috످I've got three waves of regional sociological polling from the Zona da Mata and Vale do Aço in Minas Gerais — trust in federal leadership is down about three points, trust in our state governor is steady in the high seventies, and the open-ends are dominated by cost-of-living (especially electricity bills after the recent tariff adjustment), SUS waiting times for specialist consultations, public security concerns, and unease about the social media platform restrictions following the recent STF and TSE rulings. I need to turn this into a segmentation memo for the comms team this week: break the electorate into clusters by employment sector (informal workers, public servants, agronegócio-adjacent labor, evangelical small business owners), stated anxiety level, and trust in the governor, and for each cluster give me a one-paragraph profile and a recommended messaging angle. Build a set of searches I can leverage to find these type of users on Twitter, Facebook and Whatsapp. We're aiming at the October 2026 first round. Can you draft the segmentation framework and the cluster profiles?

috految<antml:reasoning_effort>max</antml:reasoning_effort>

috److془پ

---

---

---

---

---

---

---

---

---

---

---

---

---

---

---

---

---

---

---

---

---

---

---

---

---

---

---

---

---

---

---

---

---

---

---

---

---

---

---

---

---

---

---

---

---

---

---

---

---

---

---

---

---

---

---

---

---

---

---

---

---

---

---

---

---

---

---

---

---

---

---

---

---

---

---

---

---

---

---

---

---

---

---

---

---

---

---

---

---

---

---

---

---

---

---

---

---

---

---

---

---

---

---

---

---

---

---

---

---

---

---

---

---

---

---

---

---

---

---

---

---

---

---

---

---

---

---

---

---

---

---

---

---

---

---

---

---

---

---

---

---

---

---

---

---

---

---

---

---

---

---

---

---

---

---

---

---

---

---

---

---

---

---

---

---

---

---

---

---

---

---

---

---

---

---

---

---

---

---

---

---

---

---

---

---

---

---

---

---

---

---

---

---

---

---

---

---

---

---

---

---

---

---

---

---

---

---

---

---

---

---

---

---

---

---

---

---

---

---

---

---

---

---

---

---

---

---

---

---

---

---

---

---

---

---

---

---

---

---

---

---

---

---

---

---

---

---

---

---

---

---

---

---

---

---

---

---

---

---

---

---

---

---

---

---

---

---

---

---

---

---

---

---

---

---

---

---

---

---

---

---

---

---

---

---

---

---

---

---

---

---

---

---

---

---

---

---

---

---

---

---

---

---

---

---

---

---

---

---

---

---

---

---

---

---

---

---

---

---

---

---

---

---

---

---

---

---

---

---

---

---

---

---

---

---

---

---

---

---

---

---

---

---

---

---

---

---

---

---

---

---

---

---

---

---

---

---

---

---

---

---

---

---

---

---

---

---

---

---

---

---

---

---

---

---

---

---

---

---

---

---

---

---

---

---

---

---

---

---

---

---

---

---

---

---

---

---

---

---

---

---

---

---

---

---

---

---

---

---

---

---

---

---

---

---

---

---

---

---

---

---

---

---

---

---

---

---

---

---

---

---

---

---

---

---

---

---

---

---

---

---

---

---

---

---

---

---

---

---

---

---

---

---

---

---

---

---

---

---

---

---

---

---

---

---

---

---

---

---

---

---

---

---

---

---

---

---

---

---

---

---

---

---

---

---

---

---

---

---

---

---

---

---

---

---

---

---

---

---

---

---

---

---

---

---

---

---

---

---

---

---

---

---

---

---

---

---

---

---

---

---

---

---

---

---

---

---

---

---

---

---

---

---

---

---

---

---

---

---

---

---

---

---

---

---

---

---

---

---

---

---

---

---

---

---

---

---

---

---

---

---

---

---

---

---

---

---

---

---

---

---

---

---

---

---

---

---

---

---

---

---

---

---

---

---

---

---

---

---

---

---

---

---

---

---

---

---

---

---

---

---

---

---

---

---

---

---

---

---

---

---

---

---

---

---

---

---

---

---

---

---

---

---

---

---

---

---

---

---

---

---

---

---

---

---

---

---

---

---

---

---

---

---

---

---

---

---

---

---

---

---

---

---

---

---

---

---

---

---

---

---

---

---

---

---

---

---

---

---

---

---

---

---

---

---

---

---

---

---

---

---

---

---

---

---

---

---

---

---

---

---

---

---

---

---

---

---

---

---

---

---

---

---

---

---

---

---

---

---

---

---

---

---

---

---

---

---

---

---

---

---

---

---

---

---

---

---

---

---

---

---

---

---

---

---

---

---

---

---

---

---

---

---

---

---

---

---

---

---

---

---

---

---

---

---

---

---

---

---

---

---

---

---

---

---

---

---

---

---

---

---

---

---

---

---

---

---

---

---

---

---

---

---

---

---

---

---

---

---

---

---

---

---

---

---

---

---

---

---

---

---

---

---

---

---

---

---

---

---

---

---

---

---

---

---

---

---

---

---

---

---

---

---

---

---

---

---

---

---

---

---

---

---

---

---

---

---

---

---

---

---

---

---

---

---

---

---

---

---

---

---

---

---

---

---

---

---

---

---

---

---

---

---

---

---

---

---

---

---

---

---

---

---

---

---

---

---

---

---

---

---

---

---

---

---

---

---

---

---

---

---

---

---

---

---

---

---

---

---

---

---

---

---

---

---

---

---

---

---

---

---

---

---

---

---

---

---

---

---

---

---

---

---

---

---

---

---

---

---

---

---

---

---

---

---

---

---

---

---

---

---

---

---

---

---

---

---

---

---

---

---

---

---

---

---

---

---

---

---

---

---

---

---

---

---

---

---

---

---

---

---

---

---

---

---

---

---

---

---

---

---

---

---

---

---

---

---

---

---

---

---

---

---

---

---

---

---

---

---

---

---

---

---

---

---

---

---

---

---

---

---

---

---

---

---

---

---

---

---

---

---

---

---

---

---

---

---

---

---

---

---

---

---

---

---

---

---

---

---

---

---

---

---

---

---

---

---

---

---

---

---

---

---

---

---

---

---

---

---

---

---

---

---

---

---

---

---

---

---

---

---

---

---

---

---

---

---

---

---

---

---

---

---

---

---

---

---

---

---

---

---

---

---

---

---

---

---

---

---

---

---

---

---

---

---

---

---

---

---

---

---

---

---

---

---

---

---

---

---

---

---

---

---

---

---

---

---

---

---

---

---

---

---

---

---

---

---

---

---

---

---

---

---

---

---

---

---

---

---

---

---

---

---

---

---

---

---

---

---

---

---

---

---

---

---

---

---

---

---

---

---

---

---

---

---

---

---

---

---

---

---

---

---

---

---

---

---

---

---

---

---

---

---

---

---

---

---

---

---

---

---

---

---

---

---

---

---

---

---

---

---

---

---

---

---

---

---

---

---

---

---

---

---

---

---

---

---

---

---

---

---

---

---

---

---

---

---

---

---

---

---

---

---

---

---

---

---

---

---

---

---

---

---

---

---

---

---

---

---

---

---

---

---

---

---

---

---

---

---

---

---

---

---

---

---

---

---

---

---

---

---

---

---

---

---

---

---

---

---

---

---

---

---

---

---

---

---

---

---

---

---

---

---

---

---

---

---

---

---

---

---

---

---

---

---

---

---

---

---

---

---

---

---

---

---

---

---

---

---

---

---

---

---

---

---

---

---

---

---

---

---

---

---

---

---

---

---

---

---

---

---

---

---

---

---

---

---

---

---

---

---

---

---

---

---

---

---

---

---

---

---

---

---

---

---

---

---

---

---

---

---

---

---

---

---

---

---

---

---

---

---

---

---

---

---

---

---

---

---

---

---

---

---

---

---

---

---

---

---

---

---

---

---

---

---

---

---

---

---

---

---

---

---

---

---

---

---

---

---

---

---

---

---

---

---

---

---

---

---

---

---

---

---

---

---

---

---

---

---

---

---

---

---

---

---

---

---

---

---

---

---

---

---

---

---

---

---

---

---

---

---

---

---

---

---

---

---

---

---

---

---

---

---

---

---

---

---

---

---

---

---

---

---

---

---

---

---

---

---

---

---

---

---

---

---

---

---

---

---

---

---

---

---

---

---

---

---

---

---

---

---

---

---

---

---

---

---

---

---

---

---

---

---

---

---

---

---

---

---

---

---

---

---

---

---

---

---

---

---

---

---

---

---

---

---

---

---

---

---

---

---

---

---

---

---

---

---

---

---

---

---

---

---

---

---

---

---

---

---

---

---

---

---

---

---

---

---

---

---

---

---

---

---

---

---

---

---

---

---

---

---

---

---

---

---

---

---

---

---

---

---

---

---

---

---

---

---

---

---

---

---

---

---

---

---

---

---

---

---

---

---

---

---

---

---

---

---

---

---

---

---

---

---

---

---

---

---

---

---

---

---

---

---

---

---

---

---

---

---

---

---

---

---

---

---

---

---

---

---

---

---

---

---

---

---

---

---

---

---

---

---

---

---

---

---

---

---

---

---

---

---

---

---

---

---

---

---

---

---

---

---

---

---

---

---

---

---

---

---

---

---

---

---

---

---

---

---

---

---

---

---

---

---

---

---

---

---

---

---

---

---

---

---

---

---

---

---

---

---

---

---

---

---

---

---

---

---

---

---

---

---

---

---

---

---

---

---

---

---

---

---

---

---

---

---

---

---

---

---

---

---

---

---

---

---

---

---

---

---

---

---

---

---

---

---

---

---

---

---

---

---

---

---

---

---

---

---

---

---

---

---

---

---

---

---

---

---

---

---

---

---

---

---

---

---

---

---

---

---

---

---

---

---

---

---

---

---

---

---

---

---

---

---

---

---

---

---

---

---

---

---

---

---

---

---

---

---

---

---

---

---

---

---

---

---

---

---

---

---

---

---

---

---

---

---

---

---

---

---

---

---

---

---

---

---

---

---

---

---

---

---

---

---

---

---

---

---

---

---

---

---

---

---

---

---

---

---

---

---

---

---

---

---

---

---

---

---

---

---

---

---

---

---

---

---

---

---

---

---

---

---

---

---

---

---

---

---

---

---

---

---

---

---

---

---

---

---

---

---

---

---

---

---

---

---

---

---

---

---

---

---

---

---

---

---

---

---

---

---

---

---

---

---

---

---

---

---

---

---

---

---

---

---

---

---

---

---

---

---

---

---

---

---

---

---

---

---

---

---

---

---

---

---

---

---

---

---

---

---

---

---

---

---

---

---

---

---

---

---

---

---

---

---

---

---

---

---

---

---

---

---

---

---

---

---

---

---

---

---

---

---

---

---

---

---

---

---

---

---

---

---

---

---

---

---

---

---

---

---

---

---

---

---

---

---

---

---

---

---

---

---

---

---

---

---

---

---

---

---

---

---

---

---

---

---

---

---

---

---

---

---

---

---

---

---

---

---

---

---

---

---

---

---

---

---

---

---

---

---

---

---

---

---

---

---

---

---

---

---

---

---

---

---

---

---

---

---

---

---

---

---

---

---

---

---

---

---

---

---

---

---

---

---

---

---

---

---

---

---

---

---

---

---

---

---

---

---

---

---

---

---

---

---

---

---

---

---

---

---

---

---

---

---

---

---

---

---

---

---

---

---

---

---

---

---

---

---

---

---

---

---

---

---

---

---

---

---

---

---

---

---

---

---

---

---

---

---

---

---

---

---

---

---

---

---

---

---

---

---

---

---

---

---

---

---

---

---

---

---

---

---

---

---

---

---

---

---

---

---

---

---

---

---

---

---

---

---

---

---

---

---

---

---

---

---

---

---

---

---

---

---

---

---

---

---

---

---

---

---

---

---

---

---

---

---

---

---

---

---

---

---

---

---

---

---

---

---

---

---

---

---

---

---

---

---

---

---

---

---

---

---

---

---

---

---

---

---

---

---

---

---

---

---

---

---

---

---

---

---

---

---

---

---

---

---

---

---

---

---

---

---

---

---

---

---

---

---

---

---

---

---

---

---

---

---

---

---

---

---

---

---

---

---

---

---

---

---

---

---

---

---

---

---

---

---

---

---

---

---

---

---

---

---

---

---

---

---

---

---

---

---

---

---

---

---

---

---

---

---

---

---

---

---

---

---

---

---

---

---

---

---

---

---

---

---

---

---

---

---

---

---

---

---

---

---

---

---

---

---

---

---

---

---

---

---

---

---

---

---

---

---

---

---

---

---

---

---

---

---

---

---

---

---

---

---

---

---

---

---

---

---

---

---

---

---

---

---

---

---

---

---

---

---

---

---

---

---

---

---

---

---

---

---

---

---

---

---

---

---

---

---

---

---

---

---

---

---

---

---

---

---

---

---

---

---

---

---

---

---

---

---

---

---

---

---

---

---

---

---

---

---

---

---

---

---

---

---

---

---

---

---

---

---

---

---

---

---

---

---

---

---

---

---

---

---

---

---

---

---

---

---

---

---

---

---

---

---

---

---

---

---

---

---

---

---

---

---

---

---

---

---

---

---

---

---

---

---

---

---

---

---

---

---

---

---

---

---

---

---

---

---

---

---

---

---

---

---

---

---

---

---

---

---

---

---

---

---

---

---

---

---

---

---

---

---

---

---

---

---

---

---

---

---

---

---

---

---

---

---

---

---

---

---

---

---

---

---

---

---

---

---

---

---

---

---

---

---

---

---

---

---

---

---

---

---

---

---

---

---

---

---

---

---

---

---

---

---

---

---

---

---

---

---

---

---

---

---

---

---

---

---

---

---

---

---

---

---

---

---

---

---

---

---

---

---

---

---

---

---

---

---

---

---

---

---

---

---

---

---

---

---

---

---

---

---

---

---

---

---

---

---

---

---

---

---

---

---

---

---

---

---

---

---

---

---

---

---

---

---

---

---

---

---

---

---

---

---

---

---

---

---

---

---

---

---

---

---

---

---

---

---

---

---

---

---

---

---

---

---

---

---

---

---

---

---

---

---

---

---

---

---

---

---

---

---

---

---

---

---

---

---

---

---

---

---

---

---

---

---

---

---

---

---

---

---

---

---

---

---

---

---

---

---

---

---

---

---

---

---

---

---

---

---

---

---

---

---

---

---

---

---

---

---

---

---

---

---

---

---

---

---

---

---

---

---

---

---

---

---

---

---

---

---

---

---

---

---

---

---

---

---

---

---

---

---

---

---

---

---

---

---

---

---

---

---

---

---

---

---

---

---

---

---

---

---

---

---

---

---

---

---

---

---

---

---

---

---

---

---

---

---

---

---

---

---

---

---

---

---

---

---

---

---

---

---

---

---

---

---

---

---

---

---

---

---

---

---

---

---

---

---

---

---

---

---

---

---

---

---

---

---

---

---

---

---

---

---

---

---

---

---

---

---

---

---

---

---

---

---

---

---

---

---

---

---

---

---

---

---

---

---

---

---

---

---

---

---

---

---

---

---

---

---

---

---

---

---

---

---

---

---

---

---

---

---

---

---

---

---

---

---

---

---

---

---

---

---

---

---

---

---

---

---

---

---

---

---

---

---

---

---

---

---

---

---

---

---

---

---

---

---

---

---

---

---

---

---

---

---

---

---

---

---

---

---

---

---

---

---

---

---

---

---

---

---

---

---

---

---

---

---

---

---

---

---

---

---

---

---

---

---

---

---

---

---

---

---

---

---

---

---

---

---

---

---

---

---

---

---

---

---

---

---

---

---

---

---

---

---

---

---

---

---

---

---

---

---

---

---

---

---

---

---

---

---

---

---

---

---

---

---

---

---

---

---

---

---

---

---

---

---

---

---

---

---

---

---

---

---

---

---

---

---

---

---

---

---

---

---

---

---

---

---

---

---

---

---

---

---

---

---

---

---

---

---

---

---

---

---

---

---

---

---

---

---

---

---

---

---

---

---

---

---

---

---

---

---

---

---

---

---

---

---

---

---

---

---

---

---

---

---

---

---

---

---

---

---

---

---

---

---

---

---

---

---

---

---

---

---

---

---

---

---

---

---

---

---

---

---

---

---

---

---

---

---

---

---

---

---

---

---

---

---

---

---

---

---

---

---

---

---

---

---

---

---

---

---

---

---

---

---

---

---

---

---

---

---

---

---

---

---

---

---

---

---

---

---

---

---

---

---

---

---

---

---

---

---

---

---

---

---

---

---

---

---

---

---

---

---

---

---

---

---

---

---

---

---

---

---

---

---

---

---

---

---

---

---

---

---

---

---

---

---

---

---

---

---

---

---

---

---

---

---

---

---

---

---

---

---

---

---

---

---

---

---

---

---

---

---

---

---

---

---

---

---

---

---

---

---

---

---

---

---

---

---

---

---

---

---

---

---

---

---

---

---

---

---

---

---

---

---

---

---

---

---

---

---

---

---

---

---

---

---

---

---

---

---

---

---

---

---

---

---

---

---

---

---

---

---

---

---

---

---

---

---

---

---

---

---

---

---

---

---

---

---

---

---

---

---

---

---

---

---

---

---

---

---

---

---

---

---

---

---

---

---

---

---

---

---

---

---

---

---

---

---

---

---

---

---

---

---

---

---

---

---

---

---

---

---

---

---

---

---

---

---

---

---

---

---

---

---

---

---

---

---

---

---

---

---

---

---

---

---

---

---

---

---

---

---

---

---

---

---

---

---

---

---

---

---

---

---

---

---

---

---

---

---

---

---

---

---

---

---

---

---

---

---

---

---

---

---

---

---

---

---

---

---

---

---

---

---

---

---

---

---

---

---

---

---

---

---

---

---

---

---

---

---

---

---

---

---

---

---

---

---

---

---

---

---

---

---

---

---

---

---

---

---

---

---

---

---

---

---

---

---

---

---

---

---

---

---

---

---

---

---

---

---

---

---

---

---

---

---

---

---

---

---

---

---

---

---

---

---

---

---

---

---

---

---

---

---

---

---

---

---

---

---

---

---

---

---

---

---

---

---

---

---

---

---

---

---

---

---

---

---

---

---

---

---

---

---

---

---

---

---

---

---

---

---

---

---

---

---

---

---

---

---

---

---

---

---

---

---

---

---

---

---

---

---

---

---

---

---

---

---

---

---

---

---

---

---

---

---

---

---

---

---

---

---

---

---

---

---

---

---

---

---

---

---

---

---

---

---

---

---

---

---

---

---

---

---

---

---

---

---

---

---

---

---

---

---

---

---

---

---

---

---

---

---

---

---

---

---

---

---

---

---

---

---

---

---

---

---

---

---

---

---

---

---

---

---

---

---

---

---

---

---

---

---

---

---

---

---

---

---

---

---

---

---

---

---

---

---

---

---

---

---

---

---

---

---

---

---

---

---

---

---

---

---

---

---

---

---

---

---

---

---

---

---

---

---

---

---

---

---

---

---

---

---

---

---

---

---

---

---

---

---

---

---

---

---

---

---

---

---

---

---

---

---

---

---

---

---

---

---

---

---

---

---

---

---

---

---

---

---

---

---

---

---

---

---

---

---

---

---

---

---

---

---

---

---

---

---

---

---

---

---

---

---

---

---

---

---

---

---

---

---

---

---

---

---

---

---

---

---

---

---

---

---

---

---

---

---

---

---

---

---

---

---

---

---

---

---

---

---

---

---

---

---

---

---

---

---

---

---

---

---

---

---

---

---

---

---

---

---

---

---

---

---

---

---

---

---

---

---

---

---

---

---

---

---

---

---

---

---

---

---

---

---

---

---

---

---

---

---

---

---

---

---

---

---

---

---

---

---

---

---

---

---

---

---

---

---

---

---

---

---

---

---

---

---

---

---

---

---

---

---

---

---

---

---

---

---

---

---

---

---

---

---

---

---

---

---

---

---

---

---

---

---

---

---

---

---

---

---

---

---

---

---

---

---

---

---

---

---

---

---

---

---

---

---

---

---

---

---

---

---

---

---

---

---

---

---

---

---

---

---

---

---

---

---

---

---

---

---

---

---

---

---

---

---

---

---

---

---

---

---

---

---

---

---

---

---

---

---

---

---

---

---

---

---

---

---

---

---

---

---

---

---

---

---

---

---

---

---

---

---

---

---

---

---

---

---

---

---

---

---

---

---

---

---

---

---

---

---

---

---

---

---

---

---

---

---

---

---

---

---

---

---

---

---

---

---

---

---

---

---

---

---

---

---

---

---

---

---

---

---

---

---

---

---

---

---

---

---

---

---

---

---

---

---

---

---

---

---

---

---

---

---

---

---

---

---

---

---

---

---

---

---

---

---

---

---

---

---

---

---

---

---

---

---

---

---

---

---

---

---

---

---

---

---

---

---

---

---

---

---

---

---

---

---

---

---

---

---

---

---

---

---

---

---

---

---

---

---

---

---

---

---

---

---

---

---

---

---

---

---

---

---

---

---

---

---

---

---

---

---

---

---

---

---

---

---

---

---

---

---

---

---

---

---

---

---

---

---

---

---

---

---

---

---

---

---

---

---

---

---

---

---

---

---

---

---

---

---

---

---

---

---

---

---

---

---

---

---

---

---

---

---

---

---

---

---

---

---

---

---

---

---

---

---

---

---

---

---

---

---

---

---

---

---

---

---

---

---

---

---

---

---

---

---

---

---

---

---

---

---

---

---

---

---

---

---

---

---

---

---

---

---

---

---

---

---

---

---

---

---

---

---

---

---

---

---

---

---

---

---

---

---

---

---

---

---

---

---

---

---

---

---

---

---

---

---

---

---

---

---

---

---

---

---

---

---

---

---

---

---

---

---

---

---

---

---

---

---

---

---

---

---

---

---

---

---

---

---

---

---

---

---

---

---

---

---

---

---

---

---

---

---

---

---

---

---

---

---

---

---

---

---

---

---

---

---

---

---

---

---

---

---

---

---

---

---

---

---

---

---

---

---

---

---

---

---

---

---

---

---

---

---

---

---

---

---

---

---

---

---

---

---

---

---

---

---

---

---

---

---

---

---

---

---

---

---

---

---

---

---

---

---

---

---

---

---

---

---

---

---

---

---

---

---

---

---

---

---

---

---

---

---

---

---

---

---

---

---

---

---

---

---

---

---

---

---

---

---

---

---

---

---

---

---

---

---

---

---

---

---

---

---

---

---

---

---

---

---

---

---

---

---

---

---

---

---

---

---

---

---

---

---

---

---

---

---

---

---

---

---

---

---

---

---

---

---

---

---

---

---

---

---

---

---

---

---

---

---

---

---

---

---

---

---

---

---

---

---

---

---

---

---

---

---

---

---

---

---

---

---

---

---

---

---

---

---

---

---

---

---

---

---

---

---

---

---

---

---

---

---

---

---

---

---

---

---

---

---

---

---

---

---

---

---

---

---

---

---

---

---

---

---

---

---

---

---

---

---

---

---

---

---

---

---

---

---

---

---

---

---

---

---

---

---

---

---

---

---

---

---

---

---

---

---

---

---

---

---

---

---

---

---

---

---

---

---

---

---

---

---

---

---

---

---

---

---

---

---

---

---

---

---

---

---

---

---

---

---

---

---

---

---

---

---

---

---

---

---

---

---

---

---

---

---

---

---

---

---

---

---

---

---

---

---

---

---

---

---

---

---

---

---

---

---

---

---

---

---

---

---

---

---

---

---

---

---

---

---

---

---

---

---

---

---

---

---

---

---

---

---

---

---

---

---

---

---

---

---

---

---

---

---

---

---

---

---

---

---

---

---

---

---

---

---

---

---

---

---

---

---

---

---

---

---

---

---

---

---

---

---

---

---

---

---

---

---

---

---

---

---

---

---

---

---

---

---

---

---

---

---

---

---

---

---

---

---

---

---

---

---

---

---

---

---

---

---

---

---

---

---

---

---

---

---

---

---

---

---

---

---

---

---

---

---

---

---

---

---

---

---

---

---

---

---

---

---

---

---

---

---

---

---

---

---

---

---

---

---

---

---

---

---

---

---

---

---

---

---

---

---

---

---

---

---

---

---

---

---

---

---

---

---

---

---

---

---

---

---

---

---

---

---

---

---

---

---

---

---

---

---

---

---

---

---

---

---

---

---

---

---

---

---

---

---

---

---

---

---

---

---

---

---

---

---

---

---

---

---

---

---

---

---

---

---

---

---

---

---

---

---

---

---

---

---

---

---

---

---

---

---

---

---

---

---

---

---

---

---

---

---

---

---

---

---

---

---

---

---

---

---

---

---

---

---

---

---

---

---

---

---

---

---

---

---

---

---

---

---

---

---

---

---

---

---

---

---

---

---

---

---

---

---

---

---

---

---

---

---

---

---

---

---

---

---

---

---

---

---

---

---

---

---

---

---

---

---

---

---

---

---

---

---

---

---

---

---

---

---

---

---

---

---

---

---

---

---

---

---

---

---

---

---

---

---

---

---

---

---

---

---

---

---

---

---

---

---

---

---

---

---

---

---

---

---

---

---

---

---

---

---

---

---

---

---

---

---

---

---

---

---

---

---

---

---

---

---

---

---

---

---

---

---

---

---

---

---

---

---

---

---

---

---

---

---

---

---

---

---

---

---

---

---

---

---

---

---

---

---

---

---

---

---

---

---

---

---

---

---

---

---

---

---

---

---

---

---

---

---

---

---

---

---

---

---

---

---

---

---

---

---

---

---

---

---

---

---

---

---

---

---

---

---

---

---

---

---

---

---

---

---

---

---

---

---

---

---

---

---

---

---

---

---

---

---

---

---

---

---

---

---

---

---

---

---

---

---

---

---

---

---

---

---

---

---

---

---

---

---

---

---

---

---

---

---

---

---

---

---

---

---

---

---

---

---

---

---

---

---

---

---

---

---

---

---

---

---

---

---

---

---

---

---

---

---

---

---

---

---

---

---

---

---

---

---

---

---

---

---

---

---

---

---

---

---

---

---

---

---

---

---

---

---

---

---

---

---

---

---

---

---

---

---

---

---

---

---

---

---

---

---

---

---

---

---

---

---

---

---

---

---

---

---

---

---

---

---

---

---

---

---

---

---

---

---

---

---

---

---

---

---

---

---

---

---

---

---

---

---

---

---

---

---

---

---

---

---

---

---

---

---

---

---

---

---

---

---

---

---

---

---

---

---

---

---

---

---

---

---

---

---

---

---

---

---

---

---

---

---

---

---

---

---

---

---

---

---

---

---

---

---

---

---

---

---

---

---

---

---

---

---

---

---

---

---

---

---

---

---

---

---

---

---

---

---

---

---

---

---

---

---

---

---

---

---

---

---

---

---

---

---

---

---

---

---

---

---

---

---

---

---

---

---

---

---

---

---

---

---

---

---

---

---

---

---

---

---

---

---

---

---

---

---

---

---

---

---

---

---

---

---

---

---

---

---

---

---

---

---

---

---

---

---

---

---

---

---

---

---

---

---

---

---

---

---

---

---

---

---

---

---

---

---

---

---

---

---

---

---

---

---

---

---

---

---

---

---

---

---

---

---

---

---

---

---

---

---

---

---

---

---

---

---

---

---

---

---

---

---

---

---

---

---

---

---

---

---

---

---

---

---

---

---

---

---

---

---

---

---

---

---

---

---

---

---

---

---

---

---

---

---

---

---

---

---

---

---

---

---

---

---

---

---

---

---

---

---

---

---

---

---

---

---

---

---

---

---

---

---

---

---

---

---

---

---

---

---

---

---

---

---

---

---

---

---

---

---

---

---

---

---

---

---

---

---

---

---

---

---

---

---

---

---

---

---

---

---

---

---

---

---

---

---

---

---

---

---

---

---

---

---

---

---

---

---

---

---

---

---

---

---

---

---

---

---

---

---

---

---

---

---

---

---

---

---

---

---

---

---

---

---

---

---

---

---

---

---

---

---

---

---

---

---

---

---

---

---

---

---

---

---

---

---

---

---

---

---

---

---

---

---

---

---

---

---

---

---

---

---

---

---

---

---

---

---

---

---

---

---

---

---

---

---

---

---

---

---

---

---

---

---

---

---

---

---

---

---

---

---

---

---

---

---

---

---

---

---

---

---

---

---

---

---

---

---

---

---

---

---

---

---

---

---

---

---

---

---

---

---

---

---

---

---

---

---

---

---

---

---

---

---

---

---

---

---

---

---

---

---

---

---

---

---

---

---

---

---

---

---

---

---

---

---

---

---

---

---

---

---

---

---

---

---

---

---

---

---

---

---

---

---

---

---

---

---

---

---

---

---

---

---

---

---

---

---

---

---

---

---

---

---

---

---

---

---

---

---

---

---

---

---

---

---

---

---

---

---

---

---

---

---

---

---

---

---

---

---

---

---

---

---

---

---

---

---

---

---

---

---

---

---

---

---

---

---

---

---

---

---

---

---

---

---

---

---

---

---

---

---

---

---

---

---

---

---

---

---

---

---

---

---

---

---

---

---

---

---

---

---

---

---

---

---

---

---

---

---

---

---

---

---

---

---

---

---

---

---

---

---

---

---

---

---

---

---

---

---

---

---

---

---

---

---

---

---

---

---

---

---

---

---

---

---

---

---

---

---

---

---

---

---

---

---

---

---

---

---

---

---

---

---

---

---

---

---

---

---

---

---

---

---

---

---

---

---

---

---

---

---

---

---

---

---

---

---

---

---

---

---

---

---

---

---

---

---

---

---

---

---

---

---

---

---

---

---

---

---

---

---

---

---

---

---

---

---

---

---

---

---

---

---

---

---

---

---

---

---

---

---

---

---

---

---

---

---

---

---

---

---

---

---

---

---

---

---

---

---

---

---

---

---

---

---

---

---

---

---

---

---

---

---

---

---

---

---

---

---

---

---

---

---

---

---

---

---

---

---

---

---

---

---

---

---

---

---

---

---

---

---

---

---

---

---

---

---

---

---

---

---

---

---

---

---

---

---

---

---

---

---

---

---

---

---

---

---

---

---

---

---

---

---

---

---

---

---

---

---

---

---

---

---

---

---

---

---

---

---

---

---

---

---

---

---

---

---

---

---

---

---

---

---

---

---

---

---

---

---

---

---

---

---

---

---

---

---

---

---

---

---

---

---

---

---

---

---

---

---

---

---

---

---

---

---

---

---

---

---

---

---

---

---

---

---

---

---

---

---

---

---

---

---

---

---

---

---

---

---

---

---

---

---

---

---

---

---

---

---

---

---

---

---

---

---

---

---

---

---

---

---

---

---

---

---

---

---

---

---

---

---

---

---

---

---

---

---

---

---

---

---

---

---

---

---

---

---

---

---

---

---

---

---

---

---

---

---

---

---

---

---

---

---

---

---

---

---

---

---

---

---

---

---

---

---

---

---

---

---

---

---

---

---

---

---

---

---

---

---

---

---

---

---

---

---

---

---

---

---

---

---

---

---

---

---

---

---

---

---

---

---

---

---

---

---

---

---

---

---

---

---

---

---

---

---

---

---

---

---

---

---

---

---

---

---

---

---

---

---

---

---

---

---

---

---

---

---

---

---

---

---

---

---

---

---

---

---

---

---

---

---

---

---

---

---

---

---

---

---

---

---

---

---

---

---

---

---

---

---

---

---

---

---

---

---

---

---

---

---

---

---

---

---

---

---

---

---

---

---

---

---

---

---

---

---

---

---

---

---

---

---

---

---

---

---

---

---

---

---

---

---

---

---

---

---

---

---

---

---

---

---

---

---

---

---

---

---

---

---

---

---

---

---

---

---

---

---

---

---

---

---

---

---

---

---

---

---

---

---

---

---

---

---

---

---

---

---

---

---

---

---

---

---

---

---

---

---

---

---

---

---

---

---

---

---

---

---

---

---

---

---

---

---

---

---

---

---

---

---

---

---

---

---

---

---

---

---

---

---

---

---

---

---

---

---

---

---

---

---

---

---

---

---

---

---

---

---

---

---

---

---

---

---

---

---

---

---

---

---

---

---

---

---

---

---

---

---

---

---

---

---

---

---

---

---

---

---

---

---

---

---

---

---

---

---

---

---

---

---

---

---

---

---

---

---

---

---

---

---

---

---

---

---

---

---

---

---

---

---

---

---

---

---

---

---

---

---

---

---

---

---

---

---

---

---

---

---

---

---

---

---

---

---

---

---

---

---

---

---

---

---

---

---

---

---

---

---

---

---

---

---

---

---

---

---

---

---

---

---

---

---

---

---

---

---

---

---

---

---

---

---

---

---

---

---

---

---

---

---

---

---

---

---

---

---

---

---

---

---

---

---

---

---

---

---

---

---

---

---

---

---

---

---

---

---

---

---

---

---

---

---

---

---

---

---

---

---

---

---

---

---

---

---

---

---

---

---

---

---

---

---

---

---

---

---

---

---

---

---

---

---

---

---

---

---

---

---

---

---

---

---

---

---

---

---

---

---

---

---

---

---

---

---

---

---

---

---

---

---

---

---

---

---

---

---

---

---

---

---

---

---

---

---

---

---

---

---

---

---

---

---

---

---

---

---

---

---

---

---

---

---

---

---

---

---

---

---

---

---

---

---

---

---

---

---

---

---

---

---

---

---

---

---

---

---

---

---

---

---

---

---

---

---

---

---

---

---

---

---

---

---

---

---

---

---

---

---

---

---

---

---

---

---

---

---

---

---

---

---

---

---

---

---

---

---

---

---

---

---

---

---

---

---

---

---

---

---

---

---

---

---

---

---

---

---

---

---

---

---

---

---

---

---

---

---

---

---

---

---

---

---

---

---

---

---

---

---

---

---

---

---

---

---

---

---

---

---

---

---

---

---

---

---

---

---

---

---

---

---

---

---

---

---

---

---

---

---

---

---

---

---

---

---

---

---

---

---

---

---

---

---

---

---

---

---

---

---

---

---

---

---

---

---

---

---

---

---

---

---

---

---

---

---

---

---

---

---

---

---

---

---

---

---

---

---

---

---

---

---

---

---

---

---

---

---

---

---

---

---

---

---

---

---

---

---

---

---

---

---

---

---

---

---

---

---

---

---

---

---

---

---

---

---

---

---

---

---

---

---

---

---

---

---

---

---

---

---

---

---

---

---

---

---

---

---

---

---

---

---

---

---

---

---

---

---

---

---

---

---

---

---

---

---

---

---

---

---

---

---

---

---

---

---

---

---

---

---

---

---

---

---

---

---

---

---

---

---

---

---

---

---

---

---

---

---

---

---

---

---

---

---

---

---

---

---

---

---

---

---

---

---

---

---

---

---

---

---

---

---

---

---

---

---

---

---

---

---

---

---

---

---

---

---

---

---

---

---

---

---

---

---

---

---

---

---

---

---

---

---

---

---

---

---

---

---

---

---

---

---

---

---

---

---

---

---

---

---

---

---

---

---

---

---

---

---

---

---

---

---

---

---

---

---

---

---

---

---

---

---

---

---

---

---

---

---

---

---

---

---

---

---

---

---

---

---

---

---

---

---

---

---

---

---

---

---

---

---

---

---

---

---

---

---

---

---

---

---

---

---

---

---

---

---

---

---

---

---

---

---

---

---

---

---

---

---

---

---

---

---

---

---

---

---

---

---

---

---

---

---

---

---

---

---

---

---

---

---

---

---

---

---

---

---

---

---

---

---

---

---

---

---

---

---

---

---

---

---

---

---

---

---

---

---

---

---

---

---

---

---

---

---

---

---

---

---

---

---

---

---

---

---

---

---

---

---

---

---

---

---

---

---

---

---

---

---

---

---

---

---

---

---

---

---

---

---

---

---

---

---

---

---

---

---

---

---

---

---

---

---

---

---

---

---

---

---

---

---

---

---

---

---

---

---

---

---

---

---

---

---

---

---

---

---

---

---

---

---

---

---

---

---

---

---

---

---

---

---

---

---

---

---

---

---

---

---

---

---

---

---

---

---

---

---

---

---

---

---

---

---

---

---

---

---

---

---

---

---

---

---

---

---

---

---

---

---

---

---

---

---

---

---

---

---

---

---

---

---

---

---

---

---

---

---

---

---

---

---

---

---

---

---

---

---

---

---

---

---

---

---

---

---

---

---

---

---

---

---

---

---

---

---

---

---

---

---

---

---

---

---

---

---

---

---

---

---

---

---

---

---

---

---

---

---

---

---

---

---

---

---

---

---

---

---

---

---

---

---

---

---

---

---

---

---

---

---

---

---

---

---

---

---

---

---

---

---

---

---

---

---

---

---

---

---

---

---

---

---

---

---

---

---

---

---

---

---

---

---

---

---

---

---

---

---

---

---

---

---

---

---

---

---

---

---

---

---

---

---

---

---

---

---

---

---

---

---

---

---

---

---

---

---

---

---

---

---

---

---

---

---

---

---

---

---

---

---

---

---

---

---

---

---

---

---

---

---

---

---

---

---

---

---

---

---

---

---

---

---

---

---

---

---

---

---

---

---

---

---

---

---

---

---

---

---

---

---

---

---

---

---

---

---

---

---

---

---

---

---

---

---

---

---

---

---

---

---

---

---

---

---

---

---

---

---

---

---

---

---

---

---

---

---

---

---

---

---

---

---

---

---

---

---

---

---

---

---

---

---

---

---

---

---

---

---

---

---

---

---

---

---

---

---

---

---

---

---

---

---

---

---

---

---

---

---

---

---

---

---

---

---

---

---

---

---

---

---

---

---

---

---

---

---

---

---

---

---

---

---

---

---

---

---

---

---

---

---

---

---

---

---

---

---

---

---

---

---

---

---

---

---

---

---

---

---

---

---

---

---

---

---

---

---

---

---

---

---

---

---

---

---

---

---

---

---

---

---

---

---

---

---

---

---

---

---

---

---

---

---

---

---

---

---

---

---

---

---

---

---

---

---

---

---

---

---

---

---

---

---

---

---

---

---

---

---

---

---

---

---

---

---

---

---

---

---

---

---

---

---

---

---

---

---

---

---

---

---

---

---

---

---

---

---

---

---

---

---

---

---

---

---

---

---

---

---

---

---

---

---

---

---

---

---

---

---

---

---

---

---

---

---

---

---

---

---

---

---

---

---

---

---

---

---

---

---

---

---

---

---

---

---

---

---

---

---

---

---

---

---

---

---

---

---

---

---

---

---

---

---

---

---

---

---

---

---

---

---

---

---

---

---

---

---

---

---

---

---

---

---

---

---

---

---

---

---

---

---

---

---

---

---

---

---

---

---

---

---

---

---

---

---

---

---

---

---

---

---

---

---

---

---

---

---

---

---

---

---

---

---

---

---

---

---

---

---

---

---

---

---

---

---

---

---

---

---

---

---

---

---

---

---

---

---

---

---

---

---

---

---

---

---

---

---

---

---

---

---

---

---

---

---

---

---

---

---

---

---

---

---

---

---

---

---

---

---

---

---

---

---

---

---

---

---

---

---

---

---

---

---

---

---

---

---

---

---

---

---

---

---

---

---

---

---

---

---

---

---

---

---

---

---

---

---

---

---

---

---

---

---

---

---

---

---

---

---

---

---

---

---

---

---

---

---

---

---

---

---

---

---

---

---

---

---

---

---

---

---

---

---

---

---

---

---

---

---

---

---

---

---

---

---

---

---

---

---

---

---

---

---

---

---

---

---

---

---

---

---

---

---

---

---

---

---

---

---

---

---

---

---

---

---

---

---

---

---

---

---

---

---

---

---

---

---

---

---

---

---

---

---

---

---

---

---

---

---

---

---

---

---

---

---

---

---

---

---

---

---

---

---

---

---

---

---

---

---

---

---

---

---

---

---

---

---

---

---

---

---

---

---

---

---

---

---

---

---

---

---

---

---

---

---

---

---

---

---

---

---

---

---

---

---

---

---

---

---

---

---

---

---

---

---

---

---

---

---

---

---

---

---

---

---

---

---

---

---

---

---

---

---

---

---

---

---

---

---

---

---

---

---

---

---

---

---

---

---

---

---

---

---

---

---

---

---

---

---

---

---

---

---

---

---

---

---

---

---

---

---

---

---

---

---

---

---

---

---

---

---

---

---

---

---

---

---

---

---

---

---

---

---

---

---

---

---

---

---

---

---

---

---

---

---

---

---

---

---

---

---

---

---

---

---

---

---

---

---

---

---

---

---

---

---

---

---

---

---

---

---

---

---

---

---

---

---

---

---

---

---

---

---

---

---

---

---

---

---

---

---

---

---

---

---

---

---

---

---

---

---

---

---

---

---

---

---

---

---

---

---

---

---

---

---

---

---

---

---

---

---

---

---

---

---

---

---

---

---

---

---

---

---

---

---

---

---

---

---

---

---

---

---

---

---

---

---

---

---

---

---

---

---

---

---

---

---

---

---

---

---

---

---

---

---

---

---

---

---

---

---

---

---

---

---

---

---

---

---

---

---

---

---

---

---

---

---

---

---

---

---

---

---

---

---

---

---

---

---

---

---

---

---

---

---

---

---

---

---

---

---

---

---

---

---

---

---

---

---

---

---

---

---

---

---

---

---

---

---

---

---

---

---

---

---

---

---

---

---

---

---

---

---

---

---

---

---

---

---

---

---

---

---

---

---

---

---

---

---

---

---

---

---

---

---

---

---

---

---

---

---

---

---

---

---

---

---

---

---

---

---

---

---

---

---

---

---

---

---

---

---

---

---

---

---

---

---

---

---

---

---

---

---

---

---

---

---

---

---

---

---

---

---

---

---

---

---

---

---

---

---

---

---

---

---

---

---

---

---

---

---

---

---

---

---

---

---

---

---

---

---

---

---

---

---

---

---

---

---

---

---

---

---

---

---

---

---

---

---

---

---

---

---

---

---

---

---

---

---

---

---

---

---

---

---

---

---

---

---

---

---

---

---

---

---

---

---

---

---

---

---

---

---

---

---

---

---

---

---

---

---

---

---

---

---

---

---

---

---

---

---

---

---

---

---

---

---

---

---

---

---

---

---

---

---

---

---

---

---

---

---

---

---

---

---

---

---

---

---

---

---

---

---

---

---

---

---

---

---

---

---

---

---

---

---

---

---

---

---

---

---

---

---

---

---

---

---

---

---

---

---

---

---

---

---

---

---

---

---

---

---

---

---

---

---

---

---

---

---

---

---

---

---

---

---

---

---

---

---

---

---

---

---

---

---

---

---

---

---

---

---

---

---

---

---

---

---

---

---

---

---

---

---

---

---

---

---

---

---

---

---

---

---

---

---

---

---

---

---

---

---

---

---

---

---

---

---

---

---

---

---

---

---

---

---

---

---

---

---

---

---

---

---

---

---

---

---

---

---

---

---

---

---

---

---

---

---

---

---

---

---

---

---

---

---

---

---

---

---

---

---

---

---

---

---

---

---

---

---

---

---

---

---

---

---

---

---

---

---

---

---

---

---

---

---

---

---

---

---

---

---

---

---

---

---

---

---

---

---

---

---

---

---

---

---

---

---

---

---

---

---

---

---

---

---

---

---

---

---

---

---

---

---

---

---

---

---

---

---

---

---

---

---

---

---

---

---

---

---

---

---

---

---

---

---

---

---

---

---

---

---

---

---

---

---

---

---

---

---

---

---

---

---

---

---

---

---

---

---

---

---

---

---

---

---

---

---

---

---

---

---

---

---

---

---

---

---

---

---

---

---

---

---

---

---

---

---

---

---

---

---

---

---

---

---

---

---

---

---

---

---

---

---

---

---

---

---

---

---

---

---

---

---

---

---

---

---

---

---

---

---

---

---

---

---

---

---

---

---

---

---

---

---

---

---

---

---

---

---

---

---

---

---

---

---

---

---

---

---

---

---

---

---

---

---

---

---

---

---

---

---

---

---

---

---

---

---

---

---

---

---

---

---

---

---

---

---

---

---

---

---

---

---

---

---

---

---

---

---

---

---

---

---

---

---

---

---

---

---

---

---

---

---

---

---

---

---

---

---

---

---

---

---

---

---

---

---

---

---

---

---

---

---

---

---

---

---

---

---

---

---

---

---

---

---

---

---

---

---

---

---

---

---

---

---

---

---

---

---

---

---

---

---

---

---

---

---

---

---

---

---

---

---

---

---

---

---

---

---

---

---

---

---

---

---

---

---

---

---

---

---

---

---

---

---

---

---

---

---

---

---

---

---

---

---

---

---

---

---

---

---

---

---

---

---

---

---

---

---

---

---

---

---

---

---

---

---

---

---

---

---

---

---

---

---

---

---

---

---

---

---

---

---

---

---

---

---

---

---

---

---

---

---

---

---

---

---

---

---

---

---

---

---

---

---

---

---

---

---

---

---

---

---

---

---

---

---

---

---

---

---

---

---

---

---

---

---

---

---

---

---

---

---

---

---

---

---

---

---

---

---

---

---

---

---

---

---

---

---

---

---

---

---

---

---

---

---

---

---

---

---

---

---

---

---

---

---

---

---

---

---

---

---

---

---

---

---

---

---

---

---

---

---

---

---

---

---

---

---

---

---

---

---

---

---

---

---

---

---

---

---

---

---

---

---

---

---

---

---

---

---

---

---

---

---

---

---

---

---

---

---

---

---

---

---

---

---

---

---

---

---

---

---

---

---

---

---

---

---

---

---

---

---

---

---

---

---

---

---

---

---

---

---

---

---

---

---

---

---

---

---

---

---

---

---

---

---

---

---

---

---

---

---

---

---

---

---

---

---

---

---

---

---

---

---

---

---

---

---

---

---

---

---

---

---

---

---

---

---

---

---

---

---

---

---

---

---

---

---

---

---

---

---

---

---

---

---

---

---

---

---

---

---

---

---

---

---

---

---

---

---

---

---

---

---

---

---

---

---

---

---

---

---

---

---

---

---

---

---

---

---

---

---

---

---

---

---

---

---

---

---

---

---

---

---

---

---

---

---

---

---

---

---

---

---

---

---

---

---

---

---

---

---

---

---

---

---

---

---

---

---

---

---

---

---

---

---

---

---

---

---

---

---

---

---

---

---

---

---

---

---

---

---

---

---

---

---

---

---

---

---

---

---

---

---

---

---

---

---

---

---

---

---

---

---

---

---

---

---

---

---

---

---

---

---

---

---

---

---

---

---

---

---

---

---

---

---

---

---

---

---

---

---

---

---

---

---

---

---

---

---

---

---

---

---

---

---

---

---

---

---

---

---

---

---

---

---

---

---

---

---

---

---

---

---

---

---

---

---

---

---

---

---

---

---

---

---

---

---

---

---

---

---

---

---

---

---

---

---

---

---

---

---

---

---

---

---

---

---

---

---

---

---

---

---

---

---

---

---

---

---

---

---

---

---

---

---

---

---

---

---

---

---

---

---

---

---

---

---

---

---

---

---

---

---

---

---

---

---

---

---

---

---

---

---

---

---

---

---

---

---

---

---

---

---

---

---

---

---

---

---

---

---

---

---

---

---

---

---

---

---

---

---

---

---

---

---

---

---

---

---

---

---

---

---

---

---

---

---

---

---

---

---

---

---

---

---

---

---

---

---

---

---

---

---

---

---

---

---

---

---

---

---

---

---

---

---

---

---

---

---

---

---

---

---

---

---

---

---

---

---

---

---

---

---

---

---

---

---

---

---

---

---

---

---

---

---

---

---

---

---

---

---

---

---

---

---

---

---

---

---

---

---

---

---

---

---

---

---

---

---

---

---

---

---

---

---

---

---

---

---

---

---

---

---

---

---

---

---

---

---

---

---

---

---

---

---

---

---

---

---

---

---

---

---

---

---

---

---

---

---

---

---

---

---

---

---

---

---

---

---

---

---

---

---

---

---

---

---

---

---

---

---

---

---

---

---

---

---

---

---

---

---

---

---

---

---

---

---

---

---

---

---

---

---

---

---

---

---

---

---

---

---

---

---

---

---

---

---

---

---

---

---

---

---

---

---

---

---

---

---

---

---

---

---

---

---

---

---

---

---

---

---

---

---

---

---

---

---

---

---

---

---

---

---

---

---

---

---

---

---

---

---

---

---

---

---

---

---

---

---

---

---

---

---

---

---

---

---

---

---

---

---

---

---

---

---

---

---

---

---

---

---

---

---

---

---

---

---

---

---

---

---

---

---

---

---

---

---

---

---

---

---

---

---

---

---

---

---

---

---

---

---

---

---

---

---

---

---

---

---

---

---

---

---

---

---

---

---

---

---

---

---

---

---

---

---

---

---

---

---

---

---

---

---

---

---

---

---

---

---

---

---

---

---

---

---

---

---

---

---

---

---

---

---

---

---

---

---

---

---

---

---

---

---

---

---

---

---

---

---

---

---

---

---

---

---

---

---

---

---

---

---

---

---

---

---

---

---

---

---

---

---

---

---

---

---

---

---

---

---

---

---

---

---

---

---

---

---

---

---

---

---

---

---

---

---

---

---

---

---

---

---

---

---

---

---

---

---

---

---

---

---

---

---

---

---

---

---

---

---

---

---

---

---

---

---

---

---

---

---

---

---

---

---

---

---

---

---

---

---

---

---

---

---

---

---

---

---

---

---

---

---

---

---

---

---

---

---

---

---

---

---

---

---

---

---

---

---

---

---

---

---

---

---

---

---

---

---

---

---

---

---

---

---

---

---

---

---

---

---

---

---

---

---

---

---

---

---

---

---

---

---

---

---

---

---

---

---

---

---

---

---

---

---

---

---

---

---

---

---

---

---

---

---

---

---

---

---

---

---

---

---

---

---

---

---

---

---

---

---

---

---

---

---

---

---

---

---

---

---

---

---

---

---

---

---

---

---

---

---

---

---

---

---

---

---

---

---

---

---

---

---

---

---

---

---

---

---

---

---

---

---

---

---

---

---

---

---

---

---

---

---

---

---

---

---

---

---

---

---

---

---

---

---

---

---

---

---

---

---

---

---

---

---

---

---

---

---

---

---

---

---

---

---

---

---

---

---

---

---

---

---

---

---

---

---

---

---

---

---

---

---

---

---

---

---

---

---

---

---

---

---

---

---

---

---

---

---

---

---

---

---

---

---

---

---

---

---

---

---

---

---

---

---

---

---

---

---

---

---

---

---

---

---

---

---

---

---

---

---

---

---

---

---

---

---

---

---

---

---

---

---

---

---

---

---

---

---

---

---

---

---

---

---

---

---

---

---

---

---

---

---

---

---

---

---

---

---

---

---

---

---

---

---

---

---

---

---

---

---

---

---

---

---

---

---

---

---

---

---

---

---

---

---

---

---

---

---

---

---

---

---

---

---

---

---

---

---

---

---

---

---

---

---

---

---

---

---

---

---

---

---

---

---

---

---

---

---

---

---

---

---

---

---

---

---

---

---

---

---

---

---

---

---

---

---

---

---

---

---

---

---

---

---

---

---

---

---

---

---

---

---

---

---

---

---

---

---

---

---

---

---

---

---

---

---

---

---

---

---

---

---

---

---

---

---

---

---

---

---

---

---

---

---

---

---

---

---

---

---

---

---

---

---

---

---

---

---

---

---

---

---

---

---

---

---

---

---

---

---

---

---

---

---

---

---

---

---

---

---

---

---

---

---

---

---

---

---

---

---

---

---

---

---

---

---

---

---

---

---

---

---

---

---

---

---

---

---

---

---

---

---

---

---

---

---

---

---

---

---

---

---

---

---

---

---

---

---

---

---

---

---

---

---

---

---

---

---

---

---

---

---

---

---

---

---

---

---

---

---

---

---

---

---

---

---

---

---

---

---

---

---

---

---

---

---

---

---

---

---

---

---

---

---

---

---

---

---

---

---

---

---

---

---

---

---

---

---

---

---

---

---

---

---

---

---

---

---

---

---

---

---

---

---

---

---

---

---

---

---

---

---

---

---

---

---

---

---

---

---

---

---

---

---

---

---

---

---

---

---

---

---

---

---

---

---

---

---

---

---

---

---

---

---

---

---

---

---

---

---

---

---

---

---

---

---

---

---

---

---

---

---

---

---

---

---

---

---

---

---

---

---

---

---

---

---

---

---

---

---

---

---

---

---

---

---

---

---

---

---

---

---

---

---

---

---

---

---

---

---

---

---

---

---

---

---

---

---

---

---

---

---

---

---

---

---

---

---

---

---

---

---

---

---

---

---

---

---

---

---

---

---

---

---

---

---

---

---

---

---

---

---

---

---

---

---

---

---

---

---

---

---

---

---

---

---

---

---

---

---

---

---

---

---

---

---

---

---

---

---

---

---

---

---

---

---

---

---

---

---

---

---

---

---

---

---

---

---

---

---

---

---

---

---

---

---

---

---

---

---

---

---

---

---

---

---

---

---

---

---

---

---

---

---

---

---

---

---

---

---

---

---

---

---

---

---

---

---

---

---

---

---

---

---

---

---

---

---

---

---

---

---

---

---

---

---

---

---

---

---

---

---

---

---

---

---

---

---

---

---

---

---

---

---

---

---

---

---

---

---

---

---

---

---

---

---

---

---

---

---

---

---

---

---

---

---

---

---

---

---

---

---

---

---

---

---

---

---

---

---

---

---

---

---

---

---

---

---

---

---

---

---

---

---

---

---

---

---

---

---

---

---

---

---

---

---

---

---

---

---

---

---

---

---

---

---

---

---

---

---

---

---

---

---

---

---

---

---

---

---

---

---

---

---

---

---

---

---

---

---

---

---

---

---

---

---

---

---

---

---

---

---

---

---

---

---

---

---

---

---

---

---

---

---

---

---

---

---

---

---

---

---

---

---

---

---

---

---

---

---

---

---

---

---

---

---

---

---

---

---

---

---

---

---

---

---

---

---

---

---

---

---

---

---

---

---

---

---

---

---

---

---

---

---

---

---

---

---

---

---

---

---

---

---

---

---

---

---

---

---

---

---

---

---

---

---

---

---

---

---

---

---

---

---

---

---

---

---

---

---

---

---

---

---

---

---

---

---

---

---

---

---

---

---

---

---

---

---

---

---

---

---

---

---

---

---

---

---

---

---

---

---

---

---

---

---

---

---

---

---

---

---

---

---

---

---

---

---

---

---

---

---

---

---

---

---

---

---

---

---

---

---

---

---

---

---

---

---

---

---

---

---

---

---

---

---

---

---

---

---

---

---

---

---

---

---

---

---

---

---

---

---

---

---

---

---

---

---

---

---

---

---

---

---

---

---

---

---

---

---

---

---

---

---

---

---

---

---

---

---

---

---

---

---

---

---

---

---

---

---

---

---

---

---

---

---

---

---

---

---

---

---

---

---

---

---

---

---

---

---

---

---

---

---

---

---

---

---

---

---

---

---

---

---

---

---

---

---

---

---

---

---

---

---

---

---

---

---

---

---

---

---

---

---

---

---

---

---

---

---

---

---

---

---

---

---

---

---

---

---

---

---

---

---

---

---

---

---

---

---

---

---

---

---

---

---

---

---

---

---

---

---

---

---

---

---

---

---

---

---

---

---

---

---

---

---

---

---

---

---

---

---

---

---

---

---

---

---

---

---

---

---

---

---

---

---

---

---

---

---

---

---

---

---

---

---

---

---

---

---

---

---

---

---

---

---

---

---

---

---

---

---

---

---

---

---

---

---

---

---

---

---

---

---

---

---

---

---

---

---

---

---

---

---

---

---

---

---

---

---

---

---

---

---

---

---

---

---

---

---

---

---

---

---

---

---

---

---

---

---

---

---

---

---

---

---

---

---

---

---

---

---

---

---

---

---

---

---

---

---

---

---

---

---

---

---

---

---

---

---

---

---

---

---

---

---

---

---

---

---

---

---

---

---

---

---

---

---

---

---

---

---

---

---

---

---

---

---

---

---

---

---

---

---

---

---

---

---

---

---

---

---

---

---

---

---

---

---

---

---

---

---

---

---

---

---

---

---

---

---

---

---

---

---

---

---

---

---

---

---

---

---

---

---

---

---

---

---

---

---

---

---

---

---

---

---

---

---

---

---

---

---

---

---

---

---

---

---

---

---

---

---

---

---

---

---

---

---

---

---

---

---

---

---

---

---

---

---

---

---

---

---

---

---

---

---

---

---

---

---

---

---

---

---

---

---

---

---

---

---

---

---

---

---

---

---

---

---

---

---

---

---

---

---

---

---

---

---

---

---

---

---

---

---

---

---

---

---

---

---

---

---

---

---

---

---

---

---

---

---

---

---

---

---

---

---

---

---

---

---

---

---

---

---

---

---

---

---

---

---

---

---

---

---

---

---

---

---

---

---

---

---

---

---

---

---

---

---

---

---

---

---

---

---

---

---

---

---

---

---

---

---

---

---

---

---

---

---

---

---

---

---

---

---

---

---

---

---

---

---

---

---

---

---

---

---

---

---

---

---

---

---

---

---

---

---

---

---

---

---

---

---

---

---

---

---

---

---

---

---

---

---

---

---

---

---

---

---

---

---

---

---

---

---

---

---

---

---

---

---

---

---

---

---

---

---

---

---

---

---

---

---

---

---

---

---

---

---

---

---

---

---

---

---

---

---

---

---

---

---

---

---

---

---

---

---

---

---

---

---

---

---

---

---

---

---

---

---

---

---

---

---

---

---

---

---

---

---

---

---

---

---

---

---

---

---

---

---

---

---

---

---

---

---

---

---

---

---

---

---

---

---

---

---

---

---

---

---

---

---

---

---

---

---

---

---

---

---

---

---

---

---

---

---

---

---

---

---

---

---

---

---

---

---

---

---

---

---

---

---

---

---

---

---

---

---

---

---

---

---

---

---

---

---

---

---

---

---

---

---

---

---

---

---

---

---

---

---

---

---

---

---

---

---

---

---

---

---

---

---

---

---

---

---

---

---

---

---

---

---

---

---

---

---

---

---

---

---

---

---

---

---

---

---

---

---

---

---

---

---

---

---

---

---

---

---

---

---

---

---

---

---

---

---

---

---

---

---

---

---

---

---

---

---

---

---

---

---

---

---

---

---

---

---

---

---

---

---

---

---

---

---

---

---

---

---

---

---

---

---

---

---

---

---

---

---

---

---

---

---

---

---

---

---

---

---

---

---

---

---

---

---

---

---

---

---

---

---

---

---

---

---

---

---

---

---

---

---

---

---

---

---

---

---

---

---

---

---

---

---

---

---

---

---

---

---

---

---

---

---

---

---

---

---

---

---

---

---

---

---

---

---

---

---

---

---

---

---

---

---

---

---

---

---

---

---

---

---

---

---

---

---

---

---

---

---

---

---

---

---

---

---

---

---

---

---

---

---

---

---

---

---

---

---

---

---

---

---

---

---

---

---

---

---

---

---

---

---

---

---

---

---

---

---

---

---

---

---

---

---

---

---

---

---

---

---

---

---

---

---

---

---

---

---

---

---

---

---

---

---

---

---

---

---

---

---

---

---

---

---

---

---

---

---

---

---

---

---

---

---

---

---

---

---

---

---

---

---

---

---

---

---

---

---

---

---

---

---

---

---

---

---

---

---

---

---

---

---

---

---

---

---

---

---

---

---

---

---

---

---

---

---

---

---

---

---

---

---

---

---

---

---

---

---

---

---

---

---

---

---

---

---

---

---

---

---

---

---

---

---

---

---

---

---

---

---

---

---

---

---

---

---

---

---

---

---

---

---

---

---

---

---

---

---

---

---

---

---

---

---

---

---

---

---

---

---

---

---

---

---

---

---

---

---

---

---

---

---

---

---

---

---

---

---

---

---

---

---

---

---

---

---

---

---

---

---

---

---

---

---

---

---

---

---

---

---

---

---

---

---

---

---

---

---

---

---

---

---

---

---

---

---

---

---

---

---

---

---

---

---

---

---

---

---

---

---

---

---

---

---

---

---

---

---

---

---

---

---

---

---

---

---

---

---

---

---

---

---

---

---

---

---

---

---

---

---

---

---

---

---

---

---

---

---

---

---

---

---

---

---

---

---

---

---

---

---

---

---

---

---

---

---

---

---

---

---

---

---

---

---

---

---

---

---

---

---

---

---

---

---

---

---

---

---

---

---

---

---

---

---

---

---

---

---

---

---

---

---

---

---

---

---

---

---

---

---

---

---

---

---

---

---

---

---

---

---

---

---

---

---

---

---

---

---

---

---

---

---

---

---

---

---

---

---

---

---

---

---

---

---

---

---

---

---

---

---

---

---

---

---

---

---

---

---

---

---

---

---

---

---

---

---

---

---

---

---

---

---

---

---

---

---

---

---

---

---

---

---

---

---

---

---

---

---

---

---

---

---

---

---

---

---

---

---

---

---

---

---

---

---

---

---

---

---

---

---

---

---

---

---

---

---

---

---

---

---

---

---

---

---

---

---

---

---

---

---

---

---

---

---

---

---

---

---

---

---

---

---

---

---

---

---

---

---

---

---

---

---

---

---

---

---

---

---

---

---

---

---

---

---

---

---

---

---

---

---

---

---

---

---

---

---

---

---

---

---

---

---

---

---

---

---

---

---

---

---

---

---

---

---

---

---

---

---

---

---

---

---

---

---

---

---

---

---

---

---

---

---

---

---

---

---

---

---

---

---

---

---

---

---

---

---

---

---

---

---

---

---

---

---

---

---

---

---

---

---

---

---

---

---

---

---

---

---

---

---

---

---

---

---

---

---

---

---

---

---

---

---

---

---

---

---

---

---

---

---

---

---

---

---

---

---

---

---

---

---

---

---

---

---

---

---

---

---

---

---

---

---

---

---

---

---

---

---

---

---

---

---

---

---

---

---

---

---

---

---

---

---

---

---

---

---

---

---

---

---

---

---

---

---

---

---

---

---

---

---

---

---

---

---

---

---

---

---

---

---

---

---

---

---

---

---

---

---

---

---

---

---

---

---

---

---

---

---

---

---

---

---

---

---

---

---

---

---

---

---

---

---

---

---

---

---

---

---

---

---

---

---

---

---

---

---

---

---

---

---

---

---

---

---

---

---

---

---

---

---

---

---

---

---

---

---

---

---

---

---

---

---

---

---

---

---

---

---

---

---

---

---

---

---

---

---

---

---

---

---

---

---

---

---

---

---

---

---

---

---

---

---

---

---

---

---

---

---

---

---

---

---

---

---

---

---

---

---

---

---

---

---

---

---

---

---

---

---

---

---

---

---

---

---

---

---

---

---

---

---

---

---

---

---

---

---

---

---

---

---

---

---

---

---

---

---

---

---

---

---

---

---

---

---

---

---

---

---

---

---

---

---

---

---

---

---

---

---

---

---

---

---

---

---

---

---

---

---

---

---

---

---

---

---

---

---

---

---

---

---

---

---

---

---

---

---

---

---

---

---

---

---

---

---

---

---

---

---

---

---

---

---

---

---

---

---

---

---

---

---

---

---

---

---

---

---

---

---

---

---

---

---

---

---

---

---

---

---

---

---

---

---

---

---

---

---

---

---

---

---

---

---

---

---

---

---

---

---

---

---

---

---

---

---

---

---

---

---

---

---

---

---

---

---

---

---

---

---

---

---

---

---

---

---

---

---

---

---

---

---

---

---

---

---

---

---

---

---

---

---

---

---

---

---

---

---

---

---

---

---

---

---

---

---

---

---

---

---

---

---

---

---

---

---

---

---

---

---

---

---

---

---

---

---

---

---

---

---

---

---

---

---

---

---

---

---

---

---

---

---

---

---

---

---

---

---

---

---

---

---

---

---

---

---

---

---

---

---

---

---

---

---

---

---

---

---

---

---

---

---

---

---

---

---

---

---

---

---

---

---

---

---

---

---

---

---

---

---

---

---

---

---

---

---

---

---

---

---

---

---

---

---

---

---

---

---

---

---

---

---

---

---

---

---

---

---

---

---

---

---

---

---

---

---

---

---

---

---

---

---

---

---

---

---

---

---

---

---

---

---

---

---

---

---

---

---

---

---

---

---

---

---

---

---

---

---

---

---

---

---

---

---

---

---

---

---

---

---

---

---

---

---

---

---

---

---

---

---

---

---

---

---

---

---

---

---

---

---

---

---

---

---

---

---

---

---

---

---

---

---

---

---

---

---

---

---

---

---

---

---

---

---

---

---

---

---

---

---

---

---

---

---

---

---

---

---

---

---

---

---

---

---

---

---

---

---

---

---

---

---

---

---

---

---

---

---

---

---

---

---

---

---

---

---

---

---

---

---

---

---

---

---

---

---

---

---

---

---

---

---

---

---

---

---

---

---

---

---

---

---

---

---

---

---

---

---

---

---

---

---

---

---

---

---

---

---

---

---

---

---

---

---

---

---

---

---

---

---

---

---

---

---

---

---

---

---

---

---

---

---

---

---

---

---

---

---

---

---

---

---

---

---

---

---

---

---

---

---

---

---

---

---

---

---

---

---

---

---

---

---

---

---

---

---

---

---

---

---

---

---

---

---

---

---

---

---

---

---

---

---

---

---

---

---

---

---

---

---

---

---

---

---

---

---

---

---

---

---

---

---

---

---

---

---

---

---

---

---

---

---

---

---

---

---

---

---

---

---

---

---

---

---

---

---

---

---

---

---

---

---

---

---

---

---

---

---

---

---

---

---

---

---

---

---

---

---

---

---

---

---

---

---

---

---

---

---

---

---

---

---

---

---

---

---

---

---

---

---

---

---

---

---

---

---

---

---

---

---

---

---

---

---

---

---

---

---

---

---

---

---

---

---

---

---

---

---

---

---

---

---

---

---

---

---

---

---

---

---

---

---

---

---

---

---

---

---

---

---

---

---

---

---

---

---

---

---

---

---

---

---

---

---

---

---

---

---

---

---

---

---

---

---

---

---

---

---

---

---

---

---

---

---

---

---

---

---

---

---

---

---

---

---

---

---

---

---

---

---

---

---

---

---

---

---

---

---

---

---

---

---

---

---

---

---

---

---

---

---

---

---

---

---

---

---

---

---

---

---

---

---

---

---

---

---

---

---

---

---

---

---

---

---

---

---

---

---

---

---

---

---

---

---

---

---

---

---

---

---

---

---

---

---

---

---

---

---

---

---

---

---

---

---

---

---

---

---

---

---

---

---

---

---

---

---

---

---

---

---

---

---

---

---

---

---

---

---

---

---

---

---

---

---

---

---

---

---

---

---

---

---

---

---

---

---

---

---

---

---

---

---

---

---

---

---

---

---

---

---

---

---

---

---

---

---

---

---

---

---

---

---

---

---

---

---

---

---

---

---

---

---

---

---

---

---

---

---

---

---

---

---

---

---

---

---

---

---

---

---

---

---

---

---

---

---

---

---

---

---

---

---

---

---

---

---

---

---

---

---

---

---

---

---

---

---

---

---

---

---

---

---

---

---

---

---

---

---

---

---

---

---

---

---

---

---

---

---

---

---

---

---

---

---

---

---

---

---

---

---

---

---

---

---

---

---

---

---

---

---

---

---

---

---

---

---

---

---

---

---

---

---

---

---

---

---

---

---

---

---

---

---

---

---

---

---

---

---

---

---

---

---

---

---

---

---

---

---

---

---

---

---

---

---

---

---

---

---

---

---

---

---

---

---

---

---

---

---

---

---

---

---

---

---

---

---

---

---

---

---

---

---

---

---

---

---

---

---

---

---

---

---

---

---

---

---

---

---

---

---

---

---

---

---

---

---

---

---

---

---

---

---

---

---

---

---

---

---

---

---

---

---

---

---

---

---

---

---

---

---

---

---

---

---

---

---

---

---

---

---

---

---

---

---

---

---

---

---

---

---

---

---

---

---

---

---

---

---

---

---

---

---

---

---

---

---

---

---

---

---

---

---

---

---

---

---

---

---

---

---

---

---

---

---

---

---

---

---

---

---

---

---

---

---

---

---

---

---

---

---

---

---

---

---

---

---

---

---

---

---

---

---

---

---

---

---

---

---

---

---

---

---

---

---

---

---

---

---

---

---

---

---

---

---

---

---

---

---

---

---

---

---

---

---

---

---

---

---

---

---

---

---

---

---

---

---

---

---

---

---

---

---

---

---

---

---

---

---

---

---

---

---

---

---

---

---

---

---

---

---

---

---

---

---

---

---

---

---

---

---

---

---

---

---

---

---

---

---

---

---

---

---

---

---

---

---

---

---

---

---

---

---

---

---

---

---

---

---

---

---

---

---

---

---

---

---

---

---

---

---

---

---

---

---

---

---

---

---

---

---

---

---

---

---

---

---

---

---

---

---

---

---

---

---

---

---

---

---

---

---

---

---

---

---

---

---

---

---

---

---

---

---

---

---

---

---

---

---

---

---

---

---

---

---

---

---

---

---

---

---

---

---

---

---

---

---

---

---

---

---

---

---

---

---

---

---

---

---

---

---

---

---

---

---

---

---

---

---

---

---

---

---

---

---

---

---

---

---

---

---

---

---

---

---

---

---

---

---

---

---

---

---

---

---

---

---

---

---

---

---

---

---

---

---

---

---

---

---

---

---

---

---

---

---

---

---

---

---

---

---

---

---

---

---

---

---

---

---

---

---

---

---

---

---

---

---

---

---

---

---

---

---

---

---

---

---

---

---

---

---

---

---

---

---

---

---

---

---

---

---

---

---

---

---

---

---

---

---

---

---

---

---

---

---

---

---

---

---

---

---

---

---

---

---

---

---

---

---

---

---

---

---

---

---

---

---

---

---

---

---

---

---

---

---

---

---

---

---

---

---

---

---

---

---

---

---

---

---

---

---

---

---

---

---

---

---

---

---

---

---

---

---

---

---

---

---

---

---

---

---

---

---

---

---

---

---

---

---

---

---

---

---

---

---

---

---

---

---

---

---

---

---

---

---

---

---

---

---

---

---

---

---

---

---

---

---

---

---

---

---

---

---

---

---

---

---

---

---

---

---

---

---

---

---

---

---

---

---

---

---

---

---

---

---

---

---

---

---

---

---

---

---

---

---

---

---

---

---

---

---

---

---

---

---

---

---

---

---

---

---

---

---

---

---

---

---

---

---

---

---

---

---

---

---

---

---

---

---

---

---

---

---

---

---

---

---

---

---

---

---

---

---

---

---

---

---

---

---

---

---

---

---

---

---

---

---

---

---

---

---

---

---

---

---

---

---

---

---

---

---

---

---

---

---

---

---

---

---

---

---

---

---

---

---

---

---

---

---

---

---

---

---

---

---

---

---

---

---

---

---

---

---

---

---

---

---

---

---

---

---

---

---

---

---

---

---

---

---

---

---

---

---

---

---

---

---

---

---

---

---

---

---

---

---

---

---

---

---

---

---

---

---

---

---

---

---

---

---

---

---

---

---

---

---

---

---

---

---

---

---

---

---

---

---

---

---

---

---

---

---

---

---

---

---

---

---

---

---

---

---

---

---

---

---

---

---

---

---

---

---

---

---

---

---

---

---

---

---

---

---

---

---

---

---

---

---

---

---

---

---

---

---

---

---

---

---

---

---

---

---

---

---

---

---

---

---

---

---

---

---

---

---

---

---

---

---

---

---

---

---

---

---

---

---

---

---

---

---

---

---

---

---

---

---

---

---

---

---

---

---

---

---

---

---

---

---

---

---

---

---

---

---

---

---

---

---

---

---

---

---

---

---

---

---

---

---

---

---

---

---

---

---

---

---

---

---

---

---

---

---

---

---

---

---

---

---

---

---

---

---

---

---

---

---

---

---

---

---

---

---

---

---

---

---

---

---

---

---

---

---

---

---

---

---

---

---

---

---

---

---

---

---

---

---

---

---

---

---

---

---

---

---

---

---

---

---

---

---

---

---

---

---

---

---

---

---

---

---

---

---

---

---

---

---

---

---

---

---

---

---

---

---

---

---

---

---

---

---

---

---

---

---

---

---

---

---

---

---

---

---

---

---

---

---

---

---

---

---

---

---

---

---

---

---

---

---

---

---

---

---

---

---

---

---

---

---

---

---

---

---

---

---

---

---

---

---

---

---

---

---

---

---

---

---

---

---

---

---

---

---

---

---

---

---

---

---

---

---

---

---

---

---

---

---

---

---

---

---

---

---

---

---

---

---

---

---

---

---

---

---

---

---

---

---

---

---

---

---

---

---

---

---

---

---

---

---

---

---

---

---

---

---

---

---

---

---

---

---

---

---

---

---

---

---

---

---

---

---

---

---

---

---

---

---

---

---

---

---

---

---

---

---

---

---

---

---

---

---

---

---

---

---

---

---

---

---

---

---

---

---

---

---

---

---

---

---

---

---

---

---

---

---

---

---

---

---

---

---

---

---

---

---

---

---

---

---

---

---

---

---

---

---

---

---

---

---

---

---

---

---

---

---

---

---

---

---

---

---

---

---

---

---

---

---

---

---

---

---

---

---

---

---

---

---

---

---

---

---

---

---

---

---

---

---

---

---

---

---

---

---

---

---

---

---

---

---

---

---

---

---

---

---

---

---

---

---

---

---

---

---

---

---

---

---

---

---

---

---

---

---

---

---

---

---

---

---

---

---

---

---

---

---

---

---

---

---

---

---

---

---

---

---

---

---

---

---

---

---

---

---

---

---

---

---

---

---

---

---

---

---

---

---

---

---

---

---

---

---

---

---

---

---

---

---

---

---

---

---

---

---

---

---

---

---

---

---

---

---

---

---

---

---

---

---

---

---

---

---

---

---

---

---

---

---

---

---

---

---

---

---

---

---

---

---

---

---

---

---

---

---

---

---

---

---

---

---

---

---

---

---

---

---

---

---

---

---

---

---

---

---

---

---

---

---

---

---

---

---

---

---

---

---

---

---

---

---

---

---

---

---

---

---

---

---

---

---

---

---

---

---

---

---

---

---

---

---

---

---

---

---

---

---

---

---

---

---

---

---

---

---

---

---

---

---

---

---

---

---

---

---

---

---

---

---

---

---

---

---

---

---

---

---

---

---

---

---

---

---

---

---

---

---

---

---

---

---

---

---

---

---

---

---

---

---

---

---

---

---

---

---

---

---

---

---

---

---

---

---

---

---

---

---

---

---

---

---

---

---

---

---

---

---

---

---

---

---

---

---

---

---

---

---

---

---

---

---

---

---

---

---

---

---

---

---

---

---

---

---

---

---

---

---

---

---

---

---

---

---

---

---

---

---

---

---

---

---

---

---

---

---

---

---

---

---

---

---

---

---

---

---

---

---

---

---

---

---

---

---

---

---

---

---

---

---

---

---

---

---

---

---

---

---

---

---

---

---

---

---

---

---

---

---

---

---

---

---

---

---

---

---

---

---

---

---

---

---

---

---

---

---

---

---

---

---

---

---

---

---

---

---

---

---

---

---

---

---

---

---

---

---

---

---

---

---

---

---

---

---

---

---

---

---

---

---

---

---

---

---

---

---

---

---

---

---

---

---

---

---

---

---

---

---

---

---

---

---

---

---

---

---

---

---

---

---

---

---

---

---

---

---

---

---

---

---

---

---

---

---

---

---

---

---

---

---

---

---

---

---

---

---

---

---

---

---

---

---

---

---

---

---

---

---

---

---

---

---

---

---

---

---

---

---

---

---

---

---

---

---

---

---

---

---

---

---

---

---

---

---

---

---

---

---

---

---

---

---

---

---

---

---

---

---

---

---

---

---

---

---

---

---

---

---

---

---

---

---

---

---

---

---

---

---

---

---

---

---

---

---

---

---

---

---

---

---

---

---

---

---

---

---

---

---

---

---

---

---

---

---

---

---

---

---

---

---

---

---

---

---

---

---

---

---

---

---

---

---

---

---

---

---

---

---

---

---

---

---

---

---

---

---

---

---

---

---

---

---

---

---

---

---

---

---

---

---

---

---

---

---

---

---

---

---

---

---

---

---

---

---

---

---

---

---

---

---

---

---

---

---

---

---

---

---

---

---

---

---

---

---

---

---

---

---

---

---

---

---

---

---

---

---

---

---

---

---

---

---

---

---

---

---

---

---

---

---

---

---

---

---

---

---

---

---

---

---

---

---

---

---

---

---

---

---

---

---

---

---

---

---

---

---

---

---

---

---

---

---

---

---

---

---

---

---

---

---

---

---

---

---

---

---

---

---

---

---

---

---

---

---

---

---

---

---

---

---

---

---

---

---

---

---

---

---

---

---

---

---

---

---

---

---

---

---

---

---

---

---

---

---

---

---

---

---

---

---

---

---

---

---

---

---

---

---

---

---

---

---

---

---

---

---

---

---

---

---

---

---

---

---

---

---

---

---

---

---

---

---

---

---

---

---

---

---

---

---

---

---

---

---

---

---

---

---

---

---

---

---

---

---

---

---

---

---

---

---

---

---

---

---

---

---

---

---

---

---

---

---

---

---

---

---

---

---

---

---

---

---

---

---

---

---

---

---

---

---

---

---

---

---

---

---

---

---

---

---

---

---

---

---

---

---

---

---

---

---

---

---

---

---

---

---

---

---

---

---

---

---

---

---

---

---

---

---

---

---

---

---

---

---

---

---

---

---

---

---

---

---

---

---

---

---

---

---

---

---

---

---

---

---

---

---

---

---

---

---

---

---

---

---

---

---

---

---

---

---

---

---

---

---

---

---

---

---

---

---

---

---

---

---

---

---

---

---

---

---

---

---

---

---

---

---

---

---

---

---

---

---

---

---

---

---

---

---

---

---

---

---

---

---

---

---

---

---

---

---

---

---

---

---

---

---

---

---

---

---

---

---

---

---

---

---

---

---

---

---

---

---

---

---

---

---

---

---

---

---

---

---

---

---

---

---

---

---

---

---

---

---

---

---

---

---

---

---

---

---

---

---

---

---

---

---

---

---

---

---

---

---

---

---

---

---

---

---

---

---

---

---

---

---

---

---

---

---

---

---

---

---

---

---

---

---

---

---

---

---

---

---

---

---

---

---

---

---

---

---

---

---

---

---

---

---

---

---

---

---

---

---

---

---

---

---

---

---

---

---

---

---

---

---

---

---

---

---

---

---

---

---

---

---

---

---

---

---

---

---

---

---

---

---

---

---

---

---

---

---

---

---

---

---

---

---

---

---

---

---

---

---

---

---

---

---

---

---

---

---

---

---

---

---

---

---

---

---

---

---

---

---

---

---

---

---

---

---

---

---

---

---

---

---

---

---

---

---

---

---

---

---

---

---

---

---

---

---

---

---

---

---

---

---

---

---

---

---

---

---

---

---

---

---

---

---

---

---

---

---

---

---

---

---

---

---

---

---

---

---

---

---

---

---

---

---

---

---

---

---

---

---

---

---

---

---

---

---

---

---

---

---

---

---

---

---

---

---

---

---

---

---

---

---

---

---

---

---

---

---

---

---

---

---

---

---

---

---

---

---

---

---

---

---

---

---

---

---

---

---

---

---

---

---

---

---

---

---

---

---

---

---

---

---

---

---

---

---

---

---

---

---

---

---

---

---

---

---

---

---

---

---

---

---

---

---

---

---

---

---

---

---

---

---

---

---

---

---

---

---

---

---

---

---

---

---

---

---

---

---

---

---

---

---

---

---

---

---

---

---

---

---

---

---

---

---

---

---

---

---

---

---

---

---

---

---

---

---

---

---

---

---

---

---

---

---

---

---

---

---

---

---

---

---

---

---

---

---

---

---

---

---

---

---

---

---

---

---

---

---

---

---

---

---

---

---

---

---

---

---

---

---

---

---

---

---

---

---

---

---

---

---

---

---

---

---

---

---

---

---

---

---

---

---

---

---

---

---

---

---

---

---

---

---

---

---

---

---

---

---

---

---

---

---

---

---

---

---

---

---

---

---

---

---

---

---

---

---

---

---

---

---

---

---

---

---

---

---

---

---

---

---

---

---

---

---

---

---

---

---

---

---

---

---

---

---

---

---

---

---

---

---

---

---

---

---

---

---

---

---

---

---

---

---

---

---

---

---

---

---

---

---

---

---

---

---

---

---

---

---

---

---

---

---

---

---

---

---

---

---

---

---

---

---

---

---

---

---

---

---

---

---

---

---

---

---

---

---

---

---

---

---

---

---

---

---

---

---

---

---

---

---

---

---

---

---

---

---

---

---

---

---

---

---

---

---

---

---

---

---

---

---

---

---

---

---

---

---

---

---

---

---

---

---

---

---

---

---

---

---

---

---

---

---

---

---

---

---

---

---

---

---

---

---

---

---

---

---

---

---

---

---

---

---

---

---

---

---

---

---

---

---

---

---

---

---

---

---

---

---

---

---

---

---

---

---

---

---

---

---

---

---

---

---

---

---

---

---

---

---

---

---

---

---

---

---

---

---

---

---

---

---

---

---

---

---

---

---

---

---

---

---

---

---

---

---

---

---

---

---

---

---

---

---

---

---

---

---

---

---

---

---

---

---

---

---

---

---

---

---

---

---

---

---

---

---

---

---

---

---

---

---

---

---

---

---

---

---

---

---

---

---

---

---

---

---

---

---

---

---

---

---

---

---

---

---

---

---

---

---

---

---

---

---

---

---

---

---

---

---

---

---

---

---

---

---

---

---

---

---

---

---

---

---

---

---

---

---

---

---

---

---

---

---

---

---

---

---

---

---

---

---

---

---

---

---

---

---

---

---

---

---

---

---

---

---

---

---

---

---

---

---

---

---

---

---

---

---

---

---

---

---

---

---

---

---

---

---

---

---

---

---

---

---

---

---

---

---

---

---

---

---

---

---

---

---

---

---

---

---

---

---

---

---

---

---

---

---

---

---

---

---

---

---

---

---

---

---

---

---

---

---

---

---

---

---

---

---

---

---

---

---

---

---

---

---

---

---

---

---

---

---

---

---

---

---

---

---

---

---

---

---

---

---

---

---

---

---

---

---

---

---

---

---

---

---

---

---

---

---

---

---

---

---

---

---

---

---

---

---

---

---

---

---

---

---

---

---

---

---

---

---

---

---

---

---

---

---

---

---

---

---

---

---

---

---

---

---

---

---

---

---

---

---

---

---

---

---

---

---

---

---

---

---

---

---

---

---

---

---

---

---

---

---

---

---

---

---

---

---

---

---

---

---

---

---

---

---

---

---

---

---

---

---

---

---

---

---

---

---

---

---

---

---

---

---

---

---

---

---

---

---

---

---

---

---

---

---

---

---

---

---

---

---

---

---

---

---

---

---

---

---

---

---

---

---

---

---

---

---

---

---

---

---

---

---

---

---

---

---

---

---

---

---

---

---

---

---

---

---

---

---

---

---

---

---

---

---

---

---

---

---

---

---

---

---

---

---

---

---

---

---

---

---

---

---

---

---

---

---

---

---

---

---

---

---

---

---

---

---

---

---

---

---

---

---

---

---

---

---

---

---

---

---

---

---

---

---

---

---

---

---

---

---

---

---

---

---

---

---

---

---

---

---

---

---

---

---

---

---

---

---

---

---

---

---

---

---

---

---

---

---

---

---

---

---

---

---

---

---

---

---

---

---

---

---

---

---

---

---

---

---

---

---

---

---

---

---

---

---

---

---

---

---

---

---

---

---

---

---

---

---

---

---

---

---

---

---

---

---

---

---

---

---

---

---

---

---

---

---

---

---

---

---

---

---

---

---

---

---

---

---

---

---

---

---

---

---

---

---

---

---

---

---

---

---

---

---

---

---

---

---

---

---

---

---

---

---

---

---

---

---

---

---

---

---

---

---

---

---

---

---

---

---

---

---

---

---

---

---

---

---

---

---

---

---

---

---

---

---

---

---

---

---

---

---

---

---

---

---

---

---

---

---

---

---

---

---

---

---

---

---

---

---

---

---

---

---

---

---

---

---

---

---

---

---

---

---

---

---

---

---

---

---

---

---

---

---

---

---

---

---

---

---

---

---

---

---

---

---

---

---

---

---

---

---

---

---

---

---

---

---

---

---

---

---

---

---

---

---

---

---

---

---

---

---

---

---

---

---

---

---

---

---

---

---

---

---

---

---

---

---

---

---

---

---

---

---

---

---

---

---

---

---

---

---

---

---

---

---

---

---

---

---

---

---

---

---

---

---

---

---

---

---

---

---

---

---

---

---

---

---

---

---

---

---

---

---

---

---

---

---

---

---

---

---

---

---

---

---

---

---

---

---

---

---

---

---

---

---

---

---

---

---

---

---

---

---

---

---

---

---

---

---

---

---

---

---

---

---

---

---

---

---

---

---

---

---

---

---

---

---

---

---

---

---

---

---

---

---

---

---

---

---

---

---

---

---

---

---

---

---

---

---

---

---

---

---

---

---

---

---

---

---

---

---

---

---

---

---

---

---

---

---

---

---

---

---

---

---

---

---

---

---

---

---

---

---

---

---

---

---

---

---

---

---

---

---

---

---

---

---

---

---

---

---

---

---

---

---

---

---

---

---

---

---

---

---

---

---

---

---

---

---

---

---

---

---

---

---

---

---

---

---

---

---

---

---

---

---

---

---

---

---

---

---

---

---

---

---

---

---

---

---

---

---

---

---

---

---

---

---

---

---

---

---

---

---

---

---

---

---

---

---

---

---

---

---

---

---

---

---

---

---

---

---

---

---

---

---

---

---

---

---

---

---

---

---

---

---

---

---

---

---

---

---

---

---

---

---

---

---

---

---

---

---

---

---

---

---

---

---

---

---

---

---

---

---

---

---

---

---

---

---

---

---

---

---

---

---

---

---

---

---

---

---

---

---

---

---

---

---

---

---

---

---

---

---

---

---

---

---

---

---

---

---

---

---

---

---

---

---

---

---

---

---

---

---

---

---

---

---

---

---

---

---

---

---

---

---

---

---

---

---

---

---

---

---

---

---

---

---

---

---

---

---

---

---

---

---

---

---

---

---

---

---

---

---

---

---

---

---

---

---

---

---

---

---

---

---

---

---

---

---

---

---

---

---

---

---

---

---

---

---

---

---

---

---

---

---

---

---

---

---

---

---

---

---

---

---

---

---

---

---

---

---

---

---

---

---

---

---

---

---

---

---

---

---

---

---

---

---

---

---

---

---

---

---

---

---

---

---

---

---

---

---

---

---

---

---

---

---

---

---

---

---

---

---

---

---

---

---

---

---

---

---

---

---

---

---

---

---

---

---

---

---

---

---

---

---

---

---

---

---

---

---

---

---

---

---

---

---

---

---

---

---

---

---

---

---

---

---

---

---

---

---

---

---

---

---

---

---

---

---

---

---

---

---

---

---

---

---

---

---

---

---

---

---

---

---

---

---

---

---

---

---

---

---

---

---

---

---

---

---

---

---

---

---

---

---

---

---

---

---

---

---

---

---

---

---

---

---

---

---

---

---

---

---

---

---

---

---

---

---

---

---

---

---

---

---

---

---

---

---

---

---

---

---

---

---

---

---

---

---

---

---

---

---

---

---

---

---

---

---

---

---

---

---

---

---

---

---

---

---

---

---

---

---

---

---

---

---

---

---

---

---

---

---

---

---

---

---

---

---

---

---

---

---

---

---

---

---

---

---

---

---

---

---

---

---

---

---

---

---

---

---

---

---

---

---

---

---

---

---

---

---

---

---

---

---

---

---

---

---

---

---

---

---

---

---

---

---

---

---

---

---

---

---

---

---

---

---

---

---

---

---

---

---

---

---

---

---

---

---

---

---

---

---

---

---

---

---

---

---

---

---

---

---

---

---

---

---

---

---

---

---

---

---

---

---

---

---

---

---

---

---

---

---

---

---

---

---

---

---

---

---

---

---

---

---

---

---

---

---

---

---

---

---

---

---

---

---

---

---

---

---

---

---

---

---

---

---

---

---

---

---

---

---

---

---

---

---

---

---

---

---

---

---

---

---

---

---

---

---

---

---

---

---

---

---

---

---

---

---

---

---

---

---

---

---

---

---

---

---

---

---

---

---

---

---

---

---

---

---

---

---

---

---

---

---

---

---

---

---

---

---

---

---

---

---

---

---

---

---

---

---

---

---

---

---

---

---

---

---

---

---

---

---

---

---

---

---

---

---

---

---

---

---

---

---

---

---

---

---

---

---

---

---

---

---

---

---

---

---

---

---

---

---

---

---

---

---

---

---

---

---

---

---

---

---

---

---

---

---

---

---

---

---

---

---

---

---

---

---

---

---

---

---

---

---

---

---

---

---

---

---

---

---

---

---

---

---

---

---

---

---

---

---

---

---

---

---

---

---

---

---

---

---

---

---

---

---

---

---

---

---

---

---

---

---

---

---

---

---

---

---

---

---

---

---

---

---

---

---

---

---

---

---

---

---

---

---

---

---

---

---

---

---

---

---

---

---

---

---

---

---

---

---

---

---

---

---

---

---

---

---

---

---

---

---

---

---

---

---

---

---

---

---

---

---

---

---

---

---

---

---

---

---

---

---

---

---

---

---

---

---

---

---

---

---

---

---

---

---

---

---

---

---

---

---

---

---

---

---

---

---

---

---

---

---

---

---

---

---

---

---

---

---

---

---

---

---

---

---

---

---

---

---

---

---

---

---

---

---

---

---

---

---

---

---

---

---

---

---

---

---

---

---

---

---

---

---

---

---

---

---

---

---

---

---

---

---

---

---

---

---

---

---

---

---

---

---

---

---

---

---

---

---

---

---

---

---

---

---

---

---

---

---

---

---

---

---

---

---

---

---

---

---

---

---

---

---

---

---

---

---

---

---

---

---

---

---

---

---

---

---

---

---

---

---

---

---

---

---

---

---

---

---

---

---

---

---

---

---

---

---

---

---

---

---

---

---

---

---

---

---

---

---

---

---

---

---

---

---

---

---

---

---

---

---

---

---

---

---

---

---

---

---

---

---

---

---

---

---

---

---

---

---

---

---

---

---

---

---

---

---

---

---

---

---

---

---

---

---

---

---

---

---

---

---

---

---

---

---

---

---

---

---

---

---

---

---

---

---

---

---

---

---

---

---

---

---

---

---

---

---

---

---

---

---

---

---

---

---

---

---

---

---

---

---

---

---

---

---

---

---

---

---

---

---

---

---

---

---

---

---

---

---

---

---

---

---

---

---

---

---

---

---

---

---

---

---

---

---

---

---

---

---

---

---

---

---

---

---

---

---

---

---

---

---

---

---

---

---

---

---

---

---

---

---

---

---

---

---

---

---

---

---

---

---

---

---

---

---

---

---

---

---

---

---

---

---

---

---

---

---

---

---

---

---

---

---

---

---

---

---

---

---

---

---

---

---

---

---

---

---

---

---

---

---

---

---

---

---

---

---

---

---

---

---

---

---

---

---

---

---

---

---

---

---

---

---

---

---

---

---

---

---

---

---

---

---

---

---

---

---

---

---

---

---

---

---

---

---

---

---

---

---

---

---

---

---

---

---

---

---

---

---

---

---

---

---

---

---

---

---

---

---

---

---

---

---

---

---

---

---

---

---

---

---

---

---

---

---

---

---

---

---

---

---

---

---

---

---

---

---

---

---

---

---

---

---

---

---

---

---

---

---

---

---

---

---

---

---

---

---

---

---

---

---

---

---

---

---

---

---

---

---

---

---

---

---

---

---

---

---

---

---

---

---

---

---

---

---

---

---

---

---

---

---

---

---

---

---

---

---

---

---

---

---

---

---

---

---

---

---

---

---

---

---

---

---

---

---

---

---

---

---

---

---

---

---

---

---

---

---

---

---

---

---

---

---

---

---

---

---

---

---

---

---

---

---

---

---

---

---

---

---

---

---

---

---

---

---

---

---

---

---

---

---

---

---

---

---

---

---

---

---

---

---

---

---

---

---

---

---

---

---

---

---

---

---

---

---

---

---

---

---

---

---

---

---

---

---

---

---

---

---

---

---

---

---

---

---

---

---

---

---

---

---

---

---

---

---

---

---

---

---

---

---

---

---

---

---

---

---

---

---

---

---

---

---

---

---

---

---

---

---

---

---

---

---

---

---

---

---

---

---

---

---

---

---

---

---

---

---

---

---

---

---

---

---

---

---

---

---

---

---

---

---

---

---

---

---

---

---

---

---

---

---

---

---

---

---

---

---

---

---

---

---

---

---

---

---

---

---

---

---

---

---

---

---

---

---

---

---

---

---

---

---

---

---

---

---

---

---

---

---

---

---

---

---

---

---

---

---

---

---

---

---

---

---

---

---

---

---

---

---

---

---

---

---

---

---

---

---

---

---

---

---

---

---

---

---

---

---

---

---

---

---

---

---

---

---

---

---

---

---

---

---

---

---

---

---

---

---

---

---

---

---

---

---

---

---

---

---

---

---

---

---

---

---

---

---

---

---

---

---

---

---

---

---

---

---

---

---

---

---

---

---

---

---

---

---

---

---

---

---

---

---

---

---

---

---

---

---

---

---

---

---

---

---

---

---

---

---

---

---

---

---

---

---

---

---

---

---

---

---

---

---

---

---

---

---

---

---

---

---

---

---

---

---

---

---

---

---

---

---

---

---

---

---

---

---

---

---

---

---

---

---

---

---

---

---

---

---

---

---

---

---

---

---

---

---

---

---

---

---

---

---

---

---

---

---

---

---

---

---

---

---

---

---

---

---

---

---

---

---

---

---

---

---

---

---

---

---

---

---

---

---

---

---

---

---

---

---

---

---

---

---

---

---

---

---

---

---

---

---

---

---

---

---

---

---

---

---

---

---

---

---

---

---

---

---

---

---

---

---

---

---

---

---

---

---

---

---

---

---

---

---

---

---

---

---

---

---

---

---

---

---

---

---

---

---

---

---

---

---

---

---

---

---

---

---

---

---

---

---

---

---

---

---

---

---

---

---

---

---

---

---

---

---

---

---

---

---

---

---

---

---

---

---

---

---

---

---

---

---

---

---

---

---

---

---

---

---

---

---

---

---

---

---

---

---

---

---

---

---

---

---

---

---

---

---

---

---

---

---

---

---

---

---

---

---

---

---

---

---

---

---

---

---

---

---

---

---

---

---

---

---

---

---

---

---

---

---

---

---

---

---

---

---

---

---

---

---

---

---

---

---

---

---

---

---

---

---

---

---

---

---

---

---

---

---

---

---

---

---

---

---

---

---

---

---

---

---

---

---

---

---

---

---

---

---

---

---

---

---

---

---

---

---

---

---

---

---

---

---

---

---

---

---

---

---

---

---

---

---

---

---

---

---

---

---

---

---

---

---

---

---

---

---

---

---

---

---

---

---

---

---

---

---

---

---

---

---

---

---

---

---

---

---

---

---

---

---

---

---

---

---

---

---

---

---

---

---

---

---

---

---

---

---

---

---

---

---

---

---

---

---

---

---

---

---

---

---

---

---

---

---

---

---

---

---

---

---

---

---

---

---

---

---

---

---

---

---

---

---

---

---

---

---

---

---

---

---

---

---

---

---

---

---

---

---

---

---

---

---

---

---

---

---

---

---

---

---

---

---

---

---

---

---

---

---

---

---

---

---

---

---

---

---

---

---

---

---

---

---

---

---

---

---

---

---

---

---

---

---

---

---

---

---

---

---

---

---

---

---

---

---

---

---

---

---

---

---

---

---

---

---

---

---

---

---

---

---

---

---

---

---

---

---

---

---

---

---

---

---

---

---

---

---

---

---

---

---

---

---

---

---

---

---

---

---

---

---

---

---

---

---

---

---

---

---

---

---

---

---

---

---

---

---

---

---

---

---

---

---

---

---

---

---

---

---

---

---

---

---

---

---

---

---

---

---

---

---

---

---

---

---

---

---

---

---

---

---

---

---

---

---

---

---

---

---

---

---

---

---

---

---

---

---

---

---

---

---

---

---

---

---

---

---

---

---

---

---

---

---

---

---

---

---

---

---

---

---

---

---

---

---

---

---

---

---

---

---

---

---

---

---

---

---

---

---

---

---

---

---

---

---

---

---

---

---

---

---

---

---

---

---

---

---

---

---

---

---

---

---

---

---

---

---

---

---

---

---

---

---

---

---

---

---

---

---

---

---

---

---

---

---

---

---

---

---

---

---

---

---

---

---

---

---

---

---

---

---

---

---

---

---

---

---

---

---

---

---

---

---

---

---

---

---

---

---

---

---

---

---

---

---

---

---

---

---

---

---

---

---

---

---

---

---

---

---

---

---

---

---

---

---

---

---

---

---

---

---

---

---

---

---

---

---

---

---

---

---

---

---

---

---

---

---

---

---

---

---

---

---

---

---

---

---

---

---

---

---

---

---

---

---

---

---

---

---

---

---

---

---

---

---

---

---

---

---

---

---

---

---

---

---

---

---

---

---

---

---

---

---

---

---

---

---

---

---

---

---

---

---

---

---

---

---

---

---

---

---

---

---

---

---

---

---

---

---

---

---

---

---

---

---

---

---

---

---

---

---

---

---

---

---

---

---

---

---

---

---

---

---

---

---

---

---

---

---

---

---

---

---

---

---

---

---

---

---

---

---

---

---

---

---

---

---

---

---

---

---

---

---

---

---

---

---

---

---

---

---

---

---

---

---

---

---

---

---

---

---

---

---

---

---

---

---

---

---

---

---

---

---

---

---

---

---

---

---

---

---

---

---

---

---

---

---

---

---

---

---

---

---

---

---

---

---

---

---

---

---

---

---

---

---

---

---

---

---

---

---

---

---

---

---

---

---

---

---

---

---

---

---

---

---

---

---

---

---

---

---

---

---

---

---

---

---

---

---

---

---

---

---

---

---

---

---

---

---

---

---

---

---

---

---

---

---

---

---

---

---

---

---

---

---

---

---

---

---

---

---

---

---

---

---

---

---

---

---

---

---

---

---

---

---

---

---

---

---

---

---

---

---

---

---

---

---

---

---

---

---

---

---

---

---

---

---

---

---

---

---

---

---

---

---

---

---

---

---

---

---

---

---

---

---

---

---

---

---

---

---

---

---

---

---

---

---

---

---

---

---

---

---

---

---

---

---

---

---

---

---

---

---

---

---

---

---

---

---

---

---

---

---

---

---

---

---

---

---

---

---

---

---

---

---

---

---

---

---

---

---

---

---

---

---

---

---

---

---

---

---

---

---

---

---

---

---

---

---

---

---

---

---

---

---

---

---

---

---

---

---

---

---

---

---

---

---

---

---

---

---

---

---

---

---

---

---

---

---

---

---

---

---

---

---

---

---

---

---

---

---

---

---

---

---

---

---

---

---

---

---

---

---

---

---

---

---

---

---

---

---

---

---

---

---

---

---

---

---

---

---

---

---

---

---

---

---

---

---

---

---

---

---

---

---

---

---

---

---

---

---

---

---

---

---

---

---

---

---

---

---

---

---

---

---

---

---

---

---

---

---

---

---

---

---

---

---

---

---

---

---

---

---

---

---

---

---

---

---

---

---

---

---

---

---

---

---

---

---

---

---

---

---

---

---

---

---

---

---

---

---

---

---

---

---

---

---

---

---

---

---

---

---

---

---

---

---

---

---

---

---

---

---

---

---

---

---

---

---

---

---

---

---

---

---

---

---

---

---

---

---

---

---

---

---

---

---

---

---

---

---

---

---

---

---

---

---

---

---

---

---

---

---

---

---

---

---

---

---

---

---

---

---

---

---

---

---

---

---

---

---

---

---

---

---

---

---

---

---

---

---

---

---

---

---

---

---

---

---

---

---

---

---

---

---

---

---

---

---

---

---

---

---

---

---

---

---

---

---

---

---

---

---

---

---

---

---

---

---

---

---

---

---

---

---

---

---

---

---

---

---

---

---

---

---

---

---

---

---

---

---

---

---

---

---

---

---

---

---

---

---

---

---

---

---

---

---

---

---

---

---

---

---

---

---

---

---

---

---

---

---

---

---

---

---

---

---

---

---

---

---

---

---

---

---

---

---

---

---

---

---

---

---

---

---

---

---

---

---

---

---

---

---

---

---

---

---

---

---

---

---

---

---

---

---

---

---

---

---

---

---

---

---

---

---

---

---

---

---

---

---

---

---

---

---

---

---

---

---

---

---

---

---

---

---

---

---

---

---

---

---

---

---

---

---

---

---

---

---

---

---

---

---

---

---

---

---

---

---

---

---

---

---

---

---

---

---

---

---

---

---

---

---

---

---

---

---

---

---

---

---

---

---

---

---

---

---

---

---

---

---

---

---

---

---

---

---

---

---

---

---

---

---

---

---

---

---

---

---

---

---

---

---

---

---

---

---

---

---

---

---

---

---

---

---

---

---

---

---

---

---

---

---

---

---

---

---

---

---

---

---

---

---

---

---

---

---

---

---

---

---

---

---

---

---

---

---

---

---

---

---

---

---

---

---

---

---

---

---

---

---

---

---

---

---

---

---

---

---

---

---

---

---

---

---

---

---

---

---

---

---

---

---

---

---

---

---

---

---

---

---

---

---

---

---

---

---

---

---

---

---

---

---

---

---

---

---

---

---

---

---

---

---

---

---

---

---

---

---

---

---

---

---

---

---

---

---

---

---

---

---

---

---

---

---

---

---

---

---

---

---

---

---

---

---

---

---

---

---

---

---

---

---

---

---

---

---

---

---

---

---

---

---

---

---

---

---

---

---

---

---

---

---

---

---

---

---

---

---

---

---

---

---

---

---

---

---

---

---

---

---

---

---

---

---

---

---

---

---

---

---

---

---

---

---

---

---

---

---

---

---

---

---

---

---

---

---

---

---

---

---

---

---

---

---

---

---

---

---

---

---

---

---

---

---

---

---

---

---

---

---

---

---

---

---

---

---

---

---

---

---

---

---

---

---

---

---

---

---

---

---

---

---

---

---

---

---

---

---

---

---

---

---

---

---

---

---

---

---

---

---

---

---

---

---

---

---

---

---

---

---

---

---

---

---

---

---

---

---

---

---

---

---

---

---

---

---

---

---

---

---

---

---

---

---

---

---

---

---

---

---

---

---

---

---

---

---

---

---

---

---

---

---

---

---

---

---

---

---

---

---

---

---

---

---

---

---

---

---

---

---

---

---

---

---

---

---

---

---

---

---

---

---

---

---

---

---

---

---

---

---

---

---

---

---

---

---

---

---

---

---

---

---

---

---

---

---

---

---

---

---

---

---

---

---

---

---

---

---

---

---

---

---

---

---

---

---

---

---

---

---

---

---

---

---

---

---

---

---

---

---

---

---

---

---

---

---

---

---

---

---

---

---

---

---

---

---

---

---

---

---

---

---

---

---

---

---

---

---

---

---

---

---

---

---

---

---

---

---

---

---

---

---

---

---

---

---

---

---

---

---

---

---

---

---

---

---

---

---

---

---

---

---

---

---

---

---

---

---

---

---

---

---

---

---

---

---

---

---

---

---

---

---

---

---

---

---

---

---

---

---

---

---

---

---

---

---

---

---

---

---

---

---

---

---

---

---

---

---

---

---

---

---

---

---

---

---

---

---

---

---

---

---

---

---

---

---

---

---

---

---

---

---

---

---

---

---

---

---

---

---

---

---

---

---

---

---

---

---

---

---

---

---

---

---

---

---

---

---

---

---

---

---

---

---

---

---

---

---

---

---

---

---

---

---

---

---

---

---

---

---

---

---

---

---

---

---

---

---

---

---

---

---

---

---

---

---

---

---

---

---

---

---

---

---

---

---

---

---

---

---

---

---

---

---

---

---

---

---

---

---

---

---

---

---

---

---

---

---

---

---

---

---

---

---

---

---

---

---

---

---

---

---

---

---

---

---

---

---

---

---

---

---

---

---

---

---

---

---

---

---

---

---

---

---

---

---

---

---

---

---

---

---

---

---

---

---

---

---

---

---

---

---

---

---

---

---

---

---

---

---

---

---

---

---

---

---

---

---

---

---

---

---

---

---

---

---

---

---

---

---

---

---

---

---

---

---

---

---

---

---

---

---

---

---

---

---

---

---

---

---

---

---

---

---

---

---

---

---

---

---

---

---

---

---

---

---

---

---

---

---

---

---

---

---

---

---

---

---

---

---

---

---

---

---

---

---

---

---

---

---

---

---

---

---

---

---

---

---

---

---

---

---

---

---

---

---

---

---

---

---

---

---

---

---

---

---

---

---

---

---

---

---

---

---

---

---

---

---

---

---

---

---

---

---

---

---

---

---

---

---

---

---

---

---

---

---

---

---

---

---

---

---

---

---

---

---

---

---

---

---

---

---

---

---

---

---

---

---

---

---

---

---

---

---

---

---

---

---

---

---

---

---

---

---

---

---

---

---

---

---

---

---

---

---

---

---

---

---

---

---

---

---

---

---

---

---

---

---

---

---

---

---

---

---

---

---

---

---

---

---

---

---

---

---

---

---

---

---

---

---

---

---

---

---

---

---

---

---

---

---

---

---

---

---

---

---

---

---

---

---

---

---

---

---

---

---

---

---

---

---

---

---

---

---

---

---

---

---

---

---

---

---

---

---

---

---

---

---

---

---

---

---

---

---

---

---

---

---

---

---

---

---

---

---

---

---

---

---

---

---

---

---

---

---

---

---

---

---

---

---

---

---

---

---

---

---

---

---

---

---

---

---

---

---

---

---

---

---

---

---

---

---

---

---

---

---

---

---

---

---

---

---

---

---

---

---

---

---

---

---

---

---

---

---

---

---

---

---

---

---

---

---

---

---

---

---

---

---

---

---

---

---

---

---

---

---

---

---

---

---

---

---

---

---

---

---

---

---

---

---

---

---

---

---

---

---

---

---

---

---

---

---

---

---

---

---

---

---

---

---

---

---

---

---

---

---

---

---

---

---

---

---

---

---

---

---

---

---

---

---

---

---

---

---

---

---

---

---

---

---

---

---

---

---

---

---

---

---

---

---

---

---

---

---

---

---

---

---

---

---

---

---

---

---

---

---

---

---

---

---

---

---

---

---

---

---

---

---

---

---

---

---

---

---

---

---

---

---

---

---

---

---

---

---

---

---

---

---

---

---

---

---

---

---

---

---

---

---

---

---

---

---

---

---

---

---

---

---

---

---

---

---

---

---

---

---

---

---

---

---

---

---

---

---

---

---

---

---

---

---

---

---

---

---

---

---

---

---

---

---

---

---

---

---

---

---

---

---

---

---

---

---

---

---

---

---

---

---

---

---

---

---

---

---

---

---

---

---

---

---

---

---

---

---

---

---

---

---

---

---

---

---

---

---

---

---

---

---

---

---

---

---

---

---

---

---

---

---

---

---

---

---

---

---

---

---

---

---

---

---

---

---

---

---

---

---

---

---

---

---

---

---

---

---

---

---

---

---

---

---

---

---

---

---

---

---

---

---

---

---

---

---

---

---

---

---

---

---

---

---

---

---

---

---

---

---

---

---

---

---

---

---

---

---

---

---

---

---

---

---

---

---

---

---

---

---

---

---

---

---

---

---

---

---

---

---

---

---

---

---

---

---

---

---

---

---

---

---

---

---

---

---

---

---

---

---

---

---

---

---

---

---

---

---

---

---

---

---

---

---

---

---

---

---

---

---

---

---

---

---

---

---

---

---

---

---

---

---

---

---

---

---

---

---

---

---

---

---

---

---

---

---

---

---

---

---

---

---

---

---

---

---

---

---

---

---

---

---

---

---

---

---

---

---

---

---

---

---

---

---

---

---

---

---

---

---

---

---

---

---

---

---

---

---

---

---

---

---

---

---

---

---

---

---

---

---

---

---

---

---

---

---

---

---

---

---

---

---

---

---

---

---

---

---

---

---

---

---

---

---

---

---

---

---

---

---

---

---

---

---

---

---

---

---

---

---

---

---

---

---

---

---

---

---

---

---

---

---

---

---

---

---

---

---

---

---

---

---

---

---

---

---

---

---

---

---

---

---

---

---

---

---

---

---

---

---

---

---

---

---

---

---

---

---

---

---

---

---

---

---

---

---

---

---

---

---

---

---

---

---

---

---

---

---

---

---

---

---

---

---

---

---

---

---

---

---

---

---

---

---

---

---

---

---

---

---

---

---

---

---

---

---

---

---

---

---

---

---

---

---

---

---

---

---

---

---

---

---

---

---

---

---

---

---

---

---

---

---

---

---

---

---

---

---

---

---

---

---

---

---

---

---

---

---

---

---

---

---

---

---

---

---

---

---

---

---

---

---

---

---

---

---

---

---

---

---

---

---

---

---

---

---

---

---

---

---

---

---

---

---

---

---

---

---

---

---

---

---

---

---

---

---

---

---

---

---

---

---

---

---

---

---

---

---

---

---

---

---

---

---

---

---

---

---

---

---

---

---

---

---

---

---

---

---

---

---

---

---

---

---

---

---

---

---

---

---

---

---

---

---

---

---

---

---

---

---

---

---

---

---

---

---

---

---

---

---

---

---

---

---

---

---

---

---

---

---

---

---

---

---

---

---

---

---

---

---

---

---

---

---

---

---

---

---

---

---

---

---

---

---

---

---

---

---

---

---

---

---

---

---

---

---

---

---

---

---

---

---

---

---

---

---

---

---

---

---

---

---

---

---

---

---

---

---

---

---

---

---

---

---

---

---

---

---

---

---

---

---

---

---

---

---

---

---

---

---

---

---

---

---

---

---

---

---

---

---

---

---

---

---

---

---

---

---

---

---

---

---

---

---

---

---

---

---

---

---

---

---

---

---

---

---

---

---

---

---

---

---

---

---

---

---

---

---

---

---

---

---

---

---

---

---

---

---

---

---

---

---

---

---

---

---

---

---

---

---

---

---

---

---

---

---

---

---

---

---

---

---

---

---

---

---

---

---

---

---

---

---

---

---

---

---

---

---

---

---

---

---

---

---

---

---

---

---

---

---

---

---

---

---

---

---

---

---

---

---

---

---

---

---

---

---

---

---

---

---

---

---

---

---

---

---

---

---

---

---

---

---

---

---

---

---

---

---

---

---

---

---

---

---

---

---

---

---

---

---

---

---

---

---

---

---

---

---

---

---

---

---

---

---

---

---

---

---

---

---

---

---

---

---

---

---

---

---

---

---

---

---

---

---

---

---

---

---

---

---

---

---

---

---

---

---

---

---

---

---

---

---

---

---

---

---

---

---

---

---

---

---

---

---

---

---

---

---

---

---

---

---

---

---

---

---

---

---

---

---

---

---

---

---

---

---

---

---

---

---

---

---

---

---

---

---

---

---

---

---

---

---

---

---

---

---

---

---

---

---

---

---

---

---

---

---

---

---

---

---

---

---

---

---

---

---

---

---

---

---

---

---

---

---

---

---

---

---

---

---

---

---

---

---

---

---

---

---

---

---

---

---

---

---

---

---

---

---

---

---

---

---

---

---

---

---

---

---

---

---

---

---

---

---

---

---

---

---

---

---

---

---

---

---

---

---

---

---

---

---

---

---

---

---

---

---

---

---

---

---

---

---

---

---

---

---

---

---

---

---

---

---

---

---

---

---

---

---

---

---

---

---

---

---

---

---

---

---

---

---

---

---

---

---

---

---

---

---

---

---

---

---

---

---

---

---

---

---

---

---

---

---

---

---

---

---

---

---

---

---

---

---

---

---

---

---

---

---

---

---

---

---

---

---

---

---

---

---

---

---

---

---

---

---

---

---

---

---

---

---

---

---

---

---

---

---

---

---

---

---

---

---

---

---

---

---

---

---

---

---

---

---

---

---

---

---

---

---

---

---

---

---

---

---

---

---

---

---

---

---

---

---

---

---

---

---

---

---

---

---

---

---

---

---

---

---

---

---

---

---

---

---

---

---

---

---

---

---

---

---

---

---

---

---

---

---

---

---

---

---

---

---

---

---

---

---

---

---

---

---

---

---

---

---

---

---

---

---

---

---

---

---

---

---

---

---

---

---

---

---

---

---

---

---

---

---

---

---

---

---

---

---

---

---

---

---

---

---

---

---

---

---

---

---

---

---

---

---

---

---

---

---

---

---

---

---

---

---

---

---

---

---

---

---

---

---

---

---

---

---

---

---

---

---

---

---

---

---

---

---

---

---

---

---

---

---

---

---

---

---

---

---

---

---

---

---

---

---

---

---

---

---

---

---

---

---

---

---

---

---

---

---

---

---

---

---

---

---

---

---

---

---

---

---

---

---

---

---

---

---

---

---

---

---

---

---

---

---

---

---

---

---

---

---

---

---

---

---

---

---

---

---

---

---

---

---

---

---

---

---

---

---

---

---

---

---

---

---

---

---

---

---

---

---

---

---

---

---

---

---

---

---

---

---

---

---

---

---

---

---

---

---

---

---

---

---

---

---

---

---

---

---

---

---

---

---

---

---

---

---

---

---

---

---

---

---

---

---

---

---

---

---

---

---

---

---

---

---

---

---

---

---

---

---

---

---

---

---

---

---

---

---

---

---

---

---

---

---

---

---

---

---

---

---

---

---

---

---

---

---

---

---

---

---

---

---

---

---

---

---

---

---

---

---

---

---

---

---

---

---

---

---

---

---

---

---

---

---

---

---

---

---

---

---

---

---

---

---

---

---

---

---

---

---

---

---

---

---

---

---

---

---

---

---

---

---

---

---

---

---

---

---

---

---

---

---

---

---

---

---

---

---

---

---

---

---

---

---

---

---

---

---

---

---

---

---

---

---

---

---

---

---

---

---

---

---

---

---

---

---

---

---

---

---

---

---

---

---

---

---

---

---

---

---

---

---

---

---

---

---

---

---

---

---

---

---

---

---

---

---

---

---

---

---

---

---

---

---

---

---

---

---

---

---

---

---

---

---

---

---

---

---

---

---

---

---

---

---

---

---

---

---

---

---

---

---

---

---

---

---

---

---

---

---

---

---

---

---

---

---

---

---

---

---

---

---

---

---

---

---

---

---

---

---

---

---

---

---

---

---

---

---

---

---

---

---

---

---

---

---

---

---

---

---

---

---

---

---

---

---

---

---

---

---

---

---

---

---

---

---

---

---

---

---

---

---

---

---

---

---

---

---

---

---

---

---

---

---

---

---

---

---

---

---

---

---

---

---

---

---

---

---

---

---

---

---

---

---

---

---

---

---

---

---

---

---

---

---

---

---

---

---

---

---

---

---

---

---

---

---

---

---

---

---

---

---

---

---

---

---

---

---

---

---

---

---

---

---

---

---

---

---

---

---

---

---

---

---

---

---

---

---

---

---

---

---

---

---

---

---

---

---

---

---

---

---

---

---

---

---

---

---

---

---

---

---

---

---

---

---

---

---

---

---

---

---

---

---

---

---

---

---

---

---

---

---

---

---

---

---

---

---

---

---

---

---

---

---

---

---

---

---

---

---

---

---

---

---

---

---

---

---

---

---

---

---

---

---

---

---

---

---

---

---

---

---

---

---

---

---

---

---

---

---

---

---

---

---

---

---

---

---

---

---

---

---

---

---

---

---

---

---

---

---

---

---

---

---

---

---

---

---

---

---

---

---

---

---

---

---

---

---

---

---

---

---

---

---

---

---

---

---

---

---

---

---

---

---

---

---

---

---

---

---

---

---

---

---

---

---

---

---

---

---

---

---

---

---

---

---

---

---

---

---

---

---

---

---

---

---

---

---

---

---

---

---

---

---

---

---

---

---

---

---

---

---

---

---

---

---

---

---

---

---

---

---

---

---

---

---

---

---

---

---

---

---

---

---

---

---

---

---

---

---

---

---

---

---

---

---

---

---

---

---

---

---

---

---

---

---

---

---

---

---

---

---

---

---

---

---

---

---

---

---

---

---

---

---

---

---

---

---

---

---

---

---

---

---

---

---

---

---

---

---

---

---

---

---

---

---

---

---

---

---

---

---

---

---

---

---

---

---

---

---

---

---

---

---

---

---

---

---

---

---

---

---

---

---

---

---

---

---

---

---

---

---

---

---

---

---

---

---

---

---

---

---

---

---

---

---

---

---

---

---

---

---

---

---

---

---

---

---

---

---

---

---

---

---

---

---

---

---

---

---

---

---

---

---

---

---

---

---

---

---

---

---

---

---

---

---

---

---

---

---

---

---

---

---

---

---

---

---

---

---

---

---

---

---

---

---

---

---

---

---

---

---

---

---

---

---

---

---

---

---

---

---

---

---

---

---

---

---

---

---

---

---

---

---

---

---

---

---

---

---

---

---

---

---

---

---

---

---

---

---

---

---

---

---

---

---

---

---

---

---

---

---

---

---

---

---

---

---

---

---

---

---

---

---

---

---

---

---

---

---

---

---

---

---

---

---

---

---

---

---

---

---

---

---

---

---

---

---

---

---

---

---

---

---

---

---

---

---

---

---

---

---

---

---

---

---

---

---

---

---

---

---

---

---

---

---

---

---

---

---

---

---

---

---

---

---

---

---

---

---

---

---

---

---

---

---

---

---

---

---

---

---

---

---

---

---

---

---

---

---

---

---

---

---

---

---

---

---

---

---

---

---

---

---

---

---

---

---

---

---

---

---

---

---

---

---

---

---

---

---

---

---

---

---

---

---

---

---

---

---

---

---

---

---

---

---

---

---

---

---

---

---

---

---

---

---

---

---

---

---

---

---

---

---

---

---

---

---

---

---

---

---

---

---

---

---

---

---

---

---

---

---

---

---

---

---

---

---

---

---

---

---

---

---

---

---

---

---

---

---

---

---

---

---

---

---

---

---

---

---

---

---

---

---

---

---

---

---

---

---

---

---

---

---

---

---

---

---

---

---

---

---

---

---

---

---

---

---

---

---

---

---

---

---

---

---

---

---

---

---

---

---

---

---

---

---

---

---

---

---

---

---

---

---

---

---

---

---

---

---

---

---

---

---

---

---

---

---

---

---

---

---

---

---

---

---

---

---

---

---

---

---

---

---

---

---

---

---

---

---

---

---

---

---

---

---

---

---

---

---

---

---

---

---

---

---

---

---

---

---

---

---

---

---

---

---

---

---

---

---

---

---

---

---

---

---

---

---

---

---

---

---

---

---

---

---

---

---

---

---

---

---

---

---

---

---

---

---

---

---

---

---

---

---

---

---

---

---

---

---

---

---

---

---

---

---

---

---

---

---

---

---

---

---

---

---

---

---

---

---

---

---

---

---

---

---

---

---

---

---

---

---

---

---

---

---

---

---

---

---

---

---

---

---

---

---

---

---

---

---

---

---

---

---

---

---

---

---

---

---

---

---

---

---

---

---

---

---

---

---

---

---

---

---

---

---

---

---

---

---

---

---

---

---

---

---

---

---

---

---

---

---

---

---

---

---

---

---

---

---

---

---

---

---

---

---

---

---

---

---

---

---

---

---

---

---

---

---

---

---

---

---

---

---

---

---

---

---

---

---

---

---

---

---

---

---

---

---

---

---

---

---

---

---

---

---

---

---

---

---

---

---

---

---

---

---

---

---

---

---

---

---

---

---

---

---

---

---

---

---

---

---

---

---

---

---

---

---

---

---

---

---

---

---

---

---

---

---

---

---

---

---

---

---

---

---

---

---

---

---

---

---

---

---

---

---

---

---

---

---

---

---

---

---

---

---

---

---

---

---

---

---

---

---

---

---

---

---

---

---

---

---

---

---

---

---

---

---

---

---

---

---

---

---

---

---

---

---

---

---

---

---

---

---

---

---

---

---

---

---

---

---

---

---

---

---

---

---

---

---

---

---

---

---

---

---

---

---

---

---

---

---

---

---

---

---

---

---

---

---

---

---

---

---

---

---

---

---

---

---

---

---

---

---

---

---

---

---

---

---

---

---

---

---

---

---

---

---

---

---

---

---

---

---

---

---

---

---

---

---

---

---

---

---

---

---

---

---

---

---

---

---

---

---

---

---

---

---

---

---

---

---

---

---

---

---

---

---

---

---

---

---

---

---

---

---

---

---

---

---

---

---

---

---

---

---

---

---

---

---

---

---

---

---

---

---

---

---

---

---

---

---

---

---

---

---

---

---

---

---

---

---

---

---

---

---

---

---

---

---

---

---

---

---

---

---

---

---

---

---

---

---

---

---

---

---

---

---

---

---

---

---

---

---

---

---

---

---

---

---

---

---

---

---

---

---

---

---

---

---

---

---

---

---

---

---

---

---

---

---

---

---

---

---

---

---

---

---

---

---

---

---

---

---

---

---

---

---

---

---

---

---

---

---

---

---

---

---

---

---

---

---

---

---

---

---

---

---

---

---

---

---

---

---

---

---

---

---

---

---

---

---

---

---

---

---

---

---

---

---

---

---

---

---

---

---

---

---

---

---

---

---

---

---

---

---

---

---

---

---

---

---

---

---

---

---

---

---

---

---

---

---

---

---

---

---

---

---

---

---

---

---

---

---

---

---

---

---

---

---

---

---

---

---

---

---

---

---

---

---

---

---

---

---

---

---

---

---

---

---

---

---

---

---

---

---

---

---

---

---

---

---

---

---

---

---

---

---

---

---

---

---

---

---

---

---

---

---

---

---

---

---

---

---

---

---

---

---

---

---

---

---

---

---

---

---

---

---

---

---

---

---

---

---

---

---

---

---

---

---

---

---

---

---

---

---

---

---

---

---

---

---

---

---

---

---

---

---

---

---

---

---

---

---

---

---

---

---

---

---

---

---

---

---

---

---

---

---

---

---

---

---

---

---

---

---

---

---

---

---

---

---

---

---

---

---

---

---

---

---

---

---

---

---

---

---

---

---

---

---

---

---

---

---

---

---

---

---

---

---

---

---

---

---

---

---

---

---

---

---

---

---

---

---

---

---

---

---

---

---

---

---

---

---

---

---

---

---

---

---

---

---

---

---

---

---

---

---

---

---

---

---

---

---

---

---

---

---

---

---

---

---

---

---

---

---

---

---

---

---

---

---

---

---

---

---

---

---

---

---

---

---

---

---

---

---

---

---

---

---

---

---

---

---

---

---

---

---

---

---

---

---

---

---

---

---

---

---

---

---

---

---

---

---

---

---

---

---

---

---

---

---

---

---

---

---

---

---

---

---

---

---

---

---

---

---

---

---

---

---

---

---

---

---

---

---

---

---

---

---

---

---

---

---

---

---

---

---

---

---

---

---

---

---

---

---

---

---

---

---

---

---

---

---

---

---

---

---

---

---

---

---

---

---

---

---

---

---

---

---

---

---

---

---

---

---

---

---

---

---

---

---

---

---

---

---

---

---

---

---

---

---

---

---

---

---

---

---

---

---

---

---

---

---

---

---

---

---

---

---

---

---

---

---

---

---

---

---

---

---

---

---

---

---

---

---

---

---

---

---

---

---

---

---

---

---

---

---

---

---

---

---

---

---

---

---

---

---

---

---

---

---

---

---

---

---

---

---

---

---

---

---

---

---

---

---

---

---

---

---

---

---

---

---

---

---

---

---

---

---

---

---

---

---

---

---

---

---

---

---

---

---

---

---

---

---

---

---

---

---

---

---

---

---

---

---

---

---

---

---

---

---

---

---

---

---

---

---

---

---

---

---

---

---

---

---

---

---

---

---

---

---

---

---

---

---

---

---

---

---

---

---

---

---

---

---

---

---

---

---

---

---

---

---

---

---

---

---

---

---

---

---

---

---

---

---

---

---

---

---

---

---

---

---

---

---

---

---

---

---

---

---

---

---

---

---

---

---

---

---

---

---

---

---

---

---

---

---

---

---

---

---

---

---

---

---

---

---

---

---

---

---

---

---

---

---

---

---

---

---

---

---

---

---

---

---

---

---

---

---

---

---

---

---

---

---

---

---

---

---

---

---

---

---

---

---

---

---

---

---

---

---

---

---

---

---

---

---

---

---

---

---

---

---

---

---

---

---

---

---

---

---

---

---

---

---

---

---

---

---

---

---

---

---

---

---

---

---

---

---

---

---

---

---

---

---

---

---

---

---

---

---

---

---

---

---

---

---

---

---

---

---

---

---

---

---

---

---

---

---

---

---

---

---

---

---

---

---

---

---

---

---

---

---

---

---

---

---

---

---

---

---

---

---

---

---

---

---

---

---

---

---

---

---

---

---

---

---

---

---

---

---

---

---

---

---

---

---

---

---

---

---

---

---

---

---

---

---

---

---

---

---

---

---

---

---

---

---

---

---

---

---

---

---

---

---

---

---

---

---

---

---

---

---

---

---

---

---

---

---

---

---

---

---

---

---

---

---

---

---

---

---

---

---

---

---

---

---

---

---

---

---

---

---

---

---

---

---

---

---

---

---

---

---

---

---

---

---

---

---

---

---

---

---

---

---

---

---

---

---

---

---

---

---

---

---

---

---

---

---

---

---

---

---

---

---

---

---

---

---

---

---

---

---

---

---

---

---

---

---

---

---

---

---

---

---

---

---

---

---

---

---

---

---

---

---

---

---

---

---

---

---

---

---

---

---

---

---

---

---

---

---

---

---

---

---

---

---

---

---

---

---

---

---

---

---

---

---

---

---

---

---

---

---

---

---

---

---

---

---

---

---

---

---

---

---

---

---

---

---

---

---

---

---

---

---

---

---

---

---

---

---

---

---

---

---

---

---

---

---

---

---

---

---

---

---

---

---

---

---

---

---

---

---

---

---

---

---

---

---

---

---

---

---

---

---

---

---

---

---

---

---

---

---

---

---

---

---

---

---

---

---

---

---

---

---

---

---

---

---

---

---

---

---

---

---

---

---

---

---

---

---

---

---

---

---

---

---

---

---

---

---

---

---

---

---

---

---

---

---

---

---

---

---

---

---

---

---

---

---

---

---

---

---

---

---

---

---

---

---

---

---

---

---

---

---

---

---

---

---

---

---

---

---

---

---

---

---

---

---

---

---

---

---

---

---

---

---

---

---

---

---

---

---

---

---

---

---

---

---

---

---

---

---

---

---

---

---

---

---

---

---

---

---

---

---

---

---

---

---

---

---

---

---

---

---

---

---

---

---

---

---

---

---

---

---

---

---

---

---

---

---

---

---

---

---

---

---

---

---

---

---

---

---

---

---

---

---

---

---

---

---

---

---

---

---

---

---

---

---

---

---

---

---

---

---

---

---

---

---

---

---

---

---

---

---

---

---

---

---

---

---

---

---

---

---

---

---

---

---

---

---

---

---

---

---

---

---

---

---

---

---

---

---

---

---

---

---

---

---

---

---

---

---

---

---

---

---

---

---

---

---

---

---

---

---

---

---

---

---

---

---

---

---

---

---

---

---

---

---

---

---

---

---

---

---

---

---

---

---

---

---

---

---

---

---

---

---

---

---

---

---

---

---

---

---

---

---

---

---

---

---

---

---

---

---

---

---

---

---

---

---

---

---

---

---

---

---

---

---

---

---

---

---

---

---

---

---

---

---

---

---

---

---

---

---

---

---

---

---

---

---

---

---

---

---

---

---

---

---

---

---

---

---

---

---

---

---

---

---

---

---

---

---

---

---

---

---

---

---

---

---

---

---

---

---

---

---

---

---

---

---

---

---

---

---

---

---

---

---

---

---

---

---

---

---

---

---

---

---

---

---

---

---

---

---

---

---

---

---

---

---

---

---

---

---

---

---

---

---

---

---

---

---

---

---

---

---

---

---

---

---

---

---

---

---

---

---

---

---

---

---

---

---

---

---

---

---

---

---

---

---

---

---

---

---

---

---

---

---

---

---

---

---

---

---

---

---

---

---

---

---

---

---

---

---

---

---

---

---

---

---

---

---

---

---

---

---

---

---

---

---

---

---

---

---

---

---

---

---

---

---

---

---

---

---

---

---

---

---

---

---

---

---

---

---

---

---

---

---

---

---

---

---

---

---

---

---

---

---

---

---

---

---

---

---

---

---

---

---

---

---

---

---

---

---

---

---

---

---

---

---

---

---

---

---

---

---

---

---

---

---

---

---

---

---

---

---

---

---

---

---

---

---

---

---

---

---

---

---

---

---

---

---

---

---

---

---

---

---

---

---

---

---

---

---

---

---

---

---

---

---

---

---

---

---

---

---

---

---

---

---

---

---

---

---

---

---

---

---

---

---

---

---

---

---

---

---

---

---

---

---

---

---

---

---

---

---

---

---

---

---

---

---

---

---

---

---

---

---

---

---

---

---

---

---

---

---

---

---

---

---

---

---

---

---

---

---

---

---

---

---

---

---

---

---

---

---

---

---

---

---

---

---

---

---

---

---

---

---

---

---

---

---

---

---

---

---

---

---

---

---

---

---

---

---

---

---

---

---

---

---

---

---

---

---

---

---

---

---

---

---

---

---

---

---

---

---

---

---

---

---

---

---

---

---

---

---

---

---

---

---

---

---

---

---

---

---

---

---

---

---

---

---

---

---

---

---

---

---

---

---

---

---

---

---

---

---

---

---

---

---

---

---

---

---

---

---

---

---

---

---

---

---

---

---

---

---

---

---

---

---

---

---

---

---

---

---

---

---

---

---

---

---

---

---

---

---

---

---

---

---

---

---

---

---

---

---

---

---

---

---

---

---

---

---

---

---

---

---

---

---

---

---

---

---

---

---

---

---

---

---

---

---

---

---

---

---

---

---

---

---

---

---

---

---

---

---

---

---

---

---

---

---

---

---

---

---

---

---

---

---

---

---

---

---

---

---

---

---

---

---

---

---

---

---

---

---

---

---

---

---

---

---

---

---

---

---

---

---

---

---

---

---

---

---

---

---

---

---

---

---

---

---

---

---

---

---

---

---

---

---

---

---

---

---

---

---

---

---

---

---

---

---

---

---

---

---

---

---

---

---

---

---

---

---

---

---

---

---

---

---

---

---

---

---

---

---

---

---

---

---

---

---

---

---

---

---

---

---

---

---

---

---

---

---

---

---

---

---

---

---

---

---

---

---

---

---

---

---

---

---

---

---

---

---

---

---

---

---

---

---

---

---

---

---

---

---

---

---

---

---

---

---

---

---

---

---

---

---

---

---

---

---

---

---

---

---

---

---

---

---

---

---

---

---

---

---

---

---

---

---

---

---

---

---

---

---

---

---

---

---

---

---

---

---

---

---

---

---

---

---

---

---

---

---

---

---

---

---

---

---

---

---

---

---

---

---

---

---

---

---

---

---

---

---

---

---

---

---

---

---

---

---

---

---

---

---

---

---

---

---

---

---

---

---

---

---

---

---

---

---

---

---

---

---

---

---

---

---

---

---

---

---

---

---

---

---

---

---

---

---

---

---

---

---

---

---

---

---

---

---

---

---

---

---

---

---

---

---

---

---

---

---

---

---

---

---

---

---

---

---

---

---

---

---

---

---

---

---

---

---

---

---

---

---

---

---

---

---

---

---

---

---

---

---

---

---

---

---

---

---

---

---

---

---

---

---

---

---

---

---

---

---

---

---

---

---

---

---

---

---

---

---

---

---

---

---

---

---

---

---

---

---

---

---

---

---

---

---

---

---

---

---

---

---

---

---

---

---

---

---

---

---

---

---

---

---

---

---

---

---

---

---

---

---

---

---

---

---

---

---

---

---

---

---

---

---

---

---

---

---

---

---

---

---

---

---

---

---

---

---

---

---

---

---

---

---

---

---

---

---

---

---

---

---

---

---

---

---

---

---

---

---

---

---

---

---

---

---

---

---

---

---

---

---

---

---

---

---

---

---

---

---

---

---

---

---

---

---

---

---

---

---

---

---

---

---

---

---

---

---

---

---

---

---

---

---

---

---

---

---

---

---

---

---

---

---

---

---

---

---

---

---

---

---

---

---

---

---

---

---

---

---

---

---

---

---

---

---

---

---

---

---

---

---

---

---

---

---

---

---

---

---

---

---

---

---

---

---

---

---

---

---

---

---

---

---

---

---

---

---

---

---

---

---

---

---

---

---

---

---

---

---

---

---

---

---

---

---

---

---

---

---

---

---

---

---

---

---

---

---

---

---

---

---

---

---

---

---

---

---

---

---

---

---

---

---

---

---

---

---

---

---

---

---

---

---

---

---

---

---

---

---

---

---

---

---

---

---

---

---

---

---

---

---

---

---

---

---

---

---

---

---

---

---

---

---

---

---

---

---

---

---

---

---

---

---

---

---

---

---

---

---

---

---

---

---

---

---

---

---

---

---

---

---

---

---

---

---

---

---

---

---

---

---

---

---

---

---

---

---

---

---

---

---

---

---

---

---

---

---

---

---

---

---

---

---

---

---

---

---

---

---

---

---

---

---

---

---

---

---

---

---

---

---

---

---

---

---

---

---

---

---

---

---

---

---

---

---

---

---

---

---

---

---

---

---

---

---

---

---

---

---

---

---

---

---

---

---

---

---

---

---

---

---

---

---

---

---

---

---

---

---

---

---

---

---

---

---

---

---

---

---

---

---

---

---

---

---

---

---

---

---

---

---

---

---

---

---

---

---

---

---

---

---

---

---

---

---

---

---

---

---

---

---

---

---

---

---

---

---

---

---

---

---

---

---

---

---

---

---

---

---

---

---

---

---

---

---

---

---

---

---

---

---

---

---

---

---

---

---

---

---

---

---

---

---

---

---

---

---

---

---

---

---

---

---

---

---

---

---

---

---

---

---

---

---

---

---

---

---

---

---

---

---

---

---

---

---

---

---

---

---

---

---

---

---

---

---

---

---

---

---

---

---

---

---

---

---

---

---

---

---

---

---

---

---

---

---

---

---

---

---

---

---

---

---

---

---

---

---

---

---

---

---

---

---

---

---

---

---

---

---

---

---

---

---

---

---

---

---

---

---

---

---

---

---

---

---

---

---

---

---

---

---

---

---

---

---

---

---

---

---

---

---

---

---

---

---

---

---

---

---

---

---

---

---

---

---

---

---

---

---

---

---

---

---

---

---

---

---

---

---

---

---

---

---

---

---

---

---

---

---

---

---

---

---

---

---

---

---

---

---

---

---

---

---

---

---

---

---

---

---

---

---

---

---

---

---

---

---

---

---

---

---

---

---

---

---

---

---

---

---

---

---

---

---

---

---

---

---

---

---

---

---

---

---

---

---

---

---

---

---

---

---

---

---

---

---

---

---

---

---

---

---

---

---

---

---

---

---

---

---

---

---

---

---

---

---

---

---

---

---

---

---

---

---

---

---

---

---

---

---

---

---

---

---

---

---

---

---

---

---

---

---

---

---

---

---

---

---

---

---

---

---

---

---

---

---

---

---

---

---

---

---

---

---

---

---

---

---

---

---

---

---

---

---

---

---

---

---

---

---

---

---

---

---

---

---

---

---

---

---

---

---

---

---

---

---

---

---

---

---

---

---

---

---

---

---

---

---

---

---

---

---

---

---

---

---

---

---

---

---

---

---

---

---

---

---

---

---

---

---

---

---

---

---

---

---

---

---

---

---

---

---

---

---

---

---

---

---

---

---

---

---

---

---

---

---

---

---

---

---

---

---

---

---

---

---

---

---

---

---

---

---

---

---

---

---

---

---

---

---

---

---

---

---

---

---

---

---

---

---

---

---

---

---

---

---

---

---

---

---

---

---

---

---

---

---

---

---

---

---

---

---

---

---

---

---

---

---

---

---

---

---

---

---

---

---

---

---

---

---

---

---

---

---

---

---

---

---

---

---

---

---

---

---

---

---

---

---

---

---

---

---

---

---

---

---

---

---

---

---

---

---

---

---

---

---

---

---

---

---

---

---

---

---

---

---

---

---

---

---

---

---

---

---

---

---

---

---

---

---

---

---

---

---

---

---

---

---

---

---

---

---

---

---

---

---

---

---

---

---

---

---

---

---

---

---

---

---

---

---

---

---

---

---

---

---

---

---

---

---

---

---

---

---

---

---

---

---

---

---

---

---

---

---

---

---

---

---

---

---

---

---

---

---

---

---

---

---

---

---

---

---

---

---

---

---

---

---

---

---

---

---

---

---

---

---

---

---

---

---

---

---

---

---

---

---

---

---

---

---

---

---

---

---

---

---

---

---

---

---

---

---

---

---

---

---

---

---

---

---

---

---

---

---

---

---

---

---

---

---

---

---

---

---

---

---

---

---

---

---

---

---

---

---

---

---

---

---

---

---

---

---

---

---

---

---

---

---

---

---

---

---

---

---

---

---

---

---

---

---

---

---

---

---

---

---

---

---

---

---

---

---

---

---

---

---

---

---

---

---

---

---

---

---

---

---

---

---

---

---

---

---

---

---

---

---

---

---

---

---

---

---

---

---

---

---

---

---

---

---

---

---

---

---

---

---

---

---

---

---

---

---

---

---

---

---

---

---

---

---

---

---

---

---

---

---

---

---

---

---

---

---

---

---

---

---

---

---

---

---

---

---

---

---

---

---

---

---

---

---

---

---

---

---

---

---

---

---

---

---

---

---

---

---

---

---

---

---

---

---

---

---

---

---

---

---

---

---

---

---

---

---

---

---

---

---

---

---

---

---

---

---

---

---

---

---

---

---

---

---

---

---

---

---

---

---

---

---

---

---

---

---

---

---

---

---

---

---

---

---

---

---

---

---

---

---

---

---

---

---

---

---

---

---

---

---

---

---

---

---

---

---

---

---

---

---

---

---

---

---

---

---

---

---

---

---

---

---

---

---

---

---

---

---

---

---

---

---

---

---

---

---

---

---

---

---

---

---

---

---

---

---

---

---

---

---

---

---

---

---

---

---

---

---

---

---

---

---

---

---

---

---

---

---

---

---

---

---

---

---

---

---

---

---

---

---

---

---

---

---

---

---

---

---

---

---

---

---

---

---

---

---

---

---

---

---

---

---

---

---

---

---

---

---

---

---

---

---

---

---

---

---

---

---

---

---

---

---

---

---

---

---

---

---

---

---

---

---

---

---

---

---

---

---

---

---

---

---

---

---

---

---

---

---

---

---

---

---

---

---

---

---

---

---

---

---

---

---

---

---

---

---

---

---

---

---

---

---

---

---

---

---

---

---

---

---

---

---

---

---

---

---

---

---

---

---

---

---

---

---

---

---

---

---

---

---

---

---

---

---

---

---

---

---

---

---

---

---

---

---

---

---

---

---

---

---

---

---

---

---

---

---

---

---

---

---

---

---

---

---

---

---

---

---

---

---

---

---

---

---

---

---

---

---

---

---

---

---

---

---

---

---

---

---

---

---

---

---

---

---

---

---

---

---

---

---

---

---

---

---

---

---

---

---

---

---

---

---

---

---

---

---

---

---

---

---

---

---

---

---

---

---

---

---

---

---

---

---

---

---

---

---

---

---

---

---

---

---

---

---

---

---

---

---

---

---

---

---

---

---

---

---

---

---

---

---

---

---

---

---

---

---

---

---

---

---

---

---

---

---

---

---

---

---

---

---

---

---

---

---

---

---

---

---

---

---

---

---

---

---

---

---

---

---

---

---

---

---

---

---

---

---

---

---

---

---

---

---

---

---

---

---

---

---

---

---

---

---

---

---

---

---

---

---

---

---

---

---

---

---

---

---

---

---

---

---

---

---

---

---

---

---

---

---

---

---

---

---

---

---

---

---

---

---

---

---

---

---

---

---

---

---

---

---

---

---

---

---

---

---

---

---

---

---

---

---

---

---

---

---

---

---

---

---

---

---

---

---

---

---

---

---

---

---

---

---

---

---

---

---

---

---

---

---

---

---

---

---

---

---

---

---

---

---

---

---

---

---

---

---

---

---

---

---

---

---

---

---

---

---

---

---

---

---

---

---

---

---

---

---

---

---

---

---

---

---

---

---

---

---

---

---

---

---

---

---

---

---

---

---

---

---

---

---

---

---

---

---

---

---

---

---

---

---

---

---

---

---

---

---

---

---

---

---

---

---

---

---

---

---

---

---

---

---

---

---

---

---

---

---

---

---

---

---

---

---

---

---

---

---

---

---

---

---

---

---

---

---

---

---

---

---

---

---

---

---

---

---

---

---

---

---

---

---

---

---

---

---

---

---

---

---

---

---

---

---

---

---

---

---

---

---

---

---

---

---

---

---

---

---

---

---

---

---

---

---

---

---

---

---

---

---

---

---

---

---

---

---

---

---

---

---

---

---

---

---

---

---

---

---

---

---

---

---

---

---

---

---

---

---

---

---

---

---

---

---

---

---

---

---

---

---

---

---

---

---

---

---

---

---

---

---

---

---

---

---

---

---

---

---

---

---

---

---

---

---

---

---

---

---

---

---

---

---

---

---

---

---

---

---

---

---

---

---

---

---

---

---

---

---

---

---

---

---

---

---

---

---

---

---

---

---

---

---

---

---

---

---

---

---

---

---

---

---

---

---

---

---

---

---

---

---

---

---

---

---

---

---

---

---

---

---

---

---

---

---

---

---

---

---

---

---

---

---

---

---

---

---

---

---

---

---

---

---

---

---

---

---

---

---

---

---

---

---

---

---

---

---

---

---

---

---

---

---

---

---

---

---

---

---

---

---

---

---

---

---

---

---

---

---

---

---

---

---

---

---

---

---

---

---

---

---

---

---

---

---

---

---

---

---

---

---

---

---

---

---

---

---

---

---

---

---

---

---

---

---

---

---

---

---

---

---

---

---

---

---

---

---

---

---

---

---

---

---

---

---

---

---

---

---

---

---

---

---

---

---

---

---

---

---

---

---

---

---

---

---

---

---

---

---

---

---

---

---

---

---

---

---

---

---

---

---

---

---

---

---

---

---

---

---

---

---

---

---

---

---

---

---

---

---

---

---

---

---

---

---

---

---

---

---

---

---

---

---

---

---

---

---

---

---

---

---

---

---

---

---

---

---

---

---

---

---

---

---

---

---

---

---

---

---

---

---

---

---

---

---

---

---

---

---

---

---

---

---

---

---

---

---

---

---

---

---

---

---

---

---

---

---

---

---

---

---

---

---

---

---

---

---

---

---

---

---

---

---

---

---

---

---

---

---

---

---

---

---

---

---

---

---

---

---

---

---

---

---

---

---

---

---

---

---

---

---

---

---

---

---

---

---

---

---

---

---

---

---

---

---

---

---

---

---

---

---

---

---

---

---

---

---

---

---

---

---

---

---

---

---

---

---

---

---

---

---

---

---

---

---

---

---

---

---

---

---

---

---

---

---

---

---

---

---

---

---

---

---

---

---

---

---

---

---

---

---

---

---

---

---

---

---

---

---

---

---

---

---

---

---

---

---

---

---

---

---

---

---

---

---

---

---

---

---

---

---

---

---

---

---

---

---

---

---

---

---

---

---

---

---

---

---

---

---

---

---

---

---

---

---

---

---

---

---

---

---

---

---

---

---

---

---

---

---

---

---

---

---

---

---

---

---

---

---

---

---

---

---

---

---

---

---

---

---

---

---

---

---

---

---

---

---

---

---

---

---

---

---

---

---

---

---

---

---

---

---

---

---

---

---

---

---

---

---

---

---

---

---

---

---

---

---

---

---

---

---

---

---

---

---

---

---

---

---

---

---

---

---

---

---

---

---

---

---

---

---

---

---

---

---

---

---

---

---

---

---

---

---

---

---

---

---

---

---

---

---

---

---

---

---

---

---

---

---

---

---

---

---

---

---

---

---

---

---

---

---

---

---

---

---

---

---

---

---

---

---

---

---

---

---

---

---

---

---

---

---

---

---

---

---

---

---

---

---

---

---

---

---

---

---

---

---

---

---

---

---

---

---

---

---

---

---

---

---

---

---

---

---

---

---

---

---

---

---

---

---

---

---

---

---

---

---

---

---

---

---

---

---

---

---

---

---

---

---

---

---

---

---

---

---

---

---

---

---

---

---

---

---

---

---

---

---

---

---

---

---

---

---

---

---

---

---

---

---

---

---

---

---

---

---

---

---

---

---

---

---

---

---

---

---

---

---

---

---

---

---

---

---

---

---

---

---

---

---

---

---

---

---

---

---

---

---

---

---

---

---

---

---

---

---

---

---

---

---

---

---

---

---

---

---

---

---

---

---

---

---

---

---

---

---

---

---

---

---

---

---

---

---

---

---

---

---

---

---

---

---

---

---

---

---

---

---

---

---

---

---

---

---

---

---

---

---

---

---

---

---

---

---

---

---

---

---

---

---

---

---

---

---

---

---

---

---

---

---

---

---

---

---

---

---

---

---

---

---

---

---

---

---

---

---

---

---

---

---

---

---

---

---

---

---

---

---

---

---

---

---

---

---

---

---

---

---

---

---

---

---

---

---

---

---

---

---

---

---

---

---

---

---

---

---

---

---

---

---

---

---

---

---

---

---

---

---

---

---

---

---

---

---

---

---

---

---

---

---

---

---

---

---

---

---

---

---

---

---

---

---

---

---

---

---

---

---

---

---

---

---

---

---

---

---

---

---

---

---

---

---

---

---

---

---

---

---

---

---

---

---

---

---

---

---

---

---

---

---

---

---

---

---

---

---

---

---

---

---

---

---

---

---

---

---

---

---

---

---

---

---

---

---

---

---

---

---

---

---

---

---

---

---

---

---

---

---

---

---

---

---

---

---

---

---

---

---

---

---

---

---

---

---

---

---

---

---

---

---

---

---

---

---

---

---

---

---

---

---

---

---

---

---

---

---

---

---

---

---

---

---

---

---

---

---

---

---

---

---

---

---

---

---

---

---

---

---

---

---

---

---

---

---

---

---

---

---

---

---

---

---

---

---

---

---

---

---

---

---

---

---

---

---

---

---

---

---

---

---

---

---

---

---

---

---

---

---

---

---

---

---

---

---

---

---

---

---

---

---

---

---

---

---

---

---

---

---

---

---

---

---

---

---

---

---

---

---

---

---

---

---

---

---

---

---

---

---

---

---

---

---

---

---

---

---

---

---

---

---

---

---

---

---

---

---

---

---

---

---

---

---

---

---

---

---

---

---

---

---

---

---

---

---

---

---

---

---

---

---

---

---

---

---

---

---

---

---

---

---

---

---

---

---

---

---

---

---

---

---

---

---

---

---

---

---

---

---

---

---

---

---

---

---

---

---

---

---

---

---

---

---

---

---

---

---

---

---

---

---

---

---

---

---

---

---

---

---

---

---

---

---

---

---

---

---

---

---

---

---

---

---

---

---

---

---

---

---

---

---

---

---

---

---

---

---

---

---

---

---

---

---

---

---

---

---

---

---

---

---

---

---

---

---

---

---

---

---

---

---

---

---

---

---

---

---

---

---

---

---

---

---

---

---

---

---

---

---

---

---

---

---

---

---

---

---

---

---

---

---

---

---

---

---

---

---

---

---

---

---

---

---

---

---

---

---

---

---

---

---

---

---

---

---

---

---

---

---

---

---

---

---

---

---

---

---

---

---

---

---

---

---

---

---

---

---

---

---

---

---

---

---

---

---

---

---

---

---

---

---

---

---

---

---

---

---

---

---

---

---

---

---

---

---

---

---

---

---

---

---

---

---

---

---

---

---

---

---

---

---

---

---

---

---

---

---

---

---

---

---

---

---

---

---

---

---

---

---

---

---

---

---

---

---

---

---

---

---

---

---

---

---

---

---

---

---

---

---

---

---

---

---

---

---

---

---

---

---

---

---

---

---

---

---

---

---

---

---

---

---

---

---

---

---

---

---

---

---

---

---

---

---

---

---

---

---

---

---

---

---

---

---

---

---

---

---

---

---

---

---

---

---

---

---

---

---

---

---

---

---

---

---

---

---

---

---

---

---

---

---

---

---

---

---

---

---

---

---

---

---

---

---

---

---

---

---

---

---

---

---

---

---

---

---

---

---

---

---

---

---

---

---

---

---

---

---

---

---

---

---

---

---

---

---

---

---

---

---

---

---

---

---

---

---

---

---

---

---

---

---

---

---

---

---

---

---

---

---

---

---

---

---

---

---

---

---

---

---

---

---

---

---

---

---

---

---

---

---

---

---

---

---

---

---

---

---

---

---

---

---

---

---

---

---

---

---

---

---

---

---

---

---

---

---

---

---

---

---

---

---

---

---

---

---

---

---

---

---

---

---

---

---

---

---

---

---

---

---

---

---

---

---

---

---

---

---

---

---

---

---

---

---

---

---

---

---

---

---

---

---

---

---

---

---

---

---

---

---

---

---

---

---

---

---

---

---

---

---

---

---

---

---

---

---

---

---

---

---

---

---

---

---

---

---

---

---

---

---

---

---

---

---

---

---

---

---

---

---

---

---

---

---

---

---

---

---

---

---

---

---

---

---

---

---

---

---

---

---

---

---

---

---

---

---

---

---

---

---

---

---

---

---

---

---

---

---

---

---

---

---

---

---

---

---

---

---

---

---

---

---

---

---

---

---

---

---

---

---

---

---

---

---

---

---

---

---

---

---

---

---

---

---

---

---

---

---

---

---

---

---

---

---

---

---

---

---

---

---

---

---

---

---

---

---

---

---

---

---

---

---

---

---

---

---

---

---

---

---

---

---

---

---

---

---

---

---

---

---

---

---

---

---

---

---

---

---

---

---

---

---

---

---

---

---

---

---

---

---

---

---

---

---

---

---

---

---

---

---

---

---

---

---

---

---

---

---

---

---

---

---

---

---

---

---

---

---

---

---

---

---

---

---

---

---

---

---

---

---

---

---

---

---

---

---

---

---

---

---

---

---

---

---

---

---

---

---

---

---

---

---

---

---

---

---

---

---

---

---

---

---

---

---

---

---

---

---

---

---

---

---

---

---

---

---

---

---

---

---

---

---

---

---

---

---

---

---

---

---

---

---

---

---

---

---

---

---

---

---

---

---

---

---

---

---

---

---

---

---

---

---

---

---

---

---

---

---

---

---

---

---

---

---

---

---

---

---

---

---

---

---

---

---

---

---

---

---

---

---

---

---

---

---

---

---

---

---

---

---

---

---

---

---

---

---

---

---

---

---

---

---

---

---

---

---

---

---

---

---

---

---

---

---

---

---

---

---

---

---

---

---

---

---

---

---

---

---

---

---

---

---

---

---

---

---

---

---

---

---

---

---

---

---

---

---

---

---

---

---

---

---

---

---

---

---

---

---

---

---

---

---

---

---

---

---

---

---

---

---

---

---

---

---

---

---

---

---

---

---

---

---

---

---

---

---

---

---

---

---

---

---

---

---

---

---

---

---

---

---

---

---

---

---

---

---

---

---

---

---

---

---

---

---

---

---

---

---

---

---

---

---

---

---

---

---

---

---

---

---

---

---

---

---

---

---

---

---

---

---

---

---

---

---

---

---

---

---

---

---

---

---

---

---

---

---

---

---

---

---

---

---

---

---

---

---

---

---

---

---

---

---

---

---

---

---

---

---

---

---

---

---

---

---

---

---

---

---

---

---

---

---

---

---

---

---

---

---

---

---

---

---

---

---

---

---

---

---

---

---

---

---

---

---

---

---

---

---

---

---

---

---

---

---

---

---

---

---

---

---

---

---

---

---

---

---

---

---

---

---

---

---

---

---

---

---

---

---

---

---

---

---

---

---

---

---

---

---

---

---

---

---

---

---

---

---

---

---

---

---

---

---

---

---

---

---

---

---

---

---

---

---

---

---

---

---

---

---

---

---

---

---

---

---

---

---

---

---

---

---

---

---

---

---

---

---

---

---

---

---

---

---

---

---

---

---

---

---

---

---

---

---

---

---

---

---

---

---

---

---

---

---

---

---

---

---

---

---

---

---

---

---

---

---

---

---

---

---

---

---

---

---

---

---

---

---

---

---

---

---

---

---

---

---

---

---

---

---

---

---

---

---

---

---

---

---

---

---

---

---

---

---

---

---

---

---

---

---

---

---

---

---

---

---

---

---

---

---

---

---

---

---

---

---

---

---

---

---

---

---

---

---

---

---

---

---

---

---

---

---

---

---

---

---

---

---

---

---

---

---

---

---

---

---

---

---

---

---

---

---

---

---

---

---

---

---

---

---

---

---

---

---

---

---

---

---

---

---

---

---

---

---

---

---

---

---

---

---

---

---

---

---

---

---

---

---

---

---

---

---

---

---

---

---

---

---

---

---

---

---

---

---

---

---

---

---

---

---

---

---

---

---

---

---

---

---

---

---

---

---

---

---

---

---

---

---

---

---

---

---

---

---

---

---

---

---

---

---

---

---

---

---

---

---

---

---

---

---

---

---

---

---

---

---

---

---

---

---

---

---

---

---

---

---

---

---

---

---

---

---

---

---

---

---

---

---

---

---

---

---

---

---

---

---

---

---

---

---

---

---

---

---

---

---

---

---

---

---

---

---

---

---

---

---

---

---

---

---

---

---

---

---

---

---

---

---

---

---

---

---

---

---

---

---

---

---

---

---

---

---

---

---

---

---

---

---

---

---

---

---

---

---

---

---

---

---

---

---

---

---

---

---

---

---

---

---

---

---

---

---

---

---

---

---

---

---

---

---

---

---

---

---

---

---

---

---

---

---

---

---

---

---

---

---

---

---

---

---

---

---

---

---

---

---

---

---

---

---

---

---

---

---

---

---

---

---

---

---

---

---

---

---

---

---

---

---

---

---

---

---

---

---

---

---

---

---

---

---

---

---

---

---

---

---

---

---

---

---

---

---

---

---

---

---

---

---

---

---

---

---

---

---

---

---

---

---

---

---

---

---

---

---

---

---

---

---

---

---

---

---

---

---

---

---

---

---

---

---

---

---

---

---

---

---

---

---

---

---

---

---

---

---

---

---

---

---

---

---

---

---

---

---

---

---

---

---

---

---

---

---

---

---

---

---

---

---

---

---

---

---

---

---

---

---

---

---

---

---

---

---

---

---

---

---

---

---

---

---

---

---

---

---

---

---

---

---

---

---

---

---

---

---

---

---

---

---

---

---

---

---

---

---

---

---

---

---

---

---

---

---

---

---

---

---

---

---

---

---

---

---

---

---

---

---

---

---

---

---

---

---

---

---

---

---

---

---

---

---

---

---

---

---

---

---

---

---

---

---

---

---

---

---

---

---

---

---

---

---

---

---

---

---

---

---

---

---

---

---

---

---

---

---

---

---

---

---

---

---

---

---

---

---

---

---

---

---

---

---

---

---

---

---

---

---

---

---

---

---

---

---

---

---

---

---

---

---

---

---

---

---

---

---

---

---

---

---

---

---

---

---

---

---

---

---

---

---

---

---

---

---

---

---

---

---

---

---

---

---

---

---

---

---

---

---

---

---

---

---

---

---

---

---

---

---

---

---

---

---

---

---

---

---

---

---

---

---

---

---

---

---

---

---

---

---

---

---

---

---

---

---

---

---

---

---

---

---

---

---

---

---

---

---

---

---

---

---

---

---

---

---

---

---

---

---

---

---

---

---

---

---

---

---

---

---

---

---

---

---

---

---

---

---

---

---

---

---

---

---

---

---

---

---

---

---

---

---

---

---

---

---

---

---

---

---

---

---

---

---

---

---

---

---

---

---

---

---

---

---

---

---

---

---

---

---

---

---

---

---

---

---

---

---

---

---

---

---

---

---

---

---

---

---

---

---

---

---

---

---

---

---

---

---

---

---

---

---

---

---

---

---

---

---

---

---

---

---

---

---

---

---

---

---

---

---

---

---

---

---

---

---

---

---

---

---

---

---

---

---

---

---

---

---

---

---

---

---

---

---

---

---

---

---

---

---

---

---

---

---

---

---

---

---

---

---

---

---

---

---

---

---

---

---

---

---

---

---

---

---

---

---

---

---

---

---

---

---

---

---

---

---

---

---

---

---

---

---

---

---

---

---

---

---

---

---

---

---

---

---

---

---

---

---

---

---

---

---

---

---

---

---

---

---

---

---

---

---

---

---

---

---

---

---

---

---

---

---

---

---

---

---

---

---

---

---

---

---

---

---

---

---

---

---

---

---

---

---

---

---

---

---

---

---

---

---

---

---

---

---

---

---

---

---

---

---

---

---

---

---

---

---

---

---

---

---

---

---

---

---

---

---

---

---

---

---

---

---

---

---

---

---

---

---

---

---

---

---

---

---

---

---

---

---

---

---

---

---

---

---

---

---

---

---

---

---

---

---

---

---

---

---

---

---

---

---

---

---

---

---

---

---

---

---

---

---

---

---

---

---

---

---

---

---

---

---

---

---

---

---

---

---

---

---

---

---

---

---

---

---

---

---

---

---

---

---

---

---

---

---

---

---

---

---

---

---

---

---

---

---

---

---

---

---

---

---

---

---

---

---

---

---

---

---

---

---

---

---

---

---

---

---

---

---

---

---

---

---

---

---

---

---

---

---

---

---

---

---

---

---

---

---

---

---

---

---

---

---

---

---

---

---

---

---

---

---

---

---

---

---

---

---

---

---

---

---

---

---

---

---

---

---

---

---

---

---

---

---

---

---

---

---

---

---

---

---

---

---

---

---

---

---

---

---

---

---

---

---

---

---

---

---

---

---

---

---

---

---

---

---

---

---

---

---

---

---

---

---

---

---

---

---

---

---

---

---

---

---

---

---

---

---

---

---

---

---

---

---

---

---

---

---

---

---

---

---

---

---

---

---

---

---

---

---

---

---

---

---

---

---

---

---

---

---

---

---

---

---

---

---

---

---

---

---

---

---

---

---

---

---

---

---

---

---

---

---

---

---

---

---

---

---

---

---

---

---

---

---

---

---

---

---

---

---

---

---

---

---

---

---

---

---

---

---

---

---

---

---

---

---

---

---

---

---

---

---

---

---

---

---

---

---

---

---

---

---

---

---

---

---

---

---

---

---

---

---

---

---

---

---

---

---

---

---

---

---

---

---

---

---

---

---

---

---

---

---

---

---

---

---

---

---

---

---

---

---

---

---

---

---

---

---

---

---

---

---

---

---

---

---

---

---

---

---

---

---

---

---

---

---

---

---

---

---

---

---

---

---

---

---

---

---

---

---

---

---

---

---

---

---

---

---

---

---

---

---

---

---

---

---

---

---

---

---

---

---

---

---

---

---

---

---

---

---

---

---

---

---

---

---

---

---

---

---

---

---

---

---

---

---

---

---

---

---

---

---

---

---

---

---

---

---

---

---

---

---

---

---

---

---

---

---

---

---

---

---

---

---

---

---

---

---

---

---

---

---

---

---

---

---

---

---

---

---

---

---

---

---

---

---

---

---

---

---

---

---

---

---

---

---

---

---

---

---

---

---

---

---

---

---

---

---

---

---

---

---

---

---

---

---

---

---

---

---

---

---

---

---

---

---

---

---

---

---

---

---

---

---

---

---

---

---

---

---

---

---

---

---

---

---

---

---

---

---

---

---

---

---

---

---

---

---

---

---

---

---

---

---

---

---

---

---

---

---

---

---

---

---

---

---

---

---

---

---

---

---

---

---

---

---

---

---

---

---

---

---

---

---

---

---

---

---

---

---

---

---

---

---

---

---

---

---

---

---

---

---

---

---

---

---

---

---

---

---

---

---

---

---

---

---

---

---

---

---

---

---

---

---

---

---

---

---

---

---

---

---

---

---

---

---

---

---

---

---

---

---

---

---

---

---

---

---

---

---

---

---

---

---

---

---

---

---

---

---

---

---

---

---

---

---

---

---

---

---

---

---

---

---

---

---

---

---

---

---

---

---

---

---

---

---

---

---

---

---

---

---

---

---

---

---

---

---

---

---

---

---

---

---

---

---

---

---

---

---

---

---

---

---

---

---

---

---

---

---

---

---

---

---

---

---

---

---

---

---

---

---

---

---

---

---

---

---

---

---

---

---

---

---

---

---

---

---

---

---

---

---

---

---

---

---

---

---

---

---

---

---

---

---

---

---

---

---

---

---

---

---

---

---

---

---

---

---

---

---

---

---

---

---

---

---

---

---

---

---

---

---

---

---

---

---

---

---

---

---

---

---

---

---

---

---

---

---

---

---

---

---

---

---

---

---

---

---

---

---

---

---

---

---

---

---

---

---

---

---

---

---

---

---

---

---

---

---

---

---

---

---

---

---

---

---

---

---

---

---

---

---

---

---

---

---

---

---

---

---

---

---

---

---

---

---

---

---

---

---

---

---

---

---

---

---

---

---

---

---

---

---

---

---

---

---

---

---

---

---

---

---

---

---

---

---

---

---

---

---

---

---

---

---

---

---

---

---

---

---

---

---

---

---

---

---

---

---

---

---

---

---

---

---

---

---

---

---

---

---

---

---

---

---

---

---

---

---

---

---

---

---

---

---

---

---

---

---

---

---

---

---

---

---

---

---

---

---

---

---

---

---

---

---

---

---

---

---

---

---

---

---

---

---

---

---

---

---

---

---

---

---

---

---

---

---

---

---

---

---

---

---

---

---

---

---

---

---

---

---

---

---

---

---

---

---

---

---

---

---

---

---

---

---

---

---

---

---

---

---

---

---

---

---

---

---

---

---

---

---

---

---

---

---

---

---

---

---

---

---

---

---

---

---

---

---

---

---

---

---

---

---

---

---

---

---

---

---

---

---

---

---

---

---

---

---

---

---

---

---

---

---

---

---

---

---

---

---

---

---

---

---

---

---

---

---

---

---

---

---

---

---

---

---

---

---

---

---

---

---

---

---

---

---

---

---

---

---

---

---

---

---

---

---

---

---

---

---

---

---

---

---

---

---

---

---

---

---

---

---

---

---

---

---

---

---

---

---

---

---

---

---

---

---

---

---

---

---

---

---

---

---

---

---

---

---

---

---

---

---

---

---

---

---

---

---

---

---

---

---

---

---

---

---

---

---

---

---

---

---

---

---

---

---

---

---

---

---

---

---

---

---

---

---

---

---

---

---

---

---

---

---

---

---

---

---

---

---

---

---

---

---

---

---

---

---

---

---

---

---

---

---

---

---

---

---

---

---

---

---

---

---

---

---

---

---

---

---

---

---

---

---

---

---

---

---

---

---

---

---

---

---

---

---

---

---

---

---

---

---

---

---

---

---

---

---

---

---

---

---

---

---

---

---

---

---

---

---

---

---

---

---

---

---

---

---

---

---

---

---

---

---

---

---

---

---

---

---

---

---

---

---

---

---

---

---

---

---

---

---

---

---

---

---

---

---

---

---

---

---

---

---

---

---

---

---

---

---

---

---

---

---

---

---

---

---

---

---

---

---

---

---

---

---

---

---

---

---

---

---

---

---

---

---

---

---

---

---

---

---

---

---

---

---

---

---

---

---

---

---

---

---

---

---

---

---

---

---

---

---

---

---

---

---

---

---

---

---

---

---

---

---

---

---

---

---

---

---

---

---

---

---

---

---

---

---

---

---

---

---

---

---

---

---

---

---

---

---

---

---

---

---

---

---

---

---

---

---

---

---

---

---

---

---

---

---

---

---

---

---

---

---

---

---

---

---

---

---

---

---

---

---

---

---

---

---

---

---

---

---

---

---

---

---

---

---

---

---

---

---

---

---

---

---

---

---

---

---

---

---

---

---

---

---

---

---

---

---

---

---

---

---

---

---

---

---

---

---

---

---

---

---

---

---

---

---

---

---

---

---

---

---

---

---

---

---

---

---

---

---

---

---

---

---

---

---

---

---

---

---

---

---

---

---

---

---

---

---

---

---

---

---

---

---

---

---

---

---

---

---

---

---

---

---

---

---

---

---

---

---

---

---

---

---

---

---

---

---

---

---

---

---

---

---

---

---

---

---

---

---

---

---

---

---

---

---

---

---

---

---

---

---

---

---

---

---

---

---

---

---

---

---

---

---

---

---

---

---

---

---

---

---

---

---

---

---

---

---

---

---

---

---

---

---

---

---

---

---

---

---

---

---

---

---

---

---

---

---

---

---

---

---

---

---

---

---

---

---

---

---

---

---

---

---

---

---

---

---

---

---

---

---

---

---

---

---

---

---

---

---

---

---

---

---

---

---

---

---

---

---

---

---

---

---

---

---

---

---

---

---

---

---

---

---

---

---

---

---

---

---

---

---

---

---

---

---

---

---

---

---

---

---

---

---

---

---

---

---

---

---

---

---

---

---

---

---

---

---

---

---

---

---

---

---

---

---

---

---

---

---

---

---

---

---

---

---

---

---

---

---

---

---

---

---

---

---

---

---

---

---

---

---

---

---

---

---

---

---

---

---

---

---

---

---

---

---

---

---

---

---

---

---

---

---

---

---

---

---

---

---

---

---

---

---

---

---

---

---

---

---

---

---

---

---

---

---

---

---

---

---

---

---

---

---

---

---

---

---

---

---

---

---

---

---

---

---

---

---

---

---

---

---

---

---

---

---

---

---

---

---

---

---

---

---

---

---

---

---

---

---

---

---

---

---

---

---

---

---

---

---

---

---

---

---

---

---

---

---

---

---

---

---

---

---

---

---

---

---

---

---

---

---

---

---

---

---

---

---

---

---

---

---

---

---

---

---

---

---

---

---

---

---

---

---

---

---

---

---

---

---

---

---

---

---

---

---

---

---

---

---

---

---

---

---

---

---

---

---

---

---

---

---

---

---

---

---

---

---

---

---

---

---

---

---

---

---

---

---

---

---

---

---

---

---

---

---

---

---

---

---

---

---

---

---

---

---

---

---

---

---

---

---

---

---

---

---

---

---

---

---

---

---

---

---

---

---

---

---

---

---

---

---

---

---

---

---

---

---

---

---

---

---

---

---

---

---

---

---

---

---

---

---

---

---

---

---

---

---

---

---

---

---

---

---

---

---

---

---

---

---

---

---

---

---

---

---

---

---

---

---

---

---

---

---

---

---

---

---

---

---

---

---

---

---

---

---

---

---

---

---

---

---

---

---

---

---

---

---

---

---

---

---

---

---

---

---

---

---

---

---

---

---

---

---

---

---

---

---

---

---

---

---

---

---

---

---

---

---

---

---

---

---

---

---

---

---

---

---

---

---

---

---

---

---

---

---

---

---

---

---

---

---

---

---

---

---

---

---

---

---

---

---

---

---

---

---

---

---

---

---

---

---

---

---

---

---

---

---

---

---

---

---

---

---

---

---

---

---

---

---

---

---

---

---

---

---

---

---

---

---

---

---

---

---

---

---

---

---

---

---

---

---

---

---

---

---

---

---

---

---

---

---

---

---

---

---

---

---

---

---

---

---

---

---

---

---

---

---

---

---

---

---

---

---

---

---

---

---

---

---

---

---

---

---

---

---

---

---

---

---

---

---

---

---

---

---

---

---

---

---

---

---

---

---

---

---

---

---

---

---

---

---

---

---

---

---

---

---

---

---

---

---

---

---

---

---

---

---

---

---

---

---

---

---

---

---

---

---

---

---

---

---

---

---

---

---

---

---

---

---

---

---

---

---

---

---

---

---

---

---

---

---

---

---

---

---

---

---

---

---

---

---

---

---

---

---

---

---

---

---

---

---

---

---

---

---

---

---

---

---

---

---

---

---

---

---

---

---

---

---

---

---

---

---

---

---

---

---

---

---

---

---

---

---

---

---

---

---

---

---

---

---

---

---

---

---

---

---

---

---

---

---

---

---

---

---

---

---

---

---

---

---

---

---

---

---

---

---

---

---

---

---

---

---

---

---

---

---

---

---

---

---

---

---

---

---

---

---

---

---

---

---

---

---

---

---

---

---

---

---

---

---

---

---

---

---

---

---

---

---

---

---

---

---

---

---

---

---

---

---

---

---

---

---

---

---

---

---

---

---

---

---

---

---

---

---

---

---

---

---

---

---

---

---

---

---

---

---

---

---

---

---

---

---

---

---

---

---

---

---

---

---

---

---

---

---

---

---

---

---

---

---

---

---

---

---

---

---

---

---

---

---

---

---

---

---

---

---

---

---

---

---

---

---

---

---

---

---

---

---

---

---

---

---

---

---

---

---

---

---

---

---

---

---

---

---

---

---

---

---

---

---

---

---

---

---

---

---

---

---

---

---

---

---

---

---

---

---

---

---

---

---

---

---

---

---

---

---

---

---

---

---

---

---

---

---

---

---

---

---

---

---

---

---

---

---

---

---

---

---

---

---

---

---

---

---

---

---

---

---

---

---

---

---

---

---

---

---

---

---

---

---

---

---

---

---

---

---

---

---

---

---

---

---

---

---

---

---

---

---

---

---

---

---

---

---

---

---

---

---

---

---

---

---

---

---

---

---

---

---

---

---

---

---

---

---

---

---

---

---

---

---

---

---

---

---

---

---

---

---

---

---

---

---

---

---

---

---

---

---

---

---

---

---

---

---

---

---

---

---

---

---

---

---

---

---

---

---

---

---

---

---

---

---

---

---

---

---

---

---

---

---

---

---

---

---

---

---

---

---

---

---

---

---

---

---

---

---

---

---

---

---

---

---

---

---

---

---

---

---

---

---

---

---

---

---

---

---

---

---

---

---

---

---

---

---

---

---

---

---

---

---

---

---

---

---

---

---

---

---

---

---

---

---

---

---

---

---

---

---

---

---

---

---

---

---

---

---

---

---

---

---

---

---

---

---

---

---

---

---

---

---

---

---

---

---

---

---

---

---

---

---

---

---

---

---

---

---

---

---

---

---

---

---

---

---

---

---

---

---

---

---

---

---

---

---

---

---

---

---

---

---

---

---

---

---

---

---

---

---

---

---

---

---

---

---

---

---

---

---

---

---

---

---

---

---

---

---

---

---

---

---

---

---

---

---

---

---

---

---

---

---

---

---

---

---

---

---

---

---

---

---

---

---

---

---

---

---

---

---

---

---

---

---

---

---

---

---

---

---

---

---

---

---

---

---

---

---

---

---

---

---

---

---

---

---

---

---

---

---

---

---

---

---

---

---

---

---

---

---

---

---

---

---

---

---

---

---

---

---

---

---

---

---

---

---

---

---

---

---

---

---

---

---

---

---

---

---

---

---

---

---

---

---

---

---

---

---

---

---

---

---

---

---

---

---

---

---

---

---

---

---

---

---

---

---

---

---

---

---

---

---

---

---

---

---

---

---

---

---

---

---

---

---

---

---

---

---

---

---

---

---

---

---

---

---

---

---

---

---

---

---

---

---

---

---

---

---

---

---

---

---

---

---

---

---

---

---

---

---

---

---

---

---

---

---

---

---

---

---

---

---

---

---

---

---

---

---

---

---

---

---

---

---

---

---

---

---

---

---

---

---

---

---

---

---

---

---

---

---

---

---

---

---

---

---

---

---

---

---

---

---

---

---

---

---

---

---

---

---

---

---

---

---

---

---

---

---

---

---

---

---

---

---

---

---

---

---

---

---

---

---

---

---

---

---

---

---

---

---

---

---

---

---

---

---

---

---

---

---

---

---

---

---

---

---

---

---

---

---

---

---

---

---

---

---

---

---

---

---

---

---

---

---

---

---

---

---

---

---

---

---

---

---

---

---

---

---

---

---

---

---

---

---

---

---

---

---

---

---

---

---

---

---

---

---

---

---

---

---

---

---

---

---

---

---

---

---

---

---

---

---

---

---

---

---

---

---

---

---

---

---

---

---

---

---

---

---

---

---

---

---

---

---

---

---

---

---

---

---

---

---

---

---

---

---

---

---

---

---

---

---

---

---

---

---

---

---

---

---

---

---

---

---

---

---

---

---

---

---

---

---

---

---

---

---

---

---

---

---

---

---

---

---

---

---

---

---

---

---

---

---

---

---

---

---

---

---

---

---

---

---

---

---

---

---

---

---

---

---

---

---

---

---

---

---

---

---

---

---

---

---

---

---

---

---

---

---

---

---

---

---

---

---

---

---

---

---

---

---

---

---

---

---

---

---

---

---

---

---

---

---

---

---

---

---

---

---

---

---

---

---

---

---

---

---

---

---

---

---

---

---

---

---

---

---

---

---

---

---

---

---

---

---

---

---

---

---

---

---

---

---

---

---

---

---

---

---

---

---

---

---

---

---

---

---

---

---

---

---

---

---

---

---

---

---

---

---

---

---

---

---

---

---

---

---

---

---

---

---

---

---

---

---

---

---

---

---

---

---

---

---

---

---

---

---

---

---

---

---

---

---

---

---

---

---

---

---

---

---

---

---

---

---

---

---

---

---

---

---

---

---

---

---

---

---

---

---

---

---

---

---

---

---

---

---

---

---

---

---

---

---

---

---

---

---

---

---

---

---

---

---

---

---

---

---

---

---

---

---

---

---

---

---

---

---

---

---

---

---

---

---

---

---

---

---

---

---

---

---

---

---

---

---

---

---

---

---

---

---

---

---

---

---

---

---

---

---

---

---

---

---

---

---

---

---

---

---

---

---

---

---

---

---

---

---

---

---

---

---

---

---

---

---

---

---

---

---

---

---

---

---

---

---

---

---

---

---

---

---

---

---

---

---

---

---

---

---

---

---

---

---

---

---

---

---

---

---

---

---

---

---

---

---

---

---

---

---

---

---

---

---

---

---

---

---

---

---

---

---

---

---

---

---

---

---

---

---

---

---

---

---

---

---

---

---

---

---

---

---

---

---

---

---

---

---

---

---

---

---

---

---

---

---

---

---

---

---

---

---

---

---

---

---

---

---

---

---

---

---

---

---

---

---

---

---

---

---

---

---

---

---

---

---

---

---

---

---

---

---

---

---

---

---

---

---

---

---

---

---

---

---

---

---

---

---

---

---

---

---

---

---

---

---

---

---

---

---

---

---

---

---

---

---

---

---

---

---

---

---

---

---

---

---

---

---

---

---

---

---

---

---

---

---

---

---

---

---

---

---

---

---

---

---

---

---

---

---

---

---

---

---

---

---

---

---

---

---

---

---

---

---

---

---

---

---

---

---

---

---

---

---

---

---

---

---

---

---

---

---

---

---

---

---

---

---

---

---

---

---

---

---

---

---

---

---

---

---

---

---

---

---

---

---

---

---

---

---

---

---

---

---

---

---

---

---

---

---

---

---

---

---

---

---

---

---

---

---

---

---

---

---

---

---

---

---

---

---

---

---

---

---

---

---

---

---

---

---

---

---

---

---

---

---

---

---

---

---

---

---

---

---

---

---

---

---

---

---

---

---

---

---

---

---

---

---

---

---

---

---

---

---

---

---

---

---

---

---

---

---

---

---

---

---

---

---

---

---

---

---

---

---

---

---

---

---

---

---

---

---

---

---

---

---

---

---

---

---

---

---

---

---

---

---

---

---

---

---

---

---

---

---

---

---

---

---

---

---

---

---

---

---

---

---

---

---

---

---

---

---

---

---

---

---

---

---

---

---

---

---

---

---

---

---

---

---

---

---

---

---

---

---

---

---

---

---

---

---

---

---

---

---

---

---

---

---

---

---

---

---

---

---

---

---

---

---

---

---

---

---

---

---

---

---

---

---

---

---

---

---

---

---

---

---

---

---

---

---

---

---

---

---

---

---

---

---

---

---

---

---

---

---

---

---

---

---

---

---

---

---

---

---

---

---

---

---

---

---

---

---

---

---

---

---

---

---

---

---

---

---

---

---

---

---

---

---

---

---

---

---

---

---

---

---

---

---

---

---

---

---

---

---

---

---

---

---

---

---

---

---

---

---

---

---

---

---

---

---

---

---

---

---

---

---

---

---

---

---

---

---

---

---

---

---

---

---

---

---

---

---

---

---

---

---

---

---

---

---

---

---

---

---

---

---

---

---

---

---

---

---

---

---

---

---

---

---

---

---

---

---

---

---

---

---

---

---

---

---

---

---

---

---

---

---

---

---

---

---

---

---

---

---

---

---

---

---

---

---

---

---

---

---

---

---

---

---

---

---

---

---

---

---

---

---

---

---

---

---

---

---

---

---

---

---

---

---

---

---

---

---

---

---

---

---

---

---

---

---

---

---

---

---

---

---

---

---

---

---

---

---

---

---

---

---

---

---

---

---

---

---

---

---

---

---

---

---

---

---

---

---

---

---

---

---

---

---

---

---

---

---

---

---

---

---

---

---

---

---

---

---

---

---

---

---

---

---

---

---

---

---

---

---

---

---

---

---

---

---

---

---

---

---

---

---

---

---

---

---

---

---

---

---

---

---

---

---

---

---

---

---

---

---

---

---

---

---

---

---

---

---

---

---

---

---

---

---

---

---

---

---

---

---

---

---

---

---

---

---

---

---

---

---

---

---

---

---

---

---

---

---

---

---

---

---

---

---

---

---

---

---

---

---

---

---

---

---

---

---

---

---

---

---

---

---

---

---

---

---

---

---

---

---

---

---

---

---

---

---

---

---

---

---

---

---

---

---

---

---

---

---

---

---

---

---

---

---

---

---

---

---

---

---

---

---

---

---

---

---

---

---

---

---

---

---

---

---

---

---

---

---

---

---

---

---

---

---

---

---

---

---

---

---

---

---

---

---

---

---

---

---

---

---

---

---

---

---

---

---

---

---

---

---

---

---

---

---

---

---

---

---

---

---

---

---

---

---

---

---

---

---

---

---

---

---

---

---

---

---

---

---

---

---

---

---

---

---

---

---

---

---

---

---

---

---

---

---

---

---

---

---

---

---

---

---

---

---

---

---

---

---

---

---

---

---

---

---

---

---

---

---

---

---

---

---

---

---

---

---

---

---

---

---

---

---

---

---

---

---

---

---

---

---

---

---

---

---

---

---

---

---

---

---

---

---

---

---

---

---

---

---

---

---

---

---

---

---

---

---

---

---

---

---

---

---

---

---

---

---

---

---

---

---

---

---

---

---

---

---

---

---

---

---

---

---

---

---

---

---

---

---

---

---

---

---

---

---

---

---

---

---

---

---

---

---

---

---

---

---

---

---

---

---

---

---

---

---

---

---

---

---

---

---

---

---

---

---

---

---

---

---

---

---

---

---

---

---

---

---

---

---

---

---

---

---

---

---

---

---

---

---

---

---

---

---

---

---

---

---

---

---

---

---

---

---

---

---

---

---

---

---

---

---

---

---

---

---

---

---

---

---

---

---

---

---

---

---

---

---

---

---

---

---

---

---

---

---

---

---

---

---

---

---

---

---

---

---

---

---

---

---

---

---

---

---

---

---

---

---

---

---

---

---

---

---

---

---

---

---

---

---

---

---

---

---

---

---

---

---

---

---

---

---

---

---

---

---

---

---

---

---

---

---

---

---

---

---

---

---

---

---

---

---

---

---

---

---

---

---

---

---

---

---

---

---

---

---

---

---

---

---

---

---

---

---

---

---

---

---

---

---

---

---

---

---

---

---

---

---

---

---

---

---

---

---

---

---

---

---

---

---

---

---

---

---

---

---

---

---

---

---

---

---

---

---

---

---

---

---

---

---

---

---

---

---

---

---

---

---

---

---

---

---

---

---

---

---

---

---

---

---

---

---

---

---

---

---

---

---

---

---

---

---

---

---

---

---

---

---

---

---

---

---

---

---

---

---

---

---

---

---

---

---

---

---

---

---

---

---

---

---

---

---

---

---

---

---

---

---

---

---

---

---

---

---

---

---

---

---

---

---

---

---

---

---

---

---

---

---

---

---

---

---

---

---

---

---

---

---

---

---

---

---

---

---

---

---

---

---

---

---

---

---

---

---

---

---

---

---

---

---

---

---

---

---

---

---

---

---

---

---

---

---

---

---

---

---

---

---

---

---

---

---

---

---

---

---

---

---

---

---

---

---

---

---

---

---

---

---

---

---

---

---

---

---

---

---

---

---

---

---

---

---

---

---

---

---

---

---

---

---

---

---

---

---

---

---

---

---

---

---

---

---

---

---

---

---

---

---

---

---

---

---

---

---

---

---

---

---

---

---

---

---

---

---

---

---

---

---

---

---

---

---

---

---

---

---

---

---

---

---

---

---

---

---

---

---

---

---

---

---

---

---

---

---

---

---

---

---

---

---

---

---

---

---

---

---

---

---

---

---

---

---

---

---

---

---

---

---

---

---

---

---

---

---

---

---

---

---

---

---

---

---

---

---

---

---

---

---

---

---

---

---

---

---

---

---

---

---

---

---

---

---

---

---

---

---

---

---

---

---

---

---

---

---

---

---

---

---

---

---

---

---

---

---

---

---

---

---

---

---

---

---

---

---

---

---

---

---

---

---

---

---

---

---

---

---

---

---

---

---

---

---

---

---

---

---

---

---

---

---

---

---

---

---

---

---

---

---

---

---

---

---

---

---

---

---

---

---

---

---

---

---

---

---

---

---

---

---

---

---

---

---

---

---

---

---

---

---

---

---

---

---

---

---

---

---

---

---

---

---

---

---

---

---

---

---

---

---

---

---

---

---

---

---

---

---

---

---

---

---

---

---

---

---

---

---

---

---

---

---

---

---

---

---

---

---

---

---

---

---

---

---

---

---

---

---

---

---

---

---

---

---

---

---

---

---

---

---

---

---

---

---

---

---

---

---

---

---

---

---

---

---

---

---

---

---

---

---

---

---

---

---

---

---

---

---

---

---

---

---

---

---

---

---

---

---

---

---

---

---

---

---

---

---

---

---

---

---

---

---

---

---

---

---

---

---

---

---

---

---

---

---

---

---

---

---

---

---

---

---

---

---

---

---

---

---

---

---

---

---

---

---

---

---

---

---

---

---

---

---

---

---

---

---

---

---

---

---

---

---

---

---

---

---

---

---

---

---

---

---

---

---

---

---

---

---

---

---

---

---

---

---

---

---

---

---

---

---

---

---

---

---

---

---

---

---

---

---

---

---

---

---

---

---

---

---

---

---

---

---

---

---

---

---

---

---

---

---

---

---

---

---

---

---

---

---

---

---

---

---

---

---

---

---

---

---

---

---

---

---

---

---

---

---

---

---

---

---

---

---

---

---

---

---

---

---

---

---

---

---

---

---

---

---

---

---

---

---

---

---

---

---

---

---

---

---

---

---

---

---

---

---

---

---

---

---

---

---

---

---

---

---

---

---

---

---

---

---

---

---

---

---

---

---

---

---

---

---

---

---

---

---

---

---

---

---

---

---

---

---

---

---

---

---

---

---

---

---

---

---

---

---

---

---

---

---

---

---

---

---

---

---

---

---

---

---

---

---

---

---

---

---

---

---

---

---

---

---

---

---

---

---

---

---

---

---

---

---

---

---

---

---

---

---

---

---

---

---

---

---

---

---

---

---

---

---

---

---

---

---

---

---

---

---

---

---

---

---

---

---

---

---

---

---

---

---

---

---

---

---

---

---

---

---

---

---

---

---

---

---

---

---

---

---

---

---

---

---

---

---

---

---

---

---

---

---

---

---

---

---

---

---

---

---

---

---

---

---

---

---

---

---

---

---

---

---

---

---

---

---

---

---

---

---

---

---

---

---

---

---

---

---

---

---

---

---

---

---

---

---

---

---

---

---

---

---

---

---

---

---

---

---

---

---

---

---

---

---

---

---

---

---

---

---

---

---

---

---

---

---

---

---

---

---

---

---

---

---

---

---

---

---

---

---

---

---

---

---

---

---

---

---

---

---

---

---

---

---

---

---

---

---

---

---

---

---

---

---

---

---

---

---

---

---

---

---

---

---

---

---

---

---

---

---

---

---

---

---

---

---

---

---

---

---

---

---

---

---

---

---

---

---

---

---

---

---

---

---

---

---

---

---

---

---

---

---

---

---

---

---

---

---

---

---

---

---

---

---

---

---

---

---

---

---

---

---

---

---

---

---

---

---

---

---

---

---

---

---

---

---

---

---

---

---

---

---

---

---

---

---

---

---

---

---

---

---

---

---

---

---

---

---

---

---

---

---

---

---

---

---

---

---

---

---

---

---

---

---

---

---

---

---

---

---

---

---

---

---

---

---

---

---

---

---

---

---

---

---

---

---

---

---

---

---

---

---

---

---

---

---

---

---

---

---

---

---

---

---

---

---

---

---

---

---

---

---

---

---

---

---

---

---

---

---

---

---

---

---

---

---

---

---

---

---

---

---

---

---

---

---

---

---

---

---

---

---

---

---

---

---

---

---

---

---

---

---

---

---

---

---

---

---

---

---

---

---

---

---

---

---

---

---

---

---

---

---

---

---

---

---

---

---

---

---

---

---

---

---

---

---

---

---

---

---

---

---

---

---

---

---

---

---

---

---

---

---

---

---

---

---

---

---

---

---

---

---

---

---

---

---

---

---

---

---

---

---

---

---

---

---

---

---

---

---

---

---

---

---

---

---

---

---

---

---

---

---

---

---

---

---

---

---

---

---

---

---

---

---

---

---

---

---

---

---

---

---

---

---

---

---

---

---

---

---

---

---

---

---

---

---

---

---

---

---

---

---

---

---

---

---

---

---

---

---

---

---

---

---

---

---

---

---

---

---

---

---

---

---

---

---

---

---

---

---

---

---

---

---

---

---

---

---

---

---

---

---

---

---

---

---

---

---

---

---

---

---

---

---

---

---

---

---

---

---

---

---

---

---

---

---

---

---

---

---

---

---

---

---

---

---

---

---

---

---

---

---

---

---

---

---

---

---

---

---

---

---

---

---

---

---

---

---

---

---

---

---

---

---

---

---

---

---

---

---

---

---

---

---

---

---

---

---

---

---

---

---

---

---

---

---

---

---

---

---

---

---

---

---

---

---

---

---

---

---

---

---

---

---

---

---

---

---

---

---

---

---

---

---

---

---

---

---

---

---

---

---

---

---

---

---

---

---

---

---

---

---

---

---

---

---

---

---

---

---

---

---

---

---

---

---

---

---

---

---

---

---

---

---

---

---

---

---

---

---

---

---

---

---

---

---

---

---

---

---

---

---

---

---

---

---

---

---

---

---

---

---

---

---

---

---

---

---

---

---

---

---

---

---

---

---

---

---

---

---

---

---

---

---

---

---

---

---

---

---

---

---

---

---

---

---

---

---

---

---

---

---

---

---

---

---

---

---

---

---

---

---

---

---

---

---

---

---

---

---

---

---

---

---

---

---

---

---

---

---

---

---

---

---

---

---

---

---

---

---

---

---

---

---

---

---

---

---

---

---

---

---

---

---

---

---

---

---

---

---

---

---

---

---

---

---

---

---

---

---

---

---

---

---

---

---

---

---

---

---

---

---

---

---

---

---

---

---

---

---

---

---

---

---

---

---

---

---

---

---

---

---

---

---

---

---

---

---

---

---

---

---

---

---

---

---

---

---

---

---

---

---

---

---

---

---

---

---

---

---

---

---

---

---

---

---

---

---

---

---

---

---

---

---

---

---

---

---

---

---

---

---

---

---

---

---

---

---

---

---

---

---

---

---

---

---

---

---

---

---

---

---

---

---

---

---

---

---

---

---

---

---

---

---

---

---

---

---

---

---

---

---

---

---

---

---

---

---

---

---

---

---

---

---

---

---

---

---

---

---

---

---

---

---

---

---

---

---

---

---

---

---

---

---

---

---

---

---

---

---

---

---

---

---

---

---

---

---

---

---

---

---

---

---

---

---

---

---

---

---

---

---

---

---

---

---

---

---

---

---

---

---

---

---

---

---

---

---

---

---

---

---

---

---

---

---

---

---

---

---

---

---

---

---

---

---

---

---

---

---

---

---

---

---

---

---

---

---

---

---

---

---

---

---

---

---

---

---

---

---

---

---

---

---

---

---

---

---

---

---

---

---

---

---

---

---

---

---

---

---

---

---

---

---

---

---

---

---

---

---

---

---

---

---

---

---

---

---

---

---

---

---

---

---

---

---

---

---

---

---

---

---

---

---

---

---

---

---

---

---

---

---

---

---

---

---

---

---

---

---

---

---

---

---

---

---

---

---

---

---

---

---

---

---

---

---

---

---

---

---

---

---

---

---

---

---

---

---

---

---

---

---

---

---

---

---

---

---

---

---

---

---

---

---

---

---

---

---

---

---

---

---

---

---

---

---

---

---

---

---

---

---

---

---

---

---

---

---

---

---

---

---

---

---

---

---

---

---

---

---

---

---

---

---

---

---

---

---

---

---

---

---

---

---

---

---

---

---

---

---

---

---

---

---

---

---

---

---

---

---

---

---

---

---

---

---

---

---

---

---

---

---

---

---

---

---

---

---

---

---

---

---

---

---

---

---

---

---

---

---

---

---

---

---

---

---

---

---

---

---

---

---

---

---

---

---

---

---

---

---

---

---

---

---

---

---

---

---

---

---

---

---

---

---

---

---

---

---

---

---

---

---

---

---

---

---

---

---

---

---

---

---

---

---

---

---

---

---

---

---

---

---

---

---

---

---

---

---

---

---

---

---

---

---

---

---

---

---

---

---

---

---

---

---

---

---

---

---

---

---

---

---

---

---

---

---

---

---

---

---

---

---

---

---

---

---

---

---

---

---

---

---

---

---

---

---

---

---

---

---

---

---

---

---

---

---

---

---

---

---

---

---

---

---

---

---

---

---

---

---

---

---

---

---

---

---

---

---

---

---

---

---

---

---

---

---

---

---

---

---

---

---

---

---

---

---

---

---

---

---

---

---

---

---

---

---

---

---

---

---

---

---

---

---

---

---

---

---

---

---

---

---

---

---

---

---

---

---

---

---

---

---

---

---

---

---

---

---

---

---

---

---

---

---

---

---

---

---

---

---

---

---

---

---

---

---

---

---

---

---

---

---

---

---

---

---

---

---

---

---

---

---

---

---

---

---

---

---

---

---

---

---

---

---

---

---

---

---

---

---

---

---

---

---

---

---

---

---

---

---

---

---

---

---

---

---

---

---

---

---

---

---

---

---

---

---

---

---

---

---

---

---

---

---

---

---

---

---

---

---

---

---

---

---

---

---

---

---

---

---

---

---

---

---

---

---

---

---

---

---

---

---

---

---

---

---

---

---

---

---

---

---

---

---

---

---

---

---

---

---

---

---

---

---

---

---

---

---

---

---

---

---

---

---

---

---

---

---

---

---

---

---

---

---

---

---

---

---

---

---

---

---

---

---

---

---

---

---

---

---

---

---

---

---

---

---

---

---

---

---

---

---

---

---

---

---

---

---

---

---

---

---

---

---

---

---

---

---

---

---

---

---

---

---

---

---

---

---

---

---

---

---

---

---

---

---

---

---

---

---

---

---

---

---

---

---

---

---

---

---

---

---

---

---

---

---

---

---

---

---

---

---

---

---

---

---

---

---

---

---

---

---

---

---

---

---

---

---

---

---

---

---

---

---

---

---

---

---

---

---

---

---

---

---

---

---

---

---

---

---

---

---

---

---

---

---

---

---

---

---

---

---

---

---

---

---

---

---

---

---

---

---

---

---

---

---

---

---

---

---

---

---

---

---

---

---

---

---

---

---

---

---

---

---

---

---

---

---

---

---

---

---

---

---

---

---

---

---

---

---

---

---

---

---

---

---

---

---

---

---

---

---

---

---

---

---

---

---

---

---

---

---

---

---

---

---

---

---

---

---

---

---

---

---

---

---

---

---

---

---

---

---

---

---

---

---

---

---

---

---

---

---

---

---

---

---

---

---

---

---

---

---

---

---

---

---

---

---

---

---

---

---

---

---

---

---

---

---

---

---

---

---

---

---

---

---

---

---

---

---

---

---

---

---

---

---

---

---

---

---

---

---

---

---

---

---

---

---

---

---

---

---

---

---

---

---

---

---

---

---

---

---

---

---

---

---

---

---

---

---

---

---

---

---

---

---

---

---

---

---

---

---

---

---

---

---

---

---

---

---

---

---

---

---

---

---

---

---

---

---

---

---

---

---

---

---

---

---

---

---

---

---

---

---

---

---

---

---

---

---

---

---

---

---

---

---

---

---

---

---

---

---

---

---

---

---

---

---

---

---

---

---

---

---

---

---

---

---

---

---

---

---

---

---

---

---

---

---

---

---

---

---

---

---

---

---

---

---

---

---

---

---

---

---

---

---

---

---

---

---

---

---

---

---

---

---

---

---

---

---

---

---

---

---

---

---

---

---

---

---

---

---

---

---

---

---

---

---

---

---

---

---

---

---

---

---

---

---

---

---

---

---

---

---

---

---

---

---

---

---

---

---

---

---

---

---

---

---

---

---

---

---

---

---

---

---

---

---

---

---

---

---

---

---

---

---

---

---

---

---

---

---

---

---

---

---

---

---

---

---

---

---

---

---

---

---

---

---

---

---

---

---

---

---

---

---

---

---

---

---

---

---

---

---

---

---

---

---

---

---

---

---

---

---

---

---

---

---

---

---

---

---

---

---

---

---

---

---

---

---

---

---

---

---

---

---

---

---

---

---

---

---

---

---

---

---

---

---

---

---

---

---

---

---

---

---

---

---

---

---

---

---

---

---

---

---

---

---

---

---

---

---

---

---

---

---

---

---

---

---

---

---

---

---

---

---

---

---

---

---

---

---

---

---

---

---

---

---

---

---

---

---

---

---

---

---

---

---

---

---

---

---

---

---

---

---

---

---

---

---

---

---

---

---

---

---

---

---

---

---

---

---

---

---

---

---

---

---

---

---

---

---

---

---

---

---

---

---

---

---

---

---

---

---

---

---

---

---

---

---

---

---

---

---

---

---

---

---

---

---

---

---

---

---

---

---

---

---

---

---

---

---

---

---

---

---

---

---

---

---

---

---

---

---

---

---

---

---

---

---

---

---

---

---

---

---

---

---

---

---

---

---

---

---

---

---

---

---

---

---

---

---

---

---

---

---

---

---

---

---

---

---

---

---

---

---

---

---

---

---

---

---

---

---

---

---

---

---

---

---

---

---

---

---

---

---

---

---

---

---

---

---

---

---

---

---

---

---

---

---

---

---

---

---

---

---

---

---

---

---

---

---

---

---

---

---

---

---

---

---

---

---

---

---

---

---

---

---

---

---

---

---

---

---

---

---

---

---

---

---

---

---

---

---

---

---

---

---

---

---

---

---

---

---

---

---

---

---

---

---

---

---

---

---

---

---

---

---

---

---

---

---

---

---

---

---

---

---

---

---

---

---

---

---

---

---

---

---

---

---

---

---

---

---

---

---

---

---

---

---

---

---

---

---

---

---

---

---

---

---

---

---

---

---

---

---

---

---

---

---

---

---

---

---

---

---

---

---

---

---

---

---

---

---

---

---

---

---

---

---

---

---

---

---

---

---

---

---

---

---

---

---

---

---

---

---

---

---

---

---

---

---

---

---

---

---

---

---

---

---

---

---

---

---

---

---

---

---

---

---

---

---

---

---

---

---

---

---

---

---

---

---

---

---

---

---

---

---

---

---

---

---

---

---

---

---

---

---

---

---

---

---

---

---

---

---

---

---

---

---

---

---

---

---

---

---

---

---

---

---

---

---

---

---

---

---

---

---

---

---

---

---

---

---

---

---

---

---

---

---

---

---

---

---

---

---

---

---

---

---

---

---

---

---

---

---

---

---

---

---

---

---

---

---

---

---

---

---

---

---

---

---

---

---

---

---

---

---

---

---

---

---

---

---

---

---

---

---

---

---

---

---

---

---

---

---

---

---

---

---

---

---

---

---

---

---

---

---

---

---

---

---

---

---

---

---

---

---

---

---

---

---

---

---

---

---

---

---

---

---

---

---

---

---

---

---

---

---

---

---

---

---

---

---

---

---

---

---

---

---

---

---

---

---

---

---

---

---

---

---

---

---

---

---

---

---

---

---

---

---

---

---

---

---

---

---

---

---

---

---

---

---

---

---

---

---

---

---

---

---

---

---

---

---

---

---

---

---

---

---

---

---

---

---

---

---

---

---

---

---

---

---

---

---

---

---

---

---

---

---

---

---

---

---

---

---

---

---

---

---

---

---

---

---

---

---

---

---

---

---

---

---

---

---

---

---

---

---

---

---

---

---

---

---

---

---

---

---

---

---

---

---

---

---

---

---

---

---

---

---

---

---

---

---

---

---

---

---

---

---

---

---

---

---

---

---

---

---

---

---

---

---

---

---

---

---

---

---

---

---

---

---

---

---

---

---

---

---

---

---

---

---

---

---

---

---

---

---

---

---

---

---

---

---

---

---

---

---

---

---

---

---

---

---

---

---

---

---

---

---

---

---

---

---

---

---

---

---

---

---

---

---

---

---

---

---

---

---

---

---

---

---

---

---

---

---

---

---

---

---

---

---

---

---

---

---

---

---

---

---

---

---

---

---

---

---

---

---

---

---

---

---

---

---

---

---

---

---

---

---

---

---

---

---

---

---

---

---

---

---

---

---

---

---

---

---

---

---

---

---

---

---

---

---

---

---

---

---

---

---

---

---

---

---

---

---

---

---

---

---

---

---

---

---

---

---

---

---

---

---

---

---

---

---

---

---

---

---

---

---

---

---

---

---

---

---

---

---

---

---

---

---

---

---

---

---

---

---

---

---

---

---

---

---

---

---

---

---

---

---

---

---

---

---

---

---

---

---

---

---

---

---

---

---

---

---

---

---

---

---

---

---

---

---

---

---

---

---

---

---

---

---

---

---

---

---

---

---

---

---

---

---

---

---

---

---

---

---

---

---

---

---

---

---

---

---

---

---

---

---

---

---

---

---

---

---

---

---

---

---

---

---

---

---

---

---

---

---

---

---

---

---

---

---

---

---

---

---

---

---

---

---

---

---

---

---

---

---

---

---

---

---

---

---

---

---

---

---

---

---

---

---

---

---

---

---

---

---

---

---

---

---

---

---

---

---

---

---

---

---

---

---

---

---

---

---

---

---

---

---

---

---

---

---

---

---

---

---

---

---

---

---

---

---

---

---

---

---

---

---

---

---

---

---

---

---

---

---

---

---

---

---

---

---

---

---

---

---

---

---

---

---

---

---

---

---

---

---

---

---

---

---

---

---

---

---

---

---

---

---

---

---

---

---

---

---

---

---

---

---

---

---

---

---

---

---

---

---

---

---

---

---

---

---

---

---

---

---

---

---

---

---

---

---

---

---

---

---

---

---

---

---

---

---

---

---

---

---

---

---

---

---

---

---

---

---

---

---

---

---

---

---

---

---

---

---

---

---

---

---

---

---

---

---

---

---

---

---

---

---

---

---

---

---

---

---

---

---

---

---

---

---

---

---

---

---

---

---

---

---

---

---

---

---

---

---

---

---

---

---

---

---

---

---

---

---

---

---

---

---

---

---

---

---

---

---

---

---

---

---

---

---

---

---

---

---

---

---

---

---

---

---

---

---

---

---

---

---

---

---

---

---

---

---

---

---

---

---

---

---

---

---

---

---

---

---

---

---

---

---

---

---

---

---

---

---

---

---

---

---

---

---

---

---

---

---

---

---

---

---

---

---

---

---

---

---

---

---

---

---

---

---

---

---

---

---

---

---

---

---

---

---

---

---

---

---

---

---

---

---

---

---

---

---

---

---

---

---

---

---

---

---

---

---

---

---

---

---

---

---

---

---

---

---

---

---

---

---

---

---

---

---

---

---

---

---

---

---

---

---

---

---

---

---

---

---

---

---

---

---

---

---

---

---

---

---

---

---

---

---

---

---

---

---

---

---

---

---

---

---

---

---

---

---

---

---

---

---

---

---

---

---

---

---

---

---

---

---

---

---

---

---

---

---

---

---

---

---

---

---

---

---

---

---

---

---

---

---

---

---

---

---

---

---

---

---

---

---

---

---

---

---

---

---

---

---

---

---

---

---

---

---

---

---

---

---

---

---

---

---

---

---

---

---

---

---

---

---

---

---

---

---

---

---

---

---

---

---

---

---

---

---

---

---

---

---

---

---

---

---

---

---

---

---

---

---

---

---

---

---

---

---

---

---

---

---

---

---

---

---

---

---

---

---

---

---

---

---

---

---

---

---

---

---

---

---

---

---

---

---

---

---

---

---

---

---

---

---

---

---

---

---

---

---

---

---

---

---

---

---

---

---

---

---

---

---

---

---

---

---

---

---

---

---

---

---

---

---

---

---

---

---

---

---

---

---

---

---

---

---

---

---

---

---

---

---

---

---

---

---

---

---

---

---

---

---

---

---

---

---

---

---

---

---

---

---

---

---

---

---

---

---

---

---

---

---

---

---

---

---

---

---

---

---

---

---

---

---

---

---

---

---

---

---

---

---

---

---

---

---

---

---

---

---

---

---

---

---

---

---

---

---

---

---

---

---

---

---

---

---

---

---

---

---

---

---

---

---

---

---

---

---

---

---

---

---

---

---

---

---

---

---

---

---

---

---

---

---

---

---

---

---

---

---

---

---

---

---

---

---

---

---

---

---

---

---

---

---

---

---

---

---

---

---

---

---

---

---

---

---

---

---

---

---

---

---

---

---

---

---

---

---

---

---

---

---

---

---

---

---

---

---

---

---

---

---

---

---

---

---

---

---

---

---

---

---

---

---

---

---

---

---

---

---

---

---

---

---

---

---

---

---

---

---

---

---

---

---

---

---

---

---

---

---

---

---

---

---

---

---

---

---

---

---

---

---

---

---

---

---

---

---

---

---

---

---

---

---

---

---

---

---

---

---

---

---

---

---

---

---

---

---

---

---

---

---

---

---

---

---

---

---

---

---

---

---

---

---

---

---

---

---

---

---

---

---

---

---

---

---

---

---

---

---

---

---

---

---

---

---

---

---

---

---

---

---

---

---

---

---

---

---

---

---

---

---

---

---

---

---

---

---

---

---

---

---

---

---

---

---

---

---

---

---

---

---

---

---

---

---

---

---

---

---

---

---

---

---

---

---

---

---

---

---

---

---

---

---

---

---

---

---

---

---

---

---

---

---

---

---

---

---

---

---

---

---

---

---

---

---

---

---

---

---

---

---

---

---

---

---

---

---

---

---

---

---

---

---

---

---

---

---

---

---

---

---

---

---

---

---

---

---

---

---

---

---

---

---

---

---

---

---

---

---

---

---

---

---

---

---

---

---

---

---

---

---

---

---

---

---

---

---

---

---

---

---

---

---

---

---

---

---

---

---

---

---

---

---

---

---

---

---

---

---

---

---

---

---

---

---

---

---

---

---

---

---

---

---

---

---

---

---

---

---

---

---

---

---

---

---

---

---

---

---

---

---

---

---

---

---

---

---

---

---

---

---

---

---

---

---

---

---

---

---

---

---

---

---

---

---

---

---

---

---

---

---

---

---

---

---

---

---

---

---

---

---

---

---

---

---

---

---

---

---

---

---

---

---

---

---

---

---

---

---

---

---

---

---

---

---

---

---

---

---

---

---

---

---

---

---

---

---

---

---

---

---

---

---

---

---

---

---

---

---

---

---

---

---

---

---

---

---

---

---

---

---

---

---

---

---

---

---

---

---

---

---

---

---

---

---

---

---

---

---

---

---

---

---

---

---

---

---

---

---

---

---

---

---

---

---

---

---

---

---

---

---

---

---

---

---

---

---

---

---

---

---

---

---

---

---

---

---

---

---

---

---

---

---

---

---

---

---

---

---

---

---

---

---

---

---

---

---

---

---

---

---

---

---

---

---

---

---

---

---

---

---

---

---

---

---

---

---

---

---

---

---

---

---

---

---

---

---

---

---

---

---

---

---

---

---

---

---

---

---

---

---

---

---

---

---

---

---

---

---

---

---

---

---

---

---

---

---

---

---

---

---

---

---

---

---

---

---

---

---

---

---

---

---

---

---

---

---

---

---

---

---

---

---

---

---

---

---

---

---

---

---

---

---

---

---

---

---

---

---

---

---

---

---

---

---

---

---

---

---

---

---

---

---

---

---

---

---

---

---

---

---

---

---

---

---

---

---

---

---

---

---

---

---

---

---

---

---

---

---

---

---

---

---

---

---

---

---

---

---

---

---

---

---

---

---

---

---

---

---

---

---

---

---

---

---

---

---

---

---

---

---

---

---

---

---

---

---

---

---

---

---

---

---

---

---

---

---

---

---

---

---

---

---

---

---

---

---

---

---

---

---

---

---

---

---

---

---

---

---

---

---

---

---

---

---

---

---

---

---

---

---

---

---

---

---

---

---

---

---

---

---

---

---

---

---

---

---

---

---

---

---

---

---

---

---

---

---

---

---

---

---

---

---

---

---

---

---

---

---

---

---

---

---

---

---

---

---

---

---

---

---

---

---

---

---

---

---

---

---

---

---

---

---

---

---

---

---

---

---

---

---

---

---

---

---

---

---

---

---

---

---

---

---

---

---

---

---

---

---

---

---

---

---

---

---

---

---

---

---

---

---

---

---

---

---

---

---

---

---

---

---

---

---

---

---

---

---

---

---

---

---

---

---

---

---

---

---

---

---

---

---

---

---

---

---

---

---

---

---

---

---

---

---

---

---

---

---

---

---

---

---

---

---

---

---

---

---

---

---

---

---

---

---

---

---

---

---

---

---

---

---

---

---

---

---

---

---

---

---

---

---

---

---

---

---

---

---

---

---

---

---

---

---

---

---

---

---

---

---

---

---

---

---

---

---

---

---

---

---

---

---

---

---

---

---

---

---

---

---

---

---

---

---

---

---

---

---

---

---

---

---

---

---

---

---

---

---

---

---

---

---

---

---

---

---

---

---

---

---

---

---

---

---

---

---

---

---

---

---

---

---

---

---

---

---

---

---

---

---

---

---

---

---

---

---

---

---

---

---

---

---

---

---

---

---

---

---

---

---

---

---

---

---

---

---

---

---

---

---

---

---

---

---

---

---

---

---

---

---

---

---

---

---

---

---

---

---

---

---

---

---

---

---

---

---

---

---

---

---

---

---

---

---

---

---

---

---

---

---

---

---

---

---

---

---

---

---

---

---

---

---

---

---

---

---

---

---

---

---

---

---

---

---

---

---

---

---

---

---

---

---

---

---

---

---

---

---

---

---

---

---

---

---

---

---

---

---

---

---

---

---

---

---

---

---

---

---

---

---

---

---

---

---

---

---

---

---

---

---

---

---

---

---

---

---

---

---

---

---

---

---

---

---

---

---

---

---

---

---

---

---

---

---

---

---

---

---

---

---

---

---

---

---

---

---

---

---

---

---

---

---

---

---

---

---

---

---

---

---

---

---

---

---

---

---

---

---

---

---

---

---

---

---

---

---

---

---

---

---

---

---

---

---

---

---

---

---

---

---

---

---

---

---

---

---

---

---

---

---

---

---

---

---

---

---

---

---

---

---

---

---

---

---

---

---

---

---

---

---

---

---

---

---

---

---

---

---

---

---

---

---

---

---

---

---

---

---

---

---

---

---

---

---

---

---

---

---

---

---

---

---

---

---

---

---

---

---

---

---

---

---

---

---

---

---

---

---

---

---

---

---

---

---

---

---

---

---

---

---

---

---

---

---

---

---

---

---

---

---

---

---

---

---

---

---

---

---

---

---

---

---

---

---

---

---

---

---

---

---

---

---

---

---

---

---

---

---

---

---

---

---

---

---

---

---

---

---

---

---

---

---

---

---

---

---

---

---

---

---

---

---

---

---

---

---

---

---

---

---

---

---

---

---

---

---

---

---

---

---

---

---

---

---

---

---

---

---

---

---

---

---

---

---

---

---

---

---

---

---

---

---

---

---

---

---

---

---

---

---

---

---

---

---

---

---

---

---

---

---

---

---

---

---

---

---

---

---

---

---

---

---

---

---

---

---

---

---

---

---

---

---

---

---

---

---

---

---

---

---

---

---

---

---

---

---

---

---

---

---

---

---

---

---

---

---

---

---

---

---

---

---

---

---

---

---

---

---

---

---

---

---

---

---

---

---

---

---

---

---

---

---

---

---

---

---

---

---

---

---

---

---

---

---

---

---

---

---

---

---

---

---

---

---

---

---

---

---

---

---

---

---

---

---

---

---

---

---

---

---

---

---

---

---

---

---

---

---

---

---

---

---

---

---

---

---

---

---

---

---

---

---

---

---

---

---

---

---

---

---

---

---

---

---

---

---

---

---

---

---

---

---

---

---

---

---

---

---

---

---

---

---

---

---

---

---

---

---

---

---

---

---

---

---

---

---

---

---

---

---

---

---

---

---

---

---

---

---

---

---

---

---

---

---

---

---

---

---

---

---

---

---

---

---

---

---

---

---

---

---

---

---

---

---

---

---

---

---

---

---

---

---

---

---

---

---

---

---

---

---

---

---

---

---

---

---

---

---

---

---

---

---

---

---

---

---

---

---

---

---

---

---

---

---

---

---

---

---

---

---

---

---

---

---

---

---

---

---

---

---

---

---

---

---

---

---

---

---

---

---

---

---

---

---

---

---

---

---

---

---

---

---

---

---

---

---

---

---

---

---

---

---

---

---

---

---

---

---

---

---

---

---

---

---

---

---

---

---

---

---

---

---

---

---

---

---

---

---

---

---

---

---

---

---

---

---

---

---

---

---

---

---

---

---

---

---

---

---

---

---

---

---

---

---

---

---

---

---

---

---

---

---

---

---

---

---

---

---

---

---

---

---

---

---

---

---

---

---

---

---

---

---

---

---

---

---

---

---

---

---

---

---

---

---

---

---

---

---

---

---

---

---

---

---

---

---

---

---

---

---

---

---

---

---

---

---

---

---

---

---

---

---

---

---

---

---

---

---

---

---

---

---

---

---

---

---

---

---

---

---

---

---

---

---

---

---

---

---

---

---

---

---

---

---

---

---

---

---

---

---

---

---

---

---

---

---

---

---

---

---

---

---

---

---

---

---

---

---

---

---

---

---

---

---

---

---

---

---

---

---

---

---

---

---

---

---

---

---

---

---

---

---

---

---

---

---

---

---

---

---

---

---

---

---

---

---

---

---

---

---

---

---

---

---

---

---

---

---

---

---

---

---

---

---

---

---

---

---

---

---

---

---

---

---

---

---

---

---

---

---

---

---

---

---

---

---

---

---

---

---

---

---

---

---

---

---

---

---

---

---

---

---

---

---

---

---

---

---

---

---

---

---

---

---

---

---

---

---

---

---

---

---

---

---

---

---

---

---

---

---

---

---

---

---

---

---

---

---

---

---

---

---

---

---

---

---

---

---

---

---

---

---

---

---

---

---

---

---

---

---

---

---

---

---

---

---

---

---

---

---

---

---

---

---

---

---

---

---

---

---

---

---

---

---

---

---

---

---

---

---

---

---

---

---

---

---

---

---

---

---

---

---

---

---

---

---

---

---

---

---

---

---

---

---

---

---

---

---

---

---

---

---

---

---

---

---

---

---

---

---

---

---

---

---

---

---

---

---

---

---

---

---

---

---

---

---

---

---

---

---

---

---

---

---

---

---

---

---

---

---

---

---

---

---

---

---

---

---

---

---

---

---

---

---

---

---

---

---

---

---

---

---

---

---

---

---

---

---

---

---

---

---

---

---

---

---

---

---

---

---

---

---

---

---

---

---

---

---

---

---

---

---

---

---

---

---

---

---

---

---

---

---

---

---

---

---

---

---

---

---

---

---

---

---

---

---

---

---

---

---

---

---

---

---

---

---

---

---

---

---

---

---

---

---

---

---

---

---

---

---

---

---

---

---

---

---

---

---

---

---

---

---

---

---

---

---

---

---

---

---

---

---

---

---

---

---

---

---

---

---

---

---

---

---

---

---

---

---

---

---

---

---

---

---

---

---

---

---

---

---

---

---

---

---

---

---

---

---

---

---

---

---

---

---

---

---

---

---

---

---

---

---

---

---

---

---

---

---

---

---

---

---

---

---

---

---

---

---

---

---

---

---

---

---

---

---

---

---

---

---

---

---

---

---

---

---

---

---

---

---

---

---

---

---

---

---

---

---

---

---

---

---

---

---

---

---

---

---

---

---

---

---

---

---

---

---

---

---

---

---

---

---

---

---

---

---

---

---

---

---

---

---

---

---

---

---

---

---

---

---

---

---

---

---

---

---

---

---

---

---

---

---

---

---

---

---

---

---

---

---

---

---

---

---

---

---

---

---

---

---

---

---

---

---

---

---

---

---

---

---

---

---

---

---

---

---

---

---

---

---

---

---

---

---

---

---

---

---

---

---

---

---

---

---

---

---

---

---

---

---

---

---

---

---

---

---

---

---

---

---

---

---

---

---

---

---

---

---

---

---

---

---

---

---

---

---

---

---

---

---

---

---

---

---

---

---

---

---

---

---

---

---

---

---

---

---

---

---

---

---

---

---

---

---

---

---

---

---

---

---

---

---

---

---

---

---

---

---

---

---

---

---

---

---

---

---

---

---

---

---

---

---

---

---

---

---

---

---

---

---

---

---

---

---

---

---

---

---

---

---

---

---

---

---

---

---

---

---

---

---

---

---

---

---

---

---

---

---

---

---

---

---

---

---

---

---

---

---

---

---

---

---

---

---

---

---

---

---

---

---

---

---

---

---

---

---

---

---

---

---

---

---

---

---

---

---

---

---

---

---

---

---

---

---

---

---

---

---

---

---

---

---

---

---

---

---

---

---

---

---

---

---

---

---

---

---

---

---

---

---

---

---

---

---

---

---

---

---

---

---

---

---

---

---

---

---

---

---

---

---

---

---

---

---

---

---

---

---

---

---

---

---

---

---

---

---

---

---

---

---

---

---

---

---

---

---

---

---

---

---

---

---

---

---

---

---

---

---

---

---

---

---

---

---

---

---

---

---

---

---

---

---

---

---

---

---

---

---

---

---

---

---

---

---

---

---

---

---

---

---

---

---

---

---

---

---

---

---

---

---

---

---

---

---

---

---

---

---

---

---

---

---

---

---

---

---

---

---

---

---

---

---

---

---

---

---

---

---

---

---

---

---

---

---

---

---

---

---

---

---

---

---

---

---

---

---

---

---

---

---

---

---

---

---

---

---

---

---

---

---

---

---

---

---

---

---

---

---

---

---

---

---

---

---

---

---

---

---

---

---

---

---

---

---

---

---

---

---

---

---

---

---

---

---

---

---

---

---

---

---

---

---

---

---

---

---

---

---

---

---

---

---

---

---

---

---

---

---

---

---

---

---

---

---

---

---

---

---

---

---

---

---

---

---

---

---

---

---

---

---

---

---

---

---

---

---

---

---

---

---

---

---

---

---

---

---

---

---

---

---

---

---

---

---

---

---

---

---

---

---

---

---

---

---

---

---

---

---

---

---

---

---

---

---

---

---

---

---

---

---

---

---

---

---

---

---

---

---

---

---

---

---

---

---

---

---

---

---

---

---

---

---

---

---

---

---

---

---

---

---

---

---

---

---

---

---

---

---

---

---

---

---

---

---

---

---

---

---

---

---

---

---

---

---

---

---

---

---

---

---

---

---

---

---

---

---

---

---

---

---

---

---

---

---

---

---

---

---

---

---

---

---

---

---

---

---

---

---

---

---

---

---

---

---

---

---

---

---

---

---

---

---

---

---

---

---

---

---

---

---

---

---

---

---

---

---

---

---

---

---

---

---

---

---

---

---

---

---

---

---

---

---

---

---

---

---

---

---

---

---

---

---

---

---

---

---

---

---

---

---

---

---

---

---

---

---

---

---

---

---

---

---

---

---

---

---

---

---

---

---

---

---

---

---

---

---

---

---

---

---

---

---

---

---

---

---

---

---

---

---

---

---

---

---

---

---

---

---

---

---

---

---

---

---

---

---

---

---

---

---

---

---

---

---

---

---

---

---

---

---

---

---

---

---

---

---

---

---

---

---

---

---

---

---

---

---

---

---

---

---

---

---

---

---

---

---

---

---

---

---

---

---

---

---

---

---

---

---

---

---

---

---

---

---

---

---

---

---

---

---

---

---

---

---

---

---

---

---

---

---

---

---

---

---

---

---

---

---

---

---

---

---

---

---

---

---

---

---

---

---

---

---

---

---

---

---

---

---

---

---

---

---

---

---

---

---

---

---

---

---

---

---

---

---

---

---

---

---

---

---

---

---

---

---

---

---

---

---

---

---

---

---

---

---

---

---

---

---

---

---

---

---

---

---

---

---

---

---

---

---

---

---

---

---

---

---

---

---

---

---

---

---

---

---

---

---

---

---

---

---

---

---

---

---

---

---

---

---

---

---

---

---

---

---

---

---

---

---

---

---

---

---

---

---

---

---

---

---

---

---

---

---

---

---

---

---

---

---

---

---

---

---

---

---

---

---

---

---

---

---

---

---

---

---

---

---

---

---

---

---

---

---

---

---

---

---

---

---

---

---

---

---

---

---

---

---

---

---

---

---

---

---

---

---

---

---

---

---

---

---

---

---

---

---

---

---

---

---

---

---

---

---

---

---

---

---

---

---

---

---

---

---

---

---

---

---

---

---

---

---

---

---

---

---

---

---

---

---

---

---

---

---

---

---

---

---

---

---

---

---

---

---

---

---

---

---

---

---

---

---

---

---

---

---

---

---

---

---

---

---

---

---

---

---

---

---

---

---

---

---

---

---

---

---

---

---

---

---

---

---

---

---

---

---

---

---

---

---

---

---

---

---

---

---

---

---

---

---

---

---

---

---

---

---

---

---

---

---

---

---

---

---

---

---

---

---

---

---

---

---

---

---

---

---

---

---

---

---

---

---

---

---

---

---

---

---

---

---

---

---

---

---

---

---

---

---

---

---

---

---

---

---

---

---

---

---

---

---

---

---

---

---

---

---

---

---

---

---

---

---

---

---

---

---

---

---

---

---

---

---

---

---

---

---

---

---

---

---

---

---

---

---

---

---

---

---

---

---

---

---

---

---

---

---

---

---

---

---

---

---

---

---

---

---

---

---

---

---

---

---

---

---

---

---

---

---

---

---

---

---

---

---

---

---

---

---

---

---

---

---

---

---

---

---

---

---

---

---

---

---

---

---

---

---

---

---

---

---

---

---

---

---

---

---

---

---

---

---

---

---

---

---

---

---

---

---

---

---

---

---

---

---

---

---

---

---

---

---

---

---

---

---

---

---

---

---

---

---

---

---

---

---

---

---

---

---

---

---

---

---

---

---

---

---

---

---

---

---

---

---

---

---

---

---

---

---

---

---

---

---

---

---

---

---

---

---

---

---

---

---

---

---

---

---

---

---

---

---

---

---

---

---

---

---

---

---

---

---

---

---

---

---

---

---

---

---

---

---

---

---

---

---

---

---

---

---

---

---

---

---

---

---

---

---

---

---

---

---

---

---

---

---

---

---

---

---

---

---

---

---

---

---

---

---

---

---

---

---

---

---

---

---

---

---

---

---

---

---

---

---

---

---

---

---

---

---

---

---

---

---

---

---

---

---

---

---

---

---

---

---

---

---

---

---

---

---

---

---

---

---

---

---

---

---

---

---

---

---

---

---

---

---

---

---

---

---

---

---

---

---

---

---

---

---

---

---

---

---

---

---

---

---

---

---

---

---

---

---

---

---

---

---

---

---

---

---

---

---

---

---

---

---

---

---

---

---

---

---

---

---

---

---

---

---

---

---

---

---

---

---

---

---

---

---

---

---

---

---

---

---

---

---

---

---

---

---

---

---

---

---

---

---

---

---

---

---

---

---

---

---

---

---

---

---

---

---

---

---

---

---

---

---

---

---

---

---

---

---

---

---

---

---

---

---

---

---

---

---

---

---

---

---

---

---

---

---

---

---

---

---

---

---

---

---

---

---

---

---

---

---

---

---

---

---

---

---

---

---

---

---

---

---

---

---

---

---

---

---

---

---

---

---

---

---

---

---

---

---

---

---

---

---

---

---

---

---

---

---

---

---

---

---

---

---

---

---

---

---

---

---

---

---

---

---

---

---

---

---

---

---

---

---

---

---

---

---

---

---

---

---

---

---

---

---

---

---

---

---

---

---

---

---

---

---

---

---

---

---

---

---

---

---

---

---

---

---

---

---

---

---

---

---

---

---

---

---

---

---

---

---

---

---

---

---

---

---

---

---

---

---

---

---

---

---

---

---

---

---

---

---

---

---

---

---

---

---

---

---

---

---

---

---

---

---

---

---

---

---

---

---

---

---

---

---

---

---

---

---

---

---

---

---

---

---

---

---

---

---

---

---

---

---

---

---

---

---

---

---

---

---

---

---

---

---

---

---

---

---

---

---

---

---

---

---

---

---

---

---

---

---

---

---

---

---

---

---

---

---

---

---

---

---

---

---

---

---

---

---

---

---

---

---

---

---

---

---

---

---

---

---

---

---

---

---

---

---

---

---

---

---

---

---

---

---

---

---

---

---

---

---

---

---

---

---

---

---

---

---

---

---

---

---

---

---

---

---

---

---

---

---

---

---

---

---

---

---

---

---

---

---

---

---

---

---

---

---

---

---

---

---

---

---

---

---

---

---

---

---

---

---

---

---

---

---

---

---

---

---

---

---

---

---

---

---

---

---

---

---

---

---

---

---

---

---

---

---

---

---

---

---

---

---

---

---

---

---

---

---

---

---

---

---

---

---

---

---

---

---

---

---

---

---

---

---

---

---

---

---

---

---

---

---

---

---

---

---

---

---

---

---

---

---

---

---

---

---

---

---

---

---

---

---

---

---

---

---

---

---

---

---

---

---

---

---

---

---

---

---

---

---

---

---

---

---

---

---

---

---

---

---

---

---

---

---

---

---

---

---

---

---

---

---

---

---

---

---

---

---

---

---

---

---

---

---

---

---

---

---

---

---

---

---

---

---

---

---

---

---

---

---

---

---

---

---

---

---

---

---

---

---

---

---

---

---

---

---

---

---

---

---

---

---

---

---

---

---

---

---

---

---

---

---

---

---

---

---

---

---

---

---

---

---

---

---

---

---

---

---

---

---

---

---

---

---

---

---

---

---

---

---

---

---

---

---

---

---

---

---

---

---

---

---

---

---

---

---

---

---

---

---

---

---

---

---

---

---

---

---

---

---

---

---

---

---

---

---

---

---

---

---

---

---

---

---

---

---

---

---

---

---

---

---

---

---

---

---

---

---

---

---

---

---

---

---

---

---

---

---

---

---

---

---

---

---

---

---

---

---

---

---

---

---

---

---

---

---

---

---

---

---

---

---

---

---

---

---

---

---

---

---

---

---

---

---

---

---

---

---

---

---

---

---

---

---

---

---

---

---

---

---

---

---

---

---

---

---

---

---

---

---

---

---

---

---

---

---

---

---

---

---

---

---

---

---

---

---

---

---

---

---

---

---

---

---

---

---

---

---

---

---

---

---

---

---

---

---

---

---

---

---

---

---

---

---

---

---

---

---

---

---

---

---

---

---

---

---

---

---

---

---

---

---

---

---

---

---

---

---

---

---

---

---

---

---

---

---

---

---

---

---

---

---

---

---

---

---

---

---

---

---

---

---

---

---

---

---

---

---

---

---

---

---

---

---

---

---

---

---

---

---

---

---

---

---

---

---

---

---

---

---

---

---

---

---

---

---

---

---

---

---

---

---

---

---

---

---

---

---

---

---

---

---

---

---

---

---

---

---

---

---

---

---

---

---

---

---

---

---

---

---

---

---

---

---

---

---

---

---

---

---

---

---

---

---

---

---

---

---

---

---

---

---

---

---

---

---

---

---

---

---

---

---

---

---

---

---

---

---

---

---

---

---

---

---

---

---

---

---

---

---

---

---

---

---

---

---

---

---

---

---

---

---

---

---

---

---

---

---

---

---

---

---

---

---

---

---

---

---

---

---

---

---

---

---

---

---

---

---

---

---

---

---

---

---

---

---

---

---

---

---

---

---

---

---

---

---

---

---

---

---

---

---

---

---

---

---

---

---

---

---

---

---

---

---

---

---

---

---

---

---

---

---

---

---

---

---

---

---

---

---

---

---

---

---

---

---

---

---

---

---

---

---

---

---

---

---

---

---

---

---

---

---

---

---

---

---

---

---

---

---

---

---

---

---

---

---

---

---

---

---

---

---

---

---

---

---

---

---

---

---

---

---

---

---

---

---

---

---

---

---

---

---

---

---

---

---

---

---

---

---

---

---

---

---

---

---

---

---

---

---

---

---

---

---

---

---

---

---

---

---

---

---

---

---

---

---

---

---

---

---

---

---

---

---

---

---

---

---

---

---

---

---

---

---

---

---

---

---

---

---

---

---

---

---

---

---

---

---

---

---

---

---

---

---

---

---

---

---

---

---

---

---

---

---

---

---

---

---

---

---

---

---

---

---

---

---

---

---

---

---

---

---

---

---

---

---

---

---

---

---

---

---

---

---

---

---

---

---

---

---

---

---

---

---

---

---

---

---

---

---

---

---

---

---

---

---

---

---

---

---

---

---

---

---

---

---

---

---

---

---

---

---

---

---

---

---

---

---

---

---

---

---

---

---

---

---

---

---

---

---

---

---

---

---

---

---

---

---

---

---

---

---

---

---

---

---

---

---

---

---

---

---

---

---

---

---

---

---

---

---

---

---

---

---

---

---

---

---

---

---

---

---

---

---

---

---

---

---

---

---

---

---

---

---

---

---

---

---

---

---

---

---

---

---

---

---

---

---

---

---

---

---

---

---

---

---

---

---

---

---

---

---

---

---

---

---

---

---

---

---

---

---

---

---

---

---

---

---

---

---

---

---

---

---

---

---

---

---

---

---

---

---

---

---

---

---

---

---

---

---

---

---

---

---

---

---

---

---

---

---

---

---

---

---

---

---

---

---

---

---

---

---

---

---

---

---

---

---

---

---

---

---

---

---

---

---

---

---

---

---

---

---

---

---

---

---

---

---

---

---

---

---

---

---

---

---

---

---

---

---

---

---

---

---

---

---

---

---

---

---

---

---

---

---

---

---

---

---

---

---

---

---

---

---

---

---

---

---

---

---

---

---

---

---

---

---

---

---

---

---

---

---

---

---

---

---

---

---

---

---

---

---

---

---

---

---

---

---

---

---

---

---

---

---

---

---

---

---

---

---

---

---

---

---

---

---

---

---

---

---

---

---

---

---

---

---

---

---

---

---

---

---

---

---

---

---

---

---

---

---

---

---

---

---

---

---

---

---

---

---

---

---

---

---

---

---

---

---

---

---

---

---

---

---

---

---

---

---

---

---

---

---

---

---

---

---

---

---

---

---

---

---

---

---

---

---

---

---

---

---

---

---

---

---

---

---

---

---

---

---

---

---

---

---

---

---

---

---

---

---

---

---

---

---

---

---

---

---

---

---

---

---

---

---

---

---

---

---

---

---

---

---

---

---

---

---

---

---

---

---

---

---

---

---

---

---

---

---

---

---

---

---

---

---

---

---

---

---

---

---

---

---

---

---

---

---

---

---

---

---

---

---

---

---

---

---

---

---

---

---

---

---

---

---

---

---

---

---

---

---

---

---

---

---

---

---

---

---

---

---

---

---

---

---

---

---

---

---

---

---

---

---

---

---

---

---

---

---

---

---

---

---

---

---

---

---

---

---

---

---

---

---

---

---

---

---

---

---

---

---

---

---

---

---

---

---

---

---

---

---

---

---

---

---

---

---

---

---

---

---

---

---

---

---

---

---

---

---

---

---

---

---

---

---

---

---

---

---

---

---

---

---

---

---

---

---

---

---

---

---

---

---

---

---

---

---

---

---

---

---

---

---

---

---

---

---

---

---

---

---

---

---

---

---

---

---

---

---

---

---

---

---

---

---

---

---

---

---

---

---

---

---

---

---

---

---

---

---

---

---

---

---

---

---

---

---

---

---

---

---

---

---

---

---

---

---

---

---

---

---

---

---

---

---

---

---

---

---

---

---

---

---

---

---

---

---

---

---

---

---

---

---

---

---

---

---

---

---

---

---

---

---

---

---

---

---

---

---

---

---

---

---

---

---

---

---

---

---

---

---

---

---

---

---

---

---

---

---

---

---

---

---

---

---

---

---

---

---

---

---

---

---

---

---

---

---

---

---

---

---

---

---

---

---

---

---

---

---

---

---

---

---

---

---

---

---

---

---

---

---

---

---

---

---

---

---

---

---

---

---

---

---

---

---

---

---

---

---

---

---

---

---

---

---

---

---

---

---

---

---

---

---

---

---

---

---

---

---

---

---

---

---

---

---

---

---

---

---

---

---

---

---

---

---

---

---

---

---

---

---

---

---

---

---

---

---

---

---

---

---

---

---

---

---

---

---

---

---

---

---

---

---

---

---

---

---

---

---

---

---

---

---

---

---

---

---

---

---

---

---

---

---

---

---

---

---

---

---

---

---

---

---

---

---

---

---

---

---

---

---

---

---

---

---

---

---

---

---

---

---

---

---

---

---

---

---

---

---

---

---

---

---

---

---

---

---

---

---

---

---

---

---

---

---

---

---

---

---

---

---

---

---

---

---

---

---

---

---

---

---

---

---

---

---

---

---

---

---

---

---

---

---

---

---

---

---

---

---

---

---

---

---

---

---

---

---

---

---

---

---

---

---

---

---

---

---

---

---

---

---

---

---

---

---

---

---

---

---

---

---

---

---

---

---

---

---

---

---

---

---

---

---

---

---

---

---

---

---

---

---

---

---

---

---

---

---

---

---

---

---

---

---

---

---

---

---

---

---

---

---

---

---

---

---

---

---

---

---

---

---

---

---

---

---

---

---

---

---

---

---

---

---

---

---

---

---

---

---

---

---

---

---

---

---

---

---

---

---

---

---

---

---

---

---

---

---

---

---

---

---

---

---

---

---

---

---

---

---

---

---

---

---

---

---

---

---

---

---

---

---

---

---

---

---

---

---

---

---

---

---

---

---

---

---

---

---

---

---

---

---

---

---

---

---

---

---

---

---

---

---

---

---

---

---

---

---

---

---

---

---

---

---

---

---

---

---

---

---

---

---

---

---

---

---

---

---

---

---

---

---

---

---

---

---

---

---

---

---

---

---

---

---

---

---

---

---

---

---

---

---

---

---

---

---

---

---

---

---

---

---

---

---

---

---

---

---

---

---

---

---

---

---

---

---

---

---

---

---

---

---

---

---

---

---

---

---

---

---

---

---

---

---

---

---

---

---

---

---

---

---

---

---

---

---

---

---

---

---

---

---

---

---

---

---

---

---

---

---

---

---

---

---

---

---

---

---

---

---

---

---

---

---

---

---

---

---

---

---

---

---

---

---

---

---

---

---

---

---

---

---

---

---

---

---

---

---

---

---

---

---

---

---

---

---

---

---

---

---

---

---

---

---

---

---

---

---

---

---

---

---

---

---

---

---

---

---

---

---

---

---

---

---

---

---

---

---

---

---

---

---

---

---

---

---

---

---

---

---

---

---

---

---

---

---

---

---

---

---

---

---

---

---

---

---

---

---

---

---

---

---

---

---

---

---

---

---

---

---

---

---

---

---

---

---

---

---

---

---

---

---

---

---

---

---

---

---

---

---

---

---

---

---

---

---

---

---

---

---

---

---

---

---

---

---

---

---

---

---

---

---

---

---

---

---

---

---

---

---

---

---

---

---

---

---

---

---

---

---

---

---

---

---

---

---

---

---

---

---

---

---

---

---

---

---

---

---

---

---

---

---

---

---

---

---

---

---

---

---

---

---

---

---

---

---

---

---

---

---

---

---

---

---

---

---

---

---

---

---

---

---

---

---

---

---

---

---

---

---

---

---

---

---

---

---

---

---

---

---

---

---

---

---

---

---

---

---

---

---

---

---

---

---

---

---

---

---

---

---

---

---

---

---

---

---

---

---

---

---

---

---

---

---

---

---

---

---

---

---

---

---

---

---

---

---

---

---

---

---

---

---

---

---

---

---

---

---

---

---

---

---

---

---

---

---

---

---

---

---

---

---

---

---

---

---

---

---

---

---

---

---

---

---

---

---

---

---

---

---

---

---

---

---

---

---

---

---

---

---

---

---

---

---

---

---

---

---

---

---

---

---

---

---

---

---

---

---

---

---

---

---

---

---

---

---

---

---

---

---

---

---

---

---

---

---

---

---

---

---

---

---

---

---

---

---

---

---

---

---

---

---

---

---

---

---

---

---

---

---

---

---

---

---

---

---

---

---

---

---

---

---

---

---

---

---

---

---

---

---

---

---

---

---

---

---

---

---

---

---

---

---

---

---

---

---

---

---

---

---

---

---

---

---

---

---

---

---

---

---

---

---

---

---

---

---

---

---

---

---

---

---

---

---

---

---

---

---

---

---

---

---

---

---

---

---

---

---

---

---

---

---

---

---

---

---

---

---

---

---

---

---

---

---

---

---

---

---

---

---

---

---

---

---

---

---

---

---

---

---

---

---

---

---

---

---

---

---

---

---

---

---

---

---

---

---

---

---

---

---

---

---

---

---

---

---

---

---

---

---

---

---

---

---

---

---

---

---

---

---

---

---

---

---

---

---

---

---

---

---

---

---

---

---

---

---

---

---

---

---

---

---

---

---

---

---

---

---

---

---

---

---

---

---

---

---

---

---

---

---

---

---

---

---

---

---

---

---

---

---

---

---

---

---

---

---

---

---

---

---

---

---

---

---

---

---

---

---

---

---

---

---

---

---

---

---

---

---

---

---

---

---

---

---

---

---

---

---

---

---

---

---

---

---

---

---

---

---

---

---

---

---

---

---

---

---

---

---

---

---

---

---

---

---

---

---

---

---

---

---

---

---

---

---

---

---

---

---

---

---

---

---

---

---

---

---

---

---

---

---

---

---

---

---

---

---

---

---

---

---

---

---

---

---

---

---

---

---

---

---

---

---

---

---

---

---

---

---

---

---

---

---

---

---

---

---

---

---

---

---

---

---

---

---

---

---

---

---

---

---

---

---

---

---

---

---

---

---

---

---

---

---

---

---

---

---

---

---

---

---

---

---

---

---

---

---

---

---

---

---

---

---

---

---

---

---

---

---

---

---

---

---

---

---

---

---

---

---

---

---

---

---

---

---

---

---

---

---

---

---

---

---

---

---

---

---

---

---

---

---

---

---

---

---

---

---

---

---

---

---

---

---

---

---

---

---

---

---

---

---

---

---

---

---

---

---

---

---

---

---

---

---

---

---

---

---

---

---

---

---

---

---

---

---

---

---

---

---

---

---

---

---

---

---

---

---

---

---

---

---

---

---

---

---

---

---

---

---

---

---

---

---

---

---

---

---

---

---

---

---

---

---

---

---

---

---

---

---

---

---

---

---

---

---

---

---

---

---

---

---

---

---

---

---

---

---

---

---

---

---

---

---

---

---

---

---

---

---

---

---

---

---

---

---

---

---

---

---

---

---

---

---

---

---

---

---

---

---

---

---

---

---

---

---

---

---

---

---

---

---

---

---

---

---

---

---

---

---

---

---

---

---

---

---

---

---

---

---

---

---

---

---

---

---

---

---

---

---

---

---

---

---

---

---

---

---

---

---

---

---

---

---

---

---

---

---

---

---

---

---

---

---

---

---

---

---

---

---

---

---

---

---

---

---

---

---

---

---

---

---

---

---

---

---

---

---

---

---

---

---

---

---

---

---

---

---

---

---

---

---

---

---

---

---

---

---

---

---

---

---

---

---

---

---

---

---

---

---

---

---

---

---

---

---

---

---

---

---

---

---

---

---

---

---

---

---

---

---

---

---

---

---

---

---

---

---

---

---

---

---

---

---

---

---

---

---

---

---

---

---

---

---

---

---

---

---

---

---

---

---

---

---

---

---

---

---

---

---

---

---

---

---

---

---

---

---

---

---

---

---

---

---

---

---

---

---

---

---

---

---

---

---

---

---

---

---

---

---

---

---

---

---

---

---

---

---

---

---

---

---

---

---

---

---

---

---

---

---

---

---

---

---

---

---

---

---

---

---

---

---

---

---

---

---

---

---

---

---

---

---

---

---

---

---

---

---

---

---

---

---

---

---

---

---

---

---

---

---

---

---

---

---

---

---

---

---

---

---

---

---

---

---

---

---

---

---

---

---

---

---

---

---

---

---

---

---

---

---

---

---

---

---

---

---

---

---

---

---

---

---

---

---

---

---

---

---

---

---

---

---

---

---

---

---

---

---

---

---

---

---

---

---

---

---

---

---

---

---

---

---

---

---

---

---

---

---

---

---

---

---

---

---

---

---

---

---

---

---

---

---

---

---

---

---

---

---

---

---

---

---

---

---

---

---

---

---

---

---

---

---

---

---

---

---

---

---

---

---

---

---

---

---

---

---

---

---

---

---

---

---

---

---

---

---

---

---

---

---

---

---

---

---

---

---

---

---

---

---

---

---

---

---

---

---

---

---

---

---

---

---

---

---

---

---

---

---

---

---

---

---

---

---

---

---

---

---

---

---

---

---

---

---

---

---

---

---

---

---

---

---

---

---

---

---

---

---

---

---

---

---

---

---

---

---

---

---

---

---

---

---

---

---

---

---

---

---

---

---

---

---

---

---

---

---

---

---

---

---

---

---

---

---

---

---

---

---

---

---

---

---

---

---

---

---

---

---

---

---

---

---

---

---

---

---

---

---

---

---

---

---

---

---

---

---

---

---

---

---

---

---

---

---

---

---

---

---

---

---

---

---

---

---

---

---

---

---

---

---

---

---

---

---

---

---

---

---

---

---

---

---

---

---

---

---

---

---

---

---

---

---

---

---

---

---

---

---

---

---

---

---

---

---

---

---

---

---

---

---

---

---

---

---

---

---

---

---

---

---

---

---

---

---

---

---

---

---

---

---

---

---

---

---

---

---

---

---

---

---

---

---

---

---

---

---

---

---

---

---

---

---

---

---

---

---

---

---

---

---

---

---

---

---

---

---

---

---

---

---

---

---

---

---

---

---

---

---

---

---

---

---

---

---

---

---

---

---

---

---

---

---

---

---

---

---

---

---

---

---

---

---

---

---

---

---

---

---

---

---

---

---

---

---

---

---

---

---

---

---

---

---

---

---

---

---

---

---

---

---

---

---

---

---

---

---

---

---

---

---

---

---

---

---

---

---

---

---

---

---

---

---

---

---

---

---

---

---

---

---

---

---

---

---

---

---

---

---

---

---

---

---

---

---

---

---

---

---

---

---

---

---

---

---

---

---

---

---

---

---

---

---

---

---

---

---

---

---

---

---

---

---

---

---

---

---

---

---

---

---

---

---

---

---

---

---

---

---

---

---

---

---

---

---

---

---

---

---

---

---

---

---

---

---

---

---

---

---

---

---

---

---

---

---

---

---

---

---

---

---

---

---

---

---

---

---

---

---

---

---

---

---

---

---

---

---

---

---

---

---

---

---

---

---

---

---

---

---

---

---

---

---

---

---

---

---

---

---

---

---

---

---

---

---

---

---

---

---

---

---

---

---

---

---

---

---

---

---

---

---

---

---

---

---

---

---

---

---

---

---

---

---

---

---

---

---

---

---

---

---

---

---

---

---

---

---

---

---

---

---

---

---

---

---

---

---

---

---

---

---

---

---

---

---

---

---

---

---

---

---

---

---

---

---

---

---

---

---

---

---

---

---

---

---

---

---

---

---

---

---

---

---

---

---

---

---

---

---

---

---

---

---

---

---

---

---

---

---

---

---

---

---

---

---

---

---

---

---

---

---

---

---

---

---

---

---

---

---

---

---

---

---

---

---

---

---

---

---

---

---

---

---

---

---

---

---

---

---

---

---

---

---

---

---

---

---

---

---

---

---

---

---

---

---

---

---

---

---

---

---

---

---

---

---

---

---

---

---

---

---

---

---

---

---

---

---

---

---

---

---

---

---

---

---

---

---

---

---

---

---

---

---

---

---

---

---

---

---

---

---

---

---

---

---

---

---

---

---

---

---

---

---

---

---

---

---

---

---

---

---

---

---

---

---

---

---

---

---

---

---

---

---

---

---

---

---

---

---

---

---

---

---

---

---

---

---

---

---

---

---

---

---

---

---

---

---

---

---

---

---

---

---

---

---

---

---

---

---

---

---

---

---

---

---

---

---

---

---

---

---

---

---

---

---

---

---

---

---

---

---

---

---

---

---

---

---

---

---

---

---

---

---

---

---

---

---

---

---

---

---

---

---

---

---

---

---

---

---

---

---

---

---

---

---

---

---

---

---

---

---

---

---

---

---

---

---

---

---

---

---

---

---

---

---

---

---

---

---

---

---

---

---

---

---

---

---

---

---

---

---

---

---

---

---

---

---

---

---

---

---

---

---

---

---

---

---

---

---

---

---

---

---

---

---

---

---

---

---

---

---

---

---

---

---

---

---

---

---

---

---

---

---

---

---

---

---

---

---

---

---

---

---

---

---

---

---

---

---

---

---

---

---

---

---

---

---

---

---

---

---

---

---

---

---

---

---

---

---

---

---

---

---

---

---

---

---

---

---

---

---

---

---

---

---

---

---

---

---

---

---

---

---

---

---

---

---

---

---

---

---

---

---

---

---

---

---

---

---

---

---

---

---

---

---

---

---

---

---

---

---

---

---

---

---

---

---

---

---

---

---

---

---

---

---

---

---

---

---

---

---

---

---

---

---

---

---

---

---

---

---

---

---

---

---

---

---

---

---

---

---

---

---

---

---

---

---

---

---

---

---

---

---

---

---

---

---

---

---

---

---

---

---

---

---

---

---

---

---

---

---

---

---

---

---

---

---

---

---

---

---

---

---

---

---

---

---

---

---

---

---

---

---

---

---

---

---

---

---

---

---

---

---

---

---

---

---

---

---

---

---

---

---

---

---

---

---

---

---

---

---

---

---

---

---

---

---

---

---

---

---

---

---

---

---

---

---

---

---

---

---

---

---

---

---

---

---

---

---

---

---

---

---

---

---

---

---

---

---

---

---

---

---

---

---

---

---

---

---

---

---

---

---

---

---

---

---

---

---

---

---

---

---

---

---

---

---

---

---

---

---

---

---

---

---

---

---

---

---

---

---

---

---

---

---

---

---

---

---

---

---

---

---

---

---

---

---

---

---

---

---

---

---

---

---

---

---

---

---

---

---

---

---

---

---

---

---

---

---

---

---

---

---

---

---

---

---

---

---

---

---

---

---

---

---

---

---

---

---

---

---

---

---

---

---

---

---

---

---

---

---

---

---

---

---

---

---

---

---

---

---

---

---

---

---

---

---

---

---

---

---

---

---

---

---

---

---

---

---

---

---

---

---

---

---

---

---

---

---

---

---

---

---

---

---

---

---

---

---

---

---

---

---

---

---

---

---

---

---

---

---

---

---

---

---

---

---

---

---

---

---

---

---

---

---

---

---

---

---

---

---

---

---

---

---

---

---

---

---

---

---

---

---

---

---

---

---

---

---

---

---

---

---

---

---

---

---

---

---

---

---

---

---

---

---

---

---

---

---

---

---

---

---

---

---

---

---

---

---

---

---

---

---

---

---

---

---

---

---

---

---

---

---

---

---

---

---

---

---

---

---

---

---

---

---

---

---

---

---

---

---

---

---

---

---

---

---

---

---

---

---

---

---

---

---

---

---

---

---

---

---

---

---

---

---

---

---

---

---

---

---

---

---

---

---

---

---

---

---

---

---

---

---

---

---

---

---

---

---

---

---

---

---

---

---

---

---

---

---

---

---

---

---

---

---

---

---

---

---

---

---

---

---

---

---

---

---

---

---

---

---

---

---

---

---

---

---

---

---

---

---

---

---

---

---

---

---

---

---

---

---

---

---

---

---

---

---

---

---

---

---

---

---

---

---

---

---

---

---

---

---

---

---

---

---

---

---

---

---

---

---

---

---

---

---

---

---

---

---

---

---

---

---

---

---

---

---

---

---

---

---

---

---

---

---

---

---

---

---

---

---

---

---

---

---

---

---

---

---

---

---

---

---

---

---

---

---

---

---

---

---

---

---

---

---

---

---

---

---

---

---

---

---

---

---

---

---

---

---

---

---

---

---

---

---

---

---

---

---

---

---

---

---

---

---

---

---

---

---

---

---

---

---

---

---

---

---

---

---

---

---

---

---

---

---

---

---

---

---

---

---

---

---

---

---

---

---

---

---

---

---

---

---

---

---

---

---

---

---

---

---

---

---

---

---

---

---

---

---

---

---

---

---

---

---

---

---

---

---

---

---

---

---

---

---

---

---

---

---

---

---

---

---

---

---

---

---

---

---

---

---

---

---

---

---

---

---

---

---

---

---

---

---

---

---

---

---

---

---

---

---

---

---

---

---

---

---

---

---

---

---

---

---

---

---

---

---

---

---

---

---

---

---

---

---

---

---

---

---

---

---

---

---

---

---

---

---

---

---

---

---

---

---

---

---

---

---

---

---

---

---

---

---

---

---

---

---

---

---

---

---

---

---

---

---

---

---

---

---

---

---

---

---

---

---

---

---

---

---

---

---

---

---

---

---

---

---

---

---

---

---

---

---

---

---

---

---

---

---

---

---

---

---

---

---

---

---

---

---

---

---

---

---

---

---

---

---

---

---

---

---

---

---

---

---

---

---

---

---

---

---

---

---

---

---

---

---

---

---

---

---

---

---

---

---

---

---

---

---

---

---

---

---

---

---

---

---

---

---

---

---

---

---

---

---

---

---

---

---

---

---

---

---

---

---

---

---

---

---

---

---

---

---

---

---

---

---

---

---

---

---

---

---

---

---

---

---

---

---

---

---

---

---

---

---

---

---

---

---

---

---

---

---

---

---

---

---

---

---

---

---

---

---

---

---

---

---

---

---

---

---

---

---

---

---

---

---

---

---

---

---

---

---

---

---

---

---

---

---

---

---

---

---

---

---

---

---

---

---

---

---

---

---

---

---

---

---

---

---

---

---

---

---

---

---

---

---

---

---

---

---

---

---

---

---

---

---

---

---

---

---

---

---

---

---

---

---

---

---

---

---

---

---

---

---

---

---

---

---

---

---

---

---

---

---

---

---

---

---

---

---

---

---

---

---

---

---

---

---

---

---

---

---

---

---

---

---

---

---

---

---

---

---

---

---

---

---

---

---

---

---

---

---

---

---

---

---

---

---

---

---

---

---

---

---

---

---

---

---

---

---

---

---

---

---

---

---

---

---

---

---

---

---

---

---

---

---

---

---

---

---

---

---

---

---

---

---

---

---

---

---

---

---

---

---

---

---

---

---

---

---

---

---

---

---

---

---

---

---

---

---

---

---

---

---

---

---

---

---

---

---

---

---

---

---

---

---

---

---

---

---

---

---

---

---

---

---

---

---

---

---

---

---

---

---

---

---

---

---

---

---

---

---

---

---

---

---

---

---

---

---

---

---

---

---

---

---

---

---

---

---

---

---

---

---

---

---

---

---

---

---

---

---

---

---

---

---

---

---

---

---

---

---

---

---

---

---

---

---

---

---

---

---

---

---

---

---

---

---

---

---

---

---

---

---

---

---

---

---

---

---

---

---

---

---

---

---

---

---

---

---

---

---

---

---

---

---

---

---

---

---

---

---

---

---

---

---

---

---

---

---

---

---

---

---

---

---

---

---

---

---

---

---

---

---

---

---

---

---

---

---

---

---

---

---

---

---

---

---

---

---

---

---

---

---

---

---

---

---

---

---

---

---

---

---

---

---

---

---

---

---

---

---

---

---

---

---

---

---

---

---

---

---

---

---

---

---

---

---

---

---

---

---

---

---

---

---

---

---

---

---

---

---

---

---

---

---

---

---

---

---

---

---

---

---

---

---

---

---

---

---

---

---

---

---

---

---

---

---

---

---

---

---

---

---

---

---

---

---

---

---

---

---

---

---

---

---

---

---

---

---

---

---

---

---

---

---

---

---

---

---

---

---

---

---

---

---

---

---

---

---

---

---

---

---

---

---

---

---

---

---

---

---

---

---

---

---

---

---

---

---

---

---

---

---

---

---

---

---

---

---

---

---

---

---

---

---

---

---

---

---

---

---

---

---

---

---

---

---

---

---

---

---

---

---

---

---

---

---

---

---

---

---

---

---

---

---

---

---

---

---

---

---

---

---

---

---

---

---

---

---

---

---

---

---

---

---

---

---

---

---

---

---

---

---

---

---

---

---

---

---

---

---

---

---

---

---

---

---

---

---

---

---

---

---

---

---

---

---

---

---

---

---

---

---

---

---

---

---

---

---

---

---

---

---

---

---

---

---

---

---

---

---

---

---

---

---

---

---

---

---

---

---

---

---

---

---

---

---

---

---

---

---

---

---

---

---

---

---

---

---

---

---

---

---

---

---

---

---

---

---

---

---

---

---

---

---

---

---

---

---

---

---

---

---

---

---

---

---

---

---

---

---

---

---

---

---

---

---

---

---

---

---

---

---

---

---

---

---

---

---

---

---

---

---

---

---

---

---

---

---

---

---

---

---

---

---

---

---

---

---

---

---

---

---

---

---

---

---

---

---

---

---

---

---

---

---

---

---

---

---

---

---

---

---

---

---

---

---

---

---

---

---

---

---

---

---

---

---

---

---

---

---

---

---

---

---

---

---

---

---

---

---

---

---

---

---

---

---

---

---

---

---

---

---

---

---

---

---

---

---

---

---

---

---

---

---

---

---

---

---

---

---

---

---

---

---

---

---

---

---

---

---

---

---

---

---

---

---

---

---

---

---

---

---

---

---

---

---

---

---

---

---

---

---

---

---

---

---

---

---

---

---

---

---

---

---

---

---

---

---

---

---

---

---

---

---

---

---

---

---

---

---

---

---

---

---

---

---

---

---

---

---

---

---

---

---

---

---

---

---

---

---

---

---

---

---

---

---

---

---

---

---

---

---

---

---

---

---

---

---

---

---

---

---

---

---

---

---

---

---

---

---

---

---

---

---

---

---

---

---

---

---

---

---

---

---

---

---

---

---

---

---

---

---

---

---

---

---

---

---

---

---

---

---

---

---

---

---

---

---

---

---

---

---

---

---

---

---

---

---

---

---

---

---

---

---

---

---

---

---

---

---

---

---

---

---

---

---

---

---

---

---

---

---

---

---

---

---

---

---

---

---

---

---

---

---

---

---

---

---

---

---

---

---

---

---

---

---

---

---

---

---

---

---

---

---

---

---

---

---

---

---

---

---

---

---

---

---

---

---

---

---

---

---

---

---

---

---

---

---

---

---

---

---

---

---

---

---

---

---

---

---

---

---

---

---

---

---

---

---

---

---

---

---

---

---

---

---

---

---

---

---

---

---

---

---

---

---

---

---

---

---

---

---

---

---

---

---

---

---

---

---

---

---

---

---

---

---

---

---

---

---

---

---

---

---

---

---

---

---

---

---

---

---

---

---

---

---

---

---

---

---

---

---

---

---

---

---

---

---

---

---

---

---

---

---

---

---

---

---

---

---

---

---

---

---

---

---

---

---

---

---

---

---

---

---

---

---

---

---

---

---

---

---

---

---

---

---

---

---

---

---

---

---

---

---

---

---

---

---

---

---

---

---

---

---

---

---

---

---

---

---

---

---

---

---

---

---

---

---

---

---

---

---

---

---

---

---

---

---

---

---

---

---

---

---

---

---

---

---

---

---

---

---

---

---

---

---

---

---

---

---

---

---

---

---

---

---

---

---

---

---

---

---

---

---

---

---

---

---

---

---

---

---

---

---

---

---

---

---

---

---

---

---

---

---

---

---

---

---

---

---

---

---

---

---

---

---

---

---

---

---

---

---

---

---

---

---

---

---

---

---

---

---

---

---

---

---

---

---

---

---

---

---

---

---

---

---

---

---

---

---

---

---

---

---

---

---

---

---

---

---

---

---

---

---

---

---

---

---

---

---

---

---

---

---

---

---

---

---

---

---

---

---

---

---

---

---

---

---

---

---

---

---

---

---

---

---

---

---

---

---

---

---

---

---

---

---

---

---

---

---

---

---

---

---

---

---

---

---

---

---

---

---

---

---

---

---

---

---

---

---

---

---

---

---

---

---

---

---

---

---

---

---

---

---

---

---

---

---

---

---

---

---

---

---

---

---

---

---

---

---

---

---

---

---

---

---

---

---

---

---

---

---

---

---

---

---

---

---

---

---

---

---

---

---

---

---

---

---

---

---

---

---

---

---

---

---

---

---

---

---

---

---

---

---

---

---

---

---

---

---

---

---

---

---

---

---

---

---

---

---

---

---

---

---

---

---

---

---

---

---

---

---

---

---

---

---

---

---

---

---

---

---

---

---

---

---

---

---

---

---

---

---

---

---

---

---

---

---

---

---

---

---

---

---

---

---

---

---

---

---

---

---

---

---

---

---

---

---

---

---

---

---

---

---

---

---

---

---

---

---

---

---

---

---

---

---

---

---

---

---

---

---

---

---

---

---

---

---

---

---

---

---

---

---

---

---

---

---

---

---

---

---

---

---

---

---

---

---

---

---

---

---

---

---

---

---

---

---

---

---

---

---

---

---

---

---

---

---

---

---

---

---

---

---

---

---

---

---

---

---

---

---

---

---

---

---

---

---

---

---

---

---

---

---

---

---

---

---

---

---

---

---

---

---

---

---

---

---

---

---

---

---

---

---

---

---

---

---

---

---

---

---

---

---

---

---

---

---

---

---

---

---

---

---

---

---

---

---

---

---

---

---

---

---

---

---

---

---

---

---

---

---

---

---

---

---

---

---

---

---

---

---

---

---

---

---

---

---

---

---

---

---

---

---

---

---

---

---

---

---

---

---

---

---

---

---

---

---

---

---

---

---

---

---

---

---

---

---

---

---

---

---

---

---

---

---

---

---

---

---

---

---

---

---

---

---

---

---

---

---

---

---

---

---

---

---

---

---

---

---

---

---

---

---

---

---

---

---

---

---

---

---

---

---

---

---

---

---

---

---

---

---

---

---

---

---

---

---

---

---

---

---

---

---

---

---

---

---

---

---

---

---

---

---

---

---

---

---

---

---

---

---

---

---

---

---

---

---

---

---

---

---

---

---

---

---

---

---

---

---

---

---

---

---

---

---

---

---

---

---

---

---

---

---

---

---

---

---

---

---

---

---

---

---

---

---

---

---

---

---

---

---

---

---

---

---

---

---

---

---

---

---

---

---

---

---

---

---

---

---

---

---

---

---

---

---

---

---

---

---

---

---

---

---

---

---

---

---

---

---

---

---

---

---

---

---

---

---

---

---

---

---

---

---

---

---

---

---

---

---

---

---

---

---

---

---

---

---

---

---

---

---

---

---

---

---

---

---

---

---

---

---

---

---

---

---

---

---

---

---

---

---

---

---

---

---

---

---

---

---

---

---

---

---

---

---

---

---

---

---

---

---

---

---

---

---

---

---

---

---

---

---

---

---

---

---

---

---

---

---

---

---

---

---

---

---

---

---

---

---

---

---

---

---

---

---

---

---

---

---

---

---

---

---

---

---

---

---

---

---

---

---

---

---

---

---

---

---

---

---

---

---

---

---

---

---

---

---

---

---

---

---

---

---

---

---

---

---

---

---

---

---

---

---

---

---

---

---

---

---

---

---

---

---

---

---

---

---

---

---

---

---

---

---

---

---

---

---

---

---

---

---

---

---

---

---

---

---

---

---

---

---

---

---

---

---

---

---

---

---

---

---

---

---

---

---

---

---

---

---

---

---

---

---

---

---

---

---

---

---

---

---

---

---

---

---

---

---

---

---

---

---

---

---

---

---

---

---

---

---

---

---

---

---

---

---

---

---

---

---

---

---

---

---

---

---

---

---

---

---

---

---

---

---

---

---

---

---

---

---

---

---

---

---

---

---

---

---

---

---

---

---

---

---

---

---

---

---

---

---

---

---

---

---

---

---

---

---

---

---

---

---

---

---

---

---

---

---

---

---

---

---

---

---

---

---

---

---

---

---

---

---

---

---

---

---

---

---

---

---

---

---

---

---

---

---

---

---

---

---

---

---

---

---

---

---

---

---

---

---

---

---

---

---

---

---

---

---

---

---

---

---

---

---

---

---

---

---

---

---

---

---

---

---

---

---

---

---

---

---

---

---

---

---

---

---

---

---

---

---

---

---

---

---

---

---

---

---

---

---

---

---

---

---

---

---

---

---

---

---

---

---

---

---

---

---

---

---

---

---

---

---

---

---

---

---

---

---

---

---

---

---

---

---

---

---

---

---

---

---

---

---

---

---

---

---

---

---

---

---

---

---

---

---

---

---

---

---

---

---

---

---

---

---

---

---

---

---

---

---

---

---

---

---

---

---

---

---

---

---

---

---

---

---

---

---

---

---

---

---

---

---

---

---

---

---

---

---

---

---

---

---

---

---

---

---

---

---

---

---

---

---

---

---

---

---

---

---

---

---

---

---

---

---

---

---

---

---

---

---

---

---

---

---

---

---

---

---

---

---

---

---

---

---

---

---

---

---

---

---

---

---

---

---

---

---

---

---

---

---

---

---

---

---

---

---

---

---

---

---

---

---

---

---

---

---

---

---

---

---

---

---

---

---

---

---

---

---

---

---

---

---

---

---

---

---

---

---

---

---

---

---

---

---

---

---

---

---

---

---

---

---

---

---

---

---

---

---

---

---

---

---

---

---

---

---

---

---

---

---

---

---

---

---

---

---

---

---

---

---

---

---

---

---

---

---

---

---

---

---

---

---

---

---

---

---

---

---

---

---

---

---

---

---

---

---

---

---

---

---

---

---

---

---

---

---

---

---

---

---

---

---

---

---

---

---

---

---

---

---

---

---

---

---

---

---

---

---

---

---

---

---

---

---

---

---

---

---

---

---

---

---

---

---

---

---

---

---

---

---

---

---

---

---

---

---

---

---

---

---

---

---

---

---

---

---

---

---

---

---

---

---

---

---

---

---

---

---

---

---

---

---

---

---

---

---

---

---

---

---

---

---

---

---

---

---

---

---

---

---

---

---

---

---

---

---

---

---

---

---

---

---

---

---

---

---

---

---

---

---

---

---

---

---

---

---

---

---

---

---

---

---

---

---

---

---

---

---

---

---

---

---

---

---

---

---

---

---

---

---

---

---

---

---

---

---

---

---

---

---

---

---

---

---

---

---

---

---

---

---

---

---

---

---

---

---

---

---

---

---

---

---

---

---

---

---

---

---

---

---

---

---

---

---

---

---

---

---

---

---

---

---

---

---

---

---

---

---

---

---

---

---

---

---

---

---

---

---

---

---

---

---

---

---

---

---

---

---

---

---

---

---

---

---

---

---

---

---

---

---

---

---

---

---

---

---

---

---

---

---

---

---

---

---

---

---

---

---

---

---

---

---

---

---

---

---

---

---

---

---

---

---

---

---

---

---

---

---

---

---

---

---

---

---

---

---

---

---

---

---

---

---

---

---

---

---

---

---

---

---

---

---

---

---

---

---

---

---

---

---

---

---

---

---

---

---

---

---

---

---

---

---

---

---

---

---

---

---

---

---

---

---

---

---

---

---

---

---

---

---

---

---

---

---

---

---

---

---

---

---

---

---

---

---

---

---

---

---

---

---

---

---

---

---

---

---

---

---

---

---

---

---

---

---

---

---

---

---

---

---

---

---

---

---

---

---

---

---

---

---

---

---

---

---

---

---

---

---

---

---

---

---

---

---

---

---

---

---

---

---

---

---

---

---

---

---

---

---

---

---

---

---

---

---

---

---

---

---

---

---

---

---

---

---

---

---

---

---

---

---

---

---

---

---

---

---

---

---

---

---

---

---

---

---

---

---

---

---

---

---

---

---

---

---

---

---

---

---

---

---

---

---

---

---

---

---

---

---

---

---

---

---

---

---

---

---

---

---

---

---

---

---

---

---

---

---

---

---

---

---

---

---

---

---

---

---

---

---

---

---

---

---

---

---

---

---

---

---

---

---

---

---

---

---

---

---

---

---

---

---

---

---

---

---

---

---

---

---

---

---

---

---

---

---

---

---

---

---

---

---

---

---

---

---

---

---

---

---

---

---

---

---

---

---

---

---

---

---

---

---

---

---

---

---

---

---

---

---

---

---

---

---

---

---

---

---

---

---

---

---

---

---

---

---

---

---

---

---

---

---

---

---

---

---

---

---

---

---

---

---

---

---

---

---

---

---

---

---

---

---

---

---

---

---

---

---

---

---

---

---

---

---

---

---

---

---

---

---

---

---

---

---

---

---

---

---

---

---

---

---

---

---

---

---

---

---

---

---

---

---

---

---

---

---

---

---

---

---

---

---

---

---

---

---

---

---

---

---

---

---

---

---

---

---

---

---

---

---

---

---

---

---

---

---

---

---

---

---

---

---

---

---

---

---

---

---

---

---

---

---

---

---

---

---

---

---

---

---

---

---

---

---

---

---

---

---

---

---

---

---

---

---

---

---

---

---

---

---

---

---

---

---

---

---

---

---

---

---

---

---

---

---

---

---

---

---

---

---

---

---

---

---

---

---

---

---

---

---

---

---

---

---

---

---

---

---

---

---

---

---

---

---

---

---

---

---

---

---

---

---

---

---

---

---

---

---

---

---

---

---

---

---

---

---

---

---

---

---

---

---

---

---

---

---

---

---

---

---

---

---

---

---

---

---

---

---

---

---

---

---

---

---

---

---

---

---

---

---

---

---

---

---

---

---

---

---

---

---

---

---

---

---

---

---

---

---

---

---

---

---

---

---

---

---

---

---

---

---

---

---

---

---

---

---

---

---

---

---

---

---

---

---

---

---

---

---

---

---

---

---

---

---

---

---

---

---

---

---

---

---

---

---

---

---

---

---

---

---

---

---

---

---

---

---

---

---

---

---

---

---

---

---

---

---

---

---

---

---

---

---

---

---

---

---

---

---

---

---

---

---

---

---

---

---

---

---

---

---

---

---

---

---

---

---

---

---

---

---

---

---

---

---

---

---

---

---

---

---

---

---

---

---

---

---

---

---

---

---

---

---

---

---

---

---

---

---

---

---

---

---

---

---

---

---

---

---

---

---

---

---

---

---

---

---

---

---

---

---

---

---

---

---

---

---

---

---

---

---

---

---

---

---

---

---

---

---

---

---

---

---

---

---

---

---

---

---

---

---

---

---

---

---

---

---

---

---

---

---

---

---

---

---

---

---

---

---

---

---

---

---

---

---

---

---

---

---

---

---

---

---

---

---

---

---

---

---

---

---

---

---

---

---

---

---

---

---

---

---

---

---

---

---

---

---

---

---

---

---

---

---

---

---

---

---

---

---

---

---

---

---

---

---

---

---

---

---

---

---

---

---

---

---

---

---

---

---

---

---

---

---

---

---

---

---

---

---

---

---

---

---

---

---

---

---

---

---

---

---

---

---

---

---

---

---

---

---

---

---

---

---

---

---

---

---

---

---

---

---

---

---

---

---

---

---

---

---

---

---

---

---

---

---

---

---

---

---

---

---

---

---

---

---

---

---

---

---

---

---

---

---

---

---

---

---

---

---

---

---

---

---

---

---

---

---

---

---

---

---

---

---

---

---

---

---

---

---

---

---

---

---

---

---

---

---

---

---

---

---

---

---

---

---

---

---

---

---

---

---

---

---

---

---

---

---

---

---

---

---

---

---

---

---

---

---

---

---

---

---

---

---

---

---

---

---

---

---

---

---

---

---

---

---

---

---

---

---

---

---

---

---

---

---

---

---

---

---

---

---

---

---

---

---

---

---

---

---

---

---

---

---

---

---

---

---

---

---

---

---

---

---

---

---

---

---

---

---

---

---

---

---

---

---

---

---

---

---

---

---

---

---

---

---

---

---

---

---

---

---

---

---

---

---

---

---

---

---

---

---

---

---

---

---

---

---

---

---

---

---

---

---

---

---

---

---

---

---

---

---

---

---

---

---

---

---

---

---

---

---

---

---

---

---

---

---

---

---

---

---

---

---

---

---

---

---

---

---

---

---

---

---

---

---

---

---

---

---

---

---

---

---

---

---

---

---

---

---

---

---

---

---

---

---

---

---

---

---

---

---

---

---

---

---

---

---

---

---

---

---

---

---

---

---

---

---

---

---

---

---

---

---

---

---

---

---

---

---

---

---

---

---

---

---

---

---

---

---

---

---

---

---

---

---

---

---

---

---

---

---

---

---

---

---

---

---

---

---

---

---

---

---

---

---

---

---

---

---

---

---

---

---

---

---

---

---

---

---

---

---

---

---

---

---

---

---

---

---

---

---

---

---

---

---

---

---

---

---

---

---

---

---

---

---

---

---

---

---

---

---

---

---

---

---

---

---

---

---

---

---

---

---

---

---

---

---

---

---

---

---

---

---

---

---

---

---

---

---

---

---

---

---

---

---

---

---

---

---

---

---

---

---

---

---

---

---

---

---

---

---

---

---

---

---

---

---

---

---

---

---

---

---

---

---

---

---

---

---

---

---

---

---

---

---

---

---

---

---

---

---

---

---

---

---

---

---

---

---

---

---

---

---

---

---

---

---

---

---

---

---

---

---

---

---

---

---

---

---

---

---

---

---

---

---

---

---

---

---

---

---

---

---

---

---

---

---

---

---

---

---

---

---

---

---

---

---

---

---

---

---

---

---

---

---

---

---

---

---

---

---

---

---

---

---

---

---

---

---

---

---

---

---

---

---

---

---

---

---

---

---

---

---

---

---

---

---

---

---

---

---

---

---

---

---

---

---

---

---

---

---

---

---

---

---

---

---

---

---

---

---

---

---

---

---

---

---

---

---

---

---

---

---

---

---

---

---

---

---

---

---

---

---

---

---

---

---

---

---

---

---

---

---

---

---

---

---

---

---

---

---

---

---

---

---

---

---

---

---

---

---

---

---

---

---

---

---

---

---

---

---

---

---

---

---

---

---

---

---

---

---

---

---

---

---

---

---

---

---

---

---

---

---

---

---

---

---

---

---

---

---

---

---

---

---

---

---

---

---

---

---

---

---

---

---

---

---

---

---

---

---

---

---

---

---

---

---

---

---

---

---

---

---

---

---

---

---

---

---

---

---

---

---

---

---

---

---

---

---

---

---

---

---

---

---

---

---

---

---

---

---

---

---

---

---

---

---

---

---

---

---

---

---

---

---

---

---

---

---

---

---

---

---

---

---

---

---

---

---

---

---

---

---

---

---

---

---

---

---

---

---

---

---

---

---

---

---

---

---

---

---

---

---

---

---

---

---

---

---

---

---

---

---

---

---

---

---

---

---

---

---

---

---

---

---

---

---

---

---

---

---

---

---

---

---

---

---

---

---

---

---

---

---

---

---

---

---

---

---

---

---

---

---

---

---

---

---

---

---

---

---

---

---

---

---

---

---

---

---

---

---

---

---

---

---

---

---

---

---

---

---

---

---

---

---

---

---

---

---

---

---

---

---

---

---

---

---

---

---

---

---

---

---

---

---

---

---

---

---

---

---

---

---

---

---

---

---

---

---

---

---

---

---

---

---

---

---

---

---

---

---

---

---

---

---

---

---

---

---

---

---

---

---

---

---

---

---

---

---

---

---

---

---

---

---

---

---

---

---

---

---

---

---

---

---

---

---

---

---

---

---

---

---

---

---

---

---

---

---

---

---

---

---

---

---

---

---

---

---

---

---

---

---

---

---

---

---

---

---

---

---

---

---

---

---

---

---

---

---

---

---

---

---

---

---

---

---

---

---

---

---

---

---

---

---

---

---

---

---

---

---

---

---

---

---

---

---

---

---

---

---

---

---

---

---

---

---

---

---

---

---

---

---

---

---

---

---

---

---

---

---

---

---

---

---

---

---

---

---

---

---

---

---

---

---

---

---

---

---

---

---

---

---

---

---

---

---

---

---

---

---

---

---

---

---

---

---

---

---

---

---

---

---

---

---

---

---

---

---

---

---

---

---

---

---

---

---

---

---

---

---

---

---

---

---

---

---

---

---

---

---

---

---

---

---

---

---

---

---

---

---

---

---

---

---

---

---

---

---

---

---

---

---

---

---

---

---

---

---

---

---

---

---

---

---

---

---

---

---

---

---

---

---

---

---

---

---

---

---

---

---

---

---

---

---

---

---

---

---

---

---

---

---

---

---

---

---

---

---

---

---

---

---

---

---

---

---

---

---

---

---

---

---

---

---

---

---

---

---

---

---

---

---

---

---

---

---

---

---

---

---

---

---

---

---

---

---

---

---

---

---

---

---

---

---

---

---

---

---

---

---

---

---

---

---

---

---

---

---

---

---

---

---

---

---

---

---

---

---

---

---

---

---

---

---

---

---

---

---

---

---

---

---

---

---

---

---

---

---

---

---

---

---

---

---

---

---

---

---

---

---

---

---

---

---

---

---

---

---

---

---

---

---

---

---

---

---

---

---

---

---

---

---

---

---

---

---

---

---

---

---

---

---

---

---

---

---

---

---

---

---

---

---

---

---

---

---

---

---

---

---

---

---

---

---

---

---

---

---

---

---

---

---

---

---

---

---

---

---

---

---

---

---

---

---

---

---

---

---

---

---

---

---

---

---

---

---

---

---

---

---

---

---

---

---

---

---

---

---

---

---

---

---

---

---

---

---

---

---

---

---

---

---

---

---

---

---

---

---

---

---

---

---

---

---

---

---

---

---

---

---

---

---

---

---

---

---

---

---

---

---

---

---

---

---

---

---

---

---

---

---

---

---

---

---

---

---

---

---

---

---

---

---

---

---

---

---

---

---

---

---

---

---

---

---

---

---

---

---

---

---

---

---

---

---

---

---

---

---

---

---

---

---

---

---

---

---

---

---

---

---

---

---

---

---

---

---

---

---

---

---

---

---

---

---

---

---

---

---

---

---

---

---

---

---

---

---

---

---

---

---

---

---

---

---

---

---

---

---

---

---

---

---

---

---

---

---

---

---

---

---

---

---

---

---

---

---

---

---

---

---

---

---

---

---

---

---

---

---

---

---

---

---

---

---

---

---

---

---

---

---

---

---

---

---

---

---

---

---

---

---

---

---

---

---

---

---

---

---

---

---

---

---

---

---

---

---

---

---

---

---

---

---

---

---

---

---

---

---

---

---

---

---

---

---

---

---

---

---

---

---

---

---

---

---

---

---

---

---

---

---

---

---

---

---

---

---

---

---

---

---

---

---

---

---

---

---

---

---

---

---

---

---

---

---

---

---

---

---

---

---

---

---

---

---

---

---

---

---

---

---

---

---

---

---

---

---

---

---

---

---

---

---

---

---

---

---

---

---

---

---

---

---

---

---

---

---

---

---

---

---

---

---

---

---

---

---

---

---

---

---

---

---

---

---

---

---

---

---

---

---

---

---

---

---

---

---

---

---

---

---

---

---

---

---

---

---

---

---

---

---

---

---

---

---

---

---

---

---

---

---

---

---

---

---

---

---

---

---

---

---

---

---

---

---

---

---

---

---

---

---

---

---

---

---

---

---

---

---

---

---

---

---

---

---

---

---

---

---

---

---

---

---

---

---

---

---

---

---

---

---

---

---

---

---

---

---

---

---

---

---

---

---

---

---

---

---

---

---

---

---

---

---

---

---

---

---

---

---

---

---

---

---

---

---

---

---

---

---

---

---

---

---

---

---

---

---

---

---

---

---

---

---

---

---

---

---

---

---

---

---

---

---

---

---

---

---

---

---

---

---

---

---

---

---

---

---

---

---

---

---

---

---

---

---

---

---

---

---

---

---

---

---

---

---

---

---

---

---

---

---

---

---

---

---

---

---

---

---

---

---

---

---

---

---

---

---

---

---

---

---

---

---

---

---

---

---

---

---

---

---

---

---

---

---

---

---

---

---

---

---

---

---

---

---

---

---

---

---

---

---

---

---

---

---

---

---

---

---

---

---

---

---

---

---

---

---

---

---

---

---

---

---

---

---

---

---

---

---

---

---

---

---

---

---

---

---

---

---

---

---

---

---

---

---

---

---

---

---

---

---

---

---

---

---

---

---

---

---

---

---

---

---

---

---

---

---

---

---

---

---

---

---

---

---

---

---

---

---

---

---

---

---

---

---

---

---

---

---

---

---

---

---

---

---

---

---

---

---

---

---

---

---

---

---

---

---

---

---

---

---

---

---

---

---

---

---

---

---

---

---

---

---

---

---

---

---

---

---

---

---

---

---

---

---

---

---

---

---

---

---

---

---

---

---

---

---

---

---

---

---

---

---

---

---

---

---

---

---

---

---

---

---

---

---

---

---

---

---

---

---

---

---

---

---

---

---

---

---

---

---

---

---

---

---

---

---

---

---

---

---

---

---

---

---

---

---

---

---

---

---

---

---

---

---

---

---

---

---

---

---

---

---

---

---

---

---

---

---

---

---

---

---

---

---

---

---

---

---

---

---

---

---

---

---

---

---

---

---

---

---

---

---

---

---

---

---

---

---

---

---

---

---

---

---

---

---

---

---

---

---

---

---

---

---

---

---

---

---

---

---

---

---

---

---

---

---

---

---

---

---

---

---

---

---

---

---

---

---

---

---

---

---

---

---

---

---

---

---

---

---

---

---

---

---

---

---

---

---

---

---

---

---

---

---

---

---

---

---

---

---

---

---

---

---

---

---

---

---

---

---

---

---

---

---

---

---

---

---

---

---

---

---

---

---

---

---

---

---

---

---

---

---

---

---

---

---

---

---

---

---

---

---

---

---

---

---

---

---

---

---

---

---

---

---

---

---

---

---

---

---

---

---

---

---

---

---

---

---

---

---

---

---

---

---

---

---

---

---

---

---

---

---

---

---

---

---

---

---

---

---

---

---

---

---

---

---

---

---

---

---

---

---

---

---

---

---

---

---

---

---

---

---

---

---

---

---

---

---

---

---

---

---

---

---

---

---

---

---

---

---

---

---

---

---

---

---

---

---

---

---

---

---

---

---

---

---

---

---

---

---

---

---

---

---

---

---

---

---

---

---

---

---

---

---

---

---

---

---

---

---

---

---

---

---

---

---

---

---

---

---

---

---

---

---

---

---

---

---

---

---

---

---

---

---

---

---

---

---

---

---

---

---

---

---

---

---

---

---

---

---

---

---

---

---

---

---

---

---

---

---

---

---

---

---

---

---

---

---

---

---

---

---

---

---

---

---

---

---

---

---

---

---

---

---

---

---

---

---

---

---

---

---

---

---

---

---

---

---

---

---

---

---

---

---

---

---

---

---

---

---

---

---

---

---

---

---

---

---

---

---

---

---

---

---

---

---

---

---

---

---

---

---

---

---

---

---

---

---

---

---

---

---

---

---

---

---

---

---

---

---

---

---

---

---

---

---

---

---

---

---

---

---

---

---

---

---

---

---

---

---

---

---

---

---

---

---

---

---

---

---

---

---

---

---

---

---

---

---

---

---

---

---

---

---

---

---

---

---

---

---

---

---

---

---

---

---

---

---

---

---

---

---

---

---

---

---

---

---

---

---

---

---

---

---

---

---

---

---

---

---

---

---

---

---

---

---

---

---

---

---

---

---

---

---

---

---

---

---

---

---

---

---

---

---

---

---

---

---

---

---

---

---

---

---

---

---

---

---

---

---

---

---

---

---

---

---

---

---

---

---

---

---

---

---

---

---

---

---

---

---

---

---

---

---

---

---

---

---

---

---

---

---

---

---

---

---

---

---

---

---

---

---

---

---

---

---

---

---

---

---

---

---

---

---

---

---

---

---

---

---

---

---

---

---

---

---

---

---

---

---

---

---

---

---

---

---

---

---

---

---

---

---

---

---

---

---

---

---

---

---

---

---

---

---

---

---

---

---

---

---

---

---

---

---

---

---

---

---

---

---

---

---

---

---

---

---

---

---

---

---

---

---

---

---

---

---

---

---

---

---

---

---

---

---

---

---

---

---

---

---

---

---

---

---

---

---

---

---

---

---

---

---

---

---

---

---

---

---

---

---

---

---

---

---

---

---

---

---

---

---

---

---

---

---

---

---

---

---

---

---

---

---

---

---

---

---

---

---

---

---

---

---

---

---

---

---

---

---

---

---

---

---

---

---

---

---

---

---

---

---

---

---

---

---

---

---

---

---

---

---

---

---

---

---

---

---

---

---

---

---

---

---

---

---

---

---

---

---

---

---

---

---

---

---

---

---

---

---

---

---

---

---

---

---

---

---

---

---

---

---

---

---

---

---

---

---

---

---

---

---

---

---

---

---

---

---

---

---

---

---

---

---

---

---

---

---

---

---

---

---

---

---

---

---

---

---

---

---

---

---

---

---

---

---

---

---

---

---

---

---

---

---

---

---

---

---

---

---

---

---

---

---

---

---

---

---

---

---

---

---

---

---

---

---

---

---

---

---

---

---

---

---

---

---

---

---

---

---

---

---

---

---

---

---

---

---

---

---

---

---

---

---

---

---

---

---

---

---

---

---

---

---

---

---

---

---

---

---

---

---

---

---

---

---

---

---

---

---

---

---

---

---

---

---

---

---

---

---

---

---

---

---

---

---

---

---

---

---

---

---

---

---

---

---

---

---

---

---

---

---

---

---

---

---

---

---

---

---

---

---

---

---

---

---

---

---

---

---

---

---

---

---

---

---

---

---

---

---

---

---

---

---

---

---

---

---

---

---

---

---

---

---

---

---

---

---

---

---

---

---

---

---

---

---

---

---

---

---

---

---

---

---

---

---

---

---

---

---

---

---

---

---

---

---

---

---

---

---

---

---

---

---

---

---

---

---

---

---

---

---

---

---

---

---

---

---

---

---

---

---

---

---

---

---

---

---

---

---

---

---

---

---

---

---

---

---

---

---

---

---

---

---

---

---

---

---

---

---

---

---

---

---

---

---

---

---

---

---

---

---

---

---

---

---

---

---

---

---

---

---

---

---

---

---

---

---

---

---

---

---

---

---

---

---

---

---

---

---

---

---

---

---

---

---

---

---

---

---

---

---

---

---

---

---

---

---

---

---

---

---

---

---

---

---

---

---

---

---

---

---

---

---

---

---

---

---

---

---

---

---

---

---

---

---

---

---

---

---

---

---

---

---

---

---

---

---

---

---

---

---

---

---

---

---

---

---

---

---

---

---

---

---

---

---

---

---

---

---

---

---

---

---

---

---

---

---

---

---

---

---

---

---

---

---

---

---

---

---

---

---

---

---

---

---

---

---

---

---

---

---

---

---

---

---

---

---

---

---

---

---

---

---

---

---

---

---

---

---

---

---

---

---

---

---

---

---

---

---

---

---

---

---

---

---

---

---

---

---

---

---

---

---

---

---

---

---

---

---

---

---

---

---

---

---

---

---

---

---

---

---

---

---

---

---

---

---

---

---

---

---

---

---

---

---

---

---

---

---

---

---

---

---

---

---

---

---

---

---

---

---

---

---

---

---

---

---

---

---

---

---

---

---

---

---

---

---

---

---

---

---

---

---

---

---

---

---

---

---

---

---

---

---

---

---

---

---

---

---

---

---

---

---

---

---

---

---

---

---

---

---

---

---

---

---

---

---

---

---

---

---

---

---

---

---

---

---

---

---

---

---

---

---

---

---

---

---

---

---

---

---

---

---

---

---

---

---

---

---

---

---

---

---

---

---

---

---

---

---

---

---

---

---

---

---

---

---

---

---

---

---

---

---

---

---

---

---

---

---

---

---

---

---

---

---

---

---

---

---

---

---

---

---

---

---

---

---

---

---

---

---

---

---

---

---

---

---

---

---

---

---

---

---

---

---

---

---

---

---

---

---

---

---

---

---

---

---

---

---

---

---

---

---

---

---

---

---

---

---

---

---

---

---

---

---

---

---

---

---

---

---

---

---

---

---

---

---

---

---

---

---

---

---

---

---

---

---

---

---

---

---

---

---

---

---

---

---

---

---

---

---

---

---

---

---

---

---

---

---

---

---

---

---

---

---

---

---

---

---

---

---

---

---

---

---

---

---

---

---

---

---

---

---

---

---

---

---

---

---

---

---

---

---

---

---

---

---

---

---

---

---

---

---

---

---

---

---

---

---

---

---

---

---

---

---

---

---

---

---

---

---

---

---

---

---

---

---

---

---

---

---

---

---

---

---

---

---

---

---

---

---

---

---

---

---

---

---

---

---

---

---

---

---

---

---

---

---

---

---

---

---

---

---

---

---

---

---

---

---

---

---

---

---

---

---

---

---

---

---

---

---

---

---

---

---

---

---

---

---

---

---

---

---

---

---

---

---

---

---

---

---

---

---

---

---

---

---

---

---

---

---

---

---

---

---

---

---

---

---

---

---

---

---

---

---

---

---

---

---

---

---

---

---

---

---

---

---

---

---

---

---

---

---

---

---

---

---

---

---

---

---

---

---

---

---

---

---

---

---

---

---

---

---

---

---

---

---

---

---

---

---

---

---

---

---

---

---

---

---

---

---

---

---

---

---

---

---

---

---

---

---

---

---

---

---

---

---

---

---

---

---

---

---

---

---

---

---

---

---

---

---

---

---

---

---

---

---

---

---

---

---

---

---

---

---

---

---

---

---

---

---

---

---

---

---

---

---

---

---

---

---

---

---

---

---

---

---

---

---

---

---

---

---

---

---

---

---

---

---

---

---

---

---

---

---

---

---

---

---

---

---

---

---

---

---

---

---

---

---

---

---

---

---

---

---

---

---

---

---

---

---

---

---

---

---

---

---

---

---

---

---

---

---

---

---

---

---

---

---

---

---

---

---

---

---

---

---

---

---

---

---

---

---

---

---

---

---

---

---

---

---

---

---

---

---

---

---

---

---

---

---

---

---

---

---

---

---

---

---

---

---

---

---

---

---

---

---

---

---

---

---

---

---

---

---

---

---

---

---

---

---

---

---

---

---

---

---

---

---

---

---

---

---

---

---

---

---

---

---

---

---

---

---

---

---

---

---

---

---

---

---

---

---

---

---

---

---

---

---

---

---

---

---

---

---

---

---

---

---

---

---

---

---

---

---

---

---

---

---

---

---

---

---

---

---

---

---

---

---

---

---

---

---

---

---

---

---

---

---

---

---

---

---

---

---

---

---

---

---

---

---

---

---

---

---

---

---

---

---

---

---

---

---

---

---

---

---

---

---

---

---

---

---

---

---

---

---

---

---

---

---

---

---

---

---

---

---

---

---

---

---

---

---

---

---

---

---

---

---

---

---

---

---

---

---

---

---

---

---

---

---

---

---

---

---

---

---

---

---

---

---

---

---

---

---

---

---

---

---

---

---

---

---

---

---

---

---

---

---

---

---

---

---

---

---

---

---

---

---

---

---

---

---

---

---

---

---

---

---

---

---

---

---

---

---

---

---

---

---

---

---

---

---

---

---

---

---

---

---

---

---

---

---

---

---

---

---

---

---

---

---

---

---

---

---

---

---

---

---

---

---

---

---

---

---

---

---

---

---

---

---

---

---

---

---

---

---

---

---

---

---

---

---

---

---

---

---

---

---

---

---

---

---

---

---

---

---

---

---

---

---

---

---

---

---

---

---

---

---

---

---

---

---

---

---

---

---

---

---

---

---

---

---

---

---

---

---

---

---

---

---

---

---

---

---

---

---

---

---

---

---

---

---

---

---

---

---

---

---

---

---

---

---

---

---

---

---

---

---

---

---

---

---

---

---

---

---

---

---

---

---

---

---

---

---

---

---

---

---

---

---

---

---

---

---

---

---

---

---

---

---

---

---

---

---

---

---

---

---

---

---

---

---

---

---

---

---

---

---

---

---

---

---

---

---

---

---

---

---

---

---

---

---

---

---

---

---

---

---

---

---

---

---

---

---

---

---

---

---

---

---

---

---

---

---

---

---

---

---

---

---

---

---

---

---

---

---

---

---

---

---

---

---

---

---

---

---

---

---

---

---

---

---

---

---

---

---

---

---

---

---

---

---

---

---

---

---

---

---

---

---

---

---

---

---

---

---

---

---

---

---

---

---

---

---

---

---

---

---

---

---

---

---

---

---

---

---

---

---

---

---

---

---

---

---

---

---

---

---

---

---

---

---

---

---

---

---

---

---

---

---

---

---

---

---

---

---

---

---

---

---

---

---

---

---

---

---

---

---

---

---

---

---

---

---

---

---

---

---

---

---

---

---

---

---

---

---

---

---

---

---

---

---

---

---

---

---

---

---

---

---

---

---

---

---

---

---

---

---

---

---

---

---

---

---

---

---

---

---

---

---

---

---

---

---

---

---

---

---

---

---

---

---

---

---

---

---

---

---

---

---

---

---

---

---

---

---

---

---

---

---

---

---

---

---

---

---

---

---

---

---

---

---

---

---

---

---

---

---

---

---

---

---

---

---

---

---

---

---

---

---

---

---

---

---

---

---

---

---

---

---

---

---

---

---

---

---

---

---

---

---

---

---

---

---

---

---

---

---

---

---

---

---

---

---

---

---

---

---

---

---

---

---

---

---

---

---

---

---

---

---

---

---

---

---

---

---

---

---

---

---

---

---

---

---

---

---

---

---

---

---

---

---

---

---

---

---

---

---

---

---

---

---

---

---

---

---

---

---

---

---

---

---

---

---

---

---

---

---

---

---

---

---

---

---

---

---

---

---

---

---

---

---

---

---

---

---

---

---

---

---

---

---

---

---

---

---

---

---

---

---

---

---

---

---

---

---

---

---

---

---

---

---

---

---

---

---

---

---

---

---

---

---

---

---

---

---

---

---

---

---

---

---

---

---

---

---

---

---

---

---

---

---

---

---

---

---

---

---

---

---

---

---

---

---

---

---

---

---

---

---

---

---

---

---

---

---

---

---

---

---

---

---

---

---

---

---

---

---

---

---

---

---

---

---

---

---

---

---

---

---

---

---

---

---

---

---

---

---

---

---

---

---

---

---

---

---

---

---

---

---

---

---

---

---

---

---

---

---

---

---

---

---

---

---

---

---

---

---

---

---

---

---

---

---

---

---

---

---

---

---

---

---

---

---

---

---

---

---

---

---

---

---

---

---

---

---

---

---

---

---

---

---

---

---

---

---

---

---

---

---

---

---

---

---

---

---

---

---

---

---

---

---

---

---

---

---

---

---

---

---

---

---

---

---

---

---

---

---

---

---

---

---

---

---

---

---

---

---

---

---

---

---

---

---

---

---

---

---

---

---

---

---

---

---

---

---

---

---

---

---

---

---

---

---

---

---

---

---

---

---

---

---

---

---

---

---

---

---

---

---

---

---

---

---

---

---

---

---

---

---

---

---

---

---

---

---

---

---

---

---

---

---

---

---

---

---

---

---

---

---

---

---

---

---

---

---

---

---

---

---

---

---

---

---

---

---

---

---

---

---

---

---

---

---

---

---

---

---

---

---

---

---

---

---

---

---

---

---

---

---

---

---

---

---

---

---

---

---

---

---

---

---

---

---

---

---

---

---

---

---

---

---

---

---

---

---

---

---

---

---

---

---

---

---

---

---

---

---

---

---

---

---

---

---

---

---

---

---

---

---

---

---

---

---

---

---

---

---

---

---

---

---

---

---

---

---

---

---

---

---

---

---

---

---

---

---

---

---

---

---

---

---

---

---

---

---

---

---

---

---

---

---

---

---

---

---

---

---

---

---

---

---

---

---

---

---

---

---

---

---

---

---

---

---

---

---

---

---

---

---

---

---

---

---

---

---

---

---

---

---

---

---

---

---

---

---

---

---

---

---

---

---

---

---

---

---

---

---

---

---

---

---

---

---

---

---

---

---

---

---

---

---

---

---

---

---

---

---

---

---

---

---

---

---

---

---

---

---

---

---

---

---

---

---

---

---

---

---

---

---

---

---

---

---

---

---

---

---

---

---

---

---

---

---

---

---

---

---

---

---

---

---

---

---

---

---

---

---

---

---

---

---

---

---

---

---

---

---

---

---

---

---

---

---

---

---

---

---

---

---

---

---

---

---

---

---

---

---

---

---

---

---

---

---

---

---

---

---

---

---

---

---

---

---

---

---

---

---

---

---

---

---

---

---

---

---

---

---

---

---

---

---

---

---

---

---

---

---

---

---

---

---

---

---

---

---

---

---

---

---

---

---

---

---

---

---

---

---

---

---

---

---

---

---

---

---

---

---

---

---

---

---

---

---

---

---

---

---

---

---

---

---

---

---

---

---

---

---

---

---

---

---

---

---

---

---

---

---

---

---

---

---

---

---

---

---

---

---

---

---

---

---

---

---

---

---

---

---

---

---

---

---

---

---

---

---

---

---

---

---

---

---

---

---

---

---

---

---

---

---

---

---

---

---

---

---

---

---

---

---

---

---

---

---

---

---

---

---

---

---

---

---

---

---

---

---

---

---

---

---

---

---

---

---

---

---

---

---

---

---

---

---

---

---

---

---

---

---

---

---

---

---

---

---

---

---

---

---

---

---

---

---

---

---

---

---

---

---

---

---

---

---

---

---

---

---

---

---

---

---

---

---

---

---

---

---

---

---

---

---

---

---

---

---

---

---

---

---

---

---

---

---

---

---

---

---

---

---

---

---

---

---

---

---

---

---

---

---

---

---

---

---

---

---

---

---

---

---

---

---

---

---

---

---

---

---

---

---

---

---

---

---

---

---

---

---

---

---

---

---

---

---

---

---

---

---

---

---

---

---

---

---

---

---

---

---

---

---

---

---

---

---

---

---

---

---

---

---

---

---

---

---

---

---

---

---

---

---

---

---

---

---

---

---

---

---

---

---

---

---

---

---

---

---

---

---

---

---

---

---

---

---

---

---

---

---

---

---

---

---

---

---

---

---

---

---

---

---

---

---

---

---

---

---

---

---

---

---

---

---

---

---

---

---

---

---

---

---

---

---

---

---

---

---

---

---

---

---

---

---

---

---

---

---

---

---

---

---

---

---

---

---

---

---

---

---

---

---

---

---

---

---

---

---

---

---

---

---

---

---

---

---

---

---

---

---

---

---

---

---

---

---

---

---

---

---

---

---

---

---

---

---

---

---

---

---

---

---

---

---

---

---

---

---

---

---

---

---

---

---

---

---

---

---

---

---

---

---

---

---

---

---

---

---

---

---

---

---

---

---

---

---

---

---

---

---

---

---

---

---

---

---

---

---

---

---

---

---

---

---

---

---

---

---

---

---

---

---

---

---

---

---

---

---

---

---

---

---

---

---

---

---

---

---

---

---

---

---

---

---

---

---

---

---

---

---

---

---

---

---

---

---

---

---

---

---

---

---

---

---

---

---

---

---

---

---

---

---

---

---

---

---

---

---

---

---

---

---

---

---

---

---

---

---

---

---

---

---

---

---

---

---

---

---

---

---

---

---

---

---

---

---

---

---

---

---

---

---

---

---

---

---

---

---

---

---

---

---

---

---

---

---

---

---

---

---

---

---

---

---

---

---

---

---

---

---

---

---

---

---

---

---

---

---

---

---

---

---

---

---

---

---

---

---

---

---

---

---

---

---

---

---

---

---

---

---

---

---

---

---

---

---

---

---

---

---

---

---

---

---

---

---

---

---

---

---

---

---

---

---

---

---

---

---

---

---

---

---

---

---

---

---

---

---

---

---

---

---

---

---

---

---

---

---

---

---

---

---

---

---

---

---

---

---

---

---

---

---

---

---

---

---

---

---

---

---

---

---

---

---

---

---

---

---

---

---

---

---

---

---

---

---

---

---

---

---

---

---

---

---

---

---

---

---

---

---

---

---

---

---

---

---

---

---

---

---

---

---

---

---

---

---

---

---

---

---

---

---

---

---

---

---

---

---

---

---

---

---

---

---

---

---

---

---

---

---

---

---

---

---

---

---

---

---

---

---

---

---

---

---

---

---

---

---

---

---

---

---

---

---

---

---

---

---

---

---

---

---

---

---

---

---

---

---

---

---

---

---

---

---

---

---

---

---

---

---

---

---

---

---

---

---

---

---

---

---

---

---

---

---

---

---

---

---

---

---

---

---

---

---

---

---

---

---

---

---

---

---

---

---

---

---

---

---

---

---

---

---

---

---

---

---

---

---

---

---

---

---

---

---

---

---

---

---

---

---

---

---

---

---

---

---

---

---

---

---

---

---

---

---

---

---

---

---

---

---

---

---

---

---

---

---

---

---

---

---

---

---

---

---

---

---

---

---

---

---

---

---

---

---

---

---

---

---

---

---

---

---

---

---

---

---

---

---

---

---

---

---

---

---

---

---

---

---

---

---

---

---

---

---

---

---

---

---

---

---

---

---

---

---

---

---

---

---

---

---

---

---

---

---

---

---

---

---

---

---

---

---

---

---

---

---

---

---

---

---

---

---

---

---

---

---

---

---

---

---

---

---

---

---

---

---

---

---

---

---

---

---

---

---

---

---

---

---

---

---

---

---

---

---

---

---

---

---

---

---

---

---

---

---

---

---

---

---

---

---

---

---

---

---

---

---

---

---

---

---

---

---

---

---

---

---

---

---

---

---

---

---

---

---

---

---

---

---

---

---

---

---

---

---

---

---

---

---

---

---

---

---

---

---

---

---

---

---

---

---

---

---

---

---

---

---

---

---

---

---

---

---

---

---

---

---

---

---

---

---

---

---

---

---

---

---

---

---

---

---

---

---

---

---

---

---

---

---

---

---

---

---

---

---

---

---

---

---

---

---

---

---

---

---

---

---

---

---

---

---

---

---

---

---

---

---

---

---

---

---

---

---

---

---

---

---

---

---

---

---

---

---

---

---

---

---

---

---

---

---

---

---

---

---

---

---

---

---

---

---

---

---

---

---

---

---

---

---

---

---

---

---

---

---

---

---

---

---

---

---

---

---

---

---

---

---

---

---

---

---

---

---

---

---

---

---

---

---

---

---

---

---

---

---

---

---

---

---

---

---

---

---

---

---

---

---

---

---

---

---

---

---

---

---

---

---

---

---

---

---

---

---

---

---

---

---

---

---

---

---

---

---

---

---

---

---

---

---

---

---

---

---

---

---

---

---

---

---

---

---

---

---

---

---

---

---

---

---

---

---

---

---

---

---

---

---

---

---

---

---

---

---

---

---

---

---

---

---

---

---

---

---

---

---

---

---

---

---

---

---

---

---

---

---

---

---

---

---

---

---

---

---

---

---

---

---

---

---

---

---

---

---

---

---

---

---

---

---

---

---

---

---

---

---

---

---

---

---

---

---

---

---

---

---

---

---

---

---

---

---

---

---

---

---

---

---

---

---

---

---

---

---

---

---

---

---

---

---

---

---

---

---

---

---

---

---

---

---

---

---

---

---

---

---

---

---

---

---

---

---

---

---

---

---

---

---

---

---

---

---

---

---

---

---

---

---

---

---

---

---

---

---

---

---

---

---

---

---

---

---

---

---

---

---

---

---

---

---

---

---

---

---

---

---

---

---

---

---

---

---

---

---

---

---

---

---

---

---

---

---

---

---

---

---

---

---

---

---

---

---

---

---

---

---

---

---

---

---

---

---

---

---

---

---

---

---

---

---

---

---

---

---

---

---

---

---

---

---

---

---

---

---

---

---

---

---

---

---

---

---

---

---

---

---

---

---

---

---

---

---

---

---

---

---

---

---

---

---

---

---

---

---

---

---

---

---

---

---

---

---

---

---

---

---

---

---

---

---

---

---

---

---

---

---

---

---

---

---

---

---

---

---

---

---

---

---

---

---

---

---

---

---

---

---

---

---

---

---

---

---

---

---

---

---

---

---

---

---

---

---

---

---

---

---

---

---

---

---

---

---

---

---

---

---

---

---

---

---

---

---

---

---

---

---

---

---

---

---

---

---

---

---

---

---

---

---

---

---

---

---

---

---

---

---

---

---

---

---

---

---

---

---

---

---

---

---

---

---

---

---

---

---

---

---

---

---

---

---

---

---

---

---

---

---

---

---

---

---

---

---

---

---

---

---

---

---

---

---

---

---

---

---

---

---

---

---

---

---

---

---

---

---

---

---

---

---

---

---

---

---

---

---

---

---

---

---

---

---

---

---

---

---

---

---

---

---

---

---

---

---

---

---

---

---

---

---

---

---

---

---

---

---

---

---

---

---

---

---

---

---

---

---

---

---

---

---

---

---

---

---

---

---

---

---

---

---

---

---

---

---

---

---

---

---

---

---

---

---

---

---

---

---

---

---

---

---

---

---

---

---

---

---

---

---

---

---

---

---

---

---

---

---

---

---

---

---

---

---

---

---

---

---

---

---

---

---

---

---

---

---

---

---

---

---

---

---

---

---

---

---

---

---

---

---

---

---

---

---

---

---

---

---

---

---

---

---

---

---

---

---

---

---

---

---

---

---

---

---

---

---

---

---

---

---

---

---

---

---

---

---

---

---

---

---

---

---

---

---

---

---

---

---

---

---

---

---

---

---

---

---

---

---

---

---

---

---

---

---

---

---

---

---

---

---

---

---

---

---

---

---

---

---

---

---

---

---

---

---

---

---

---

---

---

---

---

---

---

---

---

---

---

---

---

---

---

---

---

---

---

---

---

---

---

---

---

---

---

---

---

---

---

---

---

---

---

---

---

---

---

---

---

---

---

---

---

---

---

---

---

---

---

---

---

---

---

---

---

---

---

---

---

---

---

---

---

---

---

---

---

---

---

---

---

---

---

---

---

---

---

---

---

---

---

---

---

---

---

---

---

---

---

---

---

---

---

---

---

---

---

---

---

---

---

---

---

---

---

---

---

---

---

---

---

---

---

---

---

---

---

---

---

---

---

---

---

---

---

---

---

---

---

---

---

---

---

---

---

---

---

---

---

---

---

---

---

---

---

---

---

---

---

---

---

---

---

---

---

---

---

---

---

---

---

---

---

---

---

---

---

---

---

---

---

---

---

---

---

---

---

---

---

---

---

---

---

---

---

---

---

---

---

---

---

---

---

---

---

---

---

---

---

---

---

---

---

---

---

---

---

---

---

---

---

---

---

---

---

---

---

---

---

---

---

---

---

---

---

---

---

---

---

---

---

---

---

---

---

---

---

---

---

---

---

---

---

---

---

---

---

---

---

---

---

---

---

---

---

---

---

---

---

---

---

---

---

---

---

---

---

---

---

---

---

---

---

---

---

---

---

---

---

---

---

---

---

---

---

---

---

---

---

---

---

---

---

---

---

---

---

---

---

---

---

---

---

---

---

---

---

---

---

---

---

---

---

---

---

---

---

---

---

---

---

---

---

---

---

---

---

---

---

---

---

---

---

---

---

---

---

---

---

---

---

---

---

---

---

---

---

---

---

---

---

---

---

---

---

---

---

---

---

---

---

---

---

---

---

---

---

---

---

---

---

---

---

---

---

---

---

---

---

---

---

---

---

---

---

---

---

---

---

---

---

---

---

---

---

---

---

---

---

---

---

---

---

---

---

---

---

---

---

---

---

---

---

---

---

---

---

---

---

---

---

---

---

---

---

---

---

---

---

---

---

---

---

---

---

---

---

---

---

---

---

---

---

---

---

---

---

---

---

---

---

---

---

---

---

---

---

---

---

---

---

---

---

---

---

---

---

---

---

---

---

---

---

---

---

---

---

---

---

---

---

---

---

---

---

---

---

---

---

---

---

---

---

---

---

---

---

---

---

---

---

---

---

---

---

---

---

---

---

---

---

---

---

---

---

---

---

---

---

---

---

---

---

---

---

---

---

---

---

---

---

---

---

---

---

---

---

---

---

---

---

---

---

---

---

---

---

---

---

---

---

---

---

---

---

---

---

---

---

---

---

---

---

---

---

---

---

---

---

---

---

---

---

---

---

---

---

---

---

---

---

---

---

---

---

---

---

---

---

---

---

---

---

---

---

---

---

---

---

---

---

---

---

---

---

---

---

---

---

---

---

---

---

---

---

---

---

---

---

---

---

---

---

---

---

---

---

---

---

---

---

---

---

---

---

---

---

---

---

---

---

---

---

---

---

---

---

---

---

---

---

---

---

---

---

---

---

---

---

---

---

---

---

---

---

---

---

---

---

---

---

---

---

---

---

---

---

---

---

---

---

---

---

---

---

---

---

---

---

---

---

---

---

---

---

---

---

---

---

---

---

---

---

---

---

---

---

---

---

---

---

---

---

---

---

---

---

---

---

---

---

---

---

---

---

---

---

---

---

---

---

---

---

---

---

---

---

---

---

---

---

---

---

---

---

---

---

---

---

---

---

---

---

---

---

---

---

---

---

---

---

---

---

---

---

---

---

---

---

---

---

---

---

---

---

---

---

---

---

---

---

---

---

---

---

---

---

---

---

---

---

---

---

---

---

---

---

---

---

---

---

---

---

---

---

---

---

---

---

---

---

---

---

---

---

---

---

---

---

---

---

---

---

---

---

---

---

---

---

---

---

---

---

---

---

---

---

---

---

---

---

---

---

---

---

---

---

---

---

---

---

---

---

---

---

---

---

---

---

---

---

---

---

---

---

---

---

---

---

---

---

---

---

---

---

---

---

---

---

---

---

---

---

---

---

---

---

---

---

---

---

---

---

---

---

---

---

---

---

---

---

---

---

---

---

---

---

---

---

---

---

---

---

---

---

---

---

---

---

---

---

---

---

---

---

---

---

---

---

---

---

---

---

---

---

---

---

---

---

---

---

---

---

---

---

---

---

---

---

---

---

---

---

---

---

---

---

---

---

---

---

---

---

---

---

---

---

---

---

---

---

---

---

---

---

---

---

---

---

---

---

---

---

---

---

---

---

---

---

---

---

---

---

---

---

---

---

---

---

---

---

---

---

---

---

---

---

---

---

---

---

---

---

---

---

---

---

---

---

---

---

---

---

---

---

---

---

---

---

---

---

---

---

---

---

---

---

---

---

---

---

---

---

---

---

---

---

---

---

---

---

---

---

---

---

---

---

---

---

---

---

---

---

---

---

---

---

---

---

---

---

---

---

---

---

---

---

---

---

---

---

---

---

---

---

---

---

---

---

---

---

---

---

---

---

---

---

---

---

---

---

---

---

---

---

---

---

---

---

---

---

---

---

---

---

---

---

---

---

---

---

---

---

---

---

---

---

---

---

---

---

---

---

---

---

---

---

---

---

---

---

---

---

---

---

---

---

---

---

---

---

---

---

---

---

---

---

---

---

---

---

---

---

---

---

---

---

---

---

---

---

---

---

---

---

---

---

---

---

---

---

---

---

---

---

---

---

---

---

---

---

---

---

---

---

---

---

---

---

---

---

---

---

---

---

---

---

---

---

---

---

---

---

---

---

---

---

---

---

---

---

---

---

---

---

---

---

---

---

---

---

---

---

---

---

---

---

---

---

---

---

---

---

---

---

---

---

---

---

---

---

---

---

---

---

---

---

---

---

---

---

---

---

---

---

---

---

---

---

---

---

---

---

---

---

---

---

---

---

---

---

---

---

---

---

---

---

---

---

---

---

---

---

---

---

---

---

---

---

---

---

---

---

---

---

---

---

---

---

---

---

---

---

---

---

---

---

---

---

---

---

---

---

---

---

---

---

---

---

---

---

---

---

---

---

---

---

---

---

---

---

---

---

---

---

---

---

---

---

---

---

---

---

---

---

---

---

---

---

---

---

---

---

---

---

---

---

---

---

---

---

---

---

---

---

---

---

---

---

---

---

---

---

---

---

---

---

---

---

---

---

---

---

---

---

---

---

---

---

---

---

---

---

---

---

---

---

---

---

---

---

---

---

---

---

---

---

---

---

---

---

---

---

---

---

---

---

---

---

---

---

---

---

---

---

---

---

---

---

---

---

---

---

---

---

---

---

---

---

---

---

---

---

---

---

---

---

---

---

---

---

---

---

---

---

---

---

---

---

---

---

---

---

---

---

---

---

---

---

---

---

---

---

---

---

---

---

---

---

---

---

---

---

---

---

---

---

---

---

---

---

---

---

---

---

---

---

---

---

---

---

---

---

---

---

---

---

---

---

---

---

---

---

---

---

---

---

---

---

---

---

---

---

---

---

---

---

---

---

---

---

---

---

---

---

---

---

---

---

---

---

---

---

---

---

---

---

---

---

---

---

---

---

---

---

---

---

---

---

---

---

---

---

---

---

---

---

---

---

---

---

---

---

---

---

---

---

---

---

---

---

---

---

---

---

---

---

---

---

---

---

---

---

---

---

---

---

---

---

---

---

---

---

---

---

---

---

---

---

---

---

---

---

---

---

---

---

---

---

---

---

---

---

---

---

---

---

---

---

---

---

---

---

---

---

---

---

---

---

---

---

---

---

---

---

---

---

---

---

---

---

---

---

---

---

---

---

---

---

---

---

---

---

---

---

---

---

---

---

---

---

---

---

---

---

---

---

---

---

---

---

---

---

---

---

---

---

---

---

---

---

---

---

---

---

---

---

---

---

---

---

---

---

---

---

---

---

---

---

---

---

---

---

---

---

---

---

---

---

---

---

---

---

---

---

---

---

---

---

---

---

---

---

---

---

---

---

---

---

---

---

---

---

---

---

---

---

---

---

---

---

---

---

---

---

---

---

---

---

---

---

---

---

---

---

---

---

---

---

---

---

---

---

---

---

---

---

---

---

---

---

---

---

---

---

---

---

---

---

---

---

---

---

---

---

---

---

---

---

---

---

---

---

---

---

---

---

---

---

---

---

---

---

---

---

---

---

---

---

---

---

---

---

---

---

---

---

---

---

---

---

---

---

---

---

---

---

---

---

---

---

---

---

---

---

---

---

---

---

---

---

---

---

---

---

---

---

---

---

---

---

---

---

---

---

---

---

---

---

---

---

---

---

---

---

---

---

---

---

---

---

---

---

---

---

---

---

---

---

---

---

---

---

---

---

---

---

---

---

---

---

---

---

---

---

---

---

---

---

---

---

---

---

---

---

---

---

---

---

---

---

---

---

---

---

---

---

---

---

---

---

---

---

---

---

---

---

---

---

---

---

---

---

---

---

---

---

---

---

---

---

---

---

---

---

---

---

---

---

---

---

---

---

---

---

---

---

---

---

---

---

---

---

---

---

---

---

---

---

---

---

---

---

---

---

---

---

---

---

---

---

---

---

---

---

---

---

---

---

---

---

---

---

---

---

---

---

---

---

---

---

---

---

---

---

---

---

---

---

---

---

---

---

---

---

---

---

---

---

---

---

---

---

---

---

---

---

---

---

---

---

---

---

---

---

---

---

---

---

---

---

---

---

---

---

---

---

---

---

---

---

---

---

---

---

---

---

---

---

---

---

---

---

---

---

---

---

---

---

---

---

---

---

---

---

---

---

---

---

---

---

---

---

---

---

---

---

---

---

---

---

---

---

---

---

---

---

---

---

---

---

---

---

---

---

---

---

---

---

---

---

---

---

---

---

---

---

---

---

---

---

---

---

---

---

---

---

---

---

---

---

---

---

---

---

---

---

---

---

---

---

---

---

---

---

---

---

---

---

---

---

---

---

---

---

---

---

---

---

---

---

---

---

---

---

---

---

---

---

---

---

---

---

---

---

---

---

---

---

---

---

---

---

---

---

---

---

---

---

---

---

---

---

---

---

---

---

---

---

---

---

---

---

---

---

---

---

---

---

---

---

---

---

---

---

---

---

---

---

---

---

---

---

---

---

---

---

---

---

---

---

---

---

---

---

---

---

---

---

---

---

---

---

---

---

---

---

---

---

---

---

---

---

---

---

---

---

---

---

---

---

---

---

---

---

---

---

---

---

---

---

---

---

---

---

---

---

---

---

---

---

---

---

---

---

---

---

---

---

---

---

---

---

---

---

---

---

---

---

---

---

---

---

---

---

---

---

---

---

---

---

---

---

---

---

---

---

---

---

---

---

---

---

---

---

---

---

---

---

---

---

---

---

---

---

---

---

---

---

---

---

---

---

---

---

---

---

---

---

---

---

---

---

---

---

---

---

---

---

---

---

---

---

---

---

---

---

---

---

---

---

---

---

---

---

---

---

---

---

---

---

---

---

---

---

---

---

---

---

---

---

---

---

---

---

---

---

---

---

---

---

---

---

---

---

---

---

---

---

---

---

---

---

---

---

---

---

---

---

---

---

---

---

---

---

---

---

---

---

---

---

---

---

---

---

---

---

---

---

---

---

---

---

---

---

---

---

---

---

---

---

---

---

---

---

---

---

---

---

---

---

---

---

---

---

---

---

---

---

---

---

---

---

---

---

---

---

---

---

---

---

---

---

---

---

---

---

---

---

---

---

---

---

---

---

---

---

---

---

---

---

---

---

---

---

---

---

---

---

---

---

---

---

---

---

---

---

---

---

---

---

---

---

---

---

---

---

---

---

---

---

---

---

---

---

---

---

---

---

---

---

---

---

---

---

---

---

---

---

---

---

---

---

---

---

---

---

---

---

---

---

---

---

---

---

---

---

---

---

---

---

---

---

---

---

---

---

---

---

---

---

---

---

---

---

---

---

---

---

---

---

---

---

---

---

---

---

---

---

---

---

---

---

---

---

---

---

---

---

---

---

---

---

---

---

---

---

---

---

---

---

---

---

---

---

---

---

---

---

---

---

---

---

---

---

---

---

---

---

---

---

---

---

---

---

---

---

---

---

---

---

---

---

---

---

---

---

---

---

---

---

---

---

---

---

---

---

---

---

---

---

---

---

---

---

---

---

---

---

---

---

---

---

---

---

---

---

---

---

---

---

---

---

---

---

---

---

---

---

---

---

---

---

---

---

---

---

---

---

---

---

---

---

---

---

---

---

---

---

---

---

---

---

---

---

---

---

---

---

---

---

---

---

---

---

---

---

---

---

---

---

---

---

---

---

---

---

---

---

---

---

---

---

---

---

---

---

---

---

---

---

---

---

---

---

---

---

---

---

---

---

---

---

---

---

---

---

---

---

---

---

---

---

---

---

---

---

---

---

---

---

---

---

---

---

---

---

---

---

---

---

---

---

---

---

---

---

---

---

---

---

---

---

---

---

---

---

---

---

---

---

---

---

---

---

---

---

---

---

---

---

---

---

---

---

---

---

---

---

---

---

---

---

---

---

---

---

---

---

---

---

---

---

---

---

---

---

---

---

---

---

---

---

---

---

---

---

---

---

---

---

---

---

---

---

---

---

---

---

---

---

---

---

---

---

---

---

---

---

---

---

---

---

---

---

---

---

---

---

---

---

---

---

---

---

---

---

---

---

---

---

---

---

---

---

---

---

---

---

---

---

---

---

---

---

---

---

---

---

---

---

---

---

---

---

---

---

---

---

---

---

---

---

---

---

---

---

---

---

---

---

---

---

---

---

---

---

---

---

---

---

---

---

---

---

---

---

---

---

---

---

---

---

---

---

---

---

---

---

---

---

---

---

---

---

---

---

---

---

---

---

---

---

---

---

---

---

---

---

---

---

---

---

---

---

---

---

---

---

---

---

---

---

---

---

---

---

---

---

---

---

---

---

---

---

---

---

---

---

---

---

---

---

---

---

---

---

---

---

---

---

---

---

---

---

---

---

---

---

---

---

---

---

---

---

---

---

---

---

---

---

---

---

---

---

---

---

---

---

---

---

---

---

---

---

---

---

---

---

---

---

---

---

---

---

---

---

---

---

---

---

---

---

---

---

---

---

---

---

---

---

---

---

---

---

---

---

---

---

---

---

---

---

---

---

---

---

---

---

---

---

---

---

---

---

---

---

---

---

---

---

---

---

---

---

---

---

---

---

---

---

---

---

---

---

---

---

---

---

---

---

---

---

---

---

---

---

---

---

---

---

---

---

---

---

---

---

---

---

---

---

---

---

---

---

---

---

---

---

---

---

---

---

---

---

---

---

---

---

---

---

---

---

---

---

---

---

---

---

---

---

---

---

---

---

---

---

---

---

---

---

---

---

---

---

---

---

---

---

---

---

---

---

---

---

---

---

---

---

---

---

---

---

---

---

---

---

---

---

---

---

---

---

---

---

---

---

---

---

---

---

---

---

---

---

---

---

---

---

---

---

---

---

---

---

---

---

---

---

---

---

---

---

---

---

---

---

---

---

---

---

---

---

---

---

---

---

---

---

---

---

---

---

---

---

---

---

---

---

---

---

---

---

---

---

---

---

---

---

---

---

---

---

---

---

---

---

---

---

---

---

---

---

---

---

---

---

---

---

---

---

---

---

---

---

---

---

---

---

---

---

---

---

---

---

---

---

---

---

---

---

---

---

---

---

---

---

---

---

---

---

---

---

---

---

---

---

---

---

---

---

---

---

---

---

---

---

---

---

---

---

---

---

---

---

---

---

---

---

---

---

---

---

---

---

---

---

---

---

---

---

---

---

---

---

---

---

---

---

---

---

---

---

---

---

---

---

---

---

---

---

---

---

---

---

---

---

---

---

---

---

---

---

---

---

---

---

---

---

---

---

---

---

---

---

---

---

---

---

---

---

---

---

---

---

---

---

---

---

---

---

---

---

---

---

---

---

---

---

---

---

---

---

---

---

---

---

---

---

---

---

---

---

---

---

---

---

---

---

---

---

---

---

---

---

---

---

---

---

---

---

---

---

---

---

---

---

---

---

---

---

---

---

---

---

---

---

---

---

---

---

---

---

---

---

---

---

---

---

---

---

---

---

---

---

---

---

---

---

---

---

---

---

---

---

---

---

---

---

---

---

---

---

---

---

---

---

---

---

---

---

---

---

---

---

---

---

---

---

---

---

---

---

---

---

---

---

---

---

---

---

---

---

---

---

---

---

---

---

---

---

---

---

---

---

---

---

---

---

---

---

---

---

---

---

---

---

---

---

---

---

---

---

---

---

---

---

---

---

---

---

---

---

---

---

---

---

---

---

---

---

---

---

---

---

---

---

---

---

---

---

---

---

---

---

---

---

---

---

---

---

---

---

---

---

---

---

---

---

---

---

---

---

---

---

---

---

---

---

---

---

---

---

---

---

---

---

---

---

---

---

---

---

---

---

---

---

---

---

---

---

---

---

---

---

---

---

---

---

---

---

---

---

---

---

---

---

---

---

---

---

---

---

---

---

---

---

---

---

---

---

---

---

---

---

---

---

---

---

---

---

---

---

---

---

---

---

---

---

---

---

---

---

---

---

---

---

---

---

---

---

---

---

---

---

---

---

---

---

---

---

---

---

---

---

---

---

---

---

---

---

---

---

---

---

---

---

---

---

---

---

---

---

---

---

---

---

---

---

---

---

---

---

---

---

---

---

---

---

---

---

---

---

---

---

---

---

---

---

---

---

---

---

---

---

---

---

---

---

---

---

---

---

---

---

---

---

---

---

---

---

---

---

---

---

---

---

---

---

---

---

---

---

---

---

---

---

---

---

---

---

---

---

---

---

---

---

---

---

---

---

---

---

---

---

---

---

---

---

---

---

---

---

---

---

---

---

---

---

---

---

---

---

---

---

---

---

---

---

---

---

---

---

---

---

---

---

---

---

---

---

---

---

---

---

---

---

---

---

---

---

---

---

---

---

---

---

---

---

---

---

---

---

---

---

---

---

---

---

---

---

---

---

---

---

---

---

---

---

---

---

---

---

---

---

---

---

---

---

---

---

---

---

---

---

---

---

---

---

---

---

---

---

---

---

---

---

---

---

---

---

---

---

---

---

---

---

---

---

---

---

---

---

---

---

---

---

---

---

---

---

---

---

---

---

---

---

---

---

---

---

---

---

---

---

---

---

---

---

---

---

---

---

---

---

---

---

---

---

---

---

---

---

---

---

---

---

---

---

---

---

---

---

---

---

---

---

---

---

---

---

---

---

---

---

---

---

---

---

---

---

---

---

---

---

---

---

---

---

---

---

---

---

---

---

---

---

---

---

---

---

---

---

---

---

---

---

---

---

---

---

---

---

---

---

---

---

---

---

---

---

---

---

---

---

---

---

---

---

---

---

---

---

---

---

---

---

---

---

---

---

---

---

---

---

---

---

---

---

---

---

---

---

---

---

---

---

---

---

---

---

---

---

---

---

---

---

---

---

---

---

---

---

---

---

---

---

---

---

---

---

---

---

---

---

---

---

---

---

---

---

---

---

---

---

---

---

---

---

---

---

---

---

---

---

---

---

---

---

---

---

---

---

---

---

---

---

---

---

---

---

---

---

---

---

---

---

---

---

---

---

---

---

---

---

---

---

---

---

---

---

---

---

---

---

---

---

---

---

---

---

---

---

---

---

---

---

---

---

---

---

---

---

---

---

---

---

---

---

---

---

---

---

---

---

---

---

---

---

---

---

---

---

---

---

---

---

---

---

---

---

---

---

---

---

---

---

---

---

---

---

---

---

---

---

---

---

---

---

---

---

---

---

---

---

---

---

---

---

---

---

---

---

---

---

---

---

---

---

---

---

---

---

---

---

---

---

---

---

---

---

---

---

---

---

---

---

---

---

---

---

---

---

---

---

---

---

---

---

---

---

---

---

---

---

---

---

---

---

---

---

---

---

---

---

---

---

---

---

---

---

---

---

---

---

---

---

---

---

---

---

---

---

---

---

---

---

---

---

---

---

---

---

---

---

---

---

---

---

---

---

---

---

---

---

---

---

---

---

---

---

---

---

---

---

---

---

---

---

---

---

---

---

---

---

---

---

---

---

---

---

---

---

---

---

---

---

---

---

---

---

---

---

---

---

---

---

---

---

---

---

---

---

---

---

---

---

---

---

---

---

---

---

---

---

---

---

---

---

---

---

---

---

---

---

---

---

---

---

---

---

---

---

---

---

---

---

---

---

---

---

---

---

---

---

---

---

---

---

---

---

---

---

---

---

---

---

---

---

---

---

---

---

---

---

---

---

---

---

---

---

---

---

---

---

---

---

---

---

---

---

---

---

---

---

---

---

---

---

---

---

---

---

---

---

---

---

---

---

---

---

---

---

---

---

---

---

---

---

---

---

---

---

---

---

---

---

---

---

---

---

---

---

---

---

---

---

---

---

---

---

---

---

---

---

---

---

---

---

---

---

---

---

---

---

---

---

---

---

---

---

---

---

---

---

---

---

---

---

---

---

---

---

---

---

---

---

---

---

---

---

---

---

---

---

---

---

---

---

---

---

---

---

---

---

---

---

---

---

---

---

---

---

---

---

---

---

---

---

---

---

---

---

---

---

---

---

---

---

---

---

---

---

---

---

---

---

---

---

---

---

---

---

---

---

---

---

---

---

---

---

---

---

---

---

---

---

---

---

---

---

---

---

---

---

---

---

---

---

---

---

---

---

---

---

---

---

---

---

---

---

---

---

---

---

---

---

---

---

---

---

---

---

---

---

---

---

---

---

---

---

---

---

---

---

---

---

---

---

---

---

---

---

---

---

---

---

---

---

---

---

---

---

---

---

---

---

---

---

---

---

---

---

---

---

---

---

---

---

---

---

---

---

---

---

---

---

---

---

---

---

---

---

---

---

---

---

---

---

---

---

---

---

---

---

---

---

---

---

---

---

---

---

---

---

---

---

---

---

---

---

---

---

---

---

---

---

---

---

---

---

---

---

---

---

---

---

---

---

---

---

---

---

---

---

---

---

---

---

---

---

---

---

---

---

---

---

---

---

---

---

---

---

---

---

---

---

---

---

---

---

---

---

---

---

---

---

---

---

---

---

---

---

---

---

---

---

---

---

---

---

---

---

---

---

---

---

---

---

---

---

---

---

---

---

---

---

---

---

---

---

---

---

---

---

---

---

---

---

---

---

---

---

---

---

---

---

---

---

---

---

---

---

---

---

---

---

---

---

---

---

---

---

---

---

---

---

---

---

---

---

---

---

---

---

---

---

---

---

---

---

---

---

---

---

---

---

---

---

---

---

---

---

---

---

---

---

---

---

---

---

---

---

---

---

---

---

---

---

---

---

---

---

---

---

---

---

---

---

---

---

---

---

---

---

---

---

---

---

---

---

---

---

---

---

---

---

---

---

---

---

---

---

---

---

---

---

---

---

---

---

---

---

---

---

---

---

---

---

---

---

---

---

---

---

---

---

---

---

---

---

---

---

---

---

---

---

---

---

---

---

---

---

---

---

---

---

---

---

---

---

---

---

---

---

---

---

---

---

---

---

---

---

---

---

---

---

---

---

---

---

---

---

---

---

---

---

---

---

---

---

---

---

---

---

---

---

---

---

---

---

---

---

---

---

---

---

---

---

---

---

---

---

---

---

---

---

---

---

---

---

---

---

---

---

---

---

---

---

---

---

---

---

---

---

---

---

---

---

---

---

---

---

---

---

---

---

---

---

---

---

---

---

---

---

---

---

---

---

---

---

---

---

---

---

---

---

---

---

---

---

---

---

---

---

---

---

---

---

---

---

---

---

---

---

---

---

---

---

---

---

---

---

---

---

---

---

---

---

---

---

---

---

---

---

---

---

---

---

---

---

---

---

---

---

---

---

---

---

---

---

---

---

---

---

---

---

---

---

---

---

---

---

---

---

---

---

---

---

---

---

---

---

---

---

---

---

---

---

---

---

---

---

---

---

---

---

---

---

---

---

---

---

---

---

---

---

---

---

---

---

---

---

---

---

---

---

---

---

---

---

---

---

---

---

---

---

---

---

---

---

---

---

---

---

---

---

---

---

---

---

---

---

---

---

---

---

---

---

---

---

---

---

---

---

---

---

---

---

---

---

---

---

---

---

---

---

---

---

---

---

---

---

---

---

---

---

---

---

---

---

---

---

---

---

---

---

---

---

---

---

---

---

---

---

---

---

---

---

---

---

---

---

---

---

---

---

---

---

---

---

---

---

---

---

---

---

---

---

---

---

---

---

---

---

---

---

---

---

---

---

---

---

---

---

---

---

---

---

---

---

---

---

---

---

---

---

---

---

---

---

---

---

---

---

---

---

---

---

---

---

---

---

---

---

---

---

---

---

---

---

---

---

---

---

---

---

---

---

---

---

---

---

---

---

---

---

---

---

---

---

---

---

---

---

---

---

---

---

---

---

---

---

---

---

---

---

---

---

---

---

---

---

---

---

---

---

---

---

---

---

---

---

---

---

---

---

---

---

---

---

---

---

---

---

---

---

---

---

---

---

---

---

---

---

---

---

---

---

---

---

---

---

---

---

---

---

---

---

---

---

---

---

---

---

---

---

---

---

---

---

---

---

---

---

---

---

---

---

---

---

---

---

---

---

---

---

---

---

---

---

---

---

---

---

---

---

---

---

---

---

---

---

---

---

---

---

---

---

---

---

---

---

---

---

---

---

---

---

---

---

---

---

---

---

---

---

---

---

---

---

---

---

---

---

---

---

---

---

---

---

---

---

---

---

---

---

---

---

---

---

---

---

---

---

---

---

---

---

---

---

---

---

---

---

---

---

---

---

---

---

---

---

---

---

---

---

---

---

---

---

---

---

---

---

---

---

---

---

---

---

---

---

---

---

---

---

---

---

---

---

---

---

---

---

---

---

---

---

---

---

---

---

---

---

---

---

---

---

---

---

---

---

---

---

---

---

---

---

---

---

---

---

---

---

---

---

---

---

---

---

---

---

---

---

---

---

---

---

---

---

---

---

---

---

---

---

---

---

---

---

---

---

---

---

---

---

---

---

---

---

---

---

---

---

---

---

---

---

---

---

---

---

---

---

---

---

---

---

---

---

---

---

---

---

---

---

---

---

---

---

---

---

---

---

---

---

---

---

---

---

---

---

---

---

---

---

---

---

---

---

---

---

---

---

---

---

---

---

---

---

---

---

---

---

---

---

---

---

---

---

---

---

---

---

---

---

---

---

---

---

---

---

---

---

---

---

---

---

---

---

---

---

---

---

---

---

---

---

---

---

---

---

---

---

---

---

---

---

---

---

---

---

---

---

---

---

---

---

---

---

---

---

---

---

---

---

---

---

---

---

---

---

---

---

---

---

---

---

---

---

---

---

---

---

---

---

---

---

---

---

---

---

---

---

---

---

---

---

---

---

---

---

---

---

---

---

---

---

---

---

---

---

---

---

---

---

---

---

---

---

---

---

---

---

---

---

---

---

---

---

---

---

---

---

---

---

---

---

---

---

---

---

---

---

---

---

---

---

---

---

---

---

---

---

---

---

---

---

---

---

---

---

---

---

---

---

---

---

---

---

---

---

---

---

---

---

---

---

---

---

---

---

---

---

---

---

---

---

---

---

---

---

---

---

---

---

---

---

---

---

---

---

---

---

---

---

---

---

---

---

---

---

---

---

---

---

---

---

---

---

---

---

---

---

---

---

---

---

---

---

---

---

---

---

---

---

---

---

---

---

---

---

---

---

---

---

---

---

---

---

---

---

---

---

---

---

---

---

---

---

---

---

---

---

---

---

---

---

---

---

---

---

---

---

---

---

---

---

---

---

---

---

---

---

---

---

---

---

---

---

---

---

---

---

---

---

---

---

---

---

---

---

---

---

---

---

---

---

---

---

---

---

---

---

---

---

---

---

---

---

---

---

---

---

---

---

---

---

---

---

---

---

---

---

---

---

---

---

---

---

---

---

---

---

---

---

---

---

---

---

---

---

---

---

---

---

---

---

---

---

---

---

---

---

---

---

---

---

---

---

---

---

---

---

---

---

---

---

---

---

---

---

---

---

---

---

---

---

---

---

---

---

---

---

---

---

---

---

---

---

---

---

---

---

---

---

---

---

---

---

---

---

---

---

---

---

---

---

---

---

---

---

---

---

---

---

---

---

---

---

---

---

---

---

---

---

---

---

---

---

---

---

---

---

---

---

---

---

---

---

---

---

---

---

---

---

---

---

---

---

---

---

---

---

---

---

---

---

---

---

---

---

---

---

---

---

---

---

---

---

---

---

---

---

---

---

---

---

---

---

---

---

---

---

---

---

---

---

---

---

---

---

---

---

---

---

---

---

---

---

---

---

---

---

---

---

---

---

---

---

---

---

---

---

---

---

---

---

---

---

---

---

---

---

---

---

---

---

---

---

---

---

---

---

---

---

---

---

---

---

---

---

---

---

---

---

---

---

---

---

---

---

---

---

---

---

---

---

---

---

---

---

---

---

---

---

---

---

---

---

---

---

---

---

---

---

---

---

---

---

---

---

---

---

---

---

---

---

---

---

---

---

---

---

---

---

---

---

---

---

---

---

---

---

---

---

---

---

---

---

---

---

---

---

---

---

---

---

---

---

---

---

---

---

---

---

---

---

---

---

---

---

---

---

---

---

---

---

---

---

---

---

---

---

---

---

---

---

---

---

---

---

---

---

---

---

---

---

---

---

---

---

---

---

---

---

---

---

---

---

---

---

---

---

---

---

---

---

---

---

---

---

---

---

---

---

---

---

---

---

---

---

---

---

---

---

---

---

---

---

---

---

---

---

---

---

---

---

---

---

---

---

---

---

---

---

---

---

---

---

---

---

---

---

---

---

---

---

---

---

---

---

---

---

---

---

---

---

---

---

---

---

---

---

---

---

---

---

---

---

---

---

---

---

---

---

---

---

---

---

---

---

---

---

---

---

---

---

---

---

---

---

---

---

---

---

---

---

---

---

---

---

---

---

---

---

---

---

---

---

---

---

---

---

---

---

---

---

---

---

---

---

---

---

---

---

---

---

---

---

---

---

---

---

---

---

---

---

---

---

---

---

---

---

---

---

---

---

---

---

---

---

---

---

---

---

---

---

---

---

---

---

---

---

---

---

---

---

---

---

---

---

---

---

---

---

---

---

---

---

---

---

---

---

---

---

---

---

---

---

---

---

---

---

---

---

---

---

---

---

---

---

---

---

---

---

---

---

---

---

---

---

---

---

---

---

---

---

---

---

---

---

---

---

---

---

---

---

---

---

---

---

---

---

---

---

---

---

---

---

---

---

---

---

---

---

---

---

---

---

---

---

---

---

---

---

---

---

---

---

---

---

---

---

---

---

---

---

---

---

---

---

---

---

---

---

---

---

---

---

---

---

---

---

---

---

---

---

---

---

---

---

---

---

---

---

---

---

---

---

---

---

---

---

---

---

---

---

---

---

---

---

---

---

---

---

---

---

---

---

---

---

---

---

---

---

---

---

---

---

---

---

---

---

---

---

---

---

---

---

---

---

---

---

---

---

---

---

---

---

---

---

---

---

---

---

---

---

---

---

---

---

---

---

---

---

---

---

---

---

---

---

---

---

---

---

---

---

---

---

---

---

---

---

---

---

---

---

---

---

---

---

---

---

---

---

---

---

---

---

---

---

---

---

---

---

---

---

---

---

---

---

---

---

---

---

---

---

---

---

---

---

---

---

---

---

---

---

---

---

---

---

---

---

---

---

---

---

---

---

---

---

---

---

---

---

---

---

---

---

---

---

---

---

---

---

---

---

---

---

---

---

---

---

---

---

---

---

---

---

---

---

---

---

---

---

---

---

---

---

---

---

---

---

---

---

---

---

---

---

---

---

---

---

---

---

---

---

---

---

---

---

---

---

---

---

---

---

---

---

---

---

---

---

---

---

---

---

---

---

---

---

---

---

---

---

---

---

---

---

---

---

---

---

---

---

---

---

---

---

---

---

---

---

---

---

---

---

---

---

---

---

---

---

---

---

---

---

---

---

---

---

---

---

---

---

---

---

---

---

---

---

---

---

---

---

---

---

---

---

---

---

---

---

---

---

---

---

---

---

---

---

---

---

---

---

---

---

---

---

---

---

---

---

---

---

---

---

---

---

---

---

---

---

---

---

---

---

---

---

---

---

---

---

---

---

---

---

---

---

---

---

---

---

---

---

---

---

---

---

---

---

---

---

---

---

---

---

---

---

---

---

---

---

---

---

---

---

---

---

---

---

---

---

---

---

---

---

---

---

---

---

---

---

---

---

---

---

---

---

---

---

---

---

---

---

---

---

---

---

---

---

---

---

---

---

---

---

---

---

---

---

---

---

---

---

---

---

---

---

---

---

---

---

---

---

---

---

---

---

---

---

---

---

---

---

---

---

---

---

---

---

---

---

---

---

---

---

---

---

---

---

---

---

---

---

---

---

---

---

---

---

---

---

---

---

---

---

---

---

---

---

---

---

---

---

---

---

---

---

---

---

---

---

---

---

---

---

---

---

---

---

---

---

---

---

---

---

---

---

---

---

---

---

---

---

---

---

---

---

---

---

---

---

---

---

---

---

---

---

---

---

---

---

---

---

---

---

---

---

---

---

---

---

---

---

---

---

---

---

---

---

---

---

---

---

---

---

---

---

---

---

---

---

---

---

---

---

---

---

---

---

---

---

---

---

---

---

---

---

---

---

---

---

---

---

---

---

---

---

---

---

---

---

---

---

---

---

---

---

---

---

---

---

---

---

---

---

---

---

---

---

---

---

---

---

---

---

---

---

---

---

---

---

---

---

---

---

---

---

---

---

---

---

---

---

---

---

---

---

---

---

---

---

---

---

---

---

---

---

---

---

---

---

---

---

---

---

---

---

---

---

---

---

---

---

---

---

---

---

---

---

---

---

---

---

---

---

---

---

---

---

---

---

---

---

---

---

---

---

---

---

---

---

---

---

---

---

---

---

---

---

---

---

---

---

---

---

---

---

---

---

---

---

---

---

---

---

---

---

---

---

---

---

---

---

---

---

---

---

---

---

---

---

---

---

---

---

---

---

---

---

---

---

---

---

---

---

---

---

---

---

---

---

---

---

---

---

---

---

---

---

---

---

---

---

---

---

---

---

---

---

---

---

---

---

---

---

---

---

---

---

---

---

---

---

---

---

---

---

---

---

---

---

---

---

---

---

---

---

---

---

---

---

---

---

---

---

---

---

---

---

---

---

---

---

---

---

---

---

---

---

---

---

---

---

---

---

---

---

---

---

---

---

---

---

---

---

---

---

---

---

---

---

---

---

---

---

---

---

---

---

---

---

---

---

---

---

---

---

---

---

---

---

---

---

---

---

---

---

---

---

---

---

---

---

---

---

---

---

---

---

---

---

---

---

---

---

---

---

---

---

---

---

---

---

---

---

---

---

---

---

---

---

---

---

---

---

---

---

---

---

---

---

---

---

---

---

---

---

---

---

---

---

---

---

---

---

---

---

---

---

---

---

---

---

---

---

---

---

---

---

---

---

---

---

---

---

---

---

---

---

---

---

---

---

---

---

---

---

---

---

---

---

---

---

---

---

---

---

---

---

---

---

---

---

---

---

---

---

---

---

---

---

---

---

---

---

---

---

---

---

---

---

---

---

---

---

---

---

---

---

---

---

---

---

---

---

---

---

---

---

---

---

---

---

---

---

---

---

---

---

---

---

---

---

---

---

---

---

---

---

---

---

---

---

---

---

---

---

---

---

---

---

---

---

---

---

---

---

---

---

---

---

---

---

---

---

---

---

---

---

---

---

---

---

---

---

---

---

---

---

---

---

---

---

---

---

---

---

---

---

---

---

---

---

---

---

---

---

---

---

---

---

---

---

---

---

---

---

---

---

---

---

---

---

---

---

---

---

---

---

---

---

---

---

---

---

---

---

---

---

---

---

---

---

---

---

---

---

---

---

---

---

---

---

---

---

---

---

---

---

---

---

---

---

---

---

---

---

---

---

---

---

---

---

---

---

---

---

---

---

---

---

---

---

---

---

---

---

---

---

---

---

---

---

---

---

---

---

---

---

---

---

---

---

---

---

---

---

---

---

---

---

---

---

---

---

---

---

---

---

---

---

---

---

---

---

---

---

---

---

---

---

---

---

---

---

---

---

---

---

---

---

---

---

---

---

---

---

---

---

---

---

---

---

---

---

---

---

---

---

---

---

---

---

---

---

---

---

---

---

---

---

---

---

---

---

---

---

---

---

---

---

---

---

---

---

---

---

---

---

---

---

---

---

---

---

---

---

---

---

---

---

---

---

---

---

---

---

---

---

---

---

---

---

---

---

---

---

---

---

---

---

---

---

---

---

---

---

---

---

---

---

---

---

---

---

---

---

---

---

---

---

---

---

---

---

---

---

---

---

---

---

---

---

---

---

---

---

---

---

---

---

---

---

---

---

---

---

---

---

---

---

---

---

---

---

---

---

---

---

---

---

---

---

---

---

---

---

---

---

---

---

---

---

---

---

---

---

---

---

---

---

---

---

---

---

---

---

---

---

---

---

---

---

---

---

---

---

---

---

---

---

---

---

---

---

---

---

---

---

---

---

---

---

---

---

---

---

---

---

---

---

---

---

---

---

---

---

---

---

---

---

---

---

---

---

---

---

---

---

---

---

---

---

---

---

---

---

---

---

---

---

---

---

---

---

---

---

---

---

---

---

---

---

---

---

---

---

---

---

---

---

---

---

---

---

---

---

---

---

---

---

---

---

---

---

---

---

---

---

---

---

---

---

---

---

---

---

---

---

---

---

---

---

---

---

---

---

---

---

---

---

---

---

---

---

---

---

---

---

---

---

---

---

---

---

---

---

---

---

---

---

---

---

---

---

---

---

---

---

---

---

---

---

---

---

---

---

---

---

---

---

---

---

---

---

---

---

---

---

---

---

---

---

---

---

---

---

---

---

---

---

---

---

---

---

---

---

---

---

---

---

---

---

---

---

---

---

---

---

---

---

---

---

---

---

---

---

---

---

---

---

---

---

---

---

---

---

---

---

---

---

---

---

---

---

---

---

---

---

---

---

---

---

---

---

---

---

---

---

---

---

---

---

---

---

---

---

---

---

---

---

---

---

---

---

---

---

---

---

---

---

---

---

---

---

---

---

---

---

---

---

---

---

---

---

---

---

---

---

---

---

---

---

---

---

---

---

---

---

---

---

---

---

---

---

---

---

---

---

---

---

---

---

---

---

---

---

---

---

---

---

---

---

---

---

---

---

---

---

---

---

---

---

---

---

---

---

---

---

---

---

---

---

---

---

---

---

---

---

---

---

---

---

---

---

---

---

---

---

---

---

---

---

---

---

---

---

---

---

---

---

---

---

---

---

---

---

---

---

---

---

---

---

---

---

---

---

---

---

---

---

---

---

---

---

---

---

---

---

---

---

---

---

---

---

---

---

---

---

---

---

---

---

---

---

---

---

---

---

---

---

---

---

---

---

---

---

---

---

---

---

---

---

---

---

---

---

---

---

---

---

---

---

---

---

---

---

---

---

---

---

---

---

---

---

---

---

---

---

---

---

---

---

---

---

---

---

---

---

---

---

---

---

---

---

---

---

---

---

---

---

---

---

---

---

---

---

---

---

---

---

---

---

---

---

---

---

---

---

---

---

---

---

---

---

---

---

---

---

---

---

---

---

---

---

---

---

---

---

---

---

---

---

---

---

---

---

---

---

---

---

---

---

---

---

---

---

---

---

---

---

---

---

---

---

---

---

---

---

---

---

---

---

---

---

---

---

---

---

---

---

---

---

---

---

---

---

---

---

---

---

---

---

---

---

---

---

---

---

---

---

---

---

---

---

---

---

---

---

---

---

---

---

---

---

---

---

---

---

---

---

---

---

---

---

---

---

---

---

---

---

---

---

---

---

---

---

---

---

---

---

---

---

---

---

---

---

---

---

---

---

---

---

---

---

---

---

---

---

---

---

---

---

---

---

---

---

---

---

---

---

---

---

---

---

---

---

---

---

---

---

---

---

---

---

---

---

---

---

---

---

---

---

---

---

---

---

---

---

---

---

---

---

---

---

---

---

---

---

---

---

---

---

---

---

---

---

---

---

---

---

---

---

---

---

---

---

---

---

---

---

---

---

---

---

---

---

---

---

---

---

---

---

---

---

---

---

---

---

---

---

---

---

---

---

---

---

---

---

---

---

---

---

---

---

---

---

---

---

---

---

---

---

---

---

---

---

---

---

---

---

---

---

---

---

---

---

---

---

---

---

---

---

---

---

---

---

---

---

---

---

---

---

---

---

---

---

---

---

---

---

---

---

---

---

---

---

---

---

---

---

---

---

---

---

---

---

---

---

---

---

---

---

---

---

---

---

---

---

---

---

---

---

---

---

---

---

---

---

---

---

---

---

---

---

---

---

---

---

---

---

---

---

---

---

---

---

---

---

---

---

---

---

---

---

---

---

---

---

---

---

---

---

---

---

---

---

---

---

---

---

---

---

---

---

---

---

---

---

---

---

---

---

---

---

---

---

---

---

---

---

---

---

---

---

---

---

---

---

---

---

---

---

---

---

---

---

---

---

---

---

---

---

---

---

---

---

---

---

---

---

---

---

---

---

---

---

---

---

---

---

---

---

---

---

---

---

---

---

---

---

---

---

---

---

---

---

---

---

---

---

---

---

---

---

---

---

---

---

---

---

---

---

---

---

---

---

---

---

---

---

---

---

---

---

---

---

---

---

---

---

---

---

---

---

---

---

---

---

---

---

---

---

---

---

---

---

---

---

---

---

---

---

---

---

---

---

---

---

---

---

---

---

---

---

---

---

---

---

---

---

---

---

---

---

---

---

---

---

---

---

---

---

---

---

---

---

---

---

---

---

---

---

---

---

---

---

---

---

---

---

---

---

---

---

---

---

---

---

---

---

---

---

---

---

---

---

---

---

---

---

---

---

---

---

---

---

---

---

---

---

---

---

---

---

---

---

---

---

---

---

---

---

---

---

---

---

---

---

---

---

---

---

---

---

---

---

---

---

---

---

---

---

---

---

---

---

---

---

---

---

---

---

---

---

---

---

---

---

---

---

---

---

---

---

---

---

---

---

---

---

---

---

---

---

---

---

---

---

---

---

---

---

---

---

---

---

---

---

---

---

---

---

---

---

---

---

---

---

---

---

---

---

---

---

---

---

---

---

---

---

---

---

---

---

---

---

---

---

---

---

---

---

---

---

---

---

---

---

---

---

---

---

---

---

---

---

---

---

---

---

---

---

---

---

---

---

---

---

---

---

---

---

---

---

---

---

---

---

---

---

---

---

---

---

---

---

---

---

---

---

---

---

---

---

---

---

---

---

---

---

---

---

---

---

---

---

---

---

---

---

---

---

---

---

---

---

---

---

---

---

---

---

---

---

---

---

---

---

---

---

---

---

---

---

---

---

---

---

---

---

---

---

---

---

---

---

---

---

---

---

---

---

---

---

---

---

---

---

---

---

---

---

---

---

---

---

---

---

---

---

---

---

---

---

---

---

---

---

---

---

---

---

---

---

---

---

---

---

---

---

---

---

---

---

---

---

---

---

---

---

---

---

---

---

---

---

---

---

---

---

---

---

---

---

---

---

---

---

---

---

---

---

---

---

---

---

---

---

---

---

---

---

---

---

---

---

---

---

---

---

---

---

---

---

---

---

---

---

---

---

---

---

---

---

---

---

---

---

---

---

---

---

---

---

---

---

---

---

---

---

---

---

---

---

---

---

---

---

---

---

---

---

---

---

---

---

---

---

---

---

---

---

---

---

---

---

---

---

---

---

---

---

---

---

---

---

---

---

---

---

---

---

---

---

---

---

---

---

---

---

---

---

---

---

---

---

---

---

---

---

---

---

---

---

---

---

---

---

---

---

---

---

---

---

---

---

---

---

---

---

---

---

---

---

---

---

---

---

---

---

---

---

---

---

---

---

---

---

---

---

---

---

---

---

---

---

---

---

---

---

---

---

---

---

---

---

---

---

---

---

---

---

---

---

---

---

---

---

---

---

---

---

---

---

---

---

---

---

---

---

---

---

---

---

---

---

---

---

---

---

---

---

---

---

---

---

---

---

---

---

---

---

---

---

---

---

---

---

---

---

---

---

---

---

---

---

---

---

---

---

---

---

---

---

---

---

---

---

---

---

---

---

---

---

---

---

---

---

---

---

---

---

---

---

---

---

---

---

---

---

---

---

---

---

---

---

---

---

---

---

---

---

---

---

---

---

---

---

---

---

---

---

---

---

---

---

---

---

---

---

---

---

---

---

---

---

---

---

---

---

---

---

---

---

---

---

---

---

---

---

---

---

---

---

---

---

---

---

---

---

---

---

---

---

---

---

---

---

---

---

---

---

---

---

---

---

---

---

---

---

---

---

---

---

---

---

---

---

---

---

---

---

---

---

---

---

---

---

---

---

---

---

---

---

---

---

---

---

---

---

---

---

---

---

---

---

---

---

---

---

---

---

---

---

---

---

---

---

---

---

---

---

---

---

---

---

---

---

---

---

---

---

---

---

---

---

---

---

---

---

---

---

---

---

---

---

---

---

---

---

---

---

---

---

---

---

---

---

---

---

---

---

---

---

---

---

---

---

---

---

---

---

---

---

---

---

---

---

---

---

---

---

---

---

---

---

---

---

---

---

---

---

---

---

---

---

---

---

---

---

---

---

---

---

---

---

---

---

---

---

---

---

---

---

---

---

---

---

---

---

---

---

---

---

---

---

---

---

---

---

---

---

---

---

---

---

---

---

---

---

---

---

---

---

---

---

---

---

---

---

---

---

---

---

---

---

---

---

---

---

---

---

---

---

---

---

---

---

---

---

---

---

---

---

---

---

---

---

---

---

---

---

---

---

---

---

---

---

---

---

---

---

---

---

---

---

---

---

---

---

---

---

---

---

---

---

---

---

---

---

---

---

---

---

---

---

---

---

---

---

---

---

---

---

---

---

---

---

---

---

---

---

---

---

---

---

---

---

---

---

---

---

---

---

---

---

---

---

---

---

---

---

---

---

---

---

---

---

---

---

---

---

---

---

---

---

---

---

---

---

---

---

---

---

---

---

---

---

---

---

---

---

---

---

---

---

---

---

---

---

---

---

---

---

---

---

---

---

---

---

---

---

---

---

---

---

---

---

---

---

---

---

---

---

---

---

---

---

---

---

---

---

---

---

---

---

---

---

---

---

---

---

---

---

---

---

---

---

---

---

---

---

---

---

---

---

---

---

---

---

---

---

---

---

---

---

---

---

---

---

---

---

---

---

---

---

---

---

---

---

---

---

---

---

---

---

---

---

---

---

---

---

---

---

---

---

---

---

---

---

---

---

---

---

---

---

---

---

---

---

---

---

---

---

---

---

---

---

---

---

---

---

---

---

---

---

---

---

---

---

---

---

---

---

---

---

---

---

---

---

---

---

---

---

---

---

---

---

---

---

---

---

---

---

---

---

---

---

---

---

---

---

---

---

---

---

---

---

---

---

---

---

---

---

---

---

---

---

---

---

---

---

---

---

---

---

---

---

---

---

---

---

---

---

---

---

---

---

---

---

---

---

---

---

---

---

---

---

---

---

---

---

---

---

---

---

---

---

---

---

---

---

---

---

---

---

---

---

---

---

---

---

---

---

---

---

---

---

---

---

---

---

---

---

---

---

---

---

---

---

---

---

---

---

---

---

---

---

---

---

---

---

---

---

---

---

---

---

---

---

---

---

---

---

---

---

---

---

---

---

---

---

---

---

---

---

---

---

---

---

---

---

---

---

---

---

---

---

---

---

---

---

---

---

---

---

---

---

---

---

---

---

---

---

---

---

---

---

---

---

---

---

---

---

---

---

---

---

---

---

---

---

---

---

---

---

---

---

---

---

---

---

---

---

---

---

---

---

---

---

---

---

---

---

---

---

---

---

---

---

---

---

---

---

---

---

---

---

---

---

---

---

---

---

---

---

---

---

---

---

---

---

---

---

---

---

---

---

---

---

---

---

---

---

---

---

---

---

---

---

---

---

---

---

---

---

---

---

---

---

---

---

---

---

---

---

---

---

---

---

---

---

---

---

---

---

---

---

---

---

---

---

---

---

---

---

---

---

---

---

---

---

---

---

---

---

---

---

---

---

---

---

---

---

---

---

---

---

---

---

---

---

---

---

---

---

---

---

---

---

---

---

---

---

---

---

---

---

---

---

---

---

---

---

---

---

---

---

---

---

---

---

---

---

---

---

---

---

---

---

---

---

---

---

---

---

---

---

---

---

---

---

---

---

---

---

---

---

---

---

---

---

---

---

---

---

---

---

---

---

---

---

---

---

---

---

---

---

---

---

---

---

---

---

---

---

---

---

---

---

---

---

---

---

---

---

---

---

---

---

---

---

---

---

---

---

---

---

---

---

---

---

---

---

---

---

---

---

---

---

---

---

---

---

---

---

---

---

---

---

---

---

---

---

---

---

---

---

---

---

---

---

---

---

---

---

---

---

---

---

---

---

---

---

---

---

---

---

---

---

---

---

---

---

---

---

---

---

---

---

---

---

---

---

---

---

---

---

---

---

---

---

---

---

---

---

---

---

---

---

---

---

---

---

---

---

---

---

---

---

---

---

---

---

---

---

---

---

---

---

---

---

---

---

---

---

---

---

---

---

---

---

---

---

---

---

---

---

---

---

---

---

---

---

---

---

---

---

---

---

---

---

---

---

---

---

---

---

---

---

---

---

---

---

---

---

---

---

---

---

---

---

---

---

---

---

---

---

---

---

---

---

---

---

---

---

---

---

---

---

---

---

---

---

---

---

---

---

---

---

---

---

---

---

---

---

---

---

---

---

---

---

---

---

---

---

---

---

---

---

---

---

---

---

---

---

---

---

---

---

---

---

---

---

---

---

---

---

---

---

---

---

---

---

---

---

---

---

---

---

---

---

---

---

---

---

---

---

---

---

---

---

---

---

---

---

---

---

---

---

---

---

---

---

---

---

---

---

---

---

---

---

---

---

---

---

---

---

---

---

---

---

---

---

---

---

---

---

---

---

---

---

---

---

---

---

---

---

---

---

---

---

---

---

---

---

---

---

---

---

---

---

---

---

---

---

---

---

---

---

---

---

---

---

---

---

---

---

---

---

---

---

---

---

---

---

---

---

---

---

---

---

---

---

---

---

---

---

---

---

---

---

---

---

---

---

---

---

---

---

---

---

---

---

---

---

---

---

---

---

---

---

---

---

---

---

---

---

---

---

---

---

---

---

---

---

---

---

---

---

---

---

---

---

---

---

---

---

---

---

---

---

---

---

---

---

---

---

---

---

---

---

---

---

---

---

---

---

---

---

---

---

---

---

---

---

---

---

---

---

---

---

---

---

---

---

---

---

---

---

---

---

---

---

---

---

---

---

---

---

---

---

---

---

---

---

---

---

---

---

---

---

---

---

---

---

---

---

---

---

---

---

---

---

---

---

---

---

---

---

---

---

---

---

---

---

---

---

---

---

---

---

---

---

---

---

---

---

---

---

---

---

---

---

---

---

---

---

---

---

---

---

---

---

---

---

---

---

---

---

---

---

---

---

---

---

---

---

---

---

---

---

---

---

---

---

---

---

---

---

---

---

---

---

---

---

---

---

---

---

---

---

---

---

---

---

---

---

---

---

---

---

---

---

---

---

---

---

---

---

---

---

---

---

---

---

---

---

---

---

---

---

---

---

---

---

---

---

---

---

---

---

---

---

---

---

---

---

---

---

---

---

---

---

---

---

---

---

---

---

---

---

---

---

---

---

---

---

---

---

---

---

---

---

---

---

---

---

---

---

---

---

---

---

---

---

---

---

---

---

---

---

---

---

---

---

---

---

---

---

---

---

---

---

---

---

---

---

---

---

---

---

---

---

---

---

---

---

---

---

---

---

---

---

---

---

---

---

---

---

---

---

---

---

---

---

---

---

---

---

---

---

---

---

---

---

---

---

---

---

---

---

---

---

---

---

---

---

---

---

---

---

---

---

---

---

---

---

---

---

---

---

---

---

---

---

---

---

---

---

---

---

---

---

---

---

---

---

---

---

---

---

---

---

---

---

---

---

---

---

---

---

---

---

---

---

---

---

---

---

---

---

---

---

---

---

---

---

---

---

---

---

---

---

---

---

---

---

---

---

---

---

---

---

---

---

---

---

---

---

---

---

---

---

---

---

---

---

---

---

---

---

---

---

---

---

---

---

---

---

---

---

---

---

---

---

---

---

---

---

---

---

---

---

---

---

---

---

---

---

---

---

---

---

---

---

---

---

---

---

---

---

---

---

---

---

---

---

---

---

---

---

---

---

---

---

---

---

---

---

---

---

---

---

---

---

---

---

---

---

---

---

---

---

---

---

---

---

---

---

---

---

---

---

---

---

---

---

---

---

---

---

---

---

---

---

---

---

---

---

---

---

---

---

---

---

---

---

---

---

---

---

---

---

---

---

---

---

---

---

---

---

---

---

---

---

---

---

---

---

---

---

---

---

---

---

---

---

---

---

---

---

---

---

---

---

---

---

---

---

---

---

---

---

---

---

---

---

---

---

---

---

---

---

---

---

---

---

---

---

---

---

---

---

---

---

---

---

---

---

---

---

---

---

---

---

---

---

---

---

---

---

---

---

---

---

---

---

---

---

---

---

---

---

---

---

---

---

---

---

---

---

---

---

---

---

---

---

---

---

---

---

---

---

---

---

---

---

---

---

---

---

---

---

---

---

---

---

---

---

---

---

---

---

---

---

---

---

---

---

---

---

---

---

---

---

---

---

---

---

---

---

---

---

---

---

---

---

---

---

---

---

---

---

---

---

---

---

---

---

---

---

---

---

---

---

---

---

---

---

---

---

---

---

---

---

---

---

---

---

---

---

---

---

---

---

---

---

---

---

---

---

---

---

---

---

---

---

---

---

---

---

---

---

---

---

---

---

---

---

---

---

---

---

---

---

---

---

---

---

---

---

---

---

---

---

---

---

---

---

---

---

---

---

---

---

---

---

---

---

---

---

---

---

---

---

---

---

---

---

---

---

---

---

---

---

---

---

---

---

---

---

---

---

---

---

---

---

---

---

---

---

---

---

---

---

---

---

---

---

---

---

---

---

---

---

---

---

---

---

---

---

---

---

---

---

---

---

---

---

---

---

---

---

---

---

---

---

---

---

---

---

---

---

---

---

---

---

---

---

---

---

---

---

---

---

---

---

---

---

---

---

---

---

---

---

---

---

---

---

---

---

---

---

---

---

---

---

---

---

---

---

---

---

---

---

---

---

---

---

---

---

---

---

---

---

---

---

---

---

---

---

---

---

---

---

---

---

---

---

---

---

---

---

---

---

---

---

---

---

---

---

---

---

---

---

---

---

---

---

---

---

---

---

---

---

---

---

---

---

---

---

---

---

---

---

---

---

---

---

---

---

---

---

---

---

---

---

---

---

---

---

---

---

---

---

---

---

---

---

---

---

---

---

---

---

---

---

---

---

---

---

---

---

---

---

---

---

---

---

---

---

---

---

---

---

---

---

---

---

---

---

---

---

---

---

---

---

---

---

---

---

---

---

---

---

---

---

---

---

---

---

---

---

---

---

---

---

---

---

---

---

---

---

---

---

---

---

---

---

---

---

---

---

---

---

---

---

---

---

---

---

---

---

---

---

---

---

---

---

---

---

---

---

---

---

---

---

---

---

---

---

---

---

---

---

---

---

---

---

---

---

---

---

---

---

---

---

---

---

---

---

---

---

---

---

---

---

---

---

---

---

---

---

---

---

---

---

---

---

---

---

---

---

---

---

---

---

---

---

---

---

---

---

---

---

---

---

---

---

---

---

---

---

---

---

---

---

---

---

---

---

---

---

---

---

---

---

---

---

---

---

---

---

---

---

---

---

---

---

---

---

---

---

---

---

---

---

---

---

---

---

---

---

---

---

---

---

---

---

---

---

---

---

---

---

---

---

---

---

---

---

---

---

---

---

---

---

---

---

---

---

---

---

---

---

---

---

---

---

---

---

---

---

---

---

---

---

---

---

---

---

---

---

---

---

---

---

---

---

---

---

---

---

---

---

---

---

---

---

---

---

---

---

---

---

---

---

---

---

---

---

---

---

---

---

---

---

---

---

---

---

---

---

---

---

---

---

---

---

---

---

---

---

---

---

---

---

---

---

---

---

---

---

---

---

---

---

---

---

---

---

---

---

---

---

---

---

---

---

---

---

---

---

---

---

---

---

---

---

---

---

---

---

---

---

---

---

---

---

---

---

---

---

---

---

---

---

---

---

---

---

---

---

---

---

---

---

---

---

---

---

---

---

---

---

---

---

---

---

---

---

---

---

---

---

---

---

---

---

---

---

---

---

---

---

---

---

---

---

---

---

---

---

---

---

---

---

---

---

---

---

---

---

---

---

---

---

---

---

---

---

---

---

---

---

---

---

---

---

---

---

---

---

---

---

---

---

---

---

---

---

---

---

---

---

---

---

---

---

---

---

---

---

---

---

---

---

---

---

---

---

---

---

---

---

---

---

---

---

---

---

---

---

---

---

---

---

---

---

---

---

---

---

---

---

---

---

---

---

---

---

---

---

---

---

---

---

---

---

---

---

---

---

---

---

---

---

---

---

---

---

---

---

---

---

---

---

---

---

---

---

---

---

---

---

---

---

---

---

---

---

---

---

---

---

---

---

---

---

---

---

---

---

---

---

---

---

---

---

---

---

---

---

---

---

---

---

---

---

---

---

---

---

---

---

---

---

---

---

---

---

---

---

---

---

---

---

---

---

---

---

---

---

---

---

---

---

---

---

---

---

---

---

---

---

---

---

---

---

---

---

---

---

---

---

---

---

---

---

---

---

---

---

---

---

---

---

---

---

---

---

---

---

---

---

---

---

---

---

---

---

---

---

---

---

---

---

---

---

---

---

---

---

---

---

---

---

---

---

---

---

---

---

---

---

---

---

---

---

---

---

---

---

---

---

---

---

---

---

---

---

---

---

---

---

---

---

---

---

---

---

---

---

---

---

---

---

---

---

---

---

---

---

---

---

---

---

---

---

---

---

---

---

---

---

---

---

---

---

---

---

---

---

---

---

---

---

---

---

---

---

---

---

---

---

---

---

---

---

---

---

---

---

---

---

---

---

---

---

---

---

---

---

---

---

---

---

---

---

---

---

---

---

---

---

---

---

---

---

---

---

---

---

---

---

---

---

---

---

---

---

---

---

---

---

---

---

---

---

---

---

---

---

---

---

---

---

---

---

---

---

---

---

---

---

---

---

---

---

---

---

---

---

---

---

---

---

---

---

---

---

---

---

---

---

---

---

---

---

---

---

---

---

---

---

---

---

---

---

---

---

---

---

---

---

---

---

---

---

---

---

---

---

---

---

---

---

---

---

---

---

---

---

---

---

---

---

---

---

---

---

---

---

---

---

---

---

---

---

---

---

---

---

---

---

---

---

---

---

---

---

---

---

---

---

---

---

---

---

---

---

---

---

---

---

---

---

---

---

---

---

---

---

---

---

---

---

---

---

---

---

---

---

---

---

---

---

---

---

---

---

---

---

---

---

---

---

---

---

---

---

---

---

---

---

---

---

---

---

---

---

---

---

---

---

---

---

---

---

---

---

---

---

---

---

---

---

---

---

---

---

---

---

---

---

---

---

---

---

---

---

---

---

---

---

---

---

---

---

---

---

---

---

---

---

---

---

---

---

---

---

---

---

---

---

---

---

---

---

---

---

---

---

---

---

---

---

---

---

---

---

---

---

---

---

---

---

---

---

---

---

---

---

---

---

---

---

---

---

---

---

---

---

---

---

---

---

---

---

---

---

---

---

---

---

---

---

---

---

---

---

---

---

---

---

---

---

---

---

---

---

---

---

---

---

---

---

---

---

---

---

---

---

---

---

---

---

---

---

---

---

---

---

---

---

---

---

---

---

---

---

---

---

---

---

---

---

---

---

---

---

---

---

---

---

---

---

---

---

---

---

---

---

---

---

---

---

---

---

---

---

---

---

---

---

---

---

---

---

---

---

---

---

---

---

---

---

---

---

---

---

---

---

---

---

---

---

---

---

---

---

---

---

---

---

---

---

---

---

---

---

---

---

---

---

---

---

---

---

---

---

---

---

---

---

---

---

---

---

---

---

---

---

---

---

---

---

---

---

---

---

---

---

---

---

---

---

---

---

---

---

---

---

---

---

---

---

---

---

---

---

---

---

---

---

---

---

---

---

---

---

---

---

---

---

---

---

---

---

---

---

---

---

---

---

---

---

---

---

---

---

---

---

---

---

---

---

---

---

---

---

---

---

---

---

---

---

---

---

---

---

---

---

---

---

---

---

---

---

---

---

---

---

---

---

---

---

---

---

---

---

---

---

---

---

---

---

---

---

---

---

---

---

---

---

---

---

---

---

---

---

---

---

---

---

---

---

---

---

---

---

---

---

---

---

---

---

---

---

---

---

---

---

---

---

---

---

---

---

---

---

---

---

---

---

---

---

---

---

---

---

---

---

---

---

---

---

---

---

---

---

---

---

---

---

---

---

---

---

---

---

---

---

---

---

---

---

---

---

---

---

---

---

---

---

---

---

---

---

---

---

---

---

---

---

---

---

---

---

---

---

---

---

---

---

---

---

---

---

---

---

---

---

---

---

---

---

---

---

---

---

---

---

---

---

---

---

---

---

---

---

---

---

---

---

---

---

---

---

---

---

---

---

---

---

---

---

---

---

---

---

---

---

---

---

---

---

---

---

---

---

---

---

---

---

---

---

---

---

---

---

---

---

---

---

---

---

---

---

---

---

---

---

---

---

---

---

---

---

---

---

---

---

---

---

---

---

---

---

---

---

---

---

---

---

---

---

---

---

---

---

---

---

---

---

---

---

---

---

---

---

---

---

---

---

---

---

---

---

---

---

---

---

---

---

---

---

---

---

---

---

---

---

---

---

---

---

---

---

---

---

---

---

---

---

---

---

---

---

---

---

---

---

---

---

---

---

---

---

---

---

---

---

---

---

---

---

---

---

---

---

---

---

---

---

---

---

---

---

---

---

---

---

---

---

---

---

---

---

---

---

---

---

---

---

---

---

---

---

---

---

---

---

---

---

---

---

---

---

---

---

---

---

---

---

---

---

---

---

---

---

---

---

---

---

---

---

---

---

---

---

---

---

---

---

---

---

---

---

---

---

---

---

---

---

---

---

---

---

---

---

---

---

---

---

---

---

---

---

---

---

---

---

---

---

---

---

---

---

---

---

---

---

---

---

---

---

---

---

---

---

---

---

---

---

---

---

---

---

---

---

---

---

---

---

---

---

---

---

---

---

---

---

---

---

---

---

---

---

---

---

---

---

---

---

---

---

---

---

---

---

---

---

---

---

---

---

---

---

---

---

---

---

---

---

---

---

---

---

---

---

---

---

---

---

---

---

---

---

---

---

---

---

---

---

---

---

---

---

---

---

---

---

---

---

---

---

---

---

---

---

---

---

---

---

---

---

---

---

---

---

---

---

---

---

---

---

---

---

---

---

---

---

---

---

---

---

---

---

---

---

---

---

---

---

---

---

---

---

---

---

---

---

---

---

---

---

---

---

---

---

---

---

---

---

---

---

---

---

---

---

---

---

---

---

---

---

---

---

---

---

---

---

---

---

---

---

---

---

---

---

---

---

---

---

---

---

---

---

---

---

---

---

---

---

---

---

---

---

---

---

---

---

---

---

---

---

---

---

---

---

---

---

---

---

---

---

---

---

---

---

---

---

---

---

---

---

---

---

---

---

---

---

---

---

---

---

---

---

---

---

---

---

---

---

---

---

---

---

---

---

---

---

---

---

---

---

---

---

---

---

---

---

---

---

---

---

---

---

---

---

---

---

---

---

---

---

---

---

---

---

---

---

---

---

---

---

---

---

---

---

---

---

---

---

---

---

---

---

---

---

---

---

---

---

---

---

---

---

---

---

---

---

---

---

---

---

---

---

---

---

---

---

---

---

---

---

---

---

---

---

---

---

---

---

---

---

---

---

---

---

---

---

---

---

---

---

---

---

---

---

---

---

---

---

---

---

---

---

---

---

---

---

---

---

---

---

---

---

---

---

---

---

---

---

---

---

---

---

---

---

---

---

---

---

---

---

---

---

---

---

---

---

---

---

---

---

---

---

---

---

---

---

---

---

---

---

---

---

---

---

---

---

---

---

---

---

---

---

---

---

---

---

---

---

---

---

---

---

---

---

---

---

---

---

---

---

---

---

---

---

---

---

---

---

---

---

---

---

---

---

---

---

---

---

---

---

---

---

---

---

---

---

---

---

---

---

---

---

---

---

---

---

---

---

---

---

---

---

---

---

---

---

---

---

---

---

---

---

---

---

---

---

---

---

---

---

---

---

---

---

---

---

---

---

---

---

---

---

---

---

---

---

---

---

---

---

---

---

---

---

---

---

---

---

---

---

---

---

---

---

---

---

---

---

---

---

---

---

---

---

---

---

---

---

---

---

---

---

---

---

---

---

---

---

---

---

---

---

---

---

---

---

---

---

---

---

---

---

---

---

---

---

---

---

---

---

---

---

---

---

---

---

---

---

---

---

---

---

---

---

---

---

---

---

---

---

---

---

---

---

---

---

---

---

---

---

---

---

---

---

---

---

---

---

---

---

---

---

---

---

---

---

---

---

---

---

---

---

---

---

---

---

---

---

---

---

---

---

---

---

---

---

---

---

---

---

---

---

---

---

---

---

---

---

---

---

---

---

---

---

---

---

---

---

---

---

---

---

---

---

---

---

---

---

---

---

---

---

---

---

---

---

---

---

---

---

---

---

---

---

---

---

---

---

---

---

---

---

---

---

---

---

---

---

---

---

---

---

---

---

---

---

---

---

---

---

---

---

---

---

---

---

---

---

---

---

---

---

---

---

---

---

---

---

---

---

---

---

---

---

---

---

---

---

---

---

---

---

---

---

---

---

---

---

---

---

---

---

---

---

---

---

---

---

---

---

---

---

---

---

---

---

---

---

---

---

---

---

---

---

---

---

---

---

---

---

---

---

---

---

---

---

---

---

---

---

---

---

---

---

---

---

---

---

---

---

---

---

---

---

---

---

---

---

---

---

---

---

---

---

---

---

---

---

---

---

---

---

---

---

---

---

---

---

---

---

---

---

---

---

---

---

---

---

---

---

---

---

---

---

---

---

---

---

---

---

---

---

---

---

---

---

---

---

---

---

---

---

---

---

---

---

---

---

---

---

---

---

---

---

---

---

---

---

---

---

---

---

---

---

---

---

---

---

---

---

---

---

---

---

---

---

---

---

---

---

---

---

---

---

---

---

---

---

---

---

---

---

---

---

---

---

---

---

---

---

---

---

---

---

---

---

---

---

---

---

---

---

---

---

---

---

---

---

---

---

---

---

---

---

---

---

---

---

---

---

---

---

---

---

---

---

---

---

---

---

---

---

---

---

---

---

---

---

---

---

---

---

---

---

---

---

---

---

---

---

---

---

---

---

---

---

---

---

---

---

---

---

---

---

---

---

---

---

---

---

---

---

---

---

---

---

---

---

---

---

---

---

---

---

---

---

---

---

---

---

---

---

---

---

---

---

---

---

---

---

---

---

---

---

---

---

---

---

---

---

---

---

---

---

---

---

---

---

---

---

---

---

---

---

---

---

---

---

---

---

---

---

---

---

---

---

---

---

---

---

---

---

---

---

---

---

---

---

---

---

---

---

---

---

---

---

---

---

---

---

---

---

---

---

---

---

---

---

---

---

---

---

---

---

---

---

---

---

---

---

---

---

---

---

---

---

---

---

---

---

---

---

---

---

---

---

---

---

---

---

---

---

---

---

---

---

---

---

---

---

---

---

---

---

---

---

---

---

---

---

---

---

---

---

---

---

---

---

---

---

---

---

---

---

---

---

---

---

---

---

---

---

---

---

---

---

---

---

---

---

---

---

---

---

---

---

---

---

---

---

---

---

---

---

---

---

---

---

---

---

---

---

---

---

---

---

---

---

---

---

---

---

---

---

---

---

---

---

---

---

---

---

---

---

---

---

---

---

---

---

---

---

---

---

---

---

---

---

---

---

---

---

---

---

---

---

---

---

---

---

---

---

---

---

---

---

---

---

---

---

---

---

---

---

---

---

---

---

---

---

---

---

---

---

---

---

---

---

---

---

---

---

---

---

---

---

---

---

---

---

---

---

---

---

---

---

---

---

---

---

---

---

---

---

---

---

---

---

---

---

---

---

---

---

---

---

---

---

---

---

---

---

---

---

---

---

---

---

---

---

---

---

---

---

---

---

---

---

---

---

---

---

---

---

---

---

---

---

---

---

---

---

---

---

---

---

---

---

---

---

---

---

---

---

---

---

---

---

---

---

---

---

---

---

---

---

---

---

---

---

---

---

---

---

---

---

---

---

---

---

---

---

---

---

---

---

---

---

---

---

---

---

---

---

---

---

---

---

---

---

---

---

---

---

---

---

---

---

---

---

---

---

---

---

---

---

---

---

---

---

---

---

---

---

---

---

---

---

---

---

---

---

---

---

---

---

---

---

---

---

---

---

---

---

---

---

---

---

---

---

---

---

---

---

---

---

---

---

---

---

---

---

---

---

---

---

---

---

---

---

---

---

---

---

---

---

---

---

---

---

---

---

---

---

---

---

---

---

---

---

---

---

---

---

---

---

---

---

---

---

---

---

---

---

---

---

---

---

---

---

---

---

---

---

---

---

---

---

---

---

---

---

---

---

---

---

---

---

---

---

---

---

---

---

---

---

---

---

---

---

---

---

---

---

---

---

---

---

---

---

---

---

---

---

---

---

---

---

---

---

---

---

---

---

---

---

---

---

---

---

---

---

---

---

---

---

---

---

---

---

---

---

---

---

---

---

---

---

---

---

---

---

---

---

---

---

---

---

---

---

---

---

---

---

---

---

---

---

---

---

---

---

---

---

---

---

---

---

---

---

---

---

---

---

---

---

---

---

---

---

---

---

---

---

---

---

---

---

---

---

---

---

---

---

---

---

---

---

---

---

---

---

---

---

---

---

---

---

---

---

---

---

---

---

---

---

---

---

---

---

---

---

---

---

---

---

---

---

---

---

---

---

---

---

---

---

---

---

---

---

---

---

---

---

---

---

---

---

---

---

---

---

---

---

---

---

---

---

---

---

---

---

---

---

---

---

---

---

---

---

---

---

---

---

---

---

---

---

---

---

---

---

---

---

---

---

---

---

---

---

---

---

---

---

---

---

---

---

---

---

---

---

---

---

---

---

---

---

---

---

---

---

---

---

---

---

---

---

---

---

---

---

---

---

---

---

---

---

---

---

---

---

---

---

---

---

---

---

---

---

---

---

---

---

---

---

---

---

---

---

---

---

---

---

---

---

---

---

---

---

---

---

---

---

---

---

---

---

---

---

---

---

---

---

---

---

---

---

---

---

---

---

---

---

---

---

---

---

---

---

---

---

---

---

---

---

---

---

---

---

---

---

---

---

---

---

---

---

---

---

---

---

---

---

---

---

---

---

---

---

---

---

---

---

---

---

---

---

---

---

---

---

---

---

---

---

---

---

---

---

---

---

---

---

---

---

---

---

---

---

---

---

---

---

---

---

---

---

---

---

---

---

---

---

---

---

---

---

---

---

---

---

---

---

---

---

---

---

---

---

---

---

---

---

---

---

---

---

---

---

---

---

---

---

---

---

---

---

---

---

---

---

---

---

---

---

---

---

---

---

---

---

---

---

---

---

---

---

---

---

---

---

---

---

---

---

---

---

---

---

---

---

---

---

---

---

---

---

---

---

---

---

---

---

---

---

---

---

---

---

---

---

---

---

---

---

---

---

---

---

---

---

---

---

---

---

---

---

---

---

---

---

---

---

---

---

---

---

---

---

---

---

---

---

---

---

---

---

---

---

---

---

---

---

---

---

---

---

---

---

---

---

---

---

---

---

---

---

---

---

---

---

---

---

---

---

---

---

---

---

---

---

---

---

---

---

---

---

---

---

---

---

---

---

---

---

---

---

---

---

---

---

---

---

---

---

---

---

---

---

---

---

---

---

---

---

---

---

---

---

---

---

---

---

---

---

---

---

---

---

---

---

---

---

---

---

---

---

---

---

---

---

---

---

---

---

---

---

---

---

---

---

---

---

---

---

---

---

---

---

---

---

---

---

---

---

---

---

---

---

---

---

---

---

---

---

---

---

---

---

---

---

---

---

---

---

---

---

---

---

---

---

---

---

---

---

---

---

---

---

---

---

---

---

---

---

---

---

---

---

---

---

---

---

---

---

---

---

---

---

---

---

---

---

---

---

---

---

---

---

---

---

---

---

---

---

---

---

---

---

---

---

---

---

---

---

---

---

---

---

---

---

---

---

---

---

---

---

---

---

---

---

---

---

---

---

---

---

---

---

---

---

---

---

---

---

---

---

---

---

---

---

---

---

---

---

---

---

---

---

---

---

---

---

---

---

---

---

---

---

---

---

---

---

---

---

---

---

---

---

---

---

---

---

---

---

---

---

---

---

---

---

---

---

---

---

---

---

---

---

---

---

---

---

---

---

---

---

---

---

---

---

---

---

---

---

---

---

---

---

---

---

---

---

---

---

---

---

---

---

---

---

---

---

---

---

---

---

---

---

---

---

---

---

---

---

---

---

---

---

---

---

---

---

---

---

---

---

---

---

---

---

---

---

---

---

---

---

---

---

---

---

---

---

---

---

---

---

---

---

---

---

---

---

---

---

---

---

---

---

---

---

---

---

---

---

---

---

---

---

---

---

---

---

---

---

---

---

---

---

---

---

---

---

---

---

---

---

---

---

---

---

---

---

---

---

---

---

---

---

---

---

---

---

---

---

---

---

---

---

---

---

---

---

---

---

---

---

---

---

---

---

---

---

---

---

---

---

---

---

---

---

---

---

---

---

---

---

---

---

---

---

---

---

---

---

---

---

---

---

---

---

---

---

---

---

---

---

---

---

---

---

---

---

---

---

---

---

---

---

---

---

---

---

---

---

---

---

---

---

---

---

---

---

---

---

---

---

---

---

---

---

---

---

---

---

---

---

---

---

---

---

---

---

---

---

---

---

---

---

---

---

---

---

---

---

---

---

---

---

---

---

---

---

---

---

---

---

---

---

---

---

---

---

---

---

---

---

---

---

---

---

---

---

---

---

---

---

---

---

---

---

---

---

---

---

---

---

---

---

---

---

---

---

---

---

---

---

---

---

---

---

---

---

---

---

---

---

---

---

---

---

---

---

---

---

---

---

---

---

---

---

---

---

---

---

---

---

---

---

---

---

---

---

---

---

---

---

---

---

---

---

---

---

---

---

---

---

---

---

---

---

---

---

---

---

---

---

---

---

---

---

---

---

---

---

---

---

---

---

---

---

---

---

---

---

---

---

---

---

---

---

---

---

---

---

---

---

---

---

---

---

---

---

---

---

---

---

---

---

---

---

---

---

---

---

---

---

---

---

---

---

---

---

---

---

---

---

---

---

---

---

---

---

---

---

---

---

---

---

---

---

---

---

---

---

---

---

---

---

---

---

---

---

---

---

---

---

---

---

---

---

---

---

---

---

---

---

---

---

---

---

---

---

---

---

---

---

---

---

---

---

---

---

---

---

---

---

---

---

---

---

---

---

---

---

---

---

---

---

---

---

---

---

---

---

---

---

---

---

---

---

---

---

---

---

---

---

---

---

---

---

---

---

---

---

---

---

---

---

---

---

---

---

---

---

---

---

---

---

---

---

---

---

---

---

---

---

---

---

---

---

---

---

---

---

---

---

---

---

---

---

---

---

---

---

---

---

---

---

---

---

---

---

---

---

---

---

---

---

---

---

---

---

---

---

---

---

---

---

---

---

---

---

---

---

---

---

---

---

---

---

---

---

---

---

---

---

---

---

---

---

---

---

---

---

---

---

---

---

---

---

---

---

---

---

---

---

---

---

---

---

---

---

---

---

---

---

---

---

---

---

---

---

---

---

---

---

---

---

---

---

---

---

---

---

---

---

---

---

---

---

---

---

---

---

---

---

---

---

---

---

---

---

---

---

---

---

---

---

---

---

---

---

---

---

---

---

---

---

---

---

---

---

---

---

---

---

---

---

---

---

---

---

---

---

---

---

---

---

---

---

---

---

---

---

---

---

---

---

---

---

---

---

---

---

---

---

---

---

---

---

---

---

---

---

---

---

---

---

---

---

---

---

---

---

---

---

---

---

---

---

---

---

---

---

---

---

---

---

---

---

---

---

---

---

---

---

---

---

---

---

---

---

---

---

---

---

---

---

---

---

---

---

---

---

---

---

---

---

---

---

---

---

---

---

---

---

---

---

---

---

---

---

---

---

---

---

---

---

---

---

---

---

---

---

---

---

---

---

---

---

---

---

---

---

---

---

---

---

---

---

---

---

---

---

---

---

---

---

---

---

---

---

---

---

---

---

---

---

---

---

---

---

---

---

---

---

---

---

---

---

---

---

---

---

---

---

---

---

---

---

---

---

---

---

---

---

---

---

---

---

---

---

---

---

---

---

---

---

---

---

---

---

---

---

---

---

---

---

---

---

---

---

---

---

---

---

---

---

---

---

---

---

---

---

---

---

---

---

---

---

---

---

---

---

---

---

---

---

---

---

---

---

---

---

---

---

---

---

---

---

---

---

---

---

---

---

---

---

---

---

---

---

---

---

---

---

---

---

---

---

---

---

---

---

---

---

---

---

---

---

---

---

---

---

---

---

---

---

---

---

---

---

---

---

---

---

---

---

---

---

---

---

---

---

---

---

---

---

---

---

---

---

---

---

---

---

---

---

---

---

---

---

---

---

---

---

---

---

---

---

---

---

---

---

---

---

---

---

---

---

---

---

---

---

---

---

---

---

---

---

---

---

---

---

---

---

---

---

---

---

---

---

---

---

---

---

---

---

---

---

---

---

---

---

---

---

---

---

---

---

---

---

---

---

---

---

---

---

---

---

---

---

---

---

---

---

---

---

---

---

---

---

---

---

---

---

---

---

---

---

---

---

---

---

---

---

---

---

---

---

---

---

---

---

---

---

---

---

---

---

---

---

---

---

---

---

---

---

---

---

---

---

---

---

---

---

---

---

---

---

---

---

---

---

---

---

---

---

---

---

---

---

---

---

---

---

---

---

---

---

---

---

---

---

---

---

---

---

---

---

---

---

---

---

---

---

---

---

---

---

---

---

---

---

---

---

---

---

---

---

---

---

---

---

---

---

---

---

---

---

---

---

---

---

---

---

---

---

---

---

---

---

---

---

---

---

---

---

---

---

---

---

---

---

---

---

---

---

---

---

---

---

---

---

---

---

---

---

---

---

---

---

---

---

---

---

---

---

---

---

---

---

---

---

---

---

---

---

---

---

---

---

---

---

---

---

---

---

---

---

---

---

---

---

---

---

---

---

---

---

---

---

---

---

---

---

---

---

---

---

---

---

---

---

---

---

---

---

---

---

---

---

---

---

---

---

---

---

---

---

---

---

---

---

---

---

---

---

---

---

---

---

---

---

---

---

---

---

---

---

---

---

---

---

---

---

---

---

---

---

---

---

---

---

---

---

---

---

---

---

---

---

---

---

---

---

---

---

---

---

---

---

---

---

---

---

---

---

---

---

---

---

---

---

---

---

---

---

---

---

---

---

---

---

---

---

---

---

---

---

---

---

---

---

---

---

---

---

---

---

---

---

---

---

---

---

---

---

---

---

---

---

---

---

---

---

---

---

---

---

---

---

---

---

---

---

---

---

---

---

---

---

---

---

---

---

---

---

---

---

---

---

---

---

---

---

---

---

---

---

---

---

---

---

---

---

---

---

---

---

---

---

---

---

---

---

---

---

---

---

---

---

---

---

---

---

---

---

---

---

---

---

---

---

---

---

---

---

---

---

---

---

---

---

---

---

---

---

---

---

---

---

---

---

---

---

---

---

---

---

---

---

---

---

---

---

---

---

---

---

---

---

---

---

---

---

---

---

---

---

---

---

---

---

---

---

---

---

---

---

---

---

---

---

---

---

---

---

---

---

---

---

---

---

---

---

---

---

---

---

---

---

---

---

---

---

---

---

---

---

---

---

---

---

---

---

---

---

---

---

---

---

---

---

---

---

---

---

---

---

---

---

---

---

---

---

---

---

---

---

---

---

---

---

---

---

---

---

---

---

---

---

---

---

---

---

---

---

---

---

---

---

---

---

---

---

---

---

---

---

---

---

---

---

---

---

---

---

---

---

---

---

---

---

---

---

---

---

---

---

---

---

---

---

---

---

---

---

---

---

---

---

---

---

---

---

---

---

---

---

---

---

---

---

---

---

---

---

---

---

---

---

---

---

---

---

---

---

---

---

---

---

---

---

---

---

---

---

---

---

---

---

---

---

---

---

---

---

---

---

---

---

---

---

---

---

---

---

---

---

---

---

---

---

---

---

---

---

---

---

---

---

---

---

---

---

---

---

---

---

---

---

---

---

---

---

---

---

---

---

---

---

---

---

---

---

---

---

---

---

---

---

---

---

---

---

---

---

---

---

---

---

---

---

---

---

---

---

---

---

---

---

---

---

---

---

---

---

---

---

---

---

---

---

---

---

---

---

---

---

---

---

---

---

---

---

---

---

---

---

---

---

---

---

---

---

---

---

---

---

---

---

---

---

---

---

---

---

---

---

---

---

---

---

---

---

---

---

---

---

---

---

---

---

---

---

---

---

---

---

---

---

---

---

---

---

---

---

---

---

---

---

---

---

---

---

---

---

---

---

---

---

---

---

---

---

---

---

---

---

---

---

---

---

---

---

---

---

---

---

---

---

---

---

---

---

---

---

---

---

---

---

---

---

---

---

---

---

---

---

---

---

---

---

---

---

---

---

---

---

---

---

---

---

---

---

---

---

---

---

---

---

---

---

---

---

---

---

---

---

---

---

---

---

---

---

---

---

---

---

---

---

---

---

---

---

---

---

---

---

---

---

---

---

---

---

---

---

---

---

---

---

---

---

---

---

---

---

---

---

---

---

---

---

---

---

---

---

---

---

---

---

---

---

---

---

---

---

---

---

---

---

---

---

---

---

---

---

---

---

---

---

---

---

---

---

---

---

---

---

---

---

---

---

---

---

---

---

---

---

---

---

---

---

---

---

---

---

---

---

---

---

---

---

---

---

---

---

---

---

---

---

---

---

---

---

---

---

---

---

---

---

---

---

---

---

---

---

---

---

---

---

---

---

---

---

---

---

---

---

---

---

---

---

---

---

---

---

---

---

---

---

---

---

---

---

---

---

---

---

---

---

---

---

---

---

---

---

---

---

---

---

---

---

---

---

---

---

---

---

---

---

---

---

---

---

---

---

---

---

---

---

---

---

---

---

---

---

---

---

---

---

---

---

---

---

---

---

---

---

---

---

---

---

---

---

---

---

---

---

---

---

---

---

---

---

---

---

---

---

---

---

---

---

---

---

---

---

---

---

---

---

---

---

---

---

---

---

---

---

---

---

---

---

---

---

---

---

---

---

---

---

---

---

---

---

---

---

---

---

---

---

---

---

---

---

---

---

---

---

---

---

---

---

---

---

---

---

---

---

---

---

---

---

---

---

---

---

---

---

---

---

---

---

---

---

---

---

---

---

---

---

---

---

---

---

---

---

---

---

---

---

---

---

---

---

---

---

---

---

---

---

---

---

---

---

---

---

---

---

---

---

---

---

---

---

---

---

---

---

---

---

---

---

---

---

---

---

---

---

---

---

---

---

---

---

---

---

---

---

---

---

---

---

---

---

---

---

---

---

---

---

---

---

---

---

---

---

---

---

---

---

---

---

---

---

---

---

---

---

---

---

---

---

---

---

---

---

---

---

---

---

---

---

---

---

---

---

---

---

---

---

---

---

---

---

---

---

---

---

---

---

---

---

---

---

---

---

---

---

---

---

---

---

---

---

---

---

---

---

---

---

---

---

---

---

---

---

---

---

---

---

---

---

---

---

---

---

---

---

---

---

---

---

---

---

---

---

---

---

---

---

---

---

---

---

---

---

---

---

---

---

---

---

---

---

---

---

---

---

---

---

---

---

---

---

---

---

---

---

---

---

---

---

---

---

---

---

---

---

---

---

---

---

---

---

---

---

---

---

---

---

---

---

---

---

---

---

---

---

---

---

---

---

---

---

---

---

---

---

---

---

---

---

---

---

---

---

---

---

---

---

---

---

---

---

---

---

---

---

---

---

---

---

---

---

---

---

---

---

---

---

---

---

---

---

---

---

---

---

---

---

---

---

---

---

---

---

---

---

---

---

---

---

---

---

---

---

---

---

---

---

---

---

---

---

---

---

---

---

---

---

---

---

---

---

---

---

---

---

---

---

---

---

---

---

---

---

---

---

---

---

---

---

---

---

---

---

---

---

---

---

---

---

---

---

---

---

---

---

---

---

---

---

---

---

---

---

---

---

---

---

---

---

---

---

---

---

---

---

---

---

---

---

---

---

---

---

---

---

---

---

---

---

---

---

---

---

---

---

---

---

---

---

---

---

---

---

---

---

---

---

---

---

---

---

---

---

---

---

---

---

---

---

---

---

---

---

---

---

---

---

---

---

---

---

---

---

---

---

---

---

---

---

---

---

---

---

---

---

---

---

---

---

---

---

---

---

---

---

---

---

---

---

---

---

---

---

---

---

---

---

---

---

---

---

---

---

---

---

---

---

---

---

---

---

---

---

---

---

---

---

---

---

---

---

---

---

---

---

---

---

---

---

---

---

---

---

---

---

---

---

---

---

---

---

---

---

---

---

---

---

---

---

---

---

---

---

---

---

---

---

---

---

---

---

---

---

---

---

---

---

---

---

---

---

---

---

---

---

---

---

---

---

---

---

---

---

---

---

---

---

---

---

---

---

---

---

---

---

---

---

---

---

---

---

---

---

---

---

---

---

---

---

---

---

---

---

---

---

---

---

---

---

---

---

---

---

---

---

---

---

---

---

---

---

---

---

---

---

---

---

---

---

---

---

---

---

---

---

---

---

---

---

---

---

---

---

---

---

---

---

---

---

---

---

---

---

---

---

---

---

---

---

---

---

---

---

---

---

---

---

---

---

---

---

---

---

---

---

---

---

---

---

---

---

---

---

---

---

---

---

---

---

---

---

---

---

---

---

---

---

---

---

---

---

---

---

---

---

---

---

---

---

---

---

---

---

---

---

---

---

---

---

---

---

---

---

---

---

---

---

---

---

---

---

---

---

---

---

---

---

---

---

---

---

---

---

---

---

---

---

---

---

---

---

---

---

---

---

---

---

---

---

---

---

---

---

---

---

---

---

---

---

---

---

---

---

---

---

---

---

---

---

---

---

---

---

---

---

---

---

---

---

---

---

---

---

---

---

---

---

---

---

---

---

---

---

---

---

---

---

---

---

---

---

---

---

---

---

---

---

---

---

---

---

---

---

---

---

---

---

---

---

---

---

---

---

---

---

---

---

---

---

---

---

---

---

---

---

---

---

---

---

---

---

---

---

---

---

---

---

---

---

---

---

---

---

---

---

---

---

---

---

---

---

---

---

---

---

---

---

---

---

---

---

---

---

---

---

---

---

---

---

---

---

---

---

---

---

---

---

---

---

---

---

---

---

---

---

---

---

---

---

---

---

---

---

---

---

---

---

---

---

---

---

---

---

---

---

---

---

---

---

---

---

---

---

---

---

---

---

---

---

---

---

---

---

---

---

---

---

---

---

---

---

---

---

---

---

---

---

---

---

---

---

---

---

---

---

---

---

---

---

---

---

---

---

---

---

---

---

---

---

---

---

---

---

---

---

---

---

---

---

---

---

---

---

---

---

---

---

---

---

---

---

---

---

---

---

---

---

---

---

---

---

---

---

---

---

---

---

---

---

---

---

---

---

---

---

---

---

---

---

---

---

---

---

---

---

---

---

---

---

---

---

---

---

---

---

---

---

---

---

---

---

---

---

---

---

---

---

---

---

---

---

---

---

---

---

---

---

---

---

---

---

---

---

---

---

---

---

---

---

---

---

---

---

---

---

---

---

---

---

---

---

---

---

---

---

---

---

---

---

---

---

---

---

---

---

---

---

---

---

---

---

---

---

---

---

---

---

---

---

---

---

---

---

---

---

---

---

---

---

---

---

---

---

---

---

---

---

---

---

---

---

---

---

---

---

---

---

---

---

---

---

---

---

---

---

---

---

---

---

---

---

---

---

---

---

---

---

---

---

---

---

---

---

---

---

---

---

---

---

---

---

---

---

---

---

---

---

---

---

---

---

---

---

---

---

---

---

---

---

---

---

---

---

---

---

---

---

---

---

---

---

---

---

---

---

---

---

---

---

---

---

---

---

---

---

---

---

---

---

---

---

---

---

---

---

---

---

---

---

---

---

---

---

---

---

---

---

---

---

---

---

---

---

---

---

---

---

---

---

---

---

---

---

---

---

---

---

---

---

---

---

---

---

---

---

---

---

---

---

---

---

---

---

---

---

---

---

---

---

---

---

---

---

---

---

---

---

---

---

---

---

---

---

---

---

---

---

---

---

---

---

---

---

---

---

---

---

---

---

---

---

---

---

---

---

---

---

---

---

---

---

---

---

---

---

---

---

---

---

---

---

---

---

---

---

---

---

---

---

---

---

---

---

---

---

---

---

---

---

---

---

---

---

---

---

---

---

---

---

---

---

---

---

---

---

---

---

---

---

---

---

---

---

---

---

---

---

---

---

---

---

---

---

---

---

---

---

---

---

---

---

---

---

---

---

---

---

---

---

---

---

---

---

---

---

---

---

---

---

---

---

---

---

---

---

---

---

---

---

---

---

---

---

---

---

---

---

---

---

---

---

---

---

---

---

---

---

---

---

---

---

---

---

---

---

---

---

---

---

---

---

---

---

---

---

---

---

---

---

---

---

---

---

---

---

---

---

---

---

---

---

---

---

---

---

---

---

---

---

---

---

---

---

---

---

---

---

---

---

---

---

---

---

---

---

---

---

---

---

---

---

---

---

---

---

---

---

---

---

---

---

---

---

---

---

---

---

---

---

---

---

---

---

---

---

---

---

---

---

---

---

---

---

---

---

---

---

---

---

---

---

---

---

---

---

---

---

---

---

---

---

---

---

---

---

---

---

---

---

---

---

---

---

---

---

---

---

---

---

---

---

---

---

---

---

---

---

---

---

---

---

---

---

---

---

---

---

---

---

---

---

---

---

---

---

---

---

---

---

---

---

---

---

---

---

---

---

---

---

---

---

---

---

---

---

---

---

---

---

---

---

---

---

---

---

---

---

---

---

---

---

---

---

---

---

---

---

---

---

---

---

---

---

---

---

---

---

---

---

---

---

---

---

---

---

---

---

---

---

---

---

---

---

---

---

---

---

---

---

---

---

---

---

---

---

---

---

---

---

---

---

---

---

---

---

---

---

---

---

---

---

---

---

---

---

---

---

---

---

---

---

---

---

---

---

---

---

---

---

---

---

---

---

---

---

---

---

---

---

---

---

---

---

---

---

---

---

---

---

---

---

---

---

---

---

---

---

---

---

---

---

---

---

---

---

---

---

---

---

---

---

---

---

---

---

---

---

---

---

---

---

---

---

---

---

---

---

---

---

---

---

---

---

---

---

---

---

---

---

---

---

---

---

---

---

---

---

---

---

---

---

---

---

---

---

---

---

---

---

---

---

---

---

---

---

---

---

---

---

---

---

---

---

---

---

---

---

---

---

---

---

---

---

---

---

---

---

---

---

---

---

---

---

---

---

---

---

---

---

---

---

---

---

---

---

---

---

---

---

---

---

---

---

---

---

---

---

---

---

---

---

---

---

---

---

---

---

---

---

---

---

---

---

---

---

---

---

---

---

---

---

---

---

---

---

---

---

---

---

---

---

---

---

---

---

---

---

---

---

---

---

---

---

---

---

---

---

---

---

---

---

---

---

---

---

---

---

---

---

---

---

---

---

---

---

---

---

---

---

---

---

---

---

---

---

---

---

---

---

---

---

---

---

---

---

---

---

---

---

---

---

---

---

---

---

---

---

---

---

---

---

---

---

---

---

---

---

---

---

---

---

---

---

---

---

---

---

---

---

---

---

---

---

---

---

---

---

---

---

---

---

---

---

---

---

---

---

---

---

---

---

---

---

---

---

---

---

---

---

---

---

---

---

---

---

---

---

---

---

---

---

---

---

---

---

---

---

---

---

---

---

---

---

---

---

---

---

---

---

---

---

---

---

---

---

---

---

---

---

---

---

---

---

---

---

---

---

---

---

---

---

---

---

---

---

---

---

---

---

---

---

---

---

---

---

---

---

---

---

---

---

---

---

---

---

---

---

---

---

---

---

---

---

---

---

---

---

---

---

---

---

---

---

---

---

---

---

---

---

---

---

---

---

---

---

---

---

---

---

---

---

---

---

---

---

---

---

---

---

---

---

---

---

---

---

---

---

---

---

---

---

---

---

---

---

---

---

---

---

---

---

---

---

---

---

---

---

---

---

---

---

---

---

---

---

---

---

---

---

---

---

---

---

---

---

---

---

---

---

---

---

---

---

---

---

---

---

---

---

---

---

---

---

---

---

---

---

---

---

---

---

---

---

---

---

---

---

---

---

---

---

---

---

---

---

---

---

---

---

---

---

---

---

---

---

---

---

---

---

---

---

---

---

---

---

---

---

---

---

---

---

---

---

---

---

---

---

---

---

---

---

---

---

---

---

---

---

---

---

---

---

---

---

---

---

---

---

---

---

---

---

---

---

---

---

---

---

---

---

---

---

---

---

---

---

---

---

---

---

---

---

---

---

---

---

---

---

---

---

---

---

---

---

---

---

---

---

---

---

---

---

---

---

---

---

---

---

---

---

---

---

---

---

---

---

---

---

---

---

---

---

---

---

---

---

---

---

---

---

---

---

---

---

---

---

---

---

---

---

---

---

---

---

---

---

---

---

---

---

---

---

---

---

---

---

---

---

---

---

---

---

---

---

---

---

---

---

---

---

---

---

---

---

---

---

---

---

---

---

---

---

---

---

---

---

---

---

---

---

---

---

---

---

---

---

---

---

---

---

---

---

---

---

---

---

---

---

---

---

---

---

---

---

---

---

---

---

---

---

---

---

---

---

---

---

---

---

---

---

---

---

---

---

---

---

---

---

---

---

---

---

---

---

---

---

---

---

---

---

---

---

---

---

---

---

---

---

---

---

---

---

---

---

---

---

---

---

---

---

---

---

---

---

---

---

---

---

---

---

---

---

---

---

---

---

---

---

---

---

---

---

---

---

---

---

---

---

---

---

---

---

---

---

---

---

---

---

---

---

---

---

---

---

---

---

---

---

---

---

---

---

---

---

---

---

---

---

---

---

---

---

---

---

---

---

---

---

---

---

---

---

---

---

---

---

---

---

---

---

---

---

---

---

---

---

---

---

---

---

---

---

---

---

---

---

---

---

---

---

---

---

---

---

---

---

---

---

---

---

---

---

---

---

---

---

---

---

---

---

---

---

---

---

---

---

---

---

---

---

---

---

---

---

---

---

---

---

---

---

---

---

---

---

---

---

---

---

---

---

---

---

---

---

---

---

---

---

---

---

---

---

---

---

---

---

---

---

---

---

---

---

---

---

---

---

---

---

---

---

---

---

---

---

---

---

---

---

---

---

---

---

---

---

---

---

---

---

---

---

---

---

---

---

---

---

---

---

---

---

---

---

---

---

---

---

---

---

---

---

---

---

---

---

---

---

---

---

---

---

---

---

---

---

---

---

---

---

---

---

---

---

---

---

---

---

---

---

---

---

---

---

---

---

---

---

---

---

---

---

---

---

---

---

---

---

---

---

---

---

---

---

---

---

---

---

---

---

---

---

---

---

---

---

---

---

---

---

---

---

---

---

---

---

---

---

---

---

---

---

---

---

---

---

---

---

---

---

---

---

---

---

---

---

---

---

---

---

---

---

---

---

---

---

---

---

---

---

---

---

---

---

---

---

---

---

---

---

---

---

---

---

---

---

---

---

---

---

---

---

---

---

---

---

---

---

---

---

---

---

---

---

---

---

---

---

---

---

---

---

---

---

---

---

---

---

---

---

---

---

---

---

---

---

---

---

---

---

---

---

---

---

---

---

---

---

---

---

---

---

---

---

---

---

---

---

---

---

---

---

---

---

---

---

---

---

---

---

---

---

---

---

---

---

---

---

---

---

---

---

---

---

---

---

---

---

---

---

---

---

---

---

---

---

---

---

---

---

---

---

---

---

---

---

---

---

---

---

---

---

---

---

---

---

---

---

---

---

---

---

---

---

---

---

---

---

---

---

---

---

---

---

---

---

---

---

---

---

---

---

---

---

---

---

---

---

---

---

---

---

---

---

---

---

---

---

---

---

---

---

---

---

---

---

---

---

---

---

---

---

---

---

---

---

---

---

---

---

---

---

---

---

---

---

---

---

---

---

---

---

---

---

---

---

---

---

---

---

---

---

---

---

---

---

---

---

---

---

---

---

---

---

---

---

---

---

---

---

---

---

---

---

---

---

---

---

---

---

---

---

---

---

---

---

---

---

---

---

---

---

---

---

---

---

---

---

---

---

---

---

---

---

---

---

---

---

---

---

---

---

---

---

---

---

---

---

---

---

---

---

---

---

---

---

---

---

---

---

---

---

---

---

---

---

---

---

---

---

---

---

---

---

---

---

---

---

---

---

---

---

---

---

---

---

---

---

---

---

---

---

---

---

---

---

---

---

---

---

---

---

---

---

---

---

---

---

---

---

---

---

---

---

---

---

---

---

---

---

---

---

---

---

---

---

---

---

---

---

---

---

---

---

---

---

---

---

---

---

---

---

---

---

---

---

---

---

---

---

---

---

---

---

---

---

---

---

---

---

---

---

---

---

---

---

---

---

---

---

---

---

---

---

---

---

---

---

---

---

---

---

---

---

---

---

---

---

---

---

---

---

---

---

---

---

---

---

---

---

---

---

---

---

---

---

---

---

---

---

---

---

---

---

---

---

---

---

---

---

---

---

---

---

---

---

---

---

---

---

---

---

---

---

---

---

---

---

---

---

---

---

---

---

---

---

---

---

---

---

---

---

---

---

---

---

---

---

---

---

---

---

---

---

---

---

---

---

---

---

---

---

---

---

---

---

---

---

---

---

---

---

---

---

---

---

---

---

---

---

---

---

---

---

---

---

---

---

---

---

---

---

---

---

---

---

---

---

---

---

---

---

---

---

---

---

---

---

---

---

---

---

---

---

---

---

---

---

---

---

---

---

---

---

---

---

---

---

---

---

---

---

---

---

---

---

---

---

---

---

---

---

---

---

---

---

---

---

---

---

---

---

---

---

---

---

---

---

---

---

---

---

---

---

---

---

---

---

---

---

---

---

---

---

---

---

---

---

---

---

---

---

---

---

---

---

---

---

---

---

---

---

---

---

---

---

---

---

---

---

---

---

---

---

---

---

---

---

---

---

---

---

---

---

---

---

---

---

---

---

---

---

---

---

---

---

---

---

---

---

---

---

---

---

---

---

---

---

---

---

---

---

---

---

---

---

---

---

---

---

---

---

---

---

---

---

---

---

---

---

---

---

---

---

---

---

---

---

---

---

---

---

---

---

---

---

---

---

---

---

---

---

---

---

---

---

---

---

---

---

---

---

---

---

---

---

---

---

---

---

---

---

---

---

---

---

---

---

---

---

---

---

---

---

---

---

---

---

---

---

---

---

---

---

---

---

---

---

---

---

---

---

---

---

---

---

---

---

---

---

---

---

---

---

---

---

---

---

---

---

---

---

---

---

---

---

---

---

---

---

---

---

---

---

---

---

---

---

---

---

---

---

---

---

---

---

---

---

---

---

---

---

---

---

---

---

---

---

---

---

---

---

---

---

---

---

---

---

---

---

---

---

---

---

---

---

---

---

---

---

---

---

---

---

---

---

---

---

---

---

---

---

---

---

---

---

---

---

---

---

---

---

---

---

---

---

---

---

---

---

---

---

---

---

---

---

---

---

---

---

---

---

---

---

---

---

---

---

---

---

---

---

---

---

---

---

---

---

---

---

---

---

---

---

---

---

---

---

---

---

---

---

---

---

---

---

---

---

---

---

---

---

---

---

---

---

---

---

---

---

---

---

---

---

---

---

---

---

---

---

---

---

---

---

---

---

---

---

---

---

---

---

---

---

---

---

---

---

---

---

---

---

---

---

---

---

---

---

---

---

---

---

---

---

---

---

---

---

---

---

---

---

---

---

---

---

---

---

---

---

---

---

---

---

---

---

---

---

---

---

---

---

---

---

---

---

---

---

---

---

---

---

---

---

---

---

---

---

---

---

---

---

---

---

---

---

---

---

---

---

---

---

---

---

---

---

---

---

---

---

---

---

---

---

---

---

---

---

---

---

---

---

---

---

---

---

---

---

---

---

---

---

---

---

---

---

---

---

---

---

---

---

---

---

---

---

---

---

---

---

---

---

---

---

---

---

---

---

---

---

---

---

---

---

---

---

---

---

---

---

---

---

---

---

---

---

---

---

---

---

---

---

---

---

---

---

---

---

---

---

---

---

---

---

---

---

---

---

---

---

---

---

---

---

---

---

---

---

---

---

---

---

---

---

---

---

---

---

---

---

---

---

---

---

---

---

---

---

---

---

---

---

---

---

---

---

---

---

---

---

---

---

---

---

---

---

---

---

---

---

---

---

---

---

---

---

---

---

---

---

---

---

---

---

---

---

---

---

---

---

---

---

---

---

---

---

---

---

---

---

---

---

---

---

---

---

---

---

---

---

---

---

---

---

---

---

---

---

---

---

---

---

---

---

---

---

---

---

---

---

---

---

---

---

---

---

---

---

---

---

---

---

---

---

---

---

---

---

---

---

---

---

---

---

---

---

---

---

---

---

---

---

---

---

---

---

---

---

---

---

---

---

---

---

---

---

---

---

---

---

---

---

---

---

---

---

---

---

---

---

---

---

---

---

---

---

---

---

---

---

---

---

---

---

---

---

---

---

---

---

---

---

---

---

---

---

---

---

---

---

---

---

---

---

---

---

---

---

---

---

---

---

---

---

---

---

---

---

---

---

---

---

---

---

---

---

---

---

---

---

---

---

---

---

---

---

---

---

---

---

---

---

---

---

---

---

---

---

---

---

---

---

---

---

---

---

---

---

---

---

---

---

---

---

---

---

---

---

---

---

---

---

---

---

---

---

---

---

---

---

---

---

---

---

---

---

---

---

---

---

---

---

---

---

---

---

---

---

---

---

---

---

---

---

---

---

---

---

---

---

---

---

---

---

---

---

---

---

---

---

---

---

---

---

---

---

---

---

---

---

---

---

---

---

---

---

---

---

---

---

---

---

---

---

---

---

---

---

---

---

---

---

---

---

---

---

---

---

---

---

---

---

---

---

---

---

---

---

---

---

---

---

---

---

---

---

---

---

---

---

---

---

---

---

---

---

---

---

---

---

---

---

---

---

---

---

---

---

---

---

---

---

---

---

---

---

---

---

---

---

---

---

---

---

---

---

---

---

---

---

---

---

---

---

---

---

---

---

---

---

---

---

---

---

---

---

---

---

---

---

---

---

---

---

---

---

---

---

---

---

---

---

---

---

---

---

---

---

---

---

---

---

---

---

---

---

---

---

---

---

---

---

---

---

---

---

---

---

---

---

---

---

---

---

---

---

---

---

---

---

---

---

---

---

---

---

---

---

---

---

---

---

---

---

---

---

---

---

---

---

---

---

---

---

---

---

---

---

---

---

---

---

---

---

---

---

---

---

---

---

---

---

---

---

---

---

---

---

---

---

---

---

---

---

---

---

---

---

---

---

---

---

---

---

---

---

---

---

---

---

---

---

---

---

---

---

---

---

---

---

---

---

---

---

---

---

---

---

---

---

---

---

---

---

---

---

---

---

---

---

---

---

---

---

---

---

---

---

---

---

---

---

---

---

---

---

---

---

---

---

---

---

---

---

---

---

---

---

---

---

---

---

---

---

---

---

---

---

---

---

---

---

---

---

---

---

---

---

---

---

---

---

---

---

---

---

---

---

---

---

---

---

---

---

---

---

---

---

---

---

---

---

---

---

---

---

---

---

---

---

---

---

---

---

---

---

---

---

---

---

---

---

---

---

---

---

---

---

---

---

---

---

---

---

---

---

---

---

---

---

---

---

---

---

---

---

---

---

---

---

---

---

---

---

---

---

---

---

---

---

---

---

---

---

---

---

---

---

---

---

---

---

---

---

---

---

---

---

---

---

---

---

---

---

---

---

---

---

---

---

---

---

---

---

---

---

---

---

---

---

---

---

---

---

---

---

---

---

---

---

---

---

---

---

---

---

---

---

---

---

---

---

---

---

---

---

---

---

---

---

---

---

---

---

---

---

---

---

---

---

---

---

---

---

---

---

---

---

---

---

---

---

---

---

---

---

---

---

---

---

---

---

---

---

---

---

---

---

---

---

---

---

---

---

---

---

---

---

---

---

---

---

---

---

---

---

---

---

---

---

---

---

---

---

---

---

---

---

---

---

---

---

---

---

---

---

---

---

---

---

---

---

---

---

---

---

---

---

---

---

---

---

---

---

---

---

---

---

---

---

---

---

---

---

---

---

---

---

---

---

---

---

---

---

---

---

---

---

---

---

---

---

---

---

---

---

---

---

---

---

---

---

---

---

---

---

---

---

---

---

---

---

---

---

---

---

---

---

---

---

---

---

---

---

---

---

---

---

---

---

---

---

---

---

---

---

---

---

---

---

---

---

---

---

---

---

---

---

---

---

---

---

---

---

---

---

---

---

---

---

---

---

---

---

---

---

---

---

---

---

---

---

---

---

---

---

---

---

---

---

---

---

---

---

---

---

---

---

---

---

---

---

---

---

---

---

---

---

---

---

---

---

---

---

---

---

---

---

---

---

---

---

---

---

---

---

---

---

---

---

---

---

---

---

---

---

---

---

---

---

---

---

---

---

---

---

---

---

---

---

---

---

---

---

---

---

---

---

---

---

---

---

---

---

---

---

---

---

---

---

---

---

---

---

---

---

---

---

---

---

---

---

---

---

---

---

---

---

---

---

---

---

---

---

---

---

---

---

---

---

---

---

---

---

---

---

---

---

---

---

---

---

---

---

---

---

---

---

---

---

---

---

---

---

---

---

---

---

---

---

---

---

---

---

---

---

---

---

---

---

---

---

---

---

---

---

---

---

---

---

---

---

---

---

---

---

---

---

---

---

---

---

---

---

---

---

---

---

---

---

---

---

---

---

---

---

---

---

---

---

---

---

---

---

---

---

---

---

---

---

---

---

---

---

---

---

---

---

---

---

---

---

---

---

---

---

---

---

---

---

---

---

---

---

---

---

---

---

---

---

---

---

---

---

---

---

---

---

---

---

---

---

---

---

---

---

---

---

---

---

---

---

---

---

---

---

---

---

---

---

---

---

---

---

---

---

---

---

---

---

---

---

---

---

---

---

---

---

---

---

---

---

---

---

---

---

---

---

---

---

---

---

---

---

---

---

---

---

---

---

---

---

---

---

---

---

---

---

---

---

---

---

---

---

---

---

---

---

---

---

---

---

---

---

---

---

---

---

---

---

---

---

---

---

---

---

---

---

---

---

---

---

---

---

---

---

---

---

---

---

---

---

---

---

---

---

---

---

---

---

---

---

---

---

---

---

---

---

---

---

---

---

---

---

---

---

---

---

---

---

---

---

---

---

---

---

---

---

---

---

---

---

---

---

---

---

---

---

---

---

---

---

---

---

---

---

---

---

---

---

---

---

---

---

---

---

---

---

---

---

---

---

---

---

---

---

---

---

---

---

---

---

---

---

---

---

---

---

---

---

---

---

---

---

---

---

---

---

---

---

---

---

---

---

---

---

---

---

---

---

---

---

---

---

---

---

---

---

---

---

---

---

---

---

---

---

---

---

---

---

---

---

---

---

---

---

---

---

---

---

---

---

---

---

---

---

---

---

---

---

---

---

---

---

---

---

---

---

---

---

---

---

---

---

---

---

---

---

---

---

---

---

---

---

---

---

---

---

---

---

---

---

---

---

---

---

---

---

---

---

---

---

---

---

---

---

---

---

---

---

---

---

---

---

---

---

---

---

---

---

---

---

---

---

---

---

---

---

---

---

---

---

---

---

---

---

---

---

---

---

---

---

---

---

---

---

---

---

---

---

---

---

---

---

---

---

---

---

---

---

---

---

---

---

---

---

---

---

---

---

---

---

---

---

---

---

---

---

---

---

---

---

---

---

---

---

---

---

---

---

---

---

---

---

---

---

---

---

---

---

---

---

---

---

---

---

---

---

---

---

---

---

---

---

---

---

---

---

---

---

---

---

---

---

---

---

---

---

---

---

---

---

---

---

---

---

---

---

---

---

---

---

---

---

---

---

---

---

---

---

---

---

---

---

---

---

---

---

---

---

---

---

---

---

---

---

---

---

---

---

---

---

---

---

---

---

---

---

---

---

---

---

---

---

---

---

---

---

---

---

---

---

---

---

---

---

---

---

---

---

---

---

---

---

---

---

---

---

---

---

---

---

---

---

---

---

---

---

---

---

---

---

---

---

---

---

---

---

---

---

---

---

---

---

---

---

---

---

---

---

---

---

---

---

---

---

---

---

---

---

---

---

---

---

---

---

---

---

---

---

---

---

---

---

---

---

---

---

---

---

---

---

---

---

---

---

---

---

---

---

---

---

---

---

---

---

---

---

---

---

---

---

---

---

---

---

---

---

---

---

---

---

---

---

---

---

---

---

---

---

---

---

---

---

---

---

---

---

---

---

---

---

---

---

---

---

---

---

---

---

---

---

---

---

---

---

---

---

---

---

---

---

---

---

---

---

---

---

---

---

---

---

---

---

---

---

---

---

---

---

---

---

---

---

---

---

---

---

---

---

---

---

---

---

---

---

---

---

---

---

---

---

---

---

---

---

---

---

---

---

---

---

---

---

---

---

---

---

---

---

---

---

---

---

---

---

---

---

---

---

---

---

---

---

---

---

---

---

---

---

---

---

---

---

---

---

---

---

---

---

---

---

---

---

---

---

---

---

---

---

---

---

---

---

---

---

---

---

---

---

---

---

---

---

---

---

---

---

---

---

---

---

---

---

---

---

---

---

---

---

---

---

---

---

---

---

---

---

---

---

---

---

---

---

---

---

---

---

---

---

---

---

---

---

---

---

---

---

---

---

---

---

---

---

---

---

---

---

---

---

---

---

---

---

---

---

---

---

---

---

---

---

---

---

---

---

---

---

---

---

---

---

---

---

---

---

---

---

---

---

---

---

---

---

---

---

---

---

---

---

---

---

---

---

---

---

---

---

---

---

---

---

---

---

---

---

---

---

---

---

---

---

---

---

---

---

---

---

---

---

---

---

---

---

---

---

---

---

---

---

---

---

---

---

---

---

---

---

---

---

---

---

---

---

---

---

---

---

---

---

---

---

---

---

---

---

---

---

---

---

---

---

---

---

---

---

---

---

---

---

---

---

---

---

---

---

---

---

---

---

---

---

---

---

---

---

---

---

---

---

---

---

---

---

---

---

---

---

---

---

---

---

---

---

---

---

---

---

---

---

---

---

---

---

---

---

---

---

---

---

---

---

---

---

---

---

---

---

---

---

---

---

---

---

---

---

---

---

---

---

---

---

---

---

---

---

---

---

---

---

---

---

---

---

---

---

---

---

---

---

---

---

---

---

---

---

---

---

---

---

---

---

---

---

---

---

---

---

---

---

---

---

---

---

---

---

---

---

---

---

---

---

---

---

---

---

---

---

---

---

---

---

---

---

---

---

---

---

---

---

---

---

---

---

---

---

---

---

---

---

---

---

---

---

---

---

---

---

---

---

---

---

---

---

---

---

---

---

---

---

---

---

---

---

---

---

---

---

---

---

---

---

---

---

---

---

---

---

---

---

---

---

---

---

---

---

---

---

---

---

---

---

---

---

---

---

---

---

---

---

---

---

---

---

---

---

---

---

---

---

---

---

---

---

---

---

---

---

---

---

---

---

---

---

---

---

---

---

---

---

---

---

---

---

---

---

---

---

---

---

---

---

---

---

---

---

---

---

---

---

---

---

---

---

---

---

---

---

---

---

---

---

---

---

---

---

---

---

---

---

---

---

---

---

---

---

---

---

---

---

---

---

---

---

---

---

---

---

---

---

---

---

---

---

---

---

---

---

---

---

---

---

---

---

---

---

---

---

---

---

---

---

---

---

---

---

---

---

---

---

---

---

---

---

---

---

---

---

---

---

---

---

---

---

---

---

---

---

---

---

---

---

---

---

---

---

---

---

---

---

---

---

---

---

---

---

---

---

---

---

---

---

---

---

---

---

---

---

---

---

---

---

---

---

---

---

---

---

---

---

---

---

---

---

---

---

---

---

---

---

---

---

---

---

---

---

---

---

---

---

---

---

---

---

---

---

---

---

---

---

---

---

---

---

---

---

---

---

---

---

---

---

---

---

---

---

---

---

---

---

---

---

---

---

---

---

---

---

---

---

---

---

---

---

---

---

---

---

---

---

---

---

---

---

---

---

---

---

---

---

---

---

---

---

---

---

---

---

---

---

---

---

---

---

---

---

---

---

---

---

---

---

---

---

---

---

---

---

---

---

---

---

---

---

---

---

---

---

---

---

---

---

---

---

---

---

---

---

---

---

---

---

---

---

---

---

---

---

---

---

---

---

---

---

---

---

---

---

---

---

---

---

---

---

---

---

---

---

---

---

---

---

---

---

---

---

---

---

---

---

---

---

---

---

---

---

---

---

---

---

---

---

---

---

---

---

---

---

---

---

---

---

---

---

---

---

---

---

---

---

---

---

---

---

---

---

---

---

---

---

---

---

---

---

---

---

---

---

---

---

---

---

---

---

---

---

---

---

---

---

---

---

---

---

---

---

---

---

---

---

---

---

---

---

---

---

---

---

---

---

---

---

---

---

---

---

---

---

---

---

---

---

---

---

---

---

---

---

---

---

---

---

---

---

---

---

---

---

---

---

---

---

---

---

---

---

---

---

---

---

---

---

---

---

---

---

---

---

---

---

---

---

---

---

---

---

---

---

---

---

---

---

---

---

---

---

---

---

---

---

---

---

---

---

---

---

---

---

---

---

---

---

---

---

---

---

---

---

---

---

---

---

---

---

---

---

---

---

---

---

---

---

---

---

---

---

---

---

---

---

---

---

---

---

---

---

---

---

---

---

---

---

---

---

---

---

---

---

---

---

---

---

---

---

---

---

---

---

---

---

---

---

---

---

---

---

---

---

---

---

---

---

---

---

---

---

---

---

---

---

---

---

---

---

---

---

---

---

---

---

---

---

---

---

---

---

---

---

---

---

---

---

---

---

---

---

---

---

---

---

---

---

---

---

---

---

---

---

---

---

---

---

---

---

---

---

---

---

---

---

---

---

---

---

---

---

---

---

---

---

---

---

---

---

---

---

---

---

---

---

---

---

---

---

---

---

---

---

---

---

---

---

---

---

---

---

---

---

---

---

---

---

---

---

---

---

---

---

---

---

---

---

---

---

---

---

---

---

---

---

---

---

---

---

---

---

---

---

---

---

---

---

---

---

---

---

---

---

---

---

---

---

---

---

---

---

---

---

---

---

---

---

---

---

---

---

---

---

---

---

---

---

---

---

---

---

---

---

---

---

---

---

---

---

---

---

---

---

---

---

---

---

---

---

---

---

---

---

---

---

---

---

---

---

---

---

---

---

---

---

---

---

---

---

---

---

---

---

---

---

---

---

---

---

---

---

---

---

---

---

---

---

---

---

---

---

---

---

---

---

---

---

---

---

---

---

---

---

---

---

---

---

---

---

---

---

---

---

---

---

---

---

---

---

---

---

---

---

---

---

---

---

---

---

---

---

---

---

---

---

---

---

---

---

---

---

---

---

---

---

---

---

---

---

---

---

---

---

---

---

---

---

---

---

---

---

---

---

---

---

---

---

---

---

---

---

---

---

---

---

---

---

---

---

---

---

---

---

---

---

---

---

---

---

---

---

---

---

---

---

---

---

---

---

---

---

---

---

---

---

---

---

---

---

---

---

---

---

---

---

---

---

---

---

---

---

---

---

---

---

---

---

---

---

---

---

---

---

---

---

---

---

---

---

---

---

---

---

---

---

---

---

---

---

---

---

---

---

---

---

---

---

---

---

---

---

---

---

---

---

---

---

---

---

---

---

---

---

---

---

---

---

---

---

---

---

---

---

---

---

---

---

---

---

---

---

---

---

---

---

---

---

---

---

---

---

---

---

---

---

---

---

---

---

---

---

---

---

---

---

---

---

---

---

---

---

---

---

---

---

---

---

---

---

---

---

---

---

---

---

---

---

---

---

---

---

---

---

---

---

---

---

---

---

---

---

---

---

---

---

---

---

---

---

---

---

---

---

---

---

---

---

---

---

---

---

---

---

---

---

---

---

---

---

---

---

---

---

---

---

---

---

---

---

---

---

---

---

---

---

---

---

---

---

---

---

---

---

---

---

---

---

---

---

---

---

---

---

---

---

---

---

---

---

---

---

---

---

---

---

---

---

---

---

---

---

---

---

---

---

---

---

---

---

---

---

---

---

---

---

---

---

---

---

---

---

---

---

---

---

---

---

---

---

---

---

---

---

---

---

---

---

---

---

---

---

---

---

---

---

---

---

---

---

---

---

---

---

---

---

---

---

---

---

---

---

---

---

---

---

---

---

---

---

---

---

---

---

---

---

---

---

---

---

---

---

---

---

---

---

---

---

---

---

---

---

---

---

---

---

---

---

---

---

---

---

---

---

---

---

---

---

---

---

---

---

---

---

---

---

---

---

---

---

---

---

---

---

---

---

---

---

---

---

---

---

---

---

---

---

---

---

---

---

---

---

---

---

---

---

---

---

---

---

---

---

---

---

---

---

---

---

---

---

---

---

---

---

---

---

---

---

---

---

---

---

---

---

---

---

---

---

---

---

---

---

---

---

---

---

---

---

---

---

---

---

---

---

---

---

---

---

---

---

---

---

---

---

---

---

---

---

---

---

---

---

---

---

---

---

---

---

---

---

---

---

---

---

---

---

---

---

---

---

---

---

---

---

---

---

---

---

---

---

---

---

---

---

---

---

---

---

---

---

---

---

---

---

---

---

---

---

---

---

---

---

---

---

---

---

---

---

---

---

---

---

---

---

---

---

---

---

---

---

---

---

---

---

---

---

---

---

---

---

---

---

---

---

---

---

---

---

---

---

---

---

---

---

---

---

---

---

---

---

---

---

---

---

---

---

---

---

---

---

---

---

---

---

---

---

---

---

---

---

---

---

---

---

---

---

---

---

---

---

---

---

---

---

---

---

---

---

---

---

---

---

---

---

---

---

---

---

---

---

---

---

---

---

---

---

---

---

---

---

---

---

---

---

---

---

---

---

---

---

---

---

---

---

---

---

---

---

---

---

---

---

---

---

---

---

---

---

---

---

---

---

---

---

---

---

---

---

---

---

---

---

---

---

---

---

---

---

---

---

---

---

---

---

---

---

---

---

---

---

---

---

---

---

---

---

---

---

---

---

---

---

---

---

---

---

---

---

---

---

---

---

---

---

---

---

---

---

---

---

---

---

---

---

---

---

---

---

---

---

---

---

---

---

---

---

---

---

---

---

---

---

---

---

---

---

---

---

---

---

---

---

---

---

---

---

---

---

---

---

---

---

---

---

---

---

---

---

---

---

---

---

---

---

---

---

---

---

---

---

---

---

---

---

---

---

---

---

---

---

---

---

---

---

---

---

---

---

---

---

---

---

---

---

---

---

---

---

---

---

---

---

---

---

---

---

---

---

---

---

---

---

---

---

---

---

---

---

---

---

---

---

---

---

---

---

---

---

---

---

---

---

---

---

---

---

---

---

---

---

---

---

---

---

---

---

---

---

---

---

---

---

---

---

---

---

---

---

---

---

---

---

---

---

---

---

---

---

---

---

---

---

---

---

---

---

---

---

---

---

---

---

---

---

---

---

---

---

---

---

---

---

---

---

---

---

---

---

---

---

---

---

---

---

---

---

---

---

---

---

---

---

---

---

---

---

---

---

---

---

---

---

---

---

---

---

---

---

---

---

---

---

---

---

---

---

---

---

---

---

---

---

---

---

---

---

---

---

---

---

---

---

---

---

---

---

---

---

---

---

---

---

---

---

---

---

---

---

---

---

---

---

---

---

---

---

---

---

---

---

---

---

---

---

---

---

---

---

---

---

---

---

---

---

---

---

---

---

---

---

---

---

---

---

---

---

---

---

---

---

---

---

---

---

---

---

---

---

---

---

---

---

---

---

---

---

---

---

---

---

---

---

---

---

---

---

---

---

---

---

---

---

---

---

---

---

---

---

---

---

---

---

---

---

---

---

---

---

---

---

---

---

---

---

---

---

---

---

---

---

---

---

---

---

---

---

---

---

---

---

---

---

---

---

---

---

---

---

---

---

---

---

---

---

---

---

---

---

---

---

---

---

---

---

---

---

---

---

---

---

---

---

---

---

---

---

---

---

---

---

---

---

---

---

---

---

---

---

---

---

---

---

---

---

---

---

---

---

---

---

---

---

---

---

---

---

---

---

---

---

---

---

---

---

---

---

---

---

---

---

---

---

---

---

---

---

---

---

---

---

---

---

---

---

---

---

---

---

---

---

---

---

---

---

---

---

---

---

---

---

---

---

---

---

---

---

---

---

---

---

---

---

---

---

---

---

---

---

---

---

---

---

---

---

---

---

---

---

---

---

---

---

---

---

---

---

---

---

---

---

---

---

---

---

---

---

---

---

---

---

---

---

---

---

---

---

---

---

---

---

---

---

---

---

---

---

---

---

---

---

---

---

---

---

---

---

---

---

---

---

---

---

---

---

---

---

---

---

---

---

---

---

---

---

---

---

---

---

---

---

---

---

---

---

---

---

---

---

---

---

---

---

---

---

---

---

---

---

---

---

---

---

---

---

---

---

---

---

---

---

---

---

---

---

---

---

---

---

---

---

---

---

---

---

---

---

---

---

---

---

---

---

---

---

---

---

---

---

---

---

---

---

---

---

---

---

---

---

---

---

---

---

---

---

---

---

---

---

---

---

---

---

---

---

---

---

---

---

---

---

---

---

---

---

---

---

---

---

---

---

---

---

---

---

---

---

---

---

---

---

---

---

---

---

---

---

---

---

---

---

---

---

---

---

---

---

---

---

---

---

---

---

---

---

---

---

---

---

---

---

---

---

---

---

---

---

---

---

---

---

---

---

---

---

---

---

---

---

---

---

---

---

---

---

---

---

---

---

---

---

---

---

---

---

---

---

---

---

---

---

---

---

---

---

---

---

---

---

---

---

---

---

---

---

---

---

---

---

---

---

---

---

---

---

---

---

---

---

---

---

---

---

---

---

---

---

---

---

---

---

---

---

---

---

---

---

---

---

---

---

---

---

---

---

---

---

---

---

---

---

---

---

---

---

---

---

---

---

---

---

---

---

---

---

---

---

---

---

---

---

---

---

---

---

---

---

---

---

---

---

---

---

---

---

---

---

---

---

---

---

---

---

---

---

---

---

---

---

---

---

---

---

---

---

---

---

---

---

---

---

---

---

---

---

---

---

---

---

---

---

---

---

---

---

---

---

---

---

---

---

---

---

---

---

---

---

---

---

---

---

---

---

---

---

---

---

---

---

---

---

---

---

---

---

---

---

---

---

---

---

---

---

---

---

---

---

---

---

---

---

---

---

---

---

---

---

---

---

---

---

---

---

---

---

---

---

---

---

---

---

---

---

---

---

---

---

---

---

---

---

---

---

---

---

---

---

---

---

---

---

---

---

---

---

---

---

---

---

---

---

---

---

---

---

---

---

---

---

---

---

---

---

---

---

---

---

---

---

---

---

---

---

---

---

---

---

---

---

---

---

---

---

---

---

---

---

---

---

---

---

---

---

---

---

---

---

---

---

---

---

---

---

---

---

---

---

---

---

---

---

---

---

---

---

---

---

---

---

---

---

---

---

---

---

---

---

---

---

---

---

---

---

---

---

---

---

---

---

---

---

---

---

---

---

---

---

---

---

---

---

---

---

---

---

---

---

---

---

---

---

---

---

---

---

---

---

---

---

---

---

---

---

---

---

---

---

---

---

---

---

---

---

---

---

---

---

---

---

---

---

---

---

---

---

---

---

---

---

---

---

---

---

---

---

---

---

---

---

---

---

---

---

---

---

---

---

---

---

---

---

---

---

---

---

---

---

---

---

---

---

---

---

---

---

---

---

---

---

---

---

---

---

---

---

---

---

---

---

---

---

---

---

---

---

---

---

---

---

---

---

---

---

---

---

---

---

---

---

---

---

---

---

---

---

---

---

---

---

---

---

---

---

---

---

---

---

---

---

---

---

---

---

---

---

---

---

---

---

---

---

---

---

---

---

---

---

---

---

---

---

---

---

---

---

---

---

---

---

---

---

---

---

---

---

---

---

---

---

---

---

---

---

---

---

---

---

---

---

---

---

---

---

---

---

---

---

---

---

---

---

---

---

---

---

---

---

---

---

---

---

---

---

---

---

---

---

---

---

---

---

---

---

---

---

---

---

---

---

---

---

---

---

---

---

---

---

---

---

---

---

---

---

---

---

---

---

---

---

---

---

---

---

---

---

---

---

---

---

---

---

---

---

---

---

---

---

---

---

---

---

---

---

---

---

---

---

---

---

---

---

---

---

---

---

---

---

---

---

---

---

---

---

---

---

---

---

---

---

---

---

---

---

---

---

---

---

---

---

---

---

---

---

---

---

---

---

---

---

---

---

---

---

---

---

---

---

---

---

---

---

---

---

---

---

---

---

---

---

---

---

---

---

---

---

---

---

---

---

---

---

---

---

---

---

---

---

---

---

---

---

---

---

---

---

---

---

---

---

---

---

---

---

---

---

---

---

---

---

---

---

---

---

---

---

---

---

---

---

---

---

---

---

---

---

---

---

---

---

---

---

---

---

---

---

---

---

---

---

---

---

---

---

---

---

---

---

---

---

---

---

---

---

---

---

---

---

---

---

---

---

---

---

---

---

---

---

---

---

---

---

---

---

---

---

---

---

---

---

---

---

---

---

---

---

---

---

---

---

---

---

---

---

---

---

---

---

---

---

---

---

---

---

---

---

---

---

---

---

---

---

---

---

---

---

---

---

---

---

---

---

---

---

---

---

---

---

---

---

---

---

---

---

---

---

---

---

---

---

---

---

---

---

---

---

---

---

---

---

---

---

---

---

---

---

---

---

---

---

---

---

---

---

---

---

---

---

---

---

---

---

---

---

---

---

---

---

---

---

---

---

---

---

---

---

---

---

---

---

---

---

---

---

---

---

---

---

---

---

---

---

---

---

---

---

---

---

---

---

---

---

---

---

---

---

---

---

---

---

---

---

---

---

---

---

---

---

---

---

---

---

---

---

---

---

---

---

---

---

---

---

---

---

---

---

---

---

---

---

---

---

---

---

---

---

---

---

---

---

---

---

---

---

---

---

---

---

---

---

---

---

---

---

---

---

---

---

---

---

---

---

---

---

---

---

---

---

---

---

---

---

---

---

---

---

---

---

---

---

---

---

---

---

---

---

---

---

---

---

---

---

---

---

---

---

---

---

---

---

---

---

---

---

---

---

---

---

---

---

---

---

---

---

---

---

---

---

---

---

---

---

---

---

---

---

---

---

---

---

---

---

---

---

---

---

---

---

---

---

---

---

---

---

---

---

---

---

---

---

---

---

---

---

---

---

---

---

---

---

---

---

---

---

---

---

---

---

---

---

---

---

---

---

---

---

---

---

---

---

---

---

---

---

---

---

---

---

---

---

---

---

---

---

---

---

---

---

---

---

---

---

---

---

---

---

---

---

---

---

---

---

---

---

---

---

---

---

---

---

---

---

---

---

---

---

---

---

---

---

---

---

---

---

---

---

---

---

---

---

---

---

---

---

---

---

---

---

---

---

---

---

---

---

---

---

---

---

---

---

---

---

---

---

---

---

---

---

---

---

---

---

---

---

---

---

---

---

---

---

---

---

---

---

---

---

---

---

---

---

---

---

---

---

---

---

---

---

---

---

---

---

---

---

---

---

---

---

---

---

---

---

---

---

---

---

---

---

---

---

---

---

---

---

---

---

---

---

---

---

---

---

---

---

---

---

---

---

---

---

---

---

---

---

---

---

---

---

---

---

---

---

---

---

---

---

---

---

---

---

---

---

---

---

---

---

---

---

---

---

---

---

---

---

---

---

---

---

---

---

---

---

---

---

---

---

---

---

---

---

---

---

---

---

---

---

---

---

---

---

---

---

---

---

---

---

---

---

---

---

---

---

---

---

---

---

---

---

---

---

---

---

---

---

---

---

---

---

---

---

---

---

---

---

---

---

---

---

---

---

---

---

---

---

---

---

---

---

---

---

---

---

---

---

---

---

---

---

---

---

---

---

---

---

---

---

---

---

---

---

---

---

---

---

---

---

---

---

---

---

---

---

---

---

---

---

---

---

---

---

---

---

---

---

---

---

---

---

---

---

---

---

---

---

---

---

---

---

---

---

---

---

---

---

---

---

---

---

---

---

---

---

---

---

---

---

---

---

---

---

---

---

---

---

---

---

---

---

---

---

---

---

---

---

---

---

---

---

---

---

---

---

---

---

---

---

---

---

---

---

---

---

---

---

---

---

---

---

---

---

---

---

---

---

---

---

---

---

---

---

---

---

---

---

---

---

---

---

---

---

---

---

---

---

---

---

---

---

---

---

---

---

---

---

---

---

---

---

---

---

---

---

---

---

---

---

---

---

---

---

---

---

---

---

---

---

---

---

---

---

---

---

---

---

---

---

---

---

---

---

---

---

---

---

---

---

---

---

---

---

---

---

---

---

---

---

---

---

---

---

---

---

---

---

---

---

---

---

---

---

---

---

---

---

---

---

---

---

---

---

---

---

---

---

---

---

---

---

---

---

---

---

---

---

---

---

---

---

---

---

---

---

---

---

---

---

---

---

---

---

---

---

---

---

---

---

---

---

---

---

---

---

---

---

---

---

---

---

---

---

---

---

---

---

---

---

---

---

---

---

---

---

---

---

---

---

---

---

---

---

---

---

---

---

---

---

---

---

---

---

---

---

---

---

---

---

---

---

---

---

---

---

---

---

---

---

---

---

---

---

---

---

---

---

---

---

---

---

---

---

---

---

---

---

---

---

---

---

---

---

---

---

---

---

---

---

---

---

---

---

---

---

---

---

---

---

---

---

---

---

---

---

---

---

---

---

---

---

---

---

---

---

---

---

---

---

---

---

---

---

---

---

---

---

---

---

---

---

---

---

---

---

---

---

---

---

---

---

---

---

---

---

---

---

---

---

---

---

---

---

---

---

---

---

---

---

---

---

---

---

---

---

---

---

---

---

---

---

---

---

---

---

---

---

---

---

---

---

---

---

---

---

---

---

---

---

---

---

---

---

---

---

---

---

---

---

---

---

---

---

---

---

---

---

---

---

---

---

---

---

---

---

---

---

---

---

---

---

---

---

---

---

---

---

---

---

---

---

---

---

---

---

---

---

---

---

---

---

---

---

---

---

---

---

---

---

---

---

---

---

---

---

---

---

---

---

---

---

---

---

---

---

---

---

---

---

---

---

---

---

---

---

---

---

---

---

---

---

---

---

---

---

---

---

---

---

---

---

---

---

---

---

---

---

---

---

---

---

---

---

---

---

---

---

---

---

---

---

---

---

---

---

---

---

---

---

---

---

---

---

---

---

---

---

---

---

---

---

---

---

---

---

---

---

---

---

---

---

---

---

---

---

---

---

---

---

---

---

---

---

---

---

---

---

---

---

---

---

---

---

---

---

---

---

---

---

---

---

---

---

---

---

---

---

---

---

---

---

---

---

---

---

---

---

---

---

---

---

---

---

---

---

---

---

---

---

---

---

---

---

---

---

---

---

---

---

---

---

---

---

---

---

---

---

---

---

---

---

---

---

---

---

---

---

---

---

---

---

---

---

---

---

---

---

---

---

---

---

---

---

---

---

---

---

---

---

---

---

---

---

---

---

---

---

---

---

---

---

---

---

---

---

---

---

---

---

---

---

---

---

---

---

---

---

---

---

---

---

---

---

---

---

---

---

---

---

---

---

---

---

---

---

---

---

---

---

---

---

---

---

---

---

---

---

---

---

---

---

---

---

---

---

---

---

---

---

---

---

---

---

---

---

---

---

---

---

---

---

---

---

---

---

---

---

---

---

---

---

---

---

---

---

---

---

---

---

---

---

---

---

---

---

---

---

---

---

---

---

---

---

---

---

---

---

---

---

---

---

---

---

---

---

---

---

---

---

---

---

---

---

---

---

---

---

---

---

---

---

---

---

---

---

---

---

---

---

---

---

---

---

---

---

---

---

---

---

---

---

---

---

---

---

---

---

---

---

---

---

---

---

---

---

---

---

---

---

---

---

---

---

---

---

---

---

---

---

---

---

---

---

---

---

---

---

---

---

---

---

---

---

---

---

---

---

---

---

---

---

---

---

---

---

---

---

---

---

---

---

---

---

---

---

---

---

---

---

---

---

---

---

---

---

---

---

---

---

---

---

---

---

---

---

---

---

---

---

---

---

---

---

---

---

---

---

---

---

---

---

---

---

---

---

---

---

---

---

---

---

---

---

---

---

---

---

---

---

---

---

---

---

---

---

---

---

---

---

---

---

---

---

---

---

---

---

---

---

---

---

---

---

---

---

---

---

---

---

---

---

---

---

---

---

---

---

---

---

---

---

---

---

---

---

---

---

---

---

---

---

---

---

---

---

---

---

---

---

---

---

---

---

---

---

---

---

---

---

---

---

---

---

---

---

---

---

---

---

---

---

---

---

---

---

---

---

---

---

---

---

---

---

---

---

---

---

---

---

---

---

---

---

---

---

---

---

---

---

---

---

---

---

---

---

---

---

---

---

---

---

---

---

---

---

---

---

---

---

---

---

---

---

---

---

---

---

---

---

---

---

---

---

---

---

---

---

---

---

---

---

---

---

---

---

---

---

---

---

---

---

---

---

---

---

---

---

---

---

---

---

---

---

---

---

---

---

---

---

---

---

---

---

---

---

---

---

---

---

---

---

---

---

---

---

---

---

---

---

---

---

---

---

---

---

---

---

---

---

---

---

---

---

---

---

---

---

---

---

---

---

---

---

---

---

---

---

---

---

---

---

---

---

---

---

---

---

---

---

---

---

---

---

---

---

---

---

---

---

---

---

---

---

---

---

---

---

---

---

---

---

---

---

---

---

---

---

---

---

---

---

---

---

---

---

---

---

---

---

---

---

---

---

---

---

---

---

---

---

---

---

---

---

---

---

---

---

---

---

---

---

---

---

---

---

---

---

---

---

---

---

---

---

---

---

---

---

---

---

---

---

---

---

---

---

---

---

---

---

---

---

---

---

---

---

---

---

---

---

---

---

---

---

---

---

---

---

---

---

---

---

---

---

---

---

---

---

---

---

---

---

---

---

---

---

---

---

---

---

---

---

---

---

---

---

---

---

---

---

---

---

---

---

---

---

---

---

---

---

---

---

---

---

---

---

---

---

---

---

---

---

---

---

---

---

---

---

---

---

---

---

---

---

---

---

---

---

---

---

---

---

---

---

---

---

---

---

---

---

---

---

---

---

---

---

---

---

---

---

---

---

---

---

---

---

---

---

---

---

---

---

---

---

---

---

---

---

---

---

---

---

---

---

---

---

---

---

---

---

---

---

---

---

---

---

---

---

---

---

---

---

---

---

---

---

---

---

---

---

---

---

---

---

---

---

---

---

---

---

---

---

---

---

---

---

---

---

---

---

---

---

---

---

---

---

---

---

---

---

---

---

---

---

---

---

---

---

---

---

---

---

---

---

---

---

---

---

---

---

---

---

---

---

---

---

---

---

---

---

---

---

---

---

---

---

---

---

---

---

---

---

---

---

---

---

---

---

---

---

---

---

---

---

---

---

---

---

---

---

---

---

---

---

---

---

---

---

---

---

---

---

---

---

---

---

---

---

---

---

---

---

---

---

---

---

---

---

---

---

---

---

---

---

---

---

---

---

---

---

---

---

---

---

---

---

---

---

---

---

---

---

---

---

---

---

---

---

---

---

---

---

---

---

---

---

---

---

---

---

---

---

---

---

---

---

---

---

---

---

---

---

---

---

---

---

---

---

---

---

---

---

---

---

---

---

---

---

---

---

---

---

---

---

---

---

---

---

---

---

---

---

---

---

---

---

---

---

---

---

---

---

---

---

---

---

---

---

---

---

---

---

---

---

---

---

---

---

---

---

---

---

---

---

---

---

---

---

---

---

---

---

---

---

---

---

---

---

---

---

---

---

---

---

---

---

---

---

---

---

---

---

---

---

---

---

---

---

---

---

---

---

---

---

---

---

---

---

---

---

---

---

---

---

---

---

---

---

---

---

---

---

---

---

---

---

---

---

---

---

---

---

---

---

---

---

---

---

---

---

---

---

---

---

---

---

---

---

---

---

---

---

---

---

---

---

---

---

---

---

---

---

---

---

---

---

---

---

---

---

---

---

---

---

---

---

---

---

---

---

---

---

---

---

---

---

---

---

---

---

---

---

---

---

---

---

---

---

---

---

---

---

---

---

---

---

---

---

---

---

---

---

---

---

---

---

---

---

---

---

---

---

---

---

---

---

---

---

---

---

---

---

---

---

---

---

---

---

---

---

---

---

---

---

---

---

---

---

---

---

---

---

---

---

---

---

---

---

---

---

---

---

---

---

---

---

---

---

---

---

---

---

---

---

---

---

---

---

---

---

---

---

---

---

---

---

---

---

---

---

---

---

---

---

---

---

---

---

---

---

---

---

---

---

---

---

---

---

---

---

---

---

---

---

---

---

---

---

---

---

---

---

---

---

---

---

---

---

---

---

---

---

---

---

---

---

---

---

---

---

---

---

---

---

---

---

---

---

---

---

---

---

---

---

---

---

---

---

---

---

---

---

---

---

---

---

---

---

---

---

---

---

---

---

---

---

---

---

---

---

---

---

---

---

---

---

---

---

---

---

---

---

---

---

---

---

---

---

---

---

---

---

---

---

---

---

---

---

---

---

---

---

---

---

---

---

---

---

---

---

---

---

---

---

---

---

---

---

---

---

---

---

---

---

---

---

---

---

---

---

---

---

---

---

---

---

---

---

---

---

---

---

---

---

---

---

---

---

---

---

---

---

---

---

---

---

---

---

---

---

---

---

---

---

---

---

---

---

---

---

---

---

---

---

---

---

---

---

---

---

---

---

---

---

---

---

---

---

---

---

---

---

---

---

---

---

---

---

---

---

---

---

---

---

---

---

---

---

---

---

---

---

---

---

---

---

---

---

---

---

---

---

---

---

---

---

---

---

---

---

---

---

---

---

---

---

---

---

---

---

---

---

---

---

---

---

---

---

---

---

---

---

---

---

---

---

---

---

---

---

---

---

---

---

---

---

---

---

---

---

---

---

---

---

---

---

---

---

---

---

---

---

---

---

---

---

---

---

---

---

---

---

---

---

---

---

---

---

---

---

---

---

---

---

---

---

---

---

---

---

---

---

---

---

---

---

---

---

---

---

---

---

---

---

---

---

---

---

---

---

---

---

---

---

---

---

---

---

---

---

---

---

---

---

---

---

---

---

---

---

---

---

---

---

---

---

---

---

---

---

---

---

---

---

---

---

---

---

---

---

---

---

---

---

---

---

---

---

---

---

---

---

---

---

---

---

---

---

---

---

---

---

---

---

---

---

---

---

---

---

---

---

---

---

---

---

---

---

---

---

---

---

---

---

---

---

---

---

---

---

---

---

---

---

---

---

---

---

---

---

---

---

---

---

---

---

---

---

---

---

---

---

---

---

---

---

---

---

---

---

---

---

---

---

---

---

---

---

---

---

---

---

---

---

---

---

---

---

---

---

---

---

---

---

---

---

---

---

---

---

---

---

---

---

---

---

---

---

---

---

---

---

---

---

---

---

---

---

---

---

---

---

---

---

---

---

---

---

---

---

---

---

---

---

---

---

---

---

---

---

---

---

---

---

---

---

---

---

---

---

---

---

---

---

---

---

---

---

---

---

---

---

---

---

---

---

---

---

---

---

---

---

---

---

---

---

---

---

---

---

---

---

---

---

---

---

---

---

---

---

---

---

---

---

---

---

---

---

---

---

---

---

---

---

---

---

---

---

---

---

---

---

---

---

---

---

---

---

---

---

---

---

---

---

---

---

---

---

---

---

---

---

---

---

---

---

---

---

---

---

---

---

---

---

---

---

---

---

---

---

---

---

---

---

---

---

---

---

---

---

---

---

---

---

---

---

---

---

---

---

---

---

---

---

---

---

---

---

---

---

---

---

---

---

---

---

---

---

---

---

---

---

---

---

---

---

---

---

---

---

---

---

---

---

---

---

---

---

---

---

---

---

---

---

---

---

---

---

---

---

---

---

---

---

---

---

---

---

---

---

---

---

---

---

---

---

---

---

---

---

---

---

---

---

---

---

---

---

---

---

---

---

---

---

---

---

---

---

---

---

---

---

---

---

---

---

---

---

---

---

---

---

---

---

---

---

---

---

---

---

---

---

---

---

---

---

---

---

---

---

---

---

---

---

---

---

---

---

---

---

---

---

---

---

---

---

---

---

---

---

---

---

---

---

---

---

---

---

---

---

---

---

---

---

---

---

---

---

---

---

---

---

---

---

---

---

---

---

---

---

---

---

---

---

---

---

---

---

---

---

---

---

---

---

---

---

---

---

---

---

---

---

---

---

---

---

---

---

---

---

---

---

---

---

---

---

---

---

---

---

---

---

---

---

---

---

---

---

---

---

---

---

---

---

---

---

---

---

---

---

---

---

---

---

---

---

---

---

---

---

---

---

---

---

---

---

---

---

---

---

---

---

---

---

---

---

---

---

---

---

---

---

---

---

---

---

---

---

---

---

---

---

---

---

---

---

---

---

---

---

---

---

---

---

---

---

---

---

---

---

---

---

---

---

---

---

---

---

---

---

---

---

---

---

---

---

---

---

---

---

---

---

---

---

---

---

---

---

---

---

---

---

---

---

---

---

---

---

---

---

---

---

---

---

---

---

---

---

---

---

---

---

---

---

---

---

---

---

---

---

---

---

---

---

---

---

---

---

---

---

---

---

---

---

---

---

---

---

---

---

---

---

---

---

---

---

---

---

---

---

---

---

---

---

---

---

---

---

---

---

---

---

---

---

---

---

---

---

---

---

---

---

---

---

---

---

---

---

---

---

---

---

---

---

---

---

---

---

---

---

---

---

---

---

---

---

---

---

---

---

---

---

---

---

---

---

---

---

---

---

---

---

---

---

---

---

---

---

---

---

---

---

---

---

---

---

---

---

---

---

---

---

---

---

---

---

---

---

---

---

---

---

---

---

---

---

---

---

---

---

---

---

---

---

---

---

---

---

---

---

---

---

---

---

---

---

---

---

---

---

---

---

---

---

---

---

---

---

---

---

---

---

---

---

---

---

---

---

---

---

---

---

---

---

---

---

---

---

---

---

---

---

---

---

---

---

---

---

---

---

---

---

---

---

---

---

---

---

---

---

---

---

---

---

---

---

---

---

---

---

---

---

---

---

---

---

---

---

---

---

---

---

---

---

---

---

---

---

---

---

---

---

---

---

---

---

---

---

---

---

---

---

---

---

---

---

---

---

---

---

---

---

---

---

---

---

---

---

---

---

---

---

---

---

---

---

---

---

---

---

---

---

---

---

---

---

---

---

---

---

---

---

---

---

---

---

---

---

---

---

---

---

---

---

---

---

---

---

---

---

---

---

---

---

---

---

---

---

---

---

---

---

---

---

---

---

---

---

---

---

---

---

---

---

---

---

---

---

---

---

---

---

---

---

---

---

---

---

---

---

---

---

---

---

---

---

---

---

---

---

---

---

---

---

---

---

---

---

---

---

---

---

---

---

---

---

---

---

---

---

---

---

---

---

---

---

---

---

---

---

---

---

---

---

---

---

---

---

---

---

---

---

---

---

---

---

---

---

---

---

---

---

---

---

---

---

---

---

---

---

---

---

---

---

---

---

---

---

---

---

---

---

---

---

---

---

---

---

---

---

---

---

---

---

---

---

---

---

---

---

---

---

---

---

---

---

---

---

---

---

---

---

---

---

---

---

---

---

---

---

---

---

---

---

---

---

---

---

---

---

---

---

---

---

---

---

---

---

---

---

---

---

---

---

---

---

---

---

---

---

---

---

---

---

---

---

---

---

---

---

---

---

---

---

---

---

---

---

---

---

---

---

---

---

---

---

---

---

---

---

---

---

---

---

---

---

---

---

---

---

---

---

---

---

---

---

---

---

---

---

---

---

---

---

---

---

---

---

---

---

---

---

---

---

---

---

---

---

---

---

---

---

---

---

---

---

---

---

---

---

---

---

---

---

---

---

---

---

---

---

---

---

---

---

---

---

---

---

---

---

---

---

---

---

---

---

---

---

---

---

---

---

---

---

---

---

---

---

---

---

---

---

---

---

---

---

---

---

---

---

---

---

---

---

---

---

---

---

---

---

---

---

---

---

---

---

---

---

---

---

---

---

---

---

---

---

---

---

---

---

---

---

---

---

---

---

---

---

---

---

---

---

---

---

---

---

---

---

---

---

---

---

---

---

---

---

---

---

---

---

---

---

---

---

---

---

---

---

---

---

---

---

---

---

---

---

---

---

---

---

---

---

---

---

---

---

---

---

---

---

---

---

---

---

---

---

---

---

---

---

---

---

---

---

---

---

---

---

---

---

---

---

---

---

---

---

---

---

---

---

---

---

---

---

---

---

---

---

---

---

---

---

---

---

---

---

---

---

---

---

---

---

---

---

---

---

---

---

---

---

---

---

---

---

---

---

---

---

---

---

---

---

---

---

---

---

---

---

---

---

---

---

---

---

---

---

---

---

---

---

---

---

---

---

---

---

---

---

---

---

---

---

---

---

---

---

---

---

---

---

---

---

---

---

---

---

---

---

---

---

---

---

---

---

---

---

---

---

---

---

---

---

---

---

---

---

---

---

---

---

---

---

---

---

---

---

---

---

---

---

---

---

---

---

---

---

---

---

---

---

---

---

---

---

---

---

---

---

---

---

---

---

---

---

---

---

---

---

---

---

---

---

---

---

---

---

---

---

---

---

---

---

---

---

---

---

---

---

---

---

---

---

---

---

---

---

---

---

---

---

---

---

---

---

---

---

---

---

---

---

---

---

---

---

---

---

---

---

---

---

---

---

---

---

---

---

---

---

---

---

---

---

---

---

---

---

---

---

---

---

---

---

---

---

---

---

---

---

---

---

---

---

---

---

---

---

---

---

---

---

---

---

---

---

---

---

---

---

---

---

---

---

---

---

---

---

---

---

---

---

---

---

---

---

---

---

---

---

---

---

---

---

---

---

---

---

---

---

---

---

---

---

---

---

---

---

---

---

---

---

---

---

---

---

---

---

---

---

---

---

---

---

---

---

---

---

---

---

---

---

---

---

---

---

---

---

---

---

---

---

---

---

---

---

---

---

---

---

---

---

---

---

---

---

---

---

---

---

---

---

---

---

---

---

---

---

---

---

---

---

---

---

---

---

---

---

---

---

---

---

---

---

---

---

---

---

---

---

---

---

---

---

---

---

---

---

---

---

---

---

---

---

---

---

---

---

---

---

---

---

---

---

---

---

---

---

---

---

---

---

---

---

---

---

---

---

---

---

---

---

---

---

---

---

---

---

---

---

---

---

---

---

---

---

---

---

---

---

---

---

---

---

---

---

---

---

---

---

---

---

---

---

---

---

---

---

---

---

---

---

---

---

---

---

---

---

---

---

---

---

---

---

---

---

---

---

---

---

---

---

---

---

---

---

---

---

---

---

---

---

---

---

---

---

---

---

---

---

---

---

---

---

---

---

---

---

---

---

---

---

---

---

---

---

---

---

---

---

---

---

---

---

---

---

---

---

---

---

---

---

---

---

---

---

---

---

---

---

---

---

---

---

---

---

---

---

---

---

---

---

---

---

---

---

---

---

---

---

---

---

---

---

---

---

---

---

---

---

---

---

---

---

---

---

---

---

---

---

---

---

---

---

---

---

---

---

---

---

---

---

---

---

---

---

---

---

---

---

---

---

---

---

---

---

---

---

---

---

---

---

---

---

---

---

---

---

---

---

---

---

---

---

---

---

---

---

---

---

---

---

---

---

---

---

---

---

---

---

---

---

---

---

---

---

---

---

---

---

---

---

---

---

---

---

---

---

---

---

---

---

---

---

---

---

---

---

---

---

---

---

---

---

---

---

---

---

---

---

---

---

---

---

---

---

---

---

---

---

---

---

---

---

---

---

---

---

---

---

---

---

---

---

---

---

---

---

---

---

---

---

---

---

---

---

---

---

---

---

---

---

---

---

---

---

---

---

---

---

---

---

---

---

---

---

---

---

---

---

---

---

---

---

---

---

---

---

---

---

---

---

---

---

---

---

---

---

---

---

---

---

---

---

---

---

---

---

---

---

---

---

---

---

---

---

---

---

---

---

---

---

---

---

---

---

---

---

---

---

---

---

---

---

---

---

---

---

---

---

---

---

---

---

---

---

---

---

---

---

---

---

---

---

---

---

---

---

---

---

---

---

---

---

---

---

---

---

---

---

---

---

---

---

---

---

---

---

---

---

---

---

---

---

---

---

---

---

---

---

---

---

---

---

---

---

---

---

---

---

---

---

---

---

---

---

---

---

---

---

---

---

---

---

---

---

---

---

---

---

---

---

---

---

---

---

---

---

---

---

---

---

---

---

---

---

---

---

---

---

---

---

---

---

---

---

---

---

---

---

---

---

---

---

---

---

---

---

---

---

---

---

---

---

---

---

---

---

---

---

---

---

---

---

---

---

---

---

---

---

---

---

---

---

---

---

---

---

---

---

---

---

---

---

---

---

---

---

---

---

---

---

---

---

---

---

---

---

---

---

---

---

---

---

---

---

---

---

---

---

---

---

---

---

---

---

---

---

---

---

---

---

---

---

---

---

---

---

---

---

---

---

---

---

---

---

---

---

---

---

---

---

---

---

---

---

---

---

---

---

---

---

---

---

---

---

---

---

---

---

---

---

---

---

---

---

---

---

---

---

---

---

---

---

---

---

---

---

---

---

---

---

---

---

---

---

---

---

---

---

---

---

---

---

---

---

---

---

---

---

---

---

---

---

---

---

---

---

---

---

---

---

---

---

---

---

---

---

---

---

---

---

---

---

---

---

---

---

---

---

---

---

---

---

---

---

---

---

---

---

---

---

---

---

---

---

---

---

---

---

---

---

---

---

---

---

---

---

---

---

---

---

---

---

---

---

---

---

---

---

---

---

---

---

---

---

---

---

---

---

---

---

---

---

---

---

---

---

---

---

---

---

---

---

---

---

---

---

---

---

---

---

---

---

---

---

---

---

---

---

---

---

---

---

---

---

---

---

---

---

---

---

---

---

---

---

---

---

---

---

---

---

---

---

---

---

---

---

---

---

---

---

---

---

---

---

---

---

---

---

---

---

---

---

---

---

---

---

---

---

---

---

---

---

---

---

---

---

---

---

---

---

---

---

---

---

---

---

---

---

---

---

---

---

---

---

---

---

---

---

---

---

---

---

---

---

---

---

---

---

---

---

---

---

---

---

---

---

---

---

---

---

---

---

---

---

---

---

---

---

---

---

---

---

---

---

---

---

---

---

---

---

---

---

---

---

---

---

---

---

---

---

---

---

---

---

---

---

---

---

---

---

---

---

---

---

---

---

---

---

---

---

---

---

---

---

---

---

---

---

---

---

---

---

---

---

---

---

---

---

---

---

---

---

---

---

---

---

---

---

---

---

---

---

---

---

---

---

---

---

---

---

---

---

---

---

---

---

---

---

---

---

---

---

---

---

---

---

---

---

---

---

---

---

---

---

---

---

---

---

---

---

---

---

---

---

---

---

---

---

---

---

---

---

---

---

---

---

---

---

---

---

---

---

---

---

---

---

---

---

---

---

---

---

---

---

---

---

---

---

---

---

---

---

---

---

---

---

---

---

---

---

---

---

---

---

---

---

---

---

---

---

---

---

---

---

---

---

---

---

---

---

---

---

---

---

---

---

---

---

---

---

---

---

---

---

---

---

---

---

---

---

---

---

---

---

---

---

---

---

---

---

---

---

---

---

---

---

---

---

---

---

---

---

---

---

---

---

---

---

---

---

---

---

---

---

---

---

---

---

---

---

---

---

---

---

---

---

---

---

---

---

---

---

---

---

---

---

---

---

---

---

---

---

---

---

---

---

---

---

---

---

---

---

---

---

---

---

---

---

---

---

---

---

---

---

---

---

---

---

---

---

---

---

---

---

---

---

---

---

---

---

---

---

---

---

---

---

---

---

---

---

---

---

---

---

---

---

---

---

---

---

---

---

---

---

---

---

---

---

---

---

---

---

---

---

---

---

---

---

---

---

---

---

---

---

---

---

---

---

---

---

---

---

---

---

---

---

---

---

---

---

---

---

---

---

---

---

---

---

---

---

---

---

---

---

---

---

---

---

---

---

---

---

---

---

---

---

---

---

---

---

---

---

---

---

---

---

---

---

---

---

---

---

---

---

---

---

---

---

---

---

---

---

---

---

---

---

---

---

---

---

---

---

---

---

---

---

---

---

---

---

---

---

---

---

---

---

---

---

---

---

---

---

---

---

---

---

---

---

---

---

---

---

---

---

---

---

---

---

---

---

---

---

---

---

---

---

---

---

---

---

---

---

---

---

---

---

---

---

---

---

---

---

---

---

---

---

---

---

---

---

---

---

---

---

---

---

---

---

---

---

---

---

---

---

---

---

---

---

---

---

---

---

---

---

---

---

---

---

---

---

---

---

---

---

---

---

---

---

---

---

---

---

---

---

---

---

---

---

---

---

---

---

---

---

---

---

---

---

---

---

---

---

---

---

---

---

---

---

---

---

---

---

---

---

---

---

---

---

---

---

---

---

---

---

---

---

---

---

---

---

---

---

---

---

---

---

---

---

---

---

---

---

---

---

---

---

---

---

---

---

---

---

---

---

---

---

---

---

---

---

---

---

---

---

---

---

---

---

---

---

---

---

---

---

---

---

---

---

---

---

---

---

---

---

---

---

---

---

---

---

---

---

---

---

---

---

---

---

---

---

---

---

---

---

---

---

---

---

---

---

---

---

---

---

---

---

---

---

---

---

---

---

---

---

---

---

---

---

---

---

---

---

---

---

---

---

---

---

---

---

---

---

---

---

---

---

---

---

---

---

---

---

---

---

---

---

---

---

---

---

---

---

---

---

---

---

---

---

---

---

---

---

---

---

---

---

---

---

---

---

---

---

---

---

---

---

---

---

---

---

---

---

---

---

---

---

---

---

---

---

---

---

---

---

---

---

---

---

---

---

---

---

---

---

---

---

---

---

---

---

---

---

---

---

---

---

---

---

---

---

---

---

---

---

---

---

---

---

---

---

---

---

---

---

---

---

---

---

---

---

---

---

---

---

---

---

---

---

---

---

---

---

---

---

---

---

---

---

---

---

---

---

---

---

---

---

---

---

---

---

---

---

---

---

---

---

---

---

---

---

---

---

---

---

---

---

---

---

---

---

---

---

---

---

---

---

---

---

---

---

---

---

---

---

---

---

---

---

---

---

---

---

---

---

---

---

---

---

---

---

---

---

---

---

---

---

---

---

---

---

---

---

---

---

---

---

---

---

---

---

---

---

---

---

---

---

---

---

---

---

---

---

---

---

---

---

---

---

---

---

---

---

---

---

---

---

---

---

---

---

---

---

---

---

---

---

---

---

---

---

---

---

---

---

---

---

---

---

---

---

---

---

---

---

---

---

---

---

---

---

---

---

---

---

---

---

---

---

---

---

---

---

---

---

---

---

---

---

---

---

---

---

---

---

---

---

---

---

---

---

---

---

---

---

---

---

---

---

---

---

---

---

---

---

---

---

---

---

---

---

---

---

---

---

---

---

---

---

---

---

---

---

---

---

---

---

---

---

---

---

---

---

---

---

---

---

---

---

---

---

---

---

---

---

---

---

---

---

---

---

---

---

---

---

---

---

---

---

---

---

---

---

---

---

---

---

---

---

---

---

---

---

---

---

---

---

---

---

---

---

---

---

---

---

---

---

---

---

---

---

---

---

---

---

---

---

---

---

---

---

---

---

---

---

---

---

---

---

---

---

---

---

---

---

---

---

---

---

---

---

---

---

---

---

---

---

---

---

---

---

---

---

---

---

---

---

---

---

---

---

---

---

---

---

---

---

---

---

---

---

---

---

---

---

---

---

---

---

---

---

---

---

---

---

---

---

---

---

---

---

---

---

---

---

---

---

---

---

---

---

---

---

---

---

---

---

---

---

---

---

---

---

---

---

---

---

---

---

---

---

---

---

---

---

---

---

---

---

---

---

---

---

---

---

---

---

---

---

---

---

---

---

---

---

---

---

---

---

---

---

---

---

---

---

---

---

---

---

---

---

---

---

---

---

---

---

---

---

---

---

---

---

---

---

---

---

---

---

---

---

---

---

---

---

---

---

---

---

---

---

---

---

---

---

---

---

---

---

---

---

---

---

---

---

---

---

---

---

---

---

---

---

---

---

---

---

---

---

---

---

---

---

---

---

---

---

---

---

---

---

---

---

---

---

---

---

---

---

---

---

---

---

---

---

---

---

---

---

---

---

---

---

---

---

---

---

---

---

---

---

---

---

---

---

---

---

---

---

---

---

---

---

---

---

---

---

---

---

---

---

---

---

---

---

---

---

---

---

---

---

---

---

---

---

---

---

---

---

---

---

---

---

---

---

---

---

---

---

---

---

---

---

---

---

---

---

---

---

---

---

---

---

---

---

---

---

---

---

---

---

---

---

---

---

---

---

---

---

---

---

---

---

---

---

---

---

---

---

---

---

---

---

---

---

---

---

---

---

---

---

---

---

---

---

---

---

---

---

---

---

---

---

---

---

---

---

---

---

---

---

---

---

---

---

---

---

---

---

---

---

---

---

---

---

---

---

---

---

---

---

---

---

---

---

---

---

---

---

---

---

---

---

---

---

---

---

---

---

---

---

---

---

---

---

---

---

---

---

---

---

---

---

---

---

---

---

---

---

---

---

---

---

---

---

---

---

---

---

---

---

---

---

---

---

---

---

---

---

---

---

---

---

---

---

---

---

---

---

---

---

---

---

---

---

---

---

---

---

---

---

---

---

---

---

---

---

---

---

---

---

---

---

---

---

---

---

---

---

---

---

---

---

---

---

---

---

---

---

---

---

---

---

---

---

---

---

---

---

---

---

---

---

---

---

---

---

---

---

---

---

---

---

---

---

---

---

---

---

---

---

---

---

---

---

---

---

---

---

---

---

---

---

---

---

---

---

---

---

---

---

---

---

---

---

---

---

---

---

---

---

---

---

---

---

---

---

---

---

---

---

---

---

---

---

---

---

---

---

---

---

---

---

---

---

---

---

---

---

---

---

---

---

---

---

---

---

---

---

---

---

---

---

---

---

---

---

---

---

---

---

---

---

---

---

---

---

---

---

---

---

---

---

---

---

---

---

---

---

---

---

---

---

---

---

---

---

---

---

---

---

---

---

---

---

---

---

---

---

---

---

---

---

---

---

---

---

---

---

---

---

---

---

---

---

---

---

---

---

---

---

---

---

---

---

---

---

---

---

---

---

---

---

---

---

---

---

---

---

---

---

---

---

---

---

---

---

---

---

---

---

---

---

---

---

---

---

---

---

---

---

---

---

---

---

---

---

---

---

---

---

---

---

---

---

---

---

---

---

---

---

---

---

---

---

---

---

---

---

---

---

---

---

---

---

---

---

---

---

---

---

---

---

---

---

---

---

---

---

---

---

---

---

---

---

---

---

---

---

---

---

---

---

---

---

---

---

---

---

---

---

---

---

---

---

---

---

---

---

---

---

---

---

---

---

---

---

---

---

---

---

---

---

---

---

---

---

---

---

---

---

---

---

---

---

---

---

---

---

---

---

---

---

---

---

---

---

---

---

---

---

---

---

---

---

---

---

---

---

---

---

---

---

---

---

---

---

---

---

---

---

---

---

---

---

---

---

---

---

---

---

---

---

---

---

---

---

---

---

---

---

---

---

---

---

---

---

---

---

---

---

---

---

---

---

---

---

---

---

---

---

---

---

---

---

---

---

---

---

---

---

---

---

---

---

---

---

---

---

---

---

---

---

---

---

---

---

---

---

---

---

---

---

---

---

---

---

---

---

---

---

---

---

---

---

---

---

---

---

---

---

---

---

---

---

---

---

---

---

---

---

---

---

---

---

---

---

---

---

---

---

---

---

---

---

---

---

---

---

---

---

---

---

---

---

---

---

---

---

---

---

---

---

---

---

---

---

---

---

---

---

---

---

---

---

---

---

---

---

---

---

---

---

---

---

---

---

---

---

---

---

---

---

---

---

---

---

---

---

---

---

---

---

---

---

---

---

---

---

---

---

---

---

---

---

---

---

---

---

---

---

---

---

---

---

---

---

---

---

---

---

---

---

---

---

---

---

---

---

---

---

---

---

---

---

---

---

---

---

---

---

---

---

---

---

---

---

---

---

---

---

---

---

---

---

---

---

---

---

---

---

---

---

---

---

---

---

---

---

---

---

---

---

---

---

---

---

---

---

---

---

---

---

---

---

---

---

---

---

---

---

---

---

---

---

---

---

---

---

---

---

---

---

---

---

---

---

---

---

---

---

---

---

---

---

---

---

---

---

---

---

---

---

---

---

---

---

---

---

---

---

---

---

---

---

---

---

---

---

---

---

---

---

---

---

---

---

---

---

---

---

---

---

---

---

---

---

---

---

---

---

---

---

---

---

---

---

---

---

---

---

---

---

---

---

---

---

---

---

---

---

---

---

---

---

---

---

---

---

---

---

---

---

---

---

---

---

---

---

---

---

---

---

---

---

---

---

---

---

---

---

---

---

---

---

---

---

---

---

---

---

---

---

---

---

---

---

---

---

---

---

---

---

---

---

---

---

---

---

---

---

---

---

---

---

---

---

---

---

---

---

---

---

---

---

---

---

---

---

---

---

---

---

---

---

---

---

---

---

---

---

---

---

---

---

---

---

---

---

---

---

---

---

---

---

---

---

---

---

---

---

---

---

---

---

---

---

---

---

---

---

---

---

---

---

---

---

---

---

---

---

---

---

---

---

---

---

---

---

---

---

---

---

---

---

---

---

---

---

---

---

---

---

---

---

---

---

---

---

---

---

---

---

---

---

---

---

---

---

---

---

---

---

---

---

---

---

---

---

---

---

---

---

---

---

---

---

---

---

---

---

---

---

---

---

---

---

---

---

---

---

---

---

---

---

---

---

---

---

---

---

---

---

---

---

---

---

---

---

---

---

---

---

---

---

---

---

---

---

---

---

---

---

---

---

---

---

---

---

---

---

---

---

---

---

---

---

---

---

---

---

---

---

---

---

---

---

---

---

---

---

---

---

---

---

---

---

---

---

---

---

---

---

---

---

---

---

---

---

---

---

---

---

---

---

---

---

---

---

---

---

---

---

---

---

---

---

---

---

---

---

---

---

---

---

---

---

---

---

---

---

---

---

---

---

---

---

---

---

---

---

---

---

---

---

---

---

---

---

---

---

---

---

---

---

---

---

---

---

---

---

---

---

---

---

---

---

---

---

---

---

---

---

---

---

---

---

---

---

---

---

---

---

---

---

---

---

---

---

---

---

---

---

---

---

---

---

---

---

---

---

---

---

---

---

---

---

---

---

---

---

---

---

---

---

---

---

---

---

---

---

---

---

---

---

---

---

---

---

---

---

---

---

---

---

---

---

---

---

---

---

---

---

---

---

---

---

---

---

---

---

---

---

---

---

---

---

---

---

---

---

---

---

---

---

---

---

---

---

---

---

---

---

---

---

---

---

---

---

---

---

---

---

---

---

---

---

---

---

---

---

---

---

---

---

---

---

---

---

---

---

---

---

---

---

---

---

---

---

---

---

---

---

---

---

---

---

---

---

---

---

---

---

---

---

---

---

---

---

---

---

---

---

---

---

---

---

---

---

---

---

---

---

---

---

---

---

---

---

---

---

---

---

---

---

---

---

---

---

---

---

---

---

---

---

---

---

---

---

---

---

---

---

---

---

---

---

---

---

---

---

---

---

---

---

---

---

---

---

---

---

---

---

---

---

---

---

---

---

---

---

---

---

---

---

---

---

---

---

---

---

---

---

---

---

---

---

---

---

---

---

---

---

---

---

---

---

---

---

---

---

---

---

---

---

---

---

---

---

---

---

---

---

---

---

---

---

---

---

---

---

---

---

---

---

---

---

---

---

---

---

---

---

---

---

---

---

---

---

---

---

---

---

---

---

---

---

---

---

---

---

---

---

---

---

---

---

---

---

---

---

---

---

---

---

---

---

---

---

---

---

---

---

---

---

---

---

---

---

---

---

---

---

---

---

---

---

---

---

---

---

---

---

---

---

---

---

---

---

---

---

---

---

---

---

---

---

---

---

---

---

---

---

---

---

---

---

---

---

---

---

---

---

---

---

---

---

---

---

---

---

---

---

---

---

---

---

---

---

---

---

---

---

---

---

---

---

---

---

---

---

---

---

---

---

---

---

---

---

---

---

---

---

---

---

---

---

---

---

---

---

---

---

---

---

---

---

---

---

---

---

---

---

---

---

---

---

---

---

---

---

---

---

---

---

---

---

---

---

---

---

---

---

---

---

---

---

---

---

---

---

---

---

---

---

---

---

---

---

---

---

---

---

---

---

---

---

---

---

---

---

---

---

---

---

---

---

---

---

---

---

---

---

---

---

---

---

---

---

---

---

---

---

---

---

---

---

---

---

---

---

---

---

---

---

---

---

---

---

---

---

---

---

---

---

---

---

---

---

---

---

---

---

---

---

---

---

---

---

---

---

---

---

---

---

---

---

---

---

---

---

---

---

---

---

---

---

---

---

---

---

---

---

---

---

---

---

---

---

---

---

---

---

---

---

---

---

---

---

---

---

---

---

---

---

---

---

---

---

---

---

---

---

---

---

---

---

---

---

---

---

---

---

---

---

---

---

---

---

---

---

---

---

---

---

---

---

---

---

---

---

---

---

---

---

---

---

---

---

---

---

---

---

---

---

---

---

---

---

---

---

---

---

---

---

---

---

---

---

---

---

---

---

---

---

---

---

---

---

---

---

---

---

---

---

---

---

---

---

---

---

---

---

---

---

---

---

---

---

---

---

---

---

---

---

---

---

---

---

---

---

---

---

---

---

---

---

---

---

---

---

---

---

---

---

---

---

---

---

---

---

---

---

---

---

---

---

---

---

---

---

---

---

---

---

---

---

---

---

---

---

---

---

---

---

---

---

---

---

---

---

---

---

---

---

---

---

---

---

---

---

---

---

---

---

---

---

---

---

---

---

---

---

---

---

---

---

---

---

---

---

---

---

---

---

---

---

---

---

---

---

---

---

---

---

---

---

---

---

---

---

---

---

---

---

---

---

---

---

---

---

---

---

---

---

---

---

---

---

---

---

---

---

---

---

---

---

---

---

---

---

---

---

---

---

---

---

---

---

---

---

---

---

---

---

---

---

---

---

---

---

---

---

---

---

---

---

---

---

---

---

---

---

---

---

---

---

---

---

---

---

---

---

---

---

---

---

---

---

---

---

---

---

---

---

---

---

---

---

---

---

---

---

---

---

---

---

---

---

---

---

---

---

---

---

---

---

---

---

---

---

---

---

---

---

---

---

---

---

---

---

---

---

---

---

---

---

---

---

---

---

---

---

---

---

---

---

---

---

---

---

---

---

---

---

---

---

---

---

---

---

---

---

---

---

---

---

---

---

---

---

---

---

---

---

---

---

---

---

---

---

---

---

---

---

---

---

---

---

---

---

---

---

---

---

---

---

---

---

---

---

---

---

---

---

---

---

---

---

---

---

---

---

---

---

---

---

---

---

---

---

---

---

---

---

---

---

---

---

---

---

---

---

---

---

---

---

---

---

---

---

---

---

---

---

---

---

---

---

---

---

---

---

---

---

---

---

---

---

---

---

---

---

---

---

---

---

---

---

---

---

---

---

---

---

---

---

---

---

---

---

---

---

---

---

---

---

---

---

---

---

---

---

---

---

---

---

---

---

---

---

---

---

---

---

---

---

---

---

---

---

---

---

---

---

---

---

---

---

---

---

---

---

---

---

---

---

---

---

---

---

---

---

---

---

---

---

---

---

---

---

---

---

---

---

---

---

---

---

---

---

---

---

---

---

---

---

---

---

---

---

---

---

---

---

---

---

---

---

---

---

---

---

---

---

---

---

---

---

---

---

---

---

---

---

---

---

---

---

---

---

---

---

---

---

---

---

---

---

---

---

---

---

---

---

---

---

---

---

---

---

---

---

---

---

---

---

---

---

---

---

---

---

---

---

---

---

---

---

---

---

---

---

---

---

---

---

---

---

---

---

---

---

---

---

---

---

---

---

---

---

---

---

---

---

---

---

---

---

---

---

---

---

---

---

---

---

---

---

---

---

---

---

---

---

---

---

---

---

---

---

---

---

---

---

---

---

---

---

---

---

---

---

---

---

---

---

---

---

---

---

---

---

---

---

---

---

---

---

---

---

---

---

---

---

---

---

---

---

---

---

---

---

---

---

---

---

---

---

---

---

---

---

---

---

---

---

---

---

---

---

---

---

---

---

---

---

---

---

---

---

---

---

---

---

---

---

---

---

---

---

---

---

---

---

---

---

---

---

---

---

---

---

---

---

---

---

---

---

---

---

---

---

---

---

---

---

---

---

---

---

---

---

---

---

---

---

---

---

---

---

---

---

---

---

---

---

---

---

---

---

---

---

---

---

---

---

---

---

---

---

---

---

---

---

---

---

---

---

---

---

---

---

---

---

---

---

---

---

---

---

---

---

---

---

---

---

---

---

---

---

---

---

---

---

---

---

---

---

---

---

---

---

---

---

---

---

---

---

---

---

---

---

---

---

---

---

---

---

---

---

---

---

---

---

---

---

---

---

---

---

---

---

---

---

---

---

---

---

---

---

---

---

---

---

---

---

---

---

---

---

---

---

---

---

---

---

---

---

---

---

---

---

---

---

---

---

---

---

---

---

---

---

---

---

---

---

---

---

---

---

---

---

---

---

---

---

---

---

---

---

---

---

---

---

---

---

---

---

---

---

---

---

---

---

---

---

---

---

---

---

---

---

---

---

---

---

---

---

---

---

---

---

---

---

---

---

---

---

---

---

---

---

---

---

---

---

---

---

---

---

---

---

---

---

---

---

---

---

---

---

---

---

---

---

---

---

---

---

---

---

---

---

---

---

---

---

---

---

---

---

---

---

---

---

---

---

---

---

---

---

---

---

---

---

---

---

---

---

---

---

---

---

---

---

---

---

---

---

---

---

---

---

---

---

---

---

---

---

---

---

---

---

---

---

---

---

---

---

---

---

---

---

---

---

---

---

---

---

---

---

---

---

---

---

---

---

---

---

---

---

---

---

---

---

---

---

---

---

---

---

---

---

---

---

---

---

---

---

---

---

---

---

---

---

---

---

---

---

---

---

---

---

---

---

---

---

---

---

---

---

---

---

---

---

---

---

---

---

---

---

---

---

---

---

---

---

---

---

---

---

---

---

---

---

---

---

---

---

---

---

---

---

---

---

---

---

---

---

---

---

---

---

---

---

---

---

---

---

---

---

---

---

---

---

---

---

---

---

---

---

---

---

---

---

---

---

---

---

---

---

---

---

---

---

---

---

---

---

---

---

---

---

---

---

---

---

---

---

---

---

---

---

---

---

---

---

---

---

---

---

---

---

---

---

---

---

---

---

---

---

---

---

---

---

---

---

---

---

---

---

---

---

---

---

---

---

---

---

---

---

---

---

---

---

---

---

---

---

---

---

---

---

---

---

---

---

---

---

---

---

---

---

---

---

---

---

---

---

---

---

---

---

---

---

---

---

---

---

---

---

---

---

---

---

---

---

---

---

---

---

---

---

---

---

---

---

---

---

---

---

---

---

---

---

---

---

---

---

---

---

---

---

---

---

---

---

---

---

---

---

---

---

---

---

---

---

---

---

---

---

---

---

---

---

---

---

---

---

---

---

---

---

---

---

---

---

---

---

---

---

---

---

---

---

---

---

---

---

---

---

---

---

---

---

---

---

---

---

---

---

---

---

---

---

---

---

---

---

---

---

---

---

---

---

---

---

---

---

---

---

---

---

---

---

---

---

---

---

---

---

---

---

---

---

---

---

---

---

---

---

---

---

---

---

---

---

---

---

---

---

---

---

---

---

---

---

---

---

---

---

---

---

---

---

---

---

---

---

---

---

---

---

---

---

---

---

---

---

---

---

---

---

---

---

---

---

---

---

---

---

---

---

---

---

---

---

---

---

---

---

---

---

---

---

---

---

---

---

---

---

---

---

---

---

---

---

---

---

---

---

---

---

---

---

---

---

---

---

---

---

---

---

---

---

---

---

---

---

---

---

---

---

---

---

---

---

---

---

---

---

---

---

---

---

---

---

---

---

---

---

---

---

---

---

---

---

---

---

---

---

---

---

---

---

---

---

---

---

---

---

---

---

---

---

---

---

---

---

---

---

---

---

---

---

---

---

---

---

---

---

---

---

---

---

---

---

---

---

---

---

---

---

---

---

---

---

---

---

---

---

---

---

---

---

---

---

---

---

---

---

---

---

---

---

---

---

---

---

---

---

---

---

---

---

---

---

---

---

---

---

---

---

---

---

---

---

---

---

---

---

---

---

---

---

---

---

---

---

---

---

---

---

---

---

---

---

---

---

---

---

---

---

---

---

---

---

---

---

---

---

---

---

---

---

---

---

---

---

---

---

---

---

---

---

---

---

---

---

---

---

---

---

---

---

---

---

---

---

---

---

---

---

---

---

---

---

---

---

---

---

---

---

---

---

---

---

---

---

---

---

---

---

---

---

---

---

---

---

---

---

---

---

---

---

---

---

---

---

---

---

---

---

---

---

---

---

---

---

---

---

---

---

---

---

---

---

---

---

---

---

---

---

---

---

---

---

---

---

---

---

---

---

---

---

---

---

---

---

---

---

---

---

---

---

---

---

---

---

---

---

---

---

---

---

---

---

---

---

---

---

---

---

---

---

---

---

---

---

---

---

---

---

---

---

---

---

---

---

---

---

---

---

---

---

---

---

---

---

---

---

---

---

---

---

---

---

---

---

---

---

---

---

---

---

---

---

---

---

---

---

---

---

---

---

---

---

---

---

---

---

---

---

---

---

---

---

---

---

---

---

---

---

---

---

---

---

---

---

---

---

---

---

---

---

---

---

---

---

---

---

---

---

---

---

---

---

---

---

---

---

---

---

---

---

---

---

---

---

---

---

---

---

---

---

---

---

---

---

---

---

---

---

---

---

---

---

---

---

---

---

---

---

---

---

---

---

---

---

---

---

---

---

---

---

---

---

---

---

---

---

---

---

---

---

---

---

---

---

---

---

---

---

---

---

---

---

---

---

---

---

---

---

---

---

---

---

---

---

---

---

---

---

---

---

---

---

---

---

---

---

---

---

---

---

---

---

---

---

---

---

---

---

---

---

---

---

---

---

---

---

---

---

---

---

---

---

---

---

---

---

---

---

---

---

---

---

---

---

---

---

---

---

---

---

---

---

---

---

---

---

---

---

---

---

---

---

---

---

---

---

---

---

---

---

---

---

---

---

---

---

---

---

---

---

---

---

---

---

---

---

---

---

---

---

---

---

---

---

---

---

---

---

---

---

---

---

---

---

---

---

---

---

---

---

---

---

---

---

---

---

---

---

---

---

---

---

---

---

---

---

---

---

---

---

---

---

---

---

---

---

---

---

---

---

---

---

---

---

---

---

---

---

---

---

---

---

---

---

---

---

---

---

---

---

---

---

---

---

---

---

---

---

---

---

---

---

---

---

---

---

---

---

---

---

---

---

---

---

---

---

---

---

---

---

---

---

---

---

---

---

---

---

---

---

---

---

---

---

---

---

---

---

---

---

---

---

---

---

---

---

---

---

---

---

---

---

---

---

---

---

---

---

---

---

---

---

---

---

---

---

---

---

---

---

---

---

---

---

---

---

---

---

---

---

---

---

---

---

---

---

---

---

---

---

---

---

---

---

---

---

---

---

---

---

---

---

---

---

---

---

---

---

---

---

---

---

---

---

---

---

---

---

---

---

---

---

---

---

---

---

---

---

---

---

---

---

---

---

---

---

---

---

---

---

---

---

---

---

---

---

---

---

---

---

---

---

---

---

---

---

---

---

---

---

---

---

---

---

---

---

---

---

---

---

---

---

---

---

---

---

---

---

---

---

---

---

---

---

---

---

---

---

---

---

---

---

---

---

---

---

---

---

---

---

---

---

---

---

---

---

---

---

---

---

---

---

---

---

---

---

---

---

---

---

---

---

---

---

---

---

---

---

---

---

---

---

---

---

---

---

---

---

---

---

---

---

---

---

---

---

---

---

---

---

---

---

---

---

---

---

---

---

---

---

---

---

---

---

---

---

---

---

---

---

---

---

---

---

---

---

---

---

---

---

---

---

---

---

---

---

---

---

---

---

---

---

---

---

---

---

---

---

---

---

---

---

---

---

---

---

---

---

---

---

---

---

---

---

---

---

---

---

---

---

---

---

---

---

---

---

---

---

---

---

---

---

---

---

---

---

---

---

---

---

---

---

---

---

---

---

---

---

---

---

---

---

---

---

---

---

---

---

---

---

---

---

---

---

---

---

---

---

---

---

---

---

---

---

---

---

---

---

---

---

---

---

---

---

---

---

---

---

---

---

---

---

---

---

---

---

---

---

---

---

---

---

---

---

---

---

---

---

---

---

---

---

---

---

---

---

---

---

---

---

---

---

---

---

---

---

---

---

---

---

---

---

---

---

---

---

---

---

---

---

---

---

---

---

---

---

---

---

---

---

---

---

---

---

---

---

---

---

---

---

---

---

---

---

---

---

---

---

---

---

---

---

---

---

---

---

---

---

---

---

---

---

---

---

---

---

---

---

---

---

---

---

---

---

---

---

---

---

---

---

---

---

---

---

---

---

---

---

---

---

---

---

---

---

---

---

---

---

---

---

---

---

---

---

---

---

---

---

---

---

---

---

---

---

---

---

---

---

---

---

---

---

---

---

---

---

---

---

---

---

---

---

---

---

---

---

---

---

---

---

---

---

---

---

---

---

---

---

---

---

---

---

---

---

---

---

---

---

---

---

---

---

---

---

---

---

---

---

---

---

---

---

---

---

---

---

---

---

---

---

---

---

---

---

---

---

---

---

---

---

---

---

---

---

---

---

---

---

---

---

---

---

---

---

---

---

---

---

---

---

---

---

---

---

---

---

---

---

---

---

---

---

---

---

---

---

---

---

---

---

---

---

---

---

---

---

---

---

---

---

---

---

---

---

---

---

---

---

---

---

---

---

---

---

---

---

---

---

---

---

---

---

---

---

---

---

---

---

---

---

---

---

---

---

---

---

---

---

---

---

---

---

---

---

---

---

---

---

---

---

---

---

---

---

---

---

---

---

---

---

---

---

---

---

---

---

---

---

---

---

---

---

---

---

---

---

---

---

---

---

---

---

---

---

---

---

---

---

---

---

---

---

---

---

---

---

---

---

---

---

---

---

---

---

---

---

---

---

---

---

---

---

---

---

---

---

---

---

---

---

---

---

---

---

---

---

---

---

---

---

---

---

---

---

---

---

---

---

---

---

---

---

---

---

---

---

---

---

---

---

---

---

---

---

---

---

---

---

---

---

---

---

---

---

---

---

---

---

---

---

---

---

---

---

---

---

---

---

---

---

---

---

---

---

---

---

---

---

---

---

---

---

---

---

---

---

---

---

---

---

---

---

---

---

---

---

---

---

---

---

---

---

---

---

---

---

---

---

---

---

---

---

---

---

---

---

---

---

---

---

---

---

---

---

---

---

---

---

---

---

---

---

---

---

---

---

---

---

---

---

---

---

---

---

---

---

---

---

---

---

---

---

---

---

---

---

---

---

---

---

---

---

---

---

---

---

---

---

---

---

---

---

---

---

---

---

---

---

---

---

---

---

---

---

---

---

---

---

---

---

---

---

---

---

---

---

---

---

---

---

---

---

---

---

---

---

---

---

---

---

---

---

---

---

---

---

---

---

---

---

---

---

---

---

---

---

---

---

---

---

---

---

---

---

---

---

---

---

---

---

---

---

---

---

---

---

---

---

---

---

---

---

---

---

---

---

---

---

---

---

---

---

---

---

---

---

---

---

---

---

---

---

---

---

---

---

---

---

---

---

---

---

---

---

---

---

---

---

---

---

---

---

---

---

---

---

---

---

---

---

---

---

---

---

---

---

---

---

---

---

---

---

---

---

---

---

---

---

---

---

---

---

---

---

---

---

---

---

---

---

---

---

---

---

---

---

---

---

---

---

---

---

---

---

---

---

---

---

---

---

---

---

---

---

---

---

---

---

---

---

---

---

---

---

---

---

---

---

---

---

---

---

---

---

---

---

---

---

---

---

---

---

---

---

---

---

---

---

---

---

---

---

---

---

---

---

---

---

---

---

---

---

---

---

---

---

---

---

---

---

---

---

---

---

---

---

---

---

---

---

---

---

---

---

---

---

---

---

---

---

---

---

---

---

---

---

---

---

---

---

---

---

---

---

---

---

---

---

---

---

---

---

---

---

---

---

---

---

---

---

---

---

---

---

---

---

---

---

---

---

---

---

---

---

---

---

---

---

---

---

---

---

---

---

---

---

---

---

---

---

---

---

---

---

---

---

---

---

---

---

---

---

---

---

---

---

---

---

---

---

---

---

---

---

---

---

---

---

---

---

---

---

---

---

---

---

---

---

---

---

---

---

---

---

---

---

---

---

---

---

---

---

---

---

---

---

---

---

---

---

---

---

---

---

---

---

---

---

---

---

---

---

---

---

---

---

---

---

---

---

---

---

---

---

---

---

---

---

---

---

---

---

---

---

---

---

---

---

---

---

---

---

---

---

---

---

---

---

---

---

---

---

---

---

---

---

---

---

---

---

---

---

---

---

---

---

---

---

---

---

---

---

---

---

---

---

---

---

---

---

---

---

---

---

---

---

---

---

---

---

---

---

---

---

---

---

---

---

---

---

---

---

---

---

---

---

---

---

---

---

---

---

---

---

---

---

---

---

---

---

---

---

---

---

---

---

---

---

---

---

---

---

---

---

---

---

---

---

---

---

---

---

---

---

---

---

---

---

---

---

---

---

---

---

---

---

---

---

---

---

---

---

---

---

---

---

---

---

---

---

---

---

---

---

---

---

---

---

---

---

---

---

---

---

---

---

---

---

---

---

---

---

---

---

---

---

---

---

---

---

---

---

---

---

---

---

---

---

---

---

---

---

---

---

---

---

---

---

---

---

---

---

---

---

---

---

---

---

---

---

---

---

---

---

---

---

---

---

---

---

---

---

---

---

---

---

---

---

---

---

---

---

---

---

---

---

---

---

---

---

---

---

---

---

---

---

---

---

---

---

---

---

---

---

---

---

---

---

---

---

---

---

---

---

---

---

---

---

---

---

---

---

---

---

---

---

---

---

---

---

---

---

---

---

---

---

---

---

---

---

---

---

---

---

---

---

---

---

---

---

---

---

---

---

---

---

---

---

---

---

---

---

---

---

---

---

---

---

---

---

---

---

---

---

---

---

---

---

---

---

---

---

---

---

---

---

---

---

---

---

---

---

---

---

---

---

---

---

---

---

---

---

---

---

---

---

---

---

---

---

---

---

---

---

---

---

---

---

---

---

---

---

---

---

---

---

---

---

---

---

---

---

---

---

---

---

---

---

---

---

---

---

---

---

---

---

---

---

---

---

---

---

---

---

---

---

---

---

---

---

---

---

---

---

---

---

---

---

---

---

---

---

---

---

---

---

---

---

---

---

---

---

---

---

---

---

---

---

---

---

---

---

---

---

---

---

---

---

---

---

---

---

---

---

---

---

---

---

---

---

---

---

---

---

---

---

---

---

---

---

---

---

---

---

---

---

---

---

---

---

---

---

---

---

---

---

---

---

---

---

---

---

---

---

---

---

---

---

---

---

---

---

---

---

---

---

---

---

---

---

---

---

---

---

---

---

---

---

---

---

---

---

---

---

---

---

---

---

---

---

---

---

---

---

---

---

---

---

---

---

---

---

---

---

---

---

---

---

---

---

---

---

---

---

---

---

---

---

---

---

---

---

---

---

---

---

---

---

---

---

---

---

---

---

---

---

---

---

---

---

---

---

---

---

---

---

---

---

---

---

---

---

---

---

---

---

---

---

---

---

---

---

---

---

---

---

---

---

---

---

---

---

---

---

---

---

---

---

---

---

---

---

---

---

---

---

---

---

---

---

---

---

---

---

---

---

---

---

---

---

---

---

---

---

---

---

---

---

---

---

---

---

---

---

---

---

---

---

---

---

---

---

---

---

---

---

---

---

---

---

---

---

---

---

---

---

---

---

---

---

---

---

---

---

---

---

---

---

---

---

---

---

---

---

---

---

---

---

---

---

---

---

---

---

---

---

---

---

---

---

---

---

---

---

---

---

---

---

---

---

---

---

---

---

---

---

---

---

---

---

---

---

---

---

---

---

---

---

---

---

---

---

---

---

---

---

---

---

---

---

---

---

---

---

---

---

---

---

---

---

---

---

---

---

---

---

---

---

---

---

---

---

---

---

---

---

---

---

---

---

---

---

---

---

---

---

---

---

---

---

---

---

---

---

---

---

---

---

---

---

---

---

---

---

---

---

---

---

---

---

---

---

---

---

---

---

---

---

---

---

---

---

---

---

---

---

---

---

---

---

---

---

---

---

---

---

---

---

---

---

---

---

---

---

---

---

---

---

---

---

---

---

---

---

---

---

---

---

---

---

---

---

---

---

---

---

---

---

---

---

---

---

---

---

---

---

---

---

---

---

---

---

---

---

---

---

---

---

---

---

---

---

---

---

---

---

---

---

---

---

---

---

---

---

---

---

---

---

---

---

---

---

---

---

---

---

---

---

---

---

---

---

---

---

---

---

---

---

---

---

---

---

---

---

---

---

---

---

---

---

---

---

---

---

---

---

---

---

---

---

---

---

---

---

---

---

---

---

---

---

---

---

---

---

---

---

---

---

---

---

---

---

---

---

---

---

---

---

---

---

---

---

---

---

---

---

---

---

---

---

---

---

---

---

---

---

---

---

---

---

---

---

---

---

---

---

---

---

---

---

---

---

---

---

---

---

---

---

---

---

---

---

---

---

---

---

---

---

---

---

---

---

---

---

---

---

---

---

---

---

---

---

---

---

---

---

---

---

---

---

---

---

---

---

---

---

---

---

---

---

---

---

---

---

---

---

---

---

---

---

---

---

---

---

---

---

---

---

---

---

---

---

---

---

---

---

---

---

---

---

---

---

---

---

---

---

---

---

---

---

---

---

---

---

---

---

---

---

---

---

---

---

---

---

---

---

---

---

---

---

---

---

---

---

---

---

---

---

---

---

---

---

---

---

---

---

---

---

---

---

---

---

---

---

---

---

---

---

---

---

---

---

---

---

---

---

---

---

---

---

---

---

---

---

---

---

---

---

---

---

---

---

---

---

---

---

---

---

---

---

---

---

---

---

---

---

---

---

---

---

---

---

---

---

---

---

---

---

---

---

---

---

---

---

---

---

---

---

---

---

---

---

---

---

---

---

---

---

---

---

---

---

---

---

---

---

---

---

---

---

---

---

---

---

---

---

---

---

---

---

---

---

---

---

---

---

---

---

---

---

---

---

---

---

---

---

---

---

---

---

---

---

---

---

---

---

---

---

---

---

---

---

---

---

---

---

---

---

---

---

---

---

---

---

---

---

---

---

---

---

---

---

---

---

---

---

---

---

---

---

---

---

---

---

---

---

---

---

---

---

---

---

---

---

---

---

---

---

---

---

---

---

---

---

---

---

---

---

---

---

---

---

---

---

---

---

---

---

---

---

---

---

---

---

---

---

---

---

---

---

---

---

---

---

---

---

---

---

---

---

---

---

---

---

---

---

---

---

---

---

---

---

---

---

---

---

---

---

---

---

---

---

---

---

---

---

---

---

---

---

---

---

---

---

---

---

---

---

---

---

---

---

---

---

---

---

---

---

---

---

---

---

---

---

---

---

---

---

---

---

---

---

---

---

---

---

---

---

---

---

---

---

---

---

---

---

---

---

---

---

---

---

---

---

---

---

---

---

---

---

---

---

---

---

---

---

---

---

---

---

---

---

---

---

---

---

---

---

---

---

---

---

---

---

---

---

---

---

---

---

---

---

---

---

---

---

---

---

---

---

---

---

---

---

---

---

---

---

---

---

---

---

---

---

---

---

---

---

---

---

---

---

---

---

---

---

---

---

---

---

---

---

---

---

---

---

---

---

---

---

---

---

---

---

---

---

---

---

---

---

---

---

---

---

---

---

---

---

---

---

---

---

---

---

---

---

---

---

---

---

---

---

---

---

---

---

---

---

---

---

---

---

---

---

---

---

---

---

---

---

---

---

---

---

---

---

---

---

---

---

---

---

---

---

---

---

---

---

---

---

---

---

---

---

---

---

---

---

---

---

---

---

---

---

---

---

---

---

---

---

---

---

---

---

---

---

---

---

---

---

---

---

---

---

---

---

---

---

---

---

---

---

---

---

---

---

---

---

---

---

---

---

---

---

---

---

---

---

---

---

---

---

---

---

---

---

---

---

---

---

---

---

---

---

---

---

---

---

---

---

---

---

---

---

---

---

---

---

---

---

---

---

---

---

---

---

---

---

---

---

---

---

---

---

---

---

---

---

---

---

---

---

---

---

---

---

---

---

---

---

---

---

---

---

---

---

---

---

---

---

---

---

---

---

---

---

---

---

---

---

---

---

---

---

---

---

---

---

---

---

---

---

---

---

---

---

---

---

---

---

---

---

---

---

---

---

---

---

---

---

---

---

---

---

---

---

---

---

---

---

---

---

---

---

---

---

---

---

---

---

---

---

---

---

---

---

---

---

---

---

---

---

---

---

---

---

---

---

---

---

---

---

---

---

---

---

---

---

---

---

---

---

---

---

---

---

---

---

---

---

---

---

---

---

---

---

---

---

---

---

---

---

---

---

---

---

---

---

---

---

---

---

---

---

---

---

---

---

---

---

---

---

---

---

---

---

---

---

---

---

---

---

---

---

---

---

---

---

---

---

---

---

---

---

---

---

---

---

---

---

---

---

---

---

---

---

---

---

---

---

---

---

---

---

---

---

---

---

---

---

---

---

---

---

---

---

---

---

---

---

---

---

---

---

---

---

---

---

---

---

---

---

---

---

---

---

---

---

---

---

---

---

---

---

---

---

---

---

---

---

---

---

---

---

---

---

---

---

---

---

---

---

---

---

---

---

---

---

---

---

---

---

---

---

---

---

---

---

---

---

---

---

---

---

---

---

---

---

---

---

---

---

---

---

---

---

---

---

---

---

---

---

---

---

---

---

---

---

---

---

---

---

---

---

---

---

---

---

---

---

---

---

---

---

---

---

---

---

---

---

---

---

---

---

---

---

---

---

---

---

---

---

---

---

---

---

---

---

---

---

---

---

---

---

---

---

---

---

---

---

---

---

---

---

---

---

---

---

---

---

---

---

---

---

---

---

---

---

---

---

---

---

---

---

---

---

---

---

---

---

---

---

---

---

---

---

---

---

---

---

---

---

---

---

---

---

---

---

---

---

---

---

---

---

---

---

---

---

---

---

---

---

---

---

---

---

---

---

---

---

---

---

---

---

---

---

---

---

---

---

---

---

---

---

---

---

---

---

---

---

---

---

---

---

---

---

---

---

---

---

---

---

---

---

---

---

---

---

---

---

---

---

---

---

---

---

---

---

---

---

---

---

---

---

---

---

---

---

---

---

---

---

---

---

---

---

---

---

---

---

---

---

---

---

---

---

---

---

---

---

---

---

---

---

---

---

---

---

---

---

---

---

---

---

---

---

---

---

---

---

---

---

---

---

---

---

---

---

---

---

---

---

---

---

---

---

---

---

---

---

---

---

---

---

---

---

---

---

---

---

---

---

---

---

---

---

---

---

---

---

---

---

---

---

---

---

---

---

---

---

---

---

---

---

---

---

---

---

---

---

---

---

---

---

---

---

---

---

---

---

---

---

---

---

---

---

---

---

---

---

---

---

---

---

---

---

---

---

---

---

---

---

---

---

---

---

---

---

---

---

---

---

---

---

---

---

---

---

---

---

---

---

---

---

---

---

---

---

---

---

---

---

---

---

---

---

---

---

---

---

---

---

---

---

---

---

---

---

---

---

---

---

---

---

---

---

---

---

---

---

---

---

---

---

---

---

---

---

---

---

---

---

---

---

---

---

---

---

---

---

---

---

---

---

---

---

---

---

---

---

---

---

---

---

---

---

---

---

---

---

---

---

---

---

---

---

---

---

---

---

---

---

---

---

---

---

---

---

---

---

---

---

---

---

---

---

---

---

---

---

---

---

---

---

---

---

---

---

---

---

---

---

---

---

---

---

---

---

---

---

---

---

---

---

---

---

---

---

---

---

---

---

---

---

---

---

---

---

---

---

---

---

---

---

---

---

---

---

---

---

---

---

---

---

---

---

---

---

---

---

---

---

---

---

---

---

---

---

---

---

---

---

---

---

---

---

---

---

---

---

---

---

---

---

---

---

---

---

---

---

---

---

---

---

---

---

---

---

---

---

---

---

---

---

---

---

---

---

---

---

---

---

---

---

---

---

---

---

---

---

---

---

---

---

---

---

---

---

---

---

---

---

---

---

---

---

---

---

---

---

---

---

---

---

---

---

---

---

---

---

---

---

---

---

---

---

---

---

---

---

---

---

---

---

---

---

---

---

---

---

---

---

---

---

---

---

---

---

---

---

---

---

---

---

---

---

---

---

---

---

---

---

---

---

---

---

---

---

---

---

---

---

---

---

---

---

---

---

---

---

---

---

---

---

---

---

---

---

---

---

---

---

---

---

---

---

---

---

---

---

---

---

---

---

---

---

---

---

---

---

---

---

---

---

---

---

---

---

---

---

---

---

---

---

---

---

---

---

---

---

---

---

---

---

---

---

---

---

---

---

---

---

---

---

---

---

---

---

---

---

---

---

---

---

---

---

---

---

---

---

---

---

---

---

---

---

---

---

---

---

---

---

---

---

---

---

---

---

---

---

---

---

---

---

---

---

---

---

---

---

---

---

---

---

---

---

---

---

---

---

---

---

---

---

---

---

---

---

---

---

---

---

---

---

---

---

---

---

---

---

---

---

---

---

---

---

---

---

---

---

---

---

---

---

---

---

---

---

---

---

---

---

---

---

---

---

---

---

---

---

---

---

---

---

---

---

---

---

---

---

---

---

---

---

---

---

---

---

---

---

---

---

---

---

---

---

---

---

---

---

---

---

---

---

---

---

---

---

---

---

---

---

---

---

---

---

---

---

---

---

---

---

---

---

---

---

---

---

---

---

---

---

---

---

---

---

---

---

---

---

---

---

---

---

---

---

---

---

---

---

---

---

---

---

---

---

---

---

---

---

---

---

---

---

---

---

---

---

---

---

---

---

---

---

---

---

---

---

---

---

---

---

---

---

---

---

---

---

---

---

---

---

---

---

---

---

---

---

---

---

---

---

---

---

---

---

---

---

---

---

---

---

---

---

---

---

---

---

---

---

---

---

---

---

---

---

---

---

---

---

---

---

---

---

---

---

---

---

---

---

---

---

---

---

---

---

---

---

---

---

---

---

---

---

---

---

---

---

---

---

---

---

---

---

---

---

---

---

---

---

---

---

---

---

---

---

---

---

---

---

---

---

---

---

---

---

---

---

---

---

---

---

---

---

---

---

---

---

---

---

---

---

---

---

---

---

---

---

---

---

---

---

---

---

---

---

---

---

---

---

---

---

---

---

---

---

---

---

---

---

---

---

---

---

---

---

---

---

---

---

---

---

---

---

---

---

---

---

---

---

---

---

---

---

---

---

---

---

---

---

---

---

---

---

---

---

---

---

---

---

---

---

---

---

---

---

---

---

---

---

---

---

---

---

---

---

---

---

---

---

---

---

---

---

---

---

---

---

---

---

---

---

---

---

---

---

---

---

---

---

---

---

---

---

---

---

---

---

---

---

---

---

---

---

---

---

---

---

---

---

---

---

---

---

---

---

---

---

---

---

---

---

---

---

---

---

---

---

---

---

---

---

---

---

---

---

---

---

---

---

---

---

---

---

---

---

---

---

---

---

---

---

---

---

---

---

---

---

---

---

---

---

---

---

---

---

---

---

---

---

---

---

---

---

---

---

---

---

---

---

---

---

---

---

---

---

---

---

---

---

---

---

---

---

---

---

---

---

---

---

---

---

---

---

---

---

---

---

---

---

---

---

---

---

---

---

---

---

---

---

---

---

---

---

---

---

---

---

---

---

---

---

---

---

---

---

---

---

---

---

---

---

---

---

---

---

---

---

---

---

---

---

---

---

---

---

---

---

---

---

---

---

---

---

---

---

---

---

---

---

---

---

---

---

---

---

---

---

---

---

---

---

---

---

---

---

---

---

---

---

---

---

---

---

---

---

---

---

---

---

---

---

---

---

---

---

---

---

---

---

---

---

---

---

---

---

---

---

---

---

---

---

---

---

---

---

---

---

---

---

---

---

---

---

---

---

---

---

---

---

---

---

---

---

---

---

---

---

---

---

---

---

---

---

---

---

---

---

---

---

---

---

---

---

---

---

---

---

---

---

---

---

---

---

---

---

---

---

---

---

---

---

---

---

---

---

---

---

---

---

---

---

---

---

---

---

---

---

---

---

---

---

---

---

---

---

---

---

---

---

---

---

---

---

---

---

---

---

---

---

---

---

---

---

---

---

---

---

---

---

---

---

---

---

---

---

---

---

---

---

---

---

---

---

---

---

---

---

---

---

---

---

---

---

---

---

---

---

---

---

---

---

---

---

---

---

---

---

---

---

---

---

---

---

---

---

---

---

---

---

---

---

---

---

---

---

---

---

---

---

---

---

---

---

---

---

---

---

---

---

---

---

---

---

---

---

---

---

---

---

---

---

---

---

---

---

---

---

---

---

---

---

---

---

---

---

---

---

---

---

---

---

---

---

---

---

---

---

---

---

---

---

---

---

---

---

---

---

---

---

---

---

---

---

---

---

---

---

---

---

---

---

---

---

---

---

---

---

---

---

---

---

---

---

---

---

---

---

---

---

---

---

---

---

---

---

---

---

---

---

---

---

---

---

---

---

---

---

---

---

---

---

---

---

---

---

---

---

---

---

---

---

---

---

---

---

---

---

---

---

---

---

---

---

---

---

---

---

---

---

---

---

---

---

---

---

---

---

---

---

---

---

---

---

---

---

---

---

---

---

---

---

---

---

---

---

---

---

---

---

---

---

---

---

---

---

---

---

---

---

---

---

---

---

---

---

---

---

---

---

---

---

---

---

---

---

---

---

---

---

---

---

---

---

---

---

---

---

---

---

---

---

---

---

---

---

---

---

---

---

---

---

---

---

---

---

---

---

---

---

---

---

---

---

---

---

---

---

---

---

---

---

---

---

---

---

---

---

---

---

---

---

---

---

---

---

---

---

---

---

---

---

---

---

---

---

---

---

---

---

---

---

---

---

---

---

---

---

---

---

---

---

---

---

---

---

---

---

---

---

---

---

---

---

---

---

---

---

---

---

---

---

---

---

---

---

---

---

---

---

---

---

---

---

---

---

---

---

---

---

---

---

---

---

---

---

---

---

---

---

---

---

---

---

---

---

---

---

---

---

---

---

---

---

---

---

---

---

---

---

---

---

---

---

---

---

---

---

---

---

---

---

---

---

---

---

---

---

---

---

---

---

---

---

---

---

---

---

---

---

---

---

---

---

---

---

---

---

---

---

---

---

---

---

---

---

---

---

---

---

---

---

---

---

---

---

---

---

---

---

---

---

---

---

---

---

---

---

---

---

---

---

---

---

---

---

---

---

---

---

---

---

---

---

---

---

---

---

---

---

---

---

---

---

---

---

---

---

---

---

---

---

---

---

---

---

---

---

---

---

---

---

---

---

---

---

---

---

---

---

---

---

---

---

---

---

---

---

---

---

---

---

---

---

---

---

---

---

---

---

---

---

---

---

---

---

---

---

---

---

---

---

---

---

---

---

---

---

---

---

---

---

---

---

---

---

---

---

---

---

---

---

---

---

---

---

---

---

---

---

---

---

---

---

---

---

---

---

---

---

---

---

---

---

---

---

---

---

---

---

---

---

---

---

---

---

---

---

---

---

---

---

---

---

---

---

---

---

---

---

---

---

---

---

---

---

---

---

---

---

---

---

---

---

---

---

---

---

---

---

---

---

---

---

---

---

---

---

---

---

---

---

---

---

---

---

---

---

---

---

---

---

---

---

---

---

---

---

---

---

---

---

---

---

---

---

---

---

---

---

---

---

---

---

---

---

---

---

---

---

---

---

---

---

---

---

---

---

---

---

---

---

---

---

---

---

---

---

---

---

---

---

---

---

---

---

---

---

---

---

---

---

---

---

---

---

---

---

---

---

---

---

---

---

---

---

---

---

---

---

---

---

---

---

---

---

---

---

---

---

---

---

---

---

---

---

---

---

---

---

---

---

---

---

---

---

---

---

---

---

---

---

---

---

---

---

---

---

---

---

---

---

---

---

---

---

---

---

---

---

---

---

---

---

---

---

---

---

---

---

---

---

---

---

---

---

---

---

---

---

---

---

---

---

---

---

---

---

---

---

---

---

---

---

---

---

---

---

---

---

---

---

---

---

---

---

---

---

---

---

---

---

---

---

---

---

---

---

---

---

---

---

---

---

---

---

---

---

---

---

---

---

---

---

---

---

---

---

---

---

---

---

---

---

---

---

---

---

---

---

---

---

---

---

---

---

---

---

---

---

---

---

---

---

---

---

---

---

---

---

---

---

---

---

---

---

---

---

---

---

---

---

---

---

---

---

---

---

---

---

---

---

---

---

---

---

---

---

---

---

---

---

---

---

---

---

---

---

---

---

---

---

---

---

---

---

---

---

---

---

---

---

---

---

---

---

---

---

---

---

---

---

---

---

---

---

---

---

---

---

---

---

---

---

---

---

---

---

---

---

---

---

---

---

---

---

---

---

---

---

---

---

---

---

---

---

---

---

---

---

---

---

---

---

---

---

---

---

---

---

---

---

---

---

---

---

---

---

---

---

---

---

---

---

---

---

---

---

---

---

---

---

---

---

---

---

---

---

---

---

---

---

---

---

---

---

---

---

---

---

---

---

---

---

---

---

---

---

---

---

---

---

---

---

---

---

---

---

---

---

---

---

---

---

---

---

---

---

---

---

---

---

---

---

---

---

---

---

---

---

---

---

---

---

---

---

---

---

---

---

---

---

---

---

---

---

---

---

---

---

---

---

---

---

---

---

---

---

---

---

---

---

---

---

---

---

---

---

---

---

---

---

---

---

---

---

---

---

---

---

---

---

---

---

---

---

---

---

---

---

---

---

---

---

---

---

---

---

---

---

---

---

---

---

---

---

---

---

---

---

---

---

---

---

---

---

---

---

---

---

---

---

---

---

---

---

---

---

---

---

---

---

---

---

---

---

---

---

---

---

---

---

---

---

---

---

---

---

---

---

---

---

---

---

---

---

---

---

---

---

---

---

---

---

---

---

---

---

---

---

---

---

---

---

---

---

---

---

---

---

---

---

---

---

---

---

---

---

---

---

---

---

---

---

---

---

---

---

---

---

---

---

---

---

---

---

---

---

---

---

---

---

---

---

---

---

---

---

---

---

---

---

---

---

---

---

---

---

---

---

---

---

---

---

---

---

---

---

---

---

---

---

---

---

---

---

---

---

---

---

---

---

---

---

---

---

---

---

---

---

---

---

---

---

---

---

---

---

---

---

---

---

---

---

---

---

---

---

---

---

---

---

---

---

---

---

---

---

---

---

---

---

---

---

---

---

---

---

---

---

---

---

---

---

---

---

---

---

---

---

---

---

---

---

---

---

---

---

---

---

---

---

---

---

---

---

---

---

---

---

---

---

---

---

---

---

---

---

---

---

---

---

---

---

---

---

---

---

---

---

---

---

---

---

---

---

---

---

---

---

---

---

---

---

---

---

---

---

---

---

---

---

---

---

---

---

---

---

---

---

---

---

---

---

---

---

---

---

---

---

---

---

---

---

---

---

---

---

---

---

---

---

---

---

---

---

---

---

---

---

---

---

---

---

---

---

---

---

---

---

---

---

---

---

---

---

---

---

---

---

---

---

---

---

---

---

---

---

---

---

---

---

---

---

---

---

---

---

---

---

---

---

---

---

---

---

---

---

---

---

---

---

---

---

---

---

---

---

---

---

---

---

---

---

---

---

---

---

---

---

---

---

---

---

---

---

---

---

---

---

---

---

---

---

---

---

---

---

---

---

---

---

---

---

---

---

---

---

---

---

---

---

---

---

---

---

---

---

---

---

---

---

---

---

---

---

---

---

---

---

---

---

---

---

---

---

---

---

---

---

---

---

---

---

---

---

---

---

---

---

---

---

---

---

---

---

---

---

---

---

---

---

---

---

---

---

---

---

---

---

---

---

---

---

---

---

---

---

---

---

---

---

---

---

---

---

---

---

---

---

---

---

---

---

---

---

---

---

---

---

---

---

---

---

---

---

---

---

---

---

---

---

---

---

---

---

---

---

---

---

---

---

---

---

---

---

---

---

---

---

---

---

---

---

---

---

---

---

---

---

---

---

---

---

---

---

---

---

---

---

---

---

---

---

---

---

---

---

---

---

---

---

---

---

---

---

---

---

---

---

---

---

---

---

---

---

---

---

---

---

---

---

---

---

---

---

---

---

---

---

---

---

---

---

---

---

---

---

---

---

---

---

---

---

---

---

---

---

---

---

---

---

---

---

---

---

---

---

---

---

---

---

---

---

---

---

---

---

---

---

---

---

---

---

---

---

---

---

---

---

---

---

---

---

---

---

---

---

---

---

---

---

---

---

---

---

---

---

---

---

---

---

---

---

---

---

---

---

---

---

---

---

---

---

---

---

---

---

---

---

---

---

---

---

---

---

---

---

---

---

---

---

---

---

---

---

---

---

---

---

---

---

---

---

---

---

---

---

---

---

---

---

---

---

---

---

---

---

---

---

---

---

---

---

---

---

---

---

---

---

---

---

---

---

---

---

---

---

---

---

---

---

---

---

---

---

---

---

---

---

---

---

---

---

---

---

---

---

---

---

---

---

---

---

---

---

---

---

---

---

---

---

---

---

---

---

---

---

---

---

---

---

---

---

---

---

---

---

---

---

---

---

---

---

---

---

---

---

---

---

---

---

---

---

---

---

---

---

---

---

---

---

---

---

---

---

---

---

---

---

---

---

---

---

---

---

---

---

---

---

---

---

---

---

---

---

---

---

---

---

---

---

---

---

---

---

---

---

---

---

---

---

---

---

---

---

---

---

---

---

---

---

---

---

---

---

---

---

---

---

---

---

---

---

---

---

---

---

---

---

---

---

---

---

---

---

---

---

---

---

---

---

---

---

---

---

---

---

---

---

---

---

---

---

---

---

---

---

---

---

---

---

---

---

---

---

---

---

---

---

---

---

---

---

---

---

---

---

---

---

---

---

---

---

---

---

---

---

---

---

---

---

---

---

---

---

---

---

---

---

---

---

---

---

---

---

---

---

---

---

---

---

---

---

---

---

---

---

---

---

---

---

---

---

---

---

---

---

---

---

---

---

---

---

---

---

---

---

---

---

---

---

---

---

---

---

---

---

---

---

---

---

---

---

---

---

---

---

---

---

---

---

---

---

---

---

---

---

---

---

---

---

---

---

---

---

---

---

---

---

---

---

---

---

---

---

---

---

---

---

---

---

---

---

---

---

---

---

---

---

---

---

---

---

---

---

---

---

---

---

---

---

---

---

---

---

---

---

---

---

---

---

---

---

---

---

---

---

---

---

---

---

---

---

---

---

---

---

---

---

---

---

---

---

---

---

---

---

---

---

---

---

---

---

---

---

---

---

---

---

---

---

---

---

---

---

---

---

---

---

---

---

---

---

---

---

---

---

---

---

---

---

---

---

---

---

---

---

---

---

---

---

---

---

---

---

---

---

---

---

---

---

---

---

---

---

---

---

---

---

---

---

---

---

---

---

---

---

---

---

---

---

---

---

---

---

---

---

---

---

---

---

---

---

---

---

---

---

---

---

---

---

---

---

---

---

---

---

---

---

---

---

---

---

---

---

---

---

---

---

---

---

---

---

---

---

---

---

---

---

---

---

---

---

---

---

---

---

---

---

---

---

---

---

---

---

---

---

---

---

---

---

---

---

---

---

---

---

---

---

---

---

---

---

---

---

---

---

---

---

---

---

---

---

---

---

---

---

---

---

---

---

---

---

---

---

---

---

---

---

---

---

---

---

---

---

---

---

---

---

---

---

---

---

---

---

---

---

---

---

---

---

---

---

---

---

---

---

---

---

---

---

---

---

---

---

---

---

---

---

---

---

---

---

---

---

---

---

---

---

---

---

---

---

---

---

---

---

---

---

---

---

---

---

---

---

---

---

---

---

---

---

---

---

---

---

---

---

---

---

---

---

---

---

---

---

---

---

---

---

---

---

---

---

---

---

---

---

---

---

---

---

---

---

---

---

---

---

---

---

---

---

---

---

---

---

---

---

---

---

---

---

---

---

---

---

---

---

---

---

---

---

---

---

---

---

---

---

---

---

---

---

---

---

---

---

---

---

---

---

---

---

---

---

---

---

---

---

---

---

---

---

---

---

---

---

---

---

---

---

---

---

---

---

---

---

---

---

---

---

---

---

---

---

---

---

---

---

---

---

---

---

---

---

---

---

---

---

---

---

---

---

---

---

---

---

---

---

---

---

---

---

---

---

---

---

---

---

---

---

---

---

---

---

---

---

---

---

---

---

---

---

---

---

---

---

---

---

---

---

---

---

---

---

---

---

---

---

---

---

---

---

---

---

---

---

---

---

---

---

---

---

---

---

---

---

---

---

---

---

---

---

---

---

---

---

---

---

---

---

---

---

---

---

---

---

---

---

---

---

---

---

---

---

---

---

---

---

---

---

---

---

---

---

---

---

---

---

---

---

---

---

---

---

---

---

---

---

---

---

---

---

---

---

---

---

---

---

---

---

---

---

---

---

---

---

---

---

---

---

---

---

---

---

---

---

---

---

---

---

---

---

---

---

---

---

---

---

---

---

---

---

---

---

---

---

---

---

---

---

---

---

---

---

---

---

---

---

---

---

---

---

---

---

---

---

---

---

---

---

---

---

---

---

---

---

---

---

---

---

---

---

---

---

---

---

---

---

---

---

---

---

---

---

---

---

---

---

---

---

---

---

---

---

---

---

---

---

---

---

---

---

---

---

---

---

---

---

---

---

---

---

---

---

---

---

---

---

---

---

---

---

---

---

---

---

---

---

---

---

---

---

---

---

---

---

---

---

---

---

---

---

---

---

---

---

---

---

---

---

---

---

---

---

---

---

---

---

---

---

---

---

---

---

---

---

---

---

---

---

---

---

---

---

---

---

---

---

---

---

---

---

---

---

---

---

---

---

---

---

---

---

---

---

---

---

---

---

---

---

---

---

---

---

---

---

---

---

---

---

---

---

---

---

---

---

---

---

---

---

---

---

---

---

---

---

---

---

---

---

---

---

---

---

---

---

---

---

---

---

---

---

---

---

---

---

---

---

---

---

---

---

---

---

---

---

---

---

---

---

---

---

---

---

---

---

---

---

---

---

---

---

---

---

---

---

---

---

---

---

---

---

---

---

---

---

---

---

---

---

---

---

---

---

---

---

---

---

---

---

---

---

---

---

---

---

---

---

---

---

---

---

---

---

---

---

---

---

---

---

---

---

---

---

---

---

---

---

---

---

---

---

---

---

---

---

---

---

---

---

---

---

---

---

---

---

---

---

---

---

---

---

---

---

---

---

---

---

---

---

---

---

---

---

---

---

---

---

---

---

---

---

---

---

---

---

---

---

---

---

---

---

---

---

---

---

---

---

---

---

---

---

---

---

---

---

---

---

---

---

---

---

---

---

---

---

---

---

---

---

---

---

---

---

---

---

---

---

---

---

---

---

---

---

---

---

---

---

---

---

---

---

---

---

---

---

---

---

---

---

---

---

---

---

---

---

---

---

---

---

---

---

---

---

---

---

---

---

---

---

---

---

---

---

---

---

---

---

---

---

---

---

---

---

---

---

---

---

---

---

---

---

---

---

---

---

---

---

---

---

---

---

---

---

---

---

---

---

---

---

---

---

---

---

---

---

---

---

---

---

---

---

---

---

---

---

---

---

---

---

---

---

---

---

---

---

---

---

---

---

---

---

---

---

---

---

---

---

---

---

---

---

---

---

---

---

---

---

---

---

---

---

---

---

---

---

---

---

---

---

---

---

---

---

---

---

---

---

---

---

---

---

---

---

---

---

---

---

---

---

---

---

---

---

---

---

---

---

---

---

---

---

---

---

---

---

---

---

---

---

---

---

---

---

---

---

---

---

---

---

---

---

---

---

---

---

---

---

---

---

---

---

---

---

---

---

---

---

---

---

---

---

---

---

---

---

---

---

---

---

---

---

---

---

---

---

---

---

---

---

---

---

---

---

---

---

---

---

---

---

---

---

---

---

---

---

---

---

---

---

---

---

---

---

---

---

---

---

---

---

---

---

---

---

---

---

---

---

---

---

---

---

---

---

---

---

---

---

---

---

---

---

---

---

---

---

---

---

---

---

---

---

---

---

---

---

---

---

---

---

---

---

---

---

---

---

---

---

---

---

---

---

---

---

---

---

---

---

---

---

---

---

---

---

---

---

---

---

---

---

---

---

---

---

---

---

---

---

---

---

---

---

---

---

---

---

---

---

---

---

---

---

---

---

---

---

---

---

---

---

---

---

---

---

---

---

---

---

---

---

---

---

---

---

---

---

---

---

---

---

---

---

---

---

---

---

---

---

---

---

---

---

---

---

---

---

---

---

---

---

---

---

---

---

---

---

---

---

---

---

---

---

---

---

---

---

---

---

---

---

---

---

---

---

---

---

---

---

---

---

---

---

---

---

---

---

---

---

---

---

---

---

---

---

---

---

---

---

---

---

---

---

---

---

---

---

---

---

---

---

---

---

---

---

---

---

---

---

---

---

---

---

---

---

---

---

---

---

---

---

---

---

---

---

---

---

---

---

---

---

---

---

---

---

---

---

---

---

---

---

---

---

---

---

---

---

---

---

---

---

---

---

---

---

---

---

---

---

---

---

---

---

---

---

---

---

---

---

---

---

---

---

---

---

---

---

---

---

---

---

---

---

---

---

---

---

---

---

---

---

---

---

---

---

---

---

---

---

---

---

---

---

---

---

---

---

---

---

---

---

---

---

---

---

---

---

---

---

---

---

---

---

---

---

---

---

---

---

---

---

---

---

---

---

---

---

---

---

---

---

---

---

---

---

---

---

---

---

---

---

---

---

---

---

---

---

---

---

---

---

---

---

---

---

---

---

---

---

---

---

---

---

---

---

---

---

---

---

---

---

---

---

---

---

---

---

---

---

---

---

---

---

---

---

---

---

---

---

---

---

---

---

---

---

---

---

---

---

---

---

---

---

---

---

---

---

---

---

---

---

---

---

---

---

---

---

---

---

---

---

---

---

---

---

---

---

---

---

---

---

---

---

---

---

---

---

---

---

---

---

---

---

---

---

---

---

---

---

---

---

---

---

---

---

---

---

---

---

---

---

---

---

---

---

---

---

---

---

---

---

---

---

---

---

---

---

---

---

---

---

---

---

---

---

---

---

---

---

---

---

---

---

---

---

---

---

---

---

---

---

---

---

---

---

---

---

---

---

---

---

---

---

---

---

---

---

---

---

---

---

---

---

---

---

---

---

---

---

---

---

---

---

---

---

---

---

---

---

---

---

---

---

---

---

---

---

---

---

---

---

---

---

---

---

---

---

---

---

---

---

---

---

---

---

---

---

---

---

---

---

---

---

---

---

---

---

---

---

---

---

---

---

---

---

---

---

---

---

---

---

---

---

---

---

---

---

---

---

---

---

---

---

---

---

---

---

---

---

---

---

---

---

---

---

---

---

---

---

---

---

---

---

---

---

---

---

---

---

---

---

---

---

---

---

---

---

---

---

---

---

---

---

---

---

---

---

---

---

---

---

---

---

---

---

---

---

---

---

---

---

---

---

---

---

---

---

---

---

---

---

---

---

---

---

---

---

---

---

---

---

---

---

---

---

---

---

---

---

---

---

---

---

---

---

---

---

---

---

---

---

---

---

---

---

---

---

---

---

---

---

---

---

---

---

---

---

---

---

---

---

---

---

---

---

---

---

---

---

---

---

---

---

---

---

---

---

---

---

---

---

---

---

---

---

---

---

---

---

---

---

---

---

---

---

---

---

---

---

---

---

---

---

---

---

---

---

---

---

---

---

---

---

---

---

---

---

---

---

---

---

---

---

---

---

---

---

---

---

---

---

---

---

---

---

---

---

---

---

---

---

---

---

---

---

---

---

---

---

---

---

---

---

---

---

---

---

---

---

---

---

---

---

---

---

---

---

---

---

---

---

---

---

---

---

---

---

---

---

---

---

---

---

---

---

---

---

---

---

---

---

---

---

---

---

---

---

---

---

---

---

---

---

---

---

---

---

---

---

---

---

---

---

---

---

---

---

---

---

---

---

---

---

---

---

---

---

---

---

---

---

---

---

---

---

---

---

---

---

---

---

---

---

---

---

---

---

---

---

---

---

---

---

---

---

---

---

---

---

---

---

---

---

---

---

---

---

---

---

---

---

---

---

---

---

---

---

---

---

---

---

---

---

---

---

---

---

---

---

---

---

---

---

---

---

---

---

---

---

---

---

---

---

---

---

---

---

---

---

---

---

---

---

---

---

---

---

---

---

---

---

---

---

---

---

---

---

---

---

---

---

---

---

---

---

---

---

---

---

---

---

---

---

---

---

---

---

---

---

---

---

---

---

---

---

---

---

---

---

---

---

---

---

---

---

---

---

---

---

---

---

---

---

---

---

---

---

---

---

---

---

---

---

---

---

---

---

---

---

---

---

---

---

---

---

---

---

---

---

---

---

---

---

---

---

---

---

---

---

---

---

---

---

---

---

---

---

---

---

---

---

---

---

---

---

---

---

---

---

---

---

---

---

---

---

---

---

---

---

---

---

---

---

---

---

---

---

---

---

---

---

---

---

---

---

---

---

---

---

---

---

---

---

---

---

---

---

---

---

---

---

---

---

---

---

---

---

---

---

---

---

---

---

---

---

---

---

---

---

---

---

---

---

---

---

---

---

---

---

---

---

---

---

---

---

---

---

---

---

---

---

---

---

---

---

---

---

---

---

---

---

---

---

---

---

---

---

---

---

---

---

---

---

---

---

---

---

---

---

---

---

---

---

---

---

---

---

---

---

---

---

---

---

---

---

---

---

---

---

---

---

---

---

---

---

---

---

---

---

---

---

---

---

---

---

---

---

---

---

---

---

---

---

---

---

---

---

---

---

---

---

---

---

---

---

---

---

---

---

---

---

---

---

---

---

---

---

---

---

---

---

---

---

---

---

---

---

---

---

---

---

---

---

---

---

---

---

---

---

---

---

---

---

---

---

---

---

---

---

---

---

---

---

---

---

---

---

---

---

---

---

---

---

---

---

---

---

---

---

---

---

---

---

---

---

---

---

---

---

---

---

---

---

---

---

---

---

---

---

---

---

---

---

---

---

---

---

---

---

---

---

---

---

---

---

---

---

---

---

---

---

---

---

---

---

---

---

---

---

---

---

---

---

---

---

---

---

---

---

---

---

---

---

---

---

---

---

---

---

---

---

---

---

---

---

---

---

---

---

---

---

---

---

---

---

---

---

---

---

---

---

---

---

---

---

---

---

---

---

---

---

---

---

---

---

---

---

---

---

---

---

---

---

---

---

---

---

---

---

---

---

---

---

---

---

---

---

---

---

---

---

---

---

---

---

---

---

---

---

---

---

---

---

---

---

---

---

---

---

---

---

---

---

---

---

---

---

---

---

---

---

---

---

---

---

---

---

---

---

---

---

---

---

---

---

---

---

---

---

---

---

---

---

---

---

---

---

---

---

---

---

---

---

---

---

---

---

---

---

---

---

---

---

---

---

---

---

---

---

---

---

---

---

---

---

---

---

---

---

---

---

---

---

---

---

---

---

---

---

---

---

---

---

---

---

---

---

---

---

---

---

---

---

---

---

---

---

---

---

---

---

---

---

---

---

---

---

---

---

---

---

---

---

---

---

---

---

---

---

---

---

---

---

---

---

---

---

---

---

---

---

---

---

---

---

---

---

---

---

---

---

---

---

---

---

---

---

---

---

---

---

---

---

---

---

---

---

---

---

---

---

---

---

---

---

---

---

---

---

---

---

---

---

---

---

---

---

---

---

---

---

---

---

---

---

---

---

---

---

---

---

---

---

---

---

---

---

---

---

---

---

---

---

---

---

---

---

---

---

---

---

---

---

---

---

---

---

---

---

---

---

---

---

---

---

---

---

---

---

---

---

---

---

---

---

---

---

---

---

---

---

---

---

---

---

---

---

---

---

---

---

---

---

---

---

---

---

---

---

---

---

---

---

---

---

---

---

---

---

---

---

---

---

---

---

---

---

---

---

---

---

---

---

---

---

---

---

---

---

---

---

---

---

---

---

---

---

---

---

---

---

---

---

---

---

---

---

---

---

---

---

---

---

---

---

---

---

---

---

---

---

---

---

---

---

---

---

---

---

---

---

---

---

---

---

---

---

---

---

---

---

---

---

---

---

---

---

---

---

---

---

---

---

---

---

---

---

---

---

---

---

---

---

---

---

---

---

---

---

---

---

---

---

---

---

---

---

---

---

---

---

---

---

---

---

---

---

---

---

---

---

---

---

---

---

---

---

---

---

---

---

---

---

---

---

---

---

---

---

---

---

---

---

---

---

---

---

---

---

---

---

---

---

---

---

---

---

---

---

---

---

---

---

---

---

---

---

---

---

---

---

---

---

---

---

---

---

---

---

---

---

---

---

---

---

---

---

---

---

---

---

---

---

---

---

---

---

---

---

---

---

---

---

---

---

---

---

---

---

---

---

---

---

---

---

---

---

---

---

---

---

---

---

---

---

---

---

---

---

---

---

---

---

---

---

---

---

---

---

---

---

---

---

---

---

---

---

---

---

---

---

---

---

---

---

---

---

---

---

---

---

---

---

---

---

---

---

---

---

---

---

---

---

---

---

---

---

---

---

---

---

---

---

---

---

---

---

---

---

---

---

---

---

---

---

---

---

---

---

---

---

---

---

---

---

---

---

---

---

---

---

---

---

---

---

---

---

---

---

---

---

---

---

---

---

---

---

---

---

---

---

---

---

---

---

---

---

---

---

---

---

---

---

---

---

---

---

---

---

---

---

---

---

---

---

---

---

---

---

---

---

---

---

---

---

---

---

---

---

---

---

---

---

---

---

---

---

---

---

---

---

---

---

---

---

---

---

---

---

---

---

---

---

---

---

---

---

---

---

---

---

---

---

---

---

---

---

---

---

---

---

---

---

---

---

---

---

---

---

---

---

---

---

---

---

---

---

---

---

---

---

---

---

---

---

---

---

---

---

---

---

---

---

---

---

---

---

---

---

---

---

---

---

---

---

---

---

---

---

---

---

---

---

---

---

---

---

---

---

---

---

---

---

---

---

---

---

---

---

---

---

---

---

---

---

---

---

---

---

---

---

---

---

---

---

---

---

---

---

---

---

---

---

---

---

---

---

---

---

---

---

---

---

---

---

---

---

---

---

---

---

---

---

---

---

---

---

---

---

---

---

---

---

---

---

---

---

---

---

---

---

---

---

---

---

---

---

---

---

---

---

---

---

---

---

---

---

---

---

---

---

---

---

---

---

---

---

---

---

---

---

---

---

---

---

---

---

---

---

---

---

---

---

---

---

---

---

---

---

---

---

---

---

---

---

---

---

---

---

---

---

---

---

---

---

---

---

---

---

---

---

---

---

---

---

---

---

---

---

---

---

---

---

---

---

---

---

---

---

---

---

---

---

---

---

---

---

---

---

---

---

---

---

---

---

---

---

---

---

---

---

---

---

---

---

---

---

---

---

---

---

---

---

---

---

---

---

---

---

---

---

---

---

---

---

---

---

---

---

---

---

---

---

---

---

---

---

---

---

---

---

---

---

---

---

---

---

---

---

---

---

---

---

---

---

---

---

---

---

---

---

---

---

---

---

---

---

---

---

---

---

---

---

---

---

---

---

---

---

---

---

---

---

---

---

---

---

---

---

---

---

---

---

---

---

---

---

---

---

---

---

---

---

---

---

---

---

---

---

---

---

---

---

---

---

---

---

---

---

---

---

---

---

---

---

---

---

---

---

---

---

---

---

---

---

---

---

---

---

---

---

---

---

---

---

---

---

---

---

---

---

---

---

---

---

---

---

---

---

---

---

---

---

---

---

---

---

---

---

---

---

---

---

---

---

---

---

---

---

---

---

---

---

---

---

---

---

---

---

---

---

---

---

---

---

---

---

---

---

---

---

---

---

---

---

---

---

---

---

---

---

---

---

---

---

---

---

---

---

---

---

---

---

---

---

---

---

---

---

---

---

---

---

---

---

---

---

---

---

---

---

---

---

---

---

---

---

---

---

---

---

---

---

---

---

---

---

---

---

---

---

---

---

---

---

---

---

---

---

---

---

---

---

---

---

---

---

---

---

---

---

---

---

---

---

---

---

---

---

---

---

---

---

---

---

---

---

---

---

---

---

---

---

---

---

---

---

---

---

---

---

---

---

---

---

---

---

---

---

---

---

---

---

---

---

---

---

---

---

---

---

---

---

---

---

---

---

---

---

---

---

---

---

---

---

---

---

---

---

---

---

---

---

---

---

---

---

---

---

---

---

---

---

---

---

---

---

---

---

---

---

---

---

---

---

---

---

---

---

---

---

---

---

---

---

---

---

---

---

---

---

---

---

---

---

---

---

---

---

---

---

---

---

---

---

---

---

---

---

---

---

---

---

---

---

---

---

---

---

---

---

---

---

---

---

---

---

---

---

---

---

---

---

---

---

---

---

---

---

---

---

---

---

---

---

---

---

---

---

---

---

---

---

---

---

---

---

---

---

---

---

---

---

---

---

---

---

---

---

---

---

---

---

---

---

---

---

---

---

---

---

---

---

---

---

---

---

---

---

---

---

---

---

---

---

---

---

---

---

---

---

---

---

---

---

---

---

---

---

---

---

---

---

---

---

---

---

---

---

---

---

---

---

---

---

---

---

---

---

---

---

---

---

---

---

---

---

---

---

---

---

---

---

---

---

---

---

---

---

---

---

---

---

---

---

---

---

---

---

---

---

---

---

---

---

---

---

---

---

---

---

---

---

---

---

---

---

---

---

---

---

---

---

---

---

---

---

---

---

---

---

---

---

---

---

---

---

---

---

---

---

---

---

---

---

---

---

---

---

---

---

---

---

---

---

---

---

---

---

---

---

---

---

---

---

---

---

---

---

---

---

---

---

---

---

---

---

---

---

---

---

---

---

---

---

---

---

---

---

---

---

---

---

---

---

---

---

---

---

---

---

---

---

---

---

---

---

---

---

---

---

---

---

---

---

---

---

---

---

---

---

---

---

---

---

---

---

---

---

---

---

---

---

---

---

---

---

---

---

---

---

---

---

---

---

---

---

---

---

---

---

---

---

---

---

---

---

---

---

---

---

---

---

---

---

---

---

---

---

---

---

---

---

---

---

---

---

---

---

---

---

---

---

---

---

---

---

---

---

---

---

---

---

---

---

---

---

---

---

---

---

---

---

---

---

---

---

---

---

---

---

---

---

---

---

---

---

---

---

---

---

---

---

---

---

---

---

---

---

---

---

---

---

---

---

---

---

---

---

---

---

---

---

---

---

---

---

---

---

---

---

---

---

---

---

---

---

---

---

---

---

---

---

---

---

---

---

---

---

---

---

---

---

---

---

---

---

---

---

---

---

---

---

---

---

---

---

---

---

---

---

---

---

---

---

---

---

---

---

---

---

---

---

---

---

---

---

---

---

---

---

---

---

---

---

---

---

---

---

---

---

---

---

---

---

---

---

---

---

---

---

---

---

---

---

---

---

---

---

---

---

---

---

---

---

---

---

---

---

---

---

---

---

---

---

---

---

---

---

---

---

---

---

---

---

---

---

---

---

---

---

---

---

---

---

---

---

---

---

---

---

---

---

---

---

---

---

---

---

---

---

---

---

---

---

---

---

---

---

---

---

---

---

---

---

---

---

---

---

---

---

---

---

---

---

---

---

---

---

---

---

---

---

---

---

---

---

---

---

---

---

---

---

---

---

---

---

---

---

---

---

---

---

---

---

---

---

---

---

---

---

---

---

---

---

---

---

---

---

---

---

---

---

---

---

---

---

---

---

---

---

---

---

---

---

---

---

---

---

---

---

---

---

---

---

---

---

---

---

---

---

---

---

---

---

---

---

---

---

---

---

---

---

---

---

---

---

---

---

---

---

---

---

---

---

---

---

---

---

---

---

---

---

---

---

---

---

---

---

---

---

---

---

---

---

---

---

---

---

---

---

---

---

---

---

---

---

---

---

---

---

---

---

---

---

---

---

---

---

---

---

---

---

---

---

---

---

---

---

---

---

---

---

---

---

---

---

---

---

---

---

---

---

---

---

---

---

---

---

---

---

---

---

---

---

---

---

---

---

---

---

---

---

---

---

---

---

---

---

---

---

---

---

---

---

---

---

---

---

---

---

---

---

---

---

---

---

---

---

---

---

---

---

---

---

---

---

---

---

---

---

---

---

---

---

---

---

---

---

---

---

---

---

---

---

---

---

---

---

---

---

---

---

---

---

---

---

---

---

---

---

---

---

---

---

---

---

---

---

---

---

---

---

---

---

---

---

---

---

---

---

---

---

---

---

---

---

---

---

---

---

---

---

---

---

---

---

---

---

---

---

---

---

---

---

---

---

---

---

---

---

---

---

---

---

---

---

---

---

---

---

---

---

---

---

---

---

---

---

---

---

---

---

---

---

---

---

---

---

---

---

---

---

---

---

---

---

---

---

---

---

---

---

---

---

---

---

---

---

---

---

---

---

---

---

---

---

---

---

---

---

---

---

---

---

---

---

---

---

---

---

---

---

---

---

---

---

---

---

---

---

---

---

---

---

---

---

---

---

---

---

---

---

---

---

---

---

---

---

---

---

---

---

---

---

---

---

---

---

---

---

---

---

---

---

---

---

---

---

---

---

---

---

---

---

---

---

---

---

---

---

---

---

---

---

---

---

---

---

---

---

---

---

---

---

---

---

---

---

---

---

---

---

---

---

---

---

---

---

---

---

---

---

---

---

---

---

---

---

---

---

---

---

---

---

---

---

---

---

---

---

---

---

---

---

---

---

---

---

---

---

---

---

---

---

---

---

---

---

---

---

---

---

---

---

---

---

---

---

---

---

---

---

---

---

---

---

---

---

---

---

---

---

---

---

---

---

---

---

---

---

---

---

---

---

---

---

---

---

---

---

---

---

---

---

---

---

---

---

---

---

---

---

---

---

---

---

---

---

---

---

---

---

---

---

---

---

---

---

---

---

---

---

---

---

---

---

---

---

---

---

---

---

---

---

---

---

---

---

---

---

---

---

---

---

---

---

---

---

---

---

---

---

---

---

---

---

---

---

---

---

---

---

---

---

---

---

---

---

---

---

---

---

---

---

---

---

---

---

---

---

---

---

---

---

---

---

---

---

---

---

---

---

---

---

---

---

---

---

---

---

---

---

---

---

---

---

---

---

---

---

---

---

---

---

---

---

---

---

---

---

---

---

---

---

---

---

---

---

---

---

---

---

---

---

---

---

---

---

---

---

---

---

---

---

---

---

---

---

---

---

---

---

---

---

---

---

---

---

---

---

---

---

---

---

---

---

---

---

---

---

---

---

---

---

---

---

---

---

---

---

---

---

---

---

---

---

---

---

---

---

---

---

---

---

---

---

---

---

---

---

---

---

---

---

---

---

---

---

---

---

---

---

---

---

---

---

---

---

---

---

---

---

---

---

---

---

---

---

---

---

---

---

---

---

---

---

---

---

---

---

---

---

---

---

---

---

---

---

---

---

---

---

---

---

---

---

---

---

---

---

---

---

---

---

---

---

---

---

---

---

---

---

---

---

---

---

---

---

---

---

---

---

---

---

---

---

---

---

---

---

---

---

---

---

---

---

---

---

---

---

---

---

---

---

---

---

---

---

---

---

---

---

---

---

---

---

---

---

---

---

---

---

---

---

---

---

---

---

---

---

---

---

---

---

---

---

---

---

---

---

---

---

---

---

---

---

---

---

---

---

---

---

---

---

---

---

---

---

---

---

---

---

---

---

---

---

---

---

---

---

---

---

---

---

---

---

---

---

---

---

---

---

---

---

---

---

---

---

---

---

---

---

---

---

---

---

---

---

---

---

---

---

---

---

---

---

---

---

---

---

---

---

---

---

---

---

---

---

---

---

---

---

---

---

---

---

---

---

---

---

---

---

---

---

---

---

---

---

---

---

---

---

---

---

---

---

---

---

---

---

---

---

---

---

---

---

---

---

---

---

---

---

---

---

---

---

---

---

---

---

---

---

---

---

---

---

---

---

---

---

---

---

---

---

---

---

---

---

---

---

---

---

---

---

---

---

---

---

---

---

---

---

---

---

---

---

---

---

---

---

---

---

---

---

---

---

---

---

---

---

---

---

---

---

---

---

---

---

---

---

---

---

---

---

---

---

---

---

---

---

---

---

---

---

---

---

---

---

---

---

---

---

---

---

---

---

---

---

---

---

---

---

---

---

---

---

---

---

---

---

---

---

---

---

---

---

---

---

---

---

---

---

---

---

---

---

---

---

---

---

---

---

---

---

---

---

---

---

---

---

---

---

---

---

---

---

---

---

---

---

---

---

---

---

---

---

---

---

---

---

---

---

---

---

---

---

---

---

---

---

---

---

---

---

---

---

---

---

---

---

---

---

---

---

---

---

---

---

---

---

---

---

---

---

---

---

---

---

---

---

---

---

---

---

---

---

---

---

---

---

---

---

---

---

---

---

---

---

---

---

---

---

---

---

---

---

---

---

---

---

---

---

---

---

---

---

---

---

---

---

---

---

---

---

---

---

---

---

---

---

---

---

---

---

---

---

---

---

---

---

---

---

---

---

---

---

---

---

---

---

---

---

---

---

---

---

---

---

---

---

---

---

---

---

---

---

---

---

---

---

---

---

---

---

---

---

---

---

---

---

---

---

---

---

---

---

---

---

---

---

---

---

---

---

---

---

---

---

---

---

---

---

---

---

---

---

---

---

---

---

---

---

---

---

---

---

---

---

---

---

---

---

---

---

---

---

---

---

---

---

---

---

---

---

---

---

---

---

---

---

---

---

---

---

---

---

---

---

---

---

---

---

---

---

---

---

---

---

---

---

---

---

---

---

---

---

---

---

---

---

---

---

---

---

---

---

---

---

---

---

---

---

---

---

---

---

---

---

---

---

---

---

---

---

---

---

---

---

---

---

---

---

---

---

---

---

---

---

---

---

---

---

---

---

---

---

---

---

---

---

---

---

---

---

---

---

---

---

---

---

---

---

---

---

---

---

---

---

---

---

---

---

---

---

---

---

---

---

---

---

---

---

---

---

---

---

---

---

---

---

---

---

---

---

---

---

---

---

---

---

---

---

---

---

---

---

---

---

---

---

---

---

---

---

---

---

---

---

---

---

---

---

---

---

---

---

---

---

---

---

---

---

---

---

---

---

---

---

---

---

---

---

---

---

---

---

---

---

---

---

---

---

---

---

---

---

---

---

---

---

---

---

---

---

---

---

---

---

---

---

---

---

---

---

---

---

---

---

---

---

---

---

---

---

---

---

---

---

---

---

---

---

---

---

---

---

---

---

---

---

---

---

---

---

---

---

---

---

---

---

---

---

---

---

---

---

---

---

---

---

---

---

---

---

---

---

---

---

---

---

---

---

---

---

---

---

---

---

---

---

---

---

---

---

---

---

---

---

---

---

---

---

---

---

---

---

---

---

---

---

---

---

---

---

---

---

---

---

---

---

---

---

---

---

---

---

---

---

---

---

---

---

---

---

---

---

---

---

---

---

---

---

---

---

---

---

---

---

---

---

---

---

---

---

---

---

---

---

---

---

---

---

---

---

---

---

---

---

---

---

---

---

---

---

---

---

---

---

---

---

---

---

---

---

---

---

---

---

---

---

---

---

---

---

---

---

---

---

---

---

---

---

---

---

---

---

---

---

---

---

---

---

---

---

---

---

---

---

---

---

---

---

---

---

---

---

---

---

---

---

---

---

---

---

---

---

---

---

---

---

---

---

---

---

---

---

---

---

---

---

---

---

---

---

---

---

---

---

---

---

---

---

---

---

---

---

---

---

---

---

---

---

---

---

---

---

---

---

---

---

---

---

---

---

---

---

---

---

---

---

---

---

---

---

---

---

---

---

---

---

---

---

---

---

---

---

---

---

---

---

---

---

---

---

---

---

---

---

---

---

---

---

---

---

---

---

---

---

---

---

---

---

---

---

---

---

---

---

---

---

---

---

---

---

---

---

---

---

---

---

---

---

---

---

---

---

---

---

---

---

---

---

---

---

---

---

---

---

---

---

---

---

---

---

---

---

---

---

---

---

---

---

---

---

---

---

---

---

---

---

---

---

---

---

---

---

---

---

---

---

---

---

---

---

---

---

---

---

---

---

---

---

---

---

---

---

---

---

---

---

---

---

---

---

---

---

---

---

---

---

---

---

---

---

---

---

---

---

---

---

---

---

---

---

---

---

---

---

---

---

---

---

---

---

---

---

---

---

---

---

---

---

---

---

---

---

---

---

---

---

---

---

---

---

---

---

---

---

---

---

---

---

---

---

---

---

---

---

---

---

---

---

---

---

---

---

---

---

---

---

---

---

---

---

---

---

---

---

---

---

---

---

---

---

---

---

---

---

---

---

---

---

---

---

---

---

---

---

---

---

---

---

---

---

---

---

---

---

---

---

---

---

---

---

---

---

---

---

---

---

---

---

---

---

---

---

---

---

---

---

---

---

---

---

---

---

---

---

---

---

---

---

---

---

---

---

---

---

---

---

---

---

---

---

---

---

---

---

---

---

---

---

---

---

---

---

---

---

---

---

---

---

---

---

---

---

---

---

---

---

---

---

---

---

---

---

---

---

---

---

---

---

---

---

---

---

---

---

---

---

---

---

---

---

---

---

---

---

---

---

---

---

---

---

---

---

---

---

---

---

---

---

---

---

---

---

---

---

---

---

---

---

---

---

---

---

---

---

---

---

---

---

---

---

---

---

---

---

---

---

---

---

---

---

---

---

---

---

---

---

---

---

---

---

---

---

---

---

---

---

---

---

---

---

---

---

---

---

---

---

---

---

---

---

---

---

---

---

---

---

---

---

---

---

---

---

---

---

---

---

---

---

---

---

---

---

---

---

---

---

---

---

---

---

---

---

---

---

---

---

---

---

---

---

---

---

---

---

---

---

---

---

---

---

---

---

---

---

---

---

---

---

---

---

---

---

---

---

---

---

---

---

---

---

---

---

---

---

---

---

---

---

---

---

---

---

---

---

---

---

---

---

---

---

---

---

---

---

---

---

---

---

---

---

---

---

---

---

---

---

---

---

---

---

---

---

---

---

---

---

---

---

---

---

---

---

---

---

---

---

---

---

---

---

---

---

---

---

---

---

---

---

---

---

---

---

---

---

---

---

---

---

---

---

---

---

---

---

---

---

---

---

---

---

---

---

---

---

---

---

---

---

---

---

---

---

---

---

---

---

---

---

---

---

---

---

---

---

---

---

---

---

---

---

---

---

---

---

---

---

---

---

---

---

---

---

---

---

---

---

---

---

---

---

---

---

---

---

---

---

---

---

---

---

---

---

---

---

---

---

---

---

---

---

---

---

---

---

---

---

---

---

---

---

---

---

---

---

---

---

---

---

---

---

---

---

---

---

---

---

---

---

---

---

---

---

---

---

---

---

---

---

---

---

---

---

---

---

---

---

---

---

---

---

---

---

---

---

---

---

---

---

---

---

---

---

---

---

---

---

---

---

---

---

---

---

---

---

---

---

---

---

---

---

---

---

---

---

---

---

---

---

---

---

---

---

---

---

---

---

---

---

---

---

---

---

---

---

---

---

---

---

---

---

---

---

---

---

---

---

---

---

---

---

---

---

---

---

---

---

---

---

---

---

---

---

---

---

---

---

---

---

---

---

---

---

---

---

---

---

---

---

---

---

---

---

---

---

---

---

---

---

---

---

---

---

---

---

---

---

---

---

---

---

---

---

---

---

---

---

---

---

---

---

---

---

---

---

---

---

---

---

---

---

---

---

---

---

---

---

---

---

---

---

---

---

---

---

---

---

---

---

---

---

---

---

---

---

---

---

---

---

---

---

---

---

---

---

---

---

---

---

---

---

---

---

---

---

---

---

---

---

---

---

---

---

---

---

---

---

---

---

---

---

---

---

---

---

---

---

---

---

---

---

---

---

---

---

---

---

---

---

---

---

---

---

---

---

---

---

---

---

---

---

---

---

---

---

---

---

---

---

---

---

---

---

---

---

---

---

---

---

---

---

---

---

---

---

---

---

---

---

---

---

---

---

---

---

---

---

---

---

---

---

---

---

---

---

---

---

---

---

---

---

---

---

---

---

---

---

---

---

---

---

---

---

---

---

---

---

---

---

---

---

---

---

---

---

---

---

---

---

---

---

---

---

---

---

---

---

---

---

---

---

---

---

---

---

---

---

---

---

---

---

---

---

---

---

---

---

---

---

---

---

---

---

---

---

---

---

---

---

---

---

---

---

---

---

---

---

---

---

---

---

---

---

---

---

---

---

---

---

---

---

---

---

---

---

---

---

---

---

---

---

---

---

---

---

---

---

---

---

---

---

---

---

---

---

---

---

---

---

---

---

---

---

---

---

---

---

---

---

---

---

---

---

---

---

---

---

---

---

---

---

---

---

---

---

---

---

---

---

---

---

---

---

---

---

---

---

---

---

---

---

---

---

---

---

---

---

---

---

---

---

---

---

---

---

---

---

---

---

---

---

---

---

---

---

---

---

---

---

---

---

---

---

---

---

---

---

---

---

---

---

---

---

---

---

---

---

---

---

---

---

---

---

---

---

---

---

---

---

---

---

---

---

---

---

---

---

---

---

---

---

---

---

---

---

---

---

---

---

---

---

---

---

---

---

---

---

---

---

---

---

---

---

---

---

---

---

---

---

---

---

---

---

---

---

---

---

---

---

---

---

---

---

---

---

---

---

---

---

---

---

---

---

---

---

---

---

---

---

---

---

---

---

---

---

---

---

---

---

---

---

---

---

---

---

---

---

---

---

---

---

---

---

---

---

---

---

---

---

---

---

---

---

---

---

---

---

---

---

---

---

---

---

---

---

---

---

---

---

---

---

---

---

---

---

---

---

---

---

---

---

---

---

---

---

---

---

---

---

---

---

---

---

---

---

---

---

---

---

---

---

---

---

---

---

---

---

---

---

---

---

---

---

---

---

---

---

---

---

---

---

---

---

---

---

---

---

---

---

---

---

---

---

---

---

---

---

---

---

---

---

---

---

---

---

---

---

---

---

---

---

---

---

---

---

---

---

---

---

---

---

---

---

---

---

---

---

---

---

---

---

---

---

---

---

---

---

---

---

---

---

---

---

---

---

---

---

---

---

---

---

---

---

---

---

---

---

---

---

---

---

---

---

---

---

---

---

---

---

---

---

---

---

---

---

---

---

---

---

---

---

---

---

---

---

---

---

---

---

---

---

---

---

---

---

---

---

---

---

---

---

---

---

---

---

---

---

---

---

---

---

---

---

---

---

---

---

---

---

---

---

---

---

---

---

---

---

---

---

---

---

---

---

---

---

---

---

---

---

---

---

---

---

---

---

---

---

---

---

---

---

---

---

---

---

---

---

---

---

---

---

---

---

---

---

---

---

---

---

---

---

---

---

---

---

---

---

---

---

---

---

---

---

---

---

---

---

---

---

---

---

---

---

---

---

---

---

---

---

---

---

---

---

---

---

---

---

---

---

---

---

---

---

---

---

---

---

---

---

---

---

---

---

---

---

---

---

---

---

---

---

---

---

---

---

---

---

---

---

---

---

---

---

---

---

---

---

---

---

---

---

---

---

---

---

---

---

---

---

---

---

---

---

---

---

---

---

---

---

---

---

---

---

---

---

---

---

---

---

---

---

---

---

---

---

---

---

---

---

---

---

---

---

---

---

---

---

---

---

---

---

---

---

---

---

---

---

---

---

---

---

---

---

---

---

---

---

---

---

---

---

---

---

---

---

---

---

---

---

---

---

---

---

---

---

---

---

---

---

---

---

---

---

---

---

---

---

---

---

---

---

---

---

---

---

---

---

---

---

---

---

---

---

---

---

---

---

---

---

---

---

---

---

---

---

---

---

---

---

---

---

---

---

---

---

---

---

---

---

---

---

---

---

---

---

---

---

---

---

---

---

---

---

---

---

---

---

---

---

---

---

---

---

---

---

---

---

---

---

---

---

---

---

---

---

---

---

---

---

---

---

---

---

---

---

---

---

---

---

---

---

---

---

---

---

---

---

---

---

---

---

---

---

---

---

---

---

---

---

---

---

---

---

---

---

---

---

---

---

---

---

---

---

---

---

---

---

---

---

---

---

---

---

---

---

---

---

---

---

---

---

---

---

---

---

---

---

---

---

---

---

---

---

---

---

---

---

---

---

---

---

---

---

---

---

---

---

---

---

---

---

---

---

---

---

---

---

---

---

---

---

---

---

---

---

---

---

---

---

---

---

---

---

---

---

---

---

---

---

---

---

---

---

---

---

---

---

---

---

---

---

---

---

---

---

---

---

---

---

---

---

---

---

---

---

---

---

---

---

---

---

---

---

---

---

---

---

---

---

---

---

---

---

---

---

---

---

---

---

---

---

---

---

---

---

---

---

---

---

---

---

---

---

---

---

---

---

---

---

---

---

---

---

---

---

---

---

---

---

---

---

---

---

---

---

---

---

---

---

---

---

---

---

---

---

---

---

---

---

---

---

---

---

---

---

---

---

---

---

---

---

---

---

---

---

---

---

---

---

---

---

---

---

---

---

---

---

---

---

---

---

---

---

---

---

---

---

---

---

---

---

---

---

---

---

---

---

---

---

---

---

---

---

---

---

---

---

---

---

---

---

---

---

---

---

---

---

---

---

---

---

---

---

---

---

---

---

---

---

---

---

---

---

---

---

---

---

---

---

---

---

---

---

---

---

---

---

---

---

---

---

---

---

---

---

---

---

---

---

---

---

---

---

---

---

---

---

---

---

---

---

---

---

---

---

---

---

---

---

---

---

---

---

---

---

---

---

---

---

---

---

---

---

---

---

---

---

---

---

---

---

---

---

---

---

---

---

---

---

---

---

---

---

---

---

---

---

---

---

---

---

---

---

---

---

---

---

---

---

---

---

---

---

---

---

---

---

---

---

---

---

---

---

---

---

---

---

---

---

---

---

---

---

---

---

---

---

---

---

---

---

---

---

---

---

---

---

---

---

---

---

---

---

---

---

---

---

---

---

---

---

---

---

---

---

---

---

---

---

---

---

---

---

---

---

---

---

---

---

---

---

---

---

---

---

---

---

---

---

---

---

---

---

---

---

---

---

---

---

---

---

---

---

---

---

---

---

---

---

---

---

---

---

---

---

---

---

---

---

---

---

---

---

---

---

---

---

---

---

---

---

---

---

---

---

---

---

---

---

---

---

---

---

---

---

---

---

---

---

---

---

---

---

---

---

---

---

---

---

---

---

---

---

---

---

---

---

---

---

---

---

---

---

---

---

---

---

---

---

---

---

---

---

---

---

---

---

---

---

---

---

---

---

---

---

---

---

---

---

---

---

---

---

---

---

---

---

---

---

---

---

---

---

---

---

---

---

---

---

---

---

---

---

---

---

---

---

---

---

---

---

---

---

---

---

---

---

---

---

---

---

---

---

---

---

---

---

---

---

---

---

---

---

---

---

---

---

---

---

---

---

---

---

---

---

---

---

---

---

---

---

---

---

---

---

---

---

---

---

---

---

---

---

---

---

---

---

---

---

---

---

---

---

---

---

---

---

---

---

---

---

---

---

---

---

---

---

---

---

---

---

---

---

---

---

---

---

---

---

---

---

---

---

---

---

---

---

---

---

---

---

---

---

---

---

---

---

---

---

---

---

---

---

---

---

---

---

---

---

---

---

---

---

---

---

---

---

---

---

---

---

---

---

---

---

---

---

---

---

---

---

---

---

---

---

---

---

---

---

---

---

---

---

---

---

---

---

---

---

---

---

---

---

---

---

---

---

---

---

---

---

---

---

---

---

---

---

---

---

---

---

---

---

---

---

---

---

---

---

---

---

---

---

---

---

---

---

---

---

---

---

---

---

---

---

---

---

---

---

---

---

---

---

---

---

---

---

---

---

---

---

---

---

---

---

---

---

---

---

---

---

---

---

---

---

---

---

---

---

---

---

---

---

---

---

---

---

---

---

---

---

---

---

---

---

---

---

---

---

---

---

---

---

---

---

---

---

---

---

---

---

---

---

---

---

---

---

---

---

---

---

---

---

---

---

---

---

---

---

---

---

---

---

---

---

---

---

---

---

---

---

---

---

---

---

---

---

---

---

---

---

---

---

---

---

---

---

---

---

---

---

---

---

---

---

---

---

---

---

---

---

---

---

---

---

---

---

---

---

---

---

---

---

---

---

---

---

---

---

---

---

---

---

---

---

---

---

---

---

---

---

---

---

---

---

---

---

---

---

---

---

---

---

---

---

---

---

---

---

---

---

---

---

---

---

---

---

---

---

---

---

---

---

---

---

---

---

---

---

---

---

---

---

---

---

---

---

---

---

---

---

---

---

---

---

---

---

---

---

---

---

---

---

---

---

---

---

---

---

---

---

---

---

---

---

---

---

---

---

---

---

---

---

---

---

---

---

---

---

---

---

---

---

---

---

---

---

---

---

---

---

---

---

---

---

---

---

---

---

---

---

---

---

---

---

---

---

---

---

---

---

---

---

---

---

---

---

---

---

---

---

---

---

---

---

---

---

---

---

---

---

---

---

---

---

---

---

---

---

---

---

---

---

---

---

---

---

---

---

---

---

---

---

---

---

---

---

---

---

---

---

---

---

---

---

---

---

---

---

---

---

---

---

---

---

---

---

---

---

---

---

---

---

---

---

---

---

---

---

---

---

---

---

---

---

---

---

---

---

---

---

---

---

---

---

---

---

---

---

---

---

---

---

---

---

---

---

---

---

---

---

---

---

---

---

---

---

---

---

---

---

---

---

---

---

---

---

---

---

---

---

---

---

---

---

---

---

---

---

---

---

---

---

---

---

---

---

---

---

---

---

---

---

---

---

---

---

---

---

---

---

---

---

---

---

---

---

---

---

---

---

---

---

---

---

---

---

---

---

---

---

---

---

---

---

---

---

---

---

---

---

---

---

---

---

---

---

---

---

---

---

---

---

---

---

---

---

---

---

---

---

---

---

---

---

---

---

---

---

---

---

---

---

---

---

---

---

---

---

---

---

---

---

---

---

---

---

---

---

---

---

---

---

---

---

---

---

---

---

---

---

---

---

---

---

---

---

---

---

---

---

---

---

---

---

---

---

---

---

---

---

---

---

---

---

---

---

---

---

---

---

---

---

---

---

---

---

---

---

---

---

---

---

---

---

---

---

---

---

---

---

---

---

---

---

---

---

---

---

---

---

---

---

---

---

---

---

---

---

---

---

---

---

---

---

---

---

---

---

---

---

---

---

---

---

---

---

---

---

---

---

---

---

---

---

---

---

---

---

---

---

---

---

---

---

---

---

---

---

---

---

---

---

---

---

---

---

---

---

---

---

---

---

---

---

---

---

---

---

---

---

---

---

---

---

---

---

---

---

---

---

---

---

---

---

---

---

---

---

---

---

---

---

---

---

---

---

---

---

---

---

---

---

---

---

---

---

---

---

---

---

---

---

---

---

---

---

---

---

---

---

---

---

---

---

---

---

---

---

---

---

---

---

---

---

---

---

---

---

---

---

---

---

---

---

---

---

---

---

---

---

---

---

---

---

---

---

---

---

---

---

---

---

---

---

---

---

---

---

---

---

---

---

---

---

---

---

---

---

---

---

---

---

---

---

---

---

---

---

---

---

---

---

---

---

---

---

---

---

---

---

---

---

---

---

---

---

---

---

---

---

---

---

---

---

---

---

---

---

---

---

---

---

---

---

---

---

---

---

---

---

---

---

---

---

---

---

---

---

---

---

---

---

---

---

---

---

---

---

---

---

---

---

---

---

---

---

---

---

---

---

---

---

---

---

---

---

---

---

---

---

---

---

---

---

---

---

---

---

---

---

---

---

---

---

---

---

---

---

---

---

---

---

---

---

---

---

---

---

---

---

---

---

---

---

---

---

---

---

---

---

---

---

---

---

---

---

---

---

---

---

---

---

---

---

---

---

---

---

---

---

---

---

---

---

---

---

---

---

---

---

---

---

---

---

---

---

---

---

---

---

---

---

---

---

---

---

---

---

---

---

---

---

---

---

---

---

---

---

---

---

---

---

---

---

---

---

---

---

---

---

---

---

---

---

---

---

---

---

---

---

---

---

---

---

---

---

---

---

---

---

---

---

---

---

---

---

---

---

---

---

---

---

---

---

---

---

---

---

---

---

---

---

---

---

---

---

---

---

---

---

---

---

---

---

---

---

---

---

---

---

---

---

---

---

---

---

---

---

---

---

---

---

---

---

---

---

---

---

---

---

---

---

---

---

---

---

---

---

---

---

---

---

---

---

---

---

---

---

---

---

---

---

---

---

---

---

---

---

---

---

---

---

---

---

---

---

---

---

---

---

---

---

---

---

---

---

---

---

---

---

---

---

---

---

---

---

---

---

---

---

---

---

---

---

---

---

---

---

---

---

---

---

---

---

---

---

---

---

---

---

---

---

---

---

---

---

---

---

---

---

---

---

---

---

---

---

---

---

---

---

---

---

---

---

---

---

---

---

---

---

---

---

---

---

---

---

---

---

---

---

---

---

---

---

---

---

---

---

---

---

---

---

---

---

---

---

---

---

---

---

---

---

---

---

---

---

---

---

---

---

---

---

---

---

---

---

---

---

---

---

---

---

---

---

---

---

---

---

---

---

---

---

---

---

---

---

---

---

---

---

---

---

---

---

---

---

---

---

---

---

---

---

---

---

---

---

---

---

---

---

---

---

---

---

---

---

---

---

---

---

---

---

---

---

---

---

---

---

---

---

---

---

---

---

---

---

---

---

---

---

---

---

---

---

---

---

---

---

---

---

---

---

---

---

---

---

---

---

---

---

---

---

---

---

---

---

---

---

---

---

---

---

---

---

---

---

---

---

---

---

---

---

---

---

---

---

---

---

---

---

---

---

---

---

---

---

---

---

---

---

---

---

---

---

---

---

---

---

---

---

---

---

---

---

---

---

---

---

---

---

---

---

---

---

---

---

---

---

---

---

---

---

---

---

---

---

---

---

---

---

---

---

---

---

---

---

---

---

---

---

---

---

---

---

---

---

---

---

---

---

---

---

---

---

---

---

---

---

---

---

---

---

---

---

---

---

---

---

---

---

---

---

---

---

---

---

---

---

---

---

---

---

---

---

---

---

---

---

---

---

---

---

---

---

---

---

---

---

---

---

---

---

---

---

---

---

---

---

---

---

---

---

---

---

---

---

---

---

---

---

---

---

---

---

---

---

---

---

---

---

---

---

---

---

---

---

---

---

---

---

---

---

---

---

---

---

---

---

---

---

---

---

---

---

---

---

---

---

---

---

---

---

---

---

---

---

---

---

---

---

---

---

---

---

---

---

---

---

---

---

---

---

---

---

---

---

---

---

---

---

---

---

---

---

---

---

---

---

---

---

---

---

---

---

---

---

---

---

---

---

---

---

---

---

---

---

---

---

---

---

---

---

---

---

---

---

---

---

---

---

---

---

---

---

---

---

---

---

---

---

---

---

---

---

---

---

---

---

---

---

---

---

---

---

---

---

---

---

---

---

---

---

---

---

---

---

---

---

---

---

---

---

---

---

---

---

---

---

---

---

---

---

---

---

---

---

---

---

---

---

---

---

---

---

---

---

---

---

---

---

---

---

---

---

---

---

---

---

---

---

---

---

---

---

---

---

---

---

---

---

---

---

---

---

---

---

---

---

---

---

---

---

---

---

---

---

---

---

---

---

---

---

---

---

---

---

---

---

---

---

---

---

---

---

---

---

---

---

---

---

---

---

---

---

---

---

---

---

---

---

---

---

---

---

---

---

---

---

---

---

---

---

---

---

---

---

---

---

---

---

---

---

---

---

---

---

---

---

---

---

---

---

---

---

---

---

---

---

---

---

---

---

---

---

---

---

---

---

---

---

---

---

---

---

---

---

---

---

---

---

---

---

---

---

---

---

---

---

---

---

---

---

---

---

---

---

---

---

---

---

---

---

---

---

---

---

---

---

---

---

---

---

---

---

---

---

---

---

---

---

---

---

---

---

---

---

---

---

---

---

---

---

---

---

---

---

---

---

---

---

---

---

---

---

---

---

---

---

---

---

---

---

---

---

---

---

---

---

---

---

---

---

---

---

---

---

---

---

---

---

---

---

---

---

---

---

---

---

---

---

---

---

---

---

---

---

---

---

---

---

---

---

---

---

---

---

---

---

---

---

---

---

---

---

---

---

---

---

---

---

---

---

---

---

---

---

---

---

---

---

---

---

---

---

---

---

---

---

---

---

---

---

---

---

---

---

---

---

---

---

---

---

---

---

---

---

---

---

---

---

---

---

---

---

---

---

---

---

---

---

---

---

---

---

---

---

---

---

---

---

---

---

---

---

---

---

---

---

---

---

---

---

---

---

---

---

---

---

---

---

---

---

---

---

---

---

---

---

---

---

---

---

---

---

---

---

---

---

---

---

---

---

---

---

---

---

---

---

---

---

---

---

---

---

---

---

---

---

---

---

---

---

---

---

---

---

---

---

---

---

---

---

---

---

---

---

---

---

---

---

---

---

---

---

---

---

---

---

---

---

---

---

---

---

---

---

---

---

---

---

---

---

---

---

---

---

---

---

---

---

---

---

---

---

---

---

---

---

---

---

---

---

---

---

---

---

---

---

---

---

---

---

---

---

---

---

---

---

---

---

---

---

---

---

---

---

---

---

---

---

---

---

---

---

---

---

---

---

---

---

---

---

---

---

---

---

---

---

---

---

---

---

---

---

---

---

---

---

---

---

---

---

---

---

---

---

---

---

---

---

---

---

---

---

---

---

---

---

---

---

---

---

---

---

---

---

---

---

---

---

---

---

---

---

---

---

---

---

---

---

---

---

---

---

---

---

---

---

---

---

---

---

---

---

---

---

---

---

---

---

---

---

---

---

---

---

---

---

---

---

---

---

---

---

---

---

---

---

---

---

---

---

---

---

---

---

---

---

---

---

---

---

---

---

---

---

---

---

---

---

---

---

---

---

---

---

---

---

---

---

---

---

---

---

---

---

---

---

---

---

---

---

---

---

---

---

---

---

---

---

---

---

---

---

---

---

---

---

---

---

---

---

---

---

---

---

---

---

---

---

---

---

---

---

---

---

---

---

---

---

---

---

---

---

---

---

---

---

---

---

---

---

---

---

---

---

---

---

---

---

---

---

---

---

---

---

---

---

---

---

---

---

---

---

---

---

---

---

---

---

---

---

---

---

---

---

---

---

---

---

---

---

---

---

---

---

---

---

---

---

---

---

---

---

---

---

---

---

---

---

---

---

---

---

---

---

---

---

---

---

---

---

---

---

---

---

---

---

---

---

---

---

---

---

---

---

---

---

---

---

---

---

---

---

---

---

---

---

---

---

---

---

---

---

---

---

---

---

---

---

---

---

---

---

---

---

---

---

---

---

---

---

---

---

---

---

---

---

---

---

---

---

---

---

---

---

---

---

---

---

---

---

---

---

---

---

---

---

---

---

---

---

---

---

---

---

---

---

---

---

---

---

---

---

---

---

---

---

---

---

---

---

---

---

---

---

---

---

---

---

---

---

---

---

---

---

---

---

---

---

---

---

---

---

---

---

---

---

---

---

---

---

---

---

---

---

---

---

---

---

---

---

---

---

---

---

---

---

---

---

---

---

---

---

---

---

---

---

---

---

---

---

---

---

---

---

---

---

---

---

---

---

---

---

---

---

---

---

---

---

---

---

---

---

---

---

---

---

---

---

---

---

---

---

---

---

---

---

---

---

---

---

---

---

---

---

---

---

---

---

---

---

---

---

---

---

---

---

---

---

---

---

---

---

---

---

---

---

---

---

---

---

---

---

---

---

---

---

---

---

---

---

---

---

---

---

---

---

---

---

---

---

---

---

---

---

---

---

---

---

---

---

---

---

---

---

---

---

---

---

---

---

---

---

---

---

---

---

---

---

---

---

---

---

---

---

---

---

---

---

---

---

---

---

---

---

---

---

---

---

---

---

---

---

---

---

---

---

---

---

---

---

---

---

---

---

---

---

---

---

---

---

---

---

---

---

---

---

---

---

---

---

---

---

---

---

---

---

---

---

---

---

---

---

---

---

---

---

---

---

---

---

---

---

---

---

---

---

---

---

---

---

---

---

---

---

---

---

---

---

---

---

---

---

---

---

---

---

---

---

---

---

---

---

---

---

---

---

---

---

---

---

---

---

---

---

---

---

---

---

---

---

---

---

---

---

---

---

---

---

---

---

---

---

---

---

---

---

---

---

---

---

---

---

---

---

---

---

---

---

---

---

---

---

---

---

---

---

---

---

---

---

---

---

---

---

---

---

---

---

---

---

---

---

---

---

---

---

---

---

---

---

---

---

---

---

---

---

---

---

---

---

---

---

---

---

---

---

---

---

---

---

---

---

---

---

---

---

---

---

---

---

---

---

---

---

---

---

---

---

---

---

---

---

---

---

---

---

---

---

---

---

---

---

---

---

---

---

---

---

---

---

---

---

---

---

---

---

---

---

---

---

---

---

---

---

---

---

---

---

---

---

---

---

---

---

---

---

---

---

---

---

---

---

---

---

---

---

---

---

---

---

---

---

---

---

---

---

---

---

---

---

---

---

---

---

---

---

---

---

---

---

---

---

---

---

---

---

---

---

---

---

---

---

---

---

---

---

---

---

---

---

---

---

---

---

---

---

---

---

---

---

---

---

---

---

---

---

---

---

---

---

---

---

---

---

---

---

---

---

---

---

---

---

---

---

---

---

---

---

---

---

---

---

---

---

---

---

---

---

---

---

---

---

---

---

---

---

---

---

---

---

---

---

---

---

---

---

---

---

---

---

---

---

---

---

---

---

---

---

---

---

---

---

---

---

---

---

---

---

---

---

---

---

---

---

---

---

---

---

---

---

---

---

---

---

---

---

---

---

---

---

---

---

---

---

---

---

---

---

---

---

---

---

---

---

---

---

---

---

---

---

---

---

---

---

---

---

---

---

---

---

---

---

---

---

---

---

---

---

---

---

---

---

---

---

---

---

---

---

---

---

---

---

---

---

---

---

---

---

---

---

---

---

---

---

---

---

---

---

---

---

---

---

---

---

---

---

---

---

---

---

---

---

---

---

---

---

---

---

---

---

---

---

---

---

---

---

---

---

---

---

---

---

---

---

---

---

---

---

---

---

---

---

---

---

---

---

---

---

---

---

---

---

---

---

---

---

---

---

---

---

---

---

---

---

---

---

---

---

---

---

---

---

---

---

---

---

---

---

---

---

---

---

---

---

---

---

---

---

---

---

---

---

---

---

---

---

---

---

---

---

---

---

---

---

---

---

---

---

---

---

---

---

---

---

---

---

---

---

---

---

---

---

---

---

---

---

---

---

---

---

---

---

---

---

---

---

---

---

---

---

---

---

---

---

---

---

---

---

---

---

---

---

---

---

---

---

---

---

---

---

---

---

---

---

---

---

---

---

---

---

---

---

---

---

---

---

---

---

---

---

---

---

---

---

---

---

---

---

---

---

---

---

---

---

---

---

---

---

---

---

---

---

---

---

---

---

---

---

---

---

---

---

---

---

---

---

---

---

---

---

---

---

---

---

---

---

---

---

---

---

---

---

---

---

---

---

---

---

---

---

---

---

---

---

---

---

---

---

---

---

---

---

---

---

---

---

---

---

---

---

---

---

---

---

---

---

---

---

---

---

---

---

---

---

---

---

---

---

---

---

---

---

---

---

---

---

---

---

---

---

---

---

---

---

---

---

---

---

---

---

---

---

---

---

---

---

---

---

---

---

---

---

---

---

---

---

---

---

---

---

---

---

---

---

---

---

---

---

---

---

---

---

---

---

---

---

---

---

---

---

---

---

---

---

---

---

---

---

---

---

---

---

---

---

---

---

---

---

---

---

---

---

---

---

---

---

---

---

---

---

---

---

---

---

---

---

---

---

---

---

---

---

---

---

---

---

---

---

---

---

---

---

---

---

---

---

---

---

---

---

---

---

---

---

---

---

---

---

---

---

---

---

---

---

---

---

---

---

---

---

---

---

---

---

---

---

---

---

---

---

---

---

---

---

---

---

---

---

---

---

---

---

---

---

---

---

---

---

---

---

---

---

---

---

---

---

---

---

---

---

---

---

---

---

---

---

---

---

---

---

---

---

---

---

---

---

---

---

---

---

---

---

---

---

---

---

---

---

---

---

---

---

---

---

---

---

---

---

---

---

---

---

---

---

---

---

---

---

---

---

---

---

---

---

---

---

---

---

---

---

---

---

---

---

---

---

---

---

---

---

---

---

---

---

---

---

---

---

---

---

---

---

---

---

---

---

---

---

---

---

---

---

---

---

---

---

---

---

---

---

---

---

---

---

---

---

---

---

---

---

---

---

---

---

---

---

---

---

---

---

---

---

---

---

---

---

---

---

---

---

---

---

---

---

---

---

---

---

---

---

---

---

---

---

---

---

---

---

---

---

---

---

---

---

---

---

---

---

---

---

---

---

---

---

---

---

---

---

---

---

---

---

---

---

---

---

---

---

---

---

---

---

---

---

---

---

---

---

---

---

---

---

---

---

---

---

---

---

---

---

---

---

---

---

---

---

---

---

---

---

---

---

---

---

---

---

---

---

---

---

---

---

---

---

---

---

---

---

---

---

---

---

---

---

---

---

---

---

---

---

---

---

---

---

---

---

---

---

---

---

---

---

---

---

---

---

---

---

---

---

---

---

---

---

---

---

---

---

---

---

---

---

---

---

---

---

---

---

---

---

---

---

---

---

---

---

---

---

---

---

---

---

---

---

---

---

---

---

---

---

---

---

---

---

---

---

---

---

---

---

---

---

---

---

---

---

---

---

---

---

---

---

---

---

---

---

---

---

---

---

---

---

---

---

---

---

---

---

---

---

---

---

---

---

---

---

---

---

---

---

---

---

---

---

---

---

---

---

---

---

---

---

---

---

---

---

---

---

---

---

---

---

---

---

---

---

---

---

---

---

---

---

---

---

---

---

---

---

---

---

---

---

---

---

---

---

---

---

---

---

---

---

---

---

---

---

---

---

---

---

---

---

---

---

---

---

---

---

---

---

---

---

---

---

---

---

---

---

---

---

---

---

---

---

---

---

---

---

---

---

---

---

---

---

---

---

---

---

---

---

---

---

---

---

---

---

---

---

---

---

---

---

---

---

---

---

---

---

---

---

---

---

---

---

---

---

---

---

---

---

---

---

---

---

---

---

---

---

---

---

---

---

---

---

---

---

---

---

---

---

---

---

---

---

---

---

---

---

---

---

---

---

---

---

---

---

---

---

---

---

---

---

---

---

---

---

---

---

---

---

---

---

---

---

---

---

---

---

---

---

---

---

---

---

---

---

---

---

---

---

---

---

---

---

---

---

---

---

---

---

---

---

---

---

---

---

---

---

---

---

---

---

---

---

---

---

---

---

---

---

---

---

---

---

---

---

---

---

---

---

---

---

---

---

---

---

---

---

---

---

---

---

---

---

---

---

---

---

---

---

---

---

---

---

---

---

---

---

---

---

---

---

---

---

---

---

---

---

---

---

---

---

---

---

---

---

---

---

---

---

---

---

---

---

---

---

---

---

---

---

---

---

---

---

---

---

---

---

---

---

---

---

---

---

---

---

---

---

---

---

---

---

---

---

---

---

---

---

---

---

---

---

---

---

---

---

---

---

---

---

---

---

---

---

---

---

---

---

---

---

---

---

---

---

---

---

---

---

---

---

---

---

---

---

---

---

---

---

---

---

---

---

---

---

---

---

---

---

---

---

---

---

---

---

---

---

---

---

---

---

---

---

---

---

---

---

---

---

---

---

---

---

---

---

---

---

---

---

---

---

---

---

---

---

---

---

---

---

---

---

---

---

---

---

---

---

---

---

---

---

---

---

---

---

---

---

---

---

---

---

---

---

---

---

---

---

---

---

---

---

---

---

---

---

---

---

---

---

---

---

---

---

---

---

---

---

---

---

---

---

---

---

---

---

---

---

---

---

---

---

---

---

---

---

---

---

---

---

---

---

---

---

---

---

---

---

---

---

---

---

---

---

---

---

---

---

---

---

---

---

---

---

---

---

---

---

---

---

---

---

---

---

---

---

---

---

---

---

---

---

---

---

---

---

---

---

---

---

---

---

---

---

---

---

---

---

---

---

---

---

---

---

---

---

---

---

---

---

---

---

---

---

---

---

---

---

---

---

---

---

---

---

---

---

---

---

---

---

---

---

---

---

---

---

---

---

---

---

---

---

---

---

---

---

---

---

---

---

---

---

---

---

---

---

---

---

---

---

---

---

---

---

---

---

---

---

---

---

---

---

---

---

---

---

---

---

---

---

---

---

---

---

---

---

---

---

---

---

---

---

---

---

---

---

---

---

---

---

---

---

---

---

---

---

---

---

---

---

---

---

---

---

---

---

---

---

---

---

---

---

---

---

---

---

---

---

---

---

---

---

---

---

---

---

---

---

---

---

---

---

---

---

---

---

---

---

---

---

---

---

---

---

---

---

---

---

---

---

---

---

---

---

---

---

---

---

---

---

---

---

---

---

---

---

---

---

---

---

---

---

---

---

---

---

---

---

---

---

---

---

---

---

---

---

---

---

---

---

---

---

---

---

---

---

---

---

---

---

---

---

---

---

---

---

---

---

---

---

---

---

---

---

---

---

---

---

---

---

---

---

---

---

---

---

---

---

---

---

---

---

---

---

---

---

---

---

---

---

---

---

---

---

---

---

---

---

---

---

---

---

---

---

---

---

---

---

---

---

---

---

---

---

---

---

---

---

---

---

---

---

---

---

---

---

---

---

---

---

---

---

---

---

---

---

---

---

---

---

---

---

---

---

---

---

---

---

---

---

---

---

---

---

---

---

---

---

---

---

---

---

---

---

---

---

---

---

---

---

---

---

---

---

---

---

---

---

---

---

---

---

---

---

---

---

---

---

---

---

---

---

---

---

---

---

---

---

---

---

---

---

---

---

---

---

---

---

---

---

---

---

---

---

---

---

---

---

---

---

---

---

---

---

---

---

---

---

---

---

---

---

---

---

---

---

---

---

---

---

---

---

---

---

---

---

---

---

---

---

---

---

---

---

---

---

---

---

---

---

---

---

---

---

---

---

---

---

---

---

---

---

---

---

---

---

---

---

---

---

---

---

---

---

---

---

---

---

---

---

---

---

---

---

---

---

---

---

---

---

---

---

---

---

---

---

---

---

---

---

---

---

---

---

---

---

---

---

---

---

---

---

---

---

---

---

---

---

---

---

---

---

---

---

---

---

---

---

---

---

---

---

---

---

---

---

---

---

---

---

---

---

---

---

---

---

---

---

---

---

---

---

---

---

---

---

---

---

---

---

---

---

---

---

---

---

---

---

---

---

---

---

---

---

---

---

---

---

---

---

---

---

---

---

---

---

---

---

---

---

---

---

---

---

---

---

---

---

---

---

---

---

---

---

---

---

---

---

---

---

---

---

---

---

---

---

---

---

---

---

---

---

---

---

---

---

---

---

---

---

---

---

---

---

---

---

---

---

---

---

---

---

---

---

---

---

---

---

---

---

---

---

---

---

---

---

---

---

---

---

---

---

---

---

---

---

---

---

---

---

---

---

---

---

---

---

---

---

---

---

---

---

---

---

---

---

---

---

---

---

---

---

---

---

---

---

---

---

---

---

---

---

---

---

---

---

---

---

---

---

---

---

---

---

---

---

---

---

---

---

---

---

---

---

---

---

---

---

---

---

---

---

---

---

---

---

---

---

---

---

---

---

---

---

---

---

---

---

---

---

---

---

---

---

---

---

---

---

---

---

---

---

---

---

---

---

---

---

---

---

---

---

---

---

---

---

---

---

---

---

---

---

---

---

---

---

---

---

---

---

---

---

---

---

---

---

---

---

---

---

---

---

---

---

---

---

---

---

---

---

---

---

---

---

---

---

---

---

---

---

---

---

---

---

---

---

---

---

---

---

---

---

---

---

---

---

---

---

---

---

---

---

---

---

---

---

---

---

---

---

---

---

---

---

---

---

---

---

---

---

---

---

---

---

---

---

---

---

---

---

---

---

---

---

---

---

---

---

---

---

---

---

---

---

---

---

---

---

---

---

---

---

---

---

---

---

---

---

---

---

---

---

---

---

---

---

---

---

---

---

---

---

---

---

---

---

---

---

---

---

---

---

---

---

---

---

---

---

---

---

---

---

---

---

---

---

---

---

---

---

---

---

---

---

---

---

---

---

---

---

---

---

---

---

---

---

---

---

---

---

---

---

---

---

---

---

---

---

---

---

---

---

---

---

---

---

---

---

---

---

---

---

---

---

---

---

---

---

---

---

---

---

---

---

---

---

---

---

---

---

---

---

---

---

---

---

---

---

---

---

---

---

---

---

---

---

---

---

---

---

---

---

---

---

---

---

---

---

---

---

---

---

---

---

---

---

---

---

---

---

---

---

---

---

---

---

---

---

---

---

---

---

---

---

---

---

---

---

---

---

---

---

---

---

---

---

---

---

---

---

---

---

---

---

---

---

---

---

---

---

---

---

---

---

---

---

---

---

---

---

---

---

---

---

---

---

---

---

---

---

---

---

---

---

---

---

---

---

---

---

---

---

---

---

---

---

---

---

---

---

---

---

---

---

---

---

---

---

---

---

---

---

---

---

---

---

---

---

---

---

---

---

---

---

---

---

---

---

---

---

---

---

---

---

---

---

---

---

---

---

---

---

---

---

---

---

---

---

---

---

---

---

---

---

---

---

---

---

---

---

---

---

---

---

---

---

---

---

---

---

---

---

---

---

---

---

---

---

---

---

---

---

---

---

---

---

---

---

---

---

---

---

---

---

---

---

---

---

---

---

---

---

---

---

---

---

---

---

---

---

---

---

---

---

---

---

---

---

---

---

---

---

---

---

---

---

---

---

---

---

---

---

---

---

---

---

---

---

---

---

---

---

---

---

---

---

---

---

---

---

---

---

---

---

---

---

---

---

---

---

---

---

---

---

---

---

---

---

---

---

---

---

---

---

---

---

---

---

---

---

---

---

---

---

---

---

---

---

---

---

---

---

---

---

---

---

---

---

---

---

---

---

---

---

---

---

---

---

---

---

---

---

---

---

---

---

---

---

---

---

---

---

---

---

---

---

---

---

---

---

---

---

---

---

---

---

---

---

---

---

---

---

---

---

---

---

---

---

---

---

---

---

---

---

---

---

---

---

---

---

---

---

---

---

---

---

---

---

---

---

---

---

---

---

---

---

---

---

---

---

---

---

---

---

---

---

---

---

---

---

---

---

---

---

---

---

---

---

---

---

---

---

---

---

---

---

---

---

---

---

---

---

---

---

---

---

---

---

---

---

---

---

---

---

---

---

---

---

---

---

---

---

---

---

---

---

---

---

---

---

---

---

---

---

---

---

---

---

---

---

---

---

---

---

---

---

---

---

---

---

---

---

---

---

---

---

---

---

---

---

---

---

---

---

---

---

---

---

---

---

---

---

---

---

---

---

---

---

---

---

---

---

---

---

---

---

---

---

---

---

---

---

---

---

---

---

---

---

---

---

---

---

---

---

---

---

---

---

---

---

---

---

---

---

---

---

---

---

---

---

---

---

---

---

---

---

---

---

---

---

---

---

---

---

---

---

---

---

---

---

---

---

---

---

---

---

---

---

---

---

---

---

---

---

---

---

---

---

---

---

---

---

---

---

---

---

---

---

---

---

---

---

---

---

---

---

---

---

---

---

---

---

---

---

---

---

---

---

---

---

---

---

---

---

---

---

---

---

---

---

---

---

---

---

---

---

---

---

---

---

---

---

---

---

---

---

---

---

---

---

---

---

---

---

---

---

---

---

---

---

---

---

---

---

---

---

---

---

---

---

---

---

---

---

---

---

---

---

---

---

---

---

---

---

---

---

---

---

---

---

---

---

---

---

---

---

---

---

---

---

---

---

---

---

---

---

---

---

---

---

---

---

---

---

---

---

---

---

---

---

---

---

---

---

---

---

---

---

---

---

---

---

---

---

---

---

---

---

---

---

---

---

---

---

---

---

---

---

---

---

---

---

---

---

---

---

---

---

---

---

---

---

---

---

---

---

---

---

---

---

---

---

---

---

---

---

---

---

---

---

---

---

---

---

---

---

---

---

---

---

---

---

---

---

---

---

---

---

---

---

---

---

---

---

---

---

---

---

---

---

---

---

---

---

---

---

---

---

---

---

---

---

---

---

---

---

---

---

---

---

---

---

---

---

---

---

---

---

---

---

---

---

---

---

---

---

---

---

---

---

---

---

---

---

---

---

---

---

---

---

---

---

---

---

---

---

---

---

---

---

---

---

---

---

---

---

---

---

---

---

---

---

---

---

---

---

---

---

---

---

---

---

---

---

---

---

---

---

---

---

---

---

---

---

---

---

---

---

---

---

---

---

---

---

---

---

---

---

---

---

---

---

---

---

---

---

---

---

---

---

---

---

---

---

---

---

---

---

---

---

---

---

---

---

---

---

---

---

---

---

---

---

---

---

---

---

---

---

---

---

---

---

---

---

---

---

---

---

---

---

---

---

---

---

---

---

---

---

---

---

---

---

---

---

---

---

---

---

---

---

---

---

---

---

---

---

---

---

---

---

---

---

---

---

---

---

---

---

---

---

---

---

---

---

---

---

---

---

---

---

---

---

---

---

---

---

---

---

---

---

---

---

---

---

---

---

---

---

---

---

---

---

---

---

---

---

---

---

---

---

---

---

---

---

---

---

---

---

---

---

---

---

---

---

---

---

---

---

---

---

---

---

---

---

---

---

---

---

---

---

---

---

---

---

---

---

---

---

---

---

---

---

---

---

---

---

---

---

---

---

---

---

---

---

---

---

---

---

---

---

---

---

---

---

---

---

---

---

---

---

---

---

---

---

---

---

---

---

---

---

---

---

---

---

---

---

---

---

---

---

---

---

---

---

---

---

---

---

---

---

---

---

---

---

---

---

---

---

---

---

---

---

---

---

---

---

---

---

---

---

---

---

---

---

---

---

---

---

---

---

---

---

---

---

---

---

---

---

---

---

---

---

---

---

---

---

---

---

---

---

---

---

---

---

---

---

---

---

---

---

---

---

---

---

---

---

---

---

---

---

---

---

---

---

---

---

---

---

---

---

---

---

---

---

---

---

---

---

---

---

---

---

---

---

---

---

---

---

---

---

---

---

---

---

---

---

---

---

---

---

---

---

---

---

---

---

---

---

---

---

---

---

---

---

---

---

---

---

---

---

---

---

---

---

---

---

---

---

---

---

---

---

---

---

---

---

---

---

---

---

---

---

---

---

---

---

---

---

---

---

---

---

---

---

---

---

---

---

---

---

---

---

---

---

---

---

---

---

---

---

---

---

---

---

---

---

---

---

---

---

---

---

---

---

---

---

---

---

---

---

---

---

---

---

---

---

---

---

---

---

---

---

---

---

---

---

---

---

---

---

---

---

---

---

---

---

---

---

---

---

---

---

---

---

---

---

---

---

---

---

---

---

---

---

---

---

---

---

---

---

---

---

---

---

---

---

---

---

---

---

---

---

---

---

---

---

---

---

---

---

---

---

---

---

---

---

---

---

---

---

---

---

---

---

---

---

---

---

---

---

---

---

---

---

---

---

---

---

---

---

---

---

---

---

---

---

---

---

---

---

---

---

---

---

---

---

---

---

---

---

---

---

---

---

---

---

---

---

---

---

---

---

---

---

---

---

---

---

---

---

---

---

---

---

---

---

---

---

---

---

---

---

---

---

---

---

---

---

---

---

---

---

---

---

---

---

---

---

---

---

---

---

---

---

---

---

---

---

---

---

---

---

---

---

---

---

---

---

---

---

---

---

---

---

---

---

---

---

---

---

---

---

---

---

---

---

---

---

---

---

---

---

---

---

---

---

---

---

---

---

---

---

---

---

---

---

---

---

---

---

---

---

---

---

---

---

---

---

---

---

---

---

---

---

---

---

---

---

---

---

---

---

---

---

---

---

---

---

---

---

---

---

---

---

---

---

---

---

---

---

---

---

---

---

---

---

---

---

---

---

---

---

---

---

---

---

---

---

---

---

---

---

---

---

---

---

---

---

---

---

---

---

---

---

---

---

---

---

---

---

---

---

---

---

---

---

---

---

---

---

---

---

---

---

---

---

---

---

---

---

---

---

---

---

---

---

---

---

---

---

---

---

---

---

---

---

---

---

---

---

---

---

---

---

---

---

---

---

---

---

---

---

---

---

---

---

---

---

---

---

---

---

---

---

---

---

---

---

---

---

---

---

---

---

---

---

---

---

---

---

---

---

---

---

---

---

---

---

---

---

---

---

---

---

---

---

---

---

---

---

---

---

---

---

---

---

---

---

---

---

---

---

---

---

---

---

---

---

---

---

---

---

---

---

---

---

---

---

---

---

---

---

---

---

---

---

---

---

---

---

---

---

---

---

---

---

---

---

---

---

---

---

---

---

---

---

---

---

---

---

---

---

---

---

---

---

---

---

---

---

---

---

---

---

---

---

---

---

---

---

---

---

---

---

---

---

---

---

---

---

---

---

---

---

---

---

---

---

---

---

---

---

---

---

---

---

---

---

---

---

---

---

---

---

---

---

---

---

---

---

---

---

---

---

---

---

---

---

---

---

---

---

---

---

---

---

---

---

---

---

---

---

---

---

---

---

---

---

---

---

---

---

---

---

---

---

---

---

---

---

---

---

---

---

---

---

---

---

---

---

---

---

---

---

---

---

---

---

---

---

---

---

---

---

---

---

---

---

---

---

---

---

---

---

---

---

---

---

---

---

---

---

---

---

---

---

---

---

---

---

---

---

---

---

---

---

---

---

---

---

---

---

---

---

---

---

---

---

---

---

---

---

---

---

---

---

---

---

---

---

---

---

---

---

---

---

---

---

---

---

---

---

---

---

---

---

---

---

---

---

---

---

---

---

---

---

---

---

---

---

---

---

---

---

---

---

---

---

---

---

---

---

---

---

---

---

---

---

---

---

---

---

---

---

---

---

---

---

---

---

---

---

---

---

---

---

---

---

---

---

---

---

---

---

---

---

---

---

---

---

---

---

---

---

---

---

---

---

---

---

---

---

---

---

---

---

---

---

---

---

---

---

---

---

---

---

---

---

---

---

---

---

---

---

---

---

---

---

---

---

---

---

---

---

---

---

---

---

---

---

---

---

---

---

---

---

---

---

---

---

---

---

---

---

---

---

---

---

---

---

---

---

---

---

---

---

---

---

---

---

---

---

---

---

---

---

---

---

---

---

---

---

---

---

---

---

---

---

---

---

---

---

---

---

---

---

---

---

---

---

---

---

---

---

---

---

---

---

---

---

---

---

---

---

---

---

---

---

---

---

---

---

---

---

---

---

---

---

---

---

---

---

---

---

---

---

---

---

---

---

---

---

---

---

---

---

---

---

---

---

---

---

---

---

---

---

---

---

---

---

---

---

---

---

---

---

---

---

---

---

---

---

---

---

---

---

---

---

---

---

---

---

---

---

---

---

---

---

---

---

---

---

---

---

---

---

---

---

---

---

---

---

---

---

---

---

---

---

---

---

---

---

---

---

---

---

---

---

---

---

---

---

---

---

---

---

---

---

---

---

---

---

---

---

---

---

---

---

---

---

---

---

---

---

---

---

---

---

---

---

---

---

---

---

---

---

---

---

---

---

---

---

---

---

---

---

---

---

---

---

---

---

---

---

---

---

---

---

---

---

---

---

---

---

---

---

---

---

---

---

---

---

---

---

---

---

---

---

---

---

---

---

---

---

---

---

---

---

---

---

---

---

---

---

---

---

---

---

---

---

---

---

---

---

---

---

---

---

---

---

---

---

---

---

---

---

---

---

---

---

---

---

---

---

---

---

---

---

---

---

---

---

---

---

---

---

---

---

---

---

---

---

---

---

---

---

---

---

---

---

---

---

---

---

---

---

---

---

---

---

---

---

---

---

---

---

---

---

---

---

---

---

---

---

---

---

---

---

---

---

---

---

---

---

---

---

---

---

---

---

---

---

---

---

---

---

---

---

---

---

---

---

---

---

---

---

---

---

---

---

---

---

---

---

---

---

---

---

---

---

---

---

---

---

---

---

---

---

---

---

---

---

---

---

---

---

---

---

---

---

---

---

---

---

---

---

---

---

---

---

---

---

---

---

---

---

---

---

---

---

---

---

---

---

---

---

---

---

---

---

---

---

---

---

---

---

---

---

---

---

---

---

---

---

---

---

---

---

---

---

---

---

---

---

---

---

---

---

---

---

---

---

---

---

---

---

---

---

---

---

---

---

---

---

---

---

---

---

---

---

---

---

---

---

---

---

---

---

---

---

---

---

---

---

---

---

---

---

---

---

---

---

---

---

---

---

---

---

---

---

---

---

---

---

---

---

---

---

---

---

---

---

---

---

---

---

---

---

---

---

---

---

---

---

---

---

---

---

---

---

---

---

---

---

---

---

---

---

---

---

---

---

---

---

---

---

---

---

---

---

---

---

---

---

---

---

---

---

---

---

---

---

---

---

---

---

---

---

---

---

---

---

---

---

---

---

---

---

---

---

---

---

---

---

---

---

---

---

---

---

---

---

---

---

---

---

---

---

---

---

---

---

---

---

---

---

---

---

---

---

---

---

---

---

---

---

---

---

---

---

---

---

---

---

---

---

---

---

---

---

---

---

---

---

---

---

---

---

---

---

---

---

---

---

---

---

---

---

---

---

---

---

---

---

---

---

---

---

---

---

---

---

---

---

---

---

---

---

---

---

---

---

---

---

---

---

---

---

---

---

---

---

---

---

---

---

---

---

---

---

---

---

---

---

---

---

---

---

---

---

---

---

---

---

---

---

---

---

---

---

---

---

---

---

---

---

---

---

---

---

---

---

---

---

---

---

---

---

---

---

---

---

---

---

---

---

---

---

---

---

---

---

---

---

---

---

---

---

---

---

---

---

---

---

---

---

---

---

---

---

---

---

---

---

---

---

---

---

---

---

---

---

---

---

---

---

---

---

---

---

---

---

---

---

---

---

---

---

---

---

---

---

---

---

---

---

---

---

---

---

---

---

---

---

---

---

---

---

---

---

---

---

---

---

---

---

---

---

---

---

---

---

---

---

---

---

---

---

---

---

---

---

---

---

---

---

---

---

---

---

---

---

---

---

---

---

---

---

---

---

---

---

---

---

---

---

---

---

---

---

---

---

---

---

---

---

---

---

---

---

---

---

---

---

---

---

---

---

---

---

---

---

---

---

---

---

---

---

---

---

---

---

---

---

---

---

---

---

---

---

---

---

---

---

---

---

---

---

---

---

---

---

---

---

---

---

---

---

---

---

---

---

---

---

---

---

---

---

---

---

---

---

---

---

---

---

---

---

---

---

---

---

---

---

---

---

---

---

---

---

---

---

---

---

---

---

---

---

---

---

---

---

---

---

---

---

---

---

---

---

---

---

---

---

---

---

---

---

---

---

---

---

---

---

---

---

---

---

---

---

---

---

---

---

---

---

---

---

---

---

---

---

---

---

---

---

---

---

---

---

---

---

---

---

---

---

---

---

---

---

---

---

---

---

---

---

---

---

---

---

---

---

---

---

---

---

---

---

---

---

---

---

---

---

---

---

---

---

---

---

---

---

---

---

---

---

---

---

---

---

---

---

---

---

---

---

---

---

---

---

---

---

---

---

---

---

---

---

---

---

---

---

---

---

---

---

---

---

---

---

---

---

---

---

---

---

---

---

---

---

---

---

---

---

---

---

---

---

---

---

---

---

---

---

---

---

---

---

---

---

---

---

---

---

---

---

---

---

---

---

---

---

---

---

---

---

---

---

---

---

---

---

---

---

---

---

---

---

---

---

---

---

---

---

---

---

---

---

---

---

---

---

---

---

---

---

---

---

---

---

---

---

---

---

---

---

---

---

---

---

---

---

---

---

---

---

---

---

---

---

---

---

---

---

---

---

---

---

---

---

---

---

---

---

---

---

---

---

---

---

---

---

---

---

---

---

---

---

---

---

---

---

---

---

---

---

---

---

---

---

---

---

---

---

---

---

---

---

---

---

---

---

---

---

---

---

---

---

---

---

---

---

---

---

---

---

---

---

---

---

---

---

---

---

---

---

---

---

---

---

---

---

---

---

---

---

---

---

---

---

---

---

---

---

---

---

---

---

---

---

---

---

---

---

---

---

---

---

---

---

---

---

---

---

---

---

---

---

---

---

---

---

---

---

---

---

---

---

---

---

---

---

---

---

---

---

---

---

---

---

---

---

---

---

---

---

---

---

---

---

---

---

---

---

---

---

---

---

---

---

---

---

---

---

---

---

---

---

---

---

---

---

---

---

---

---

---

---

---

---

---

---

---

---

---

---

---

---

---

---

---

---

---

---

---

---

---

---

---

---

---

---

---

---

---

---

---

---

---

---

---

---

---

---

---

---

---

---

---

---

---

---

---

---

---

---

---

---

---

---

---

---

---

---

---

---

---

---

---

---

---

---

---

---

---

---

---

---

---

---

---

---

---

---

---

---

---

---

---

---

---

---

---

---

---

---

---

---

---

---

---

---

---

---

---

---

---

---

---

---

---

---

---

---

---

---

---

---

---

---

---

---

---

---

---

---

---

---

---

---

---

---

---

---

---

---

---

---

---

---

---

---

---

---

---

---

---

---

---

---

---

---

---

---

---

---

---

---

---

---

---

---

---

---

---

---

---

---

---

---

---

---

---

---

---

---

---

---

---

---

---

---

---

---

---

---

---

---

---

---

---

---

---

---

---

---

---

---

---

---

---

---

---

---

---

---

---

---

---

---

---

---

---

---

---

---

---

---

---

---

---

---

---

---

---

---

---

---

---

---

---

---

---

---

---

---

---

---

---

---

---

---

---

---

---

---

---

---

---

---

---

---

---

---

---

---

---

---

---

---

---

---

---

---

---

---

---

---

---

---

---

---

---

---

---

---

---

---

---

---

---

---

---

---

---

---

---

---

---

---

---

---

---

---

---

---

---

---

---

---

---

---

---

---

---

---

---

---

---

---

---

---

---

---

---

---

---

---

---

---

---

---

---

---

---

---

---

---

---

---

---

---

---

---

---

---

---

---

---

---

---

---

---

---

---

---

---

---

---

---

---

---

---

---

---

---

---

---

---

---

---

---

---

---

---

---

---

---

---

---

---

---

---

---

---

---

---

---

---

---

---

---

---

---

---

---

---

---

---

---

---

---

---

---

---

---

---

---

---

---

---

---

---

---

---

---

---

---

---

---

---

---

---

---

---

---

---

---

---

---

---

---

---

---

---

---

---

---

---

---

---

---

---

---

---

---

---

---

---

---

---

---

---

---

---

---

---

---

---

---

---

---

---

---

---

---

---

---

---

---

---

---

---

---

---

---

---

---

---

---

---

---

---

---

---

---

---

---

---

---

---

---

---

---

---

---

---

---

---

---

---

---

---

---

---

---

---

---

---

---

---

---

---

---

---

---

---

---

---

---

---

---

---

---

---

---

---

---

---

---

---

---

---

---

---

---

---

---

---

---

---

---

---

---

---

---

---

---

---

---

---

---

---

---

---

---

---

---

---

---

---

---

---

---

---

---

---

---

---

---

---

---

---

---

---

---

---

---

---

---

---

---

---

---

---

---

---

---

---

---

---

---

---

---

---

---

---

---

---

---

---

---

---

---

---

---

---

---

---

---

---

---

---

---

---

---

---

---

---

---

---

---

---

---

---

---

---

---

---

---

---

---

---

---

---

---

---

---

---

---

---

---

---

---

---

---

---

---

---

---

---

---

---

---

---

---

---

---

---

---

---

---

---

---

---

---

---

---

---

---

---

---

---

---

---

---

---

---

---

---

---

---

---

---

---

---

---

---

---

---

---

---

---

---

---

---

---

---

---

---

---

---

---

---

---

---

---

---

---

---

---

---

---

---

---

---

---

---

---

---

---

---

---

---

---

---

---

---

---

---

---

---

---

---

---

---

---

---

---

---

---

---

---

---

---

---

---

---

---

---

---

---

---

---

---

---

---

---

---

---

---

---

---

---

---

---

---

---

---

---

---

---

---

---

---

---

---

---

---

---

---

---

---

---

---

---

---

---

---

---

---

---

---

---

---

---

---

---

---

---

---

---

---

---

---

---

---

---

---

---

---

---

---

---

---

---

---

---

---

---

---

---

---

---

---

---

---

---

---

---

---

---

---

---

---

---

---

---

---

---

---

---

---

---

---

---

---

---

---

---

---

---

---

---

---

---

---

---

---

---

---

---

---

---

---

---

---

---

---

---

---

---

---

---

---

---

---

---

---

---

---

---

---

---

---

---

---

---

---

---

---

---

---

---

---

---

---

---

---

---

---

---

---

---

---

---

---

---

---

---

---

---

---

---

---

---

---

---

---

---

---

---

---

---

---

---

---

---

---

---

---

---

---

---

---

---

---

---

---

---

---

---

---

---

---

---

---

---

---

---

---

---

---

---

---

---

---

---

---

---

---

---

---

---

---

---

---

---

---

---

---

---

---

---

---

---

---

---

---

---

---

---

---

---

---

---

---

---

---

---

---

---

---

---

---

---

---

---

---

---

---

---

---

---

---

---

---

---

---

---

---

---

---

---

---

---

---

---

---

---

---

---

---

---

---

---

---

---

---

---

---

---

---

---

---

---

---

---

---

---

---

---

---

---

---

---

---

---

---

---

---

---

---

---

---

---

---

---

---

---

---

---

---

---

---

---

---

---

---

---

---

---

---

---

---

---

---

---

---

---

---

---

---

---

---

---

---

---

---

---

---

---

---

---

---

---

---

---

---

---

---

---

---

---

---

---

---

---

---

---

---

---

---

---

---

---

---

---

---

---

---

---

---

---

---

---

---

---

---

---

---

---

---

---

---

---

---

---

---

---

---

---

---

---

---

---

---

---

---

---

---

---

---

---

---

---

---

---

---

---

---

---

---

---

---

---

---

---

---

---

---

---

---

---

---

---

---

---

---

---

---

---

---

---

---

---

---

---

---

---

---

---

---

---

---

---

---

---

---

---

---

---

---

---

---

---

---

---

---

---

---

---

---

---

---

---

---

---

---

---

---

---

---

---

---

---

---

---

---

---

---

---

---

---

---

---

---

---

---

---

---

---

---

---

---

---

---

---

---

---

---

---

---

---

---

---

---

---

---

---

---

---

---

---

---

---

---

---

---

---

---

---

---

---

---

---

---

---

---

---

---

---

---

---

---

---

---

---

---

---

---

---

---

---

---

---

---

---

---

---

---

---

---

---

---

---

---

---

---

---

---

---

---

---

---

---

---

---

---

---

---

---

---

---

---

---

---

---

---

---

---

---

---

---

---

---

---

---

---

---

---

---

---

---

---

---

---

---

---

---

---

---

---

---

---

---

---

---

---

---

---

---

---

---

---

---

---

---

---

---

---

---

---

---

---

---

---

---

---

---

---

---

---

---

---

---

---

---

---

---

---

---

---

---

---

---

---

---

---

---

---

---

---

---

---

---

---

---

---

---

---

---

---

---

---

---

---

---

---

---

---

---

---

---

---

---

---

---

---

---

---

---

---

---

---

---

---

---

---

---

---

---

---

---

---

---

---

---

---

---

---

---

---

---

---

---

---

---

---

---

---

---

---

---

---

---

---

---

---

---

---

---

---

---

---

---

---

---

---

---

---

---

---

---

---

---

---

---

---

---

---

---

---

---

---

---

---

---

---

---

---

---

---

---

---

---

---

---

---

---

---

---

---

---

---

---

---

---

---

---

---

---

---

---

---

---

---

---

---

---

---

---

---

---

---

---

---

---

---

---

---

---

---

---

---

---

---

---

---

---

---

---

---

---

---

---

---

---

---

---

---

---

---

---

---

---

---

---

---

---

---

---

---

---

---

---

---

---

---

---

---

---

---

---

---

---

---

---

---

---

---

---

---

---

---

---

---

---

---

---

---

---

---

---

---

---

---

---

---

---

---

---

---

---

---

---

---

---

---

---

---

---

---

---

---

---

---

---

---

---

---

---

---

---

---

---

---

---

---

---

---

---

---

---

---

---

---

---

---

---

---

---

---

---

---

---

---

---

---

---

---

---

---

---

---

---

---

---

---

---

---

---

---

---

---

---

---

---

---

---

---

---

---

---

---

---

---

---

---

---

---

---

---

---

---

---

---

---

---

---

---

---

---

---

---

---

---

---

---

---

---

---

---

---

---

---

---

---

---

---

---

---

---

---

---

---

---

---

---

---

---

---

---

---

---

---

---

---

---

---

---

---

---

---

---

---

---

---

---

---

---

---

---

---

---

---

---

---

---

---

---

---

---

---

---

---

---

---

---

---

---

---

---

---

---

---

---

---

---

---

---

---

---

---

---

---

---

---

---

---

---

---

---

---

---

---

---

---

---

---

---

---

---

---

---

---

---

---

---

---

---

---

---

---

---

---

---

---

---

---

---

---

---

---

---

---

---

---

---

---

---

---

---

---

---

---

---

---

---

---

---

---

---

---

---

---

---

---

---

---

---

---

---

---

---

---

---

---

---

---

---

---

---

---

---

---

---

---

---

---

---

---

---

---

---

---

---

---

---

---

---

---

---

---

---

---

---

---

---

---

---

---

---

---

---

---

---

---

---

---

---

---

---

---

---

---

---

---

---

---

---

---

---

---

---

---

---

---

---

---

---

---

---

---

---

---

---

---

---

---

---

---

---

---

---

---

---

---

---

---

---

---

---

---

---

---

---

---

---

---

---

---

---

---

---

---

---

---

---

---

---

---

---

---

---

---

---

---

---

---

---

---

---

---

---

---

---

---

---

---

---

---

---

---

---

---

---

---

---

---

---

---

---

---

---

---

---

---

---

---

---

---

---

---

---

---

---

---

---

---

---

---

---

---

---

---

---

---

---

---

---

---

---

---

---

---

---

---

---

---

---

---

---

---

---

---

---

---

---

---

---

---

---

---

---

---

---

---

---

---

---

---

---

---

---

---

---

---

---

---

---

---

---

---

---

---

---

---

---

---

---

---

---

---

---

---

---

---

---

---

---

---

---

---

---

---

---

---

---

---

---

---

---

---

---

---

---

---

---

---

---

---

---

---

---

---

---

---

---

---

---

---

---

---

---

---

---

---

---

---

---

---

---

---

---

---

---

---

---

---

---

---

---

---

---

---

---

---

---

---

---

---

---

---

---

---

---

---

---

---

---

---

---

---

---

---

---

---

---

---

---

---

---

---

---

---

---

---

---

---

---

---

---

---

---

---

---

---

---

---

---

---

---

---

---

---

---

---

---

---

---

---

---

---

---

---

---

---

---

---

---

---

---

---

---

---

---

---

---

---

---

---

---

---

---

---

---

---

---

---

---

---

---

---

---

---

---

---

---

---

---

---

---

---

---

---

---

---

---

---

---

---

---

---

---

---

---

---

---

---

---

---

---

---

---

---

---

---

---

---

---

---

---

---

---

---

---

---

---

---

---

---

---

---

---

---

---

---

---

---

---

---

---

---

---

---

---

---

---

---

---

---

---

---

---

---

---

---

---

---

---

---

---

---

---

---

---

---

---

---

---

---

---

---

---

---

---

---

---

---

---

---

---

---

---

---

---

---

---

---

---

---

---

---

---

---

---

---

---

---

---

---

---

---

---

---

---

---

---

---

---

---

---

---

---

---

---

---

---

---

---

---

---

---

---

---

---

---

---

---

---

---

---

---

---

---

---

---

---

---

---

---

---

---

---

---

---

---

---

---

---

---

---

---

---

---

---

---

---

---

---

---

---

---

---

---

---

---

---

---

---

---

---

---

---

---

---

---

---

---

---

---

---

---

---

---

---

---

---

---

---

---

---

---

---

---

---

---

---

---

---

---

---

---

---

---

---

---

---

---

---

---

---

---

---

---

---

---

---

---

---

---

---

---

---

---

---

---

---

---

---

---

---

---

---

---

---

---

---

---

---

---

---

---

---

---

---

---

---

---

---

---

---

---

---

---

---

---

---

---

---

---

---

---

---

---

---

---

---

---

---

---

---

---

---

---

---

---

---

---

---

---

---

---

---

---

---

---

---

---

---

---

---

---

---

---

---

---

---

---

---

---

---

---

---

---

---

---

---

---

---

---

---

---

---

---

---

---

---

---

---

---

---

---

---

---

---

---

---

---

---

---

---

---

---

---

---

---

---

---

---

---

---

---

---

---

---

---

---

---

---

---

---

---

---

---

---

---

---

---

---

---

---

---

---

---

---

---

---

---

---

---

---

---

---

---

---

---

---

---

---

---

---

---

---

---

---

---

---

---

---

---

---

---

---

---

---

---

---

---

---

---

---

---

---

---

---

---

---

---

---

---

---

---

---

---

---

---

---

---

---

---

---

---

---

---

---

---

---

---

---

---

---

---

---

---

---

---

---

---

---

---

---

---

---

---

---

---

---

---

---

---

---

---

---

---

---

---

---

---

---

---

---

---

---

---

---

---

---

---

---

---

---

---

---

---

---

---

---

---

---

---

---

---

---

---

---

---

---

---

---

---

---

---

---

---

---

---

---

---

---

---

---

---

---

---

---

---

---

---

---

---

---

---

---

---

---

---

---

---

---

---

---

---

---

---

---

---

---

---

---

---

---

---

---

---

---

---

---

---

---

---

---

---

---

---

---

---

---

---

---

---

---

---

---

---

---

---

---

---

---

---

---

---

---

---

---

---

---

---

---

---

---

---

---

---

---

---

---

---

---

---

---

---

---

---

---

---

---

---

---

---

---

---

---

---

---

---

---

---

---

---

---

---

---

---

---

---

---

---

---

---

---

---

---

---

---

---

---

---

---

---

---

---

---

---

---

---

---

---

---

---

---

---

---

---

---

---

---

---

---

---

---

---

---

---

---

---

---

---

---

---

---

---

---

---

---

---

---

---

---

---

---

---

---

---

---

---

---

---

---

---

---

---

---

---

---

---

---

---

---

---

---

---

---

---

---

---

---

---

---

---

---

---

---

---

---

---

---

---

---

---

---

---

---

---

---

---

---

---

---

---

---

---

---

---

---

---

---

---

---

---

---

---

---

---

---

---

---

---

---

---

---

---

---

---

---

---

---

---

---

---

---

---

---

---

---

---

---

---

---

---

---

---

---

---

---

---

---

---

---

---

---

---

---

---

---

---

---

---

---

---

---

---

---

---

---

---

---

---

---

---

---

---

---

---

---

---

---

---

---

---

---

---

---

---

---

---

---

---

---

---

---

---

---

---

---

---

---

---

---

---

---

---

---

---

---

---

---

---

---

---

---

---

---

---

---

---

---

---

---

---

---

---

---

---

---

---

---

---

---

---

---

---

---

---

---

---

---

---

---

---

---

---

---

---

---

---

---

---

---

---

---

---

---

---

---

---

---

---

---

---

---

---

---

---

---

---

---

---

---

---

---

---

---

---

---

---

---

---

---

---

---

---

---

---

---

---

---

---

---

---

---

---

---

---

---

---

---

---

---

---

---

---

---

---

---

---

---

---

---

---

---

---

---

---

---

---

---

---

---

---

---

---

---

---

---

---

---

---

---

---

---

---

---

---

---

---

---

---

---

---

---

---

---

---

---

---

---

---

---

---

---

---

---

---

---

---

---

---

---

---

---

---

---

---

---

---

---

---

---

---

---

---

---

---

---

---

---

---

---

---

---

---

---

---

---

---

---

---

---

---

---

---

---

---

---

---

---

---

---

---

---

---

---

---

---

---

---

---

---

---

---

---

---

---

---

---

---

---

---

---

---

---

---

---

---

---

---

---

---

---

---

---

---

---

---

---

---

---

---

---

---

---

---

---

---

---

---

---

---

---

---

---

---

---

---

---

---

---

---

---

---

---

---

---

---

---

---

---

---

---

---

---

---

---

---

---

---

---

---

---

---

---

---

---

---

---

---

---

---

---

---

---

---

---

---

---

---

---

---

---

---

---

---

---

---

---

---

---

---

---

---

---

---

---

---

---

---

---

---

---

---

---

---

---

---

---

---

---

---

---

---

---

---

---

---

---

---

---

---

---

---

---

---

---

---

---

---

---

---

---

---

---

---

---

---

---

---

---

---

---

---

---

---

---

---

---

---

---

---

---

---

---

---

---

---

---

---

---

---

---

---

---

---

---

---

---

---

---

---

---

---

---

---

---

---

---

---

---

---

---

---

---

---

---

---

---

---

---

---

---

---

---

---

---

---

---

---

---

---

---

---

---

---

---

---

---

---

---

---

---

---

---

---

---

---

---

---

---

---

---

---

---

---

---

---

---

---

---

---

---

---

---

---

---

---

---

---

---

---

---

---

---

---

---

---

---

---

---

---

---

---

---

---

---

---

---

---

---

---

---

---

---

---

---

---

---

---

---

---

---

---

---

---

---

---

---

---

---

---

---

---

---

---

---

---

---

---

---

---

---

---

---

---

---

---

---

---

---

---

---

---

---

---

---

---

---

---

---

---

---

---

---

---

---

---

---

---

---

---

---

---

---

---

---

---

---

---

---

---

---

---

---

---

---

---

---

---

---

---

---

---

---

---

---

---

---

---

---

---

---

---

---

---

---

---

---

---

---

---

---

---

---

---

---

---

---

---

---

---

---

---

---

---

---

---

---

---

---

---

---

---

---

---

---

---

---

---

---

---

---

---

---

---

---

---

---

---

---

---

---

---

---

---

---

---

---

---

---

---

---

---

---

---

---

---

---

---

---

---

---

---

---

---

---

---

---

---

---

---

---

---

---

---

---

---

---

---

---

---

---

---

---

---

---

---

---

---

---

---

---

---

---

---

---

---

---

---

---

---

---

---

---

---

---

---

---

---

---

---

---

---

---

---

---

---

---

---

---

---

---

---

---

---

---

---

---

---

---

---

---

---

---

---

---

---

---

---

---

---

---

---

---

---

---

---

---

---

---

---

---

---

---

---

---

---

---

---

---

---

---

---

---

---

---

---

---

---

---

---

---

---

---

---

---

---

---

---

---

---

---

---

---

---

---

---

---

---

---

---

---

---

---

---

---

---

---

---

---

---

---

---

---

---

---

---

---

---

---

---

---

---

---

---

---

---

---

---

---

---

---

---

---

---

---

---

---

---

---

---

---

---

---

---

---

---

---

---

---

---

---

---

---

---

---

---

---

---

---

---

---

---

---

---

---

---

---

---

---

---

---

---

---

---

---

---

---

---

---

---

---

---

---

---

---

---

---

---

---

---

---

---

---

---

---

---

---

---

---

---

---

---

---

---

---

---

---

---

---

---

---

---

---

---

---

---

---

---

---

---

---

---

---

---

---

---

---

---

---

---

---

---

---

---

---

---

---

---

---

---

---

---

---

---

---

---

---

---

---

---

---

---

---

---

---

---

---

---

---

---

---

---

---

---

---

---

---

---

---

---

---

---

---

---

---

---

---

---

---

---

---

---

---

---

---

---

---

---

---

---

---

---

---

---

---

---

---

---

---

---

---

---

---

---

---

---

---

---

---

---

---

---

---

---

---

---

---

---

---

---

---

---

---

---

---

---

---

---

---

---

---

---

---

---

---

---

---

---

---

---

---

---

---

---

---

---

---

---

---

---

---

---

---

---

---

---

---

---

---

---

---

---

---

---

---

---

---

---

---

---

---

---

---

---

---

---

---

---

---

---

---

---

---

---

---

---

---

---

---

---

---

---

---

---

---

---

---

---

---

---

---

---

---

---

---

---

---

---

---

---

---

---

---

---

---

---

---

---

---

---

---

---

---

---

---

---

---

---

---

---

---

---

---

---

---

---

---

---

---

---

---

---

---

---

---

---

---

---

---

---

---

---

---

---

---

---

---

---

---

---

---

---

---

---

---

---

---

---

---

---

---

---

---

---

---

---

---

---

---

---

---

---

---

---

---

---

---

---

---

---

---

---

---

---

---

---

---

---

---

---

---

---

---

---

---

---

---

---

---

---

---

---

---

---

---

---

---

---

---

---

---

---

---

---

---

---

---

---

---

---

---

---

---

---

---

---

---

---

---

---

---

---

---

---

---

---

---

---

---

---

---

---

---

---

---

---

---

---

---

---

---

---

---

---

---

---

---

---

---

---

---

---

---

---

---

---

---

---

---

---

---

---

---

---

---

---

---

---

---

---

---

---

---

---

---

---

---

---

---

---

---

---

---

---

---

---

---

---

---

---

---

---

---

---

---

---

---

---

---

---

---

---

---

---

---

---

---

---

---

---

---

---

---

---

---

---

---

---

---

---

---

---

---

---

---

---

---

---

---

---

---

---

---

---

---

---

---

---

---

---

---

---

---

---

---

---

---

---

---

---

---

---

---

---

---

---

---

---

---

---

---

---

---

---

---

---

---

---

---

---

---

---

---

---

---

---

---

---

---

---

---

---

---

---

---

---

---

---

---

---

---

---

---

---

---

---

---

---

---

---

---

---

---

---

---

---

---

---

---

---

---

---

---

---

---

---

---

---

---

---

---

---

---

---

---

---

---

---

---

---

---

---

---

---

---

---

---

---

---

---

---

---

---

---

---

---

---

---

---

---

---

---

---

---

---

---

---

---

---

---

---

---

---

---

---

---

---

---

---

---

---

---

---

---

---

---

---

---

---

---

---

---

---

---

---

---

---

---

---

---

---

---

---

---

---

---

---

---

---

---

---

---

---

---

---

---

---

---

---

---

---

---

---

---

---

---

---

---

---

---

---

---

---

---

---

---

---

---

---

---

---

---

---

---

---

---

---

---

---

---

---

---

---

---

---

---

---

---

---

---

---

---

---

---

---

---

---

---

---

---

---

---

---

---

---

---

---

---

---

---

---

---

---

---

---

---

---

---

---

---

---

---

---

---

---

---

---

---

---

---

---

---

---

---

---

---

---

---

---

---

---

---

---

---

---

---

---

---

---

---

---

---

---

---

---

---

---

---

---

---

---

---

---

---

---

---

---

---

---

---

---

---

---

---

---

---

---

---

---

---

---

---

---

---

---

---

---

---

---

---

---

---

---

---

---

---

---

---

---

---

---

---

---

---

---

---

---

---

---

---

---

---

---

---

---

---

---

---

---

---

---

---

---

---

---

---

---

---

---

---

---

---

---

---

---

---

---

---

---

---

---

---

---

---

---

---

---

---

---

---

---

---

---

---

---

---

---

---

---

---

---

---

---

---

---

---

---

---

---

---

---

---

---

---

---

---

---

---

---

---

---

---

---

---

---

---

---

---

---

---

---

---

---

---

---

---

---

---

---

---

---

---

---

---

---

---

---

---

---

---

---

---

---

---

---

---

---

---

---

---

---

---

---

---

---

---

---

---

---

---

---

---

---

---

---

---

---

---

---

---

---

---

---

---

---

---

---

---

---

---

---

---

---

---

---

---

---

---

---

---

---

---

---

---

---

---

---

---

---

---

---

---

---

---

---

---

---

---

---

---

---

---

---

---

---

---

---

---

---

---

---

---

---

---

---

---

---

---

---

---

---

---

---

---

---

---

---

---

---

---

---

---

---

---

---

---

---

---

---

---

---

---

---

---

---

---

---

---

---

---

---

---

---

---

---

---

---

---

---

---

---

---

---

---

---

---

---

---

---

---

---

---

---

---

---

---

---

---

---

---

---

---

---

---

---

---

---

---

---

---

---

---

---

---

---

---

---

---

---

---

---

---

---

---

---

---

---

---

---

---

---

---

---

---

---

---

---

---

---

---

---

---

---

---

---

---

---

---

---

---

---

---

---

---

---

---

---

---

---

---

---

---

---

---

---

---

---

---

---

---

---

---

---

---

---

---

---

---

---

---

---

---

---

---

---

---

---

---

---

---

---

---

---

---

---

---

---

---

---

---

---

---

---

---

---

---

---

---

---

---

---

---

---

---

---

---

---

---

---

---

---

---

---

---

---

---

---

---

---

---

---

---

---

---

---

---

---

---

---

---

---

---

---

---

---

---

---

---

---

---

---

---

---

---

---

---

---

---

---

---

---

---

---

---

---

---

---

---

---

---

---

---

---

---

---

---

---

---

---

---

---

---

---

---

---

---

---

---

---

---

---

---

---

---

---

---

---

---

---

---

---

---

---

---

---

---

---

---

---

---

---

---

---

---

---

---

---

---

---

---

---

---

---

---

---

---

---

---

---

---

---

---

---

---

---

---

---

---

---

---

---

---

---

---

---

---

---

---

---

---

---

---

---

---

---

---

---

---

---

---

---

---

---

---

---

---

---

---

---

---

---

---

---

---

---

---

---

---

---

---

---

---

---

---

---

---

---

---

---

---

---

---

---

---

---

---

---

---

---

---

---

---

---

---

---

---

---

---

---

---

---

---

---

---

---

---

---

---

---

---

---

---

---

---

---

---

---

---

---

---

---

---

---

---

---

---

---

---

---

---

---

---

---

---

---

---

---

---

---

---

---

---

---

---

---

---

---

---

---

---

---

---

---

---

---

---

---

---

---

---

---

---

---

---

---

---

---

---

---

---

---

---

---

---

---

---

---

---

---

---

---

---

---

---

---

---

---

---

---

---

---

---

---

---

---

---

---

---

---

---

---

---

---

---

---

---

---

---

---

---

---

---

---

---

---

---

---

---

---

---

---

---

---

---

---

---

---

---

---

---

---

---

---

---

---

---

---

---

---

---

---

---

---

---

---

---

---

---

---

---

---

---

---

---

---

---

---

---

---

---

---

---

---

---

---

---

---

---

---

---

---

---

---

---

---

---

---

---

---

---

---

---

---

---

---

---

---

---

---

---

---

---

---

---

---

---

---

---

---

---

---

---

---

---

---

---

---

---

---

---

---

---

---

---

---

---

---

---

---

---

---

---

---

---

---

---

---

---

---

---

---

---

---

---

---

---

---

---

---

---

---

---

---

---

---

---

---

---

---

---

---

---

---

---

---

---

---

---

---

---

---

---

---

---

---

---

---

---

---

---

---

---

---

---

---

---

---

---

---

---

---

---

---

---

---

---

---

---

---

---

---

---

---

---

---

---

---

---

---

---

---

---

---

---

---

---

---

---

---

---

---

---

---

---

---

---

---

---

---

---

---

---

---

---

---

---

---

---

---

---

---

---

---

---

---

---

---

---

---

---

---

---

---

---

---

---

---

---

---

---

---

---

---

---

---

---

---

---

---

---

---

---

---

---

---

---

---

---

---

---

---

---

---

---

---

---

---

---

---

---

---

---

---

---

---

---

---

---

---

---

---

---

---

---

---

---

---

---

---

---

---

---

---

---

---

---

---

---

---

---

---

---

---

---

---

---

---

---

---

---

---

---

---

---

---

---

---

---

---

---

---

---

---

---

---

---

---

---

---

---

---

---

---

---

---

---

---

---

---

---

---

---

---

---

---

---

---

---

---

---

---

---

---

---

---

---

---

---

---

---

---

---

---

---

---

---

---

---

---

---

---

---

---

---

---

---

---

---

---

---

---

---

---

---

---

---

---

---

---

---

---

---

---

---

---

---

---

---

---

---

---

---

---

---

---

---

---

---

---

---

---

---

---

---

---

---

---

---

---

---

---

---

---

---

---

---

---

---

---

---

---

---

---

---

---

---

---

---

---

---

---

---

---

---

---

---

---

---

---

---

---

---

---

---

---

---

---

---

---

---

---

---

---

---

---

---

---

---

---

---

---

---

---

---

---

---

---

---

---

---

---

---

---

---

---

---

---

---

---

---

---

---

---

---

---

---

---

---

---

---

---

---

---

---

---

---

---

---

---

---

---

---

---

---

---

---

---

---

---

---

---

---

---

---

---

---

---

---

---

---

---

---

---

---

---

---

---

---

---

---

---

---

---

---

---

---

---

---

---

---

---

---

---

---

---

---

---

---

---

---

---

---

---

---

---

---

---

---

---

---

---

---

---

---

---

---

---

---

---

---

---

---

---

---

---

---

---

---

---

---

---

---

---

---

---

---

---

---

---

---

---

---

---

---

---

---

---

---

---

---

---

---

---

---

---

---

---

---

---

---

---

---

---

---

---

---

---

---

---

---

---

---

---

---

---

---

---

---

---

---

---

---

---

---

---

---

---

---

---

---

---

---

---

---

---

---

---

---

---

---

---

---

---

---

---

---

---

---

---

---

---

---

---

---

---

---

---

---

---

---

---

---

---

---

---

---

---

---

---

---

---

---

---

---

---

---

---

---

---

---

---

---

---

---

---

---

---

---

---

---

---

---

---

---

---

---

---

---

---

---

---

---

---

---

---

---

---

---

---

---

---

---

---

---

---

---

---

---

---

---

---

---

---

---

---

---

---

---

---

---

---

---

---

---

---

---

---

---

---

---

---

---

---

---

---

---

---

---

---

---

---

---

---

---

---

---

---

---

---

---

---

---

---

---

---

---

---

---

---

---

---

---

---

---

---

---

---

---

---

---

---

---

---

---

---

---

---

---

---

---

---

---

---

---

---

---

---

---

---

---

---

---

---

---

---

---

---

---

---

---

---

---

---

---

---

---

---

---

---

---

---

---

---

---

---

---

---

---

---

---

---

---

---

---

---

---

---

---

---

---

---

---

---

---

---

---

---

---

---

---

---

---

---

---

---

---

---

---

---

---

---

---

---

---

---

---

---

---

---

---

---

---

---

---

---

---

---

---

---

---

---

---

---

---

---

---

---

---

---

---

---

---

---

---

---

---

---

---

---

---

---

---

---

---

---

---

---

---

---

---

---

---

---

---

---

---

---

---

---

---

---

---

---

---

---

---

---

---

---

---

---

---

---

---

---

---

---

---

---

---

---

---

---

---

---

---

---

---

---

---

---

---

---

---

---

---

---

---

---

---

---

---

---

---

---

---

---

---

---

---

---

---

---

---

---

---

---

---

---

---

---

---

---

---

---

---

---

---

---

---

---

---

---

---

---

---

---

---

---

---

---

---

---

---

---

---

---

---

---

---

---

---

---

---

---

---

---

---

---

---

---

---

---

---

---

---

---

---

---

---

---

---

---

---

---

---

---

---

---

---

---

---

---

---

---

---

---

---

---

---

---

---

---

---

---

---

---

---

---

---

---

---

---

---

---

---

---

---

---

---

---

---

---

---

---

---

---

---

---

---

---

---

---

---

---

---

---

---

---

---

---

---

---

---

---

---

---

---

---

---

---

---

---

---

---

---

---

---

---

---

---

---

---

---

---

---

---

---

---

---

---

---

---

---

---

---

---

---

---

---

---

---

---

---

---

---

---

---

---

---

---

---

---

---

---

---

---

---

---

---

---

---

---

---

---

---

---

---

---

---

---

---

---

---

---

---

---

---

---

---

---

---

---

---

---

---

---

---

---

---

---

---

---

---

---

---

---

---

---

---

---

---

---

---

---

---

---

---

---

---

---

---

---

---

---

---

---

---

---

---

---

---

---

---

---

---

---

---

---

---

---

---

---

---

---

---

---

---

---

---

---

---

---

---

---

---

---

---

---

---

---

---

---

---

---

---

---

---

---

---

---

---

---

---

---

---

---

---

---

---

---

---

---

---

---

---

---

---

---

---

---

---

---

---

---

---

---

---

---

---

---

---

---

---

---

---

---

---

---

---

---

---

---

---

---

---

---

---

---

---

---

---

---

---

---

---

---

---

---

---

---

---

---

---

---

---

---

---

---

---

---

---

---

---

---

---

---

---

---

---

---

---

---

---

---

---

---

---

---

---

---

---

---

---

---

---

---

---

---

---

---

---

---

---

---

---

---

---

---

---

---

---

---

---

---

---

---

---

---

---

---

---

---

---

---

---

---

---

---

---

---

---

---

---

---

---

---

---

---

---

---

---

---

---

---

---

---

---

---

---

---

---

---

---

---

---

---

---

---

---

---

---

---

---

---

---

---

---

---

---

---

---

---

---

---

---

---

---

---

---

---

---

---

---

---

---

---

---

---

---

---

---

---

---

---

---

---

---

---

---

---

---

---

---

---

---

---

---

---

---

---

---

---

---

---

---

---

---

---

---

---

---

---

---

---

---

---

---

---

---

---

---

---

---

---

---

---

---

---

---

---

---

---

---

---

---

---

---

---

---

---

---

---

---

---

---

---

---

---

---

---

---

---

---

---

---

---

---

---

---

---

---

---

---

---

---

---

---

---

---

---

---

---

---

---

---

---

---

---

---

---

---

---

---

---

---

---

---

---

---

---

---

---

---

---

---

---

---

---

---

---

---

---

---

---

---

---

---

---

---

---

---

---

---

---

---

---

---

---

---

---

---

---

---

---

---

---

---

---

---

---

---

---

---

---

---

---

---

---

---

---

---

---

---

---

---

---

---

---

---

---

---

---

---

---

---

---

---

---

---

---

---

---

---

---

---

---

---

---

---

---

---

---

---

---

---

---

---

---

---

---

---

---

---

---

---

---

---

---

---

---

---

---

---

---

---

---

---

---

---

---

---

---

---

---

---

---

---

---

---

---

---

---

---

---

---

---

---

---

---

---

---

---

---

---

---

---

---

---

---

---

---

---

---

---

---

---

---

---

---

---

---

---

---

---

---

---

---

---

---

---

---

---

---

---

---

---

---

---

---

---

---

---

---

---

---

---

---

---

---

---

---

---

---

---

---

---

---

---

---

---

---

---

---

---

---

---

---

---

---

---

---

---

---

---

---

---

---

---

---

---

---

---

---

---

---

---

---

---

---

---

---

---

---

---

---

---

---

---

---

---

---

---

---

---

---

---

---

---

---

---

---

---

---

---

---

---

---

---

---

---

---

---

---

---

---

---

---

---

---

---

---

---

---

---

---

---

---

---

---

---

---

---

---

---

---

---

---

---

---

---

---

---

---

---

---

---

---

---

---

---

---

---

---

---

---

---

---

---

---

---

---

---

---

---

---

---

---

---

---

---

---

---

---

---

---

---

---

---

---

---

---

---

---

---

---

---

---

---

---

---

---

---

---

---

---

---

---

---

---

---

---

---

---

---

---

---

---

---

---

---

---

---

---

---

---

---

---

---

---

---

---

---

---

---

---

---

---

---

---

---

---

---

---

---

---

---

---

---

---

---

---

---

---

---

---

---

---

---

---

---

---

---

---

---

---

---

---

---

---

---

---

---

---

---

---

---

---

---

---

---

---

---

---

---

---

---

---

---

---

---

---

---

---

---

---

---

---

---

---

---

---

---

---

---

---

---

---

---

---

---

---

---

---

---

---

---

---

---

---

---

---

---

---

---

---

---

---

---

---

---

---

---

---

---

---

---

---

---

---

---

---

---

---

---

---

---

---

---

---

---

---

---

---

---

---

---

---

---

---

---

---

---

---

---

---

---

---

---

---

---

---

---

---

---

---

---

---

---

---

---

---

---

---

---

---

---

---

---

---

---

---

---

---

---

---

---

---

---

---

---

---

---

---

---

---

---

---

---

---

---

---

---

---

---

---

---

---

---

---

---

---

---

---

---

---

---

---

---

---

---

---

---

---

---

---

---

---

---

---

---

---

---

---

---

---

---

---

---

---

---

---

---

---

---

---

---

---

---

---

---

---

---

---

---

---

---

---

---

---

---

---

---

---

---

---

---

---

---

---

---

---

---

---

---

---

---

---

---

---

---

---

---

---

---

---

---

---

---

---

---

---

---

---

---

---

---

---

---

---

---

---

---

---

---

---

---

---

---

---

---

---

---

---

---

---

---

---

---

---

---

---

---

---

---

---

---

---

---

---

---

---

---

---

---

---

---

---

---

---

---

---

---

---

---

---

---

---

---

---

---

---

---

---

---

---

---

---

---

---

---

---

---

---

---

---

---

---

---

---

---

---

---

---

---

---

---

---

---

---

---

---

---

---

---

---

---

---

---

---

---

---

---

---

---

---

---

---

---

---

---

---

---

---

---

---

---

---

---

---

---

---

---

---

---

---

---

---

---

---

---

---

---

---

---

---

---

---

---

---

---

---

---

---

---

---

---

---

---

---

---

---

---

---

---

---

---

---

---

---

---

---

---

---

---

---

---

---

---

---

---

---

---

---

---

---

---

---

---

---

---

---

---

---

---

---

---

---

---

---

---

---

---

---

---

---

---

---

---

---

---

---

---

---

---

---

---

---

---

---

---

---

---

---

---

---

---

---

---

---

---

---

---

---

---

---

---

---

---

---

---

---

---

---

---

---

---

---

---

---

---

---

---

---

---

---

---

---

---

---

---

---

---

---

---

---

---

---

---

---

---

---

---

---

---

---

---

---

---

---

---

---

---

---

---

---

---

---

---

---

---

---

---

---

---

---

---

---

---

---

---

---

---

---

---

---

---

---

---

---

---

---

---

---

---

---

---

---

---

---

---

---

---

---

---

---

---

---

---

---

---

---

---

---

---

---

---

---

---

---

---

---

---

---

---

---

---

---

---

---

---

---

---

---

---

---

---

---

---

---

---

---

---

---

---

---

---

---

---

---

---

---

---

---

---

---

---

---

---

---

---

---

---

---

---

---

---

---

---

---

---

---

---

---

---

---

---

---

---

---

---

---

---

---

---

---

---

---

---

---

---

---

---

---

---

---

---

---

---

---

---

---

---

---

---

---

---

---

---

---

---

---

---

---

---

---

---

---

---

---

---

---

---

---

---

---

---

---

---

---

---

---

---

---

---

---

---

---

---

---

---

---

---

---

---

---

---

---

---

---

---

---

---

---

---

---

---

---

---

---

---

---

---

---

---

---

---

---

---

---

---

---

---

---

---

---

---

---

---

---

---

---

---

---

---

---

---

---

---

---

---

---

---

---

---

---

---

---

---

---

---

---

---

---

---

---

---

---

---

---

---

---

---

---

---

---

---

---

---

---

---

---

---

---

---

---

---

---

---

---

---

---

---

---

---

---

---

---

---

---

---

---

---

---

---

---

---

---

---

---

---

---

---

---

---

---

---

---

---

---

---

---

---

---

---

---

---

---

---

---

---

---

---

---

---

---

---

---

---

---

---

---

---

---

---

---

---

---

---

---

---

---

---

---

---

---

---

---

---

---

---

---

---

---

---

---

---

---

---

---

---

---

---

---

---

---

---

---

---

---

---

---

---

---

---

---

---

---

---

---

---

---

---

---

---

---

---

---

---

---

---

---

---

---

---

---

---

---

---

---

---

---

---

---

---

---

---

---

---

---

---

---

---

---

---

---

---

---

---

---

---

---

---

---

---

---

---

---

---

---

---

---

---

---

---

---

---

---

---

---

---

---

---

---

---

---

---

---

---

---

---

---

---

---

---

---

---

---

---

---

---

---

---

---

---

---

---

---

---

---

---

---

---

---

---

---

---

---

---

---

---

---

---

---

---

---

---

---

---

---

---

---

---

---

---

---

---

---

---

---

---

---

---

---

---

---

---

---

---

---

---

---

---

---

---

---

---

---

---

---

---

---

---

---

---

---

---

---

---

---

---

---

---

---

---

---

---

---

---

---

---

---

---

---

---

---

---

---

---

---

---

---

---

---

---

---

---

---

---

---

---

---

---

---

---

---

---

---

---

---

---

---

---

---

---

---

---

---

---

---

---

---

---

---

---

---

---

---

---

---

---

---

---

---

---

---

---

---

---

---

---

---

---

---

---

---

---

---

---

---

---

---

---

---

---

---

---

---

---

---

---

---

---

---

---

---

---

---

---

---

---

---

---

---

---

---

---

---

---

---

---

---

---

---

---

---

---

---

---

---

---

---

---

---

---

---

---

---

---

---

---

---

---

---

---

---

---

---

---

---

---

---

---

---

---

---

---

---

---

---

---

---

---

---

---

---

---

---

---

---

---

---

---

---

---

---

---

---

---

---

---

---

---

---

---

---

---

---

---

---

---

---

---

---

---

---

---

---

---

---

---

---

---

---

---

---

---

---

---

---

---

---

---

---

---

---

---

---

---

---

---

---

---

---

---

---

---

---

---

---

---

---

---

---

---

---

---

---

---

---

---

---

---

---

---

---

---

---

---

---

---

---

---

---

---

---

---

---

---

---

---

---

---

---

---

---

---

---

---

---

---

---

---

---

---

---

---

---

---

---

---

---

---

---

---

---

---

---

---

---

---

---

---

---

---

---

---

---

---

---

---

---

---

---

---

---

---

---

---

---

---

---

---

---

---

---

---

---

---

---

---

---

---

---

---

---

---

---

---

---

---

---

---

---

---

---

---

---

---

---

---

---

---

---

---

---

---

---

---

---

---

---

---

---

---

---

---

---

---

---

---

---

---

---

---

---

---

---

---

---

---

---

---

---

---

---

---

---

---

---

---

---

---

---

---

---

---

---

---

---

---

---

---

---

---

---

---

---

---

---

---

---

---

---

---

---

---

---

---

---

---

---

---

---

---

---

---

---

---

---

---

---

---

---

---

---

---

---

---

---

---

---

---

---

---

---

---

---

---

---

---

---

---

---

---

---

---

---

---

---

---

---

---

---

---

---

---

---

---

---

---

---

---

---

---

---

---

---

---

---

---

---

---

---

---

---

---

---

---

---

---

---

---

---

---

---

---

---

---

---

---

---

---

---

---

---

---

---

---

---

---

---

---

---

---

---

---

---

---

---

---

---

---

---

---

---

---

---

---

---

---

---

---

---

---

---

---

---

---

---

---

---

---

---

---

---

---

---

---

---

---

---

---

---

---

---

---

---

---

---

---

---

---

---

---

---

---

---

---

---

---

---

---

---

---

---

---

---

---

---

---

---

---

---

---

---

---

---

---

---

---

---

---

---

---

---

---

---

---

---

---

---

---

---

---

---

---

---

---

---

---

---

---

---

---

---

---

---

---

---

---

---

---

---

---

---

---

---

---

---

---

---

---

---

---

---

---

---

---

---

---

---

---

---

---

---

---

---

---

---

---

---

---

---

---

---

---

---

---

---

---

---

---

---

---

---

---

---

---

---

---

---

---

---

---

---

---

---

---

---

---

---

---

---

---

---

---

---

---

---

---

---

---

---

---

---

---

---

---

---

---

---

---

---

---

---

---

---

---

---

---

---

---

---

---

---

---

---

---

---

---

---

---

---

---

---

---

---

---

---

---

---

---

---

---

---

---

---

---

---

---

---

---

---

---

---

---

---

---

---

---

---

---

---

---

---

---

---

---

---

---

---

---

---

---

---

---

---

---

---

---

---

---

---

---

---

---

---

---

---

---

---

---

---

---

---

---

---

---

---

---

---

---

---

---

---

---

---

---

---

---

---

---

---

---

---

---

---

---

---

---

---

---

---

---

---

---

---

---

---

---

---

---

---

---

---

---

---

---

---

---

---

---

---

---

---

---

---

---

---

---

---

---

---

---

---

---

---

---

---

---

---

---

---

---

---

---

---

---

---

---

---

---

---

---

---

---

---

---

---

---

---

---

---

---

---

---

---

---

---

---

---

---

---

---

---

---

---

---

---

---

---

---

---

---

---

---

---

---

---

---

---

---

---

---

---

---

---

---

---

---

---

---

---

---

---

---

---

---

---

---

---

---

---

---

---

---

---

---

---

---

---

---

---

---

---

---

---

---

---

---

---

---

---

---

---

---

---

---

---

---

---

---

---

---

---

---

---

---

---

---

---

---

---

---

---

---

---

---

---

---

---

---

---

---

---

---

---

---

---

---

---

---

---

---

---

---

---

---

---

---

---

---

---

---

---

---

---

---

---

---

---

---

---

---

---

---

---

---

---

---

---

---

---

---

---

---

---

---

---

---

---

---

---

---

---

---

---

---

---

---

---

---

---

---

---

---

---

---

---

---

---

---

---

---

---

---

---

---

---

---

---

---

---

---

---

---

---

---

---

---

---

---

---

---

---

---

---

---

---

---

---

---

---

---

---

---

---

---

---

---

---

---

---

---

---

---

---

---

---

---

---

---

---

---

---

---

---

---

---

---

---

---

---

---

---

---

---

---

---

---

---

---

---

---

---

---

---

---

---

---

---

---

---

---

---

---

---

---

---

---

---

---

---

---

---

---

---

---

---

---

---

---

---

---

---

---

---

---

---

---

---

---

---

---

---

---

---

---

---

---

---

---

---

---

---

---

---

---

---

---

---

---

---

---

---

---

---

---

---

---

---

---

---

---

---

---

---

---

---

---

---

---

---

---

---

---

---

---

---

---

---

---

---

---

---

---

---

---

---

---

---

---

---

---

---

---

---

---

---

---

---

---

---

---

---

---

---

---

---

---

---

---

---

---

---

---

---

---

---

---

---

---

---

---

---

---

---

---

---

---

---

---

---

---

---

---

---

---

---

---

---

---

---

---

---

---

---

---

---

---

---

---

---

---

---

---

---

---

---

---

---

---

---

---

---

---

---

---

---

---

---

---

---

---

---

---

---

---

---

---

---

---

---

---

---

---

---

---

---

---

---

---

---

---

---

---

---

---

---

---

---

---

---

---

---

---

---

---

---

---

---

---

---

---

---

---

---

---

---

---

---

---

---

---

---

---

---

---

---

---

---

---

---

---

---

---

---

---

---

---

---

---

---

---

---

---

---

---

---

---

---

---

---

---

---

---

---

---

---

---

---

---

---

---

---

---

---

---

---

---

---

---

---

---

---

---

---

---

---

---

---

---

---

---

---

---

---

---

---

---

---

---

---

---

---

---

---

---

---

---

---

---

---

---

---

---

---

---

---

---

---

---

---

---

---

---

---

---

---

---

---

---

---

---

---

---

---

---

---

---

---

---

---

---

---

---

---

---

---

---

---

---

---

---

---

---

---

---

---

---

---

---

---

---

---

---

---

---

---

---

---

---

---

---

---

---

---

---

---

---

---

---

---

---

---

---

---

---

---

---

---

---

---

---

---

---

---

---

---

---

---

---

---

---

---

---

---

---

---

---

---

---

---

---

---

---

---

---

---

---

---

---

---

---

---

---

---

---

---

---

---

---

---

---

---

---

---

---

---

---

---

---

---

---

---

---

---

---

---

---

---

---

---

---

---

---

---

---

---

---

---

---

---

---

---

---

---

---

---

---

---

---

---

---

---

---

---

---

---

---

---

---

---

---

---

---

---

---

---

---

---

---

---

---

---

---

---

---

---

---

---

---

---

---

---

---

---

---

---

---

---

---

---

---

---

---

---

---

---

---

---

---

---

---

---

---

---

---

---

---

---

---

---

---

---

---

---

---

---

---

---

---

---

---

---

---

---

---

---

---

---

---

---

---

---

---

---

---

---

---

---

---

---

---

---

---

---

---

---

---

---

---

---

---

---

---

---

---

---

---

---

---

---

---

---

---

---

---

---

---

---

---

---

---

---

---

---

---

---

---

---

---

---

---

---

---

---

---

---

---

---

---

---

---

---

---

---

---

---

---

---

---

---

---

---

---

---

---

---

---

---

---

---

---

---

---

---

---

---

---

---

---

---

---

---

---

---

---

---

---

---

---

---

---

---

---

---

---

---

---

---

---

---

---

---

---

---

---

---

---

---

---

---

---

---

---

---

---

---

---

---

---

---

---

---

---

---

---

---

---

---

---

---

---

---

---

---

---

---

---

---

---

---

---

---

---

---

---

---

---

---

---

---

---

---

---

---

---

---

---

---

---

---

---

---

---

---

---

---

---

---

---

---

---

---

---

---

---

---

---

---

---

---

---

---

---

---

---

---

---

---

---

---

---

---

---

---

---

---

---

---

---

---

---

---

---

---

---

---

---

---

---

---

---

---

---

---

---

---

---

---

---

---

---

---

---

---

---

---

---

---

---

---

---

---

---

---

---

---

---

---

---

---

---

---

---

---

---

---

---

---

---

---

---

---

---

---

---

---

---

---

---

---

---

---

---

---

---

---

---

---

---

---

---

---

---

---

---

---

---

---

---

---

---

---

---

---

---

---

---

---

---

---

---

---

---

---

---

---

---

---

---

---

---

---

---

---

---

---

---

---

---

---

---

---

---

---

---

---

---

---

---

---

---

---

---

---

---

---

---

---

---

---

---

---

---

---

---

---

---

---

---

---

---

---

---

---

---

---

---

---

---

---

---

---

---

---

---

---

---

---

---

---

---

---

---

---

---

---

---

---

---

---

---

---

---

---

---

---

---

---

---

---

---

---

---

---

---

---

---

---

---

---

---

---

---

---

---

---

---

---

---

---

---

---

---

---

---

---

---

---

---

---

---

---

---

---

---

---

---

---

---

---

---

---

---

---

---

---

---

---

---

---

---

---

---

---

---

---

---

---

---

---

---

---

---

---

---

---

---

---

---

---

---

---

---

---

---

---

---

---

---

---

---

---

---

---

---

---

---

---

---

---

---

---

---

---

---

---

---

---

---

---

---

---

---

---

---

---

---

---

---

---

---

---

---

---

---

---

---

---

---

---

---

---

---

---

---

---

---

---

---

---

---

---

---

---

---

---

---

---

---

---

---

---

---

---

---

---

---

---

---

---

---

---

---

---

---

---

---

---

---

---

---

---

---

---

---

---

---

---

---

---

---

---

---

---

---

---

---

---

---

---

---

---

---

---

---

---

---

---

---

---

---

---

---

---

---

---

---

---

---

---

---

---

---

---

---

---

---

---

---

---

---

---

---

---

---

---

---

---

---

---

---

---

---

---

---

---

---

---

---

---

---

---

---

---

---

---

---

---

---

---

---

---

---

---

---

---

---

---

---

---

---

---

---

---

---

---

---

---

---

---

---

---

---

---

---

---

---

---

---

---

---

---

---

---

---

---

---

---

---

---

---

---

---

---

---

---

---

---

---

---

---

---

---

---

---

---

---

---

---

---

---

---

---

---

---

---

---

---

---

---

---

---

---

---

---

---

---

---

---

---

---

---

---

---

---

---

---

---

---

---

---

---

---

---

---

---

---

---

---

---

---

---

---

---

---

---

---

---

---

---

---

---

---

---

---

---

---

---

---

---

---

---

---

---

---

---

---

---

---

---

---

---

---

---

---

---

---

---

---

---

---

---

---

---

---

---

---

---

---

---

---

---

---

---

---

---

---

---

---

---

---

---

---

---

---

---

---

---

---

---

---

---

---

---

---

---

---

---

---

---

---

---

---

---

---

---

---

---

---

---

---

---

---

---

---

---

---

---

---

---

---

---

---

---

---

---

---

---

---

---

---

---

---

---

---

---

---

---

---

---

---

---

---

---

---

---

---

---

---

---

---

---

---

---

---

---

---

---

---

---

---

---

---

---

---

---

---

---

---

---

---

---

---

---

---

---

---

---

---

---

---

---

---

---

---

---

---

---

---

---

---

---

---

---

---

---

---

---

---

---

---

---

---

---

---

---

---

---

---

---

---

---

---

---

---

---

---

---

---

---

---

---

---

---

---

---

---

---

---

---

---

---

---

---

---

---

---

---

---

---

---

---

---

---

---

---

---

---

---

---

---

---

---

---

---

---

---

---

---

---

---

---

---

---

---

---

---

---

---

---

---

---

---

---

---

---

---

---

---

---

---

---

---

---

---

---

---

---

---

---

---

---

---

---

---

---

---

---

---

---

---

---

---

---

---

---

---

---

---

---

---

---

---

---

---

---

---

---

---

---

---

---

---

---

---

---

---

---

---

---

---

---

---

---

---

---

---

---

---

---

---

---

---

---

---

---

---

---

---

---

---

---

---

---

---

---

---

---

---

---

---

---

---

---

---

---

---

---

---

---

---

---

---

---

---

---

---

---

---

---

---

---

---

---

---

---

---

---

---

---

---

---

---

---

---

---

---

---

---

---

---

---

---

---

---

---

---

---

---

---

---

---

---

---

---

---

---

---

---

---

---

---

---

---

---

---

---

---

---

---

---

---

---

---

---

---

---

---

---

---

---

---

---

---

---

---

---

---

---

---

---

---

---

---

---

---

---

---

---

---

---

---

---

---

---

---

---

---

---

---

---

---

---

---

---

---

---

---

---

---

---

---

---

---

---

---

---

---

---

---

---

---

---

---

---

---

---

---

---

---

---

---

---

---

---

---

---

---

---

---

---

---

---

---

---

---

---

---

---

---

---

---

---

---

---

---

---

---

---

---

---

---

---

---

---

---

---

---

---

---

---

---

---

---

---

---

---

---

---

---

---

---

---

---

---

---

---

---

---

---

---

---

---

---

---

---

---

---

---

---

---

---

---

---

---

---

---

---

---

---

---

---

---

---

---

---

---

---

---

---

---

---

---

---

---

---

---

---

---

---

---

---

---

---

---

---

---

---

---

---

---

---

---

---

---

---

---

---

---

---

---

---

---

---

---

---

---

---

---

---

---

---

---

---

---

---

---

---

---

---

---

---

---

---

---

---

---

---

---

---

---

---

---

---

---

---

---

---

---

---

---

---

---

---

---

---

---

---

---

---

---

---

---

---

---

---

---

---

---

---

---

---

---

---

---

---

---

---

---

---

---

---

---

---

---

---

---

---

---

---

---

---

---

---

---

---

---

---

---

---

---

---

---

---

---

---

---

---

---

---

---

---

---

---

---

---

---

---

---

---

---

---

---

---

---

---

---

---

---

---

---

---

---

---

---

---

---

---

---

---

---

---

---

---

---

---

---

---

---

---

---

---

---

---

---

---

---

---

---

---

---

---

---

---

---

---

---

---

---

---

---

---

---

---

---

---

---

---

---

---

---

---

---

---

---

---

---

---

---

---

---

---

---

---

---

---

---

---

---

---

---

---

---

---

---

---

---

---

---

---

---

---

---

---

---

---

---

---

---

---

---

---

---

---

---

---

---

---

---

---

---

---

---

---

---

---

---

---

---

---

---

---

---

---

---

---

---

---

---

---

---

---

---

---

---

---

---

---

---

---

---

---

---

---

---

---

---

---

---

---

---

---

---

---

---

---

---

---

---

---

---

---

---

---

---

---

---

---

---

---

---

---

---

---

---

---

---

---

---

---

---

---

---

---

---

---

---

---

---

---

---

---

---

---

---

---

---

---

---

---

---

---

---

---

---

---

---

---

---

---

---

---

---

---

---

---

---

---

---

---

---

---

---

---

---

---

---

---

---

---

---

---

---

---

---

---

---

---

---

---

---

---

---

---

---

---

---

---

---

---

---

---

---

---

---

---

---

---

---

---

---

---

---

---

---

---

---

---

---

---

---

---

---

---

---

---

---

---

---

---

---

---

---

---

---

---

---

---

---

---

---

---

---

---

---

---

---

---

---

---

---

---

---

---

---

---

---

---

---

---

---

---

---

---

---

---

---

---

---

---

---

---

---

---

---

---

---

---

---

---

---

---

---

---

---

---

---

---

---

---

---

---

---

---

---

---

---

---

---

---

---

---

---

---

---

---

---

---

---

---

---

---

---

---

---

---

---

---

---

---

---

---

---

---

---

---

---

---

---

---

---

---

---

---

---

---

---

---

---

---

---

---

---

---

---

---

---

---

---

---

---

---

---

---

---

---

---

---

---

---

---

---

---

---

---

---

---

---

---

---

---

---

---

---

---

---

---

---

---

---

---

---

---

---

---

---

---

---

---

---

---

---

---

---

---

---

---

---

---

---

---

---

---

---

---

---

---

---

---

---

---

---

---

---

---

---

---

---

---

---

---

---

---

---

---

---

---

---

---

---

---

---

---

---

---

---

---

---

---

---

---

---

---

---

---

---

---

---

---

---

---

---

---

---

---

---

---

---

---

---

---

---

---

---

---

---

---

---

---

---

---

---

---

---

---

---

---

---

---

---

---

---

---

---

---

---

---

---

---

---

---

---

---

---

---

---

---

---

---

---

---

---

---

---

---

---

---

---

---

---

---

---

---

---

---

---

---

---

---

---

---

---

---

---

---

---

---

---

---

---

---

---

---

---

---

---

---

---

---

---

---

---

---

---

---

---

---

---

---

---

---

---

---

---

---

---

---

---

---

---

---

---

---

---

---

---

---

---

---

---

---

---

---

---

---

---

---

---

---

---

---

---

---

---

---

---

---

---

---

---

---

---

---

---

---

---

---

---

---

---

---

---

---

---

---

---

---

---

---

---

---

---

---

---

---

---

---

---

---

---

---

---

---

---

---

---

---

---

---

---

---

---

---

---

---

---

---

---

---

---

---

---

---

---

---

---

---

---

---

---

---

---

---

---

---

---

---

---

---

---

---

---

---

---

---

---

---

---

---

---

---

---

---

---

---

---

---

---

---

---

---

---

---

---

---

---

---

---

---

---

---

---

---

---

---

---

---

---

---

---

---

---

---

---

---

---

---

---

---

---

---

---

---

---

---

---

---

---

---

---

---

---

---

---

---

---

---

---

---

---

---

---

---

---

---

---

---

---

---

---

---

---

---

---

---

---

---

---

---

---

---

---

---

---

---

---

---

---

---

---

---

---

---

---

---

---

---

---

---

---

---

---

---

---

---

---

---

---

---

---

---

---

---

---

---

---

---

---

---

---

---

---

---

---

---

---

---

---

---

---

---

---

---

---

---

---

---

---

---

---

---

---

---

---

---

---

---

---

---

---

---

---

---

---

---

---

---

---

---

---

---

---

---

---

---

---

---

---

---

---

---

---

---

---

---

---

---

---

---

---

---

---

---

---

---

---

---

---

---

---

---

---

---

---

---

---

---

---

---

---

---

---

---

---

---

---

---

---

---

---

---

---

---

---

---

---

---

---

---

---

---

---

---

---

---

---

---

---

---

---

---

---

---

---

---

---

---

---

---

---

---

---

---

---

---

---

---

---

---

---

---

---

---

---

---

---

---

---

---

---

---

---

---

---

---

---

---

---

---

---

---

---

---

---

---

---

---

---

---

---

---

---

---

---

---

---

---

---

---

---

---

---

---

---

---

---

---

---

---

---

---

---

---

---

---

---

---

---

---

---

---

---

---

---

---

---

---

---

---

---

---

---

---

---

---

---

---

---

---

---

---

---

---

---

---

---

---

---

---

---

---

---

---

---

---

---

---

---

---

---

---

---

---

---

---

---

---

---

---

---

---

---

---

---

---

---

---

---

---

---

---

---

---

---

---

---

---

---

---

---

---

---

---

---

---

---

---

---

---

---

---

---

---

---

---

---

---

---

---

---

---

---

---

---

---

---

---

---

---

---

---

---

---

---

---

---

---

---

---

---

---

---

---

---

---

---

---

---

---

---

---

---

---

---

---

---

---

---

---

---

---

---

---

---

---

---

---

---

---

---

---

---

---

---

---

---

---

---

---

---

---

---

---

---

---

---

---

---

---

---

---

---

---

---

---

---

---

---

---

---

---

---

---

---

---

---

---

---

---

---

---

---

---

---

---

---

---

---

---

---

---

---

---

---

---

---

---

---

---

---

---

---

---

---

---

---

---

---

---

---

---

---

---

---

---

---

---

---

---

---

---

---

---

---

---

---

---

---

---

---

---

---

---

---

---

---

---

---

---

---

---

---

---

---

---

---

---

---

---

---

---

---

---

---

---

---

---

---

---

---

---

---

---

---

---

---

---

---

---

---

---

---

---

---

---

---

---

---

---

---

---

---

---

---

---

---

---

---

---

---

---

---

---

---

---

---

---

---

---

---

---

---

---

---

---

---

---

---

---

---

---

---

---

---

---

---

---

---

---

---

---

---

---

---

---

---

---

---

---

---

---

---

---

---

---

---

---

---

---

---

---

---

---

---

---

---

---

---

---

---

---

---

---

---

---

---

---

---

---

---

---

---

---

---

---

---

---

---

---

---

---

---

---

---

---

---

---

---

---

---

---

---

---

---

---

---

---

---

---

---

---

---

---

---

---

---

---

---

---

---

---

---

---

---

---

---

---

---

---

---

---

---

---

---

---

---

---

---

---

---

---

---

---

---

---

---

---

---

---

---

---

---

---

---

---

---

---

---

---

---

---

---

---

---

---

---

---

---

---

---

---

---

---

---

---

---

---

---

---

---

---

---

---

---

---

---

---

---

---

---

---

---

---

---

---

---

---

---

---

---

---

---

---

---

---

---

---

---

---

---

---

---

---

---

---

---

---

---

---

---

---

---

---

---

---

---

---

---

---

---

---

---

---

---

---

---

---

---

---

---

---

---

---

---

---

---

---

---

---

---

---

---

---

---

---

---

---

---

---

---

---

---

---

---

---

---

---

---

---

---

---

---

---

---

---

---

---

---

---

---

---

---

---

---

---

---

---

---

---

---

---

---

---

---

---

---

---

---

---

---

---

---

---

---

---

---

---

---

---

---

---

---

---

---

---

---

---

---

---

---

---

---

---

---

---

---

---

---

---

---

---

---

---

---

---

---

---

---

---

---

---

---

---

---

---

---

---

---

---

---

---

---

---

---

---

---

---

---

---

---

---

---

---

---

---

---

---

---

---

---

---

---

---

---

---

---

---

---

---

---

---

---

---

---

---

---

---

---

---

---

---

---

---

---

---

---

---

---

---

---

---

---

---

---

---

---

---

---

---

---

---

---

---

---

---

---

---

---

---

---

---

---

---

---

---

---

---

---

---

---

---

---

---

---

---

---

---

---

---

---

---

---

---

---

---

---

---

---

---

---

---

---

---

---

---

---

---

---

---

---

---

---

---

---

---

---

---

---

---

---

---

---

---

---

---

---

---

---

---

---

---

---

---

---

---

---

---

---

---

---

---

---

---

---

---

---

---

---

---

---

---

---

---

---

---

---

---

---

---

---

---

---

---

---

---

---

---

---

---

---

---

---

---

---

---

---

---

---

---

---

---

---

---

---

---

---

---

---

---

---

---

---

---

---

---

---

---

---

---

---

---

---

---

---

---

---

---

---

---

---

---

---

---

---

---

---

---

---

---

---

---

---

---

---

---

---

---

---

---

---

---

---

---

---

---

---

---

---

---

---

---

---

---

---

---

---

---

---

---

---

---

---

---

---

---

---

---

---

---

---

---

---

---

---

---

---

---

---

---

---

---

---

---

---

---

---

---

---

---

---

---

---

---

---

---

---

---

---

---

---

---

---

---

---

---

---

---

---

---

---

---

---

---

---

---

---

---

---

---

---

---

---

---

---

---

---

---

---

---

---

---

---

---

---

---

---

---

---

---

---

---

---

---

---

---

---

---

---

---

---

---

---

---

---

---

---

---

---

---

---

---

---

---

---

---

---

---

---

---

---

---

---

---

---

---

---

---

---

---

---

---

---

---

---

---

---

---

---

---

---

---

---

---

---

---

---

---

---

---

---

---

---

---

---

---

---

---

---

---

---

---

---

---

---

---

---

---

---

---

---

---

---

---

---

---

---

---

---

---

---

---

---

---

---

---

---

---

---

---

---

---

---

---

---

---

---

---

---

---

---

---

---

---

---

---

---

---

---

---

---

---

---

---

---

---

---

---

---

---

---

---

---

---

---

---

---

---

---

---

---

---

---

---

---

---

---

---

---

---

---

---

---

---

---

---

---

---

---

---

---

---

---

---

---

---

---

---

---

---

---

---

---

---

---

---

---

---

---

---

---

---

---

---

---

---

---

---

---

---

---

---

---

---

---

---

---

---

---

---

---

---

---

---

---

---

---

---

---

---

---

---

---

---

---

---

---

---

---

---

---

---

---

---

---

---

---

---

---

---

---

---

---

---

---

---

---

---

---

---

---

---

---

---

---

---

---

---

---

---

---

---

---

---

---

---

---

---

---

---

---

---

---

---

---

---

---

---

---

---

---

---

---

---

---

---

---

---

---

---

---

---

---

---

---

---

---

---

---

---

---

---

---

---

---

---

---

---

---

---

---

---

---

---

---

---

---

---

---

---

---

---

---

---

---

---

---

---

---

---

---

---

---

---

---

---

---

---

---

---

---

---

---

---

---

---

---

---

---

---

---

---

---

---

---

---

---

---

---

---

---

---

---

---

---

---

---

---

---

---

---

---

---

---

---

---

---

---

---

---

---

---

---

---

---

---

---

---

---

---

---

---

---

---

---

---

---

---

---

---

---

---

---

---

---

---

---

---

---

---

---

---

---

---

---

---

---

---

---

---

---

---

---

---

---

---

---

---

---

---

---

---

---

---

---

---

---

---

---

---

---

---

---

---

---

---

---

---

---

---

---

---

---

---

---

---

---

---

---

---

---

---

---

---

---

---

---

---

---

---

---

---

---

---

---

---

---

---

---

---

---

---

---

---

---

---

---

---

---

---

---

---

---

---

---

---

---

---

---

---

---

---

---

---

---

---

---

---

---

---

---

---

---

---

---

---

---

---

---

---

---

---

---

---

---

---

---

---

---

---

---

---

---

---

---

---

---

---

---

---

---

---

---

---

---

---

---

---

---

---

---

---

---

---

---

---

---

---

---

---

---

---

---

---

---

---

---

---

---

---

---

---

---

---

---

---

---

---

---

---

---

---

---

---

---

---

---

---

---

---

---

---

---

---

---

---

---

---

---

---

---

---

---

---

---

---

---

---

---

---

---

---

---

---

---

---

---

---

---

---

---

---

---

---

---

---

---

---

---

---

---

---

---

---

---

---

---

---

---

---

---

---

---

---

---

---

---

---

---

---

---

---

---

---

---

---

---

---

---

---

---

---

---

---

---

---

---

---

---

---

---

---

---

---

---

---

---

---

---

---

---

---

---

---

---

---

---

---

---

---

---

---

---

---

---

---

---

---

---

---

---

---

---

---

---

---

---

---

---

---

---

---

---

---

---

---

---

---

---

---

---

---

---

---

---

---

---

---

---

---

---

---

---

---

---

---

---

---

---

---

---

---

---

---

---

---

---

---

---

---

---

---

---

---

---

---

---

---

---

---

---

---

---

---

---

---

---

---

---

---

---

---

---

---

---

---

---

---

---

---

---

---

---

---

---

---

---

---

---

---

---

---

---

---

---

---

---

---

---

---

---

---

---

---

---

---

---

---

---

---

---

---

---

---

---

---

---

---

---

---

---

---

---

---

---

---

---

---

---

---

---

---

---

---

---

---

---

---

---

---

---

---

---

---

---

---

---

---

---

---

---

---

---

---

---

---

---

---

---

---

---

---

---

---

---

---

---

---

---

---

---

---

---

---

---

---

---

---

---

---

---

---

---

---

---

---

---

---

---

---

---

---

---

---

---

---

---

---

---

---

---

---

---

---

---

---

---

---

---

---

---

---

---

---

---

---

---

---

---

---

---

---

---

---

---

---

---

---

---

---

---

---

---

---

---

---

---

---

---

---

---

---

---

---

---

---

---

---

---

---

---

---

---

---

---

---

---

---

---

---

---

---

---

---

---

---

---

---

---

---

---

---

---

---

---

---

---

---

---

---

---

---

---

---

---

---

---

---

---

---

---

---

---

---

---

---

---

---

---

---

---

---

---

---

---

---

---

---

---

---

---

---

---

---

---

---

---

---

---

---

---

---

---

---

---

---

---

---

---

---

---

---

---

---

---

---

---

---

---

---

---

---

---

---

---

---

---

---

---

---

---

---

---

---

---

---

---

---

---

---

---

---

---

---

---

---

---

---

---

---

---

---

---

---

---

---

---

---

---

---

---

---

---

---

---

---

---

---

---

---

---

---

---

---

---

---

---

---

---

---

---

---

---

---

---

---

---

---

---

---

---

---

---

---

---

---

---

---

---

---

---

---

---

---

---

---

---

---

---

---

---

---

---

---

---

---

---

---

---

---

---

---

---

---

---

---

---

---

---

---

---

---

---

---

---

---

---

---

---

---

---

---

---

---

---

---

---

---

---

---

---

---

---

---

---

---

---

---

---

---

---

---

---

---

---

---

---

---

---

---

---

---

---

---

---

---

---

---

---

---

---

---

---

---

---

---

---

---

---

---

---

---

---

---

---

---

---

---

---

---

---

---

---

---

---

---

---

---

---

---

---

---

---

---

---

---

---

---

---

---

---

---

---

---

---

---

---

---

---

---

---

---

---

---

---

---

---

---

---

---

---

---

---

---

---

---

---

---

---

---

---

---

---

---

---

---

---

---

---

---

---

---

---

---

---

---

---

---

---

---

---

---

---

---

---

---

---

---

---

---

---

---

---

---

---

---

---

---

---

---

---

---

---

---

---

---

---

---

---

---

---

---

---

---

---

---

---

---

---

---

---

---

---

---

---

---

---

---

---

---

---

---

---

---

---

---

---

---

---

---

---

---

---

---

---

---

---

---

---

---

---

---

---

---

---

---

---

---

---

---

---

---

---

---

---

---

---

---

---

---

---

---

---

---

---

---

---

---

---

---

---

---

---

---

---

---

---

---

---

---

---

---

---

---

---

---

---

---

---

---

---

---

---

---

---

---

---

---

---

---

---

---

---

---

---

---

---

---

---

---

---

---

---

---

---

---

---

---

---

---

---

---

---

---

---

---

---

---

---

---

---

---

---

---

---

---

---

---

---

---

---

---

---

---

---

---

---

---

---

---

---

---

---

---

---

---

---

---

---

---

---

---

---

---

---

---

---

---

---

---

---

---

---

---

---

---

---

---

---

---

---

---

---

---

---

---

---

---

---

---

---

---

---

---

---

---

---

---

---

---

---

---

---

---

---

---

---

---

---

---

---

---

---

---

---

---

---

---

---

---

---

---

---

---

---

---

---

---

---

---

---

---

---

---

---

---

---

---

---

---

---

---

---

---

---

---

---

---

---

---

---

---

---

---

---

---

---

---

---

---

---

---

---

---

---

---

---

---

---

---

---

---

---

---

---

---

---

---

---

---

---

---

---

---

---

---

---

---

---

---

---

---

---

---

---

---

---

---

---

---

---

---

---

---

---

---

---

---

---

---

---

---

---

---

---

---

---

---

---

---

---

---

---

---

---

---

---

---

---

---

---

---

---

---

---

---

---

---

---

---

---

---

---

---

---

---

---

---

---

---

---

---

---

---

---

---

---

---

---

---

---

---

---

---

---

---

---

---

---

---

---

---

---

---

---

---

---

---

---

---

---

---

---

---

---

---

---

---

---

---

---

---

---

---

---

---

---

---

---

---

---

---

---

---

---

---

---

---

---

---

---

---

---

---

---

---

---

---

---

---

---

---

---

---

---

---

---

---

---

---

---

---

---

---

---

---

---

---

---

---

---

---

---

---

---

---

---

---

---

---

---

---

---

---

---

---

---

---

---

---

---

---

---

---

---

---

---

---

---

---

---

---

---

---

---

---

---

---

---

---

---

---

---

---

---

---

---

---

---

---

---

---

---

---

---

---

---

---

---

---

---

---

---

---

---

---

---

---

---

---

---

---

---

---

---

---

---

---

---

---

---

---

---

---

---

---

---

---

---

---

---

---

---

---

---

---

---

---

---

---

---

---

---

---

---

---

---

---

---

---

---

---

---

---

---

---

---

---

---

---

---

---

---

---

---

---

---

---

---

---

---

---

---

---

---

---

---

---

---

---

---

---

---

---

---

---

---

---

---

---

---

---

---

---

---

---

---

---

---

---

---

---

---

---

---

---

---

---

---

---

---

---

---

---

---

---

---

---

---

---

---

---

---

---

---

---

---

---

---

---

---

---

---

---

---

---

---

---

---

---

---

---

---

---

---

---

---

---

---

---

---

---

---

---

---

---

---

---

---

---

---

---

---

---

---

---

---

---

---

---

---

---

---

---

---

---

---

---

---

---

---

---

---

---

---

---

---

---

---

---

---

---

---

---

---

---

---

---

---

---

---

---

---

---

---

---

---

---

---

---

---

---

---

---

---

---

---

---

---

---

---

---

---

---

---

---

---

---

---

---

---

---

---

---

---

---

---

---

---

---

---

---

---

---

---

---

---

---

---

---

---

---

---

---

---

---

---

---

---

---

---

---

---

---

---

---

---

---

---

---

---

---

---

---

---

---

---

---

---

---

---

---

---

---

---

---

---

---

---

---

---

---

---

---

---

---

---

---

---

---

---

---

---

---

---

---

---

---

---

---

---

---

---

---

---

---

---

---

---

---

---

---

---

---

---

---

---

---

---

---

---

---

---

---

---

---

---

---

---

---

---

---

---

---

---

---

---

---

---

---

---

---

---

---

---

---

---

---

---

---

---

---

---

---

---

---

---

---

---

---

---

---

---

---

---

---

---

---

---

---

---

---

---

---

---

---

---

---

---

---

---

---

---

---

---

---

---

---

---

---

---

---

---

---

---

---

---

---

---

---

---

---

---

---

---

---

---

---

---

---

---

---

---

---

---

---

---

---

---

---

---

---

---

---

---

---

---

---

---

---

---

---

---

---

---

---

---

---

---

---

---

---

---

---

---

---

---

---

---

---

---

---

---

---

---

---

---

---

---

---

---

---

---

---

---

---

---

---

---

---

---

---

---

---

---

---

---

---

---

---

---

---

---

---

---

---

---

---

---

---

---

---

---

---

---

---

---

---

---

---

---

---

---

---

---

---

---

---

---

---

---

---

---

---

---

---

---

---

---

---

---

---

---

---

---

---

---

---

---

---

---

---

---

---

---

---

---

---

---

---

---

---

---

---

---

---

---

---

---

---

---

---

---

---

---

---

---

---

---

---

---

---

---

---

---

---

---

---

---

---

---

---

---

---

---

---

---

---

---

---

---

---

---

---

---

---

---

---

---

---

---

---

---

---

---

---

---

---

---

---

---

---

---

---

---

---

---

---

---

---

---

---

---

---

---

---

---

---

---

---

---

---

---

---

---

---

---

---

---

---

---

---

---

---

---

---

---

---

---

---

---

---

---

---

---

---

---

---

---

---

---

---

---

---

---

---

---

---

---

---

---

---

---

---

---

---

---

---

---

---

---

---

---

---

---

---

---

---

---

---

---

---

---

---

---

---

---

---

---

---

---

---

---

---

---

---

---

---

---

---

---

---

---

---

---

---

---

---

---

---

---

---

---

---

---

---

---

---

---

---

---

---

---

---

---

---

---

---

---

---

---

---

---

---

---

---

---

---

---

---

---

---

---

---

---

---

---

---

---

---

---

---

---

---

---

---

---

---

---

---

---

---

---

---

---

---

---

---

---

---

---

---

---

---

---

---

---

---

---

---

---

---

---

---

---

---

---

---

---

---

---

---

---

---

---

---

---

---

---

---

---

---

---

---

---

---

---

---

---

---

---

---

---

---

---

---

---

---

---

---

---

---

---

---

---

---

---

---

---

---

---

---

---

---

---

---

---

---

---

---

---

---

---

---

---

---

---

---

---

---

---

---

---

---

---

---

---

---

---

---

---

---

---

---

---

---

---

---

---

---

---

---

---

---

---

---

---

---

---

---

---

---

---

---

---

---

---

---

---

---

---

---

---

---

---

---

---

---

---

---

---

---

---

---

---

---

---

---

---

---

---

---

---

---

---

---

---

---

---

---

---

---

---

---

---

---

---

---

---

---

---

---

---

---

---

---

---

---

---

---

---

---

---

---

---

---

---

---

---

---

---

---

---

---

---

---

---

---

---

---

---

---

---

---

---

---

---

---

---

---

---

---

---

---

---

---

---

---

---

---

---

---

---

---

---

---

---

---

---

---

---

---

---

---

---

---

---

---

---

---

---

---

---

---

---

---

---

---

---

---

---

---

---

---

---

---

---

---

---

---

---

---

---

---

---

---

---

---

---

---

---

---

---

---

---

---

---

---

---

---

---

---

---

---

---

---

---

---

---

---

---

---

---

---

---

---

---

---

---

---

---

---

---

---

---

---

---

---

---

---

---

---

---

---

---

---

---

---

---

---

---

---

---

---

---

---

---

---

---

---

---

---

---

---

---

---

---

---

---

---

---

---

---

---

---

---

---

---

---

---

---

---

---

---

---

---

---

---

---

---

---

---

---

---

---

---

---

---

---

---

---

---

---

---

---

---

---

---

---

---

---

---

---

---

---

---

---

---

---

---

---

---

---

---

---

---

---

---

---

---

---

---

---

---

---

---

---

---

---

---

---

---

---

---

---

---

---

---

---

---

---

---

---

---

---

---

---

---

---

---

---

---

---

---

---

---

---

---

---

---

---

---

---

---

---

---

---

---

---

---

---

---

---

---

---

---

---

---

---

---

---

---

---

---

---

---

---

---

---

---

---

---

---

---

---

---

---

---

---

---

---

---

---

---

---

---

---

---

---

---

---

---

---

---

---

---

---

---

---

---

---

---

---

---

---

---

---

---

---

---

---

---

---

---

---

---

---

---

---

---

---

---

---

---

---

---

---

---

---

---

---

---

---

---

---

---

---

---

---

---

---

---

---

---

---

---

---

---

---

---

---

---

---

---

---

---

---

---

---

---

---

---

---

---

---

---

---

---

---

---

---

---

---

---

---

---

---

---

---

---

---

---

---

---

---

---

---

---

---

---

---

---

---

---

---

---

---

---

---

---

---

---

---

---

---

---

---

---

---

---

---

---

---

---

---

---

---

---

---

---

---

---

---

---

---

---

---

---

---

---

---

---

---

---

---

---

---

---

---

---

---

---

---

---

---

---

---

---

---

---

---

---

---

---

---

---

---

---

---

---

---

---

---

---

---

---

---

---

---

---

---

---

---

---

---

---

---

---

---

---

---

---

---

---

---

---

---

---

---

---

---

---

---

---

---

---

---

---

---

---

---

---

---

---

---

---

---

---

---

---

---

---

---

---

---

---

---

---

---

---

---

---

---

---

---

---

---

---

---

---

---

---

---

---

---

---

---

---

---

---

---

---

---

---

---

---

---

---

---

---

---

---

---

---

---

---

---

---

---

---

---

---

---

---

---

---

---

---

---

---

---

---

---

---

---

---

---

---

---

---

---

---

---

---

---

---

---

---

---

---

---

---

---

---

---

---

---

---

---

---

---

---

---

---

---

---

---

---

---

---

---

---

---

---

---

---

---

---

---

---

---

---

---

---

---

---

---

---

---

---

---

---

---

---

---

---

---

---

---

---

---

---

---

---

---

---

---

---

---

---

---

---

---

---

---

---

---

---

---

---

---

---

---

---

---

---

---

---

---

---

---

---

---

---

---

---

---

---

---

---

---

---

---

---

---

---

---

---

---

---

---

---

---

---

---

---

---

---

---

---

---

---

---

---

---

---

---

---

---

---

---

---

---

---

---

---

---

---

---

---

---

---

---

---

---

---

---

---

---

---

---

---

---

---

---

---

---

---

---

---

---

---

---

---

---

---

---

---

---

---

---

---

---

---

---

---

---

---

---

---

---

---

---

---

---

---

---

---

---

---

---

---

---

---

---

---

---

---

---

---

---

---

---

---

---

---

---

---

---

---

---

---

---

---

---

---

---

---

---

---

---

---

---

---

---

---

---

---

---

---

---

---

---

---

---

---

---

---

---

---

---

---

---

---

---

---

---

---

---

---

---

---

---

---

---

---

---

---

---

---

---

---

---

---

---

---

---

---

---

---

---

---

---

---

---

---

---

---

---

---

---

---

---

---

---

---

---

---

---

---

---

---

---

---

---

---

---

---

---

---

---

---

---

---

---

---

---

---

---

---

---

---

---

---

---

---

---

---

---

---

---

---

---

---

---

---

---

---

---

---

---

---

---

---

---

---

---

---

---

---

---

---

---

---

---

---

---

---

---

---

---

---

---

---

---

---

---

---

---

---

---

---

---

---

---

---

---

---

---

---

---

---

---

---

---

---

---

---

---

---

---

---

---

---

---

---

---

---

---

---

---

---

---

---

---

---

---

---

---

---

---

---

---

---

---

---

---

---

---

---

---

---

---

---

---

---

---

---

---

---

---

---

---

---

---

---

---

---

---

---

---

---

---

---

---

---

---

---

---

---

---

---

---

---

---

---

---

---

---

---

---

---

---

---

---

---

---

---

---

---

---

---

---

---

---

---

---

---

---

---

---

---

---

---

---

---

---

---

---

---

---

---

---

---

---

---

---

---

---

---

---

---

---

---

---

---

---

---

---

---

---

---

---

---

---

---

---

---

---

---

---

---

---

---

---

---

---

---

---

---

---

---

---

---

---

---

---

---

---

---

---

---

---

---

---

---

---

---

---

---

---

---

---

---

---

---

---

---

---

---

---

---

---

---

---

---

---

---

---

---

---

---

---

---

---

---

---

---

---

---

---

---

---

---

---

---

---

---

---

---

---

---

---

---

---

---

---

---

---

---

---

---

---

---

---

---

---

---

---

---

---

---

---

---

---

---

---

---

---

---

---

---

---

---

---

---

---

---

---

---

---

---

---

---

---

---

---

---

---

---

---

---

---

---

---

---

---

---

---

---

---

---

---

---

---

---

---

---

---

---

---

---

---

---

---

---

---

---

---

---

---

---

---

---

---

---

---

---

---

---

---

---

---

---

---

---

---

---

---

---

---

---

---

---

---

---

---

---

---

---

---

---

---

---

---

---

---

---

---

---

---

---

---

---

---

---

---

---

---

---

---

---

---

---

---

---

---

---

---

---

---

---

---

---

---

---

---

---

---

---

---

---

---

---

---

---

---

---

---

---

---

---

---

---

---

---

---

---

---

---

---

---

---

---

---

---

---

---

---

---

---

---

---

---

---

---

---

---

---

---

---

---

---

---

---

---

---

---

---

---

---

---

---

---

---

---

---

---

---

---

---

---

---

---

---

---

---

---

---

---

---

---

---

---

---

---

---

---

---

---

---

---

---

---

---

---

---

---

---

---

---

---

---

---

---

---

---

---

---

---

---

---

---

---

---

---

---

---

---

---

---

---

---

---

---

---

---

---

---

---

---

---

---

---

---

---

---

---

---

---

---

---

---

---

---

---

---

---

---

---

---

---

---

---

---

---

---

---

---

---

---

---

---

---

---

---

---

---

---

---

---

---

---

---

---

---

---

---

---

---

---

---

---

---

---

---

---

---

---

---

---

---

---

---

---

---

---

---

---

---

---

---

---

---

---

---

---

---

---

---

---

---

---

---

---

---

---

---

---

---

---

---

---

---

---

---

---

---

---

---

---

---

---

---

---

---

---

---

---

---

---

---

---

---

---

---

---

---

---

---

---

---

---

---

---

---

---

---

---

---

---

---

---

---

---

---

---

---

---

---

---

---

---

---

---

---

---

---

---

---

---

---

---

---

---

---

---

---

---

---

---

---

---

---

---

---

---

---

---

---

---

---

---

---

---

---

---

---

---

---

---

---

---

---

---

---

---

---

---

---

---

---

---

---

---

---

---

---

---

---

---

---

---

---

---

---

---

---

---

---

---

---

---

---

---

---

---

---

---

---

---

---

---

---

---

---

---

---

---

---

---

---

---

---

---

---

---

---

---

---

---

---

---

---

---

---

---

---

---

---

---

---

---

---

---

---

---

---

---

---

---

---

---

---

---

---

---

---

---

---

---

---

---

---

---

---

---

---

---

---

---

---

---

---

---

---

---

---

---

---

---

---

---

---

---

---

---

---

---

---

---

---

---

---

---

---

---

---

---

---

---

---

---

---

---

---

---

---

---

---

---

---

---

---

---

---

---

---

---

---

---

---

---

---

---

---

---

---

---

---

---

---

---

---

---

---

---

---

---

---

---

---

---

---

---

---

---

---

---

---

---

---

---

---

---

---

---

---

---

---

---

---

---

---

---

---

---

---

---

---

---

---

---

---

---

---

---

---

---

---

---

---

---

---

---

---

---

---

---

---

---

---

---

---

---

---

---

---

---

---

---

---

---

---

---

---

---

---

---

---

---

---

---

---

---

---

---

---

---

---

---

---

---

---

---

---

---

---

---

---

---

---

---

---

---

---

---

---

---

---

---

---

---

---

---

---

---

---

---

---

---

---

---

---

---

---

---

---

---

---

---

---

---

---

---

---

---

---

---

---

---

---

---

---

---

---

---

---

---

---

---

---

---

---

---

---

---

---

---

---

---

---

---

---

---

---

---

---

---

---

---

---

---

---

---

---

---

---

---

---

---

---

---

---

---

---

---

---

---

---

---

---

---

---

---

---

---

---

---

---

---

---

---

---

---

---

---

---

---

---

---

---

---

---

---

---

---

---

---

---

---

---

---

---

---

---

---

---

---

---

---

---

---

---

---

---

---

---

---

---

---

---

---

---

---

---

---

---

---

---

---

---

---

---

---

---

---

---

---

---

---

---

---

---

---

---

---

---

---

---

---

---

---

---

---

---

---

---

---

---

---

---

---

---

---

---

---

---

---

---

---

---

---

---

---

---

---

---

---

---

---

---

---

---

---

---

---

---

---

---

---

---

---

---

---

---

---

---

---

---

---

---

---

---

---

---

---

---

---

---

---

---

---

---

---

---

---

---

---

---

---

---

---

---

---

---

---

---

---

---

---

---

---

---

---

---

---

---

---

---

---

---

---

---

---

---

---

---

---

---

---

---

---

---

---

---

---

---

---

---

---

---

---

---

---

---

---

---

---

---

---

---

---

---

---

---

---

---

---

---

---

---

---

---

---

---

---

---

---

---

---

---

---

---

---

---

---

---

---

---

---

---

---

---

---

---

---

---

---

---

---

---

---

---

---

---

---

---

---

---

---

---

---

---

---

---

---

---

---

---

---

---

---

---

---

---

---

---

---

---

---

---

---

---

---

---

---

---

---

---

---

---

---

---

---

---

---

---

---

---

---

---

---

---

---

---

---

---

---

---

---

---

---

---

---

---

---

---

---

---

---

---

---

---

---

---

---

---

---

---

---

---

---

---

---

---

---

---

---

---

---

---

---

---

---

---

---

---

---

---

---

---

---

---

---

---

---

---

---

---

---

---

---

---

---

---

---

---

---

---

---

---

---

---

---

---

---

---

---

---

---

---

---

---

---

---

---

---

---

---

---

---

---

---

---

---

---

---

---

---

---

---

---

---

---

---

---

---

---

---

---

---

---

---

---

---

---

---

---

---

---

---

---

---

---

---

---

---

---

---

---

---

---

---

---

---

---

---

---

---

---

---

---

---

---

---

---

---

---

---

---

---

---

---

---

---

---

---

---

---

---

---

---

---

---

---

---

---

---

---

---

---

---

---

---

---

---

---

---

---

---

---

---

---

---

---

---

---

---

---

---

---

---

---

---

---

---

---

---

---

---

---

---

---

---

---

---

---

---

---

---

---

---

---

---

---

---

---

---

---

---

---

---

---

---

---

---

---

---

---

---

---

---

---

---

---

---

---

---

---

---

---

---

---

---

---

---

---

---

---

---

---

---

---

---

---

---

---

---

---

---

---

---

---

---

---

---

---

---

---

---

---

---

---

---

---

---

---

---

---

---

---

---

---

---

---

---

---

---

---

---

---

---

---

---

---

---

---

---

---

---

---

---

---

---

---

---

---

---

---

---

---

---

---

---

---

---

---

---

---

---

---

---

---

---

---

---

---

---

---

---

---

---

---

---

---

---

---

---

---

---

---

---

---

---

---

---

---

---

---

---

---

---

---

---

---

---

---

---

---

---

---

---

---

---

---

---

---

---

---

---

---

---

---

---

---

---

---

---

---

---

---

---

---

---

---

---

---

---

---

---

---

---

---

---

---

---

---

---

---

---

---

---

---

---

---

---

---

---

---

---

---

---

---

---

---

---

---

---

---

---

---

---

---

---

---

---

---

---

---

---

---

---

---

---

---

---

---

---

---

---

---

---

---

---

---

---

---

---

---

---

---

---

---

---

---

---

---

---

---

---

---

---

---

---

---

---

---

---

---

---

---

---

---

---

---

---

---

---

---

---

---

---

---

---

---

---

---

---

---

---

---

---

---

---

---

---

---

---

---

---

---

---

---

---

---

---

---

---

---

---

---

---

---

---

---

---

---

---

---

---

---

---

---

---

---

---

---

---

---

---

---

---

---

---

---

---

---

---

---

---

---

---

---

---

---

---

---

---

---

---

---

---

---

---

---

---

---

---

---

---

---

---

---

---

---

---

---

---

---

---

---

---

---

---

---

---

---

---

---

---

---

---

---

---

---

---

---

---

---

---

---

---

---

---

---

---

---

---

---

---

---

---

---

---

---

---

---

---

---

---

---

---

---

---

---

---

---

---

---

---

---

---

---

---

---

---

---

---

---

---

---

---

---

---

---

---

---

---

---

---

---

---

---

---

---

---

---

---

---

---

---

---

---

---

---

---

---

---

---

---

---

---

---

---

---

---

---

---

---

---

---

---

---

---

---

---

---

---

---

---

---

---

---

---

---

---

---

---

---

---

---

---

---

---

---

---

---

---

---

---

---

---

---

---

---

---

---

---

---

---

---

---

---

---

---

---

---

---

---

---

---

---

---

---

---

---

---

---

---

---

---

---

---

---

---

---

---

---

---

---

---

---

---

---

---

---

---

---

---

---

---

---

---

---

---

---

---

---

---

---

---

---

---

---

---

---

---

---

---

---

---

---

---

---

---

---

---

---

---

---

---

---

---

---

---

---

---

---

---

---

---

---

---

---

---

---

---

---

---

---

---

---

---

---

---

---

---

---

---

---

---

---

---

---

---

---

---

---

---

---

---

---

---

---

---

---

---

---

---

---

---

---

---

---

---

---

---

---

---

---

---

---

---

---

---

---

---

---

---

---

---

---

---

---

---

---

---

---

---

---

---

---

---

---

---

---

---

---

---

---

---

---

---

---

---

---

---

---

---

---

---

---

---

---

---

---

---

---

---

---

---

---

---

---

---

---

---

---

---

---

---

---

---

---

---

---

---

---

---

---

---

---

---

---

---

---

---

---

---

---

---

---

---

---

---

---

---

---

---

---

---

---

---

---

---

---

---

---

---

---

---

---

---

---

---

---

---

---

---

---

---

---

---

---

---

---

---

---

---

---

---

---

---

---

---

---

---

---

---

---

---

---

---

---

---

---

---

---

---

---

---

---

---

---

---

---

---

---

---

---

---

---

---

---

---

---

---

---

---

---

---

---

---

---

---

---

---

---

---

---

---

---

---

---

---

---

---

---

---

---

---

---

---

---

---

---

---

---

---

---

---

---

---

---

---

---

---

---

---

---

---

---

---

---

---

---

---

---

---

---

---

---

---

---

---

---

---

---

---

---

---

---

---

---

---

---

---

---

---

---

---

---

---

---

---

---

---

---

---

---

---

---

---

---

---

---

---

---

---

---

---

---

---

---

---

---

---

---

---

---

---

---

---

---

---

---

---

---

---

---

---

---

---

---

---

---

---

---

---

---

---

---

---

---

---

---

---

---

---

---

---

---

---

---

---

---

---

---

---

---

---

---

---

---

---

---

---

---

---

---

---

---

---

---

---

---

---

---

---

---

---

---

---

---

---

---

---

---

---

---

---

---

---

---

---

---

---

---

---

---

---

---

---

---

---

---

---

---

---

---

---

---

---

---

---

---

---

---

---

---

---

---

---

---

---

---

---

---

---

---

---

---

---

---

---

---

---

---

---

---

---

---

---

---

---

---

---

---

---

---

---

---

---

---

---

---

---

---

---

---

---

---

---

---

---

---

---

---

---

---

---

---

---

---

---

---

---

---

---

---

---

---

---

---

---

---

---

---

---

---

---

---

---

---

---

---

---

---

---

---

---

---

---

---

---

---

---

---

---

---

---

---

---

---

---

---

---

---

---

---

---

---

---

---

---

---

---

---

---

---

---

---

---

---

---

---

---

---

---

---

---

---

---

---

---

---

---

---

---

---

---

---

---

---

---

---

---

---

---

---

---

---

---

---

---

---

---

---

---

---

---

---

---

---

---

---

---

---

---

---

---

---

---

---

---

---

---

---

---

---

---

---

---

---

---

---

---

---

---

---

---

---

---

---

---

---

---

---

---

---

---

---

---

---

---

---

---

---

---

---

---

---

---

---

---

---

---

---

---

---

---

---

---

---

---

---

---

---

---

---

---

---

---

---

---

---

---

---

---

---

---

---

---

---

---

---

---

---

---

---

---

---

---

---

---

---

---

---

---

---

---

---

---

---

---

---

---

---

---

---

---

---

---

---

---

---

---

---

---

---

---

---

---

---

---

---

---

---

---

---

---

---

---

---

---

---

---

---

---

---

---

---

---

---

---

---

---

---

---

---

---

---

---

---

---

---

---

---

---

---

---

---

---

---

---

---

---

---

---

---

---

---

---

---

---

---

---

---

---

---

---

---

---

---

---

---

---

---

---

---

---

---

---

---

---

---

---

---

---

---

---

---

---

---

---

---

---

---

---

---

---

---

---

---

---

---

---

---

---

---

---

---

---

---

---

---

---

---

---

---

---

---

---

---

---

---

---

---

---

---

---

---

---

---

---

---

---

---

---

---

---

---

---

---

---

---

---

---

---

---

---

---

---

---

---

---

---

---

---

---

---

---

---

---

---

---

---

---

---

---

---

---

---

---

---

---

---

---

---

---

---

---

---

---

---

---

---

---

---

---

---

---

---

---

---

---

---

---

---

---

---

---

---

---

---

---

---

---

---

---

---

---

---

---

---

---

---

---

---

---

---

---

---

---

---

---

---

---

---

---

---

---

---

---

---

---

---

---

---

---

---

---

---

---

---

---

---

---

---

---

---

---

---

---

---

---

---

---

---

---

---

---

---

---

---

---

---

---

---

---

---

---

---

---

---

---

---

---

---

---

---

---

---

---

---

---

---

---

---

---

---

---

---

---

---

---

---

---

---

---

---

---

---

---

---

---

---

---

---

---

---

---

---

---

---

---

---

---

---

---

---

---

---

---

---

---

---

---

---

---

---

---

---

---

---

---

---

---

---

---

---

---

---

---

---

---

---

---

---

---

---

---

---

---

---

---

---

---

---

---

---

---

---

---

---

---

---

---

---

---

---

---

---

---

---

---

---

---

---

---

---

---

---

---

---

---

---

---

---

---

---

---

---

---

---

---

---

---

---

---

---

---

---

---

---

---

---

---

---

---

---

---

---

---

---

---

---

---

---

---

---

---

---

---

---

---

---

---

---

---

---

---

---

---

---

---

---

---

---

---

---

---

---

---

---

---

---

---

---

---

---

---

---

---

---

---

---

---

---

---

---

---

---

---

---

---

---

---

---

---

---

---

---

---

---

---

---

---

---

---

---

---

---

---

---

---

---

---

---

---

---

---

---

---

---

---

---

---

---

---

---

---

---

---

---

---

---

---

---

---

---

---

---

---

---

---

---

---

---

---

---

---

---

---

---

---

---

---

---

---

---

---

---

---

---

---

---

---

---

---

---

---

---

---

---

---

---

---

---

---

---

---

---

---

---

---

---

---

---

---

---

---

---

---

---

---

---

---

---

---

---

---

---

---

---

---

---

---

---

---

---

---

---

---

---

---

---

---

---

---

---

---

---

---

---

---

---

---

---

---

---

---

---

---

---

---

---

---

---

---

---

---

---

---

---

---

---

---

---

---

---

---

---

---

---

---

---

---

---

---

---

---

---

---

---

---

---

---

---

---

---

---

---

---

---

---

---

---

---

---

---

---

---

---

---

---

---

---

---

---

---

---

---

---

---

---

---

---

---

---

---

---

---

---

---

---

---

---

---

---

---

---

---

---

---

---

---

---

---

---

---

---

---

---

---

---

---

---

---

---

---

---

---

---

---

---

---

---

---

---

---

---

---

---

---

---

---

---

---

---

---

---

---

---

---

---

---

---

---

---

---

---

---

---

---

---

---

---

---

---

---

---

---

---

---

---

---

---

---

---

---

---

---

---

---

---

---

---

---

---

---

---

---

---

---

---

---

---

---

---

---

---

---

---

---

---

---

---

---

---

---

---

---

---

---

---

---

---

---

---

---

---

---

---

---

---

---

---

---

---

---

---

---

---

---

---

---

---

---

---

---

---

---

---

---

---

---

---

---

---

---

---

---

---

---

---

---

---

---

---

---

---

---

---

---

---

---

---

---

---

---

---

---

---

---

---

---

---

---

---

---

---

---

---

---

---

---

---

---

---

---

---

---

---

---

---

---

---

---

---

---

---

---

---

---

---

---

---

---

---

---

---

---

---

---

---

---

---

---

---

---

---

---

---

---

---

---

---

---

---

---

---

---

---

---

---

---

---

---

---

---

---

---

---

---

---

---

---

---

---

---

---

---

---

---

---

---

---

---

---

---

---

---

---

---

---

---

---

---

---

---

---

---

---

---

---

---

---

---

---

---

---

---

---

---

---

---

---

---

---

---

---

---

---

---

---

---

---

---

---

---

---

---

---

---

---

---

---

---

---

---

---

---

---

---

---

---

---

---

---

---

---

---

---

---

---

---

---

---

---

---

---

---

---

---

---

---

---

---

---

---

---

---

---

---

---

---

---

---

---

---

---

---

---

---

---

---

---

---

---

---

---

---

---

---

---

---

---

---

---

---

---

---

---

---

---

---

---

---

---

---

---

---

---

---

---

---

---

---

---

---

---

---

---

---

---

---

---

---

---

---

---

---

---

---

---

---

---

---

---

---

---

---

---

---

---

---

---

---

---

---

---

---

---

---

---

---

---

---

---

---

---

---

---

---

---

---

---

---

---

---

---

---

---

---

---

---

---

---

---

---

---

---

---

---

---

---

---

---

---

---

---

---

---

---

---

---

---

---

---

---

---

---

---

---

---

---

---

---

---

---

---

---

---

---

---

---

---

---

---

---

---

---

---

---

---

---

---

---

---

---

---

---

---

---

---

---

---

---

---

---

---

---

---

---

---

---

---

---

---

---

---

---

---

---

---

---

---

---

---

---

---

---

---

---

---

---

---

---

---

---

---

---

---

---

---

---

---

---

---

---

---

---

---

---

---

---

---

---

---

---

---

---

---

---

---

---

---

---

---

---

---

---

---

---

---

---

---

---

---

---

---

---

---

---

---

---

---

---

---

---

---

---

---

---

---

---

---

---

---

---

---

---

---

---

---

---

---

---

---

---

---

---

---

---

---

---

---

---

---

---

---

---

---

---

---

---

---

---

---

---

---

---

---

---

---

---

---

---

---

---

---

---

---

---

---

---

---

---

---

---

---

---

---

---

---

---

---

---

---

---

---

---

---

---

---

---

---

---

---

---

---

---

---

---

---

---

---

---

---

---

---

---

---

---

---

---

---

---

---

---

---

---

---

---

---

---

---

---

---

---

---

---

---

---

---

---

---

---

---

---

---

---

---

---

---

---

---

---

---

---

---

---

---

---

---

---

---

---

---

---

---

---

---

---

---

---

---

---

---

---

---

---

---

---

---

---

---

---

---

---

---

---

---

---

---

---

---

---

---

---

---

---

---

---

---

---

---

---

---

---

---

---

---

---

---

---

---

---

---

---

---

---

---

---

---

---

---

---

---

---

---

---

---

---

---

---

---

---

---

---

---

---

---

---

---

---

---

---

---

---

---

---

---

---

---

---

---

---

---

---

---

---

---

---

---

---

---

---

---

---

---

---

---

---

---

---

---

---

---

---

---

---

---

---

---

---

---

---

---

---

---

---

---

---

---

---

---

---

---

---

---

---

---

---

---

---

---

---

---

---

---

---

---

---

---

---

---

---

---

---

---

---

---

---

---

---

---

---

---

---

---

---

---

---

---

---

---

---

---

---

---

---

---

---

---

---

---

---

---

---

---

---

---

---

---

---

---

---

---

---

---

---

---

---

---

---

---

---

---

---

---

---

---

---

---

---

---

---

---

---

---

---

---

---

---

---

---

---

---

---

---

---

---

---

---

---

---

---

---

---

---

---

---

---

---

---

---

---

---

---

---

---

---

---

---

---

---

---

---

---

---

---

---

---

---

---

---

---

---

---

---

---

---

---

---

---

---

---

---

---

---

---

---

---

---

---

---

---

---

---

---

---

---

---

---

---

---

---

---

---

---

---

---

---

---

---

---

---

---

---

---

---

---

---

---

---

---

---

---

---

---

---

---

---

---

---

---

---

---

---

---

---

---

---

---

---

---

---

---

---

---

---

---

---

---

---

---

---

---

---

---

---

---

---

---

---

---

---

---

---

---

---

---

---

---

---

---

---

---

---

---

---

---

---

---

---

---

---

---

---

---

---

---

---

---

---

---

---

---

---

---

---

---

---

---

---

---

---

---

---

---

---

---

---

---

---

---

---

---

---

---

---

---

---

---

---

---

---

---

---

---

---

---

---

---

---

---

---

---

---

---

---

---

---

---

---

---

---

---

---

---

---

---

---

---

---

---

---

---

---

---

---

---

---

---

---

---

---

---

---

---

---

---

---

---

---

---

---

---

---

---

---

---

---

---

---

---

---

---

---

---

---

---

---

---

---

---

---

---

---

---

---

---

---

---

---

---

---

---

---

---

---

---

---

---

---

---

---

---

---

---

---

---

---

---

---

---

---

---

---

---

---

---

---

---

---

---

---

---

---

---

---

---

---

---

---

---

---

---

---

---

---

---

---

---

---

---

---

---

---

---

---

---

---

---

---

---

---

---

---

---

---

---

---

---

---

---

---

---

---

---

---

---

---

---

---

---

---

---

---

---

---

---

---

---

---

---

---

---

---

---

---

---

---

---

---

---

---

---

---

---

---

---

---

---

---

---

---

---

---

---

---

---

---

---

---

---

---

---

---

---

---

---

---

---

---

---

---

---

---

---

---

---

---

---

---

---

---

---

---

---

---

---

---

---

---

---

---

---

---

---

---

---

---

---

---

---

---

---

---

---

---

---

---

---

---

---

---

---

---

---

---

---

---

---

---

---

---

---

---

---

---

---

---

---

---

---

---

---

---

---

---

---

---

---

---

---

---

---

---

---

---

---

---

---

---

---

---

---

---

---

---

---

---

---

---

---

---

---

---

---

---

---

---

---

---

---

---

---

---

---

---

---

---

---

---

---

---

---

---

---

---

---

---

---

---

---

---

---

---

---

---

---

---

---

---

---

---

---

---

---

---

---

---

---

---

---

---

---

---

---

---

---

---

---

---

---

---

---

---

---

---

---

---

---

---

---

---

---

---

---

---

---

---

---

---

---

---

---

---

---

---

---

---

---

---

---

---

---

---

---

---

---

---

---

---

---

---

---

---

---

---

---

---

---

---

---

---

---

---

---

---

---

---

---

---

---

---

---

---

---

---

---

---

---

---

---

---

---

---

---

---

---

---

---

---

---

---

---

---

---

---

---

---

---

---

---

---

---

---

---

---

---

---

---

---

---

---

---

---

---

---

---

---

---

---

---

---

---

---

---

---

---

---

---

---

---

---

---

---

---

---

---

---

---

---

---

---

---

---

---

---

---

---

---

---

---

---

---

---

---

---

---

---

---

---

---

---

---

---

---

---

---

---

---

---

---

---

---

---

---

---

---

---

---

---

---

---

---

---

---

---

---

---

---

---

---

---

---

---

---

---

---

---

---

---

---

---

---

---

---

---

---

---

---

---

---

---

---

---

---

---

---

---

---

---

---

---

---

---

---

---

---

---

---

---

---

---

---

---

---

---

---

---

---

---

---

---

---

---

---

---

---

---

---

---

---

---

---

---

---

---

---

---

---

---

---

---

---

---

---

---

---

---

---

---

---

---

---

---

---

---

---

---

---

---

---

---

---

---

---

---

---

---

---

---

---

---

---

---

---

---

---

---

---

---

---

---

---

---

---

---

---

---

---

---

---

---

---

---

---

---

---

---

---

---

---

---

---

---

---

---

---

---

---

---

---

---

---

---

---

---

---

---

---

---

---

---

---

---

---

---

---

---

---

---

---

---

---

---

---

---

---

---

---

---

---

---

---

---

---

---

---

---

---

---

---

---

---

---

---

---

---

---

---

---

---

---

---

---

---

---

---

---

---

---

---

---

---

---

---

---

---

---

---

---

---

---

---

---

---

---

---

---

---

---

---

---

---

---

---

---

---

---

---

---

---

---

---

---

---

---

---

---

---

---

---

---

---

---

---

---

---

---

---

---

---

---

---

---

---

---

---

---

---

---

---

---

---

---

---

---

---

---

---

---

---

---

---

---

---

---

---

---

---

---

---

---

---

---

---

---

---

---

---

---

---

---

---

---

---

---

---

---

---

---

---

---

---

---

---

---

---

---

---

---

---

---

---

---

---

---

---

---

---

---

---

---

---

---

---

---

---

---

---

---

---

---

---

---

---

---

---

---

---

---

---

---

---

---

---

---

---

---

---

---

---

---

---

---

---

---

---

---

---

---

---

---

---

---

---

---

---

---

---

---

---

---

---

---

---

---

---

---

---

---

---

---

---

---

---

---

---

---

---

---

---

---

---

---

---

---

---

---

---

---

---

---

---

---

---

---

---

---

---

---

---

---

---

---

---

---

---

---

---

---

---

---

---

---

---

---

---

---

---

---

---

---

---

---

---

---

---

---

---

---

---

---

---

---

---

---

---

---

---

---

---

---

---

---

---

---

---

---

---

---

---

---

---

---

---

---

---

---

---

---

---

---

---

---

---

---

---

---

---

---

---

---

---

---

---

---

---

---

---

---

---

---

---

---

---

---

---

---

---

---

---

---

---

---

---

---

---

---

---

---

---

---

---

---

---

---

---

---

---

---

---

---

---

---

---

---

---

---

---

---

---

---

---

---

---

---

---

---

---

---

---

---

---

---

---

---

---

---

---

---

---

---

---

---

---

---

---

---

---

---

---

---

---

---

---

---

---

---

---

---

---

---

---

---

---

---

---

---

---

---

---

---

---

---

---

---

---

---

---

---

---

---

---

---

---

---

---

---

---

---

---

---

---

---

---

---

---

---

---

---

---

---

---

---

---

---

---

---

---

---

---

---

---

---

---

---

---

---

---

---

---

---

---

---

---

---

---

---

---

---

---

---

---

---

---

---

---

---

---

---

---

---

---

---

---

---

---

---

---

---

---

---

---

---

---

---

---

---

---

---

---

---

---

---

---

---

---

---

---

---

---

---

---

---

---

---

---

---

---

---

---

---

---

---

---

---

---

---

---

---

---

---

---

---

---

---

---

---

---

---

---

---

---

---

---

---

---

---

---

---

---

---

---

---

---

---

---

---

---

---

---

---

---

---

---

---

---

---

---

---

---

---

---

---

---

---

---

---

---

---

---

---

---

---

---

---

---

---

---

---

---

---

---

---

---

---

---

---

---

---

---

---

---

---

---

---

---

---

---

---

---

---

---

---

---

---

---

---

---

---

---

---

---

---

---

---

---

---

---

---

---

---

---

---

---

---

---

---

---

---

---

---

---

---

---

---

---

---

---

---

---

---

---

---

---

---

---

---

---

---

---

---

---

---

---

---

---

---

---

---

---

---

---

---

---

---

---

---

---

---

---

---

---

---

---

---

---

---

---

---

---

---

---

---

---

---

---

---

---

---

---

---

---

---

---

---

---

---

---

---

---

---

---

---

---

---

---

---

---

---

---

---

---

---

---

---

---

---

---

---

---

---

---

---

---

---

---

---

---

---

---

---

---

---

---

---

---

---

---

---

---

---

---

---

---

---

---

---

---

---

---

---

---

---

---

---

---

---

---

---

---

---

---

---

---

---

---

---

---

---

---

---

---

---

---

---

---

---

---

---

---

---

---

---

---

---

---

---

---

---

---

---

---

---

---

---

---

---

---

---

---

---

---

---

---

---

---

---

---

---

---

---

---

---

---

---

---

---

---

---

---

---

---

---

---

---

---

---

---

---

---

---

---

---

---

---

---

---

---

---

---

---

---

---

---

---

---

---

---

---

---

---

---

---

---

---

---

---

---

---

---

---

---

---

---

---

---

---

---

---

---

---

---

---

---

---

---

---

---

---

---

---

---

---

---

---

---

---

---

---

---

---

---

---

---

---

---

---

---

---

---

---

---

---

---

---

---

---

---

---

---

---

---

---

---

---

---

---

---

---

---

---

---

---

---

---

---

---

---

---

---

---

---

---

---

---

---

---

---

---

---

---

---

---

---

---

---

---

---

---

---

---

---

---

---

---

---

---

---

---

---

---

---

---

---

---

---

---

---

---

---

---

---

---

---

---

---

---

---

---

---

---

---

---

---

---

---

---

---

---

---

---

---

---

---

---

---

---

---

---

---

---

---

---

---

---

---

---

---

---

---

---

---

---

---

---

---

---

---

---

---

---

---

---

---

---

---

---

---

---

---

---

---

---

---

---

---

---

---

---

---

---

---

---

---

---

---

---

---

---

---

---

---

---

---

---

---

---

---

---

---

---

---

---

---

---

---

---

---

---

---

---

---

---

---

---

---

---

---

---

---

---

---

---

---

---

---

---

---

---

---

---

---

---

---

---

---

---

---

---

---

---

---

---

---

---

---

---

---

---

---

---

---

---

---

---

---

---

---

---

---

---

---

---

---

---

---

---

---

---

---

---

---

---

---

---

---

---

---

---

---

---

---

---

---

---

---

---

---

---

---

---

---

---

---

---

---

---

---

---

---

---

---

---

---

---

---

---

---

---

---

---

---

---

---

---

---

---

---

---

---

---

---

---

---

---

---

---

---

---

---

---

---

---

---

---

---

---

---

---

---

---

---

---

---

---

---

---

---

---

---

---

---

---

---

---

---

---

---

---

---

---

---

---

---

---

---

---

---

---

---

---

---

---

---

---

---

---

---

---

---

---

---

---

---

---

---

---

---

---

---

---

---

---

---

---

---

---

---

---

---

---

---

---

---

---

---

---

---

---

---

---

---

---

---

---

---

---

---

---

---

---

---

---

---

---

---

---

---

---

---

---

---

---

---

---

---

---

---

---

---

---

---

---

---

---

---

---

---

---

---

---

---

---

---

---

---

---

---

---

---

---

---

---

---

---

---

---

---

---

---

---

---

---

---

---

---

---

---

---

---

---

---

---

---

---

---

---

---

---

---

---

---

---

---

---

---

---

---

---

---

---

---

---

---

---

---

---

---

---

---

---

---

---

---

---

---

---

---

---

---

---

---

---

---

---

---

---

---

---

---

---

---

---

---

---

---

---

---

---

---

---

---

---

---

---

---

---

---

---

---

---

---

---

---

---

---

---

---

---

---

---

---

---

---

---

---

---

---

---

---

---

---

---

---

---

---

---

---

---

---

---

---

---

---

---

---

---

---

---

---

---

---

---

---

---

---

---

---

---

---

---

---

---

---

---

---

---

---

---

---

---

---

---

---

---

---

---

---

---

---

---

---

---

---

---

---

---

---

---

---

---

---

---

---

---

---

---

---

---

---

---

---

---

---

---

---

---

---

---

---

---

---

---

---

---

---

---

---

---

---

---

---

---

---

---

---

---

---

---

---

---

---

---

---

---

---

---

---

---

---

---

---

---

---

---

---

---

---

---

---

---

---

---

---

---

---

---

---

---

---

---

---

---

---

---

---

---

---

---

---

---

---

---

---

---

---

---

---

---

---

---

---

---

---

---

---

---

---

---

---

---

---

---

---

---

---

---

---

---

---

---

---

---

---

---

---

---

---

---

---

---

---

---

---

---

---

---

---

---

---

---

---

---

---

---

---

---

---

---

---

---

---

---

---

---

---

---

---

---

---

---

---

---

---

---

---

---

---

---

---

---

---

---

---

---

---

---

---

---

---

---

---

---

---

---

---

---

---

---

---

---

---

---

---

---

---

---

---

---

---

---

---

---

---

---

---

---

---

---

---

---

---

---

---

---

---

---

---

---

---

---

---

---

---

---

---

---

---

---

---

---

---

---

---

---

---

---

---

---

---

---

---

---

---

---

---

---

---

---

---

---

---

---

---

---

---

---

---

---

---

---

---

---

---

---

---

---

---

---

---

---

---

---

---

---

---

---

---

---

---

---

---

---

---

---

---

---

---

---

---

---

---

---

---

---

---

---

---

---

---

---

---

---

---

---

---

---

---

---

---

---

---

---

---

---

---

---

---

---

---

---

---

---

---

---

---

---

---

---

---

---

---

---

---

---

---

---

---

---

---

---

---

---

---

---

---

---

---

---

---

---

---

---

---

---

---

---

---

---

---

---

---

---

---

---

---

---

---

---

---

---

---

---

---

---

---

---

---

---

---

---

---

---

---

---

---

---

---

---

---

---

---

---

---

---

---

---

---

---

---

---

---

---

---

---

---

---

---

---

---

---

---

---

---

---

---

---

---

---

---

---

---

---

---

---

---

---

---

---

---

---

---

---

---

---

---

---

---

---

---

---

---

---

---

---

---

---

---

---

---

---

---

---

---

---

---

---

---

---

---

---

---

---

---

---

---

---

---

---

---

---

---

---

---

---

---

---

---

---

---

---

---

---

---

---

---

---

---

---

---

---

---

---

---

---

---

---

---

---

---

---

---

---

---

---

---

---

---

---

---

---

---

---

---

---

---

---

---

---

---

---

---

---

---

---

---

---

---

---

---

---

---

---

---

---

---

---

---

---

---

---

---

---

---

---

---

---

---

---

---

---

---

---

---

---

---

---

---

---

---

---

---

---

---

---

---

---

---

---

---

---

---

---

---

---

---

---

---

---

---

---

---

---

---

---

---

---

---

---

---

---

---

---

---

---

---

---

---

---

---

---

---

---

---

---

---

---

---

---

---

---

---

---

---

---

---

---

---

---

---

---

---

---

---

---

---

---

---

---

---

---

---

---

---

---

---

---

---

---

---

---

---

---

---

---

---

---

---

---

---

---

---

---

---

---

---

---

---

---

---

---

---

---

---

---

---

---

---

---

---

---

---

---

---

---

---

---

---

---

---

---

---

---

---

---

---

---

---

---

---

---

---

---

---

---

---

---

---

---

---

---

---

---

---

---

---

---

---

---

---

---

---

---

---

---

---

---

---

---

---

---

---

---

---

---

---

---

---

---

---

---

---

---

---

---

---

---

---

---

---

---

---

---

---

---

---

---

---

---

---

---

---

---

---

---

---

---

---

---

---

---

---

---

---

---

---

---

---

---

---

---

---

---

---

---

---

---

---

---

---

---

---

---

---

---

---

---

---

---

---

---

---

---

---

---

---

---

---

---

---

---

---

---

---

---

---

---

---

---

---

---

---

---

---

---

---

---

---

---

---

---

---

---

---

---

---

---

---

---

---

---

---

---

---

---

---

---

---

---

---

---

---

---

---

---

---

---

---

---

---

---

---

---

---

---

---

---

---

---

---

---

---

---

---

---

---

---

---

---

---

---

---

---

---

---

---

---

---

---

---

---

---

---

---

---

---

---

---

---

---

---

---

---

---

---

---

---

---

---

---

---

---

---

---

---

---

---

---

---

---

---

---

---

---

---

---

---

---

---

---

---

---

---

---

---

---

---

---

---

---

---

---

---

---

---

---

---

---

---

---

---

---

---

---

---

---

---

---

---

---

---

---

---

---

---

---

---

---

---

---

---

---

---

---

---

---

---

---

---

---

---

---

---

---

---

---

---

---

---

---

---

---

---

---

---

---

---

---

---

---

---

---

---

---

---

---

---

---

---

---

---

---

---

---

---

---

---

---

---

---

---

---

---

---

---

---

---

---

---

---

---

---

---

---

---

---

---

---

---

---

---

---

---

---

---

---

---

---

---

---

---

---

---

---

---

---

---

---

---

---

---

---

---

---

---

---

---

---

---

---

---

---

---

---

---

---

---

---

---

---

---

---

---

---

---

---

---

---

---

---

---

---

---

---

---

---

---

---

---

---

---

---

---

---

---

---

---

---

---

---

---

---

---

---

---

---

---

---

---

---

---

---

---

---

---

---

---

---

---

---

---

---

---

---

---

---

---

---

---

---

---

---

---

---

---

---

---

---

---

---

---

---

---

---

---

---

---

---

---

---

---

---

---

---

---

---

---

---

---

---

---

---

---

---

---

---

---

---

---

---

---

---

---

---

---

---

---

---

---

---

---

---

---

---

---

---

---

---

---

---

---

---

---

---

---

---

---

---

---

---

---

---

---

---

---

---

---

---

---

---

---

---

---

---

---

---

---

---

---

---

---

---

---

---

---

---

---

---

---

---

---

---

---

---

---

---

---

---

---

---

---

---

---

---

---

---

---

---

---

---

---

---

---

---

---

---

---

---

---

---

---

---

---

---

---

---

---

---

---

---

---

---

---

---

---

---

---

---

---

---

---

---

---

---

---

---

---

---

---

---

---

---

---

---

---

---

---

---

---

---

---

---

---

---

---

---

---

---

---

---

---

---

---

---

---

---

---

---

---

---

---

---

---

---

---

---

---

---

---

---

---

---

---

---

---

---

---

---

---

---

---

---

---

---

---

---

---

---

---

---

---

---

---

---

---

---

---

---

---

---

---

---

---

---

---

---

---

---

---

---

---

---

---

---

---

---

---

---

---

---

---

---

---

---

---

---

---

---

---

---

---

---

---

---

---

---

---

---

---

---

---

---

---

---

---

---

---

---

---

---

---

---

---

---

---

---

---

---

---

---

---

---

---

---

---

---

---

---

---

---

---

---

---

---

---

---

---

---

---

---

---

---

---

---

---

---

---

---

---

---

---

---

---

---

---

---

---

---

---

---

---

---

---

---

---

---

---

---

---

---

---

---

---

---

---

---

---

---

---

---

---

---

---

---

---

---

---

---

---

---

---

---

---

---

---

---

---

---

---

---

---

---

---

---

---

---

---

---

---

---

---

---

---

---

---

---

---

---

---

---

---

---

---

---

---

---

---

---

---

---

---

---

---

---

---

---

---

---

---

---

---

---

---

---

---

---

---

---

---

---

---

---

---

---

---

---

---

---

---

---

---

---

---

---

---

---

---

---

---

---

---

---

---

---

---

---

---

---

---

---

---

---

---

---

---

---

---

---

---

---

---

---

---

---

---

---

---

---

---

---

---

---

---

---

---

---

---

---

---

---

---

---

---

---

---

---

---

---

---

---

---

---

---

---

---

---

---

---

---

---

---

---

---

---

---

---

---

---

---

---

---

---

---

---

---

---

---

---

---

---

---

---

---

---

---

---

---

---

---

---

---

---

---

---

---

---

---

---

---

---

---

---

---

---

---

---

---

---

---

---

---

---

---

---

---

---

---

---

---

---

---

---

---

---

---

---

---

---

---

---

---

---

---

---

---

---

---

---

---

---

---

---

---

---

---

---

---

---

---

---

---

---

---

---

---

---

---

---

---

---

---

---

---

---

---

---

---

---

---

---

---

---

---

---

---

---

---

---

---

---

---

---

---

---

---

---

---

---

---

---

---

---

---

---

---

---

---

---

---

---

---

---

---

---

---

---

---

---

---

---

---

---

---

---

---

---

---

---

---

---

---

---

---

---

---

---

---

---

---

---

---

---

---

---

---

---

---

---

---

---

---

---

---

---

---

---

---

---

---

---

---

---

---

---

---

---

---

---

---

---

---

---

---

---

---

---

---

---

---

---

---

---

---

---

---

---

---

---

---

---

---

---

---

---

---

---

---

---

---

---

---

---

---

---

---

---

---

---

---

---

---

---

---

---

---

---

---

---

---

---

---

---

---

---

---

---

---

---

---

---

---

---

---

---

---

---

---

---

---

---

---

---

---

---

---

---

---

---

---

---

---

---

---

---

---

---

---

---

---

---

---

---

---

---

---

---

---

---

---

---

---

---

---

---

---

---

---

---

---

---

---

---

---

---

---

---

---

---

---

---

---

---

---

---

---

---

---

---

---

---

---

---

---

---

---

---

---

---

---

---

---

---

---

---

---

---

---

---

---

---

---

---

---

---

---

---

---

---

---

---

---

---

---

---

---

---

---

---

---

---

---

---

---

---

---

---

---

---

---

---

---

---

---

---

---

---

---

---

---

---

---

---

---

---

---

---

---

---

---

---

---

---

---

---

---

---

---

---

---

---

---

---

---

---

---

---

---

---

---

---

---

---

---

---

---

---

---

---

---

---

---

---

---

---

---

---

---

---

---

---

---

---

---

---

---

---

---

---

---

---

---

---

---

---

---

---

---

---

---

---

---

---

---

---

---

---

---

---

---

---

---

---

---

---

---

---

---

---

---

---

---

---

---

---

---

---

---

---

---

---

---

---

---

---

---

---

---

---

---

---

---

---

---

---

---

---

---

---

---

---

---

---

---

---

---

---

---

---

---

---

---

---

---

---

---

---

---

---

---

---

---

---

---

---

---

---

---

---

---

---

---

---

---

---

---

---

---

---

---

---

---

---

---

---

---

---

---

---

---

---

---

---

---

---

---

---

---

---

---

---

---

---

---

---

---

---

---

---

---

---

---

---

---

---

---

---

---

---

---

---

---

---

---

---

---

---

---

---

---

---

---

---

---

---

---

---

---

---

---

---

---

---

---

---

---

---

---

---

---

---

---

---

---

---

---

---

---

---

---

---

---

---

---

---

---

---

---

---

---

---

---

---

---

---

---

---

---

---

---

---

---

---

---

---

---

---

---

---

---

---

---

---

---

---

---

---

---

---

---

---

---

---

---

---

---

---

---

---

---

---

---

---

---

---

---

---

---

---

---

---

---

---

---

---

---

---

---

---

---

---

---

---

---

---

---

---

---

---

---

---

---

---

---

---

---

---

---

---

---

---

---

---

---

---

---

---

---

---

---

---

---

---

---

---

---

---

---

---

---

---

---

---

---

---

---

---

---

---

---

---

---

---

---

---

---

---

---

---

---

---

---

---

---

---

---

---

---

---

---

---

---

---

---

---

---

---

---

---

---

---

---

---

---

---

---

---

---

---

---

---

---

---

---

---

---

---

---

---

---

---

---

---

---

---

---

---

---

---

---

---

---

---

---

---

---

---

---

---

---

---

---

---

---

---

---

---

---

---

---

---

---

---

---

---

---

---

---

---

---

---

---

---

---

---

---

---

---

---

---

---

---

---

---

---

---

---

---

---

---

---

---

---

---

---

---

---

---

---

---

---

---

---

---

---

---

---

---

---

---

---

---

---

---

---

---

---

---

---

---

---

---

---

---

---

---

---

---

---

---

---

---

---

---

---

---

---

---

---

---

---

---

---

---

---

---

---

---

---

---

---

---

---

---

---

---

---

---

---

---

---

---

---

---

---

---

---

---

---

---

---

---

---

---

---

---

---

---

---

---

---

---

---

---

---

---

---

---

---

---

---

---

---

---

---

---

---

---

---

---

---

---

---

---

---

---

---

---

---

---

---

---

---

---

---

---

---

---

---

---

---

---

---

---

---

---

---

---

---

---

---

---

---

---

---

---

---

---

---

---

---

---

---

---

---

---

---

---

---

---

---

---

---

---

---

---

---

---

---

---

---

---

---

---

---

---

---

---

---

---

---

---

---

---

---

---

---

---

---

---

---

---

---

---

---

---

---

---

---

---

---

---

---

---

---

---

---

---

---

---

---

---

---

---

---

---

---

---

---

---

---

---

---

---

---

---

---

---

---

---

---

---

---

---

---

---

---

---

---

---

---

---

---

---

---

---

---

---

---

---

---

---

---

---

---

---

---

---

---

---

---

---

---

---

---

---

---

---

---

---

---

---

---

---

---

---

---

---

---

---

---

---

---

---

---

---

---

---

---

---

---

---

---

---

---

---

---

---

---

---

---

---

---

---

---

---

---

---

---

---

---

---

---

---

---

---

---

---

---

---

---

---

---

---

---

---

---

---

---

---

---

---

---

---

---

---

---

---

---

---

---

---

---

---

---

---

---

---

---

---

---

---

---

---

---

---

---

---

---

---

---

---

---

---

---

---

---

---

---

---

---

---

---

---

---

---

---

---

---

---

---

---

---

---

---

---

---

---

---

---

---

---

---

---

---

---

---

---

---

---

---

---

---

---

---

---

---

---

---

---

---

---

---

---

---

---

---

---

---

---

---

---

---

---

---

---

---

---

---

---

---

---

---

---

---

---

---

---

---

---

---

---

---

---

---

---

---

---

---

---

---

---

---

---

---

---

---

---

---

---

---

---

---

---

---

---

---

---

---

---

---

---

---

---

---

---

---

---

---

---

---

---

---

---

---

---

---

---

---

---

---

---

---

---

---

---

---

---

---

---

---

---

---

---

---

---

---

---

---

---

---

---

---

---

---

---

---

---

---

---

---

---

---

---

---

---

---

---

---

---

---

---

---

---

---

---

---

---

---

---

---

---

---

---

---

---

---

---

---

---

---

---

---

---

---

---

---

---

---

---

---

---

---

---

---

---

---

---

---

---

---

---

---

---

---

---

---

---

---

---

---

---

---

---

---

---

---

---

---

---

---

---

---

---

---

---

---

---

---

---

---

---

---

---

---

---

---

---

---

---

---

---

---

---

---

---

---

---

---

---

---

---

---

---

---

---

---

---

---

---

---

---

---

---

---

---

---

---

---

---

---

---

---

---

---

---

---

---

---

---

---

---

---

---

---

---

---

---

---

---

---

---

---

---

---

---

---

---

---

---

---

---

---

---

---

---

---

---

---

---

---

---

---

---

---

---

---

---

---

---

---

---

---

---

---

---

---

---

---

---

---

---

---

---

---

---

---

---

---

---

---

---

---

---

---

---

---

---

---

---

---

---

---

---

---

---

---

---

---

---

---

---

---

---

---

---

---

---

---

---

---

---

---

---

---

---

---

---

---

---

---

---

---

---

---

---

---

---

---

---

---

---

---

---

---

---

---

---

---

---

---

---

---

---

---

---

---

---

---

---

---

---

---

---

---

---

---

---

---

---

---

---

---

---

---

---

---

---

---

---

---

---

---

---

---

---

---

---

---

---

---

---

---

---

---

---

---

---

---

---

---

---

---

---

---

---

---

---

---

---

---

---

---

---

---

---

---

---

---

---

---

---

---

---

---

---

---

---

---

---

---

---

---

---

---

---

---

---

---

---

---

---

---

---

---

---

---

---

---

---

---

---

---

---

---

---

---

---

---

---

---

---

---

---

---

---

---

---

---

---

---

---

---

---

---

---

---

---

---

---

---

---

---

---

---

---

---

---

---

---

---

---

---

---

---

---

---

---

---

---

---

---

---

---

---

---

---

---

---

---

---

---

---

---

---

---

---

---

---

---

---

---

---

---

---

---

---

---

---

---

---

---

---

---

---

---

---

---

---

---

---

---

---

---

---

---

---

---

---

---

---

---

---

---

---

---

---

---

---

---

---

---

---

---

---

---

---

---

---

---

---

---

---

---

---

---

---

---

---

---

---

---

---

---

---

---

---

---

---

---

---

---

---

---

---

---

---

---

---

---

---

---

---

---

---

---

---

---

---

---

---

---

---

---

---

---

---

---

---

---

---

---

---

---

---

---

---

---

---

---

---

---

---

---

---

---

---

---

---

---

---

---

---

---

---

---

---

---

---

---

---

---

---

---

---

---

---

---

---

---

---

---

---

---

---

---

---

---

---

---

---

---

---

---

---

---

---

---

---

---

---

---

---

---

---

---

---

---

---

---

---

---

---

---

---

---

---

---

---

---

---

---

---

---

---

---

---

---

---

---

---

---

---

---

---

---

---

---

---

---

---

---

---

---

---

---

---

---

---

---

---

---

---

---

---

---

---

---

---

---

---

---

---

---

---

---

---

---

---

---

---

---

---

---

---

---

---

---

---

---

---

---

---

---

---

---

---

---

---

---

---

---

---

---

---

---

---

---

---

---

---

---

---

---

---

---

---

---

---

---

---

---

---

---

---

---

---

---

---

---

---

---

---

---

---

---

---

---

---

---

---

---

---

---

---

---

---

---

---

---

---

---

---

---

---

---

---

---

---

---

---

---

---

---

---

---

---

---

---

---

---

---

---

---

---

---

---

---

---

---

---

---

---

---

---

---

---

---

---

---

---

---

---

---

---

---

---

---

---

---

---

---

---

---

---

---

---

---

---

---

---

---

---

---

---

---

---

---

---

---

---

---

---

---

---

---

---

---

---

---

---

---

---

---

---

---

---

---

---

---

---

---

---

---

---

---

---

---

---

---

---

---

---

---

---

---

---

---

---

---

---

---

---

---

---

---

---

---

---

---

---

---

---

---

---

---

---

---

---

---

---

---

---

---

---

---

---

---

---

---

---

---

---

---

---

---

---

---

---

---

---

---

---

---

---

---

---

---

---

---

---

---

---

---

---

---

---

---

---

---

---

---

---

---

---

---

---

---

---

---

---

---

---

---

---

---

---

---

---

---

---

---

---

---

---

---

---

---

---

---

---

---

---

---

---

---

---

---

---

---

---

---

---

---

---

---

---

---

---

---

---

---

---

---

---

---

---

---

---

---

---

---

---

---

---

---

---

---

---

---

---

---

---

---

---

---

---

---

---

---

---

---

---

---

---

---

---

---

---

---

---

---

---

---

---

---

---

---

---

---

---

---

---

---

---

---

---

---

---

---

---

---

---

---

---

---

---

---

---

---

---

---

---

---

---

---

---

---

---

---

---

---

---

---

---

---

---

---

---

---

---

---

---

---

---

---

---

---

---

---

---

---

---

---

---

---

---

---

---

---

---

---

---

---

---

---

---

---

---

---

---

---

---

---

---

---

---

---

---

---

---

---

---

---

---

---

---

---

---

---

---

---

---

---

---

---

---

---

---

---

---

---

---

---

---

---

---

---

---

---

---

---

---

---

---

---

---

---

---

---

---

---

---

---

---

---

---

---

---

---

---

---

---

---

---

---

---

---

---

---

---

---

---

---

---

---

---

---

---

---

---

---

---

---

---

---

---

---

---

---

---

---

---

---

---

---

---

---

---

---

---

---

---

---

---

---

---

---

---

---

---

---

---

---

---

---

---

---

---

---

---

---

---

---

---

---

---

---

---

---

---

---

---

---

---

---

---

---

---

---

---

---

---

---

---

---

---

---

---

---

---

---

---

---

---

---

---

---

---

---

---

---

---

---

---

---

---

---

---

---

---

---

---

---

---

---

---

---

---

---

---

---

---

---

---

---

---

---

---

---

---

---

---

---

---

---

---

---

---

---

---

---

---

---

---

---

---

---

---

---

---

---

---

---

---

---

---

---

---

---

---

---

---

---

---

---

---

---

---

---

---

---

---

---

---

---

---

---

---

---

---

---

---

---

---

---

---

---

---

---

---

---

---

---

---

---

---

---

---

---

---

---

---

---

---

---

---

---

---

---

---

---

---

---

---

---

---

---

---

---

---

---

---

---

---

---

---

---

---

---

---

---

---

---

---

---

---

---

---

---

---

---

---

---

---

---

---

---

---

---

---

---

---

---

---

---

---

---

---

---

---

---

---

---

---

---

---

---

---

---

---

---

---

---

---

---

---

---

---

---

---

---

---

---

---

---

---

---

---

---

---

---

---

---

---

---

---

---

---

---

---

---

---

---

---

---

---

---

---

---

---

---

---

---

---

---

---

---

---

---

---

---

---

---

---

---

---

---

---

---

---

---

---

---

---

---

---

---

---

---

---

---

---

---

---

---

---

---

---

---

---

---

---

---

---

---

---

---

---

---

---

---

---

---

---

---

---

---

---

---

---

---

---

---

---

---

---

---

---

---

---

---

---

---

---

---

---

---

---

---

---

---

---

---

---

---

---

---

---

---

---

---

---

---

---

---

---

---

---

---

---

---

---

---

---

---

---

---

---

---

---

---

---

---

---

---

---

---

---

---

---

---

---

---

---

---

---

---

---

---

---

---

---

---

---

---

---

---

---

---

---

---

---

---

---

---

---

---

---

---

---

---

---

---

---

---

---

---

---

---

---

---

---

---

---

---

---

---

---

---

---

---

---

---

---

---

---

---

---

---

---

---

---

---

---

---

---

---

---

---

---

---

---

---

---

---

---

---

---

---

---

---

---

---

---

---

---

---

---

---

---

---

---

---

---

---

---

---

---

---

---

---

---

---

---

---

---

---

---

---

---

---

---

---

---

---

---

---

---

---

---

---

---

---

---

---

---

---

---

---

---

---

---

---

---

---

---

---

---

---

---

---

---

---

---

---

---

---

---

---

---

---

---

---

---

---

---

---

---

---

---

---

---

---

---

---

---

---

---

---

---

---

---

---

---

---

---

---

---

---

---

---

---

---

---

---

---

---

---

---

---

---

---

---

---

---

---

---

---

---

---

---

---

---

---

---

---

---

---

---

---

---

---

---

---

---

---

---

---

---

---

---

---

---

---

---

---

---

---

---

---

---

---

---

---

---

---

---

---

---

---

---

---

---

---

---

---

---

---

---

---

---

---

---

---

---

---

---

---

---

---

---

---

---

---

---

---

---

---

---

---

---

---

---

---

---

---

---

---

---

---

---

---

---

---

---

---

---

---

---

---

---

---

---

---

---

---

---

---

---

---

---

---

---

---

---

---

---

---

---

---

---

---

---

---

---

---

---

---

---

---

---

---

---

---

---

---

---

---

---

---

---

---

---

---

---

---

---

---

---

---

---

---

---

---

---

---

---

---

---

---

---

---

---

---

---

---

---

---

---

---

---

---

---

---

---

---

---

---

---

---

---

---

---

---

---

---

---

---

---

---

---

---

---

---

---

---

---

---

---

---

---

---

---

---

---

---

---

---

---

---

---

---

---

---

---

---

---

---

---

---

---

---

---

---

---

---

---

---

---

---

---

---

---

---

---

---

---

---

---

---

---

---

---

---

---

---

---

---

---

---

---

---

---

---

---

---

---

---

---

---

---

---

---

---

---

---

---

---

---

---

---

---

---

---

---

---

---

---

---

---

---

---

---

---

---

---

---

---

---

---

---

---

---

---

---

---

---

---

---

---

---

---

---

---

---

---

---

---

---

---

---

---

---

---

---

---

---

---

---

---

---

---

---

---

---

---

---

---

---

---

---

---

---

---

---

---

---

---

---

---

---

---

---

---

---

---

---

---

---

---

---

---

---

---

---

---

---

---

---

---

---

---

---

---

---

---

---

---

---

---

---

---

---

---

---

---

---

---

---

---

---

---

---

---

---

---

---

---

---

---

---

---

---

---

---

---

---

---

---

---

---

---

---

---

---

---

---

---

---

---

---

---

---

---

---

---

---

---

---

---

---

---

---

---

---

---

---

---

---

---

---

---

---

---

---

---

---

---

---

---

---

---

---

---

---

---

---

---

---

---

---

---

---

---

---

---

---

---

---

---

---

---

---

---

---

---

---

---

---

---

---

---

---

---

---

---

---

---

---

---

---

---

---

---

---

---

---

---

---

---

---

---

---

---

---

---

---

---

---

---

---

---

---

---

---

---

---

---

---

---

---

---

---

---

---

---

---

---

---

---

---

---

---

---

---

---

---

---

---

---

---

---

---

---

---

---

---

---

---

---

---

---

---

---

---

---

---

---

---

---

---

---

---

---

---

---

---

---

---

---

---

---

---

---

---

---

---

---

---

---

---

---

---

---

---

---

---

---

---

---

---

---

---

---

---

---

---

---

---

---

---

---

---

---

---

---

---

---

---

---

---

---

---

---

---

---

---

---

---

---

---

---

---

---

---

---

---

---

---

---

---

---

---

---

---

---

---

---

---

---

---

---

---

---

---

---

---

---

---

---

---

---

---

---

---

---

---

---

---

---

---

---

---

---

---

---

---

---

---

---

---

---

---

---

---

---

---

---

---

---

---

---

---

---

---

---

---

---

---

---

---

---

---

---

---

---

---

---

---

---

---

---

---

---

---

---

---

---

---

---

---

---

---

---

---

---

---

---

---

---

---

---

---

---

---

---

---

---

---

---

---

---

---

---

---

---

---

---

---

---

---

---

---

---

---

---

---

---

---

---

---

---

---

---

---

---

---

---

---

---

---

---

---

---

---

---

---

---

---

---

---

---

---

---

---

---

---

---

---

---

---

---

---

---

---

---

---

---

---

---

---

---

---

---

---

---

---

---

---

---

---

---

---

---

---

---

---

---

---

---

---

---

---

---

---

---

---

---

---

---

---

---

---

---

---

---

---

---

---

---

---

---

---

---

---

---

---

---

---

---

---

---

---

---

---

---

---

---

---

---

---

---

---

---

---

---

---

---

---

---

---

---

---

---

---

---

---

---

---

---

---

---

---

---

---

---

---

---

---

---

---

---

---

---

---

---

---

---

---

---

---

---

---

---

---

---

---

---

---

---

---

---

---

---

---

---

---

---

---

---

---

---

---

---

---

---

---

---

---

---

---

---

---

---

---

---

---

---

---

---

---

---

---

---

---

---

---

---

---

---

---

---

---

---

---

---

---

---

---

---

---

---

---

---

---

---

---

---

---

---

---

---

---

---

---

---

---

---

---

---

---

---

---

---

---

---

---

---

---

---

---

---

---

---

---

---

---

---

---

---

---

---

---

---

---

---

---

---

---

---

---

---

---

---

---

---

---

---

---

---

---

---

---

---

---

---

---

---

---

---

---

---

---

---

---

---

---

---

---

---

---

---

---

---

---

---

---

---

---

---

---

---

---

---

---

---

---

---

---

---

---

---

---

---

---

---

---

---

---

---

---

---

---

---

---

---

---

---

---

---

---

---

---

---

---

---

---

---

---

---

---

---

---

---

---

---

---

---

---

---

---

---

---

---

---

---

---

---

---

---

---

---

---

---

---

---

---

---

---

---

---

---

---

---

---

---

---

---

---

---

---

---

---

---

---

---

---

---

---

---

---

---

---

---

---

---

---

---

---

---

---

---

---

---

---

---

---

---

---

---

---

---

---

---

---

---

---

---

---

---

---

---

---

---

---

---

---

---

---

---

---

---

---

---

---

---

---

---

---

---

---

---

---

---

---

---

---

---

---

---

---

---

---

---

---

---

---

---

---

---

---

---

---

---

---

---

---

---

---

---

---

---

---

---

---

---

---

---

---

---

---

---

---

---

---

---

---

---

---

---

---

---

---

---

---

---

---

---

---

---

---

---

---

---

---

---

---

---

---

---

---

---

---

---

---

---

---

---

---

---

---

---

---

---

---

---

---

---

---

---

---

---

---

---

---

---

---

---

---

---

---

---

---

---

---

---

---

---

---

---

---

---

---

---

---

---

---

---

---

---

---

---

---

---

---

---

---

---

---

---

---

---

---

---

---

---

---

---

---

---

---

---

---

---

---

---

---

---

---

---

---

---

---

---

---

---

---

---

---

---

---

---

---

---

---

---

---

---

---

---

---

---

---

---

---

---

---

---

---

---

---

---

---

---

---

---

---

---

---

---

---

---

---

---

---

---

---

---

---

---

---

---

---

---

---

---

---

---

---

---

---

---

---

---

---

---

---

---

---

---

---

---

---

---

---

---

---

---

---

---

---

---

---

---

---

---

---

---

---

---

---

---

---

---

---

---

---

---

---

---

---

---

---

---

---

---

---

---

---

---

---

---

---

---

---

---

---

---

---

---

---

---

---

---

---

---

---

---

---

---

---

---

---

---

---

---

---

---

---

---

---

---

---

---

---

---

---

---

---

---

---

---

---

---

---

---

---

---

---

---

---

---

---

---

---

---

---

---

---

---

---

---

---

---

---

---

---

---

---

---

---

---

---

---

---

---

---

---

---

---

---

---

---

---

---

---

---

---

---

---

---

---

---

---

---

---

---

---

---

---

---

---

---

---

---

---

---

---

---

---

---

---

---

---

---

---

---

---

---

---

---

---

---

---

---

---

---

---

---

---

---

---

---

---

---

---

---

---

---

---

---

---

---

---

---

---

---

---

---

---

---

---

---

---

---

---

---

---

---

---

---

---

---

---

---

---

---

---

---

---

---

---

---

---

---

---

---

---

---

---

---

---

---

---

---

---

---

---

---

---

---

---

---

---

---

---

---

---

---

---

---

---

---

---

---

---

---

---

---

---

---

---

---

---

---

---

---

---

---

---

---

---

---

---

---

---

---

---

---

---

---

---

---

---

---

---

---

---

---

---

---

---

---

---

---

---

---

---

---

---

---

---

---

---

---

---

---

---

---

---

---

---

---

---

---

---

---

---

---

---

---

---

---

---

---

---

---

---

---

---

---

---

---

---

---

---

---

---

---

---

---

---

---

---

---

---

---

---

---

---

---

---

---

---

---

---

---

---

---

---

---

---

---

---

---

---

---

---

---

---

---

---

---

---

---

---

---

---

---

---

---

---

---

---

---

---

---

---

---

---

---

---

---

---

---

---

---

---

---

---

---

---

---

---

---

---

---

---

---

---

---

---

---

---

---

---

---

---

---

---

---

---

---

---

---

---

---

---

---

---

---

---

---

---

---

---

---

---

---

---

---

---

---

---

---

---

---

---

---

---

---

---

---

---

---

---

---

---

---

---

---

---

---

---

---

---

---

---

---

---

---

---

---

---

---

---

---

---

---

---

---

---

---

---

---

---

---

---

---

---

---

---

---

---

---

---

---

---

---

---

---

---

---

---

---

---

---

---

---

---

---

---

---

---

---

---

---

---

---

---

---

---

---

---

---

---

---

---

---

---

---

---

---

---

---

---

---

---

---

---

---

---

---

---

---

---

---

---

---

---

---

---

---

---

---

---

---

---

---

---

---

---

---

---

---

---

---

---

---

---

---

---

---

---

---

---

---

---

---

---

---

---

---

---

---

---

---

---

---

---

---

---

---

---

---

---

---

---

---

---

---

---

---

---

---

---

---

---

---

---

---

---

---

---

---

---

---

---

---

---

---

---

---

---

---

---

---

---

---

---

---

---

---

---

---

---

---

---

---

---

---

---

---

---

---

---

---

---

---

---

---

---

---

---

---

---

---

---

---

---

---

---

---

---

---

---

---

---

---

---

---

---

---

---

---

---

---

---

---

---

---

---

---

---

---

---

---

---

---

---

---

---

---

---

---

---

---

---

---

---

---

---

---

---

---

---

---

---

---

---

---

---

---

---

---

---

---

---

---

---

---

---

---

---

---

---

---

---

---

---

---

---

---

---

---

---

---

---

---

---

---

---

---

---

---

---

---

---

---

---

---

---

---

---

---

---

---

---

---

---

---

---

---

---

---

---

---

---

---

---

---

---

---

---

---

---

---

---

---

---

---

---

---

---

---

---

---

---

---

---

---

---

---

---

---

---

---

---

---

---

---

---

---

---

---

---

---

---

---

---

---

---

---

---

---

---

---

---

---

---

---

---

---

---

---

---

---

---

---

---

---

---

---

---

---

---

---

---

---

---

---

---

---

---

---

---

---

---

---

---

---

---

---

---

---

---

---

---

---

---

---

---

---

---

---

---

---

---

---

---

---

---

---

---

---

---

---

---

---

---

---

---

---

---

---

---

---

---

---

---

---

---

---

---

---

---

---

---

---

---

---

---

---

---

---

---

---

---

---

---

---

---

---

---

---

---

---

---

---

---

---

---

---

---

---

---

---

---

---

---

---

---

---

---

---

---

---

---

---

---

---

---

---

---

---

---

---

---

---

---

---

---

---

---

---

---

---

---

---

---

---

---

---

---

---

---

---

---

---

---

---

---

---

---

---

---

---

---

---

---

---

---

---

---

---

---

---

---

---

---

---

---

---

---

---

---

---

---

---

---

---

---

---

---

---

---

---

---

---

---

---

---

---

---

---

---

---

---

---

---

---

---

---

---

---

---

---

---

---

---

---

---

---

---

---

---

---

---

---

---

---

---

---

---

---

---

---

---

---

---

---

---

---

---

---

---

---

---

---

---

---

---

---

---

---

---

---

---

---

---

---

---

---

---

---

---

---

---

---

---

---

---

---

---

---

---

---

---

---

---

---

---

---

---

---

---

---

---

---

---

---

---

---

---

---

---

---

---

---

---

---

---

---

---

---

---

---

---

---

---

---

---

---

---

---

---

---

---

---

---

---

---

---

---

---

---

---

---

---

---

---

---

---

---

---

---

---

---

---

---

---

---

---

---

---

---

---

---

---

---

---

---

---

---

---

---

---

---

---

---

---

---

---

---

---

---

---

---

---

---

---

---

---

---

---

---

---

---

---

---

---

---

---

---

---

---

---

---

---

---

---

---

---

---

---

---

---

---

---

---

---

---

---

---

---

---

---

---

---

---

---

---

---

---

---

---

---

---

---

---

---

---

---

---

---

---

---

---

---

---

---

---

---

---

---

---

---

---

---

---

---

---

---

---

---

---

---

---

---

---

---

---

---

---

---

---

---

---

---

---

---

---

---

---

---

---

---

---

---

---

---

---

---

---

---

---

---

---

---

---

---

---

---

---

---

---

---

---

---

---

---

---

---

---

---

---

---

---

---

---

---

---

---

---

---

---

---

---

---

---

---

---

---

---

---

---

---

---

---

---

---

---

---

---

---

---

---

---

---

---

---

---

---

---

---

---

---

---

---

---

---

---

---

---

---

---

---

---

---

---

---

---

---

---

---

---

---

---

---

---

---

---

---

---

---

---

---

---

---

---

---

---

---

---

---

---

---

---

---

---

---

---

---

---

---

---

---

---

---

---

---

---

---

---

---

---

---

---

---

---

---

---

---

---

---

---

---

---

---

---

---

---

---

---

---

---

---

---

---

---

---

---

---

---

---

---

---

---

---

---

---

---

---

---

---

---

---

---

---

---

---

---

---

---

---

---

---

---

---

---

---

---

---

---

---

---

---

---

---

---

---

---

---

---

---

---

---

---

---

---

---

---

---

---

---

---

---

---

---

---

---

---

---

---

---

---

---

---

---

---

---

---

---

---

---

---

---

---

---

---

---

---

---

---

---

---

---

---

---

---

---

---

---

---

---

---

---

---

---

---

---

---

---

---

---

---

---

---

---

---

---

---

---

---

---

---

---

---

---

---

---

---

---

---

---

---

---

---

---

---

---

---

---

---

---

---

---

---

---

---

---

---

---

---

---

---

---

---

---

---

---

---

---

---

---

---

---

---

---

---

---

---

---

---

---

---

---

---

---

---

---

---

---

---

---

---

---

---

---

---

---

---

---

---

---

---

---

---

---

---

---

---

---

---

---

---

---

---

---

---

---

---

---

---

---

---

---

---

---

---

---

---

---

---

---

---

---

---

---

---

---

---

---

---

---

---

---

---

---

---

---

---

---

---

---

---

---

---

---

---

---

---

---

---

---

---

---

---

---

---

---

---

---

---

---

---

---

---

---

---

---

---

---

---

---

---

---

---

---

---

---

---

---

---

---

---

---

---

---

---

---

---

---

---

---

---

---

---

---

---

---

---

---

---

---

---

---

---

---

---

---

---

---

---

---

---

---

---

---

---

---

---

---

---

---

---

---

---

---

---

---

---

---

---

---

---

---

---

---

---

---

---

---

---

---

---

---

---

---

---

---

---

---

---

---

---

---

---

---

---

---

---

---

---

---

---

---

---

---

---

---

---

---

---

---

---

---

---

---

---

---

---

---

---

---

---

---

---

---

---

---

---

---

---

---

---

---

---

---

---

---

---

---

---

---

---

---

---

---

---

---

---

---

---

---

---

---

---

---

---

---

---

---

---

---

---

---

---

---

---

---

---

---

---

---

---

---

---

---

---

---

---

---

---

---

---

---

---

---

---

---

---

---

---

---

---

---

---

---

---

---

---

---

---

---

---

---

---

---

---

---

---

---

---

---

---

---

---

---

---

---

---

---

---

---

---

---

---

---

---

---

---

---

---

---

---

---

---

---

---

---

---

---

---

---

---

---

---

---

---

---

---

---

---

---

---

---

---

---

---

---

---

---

---

---

---

---

---

---

---

---

---

---

---

---

---

---

---

---

---

---

---

---

---

---

---

---

---

---

---

---

---

---

---

---

---

---

---

---

---

---

---

---

---

---

---

---

---

---

---

---

---

---

---

---

---

---

---

---

---

---

---

---

---

---

---

---

---

---

---

---

---

---

---

---

---

---

---

---

---

---

---

---

---

---

---

---

---

---

---

---

---

---

---

---

---

---

---

---

---

---

---

---

---

---

---

---

---

---

---

---

---

---

---

---

---

---

---

---

---

---

---

---

---

---

---

---

---

---

---

---

---

---

---

---

---

---

---

---

---

---

---

---

---

---

---

---

---

---

---

---

---

---

---

---

---

---

---

---

---

---

---

---

---

---

---

---

---

---

---

---

---

---

---

---

---

---

---

---

---

---

---

---

---

---

---

---

---

---

---

---

---

---

---

---

---

---

---

---

---

---

---

---

---

---

---

---

---

---

---

---

---

---

---

---

---

---

---

---

---

---

---

---

---

---

---

---

---

---

---

---

---

---

---

---

---

---

---

---

---

---

---

---

---

---

---

---

---

---

---

---

---

---

---

---

---

---

---

---

---

---

---

---

---

---

---

---

---

---

---

---

---

---

---

---

---

---

---

---

---

---

---

---

---

---

---

---

---

---

---

---

---

---

---

---

---

---

---

---

---

---

---

---

---

---

---

---

---

---

---

---

---

---

---

---

---

---

---

---

---

---

---

---

---

---

---

---

---

---

---

---

---

---

---

---

---

---

---

---

---

---

---

---

---

---

---

---

---

---

---

---

---

---

---

---

---

---

---

---

---

---

---

---

---

---

---

---

---

---

---

---

---

---

---

---

---

---

---

---

---

---

---

---

---

---

---

---

---

---

---

---

---

---

---

---

---

---

---

---

---

---

---

---

---

---

---

---

---

---

---

---

---

---

---

---

---

---

---

---

---

---

---

---

---

---

---

---

---

---

---

---

---

---

---

---

---

---

---

---

---

---

---

---

---

---

---

---

---

---

---

---

---

---

---

---

---

---

---

---

---

---

---

---

---

---

---

---

---

---

---

---

---

---

---

---

---

---

---

---

---

---

---

---

---

---

---

---

---

---

---

---

---

---

---

---

---

---

---

---

---

---

---

---

---

---

---

---

---

---

---

---

---

---

---

---

---

---

---

---

---

---

---

---

---

---

---

---

---

---

---

---

---

---

---

---

---

---

---

---

---

---

---

---

---

---

---

---

---

---

---

---

---

---

---

---

---

---

---

---

---

---

---

---

---

---

---

---

---

---

---

---

---

---

---

---

---

---

---

---

---

---

---

---

---

---

---

---

---

---

---

---

---

---

---

---

---

---

---

---

---

---

---

---

---

---

---

---

---

---

---

---

---

---

---

---

---

---

---

---

---

---

---

---

---

---

---

---

---

---

---

---

---

---

---

---

---

---

---

---

---

---

---

---

---

---

---

---

---

---

---

---

---

---

---

---

---

---

---

---

---

---

---

---

---

---

---

---

---

---

---

---

---

---

---

---

---

---

---

---

---

---

---

---

---

---

---

---

---

---

---

---

---

---

---

---

---

---

---

---

---

---

---

---

---

---

---

---

---

---

---

---

---

---

---

---

---

---

---

---

---

---

---

---

---

---

---

---

---

---

---

---

---

---

---

---

---

---

---

---

---

---

---

---

---

---

---

---

---

---

---

---

---

---

---

---

---

---

---

---

---

---

---

---

---

---

---

---

---

---

---

---

---

---

---

---

---

---

---

---

---

---

---

---

---

---

---

---

---

---

---

---

---

---

---

---

---

---

---

---

---

---

---

---

---

---

---

---

---

---

---

---

---

---

---

---

---

---

---

---

---

---

---

---

---

---

---

---

---

---

---

---

---

---

---

---

---

---

---

---

---

---

---

---

---

---

---

---

---

---

---

---

---

---

---

---

---

---

---

---

---

---

---

---

---

---

---

---

---

---

---

---

---

---

---

---

---

---

---

---

---

---

---

---

---

---

---

---

---

---

---

---

---

---

---

---

---

---

---

---

---

---

---

---

---

---

---

---

---

---

---

---

---

---

---

---

---

---

---

---

---

---

---

---

---

---

---

---

---

---

---

---

---

---

---

---

---

---

---

---

---

---

---

---

---

---

---

---

---

---

---

---

---

---

---

---

---

---

---

---

---

---

---

---

---

---

---

---

---

---

---

---

---

---

---

---

---

---

---

---

---

---

---

---

---

---

---

---

---

---

---

---

---

---

---

---

---

---

---

---

---

---

---

---

---

---

---

---

---

---

---

---

---

---

---

---

---

---

---

---

---

---

---

---

---

---

---

---

---

---

---

---

---

---

---

---

---

---

---

---

---

---

---

---

---

---

---

---

---

---

---

---

---

---

---

---

---

---

---

---

---

---

---

---

---

---

---

---

---

---

---

---

---

---

---

---

---

---

---

---

---

---

---

---

---

---

---

---

---

---

---

---

---

---

---

---

---

---

---

---

---

---

---

---

---

---

---

---

---

---

---

---

---

---

---

---

---

---

---

---

---

---

---

---

---

---

---

---

---

---

---

---

---

---

---

---

---

---

---

---

---

---

---

---

---

---

---

---

---

---

---

---

---

---

---

---

---

---

---

---

---

---

---

---

---

---

---

---

---

---

---

---

---

---

---

---

---

---

---

---

---

---

---

---

---

---

---

---

---

---

---

---

---

---

---

---

---

---

---

---

---

---

---

---

---

---

---

---

---

---

---

---

---

---

---

---

---

---

---

---

---

---

---

---

---

---

---

---

---

---

---

---

---

---

---

---

---

---

---

---

---

---

---

---

---

---

---

---

---

---

---

---

---

---

---

---

---

---

---

---

---

---

---

---

---

---

---

---

---

---

---

---

---

---

---

---

---

---

---

---

---

---

---

---

---

---

---

---

---

---

---

---

---

---

---

---

---

---

---

---

---

---

---

---

---

---

---

---

---

---

---

---

---

---

---

---

---

---

---

---

---

---

---

---

---

---

---

---

---

---

---

---

---

---

---

---

---

---

---

---

---

---

---

---

---

---

---

---

---

---

---

---

---

---

---

---

---

---

---

---

---

---

---

---

---

---

---

---

---

---

---

---

---

---

---

---

---

---

---

---

---

---

---

---

---

---

---

---

---

---

---

---

---

---

---

---

---

---

---

---

---

---

---

---

---

---

---

---

---

---

---

---

---

---

---

---

---

---

---

---

---

---

---

---

---

---

---

---

---

---

---

---

---

---

---

---

---

---

---

---

---

---

---

---

---

---

---

---

---

---

---

---

---

---

---

---

---

---

---

---

---

---

---

---

---

---

---

---

---

---

---

---

---

---

---

---

---

---

---

---

---

---

---

---

---

---

---

---

---

---

---

---

---

---

---

---

---

---

---

---

---

---

---

---

---

---

---

---

---

---

---

---

---

---

---

---

---

---

---

---

---

---

---

---

---

---

---

---

---

---

---

---

---

---

---

---

---

---

---

---

---

---

---

---

---

---

---

---

---

---

---

---

---

---

---

---

---

---

---

---

---

---

---

---

---

---

---

---

---

---

---

---

---

---

---

---

---

---

---

---

---

---

---

---

---

---

---

---

---

---

---

---

---

---

---

---

---

---

---

---

---

---

---

---

---

---

---

---

---

---

---

---

---

---

---

---

---

---

---

---

---

---

---

---

---

---

---

---

---

---

---

---

---

---

---

---

---

---

---

---

---

---

---

---

---

---

---

---

---

---

---

---

---

---

---

---

---

---

---

---

---

---

---

---

---

---

---

---

---

---

---

---

---

---

---

---

---

---

---

---

---

---

---

---

---

---

---

---

---

---

---

---

---

---

---

---

---

---

---

---

---

---

---

---

---

---

---

---

---

---

---

---

---

---

---

---

---

---

---

---

---

---

---

---

---

---

---

---

---

---

---

---

---

---

---

---

---

---

---

---

---

---

---

---

---

---

---

---

---

---

---

---

---

---

---

---

---

---

---

---

---

---

---

---

---

---

---

---

---

---

---

---

---

---

---

---

---

---

---

---

---

---

---

---

---

---

---

---

---

---

---

---

---

---

---

---

---

---

---

---

---

---

---

---

---

---

---

---

---

---

---

---

---

---

---

---

---

---

---

---

---

---

---

---

---

---

---

---

---

---

---

---

---

---

---

---

---

---

---

---

---

---

---

---

---

---

---

---

---

---

---

---

---

---

---

---

---

---

---

---

---

---

---

---

---

---

---

---

---

---

---

---

---

---

---

---

---

---

---

---

---

---

---

---

---

---

---

---

---

---

---

---

---

---

---

---

---

---

---

---

---

---

---

---

---

---

---

---

---

---

---

---

---

---

---

---

---

---

---

---

---

---

---

---

---

---

---

---

---

---

---

---

---

---

---

---

---

---

---

---

---

---

---

---

---

---

---

---

---

---

---

---

---

---

---

---

---

---

---

---

---

---

---

---

---

---

---

---

---

---

---

---

---

---

---

---

---

---

---

---

---

---

---

---

---

---

---

---

---

---

---

---

---

---

---

---

---

---

---

---

---

---

---

---

---

---

---

---

---

---

---

---

---

---

---

---

---

---

---

---

---

---

---

---

---

---

---

---

---

---

---

---

---

---

---

---

---

---

---

---

---

---

---

---

---

---

---

---

---

---

---

---

---

---

---

---

---

---

---

---

---

---

---

---

---

---

---

---

---

---

---

---

---

---

---

---

---

---

---

---

---

---

---

---

---

---

---

---

---

---

---

---

---

---

---

---

---

---

---

---

---

---

---

---

---

---

---

---

---

---

---

---

---

---

---

---

---

---

---

---

---

---

---

---

---

---

---

---

---

---

---

---

---

---

---

---

---

---

---

---

---

---

---

---

---

---

---

---

---

---

---

---

---

---

---

---

---

---

---

---

---

---

---

---

---

---

---

---

---

---

---

---

---

---

---

---

---

---

---

---

---

---

---

---

---

---

---

---

---

---

---

---

---

---

---

---

---

---

---

---

---

---

---

---

---

---

---

---

---

---

---

---

---

---

---

---

---

---

---

---

---

---

---

---

---

---

---

---

---

---

---

---

---

---

---

---

---

---

---

---

---

---

---

---

---

---

---

---

---

---

---

---

---

---

---

---

---

---

---

---

---

---

---

---

---

---

---

---

---

---

---

---

---

---

---

---

---

---

---

---

---

---

---

---

---

---

---

---

---

---

---

---

---

---

---

---

---

---

---

---

---

---

---

---

---

---

---

---

---

---

---

---

---

---

---

---

---

---

---

---

---

---

---

---

---

---

---

---

---

---

---

---

---

---

---

---

---

---

---

---

---

---

---

---

---

---

---

---

---

---

---

---

---

---

---

---

---

---

---

---

---

---

---

---

---

---

---

---

---

---

---

---

---

---

---

---

---

---

---

---

---

---

---

---

---

---

---

---

---

---

---

---

---

---

---

---

---

---

---

---

---

---

---

---

---

---

---

---

---

---

---

---

---

---

---

---

---

---

---

---

---

---

---

---

---

---

---

---

---

---

---

---

---

---

---

---

---

---

---

---

---

---

---

---

---

---

---

---

---

---

---

---

---

---

---

---

---

---

---

---

---

---

---

---

---

---

---

---

---

---

---

---

---

---

---

---

---

---

---

---

---

---

---

---

---

---

---

---

---

---

---

---

---

---

---

---

---

---

---

---

---

---

---

---

---

---

---

---

---

---

---

---

---

---

---

---

---

---

---

---

---

---

---

---

---

---

---

---

---

---

---

---

---

---

---

---

---

---

---

---

---

---

---

---

---

---

---

---

---

---

---

---

---

---

---

---

---

---

---

---

---

---

---

---

---

---

---

---

---

---

---

---

---

---

---

---

---

---

---

---

---

---

---

---

---

---

---

---

---

---

---

---

---

---

---

---

---

---

---

---

---

---

---

---

---

---

---

---

---

---

---

---

---

---

---

---

---

---

---

---

---

---

---

---

---

---

---

---

---

---

---

---

---

---

---

---

---

---

---

---

---

---

---

---

---

---

---

---

---

---

---

---

---

---

---

---

---

---

---

---

---

---

---

---

---

---

---

---

---

---

---

---

---

---

---

---

---

---

---

---

---

---

---

---

---

---

---

---

---

---

---

---

---

---

---

---

---

---

---

---

---

---

---

---

---

---

---

---

---

---

---

---

---

---

---

---

---

---

---

---

---

---

---

---

---

---

---

---

---

---

---

---

---

---

---

---

---

---

---

---

---

---

---

---

---

---

---

---

---

---

---

---

---

---

---

---

---

---

---

---

---

---

---

---

---

---

---

---

---

---

---

---

---

---

---

---

---

---

---

---

---

---

---

---

---

---

---

---

---

---

---

---

---

---

---

---

---

---

---

---

---

---

---

---

---

---

---

---

---

---

---

---

---

---

---

---

---

---

---

---

---

---

---

---

---

---

---

---

---

---

---

---

---

---

---

---

---

---

---

---

---

---

---

---

---

---

---

---

---

---

---

---

---

---

---

---

---

---

---

---

---

---

---

---

---

---

---

---

---

---

---

---

---

---

---

---

---

---

---

---

---

---

---

---

---

---

---

---

---

---

---

---

---

---

---

---

---

---

---

---

---

---

---

---

---

---

---

---

---

---

---

---

---

---

---

---

---

---

---

---

---

---

---

---

---

---

---

---

---

---

---

---

---

---

---

---

---

---

---

---

---

---

---

---

---

---

---

---

---

---

---

---

---

---

---

---

---

---

---

---

---

---

---

---

---

---

---

---

---

---

---

---

---

---

---

---

---

---

---

---

---

---

---

---

---

---

---

---

---

---

---

---

---

---

---

---

---

---

---

---

---

---

---

---

---

---

---

---

---

---

---

---

---

---

---

---

---

---

---

---

---

---

---

---

---

---

---

---

---

---

---

---

---

---

---

---

---

---

---

---

---

---

---

---

---

---

---

---

---

---

---

---

---

---

---

---

---

---

---

---

---

---

---

---

---

---

---

---

---

---

---

---

---

---

---

---

---

---

---

---

---

---

---

---

---

---

---

---

---

---

---

---

---

---

---

---

---

---

---

---

---

---

---

---

---

---

---

---

---

---

---

---

---

---

---

---

---

---

---

---

---

---

---

---

---

---

---

---

---

---

---

---

---

---

---

---

---

---

---

---

---

---

---

---

---

---

---

---

---

---

---

---

---

---

---

---

---

---

---

---

---

---

---

---

---

---

---

---

---

---

---

---

---

---

---

---

---

---

---

---

---

---

---

---

---

---

---

---

---

---

---

---

---

---

---

---

---

---

---

---

---

---

---

---

---

---

---

---

---

---

---

---

---

---

---

---

---

---

---

---

---

---

---

---

---

---

---

---

---

---

---

---

---

---

---

---

---

---

---

---

---

---

---

---

---

---

---

---

---

---

---

---

---

---

---

---

---

---

---

---

---

---

---

---

---

---

---

---

---

---

---

---

---

---

---

---

---

---

---

---

---

---

---

---

---

---

---

---

---

---

---

---

---

---

---

---

---

---

---

---

---

---

---

---

---

---

---

---

---

---

---

---

---

---

---

---

---

---

---

---

---

---

---

---

---

---

---

---

---

---

---

---

---

---

---

---

---

---

---

---

---

---

---

---

---

---

---

---

---

---

---

---

---

---

---

---

---

---

---

---

---

---

---

---

---

---

---

---

---

---

---

---

---

---

---

---

---

---

---

---

---

---

---

---

---

---

---

---

---

---

---

---

---

---

---

---

---

---

---

---

---

---

---

---

---

---

---

---

---

---

---

---

---

---

---

---

---

---

---

---

---

---

---

---

---

---

---

---

---

---

---

---

---

---

---

---

---

---

---

---

---

---

---

---

---

---

---

---

---

---

---

---

---

---

---

---

---

---

---

---

---

---

---

---

---

---

---

---

---

---

---

---

---

---

---

---

---

---

---

---

---

---

---

---

---

---

---

---

---

---

---

---

---

---

---

---

---

---

---

---

---

---

---

---

---

---

---

---

---

---

---

---

---

---

---

---

---

---

---

---

---

---

---

---

---

---

---

---

---

---

---

---

---

---

---

---

---

---

---

---

---

---

---

---

---

---

---

---

---

---

---

---

---

---

---

---

---

---

---

---

---

---

---

---

---

---

---

---

---

---

---

---

---

---

---

---

---

---

---

---

---

---

---

---

---

---

---

---

---

---

---

---

---

---

---

---

---

---

---

---

---

---

---

---

---

---

---

---

---

---

---

---

---

---

---

---

---

---

---

---

---

---

---

---

---

---

---

---

---

---

---

---

---

---

---

---

---

---

---

---

---

---

---

---

---

---

---

---

---

---

---

---

---

---

---

---

---

---

---

---

---

---

---

---

---

---

---

---

---

---

---

---

---

---

---

---

---

---

---

---

---

---

---

---

---

---

---

---

---

---

---

---

---

---

---

---

---

---

---

---

---

---

---

---

---

---

---

---

---

---

---

---

---

---

---

---

---

---

---

---

---

---

---

---

---

---

---

---

---

---

---

---

---

---

---

---

---

---

---

---

---

---

---

---

---

---

---

---

---

---

---

---

---

---

---

---

---

---

---

---

---

---

---

---

---

---

---

---

---

---

---

---

---

---

---

---

---

---

---

---

---

---

---

---

---

---

---

---

---

---

---

---

---

---

---

---

---

---

---

---

---

---

---

---

---

---

---

---

---

---

---

---

---

---

---

---

---

---

---

---

---

---

---

---

---

---

---

---

---

---

---

---

---

---

---

---

---

---

---

---

---

---

---

---

---

---

---

---

---

---

---

---

---

---

---

---

---

---

---

---

---

---

---

---

---

---

---

---

---

---

---

---

---

---

---

---

---

---

---

---

---

---

---

---

---

---

---

---

---

---

---

---

---

---

---

---

---

---

---

---

---

---

---

---

---

---

---

---

---

---

---

---

---

---

---

---

---

---

---

---

---

---

---

---

---

---

---

---

---

---

---

---

---

---

---

---

---

---

---

---

---

---

---

---

---

---

---

---

---

---

---

---

---

---

---

---

---

---

---

---

---

---

---

---

---

---

---

---

---

---

---

---

---

---

---

---

---

---

---

---

---

---

---

---

---

---

---

---

---

---

---

---

---

---

---

---

---

---

---

---

---

---

---

---

---

---

---

---

---

---

---

---

---

---

---

---

---

---

---

---

---

---

---

---

---

---

---

---

---

---

---

---

---

---

---

---

---

---

---

---

---

---

---

---

---

---

---

---

---

---

---

---

---

---

---

---

---

---

---

---

---

---

---

---

---

---

---

---

---

---

---

---

---

---

---

---

---

---

---

---

---

---

---

---

---

---

---

---

---

---

---

---

---

---

---

---

---

---

---

---

---

---

---

---

---

---

---

---

---

---

---

---

---

---

---

---

---

---

---

---

---

---

---

---

---

---

---

---

---

---

---

---

---

---

---

---

---

---

---

---

---

---

---

---

---

---

---

---

---

---

---

---

---

---

---

---

---

---

---

---

---

---

---

---

---

---

---

---

---

---

---

---

---

---

---

---

---

---

---

---

---

---

---

---

---

---

---

---

---

---

---

---

---

---

---

---

---

---

---

---

---

---

---

---

---

---

---

---

---

---

---

---

---

---

---

---

---

---

---

---

---

---

---

---

---

---

---

---

---

---

---

---

---

---

---

---

---

---

---

---

---

---

---

---

---

---

---

---

---

---

---

---

---

---

---

---

---

---

---

---

---

---

---

---

---

---

---

---

---

---

---

---

---

---

---

---

---

---

---

---

---

---

---

---

---

---

---

---

---

---

---

---

---

---

---

---

---

---

---

---

---

---

---

---

---

---

---

---

---

---

---

---

---

---

---

---

---

---

---

---

---

---

---

---

---

---

---

---

---

---

---

---

---

---

---

---

---

---

---

---

---

---

---

---

---

---

---

---

---

---

---

---

---

---

---

---

---

---

---

---

---

---

---

---

---

---

---

---

---

---

---

---

---

---

---

---

---

---

---

---

---

---

---

---

---

---

---

---

---

---

---

---

---

---

---

---

---

---

---

---

---

---

---

---

---

---

---

---

---

---

---

---

---

---

---

---

---

---

---

---

---

---

---

---

---

---

---

---

---

---

---

---

---

---

---

---

---

---

---

---

---

---

---

---

---

---

---

---

---

---

---

---

---

---

---

---

---

---

---

---

---

---

---

---

---

---

---

---

---

---

---

---

---

---

---

---

---

---

---

---

---

---

---

---

---

---

---

---

---

---

---

---

---

---

---

---

---

---

---

---

---

---

---

---

---

---

---

---

---

---

---

---

---

---

---

---

---

---

---

---

---

---

---

---

---

---

---

---

---

---

---

---

---

---

---

---

---

---

---

---

---

---

---

---

---

---

---

---

---

---

---

---

---

---

---

---

---

---

---

---

---

---

---

---

---

---

---

---

---

---

---

---

---

---

---

---

---

---

---

---

---

---

---

---

---

---

---

---

---

---

---

---

---

---

---

---

---

---

---

---

---

---

---

---

---

---

---

---

---

---

---

---

---

---

---

---

---

---

---

---

---

---

---

---

---

---

---

---

---

---

---

---

---

---

---

---

---

---

---

---

---

---

---

---

---

---

---

---

---

---

---

---

---

---

---

---

---

---

---

---

---

---

---

---

---

---

---

---

---

---

---

---

---

---

---

---

---

---

---

---

---

---

---

---

---

---

---

---

---

---

---

---

---

---

---

---

---

---

---

---

---

---

---

---

---

---

---

---

---

---

---

---

---

---

---

---

---

---

---

---

---

---

---

---

---

---

---

---

---

---

---

---

---

---

---

---

---

---

---

---

---

---

---

---

---

---

---

---

---

---

---

---

---

---

---

---

---

---

---

---

---

---

---

---

---

---

---

---

---

---

---

---

---

---

---

---

---

---

---

---

---

---

---

---

---

---

---

---

---

---

---

---

---

---

---

---

---

---

---

---

---

---

---

---

---

---

---

---

---

---

---

---

---

---

---

---

---

---

---

---

---

---

---

---

---

---

---

---

---

---

---

---

---

---

---

---

---

---

---

---

---

---

---

---

---

---

---

---

---

---

---

---

---

---

---

---

---

---

---

---

---

---

---

---

---

---

---

---

---

---

---

---

---

---

---

---

---

---

---

---

---

---

---

---

---

---

---

---

---

---

---

---

---

---

---

---

---

---

---

---

---

---

---

---

---

---

---

---

---

---

---

---

---

---

---

---

---

---

---

---

---

---

---

---

---

---

---

---

---

---

---

---

---

---

---

---

---

---

---

---

---

---

---

---

---

---

---

---

---

---

---

---

---

---

---

---

---

---

---

---

---

---

---

---

---

---

---

---

---

---

---

---

---

---

---

---

---

---

---

---

---

---

---

---

---

---

---

---

---

---

---

---

---

---

---

---

---

---

---

---

---

---

---

---

---

---

---

---

---

---

---

---

---

---

---

---

---

---

---

---

---

---

---

---

---

---

---

---

---

---

---

---

---

---

---

---

---

---

---

---

---

---

---

---

---

---

---

---

---

---

---

---

---

---

---

---

---

---

---

---

---

---

---

---

---

---

---

---

---

---

---

---

---

---

---

---

---

---

---

---

---

---

---

---

---

---

---

---

---

---

---

---

---

---

---

---

---

---

---

---

---

---

---

---

---

---

---

---

---

---

---

---

---

---

---

---

---

---

---

---

---

---

---

---

---

---

---

---

---

---

---

---

---

---

---

---

---

---

---

---

---

---

---

---

---

---

---

---

---

---

---

---

---

---

---

---

---

---

---

---

---

---

---

---

---

---

---

---

---

---

---

---

---

---

---

---

---

---

---

---

---

---

---

---

---

---

---

---

---

---

---

---

---

---

---

---

---

---

---

---

---

---

---

---

---

---

---

---

---

---

---

---

---

---

---

---

---

---

---

---

---

---

---

---

---

---

---

---

---

---

---

---

---

---

---

---

---

---

---

---

---

---

---

---

---

---

---

---

---

---

---

---

---

---

---

---

---

---

---

---

---

---

---

---

---

---

---

---

---

---

---

---

---

---

---

---

---

---

---

---

---

---

---

---

---

---

---

---

---

---

---

---

---

---

---

---

---

---

---

---

---

---

---

---

---

---

---

---

---

---

---

---

---

---

---

---

---

---

---

---

---

---

---

---

---

---

---

---

---

---

---

---

---

---

---

---

---

---

---

---

---

---

---

---

---

---

---

---

---

---

---

---

---

---

---

---

---

---

---

---

---

---

---

---

---

---

---

---

---

---

---

---

---

---

---

---

---

---

---

---

---

---

---

---

---

---

---

---

---

---

---

---

---

---

---

---

---

---

---

---

---

---

---

---

---

---

---

---

---

---

---

---

---

---

---

---

---

---

---

---

---

---

---

---

---

---

---

---

---

---

---

---

---

---

---

---

---

---

---

---

---

---

---

---

---

---

---

---

---

---

---

---

---

---

---

---

---

---

---

---

---

---

---

---

---

---

---

---

---

---

---

---

---

---

---

---

---

---

---

---

---

---

---

---

---

---

---

---

---

---

---

---

---

---

---

---

---

---

---

---

---

---

---

---

---

---

---

---

---

---

---

---

---

---

---

---

---

---

---

---

---

---

---

---

---

---

---

---

---

---

---

---

---

---

---

---

---

---

---

---

---

---

---

---

---

---

---

---

---

---

---

---

---

---

---

---

---

---

---

---

---

---

---

---

---

---

---

---

---

---

---

---

---

---

---

---

---

---

---

---

---

---

---

---

---

---

---

---

---

---

---

---

---

---

---

---

---

---

---

---

---

---

---

---

---

---

---

---

---

---

---

---

---

---

---

---

---

---

---

---

---

---

---

---

---

---

---

---

---

---

---

---

---

---

---

---

---

---

---

---

---

---

---

---

---

---

---

---

---

---

---

---

---

---

---

---

---

---

---

---

---

---

---

---

---

---

---

---

---

---

---

---

---

---

---

---

---

---

---

---

---

---

---

---

---

---

---

---

---

---

---

---

---

---

---

---

---

---

---

---

---

---

---

---

---

---

---

---

---

---

---

---

---

---

---

---

---

---

---

---

---

---

---

---

---

---

---

---

---

---

---

---

---

---

---

---

---

---

---

---

---

---

---

---

---

---

---

---

---

---

---

---

---

---

---

---

---

---

---

---

---

---

---

---

---

---

---

---

---

---

---

---

---

---

---

---

---

---

---

---

---

---

---

---

---

---

---

---

---

---

---

---

---

---

---

---

---

---

---

---

---

---

---

---

---

---

---

---

---

---

---

---

---

---

---

---

---

---

---

---

---

---

---

---

---

---

---

---

---

---

---

---

---

---

---

---

---

---

---

---

---

---

---

---

---

---

---

---

---

---

---

---

---

---

---

---

---

---

---

---

---

---

---

---

---

---

---

---

---

---

---

---

---

---

---

---

---

---

---

---

---

---

---

---

---

---

---

---

---

---

---

---

---

---

---

---

---

---

---

---

---

---

---

---

---

---

---

---

---

---

---

---

---

---

---

---

---

---

---

---

---

---

---

---

---

---

---

---

---

---

---

---

---

---

---

---

---

---

---

---

---

---

---

---

---

---

---

---

---

---

---

---

---

---

---

---

---

---

---

---

---

---

---

---

---

---

---

---

---

---

---

---

---

---

---

---

---

---

---

---

---

---

---

---

---

---

---

---

---

---

---

---

---

---

---

---

---

---

---

---

---

---

---

---

---

---

---

---

---

---

---

---

---

---

---

---

---

---

---

---

---

---

---

---

---

---

---

---

---

---

---

---

---

---

---

---

---

---

---

---

---

---

---

---

---

---

---

---

---

---

---

---

---

---

---

---

---

---

---

---

---

---

---

---

---

---

---

---

---

---

---

---

---

---

---

---

---

---

---

---

---

---

---

---

---

---

---

---

---

---

---

---

---

---

---

---

---

---

---

---

---

---

---

---

---

---

---

---

---

---

---

---

---

---

---

---

---

---

---

---

---

---

---

---

---

---

---

---

---

---

---

---

---

---

---

---

---

---

---

---

---

---

---

---

---

---

---

---

---

---

---

---

---

---

---

---

---

---

---

---

---

---

---

---

---

---

---

---

---

---

---

---

---

---

---

---

---

---

---

---

---

---

---

---

---

---

---

---

---

---

---

---

---

---

---

---

---

---

---

---

---

---

---

---

---

---

---

---

---

---

---

---

---

---

---

---

---

---

---

---

---

---

---

---

---

---

---

---

---

---

---

---

---

---

---

---

---

---

---

---

---

---

---

---

---

---

---

---

---

---

---

---

---

---

---

---

---

---

---

---

---

---

---

---

---

---

---

---

---

---

---

---

---

---

---

---

---

---

---

---

---

---

---

---

---

---

---

---

---

---

---

---

---

---

---

---

---

---

---

---

---

---

---

---

---

---

---

---

---

---

---

---

---

---

---

---

---

---

---

---

---

---

---

---

---

---

---

---

---

---

---

---

---

---

---

---

---

---

---

---

---

---

---

---

---

---

---

---

---

---

---

---

---

---

---

---

---

---

---

---

---

---

---

---

---

---

---

---

---

---

---

---

---

---

---

---

---

---

---

---

---

---

---

---

---

---

---

---

---

---

---

---

---

---

---

---

---

---

---

---

---

---

---

---

---

---

---

---

---

---

---

---

---

---

---

---

---

---

---

---

---

---

---

---

---

---

---

---

---

---

---

---

---

---

---

---

---

---

---

---

---

---

---

---

---

---

---

---

---

---

---

---

---

---

---

---

---

---

---

---

---

---

---

---

---

---

---

---

---

---

---

---

---

---

---

---

---

---

---

---

---

---

---

---

---

---

---

---

---

---

---

---

---

---

---

---

---

---

---

---

---

---

---

---

---

---

---

---

---

---

---

---

---

---

---

---

---

---

---

---

---

---

---

---

---

---

---

---

---

---

---

---

---

---

---

---

---

---

---

---

---

---

---

---

---

---

---

---

---

---

---

---

---

---

---

---

---

---

---

---

---

---

---

---

---

---

---

---

---

---

---

---

---

---

---

---

---

---

---

---

---

---

---

---

---

---

---

---

---

---

---

---

---

---

---

---

---

---

---

---

---

---

---

---

---

---

---

---

---

---

---

---

---

---

---

---

---

---

---

---

---

---

---

---

---

---

---

---

---

---

---

---

---

---

---

---

---

---

---

---

---

---

---

---

---

---

---

---

---

---

---

---

---

---

---

---

---

---

---

---

---

---

---

---

---

---

---

---

---

---

---

---

---

---

---

---

---

---

---

---

---

---

---

---

---

---

---

---

---

---

---

---

---

---

---

---

---

---

---

---

---

---

---

---

---

---

---

---

---

---

---

---

---

---

---

---

---

---

---

---

---

---

---

---

---

---

---

---

---

---

---

---

---

---

---

---

---

---

---

---

---

---

---

---

---

---

---

---

---

---

---

---

---

---

---

---

---

---

---

---

---

---

---

---

---

---

---

---

---

---

---

---

---

---

---

---

---

---

---

---

---

---

---

---

---

---

---

---

---

---

---

---

---

---

---

---

---

---

---

---

---

---

---

---

---

---

---

---

---

---

---

---

---

---

---

---

---

---

---

---

---

---

---

---

---

---

---

---

---

---

---

---

---

---

---

---

---

---

---

---

---

---

---

---

---

---

---

---

---

---

---

---

---

---

---

---

---

---

---

---

---

---

---

---

---

---

---

---

---

---

---

---

---

---

---

---

---

---

---

---

---

---

---

---

---

---

---

---

---

---

---

---

---

---

---

---

---

---

---

---

---

---

---

---

---

---

---

---

---

---

---

---

---

---

---

---

---

---

---

---

---

---

---

---

---

---

---

---

---

---

---

---

---

---

---

---

---

---

---

---

---

---

---

---

---

---

---

---

---

---

---

---

---

---

---

---

---

---

---

---

---

---

---

---

---

---

---

---

---

---

---

---

---

---

---

---

---

---

---

---

---

---

---

---

---

---

---

---

---

---

---

---

---

---

---

---

---

---

---

---

---

---

---

---

---

---

---

---

---

---

---

---

---

---

---

---

---

---

---

---

---

---

---

---

---

---

---

---

---

---

---

---

---

---

---

---

---

---

---

---

---

---

---

---

---

---

---

---

---

---

---

---

---

---

---

---

---

---

---

---

---

---

---

---

---

---

---

---

---

---

---

---

---

---

---

---

---

---

---

---

---

---

---

---

---

---

---

---

---

---

---

---

---

---

---

---

---

---

---

---

---

---

---

---

---

---

---

---

---

---

---

---

---

---

---

---

---

---

---

---

---

---

---

---

---

---

---

---

---

---

---

---

---

---

---

---

---

---

---

---

---

---

---

---

---

---

---

---

---

---

---

---

---

---

---

---

---

---

---

---

---

---

---

---

---

---

---

---

---

---

---

---

---

---

---

---

---

---

---

---

---

---

---

---

---

---

---

---

---

---

---

---

---

---

---

---

---

---

---

---

---

---

---

---

---

---

---

---

---

---

---

---

---

---

---

---

---

---

---

---

---

---

---

---

---

---

---

---

---

---

---

---

---

---

---

---

---

---

---

---

---

---

---

---

---

---

---

---

---

---

---

---

---

---

---

---

---

---

---

---

---

---

---

---

---

---

---

---

---

---

---

---

---

---

---

---

---

---

---

---

---

---

---

---

---

---

---

---

---

---

---

---

---

---

---

---

---

---

---

---

---

---

---

---

---

---

---

---

---

---

---

---

---

---

---

---

---

---

---

---

---

---

---

---

---

---

---

---

---

---

---

---

---

---

---

---

---

---

---

---

---

---

---

---

---

---

---

---

---

---

---

---

---

---

---

---

---

---

---

---

---

---

---

---

---

---

---

---

---

---

---

---

---

---

---

---

---

---

---

---

---

---

---

---

---

---

---

---

---

---

---

---

---

---

---

---

---

---

---

---

---

---

---

---

---

---

---

---

---

---

---

---

---

---

---

---

---

---

---

---

---

---

---

---

---

---

---

---

---

---

---

---

---

---

---

---

---

---

---

---

---

---

---

---

---

---

---

---

---

---

---

---

---

---

---

---

---

---

---

---

---

---

---

---

---

---

---

---

---

---

---

---

---

---

---

---

---

---

---

---

---

---

---

---

---

---

---

---

---

---

---

---

---

---

---

---

---

---

---

---

---

---

---

---

---

---

---

---

---

---

---

---

---

---

---

---

---

---

---

---

---

---

---

---

---

---

---

---

---

---

---

---

---

---

---

---

---

---

---

---

---

---

---

---

---

---

---

---

---

---

---

---

---

---

---

---

---

---

---

---

---

---

---

---

---

---

---

---

---

---

---

---

---

---

---

---

---

---

---

---

---

---

---

---

---

---

---

---

---

---

---

---

---

---

---

---

---

---

---

---

---

---

---

---

---

---

---

---

---

---

---

---

---

---

---

---

---

---

---

---

---

---

---

---

---

---

---

---

---

---

---

---

---

---

---

---

---

---

---

---

---

---

---

---

---

---

---

---

---

---

---

---

---

---

---

---

---

---

---

---

---

---

---

---

---

---

---

---

---

---

---

---

---

---

---

---

---

---

---

---

---

---

---

---

---

---

---

---

---

---

---

---

---

---

---

---

---

---

---

---

---

---

---

---

---

---

---

---

---

---

---

---

---

---

---

---

---

---

---

---

---

---

---

---

---

---

---

---

---

---

---

---

---

---

---

---

---

---

---

---

---

---

---

---

---

---

---

---

---

---

---

---

---

---

---

---

---

---

---

---

---

---

---

---

---

---

---

---

---

---

---

---

---

---

---

---

---

---

---

---

---

---

---

---

---

---

---

---

---

---

---

---

---

---

---

---

---

---

---

---

---

---

---

---

---

---

---

---

---

---

---

---

---

---

---

---

---

---

---

---

---

---

---

---

---

---

---

---

---

---

---

---

---

---

---

---

---

---

---

---

---

---

---

---

---

---

---

---

---

---

---

---

---

---

---

---

---

---

---

---

---

---

---

---

---

---

---

---

---

---

---

---

---

---

---

---

---

---

---

---

---

---

---

---

---

---

---

---

---

---

---

---

---

---

---

---

---

---

---

---

---

---

---

---

---

---

---

---

---

---

---

---

---

---

---

---

---

---

---

---

---

---

---

---

---

---

---

---

---

---

---

---

---

---

---

---

---

---

---

---

---

---

---

---

---

---

---

---

---

---

---

---

---

---

---

---

---

---

---

---

---

---

---

---

---

---

---

---

---

---

---

---

---

---

---

---

---

---

---

---

---

---

---

---

---

---

---

---

---

---

---

---

---

---

---

---

---

---

---

---

---

---

---

---

---

---

---

---

---

---

---

---

---

---

---

---

---

---

---

---

---

---

---

---

---

---

---

---

---

---

---

---

---

---

---

---

---

---

---

---

---

---

---

---

---

---

---

---

---

---

---

---

---

---

---

---

---

---

---

---

---

---

---

---

---

---

---

---

---

---

---

---

---

---

---

---

---

---

---

---

---

---

---

---

---

---

---

---

---

---

---

---

---

---

---

---

---

---

---

---

---

---

---

---

---

---

---

---

---

---

---

---

---

---

---

---

---

---

---

---

---

---

---

---

---

---

---

---

---

---

---

---

---

---

---

---

---

---

---

---

---

---

---

---

---

---

---

---

---

---

---

---

---

---

---

---

---

---

---

---

---

---

---

---

---

---

---

---

---

---

---

---

---

---

---

---

---

---

---

---

---

---

---

---

---

---

---

---

---

---

---

---

---

---

---

---

---

---

---

---

---

---

---

---

---

---

---

---

---

---

---

---

---

---

---

---

---

---

---

---

---

---

---

---

---

---

---

---

---

---

---

---

---

---

---

---

---

---

---

---

---

---

---

---

---

---

---

---

---

---

---

---

---

---

---

---

---

---

---

---

---

---

---

---

---

---

---

---

---

---

---

---

---

---

---

---

---

---

---

---

---

---

---

---

---

---

---

---

---

---

---

---

---

---

---

---

---

---

---

---

---

---

---

---

---

---

---

---

---

---

---

---

---

---

---

---

---

---

---

---

---

---

---

---

---

---

---

---

---

---

---

---

---

---

---

---

---

---

---

---

---

---

---

---

---

---

---

---

---

---

---

---

---

---

---

---

---

---

---

---

---

---

---

---

---

---

---

---

---

---

---

---

---

---

---

---

---

---

---

---

---

---

---

---

---

---

---

---

---

---

---

---

---

---

---

---

---

---

---

---

---

---

---

---

---

---

---

---

---

---

---

---

---

---

---

---

---

---

---

---

---

---

---

---

---

---

---

---

---

---

---

---

---

---

---

---

---

---

---

---

---

---

---

---

---

---

---

---

---

---

---

---

---

---

---

---

---

---

---

---

---

---

---

---

---

---

---

---

---

---

---

---

---

---

---

---

---

---

---

---

---

---

---

---

---

---

---

---

---

---

---

---

---

---

---

---

---

---

---

---

---

---

---

---

---

---

---

---

---

---

---

---

---

---

---

---

---

---

---

---

---

---

---

---

---

---

---

---

---

---

---

---

---

---

---

---

---

---

---

---

---

---

---

---

---

---

---

---

---

---

---

---

---

---

---

---

---

---

---

---

---

---

---

---

---

---

---

---

---

---

---

---

---

---

---

---

---

---

---

---

---

---

---

---

---

---

---

---

---

---

---

---

---

---

---

---

---

---

---

---

---

---

---

---

---

---

---

---

---

---

---

---

---

---

---

---

---

---

---

---

---

---

---

---

---

---

---

---

---

---

---

---

---

---

---

---

---

---

---

---

---

---

---

---

---

---

---

---

---

---

---

---

---

---

---

---

---

---

---

---

---

---

---

---

---

---

---

---

---

---

---

---

---

---

---

---

---

---

---

---

---

---

---

---

---

---

---

---

---

---

---

---

---

---

---

---

---

---

---

---

---

---

---

---

---

---

---

---

---

---

---

---

---

---

---

---

---

---

---

---

---

---

---

---

---

---

---

---

---

---

---

---

---

---

---

---

---

---

---

---

---

---

---

---

---

---

---

---

---

---

---

---

---

---

---

---

---

---

---

---

---

---

---

---

---

---

---

---

---

---

---

---

---

---

---

---

---

---

---

---

---

---

---

---

---

---

---

---

---

---

---

---

---

---

---

---

---

---

---

---

---

---

---

---

---

---

---

---

---

---

---

---

---

---

---

---

---

---

---

---

---

---

---

---

---

---

---

---

---

---

---

---

---

---

---

---

---

---

---

---

---

---

---

---

---

---

---

---

---

---

---

---

---

---

---

---

---

---

---

---

---

---

---

---

---

---

---

---

---

---

---

---

---

---

---

---

---

---

---

---

---

---

---

---

---

---

---

---

---

---

---

---

---

---

---

---

---

---

---

---

---

---

---

---

---

---

---

---

---

---

---

---

---

---

---

---

---

---

---

---

---

---

---

---

---

---

---

---

---

---

---

---

---

---

---

---

---

---

---

---

---

---

---

---

---

---

---

---

---

---

---

---

---

---

---

---

---

---

---

---

---

---

---

---

---

---

---

---

---

---

---

---

---

---

---

---

---

---

---

---

---

---

---

---

---

---

---

---

---

---

---

---

---

---

---

---

---

---

---

---

---

---

---

---

---

---

---

---

---

---

---

---

---

---

---

---

---

---

---

---

---

---

---

---

---

---

---

---

---

---

---

---

---

---

---

---

---

---

---

---

---

---

---

---

---

---

---

---

---

---

---

---

---

---

---

---

---

---

---

---

---

---

---

---

---

---

---

---

---

---

---

---

---

---

---

---

---

---

---

---

---

---

---

---

---

---

---

---

---

---

---

---

---

---

---

---

---

---

---

---

---

---

---

---

---

---

---

---

---

---

---

---

---

---

---

---

---

---

---

---

---

---

---

---

---

---

---

---

---

---

---

---

---

---

---

---

---

---

---

---

---

---

---

---

---

---

---

---

---

---

---

---

---

---

---

---

---

---

---

---

---

---

---

---

---

---

---

---

---

---

---

---

---

---

---

---

---

---

---

---

---

---

---

---

---

---

---

---

---

---

---

---

---

---

---

---

---

---

---

---

---

---

---

---

---

---

---

---

---

---

---

---

---

---

---

---

---

---

---

---

---

---

---

---

---

---

---

---

---

---

---

---

---

---

---

---

---

---

---

---

---

---

---

---

---

---

---

---

---

---

---

---

---

---

---

---

---

---

---

---

---

---

---

---

---

---

---

---

---

---

---

---

---

---

---

---

---

---

---

---

---

---

---

---

---

---

---

---

---

---

---

---

---

---

---

---

---

---

---

---

---

---

---

---

---

---

---

---

---

---

---

---

---

---

---

---

---

---

---

---

---

---

---

---

---

---

---

---

---

---

---

---

---

---

---

---

---

---

---

---

---

---

---

---

---

---

---

---

---

---

---

---

---

---

---

---

---

---

---

---

---

---

---

---

---

---

---

---

---

---

---

---

---

---

---

---

---

---

---

---

---

---

---

---

---

---

---

---

---

---

---

---

---

---

---

---

---

---

---

---

---

---

---

---

---

---

---

---

---

---

---

---

---

---

---

---

---

---

---

---

---

---

---

---

---

---

---

---

---

---

---

---

---

---

---

---

---

---

---

---

---

---

---

---

---

---

---

---

---

---

---

---

---

---

---

---

---

---

---

---

---

---

---

---

---

---

---

---

---

---

---

---

---

---

---

---

---

---

---

---

---

---

---

---

---

---

---

---

---

---

---

---

---

---

---

---

---

---

---

---

---

---

---

---

---

---

---

---

---

---

---

---

---

---

---

---

---

---

---

---

---

---

---

---

---

---

---

---

---

---

---

---

---

---

---

---

---

---

---

---

---

---

---

---

---

---

---

---

---

---

---

---

---

---

---

---

---

---

---

---

---

---

---

---

---

---

---

---

---

---

---

---

---

---

---

---

---

---

---

---

---

---

---

---

---

---

---

---

---

---

---

---

---

---

---

---

---

---

---

---

---

---

---

---

---

---

---

---

---

---

---

---

---

---

---

---

---

---

---

---

---

---

---

---

---

---

---

---

---

---

---

---

---

---

---

---

---

---

---

---

---

---

---

---

---

---

---

---

---

---

---

---

---

---

---

---

---

---

---

---

---

---

---

---

---

---

---

---

---

---

---

---

---

---

---

---

---

---

---

---

---

---

---

---

---

---

---

---

---

---

---

---

---

---

---

---

---

---

---

---

---

---

---

---

---

---

---

---

---

---

---

---

---

---

---

---

---

---

---

---

---

---

---

---

---

---

---

---

---

---

---

---

---

---

---

---

---

---

---

---

---

---

---

---

---

---

---

---

---

---

---

---

---

---

---

---

---

---

---

---

---

---

---

---

---

---

---

---

---

---

---

---

---

---

---

---

---

---

---

---

---

---

---

---

---

---

---

---

---

---

---

---

---

---

---

---

---

---

---

---

---

---

---

---

---

---

---

---

---

---

---

---

---

---

---

---

---

---

---

---

---

---

---

---

---

---

---

---

---

---

---

---

---

---

---

---

---

---

---

---

---

---

---

---

---

---

---

---

---

---

---

---

---

---

---

---

---

---

---

---

---

---

---

---

---

---

---

---

---

---

---

---

---

---

---

---

---

---

---

---

---

---

---

---

---

---

---

---

---

---

---

---

---

---

---

---

---

---

---

---

---

---

---

---

---

---

---

---

---

---

---

---

---

---

---

---

---

---

---

---

---

---

---

---

---

---

---

---

---

---

---

---

---

---

---

---

---

---

---

---

---

---

---

---

---

---

---

---

---

---

---

---

---

---

---

---

---

---

---

---

---

---

---

---

---

---

---

---

---

---

---

---

---

---

---

---

---

---

---

---

---

---

---

---

---

---

---

---

---

---

---

---

---

---

---

---

---

---

---

---

---

---

---

---

---

---

---

---

---

---

---

---

---

---

---

---

---

---

---

---

---

---

---

---

---

---

---

---

---

---

---

---

---

---

---

---

---

---

---

---

---

---

---

---

---

---

---

---

---

---

---

---

---

---

---

---

---

---

---

---

---

---

---

---

---

---

---

---

---

---

---

---

---

---

---

---

---

---

---

---

---

---

---

---

---

---

---

---

---

---

---

---

---

---

---

---

---

---

---

---

---

---

---

---

---

---

---

---

---

---

---

---

---

---

---

---

---

---

---

---

---

---

---

---

---

---

---

---

---

---

---

---

---

---

---

---

---

---

---

---

---

---

---

---

---

---

---

---

---

---

---

---

---

---

---

---

---

---

---

---

---

---

---

---

---

---

---

---

---

---

---

---

---

---

---

---

---

---

---

---

---

---

---

---

---

---

---

---

---

---

---

---

---

---

---

---

---

---

---

---

---

---

---

---

---

---

---

---

---

---

---

---

---

---

---

---

---

---

---

---

---

---

---

---

---

---

---

---

---

---

---

---

---

---

---

---

---

---

---

---

---

---

---

---

---

---

---

---

---

---

---

---

---

---

---

---

---

---

---

---

---

---

---

---

---

---

---

---

---

---

---

---

---

---

---

---

---

---

---

---

---

---

---

---

---

---

---

---

---

---

---

---

---

---

---

---

---

---

---

---

---

---

---

---

---

---

---

---

---

---

---

---

---

---

---

---

---

---

---

---

---

---

---

---

---

---

---

---

---

---

---

---

---

---

---

---

---

---

---

---

---

---

---

---

---

---

---

---

---

---

---

---

---

---

---

---

---

---

---

---

---

---

---

---

---

---

---

---

---

---

---

---

---

---

---

---

---

---

---

---

---

---

---

---

---

---

---

---

---

---

---

---

---

---

---

---

---

---

---

---

---

---

---

---

---

---

---

---

---

---

---

---

---

---

---

---

---

---

---

---

---

---

---

---

---

---

---

---

---

---

---

---

---

---

---

---

---

---

---

---

---

---

---

---

---

---

---

---

---

---

---

---

---

---

---

---

---

---

---

---

---

---

---

---

---

---

---

---

---

---

---

---

---

---

---

---

---

---

---

---

---

---

---

---

---

---

---

---

---

---

---

---

---

---

---

---

---

---

---

---

---

---

---

---

---

---

---

---

---

---

---

---

---

---

---

---

---

---

---

---

---

---

---

---

---

---

---

---

---

---

---

---

---

---

---

---

---

---

---

---

---

---

---

---

---

---

---

---

---

---

---

---

---

---

---

---

---

---

---

---

---

---

---

---

---

---

---

---

---

---

---

---

---

---

---

---

---

---

---

---

---

---

---

---

---

---

---

---

---

---

---

---

---

---

---

---

---

---

---

---

---

---

---

---

---

---

---

---

---

---

---

---

---

---

---

---

---

---

---

---

---

---

---

---

---

---

---

---

---

---

---

---

---

---

---

---

---

---

---

---

---

---

---

---

---

---

---

---

---

---

---

---

---

---

---

---

---

---

---

---

---

---

---

---

---

---

---

---

---

---

---

---

---

---

---

---

---

---

---

---

---

---

---

---

---

---

---

---

---

---

---

---

---

---

---

---

---

---

---

---

---

---

---

---

---

---

---

---

---

---

---

---

---

---

---

---

---

---

---

---

---

---

---

---

---

---

---

---

---

---

---

---

---

---

---

---

---

---

---

---

---

---

---

---

---

---

---

---

---

---

---

---

---

---

---

---

---

---

---

---

---

---

---

---

---

---

---

---

---

---

---

---

---

---

---

---

---

---

---

---

---

---

---

---

---

---

---

---

---

---

---

---

---

---

---

---

---

---

---

---

---

---

---

---

---

---

---

---

---

---

---

---

---

---

---

---

---

---

---

---

---

---

---

---

---

---

---

---

---

---

---

---

---

---

---

---

---

---

---

---

---

---

---

---

---

---

---

---

---

---

---

---

---

---

---

---

---

---

---

---

---

---

---

---

---

---

---

---

---

---

---

---

---

---

---

---

---

---

---

---

---

---

---

---

---

---

---

---

---

---

---

---

---

---

---

---

---

---

---

---

---

---

---

---

---

---

---

---

---

---

---

---

---

---

---

---

---

---

---

---

---

---

---

---

---

---

---

---

---

---

---

---

---

---

---

---

---

---

---

---

---

---

---

---

---

---

---

---

---

---

---

---

---

---

---

---

---

---

---

---

---

---

---

---

---

---

---

---

---

---

---

---

---

---

---

---

---

---

---

---

---

---

---

---

---

---

---

---

---

---

---

---

---

---

---

---

---

---

---

---

---

---

---

---

---

---

---

---

---

---

---

---

---

---

---

---

---

---

---

---

---

---

---

---

---

---

---

---

---

---

---

---

---

---

---

---

---

---

---

---

---

---

---

---

---

---

---

---

---

---

---

---

---

---

---

---

---

---

---

---

---

---

---

---

---

---

---

---

---

---

---

---

---

---

---

---

---

---

---

---

---

---

---

---

---

---

---

---

---

---

---

---

---

---

---

---

---

---

---

---

---

---

---

---

---

---

---

---

---

---

---

---

---

---

---

---

---

---

---

---

---

---

---

---

---

---

---

---

---

---

---

---

---

---

---

---

---

---

---

---

---

---

---

---

---

---

---

---

---

---

---

---

---

---

---

---

---

---

---

---

---

---

---

---

---

---

---

---

---

---

---

---

---

---

---

---

---

---

---

---

---

---

---

---

---

---

---

---

---

---

---

---

---

---

---

---

---

---

---

---

---

---

---

---

---

---

---

---

---

---

---

---

---

---

---

---

---

---

---

---

---

---

---

---

---

---

---

---

---

---

---

---

---

---

---

---

---

---

---

---

---

---

---

---

---

---

---

---

---

---

---

---

---

---

---

---

---

---

---

---

---

---

---

---

---

---

---

---

---

---

---

---

---

---

---

---

---

---

---

---

---

---

---

---

---

---

---

---

---

---

---

---

---

---

---

---

---

---

---

---

---

---

---

---

---

---

---

---

---

---

---

---

---

---

---

---

---

---

---

---

---

---

---

---

---

---

---

---

---

---

---

---

---

---

---

---

---

---

---

---

---

---

---

---

---

---

---

---

---

---

---

---

---

---

---

---

---

---

---

---

---

---

---

---

---

---

---

---

---

---

---

---

---

---

---

---

---

---

---

---

---

---

---

---

---

---

---

---

---

---

---

---

---

---

---

---

---

---

---

---

---

---

---

---

---

---

---

---

---

---

---

---

---

---

---

---

---

---

---

---

---

---

---

---

---

---

---

---

---

---

---

---

---

---

---

---

---

---

---

---

---

---

---

---

---

---

---

---

---

---

---

---

---

---

---

---

---

---

---

---

---

---

---

---

---

---

---

---

---

---

---

---

---

---

---

---

---

---

---

---

---

---

---

---

---

---

---

---

---

---

---

---

---

---

---

---

---

---

---

---

---

---

---

---

---

---

---

---

---

---

---

---

---

---

---

---

---

---

---

---

---

---

---

---

---

---

---

---

---

---

---

---

---

---

---

---

---

---

---

---

---

---

---

---

---

---

---

---

---

---

---

---

---

---

---

---

---

---

---

---

---

---

---

---

---

---

---

---

---

---

---

---

---

---

---

---

---

---

---

---

---

---

---

---

---

---

---

---

---

---

---

---

---

---

---

---

---

---

---

---

---

---

---

---

---

---

---

---

---

---

---

---

---

---

---

---

---

---

---

---

---

---

---

---

---

---

---

---

---

---

---

---

---

---

---

---

---

---

---

---

---

---

---

---

---

---

---

---

---

---

---

---

---

---

---

---

---

---

---

---

---

---

---

---

---

---

---

---

---

---

---

---

---

---

---

---

---

---

---

---

---

---

---

---

---

---

---

---

---

---

---

---

---

---

---

---

---

---

---

---

---

---

---

---

---

---

---

---

---

---

---

---

---

---

---

---

---

---

---

---

---

---

---

---

---

---

---

---

---

---

---

---

---

---

---

---

---

---

---

---

---

---

---

---

---

---

---

---

---

---

---

---

---

---

---

---

---

---

---

---

---

---

---

---

---

---

---

---

---

---

---

---

---

---

---

---

---

---

---

---

---

---

---

---

---

---

---

---

---

---

---

---

---

---

---

---

---

---

---

---

---

---

---

---

---

---

---

---

---

---

---

---

---

---

---

---

---

---

---

---

---

---

---

---

---

---

---

---

---

---

---

---

---

---

---

---

---

---

---

---

---

---

---

---

---

---

---

---

---

---

---

---

---

---

---

---

---

---

---

---

---

---

---

---

---

---

---

---

---

---

---

---

---

---

---

---

---

---

---

---

---

---

---

---

---

---

---

---

---

---

---

---

---

---

---

---

---

---

---

---

---

---

---

---

---

---

---

---

---

---

---

---

---

---

---

---

---

---

---

---

---

---

---

---

---

---

---

---

---

---

---

---

---

---

---

---

---

---

---

---

---

---

---

---

---

---

---

---

---

---

---

---

---

---

---

---

---

---

---

---

---

---

---

---

---

---

---

---

---

---

---

---

---

---

---

---

---

---

---

---

---

---

---

---

---

---

---

---

---

---

---

---

---

---

---

---

---

---

---

---

---

---

---

---

---

---

---

---

---

---

---

---

---

---

---

---

---

---

---

---

---

---

---

---

---

---

---

---

---

---

---

---

---

---

---

---

---

---

---

---

---

---

---

---

---

---

---

---

---

---

---

---

---

---

---

---

---

---

---

---

---

---

---

---

---

---

---

---

---

---

---

---

---

---

---

---

---

---

---

---

---

---

---

---

---

---

---

---

---

---

---

---

---

---

---

---

---

---

---

---

---

---

---

---

---

---

---

---

---

---

---

---

---

---

---

---

---

---

---

---

---

---

---

---

---

---

---

---

---

---

---

---

---

---

---

---

---

---

---

---

---

---

---

---

---

---

---

---

---

---

---

---

---

---

---

---

---

---

---

---

---

---

---

---

---

---

---

---

---

---

---

---

---

---

---

---

---

---

---

---

---

---

---

---

---

---

---

---

---

---

---

---

---

---

---

---

---

---

---

---

---

---

---

---

---

---

---

---

---

---

---

---

---

---

---

---

---

---

---

---

---

---

---

---

---

---

---

---

---

---

---

---

---

---

---

---

---

---

---

---

---

---

---

---

---

---

---

---

---

---

---

---

---

---

---

---

---

---

---

---

---

---

---

---

---

---

---

---

---

---

---

---

---

---

---

---

---

---

---

---

---

---

---

---

---

---

---

---

---

---

---

---

---

---

---

---

---

---

---

---

---

---

---

---

---

---

---

---

---

---

---

---

---

---

---

---

---

---

---

---

---

---

---

---

---

---

---

---

---

---

---

---

---

---

---

---

---

---

---

---

---

---

---

---

---

---

---

---

---

---

---

---

---

---

---

---

---

---

---

---

---

---

---

---

---

---

---

---

---

---

---

---

---

---

---

---

---

---

---

---

---

---

---

---

---

---

---

---

---

---

---

---

---

---

---

---

---

---

---

---

---

---

---

---

---

---

---

---

---

---

---

---

---

---

---

---

---

---

---

---

---

---

---

---

---

---

---

---

---

---

---

---

---

---

---

---

---

---

---

---

---

---

---

---

---

---

---

---

---

---

---

---

---

---

---

---

---

---

---

---

---

---

---

---

---

---

---

---

---

---

---

---

---

---

---

---

---

---

---

---

---

---

---

---

---

---

---

---

---

---

---

---

---

---

---

---

---

---

---

---

---

---

---

---

---

---

---

---

---

---

---

---

---

---

---

---

---

---

---

---

---

---

---

---

---

---

---

---

---

---

---

---

---

---

---

---

---

---

---

---

---

---

---

---

---

---

---

---

---

---

---

---

---

---

---

---

---

---

---

---

---

---

---

---

---

---

---

---

---

---

---

---

---

---

---

---

---

---

---

---

---

---

---

---

---

---

---

---

---

---

---

---

---

---

---

---

---

---

---

---

---

---

---

---

---

---

---

---

---

---

---

---

---

---

---

---

---

---

---

---

---

---

---

---

---

---

---

---

---

---

---

---

---

---

---

---

---

---

---

---

---

---

---

---

---

---

---

---

---

---

---

---

---

---

---

---

---

---

---

---

---

---

---

---

---

---

---

---

---

---

---

---

---

---

---

---

---

---

---

---

---

---

---

---

---

---

---

---

---

---

---

---

---

---

---

---

---

---

---

---

---

---

---

---

---

---

---

---

---

---

---

---

---

---

---

---

---

---

---

---

---

---

---

---

---

---

---

---

---

---

---

---

---

---

---

---

---

---

---

---

---

---

---

---

---

---

---

---

---

---

---

---

---

---

---

---

---

---

---

---

---

---

---

---

---

---

---

---

---

---

---

---

---

---

---

---

---

---

---

---

---

---

---

---

---

---

---

---

---

---

---

---

---

---

---

---

---

---

---

---

---

---

---

---

---

---

---

---

---

---

---

---

---

---

---

---

---

---

---

---

---

---

---

---

---

---

---

---

---

---

---

---

---

---

---

---

---

---

---

---

---

---

---

---

---

---

---

---

---

---

---

---

---

---

---

---

---

---

---

---

---

---

---

---

---

---

---

---

---

---

---

---

---

---

---

---

---

---

---

---

---

---

---

---

---

---

---

---

---

---

---

---

---

---

---

---

---

---

---

---

---

---

---

---

---

---

---

---

---

---

---

---

---

---

---

---

---

---

---

---

---

---

---

---

---

---

---

---

---

---

---

---

---

---

---

---

---

---

---

---

---

---

---

---

---

---

---

---

---

---

---

---

---

---

---

---

---

---

---

---

---

---

---

---

---

---

---

---

---

---

---

---

---

---

---

---

---

---

---

---

---

---

---

---

---

---

---

---

---

---

---

---

---

---

---

---

---

---

---

---

---

---

---

---

---

---

---

---

---

---

---

---

---

---

---

---

---

---

---

---

---

---

---

---

---

---

---

---

---

---

---

---

---

---

---

---

---

---

---

---

---

---

---

---

---

---

---

---

---

---

---

---

---

---

---

---

---

---

---

---

---

---

---

---

---

---

---

---

---

---

---

---

---

---

---

---

---

---

---

---

---

---

---

---

---

---

---

---

---

---

---

---

---

---

---

---

---

---

---

---

---

---

---

---

---

---

---

---

---

---

---

---

---

---

---

---

---

---

---

---

---

---

---

---

---

---

---

---

---

---

---

---

---

---

---

---

---

---

---

---

---

---

---

---

---

---

---

---

---

---

---

---

---

---

---

---

---

---

---

---

---

---

---

---

---

---

---

---

---

---

---

---

---

---

---

---

---

---

---

---

---

---

---

---

---

---

---

---

---

---

---

---

---

---

---

---

---

---

---

---

---

---

---

---

---

---

---

---

---

---

---

---

---

---

---

---

---

---

---

---

---

---

---

---

---

---

---

---

---

---

---

---

---

---

---

---

---

---

---

---

---

---

---

---

---

---

---

---

---

---

---

---

---

---

---

---

---

---

---

---

---

---

---

---

---

---

---

---

---

---

---

---

---

---

---

---

---

---

---

---

---

---

---

---

---

---

---

---

---

---

---

---

---

---

---

---

---

---

---

---

---

---

---

---

---

---

---

---

---

---

---

---

---

---

---

---

---

---

---

---

---

---

---

---

---

---

---

---

---

---

---

---

---

---

---

---

---

---

---

---

---

---

---

---

---

---

---

---

---

---

---

---

---

---

---

---

---

---

---

---

---

---

---

---

---

---

---

---

---

---

---

---

---

---

---

---

---

---

---

---

---

---

---

---

---

---

---

---

---

---

---

---

---

---

---

---

---

---

---

---

---

---

---

---

---

---

---

---

---

---

---

---

---

---

---

---

---

---

---

---

---

---

---

---

---

---

---

---

---

---

---

---

---

---

---

---

---

---

---

---

---

---

---

---

---

---

---

---

---

---

---

---

---

---

---

---

---

---

---

---

---

---

---

---

---

---

---

---

---

---

---

---

---

---

---

---

---

---

---

---

---

---

---

---

---

---

---

---

---

---

---

---

---

---

---

---

---

---

---

---

---

---

---

---

---

---

---

---

---

---

---

---

---

---

---

---

---

---

---

---

---

---

---

---

---

---

---

---

---

---

---

---

---

---

---

---

---

---

---

---

---

---

---

---

---

---

---

---

---

---

---

---

---

---

---

---

---

---

---

---

---

---

---

---

---

---

---

---

---

---

---

---

---

---

---

---

---

---

---

---

---

---

---

---

---

---

---

---

---

---

---

---

---

---

---

---

---

---

---

---

---

---

---

---

---

---

---

---

---

---

---

---

---

---

---

---

---

---

---

---

---

---

---

---

---

---

---

---

---

---

---

---

---

---

---

---

---

---

---

---

---

---

---

---

---

---

---

---

---

---

---

---

---

---

---

---

---

---

---

---

---

---

---

---

---

---

---

---

---

---

---

---

---

---

---

---

---

---

---

---

---

---

---

---

---

---

---

---

---

---

---

---

---

---

---

---

---

---

---

---

---

---

---

---

---

---

---

---

---

---

---

---

---

---

---

---

---

---

---

---

---

---

---

---

---

---

---

---

---

---

---

---

---

---

---

---

---

---

---

---

---

---

---

---

---

---

---

---

---

---

---

---

---

---

---

---

---

---

---

---

---

---

---

---

---

---

---

---

---

---

---

---

---

---

---

---

---

---

---

---

---

---

---

---

---

---

---

---

---

---

---

---

---

---

---

---

---

---

---

---

---

---

---

---

---

---

---

---

---

---

---

---

---

---

---

---

---

---

---

---

---

---

---

---

---

---

---

---

---

---

---

---

---

---

---

---

---

---

---

---

---

---

---

---

---

---

---

---

---

---

---

---

---

---

---

---

---

---

---

---

---

---

---

---

---

---

---

---

---

---

---

---

---

---

---

---

---

---

---

---

---

---

---

---

---

---

---

---

---

---

---

---

---

---

---

---

---

---

---

---

---

---

---

---

---

---

---

---

---

---

---

---

---

---

---

---

---

---

---

---

---

---

---

---

---

---

---

---

---

---

---

---

---

---

---

---

---

---

---

---

---

---

---

---

---

---

---

---

---

---

---

---

---

---

---

---

---

---

---

---

---

---

---

---

---

---

---

---

---

---

---

---

---

---

---

---

---

---

---

---

---

---

---

---

---

---

---

---

---

---

---

---

---

---

---

---

---

---

---

---

---

---

---

---

---

---

---

---

---

---

---

---

---

---

---

---

---

---

---

---

---

---

---

---

---

---

---

---

---

---

---

---

---

---

---

---

---

---

---

---

---

---

---

---

---

---

---

---

---

---

---

---

---

---

---

---

---

---

---

---

---

---

---

---

---

---

---

---

---

---

---

---

---

---

---

---

---

---

---

---

---

---

---

---

---

---

---

---

---

---

---

---

---

---

---

---

---

---

---

---

---

---

---

---

---

---

---

---

---

---

---

---

---

---

---

---

---

---

---

---

---

---

---

---

---

---

---

---

---

---

---

---

---

---

---

---

---

---

---

---

---

---

---

---

---

---

---

---

---

---

---

---

---

---

---

---

---

---

---

---

---

---

---

---

---

---

---

---

---

---

---

---

---

---

---

---

---

---

---

---

---

---

---

---

---

---

---

---

---

---

---

---

---

---

---

---

---

---

---

---

---

---

---

---

---

---

---

---

---

---

---

---

---

---

---

---

---

---

---

---

---

---

---

---

---

---

---

---

---

---

---

---

---

---

---

---

---

---

---

---

---

---

---

---

---

---

---

---

---

---

---

---

---

---

---

---

---

---

---

---

---

---

---

---

---

---

---

---

---

---

---

---

---

---

---

---

---

---

---

---

---

---

---

---

---

---

---

---

---

---

---

---

---

---

---

---

---

---

---

---

---

---

---

---

---

---

---

---

---

---

---

---

---

---

---

---

---

---

---

---

---

---

---

---

---

---

---

---

---

---

---

---

---

---

---

---

---

---

---

---

---

---

---

---

---

---

---

---

---

---

---

---

---

---

---

---

---

---

---

---

---

---

---

---

---

---

---

---

---

---

---

---

---

---

---

---

---

---

---

---

---

---

---

---

---

---

---

---

---

---

---

---

---

---

---

---

---

---

---

---

---

---

---

---

---

---

---

---

---

---

---

---

---

---

---

---

---

---

---

---

---

---

---

---

---

---

---

---

---

---

---

---

---

---

---

---

---

---

---

---

---

---

---

---

---

---

---

---

---

---

---

---

---

---

---

---

---

---

---

---

---

---

---

---

---

---

---

---

---

---

---

---

---

---

---

---

---

---

---

---

---

---

---

---

---

---

---

---

---

---

---

---

---

---

---

---

---

---

---

---

---

---

---

---

---

---

---

---

---

---

---

---

---

---

---

---

---

---

---

---

---

---

---

---

---

---

---

---

---

---

---

---

---

---

---

---

---

---

---

---

---

---

---

---

---

---

---

---

---

---

---

---

---

---

---

---

---

---

---

---

---

---

---

---

---

---

---

---

---

---

---

---

---

---

---

---

---

---

---

---

---

---

---

---

---

---

---

---

---

---

---

---

---

---

---

---

---

---

---

---

---

---

---

---

---

---

---

---

---

---

---

---

---

---

---

---

---

---

---

---

---

---

---

---

---

---

---

---

---

---

---

---

---

---

---

---

---

---

---

---

---

---

---

---

---

---

---

---

---

---

---

---

---

---

---

---

---

---

---

---

---

---

---

---

---

---

---

---

---

---

---

---

---

---

---

---

---

---

---

---

---

---

---

---

---

---

---

---

---

---

---

---

---

---

---

---

---

---

---

---

---

---

---

---

---

---

---

---

---

---

---

---

---

---

---

---

---

---

---

---

---

---

---

---

---

---

---

---

---

---

---

---

---

---

---

---

---

---

---

---

---

---

---

---

---

---

---

---

---

---

---

---

---

---

---

---

---

---

---

---

---

---

---

---

---

---

---

---

---

---

---

---

---

---

---

---

---

---

---

---

---

---

---

---

---

---

---

---

---

---

---

---

---

---

---

---

---

---

---

---

---

---

---

---

---

---

---

---

---

---

---

---

---

---

---

---

---

---

---

---

---

---

---

---

---

---

---

---

---

---

---

---

---

---

---

---

---

---

---

---

---

---

---

---

---

---

---

---

---

---

---

---

---

---

---

---

---

---

---

---

---

---

---

---

---

---

---

---

---

---

---

---

---

---

---

---

---

---

---

---

---

---

---

---

---

---

---

---

---

---

---

---

---

---

---

---

---

---

---

---

---

---

---

---

---

---

---

---

---

---

---

---

---

---

---

---

---

---

---

---

---

---

---

---

---

---

---

---

---

---

---

---

---

---

---

---

---

---

---

---

---

---

---

---

---

---

---

---

---

---

---

---

---

---

---

---

---

---

---

---

---

---

---

---

---

---

---

---

---

---

---

---

---

---

---

---

---

---

---

---

---

---

---

---

---

---

---

---

---

---

---

---

---

---

---

---

---

---

---

---

---

---

---

---

---

---

---

---

---

---

---

---

---

---

---

---

---

---

---

---

---

---

---

---

---

---

---

---

---

---

---

---

---

---

---

---

---

---

---

---

---

---

---

---

---

---

---

---

---

---

---

---

---

---

---

---

---

---

---

---

---

---

---

---

---

---

---

---

---

---

---

---

---

---

---

---

---

---

---

---

---

---

---

---

---

---

---

---

---

---

---

---

---

---

---

---

---

---

---

---

---

---

---

---

---

---

---

---

---

---

---

---

---

---

---

---

---

---

---

---

---

---

---

---

---

---

---

---

---

---

---

---

---

---

---

---

---

---

---

---

---

---

---

---

---

---

---

---

---

---

---

---

---

---

---

---

---

---

---

---

---

---

---

---

---

---

---

---

---

---

---

---

---

---

---

---

---

---

---

---

---

---

---

---

---

---

---

---

---

---

---

---

---

---

---

---

---

---

---

---

---

---

---

---

---

---

---

---

---

---

---

---

---

---

---

---

---

---

---

---

---

---

---

---

---

---

---

---

---

---

---

---

---

---

---

---

---

---

---

---

---

---

---

---

---

---

---

---

---

---

---

---

---

---

---

---

---

---

---

---

---

---

---

---

---

---

---

---

---

---

---

---

---

---

---

---

---

---

---

---

---

---

---

---

---

---

---

---

---

---

---

---

---

---

---

---

---

---

---

---

---

---

---

---

---

---

---

---

---

---

---

---

---

---

---

---

---

---

---

---

---

---

---

---

---

---

---

---

---

---

---

---

---

---

---

---

---

---

---

---

---

---

---

---

---

---

---

---

---

---

---

---

---

---

---

---

---

---

---

---

---

---

---

---

---

---

---

---

---

---

---

---

---

---

---

---

---

---

---

---

---

---

---

---

---

---

---

---

---

---

---

---

---

---

---

---

---

---

---

---

---

---

---

---

---

---

---

---

---

---

---

---

---

---

---

---

---

---

---

---

---

---

---

---

---

---

---

---

---

---

---

---

---

---

---

---

---

---

---

---

---

---

---

---

---

---

---

---

---

---

---

---

---

---

---

---

---

---

---

---

---

---

---

---

---

---

---

---

---

---

---

---

---

---

---

---

---

---

---

---

---

---

---

---

---

---

---

---

---

---

---

---

---

---

---

---

---

---

---

---

---

---

---

---

---

---

---

---

---

---

---

---

---

---

---

---

---

---

---

---

---

---

---

---

---

---

---

---

---

---

---

---

---

---

---

---

---

---

---

---

---

---

---

---

---

---

---

---

---

---

---

---

---

---

---

---

---

---

---

---

---

---

---

---

---

---

---

---

---

---

---

---

---

---

---

---

---

---

---

---

---

---

---

---

---

---

---

---

---

---

---

---

---

---

---

---

---

---

---

---

---

---

---

---

---

---

---

---

---

---

---

---

---

---

---

---

---

---

---

---

---

---

---

---

---

---

---

---

---

---

---

---

---

---

---

---

---

---

---

---

---

---

---

---

---

---

---

---

---

---

---

---

---

---

---

---

---

---

---

---

---

---

---

---

---

---

---

---

---

---

---

---

---

---

---

---

---

---

---

---

---

---

---

---

---

---

---

---

---

---

---

---

---

---

---

---

---

---

---

---

---

---

---

---

---

---

---

---

---

---

---

---

---

---

---

---

---

---

---

---

---

---

---

---

---

---

---

---

---

---

---

---

---

---

---

---

---

---

---

---

---

---

---

---

---

---

---

---

---

---

---

---

---

---

---

---

---

---

---

---

---

---

---

---

---

---

---

---

---

---

---

---

---

---

---

---

---

---

---

---

---

---

---

---

---

---

---

---

---

---

---

---

---

---

---

---

---

---

---

---

---

---

---

---

---

---

---

---

---

---

---

---

---

---

---

---

---

---

---

---

---

---

---

---

---

---

---

---

---

---

---

---

---

---

---

---

---

---

---

---

---

---

---

---

---

---

---

---

---

---

---

---

---

---

---

---

---

---

---

---

---

---

---

---

---

---

---

---

---

---

---

---

---

---

---

---

---

---

---

---

---

---

---

---

---

---

---

---

---

---

---

---

---

---

---

---

---

---

---

---

---

---

---

---

---

---

---

---

---

---

---

---

---

---

---

---

---

---

---

---

---

---

---

---

---

---

---

---

---

---

---

---

---

---

---

---

---

---

---

---

---

---

---

---

---

---

---

---

---

---

---

---

---

---

---

---

---

---

---

---

---

---

---

---

---

---

---

---

---

---

---

---

---

---

---

---

---

---

---

---

---

---

---

---

---

---

---

---

---

---

---

---

---

---

---

---

---

---

---

---

---

---

---

---

---

---

---

---

---

---

---

---

---

---

---

---

---

---

---

---

---

---

---

---

---

---

---

---

---

---

---

---

---

---

---

---

---

---

---

---

---

---

---

---

---

---

---

---

---

---

---

---

---

---

---

---

---

---

---

---

---

---

---

---

---

---

---

---

---

---

---

---

---

---

---

---

---

---

---

---

---

---

---

---

---

---

---

---

---

---

---

---

---

---

---

---

---

---

---

---

---

---

---

---

---

---

---

---

---

---

---

---

---

---

---

---

---

---

---

---

---

---

---

---

---

---

---

---

---

---

---

---

---

---

---

---

---

---

---

---

---

---

---

---

---

---

---

---

---

---

---

---

---

---

---

---

---

---

---

---

---

---

---

---

---

---

---

---

---

---

---

---

---

---

---

---

---

---

---

---

---

---

---

---

---

---

---

---

---

---

---

---

---

---

---

---

---

---

---

---

---

---

---

---

---

---

---

---

---

---

---

---

---

---

---

---

---

---

---

---

---

---

---

---

---

---

---

---

---

---

---

---

---

---

---

---

---

---

---

---

---

---

---

---

---

---

---

---

---

---

---

---

---

---

---

---

---

---

---

---

---

---

---

---

---

---

---

---

---

---

---

---

---

---

---

---

---

---

---

---

---

---

---

---

---

---

---

---

---

---

---

---

---

---

---

---

---

---

---

---

---

---

---

---

---

---

---

---

---

---

---

---

---

---

---

---

---

---

---

---

---

---

---

---

---

---

---

---

---

---

---

---

---

---

---

---

---

---

---

---

---

---

---

---

---

---

---

---

---

---

---

---

---

---

---

---

---

---

---

---

---

---

---

---

---

---

---

---

---

---

---

---

---

---

---

---

---

---

---

---

---

---

---

---

---

---

---

---

---

---

---

---

---

---

---

---

---

---

---

---

---

---

---

---

---

---

---

---

---

---

---

---

---

---

---

---

---

---

---

---

---

---

---

---

---

---

---

---

---

---

---

---

---

---

---

---

---

---

---

---

---

---

---

---

---

---

---

---

---

---

---

---

---

---

---

---

---

---

---

---

---

---

---

---

---

---

---

---

---

---

---

---

---

---

---

---

---

---

---

---

---

---

---

---

---

---

---

---

---

---

---

---

---

---

---

---

---

---

---

---

---

---

---

---

---

---

---

---

---

---

---

---

---

---

---

---

---

---

---

---

---

---

---

---

---

---

---

---

---

---

---

---

---

---

---

---

---

---

---

---

---

---

---

---

---

---

---

---

---

---

---

---

---

---

---

---

---

---

---

---

---

---

---

---

---

---

---

---

---

---

---

---

---

---

---

---

---

---

---

---

---

---

---

---

---

---

---

---

---

---

---

---

---

---

---

---

---

---

---

---

---

---

---

---

---

---

---

---

---

---

---

---

---

---

---

---

---

---

---

---

---

---

---

---

---

---

---

---

---

---

---

---

---

---

---

---

---

---

---

---

---

---

---

---

---

---

---

---

---

---

---

---

---

---

---

---

---

---

---

---

---

---

---

---

---

---

---

---

---

---

---

---

---

---

---

---

---

---

---

---

---

---

---

---

---

---

---

---

---

---

---

---

---

---

---

---

---

---

---

---

---

---

---

---

---

---

---

---

---

---

---

---

---

---

---

---

---

---

---

---

---

---

---

---

---

---

---

---

---

---

---

---

---

---

---

---

---

---

---

---

---

---

---

---

---

---

---

---

---

---

---

---

---

---

---

---

---

---

---

---

---

---

---

---

---

---

---

---

---

---

---

---

---

---

---

---

---

---

---

---

---

---

---

---

---

---

---

---

---

---

---

---

---

---

---

---

---

---

---

---

---

---

---

---

---

---

---

---

---

---

---

---

---

---

---

---

---

---

---

---

---

---

---

---

---

---

---

---

---

---

---

---

---

---

---

---

---

---

---

---

---

---

---

---

---

---

---

---

---

---

---

---

---

---

---

---

---

---

---

---

---

---

---

---

---

---

---

---

---

---

---

---

---

---

---

---

---

---

---

---

---

---

---

---

---

---

---

---

---

---

---

---

---

---

---

---

---

---

---

---

---

---

---

---

---

---

---

---

---

---

---

---

---

---

---

---

---

---

---

---

---

---

---

---

---

---

---

---

---

---

---

---

---

---

---

---

---

---

---

---

---

---

---

---

---

---

---

---

---

---

---

---

---

---

---

---

---

---

---

---

---

---

---

---

---

---

---

---

---

---

---

---

---

---

---

---

---

---

---

---

---

---

---

---

---

---

---

---

---

---

---

---

---

---

---

---

---

---

---

---

---

---

---

---

---

---

---

---

---

---

---

---

---

---

---

---

---

---

---

---

---

---

---

---

---

---

---

---

---

---

---

---

---

---

---

---

---

---

---

---

---

---

---

---

---

---

---

---

---

---

---

---

---

---

---

---

---

---

---

---

---

---

---

---

---

---

---

---

---

---

---

---

---

---

---

---

---

---

---

---

---

---

---

---

---

---

---

---

---

---

---

---

---

---

---

---

---

---

---

---

---

---

---

---

---

---

---

---

---

---

---

---

---

---

---

---

---

---

---

---

---

---

---

---

---

---

---

---

---

---

---

---

---

---

---

---

---

---

---

---

---

---

---

---

---

---

---

---

---

---

---

---

---

---

---

---

---

---

---

---

---

---

---

---

---

---

---

---

---

---

---

---

---

---

---

---

---

---

---

---

---

---

---

---

---

---

---

---

---

---

---

---

---

---

---

---

---

---

---

---

---

---

---

---

---

---

---

---

---

---

---

---

---

---

---

---

---

---

---

---

---

---

---

---

---

---

---

---

---

---

---

---

---

---

---

---

---

---

---

---

---

---

---

---

---

---

---

---

---

---

---

---

---

---

---

---

---

---

---

---

---

---

---

---

---

---

---

---

---

---

---

---

---

---

---

---

---

---

---

---

---

---

---

---

---

---

---

---

---

---

---

---

---

---

---

---

---

---

---

---

---

---

---

---

---

---

---

---

---

---

---

---

---

---

---

---

---

---

---

---

---

---

---

---

---

---

---

---

---

---

---

---

---

---

---

---

---

---

---

---

---

---

---

---

---

---

---

---

---

---

---

---

---

---

---

---

---

---

---

---

---

---

---

---

---

---

---

---

---

---

---

---

---

---

---

---

---

---

---

---

---

---

---

---

---

---

---

---

---

---

---

---

---

---

---

---

---

---

---

---

---

---

---

---

---

---

---

---

---

---

---

---

---

---

---

---

---

---

---

---

---

---

---

---

---

---

---

---

---

---

---

---

---

---

---

---

---

---

---

---

---

---

---

---

---

---

---

---

---

---

---

---

---

---

---

---

---

---

---

---

---

---

---

---

---

---

---

---

---

---

---

---

---

---

---

---

---

---

---

---

---

---

---

---

---

---

---

---

---

---

---

---

---

---

---

---

---

---

---

---

---

---

---

---

---

---

---

---

---

---

---

---

---

---

---

---

---

---

---

---

---

---

---

---

---

---

---

---

---

---

---

---

---

---

---

---

---

---

---

---

---

---

---

---

---

---

---

---

---

---

---

---

---

---

---

---

---

---

---

---

---

---

---

---

---

---

---

---

---

---

---

---

---

---

---

---

---

---

---

---

---

---

---

---

---

---

---

---

---

---

---

---

---

---

---

---

---

---

---

---

---

---

---

---

---

---

---

---

---

---

---

---

---

---

---

---

---

---

---

---

---

---

---

---

---

---

---

---

---

---

---

---

---

---

---

---

---

---

---

---

---

---

---

---

---

---

---

---

---

---

---

---

---

---

---

---

---

---

---

---

---

---

---

---

---

---

---

---

---

---

---

---

---

---

---

---

---

---

---

---

---

---

---

---

---

---

---

---

---

---

---

---

---

---

---

---

---

---

---

---

---

---

---

---

---

---

---

---

---

---

---

---

---

---

---

---

---

---

---

---

---

---

---

---

---

---

---

---

---

---

---

---

---

---

---

---

---

---

---

---

---

---

---

---

---

---

---

---

---

---

---

---

---

---

---

---

---

---

---

---

---

---

---

---

---

---

---

---

---

---

---

---

---

---

---

---

---

---

---

---

---

---

---

---

---

---

---

---

---

---

---

---

---

---

---

---

---

---

---

---

---

---

---

---

---

---

---

---

---

---

---

---

---

---

---

---

---

---

---

---

---

---

---

---

---

---

---

---

---

---

---

---

---

---

---

---

---

---

---

---

---

---

---

---

---

---

---

---

---

---

---

---

---

---

---

---

---

---

---

---

---

---

---

---

---

---

---

---

---

---

---

---

---

---

---

---

---

---

---

---

---

---

---

---

---

---

---

---

---

---

---

---

---

---

---

---

---

---

---

---

---

---

---

---

---

---

---

---

---

---

---

---

---

---

---

---

---

---

---

---

---

---

---

---

---

---

---

---

---

---

---

---

---

---

---

---

---

---

---

---

---

---

---

---

---

---

---

---

---

---

---

---

---

---

---

---

---

---

---

---

---

---

---

---

---

---

---

---

---

---

---

---

---

---

---

---

---

---

---

---

---

---

---

---

---

---

---

---

---

---

---

---

---

---

---

---

---

---

---

---

---

---

---

---

---

---

---

---

---

---

---

---

---

---

---

---

---

---

---

---

---

---

---

---

---

---

---

---

---

---

---

---

---

---

---

---

---

---

---

---

---

---

---

---

---

---

---

---

---

---

---

---

---

---

---

---

---

---

---

---

---

---

---

---

---

---

---

---

---

---

---

---

---

---

---

---

---

---

---

---

---

---

---

---

---

---

---

---

---

---

---

---

---

---

---

---

---

---

---

---

---

---

---

---

---

---

---

---

---

---

---

---

---

---

---

---

---

---

---

---

---

---

---

---

---

---

---

---

---

---

---

---

---

---

---

---

---

---

---

---

---

---

---

---

---

---

---

---

---

---

---

---

---

---

---

---

---

---

---

---

---

---

---

---

---

---

---

---

---

---

---

---

---

---

---

---

---

---

---

---

---

---

---

---

---

---

---

---

---

---

---

---

---

---

---

---

---

---

---

---

---

---

---

---

---

---

---

---

---

---

---

---

---

---

---

---

---

---

---

---

---

---

---

---

---

---

---

---

---

---

---

---

---

---

---

---

---

---

---

---

---

---

---

---

---

---

---

---

---

---

---

---

---

---

---

---

---

---

---

---

---

---

---

---

---

---

---

---

---

---

---

---

---

---

---

---

---

---

---

---

---

---

---

---

---

---

---

---

---

---

---

---

---

---

---

---

---

---

---

---

---

---

---

---

---

---

---

---

---

---

---

---

---

---

---

---

---

---

---

---

---

---

---

---

---

---

---

---

---

---

---

---

---

---

---

---

---

---

---

---

---

---

---

---

---

---

---

---

---

---

---

---

---

---

---

---

---

---

---

---

---

---

---

---

---

---

---

---

---

---

---

---

---

---

---

---

---

---

---

---

---

---

---

---

---

---

---

---

---

---

---

---

---

---

---

---

---

---

---

---

---

---

---

---

---

---

---

---

---

---

---

---

---

---

---

---

---

---

---

---

---

---

---

---

---

---

---

---

---

---

---

---

---

---

---

---

---

---

---

---

---

---

---

---

---

---

---

---

---

---

---

---

---

---

---

---

---

---

---

---

---

---

---

---

---

---

---

---

---

---

---

---

---

---

---

---

---

---

---

---

---

---

---

---

---

---

---

---

---

---

---

---

---

---

---

---

---

---

---

---

---

---

---

---

---

---

---

---

---

---

---

---

---

---

---

---

---

---

---

---

---

---

---

---

---

---

---

---

---

---

---

---

---

---

---

---

---

---

---

---

---

---

---

---

---

---

---

---

---

---

---

---

---

---

---

---

---

---

---

---

---

---

---

---

---

---

---

---

---

---

---

---

---

---

---

---

---

---

---

---

---

---

---

---

---

---

---

---

---

---

---

---

---

---

---

---

---

---

---

---

---

---

---

---

---

---

---

---

---

---

---

---

---

---

---

---

---

---

---

---

---

---

---

---

---

---

---

---

---

---

---

---

---

---

---

---

---

---

---

---

---

---

---

---

---

---

---

---

---

---

---

---

---

---

---

---

---

---

---

---

---

---

---

---

---

---

---

---

---

---

---

---

---

---

---

---

---

---

---

---

---

---

---

---

---

---

---

---

---

---

---

---

---

---

---

---

---

---

---

---

---

---

---

---

---

---

---

---

---

---

---

---

---

---

---

---

---

---

---

---

---

---

---

---

---

---

---

---

---

---

---

---

---

---

---

---

---

---

---

---

---

---

---

---

---

---

---

---

---

---

---

---

---

---

---

---

---

---

---

---

---

---

---

---

---

---

---

---

---

---

---

---

---

---

---

---

---

---

---

---

---

---

---

---

---

---

---

---

---

---

---

---

---

---

---

---

---

---

---

---

---

---

---

---

---

---

---

---

---

---

---

---

---

---

---

---

---

---

---

---

---

---

---

---

---

---

---

---

---

---

---

---

---

---

---

---

---

---

---

---

---

---

---

---

---

---

---

---

---

---

---

---

---

---

---

---

---

---

---

---

---

---

---

---

---

---

---

---

---

---

---

---

---

---

---

---

---

---

---

---

---

---

---

---

---

---

---

---

---

---

---

---

---

---

---

---

---

---

---

---

---

---

---

---

---

---

---

---

---

---

---

---

---

---

---

---

---

---

---

---

---

---

---

---

---

---

---

---

---

---

---

---

---

---

---

---

---

---

---

---

---

---

---

---

---

---

---

---

---

---

---

---

---

---

---

---

---

---

---

---

---

---

---

---

---

---

---

---

---

---

---

---

---

---

---

---

---

---

---

---

---

---

---

---

---

---

---

---

---

---

---

---

---

---

---

---

---

---

---

---

---

---

---

---

---

---

---

---

---

---

---

---

---

---

---

---

---

---

---

---

---

---

---

---

---

---

---

---

---

---

---

---

---

---

---

---

---

---

---

---

---

---

---

---

---

---

---

---

---

---

---

---

---

---

---

---

---

---

---

---

---

---

---

---

---

---

---

---

---

---

---

---

---

---

---

---

---

---

---

---

---

---

---

---

---

---

---

---

---

---

---

---

---

---

---

---

---

---

---

---

---

---

---

---

---

---

---

---

---

---

---

---

---

---

---

---

---

---

---

---

---

---

---

---

---

---

---

---

---

---

---

---

---

---

---

---

---

---

---

---

---

---

---

---

---

---

---

---

---

---

---

---

---

---

---

---

---

---

---

---

---

---

---

---

---

---

---

---

---

---

---

---

---

---

---

---

---

---

---

---

---

---

---

---

---

---

---

---

---

---

---

---

---

---

---

---

---

---

---

---

---

---

---

---

---

---

---

---

---

---

---

---

---

---

---

---

---

---

---

---

---

---

---

---

---

---

---

---

---

---

---

---

---

---

---

---

---

---

---

---

---

---

---

---

---

---

---

---

---

---

---

---

---

---

---

---

---

---

---

---

---

---

---

---

---

---

---

---

---

---

---

---

---

---

---

---

---

---

---

---

---

---

---

---

---

---

---

---

---

---

---

---

---

---

---

---

---

---

---

---

---

---

---

---

---

---

---

---

---

---

---

---

---

---

---

---

---

---

---

---

---

---

---

---

---

---

---

---

---

---

---

---

---

---

---

---

---

---

---

---

---

---

---

---

---

---

---

---

---

---

---

---

---

---

---

---

---

---

---

---

---

---

---

---

---

---

---

---

---

---

---

---

---

---

---

---

---

---

---

---

---

---

---

---

---

---

---

---

---

---

---

---

---

---

---

---

---

---

---

---

---

---

---

---

---

---

---

---

---

---

---

---

---

---

---

---

---

---

---

---

---

---

---

---

---

---

---

---

---

---

---

---

---

---

---

---

---

---

---

---

---

---

---

---

---

---

---

---

---

---

---

---

---

---

---

---

---

---

---

---

---

---

---

---

---

---

---

---

---

---

---

---

---

---

---

---

---

---

---

---

---

---

---

---

---

---

---

---

---

---

---

---

---

---

---

---

---

---

---

---

---

---

---

---

---

---

---

---

---

---

---

---

---

---

---

---

---

---

---

---

---

---

---

---

---

---

---

---

---

---

---

---

---

---

---

---

---

---

---

---

---

---

---

---

---

---

---

---

---

---

---

---

---

---

---

---

---

---

---

---

---

---

---

---

---

---

---

---

---

---

---

---

---

---

---

---

---

---

---

---

---

---

---

---

---

---

---

---

---

---

---

---

---

---

---

---

---

---

---

---

---

---

---

---

---

---

---

---

---

---

---

---

---

---

---

---

---

---

---

---

---

---

---

---

---

---

---

---

---

---

---

---

---

---

---

---

---

---

---

---

---

---

---

---

---

---

---

---

---

---

---

---

---

---

---

---

---

---

---

---

---

---

---

---

---

---

---

---

---

---

---

---

---

---

---

---

---

---

---

---

---

---

---

---

---

---

---

---

---

---

---

---

---

---

---

---

---

---

---

---

---

---

---

---

---

---

---

---

---

---

---

---

---

---

---

---

---

---

---

---

---

---

---

---

---

---

---

---

---

---

---

---

---

---

---

---

---

---

---

---

---

---

---

---

---

---

---

---

---

---

---

---

---

---

---

---

---

---

---

---

---

---

---

---

---

---

---

---

---

---

---

---

---

---

---

---

---

---

---

---

---

---

---

---

---

---

---

---

---

---

---

---

---

---

---

---

---

---

---

---

---

---

---

---

---

---

---

---

---

---

---

---

---

---

---

---

---

---

---

---

---

---

---

---

---

---

---

---

---

---

---

---

---

---

---

---

---

---

---

---

---

---

---

---

---

---

---

---

---

---

---

---

---

---

---

---

---

---

---

---

---

---

---

---

---

---

---

---

---

---

---

---

---

---

---

---

---

---

---

---

---

---

---

---

---

---

---

---

---

---

---

---

---

---

---

---

---

---

---

---

---

---

---

---

---

---

---

---

---

---

---

---

---

---

---

---

---

---

---

---

---

---

---

---

---

---

---

---

---

---

---

---

---

---

---

---

---

---

---

---

---

---

---

---

---

---

---

---

---

---

---

---

---

---

---

---

---

---

---

---

---

---

---

---

---

---

---

---

---

---

---

---

---

---

---

---

---

---

---

---

---

---

---

---

---

---

---

---

---

---

---

---

---

---

---

---

---

---

---

---

---

---

---

---

---

---

---

---

---

---

---

---

---

---

---

---

---

---

---

---

---

---

---

---

---

---

---

---

---

---

---

---

---

---

---

---

---

---

---

---

---

---

---

---

---

---

---

---

---

---

---

---

---

---

---

---

---

---

---

---

---

---

---

---

---

---

---

---

---

---

---

---

---

---

---

---

---

---

---

---

---

---

---

---

---

---

---

---

---

---

---

---

---

---

---

---

---

---

---

---

---

---

---

---

---

---

---

---

---

---

---

---

---

---

---

---

---

---

---

---

---

---

---

---

---

---

---

---

---

---

---

---

---

---

---

---

---

---

---

---

---

---

---

---

---

---

---

---

---

---

---

---

---

---

---

---

---

---

---

---

---

---

---

---

---

---

---

---

---

---

---

---

---

---

---

---

---

---

---

---

---

---

---

---

---

---

---

---

---

---

---

---

---

---

---

---

---

---

---

---

---

---

---

---

---

---

---

---

---

---

---

---

---

---

---

---

---

---

---

---

---

---

---

---

---

---

---

---

---

---

---

---

---

---

---

---

---

---

---

---

---

---

---

---

---

---

---

---

---

---

---

---

---

---

---

---

---

---

---

---

---

---

---

---

---

---

---

---

---

---

---

---

---

---

---

---

---

---

---

---

---

---

---

---

---

---

---

---

---

---

---

---

---

---

---

---

---

---

---

---

---

---

---

---

---

---

---

---

---

---

---

---

---

---

---

---

---

---

---

---

---

---

---

---

---

---

---

---

---

---

---

---

---

---

---

---

---

---

---

---

---

---

---

---

---

---

---

---

---

---

---

---

---

---

---

---

---

---

---

---

---

---

---

---

---

---

---

---

---

---

---

---

---

---

---

---

---

---

---

---

---

---

---

---

---

---

---

---

---

---

---

---

---

---

---

---

---

---

---

---

---

---

---

---

---

---

---

---

---

---

---

---

---

---

---

---

---

---

---

---

---

---

---

---

---

---

---

---

---

---

---

---

---

---

---

---

---

---

---

---

---

---

---

---

---

---

---

---

---

---

---

---

---

---

---

---

---

---

---

---

---

---

---

---

---

---

---

---

---

---

---

---

---

---

---

---

---

---

---

---

---

---

---

---

---

---

---

---

---

---

---

---

---

---

---

---

---

---

---

---

---

---

---

---

---

---

---

---

---

---

---

---

---

---

---

---

---

---

---

---

---

---

---

---

---

---

---

---

---

---

---

---

---

---

---

---

---

---

---

---

---

---

---

---

---

---

---

---

---

---

---

---

---

---

---

---

---

---

---

---

---

---

---

---

---

---

---

---

---

---

---

---

---

---

---

---

---

---

---

---

---

---

---

---

---

---

---

---

---

---

---

---

---

---

---

---

---

---

---

---

---

---

---

---

---

---

---

---

---

---

---

---

---

---

---

---

---

---

---

---

---

---

---

---

---

---

---

---

---

---

---

---

---

---

---

---

---

---

---

---

---

---

---

---

---

---

---

---

---

---

---

---

---

---

---

---

---

---

---

---

---

---

---

---

---

---

---

---

---

---

---

---

---

---

---

---

---

---

---

---

---

---

---

---

---

---

---

---

---

---

---

---

---

---

---

---

---

---

---

---

---

---

---

---

---

---

---

---

---

---

---

---

---

---

---

---

---

---

---

---

---

---

---

---

---

---

---

---

---

---

---

---

---

---

---

---

---

---

---

---

---

---

---

---

---

---

---

---

---

---

---

---

---

---

---

---

---

---

---

---

---

---

---

---

---

---

---

---

---

---

---

---

---

---

---

---

---

---

---

---

---

---

---

---

---

---

---

---

---

---

---

---

---

---

---

---

---

---

---

---

---

---

---

---

---

---

---

---

---

---

---

---

---

---

---

---

---

---

---

---

---

---

---

---

---

---

---

---

---

---

---

---

---

---

---

---

---

---

---

---

---

---

---

---

---

---

---

---

---

---

---

---

---

---

---

---

---

---

---

---

---

---

---

---

---

---

---

---

---

---

---

---

---

---

---

---

---

---

---

---

---

---

---

---

---

---

---

---

---

---

---

---

---

---

---

---

---

---

---

---

---

---

---

---

---

---

---

---

---

---

---

---

---

---

---

---

---

---

---

---

---

---

---

---

---

---

---

---

---

---

---

---

---

---

---

---

---

---

---

---

---

---

---

---

---

---

---

---

---

---

---

---

---

---

---

---

---

---

---

---

---

---

---

---

---

---

---

---

---

---

---

---

---

---

---

---

---

---

---

---

---

---

---

---

---

---

---

---

---

---

---

---

---

---

---

---

---

---

---

---

---

---

---

---

---

---

---

---

---

---

---

---

---

---

---

---

---

---

---

---

---

---

---

---

---

---

---

---

---

---

---

---

---

---

---

---

---

---

---

---

---

---

---

---

---

---

---

---

---

---

---

---

---

---

---

---

---

---

---

---

---

---

---

---

---

---

---

---

---

---

---

---

---

---

---

---

---

---

---

---

---

---

---

---

---

---

---

---

---

---

---

---

---

---

---

---

---

---

---

---

---

---

---

---

---

---

---

---

---

---

---

---

---

---

---

---

---

---

---

---

---

---

---

---

---

---

---

---

---

---

---

---

---

---

---

---

---

---

---

---

---

---

---

---

---

---

---

---

---

---

---

---

---

---

---

---

---

---

---

---

---

---

---

---

---

---

---

---

---

---

---

---

---

---

---

---

---

---

---

---

---

---

---

---

---

---

---

---

---

---

---

---

---

---

---

---

---

---

---

---

---

---

---

---

---

---

---

---

---

---

---

---

---

---

---

---

---

---

---

---

---

---

---

---

---

---

---

---

---

---

---

---

---

---

---

---

---

---

---

---

---

---

---

---

---

---

---

---

---

---

---

---

---

---

---

---

---

---

---

---

---

---

---

---

---

---

---

---

---

---

---

---

---

---

---

---

---

---

---

---

---

---

---

---

---

---

---

---

---

---

---

---

---

---

---

---

---

---

---

---

---

---

---

---

---

---

---

---

---

---

---

---

---

---

---

---

---

---

---

---

---

---

---

---

---

---

---

---

---

---

---

---

---

---

---

---

---

---

---

---

---

---

---

---

---

---

---

---

---

---

---

---

---

---

---

---

---

---

---

---

---

---

---

---

---

---

---

---

---

---

---

---

---

---

---

---

---

---

---

---

---

---

---

---

---

---

---

---

---

---

---

---

---

---

---

---

---

---

---

---

---

---

---

---

---

---

---

---

---

---

---

---

---

---

---

---

---

---

---

---

---

---

---

---

---

---

---

---

---

---

---

---

---

---

---

---

---

---

---

---

---

---

---

---

---

---

---

---

---

---

---

---

---

---

---

---

---

---

---

---

---

---

---

---

---

---

---

---

---

---

---

---

---

---

---

---

---

---

---

---

---

---

---

---

---

---

---

---

---

---

---

---

---

---

---

---

---

---

---

---

---

---

---

---

---

---

---

---

---

---

---

---

---

---

---

---

---

---

---

---

---

---

---

---

---

---

---

---

---

---

---

---

---

---

---

---

---

---

---

---

---

---

---

---

---

---

---

---

---

---

---

---

---

---

---

---

---

---

---

---

---

---

---

---

---

---

---

---

---

---

---

---

---

---

---

---

---

---

---

---

---

---

---

---

---

---

---

---

---

---

---

---

---

---

---

---

---

---

---

---

---

---

---

---

---

---

---

---

---

---

---

---

---

---

---

---

---

---

---

---

---

---

---

---

---

---

---

---

---

---

---

---

---

---

---

---

---

---

---

---

---

---

---

---

---

---

---

---

---

---

---

---

---

---

---

---

---

---

---

---

---

---

---

---

---

---

---

---

---

---

---

---

---

---

---

---

---

---

---

---

---

---

---

---

---

---

---

---

---

---

---

---

---

---

---

---

---

---

---

---

---

---

---

---

---

---

---

---

---

---

---

---

---

---

---

---

---

---

---

---

---

---

---

---

---

---

---

---

---

---

---

---

---

---

---

---

---

---

---

---

---

---

---

---

---

---

---

---

---

---

---

---

---

---

---

---

---

---

---

---

---

---

---

---

---

---

---

---

---

---

---

---

---

---

---

---

---

---

---

---

---

---

---

---

---

---

---

---

---

---

---

---

---

---

---

---

---

---

---

---

---

---

---

---

---

---

---

---

---

---

---

---

---

---

---

---

---

---

---

---

---

---

---

---

---

---

---

---

---

---

---

---

---

---

---

---

---

---

---

---

---

---

---

---

---

---

---

---

---

---

---

---

---

---

---

---

---

---

---

---

---

---

---

---

---

---

---

---

---

---

---

---

---

---

---

---

---

---

---

---

---

---

---

---

---

---

---

---

---

---

---

---

---

---

---

---

---

---

---

---

---

---

---

---

---

---

---

---

---

---

---

---

---

---

---

---

---

---

---

---

---

---

---

---

---

---

---

---

---

---

---

---

---

---

---

---

---

---

---

---

---

---

---

---

---

---

---

---

---

---

---

---

---

---

---

---

---

---

---

---

---

---

---

---

---

---

---

---

---

---

---

---

---

---

---

---

---

---

---

---

---

---

---

---

---

---

---

---

---

---

---

---

---

---

---

---

---

---

---

---

---

---

---

---

---

---

---

---

---

---

---

---

---

---

---

---

---

---

---

---

---

---

---

---

---

---

---

---

---

---

---

---

---

---

---

---

---

---

---

---

---

---

---

---

---

---

---

---

---

---

---

---

---

---

---

---

---

---

---

---

---

---

---

---

---

---

---

---

---

---

---

---

---

---

---

---

---

---

---

---

---

---

---

---

---

---

---

---

---

---

---

---

---

---

---

---

---

---

---

---

---

---

---

---

---

---

---

---

---

---

---

---

---

---

---

---

---

---

---

---

---

---

---

---

---

---

---

---

---

---

---

---

---

---

---

---

---

---

---

---

---

---

---

---

---

---

---

---

---

---

---

---

---

---

---

---

---

---

---

---

---

---

---

---

---

---

---

---

---

---

---

---

---

---

---

---

---

---

---

---

---

---

---

---

---

---

---

---

---

---

---

---

---

---

---

---

---

---

---

---

---

---

---

---

---

---

---

---

---

---

---

---

---

---

---

---

---

---

---

---

---

---

---

---

---

---

---

---

---

---

---

---

---

---

---

---

---

---

---

---

---

---

---

---

---

---

---

---

---

---

---

---

---

---

---

---

---

---

---

---

---

---

---

---

---

---

---

---

---

---

---

---

---

---

---

---

---

---

---

---

---

---

---

---

---

---

---

---

---

---

---

---

---

---

---

---

---

---

---

---

---

---

---

---

---

---

---

---

---

---

---

---

---

---

---

---

---

---

---

---

---

---

---

---

---

---

---

---

---

---

---

---

---

---

---

---

---

---

---

---

---

---

---

---

---

---

---

---

---

---

---

---

---

---

---

---

---

---

---

---

---

---

---

---

---

---

---

---

---

---

---

---

---

---

---

---

---

---

---

---

---

---

---

---

---

---

---

---

---

---

---

---

---

---

---

---

---

---

---

---

---

---

---

---

---

---

---

---

---

---

---

---

---

---

---

---

---

---

---

---

---

---

---

---

---

---

---

---

---

---

---

---

---

---

---

---

---

---

---

---

---

---

---

---

---

---

---

---

---

---

---

---

---

---

---

---

---

---

---

---

---

---

---

---

---

---

---

---

---

---

---

---

---

---

---

---

---

---

---

---

---

---

---

---

---

---

---

---

---

---

---

---

---

---

---

---

---

---

---

---

---

---

---

---

---

---

---

---

---

---

---

---

---

---

---

---

---

---

---

---

---

---

---

---

---

---

---

---

---

---

---

---

---

---

---

---

---

---

---

---

---

---

---

---

---

---

---

---

---

---

---

---

---

---

---

---

---

---

---

---

---

---

---

---

---

---

---

---

---

---

---

---

---

---

---

---

---

---

---

---

---

---

---

---

---

---

---

---

---

---

---

---

---

---

---

---

---

---

---

---

---

---

---

---

---

---

---

---

---

---

---

---

---

---

---

---

---

---

---

---

---

---

---

---

---

---

---

---

---

---

---

---

---

---

---

---

---

---

---

---

---

---

---

---

---

---

---

---

---

---

---

---

---

---

---

---

---

---

---

---

---

---

---

---

---

---

---

---

---

---

---

---

---

---

---

---

---

---

---

---

---

---

---

---

---

---

---

---

---

---

---

---

---

---

---

---

---

---

---

---

---

---

---

---

---

---

---

---

---

---

---

---

---

---

---

---

---

---

---

---

---

---

---

---

---

---

---

---

---

---

---

---

---

---

---

---

---

---

---

---

---

---

---

---

---

---

---

---

---

---

---

---

---

---

---

---

---

---

---

---

---

---

---

---

---

---

---

---

---

---

---

---

---

---

---

---

---

---

---

---

---

---

---

---

---

---

---

---

---

---

---

---

---

---

---

---

---

---

---

---

---

---

---

---

---

---

---

---

---

---

---

---

---

---

---

---

---

---

---

---

---

---

---

---

---

---

---

---

---

---

---

---

---

---

---

---

---

---

---

---

---

---

---

---

---

---

---

---

---

---

---

---

---

---

---

---

---

---

---

---

---

---

---

---

---

---

---

---

---

---

---

---

---

---

---

---

---

---

---

---

---

---

---

---

---

---

---

---

---

---

---

---

---

---

---

---

---

---

---

---

---

---

---

---

---

---

---

---

---

---

---

---

---

---

---

---

---

---

---

---

---

---

---

---

---

---

---

---

---

---

---

---

---

---

---

---

---

---

---

---

---

---

---

---

---

---

---

---

---

---

---

---

---

---

---

---

---

---

---

---

---

---

---

---

---

---

---

---

---

---

---

---

---

---

---

---

---

---

---

---

---

---

---

---

---

---

---

---

---

---

---

---

---

---

---

---

---

---

---

---

---

---

---

---

---

---

---

---

---

---

---

---

---

---

---

---

---

---

---

---

---

---

---

---

---

---

---

---

---

---

---

---

---

---

---

---

---

---

---

---

---

---

---

---

---

---

---

---

---

---

---

---

---

---

---

---

---

---

---

---

---

---

---

---

---

---

---

---

---

---

---

---

---

---

---

---

---

---

---

---

---

---

---

---

---

---

---

---

---

---

---

---

---

---

---

---

---

---

---

---

---

---

---

---

---

---

---

---

---

---

---

---

---

---

---

---

---

---

---

---

---

---

---

---

---

---

---

---

---

---

---

---

---

---

---

---

---

---

---

---

---

---

---

---

---

---

---

---

---

---

---

---

---

---

---

---

---

---

---

---

---

---

---

---

---

---

---

---

---

---

---

---

---

---

---

---

---

---

---

---

---

---

---

---

---

---

---

---

---

---

---

---

---

---

---

---

---

---

---

---

---

---

---

---

---

---

---

---

---

---

---

---

---

---

---

---

---

---

---

---

---

---

---

---

---

---

---

---

---

---

---

---

---

---

---

---

---

---

---

---

---

---

---

---

---

---

---

---

---

---

---

---

---

---

---

---

---

---

---

---

---

---

---

---

---

---

---

---

---

---

---

---

---

---

---

---

---

---

---

---

---

---

---

---

---

---

---

---

---

---

---

---

---

---

---

---

---

---

---

---

---

---

---

---

---

---

---

---

---

---

---

---

---

---

---

---

---

---

---

---

---

---

---

---

---

---

---

---

---

---

---

---

---

---

---

---

---

---

---

---

---

---

---

---

---

---

---

---

---

---

---

---

---

---

---

---

---

---

---

---

---

---

---

---

---

---

---

---

---

---

---

---

---

---

---

---

---

---

---

---

---

---

---

---

---

---

---

---

---

---

---

---

---

---

---

---

---

---

---

---

---

---

---

---

---

---

---

---

---

---

---

---

---

---

---

---

---

---

---

---

---

---

---

---

---

---

---

---

---

---

---

---

---

---

---

---

---

---

---

---

---

---

---

---

---

---

---

---

---

---

---

---

---

---

---

---

---

---

---

---

---

---

---

---

---

---

---

---

---

---

---

---

---

---

---

---

---

---

---

---

---

---

---

---

---

---

---

---

---

---

---

---

---

---

---

---

---

---

---

---

---

---

---

---

---

---

---

---

---

---

---

---

---

---

---

---

---

---

---

---

---

---

---

---

---

---

---

---

---

---

---

---

---

---

---

---

---

---

---

---

---

---

---

---

---

---

---

---

---

---

---

---

---

---

---

---

---

---

---

---

---

---

---

---

---

---

---

---

---

---

---

---

---

---

---

---

---

---

---

---

---

---

---

---

---

---

---

---

---

---

---

---

---

---

---

---

---

---

---

---

---

---

---

---

---

---

---

---

---

---

---

---

---

---

---

---

---

---

---

---

---

---

---

---

---

---

---

---

---

---

---

---

---

---

---

---

---

---

---

---

---

---

---

---

---

---

---

---

---

---

---

---

---

---

---

---

---

---

---

---

---

---

---

---

---

---

---

---

---

---

---

---

---

---

---

---

---

---

---

---

---

---

---

---

---

---

---

---

---

---

---

---

---

---

---

---

---

---

---

---

---

---

---

---

---

---

---

---

---

---

---

---

---

---

---

---

---

---

---

---

---

---

---

---

---

---

---

---

---

---

---

---

---

---

---

---

---

---

---

---

---

---

---

---

---

---

---

---

---

---

---

---

---

---

---

---

---

---

---

---

---

---

---

---

---

---

---

---

---

---

---

---

---

---

---

---

---

---

---

---

---

---

---

---

---

---

---

---

---

---

---

---

---

---

---

---

---

---

---

---

---

---

---

---

---

---

---

---

---

---

---

---

---

---

---

---

---

---

---

---

---

---

---

---

---

---

---

---

---

---

---

---

---

---

---

---

---

---

---

---

---

---

---

---

---

---

---

---

---

---

---

---

---

---

---

---

---

---

---

---

---

---

---

---

---

---

---

---

---

---

---

---

---

---

---

---

---

---

---

---

---

---

---

---

---

---

---

---

---

---

---

---

---

---

---

---

---

---

---

---

---

---

---

---

---

---

---

---

---

---

---

---

---

---

---

---

---

---

---

---

---

---

---

---

---

---

---

---

---

---

---

---

---

---

---

---

---

---

---

---

---

---

---

---

---

---

---

---

---

---

---

---

---

---

---

---

---

---

---

---

---

---

---

---

---

---

---

---

---

---

---

---

---

---

---

---

---

---

---

---

---

---

---

---

---

---

---

---

---

---

---

---

---

---

---

---

---

---

---

---

---

---

---

---

---

---

---

---

---

---

---

---

---

---

---

---

---

---

---

---

---

---

---

---

---

---

---

---

---

---

---

---

---

---

---

---

---

---

---

---

---

---

---

---

---

---

---

---

---

---

---

---

---

---

---

---

---

---

---

---

---

---

---

---

---

---

---

---

---

---

---

---

---

---

---

---

---

---

---

---

---

---

---

---

---

---

---

---

---

---

---

---

---

---

---

---

---

---

---

---

---

---

---

---

---

---

---

---

---

---

---

---

---

---

---

---

---

---

---

---

---

---

---

---

---

---

---

---

---

---

---

---

---

---

---

---

---

---

---

---

---

---

---

---

---

---

---

---

---

---

---

---

---

---

---

---

---

---

---

---

---

---

---

---

---

---

---

---

---

---

---

---

---

---

---

---

---

---

---

---

---

---

---

---

---

---

---

---

---

---

---

---

---

---

---

---

---

---

---

---

---

---

---

---

---

---

---

---

---

---

---

---

---

---

---

---

---

---

---

---

---

---

---

---

---

---

---

---

---

---

---

---

---

---

---

---

---

---

---

---

---

---

---

---

---

---

---

---

---

---

---

---

---

---

---

---

---

---

---

---

---

---

---

---

---

---

---

---

---

---

---

---

---

---

---

---

---

---

---

---

---

---

---

---

---

---

---

---

---

---

---

---

---

---

---

---

---

---

---

---

---

---

---

---

---

---

---

---

---

---

---

---

---

---

---

---

---

---

---

---

---

---

---

---

---

---

---

---

---

---

---

---

---

---

---

---

---

---

---

---

---

---

---

---

---

---

---

---

---

---

---

---

---

---

---

---

---

---

---

---

---

---

---

---

---

---

---

---

---

---

---

---

---

---

---

---

---

---

---

---

---

---

---

---

---

---

---

---

---

---

---

---

---

---

---

---

---

---

---

---

---

---

---

---

---

---

---

---

---

---

---

---

---

---

---

---

---

---

---

---

---

---

---

---

---

---

---

---

---

---

---

---

---

---

---

---

---

---

---

---

---

---

---

---

---

---

---

---

---

---

---

---

---

---

---

---

---

---

---

---

---

---

---

---

---

---

---

---

---

---

---

---

---

---

---

---

---

---

---

---

---

---

---

---

---

---

---

---

---

---

---

---

---

---

---

---

---

---

---

---

---

---

---

---

---

---

---

---

---

---

---

---

---

---

---

---

---

---

---

---

---

---

---

---

---

---

---

---

---

---

---

---

---

---

---

---

---

---

---

---

---

---

---

---

---

---

---

---

---

---

---

---

---

---

---

---

---

---

---

---

---

---

---

---

---

---

---

---

---

---

---

---

---

---

---

---

---

---

---

---

---

---

---

---

---

---

---

---

---

---

---

---

---

---

---

---

---

---

---

---

---

---

---

---

---

---

---

---

---

---

---

---

---

---

---

---

---

---

---

---

---

---

---

---

---

---

---

---

---

---

---

---

---

---

---

---

---

---

---

---

---

---

---

---

---

---

---

---

---

---

---

---

---

---

---

---

---

---

---

---

---

---

---

---

---

---

---

---

---

---

---

---

---

---

---

---

---

---

---

---

---

---

---

---

---

---

---

---

---

---

---

---

---

---

---

---

---

---

---

---

---

---

---

---

---

---

---

---

---

---

---

---

---

---

---

---

---

---

---

---

---

---

---

---

---

---

---

---

---

---

---

---

---

---

---

---

---

---

---

---

---

---

---

---

---

---

---

---

---

---

---

---

---

---

---

---

---

---

---

---

---

---

---

---

---

---

---

---

---

---

---

---

---

---

---

---

---

---

---

---

---

---

---

---

---

---

---

---

---

---

---

---

---

---

---

---

---

---

---

---

---

---

---

---

---

---

---

---

---

---

---

---

---

---

---

---

---

---

---

---

---

---

---

---

---

---

---

---

---

---

---

---

---

---

---

---

---

---

---

---

---

---

---

---

---

---

---

---

---

---

---

---

---

---

---

---

---

---

---

---

---

---

---

---

---

---

---

---

---

---

---

---

---

---

---

---

---

---

---

---

---

---

---

---

---

---

---

---

---

---

---

---

---

---

---

---

---

---

---

---

---

---

---

---

---

---

---

---

---

---

---

---

---

---

---

---

---

---

---

---

---

---

---

---

---

---

---

---

---

---

---

---

---

---

---

---

---

---

---

---

---

---

---

---

---

---

---

---

---

---

---

---

---

---

---

---

---

---

---

---

---

---

---

---

---

---

---

---

---

---

---

---

---

---

---

---

---

---

---

---

---

---

---

---

---

---

---

---

---

---

---

---

---

---

---

---

---

---

---

---

---

---

---

---

---

---

---

---

---

---

---

---

---

---

---

---

---

---

---

---

---

---

---

---

---

---

---

---

---

---

---

---

---

---

---

---

---

---

---

---

---

---

---

---

---

---

---

---

---

---

---

---

---

---

---

---

---

---

---

---

---

---

---

---

---

---

---

---

---

---

---

---

---

---

---

---

---

---

---

---

---

---

---

---

---

---

---

---

---

---

---

---

---

---

---

---

---

---

---

---

---

---

---

---

---

---

---

---

---

---

---

---

---

---

---

---

---

---

---

---

---

---

---

---

---

---

---

---

---

---

---

---

---

---

---

---

---

---

---

---

---

---

---

---

---

---

---

---

---

---

---

---

---

---

---

---

---

---

---

---

---

---

---

---

---

---

---

---

---

---

---

---

---

---

---

---

---

---

---

---

---

---

---

---

---

---

---

---

---

---

---

---

---

---

---

---

---

---

---

---

---

---

---

---

---

---

---

---

---

---

---

---

---

---

---

---

---

---

---

---

---

---

---

---

---

---

---

---

---

---

---

---

---

---

---

---

---

---

---

---

---

---

---

---

---

---

---

---

---

---

---

---

---

---

---

---

---

---

---

---

---

---

---

---

---

---

---

---

---

---

---

---

---

---

---

---

---

---

---

---

---

---

---

---

---

---

---

---

---

---

---

---

---

---

---

---

---

---

---

---

---

---

---

---

---

---

---

---

---

---

---

---

---

---

---

---

---

---

---

---

---

---

---

---

---

---

---

---

---

---

---

---

---

---

---

---

---

---

---

---

---

---

---

---

---

---

---

---

---

---

---

---

---

---

---

---

---

---

---

---

---

---

---

---

---

---

---

---

---

---

---

---

---

---

---

---

---

---

---

---

---

---

---

---

---

---

---

---

---

---

---

---

---

---

---

---

---

---

---

---

---

---

---

---

---

---

---

---

---

---

---

---

---

---

---

---

---

---

---

---

---

---

---

---

---

---

---

---

---

---

---

---

---

---

---

---

---

---

---

---

---

---

---

---

---

---

---

---

---

---

---

---

---

---

---

---

---

---

---

---

---

---

---

---

---

---

---

---

---

---

---

---

---

---

---

---

---

---

---

---

---

---

---

---

---

---

---

---

---

---

---

---

---

---

---

---

---

---

---

---

---

---

---

---

---

---

---

---

---

---

---

---

---

---

---

---

---

---

---

---

---

---

---

---

---

---

---

---

---

---

---

---

---

---

---

---

---

---

---

---

---

---

---

---

---

---

---

---

---

---

---

---

---

---

---

---

---

---

---

---

---

---

---

---

---

---

---

---

---

---

---

---

---

---

---

---

---

---

---

---

---

---

---

---

---

---

---

---

---

---

---

---

---

---

---

---

---

---

---

---

---

---

---

---

---

---

---

---

---

---

---

---

---

---

---

---

---

---

---

---

---

---

---

---

---

---

---

---

---

---

---

---

---

---

---

---

---

---

---

---

---

---

---

---

---

---

---

---

---

---

---

---

---

---

---

---

---

---

---

---

---

---

---

---

---

---

---

---

---

---

---

---

---

---

---

---

---

---

---

---

---

---

---

---

---

---

---

---

---

---

---

---

---

---

---

---

---

---

---

---

---

---

---

---

---

---

---

---

---

---

---

---

---

---

---

---

---

---

---

---

---

---

---

---

---

---

---

---

---

---

---

---

---

---

---

---

---

---

---

---

---

---

---

---

---

---

---

---

---

---

---

---

---

---

---

---

---

---

---

---

---

---

---

---

---

---

---

---

---

---

---

---

---

---

---

---

---

---

---

---

---

---

---

---

---

---

---

---

---

---

---

---

---

---

---

---

---

---

---

---

---

---

---

---

---

---

---

---

---

---

---

---

---

---

---

---

---

---

---

---

---

---

---

---

---

---

---

---

---

---

---

---

---

---

---

---

---

---

---

---

---

---

---

---

---

---

---

---

---

---

---

---

---

---

---

---

---

---

---

---

---

---

---

---

---

---

---

---

---

---

---

---

---

---

---

---

---

---

---

---

---

---

---

---

---

---

---

---

---

---

---

---

---

---

---

---

---

---

---

---

---

---

---

---

---

---

---

---

---

---

---

---

---

---

---

---

---

---

---

---

---

---

---

---

---

---

---

---

---

---

---

---

---

---

---

---

---

---

---

---

---

---

---

---

---

---

---

---

---

---

---

---

---

---

---

---

---

---

---

---

---

---

---

---

---

---

---

---

---

---

---

---

---

---

---

---

---

---

---

---

---

---

---

---

---

---

---

---

---

---

---

---

---

---

---

---

---

---

---

---

---

---

---

---

---

---

---

---

---

---

---

---

---

---

---

---

---

---

---

---

---

---

---

---

---

---

---

---

---

---

---

---

---

---

---

---

---

---

---

---

---

---

---

---

---

---

---

---

---

---

---

---

---

---

---

---

---

---

---

---

---

---

---

---

---

---

---

---

---

---

---

---

---

---

---

---

---

---

---

---

---

---

---

---

---

---

---

---

---

---

---

---

---

---

---

---

---

---

---

---

---

---

---

---

---

---

---

---

---

---

---

---

---

---

---

---

---

---

---

---

---

---

---

---

---

---

---

---

---

---

---

---

---

---

---

---

---

---

---

---

---

---

---

---

---

---

---

---

---

---

---

---

---

---

---

---

---

---

---

---

---

---

---

---

---

---

---

---

---

---

---

---

---

---

---

---

---

---

---

---

---

---

---

---

---

---

---

---

---

---

---

---

---

---

---

---

---

---

---

---

---

---

---

---

---

---

---

---

---

---

---

---

---

---

---

---

---

---

---

---

---

---

---

---

---

---

---

---

---

---

---

---

---

---

---

---

---

---

---

---

---

---

---

---

---

---

---

---

---

---

---

---

---

---

---

---

---

---

---

---

---

---

---

---

---

---

---

---

---

---

---

---

---

---

---

---

---

---

---

---

---

---

---

---

---

---

---

---

---

---

---

---

---

---

---

---

---

---

---

---

---

---

---

---

---

---

---

---

---

---

---

---

---

---

---

---

---

---

---

---

---

---

---

---

---

---

---

---

---

---

---

---

---

---

---

---

---

---

---

---

---

---

---

---

---

---

---

---

---

---

---

---

---

---

---

---

---

---

---

---

---

---

---

---

---

---

---

---

---

---

---

---

---

---

---

---

---

---

---

---

---

---

---

---

---

---

---

---

---

---

---

---

---

---

---

---

---

---

---

---

---

---

---

---

---

---

---

---

---

---

---

---

---

---

---

---

---

---

---

---

---

---

---

---

---

---

---

---

---

---

---

---

---

---

---

---

---

---

---

---

---

---

---

---

---

---

---

---

---

---

---

---

---

---

---

---

---

---

---

---

---

---

---

---

---

---

---

---

---

---

---

---

---

---

---

---

---

---

---

---

---

---

---

---

---

---

---

---

---

---

---

---

---

---

---

---

---

---

---

---

---

---

---

---

---

---

---

---

---

---

---

---

---

---

---

---

---

---

---

---

---

---

---

---

---

---

---

---

---

---

---

---

---

---

---

---

---

---

---

---

---

---

---

---

---

---

---

---

---

---

---

---

---

---

---

---

---

---

---

---

---

---

---

---

---

---

---

---

---

---

---

---

---

---

---

---

---

---

---

---

---

---

---

---

---

---

---

---

---

---

---

---

---

---

---

---

---

---

---

---

---

---

---

---

---

---

---

---

---

---

---

---

---

---

---

---

---

---

---

---

---

---

---

---

---

---

---

---

---

---

---

---

---

---

---

---

---

---

---

---

---

---

---

---

---

---

---

---

---

---

---

---

---

---

---

---

---

---

---

---

---

---

---

---

---

---

---

---

---

---

---

---

---

---

---

---

---

---

---

---

---

---

---

---

---

---

---

---

---

---

---

---

---

---

---

---

---

---

---

---

---

---

---

---

---

---

---

---

---

---

---

---

---

---

---

---

---

---

---

---

---

---

---

---

---

---

---

---

---

---

---

---

---

---

---

---

---

---

---

---

---

---

---

---

---

---

---

---

---

---

---

---

---

---

---

---

---

---

---

---

---

---

---

---

---

---

---

---

---

---

---

---

---

---

---

---

---

---

---

---

---

---

---

---

---

---

---

---

---

---

---

---

---

---

---

---

---

---

---

---

---

---

---

---

---

---

---

---

---

---

---

---

---

---

---

---

---

---

---

---

---

---

---

---

---

---

---

---

---

---

---

---

---

---

---

---

---

---

---

---

---

---

---

---

---

---

---

---

---

---

---

---

---

---

---

---

---

---

---

---

---

---

---

---

---

---

---

---

---

---

---

---

---

---

---

---

---

---

---

---

---

---

---

---

---

---

---

---

---

---

---

---

---

---

---

---

---

---

---

---

---

---

---

---

---

---

---

---

---

---

---

---

---

---

---

---

---

---

---

---

---

---

---

---

---

---

---

---

---

---

---

---

---

---

---

---

---

---

---

---

---

---

---

---

---

---

---

---

---

---

---

---

---

---

---

---

---

---

---

---

---

---

---

---

---

---

---

---

---

---

---

---

---

---

---

---

---

---

---

---

---

---

---

---

---

---

---

---

---

---

---

---

---

---

---

---

---

---

---

---

---

---

---

---

---

---

---

---

---

---

---

---

---

---

---

---

---

---

---

---

---

---

---

---

---

---

---

---

---

---

---

---

---

---

---

---

---

---

---

---

---

---

---

---

---

---

---

---

---

---

---

---

---

---

---

---

---

---

---

---

---

---

---

---

---

---

---

---

---

---

---

---

---

---

---

---

---

---

---

---

---

---

---

---

---

---

---

---

---

---

---

---

---

---

---

---

---

---

---

---

---

---

---

---

---

---

---

---

---

---

---

---

---

---

---

---

---

---

---

---

---

---

---

---

---

---

---

---

---

---

---

---

---

---

---

---

---

---

---

---

---

---

---

---

---

---

---

---

---

---

---

---

---

---

---

---

---

---

---

---

---

---

---

---

---

---

---

---

---

---

---

---

---

---

---

---

---

---

---

---

---

---

---

---

---

---

---

---

---

---

---

---

---

---

---

---

---

---

---

---

---

---

---

---

---

---

---

---

---

---

---

---

---

---

---

---

---

---

---

---

---

---

---

---

---

---

---

---

---

---

---

---

---

---

---

---

---

---

---

---

---

---

---

---

---

---

---

---

---

---

---

---

---

---

---

---

---

---

---

---

---

---

---

---

---

---

---

---

---

---

---

---

---

---

---

---

---

---

---

---

---

---

---

---

---

---

---

---

---

---

---

---

---

---

---

---

---

---

---

---

---

---

---

---

---

---

---

---

---

---

---

---

---

---

---

---

---

---

---

---

---

---

---

---

---

---

---

---

---

---

---

---

---

---

---

---

---

---

---

---

---

---

---

---

---

---

---

---

---

---

---

---

---

---

---

---

---

---

---

---

---

---

---

---

---

---

---

---

---

---

---

---

---

---

---

---

---

---

---

---

---

---

---

---

---

---

---

---

---

---

---

---

---

---

---

---

---

---

---

---

---

---

---

---

---

---

---

---

---

---

---

---

---

---

---

---

---

---

---

---

---

---

---

---

---

---

---

---

---

---

---

---

---

---

---

---

---

---

---

---

---

---

---

---

---

---

---

---

---

---

---

---

---

---

---

---

---

---

---

---

---

---

---

---

---

---

---

---

---

---

---

---

---

---

---

---

---

---

---

---

---

---

---

---

---

---

---

---

---

---

---

---

---

---

---

---

---

---

---

---

---

---

---

---

---

---

---

---

---

---

---

---

---

---

---

---

---

---

---

---

---

---

---

---

---

---

---

---

---

---

---

---

---

---

---

---

---

---

---

---

---

---

---

---

---

---

---

---

---

---

---

---

---

---

---

---

---

---

---

---

---

---

---

---

---

---

---

---

---

---

---

---

---

---

---

---

---

---

---

---

---

---

---

---

---

---

---

---

---

---

---

---

---

---

---

---

---

---

---

---

---

---

---

---

---

---

---

---

---

---

---

---

---

---

---

---

---

---

---

---

---

---

---

---

---

---

---

---

---

---

---

---

---

---

---

---

---

---

---

---

---

---

---

---

---

---

---

---

---

---

---

---

---

---

---

---

---

---

---

---

---

---

---

---

---

---

---

---

---

---

---

---

---

---

---

---

---

---

---

---

---

---

---

---

---

---

---

---

---

---

---

---

---

---

---

---

---

---

---

---

---

---

---

---

---

---

---

---

---

---

---

---

---

---

---

---

---

---

---

---

---

---

---

---

---

---

---

---

---

---

---

---

---

---

---

---

---

---

---

---

---

---

---

---

---

---

---

---

---

---

---

---

---

---

---

---

---

---

---

---

---

---

---

---

---

---

---

---

---

---

---

---

---

---

---

---

---

---

---

---

---

---

---

---

---

---

---

---

---

---

---

---

---

---

---

---

---

---

---

---

---

---

---

---

---

---

---

---

---

---

---

---

---

---

---

---

---

---

---

---

---

---

---

---

---

---

---

---

---

---

---

---

---

---

---

---

---

---

---

---

---

---

---

---

---

---

---

---

---

---

---

---

---

---

---

---

---

---

---

---

---

---

---

---

---

---

---

---

---

---

---

---

---

---

---

---

---

---

---

---

---

---

---

---

---

---

---

---

---

---

---

---

---

---

---

---

---

---

---

---

---

---

---

---

---

---

---

---

---

---

---

---

---

---

---

---

---

---

---

---

---

---

---

---

---

---

---

---

---

---

---

---

---

---

---

---

---

---

---

---

---

---

---

---

---

---

---

---

---

---

---

---

---

---

---

---

---

---

---

---

---

---

---

---

---

---

---

---

---

---

---

---

---

---

---

---

---

---

---

---

---

---

---

---

---

---

---

---

---

---

---

---

---

---

---

---

---

---

---

---

---

---

---

---

---

---

---

---

---

---

---

---

---

---

---

---

---

---

---

---

---

---

---

---

---

---

---

---

---

---

---

---

---

---

---

---

---

---

---

---

---

---

---

---

---

---

---

---

---

---

---

---

---

---

---

---

---

---

---

---

---

---

---

---

---

---

---

---

---

---

---

---

---

---

---

---

---

---

---

---

---

---

---

---

---

---

---

---

---

---

---

---

---

---

---

---

---

---

---

---

---

---

---

---

---

---

---

---

---

---

---

---

---

---

---

---

---

---

---

---

---

---

---

---

---

---

---

---

---

---

---

---

---

---

---

---

---

---

---

---

---

---

---

---

---

---

---

---

---

---

---

---

---

---

---

---

---

---

---

---

---

---

---

---

---

---

---

---

---

---

---

---

---

---

---

---

---

---

---

---

---

---

---

---

---

---

---

---

---

---

---

---

---

---

---

---

---

---

---

---

---

---

---

---

---

---

---

---

---

---

---

---

---

---

---

---

---

---

---

---

---

---

---

---

---

---

---

---

---

---

---

---

---

---

---

---

---

---

---

---

---

---

---

---

---

---

---

---

---

---

---

---

---

---

---

---

---

---

---

---

---

---

---

---

---

---

---

---

---

---

---

---

---

---

---

---

---

---

---

---

---

---

---

---

---

---

---

---

---

---

---

---

---

---

---

---

---

---

---

---

---

---

---

---

---

---

---

---

---

---

---

---

---

---

---

---

---

---

---

---

---

---

---

---

---

---

---

---

---

---

---

---

---

---

---

---

---

---

---

---

---

---

---

---

---

---

---

---

---

---

---

---

---

---

---

---

---

---

---

---

---

---

---

---

---

---

---

---

---

---

---

---

---

---

---

---

---

---

---

---

---

---

---

---

---

---

---

---

---

---

---

---

---

---

---

---

---

---

---

---

---

---

---

---

---

---

---

---

---

---

---

---

---

---

---

---

---

---

---

---

---

---

---

---

---

---

---

---

---

---

---

---

---

---

---

---

---

---

---

---

---

---

---

---

---

---

---

---

---

---

---

---

---

---

---

---

---

---

---

---

---

---

---

---

---

---

---

---

---

---

---

---

---

---

---

---

---

---

---

---

---

---

---

---

---

---

---

---

---

---

---

---

---

---

---

---

---

---

---

---

---

---

---

---

---

---

---

---

---

---

---

---

---

---

---

---

---

---

---

---

---

---

---

---

---

---

---

---

---

---

---

---

---

---

---

---

---

---

---

---

---

---

---

---

---

---

---

---

---

---

---

---

---

---

---

---

---

---

---

---

---

---

---

---

---

---

---

---

---

---

---

---

---

---

---

---

---

---

---

---

---

---

---

---

---

---

---

---

---

---

---

---

---

---

---

---

---

---

---

---

---

---

---

---

---

---

---

---

---

---

---

---

---

---

---

---

---

---

---

---

---

---

---

---

---

---

---

---

---

---

---

---

---

---

---

---

---

---

---

---

---

---

---

---

---

---

---

---

---

---

---

---

---

---

---

---

---

---

---

---

---

---

---

---

---

---

---

---

---

---

---

---

---

---

---

---

---

---

---

---

---

---

---

---

---

---

---

---

---

---

---

---

---

---

---

---

---

---

---

---

---

---

---

---

---

---

---

---

---

---

---

---

---

---

---

---

---

---

---

---

---

---

---

---

---

---

---

---

---

---

---

---

---

---

---

---

---

---

---

---

---

---

---

---

---

---

---

---

---

---

---

---

---

---

---

---

---

---

---

---

---

---

---

---

---

---

---

---

---

---

---

---

---

---

---

---

---

---

---

---

---

---

---

---

---

---

---

---

---

---

---

---

---

---

---

---

---

---

---

---

---

---

---

---

---

---

---

---

---

---

---

---

---

---

---

---

---

---

---

---

---

---

---

---

---

---

---

---

---

---

---

---

---

---

---

---

---

---

---

---

---

---

---

---

---

---

---

---

---

---

---

---

---

---

---

---

---

---

---

---

---

---

---

---

---

---

---

---

---

---

---

---

---

---

---

---

---

---

---

---

---

---

---

---

---

---

---

---

---

---

---

---

---

---

---

---

---

---

---

---

---

---

---

---

---

---

---

---

---

---

---

---

---

---

---

---

---

---

---

---

---

---

---

---

---

---

---

---

---

---

---

---

---

---

---

---

---

---

---

---

---

---

---

---

---

---

---

---

---

---

---

---

---

---

---

---

---

---

---

---

---

---

---

---

---

---

---

---

---

---

---

---

---

---

---

---

---

---

---

---

---

---

---

---

---

---

---

---

---

---

---

---

---

---

---

---

---

---

---

---

---

---

---

---

---

---

---

---

---

---

---

---

---

---

---

---

---

---

---

---

---

---

---

---

---

---

---

---

---

---

---

---

---

---

---

---

---

---

---

---

---

---

---

---

---

---

---

---

---

---

---

---

---

---

---

---

---

---

---

---

---

---

---

---

---

---

---

---

---

---

---

---

---

---

---

---

---

---

---

---

---

---

---

---

---

---

---

---

---

---

---

---

---

---

---

---

---

---

---

---

---

---

---

---

---

---

---

---

---

---

---

---

---

---

---

---

---

---

---

---

---

---

---

---

---

---

---

---

---

---

---

---

---

---

---

---

---

---

---

---

---

---

---

---

---

---

---

---

---

---

---

---

---

---

---

---

---

---

---

---

---

---

---

---

---

---

---

---

---

---

---

---

---

---

---

---

---

---

---

---

---

---

---

---

---

---

---

---

---

---

---

---

---

---

---

---

---

---

---

---

---

---

---

---

---

---

---

---

---

---

---

---

---

---

---

---

---

---

---

---

---

---

---

---

---

---

---

---

---

---

---

---

---

---

---

---

---

---

---

---

---

---

---

---

---

---

---

---

---

---

---

---

---

---

---

---

---

---

---

---

---

---

---

---

---

---

---

---

---

---

---

---

---

---

---

---

---

---

---

---

---

---

---

---

---

---

---

---

---

---

---

---

---

---

---

---

---

---

---

---

---

---

---

---

---

---

---

---

---

---

---

---

---

---

---

---

---

---

---

---

---

---

---

---

---

---

---

---

---

---

---

---

---

---

---

---

---

---

---

---

---

---

---

---

---

---

---

---

---

---

---

---

---

---

---

---

---

---

---

---

---

---

---

---

---

---

---

---

---

---

---

---

---

---

---

---

---

---

---

---

---

---

---

---

---

---

---

---

---

---

---

---

---

---

---

---

---

---

---

---

---

---

---

---

---

---

---

---

---

---

---

---

---

---

---

---

---

---

---

---

---

---

---

---

---

---

---

---

---

---

---

---

---

---

---

---

---

---

---

---

---

---

---

---

---

---

---

---

---

---

---

---

---

---

---

---

---

---

---

---

---

---

---

---

---

---

---

---

---

---

---

---

---

---

---

---

---

---

---

---

---

---

---

---

---

---

---

---

---

---

---

---

---

---

---

---

---

---

---

---

---

---

---

---

---

---

---

---

---

---

---

---

---

---

---

---

---

---

---

---

---

---

---

---

---

---

---

---

---

---

---

---

---

---

---

---

---

---

---

---

---

---

---

---

---

---

---

---

---

---

---

---

---

---

---

---

---

---

---

---

---

---

---

---

---

---

---

---

---

---

---

---

---

---

---

---

---

---

---

---

---

---

---

---

---

---

---

---

---

---

---

---

---

---

---

---

---

---

---

---

---

---

---

---

---

---

---

---

---

---

---

---

---

---

---

---

---

---

---

---

---

---

---

---

---

---

---

---

---

---

---

---

---

---

---

---

---

---

---

---

---

---

---

---

---

---

---

---

---

---

---

---

---

---

---

---

---

---

---

---

---

---

---

---

---

---

---

---

---

---

---

---

---

---

---

---

---

---

---

---

---

---

---

---

---

---

---

---

---

---

---

---

---

---

---

---

---

---

---

---

---

---

---

---

---

---

---

---

---

---

---

---

---

---

---

---

---

---

---

---

---

---

---

---

---

---

---

---

---

---

---

---

---

---

---

---

---

---

---

---

---

---

---

---

---

---

---

---

---

---

---

---

---

---

---

---

---

---

---

---

---

---

---

---

---

---

---

---

---

---

---

---

---

---

---

---

---

---

---

---

---

---

---

---

---

---

---

---

---

---

---

---

---

---

---

---

---

---

---

---

---

---

---

---

---

---

---

---

---

---

---

---

---

---

---

---

---

---

---

---

---

---

---

---

---

---

---

---

---

---

---

---

---

---

---

---

---

---

---

---

---

---

---

---

---

---

---

---

---

---

---

---

---

---

---

---

---

---

---

---

---

---

---

---

---

---

---

---

---

---

---

---

---

---

---

---

---

---

---

---

---

---

---

---

---

---

---

---

---

---

---

---

---

---

---

---

---

---

---

---

---

---

---

---

---

---

---

---

---

---

---

---

---

---

---

---

---

---

---

---

---

---

---

---

---

---

---

---

---

---

---

---

---

---

---

---

---

---

---

---

---

---

---

---

---

---

---

---

---

---

---

---

---

---

---

---

---

---

---

---

---

---

---

---

---

---

---

---

---

---

---

---

---

---

---

---

---

---

---

---

---

---

---

---

---

---

---

---

---

---

---

---

---

---

---

---

---

---

---

---

---

---

---

---

Cooperation

---

---

---

---

---

---

---

---

---

---

---

---

---

---

---

---

---

---

---

---

---

---

---

---

---

---

---

---

---

---

---

---

---

---

---

---

---

---

---

---

---

---

---

---

---

---

---

---

---

---

---

---

---

---

---

---

---

---

---

---

---

---

---

---

---

---

---

---

---

---

---

---

---

---

---

---

---

---

---

---

---

---

---

---

---

---

---

---

---

---

---

---

---

---

---

---

---

---

---

---

Notes

---

---

---

---

---

---

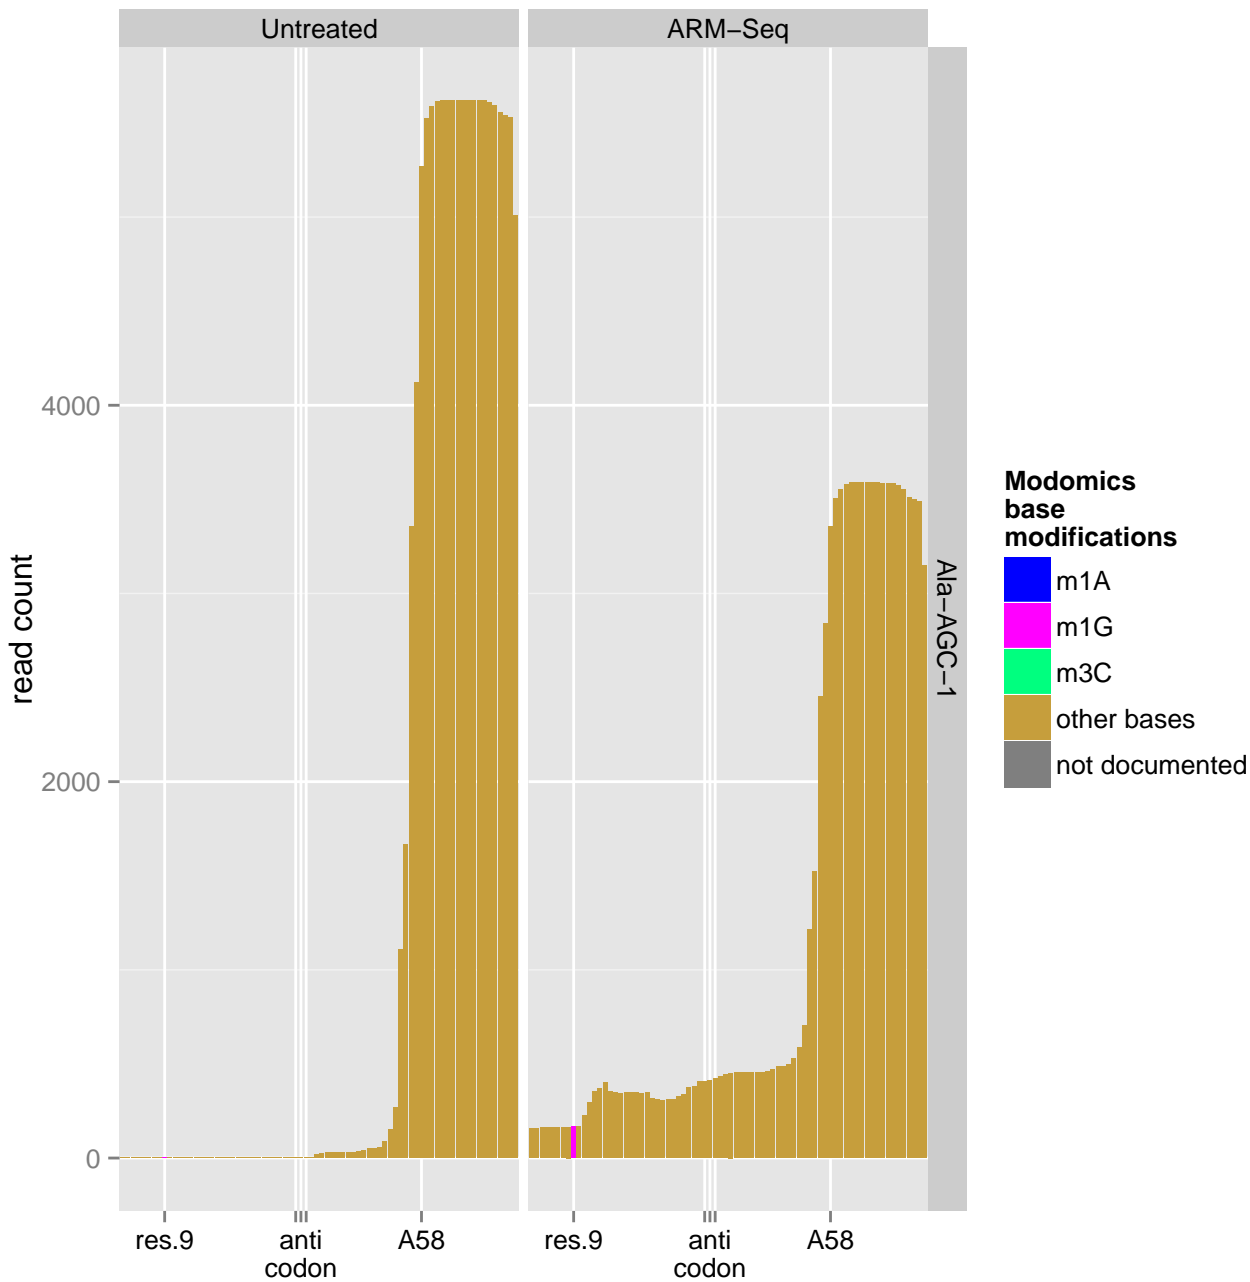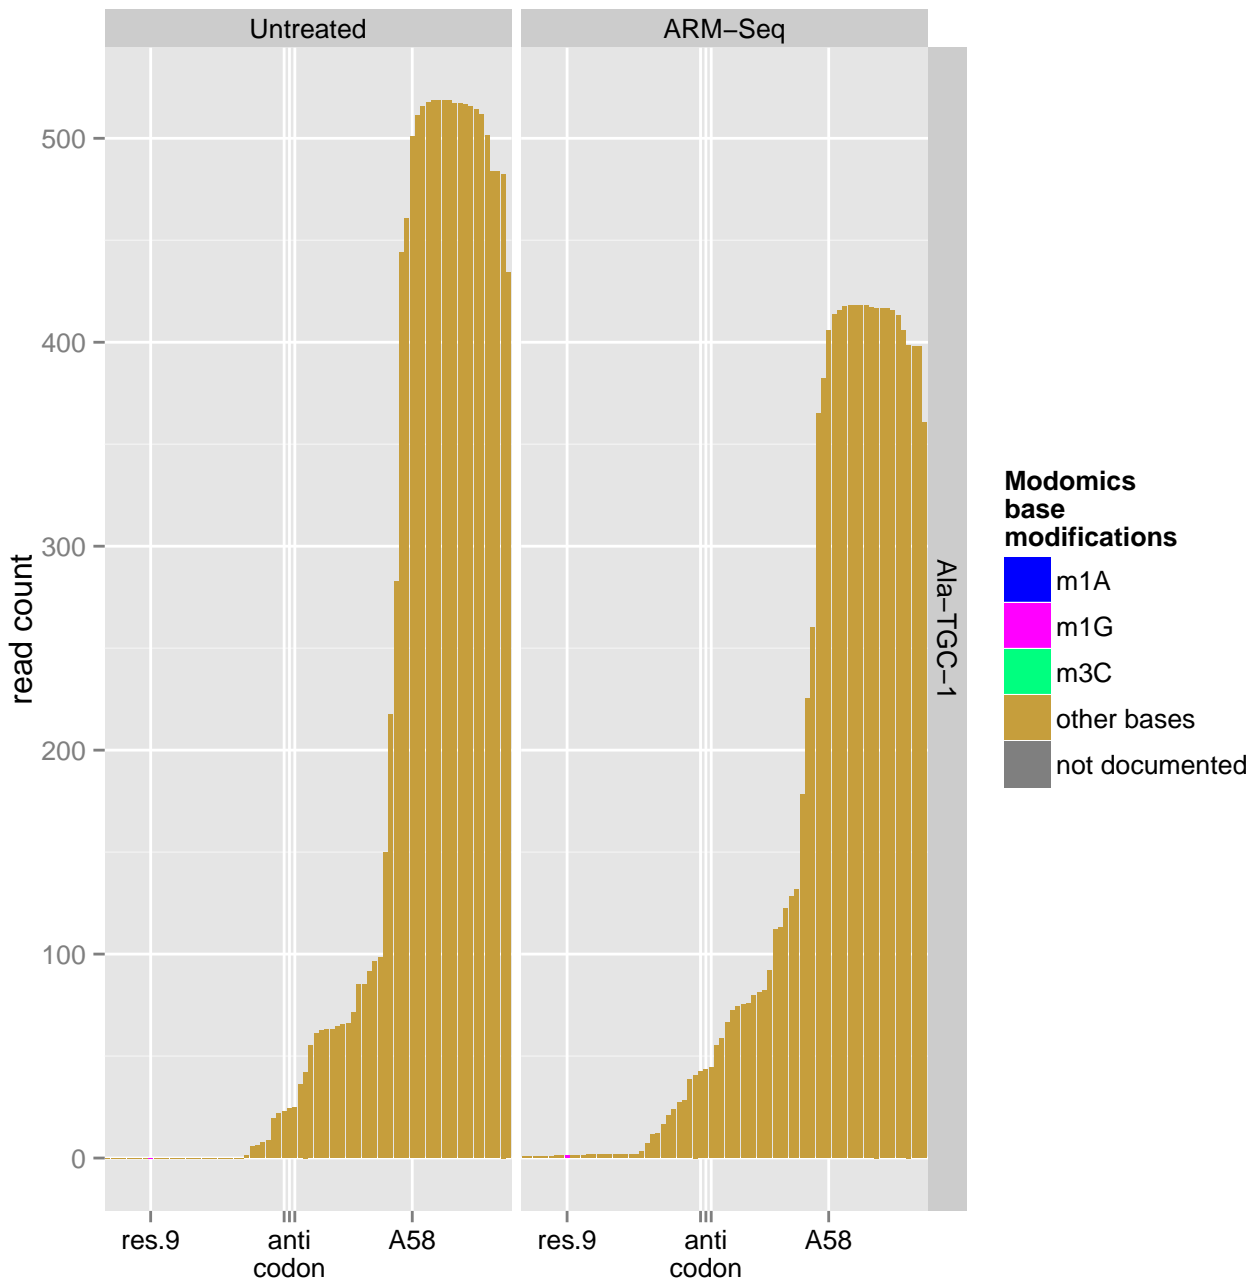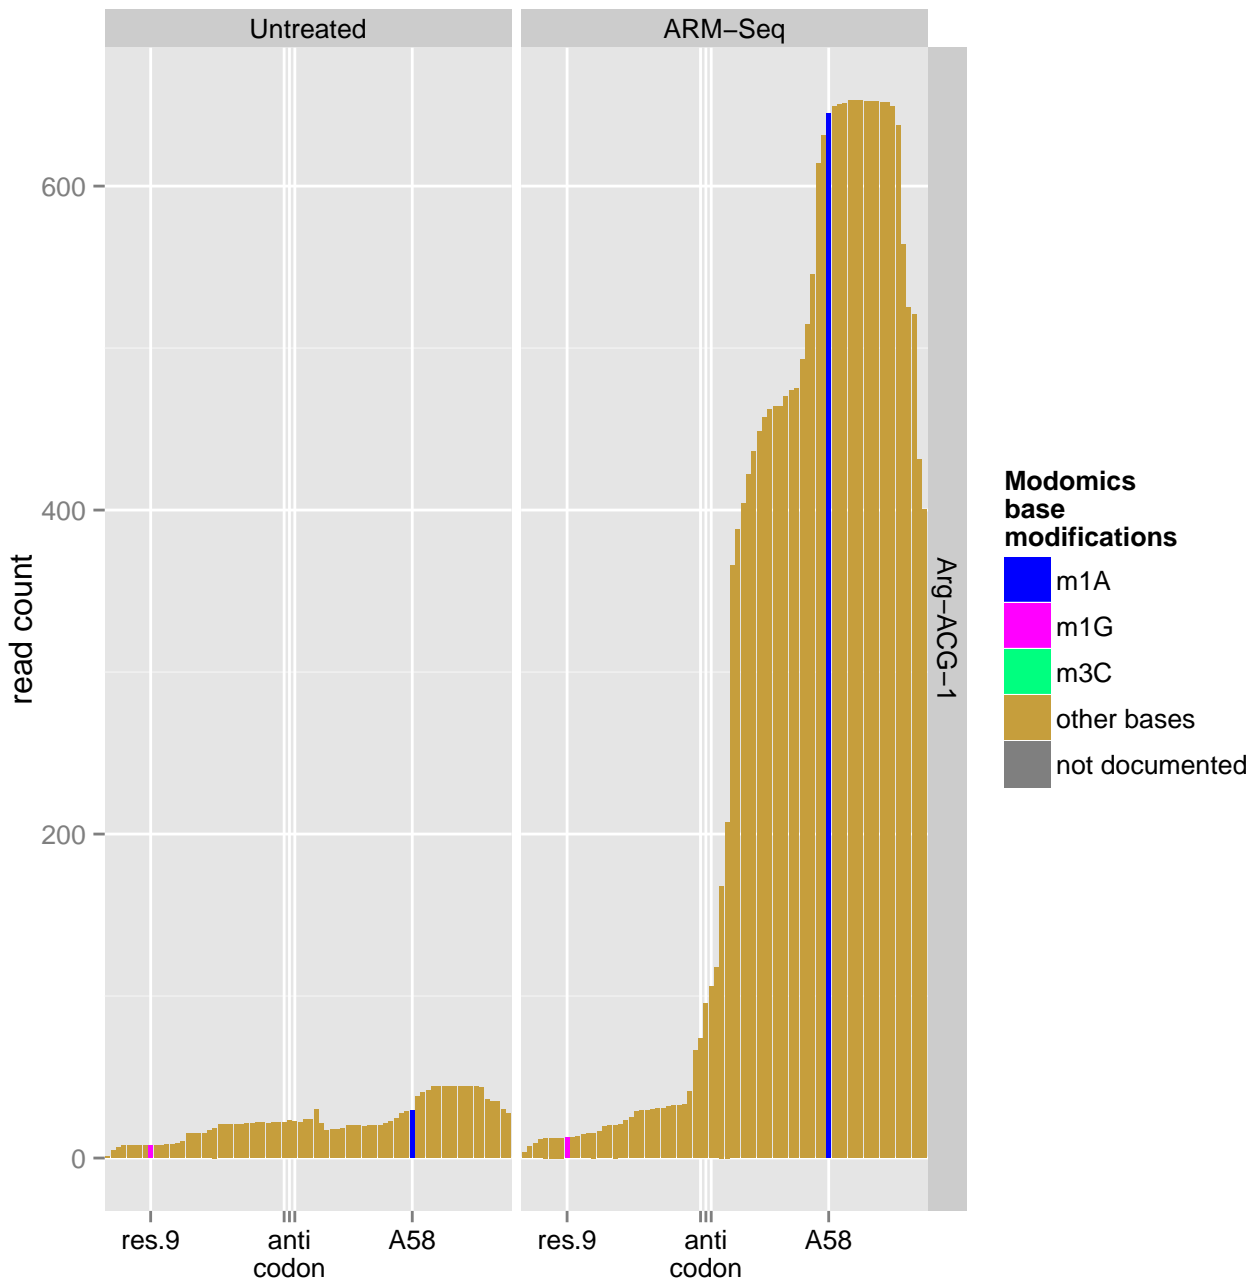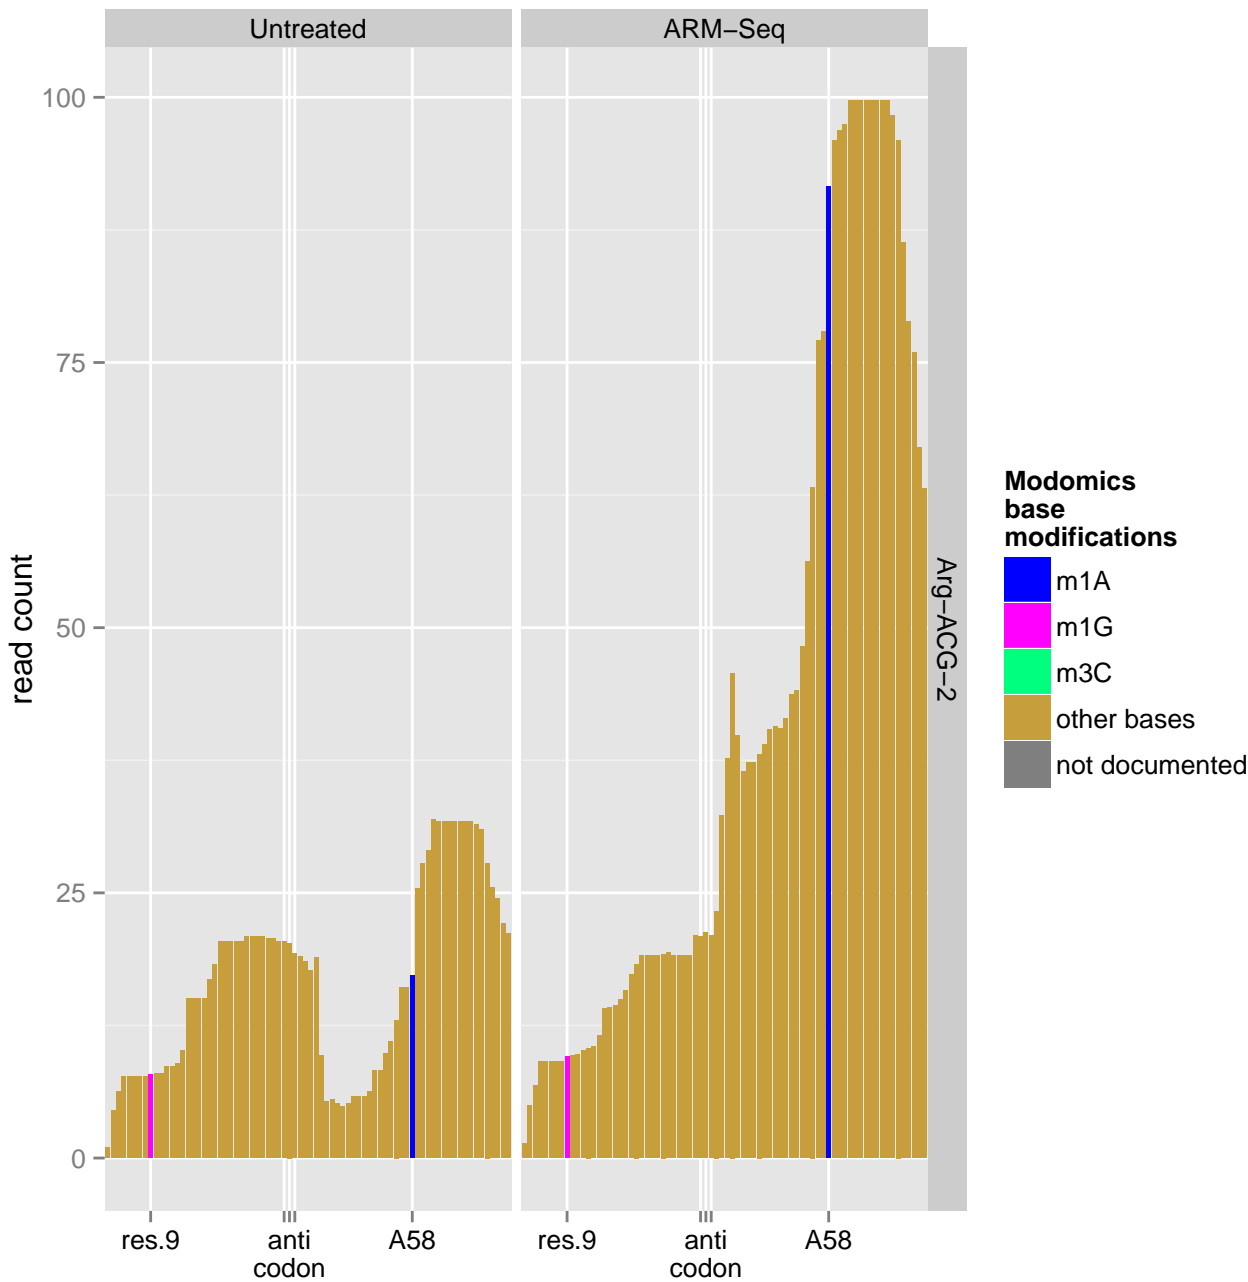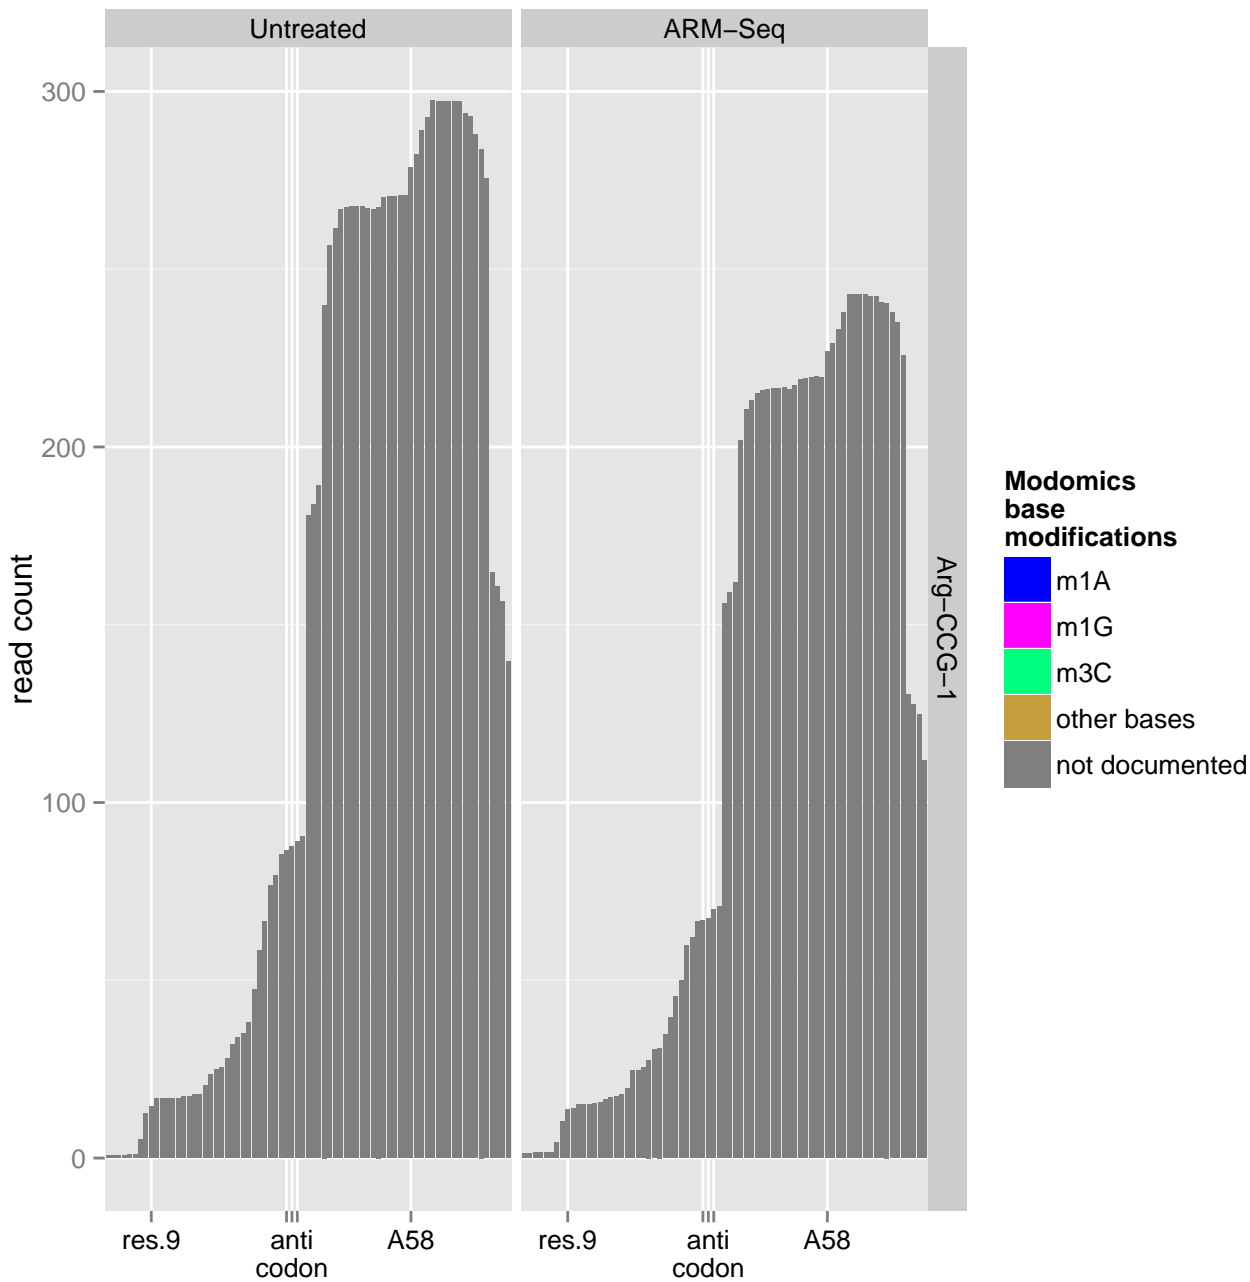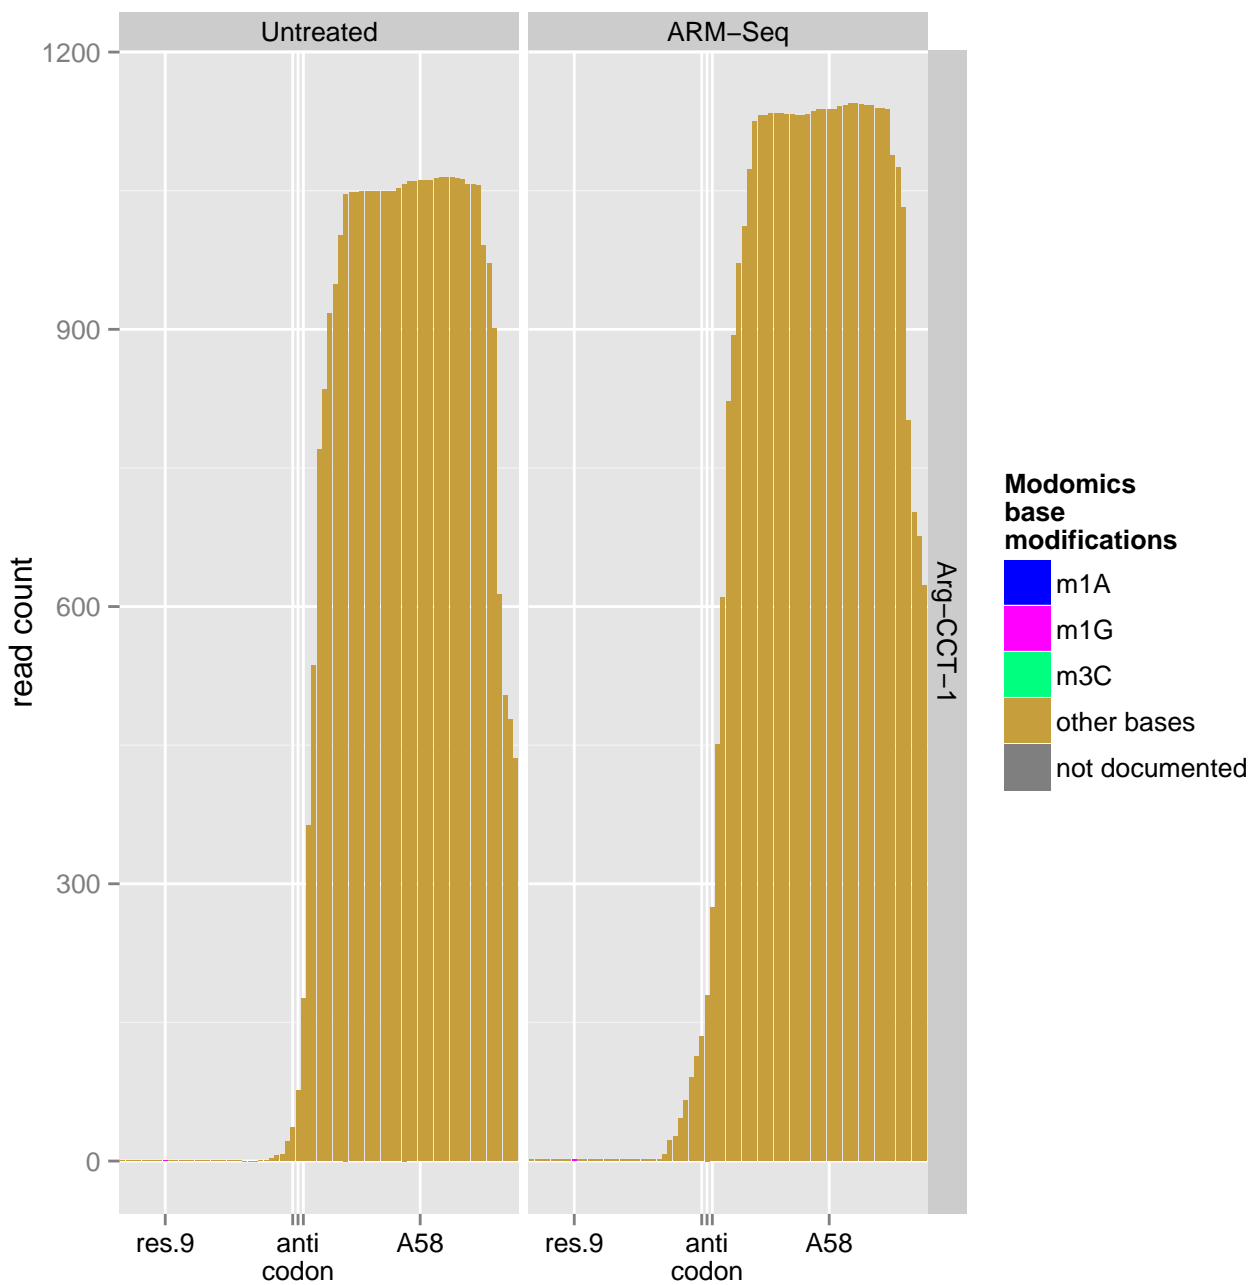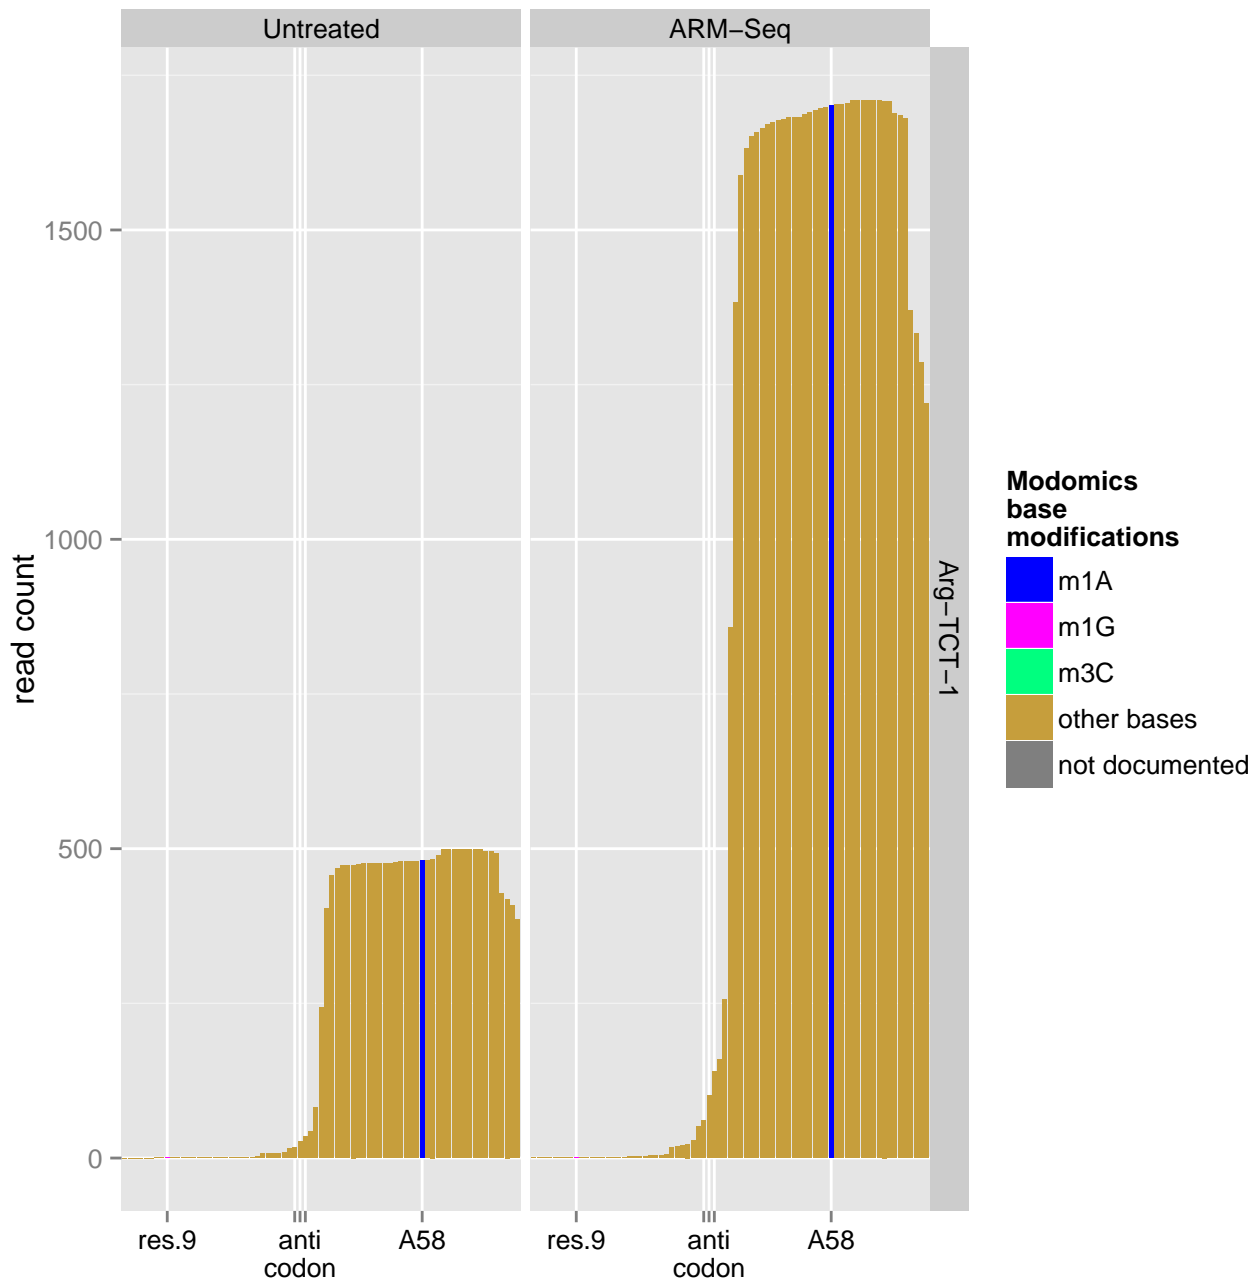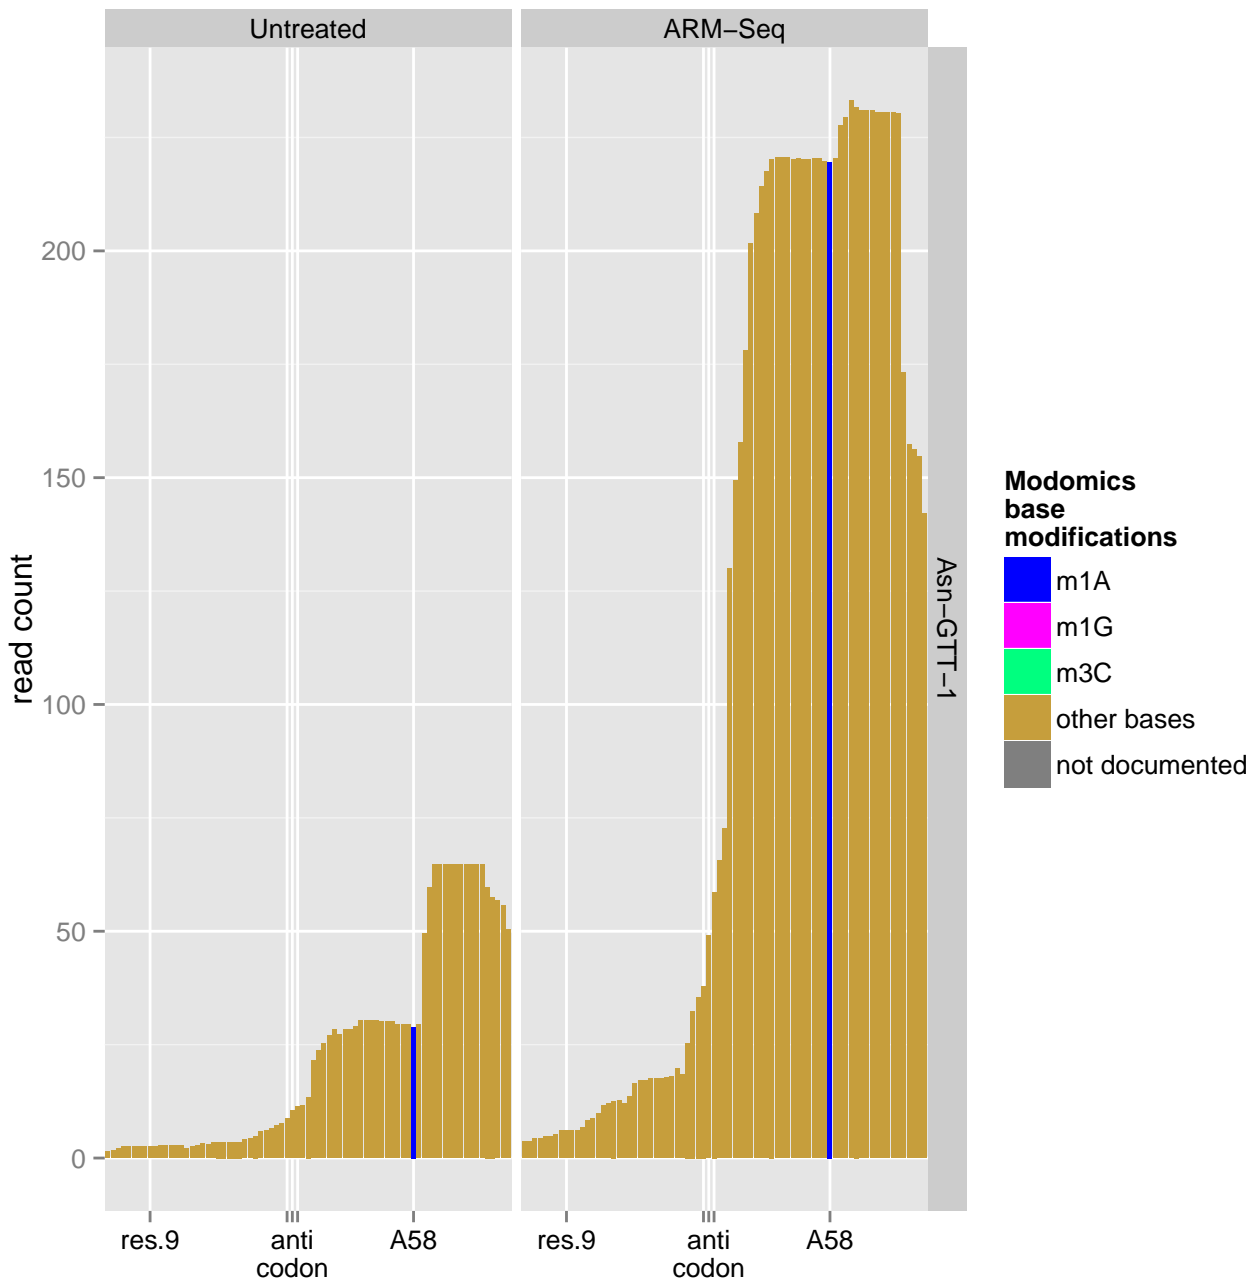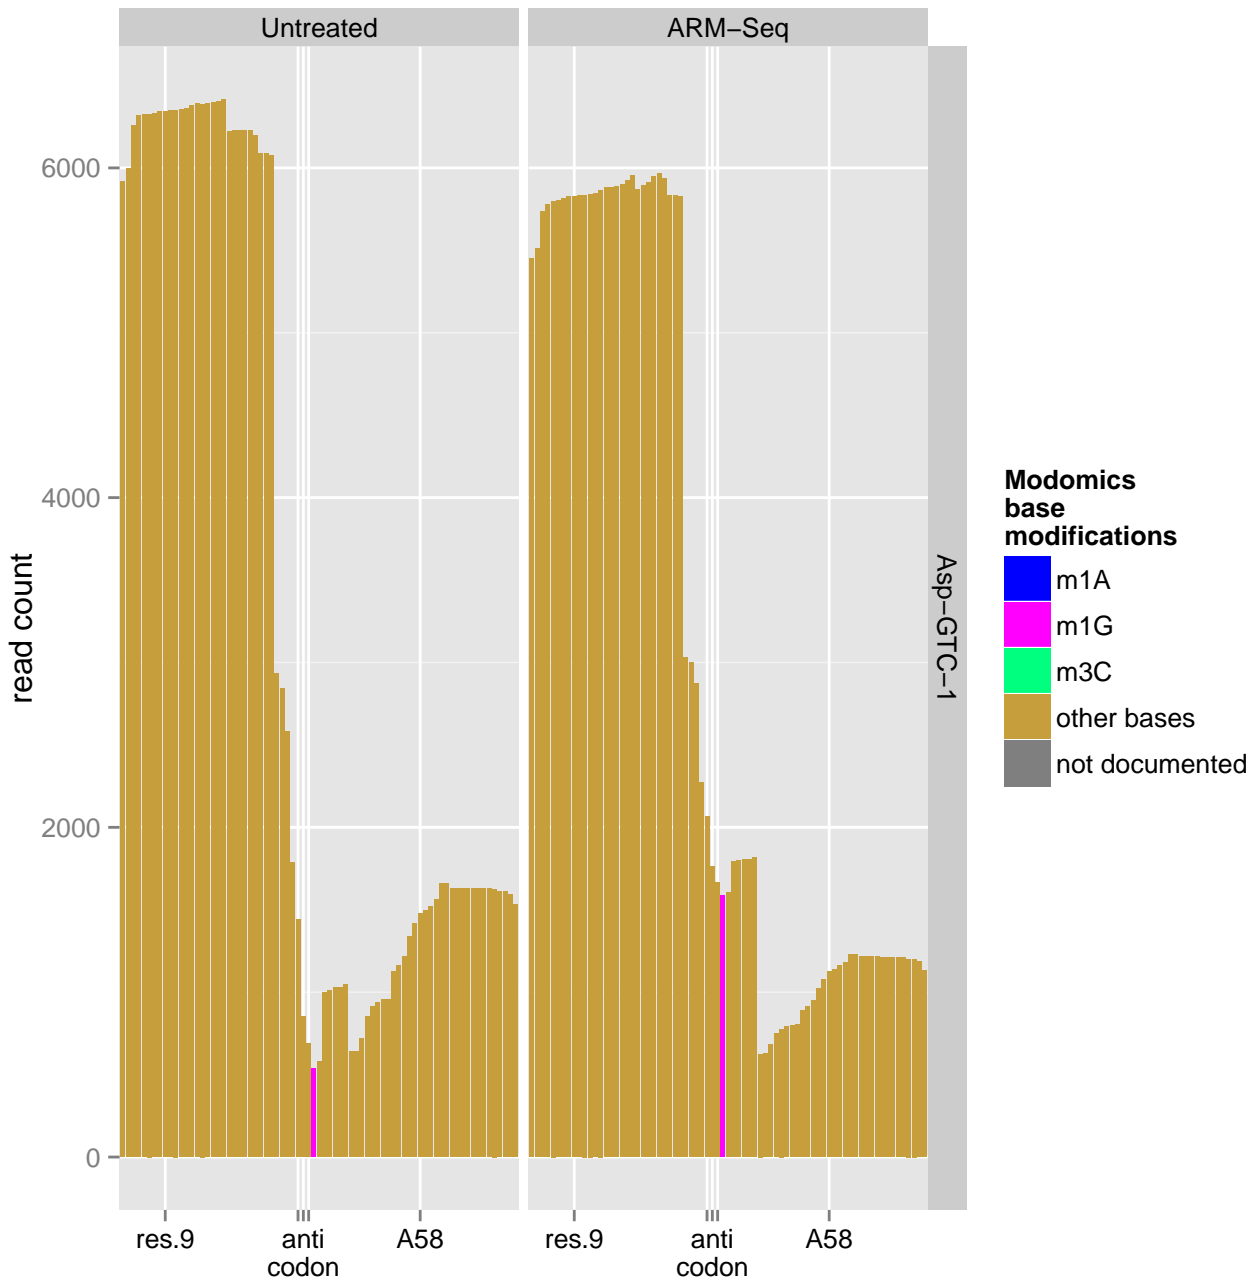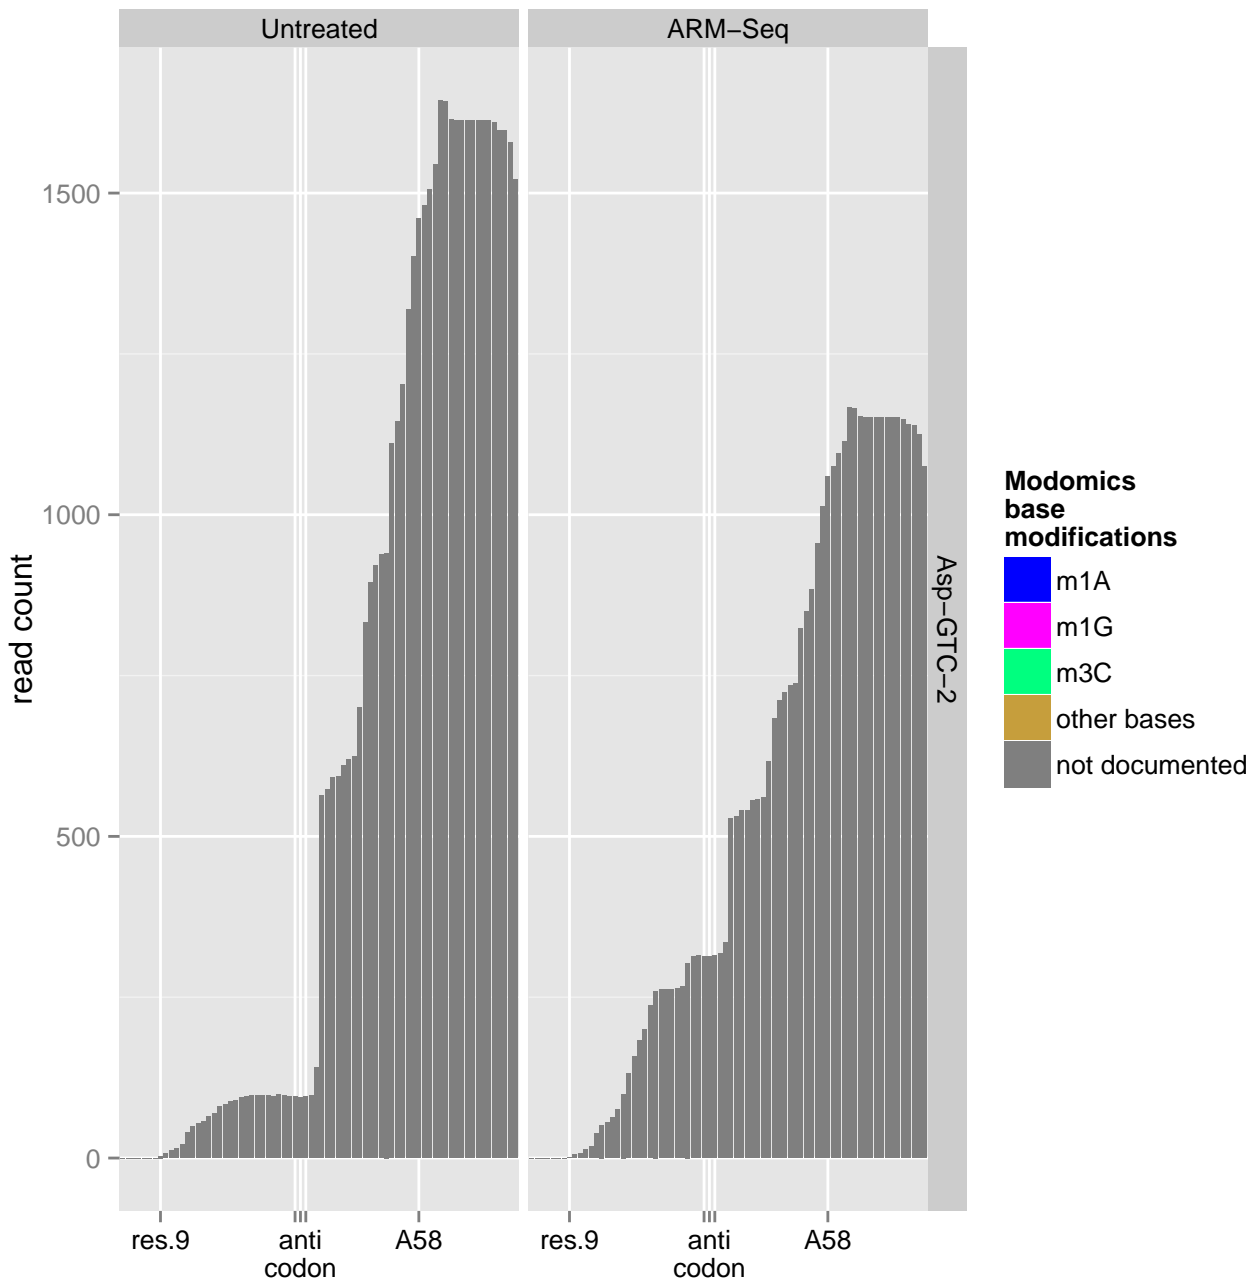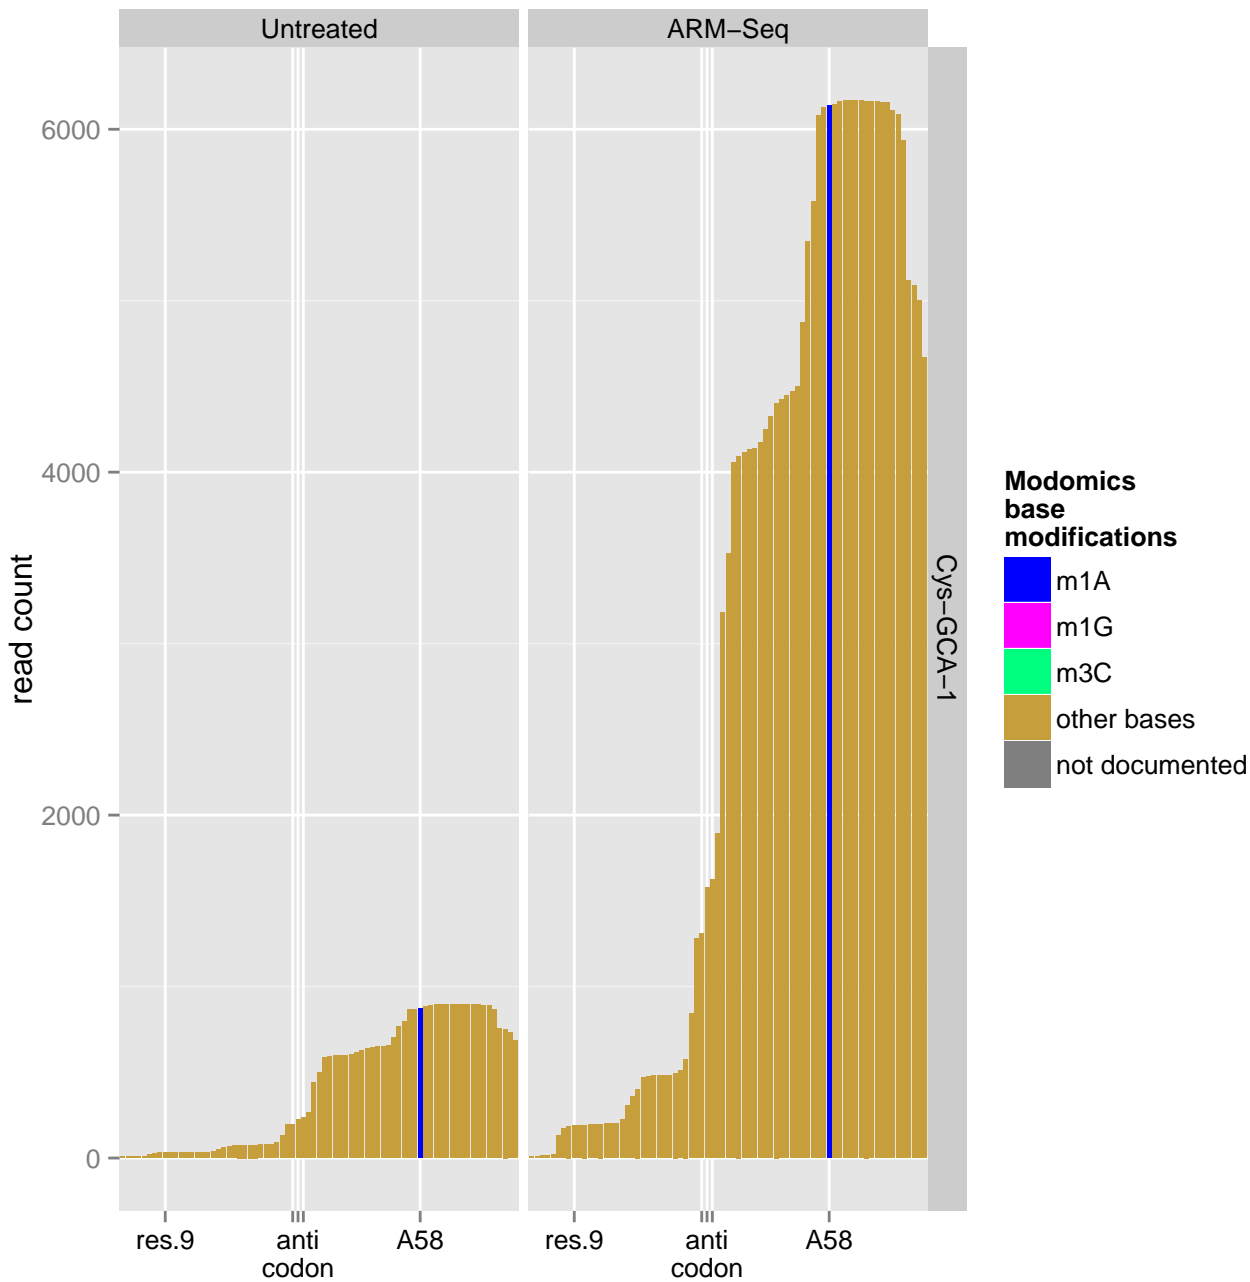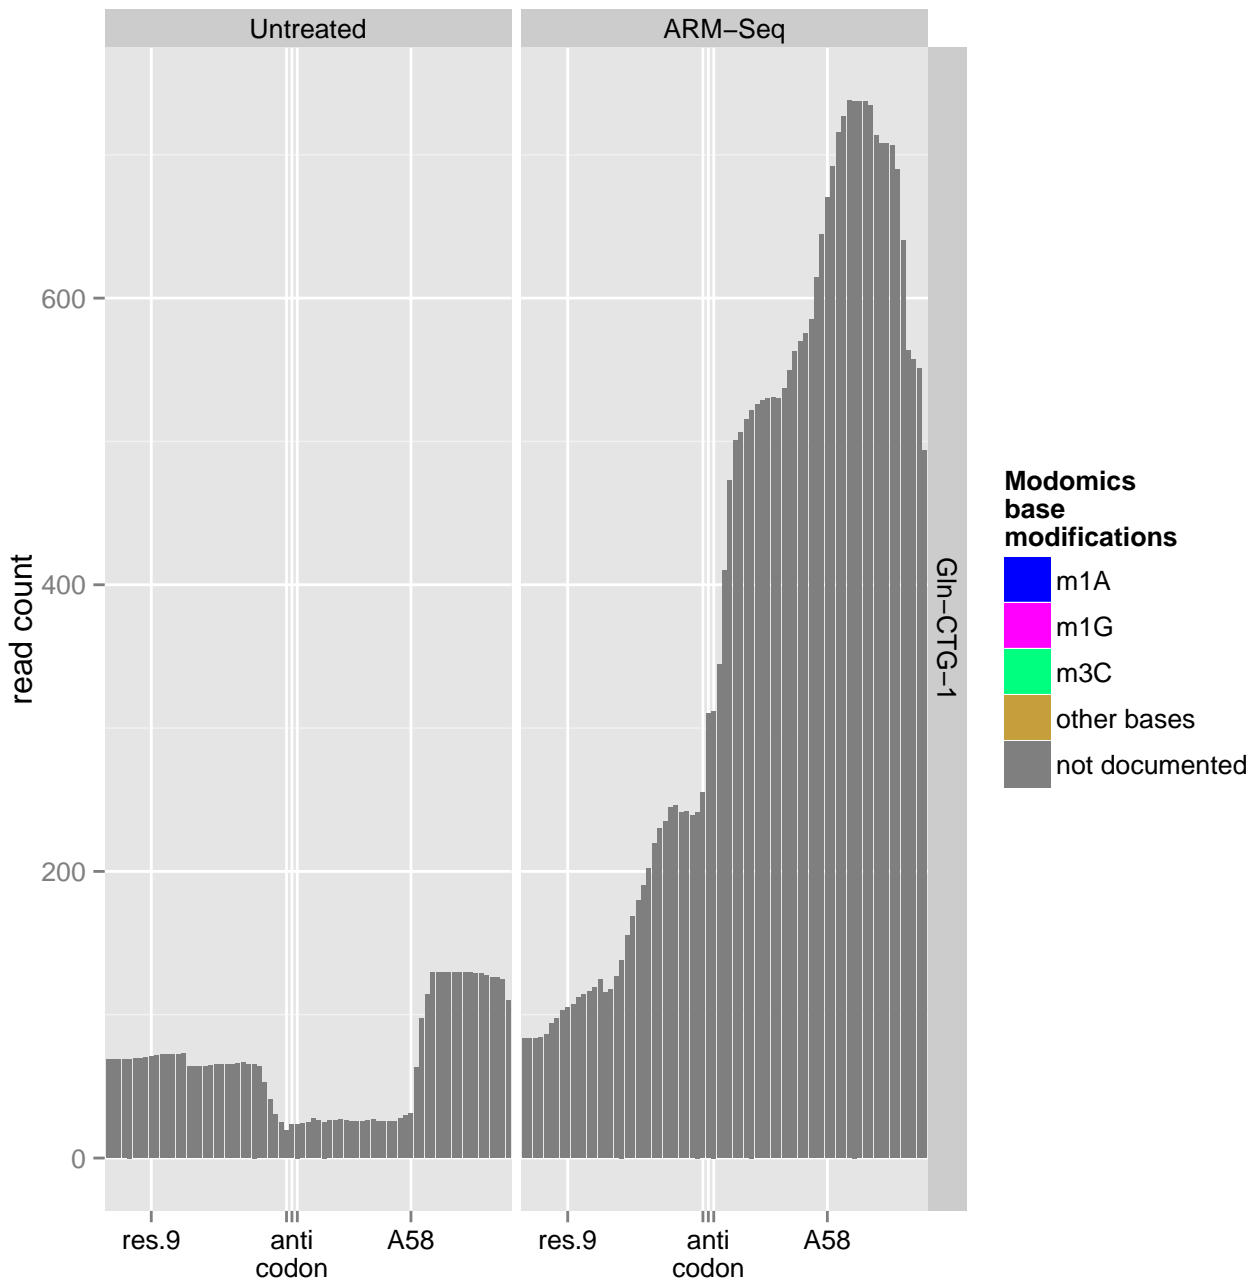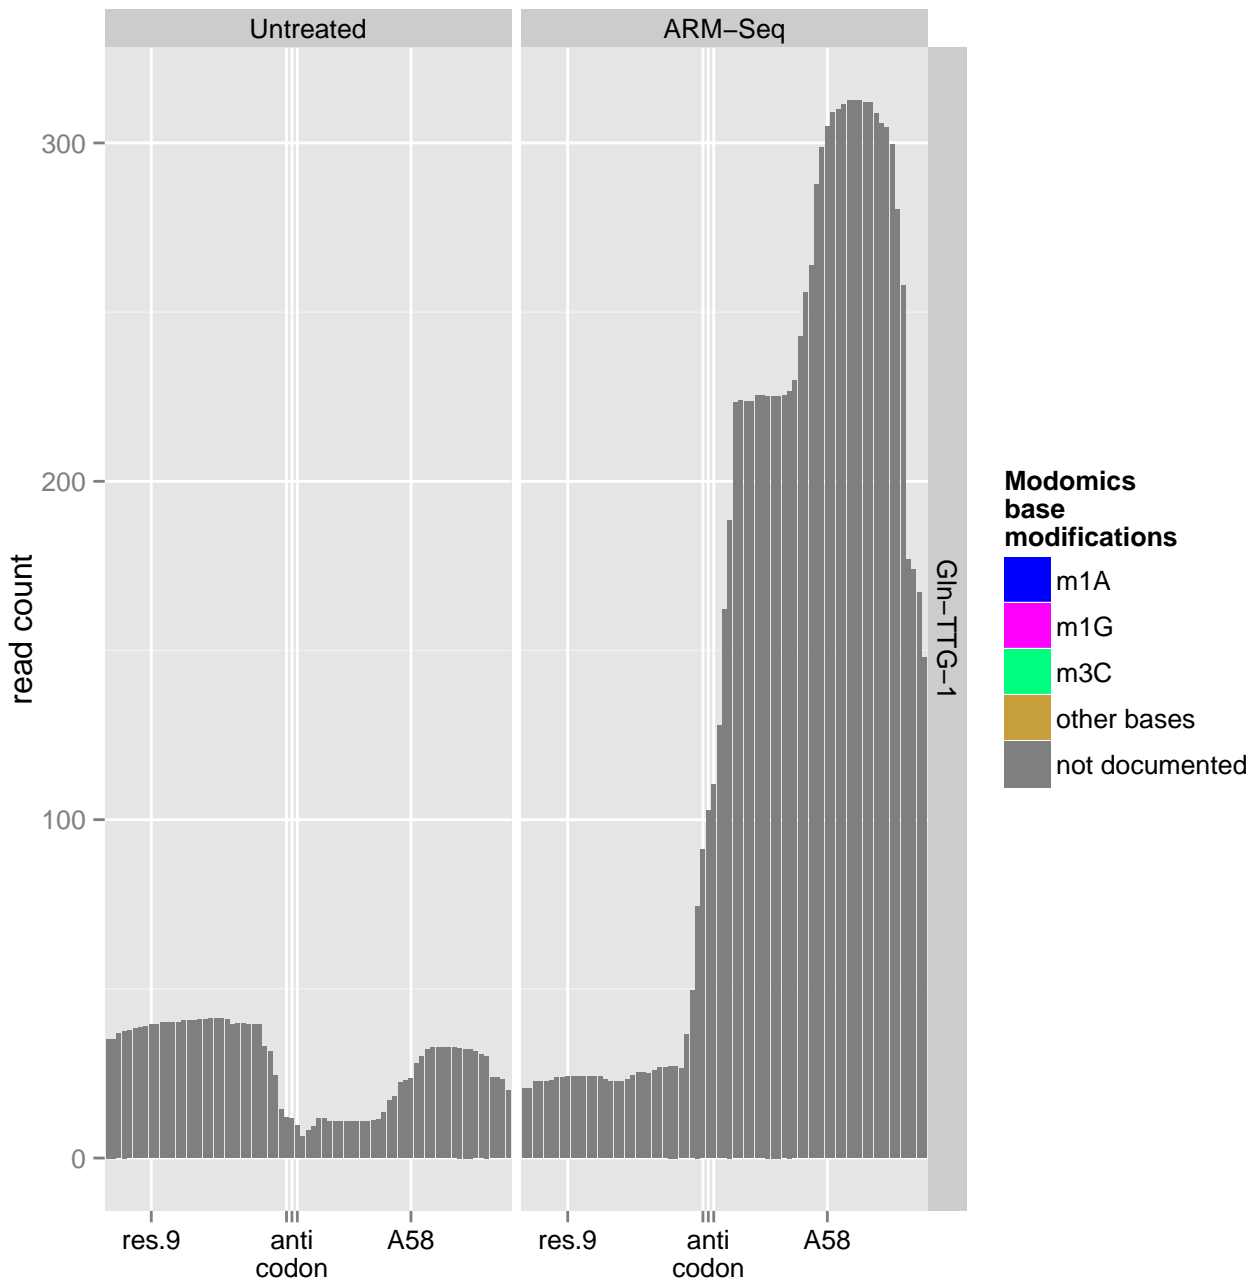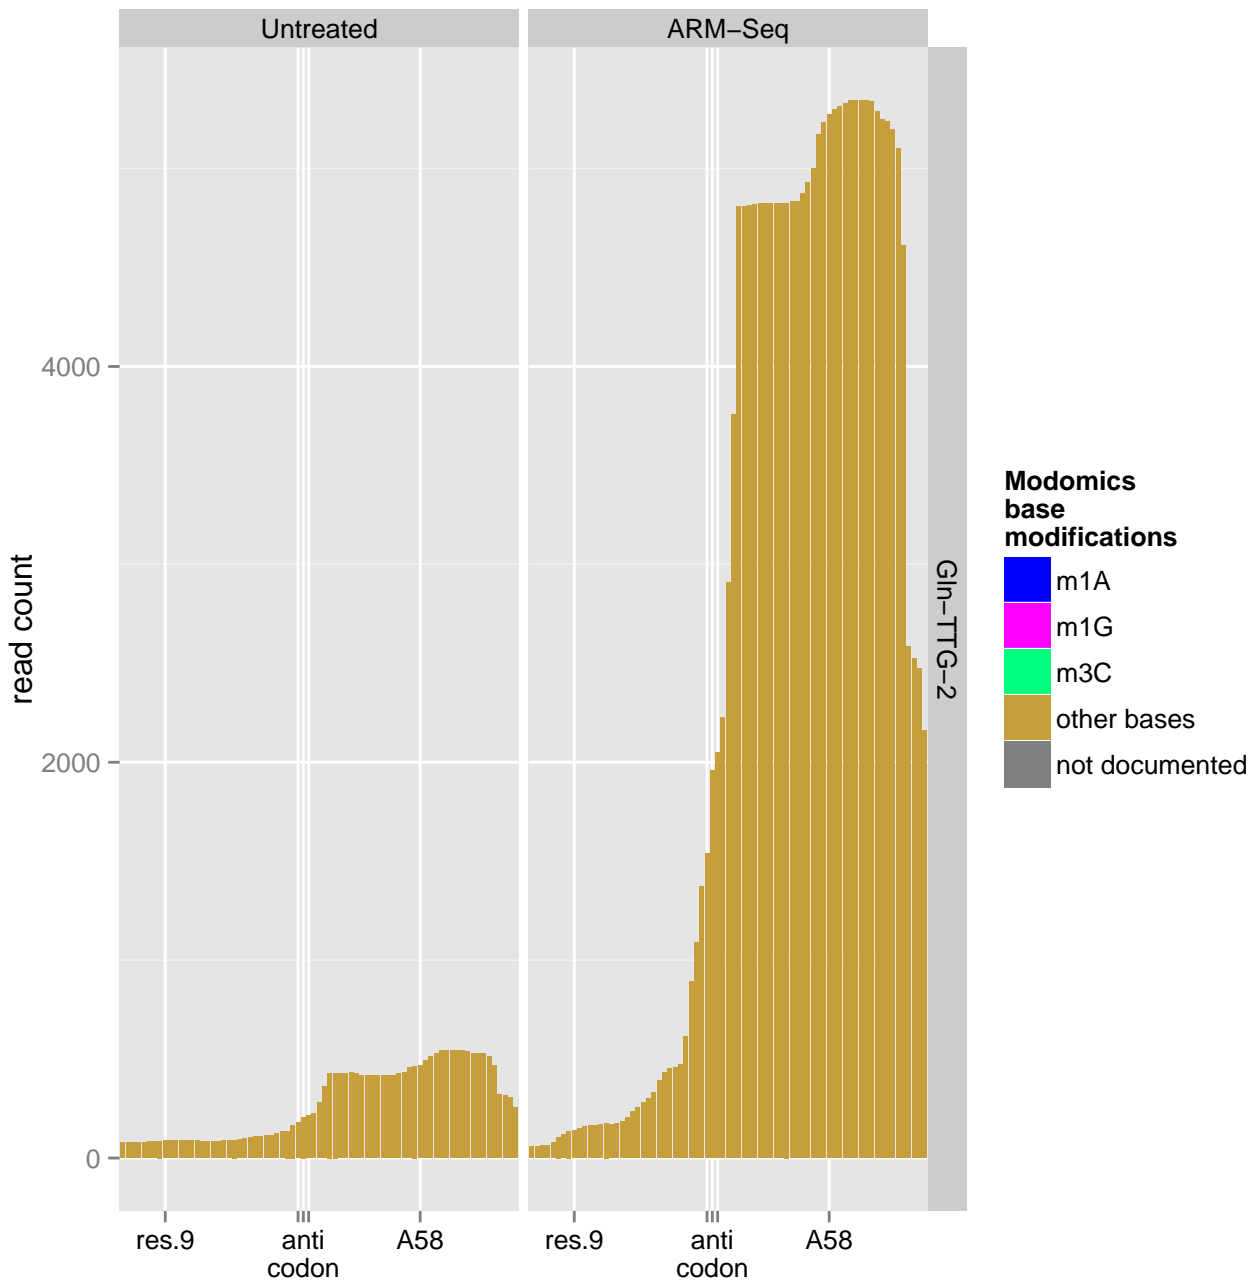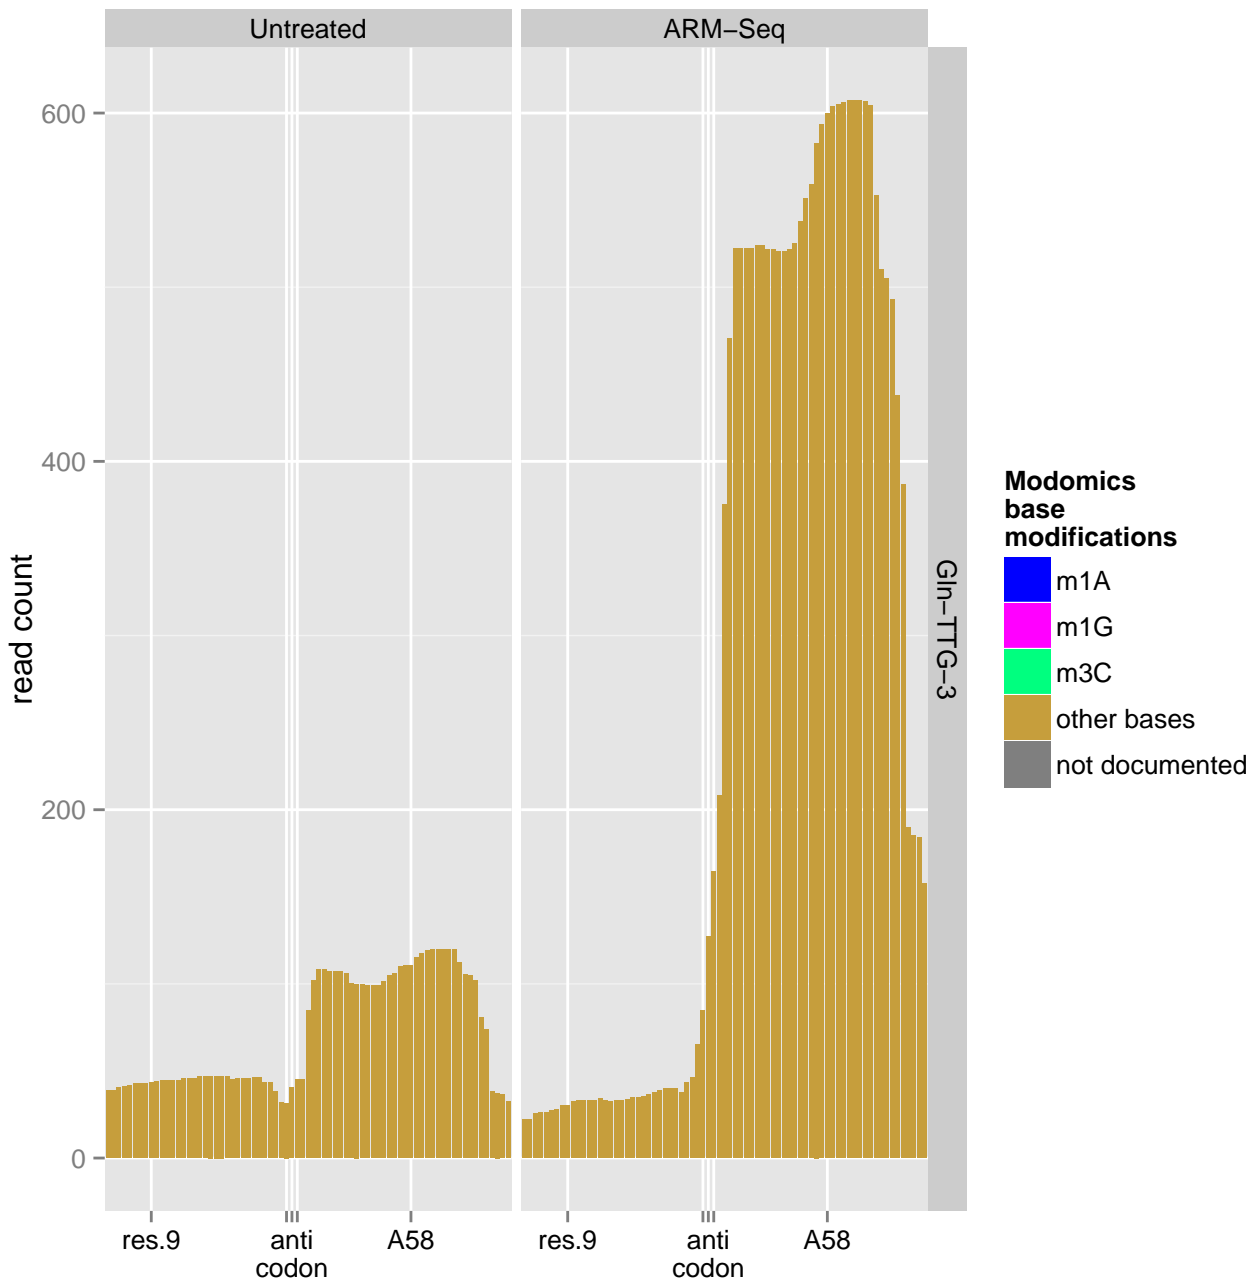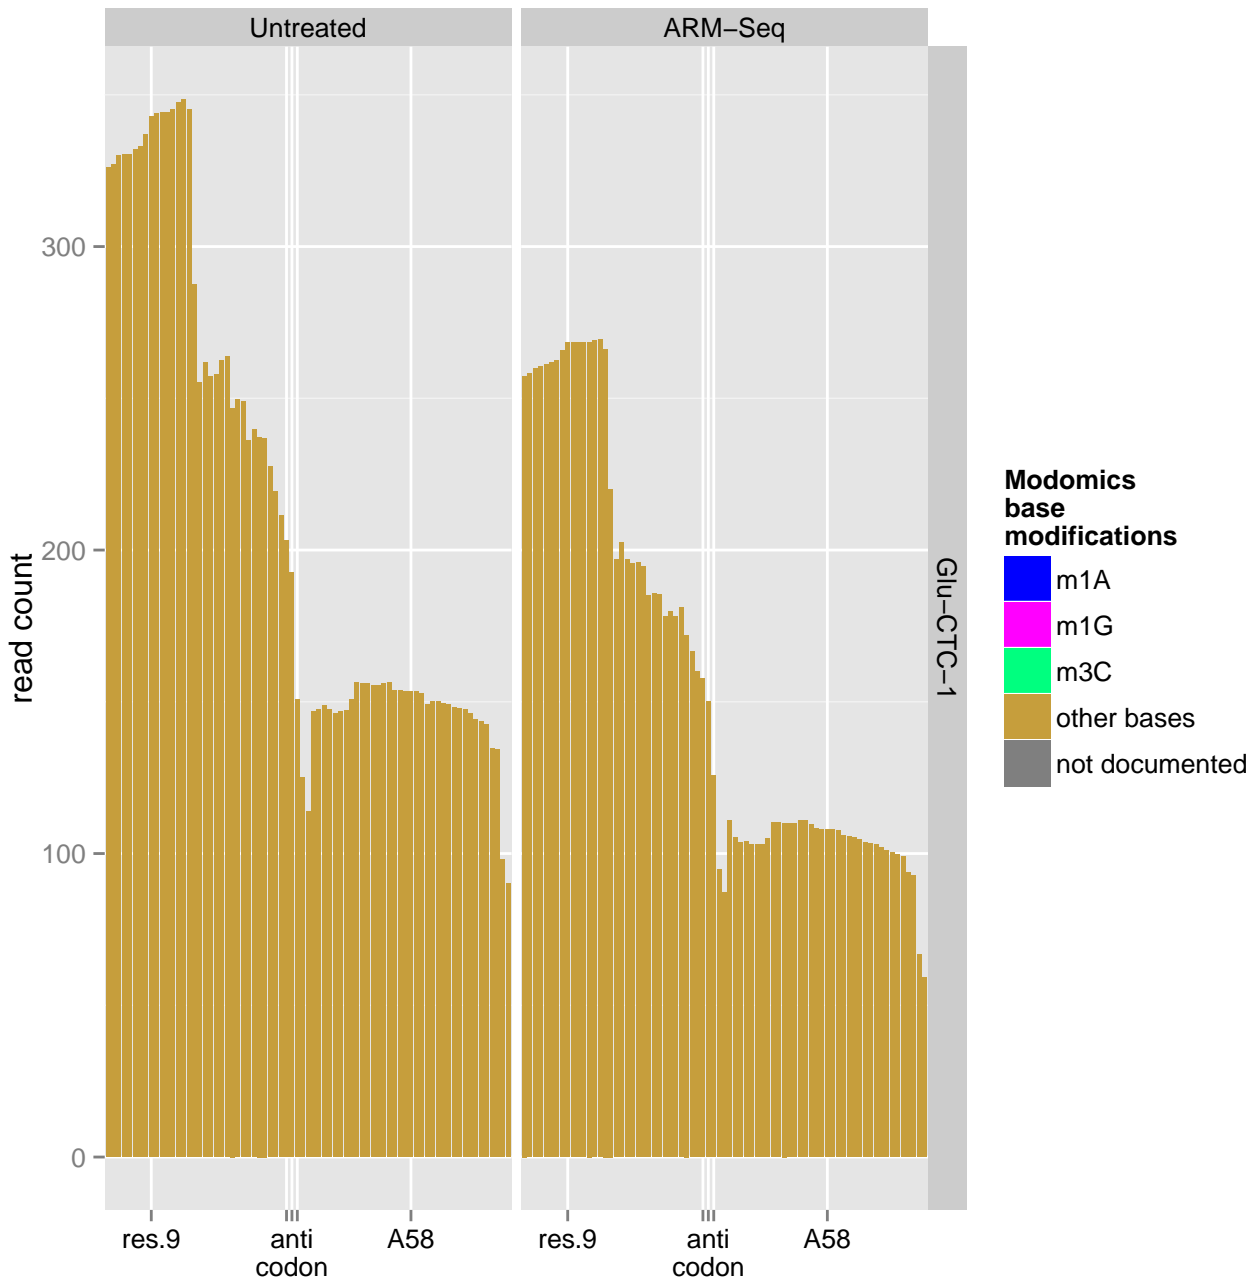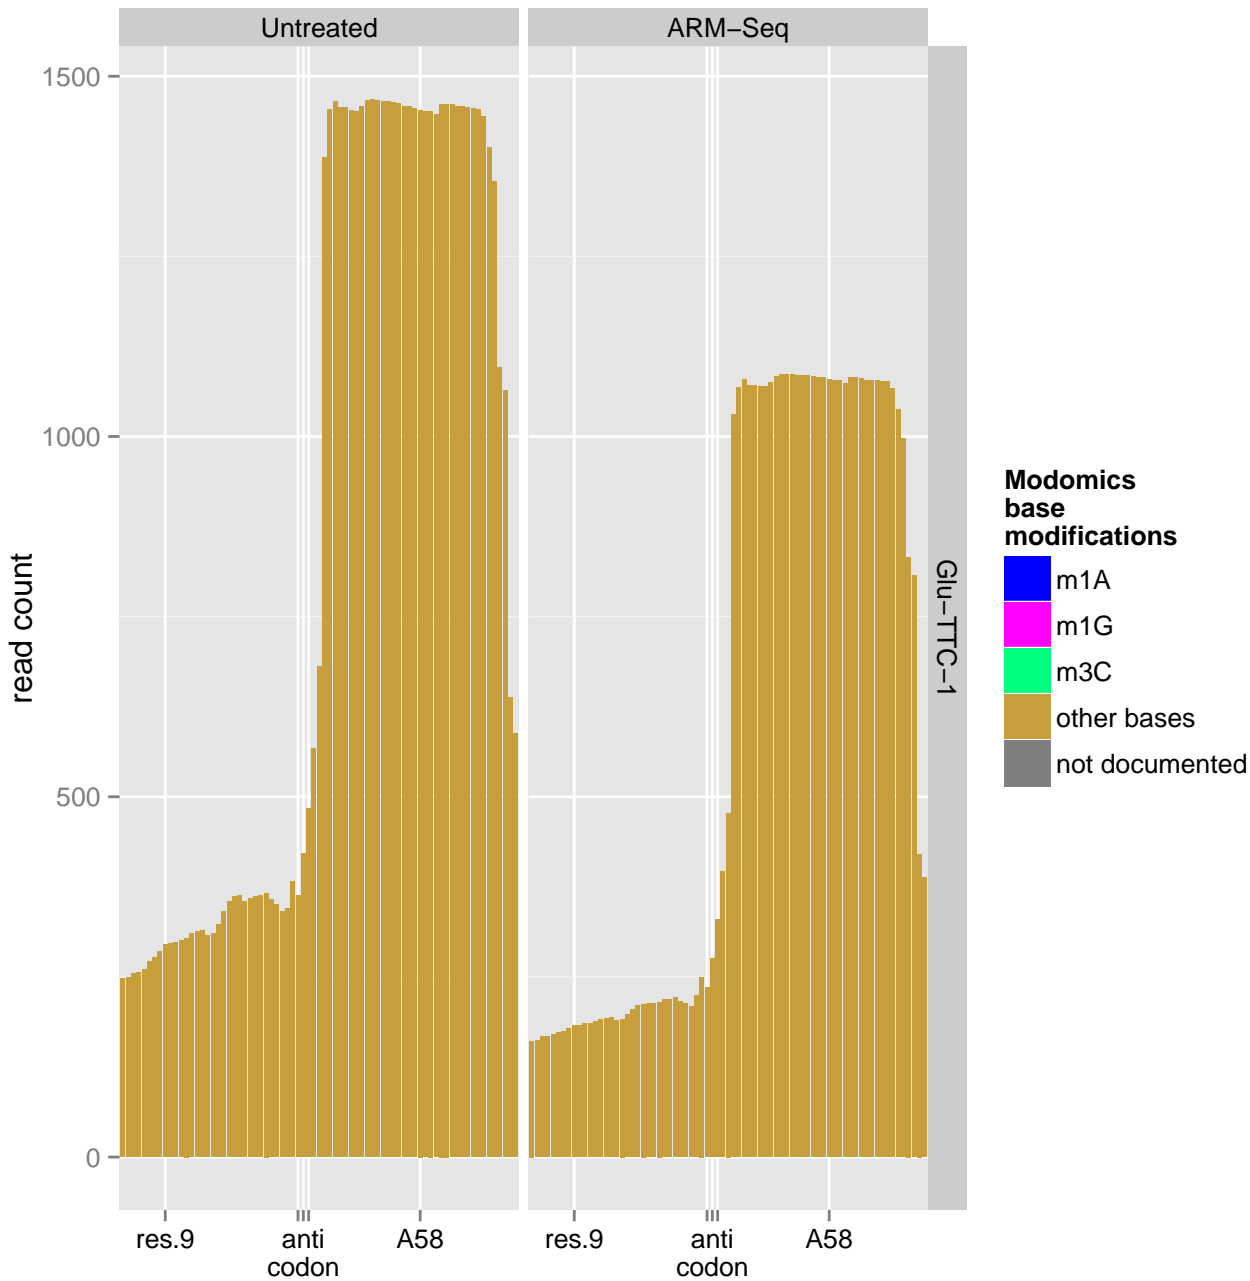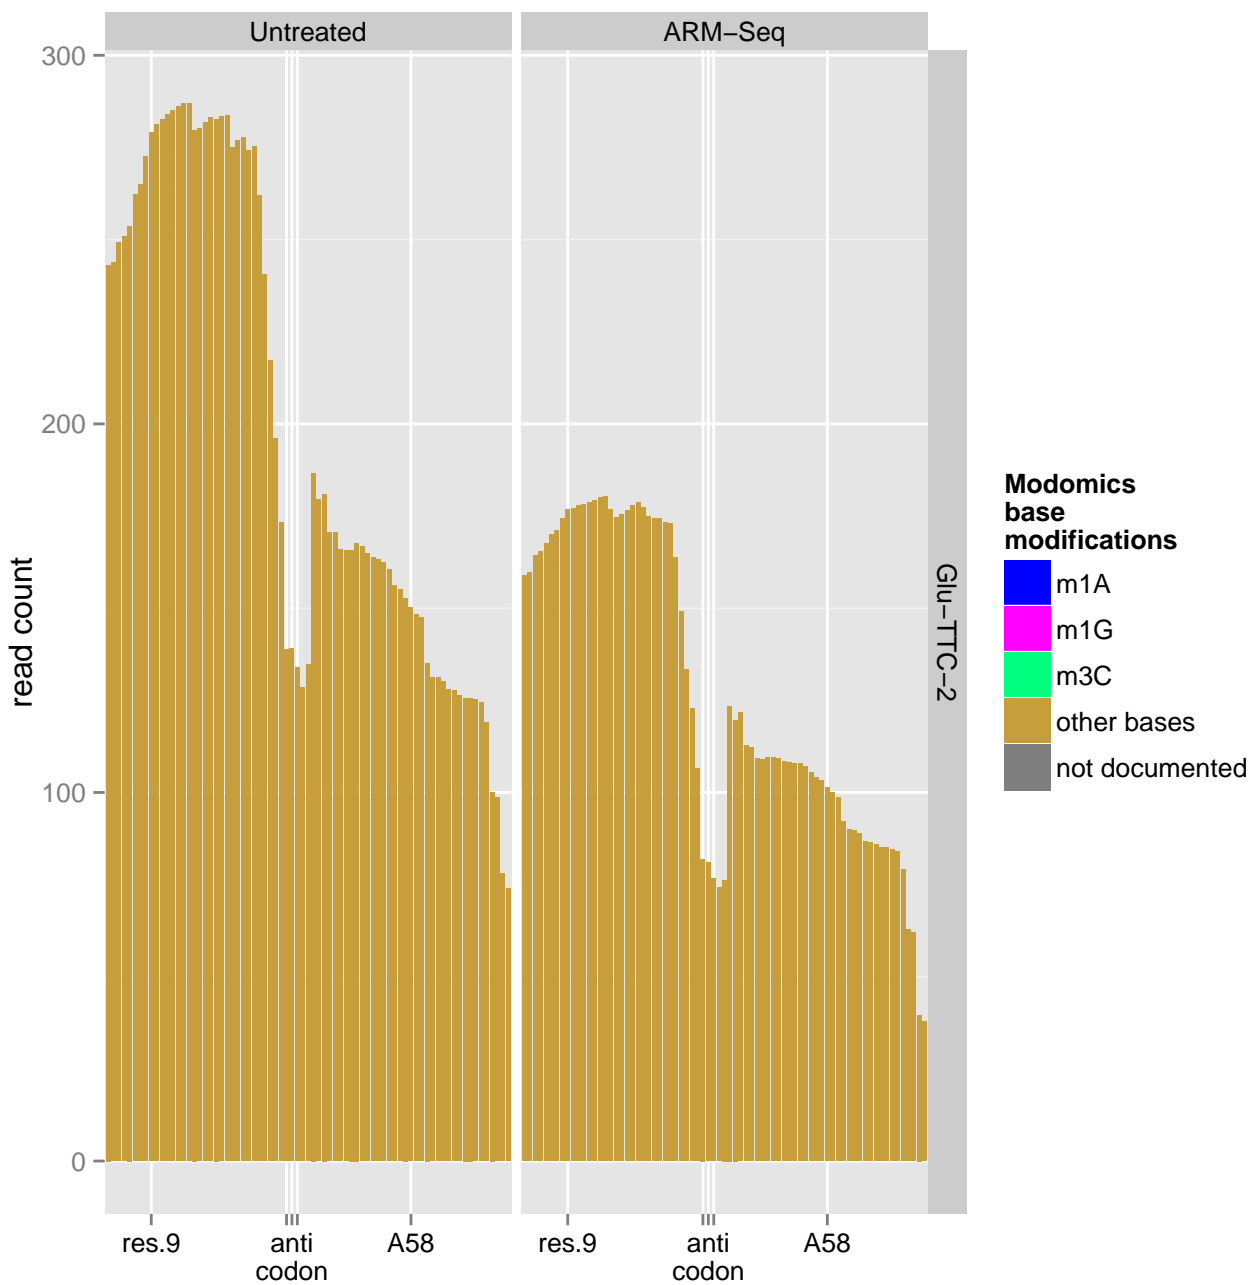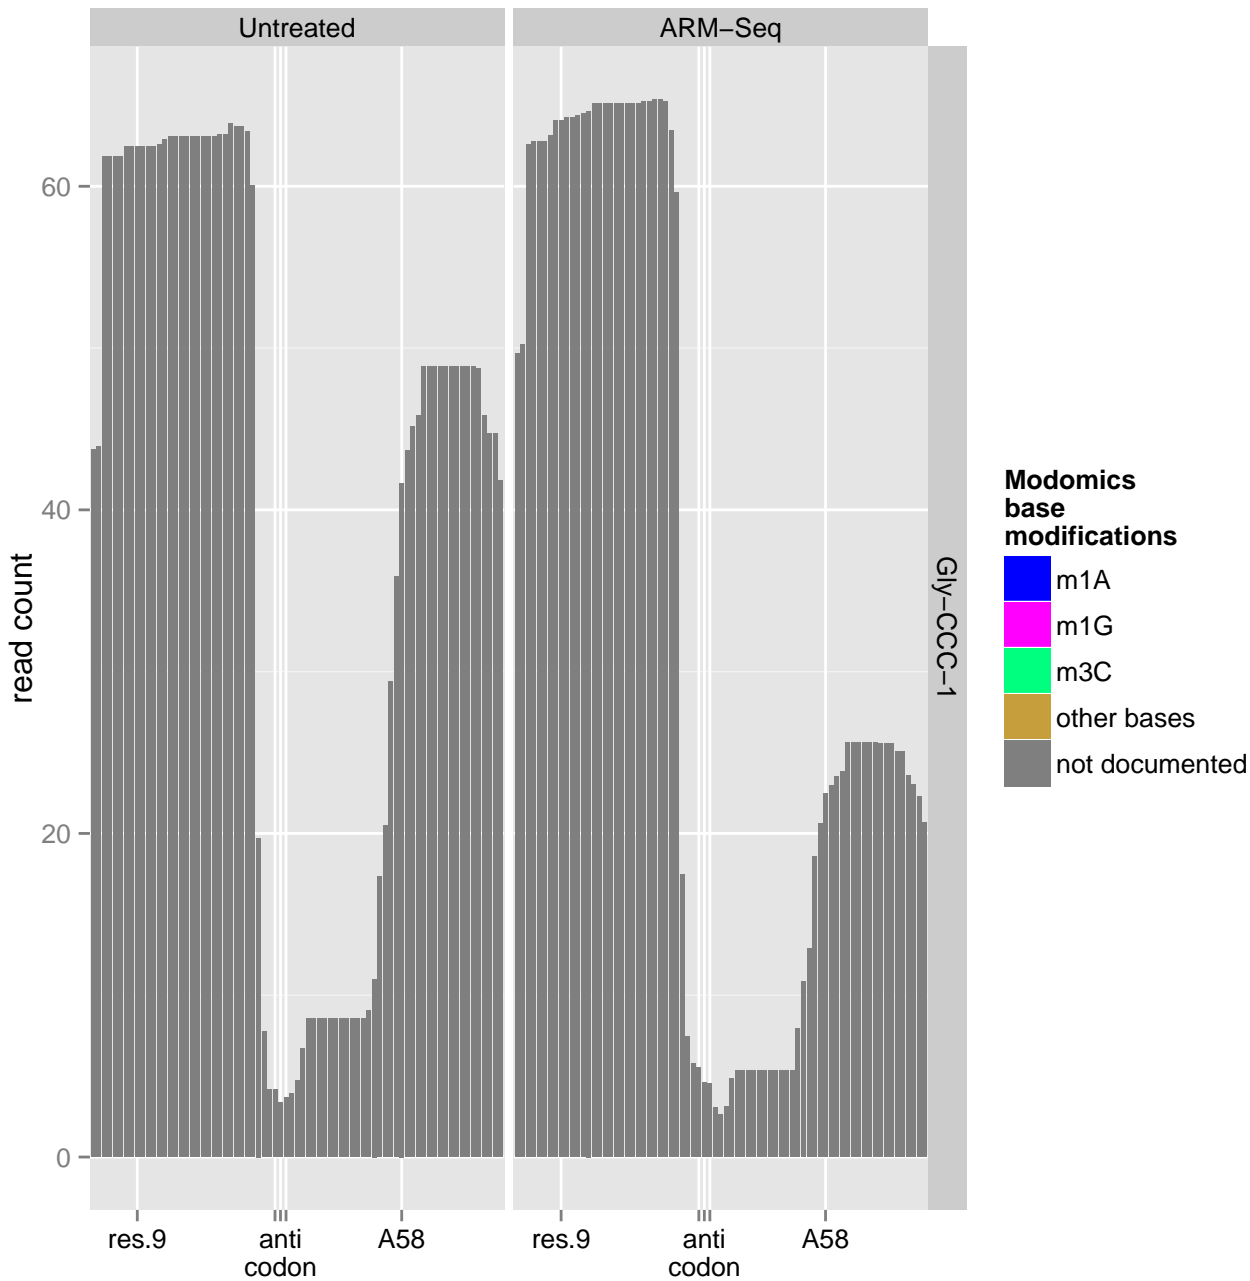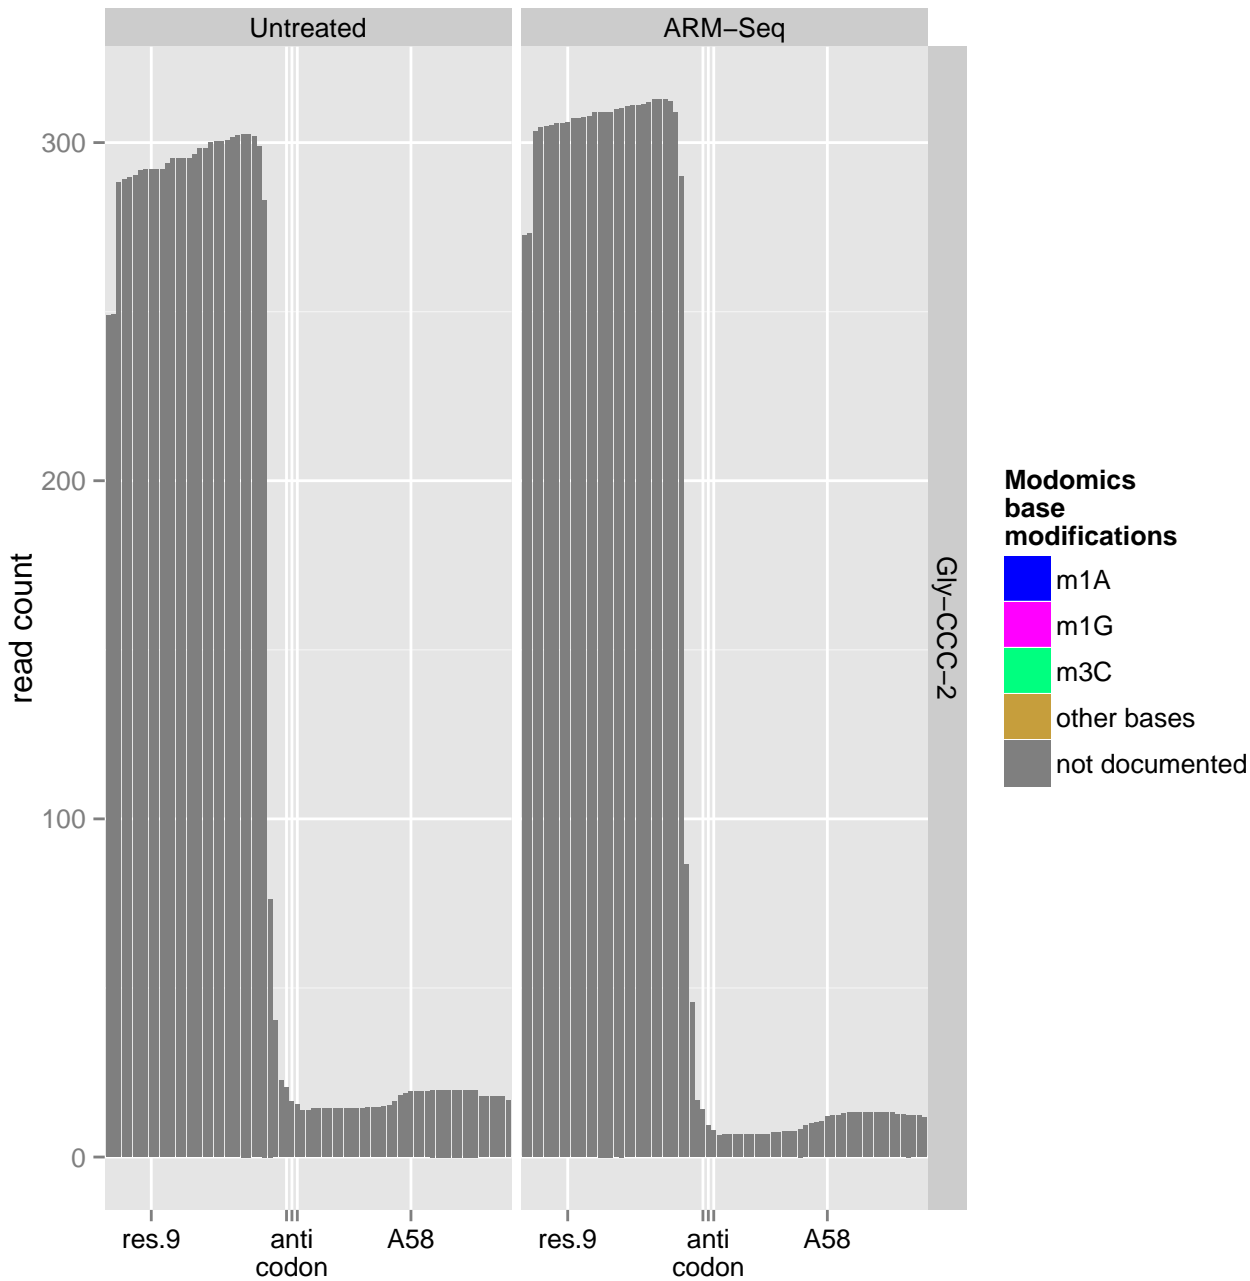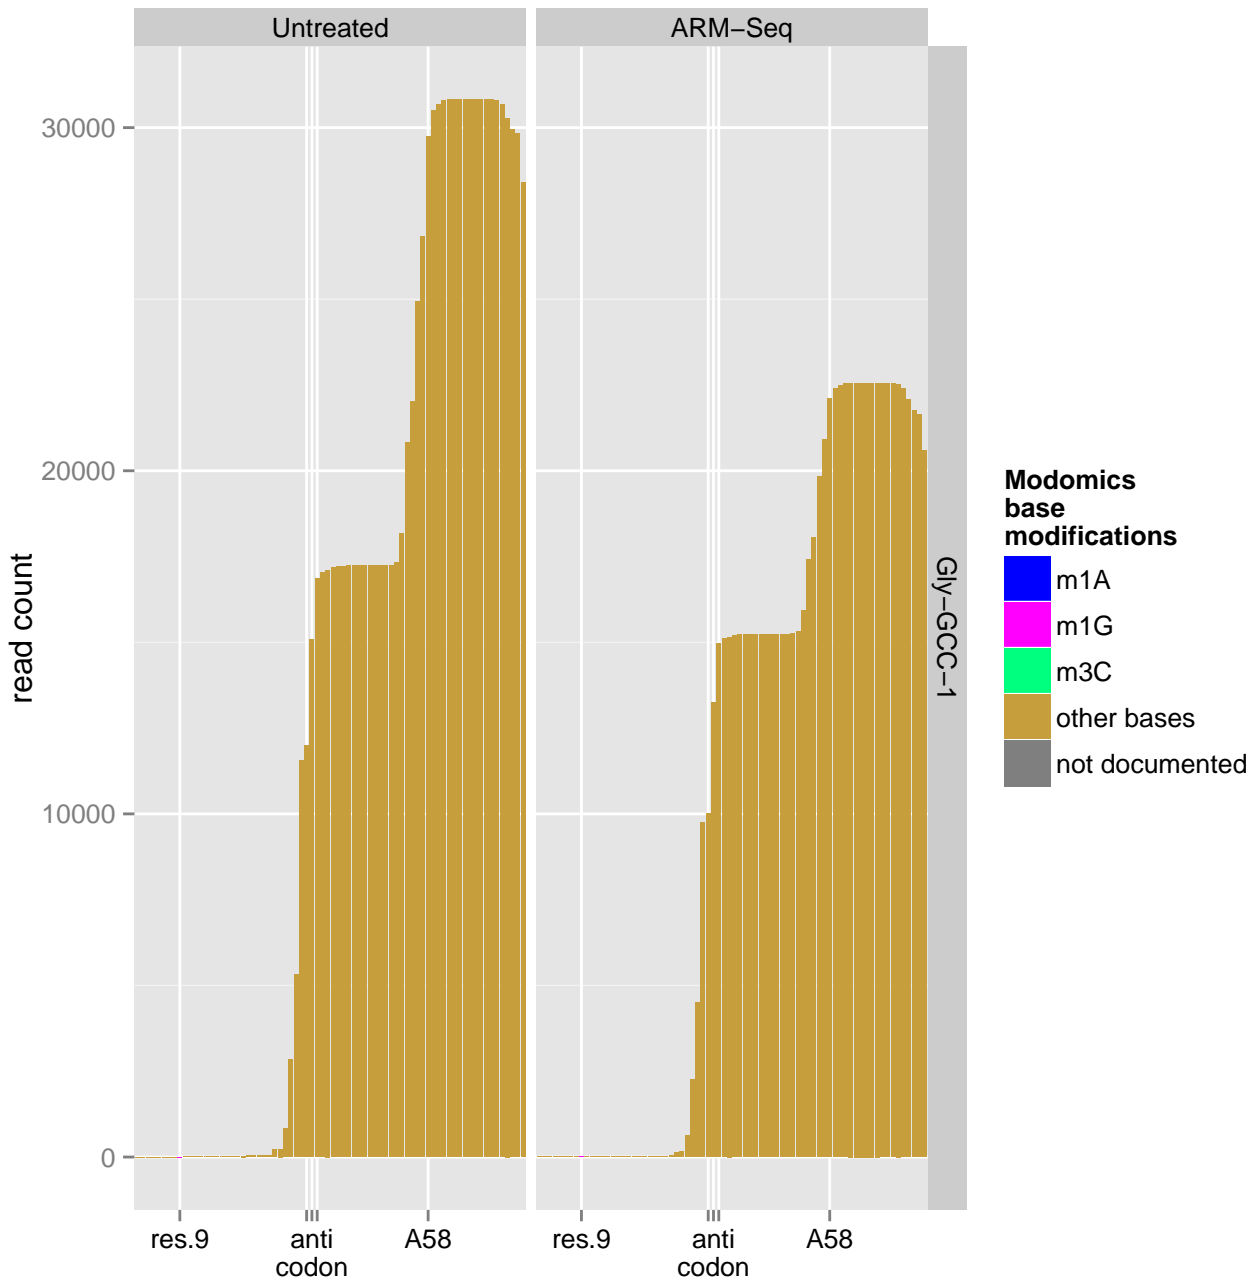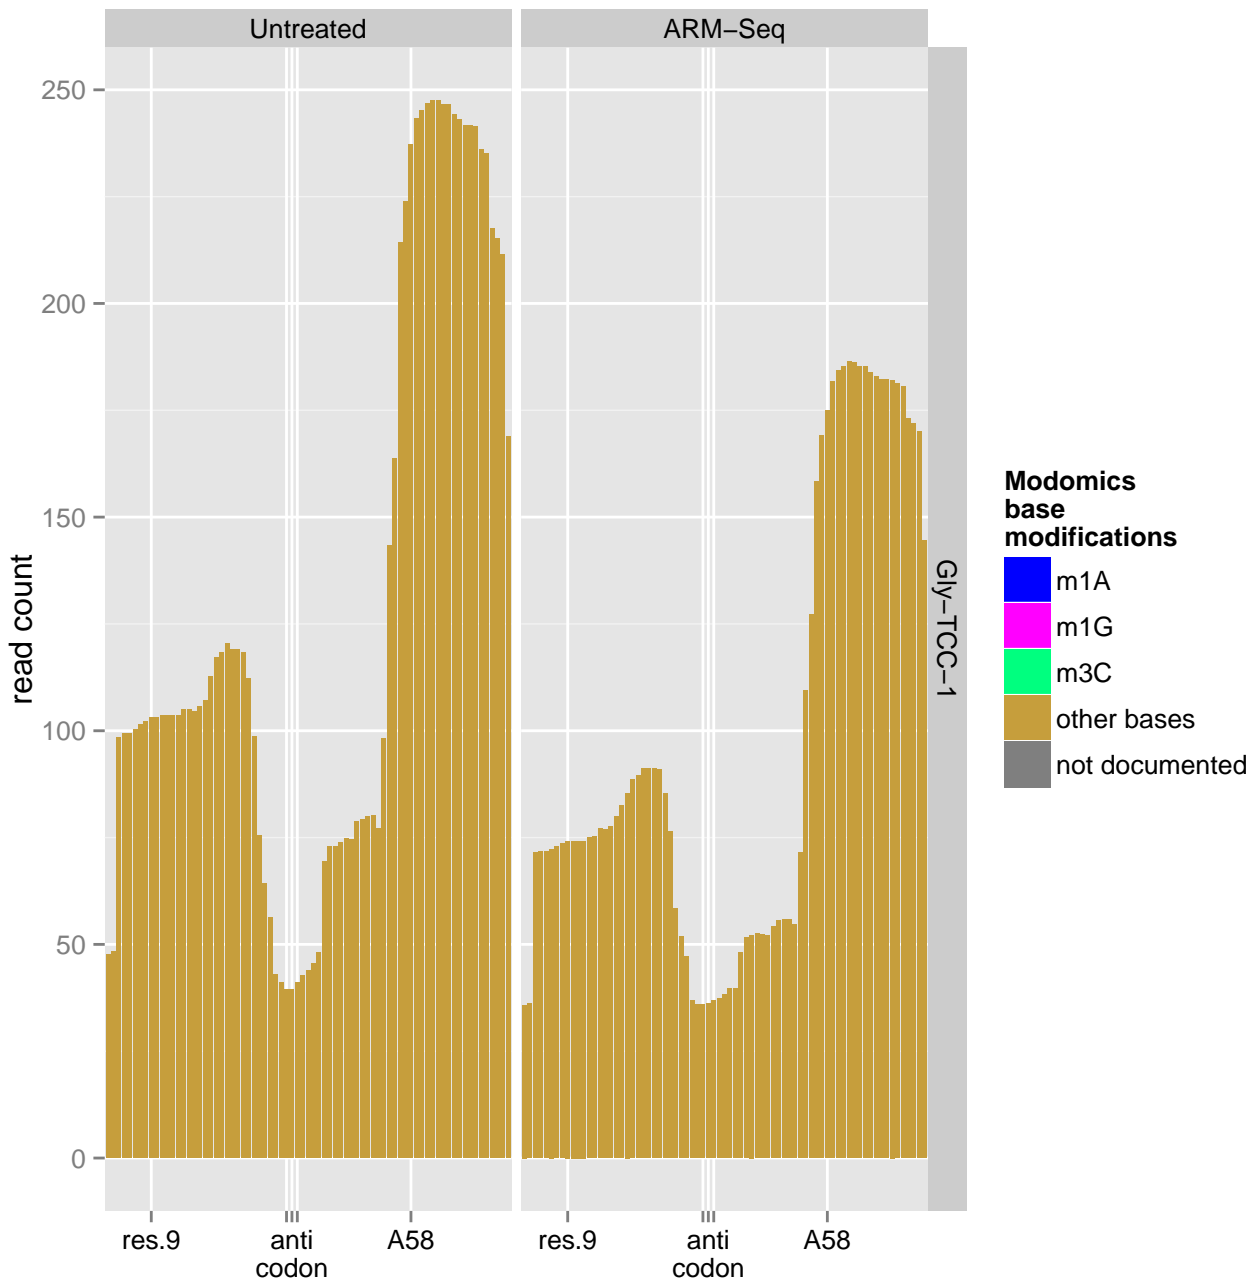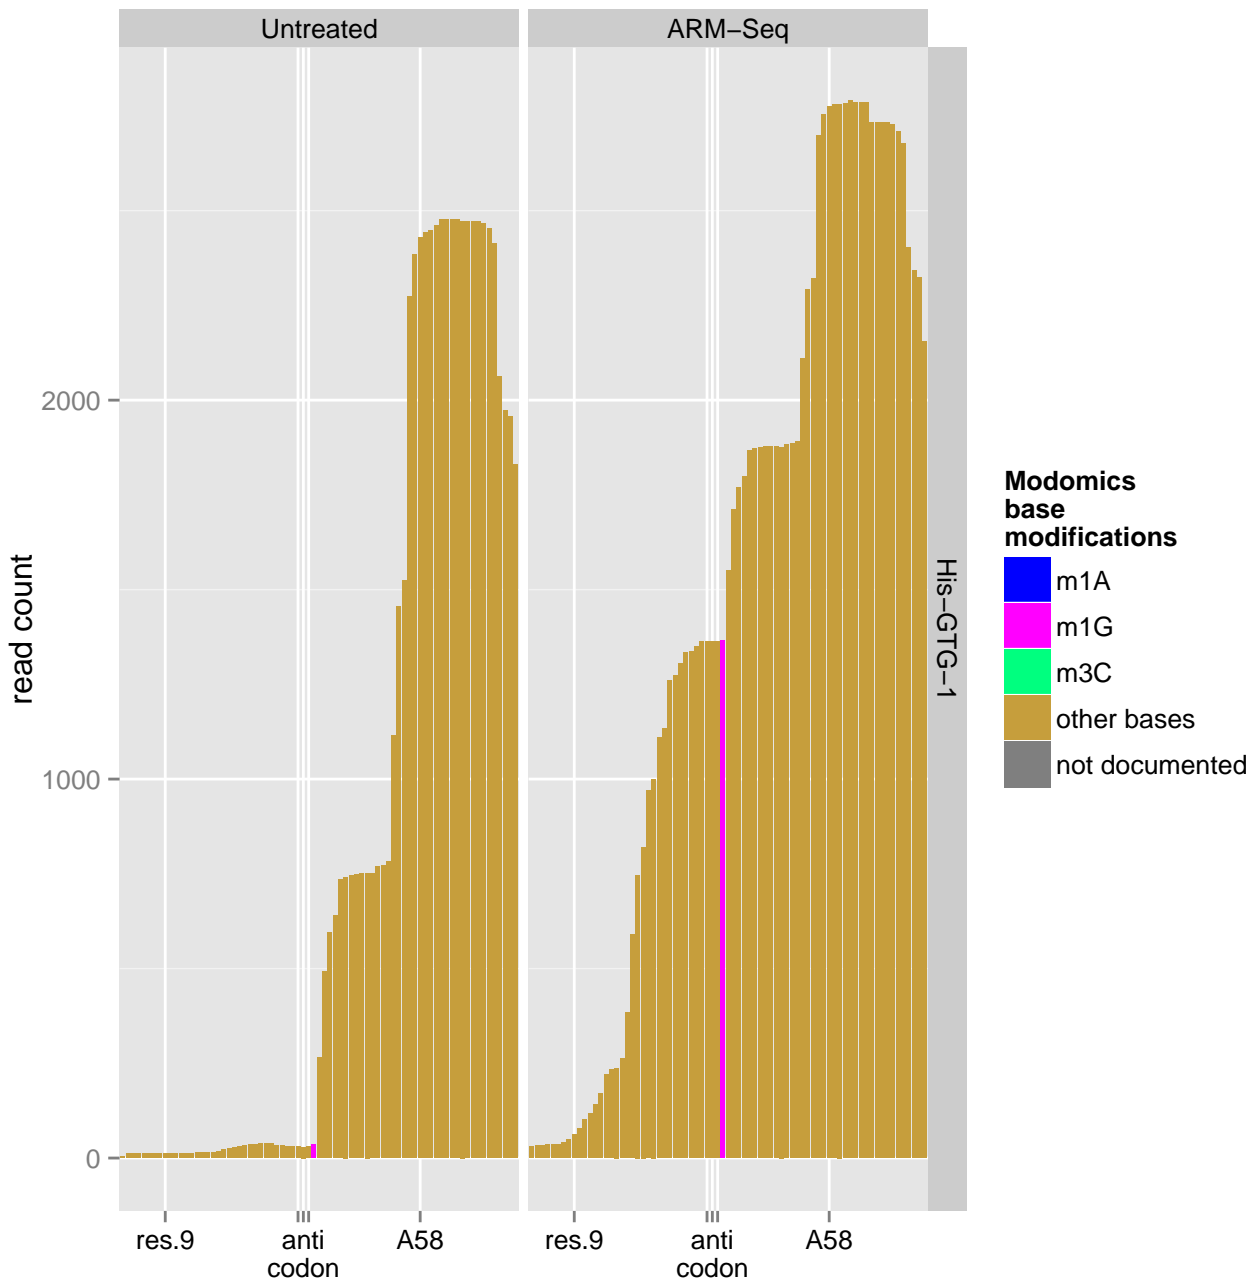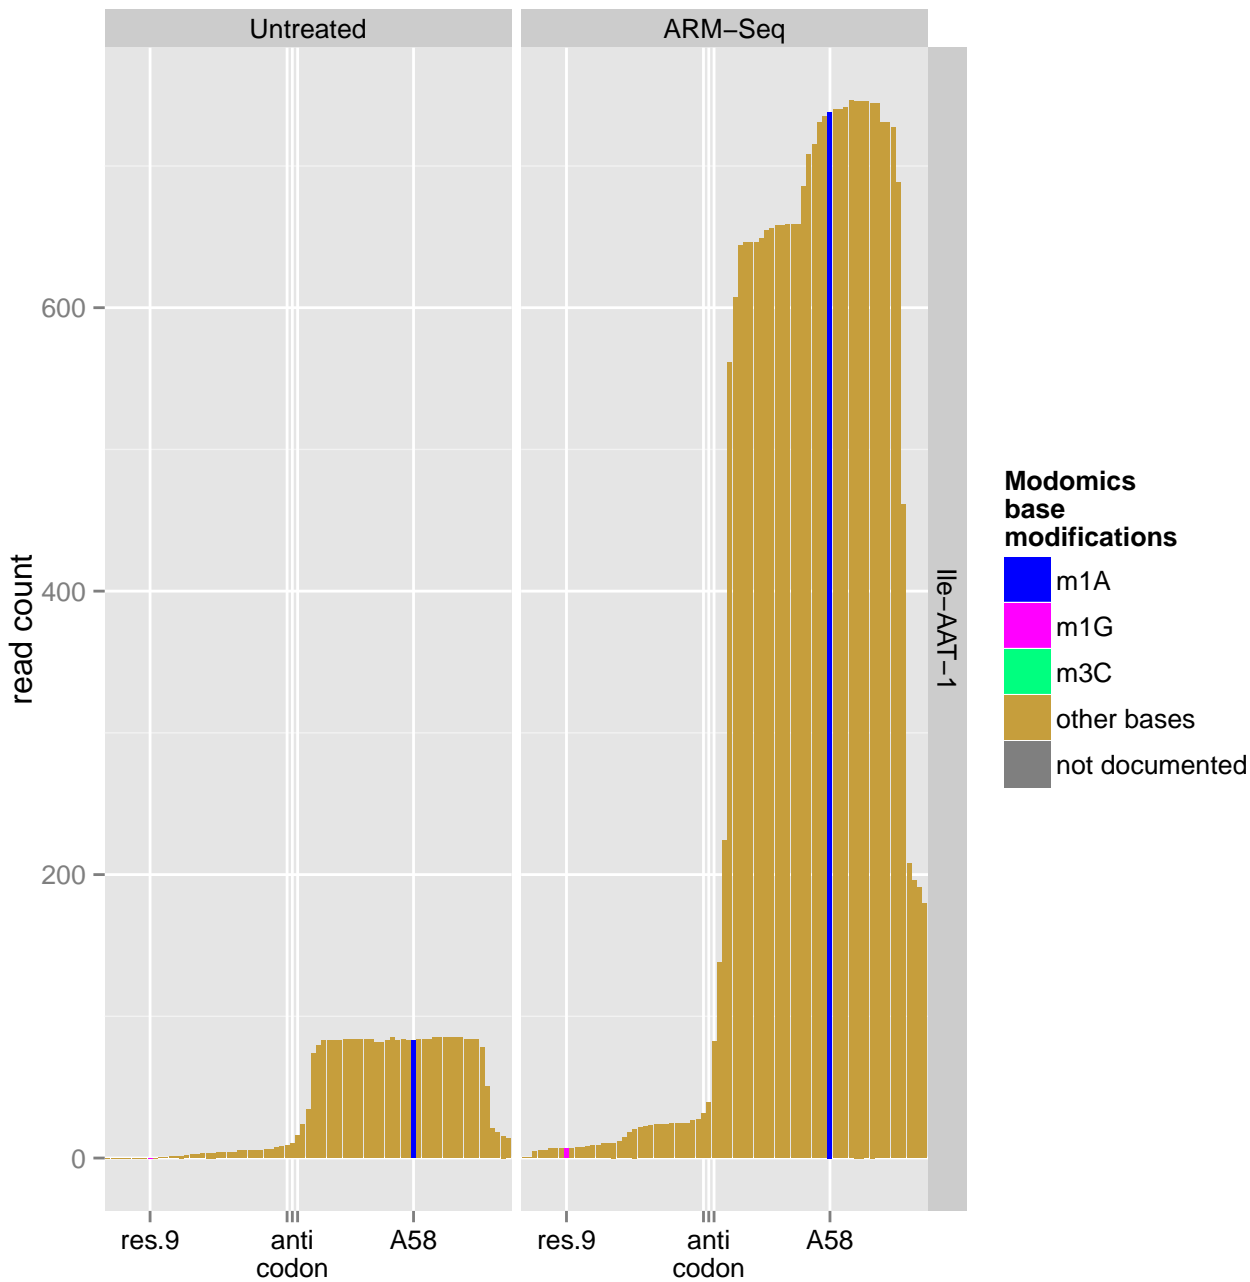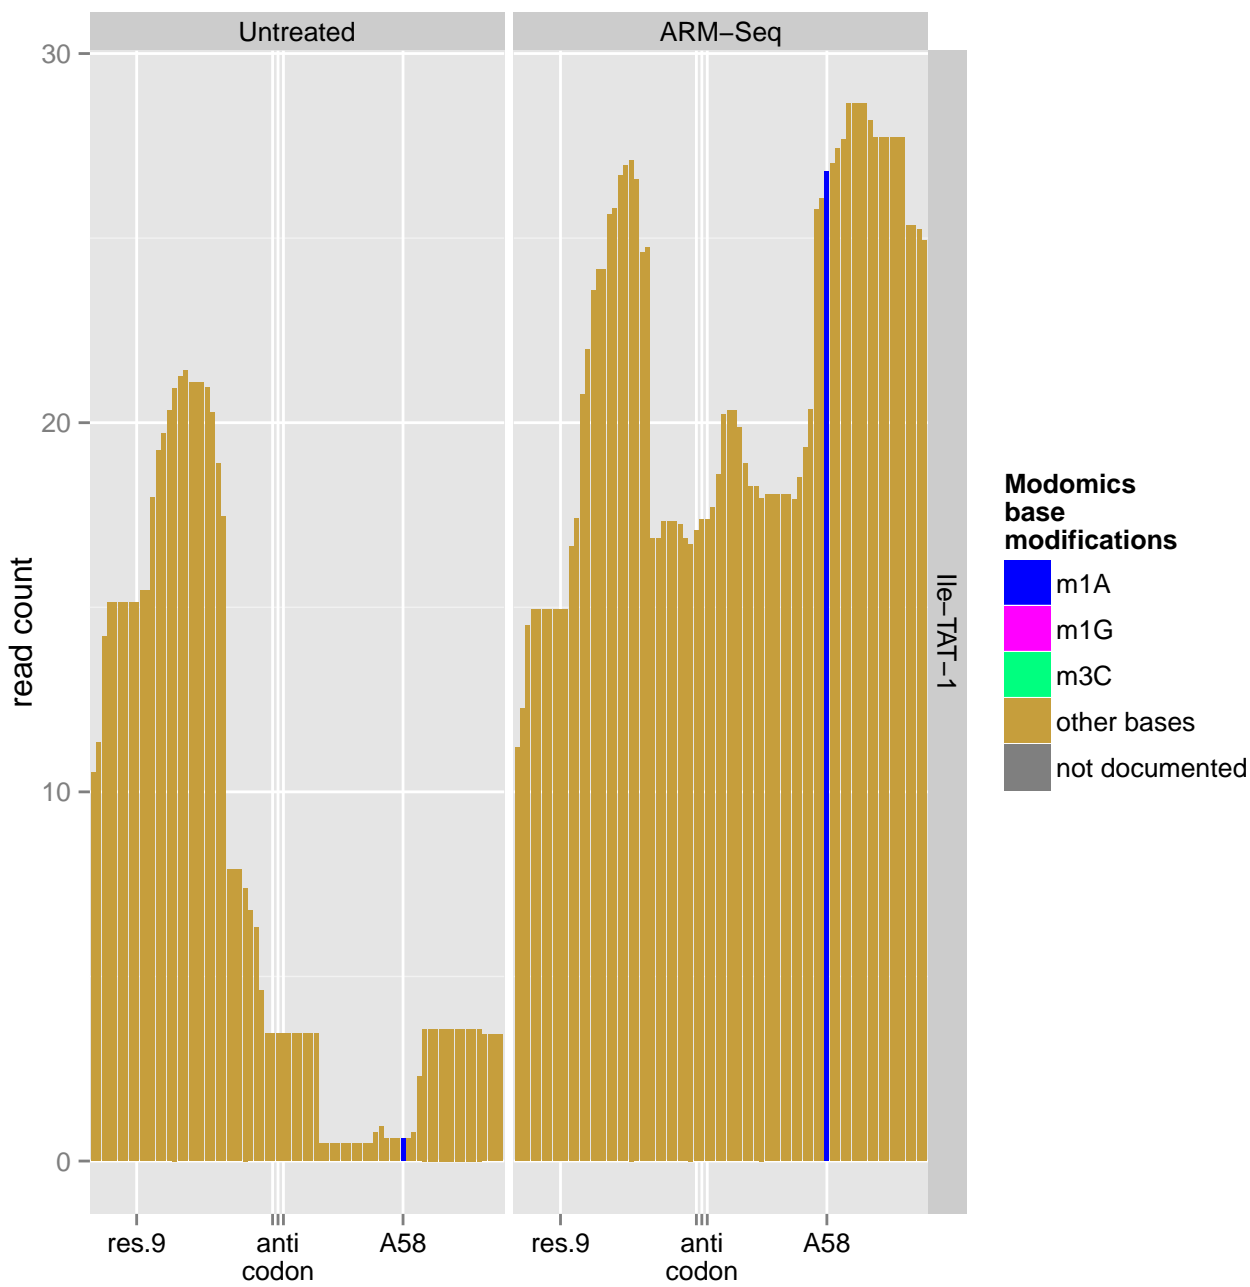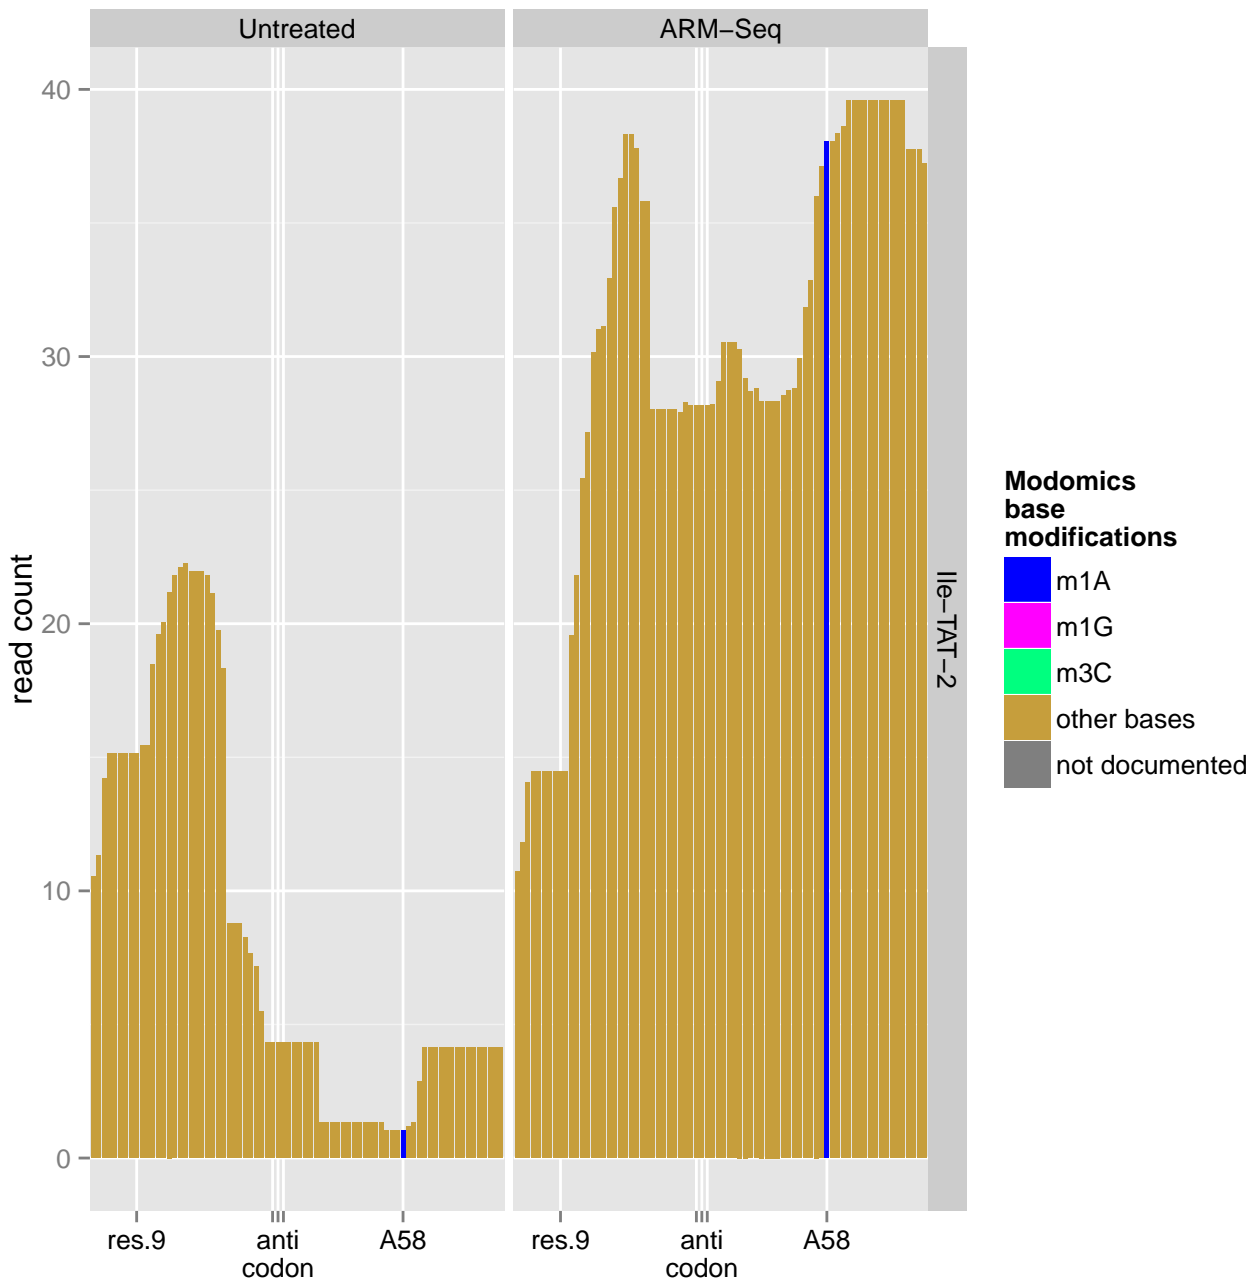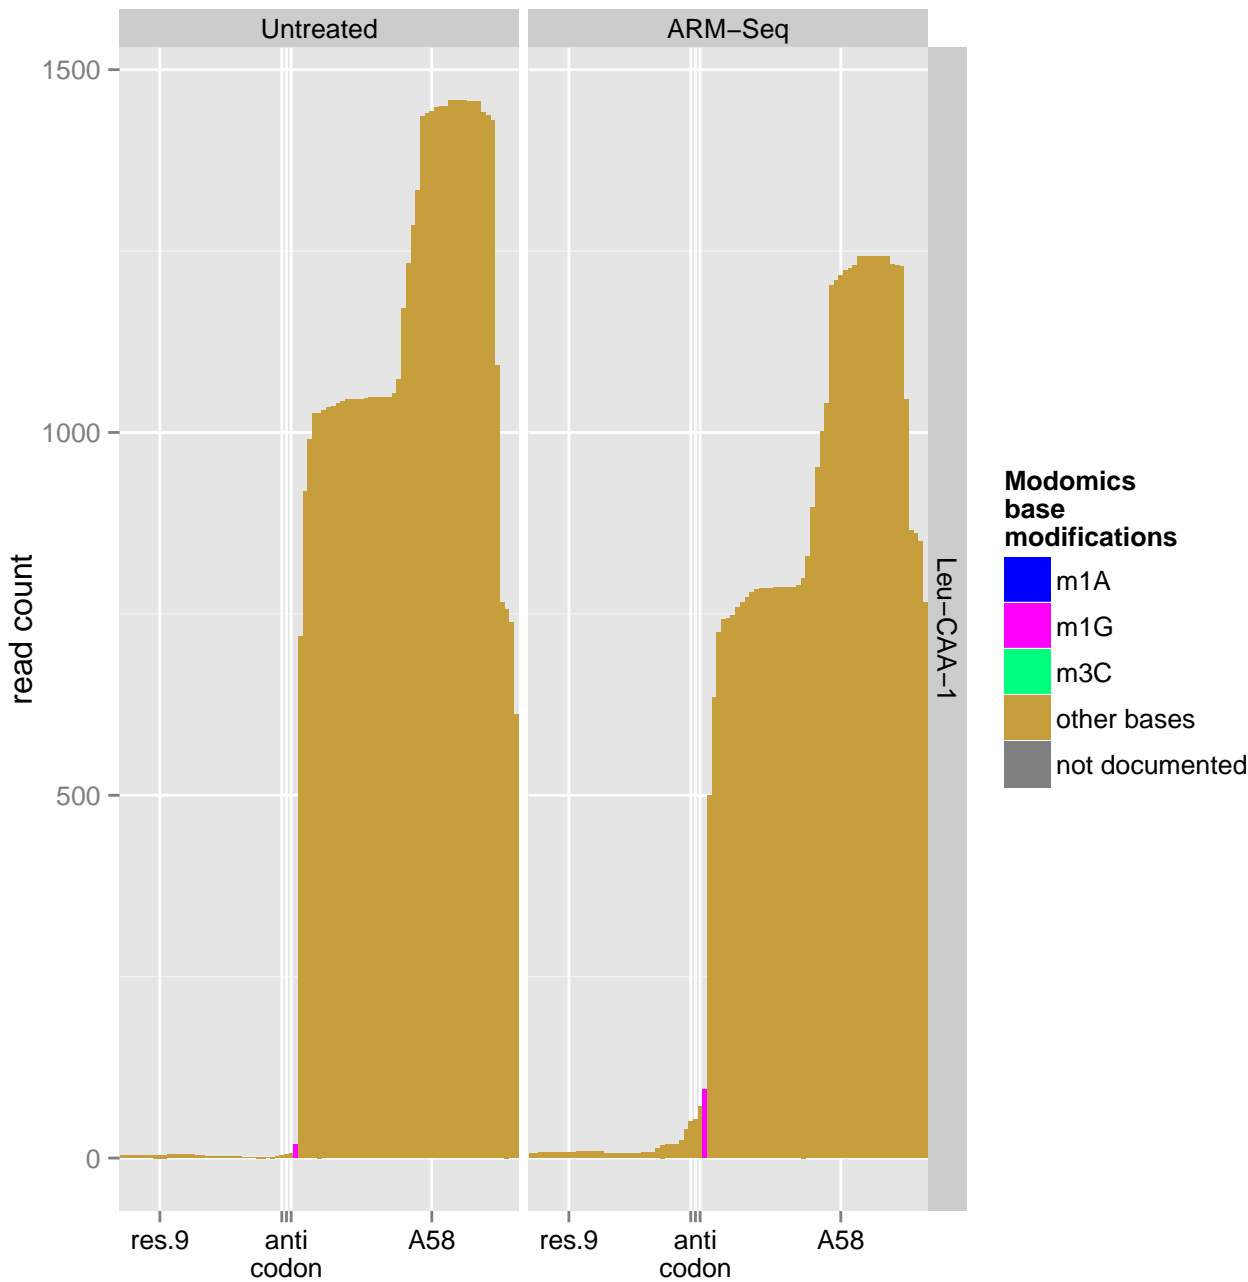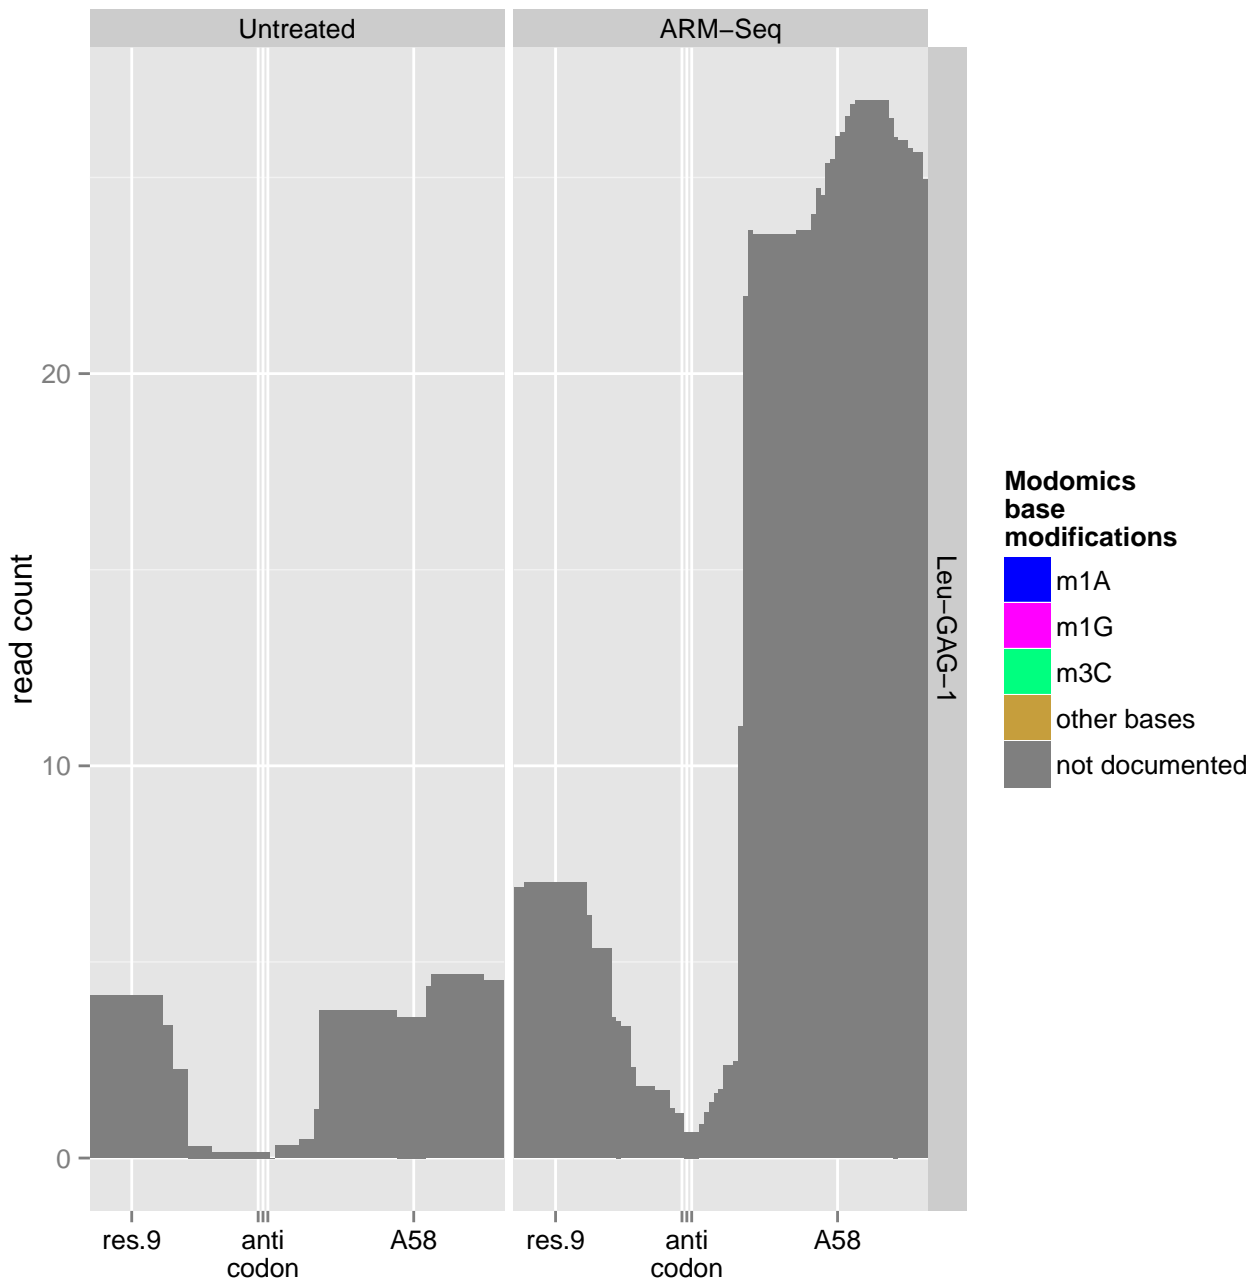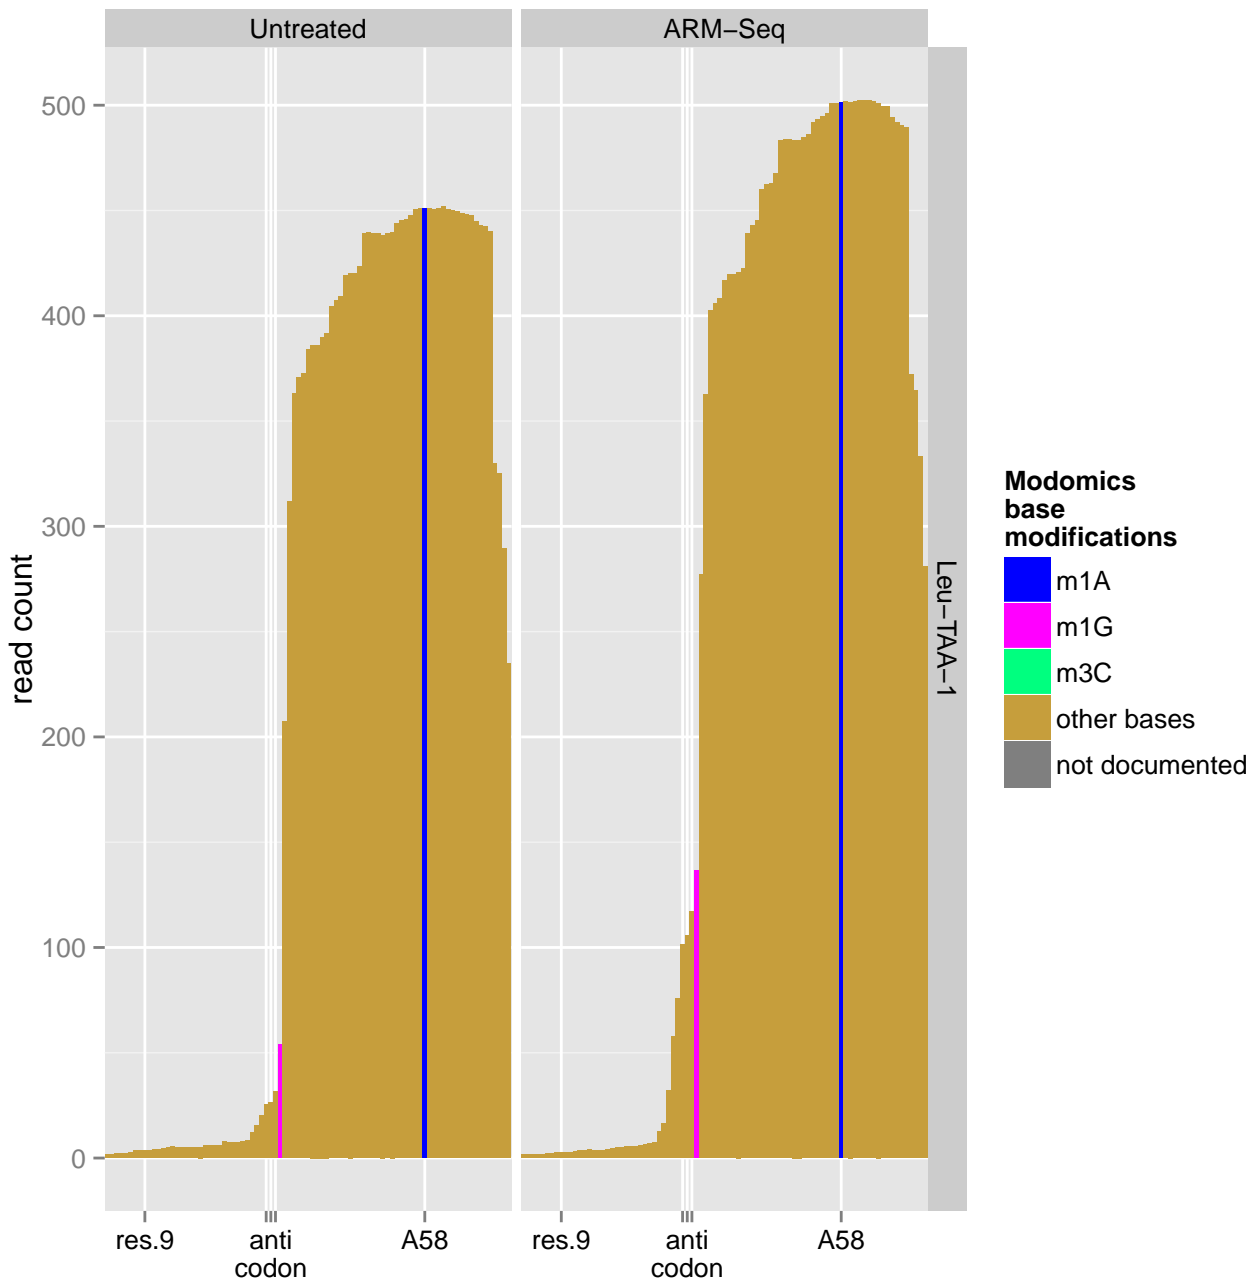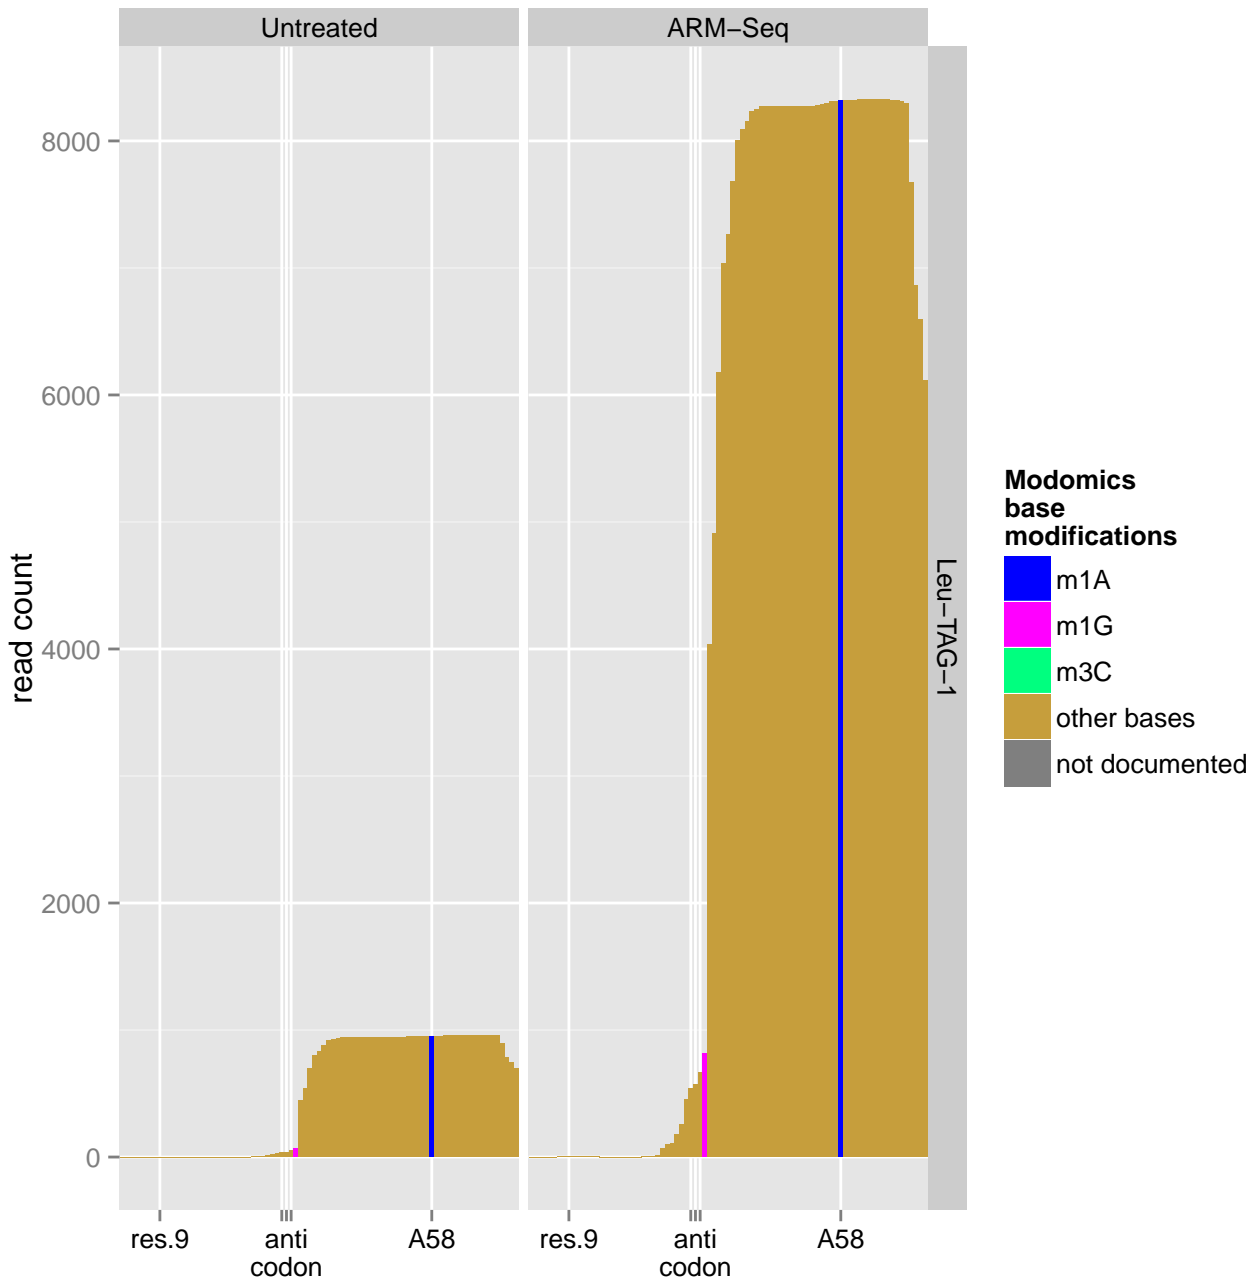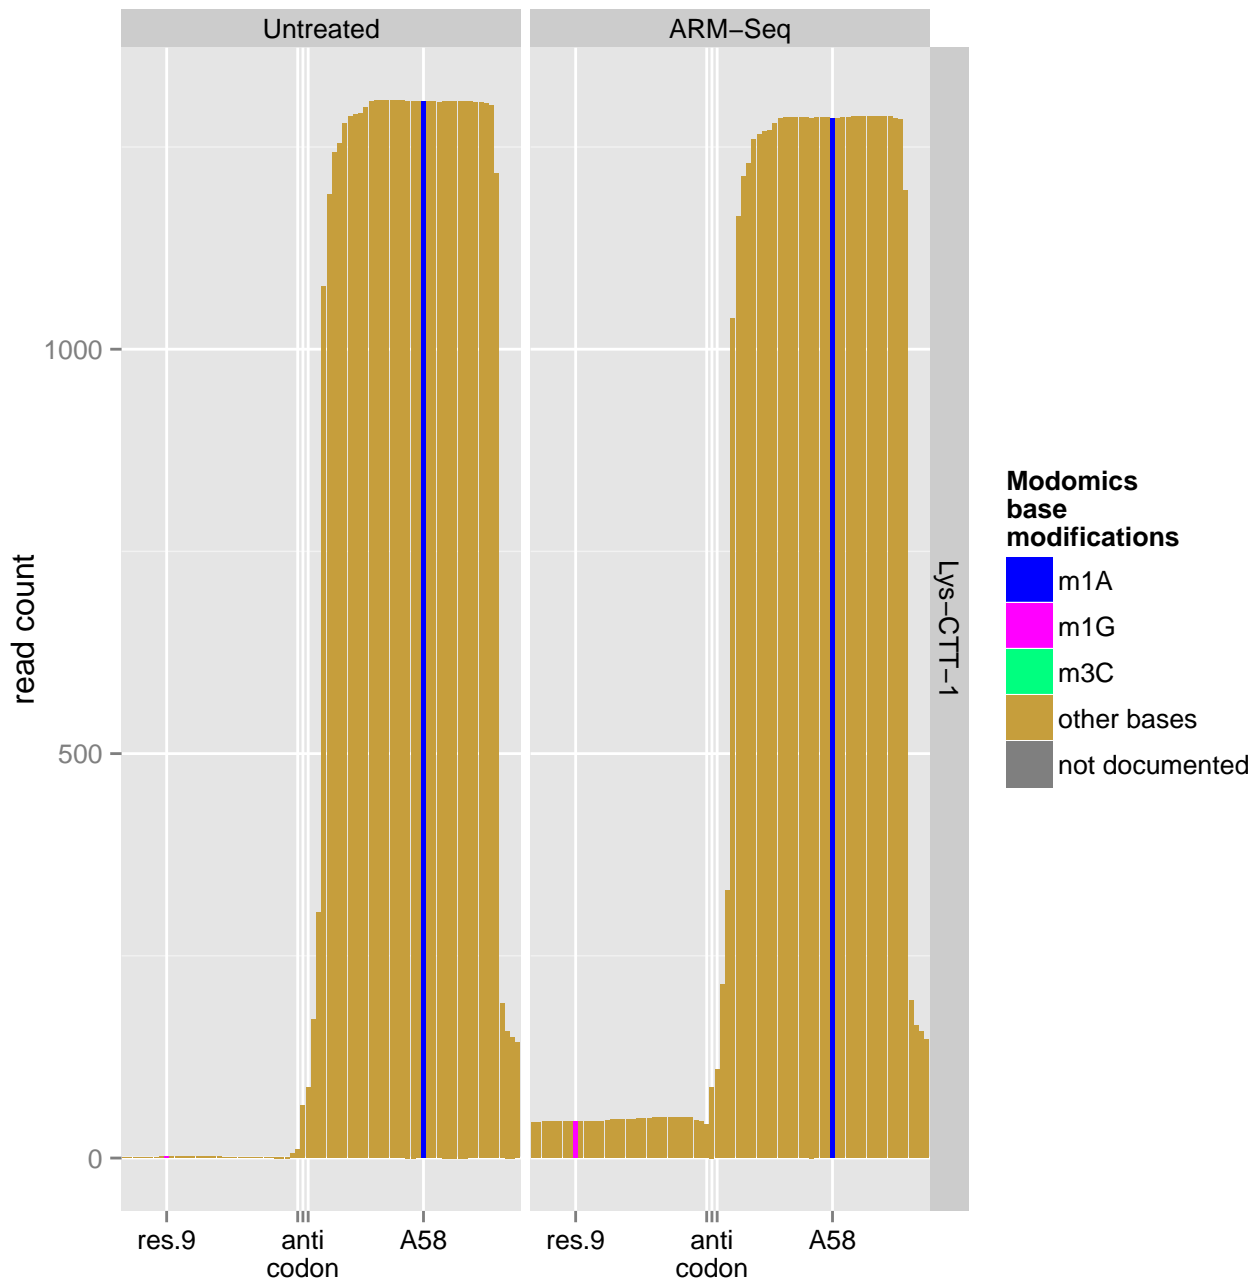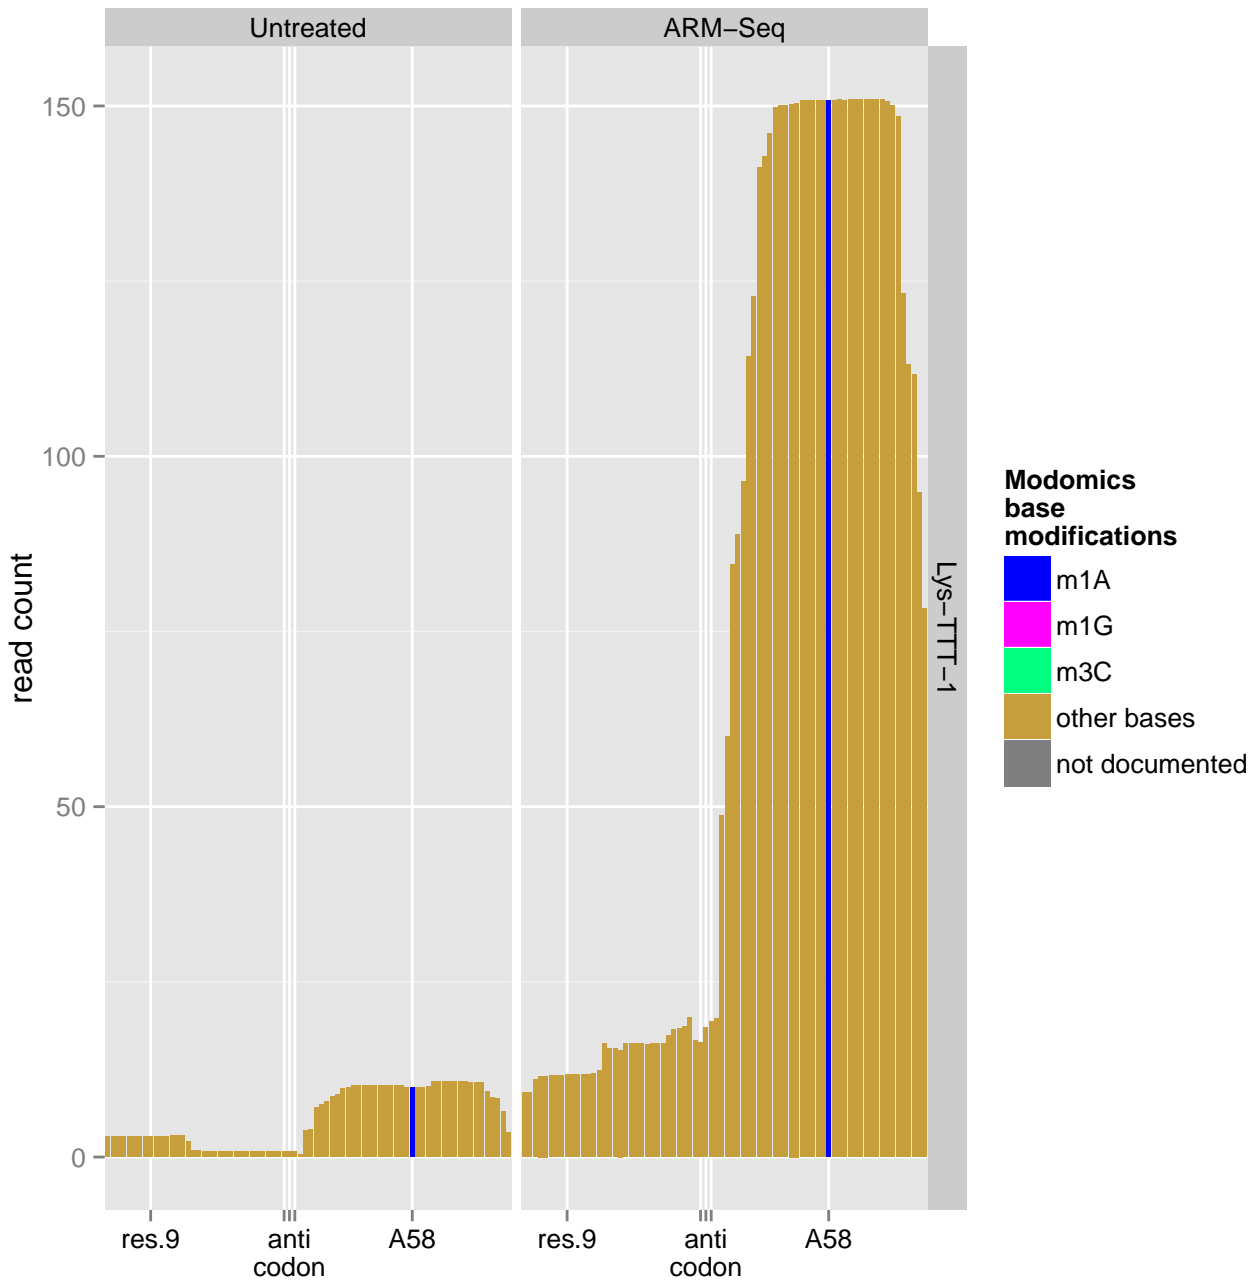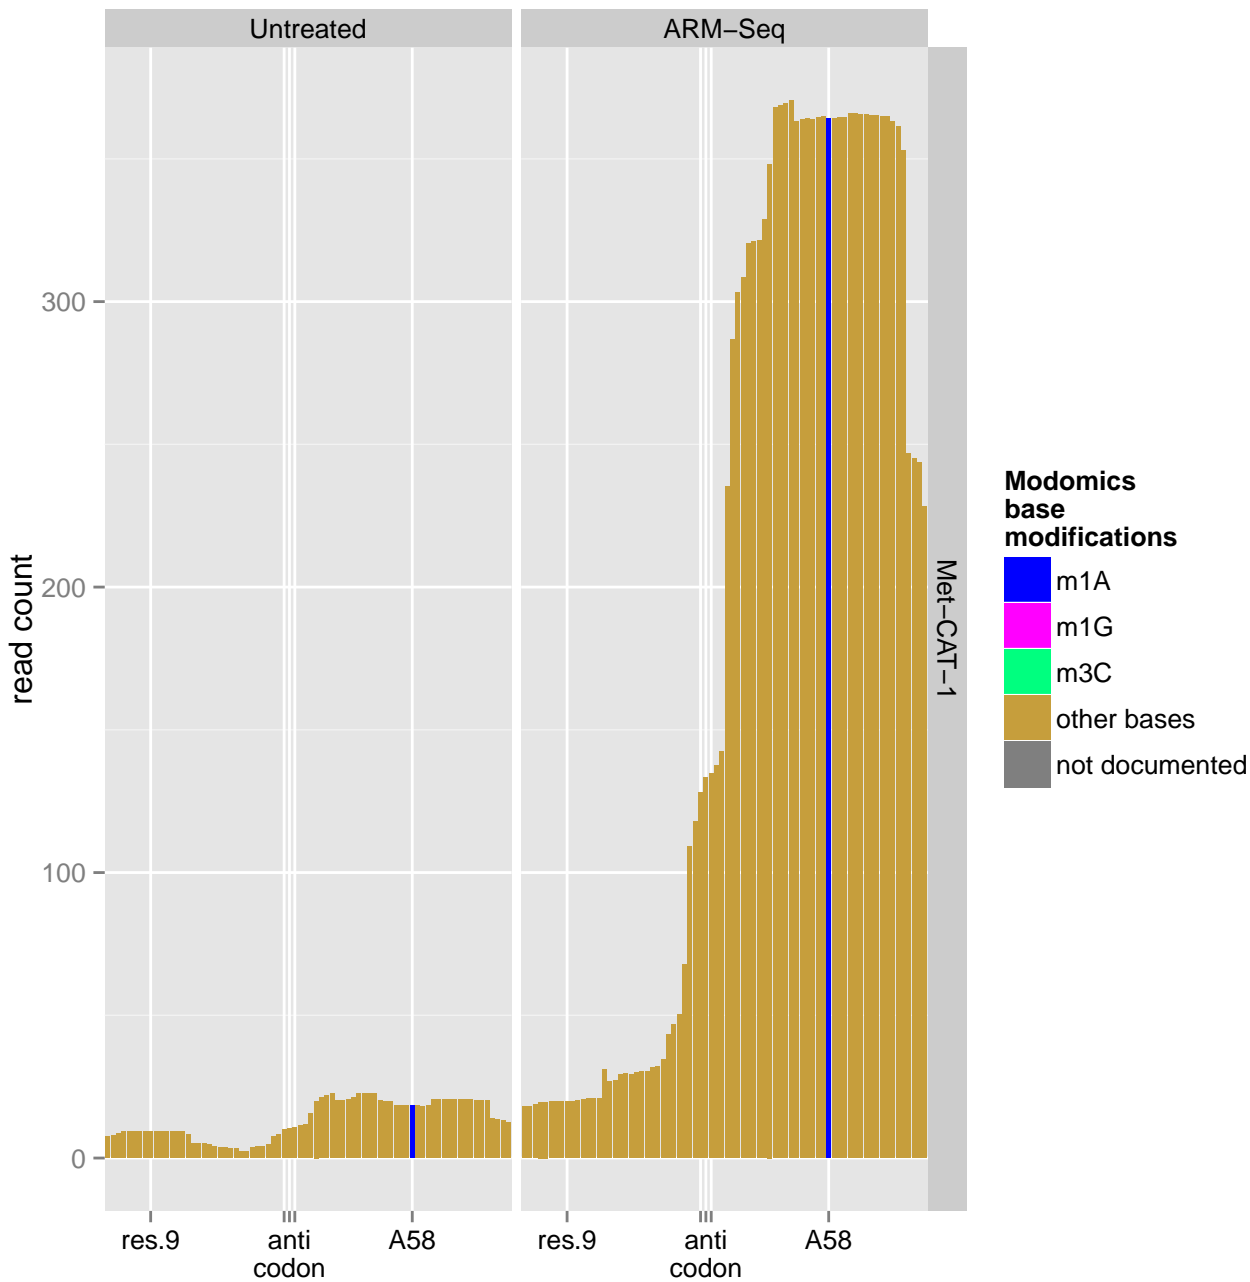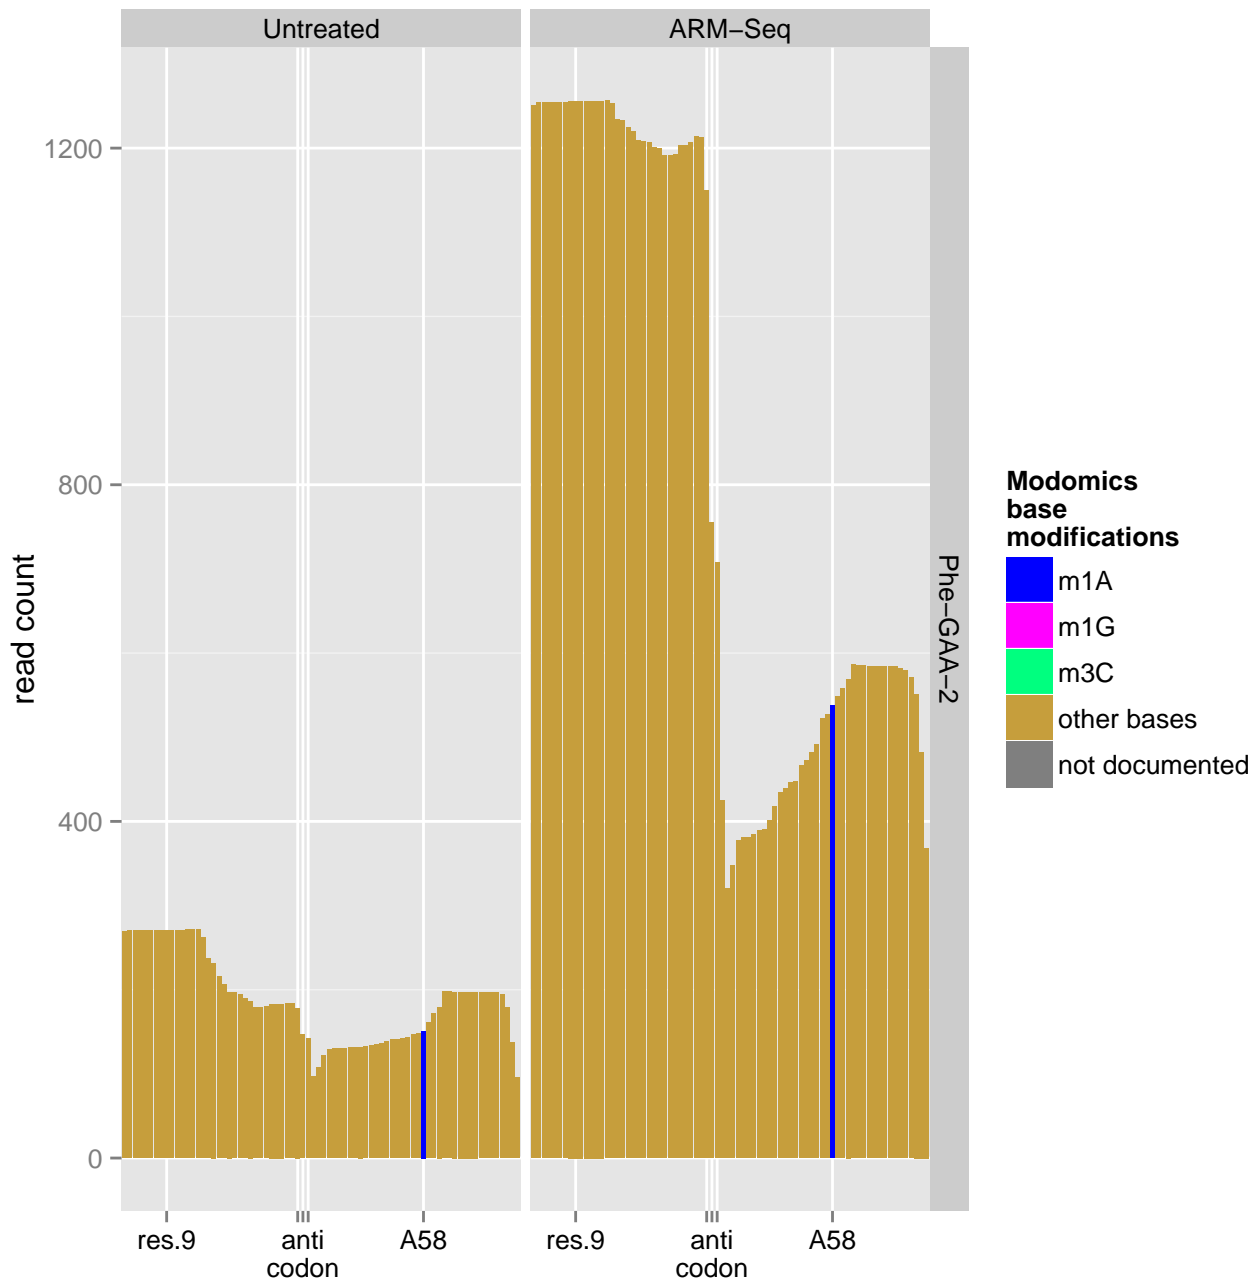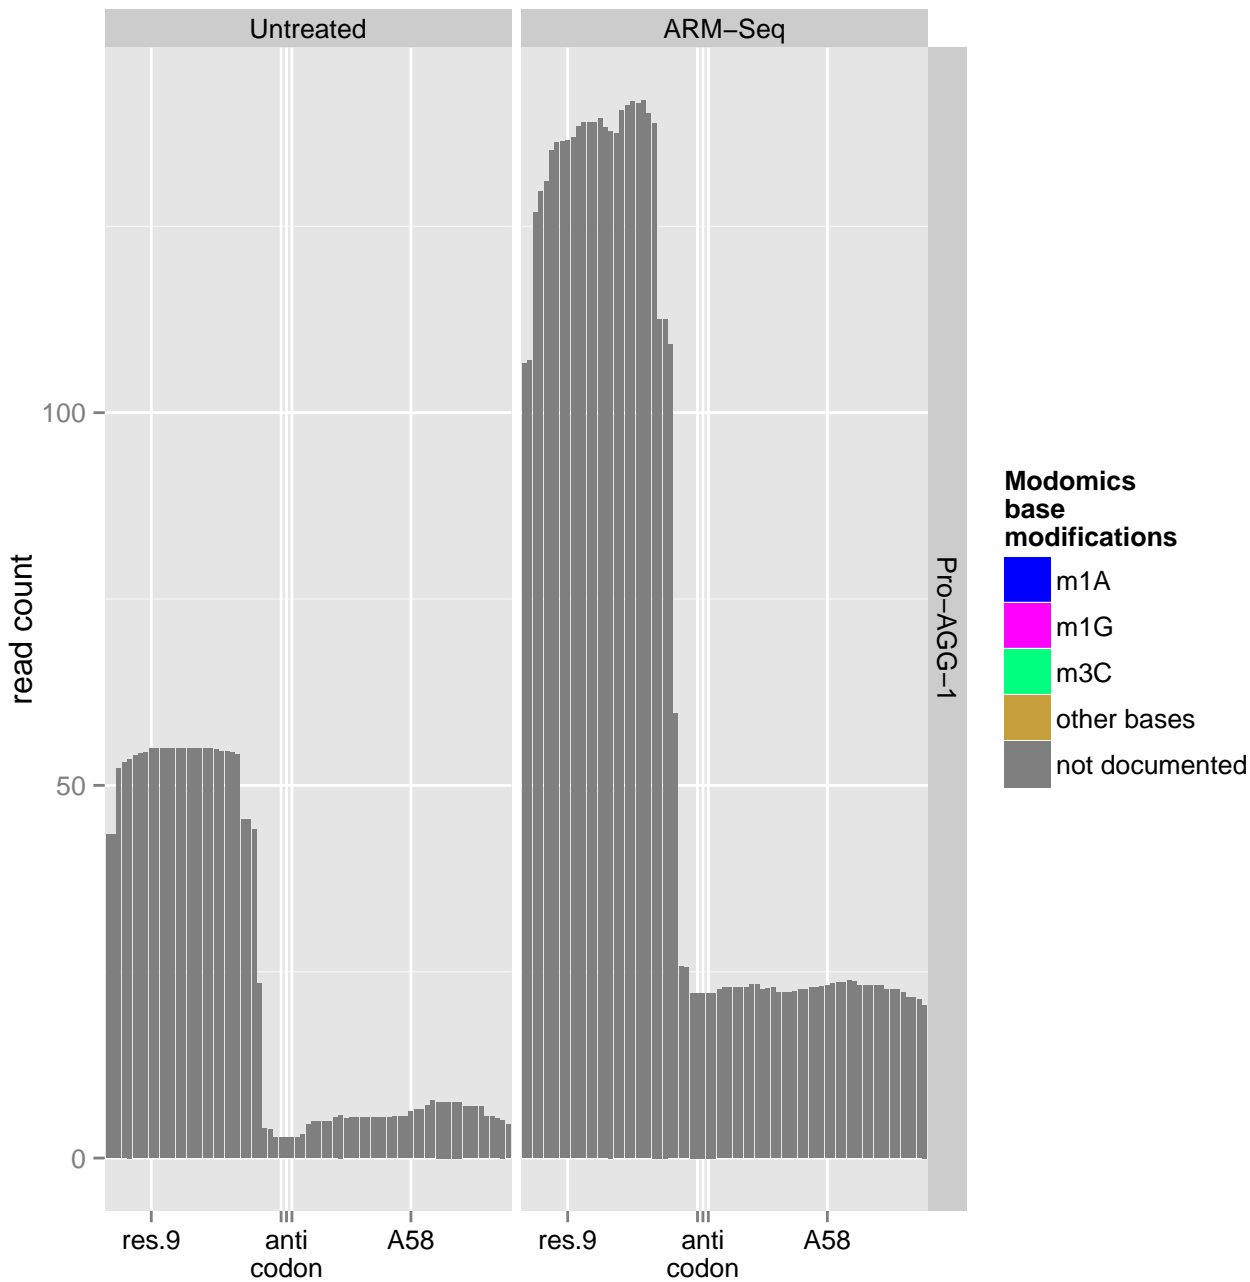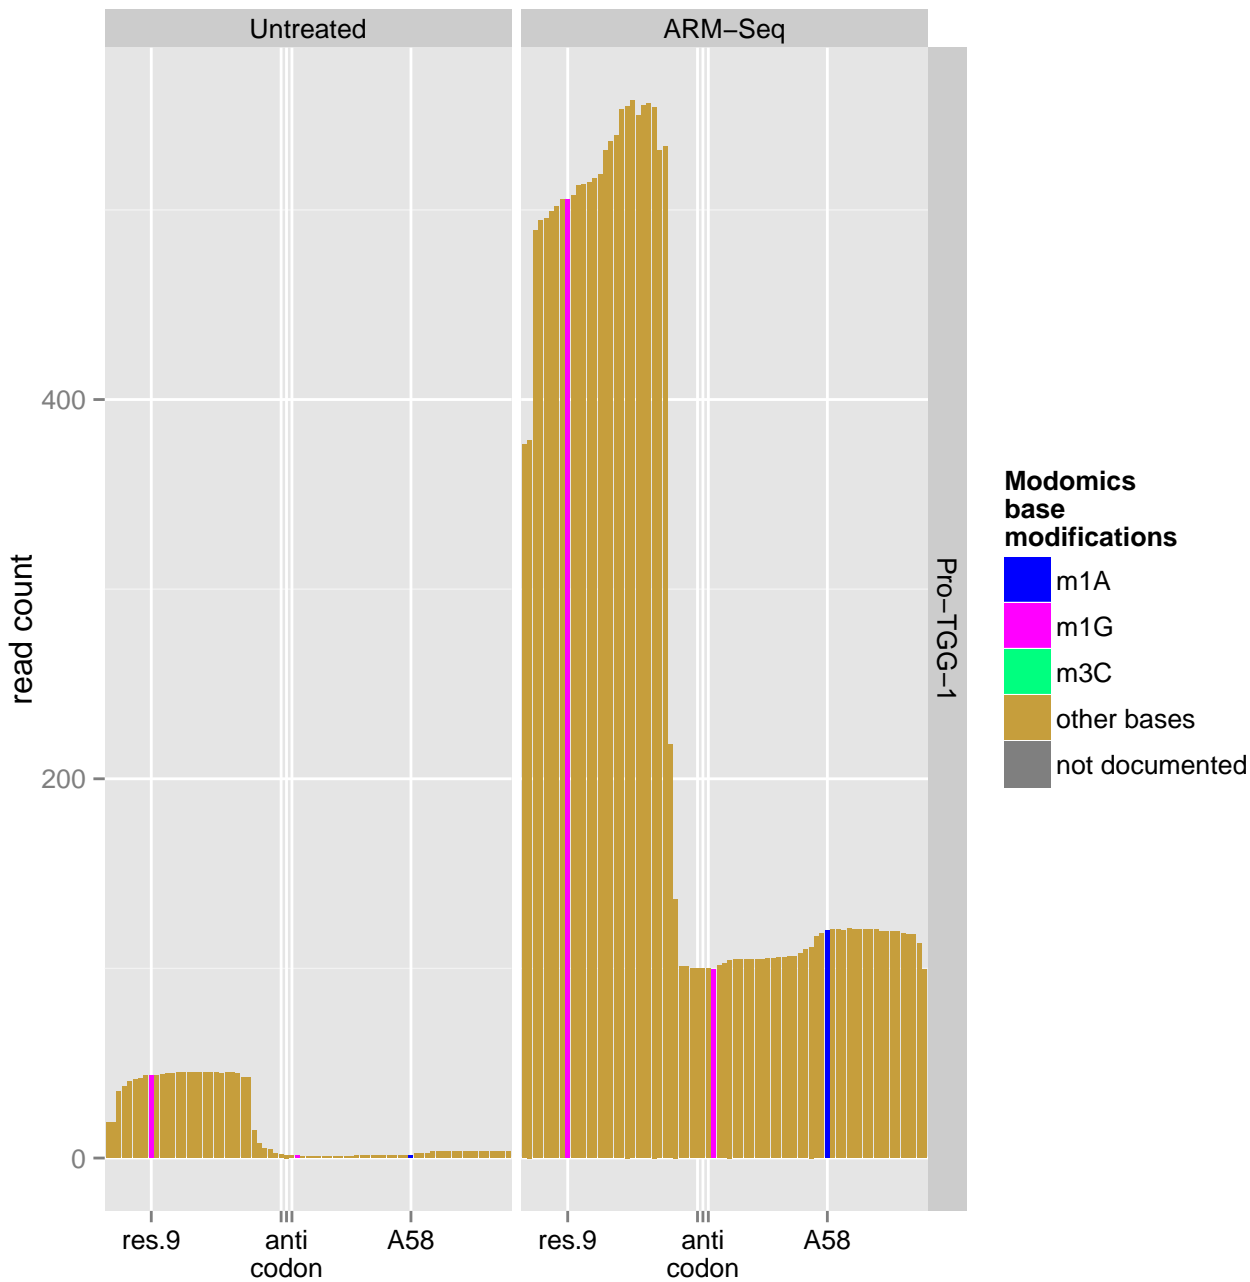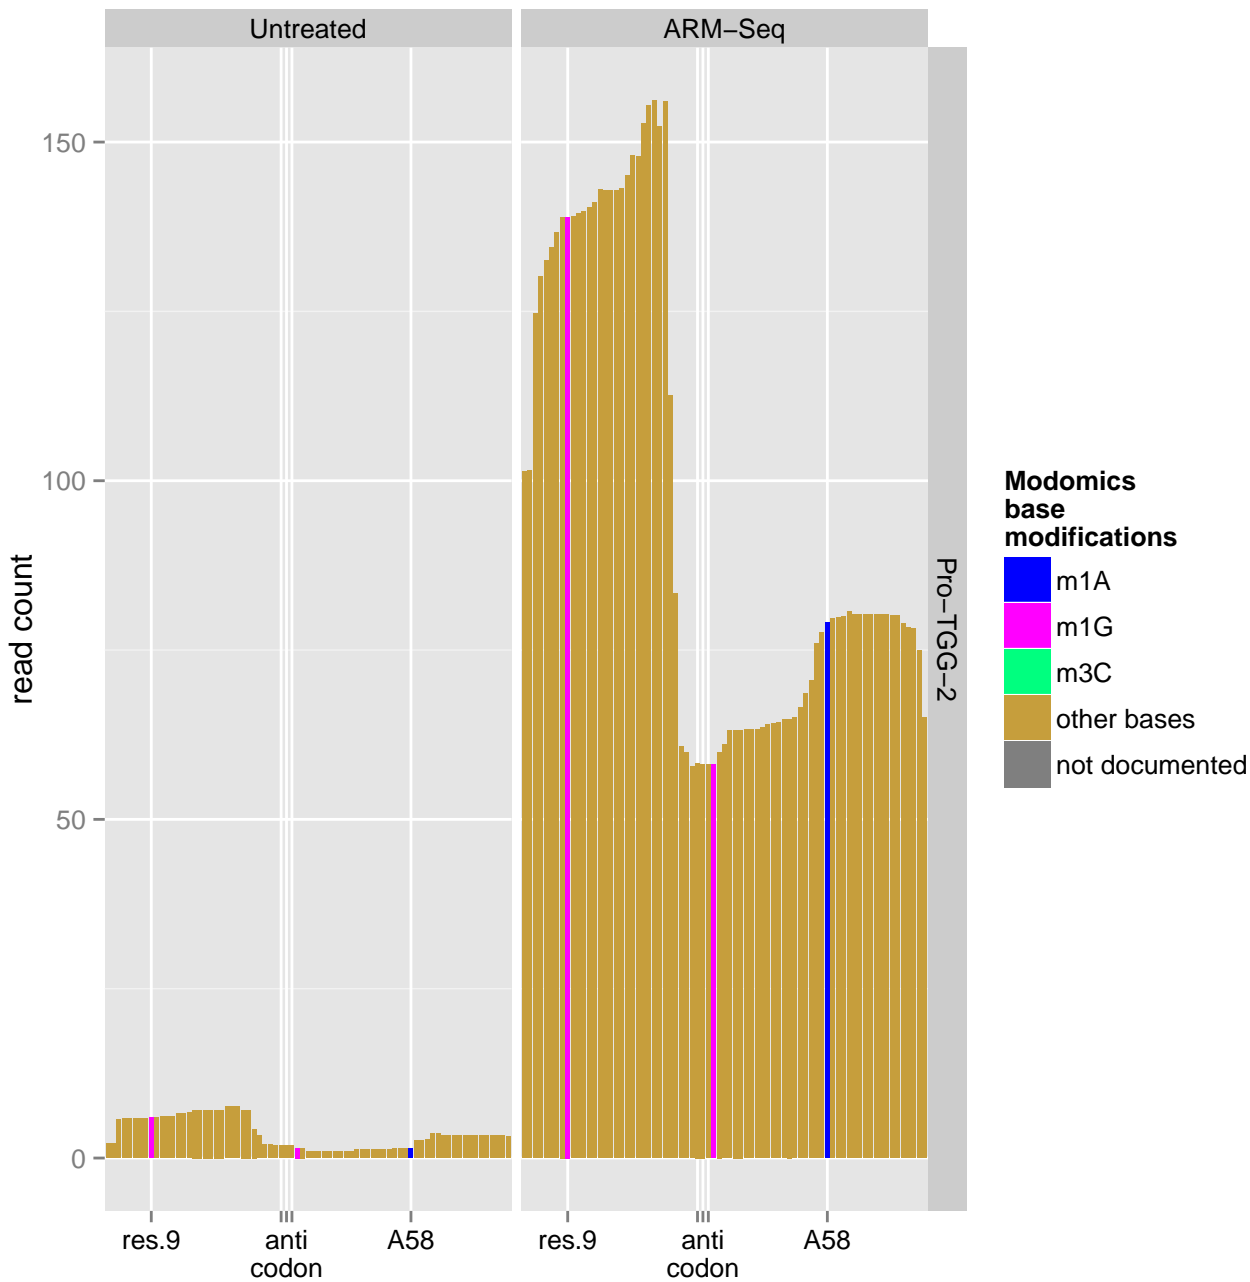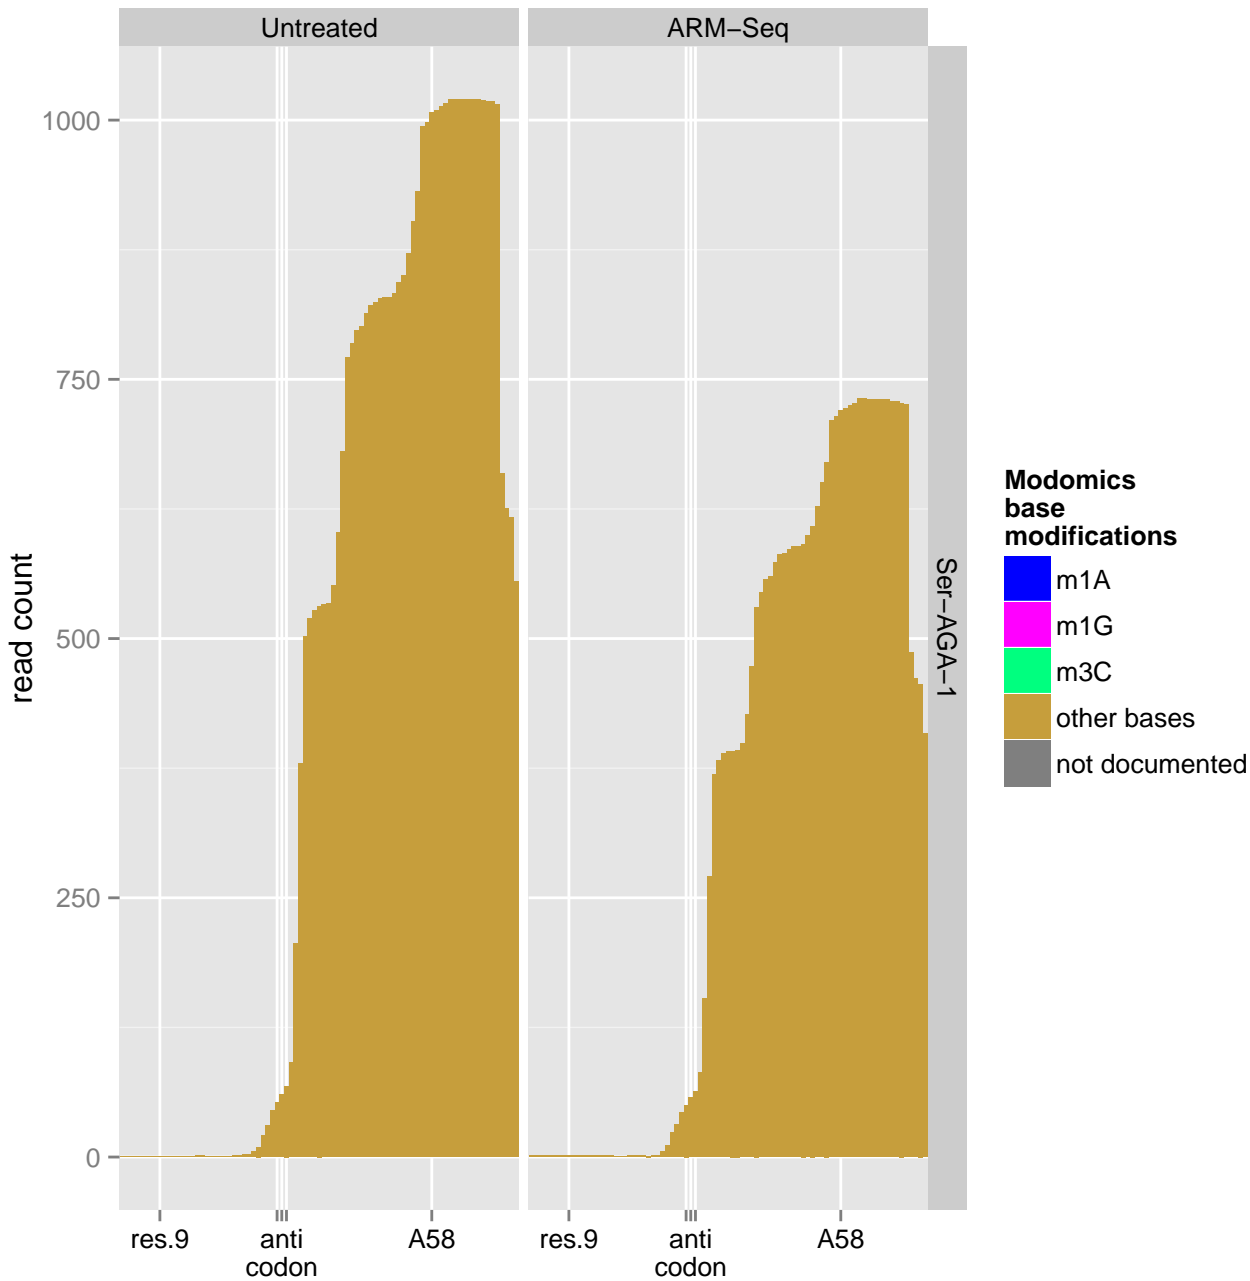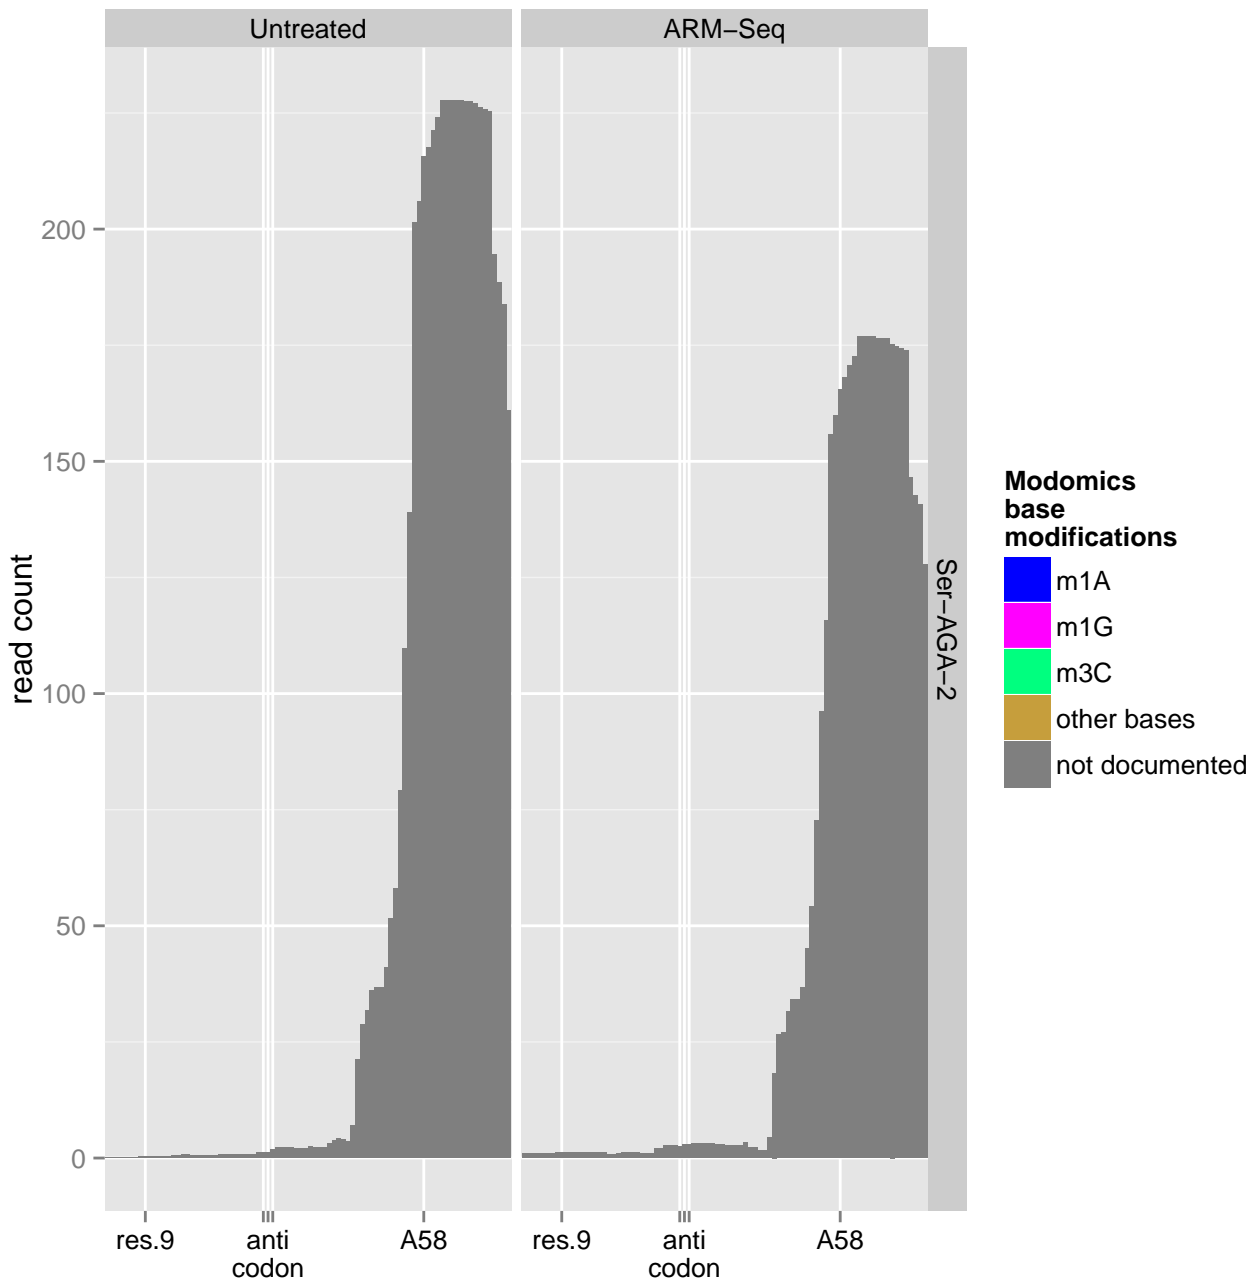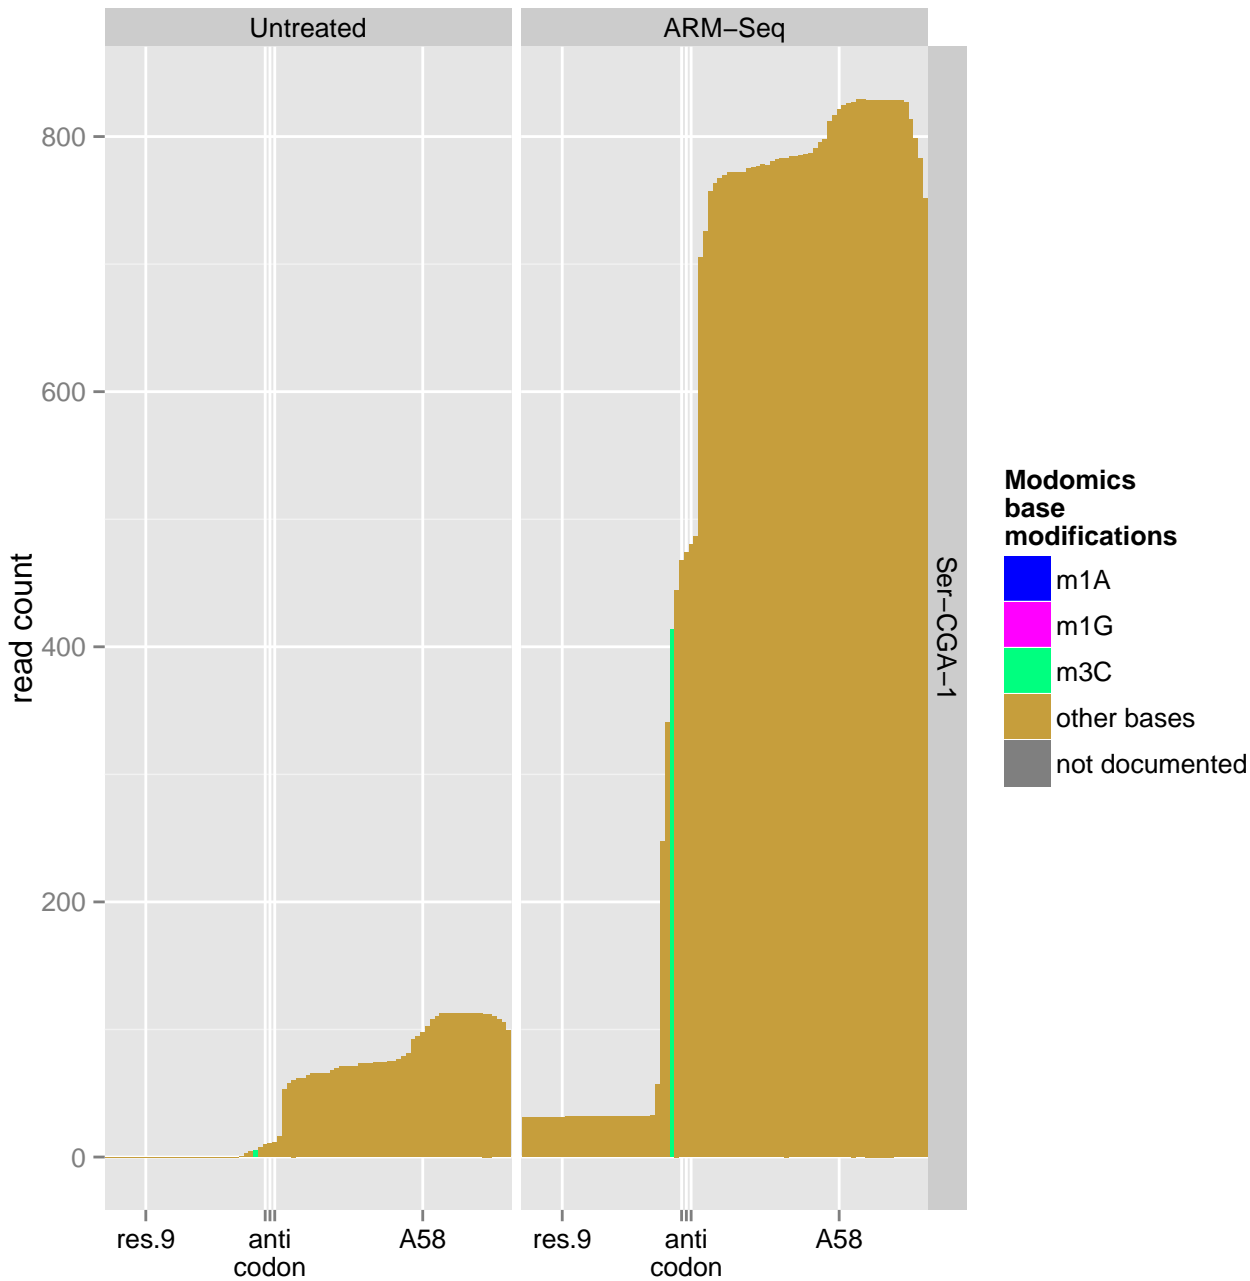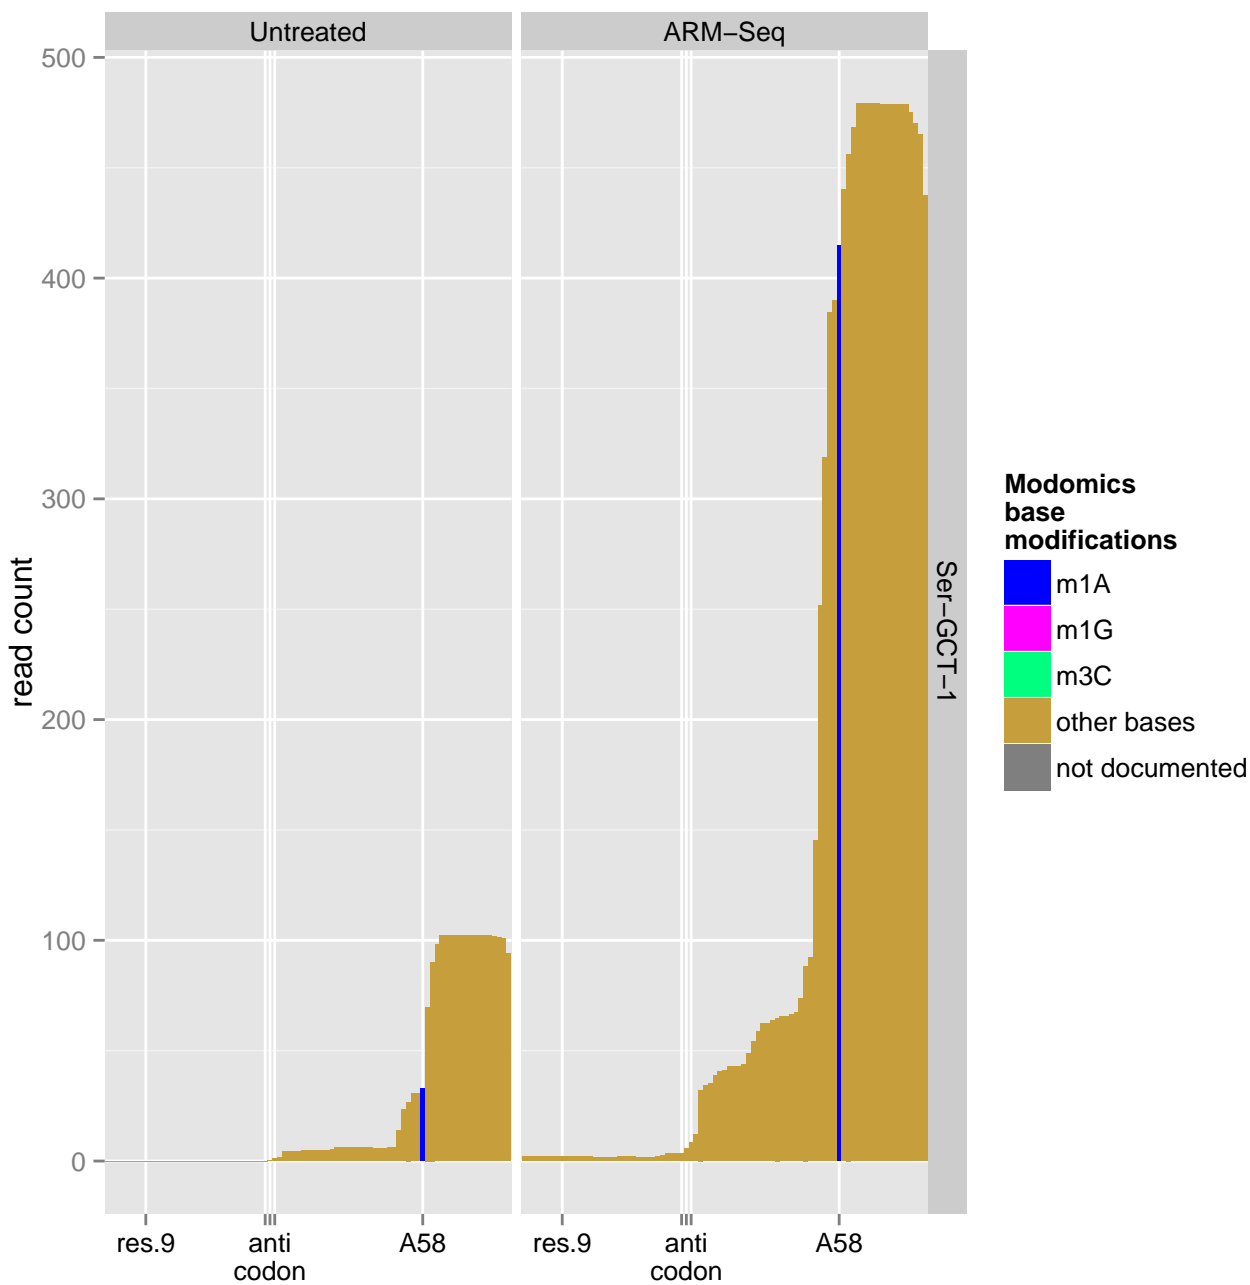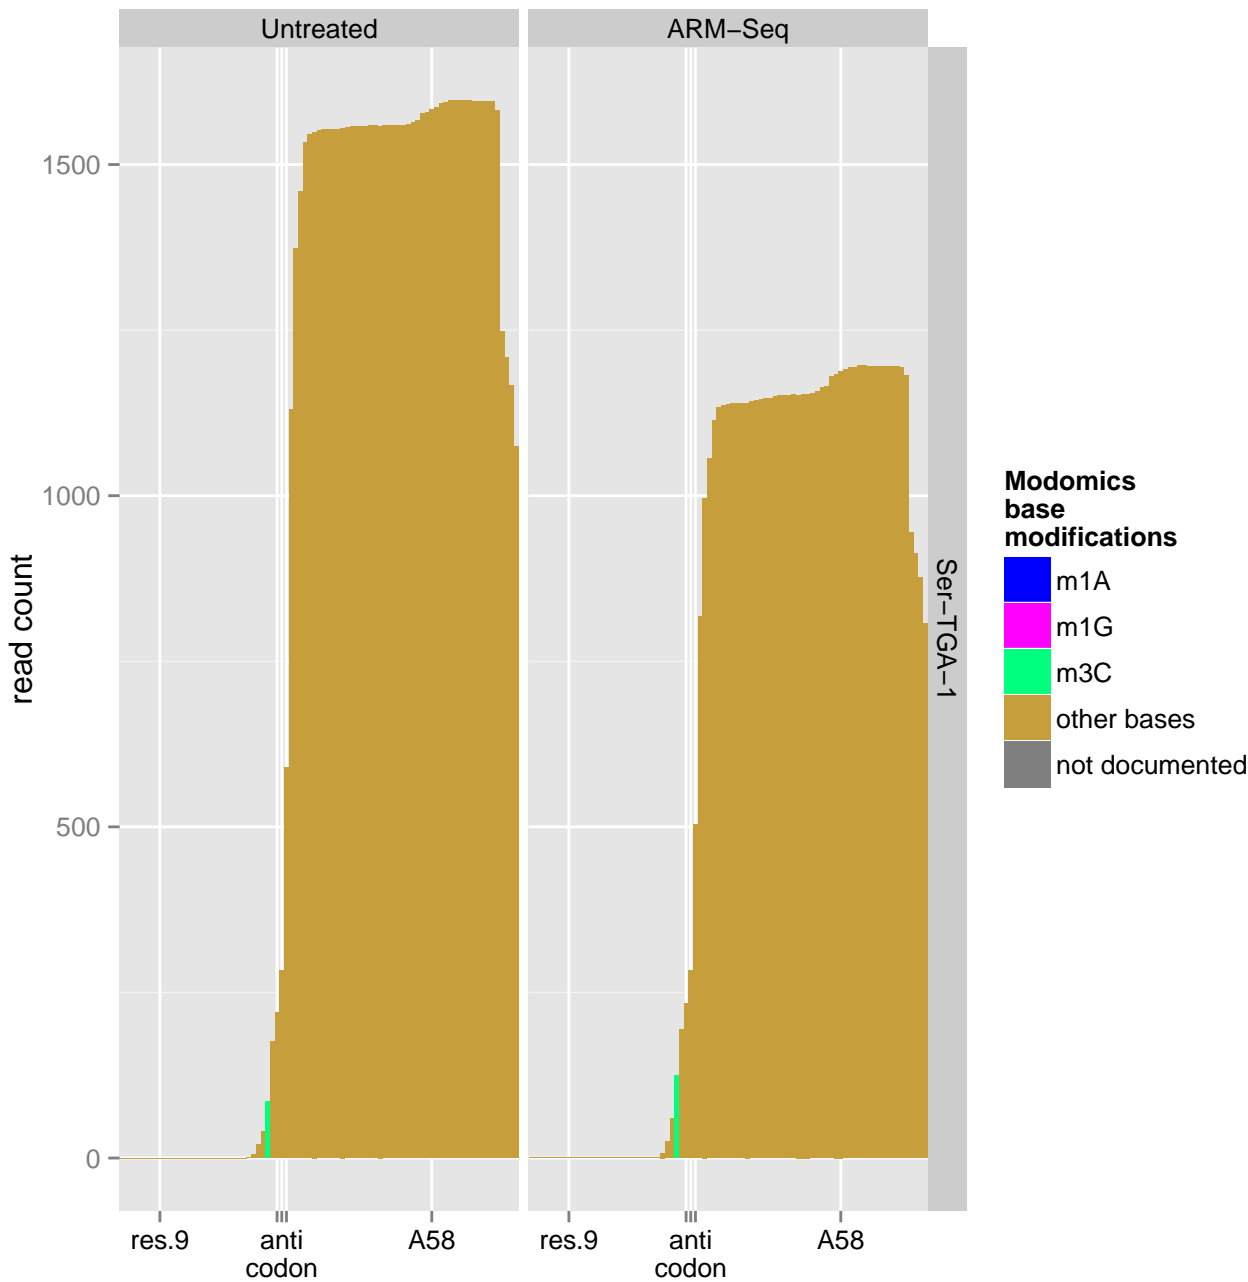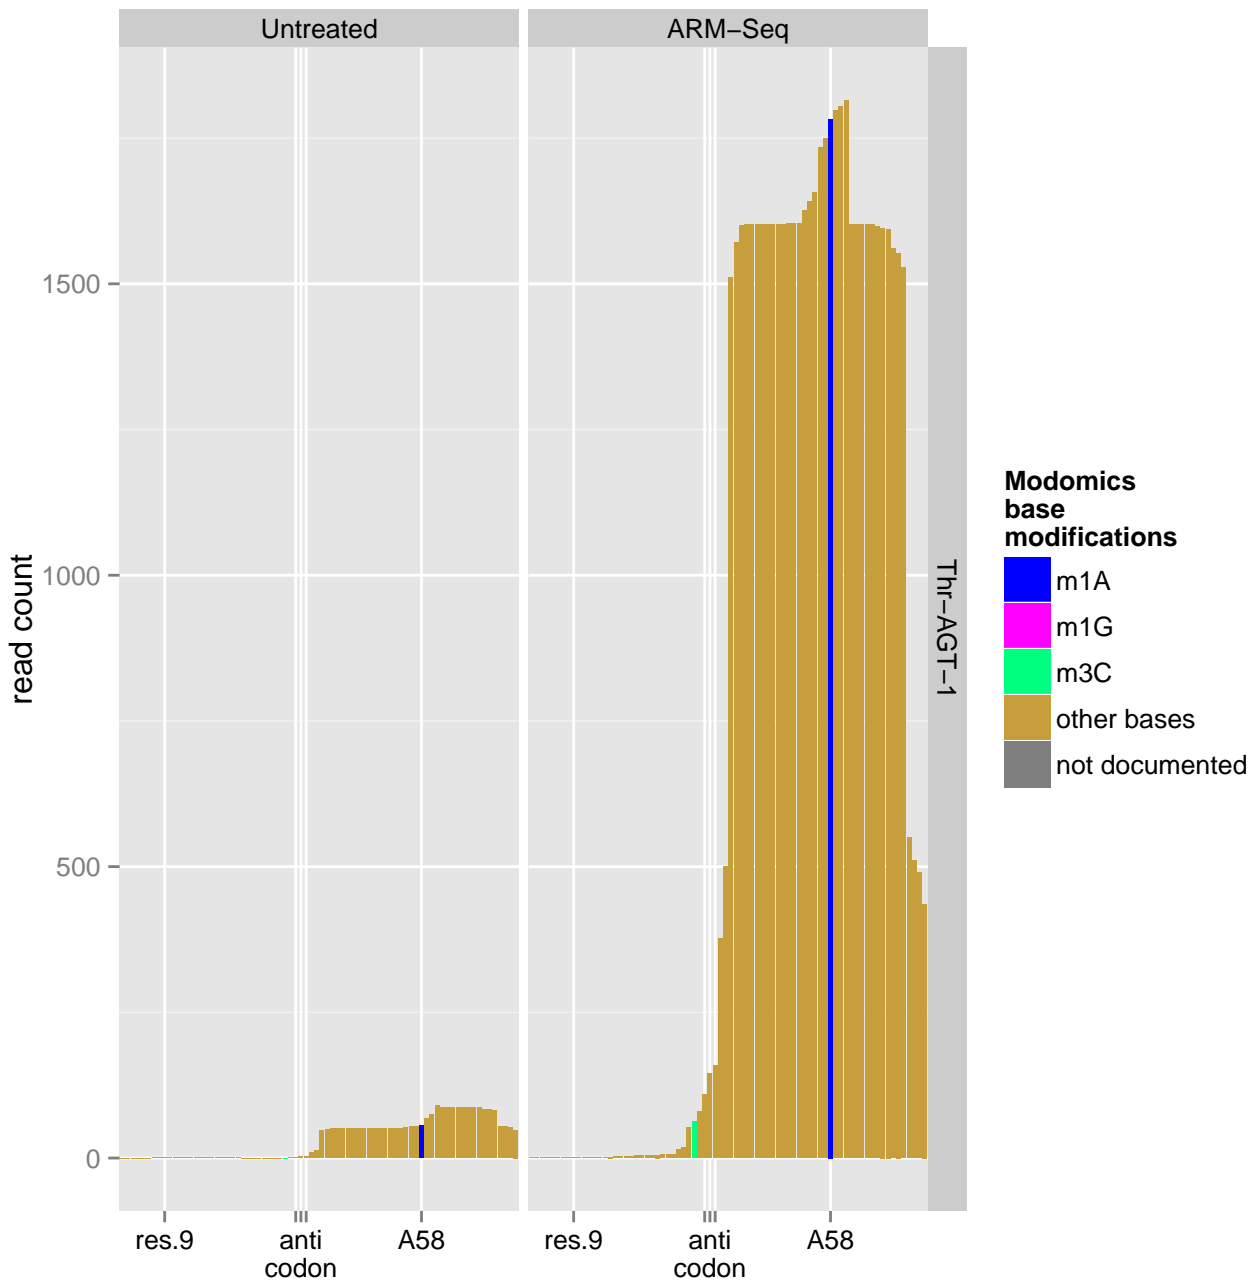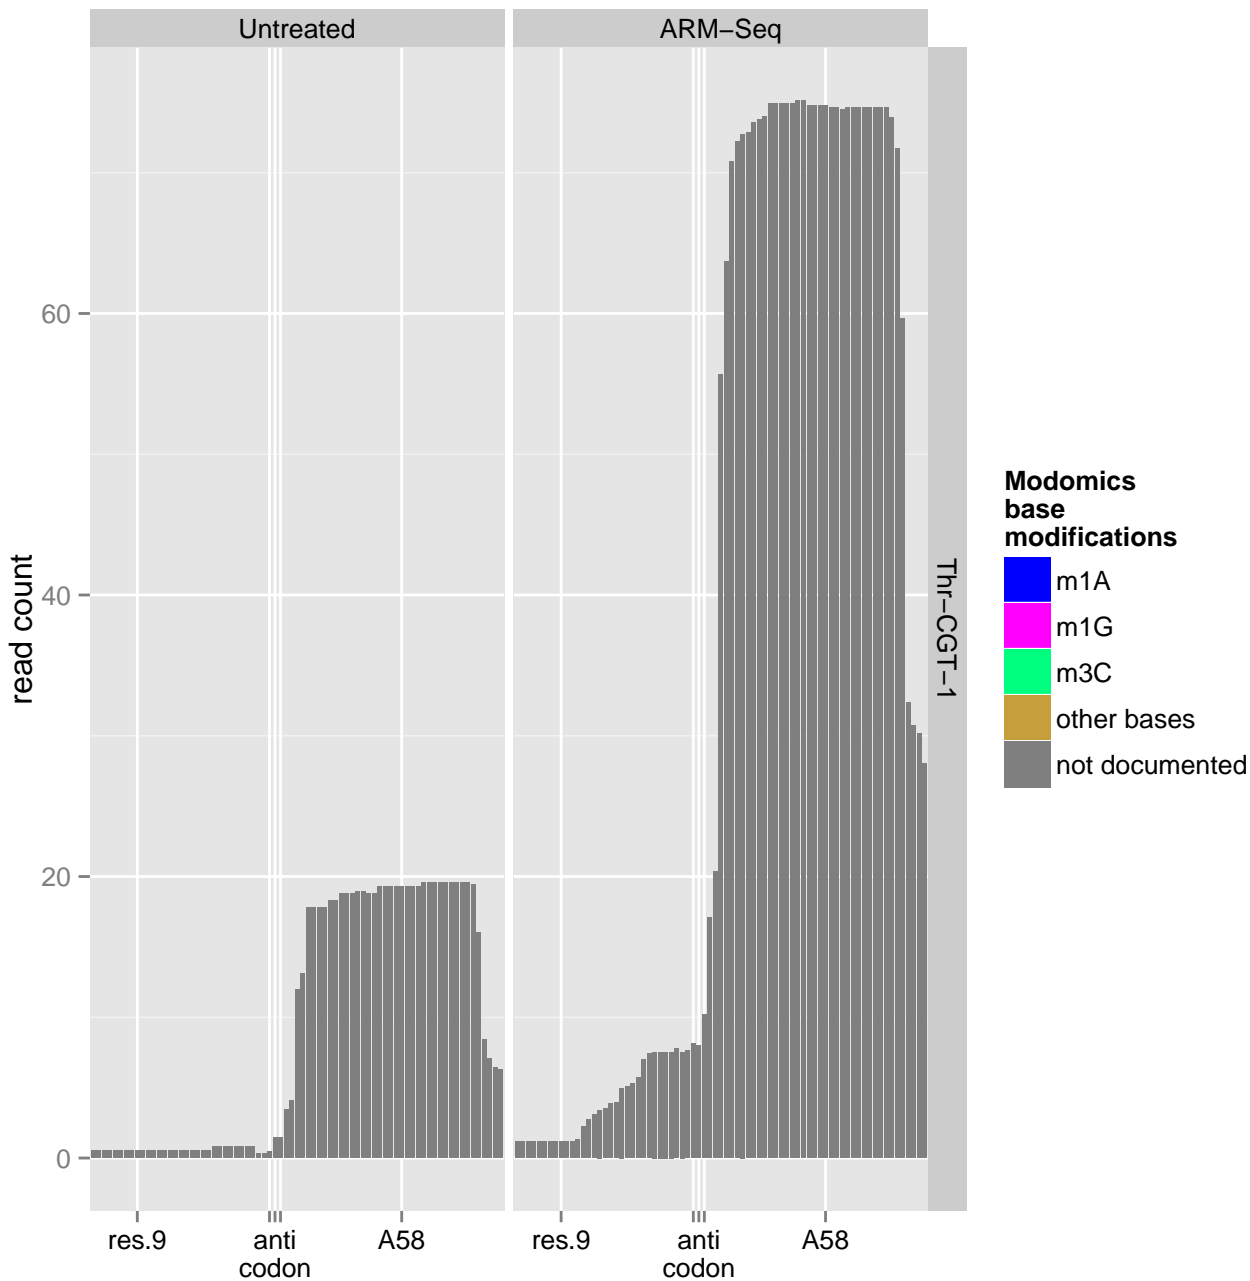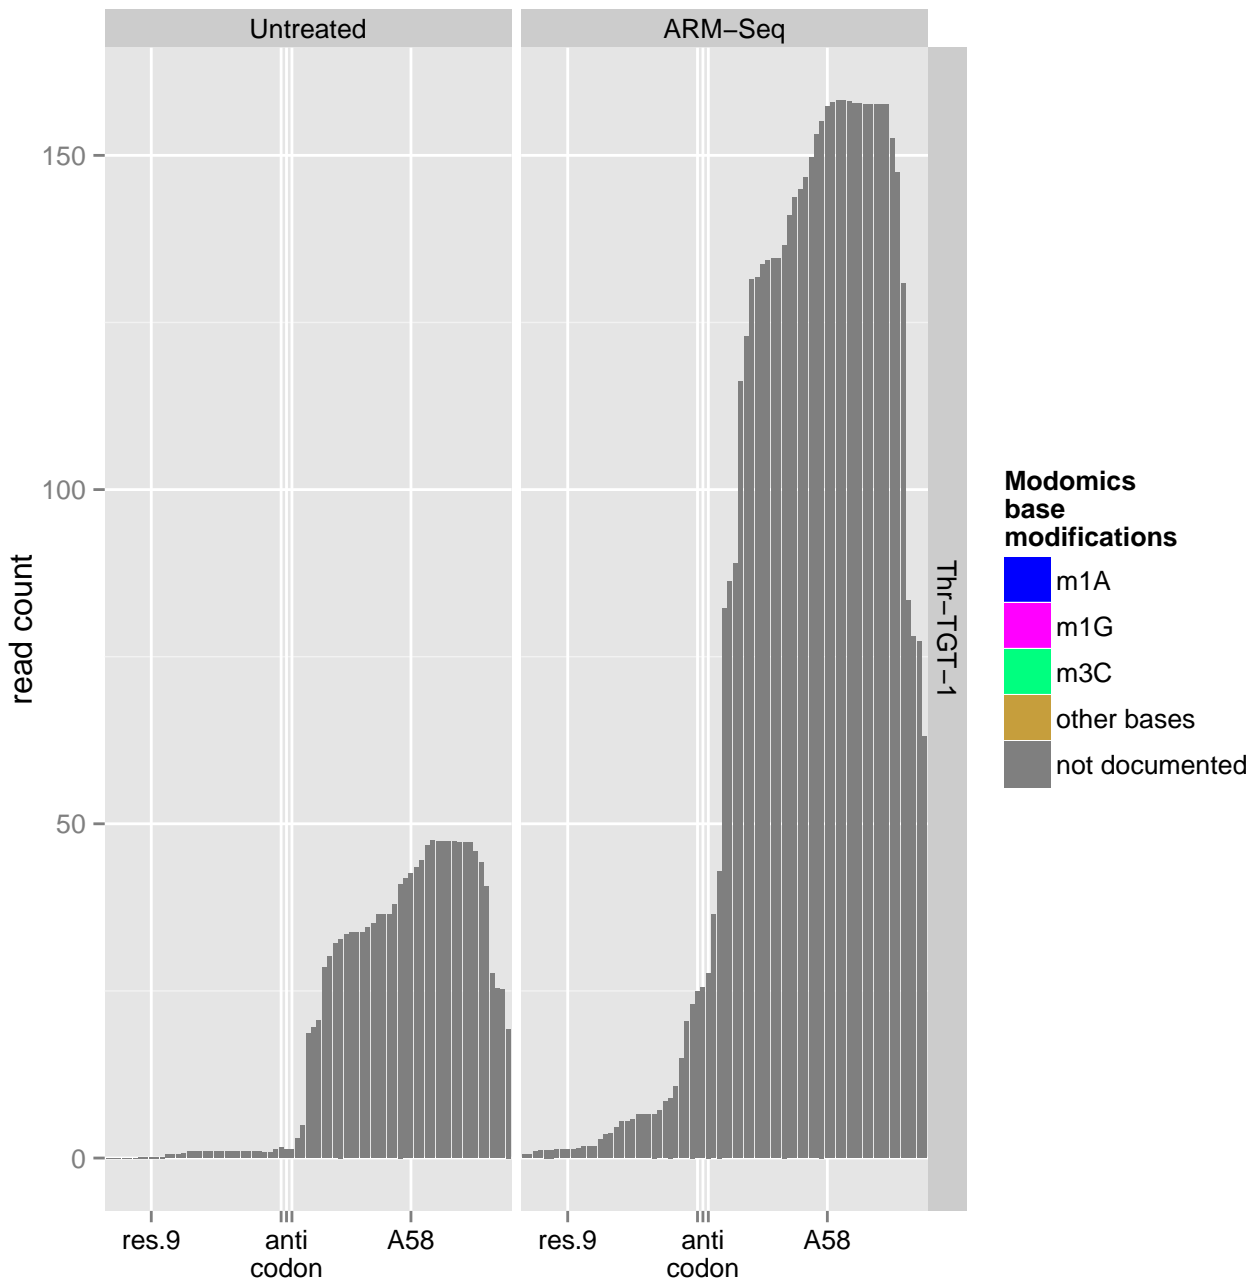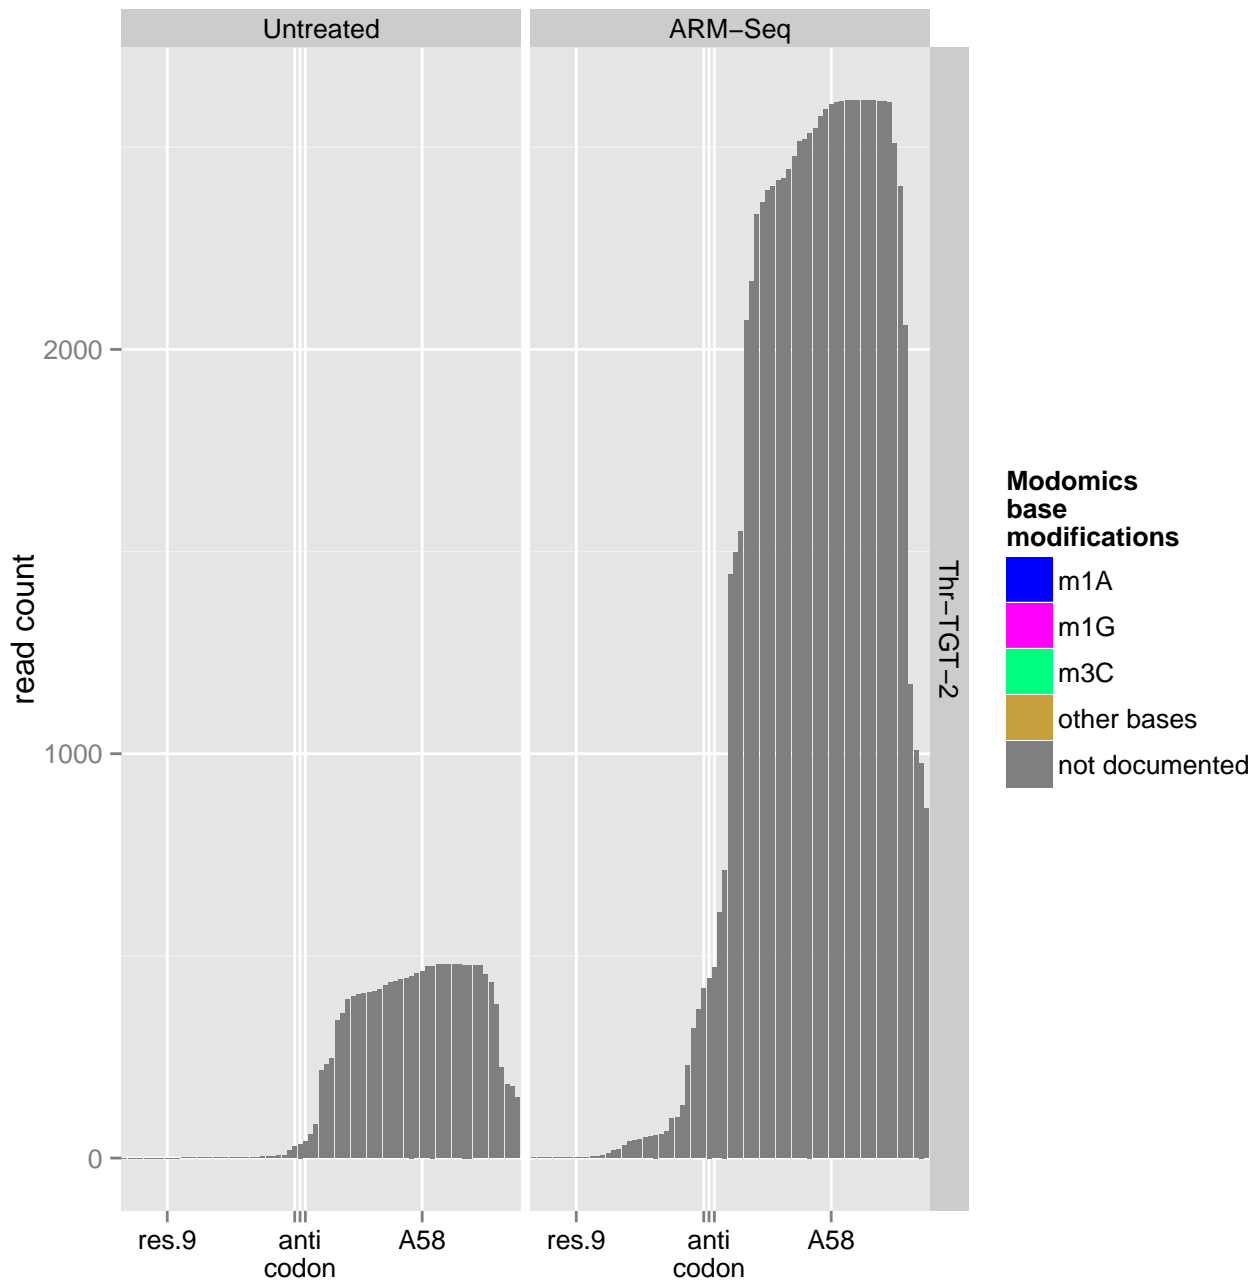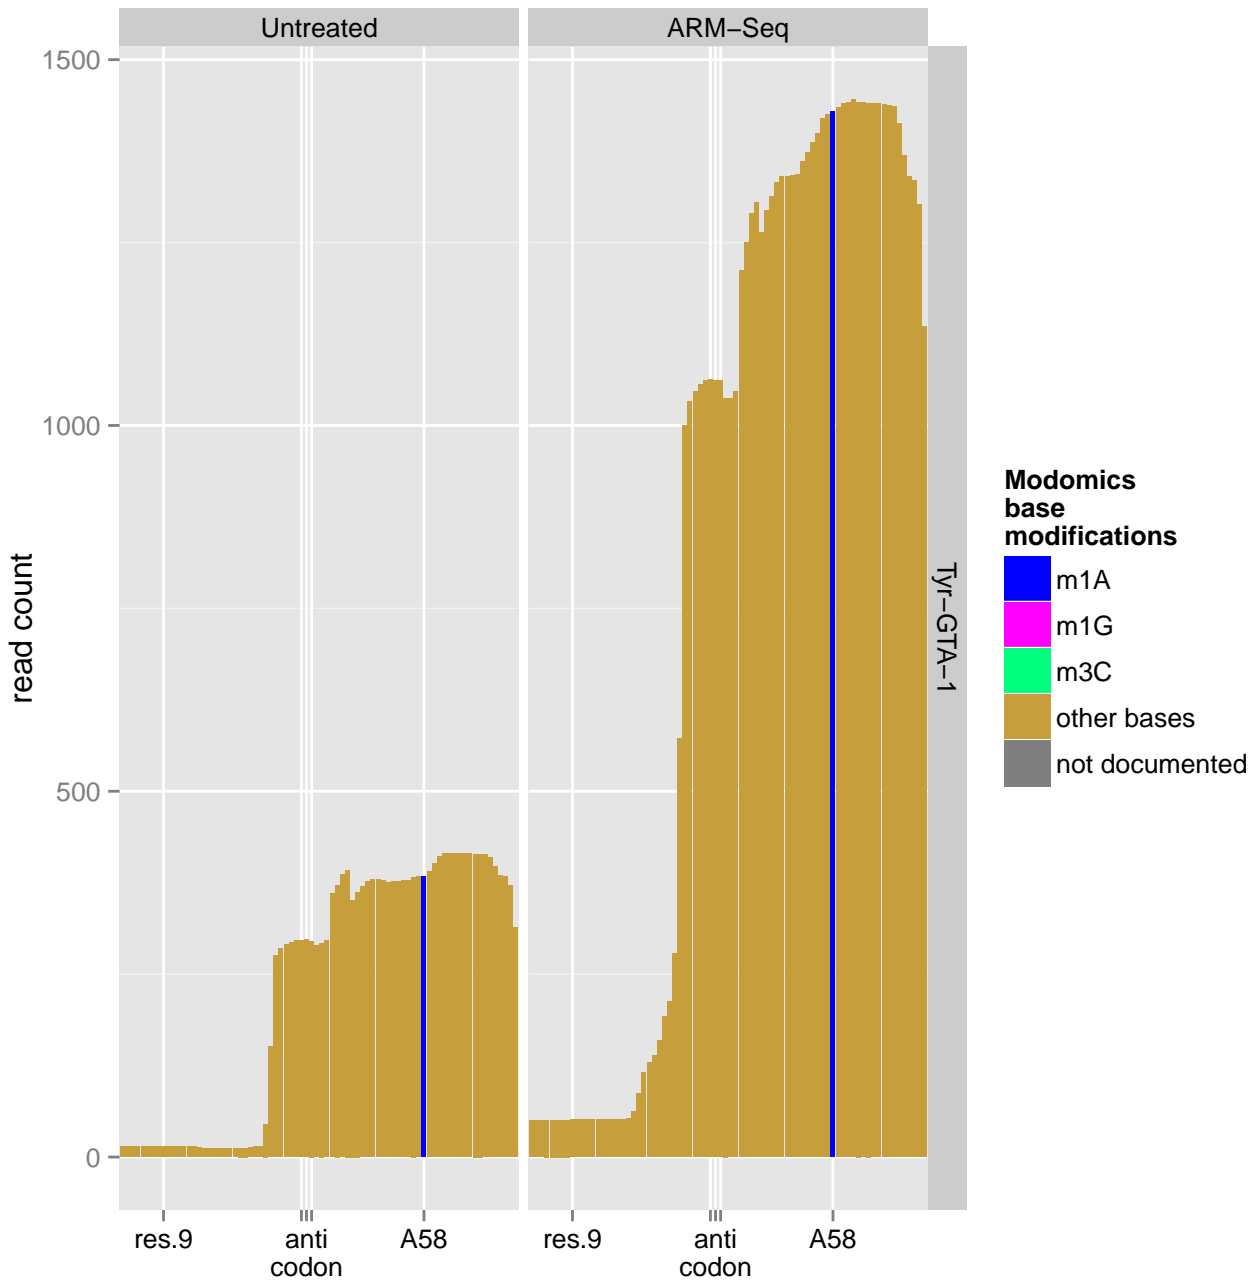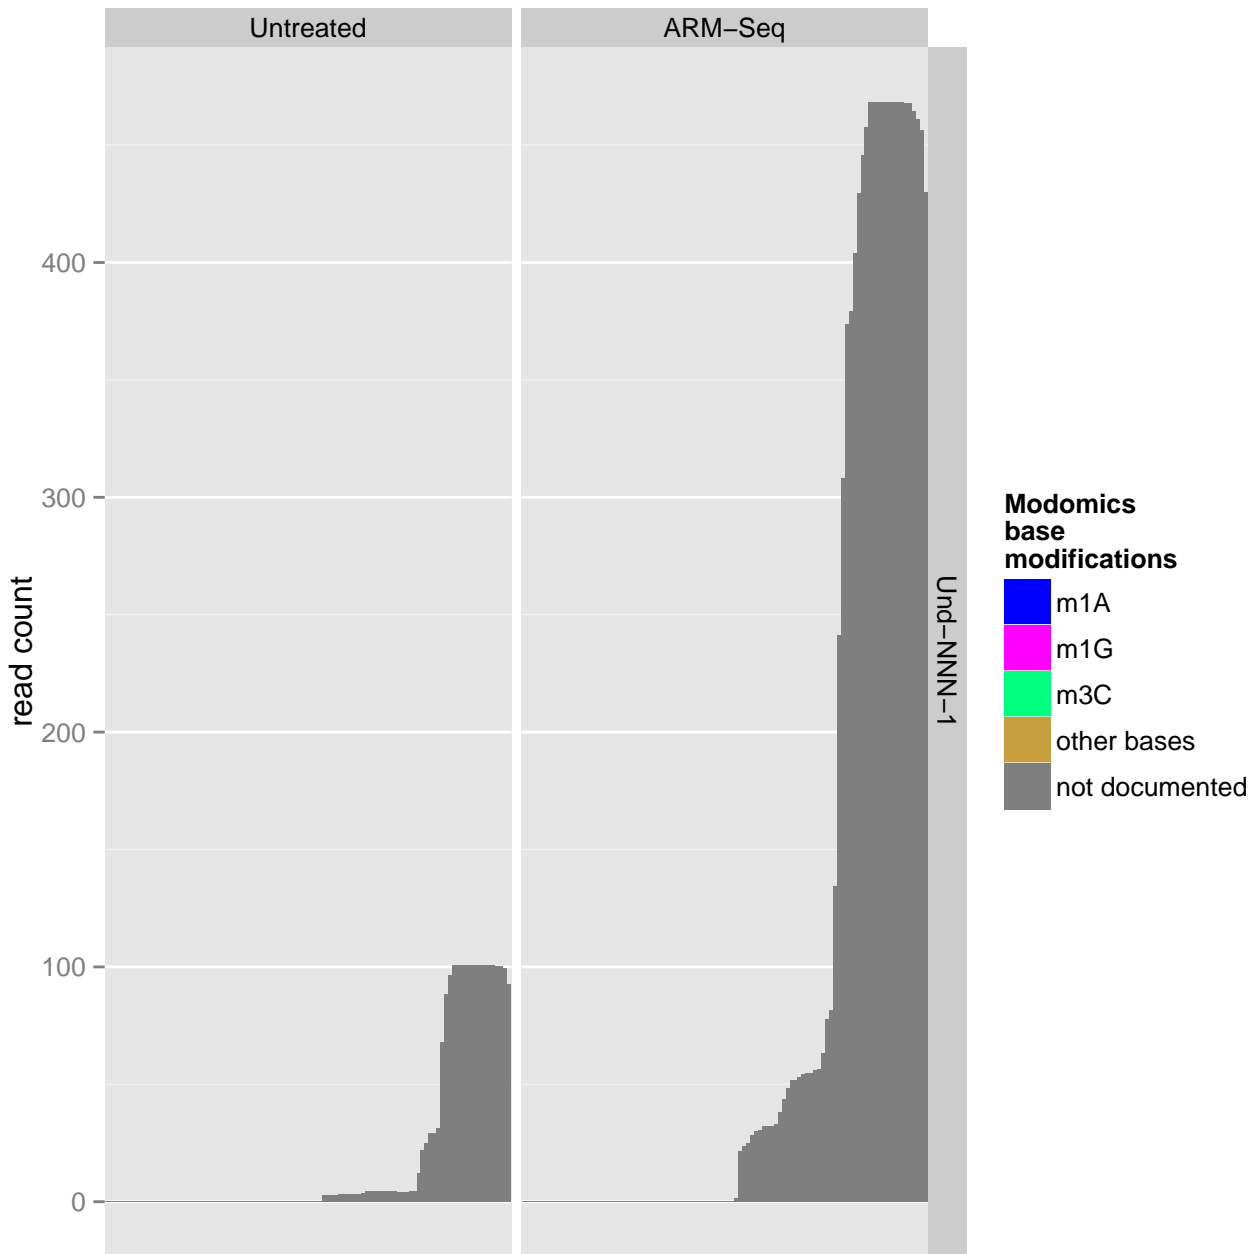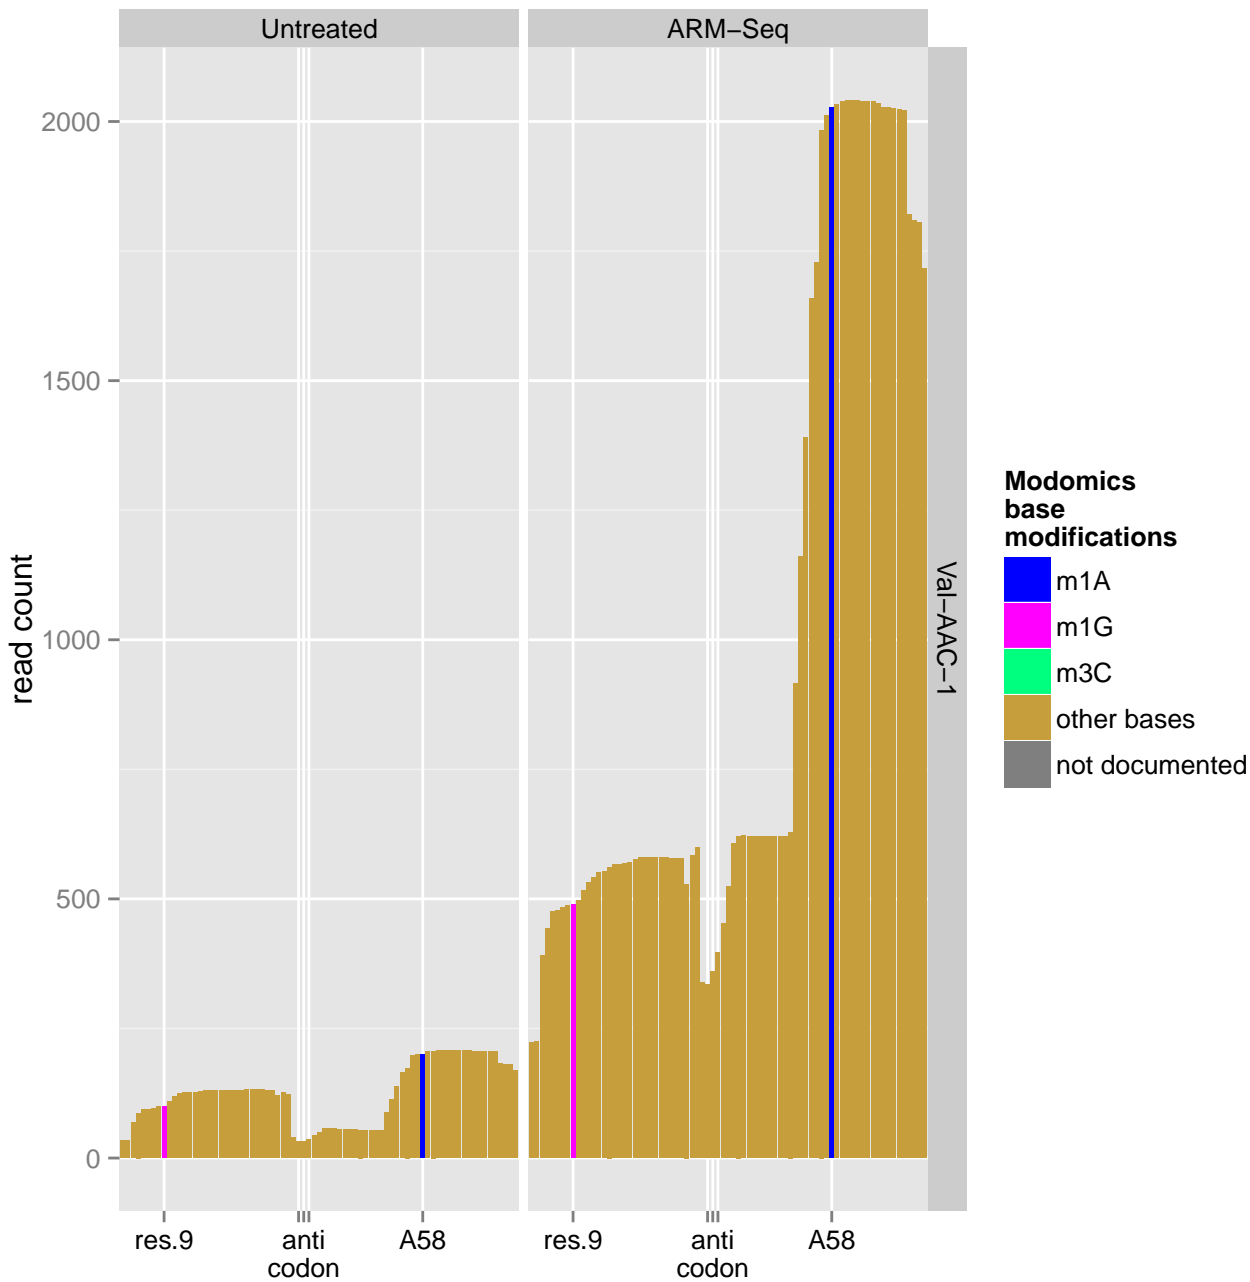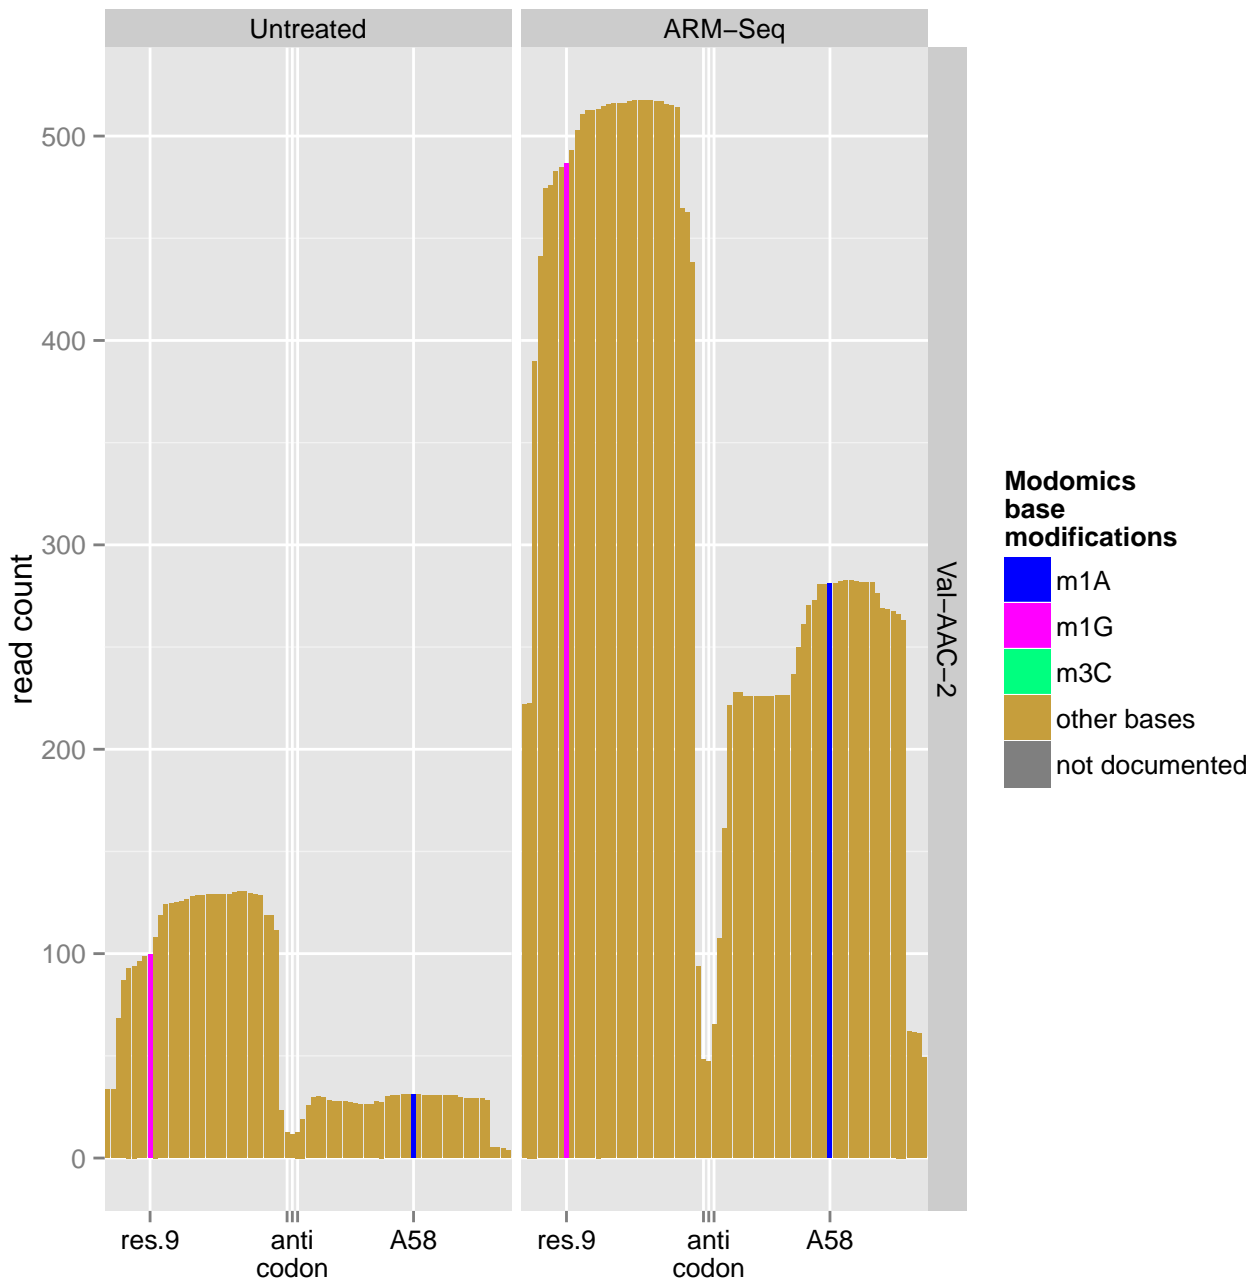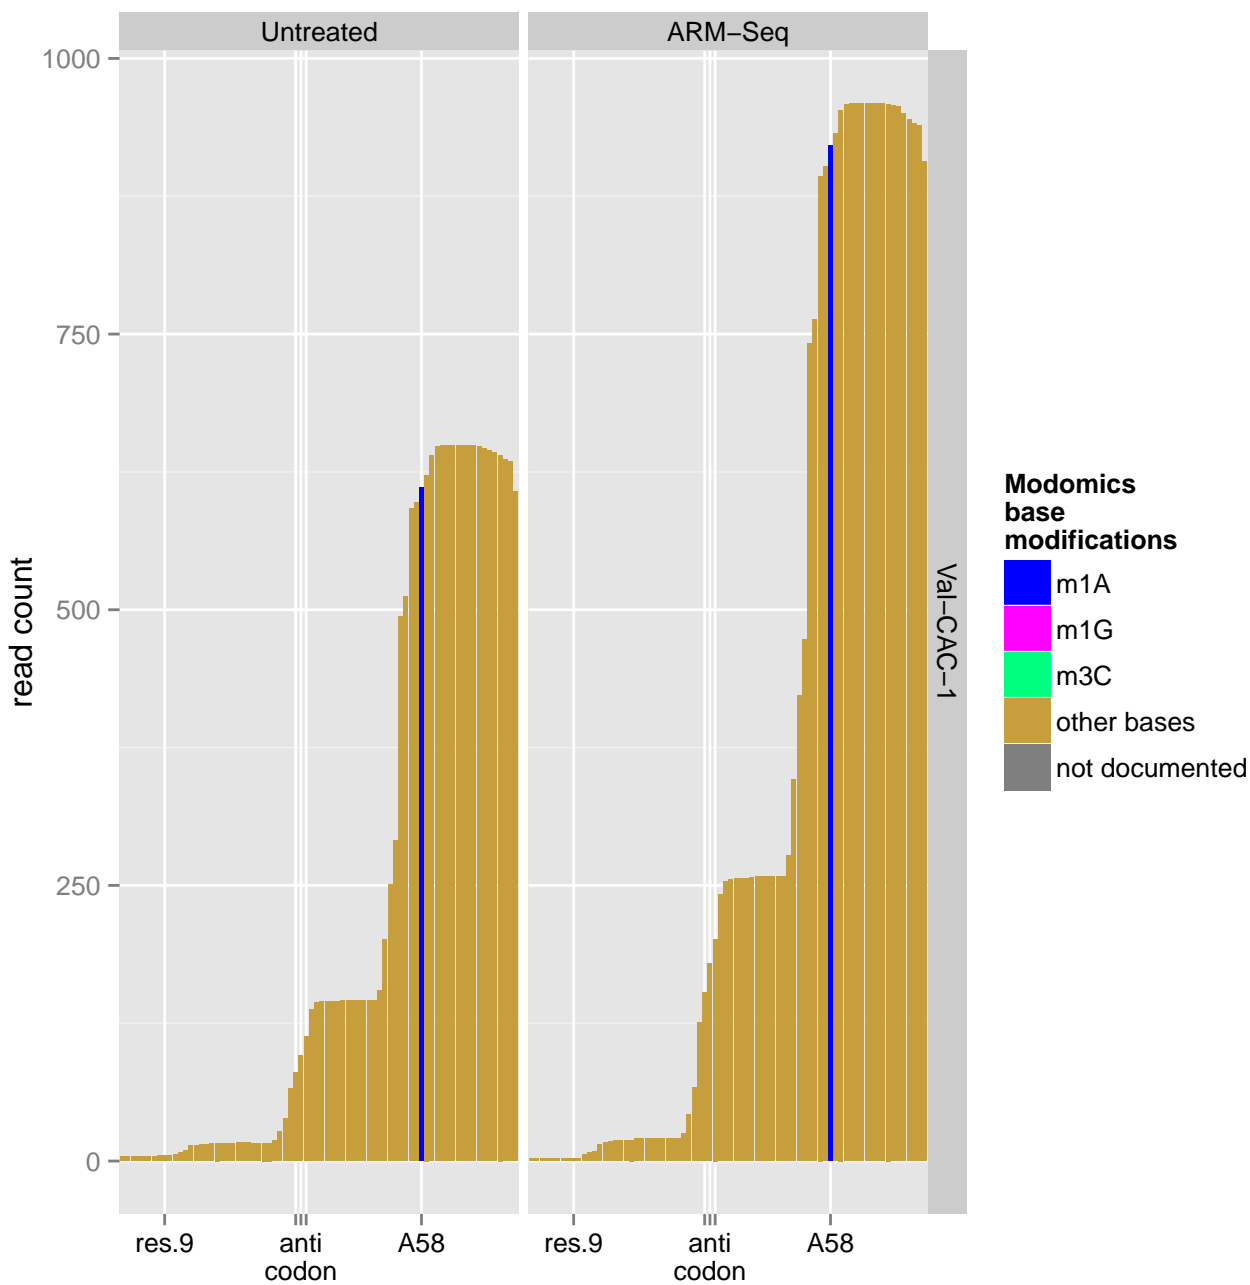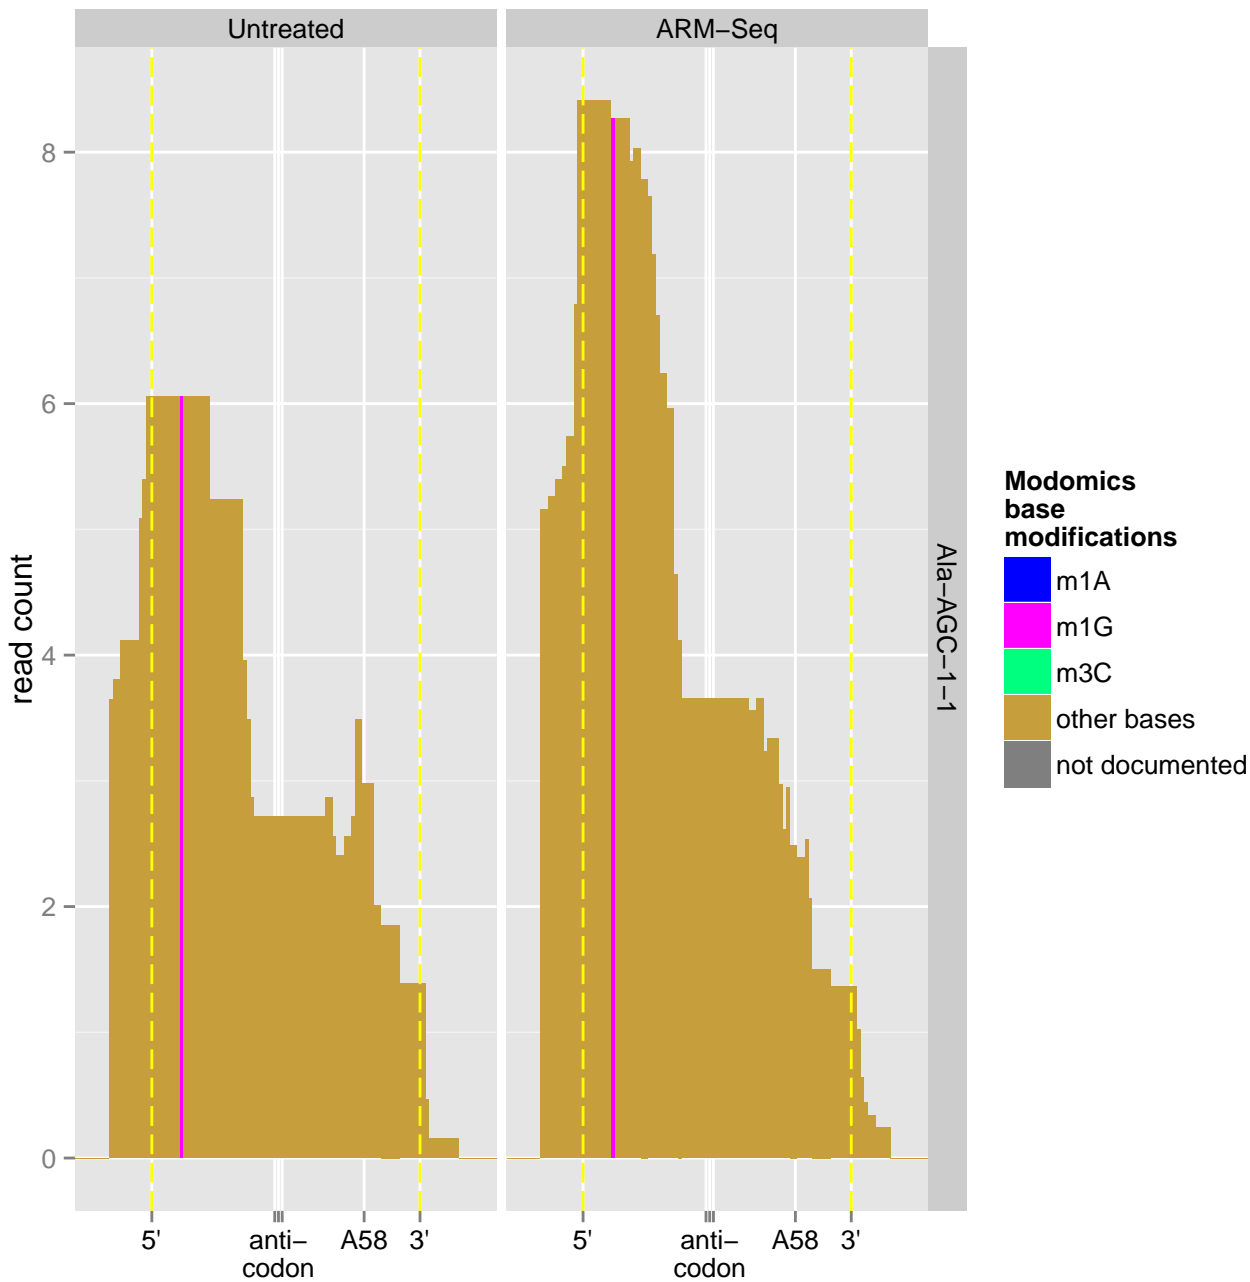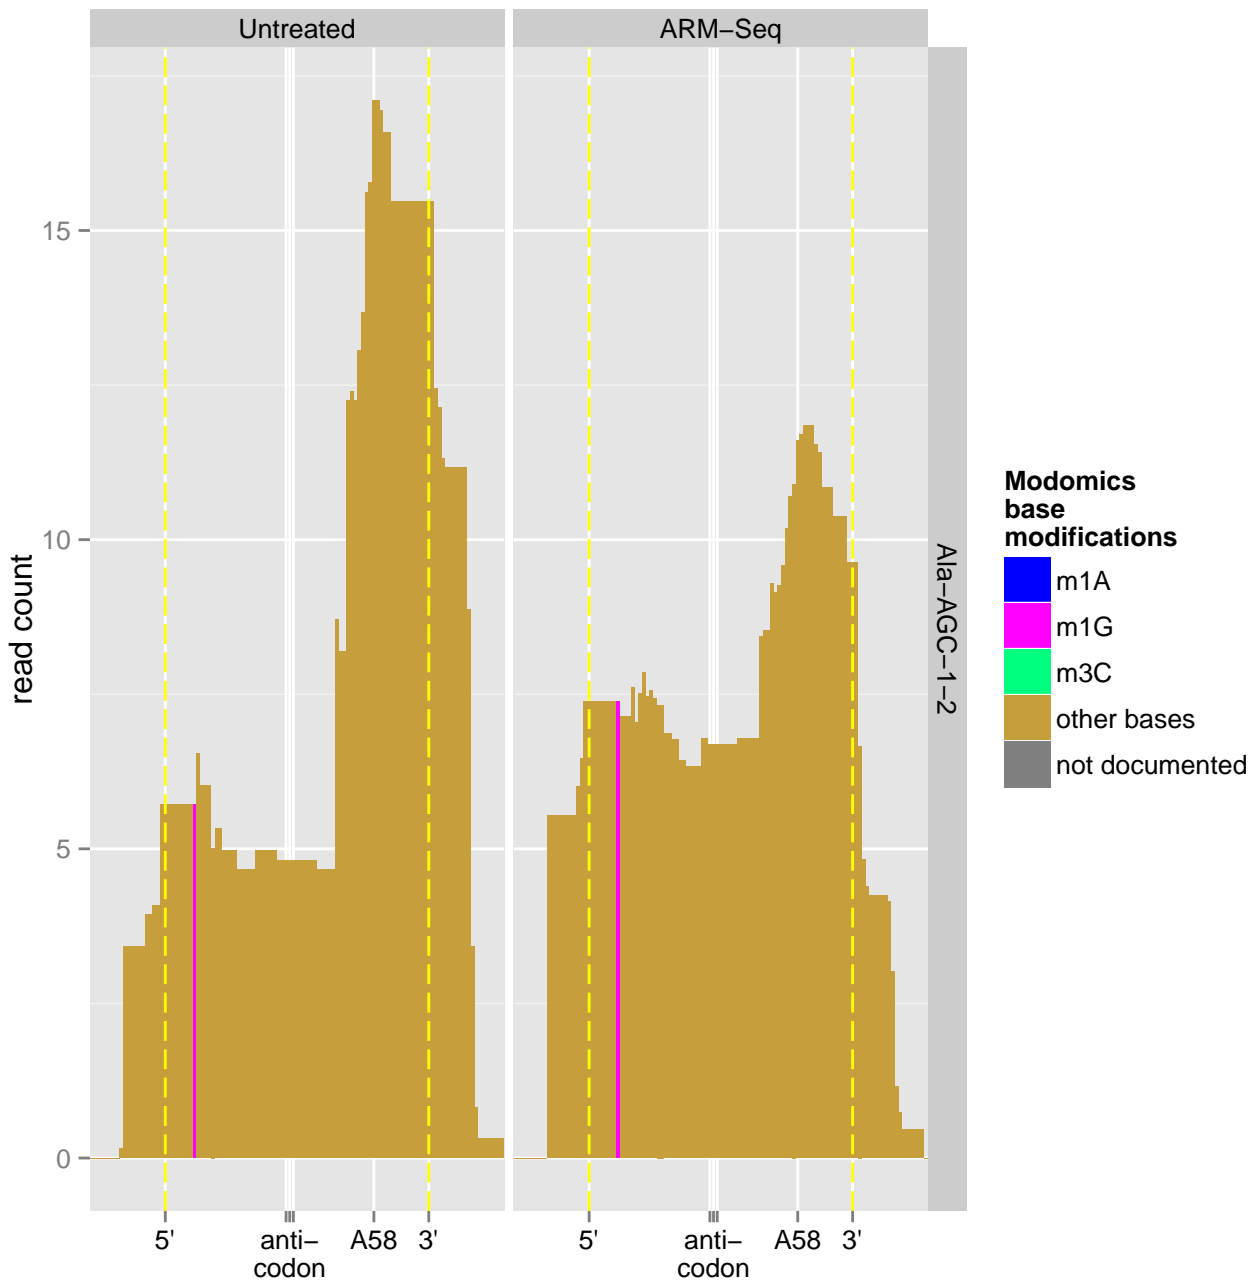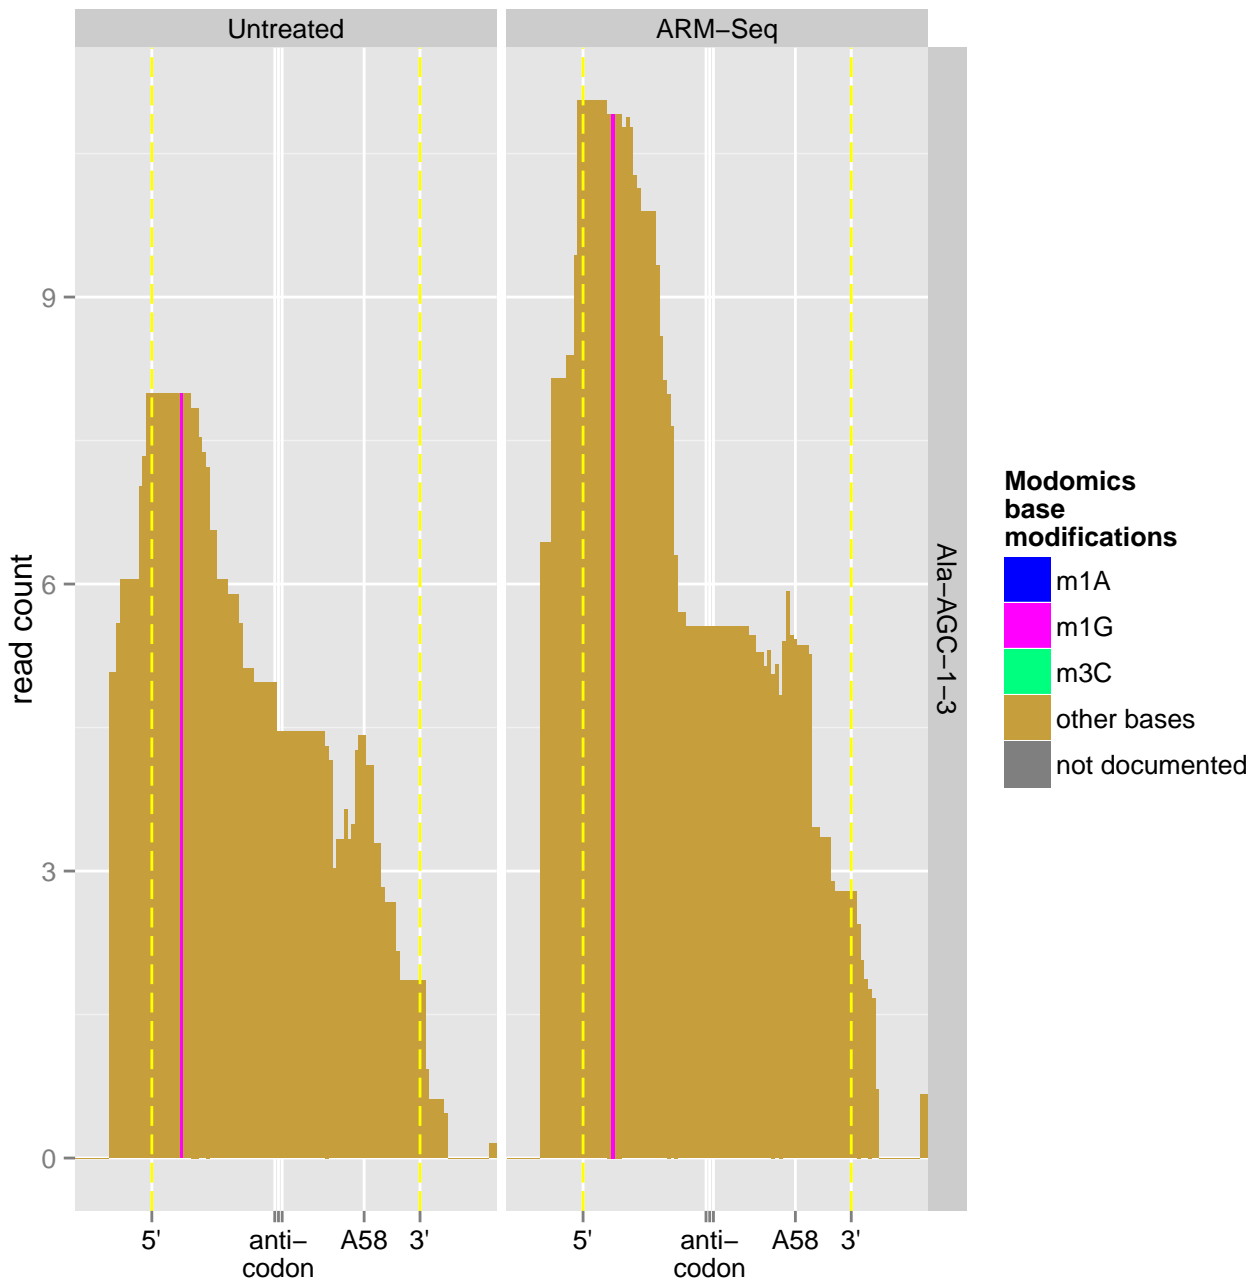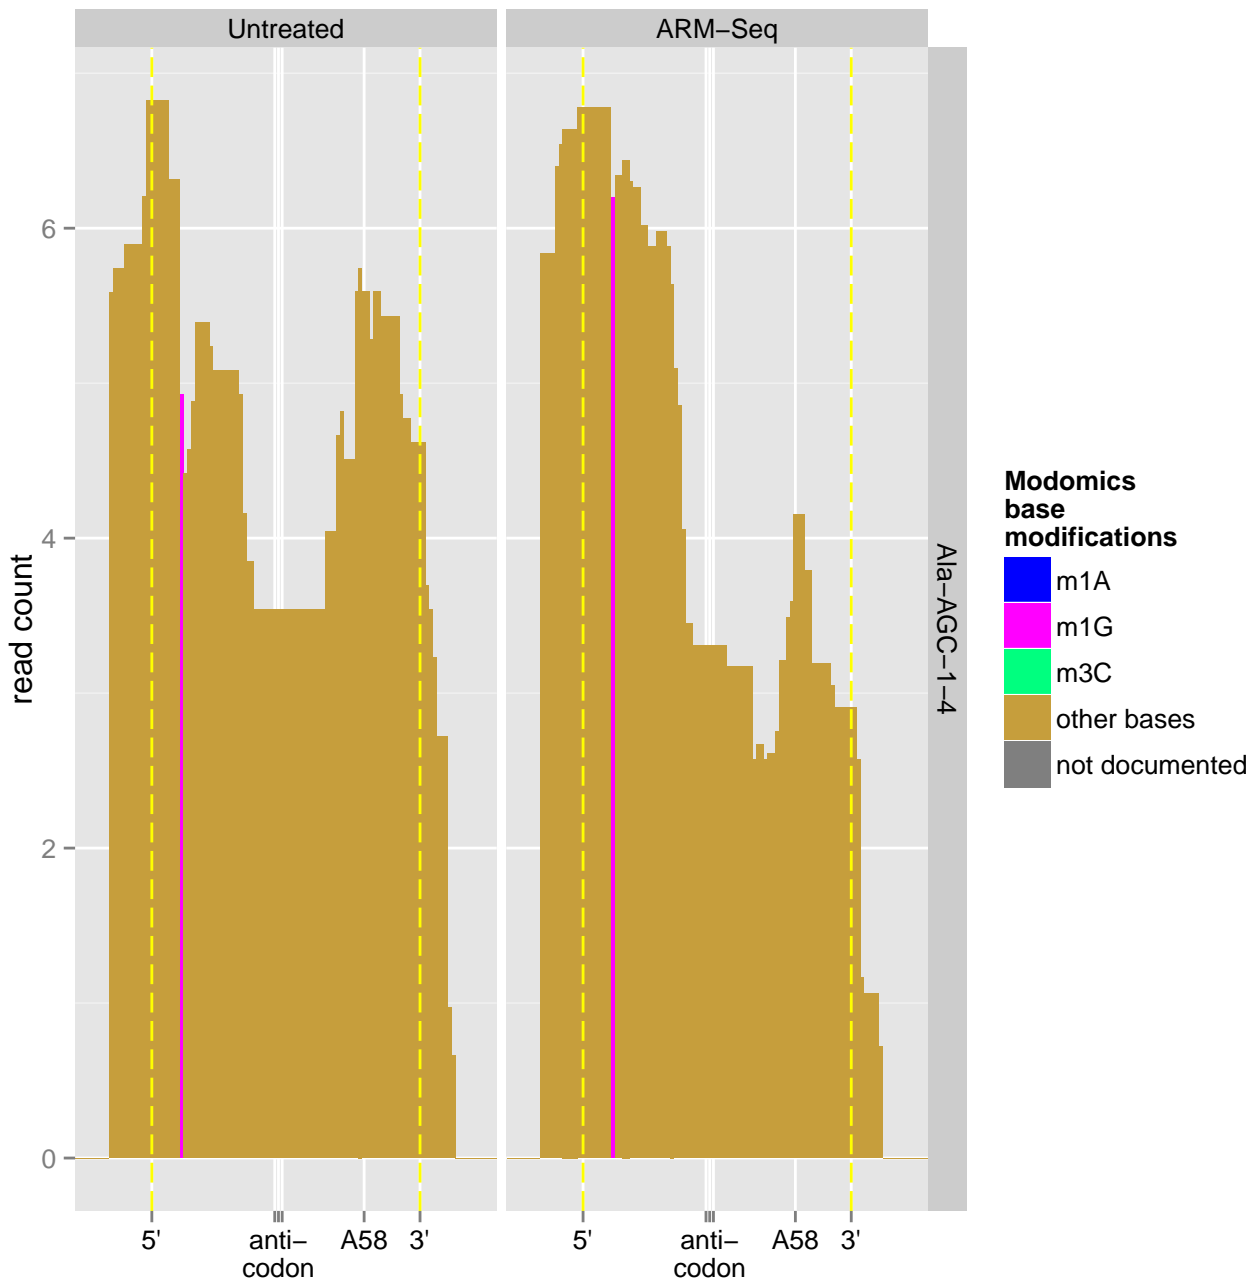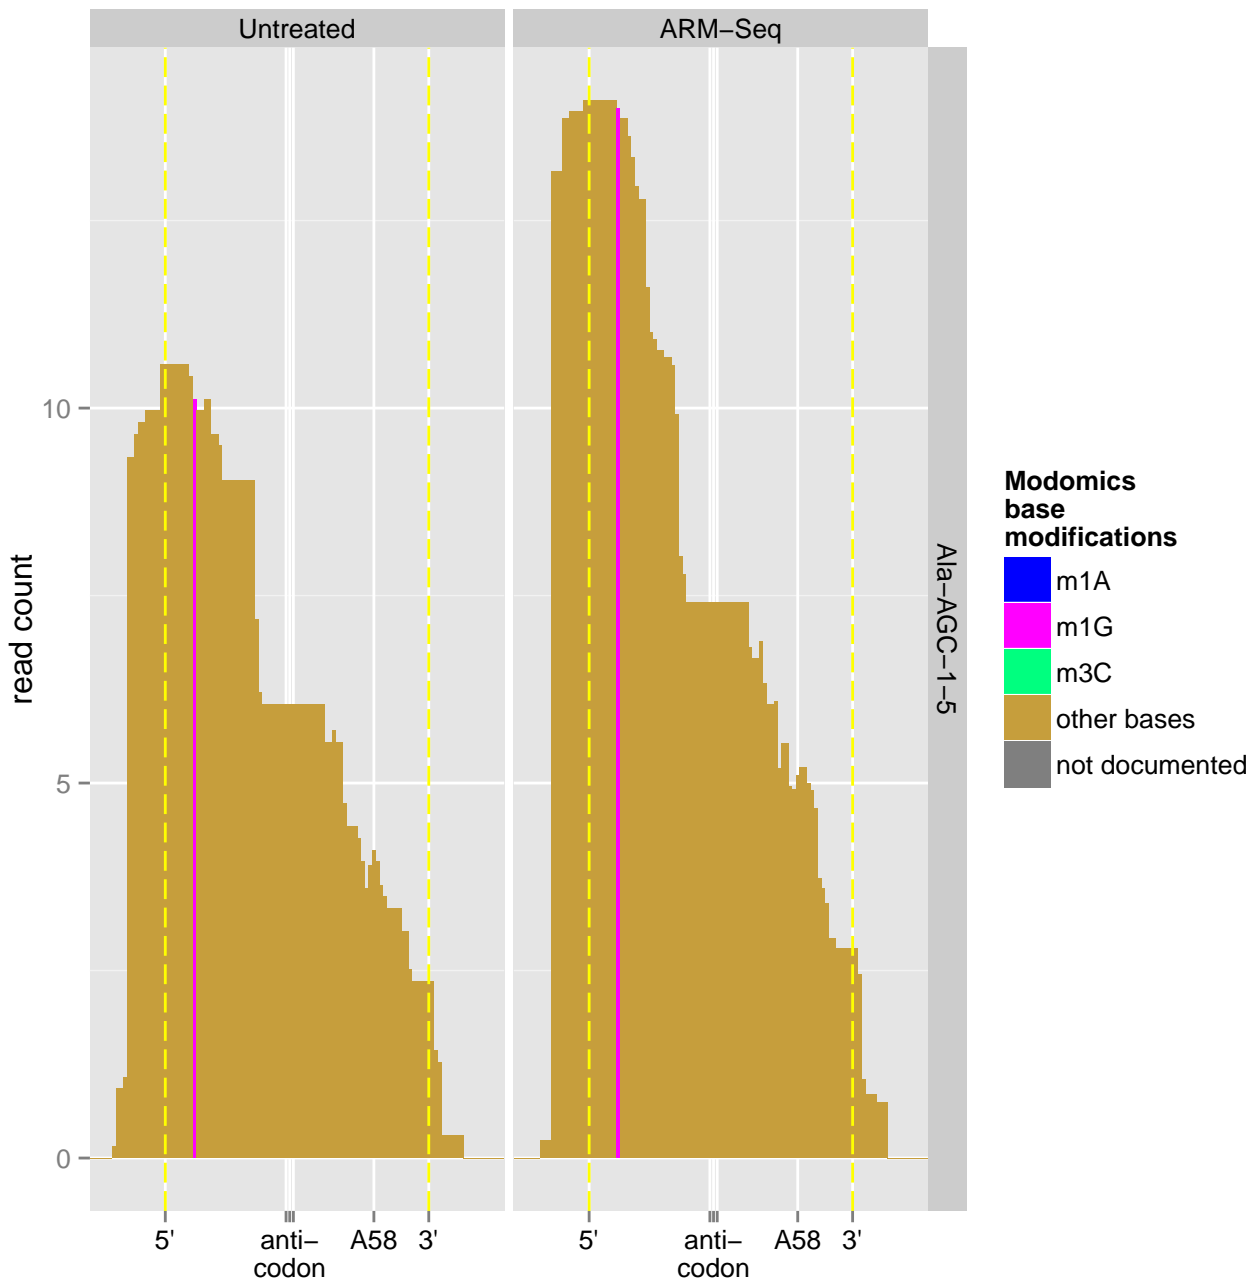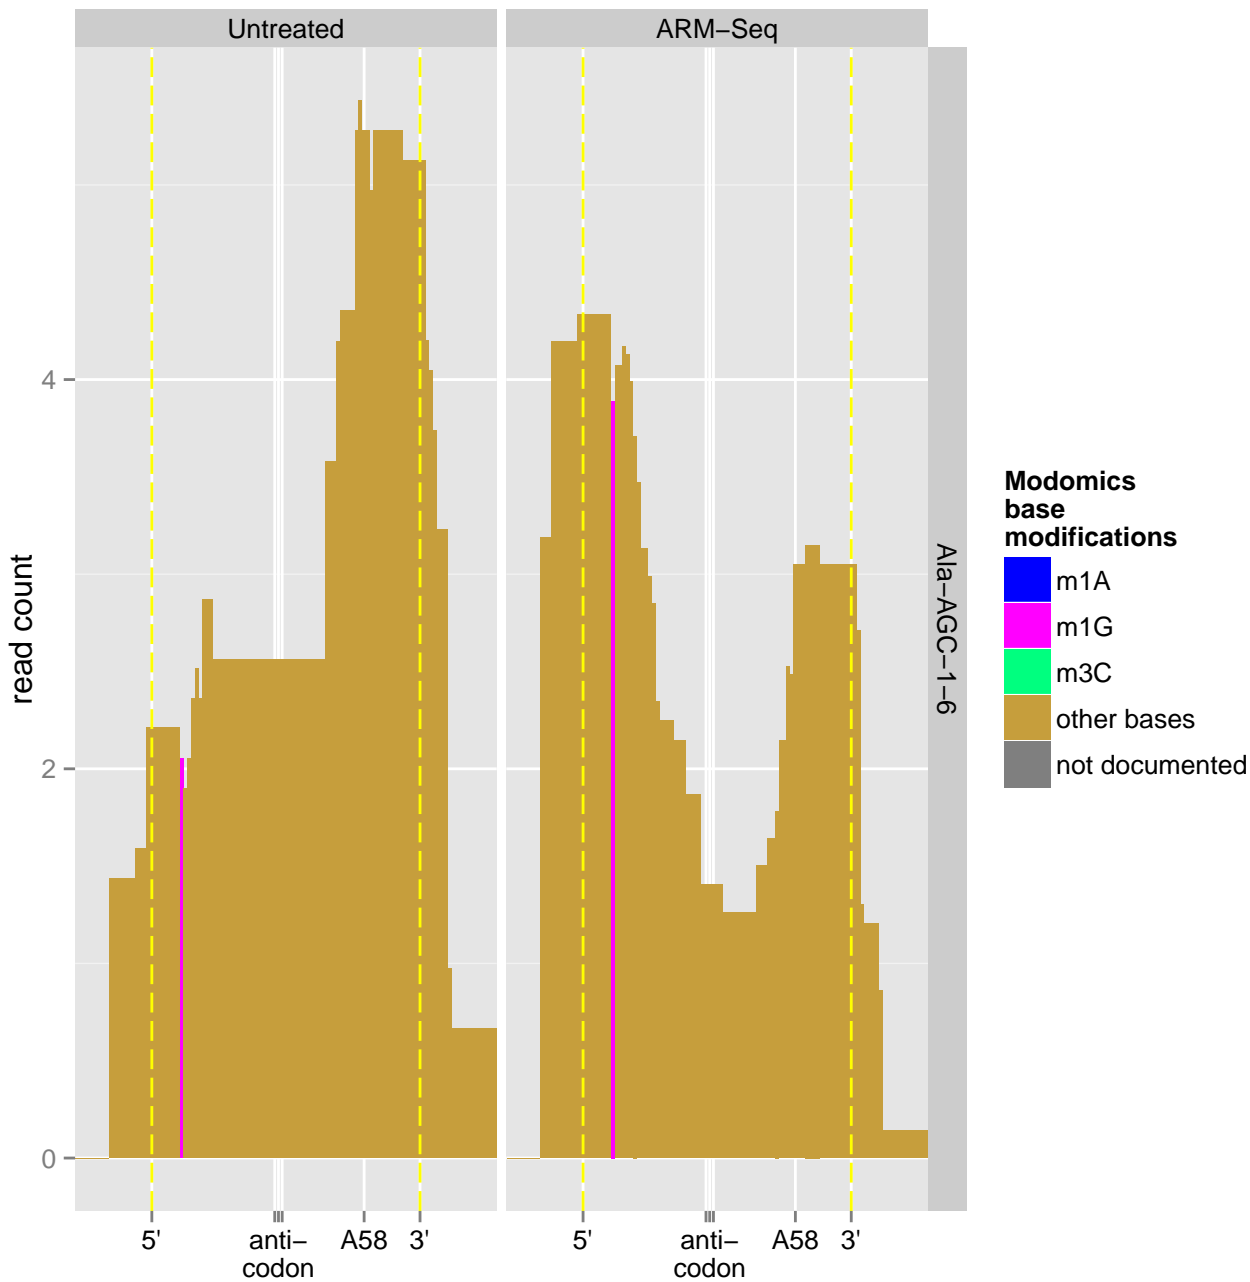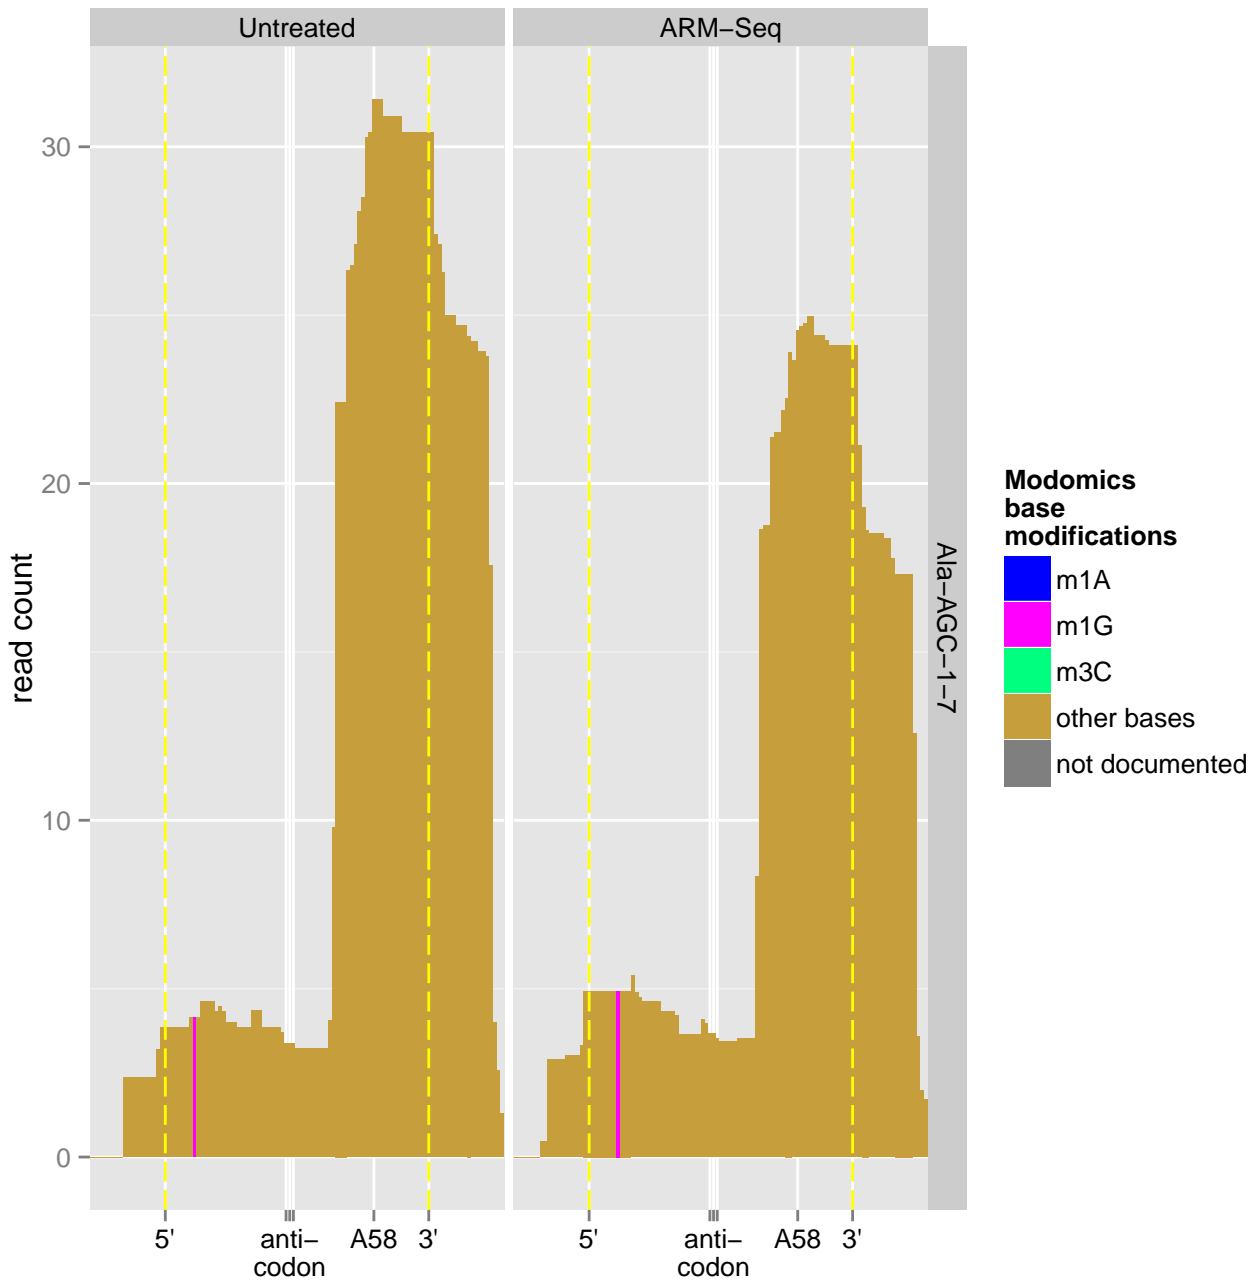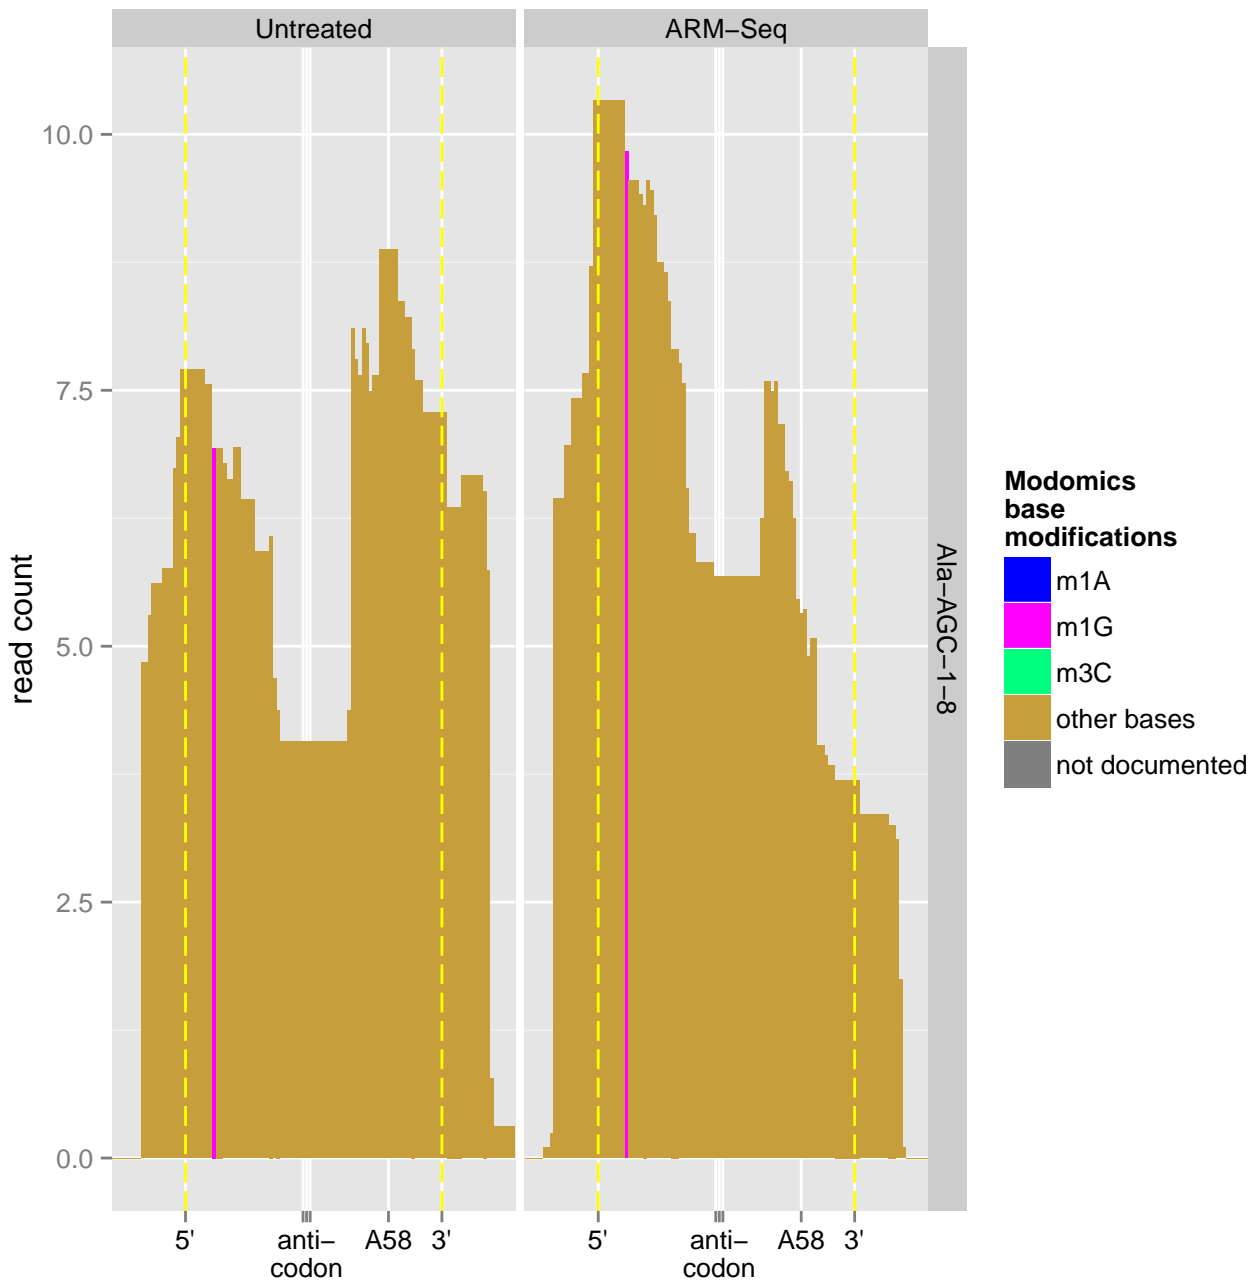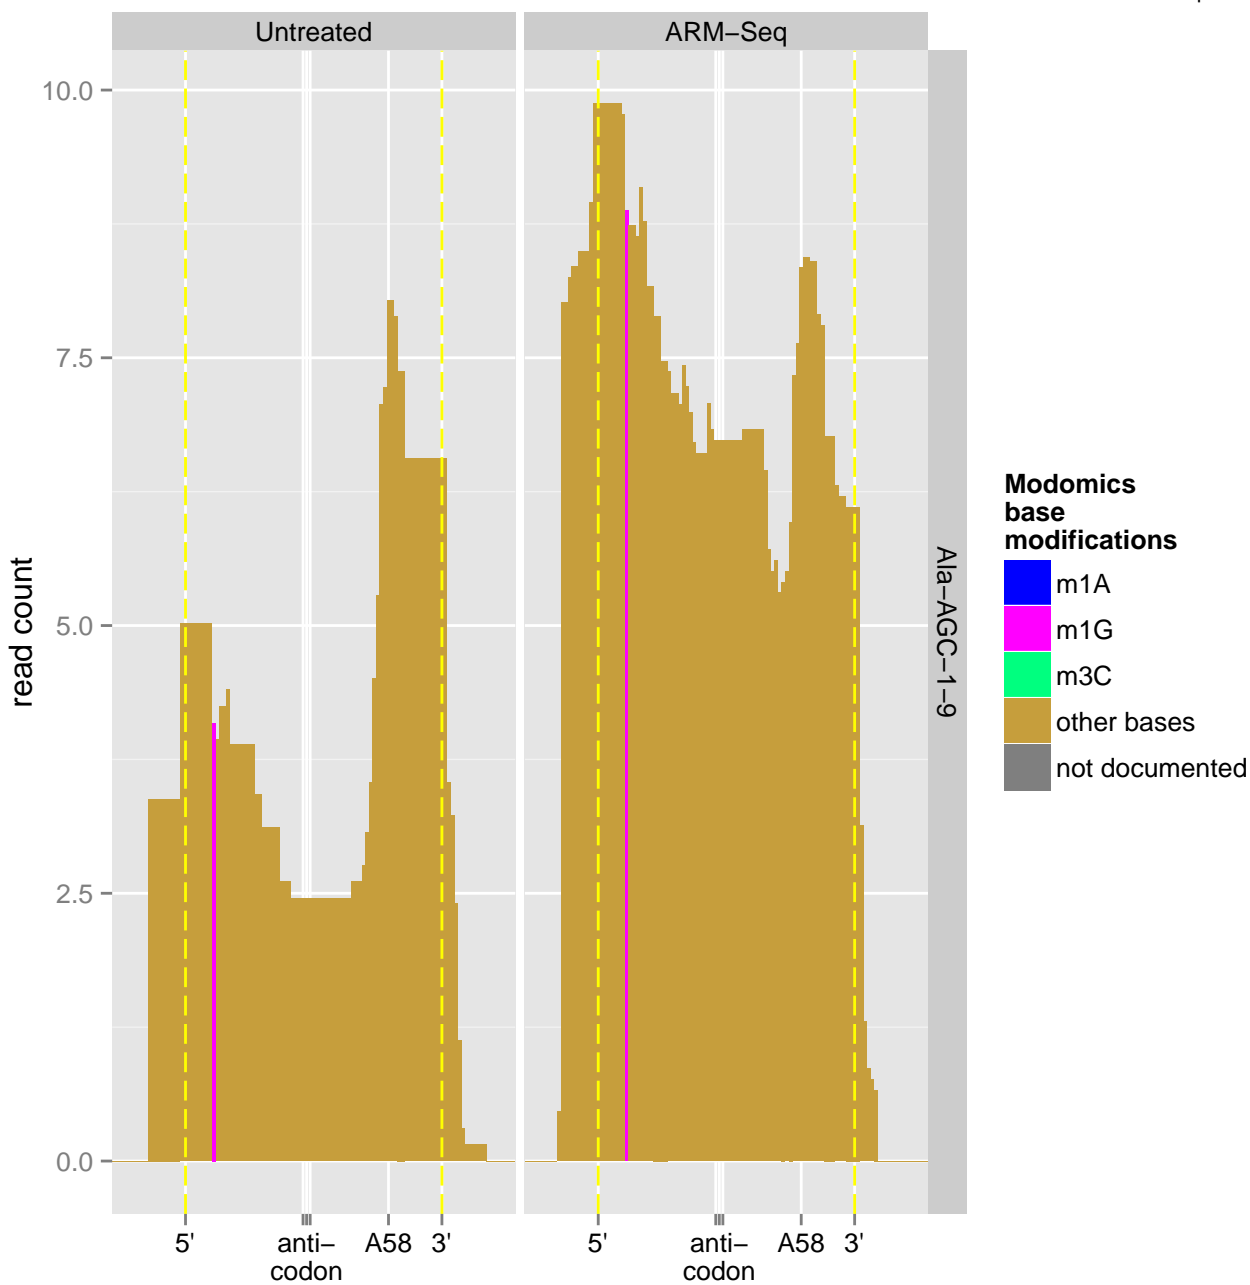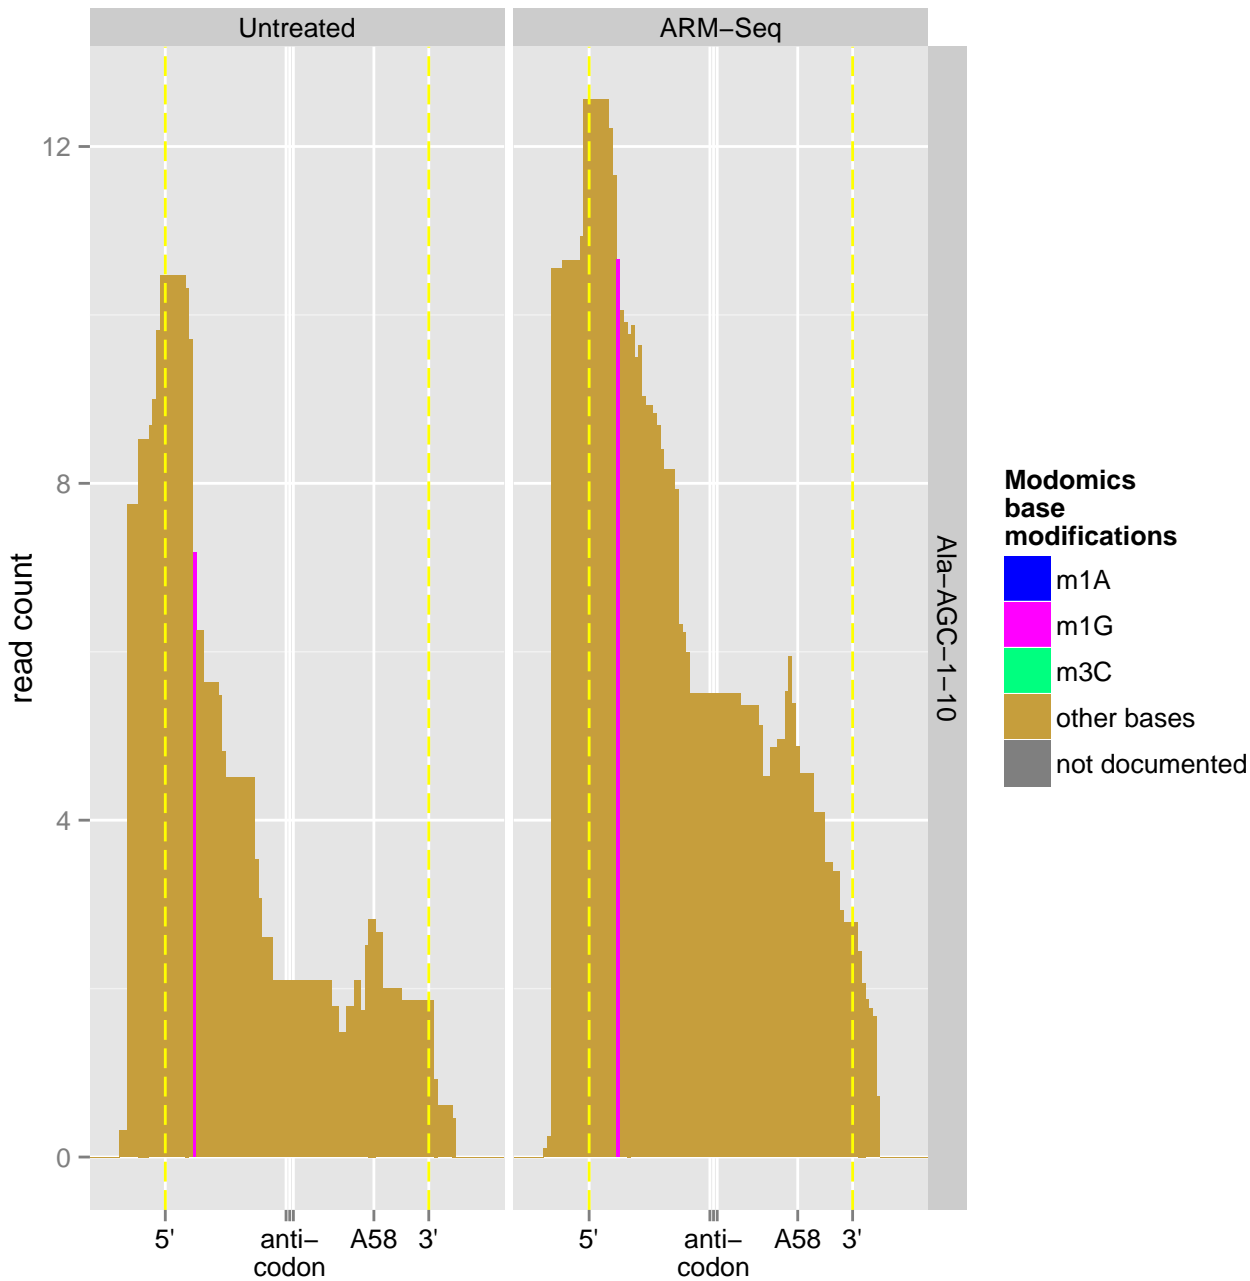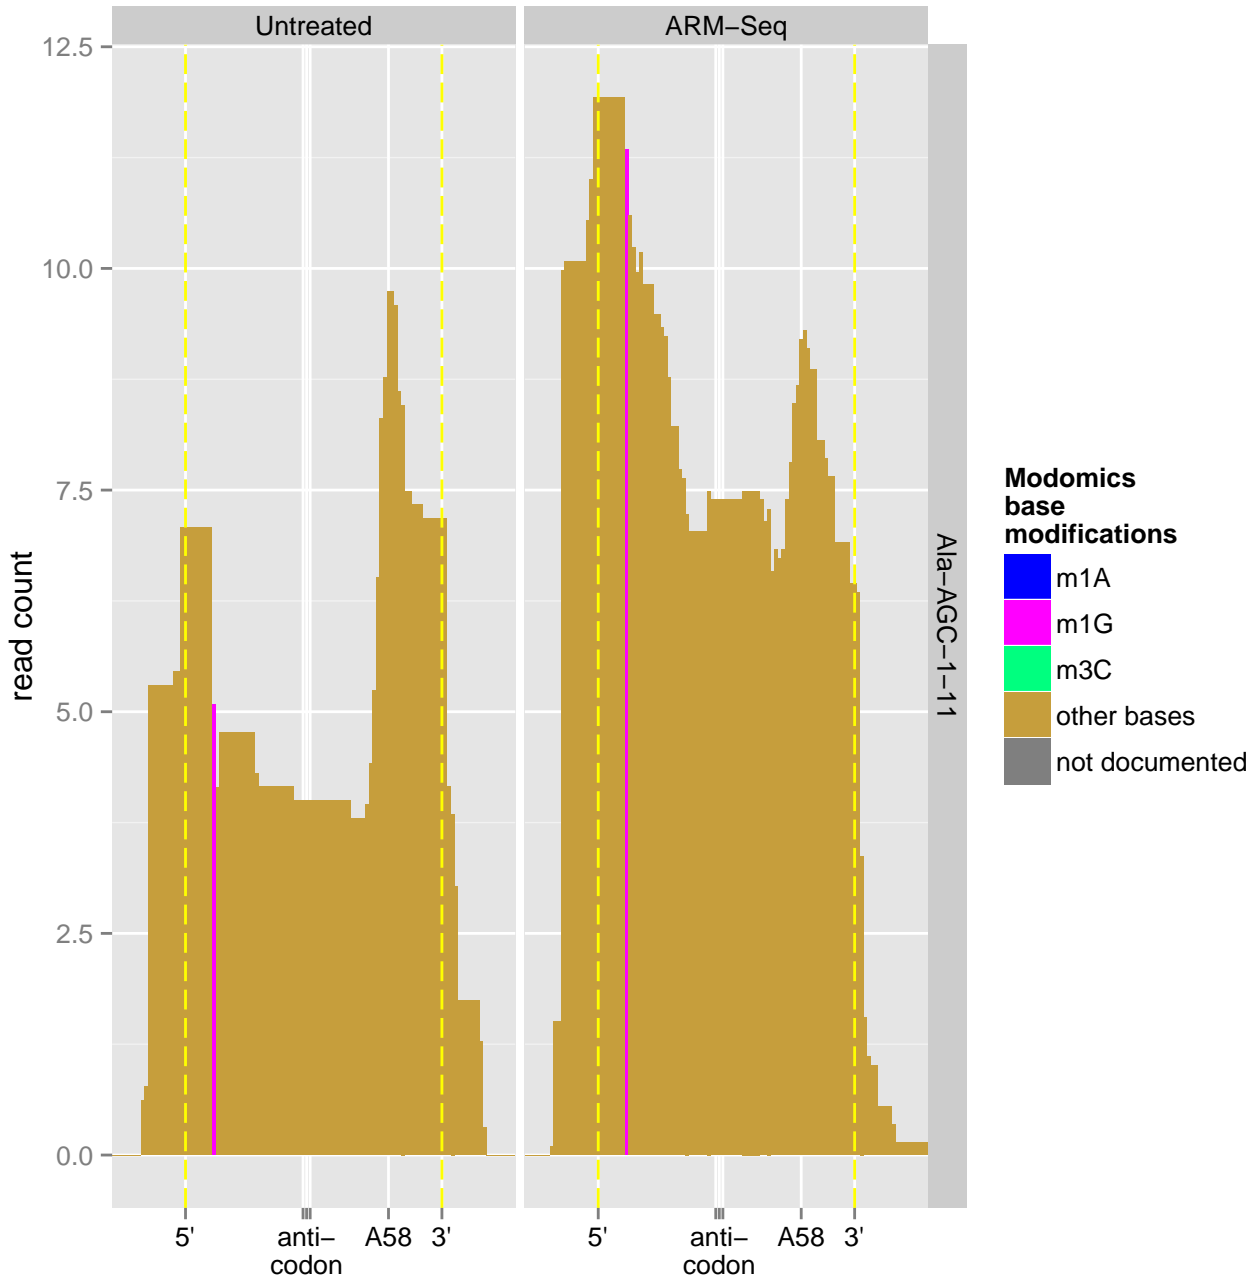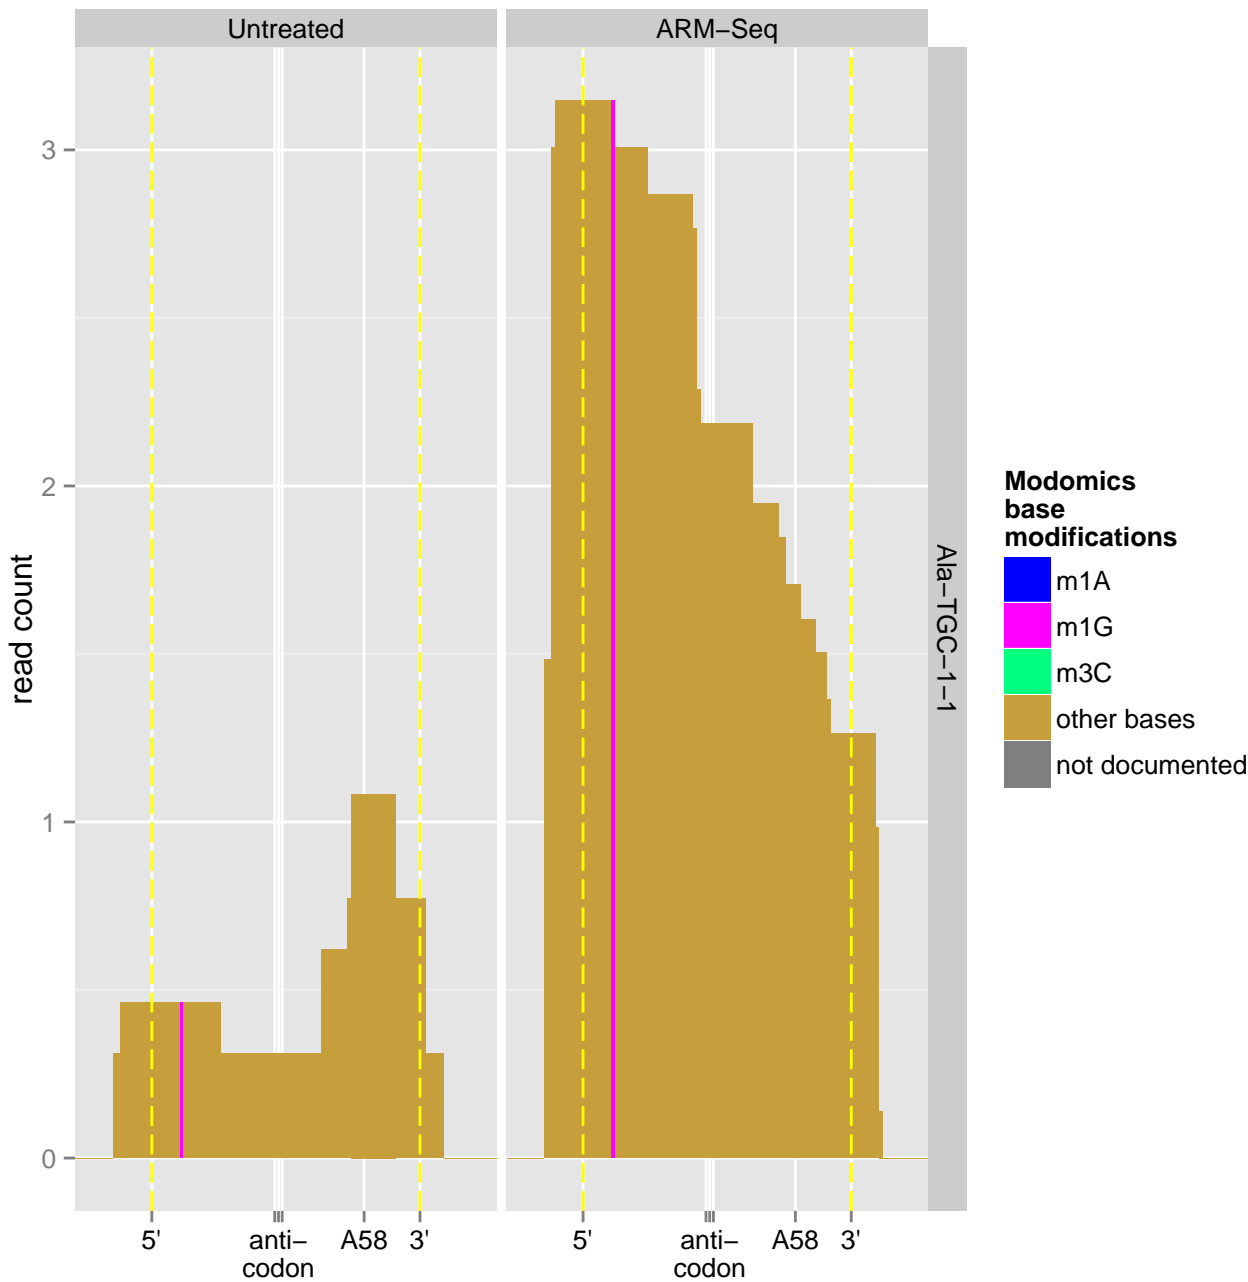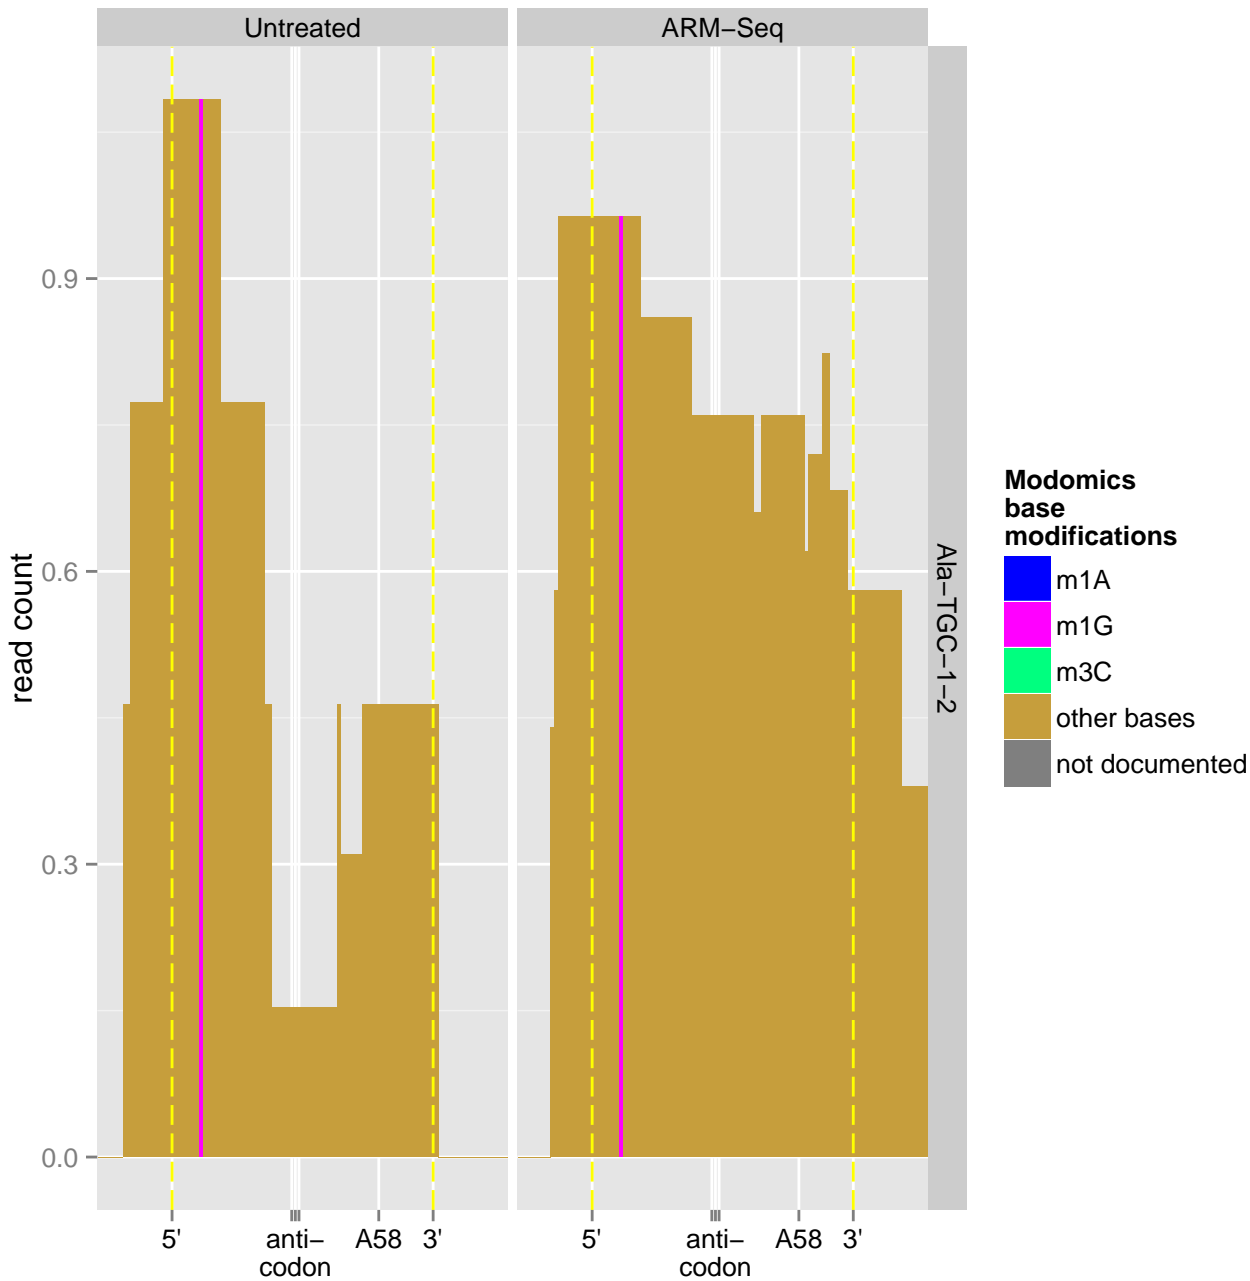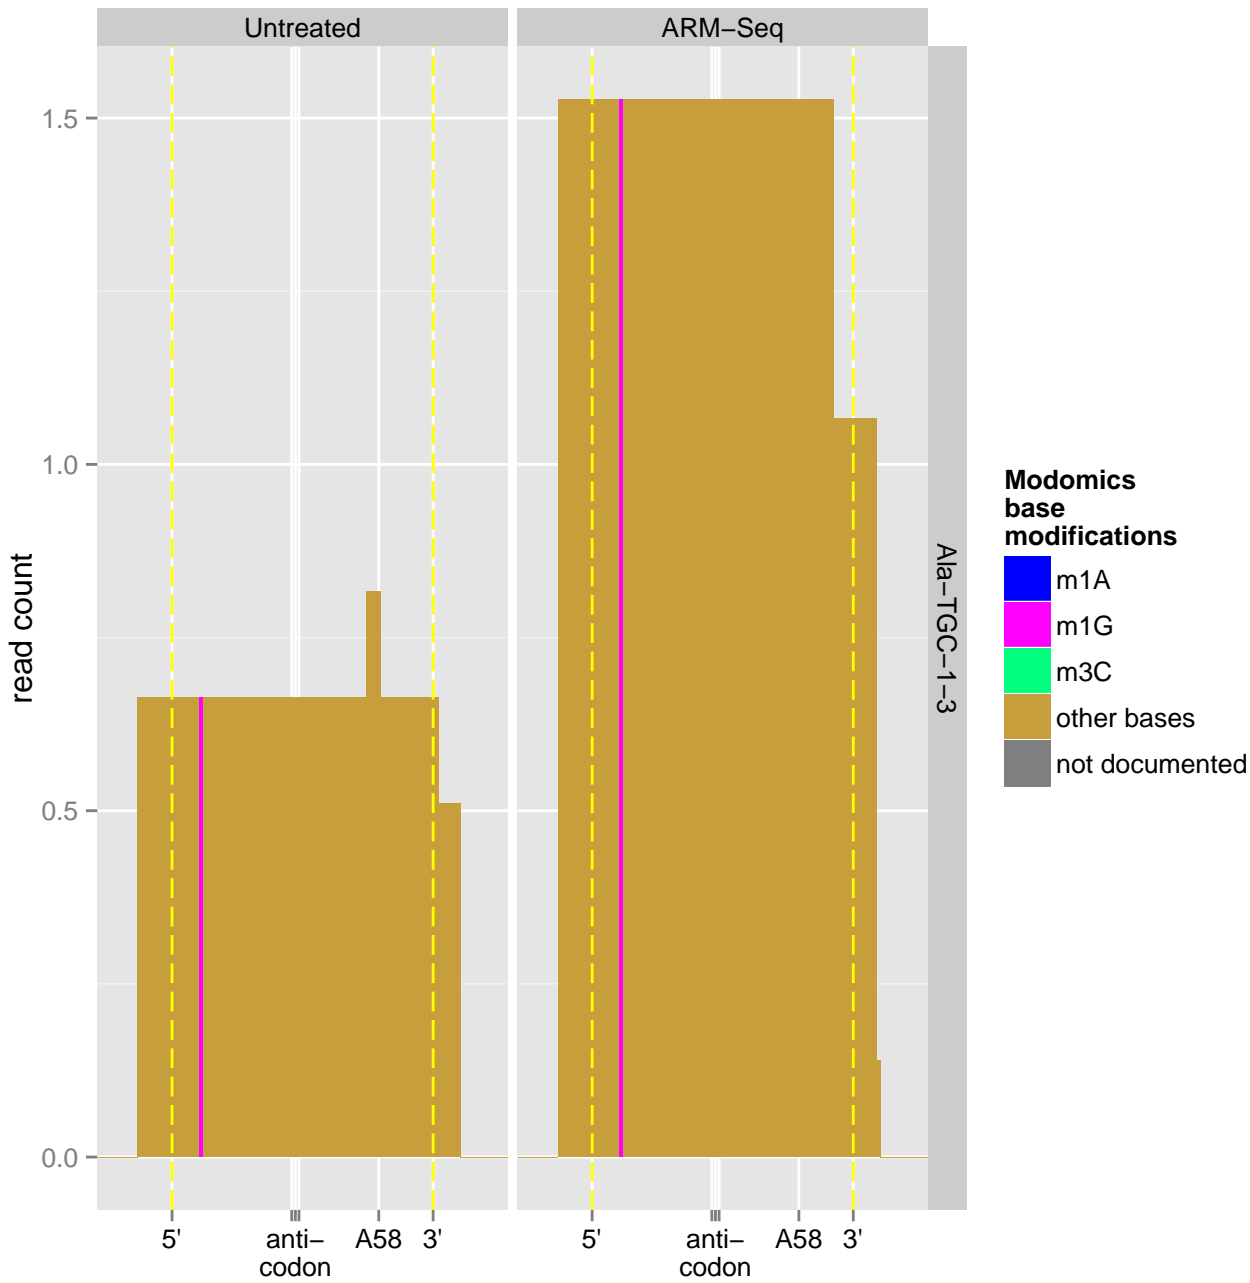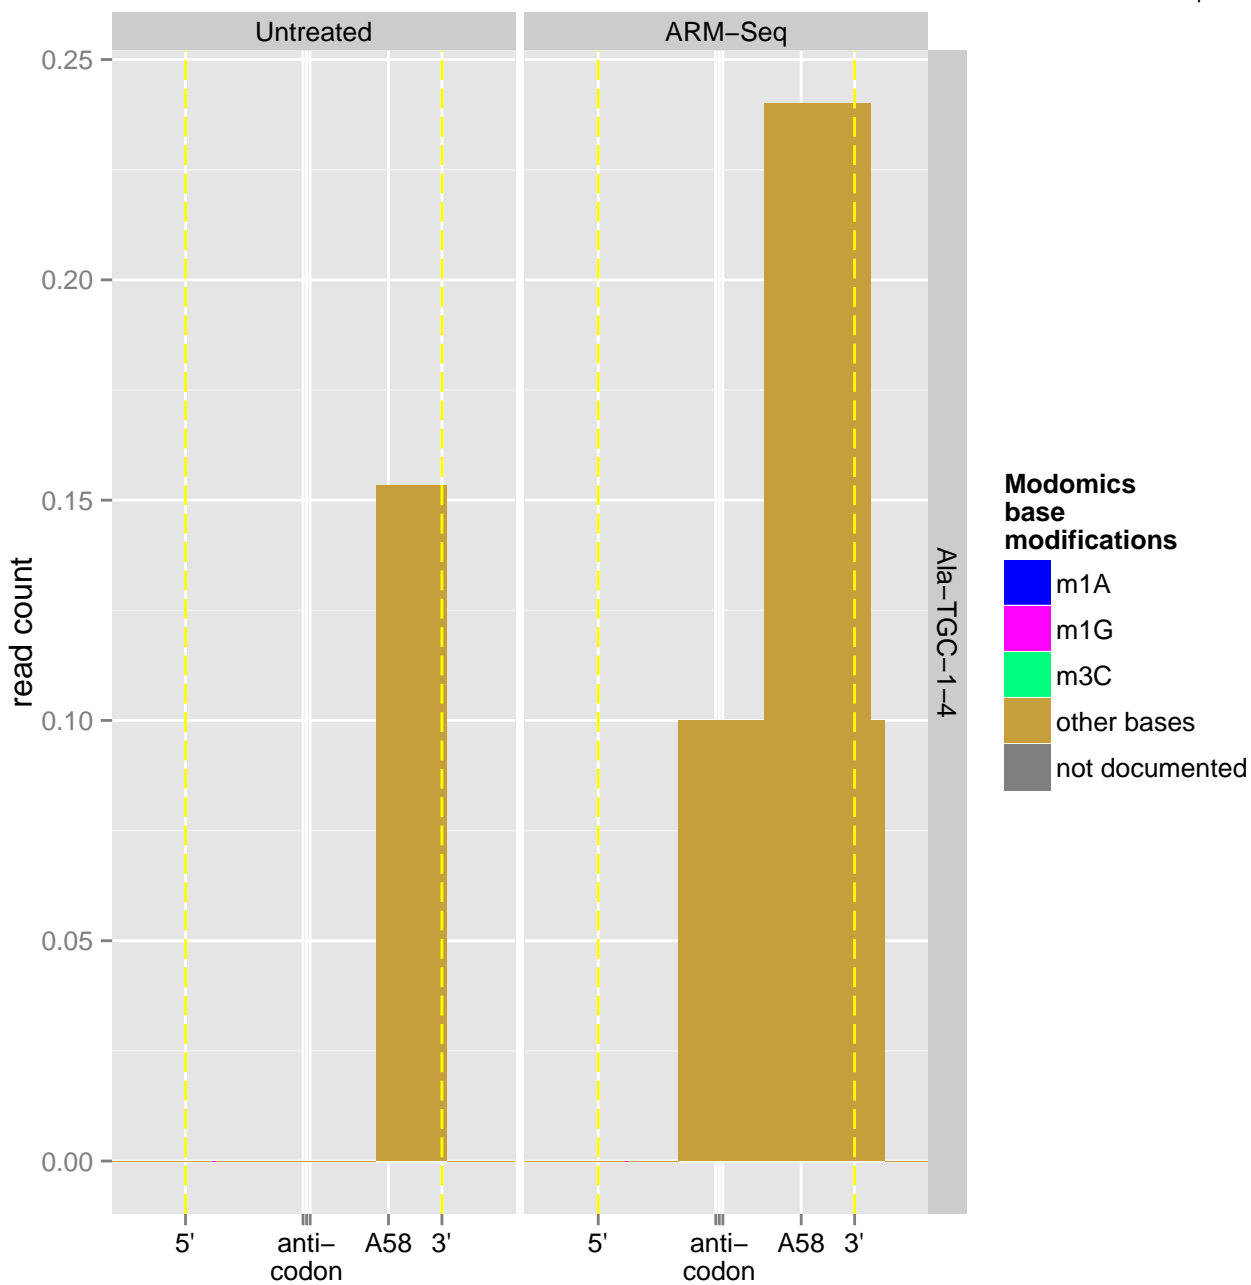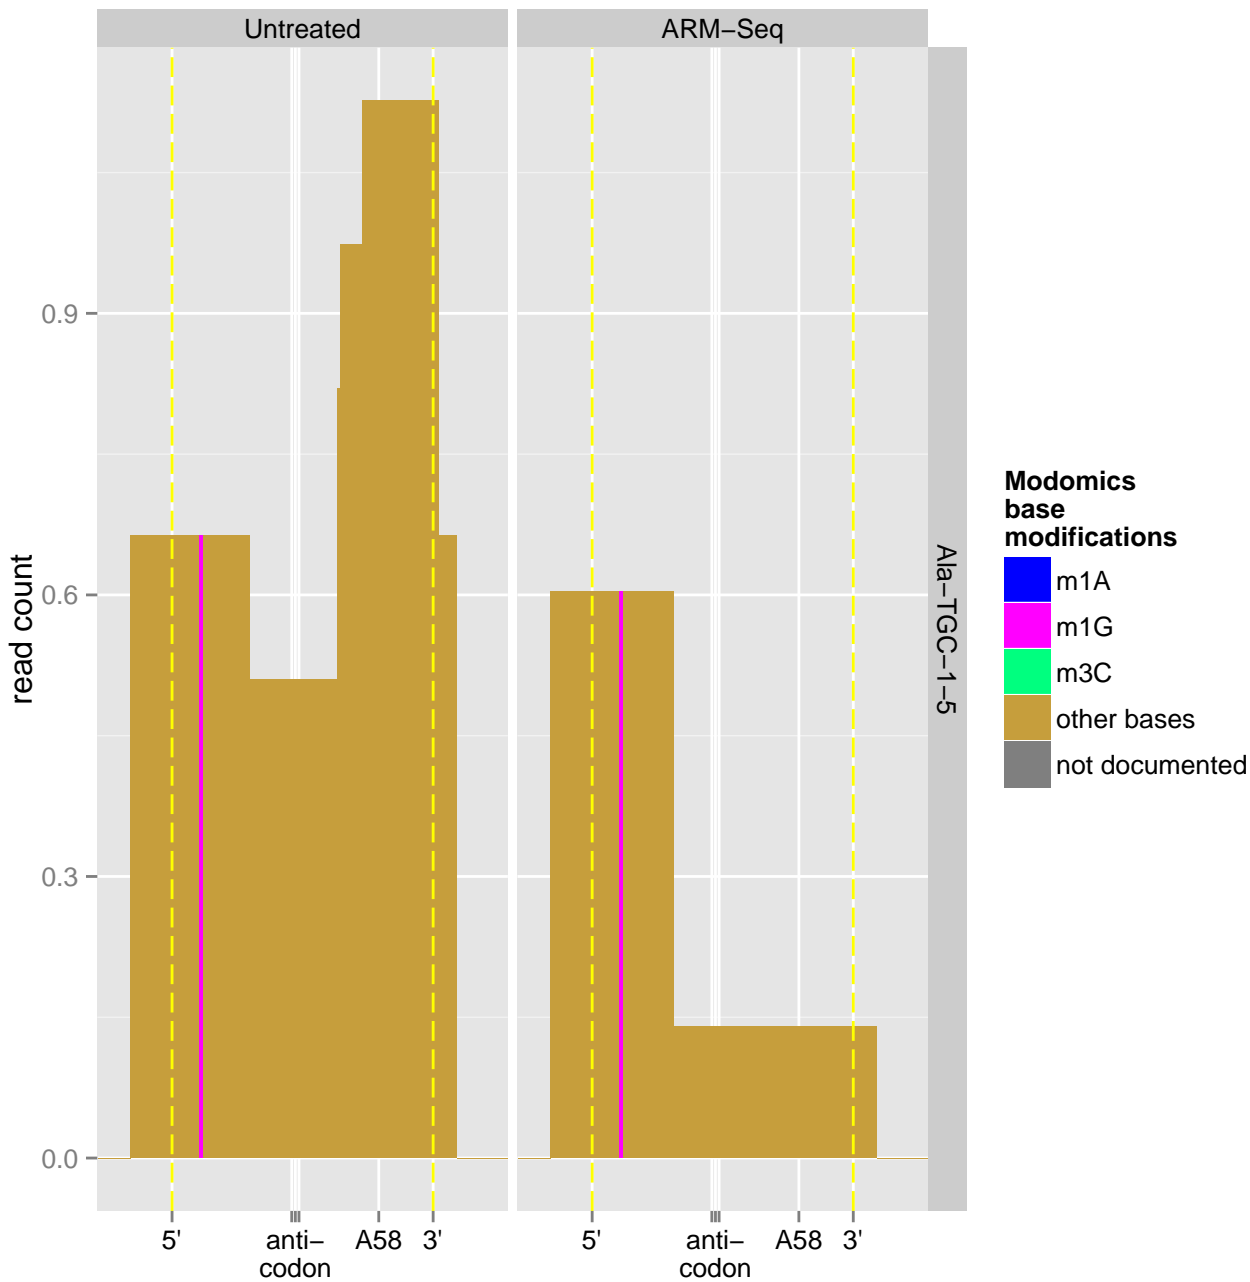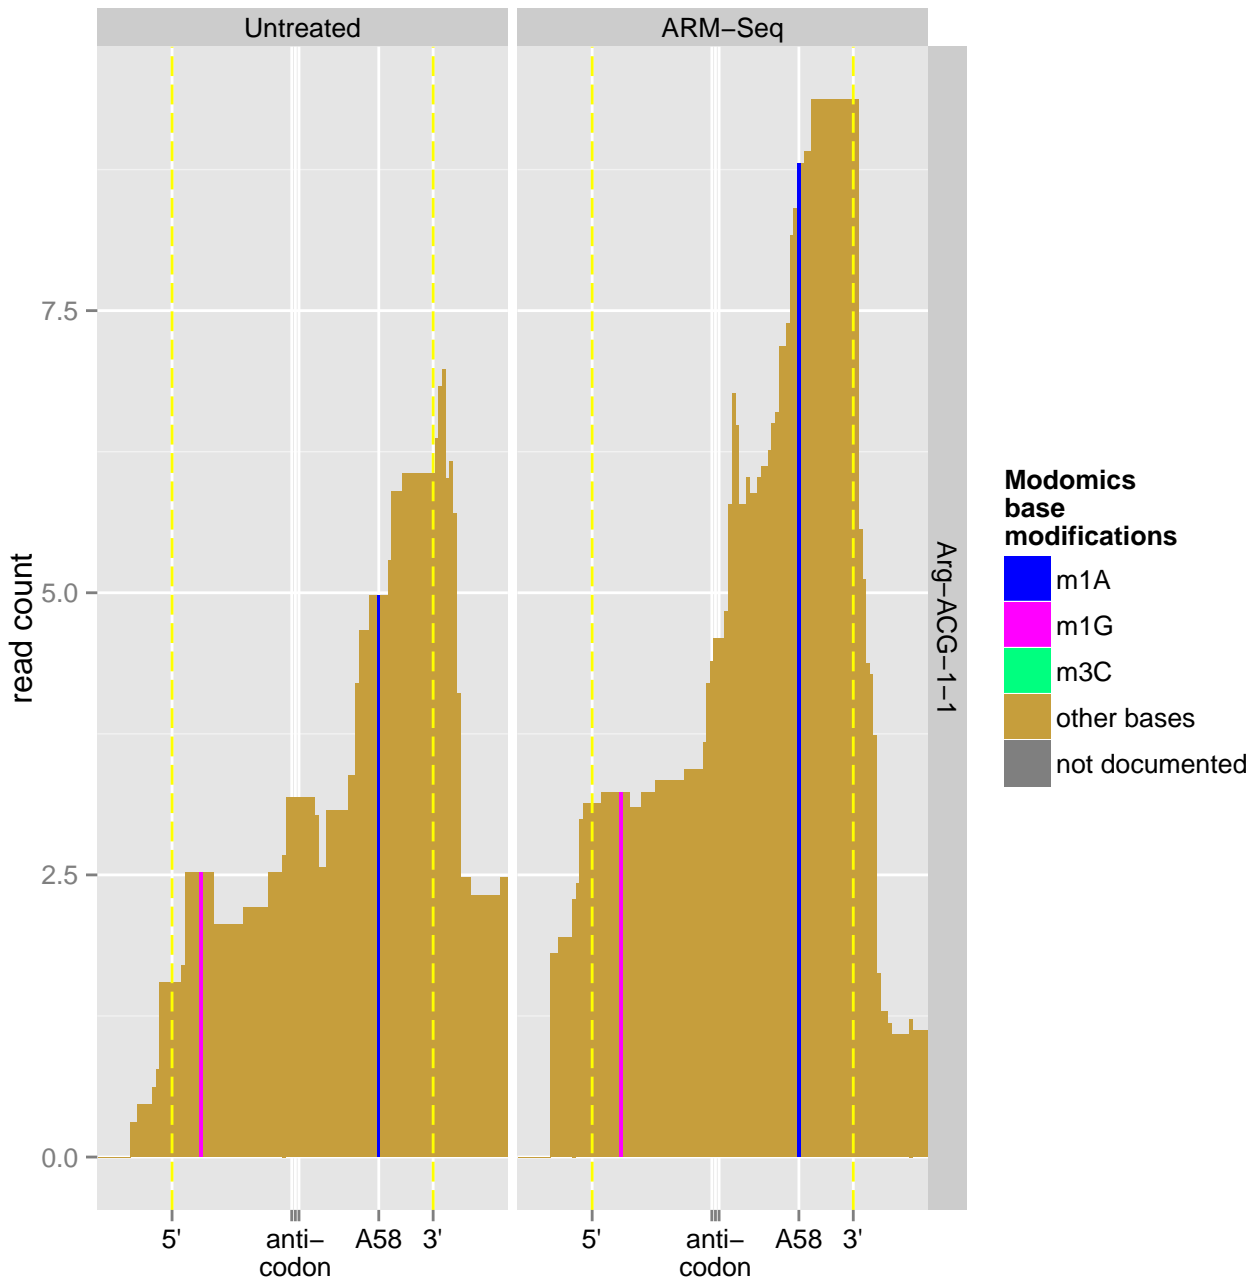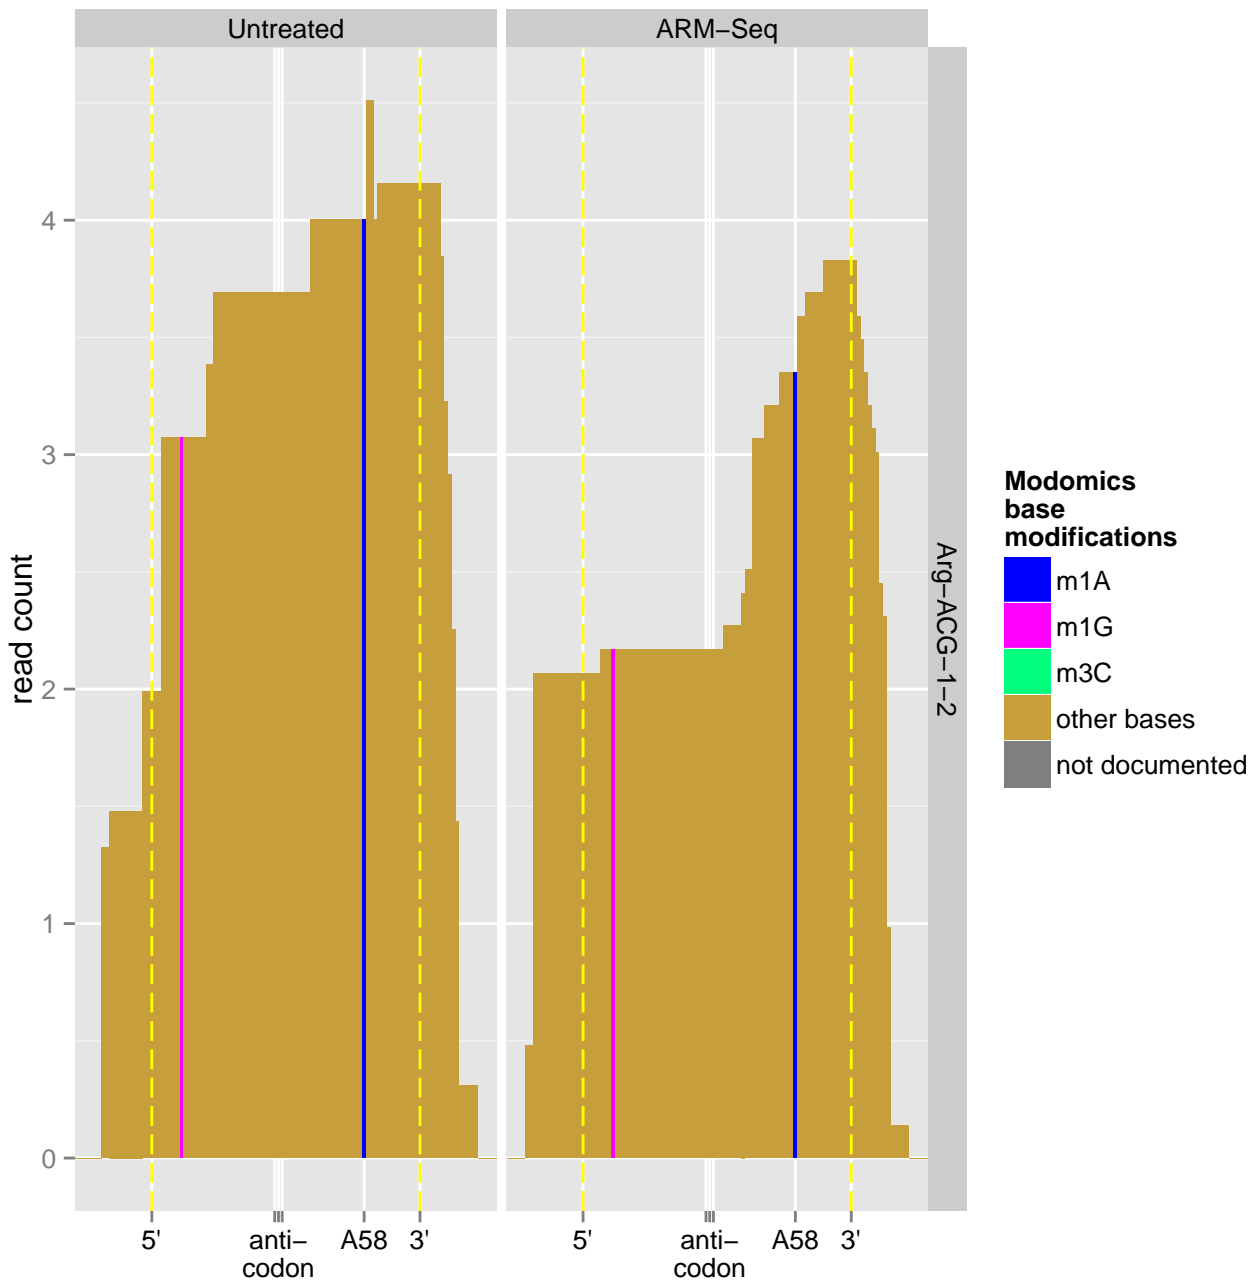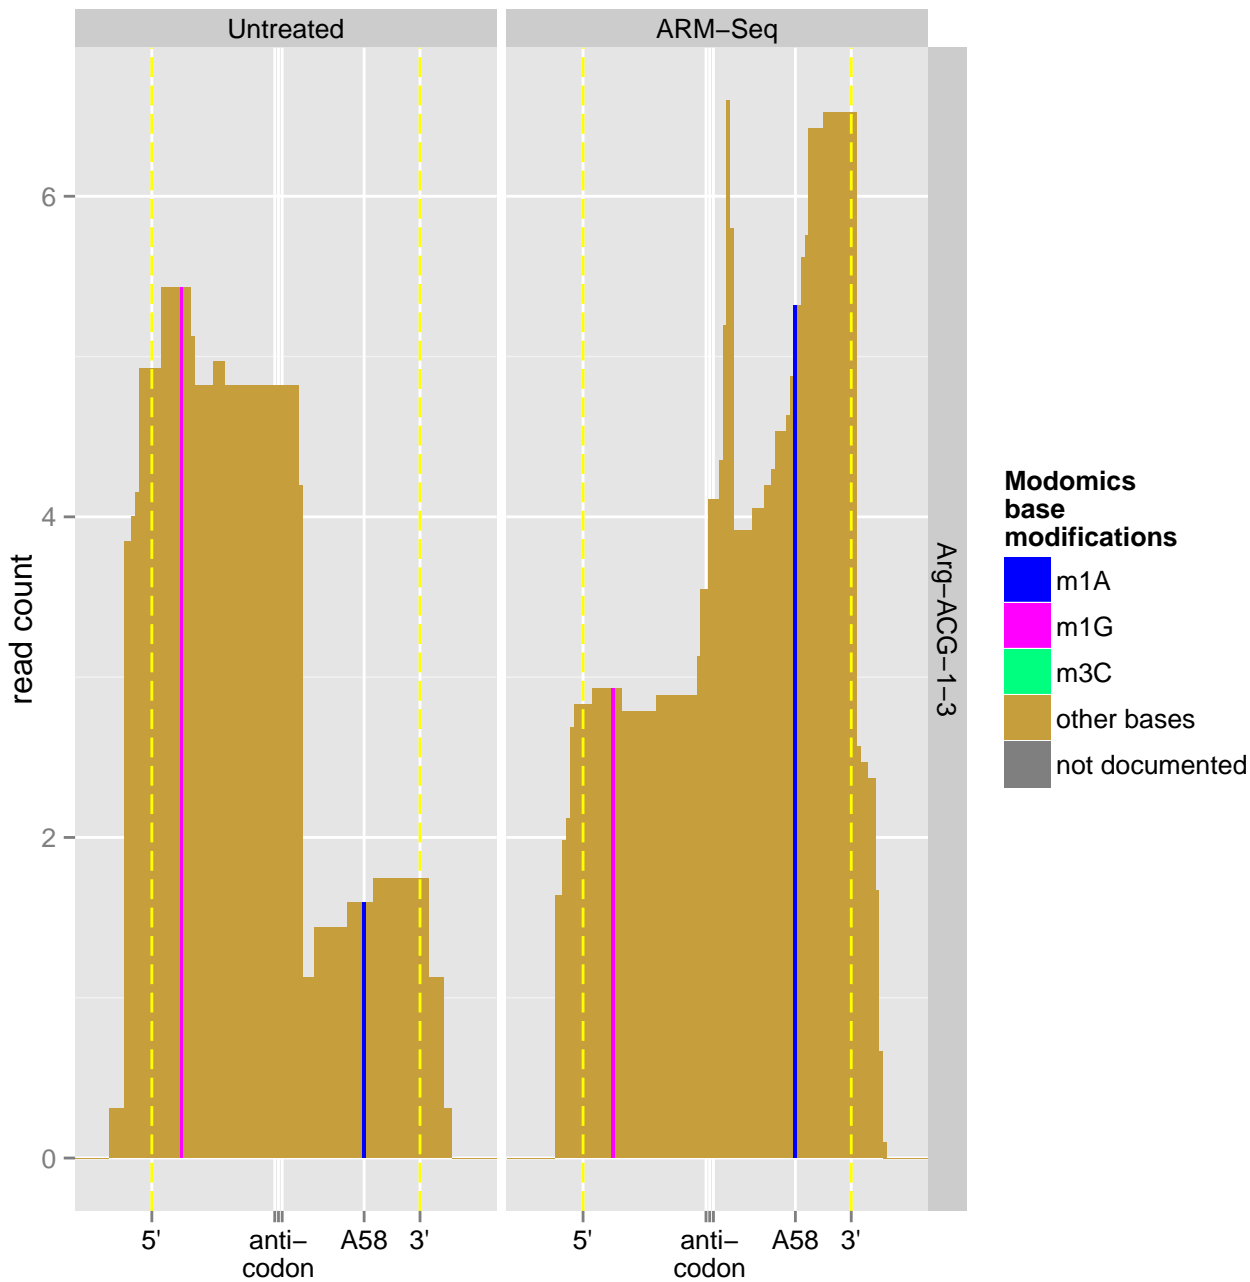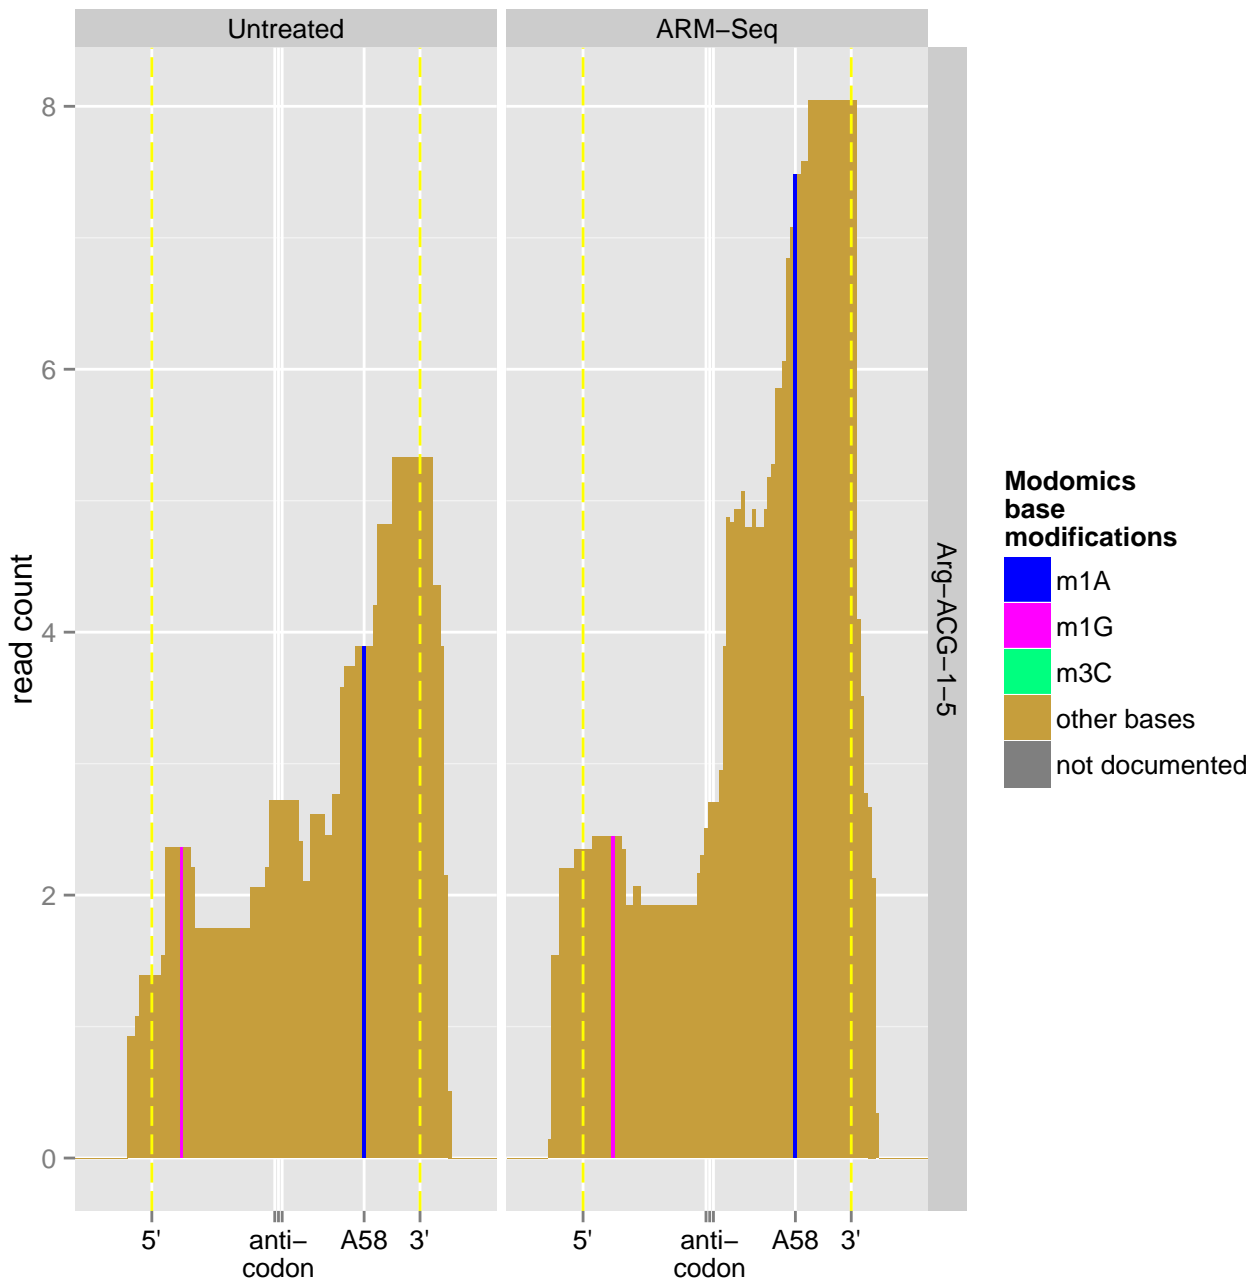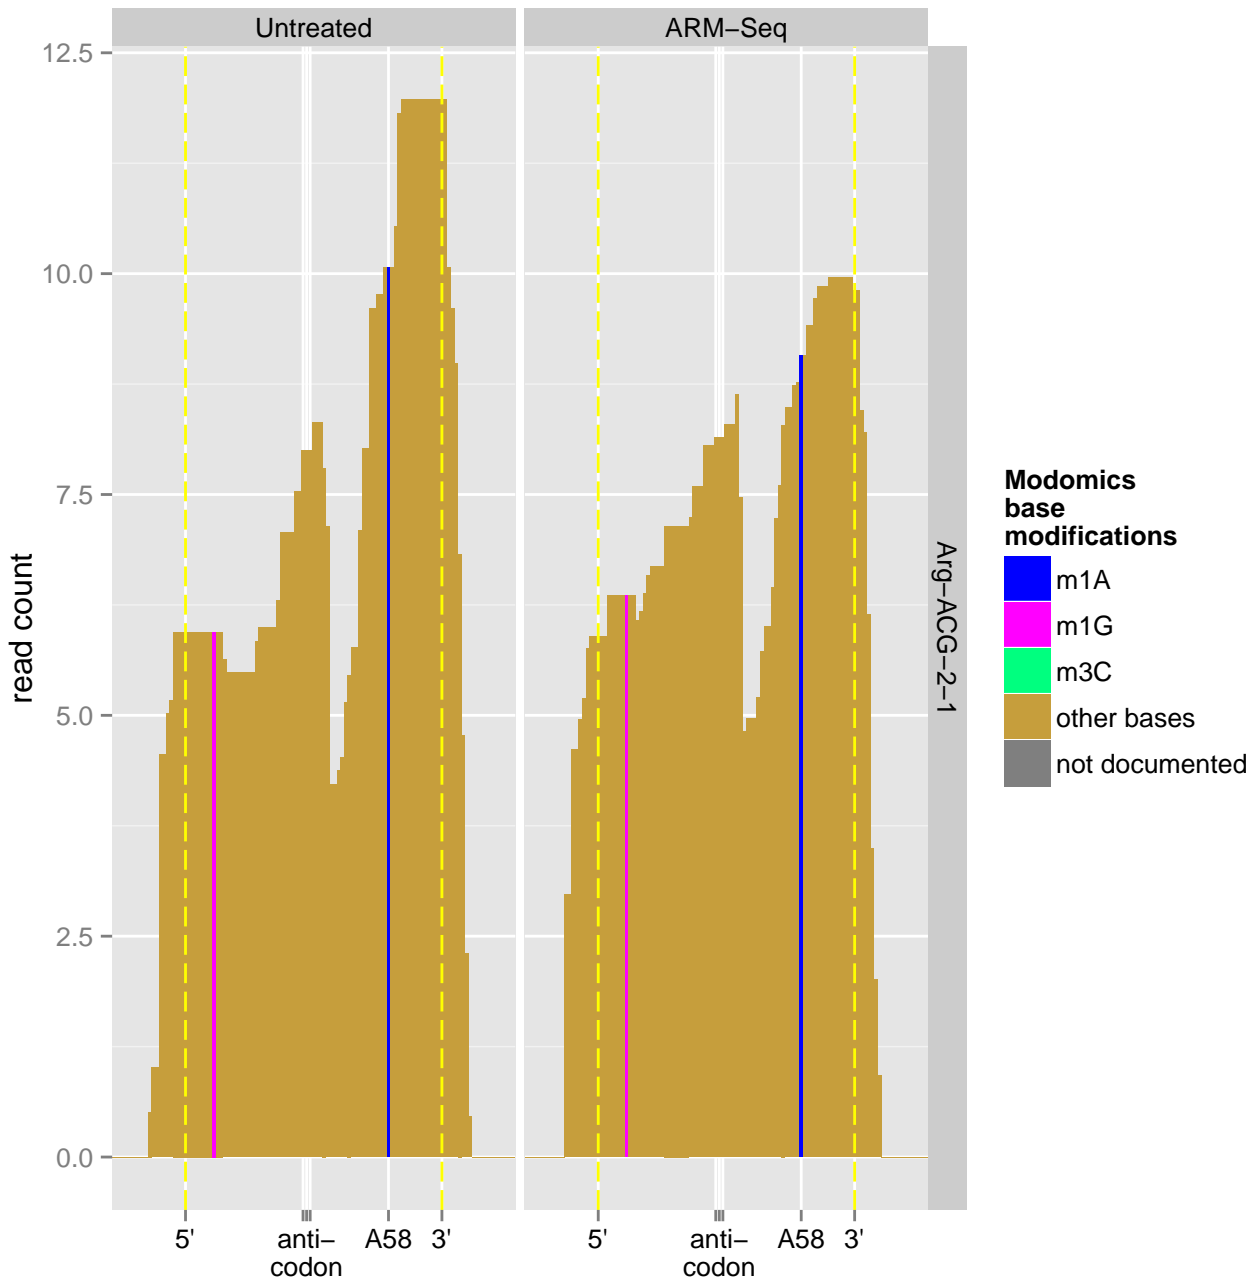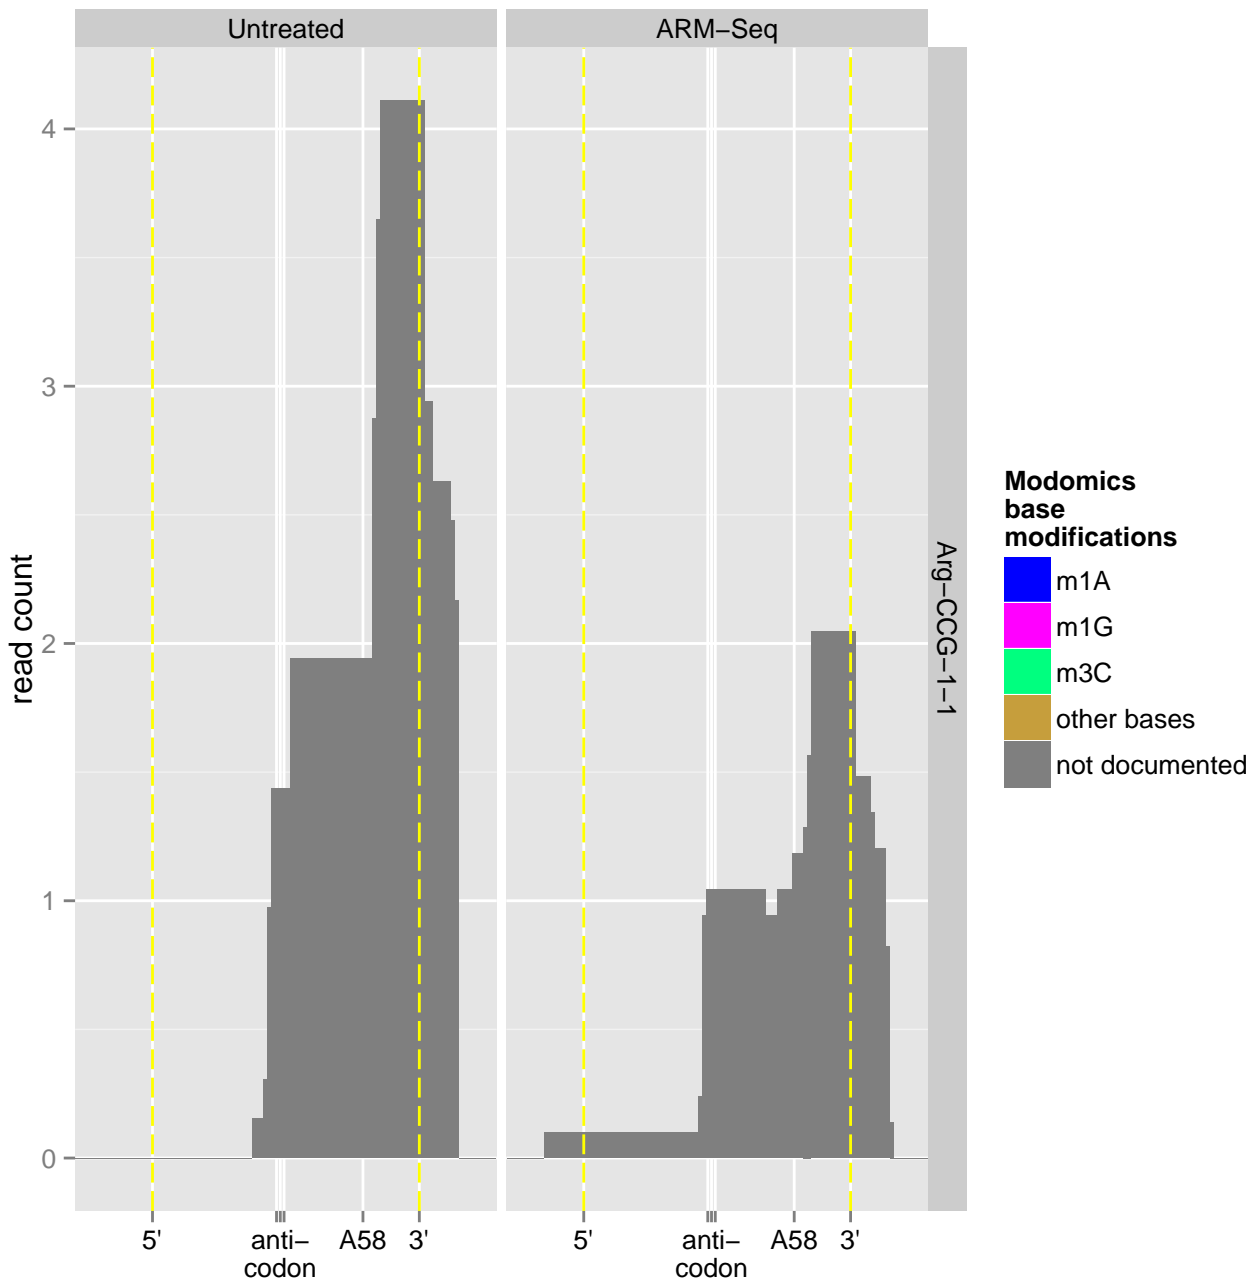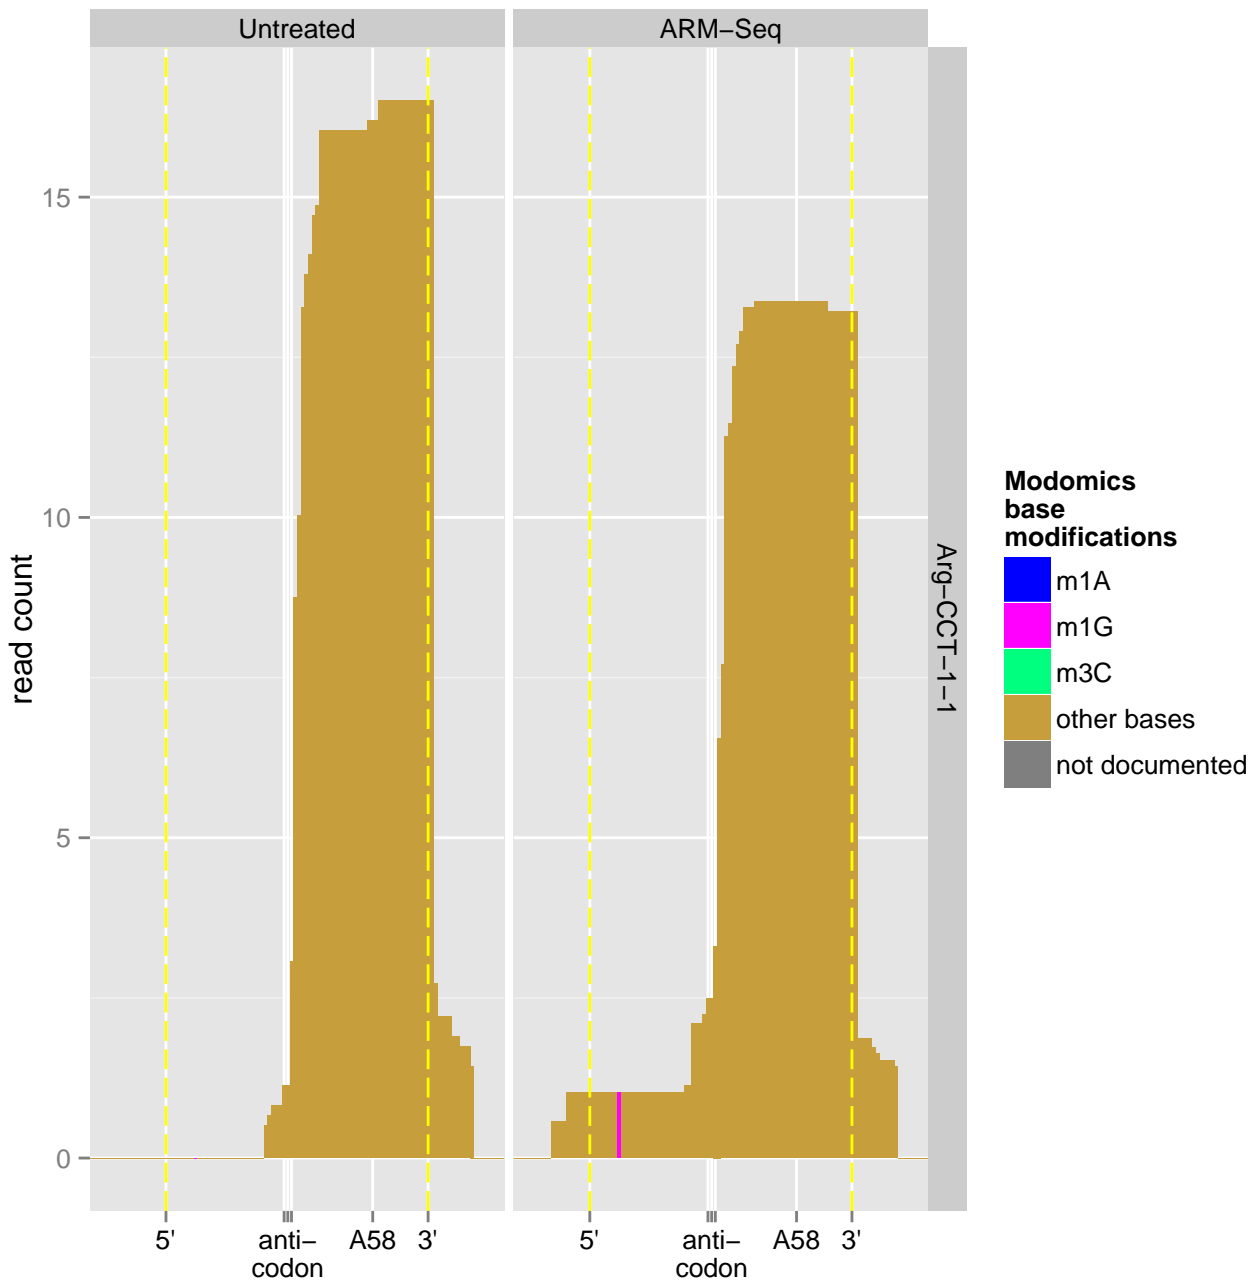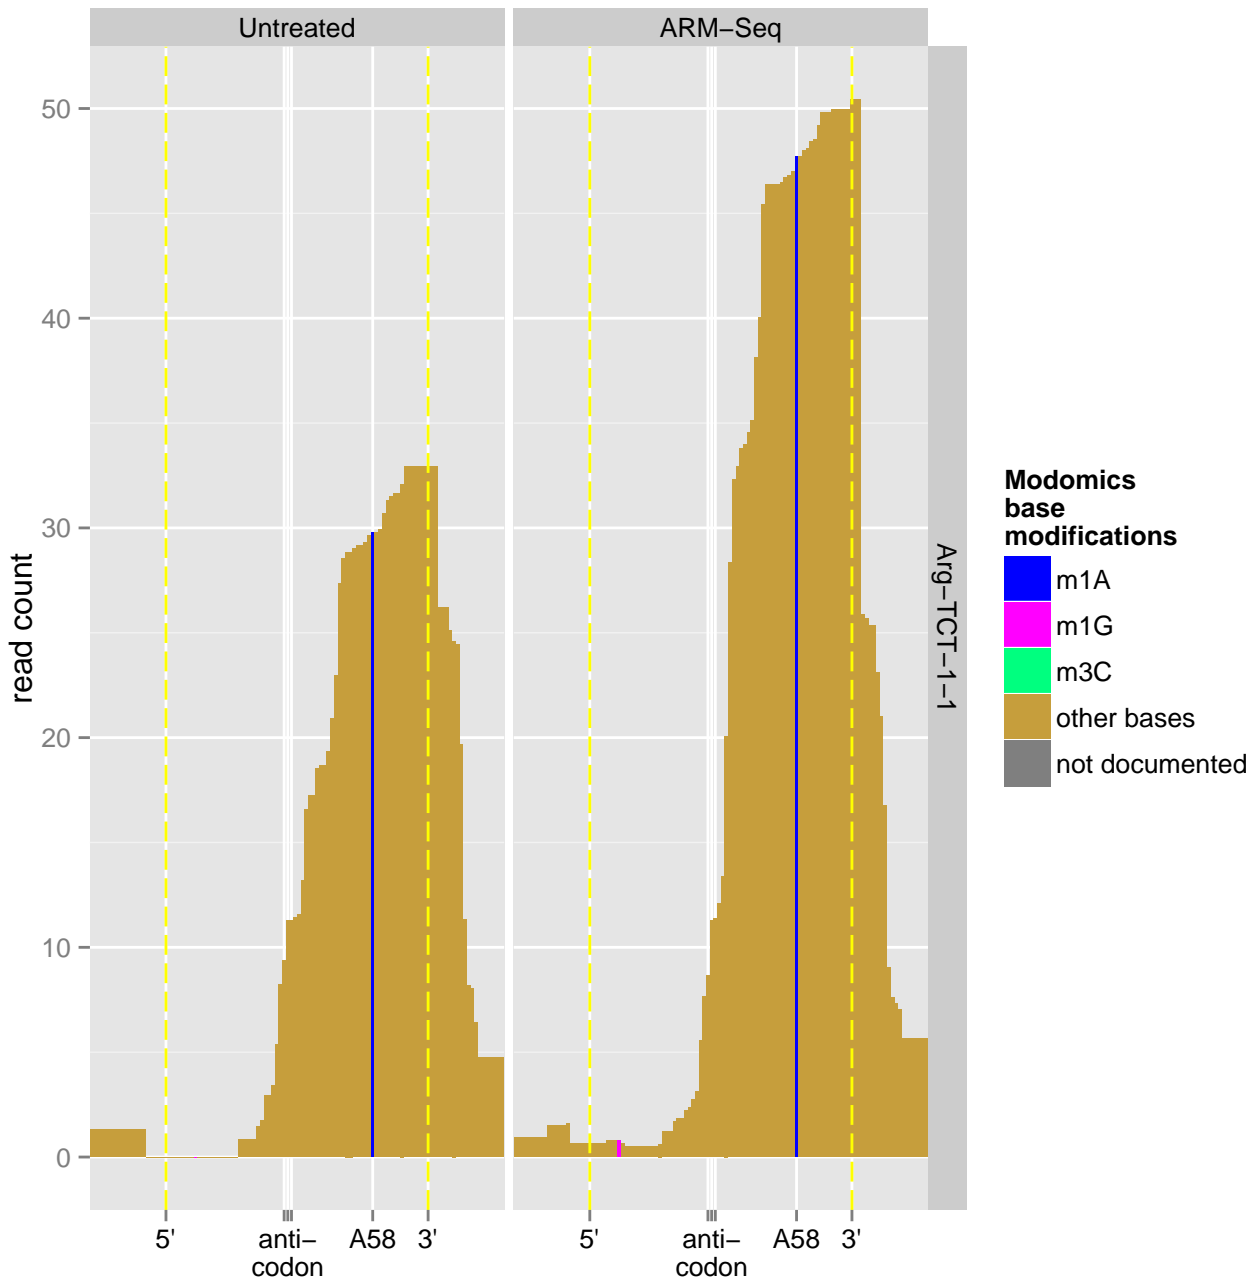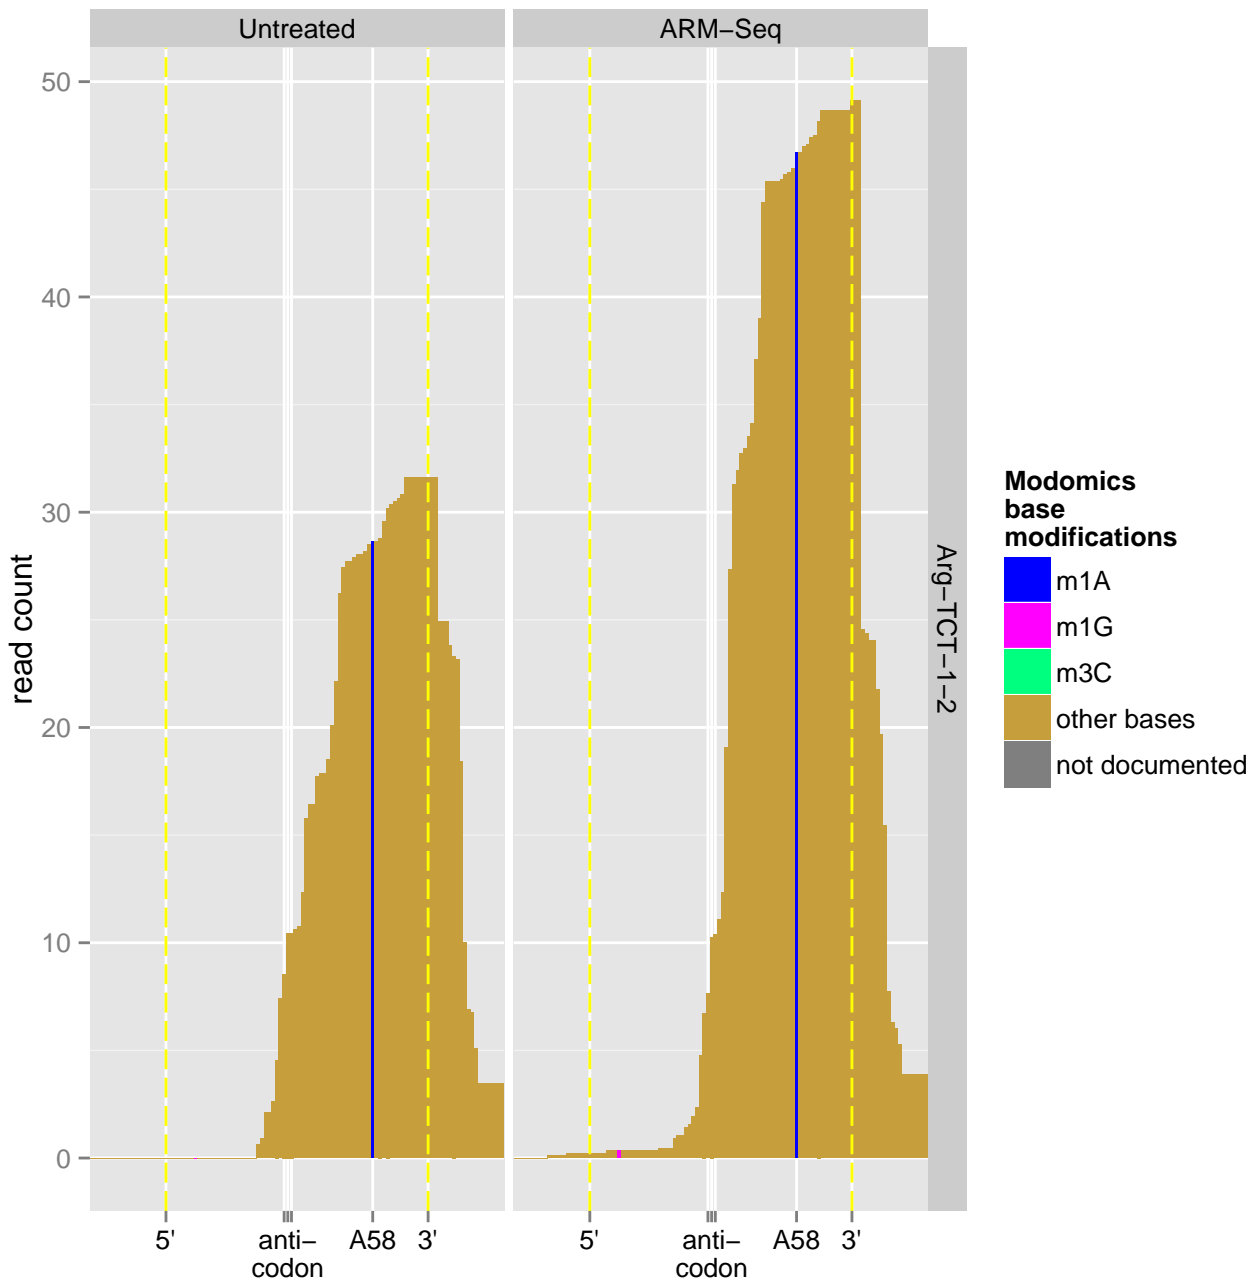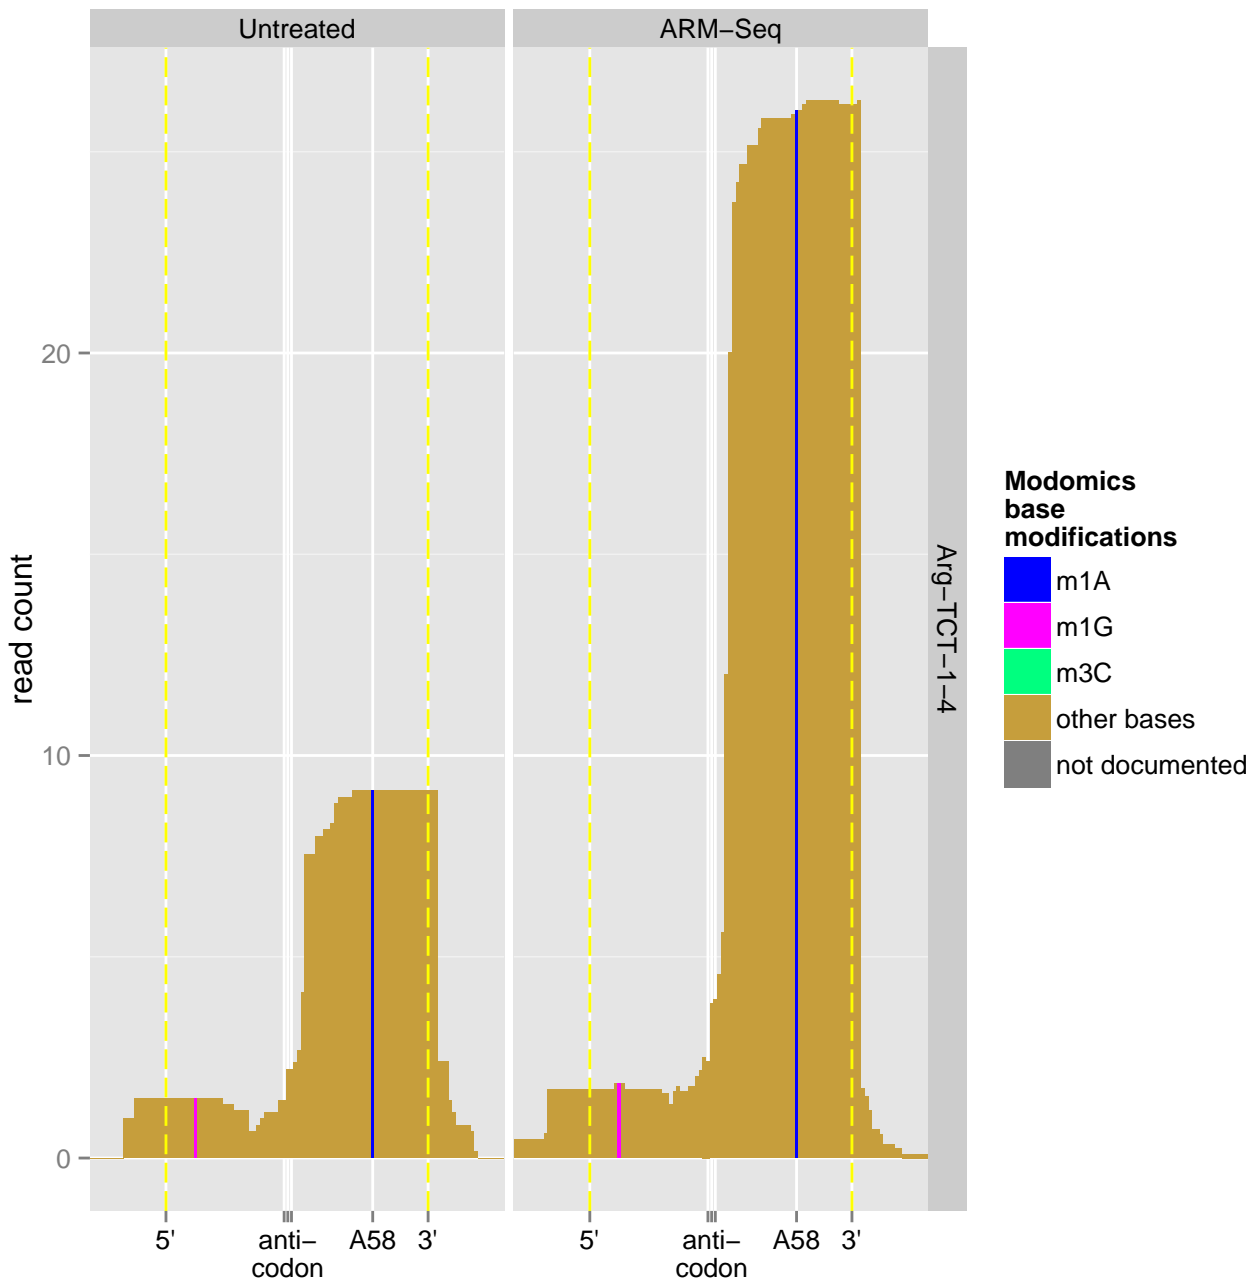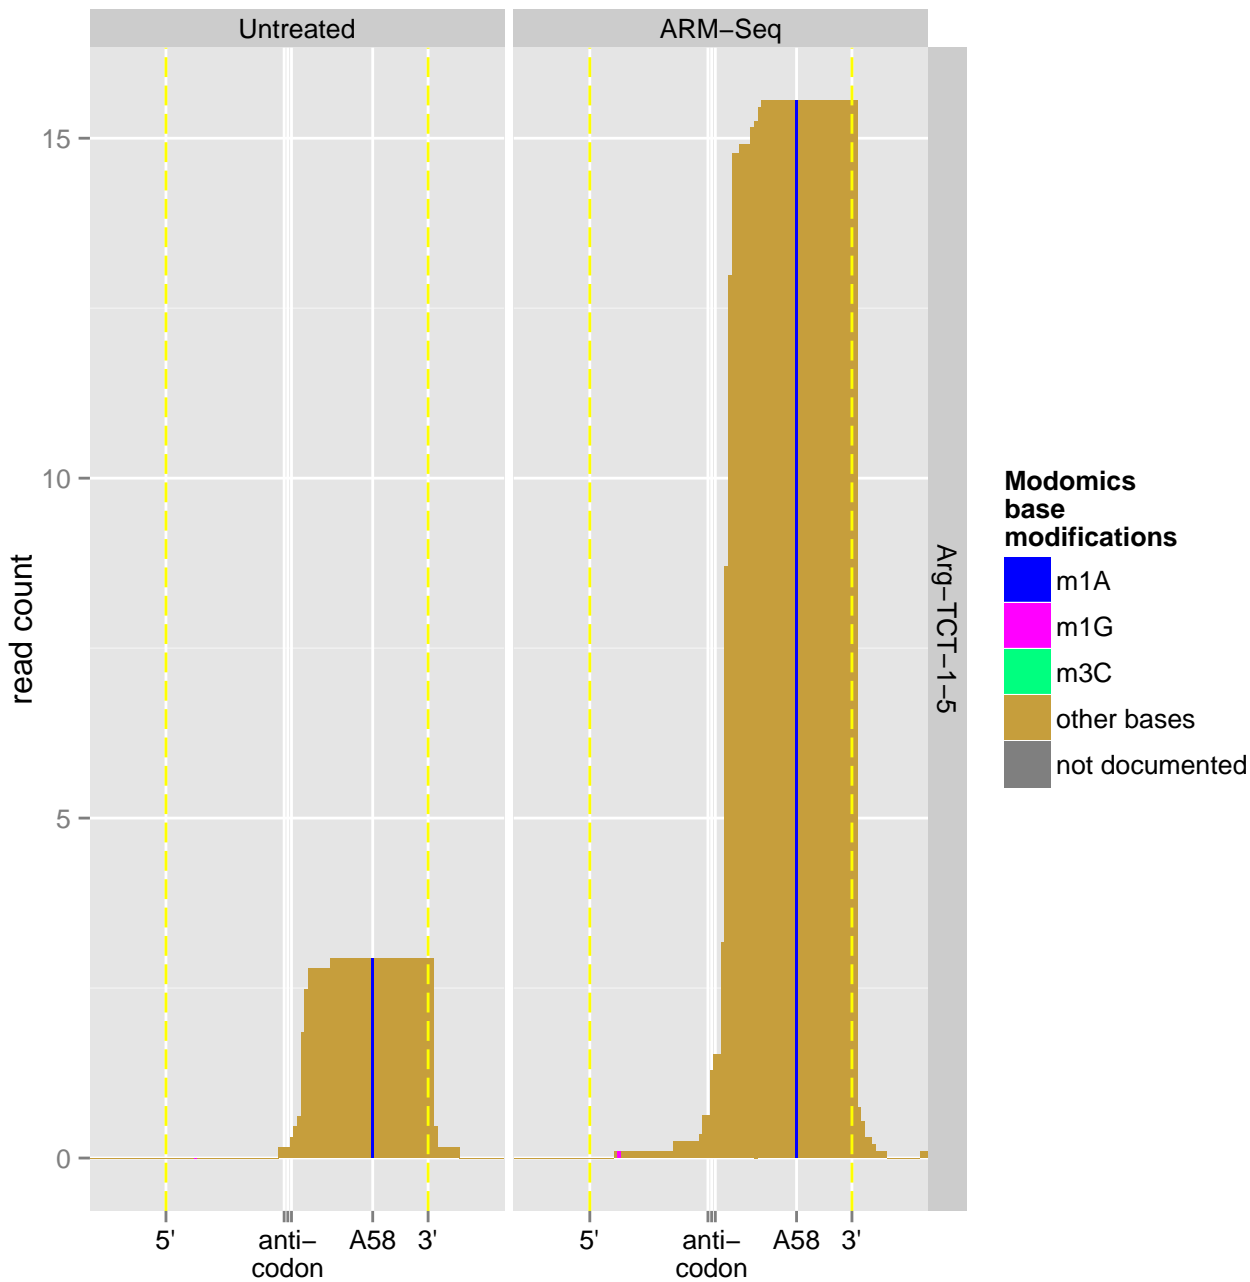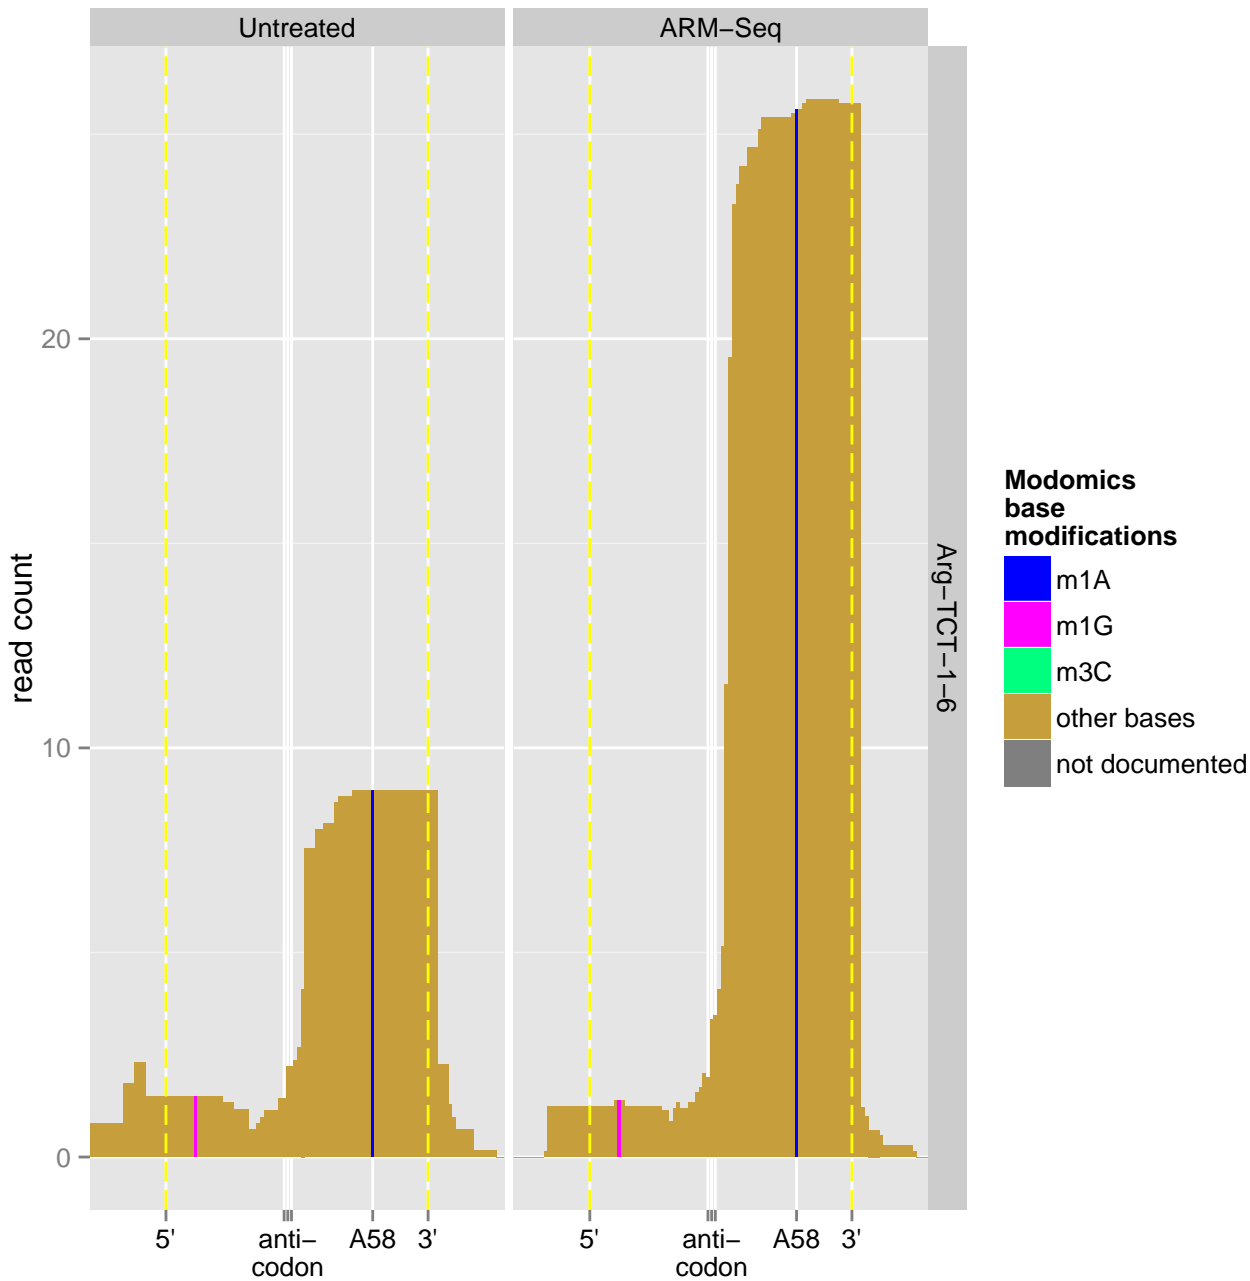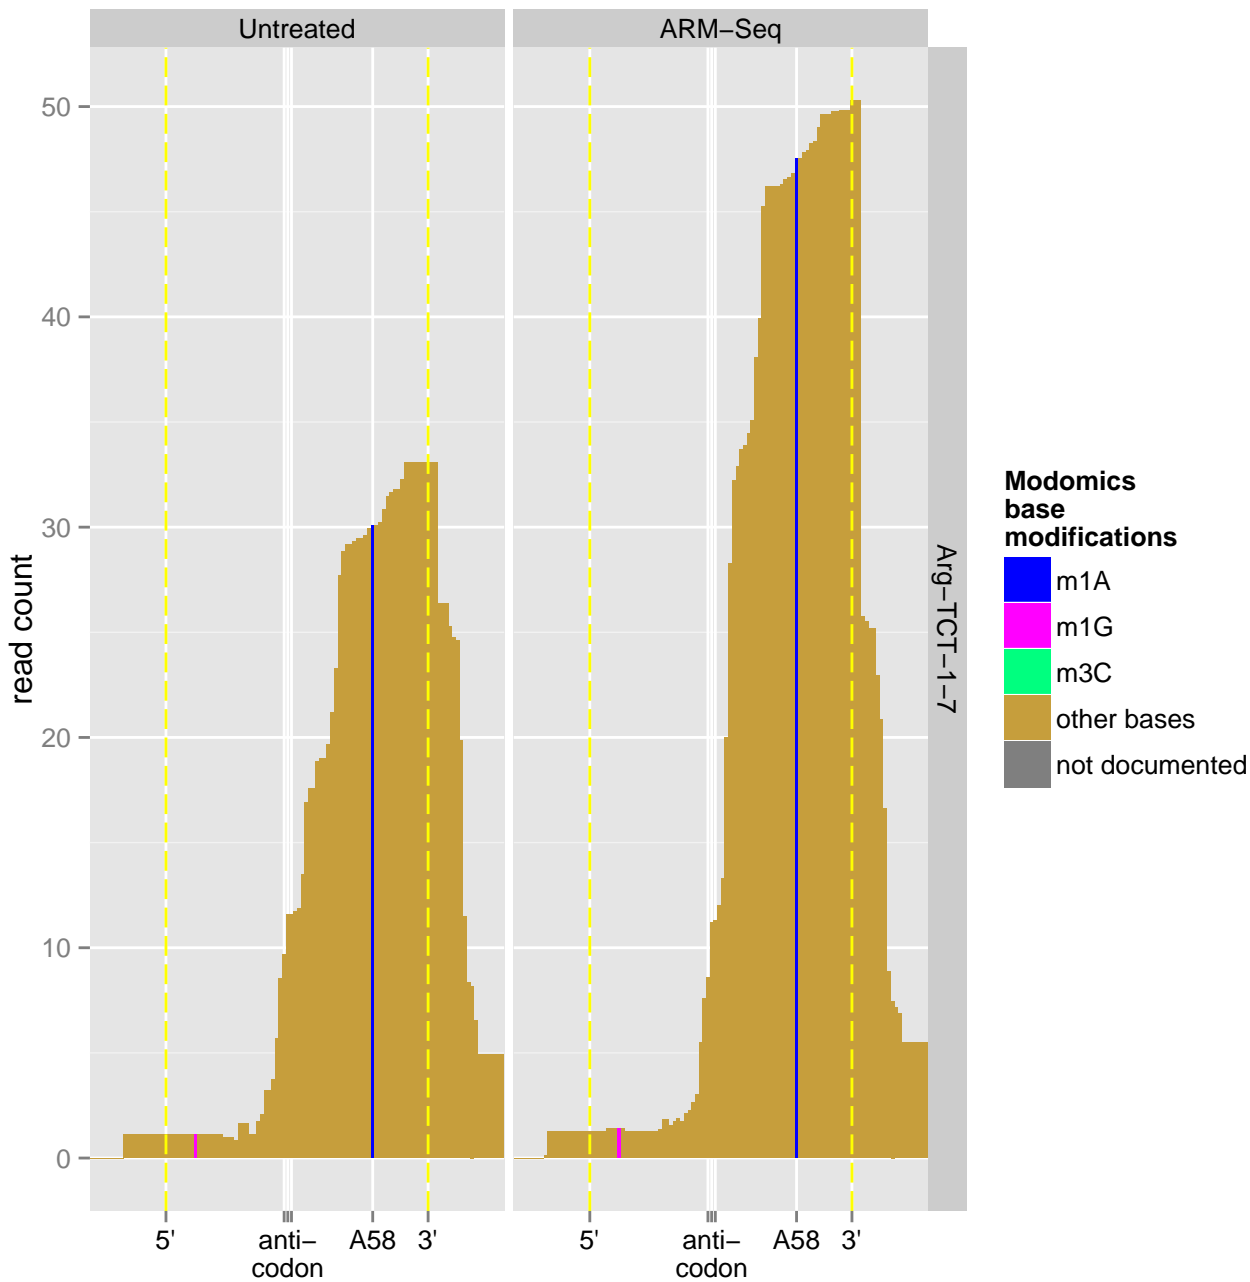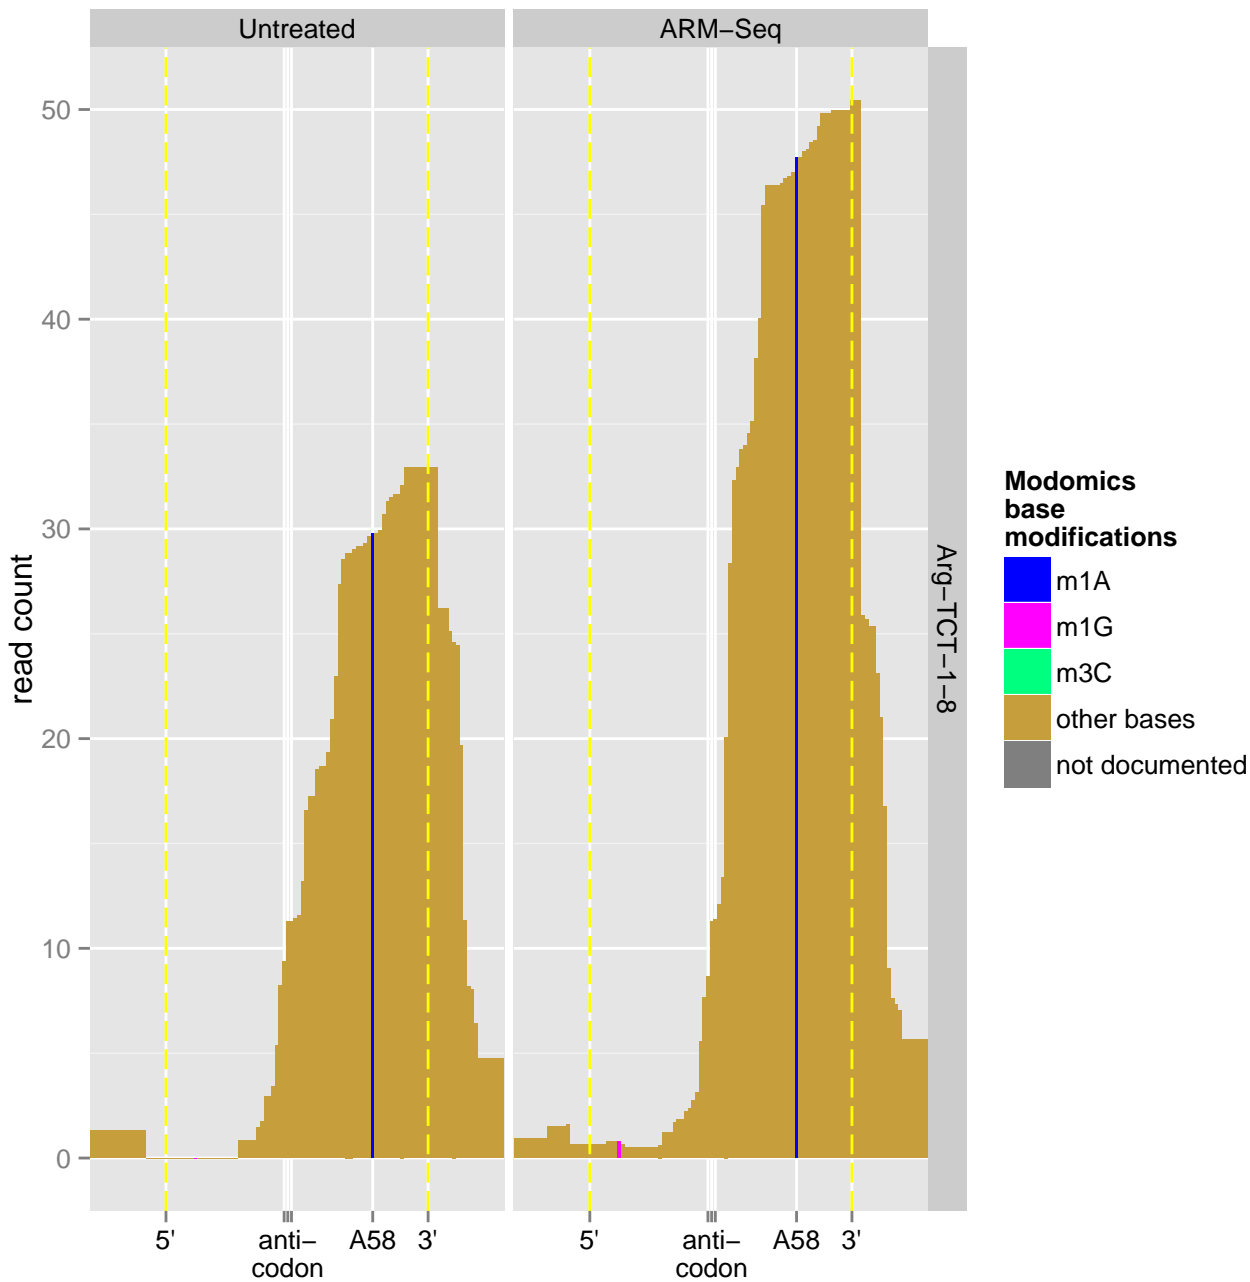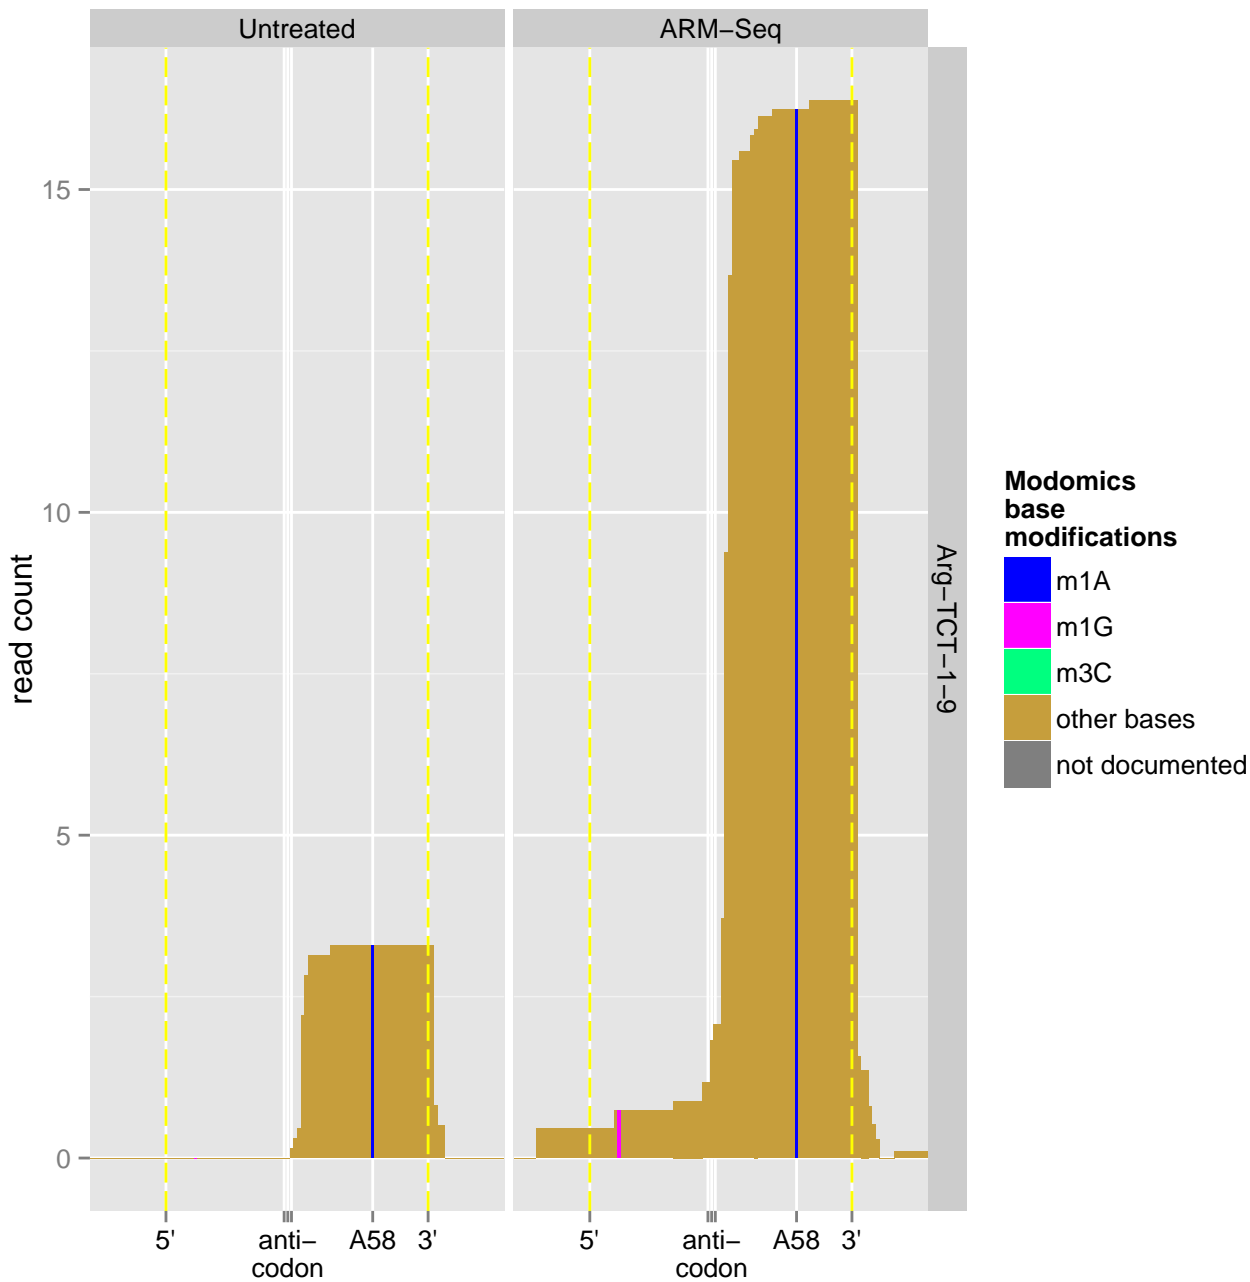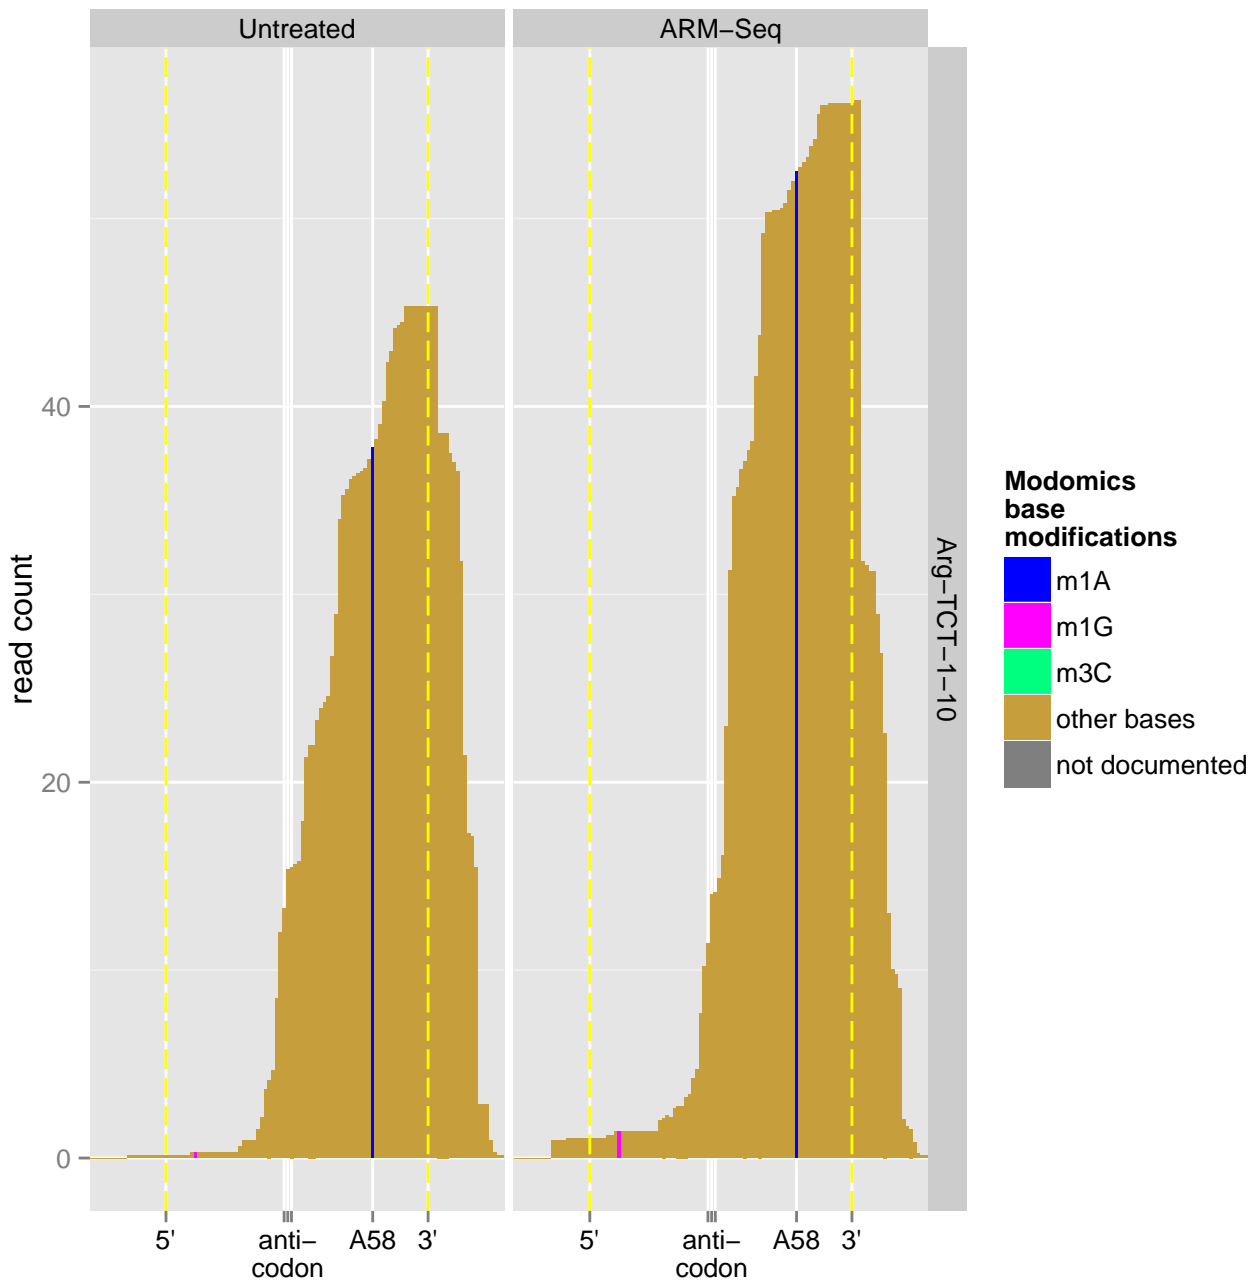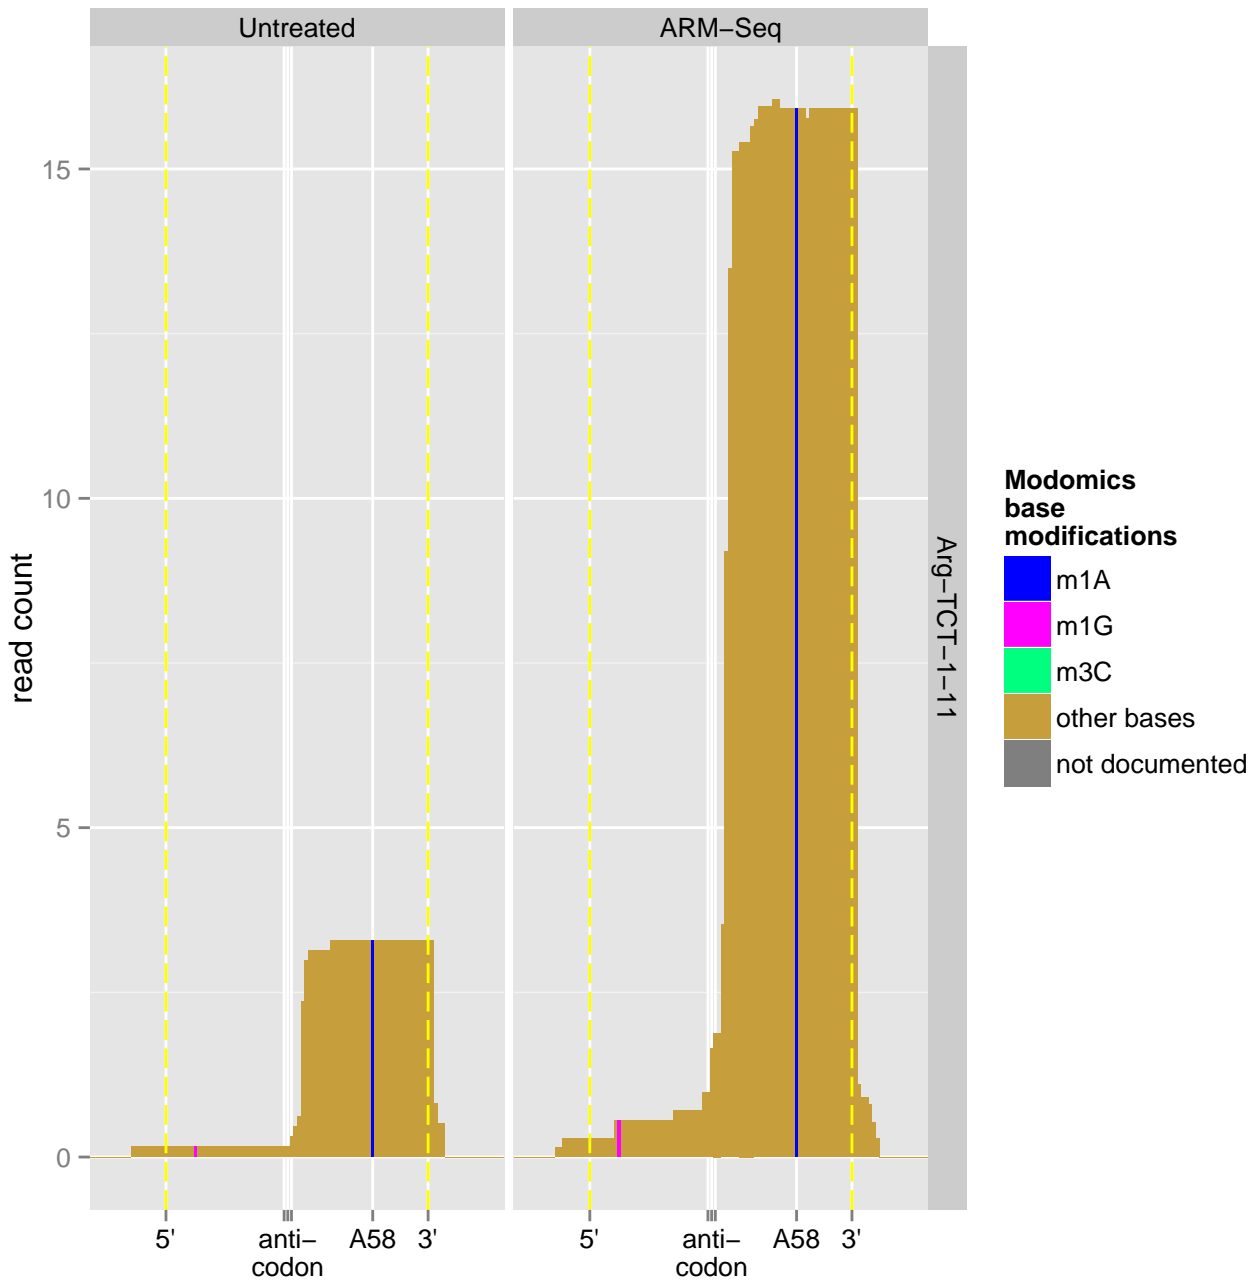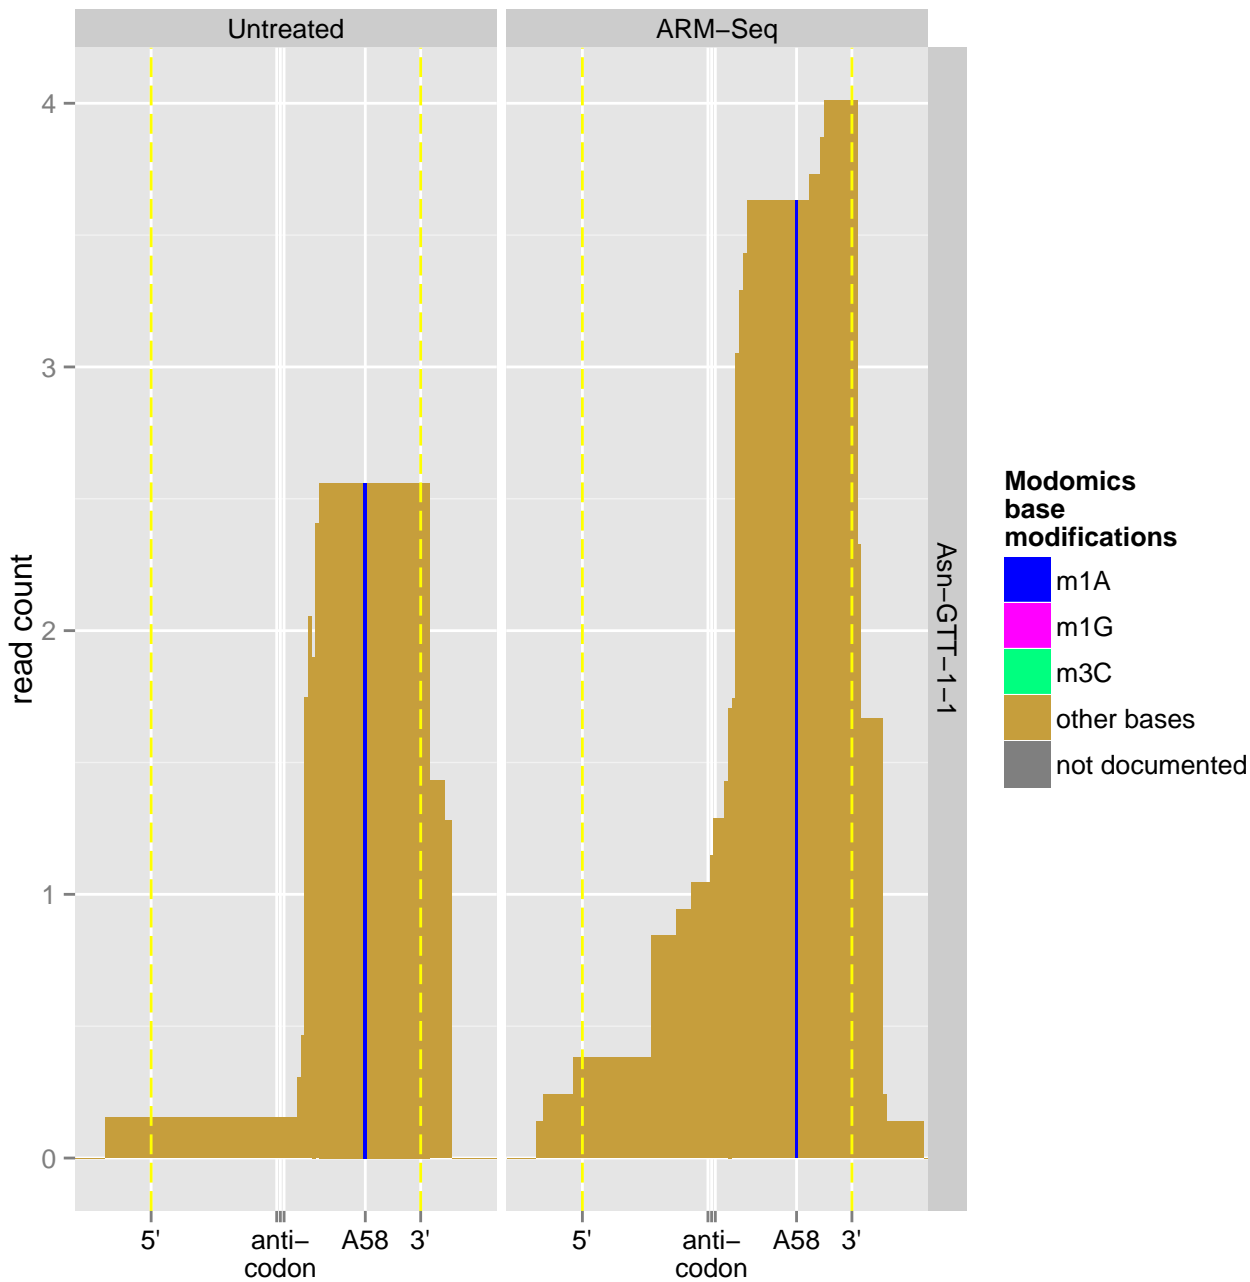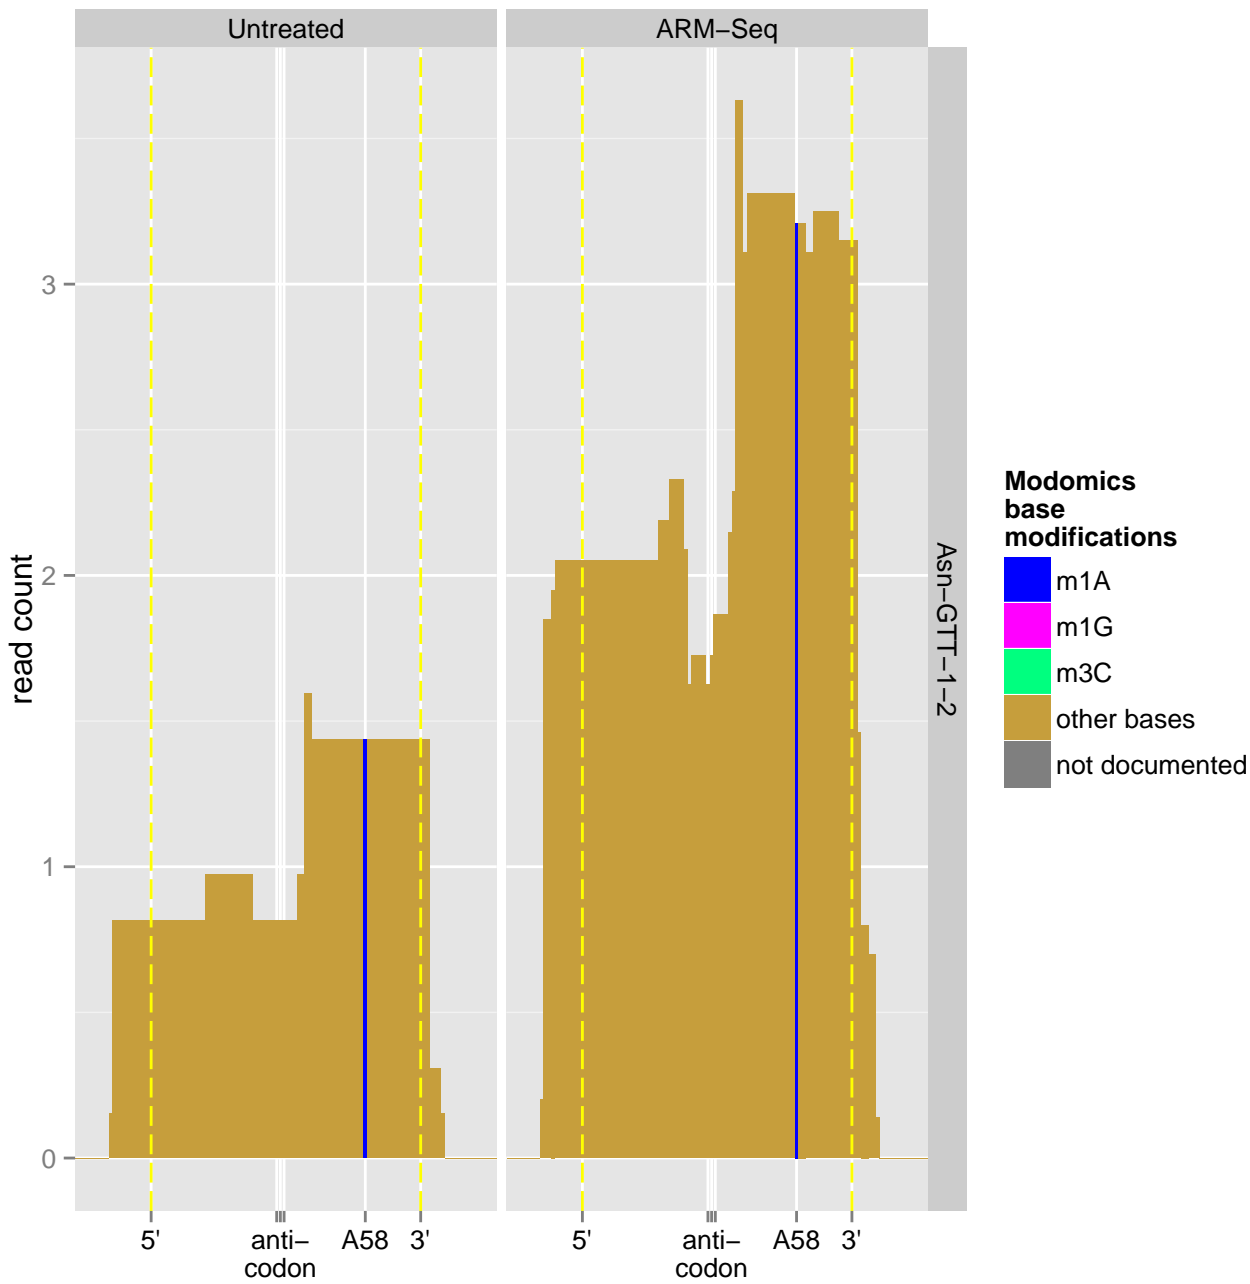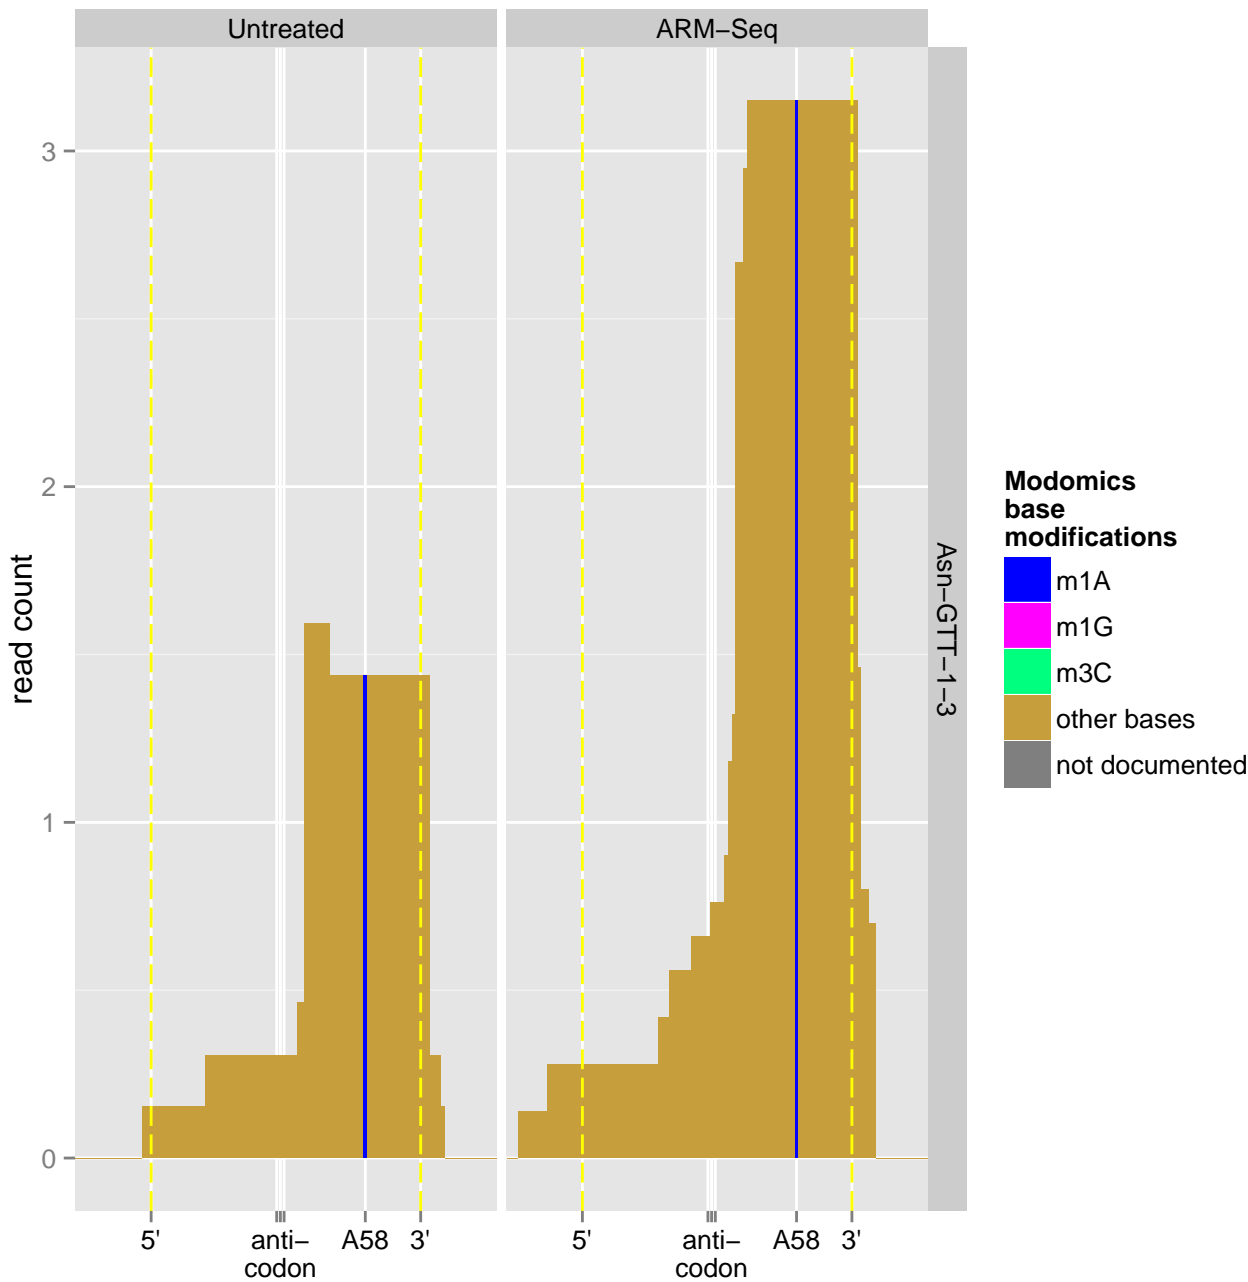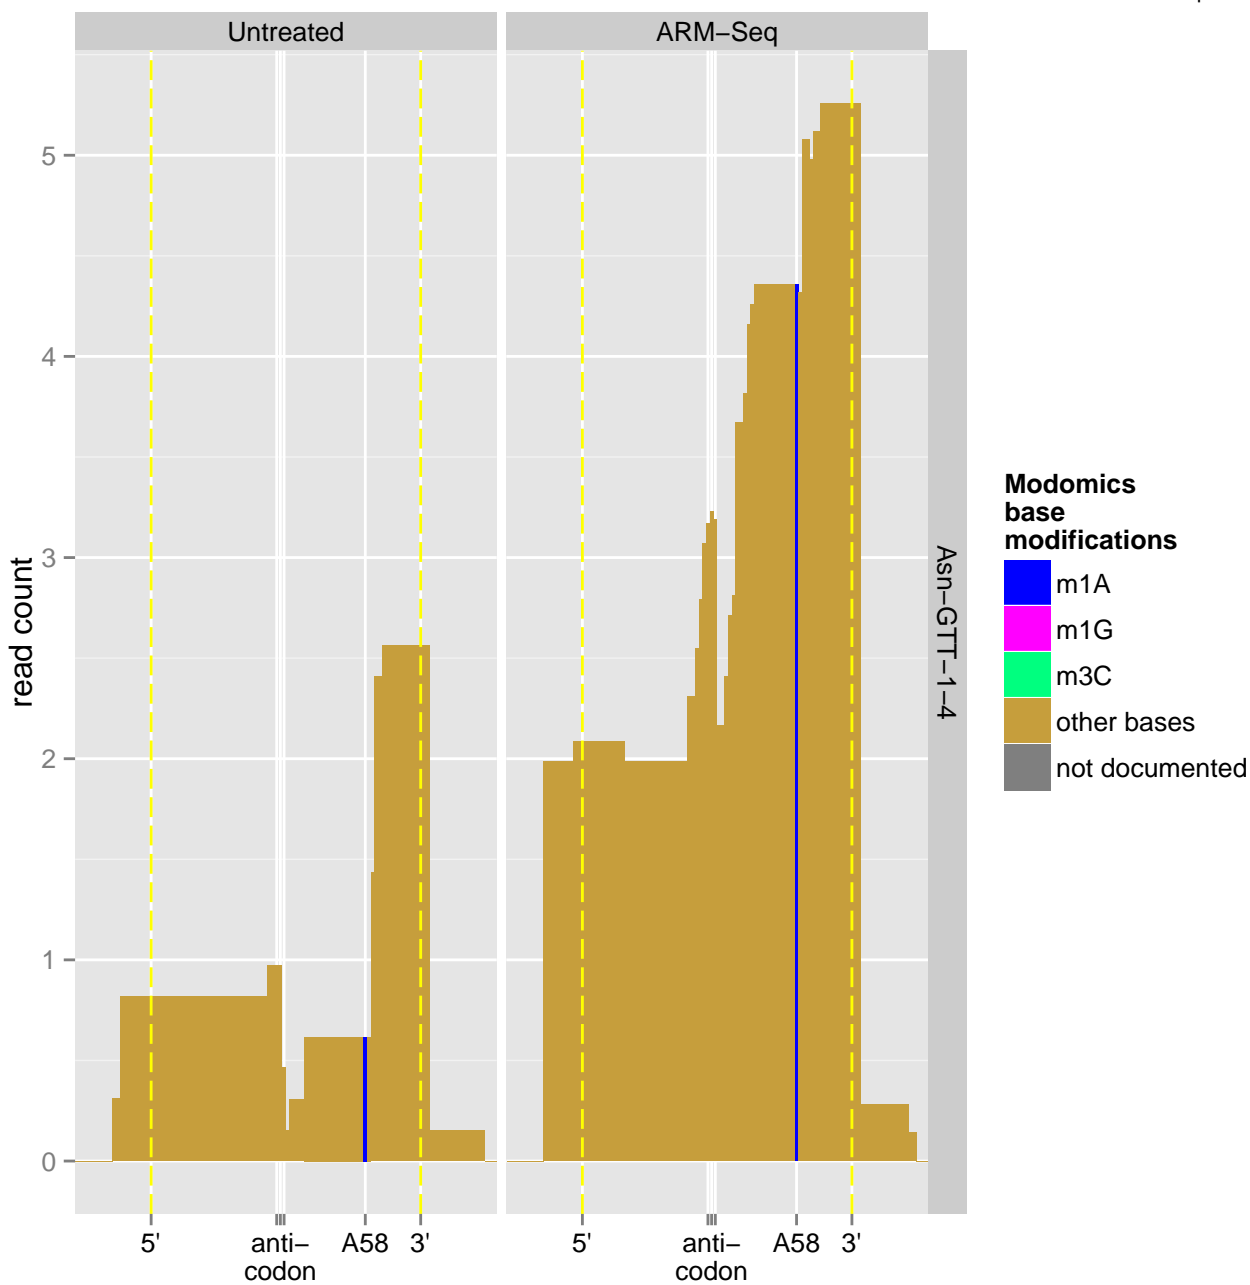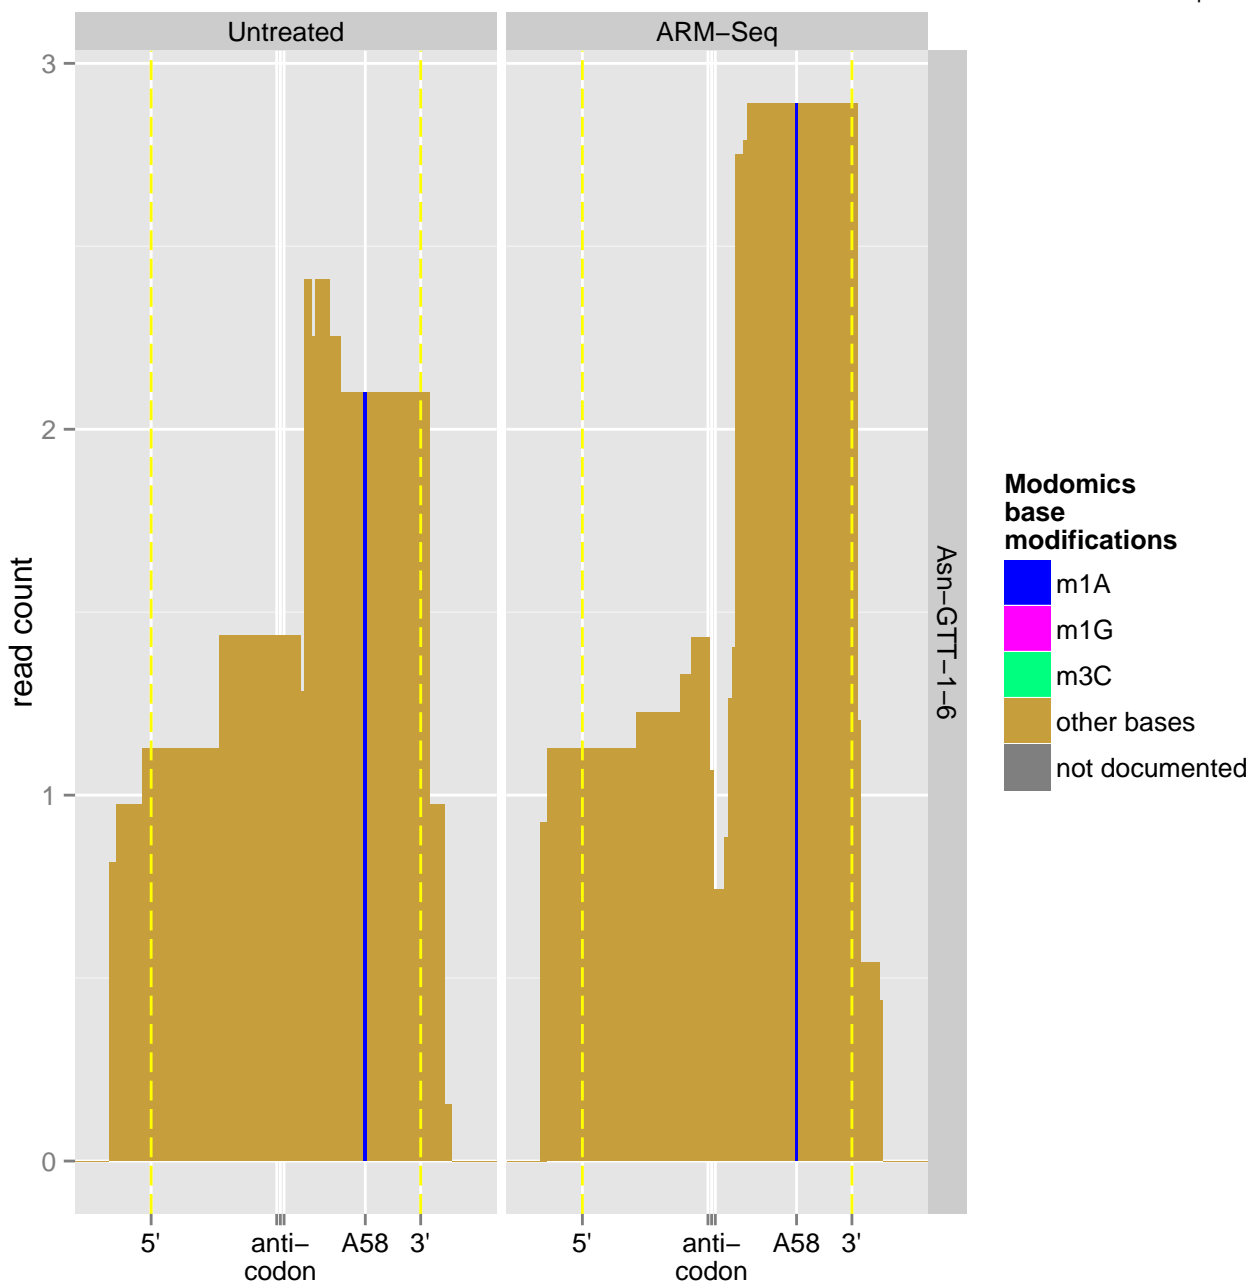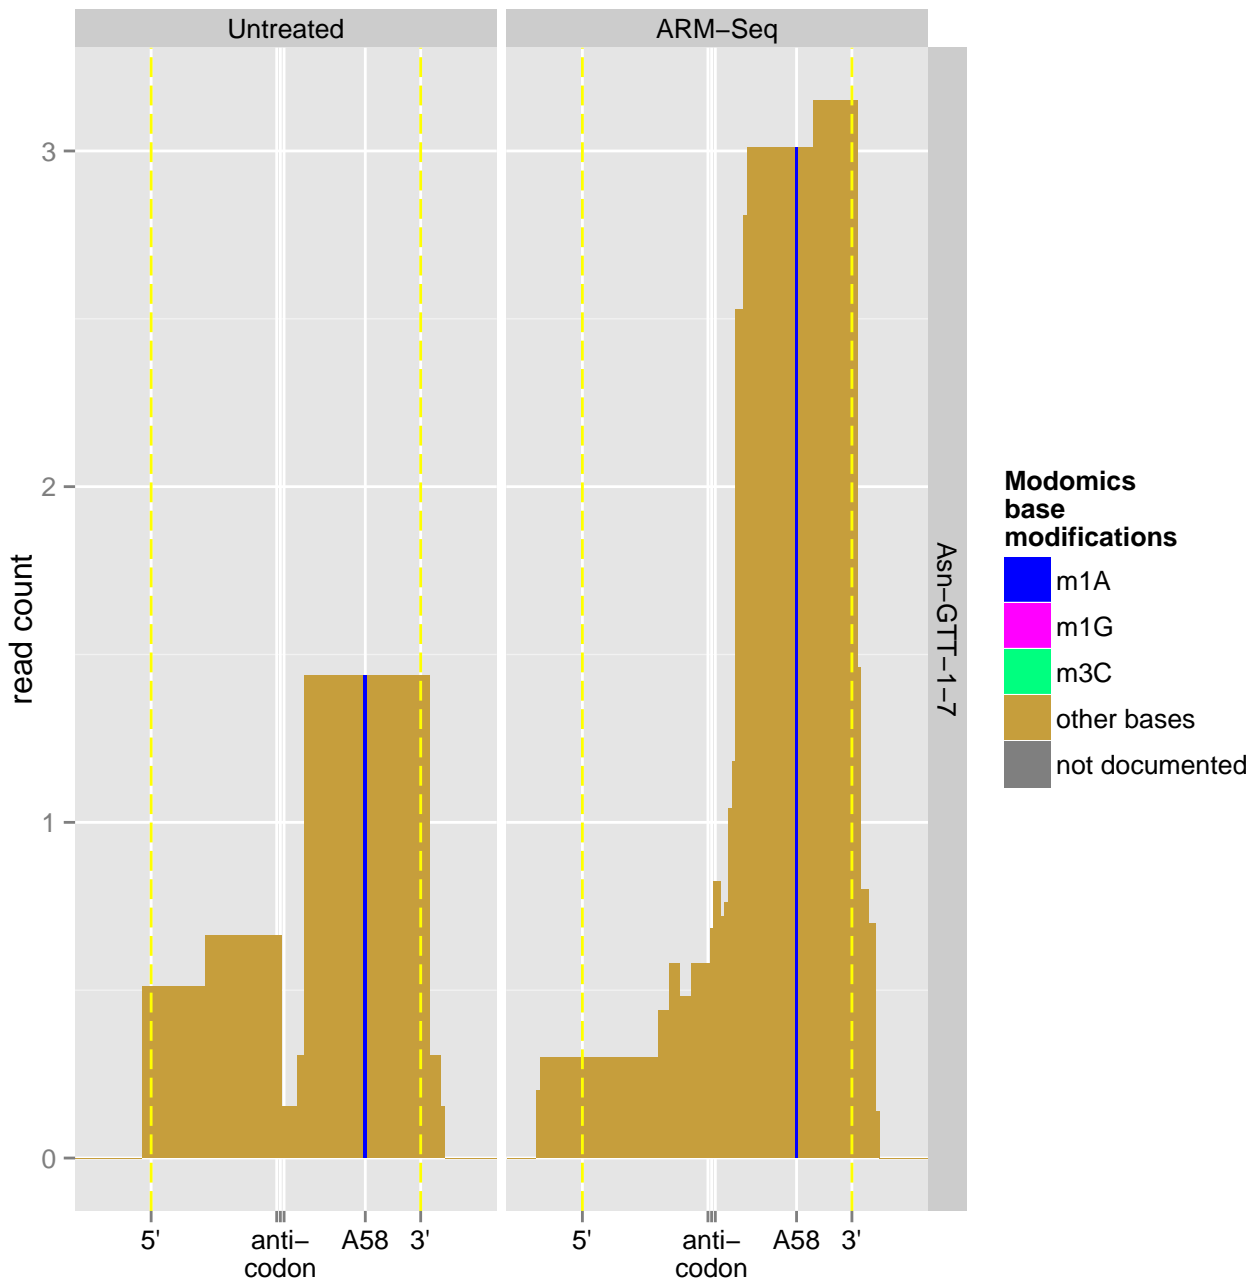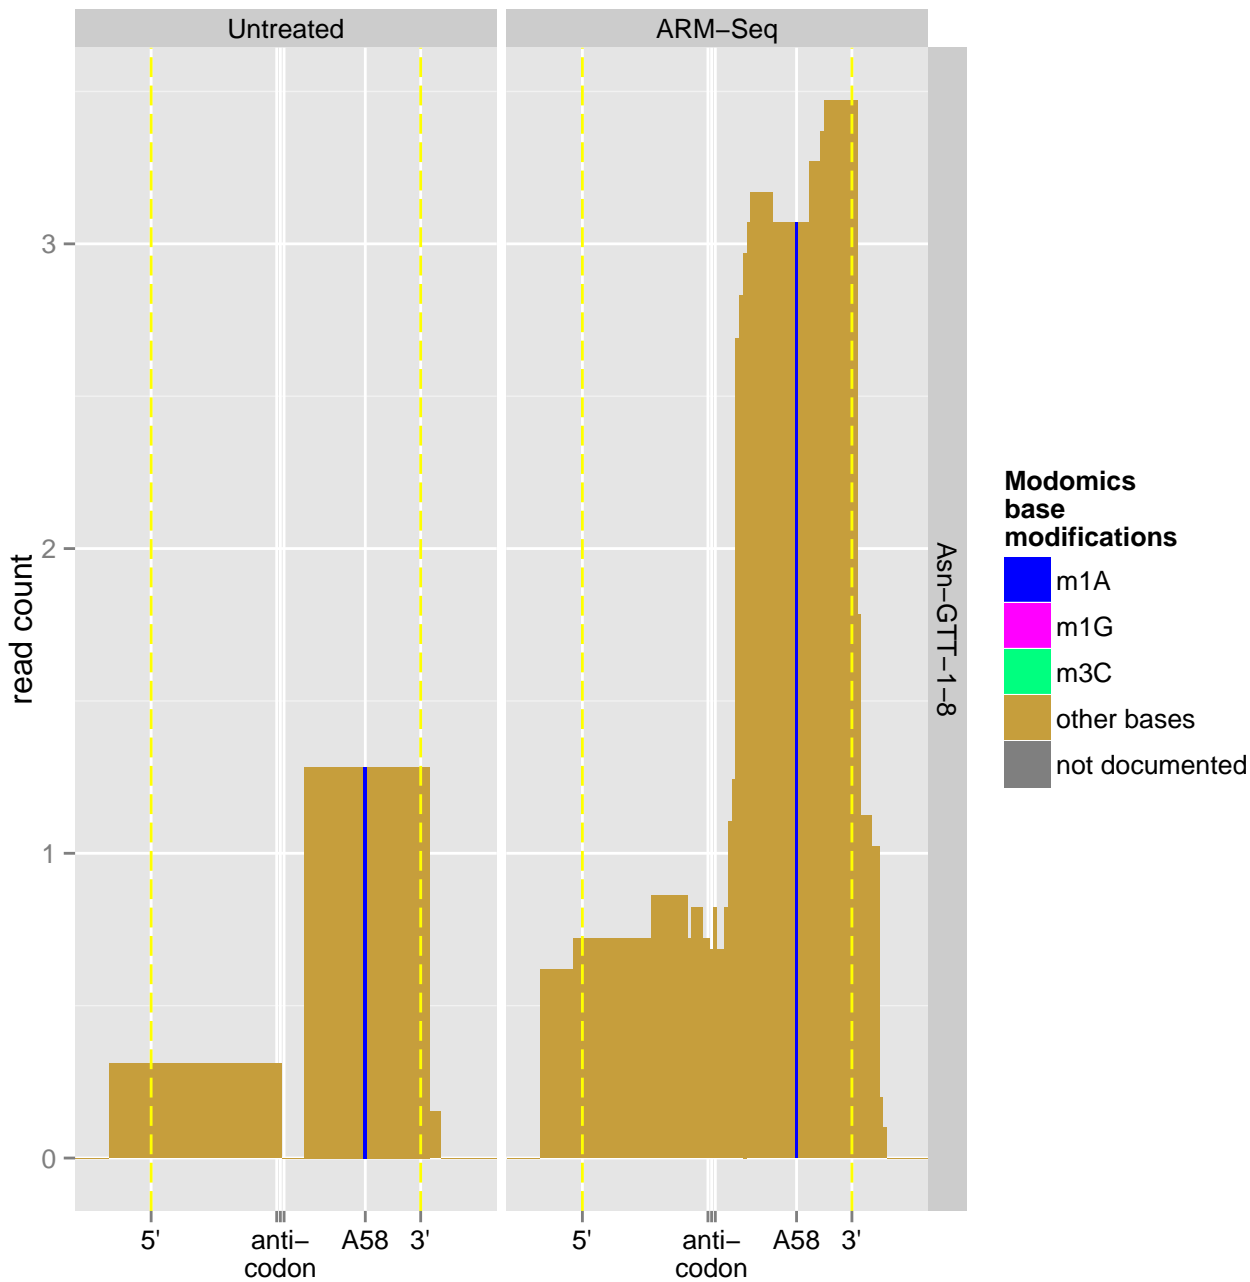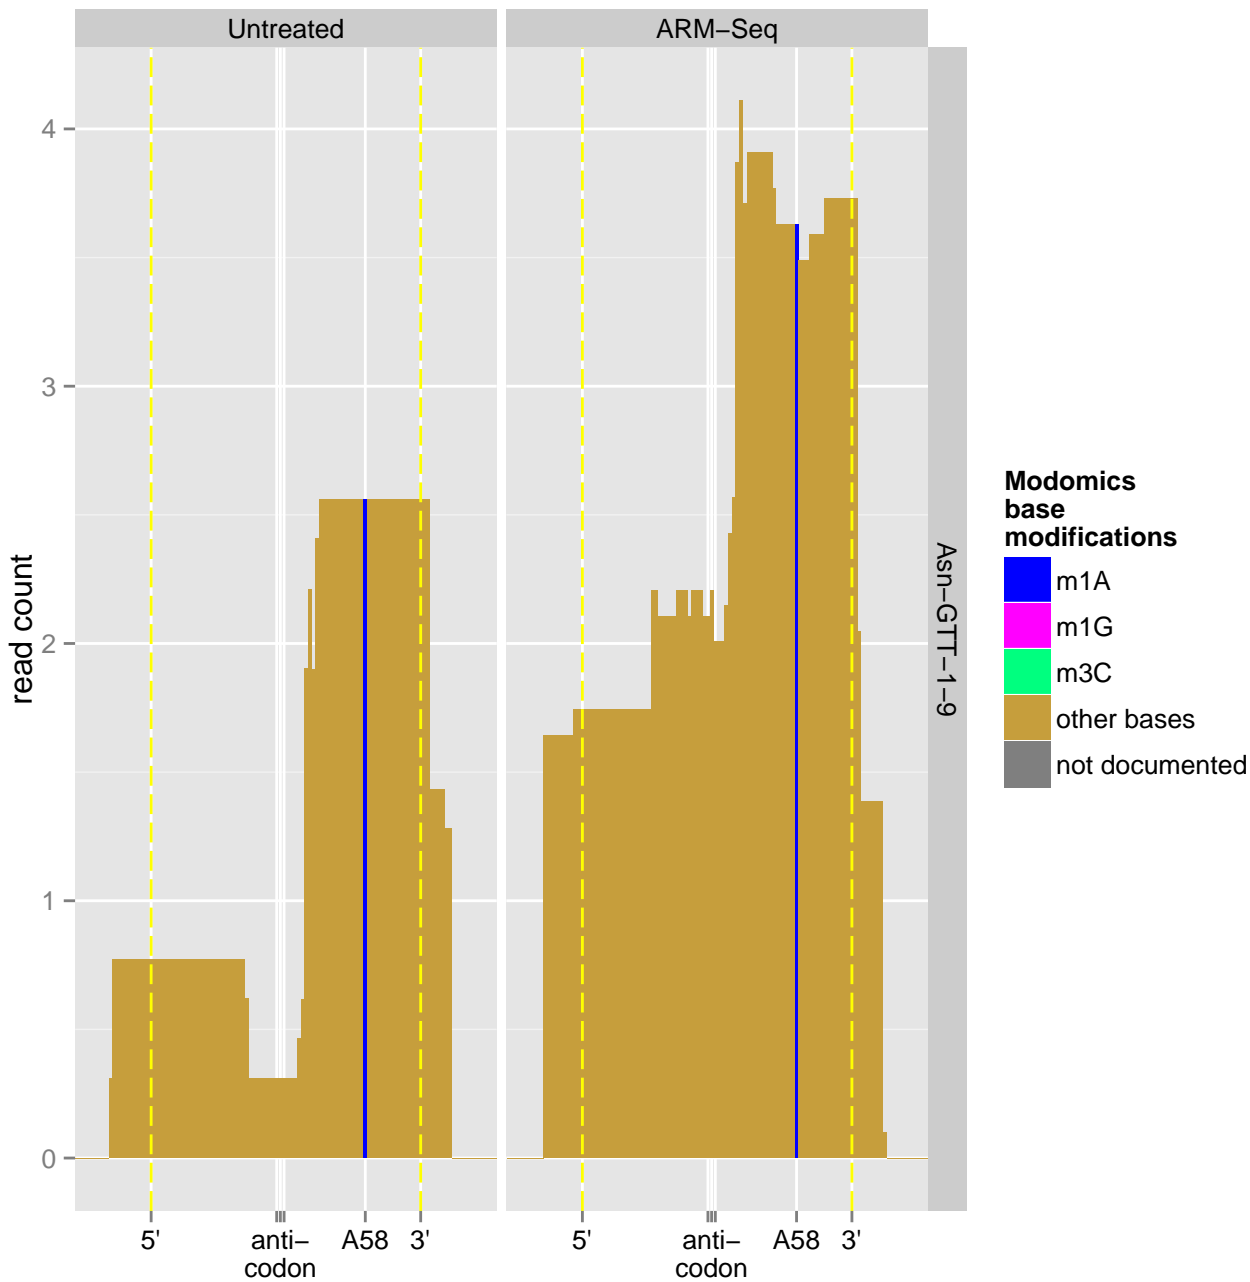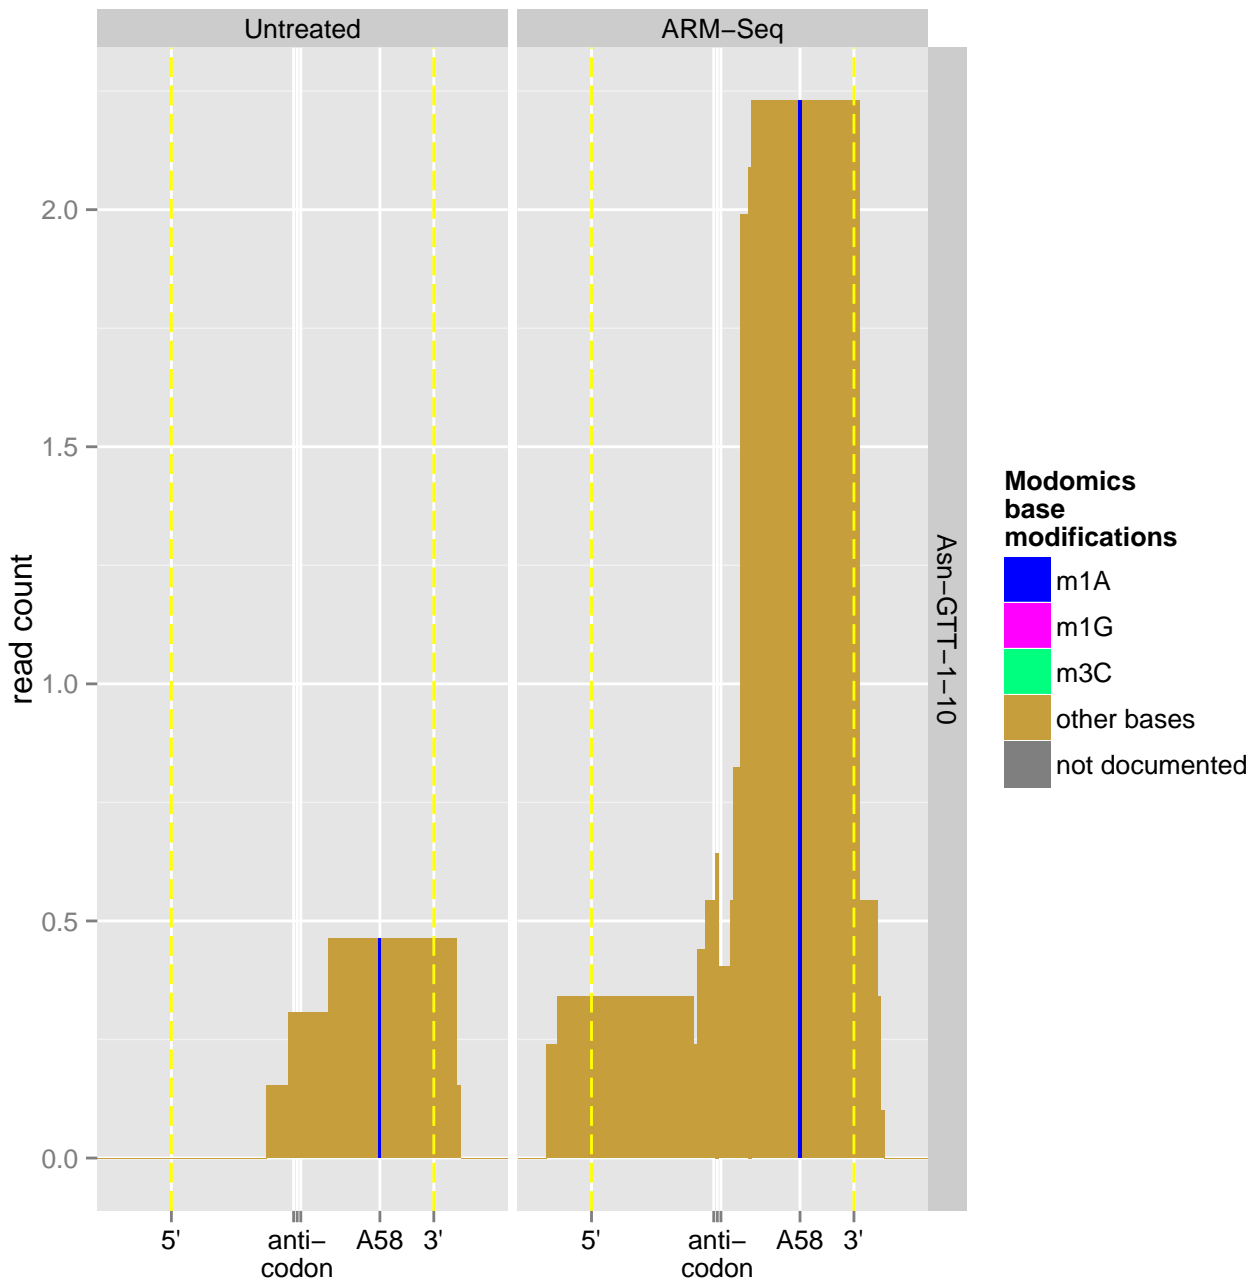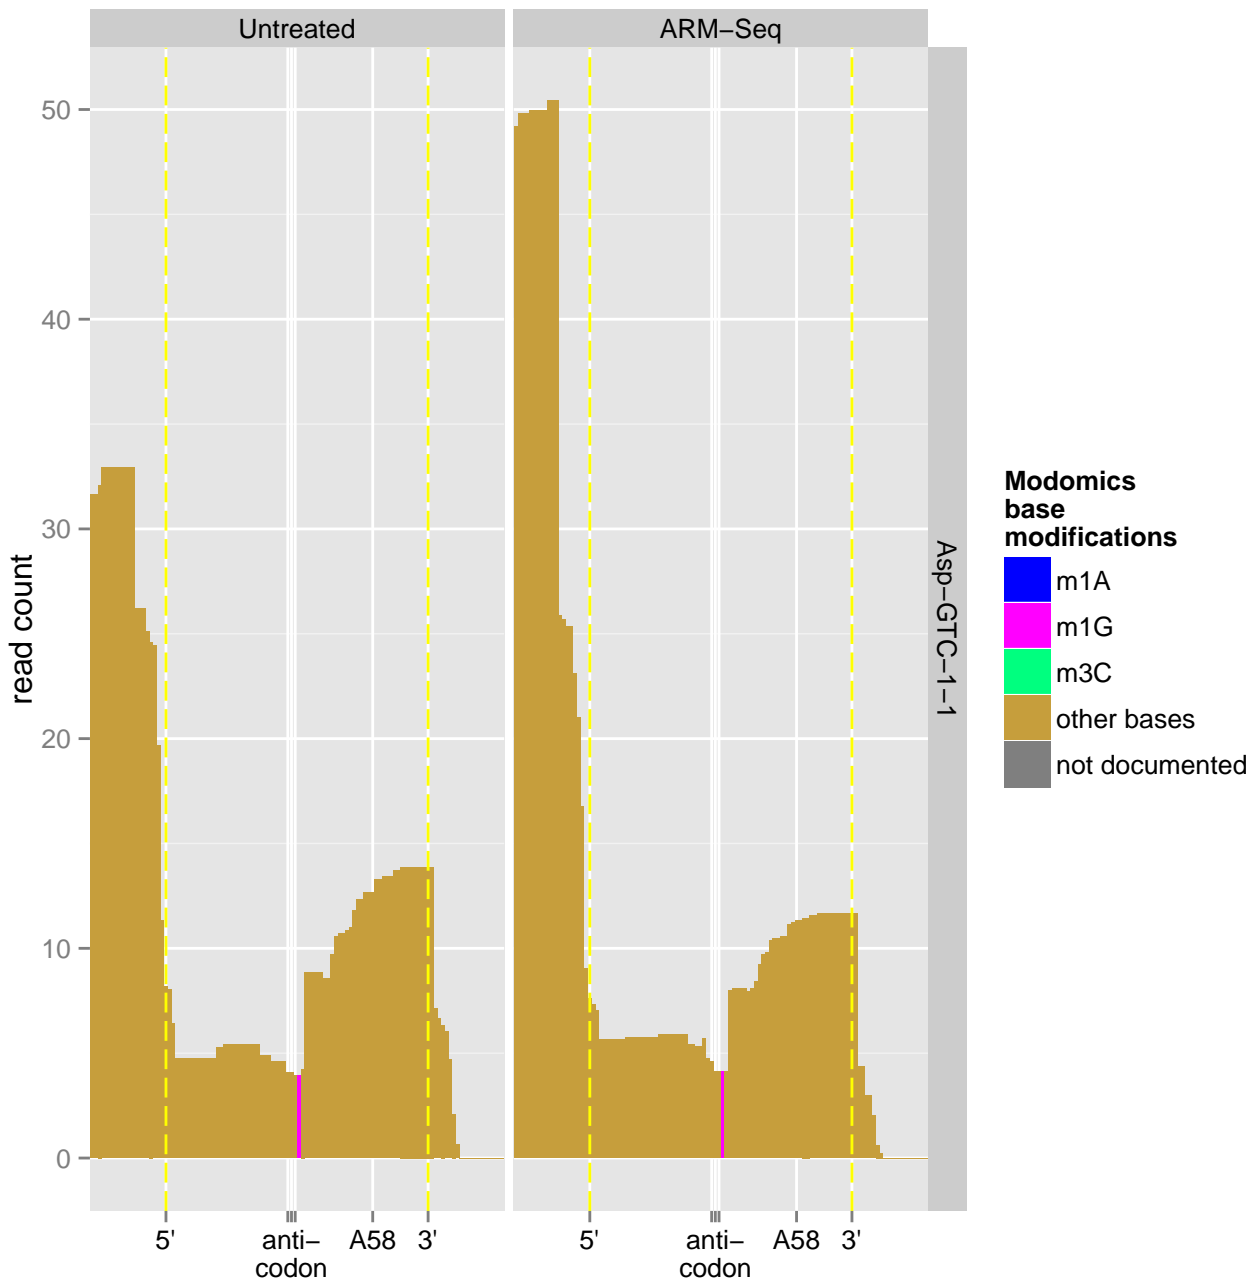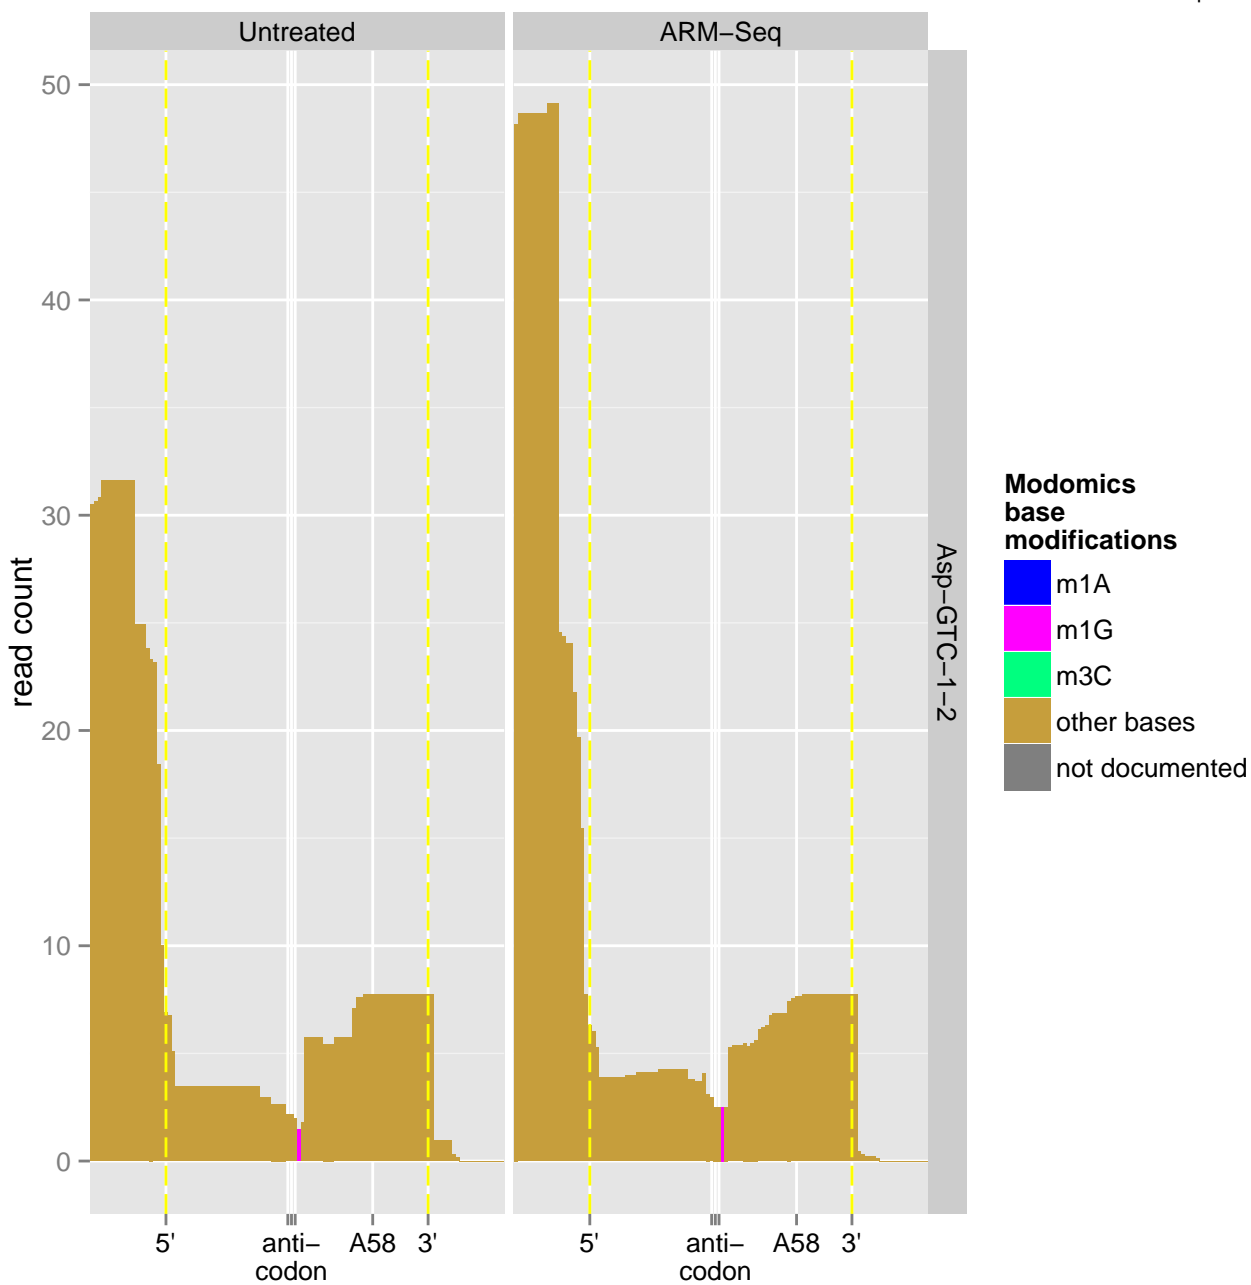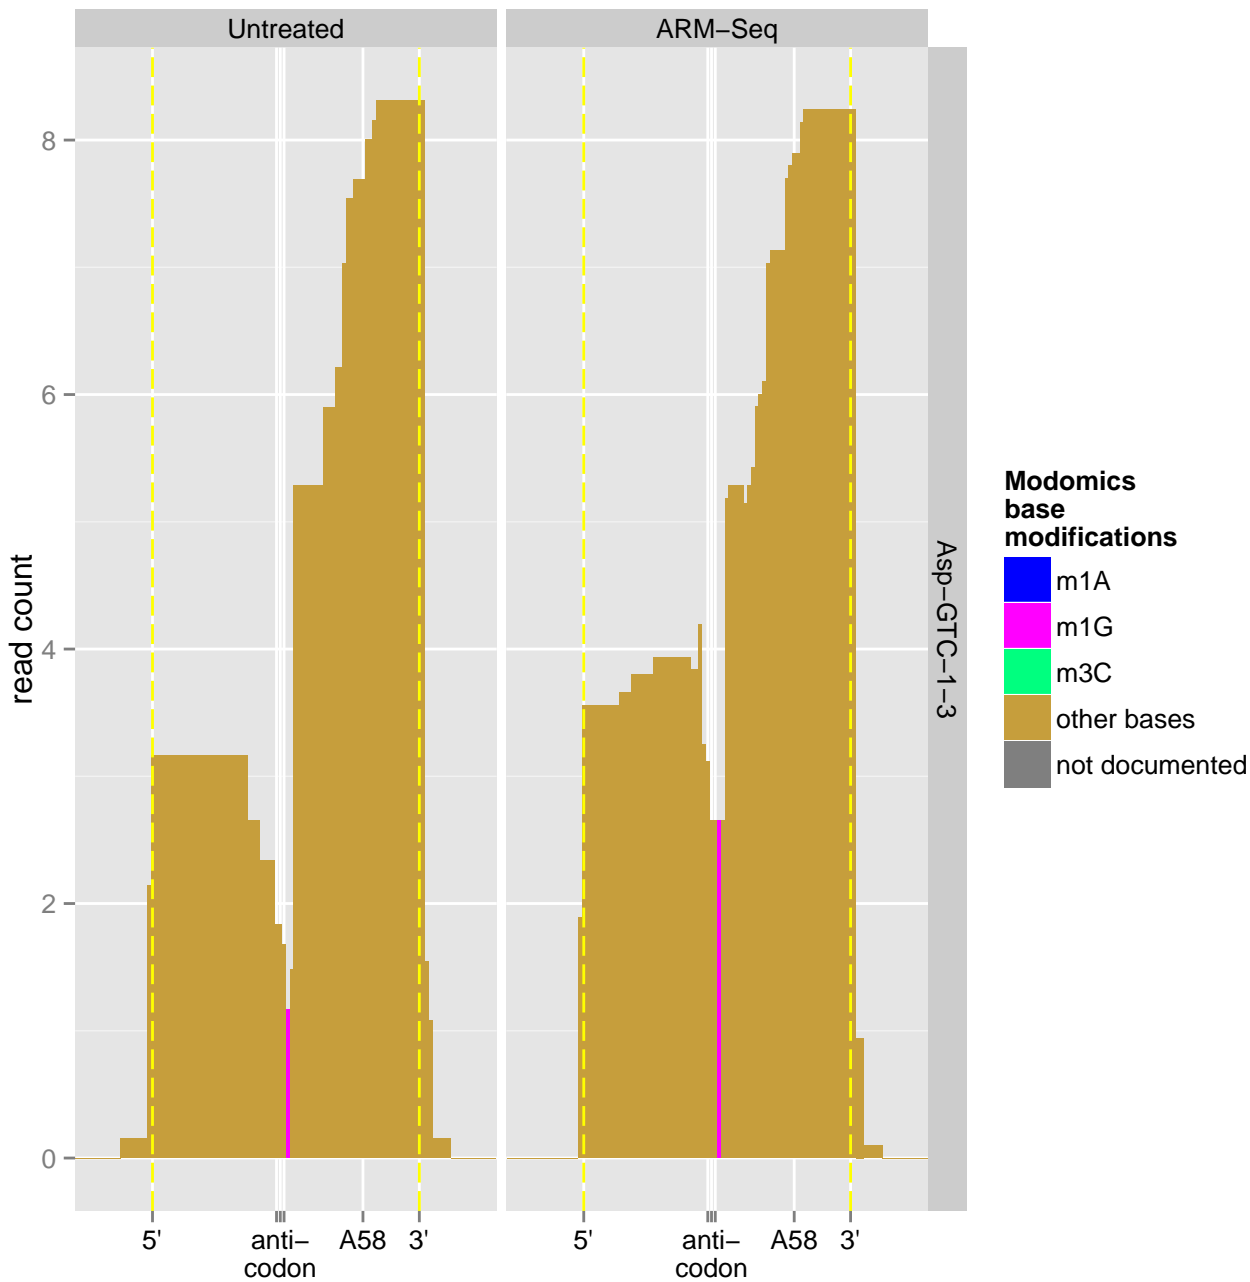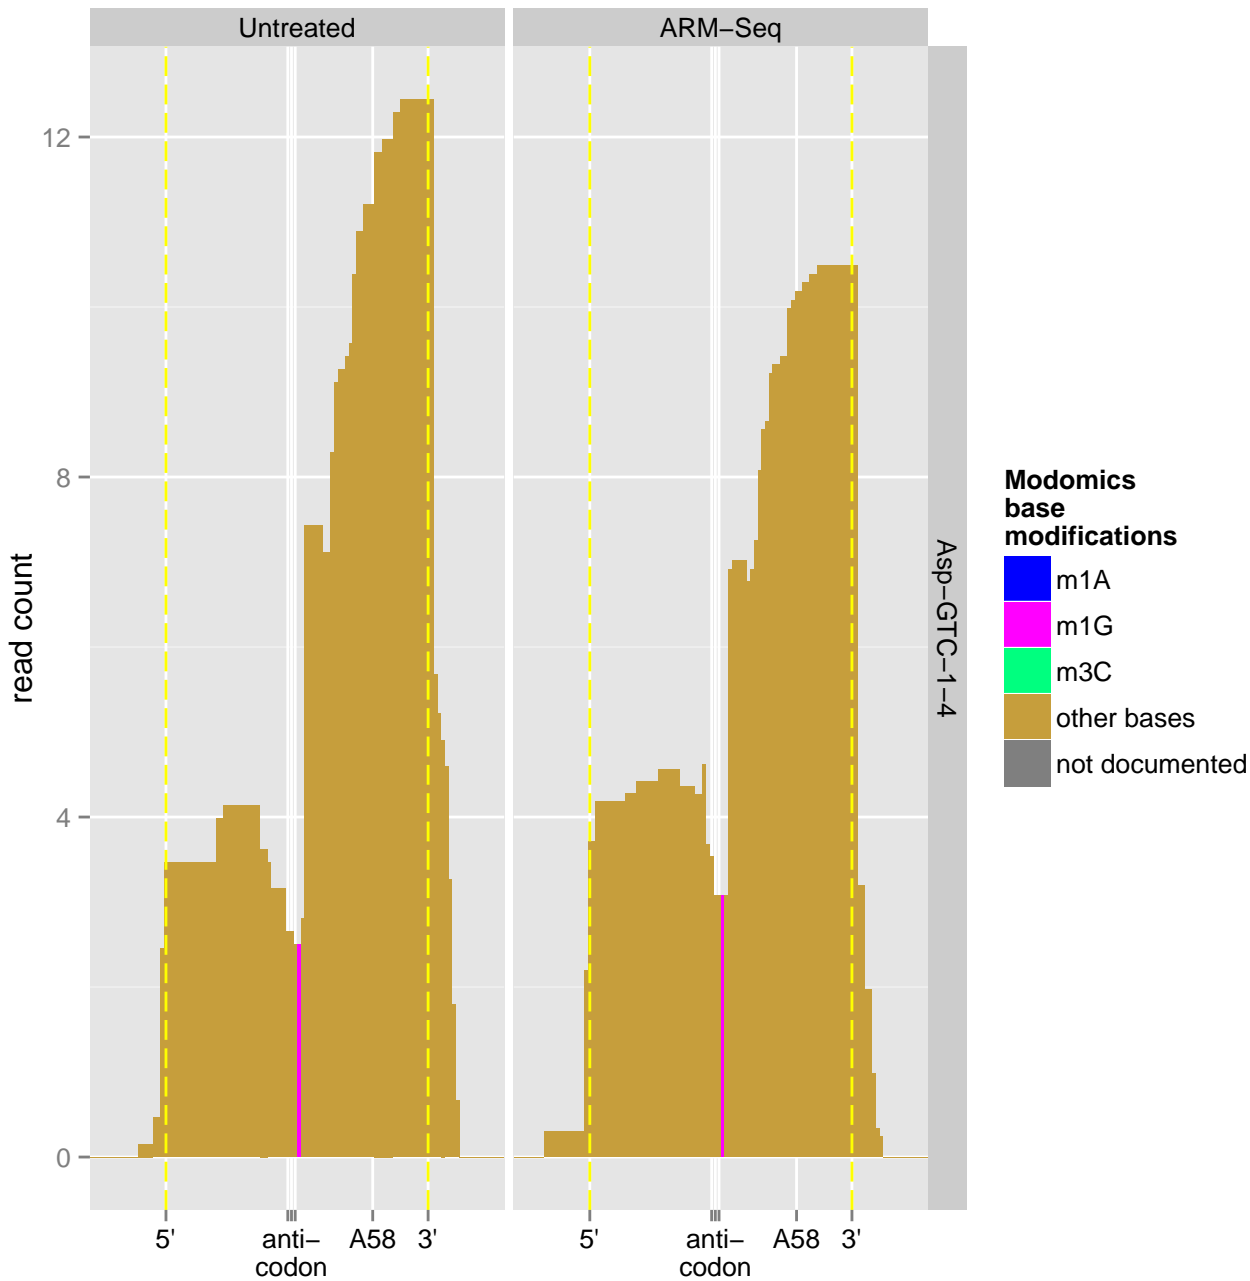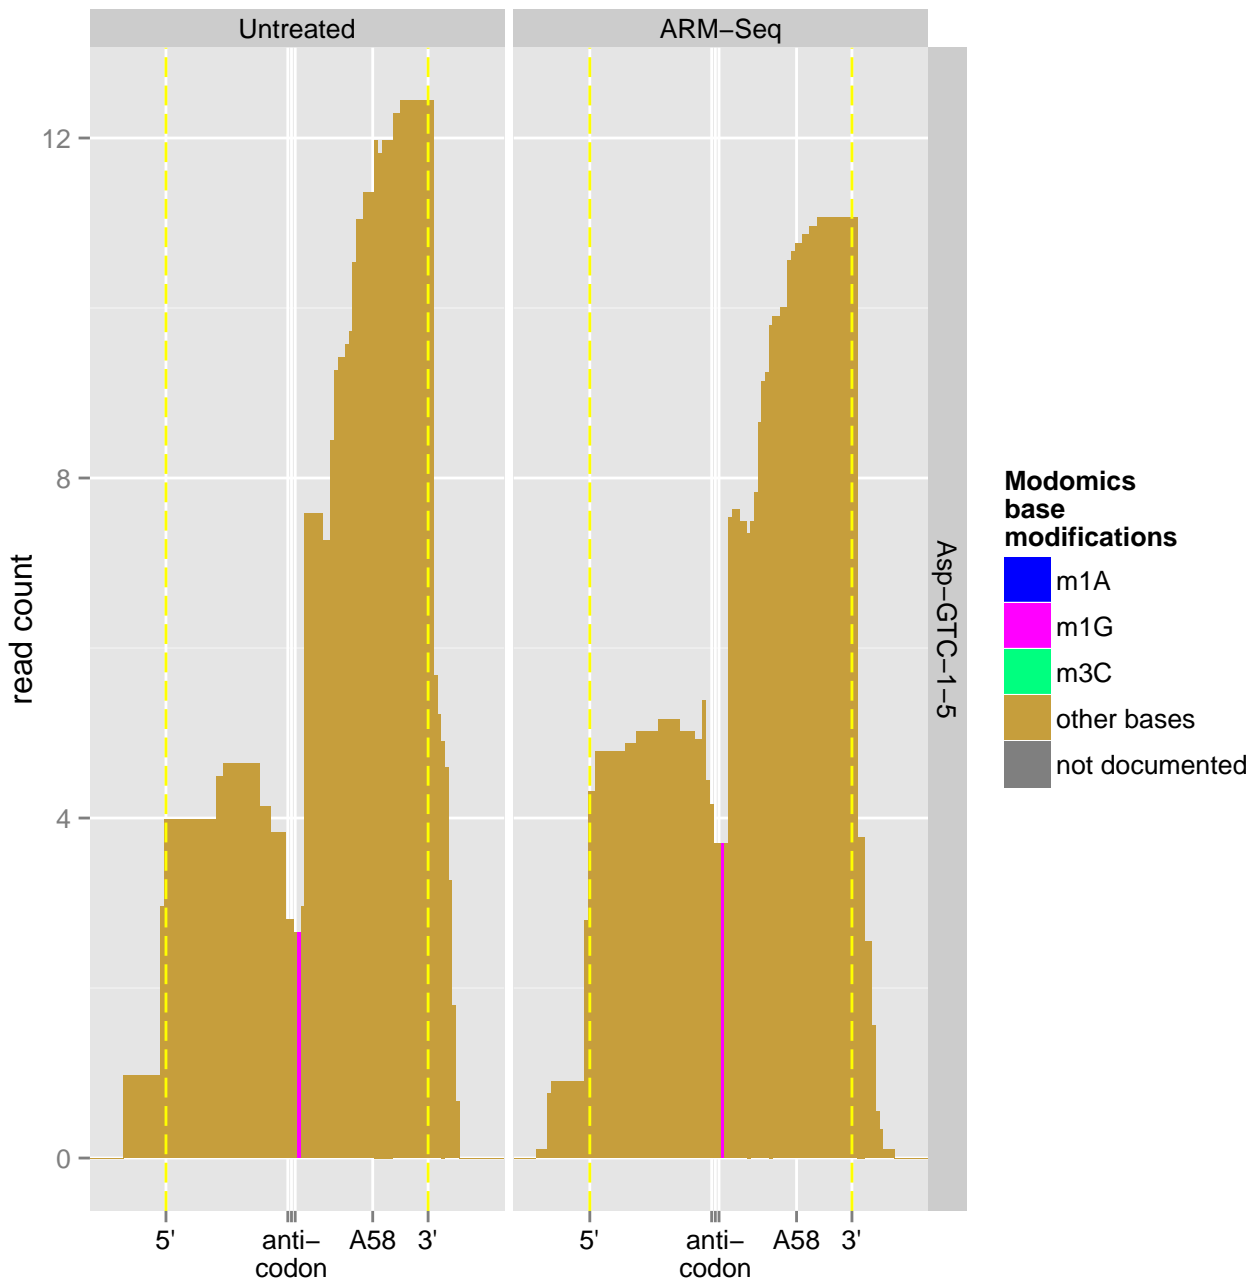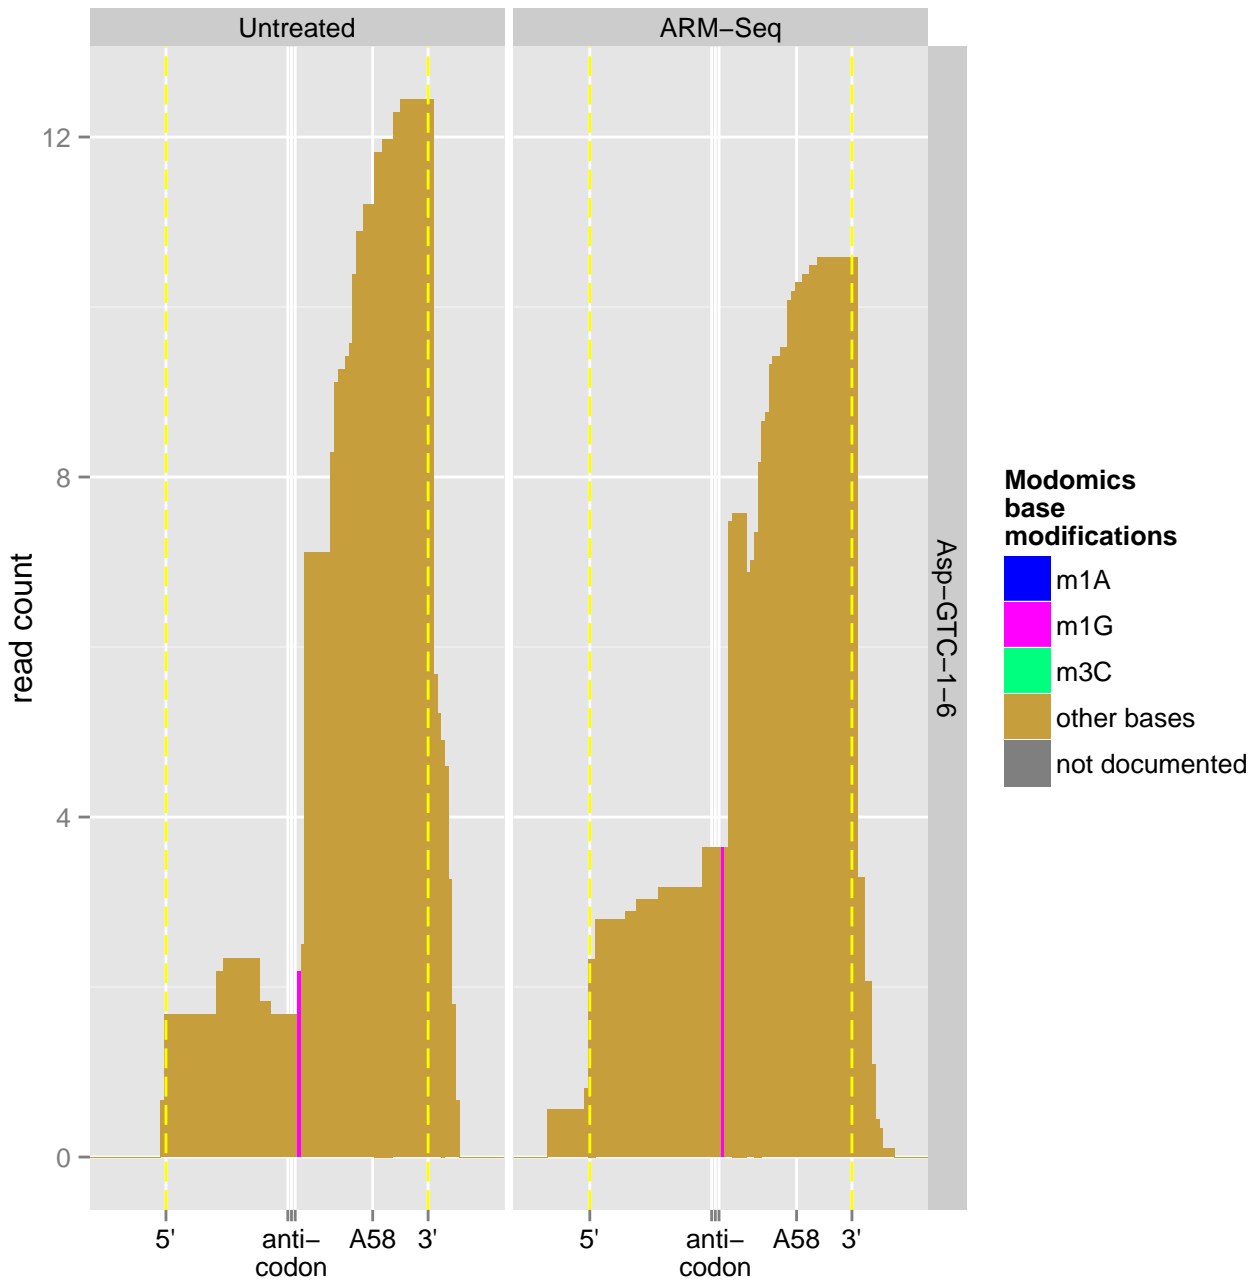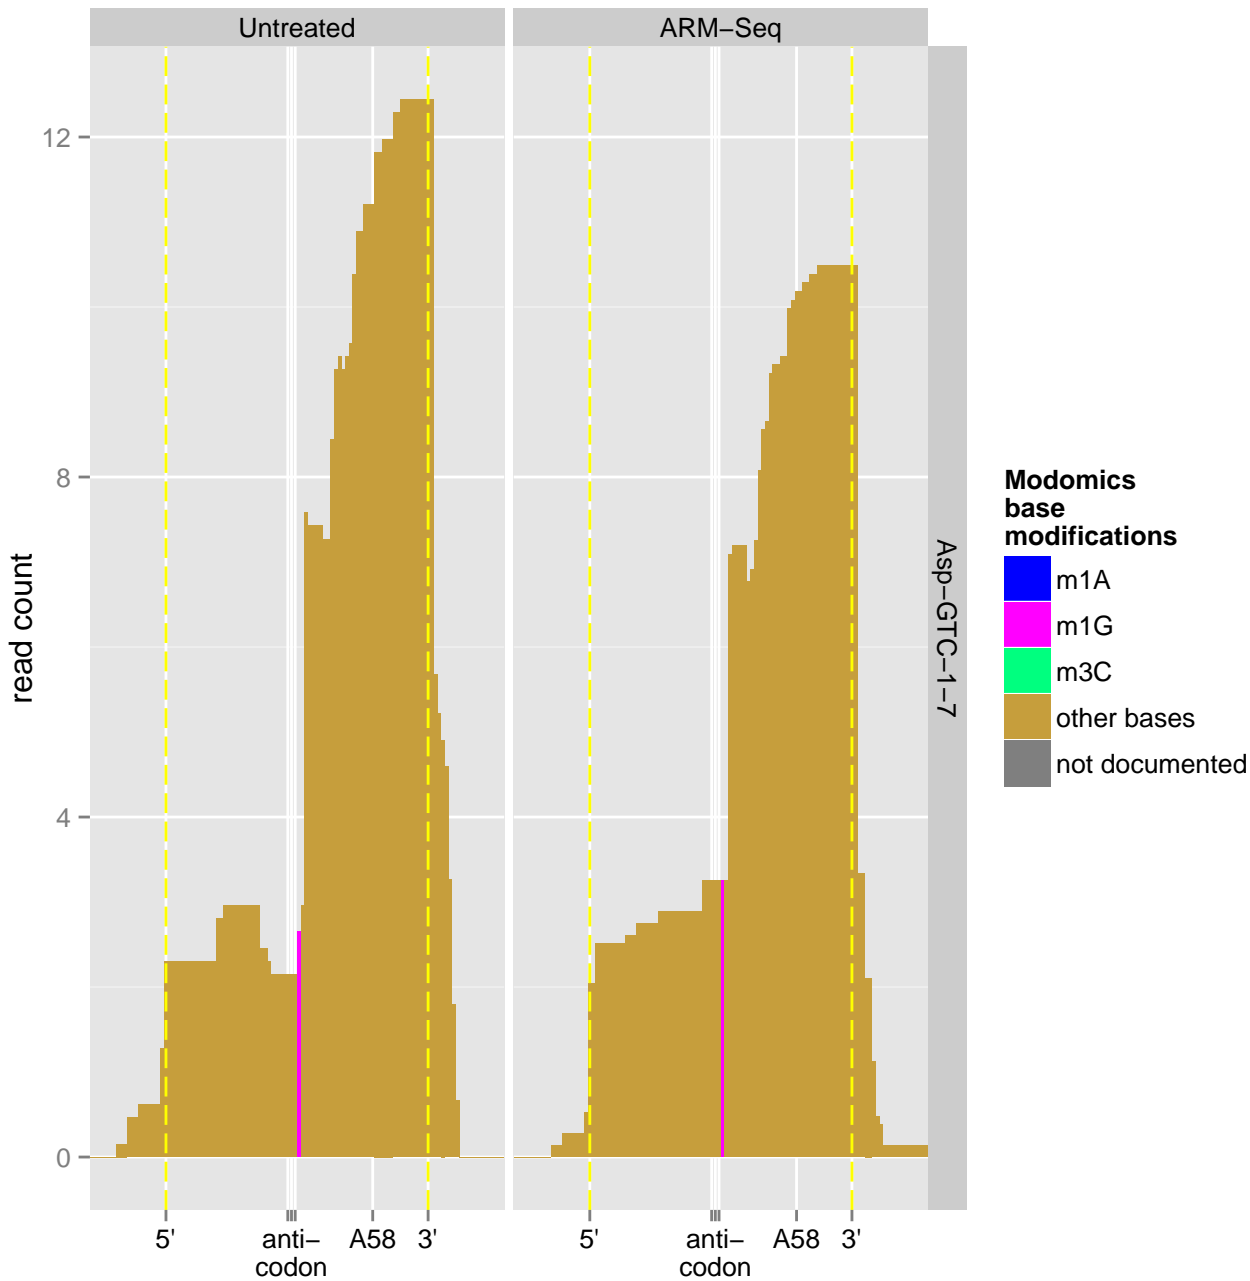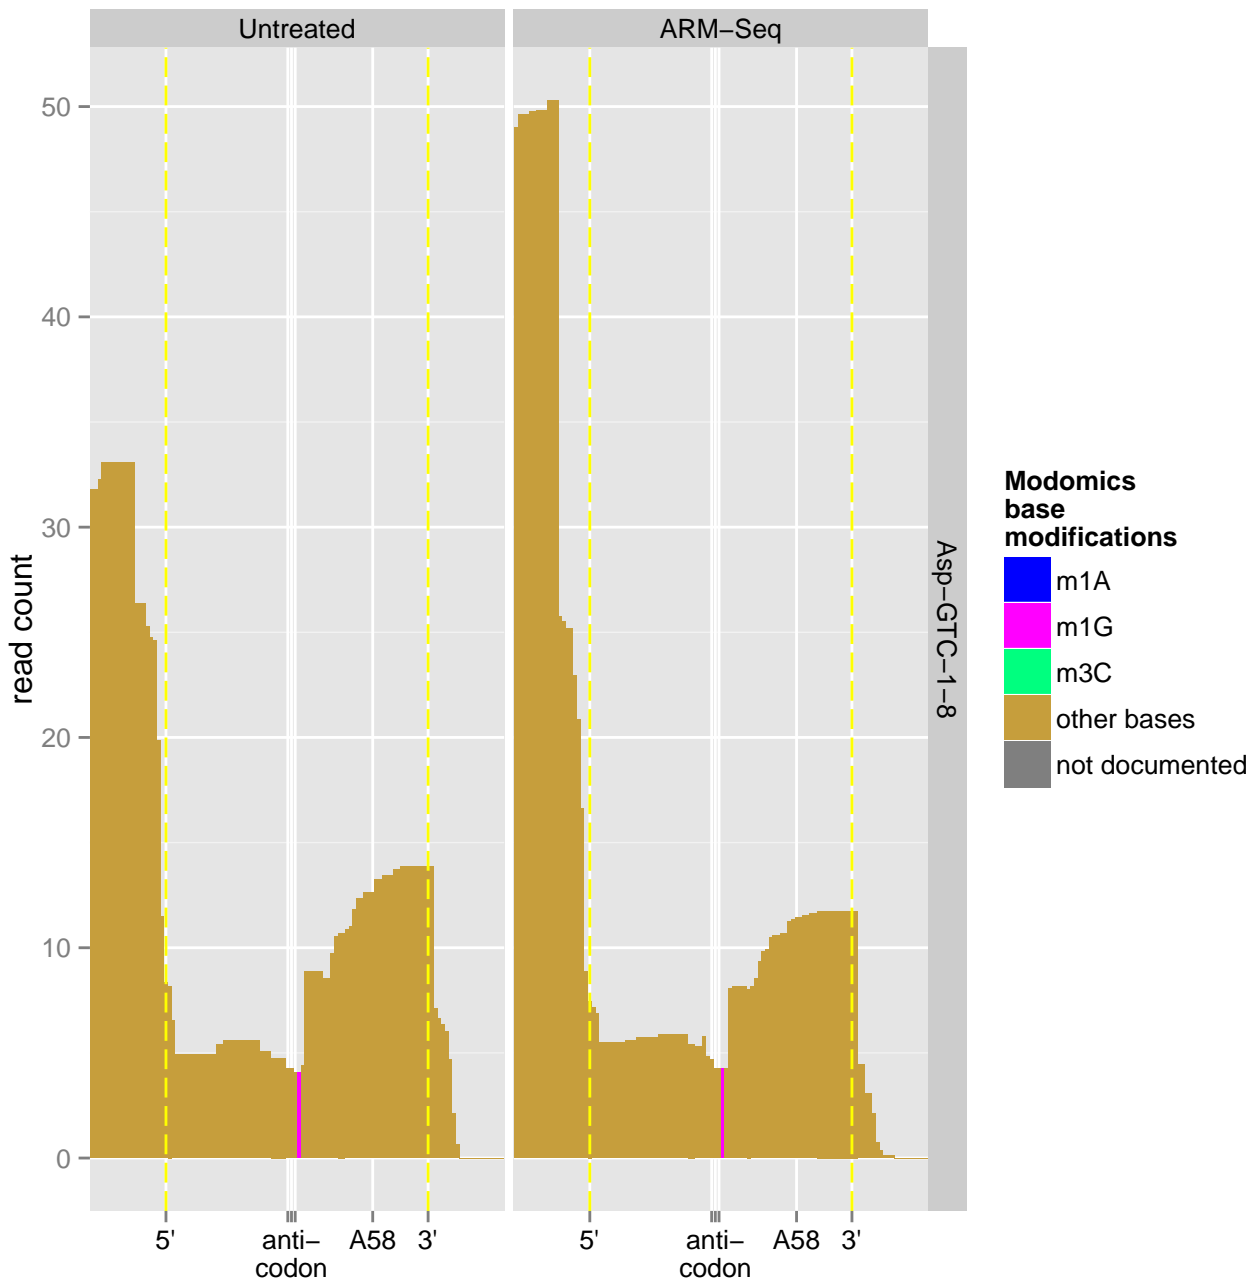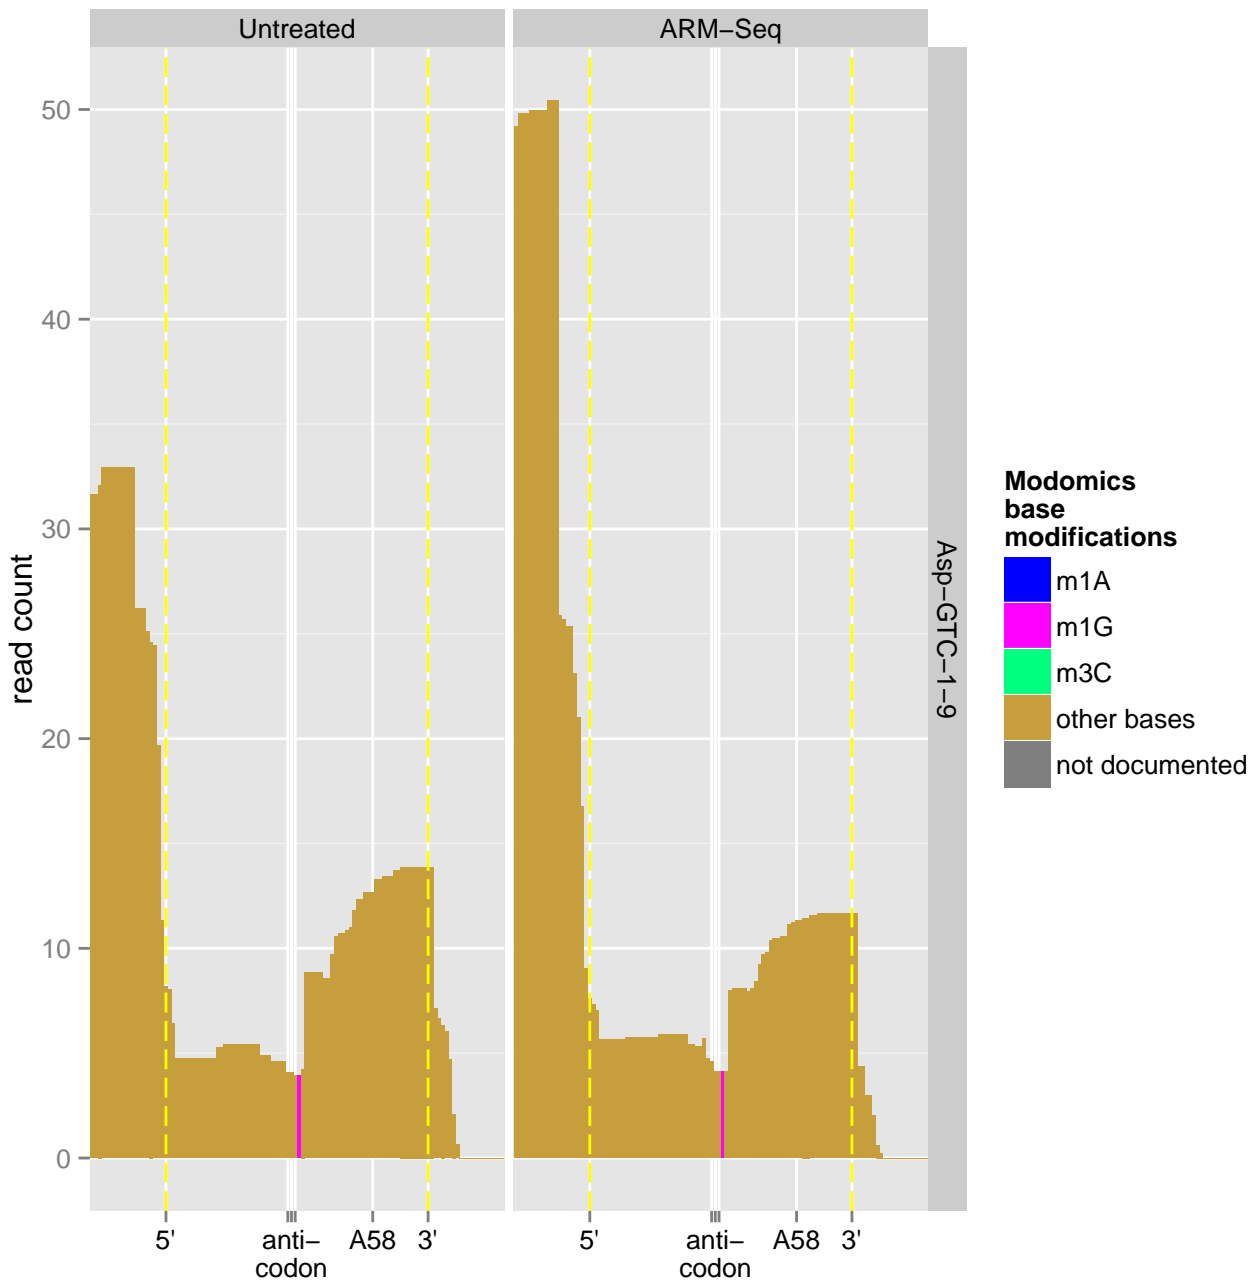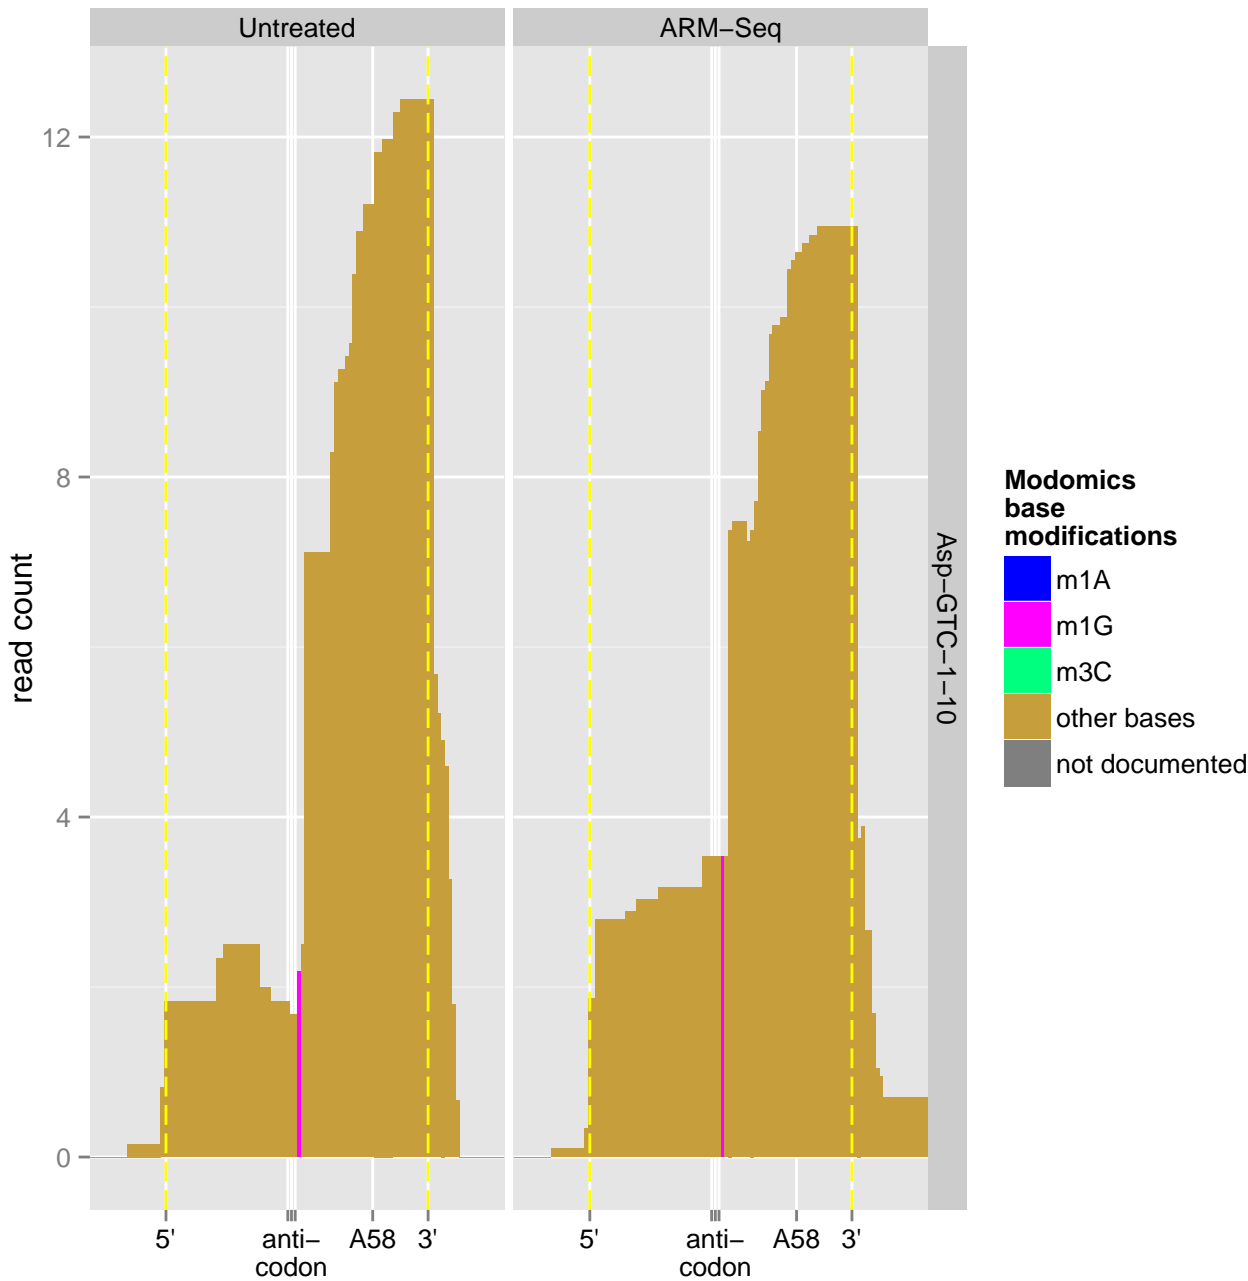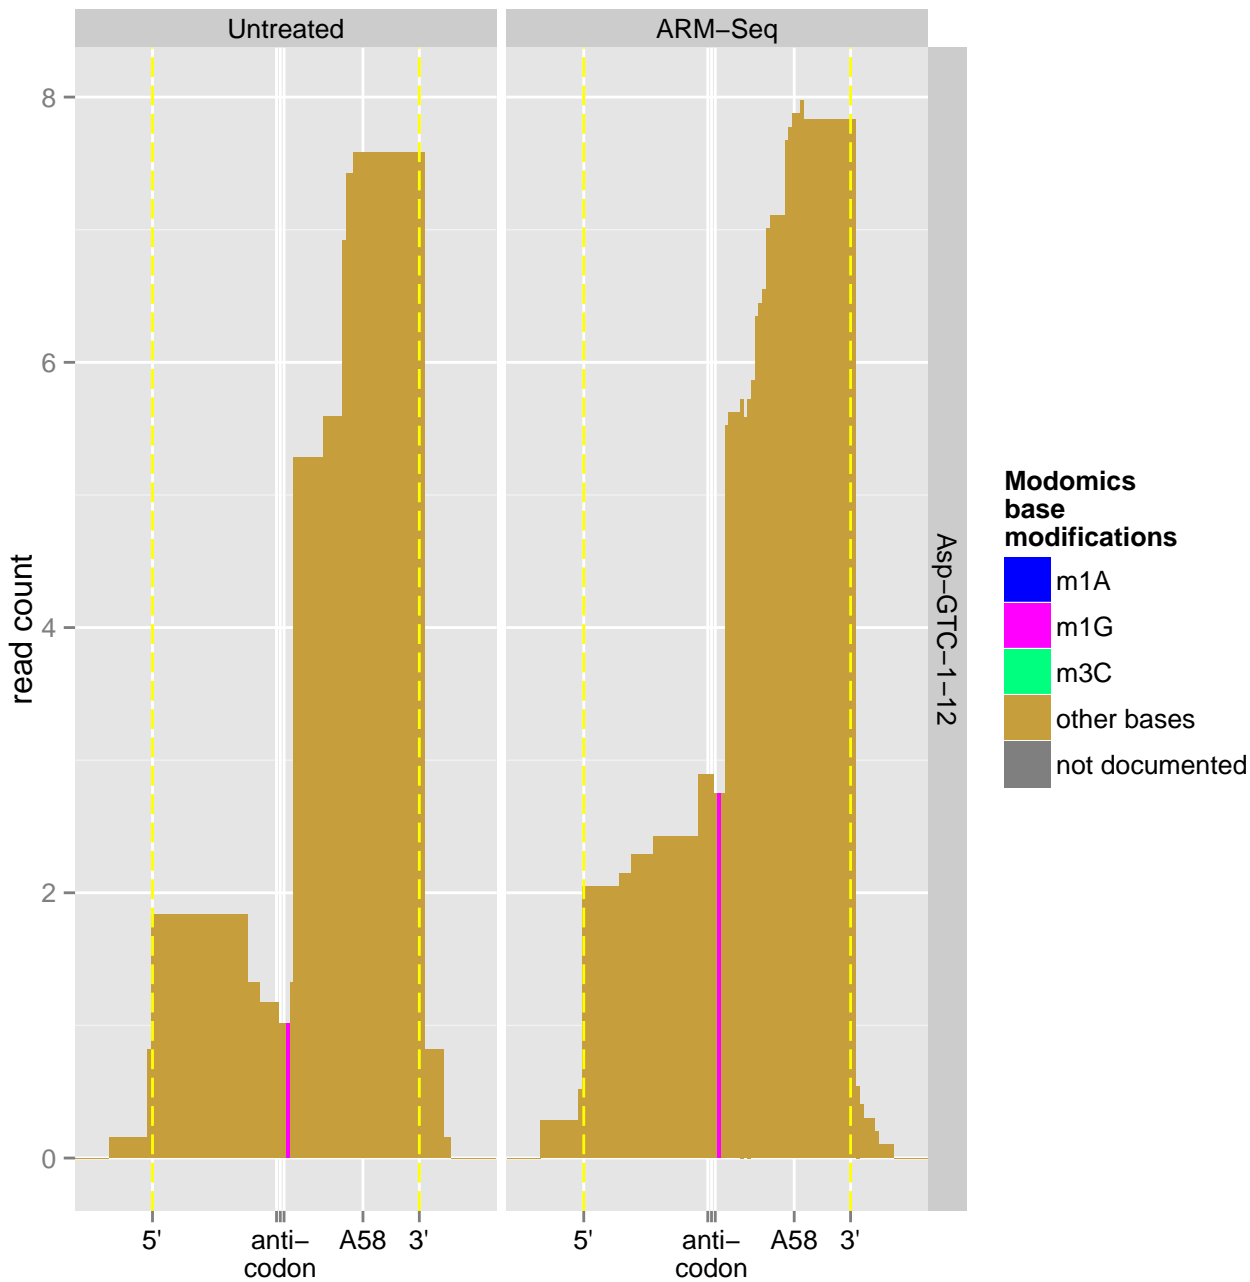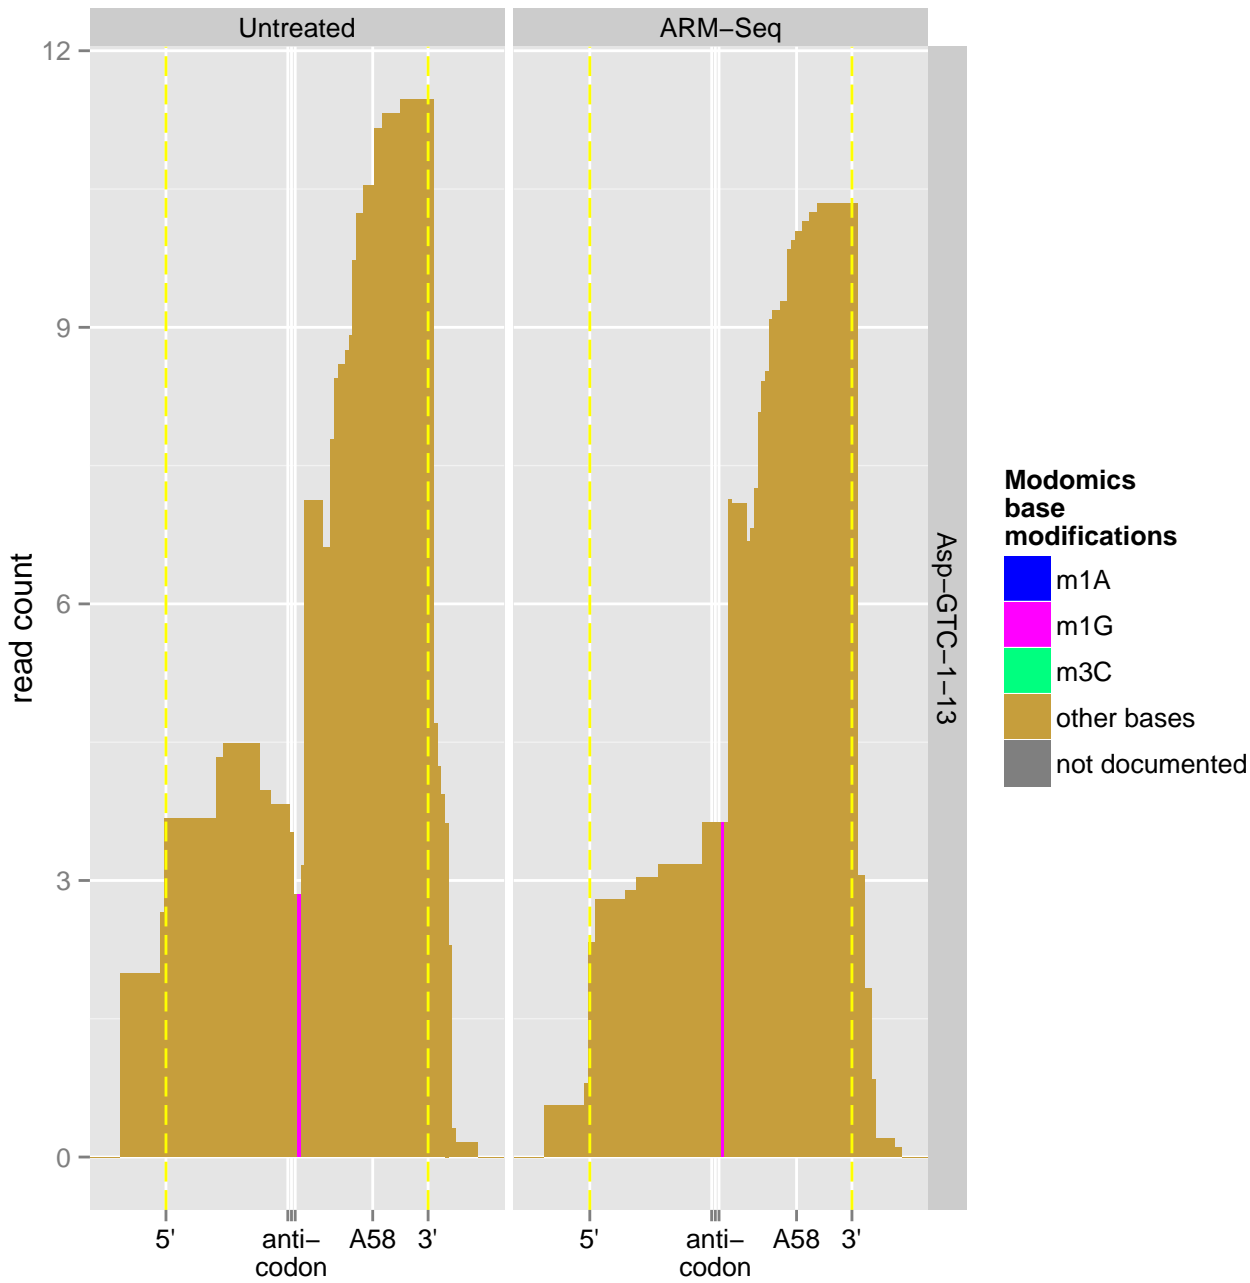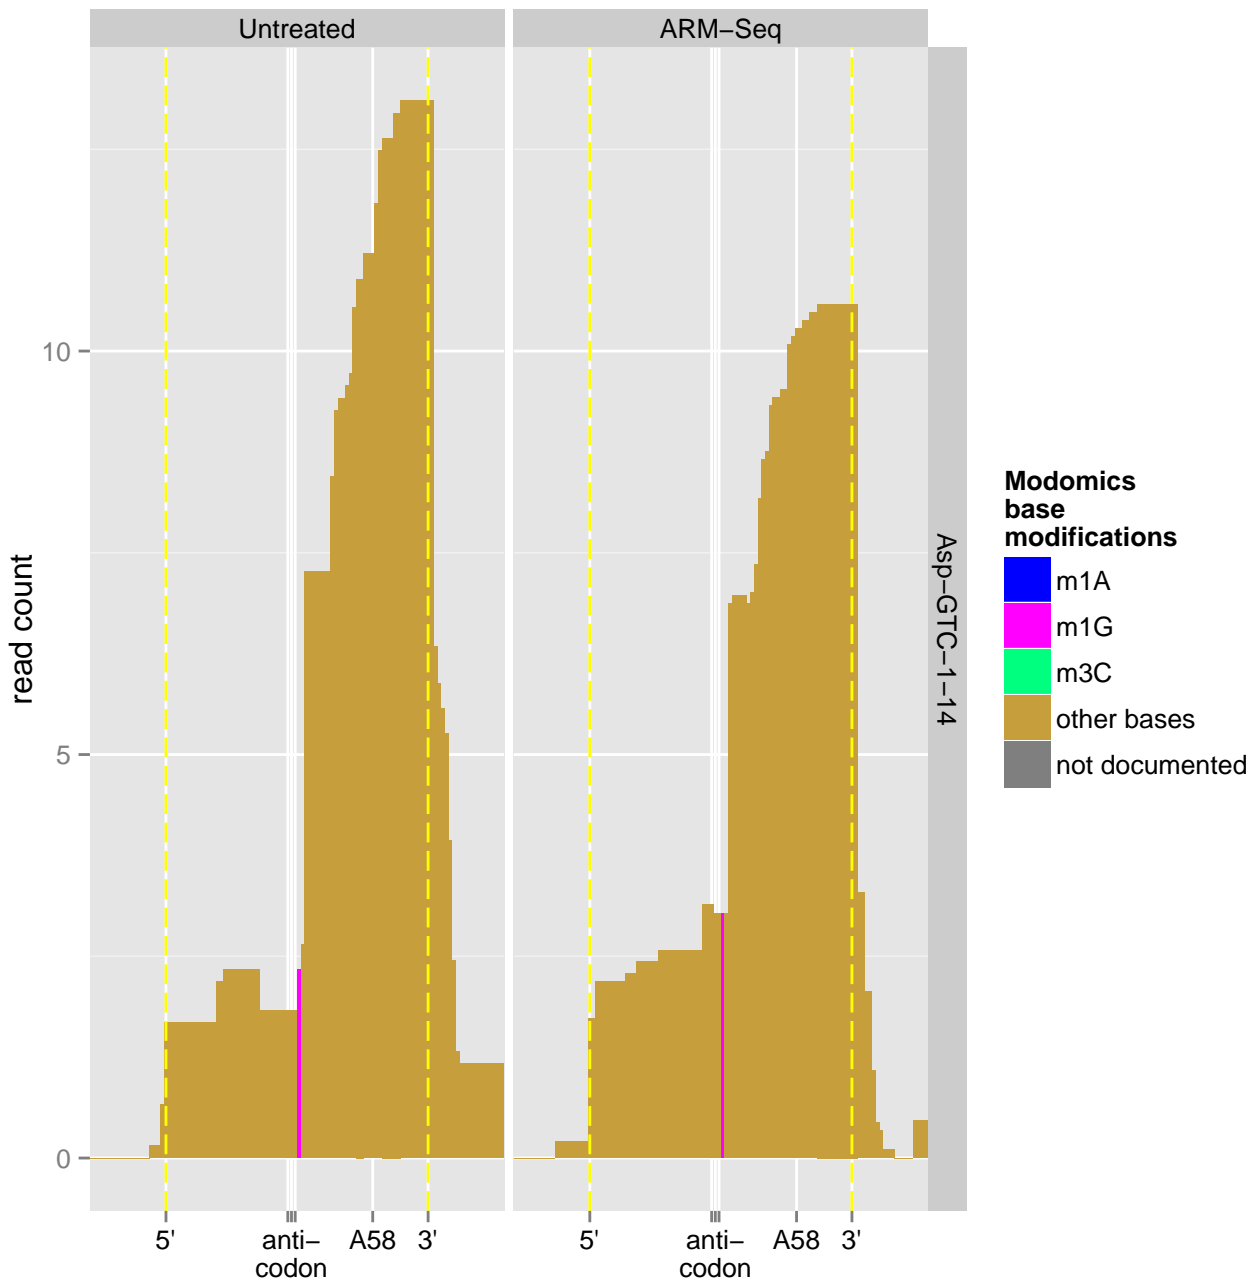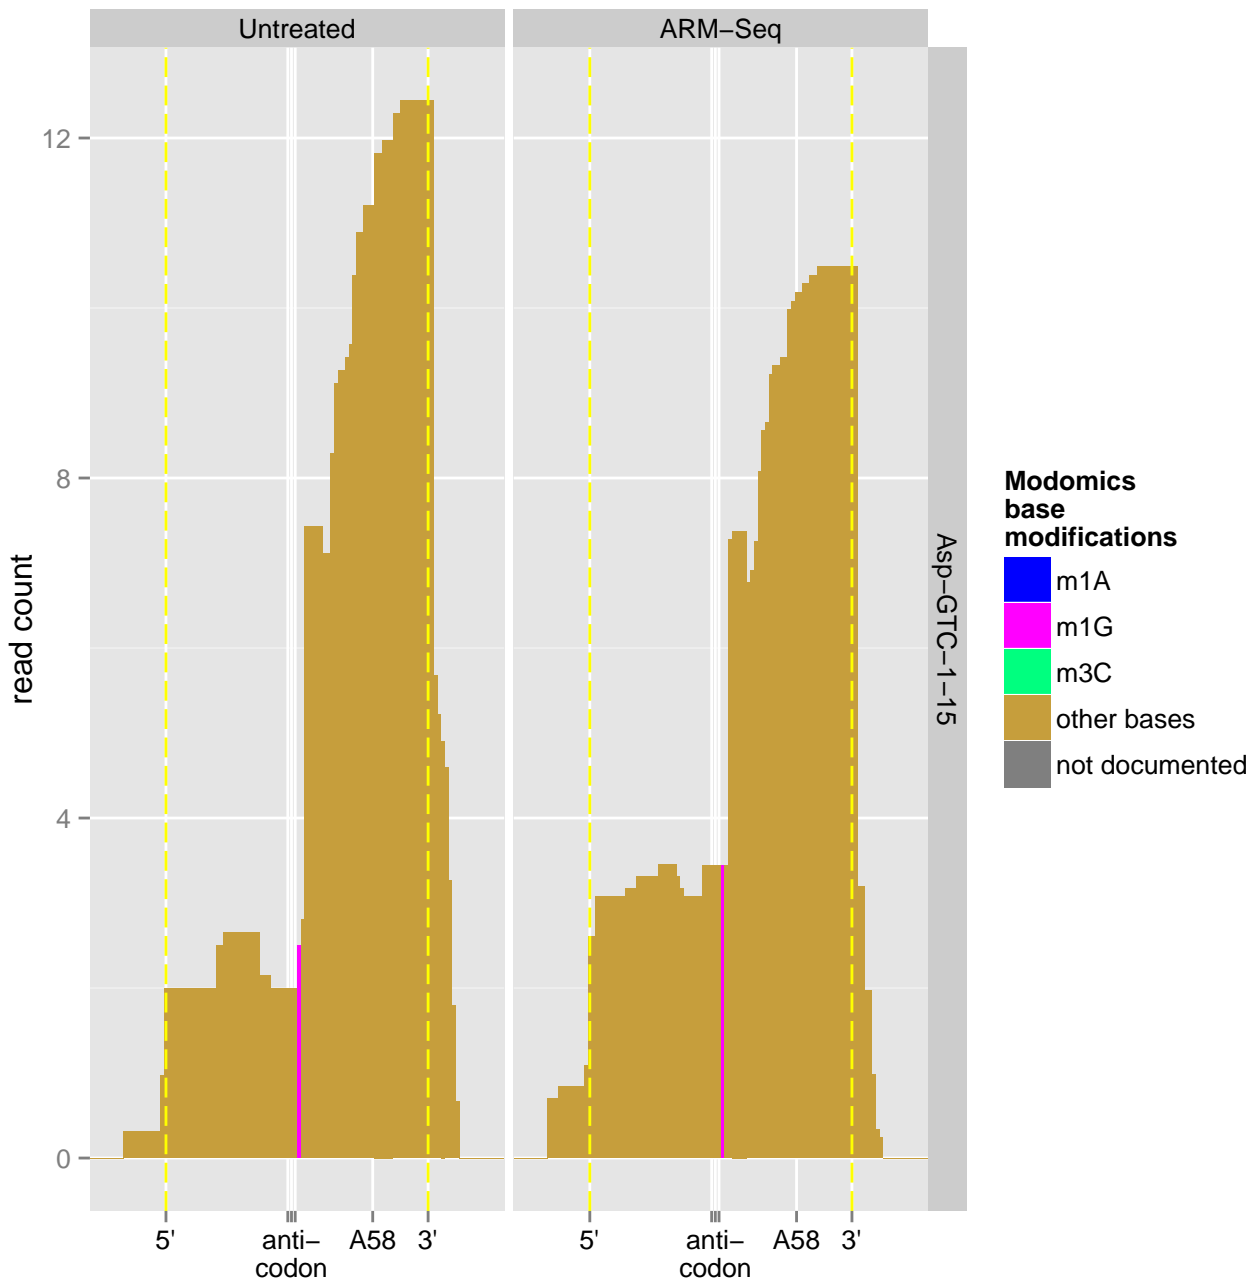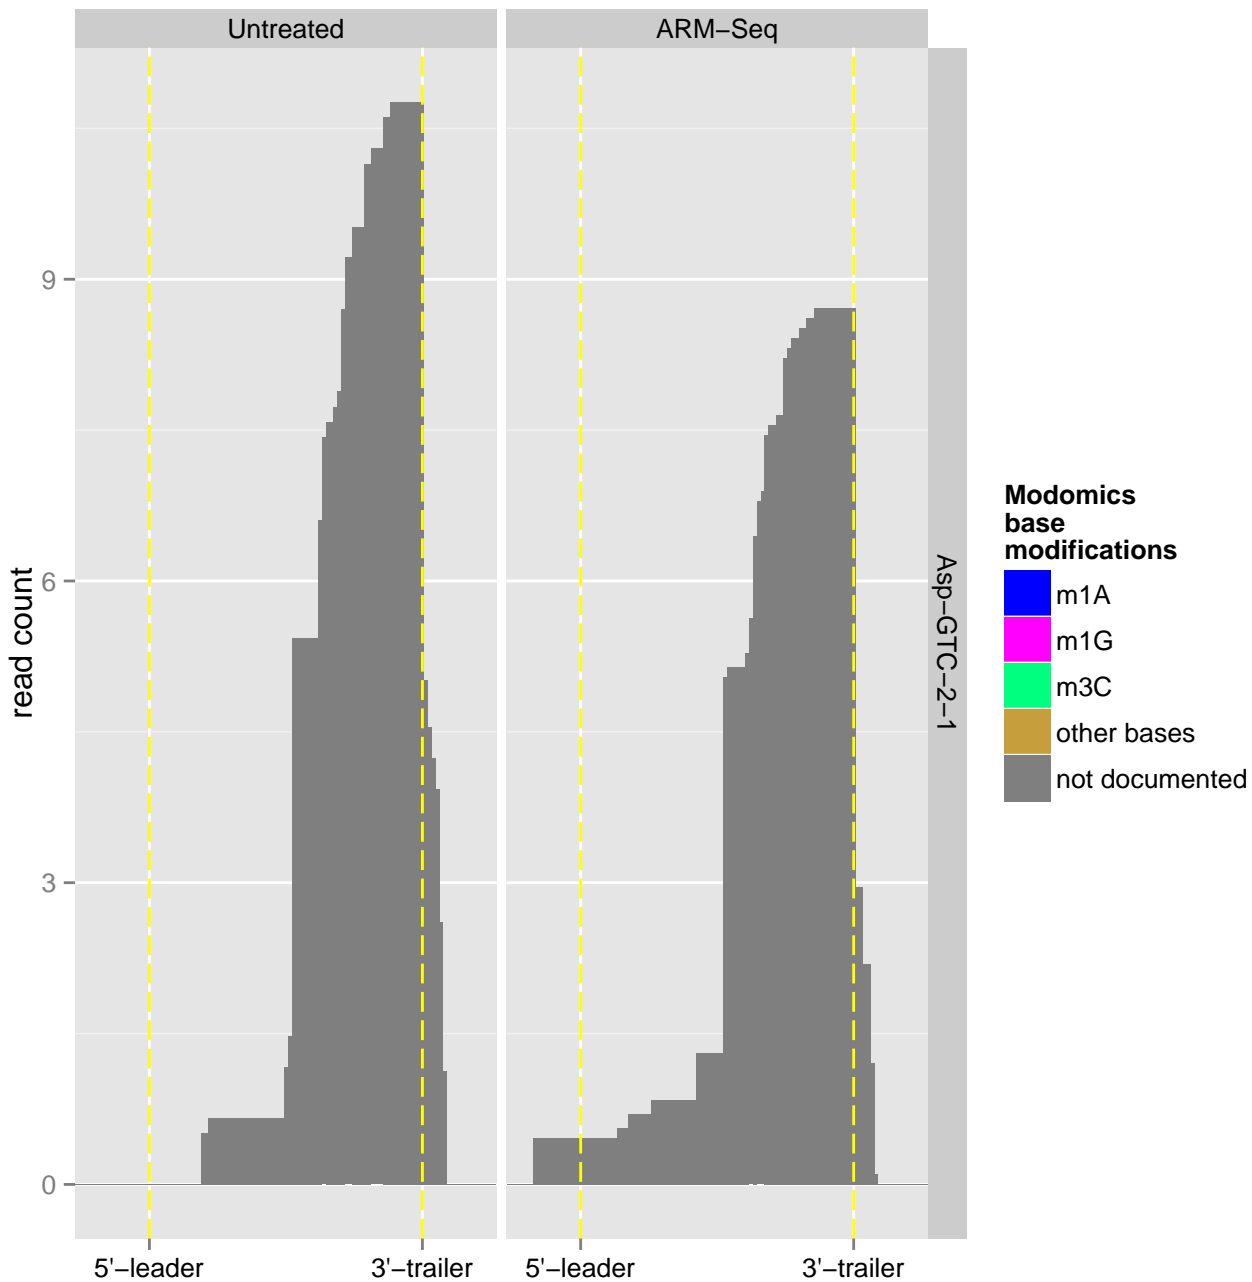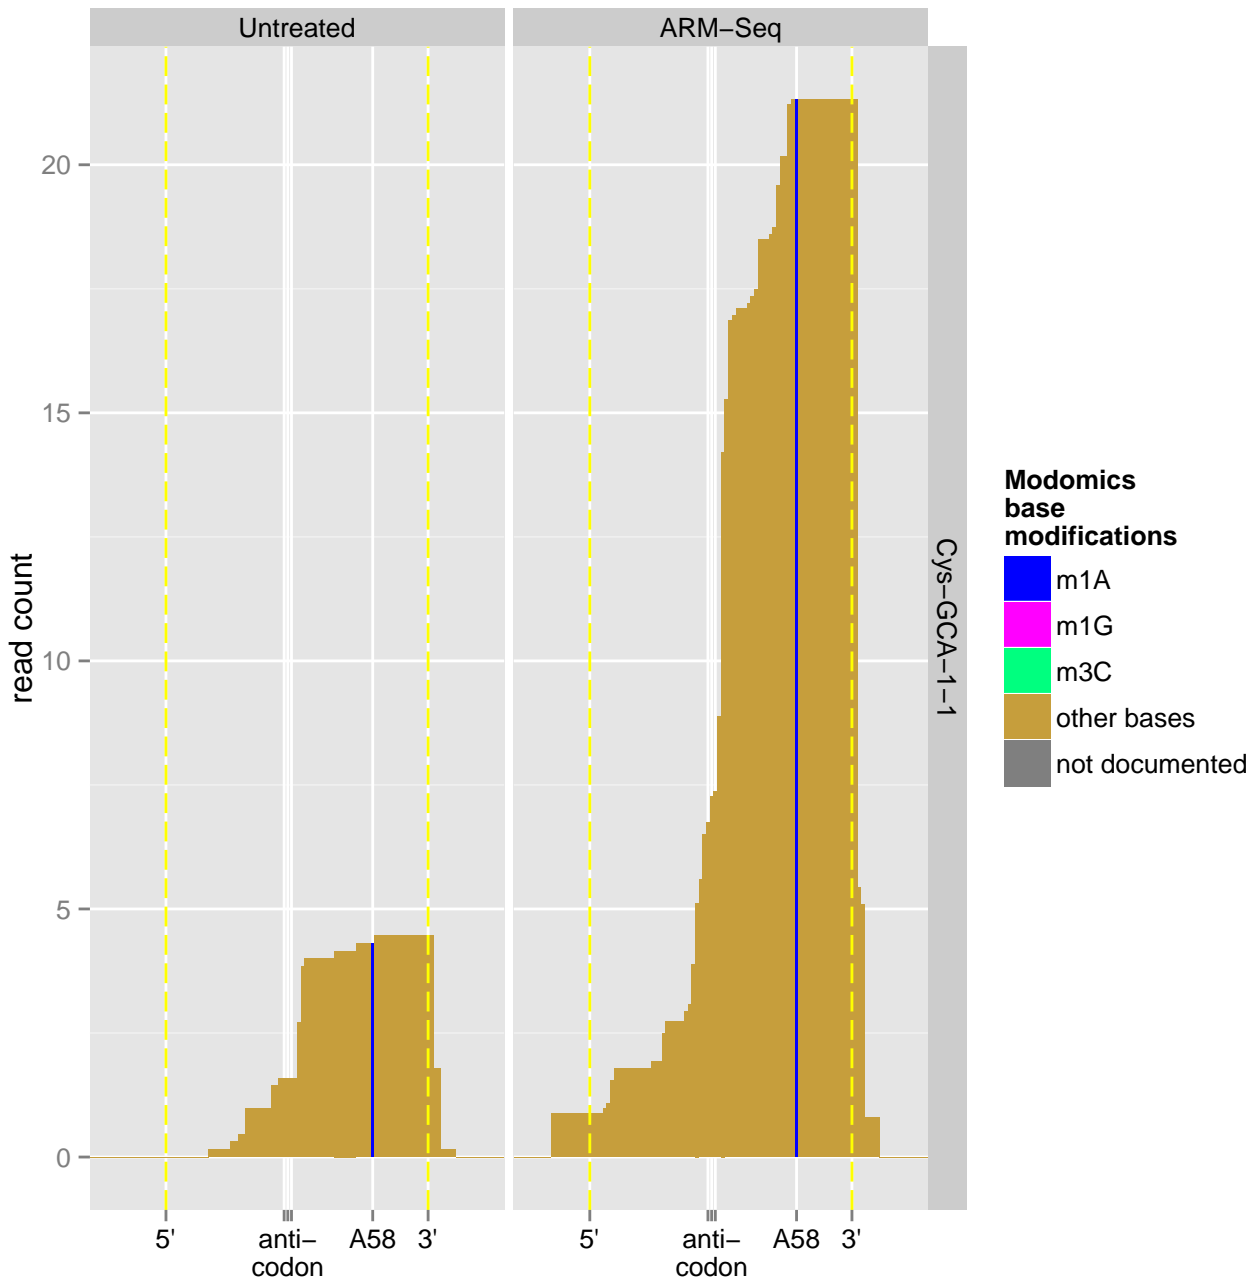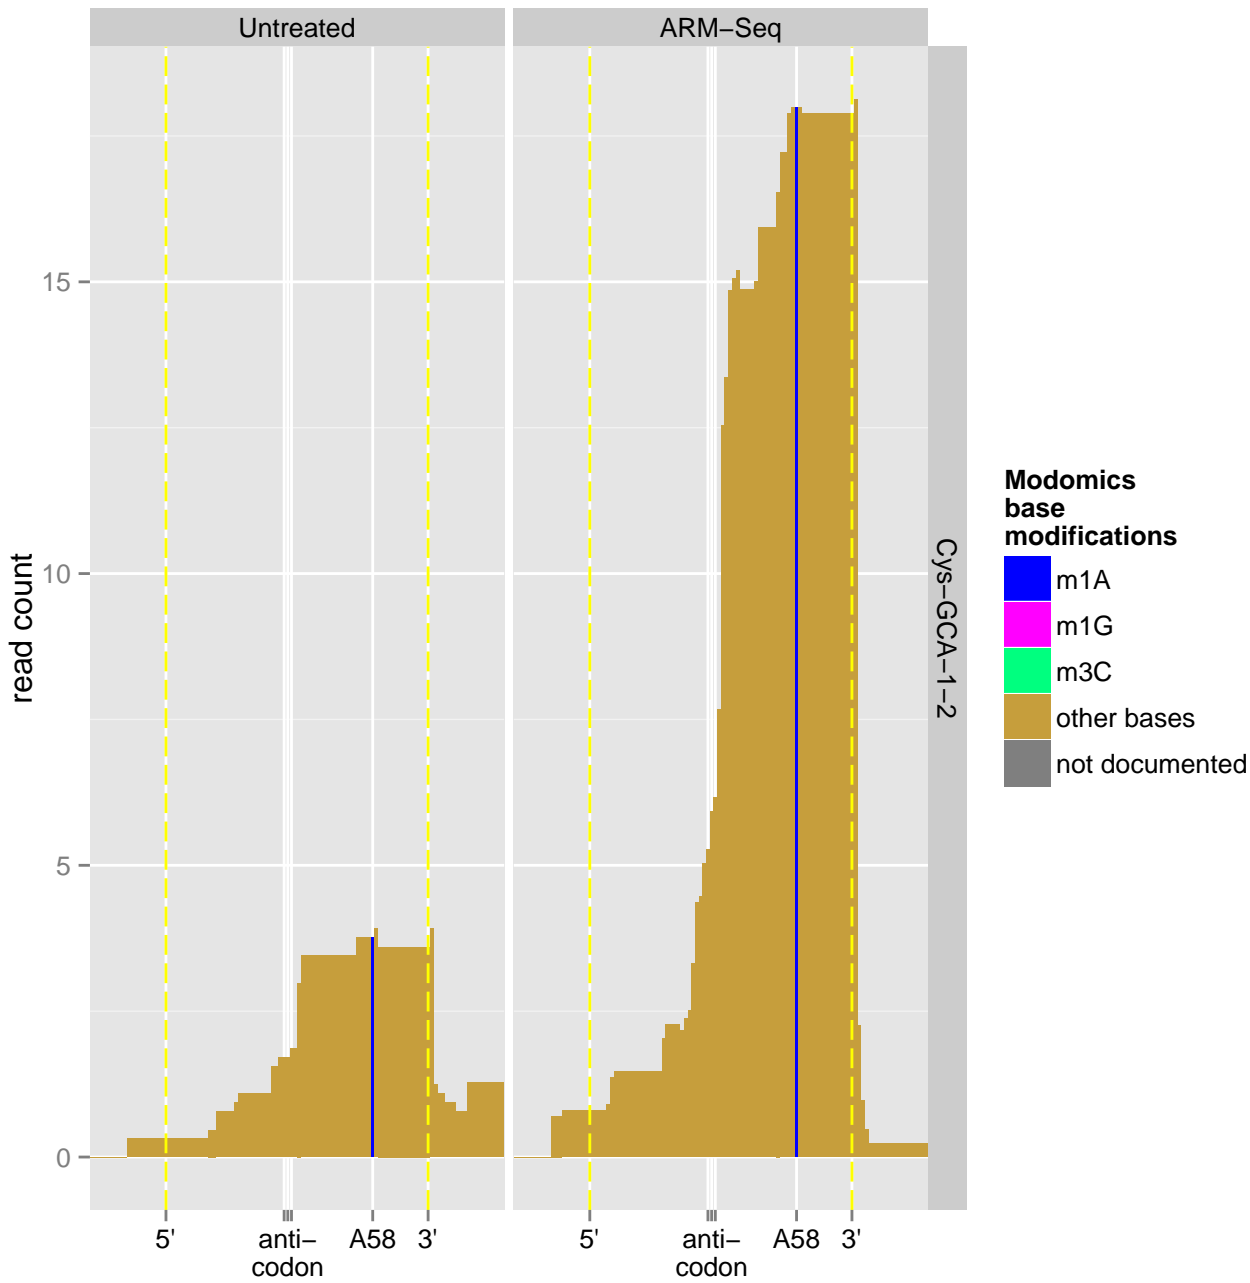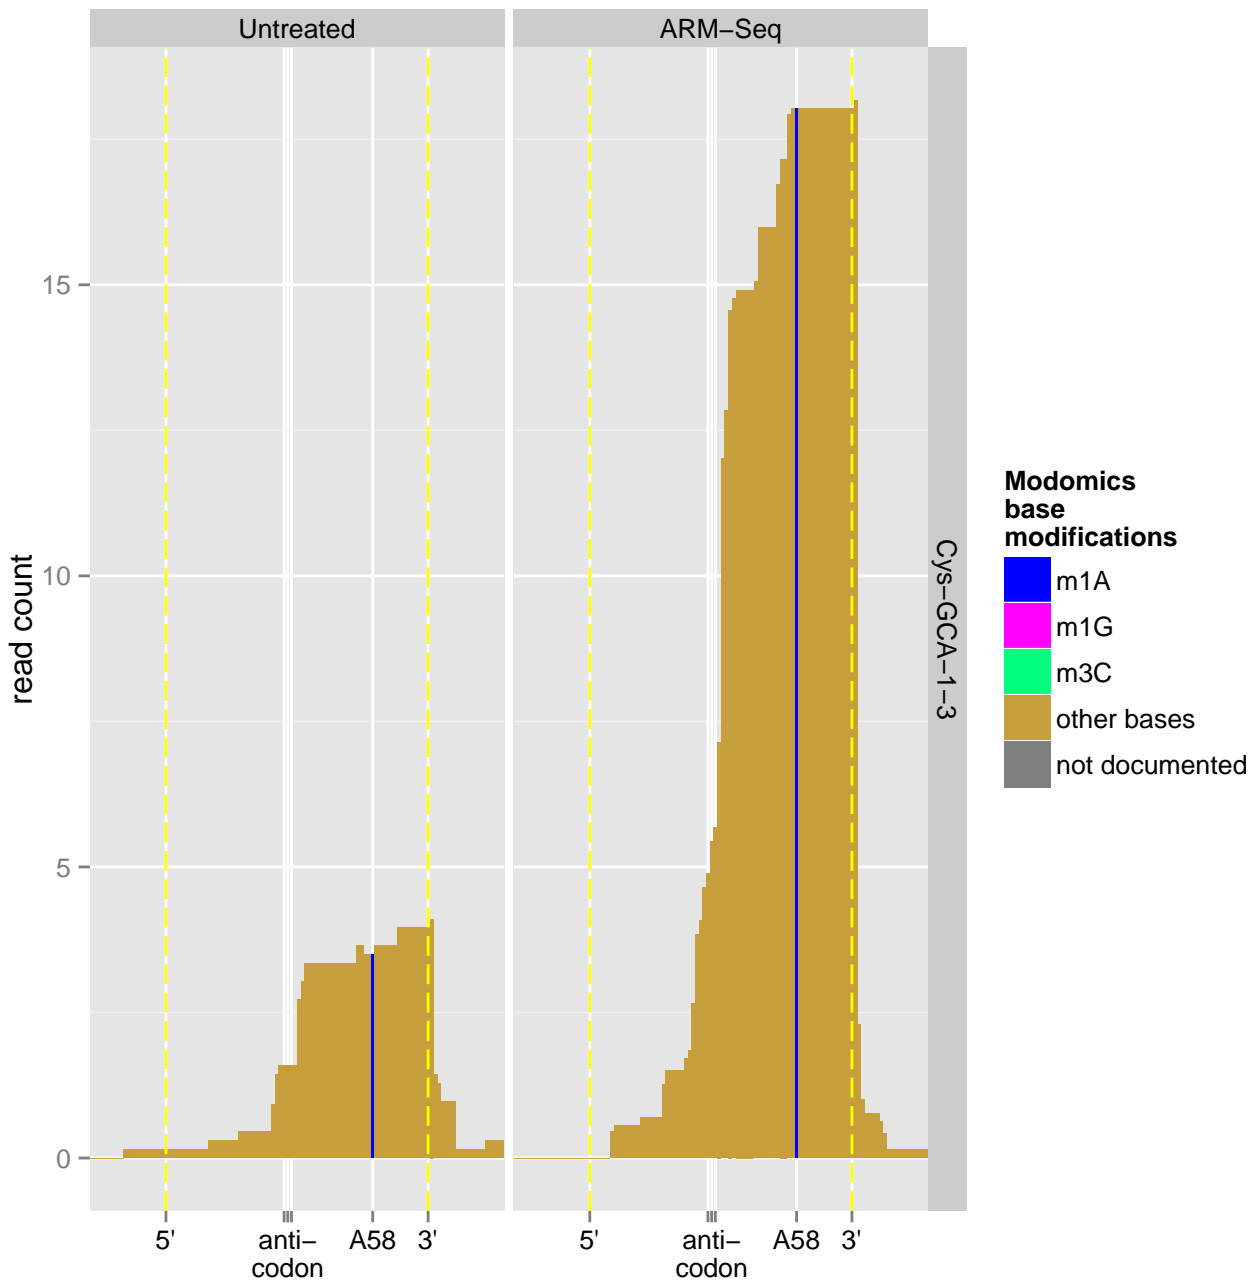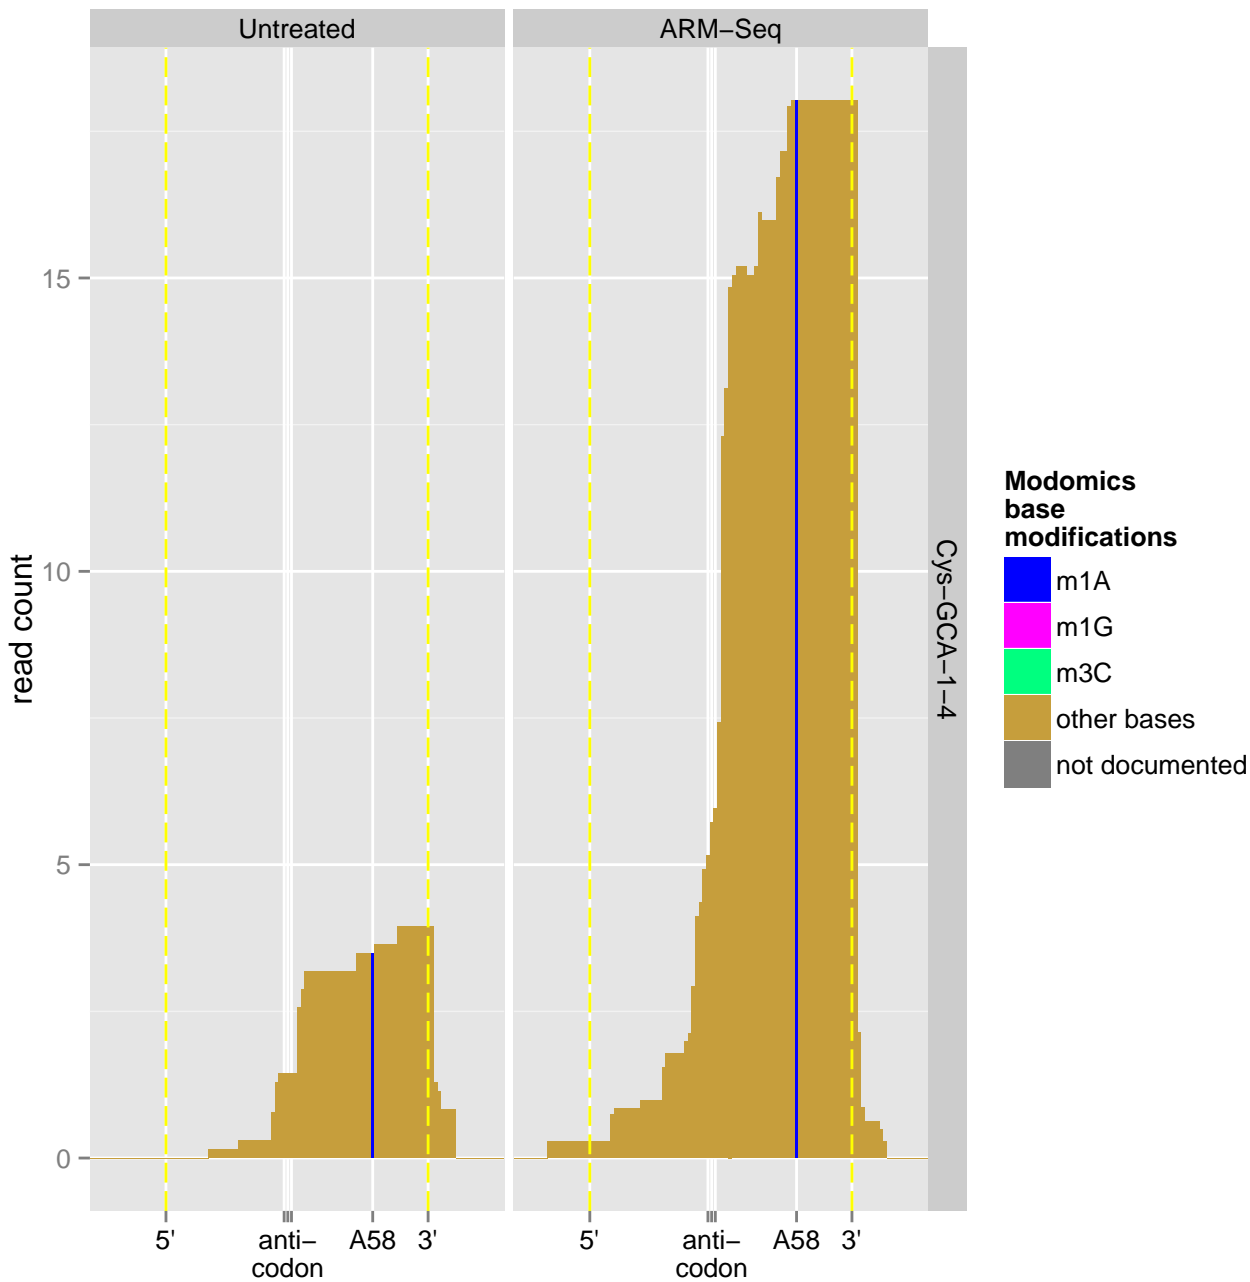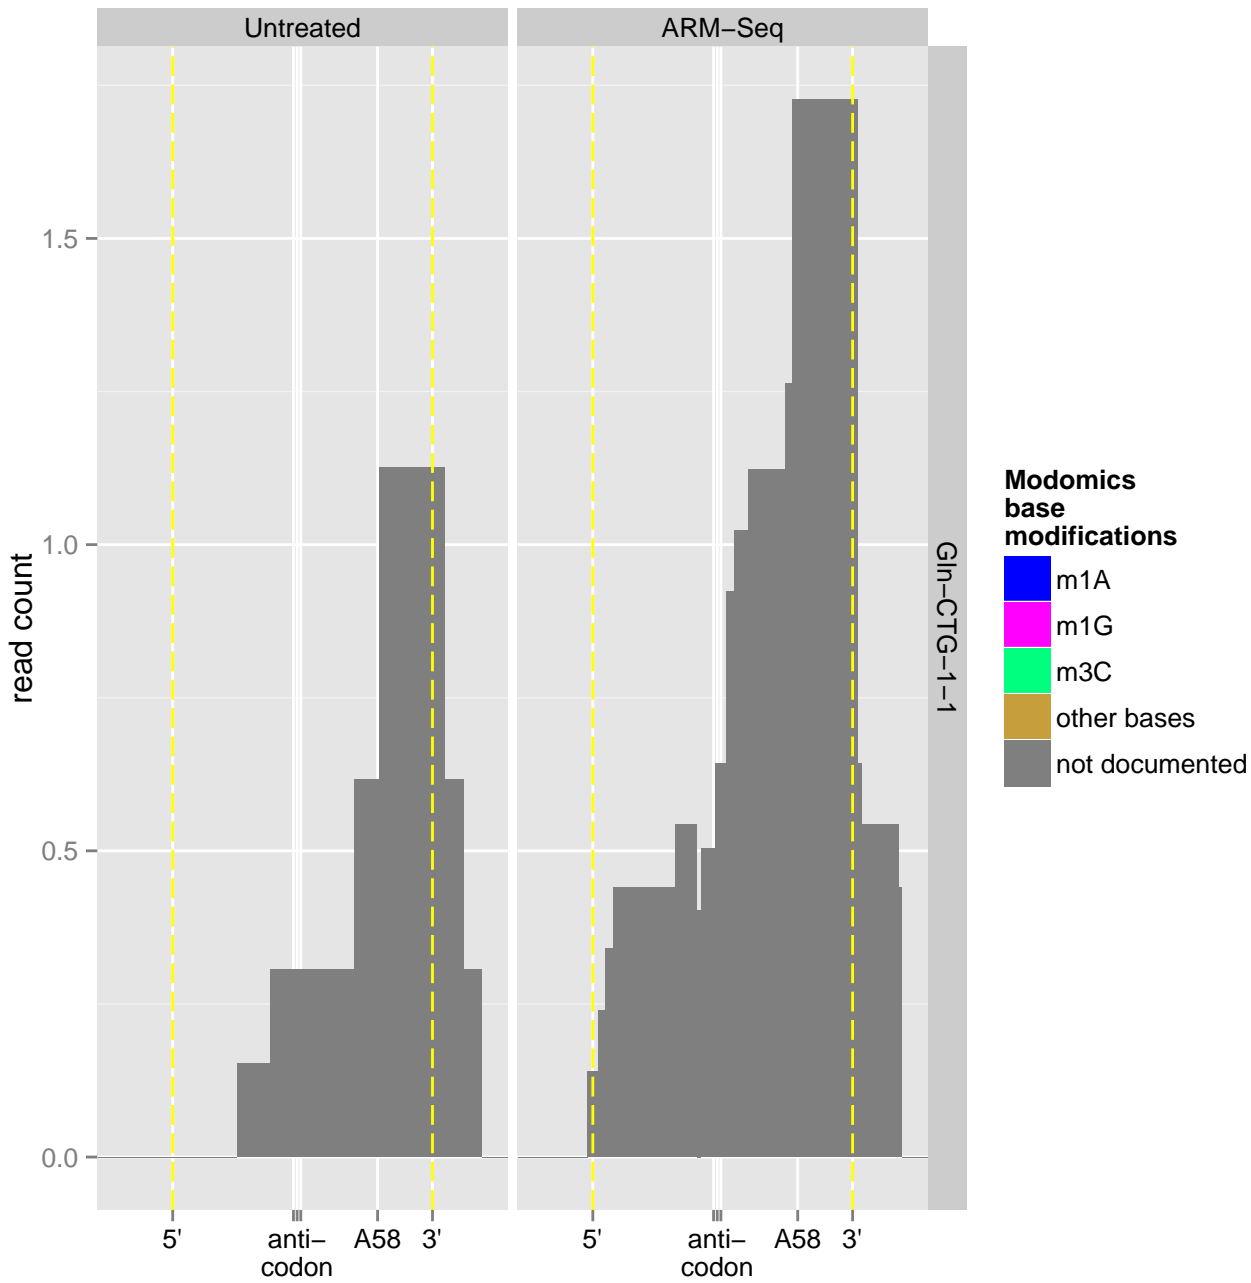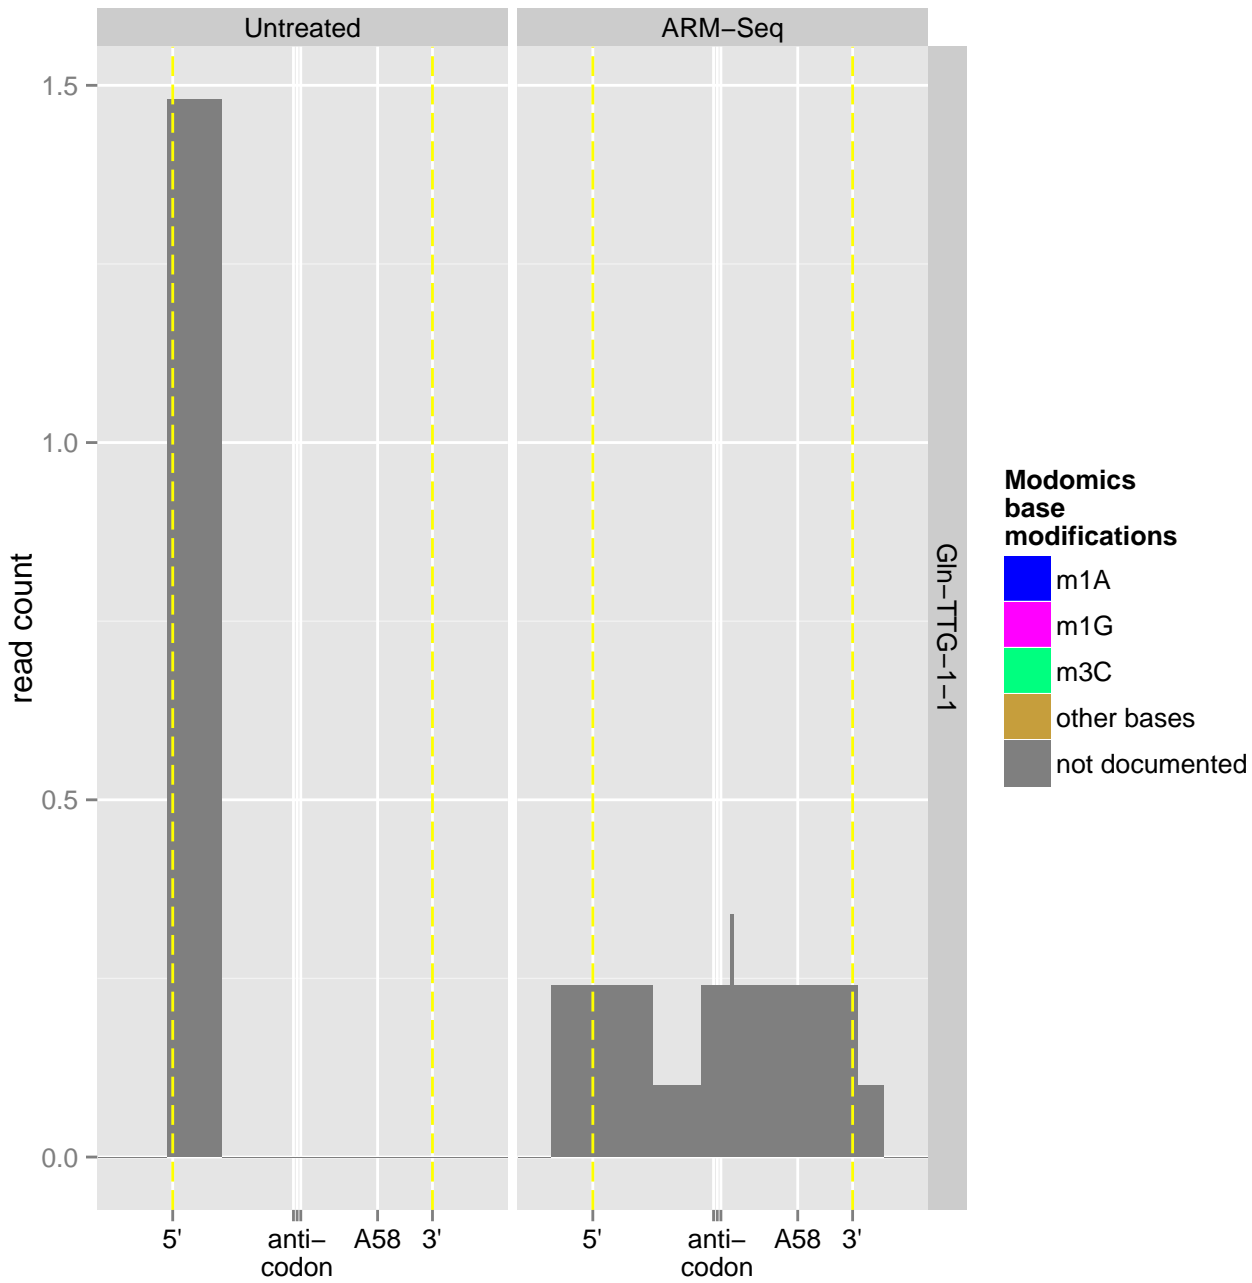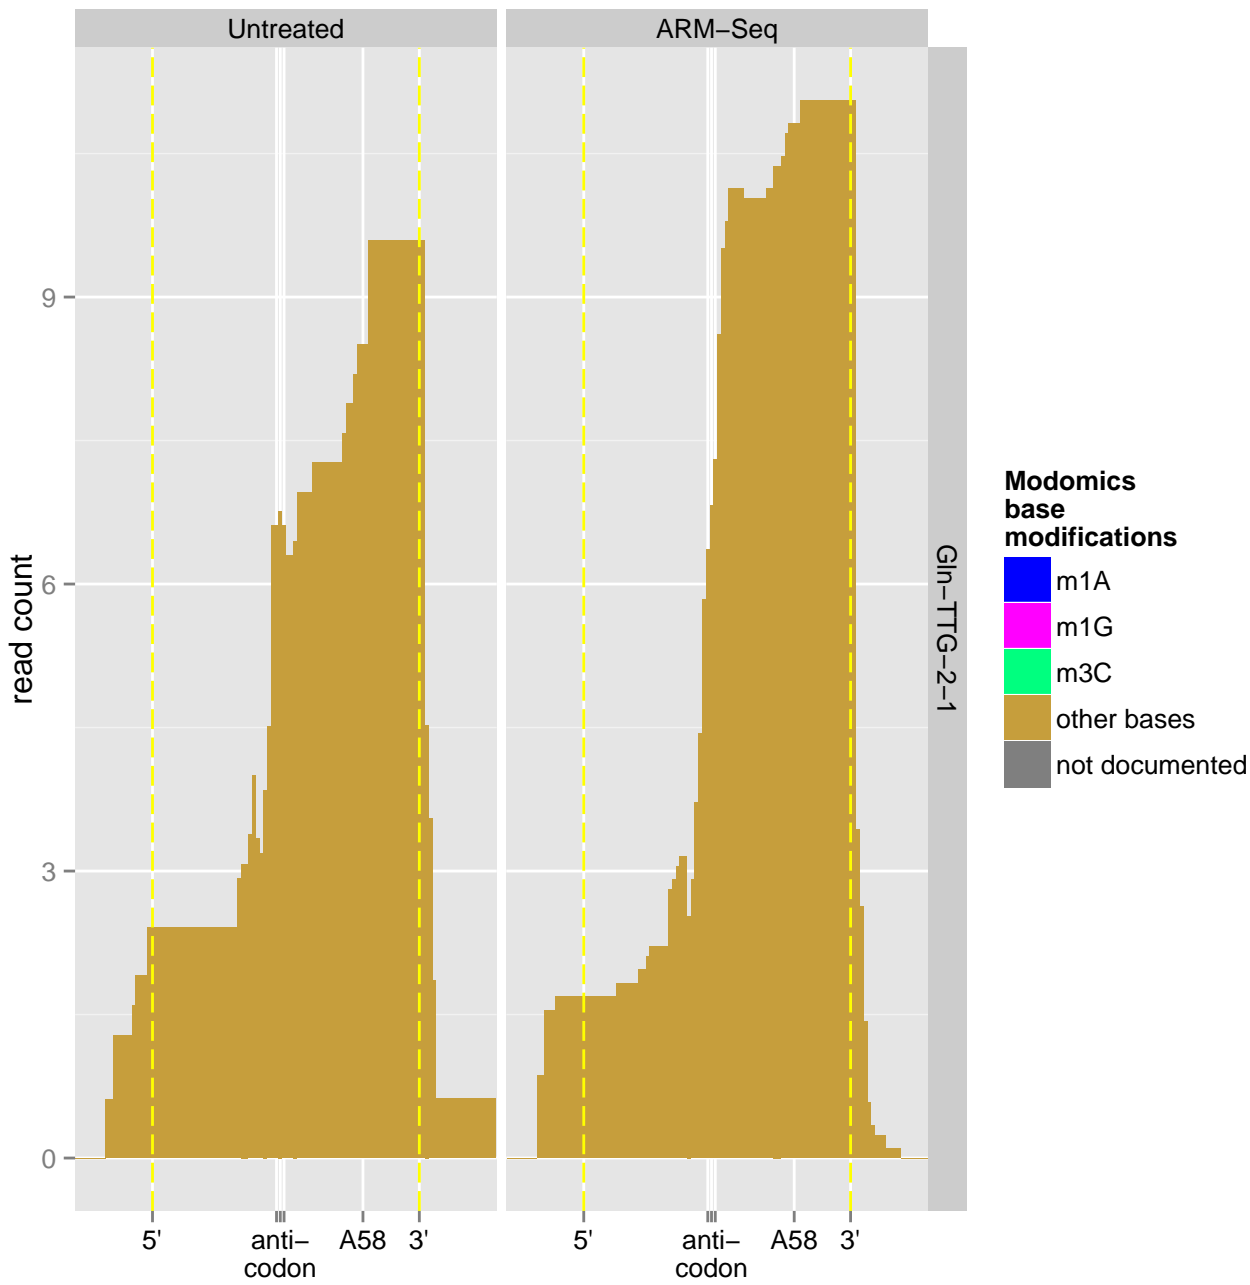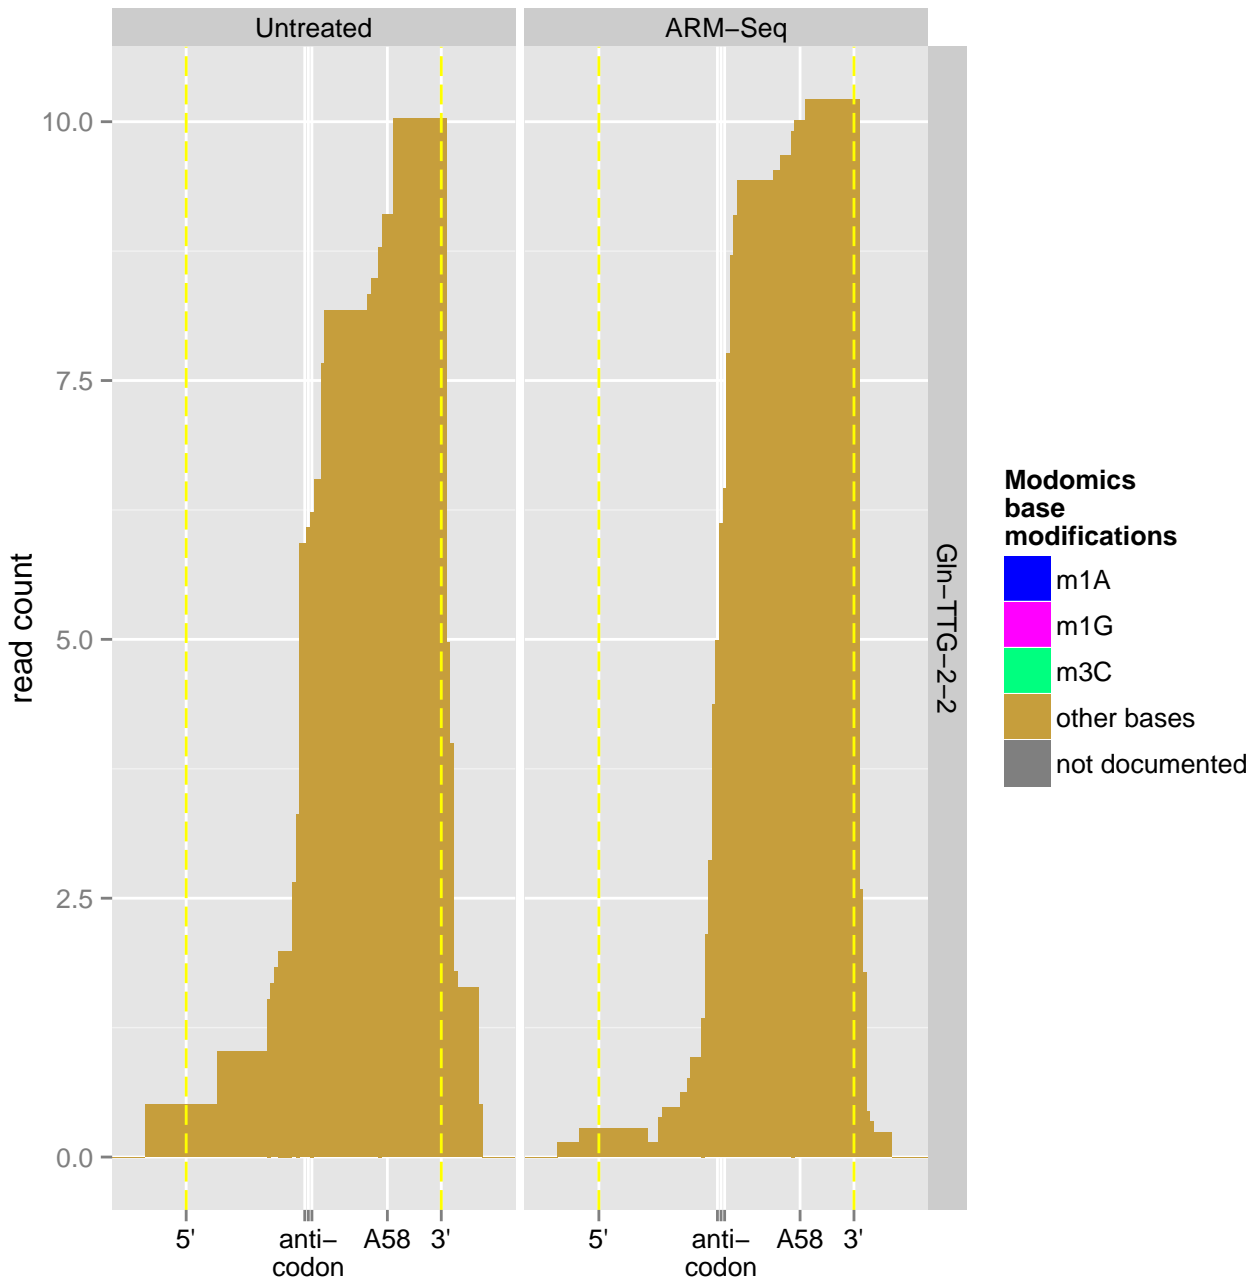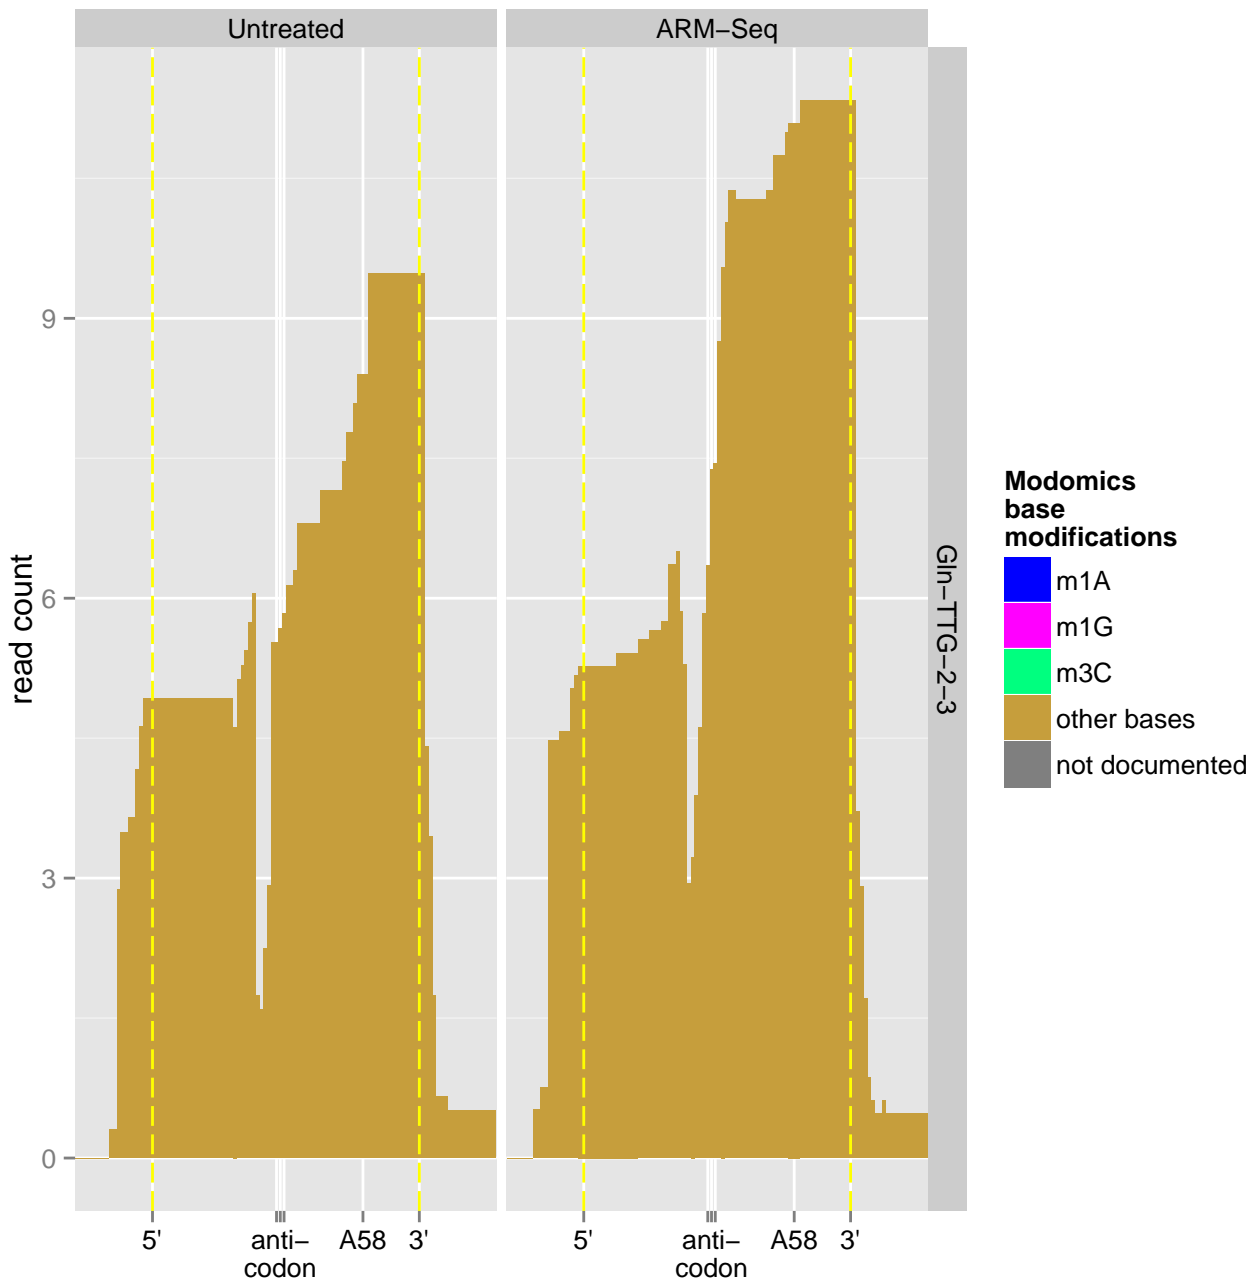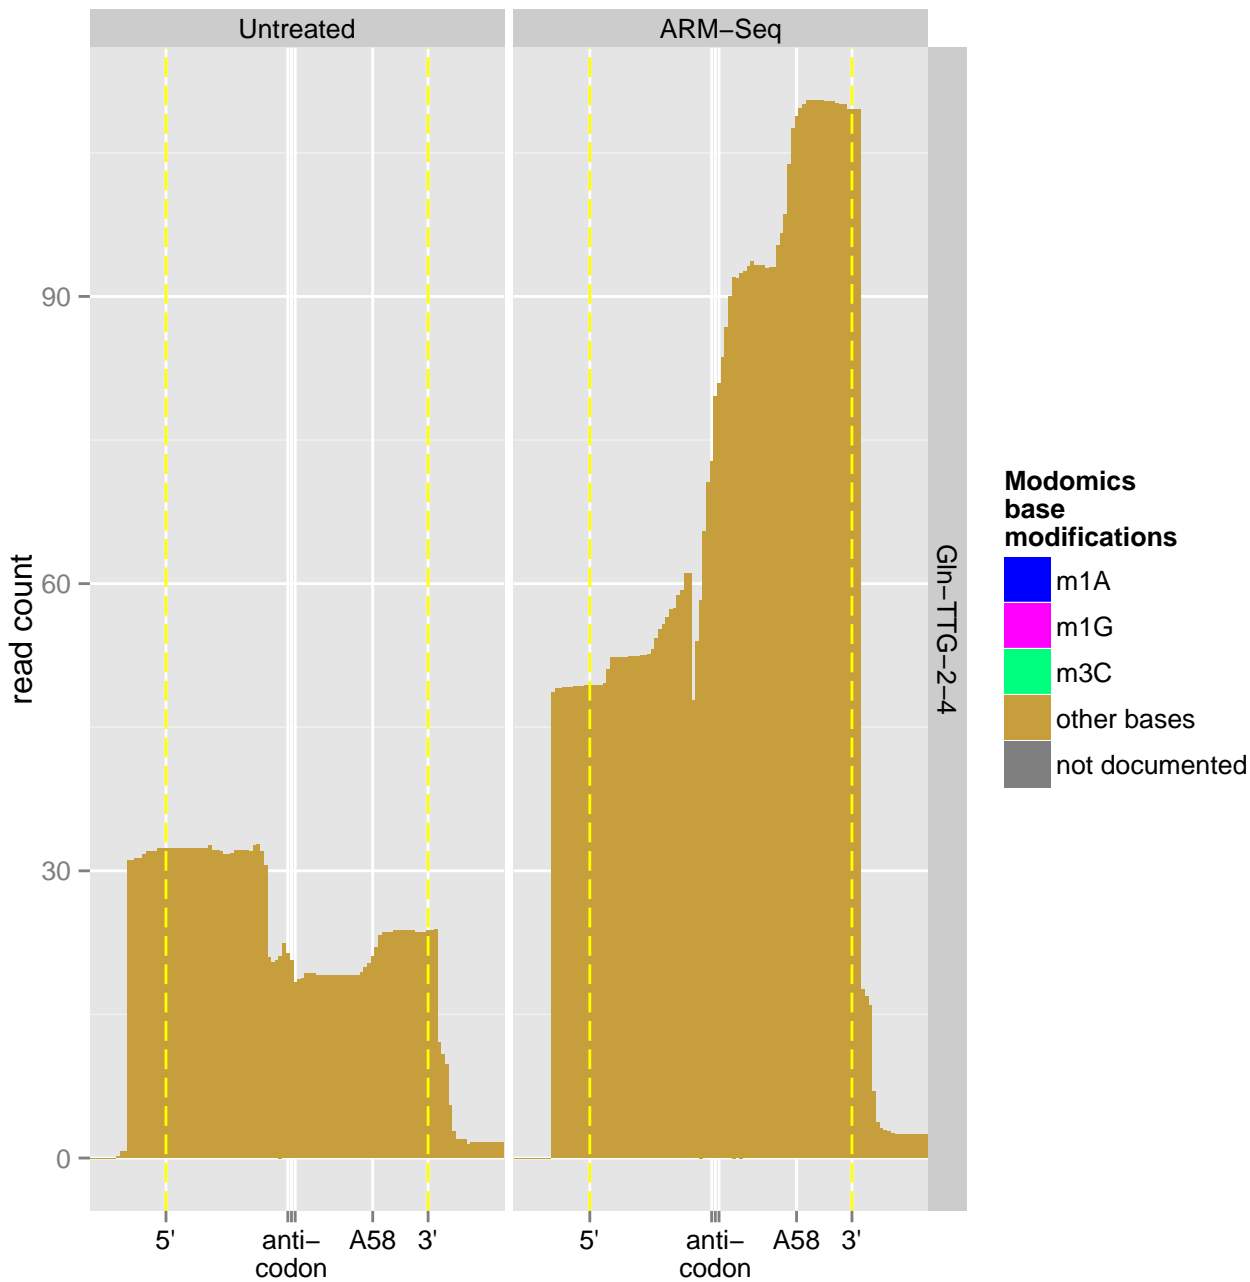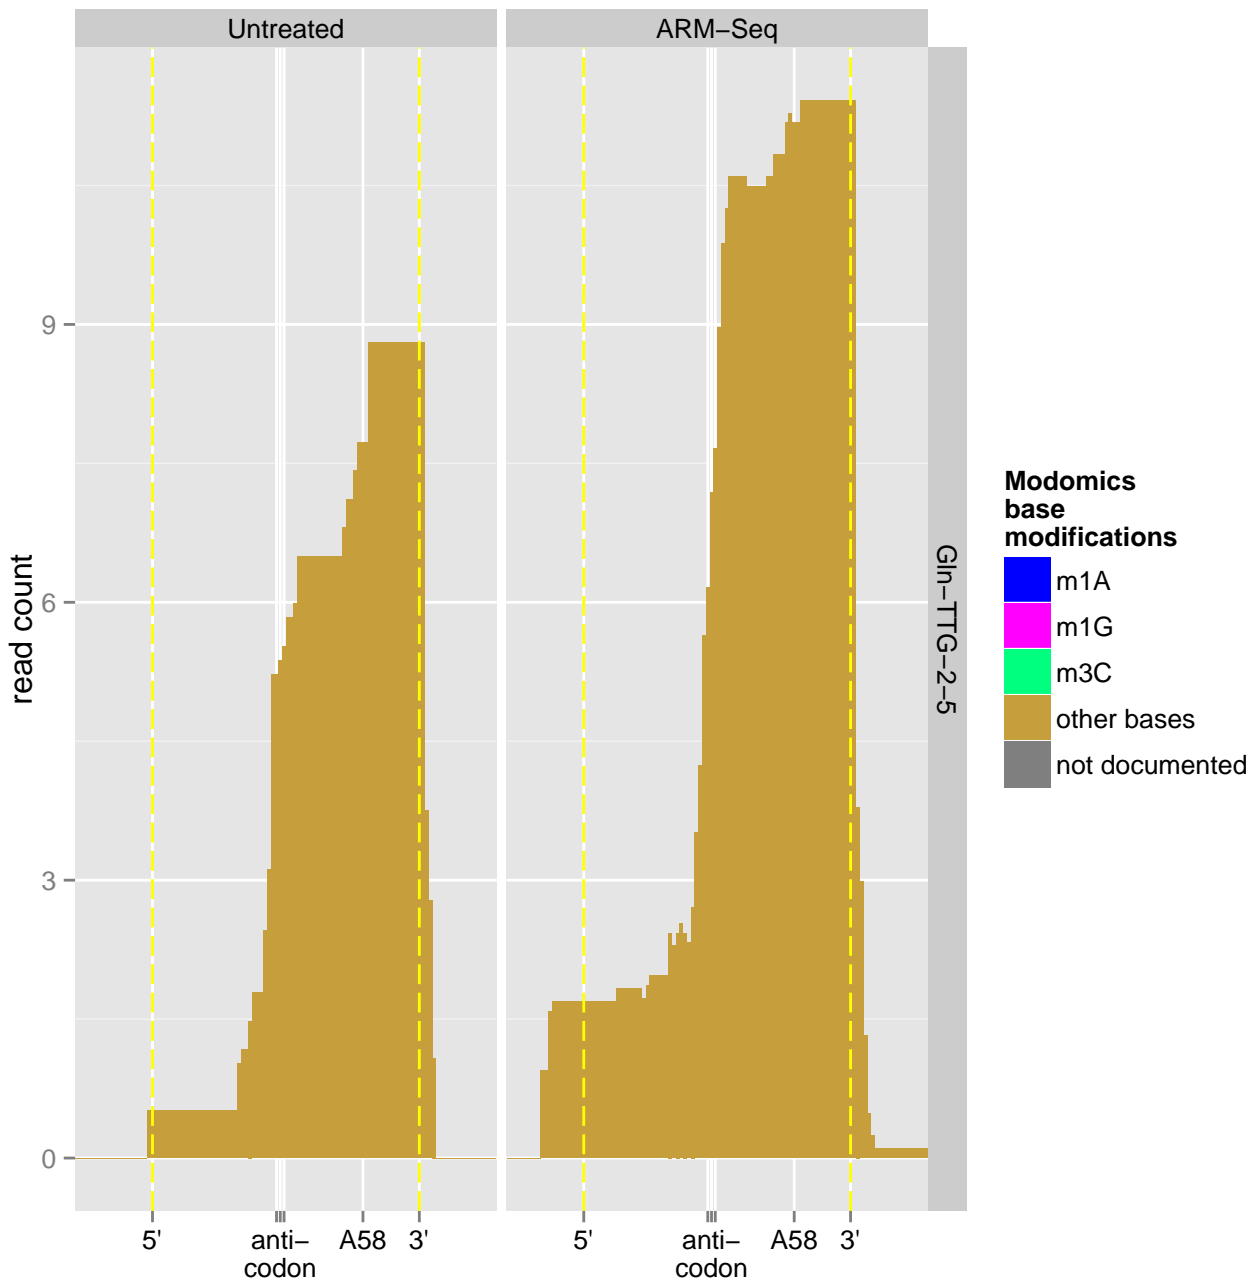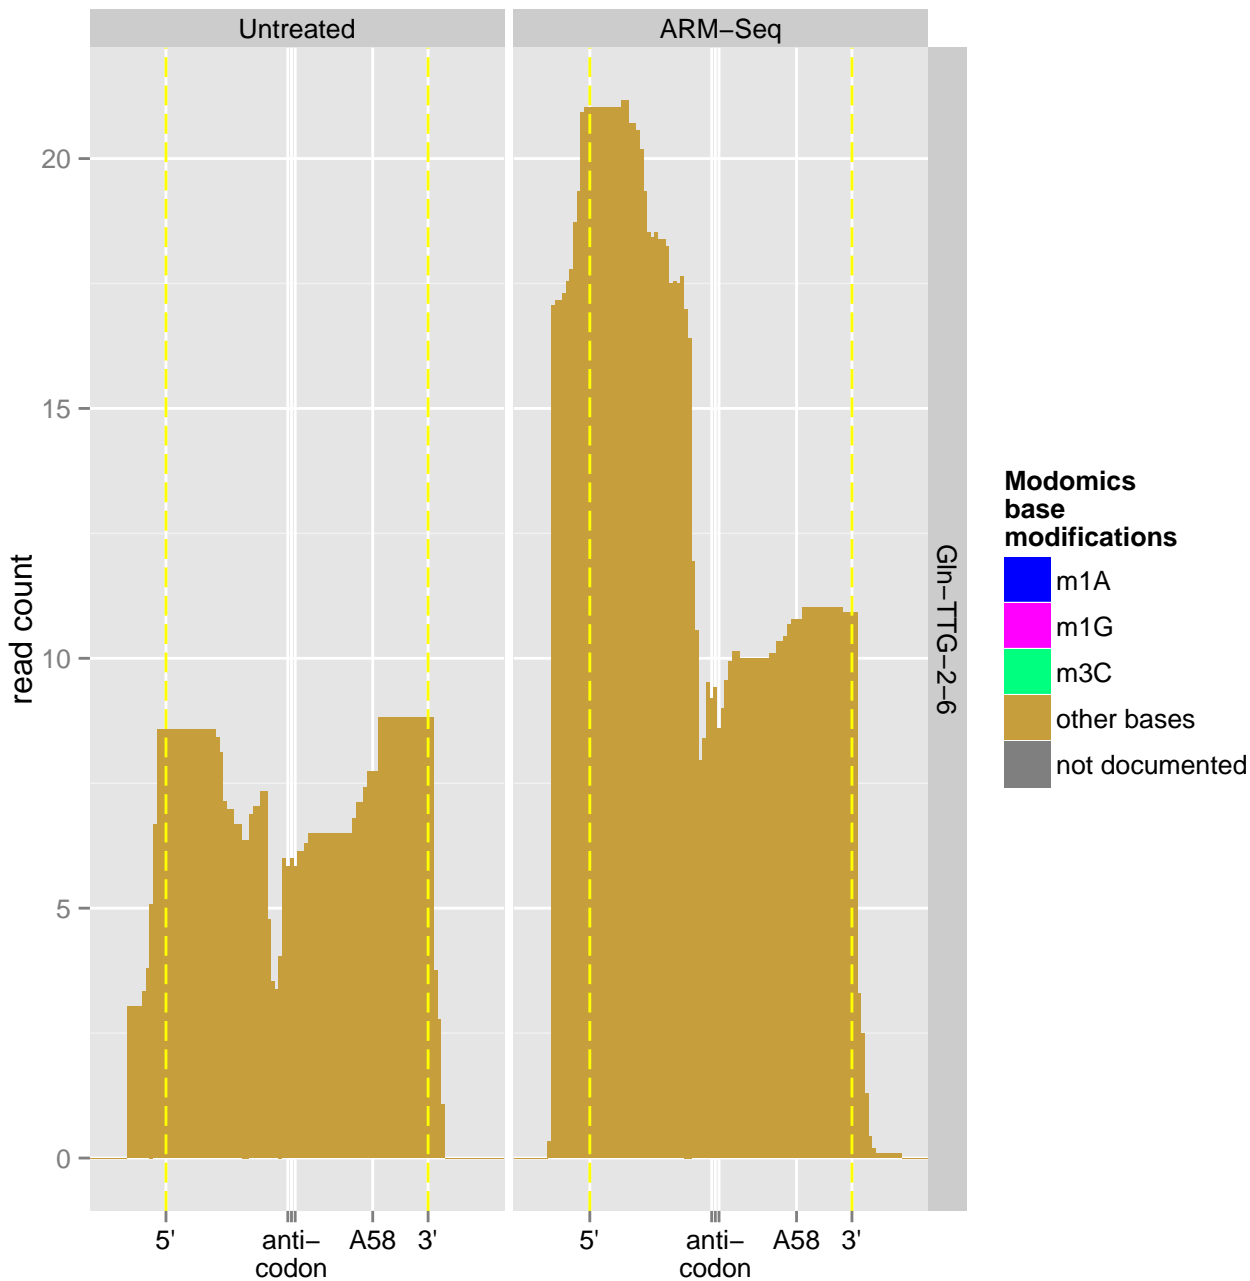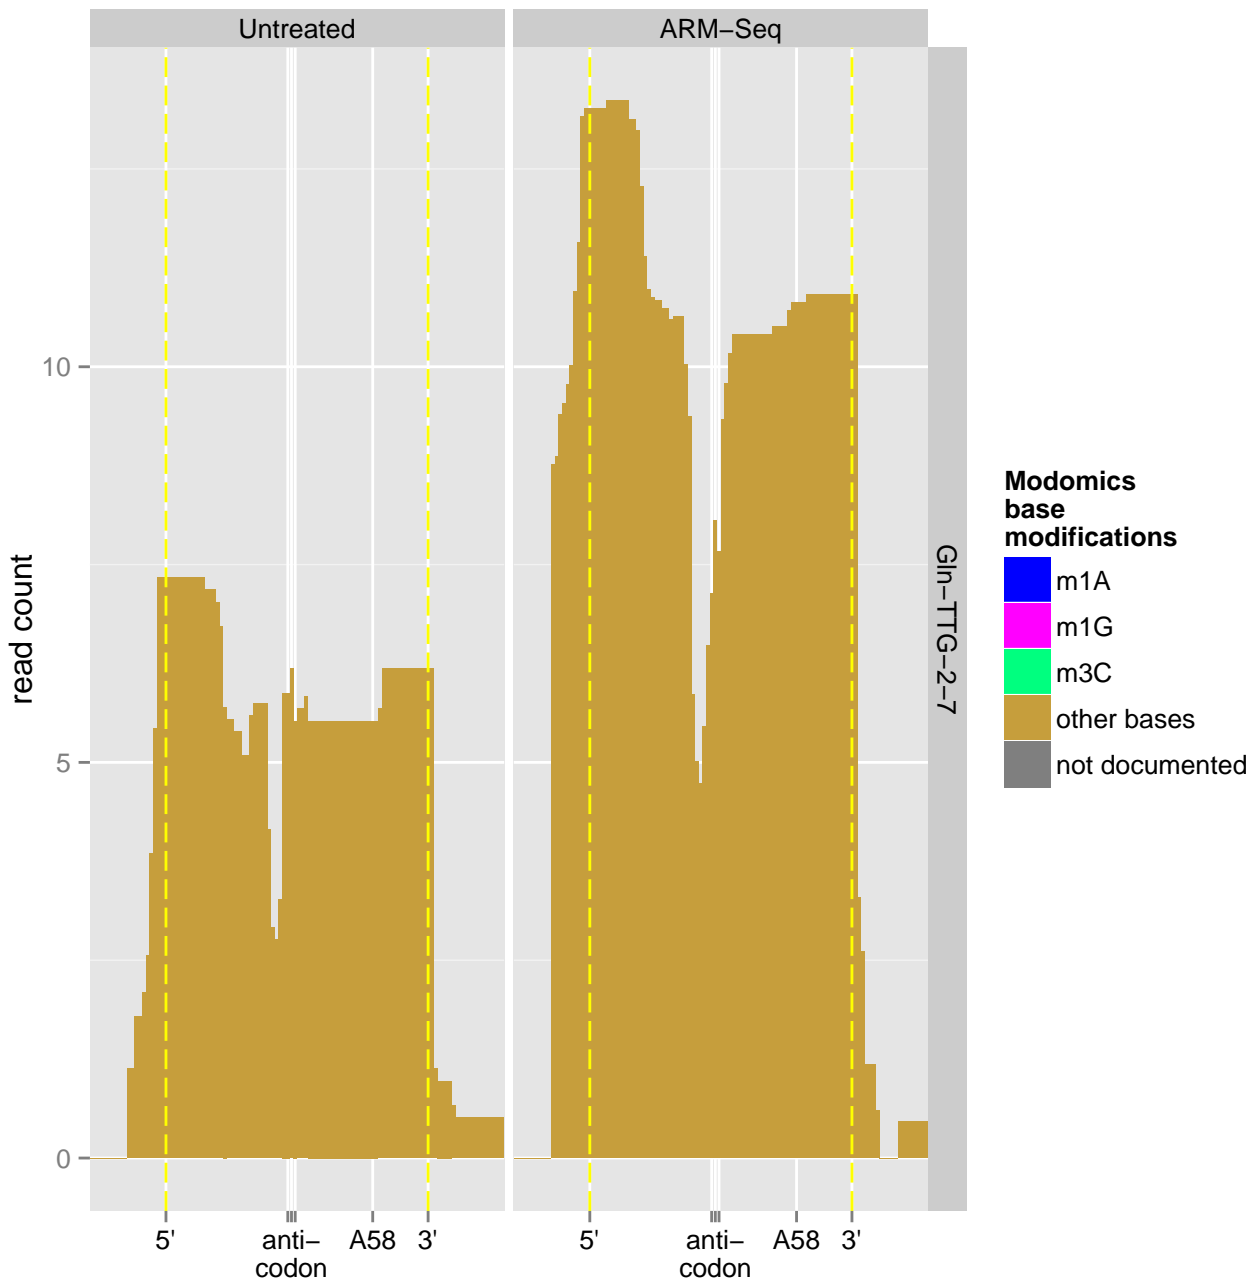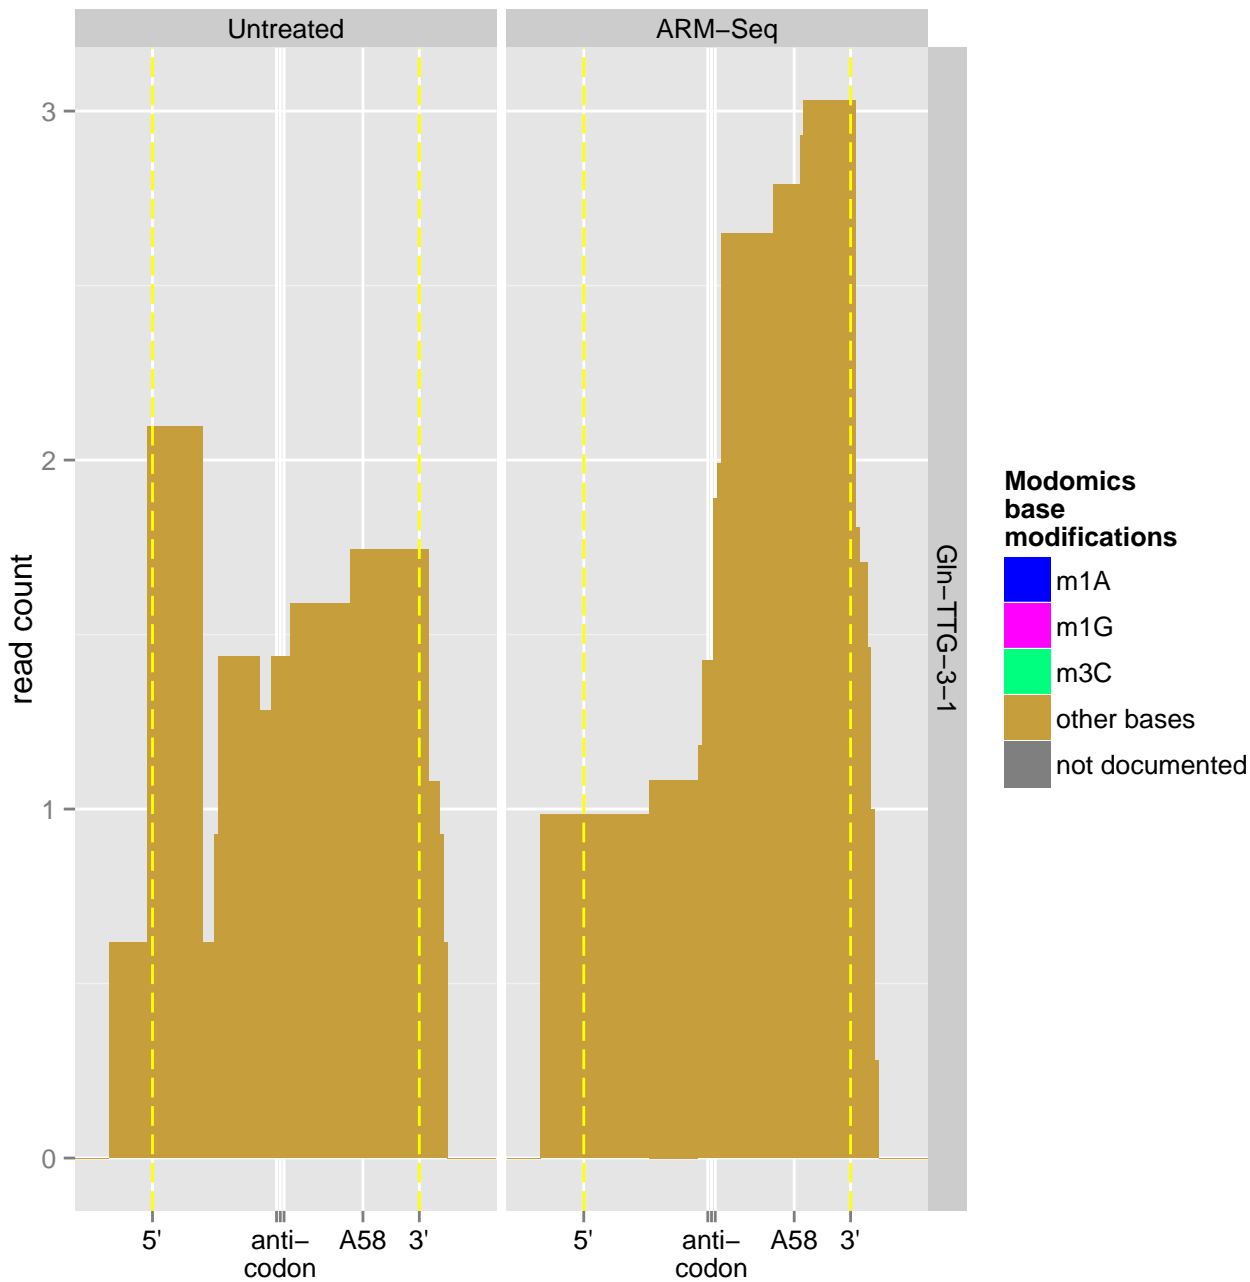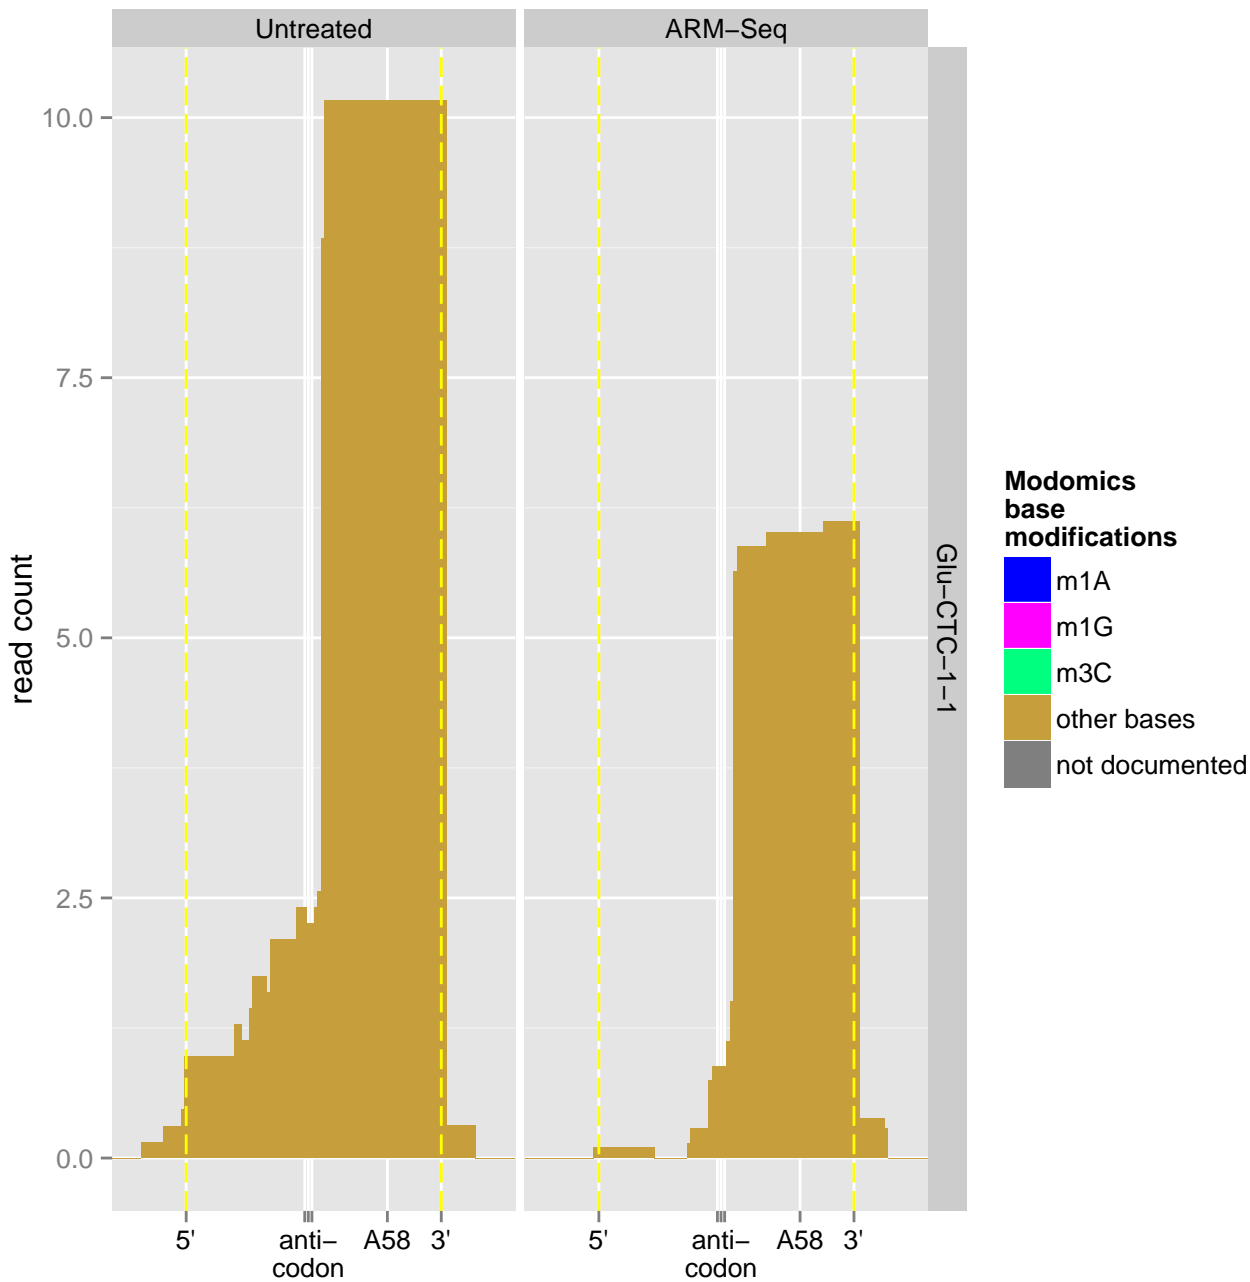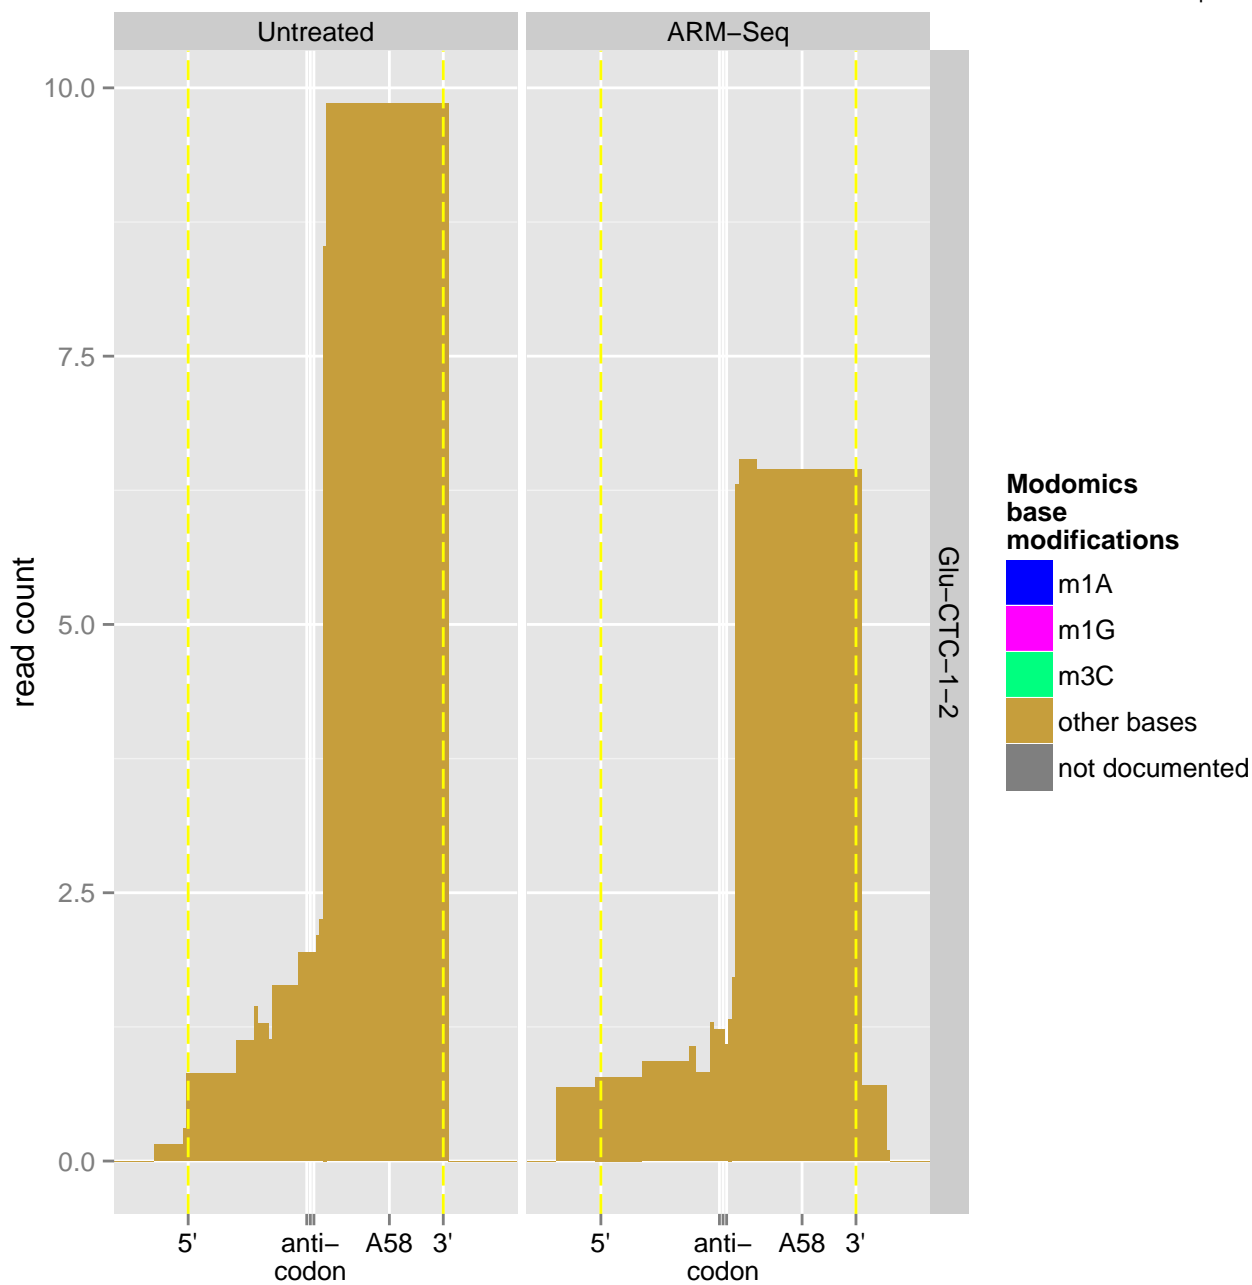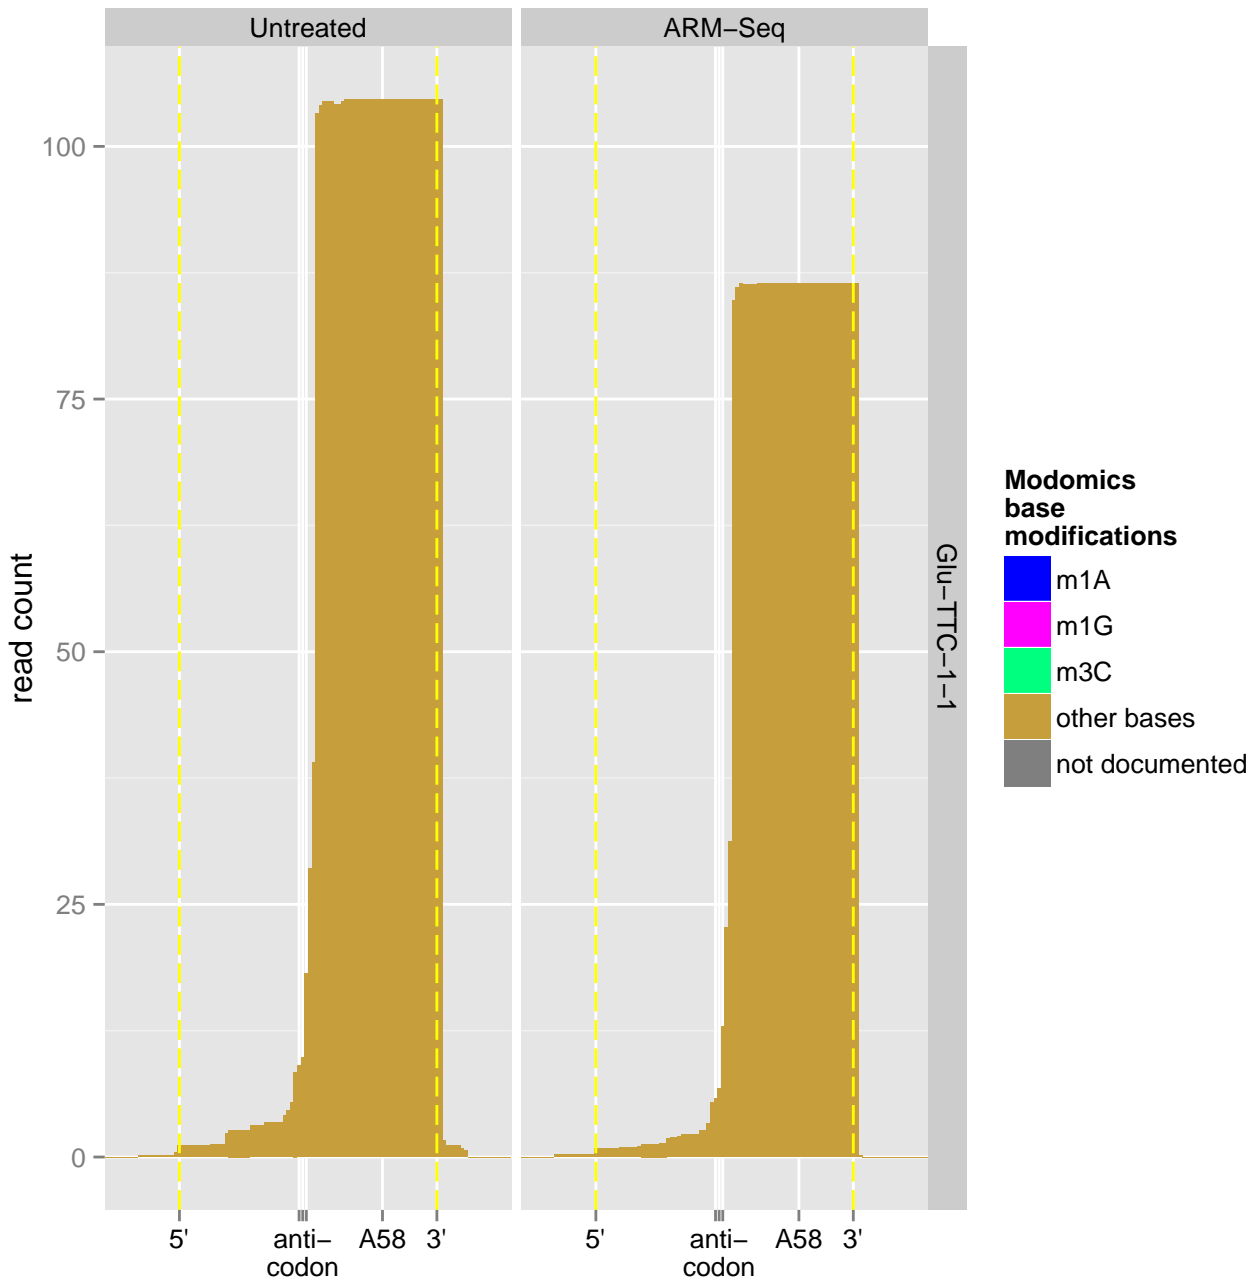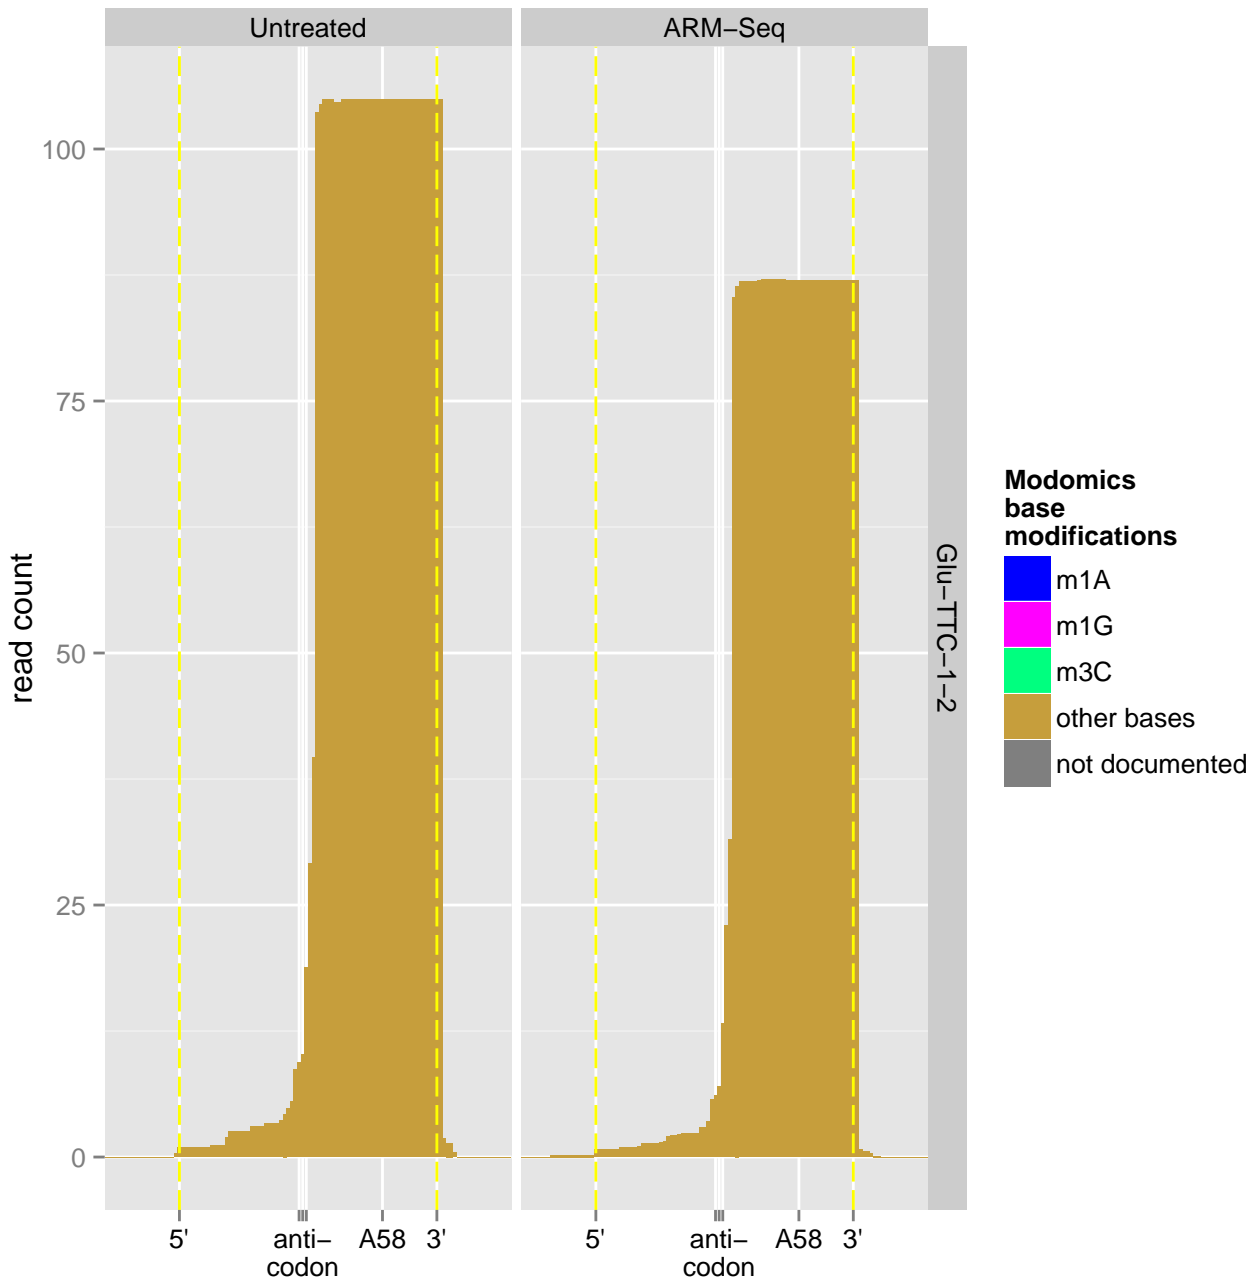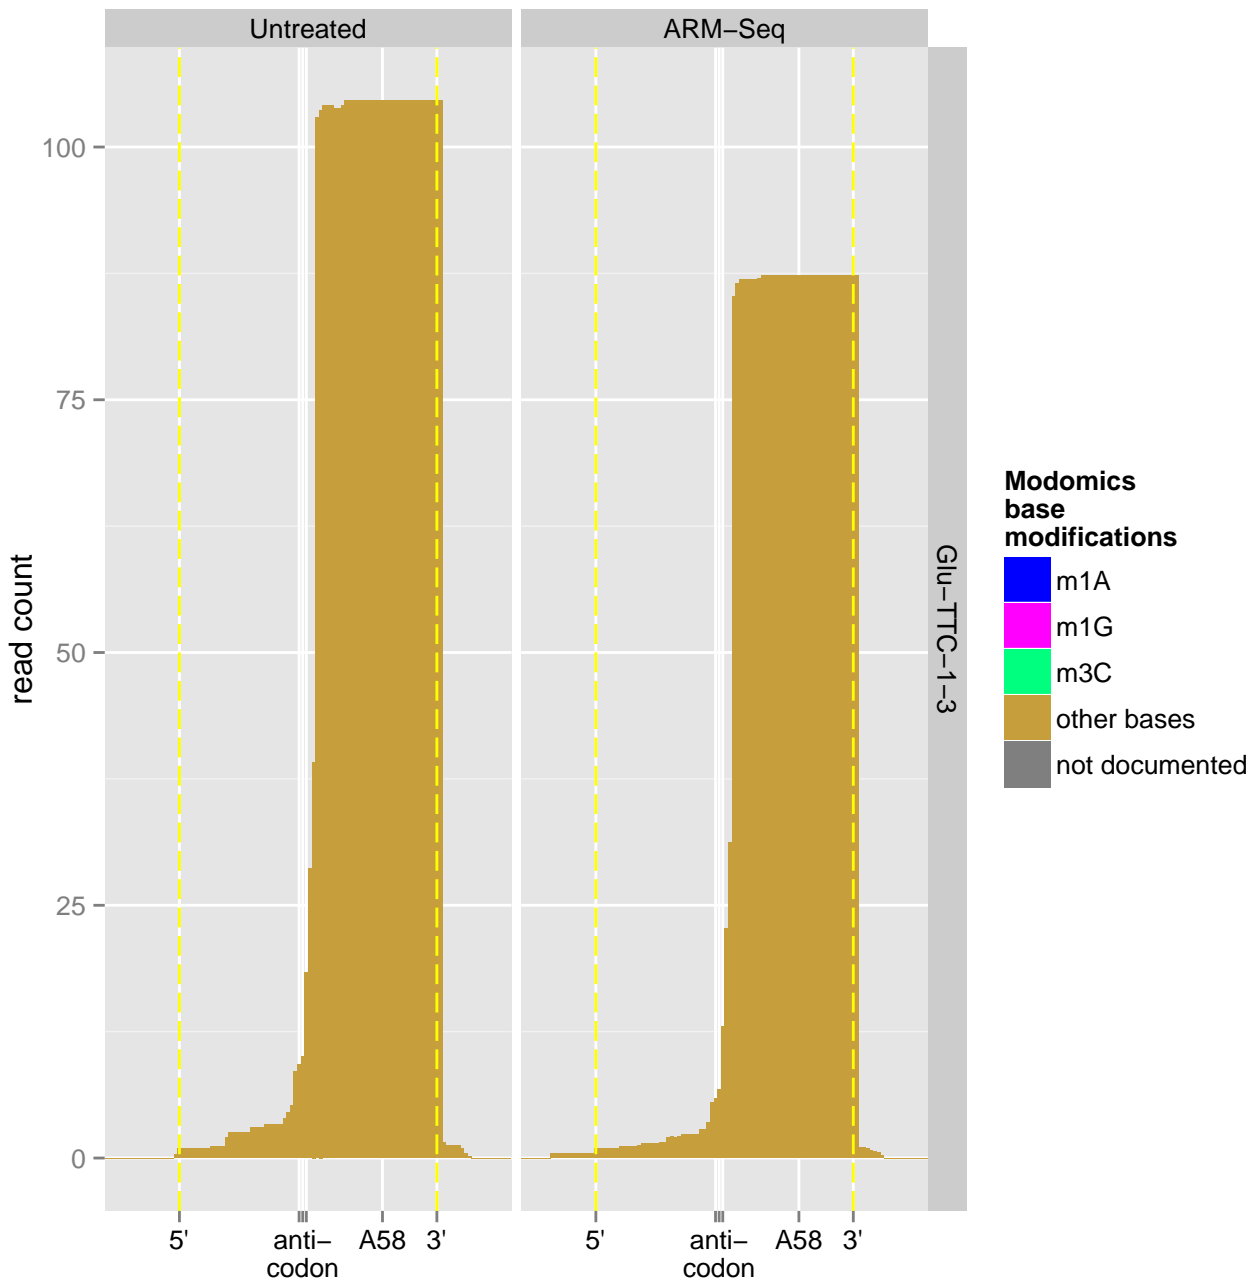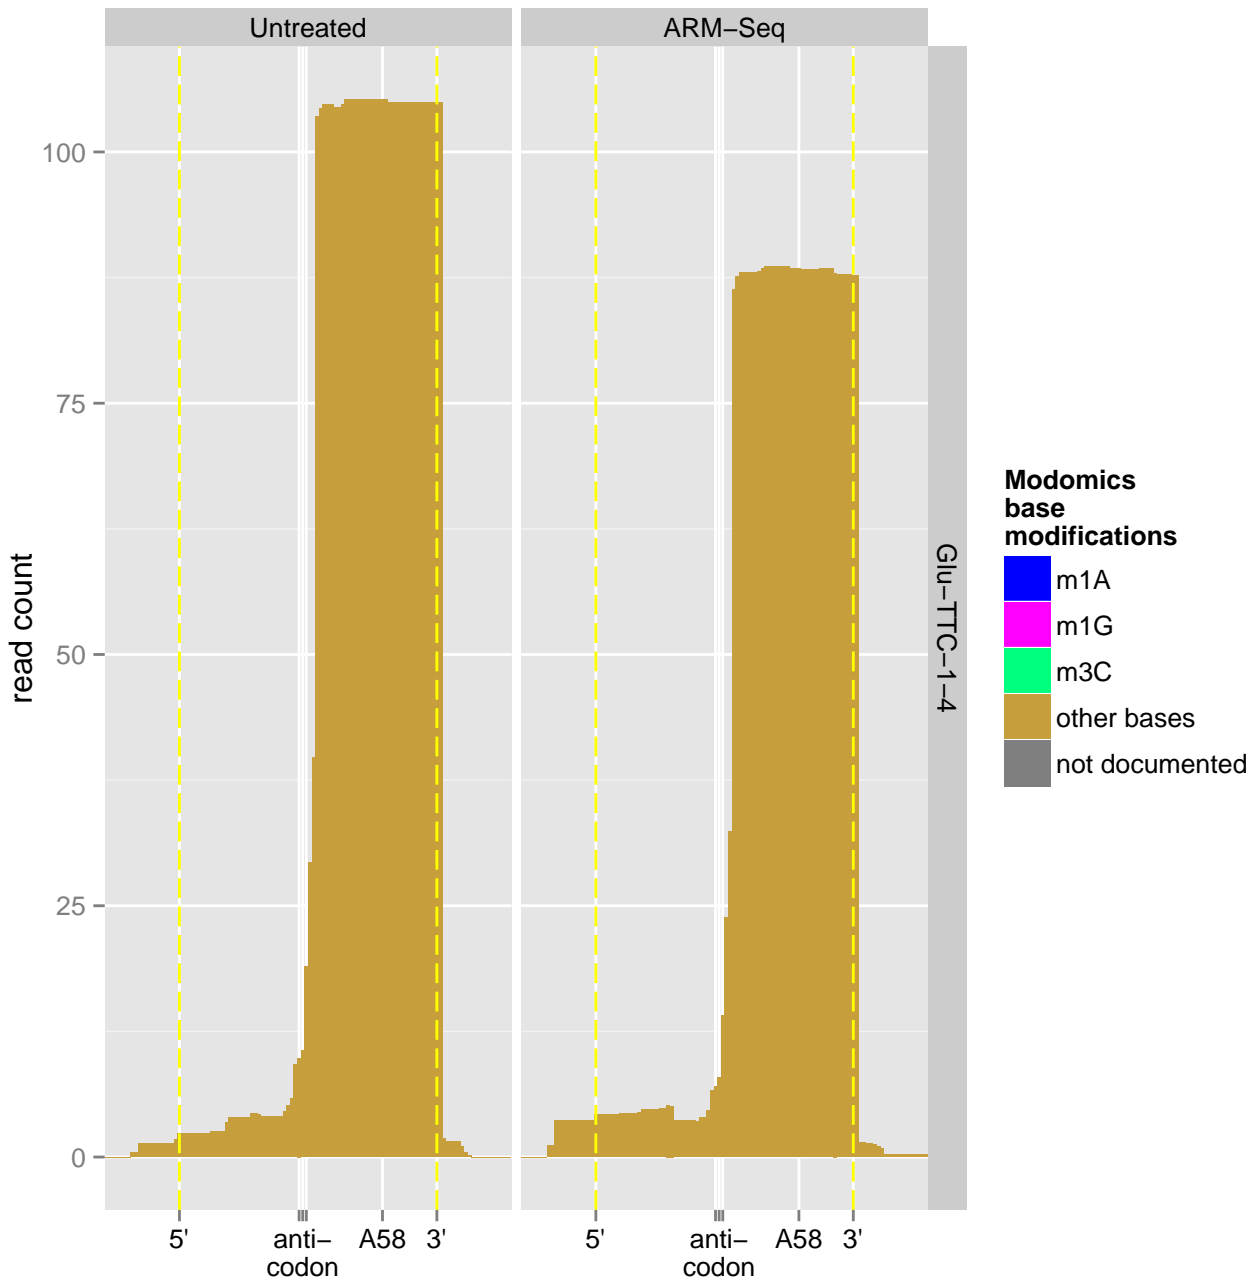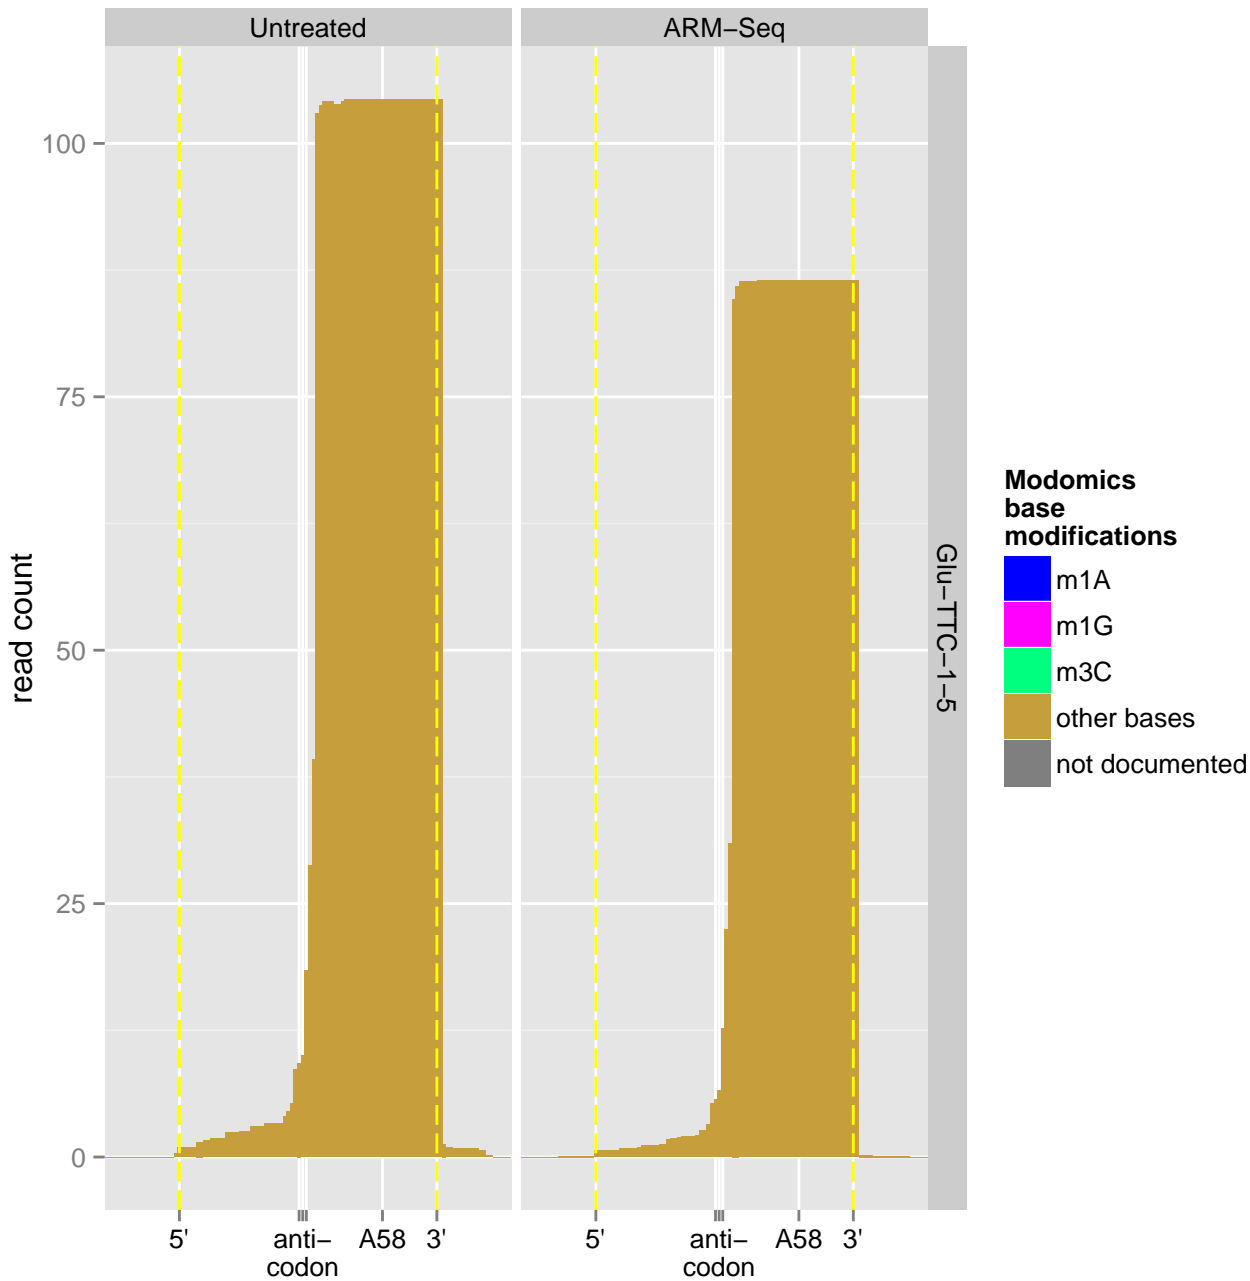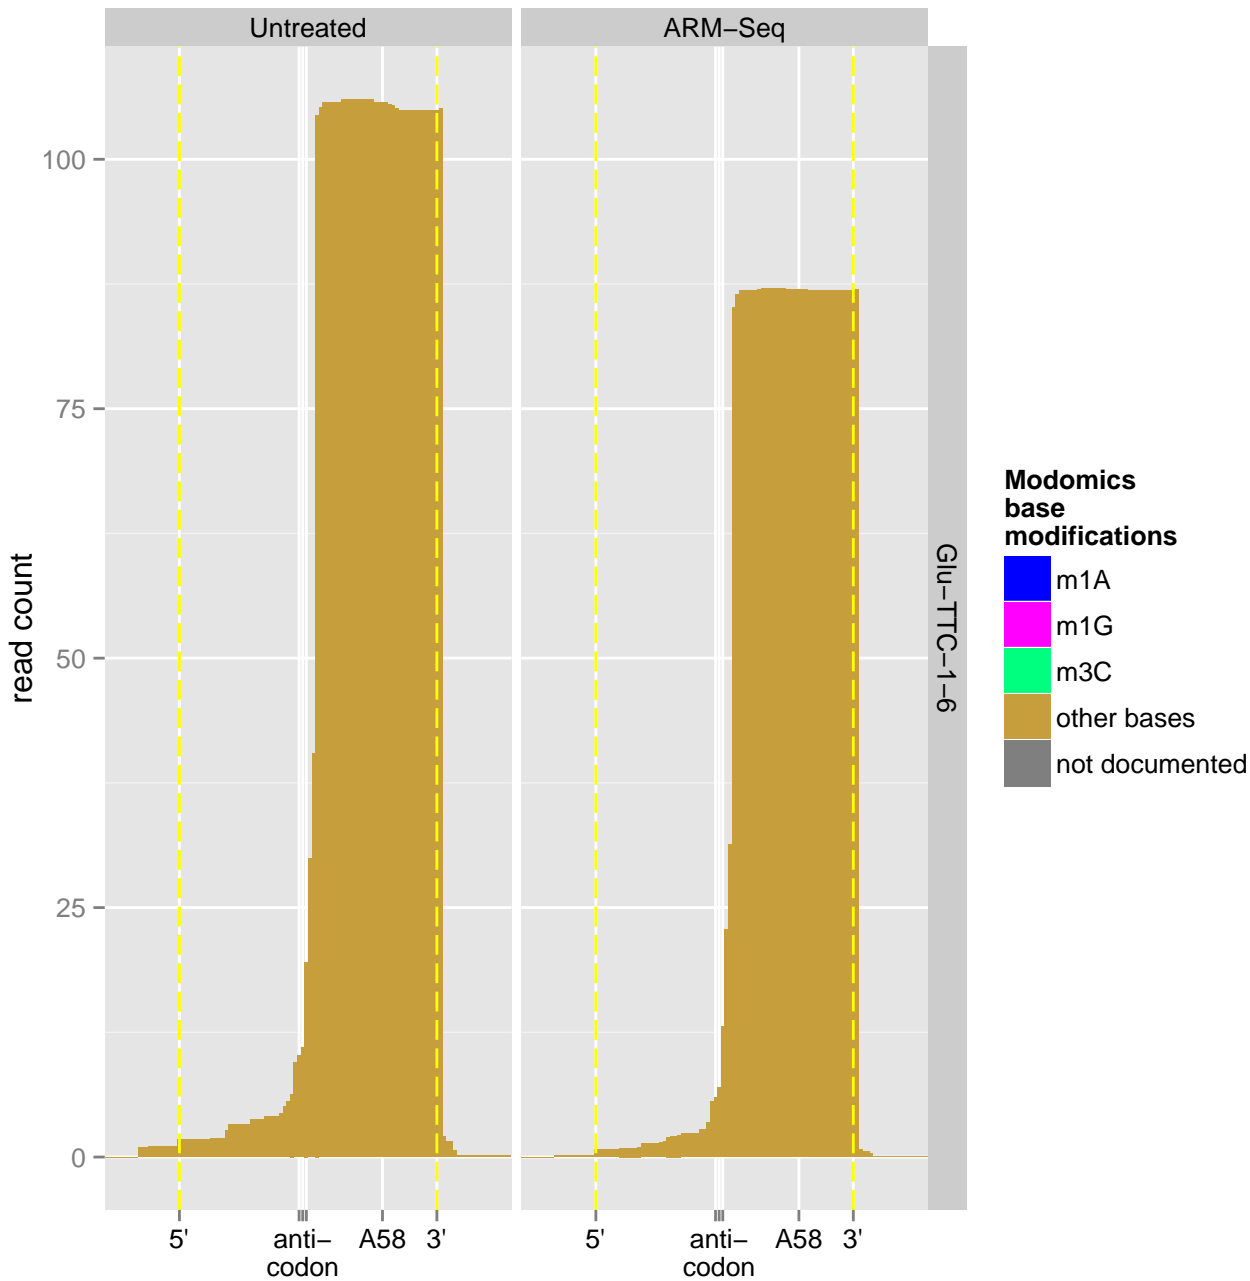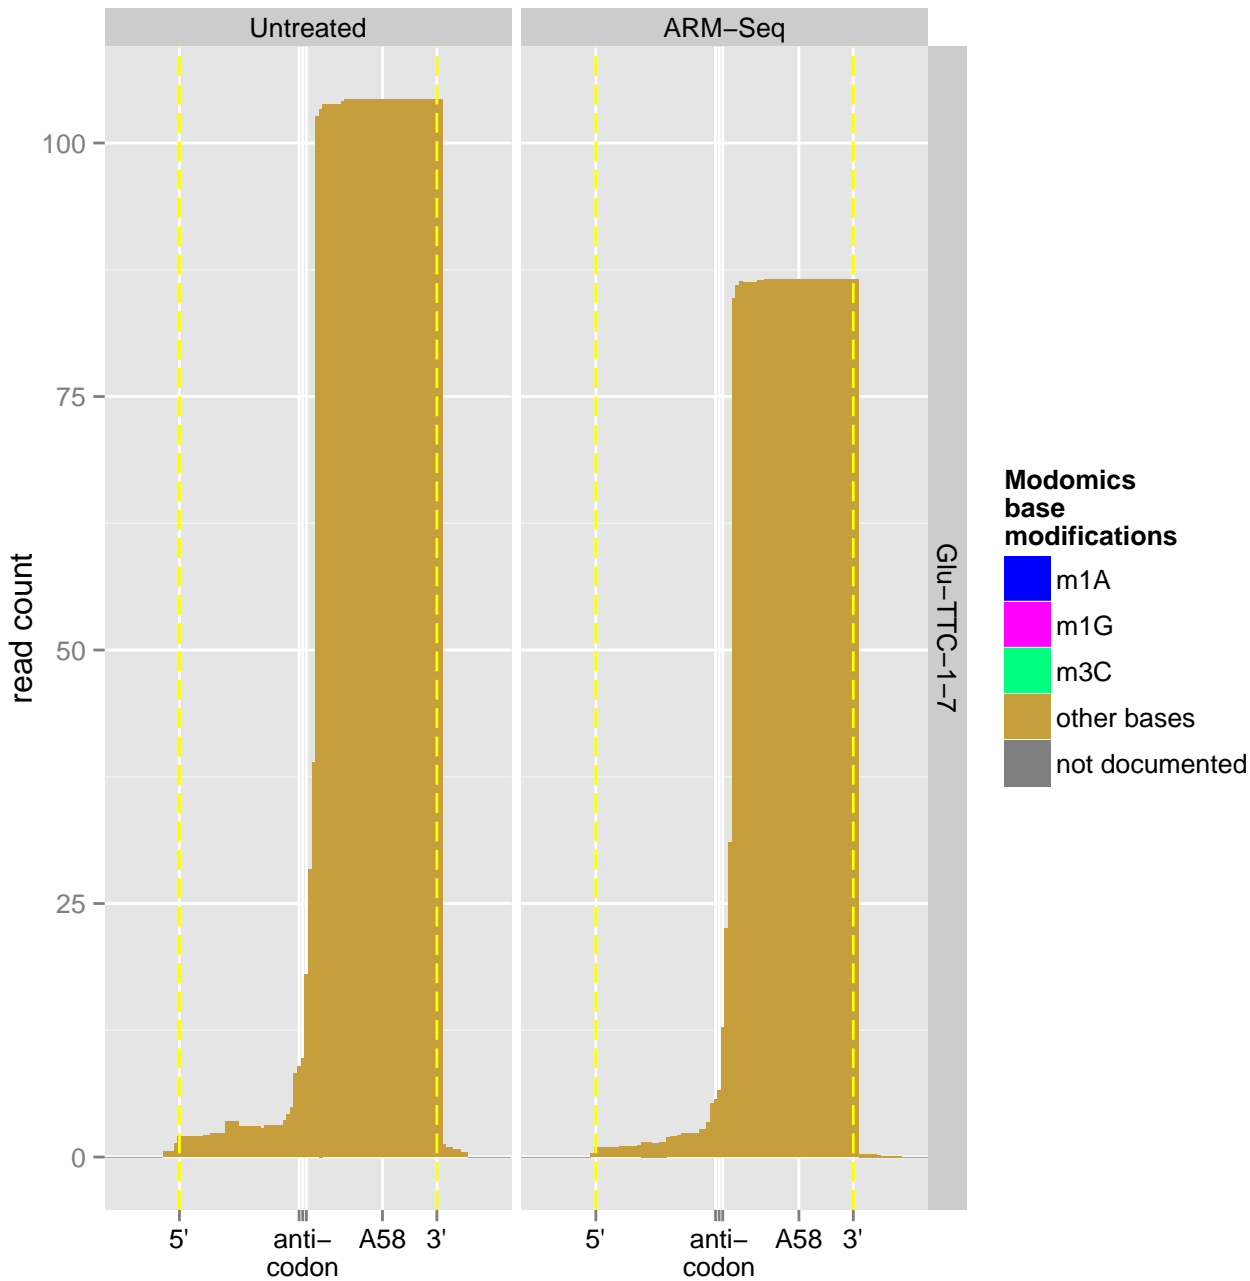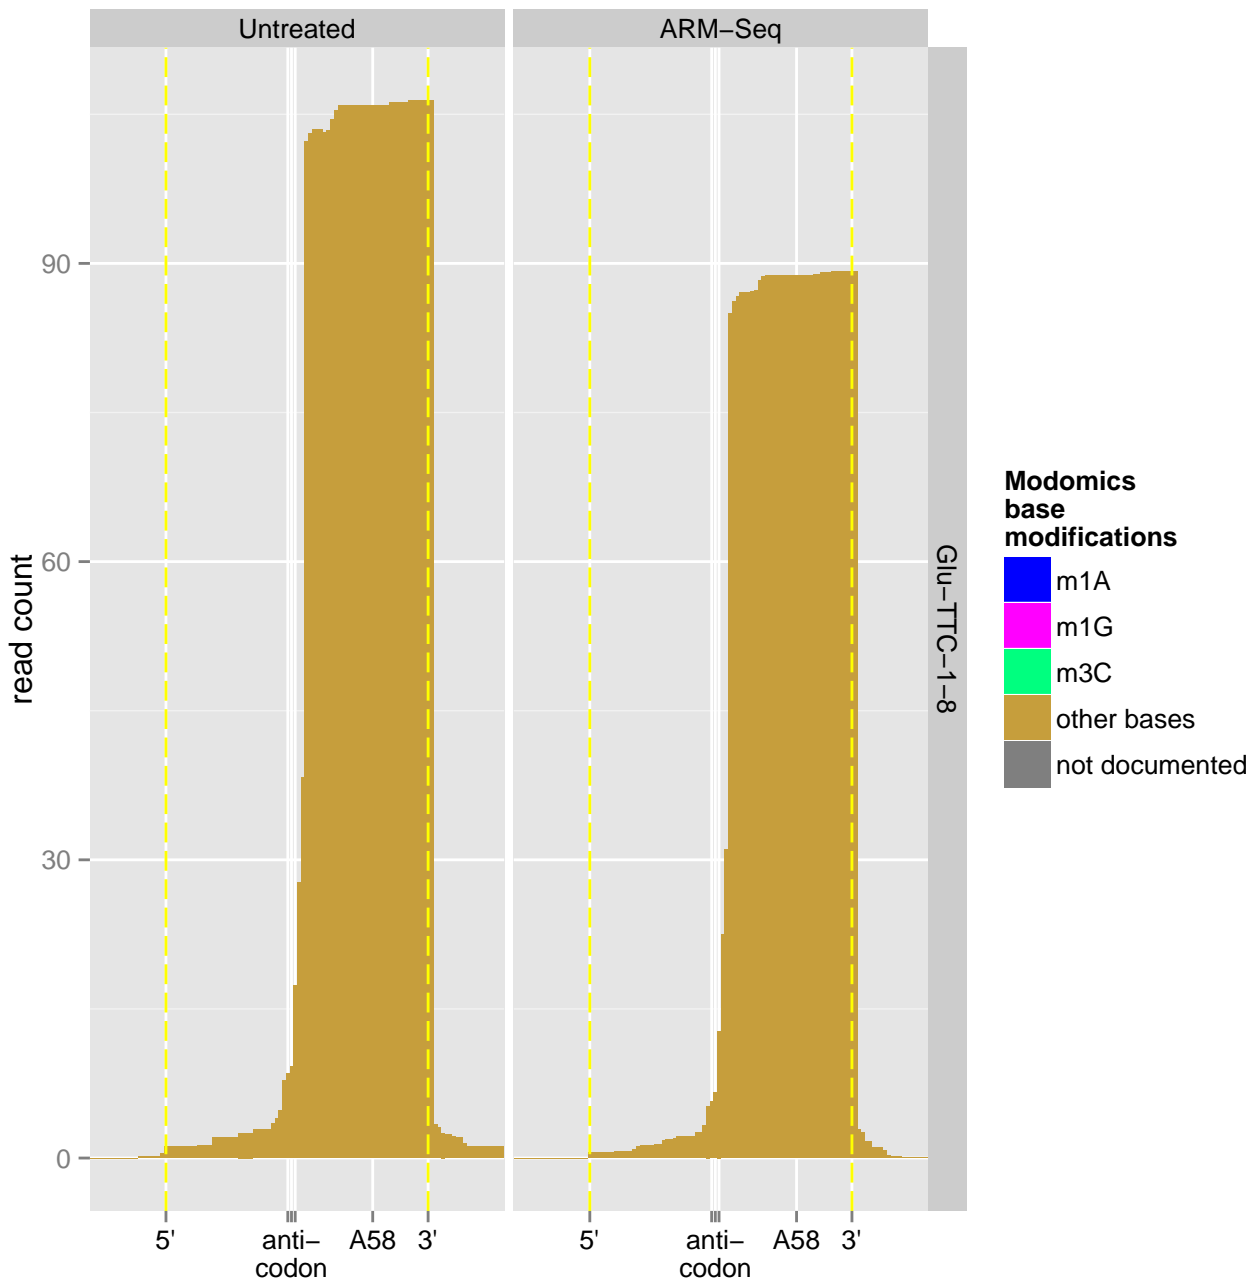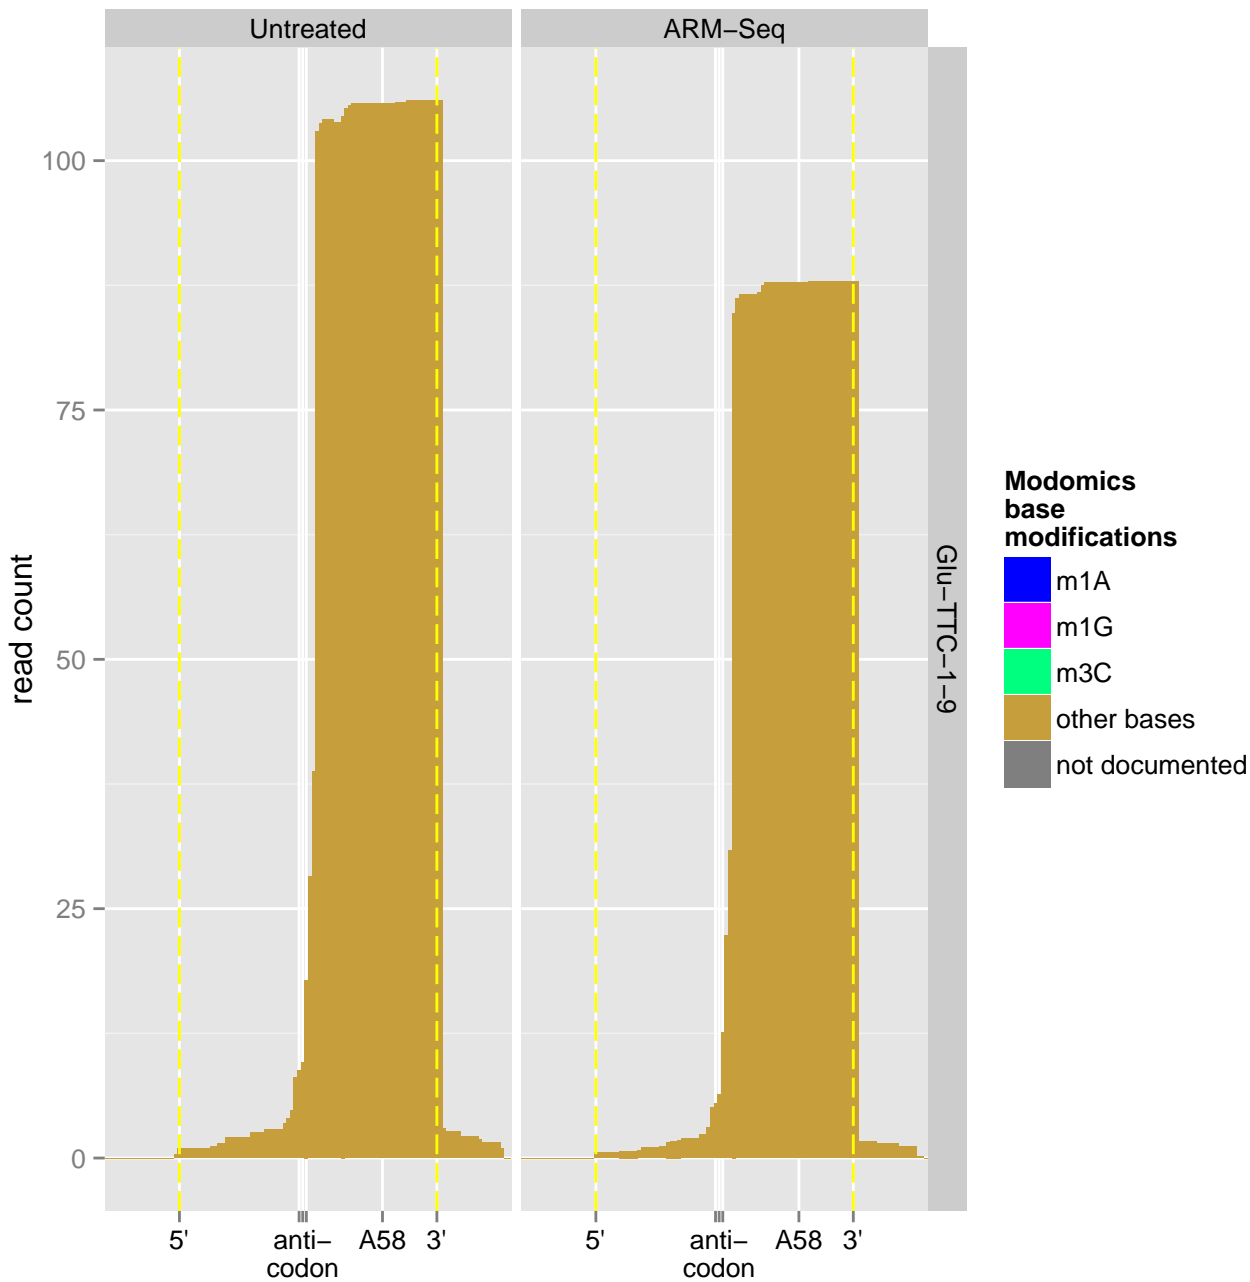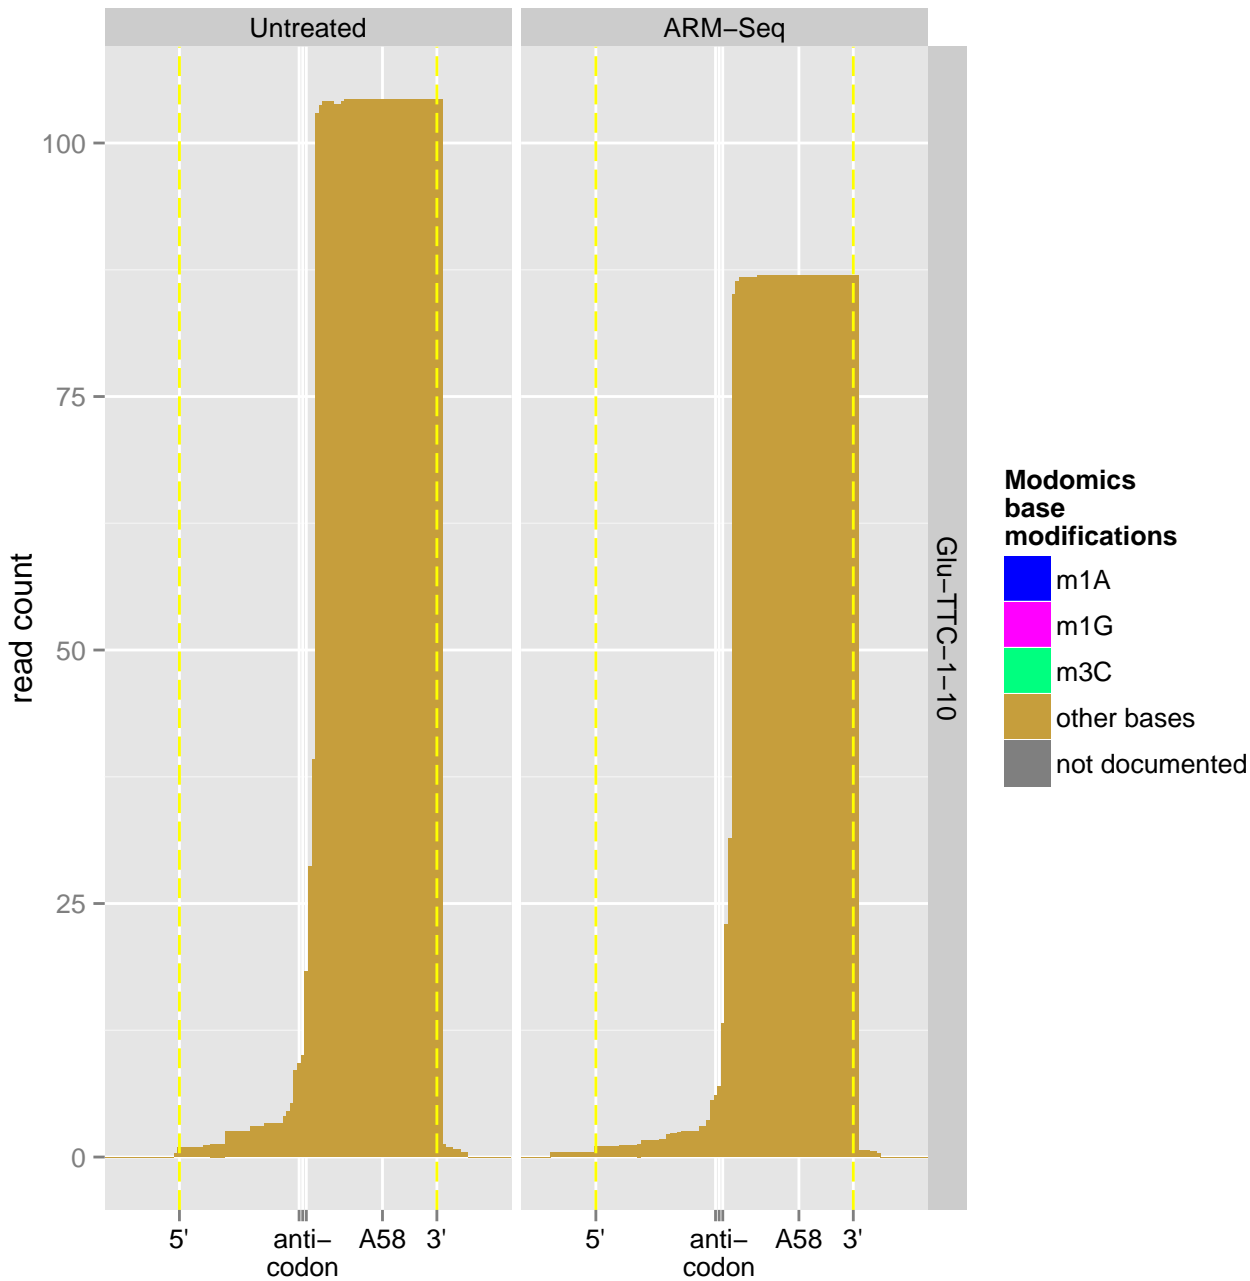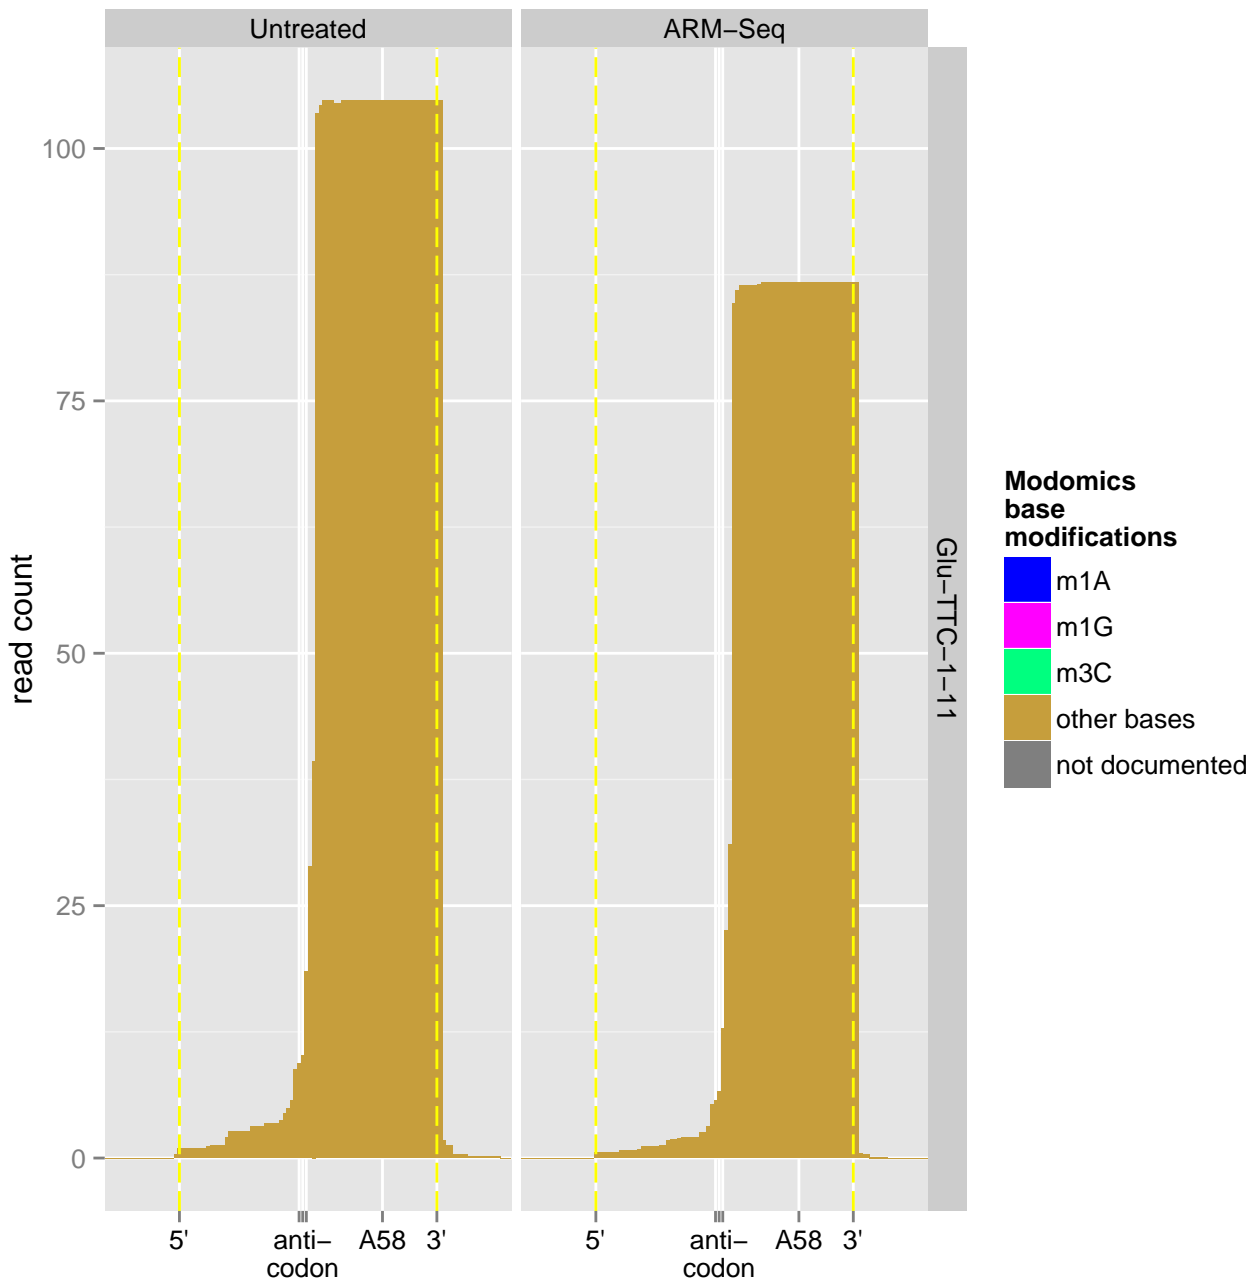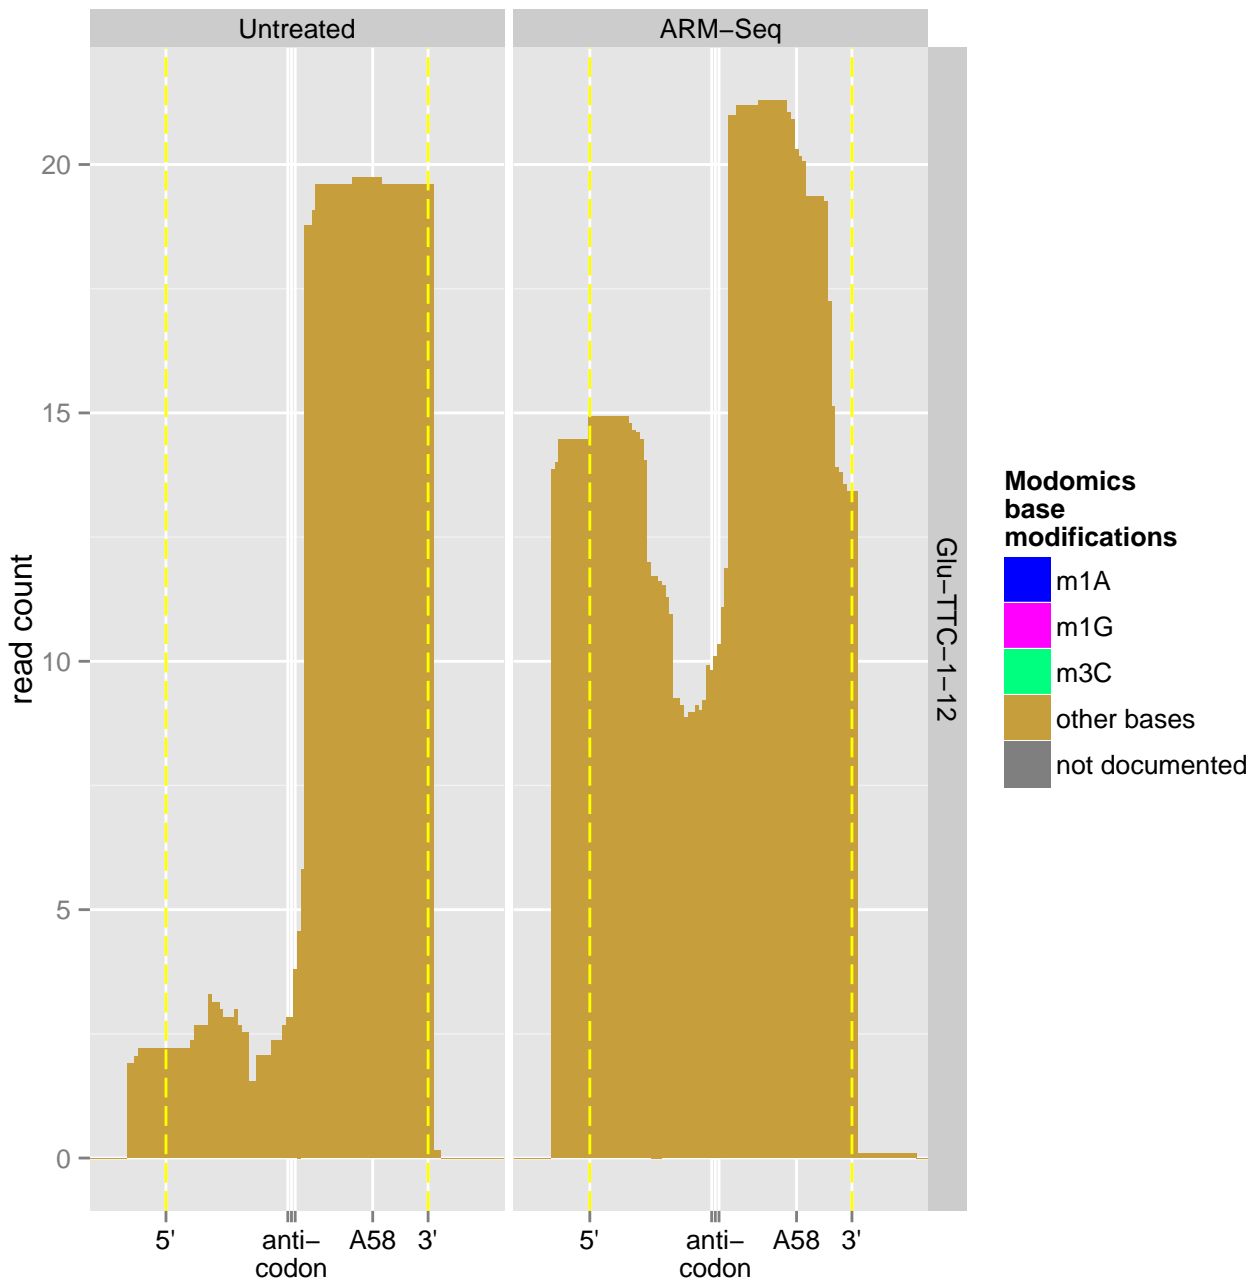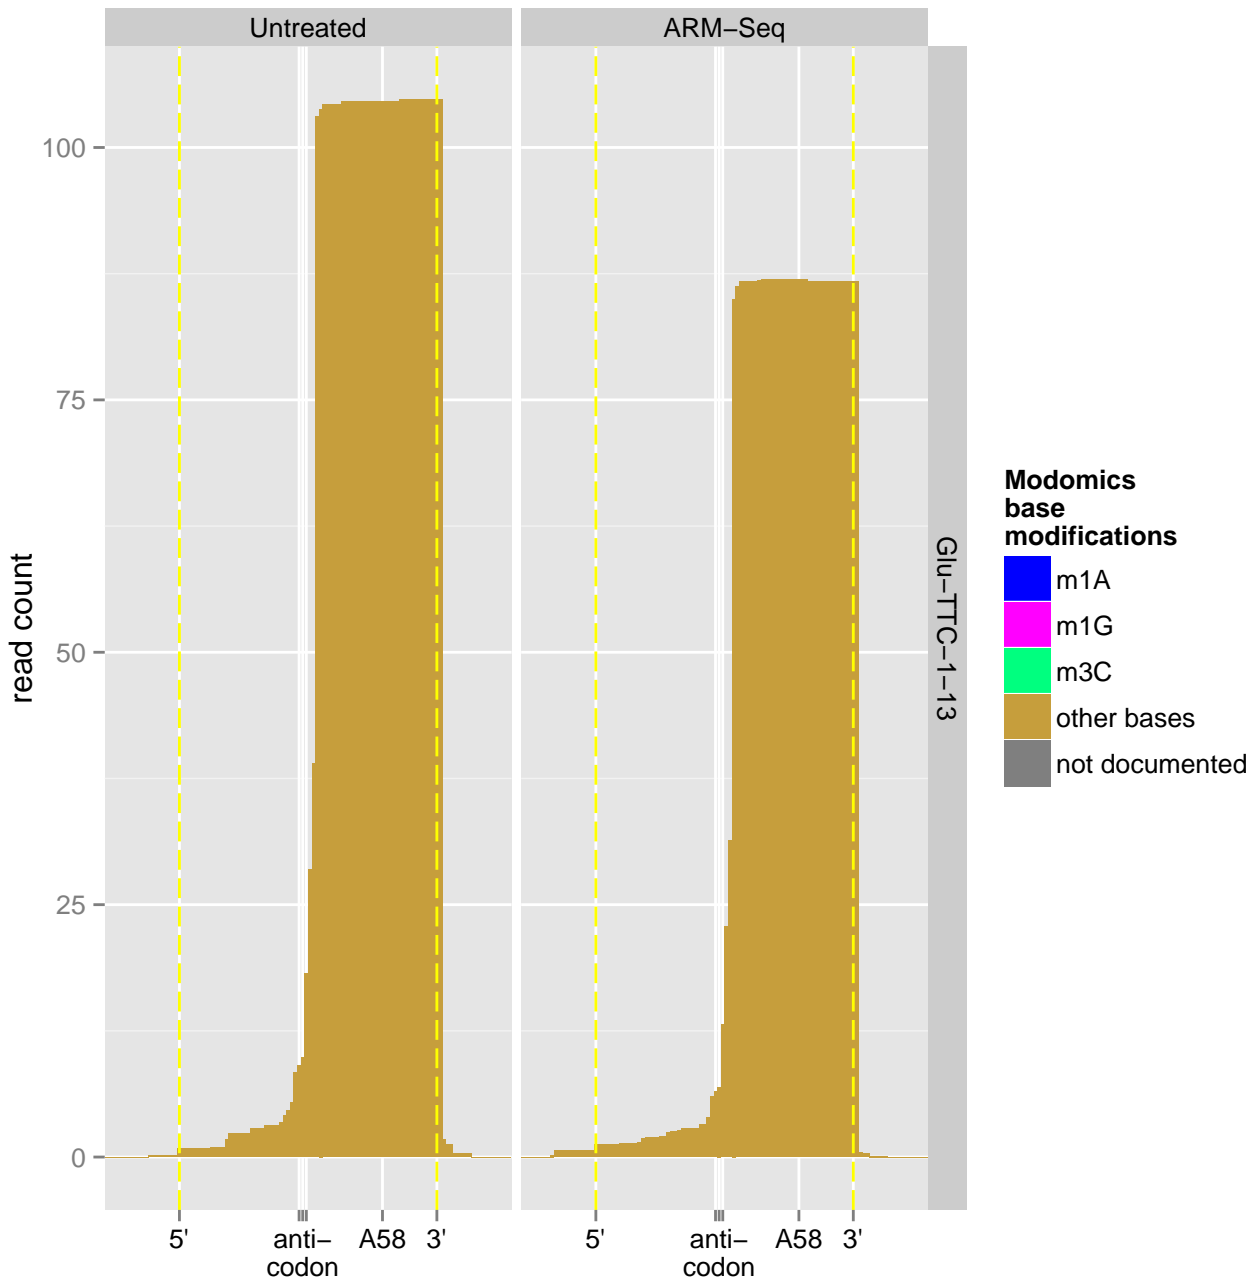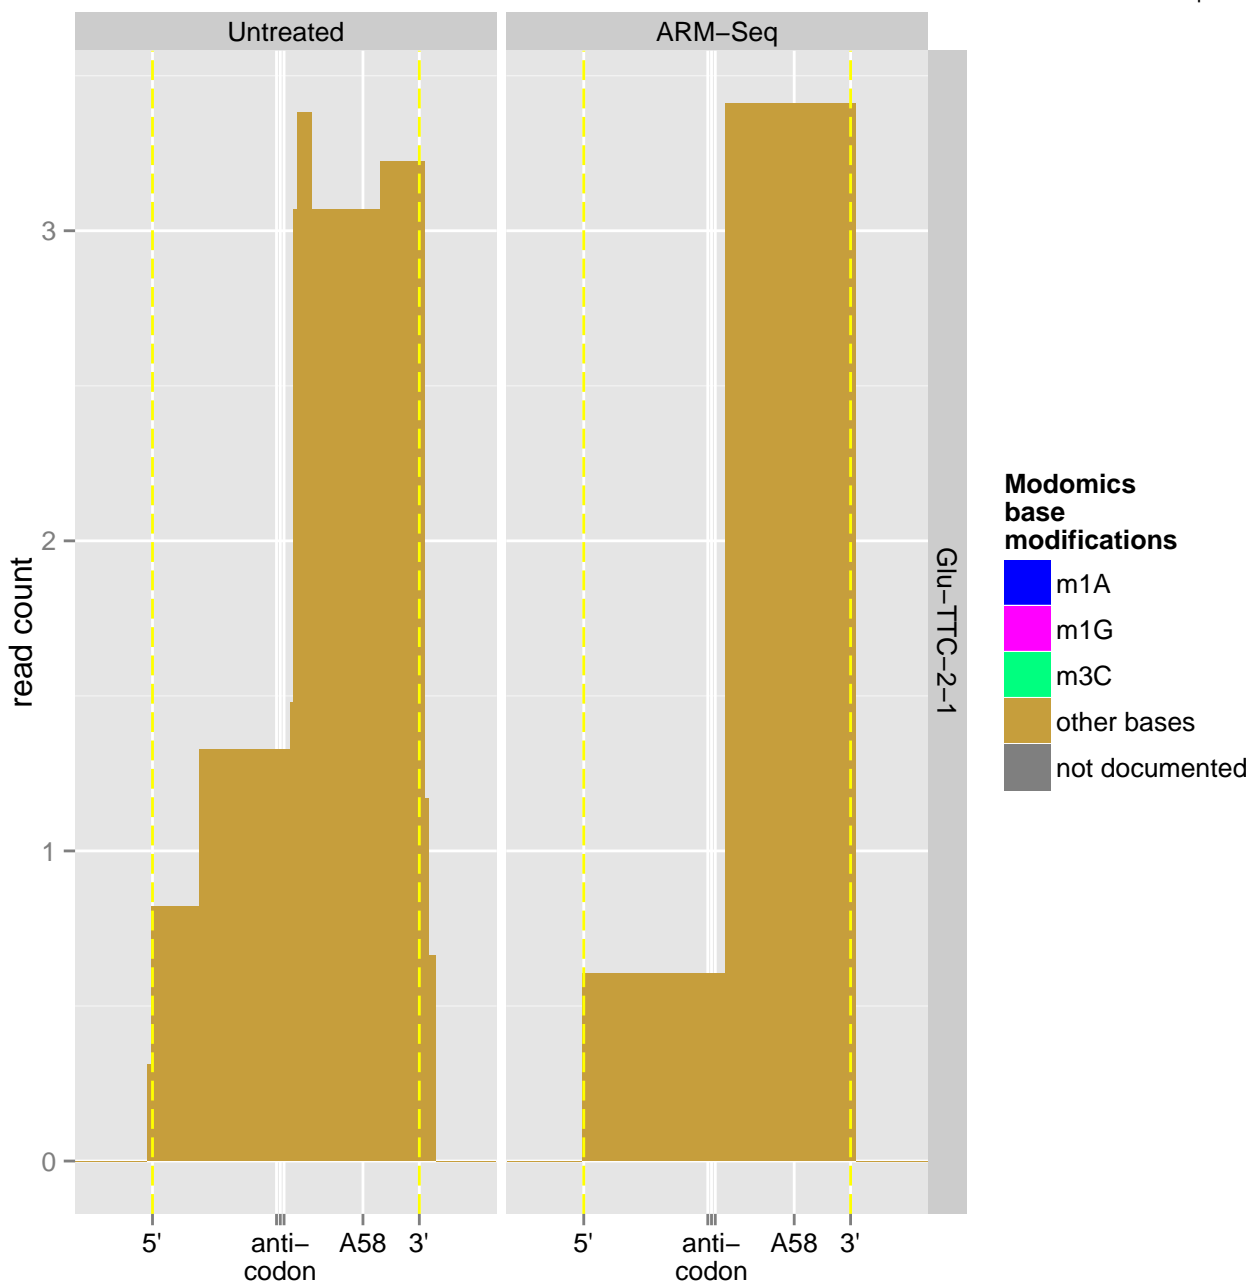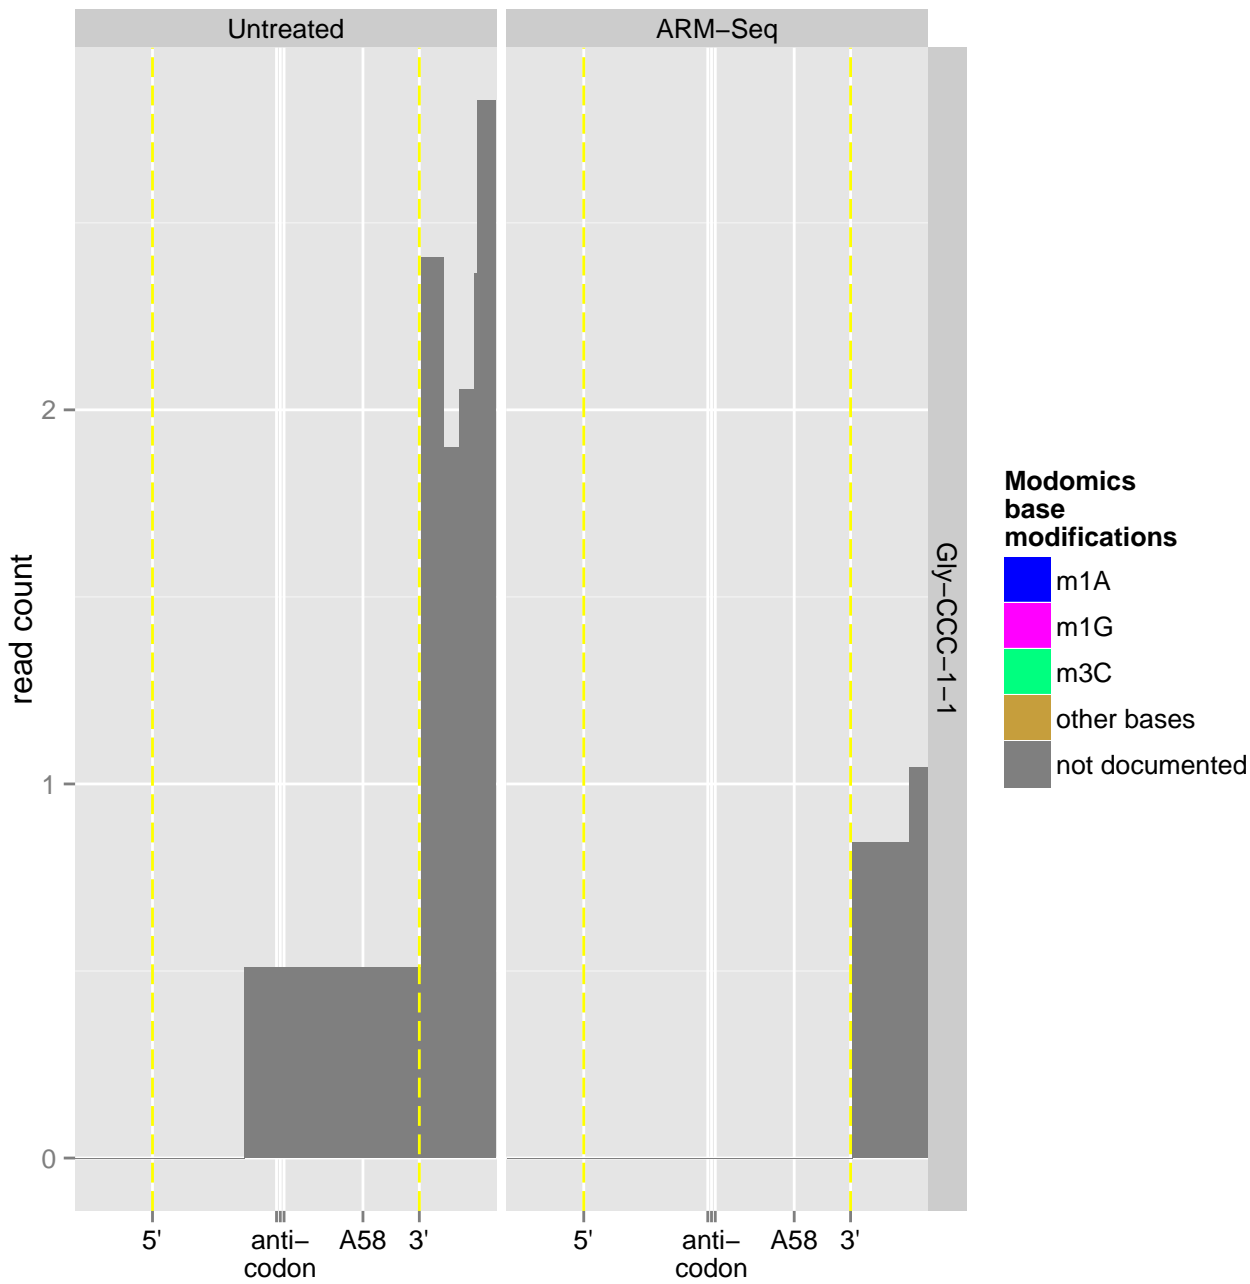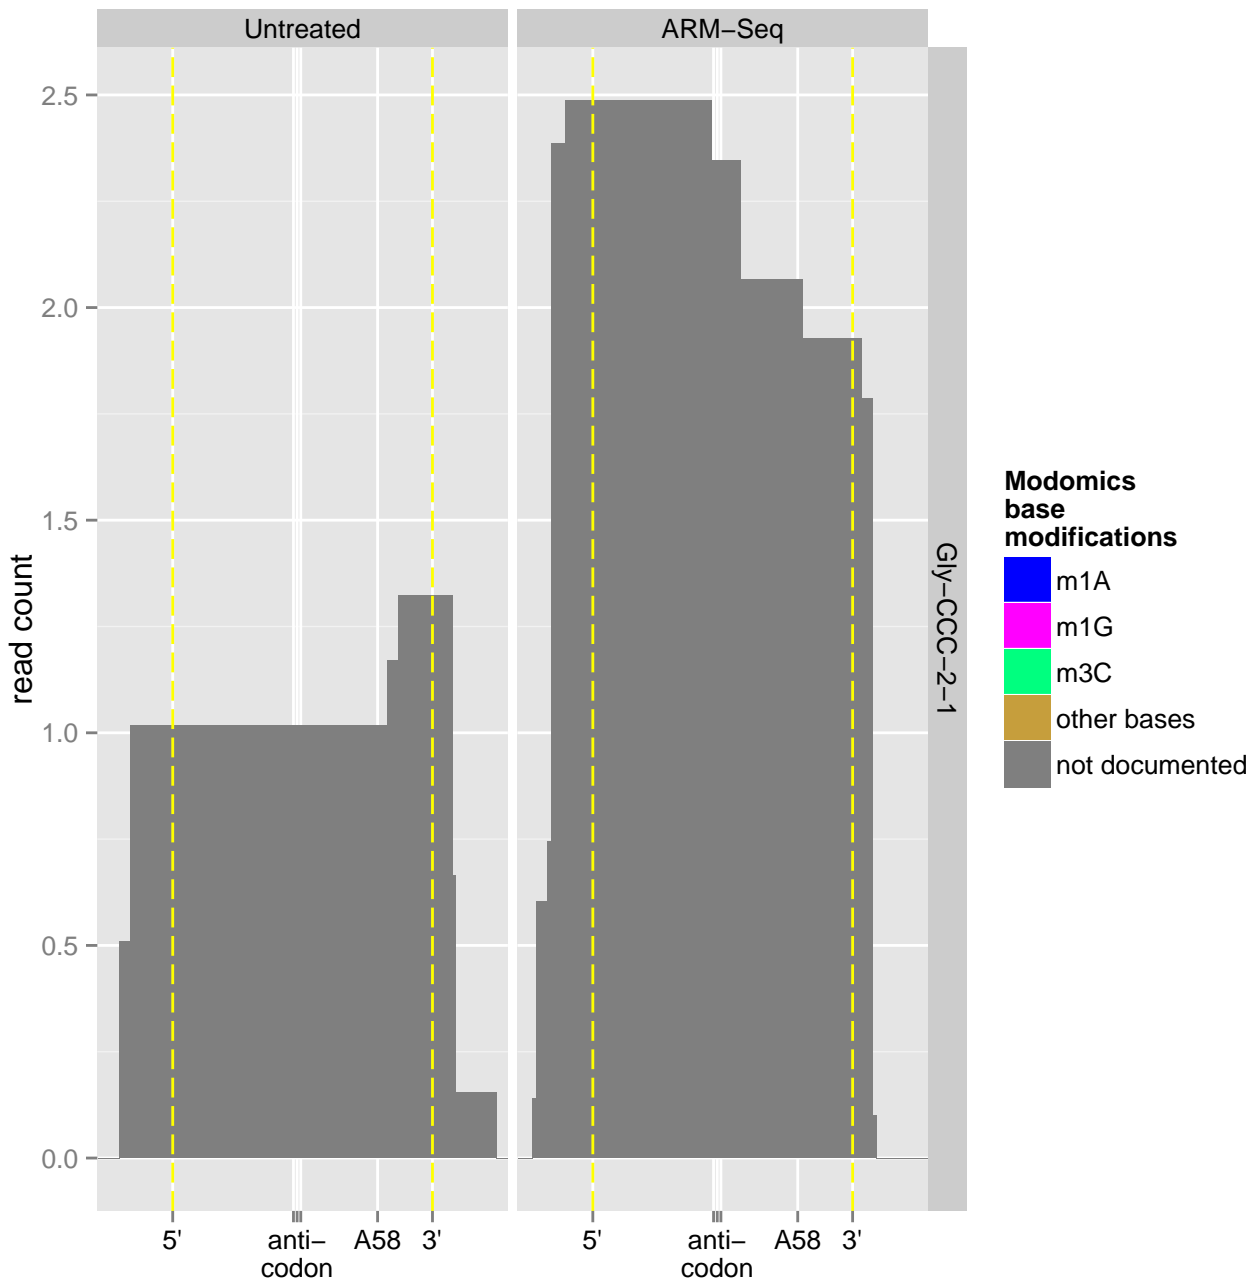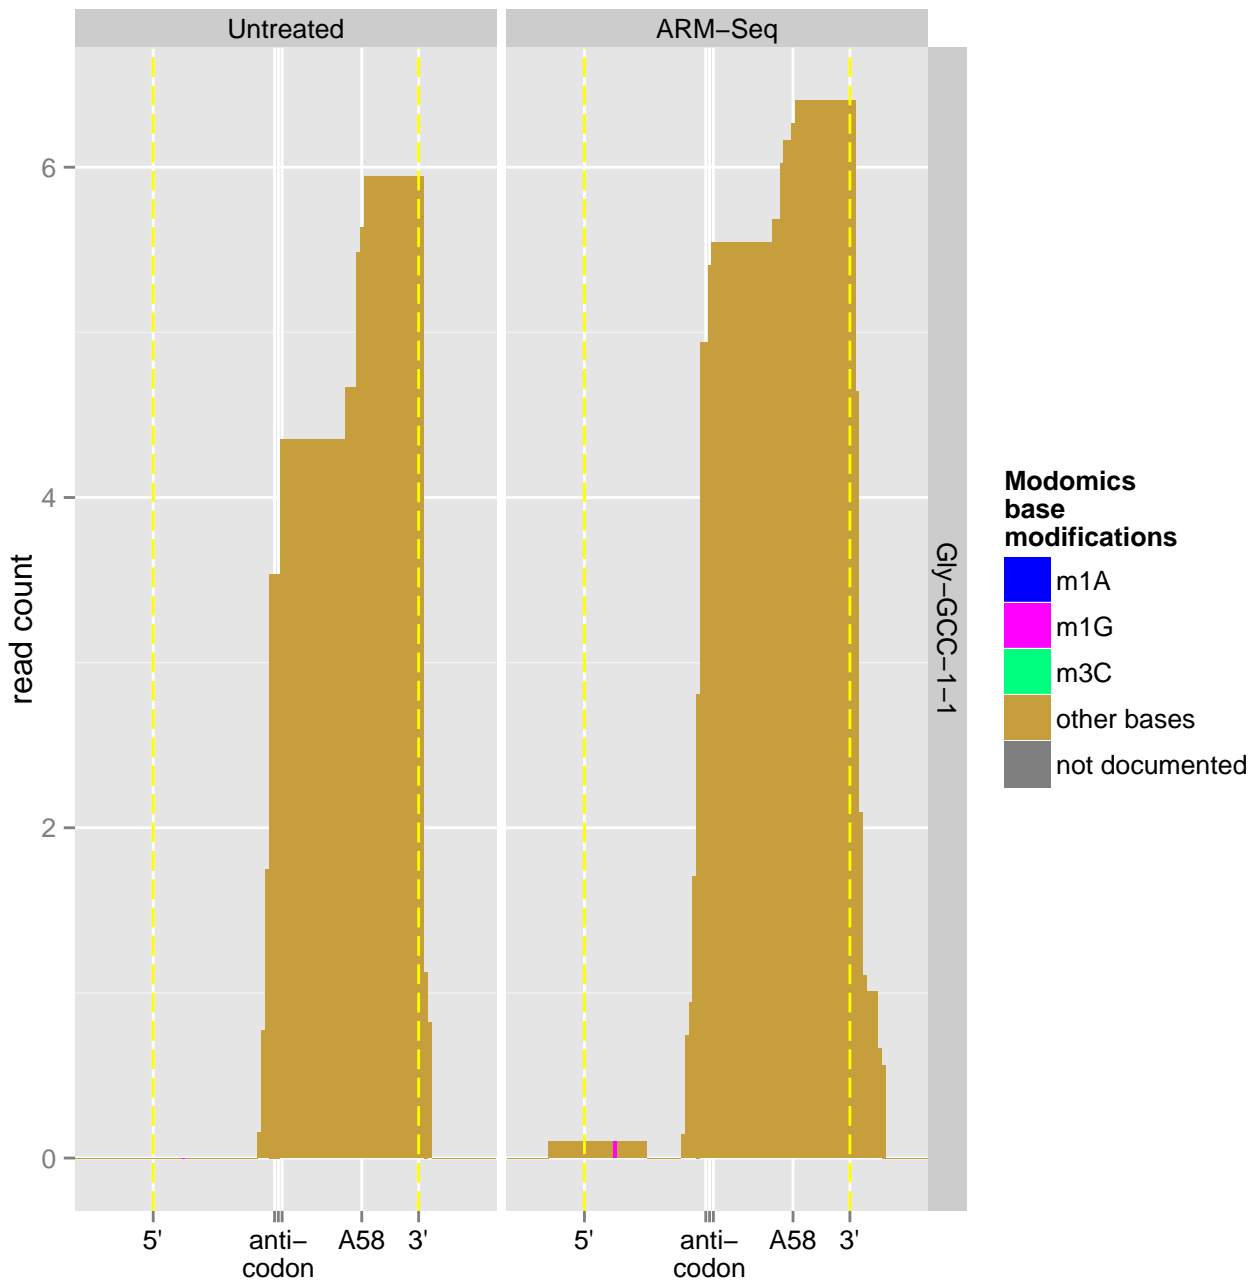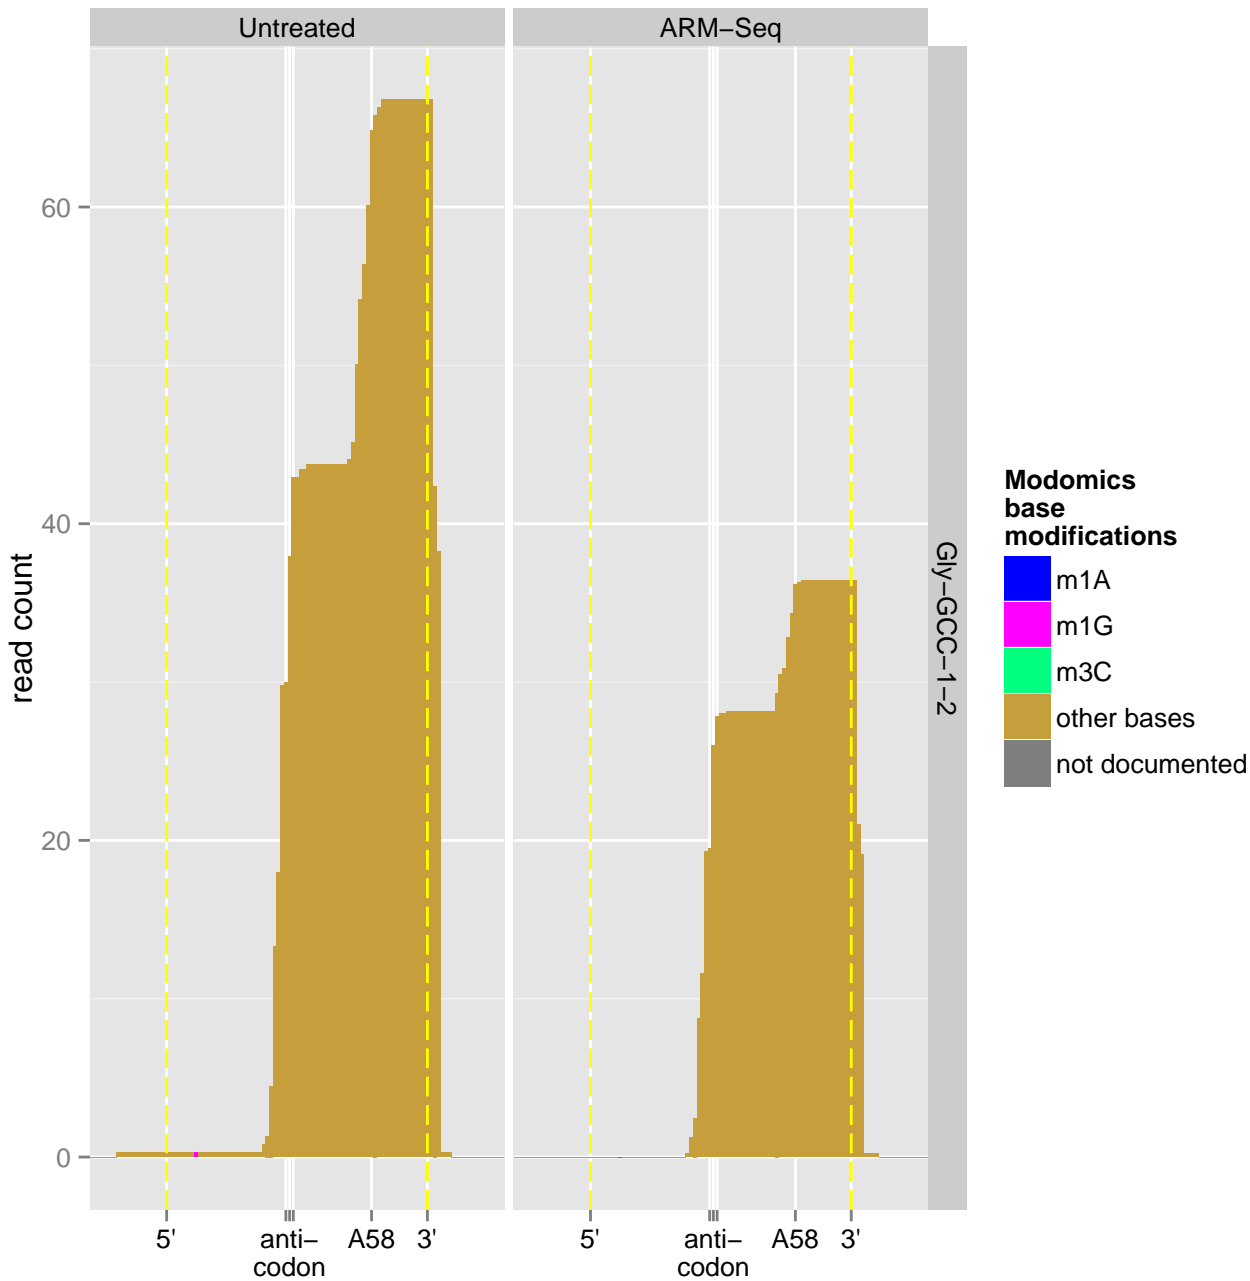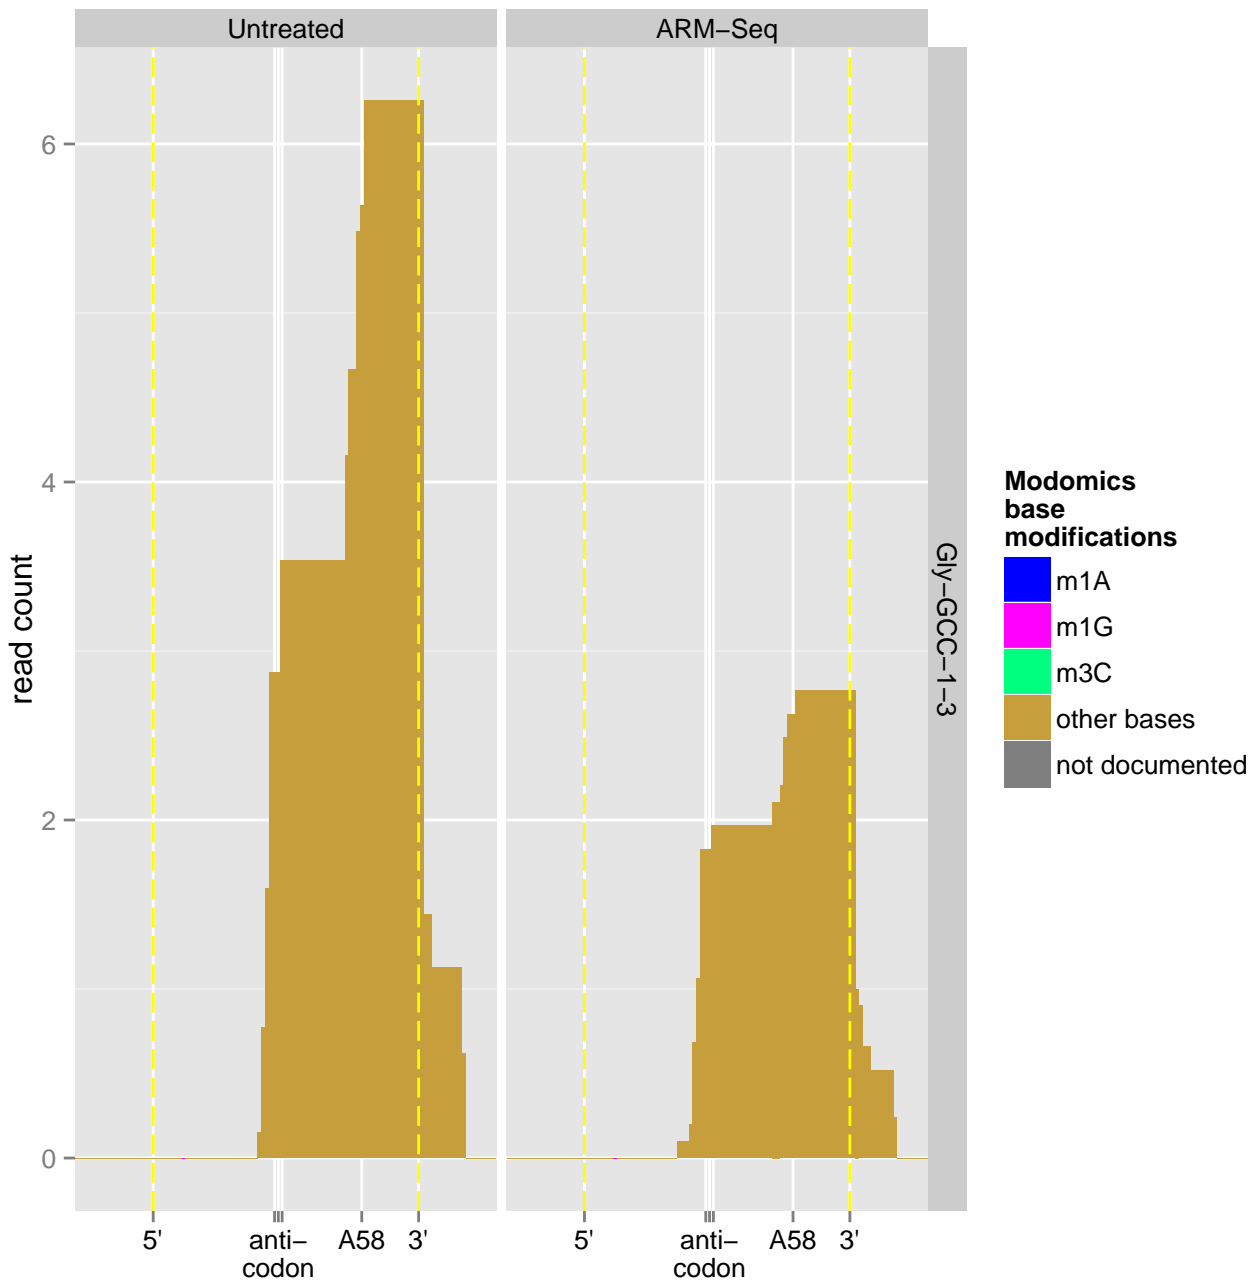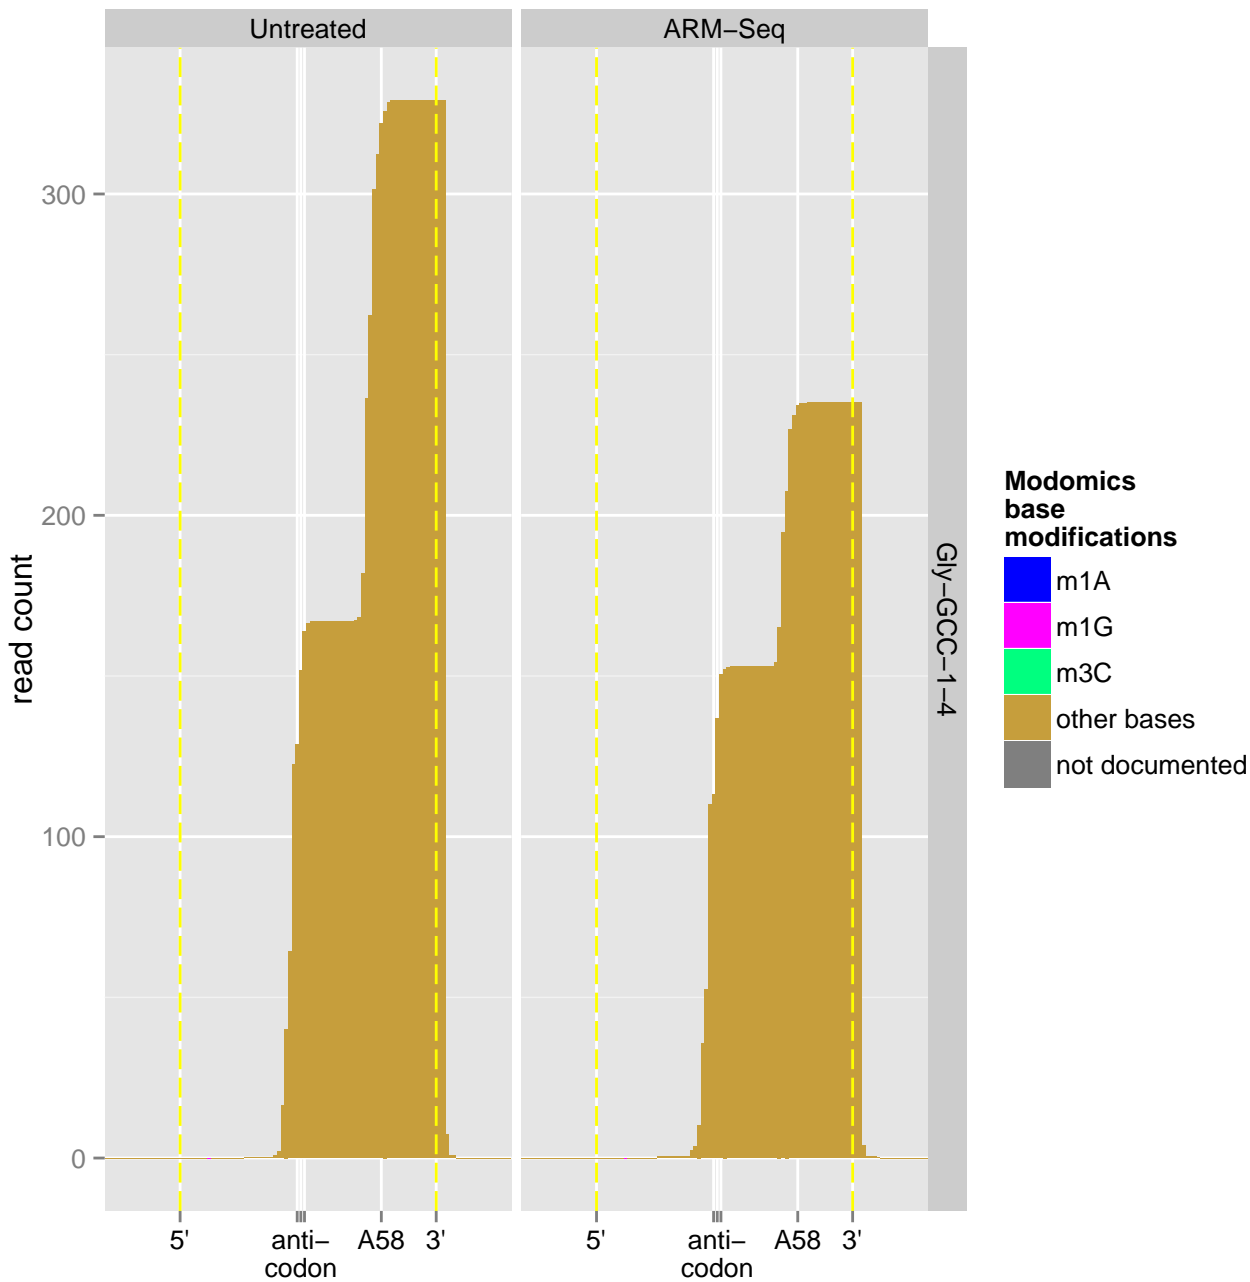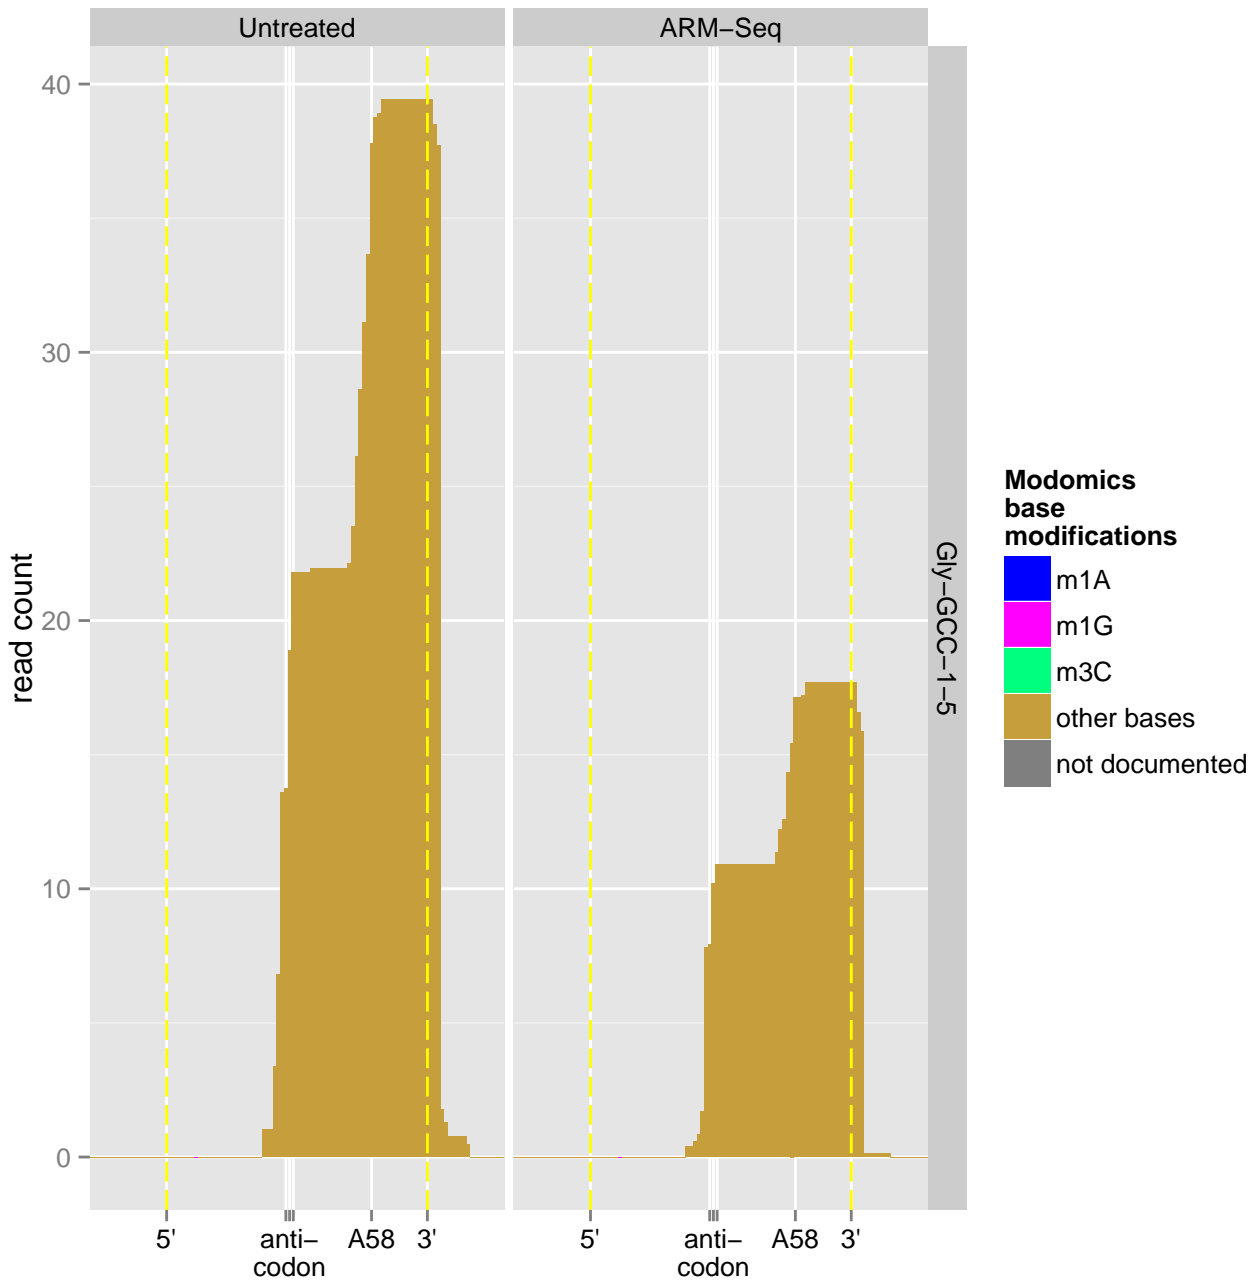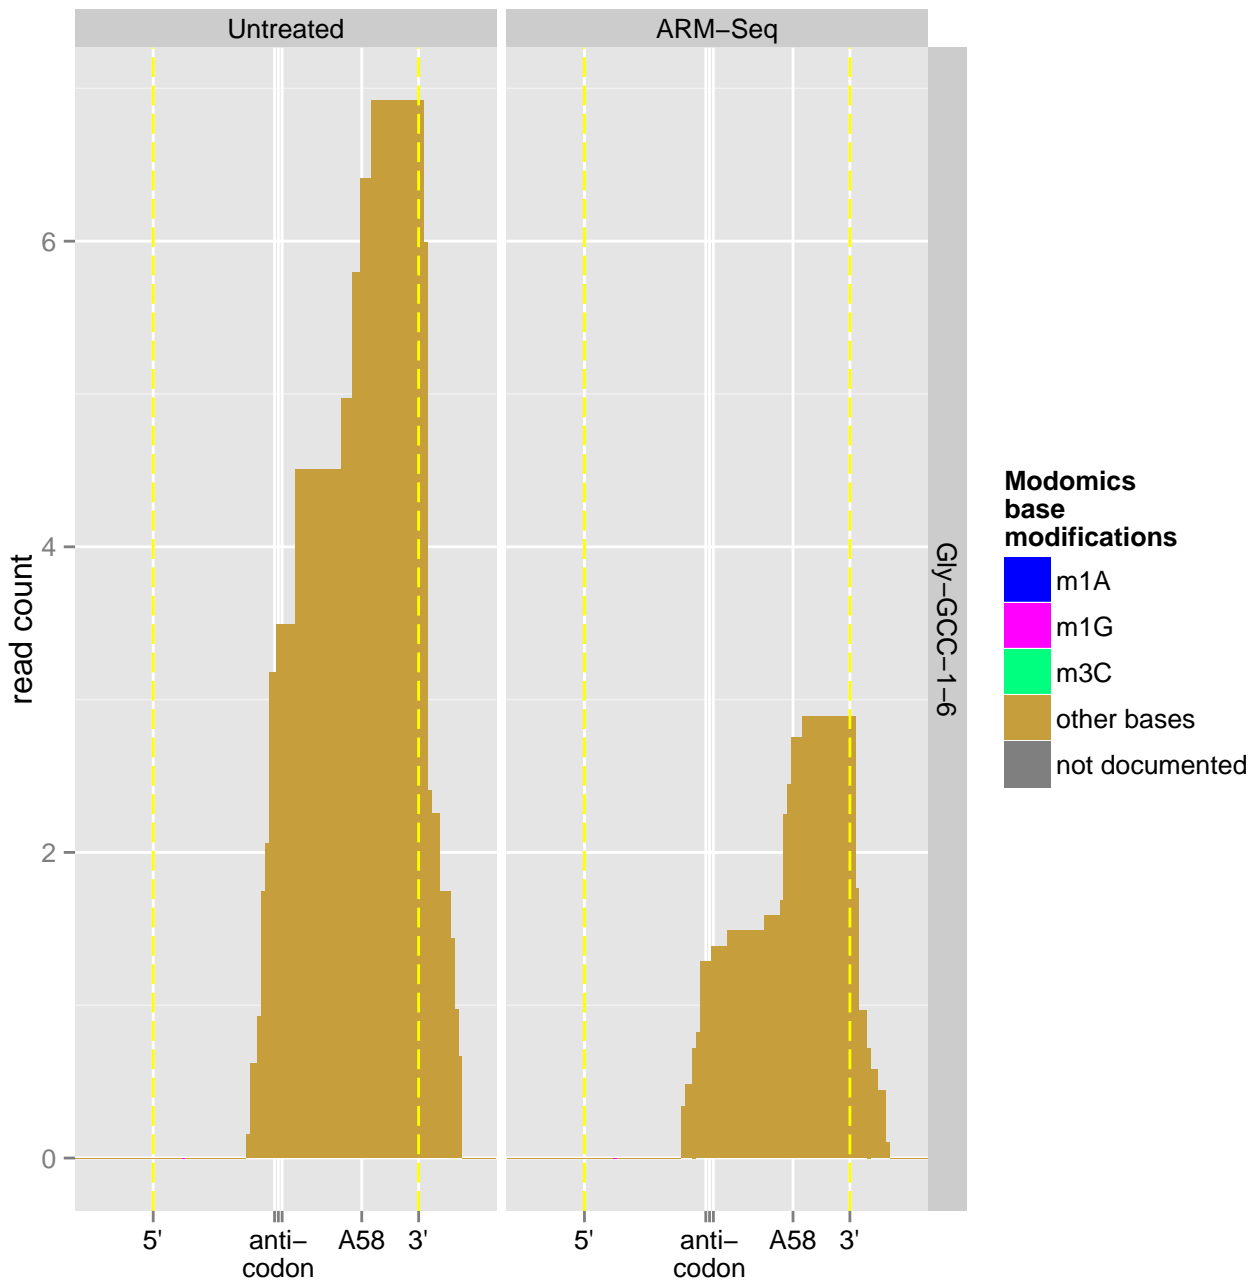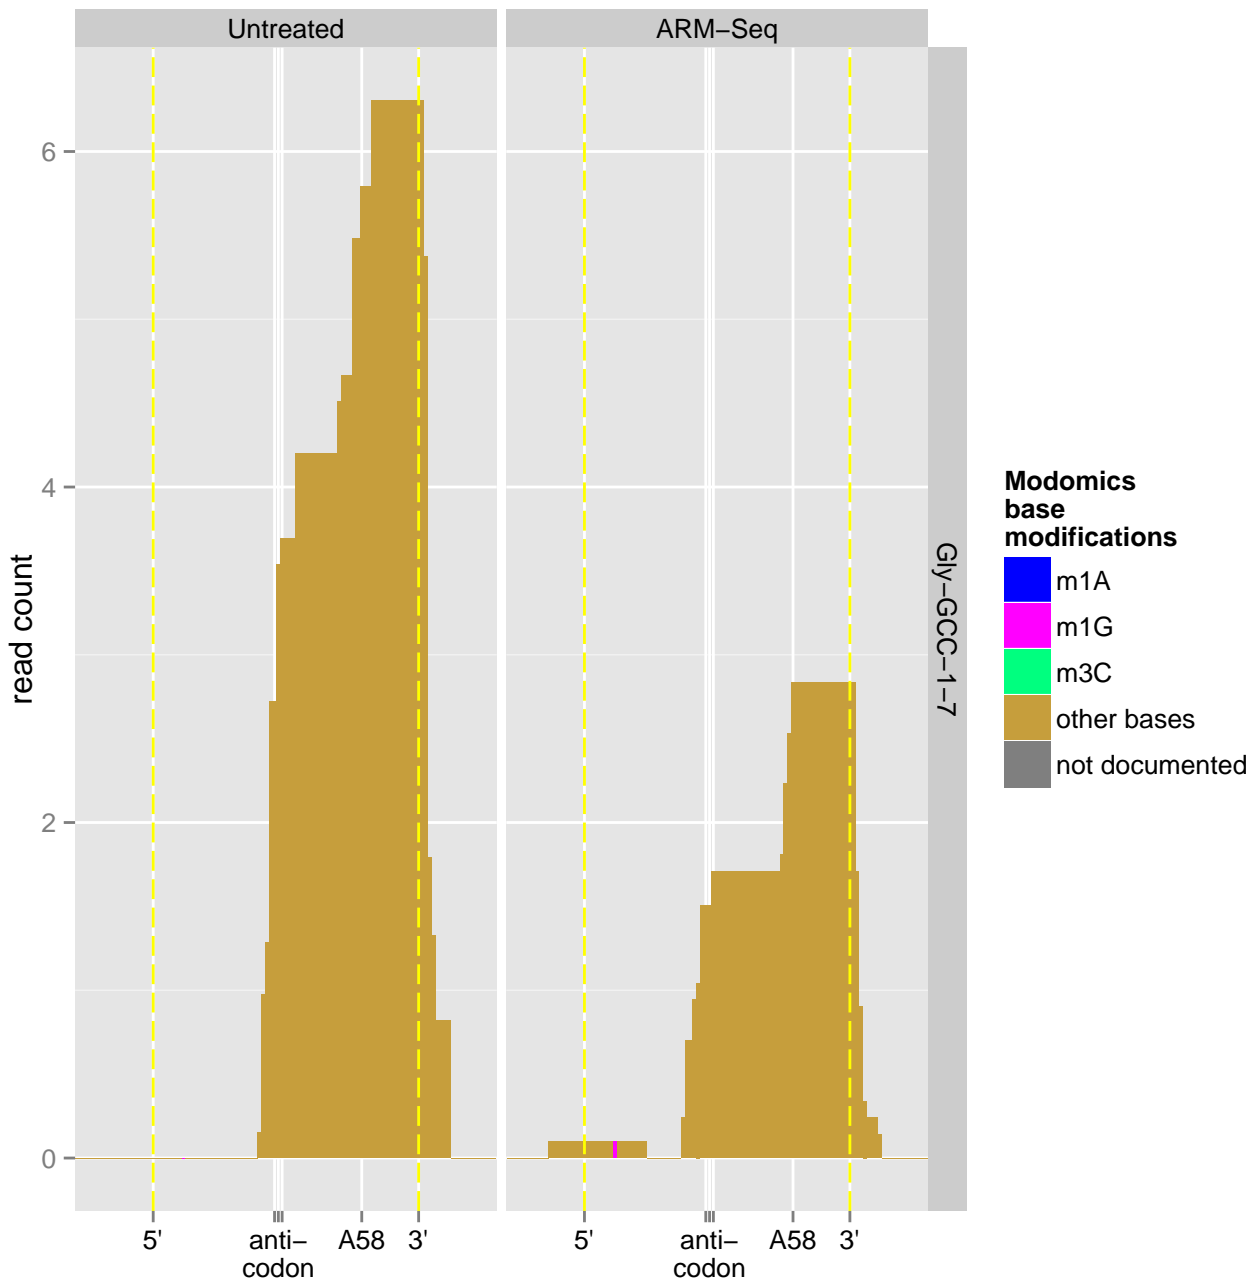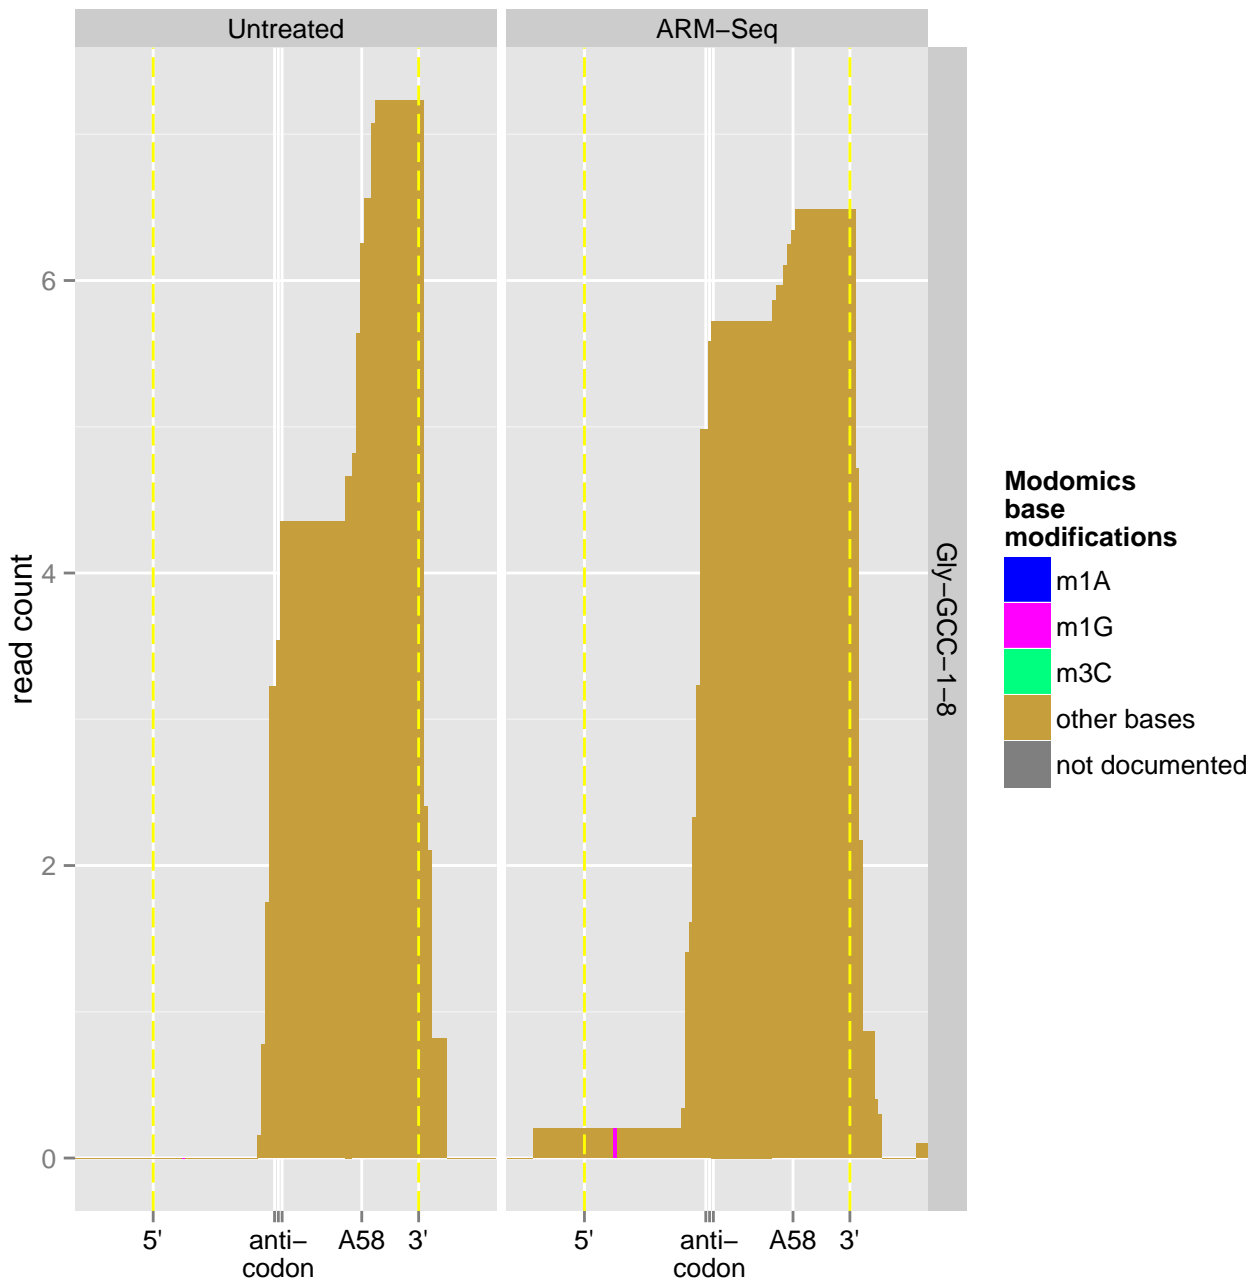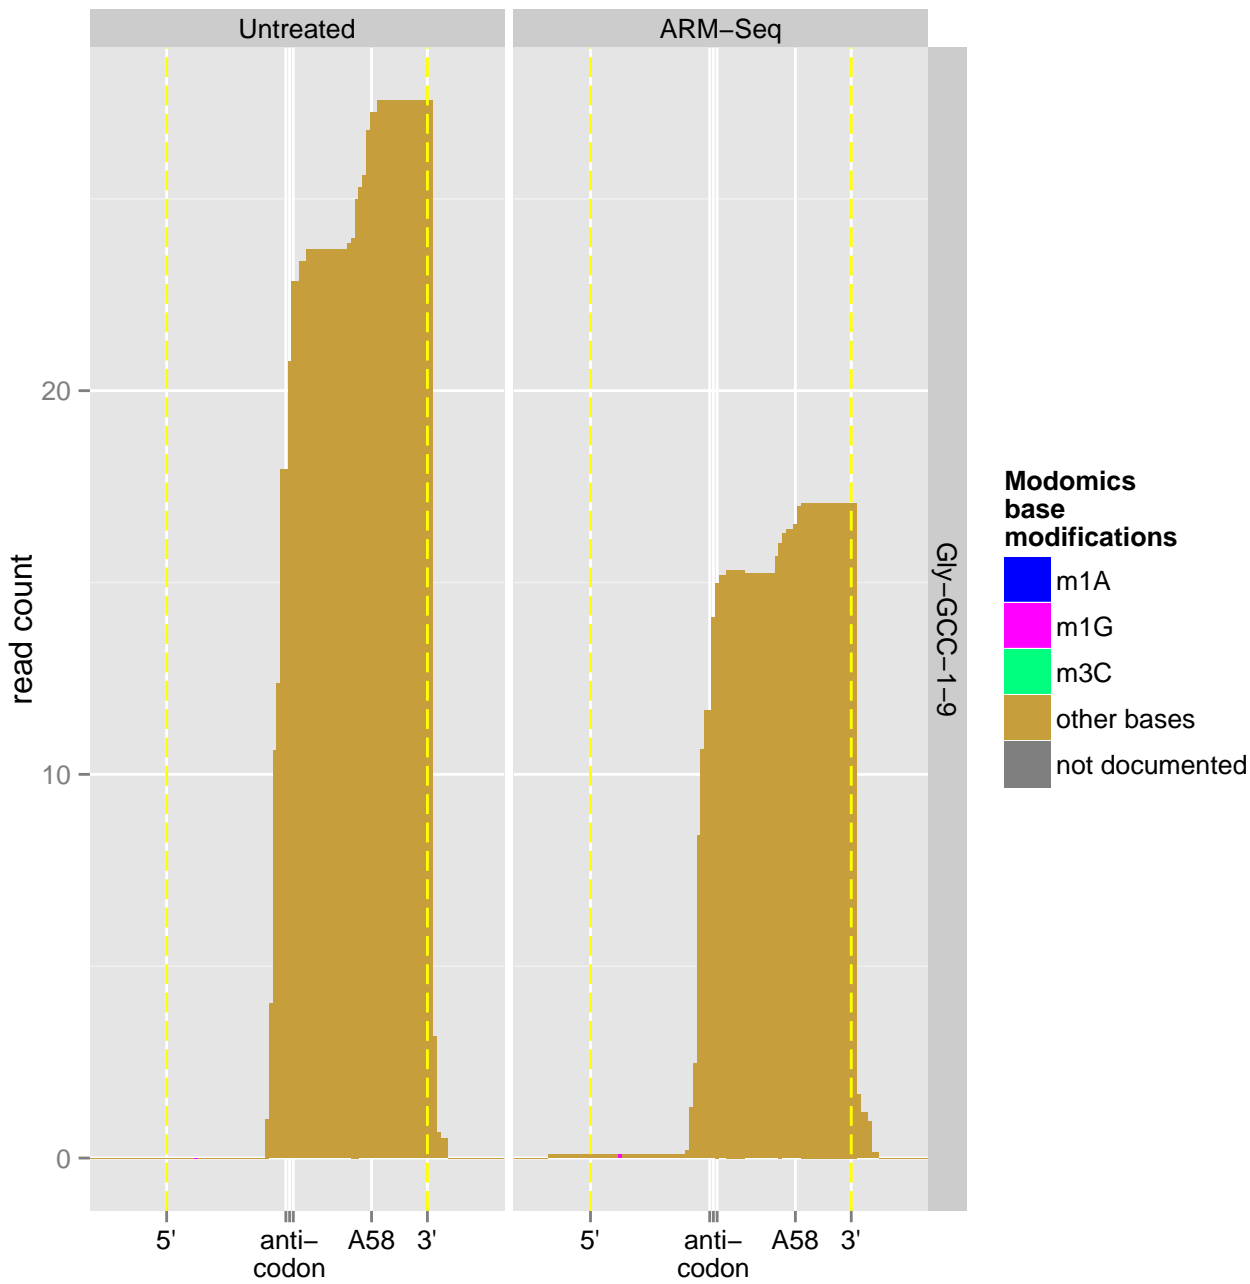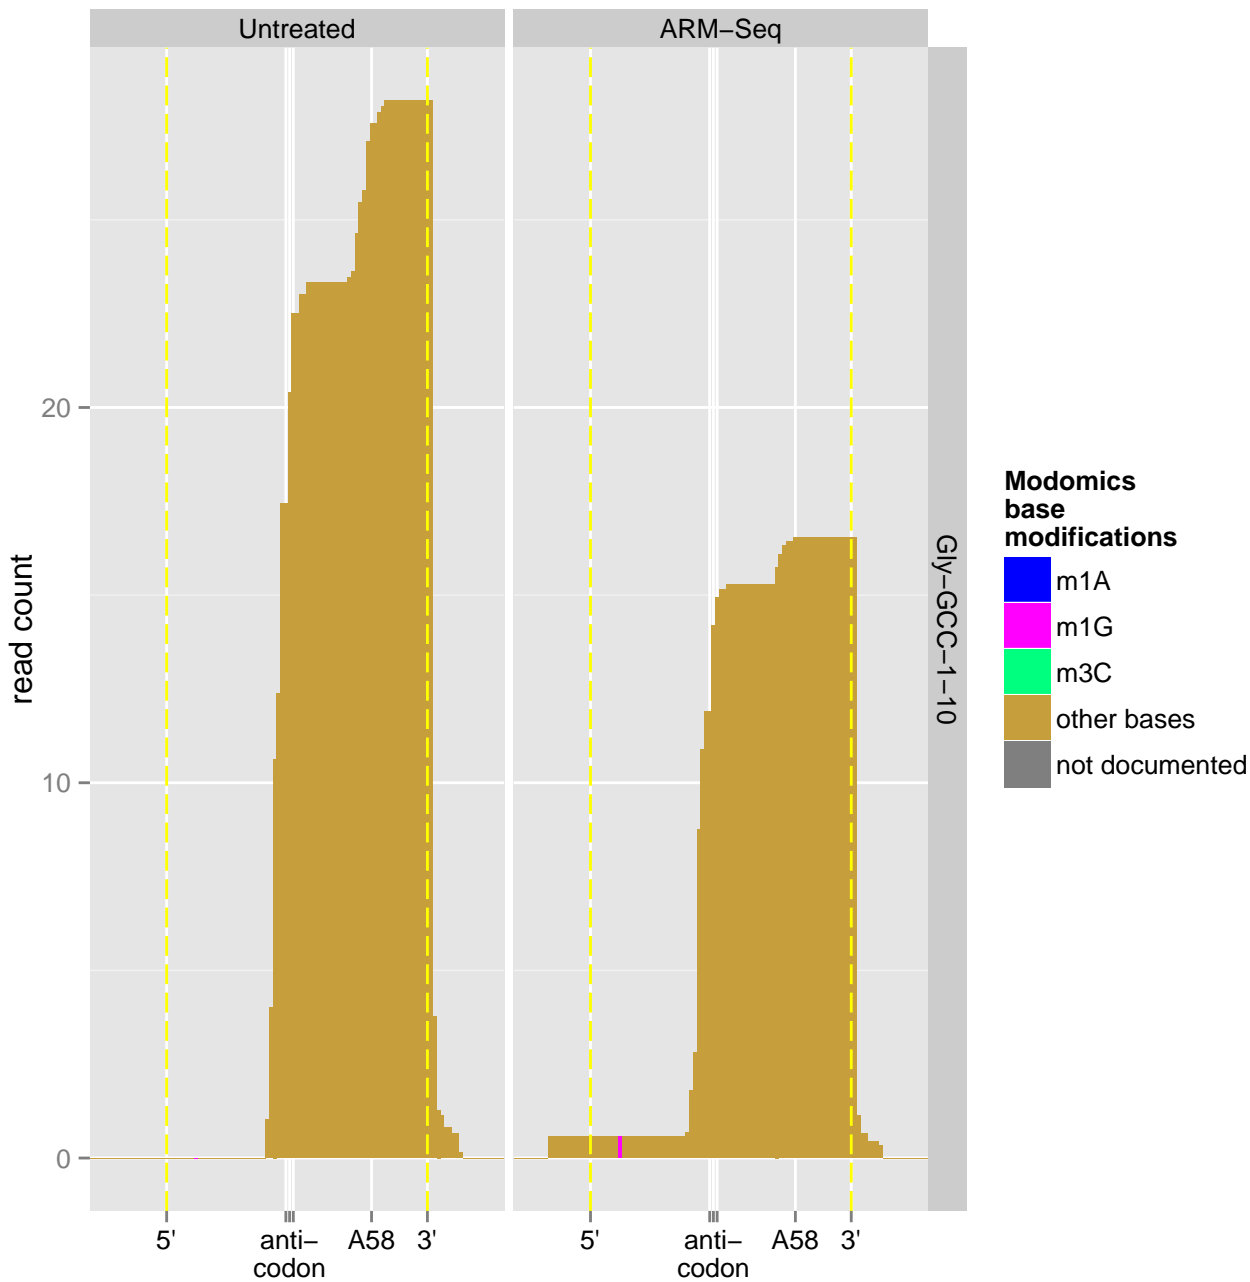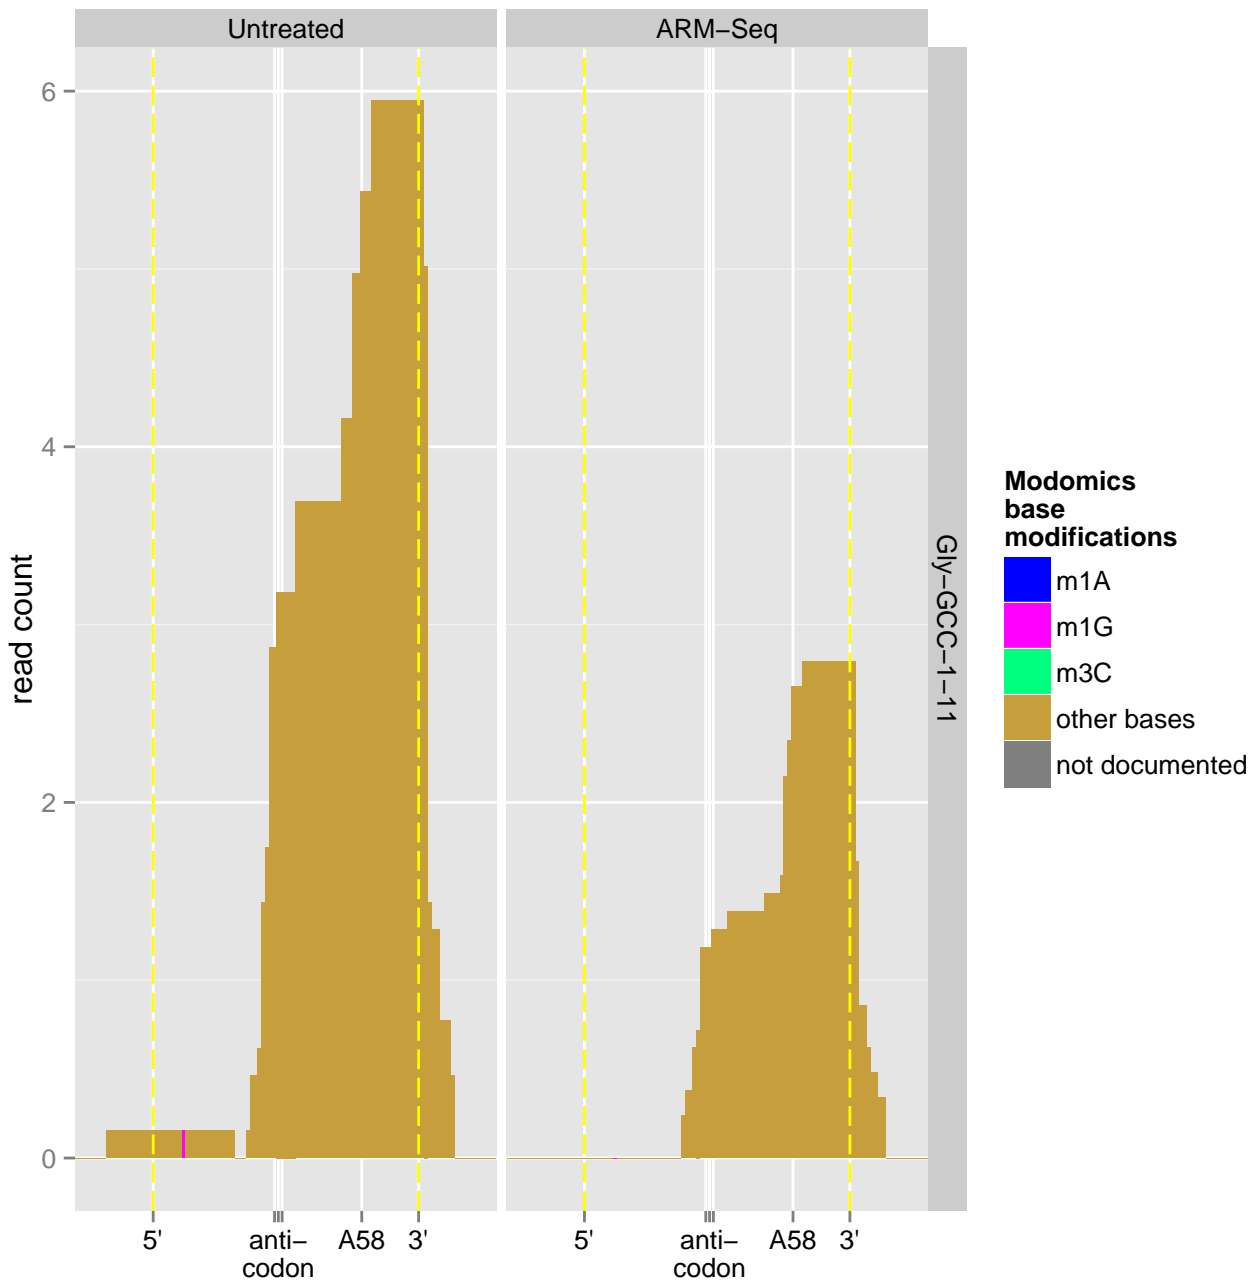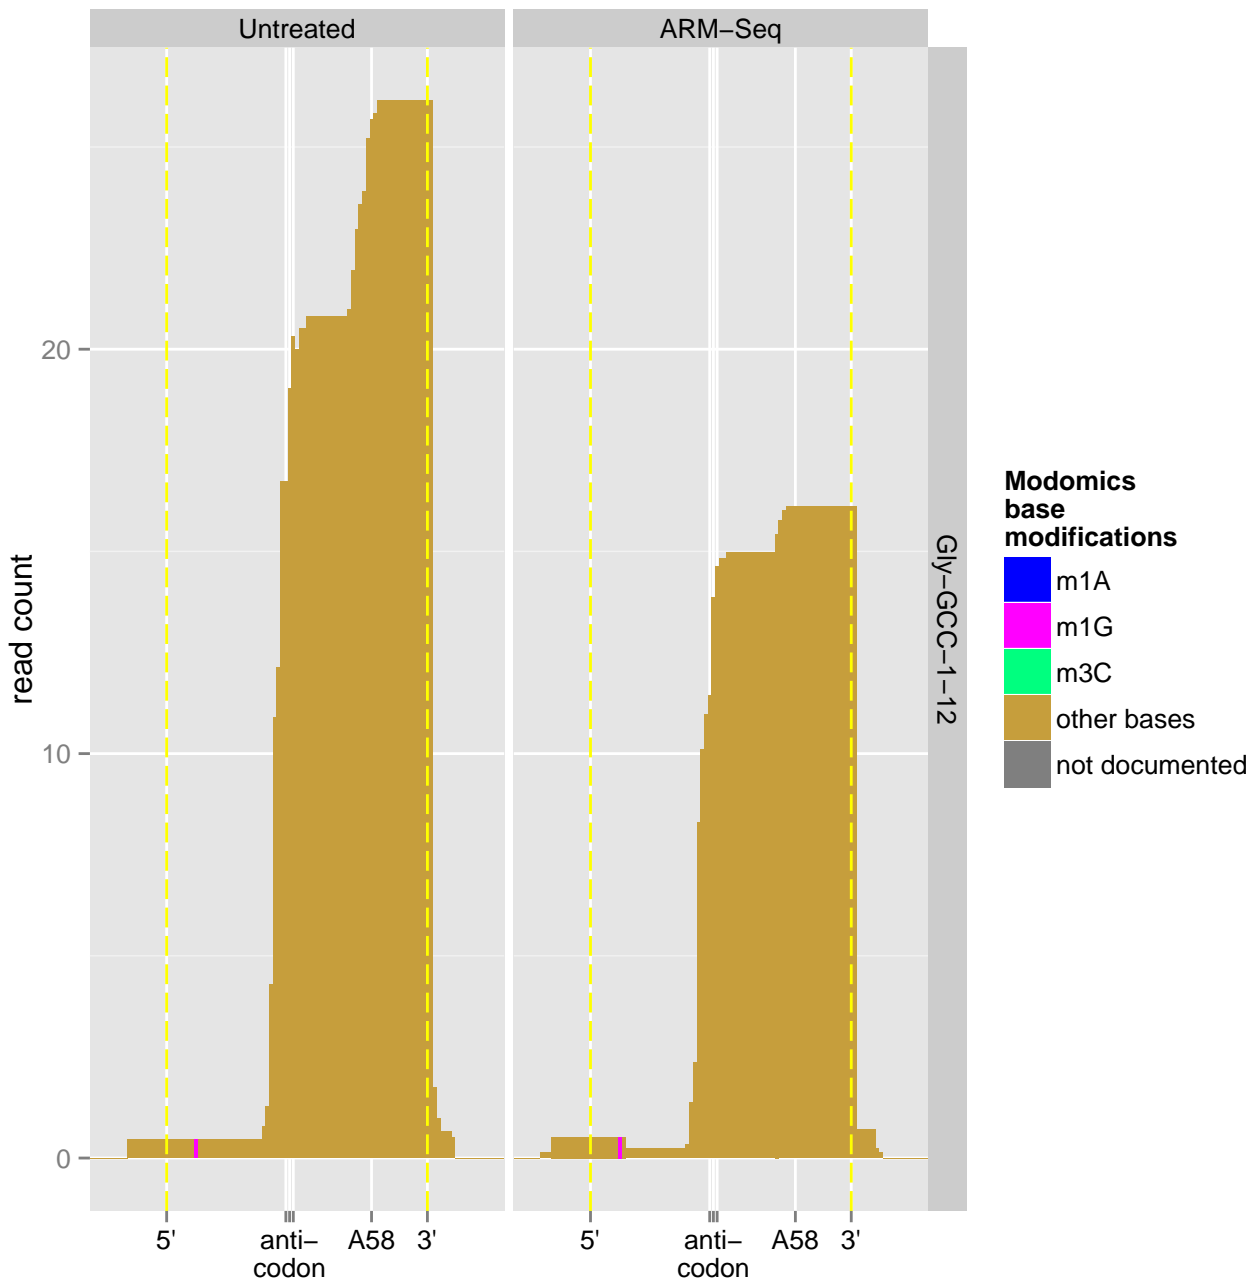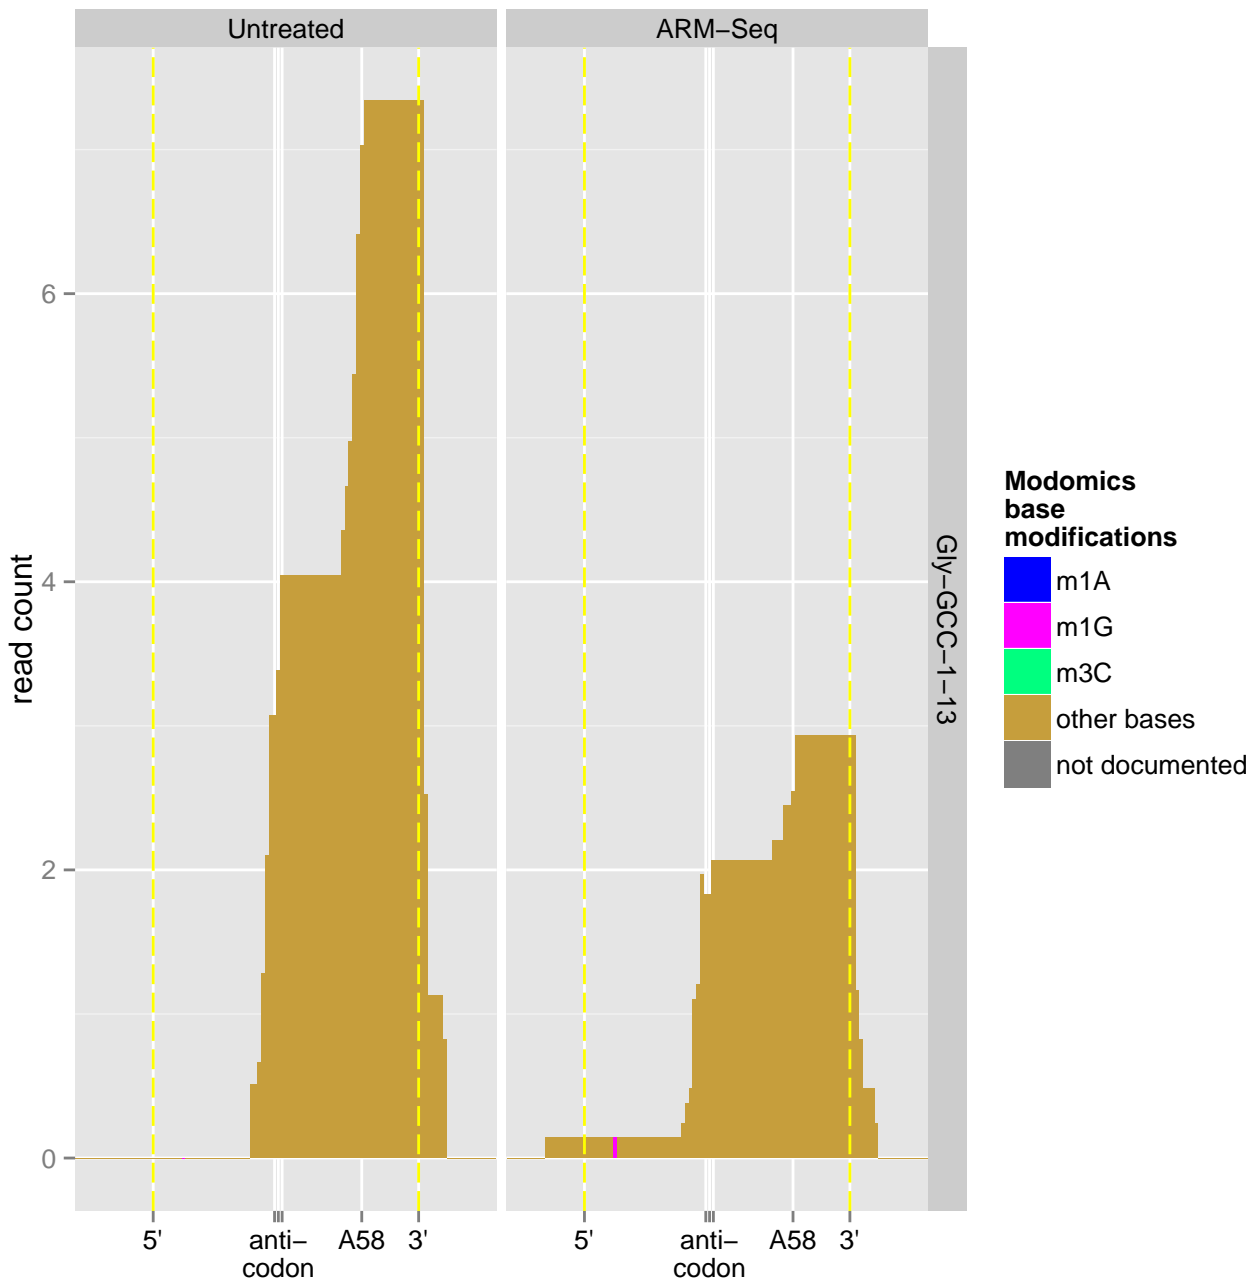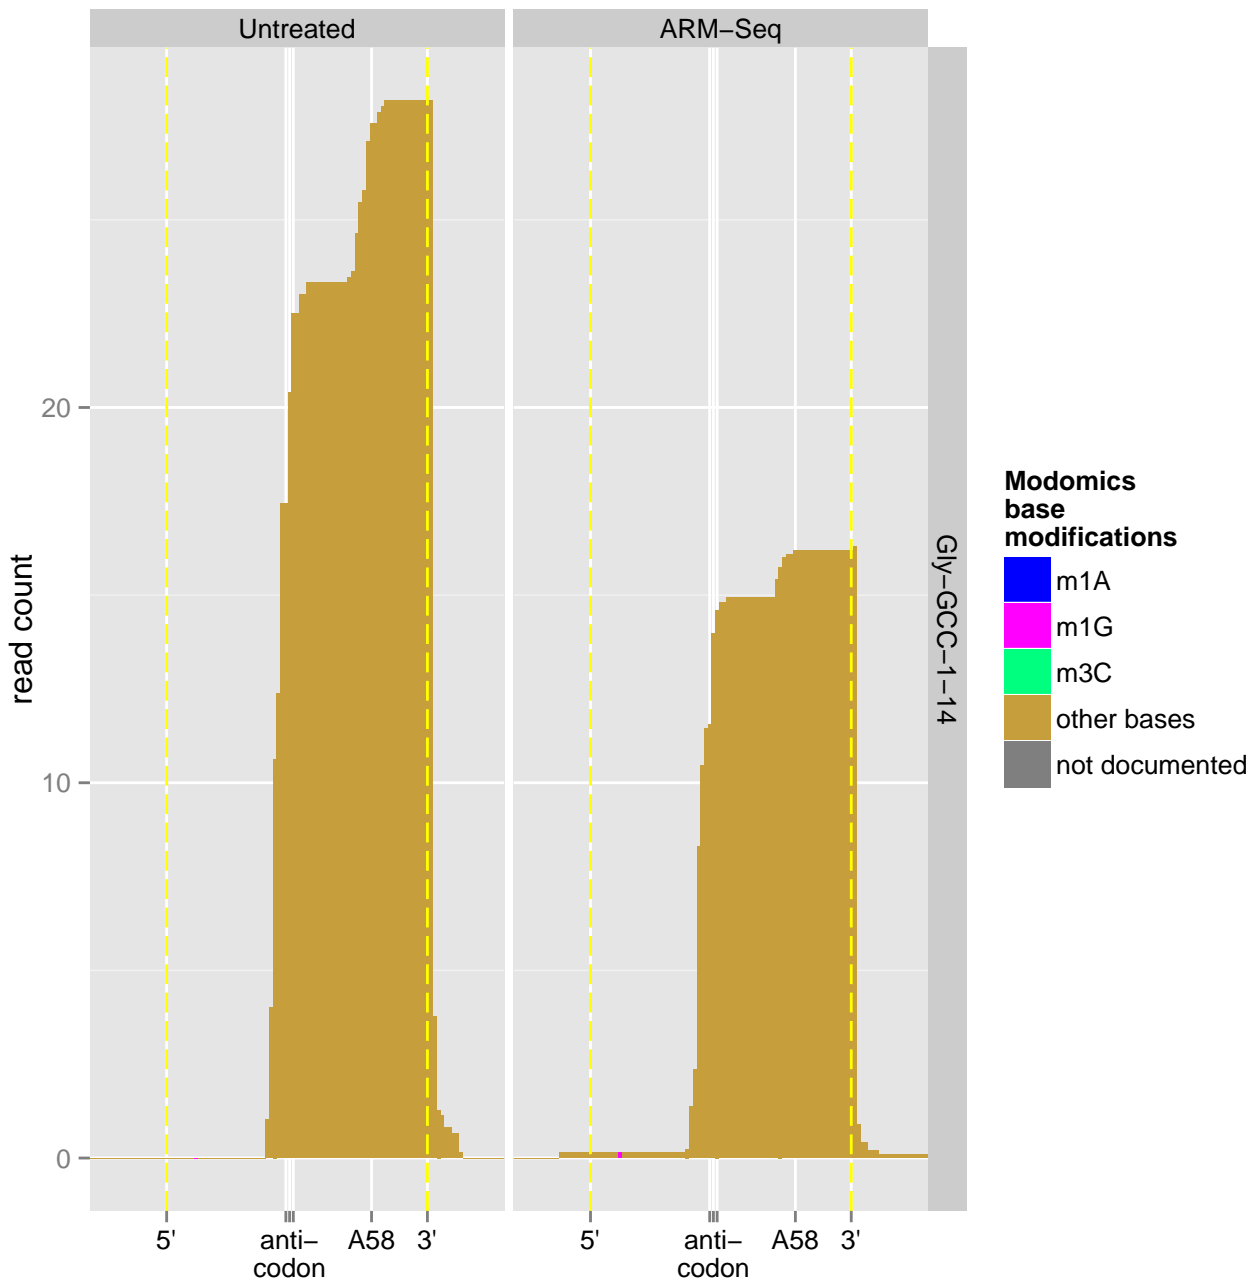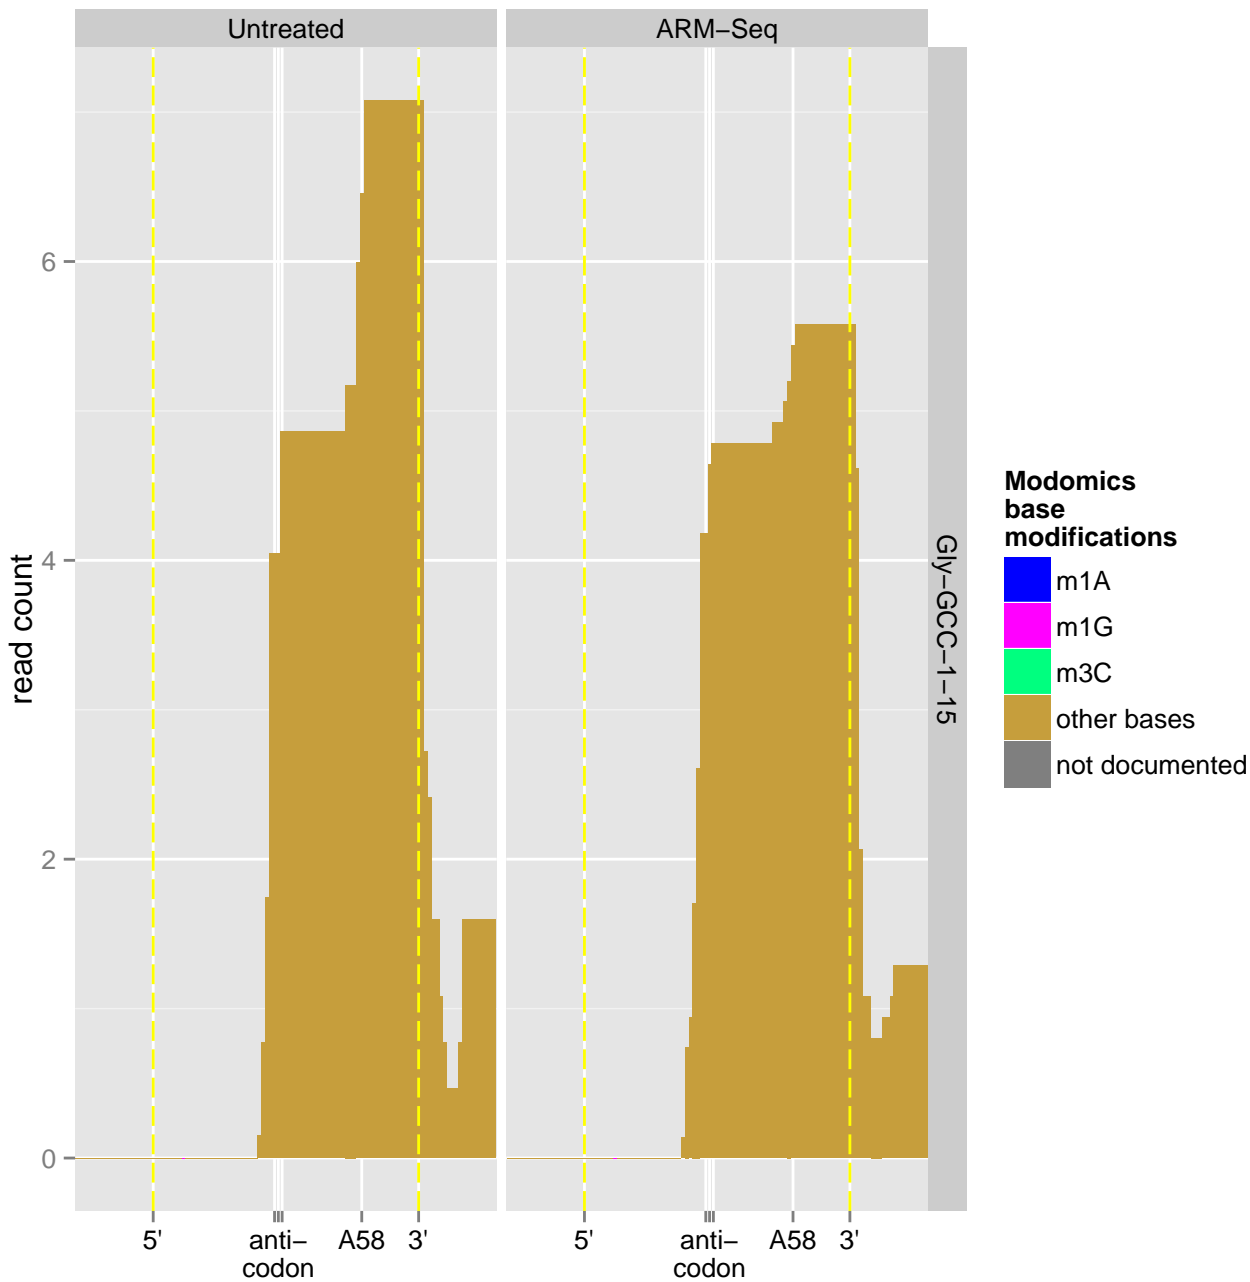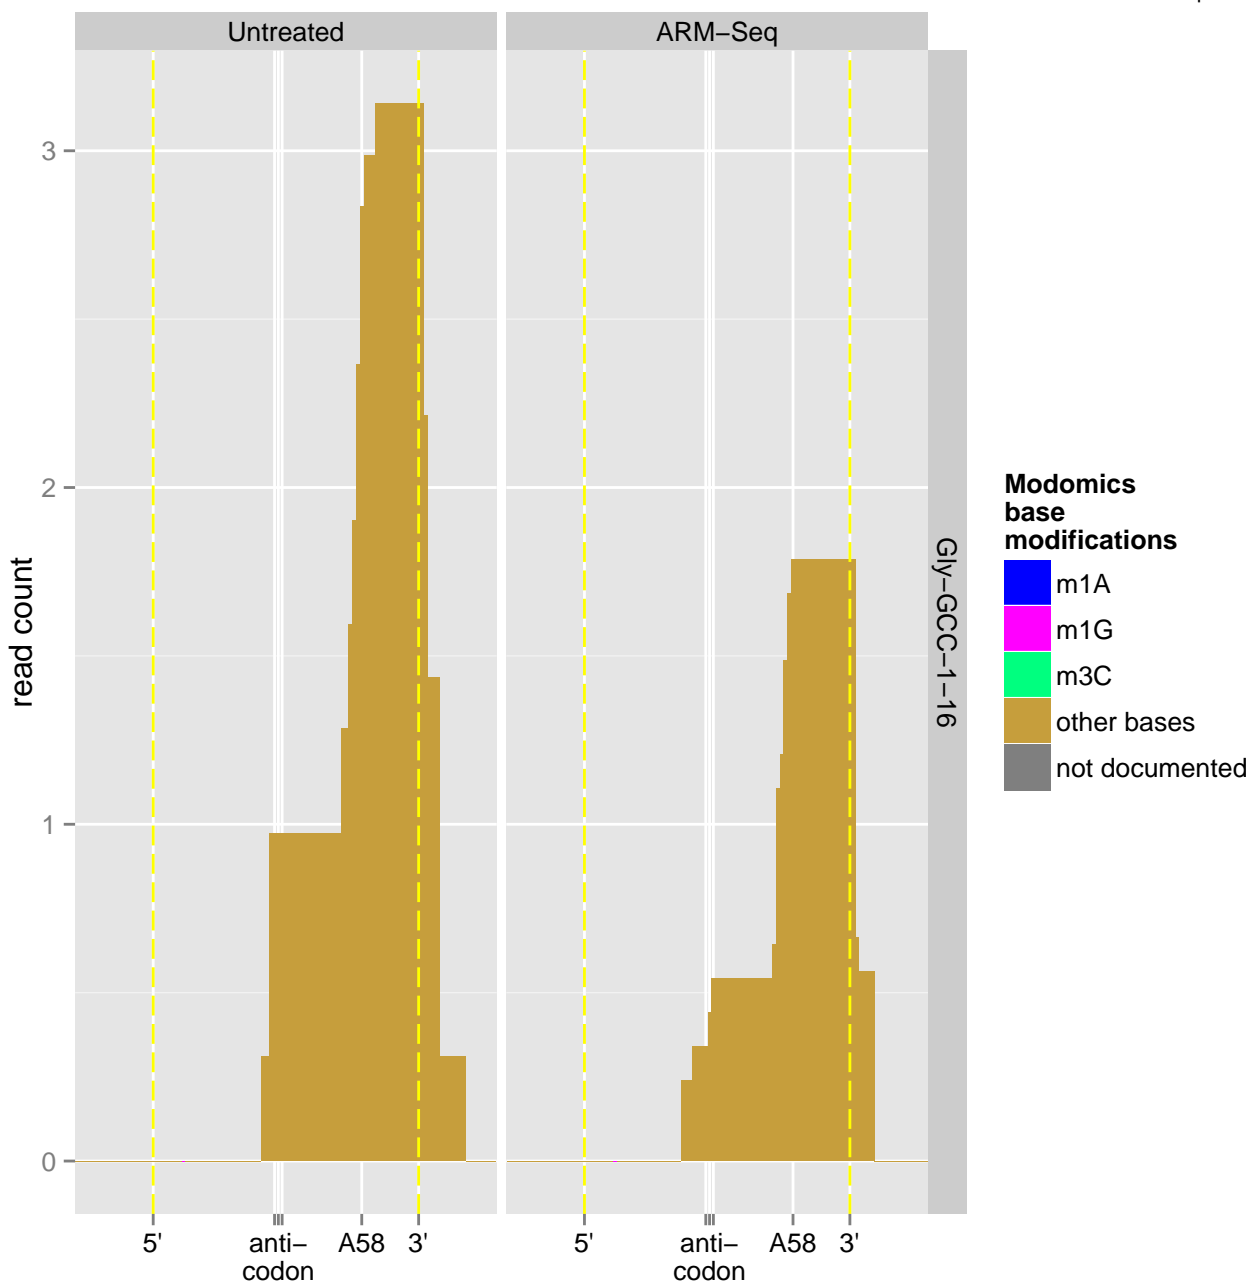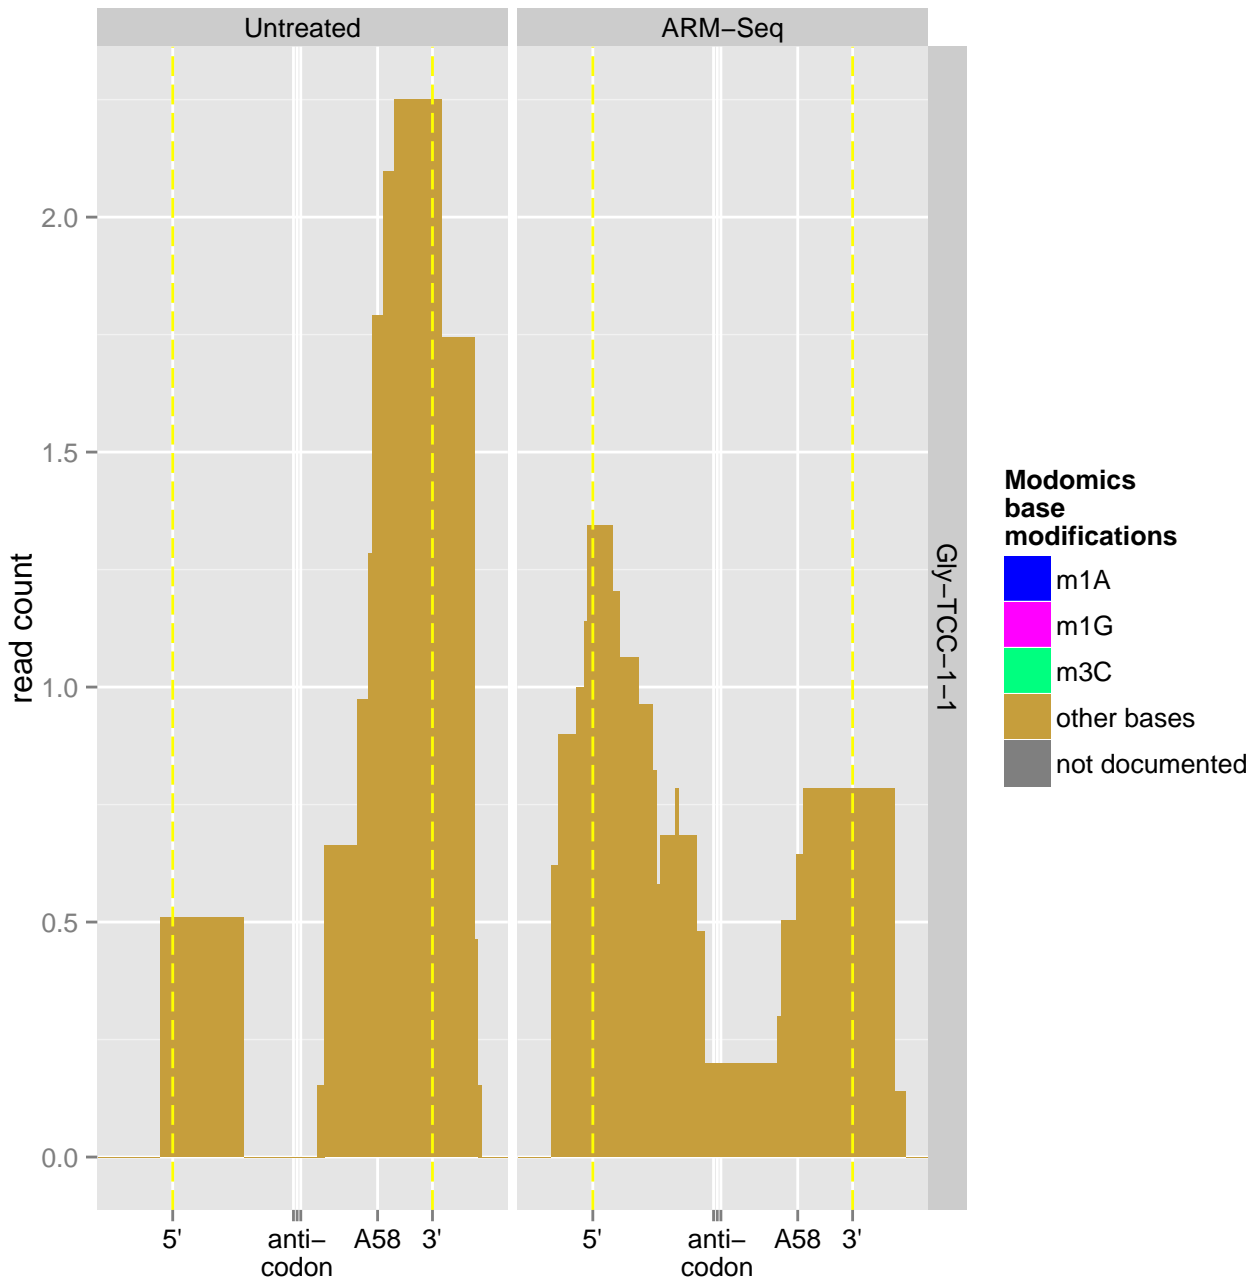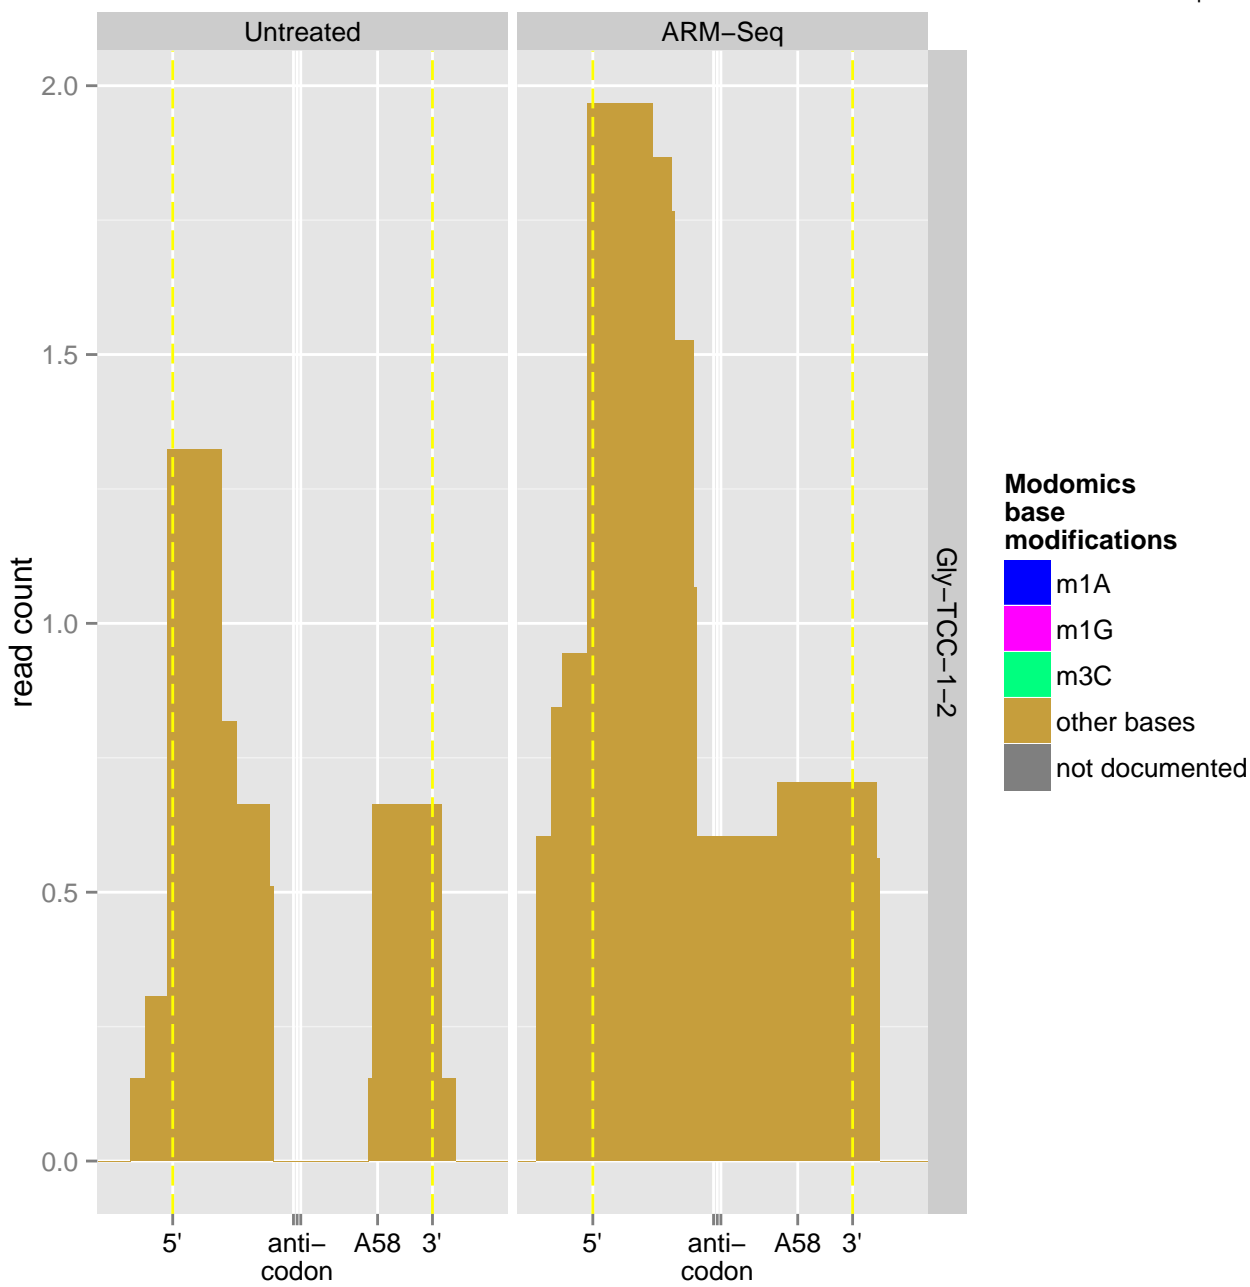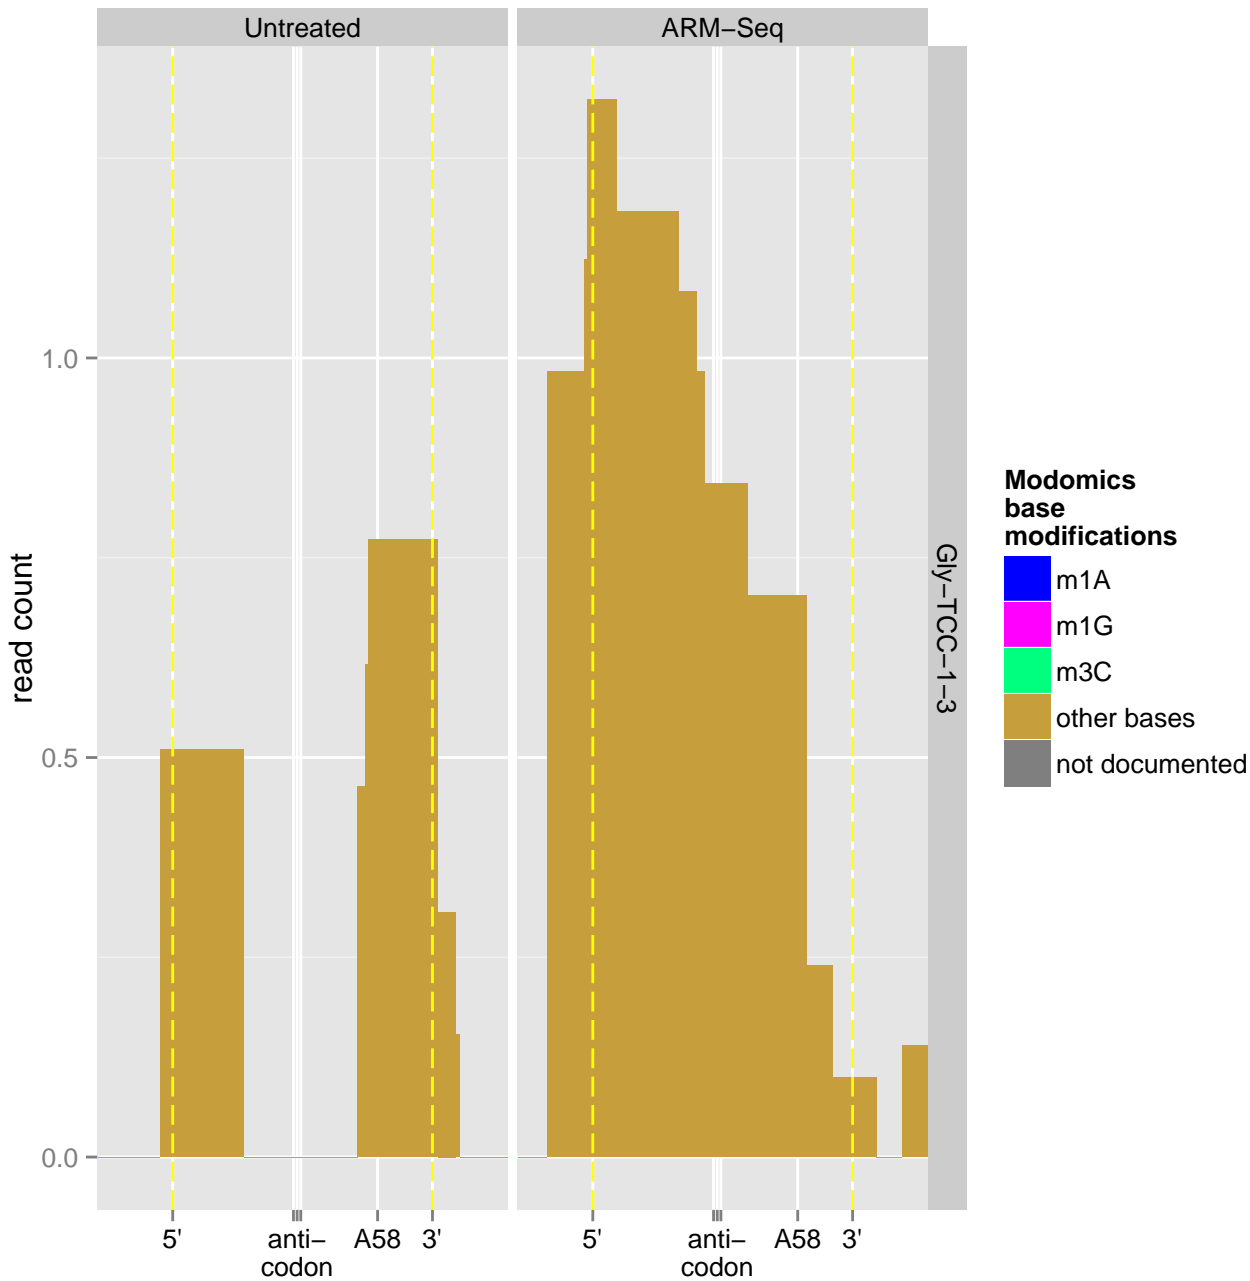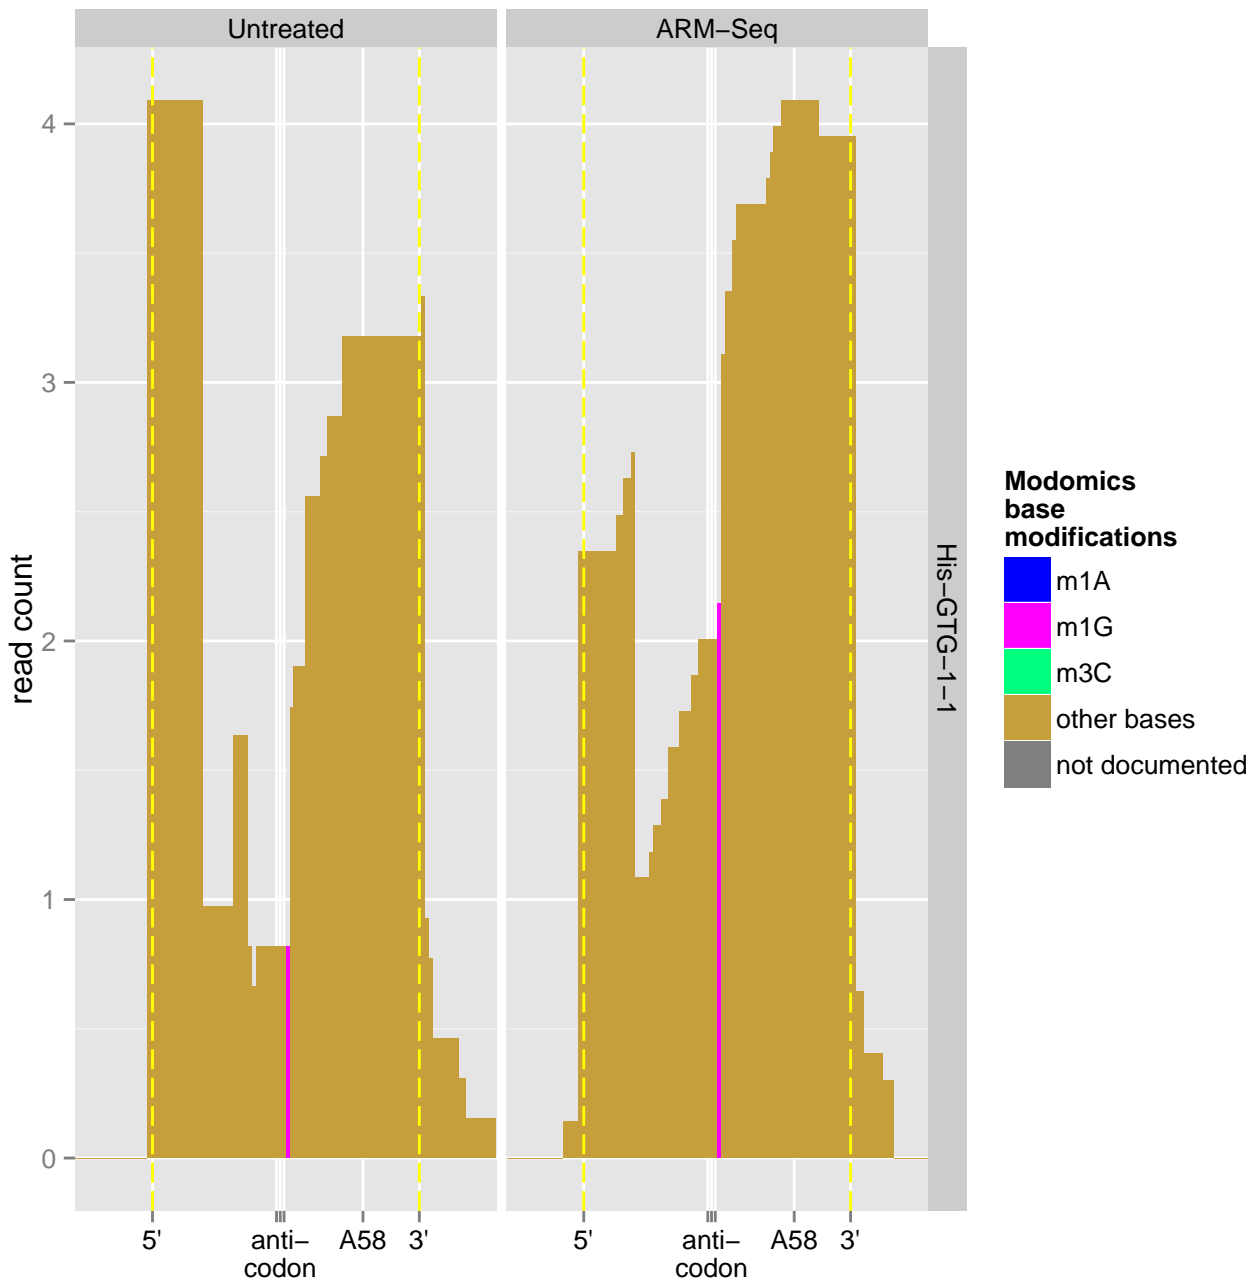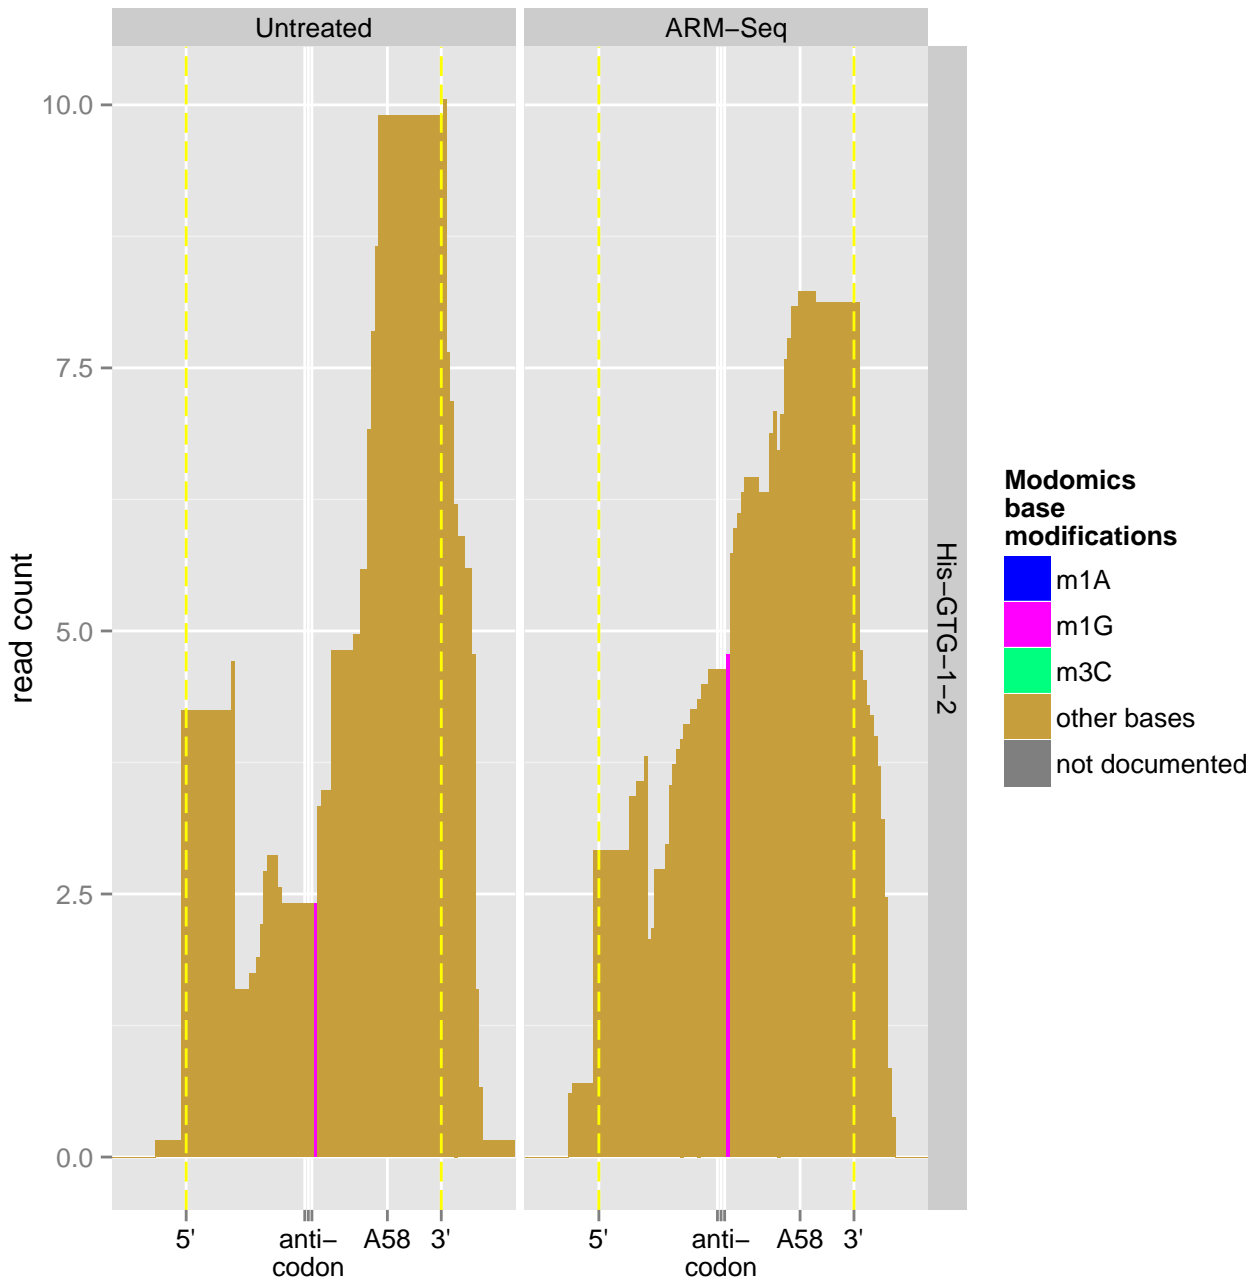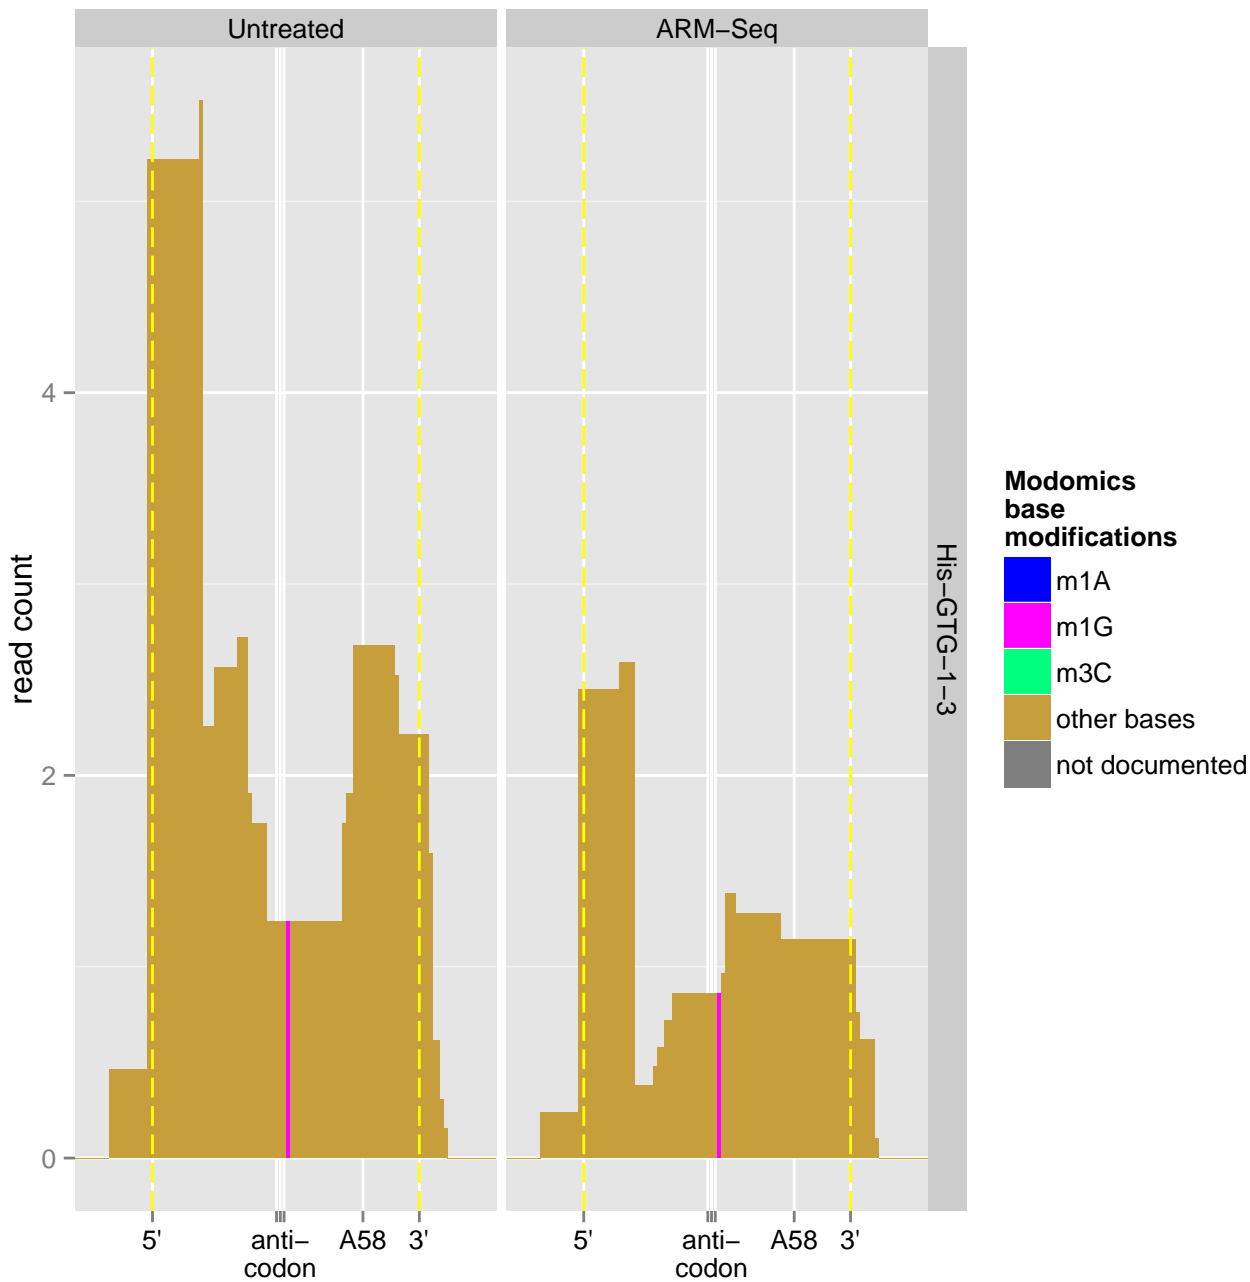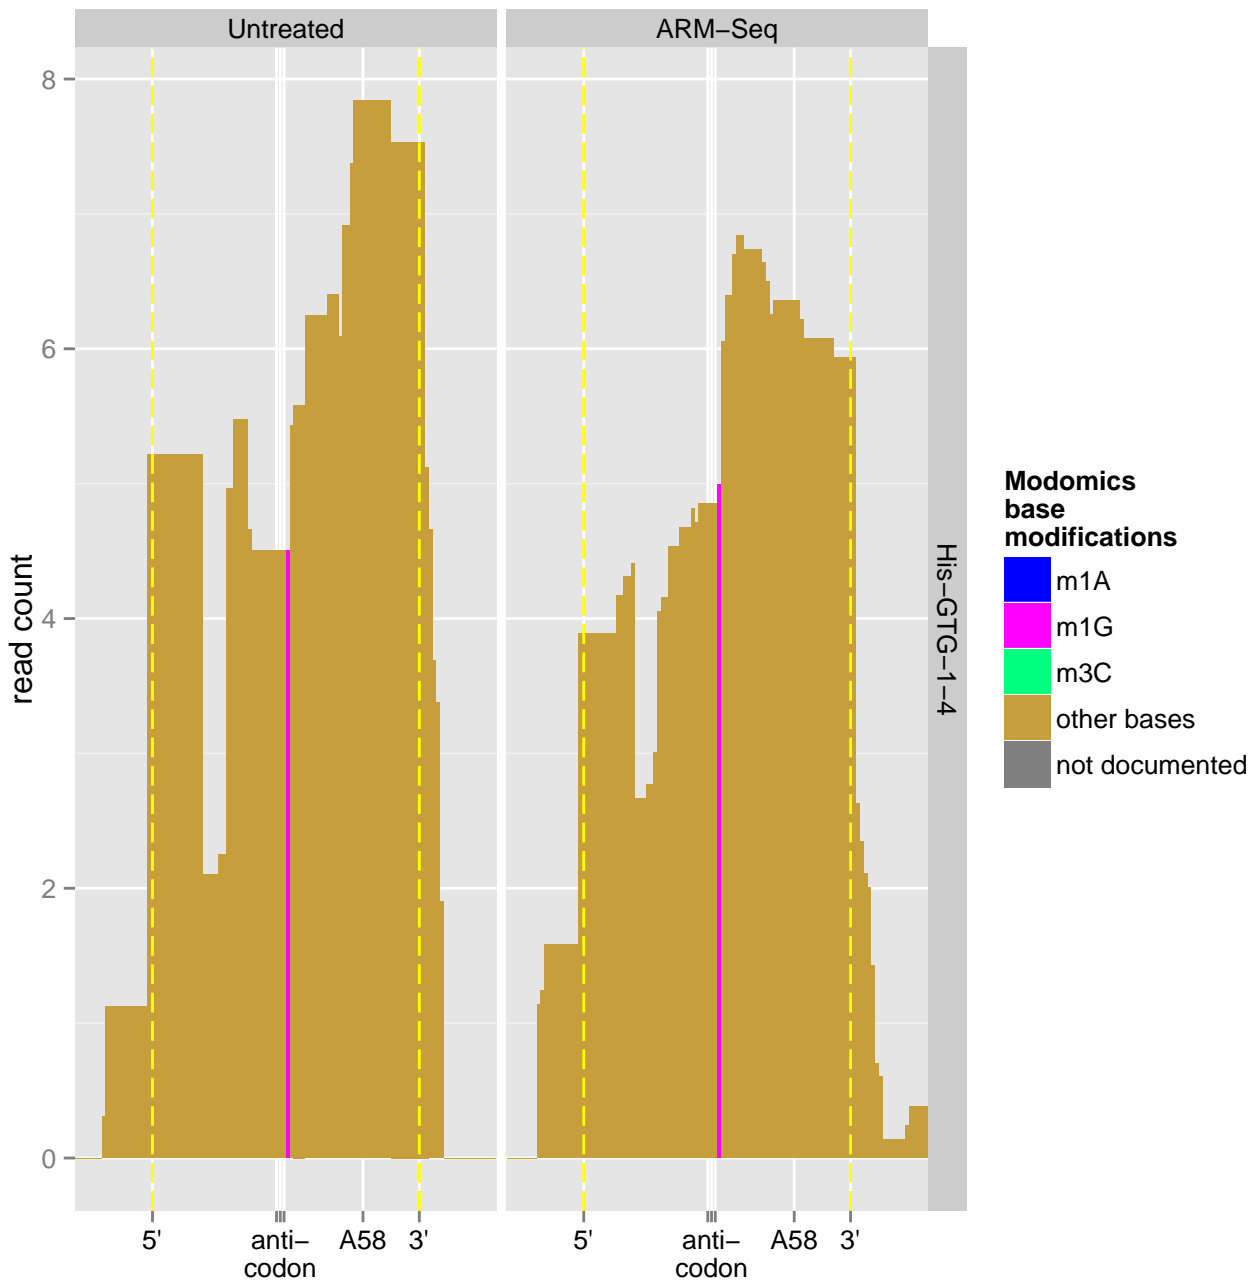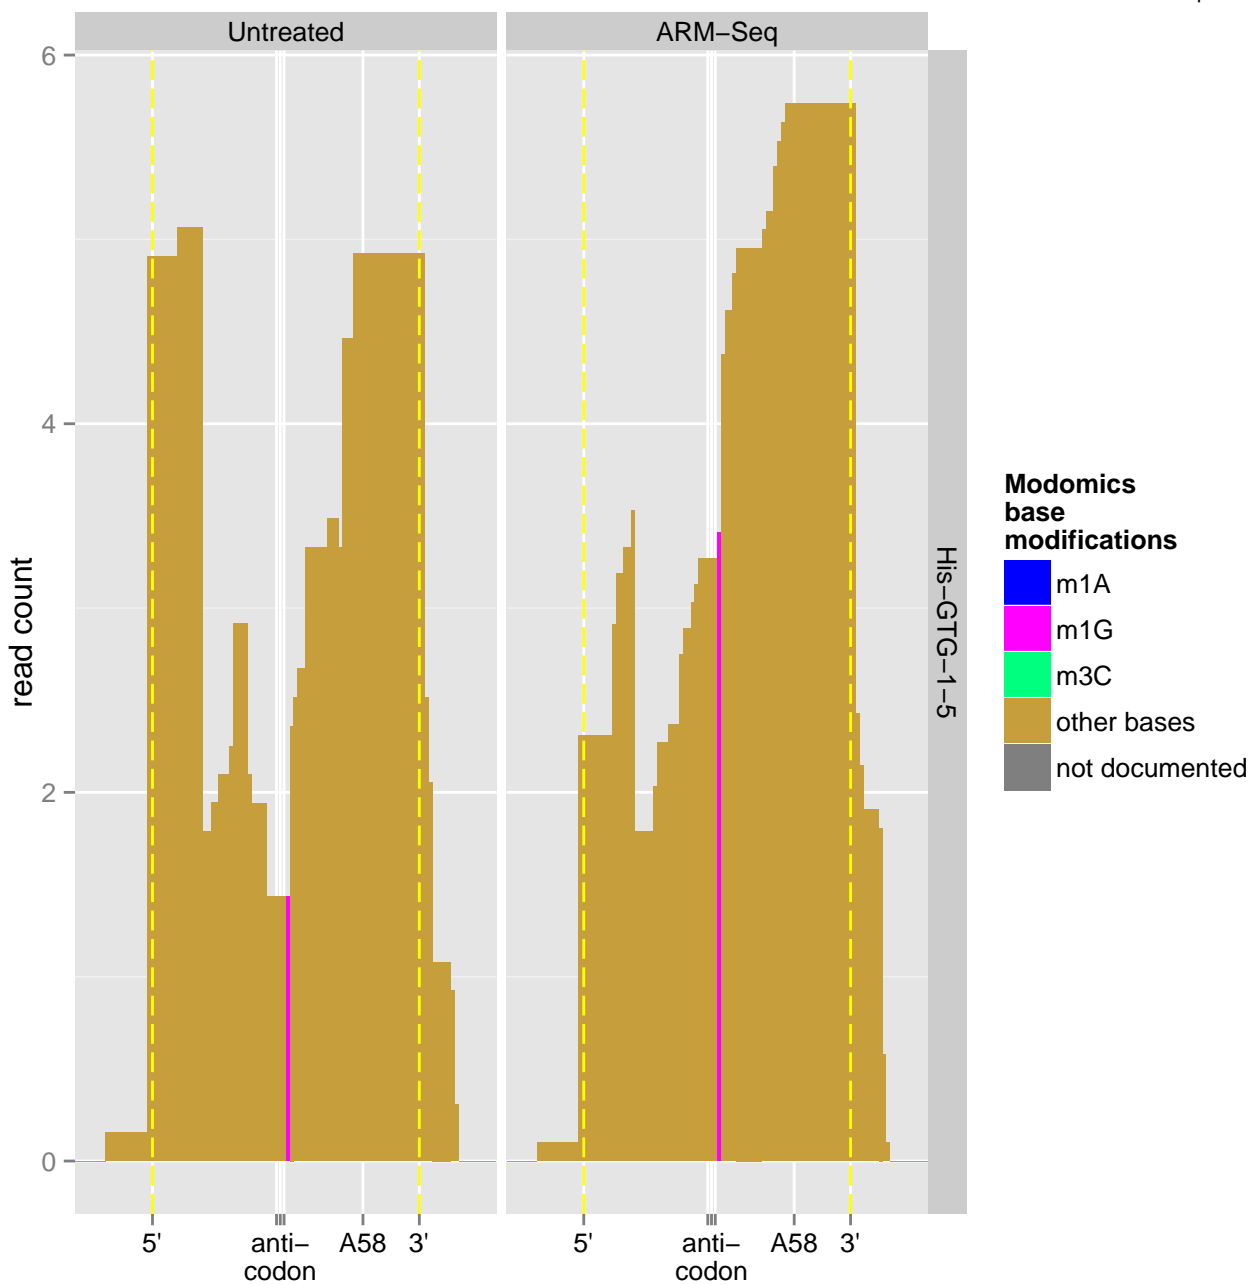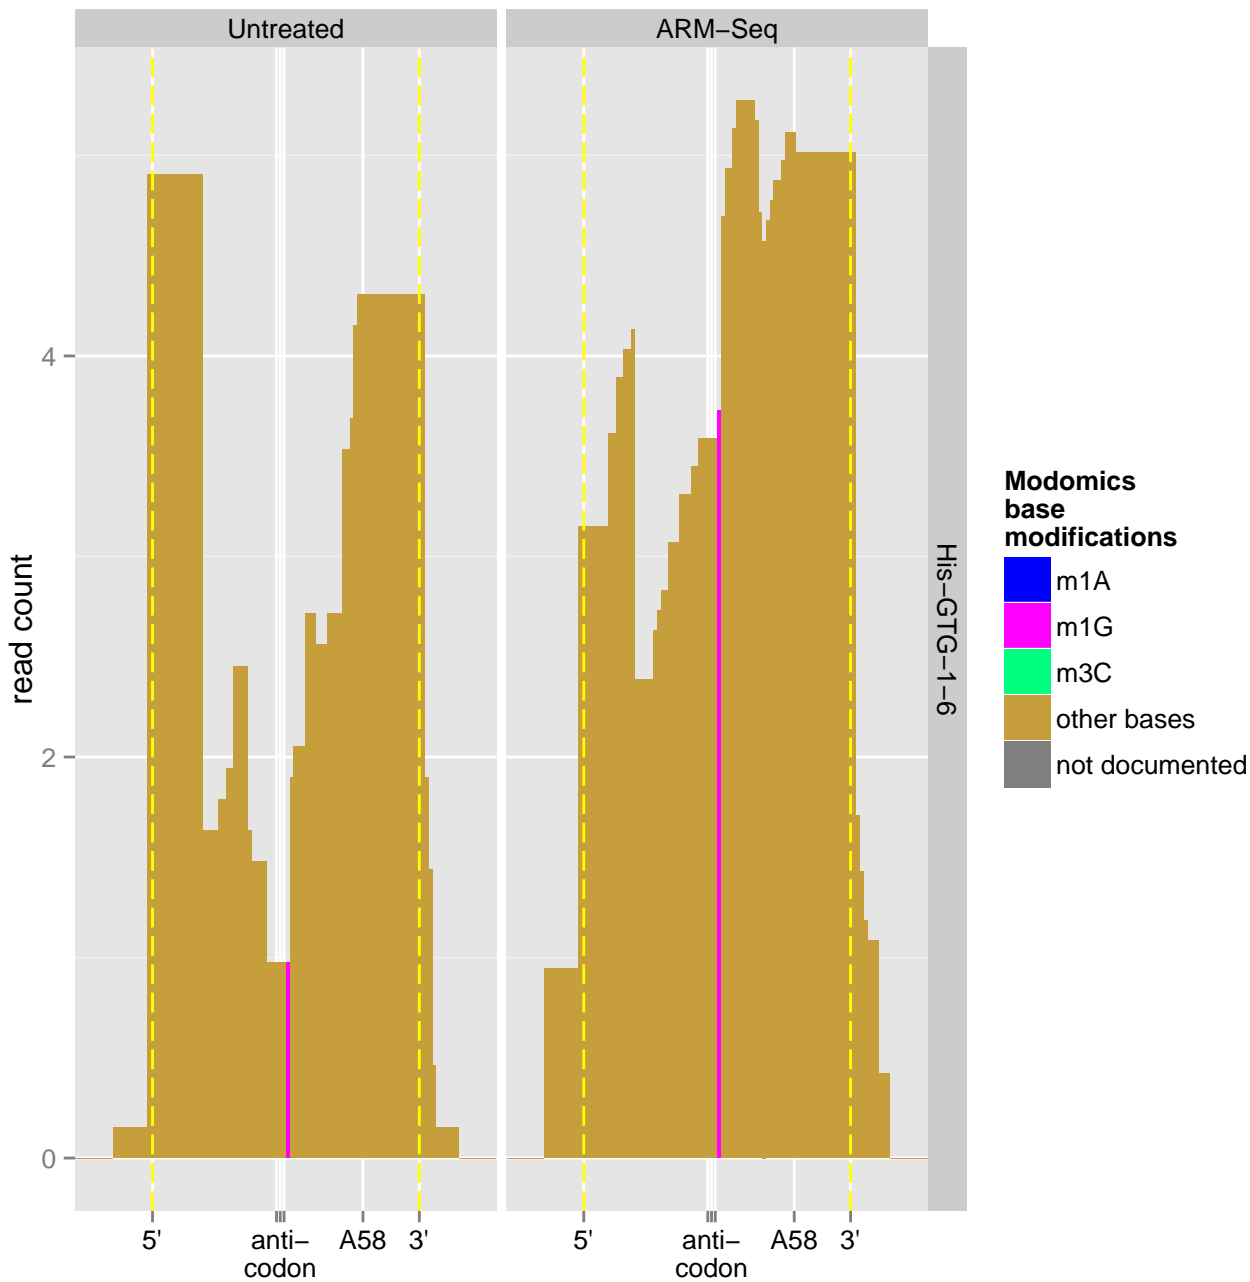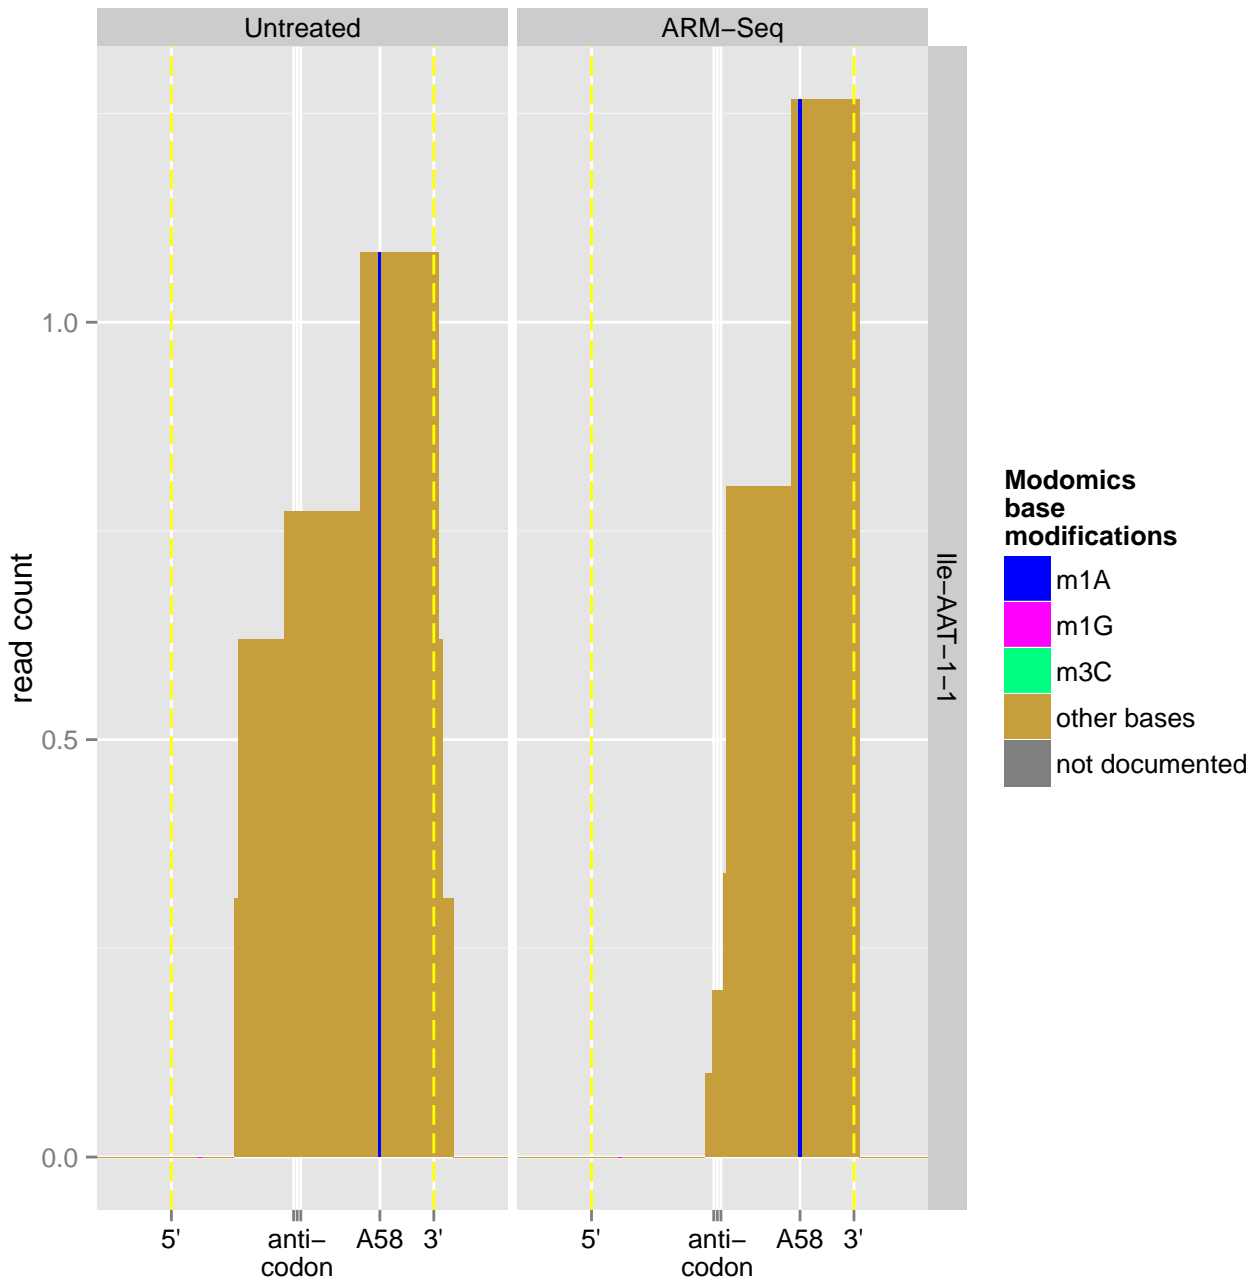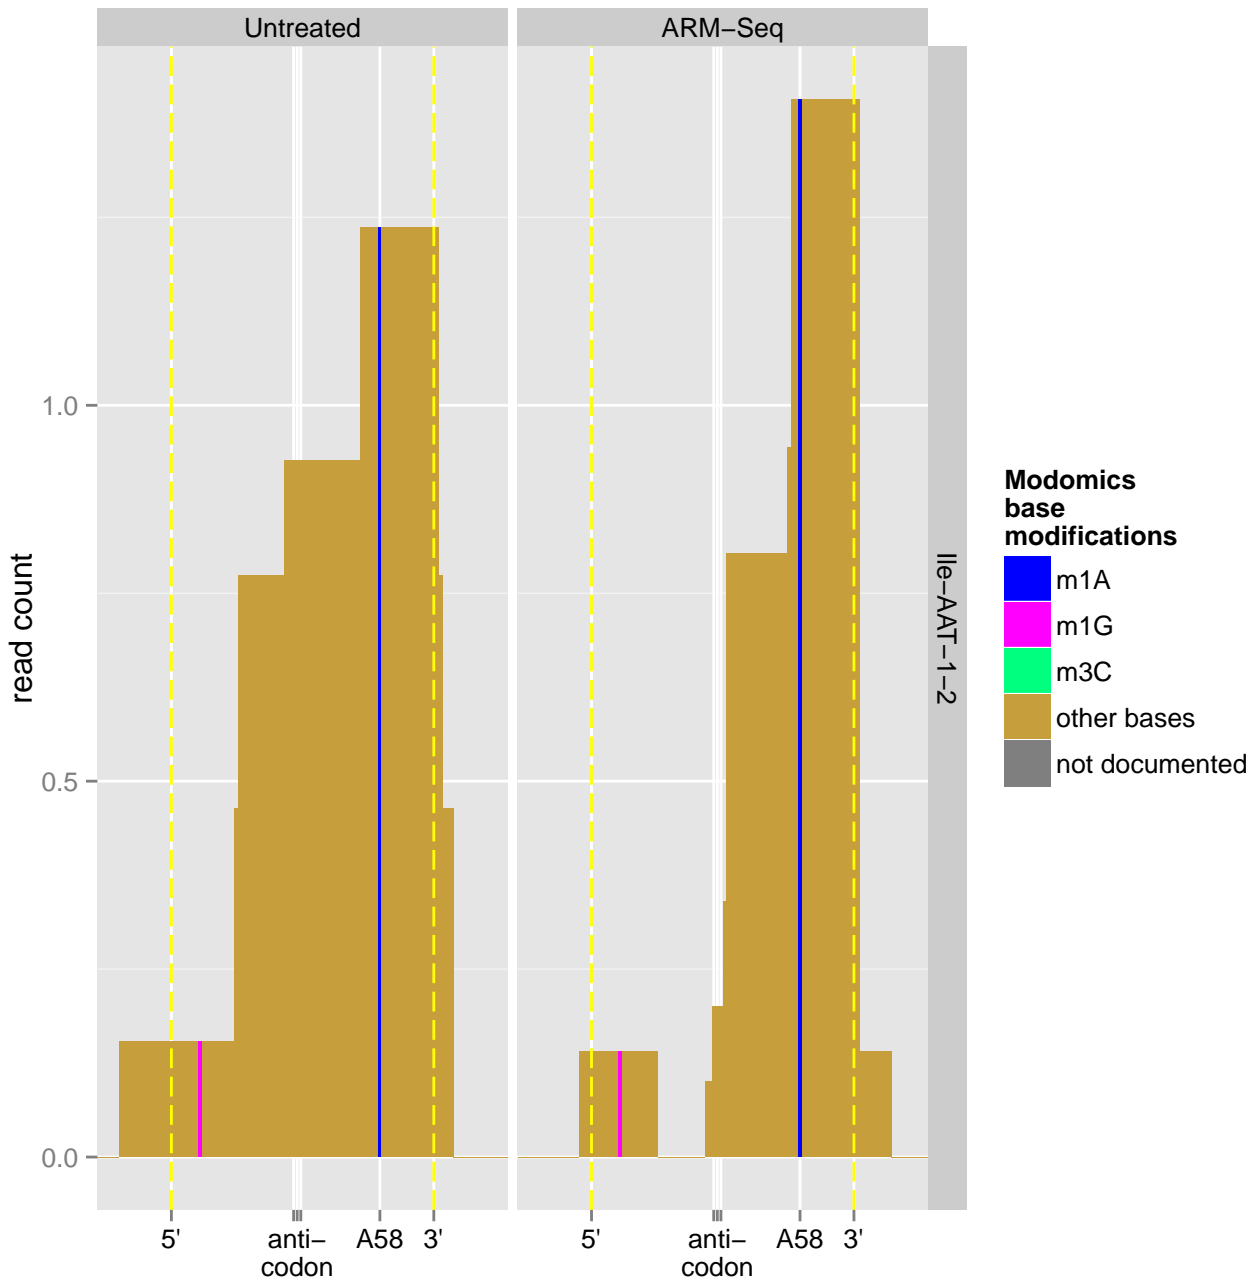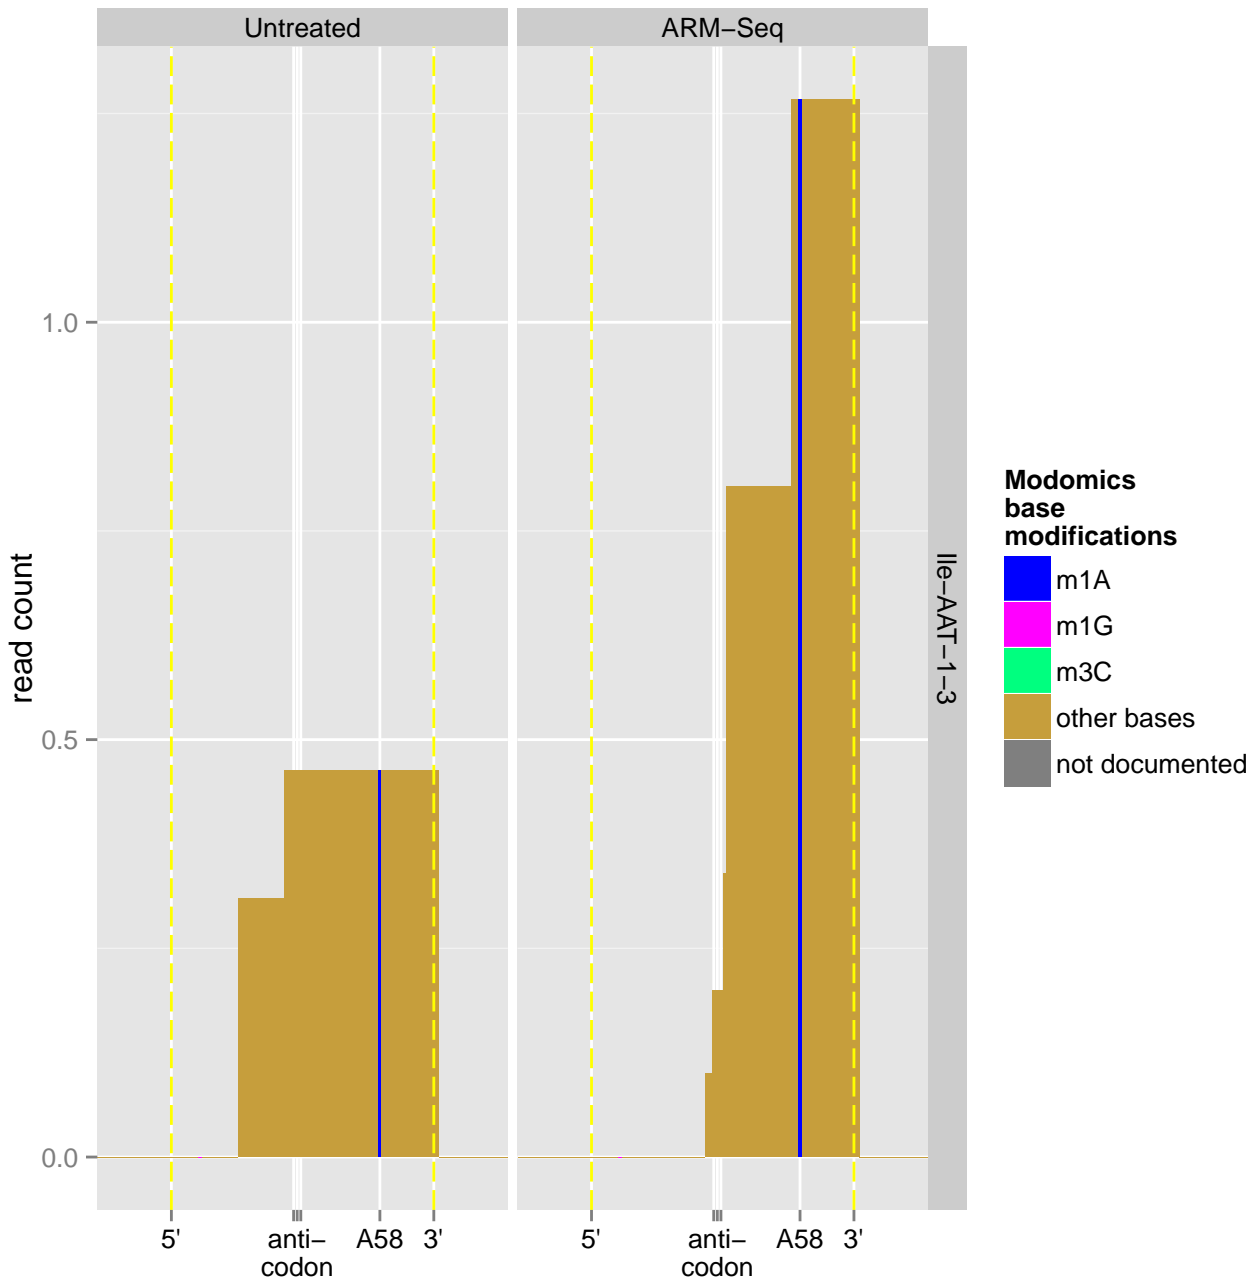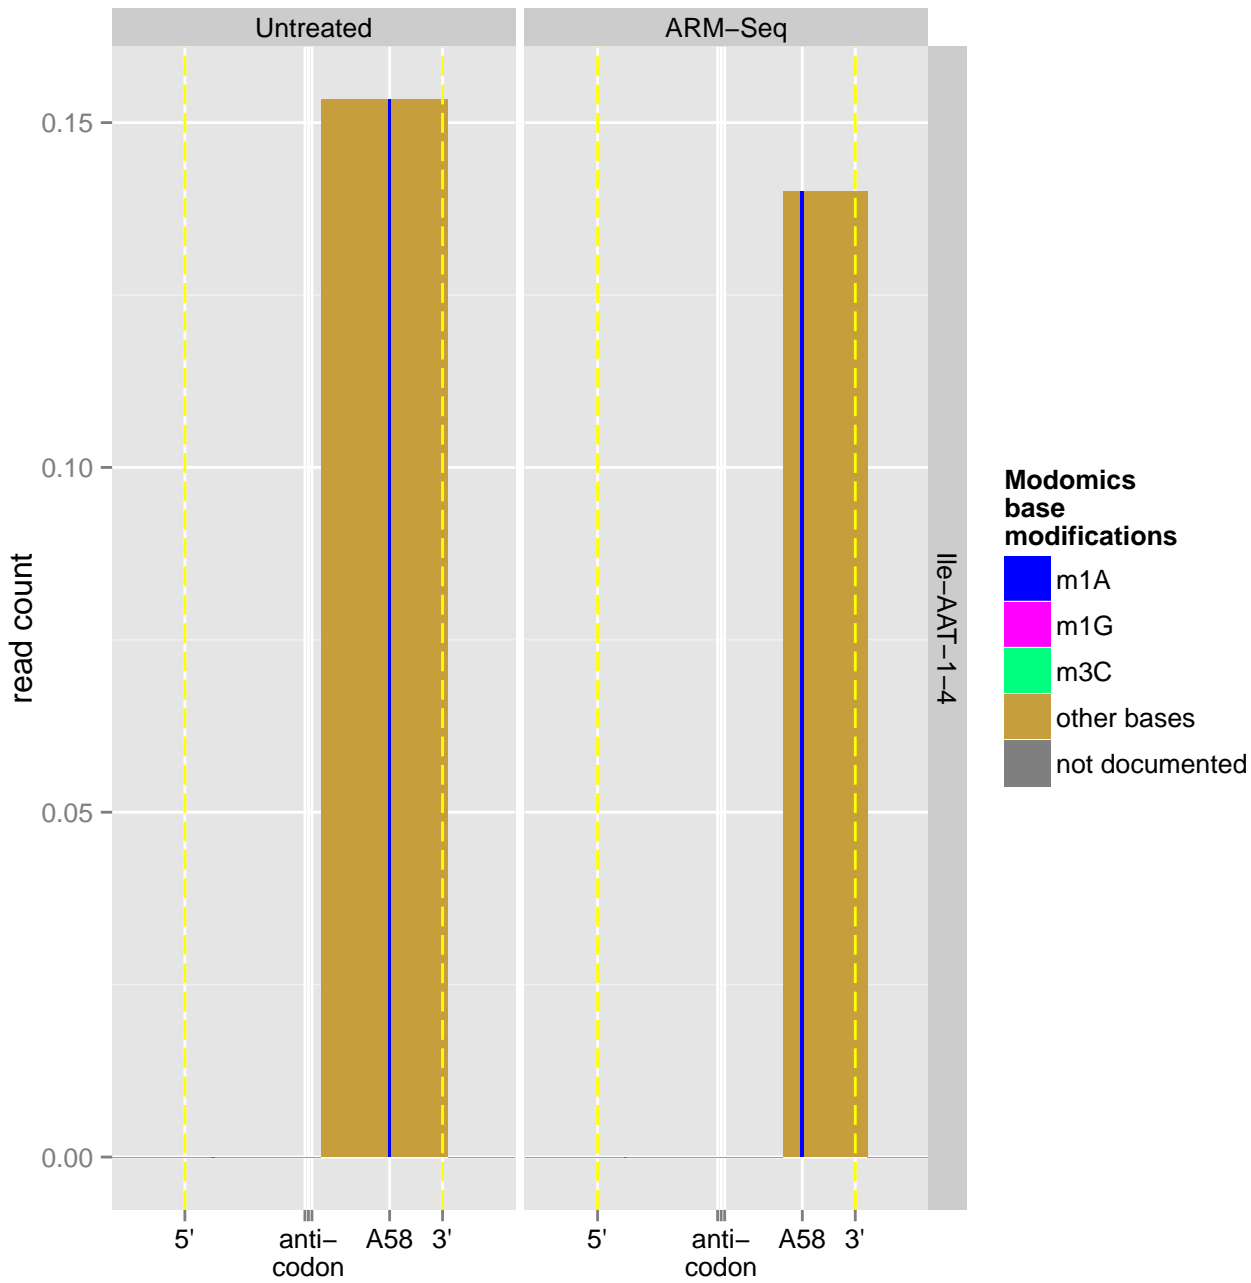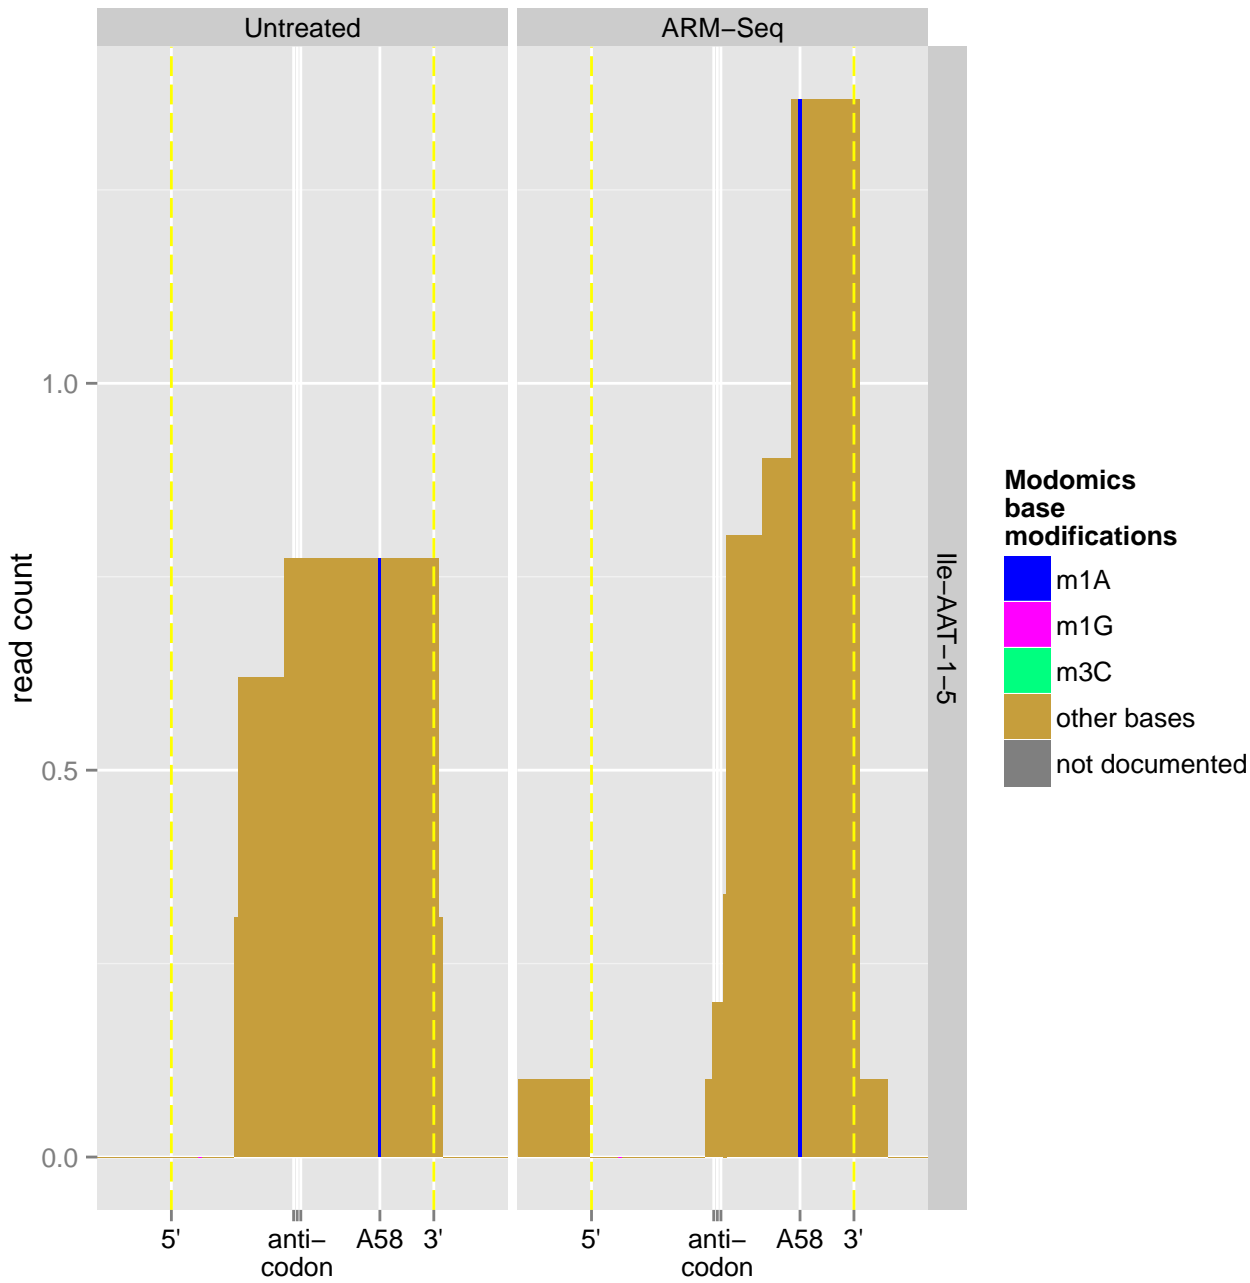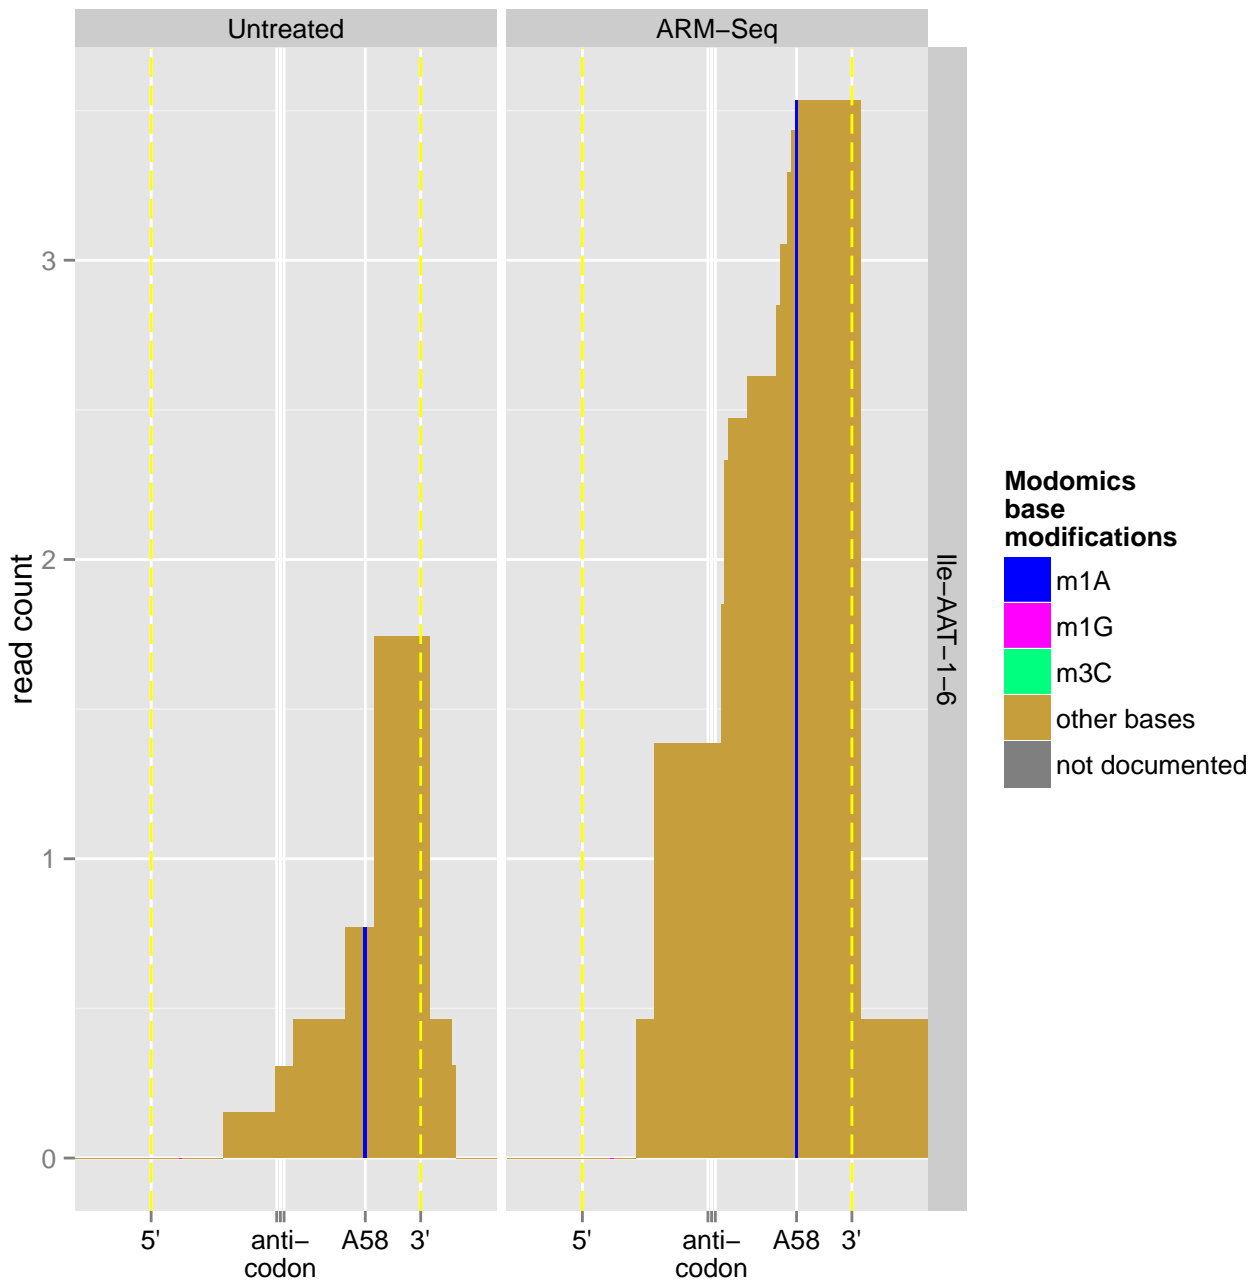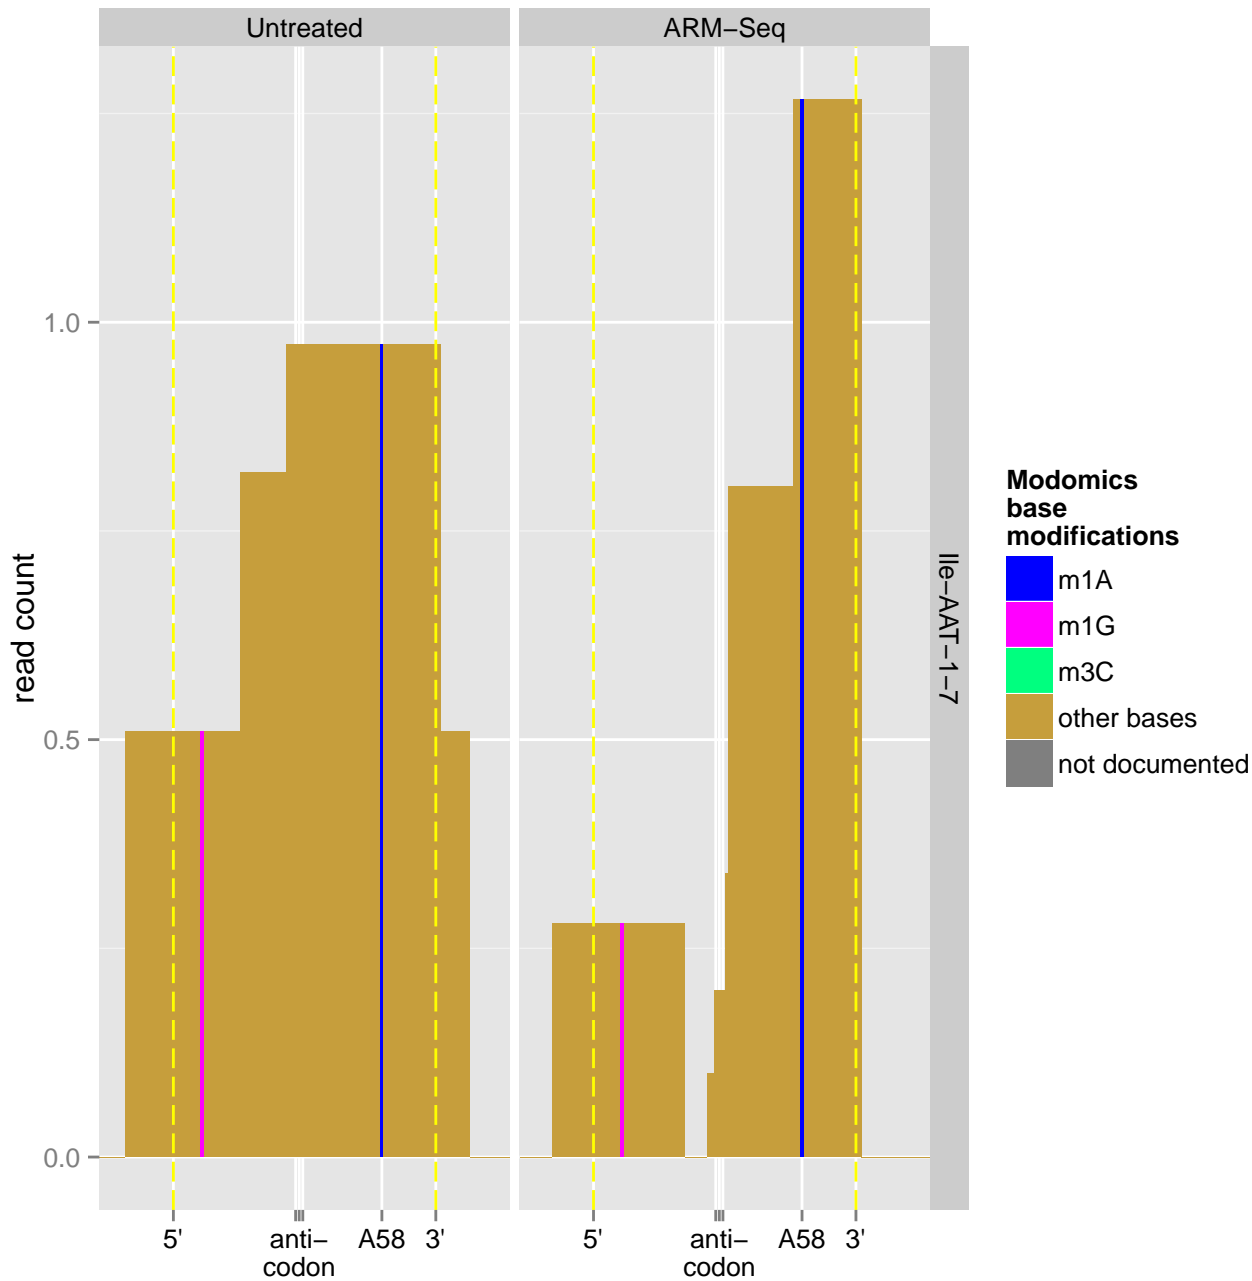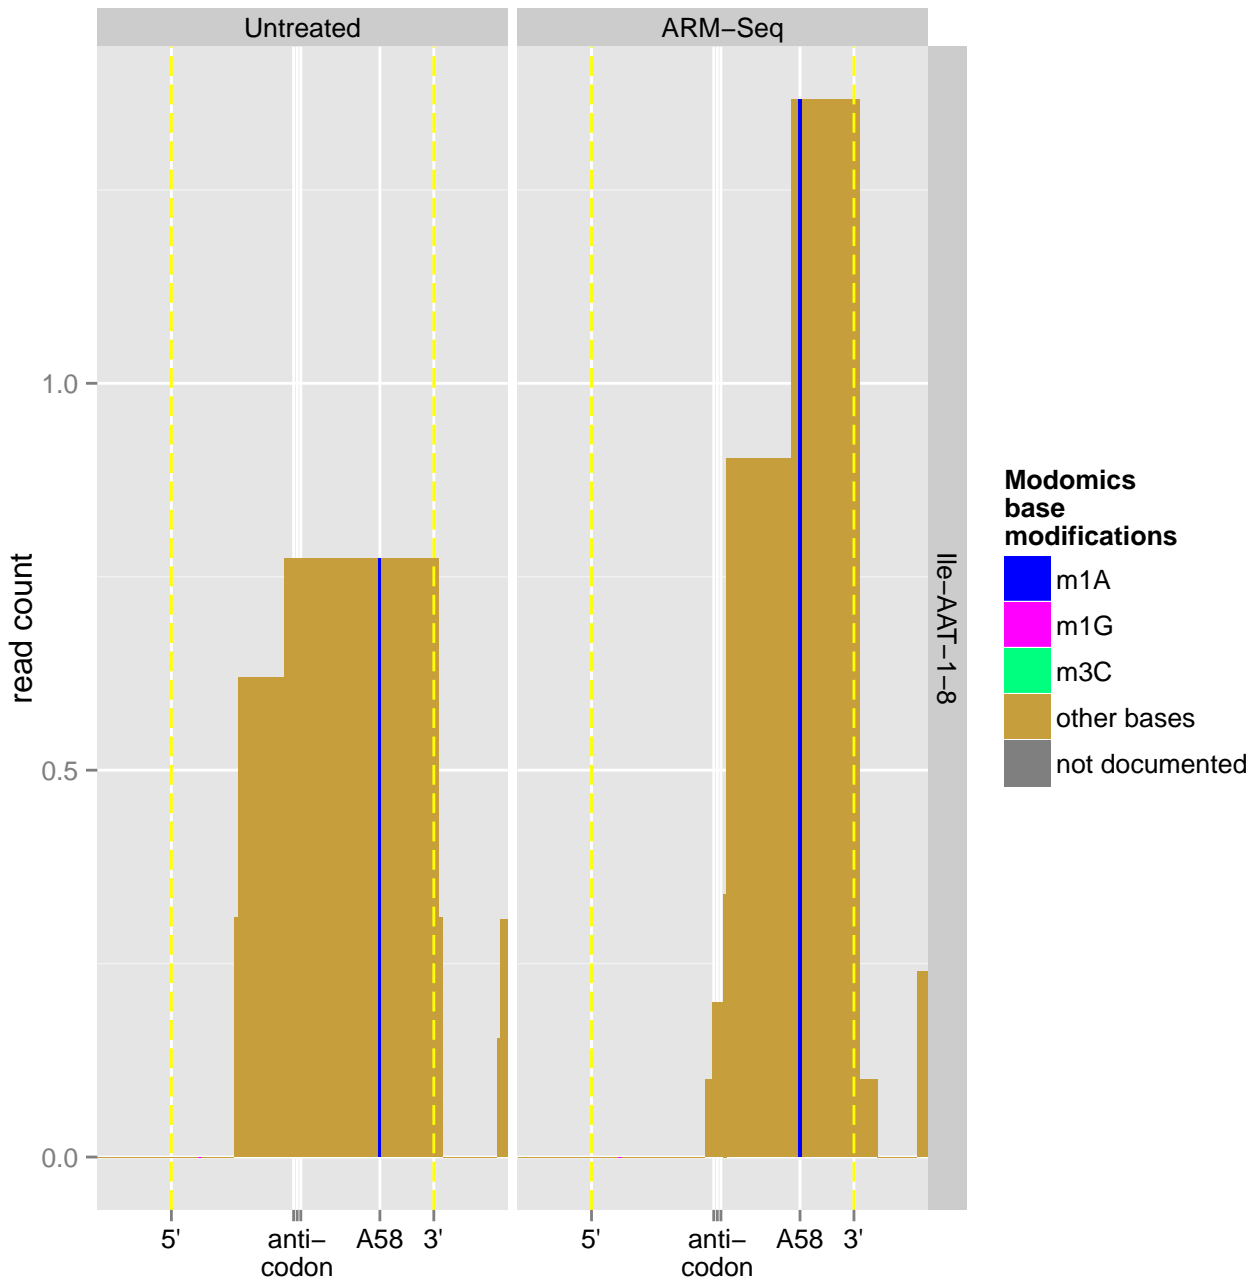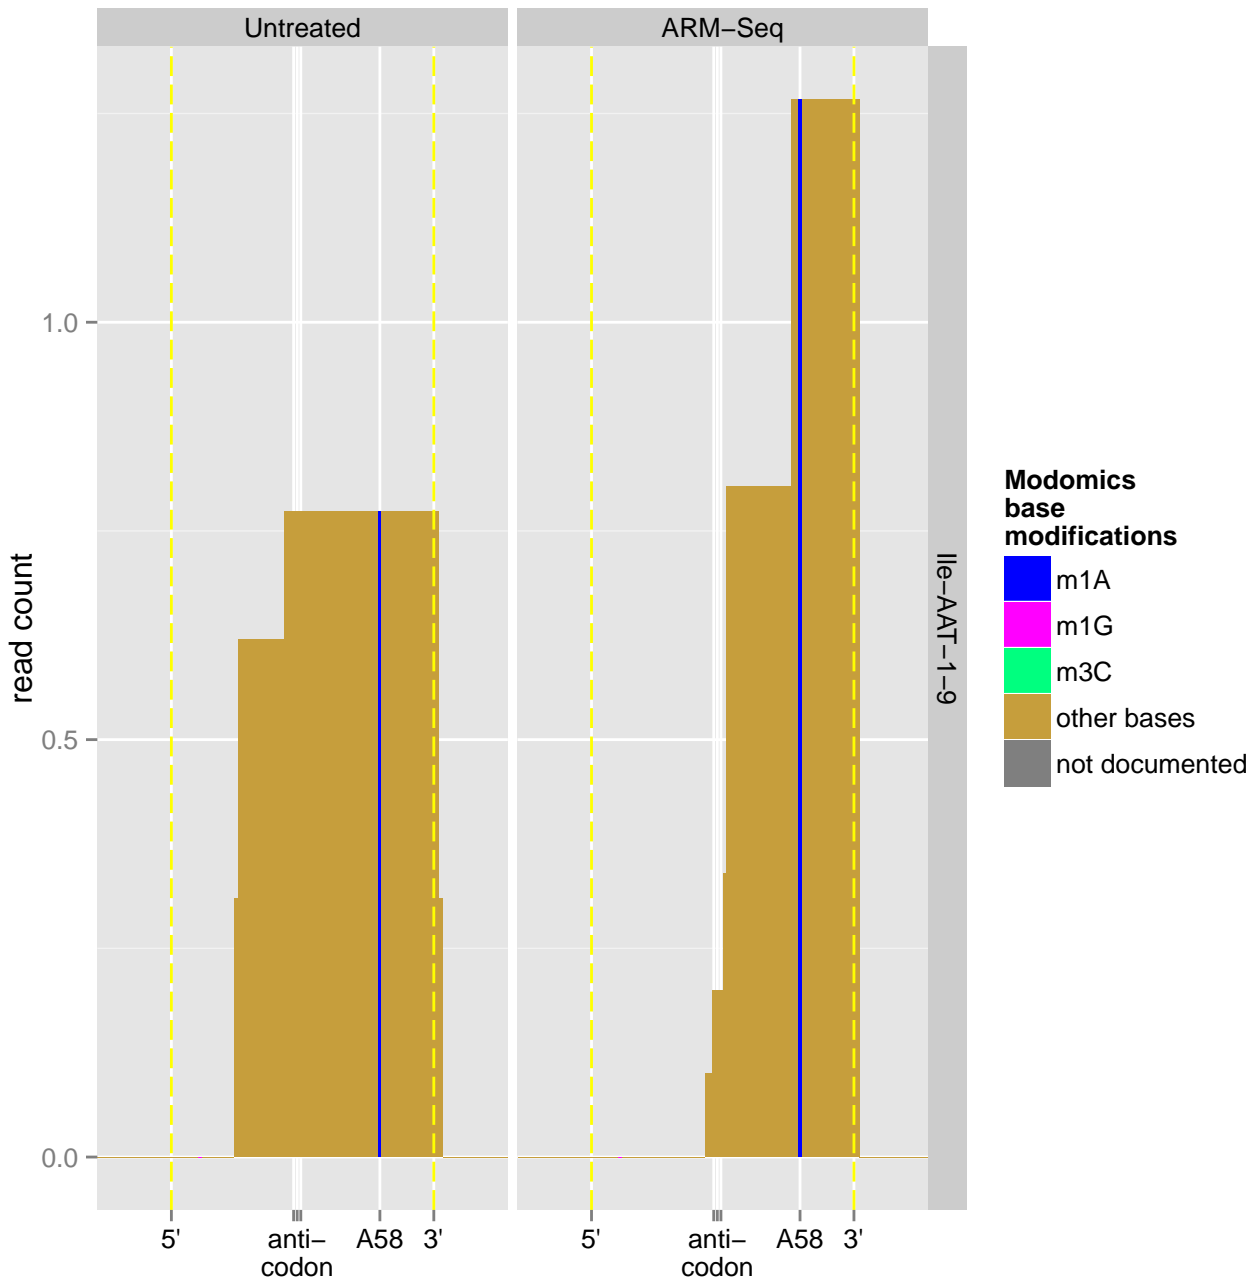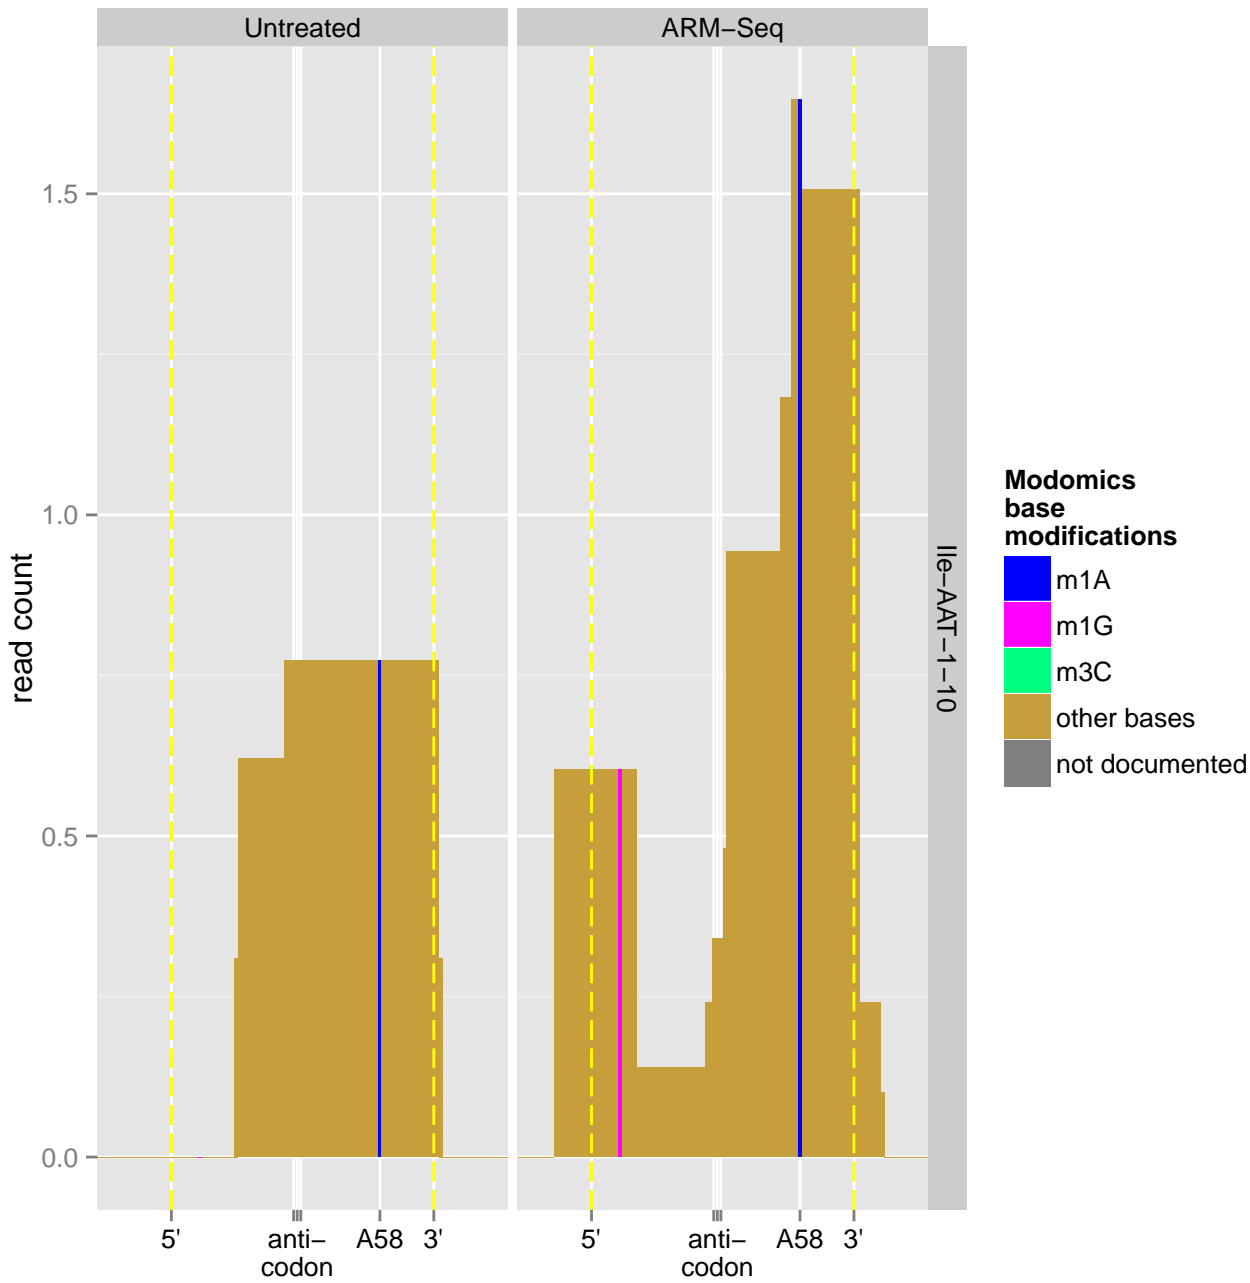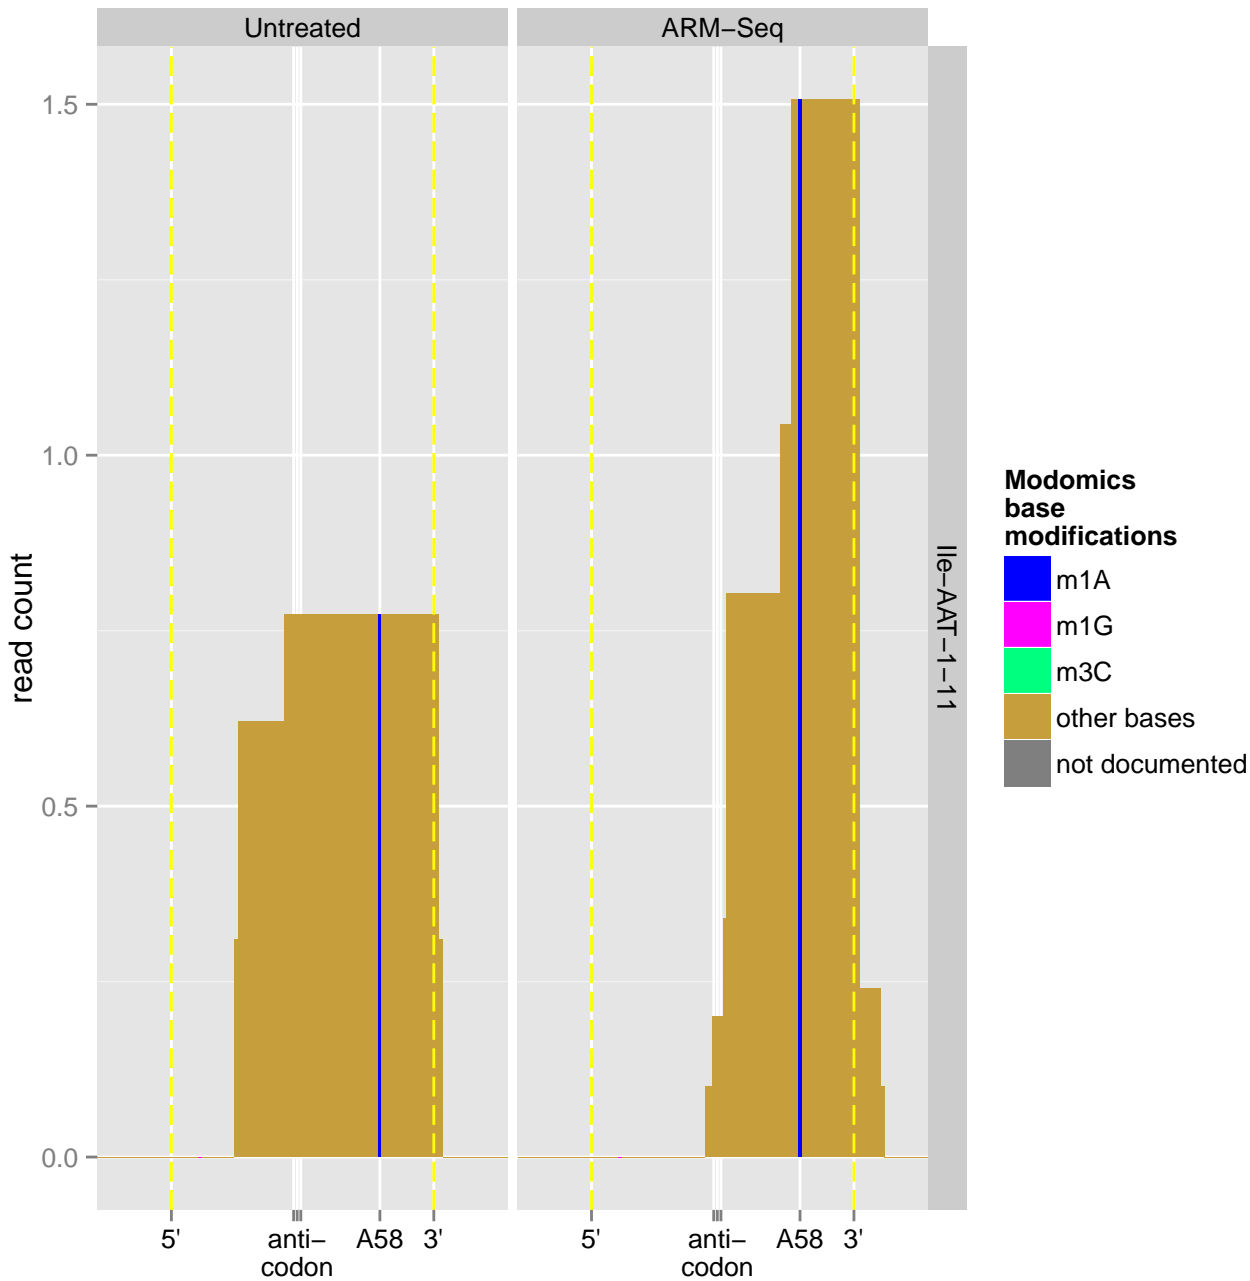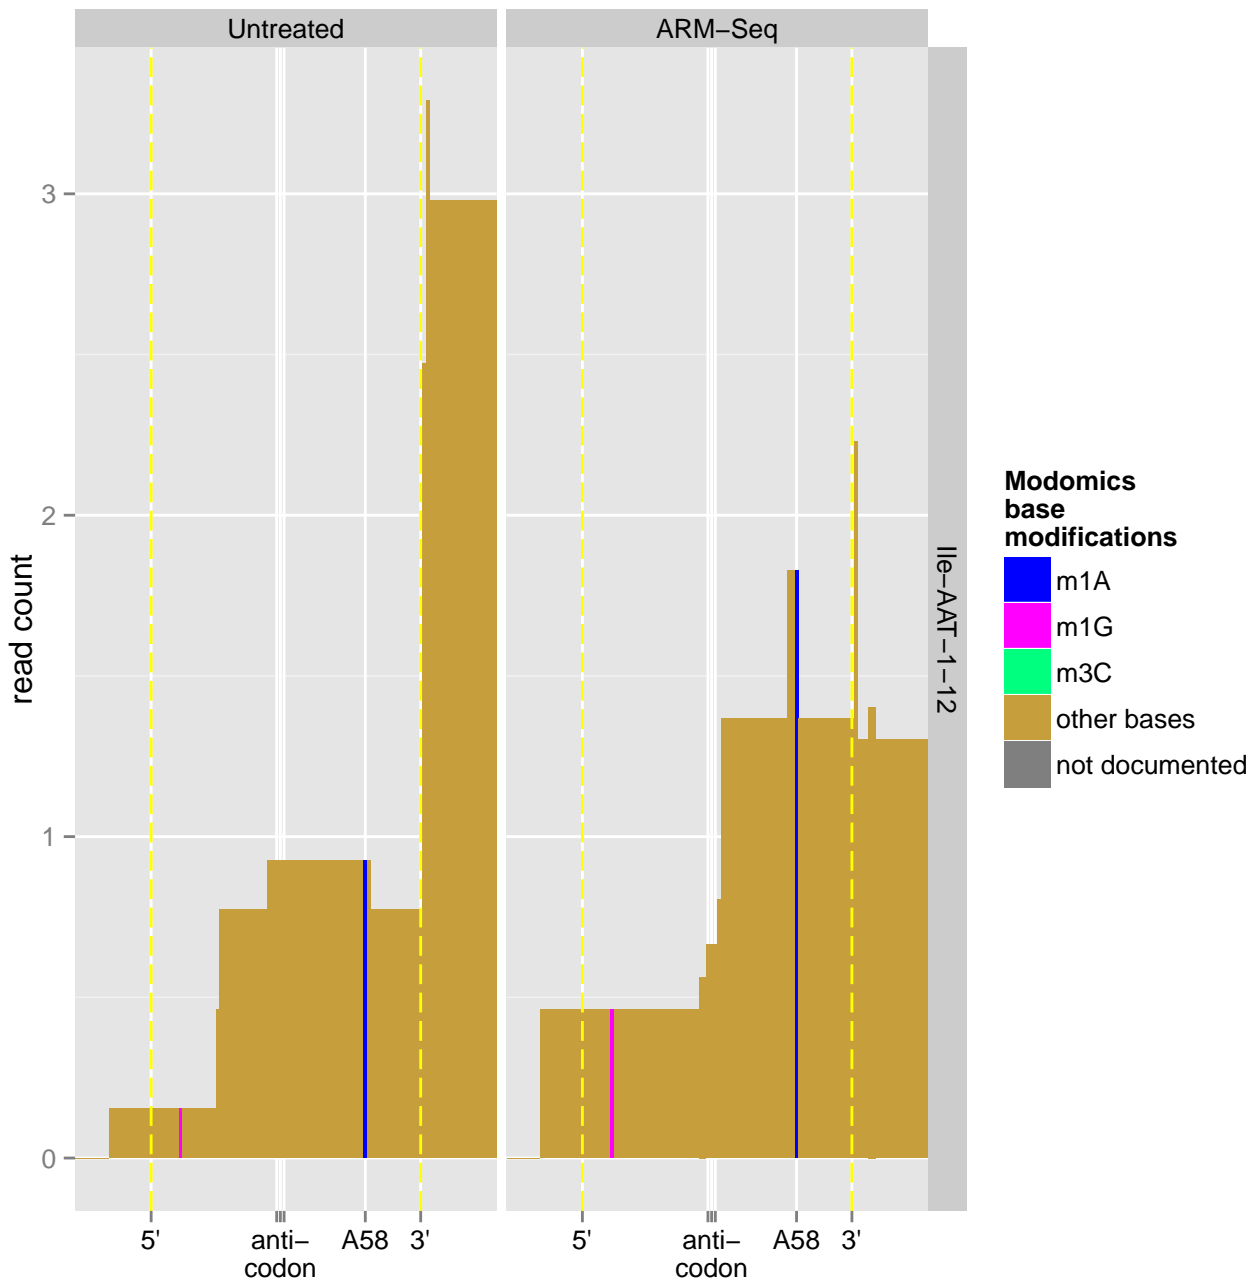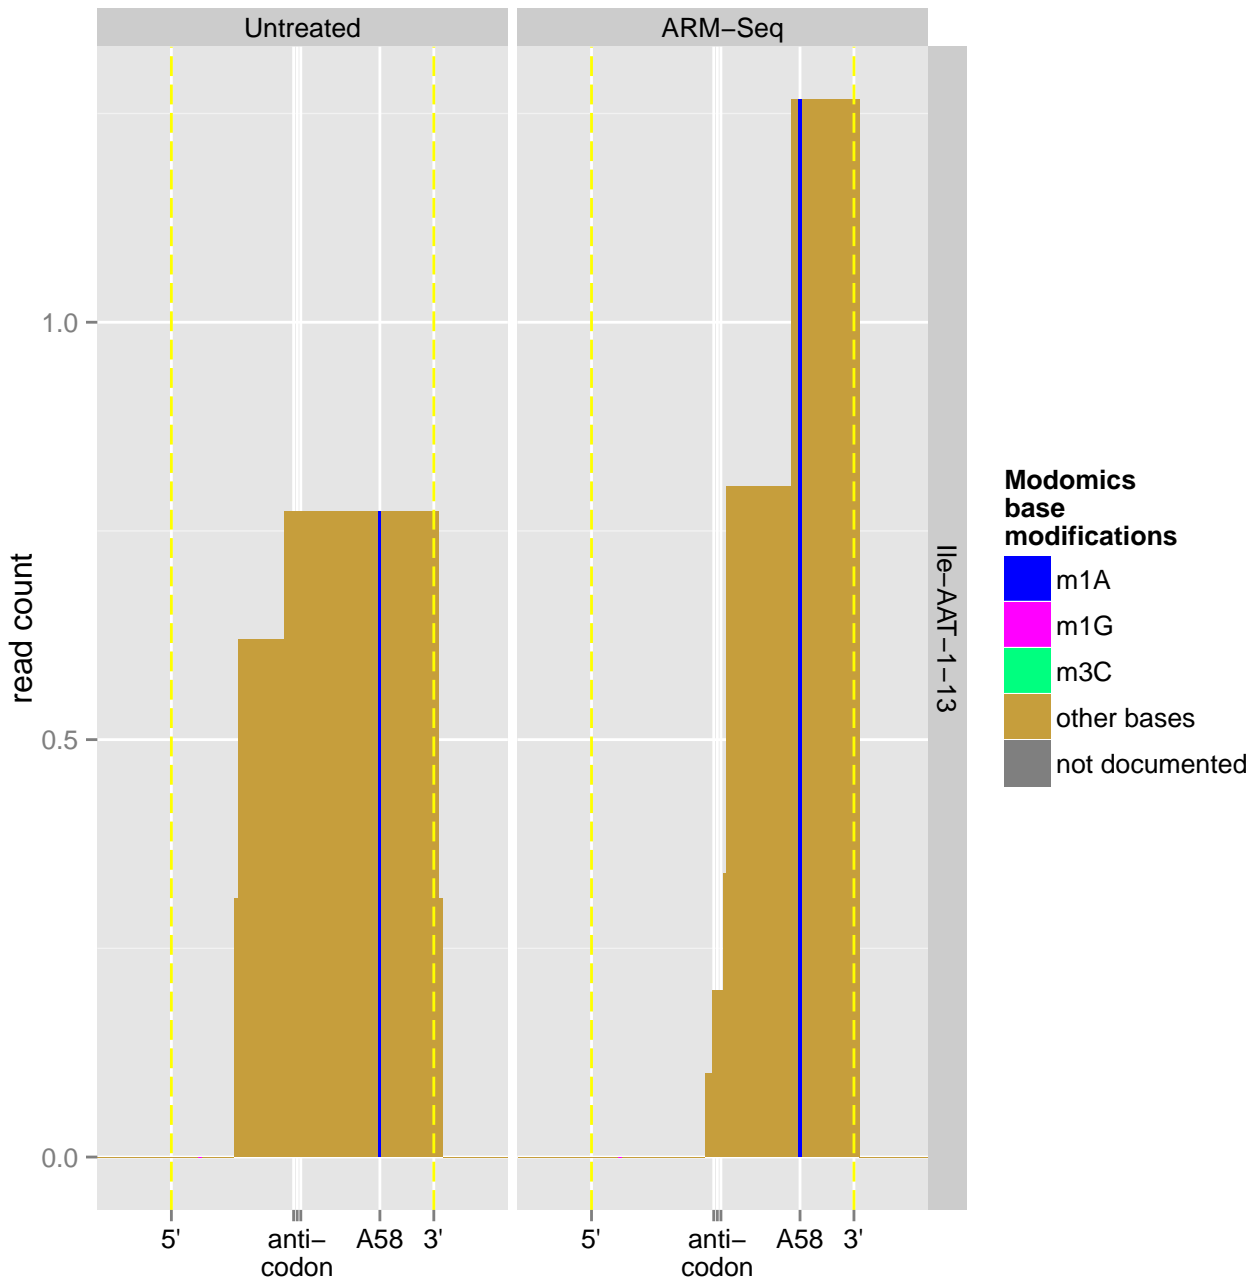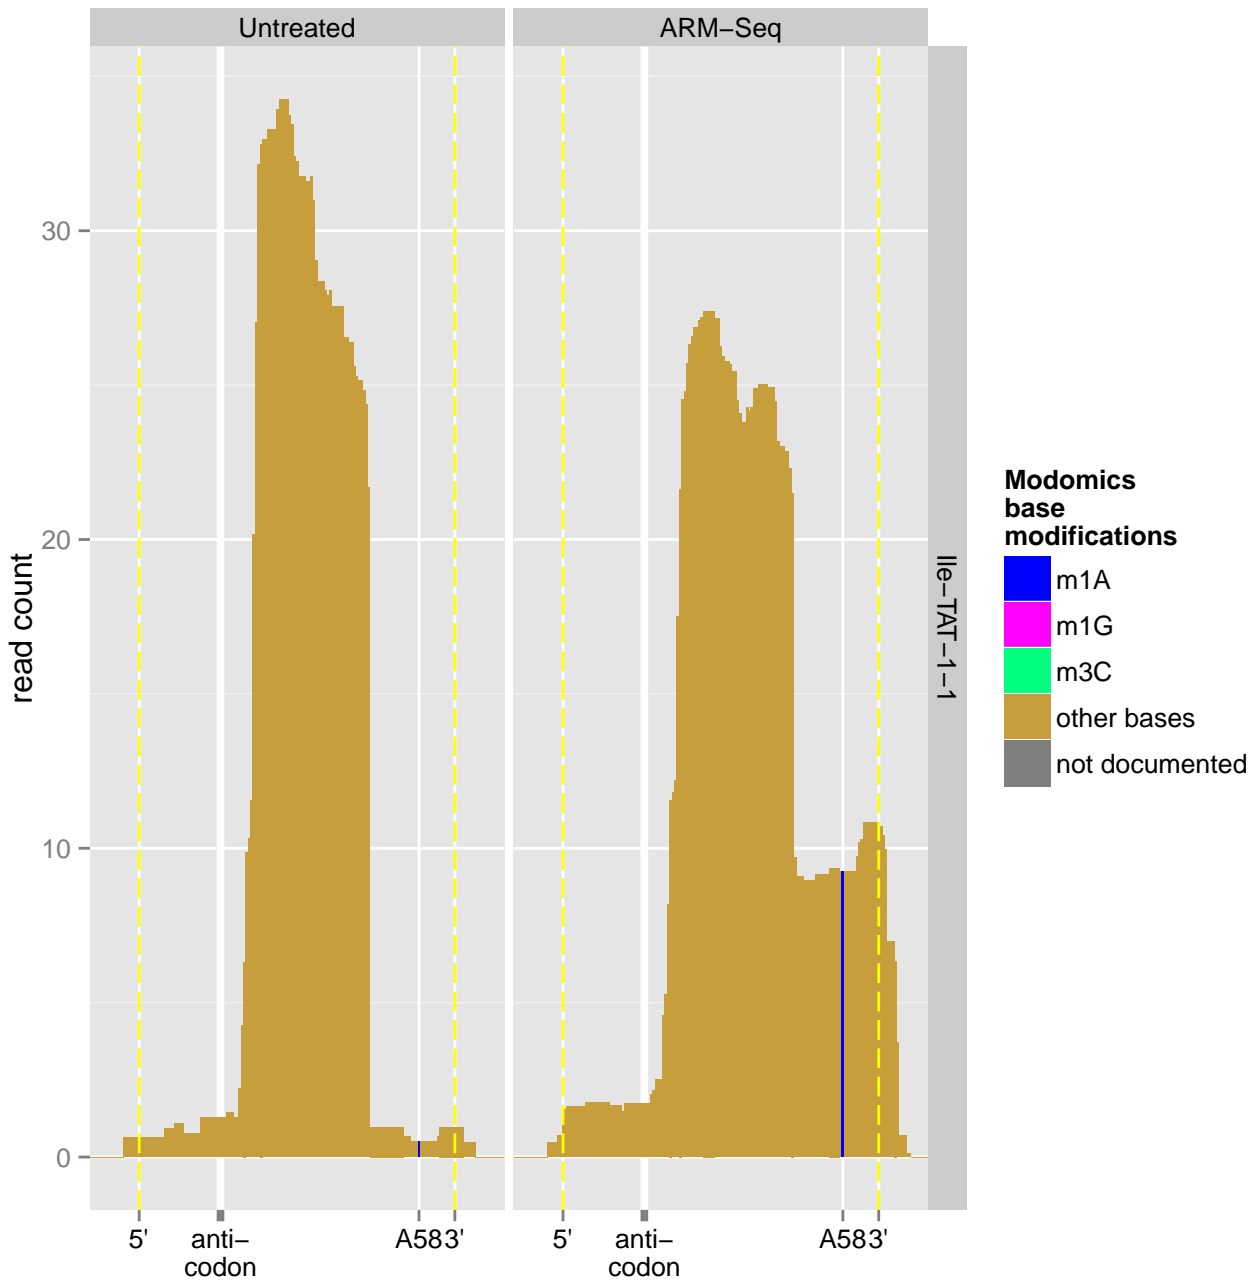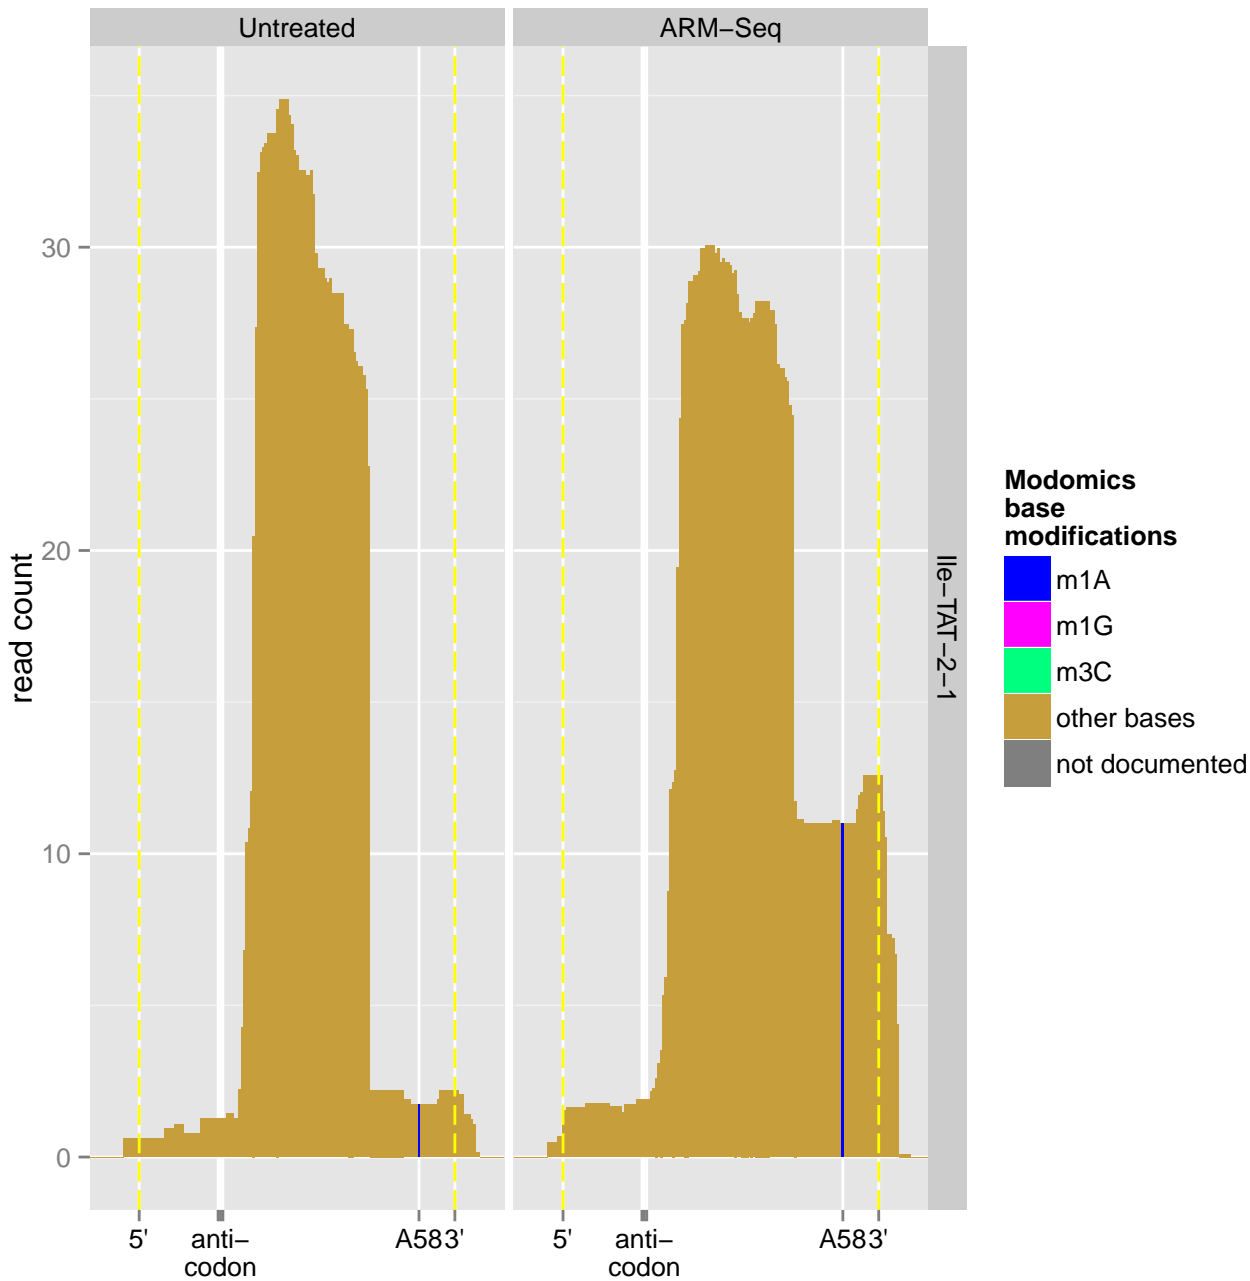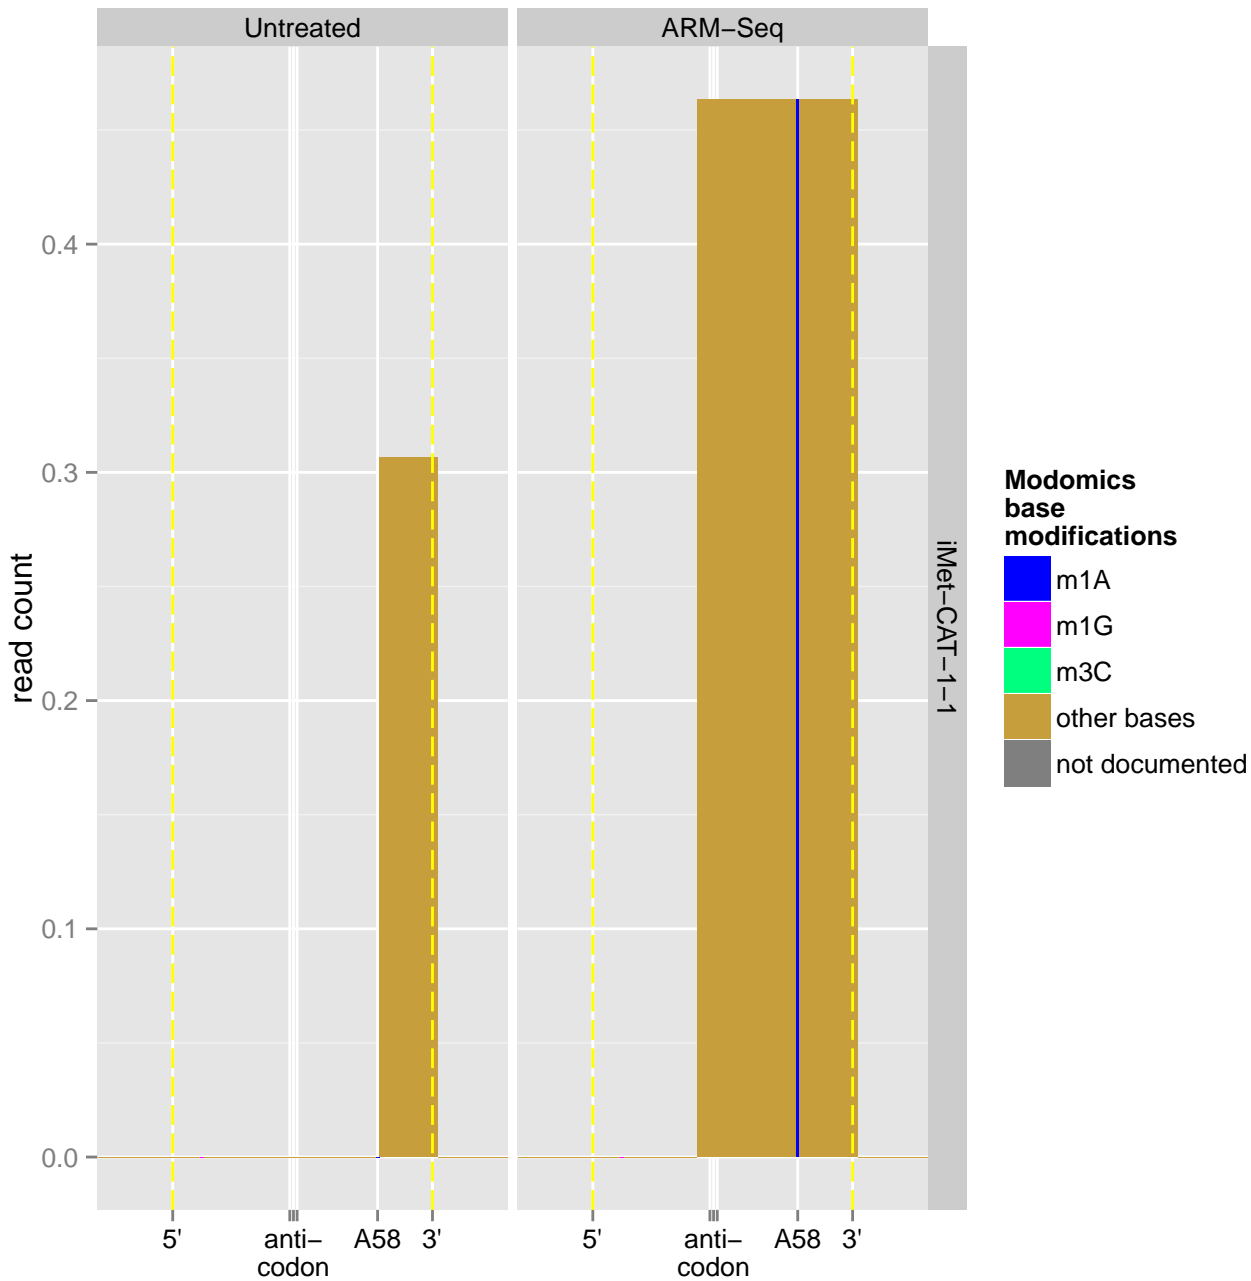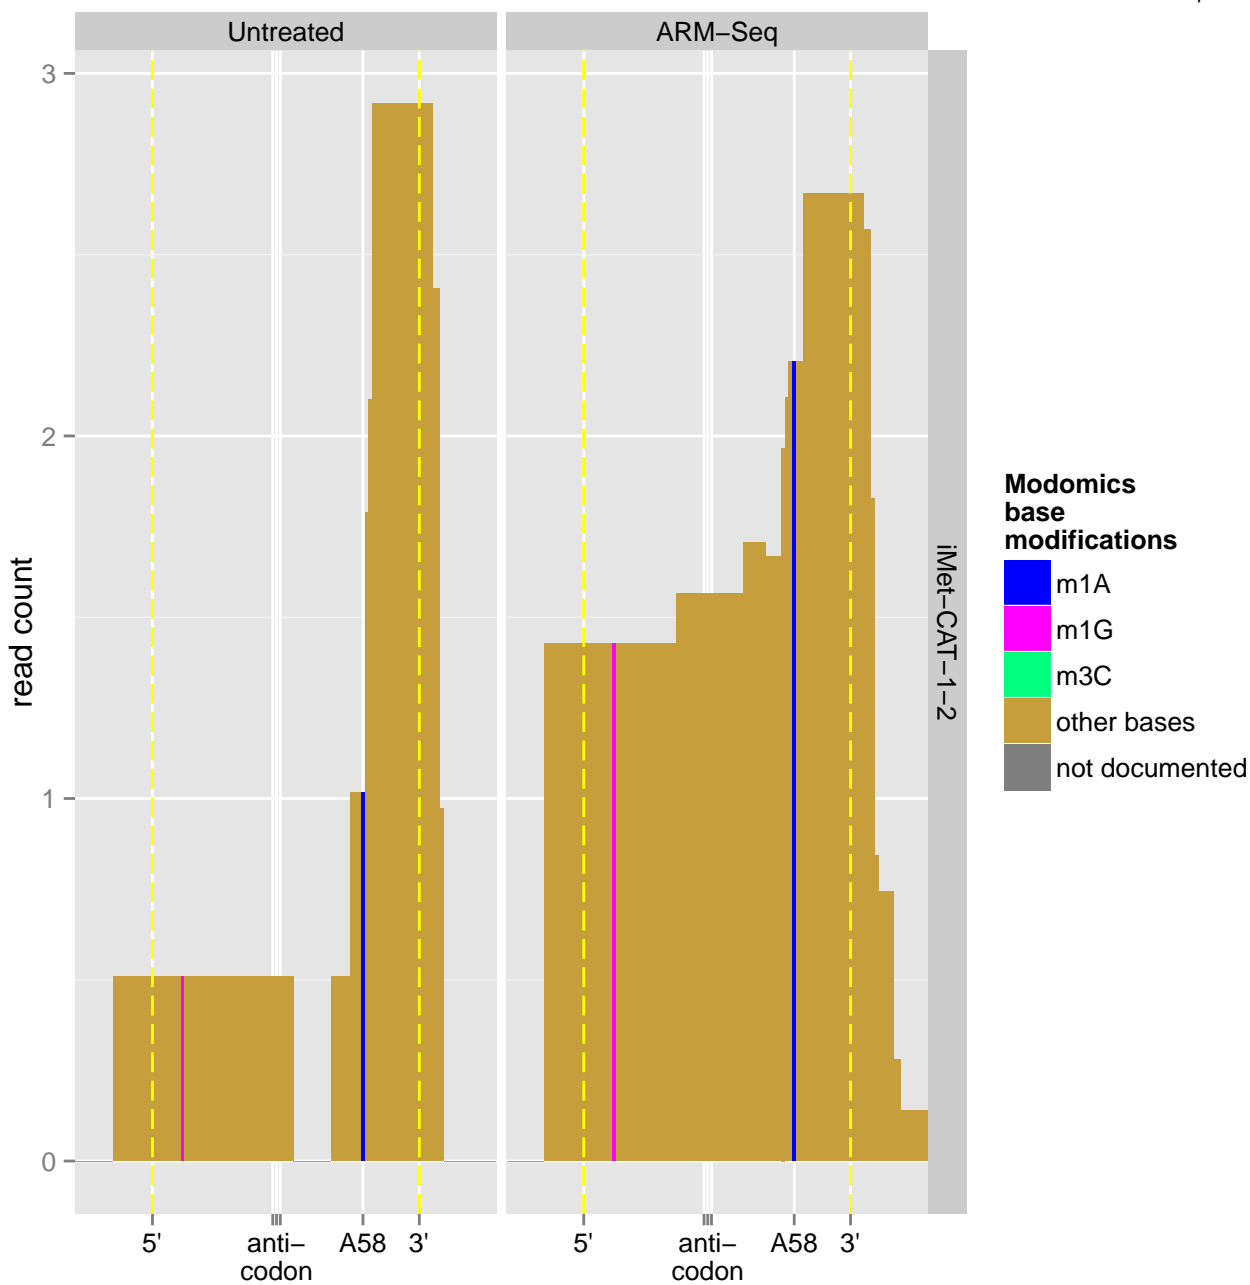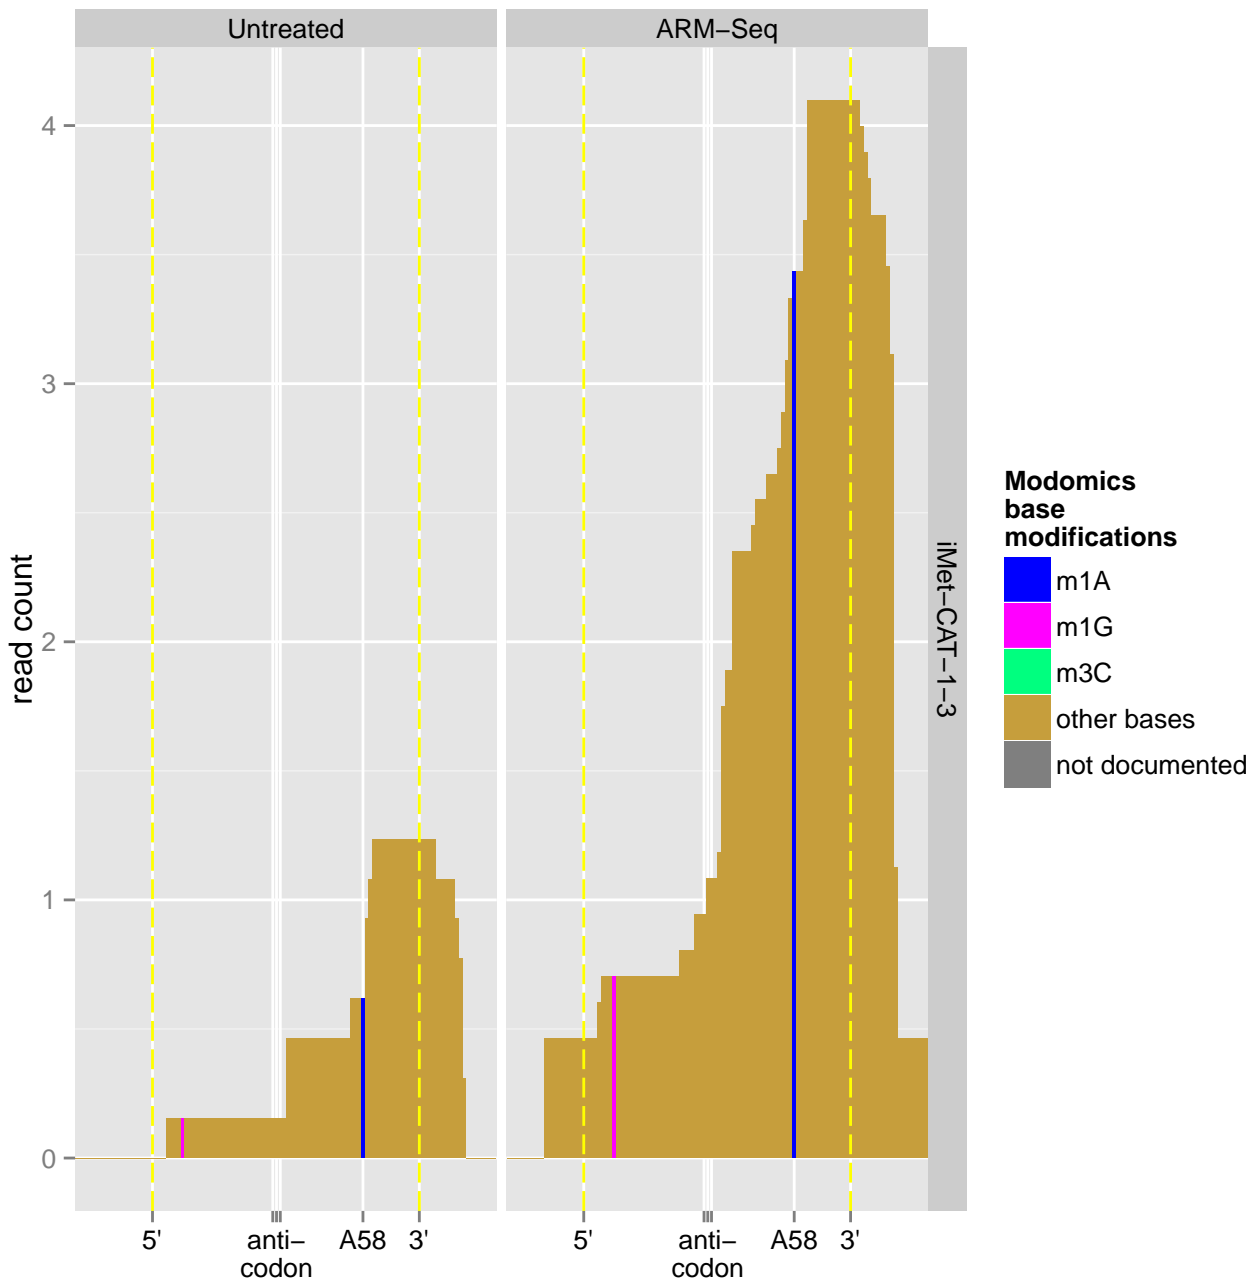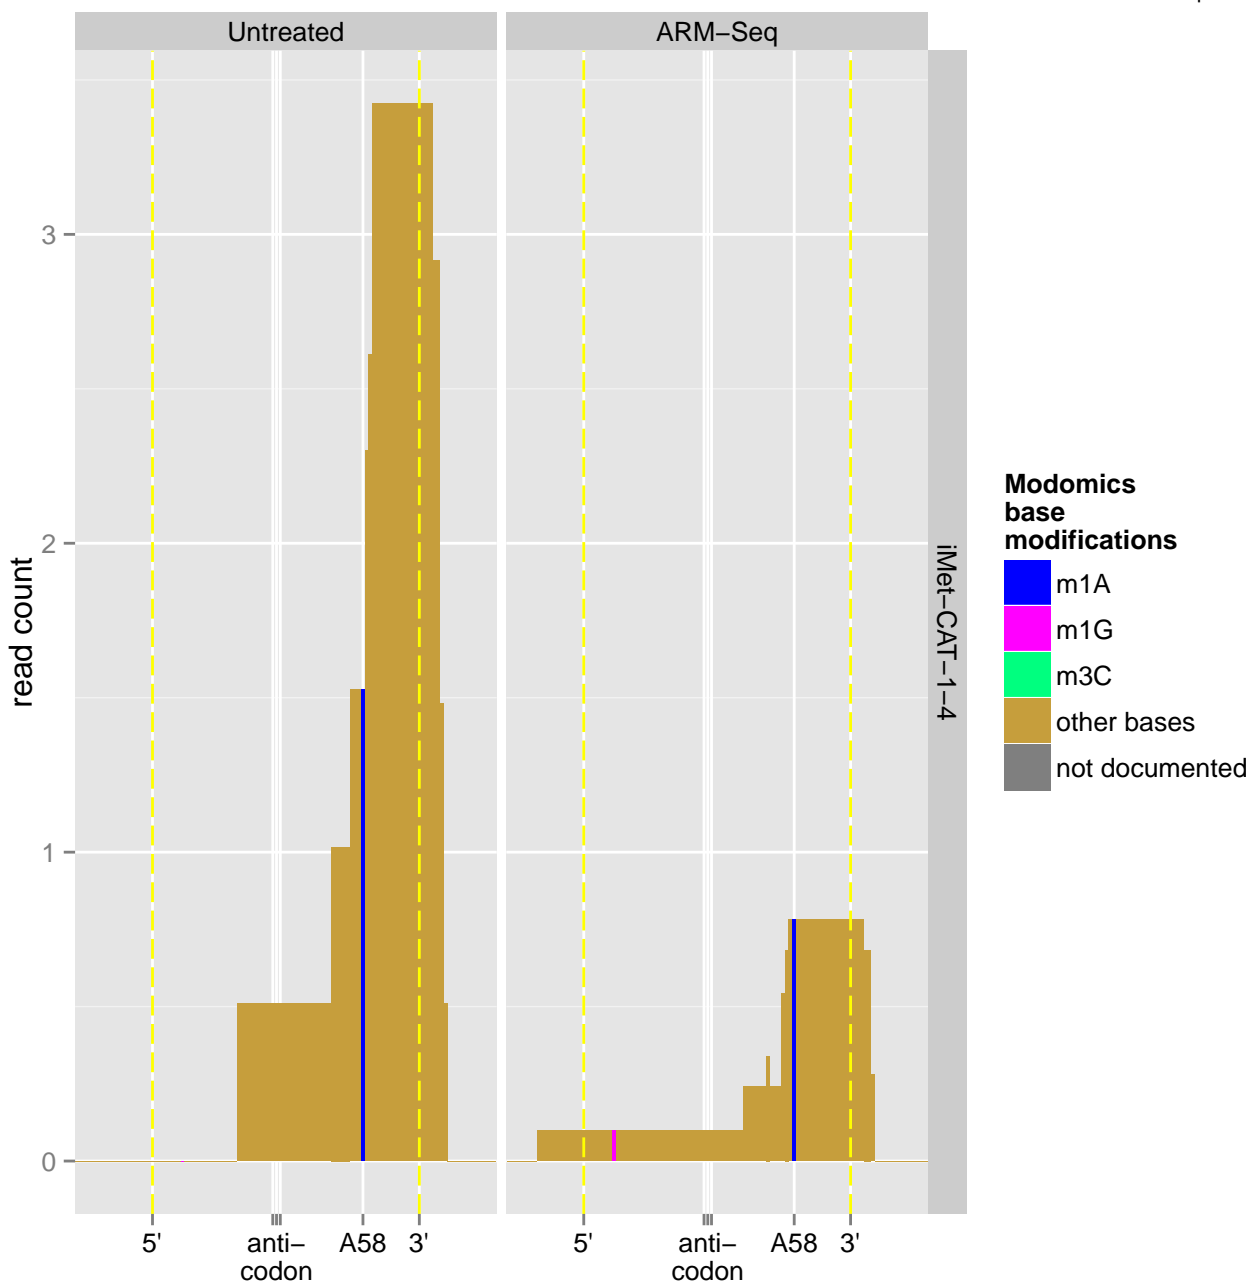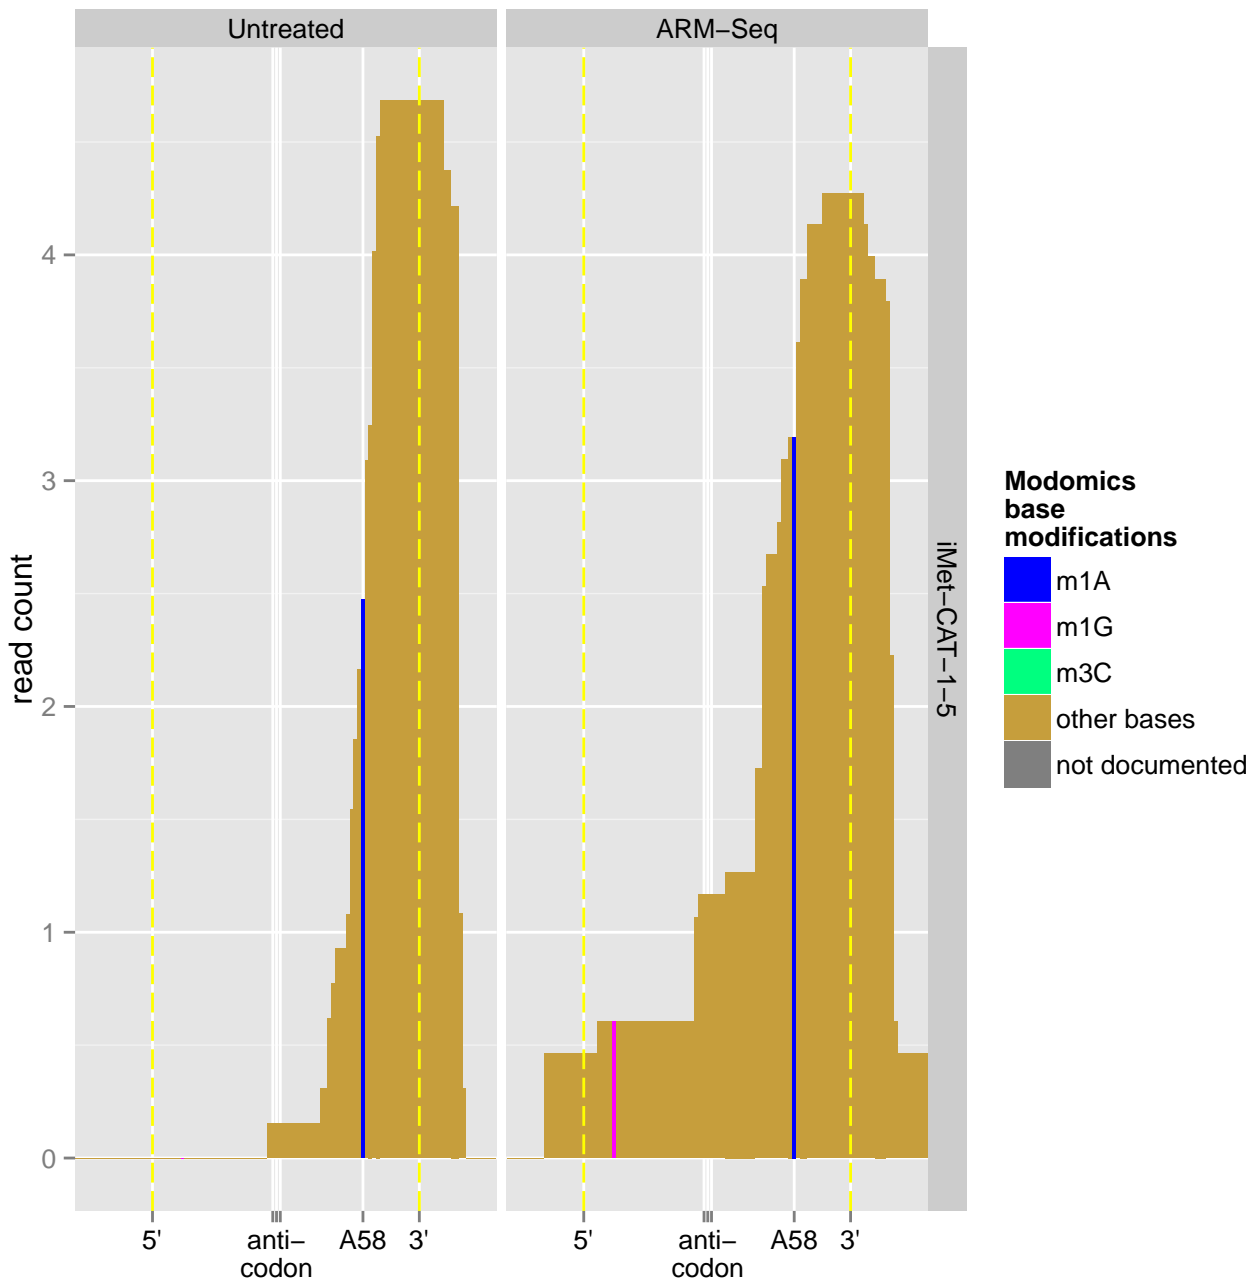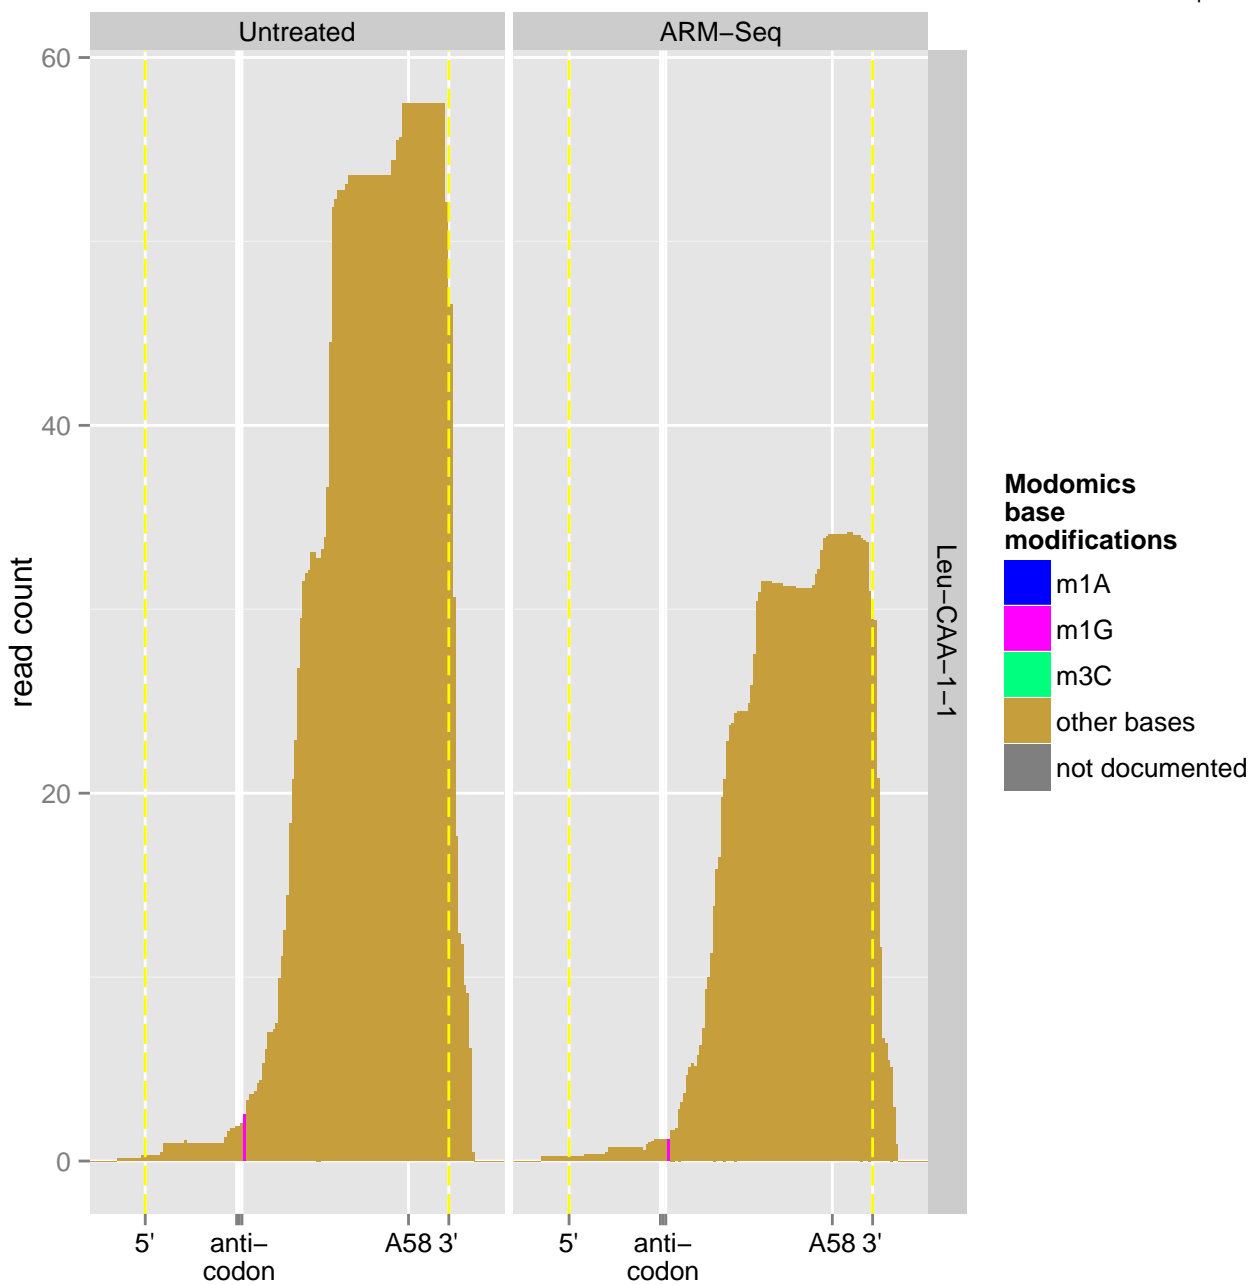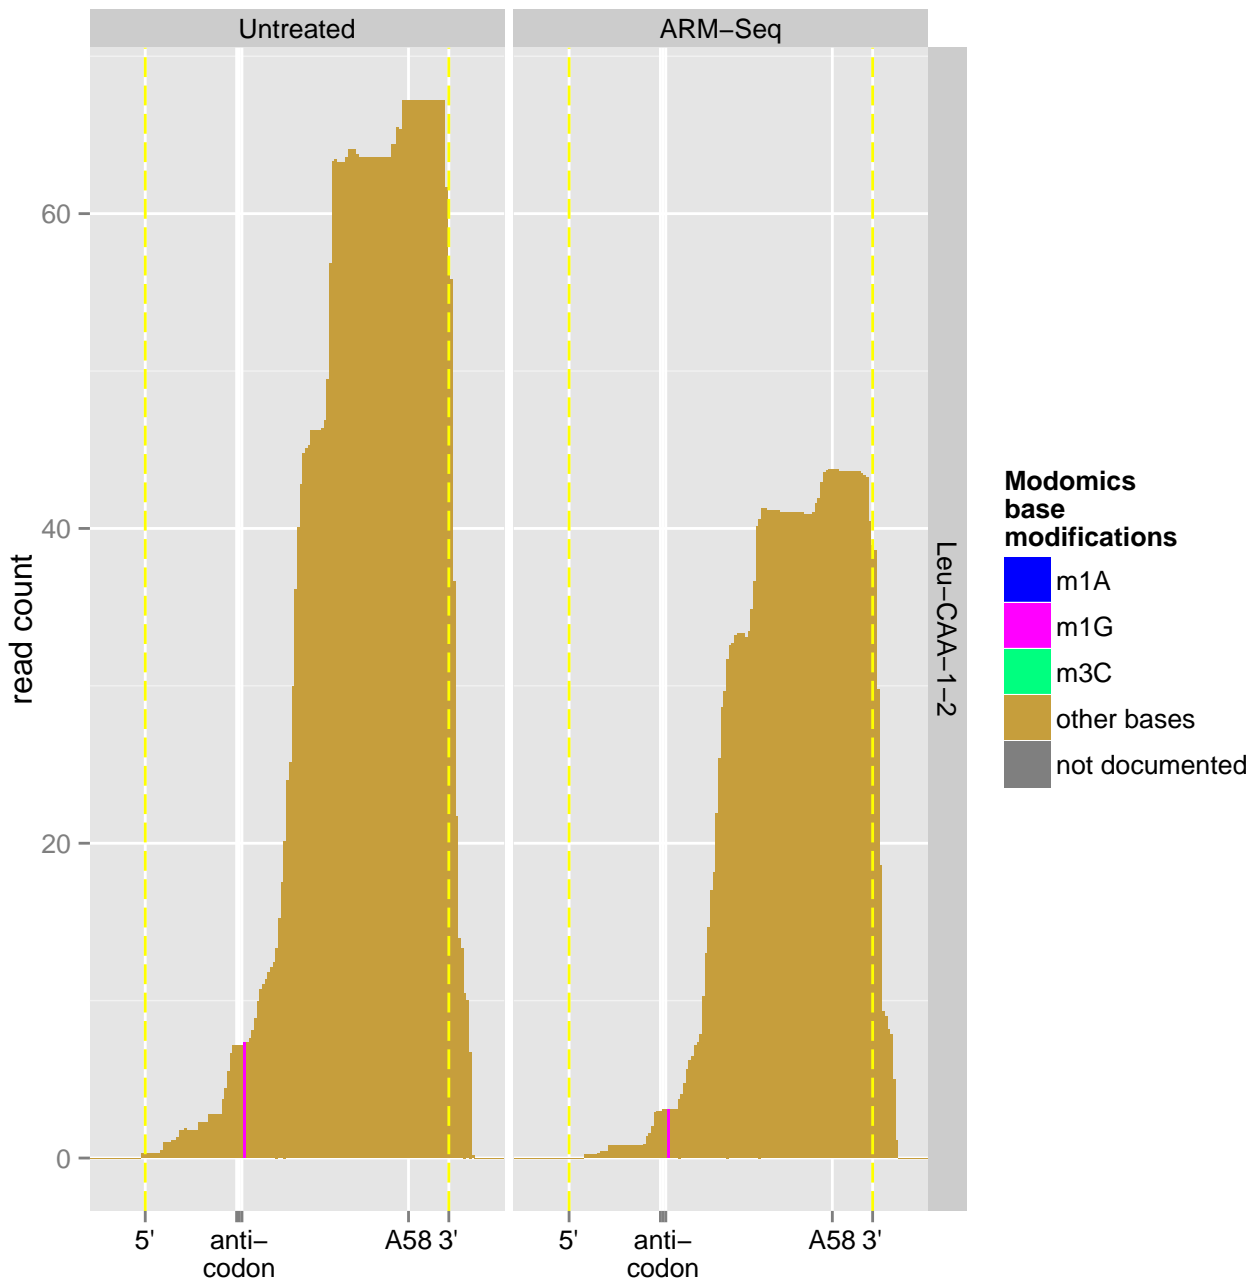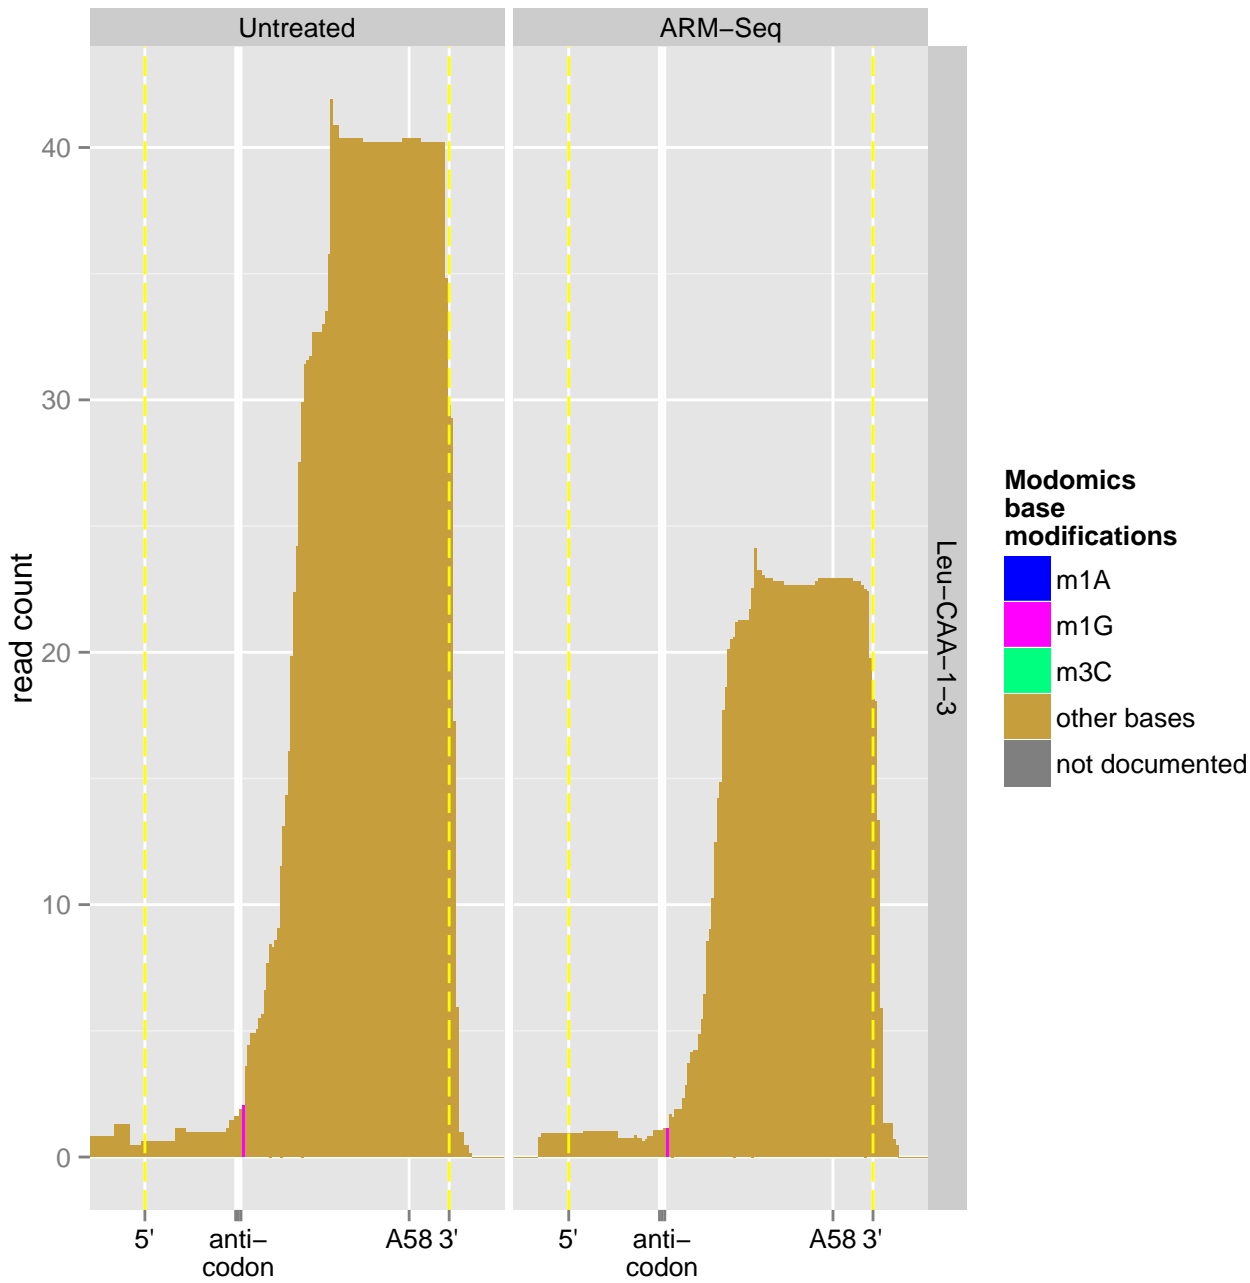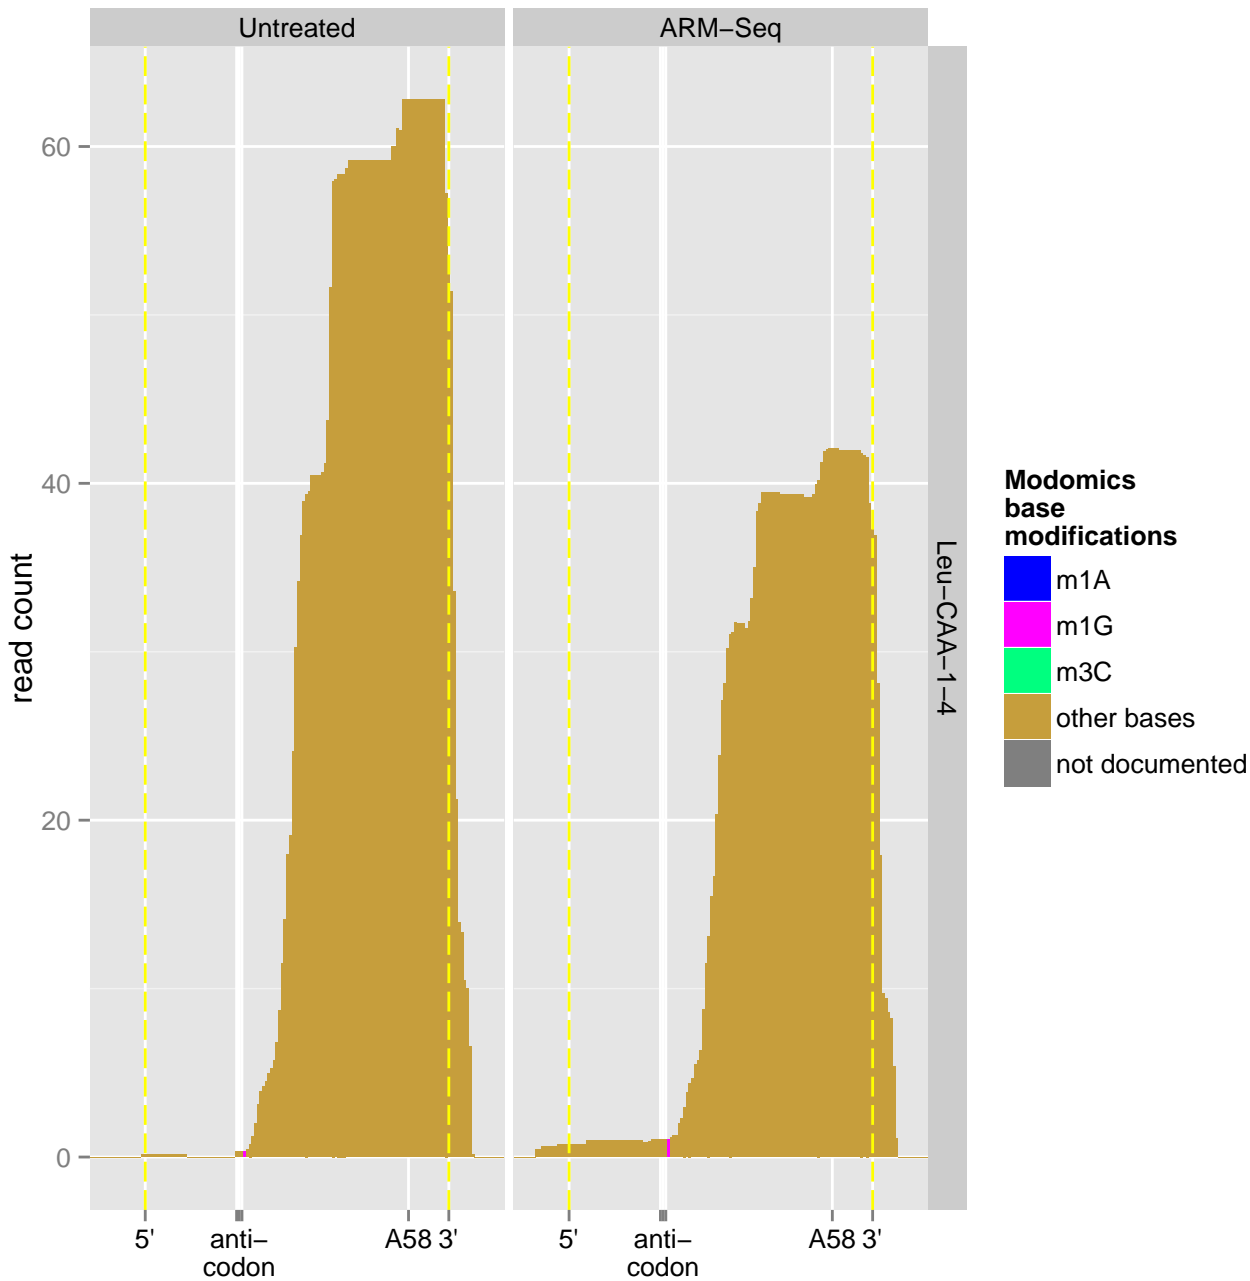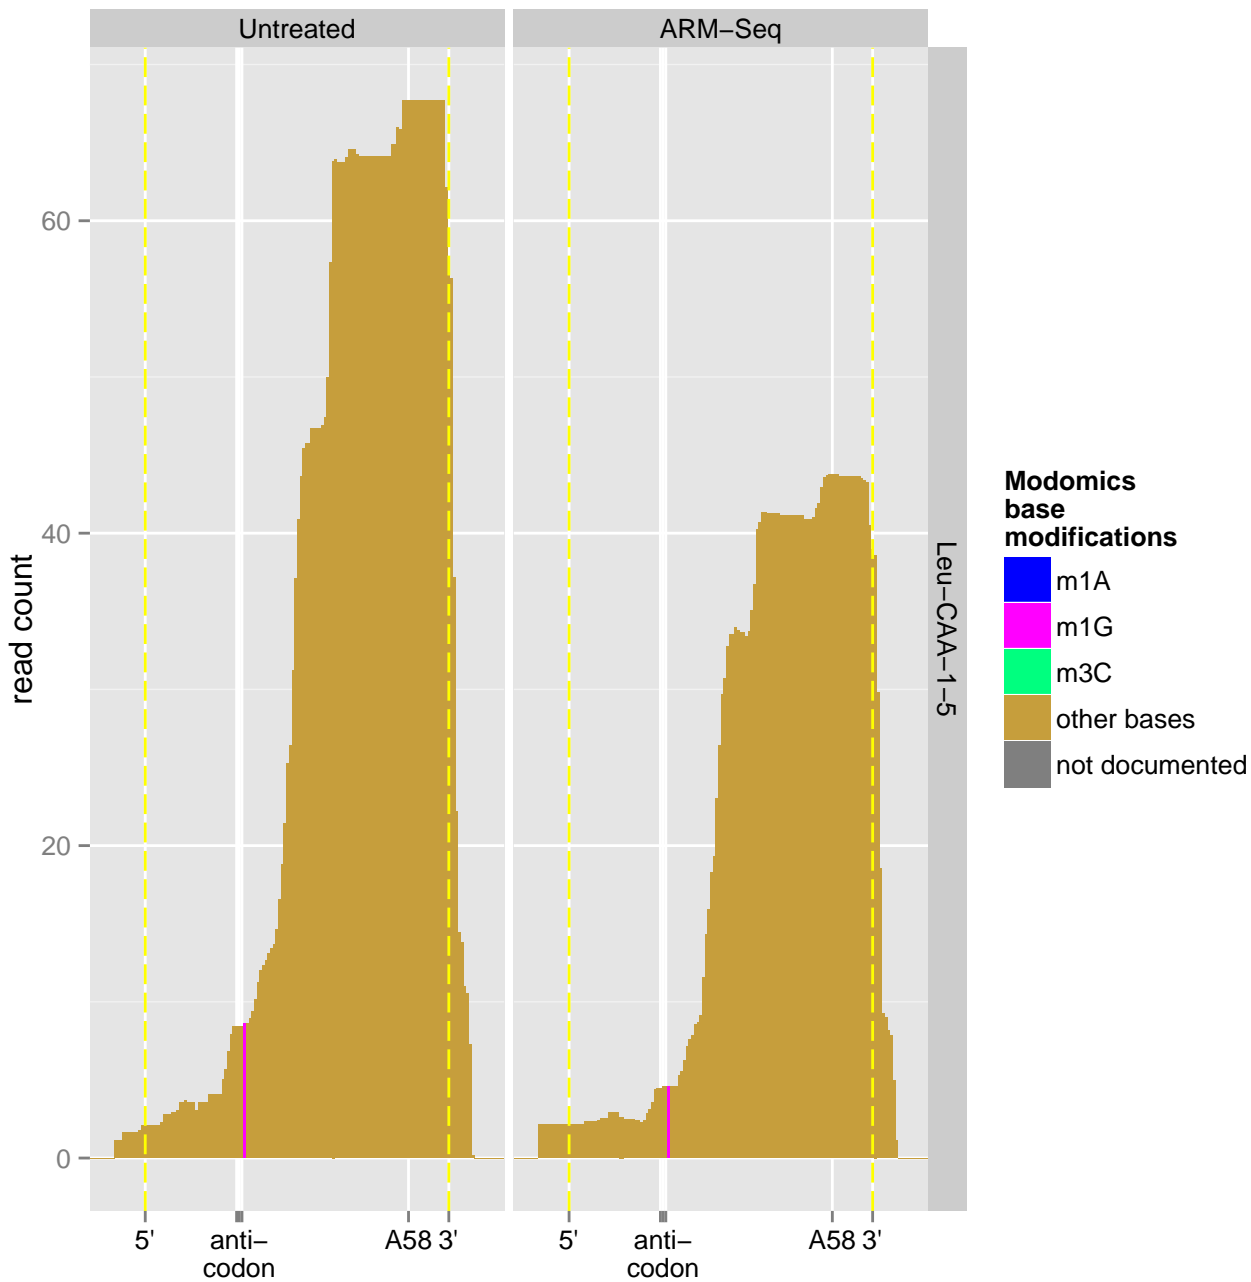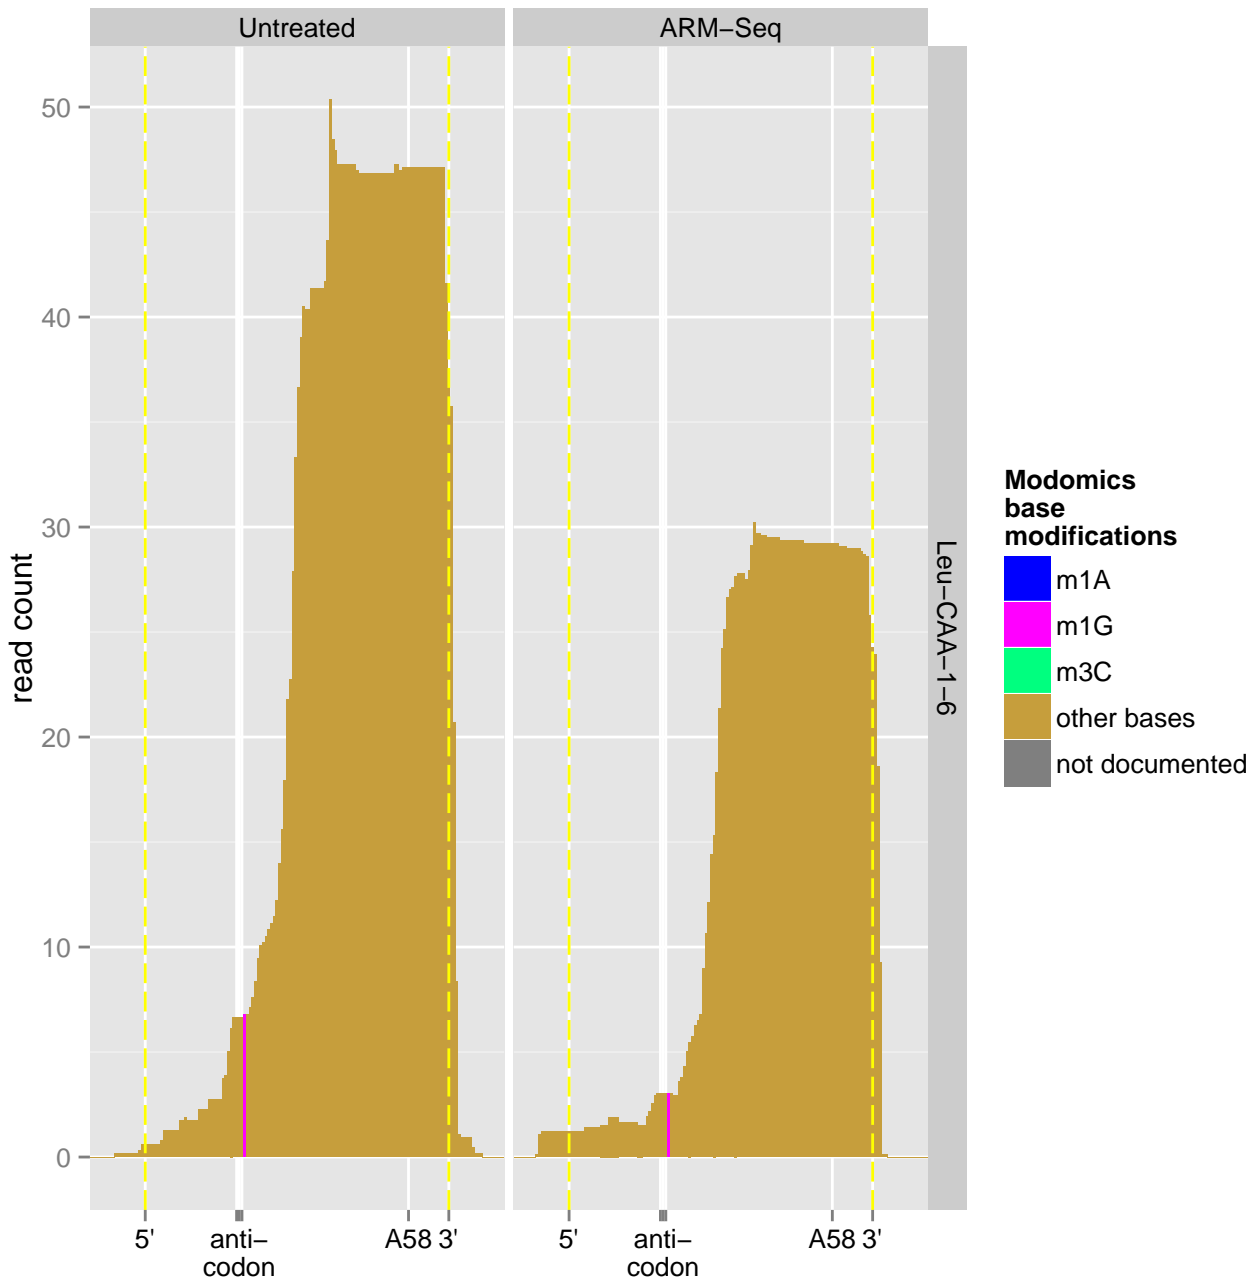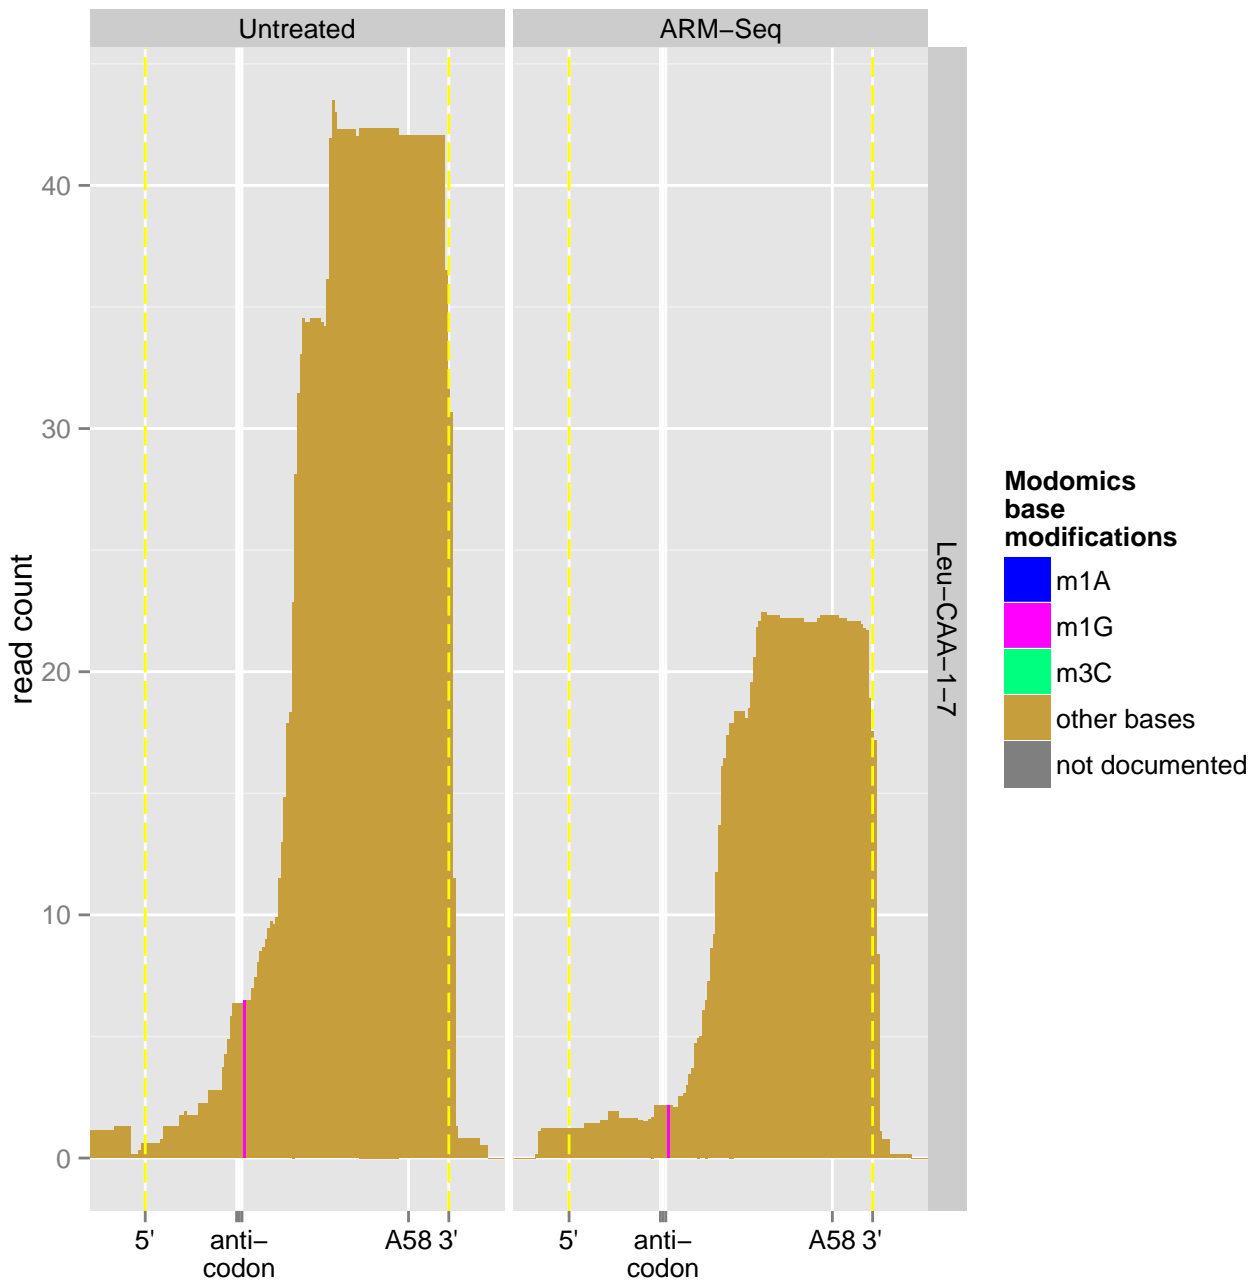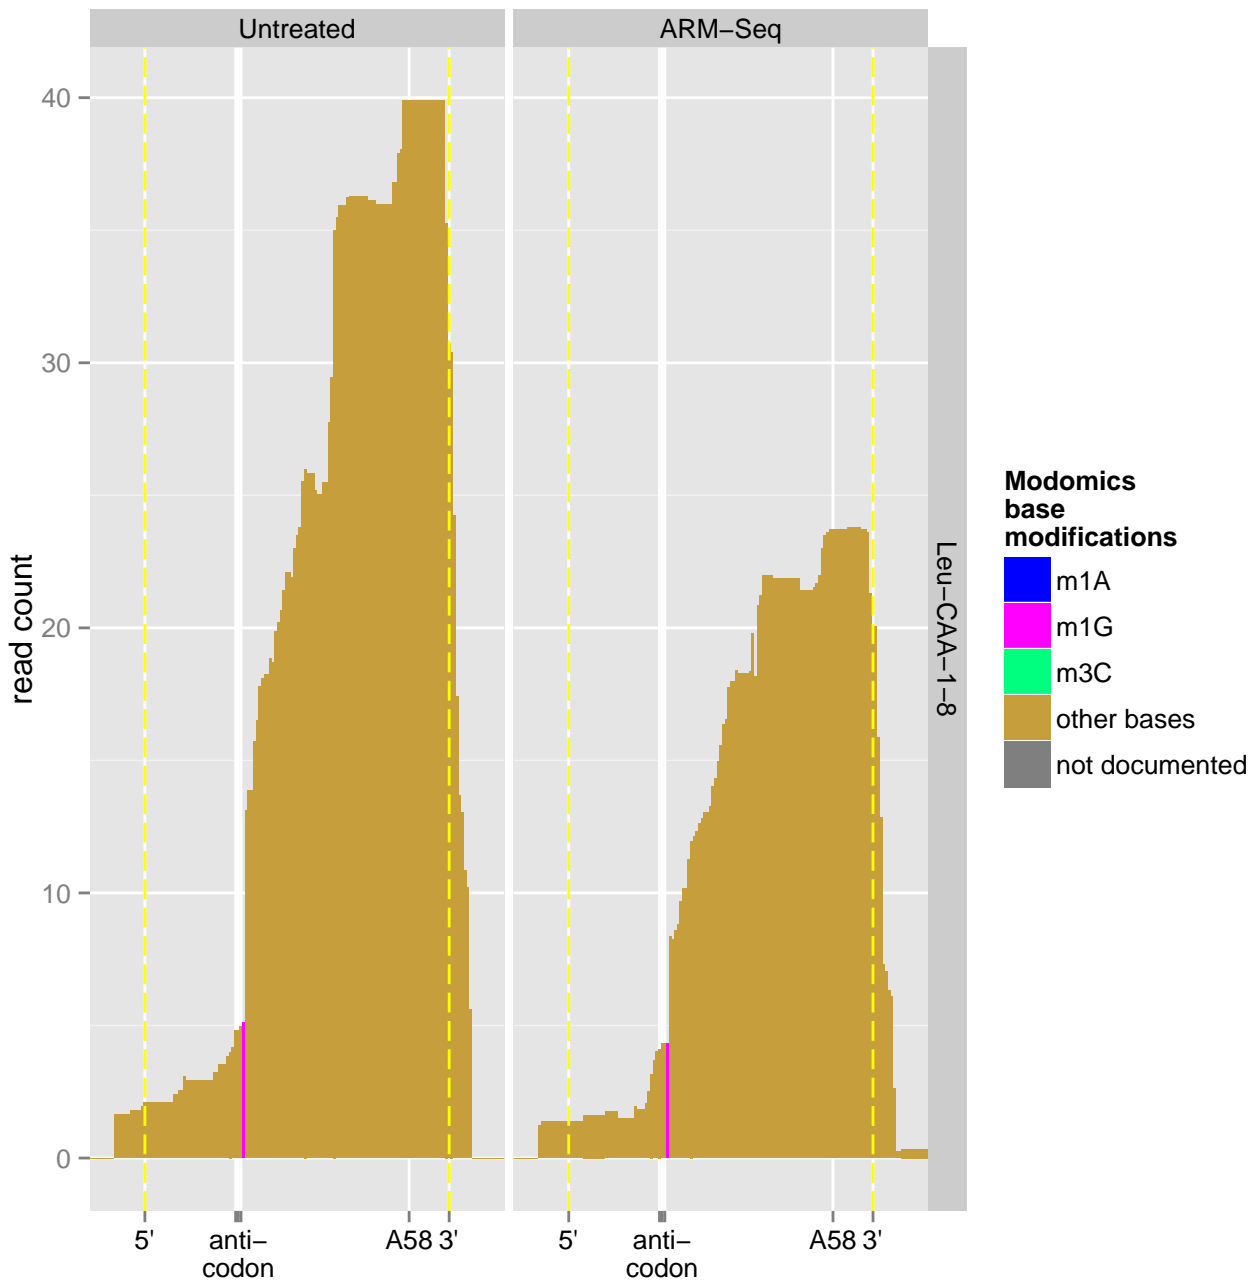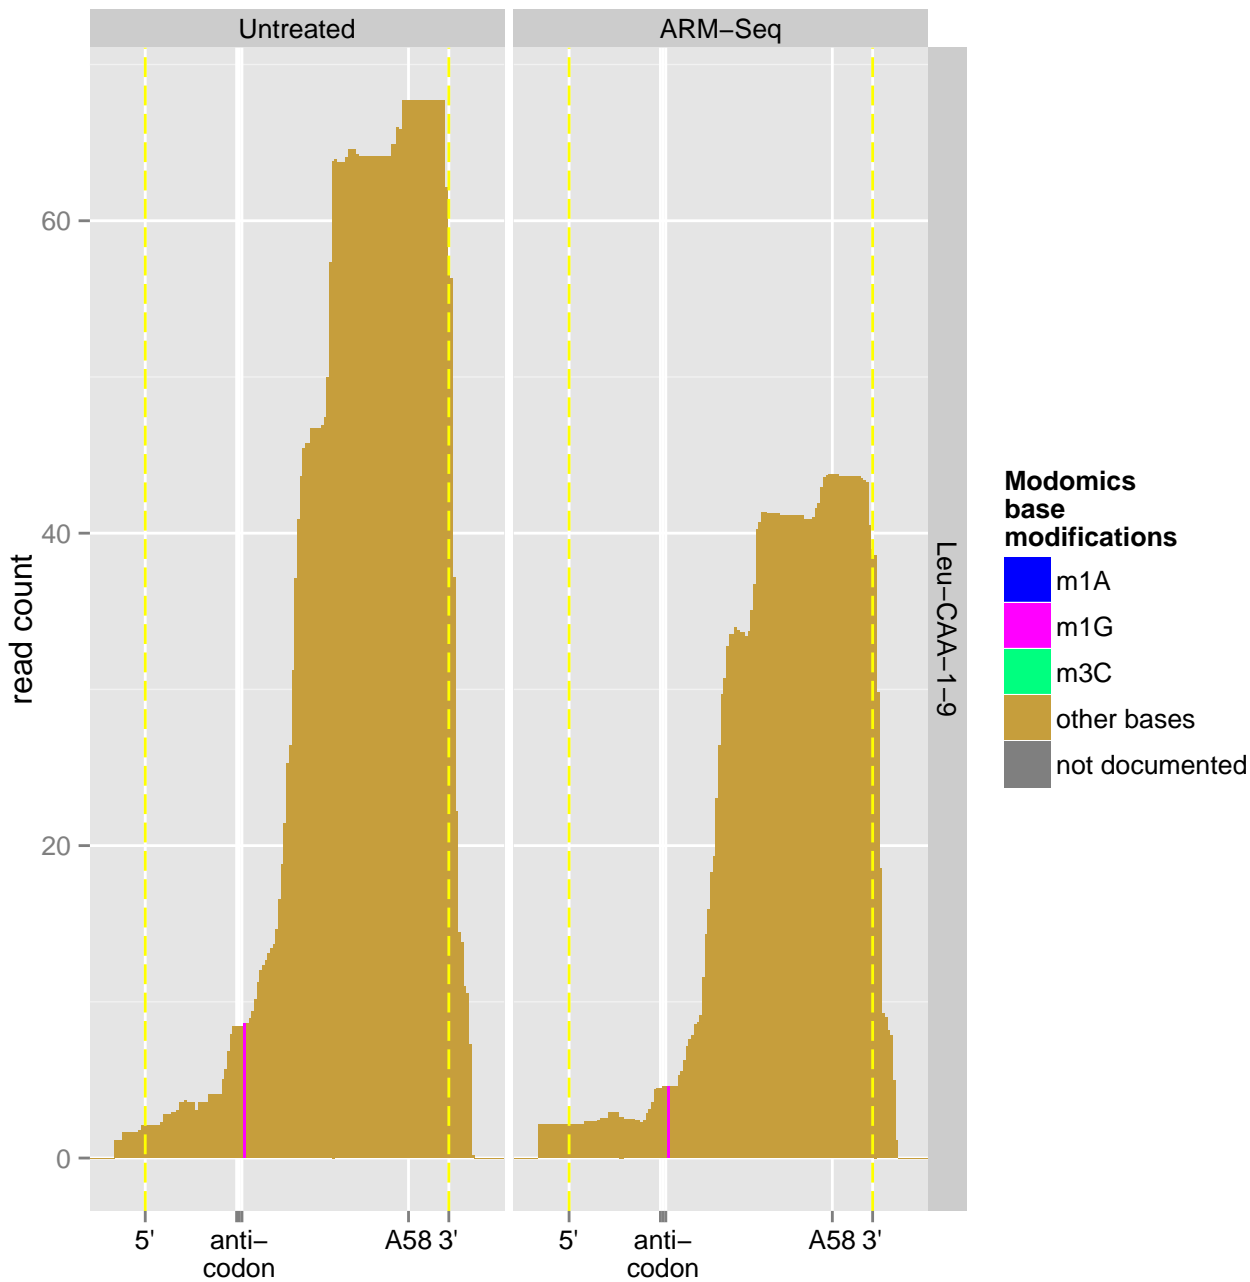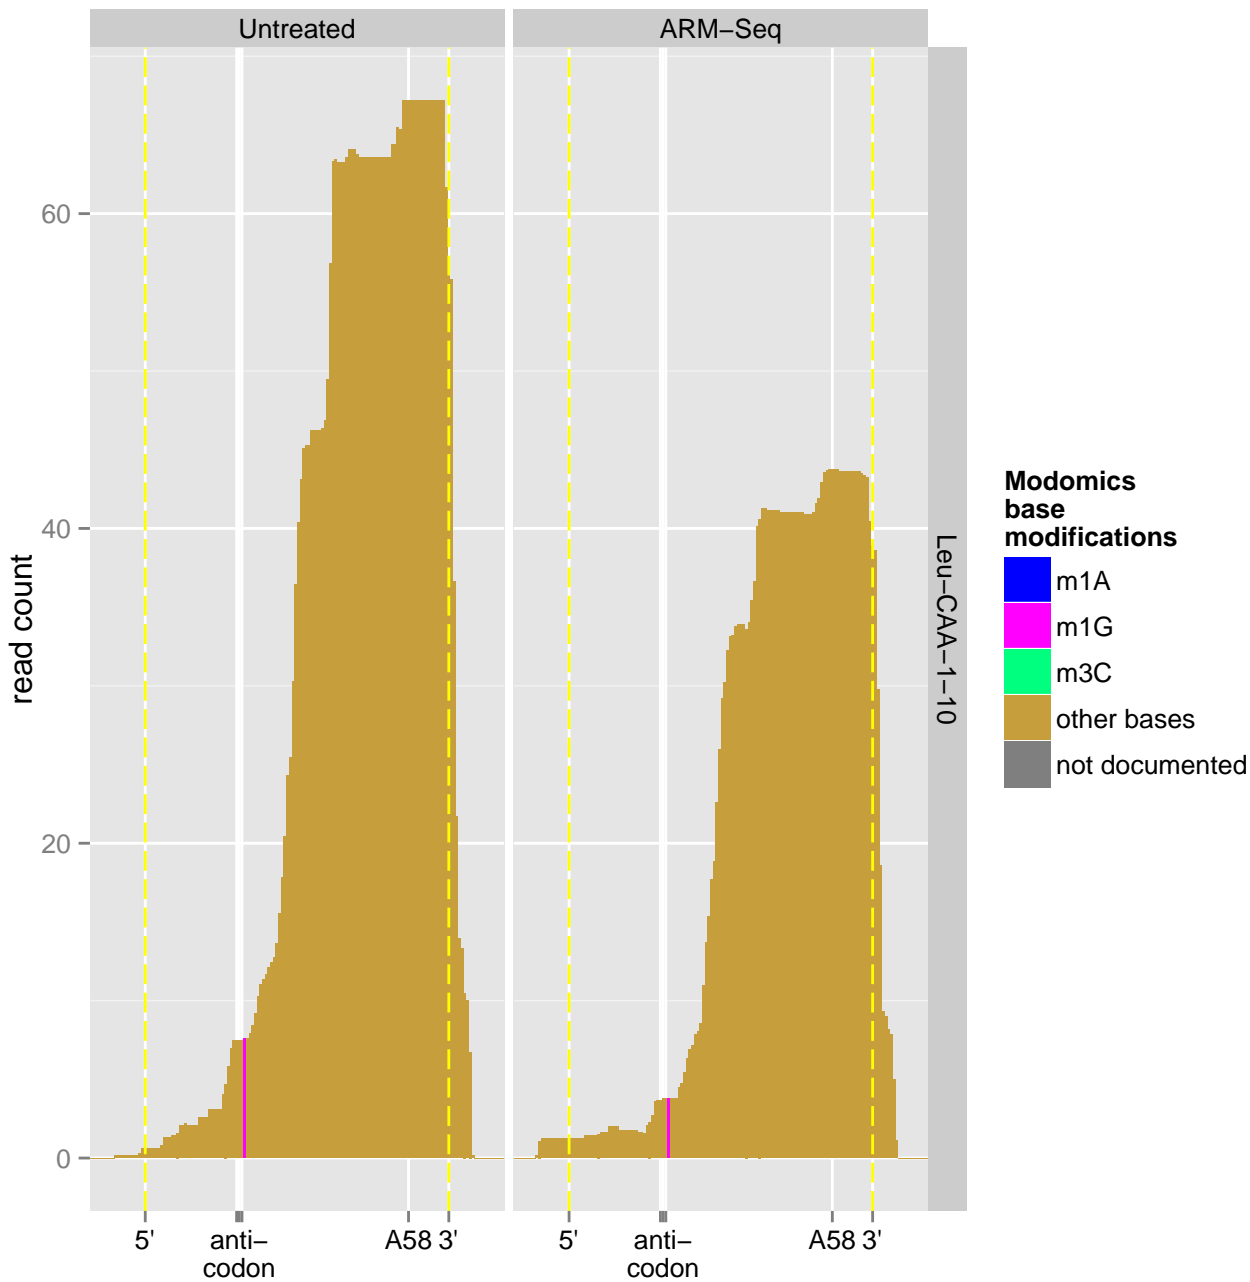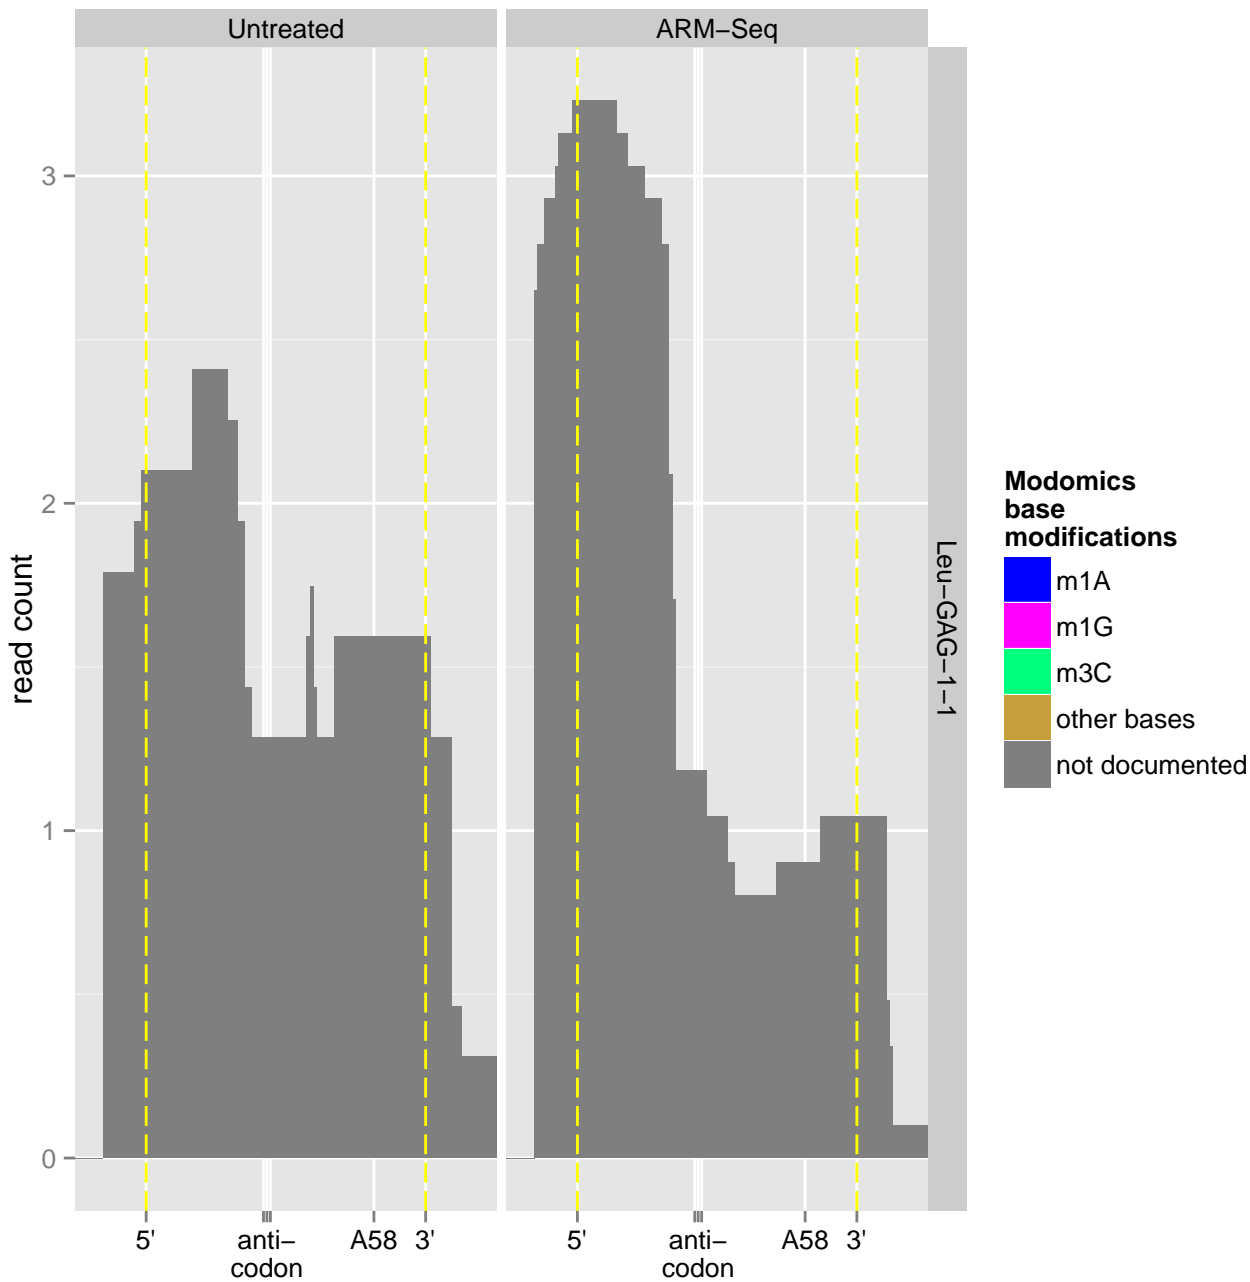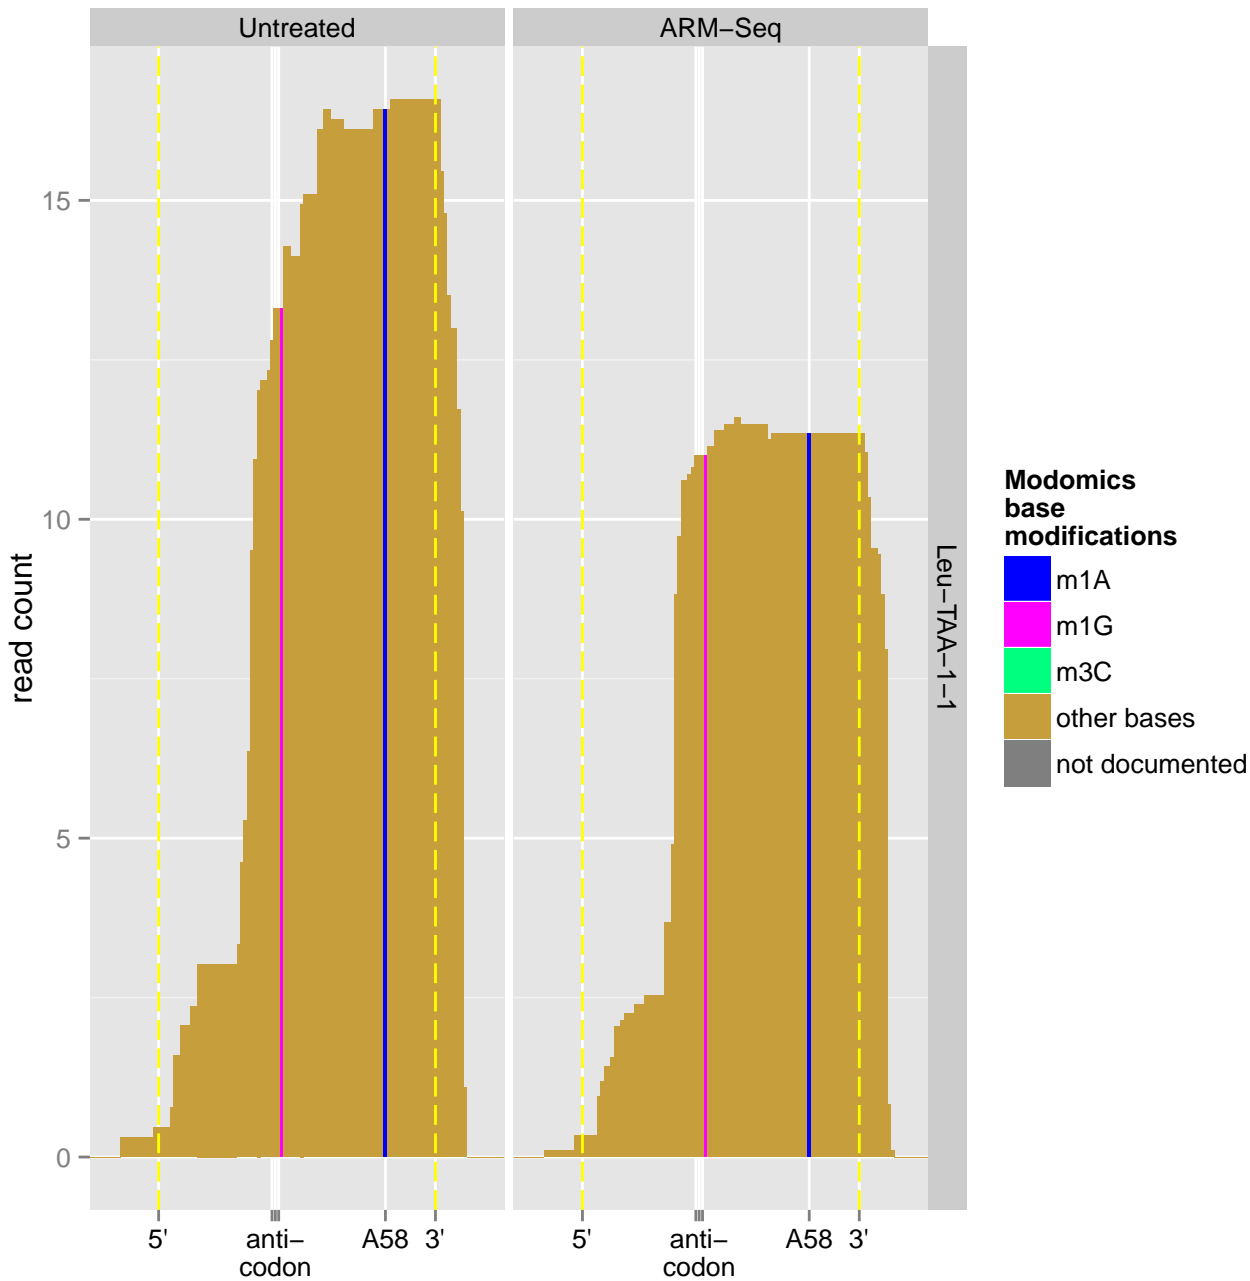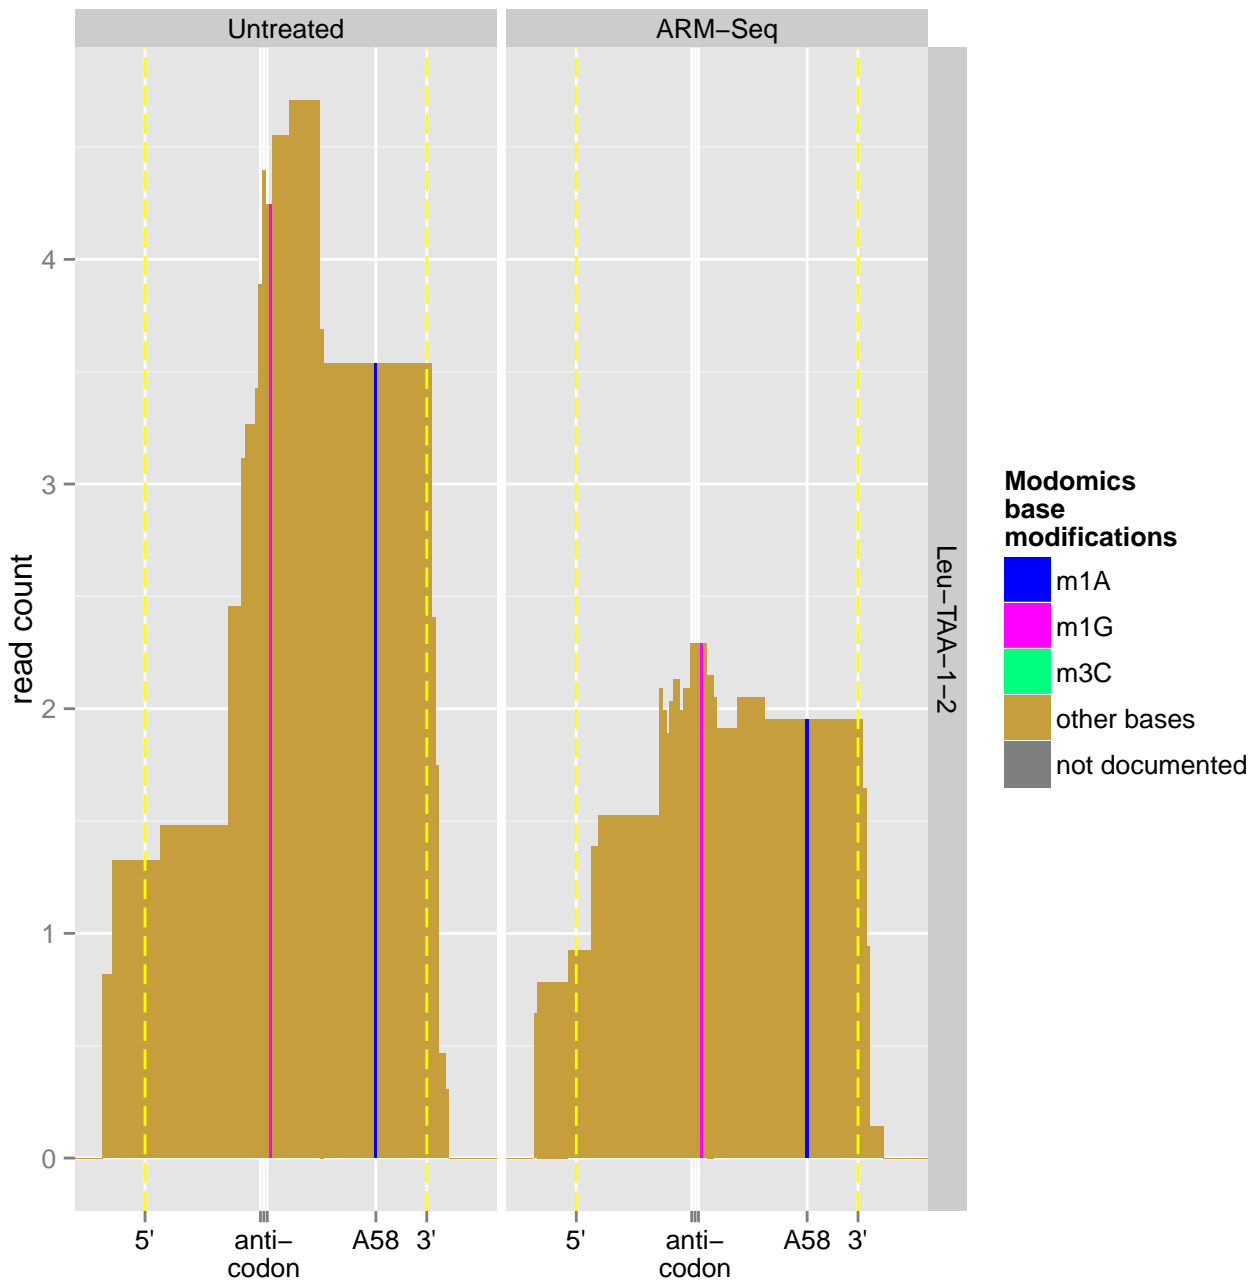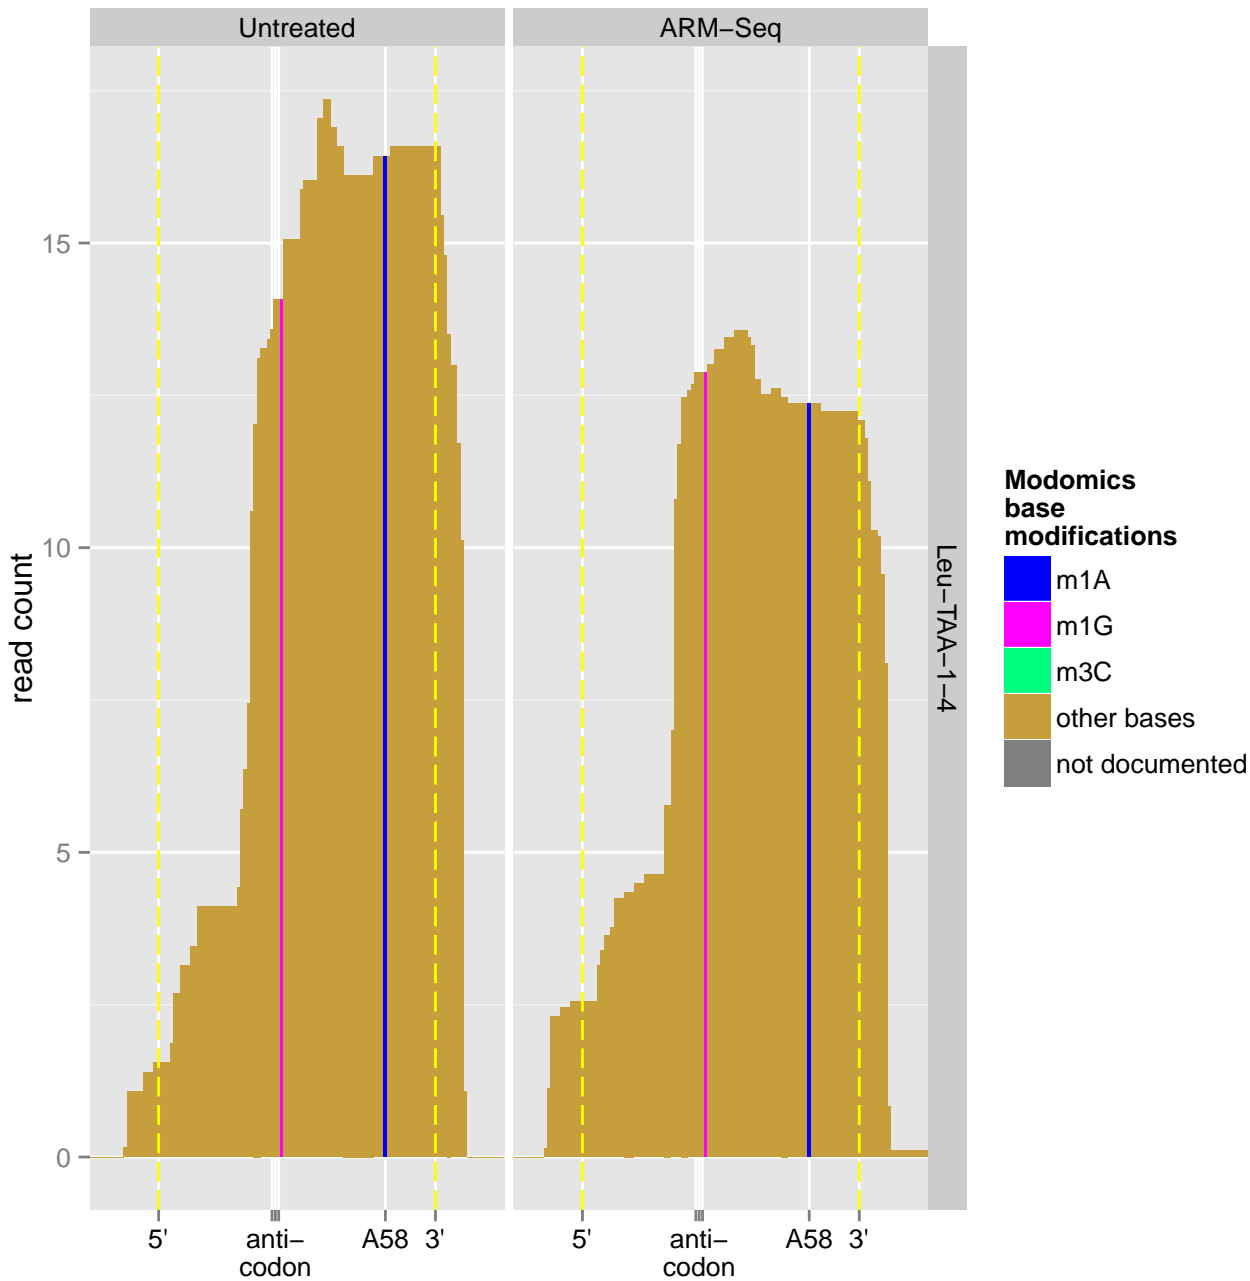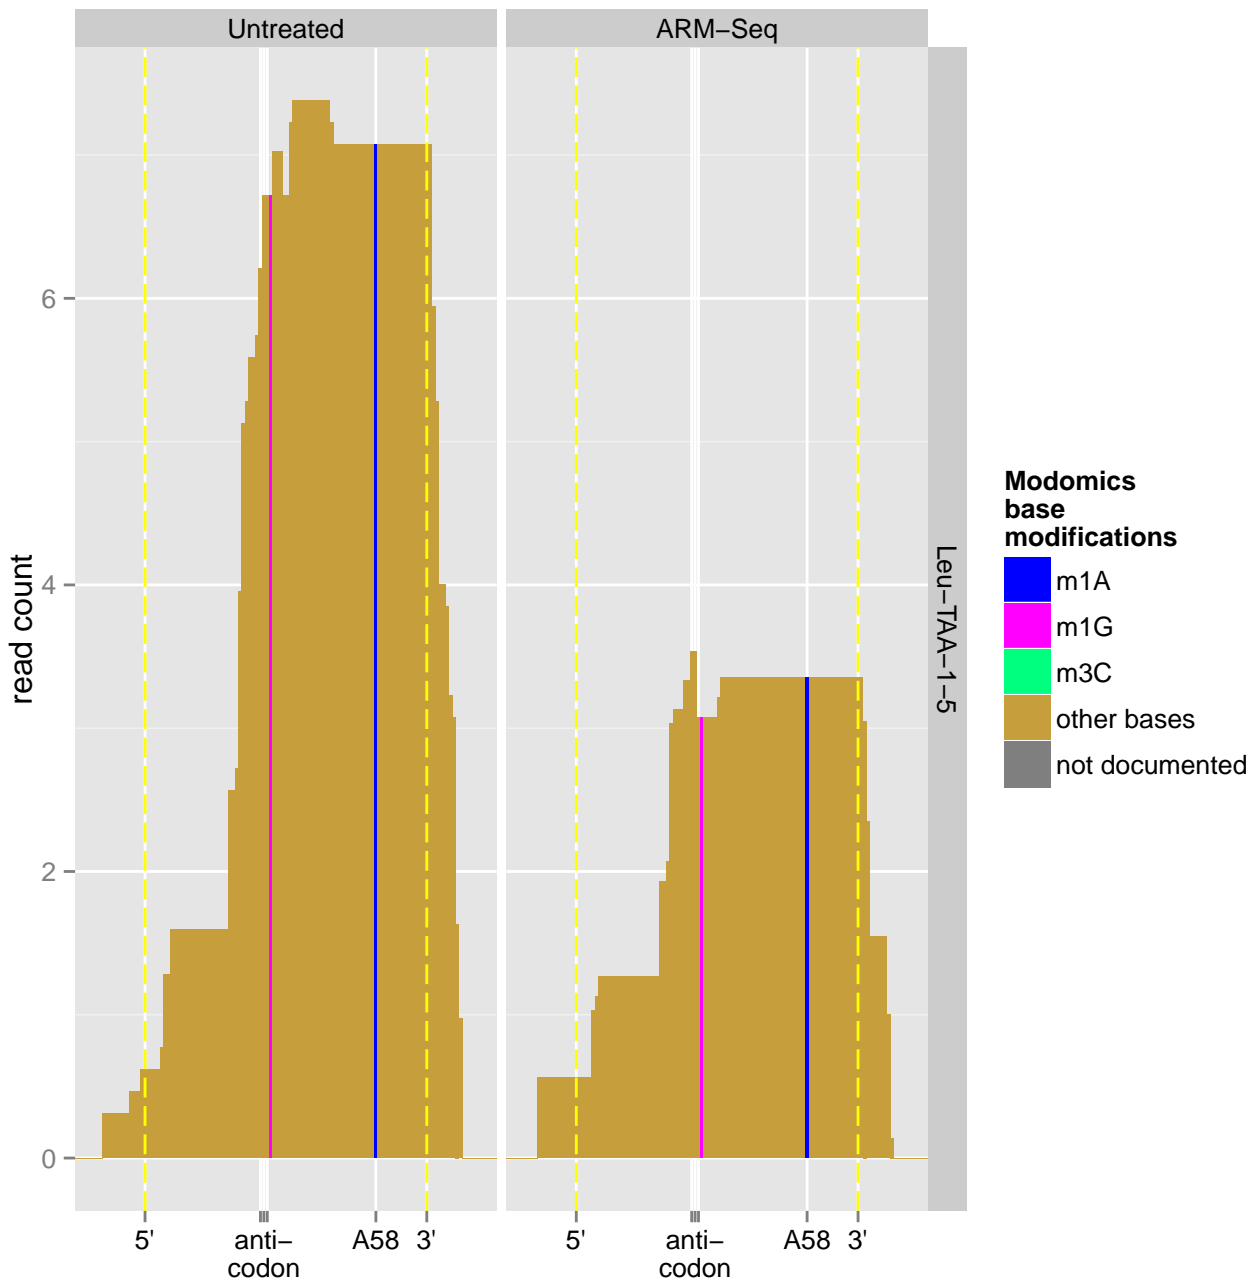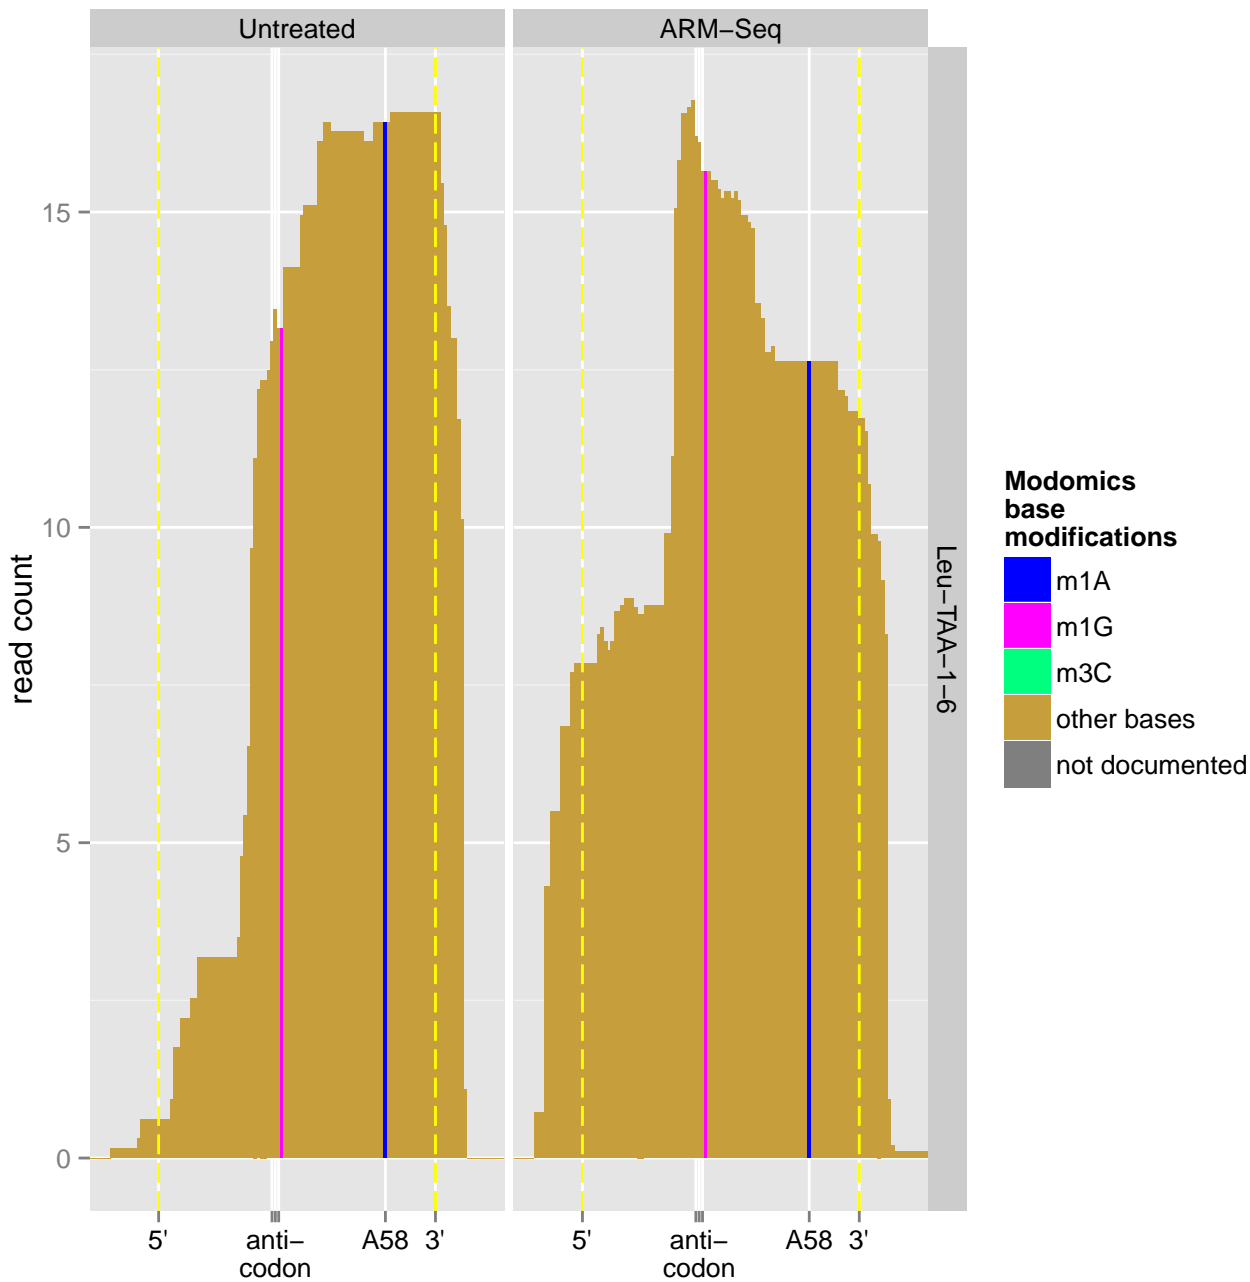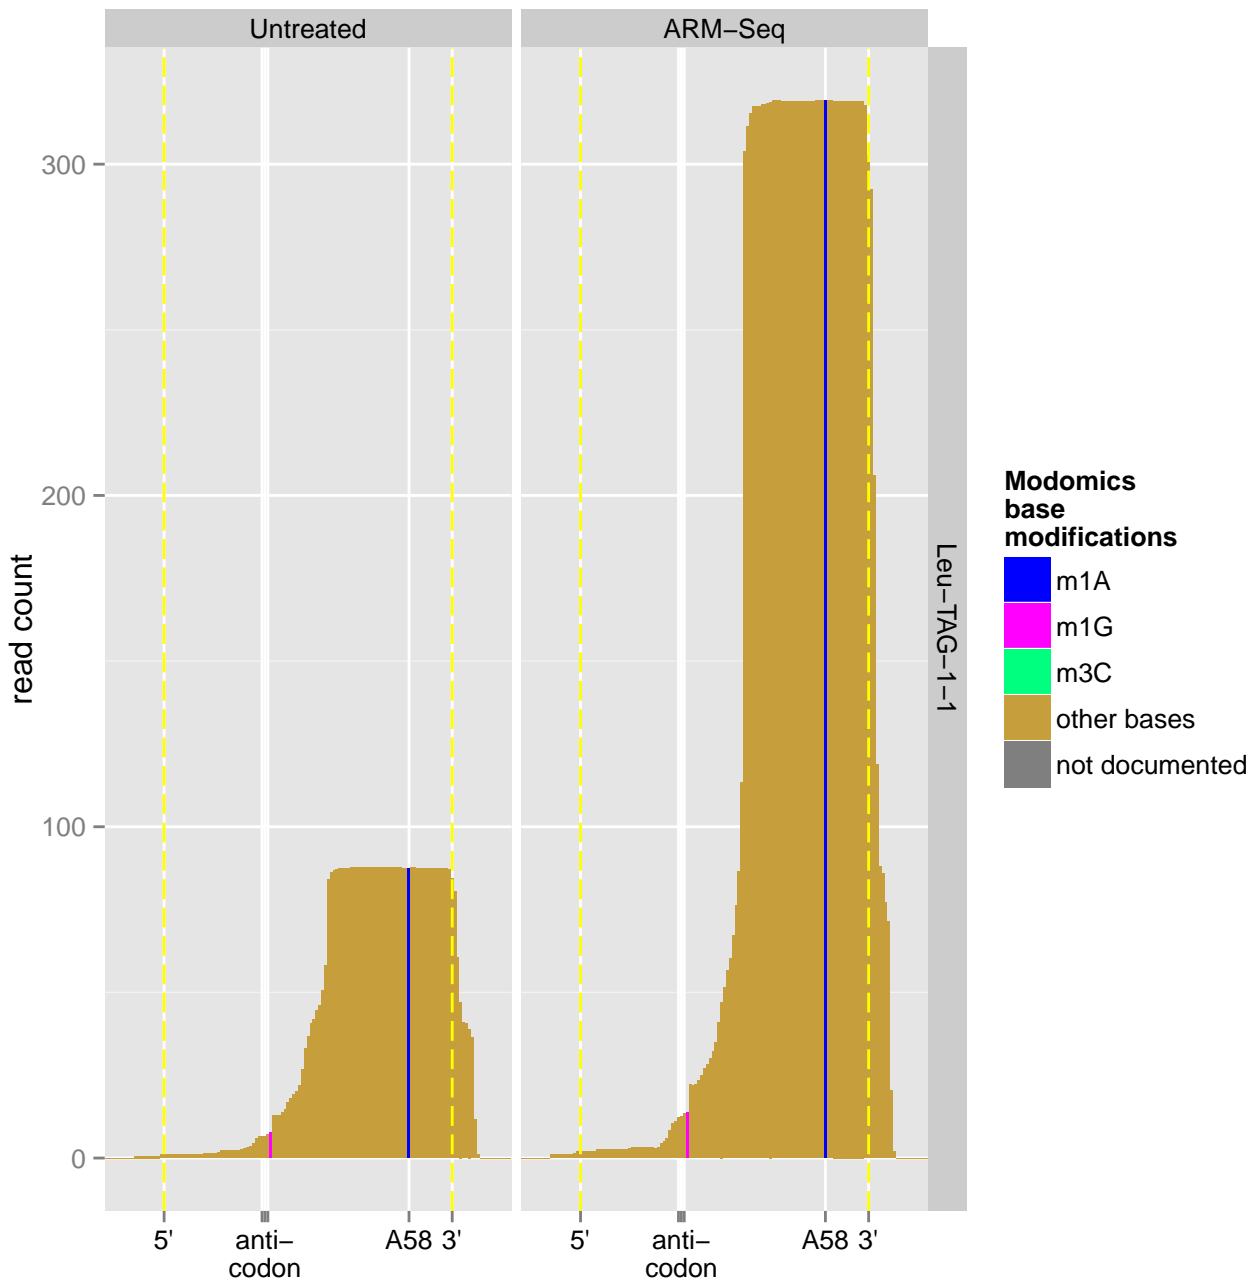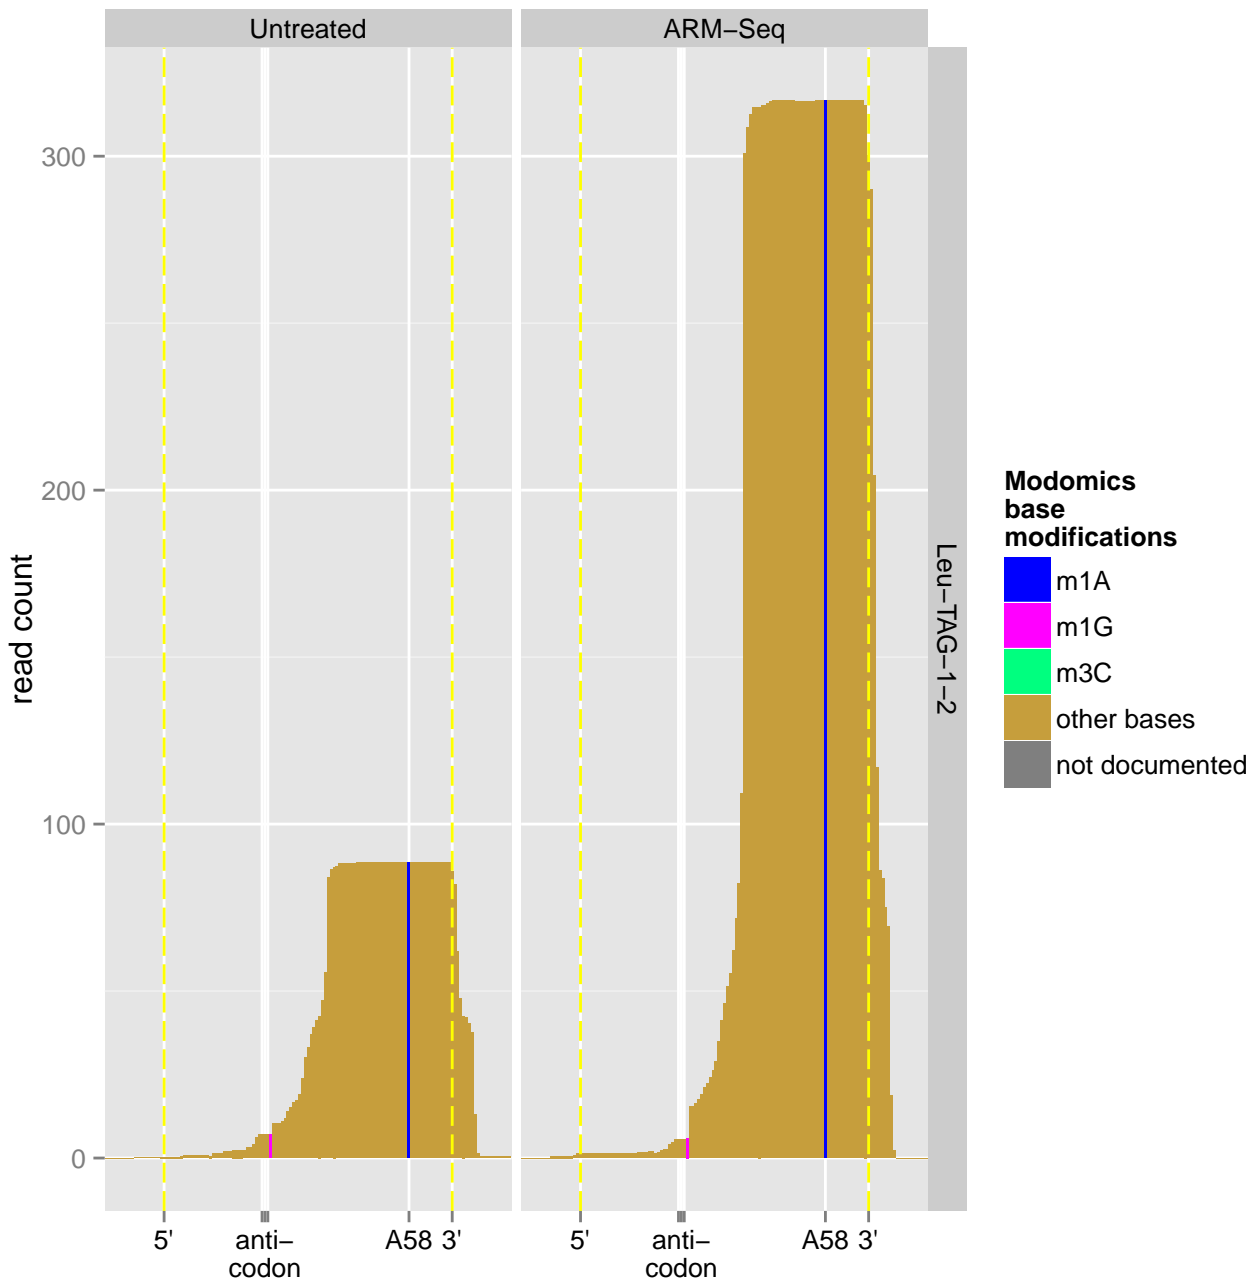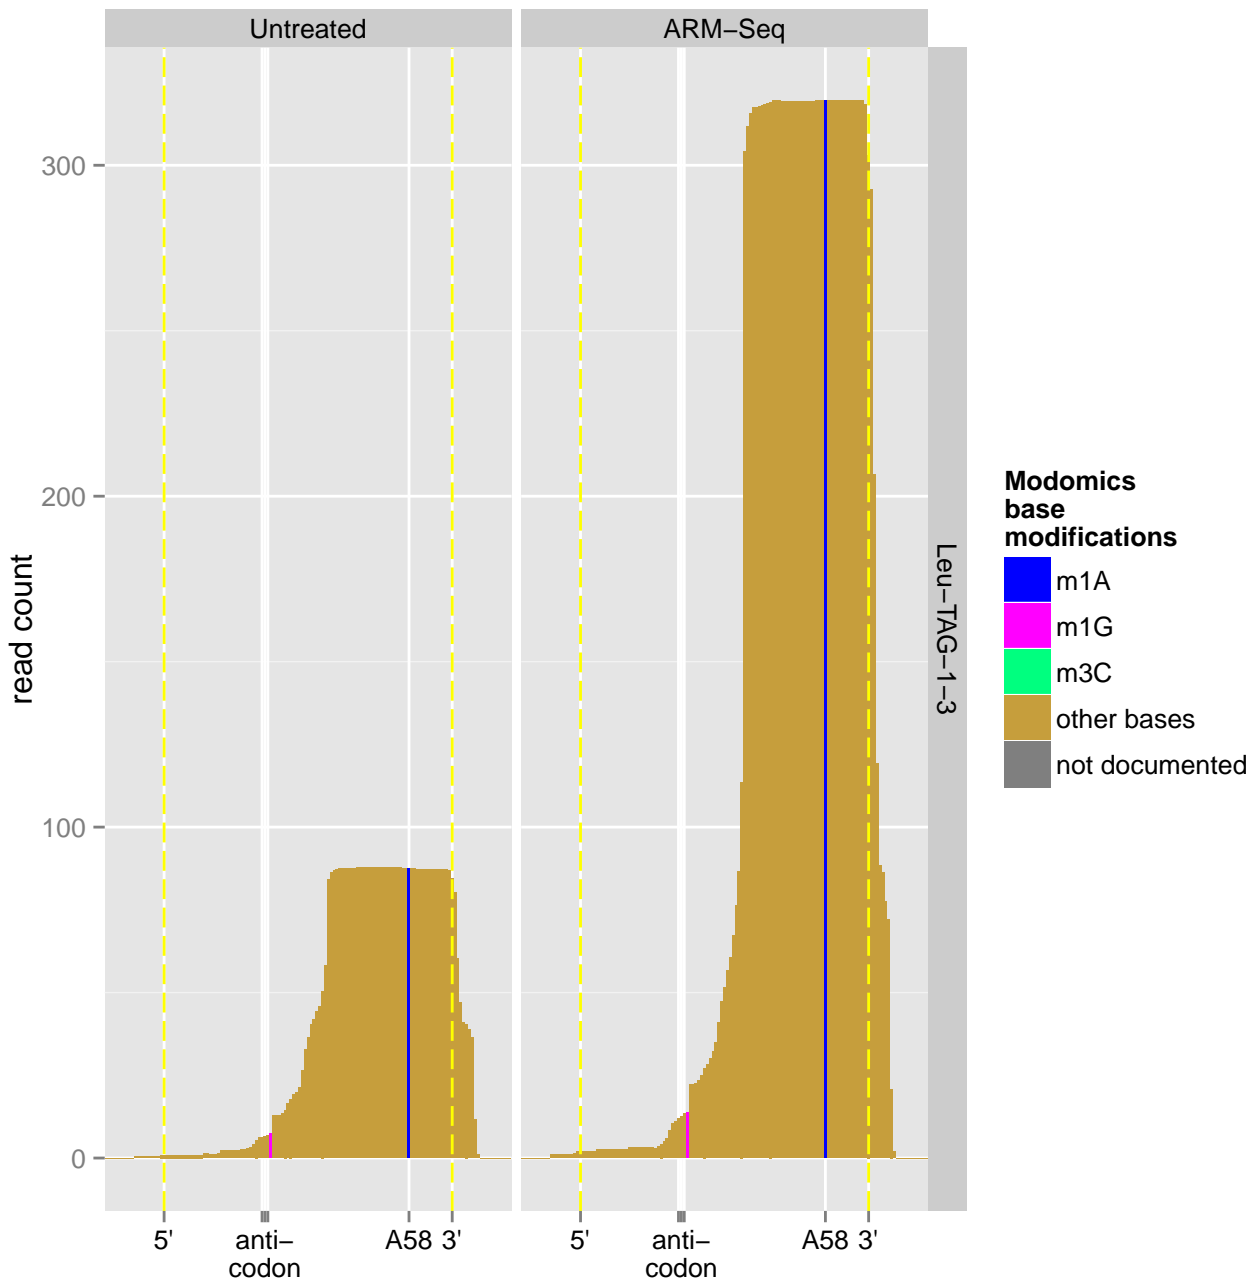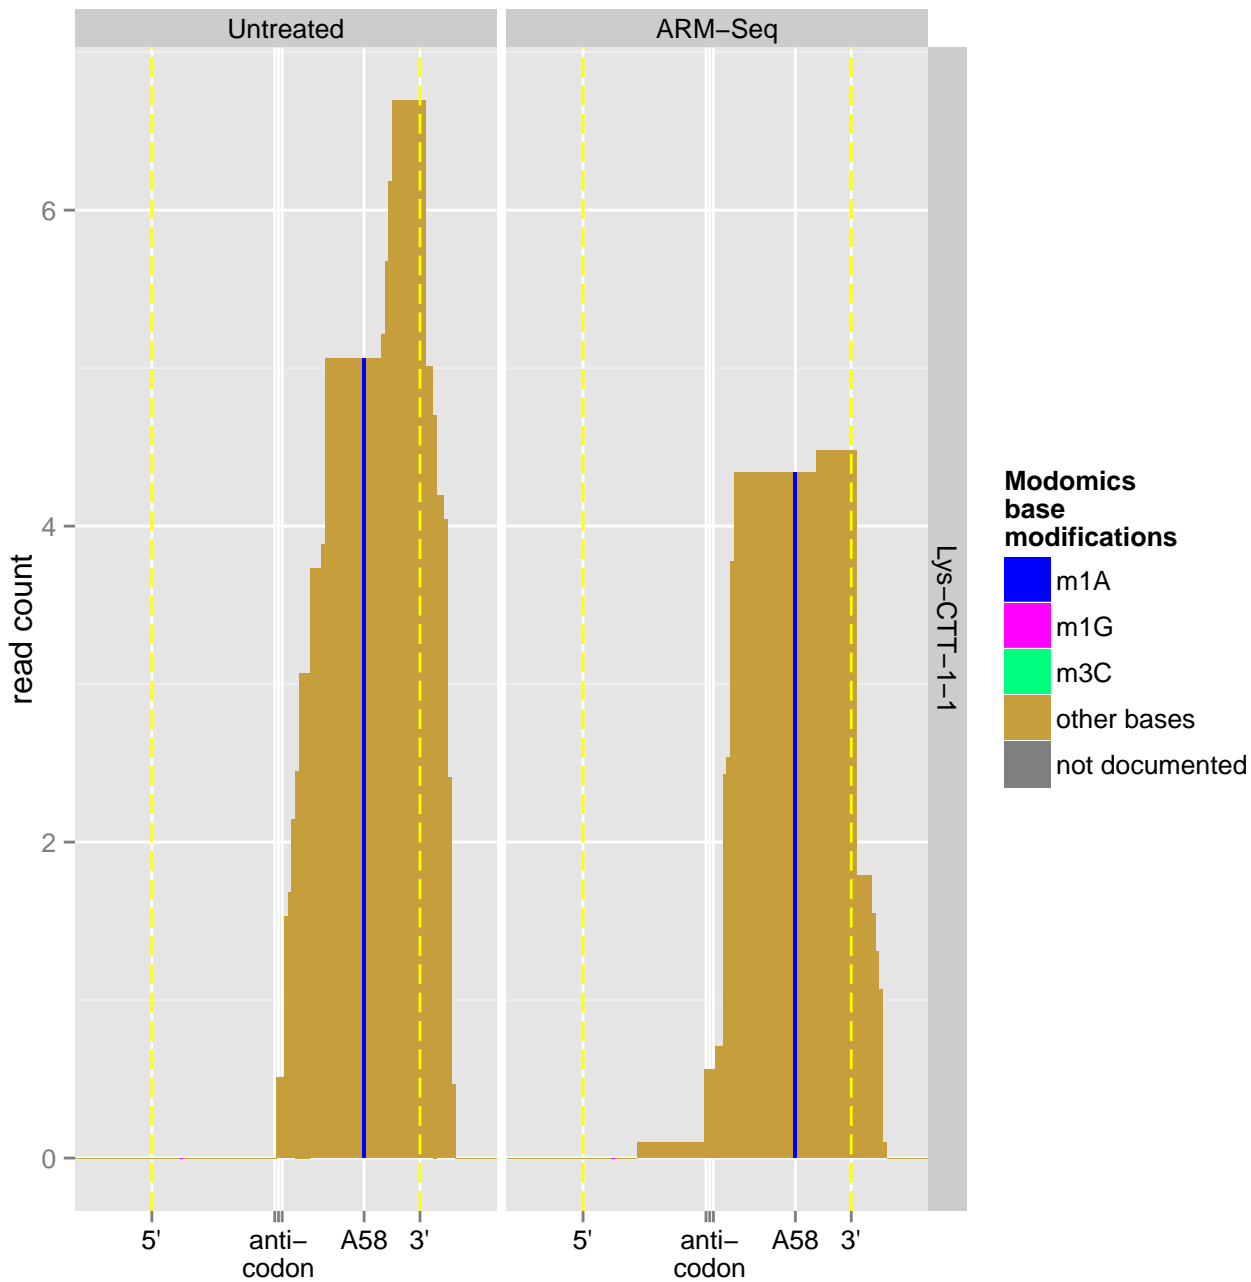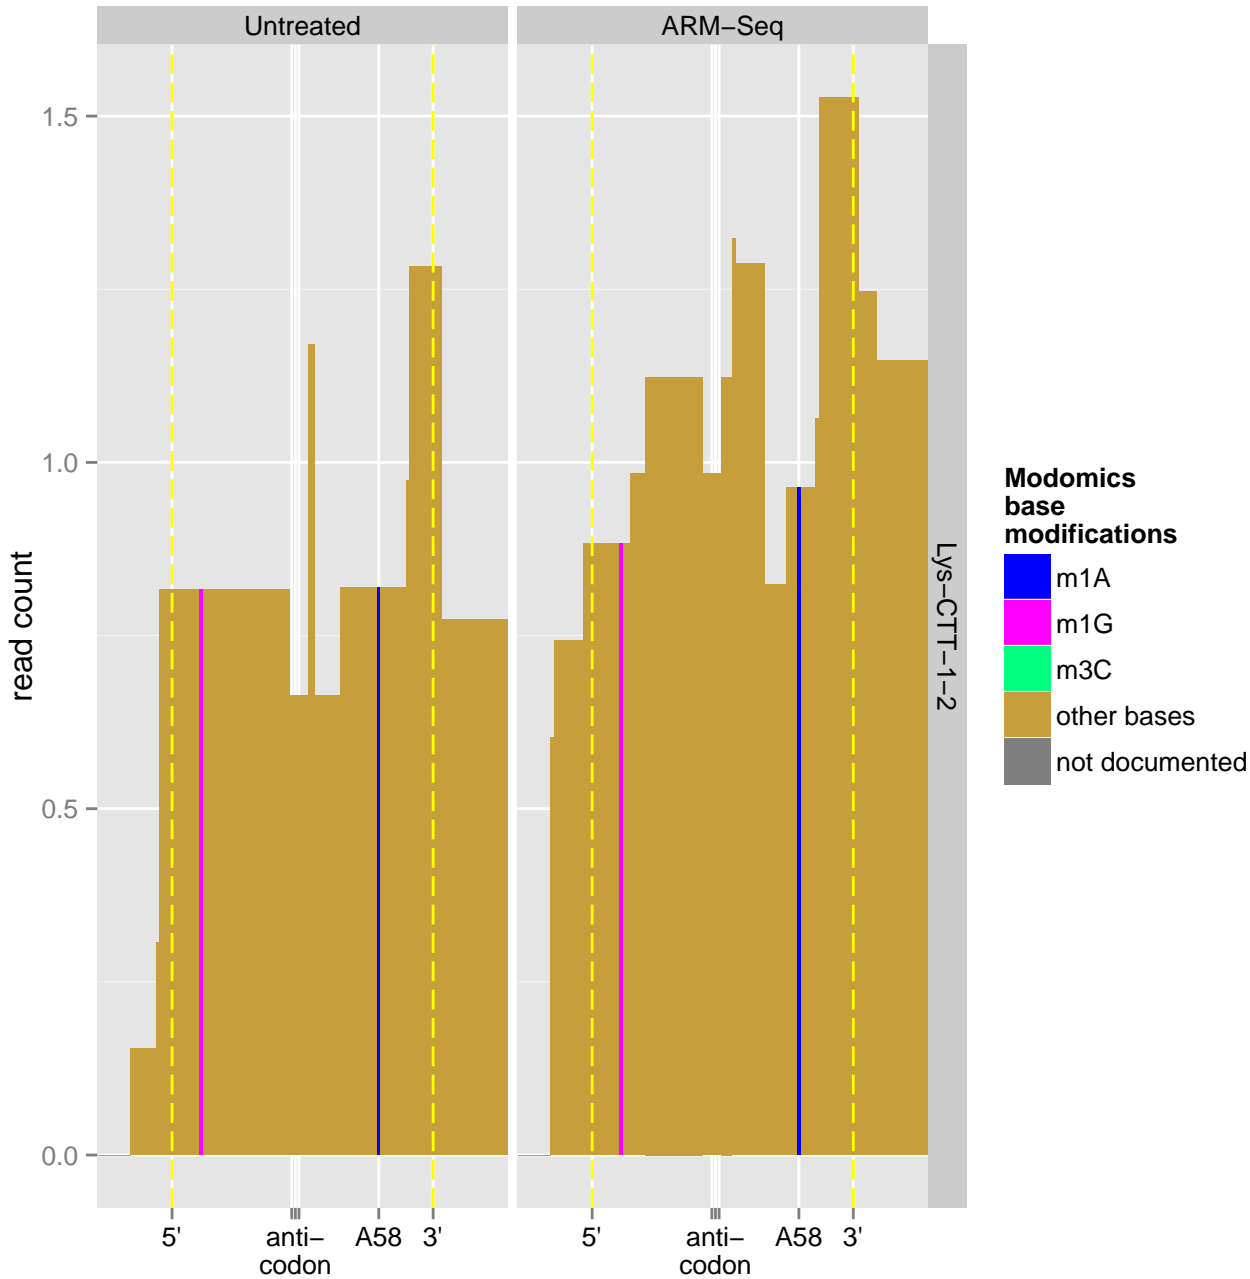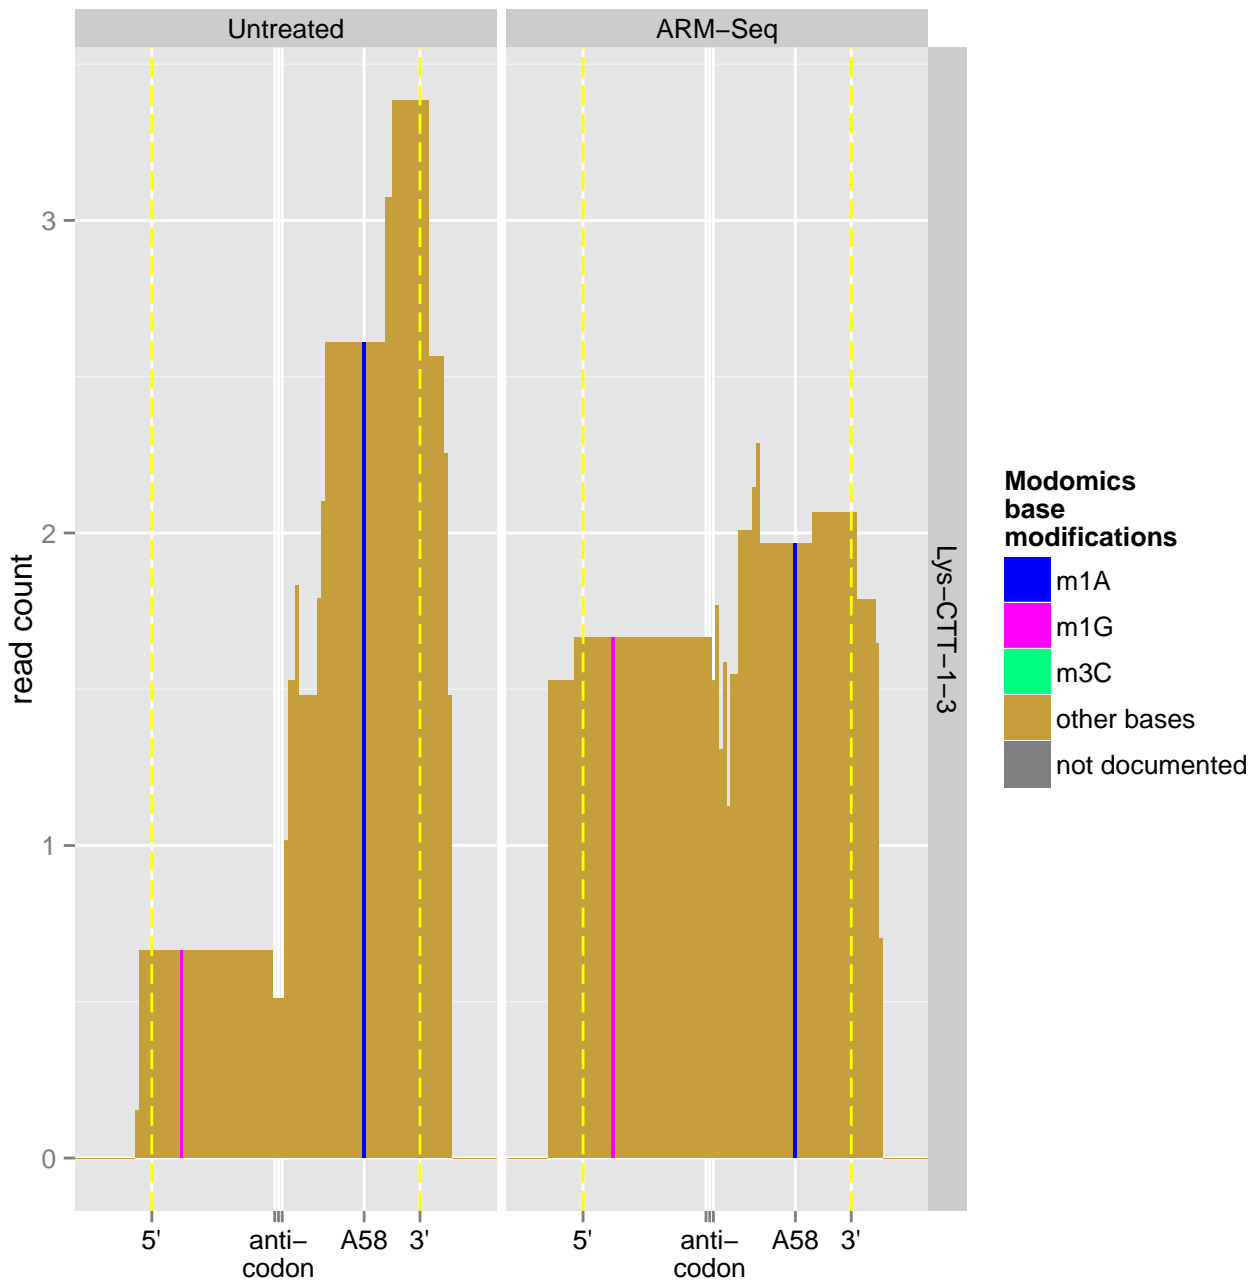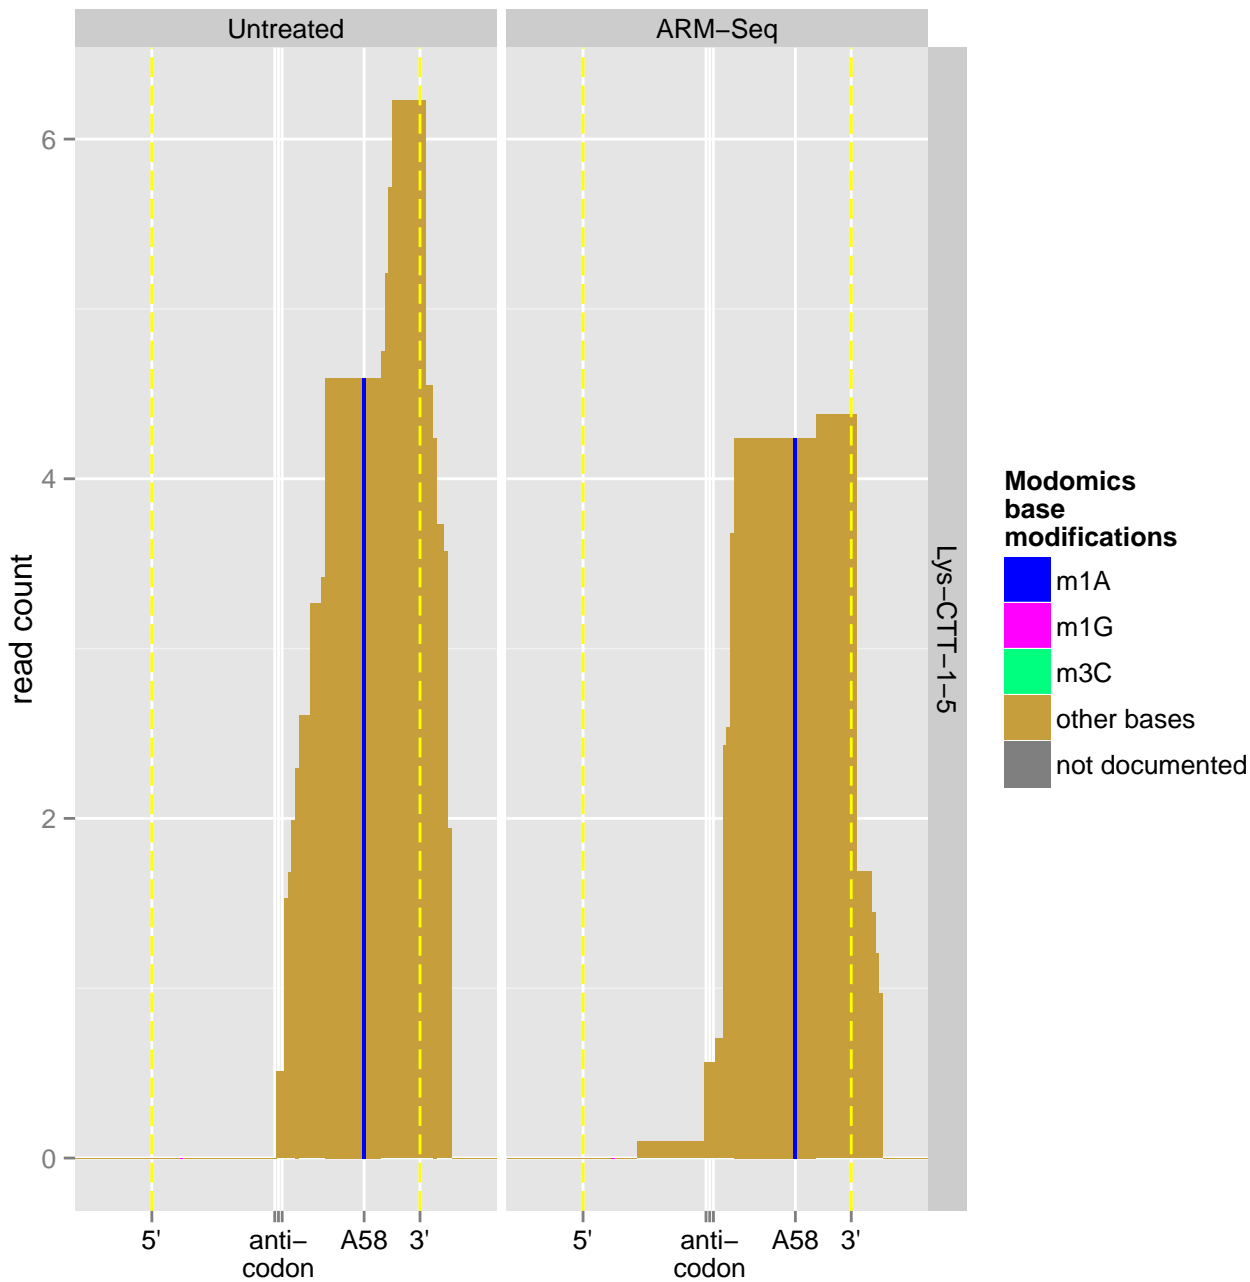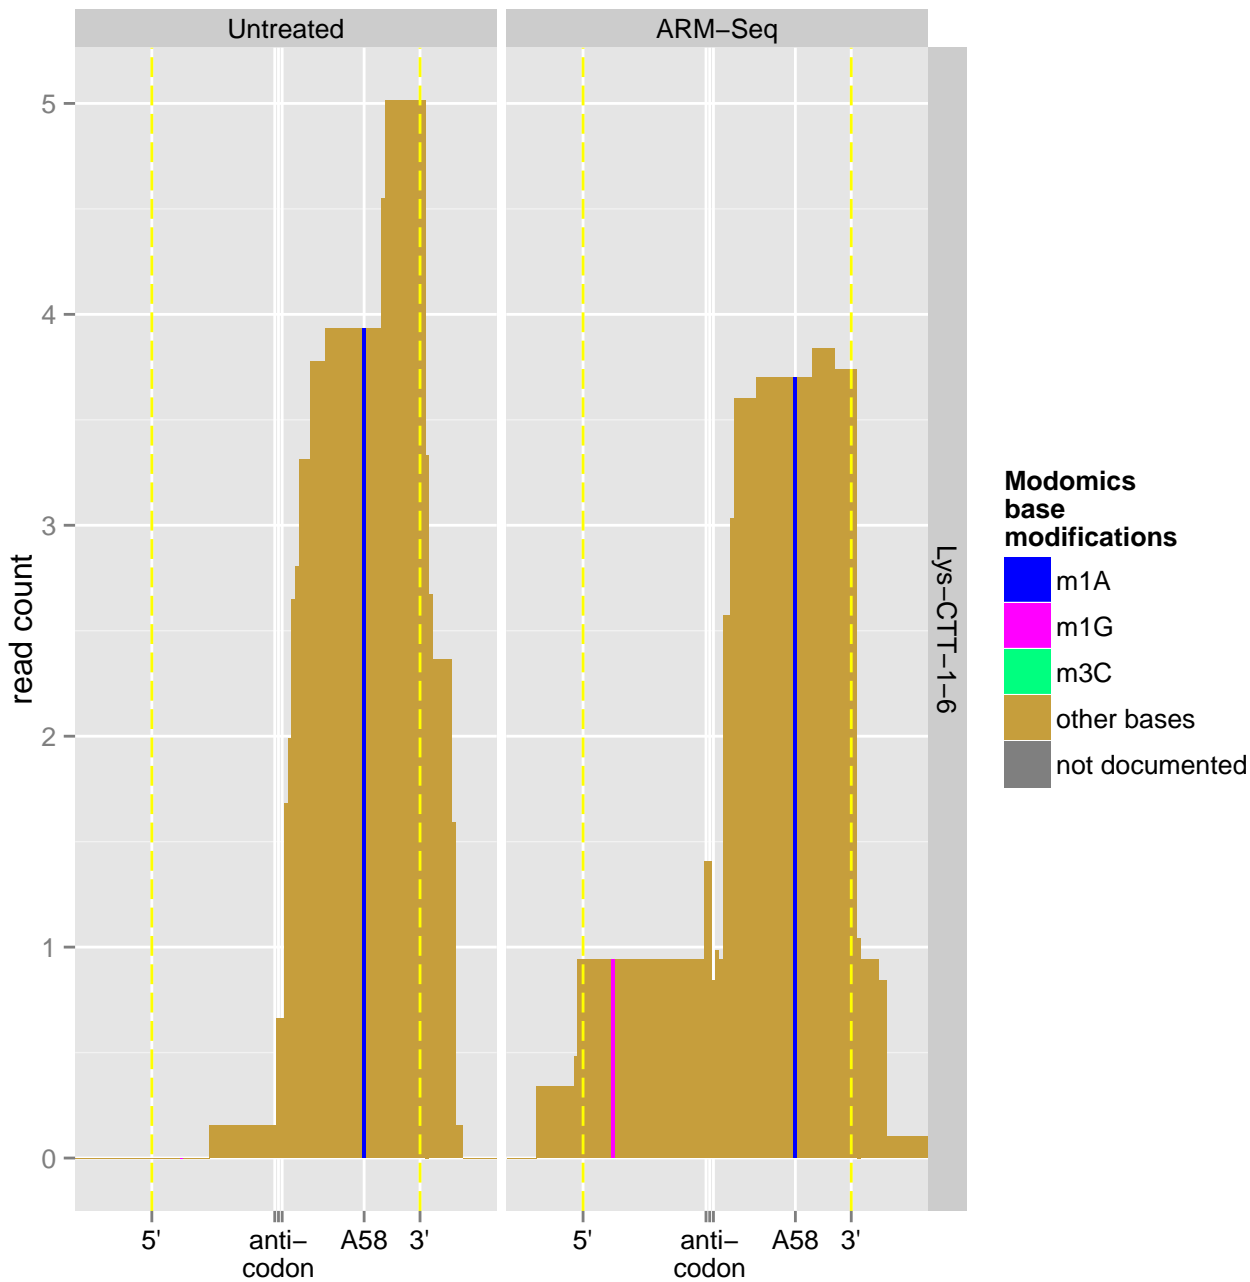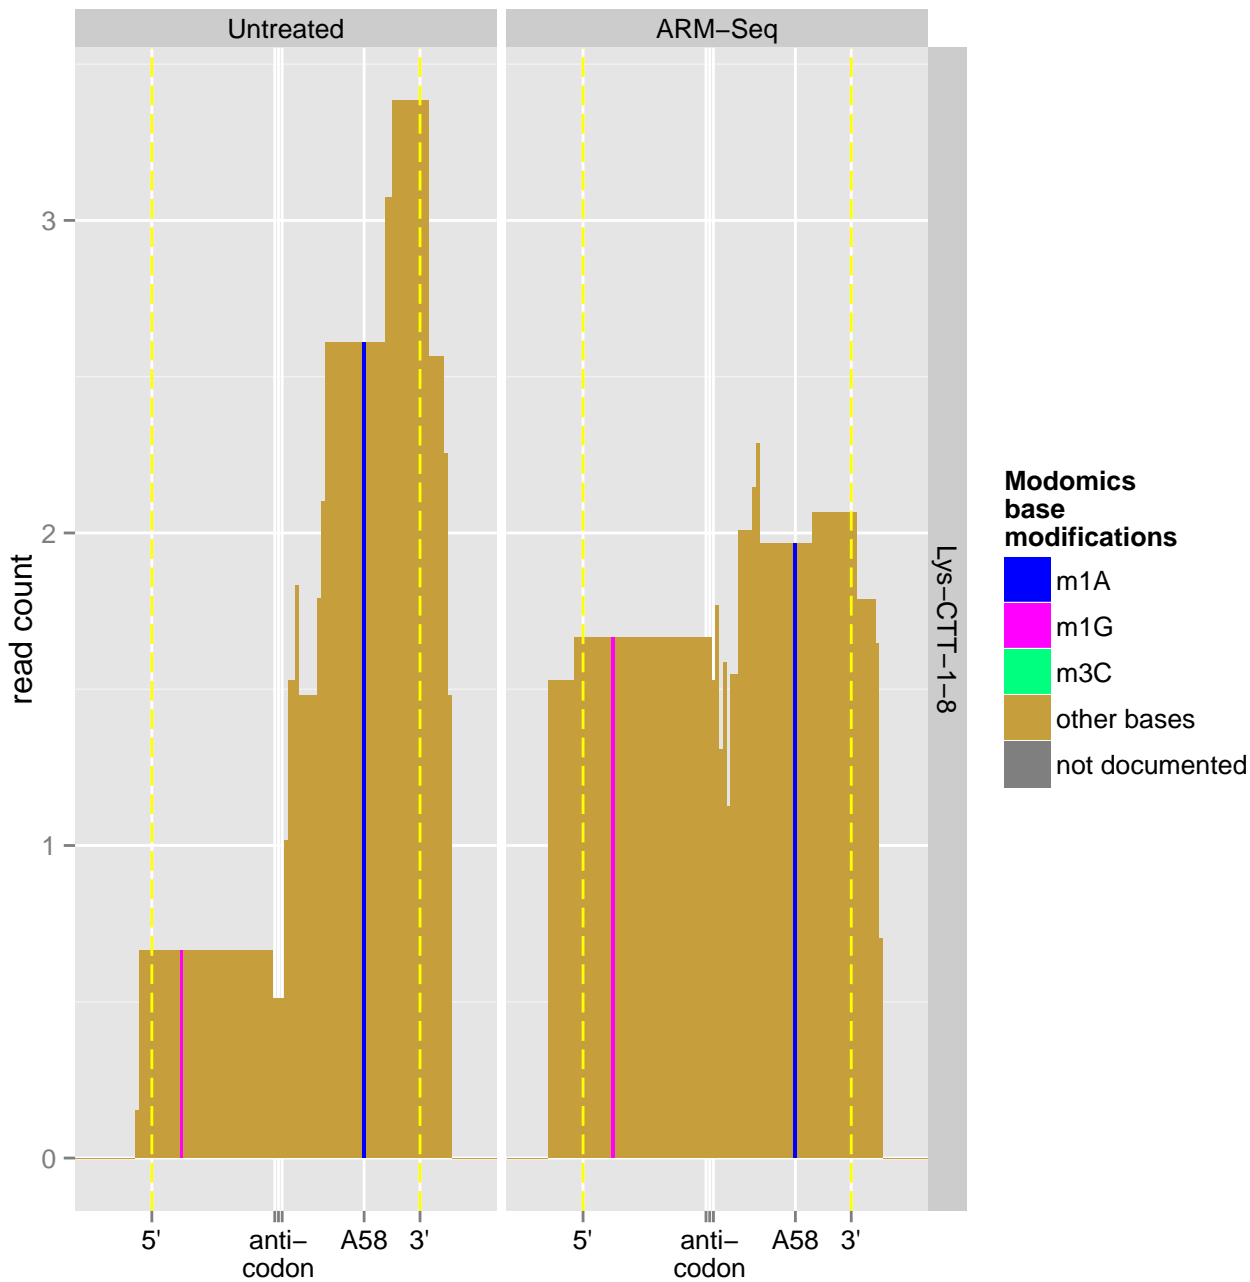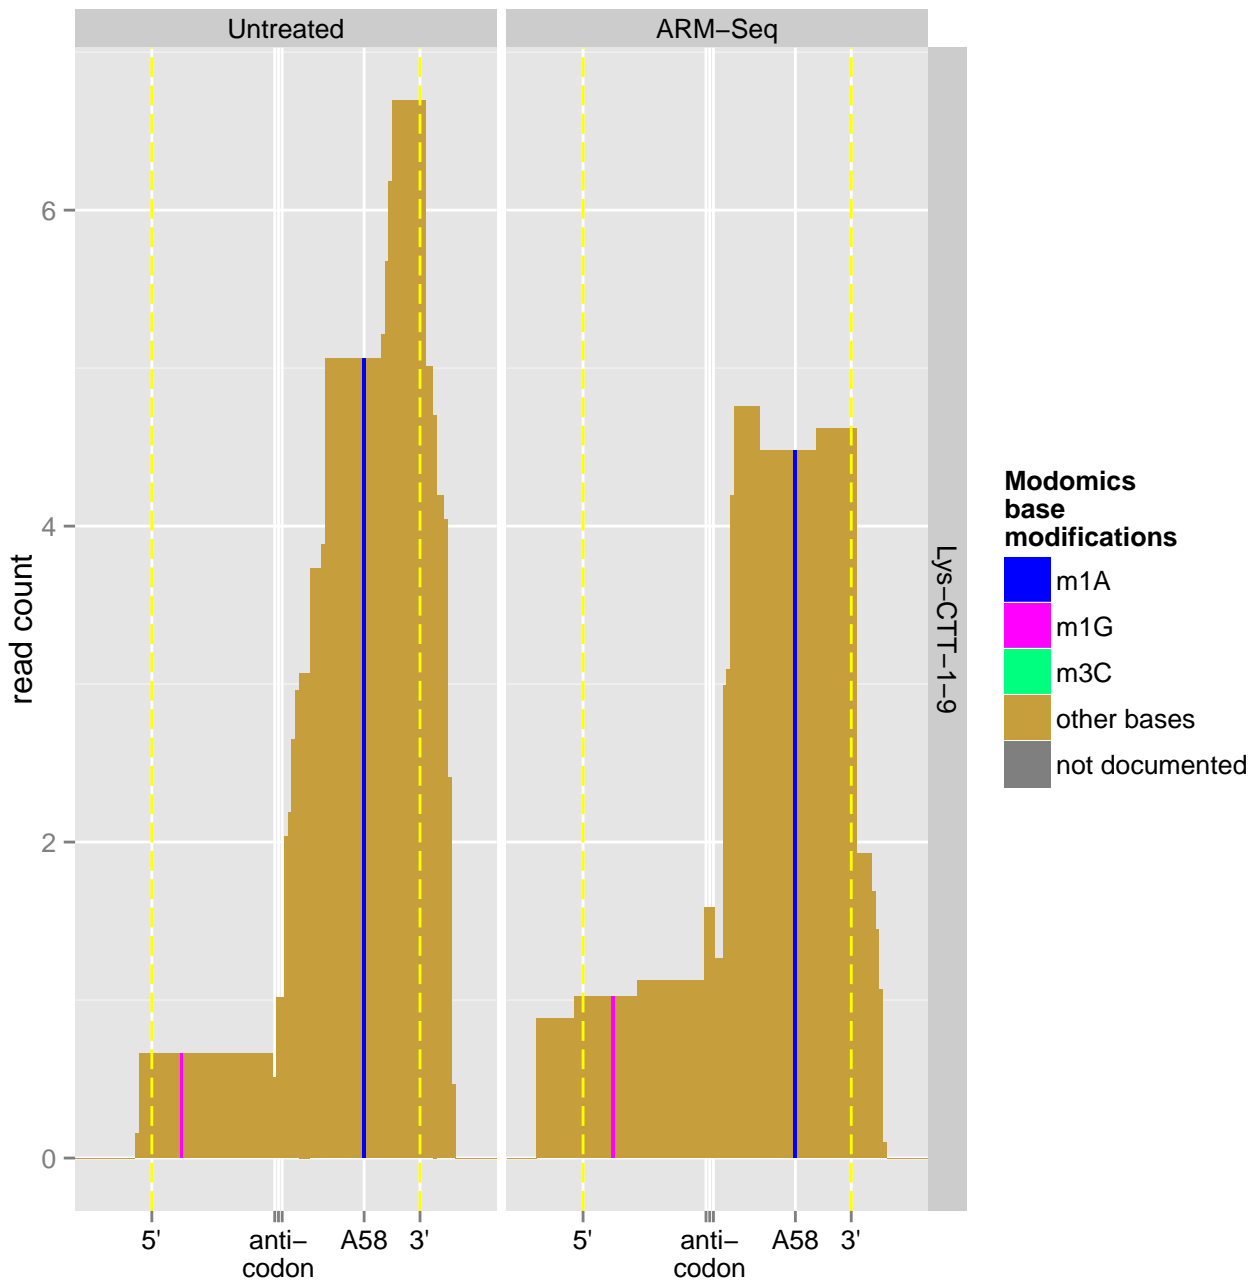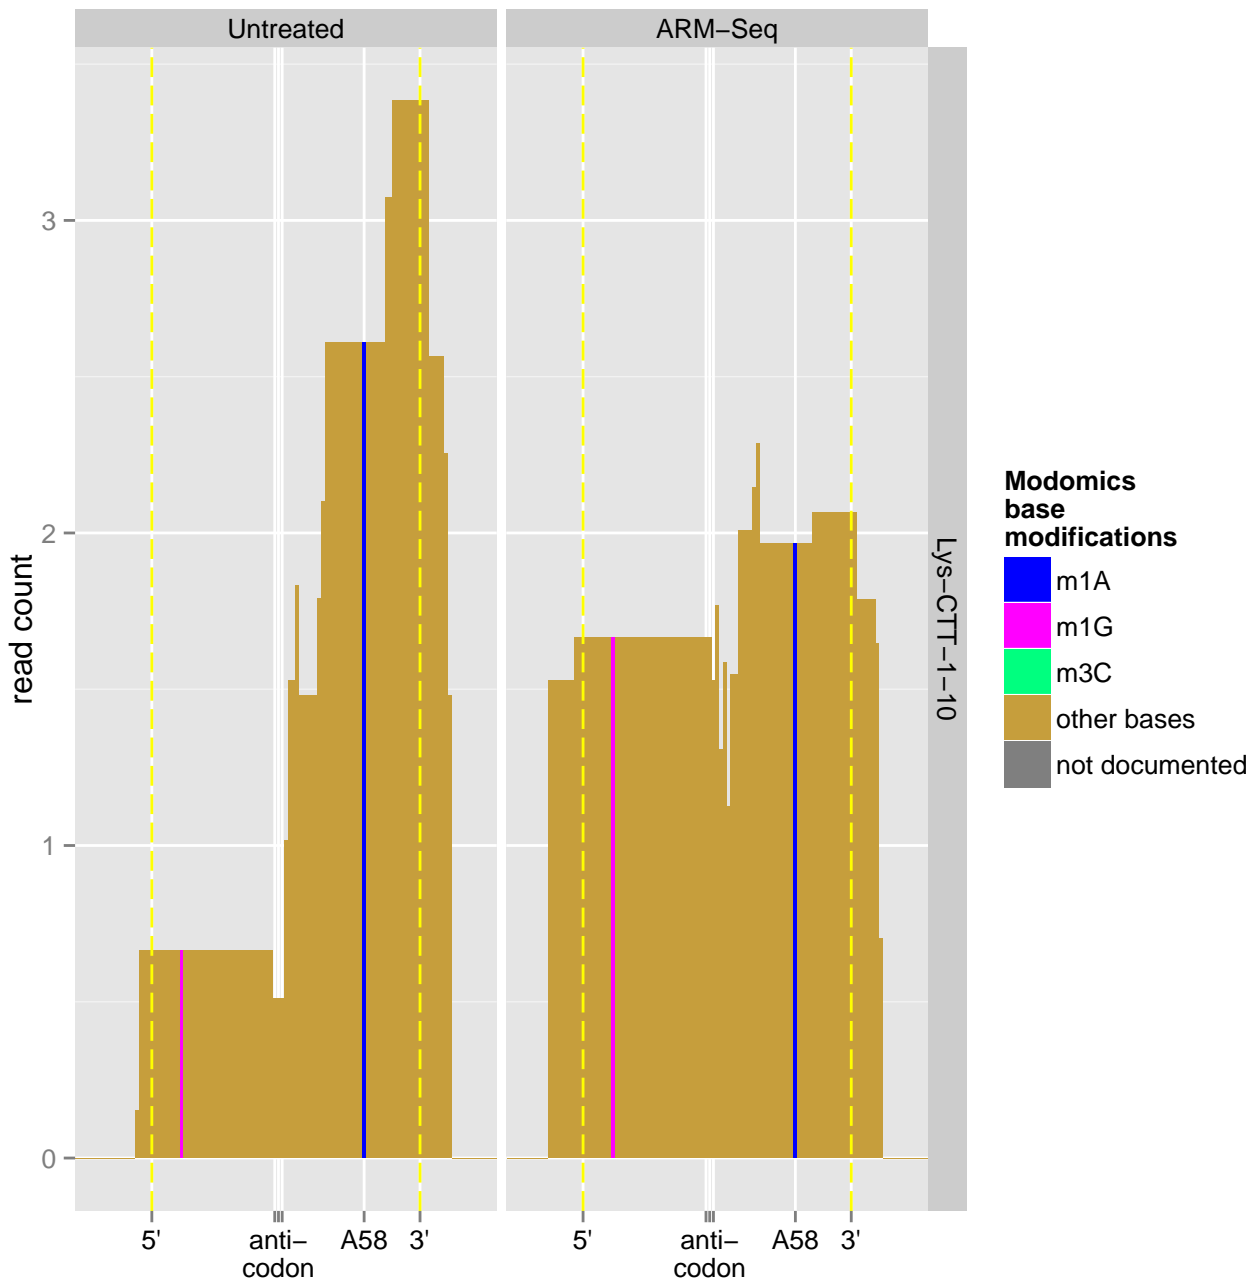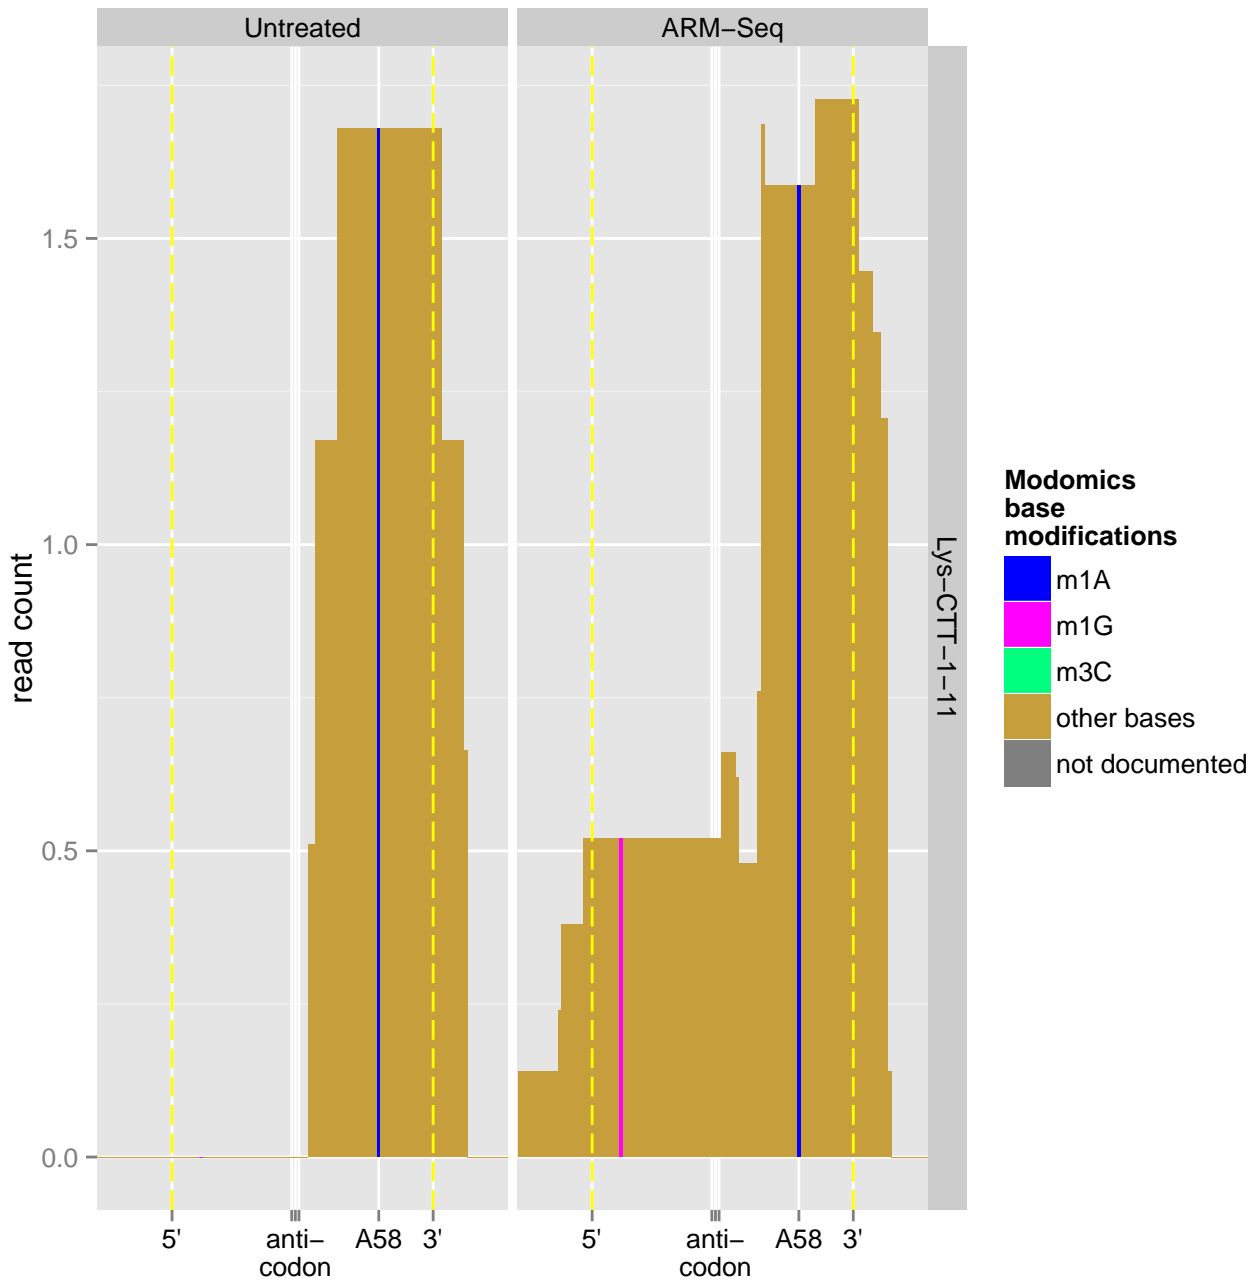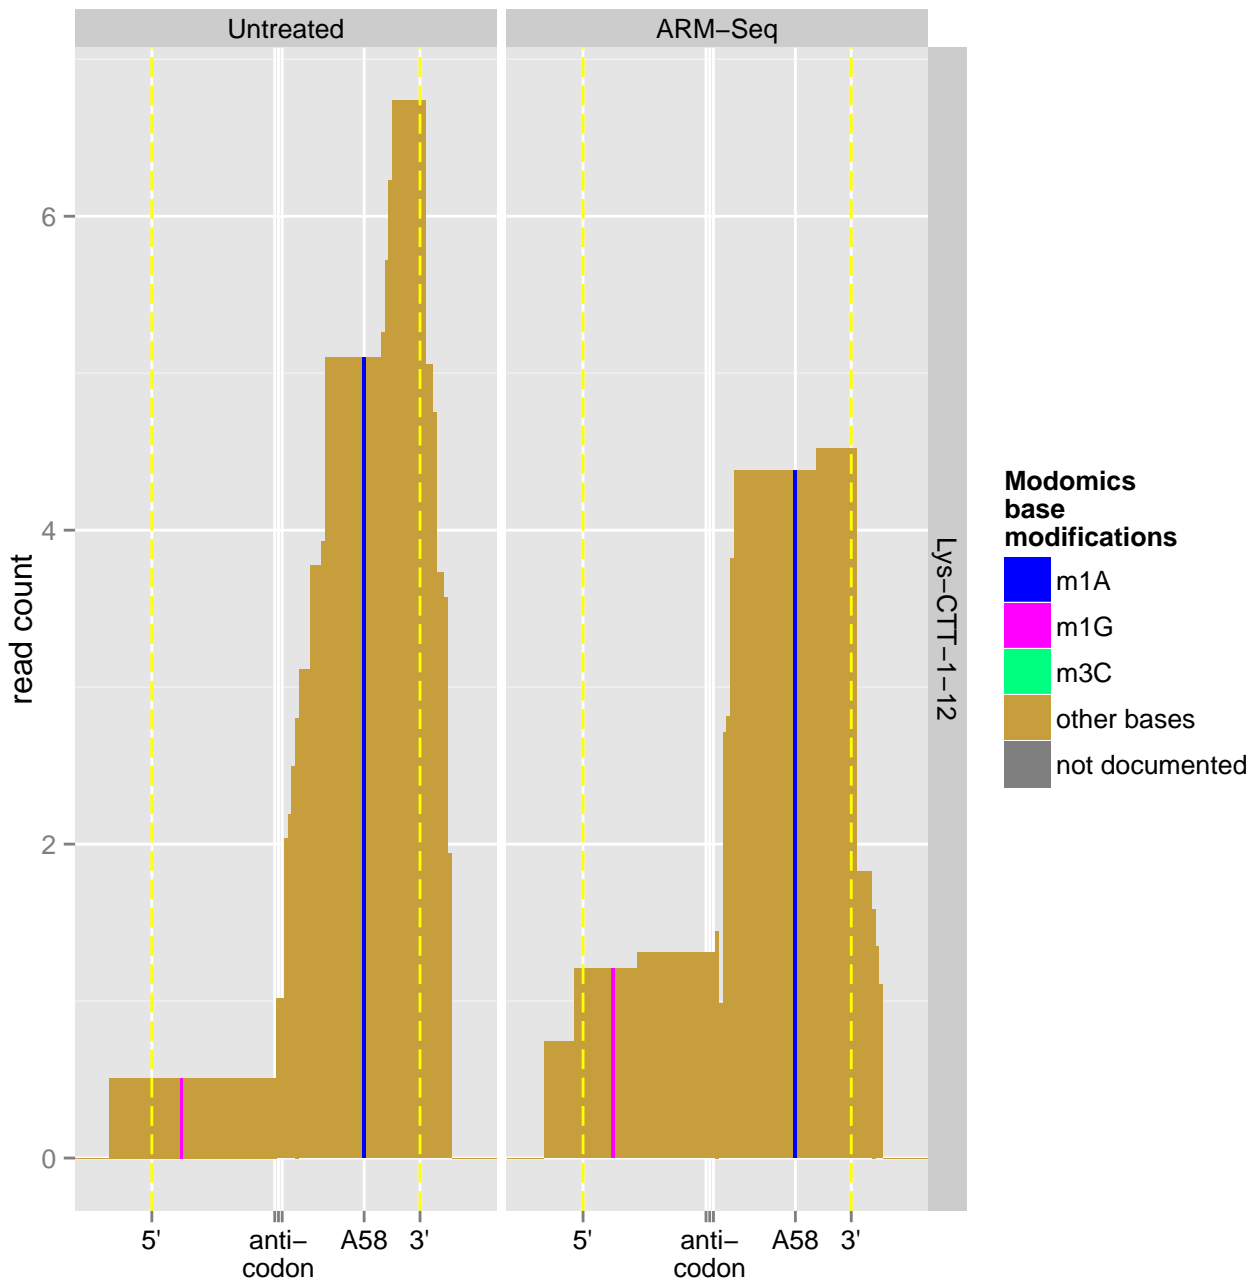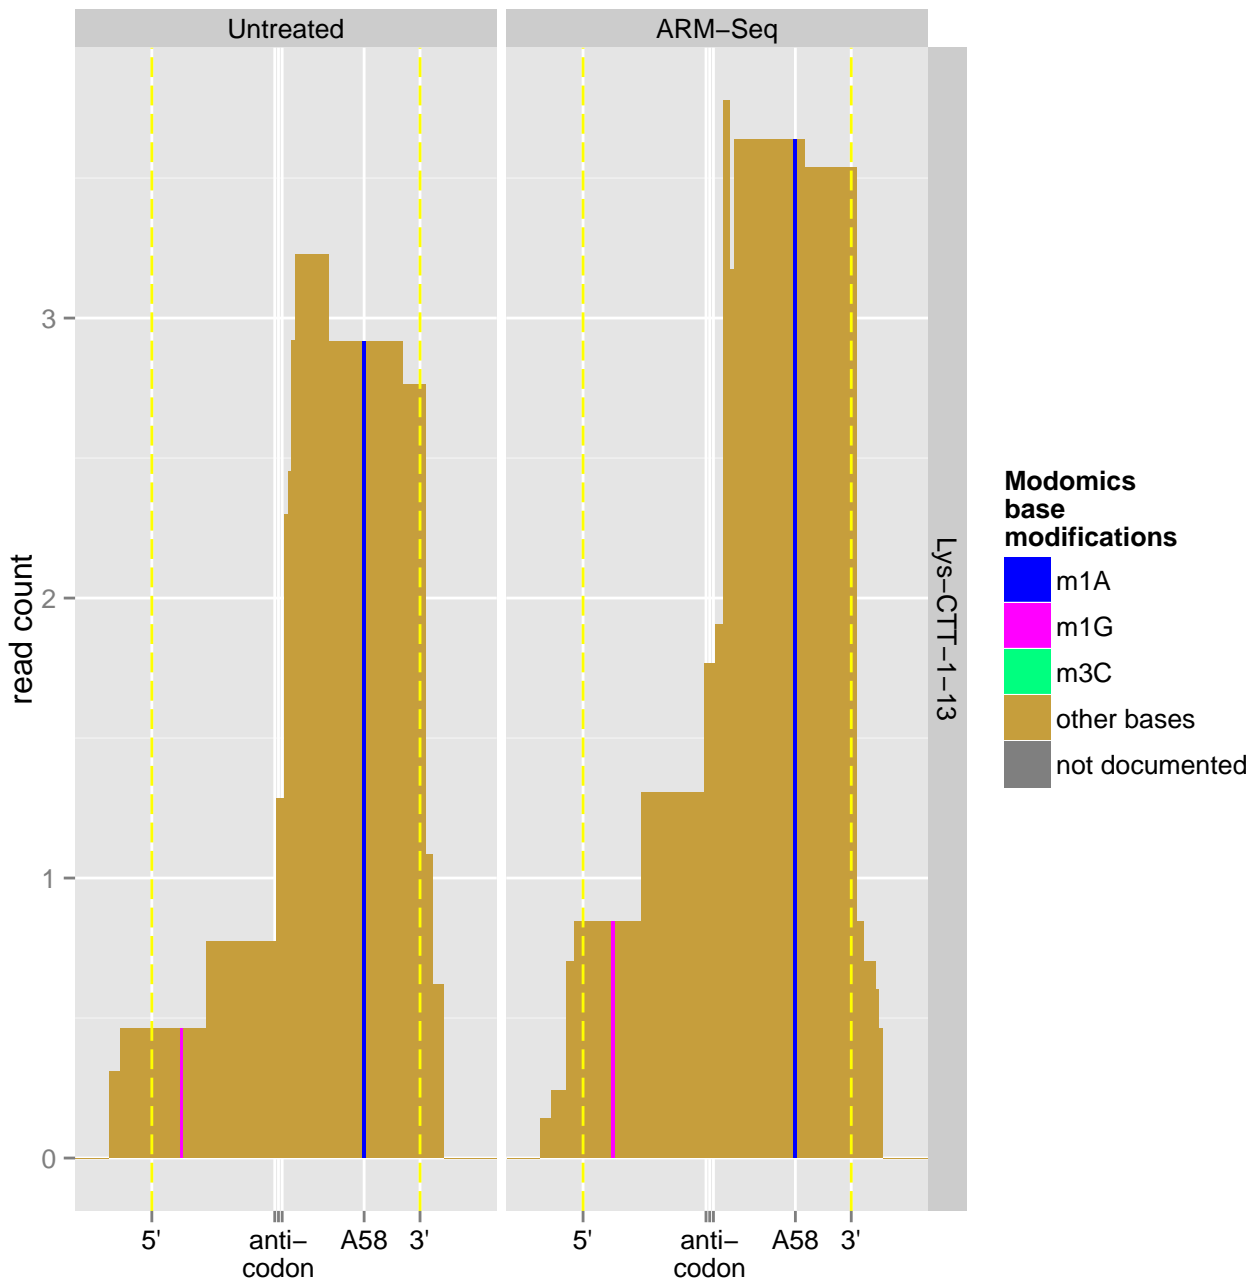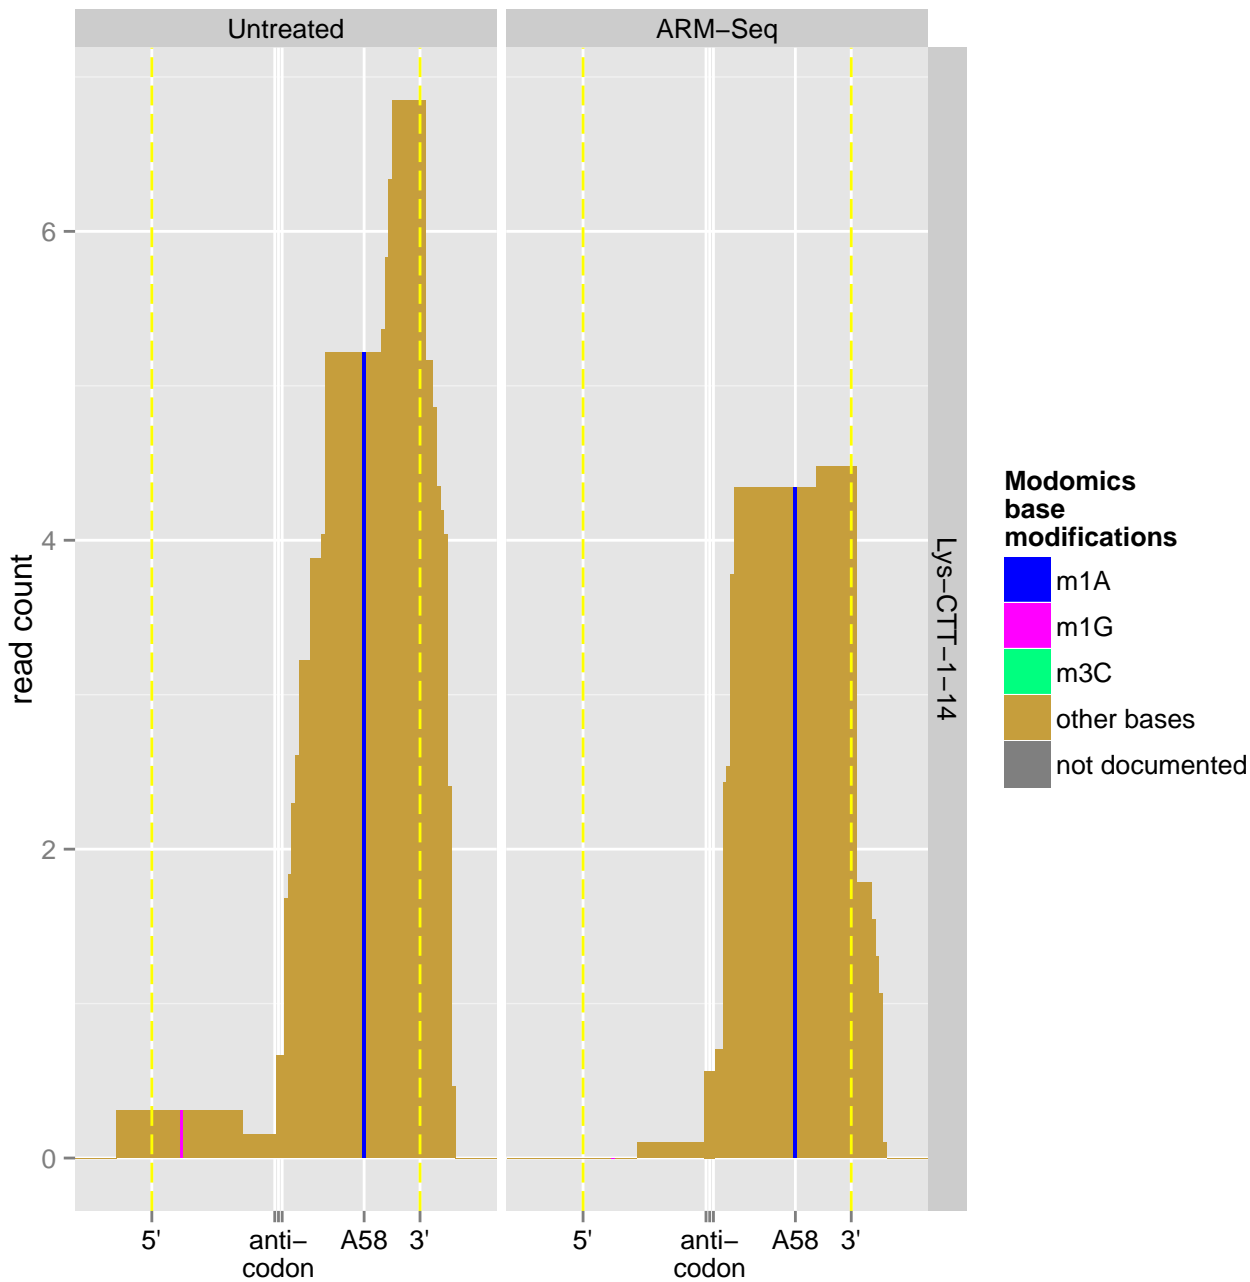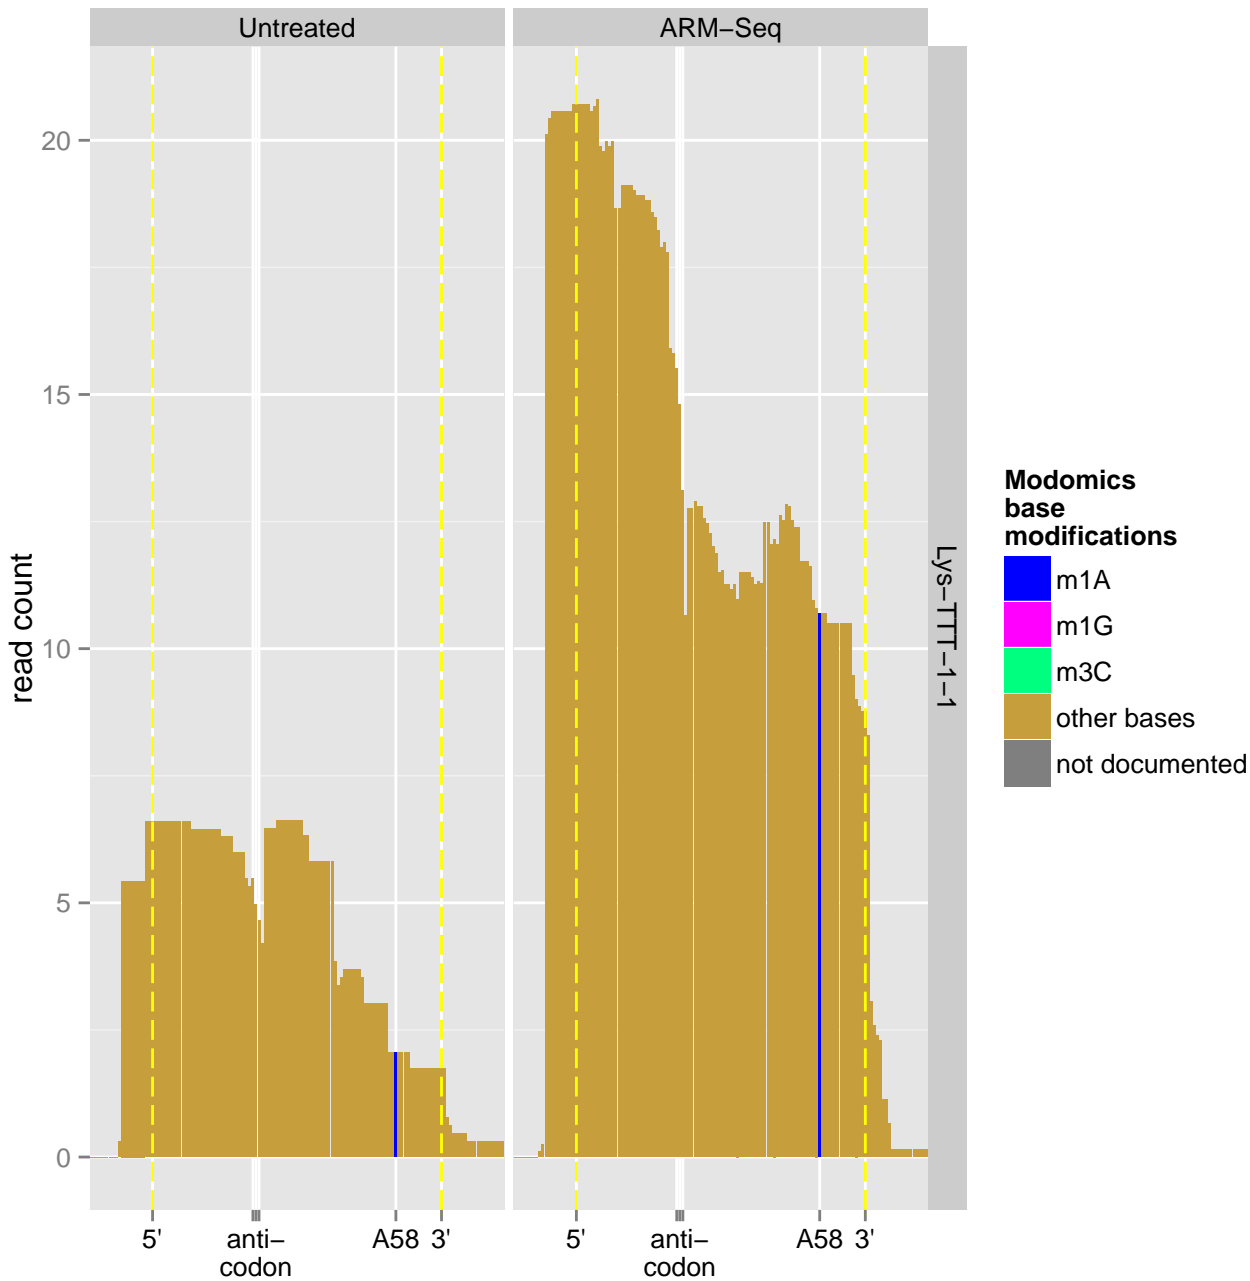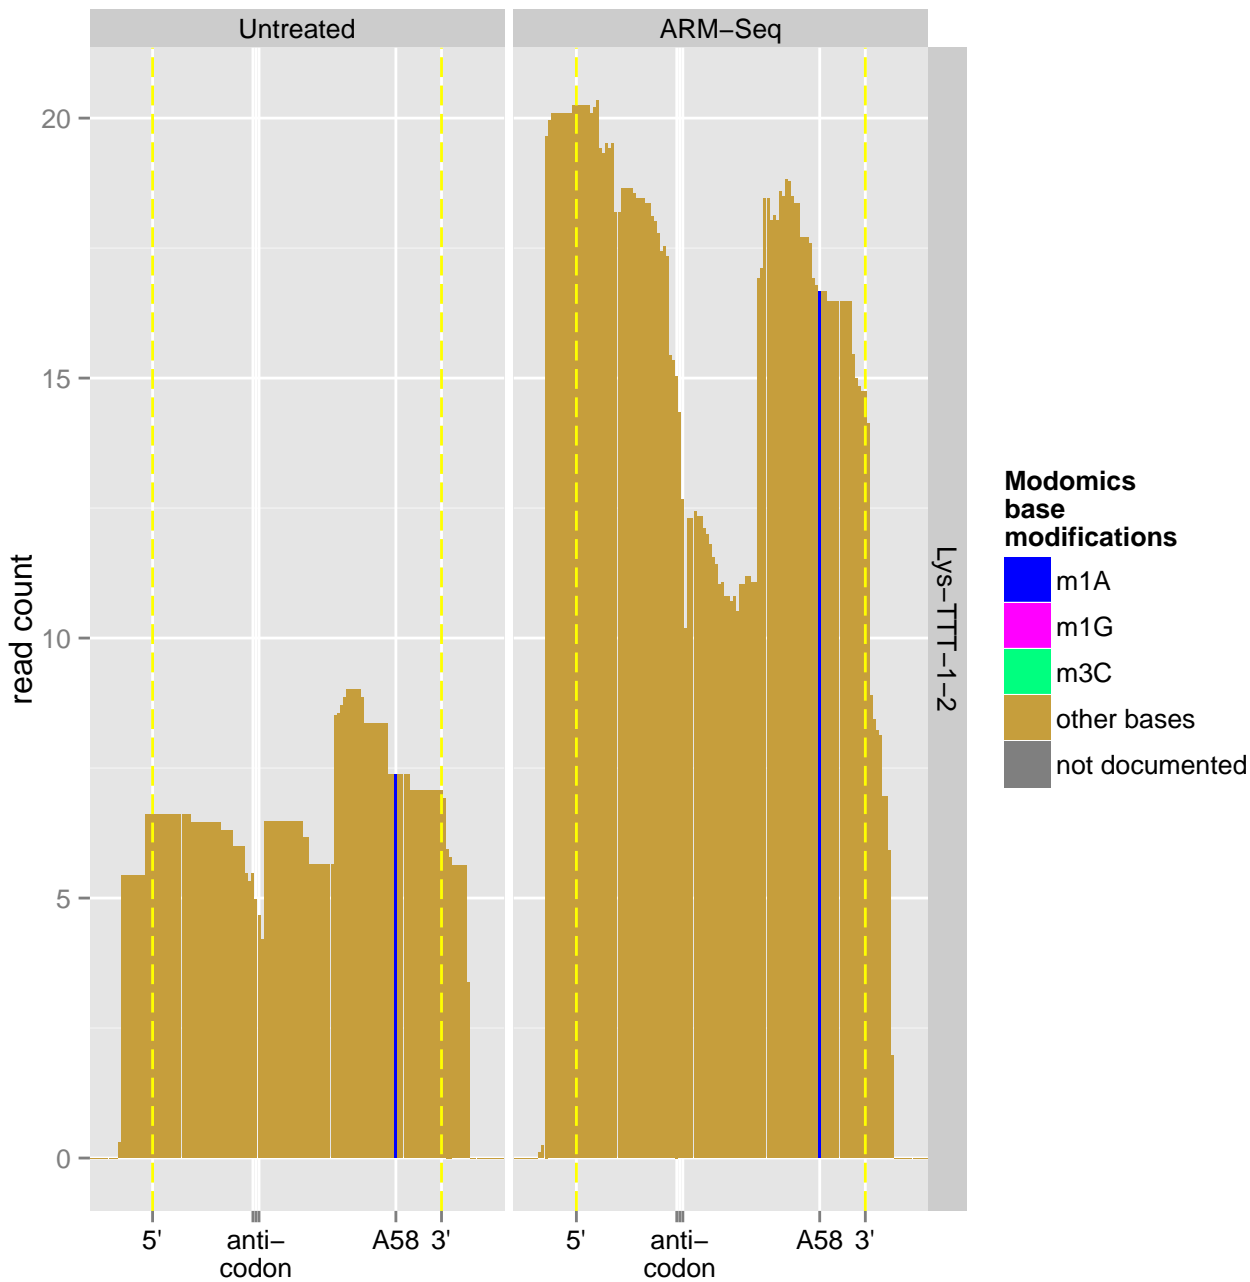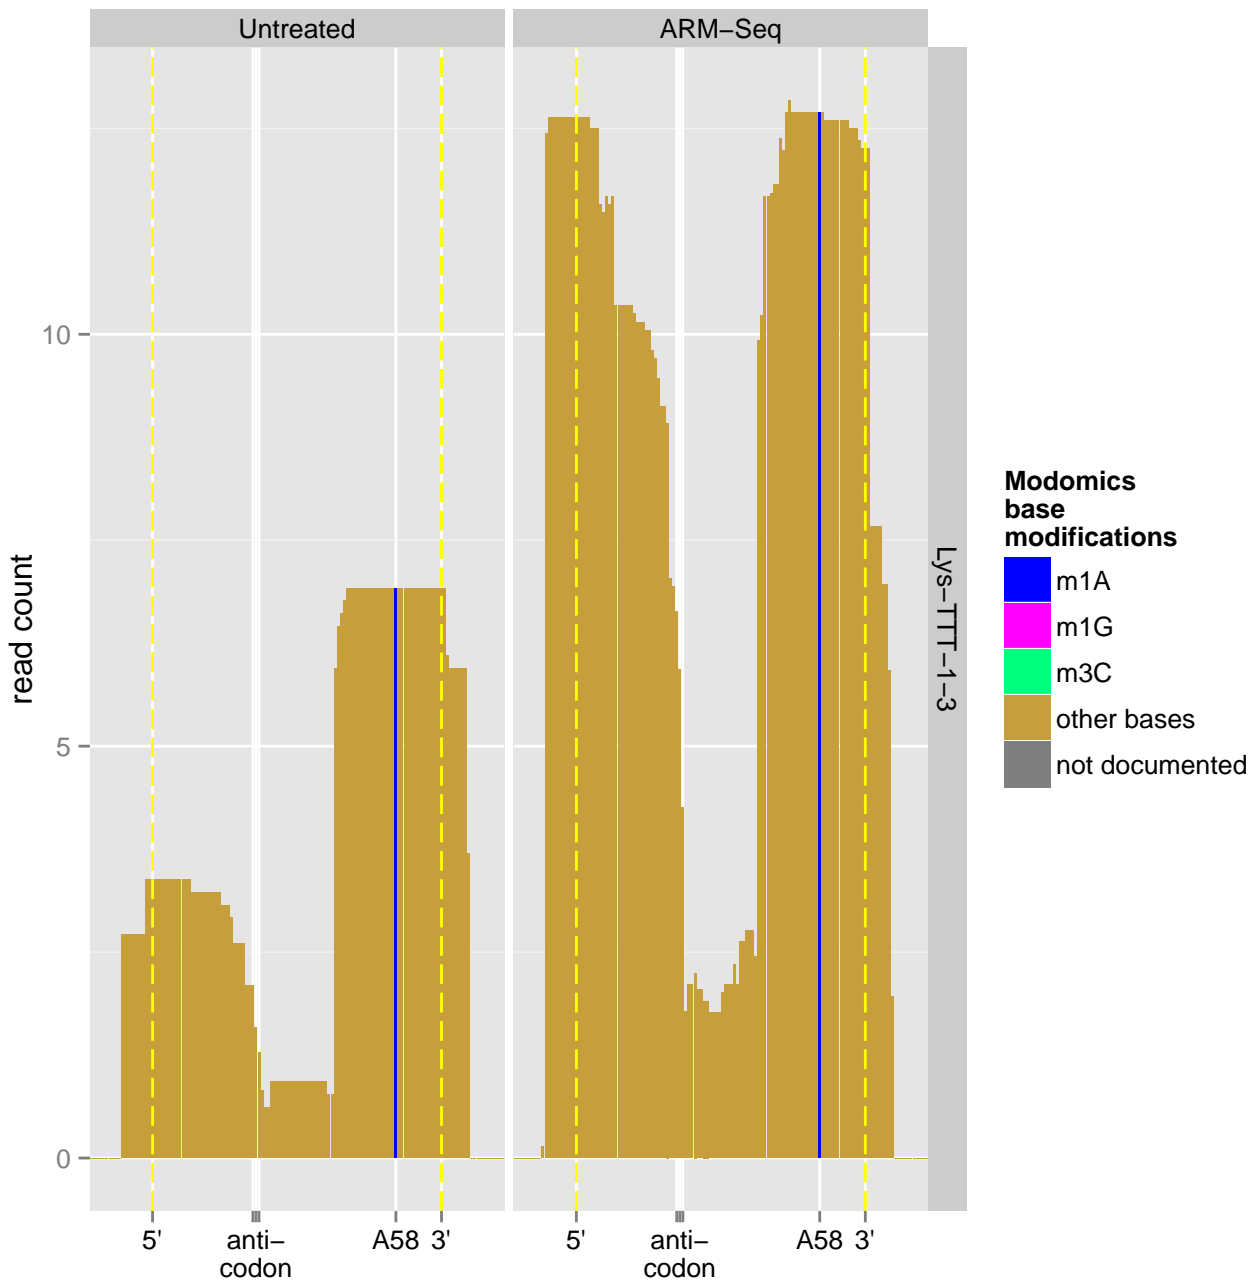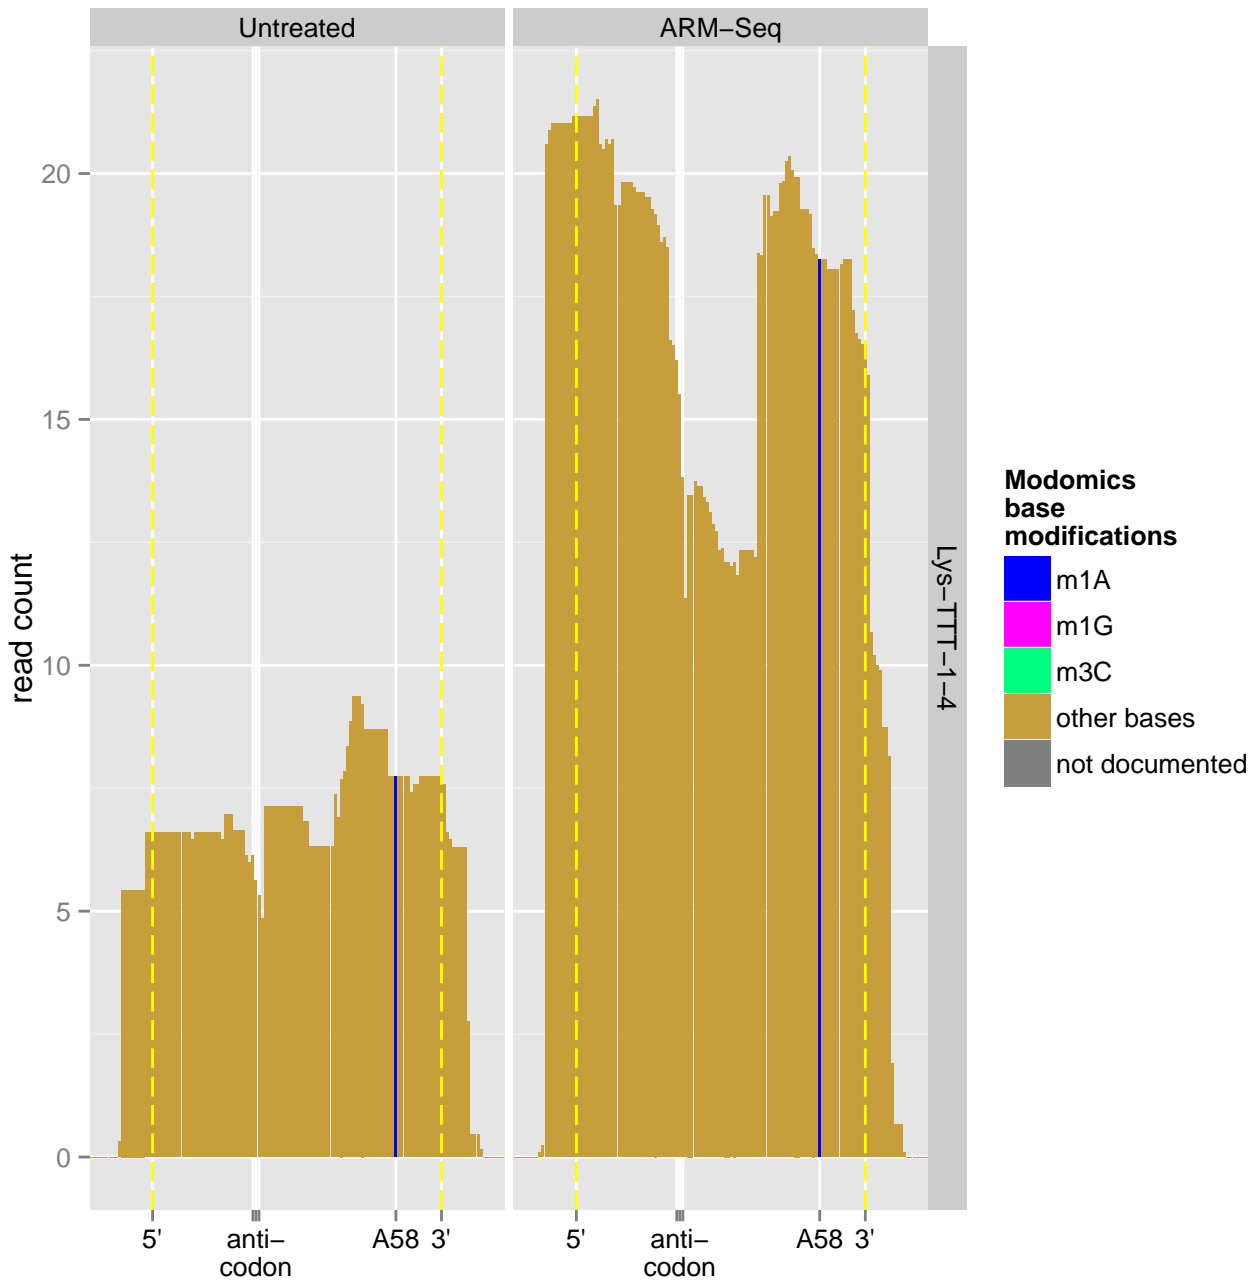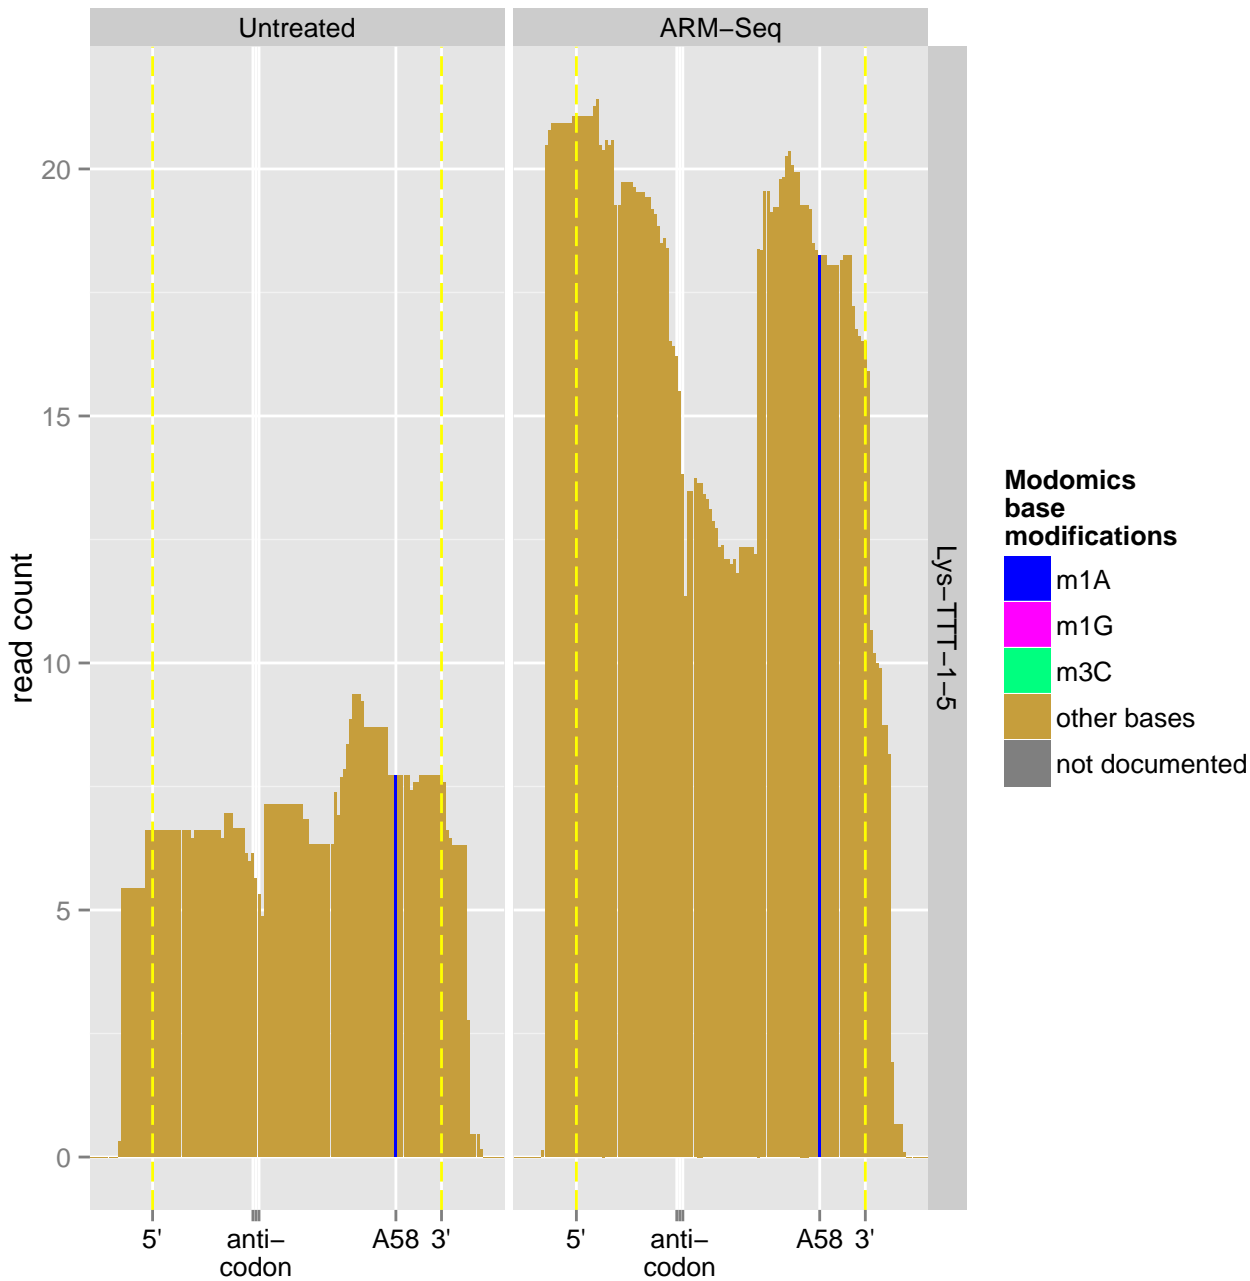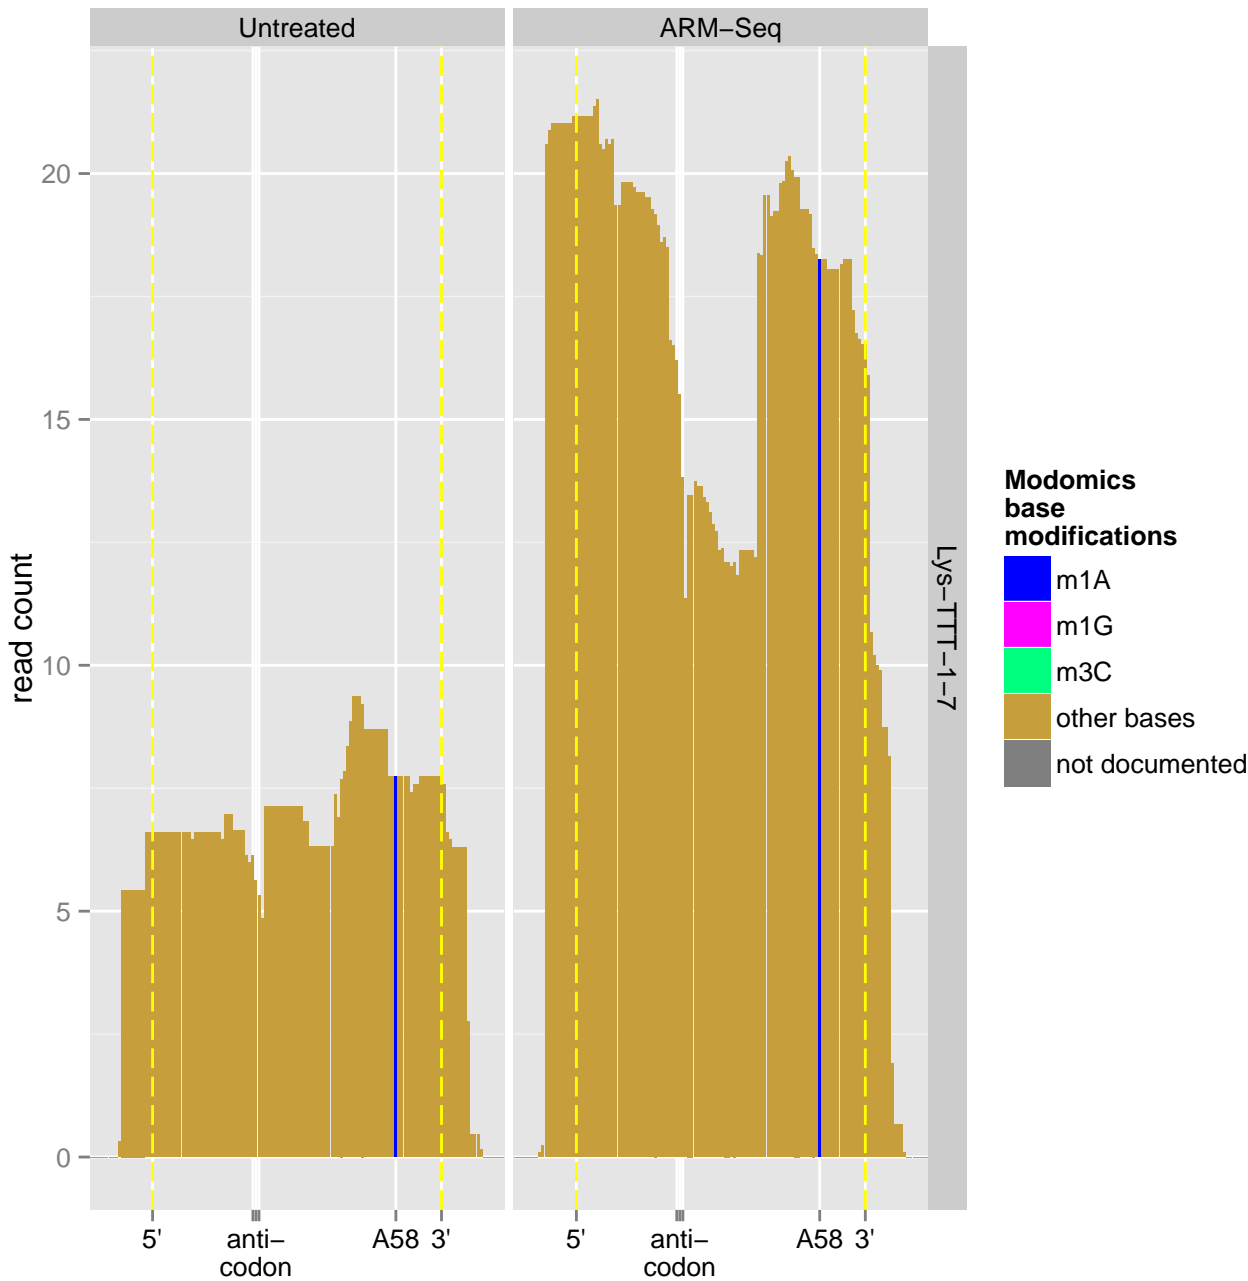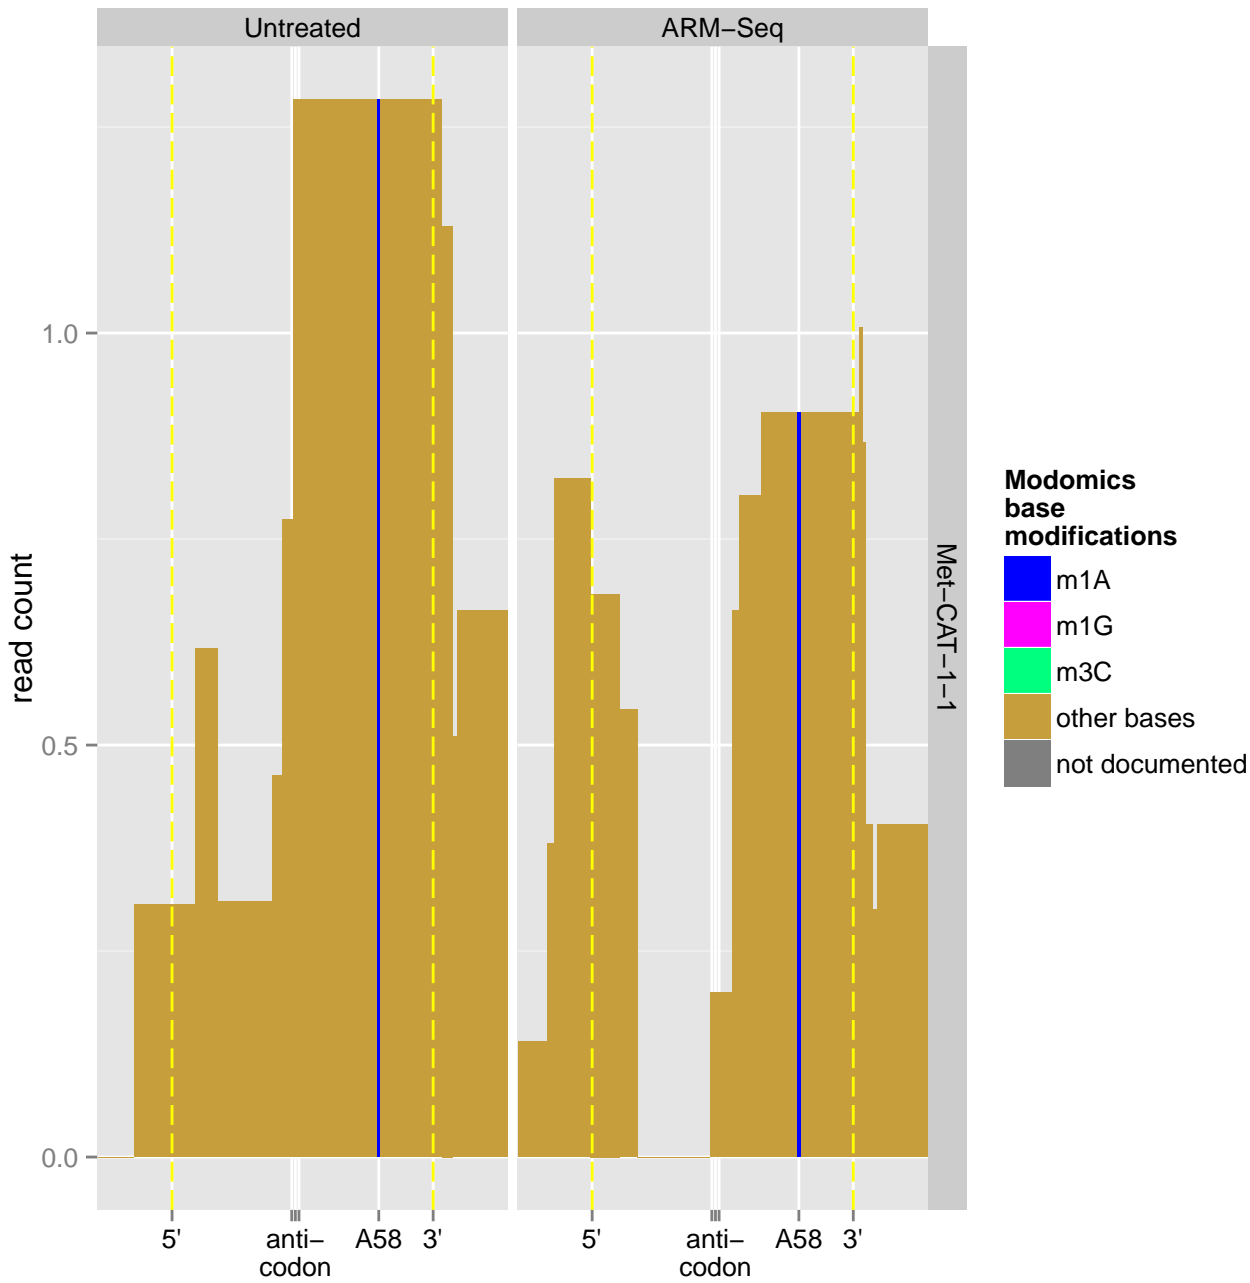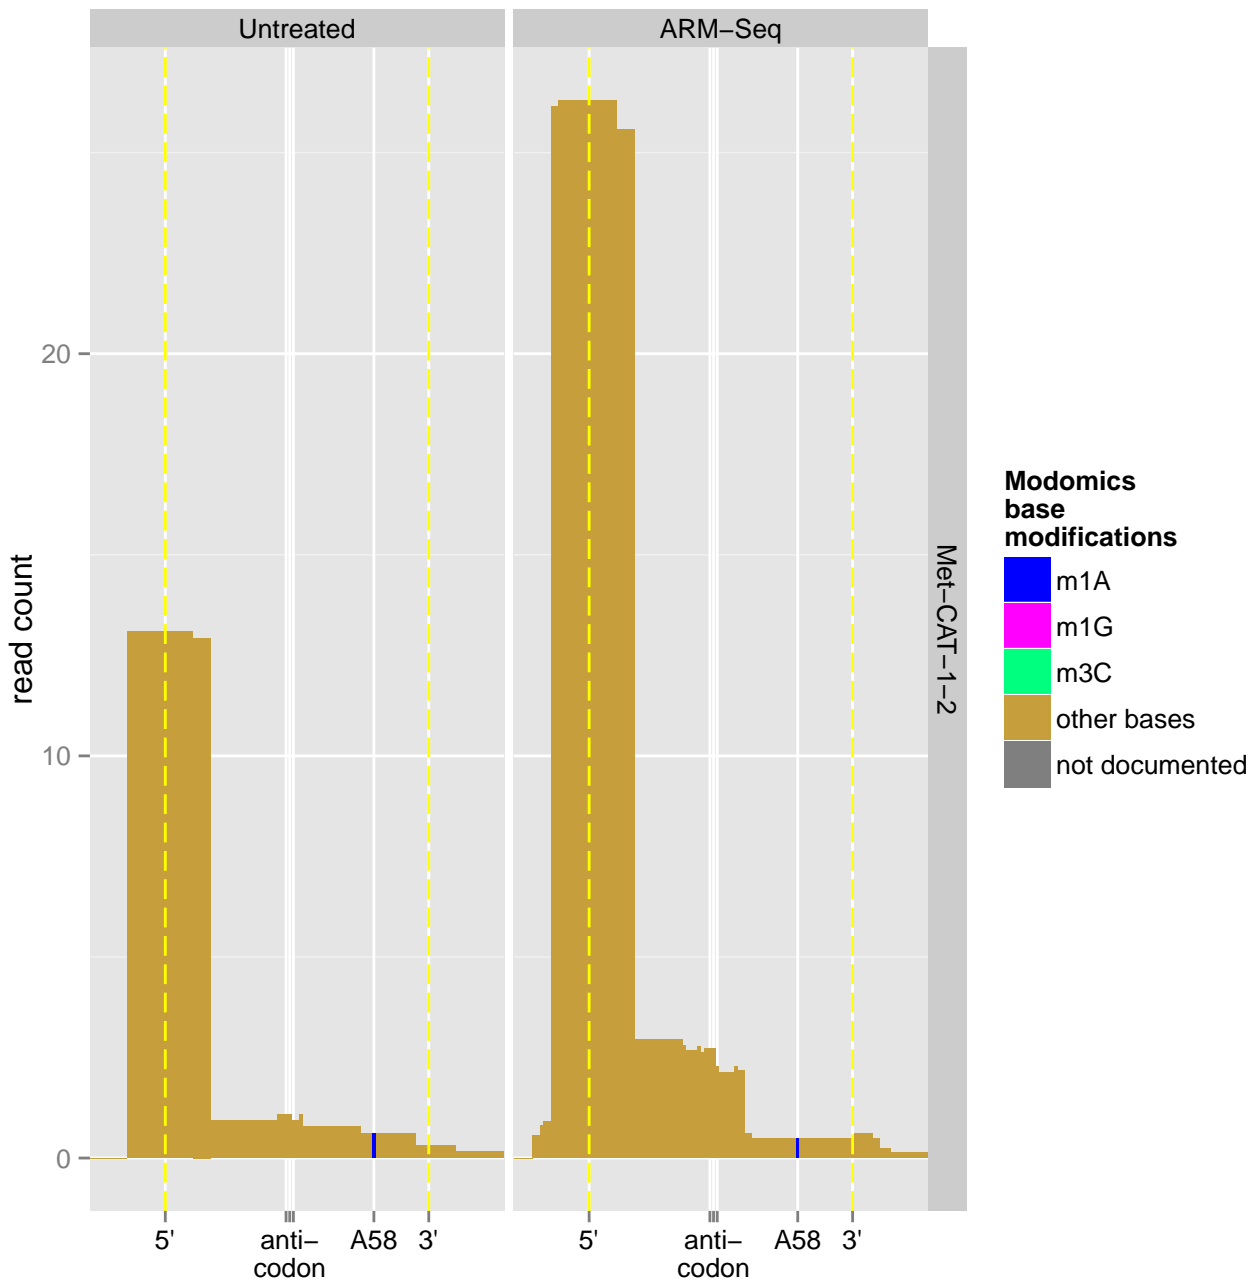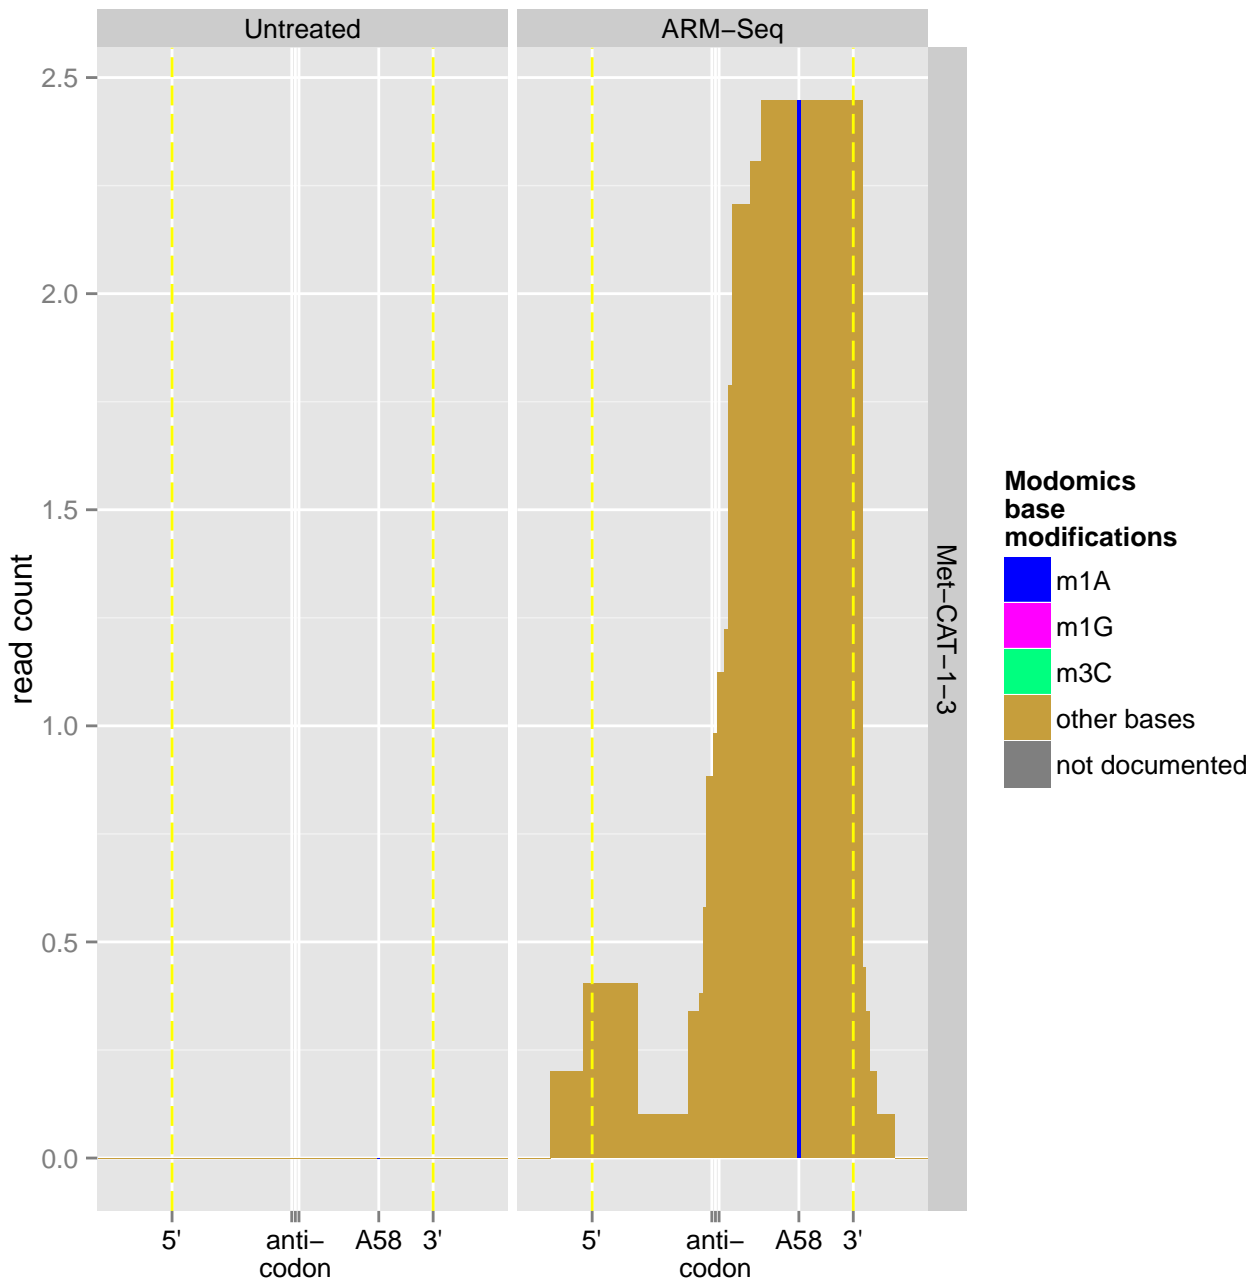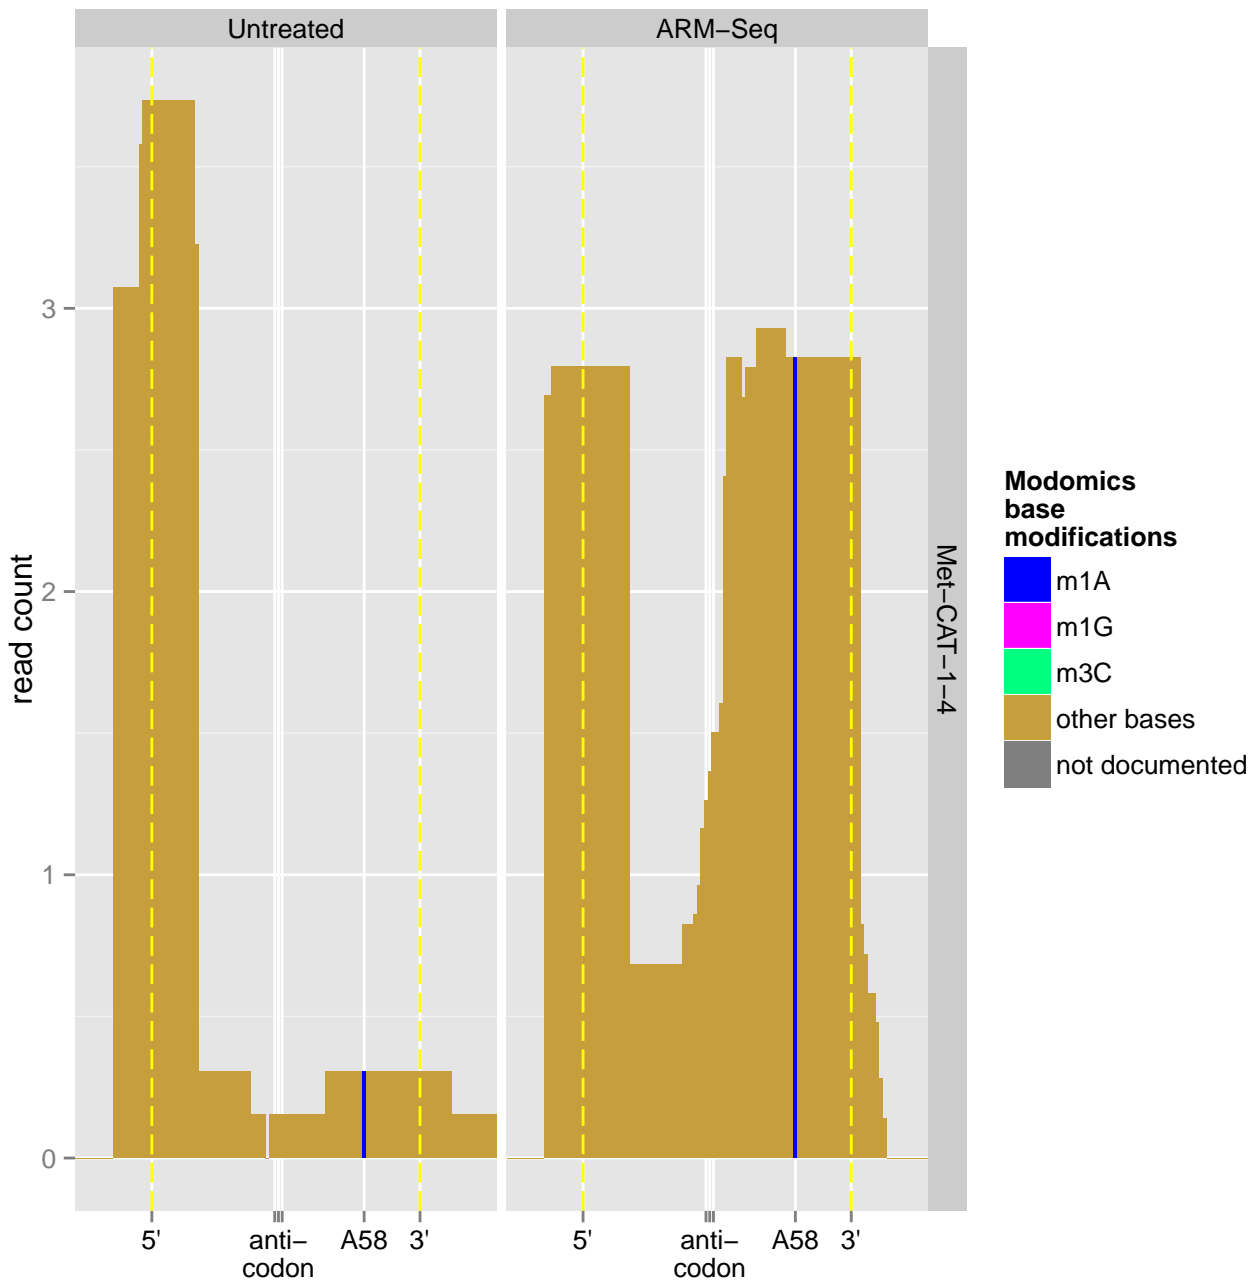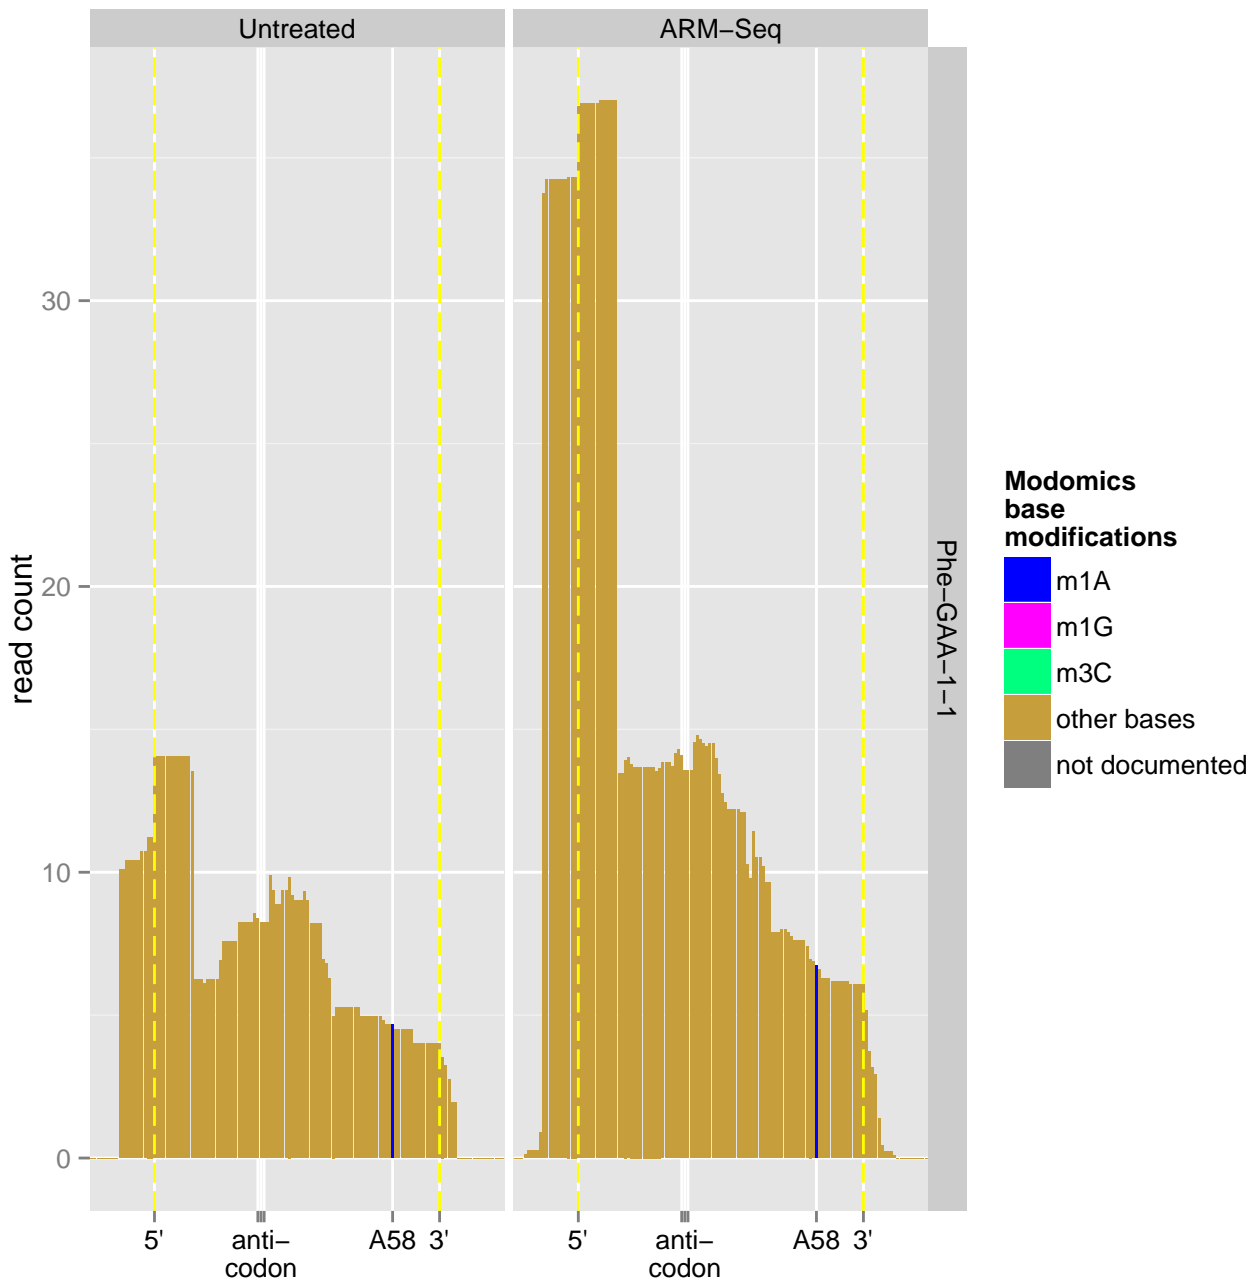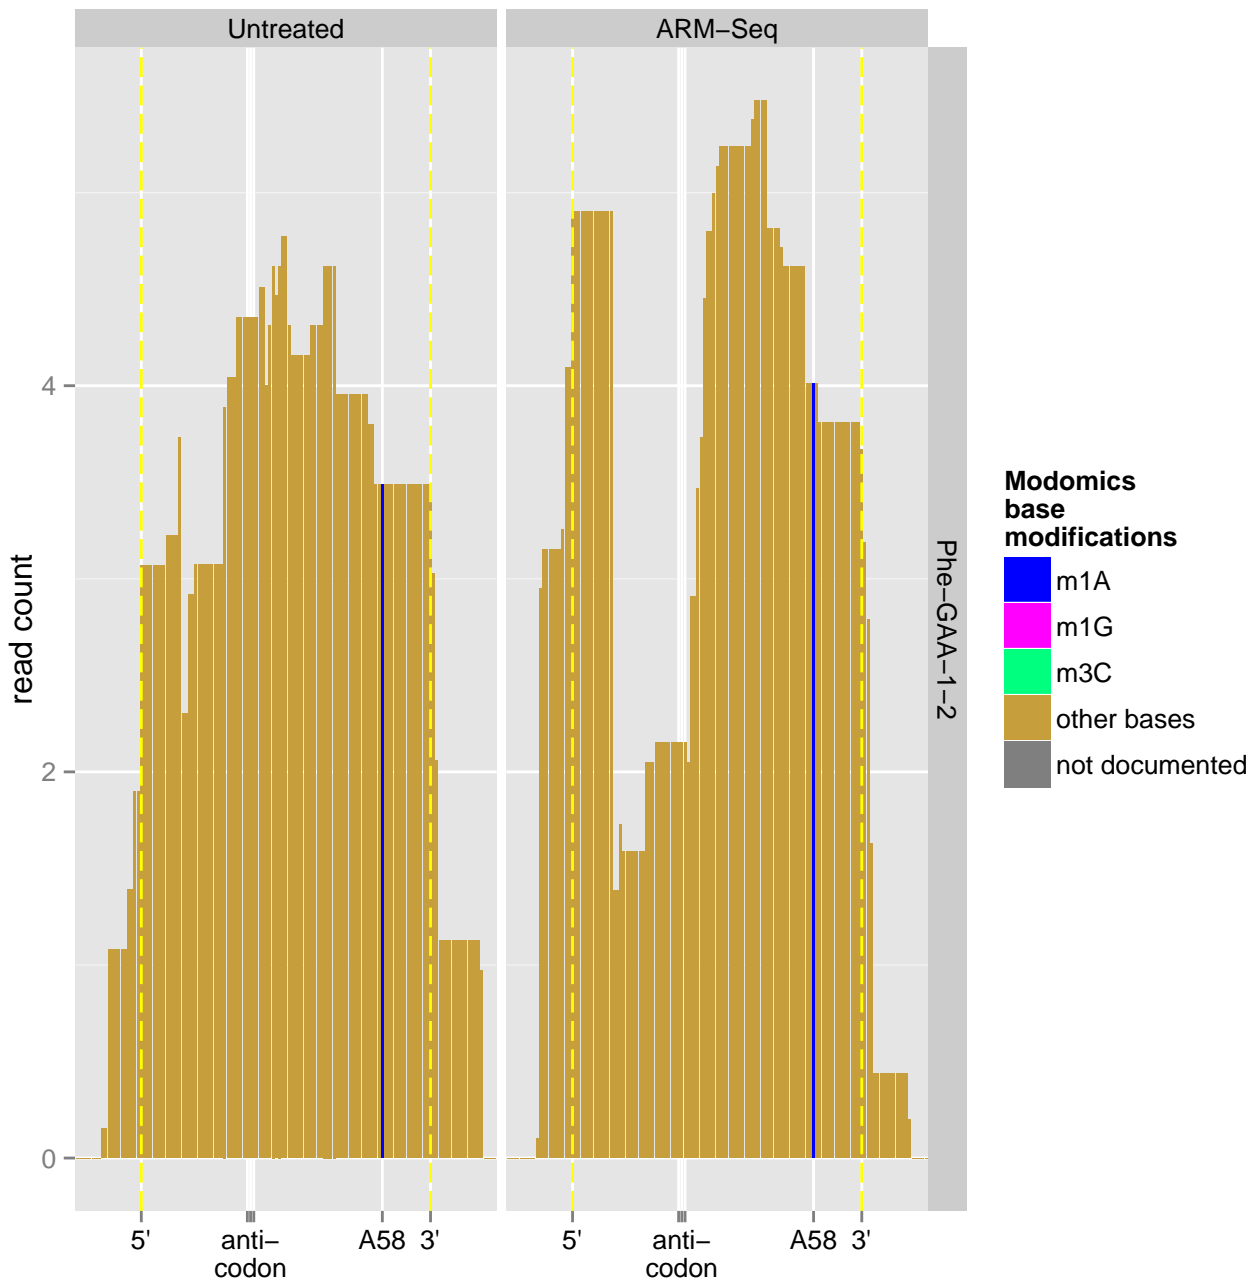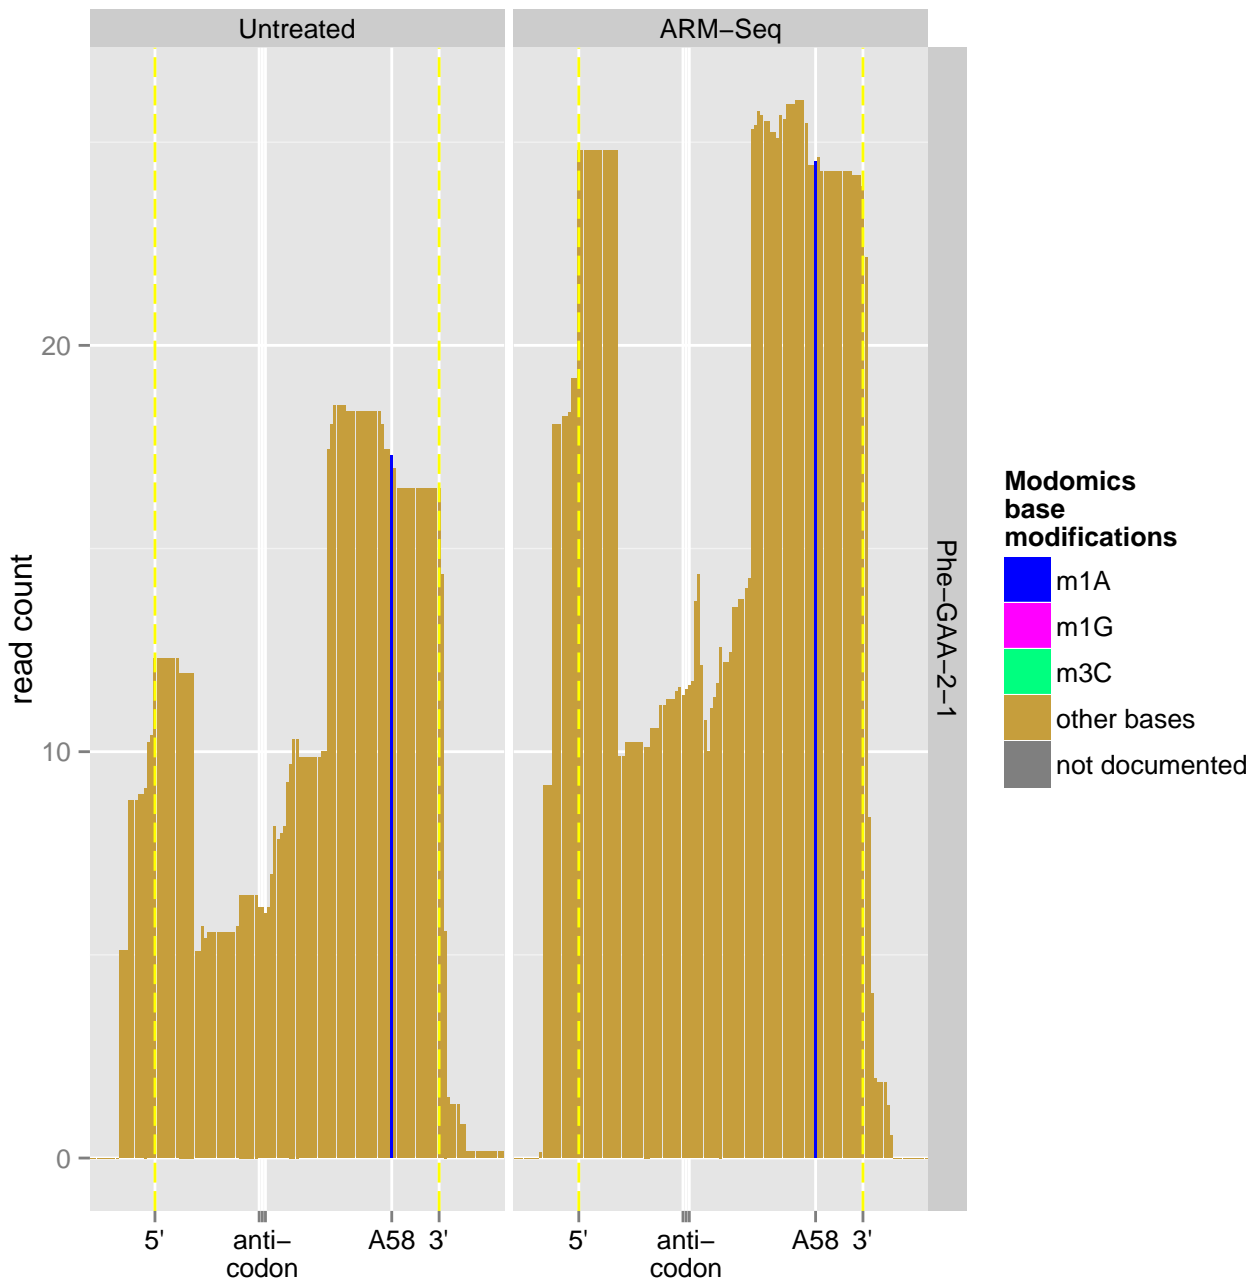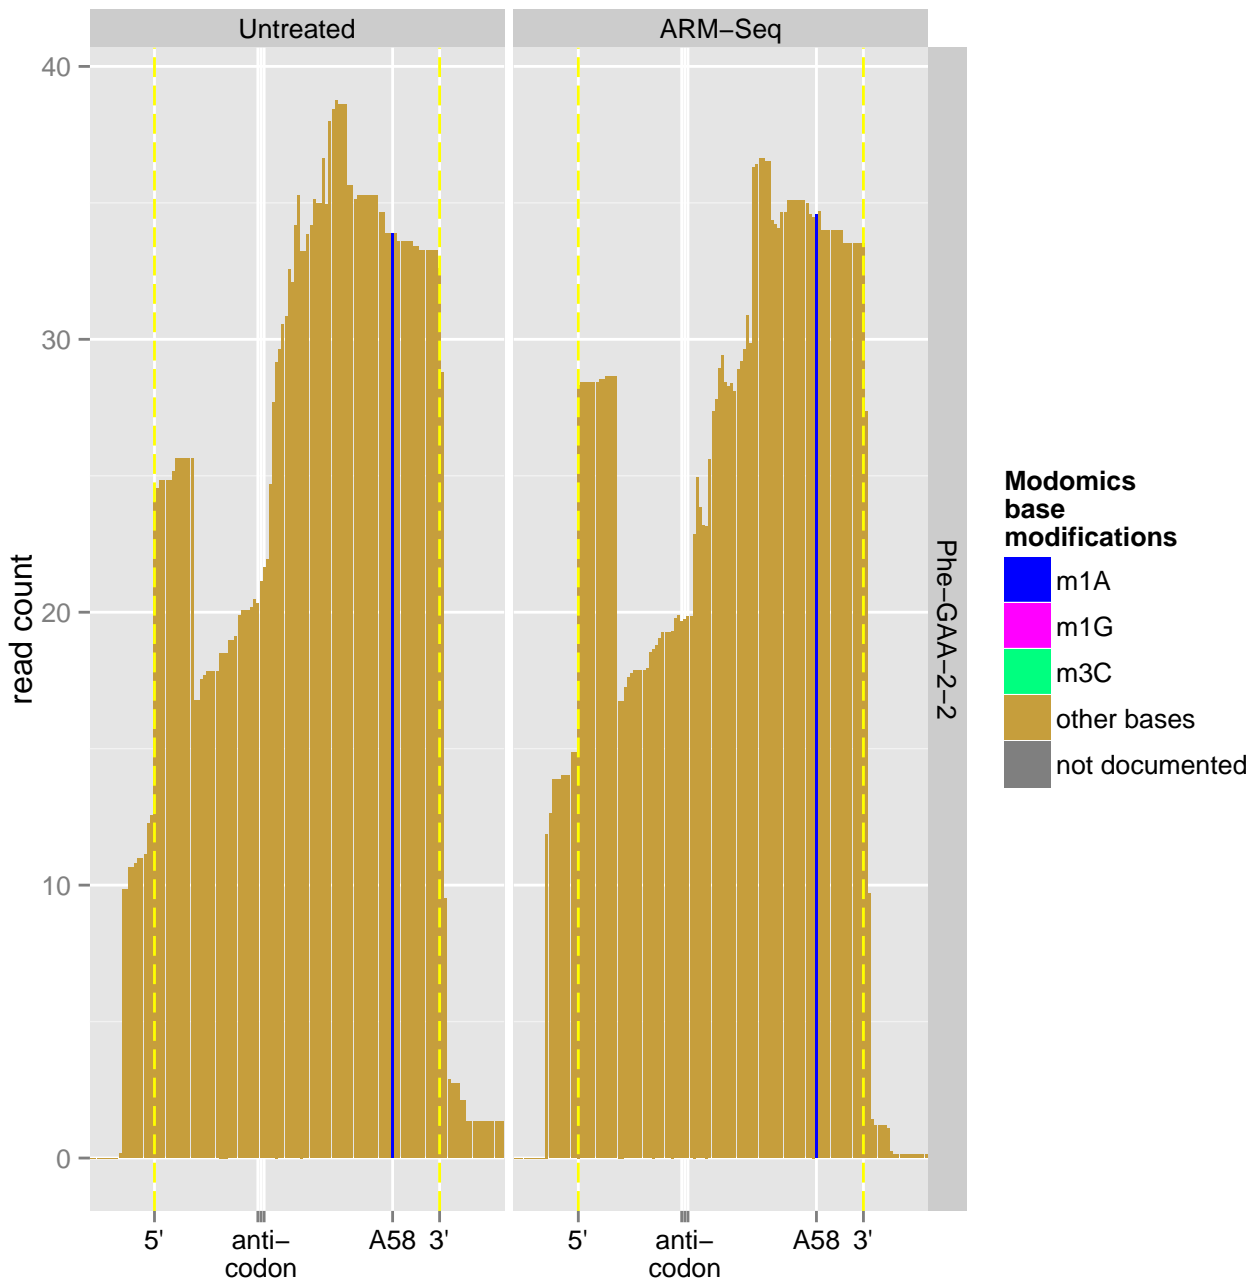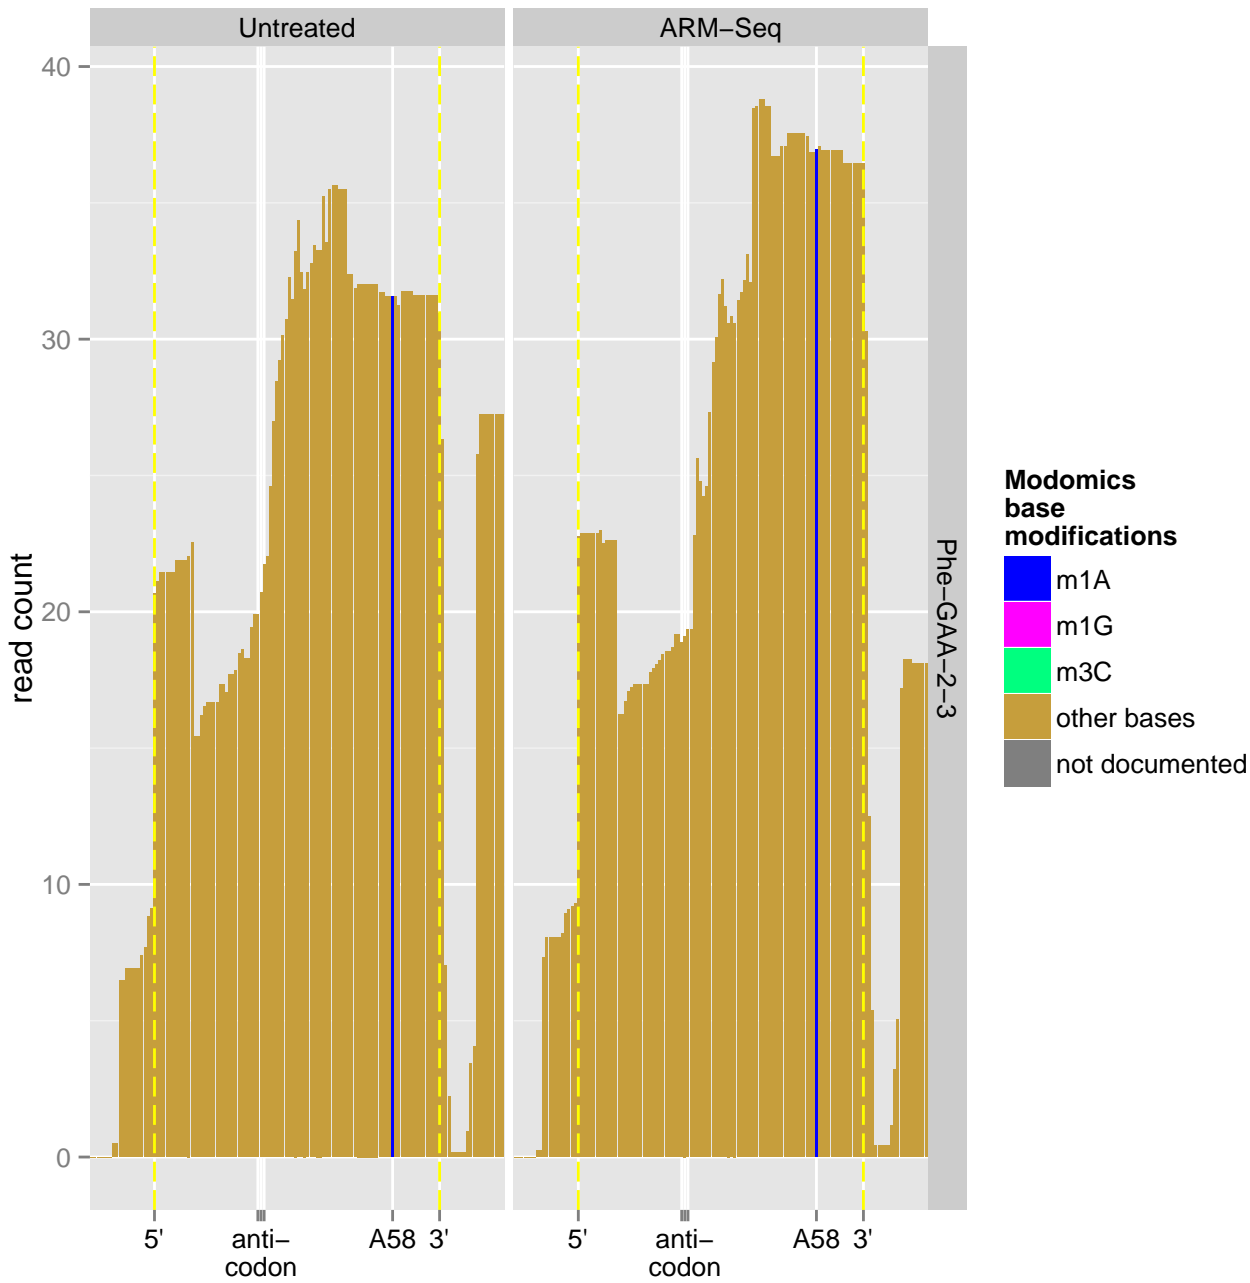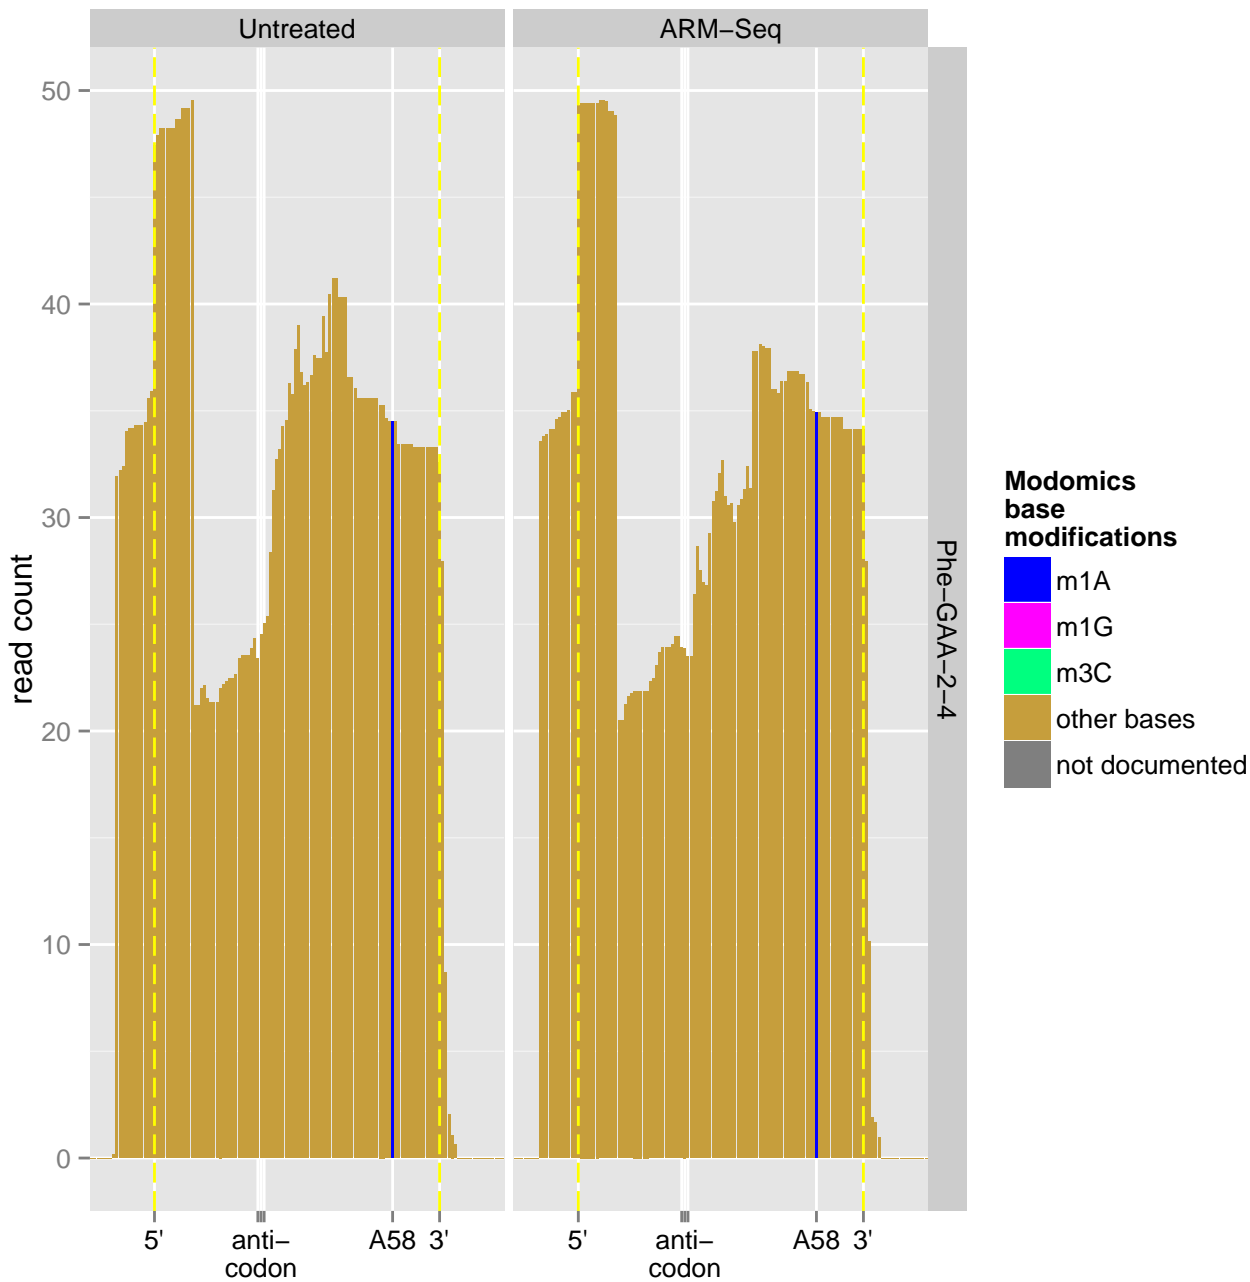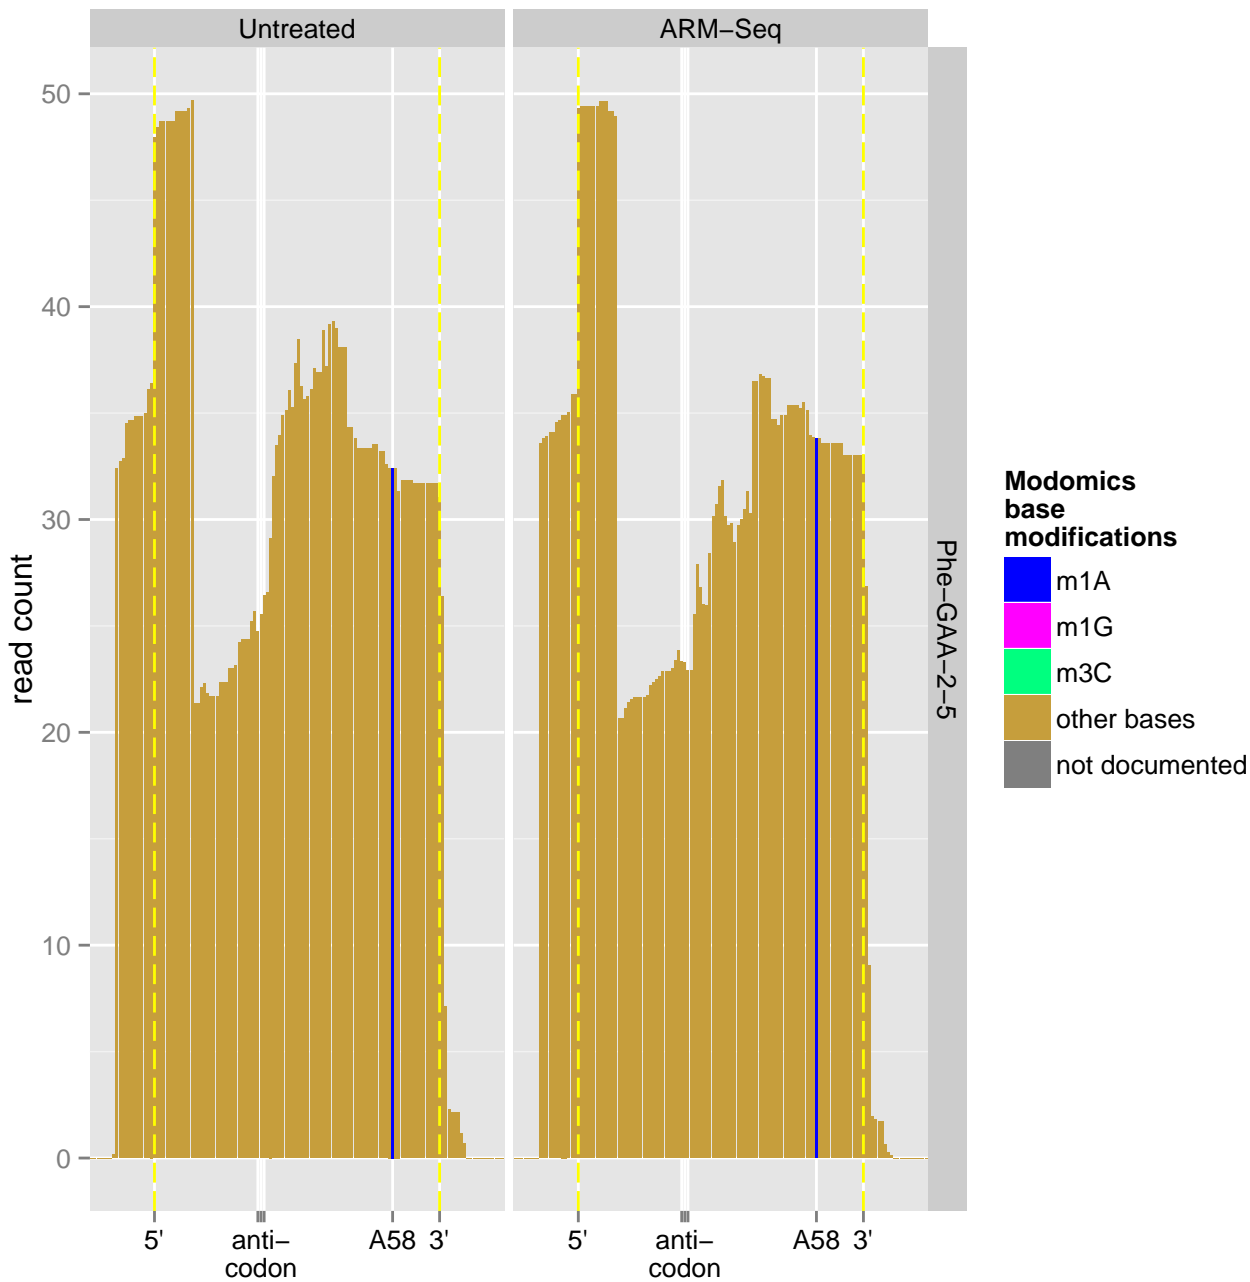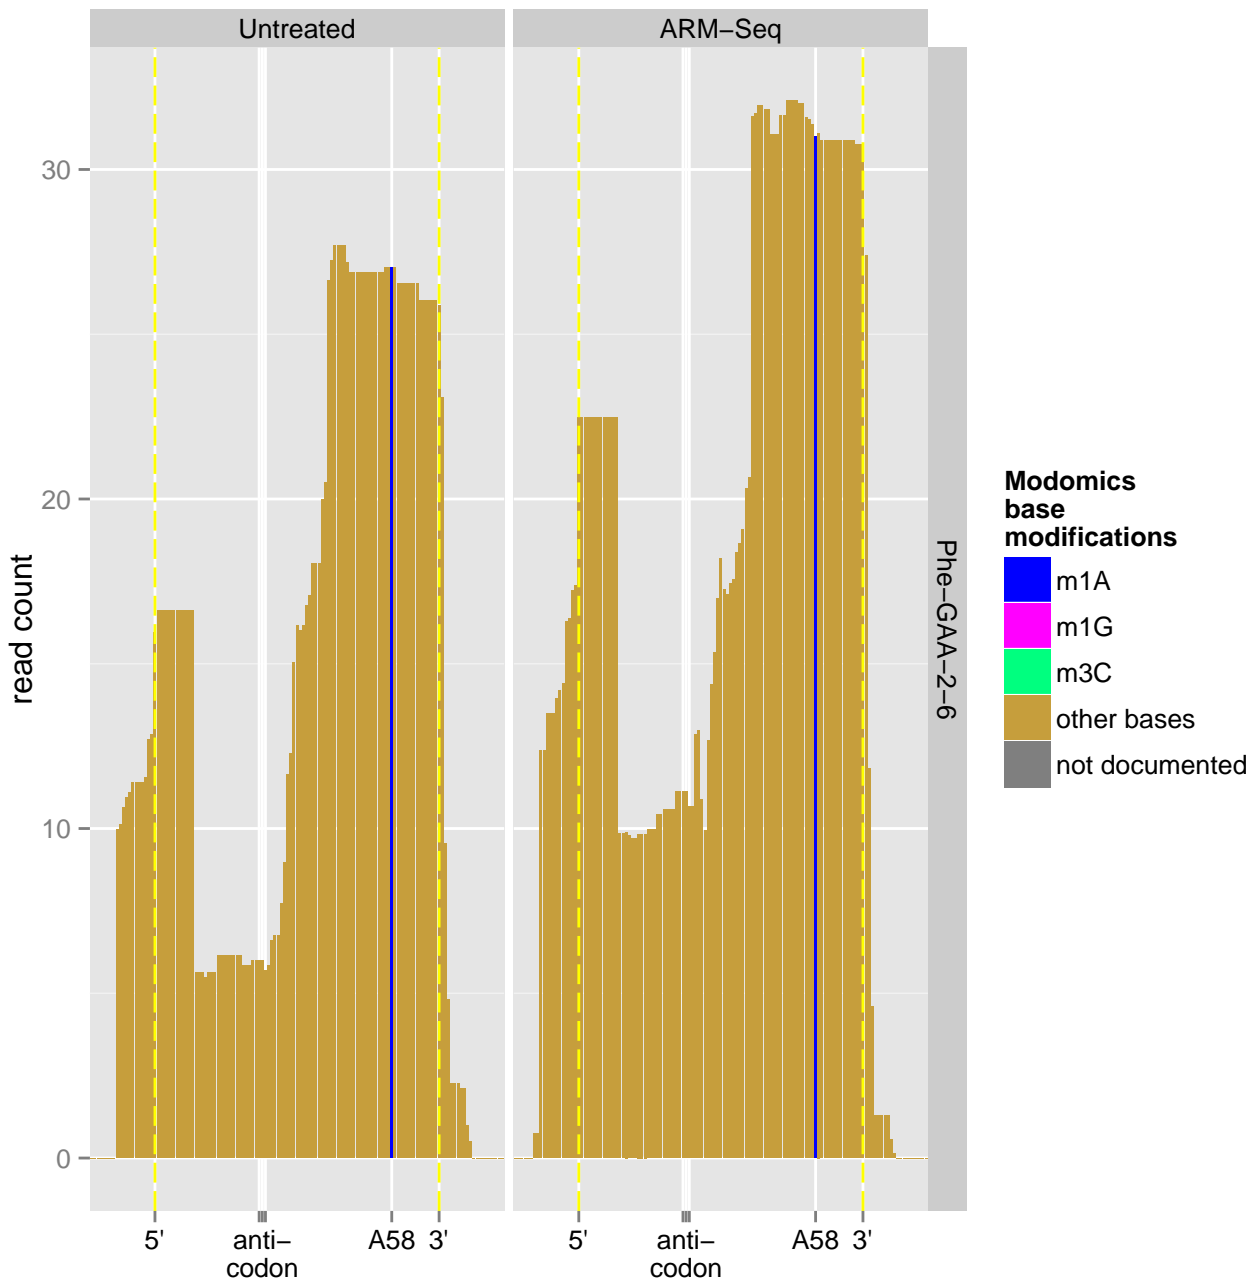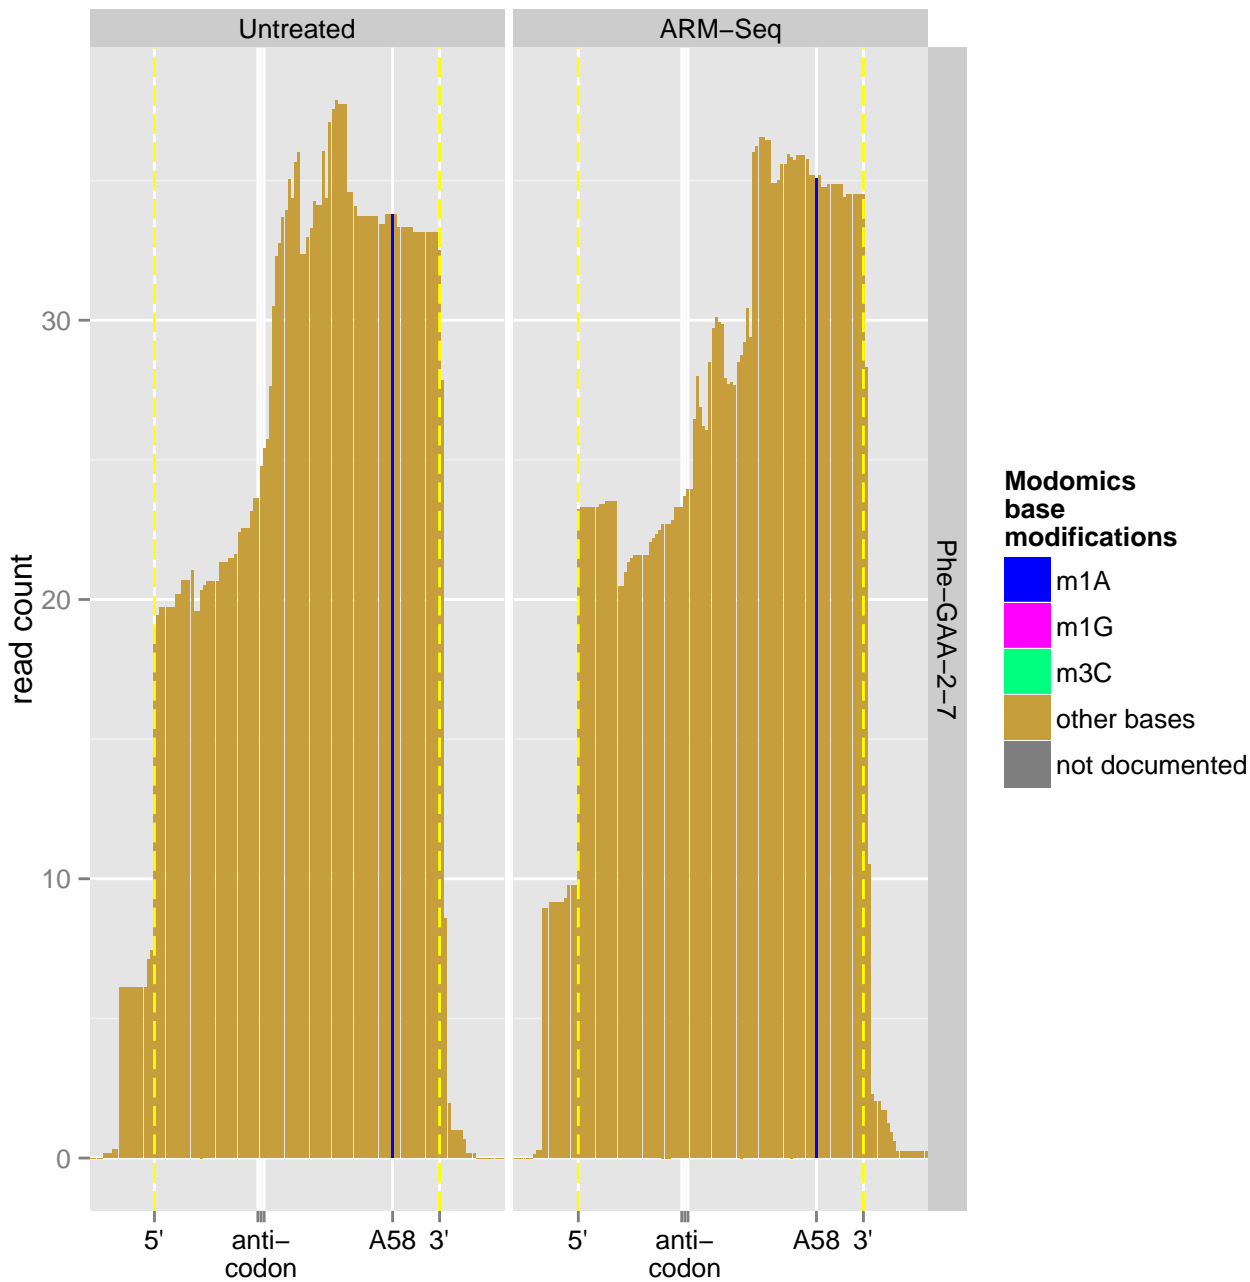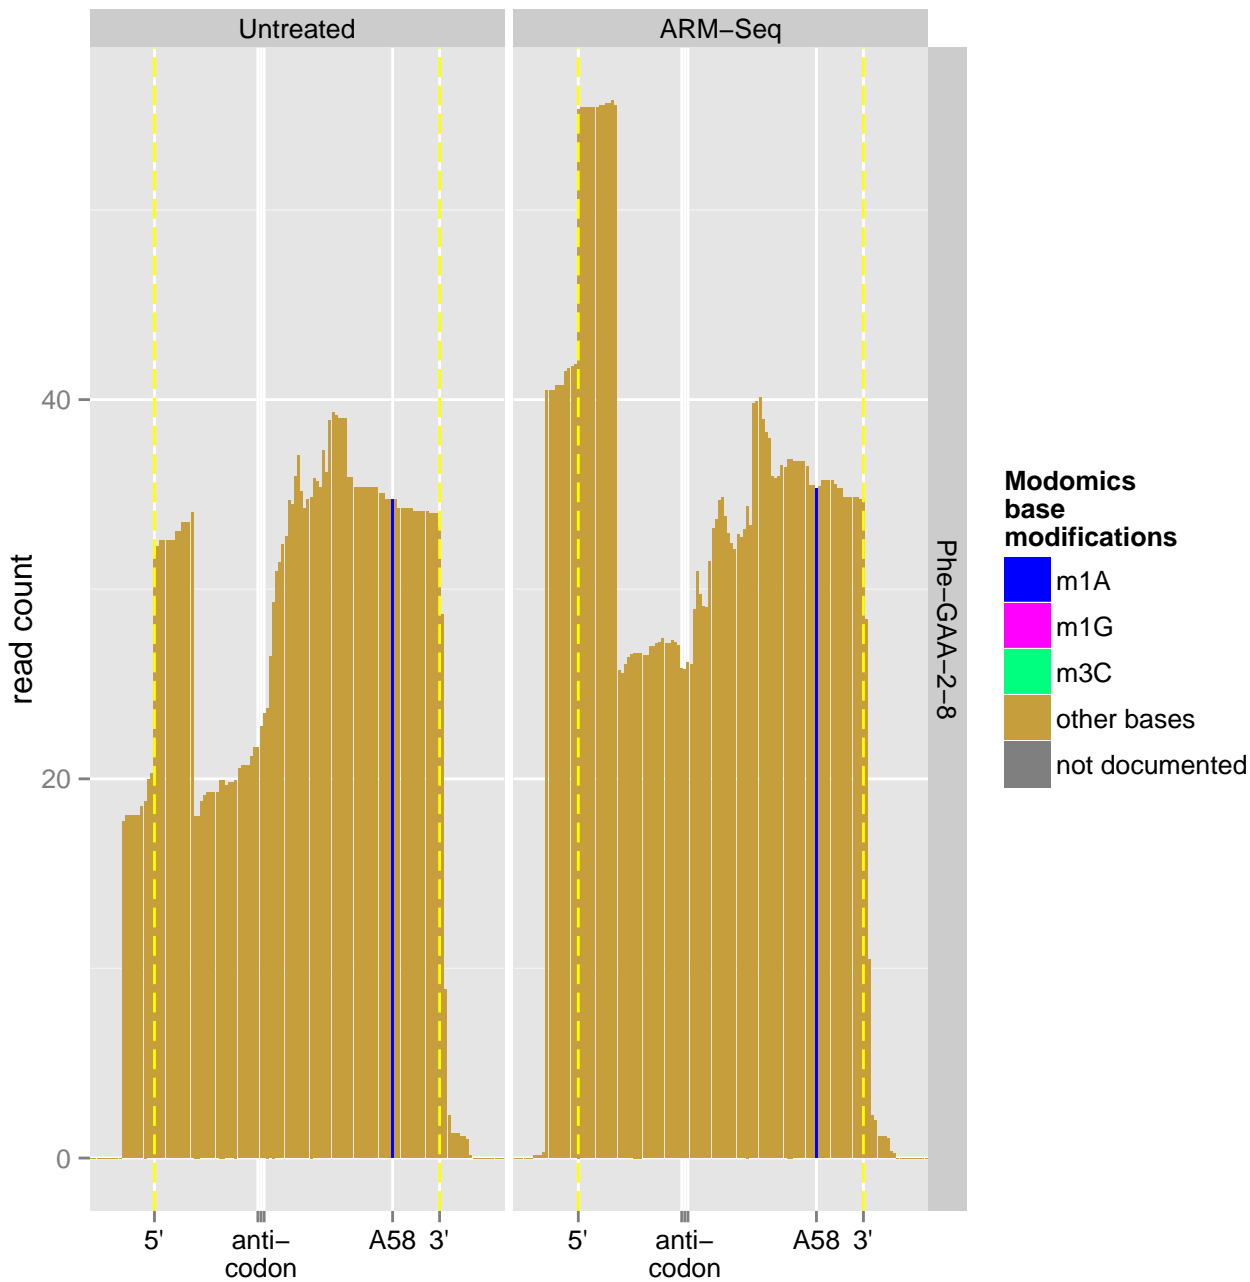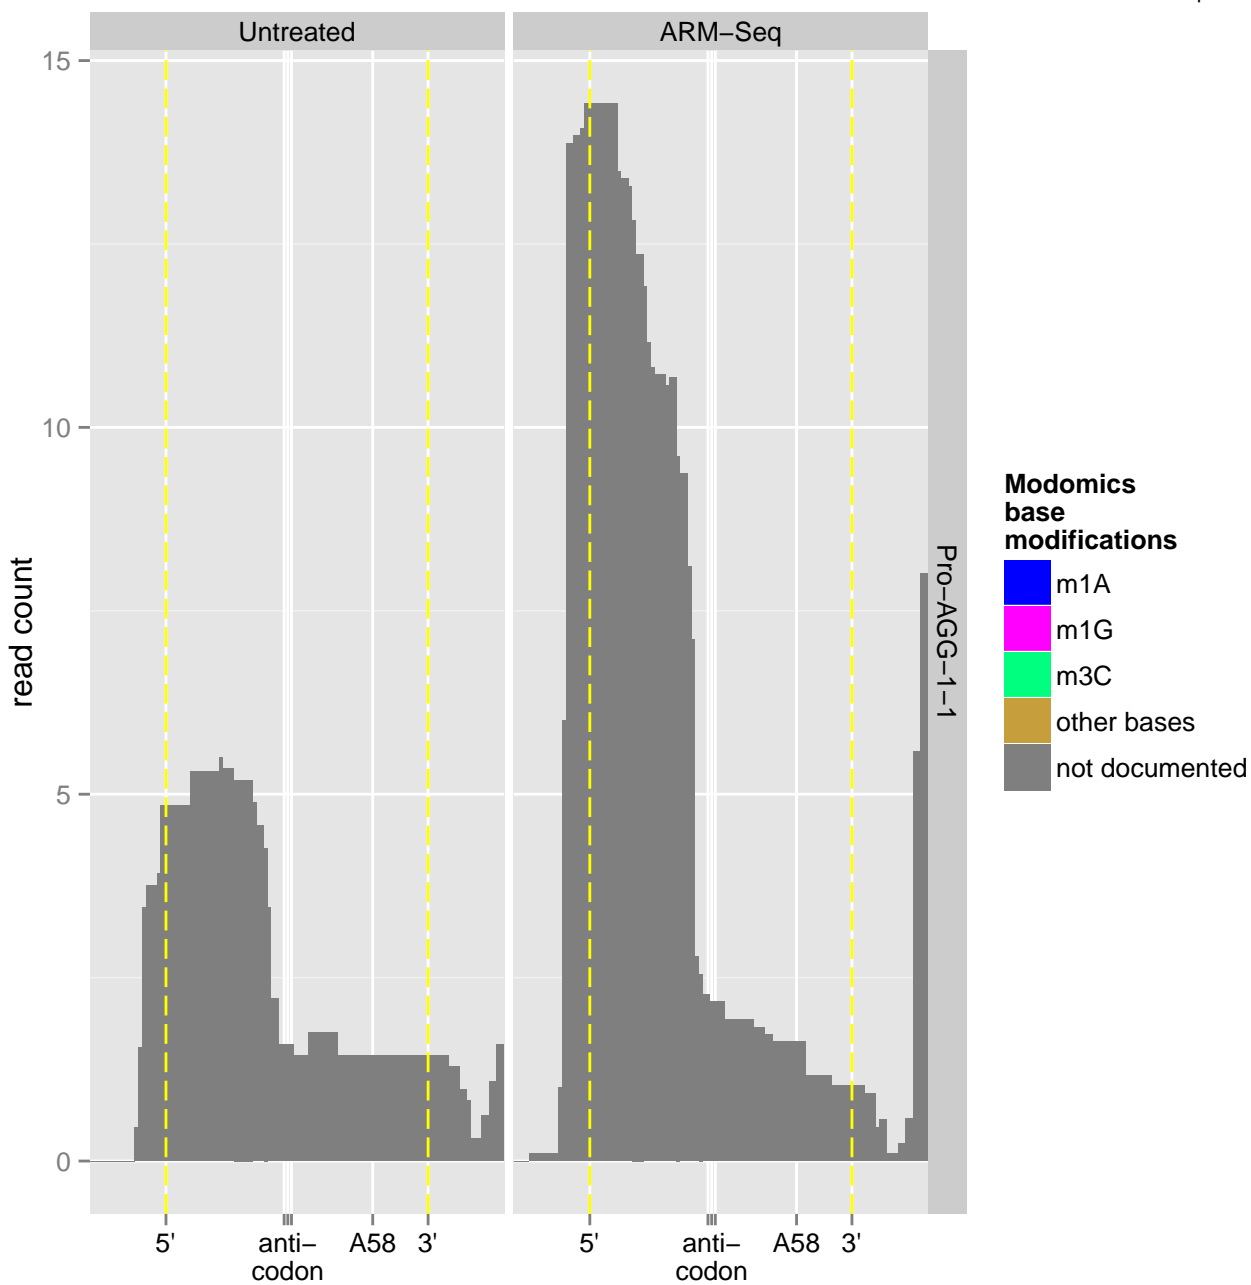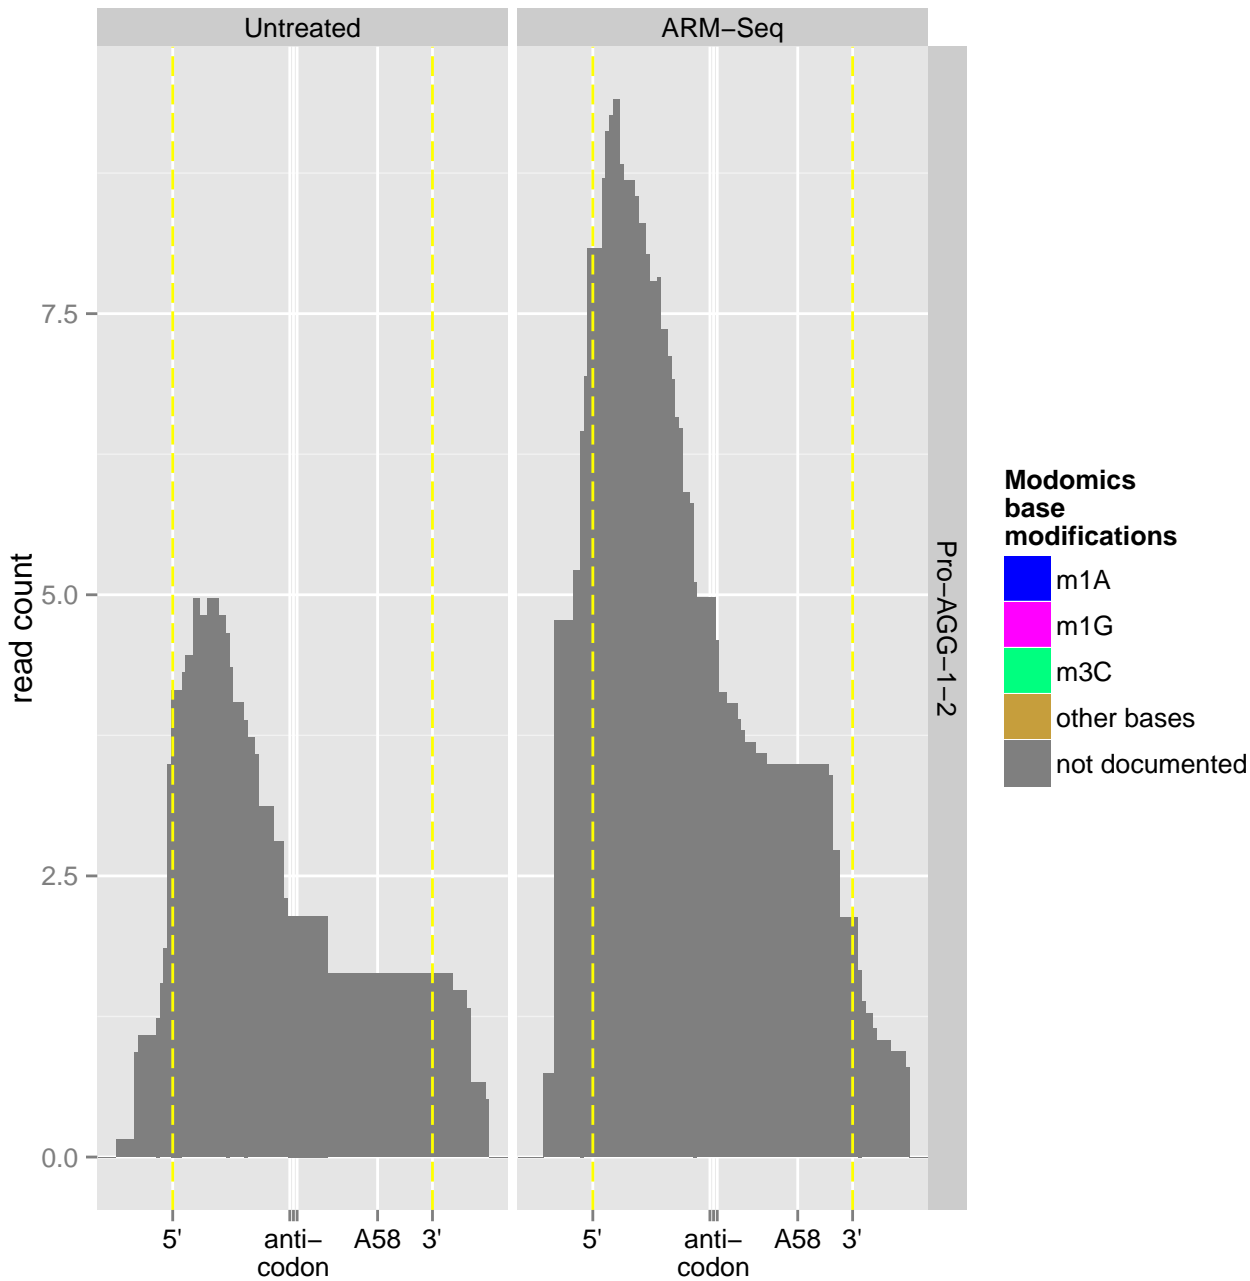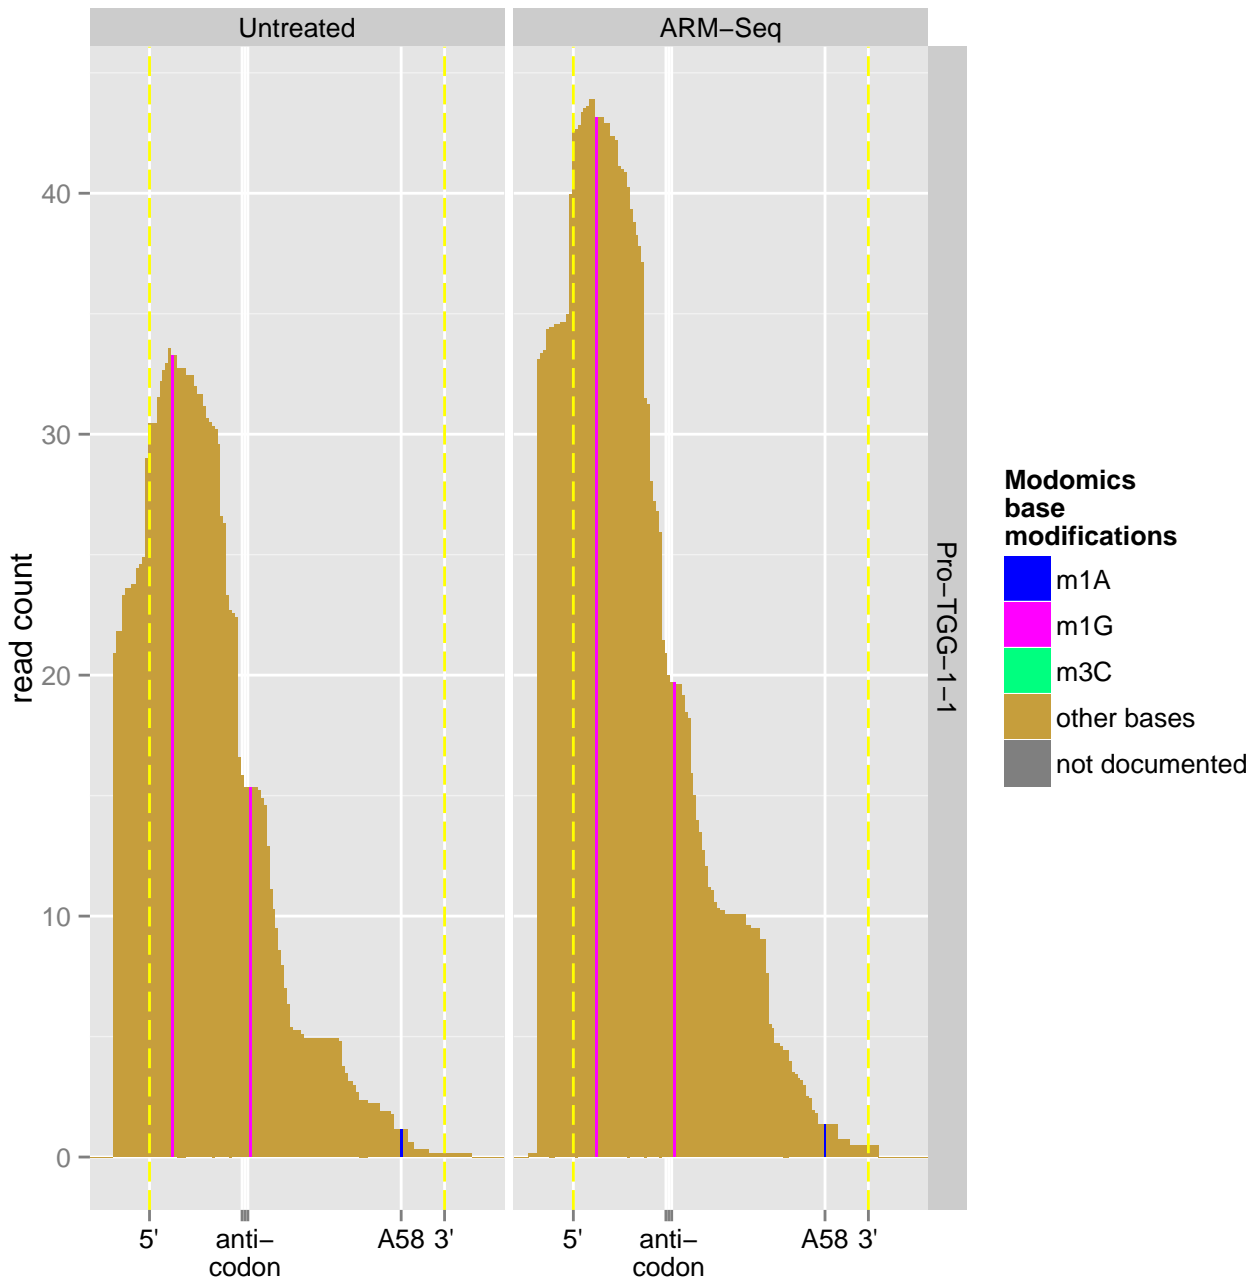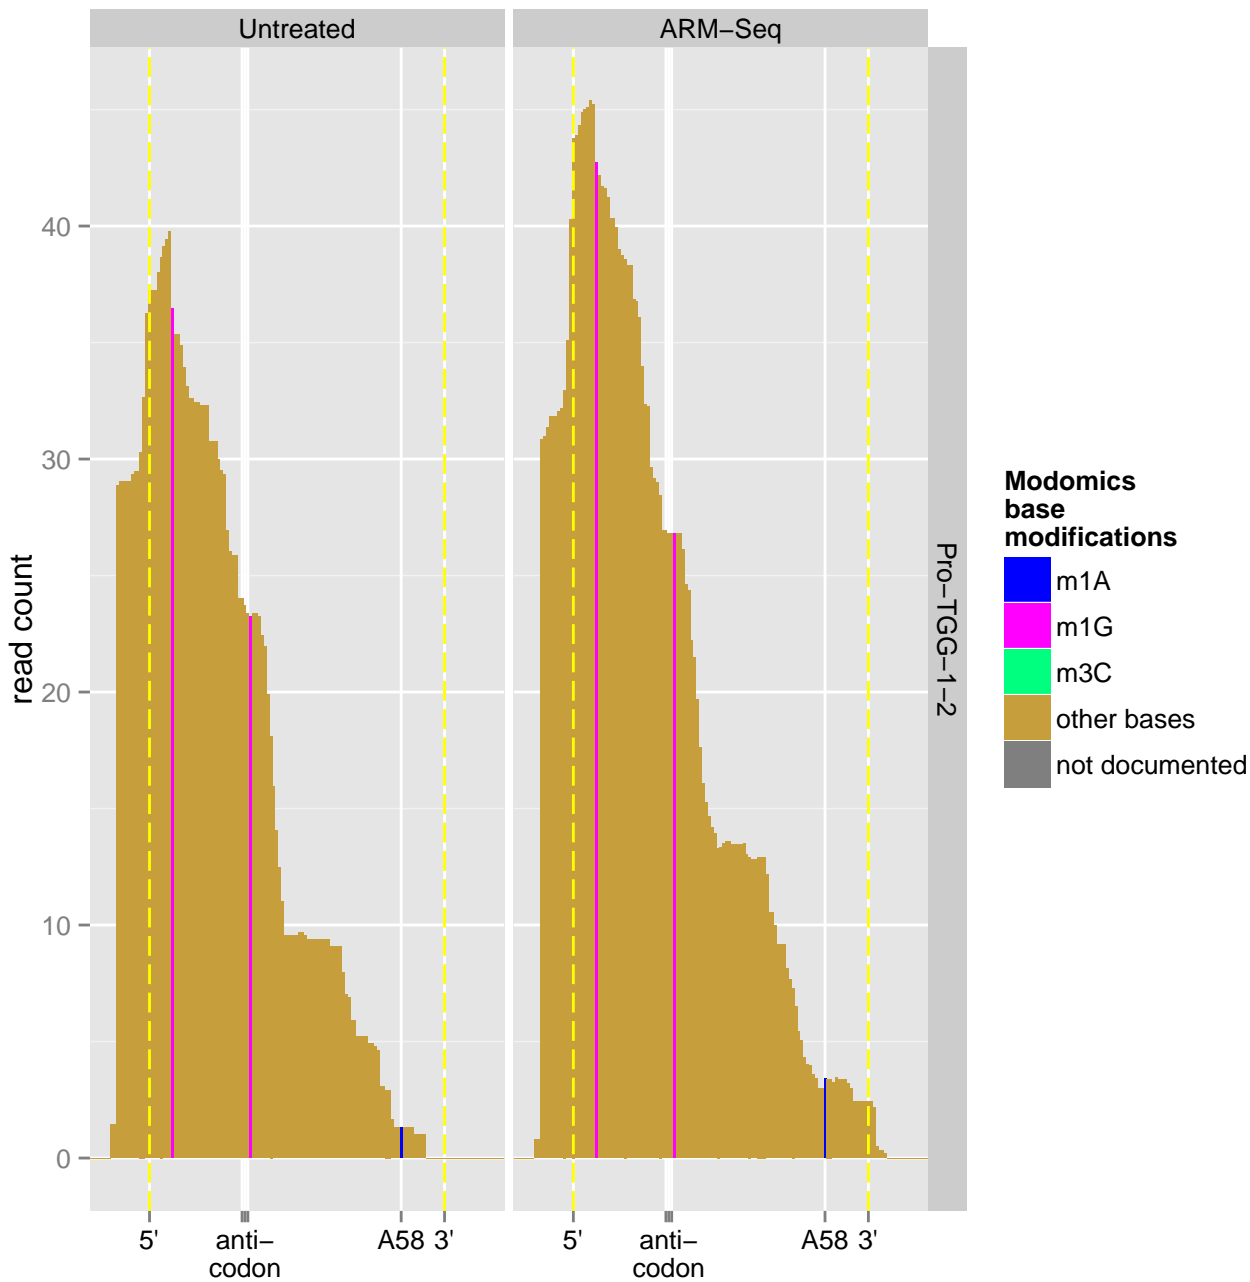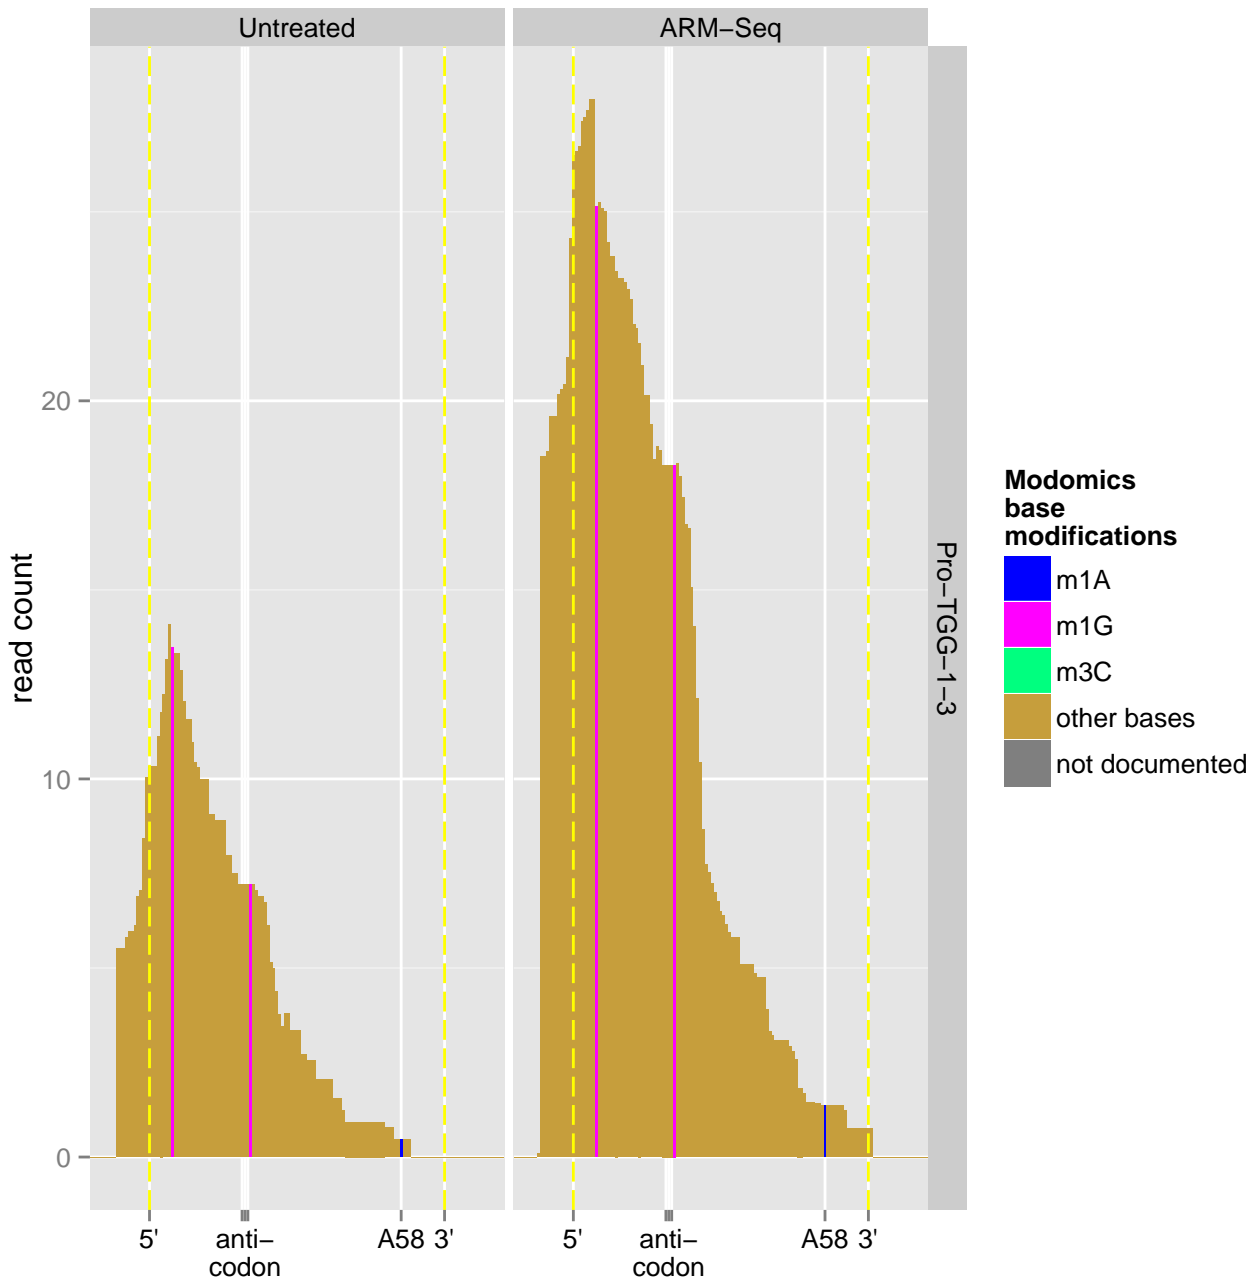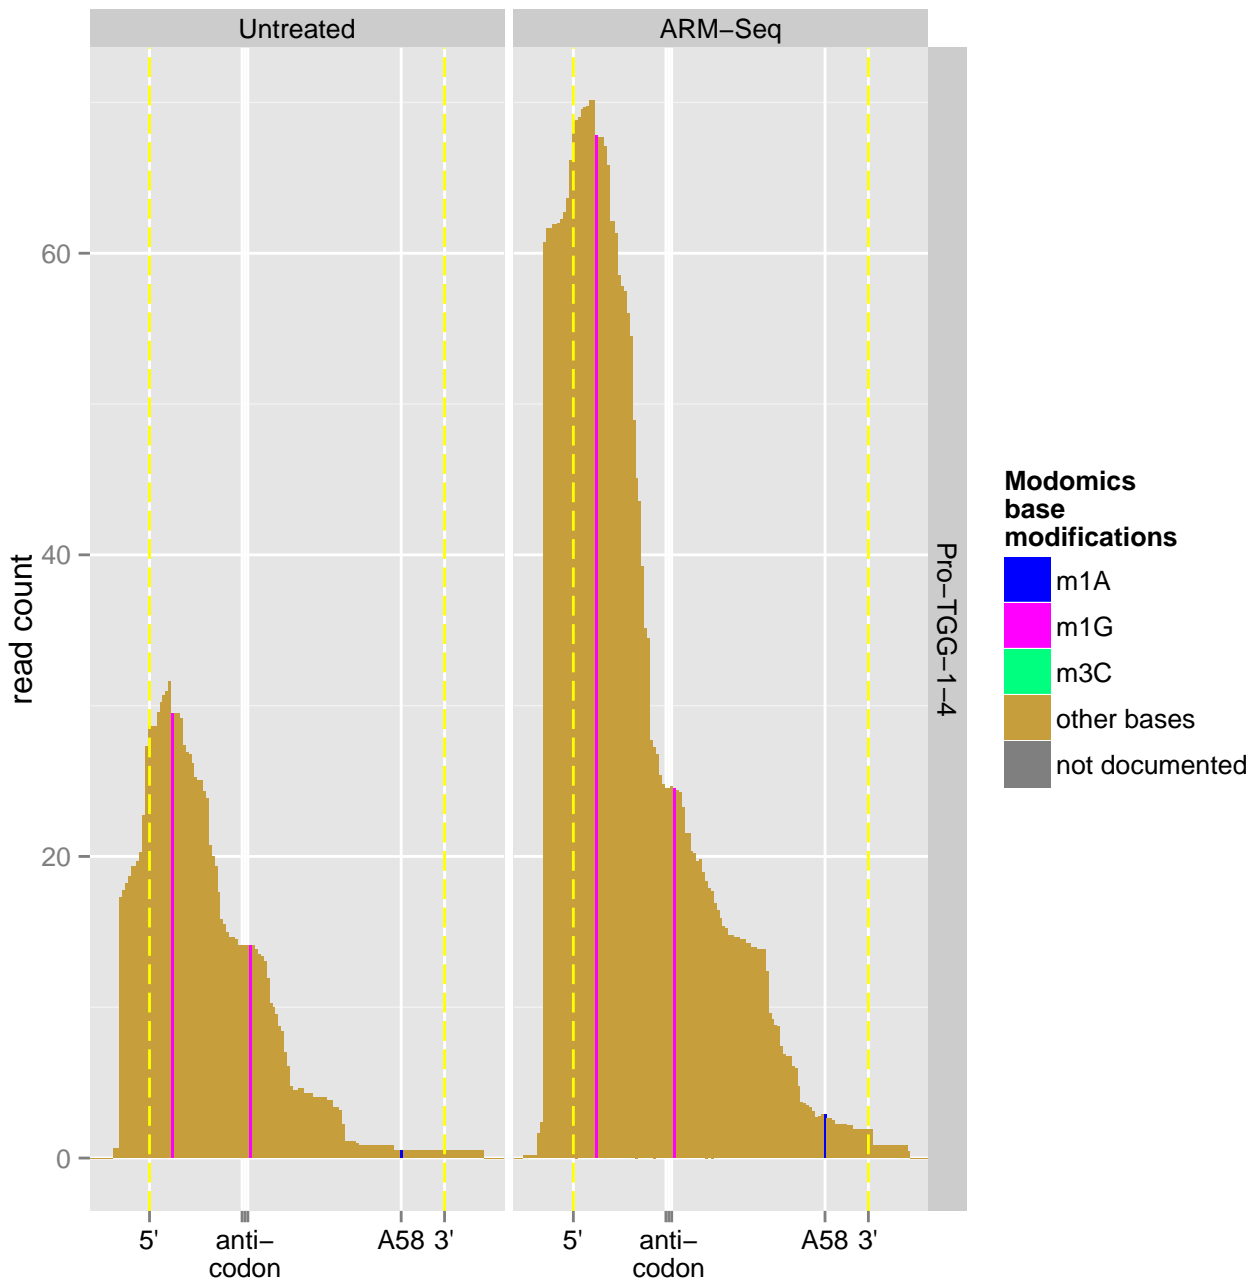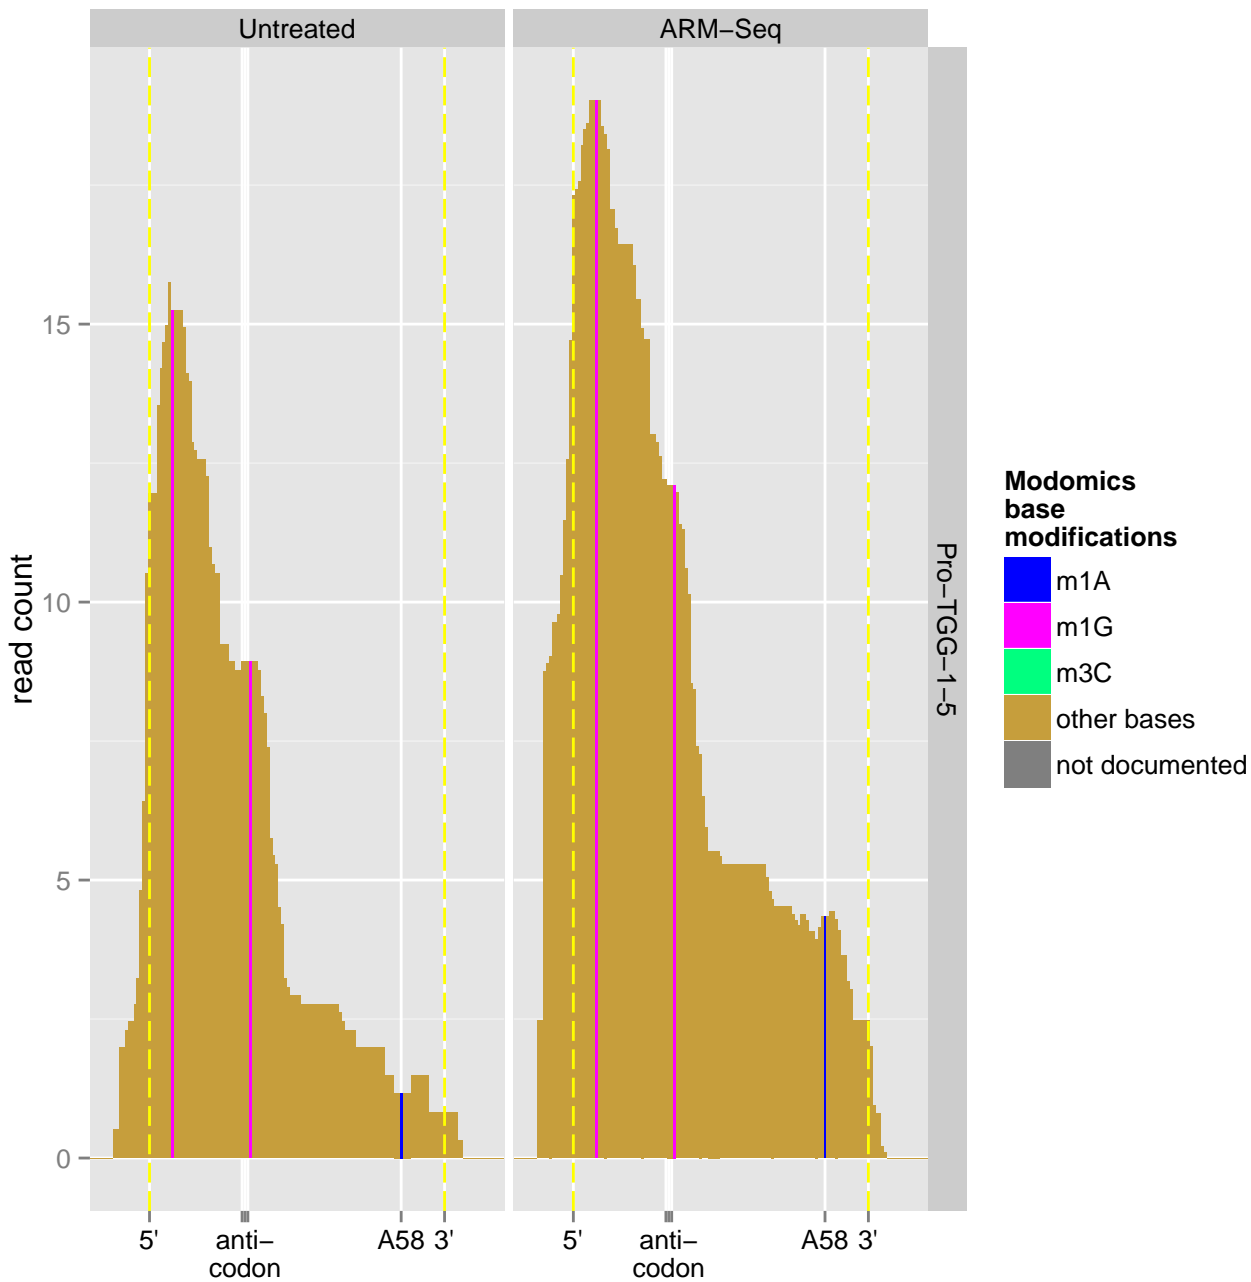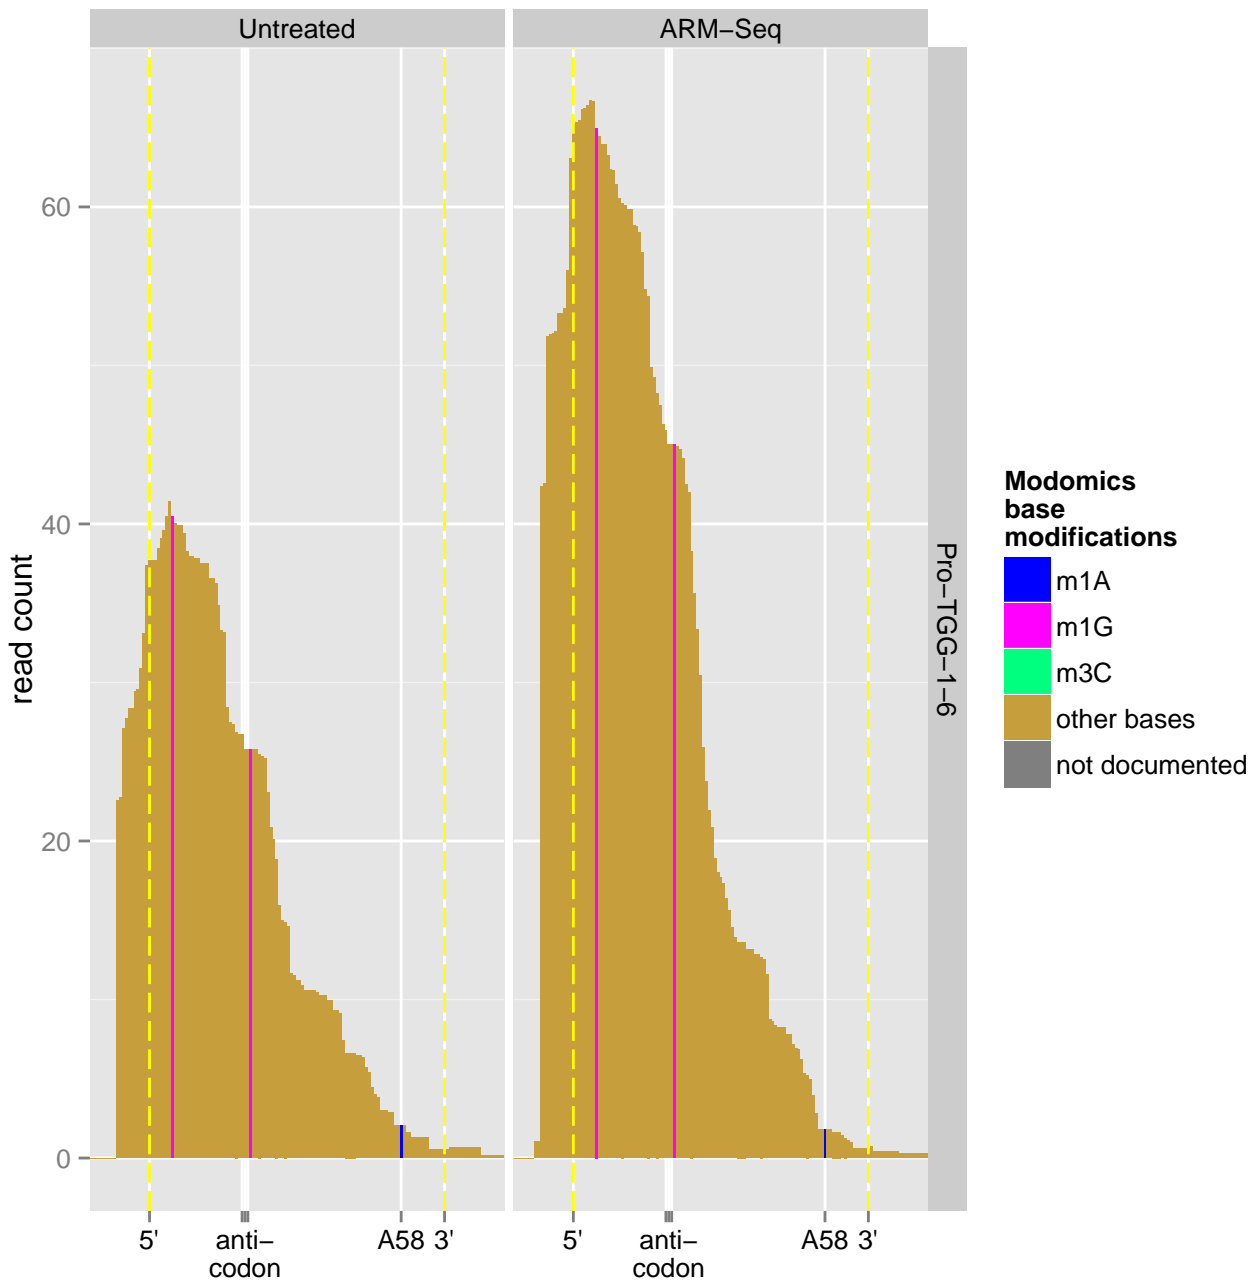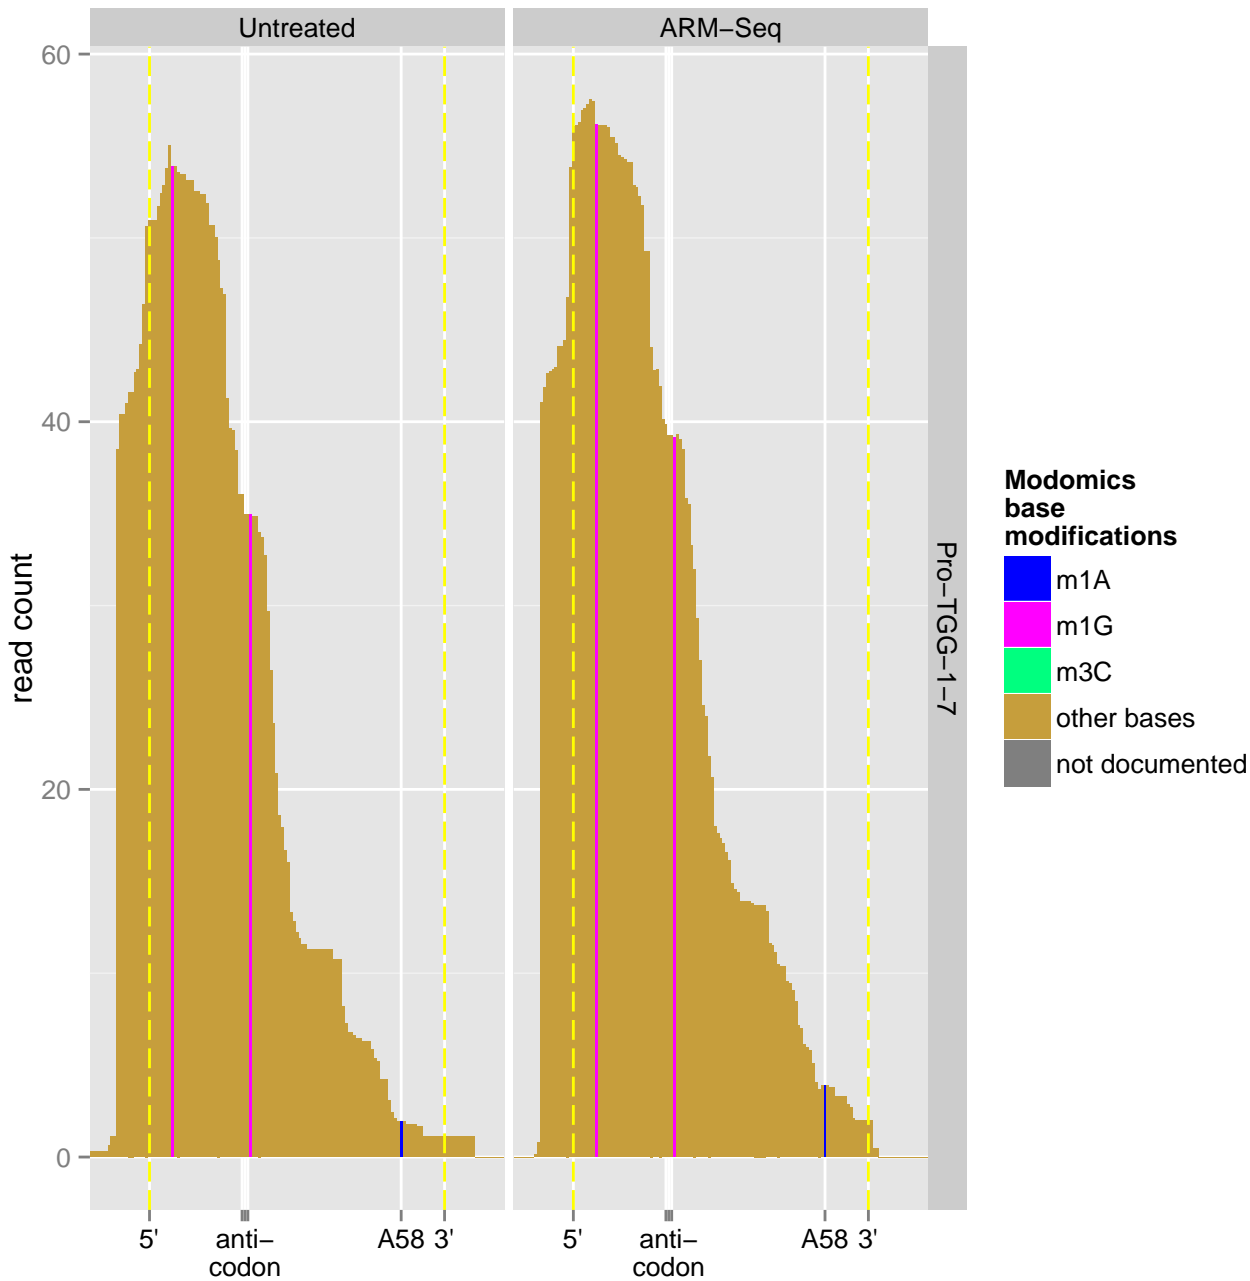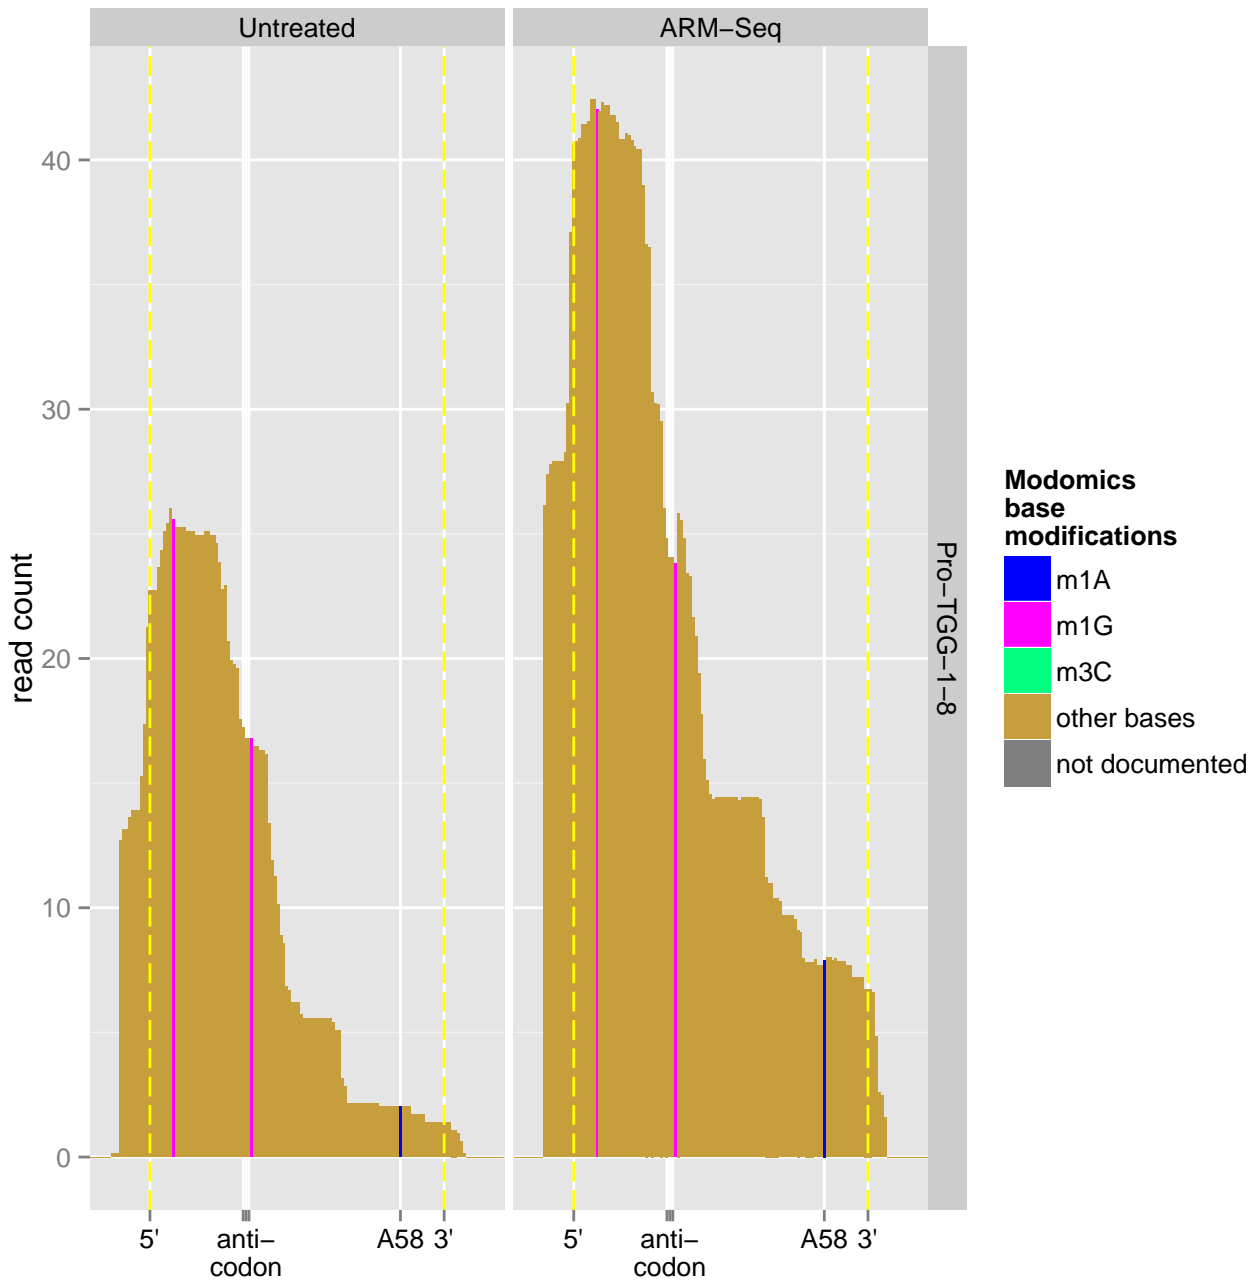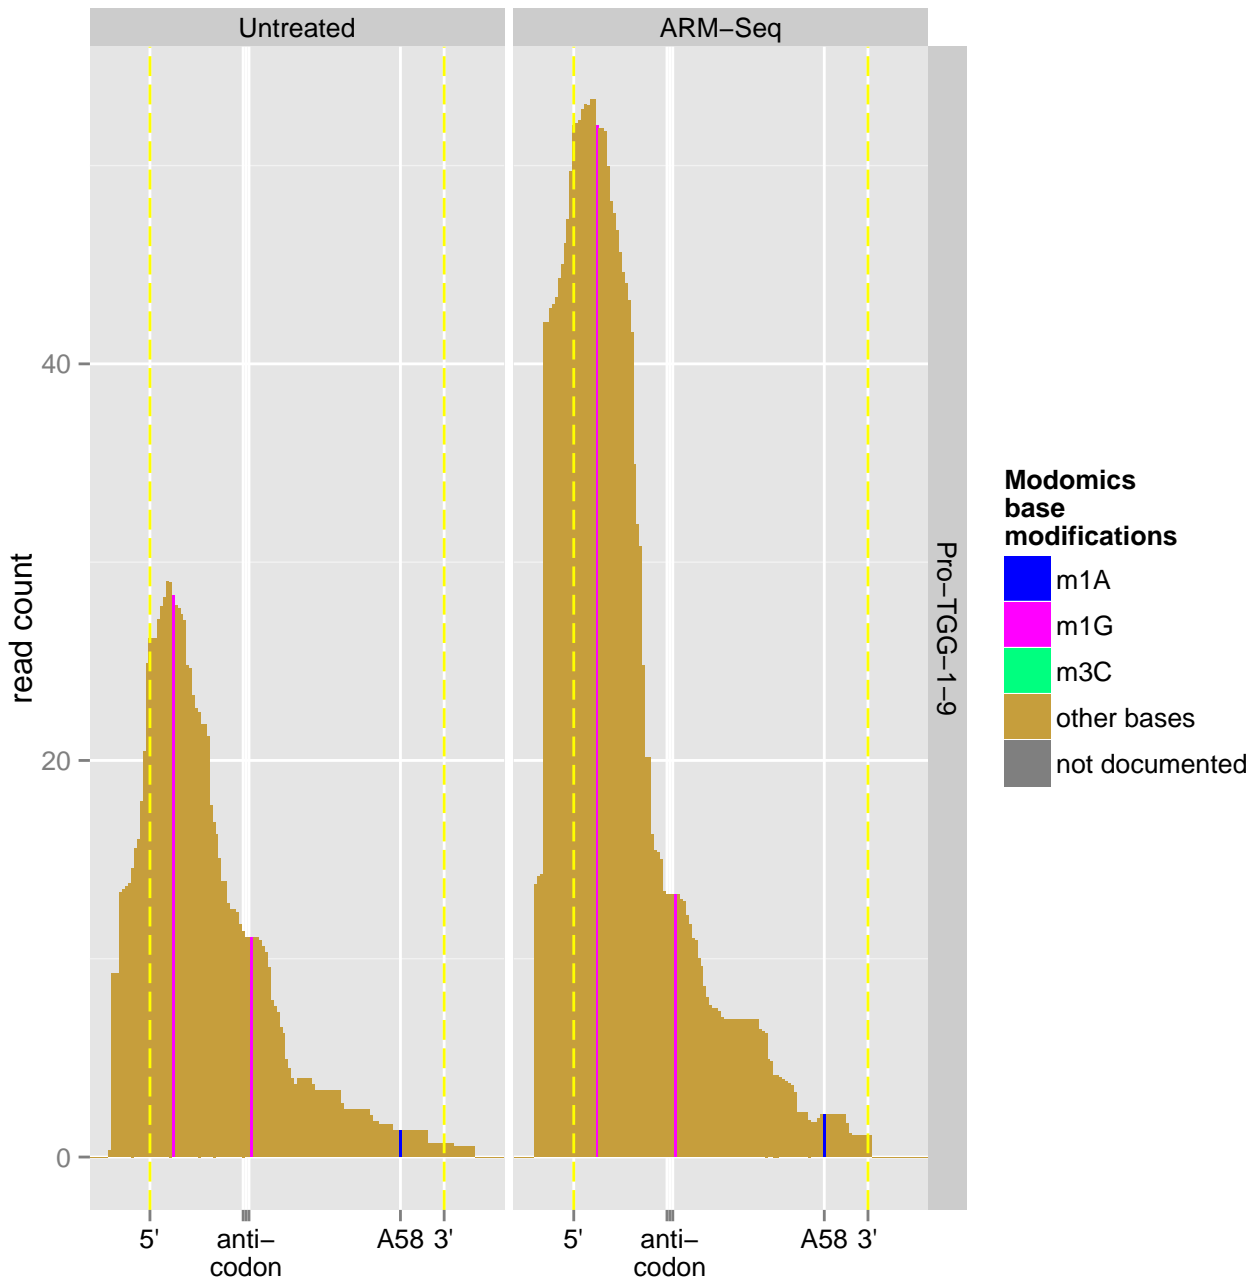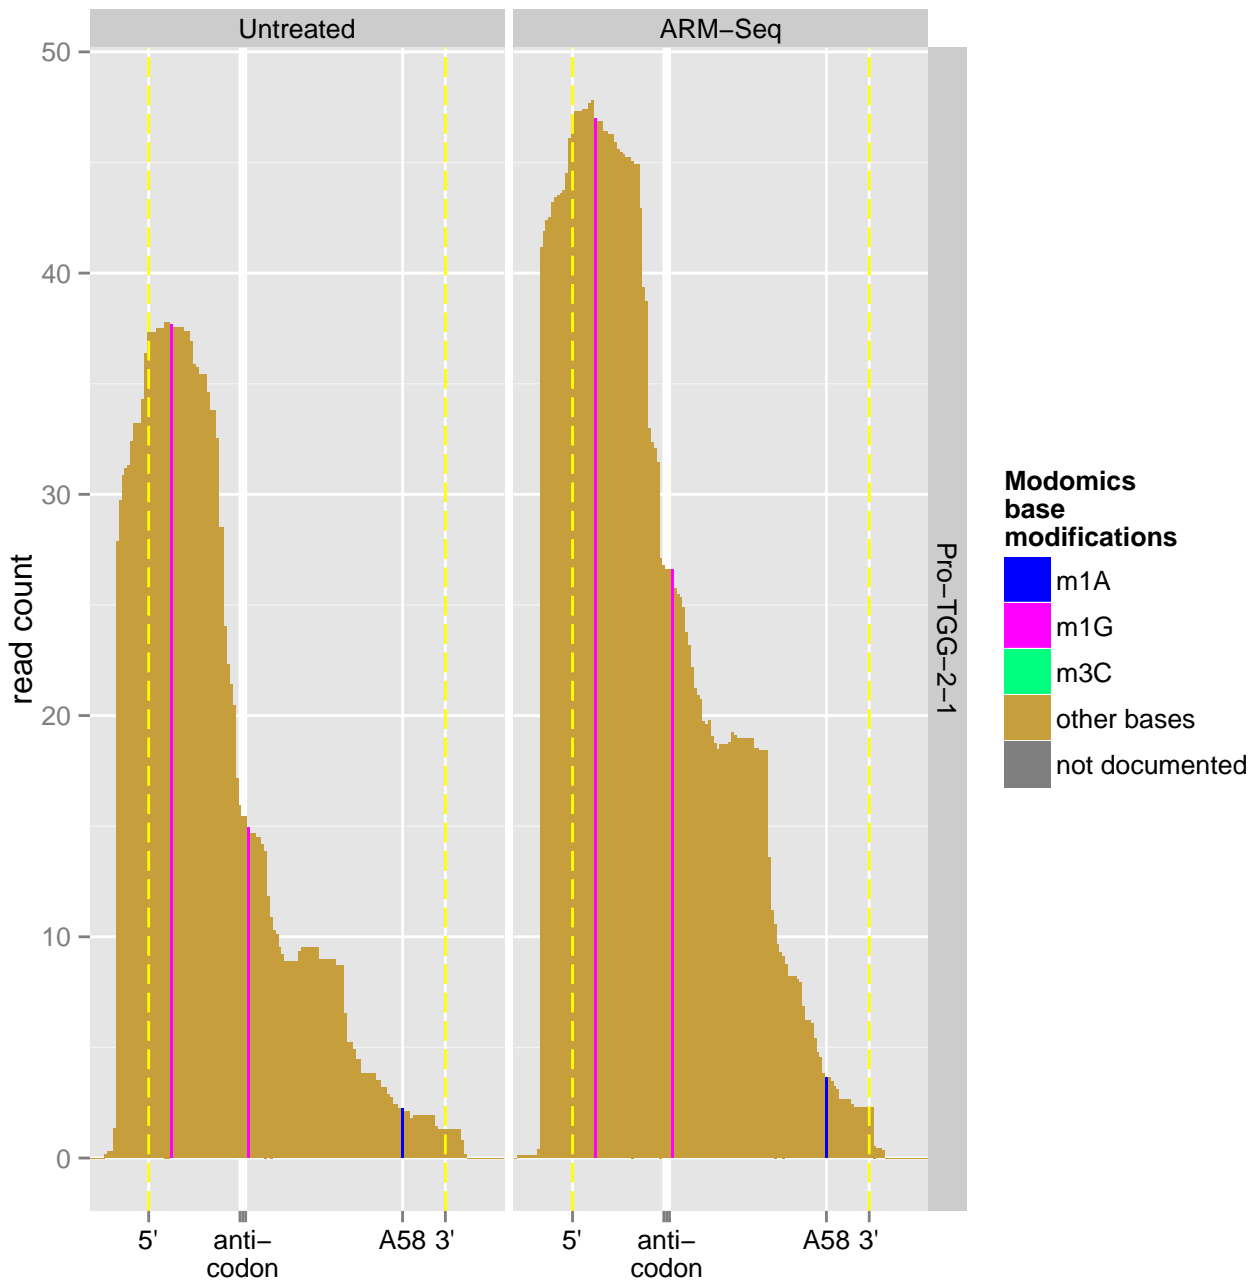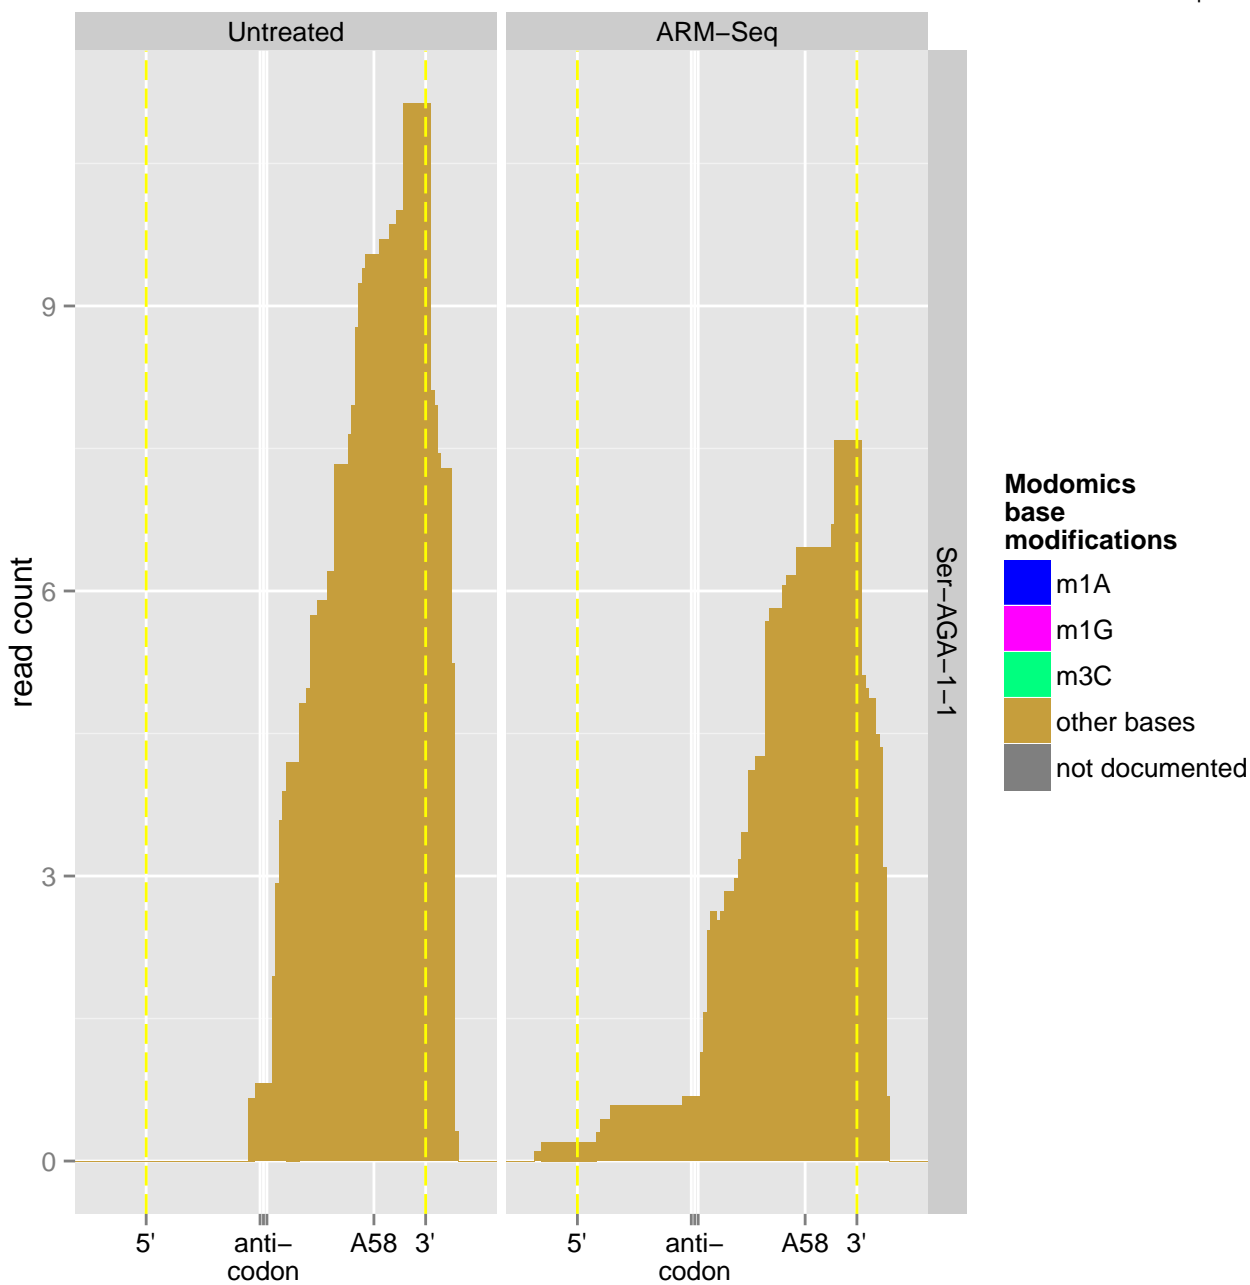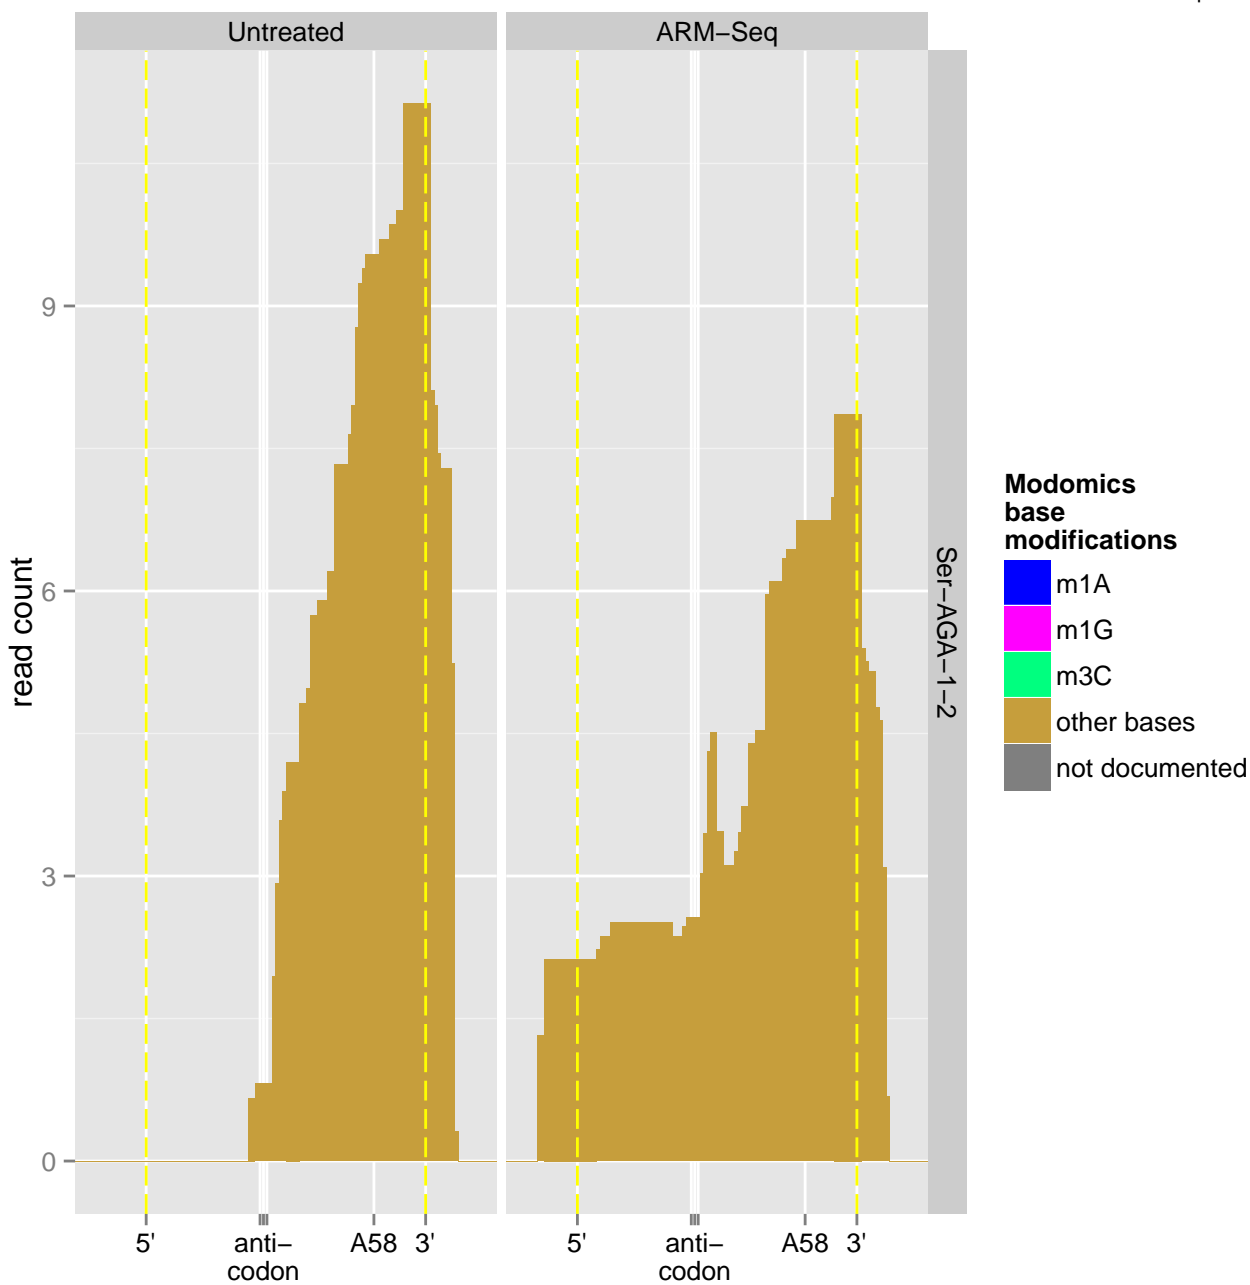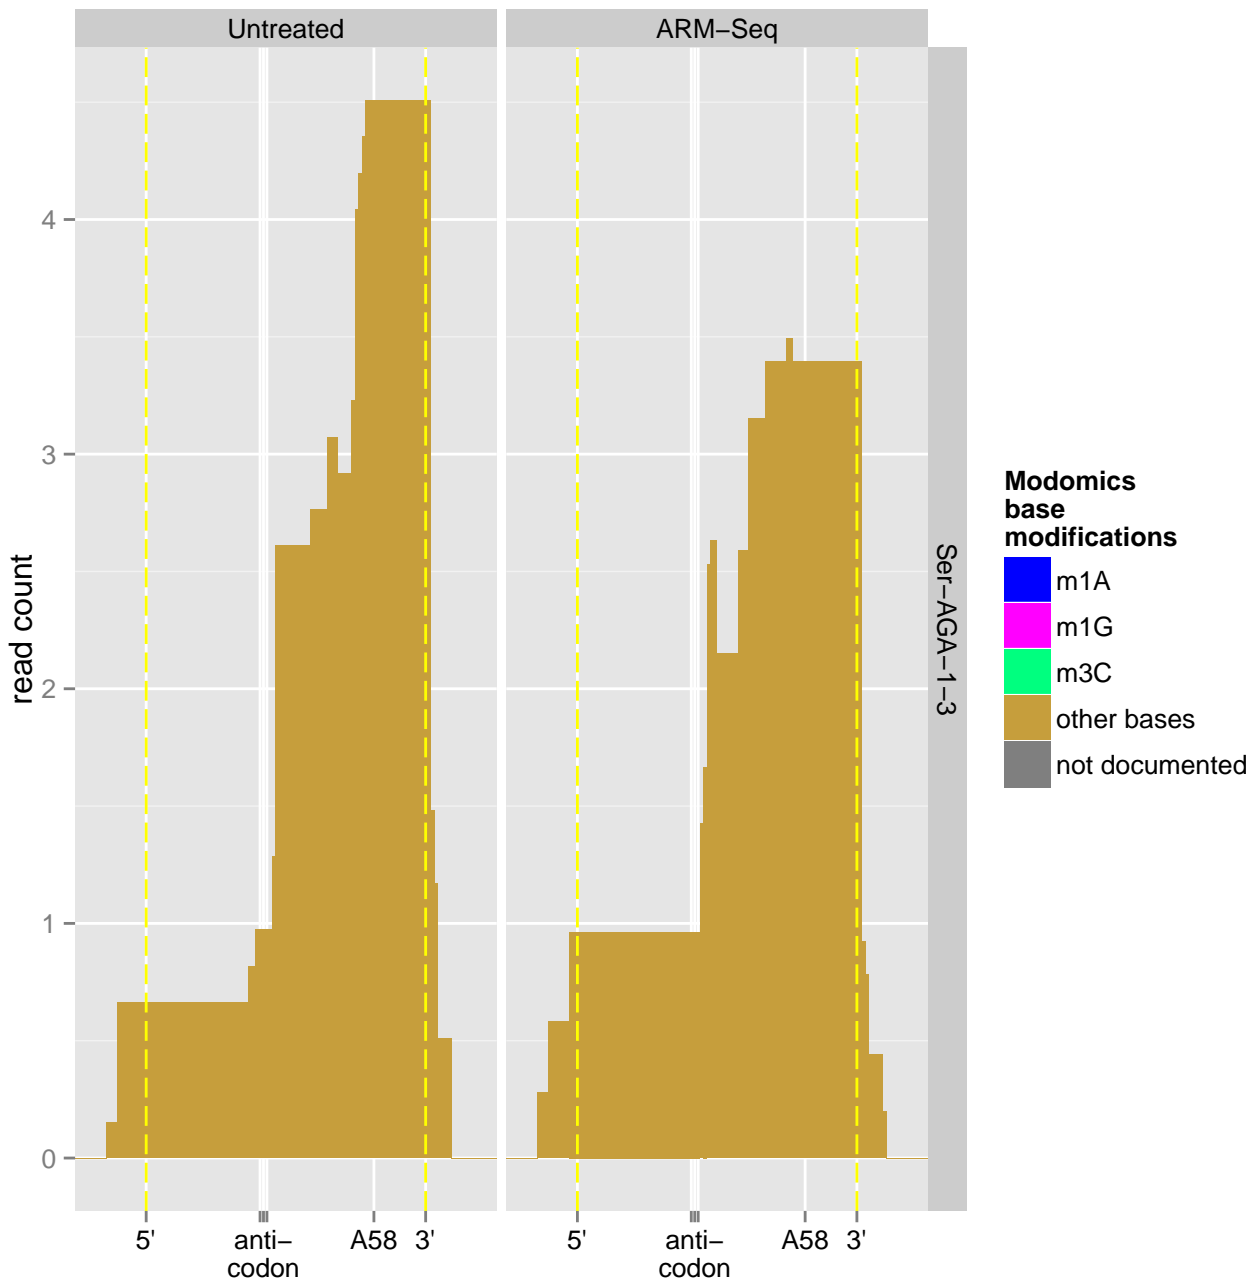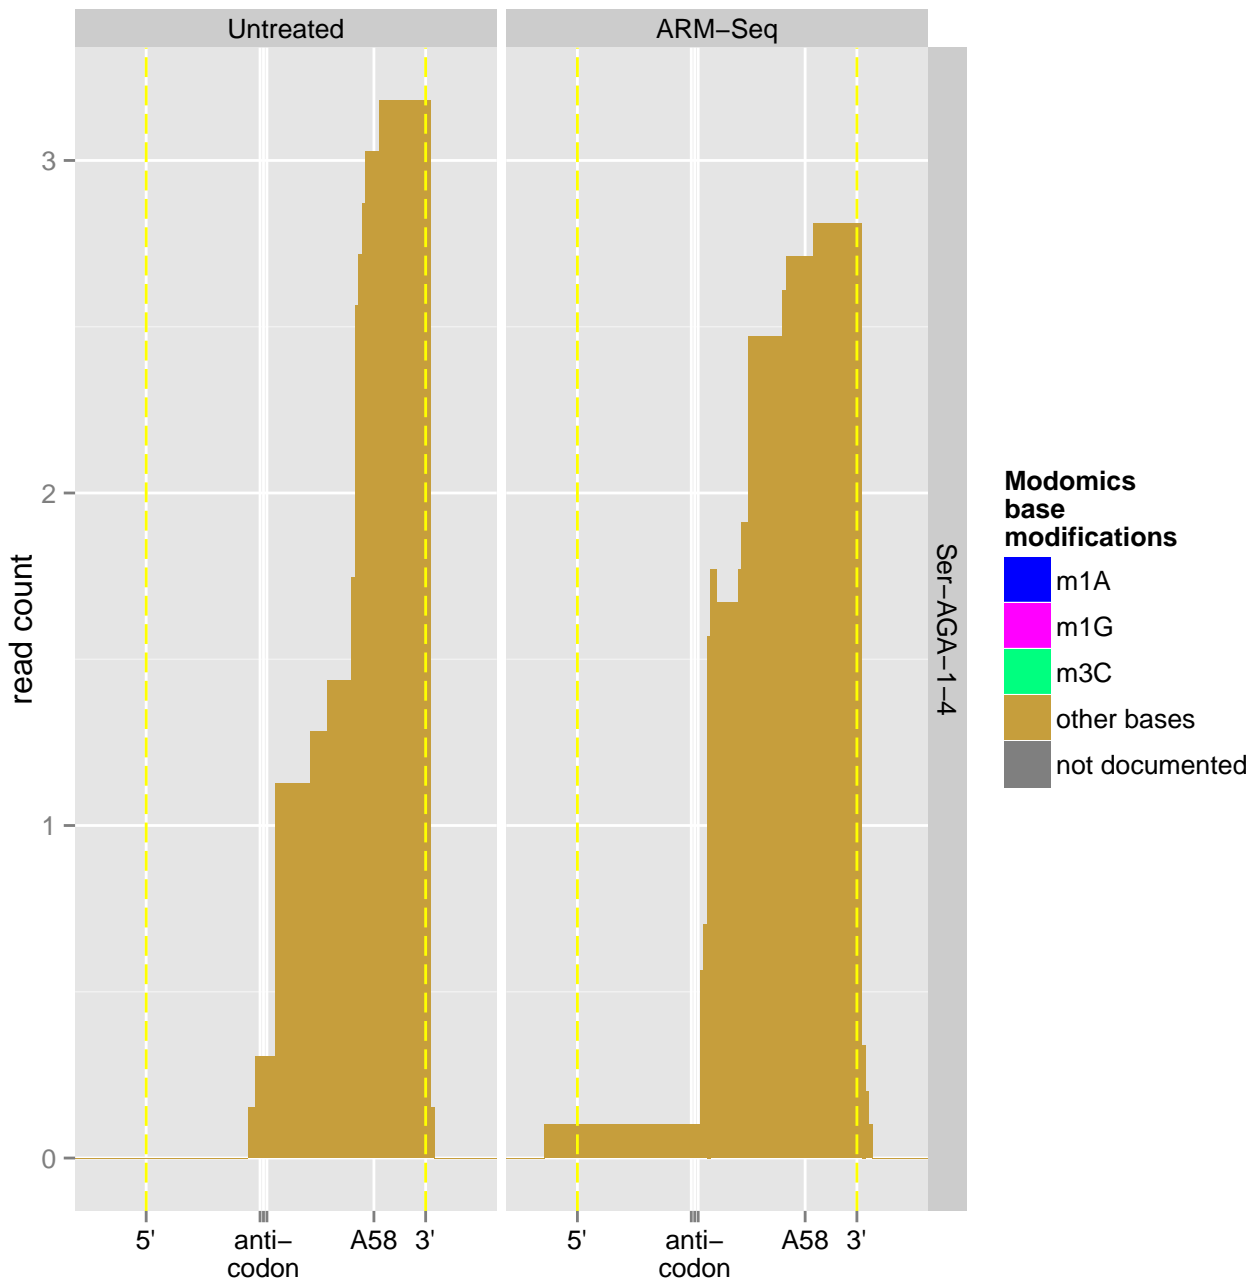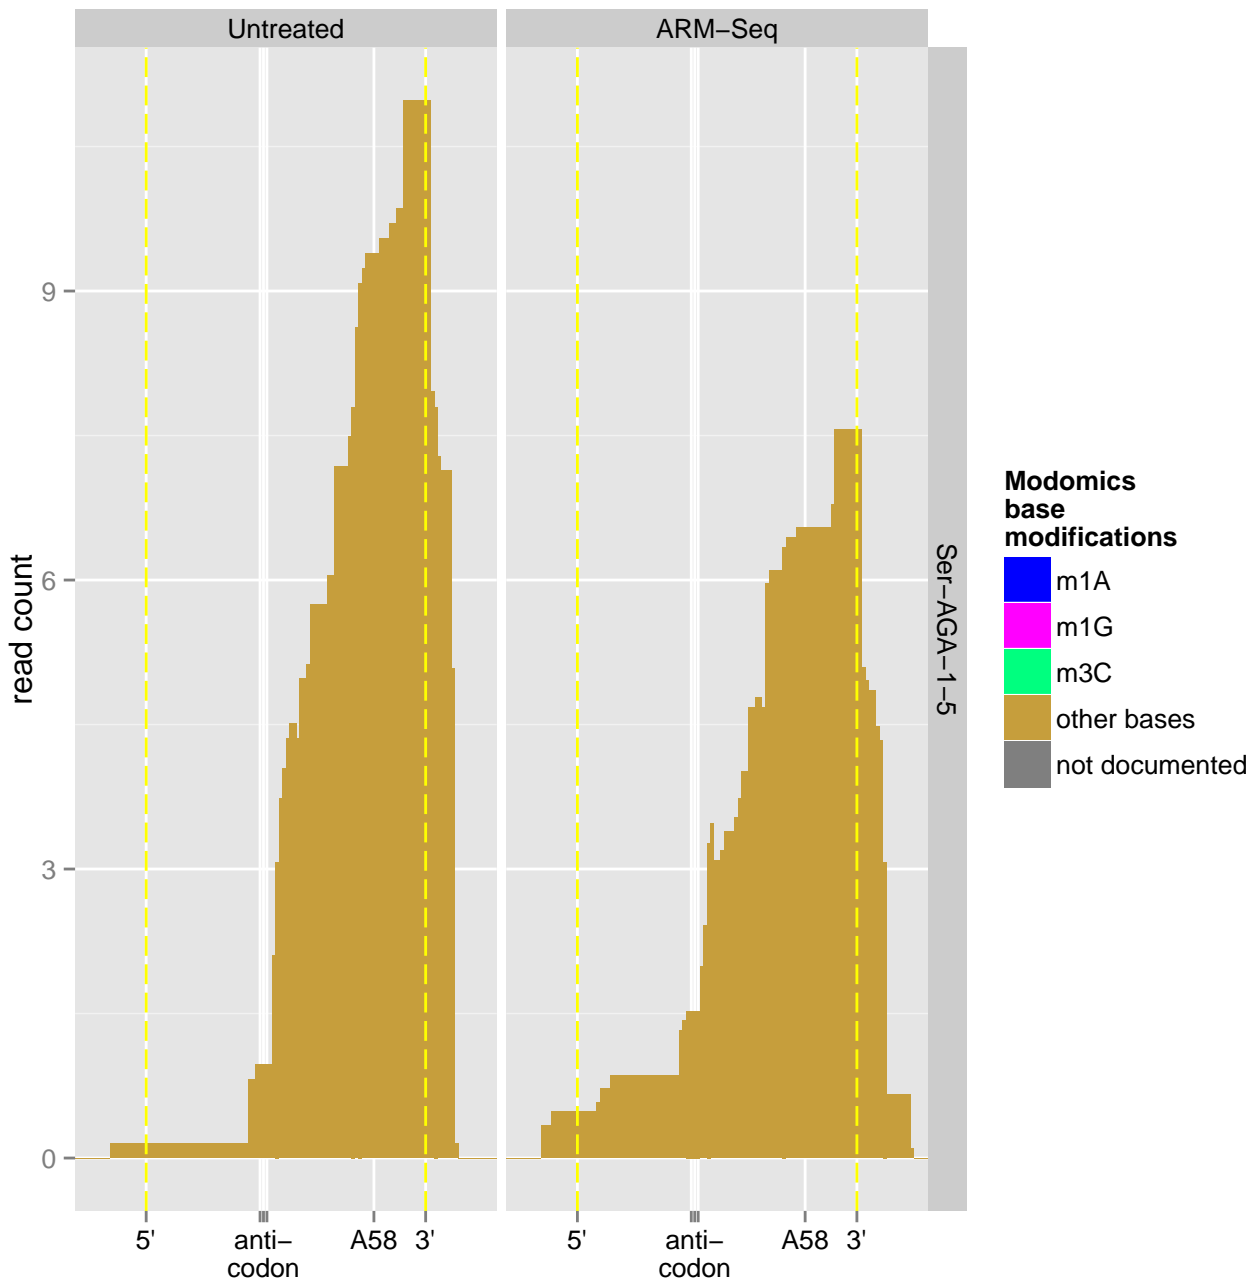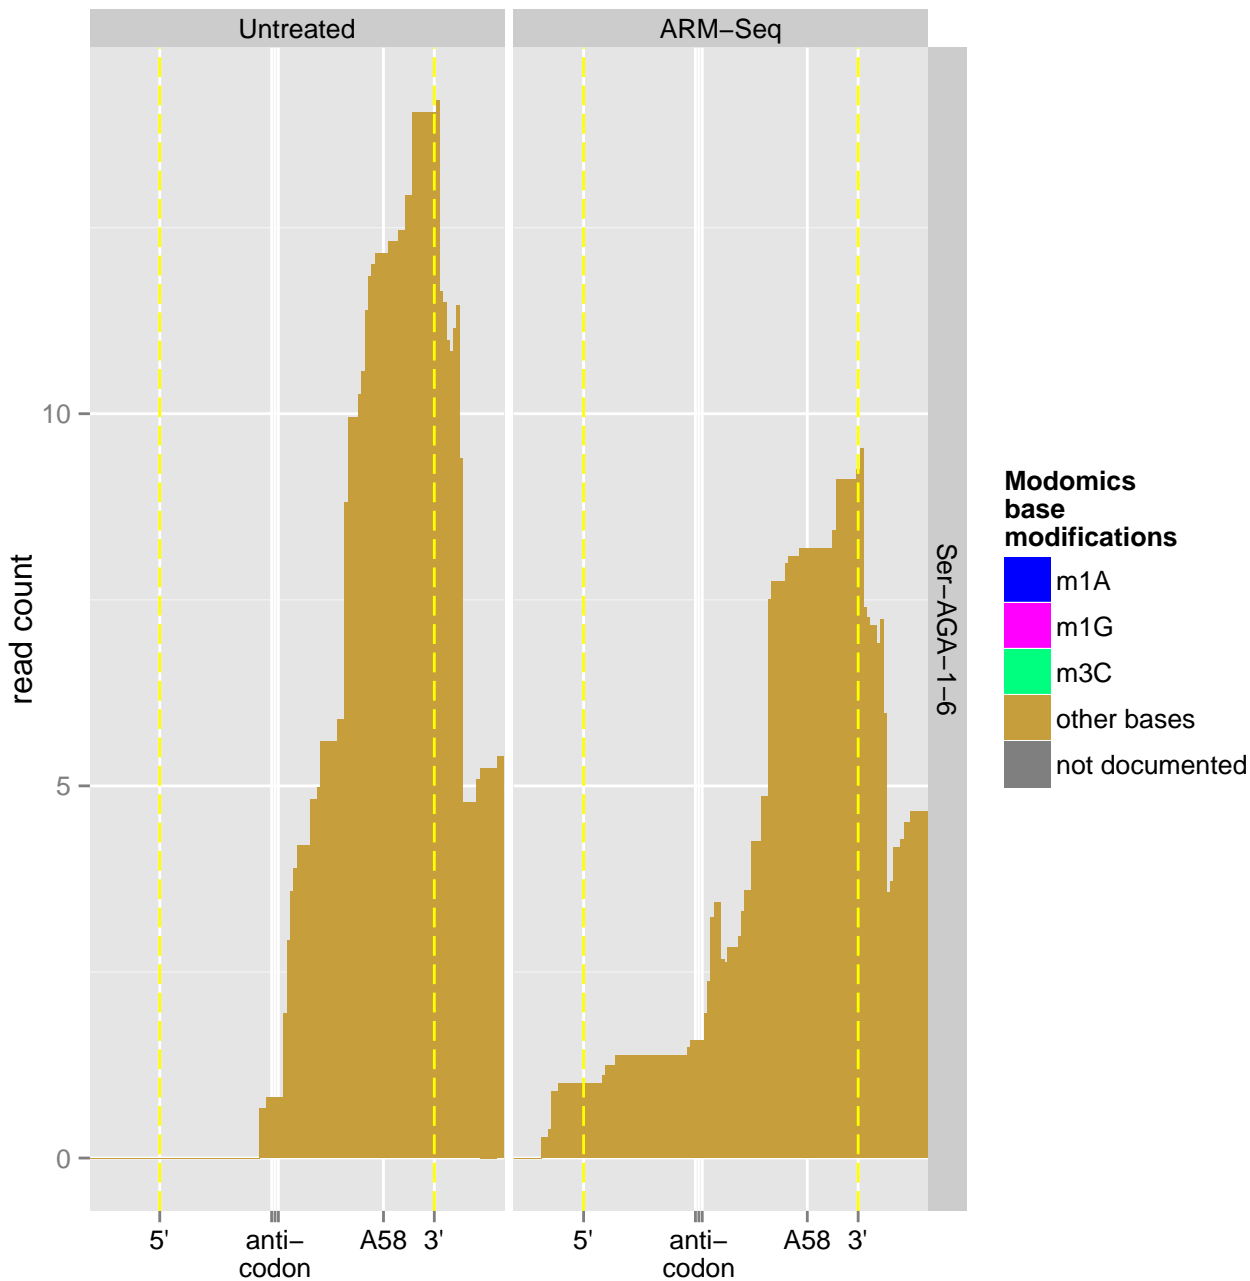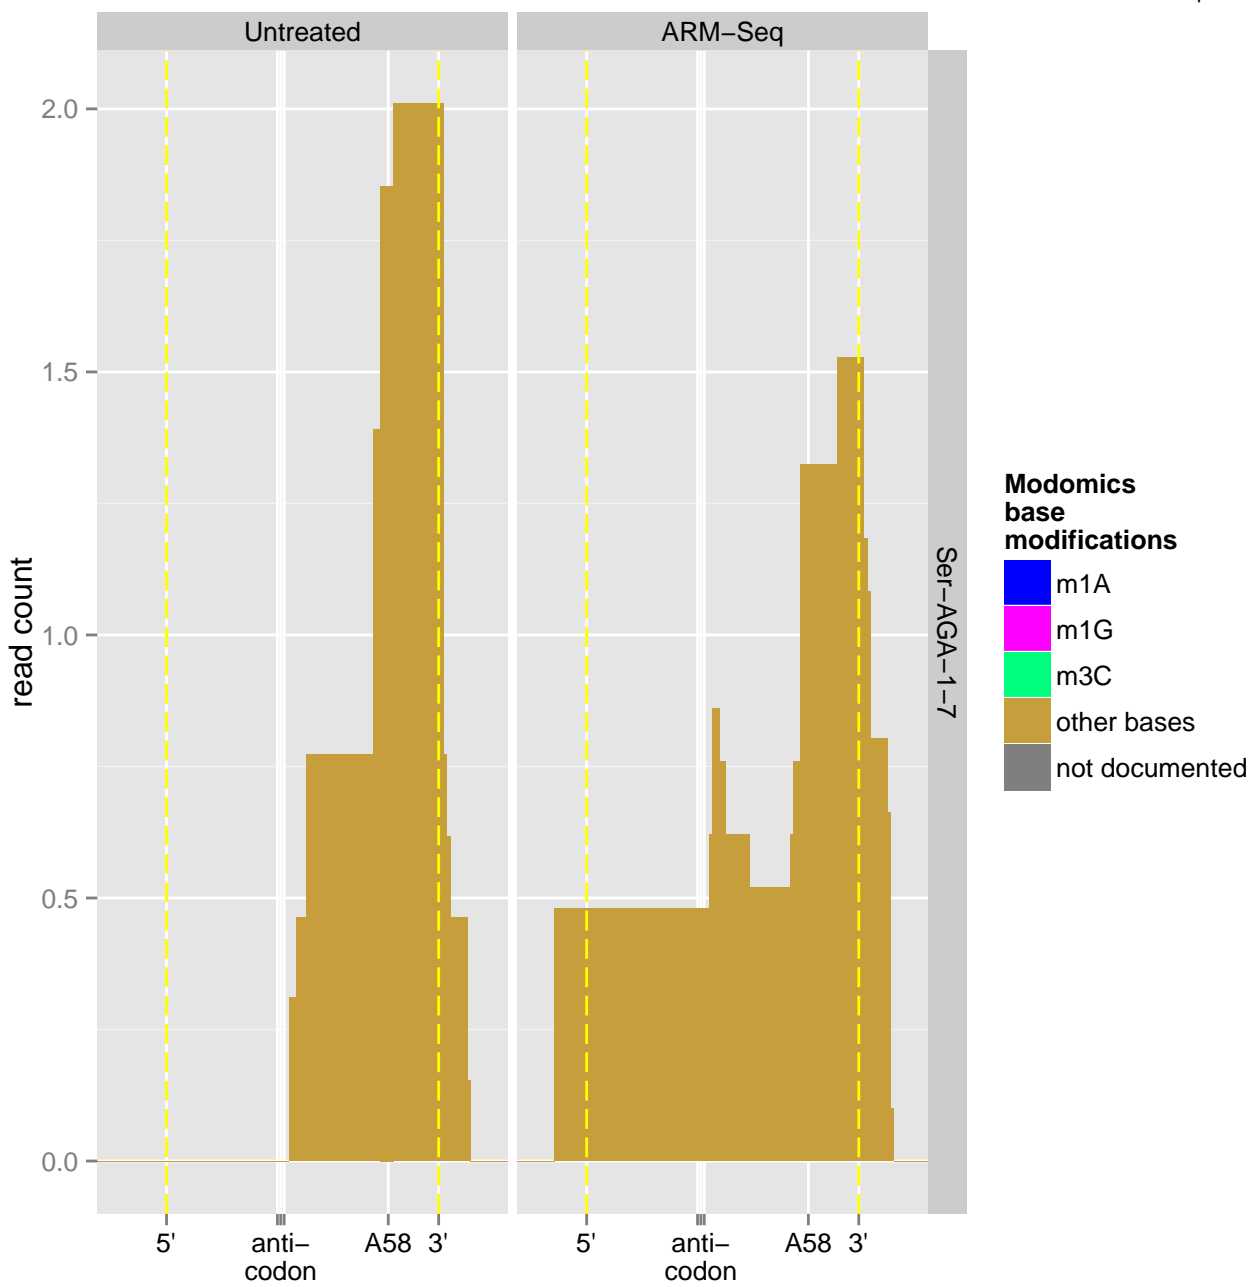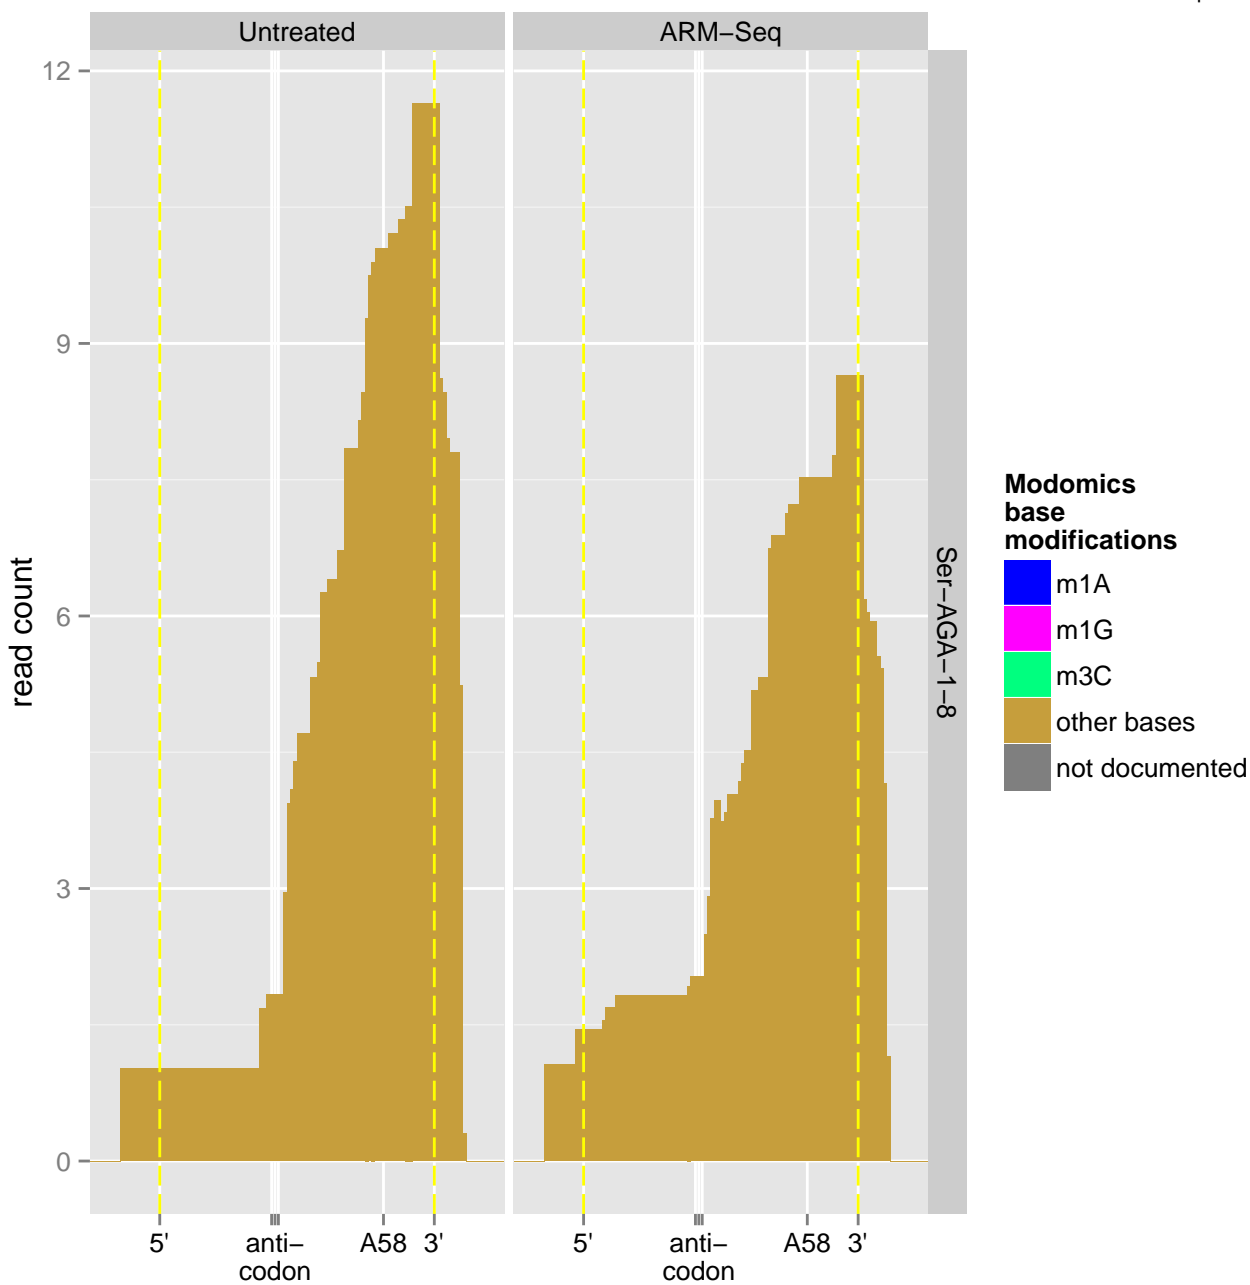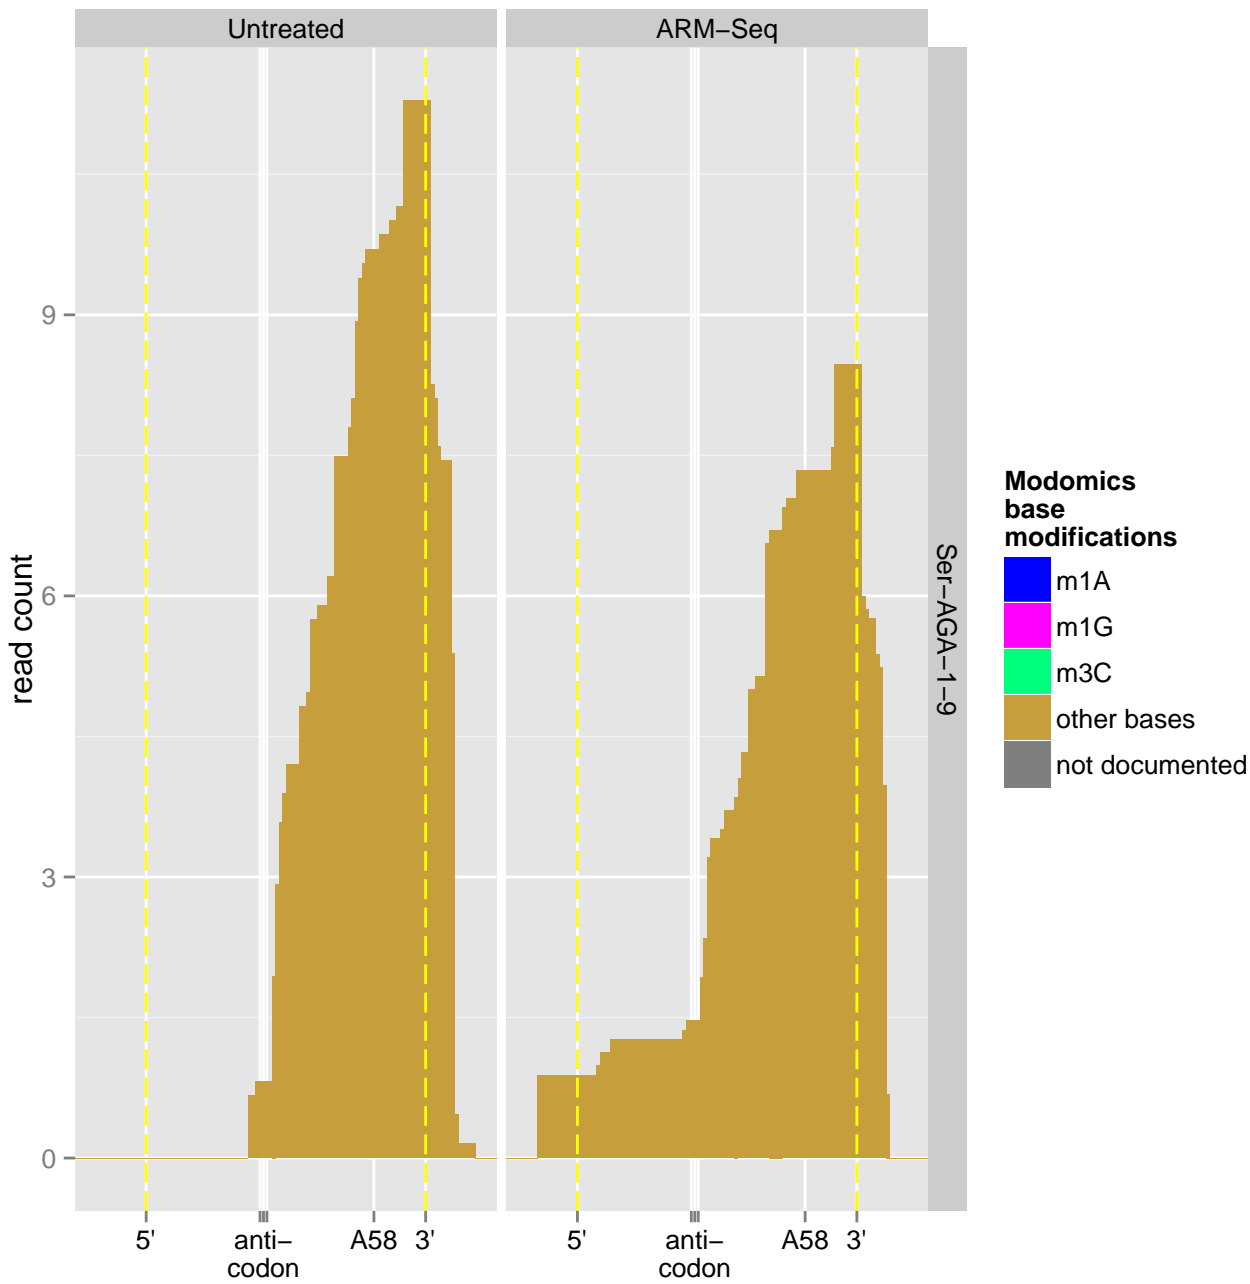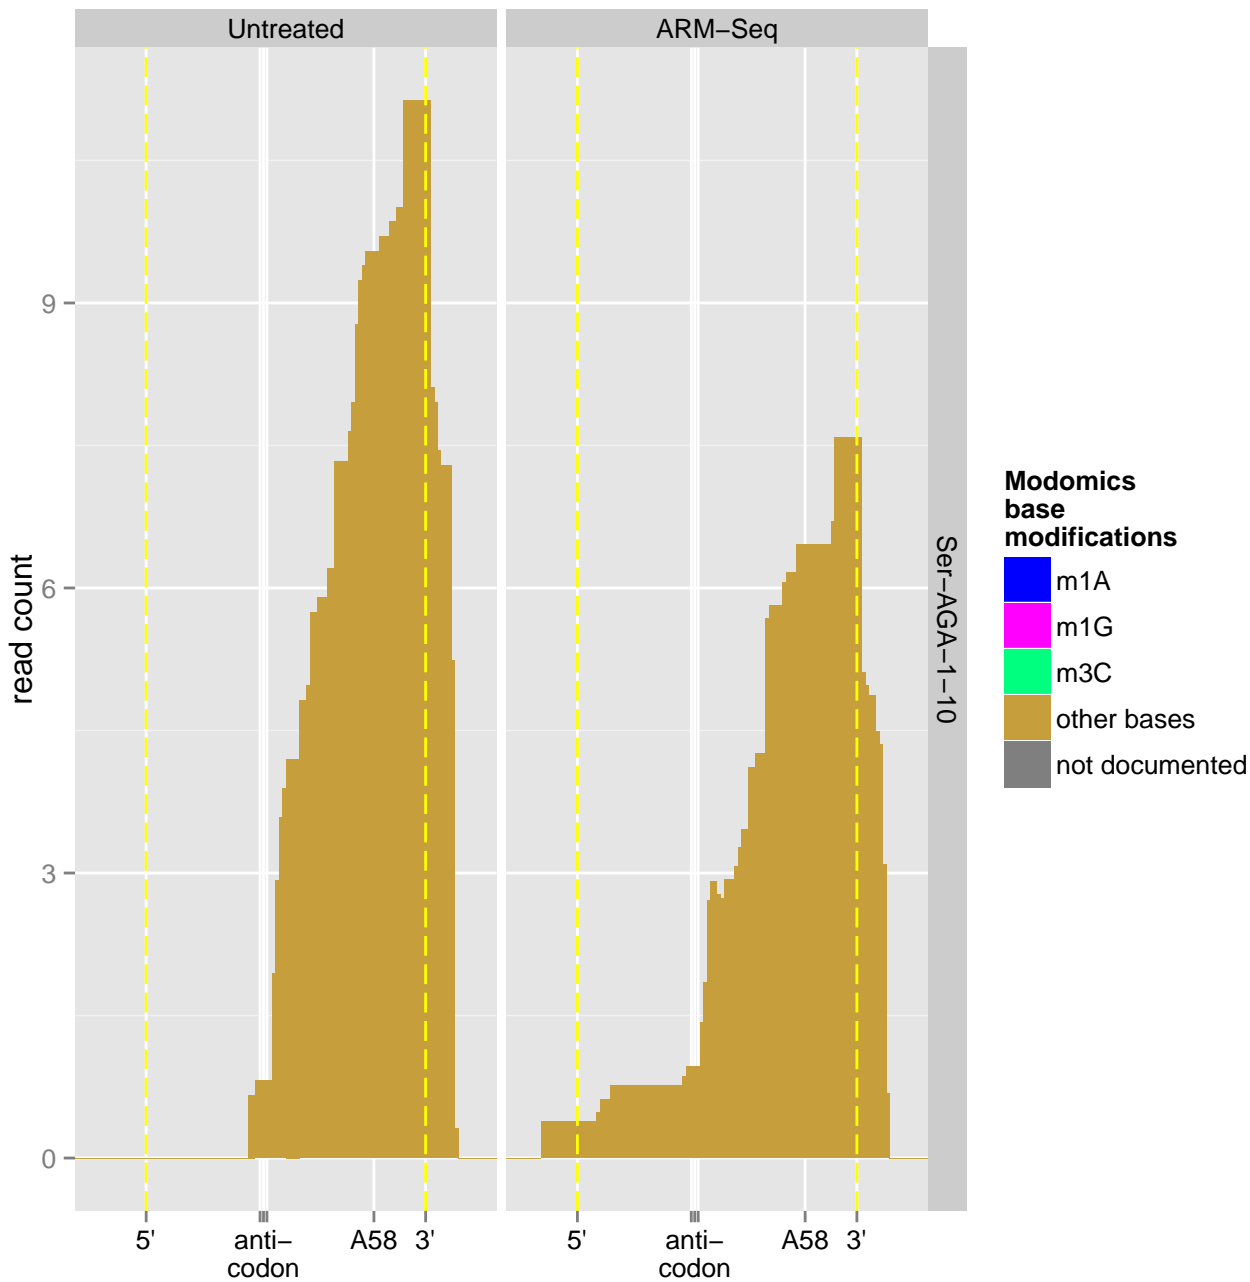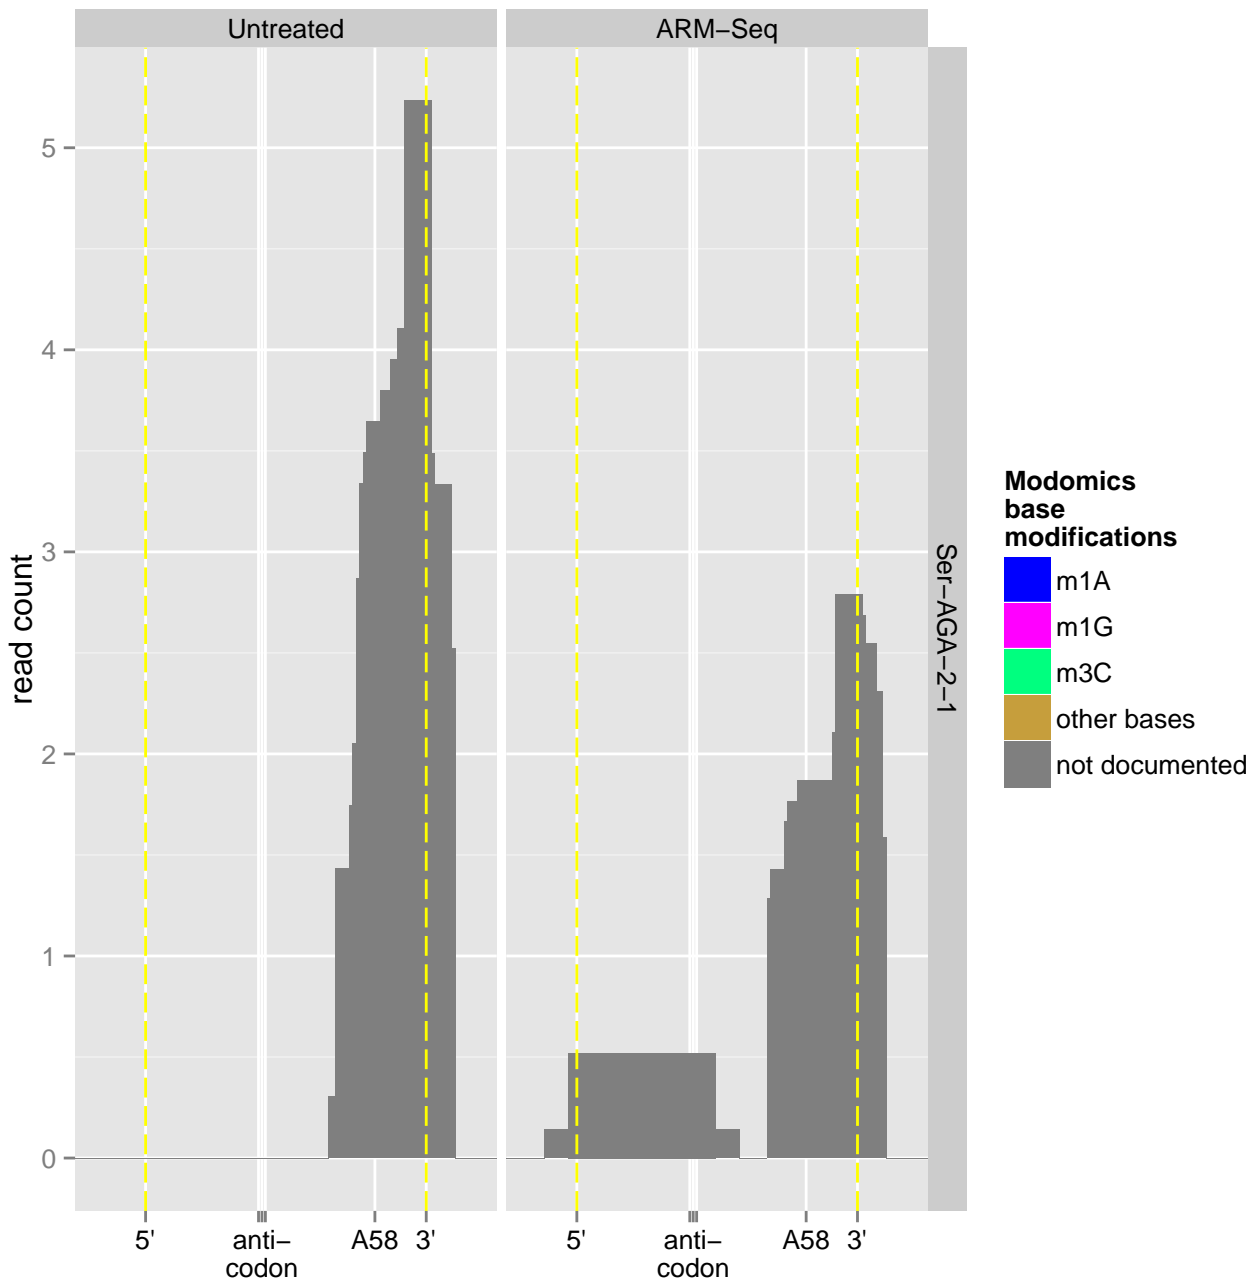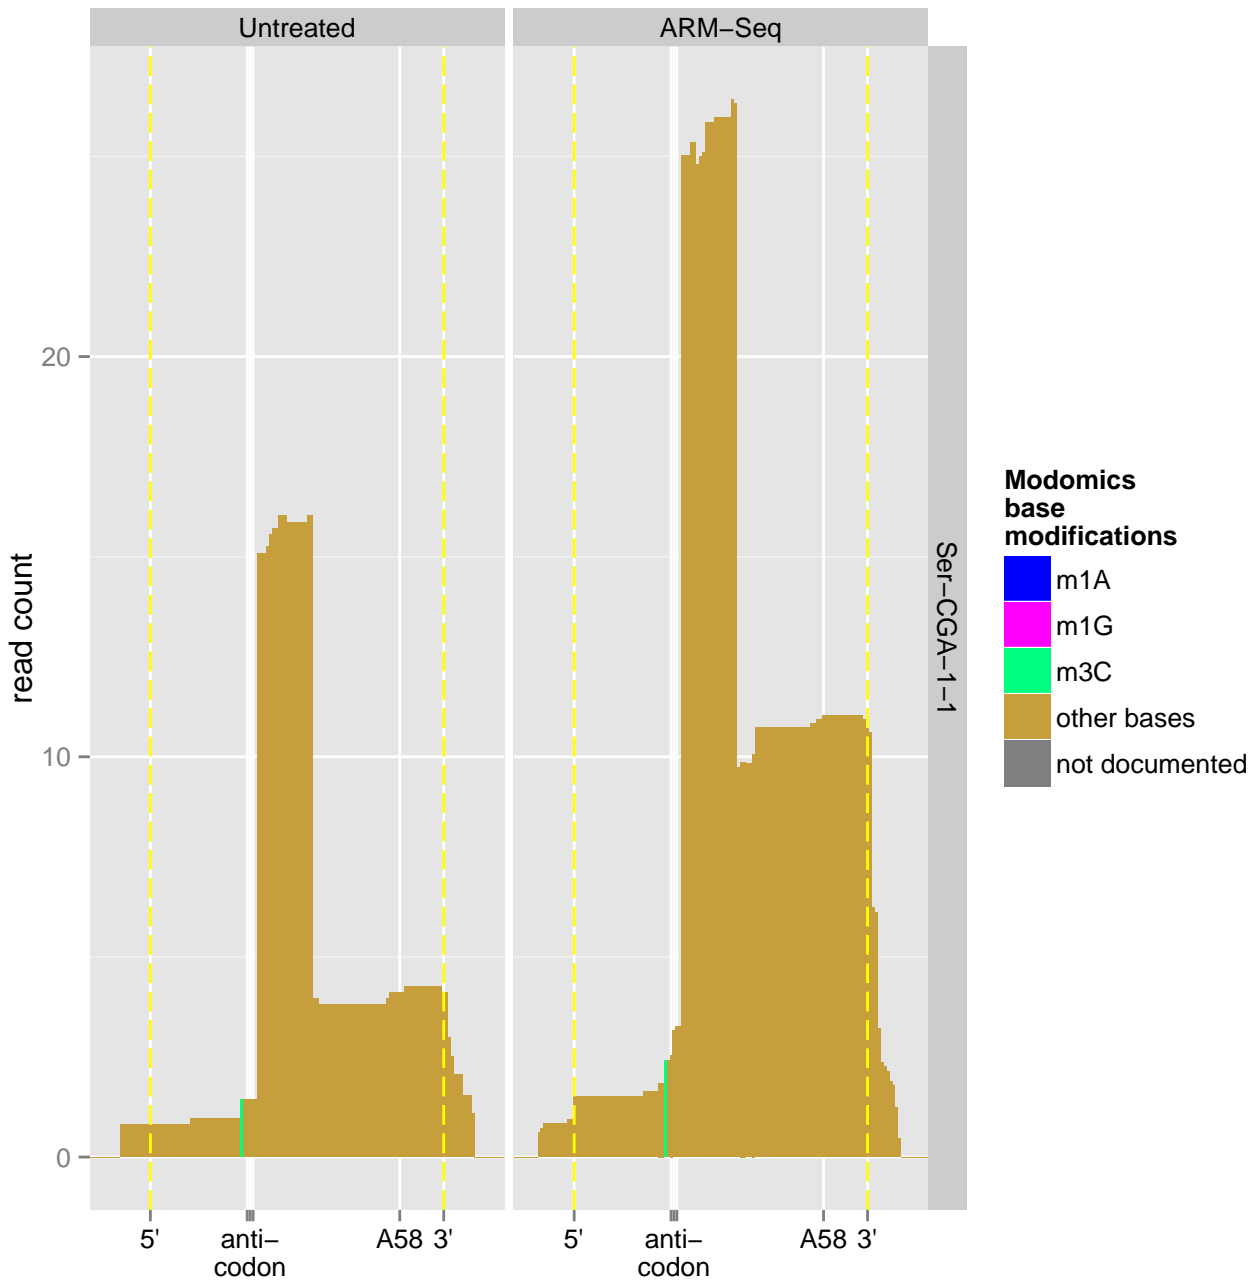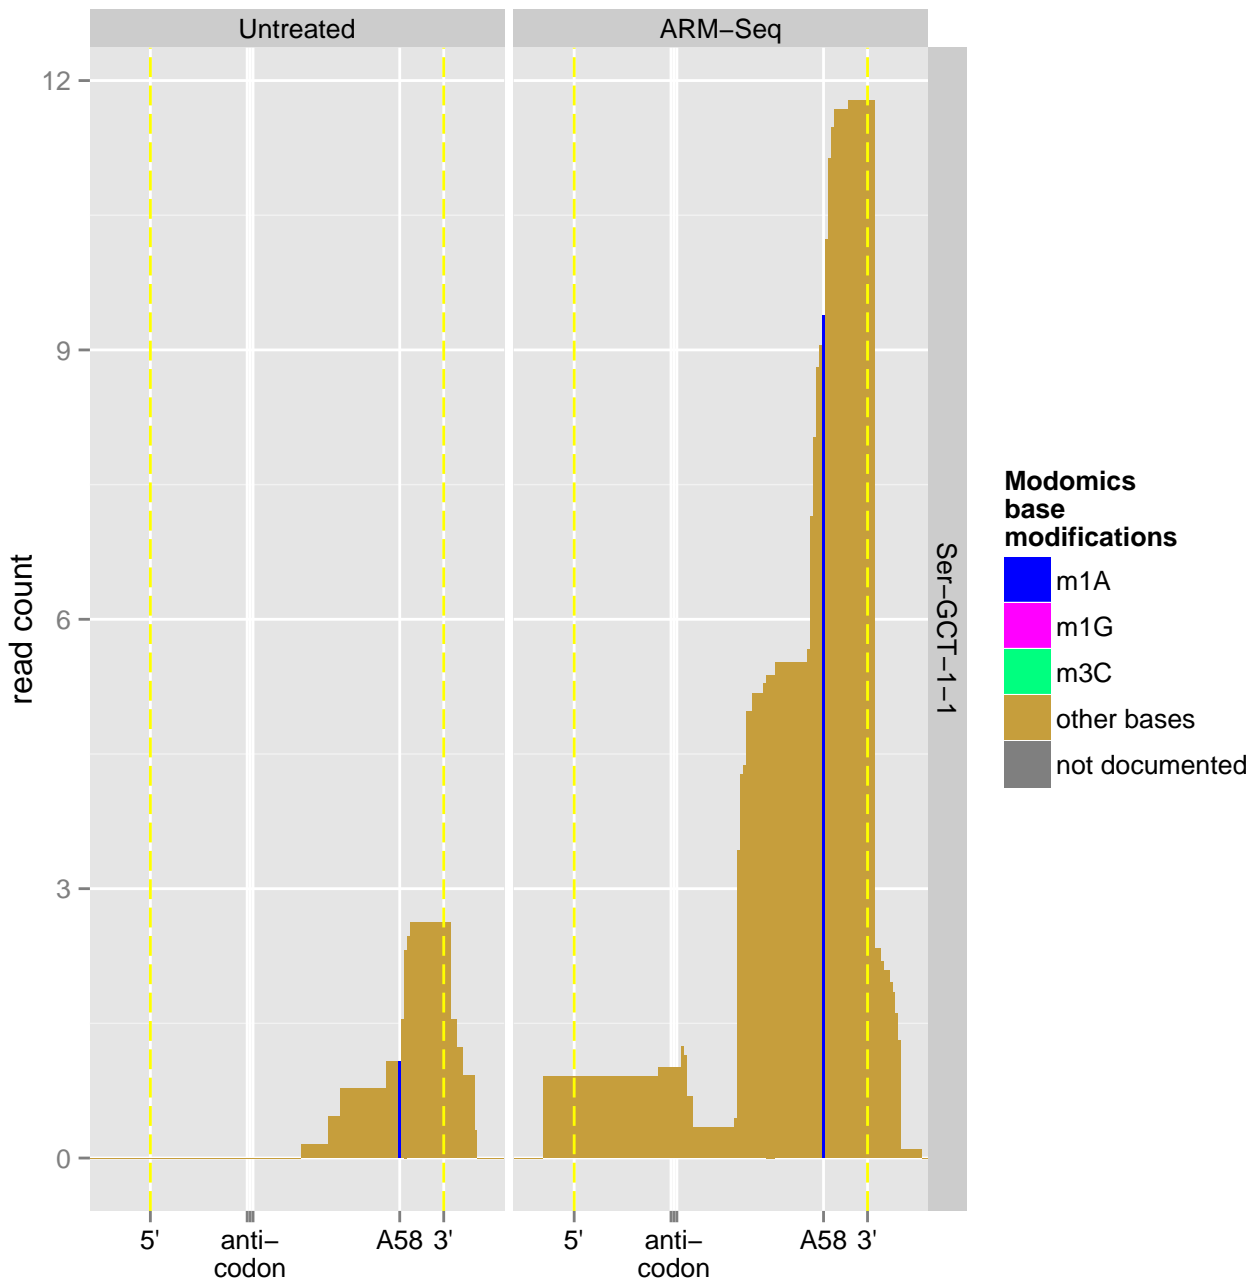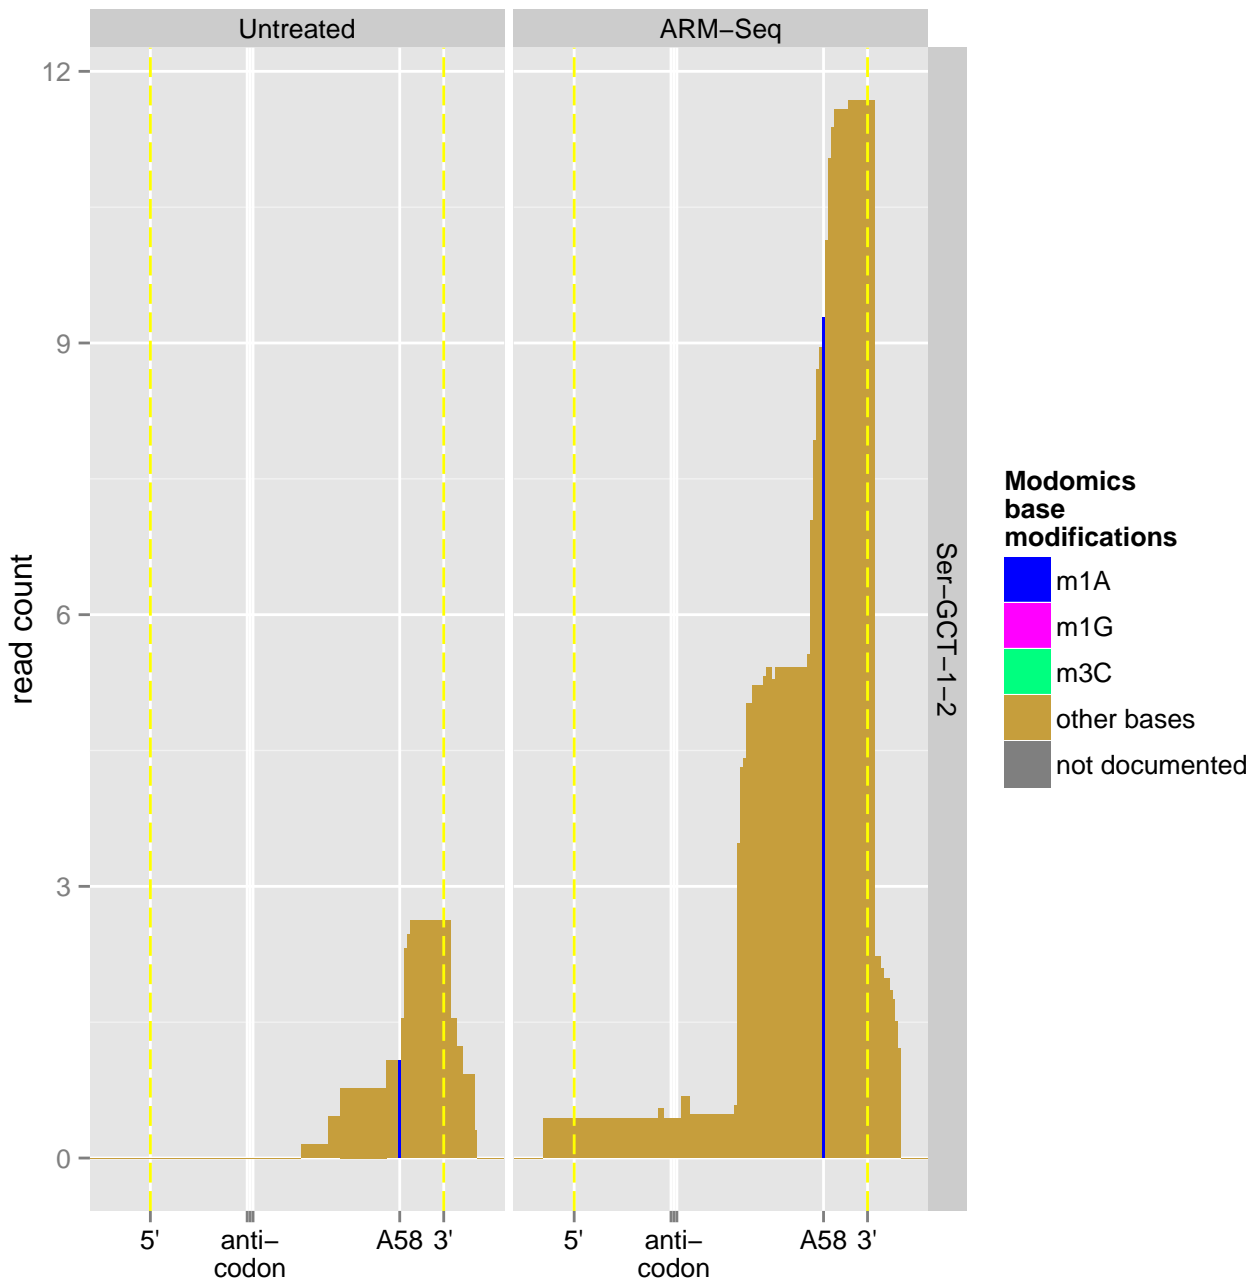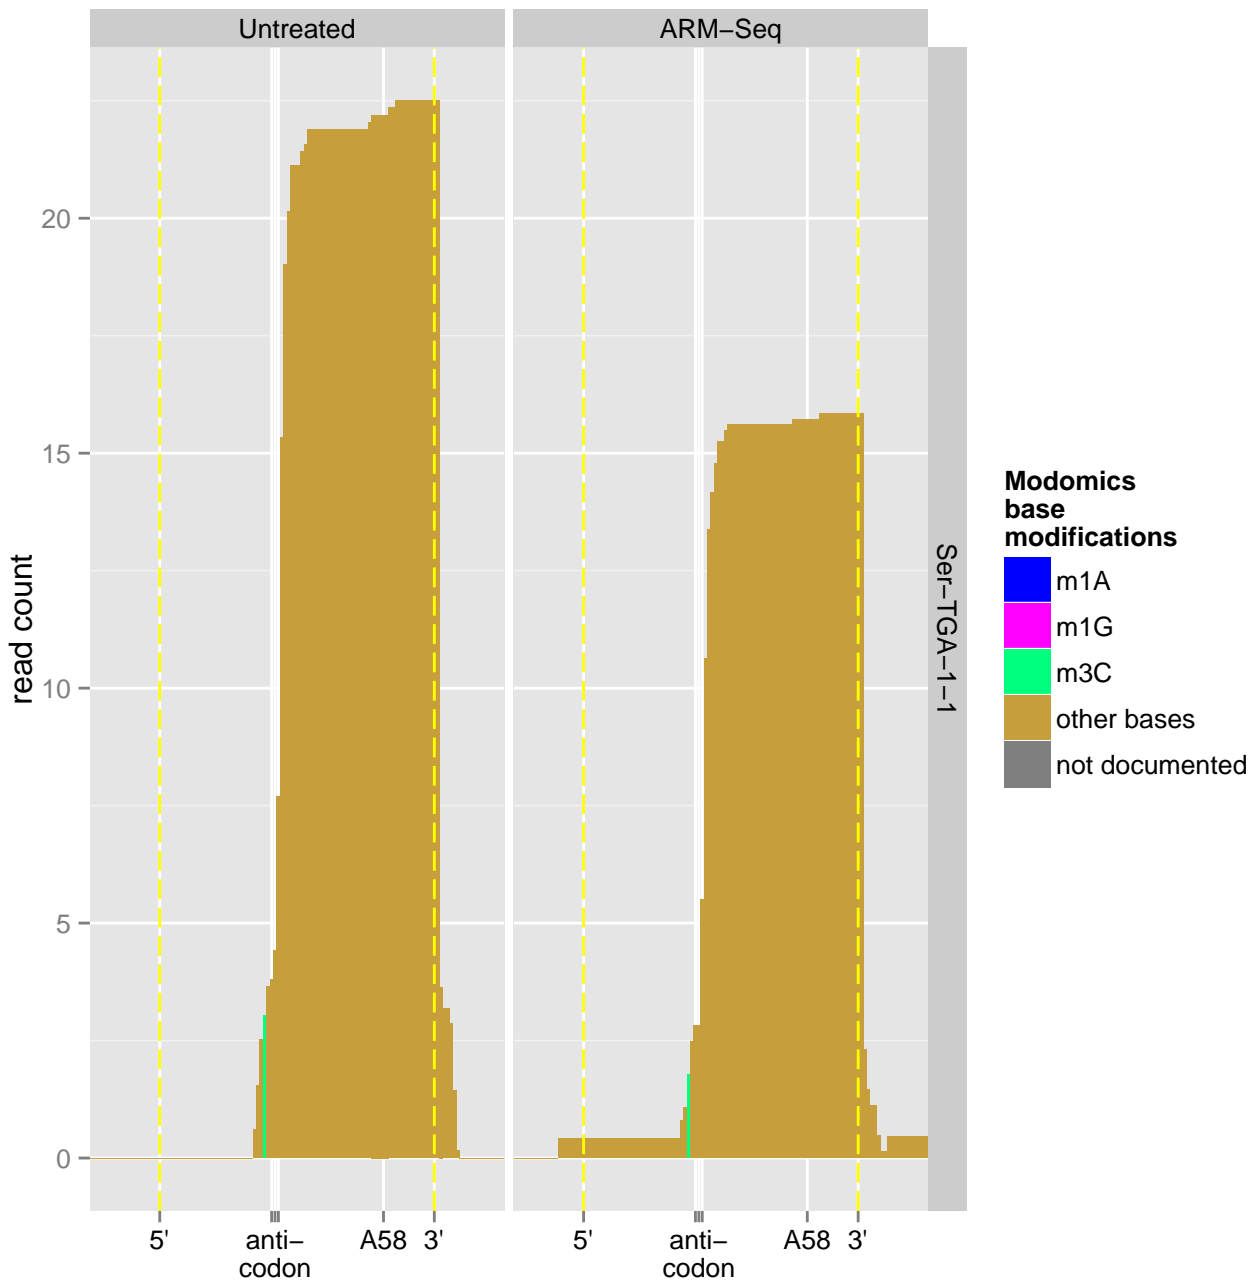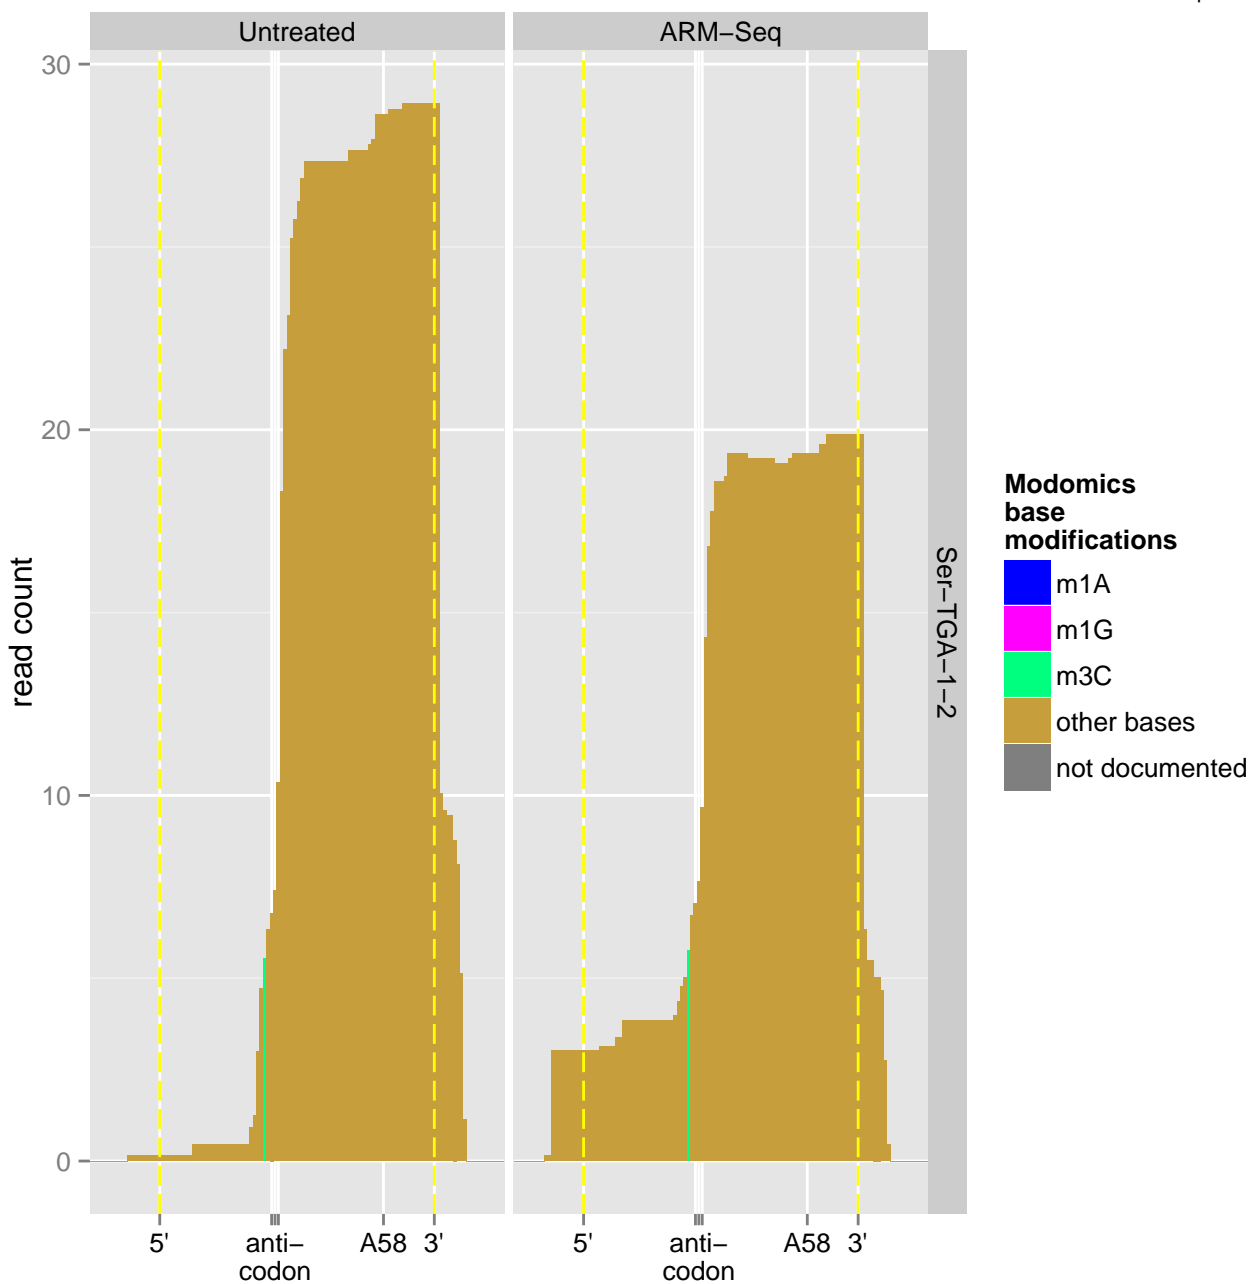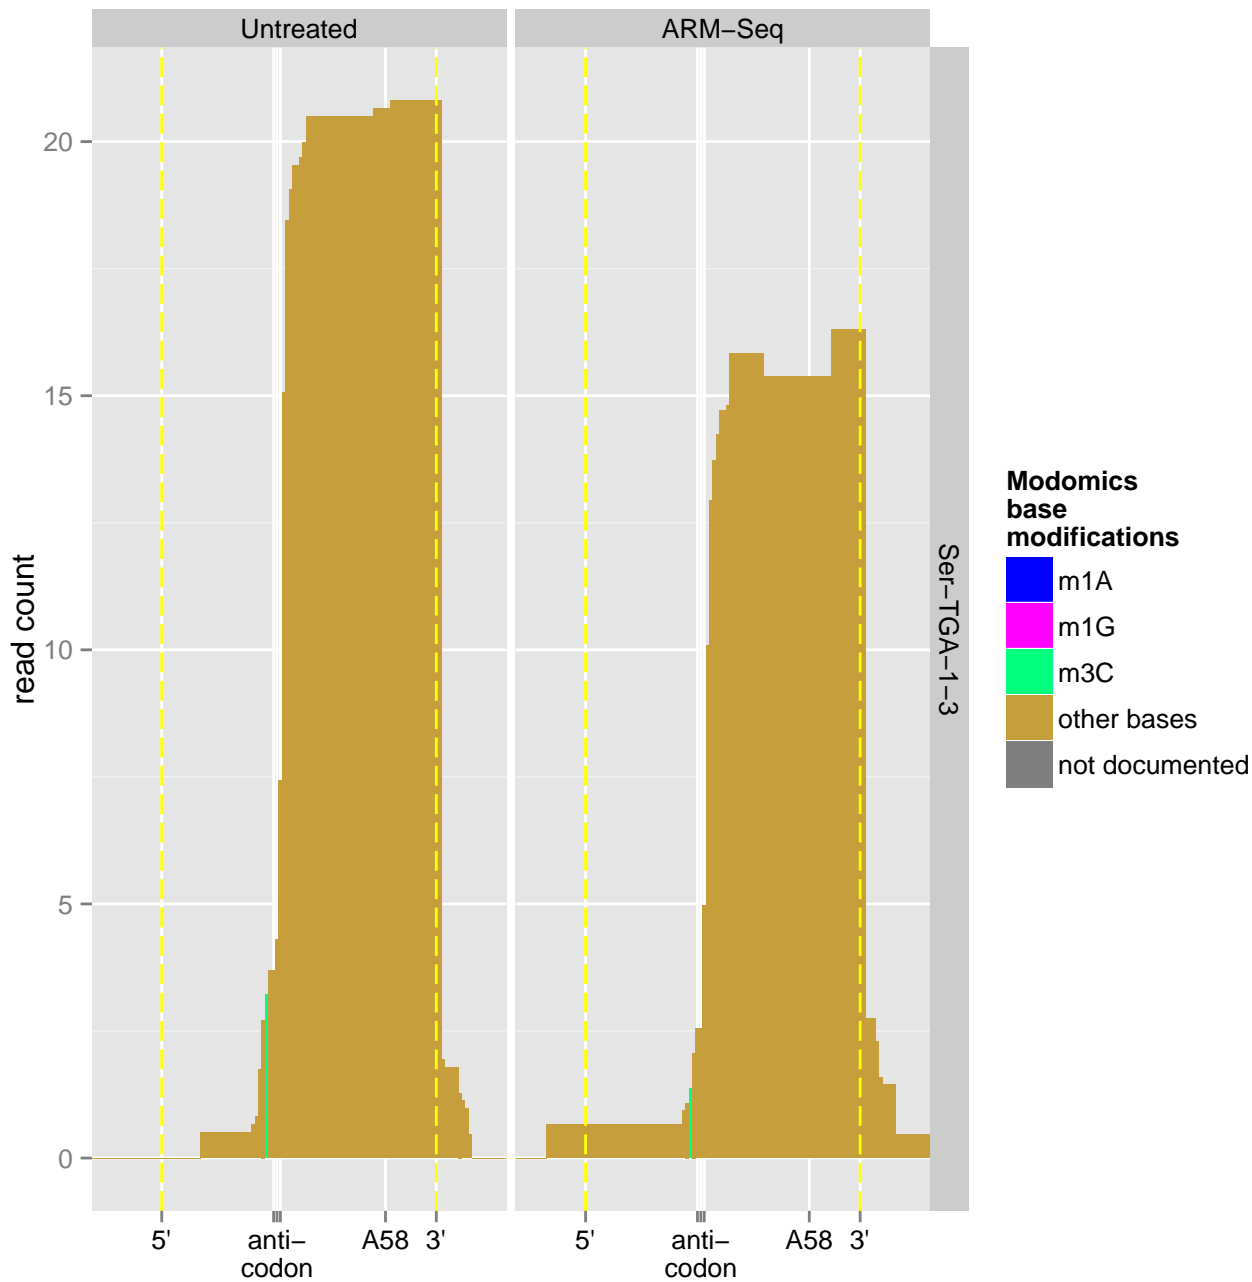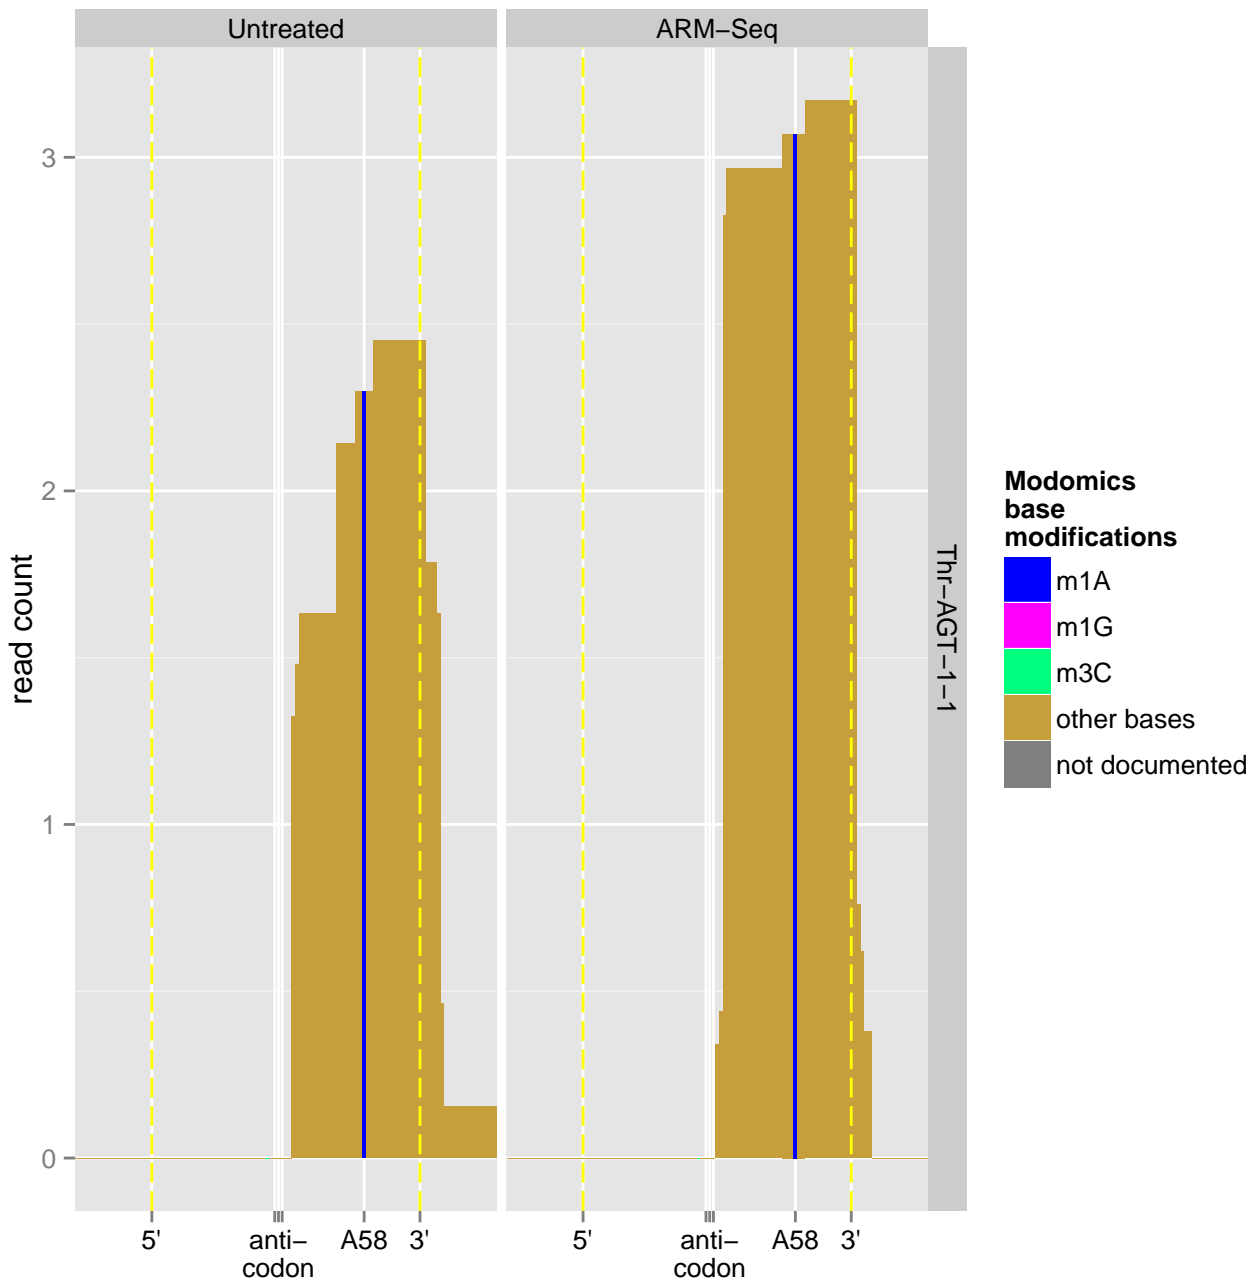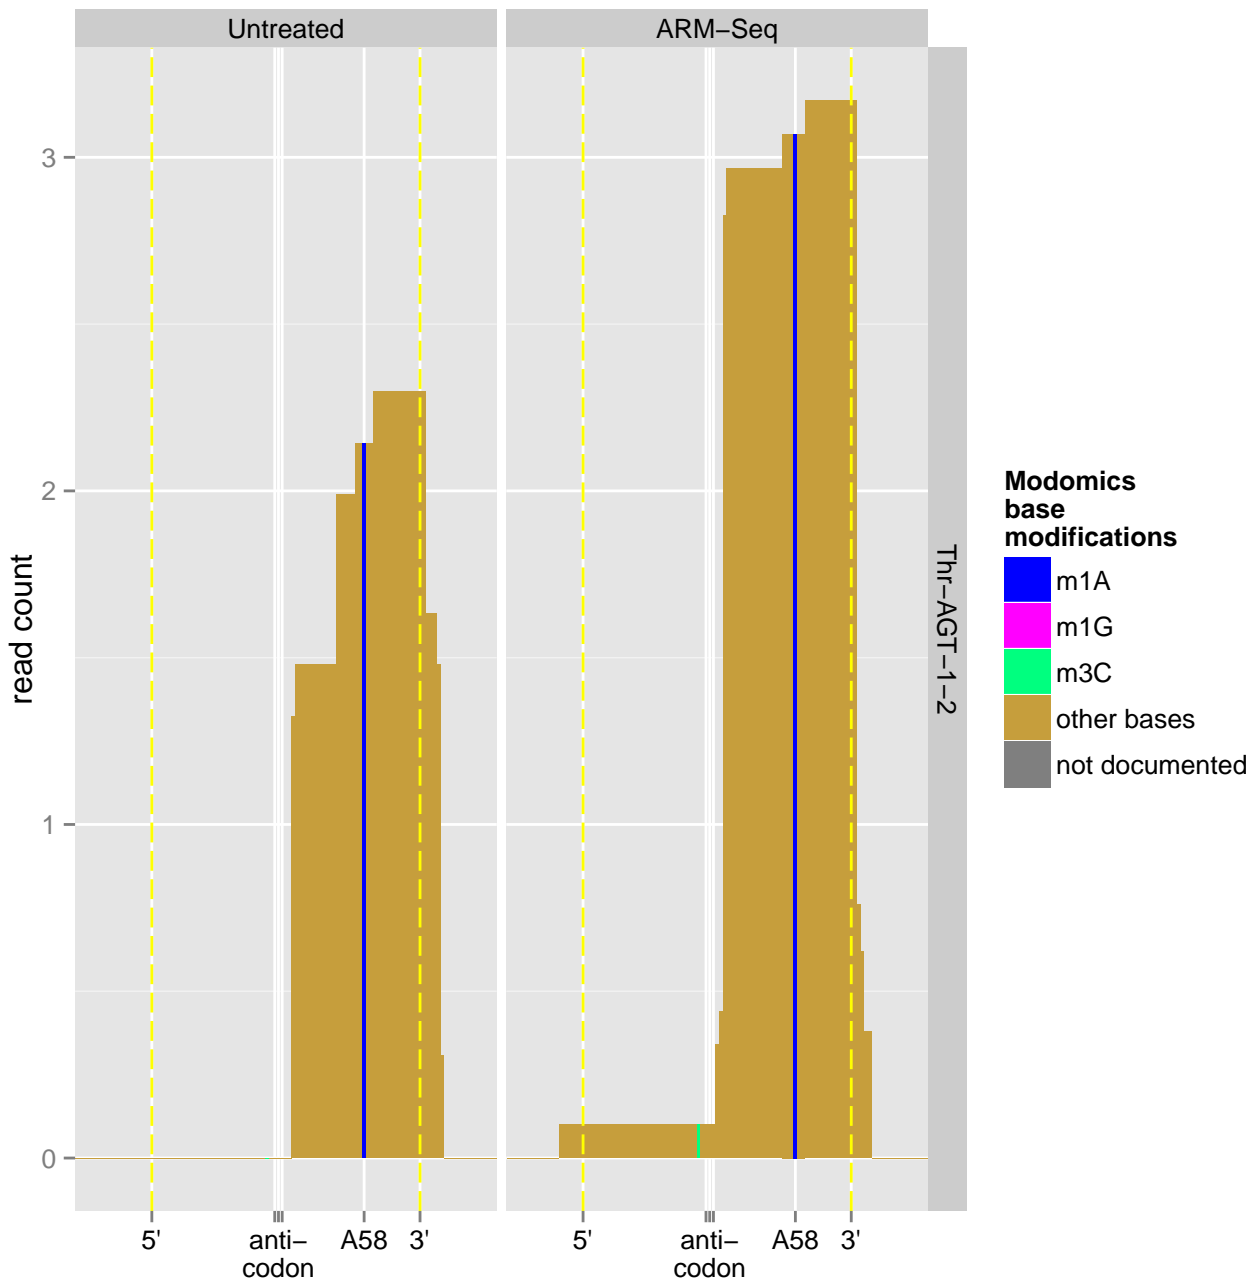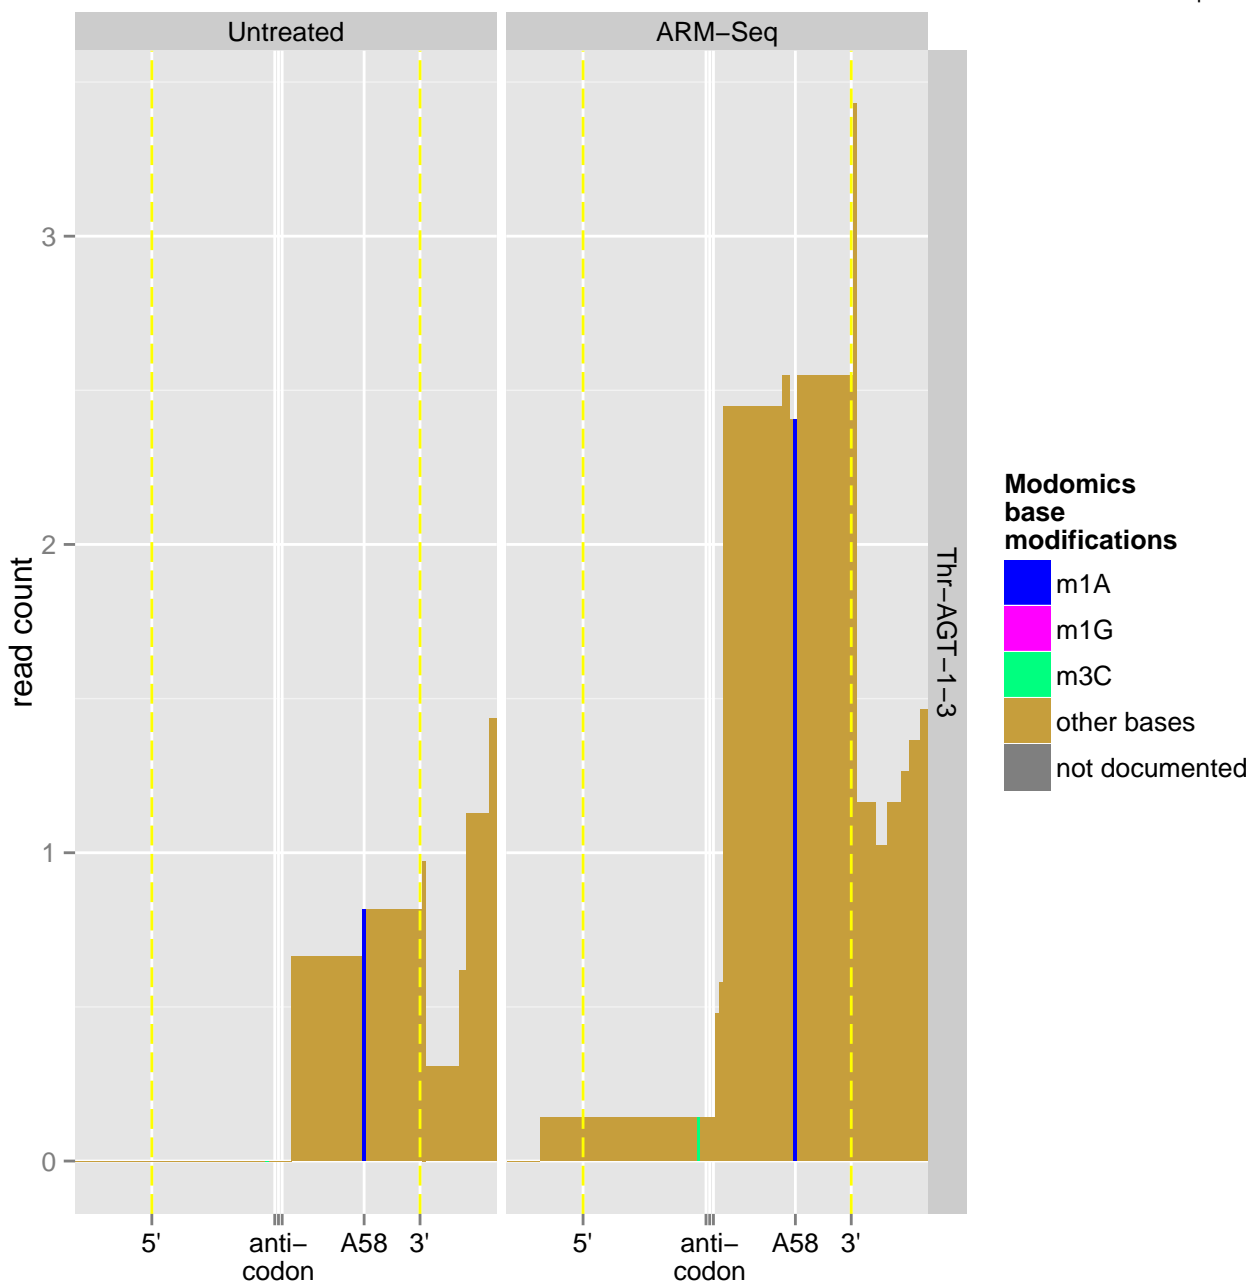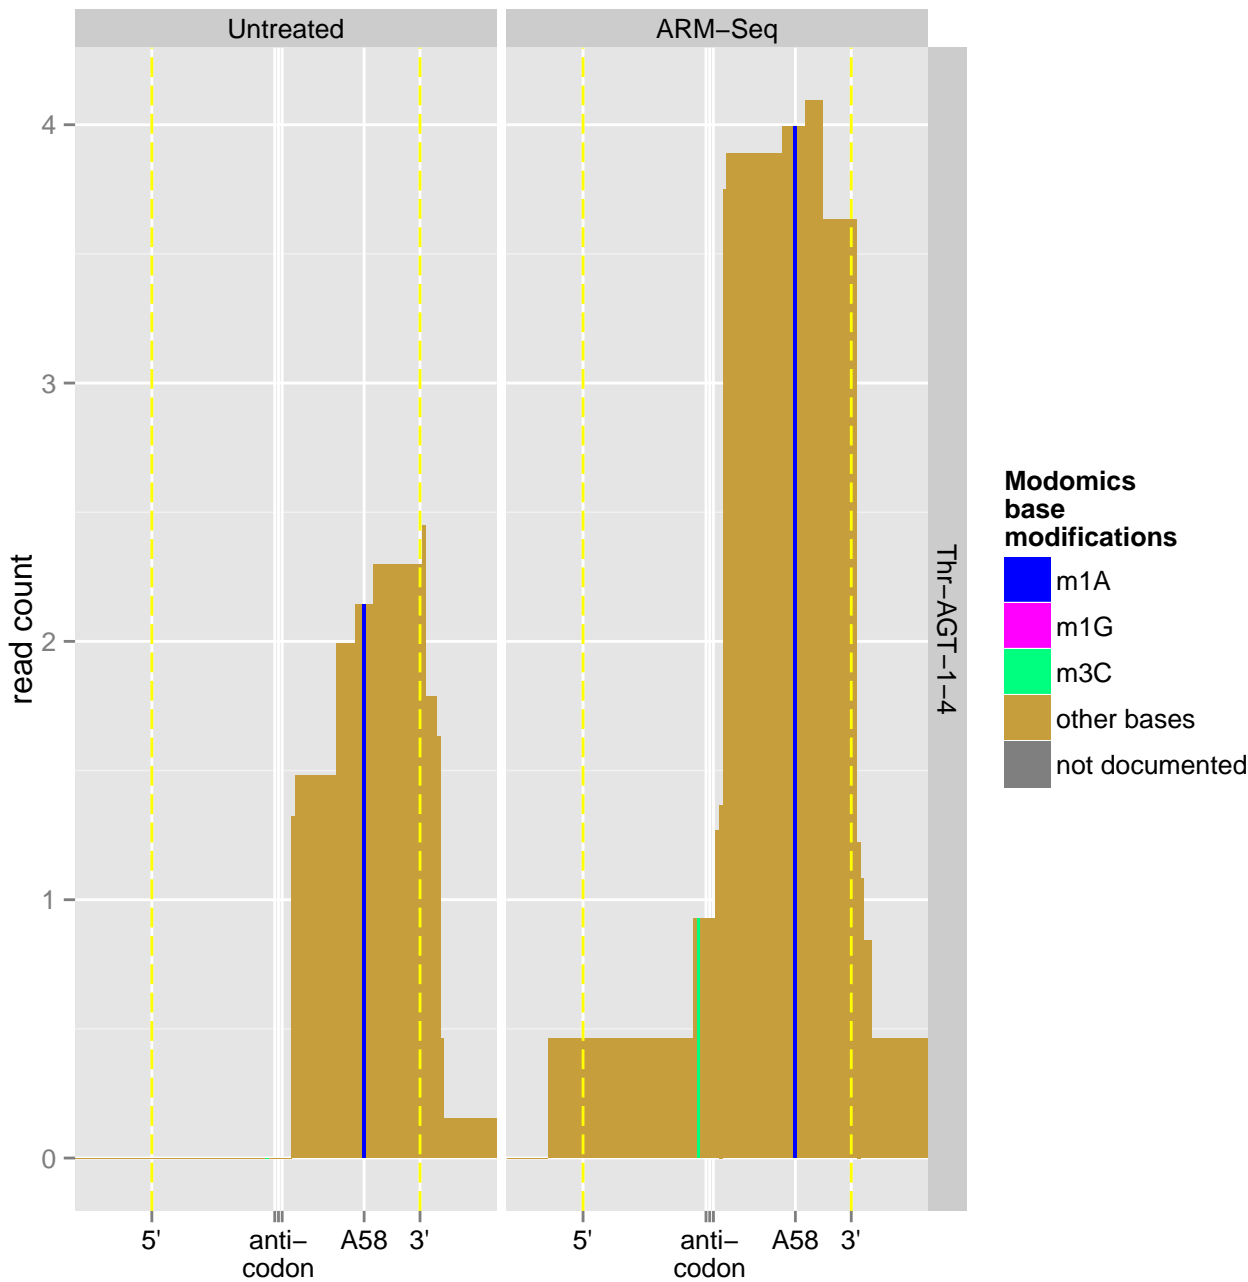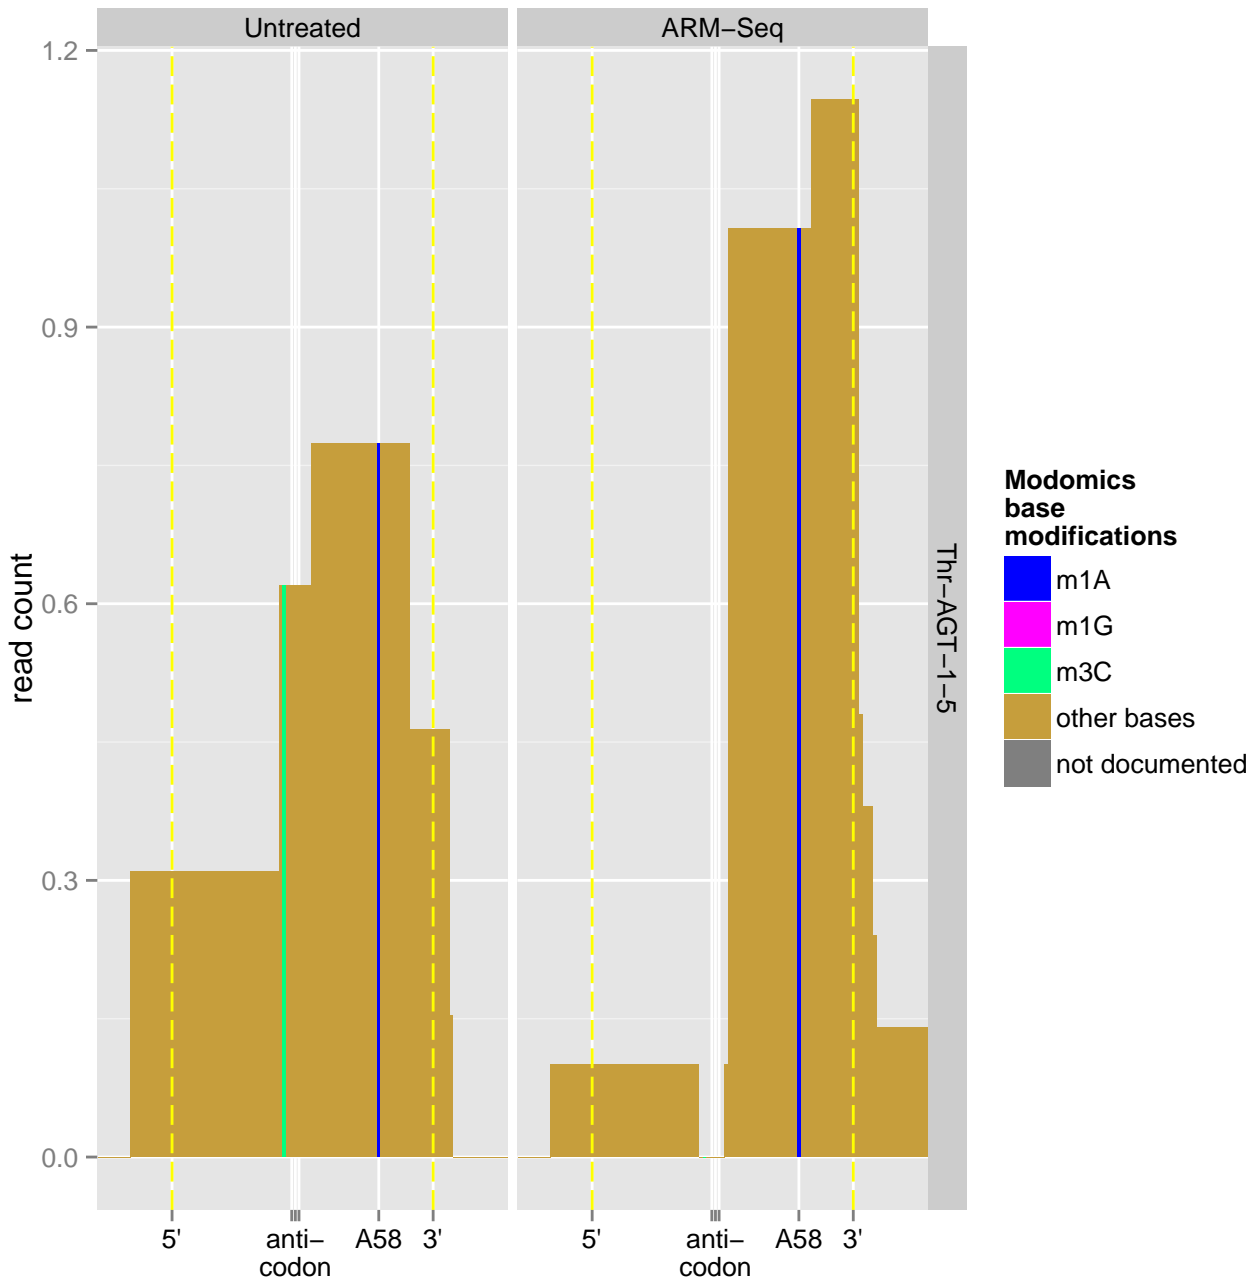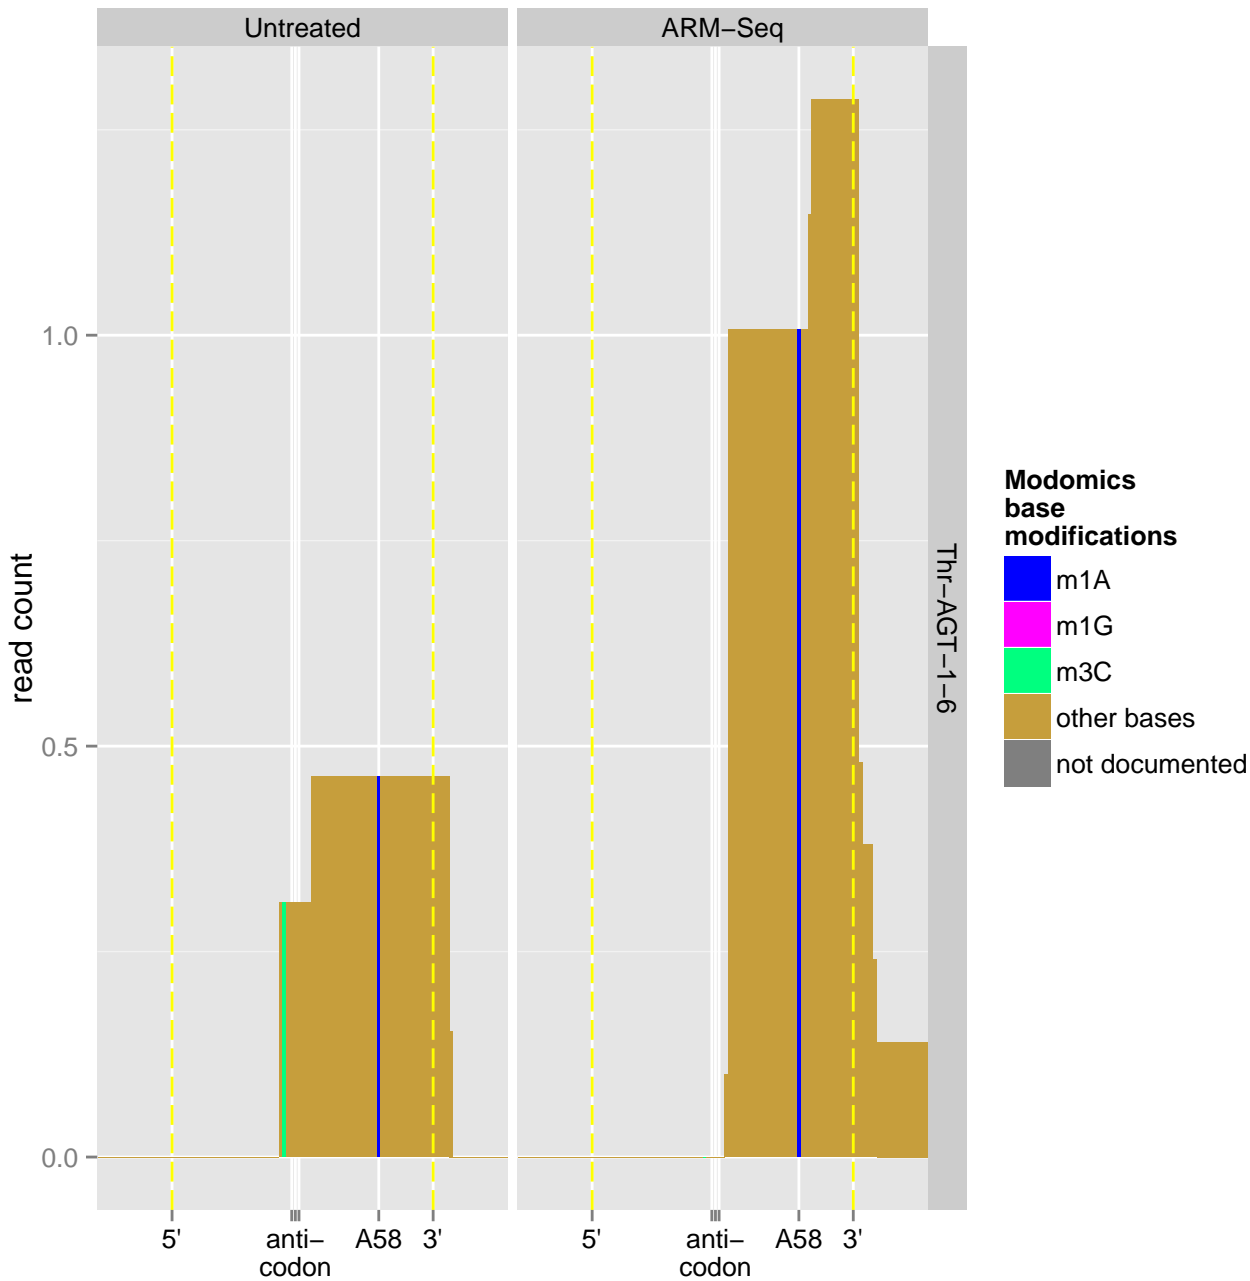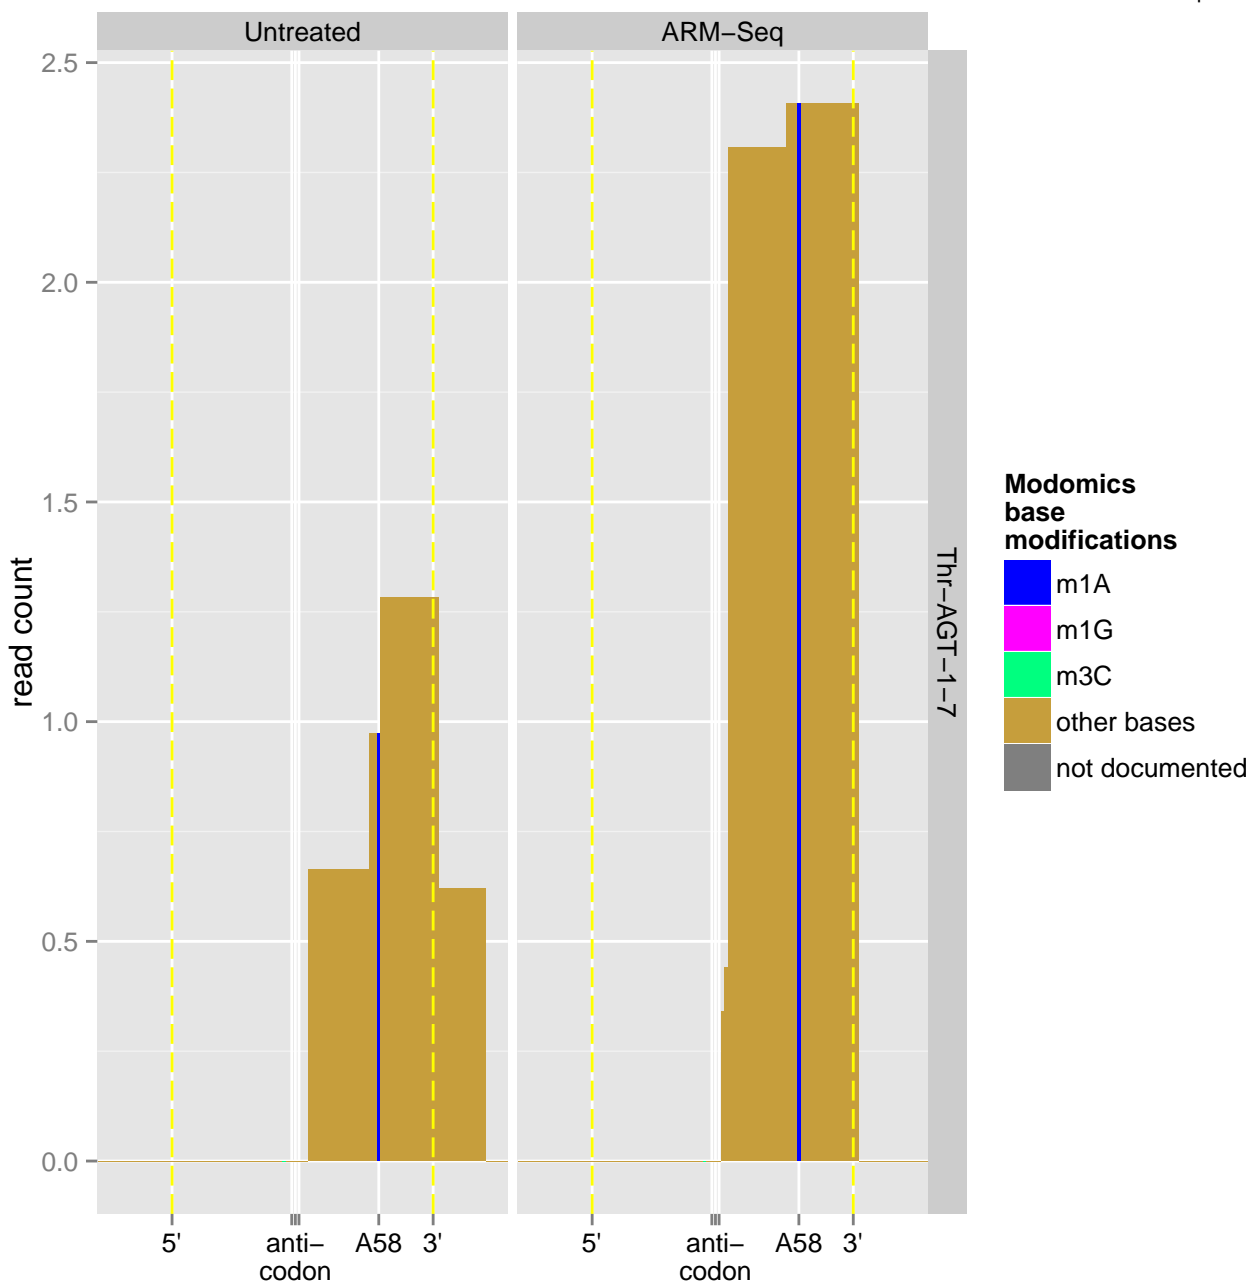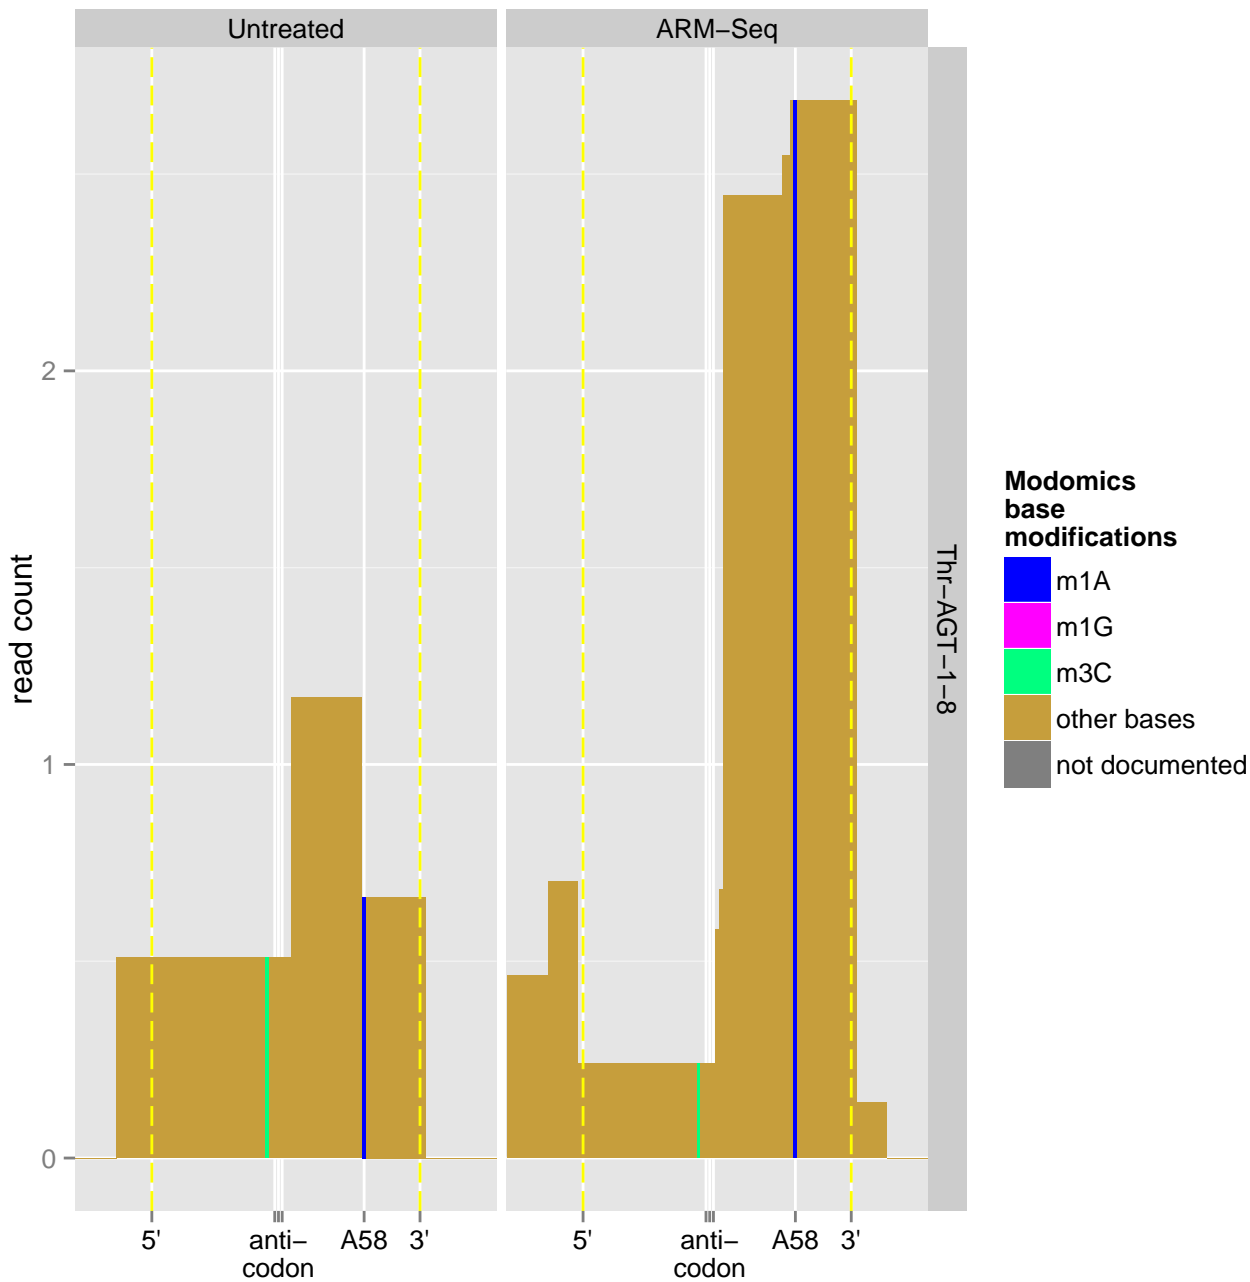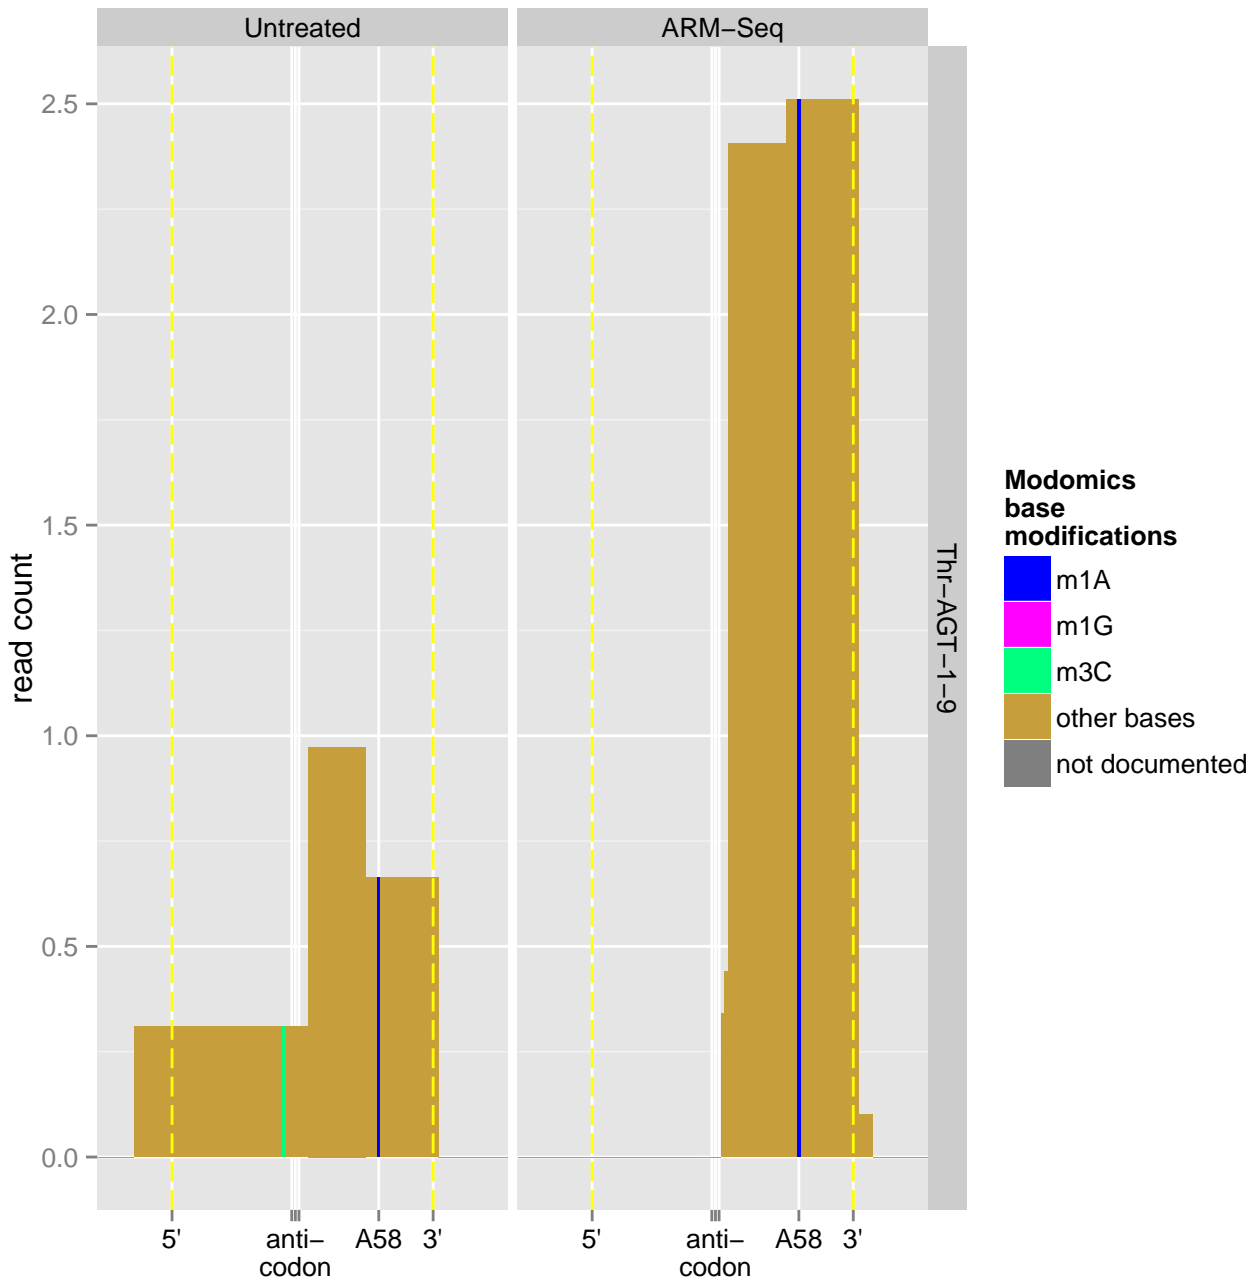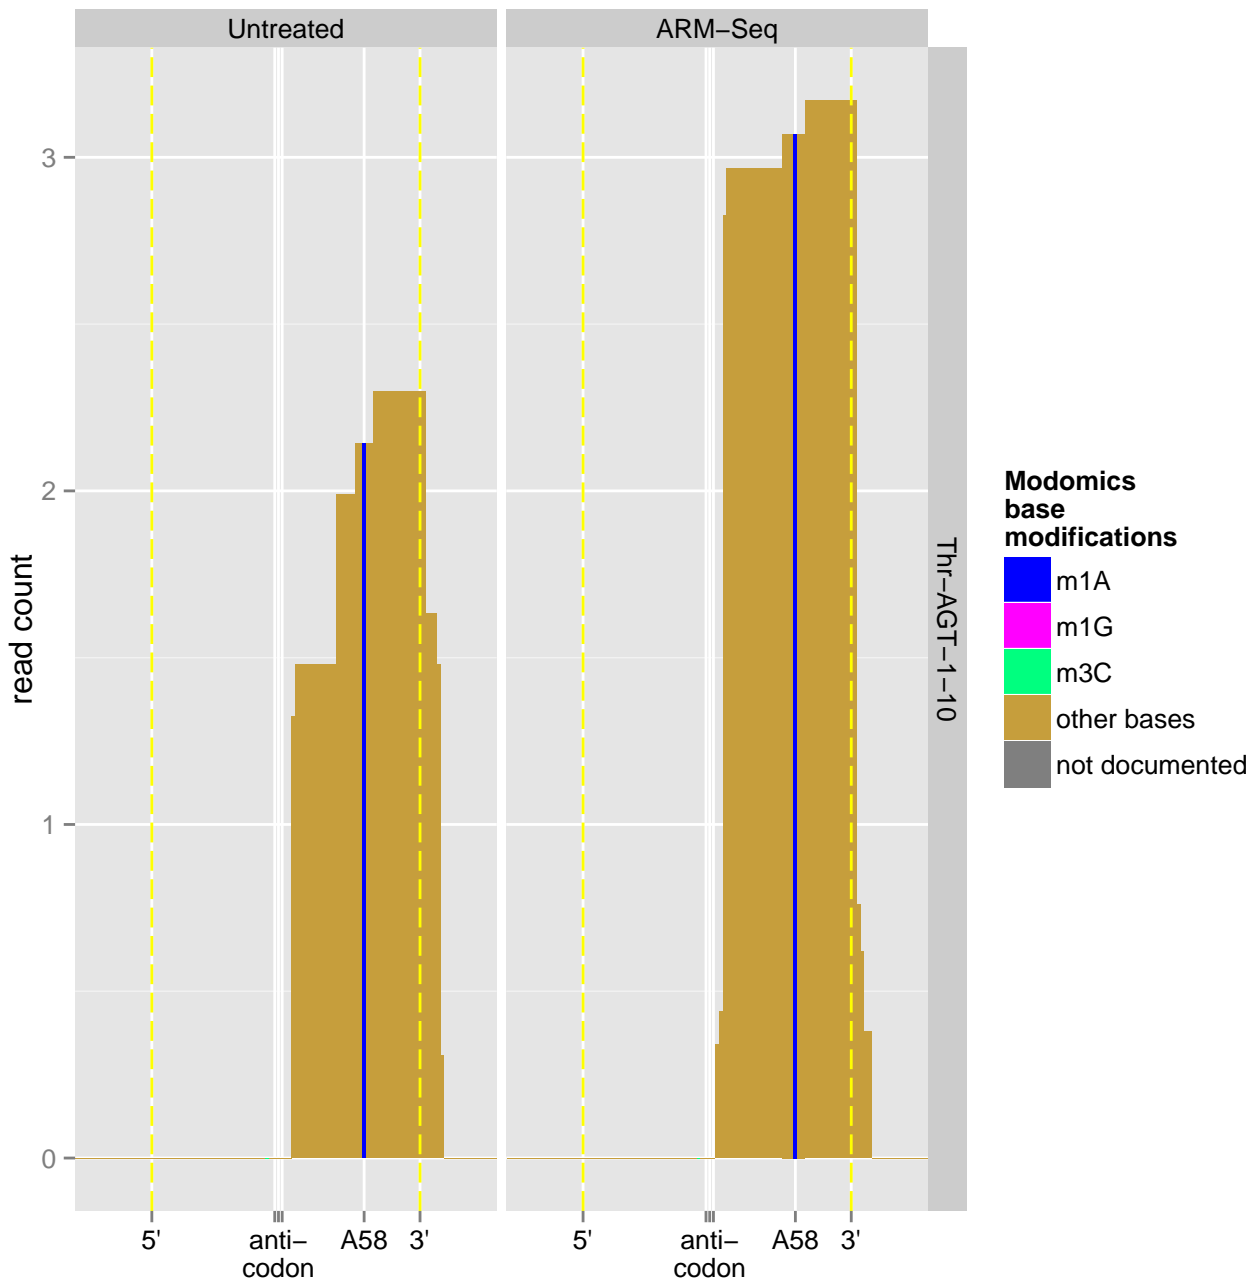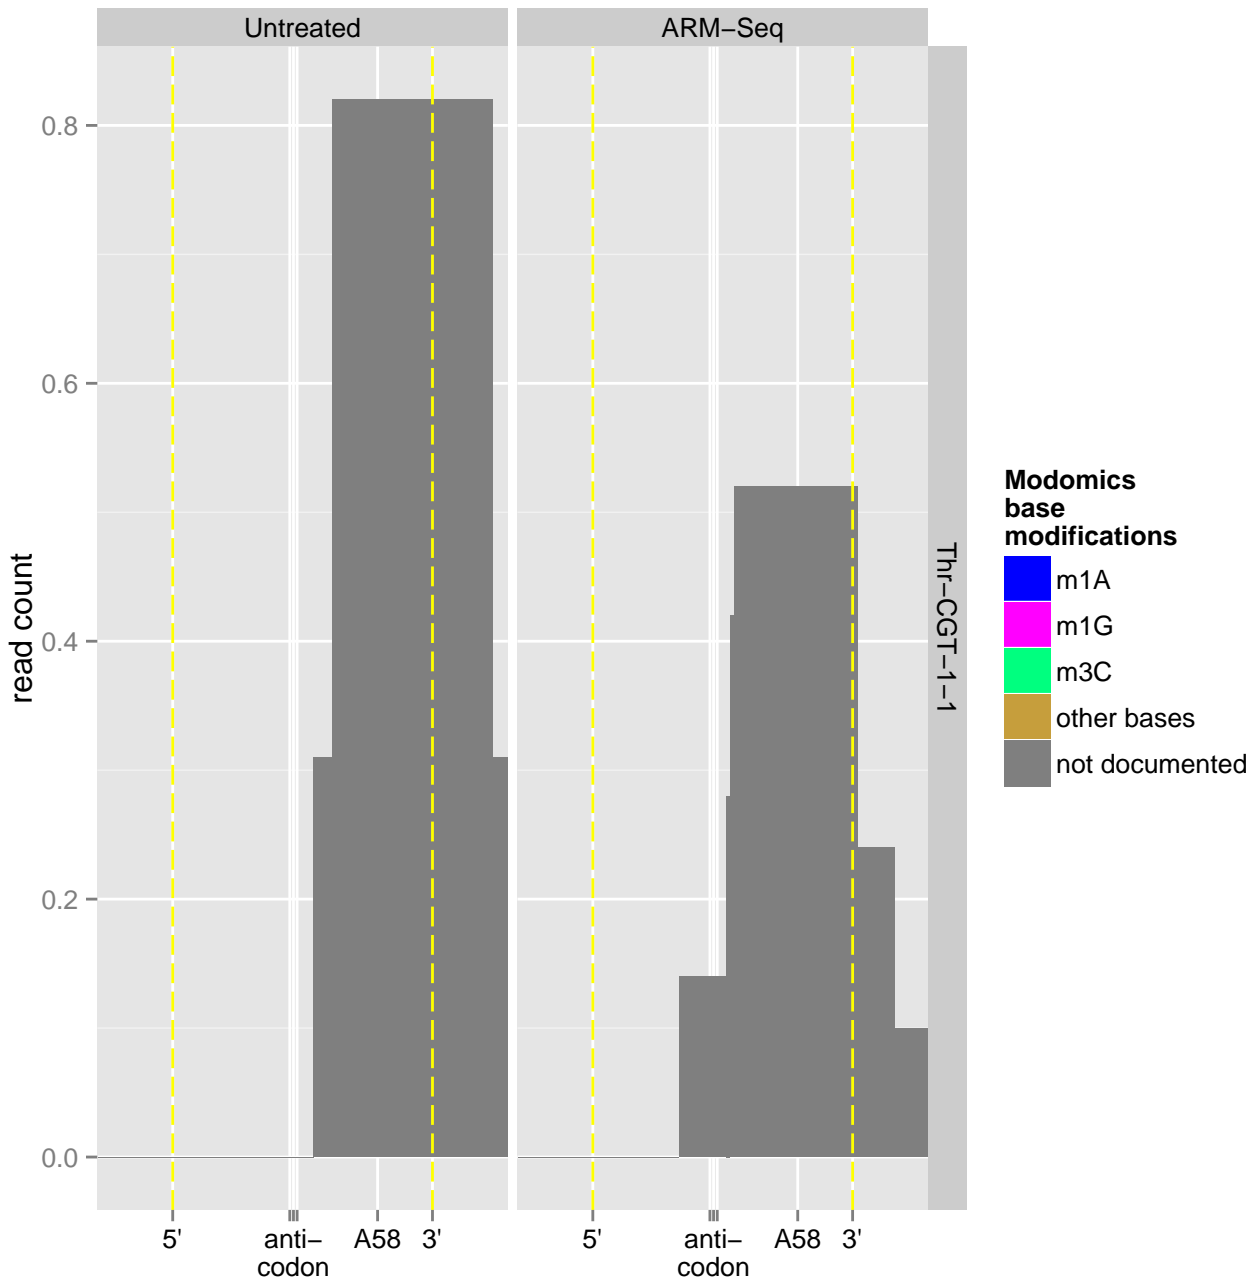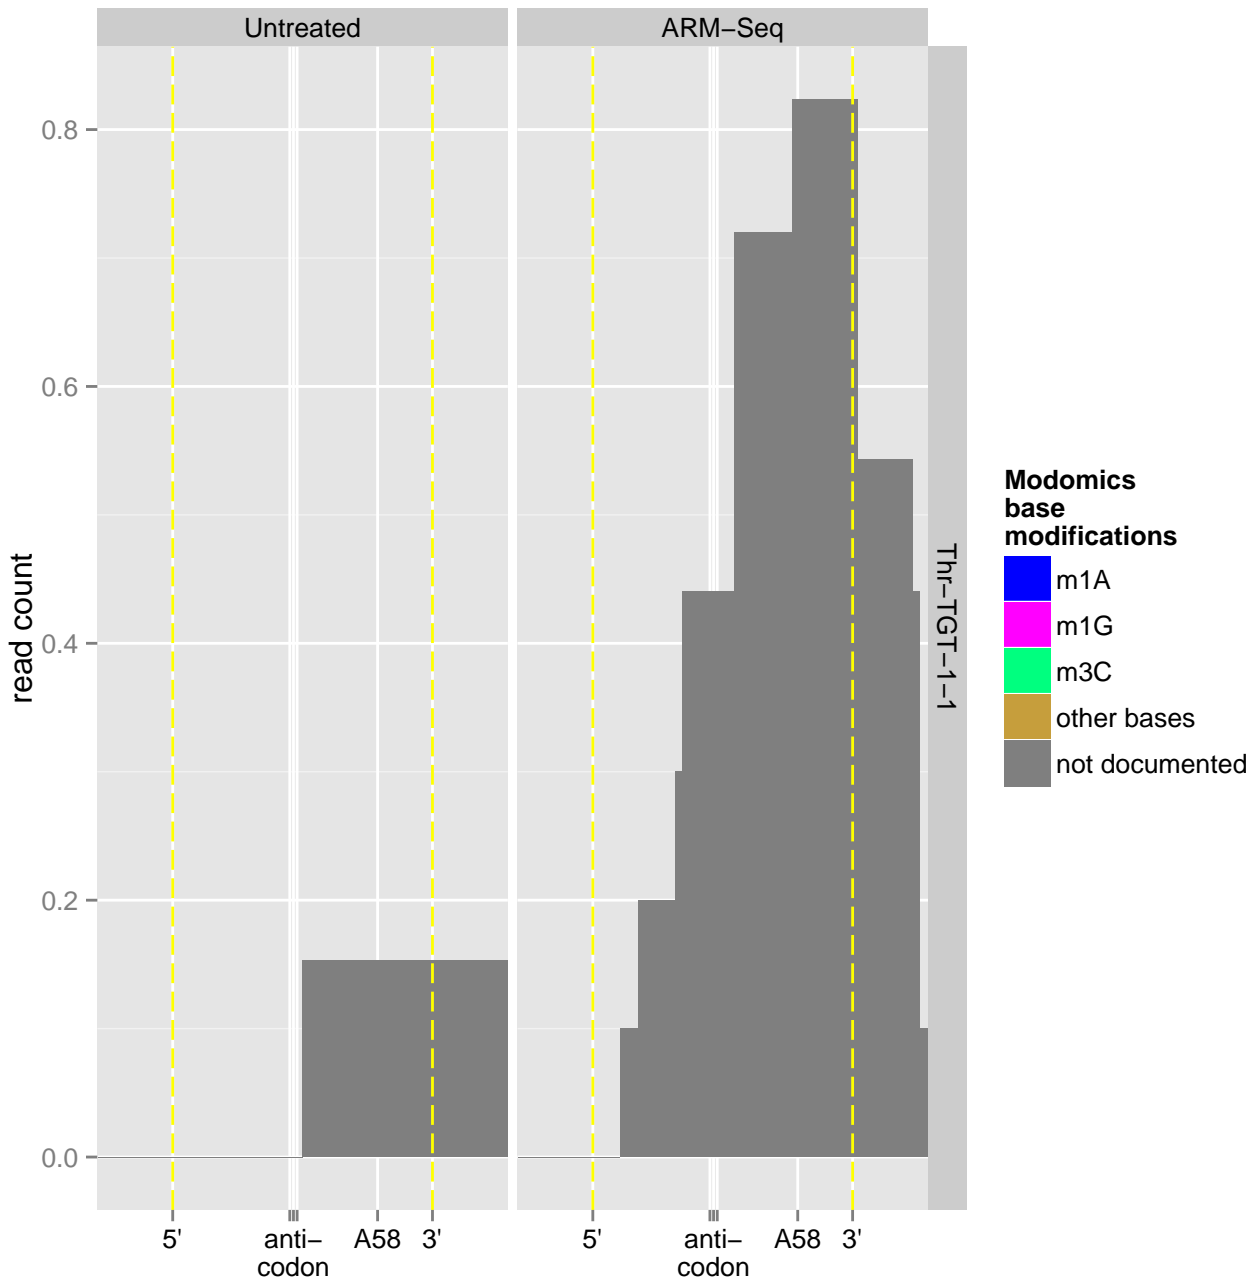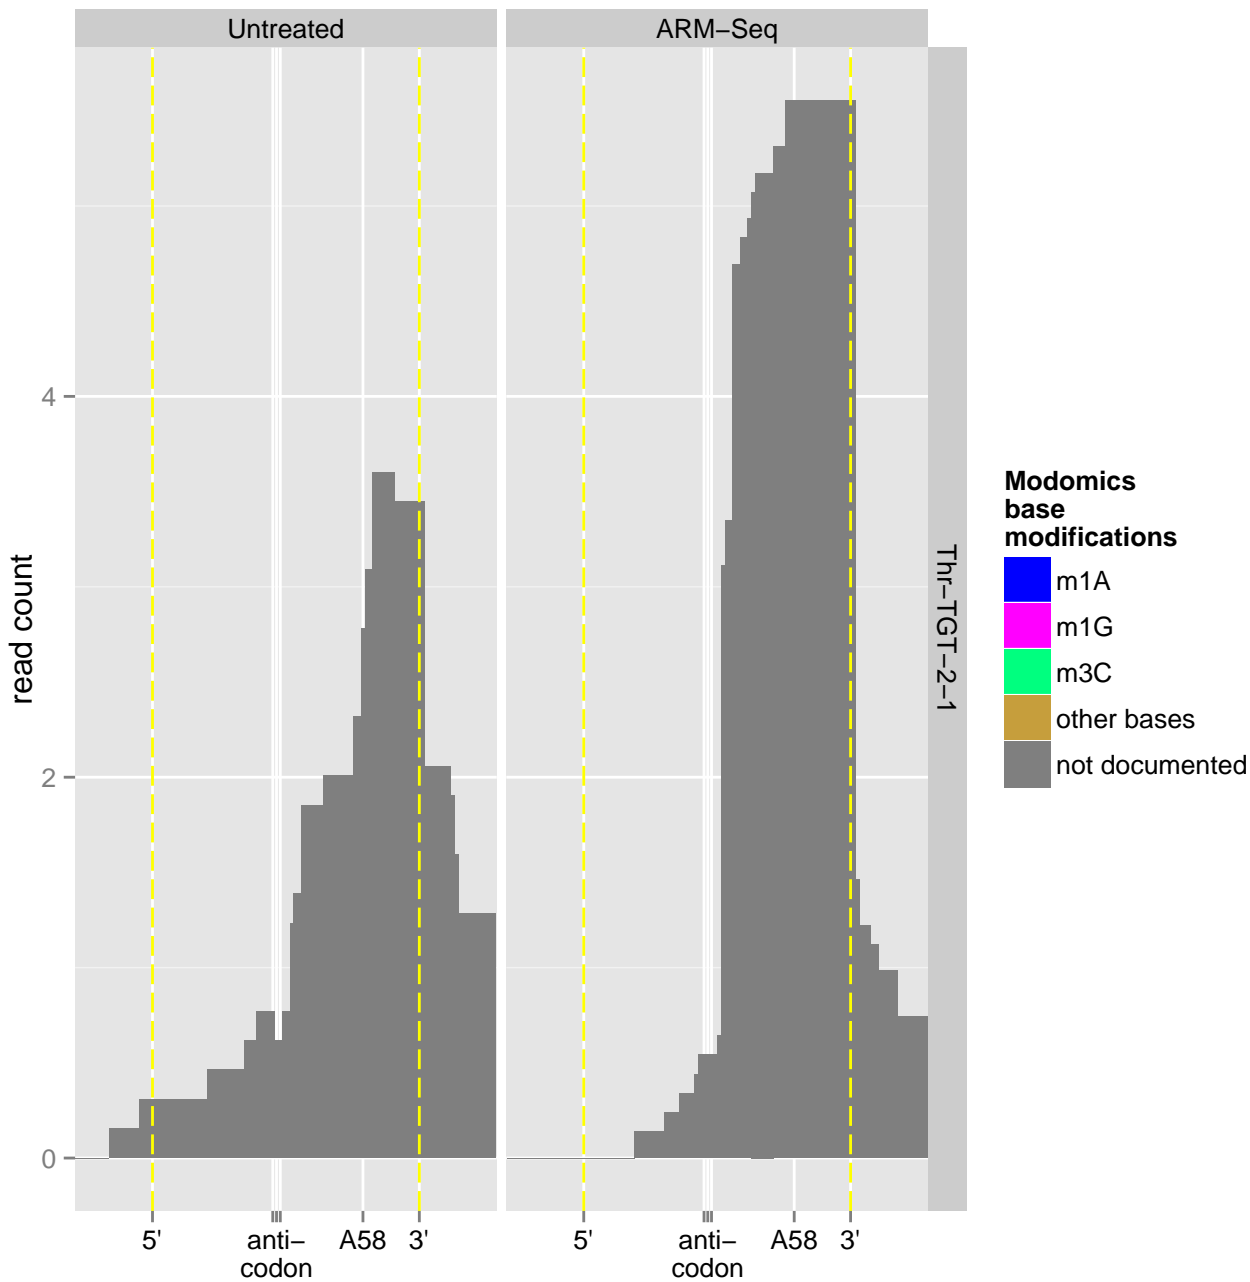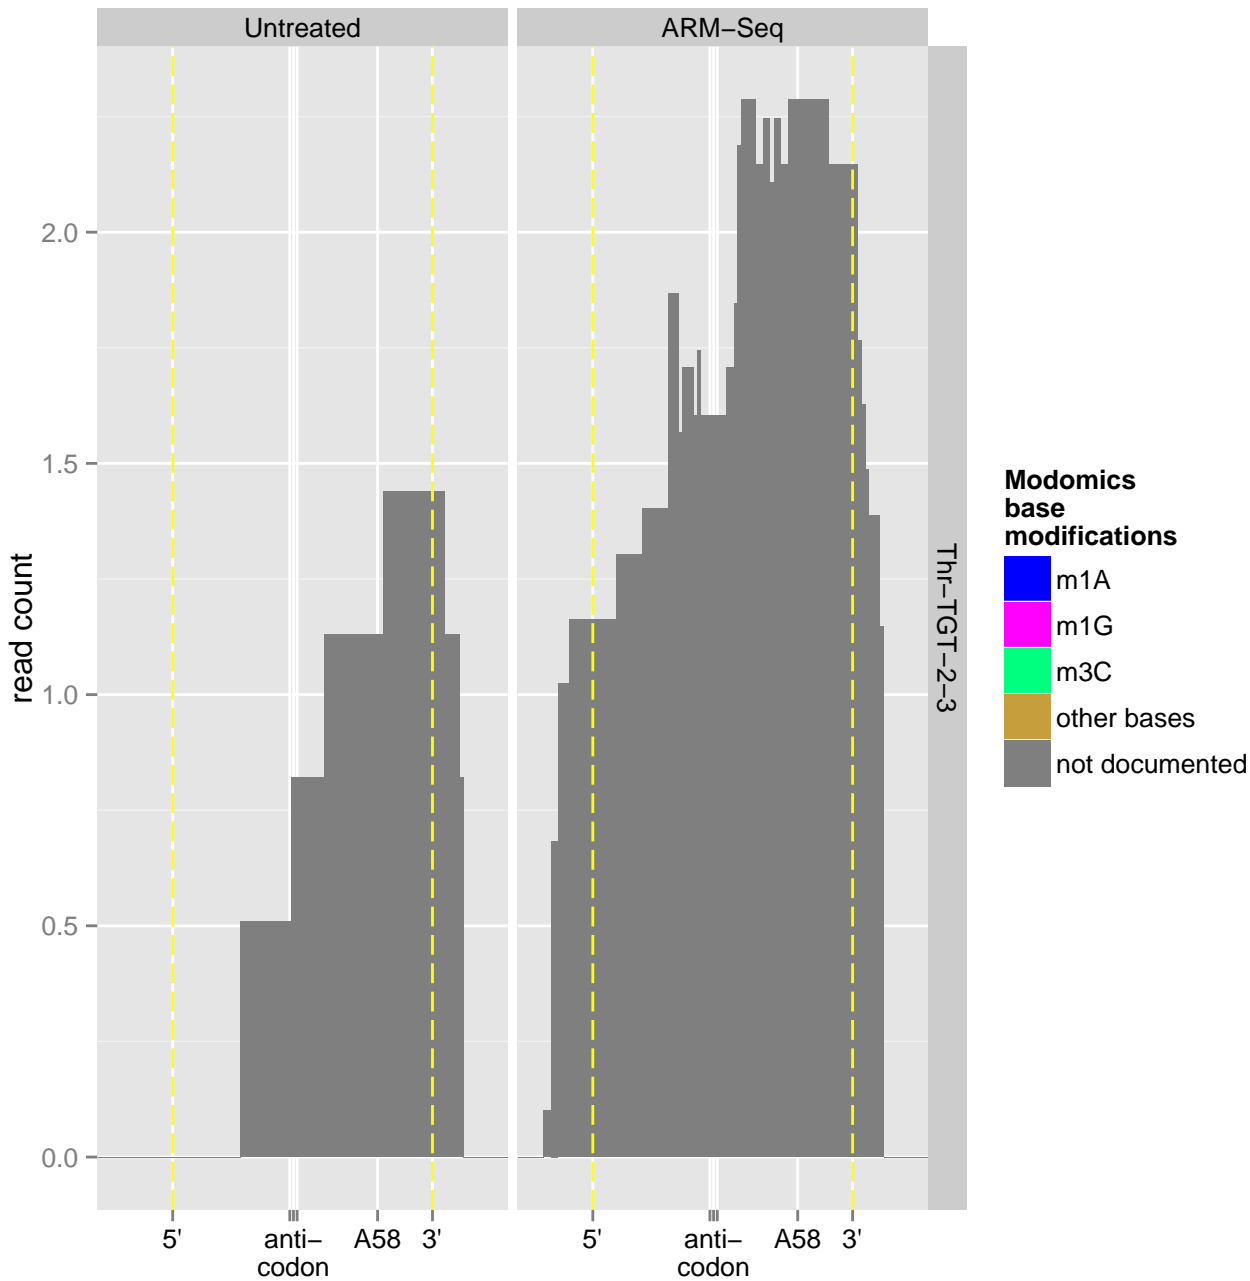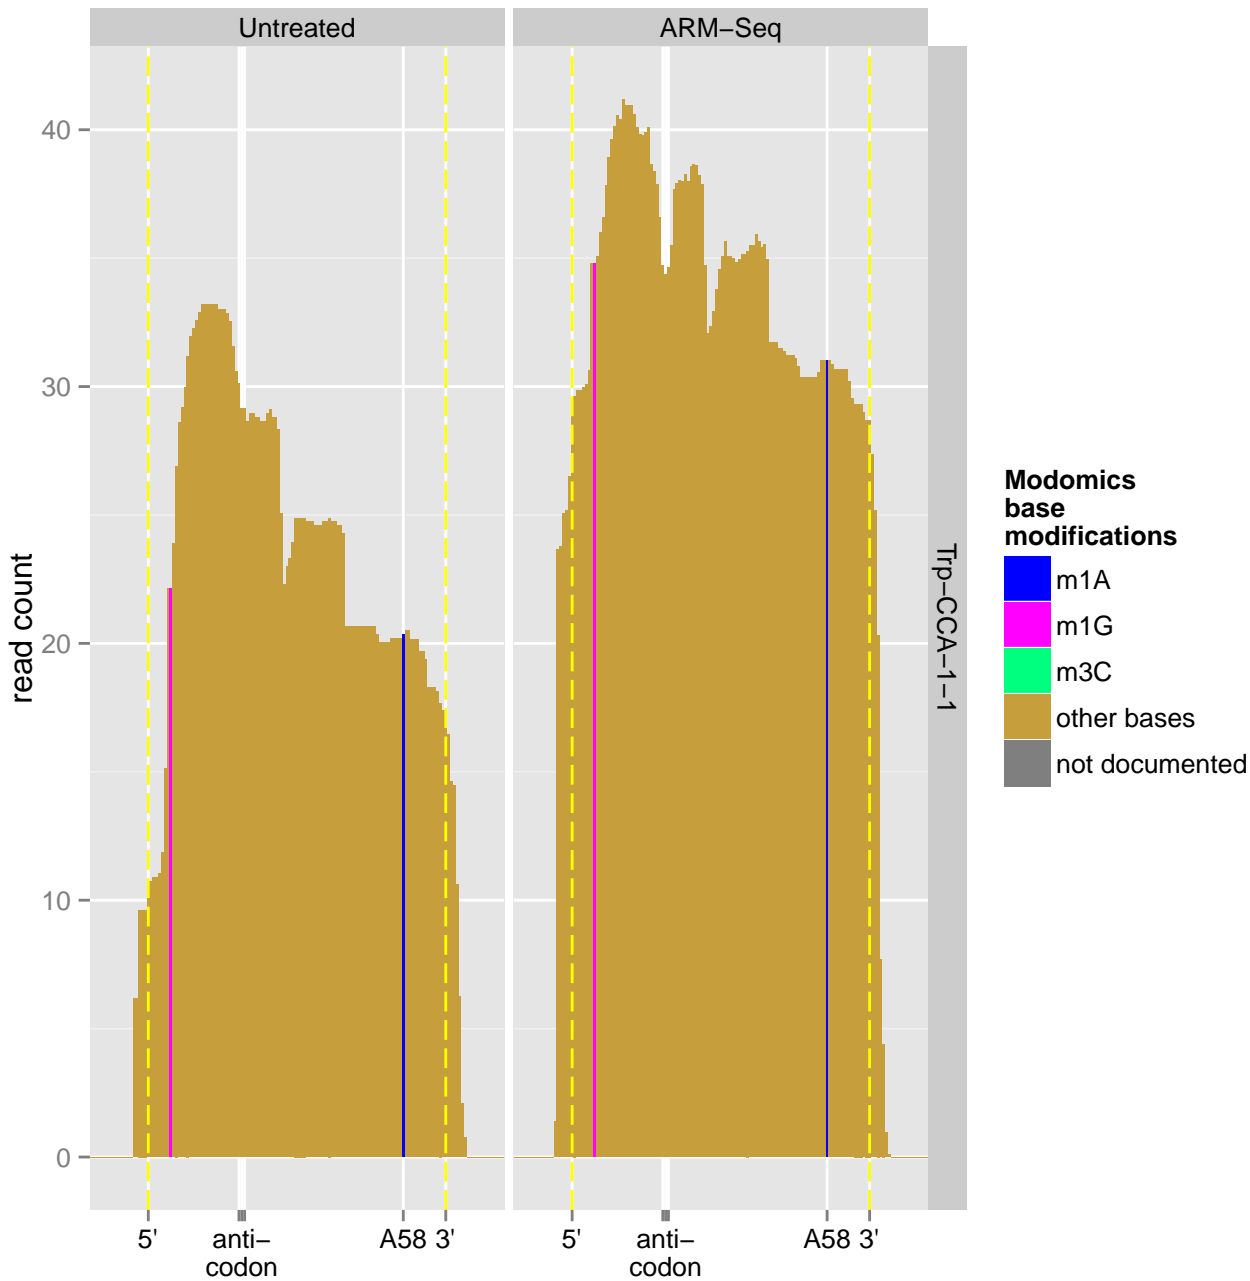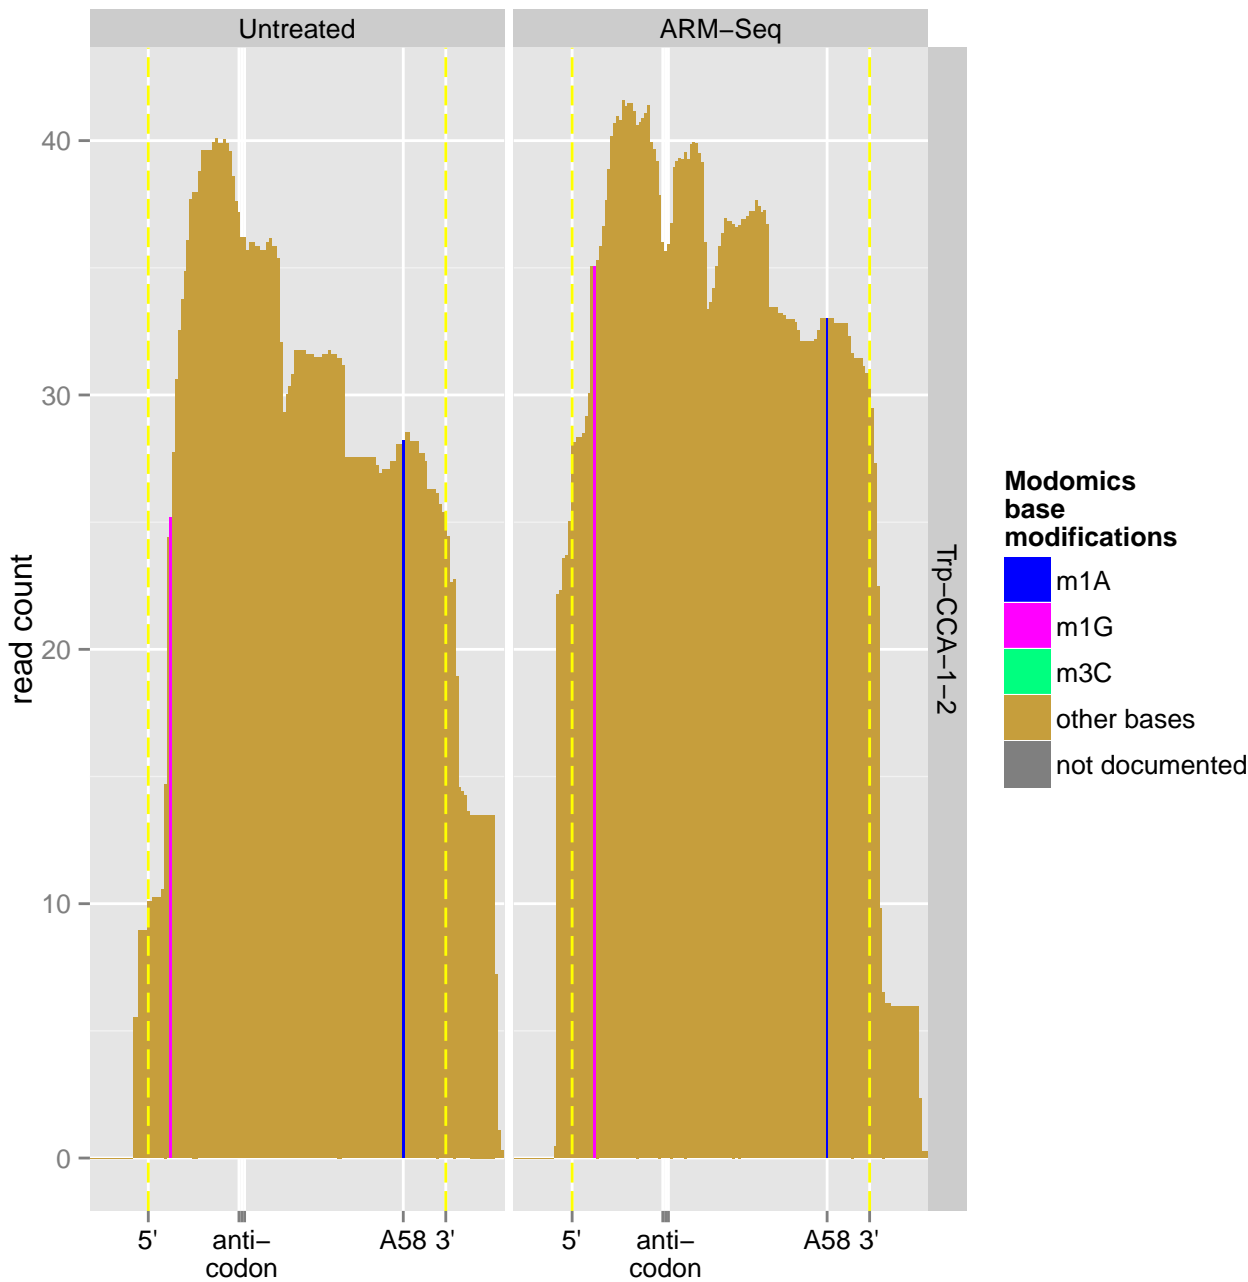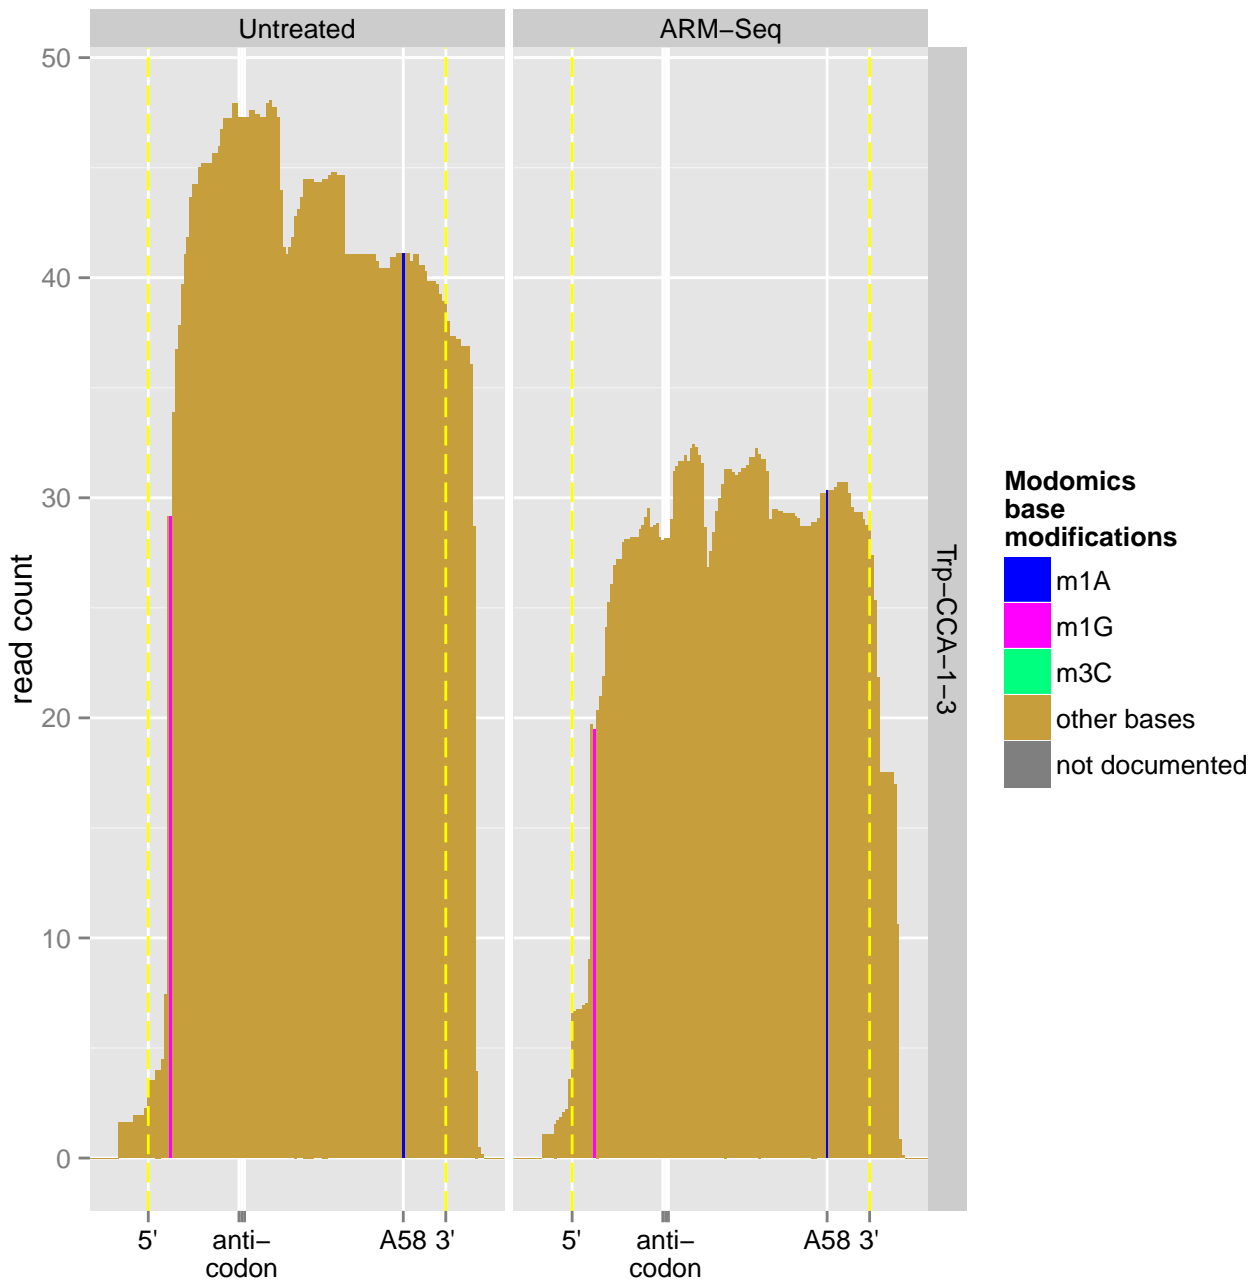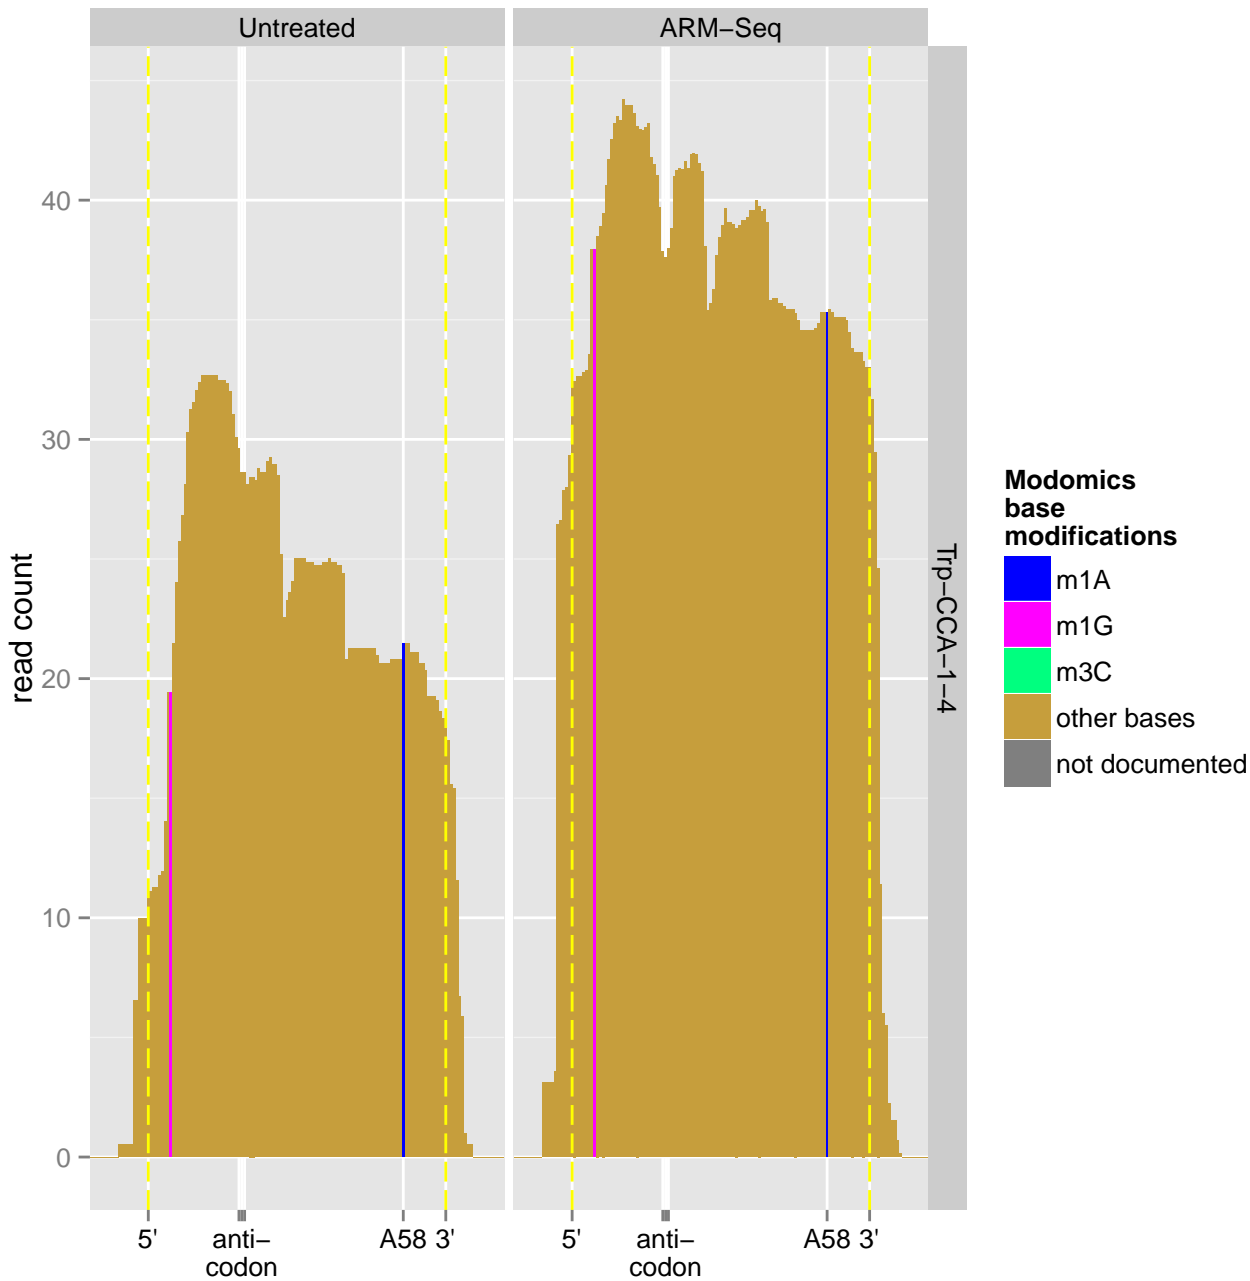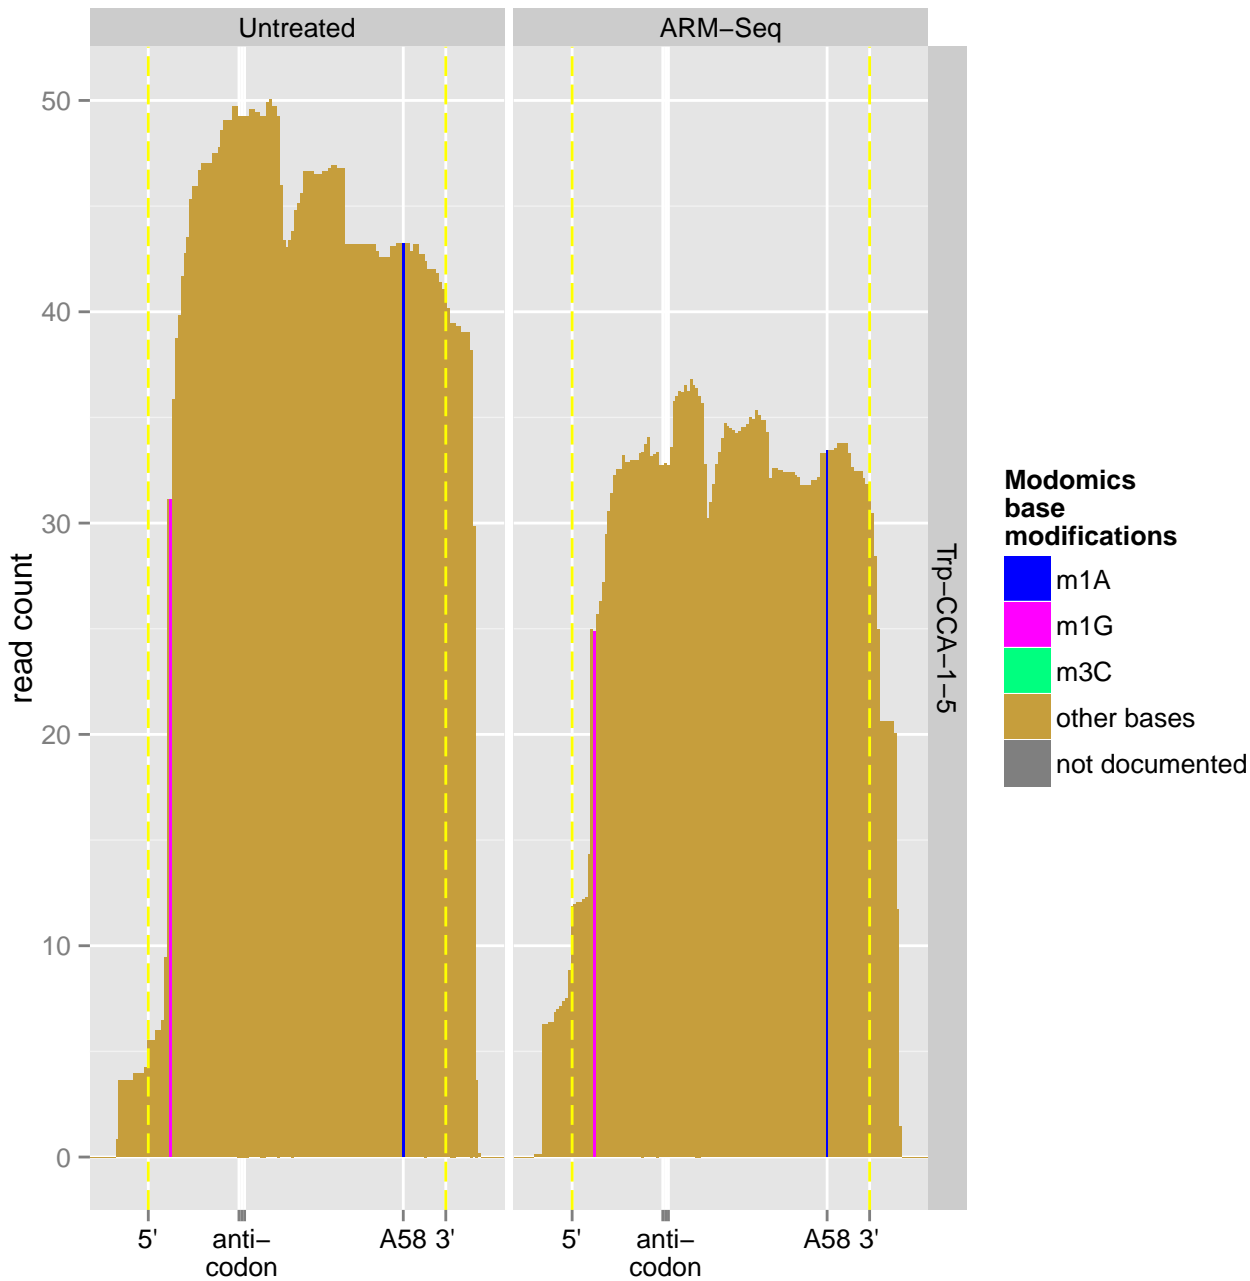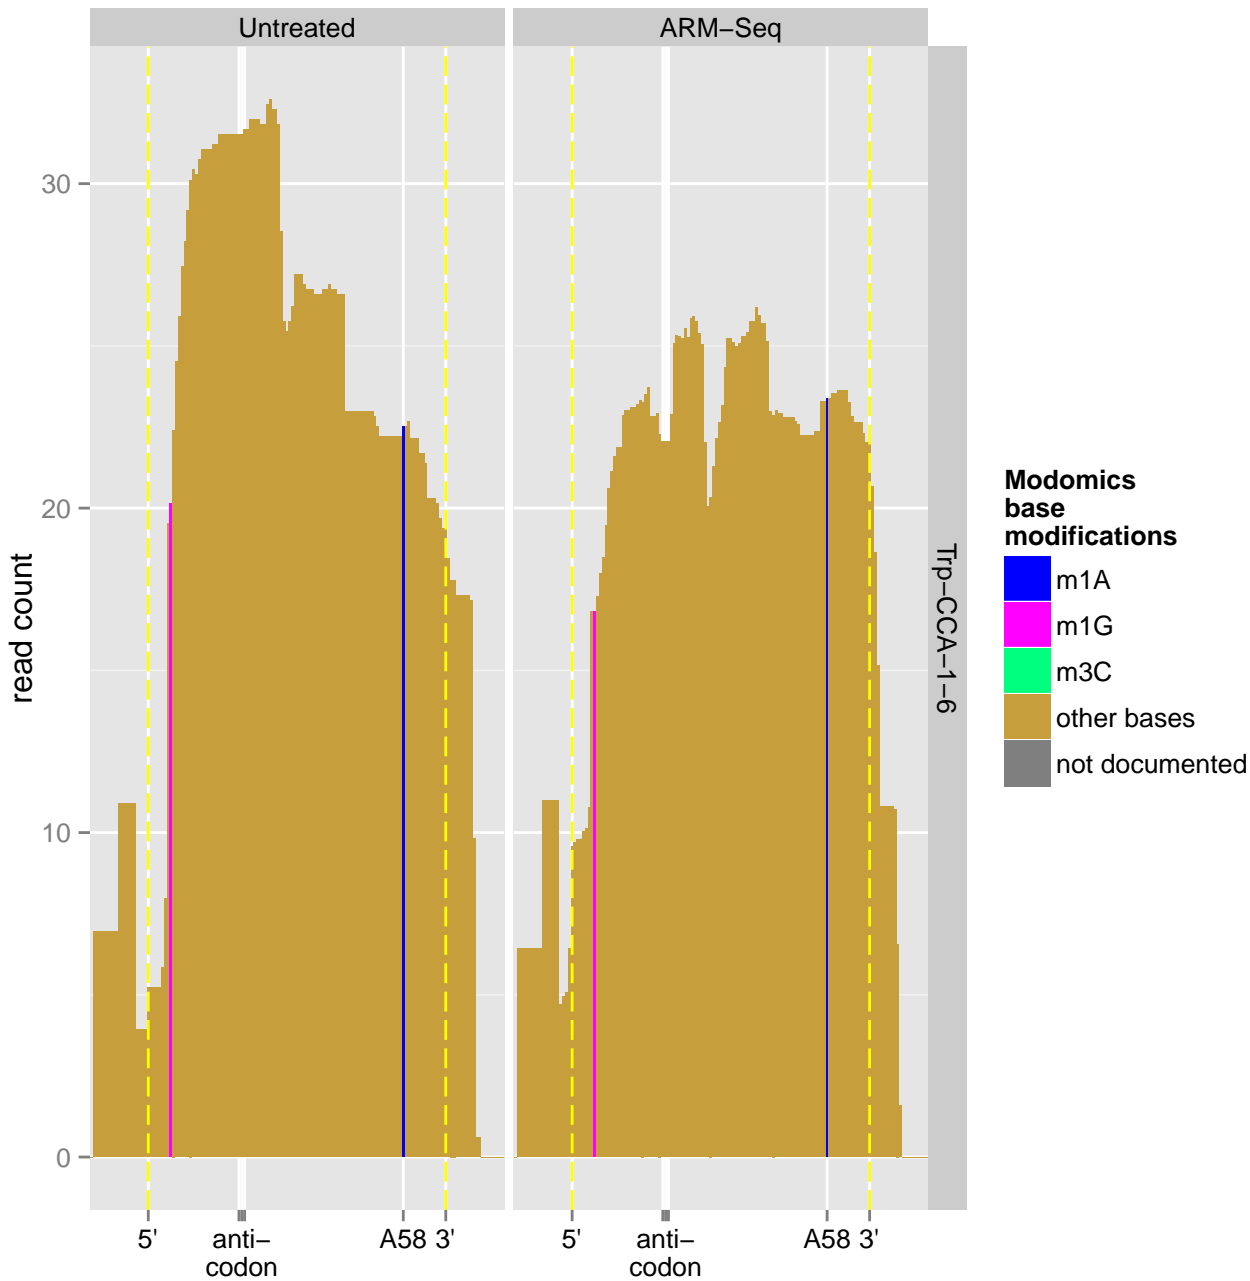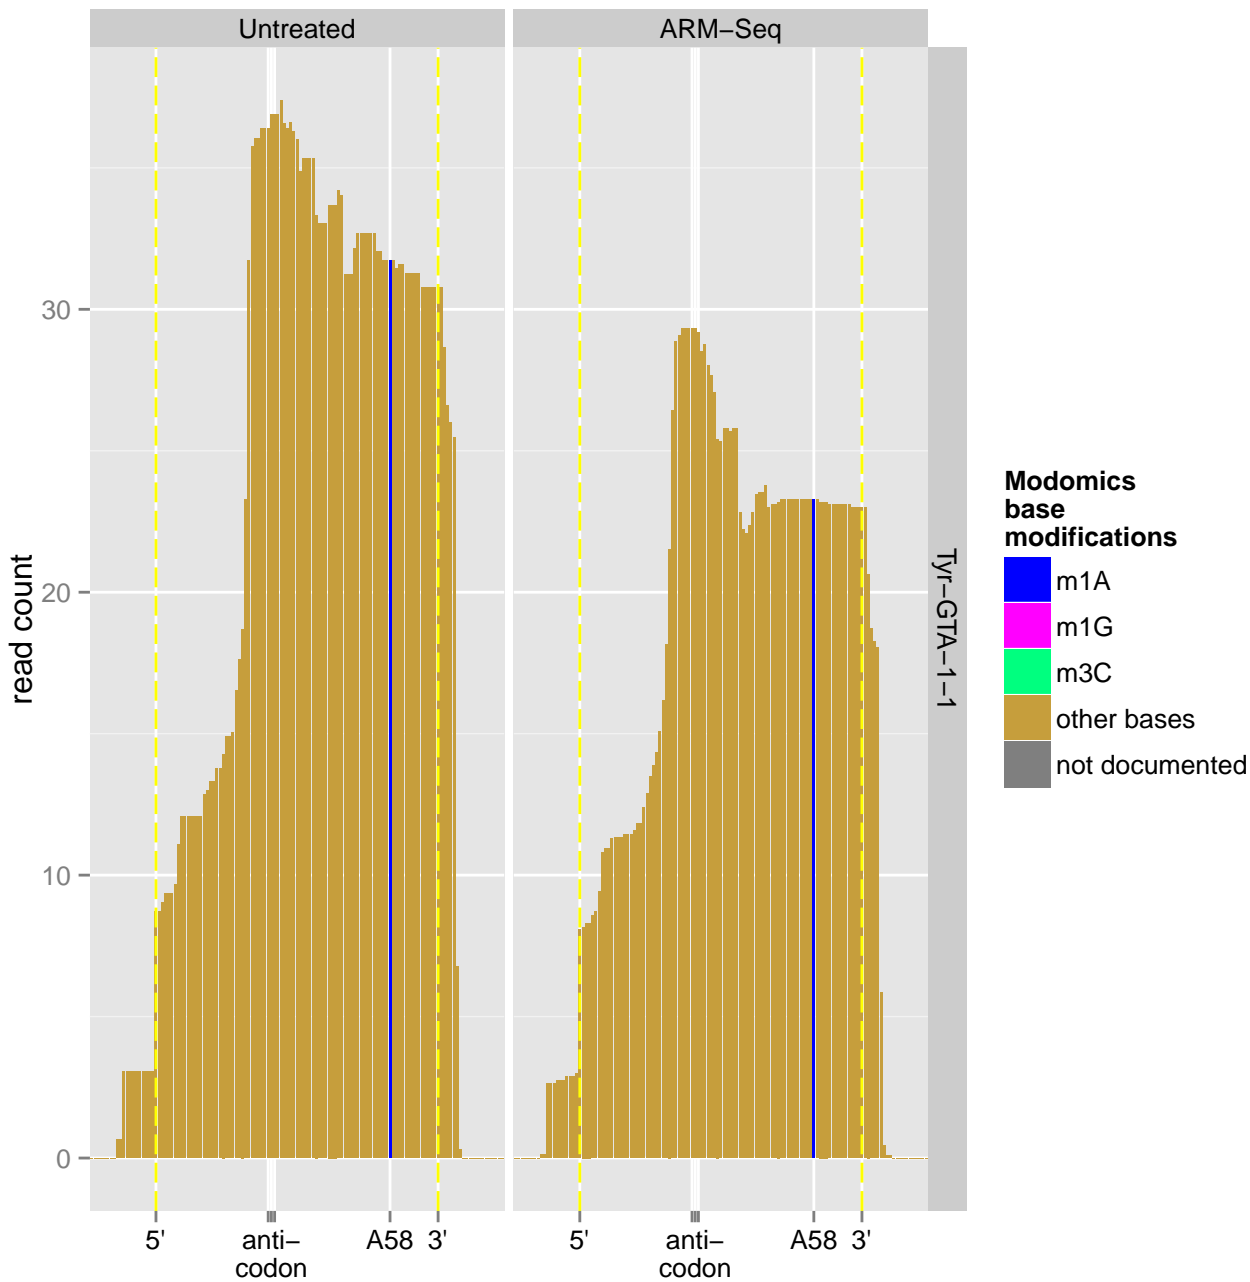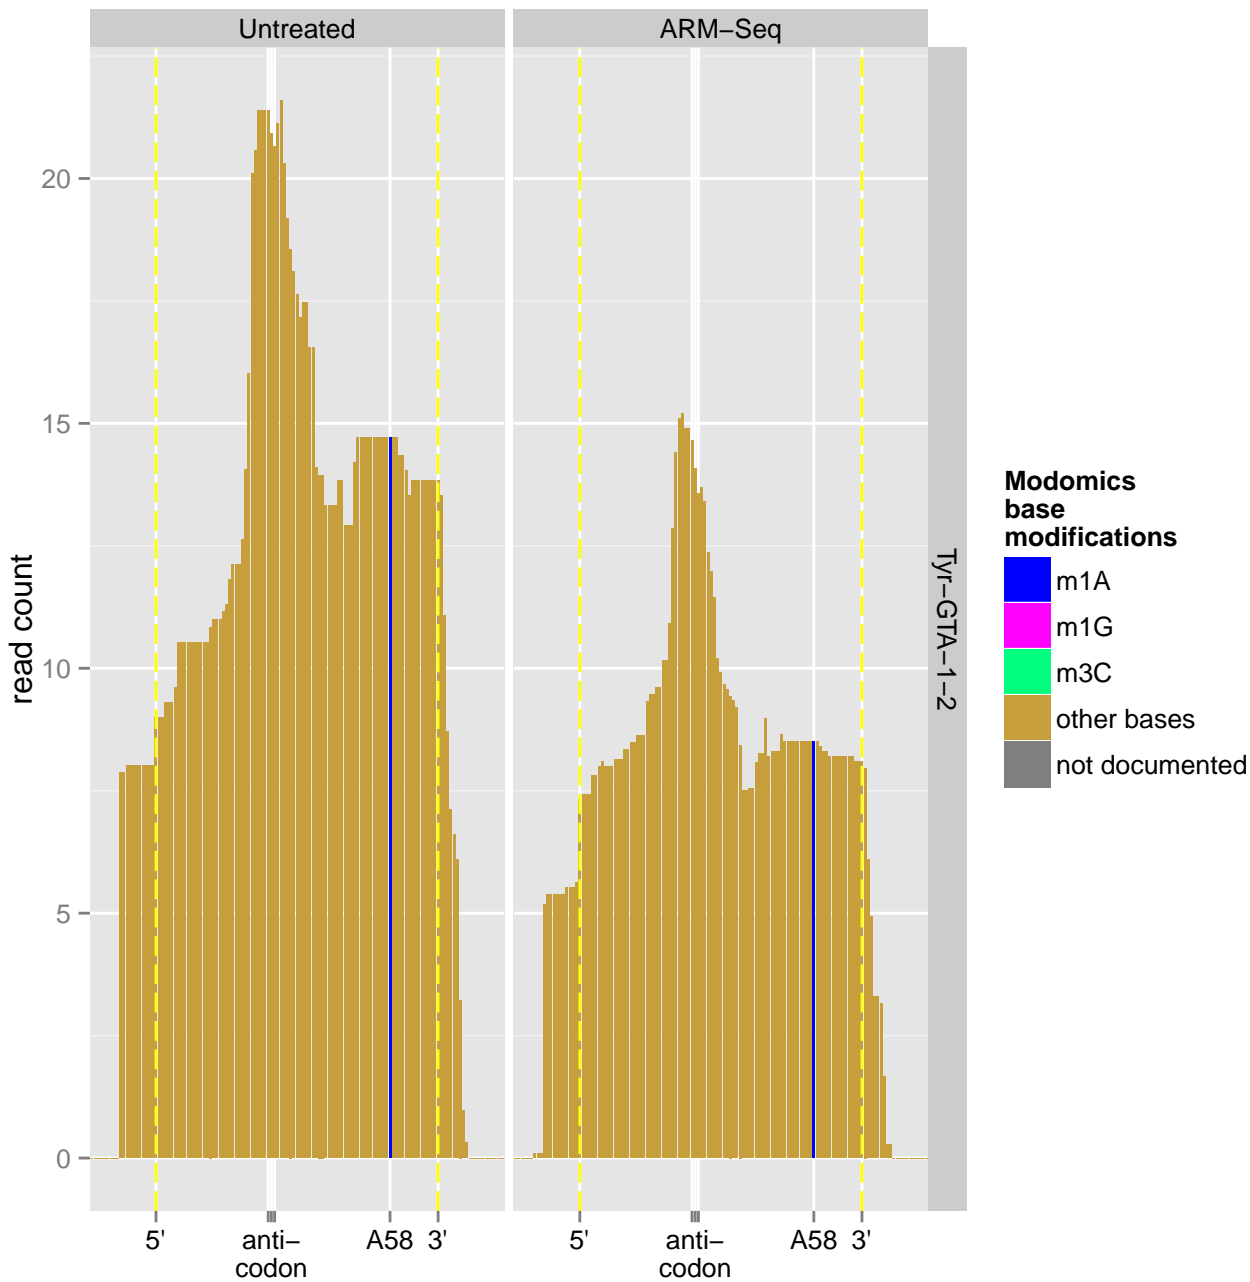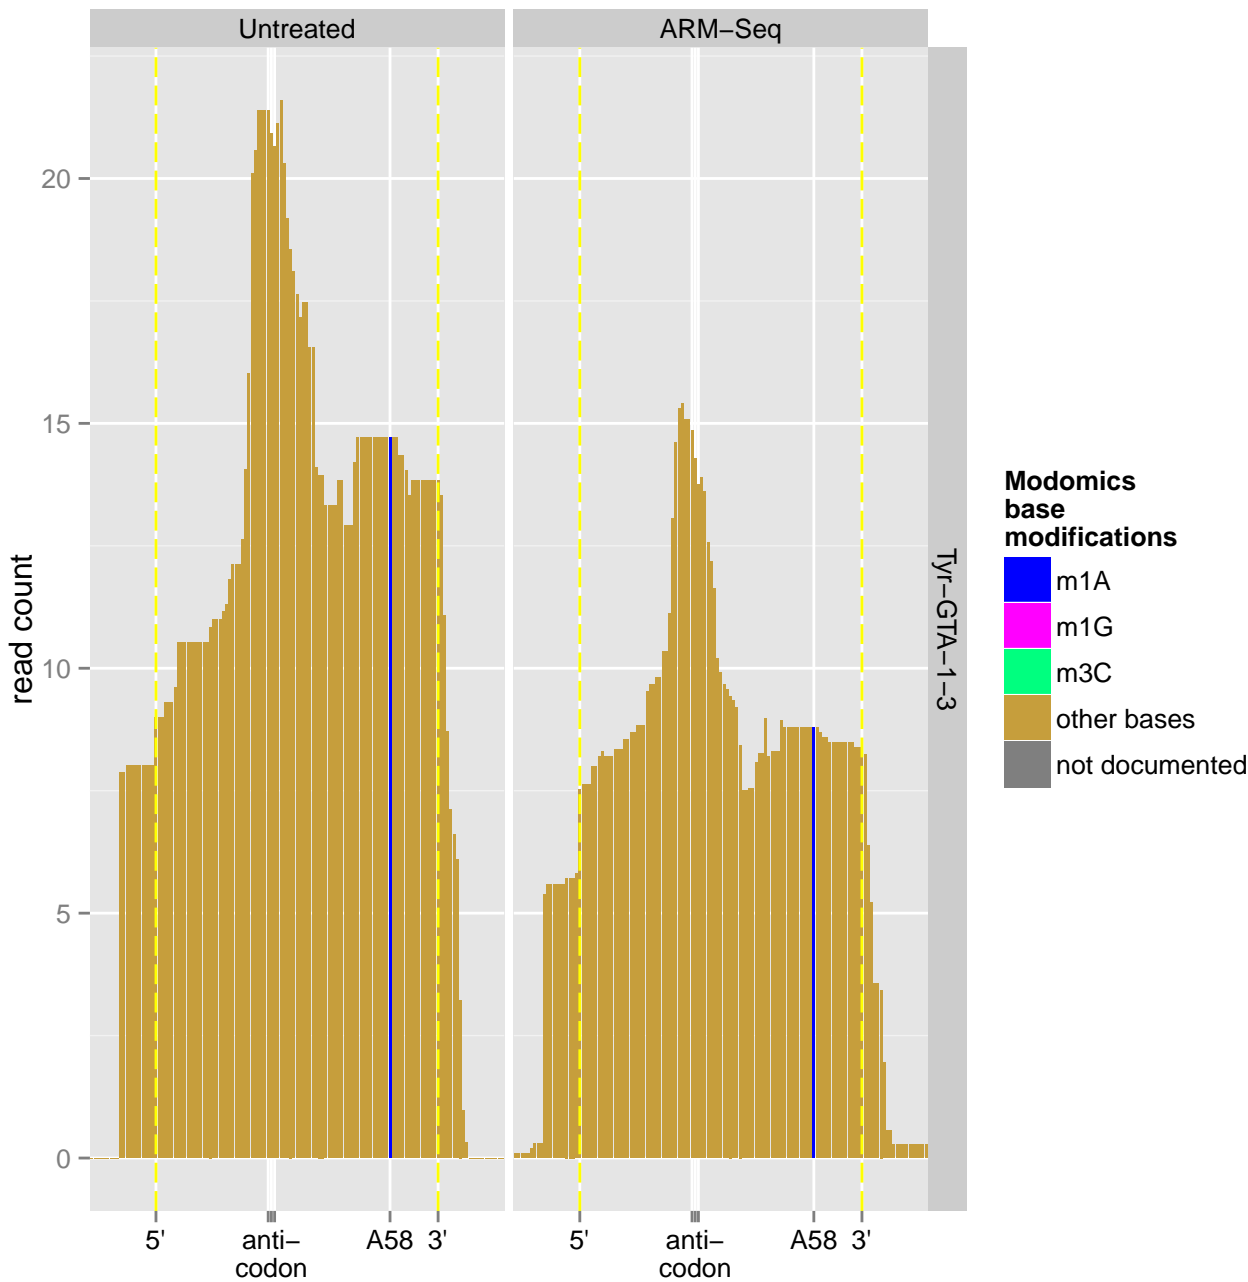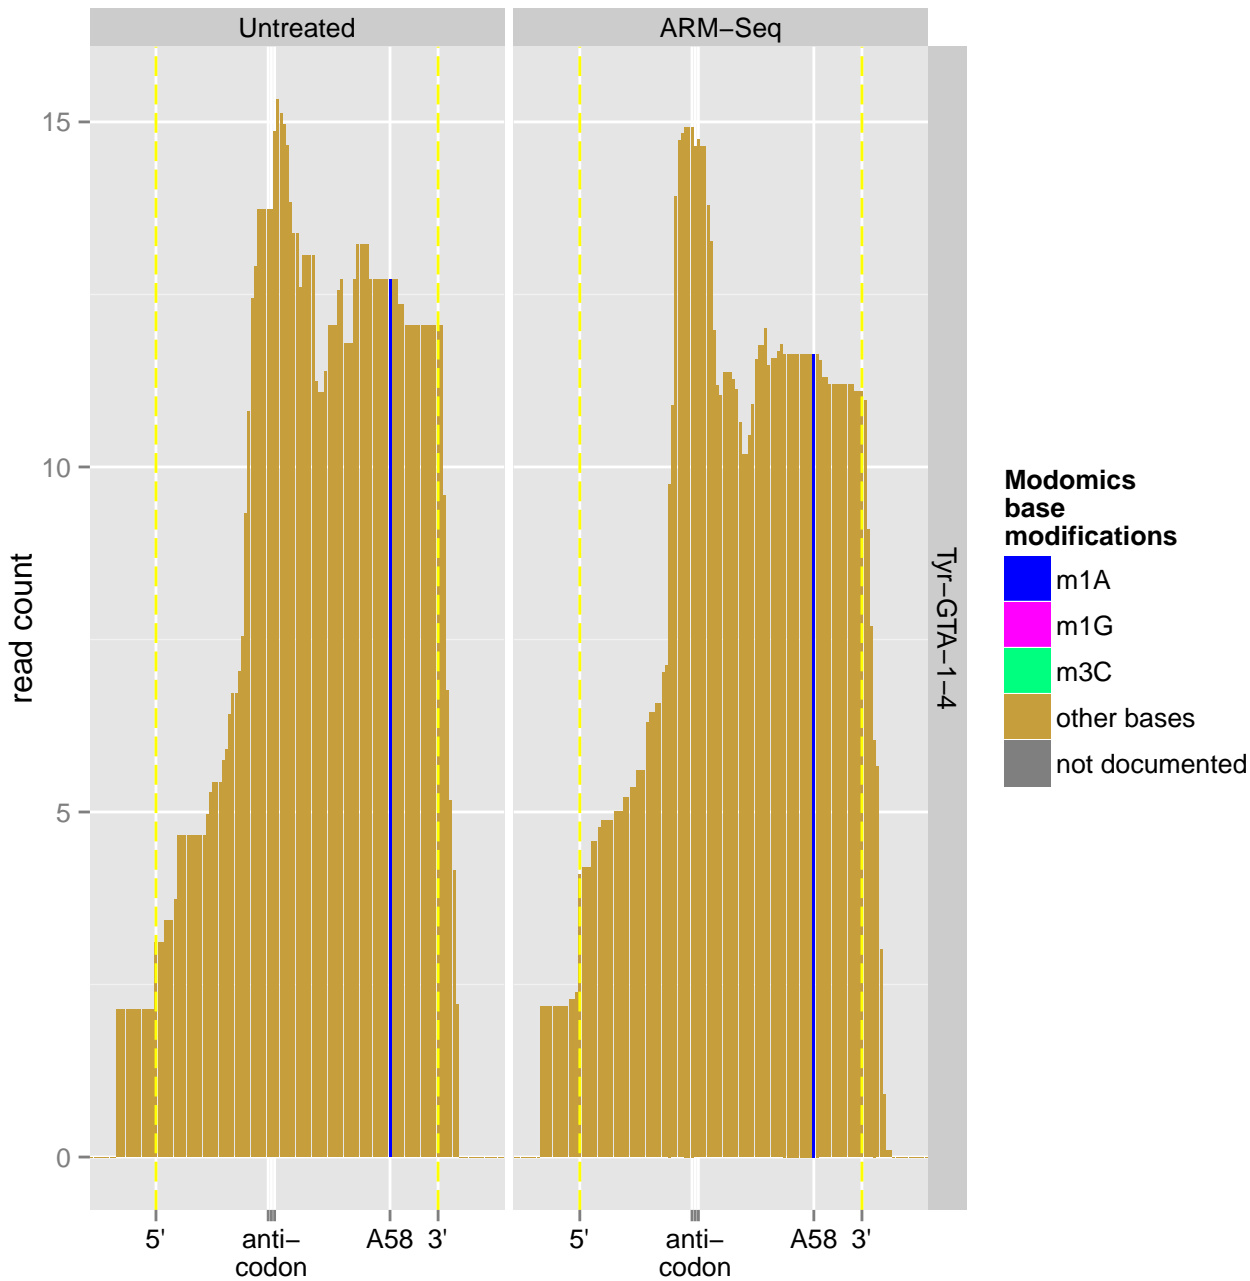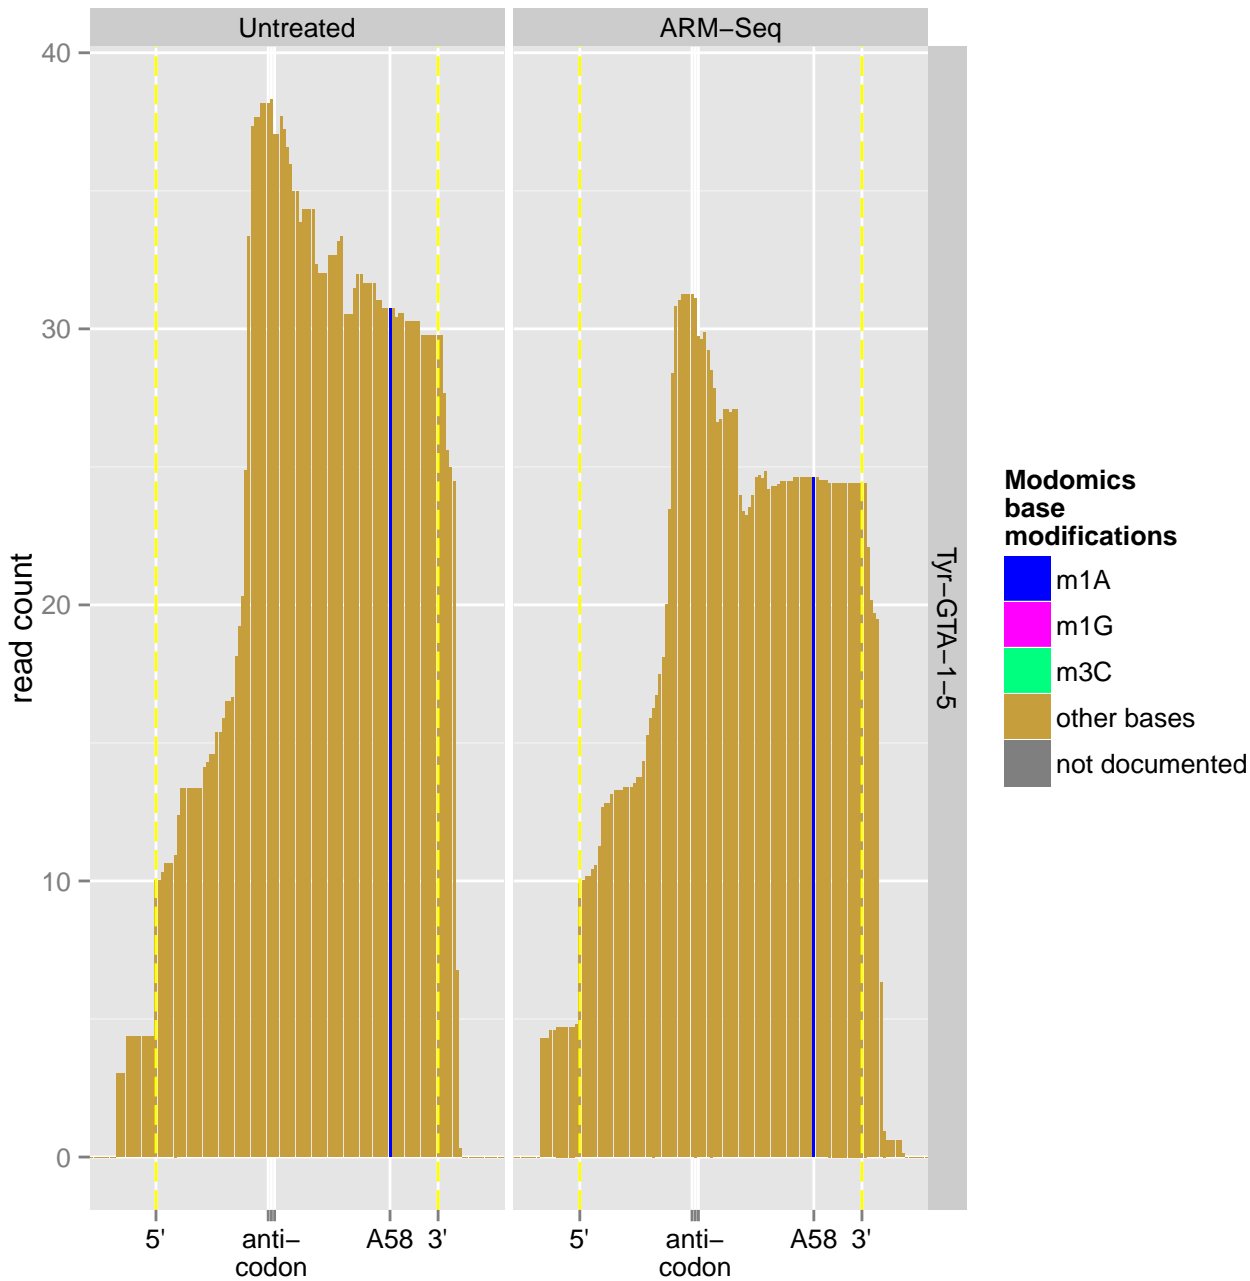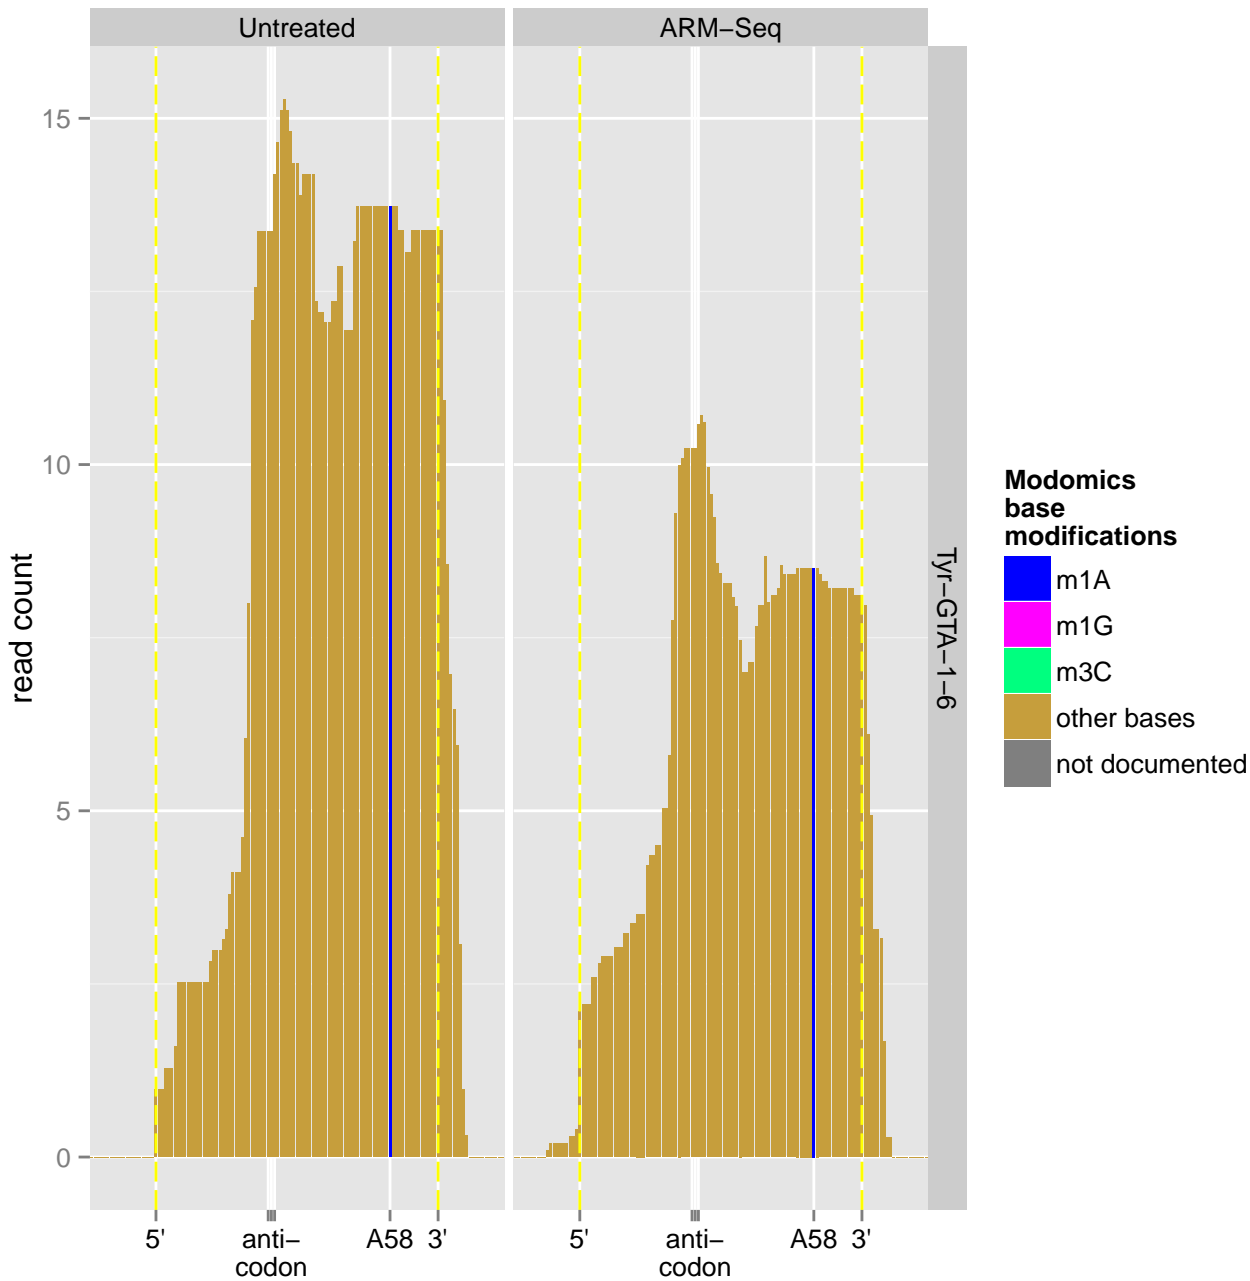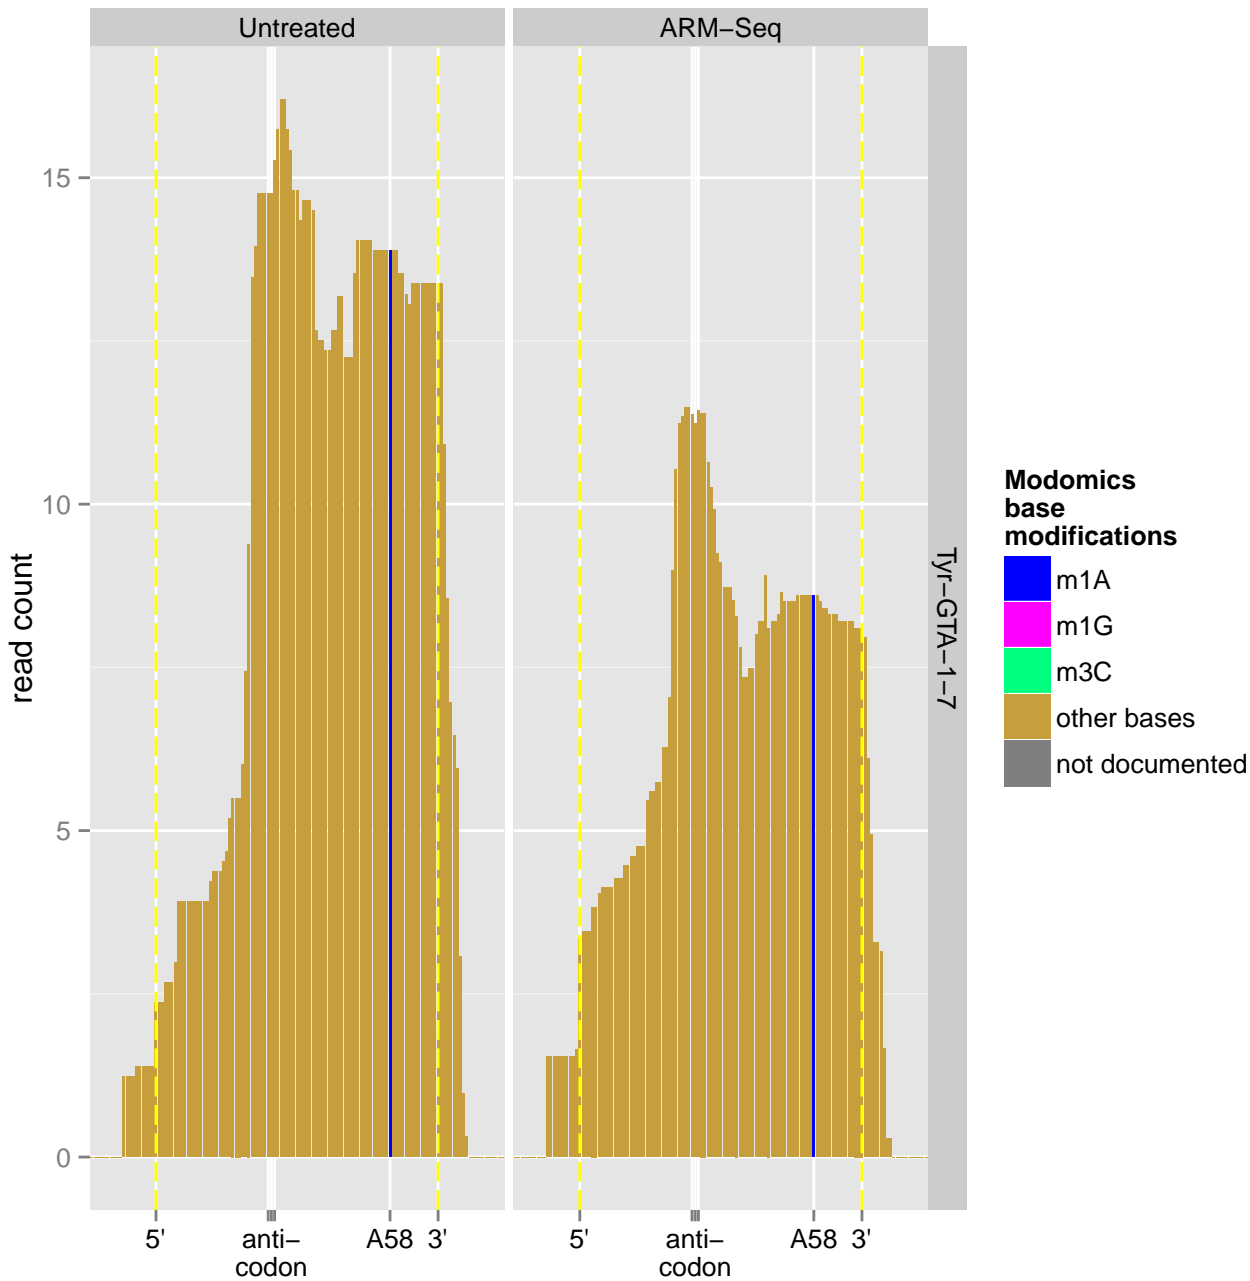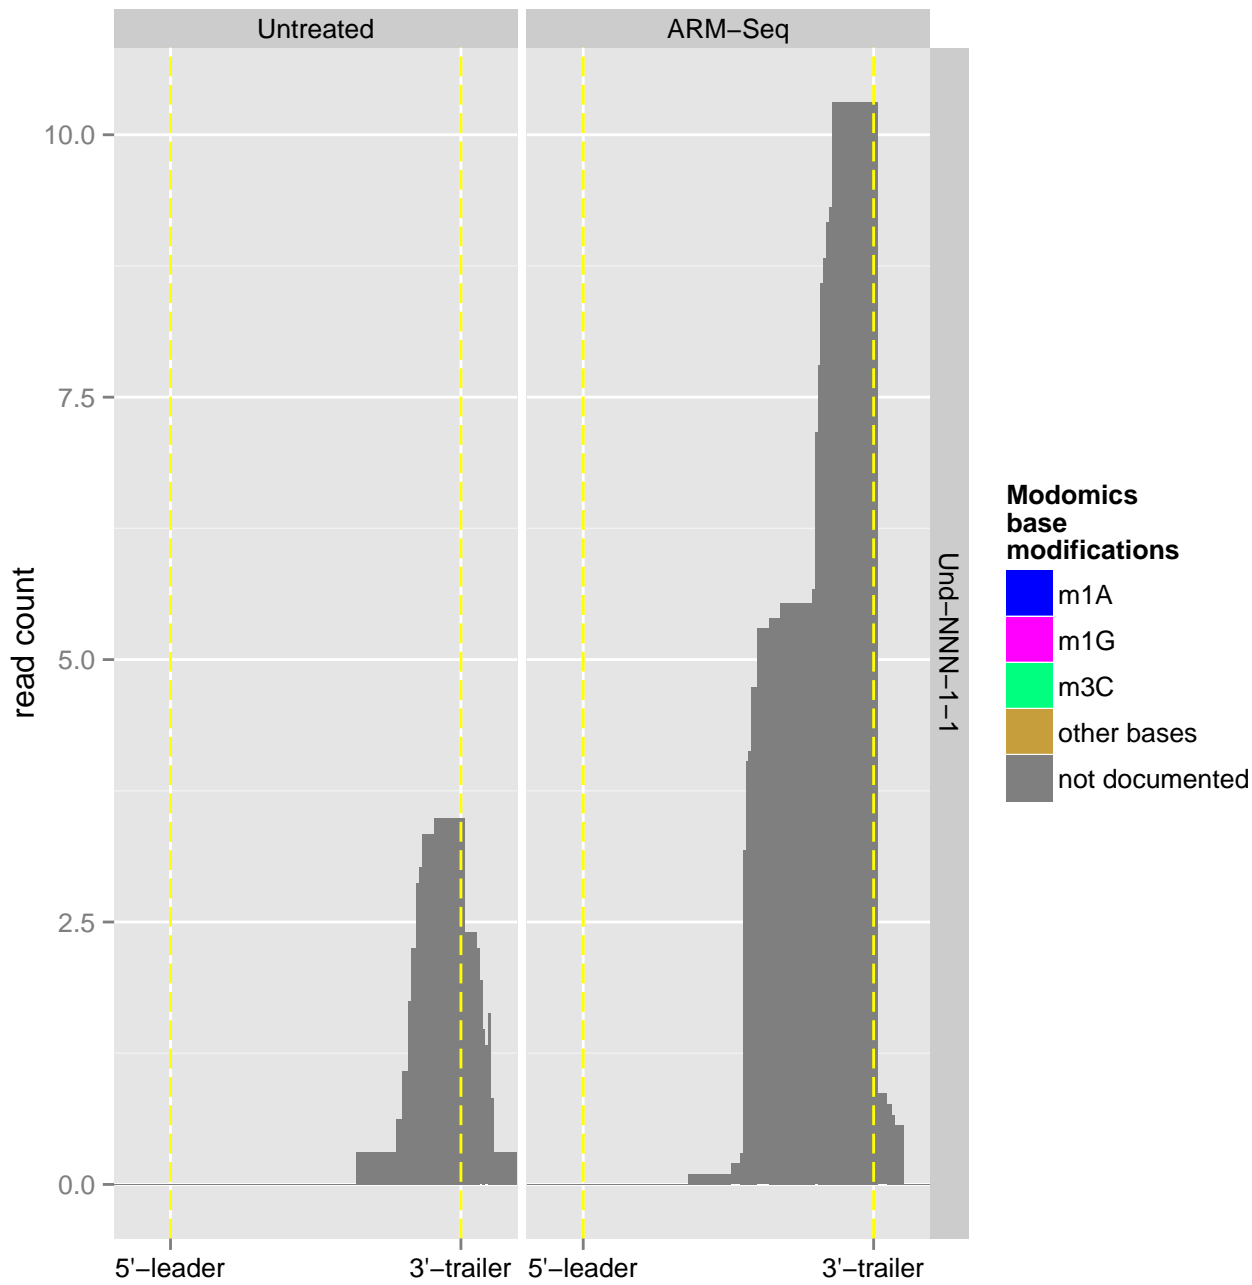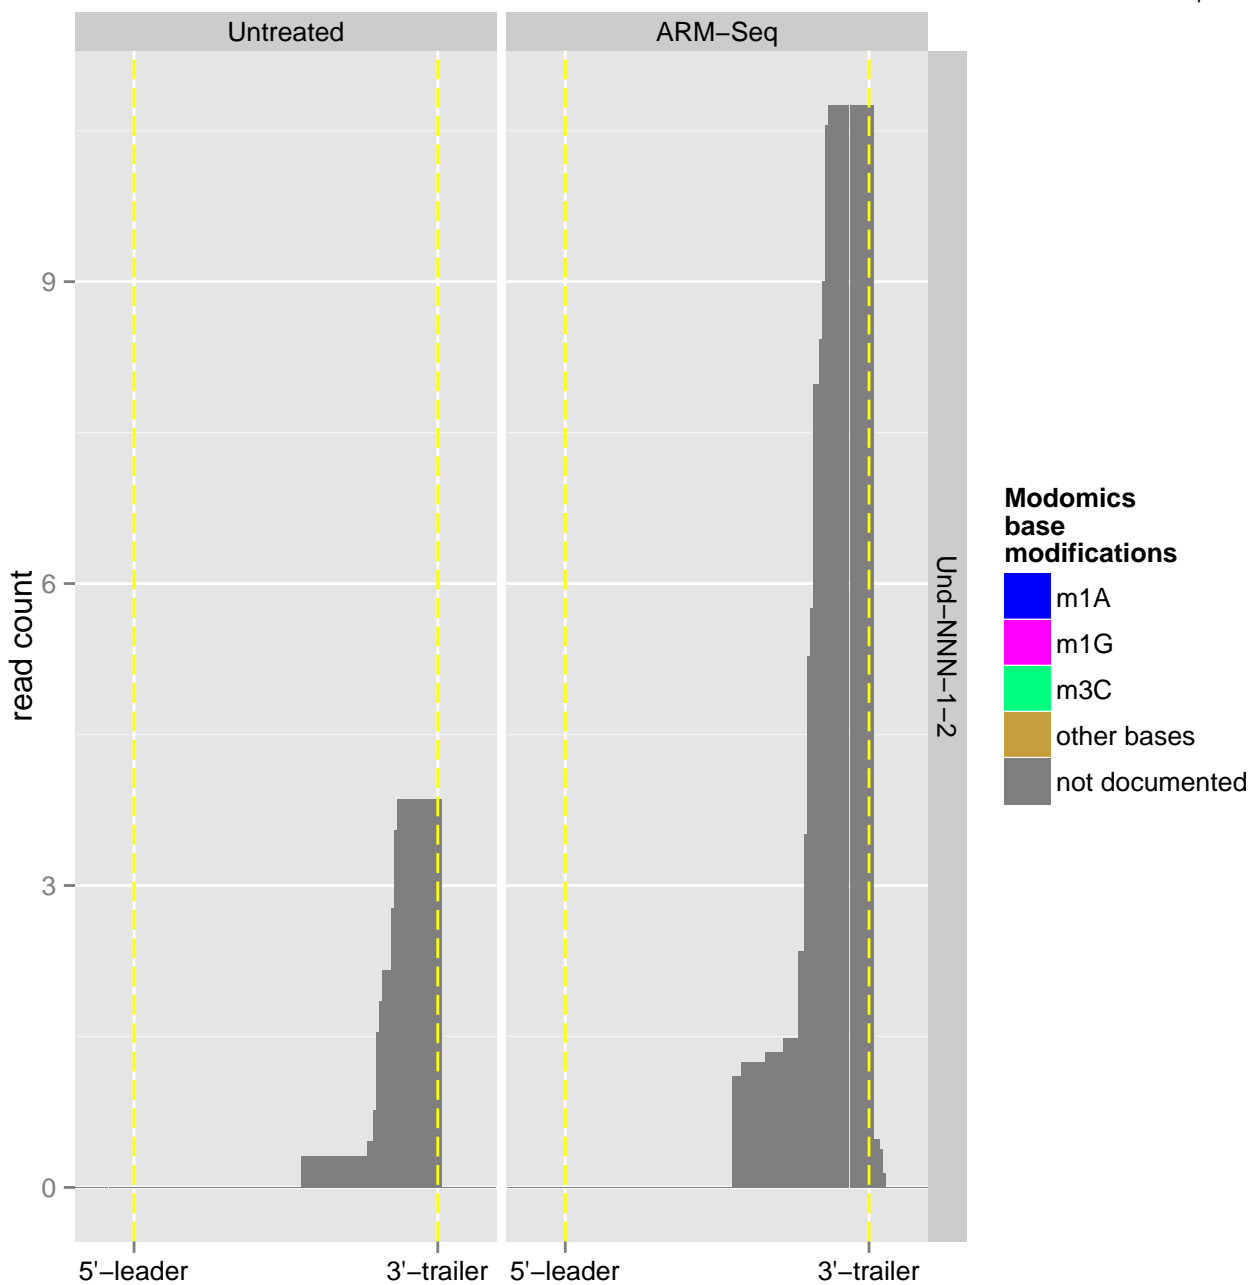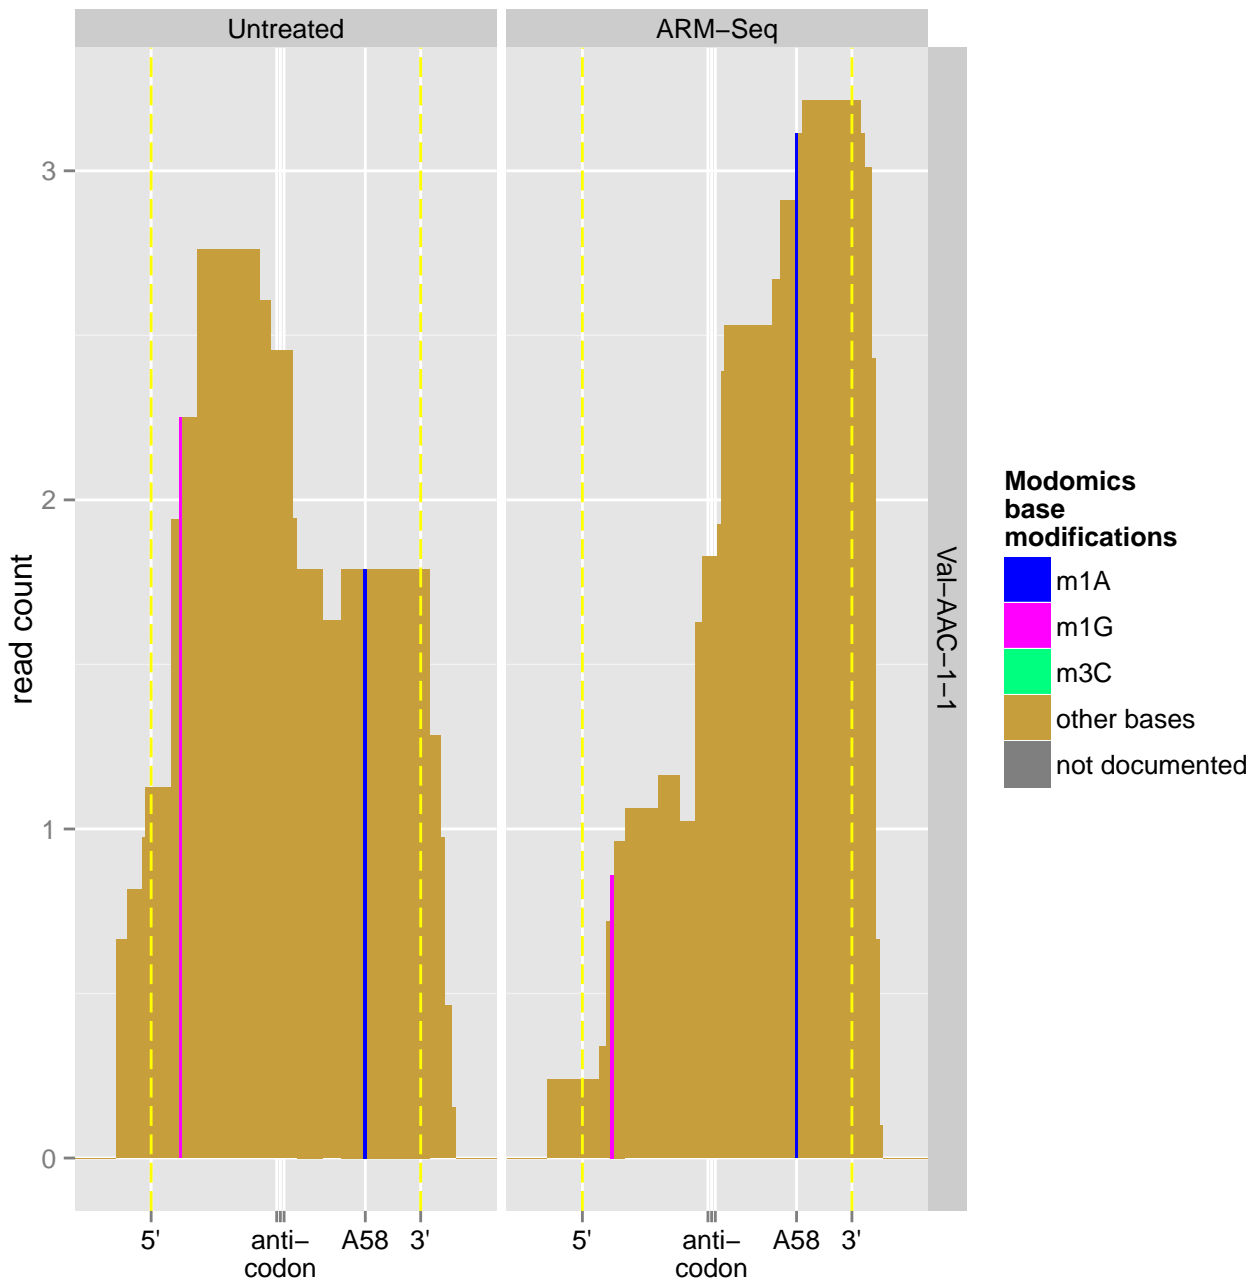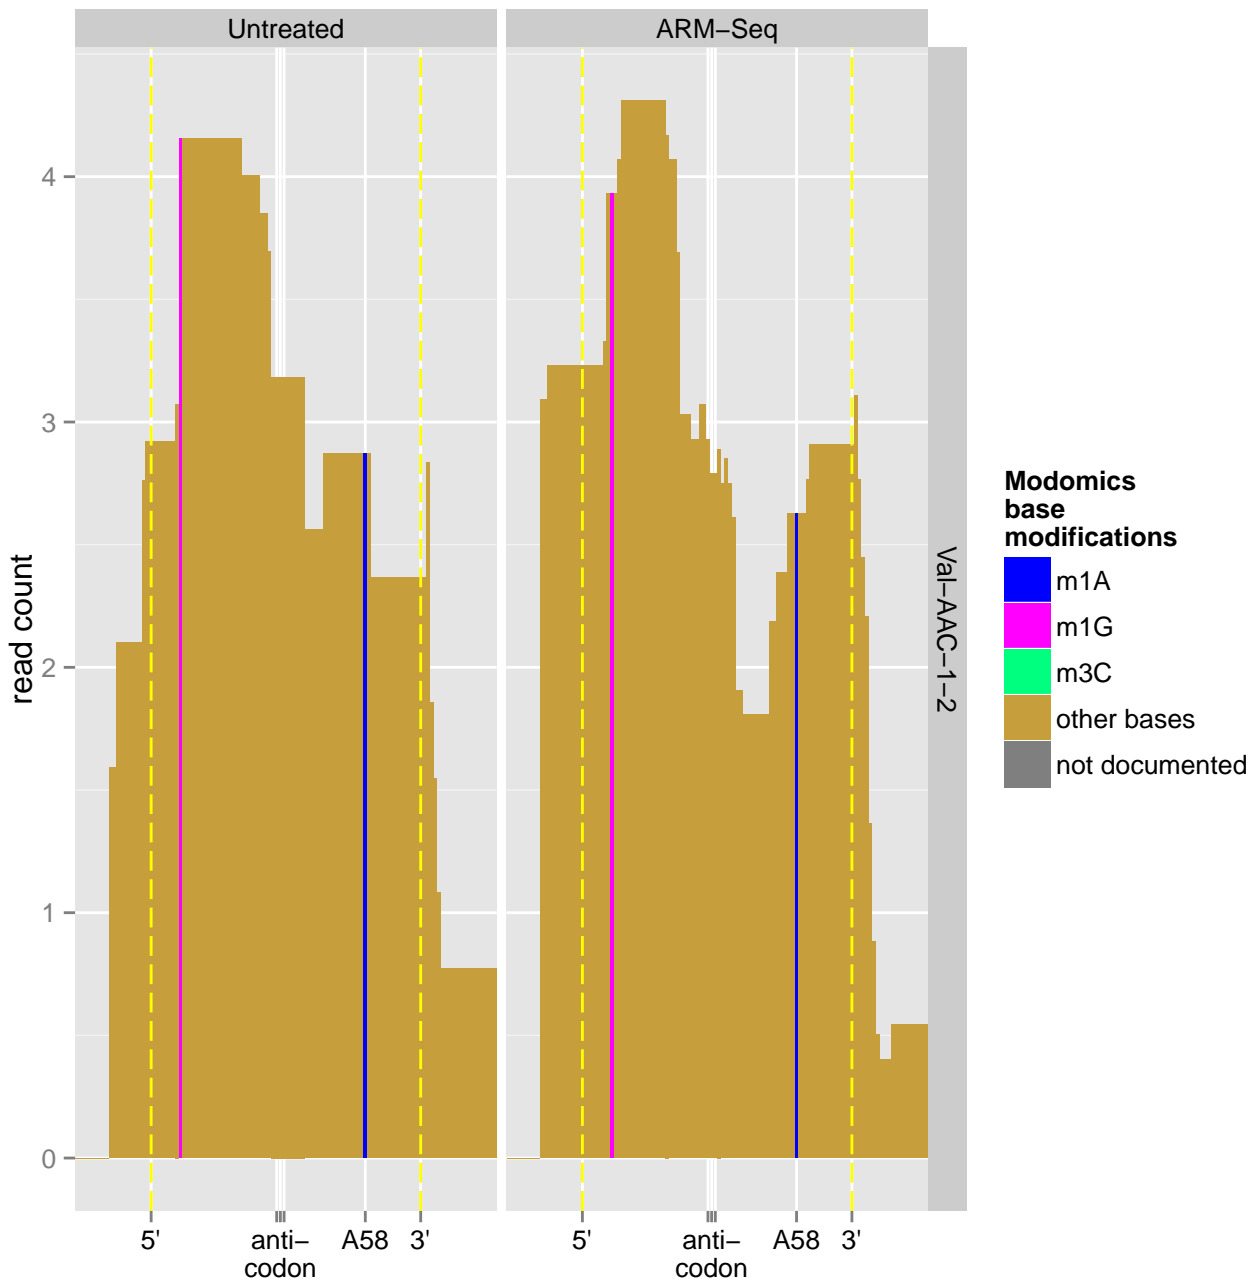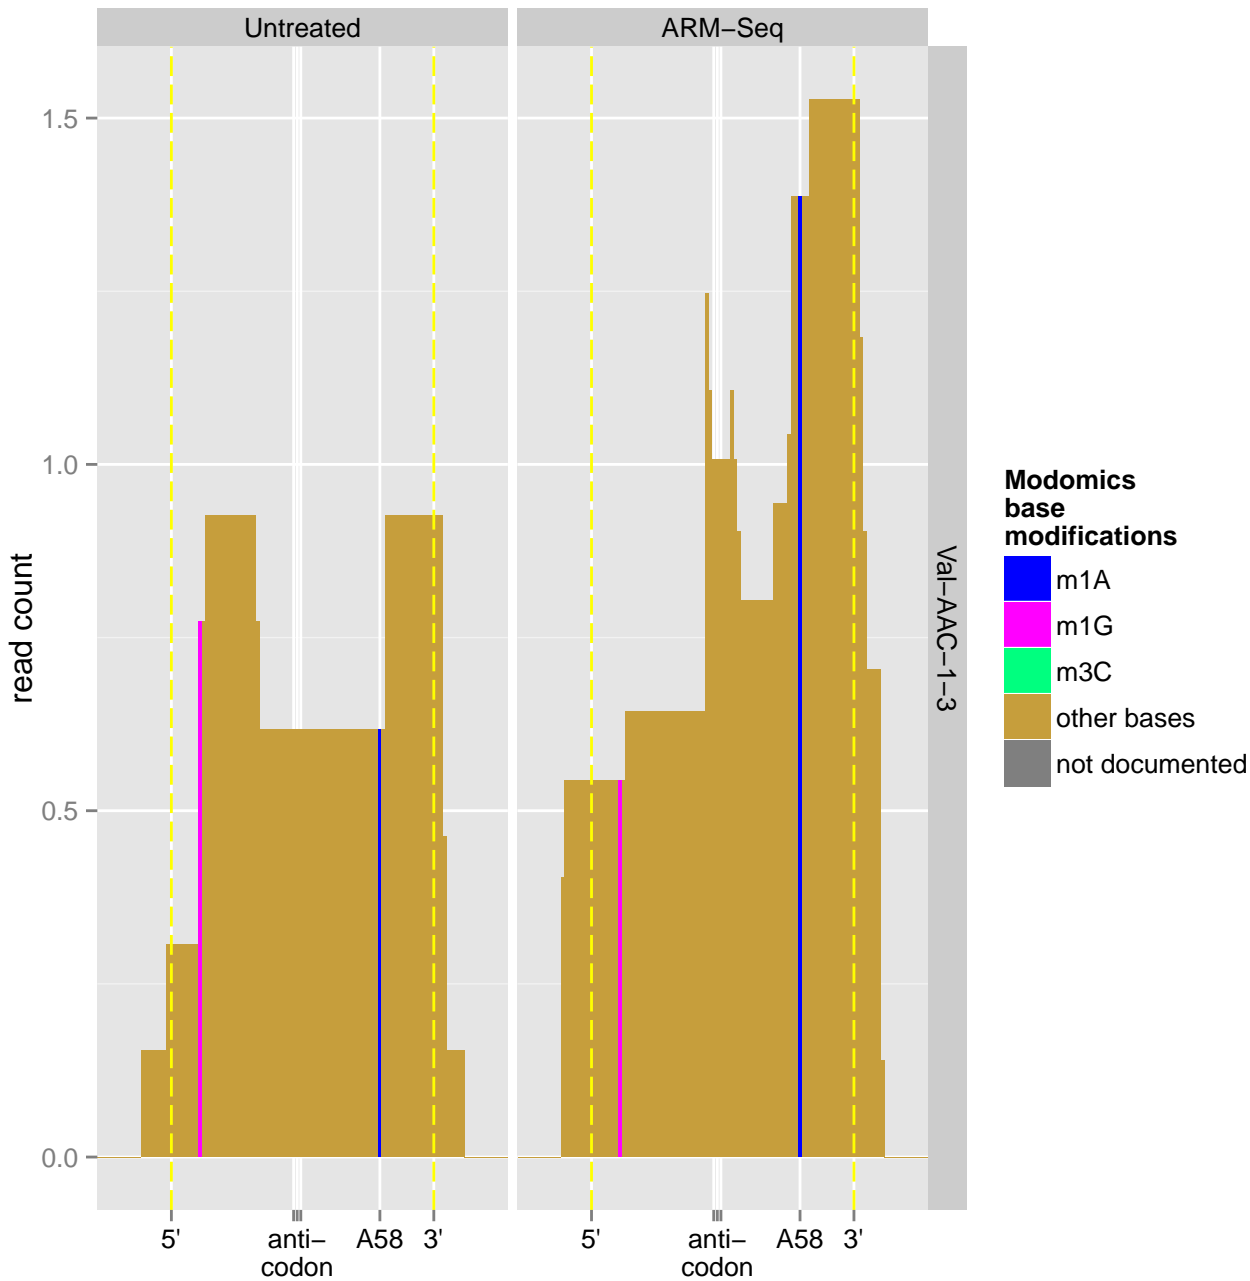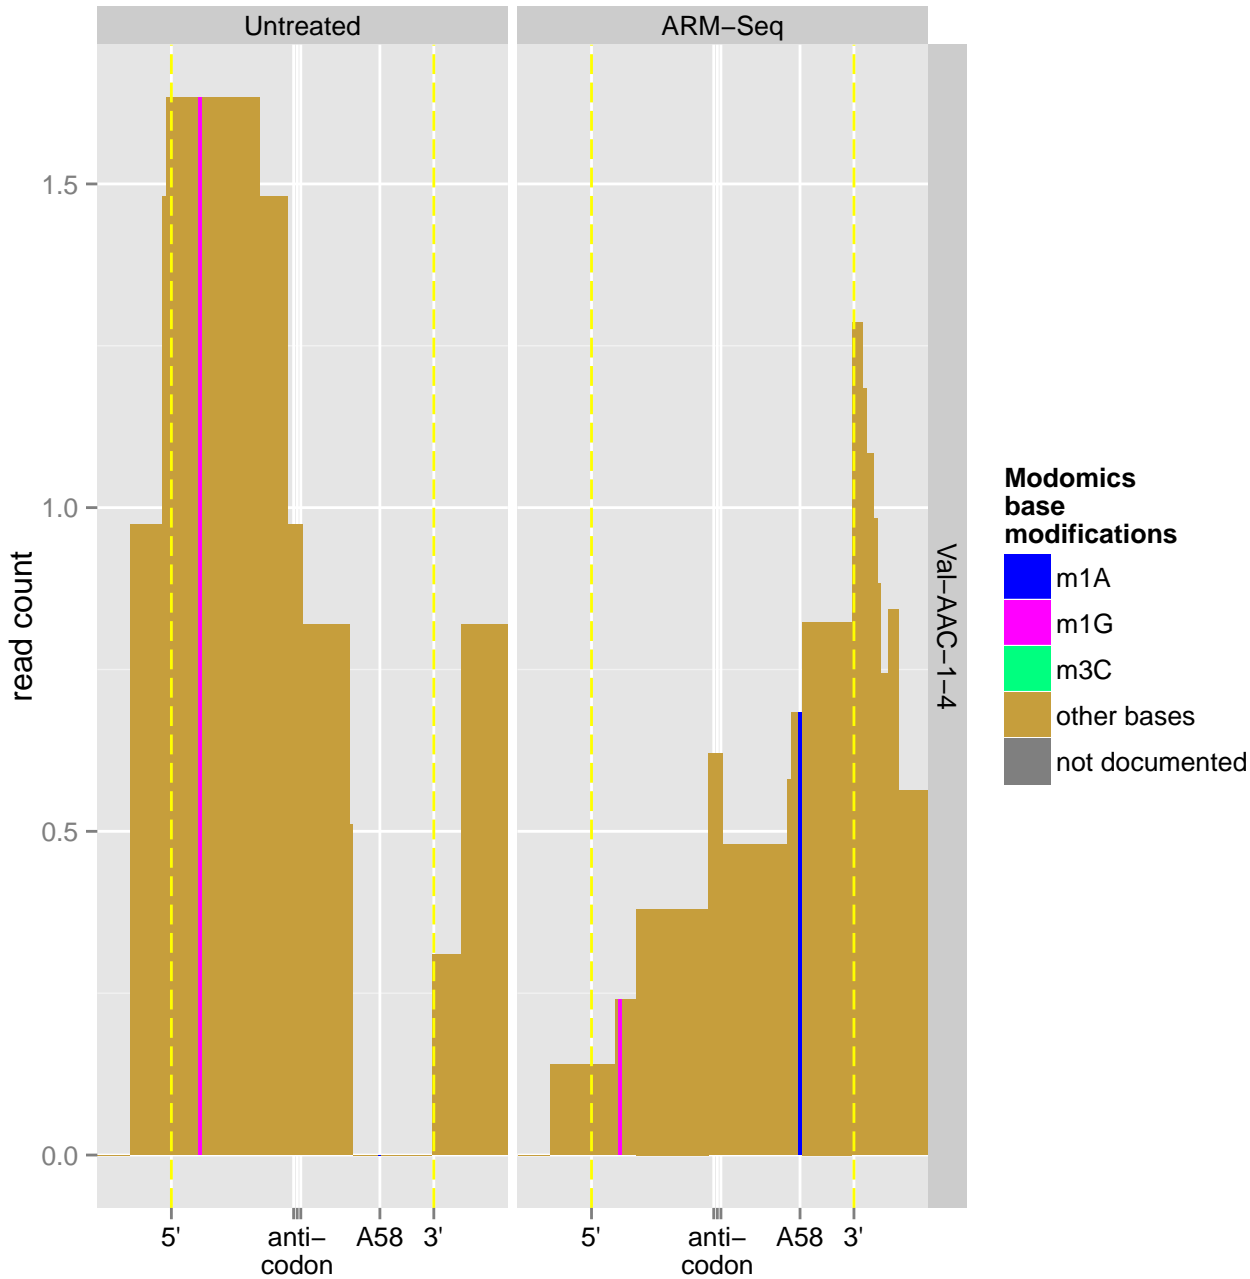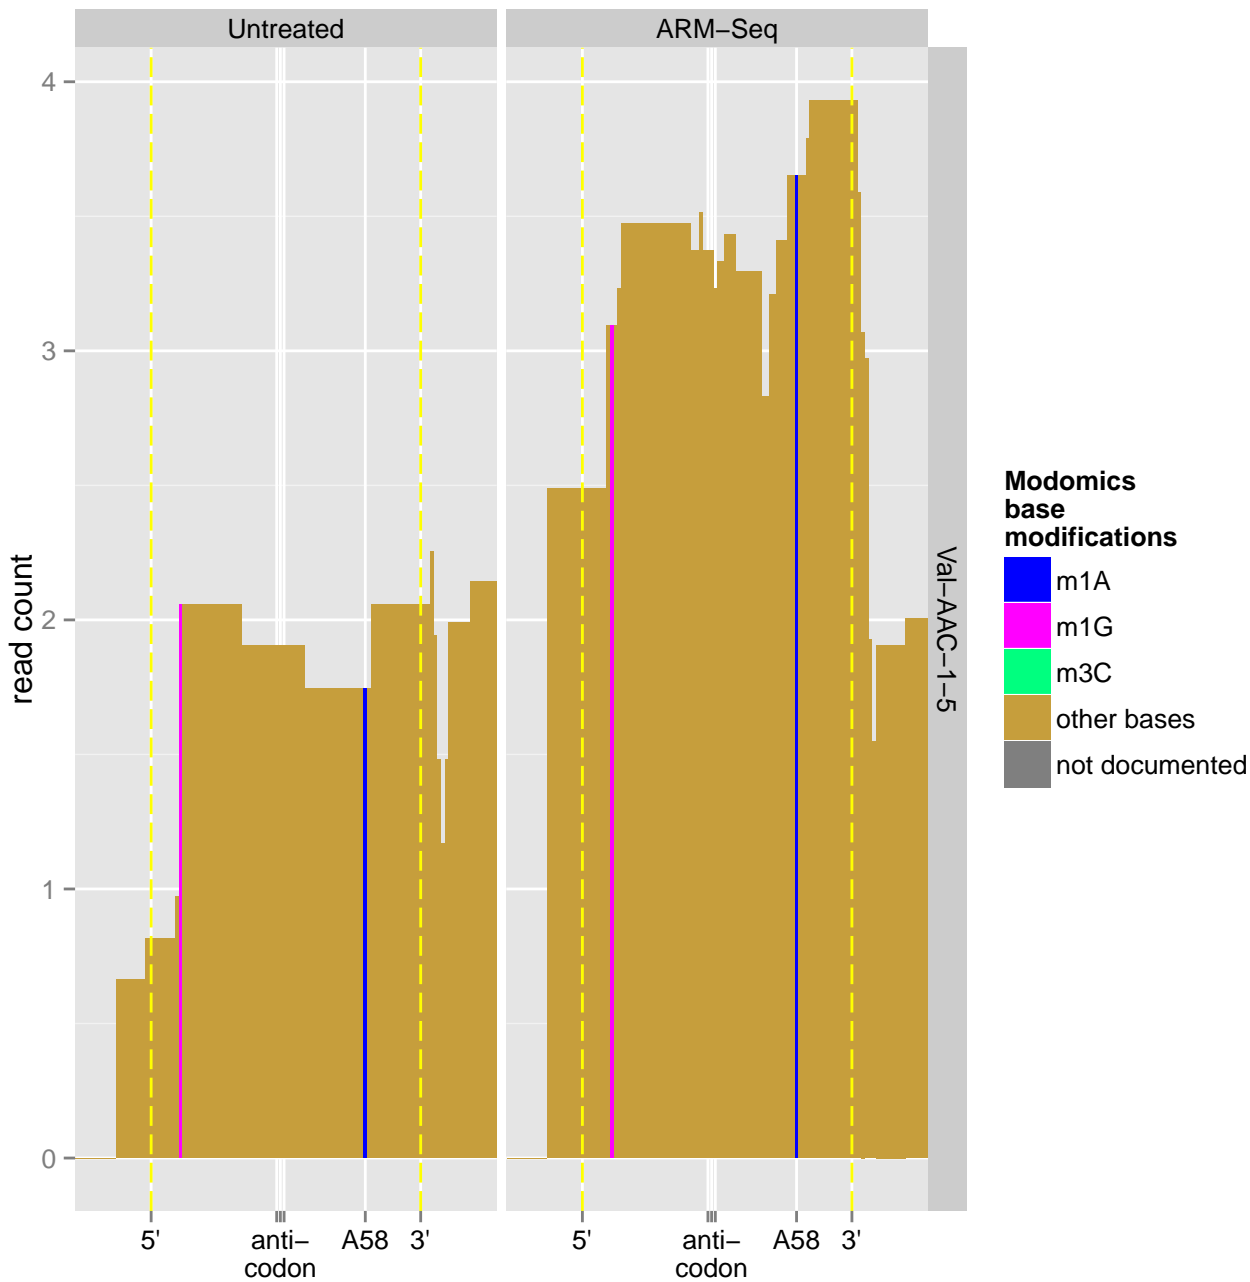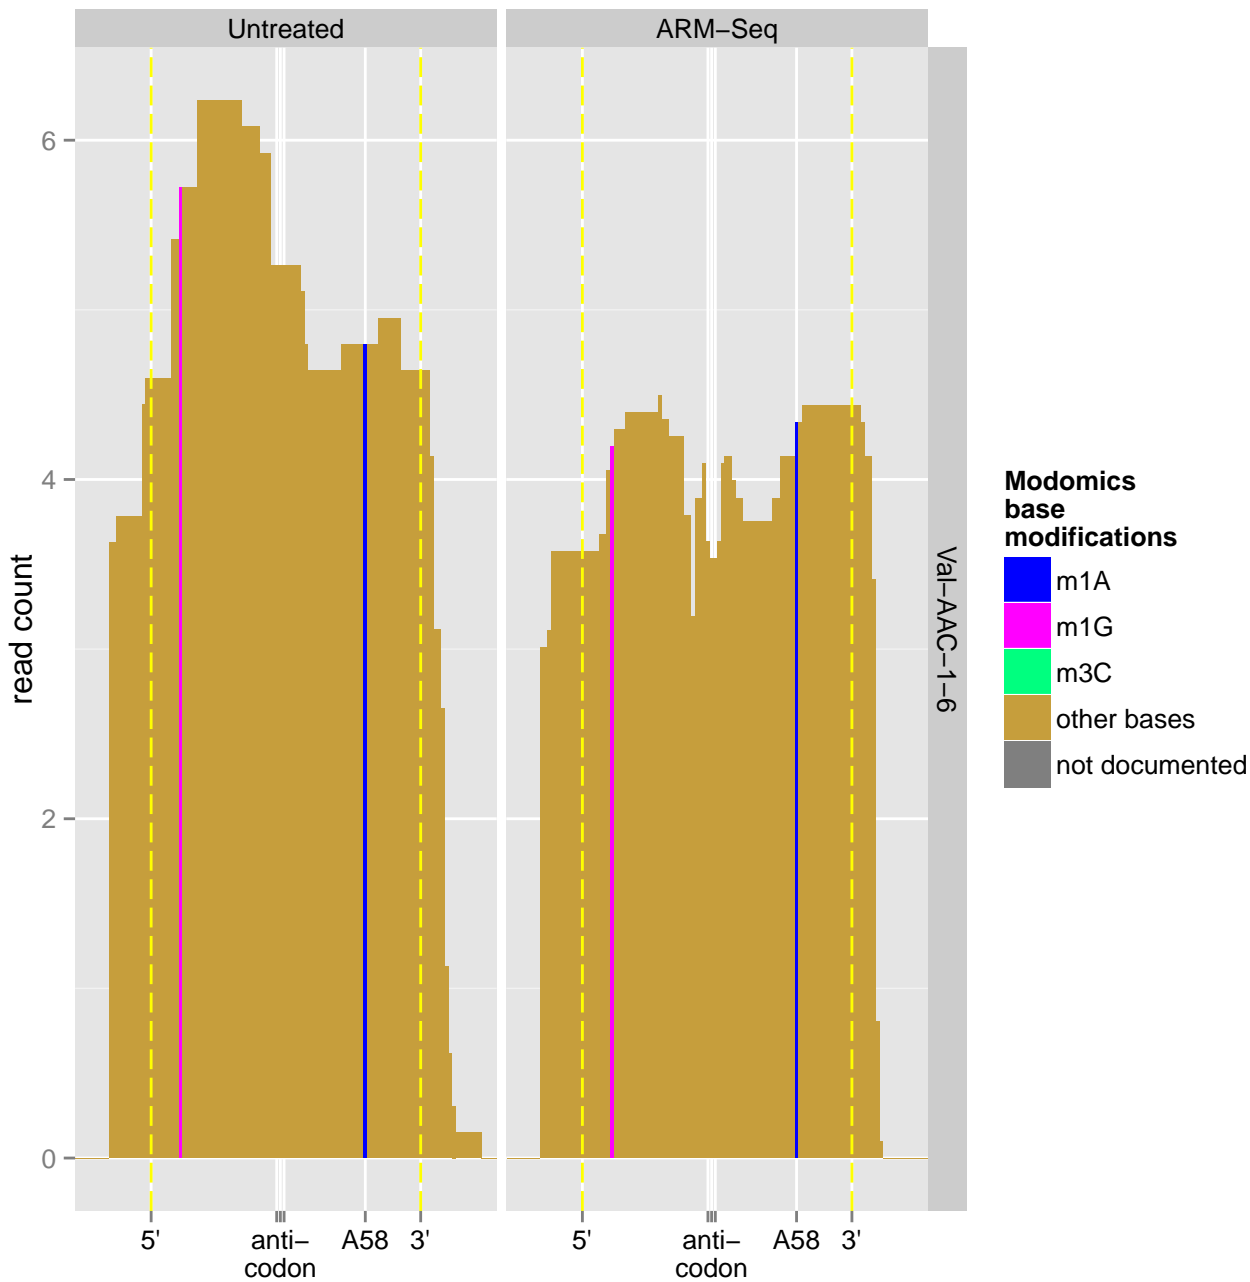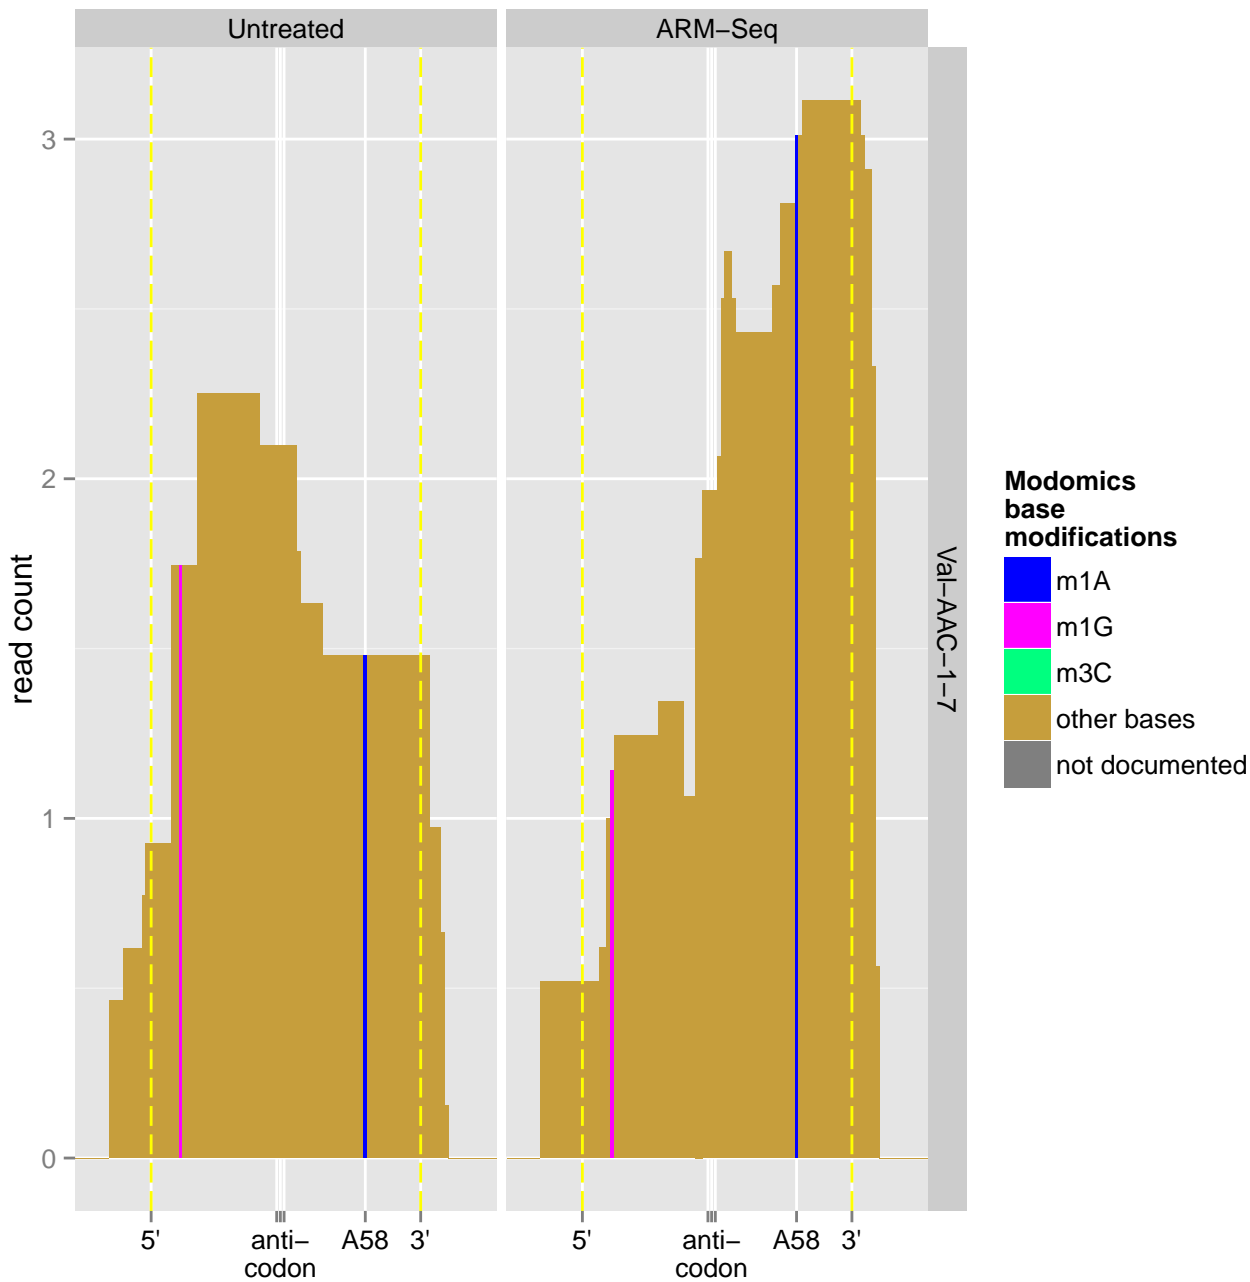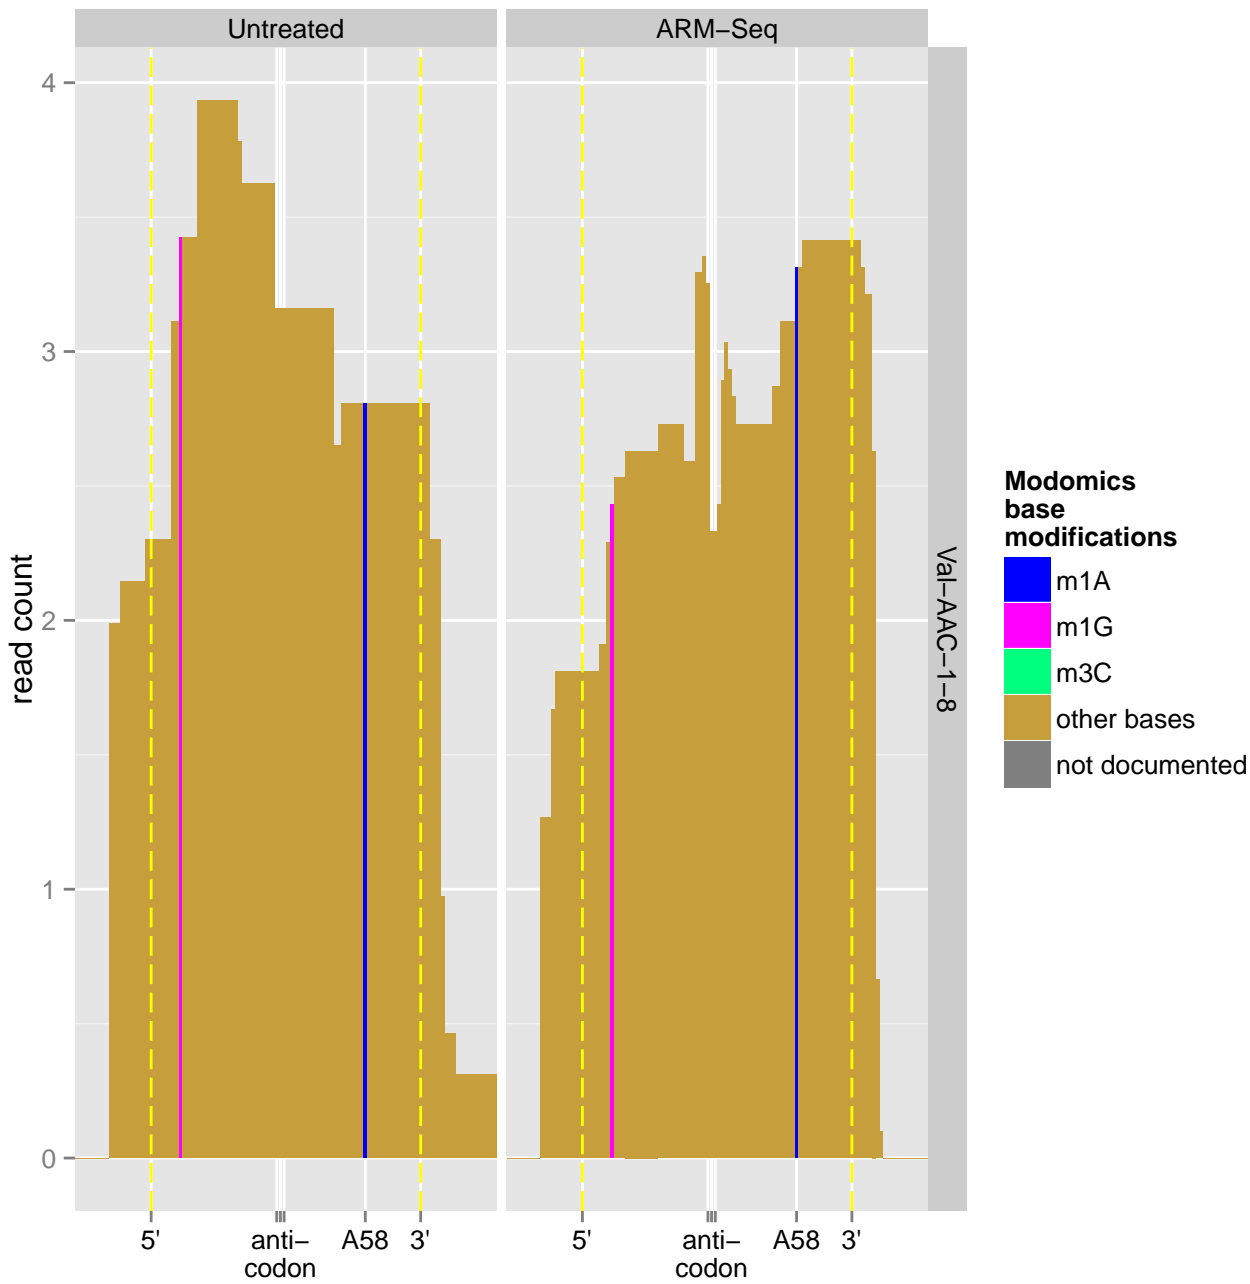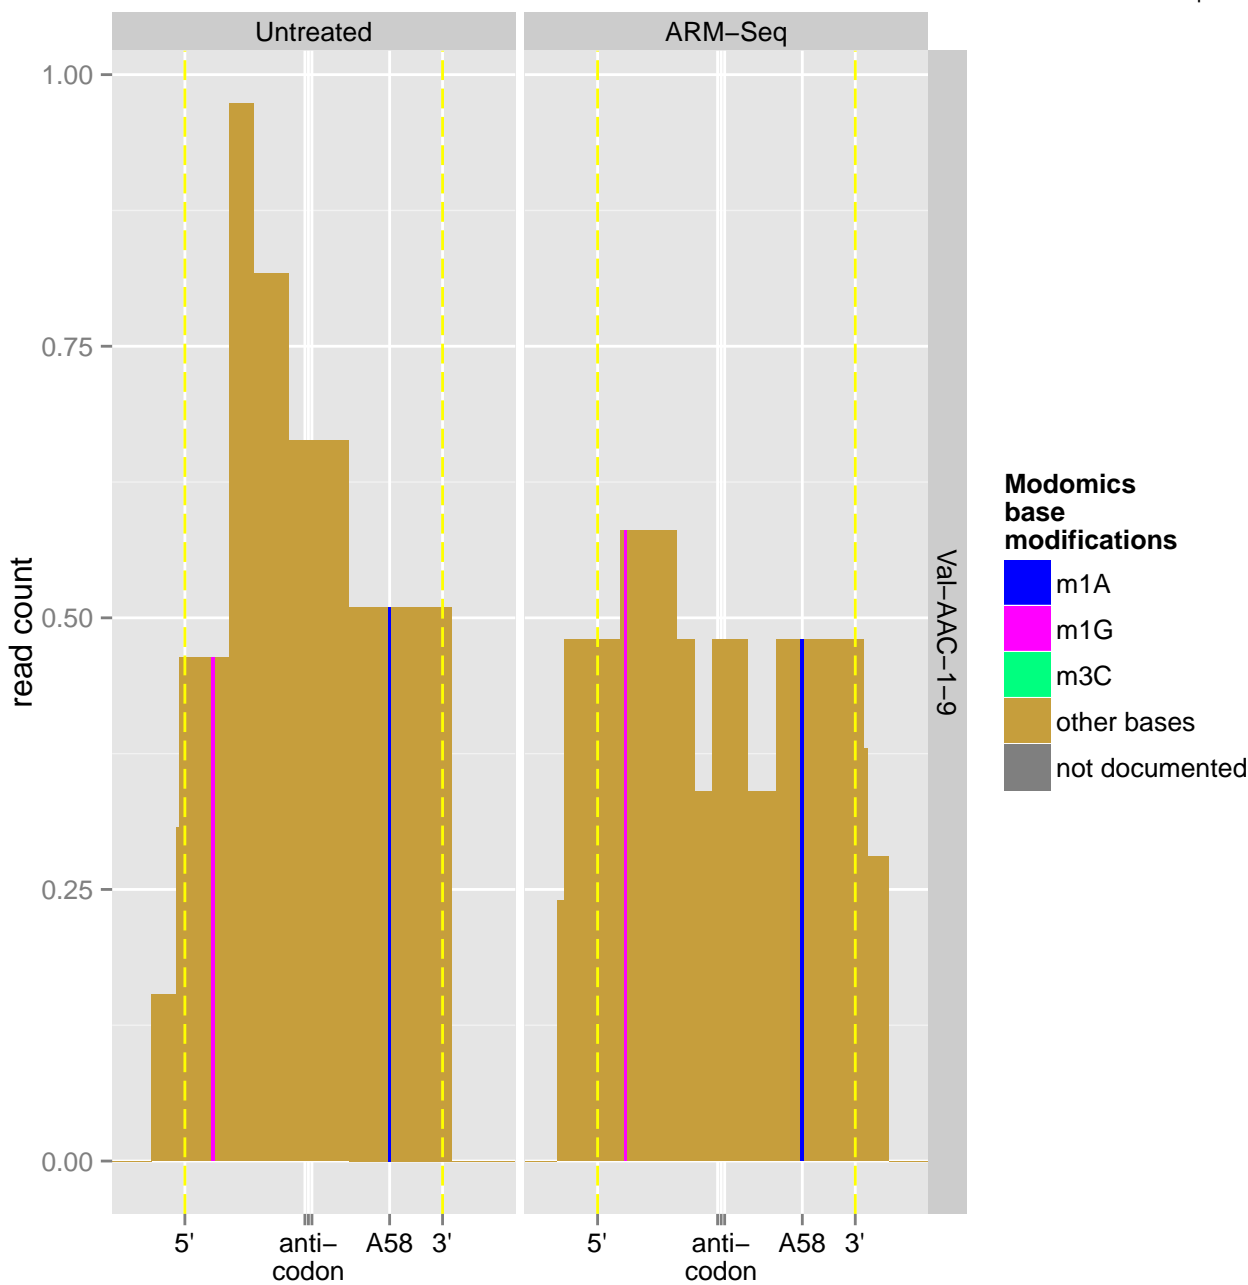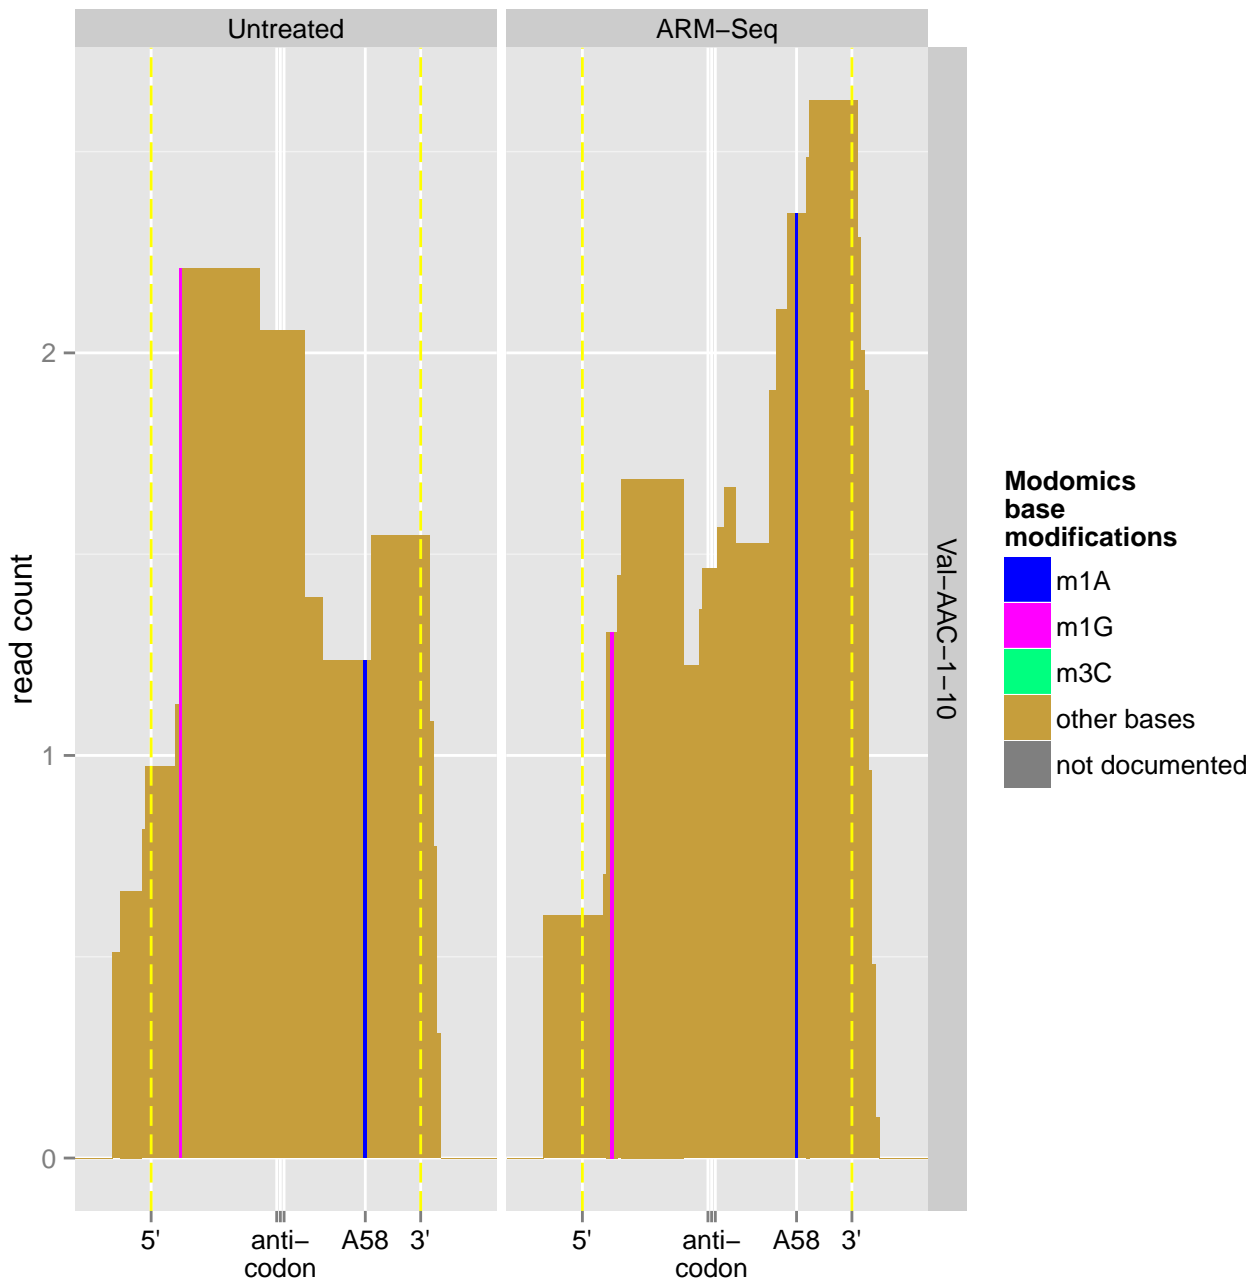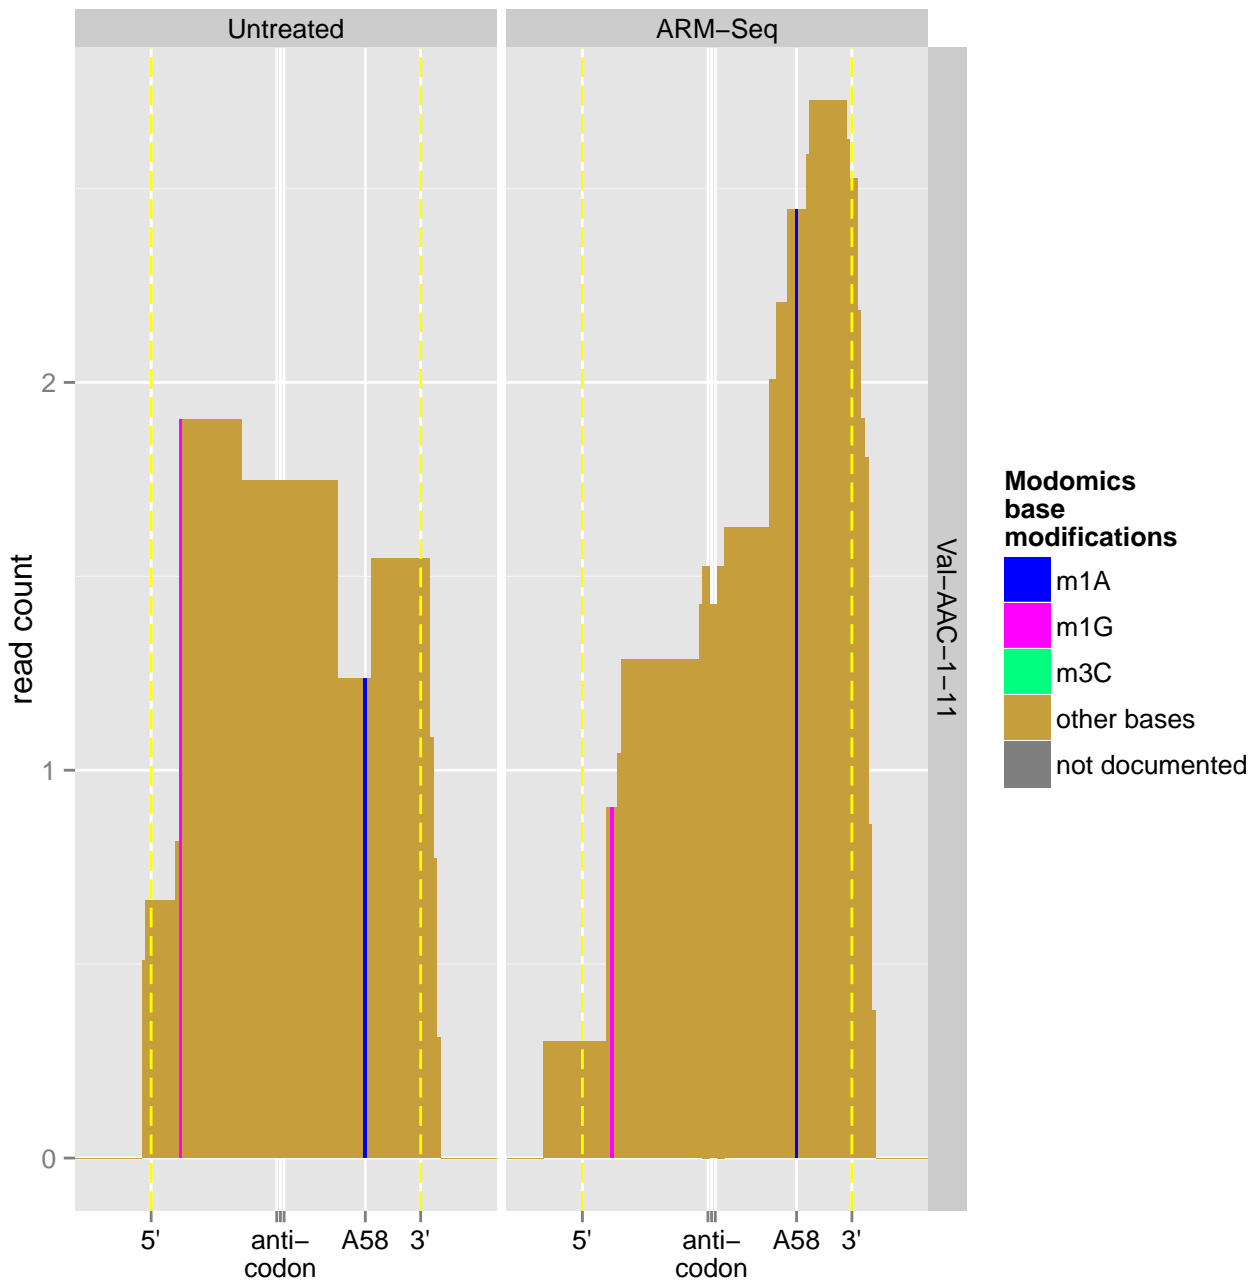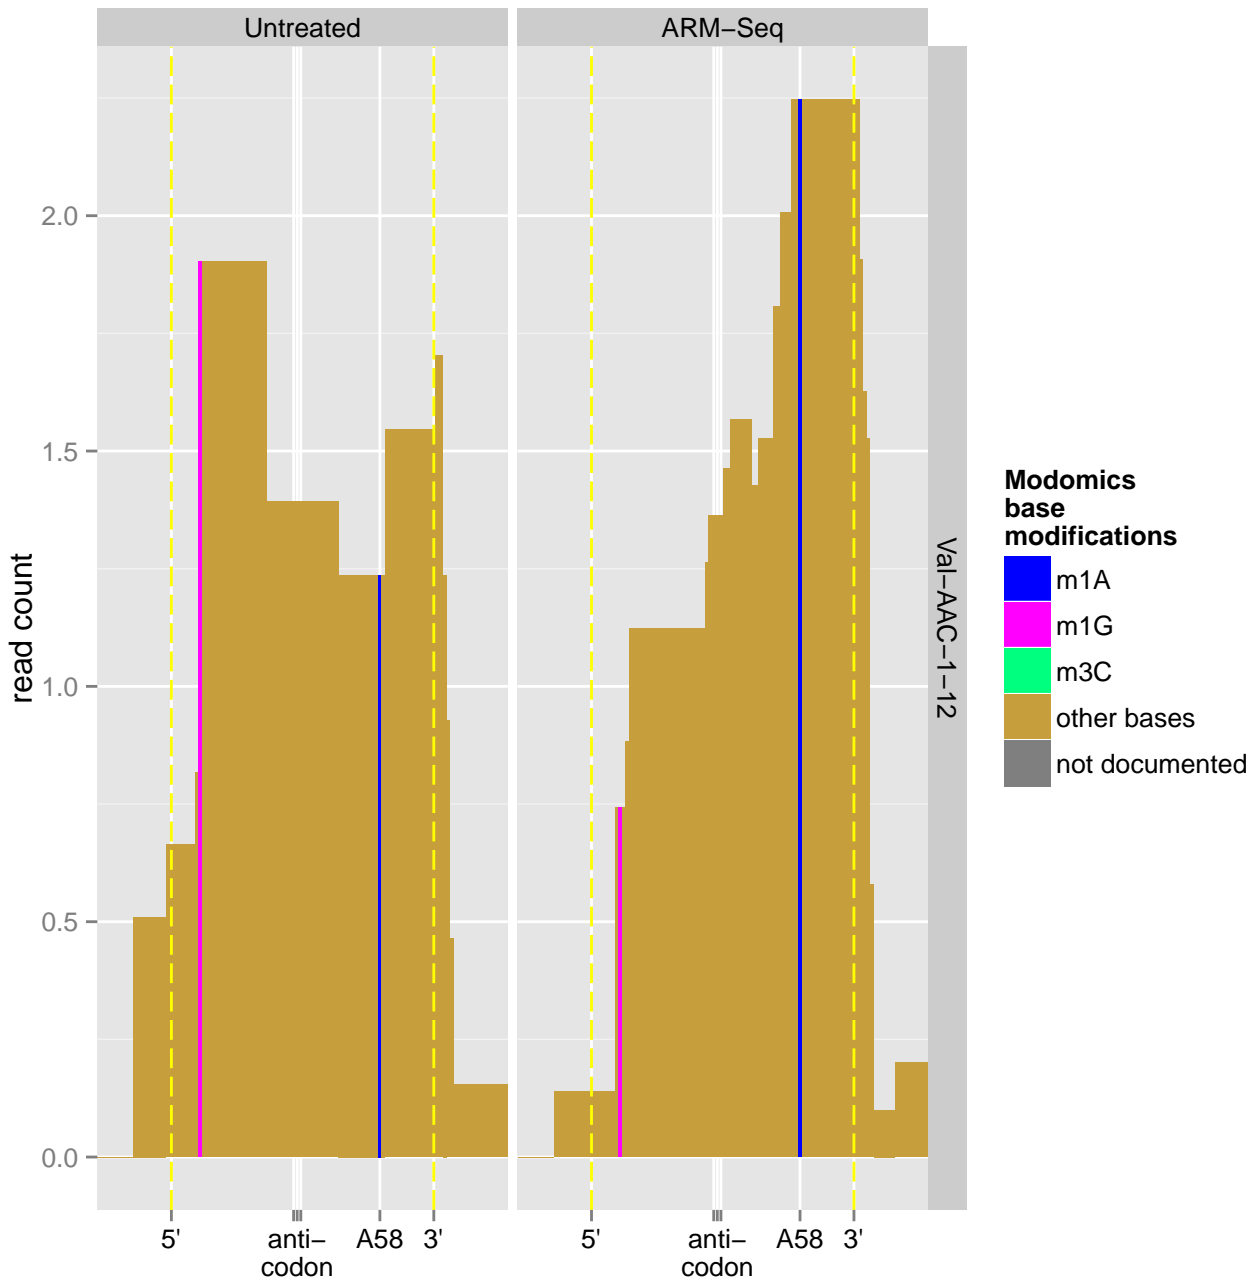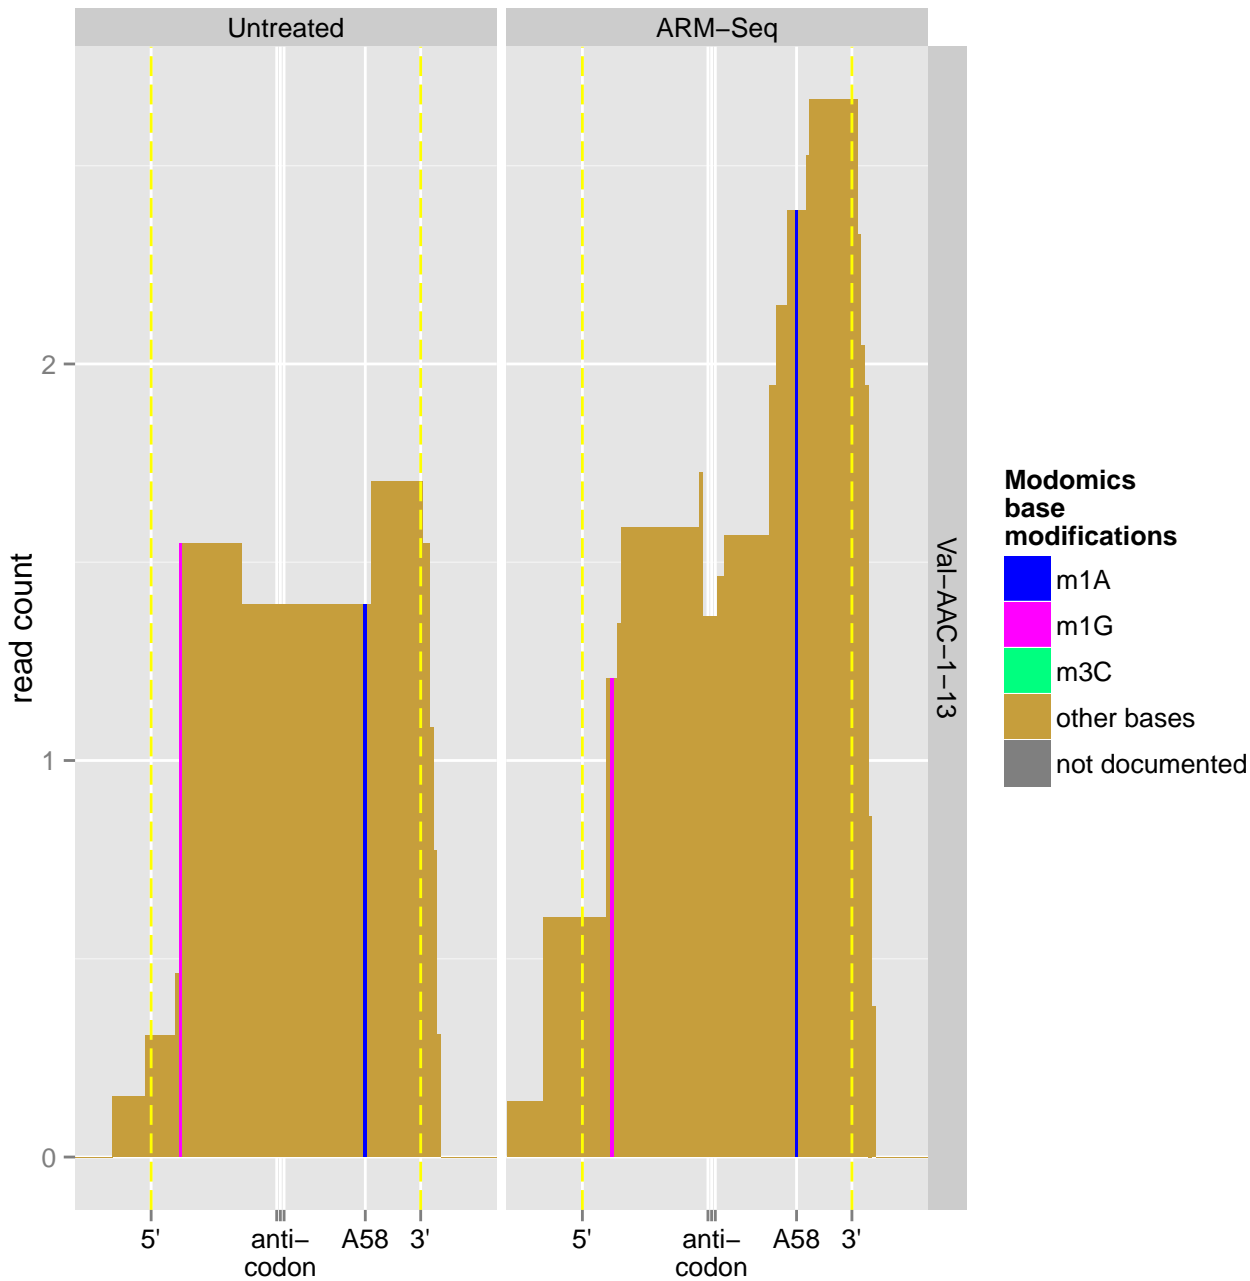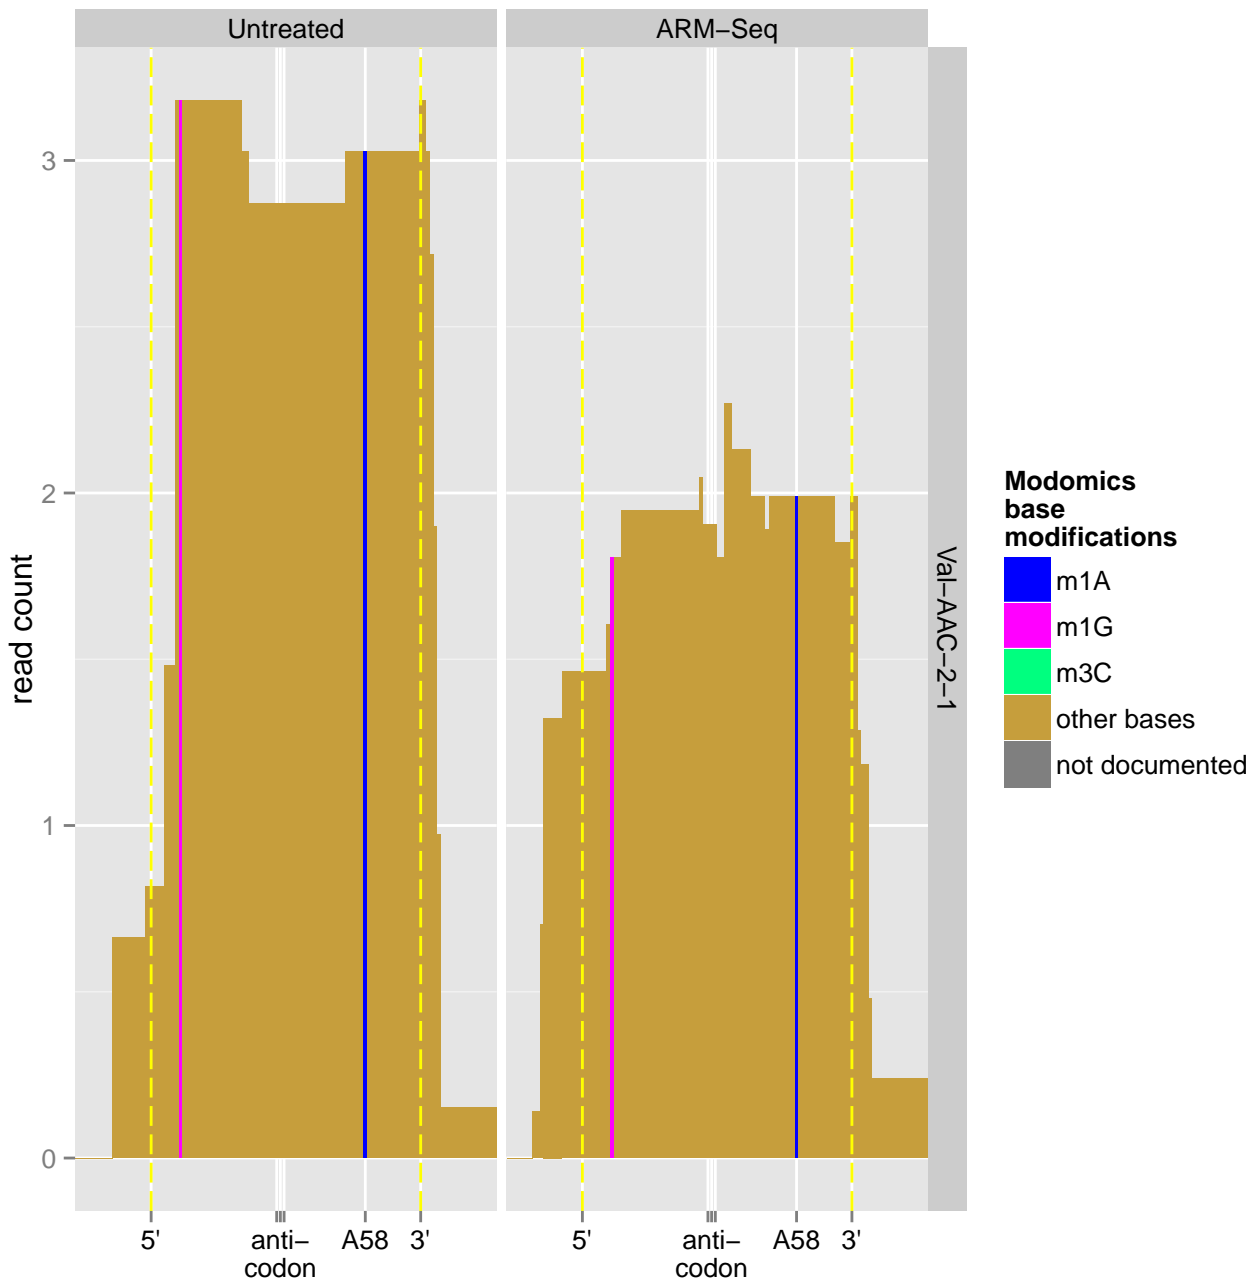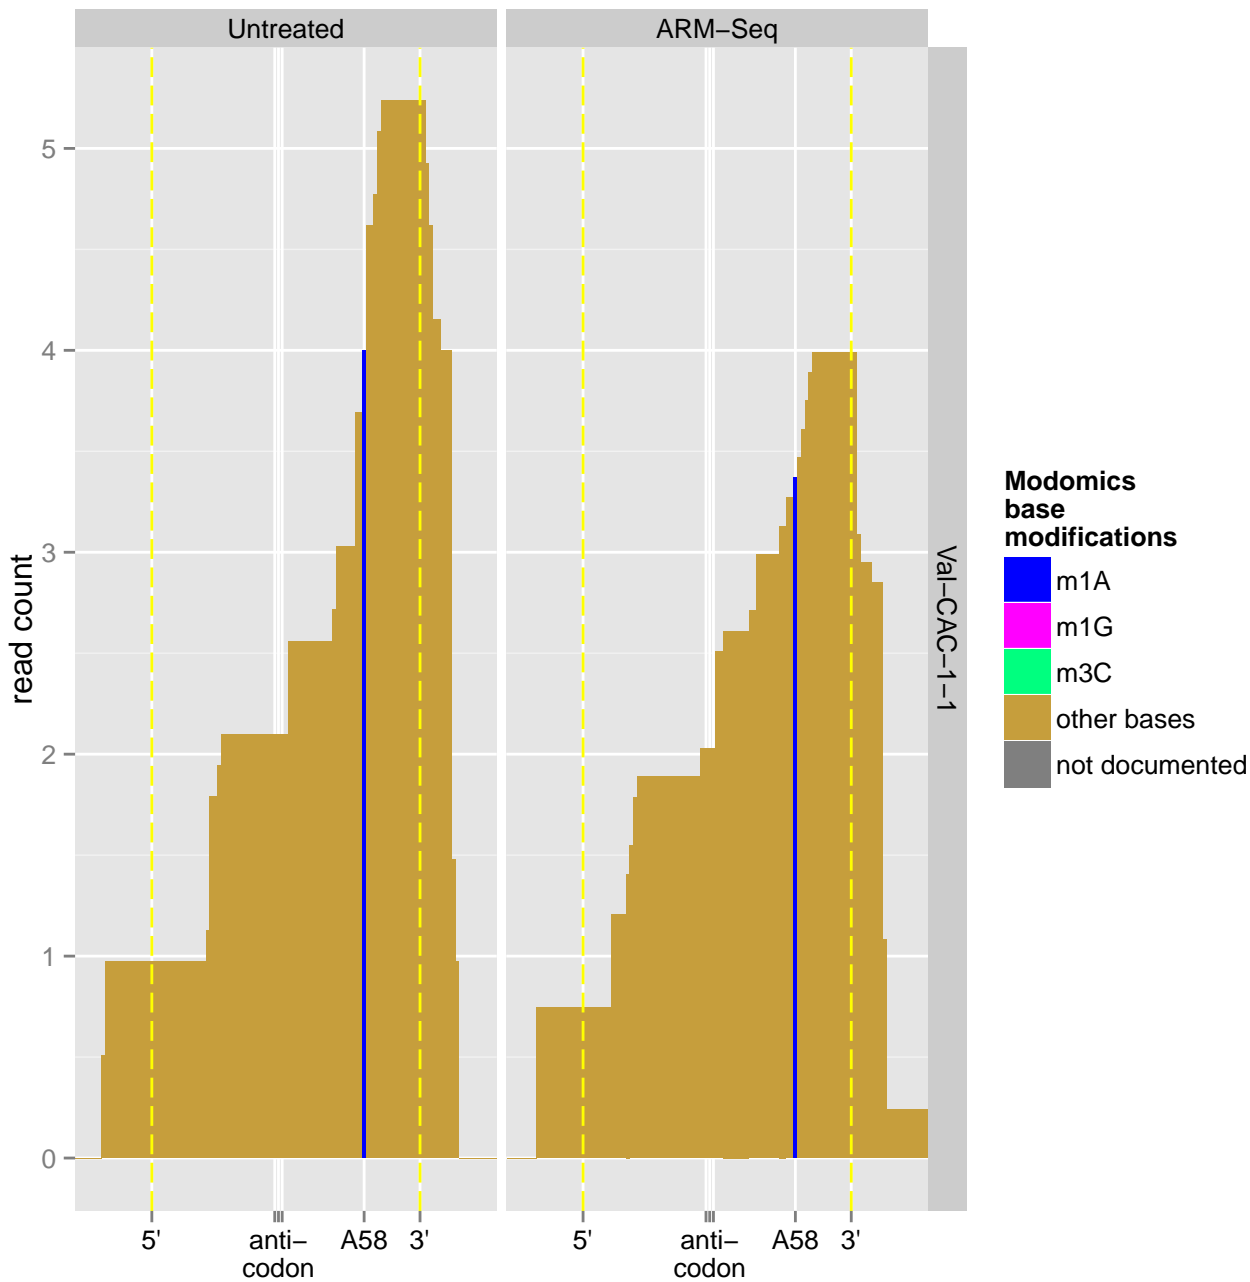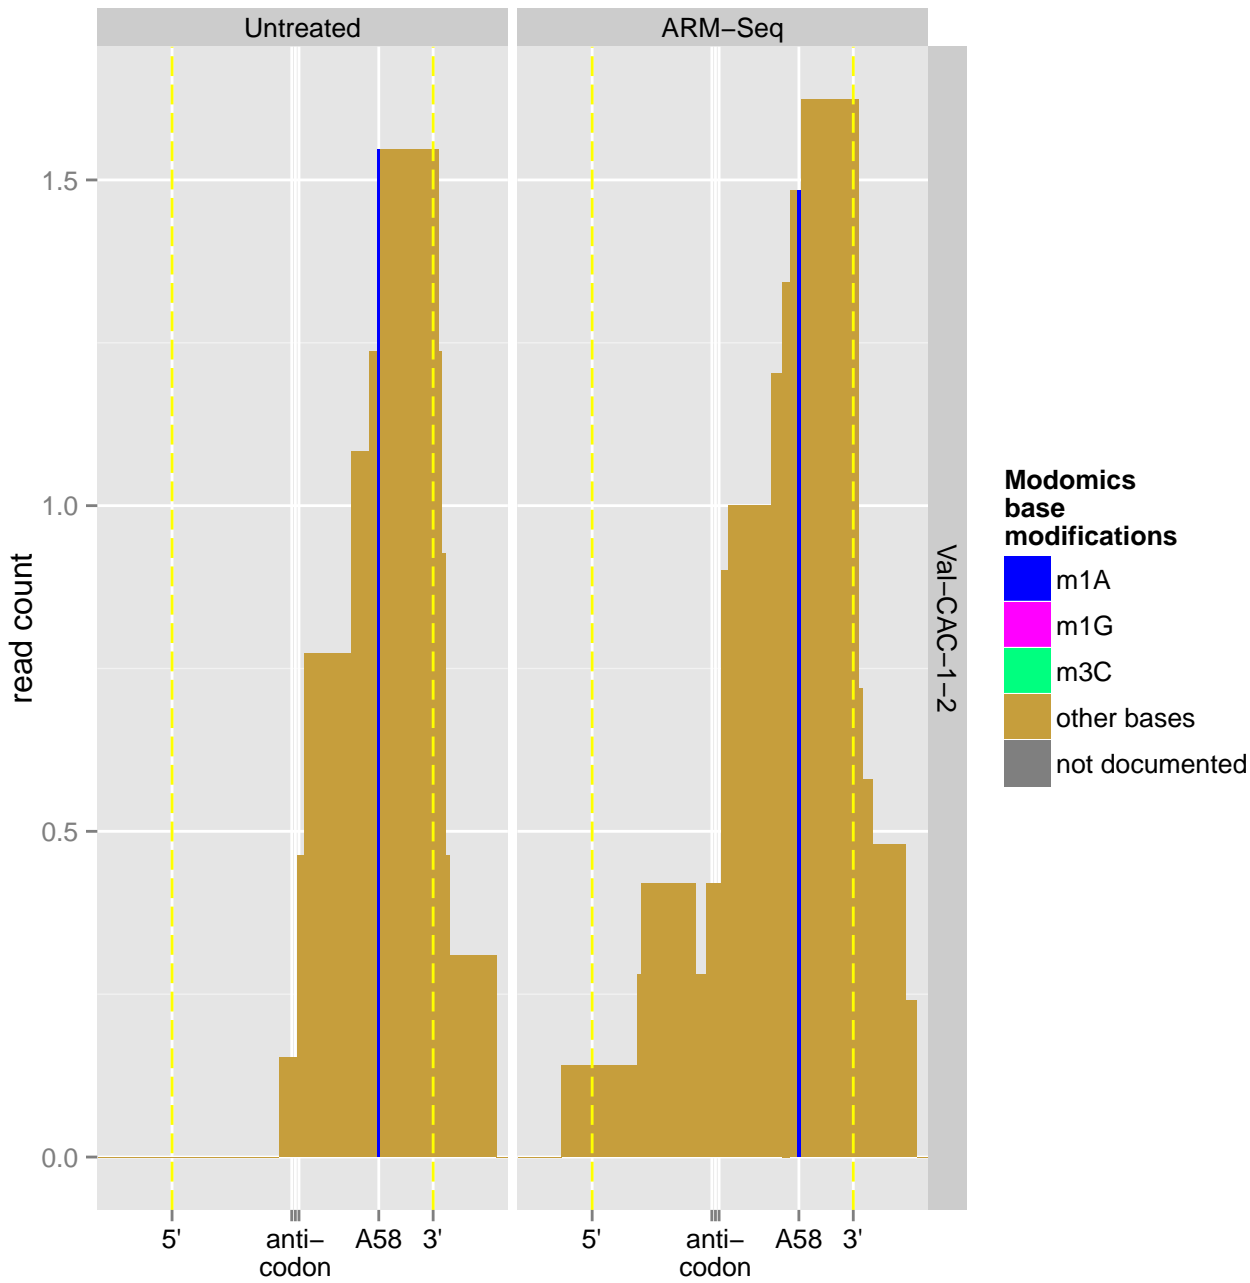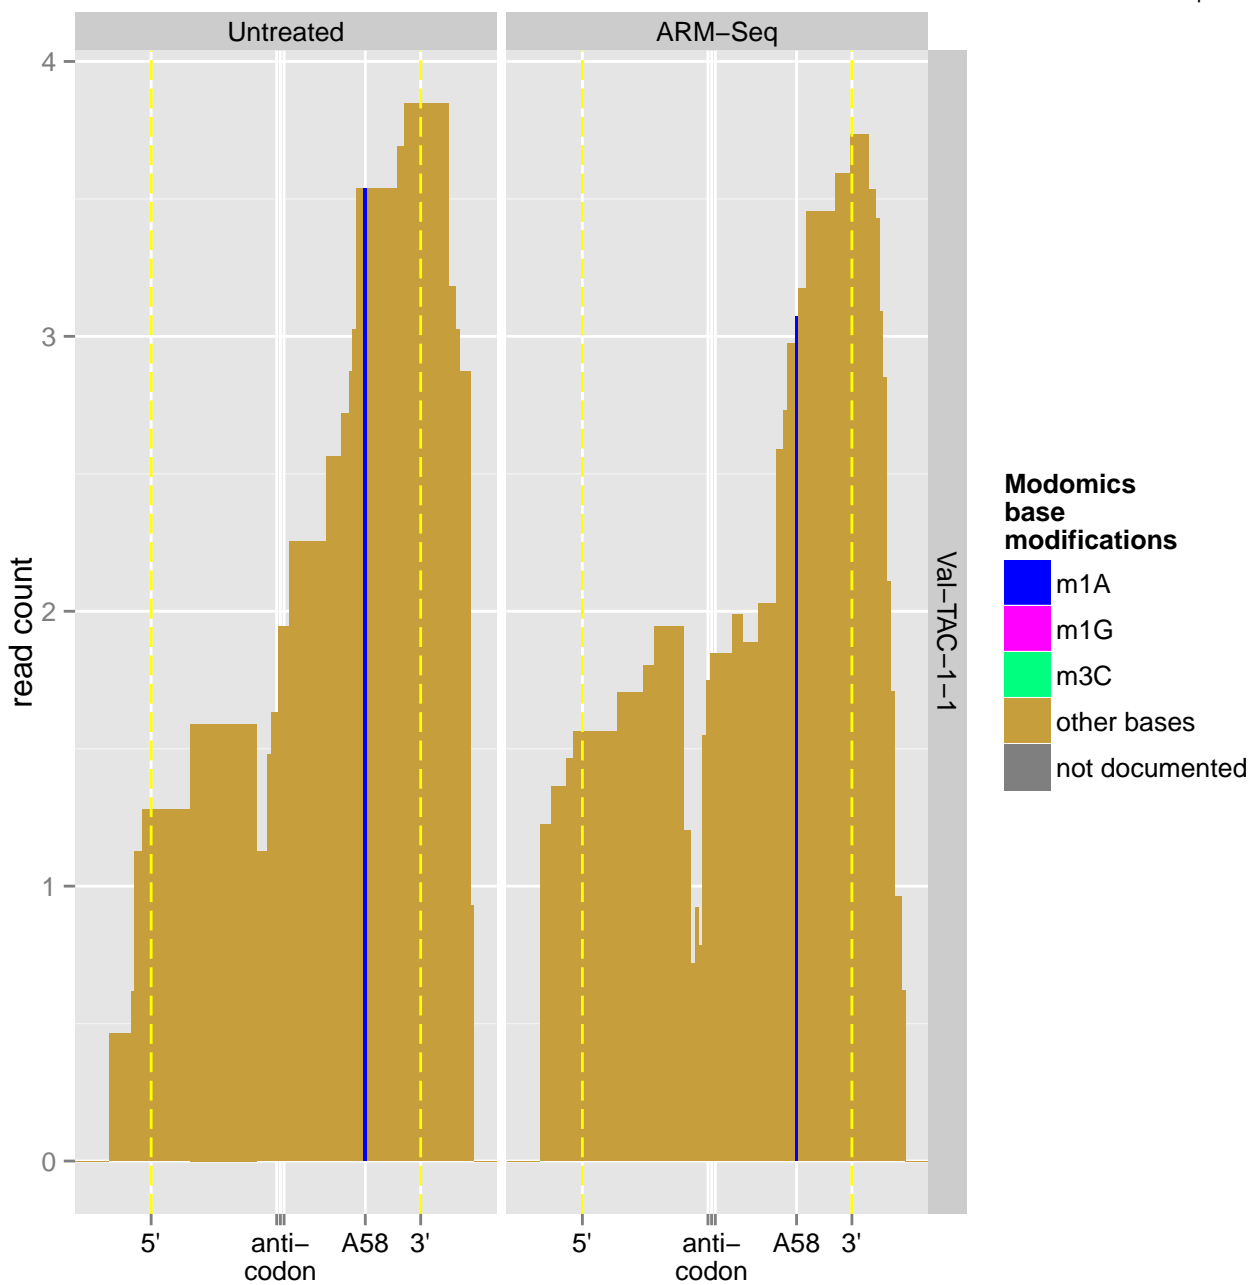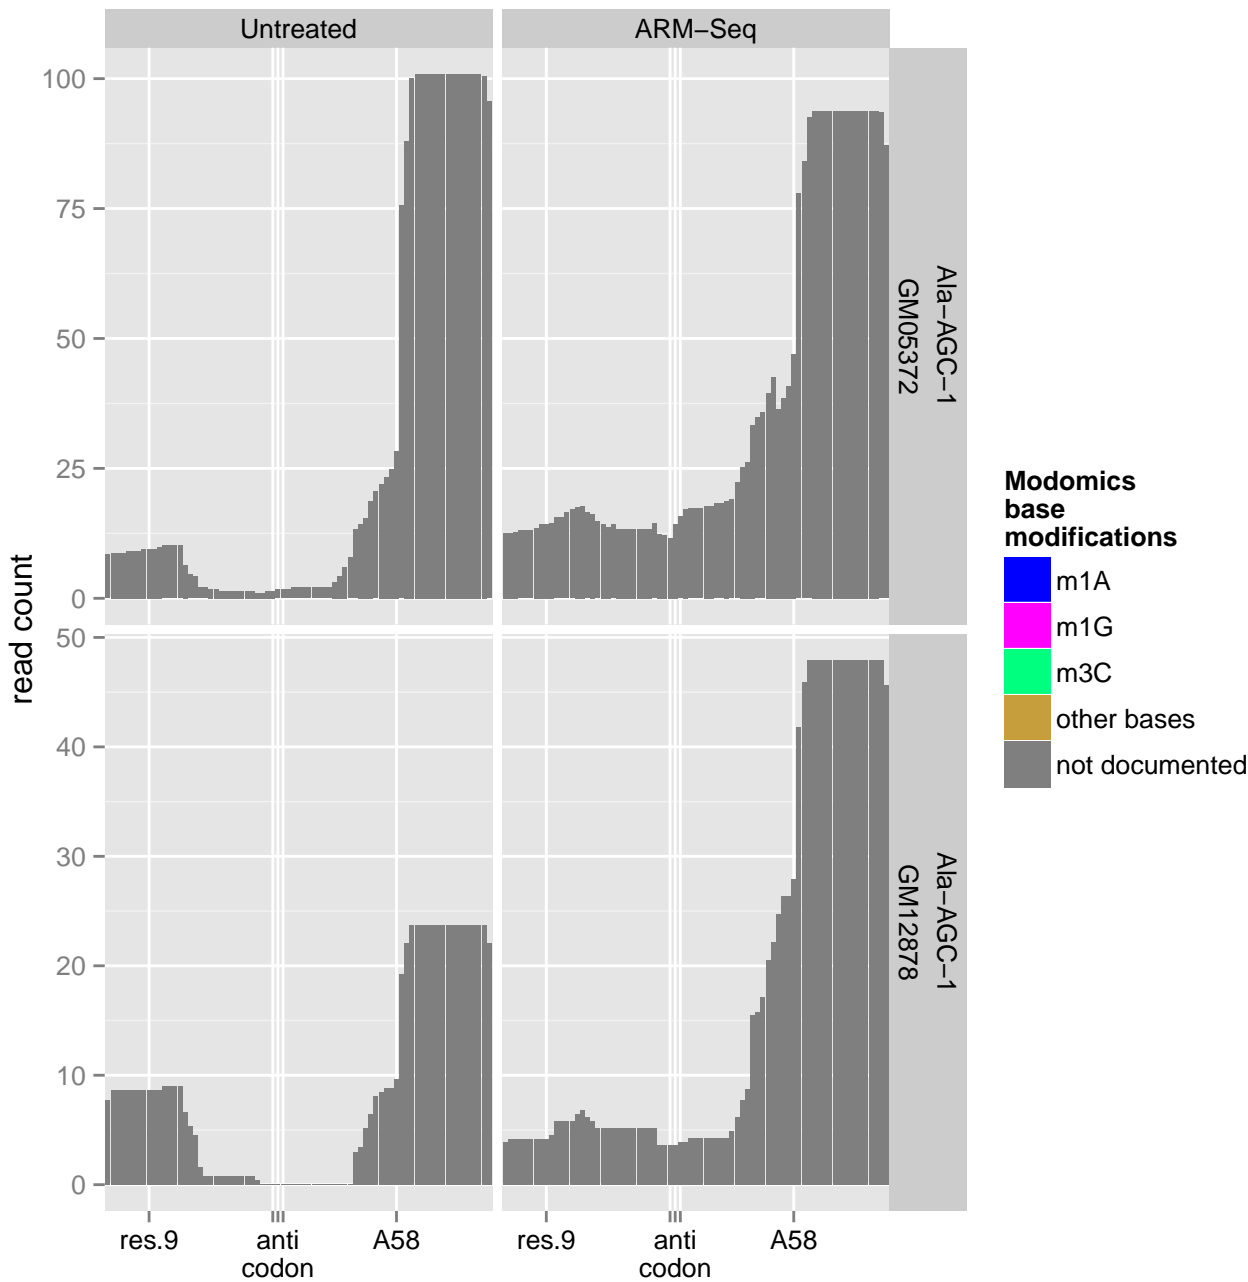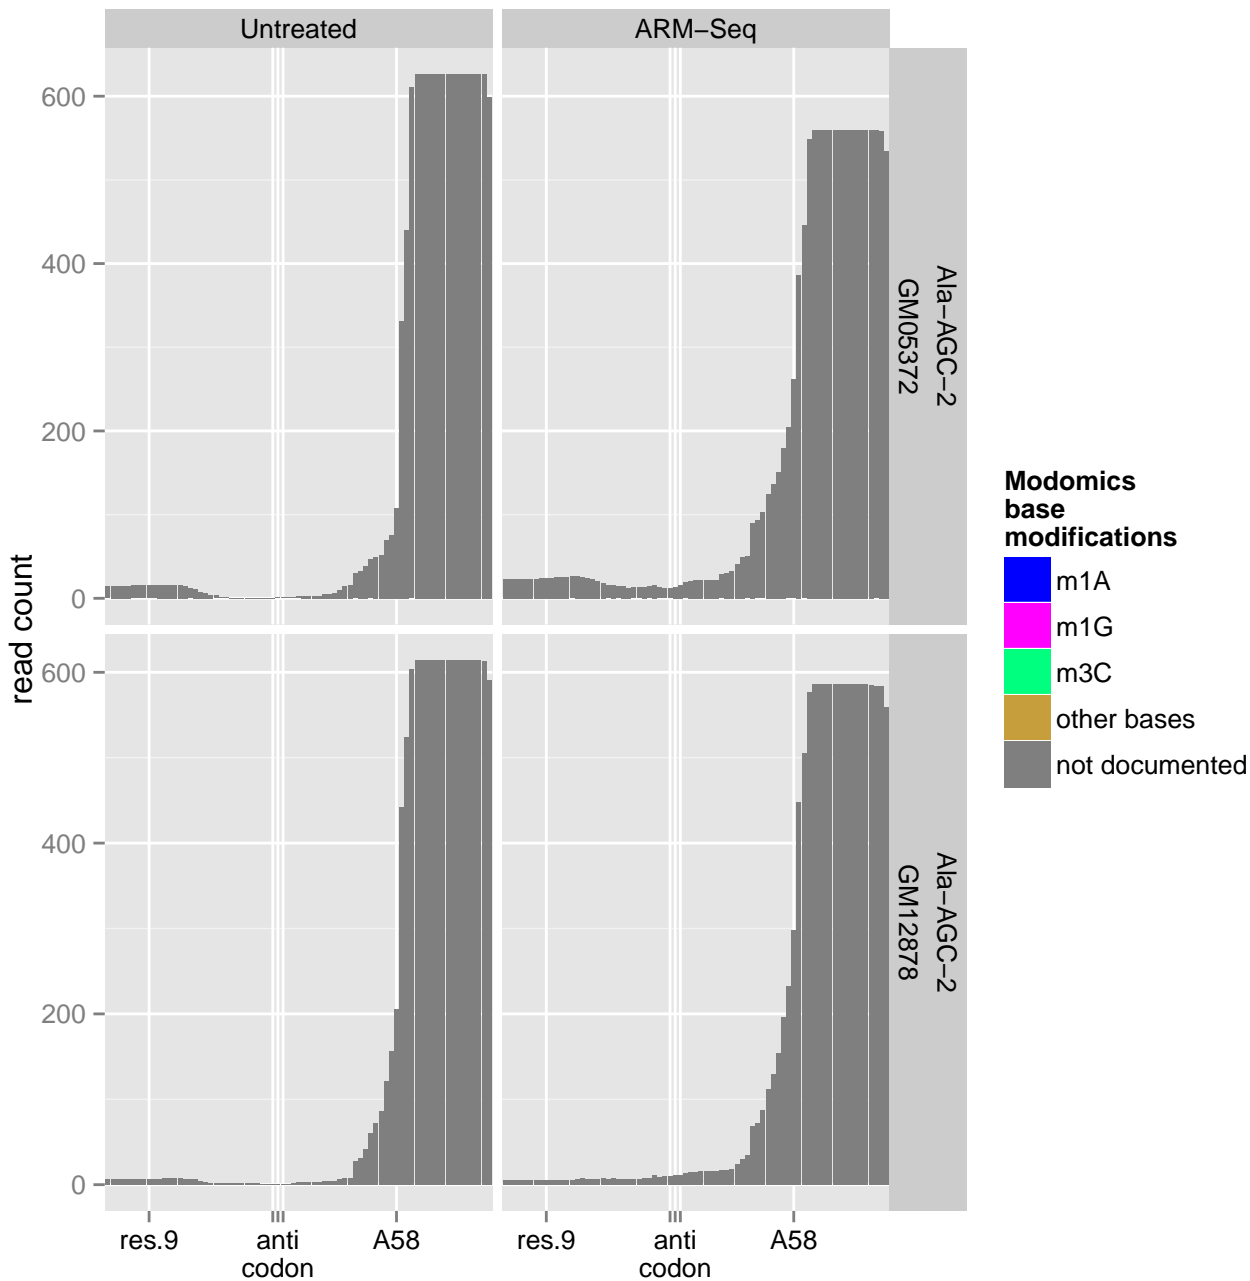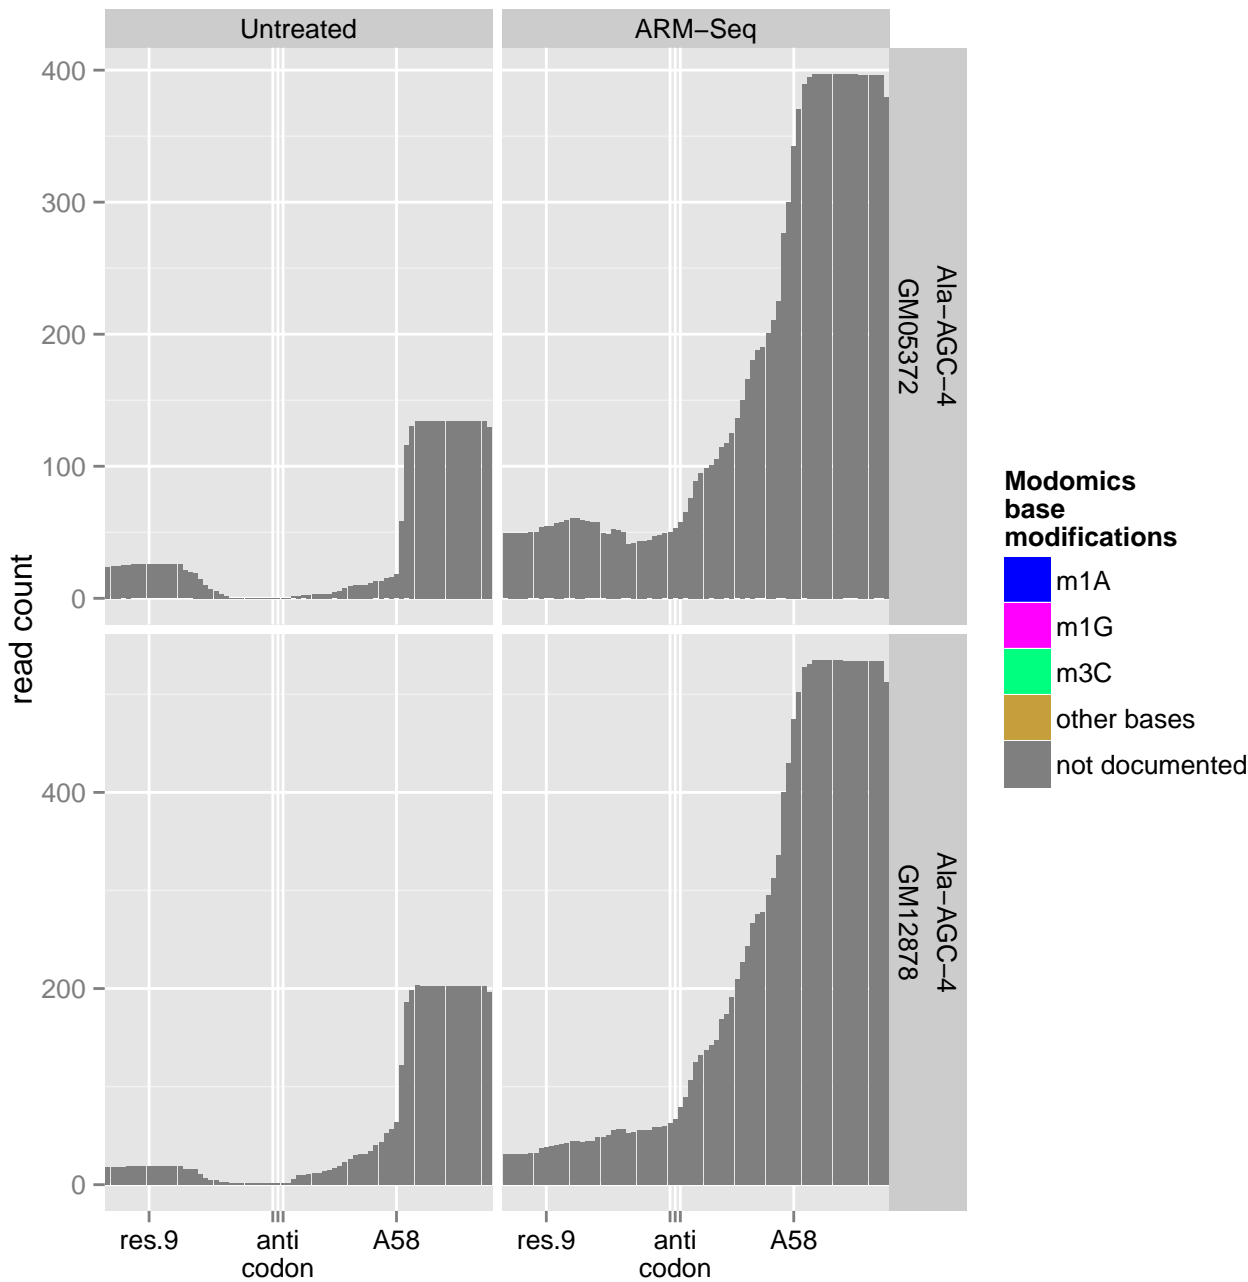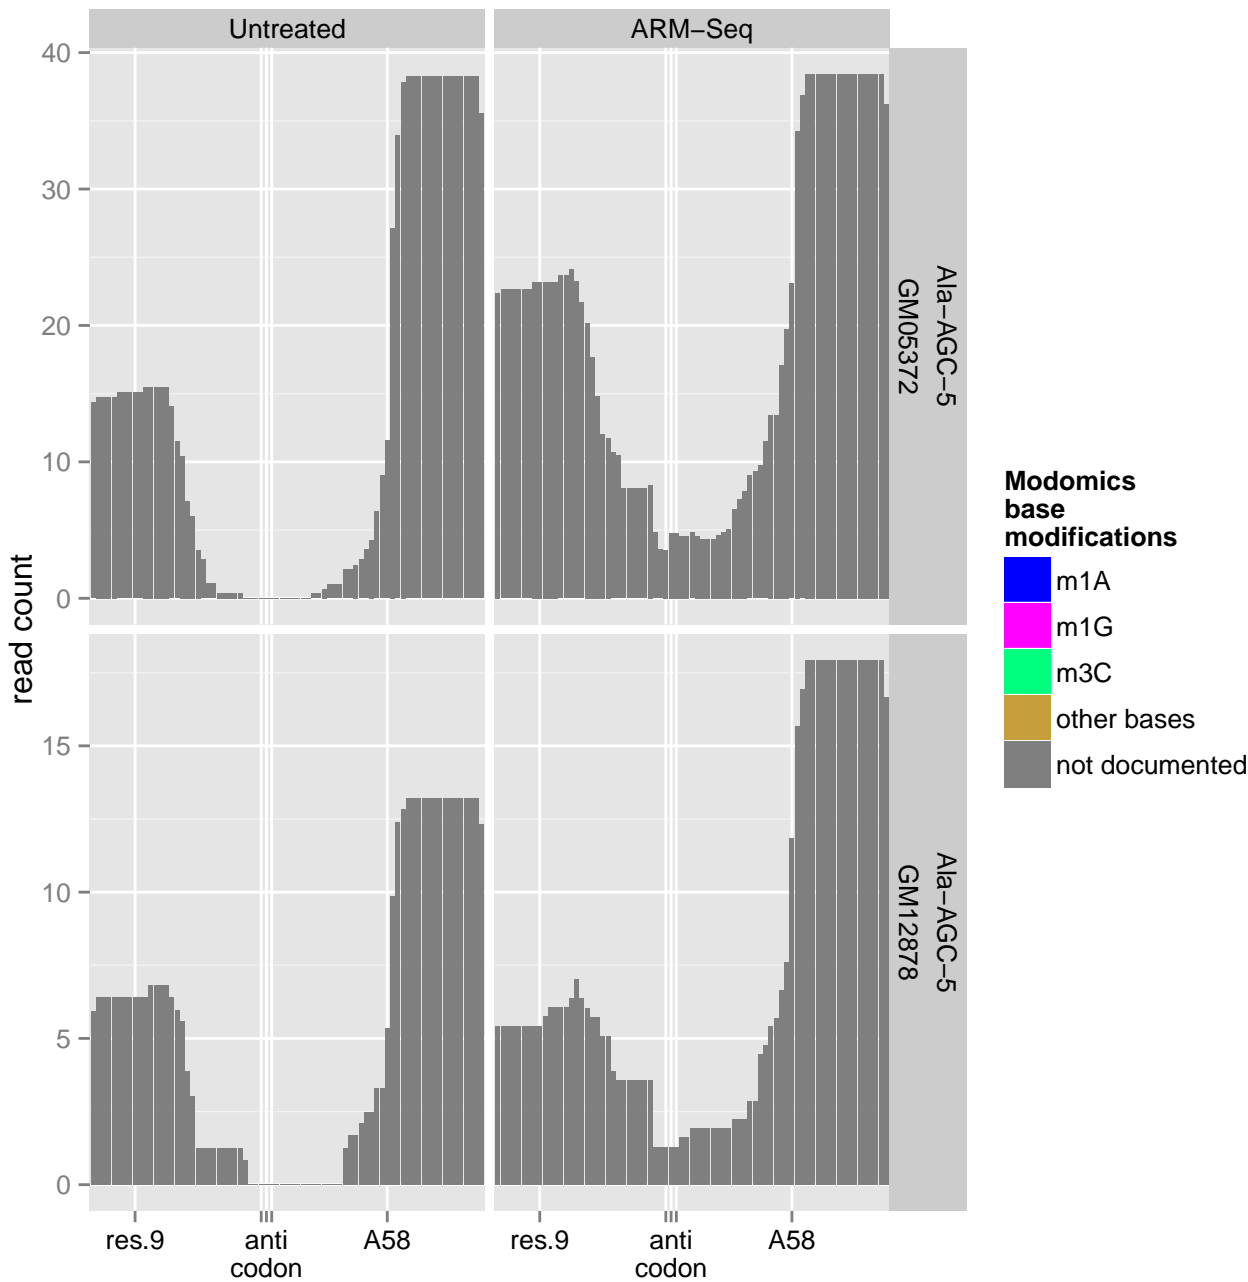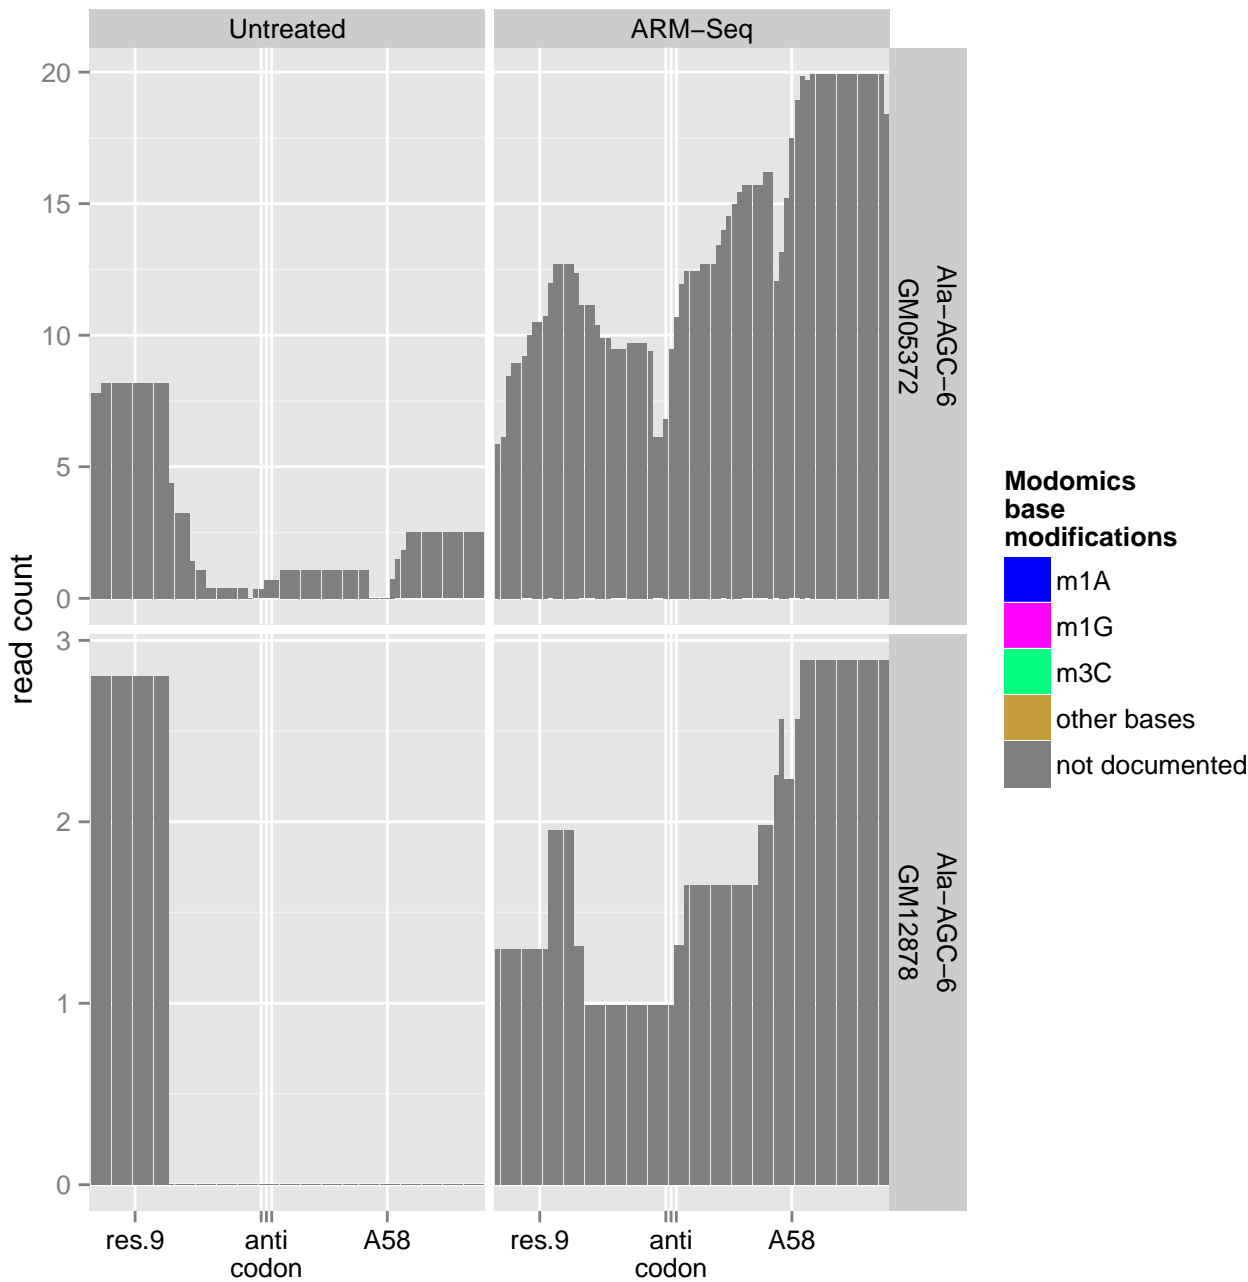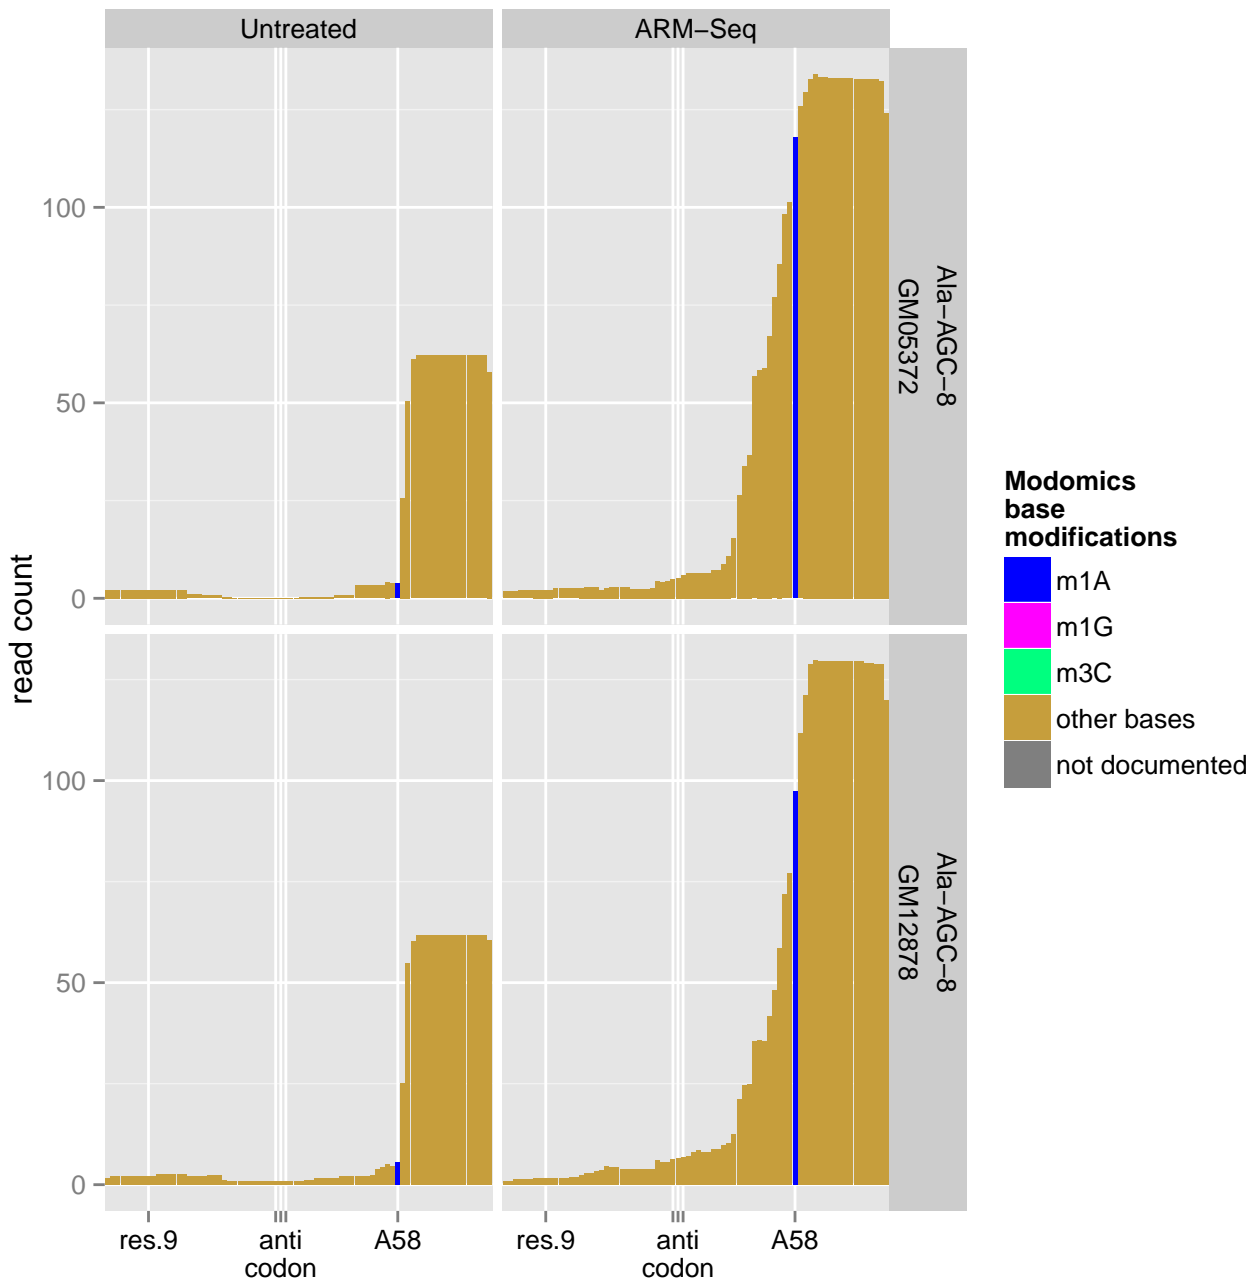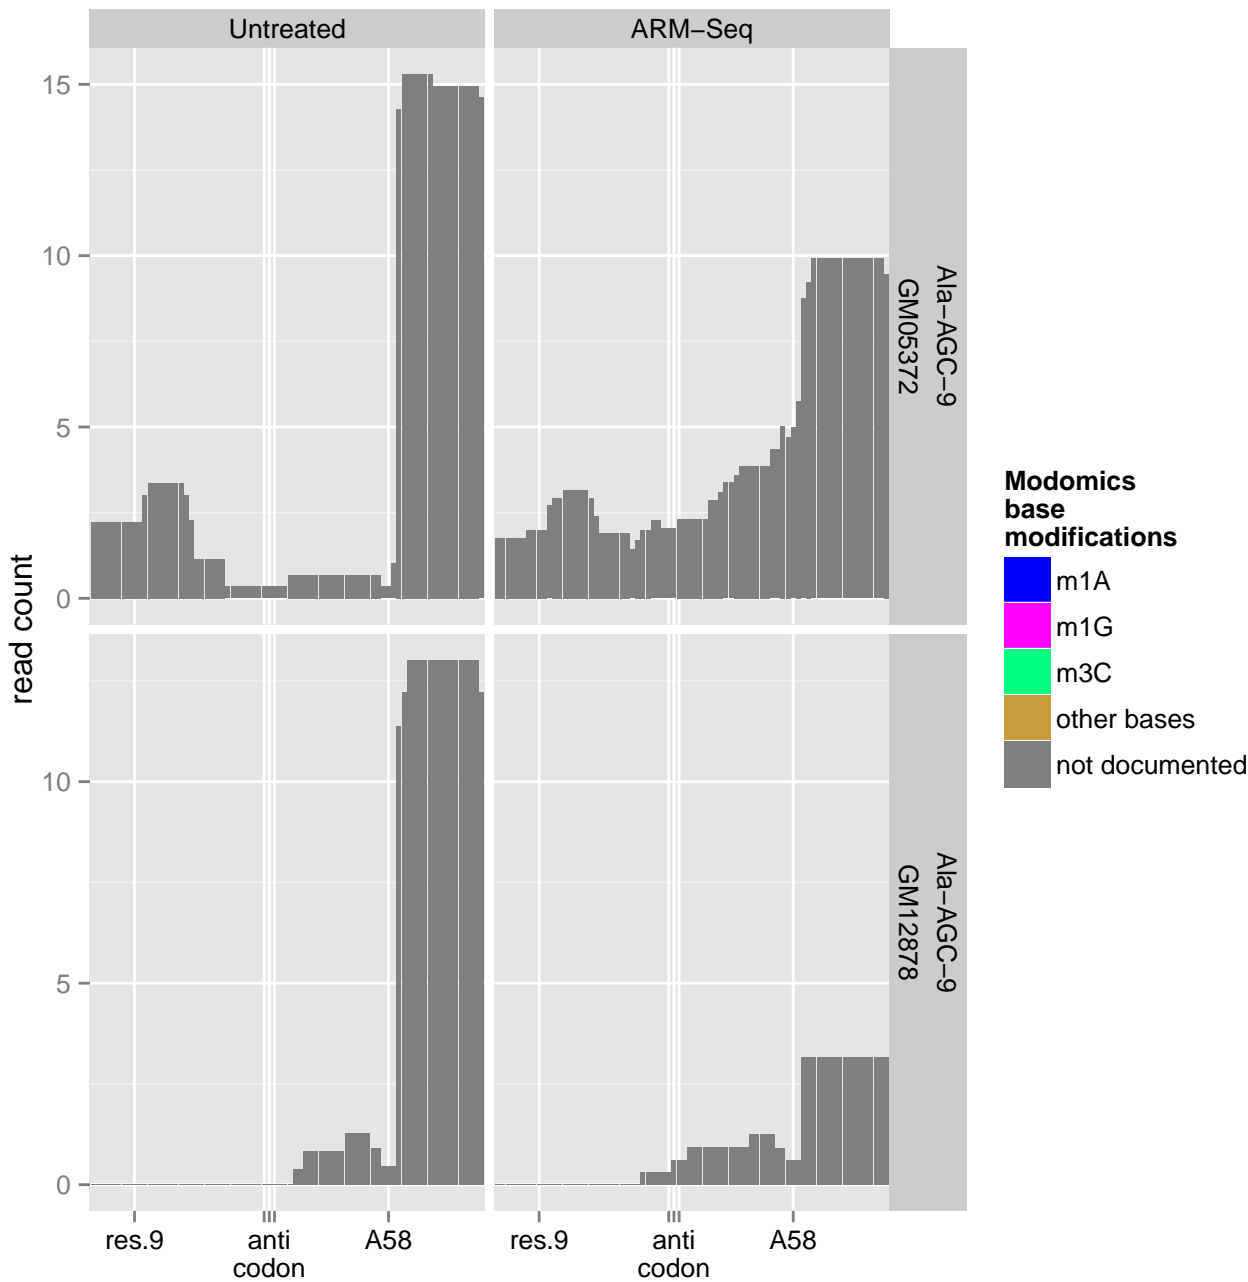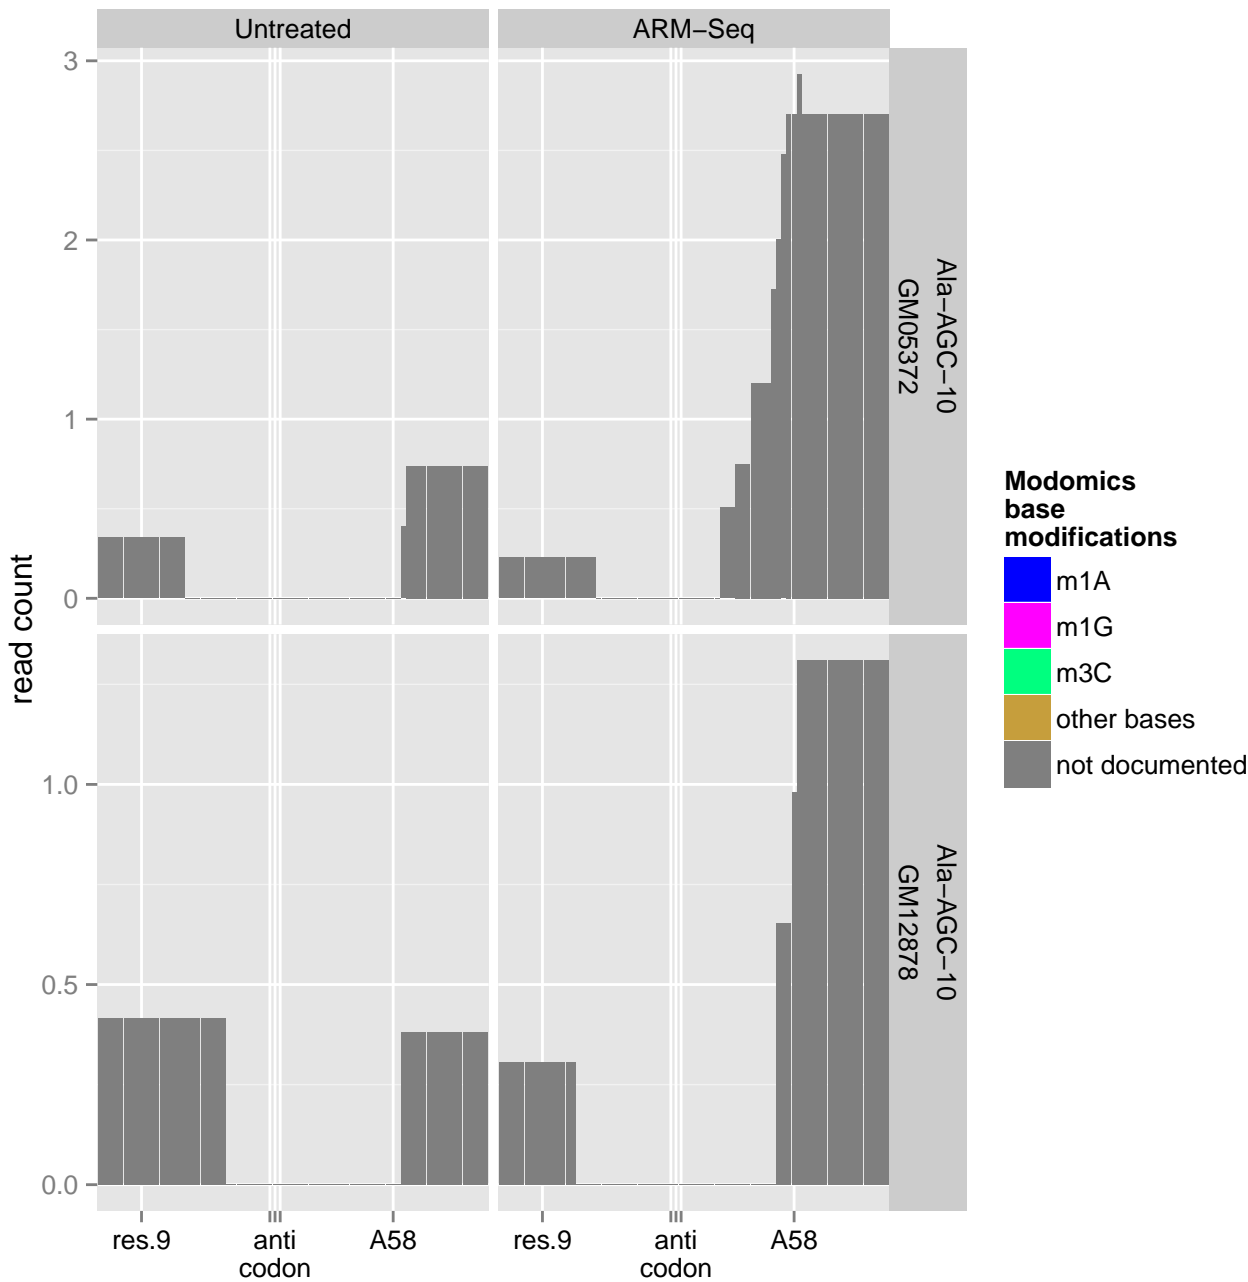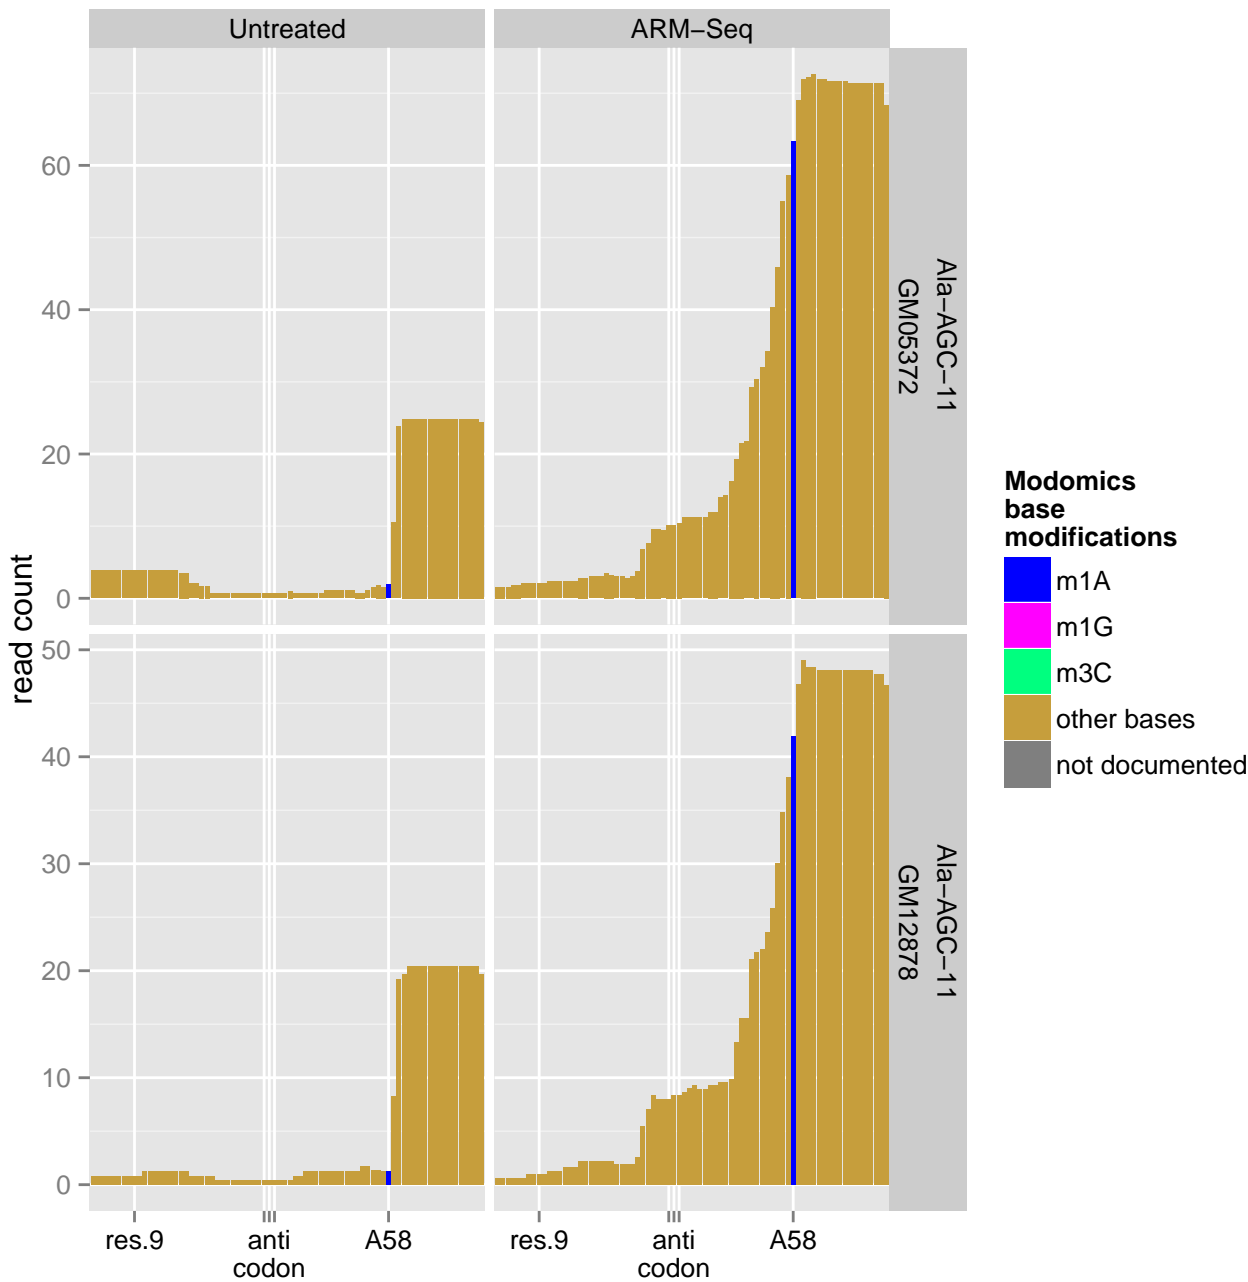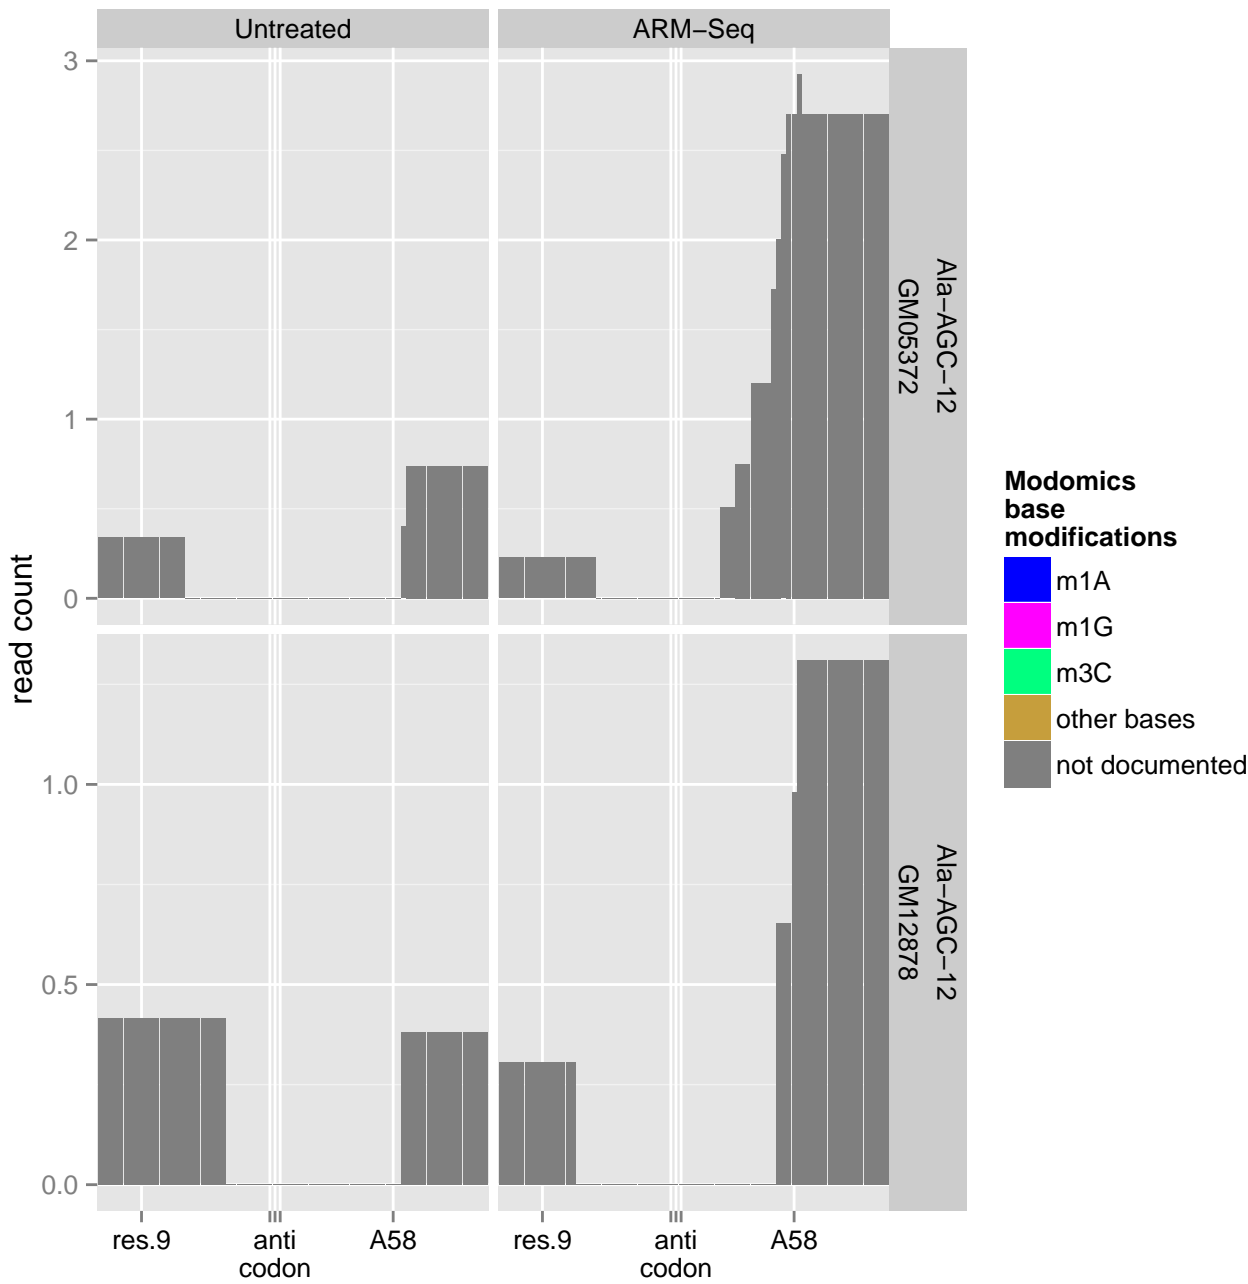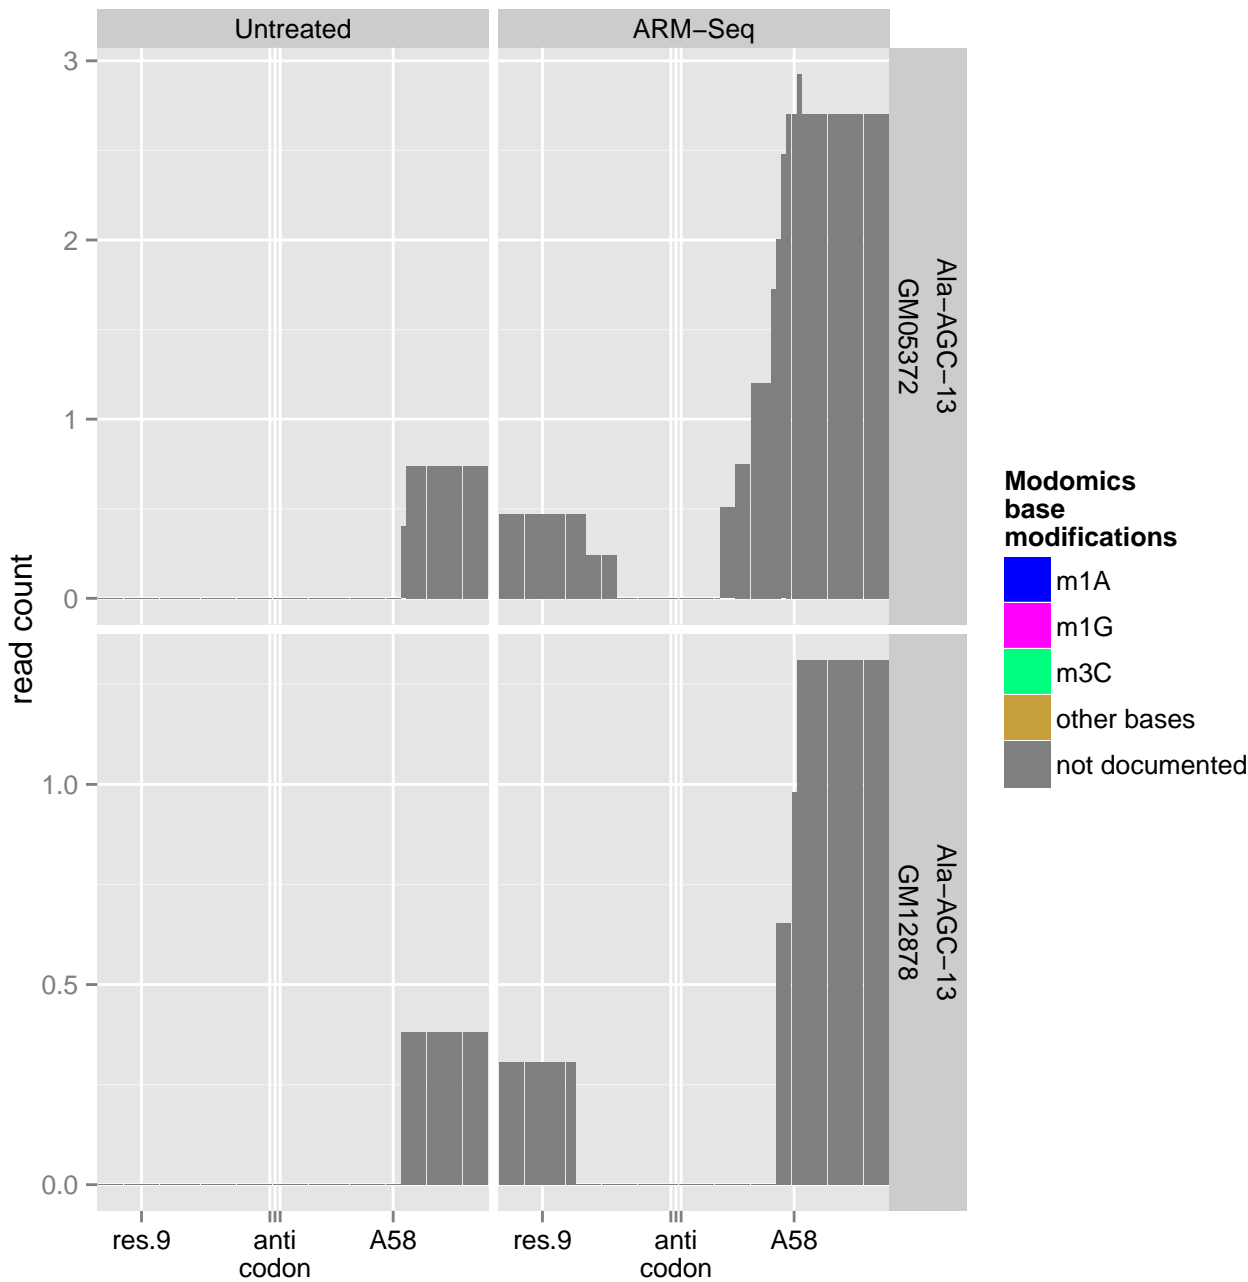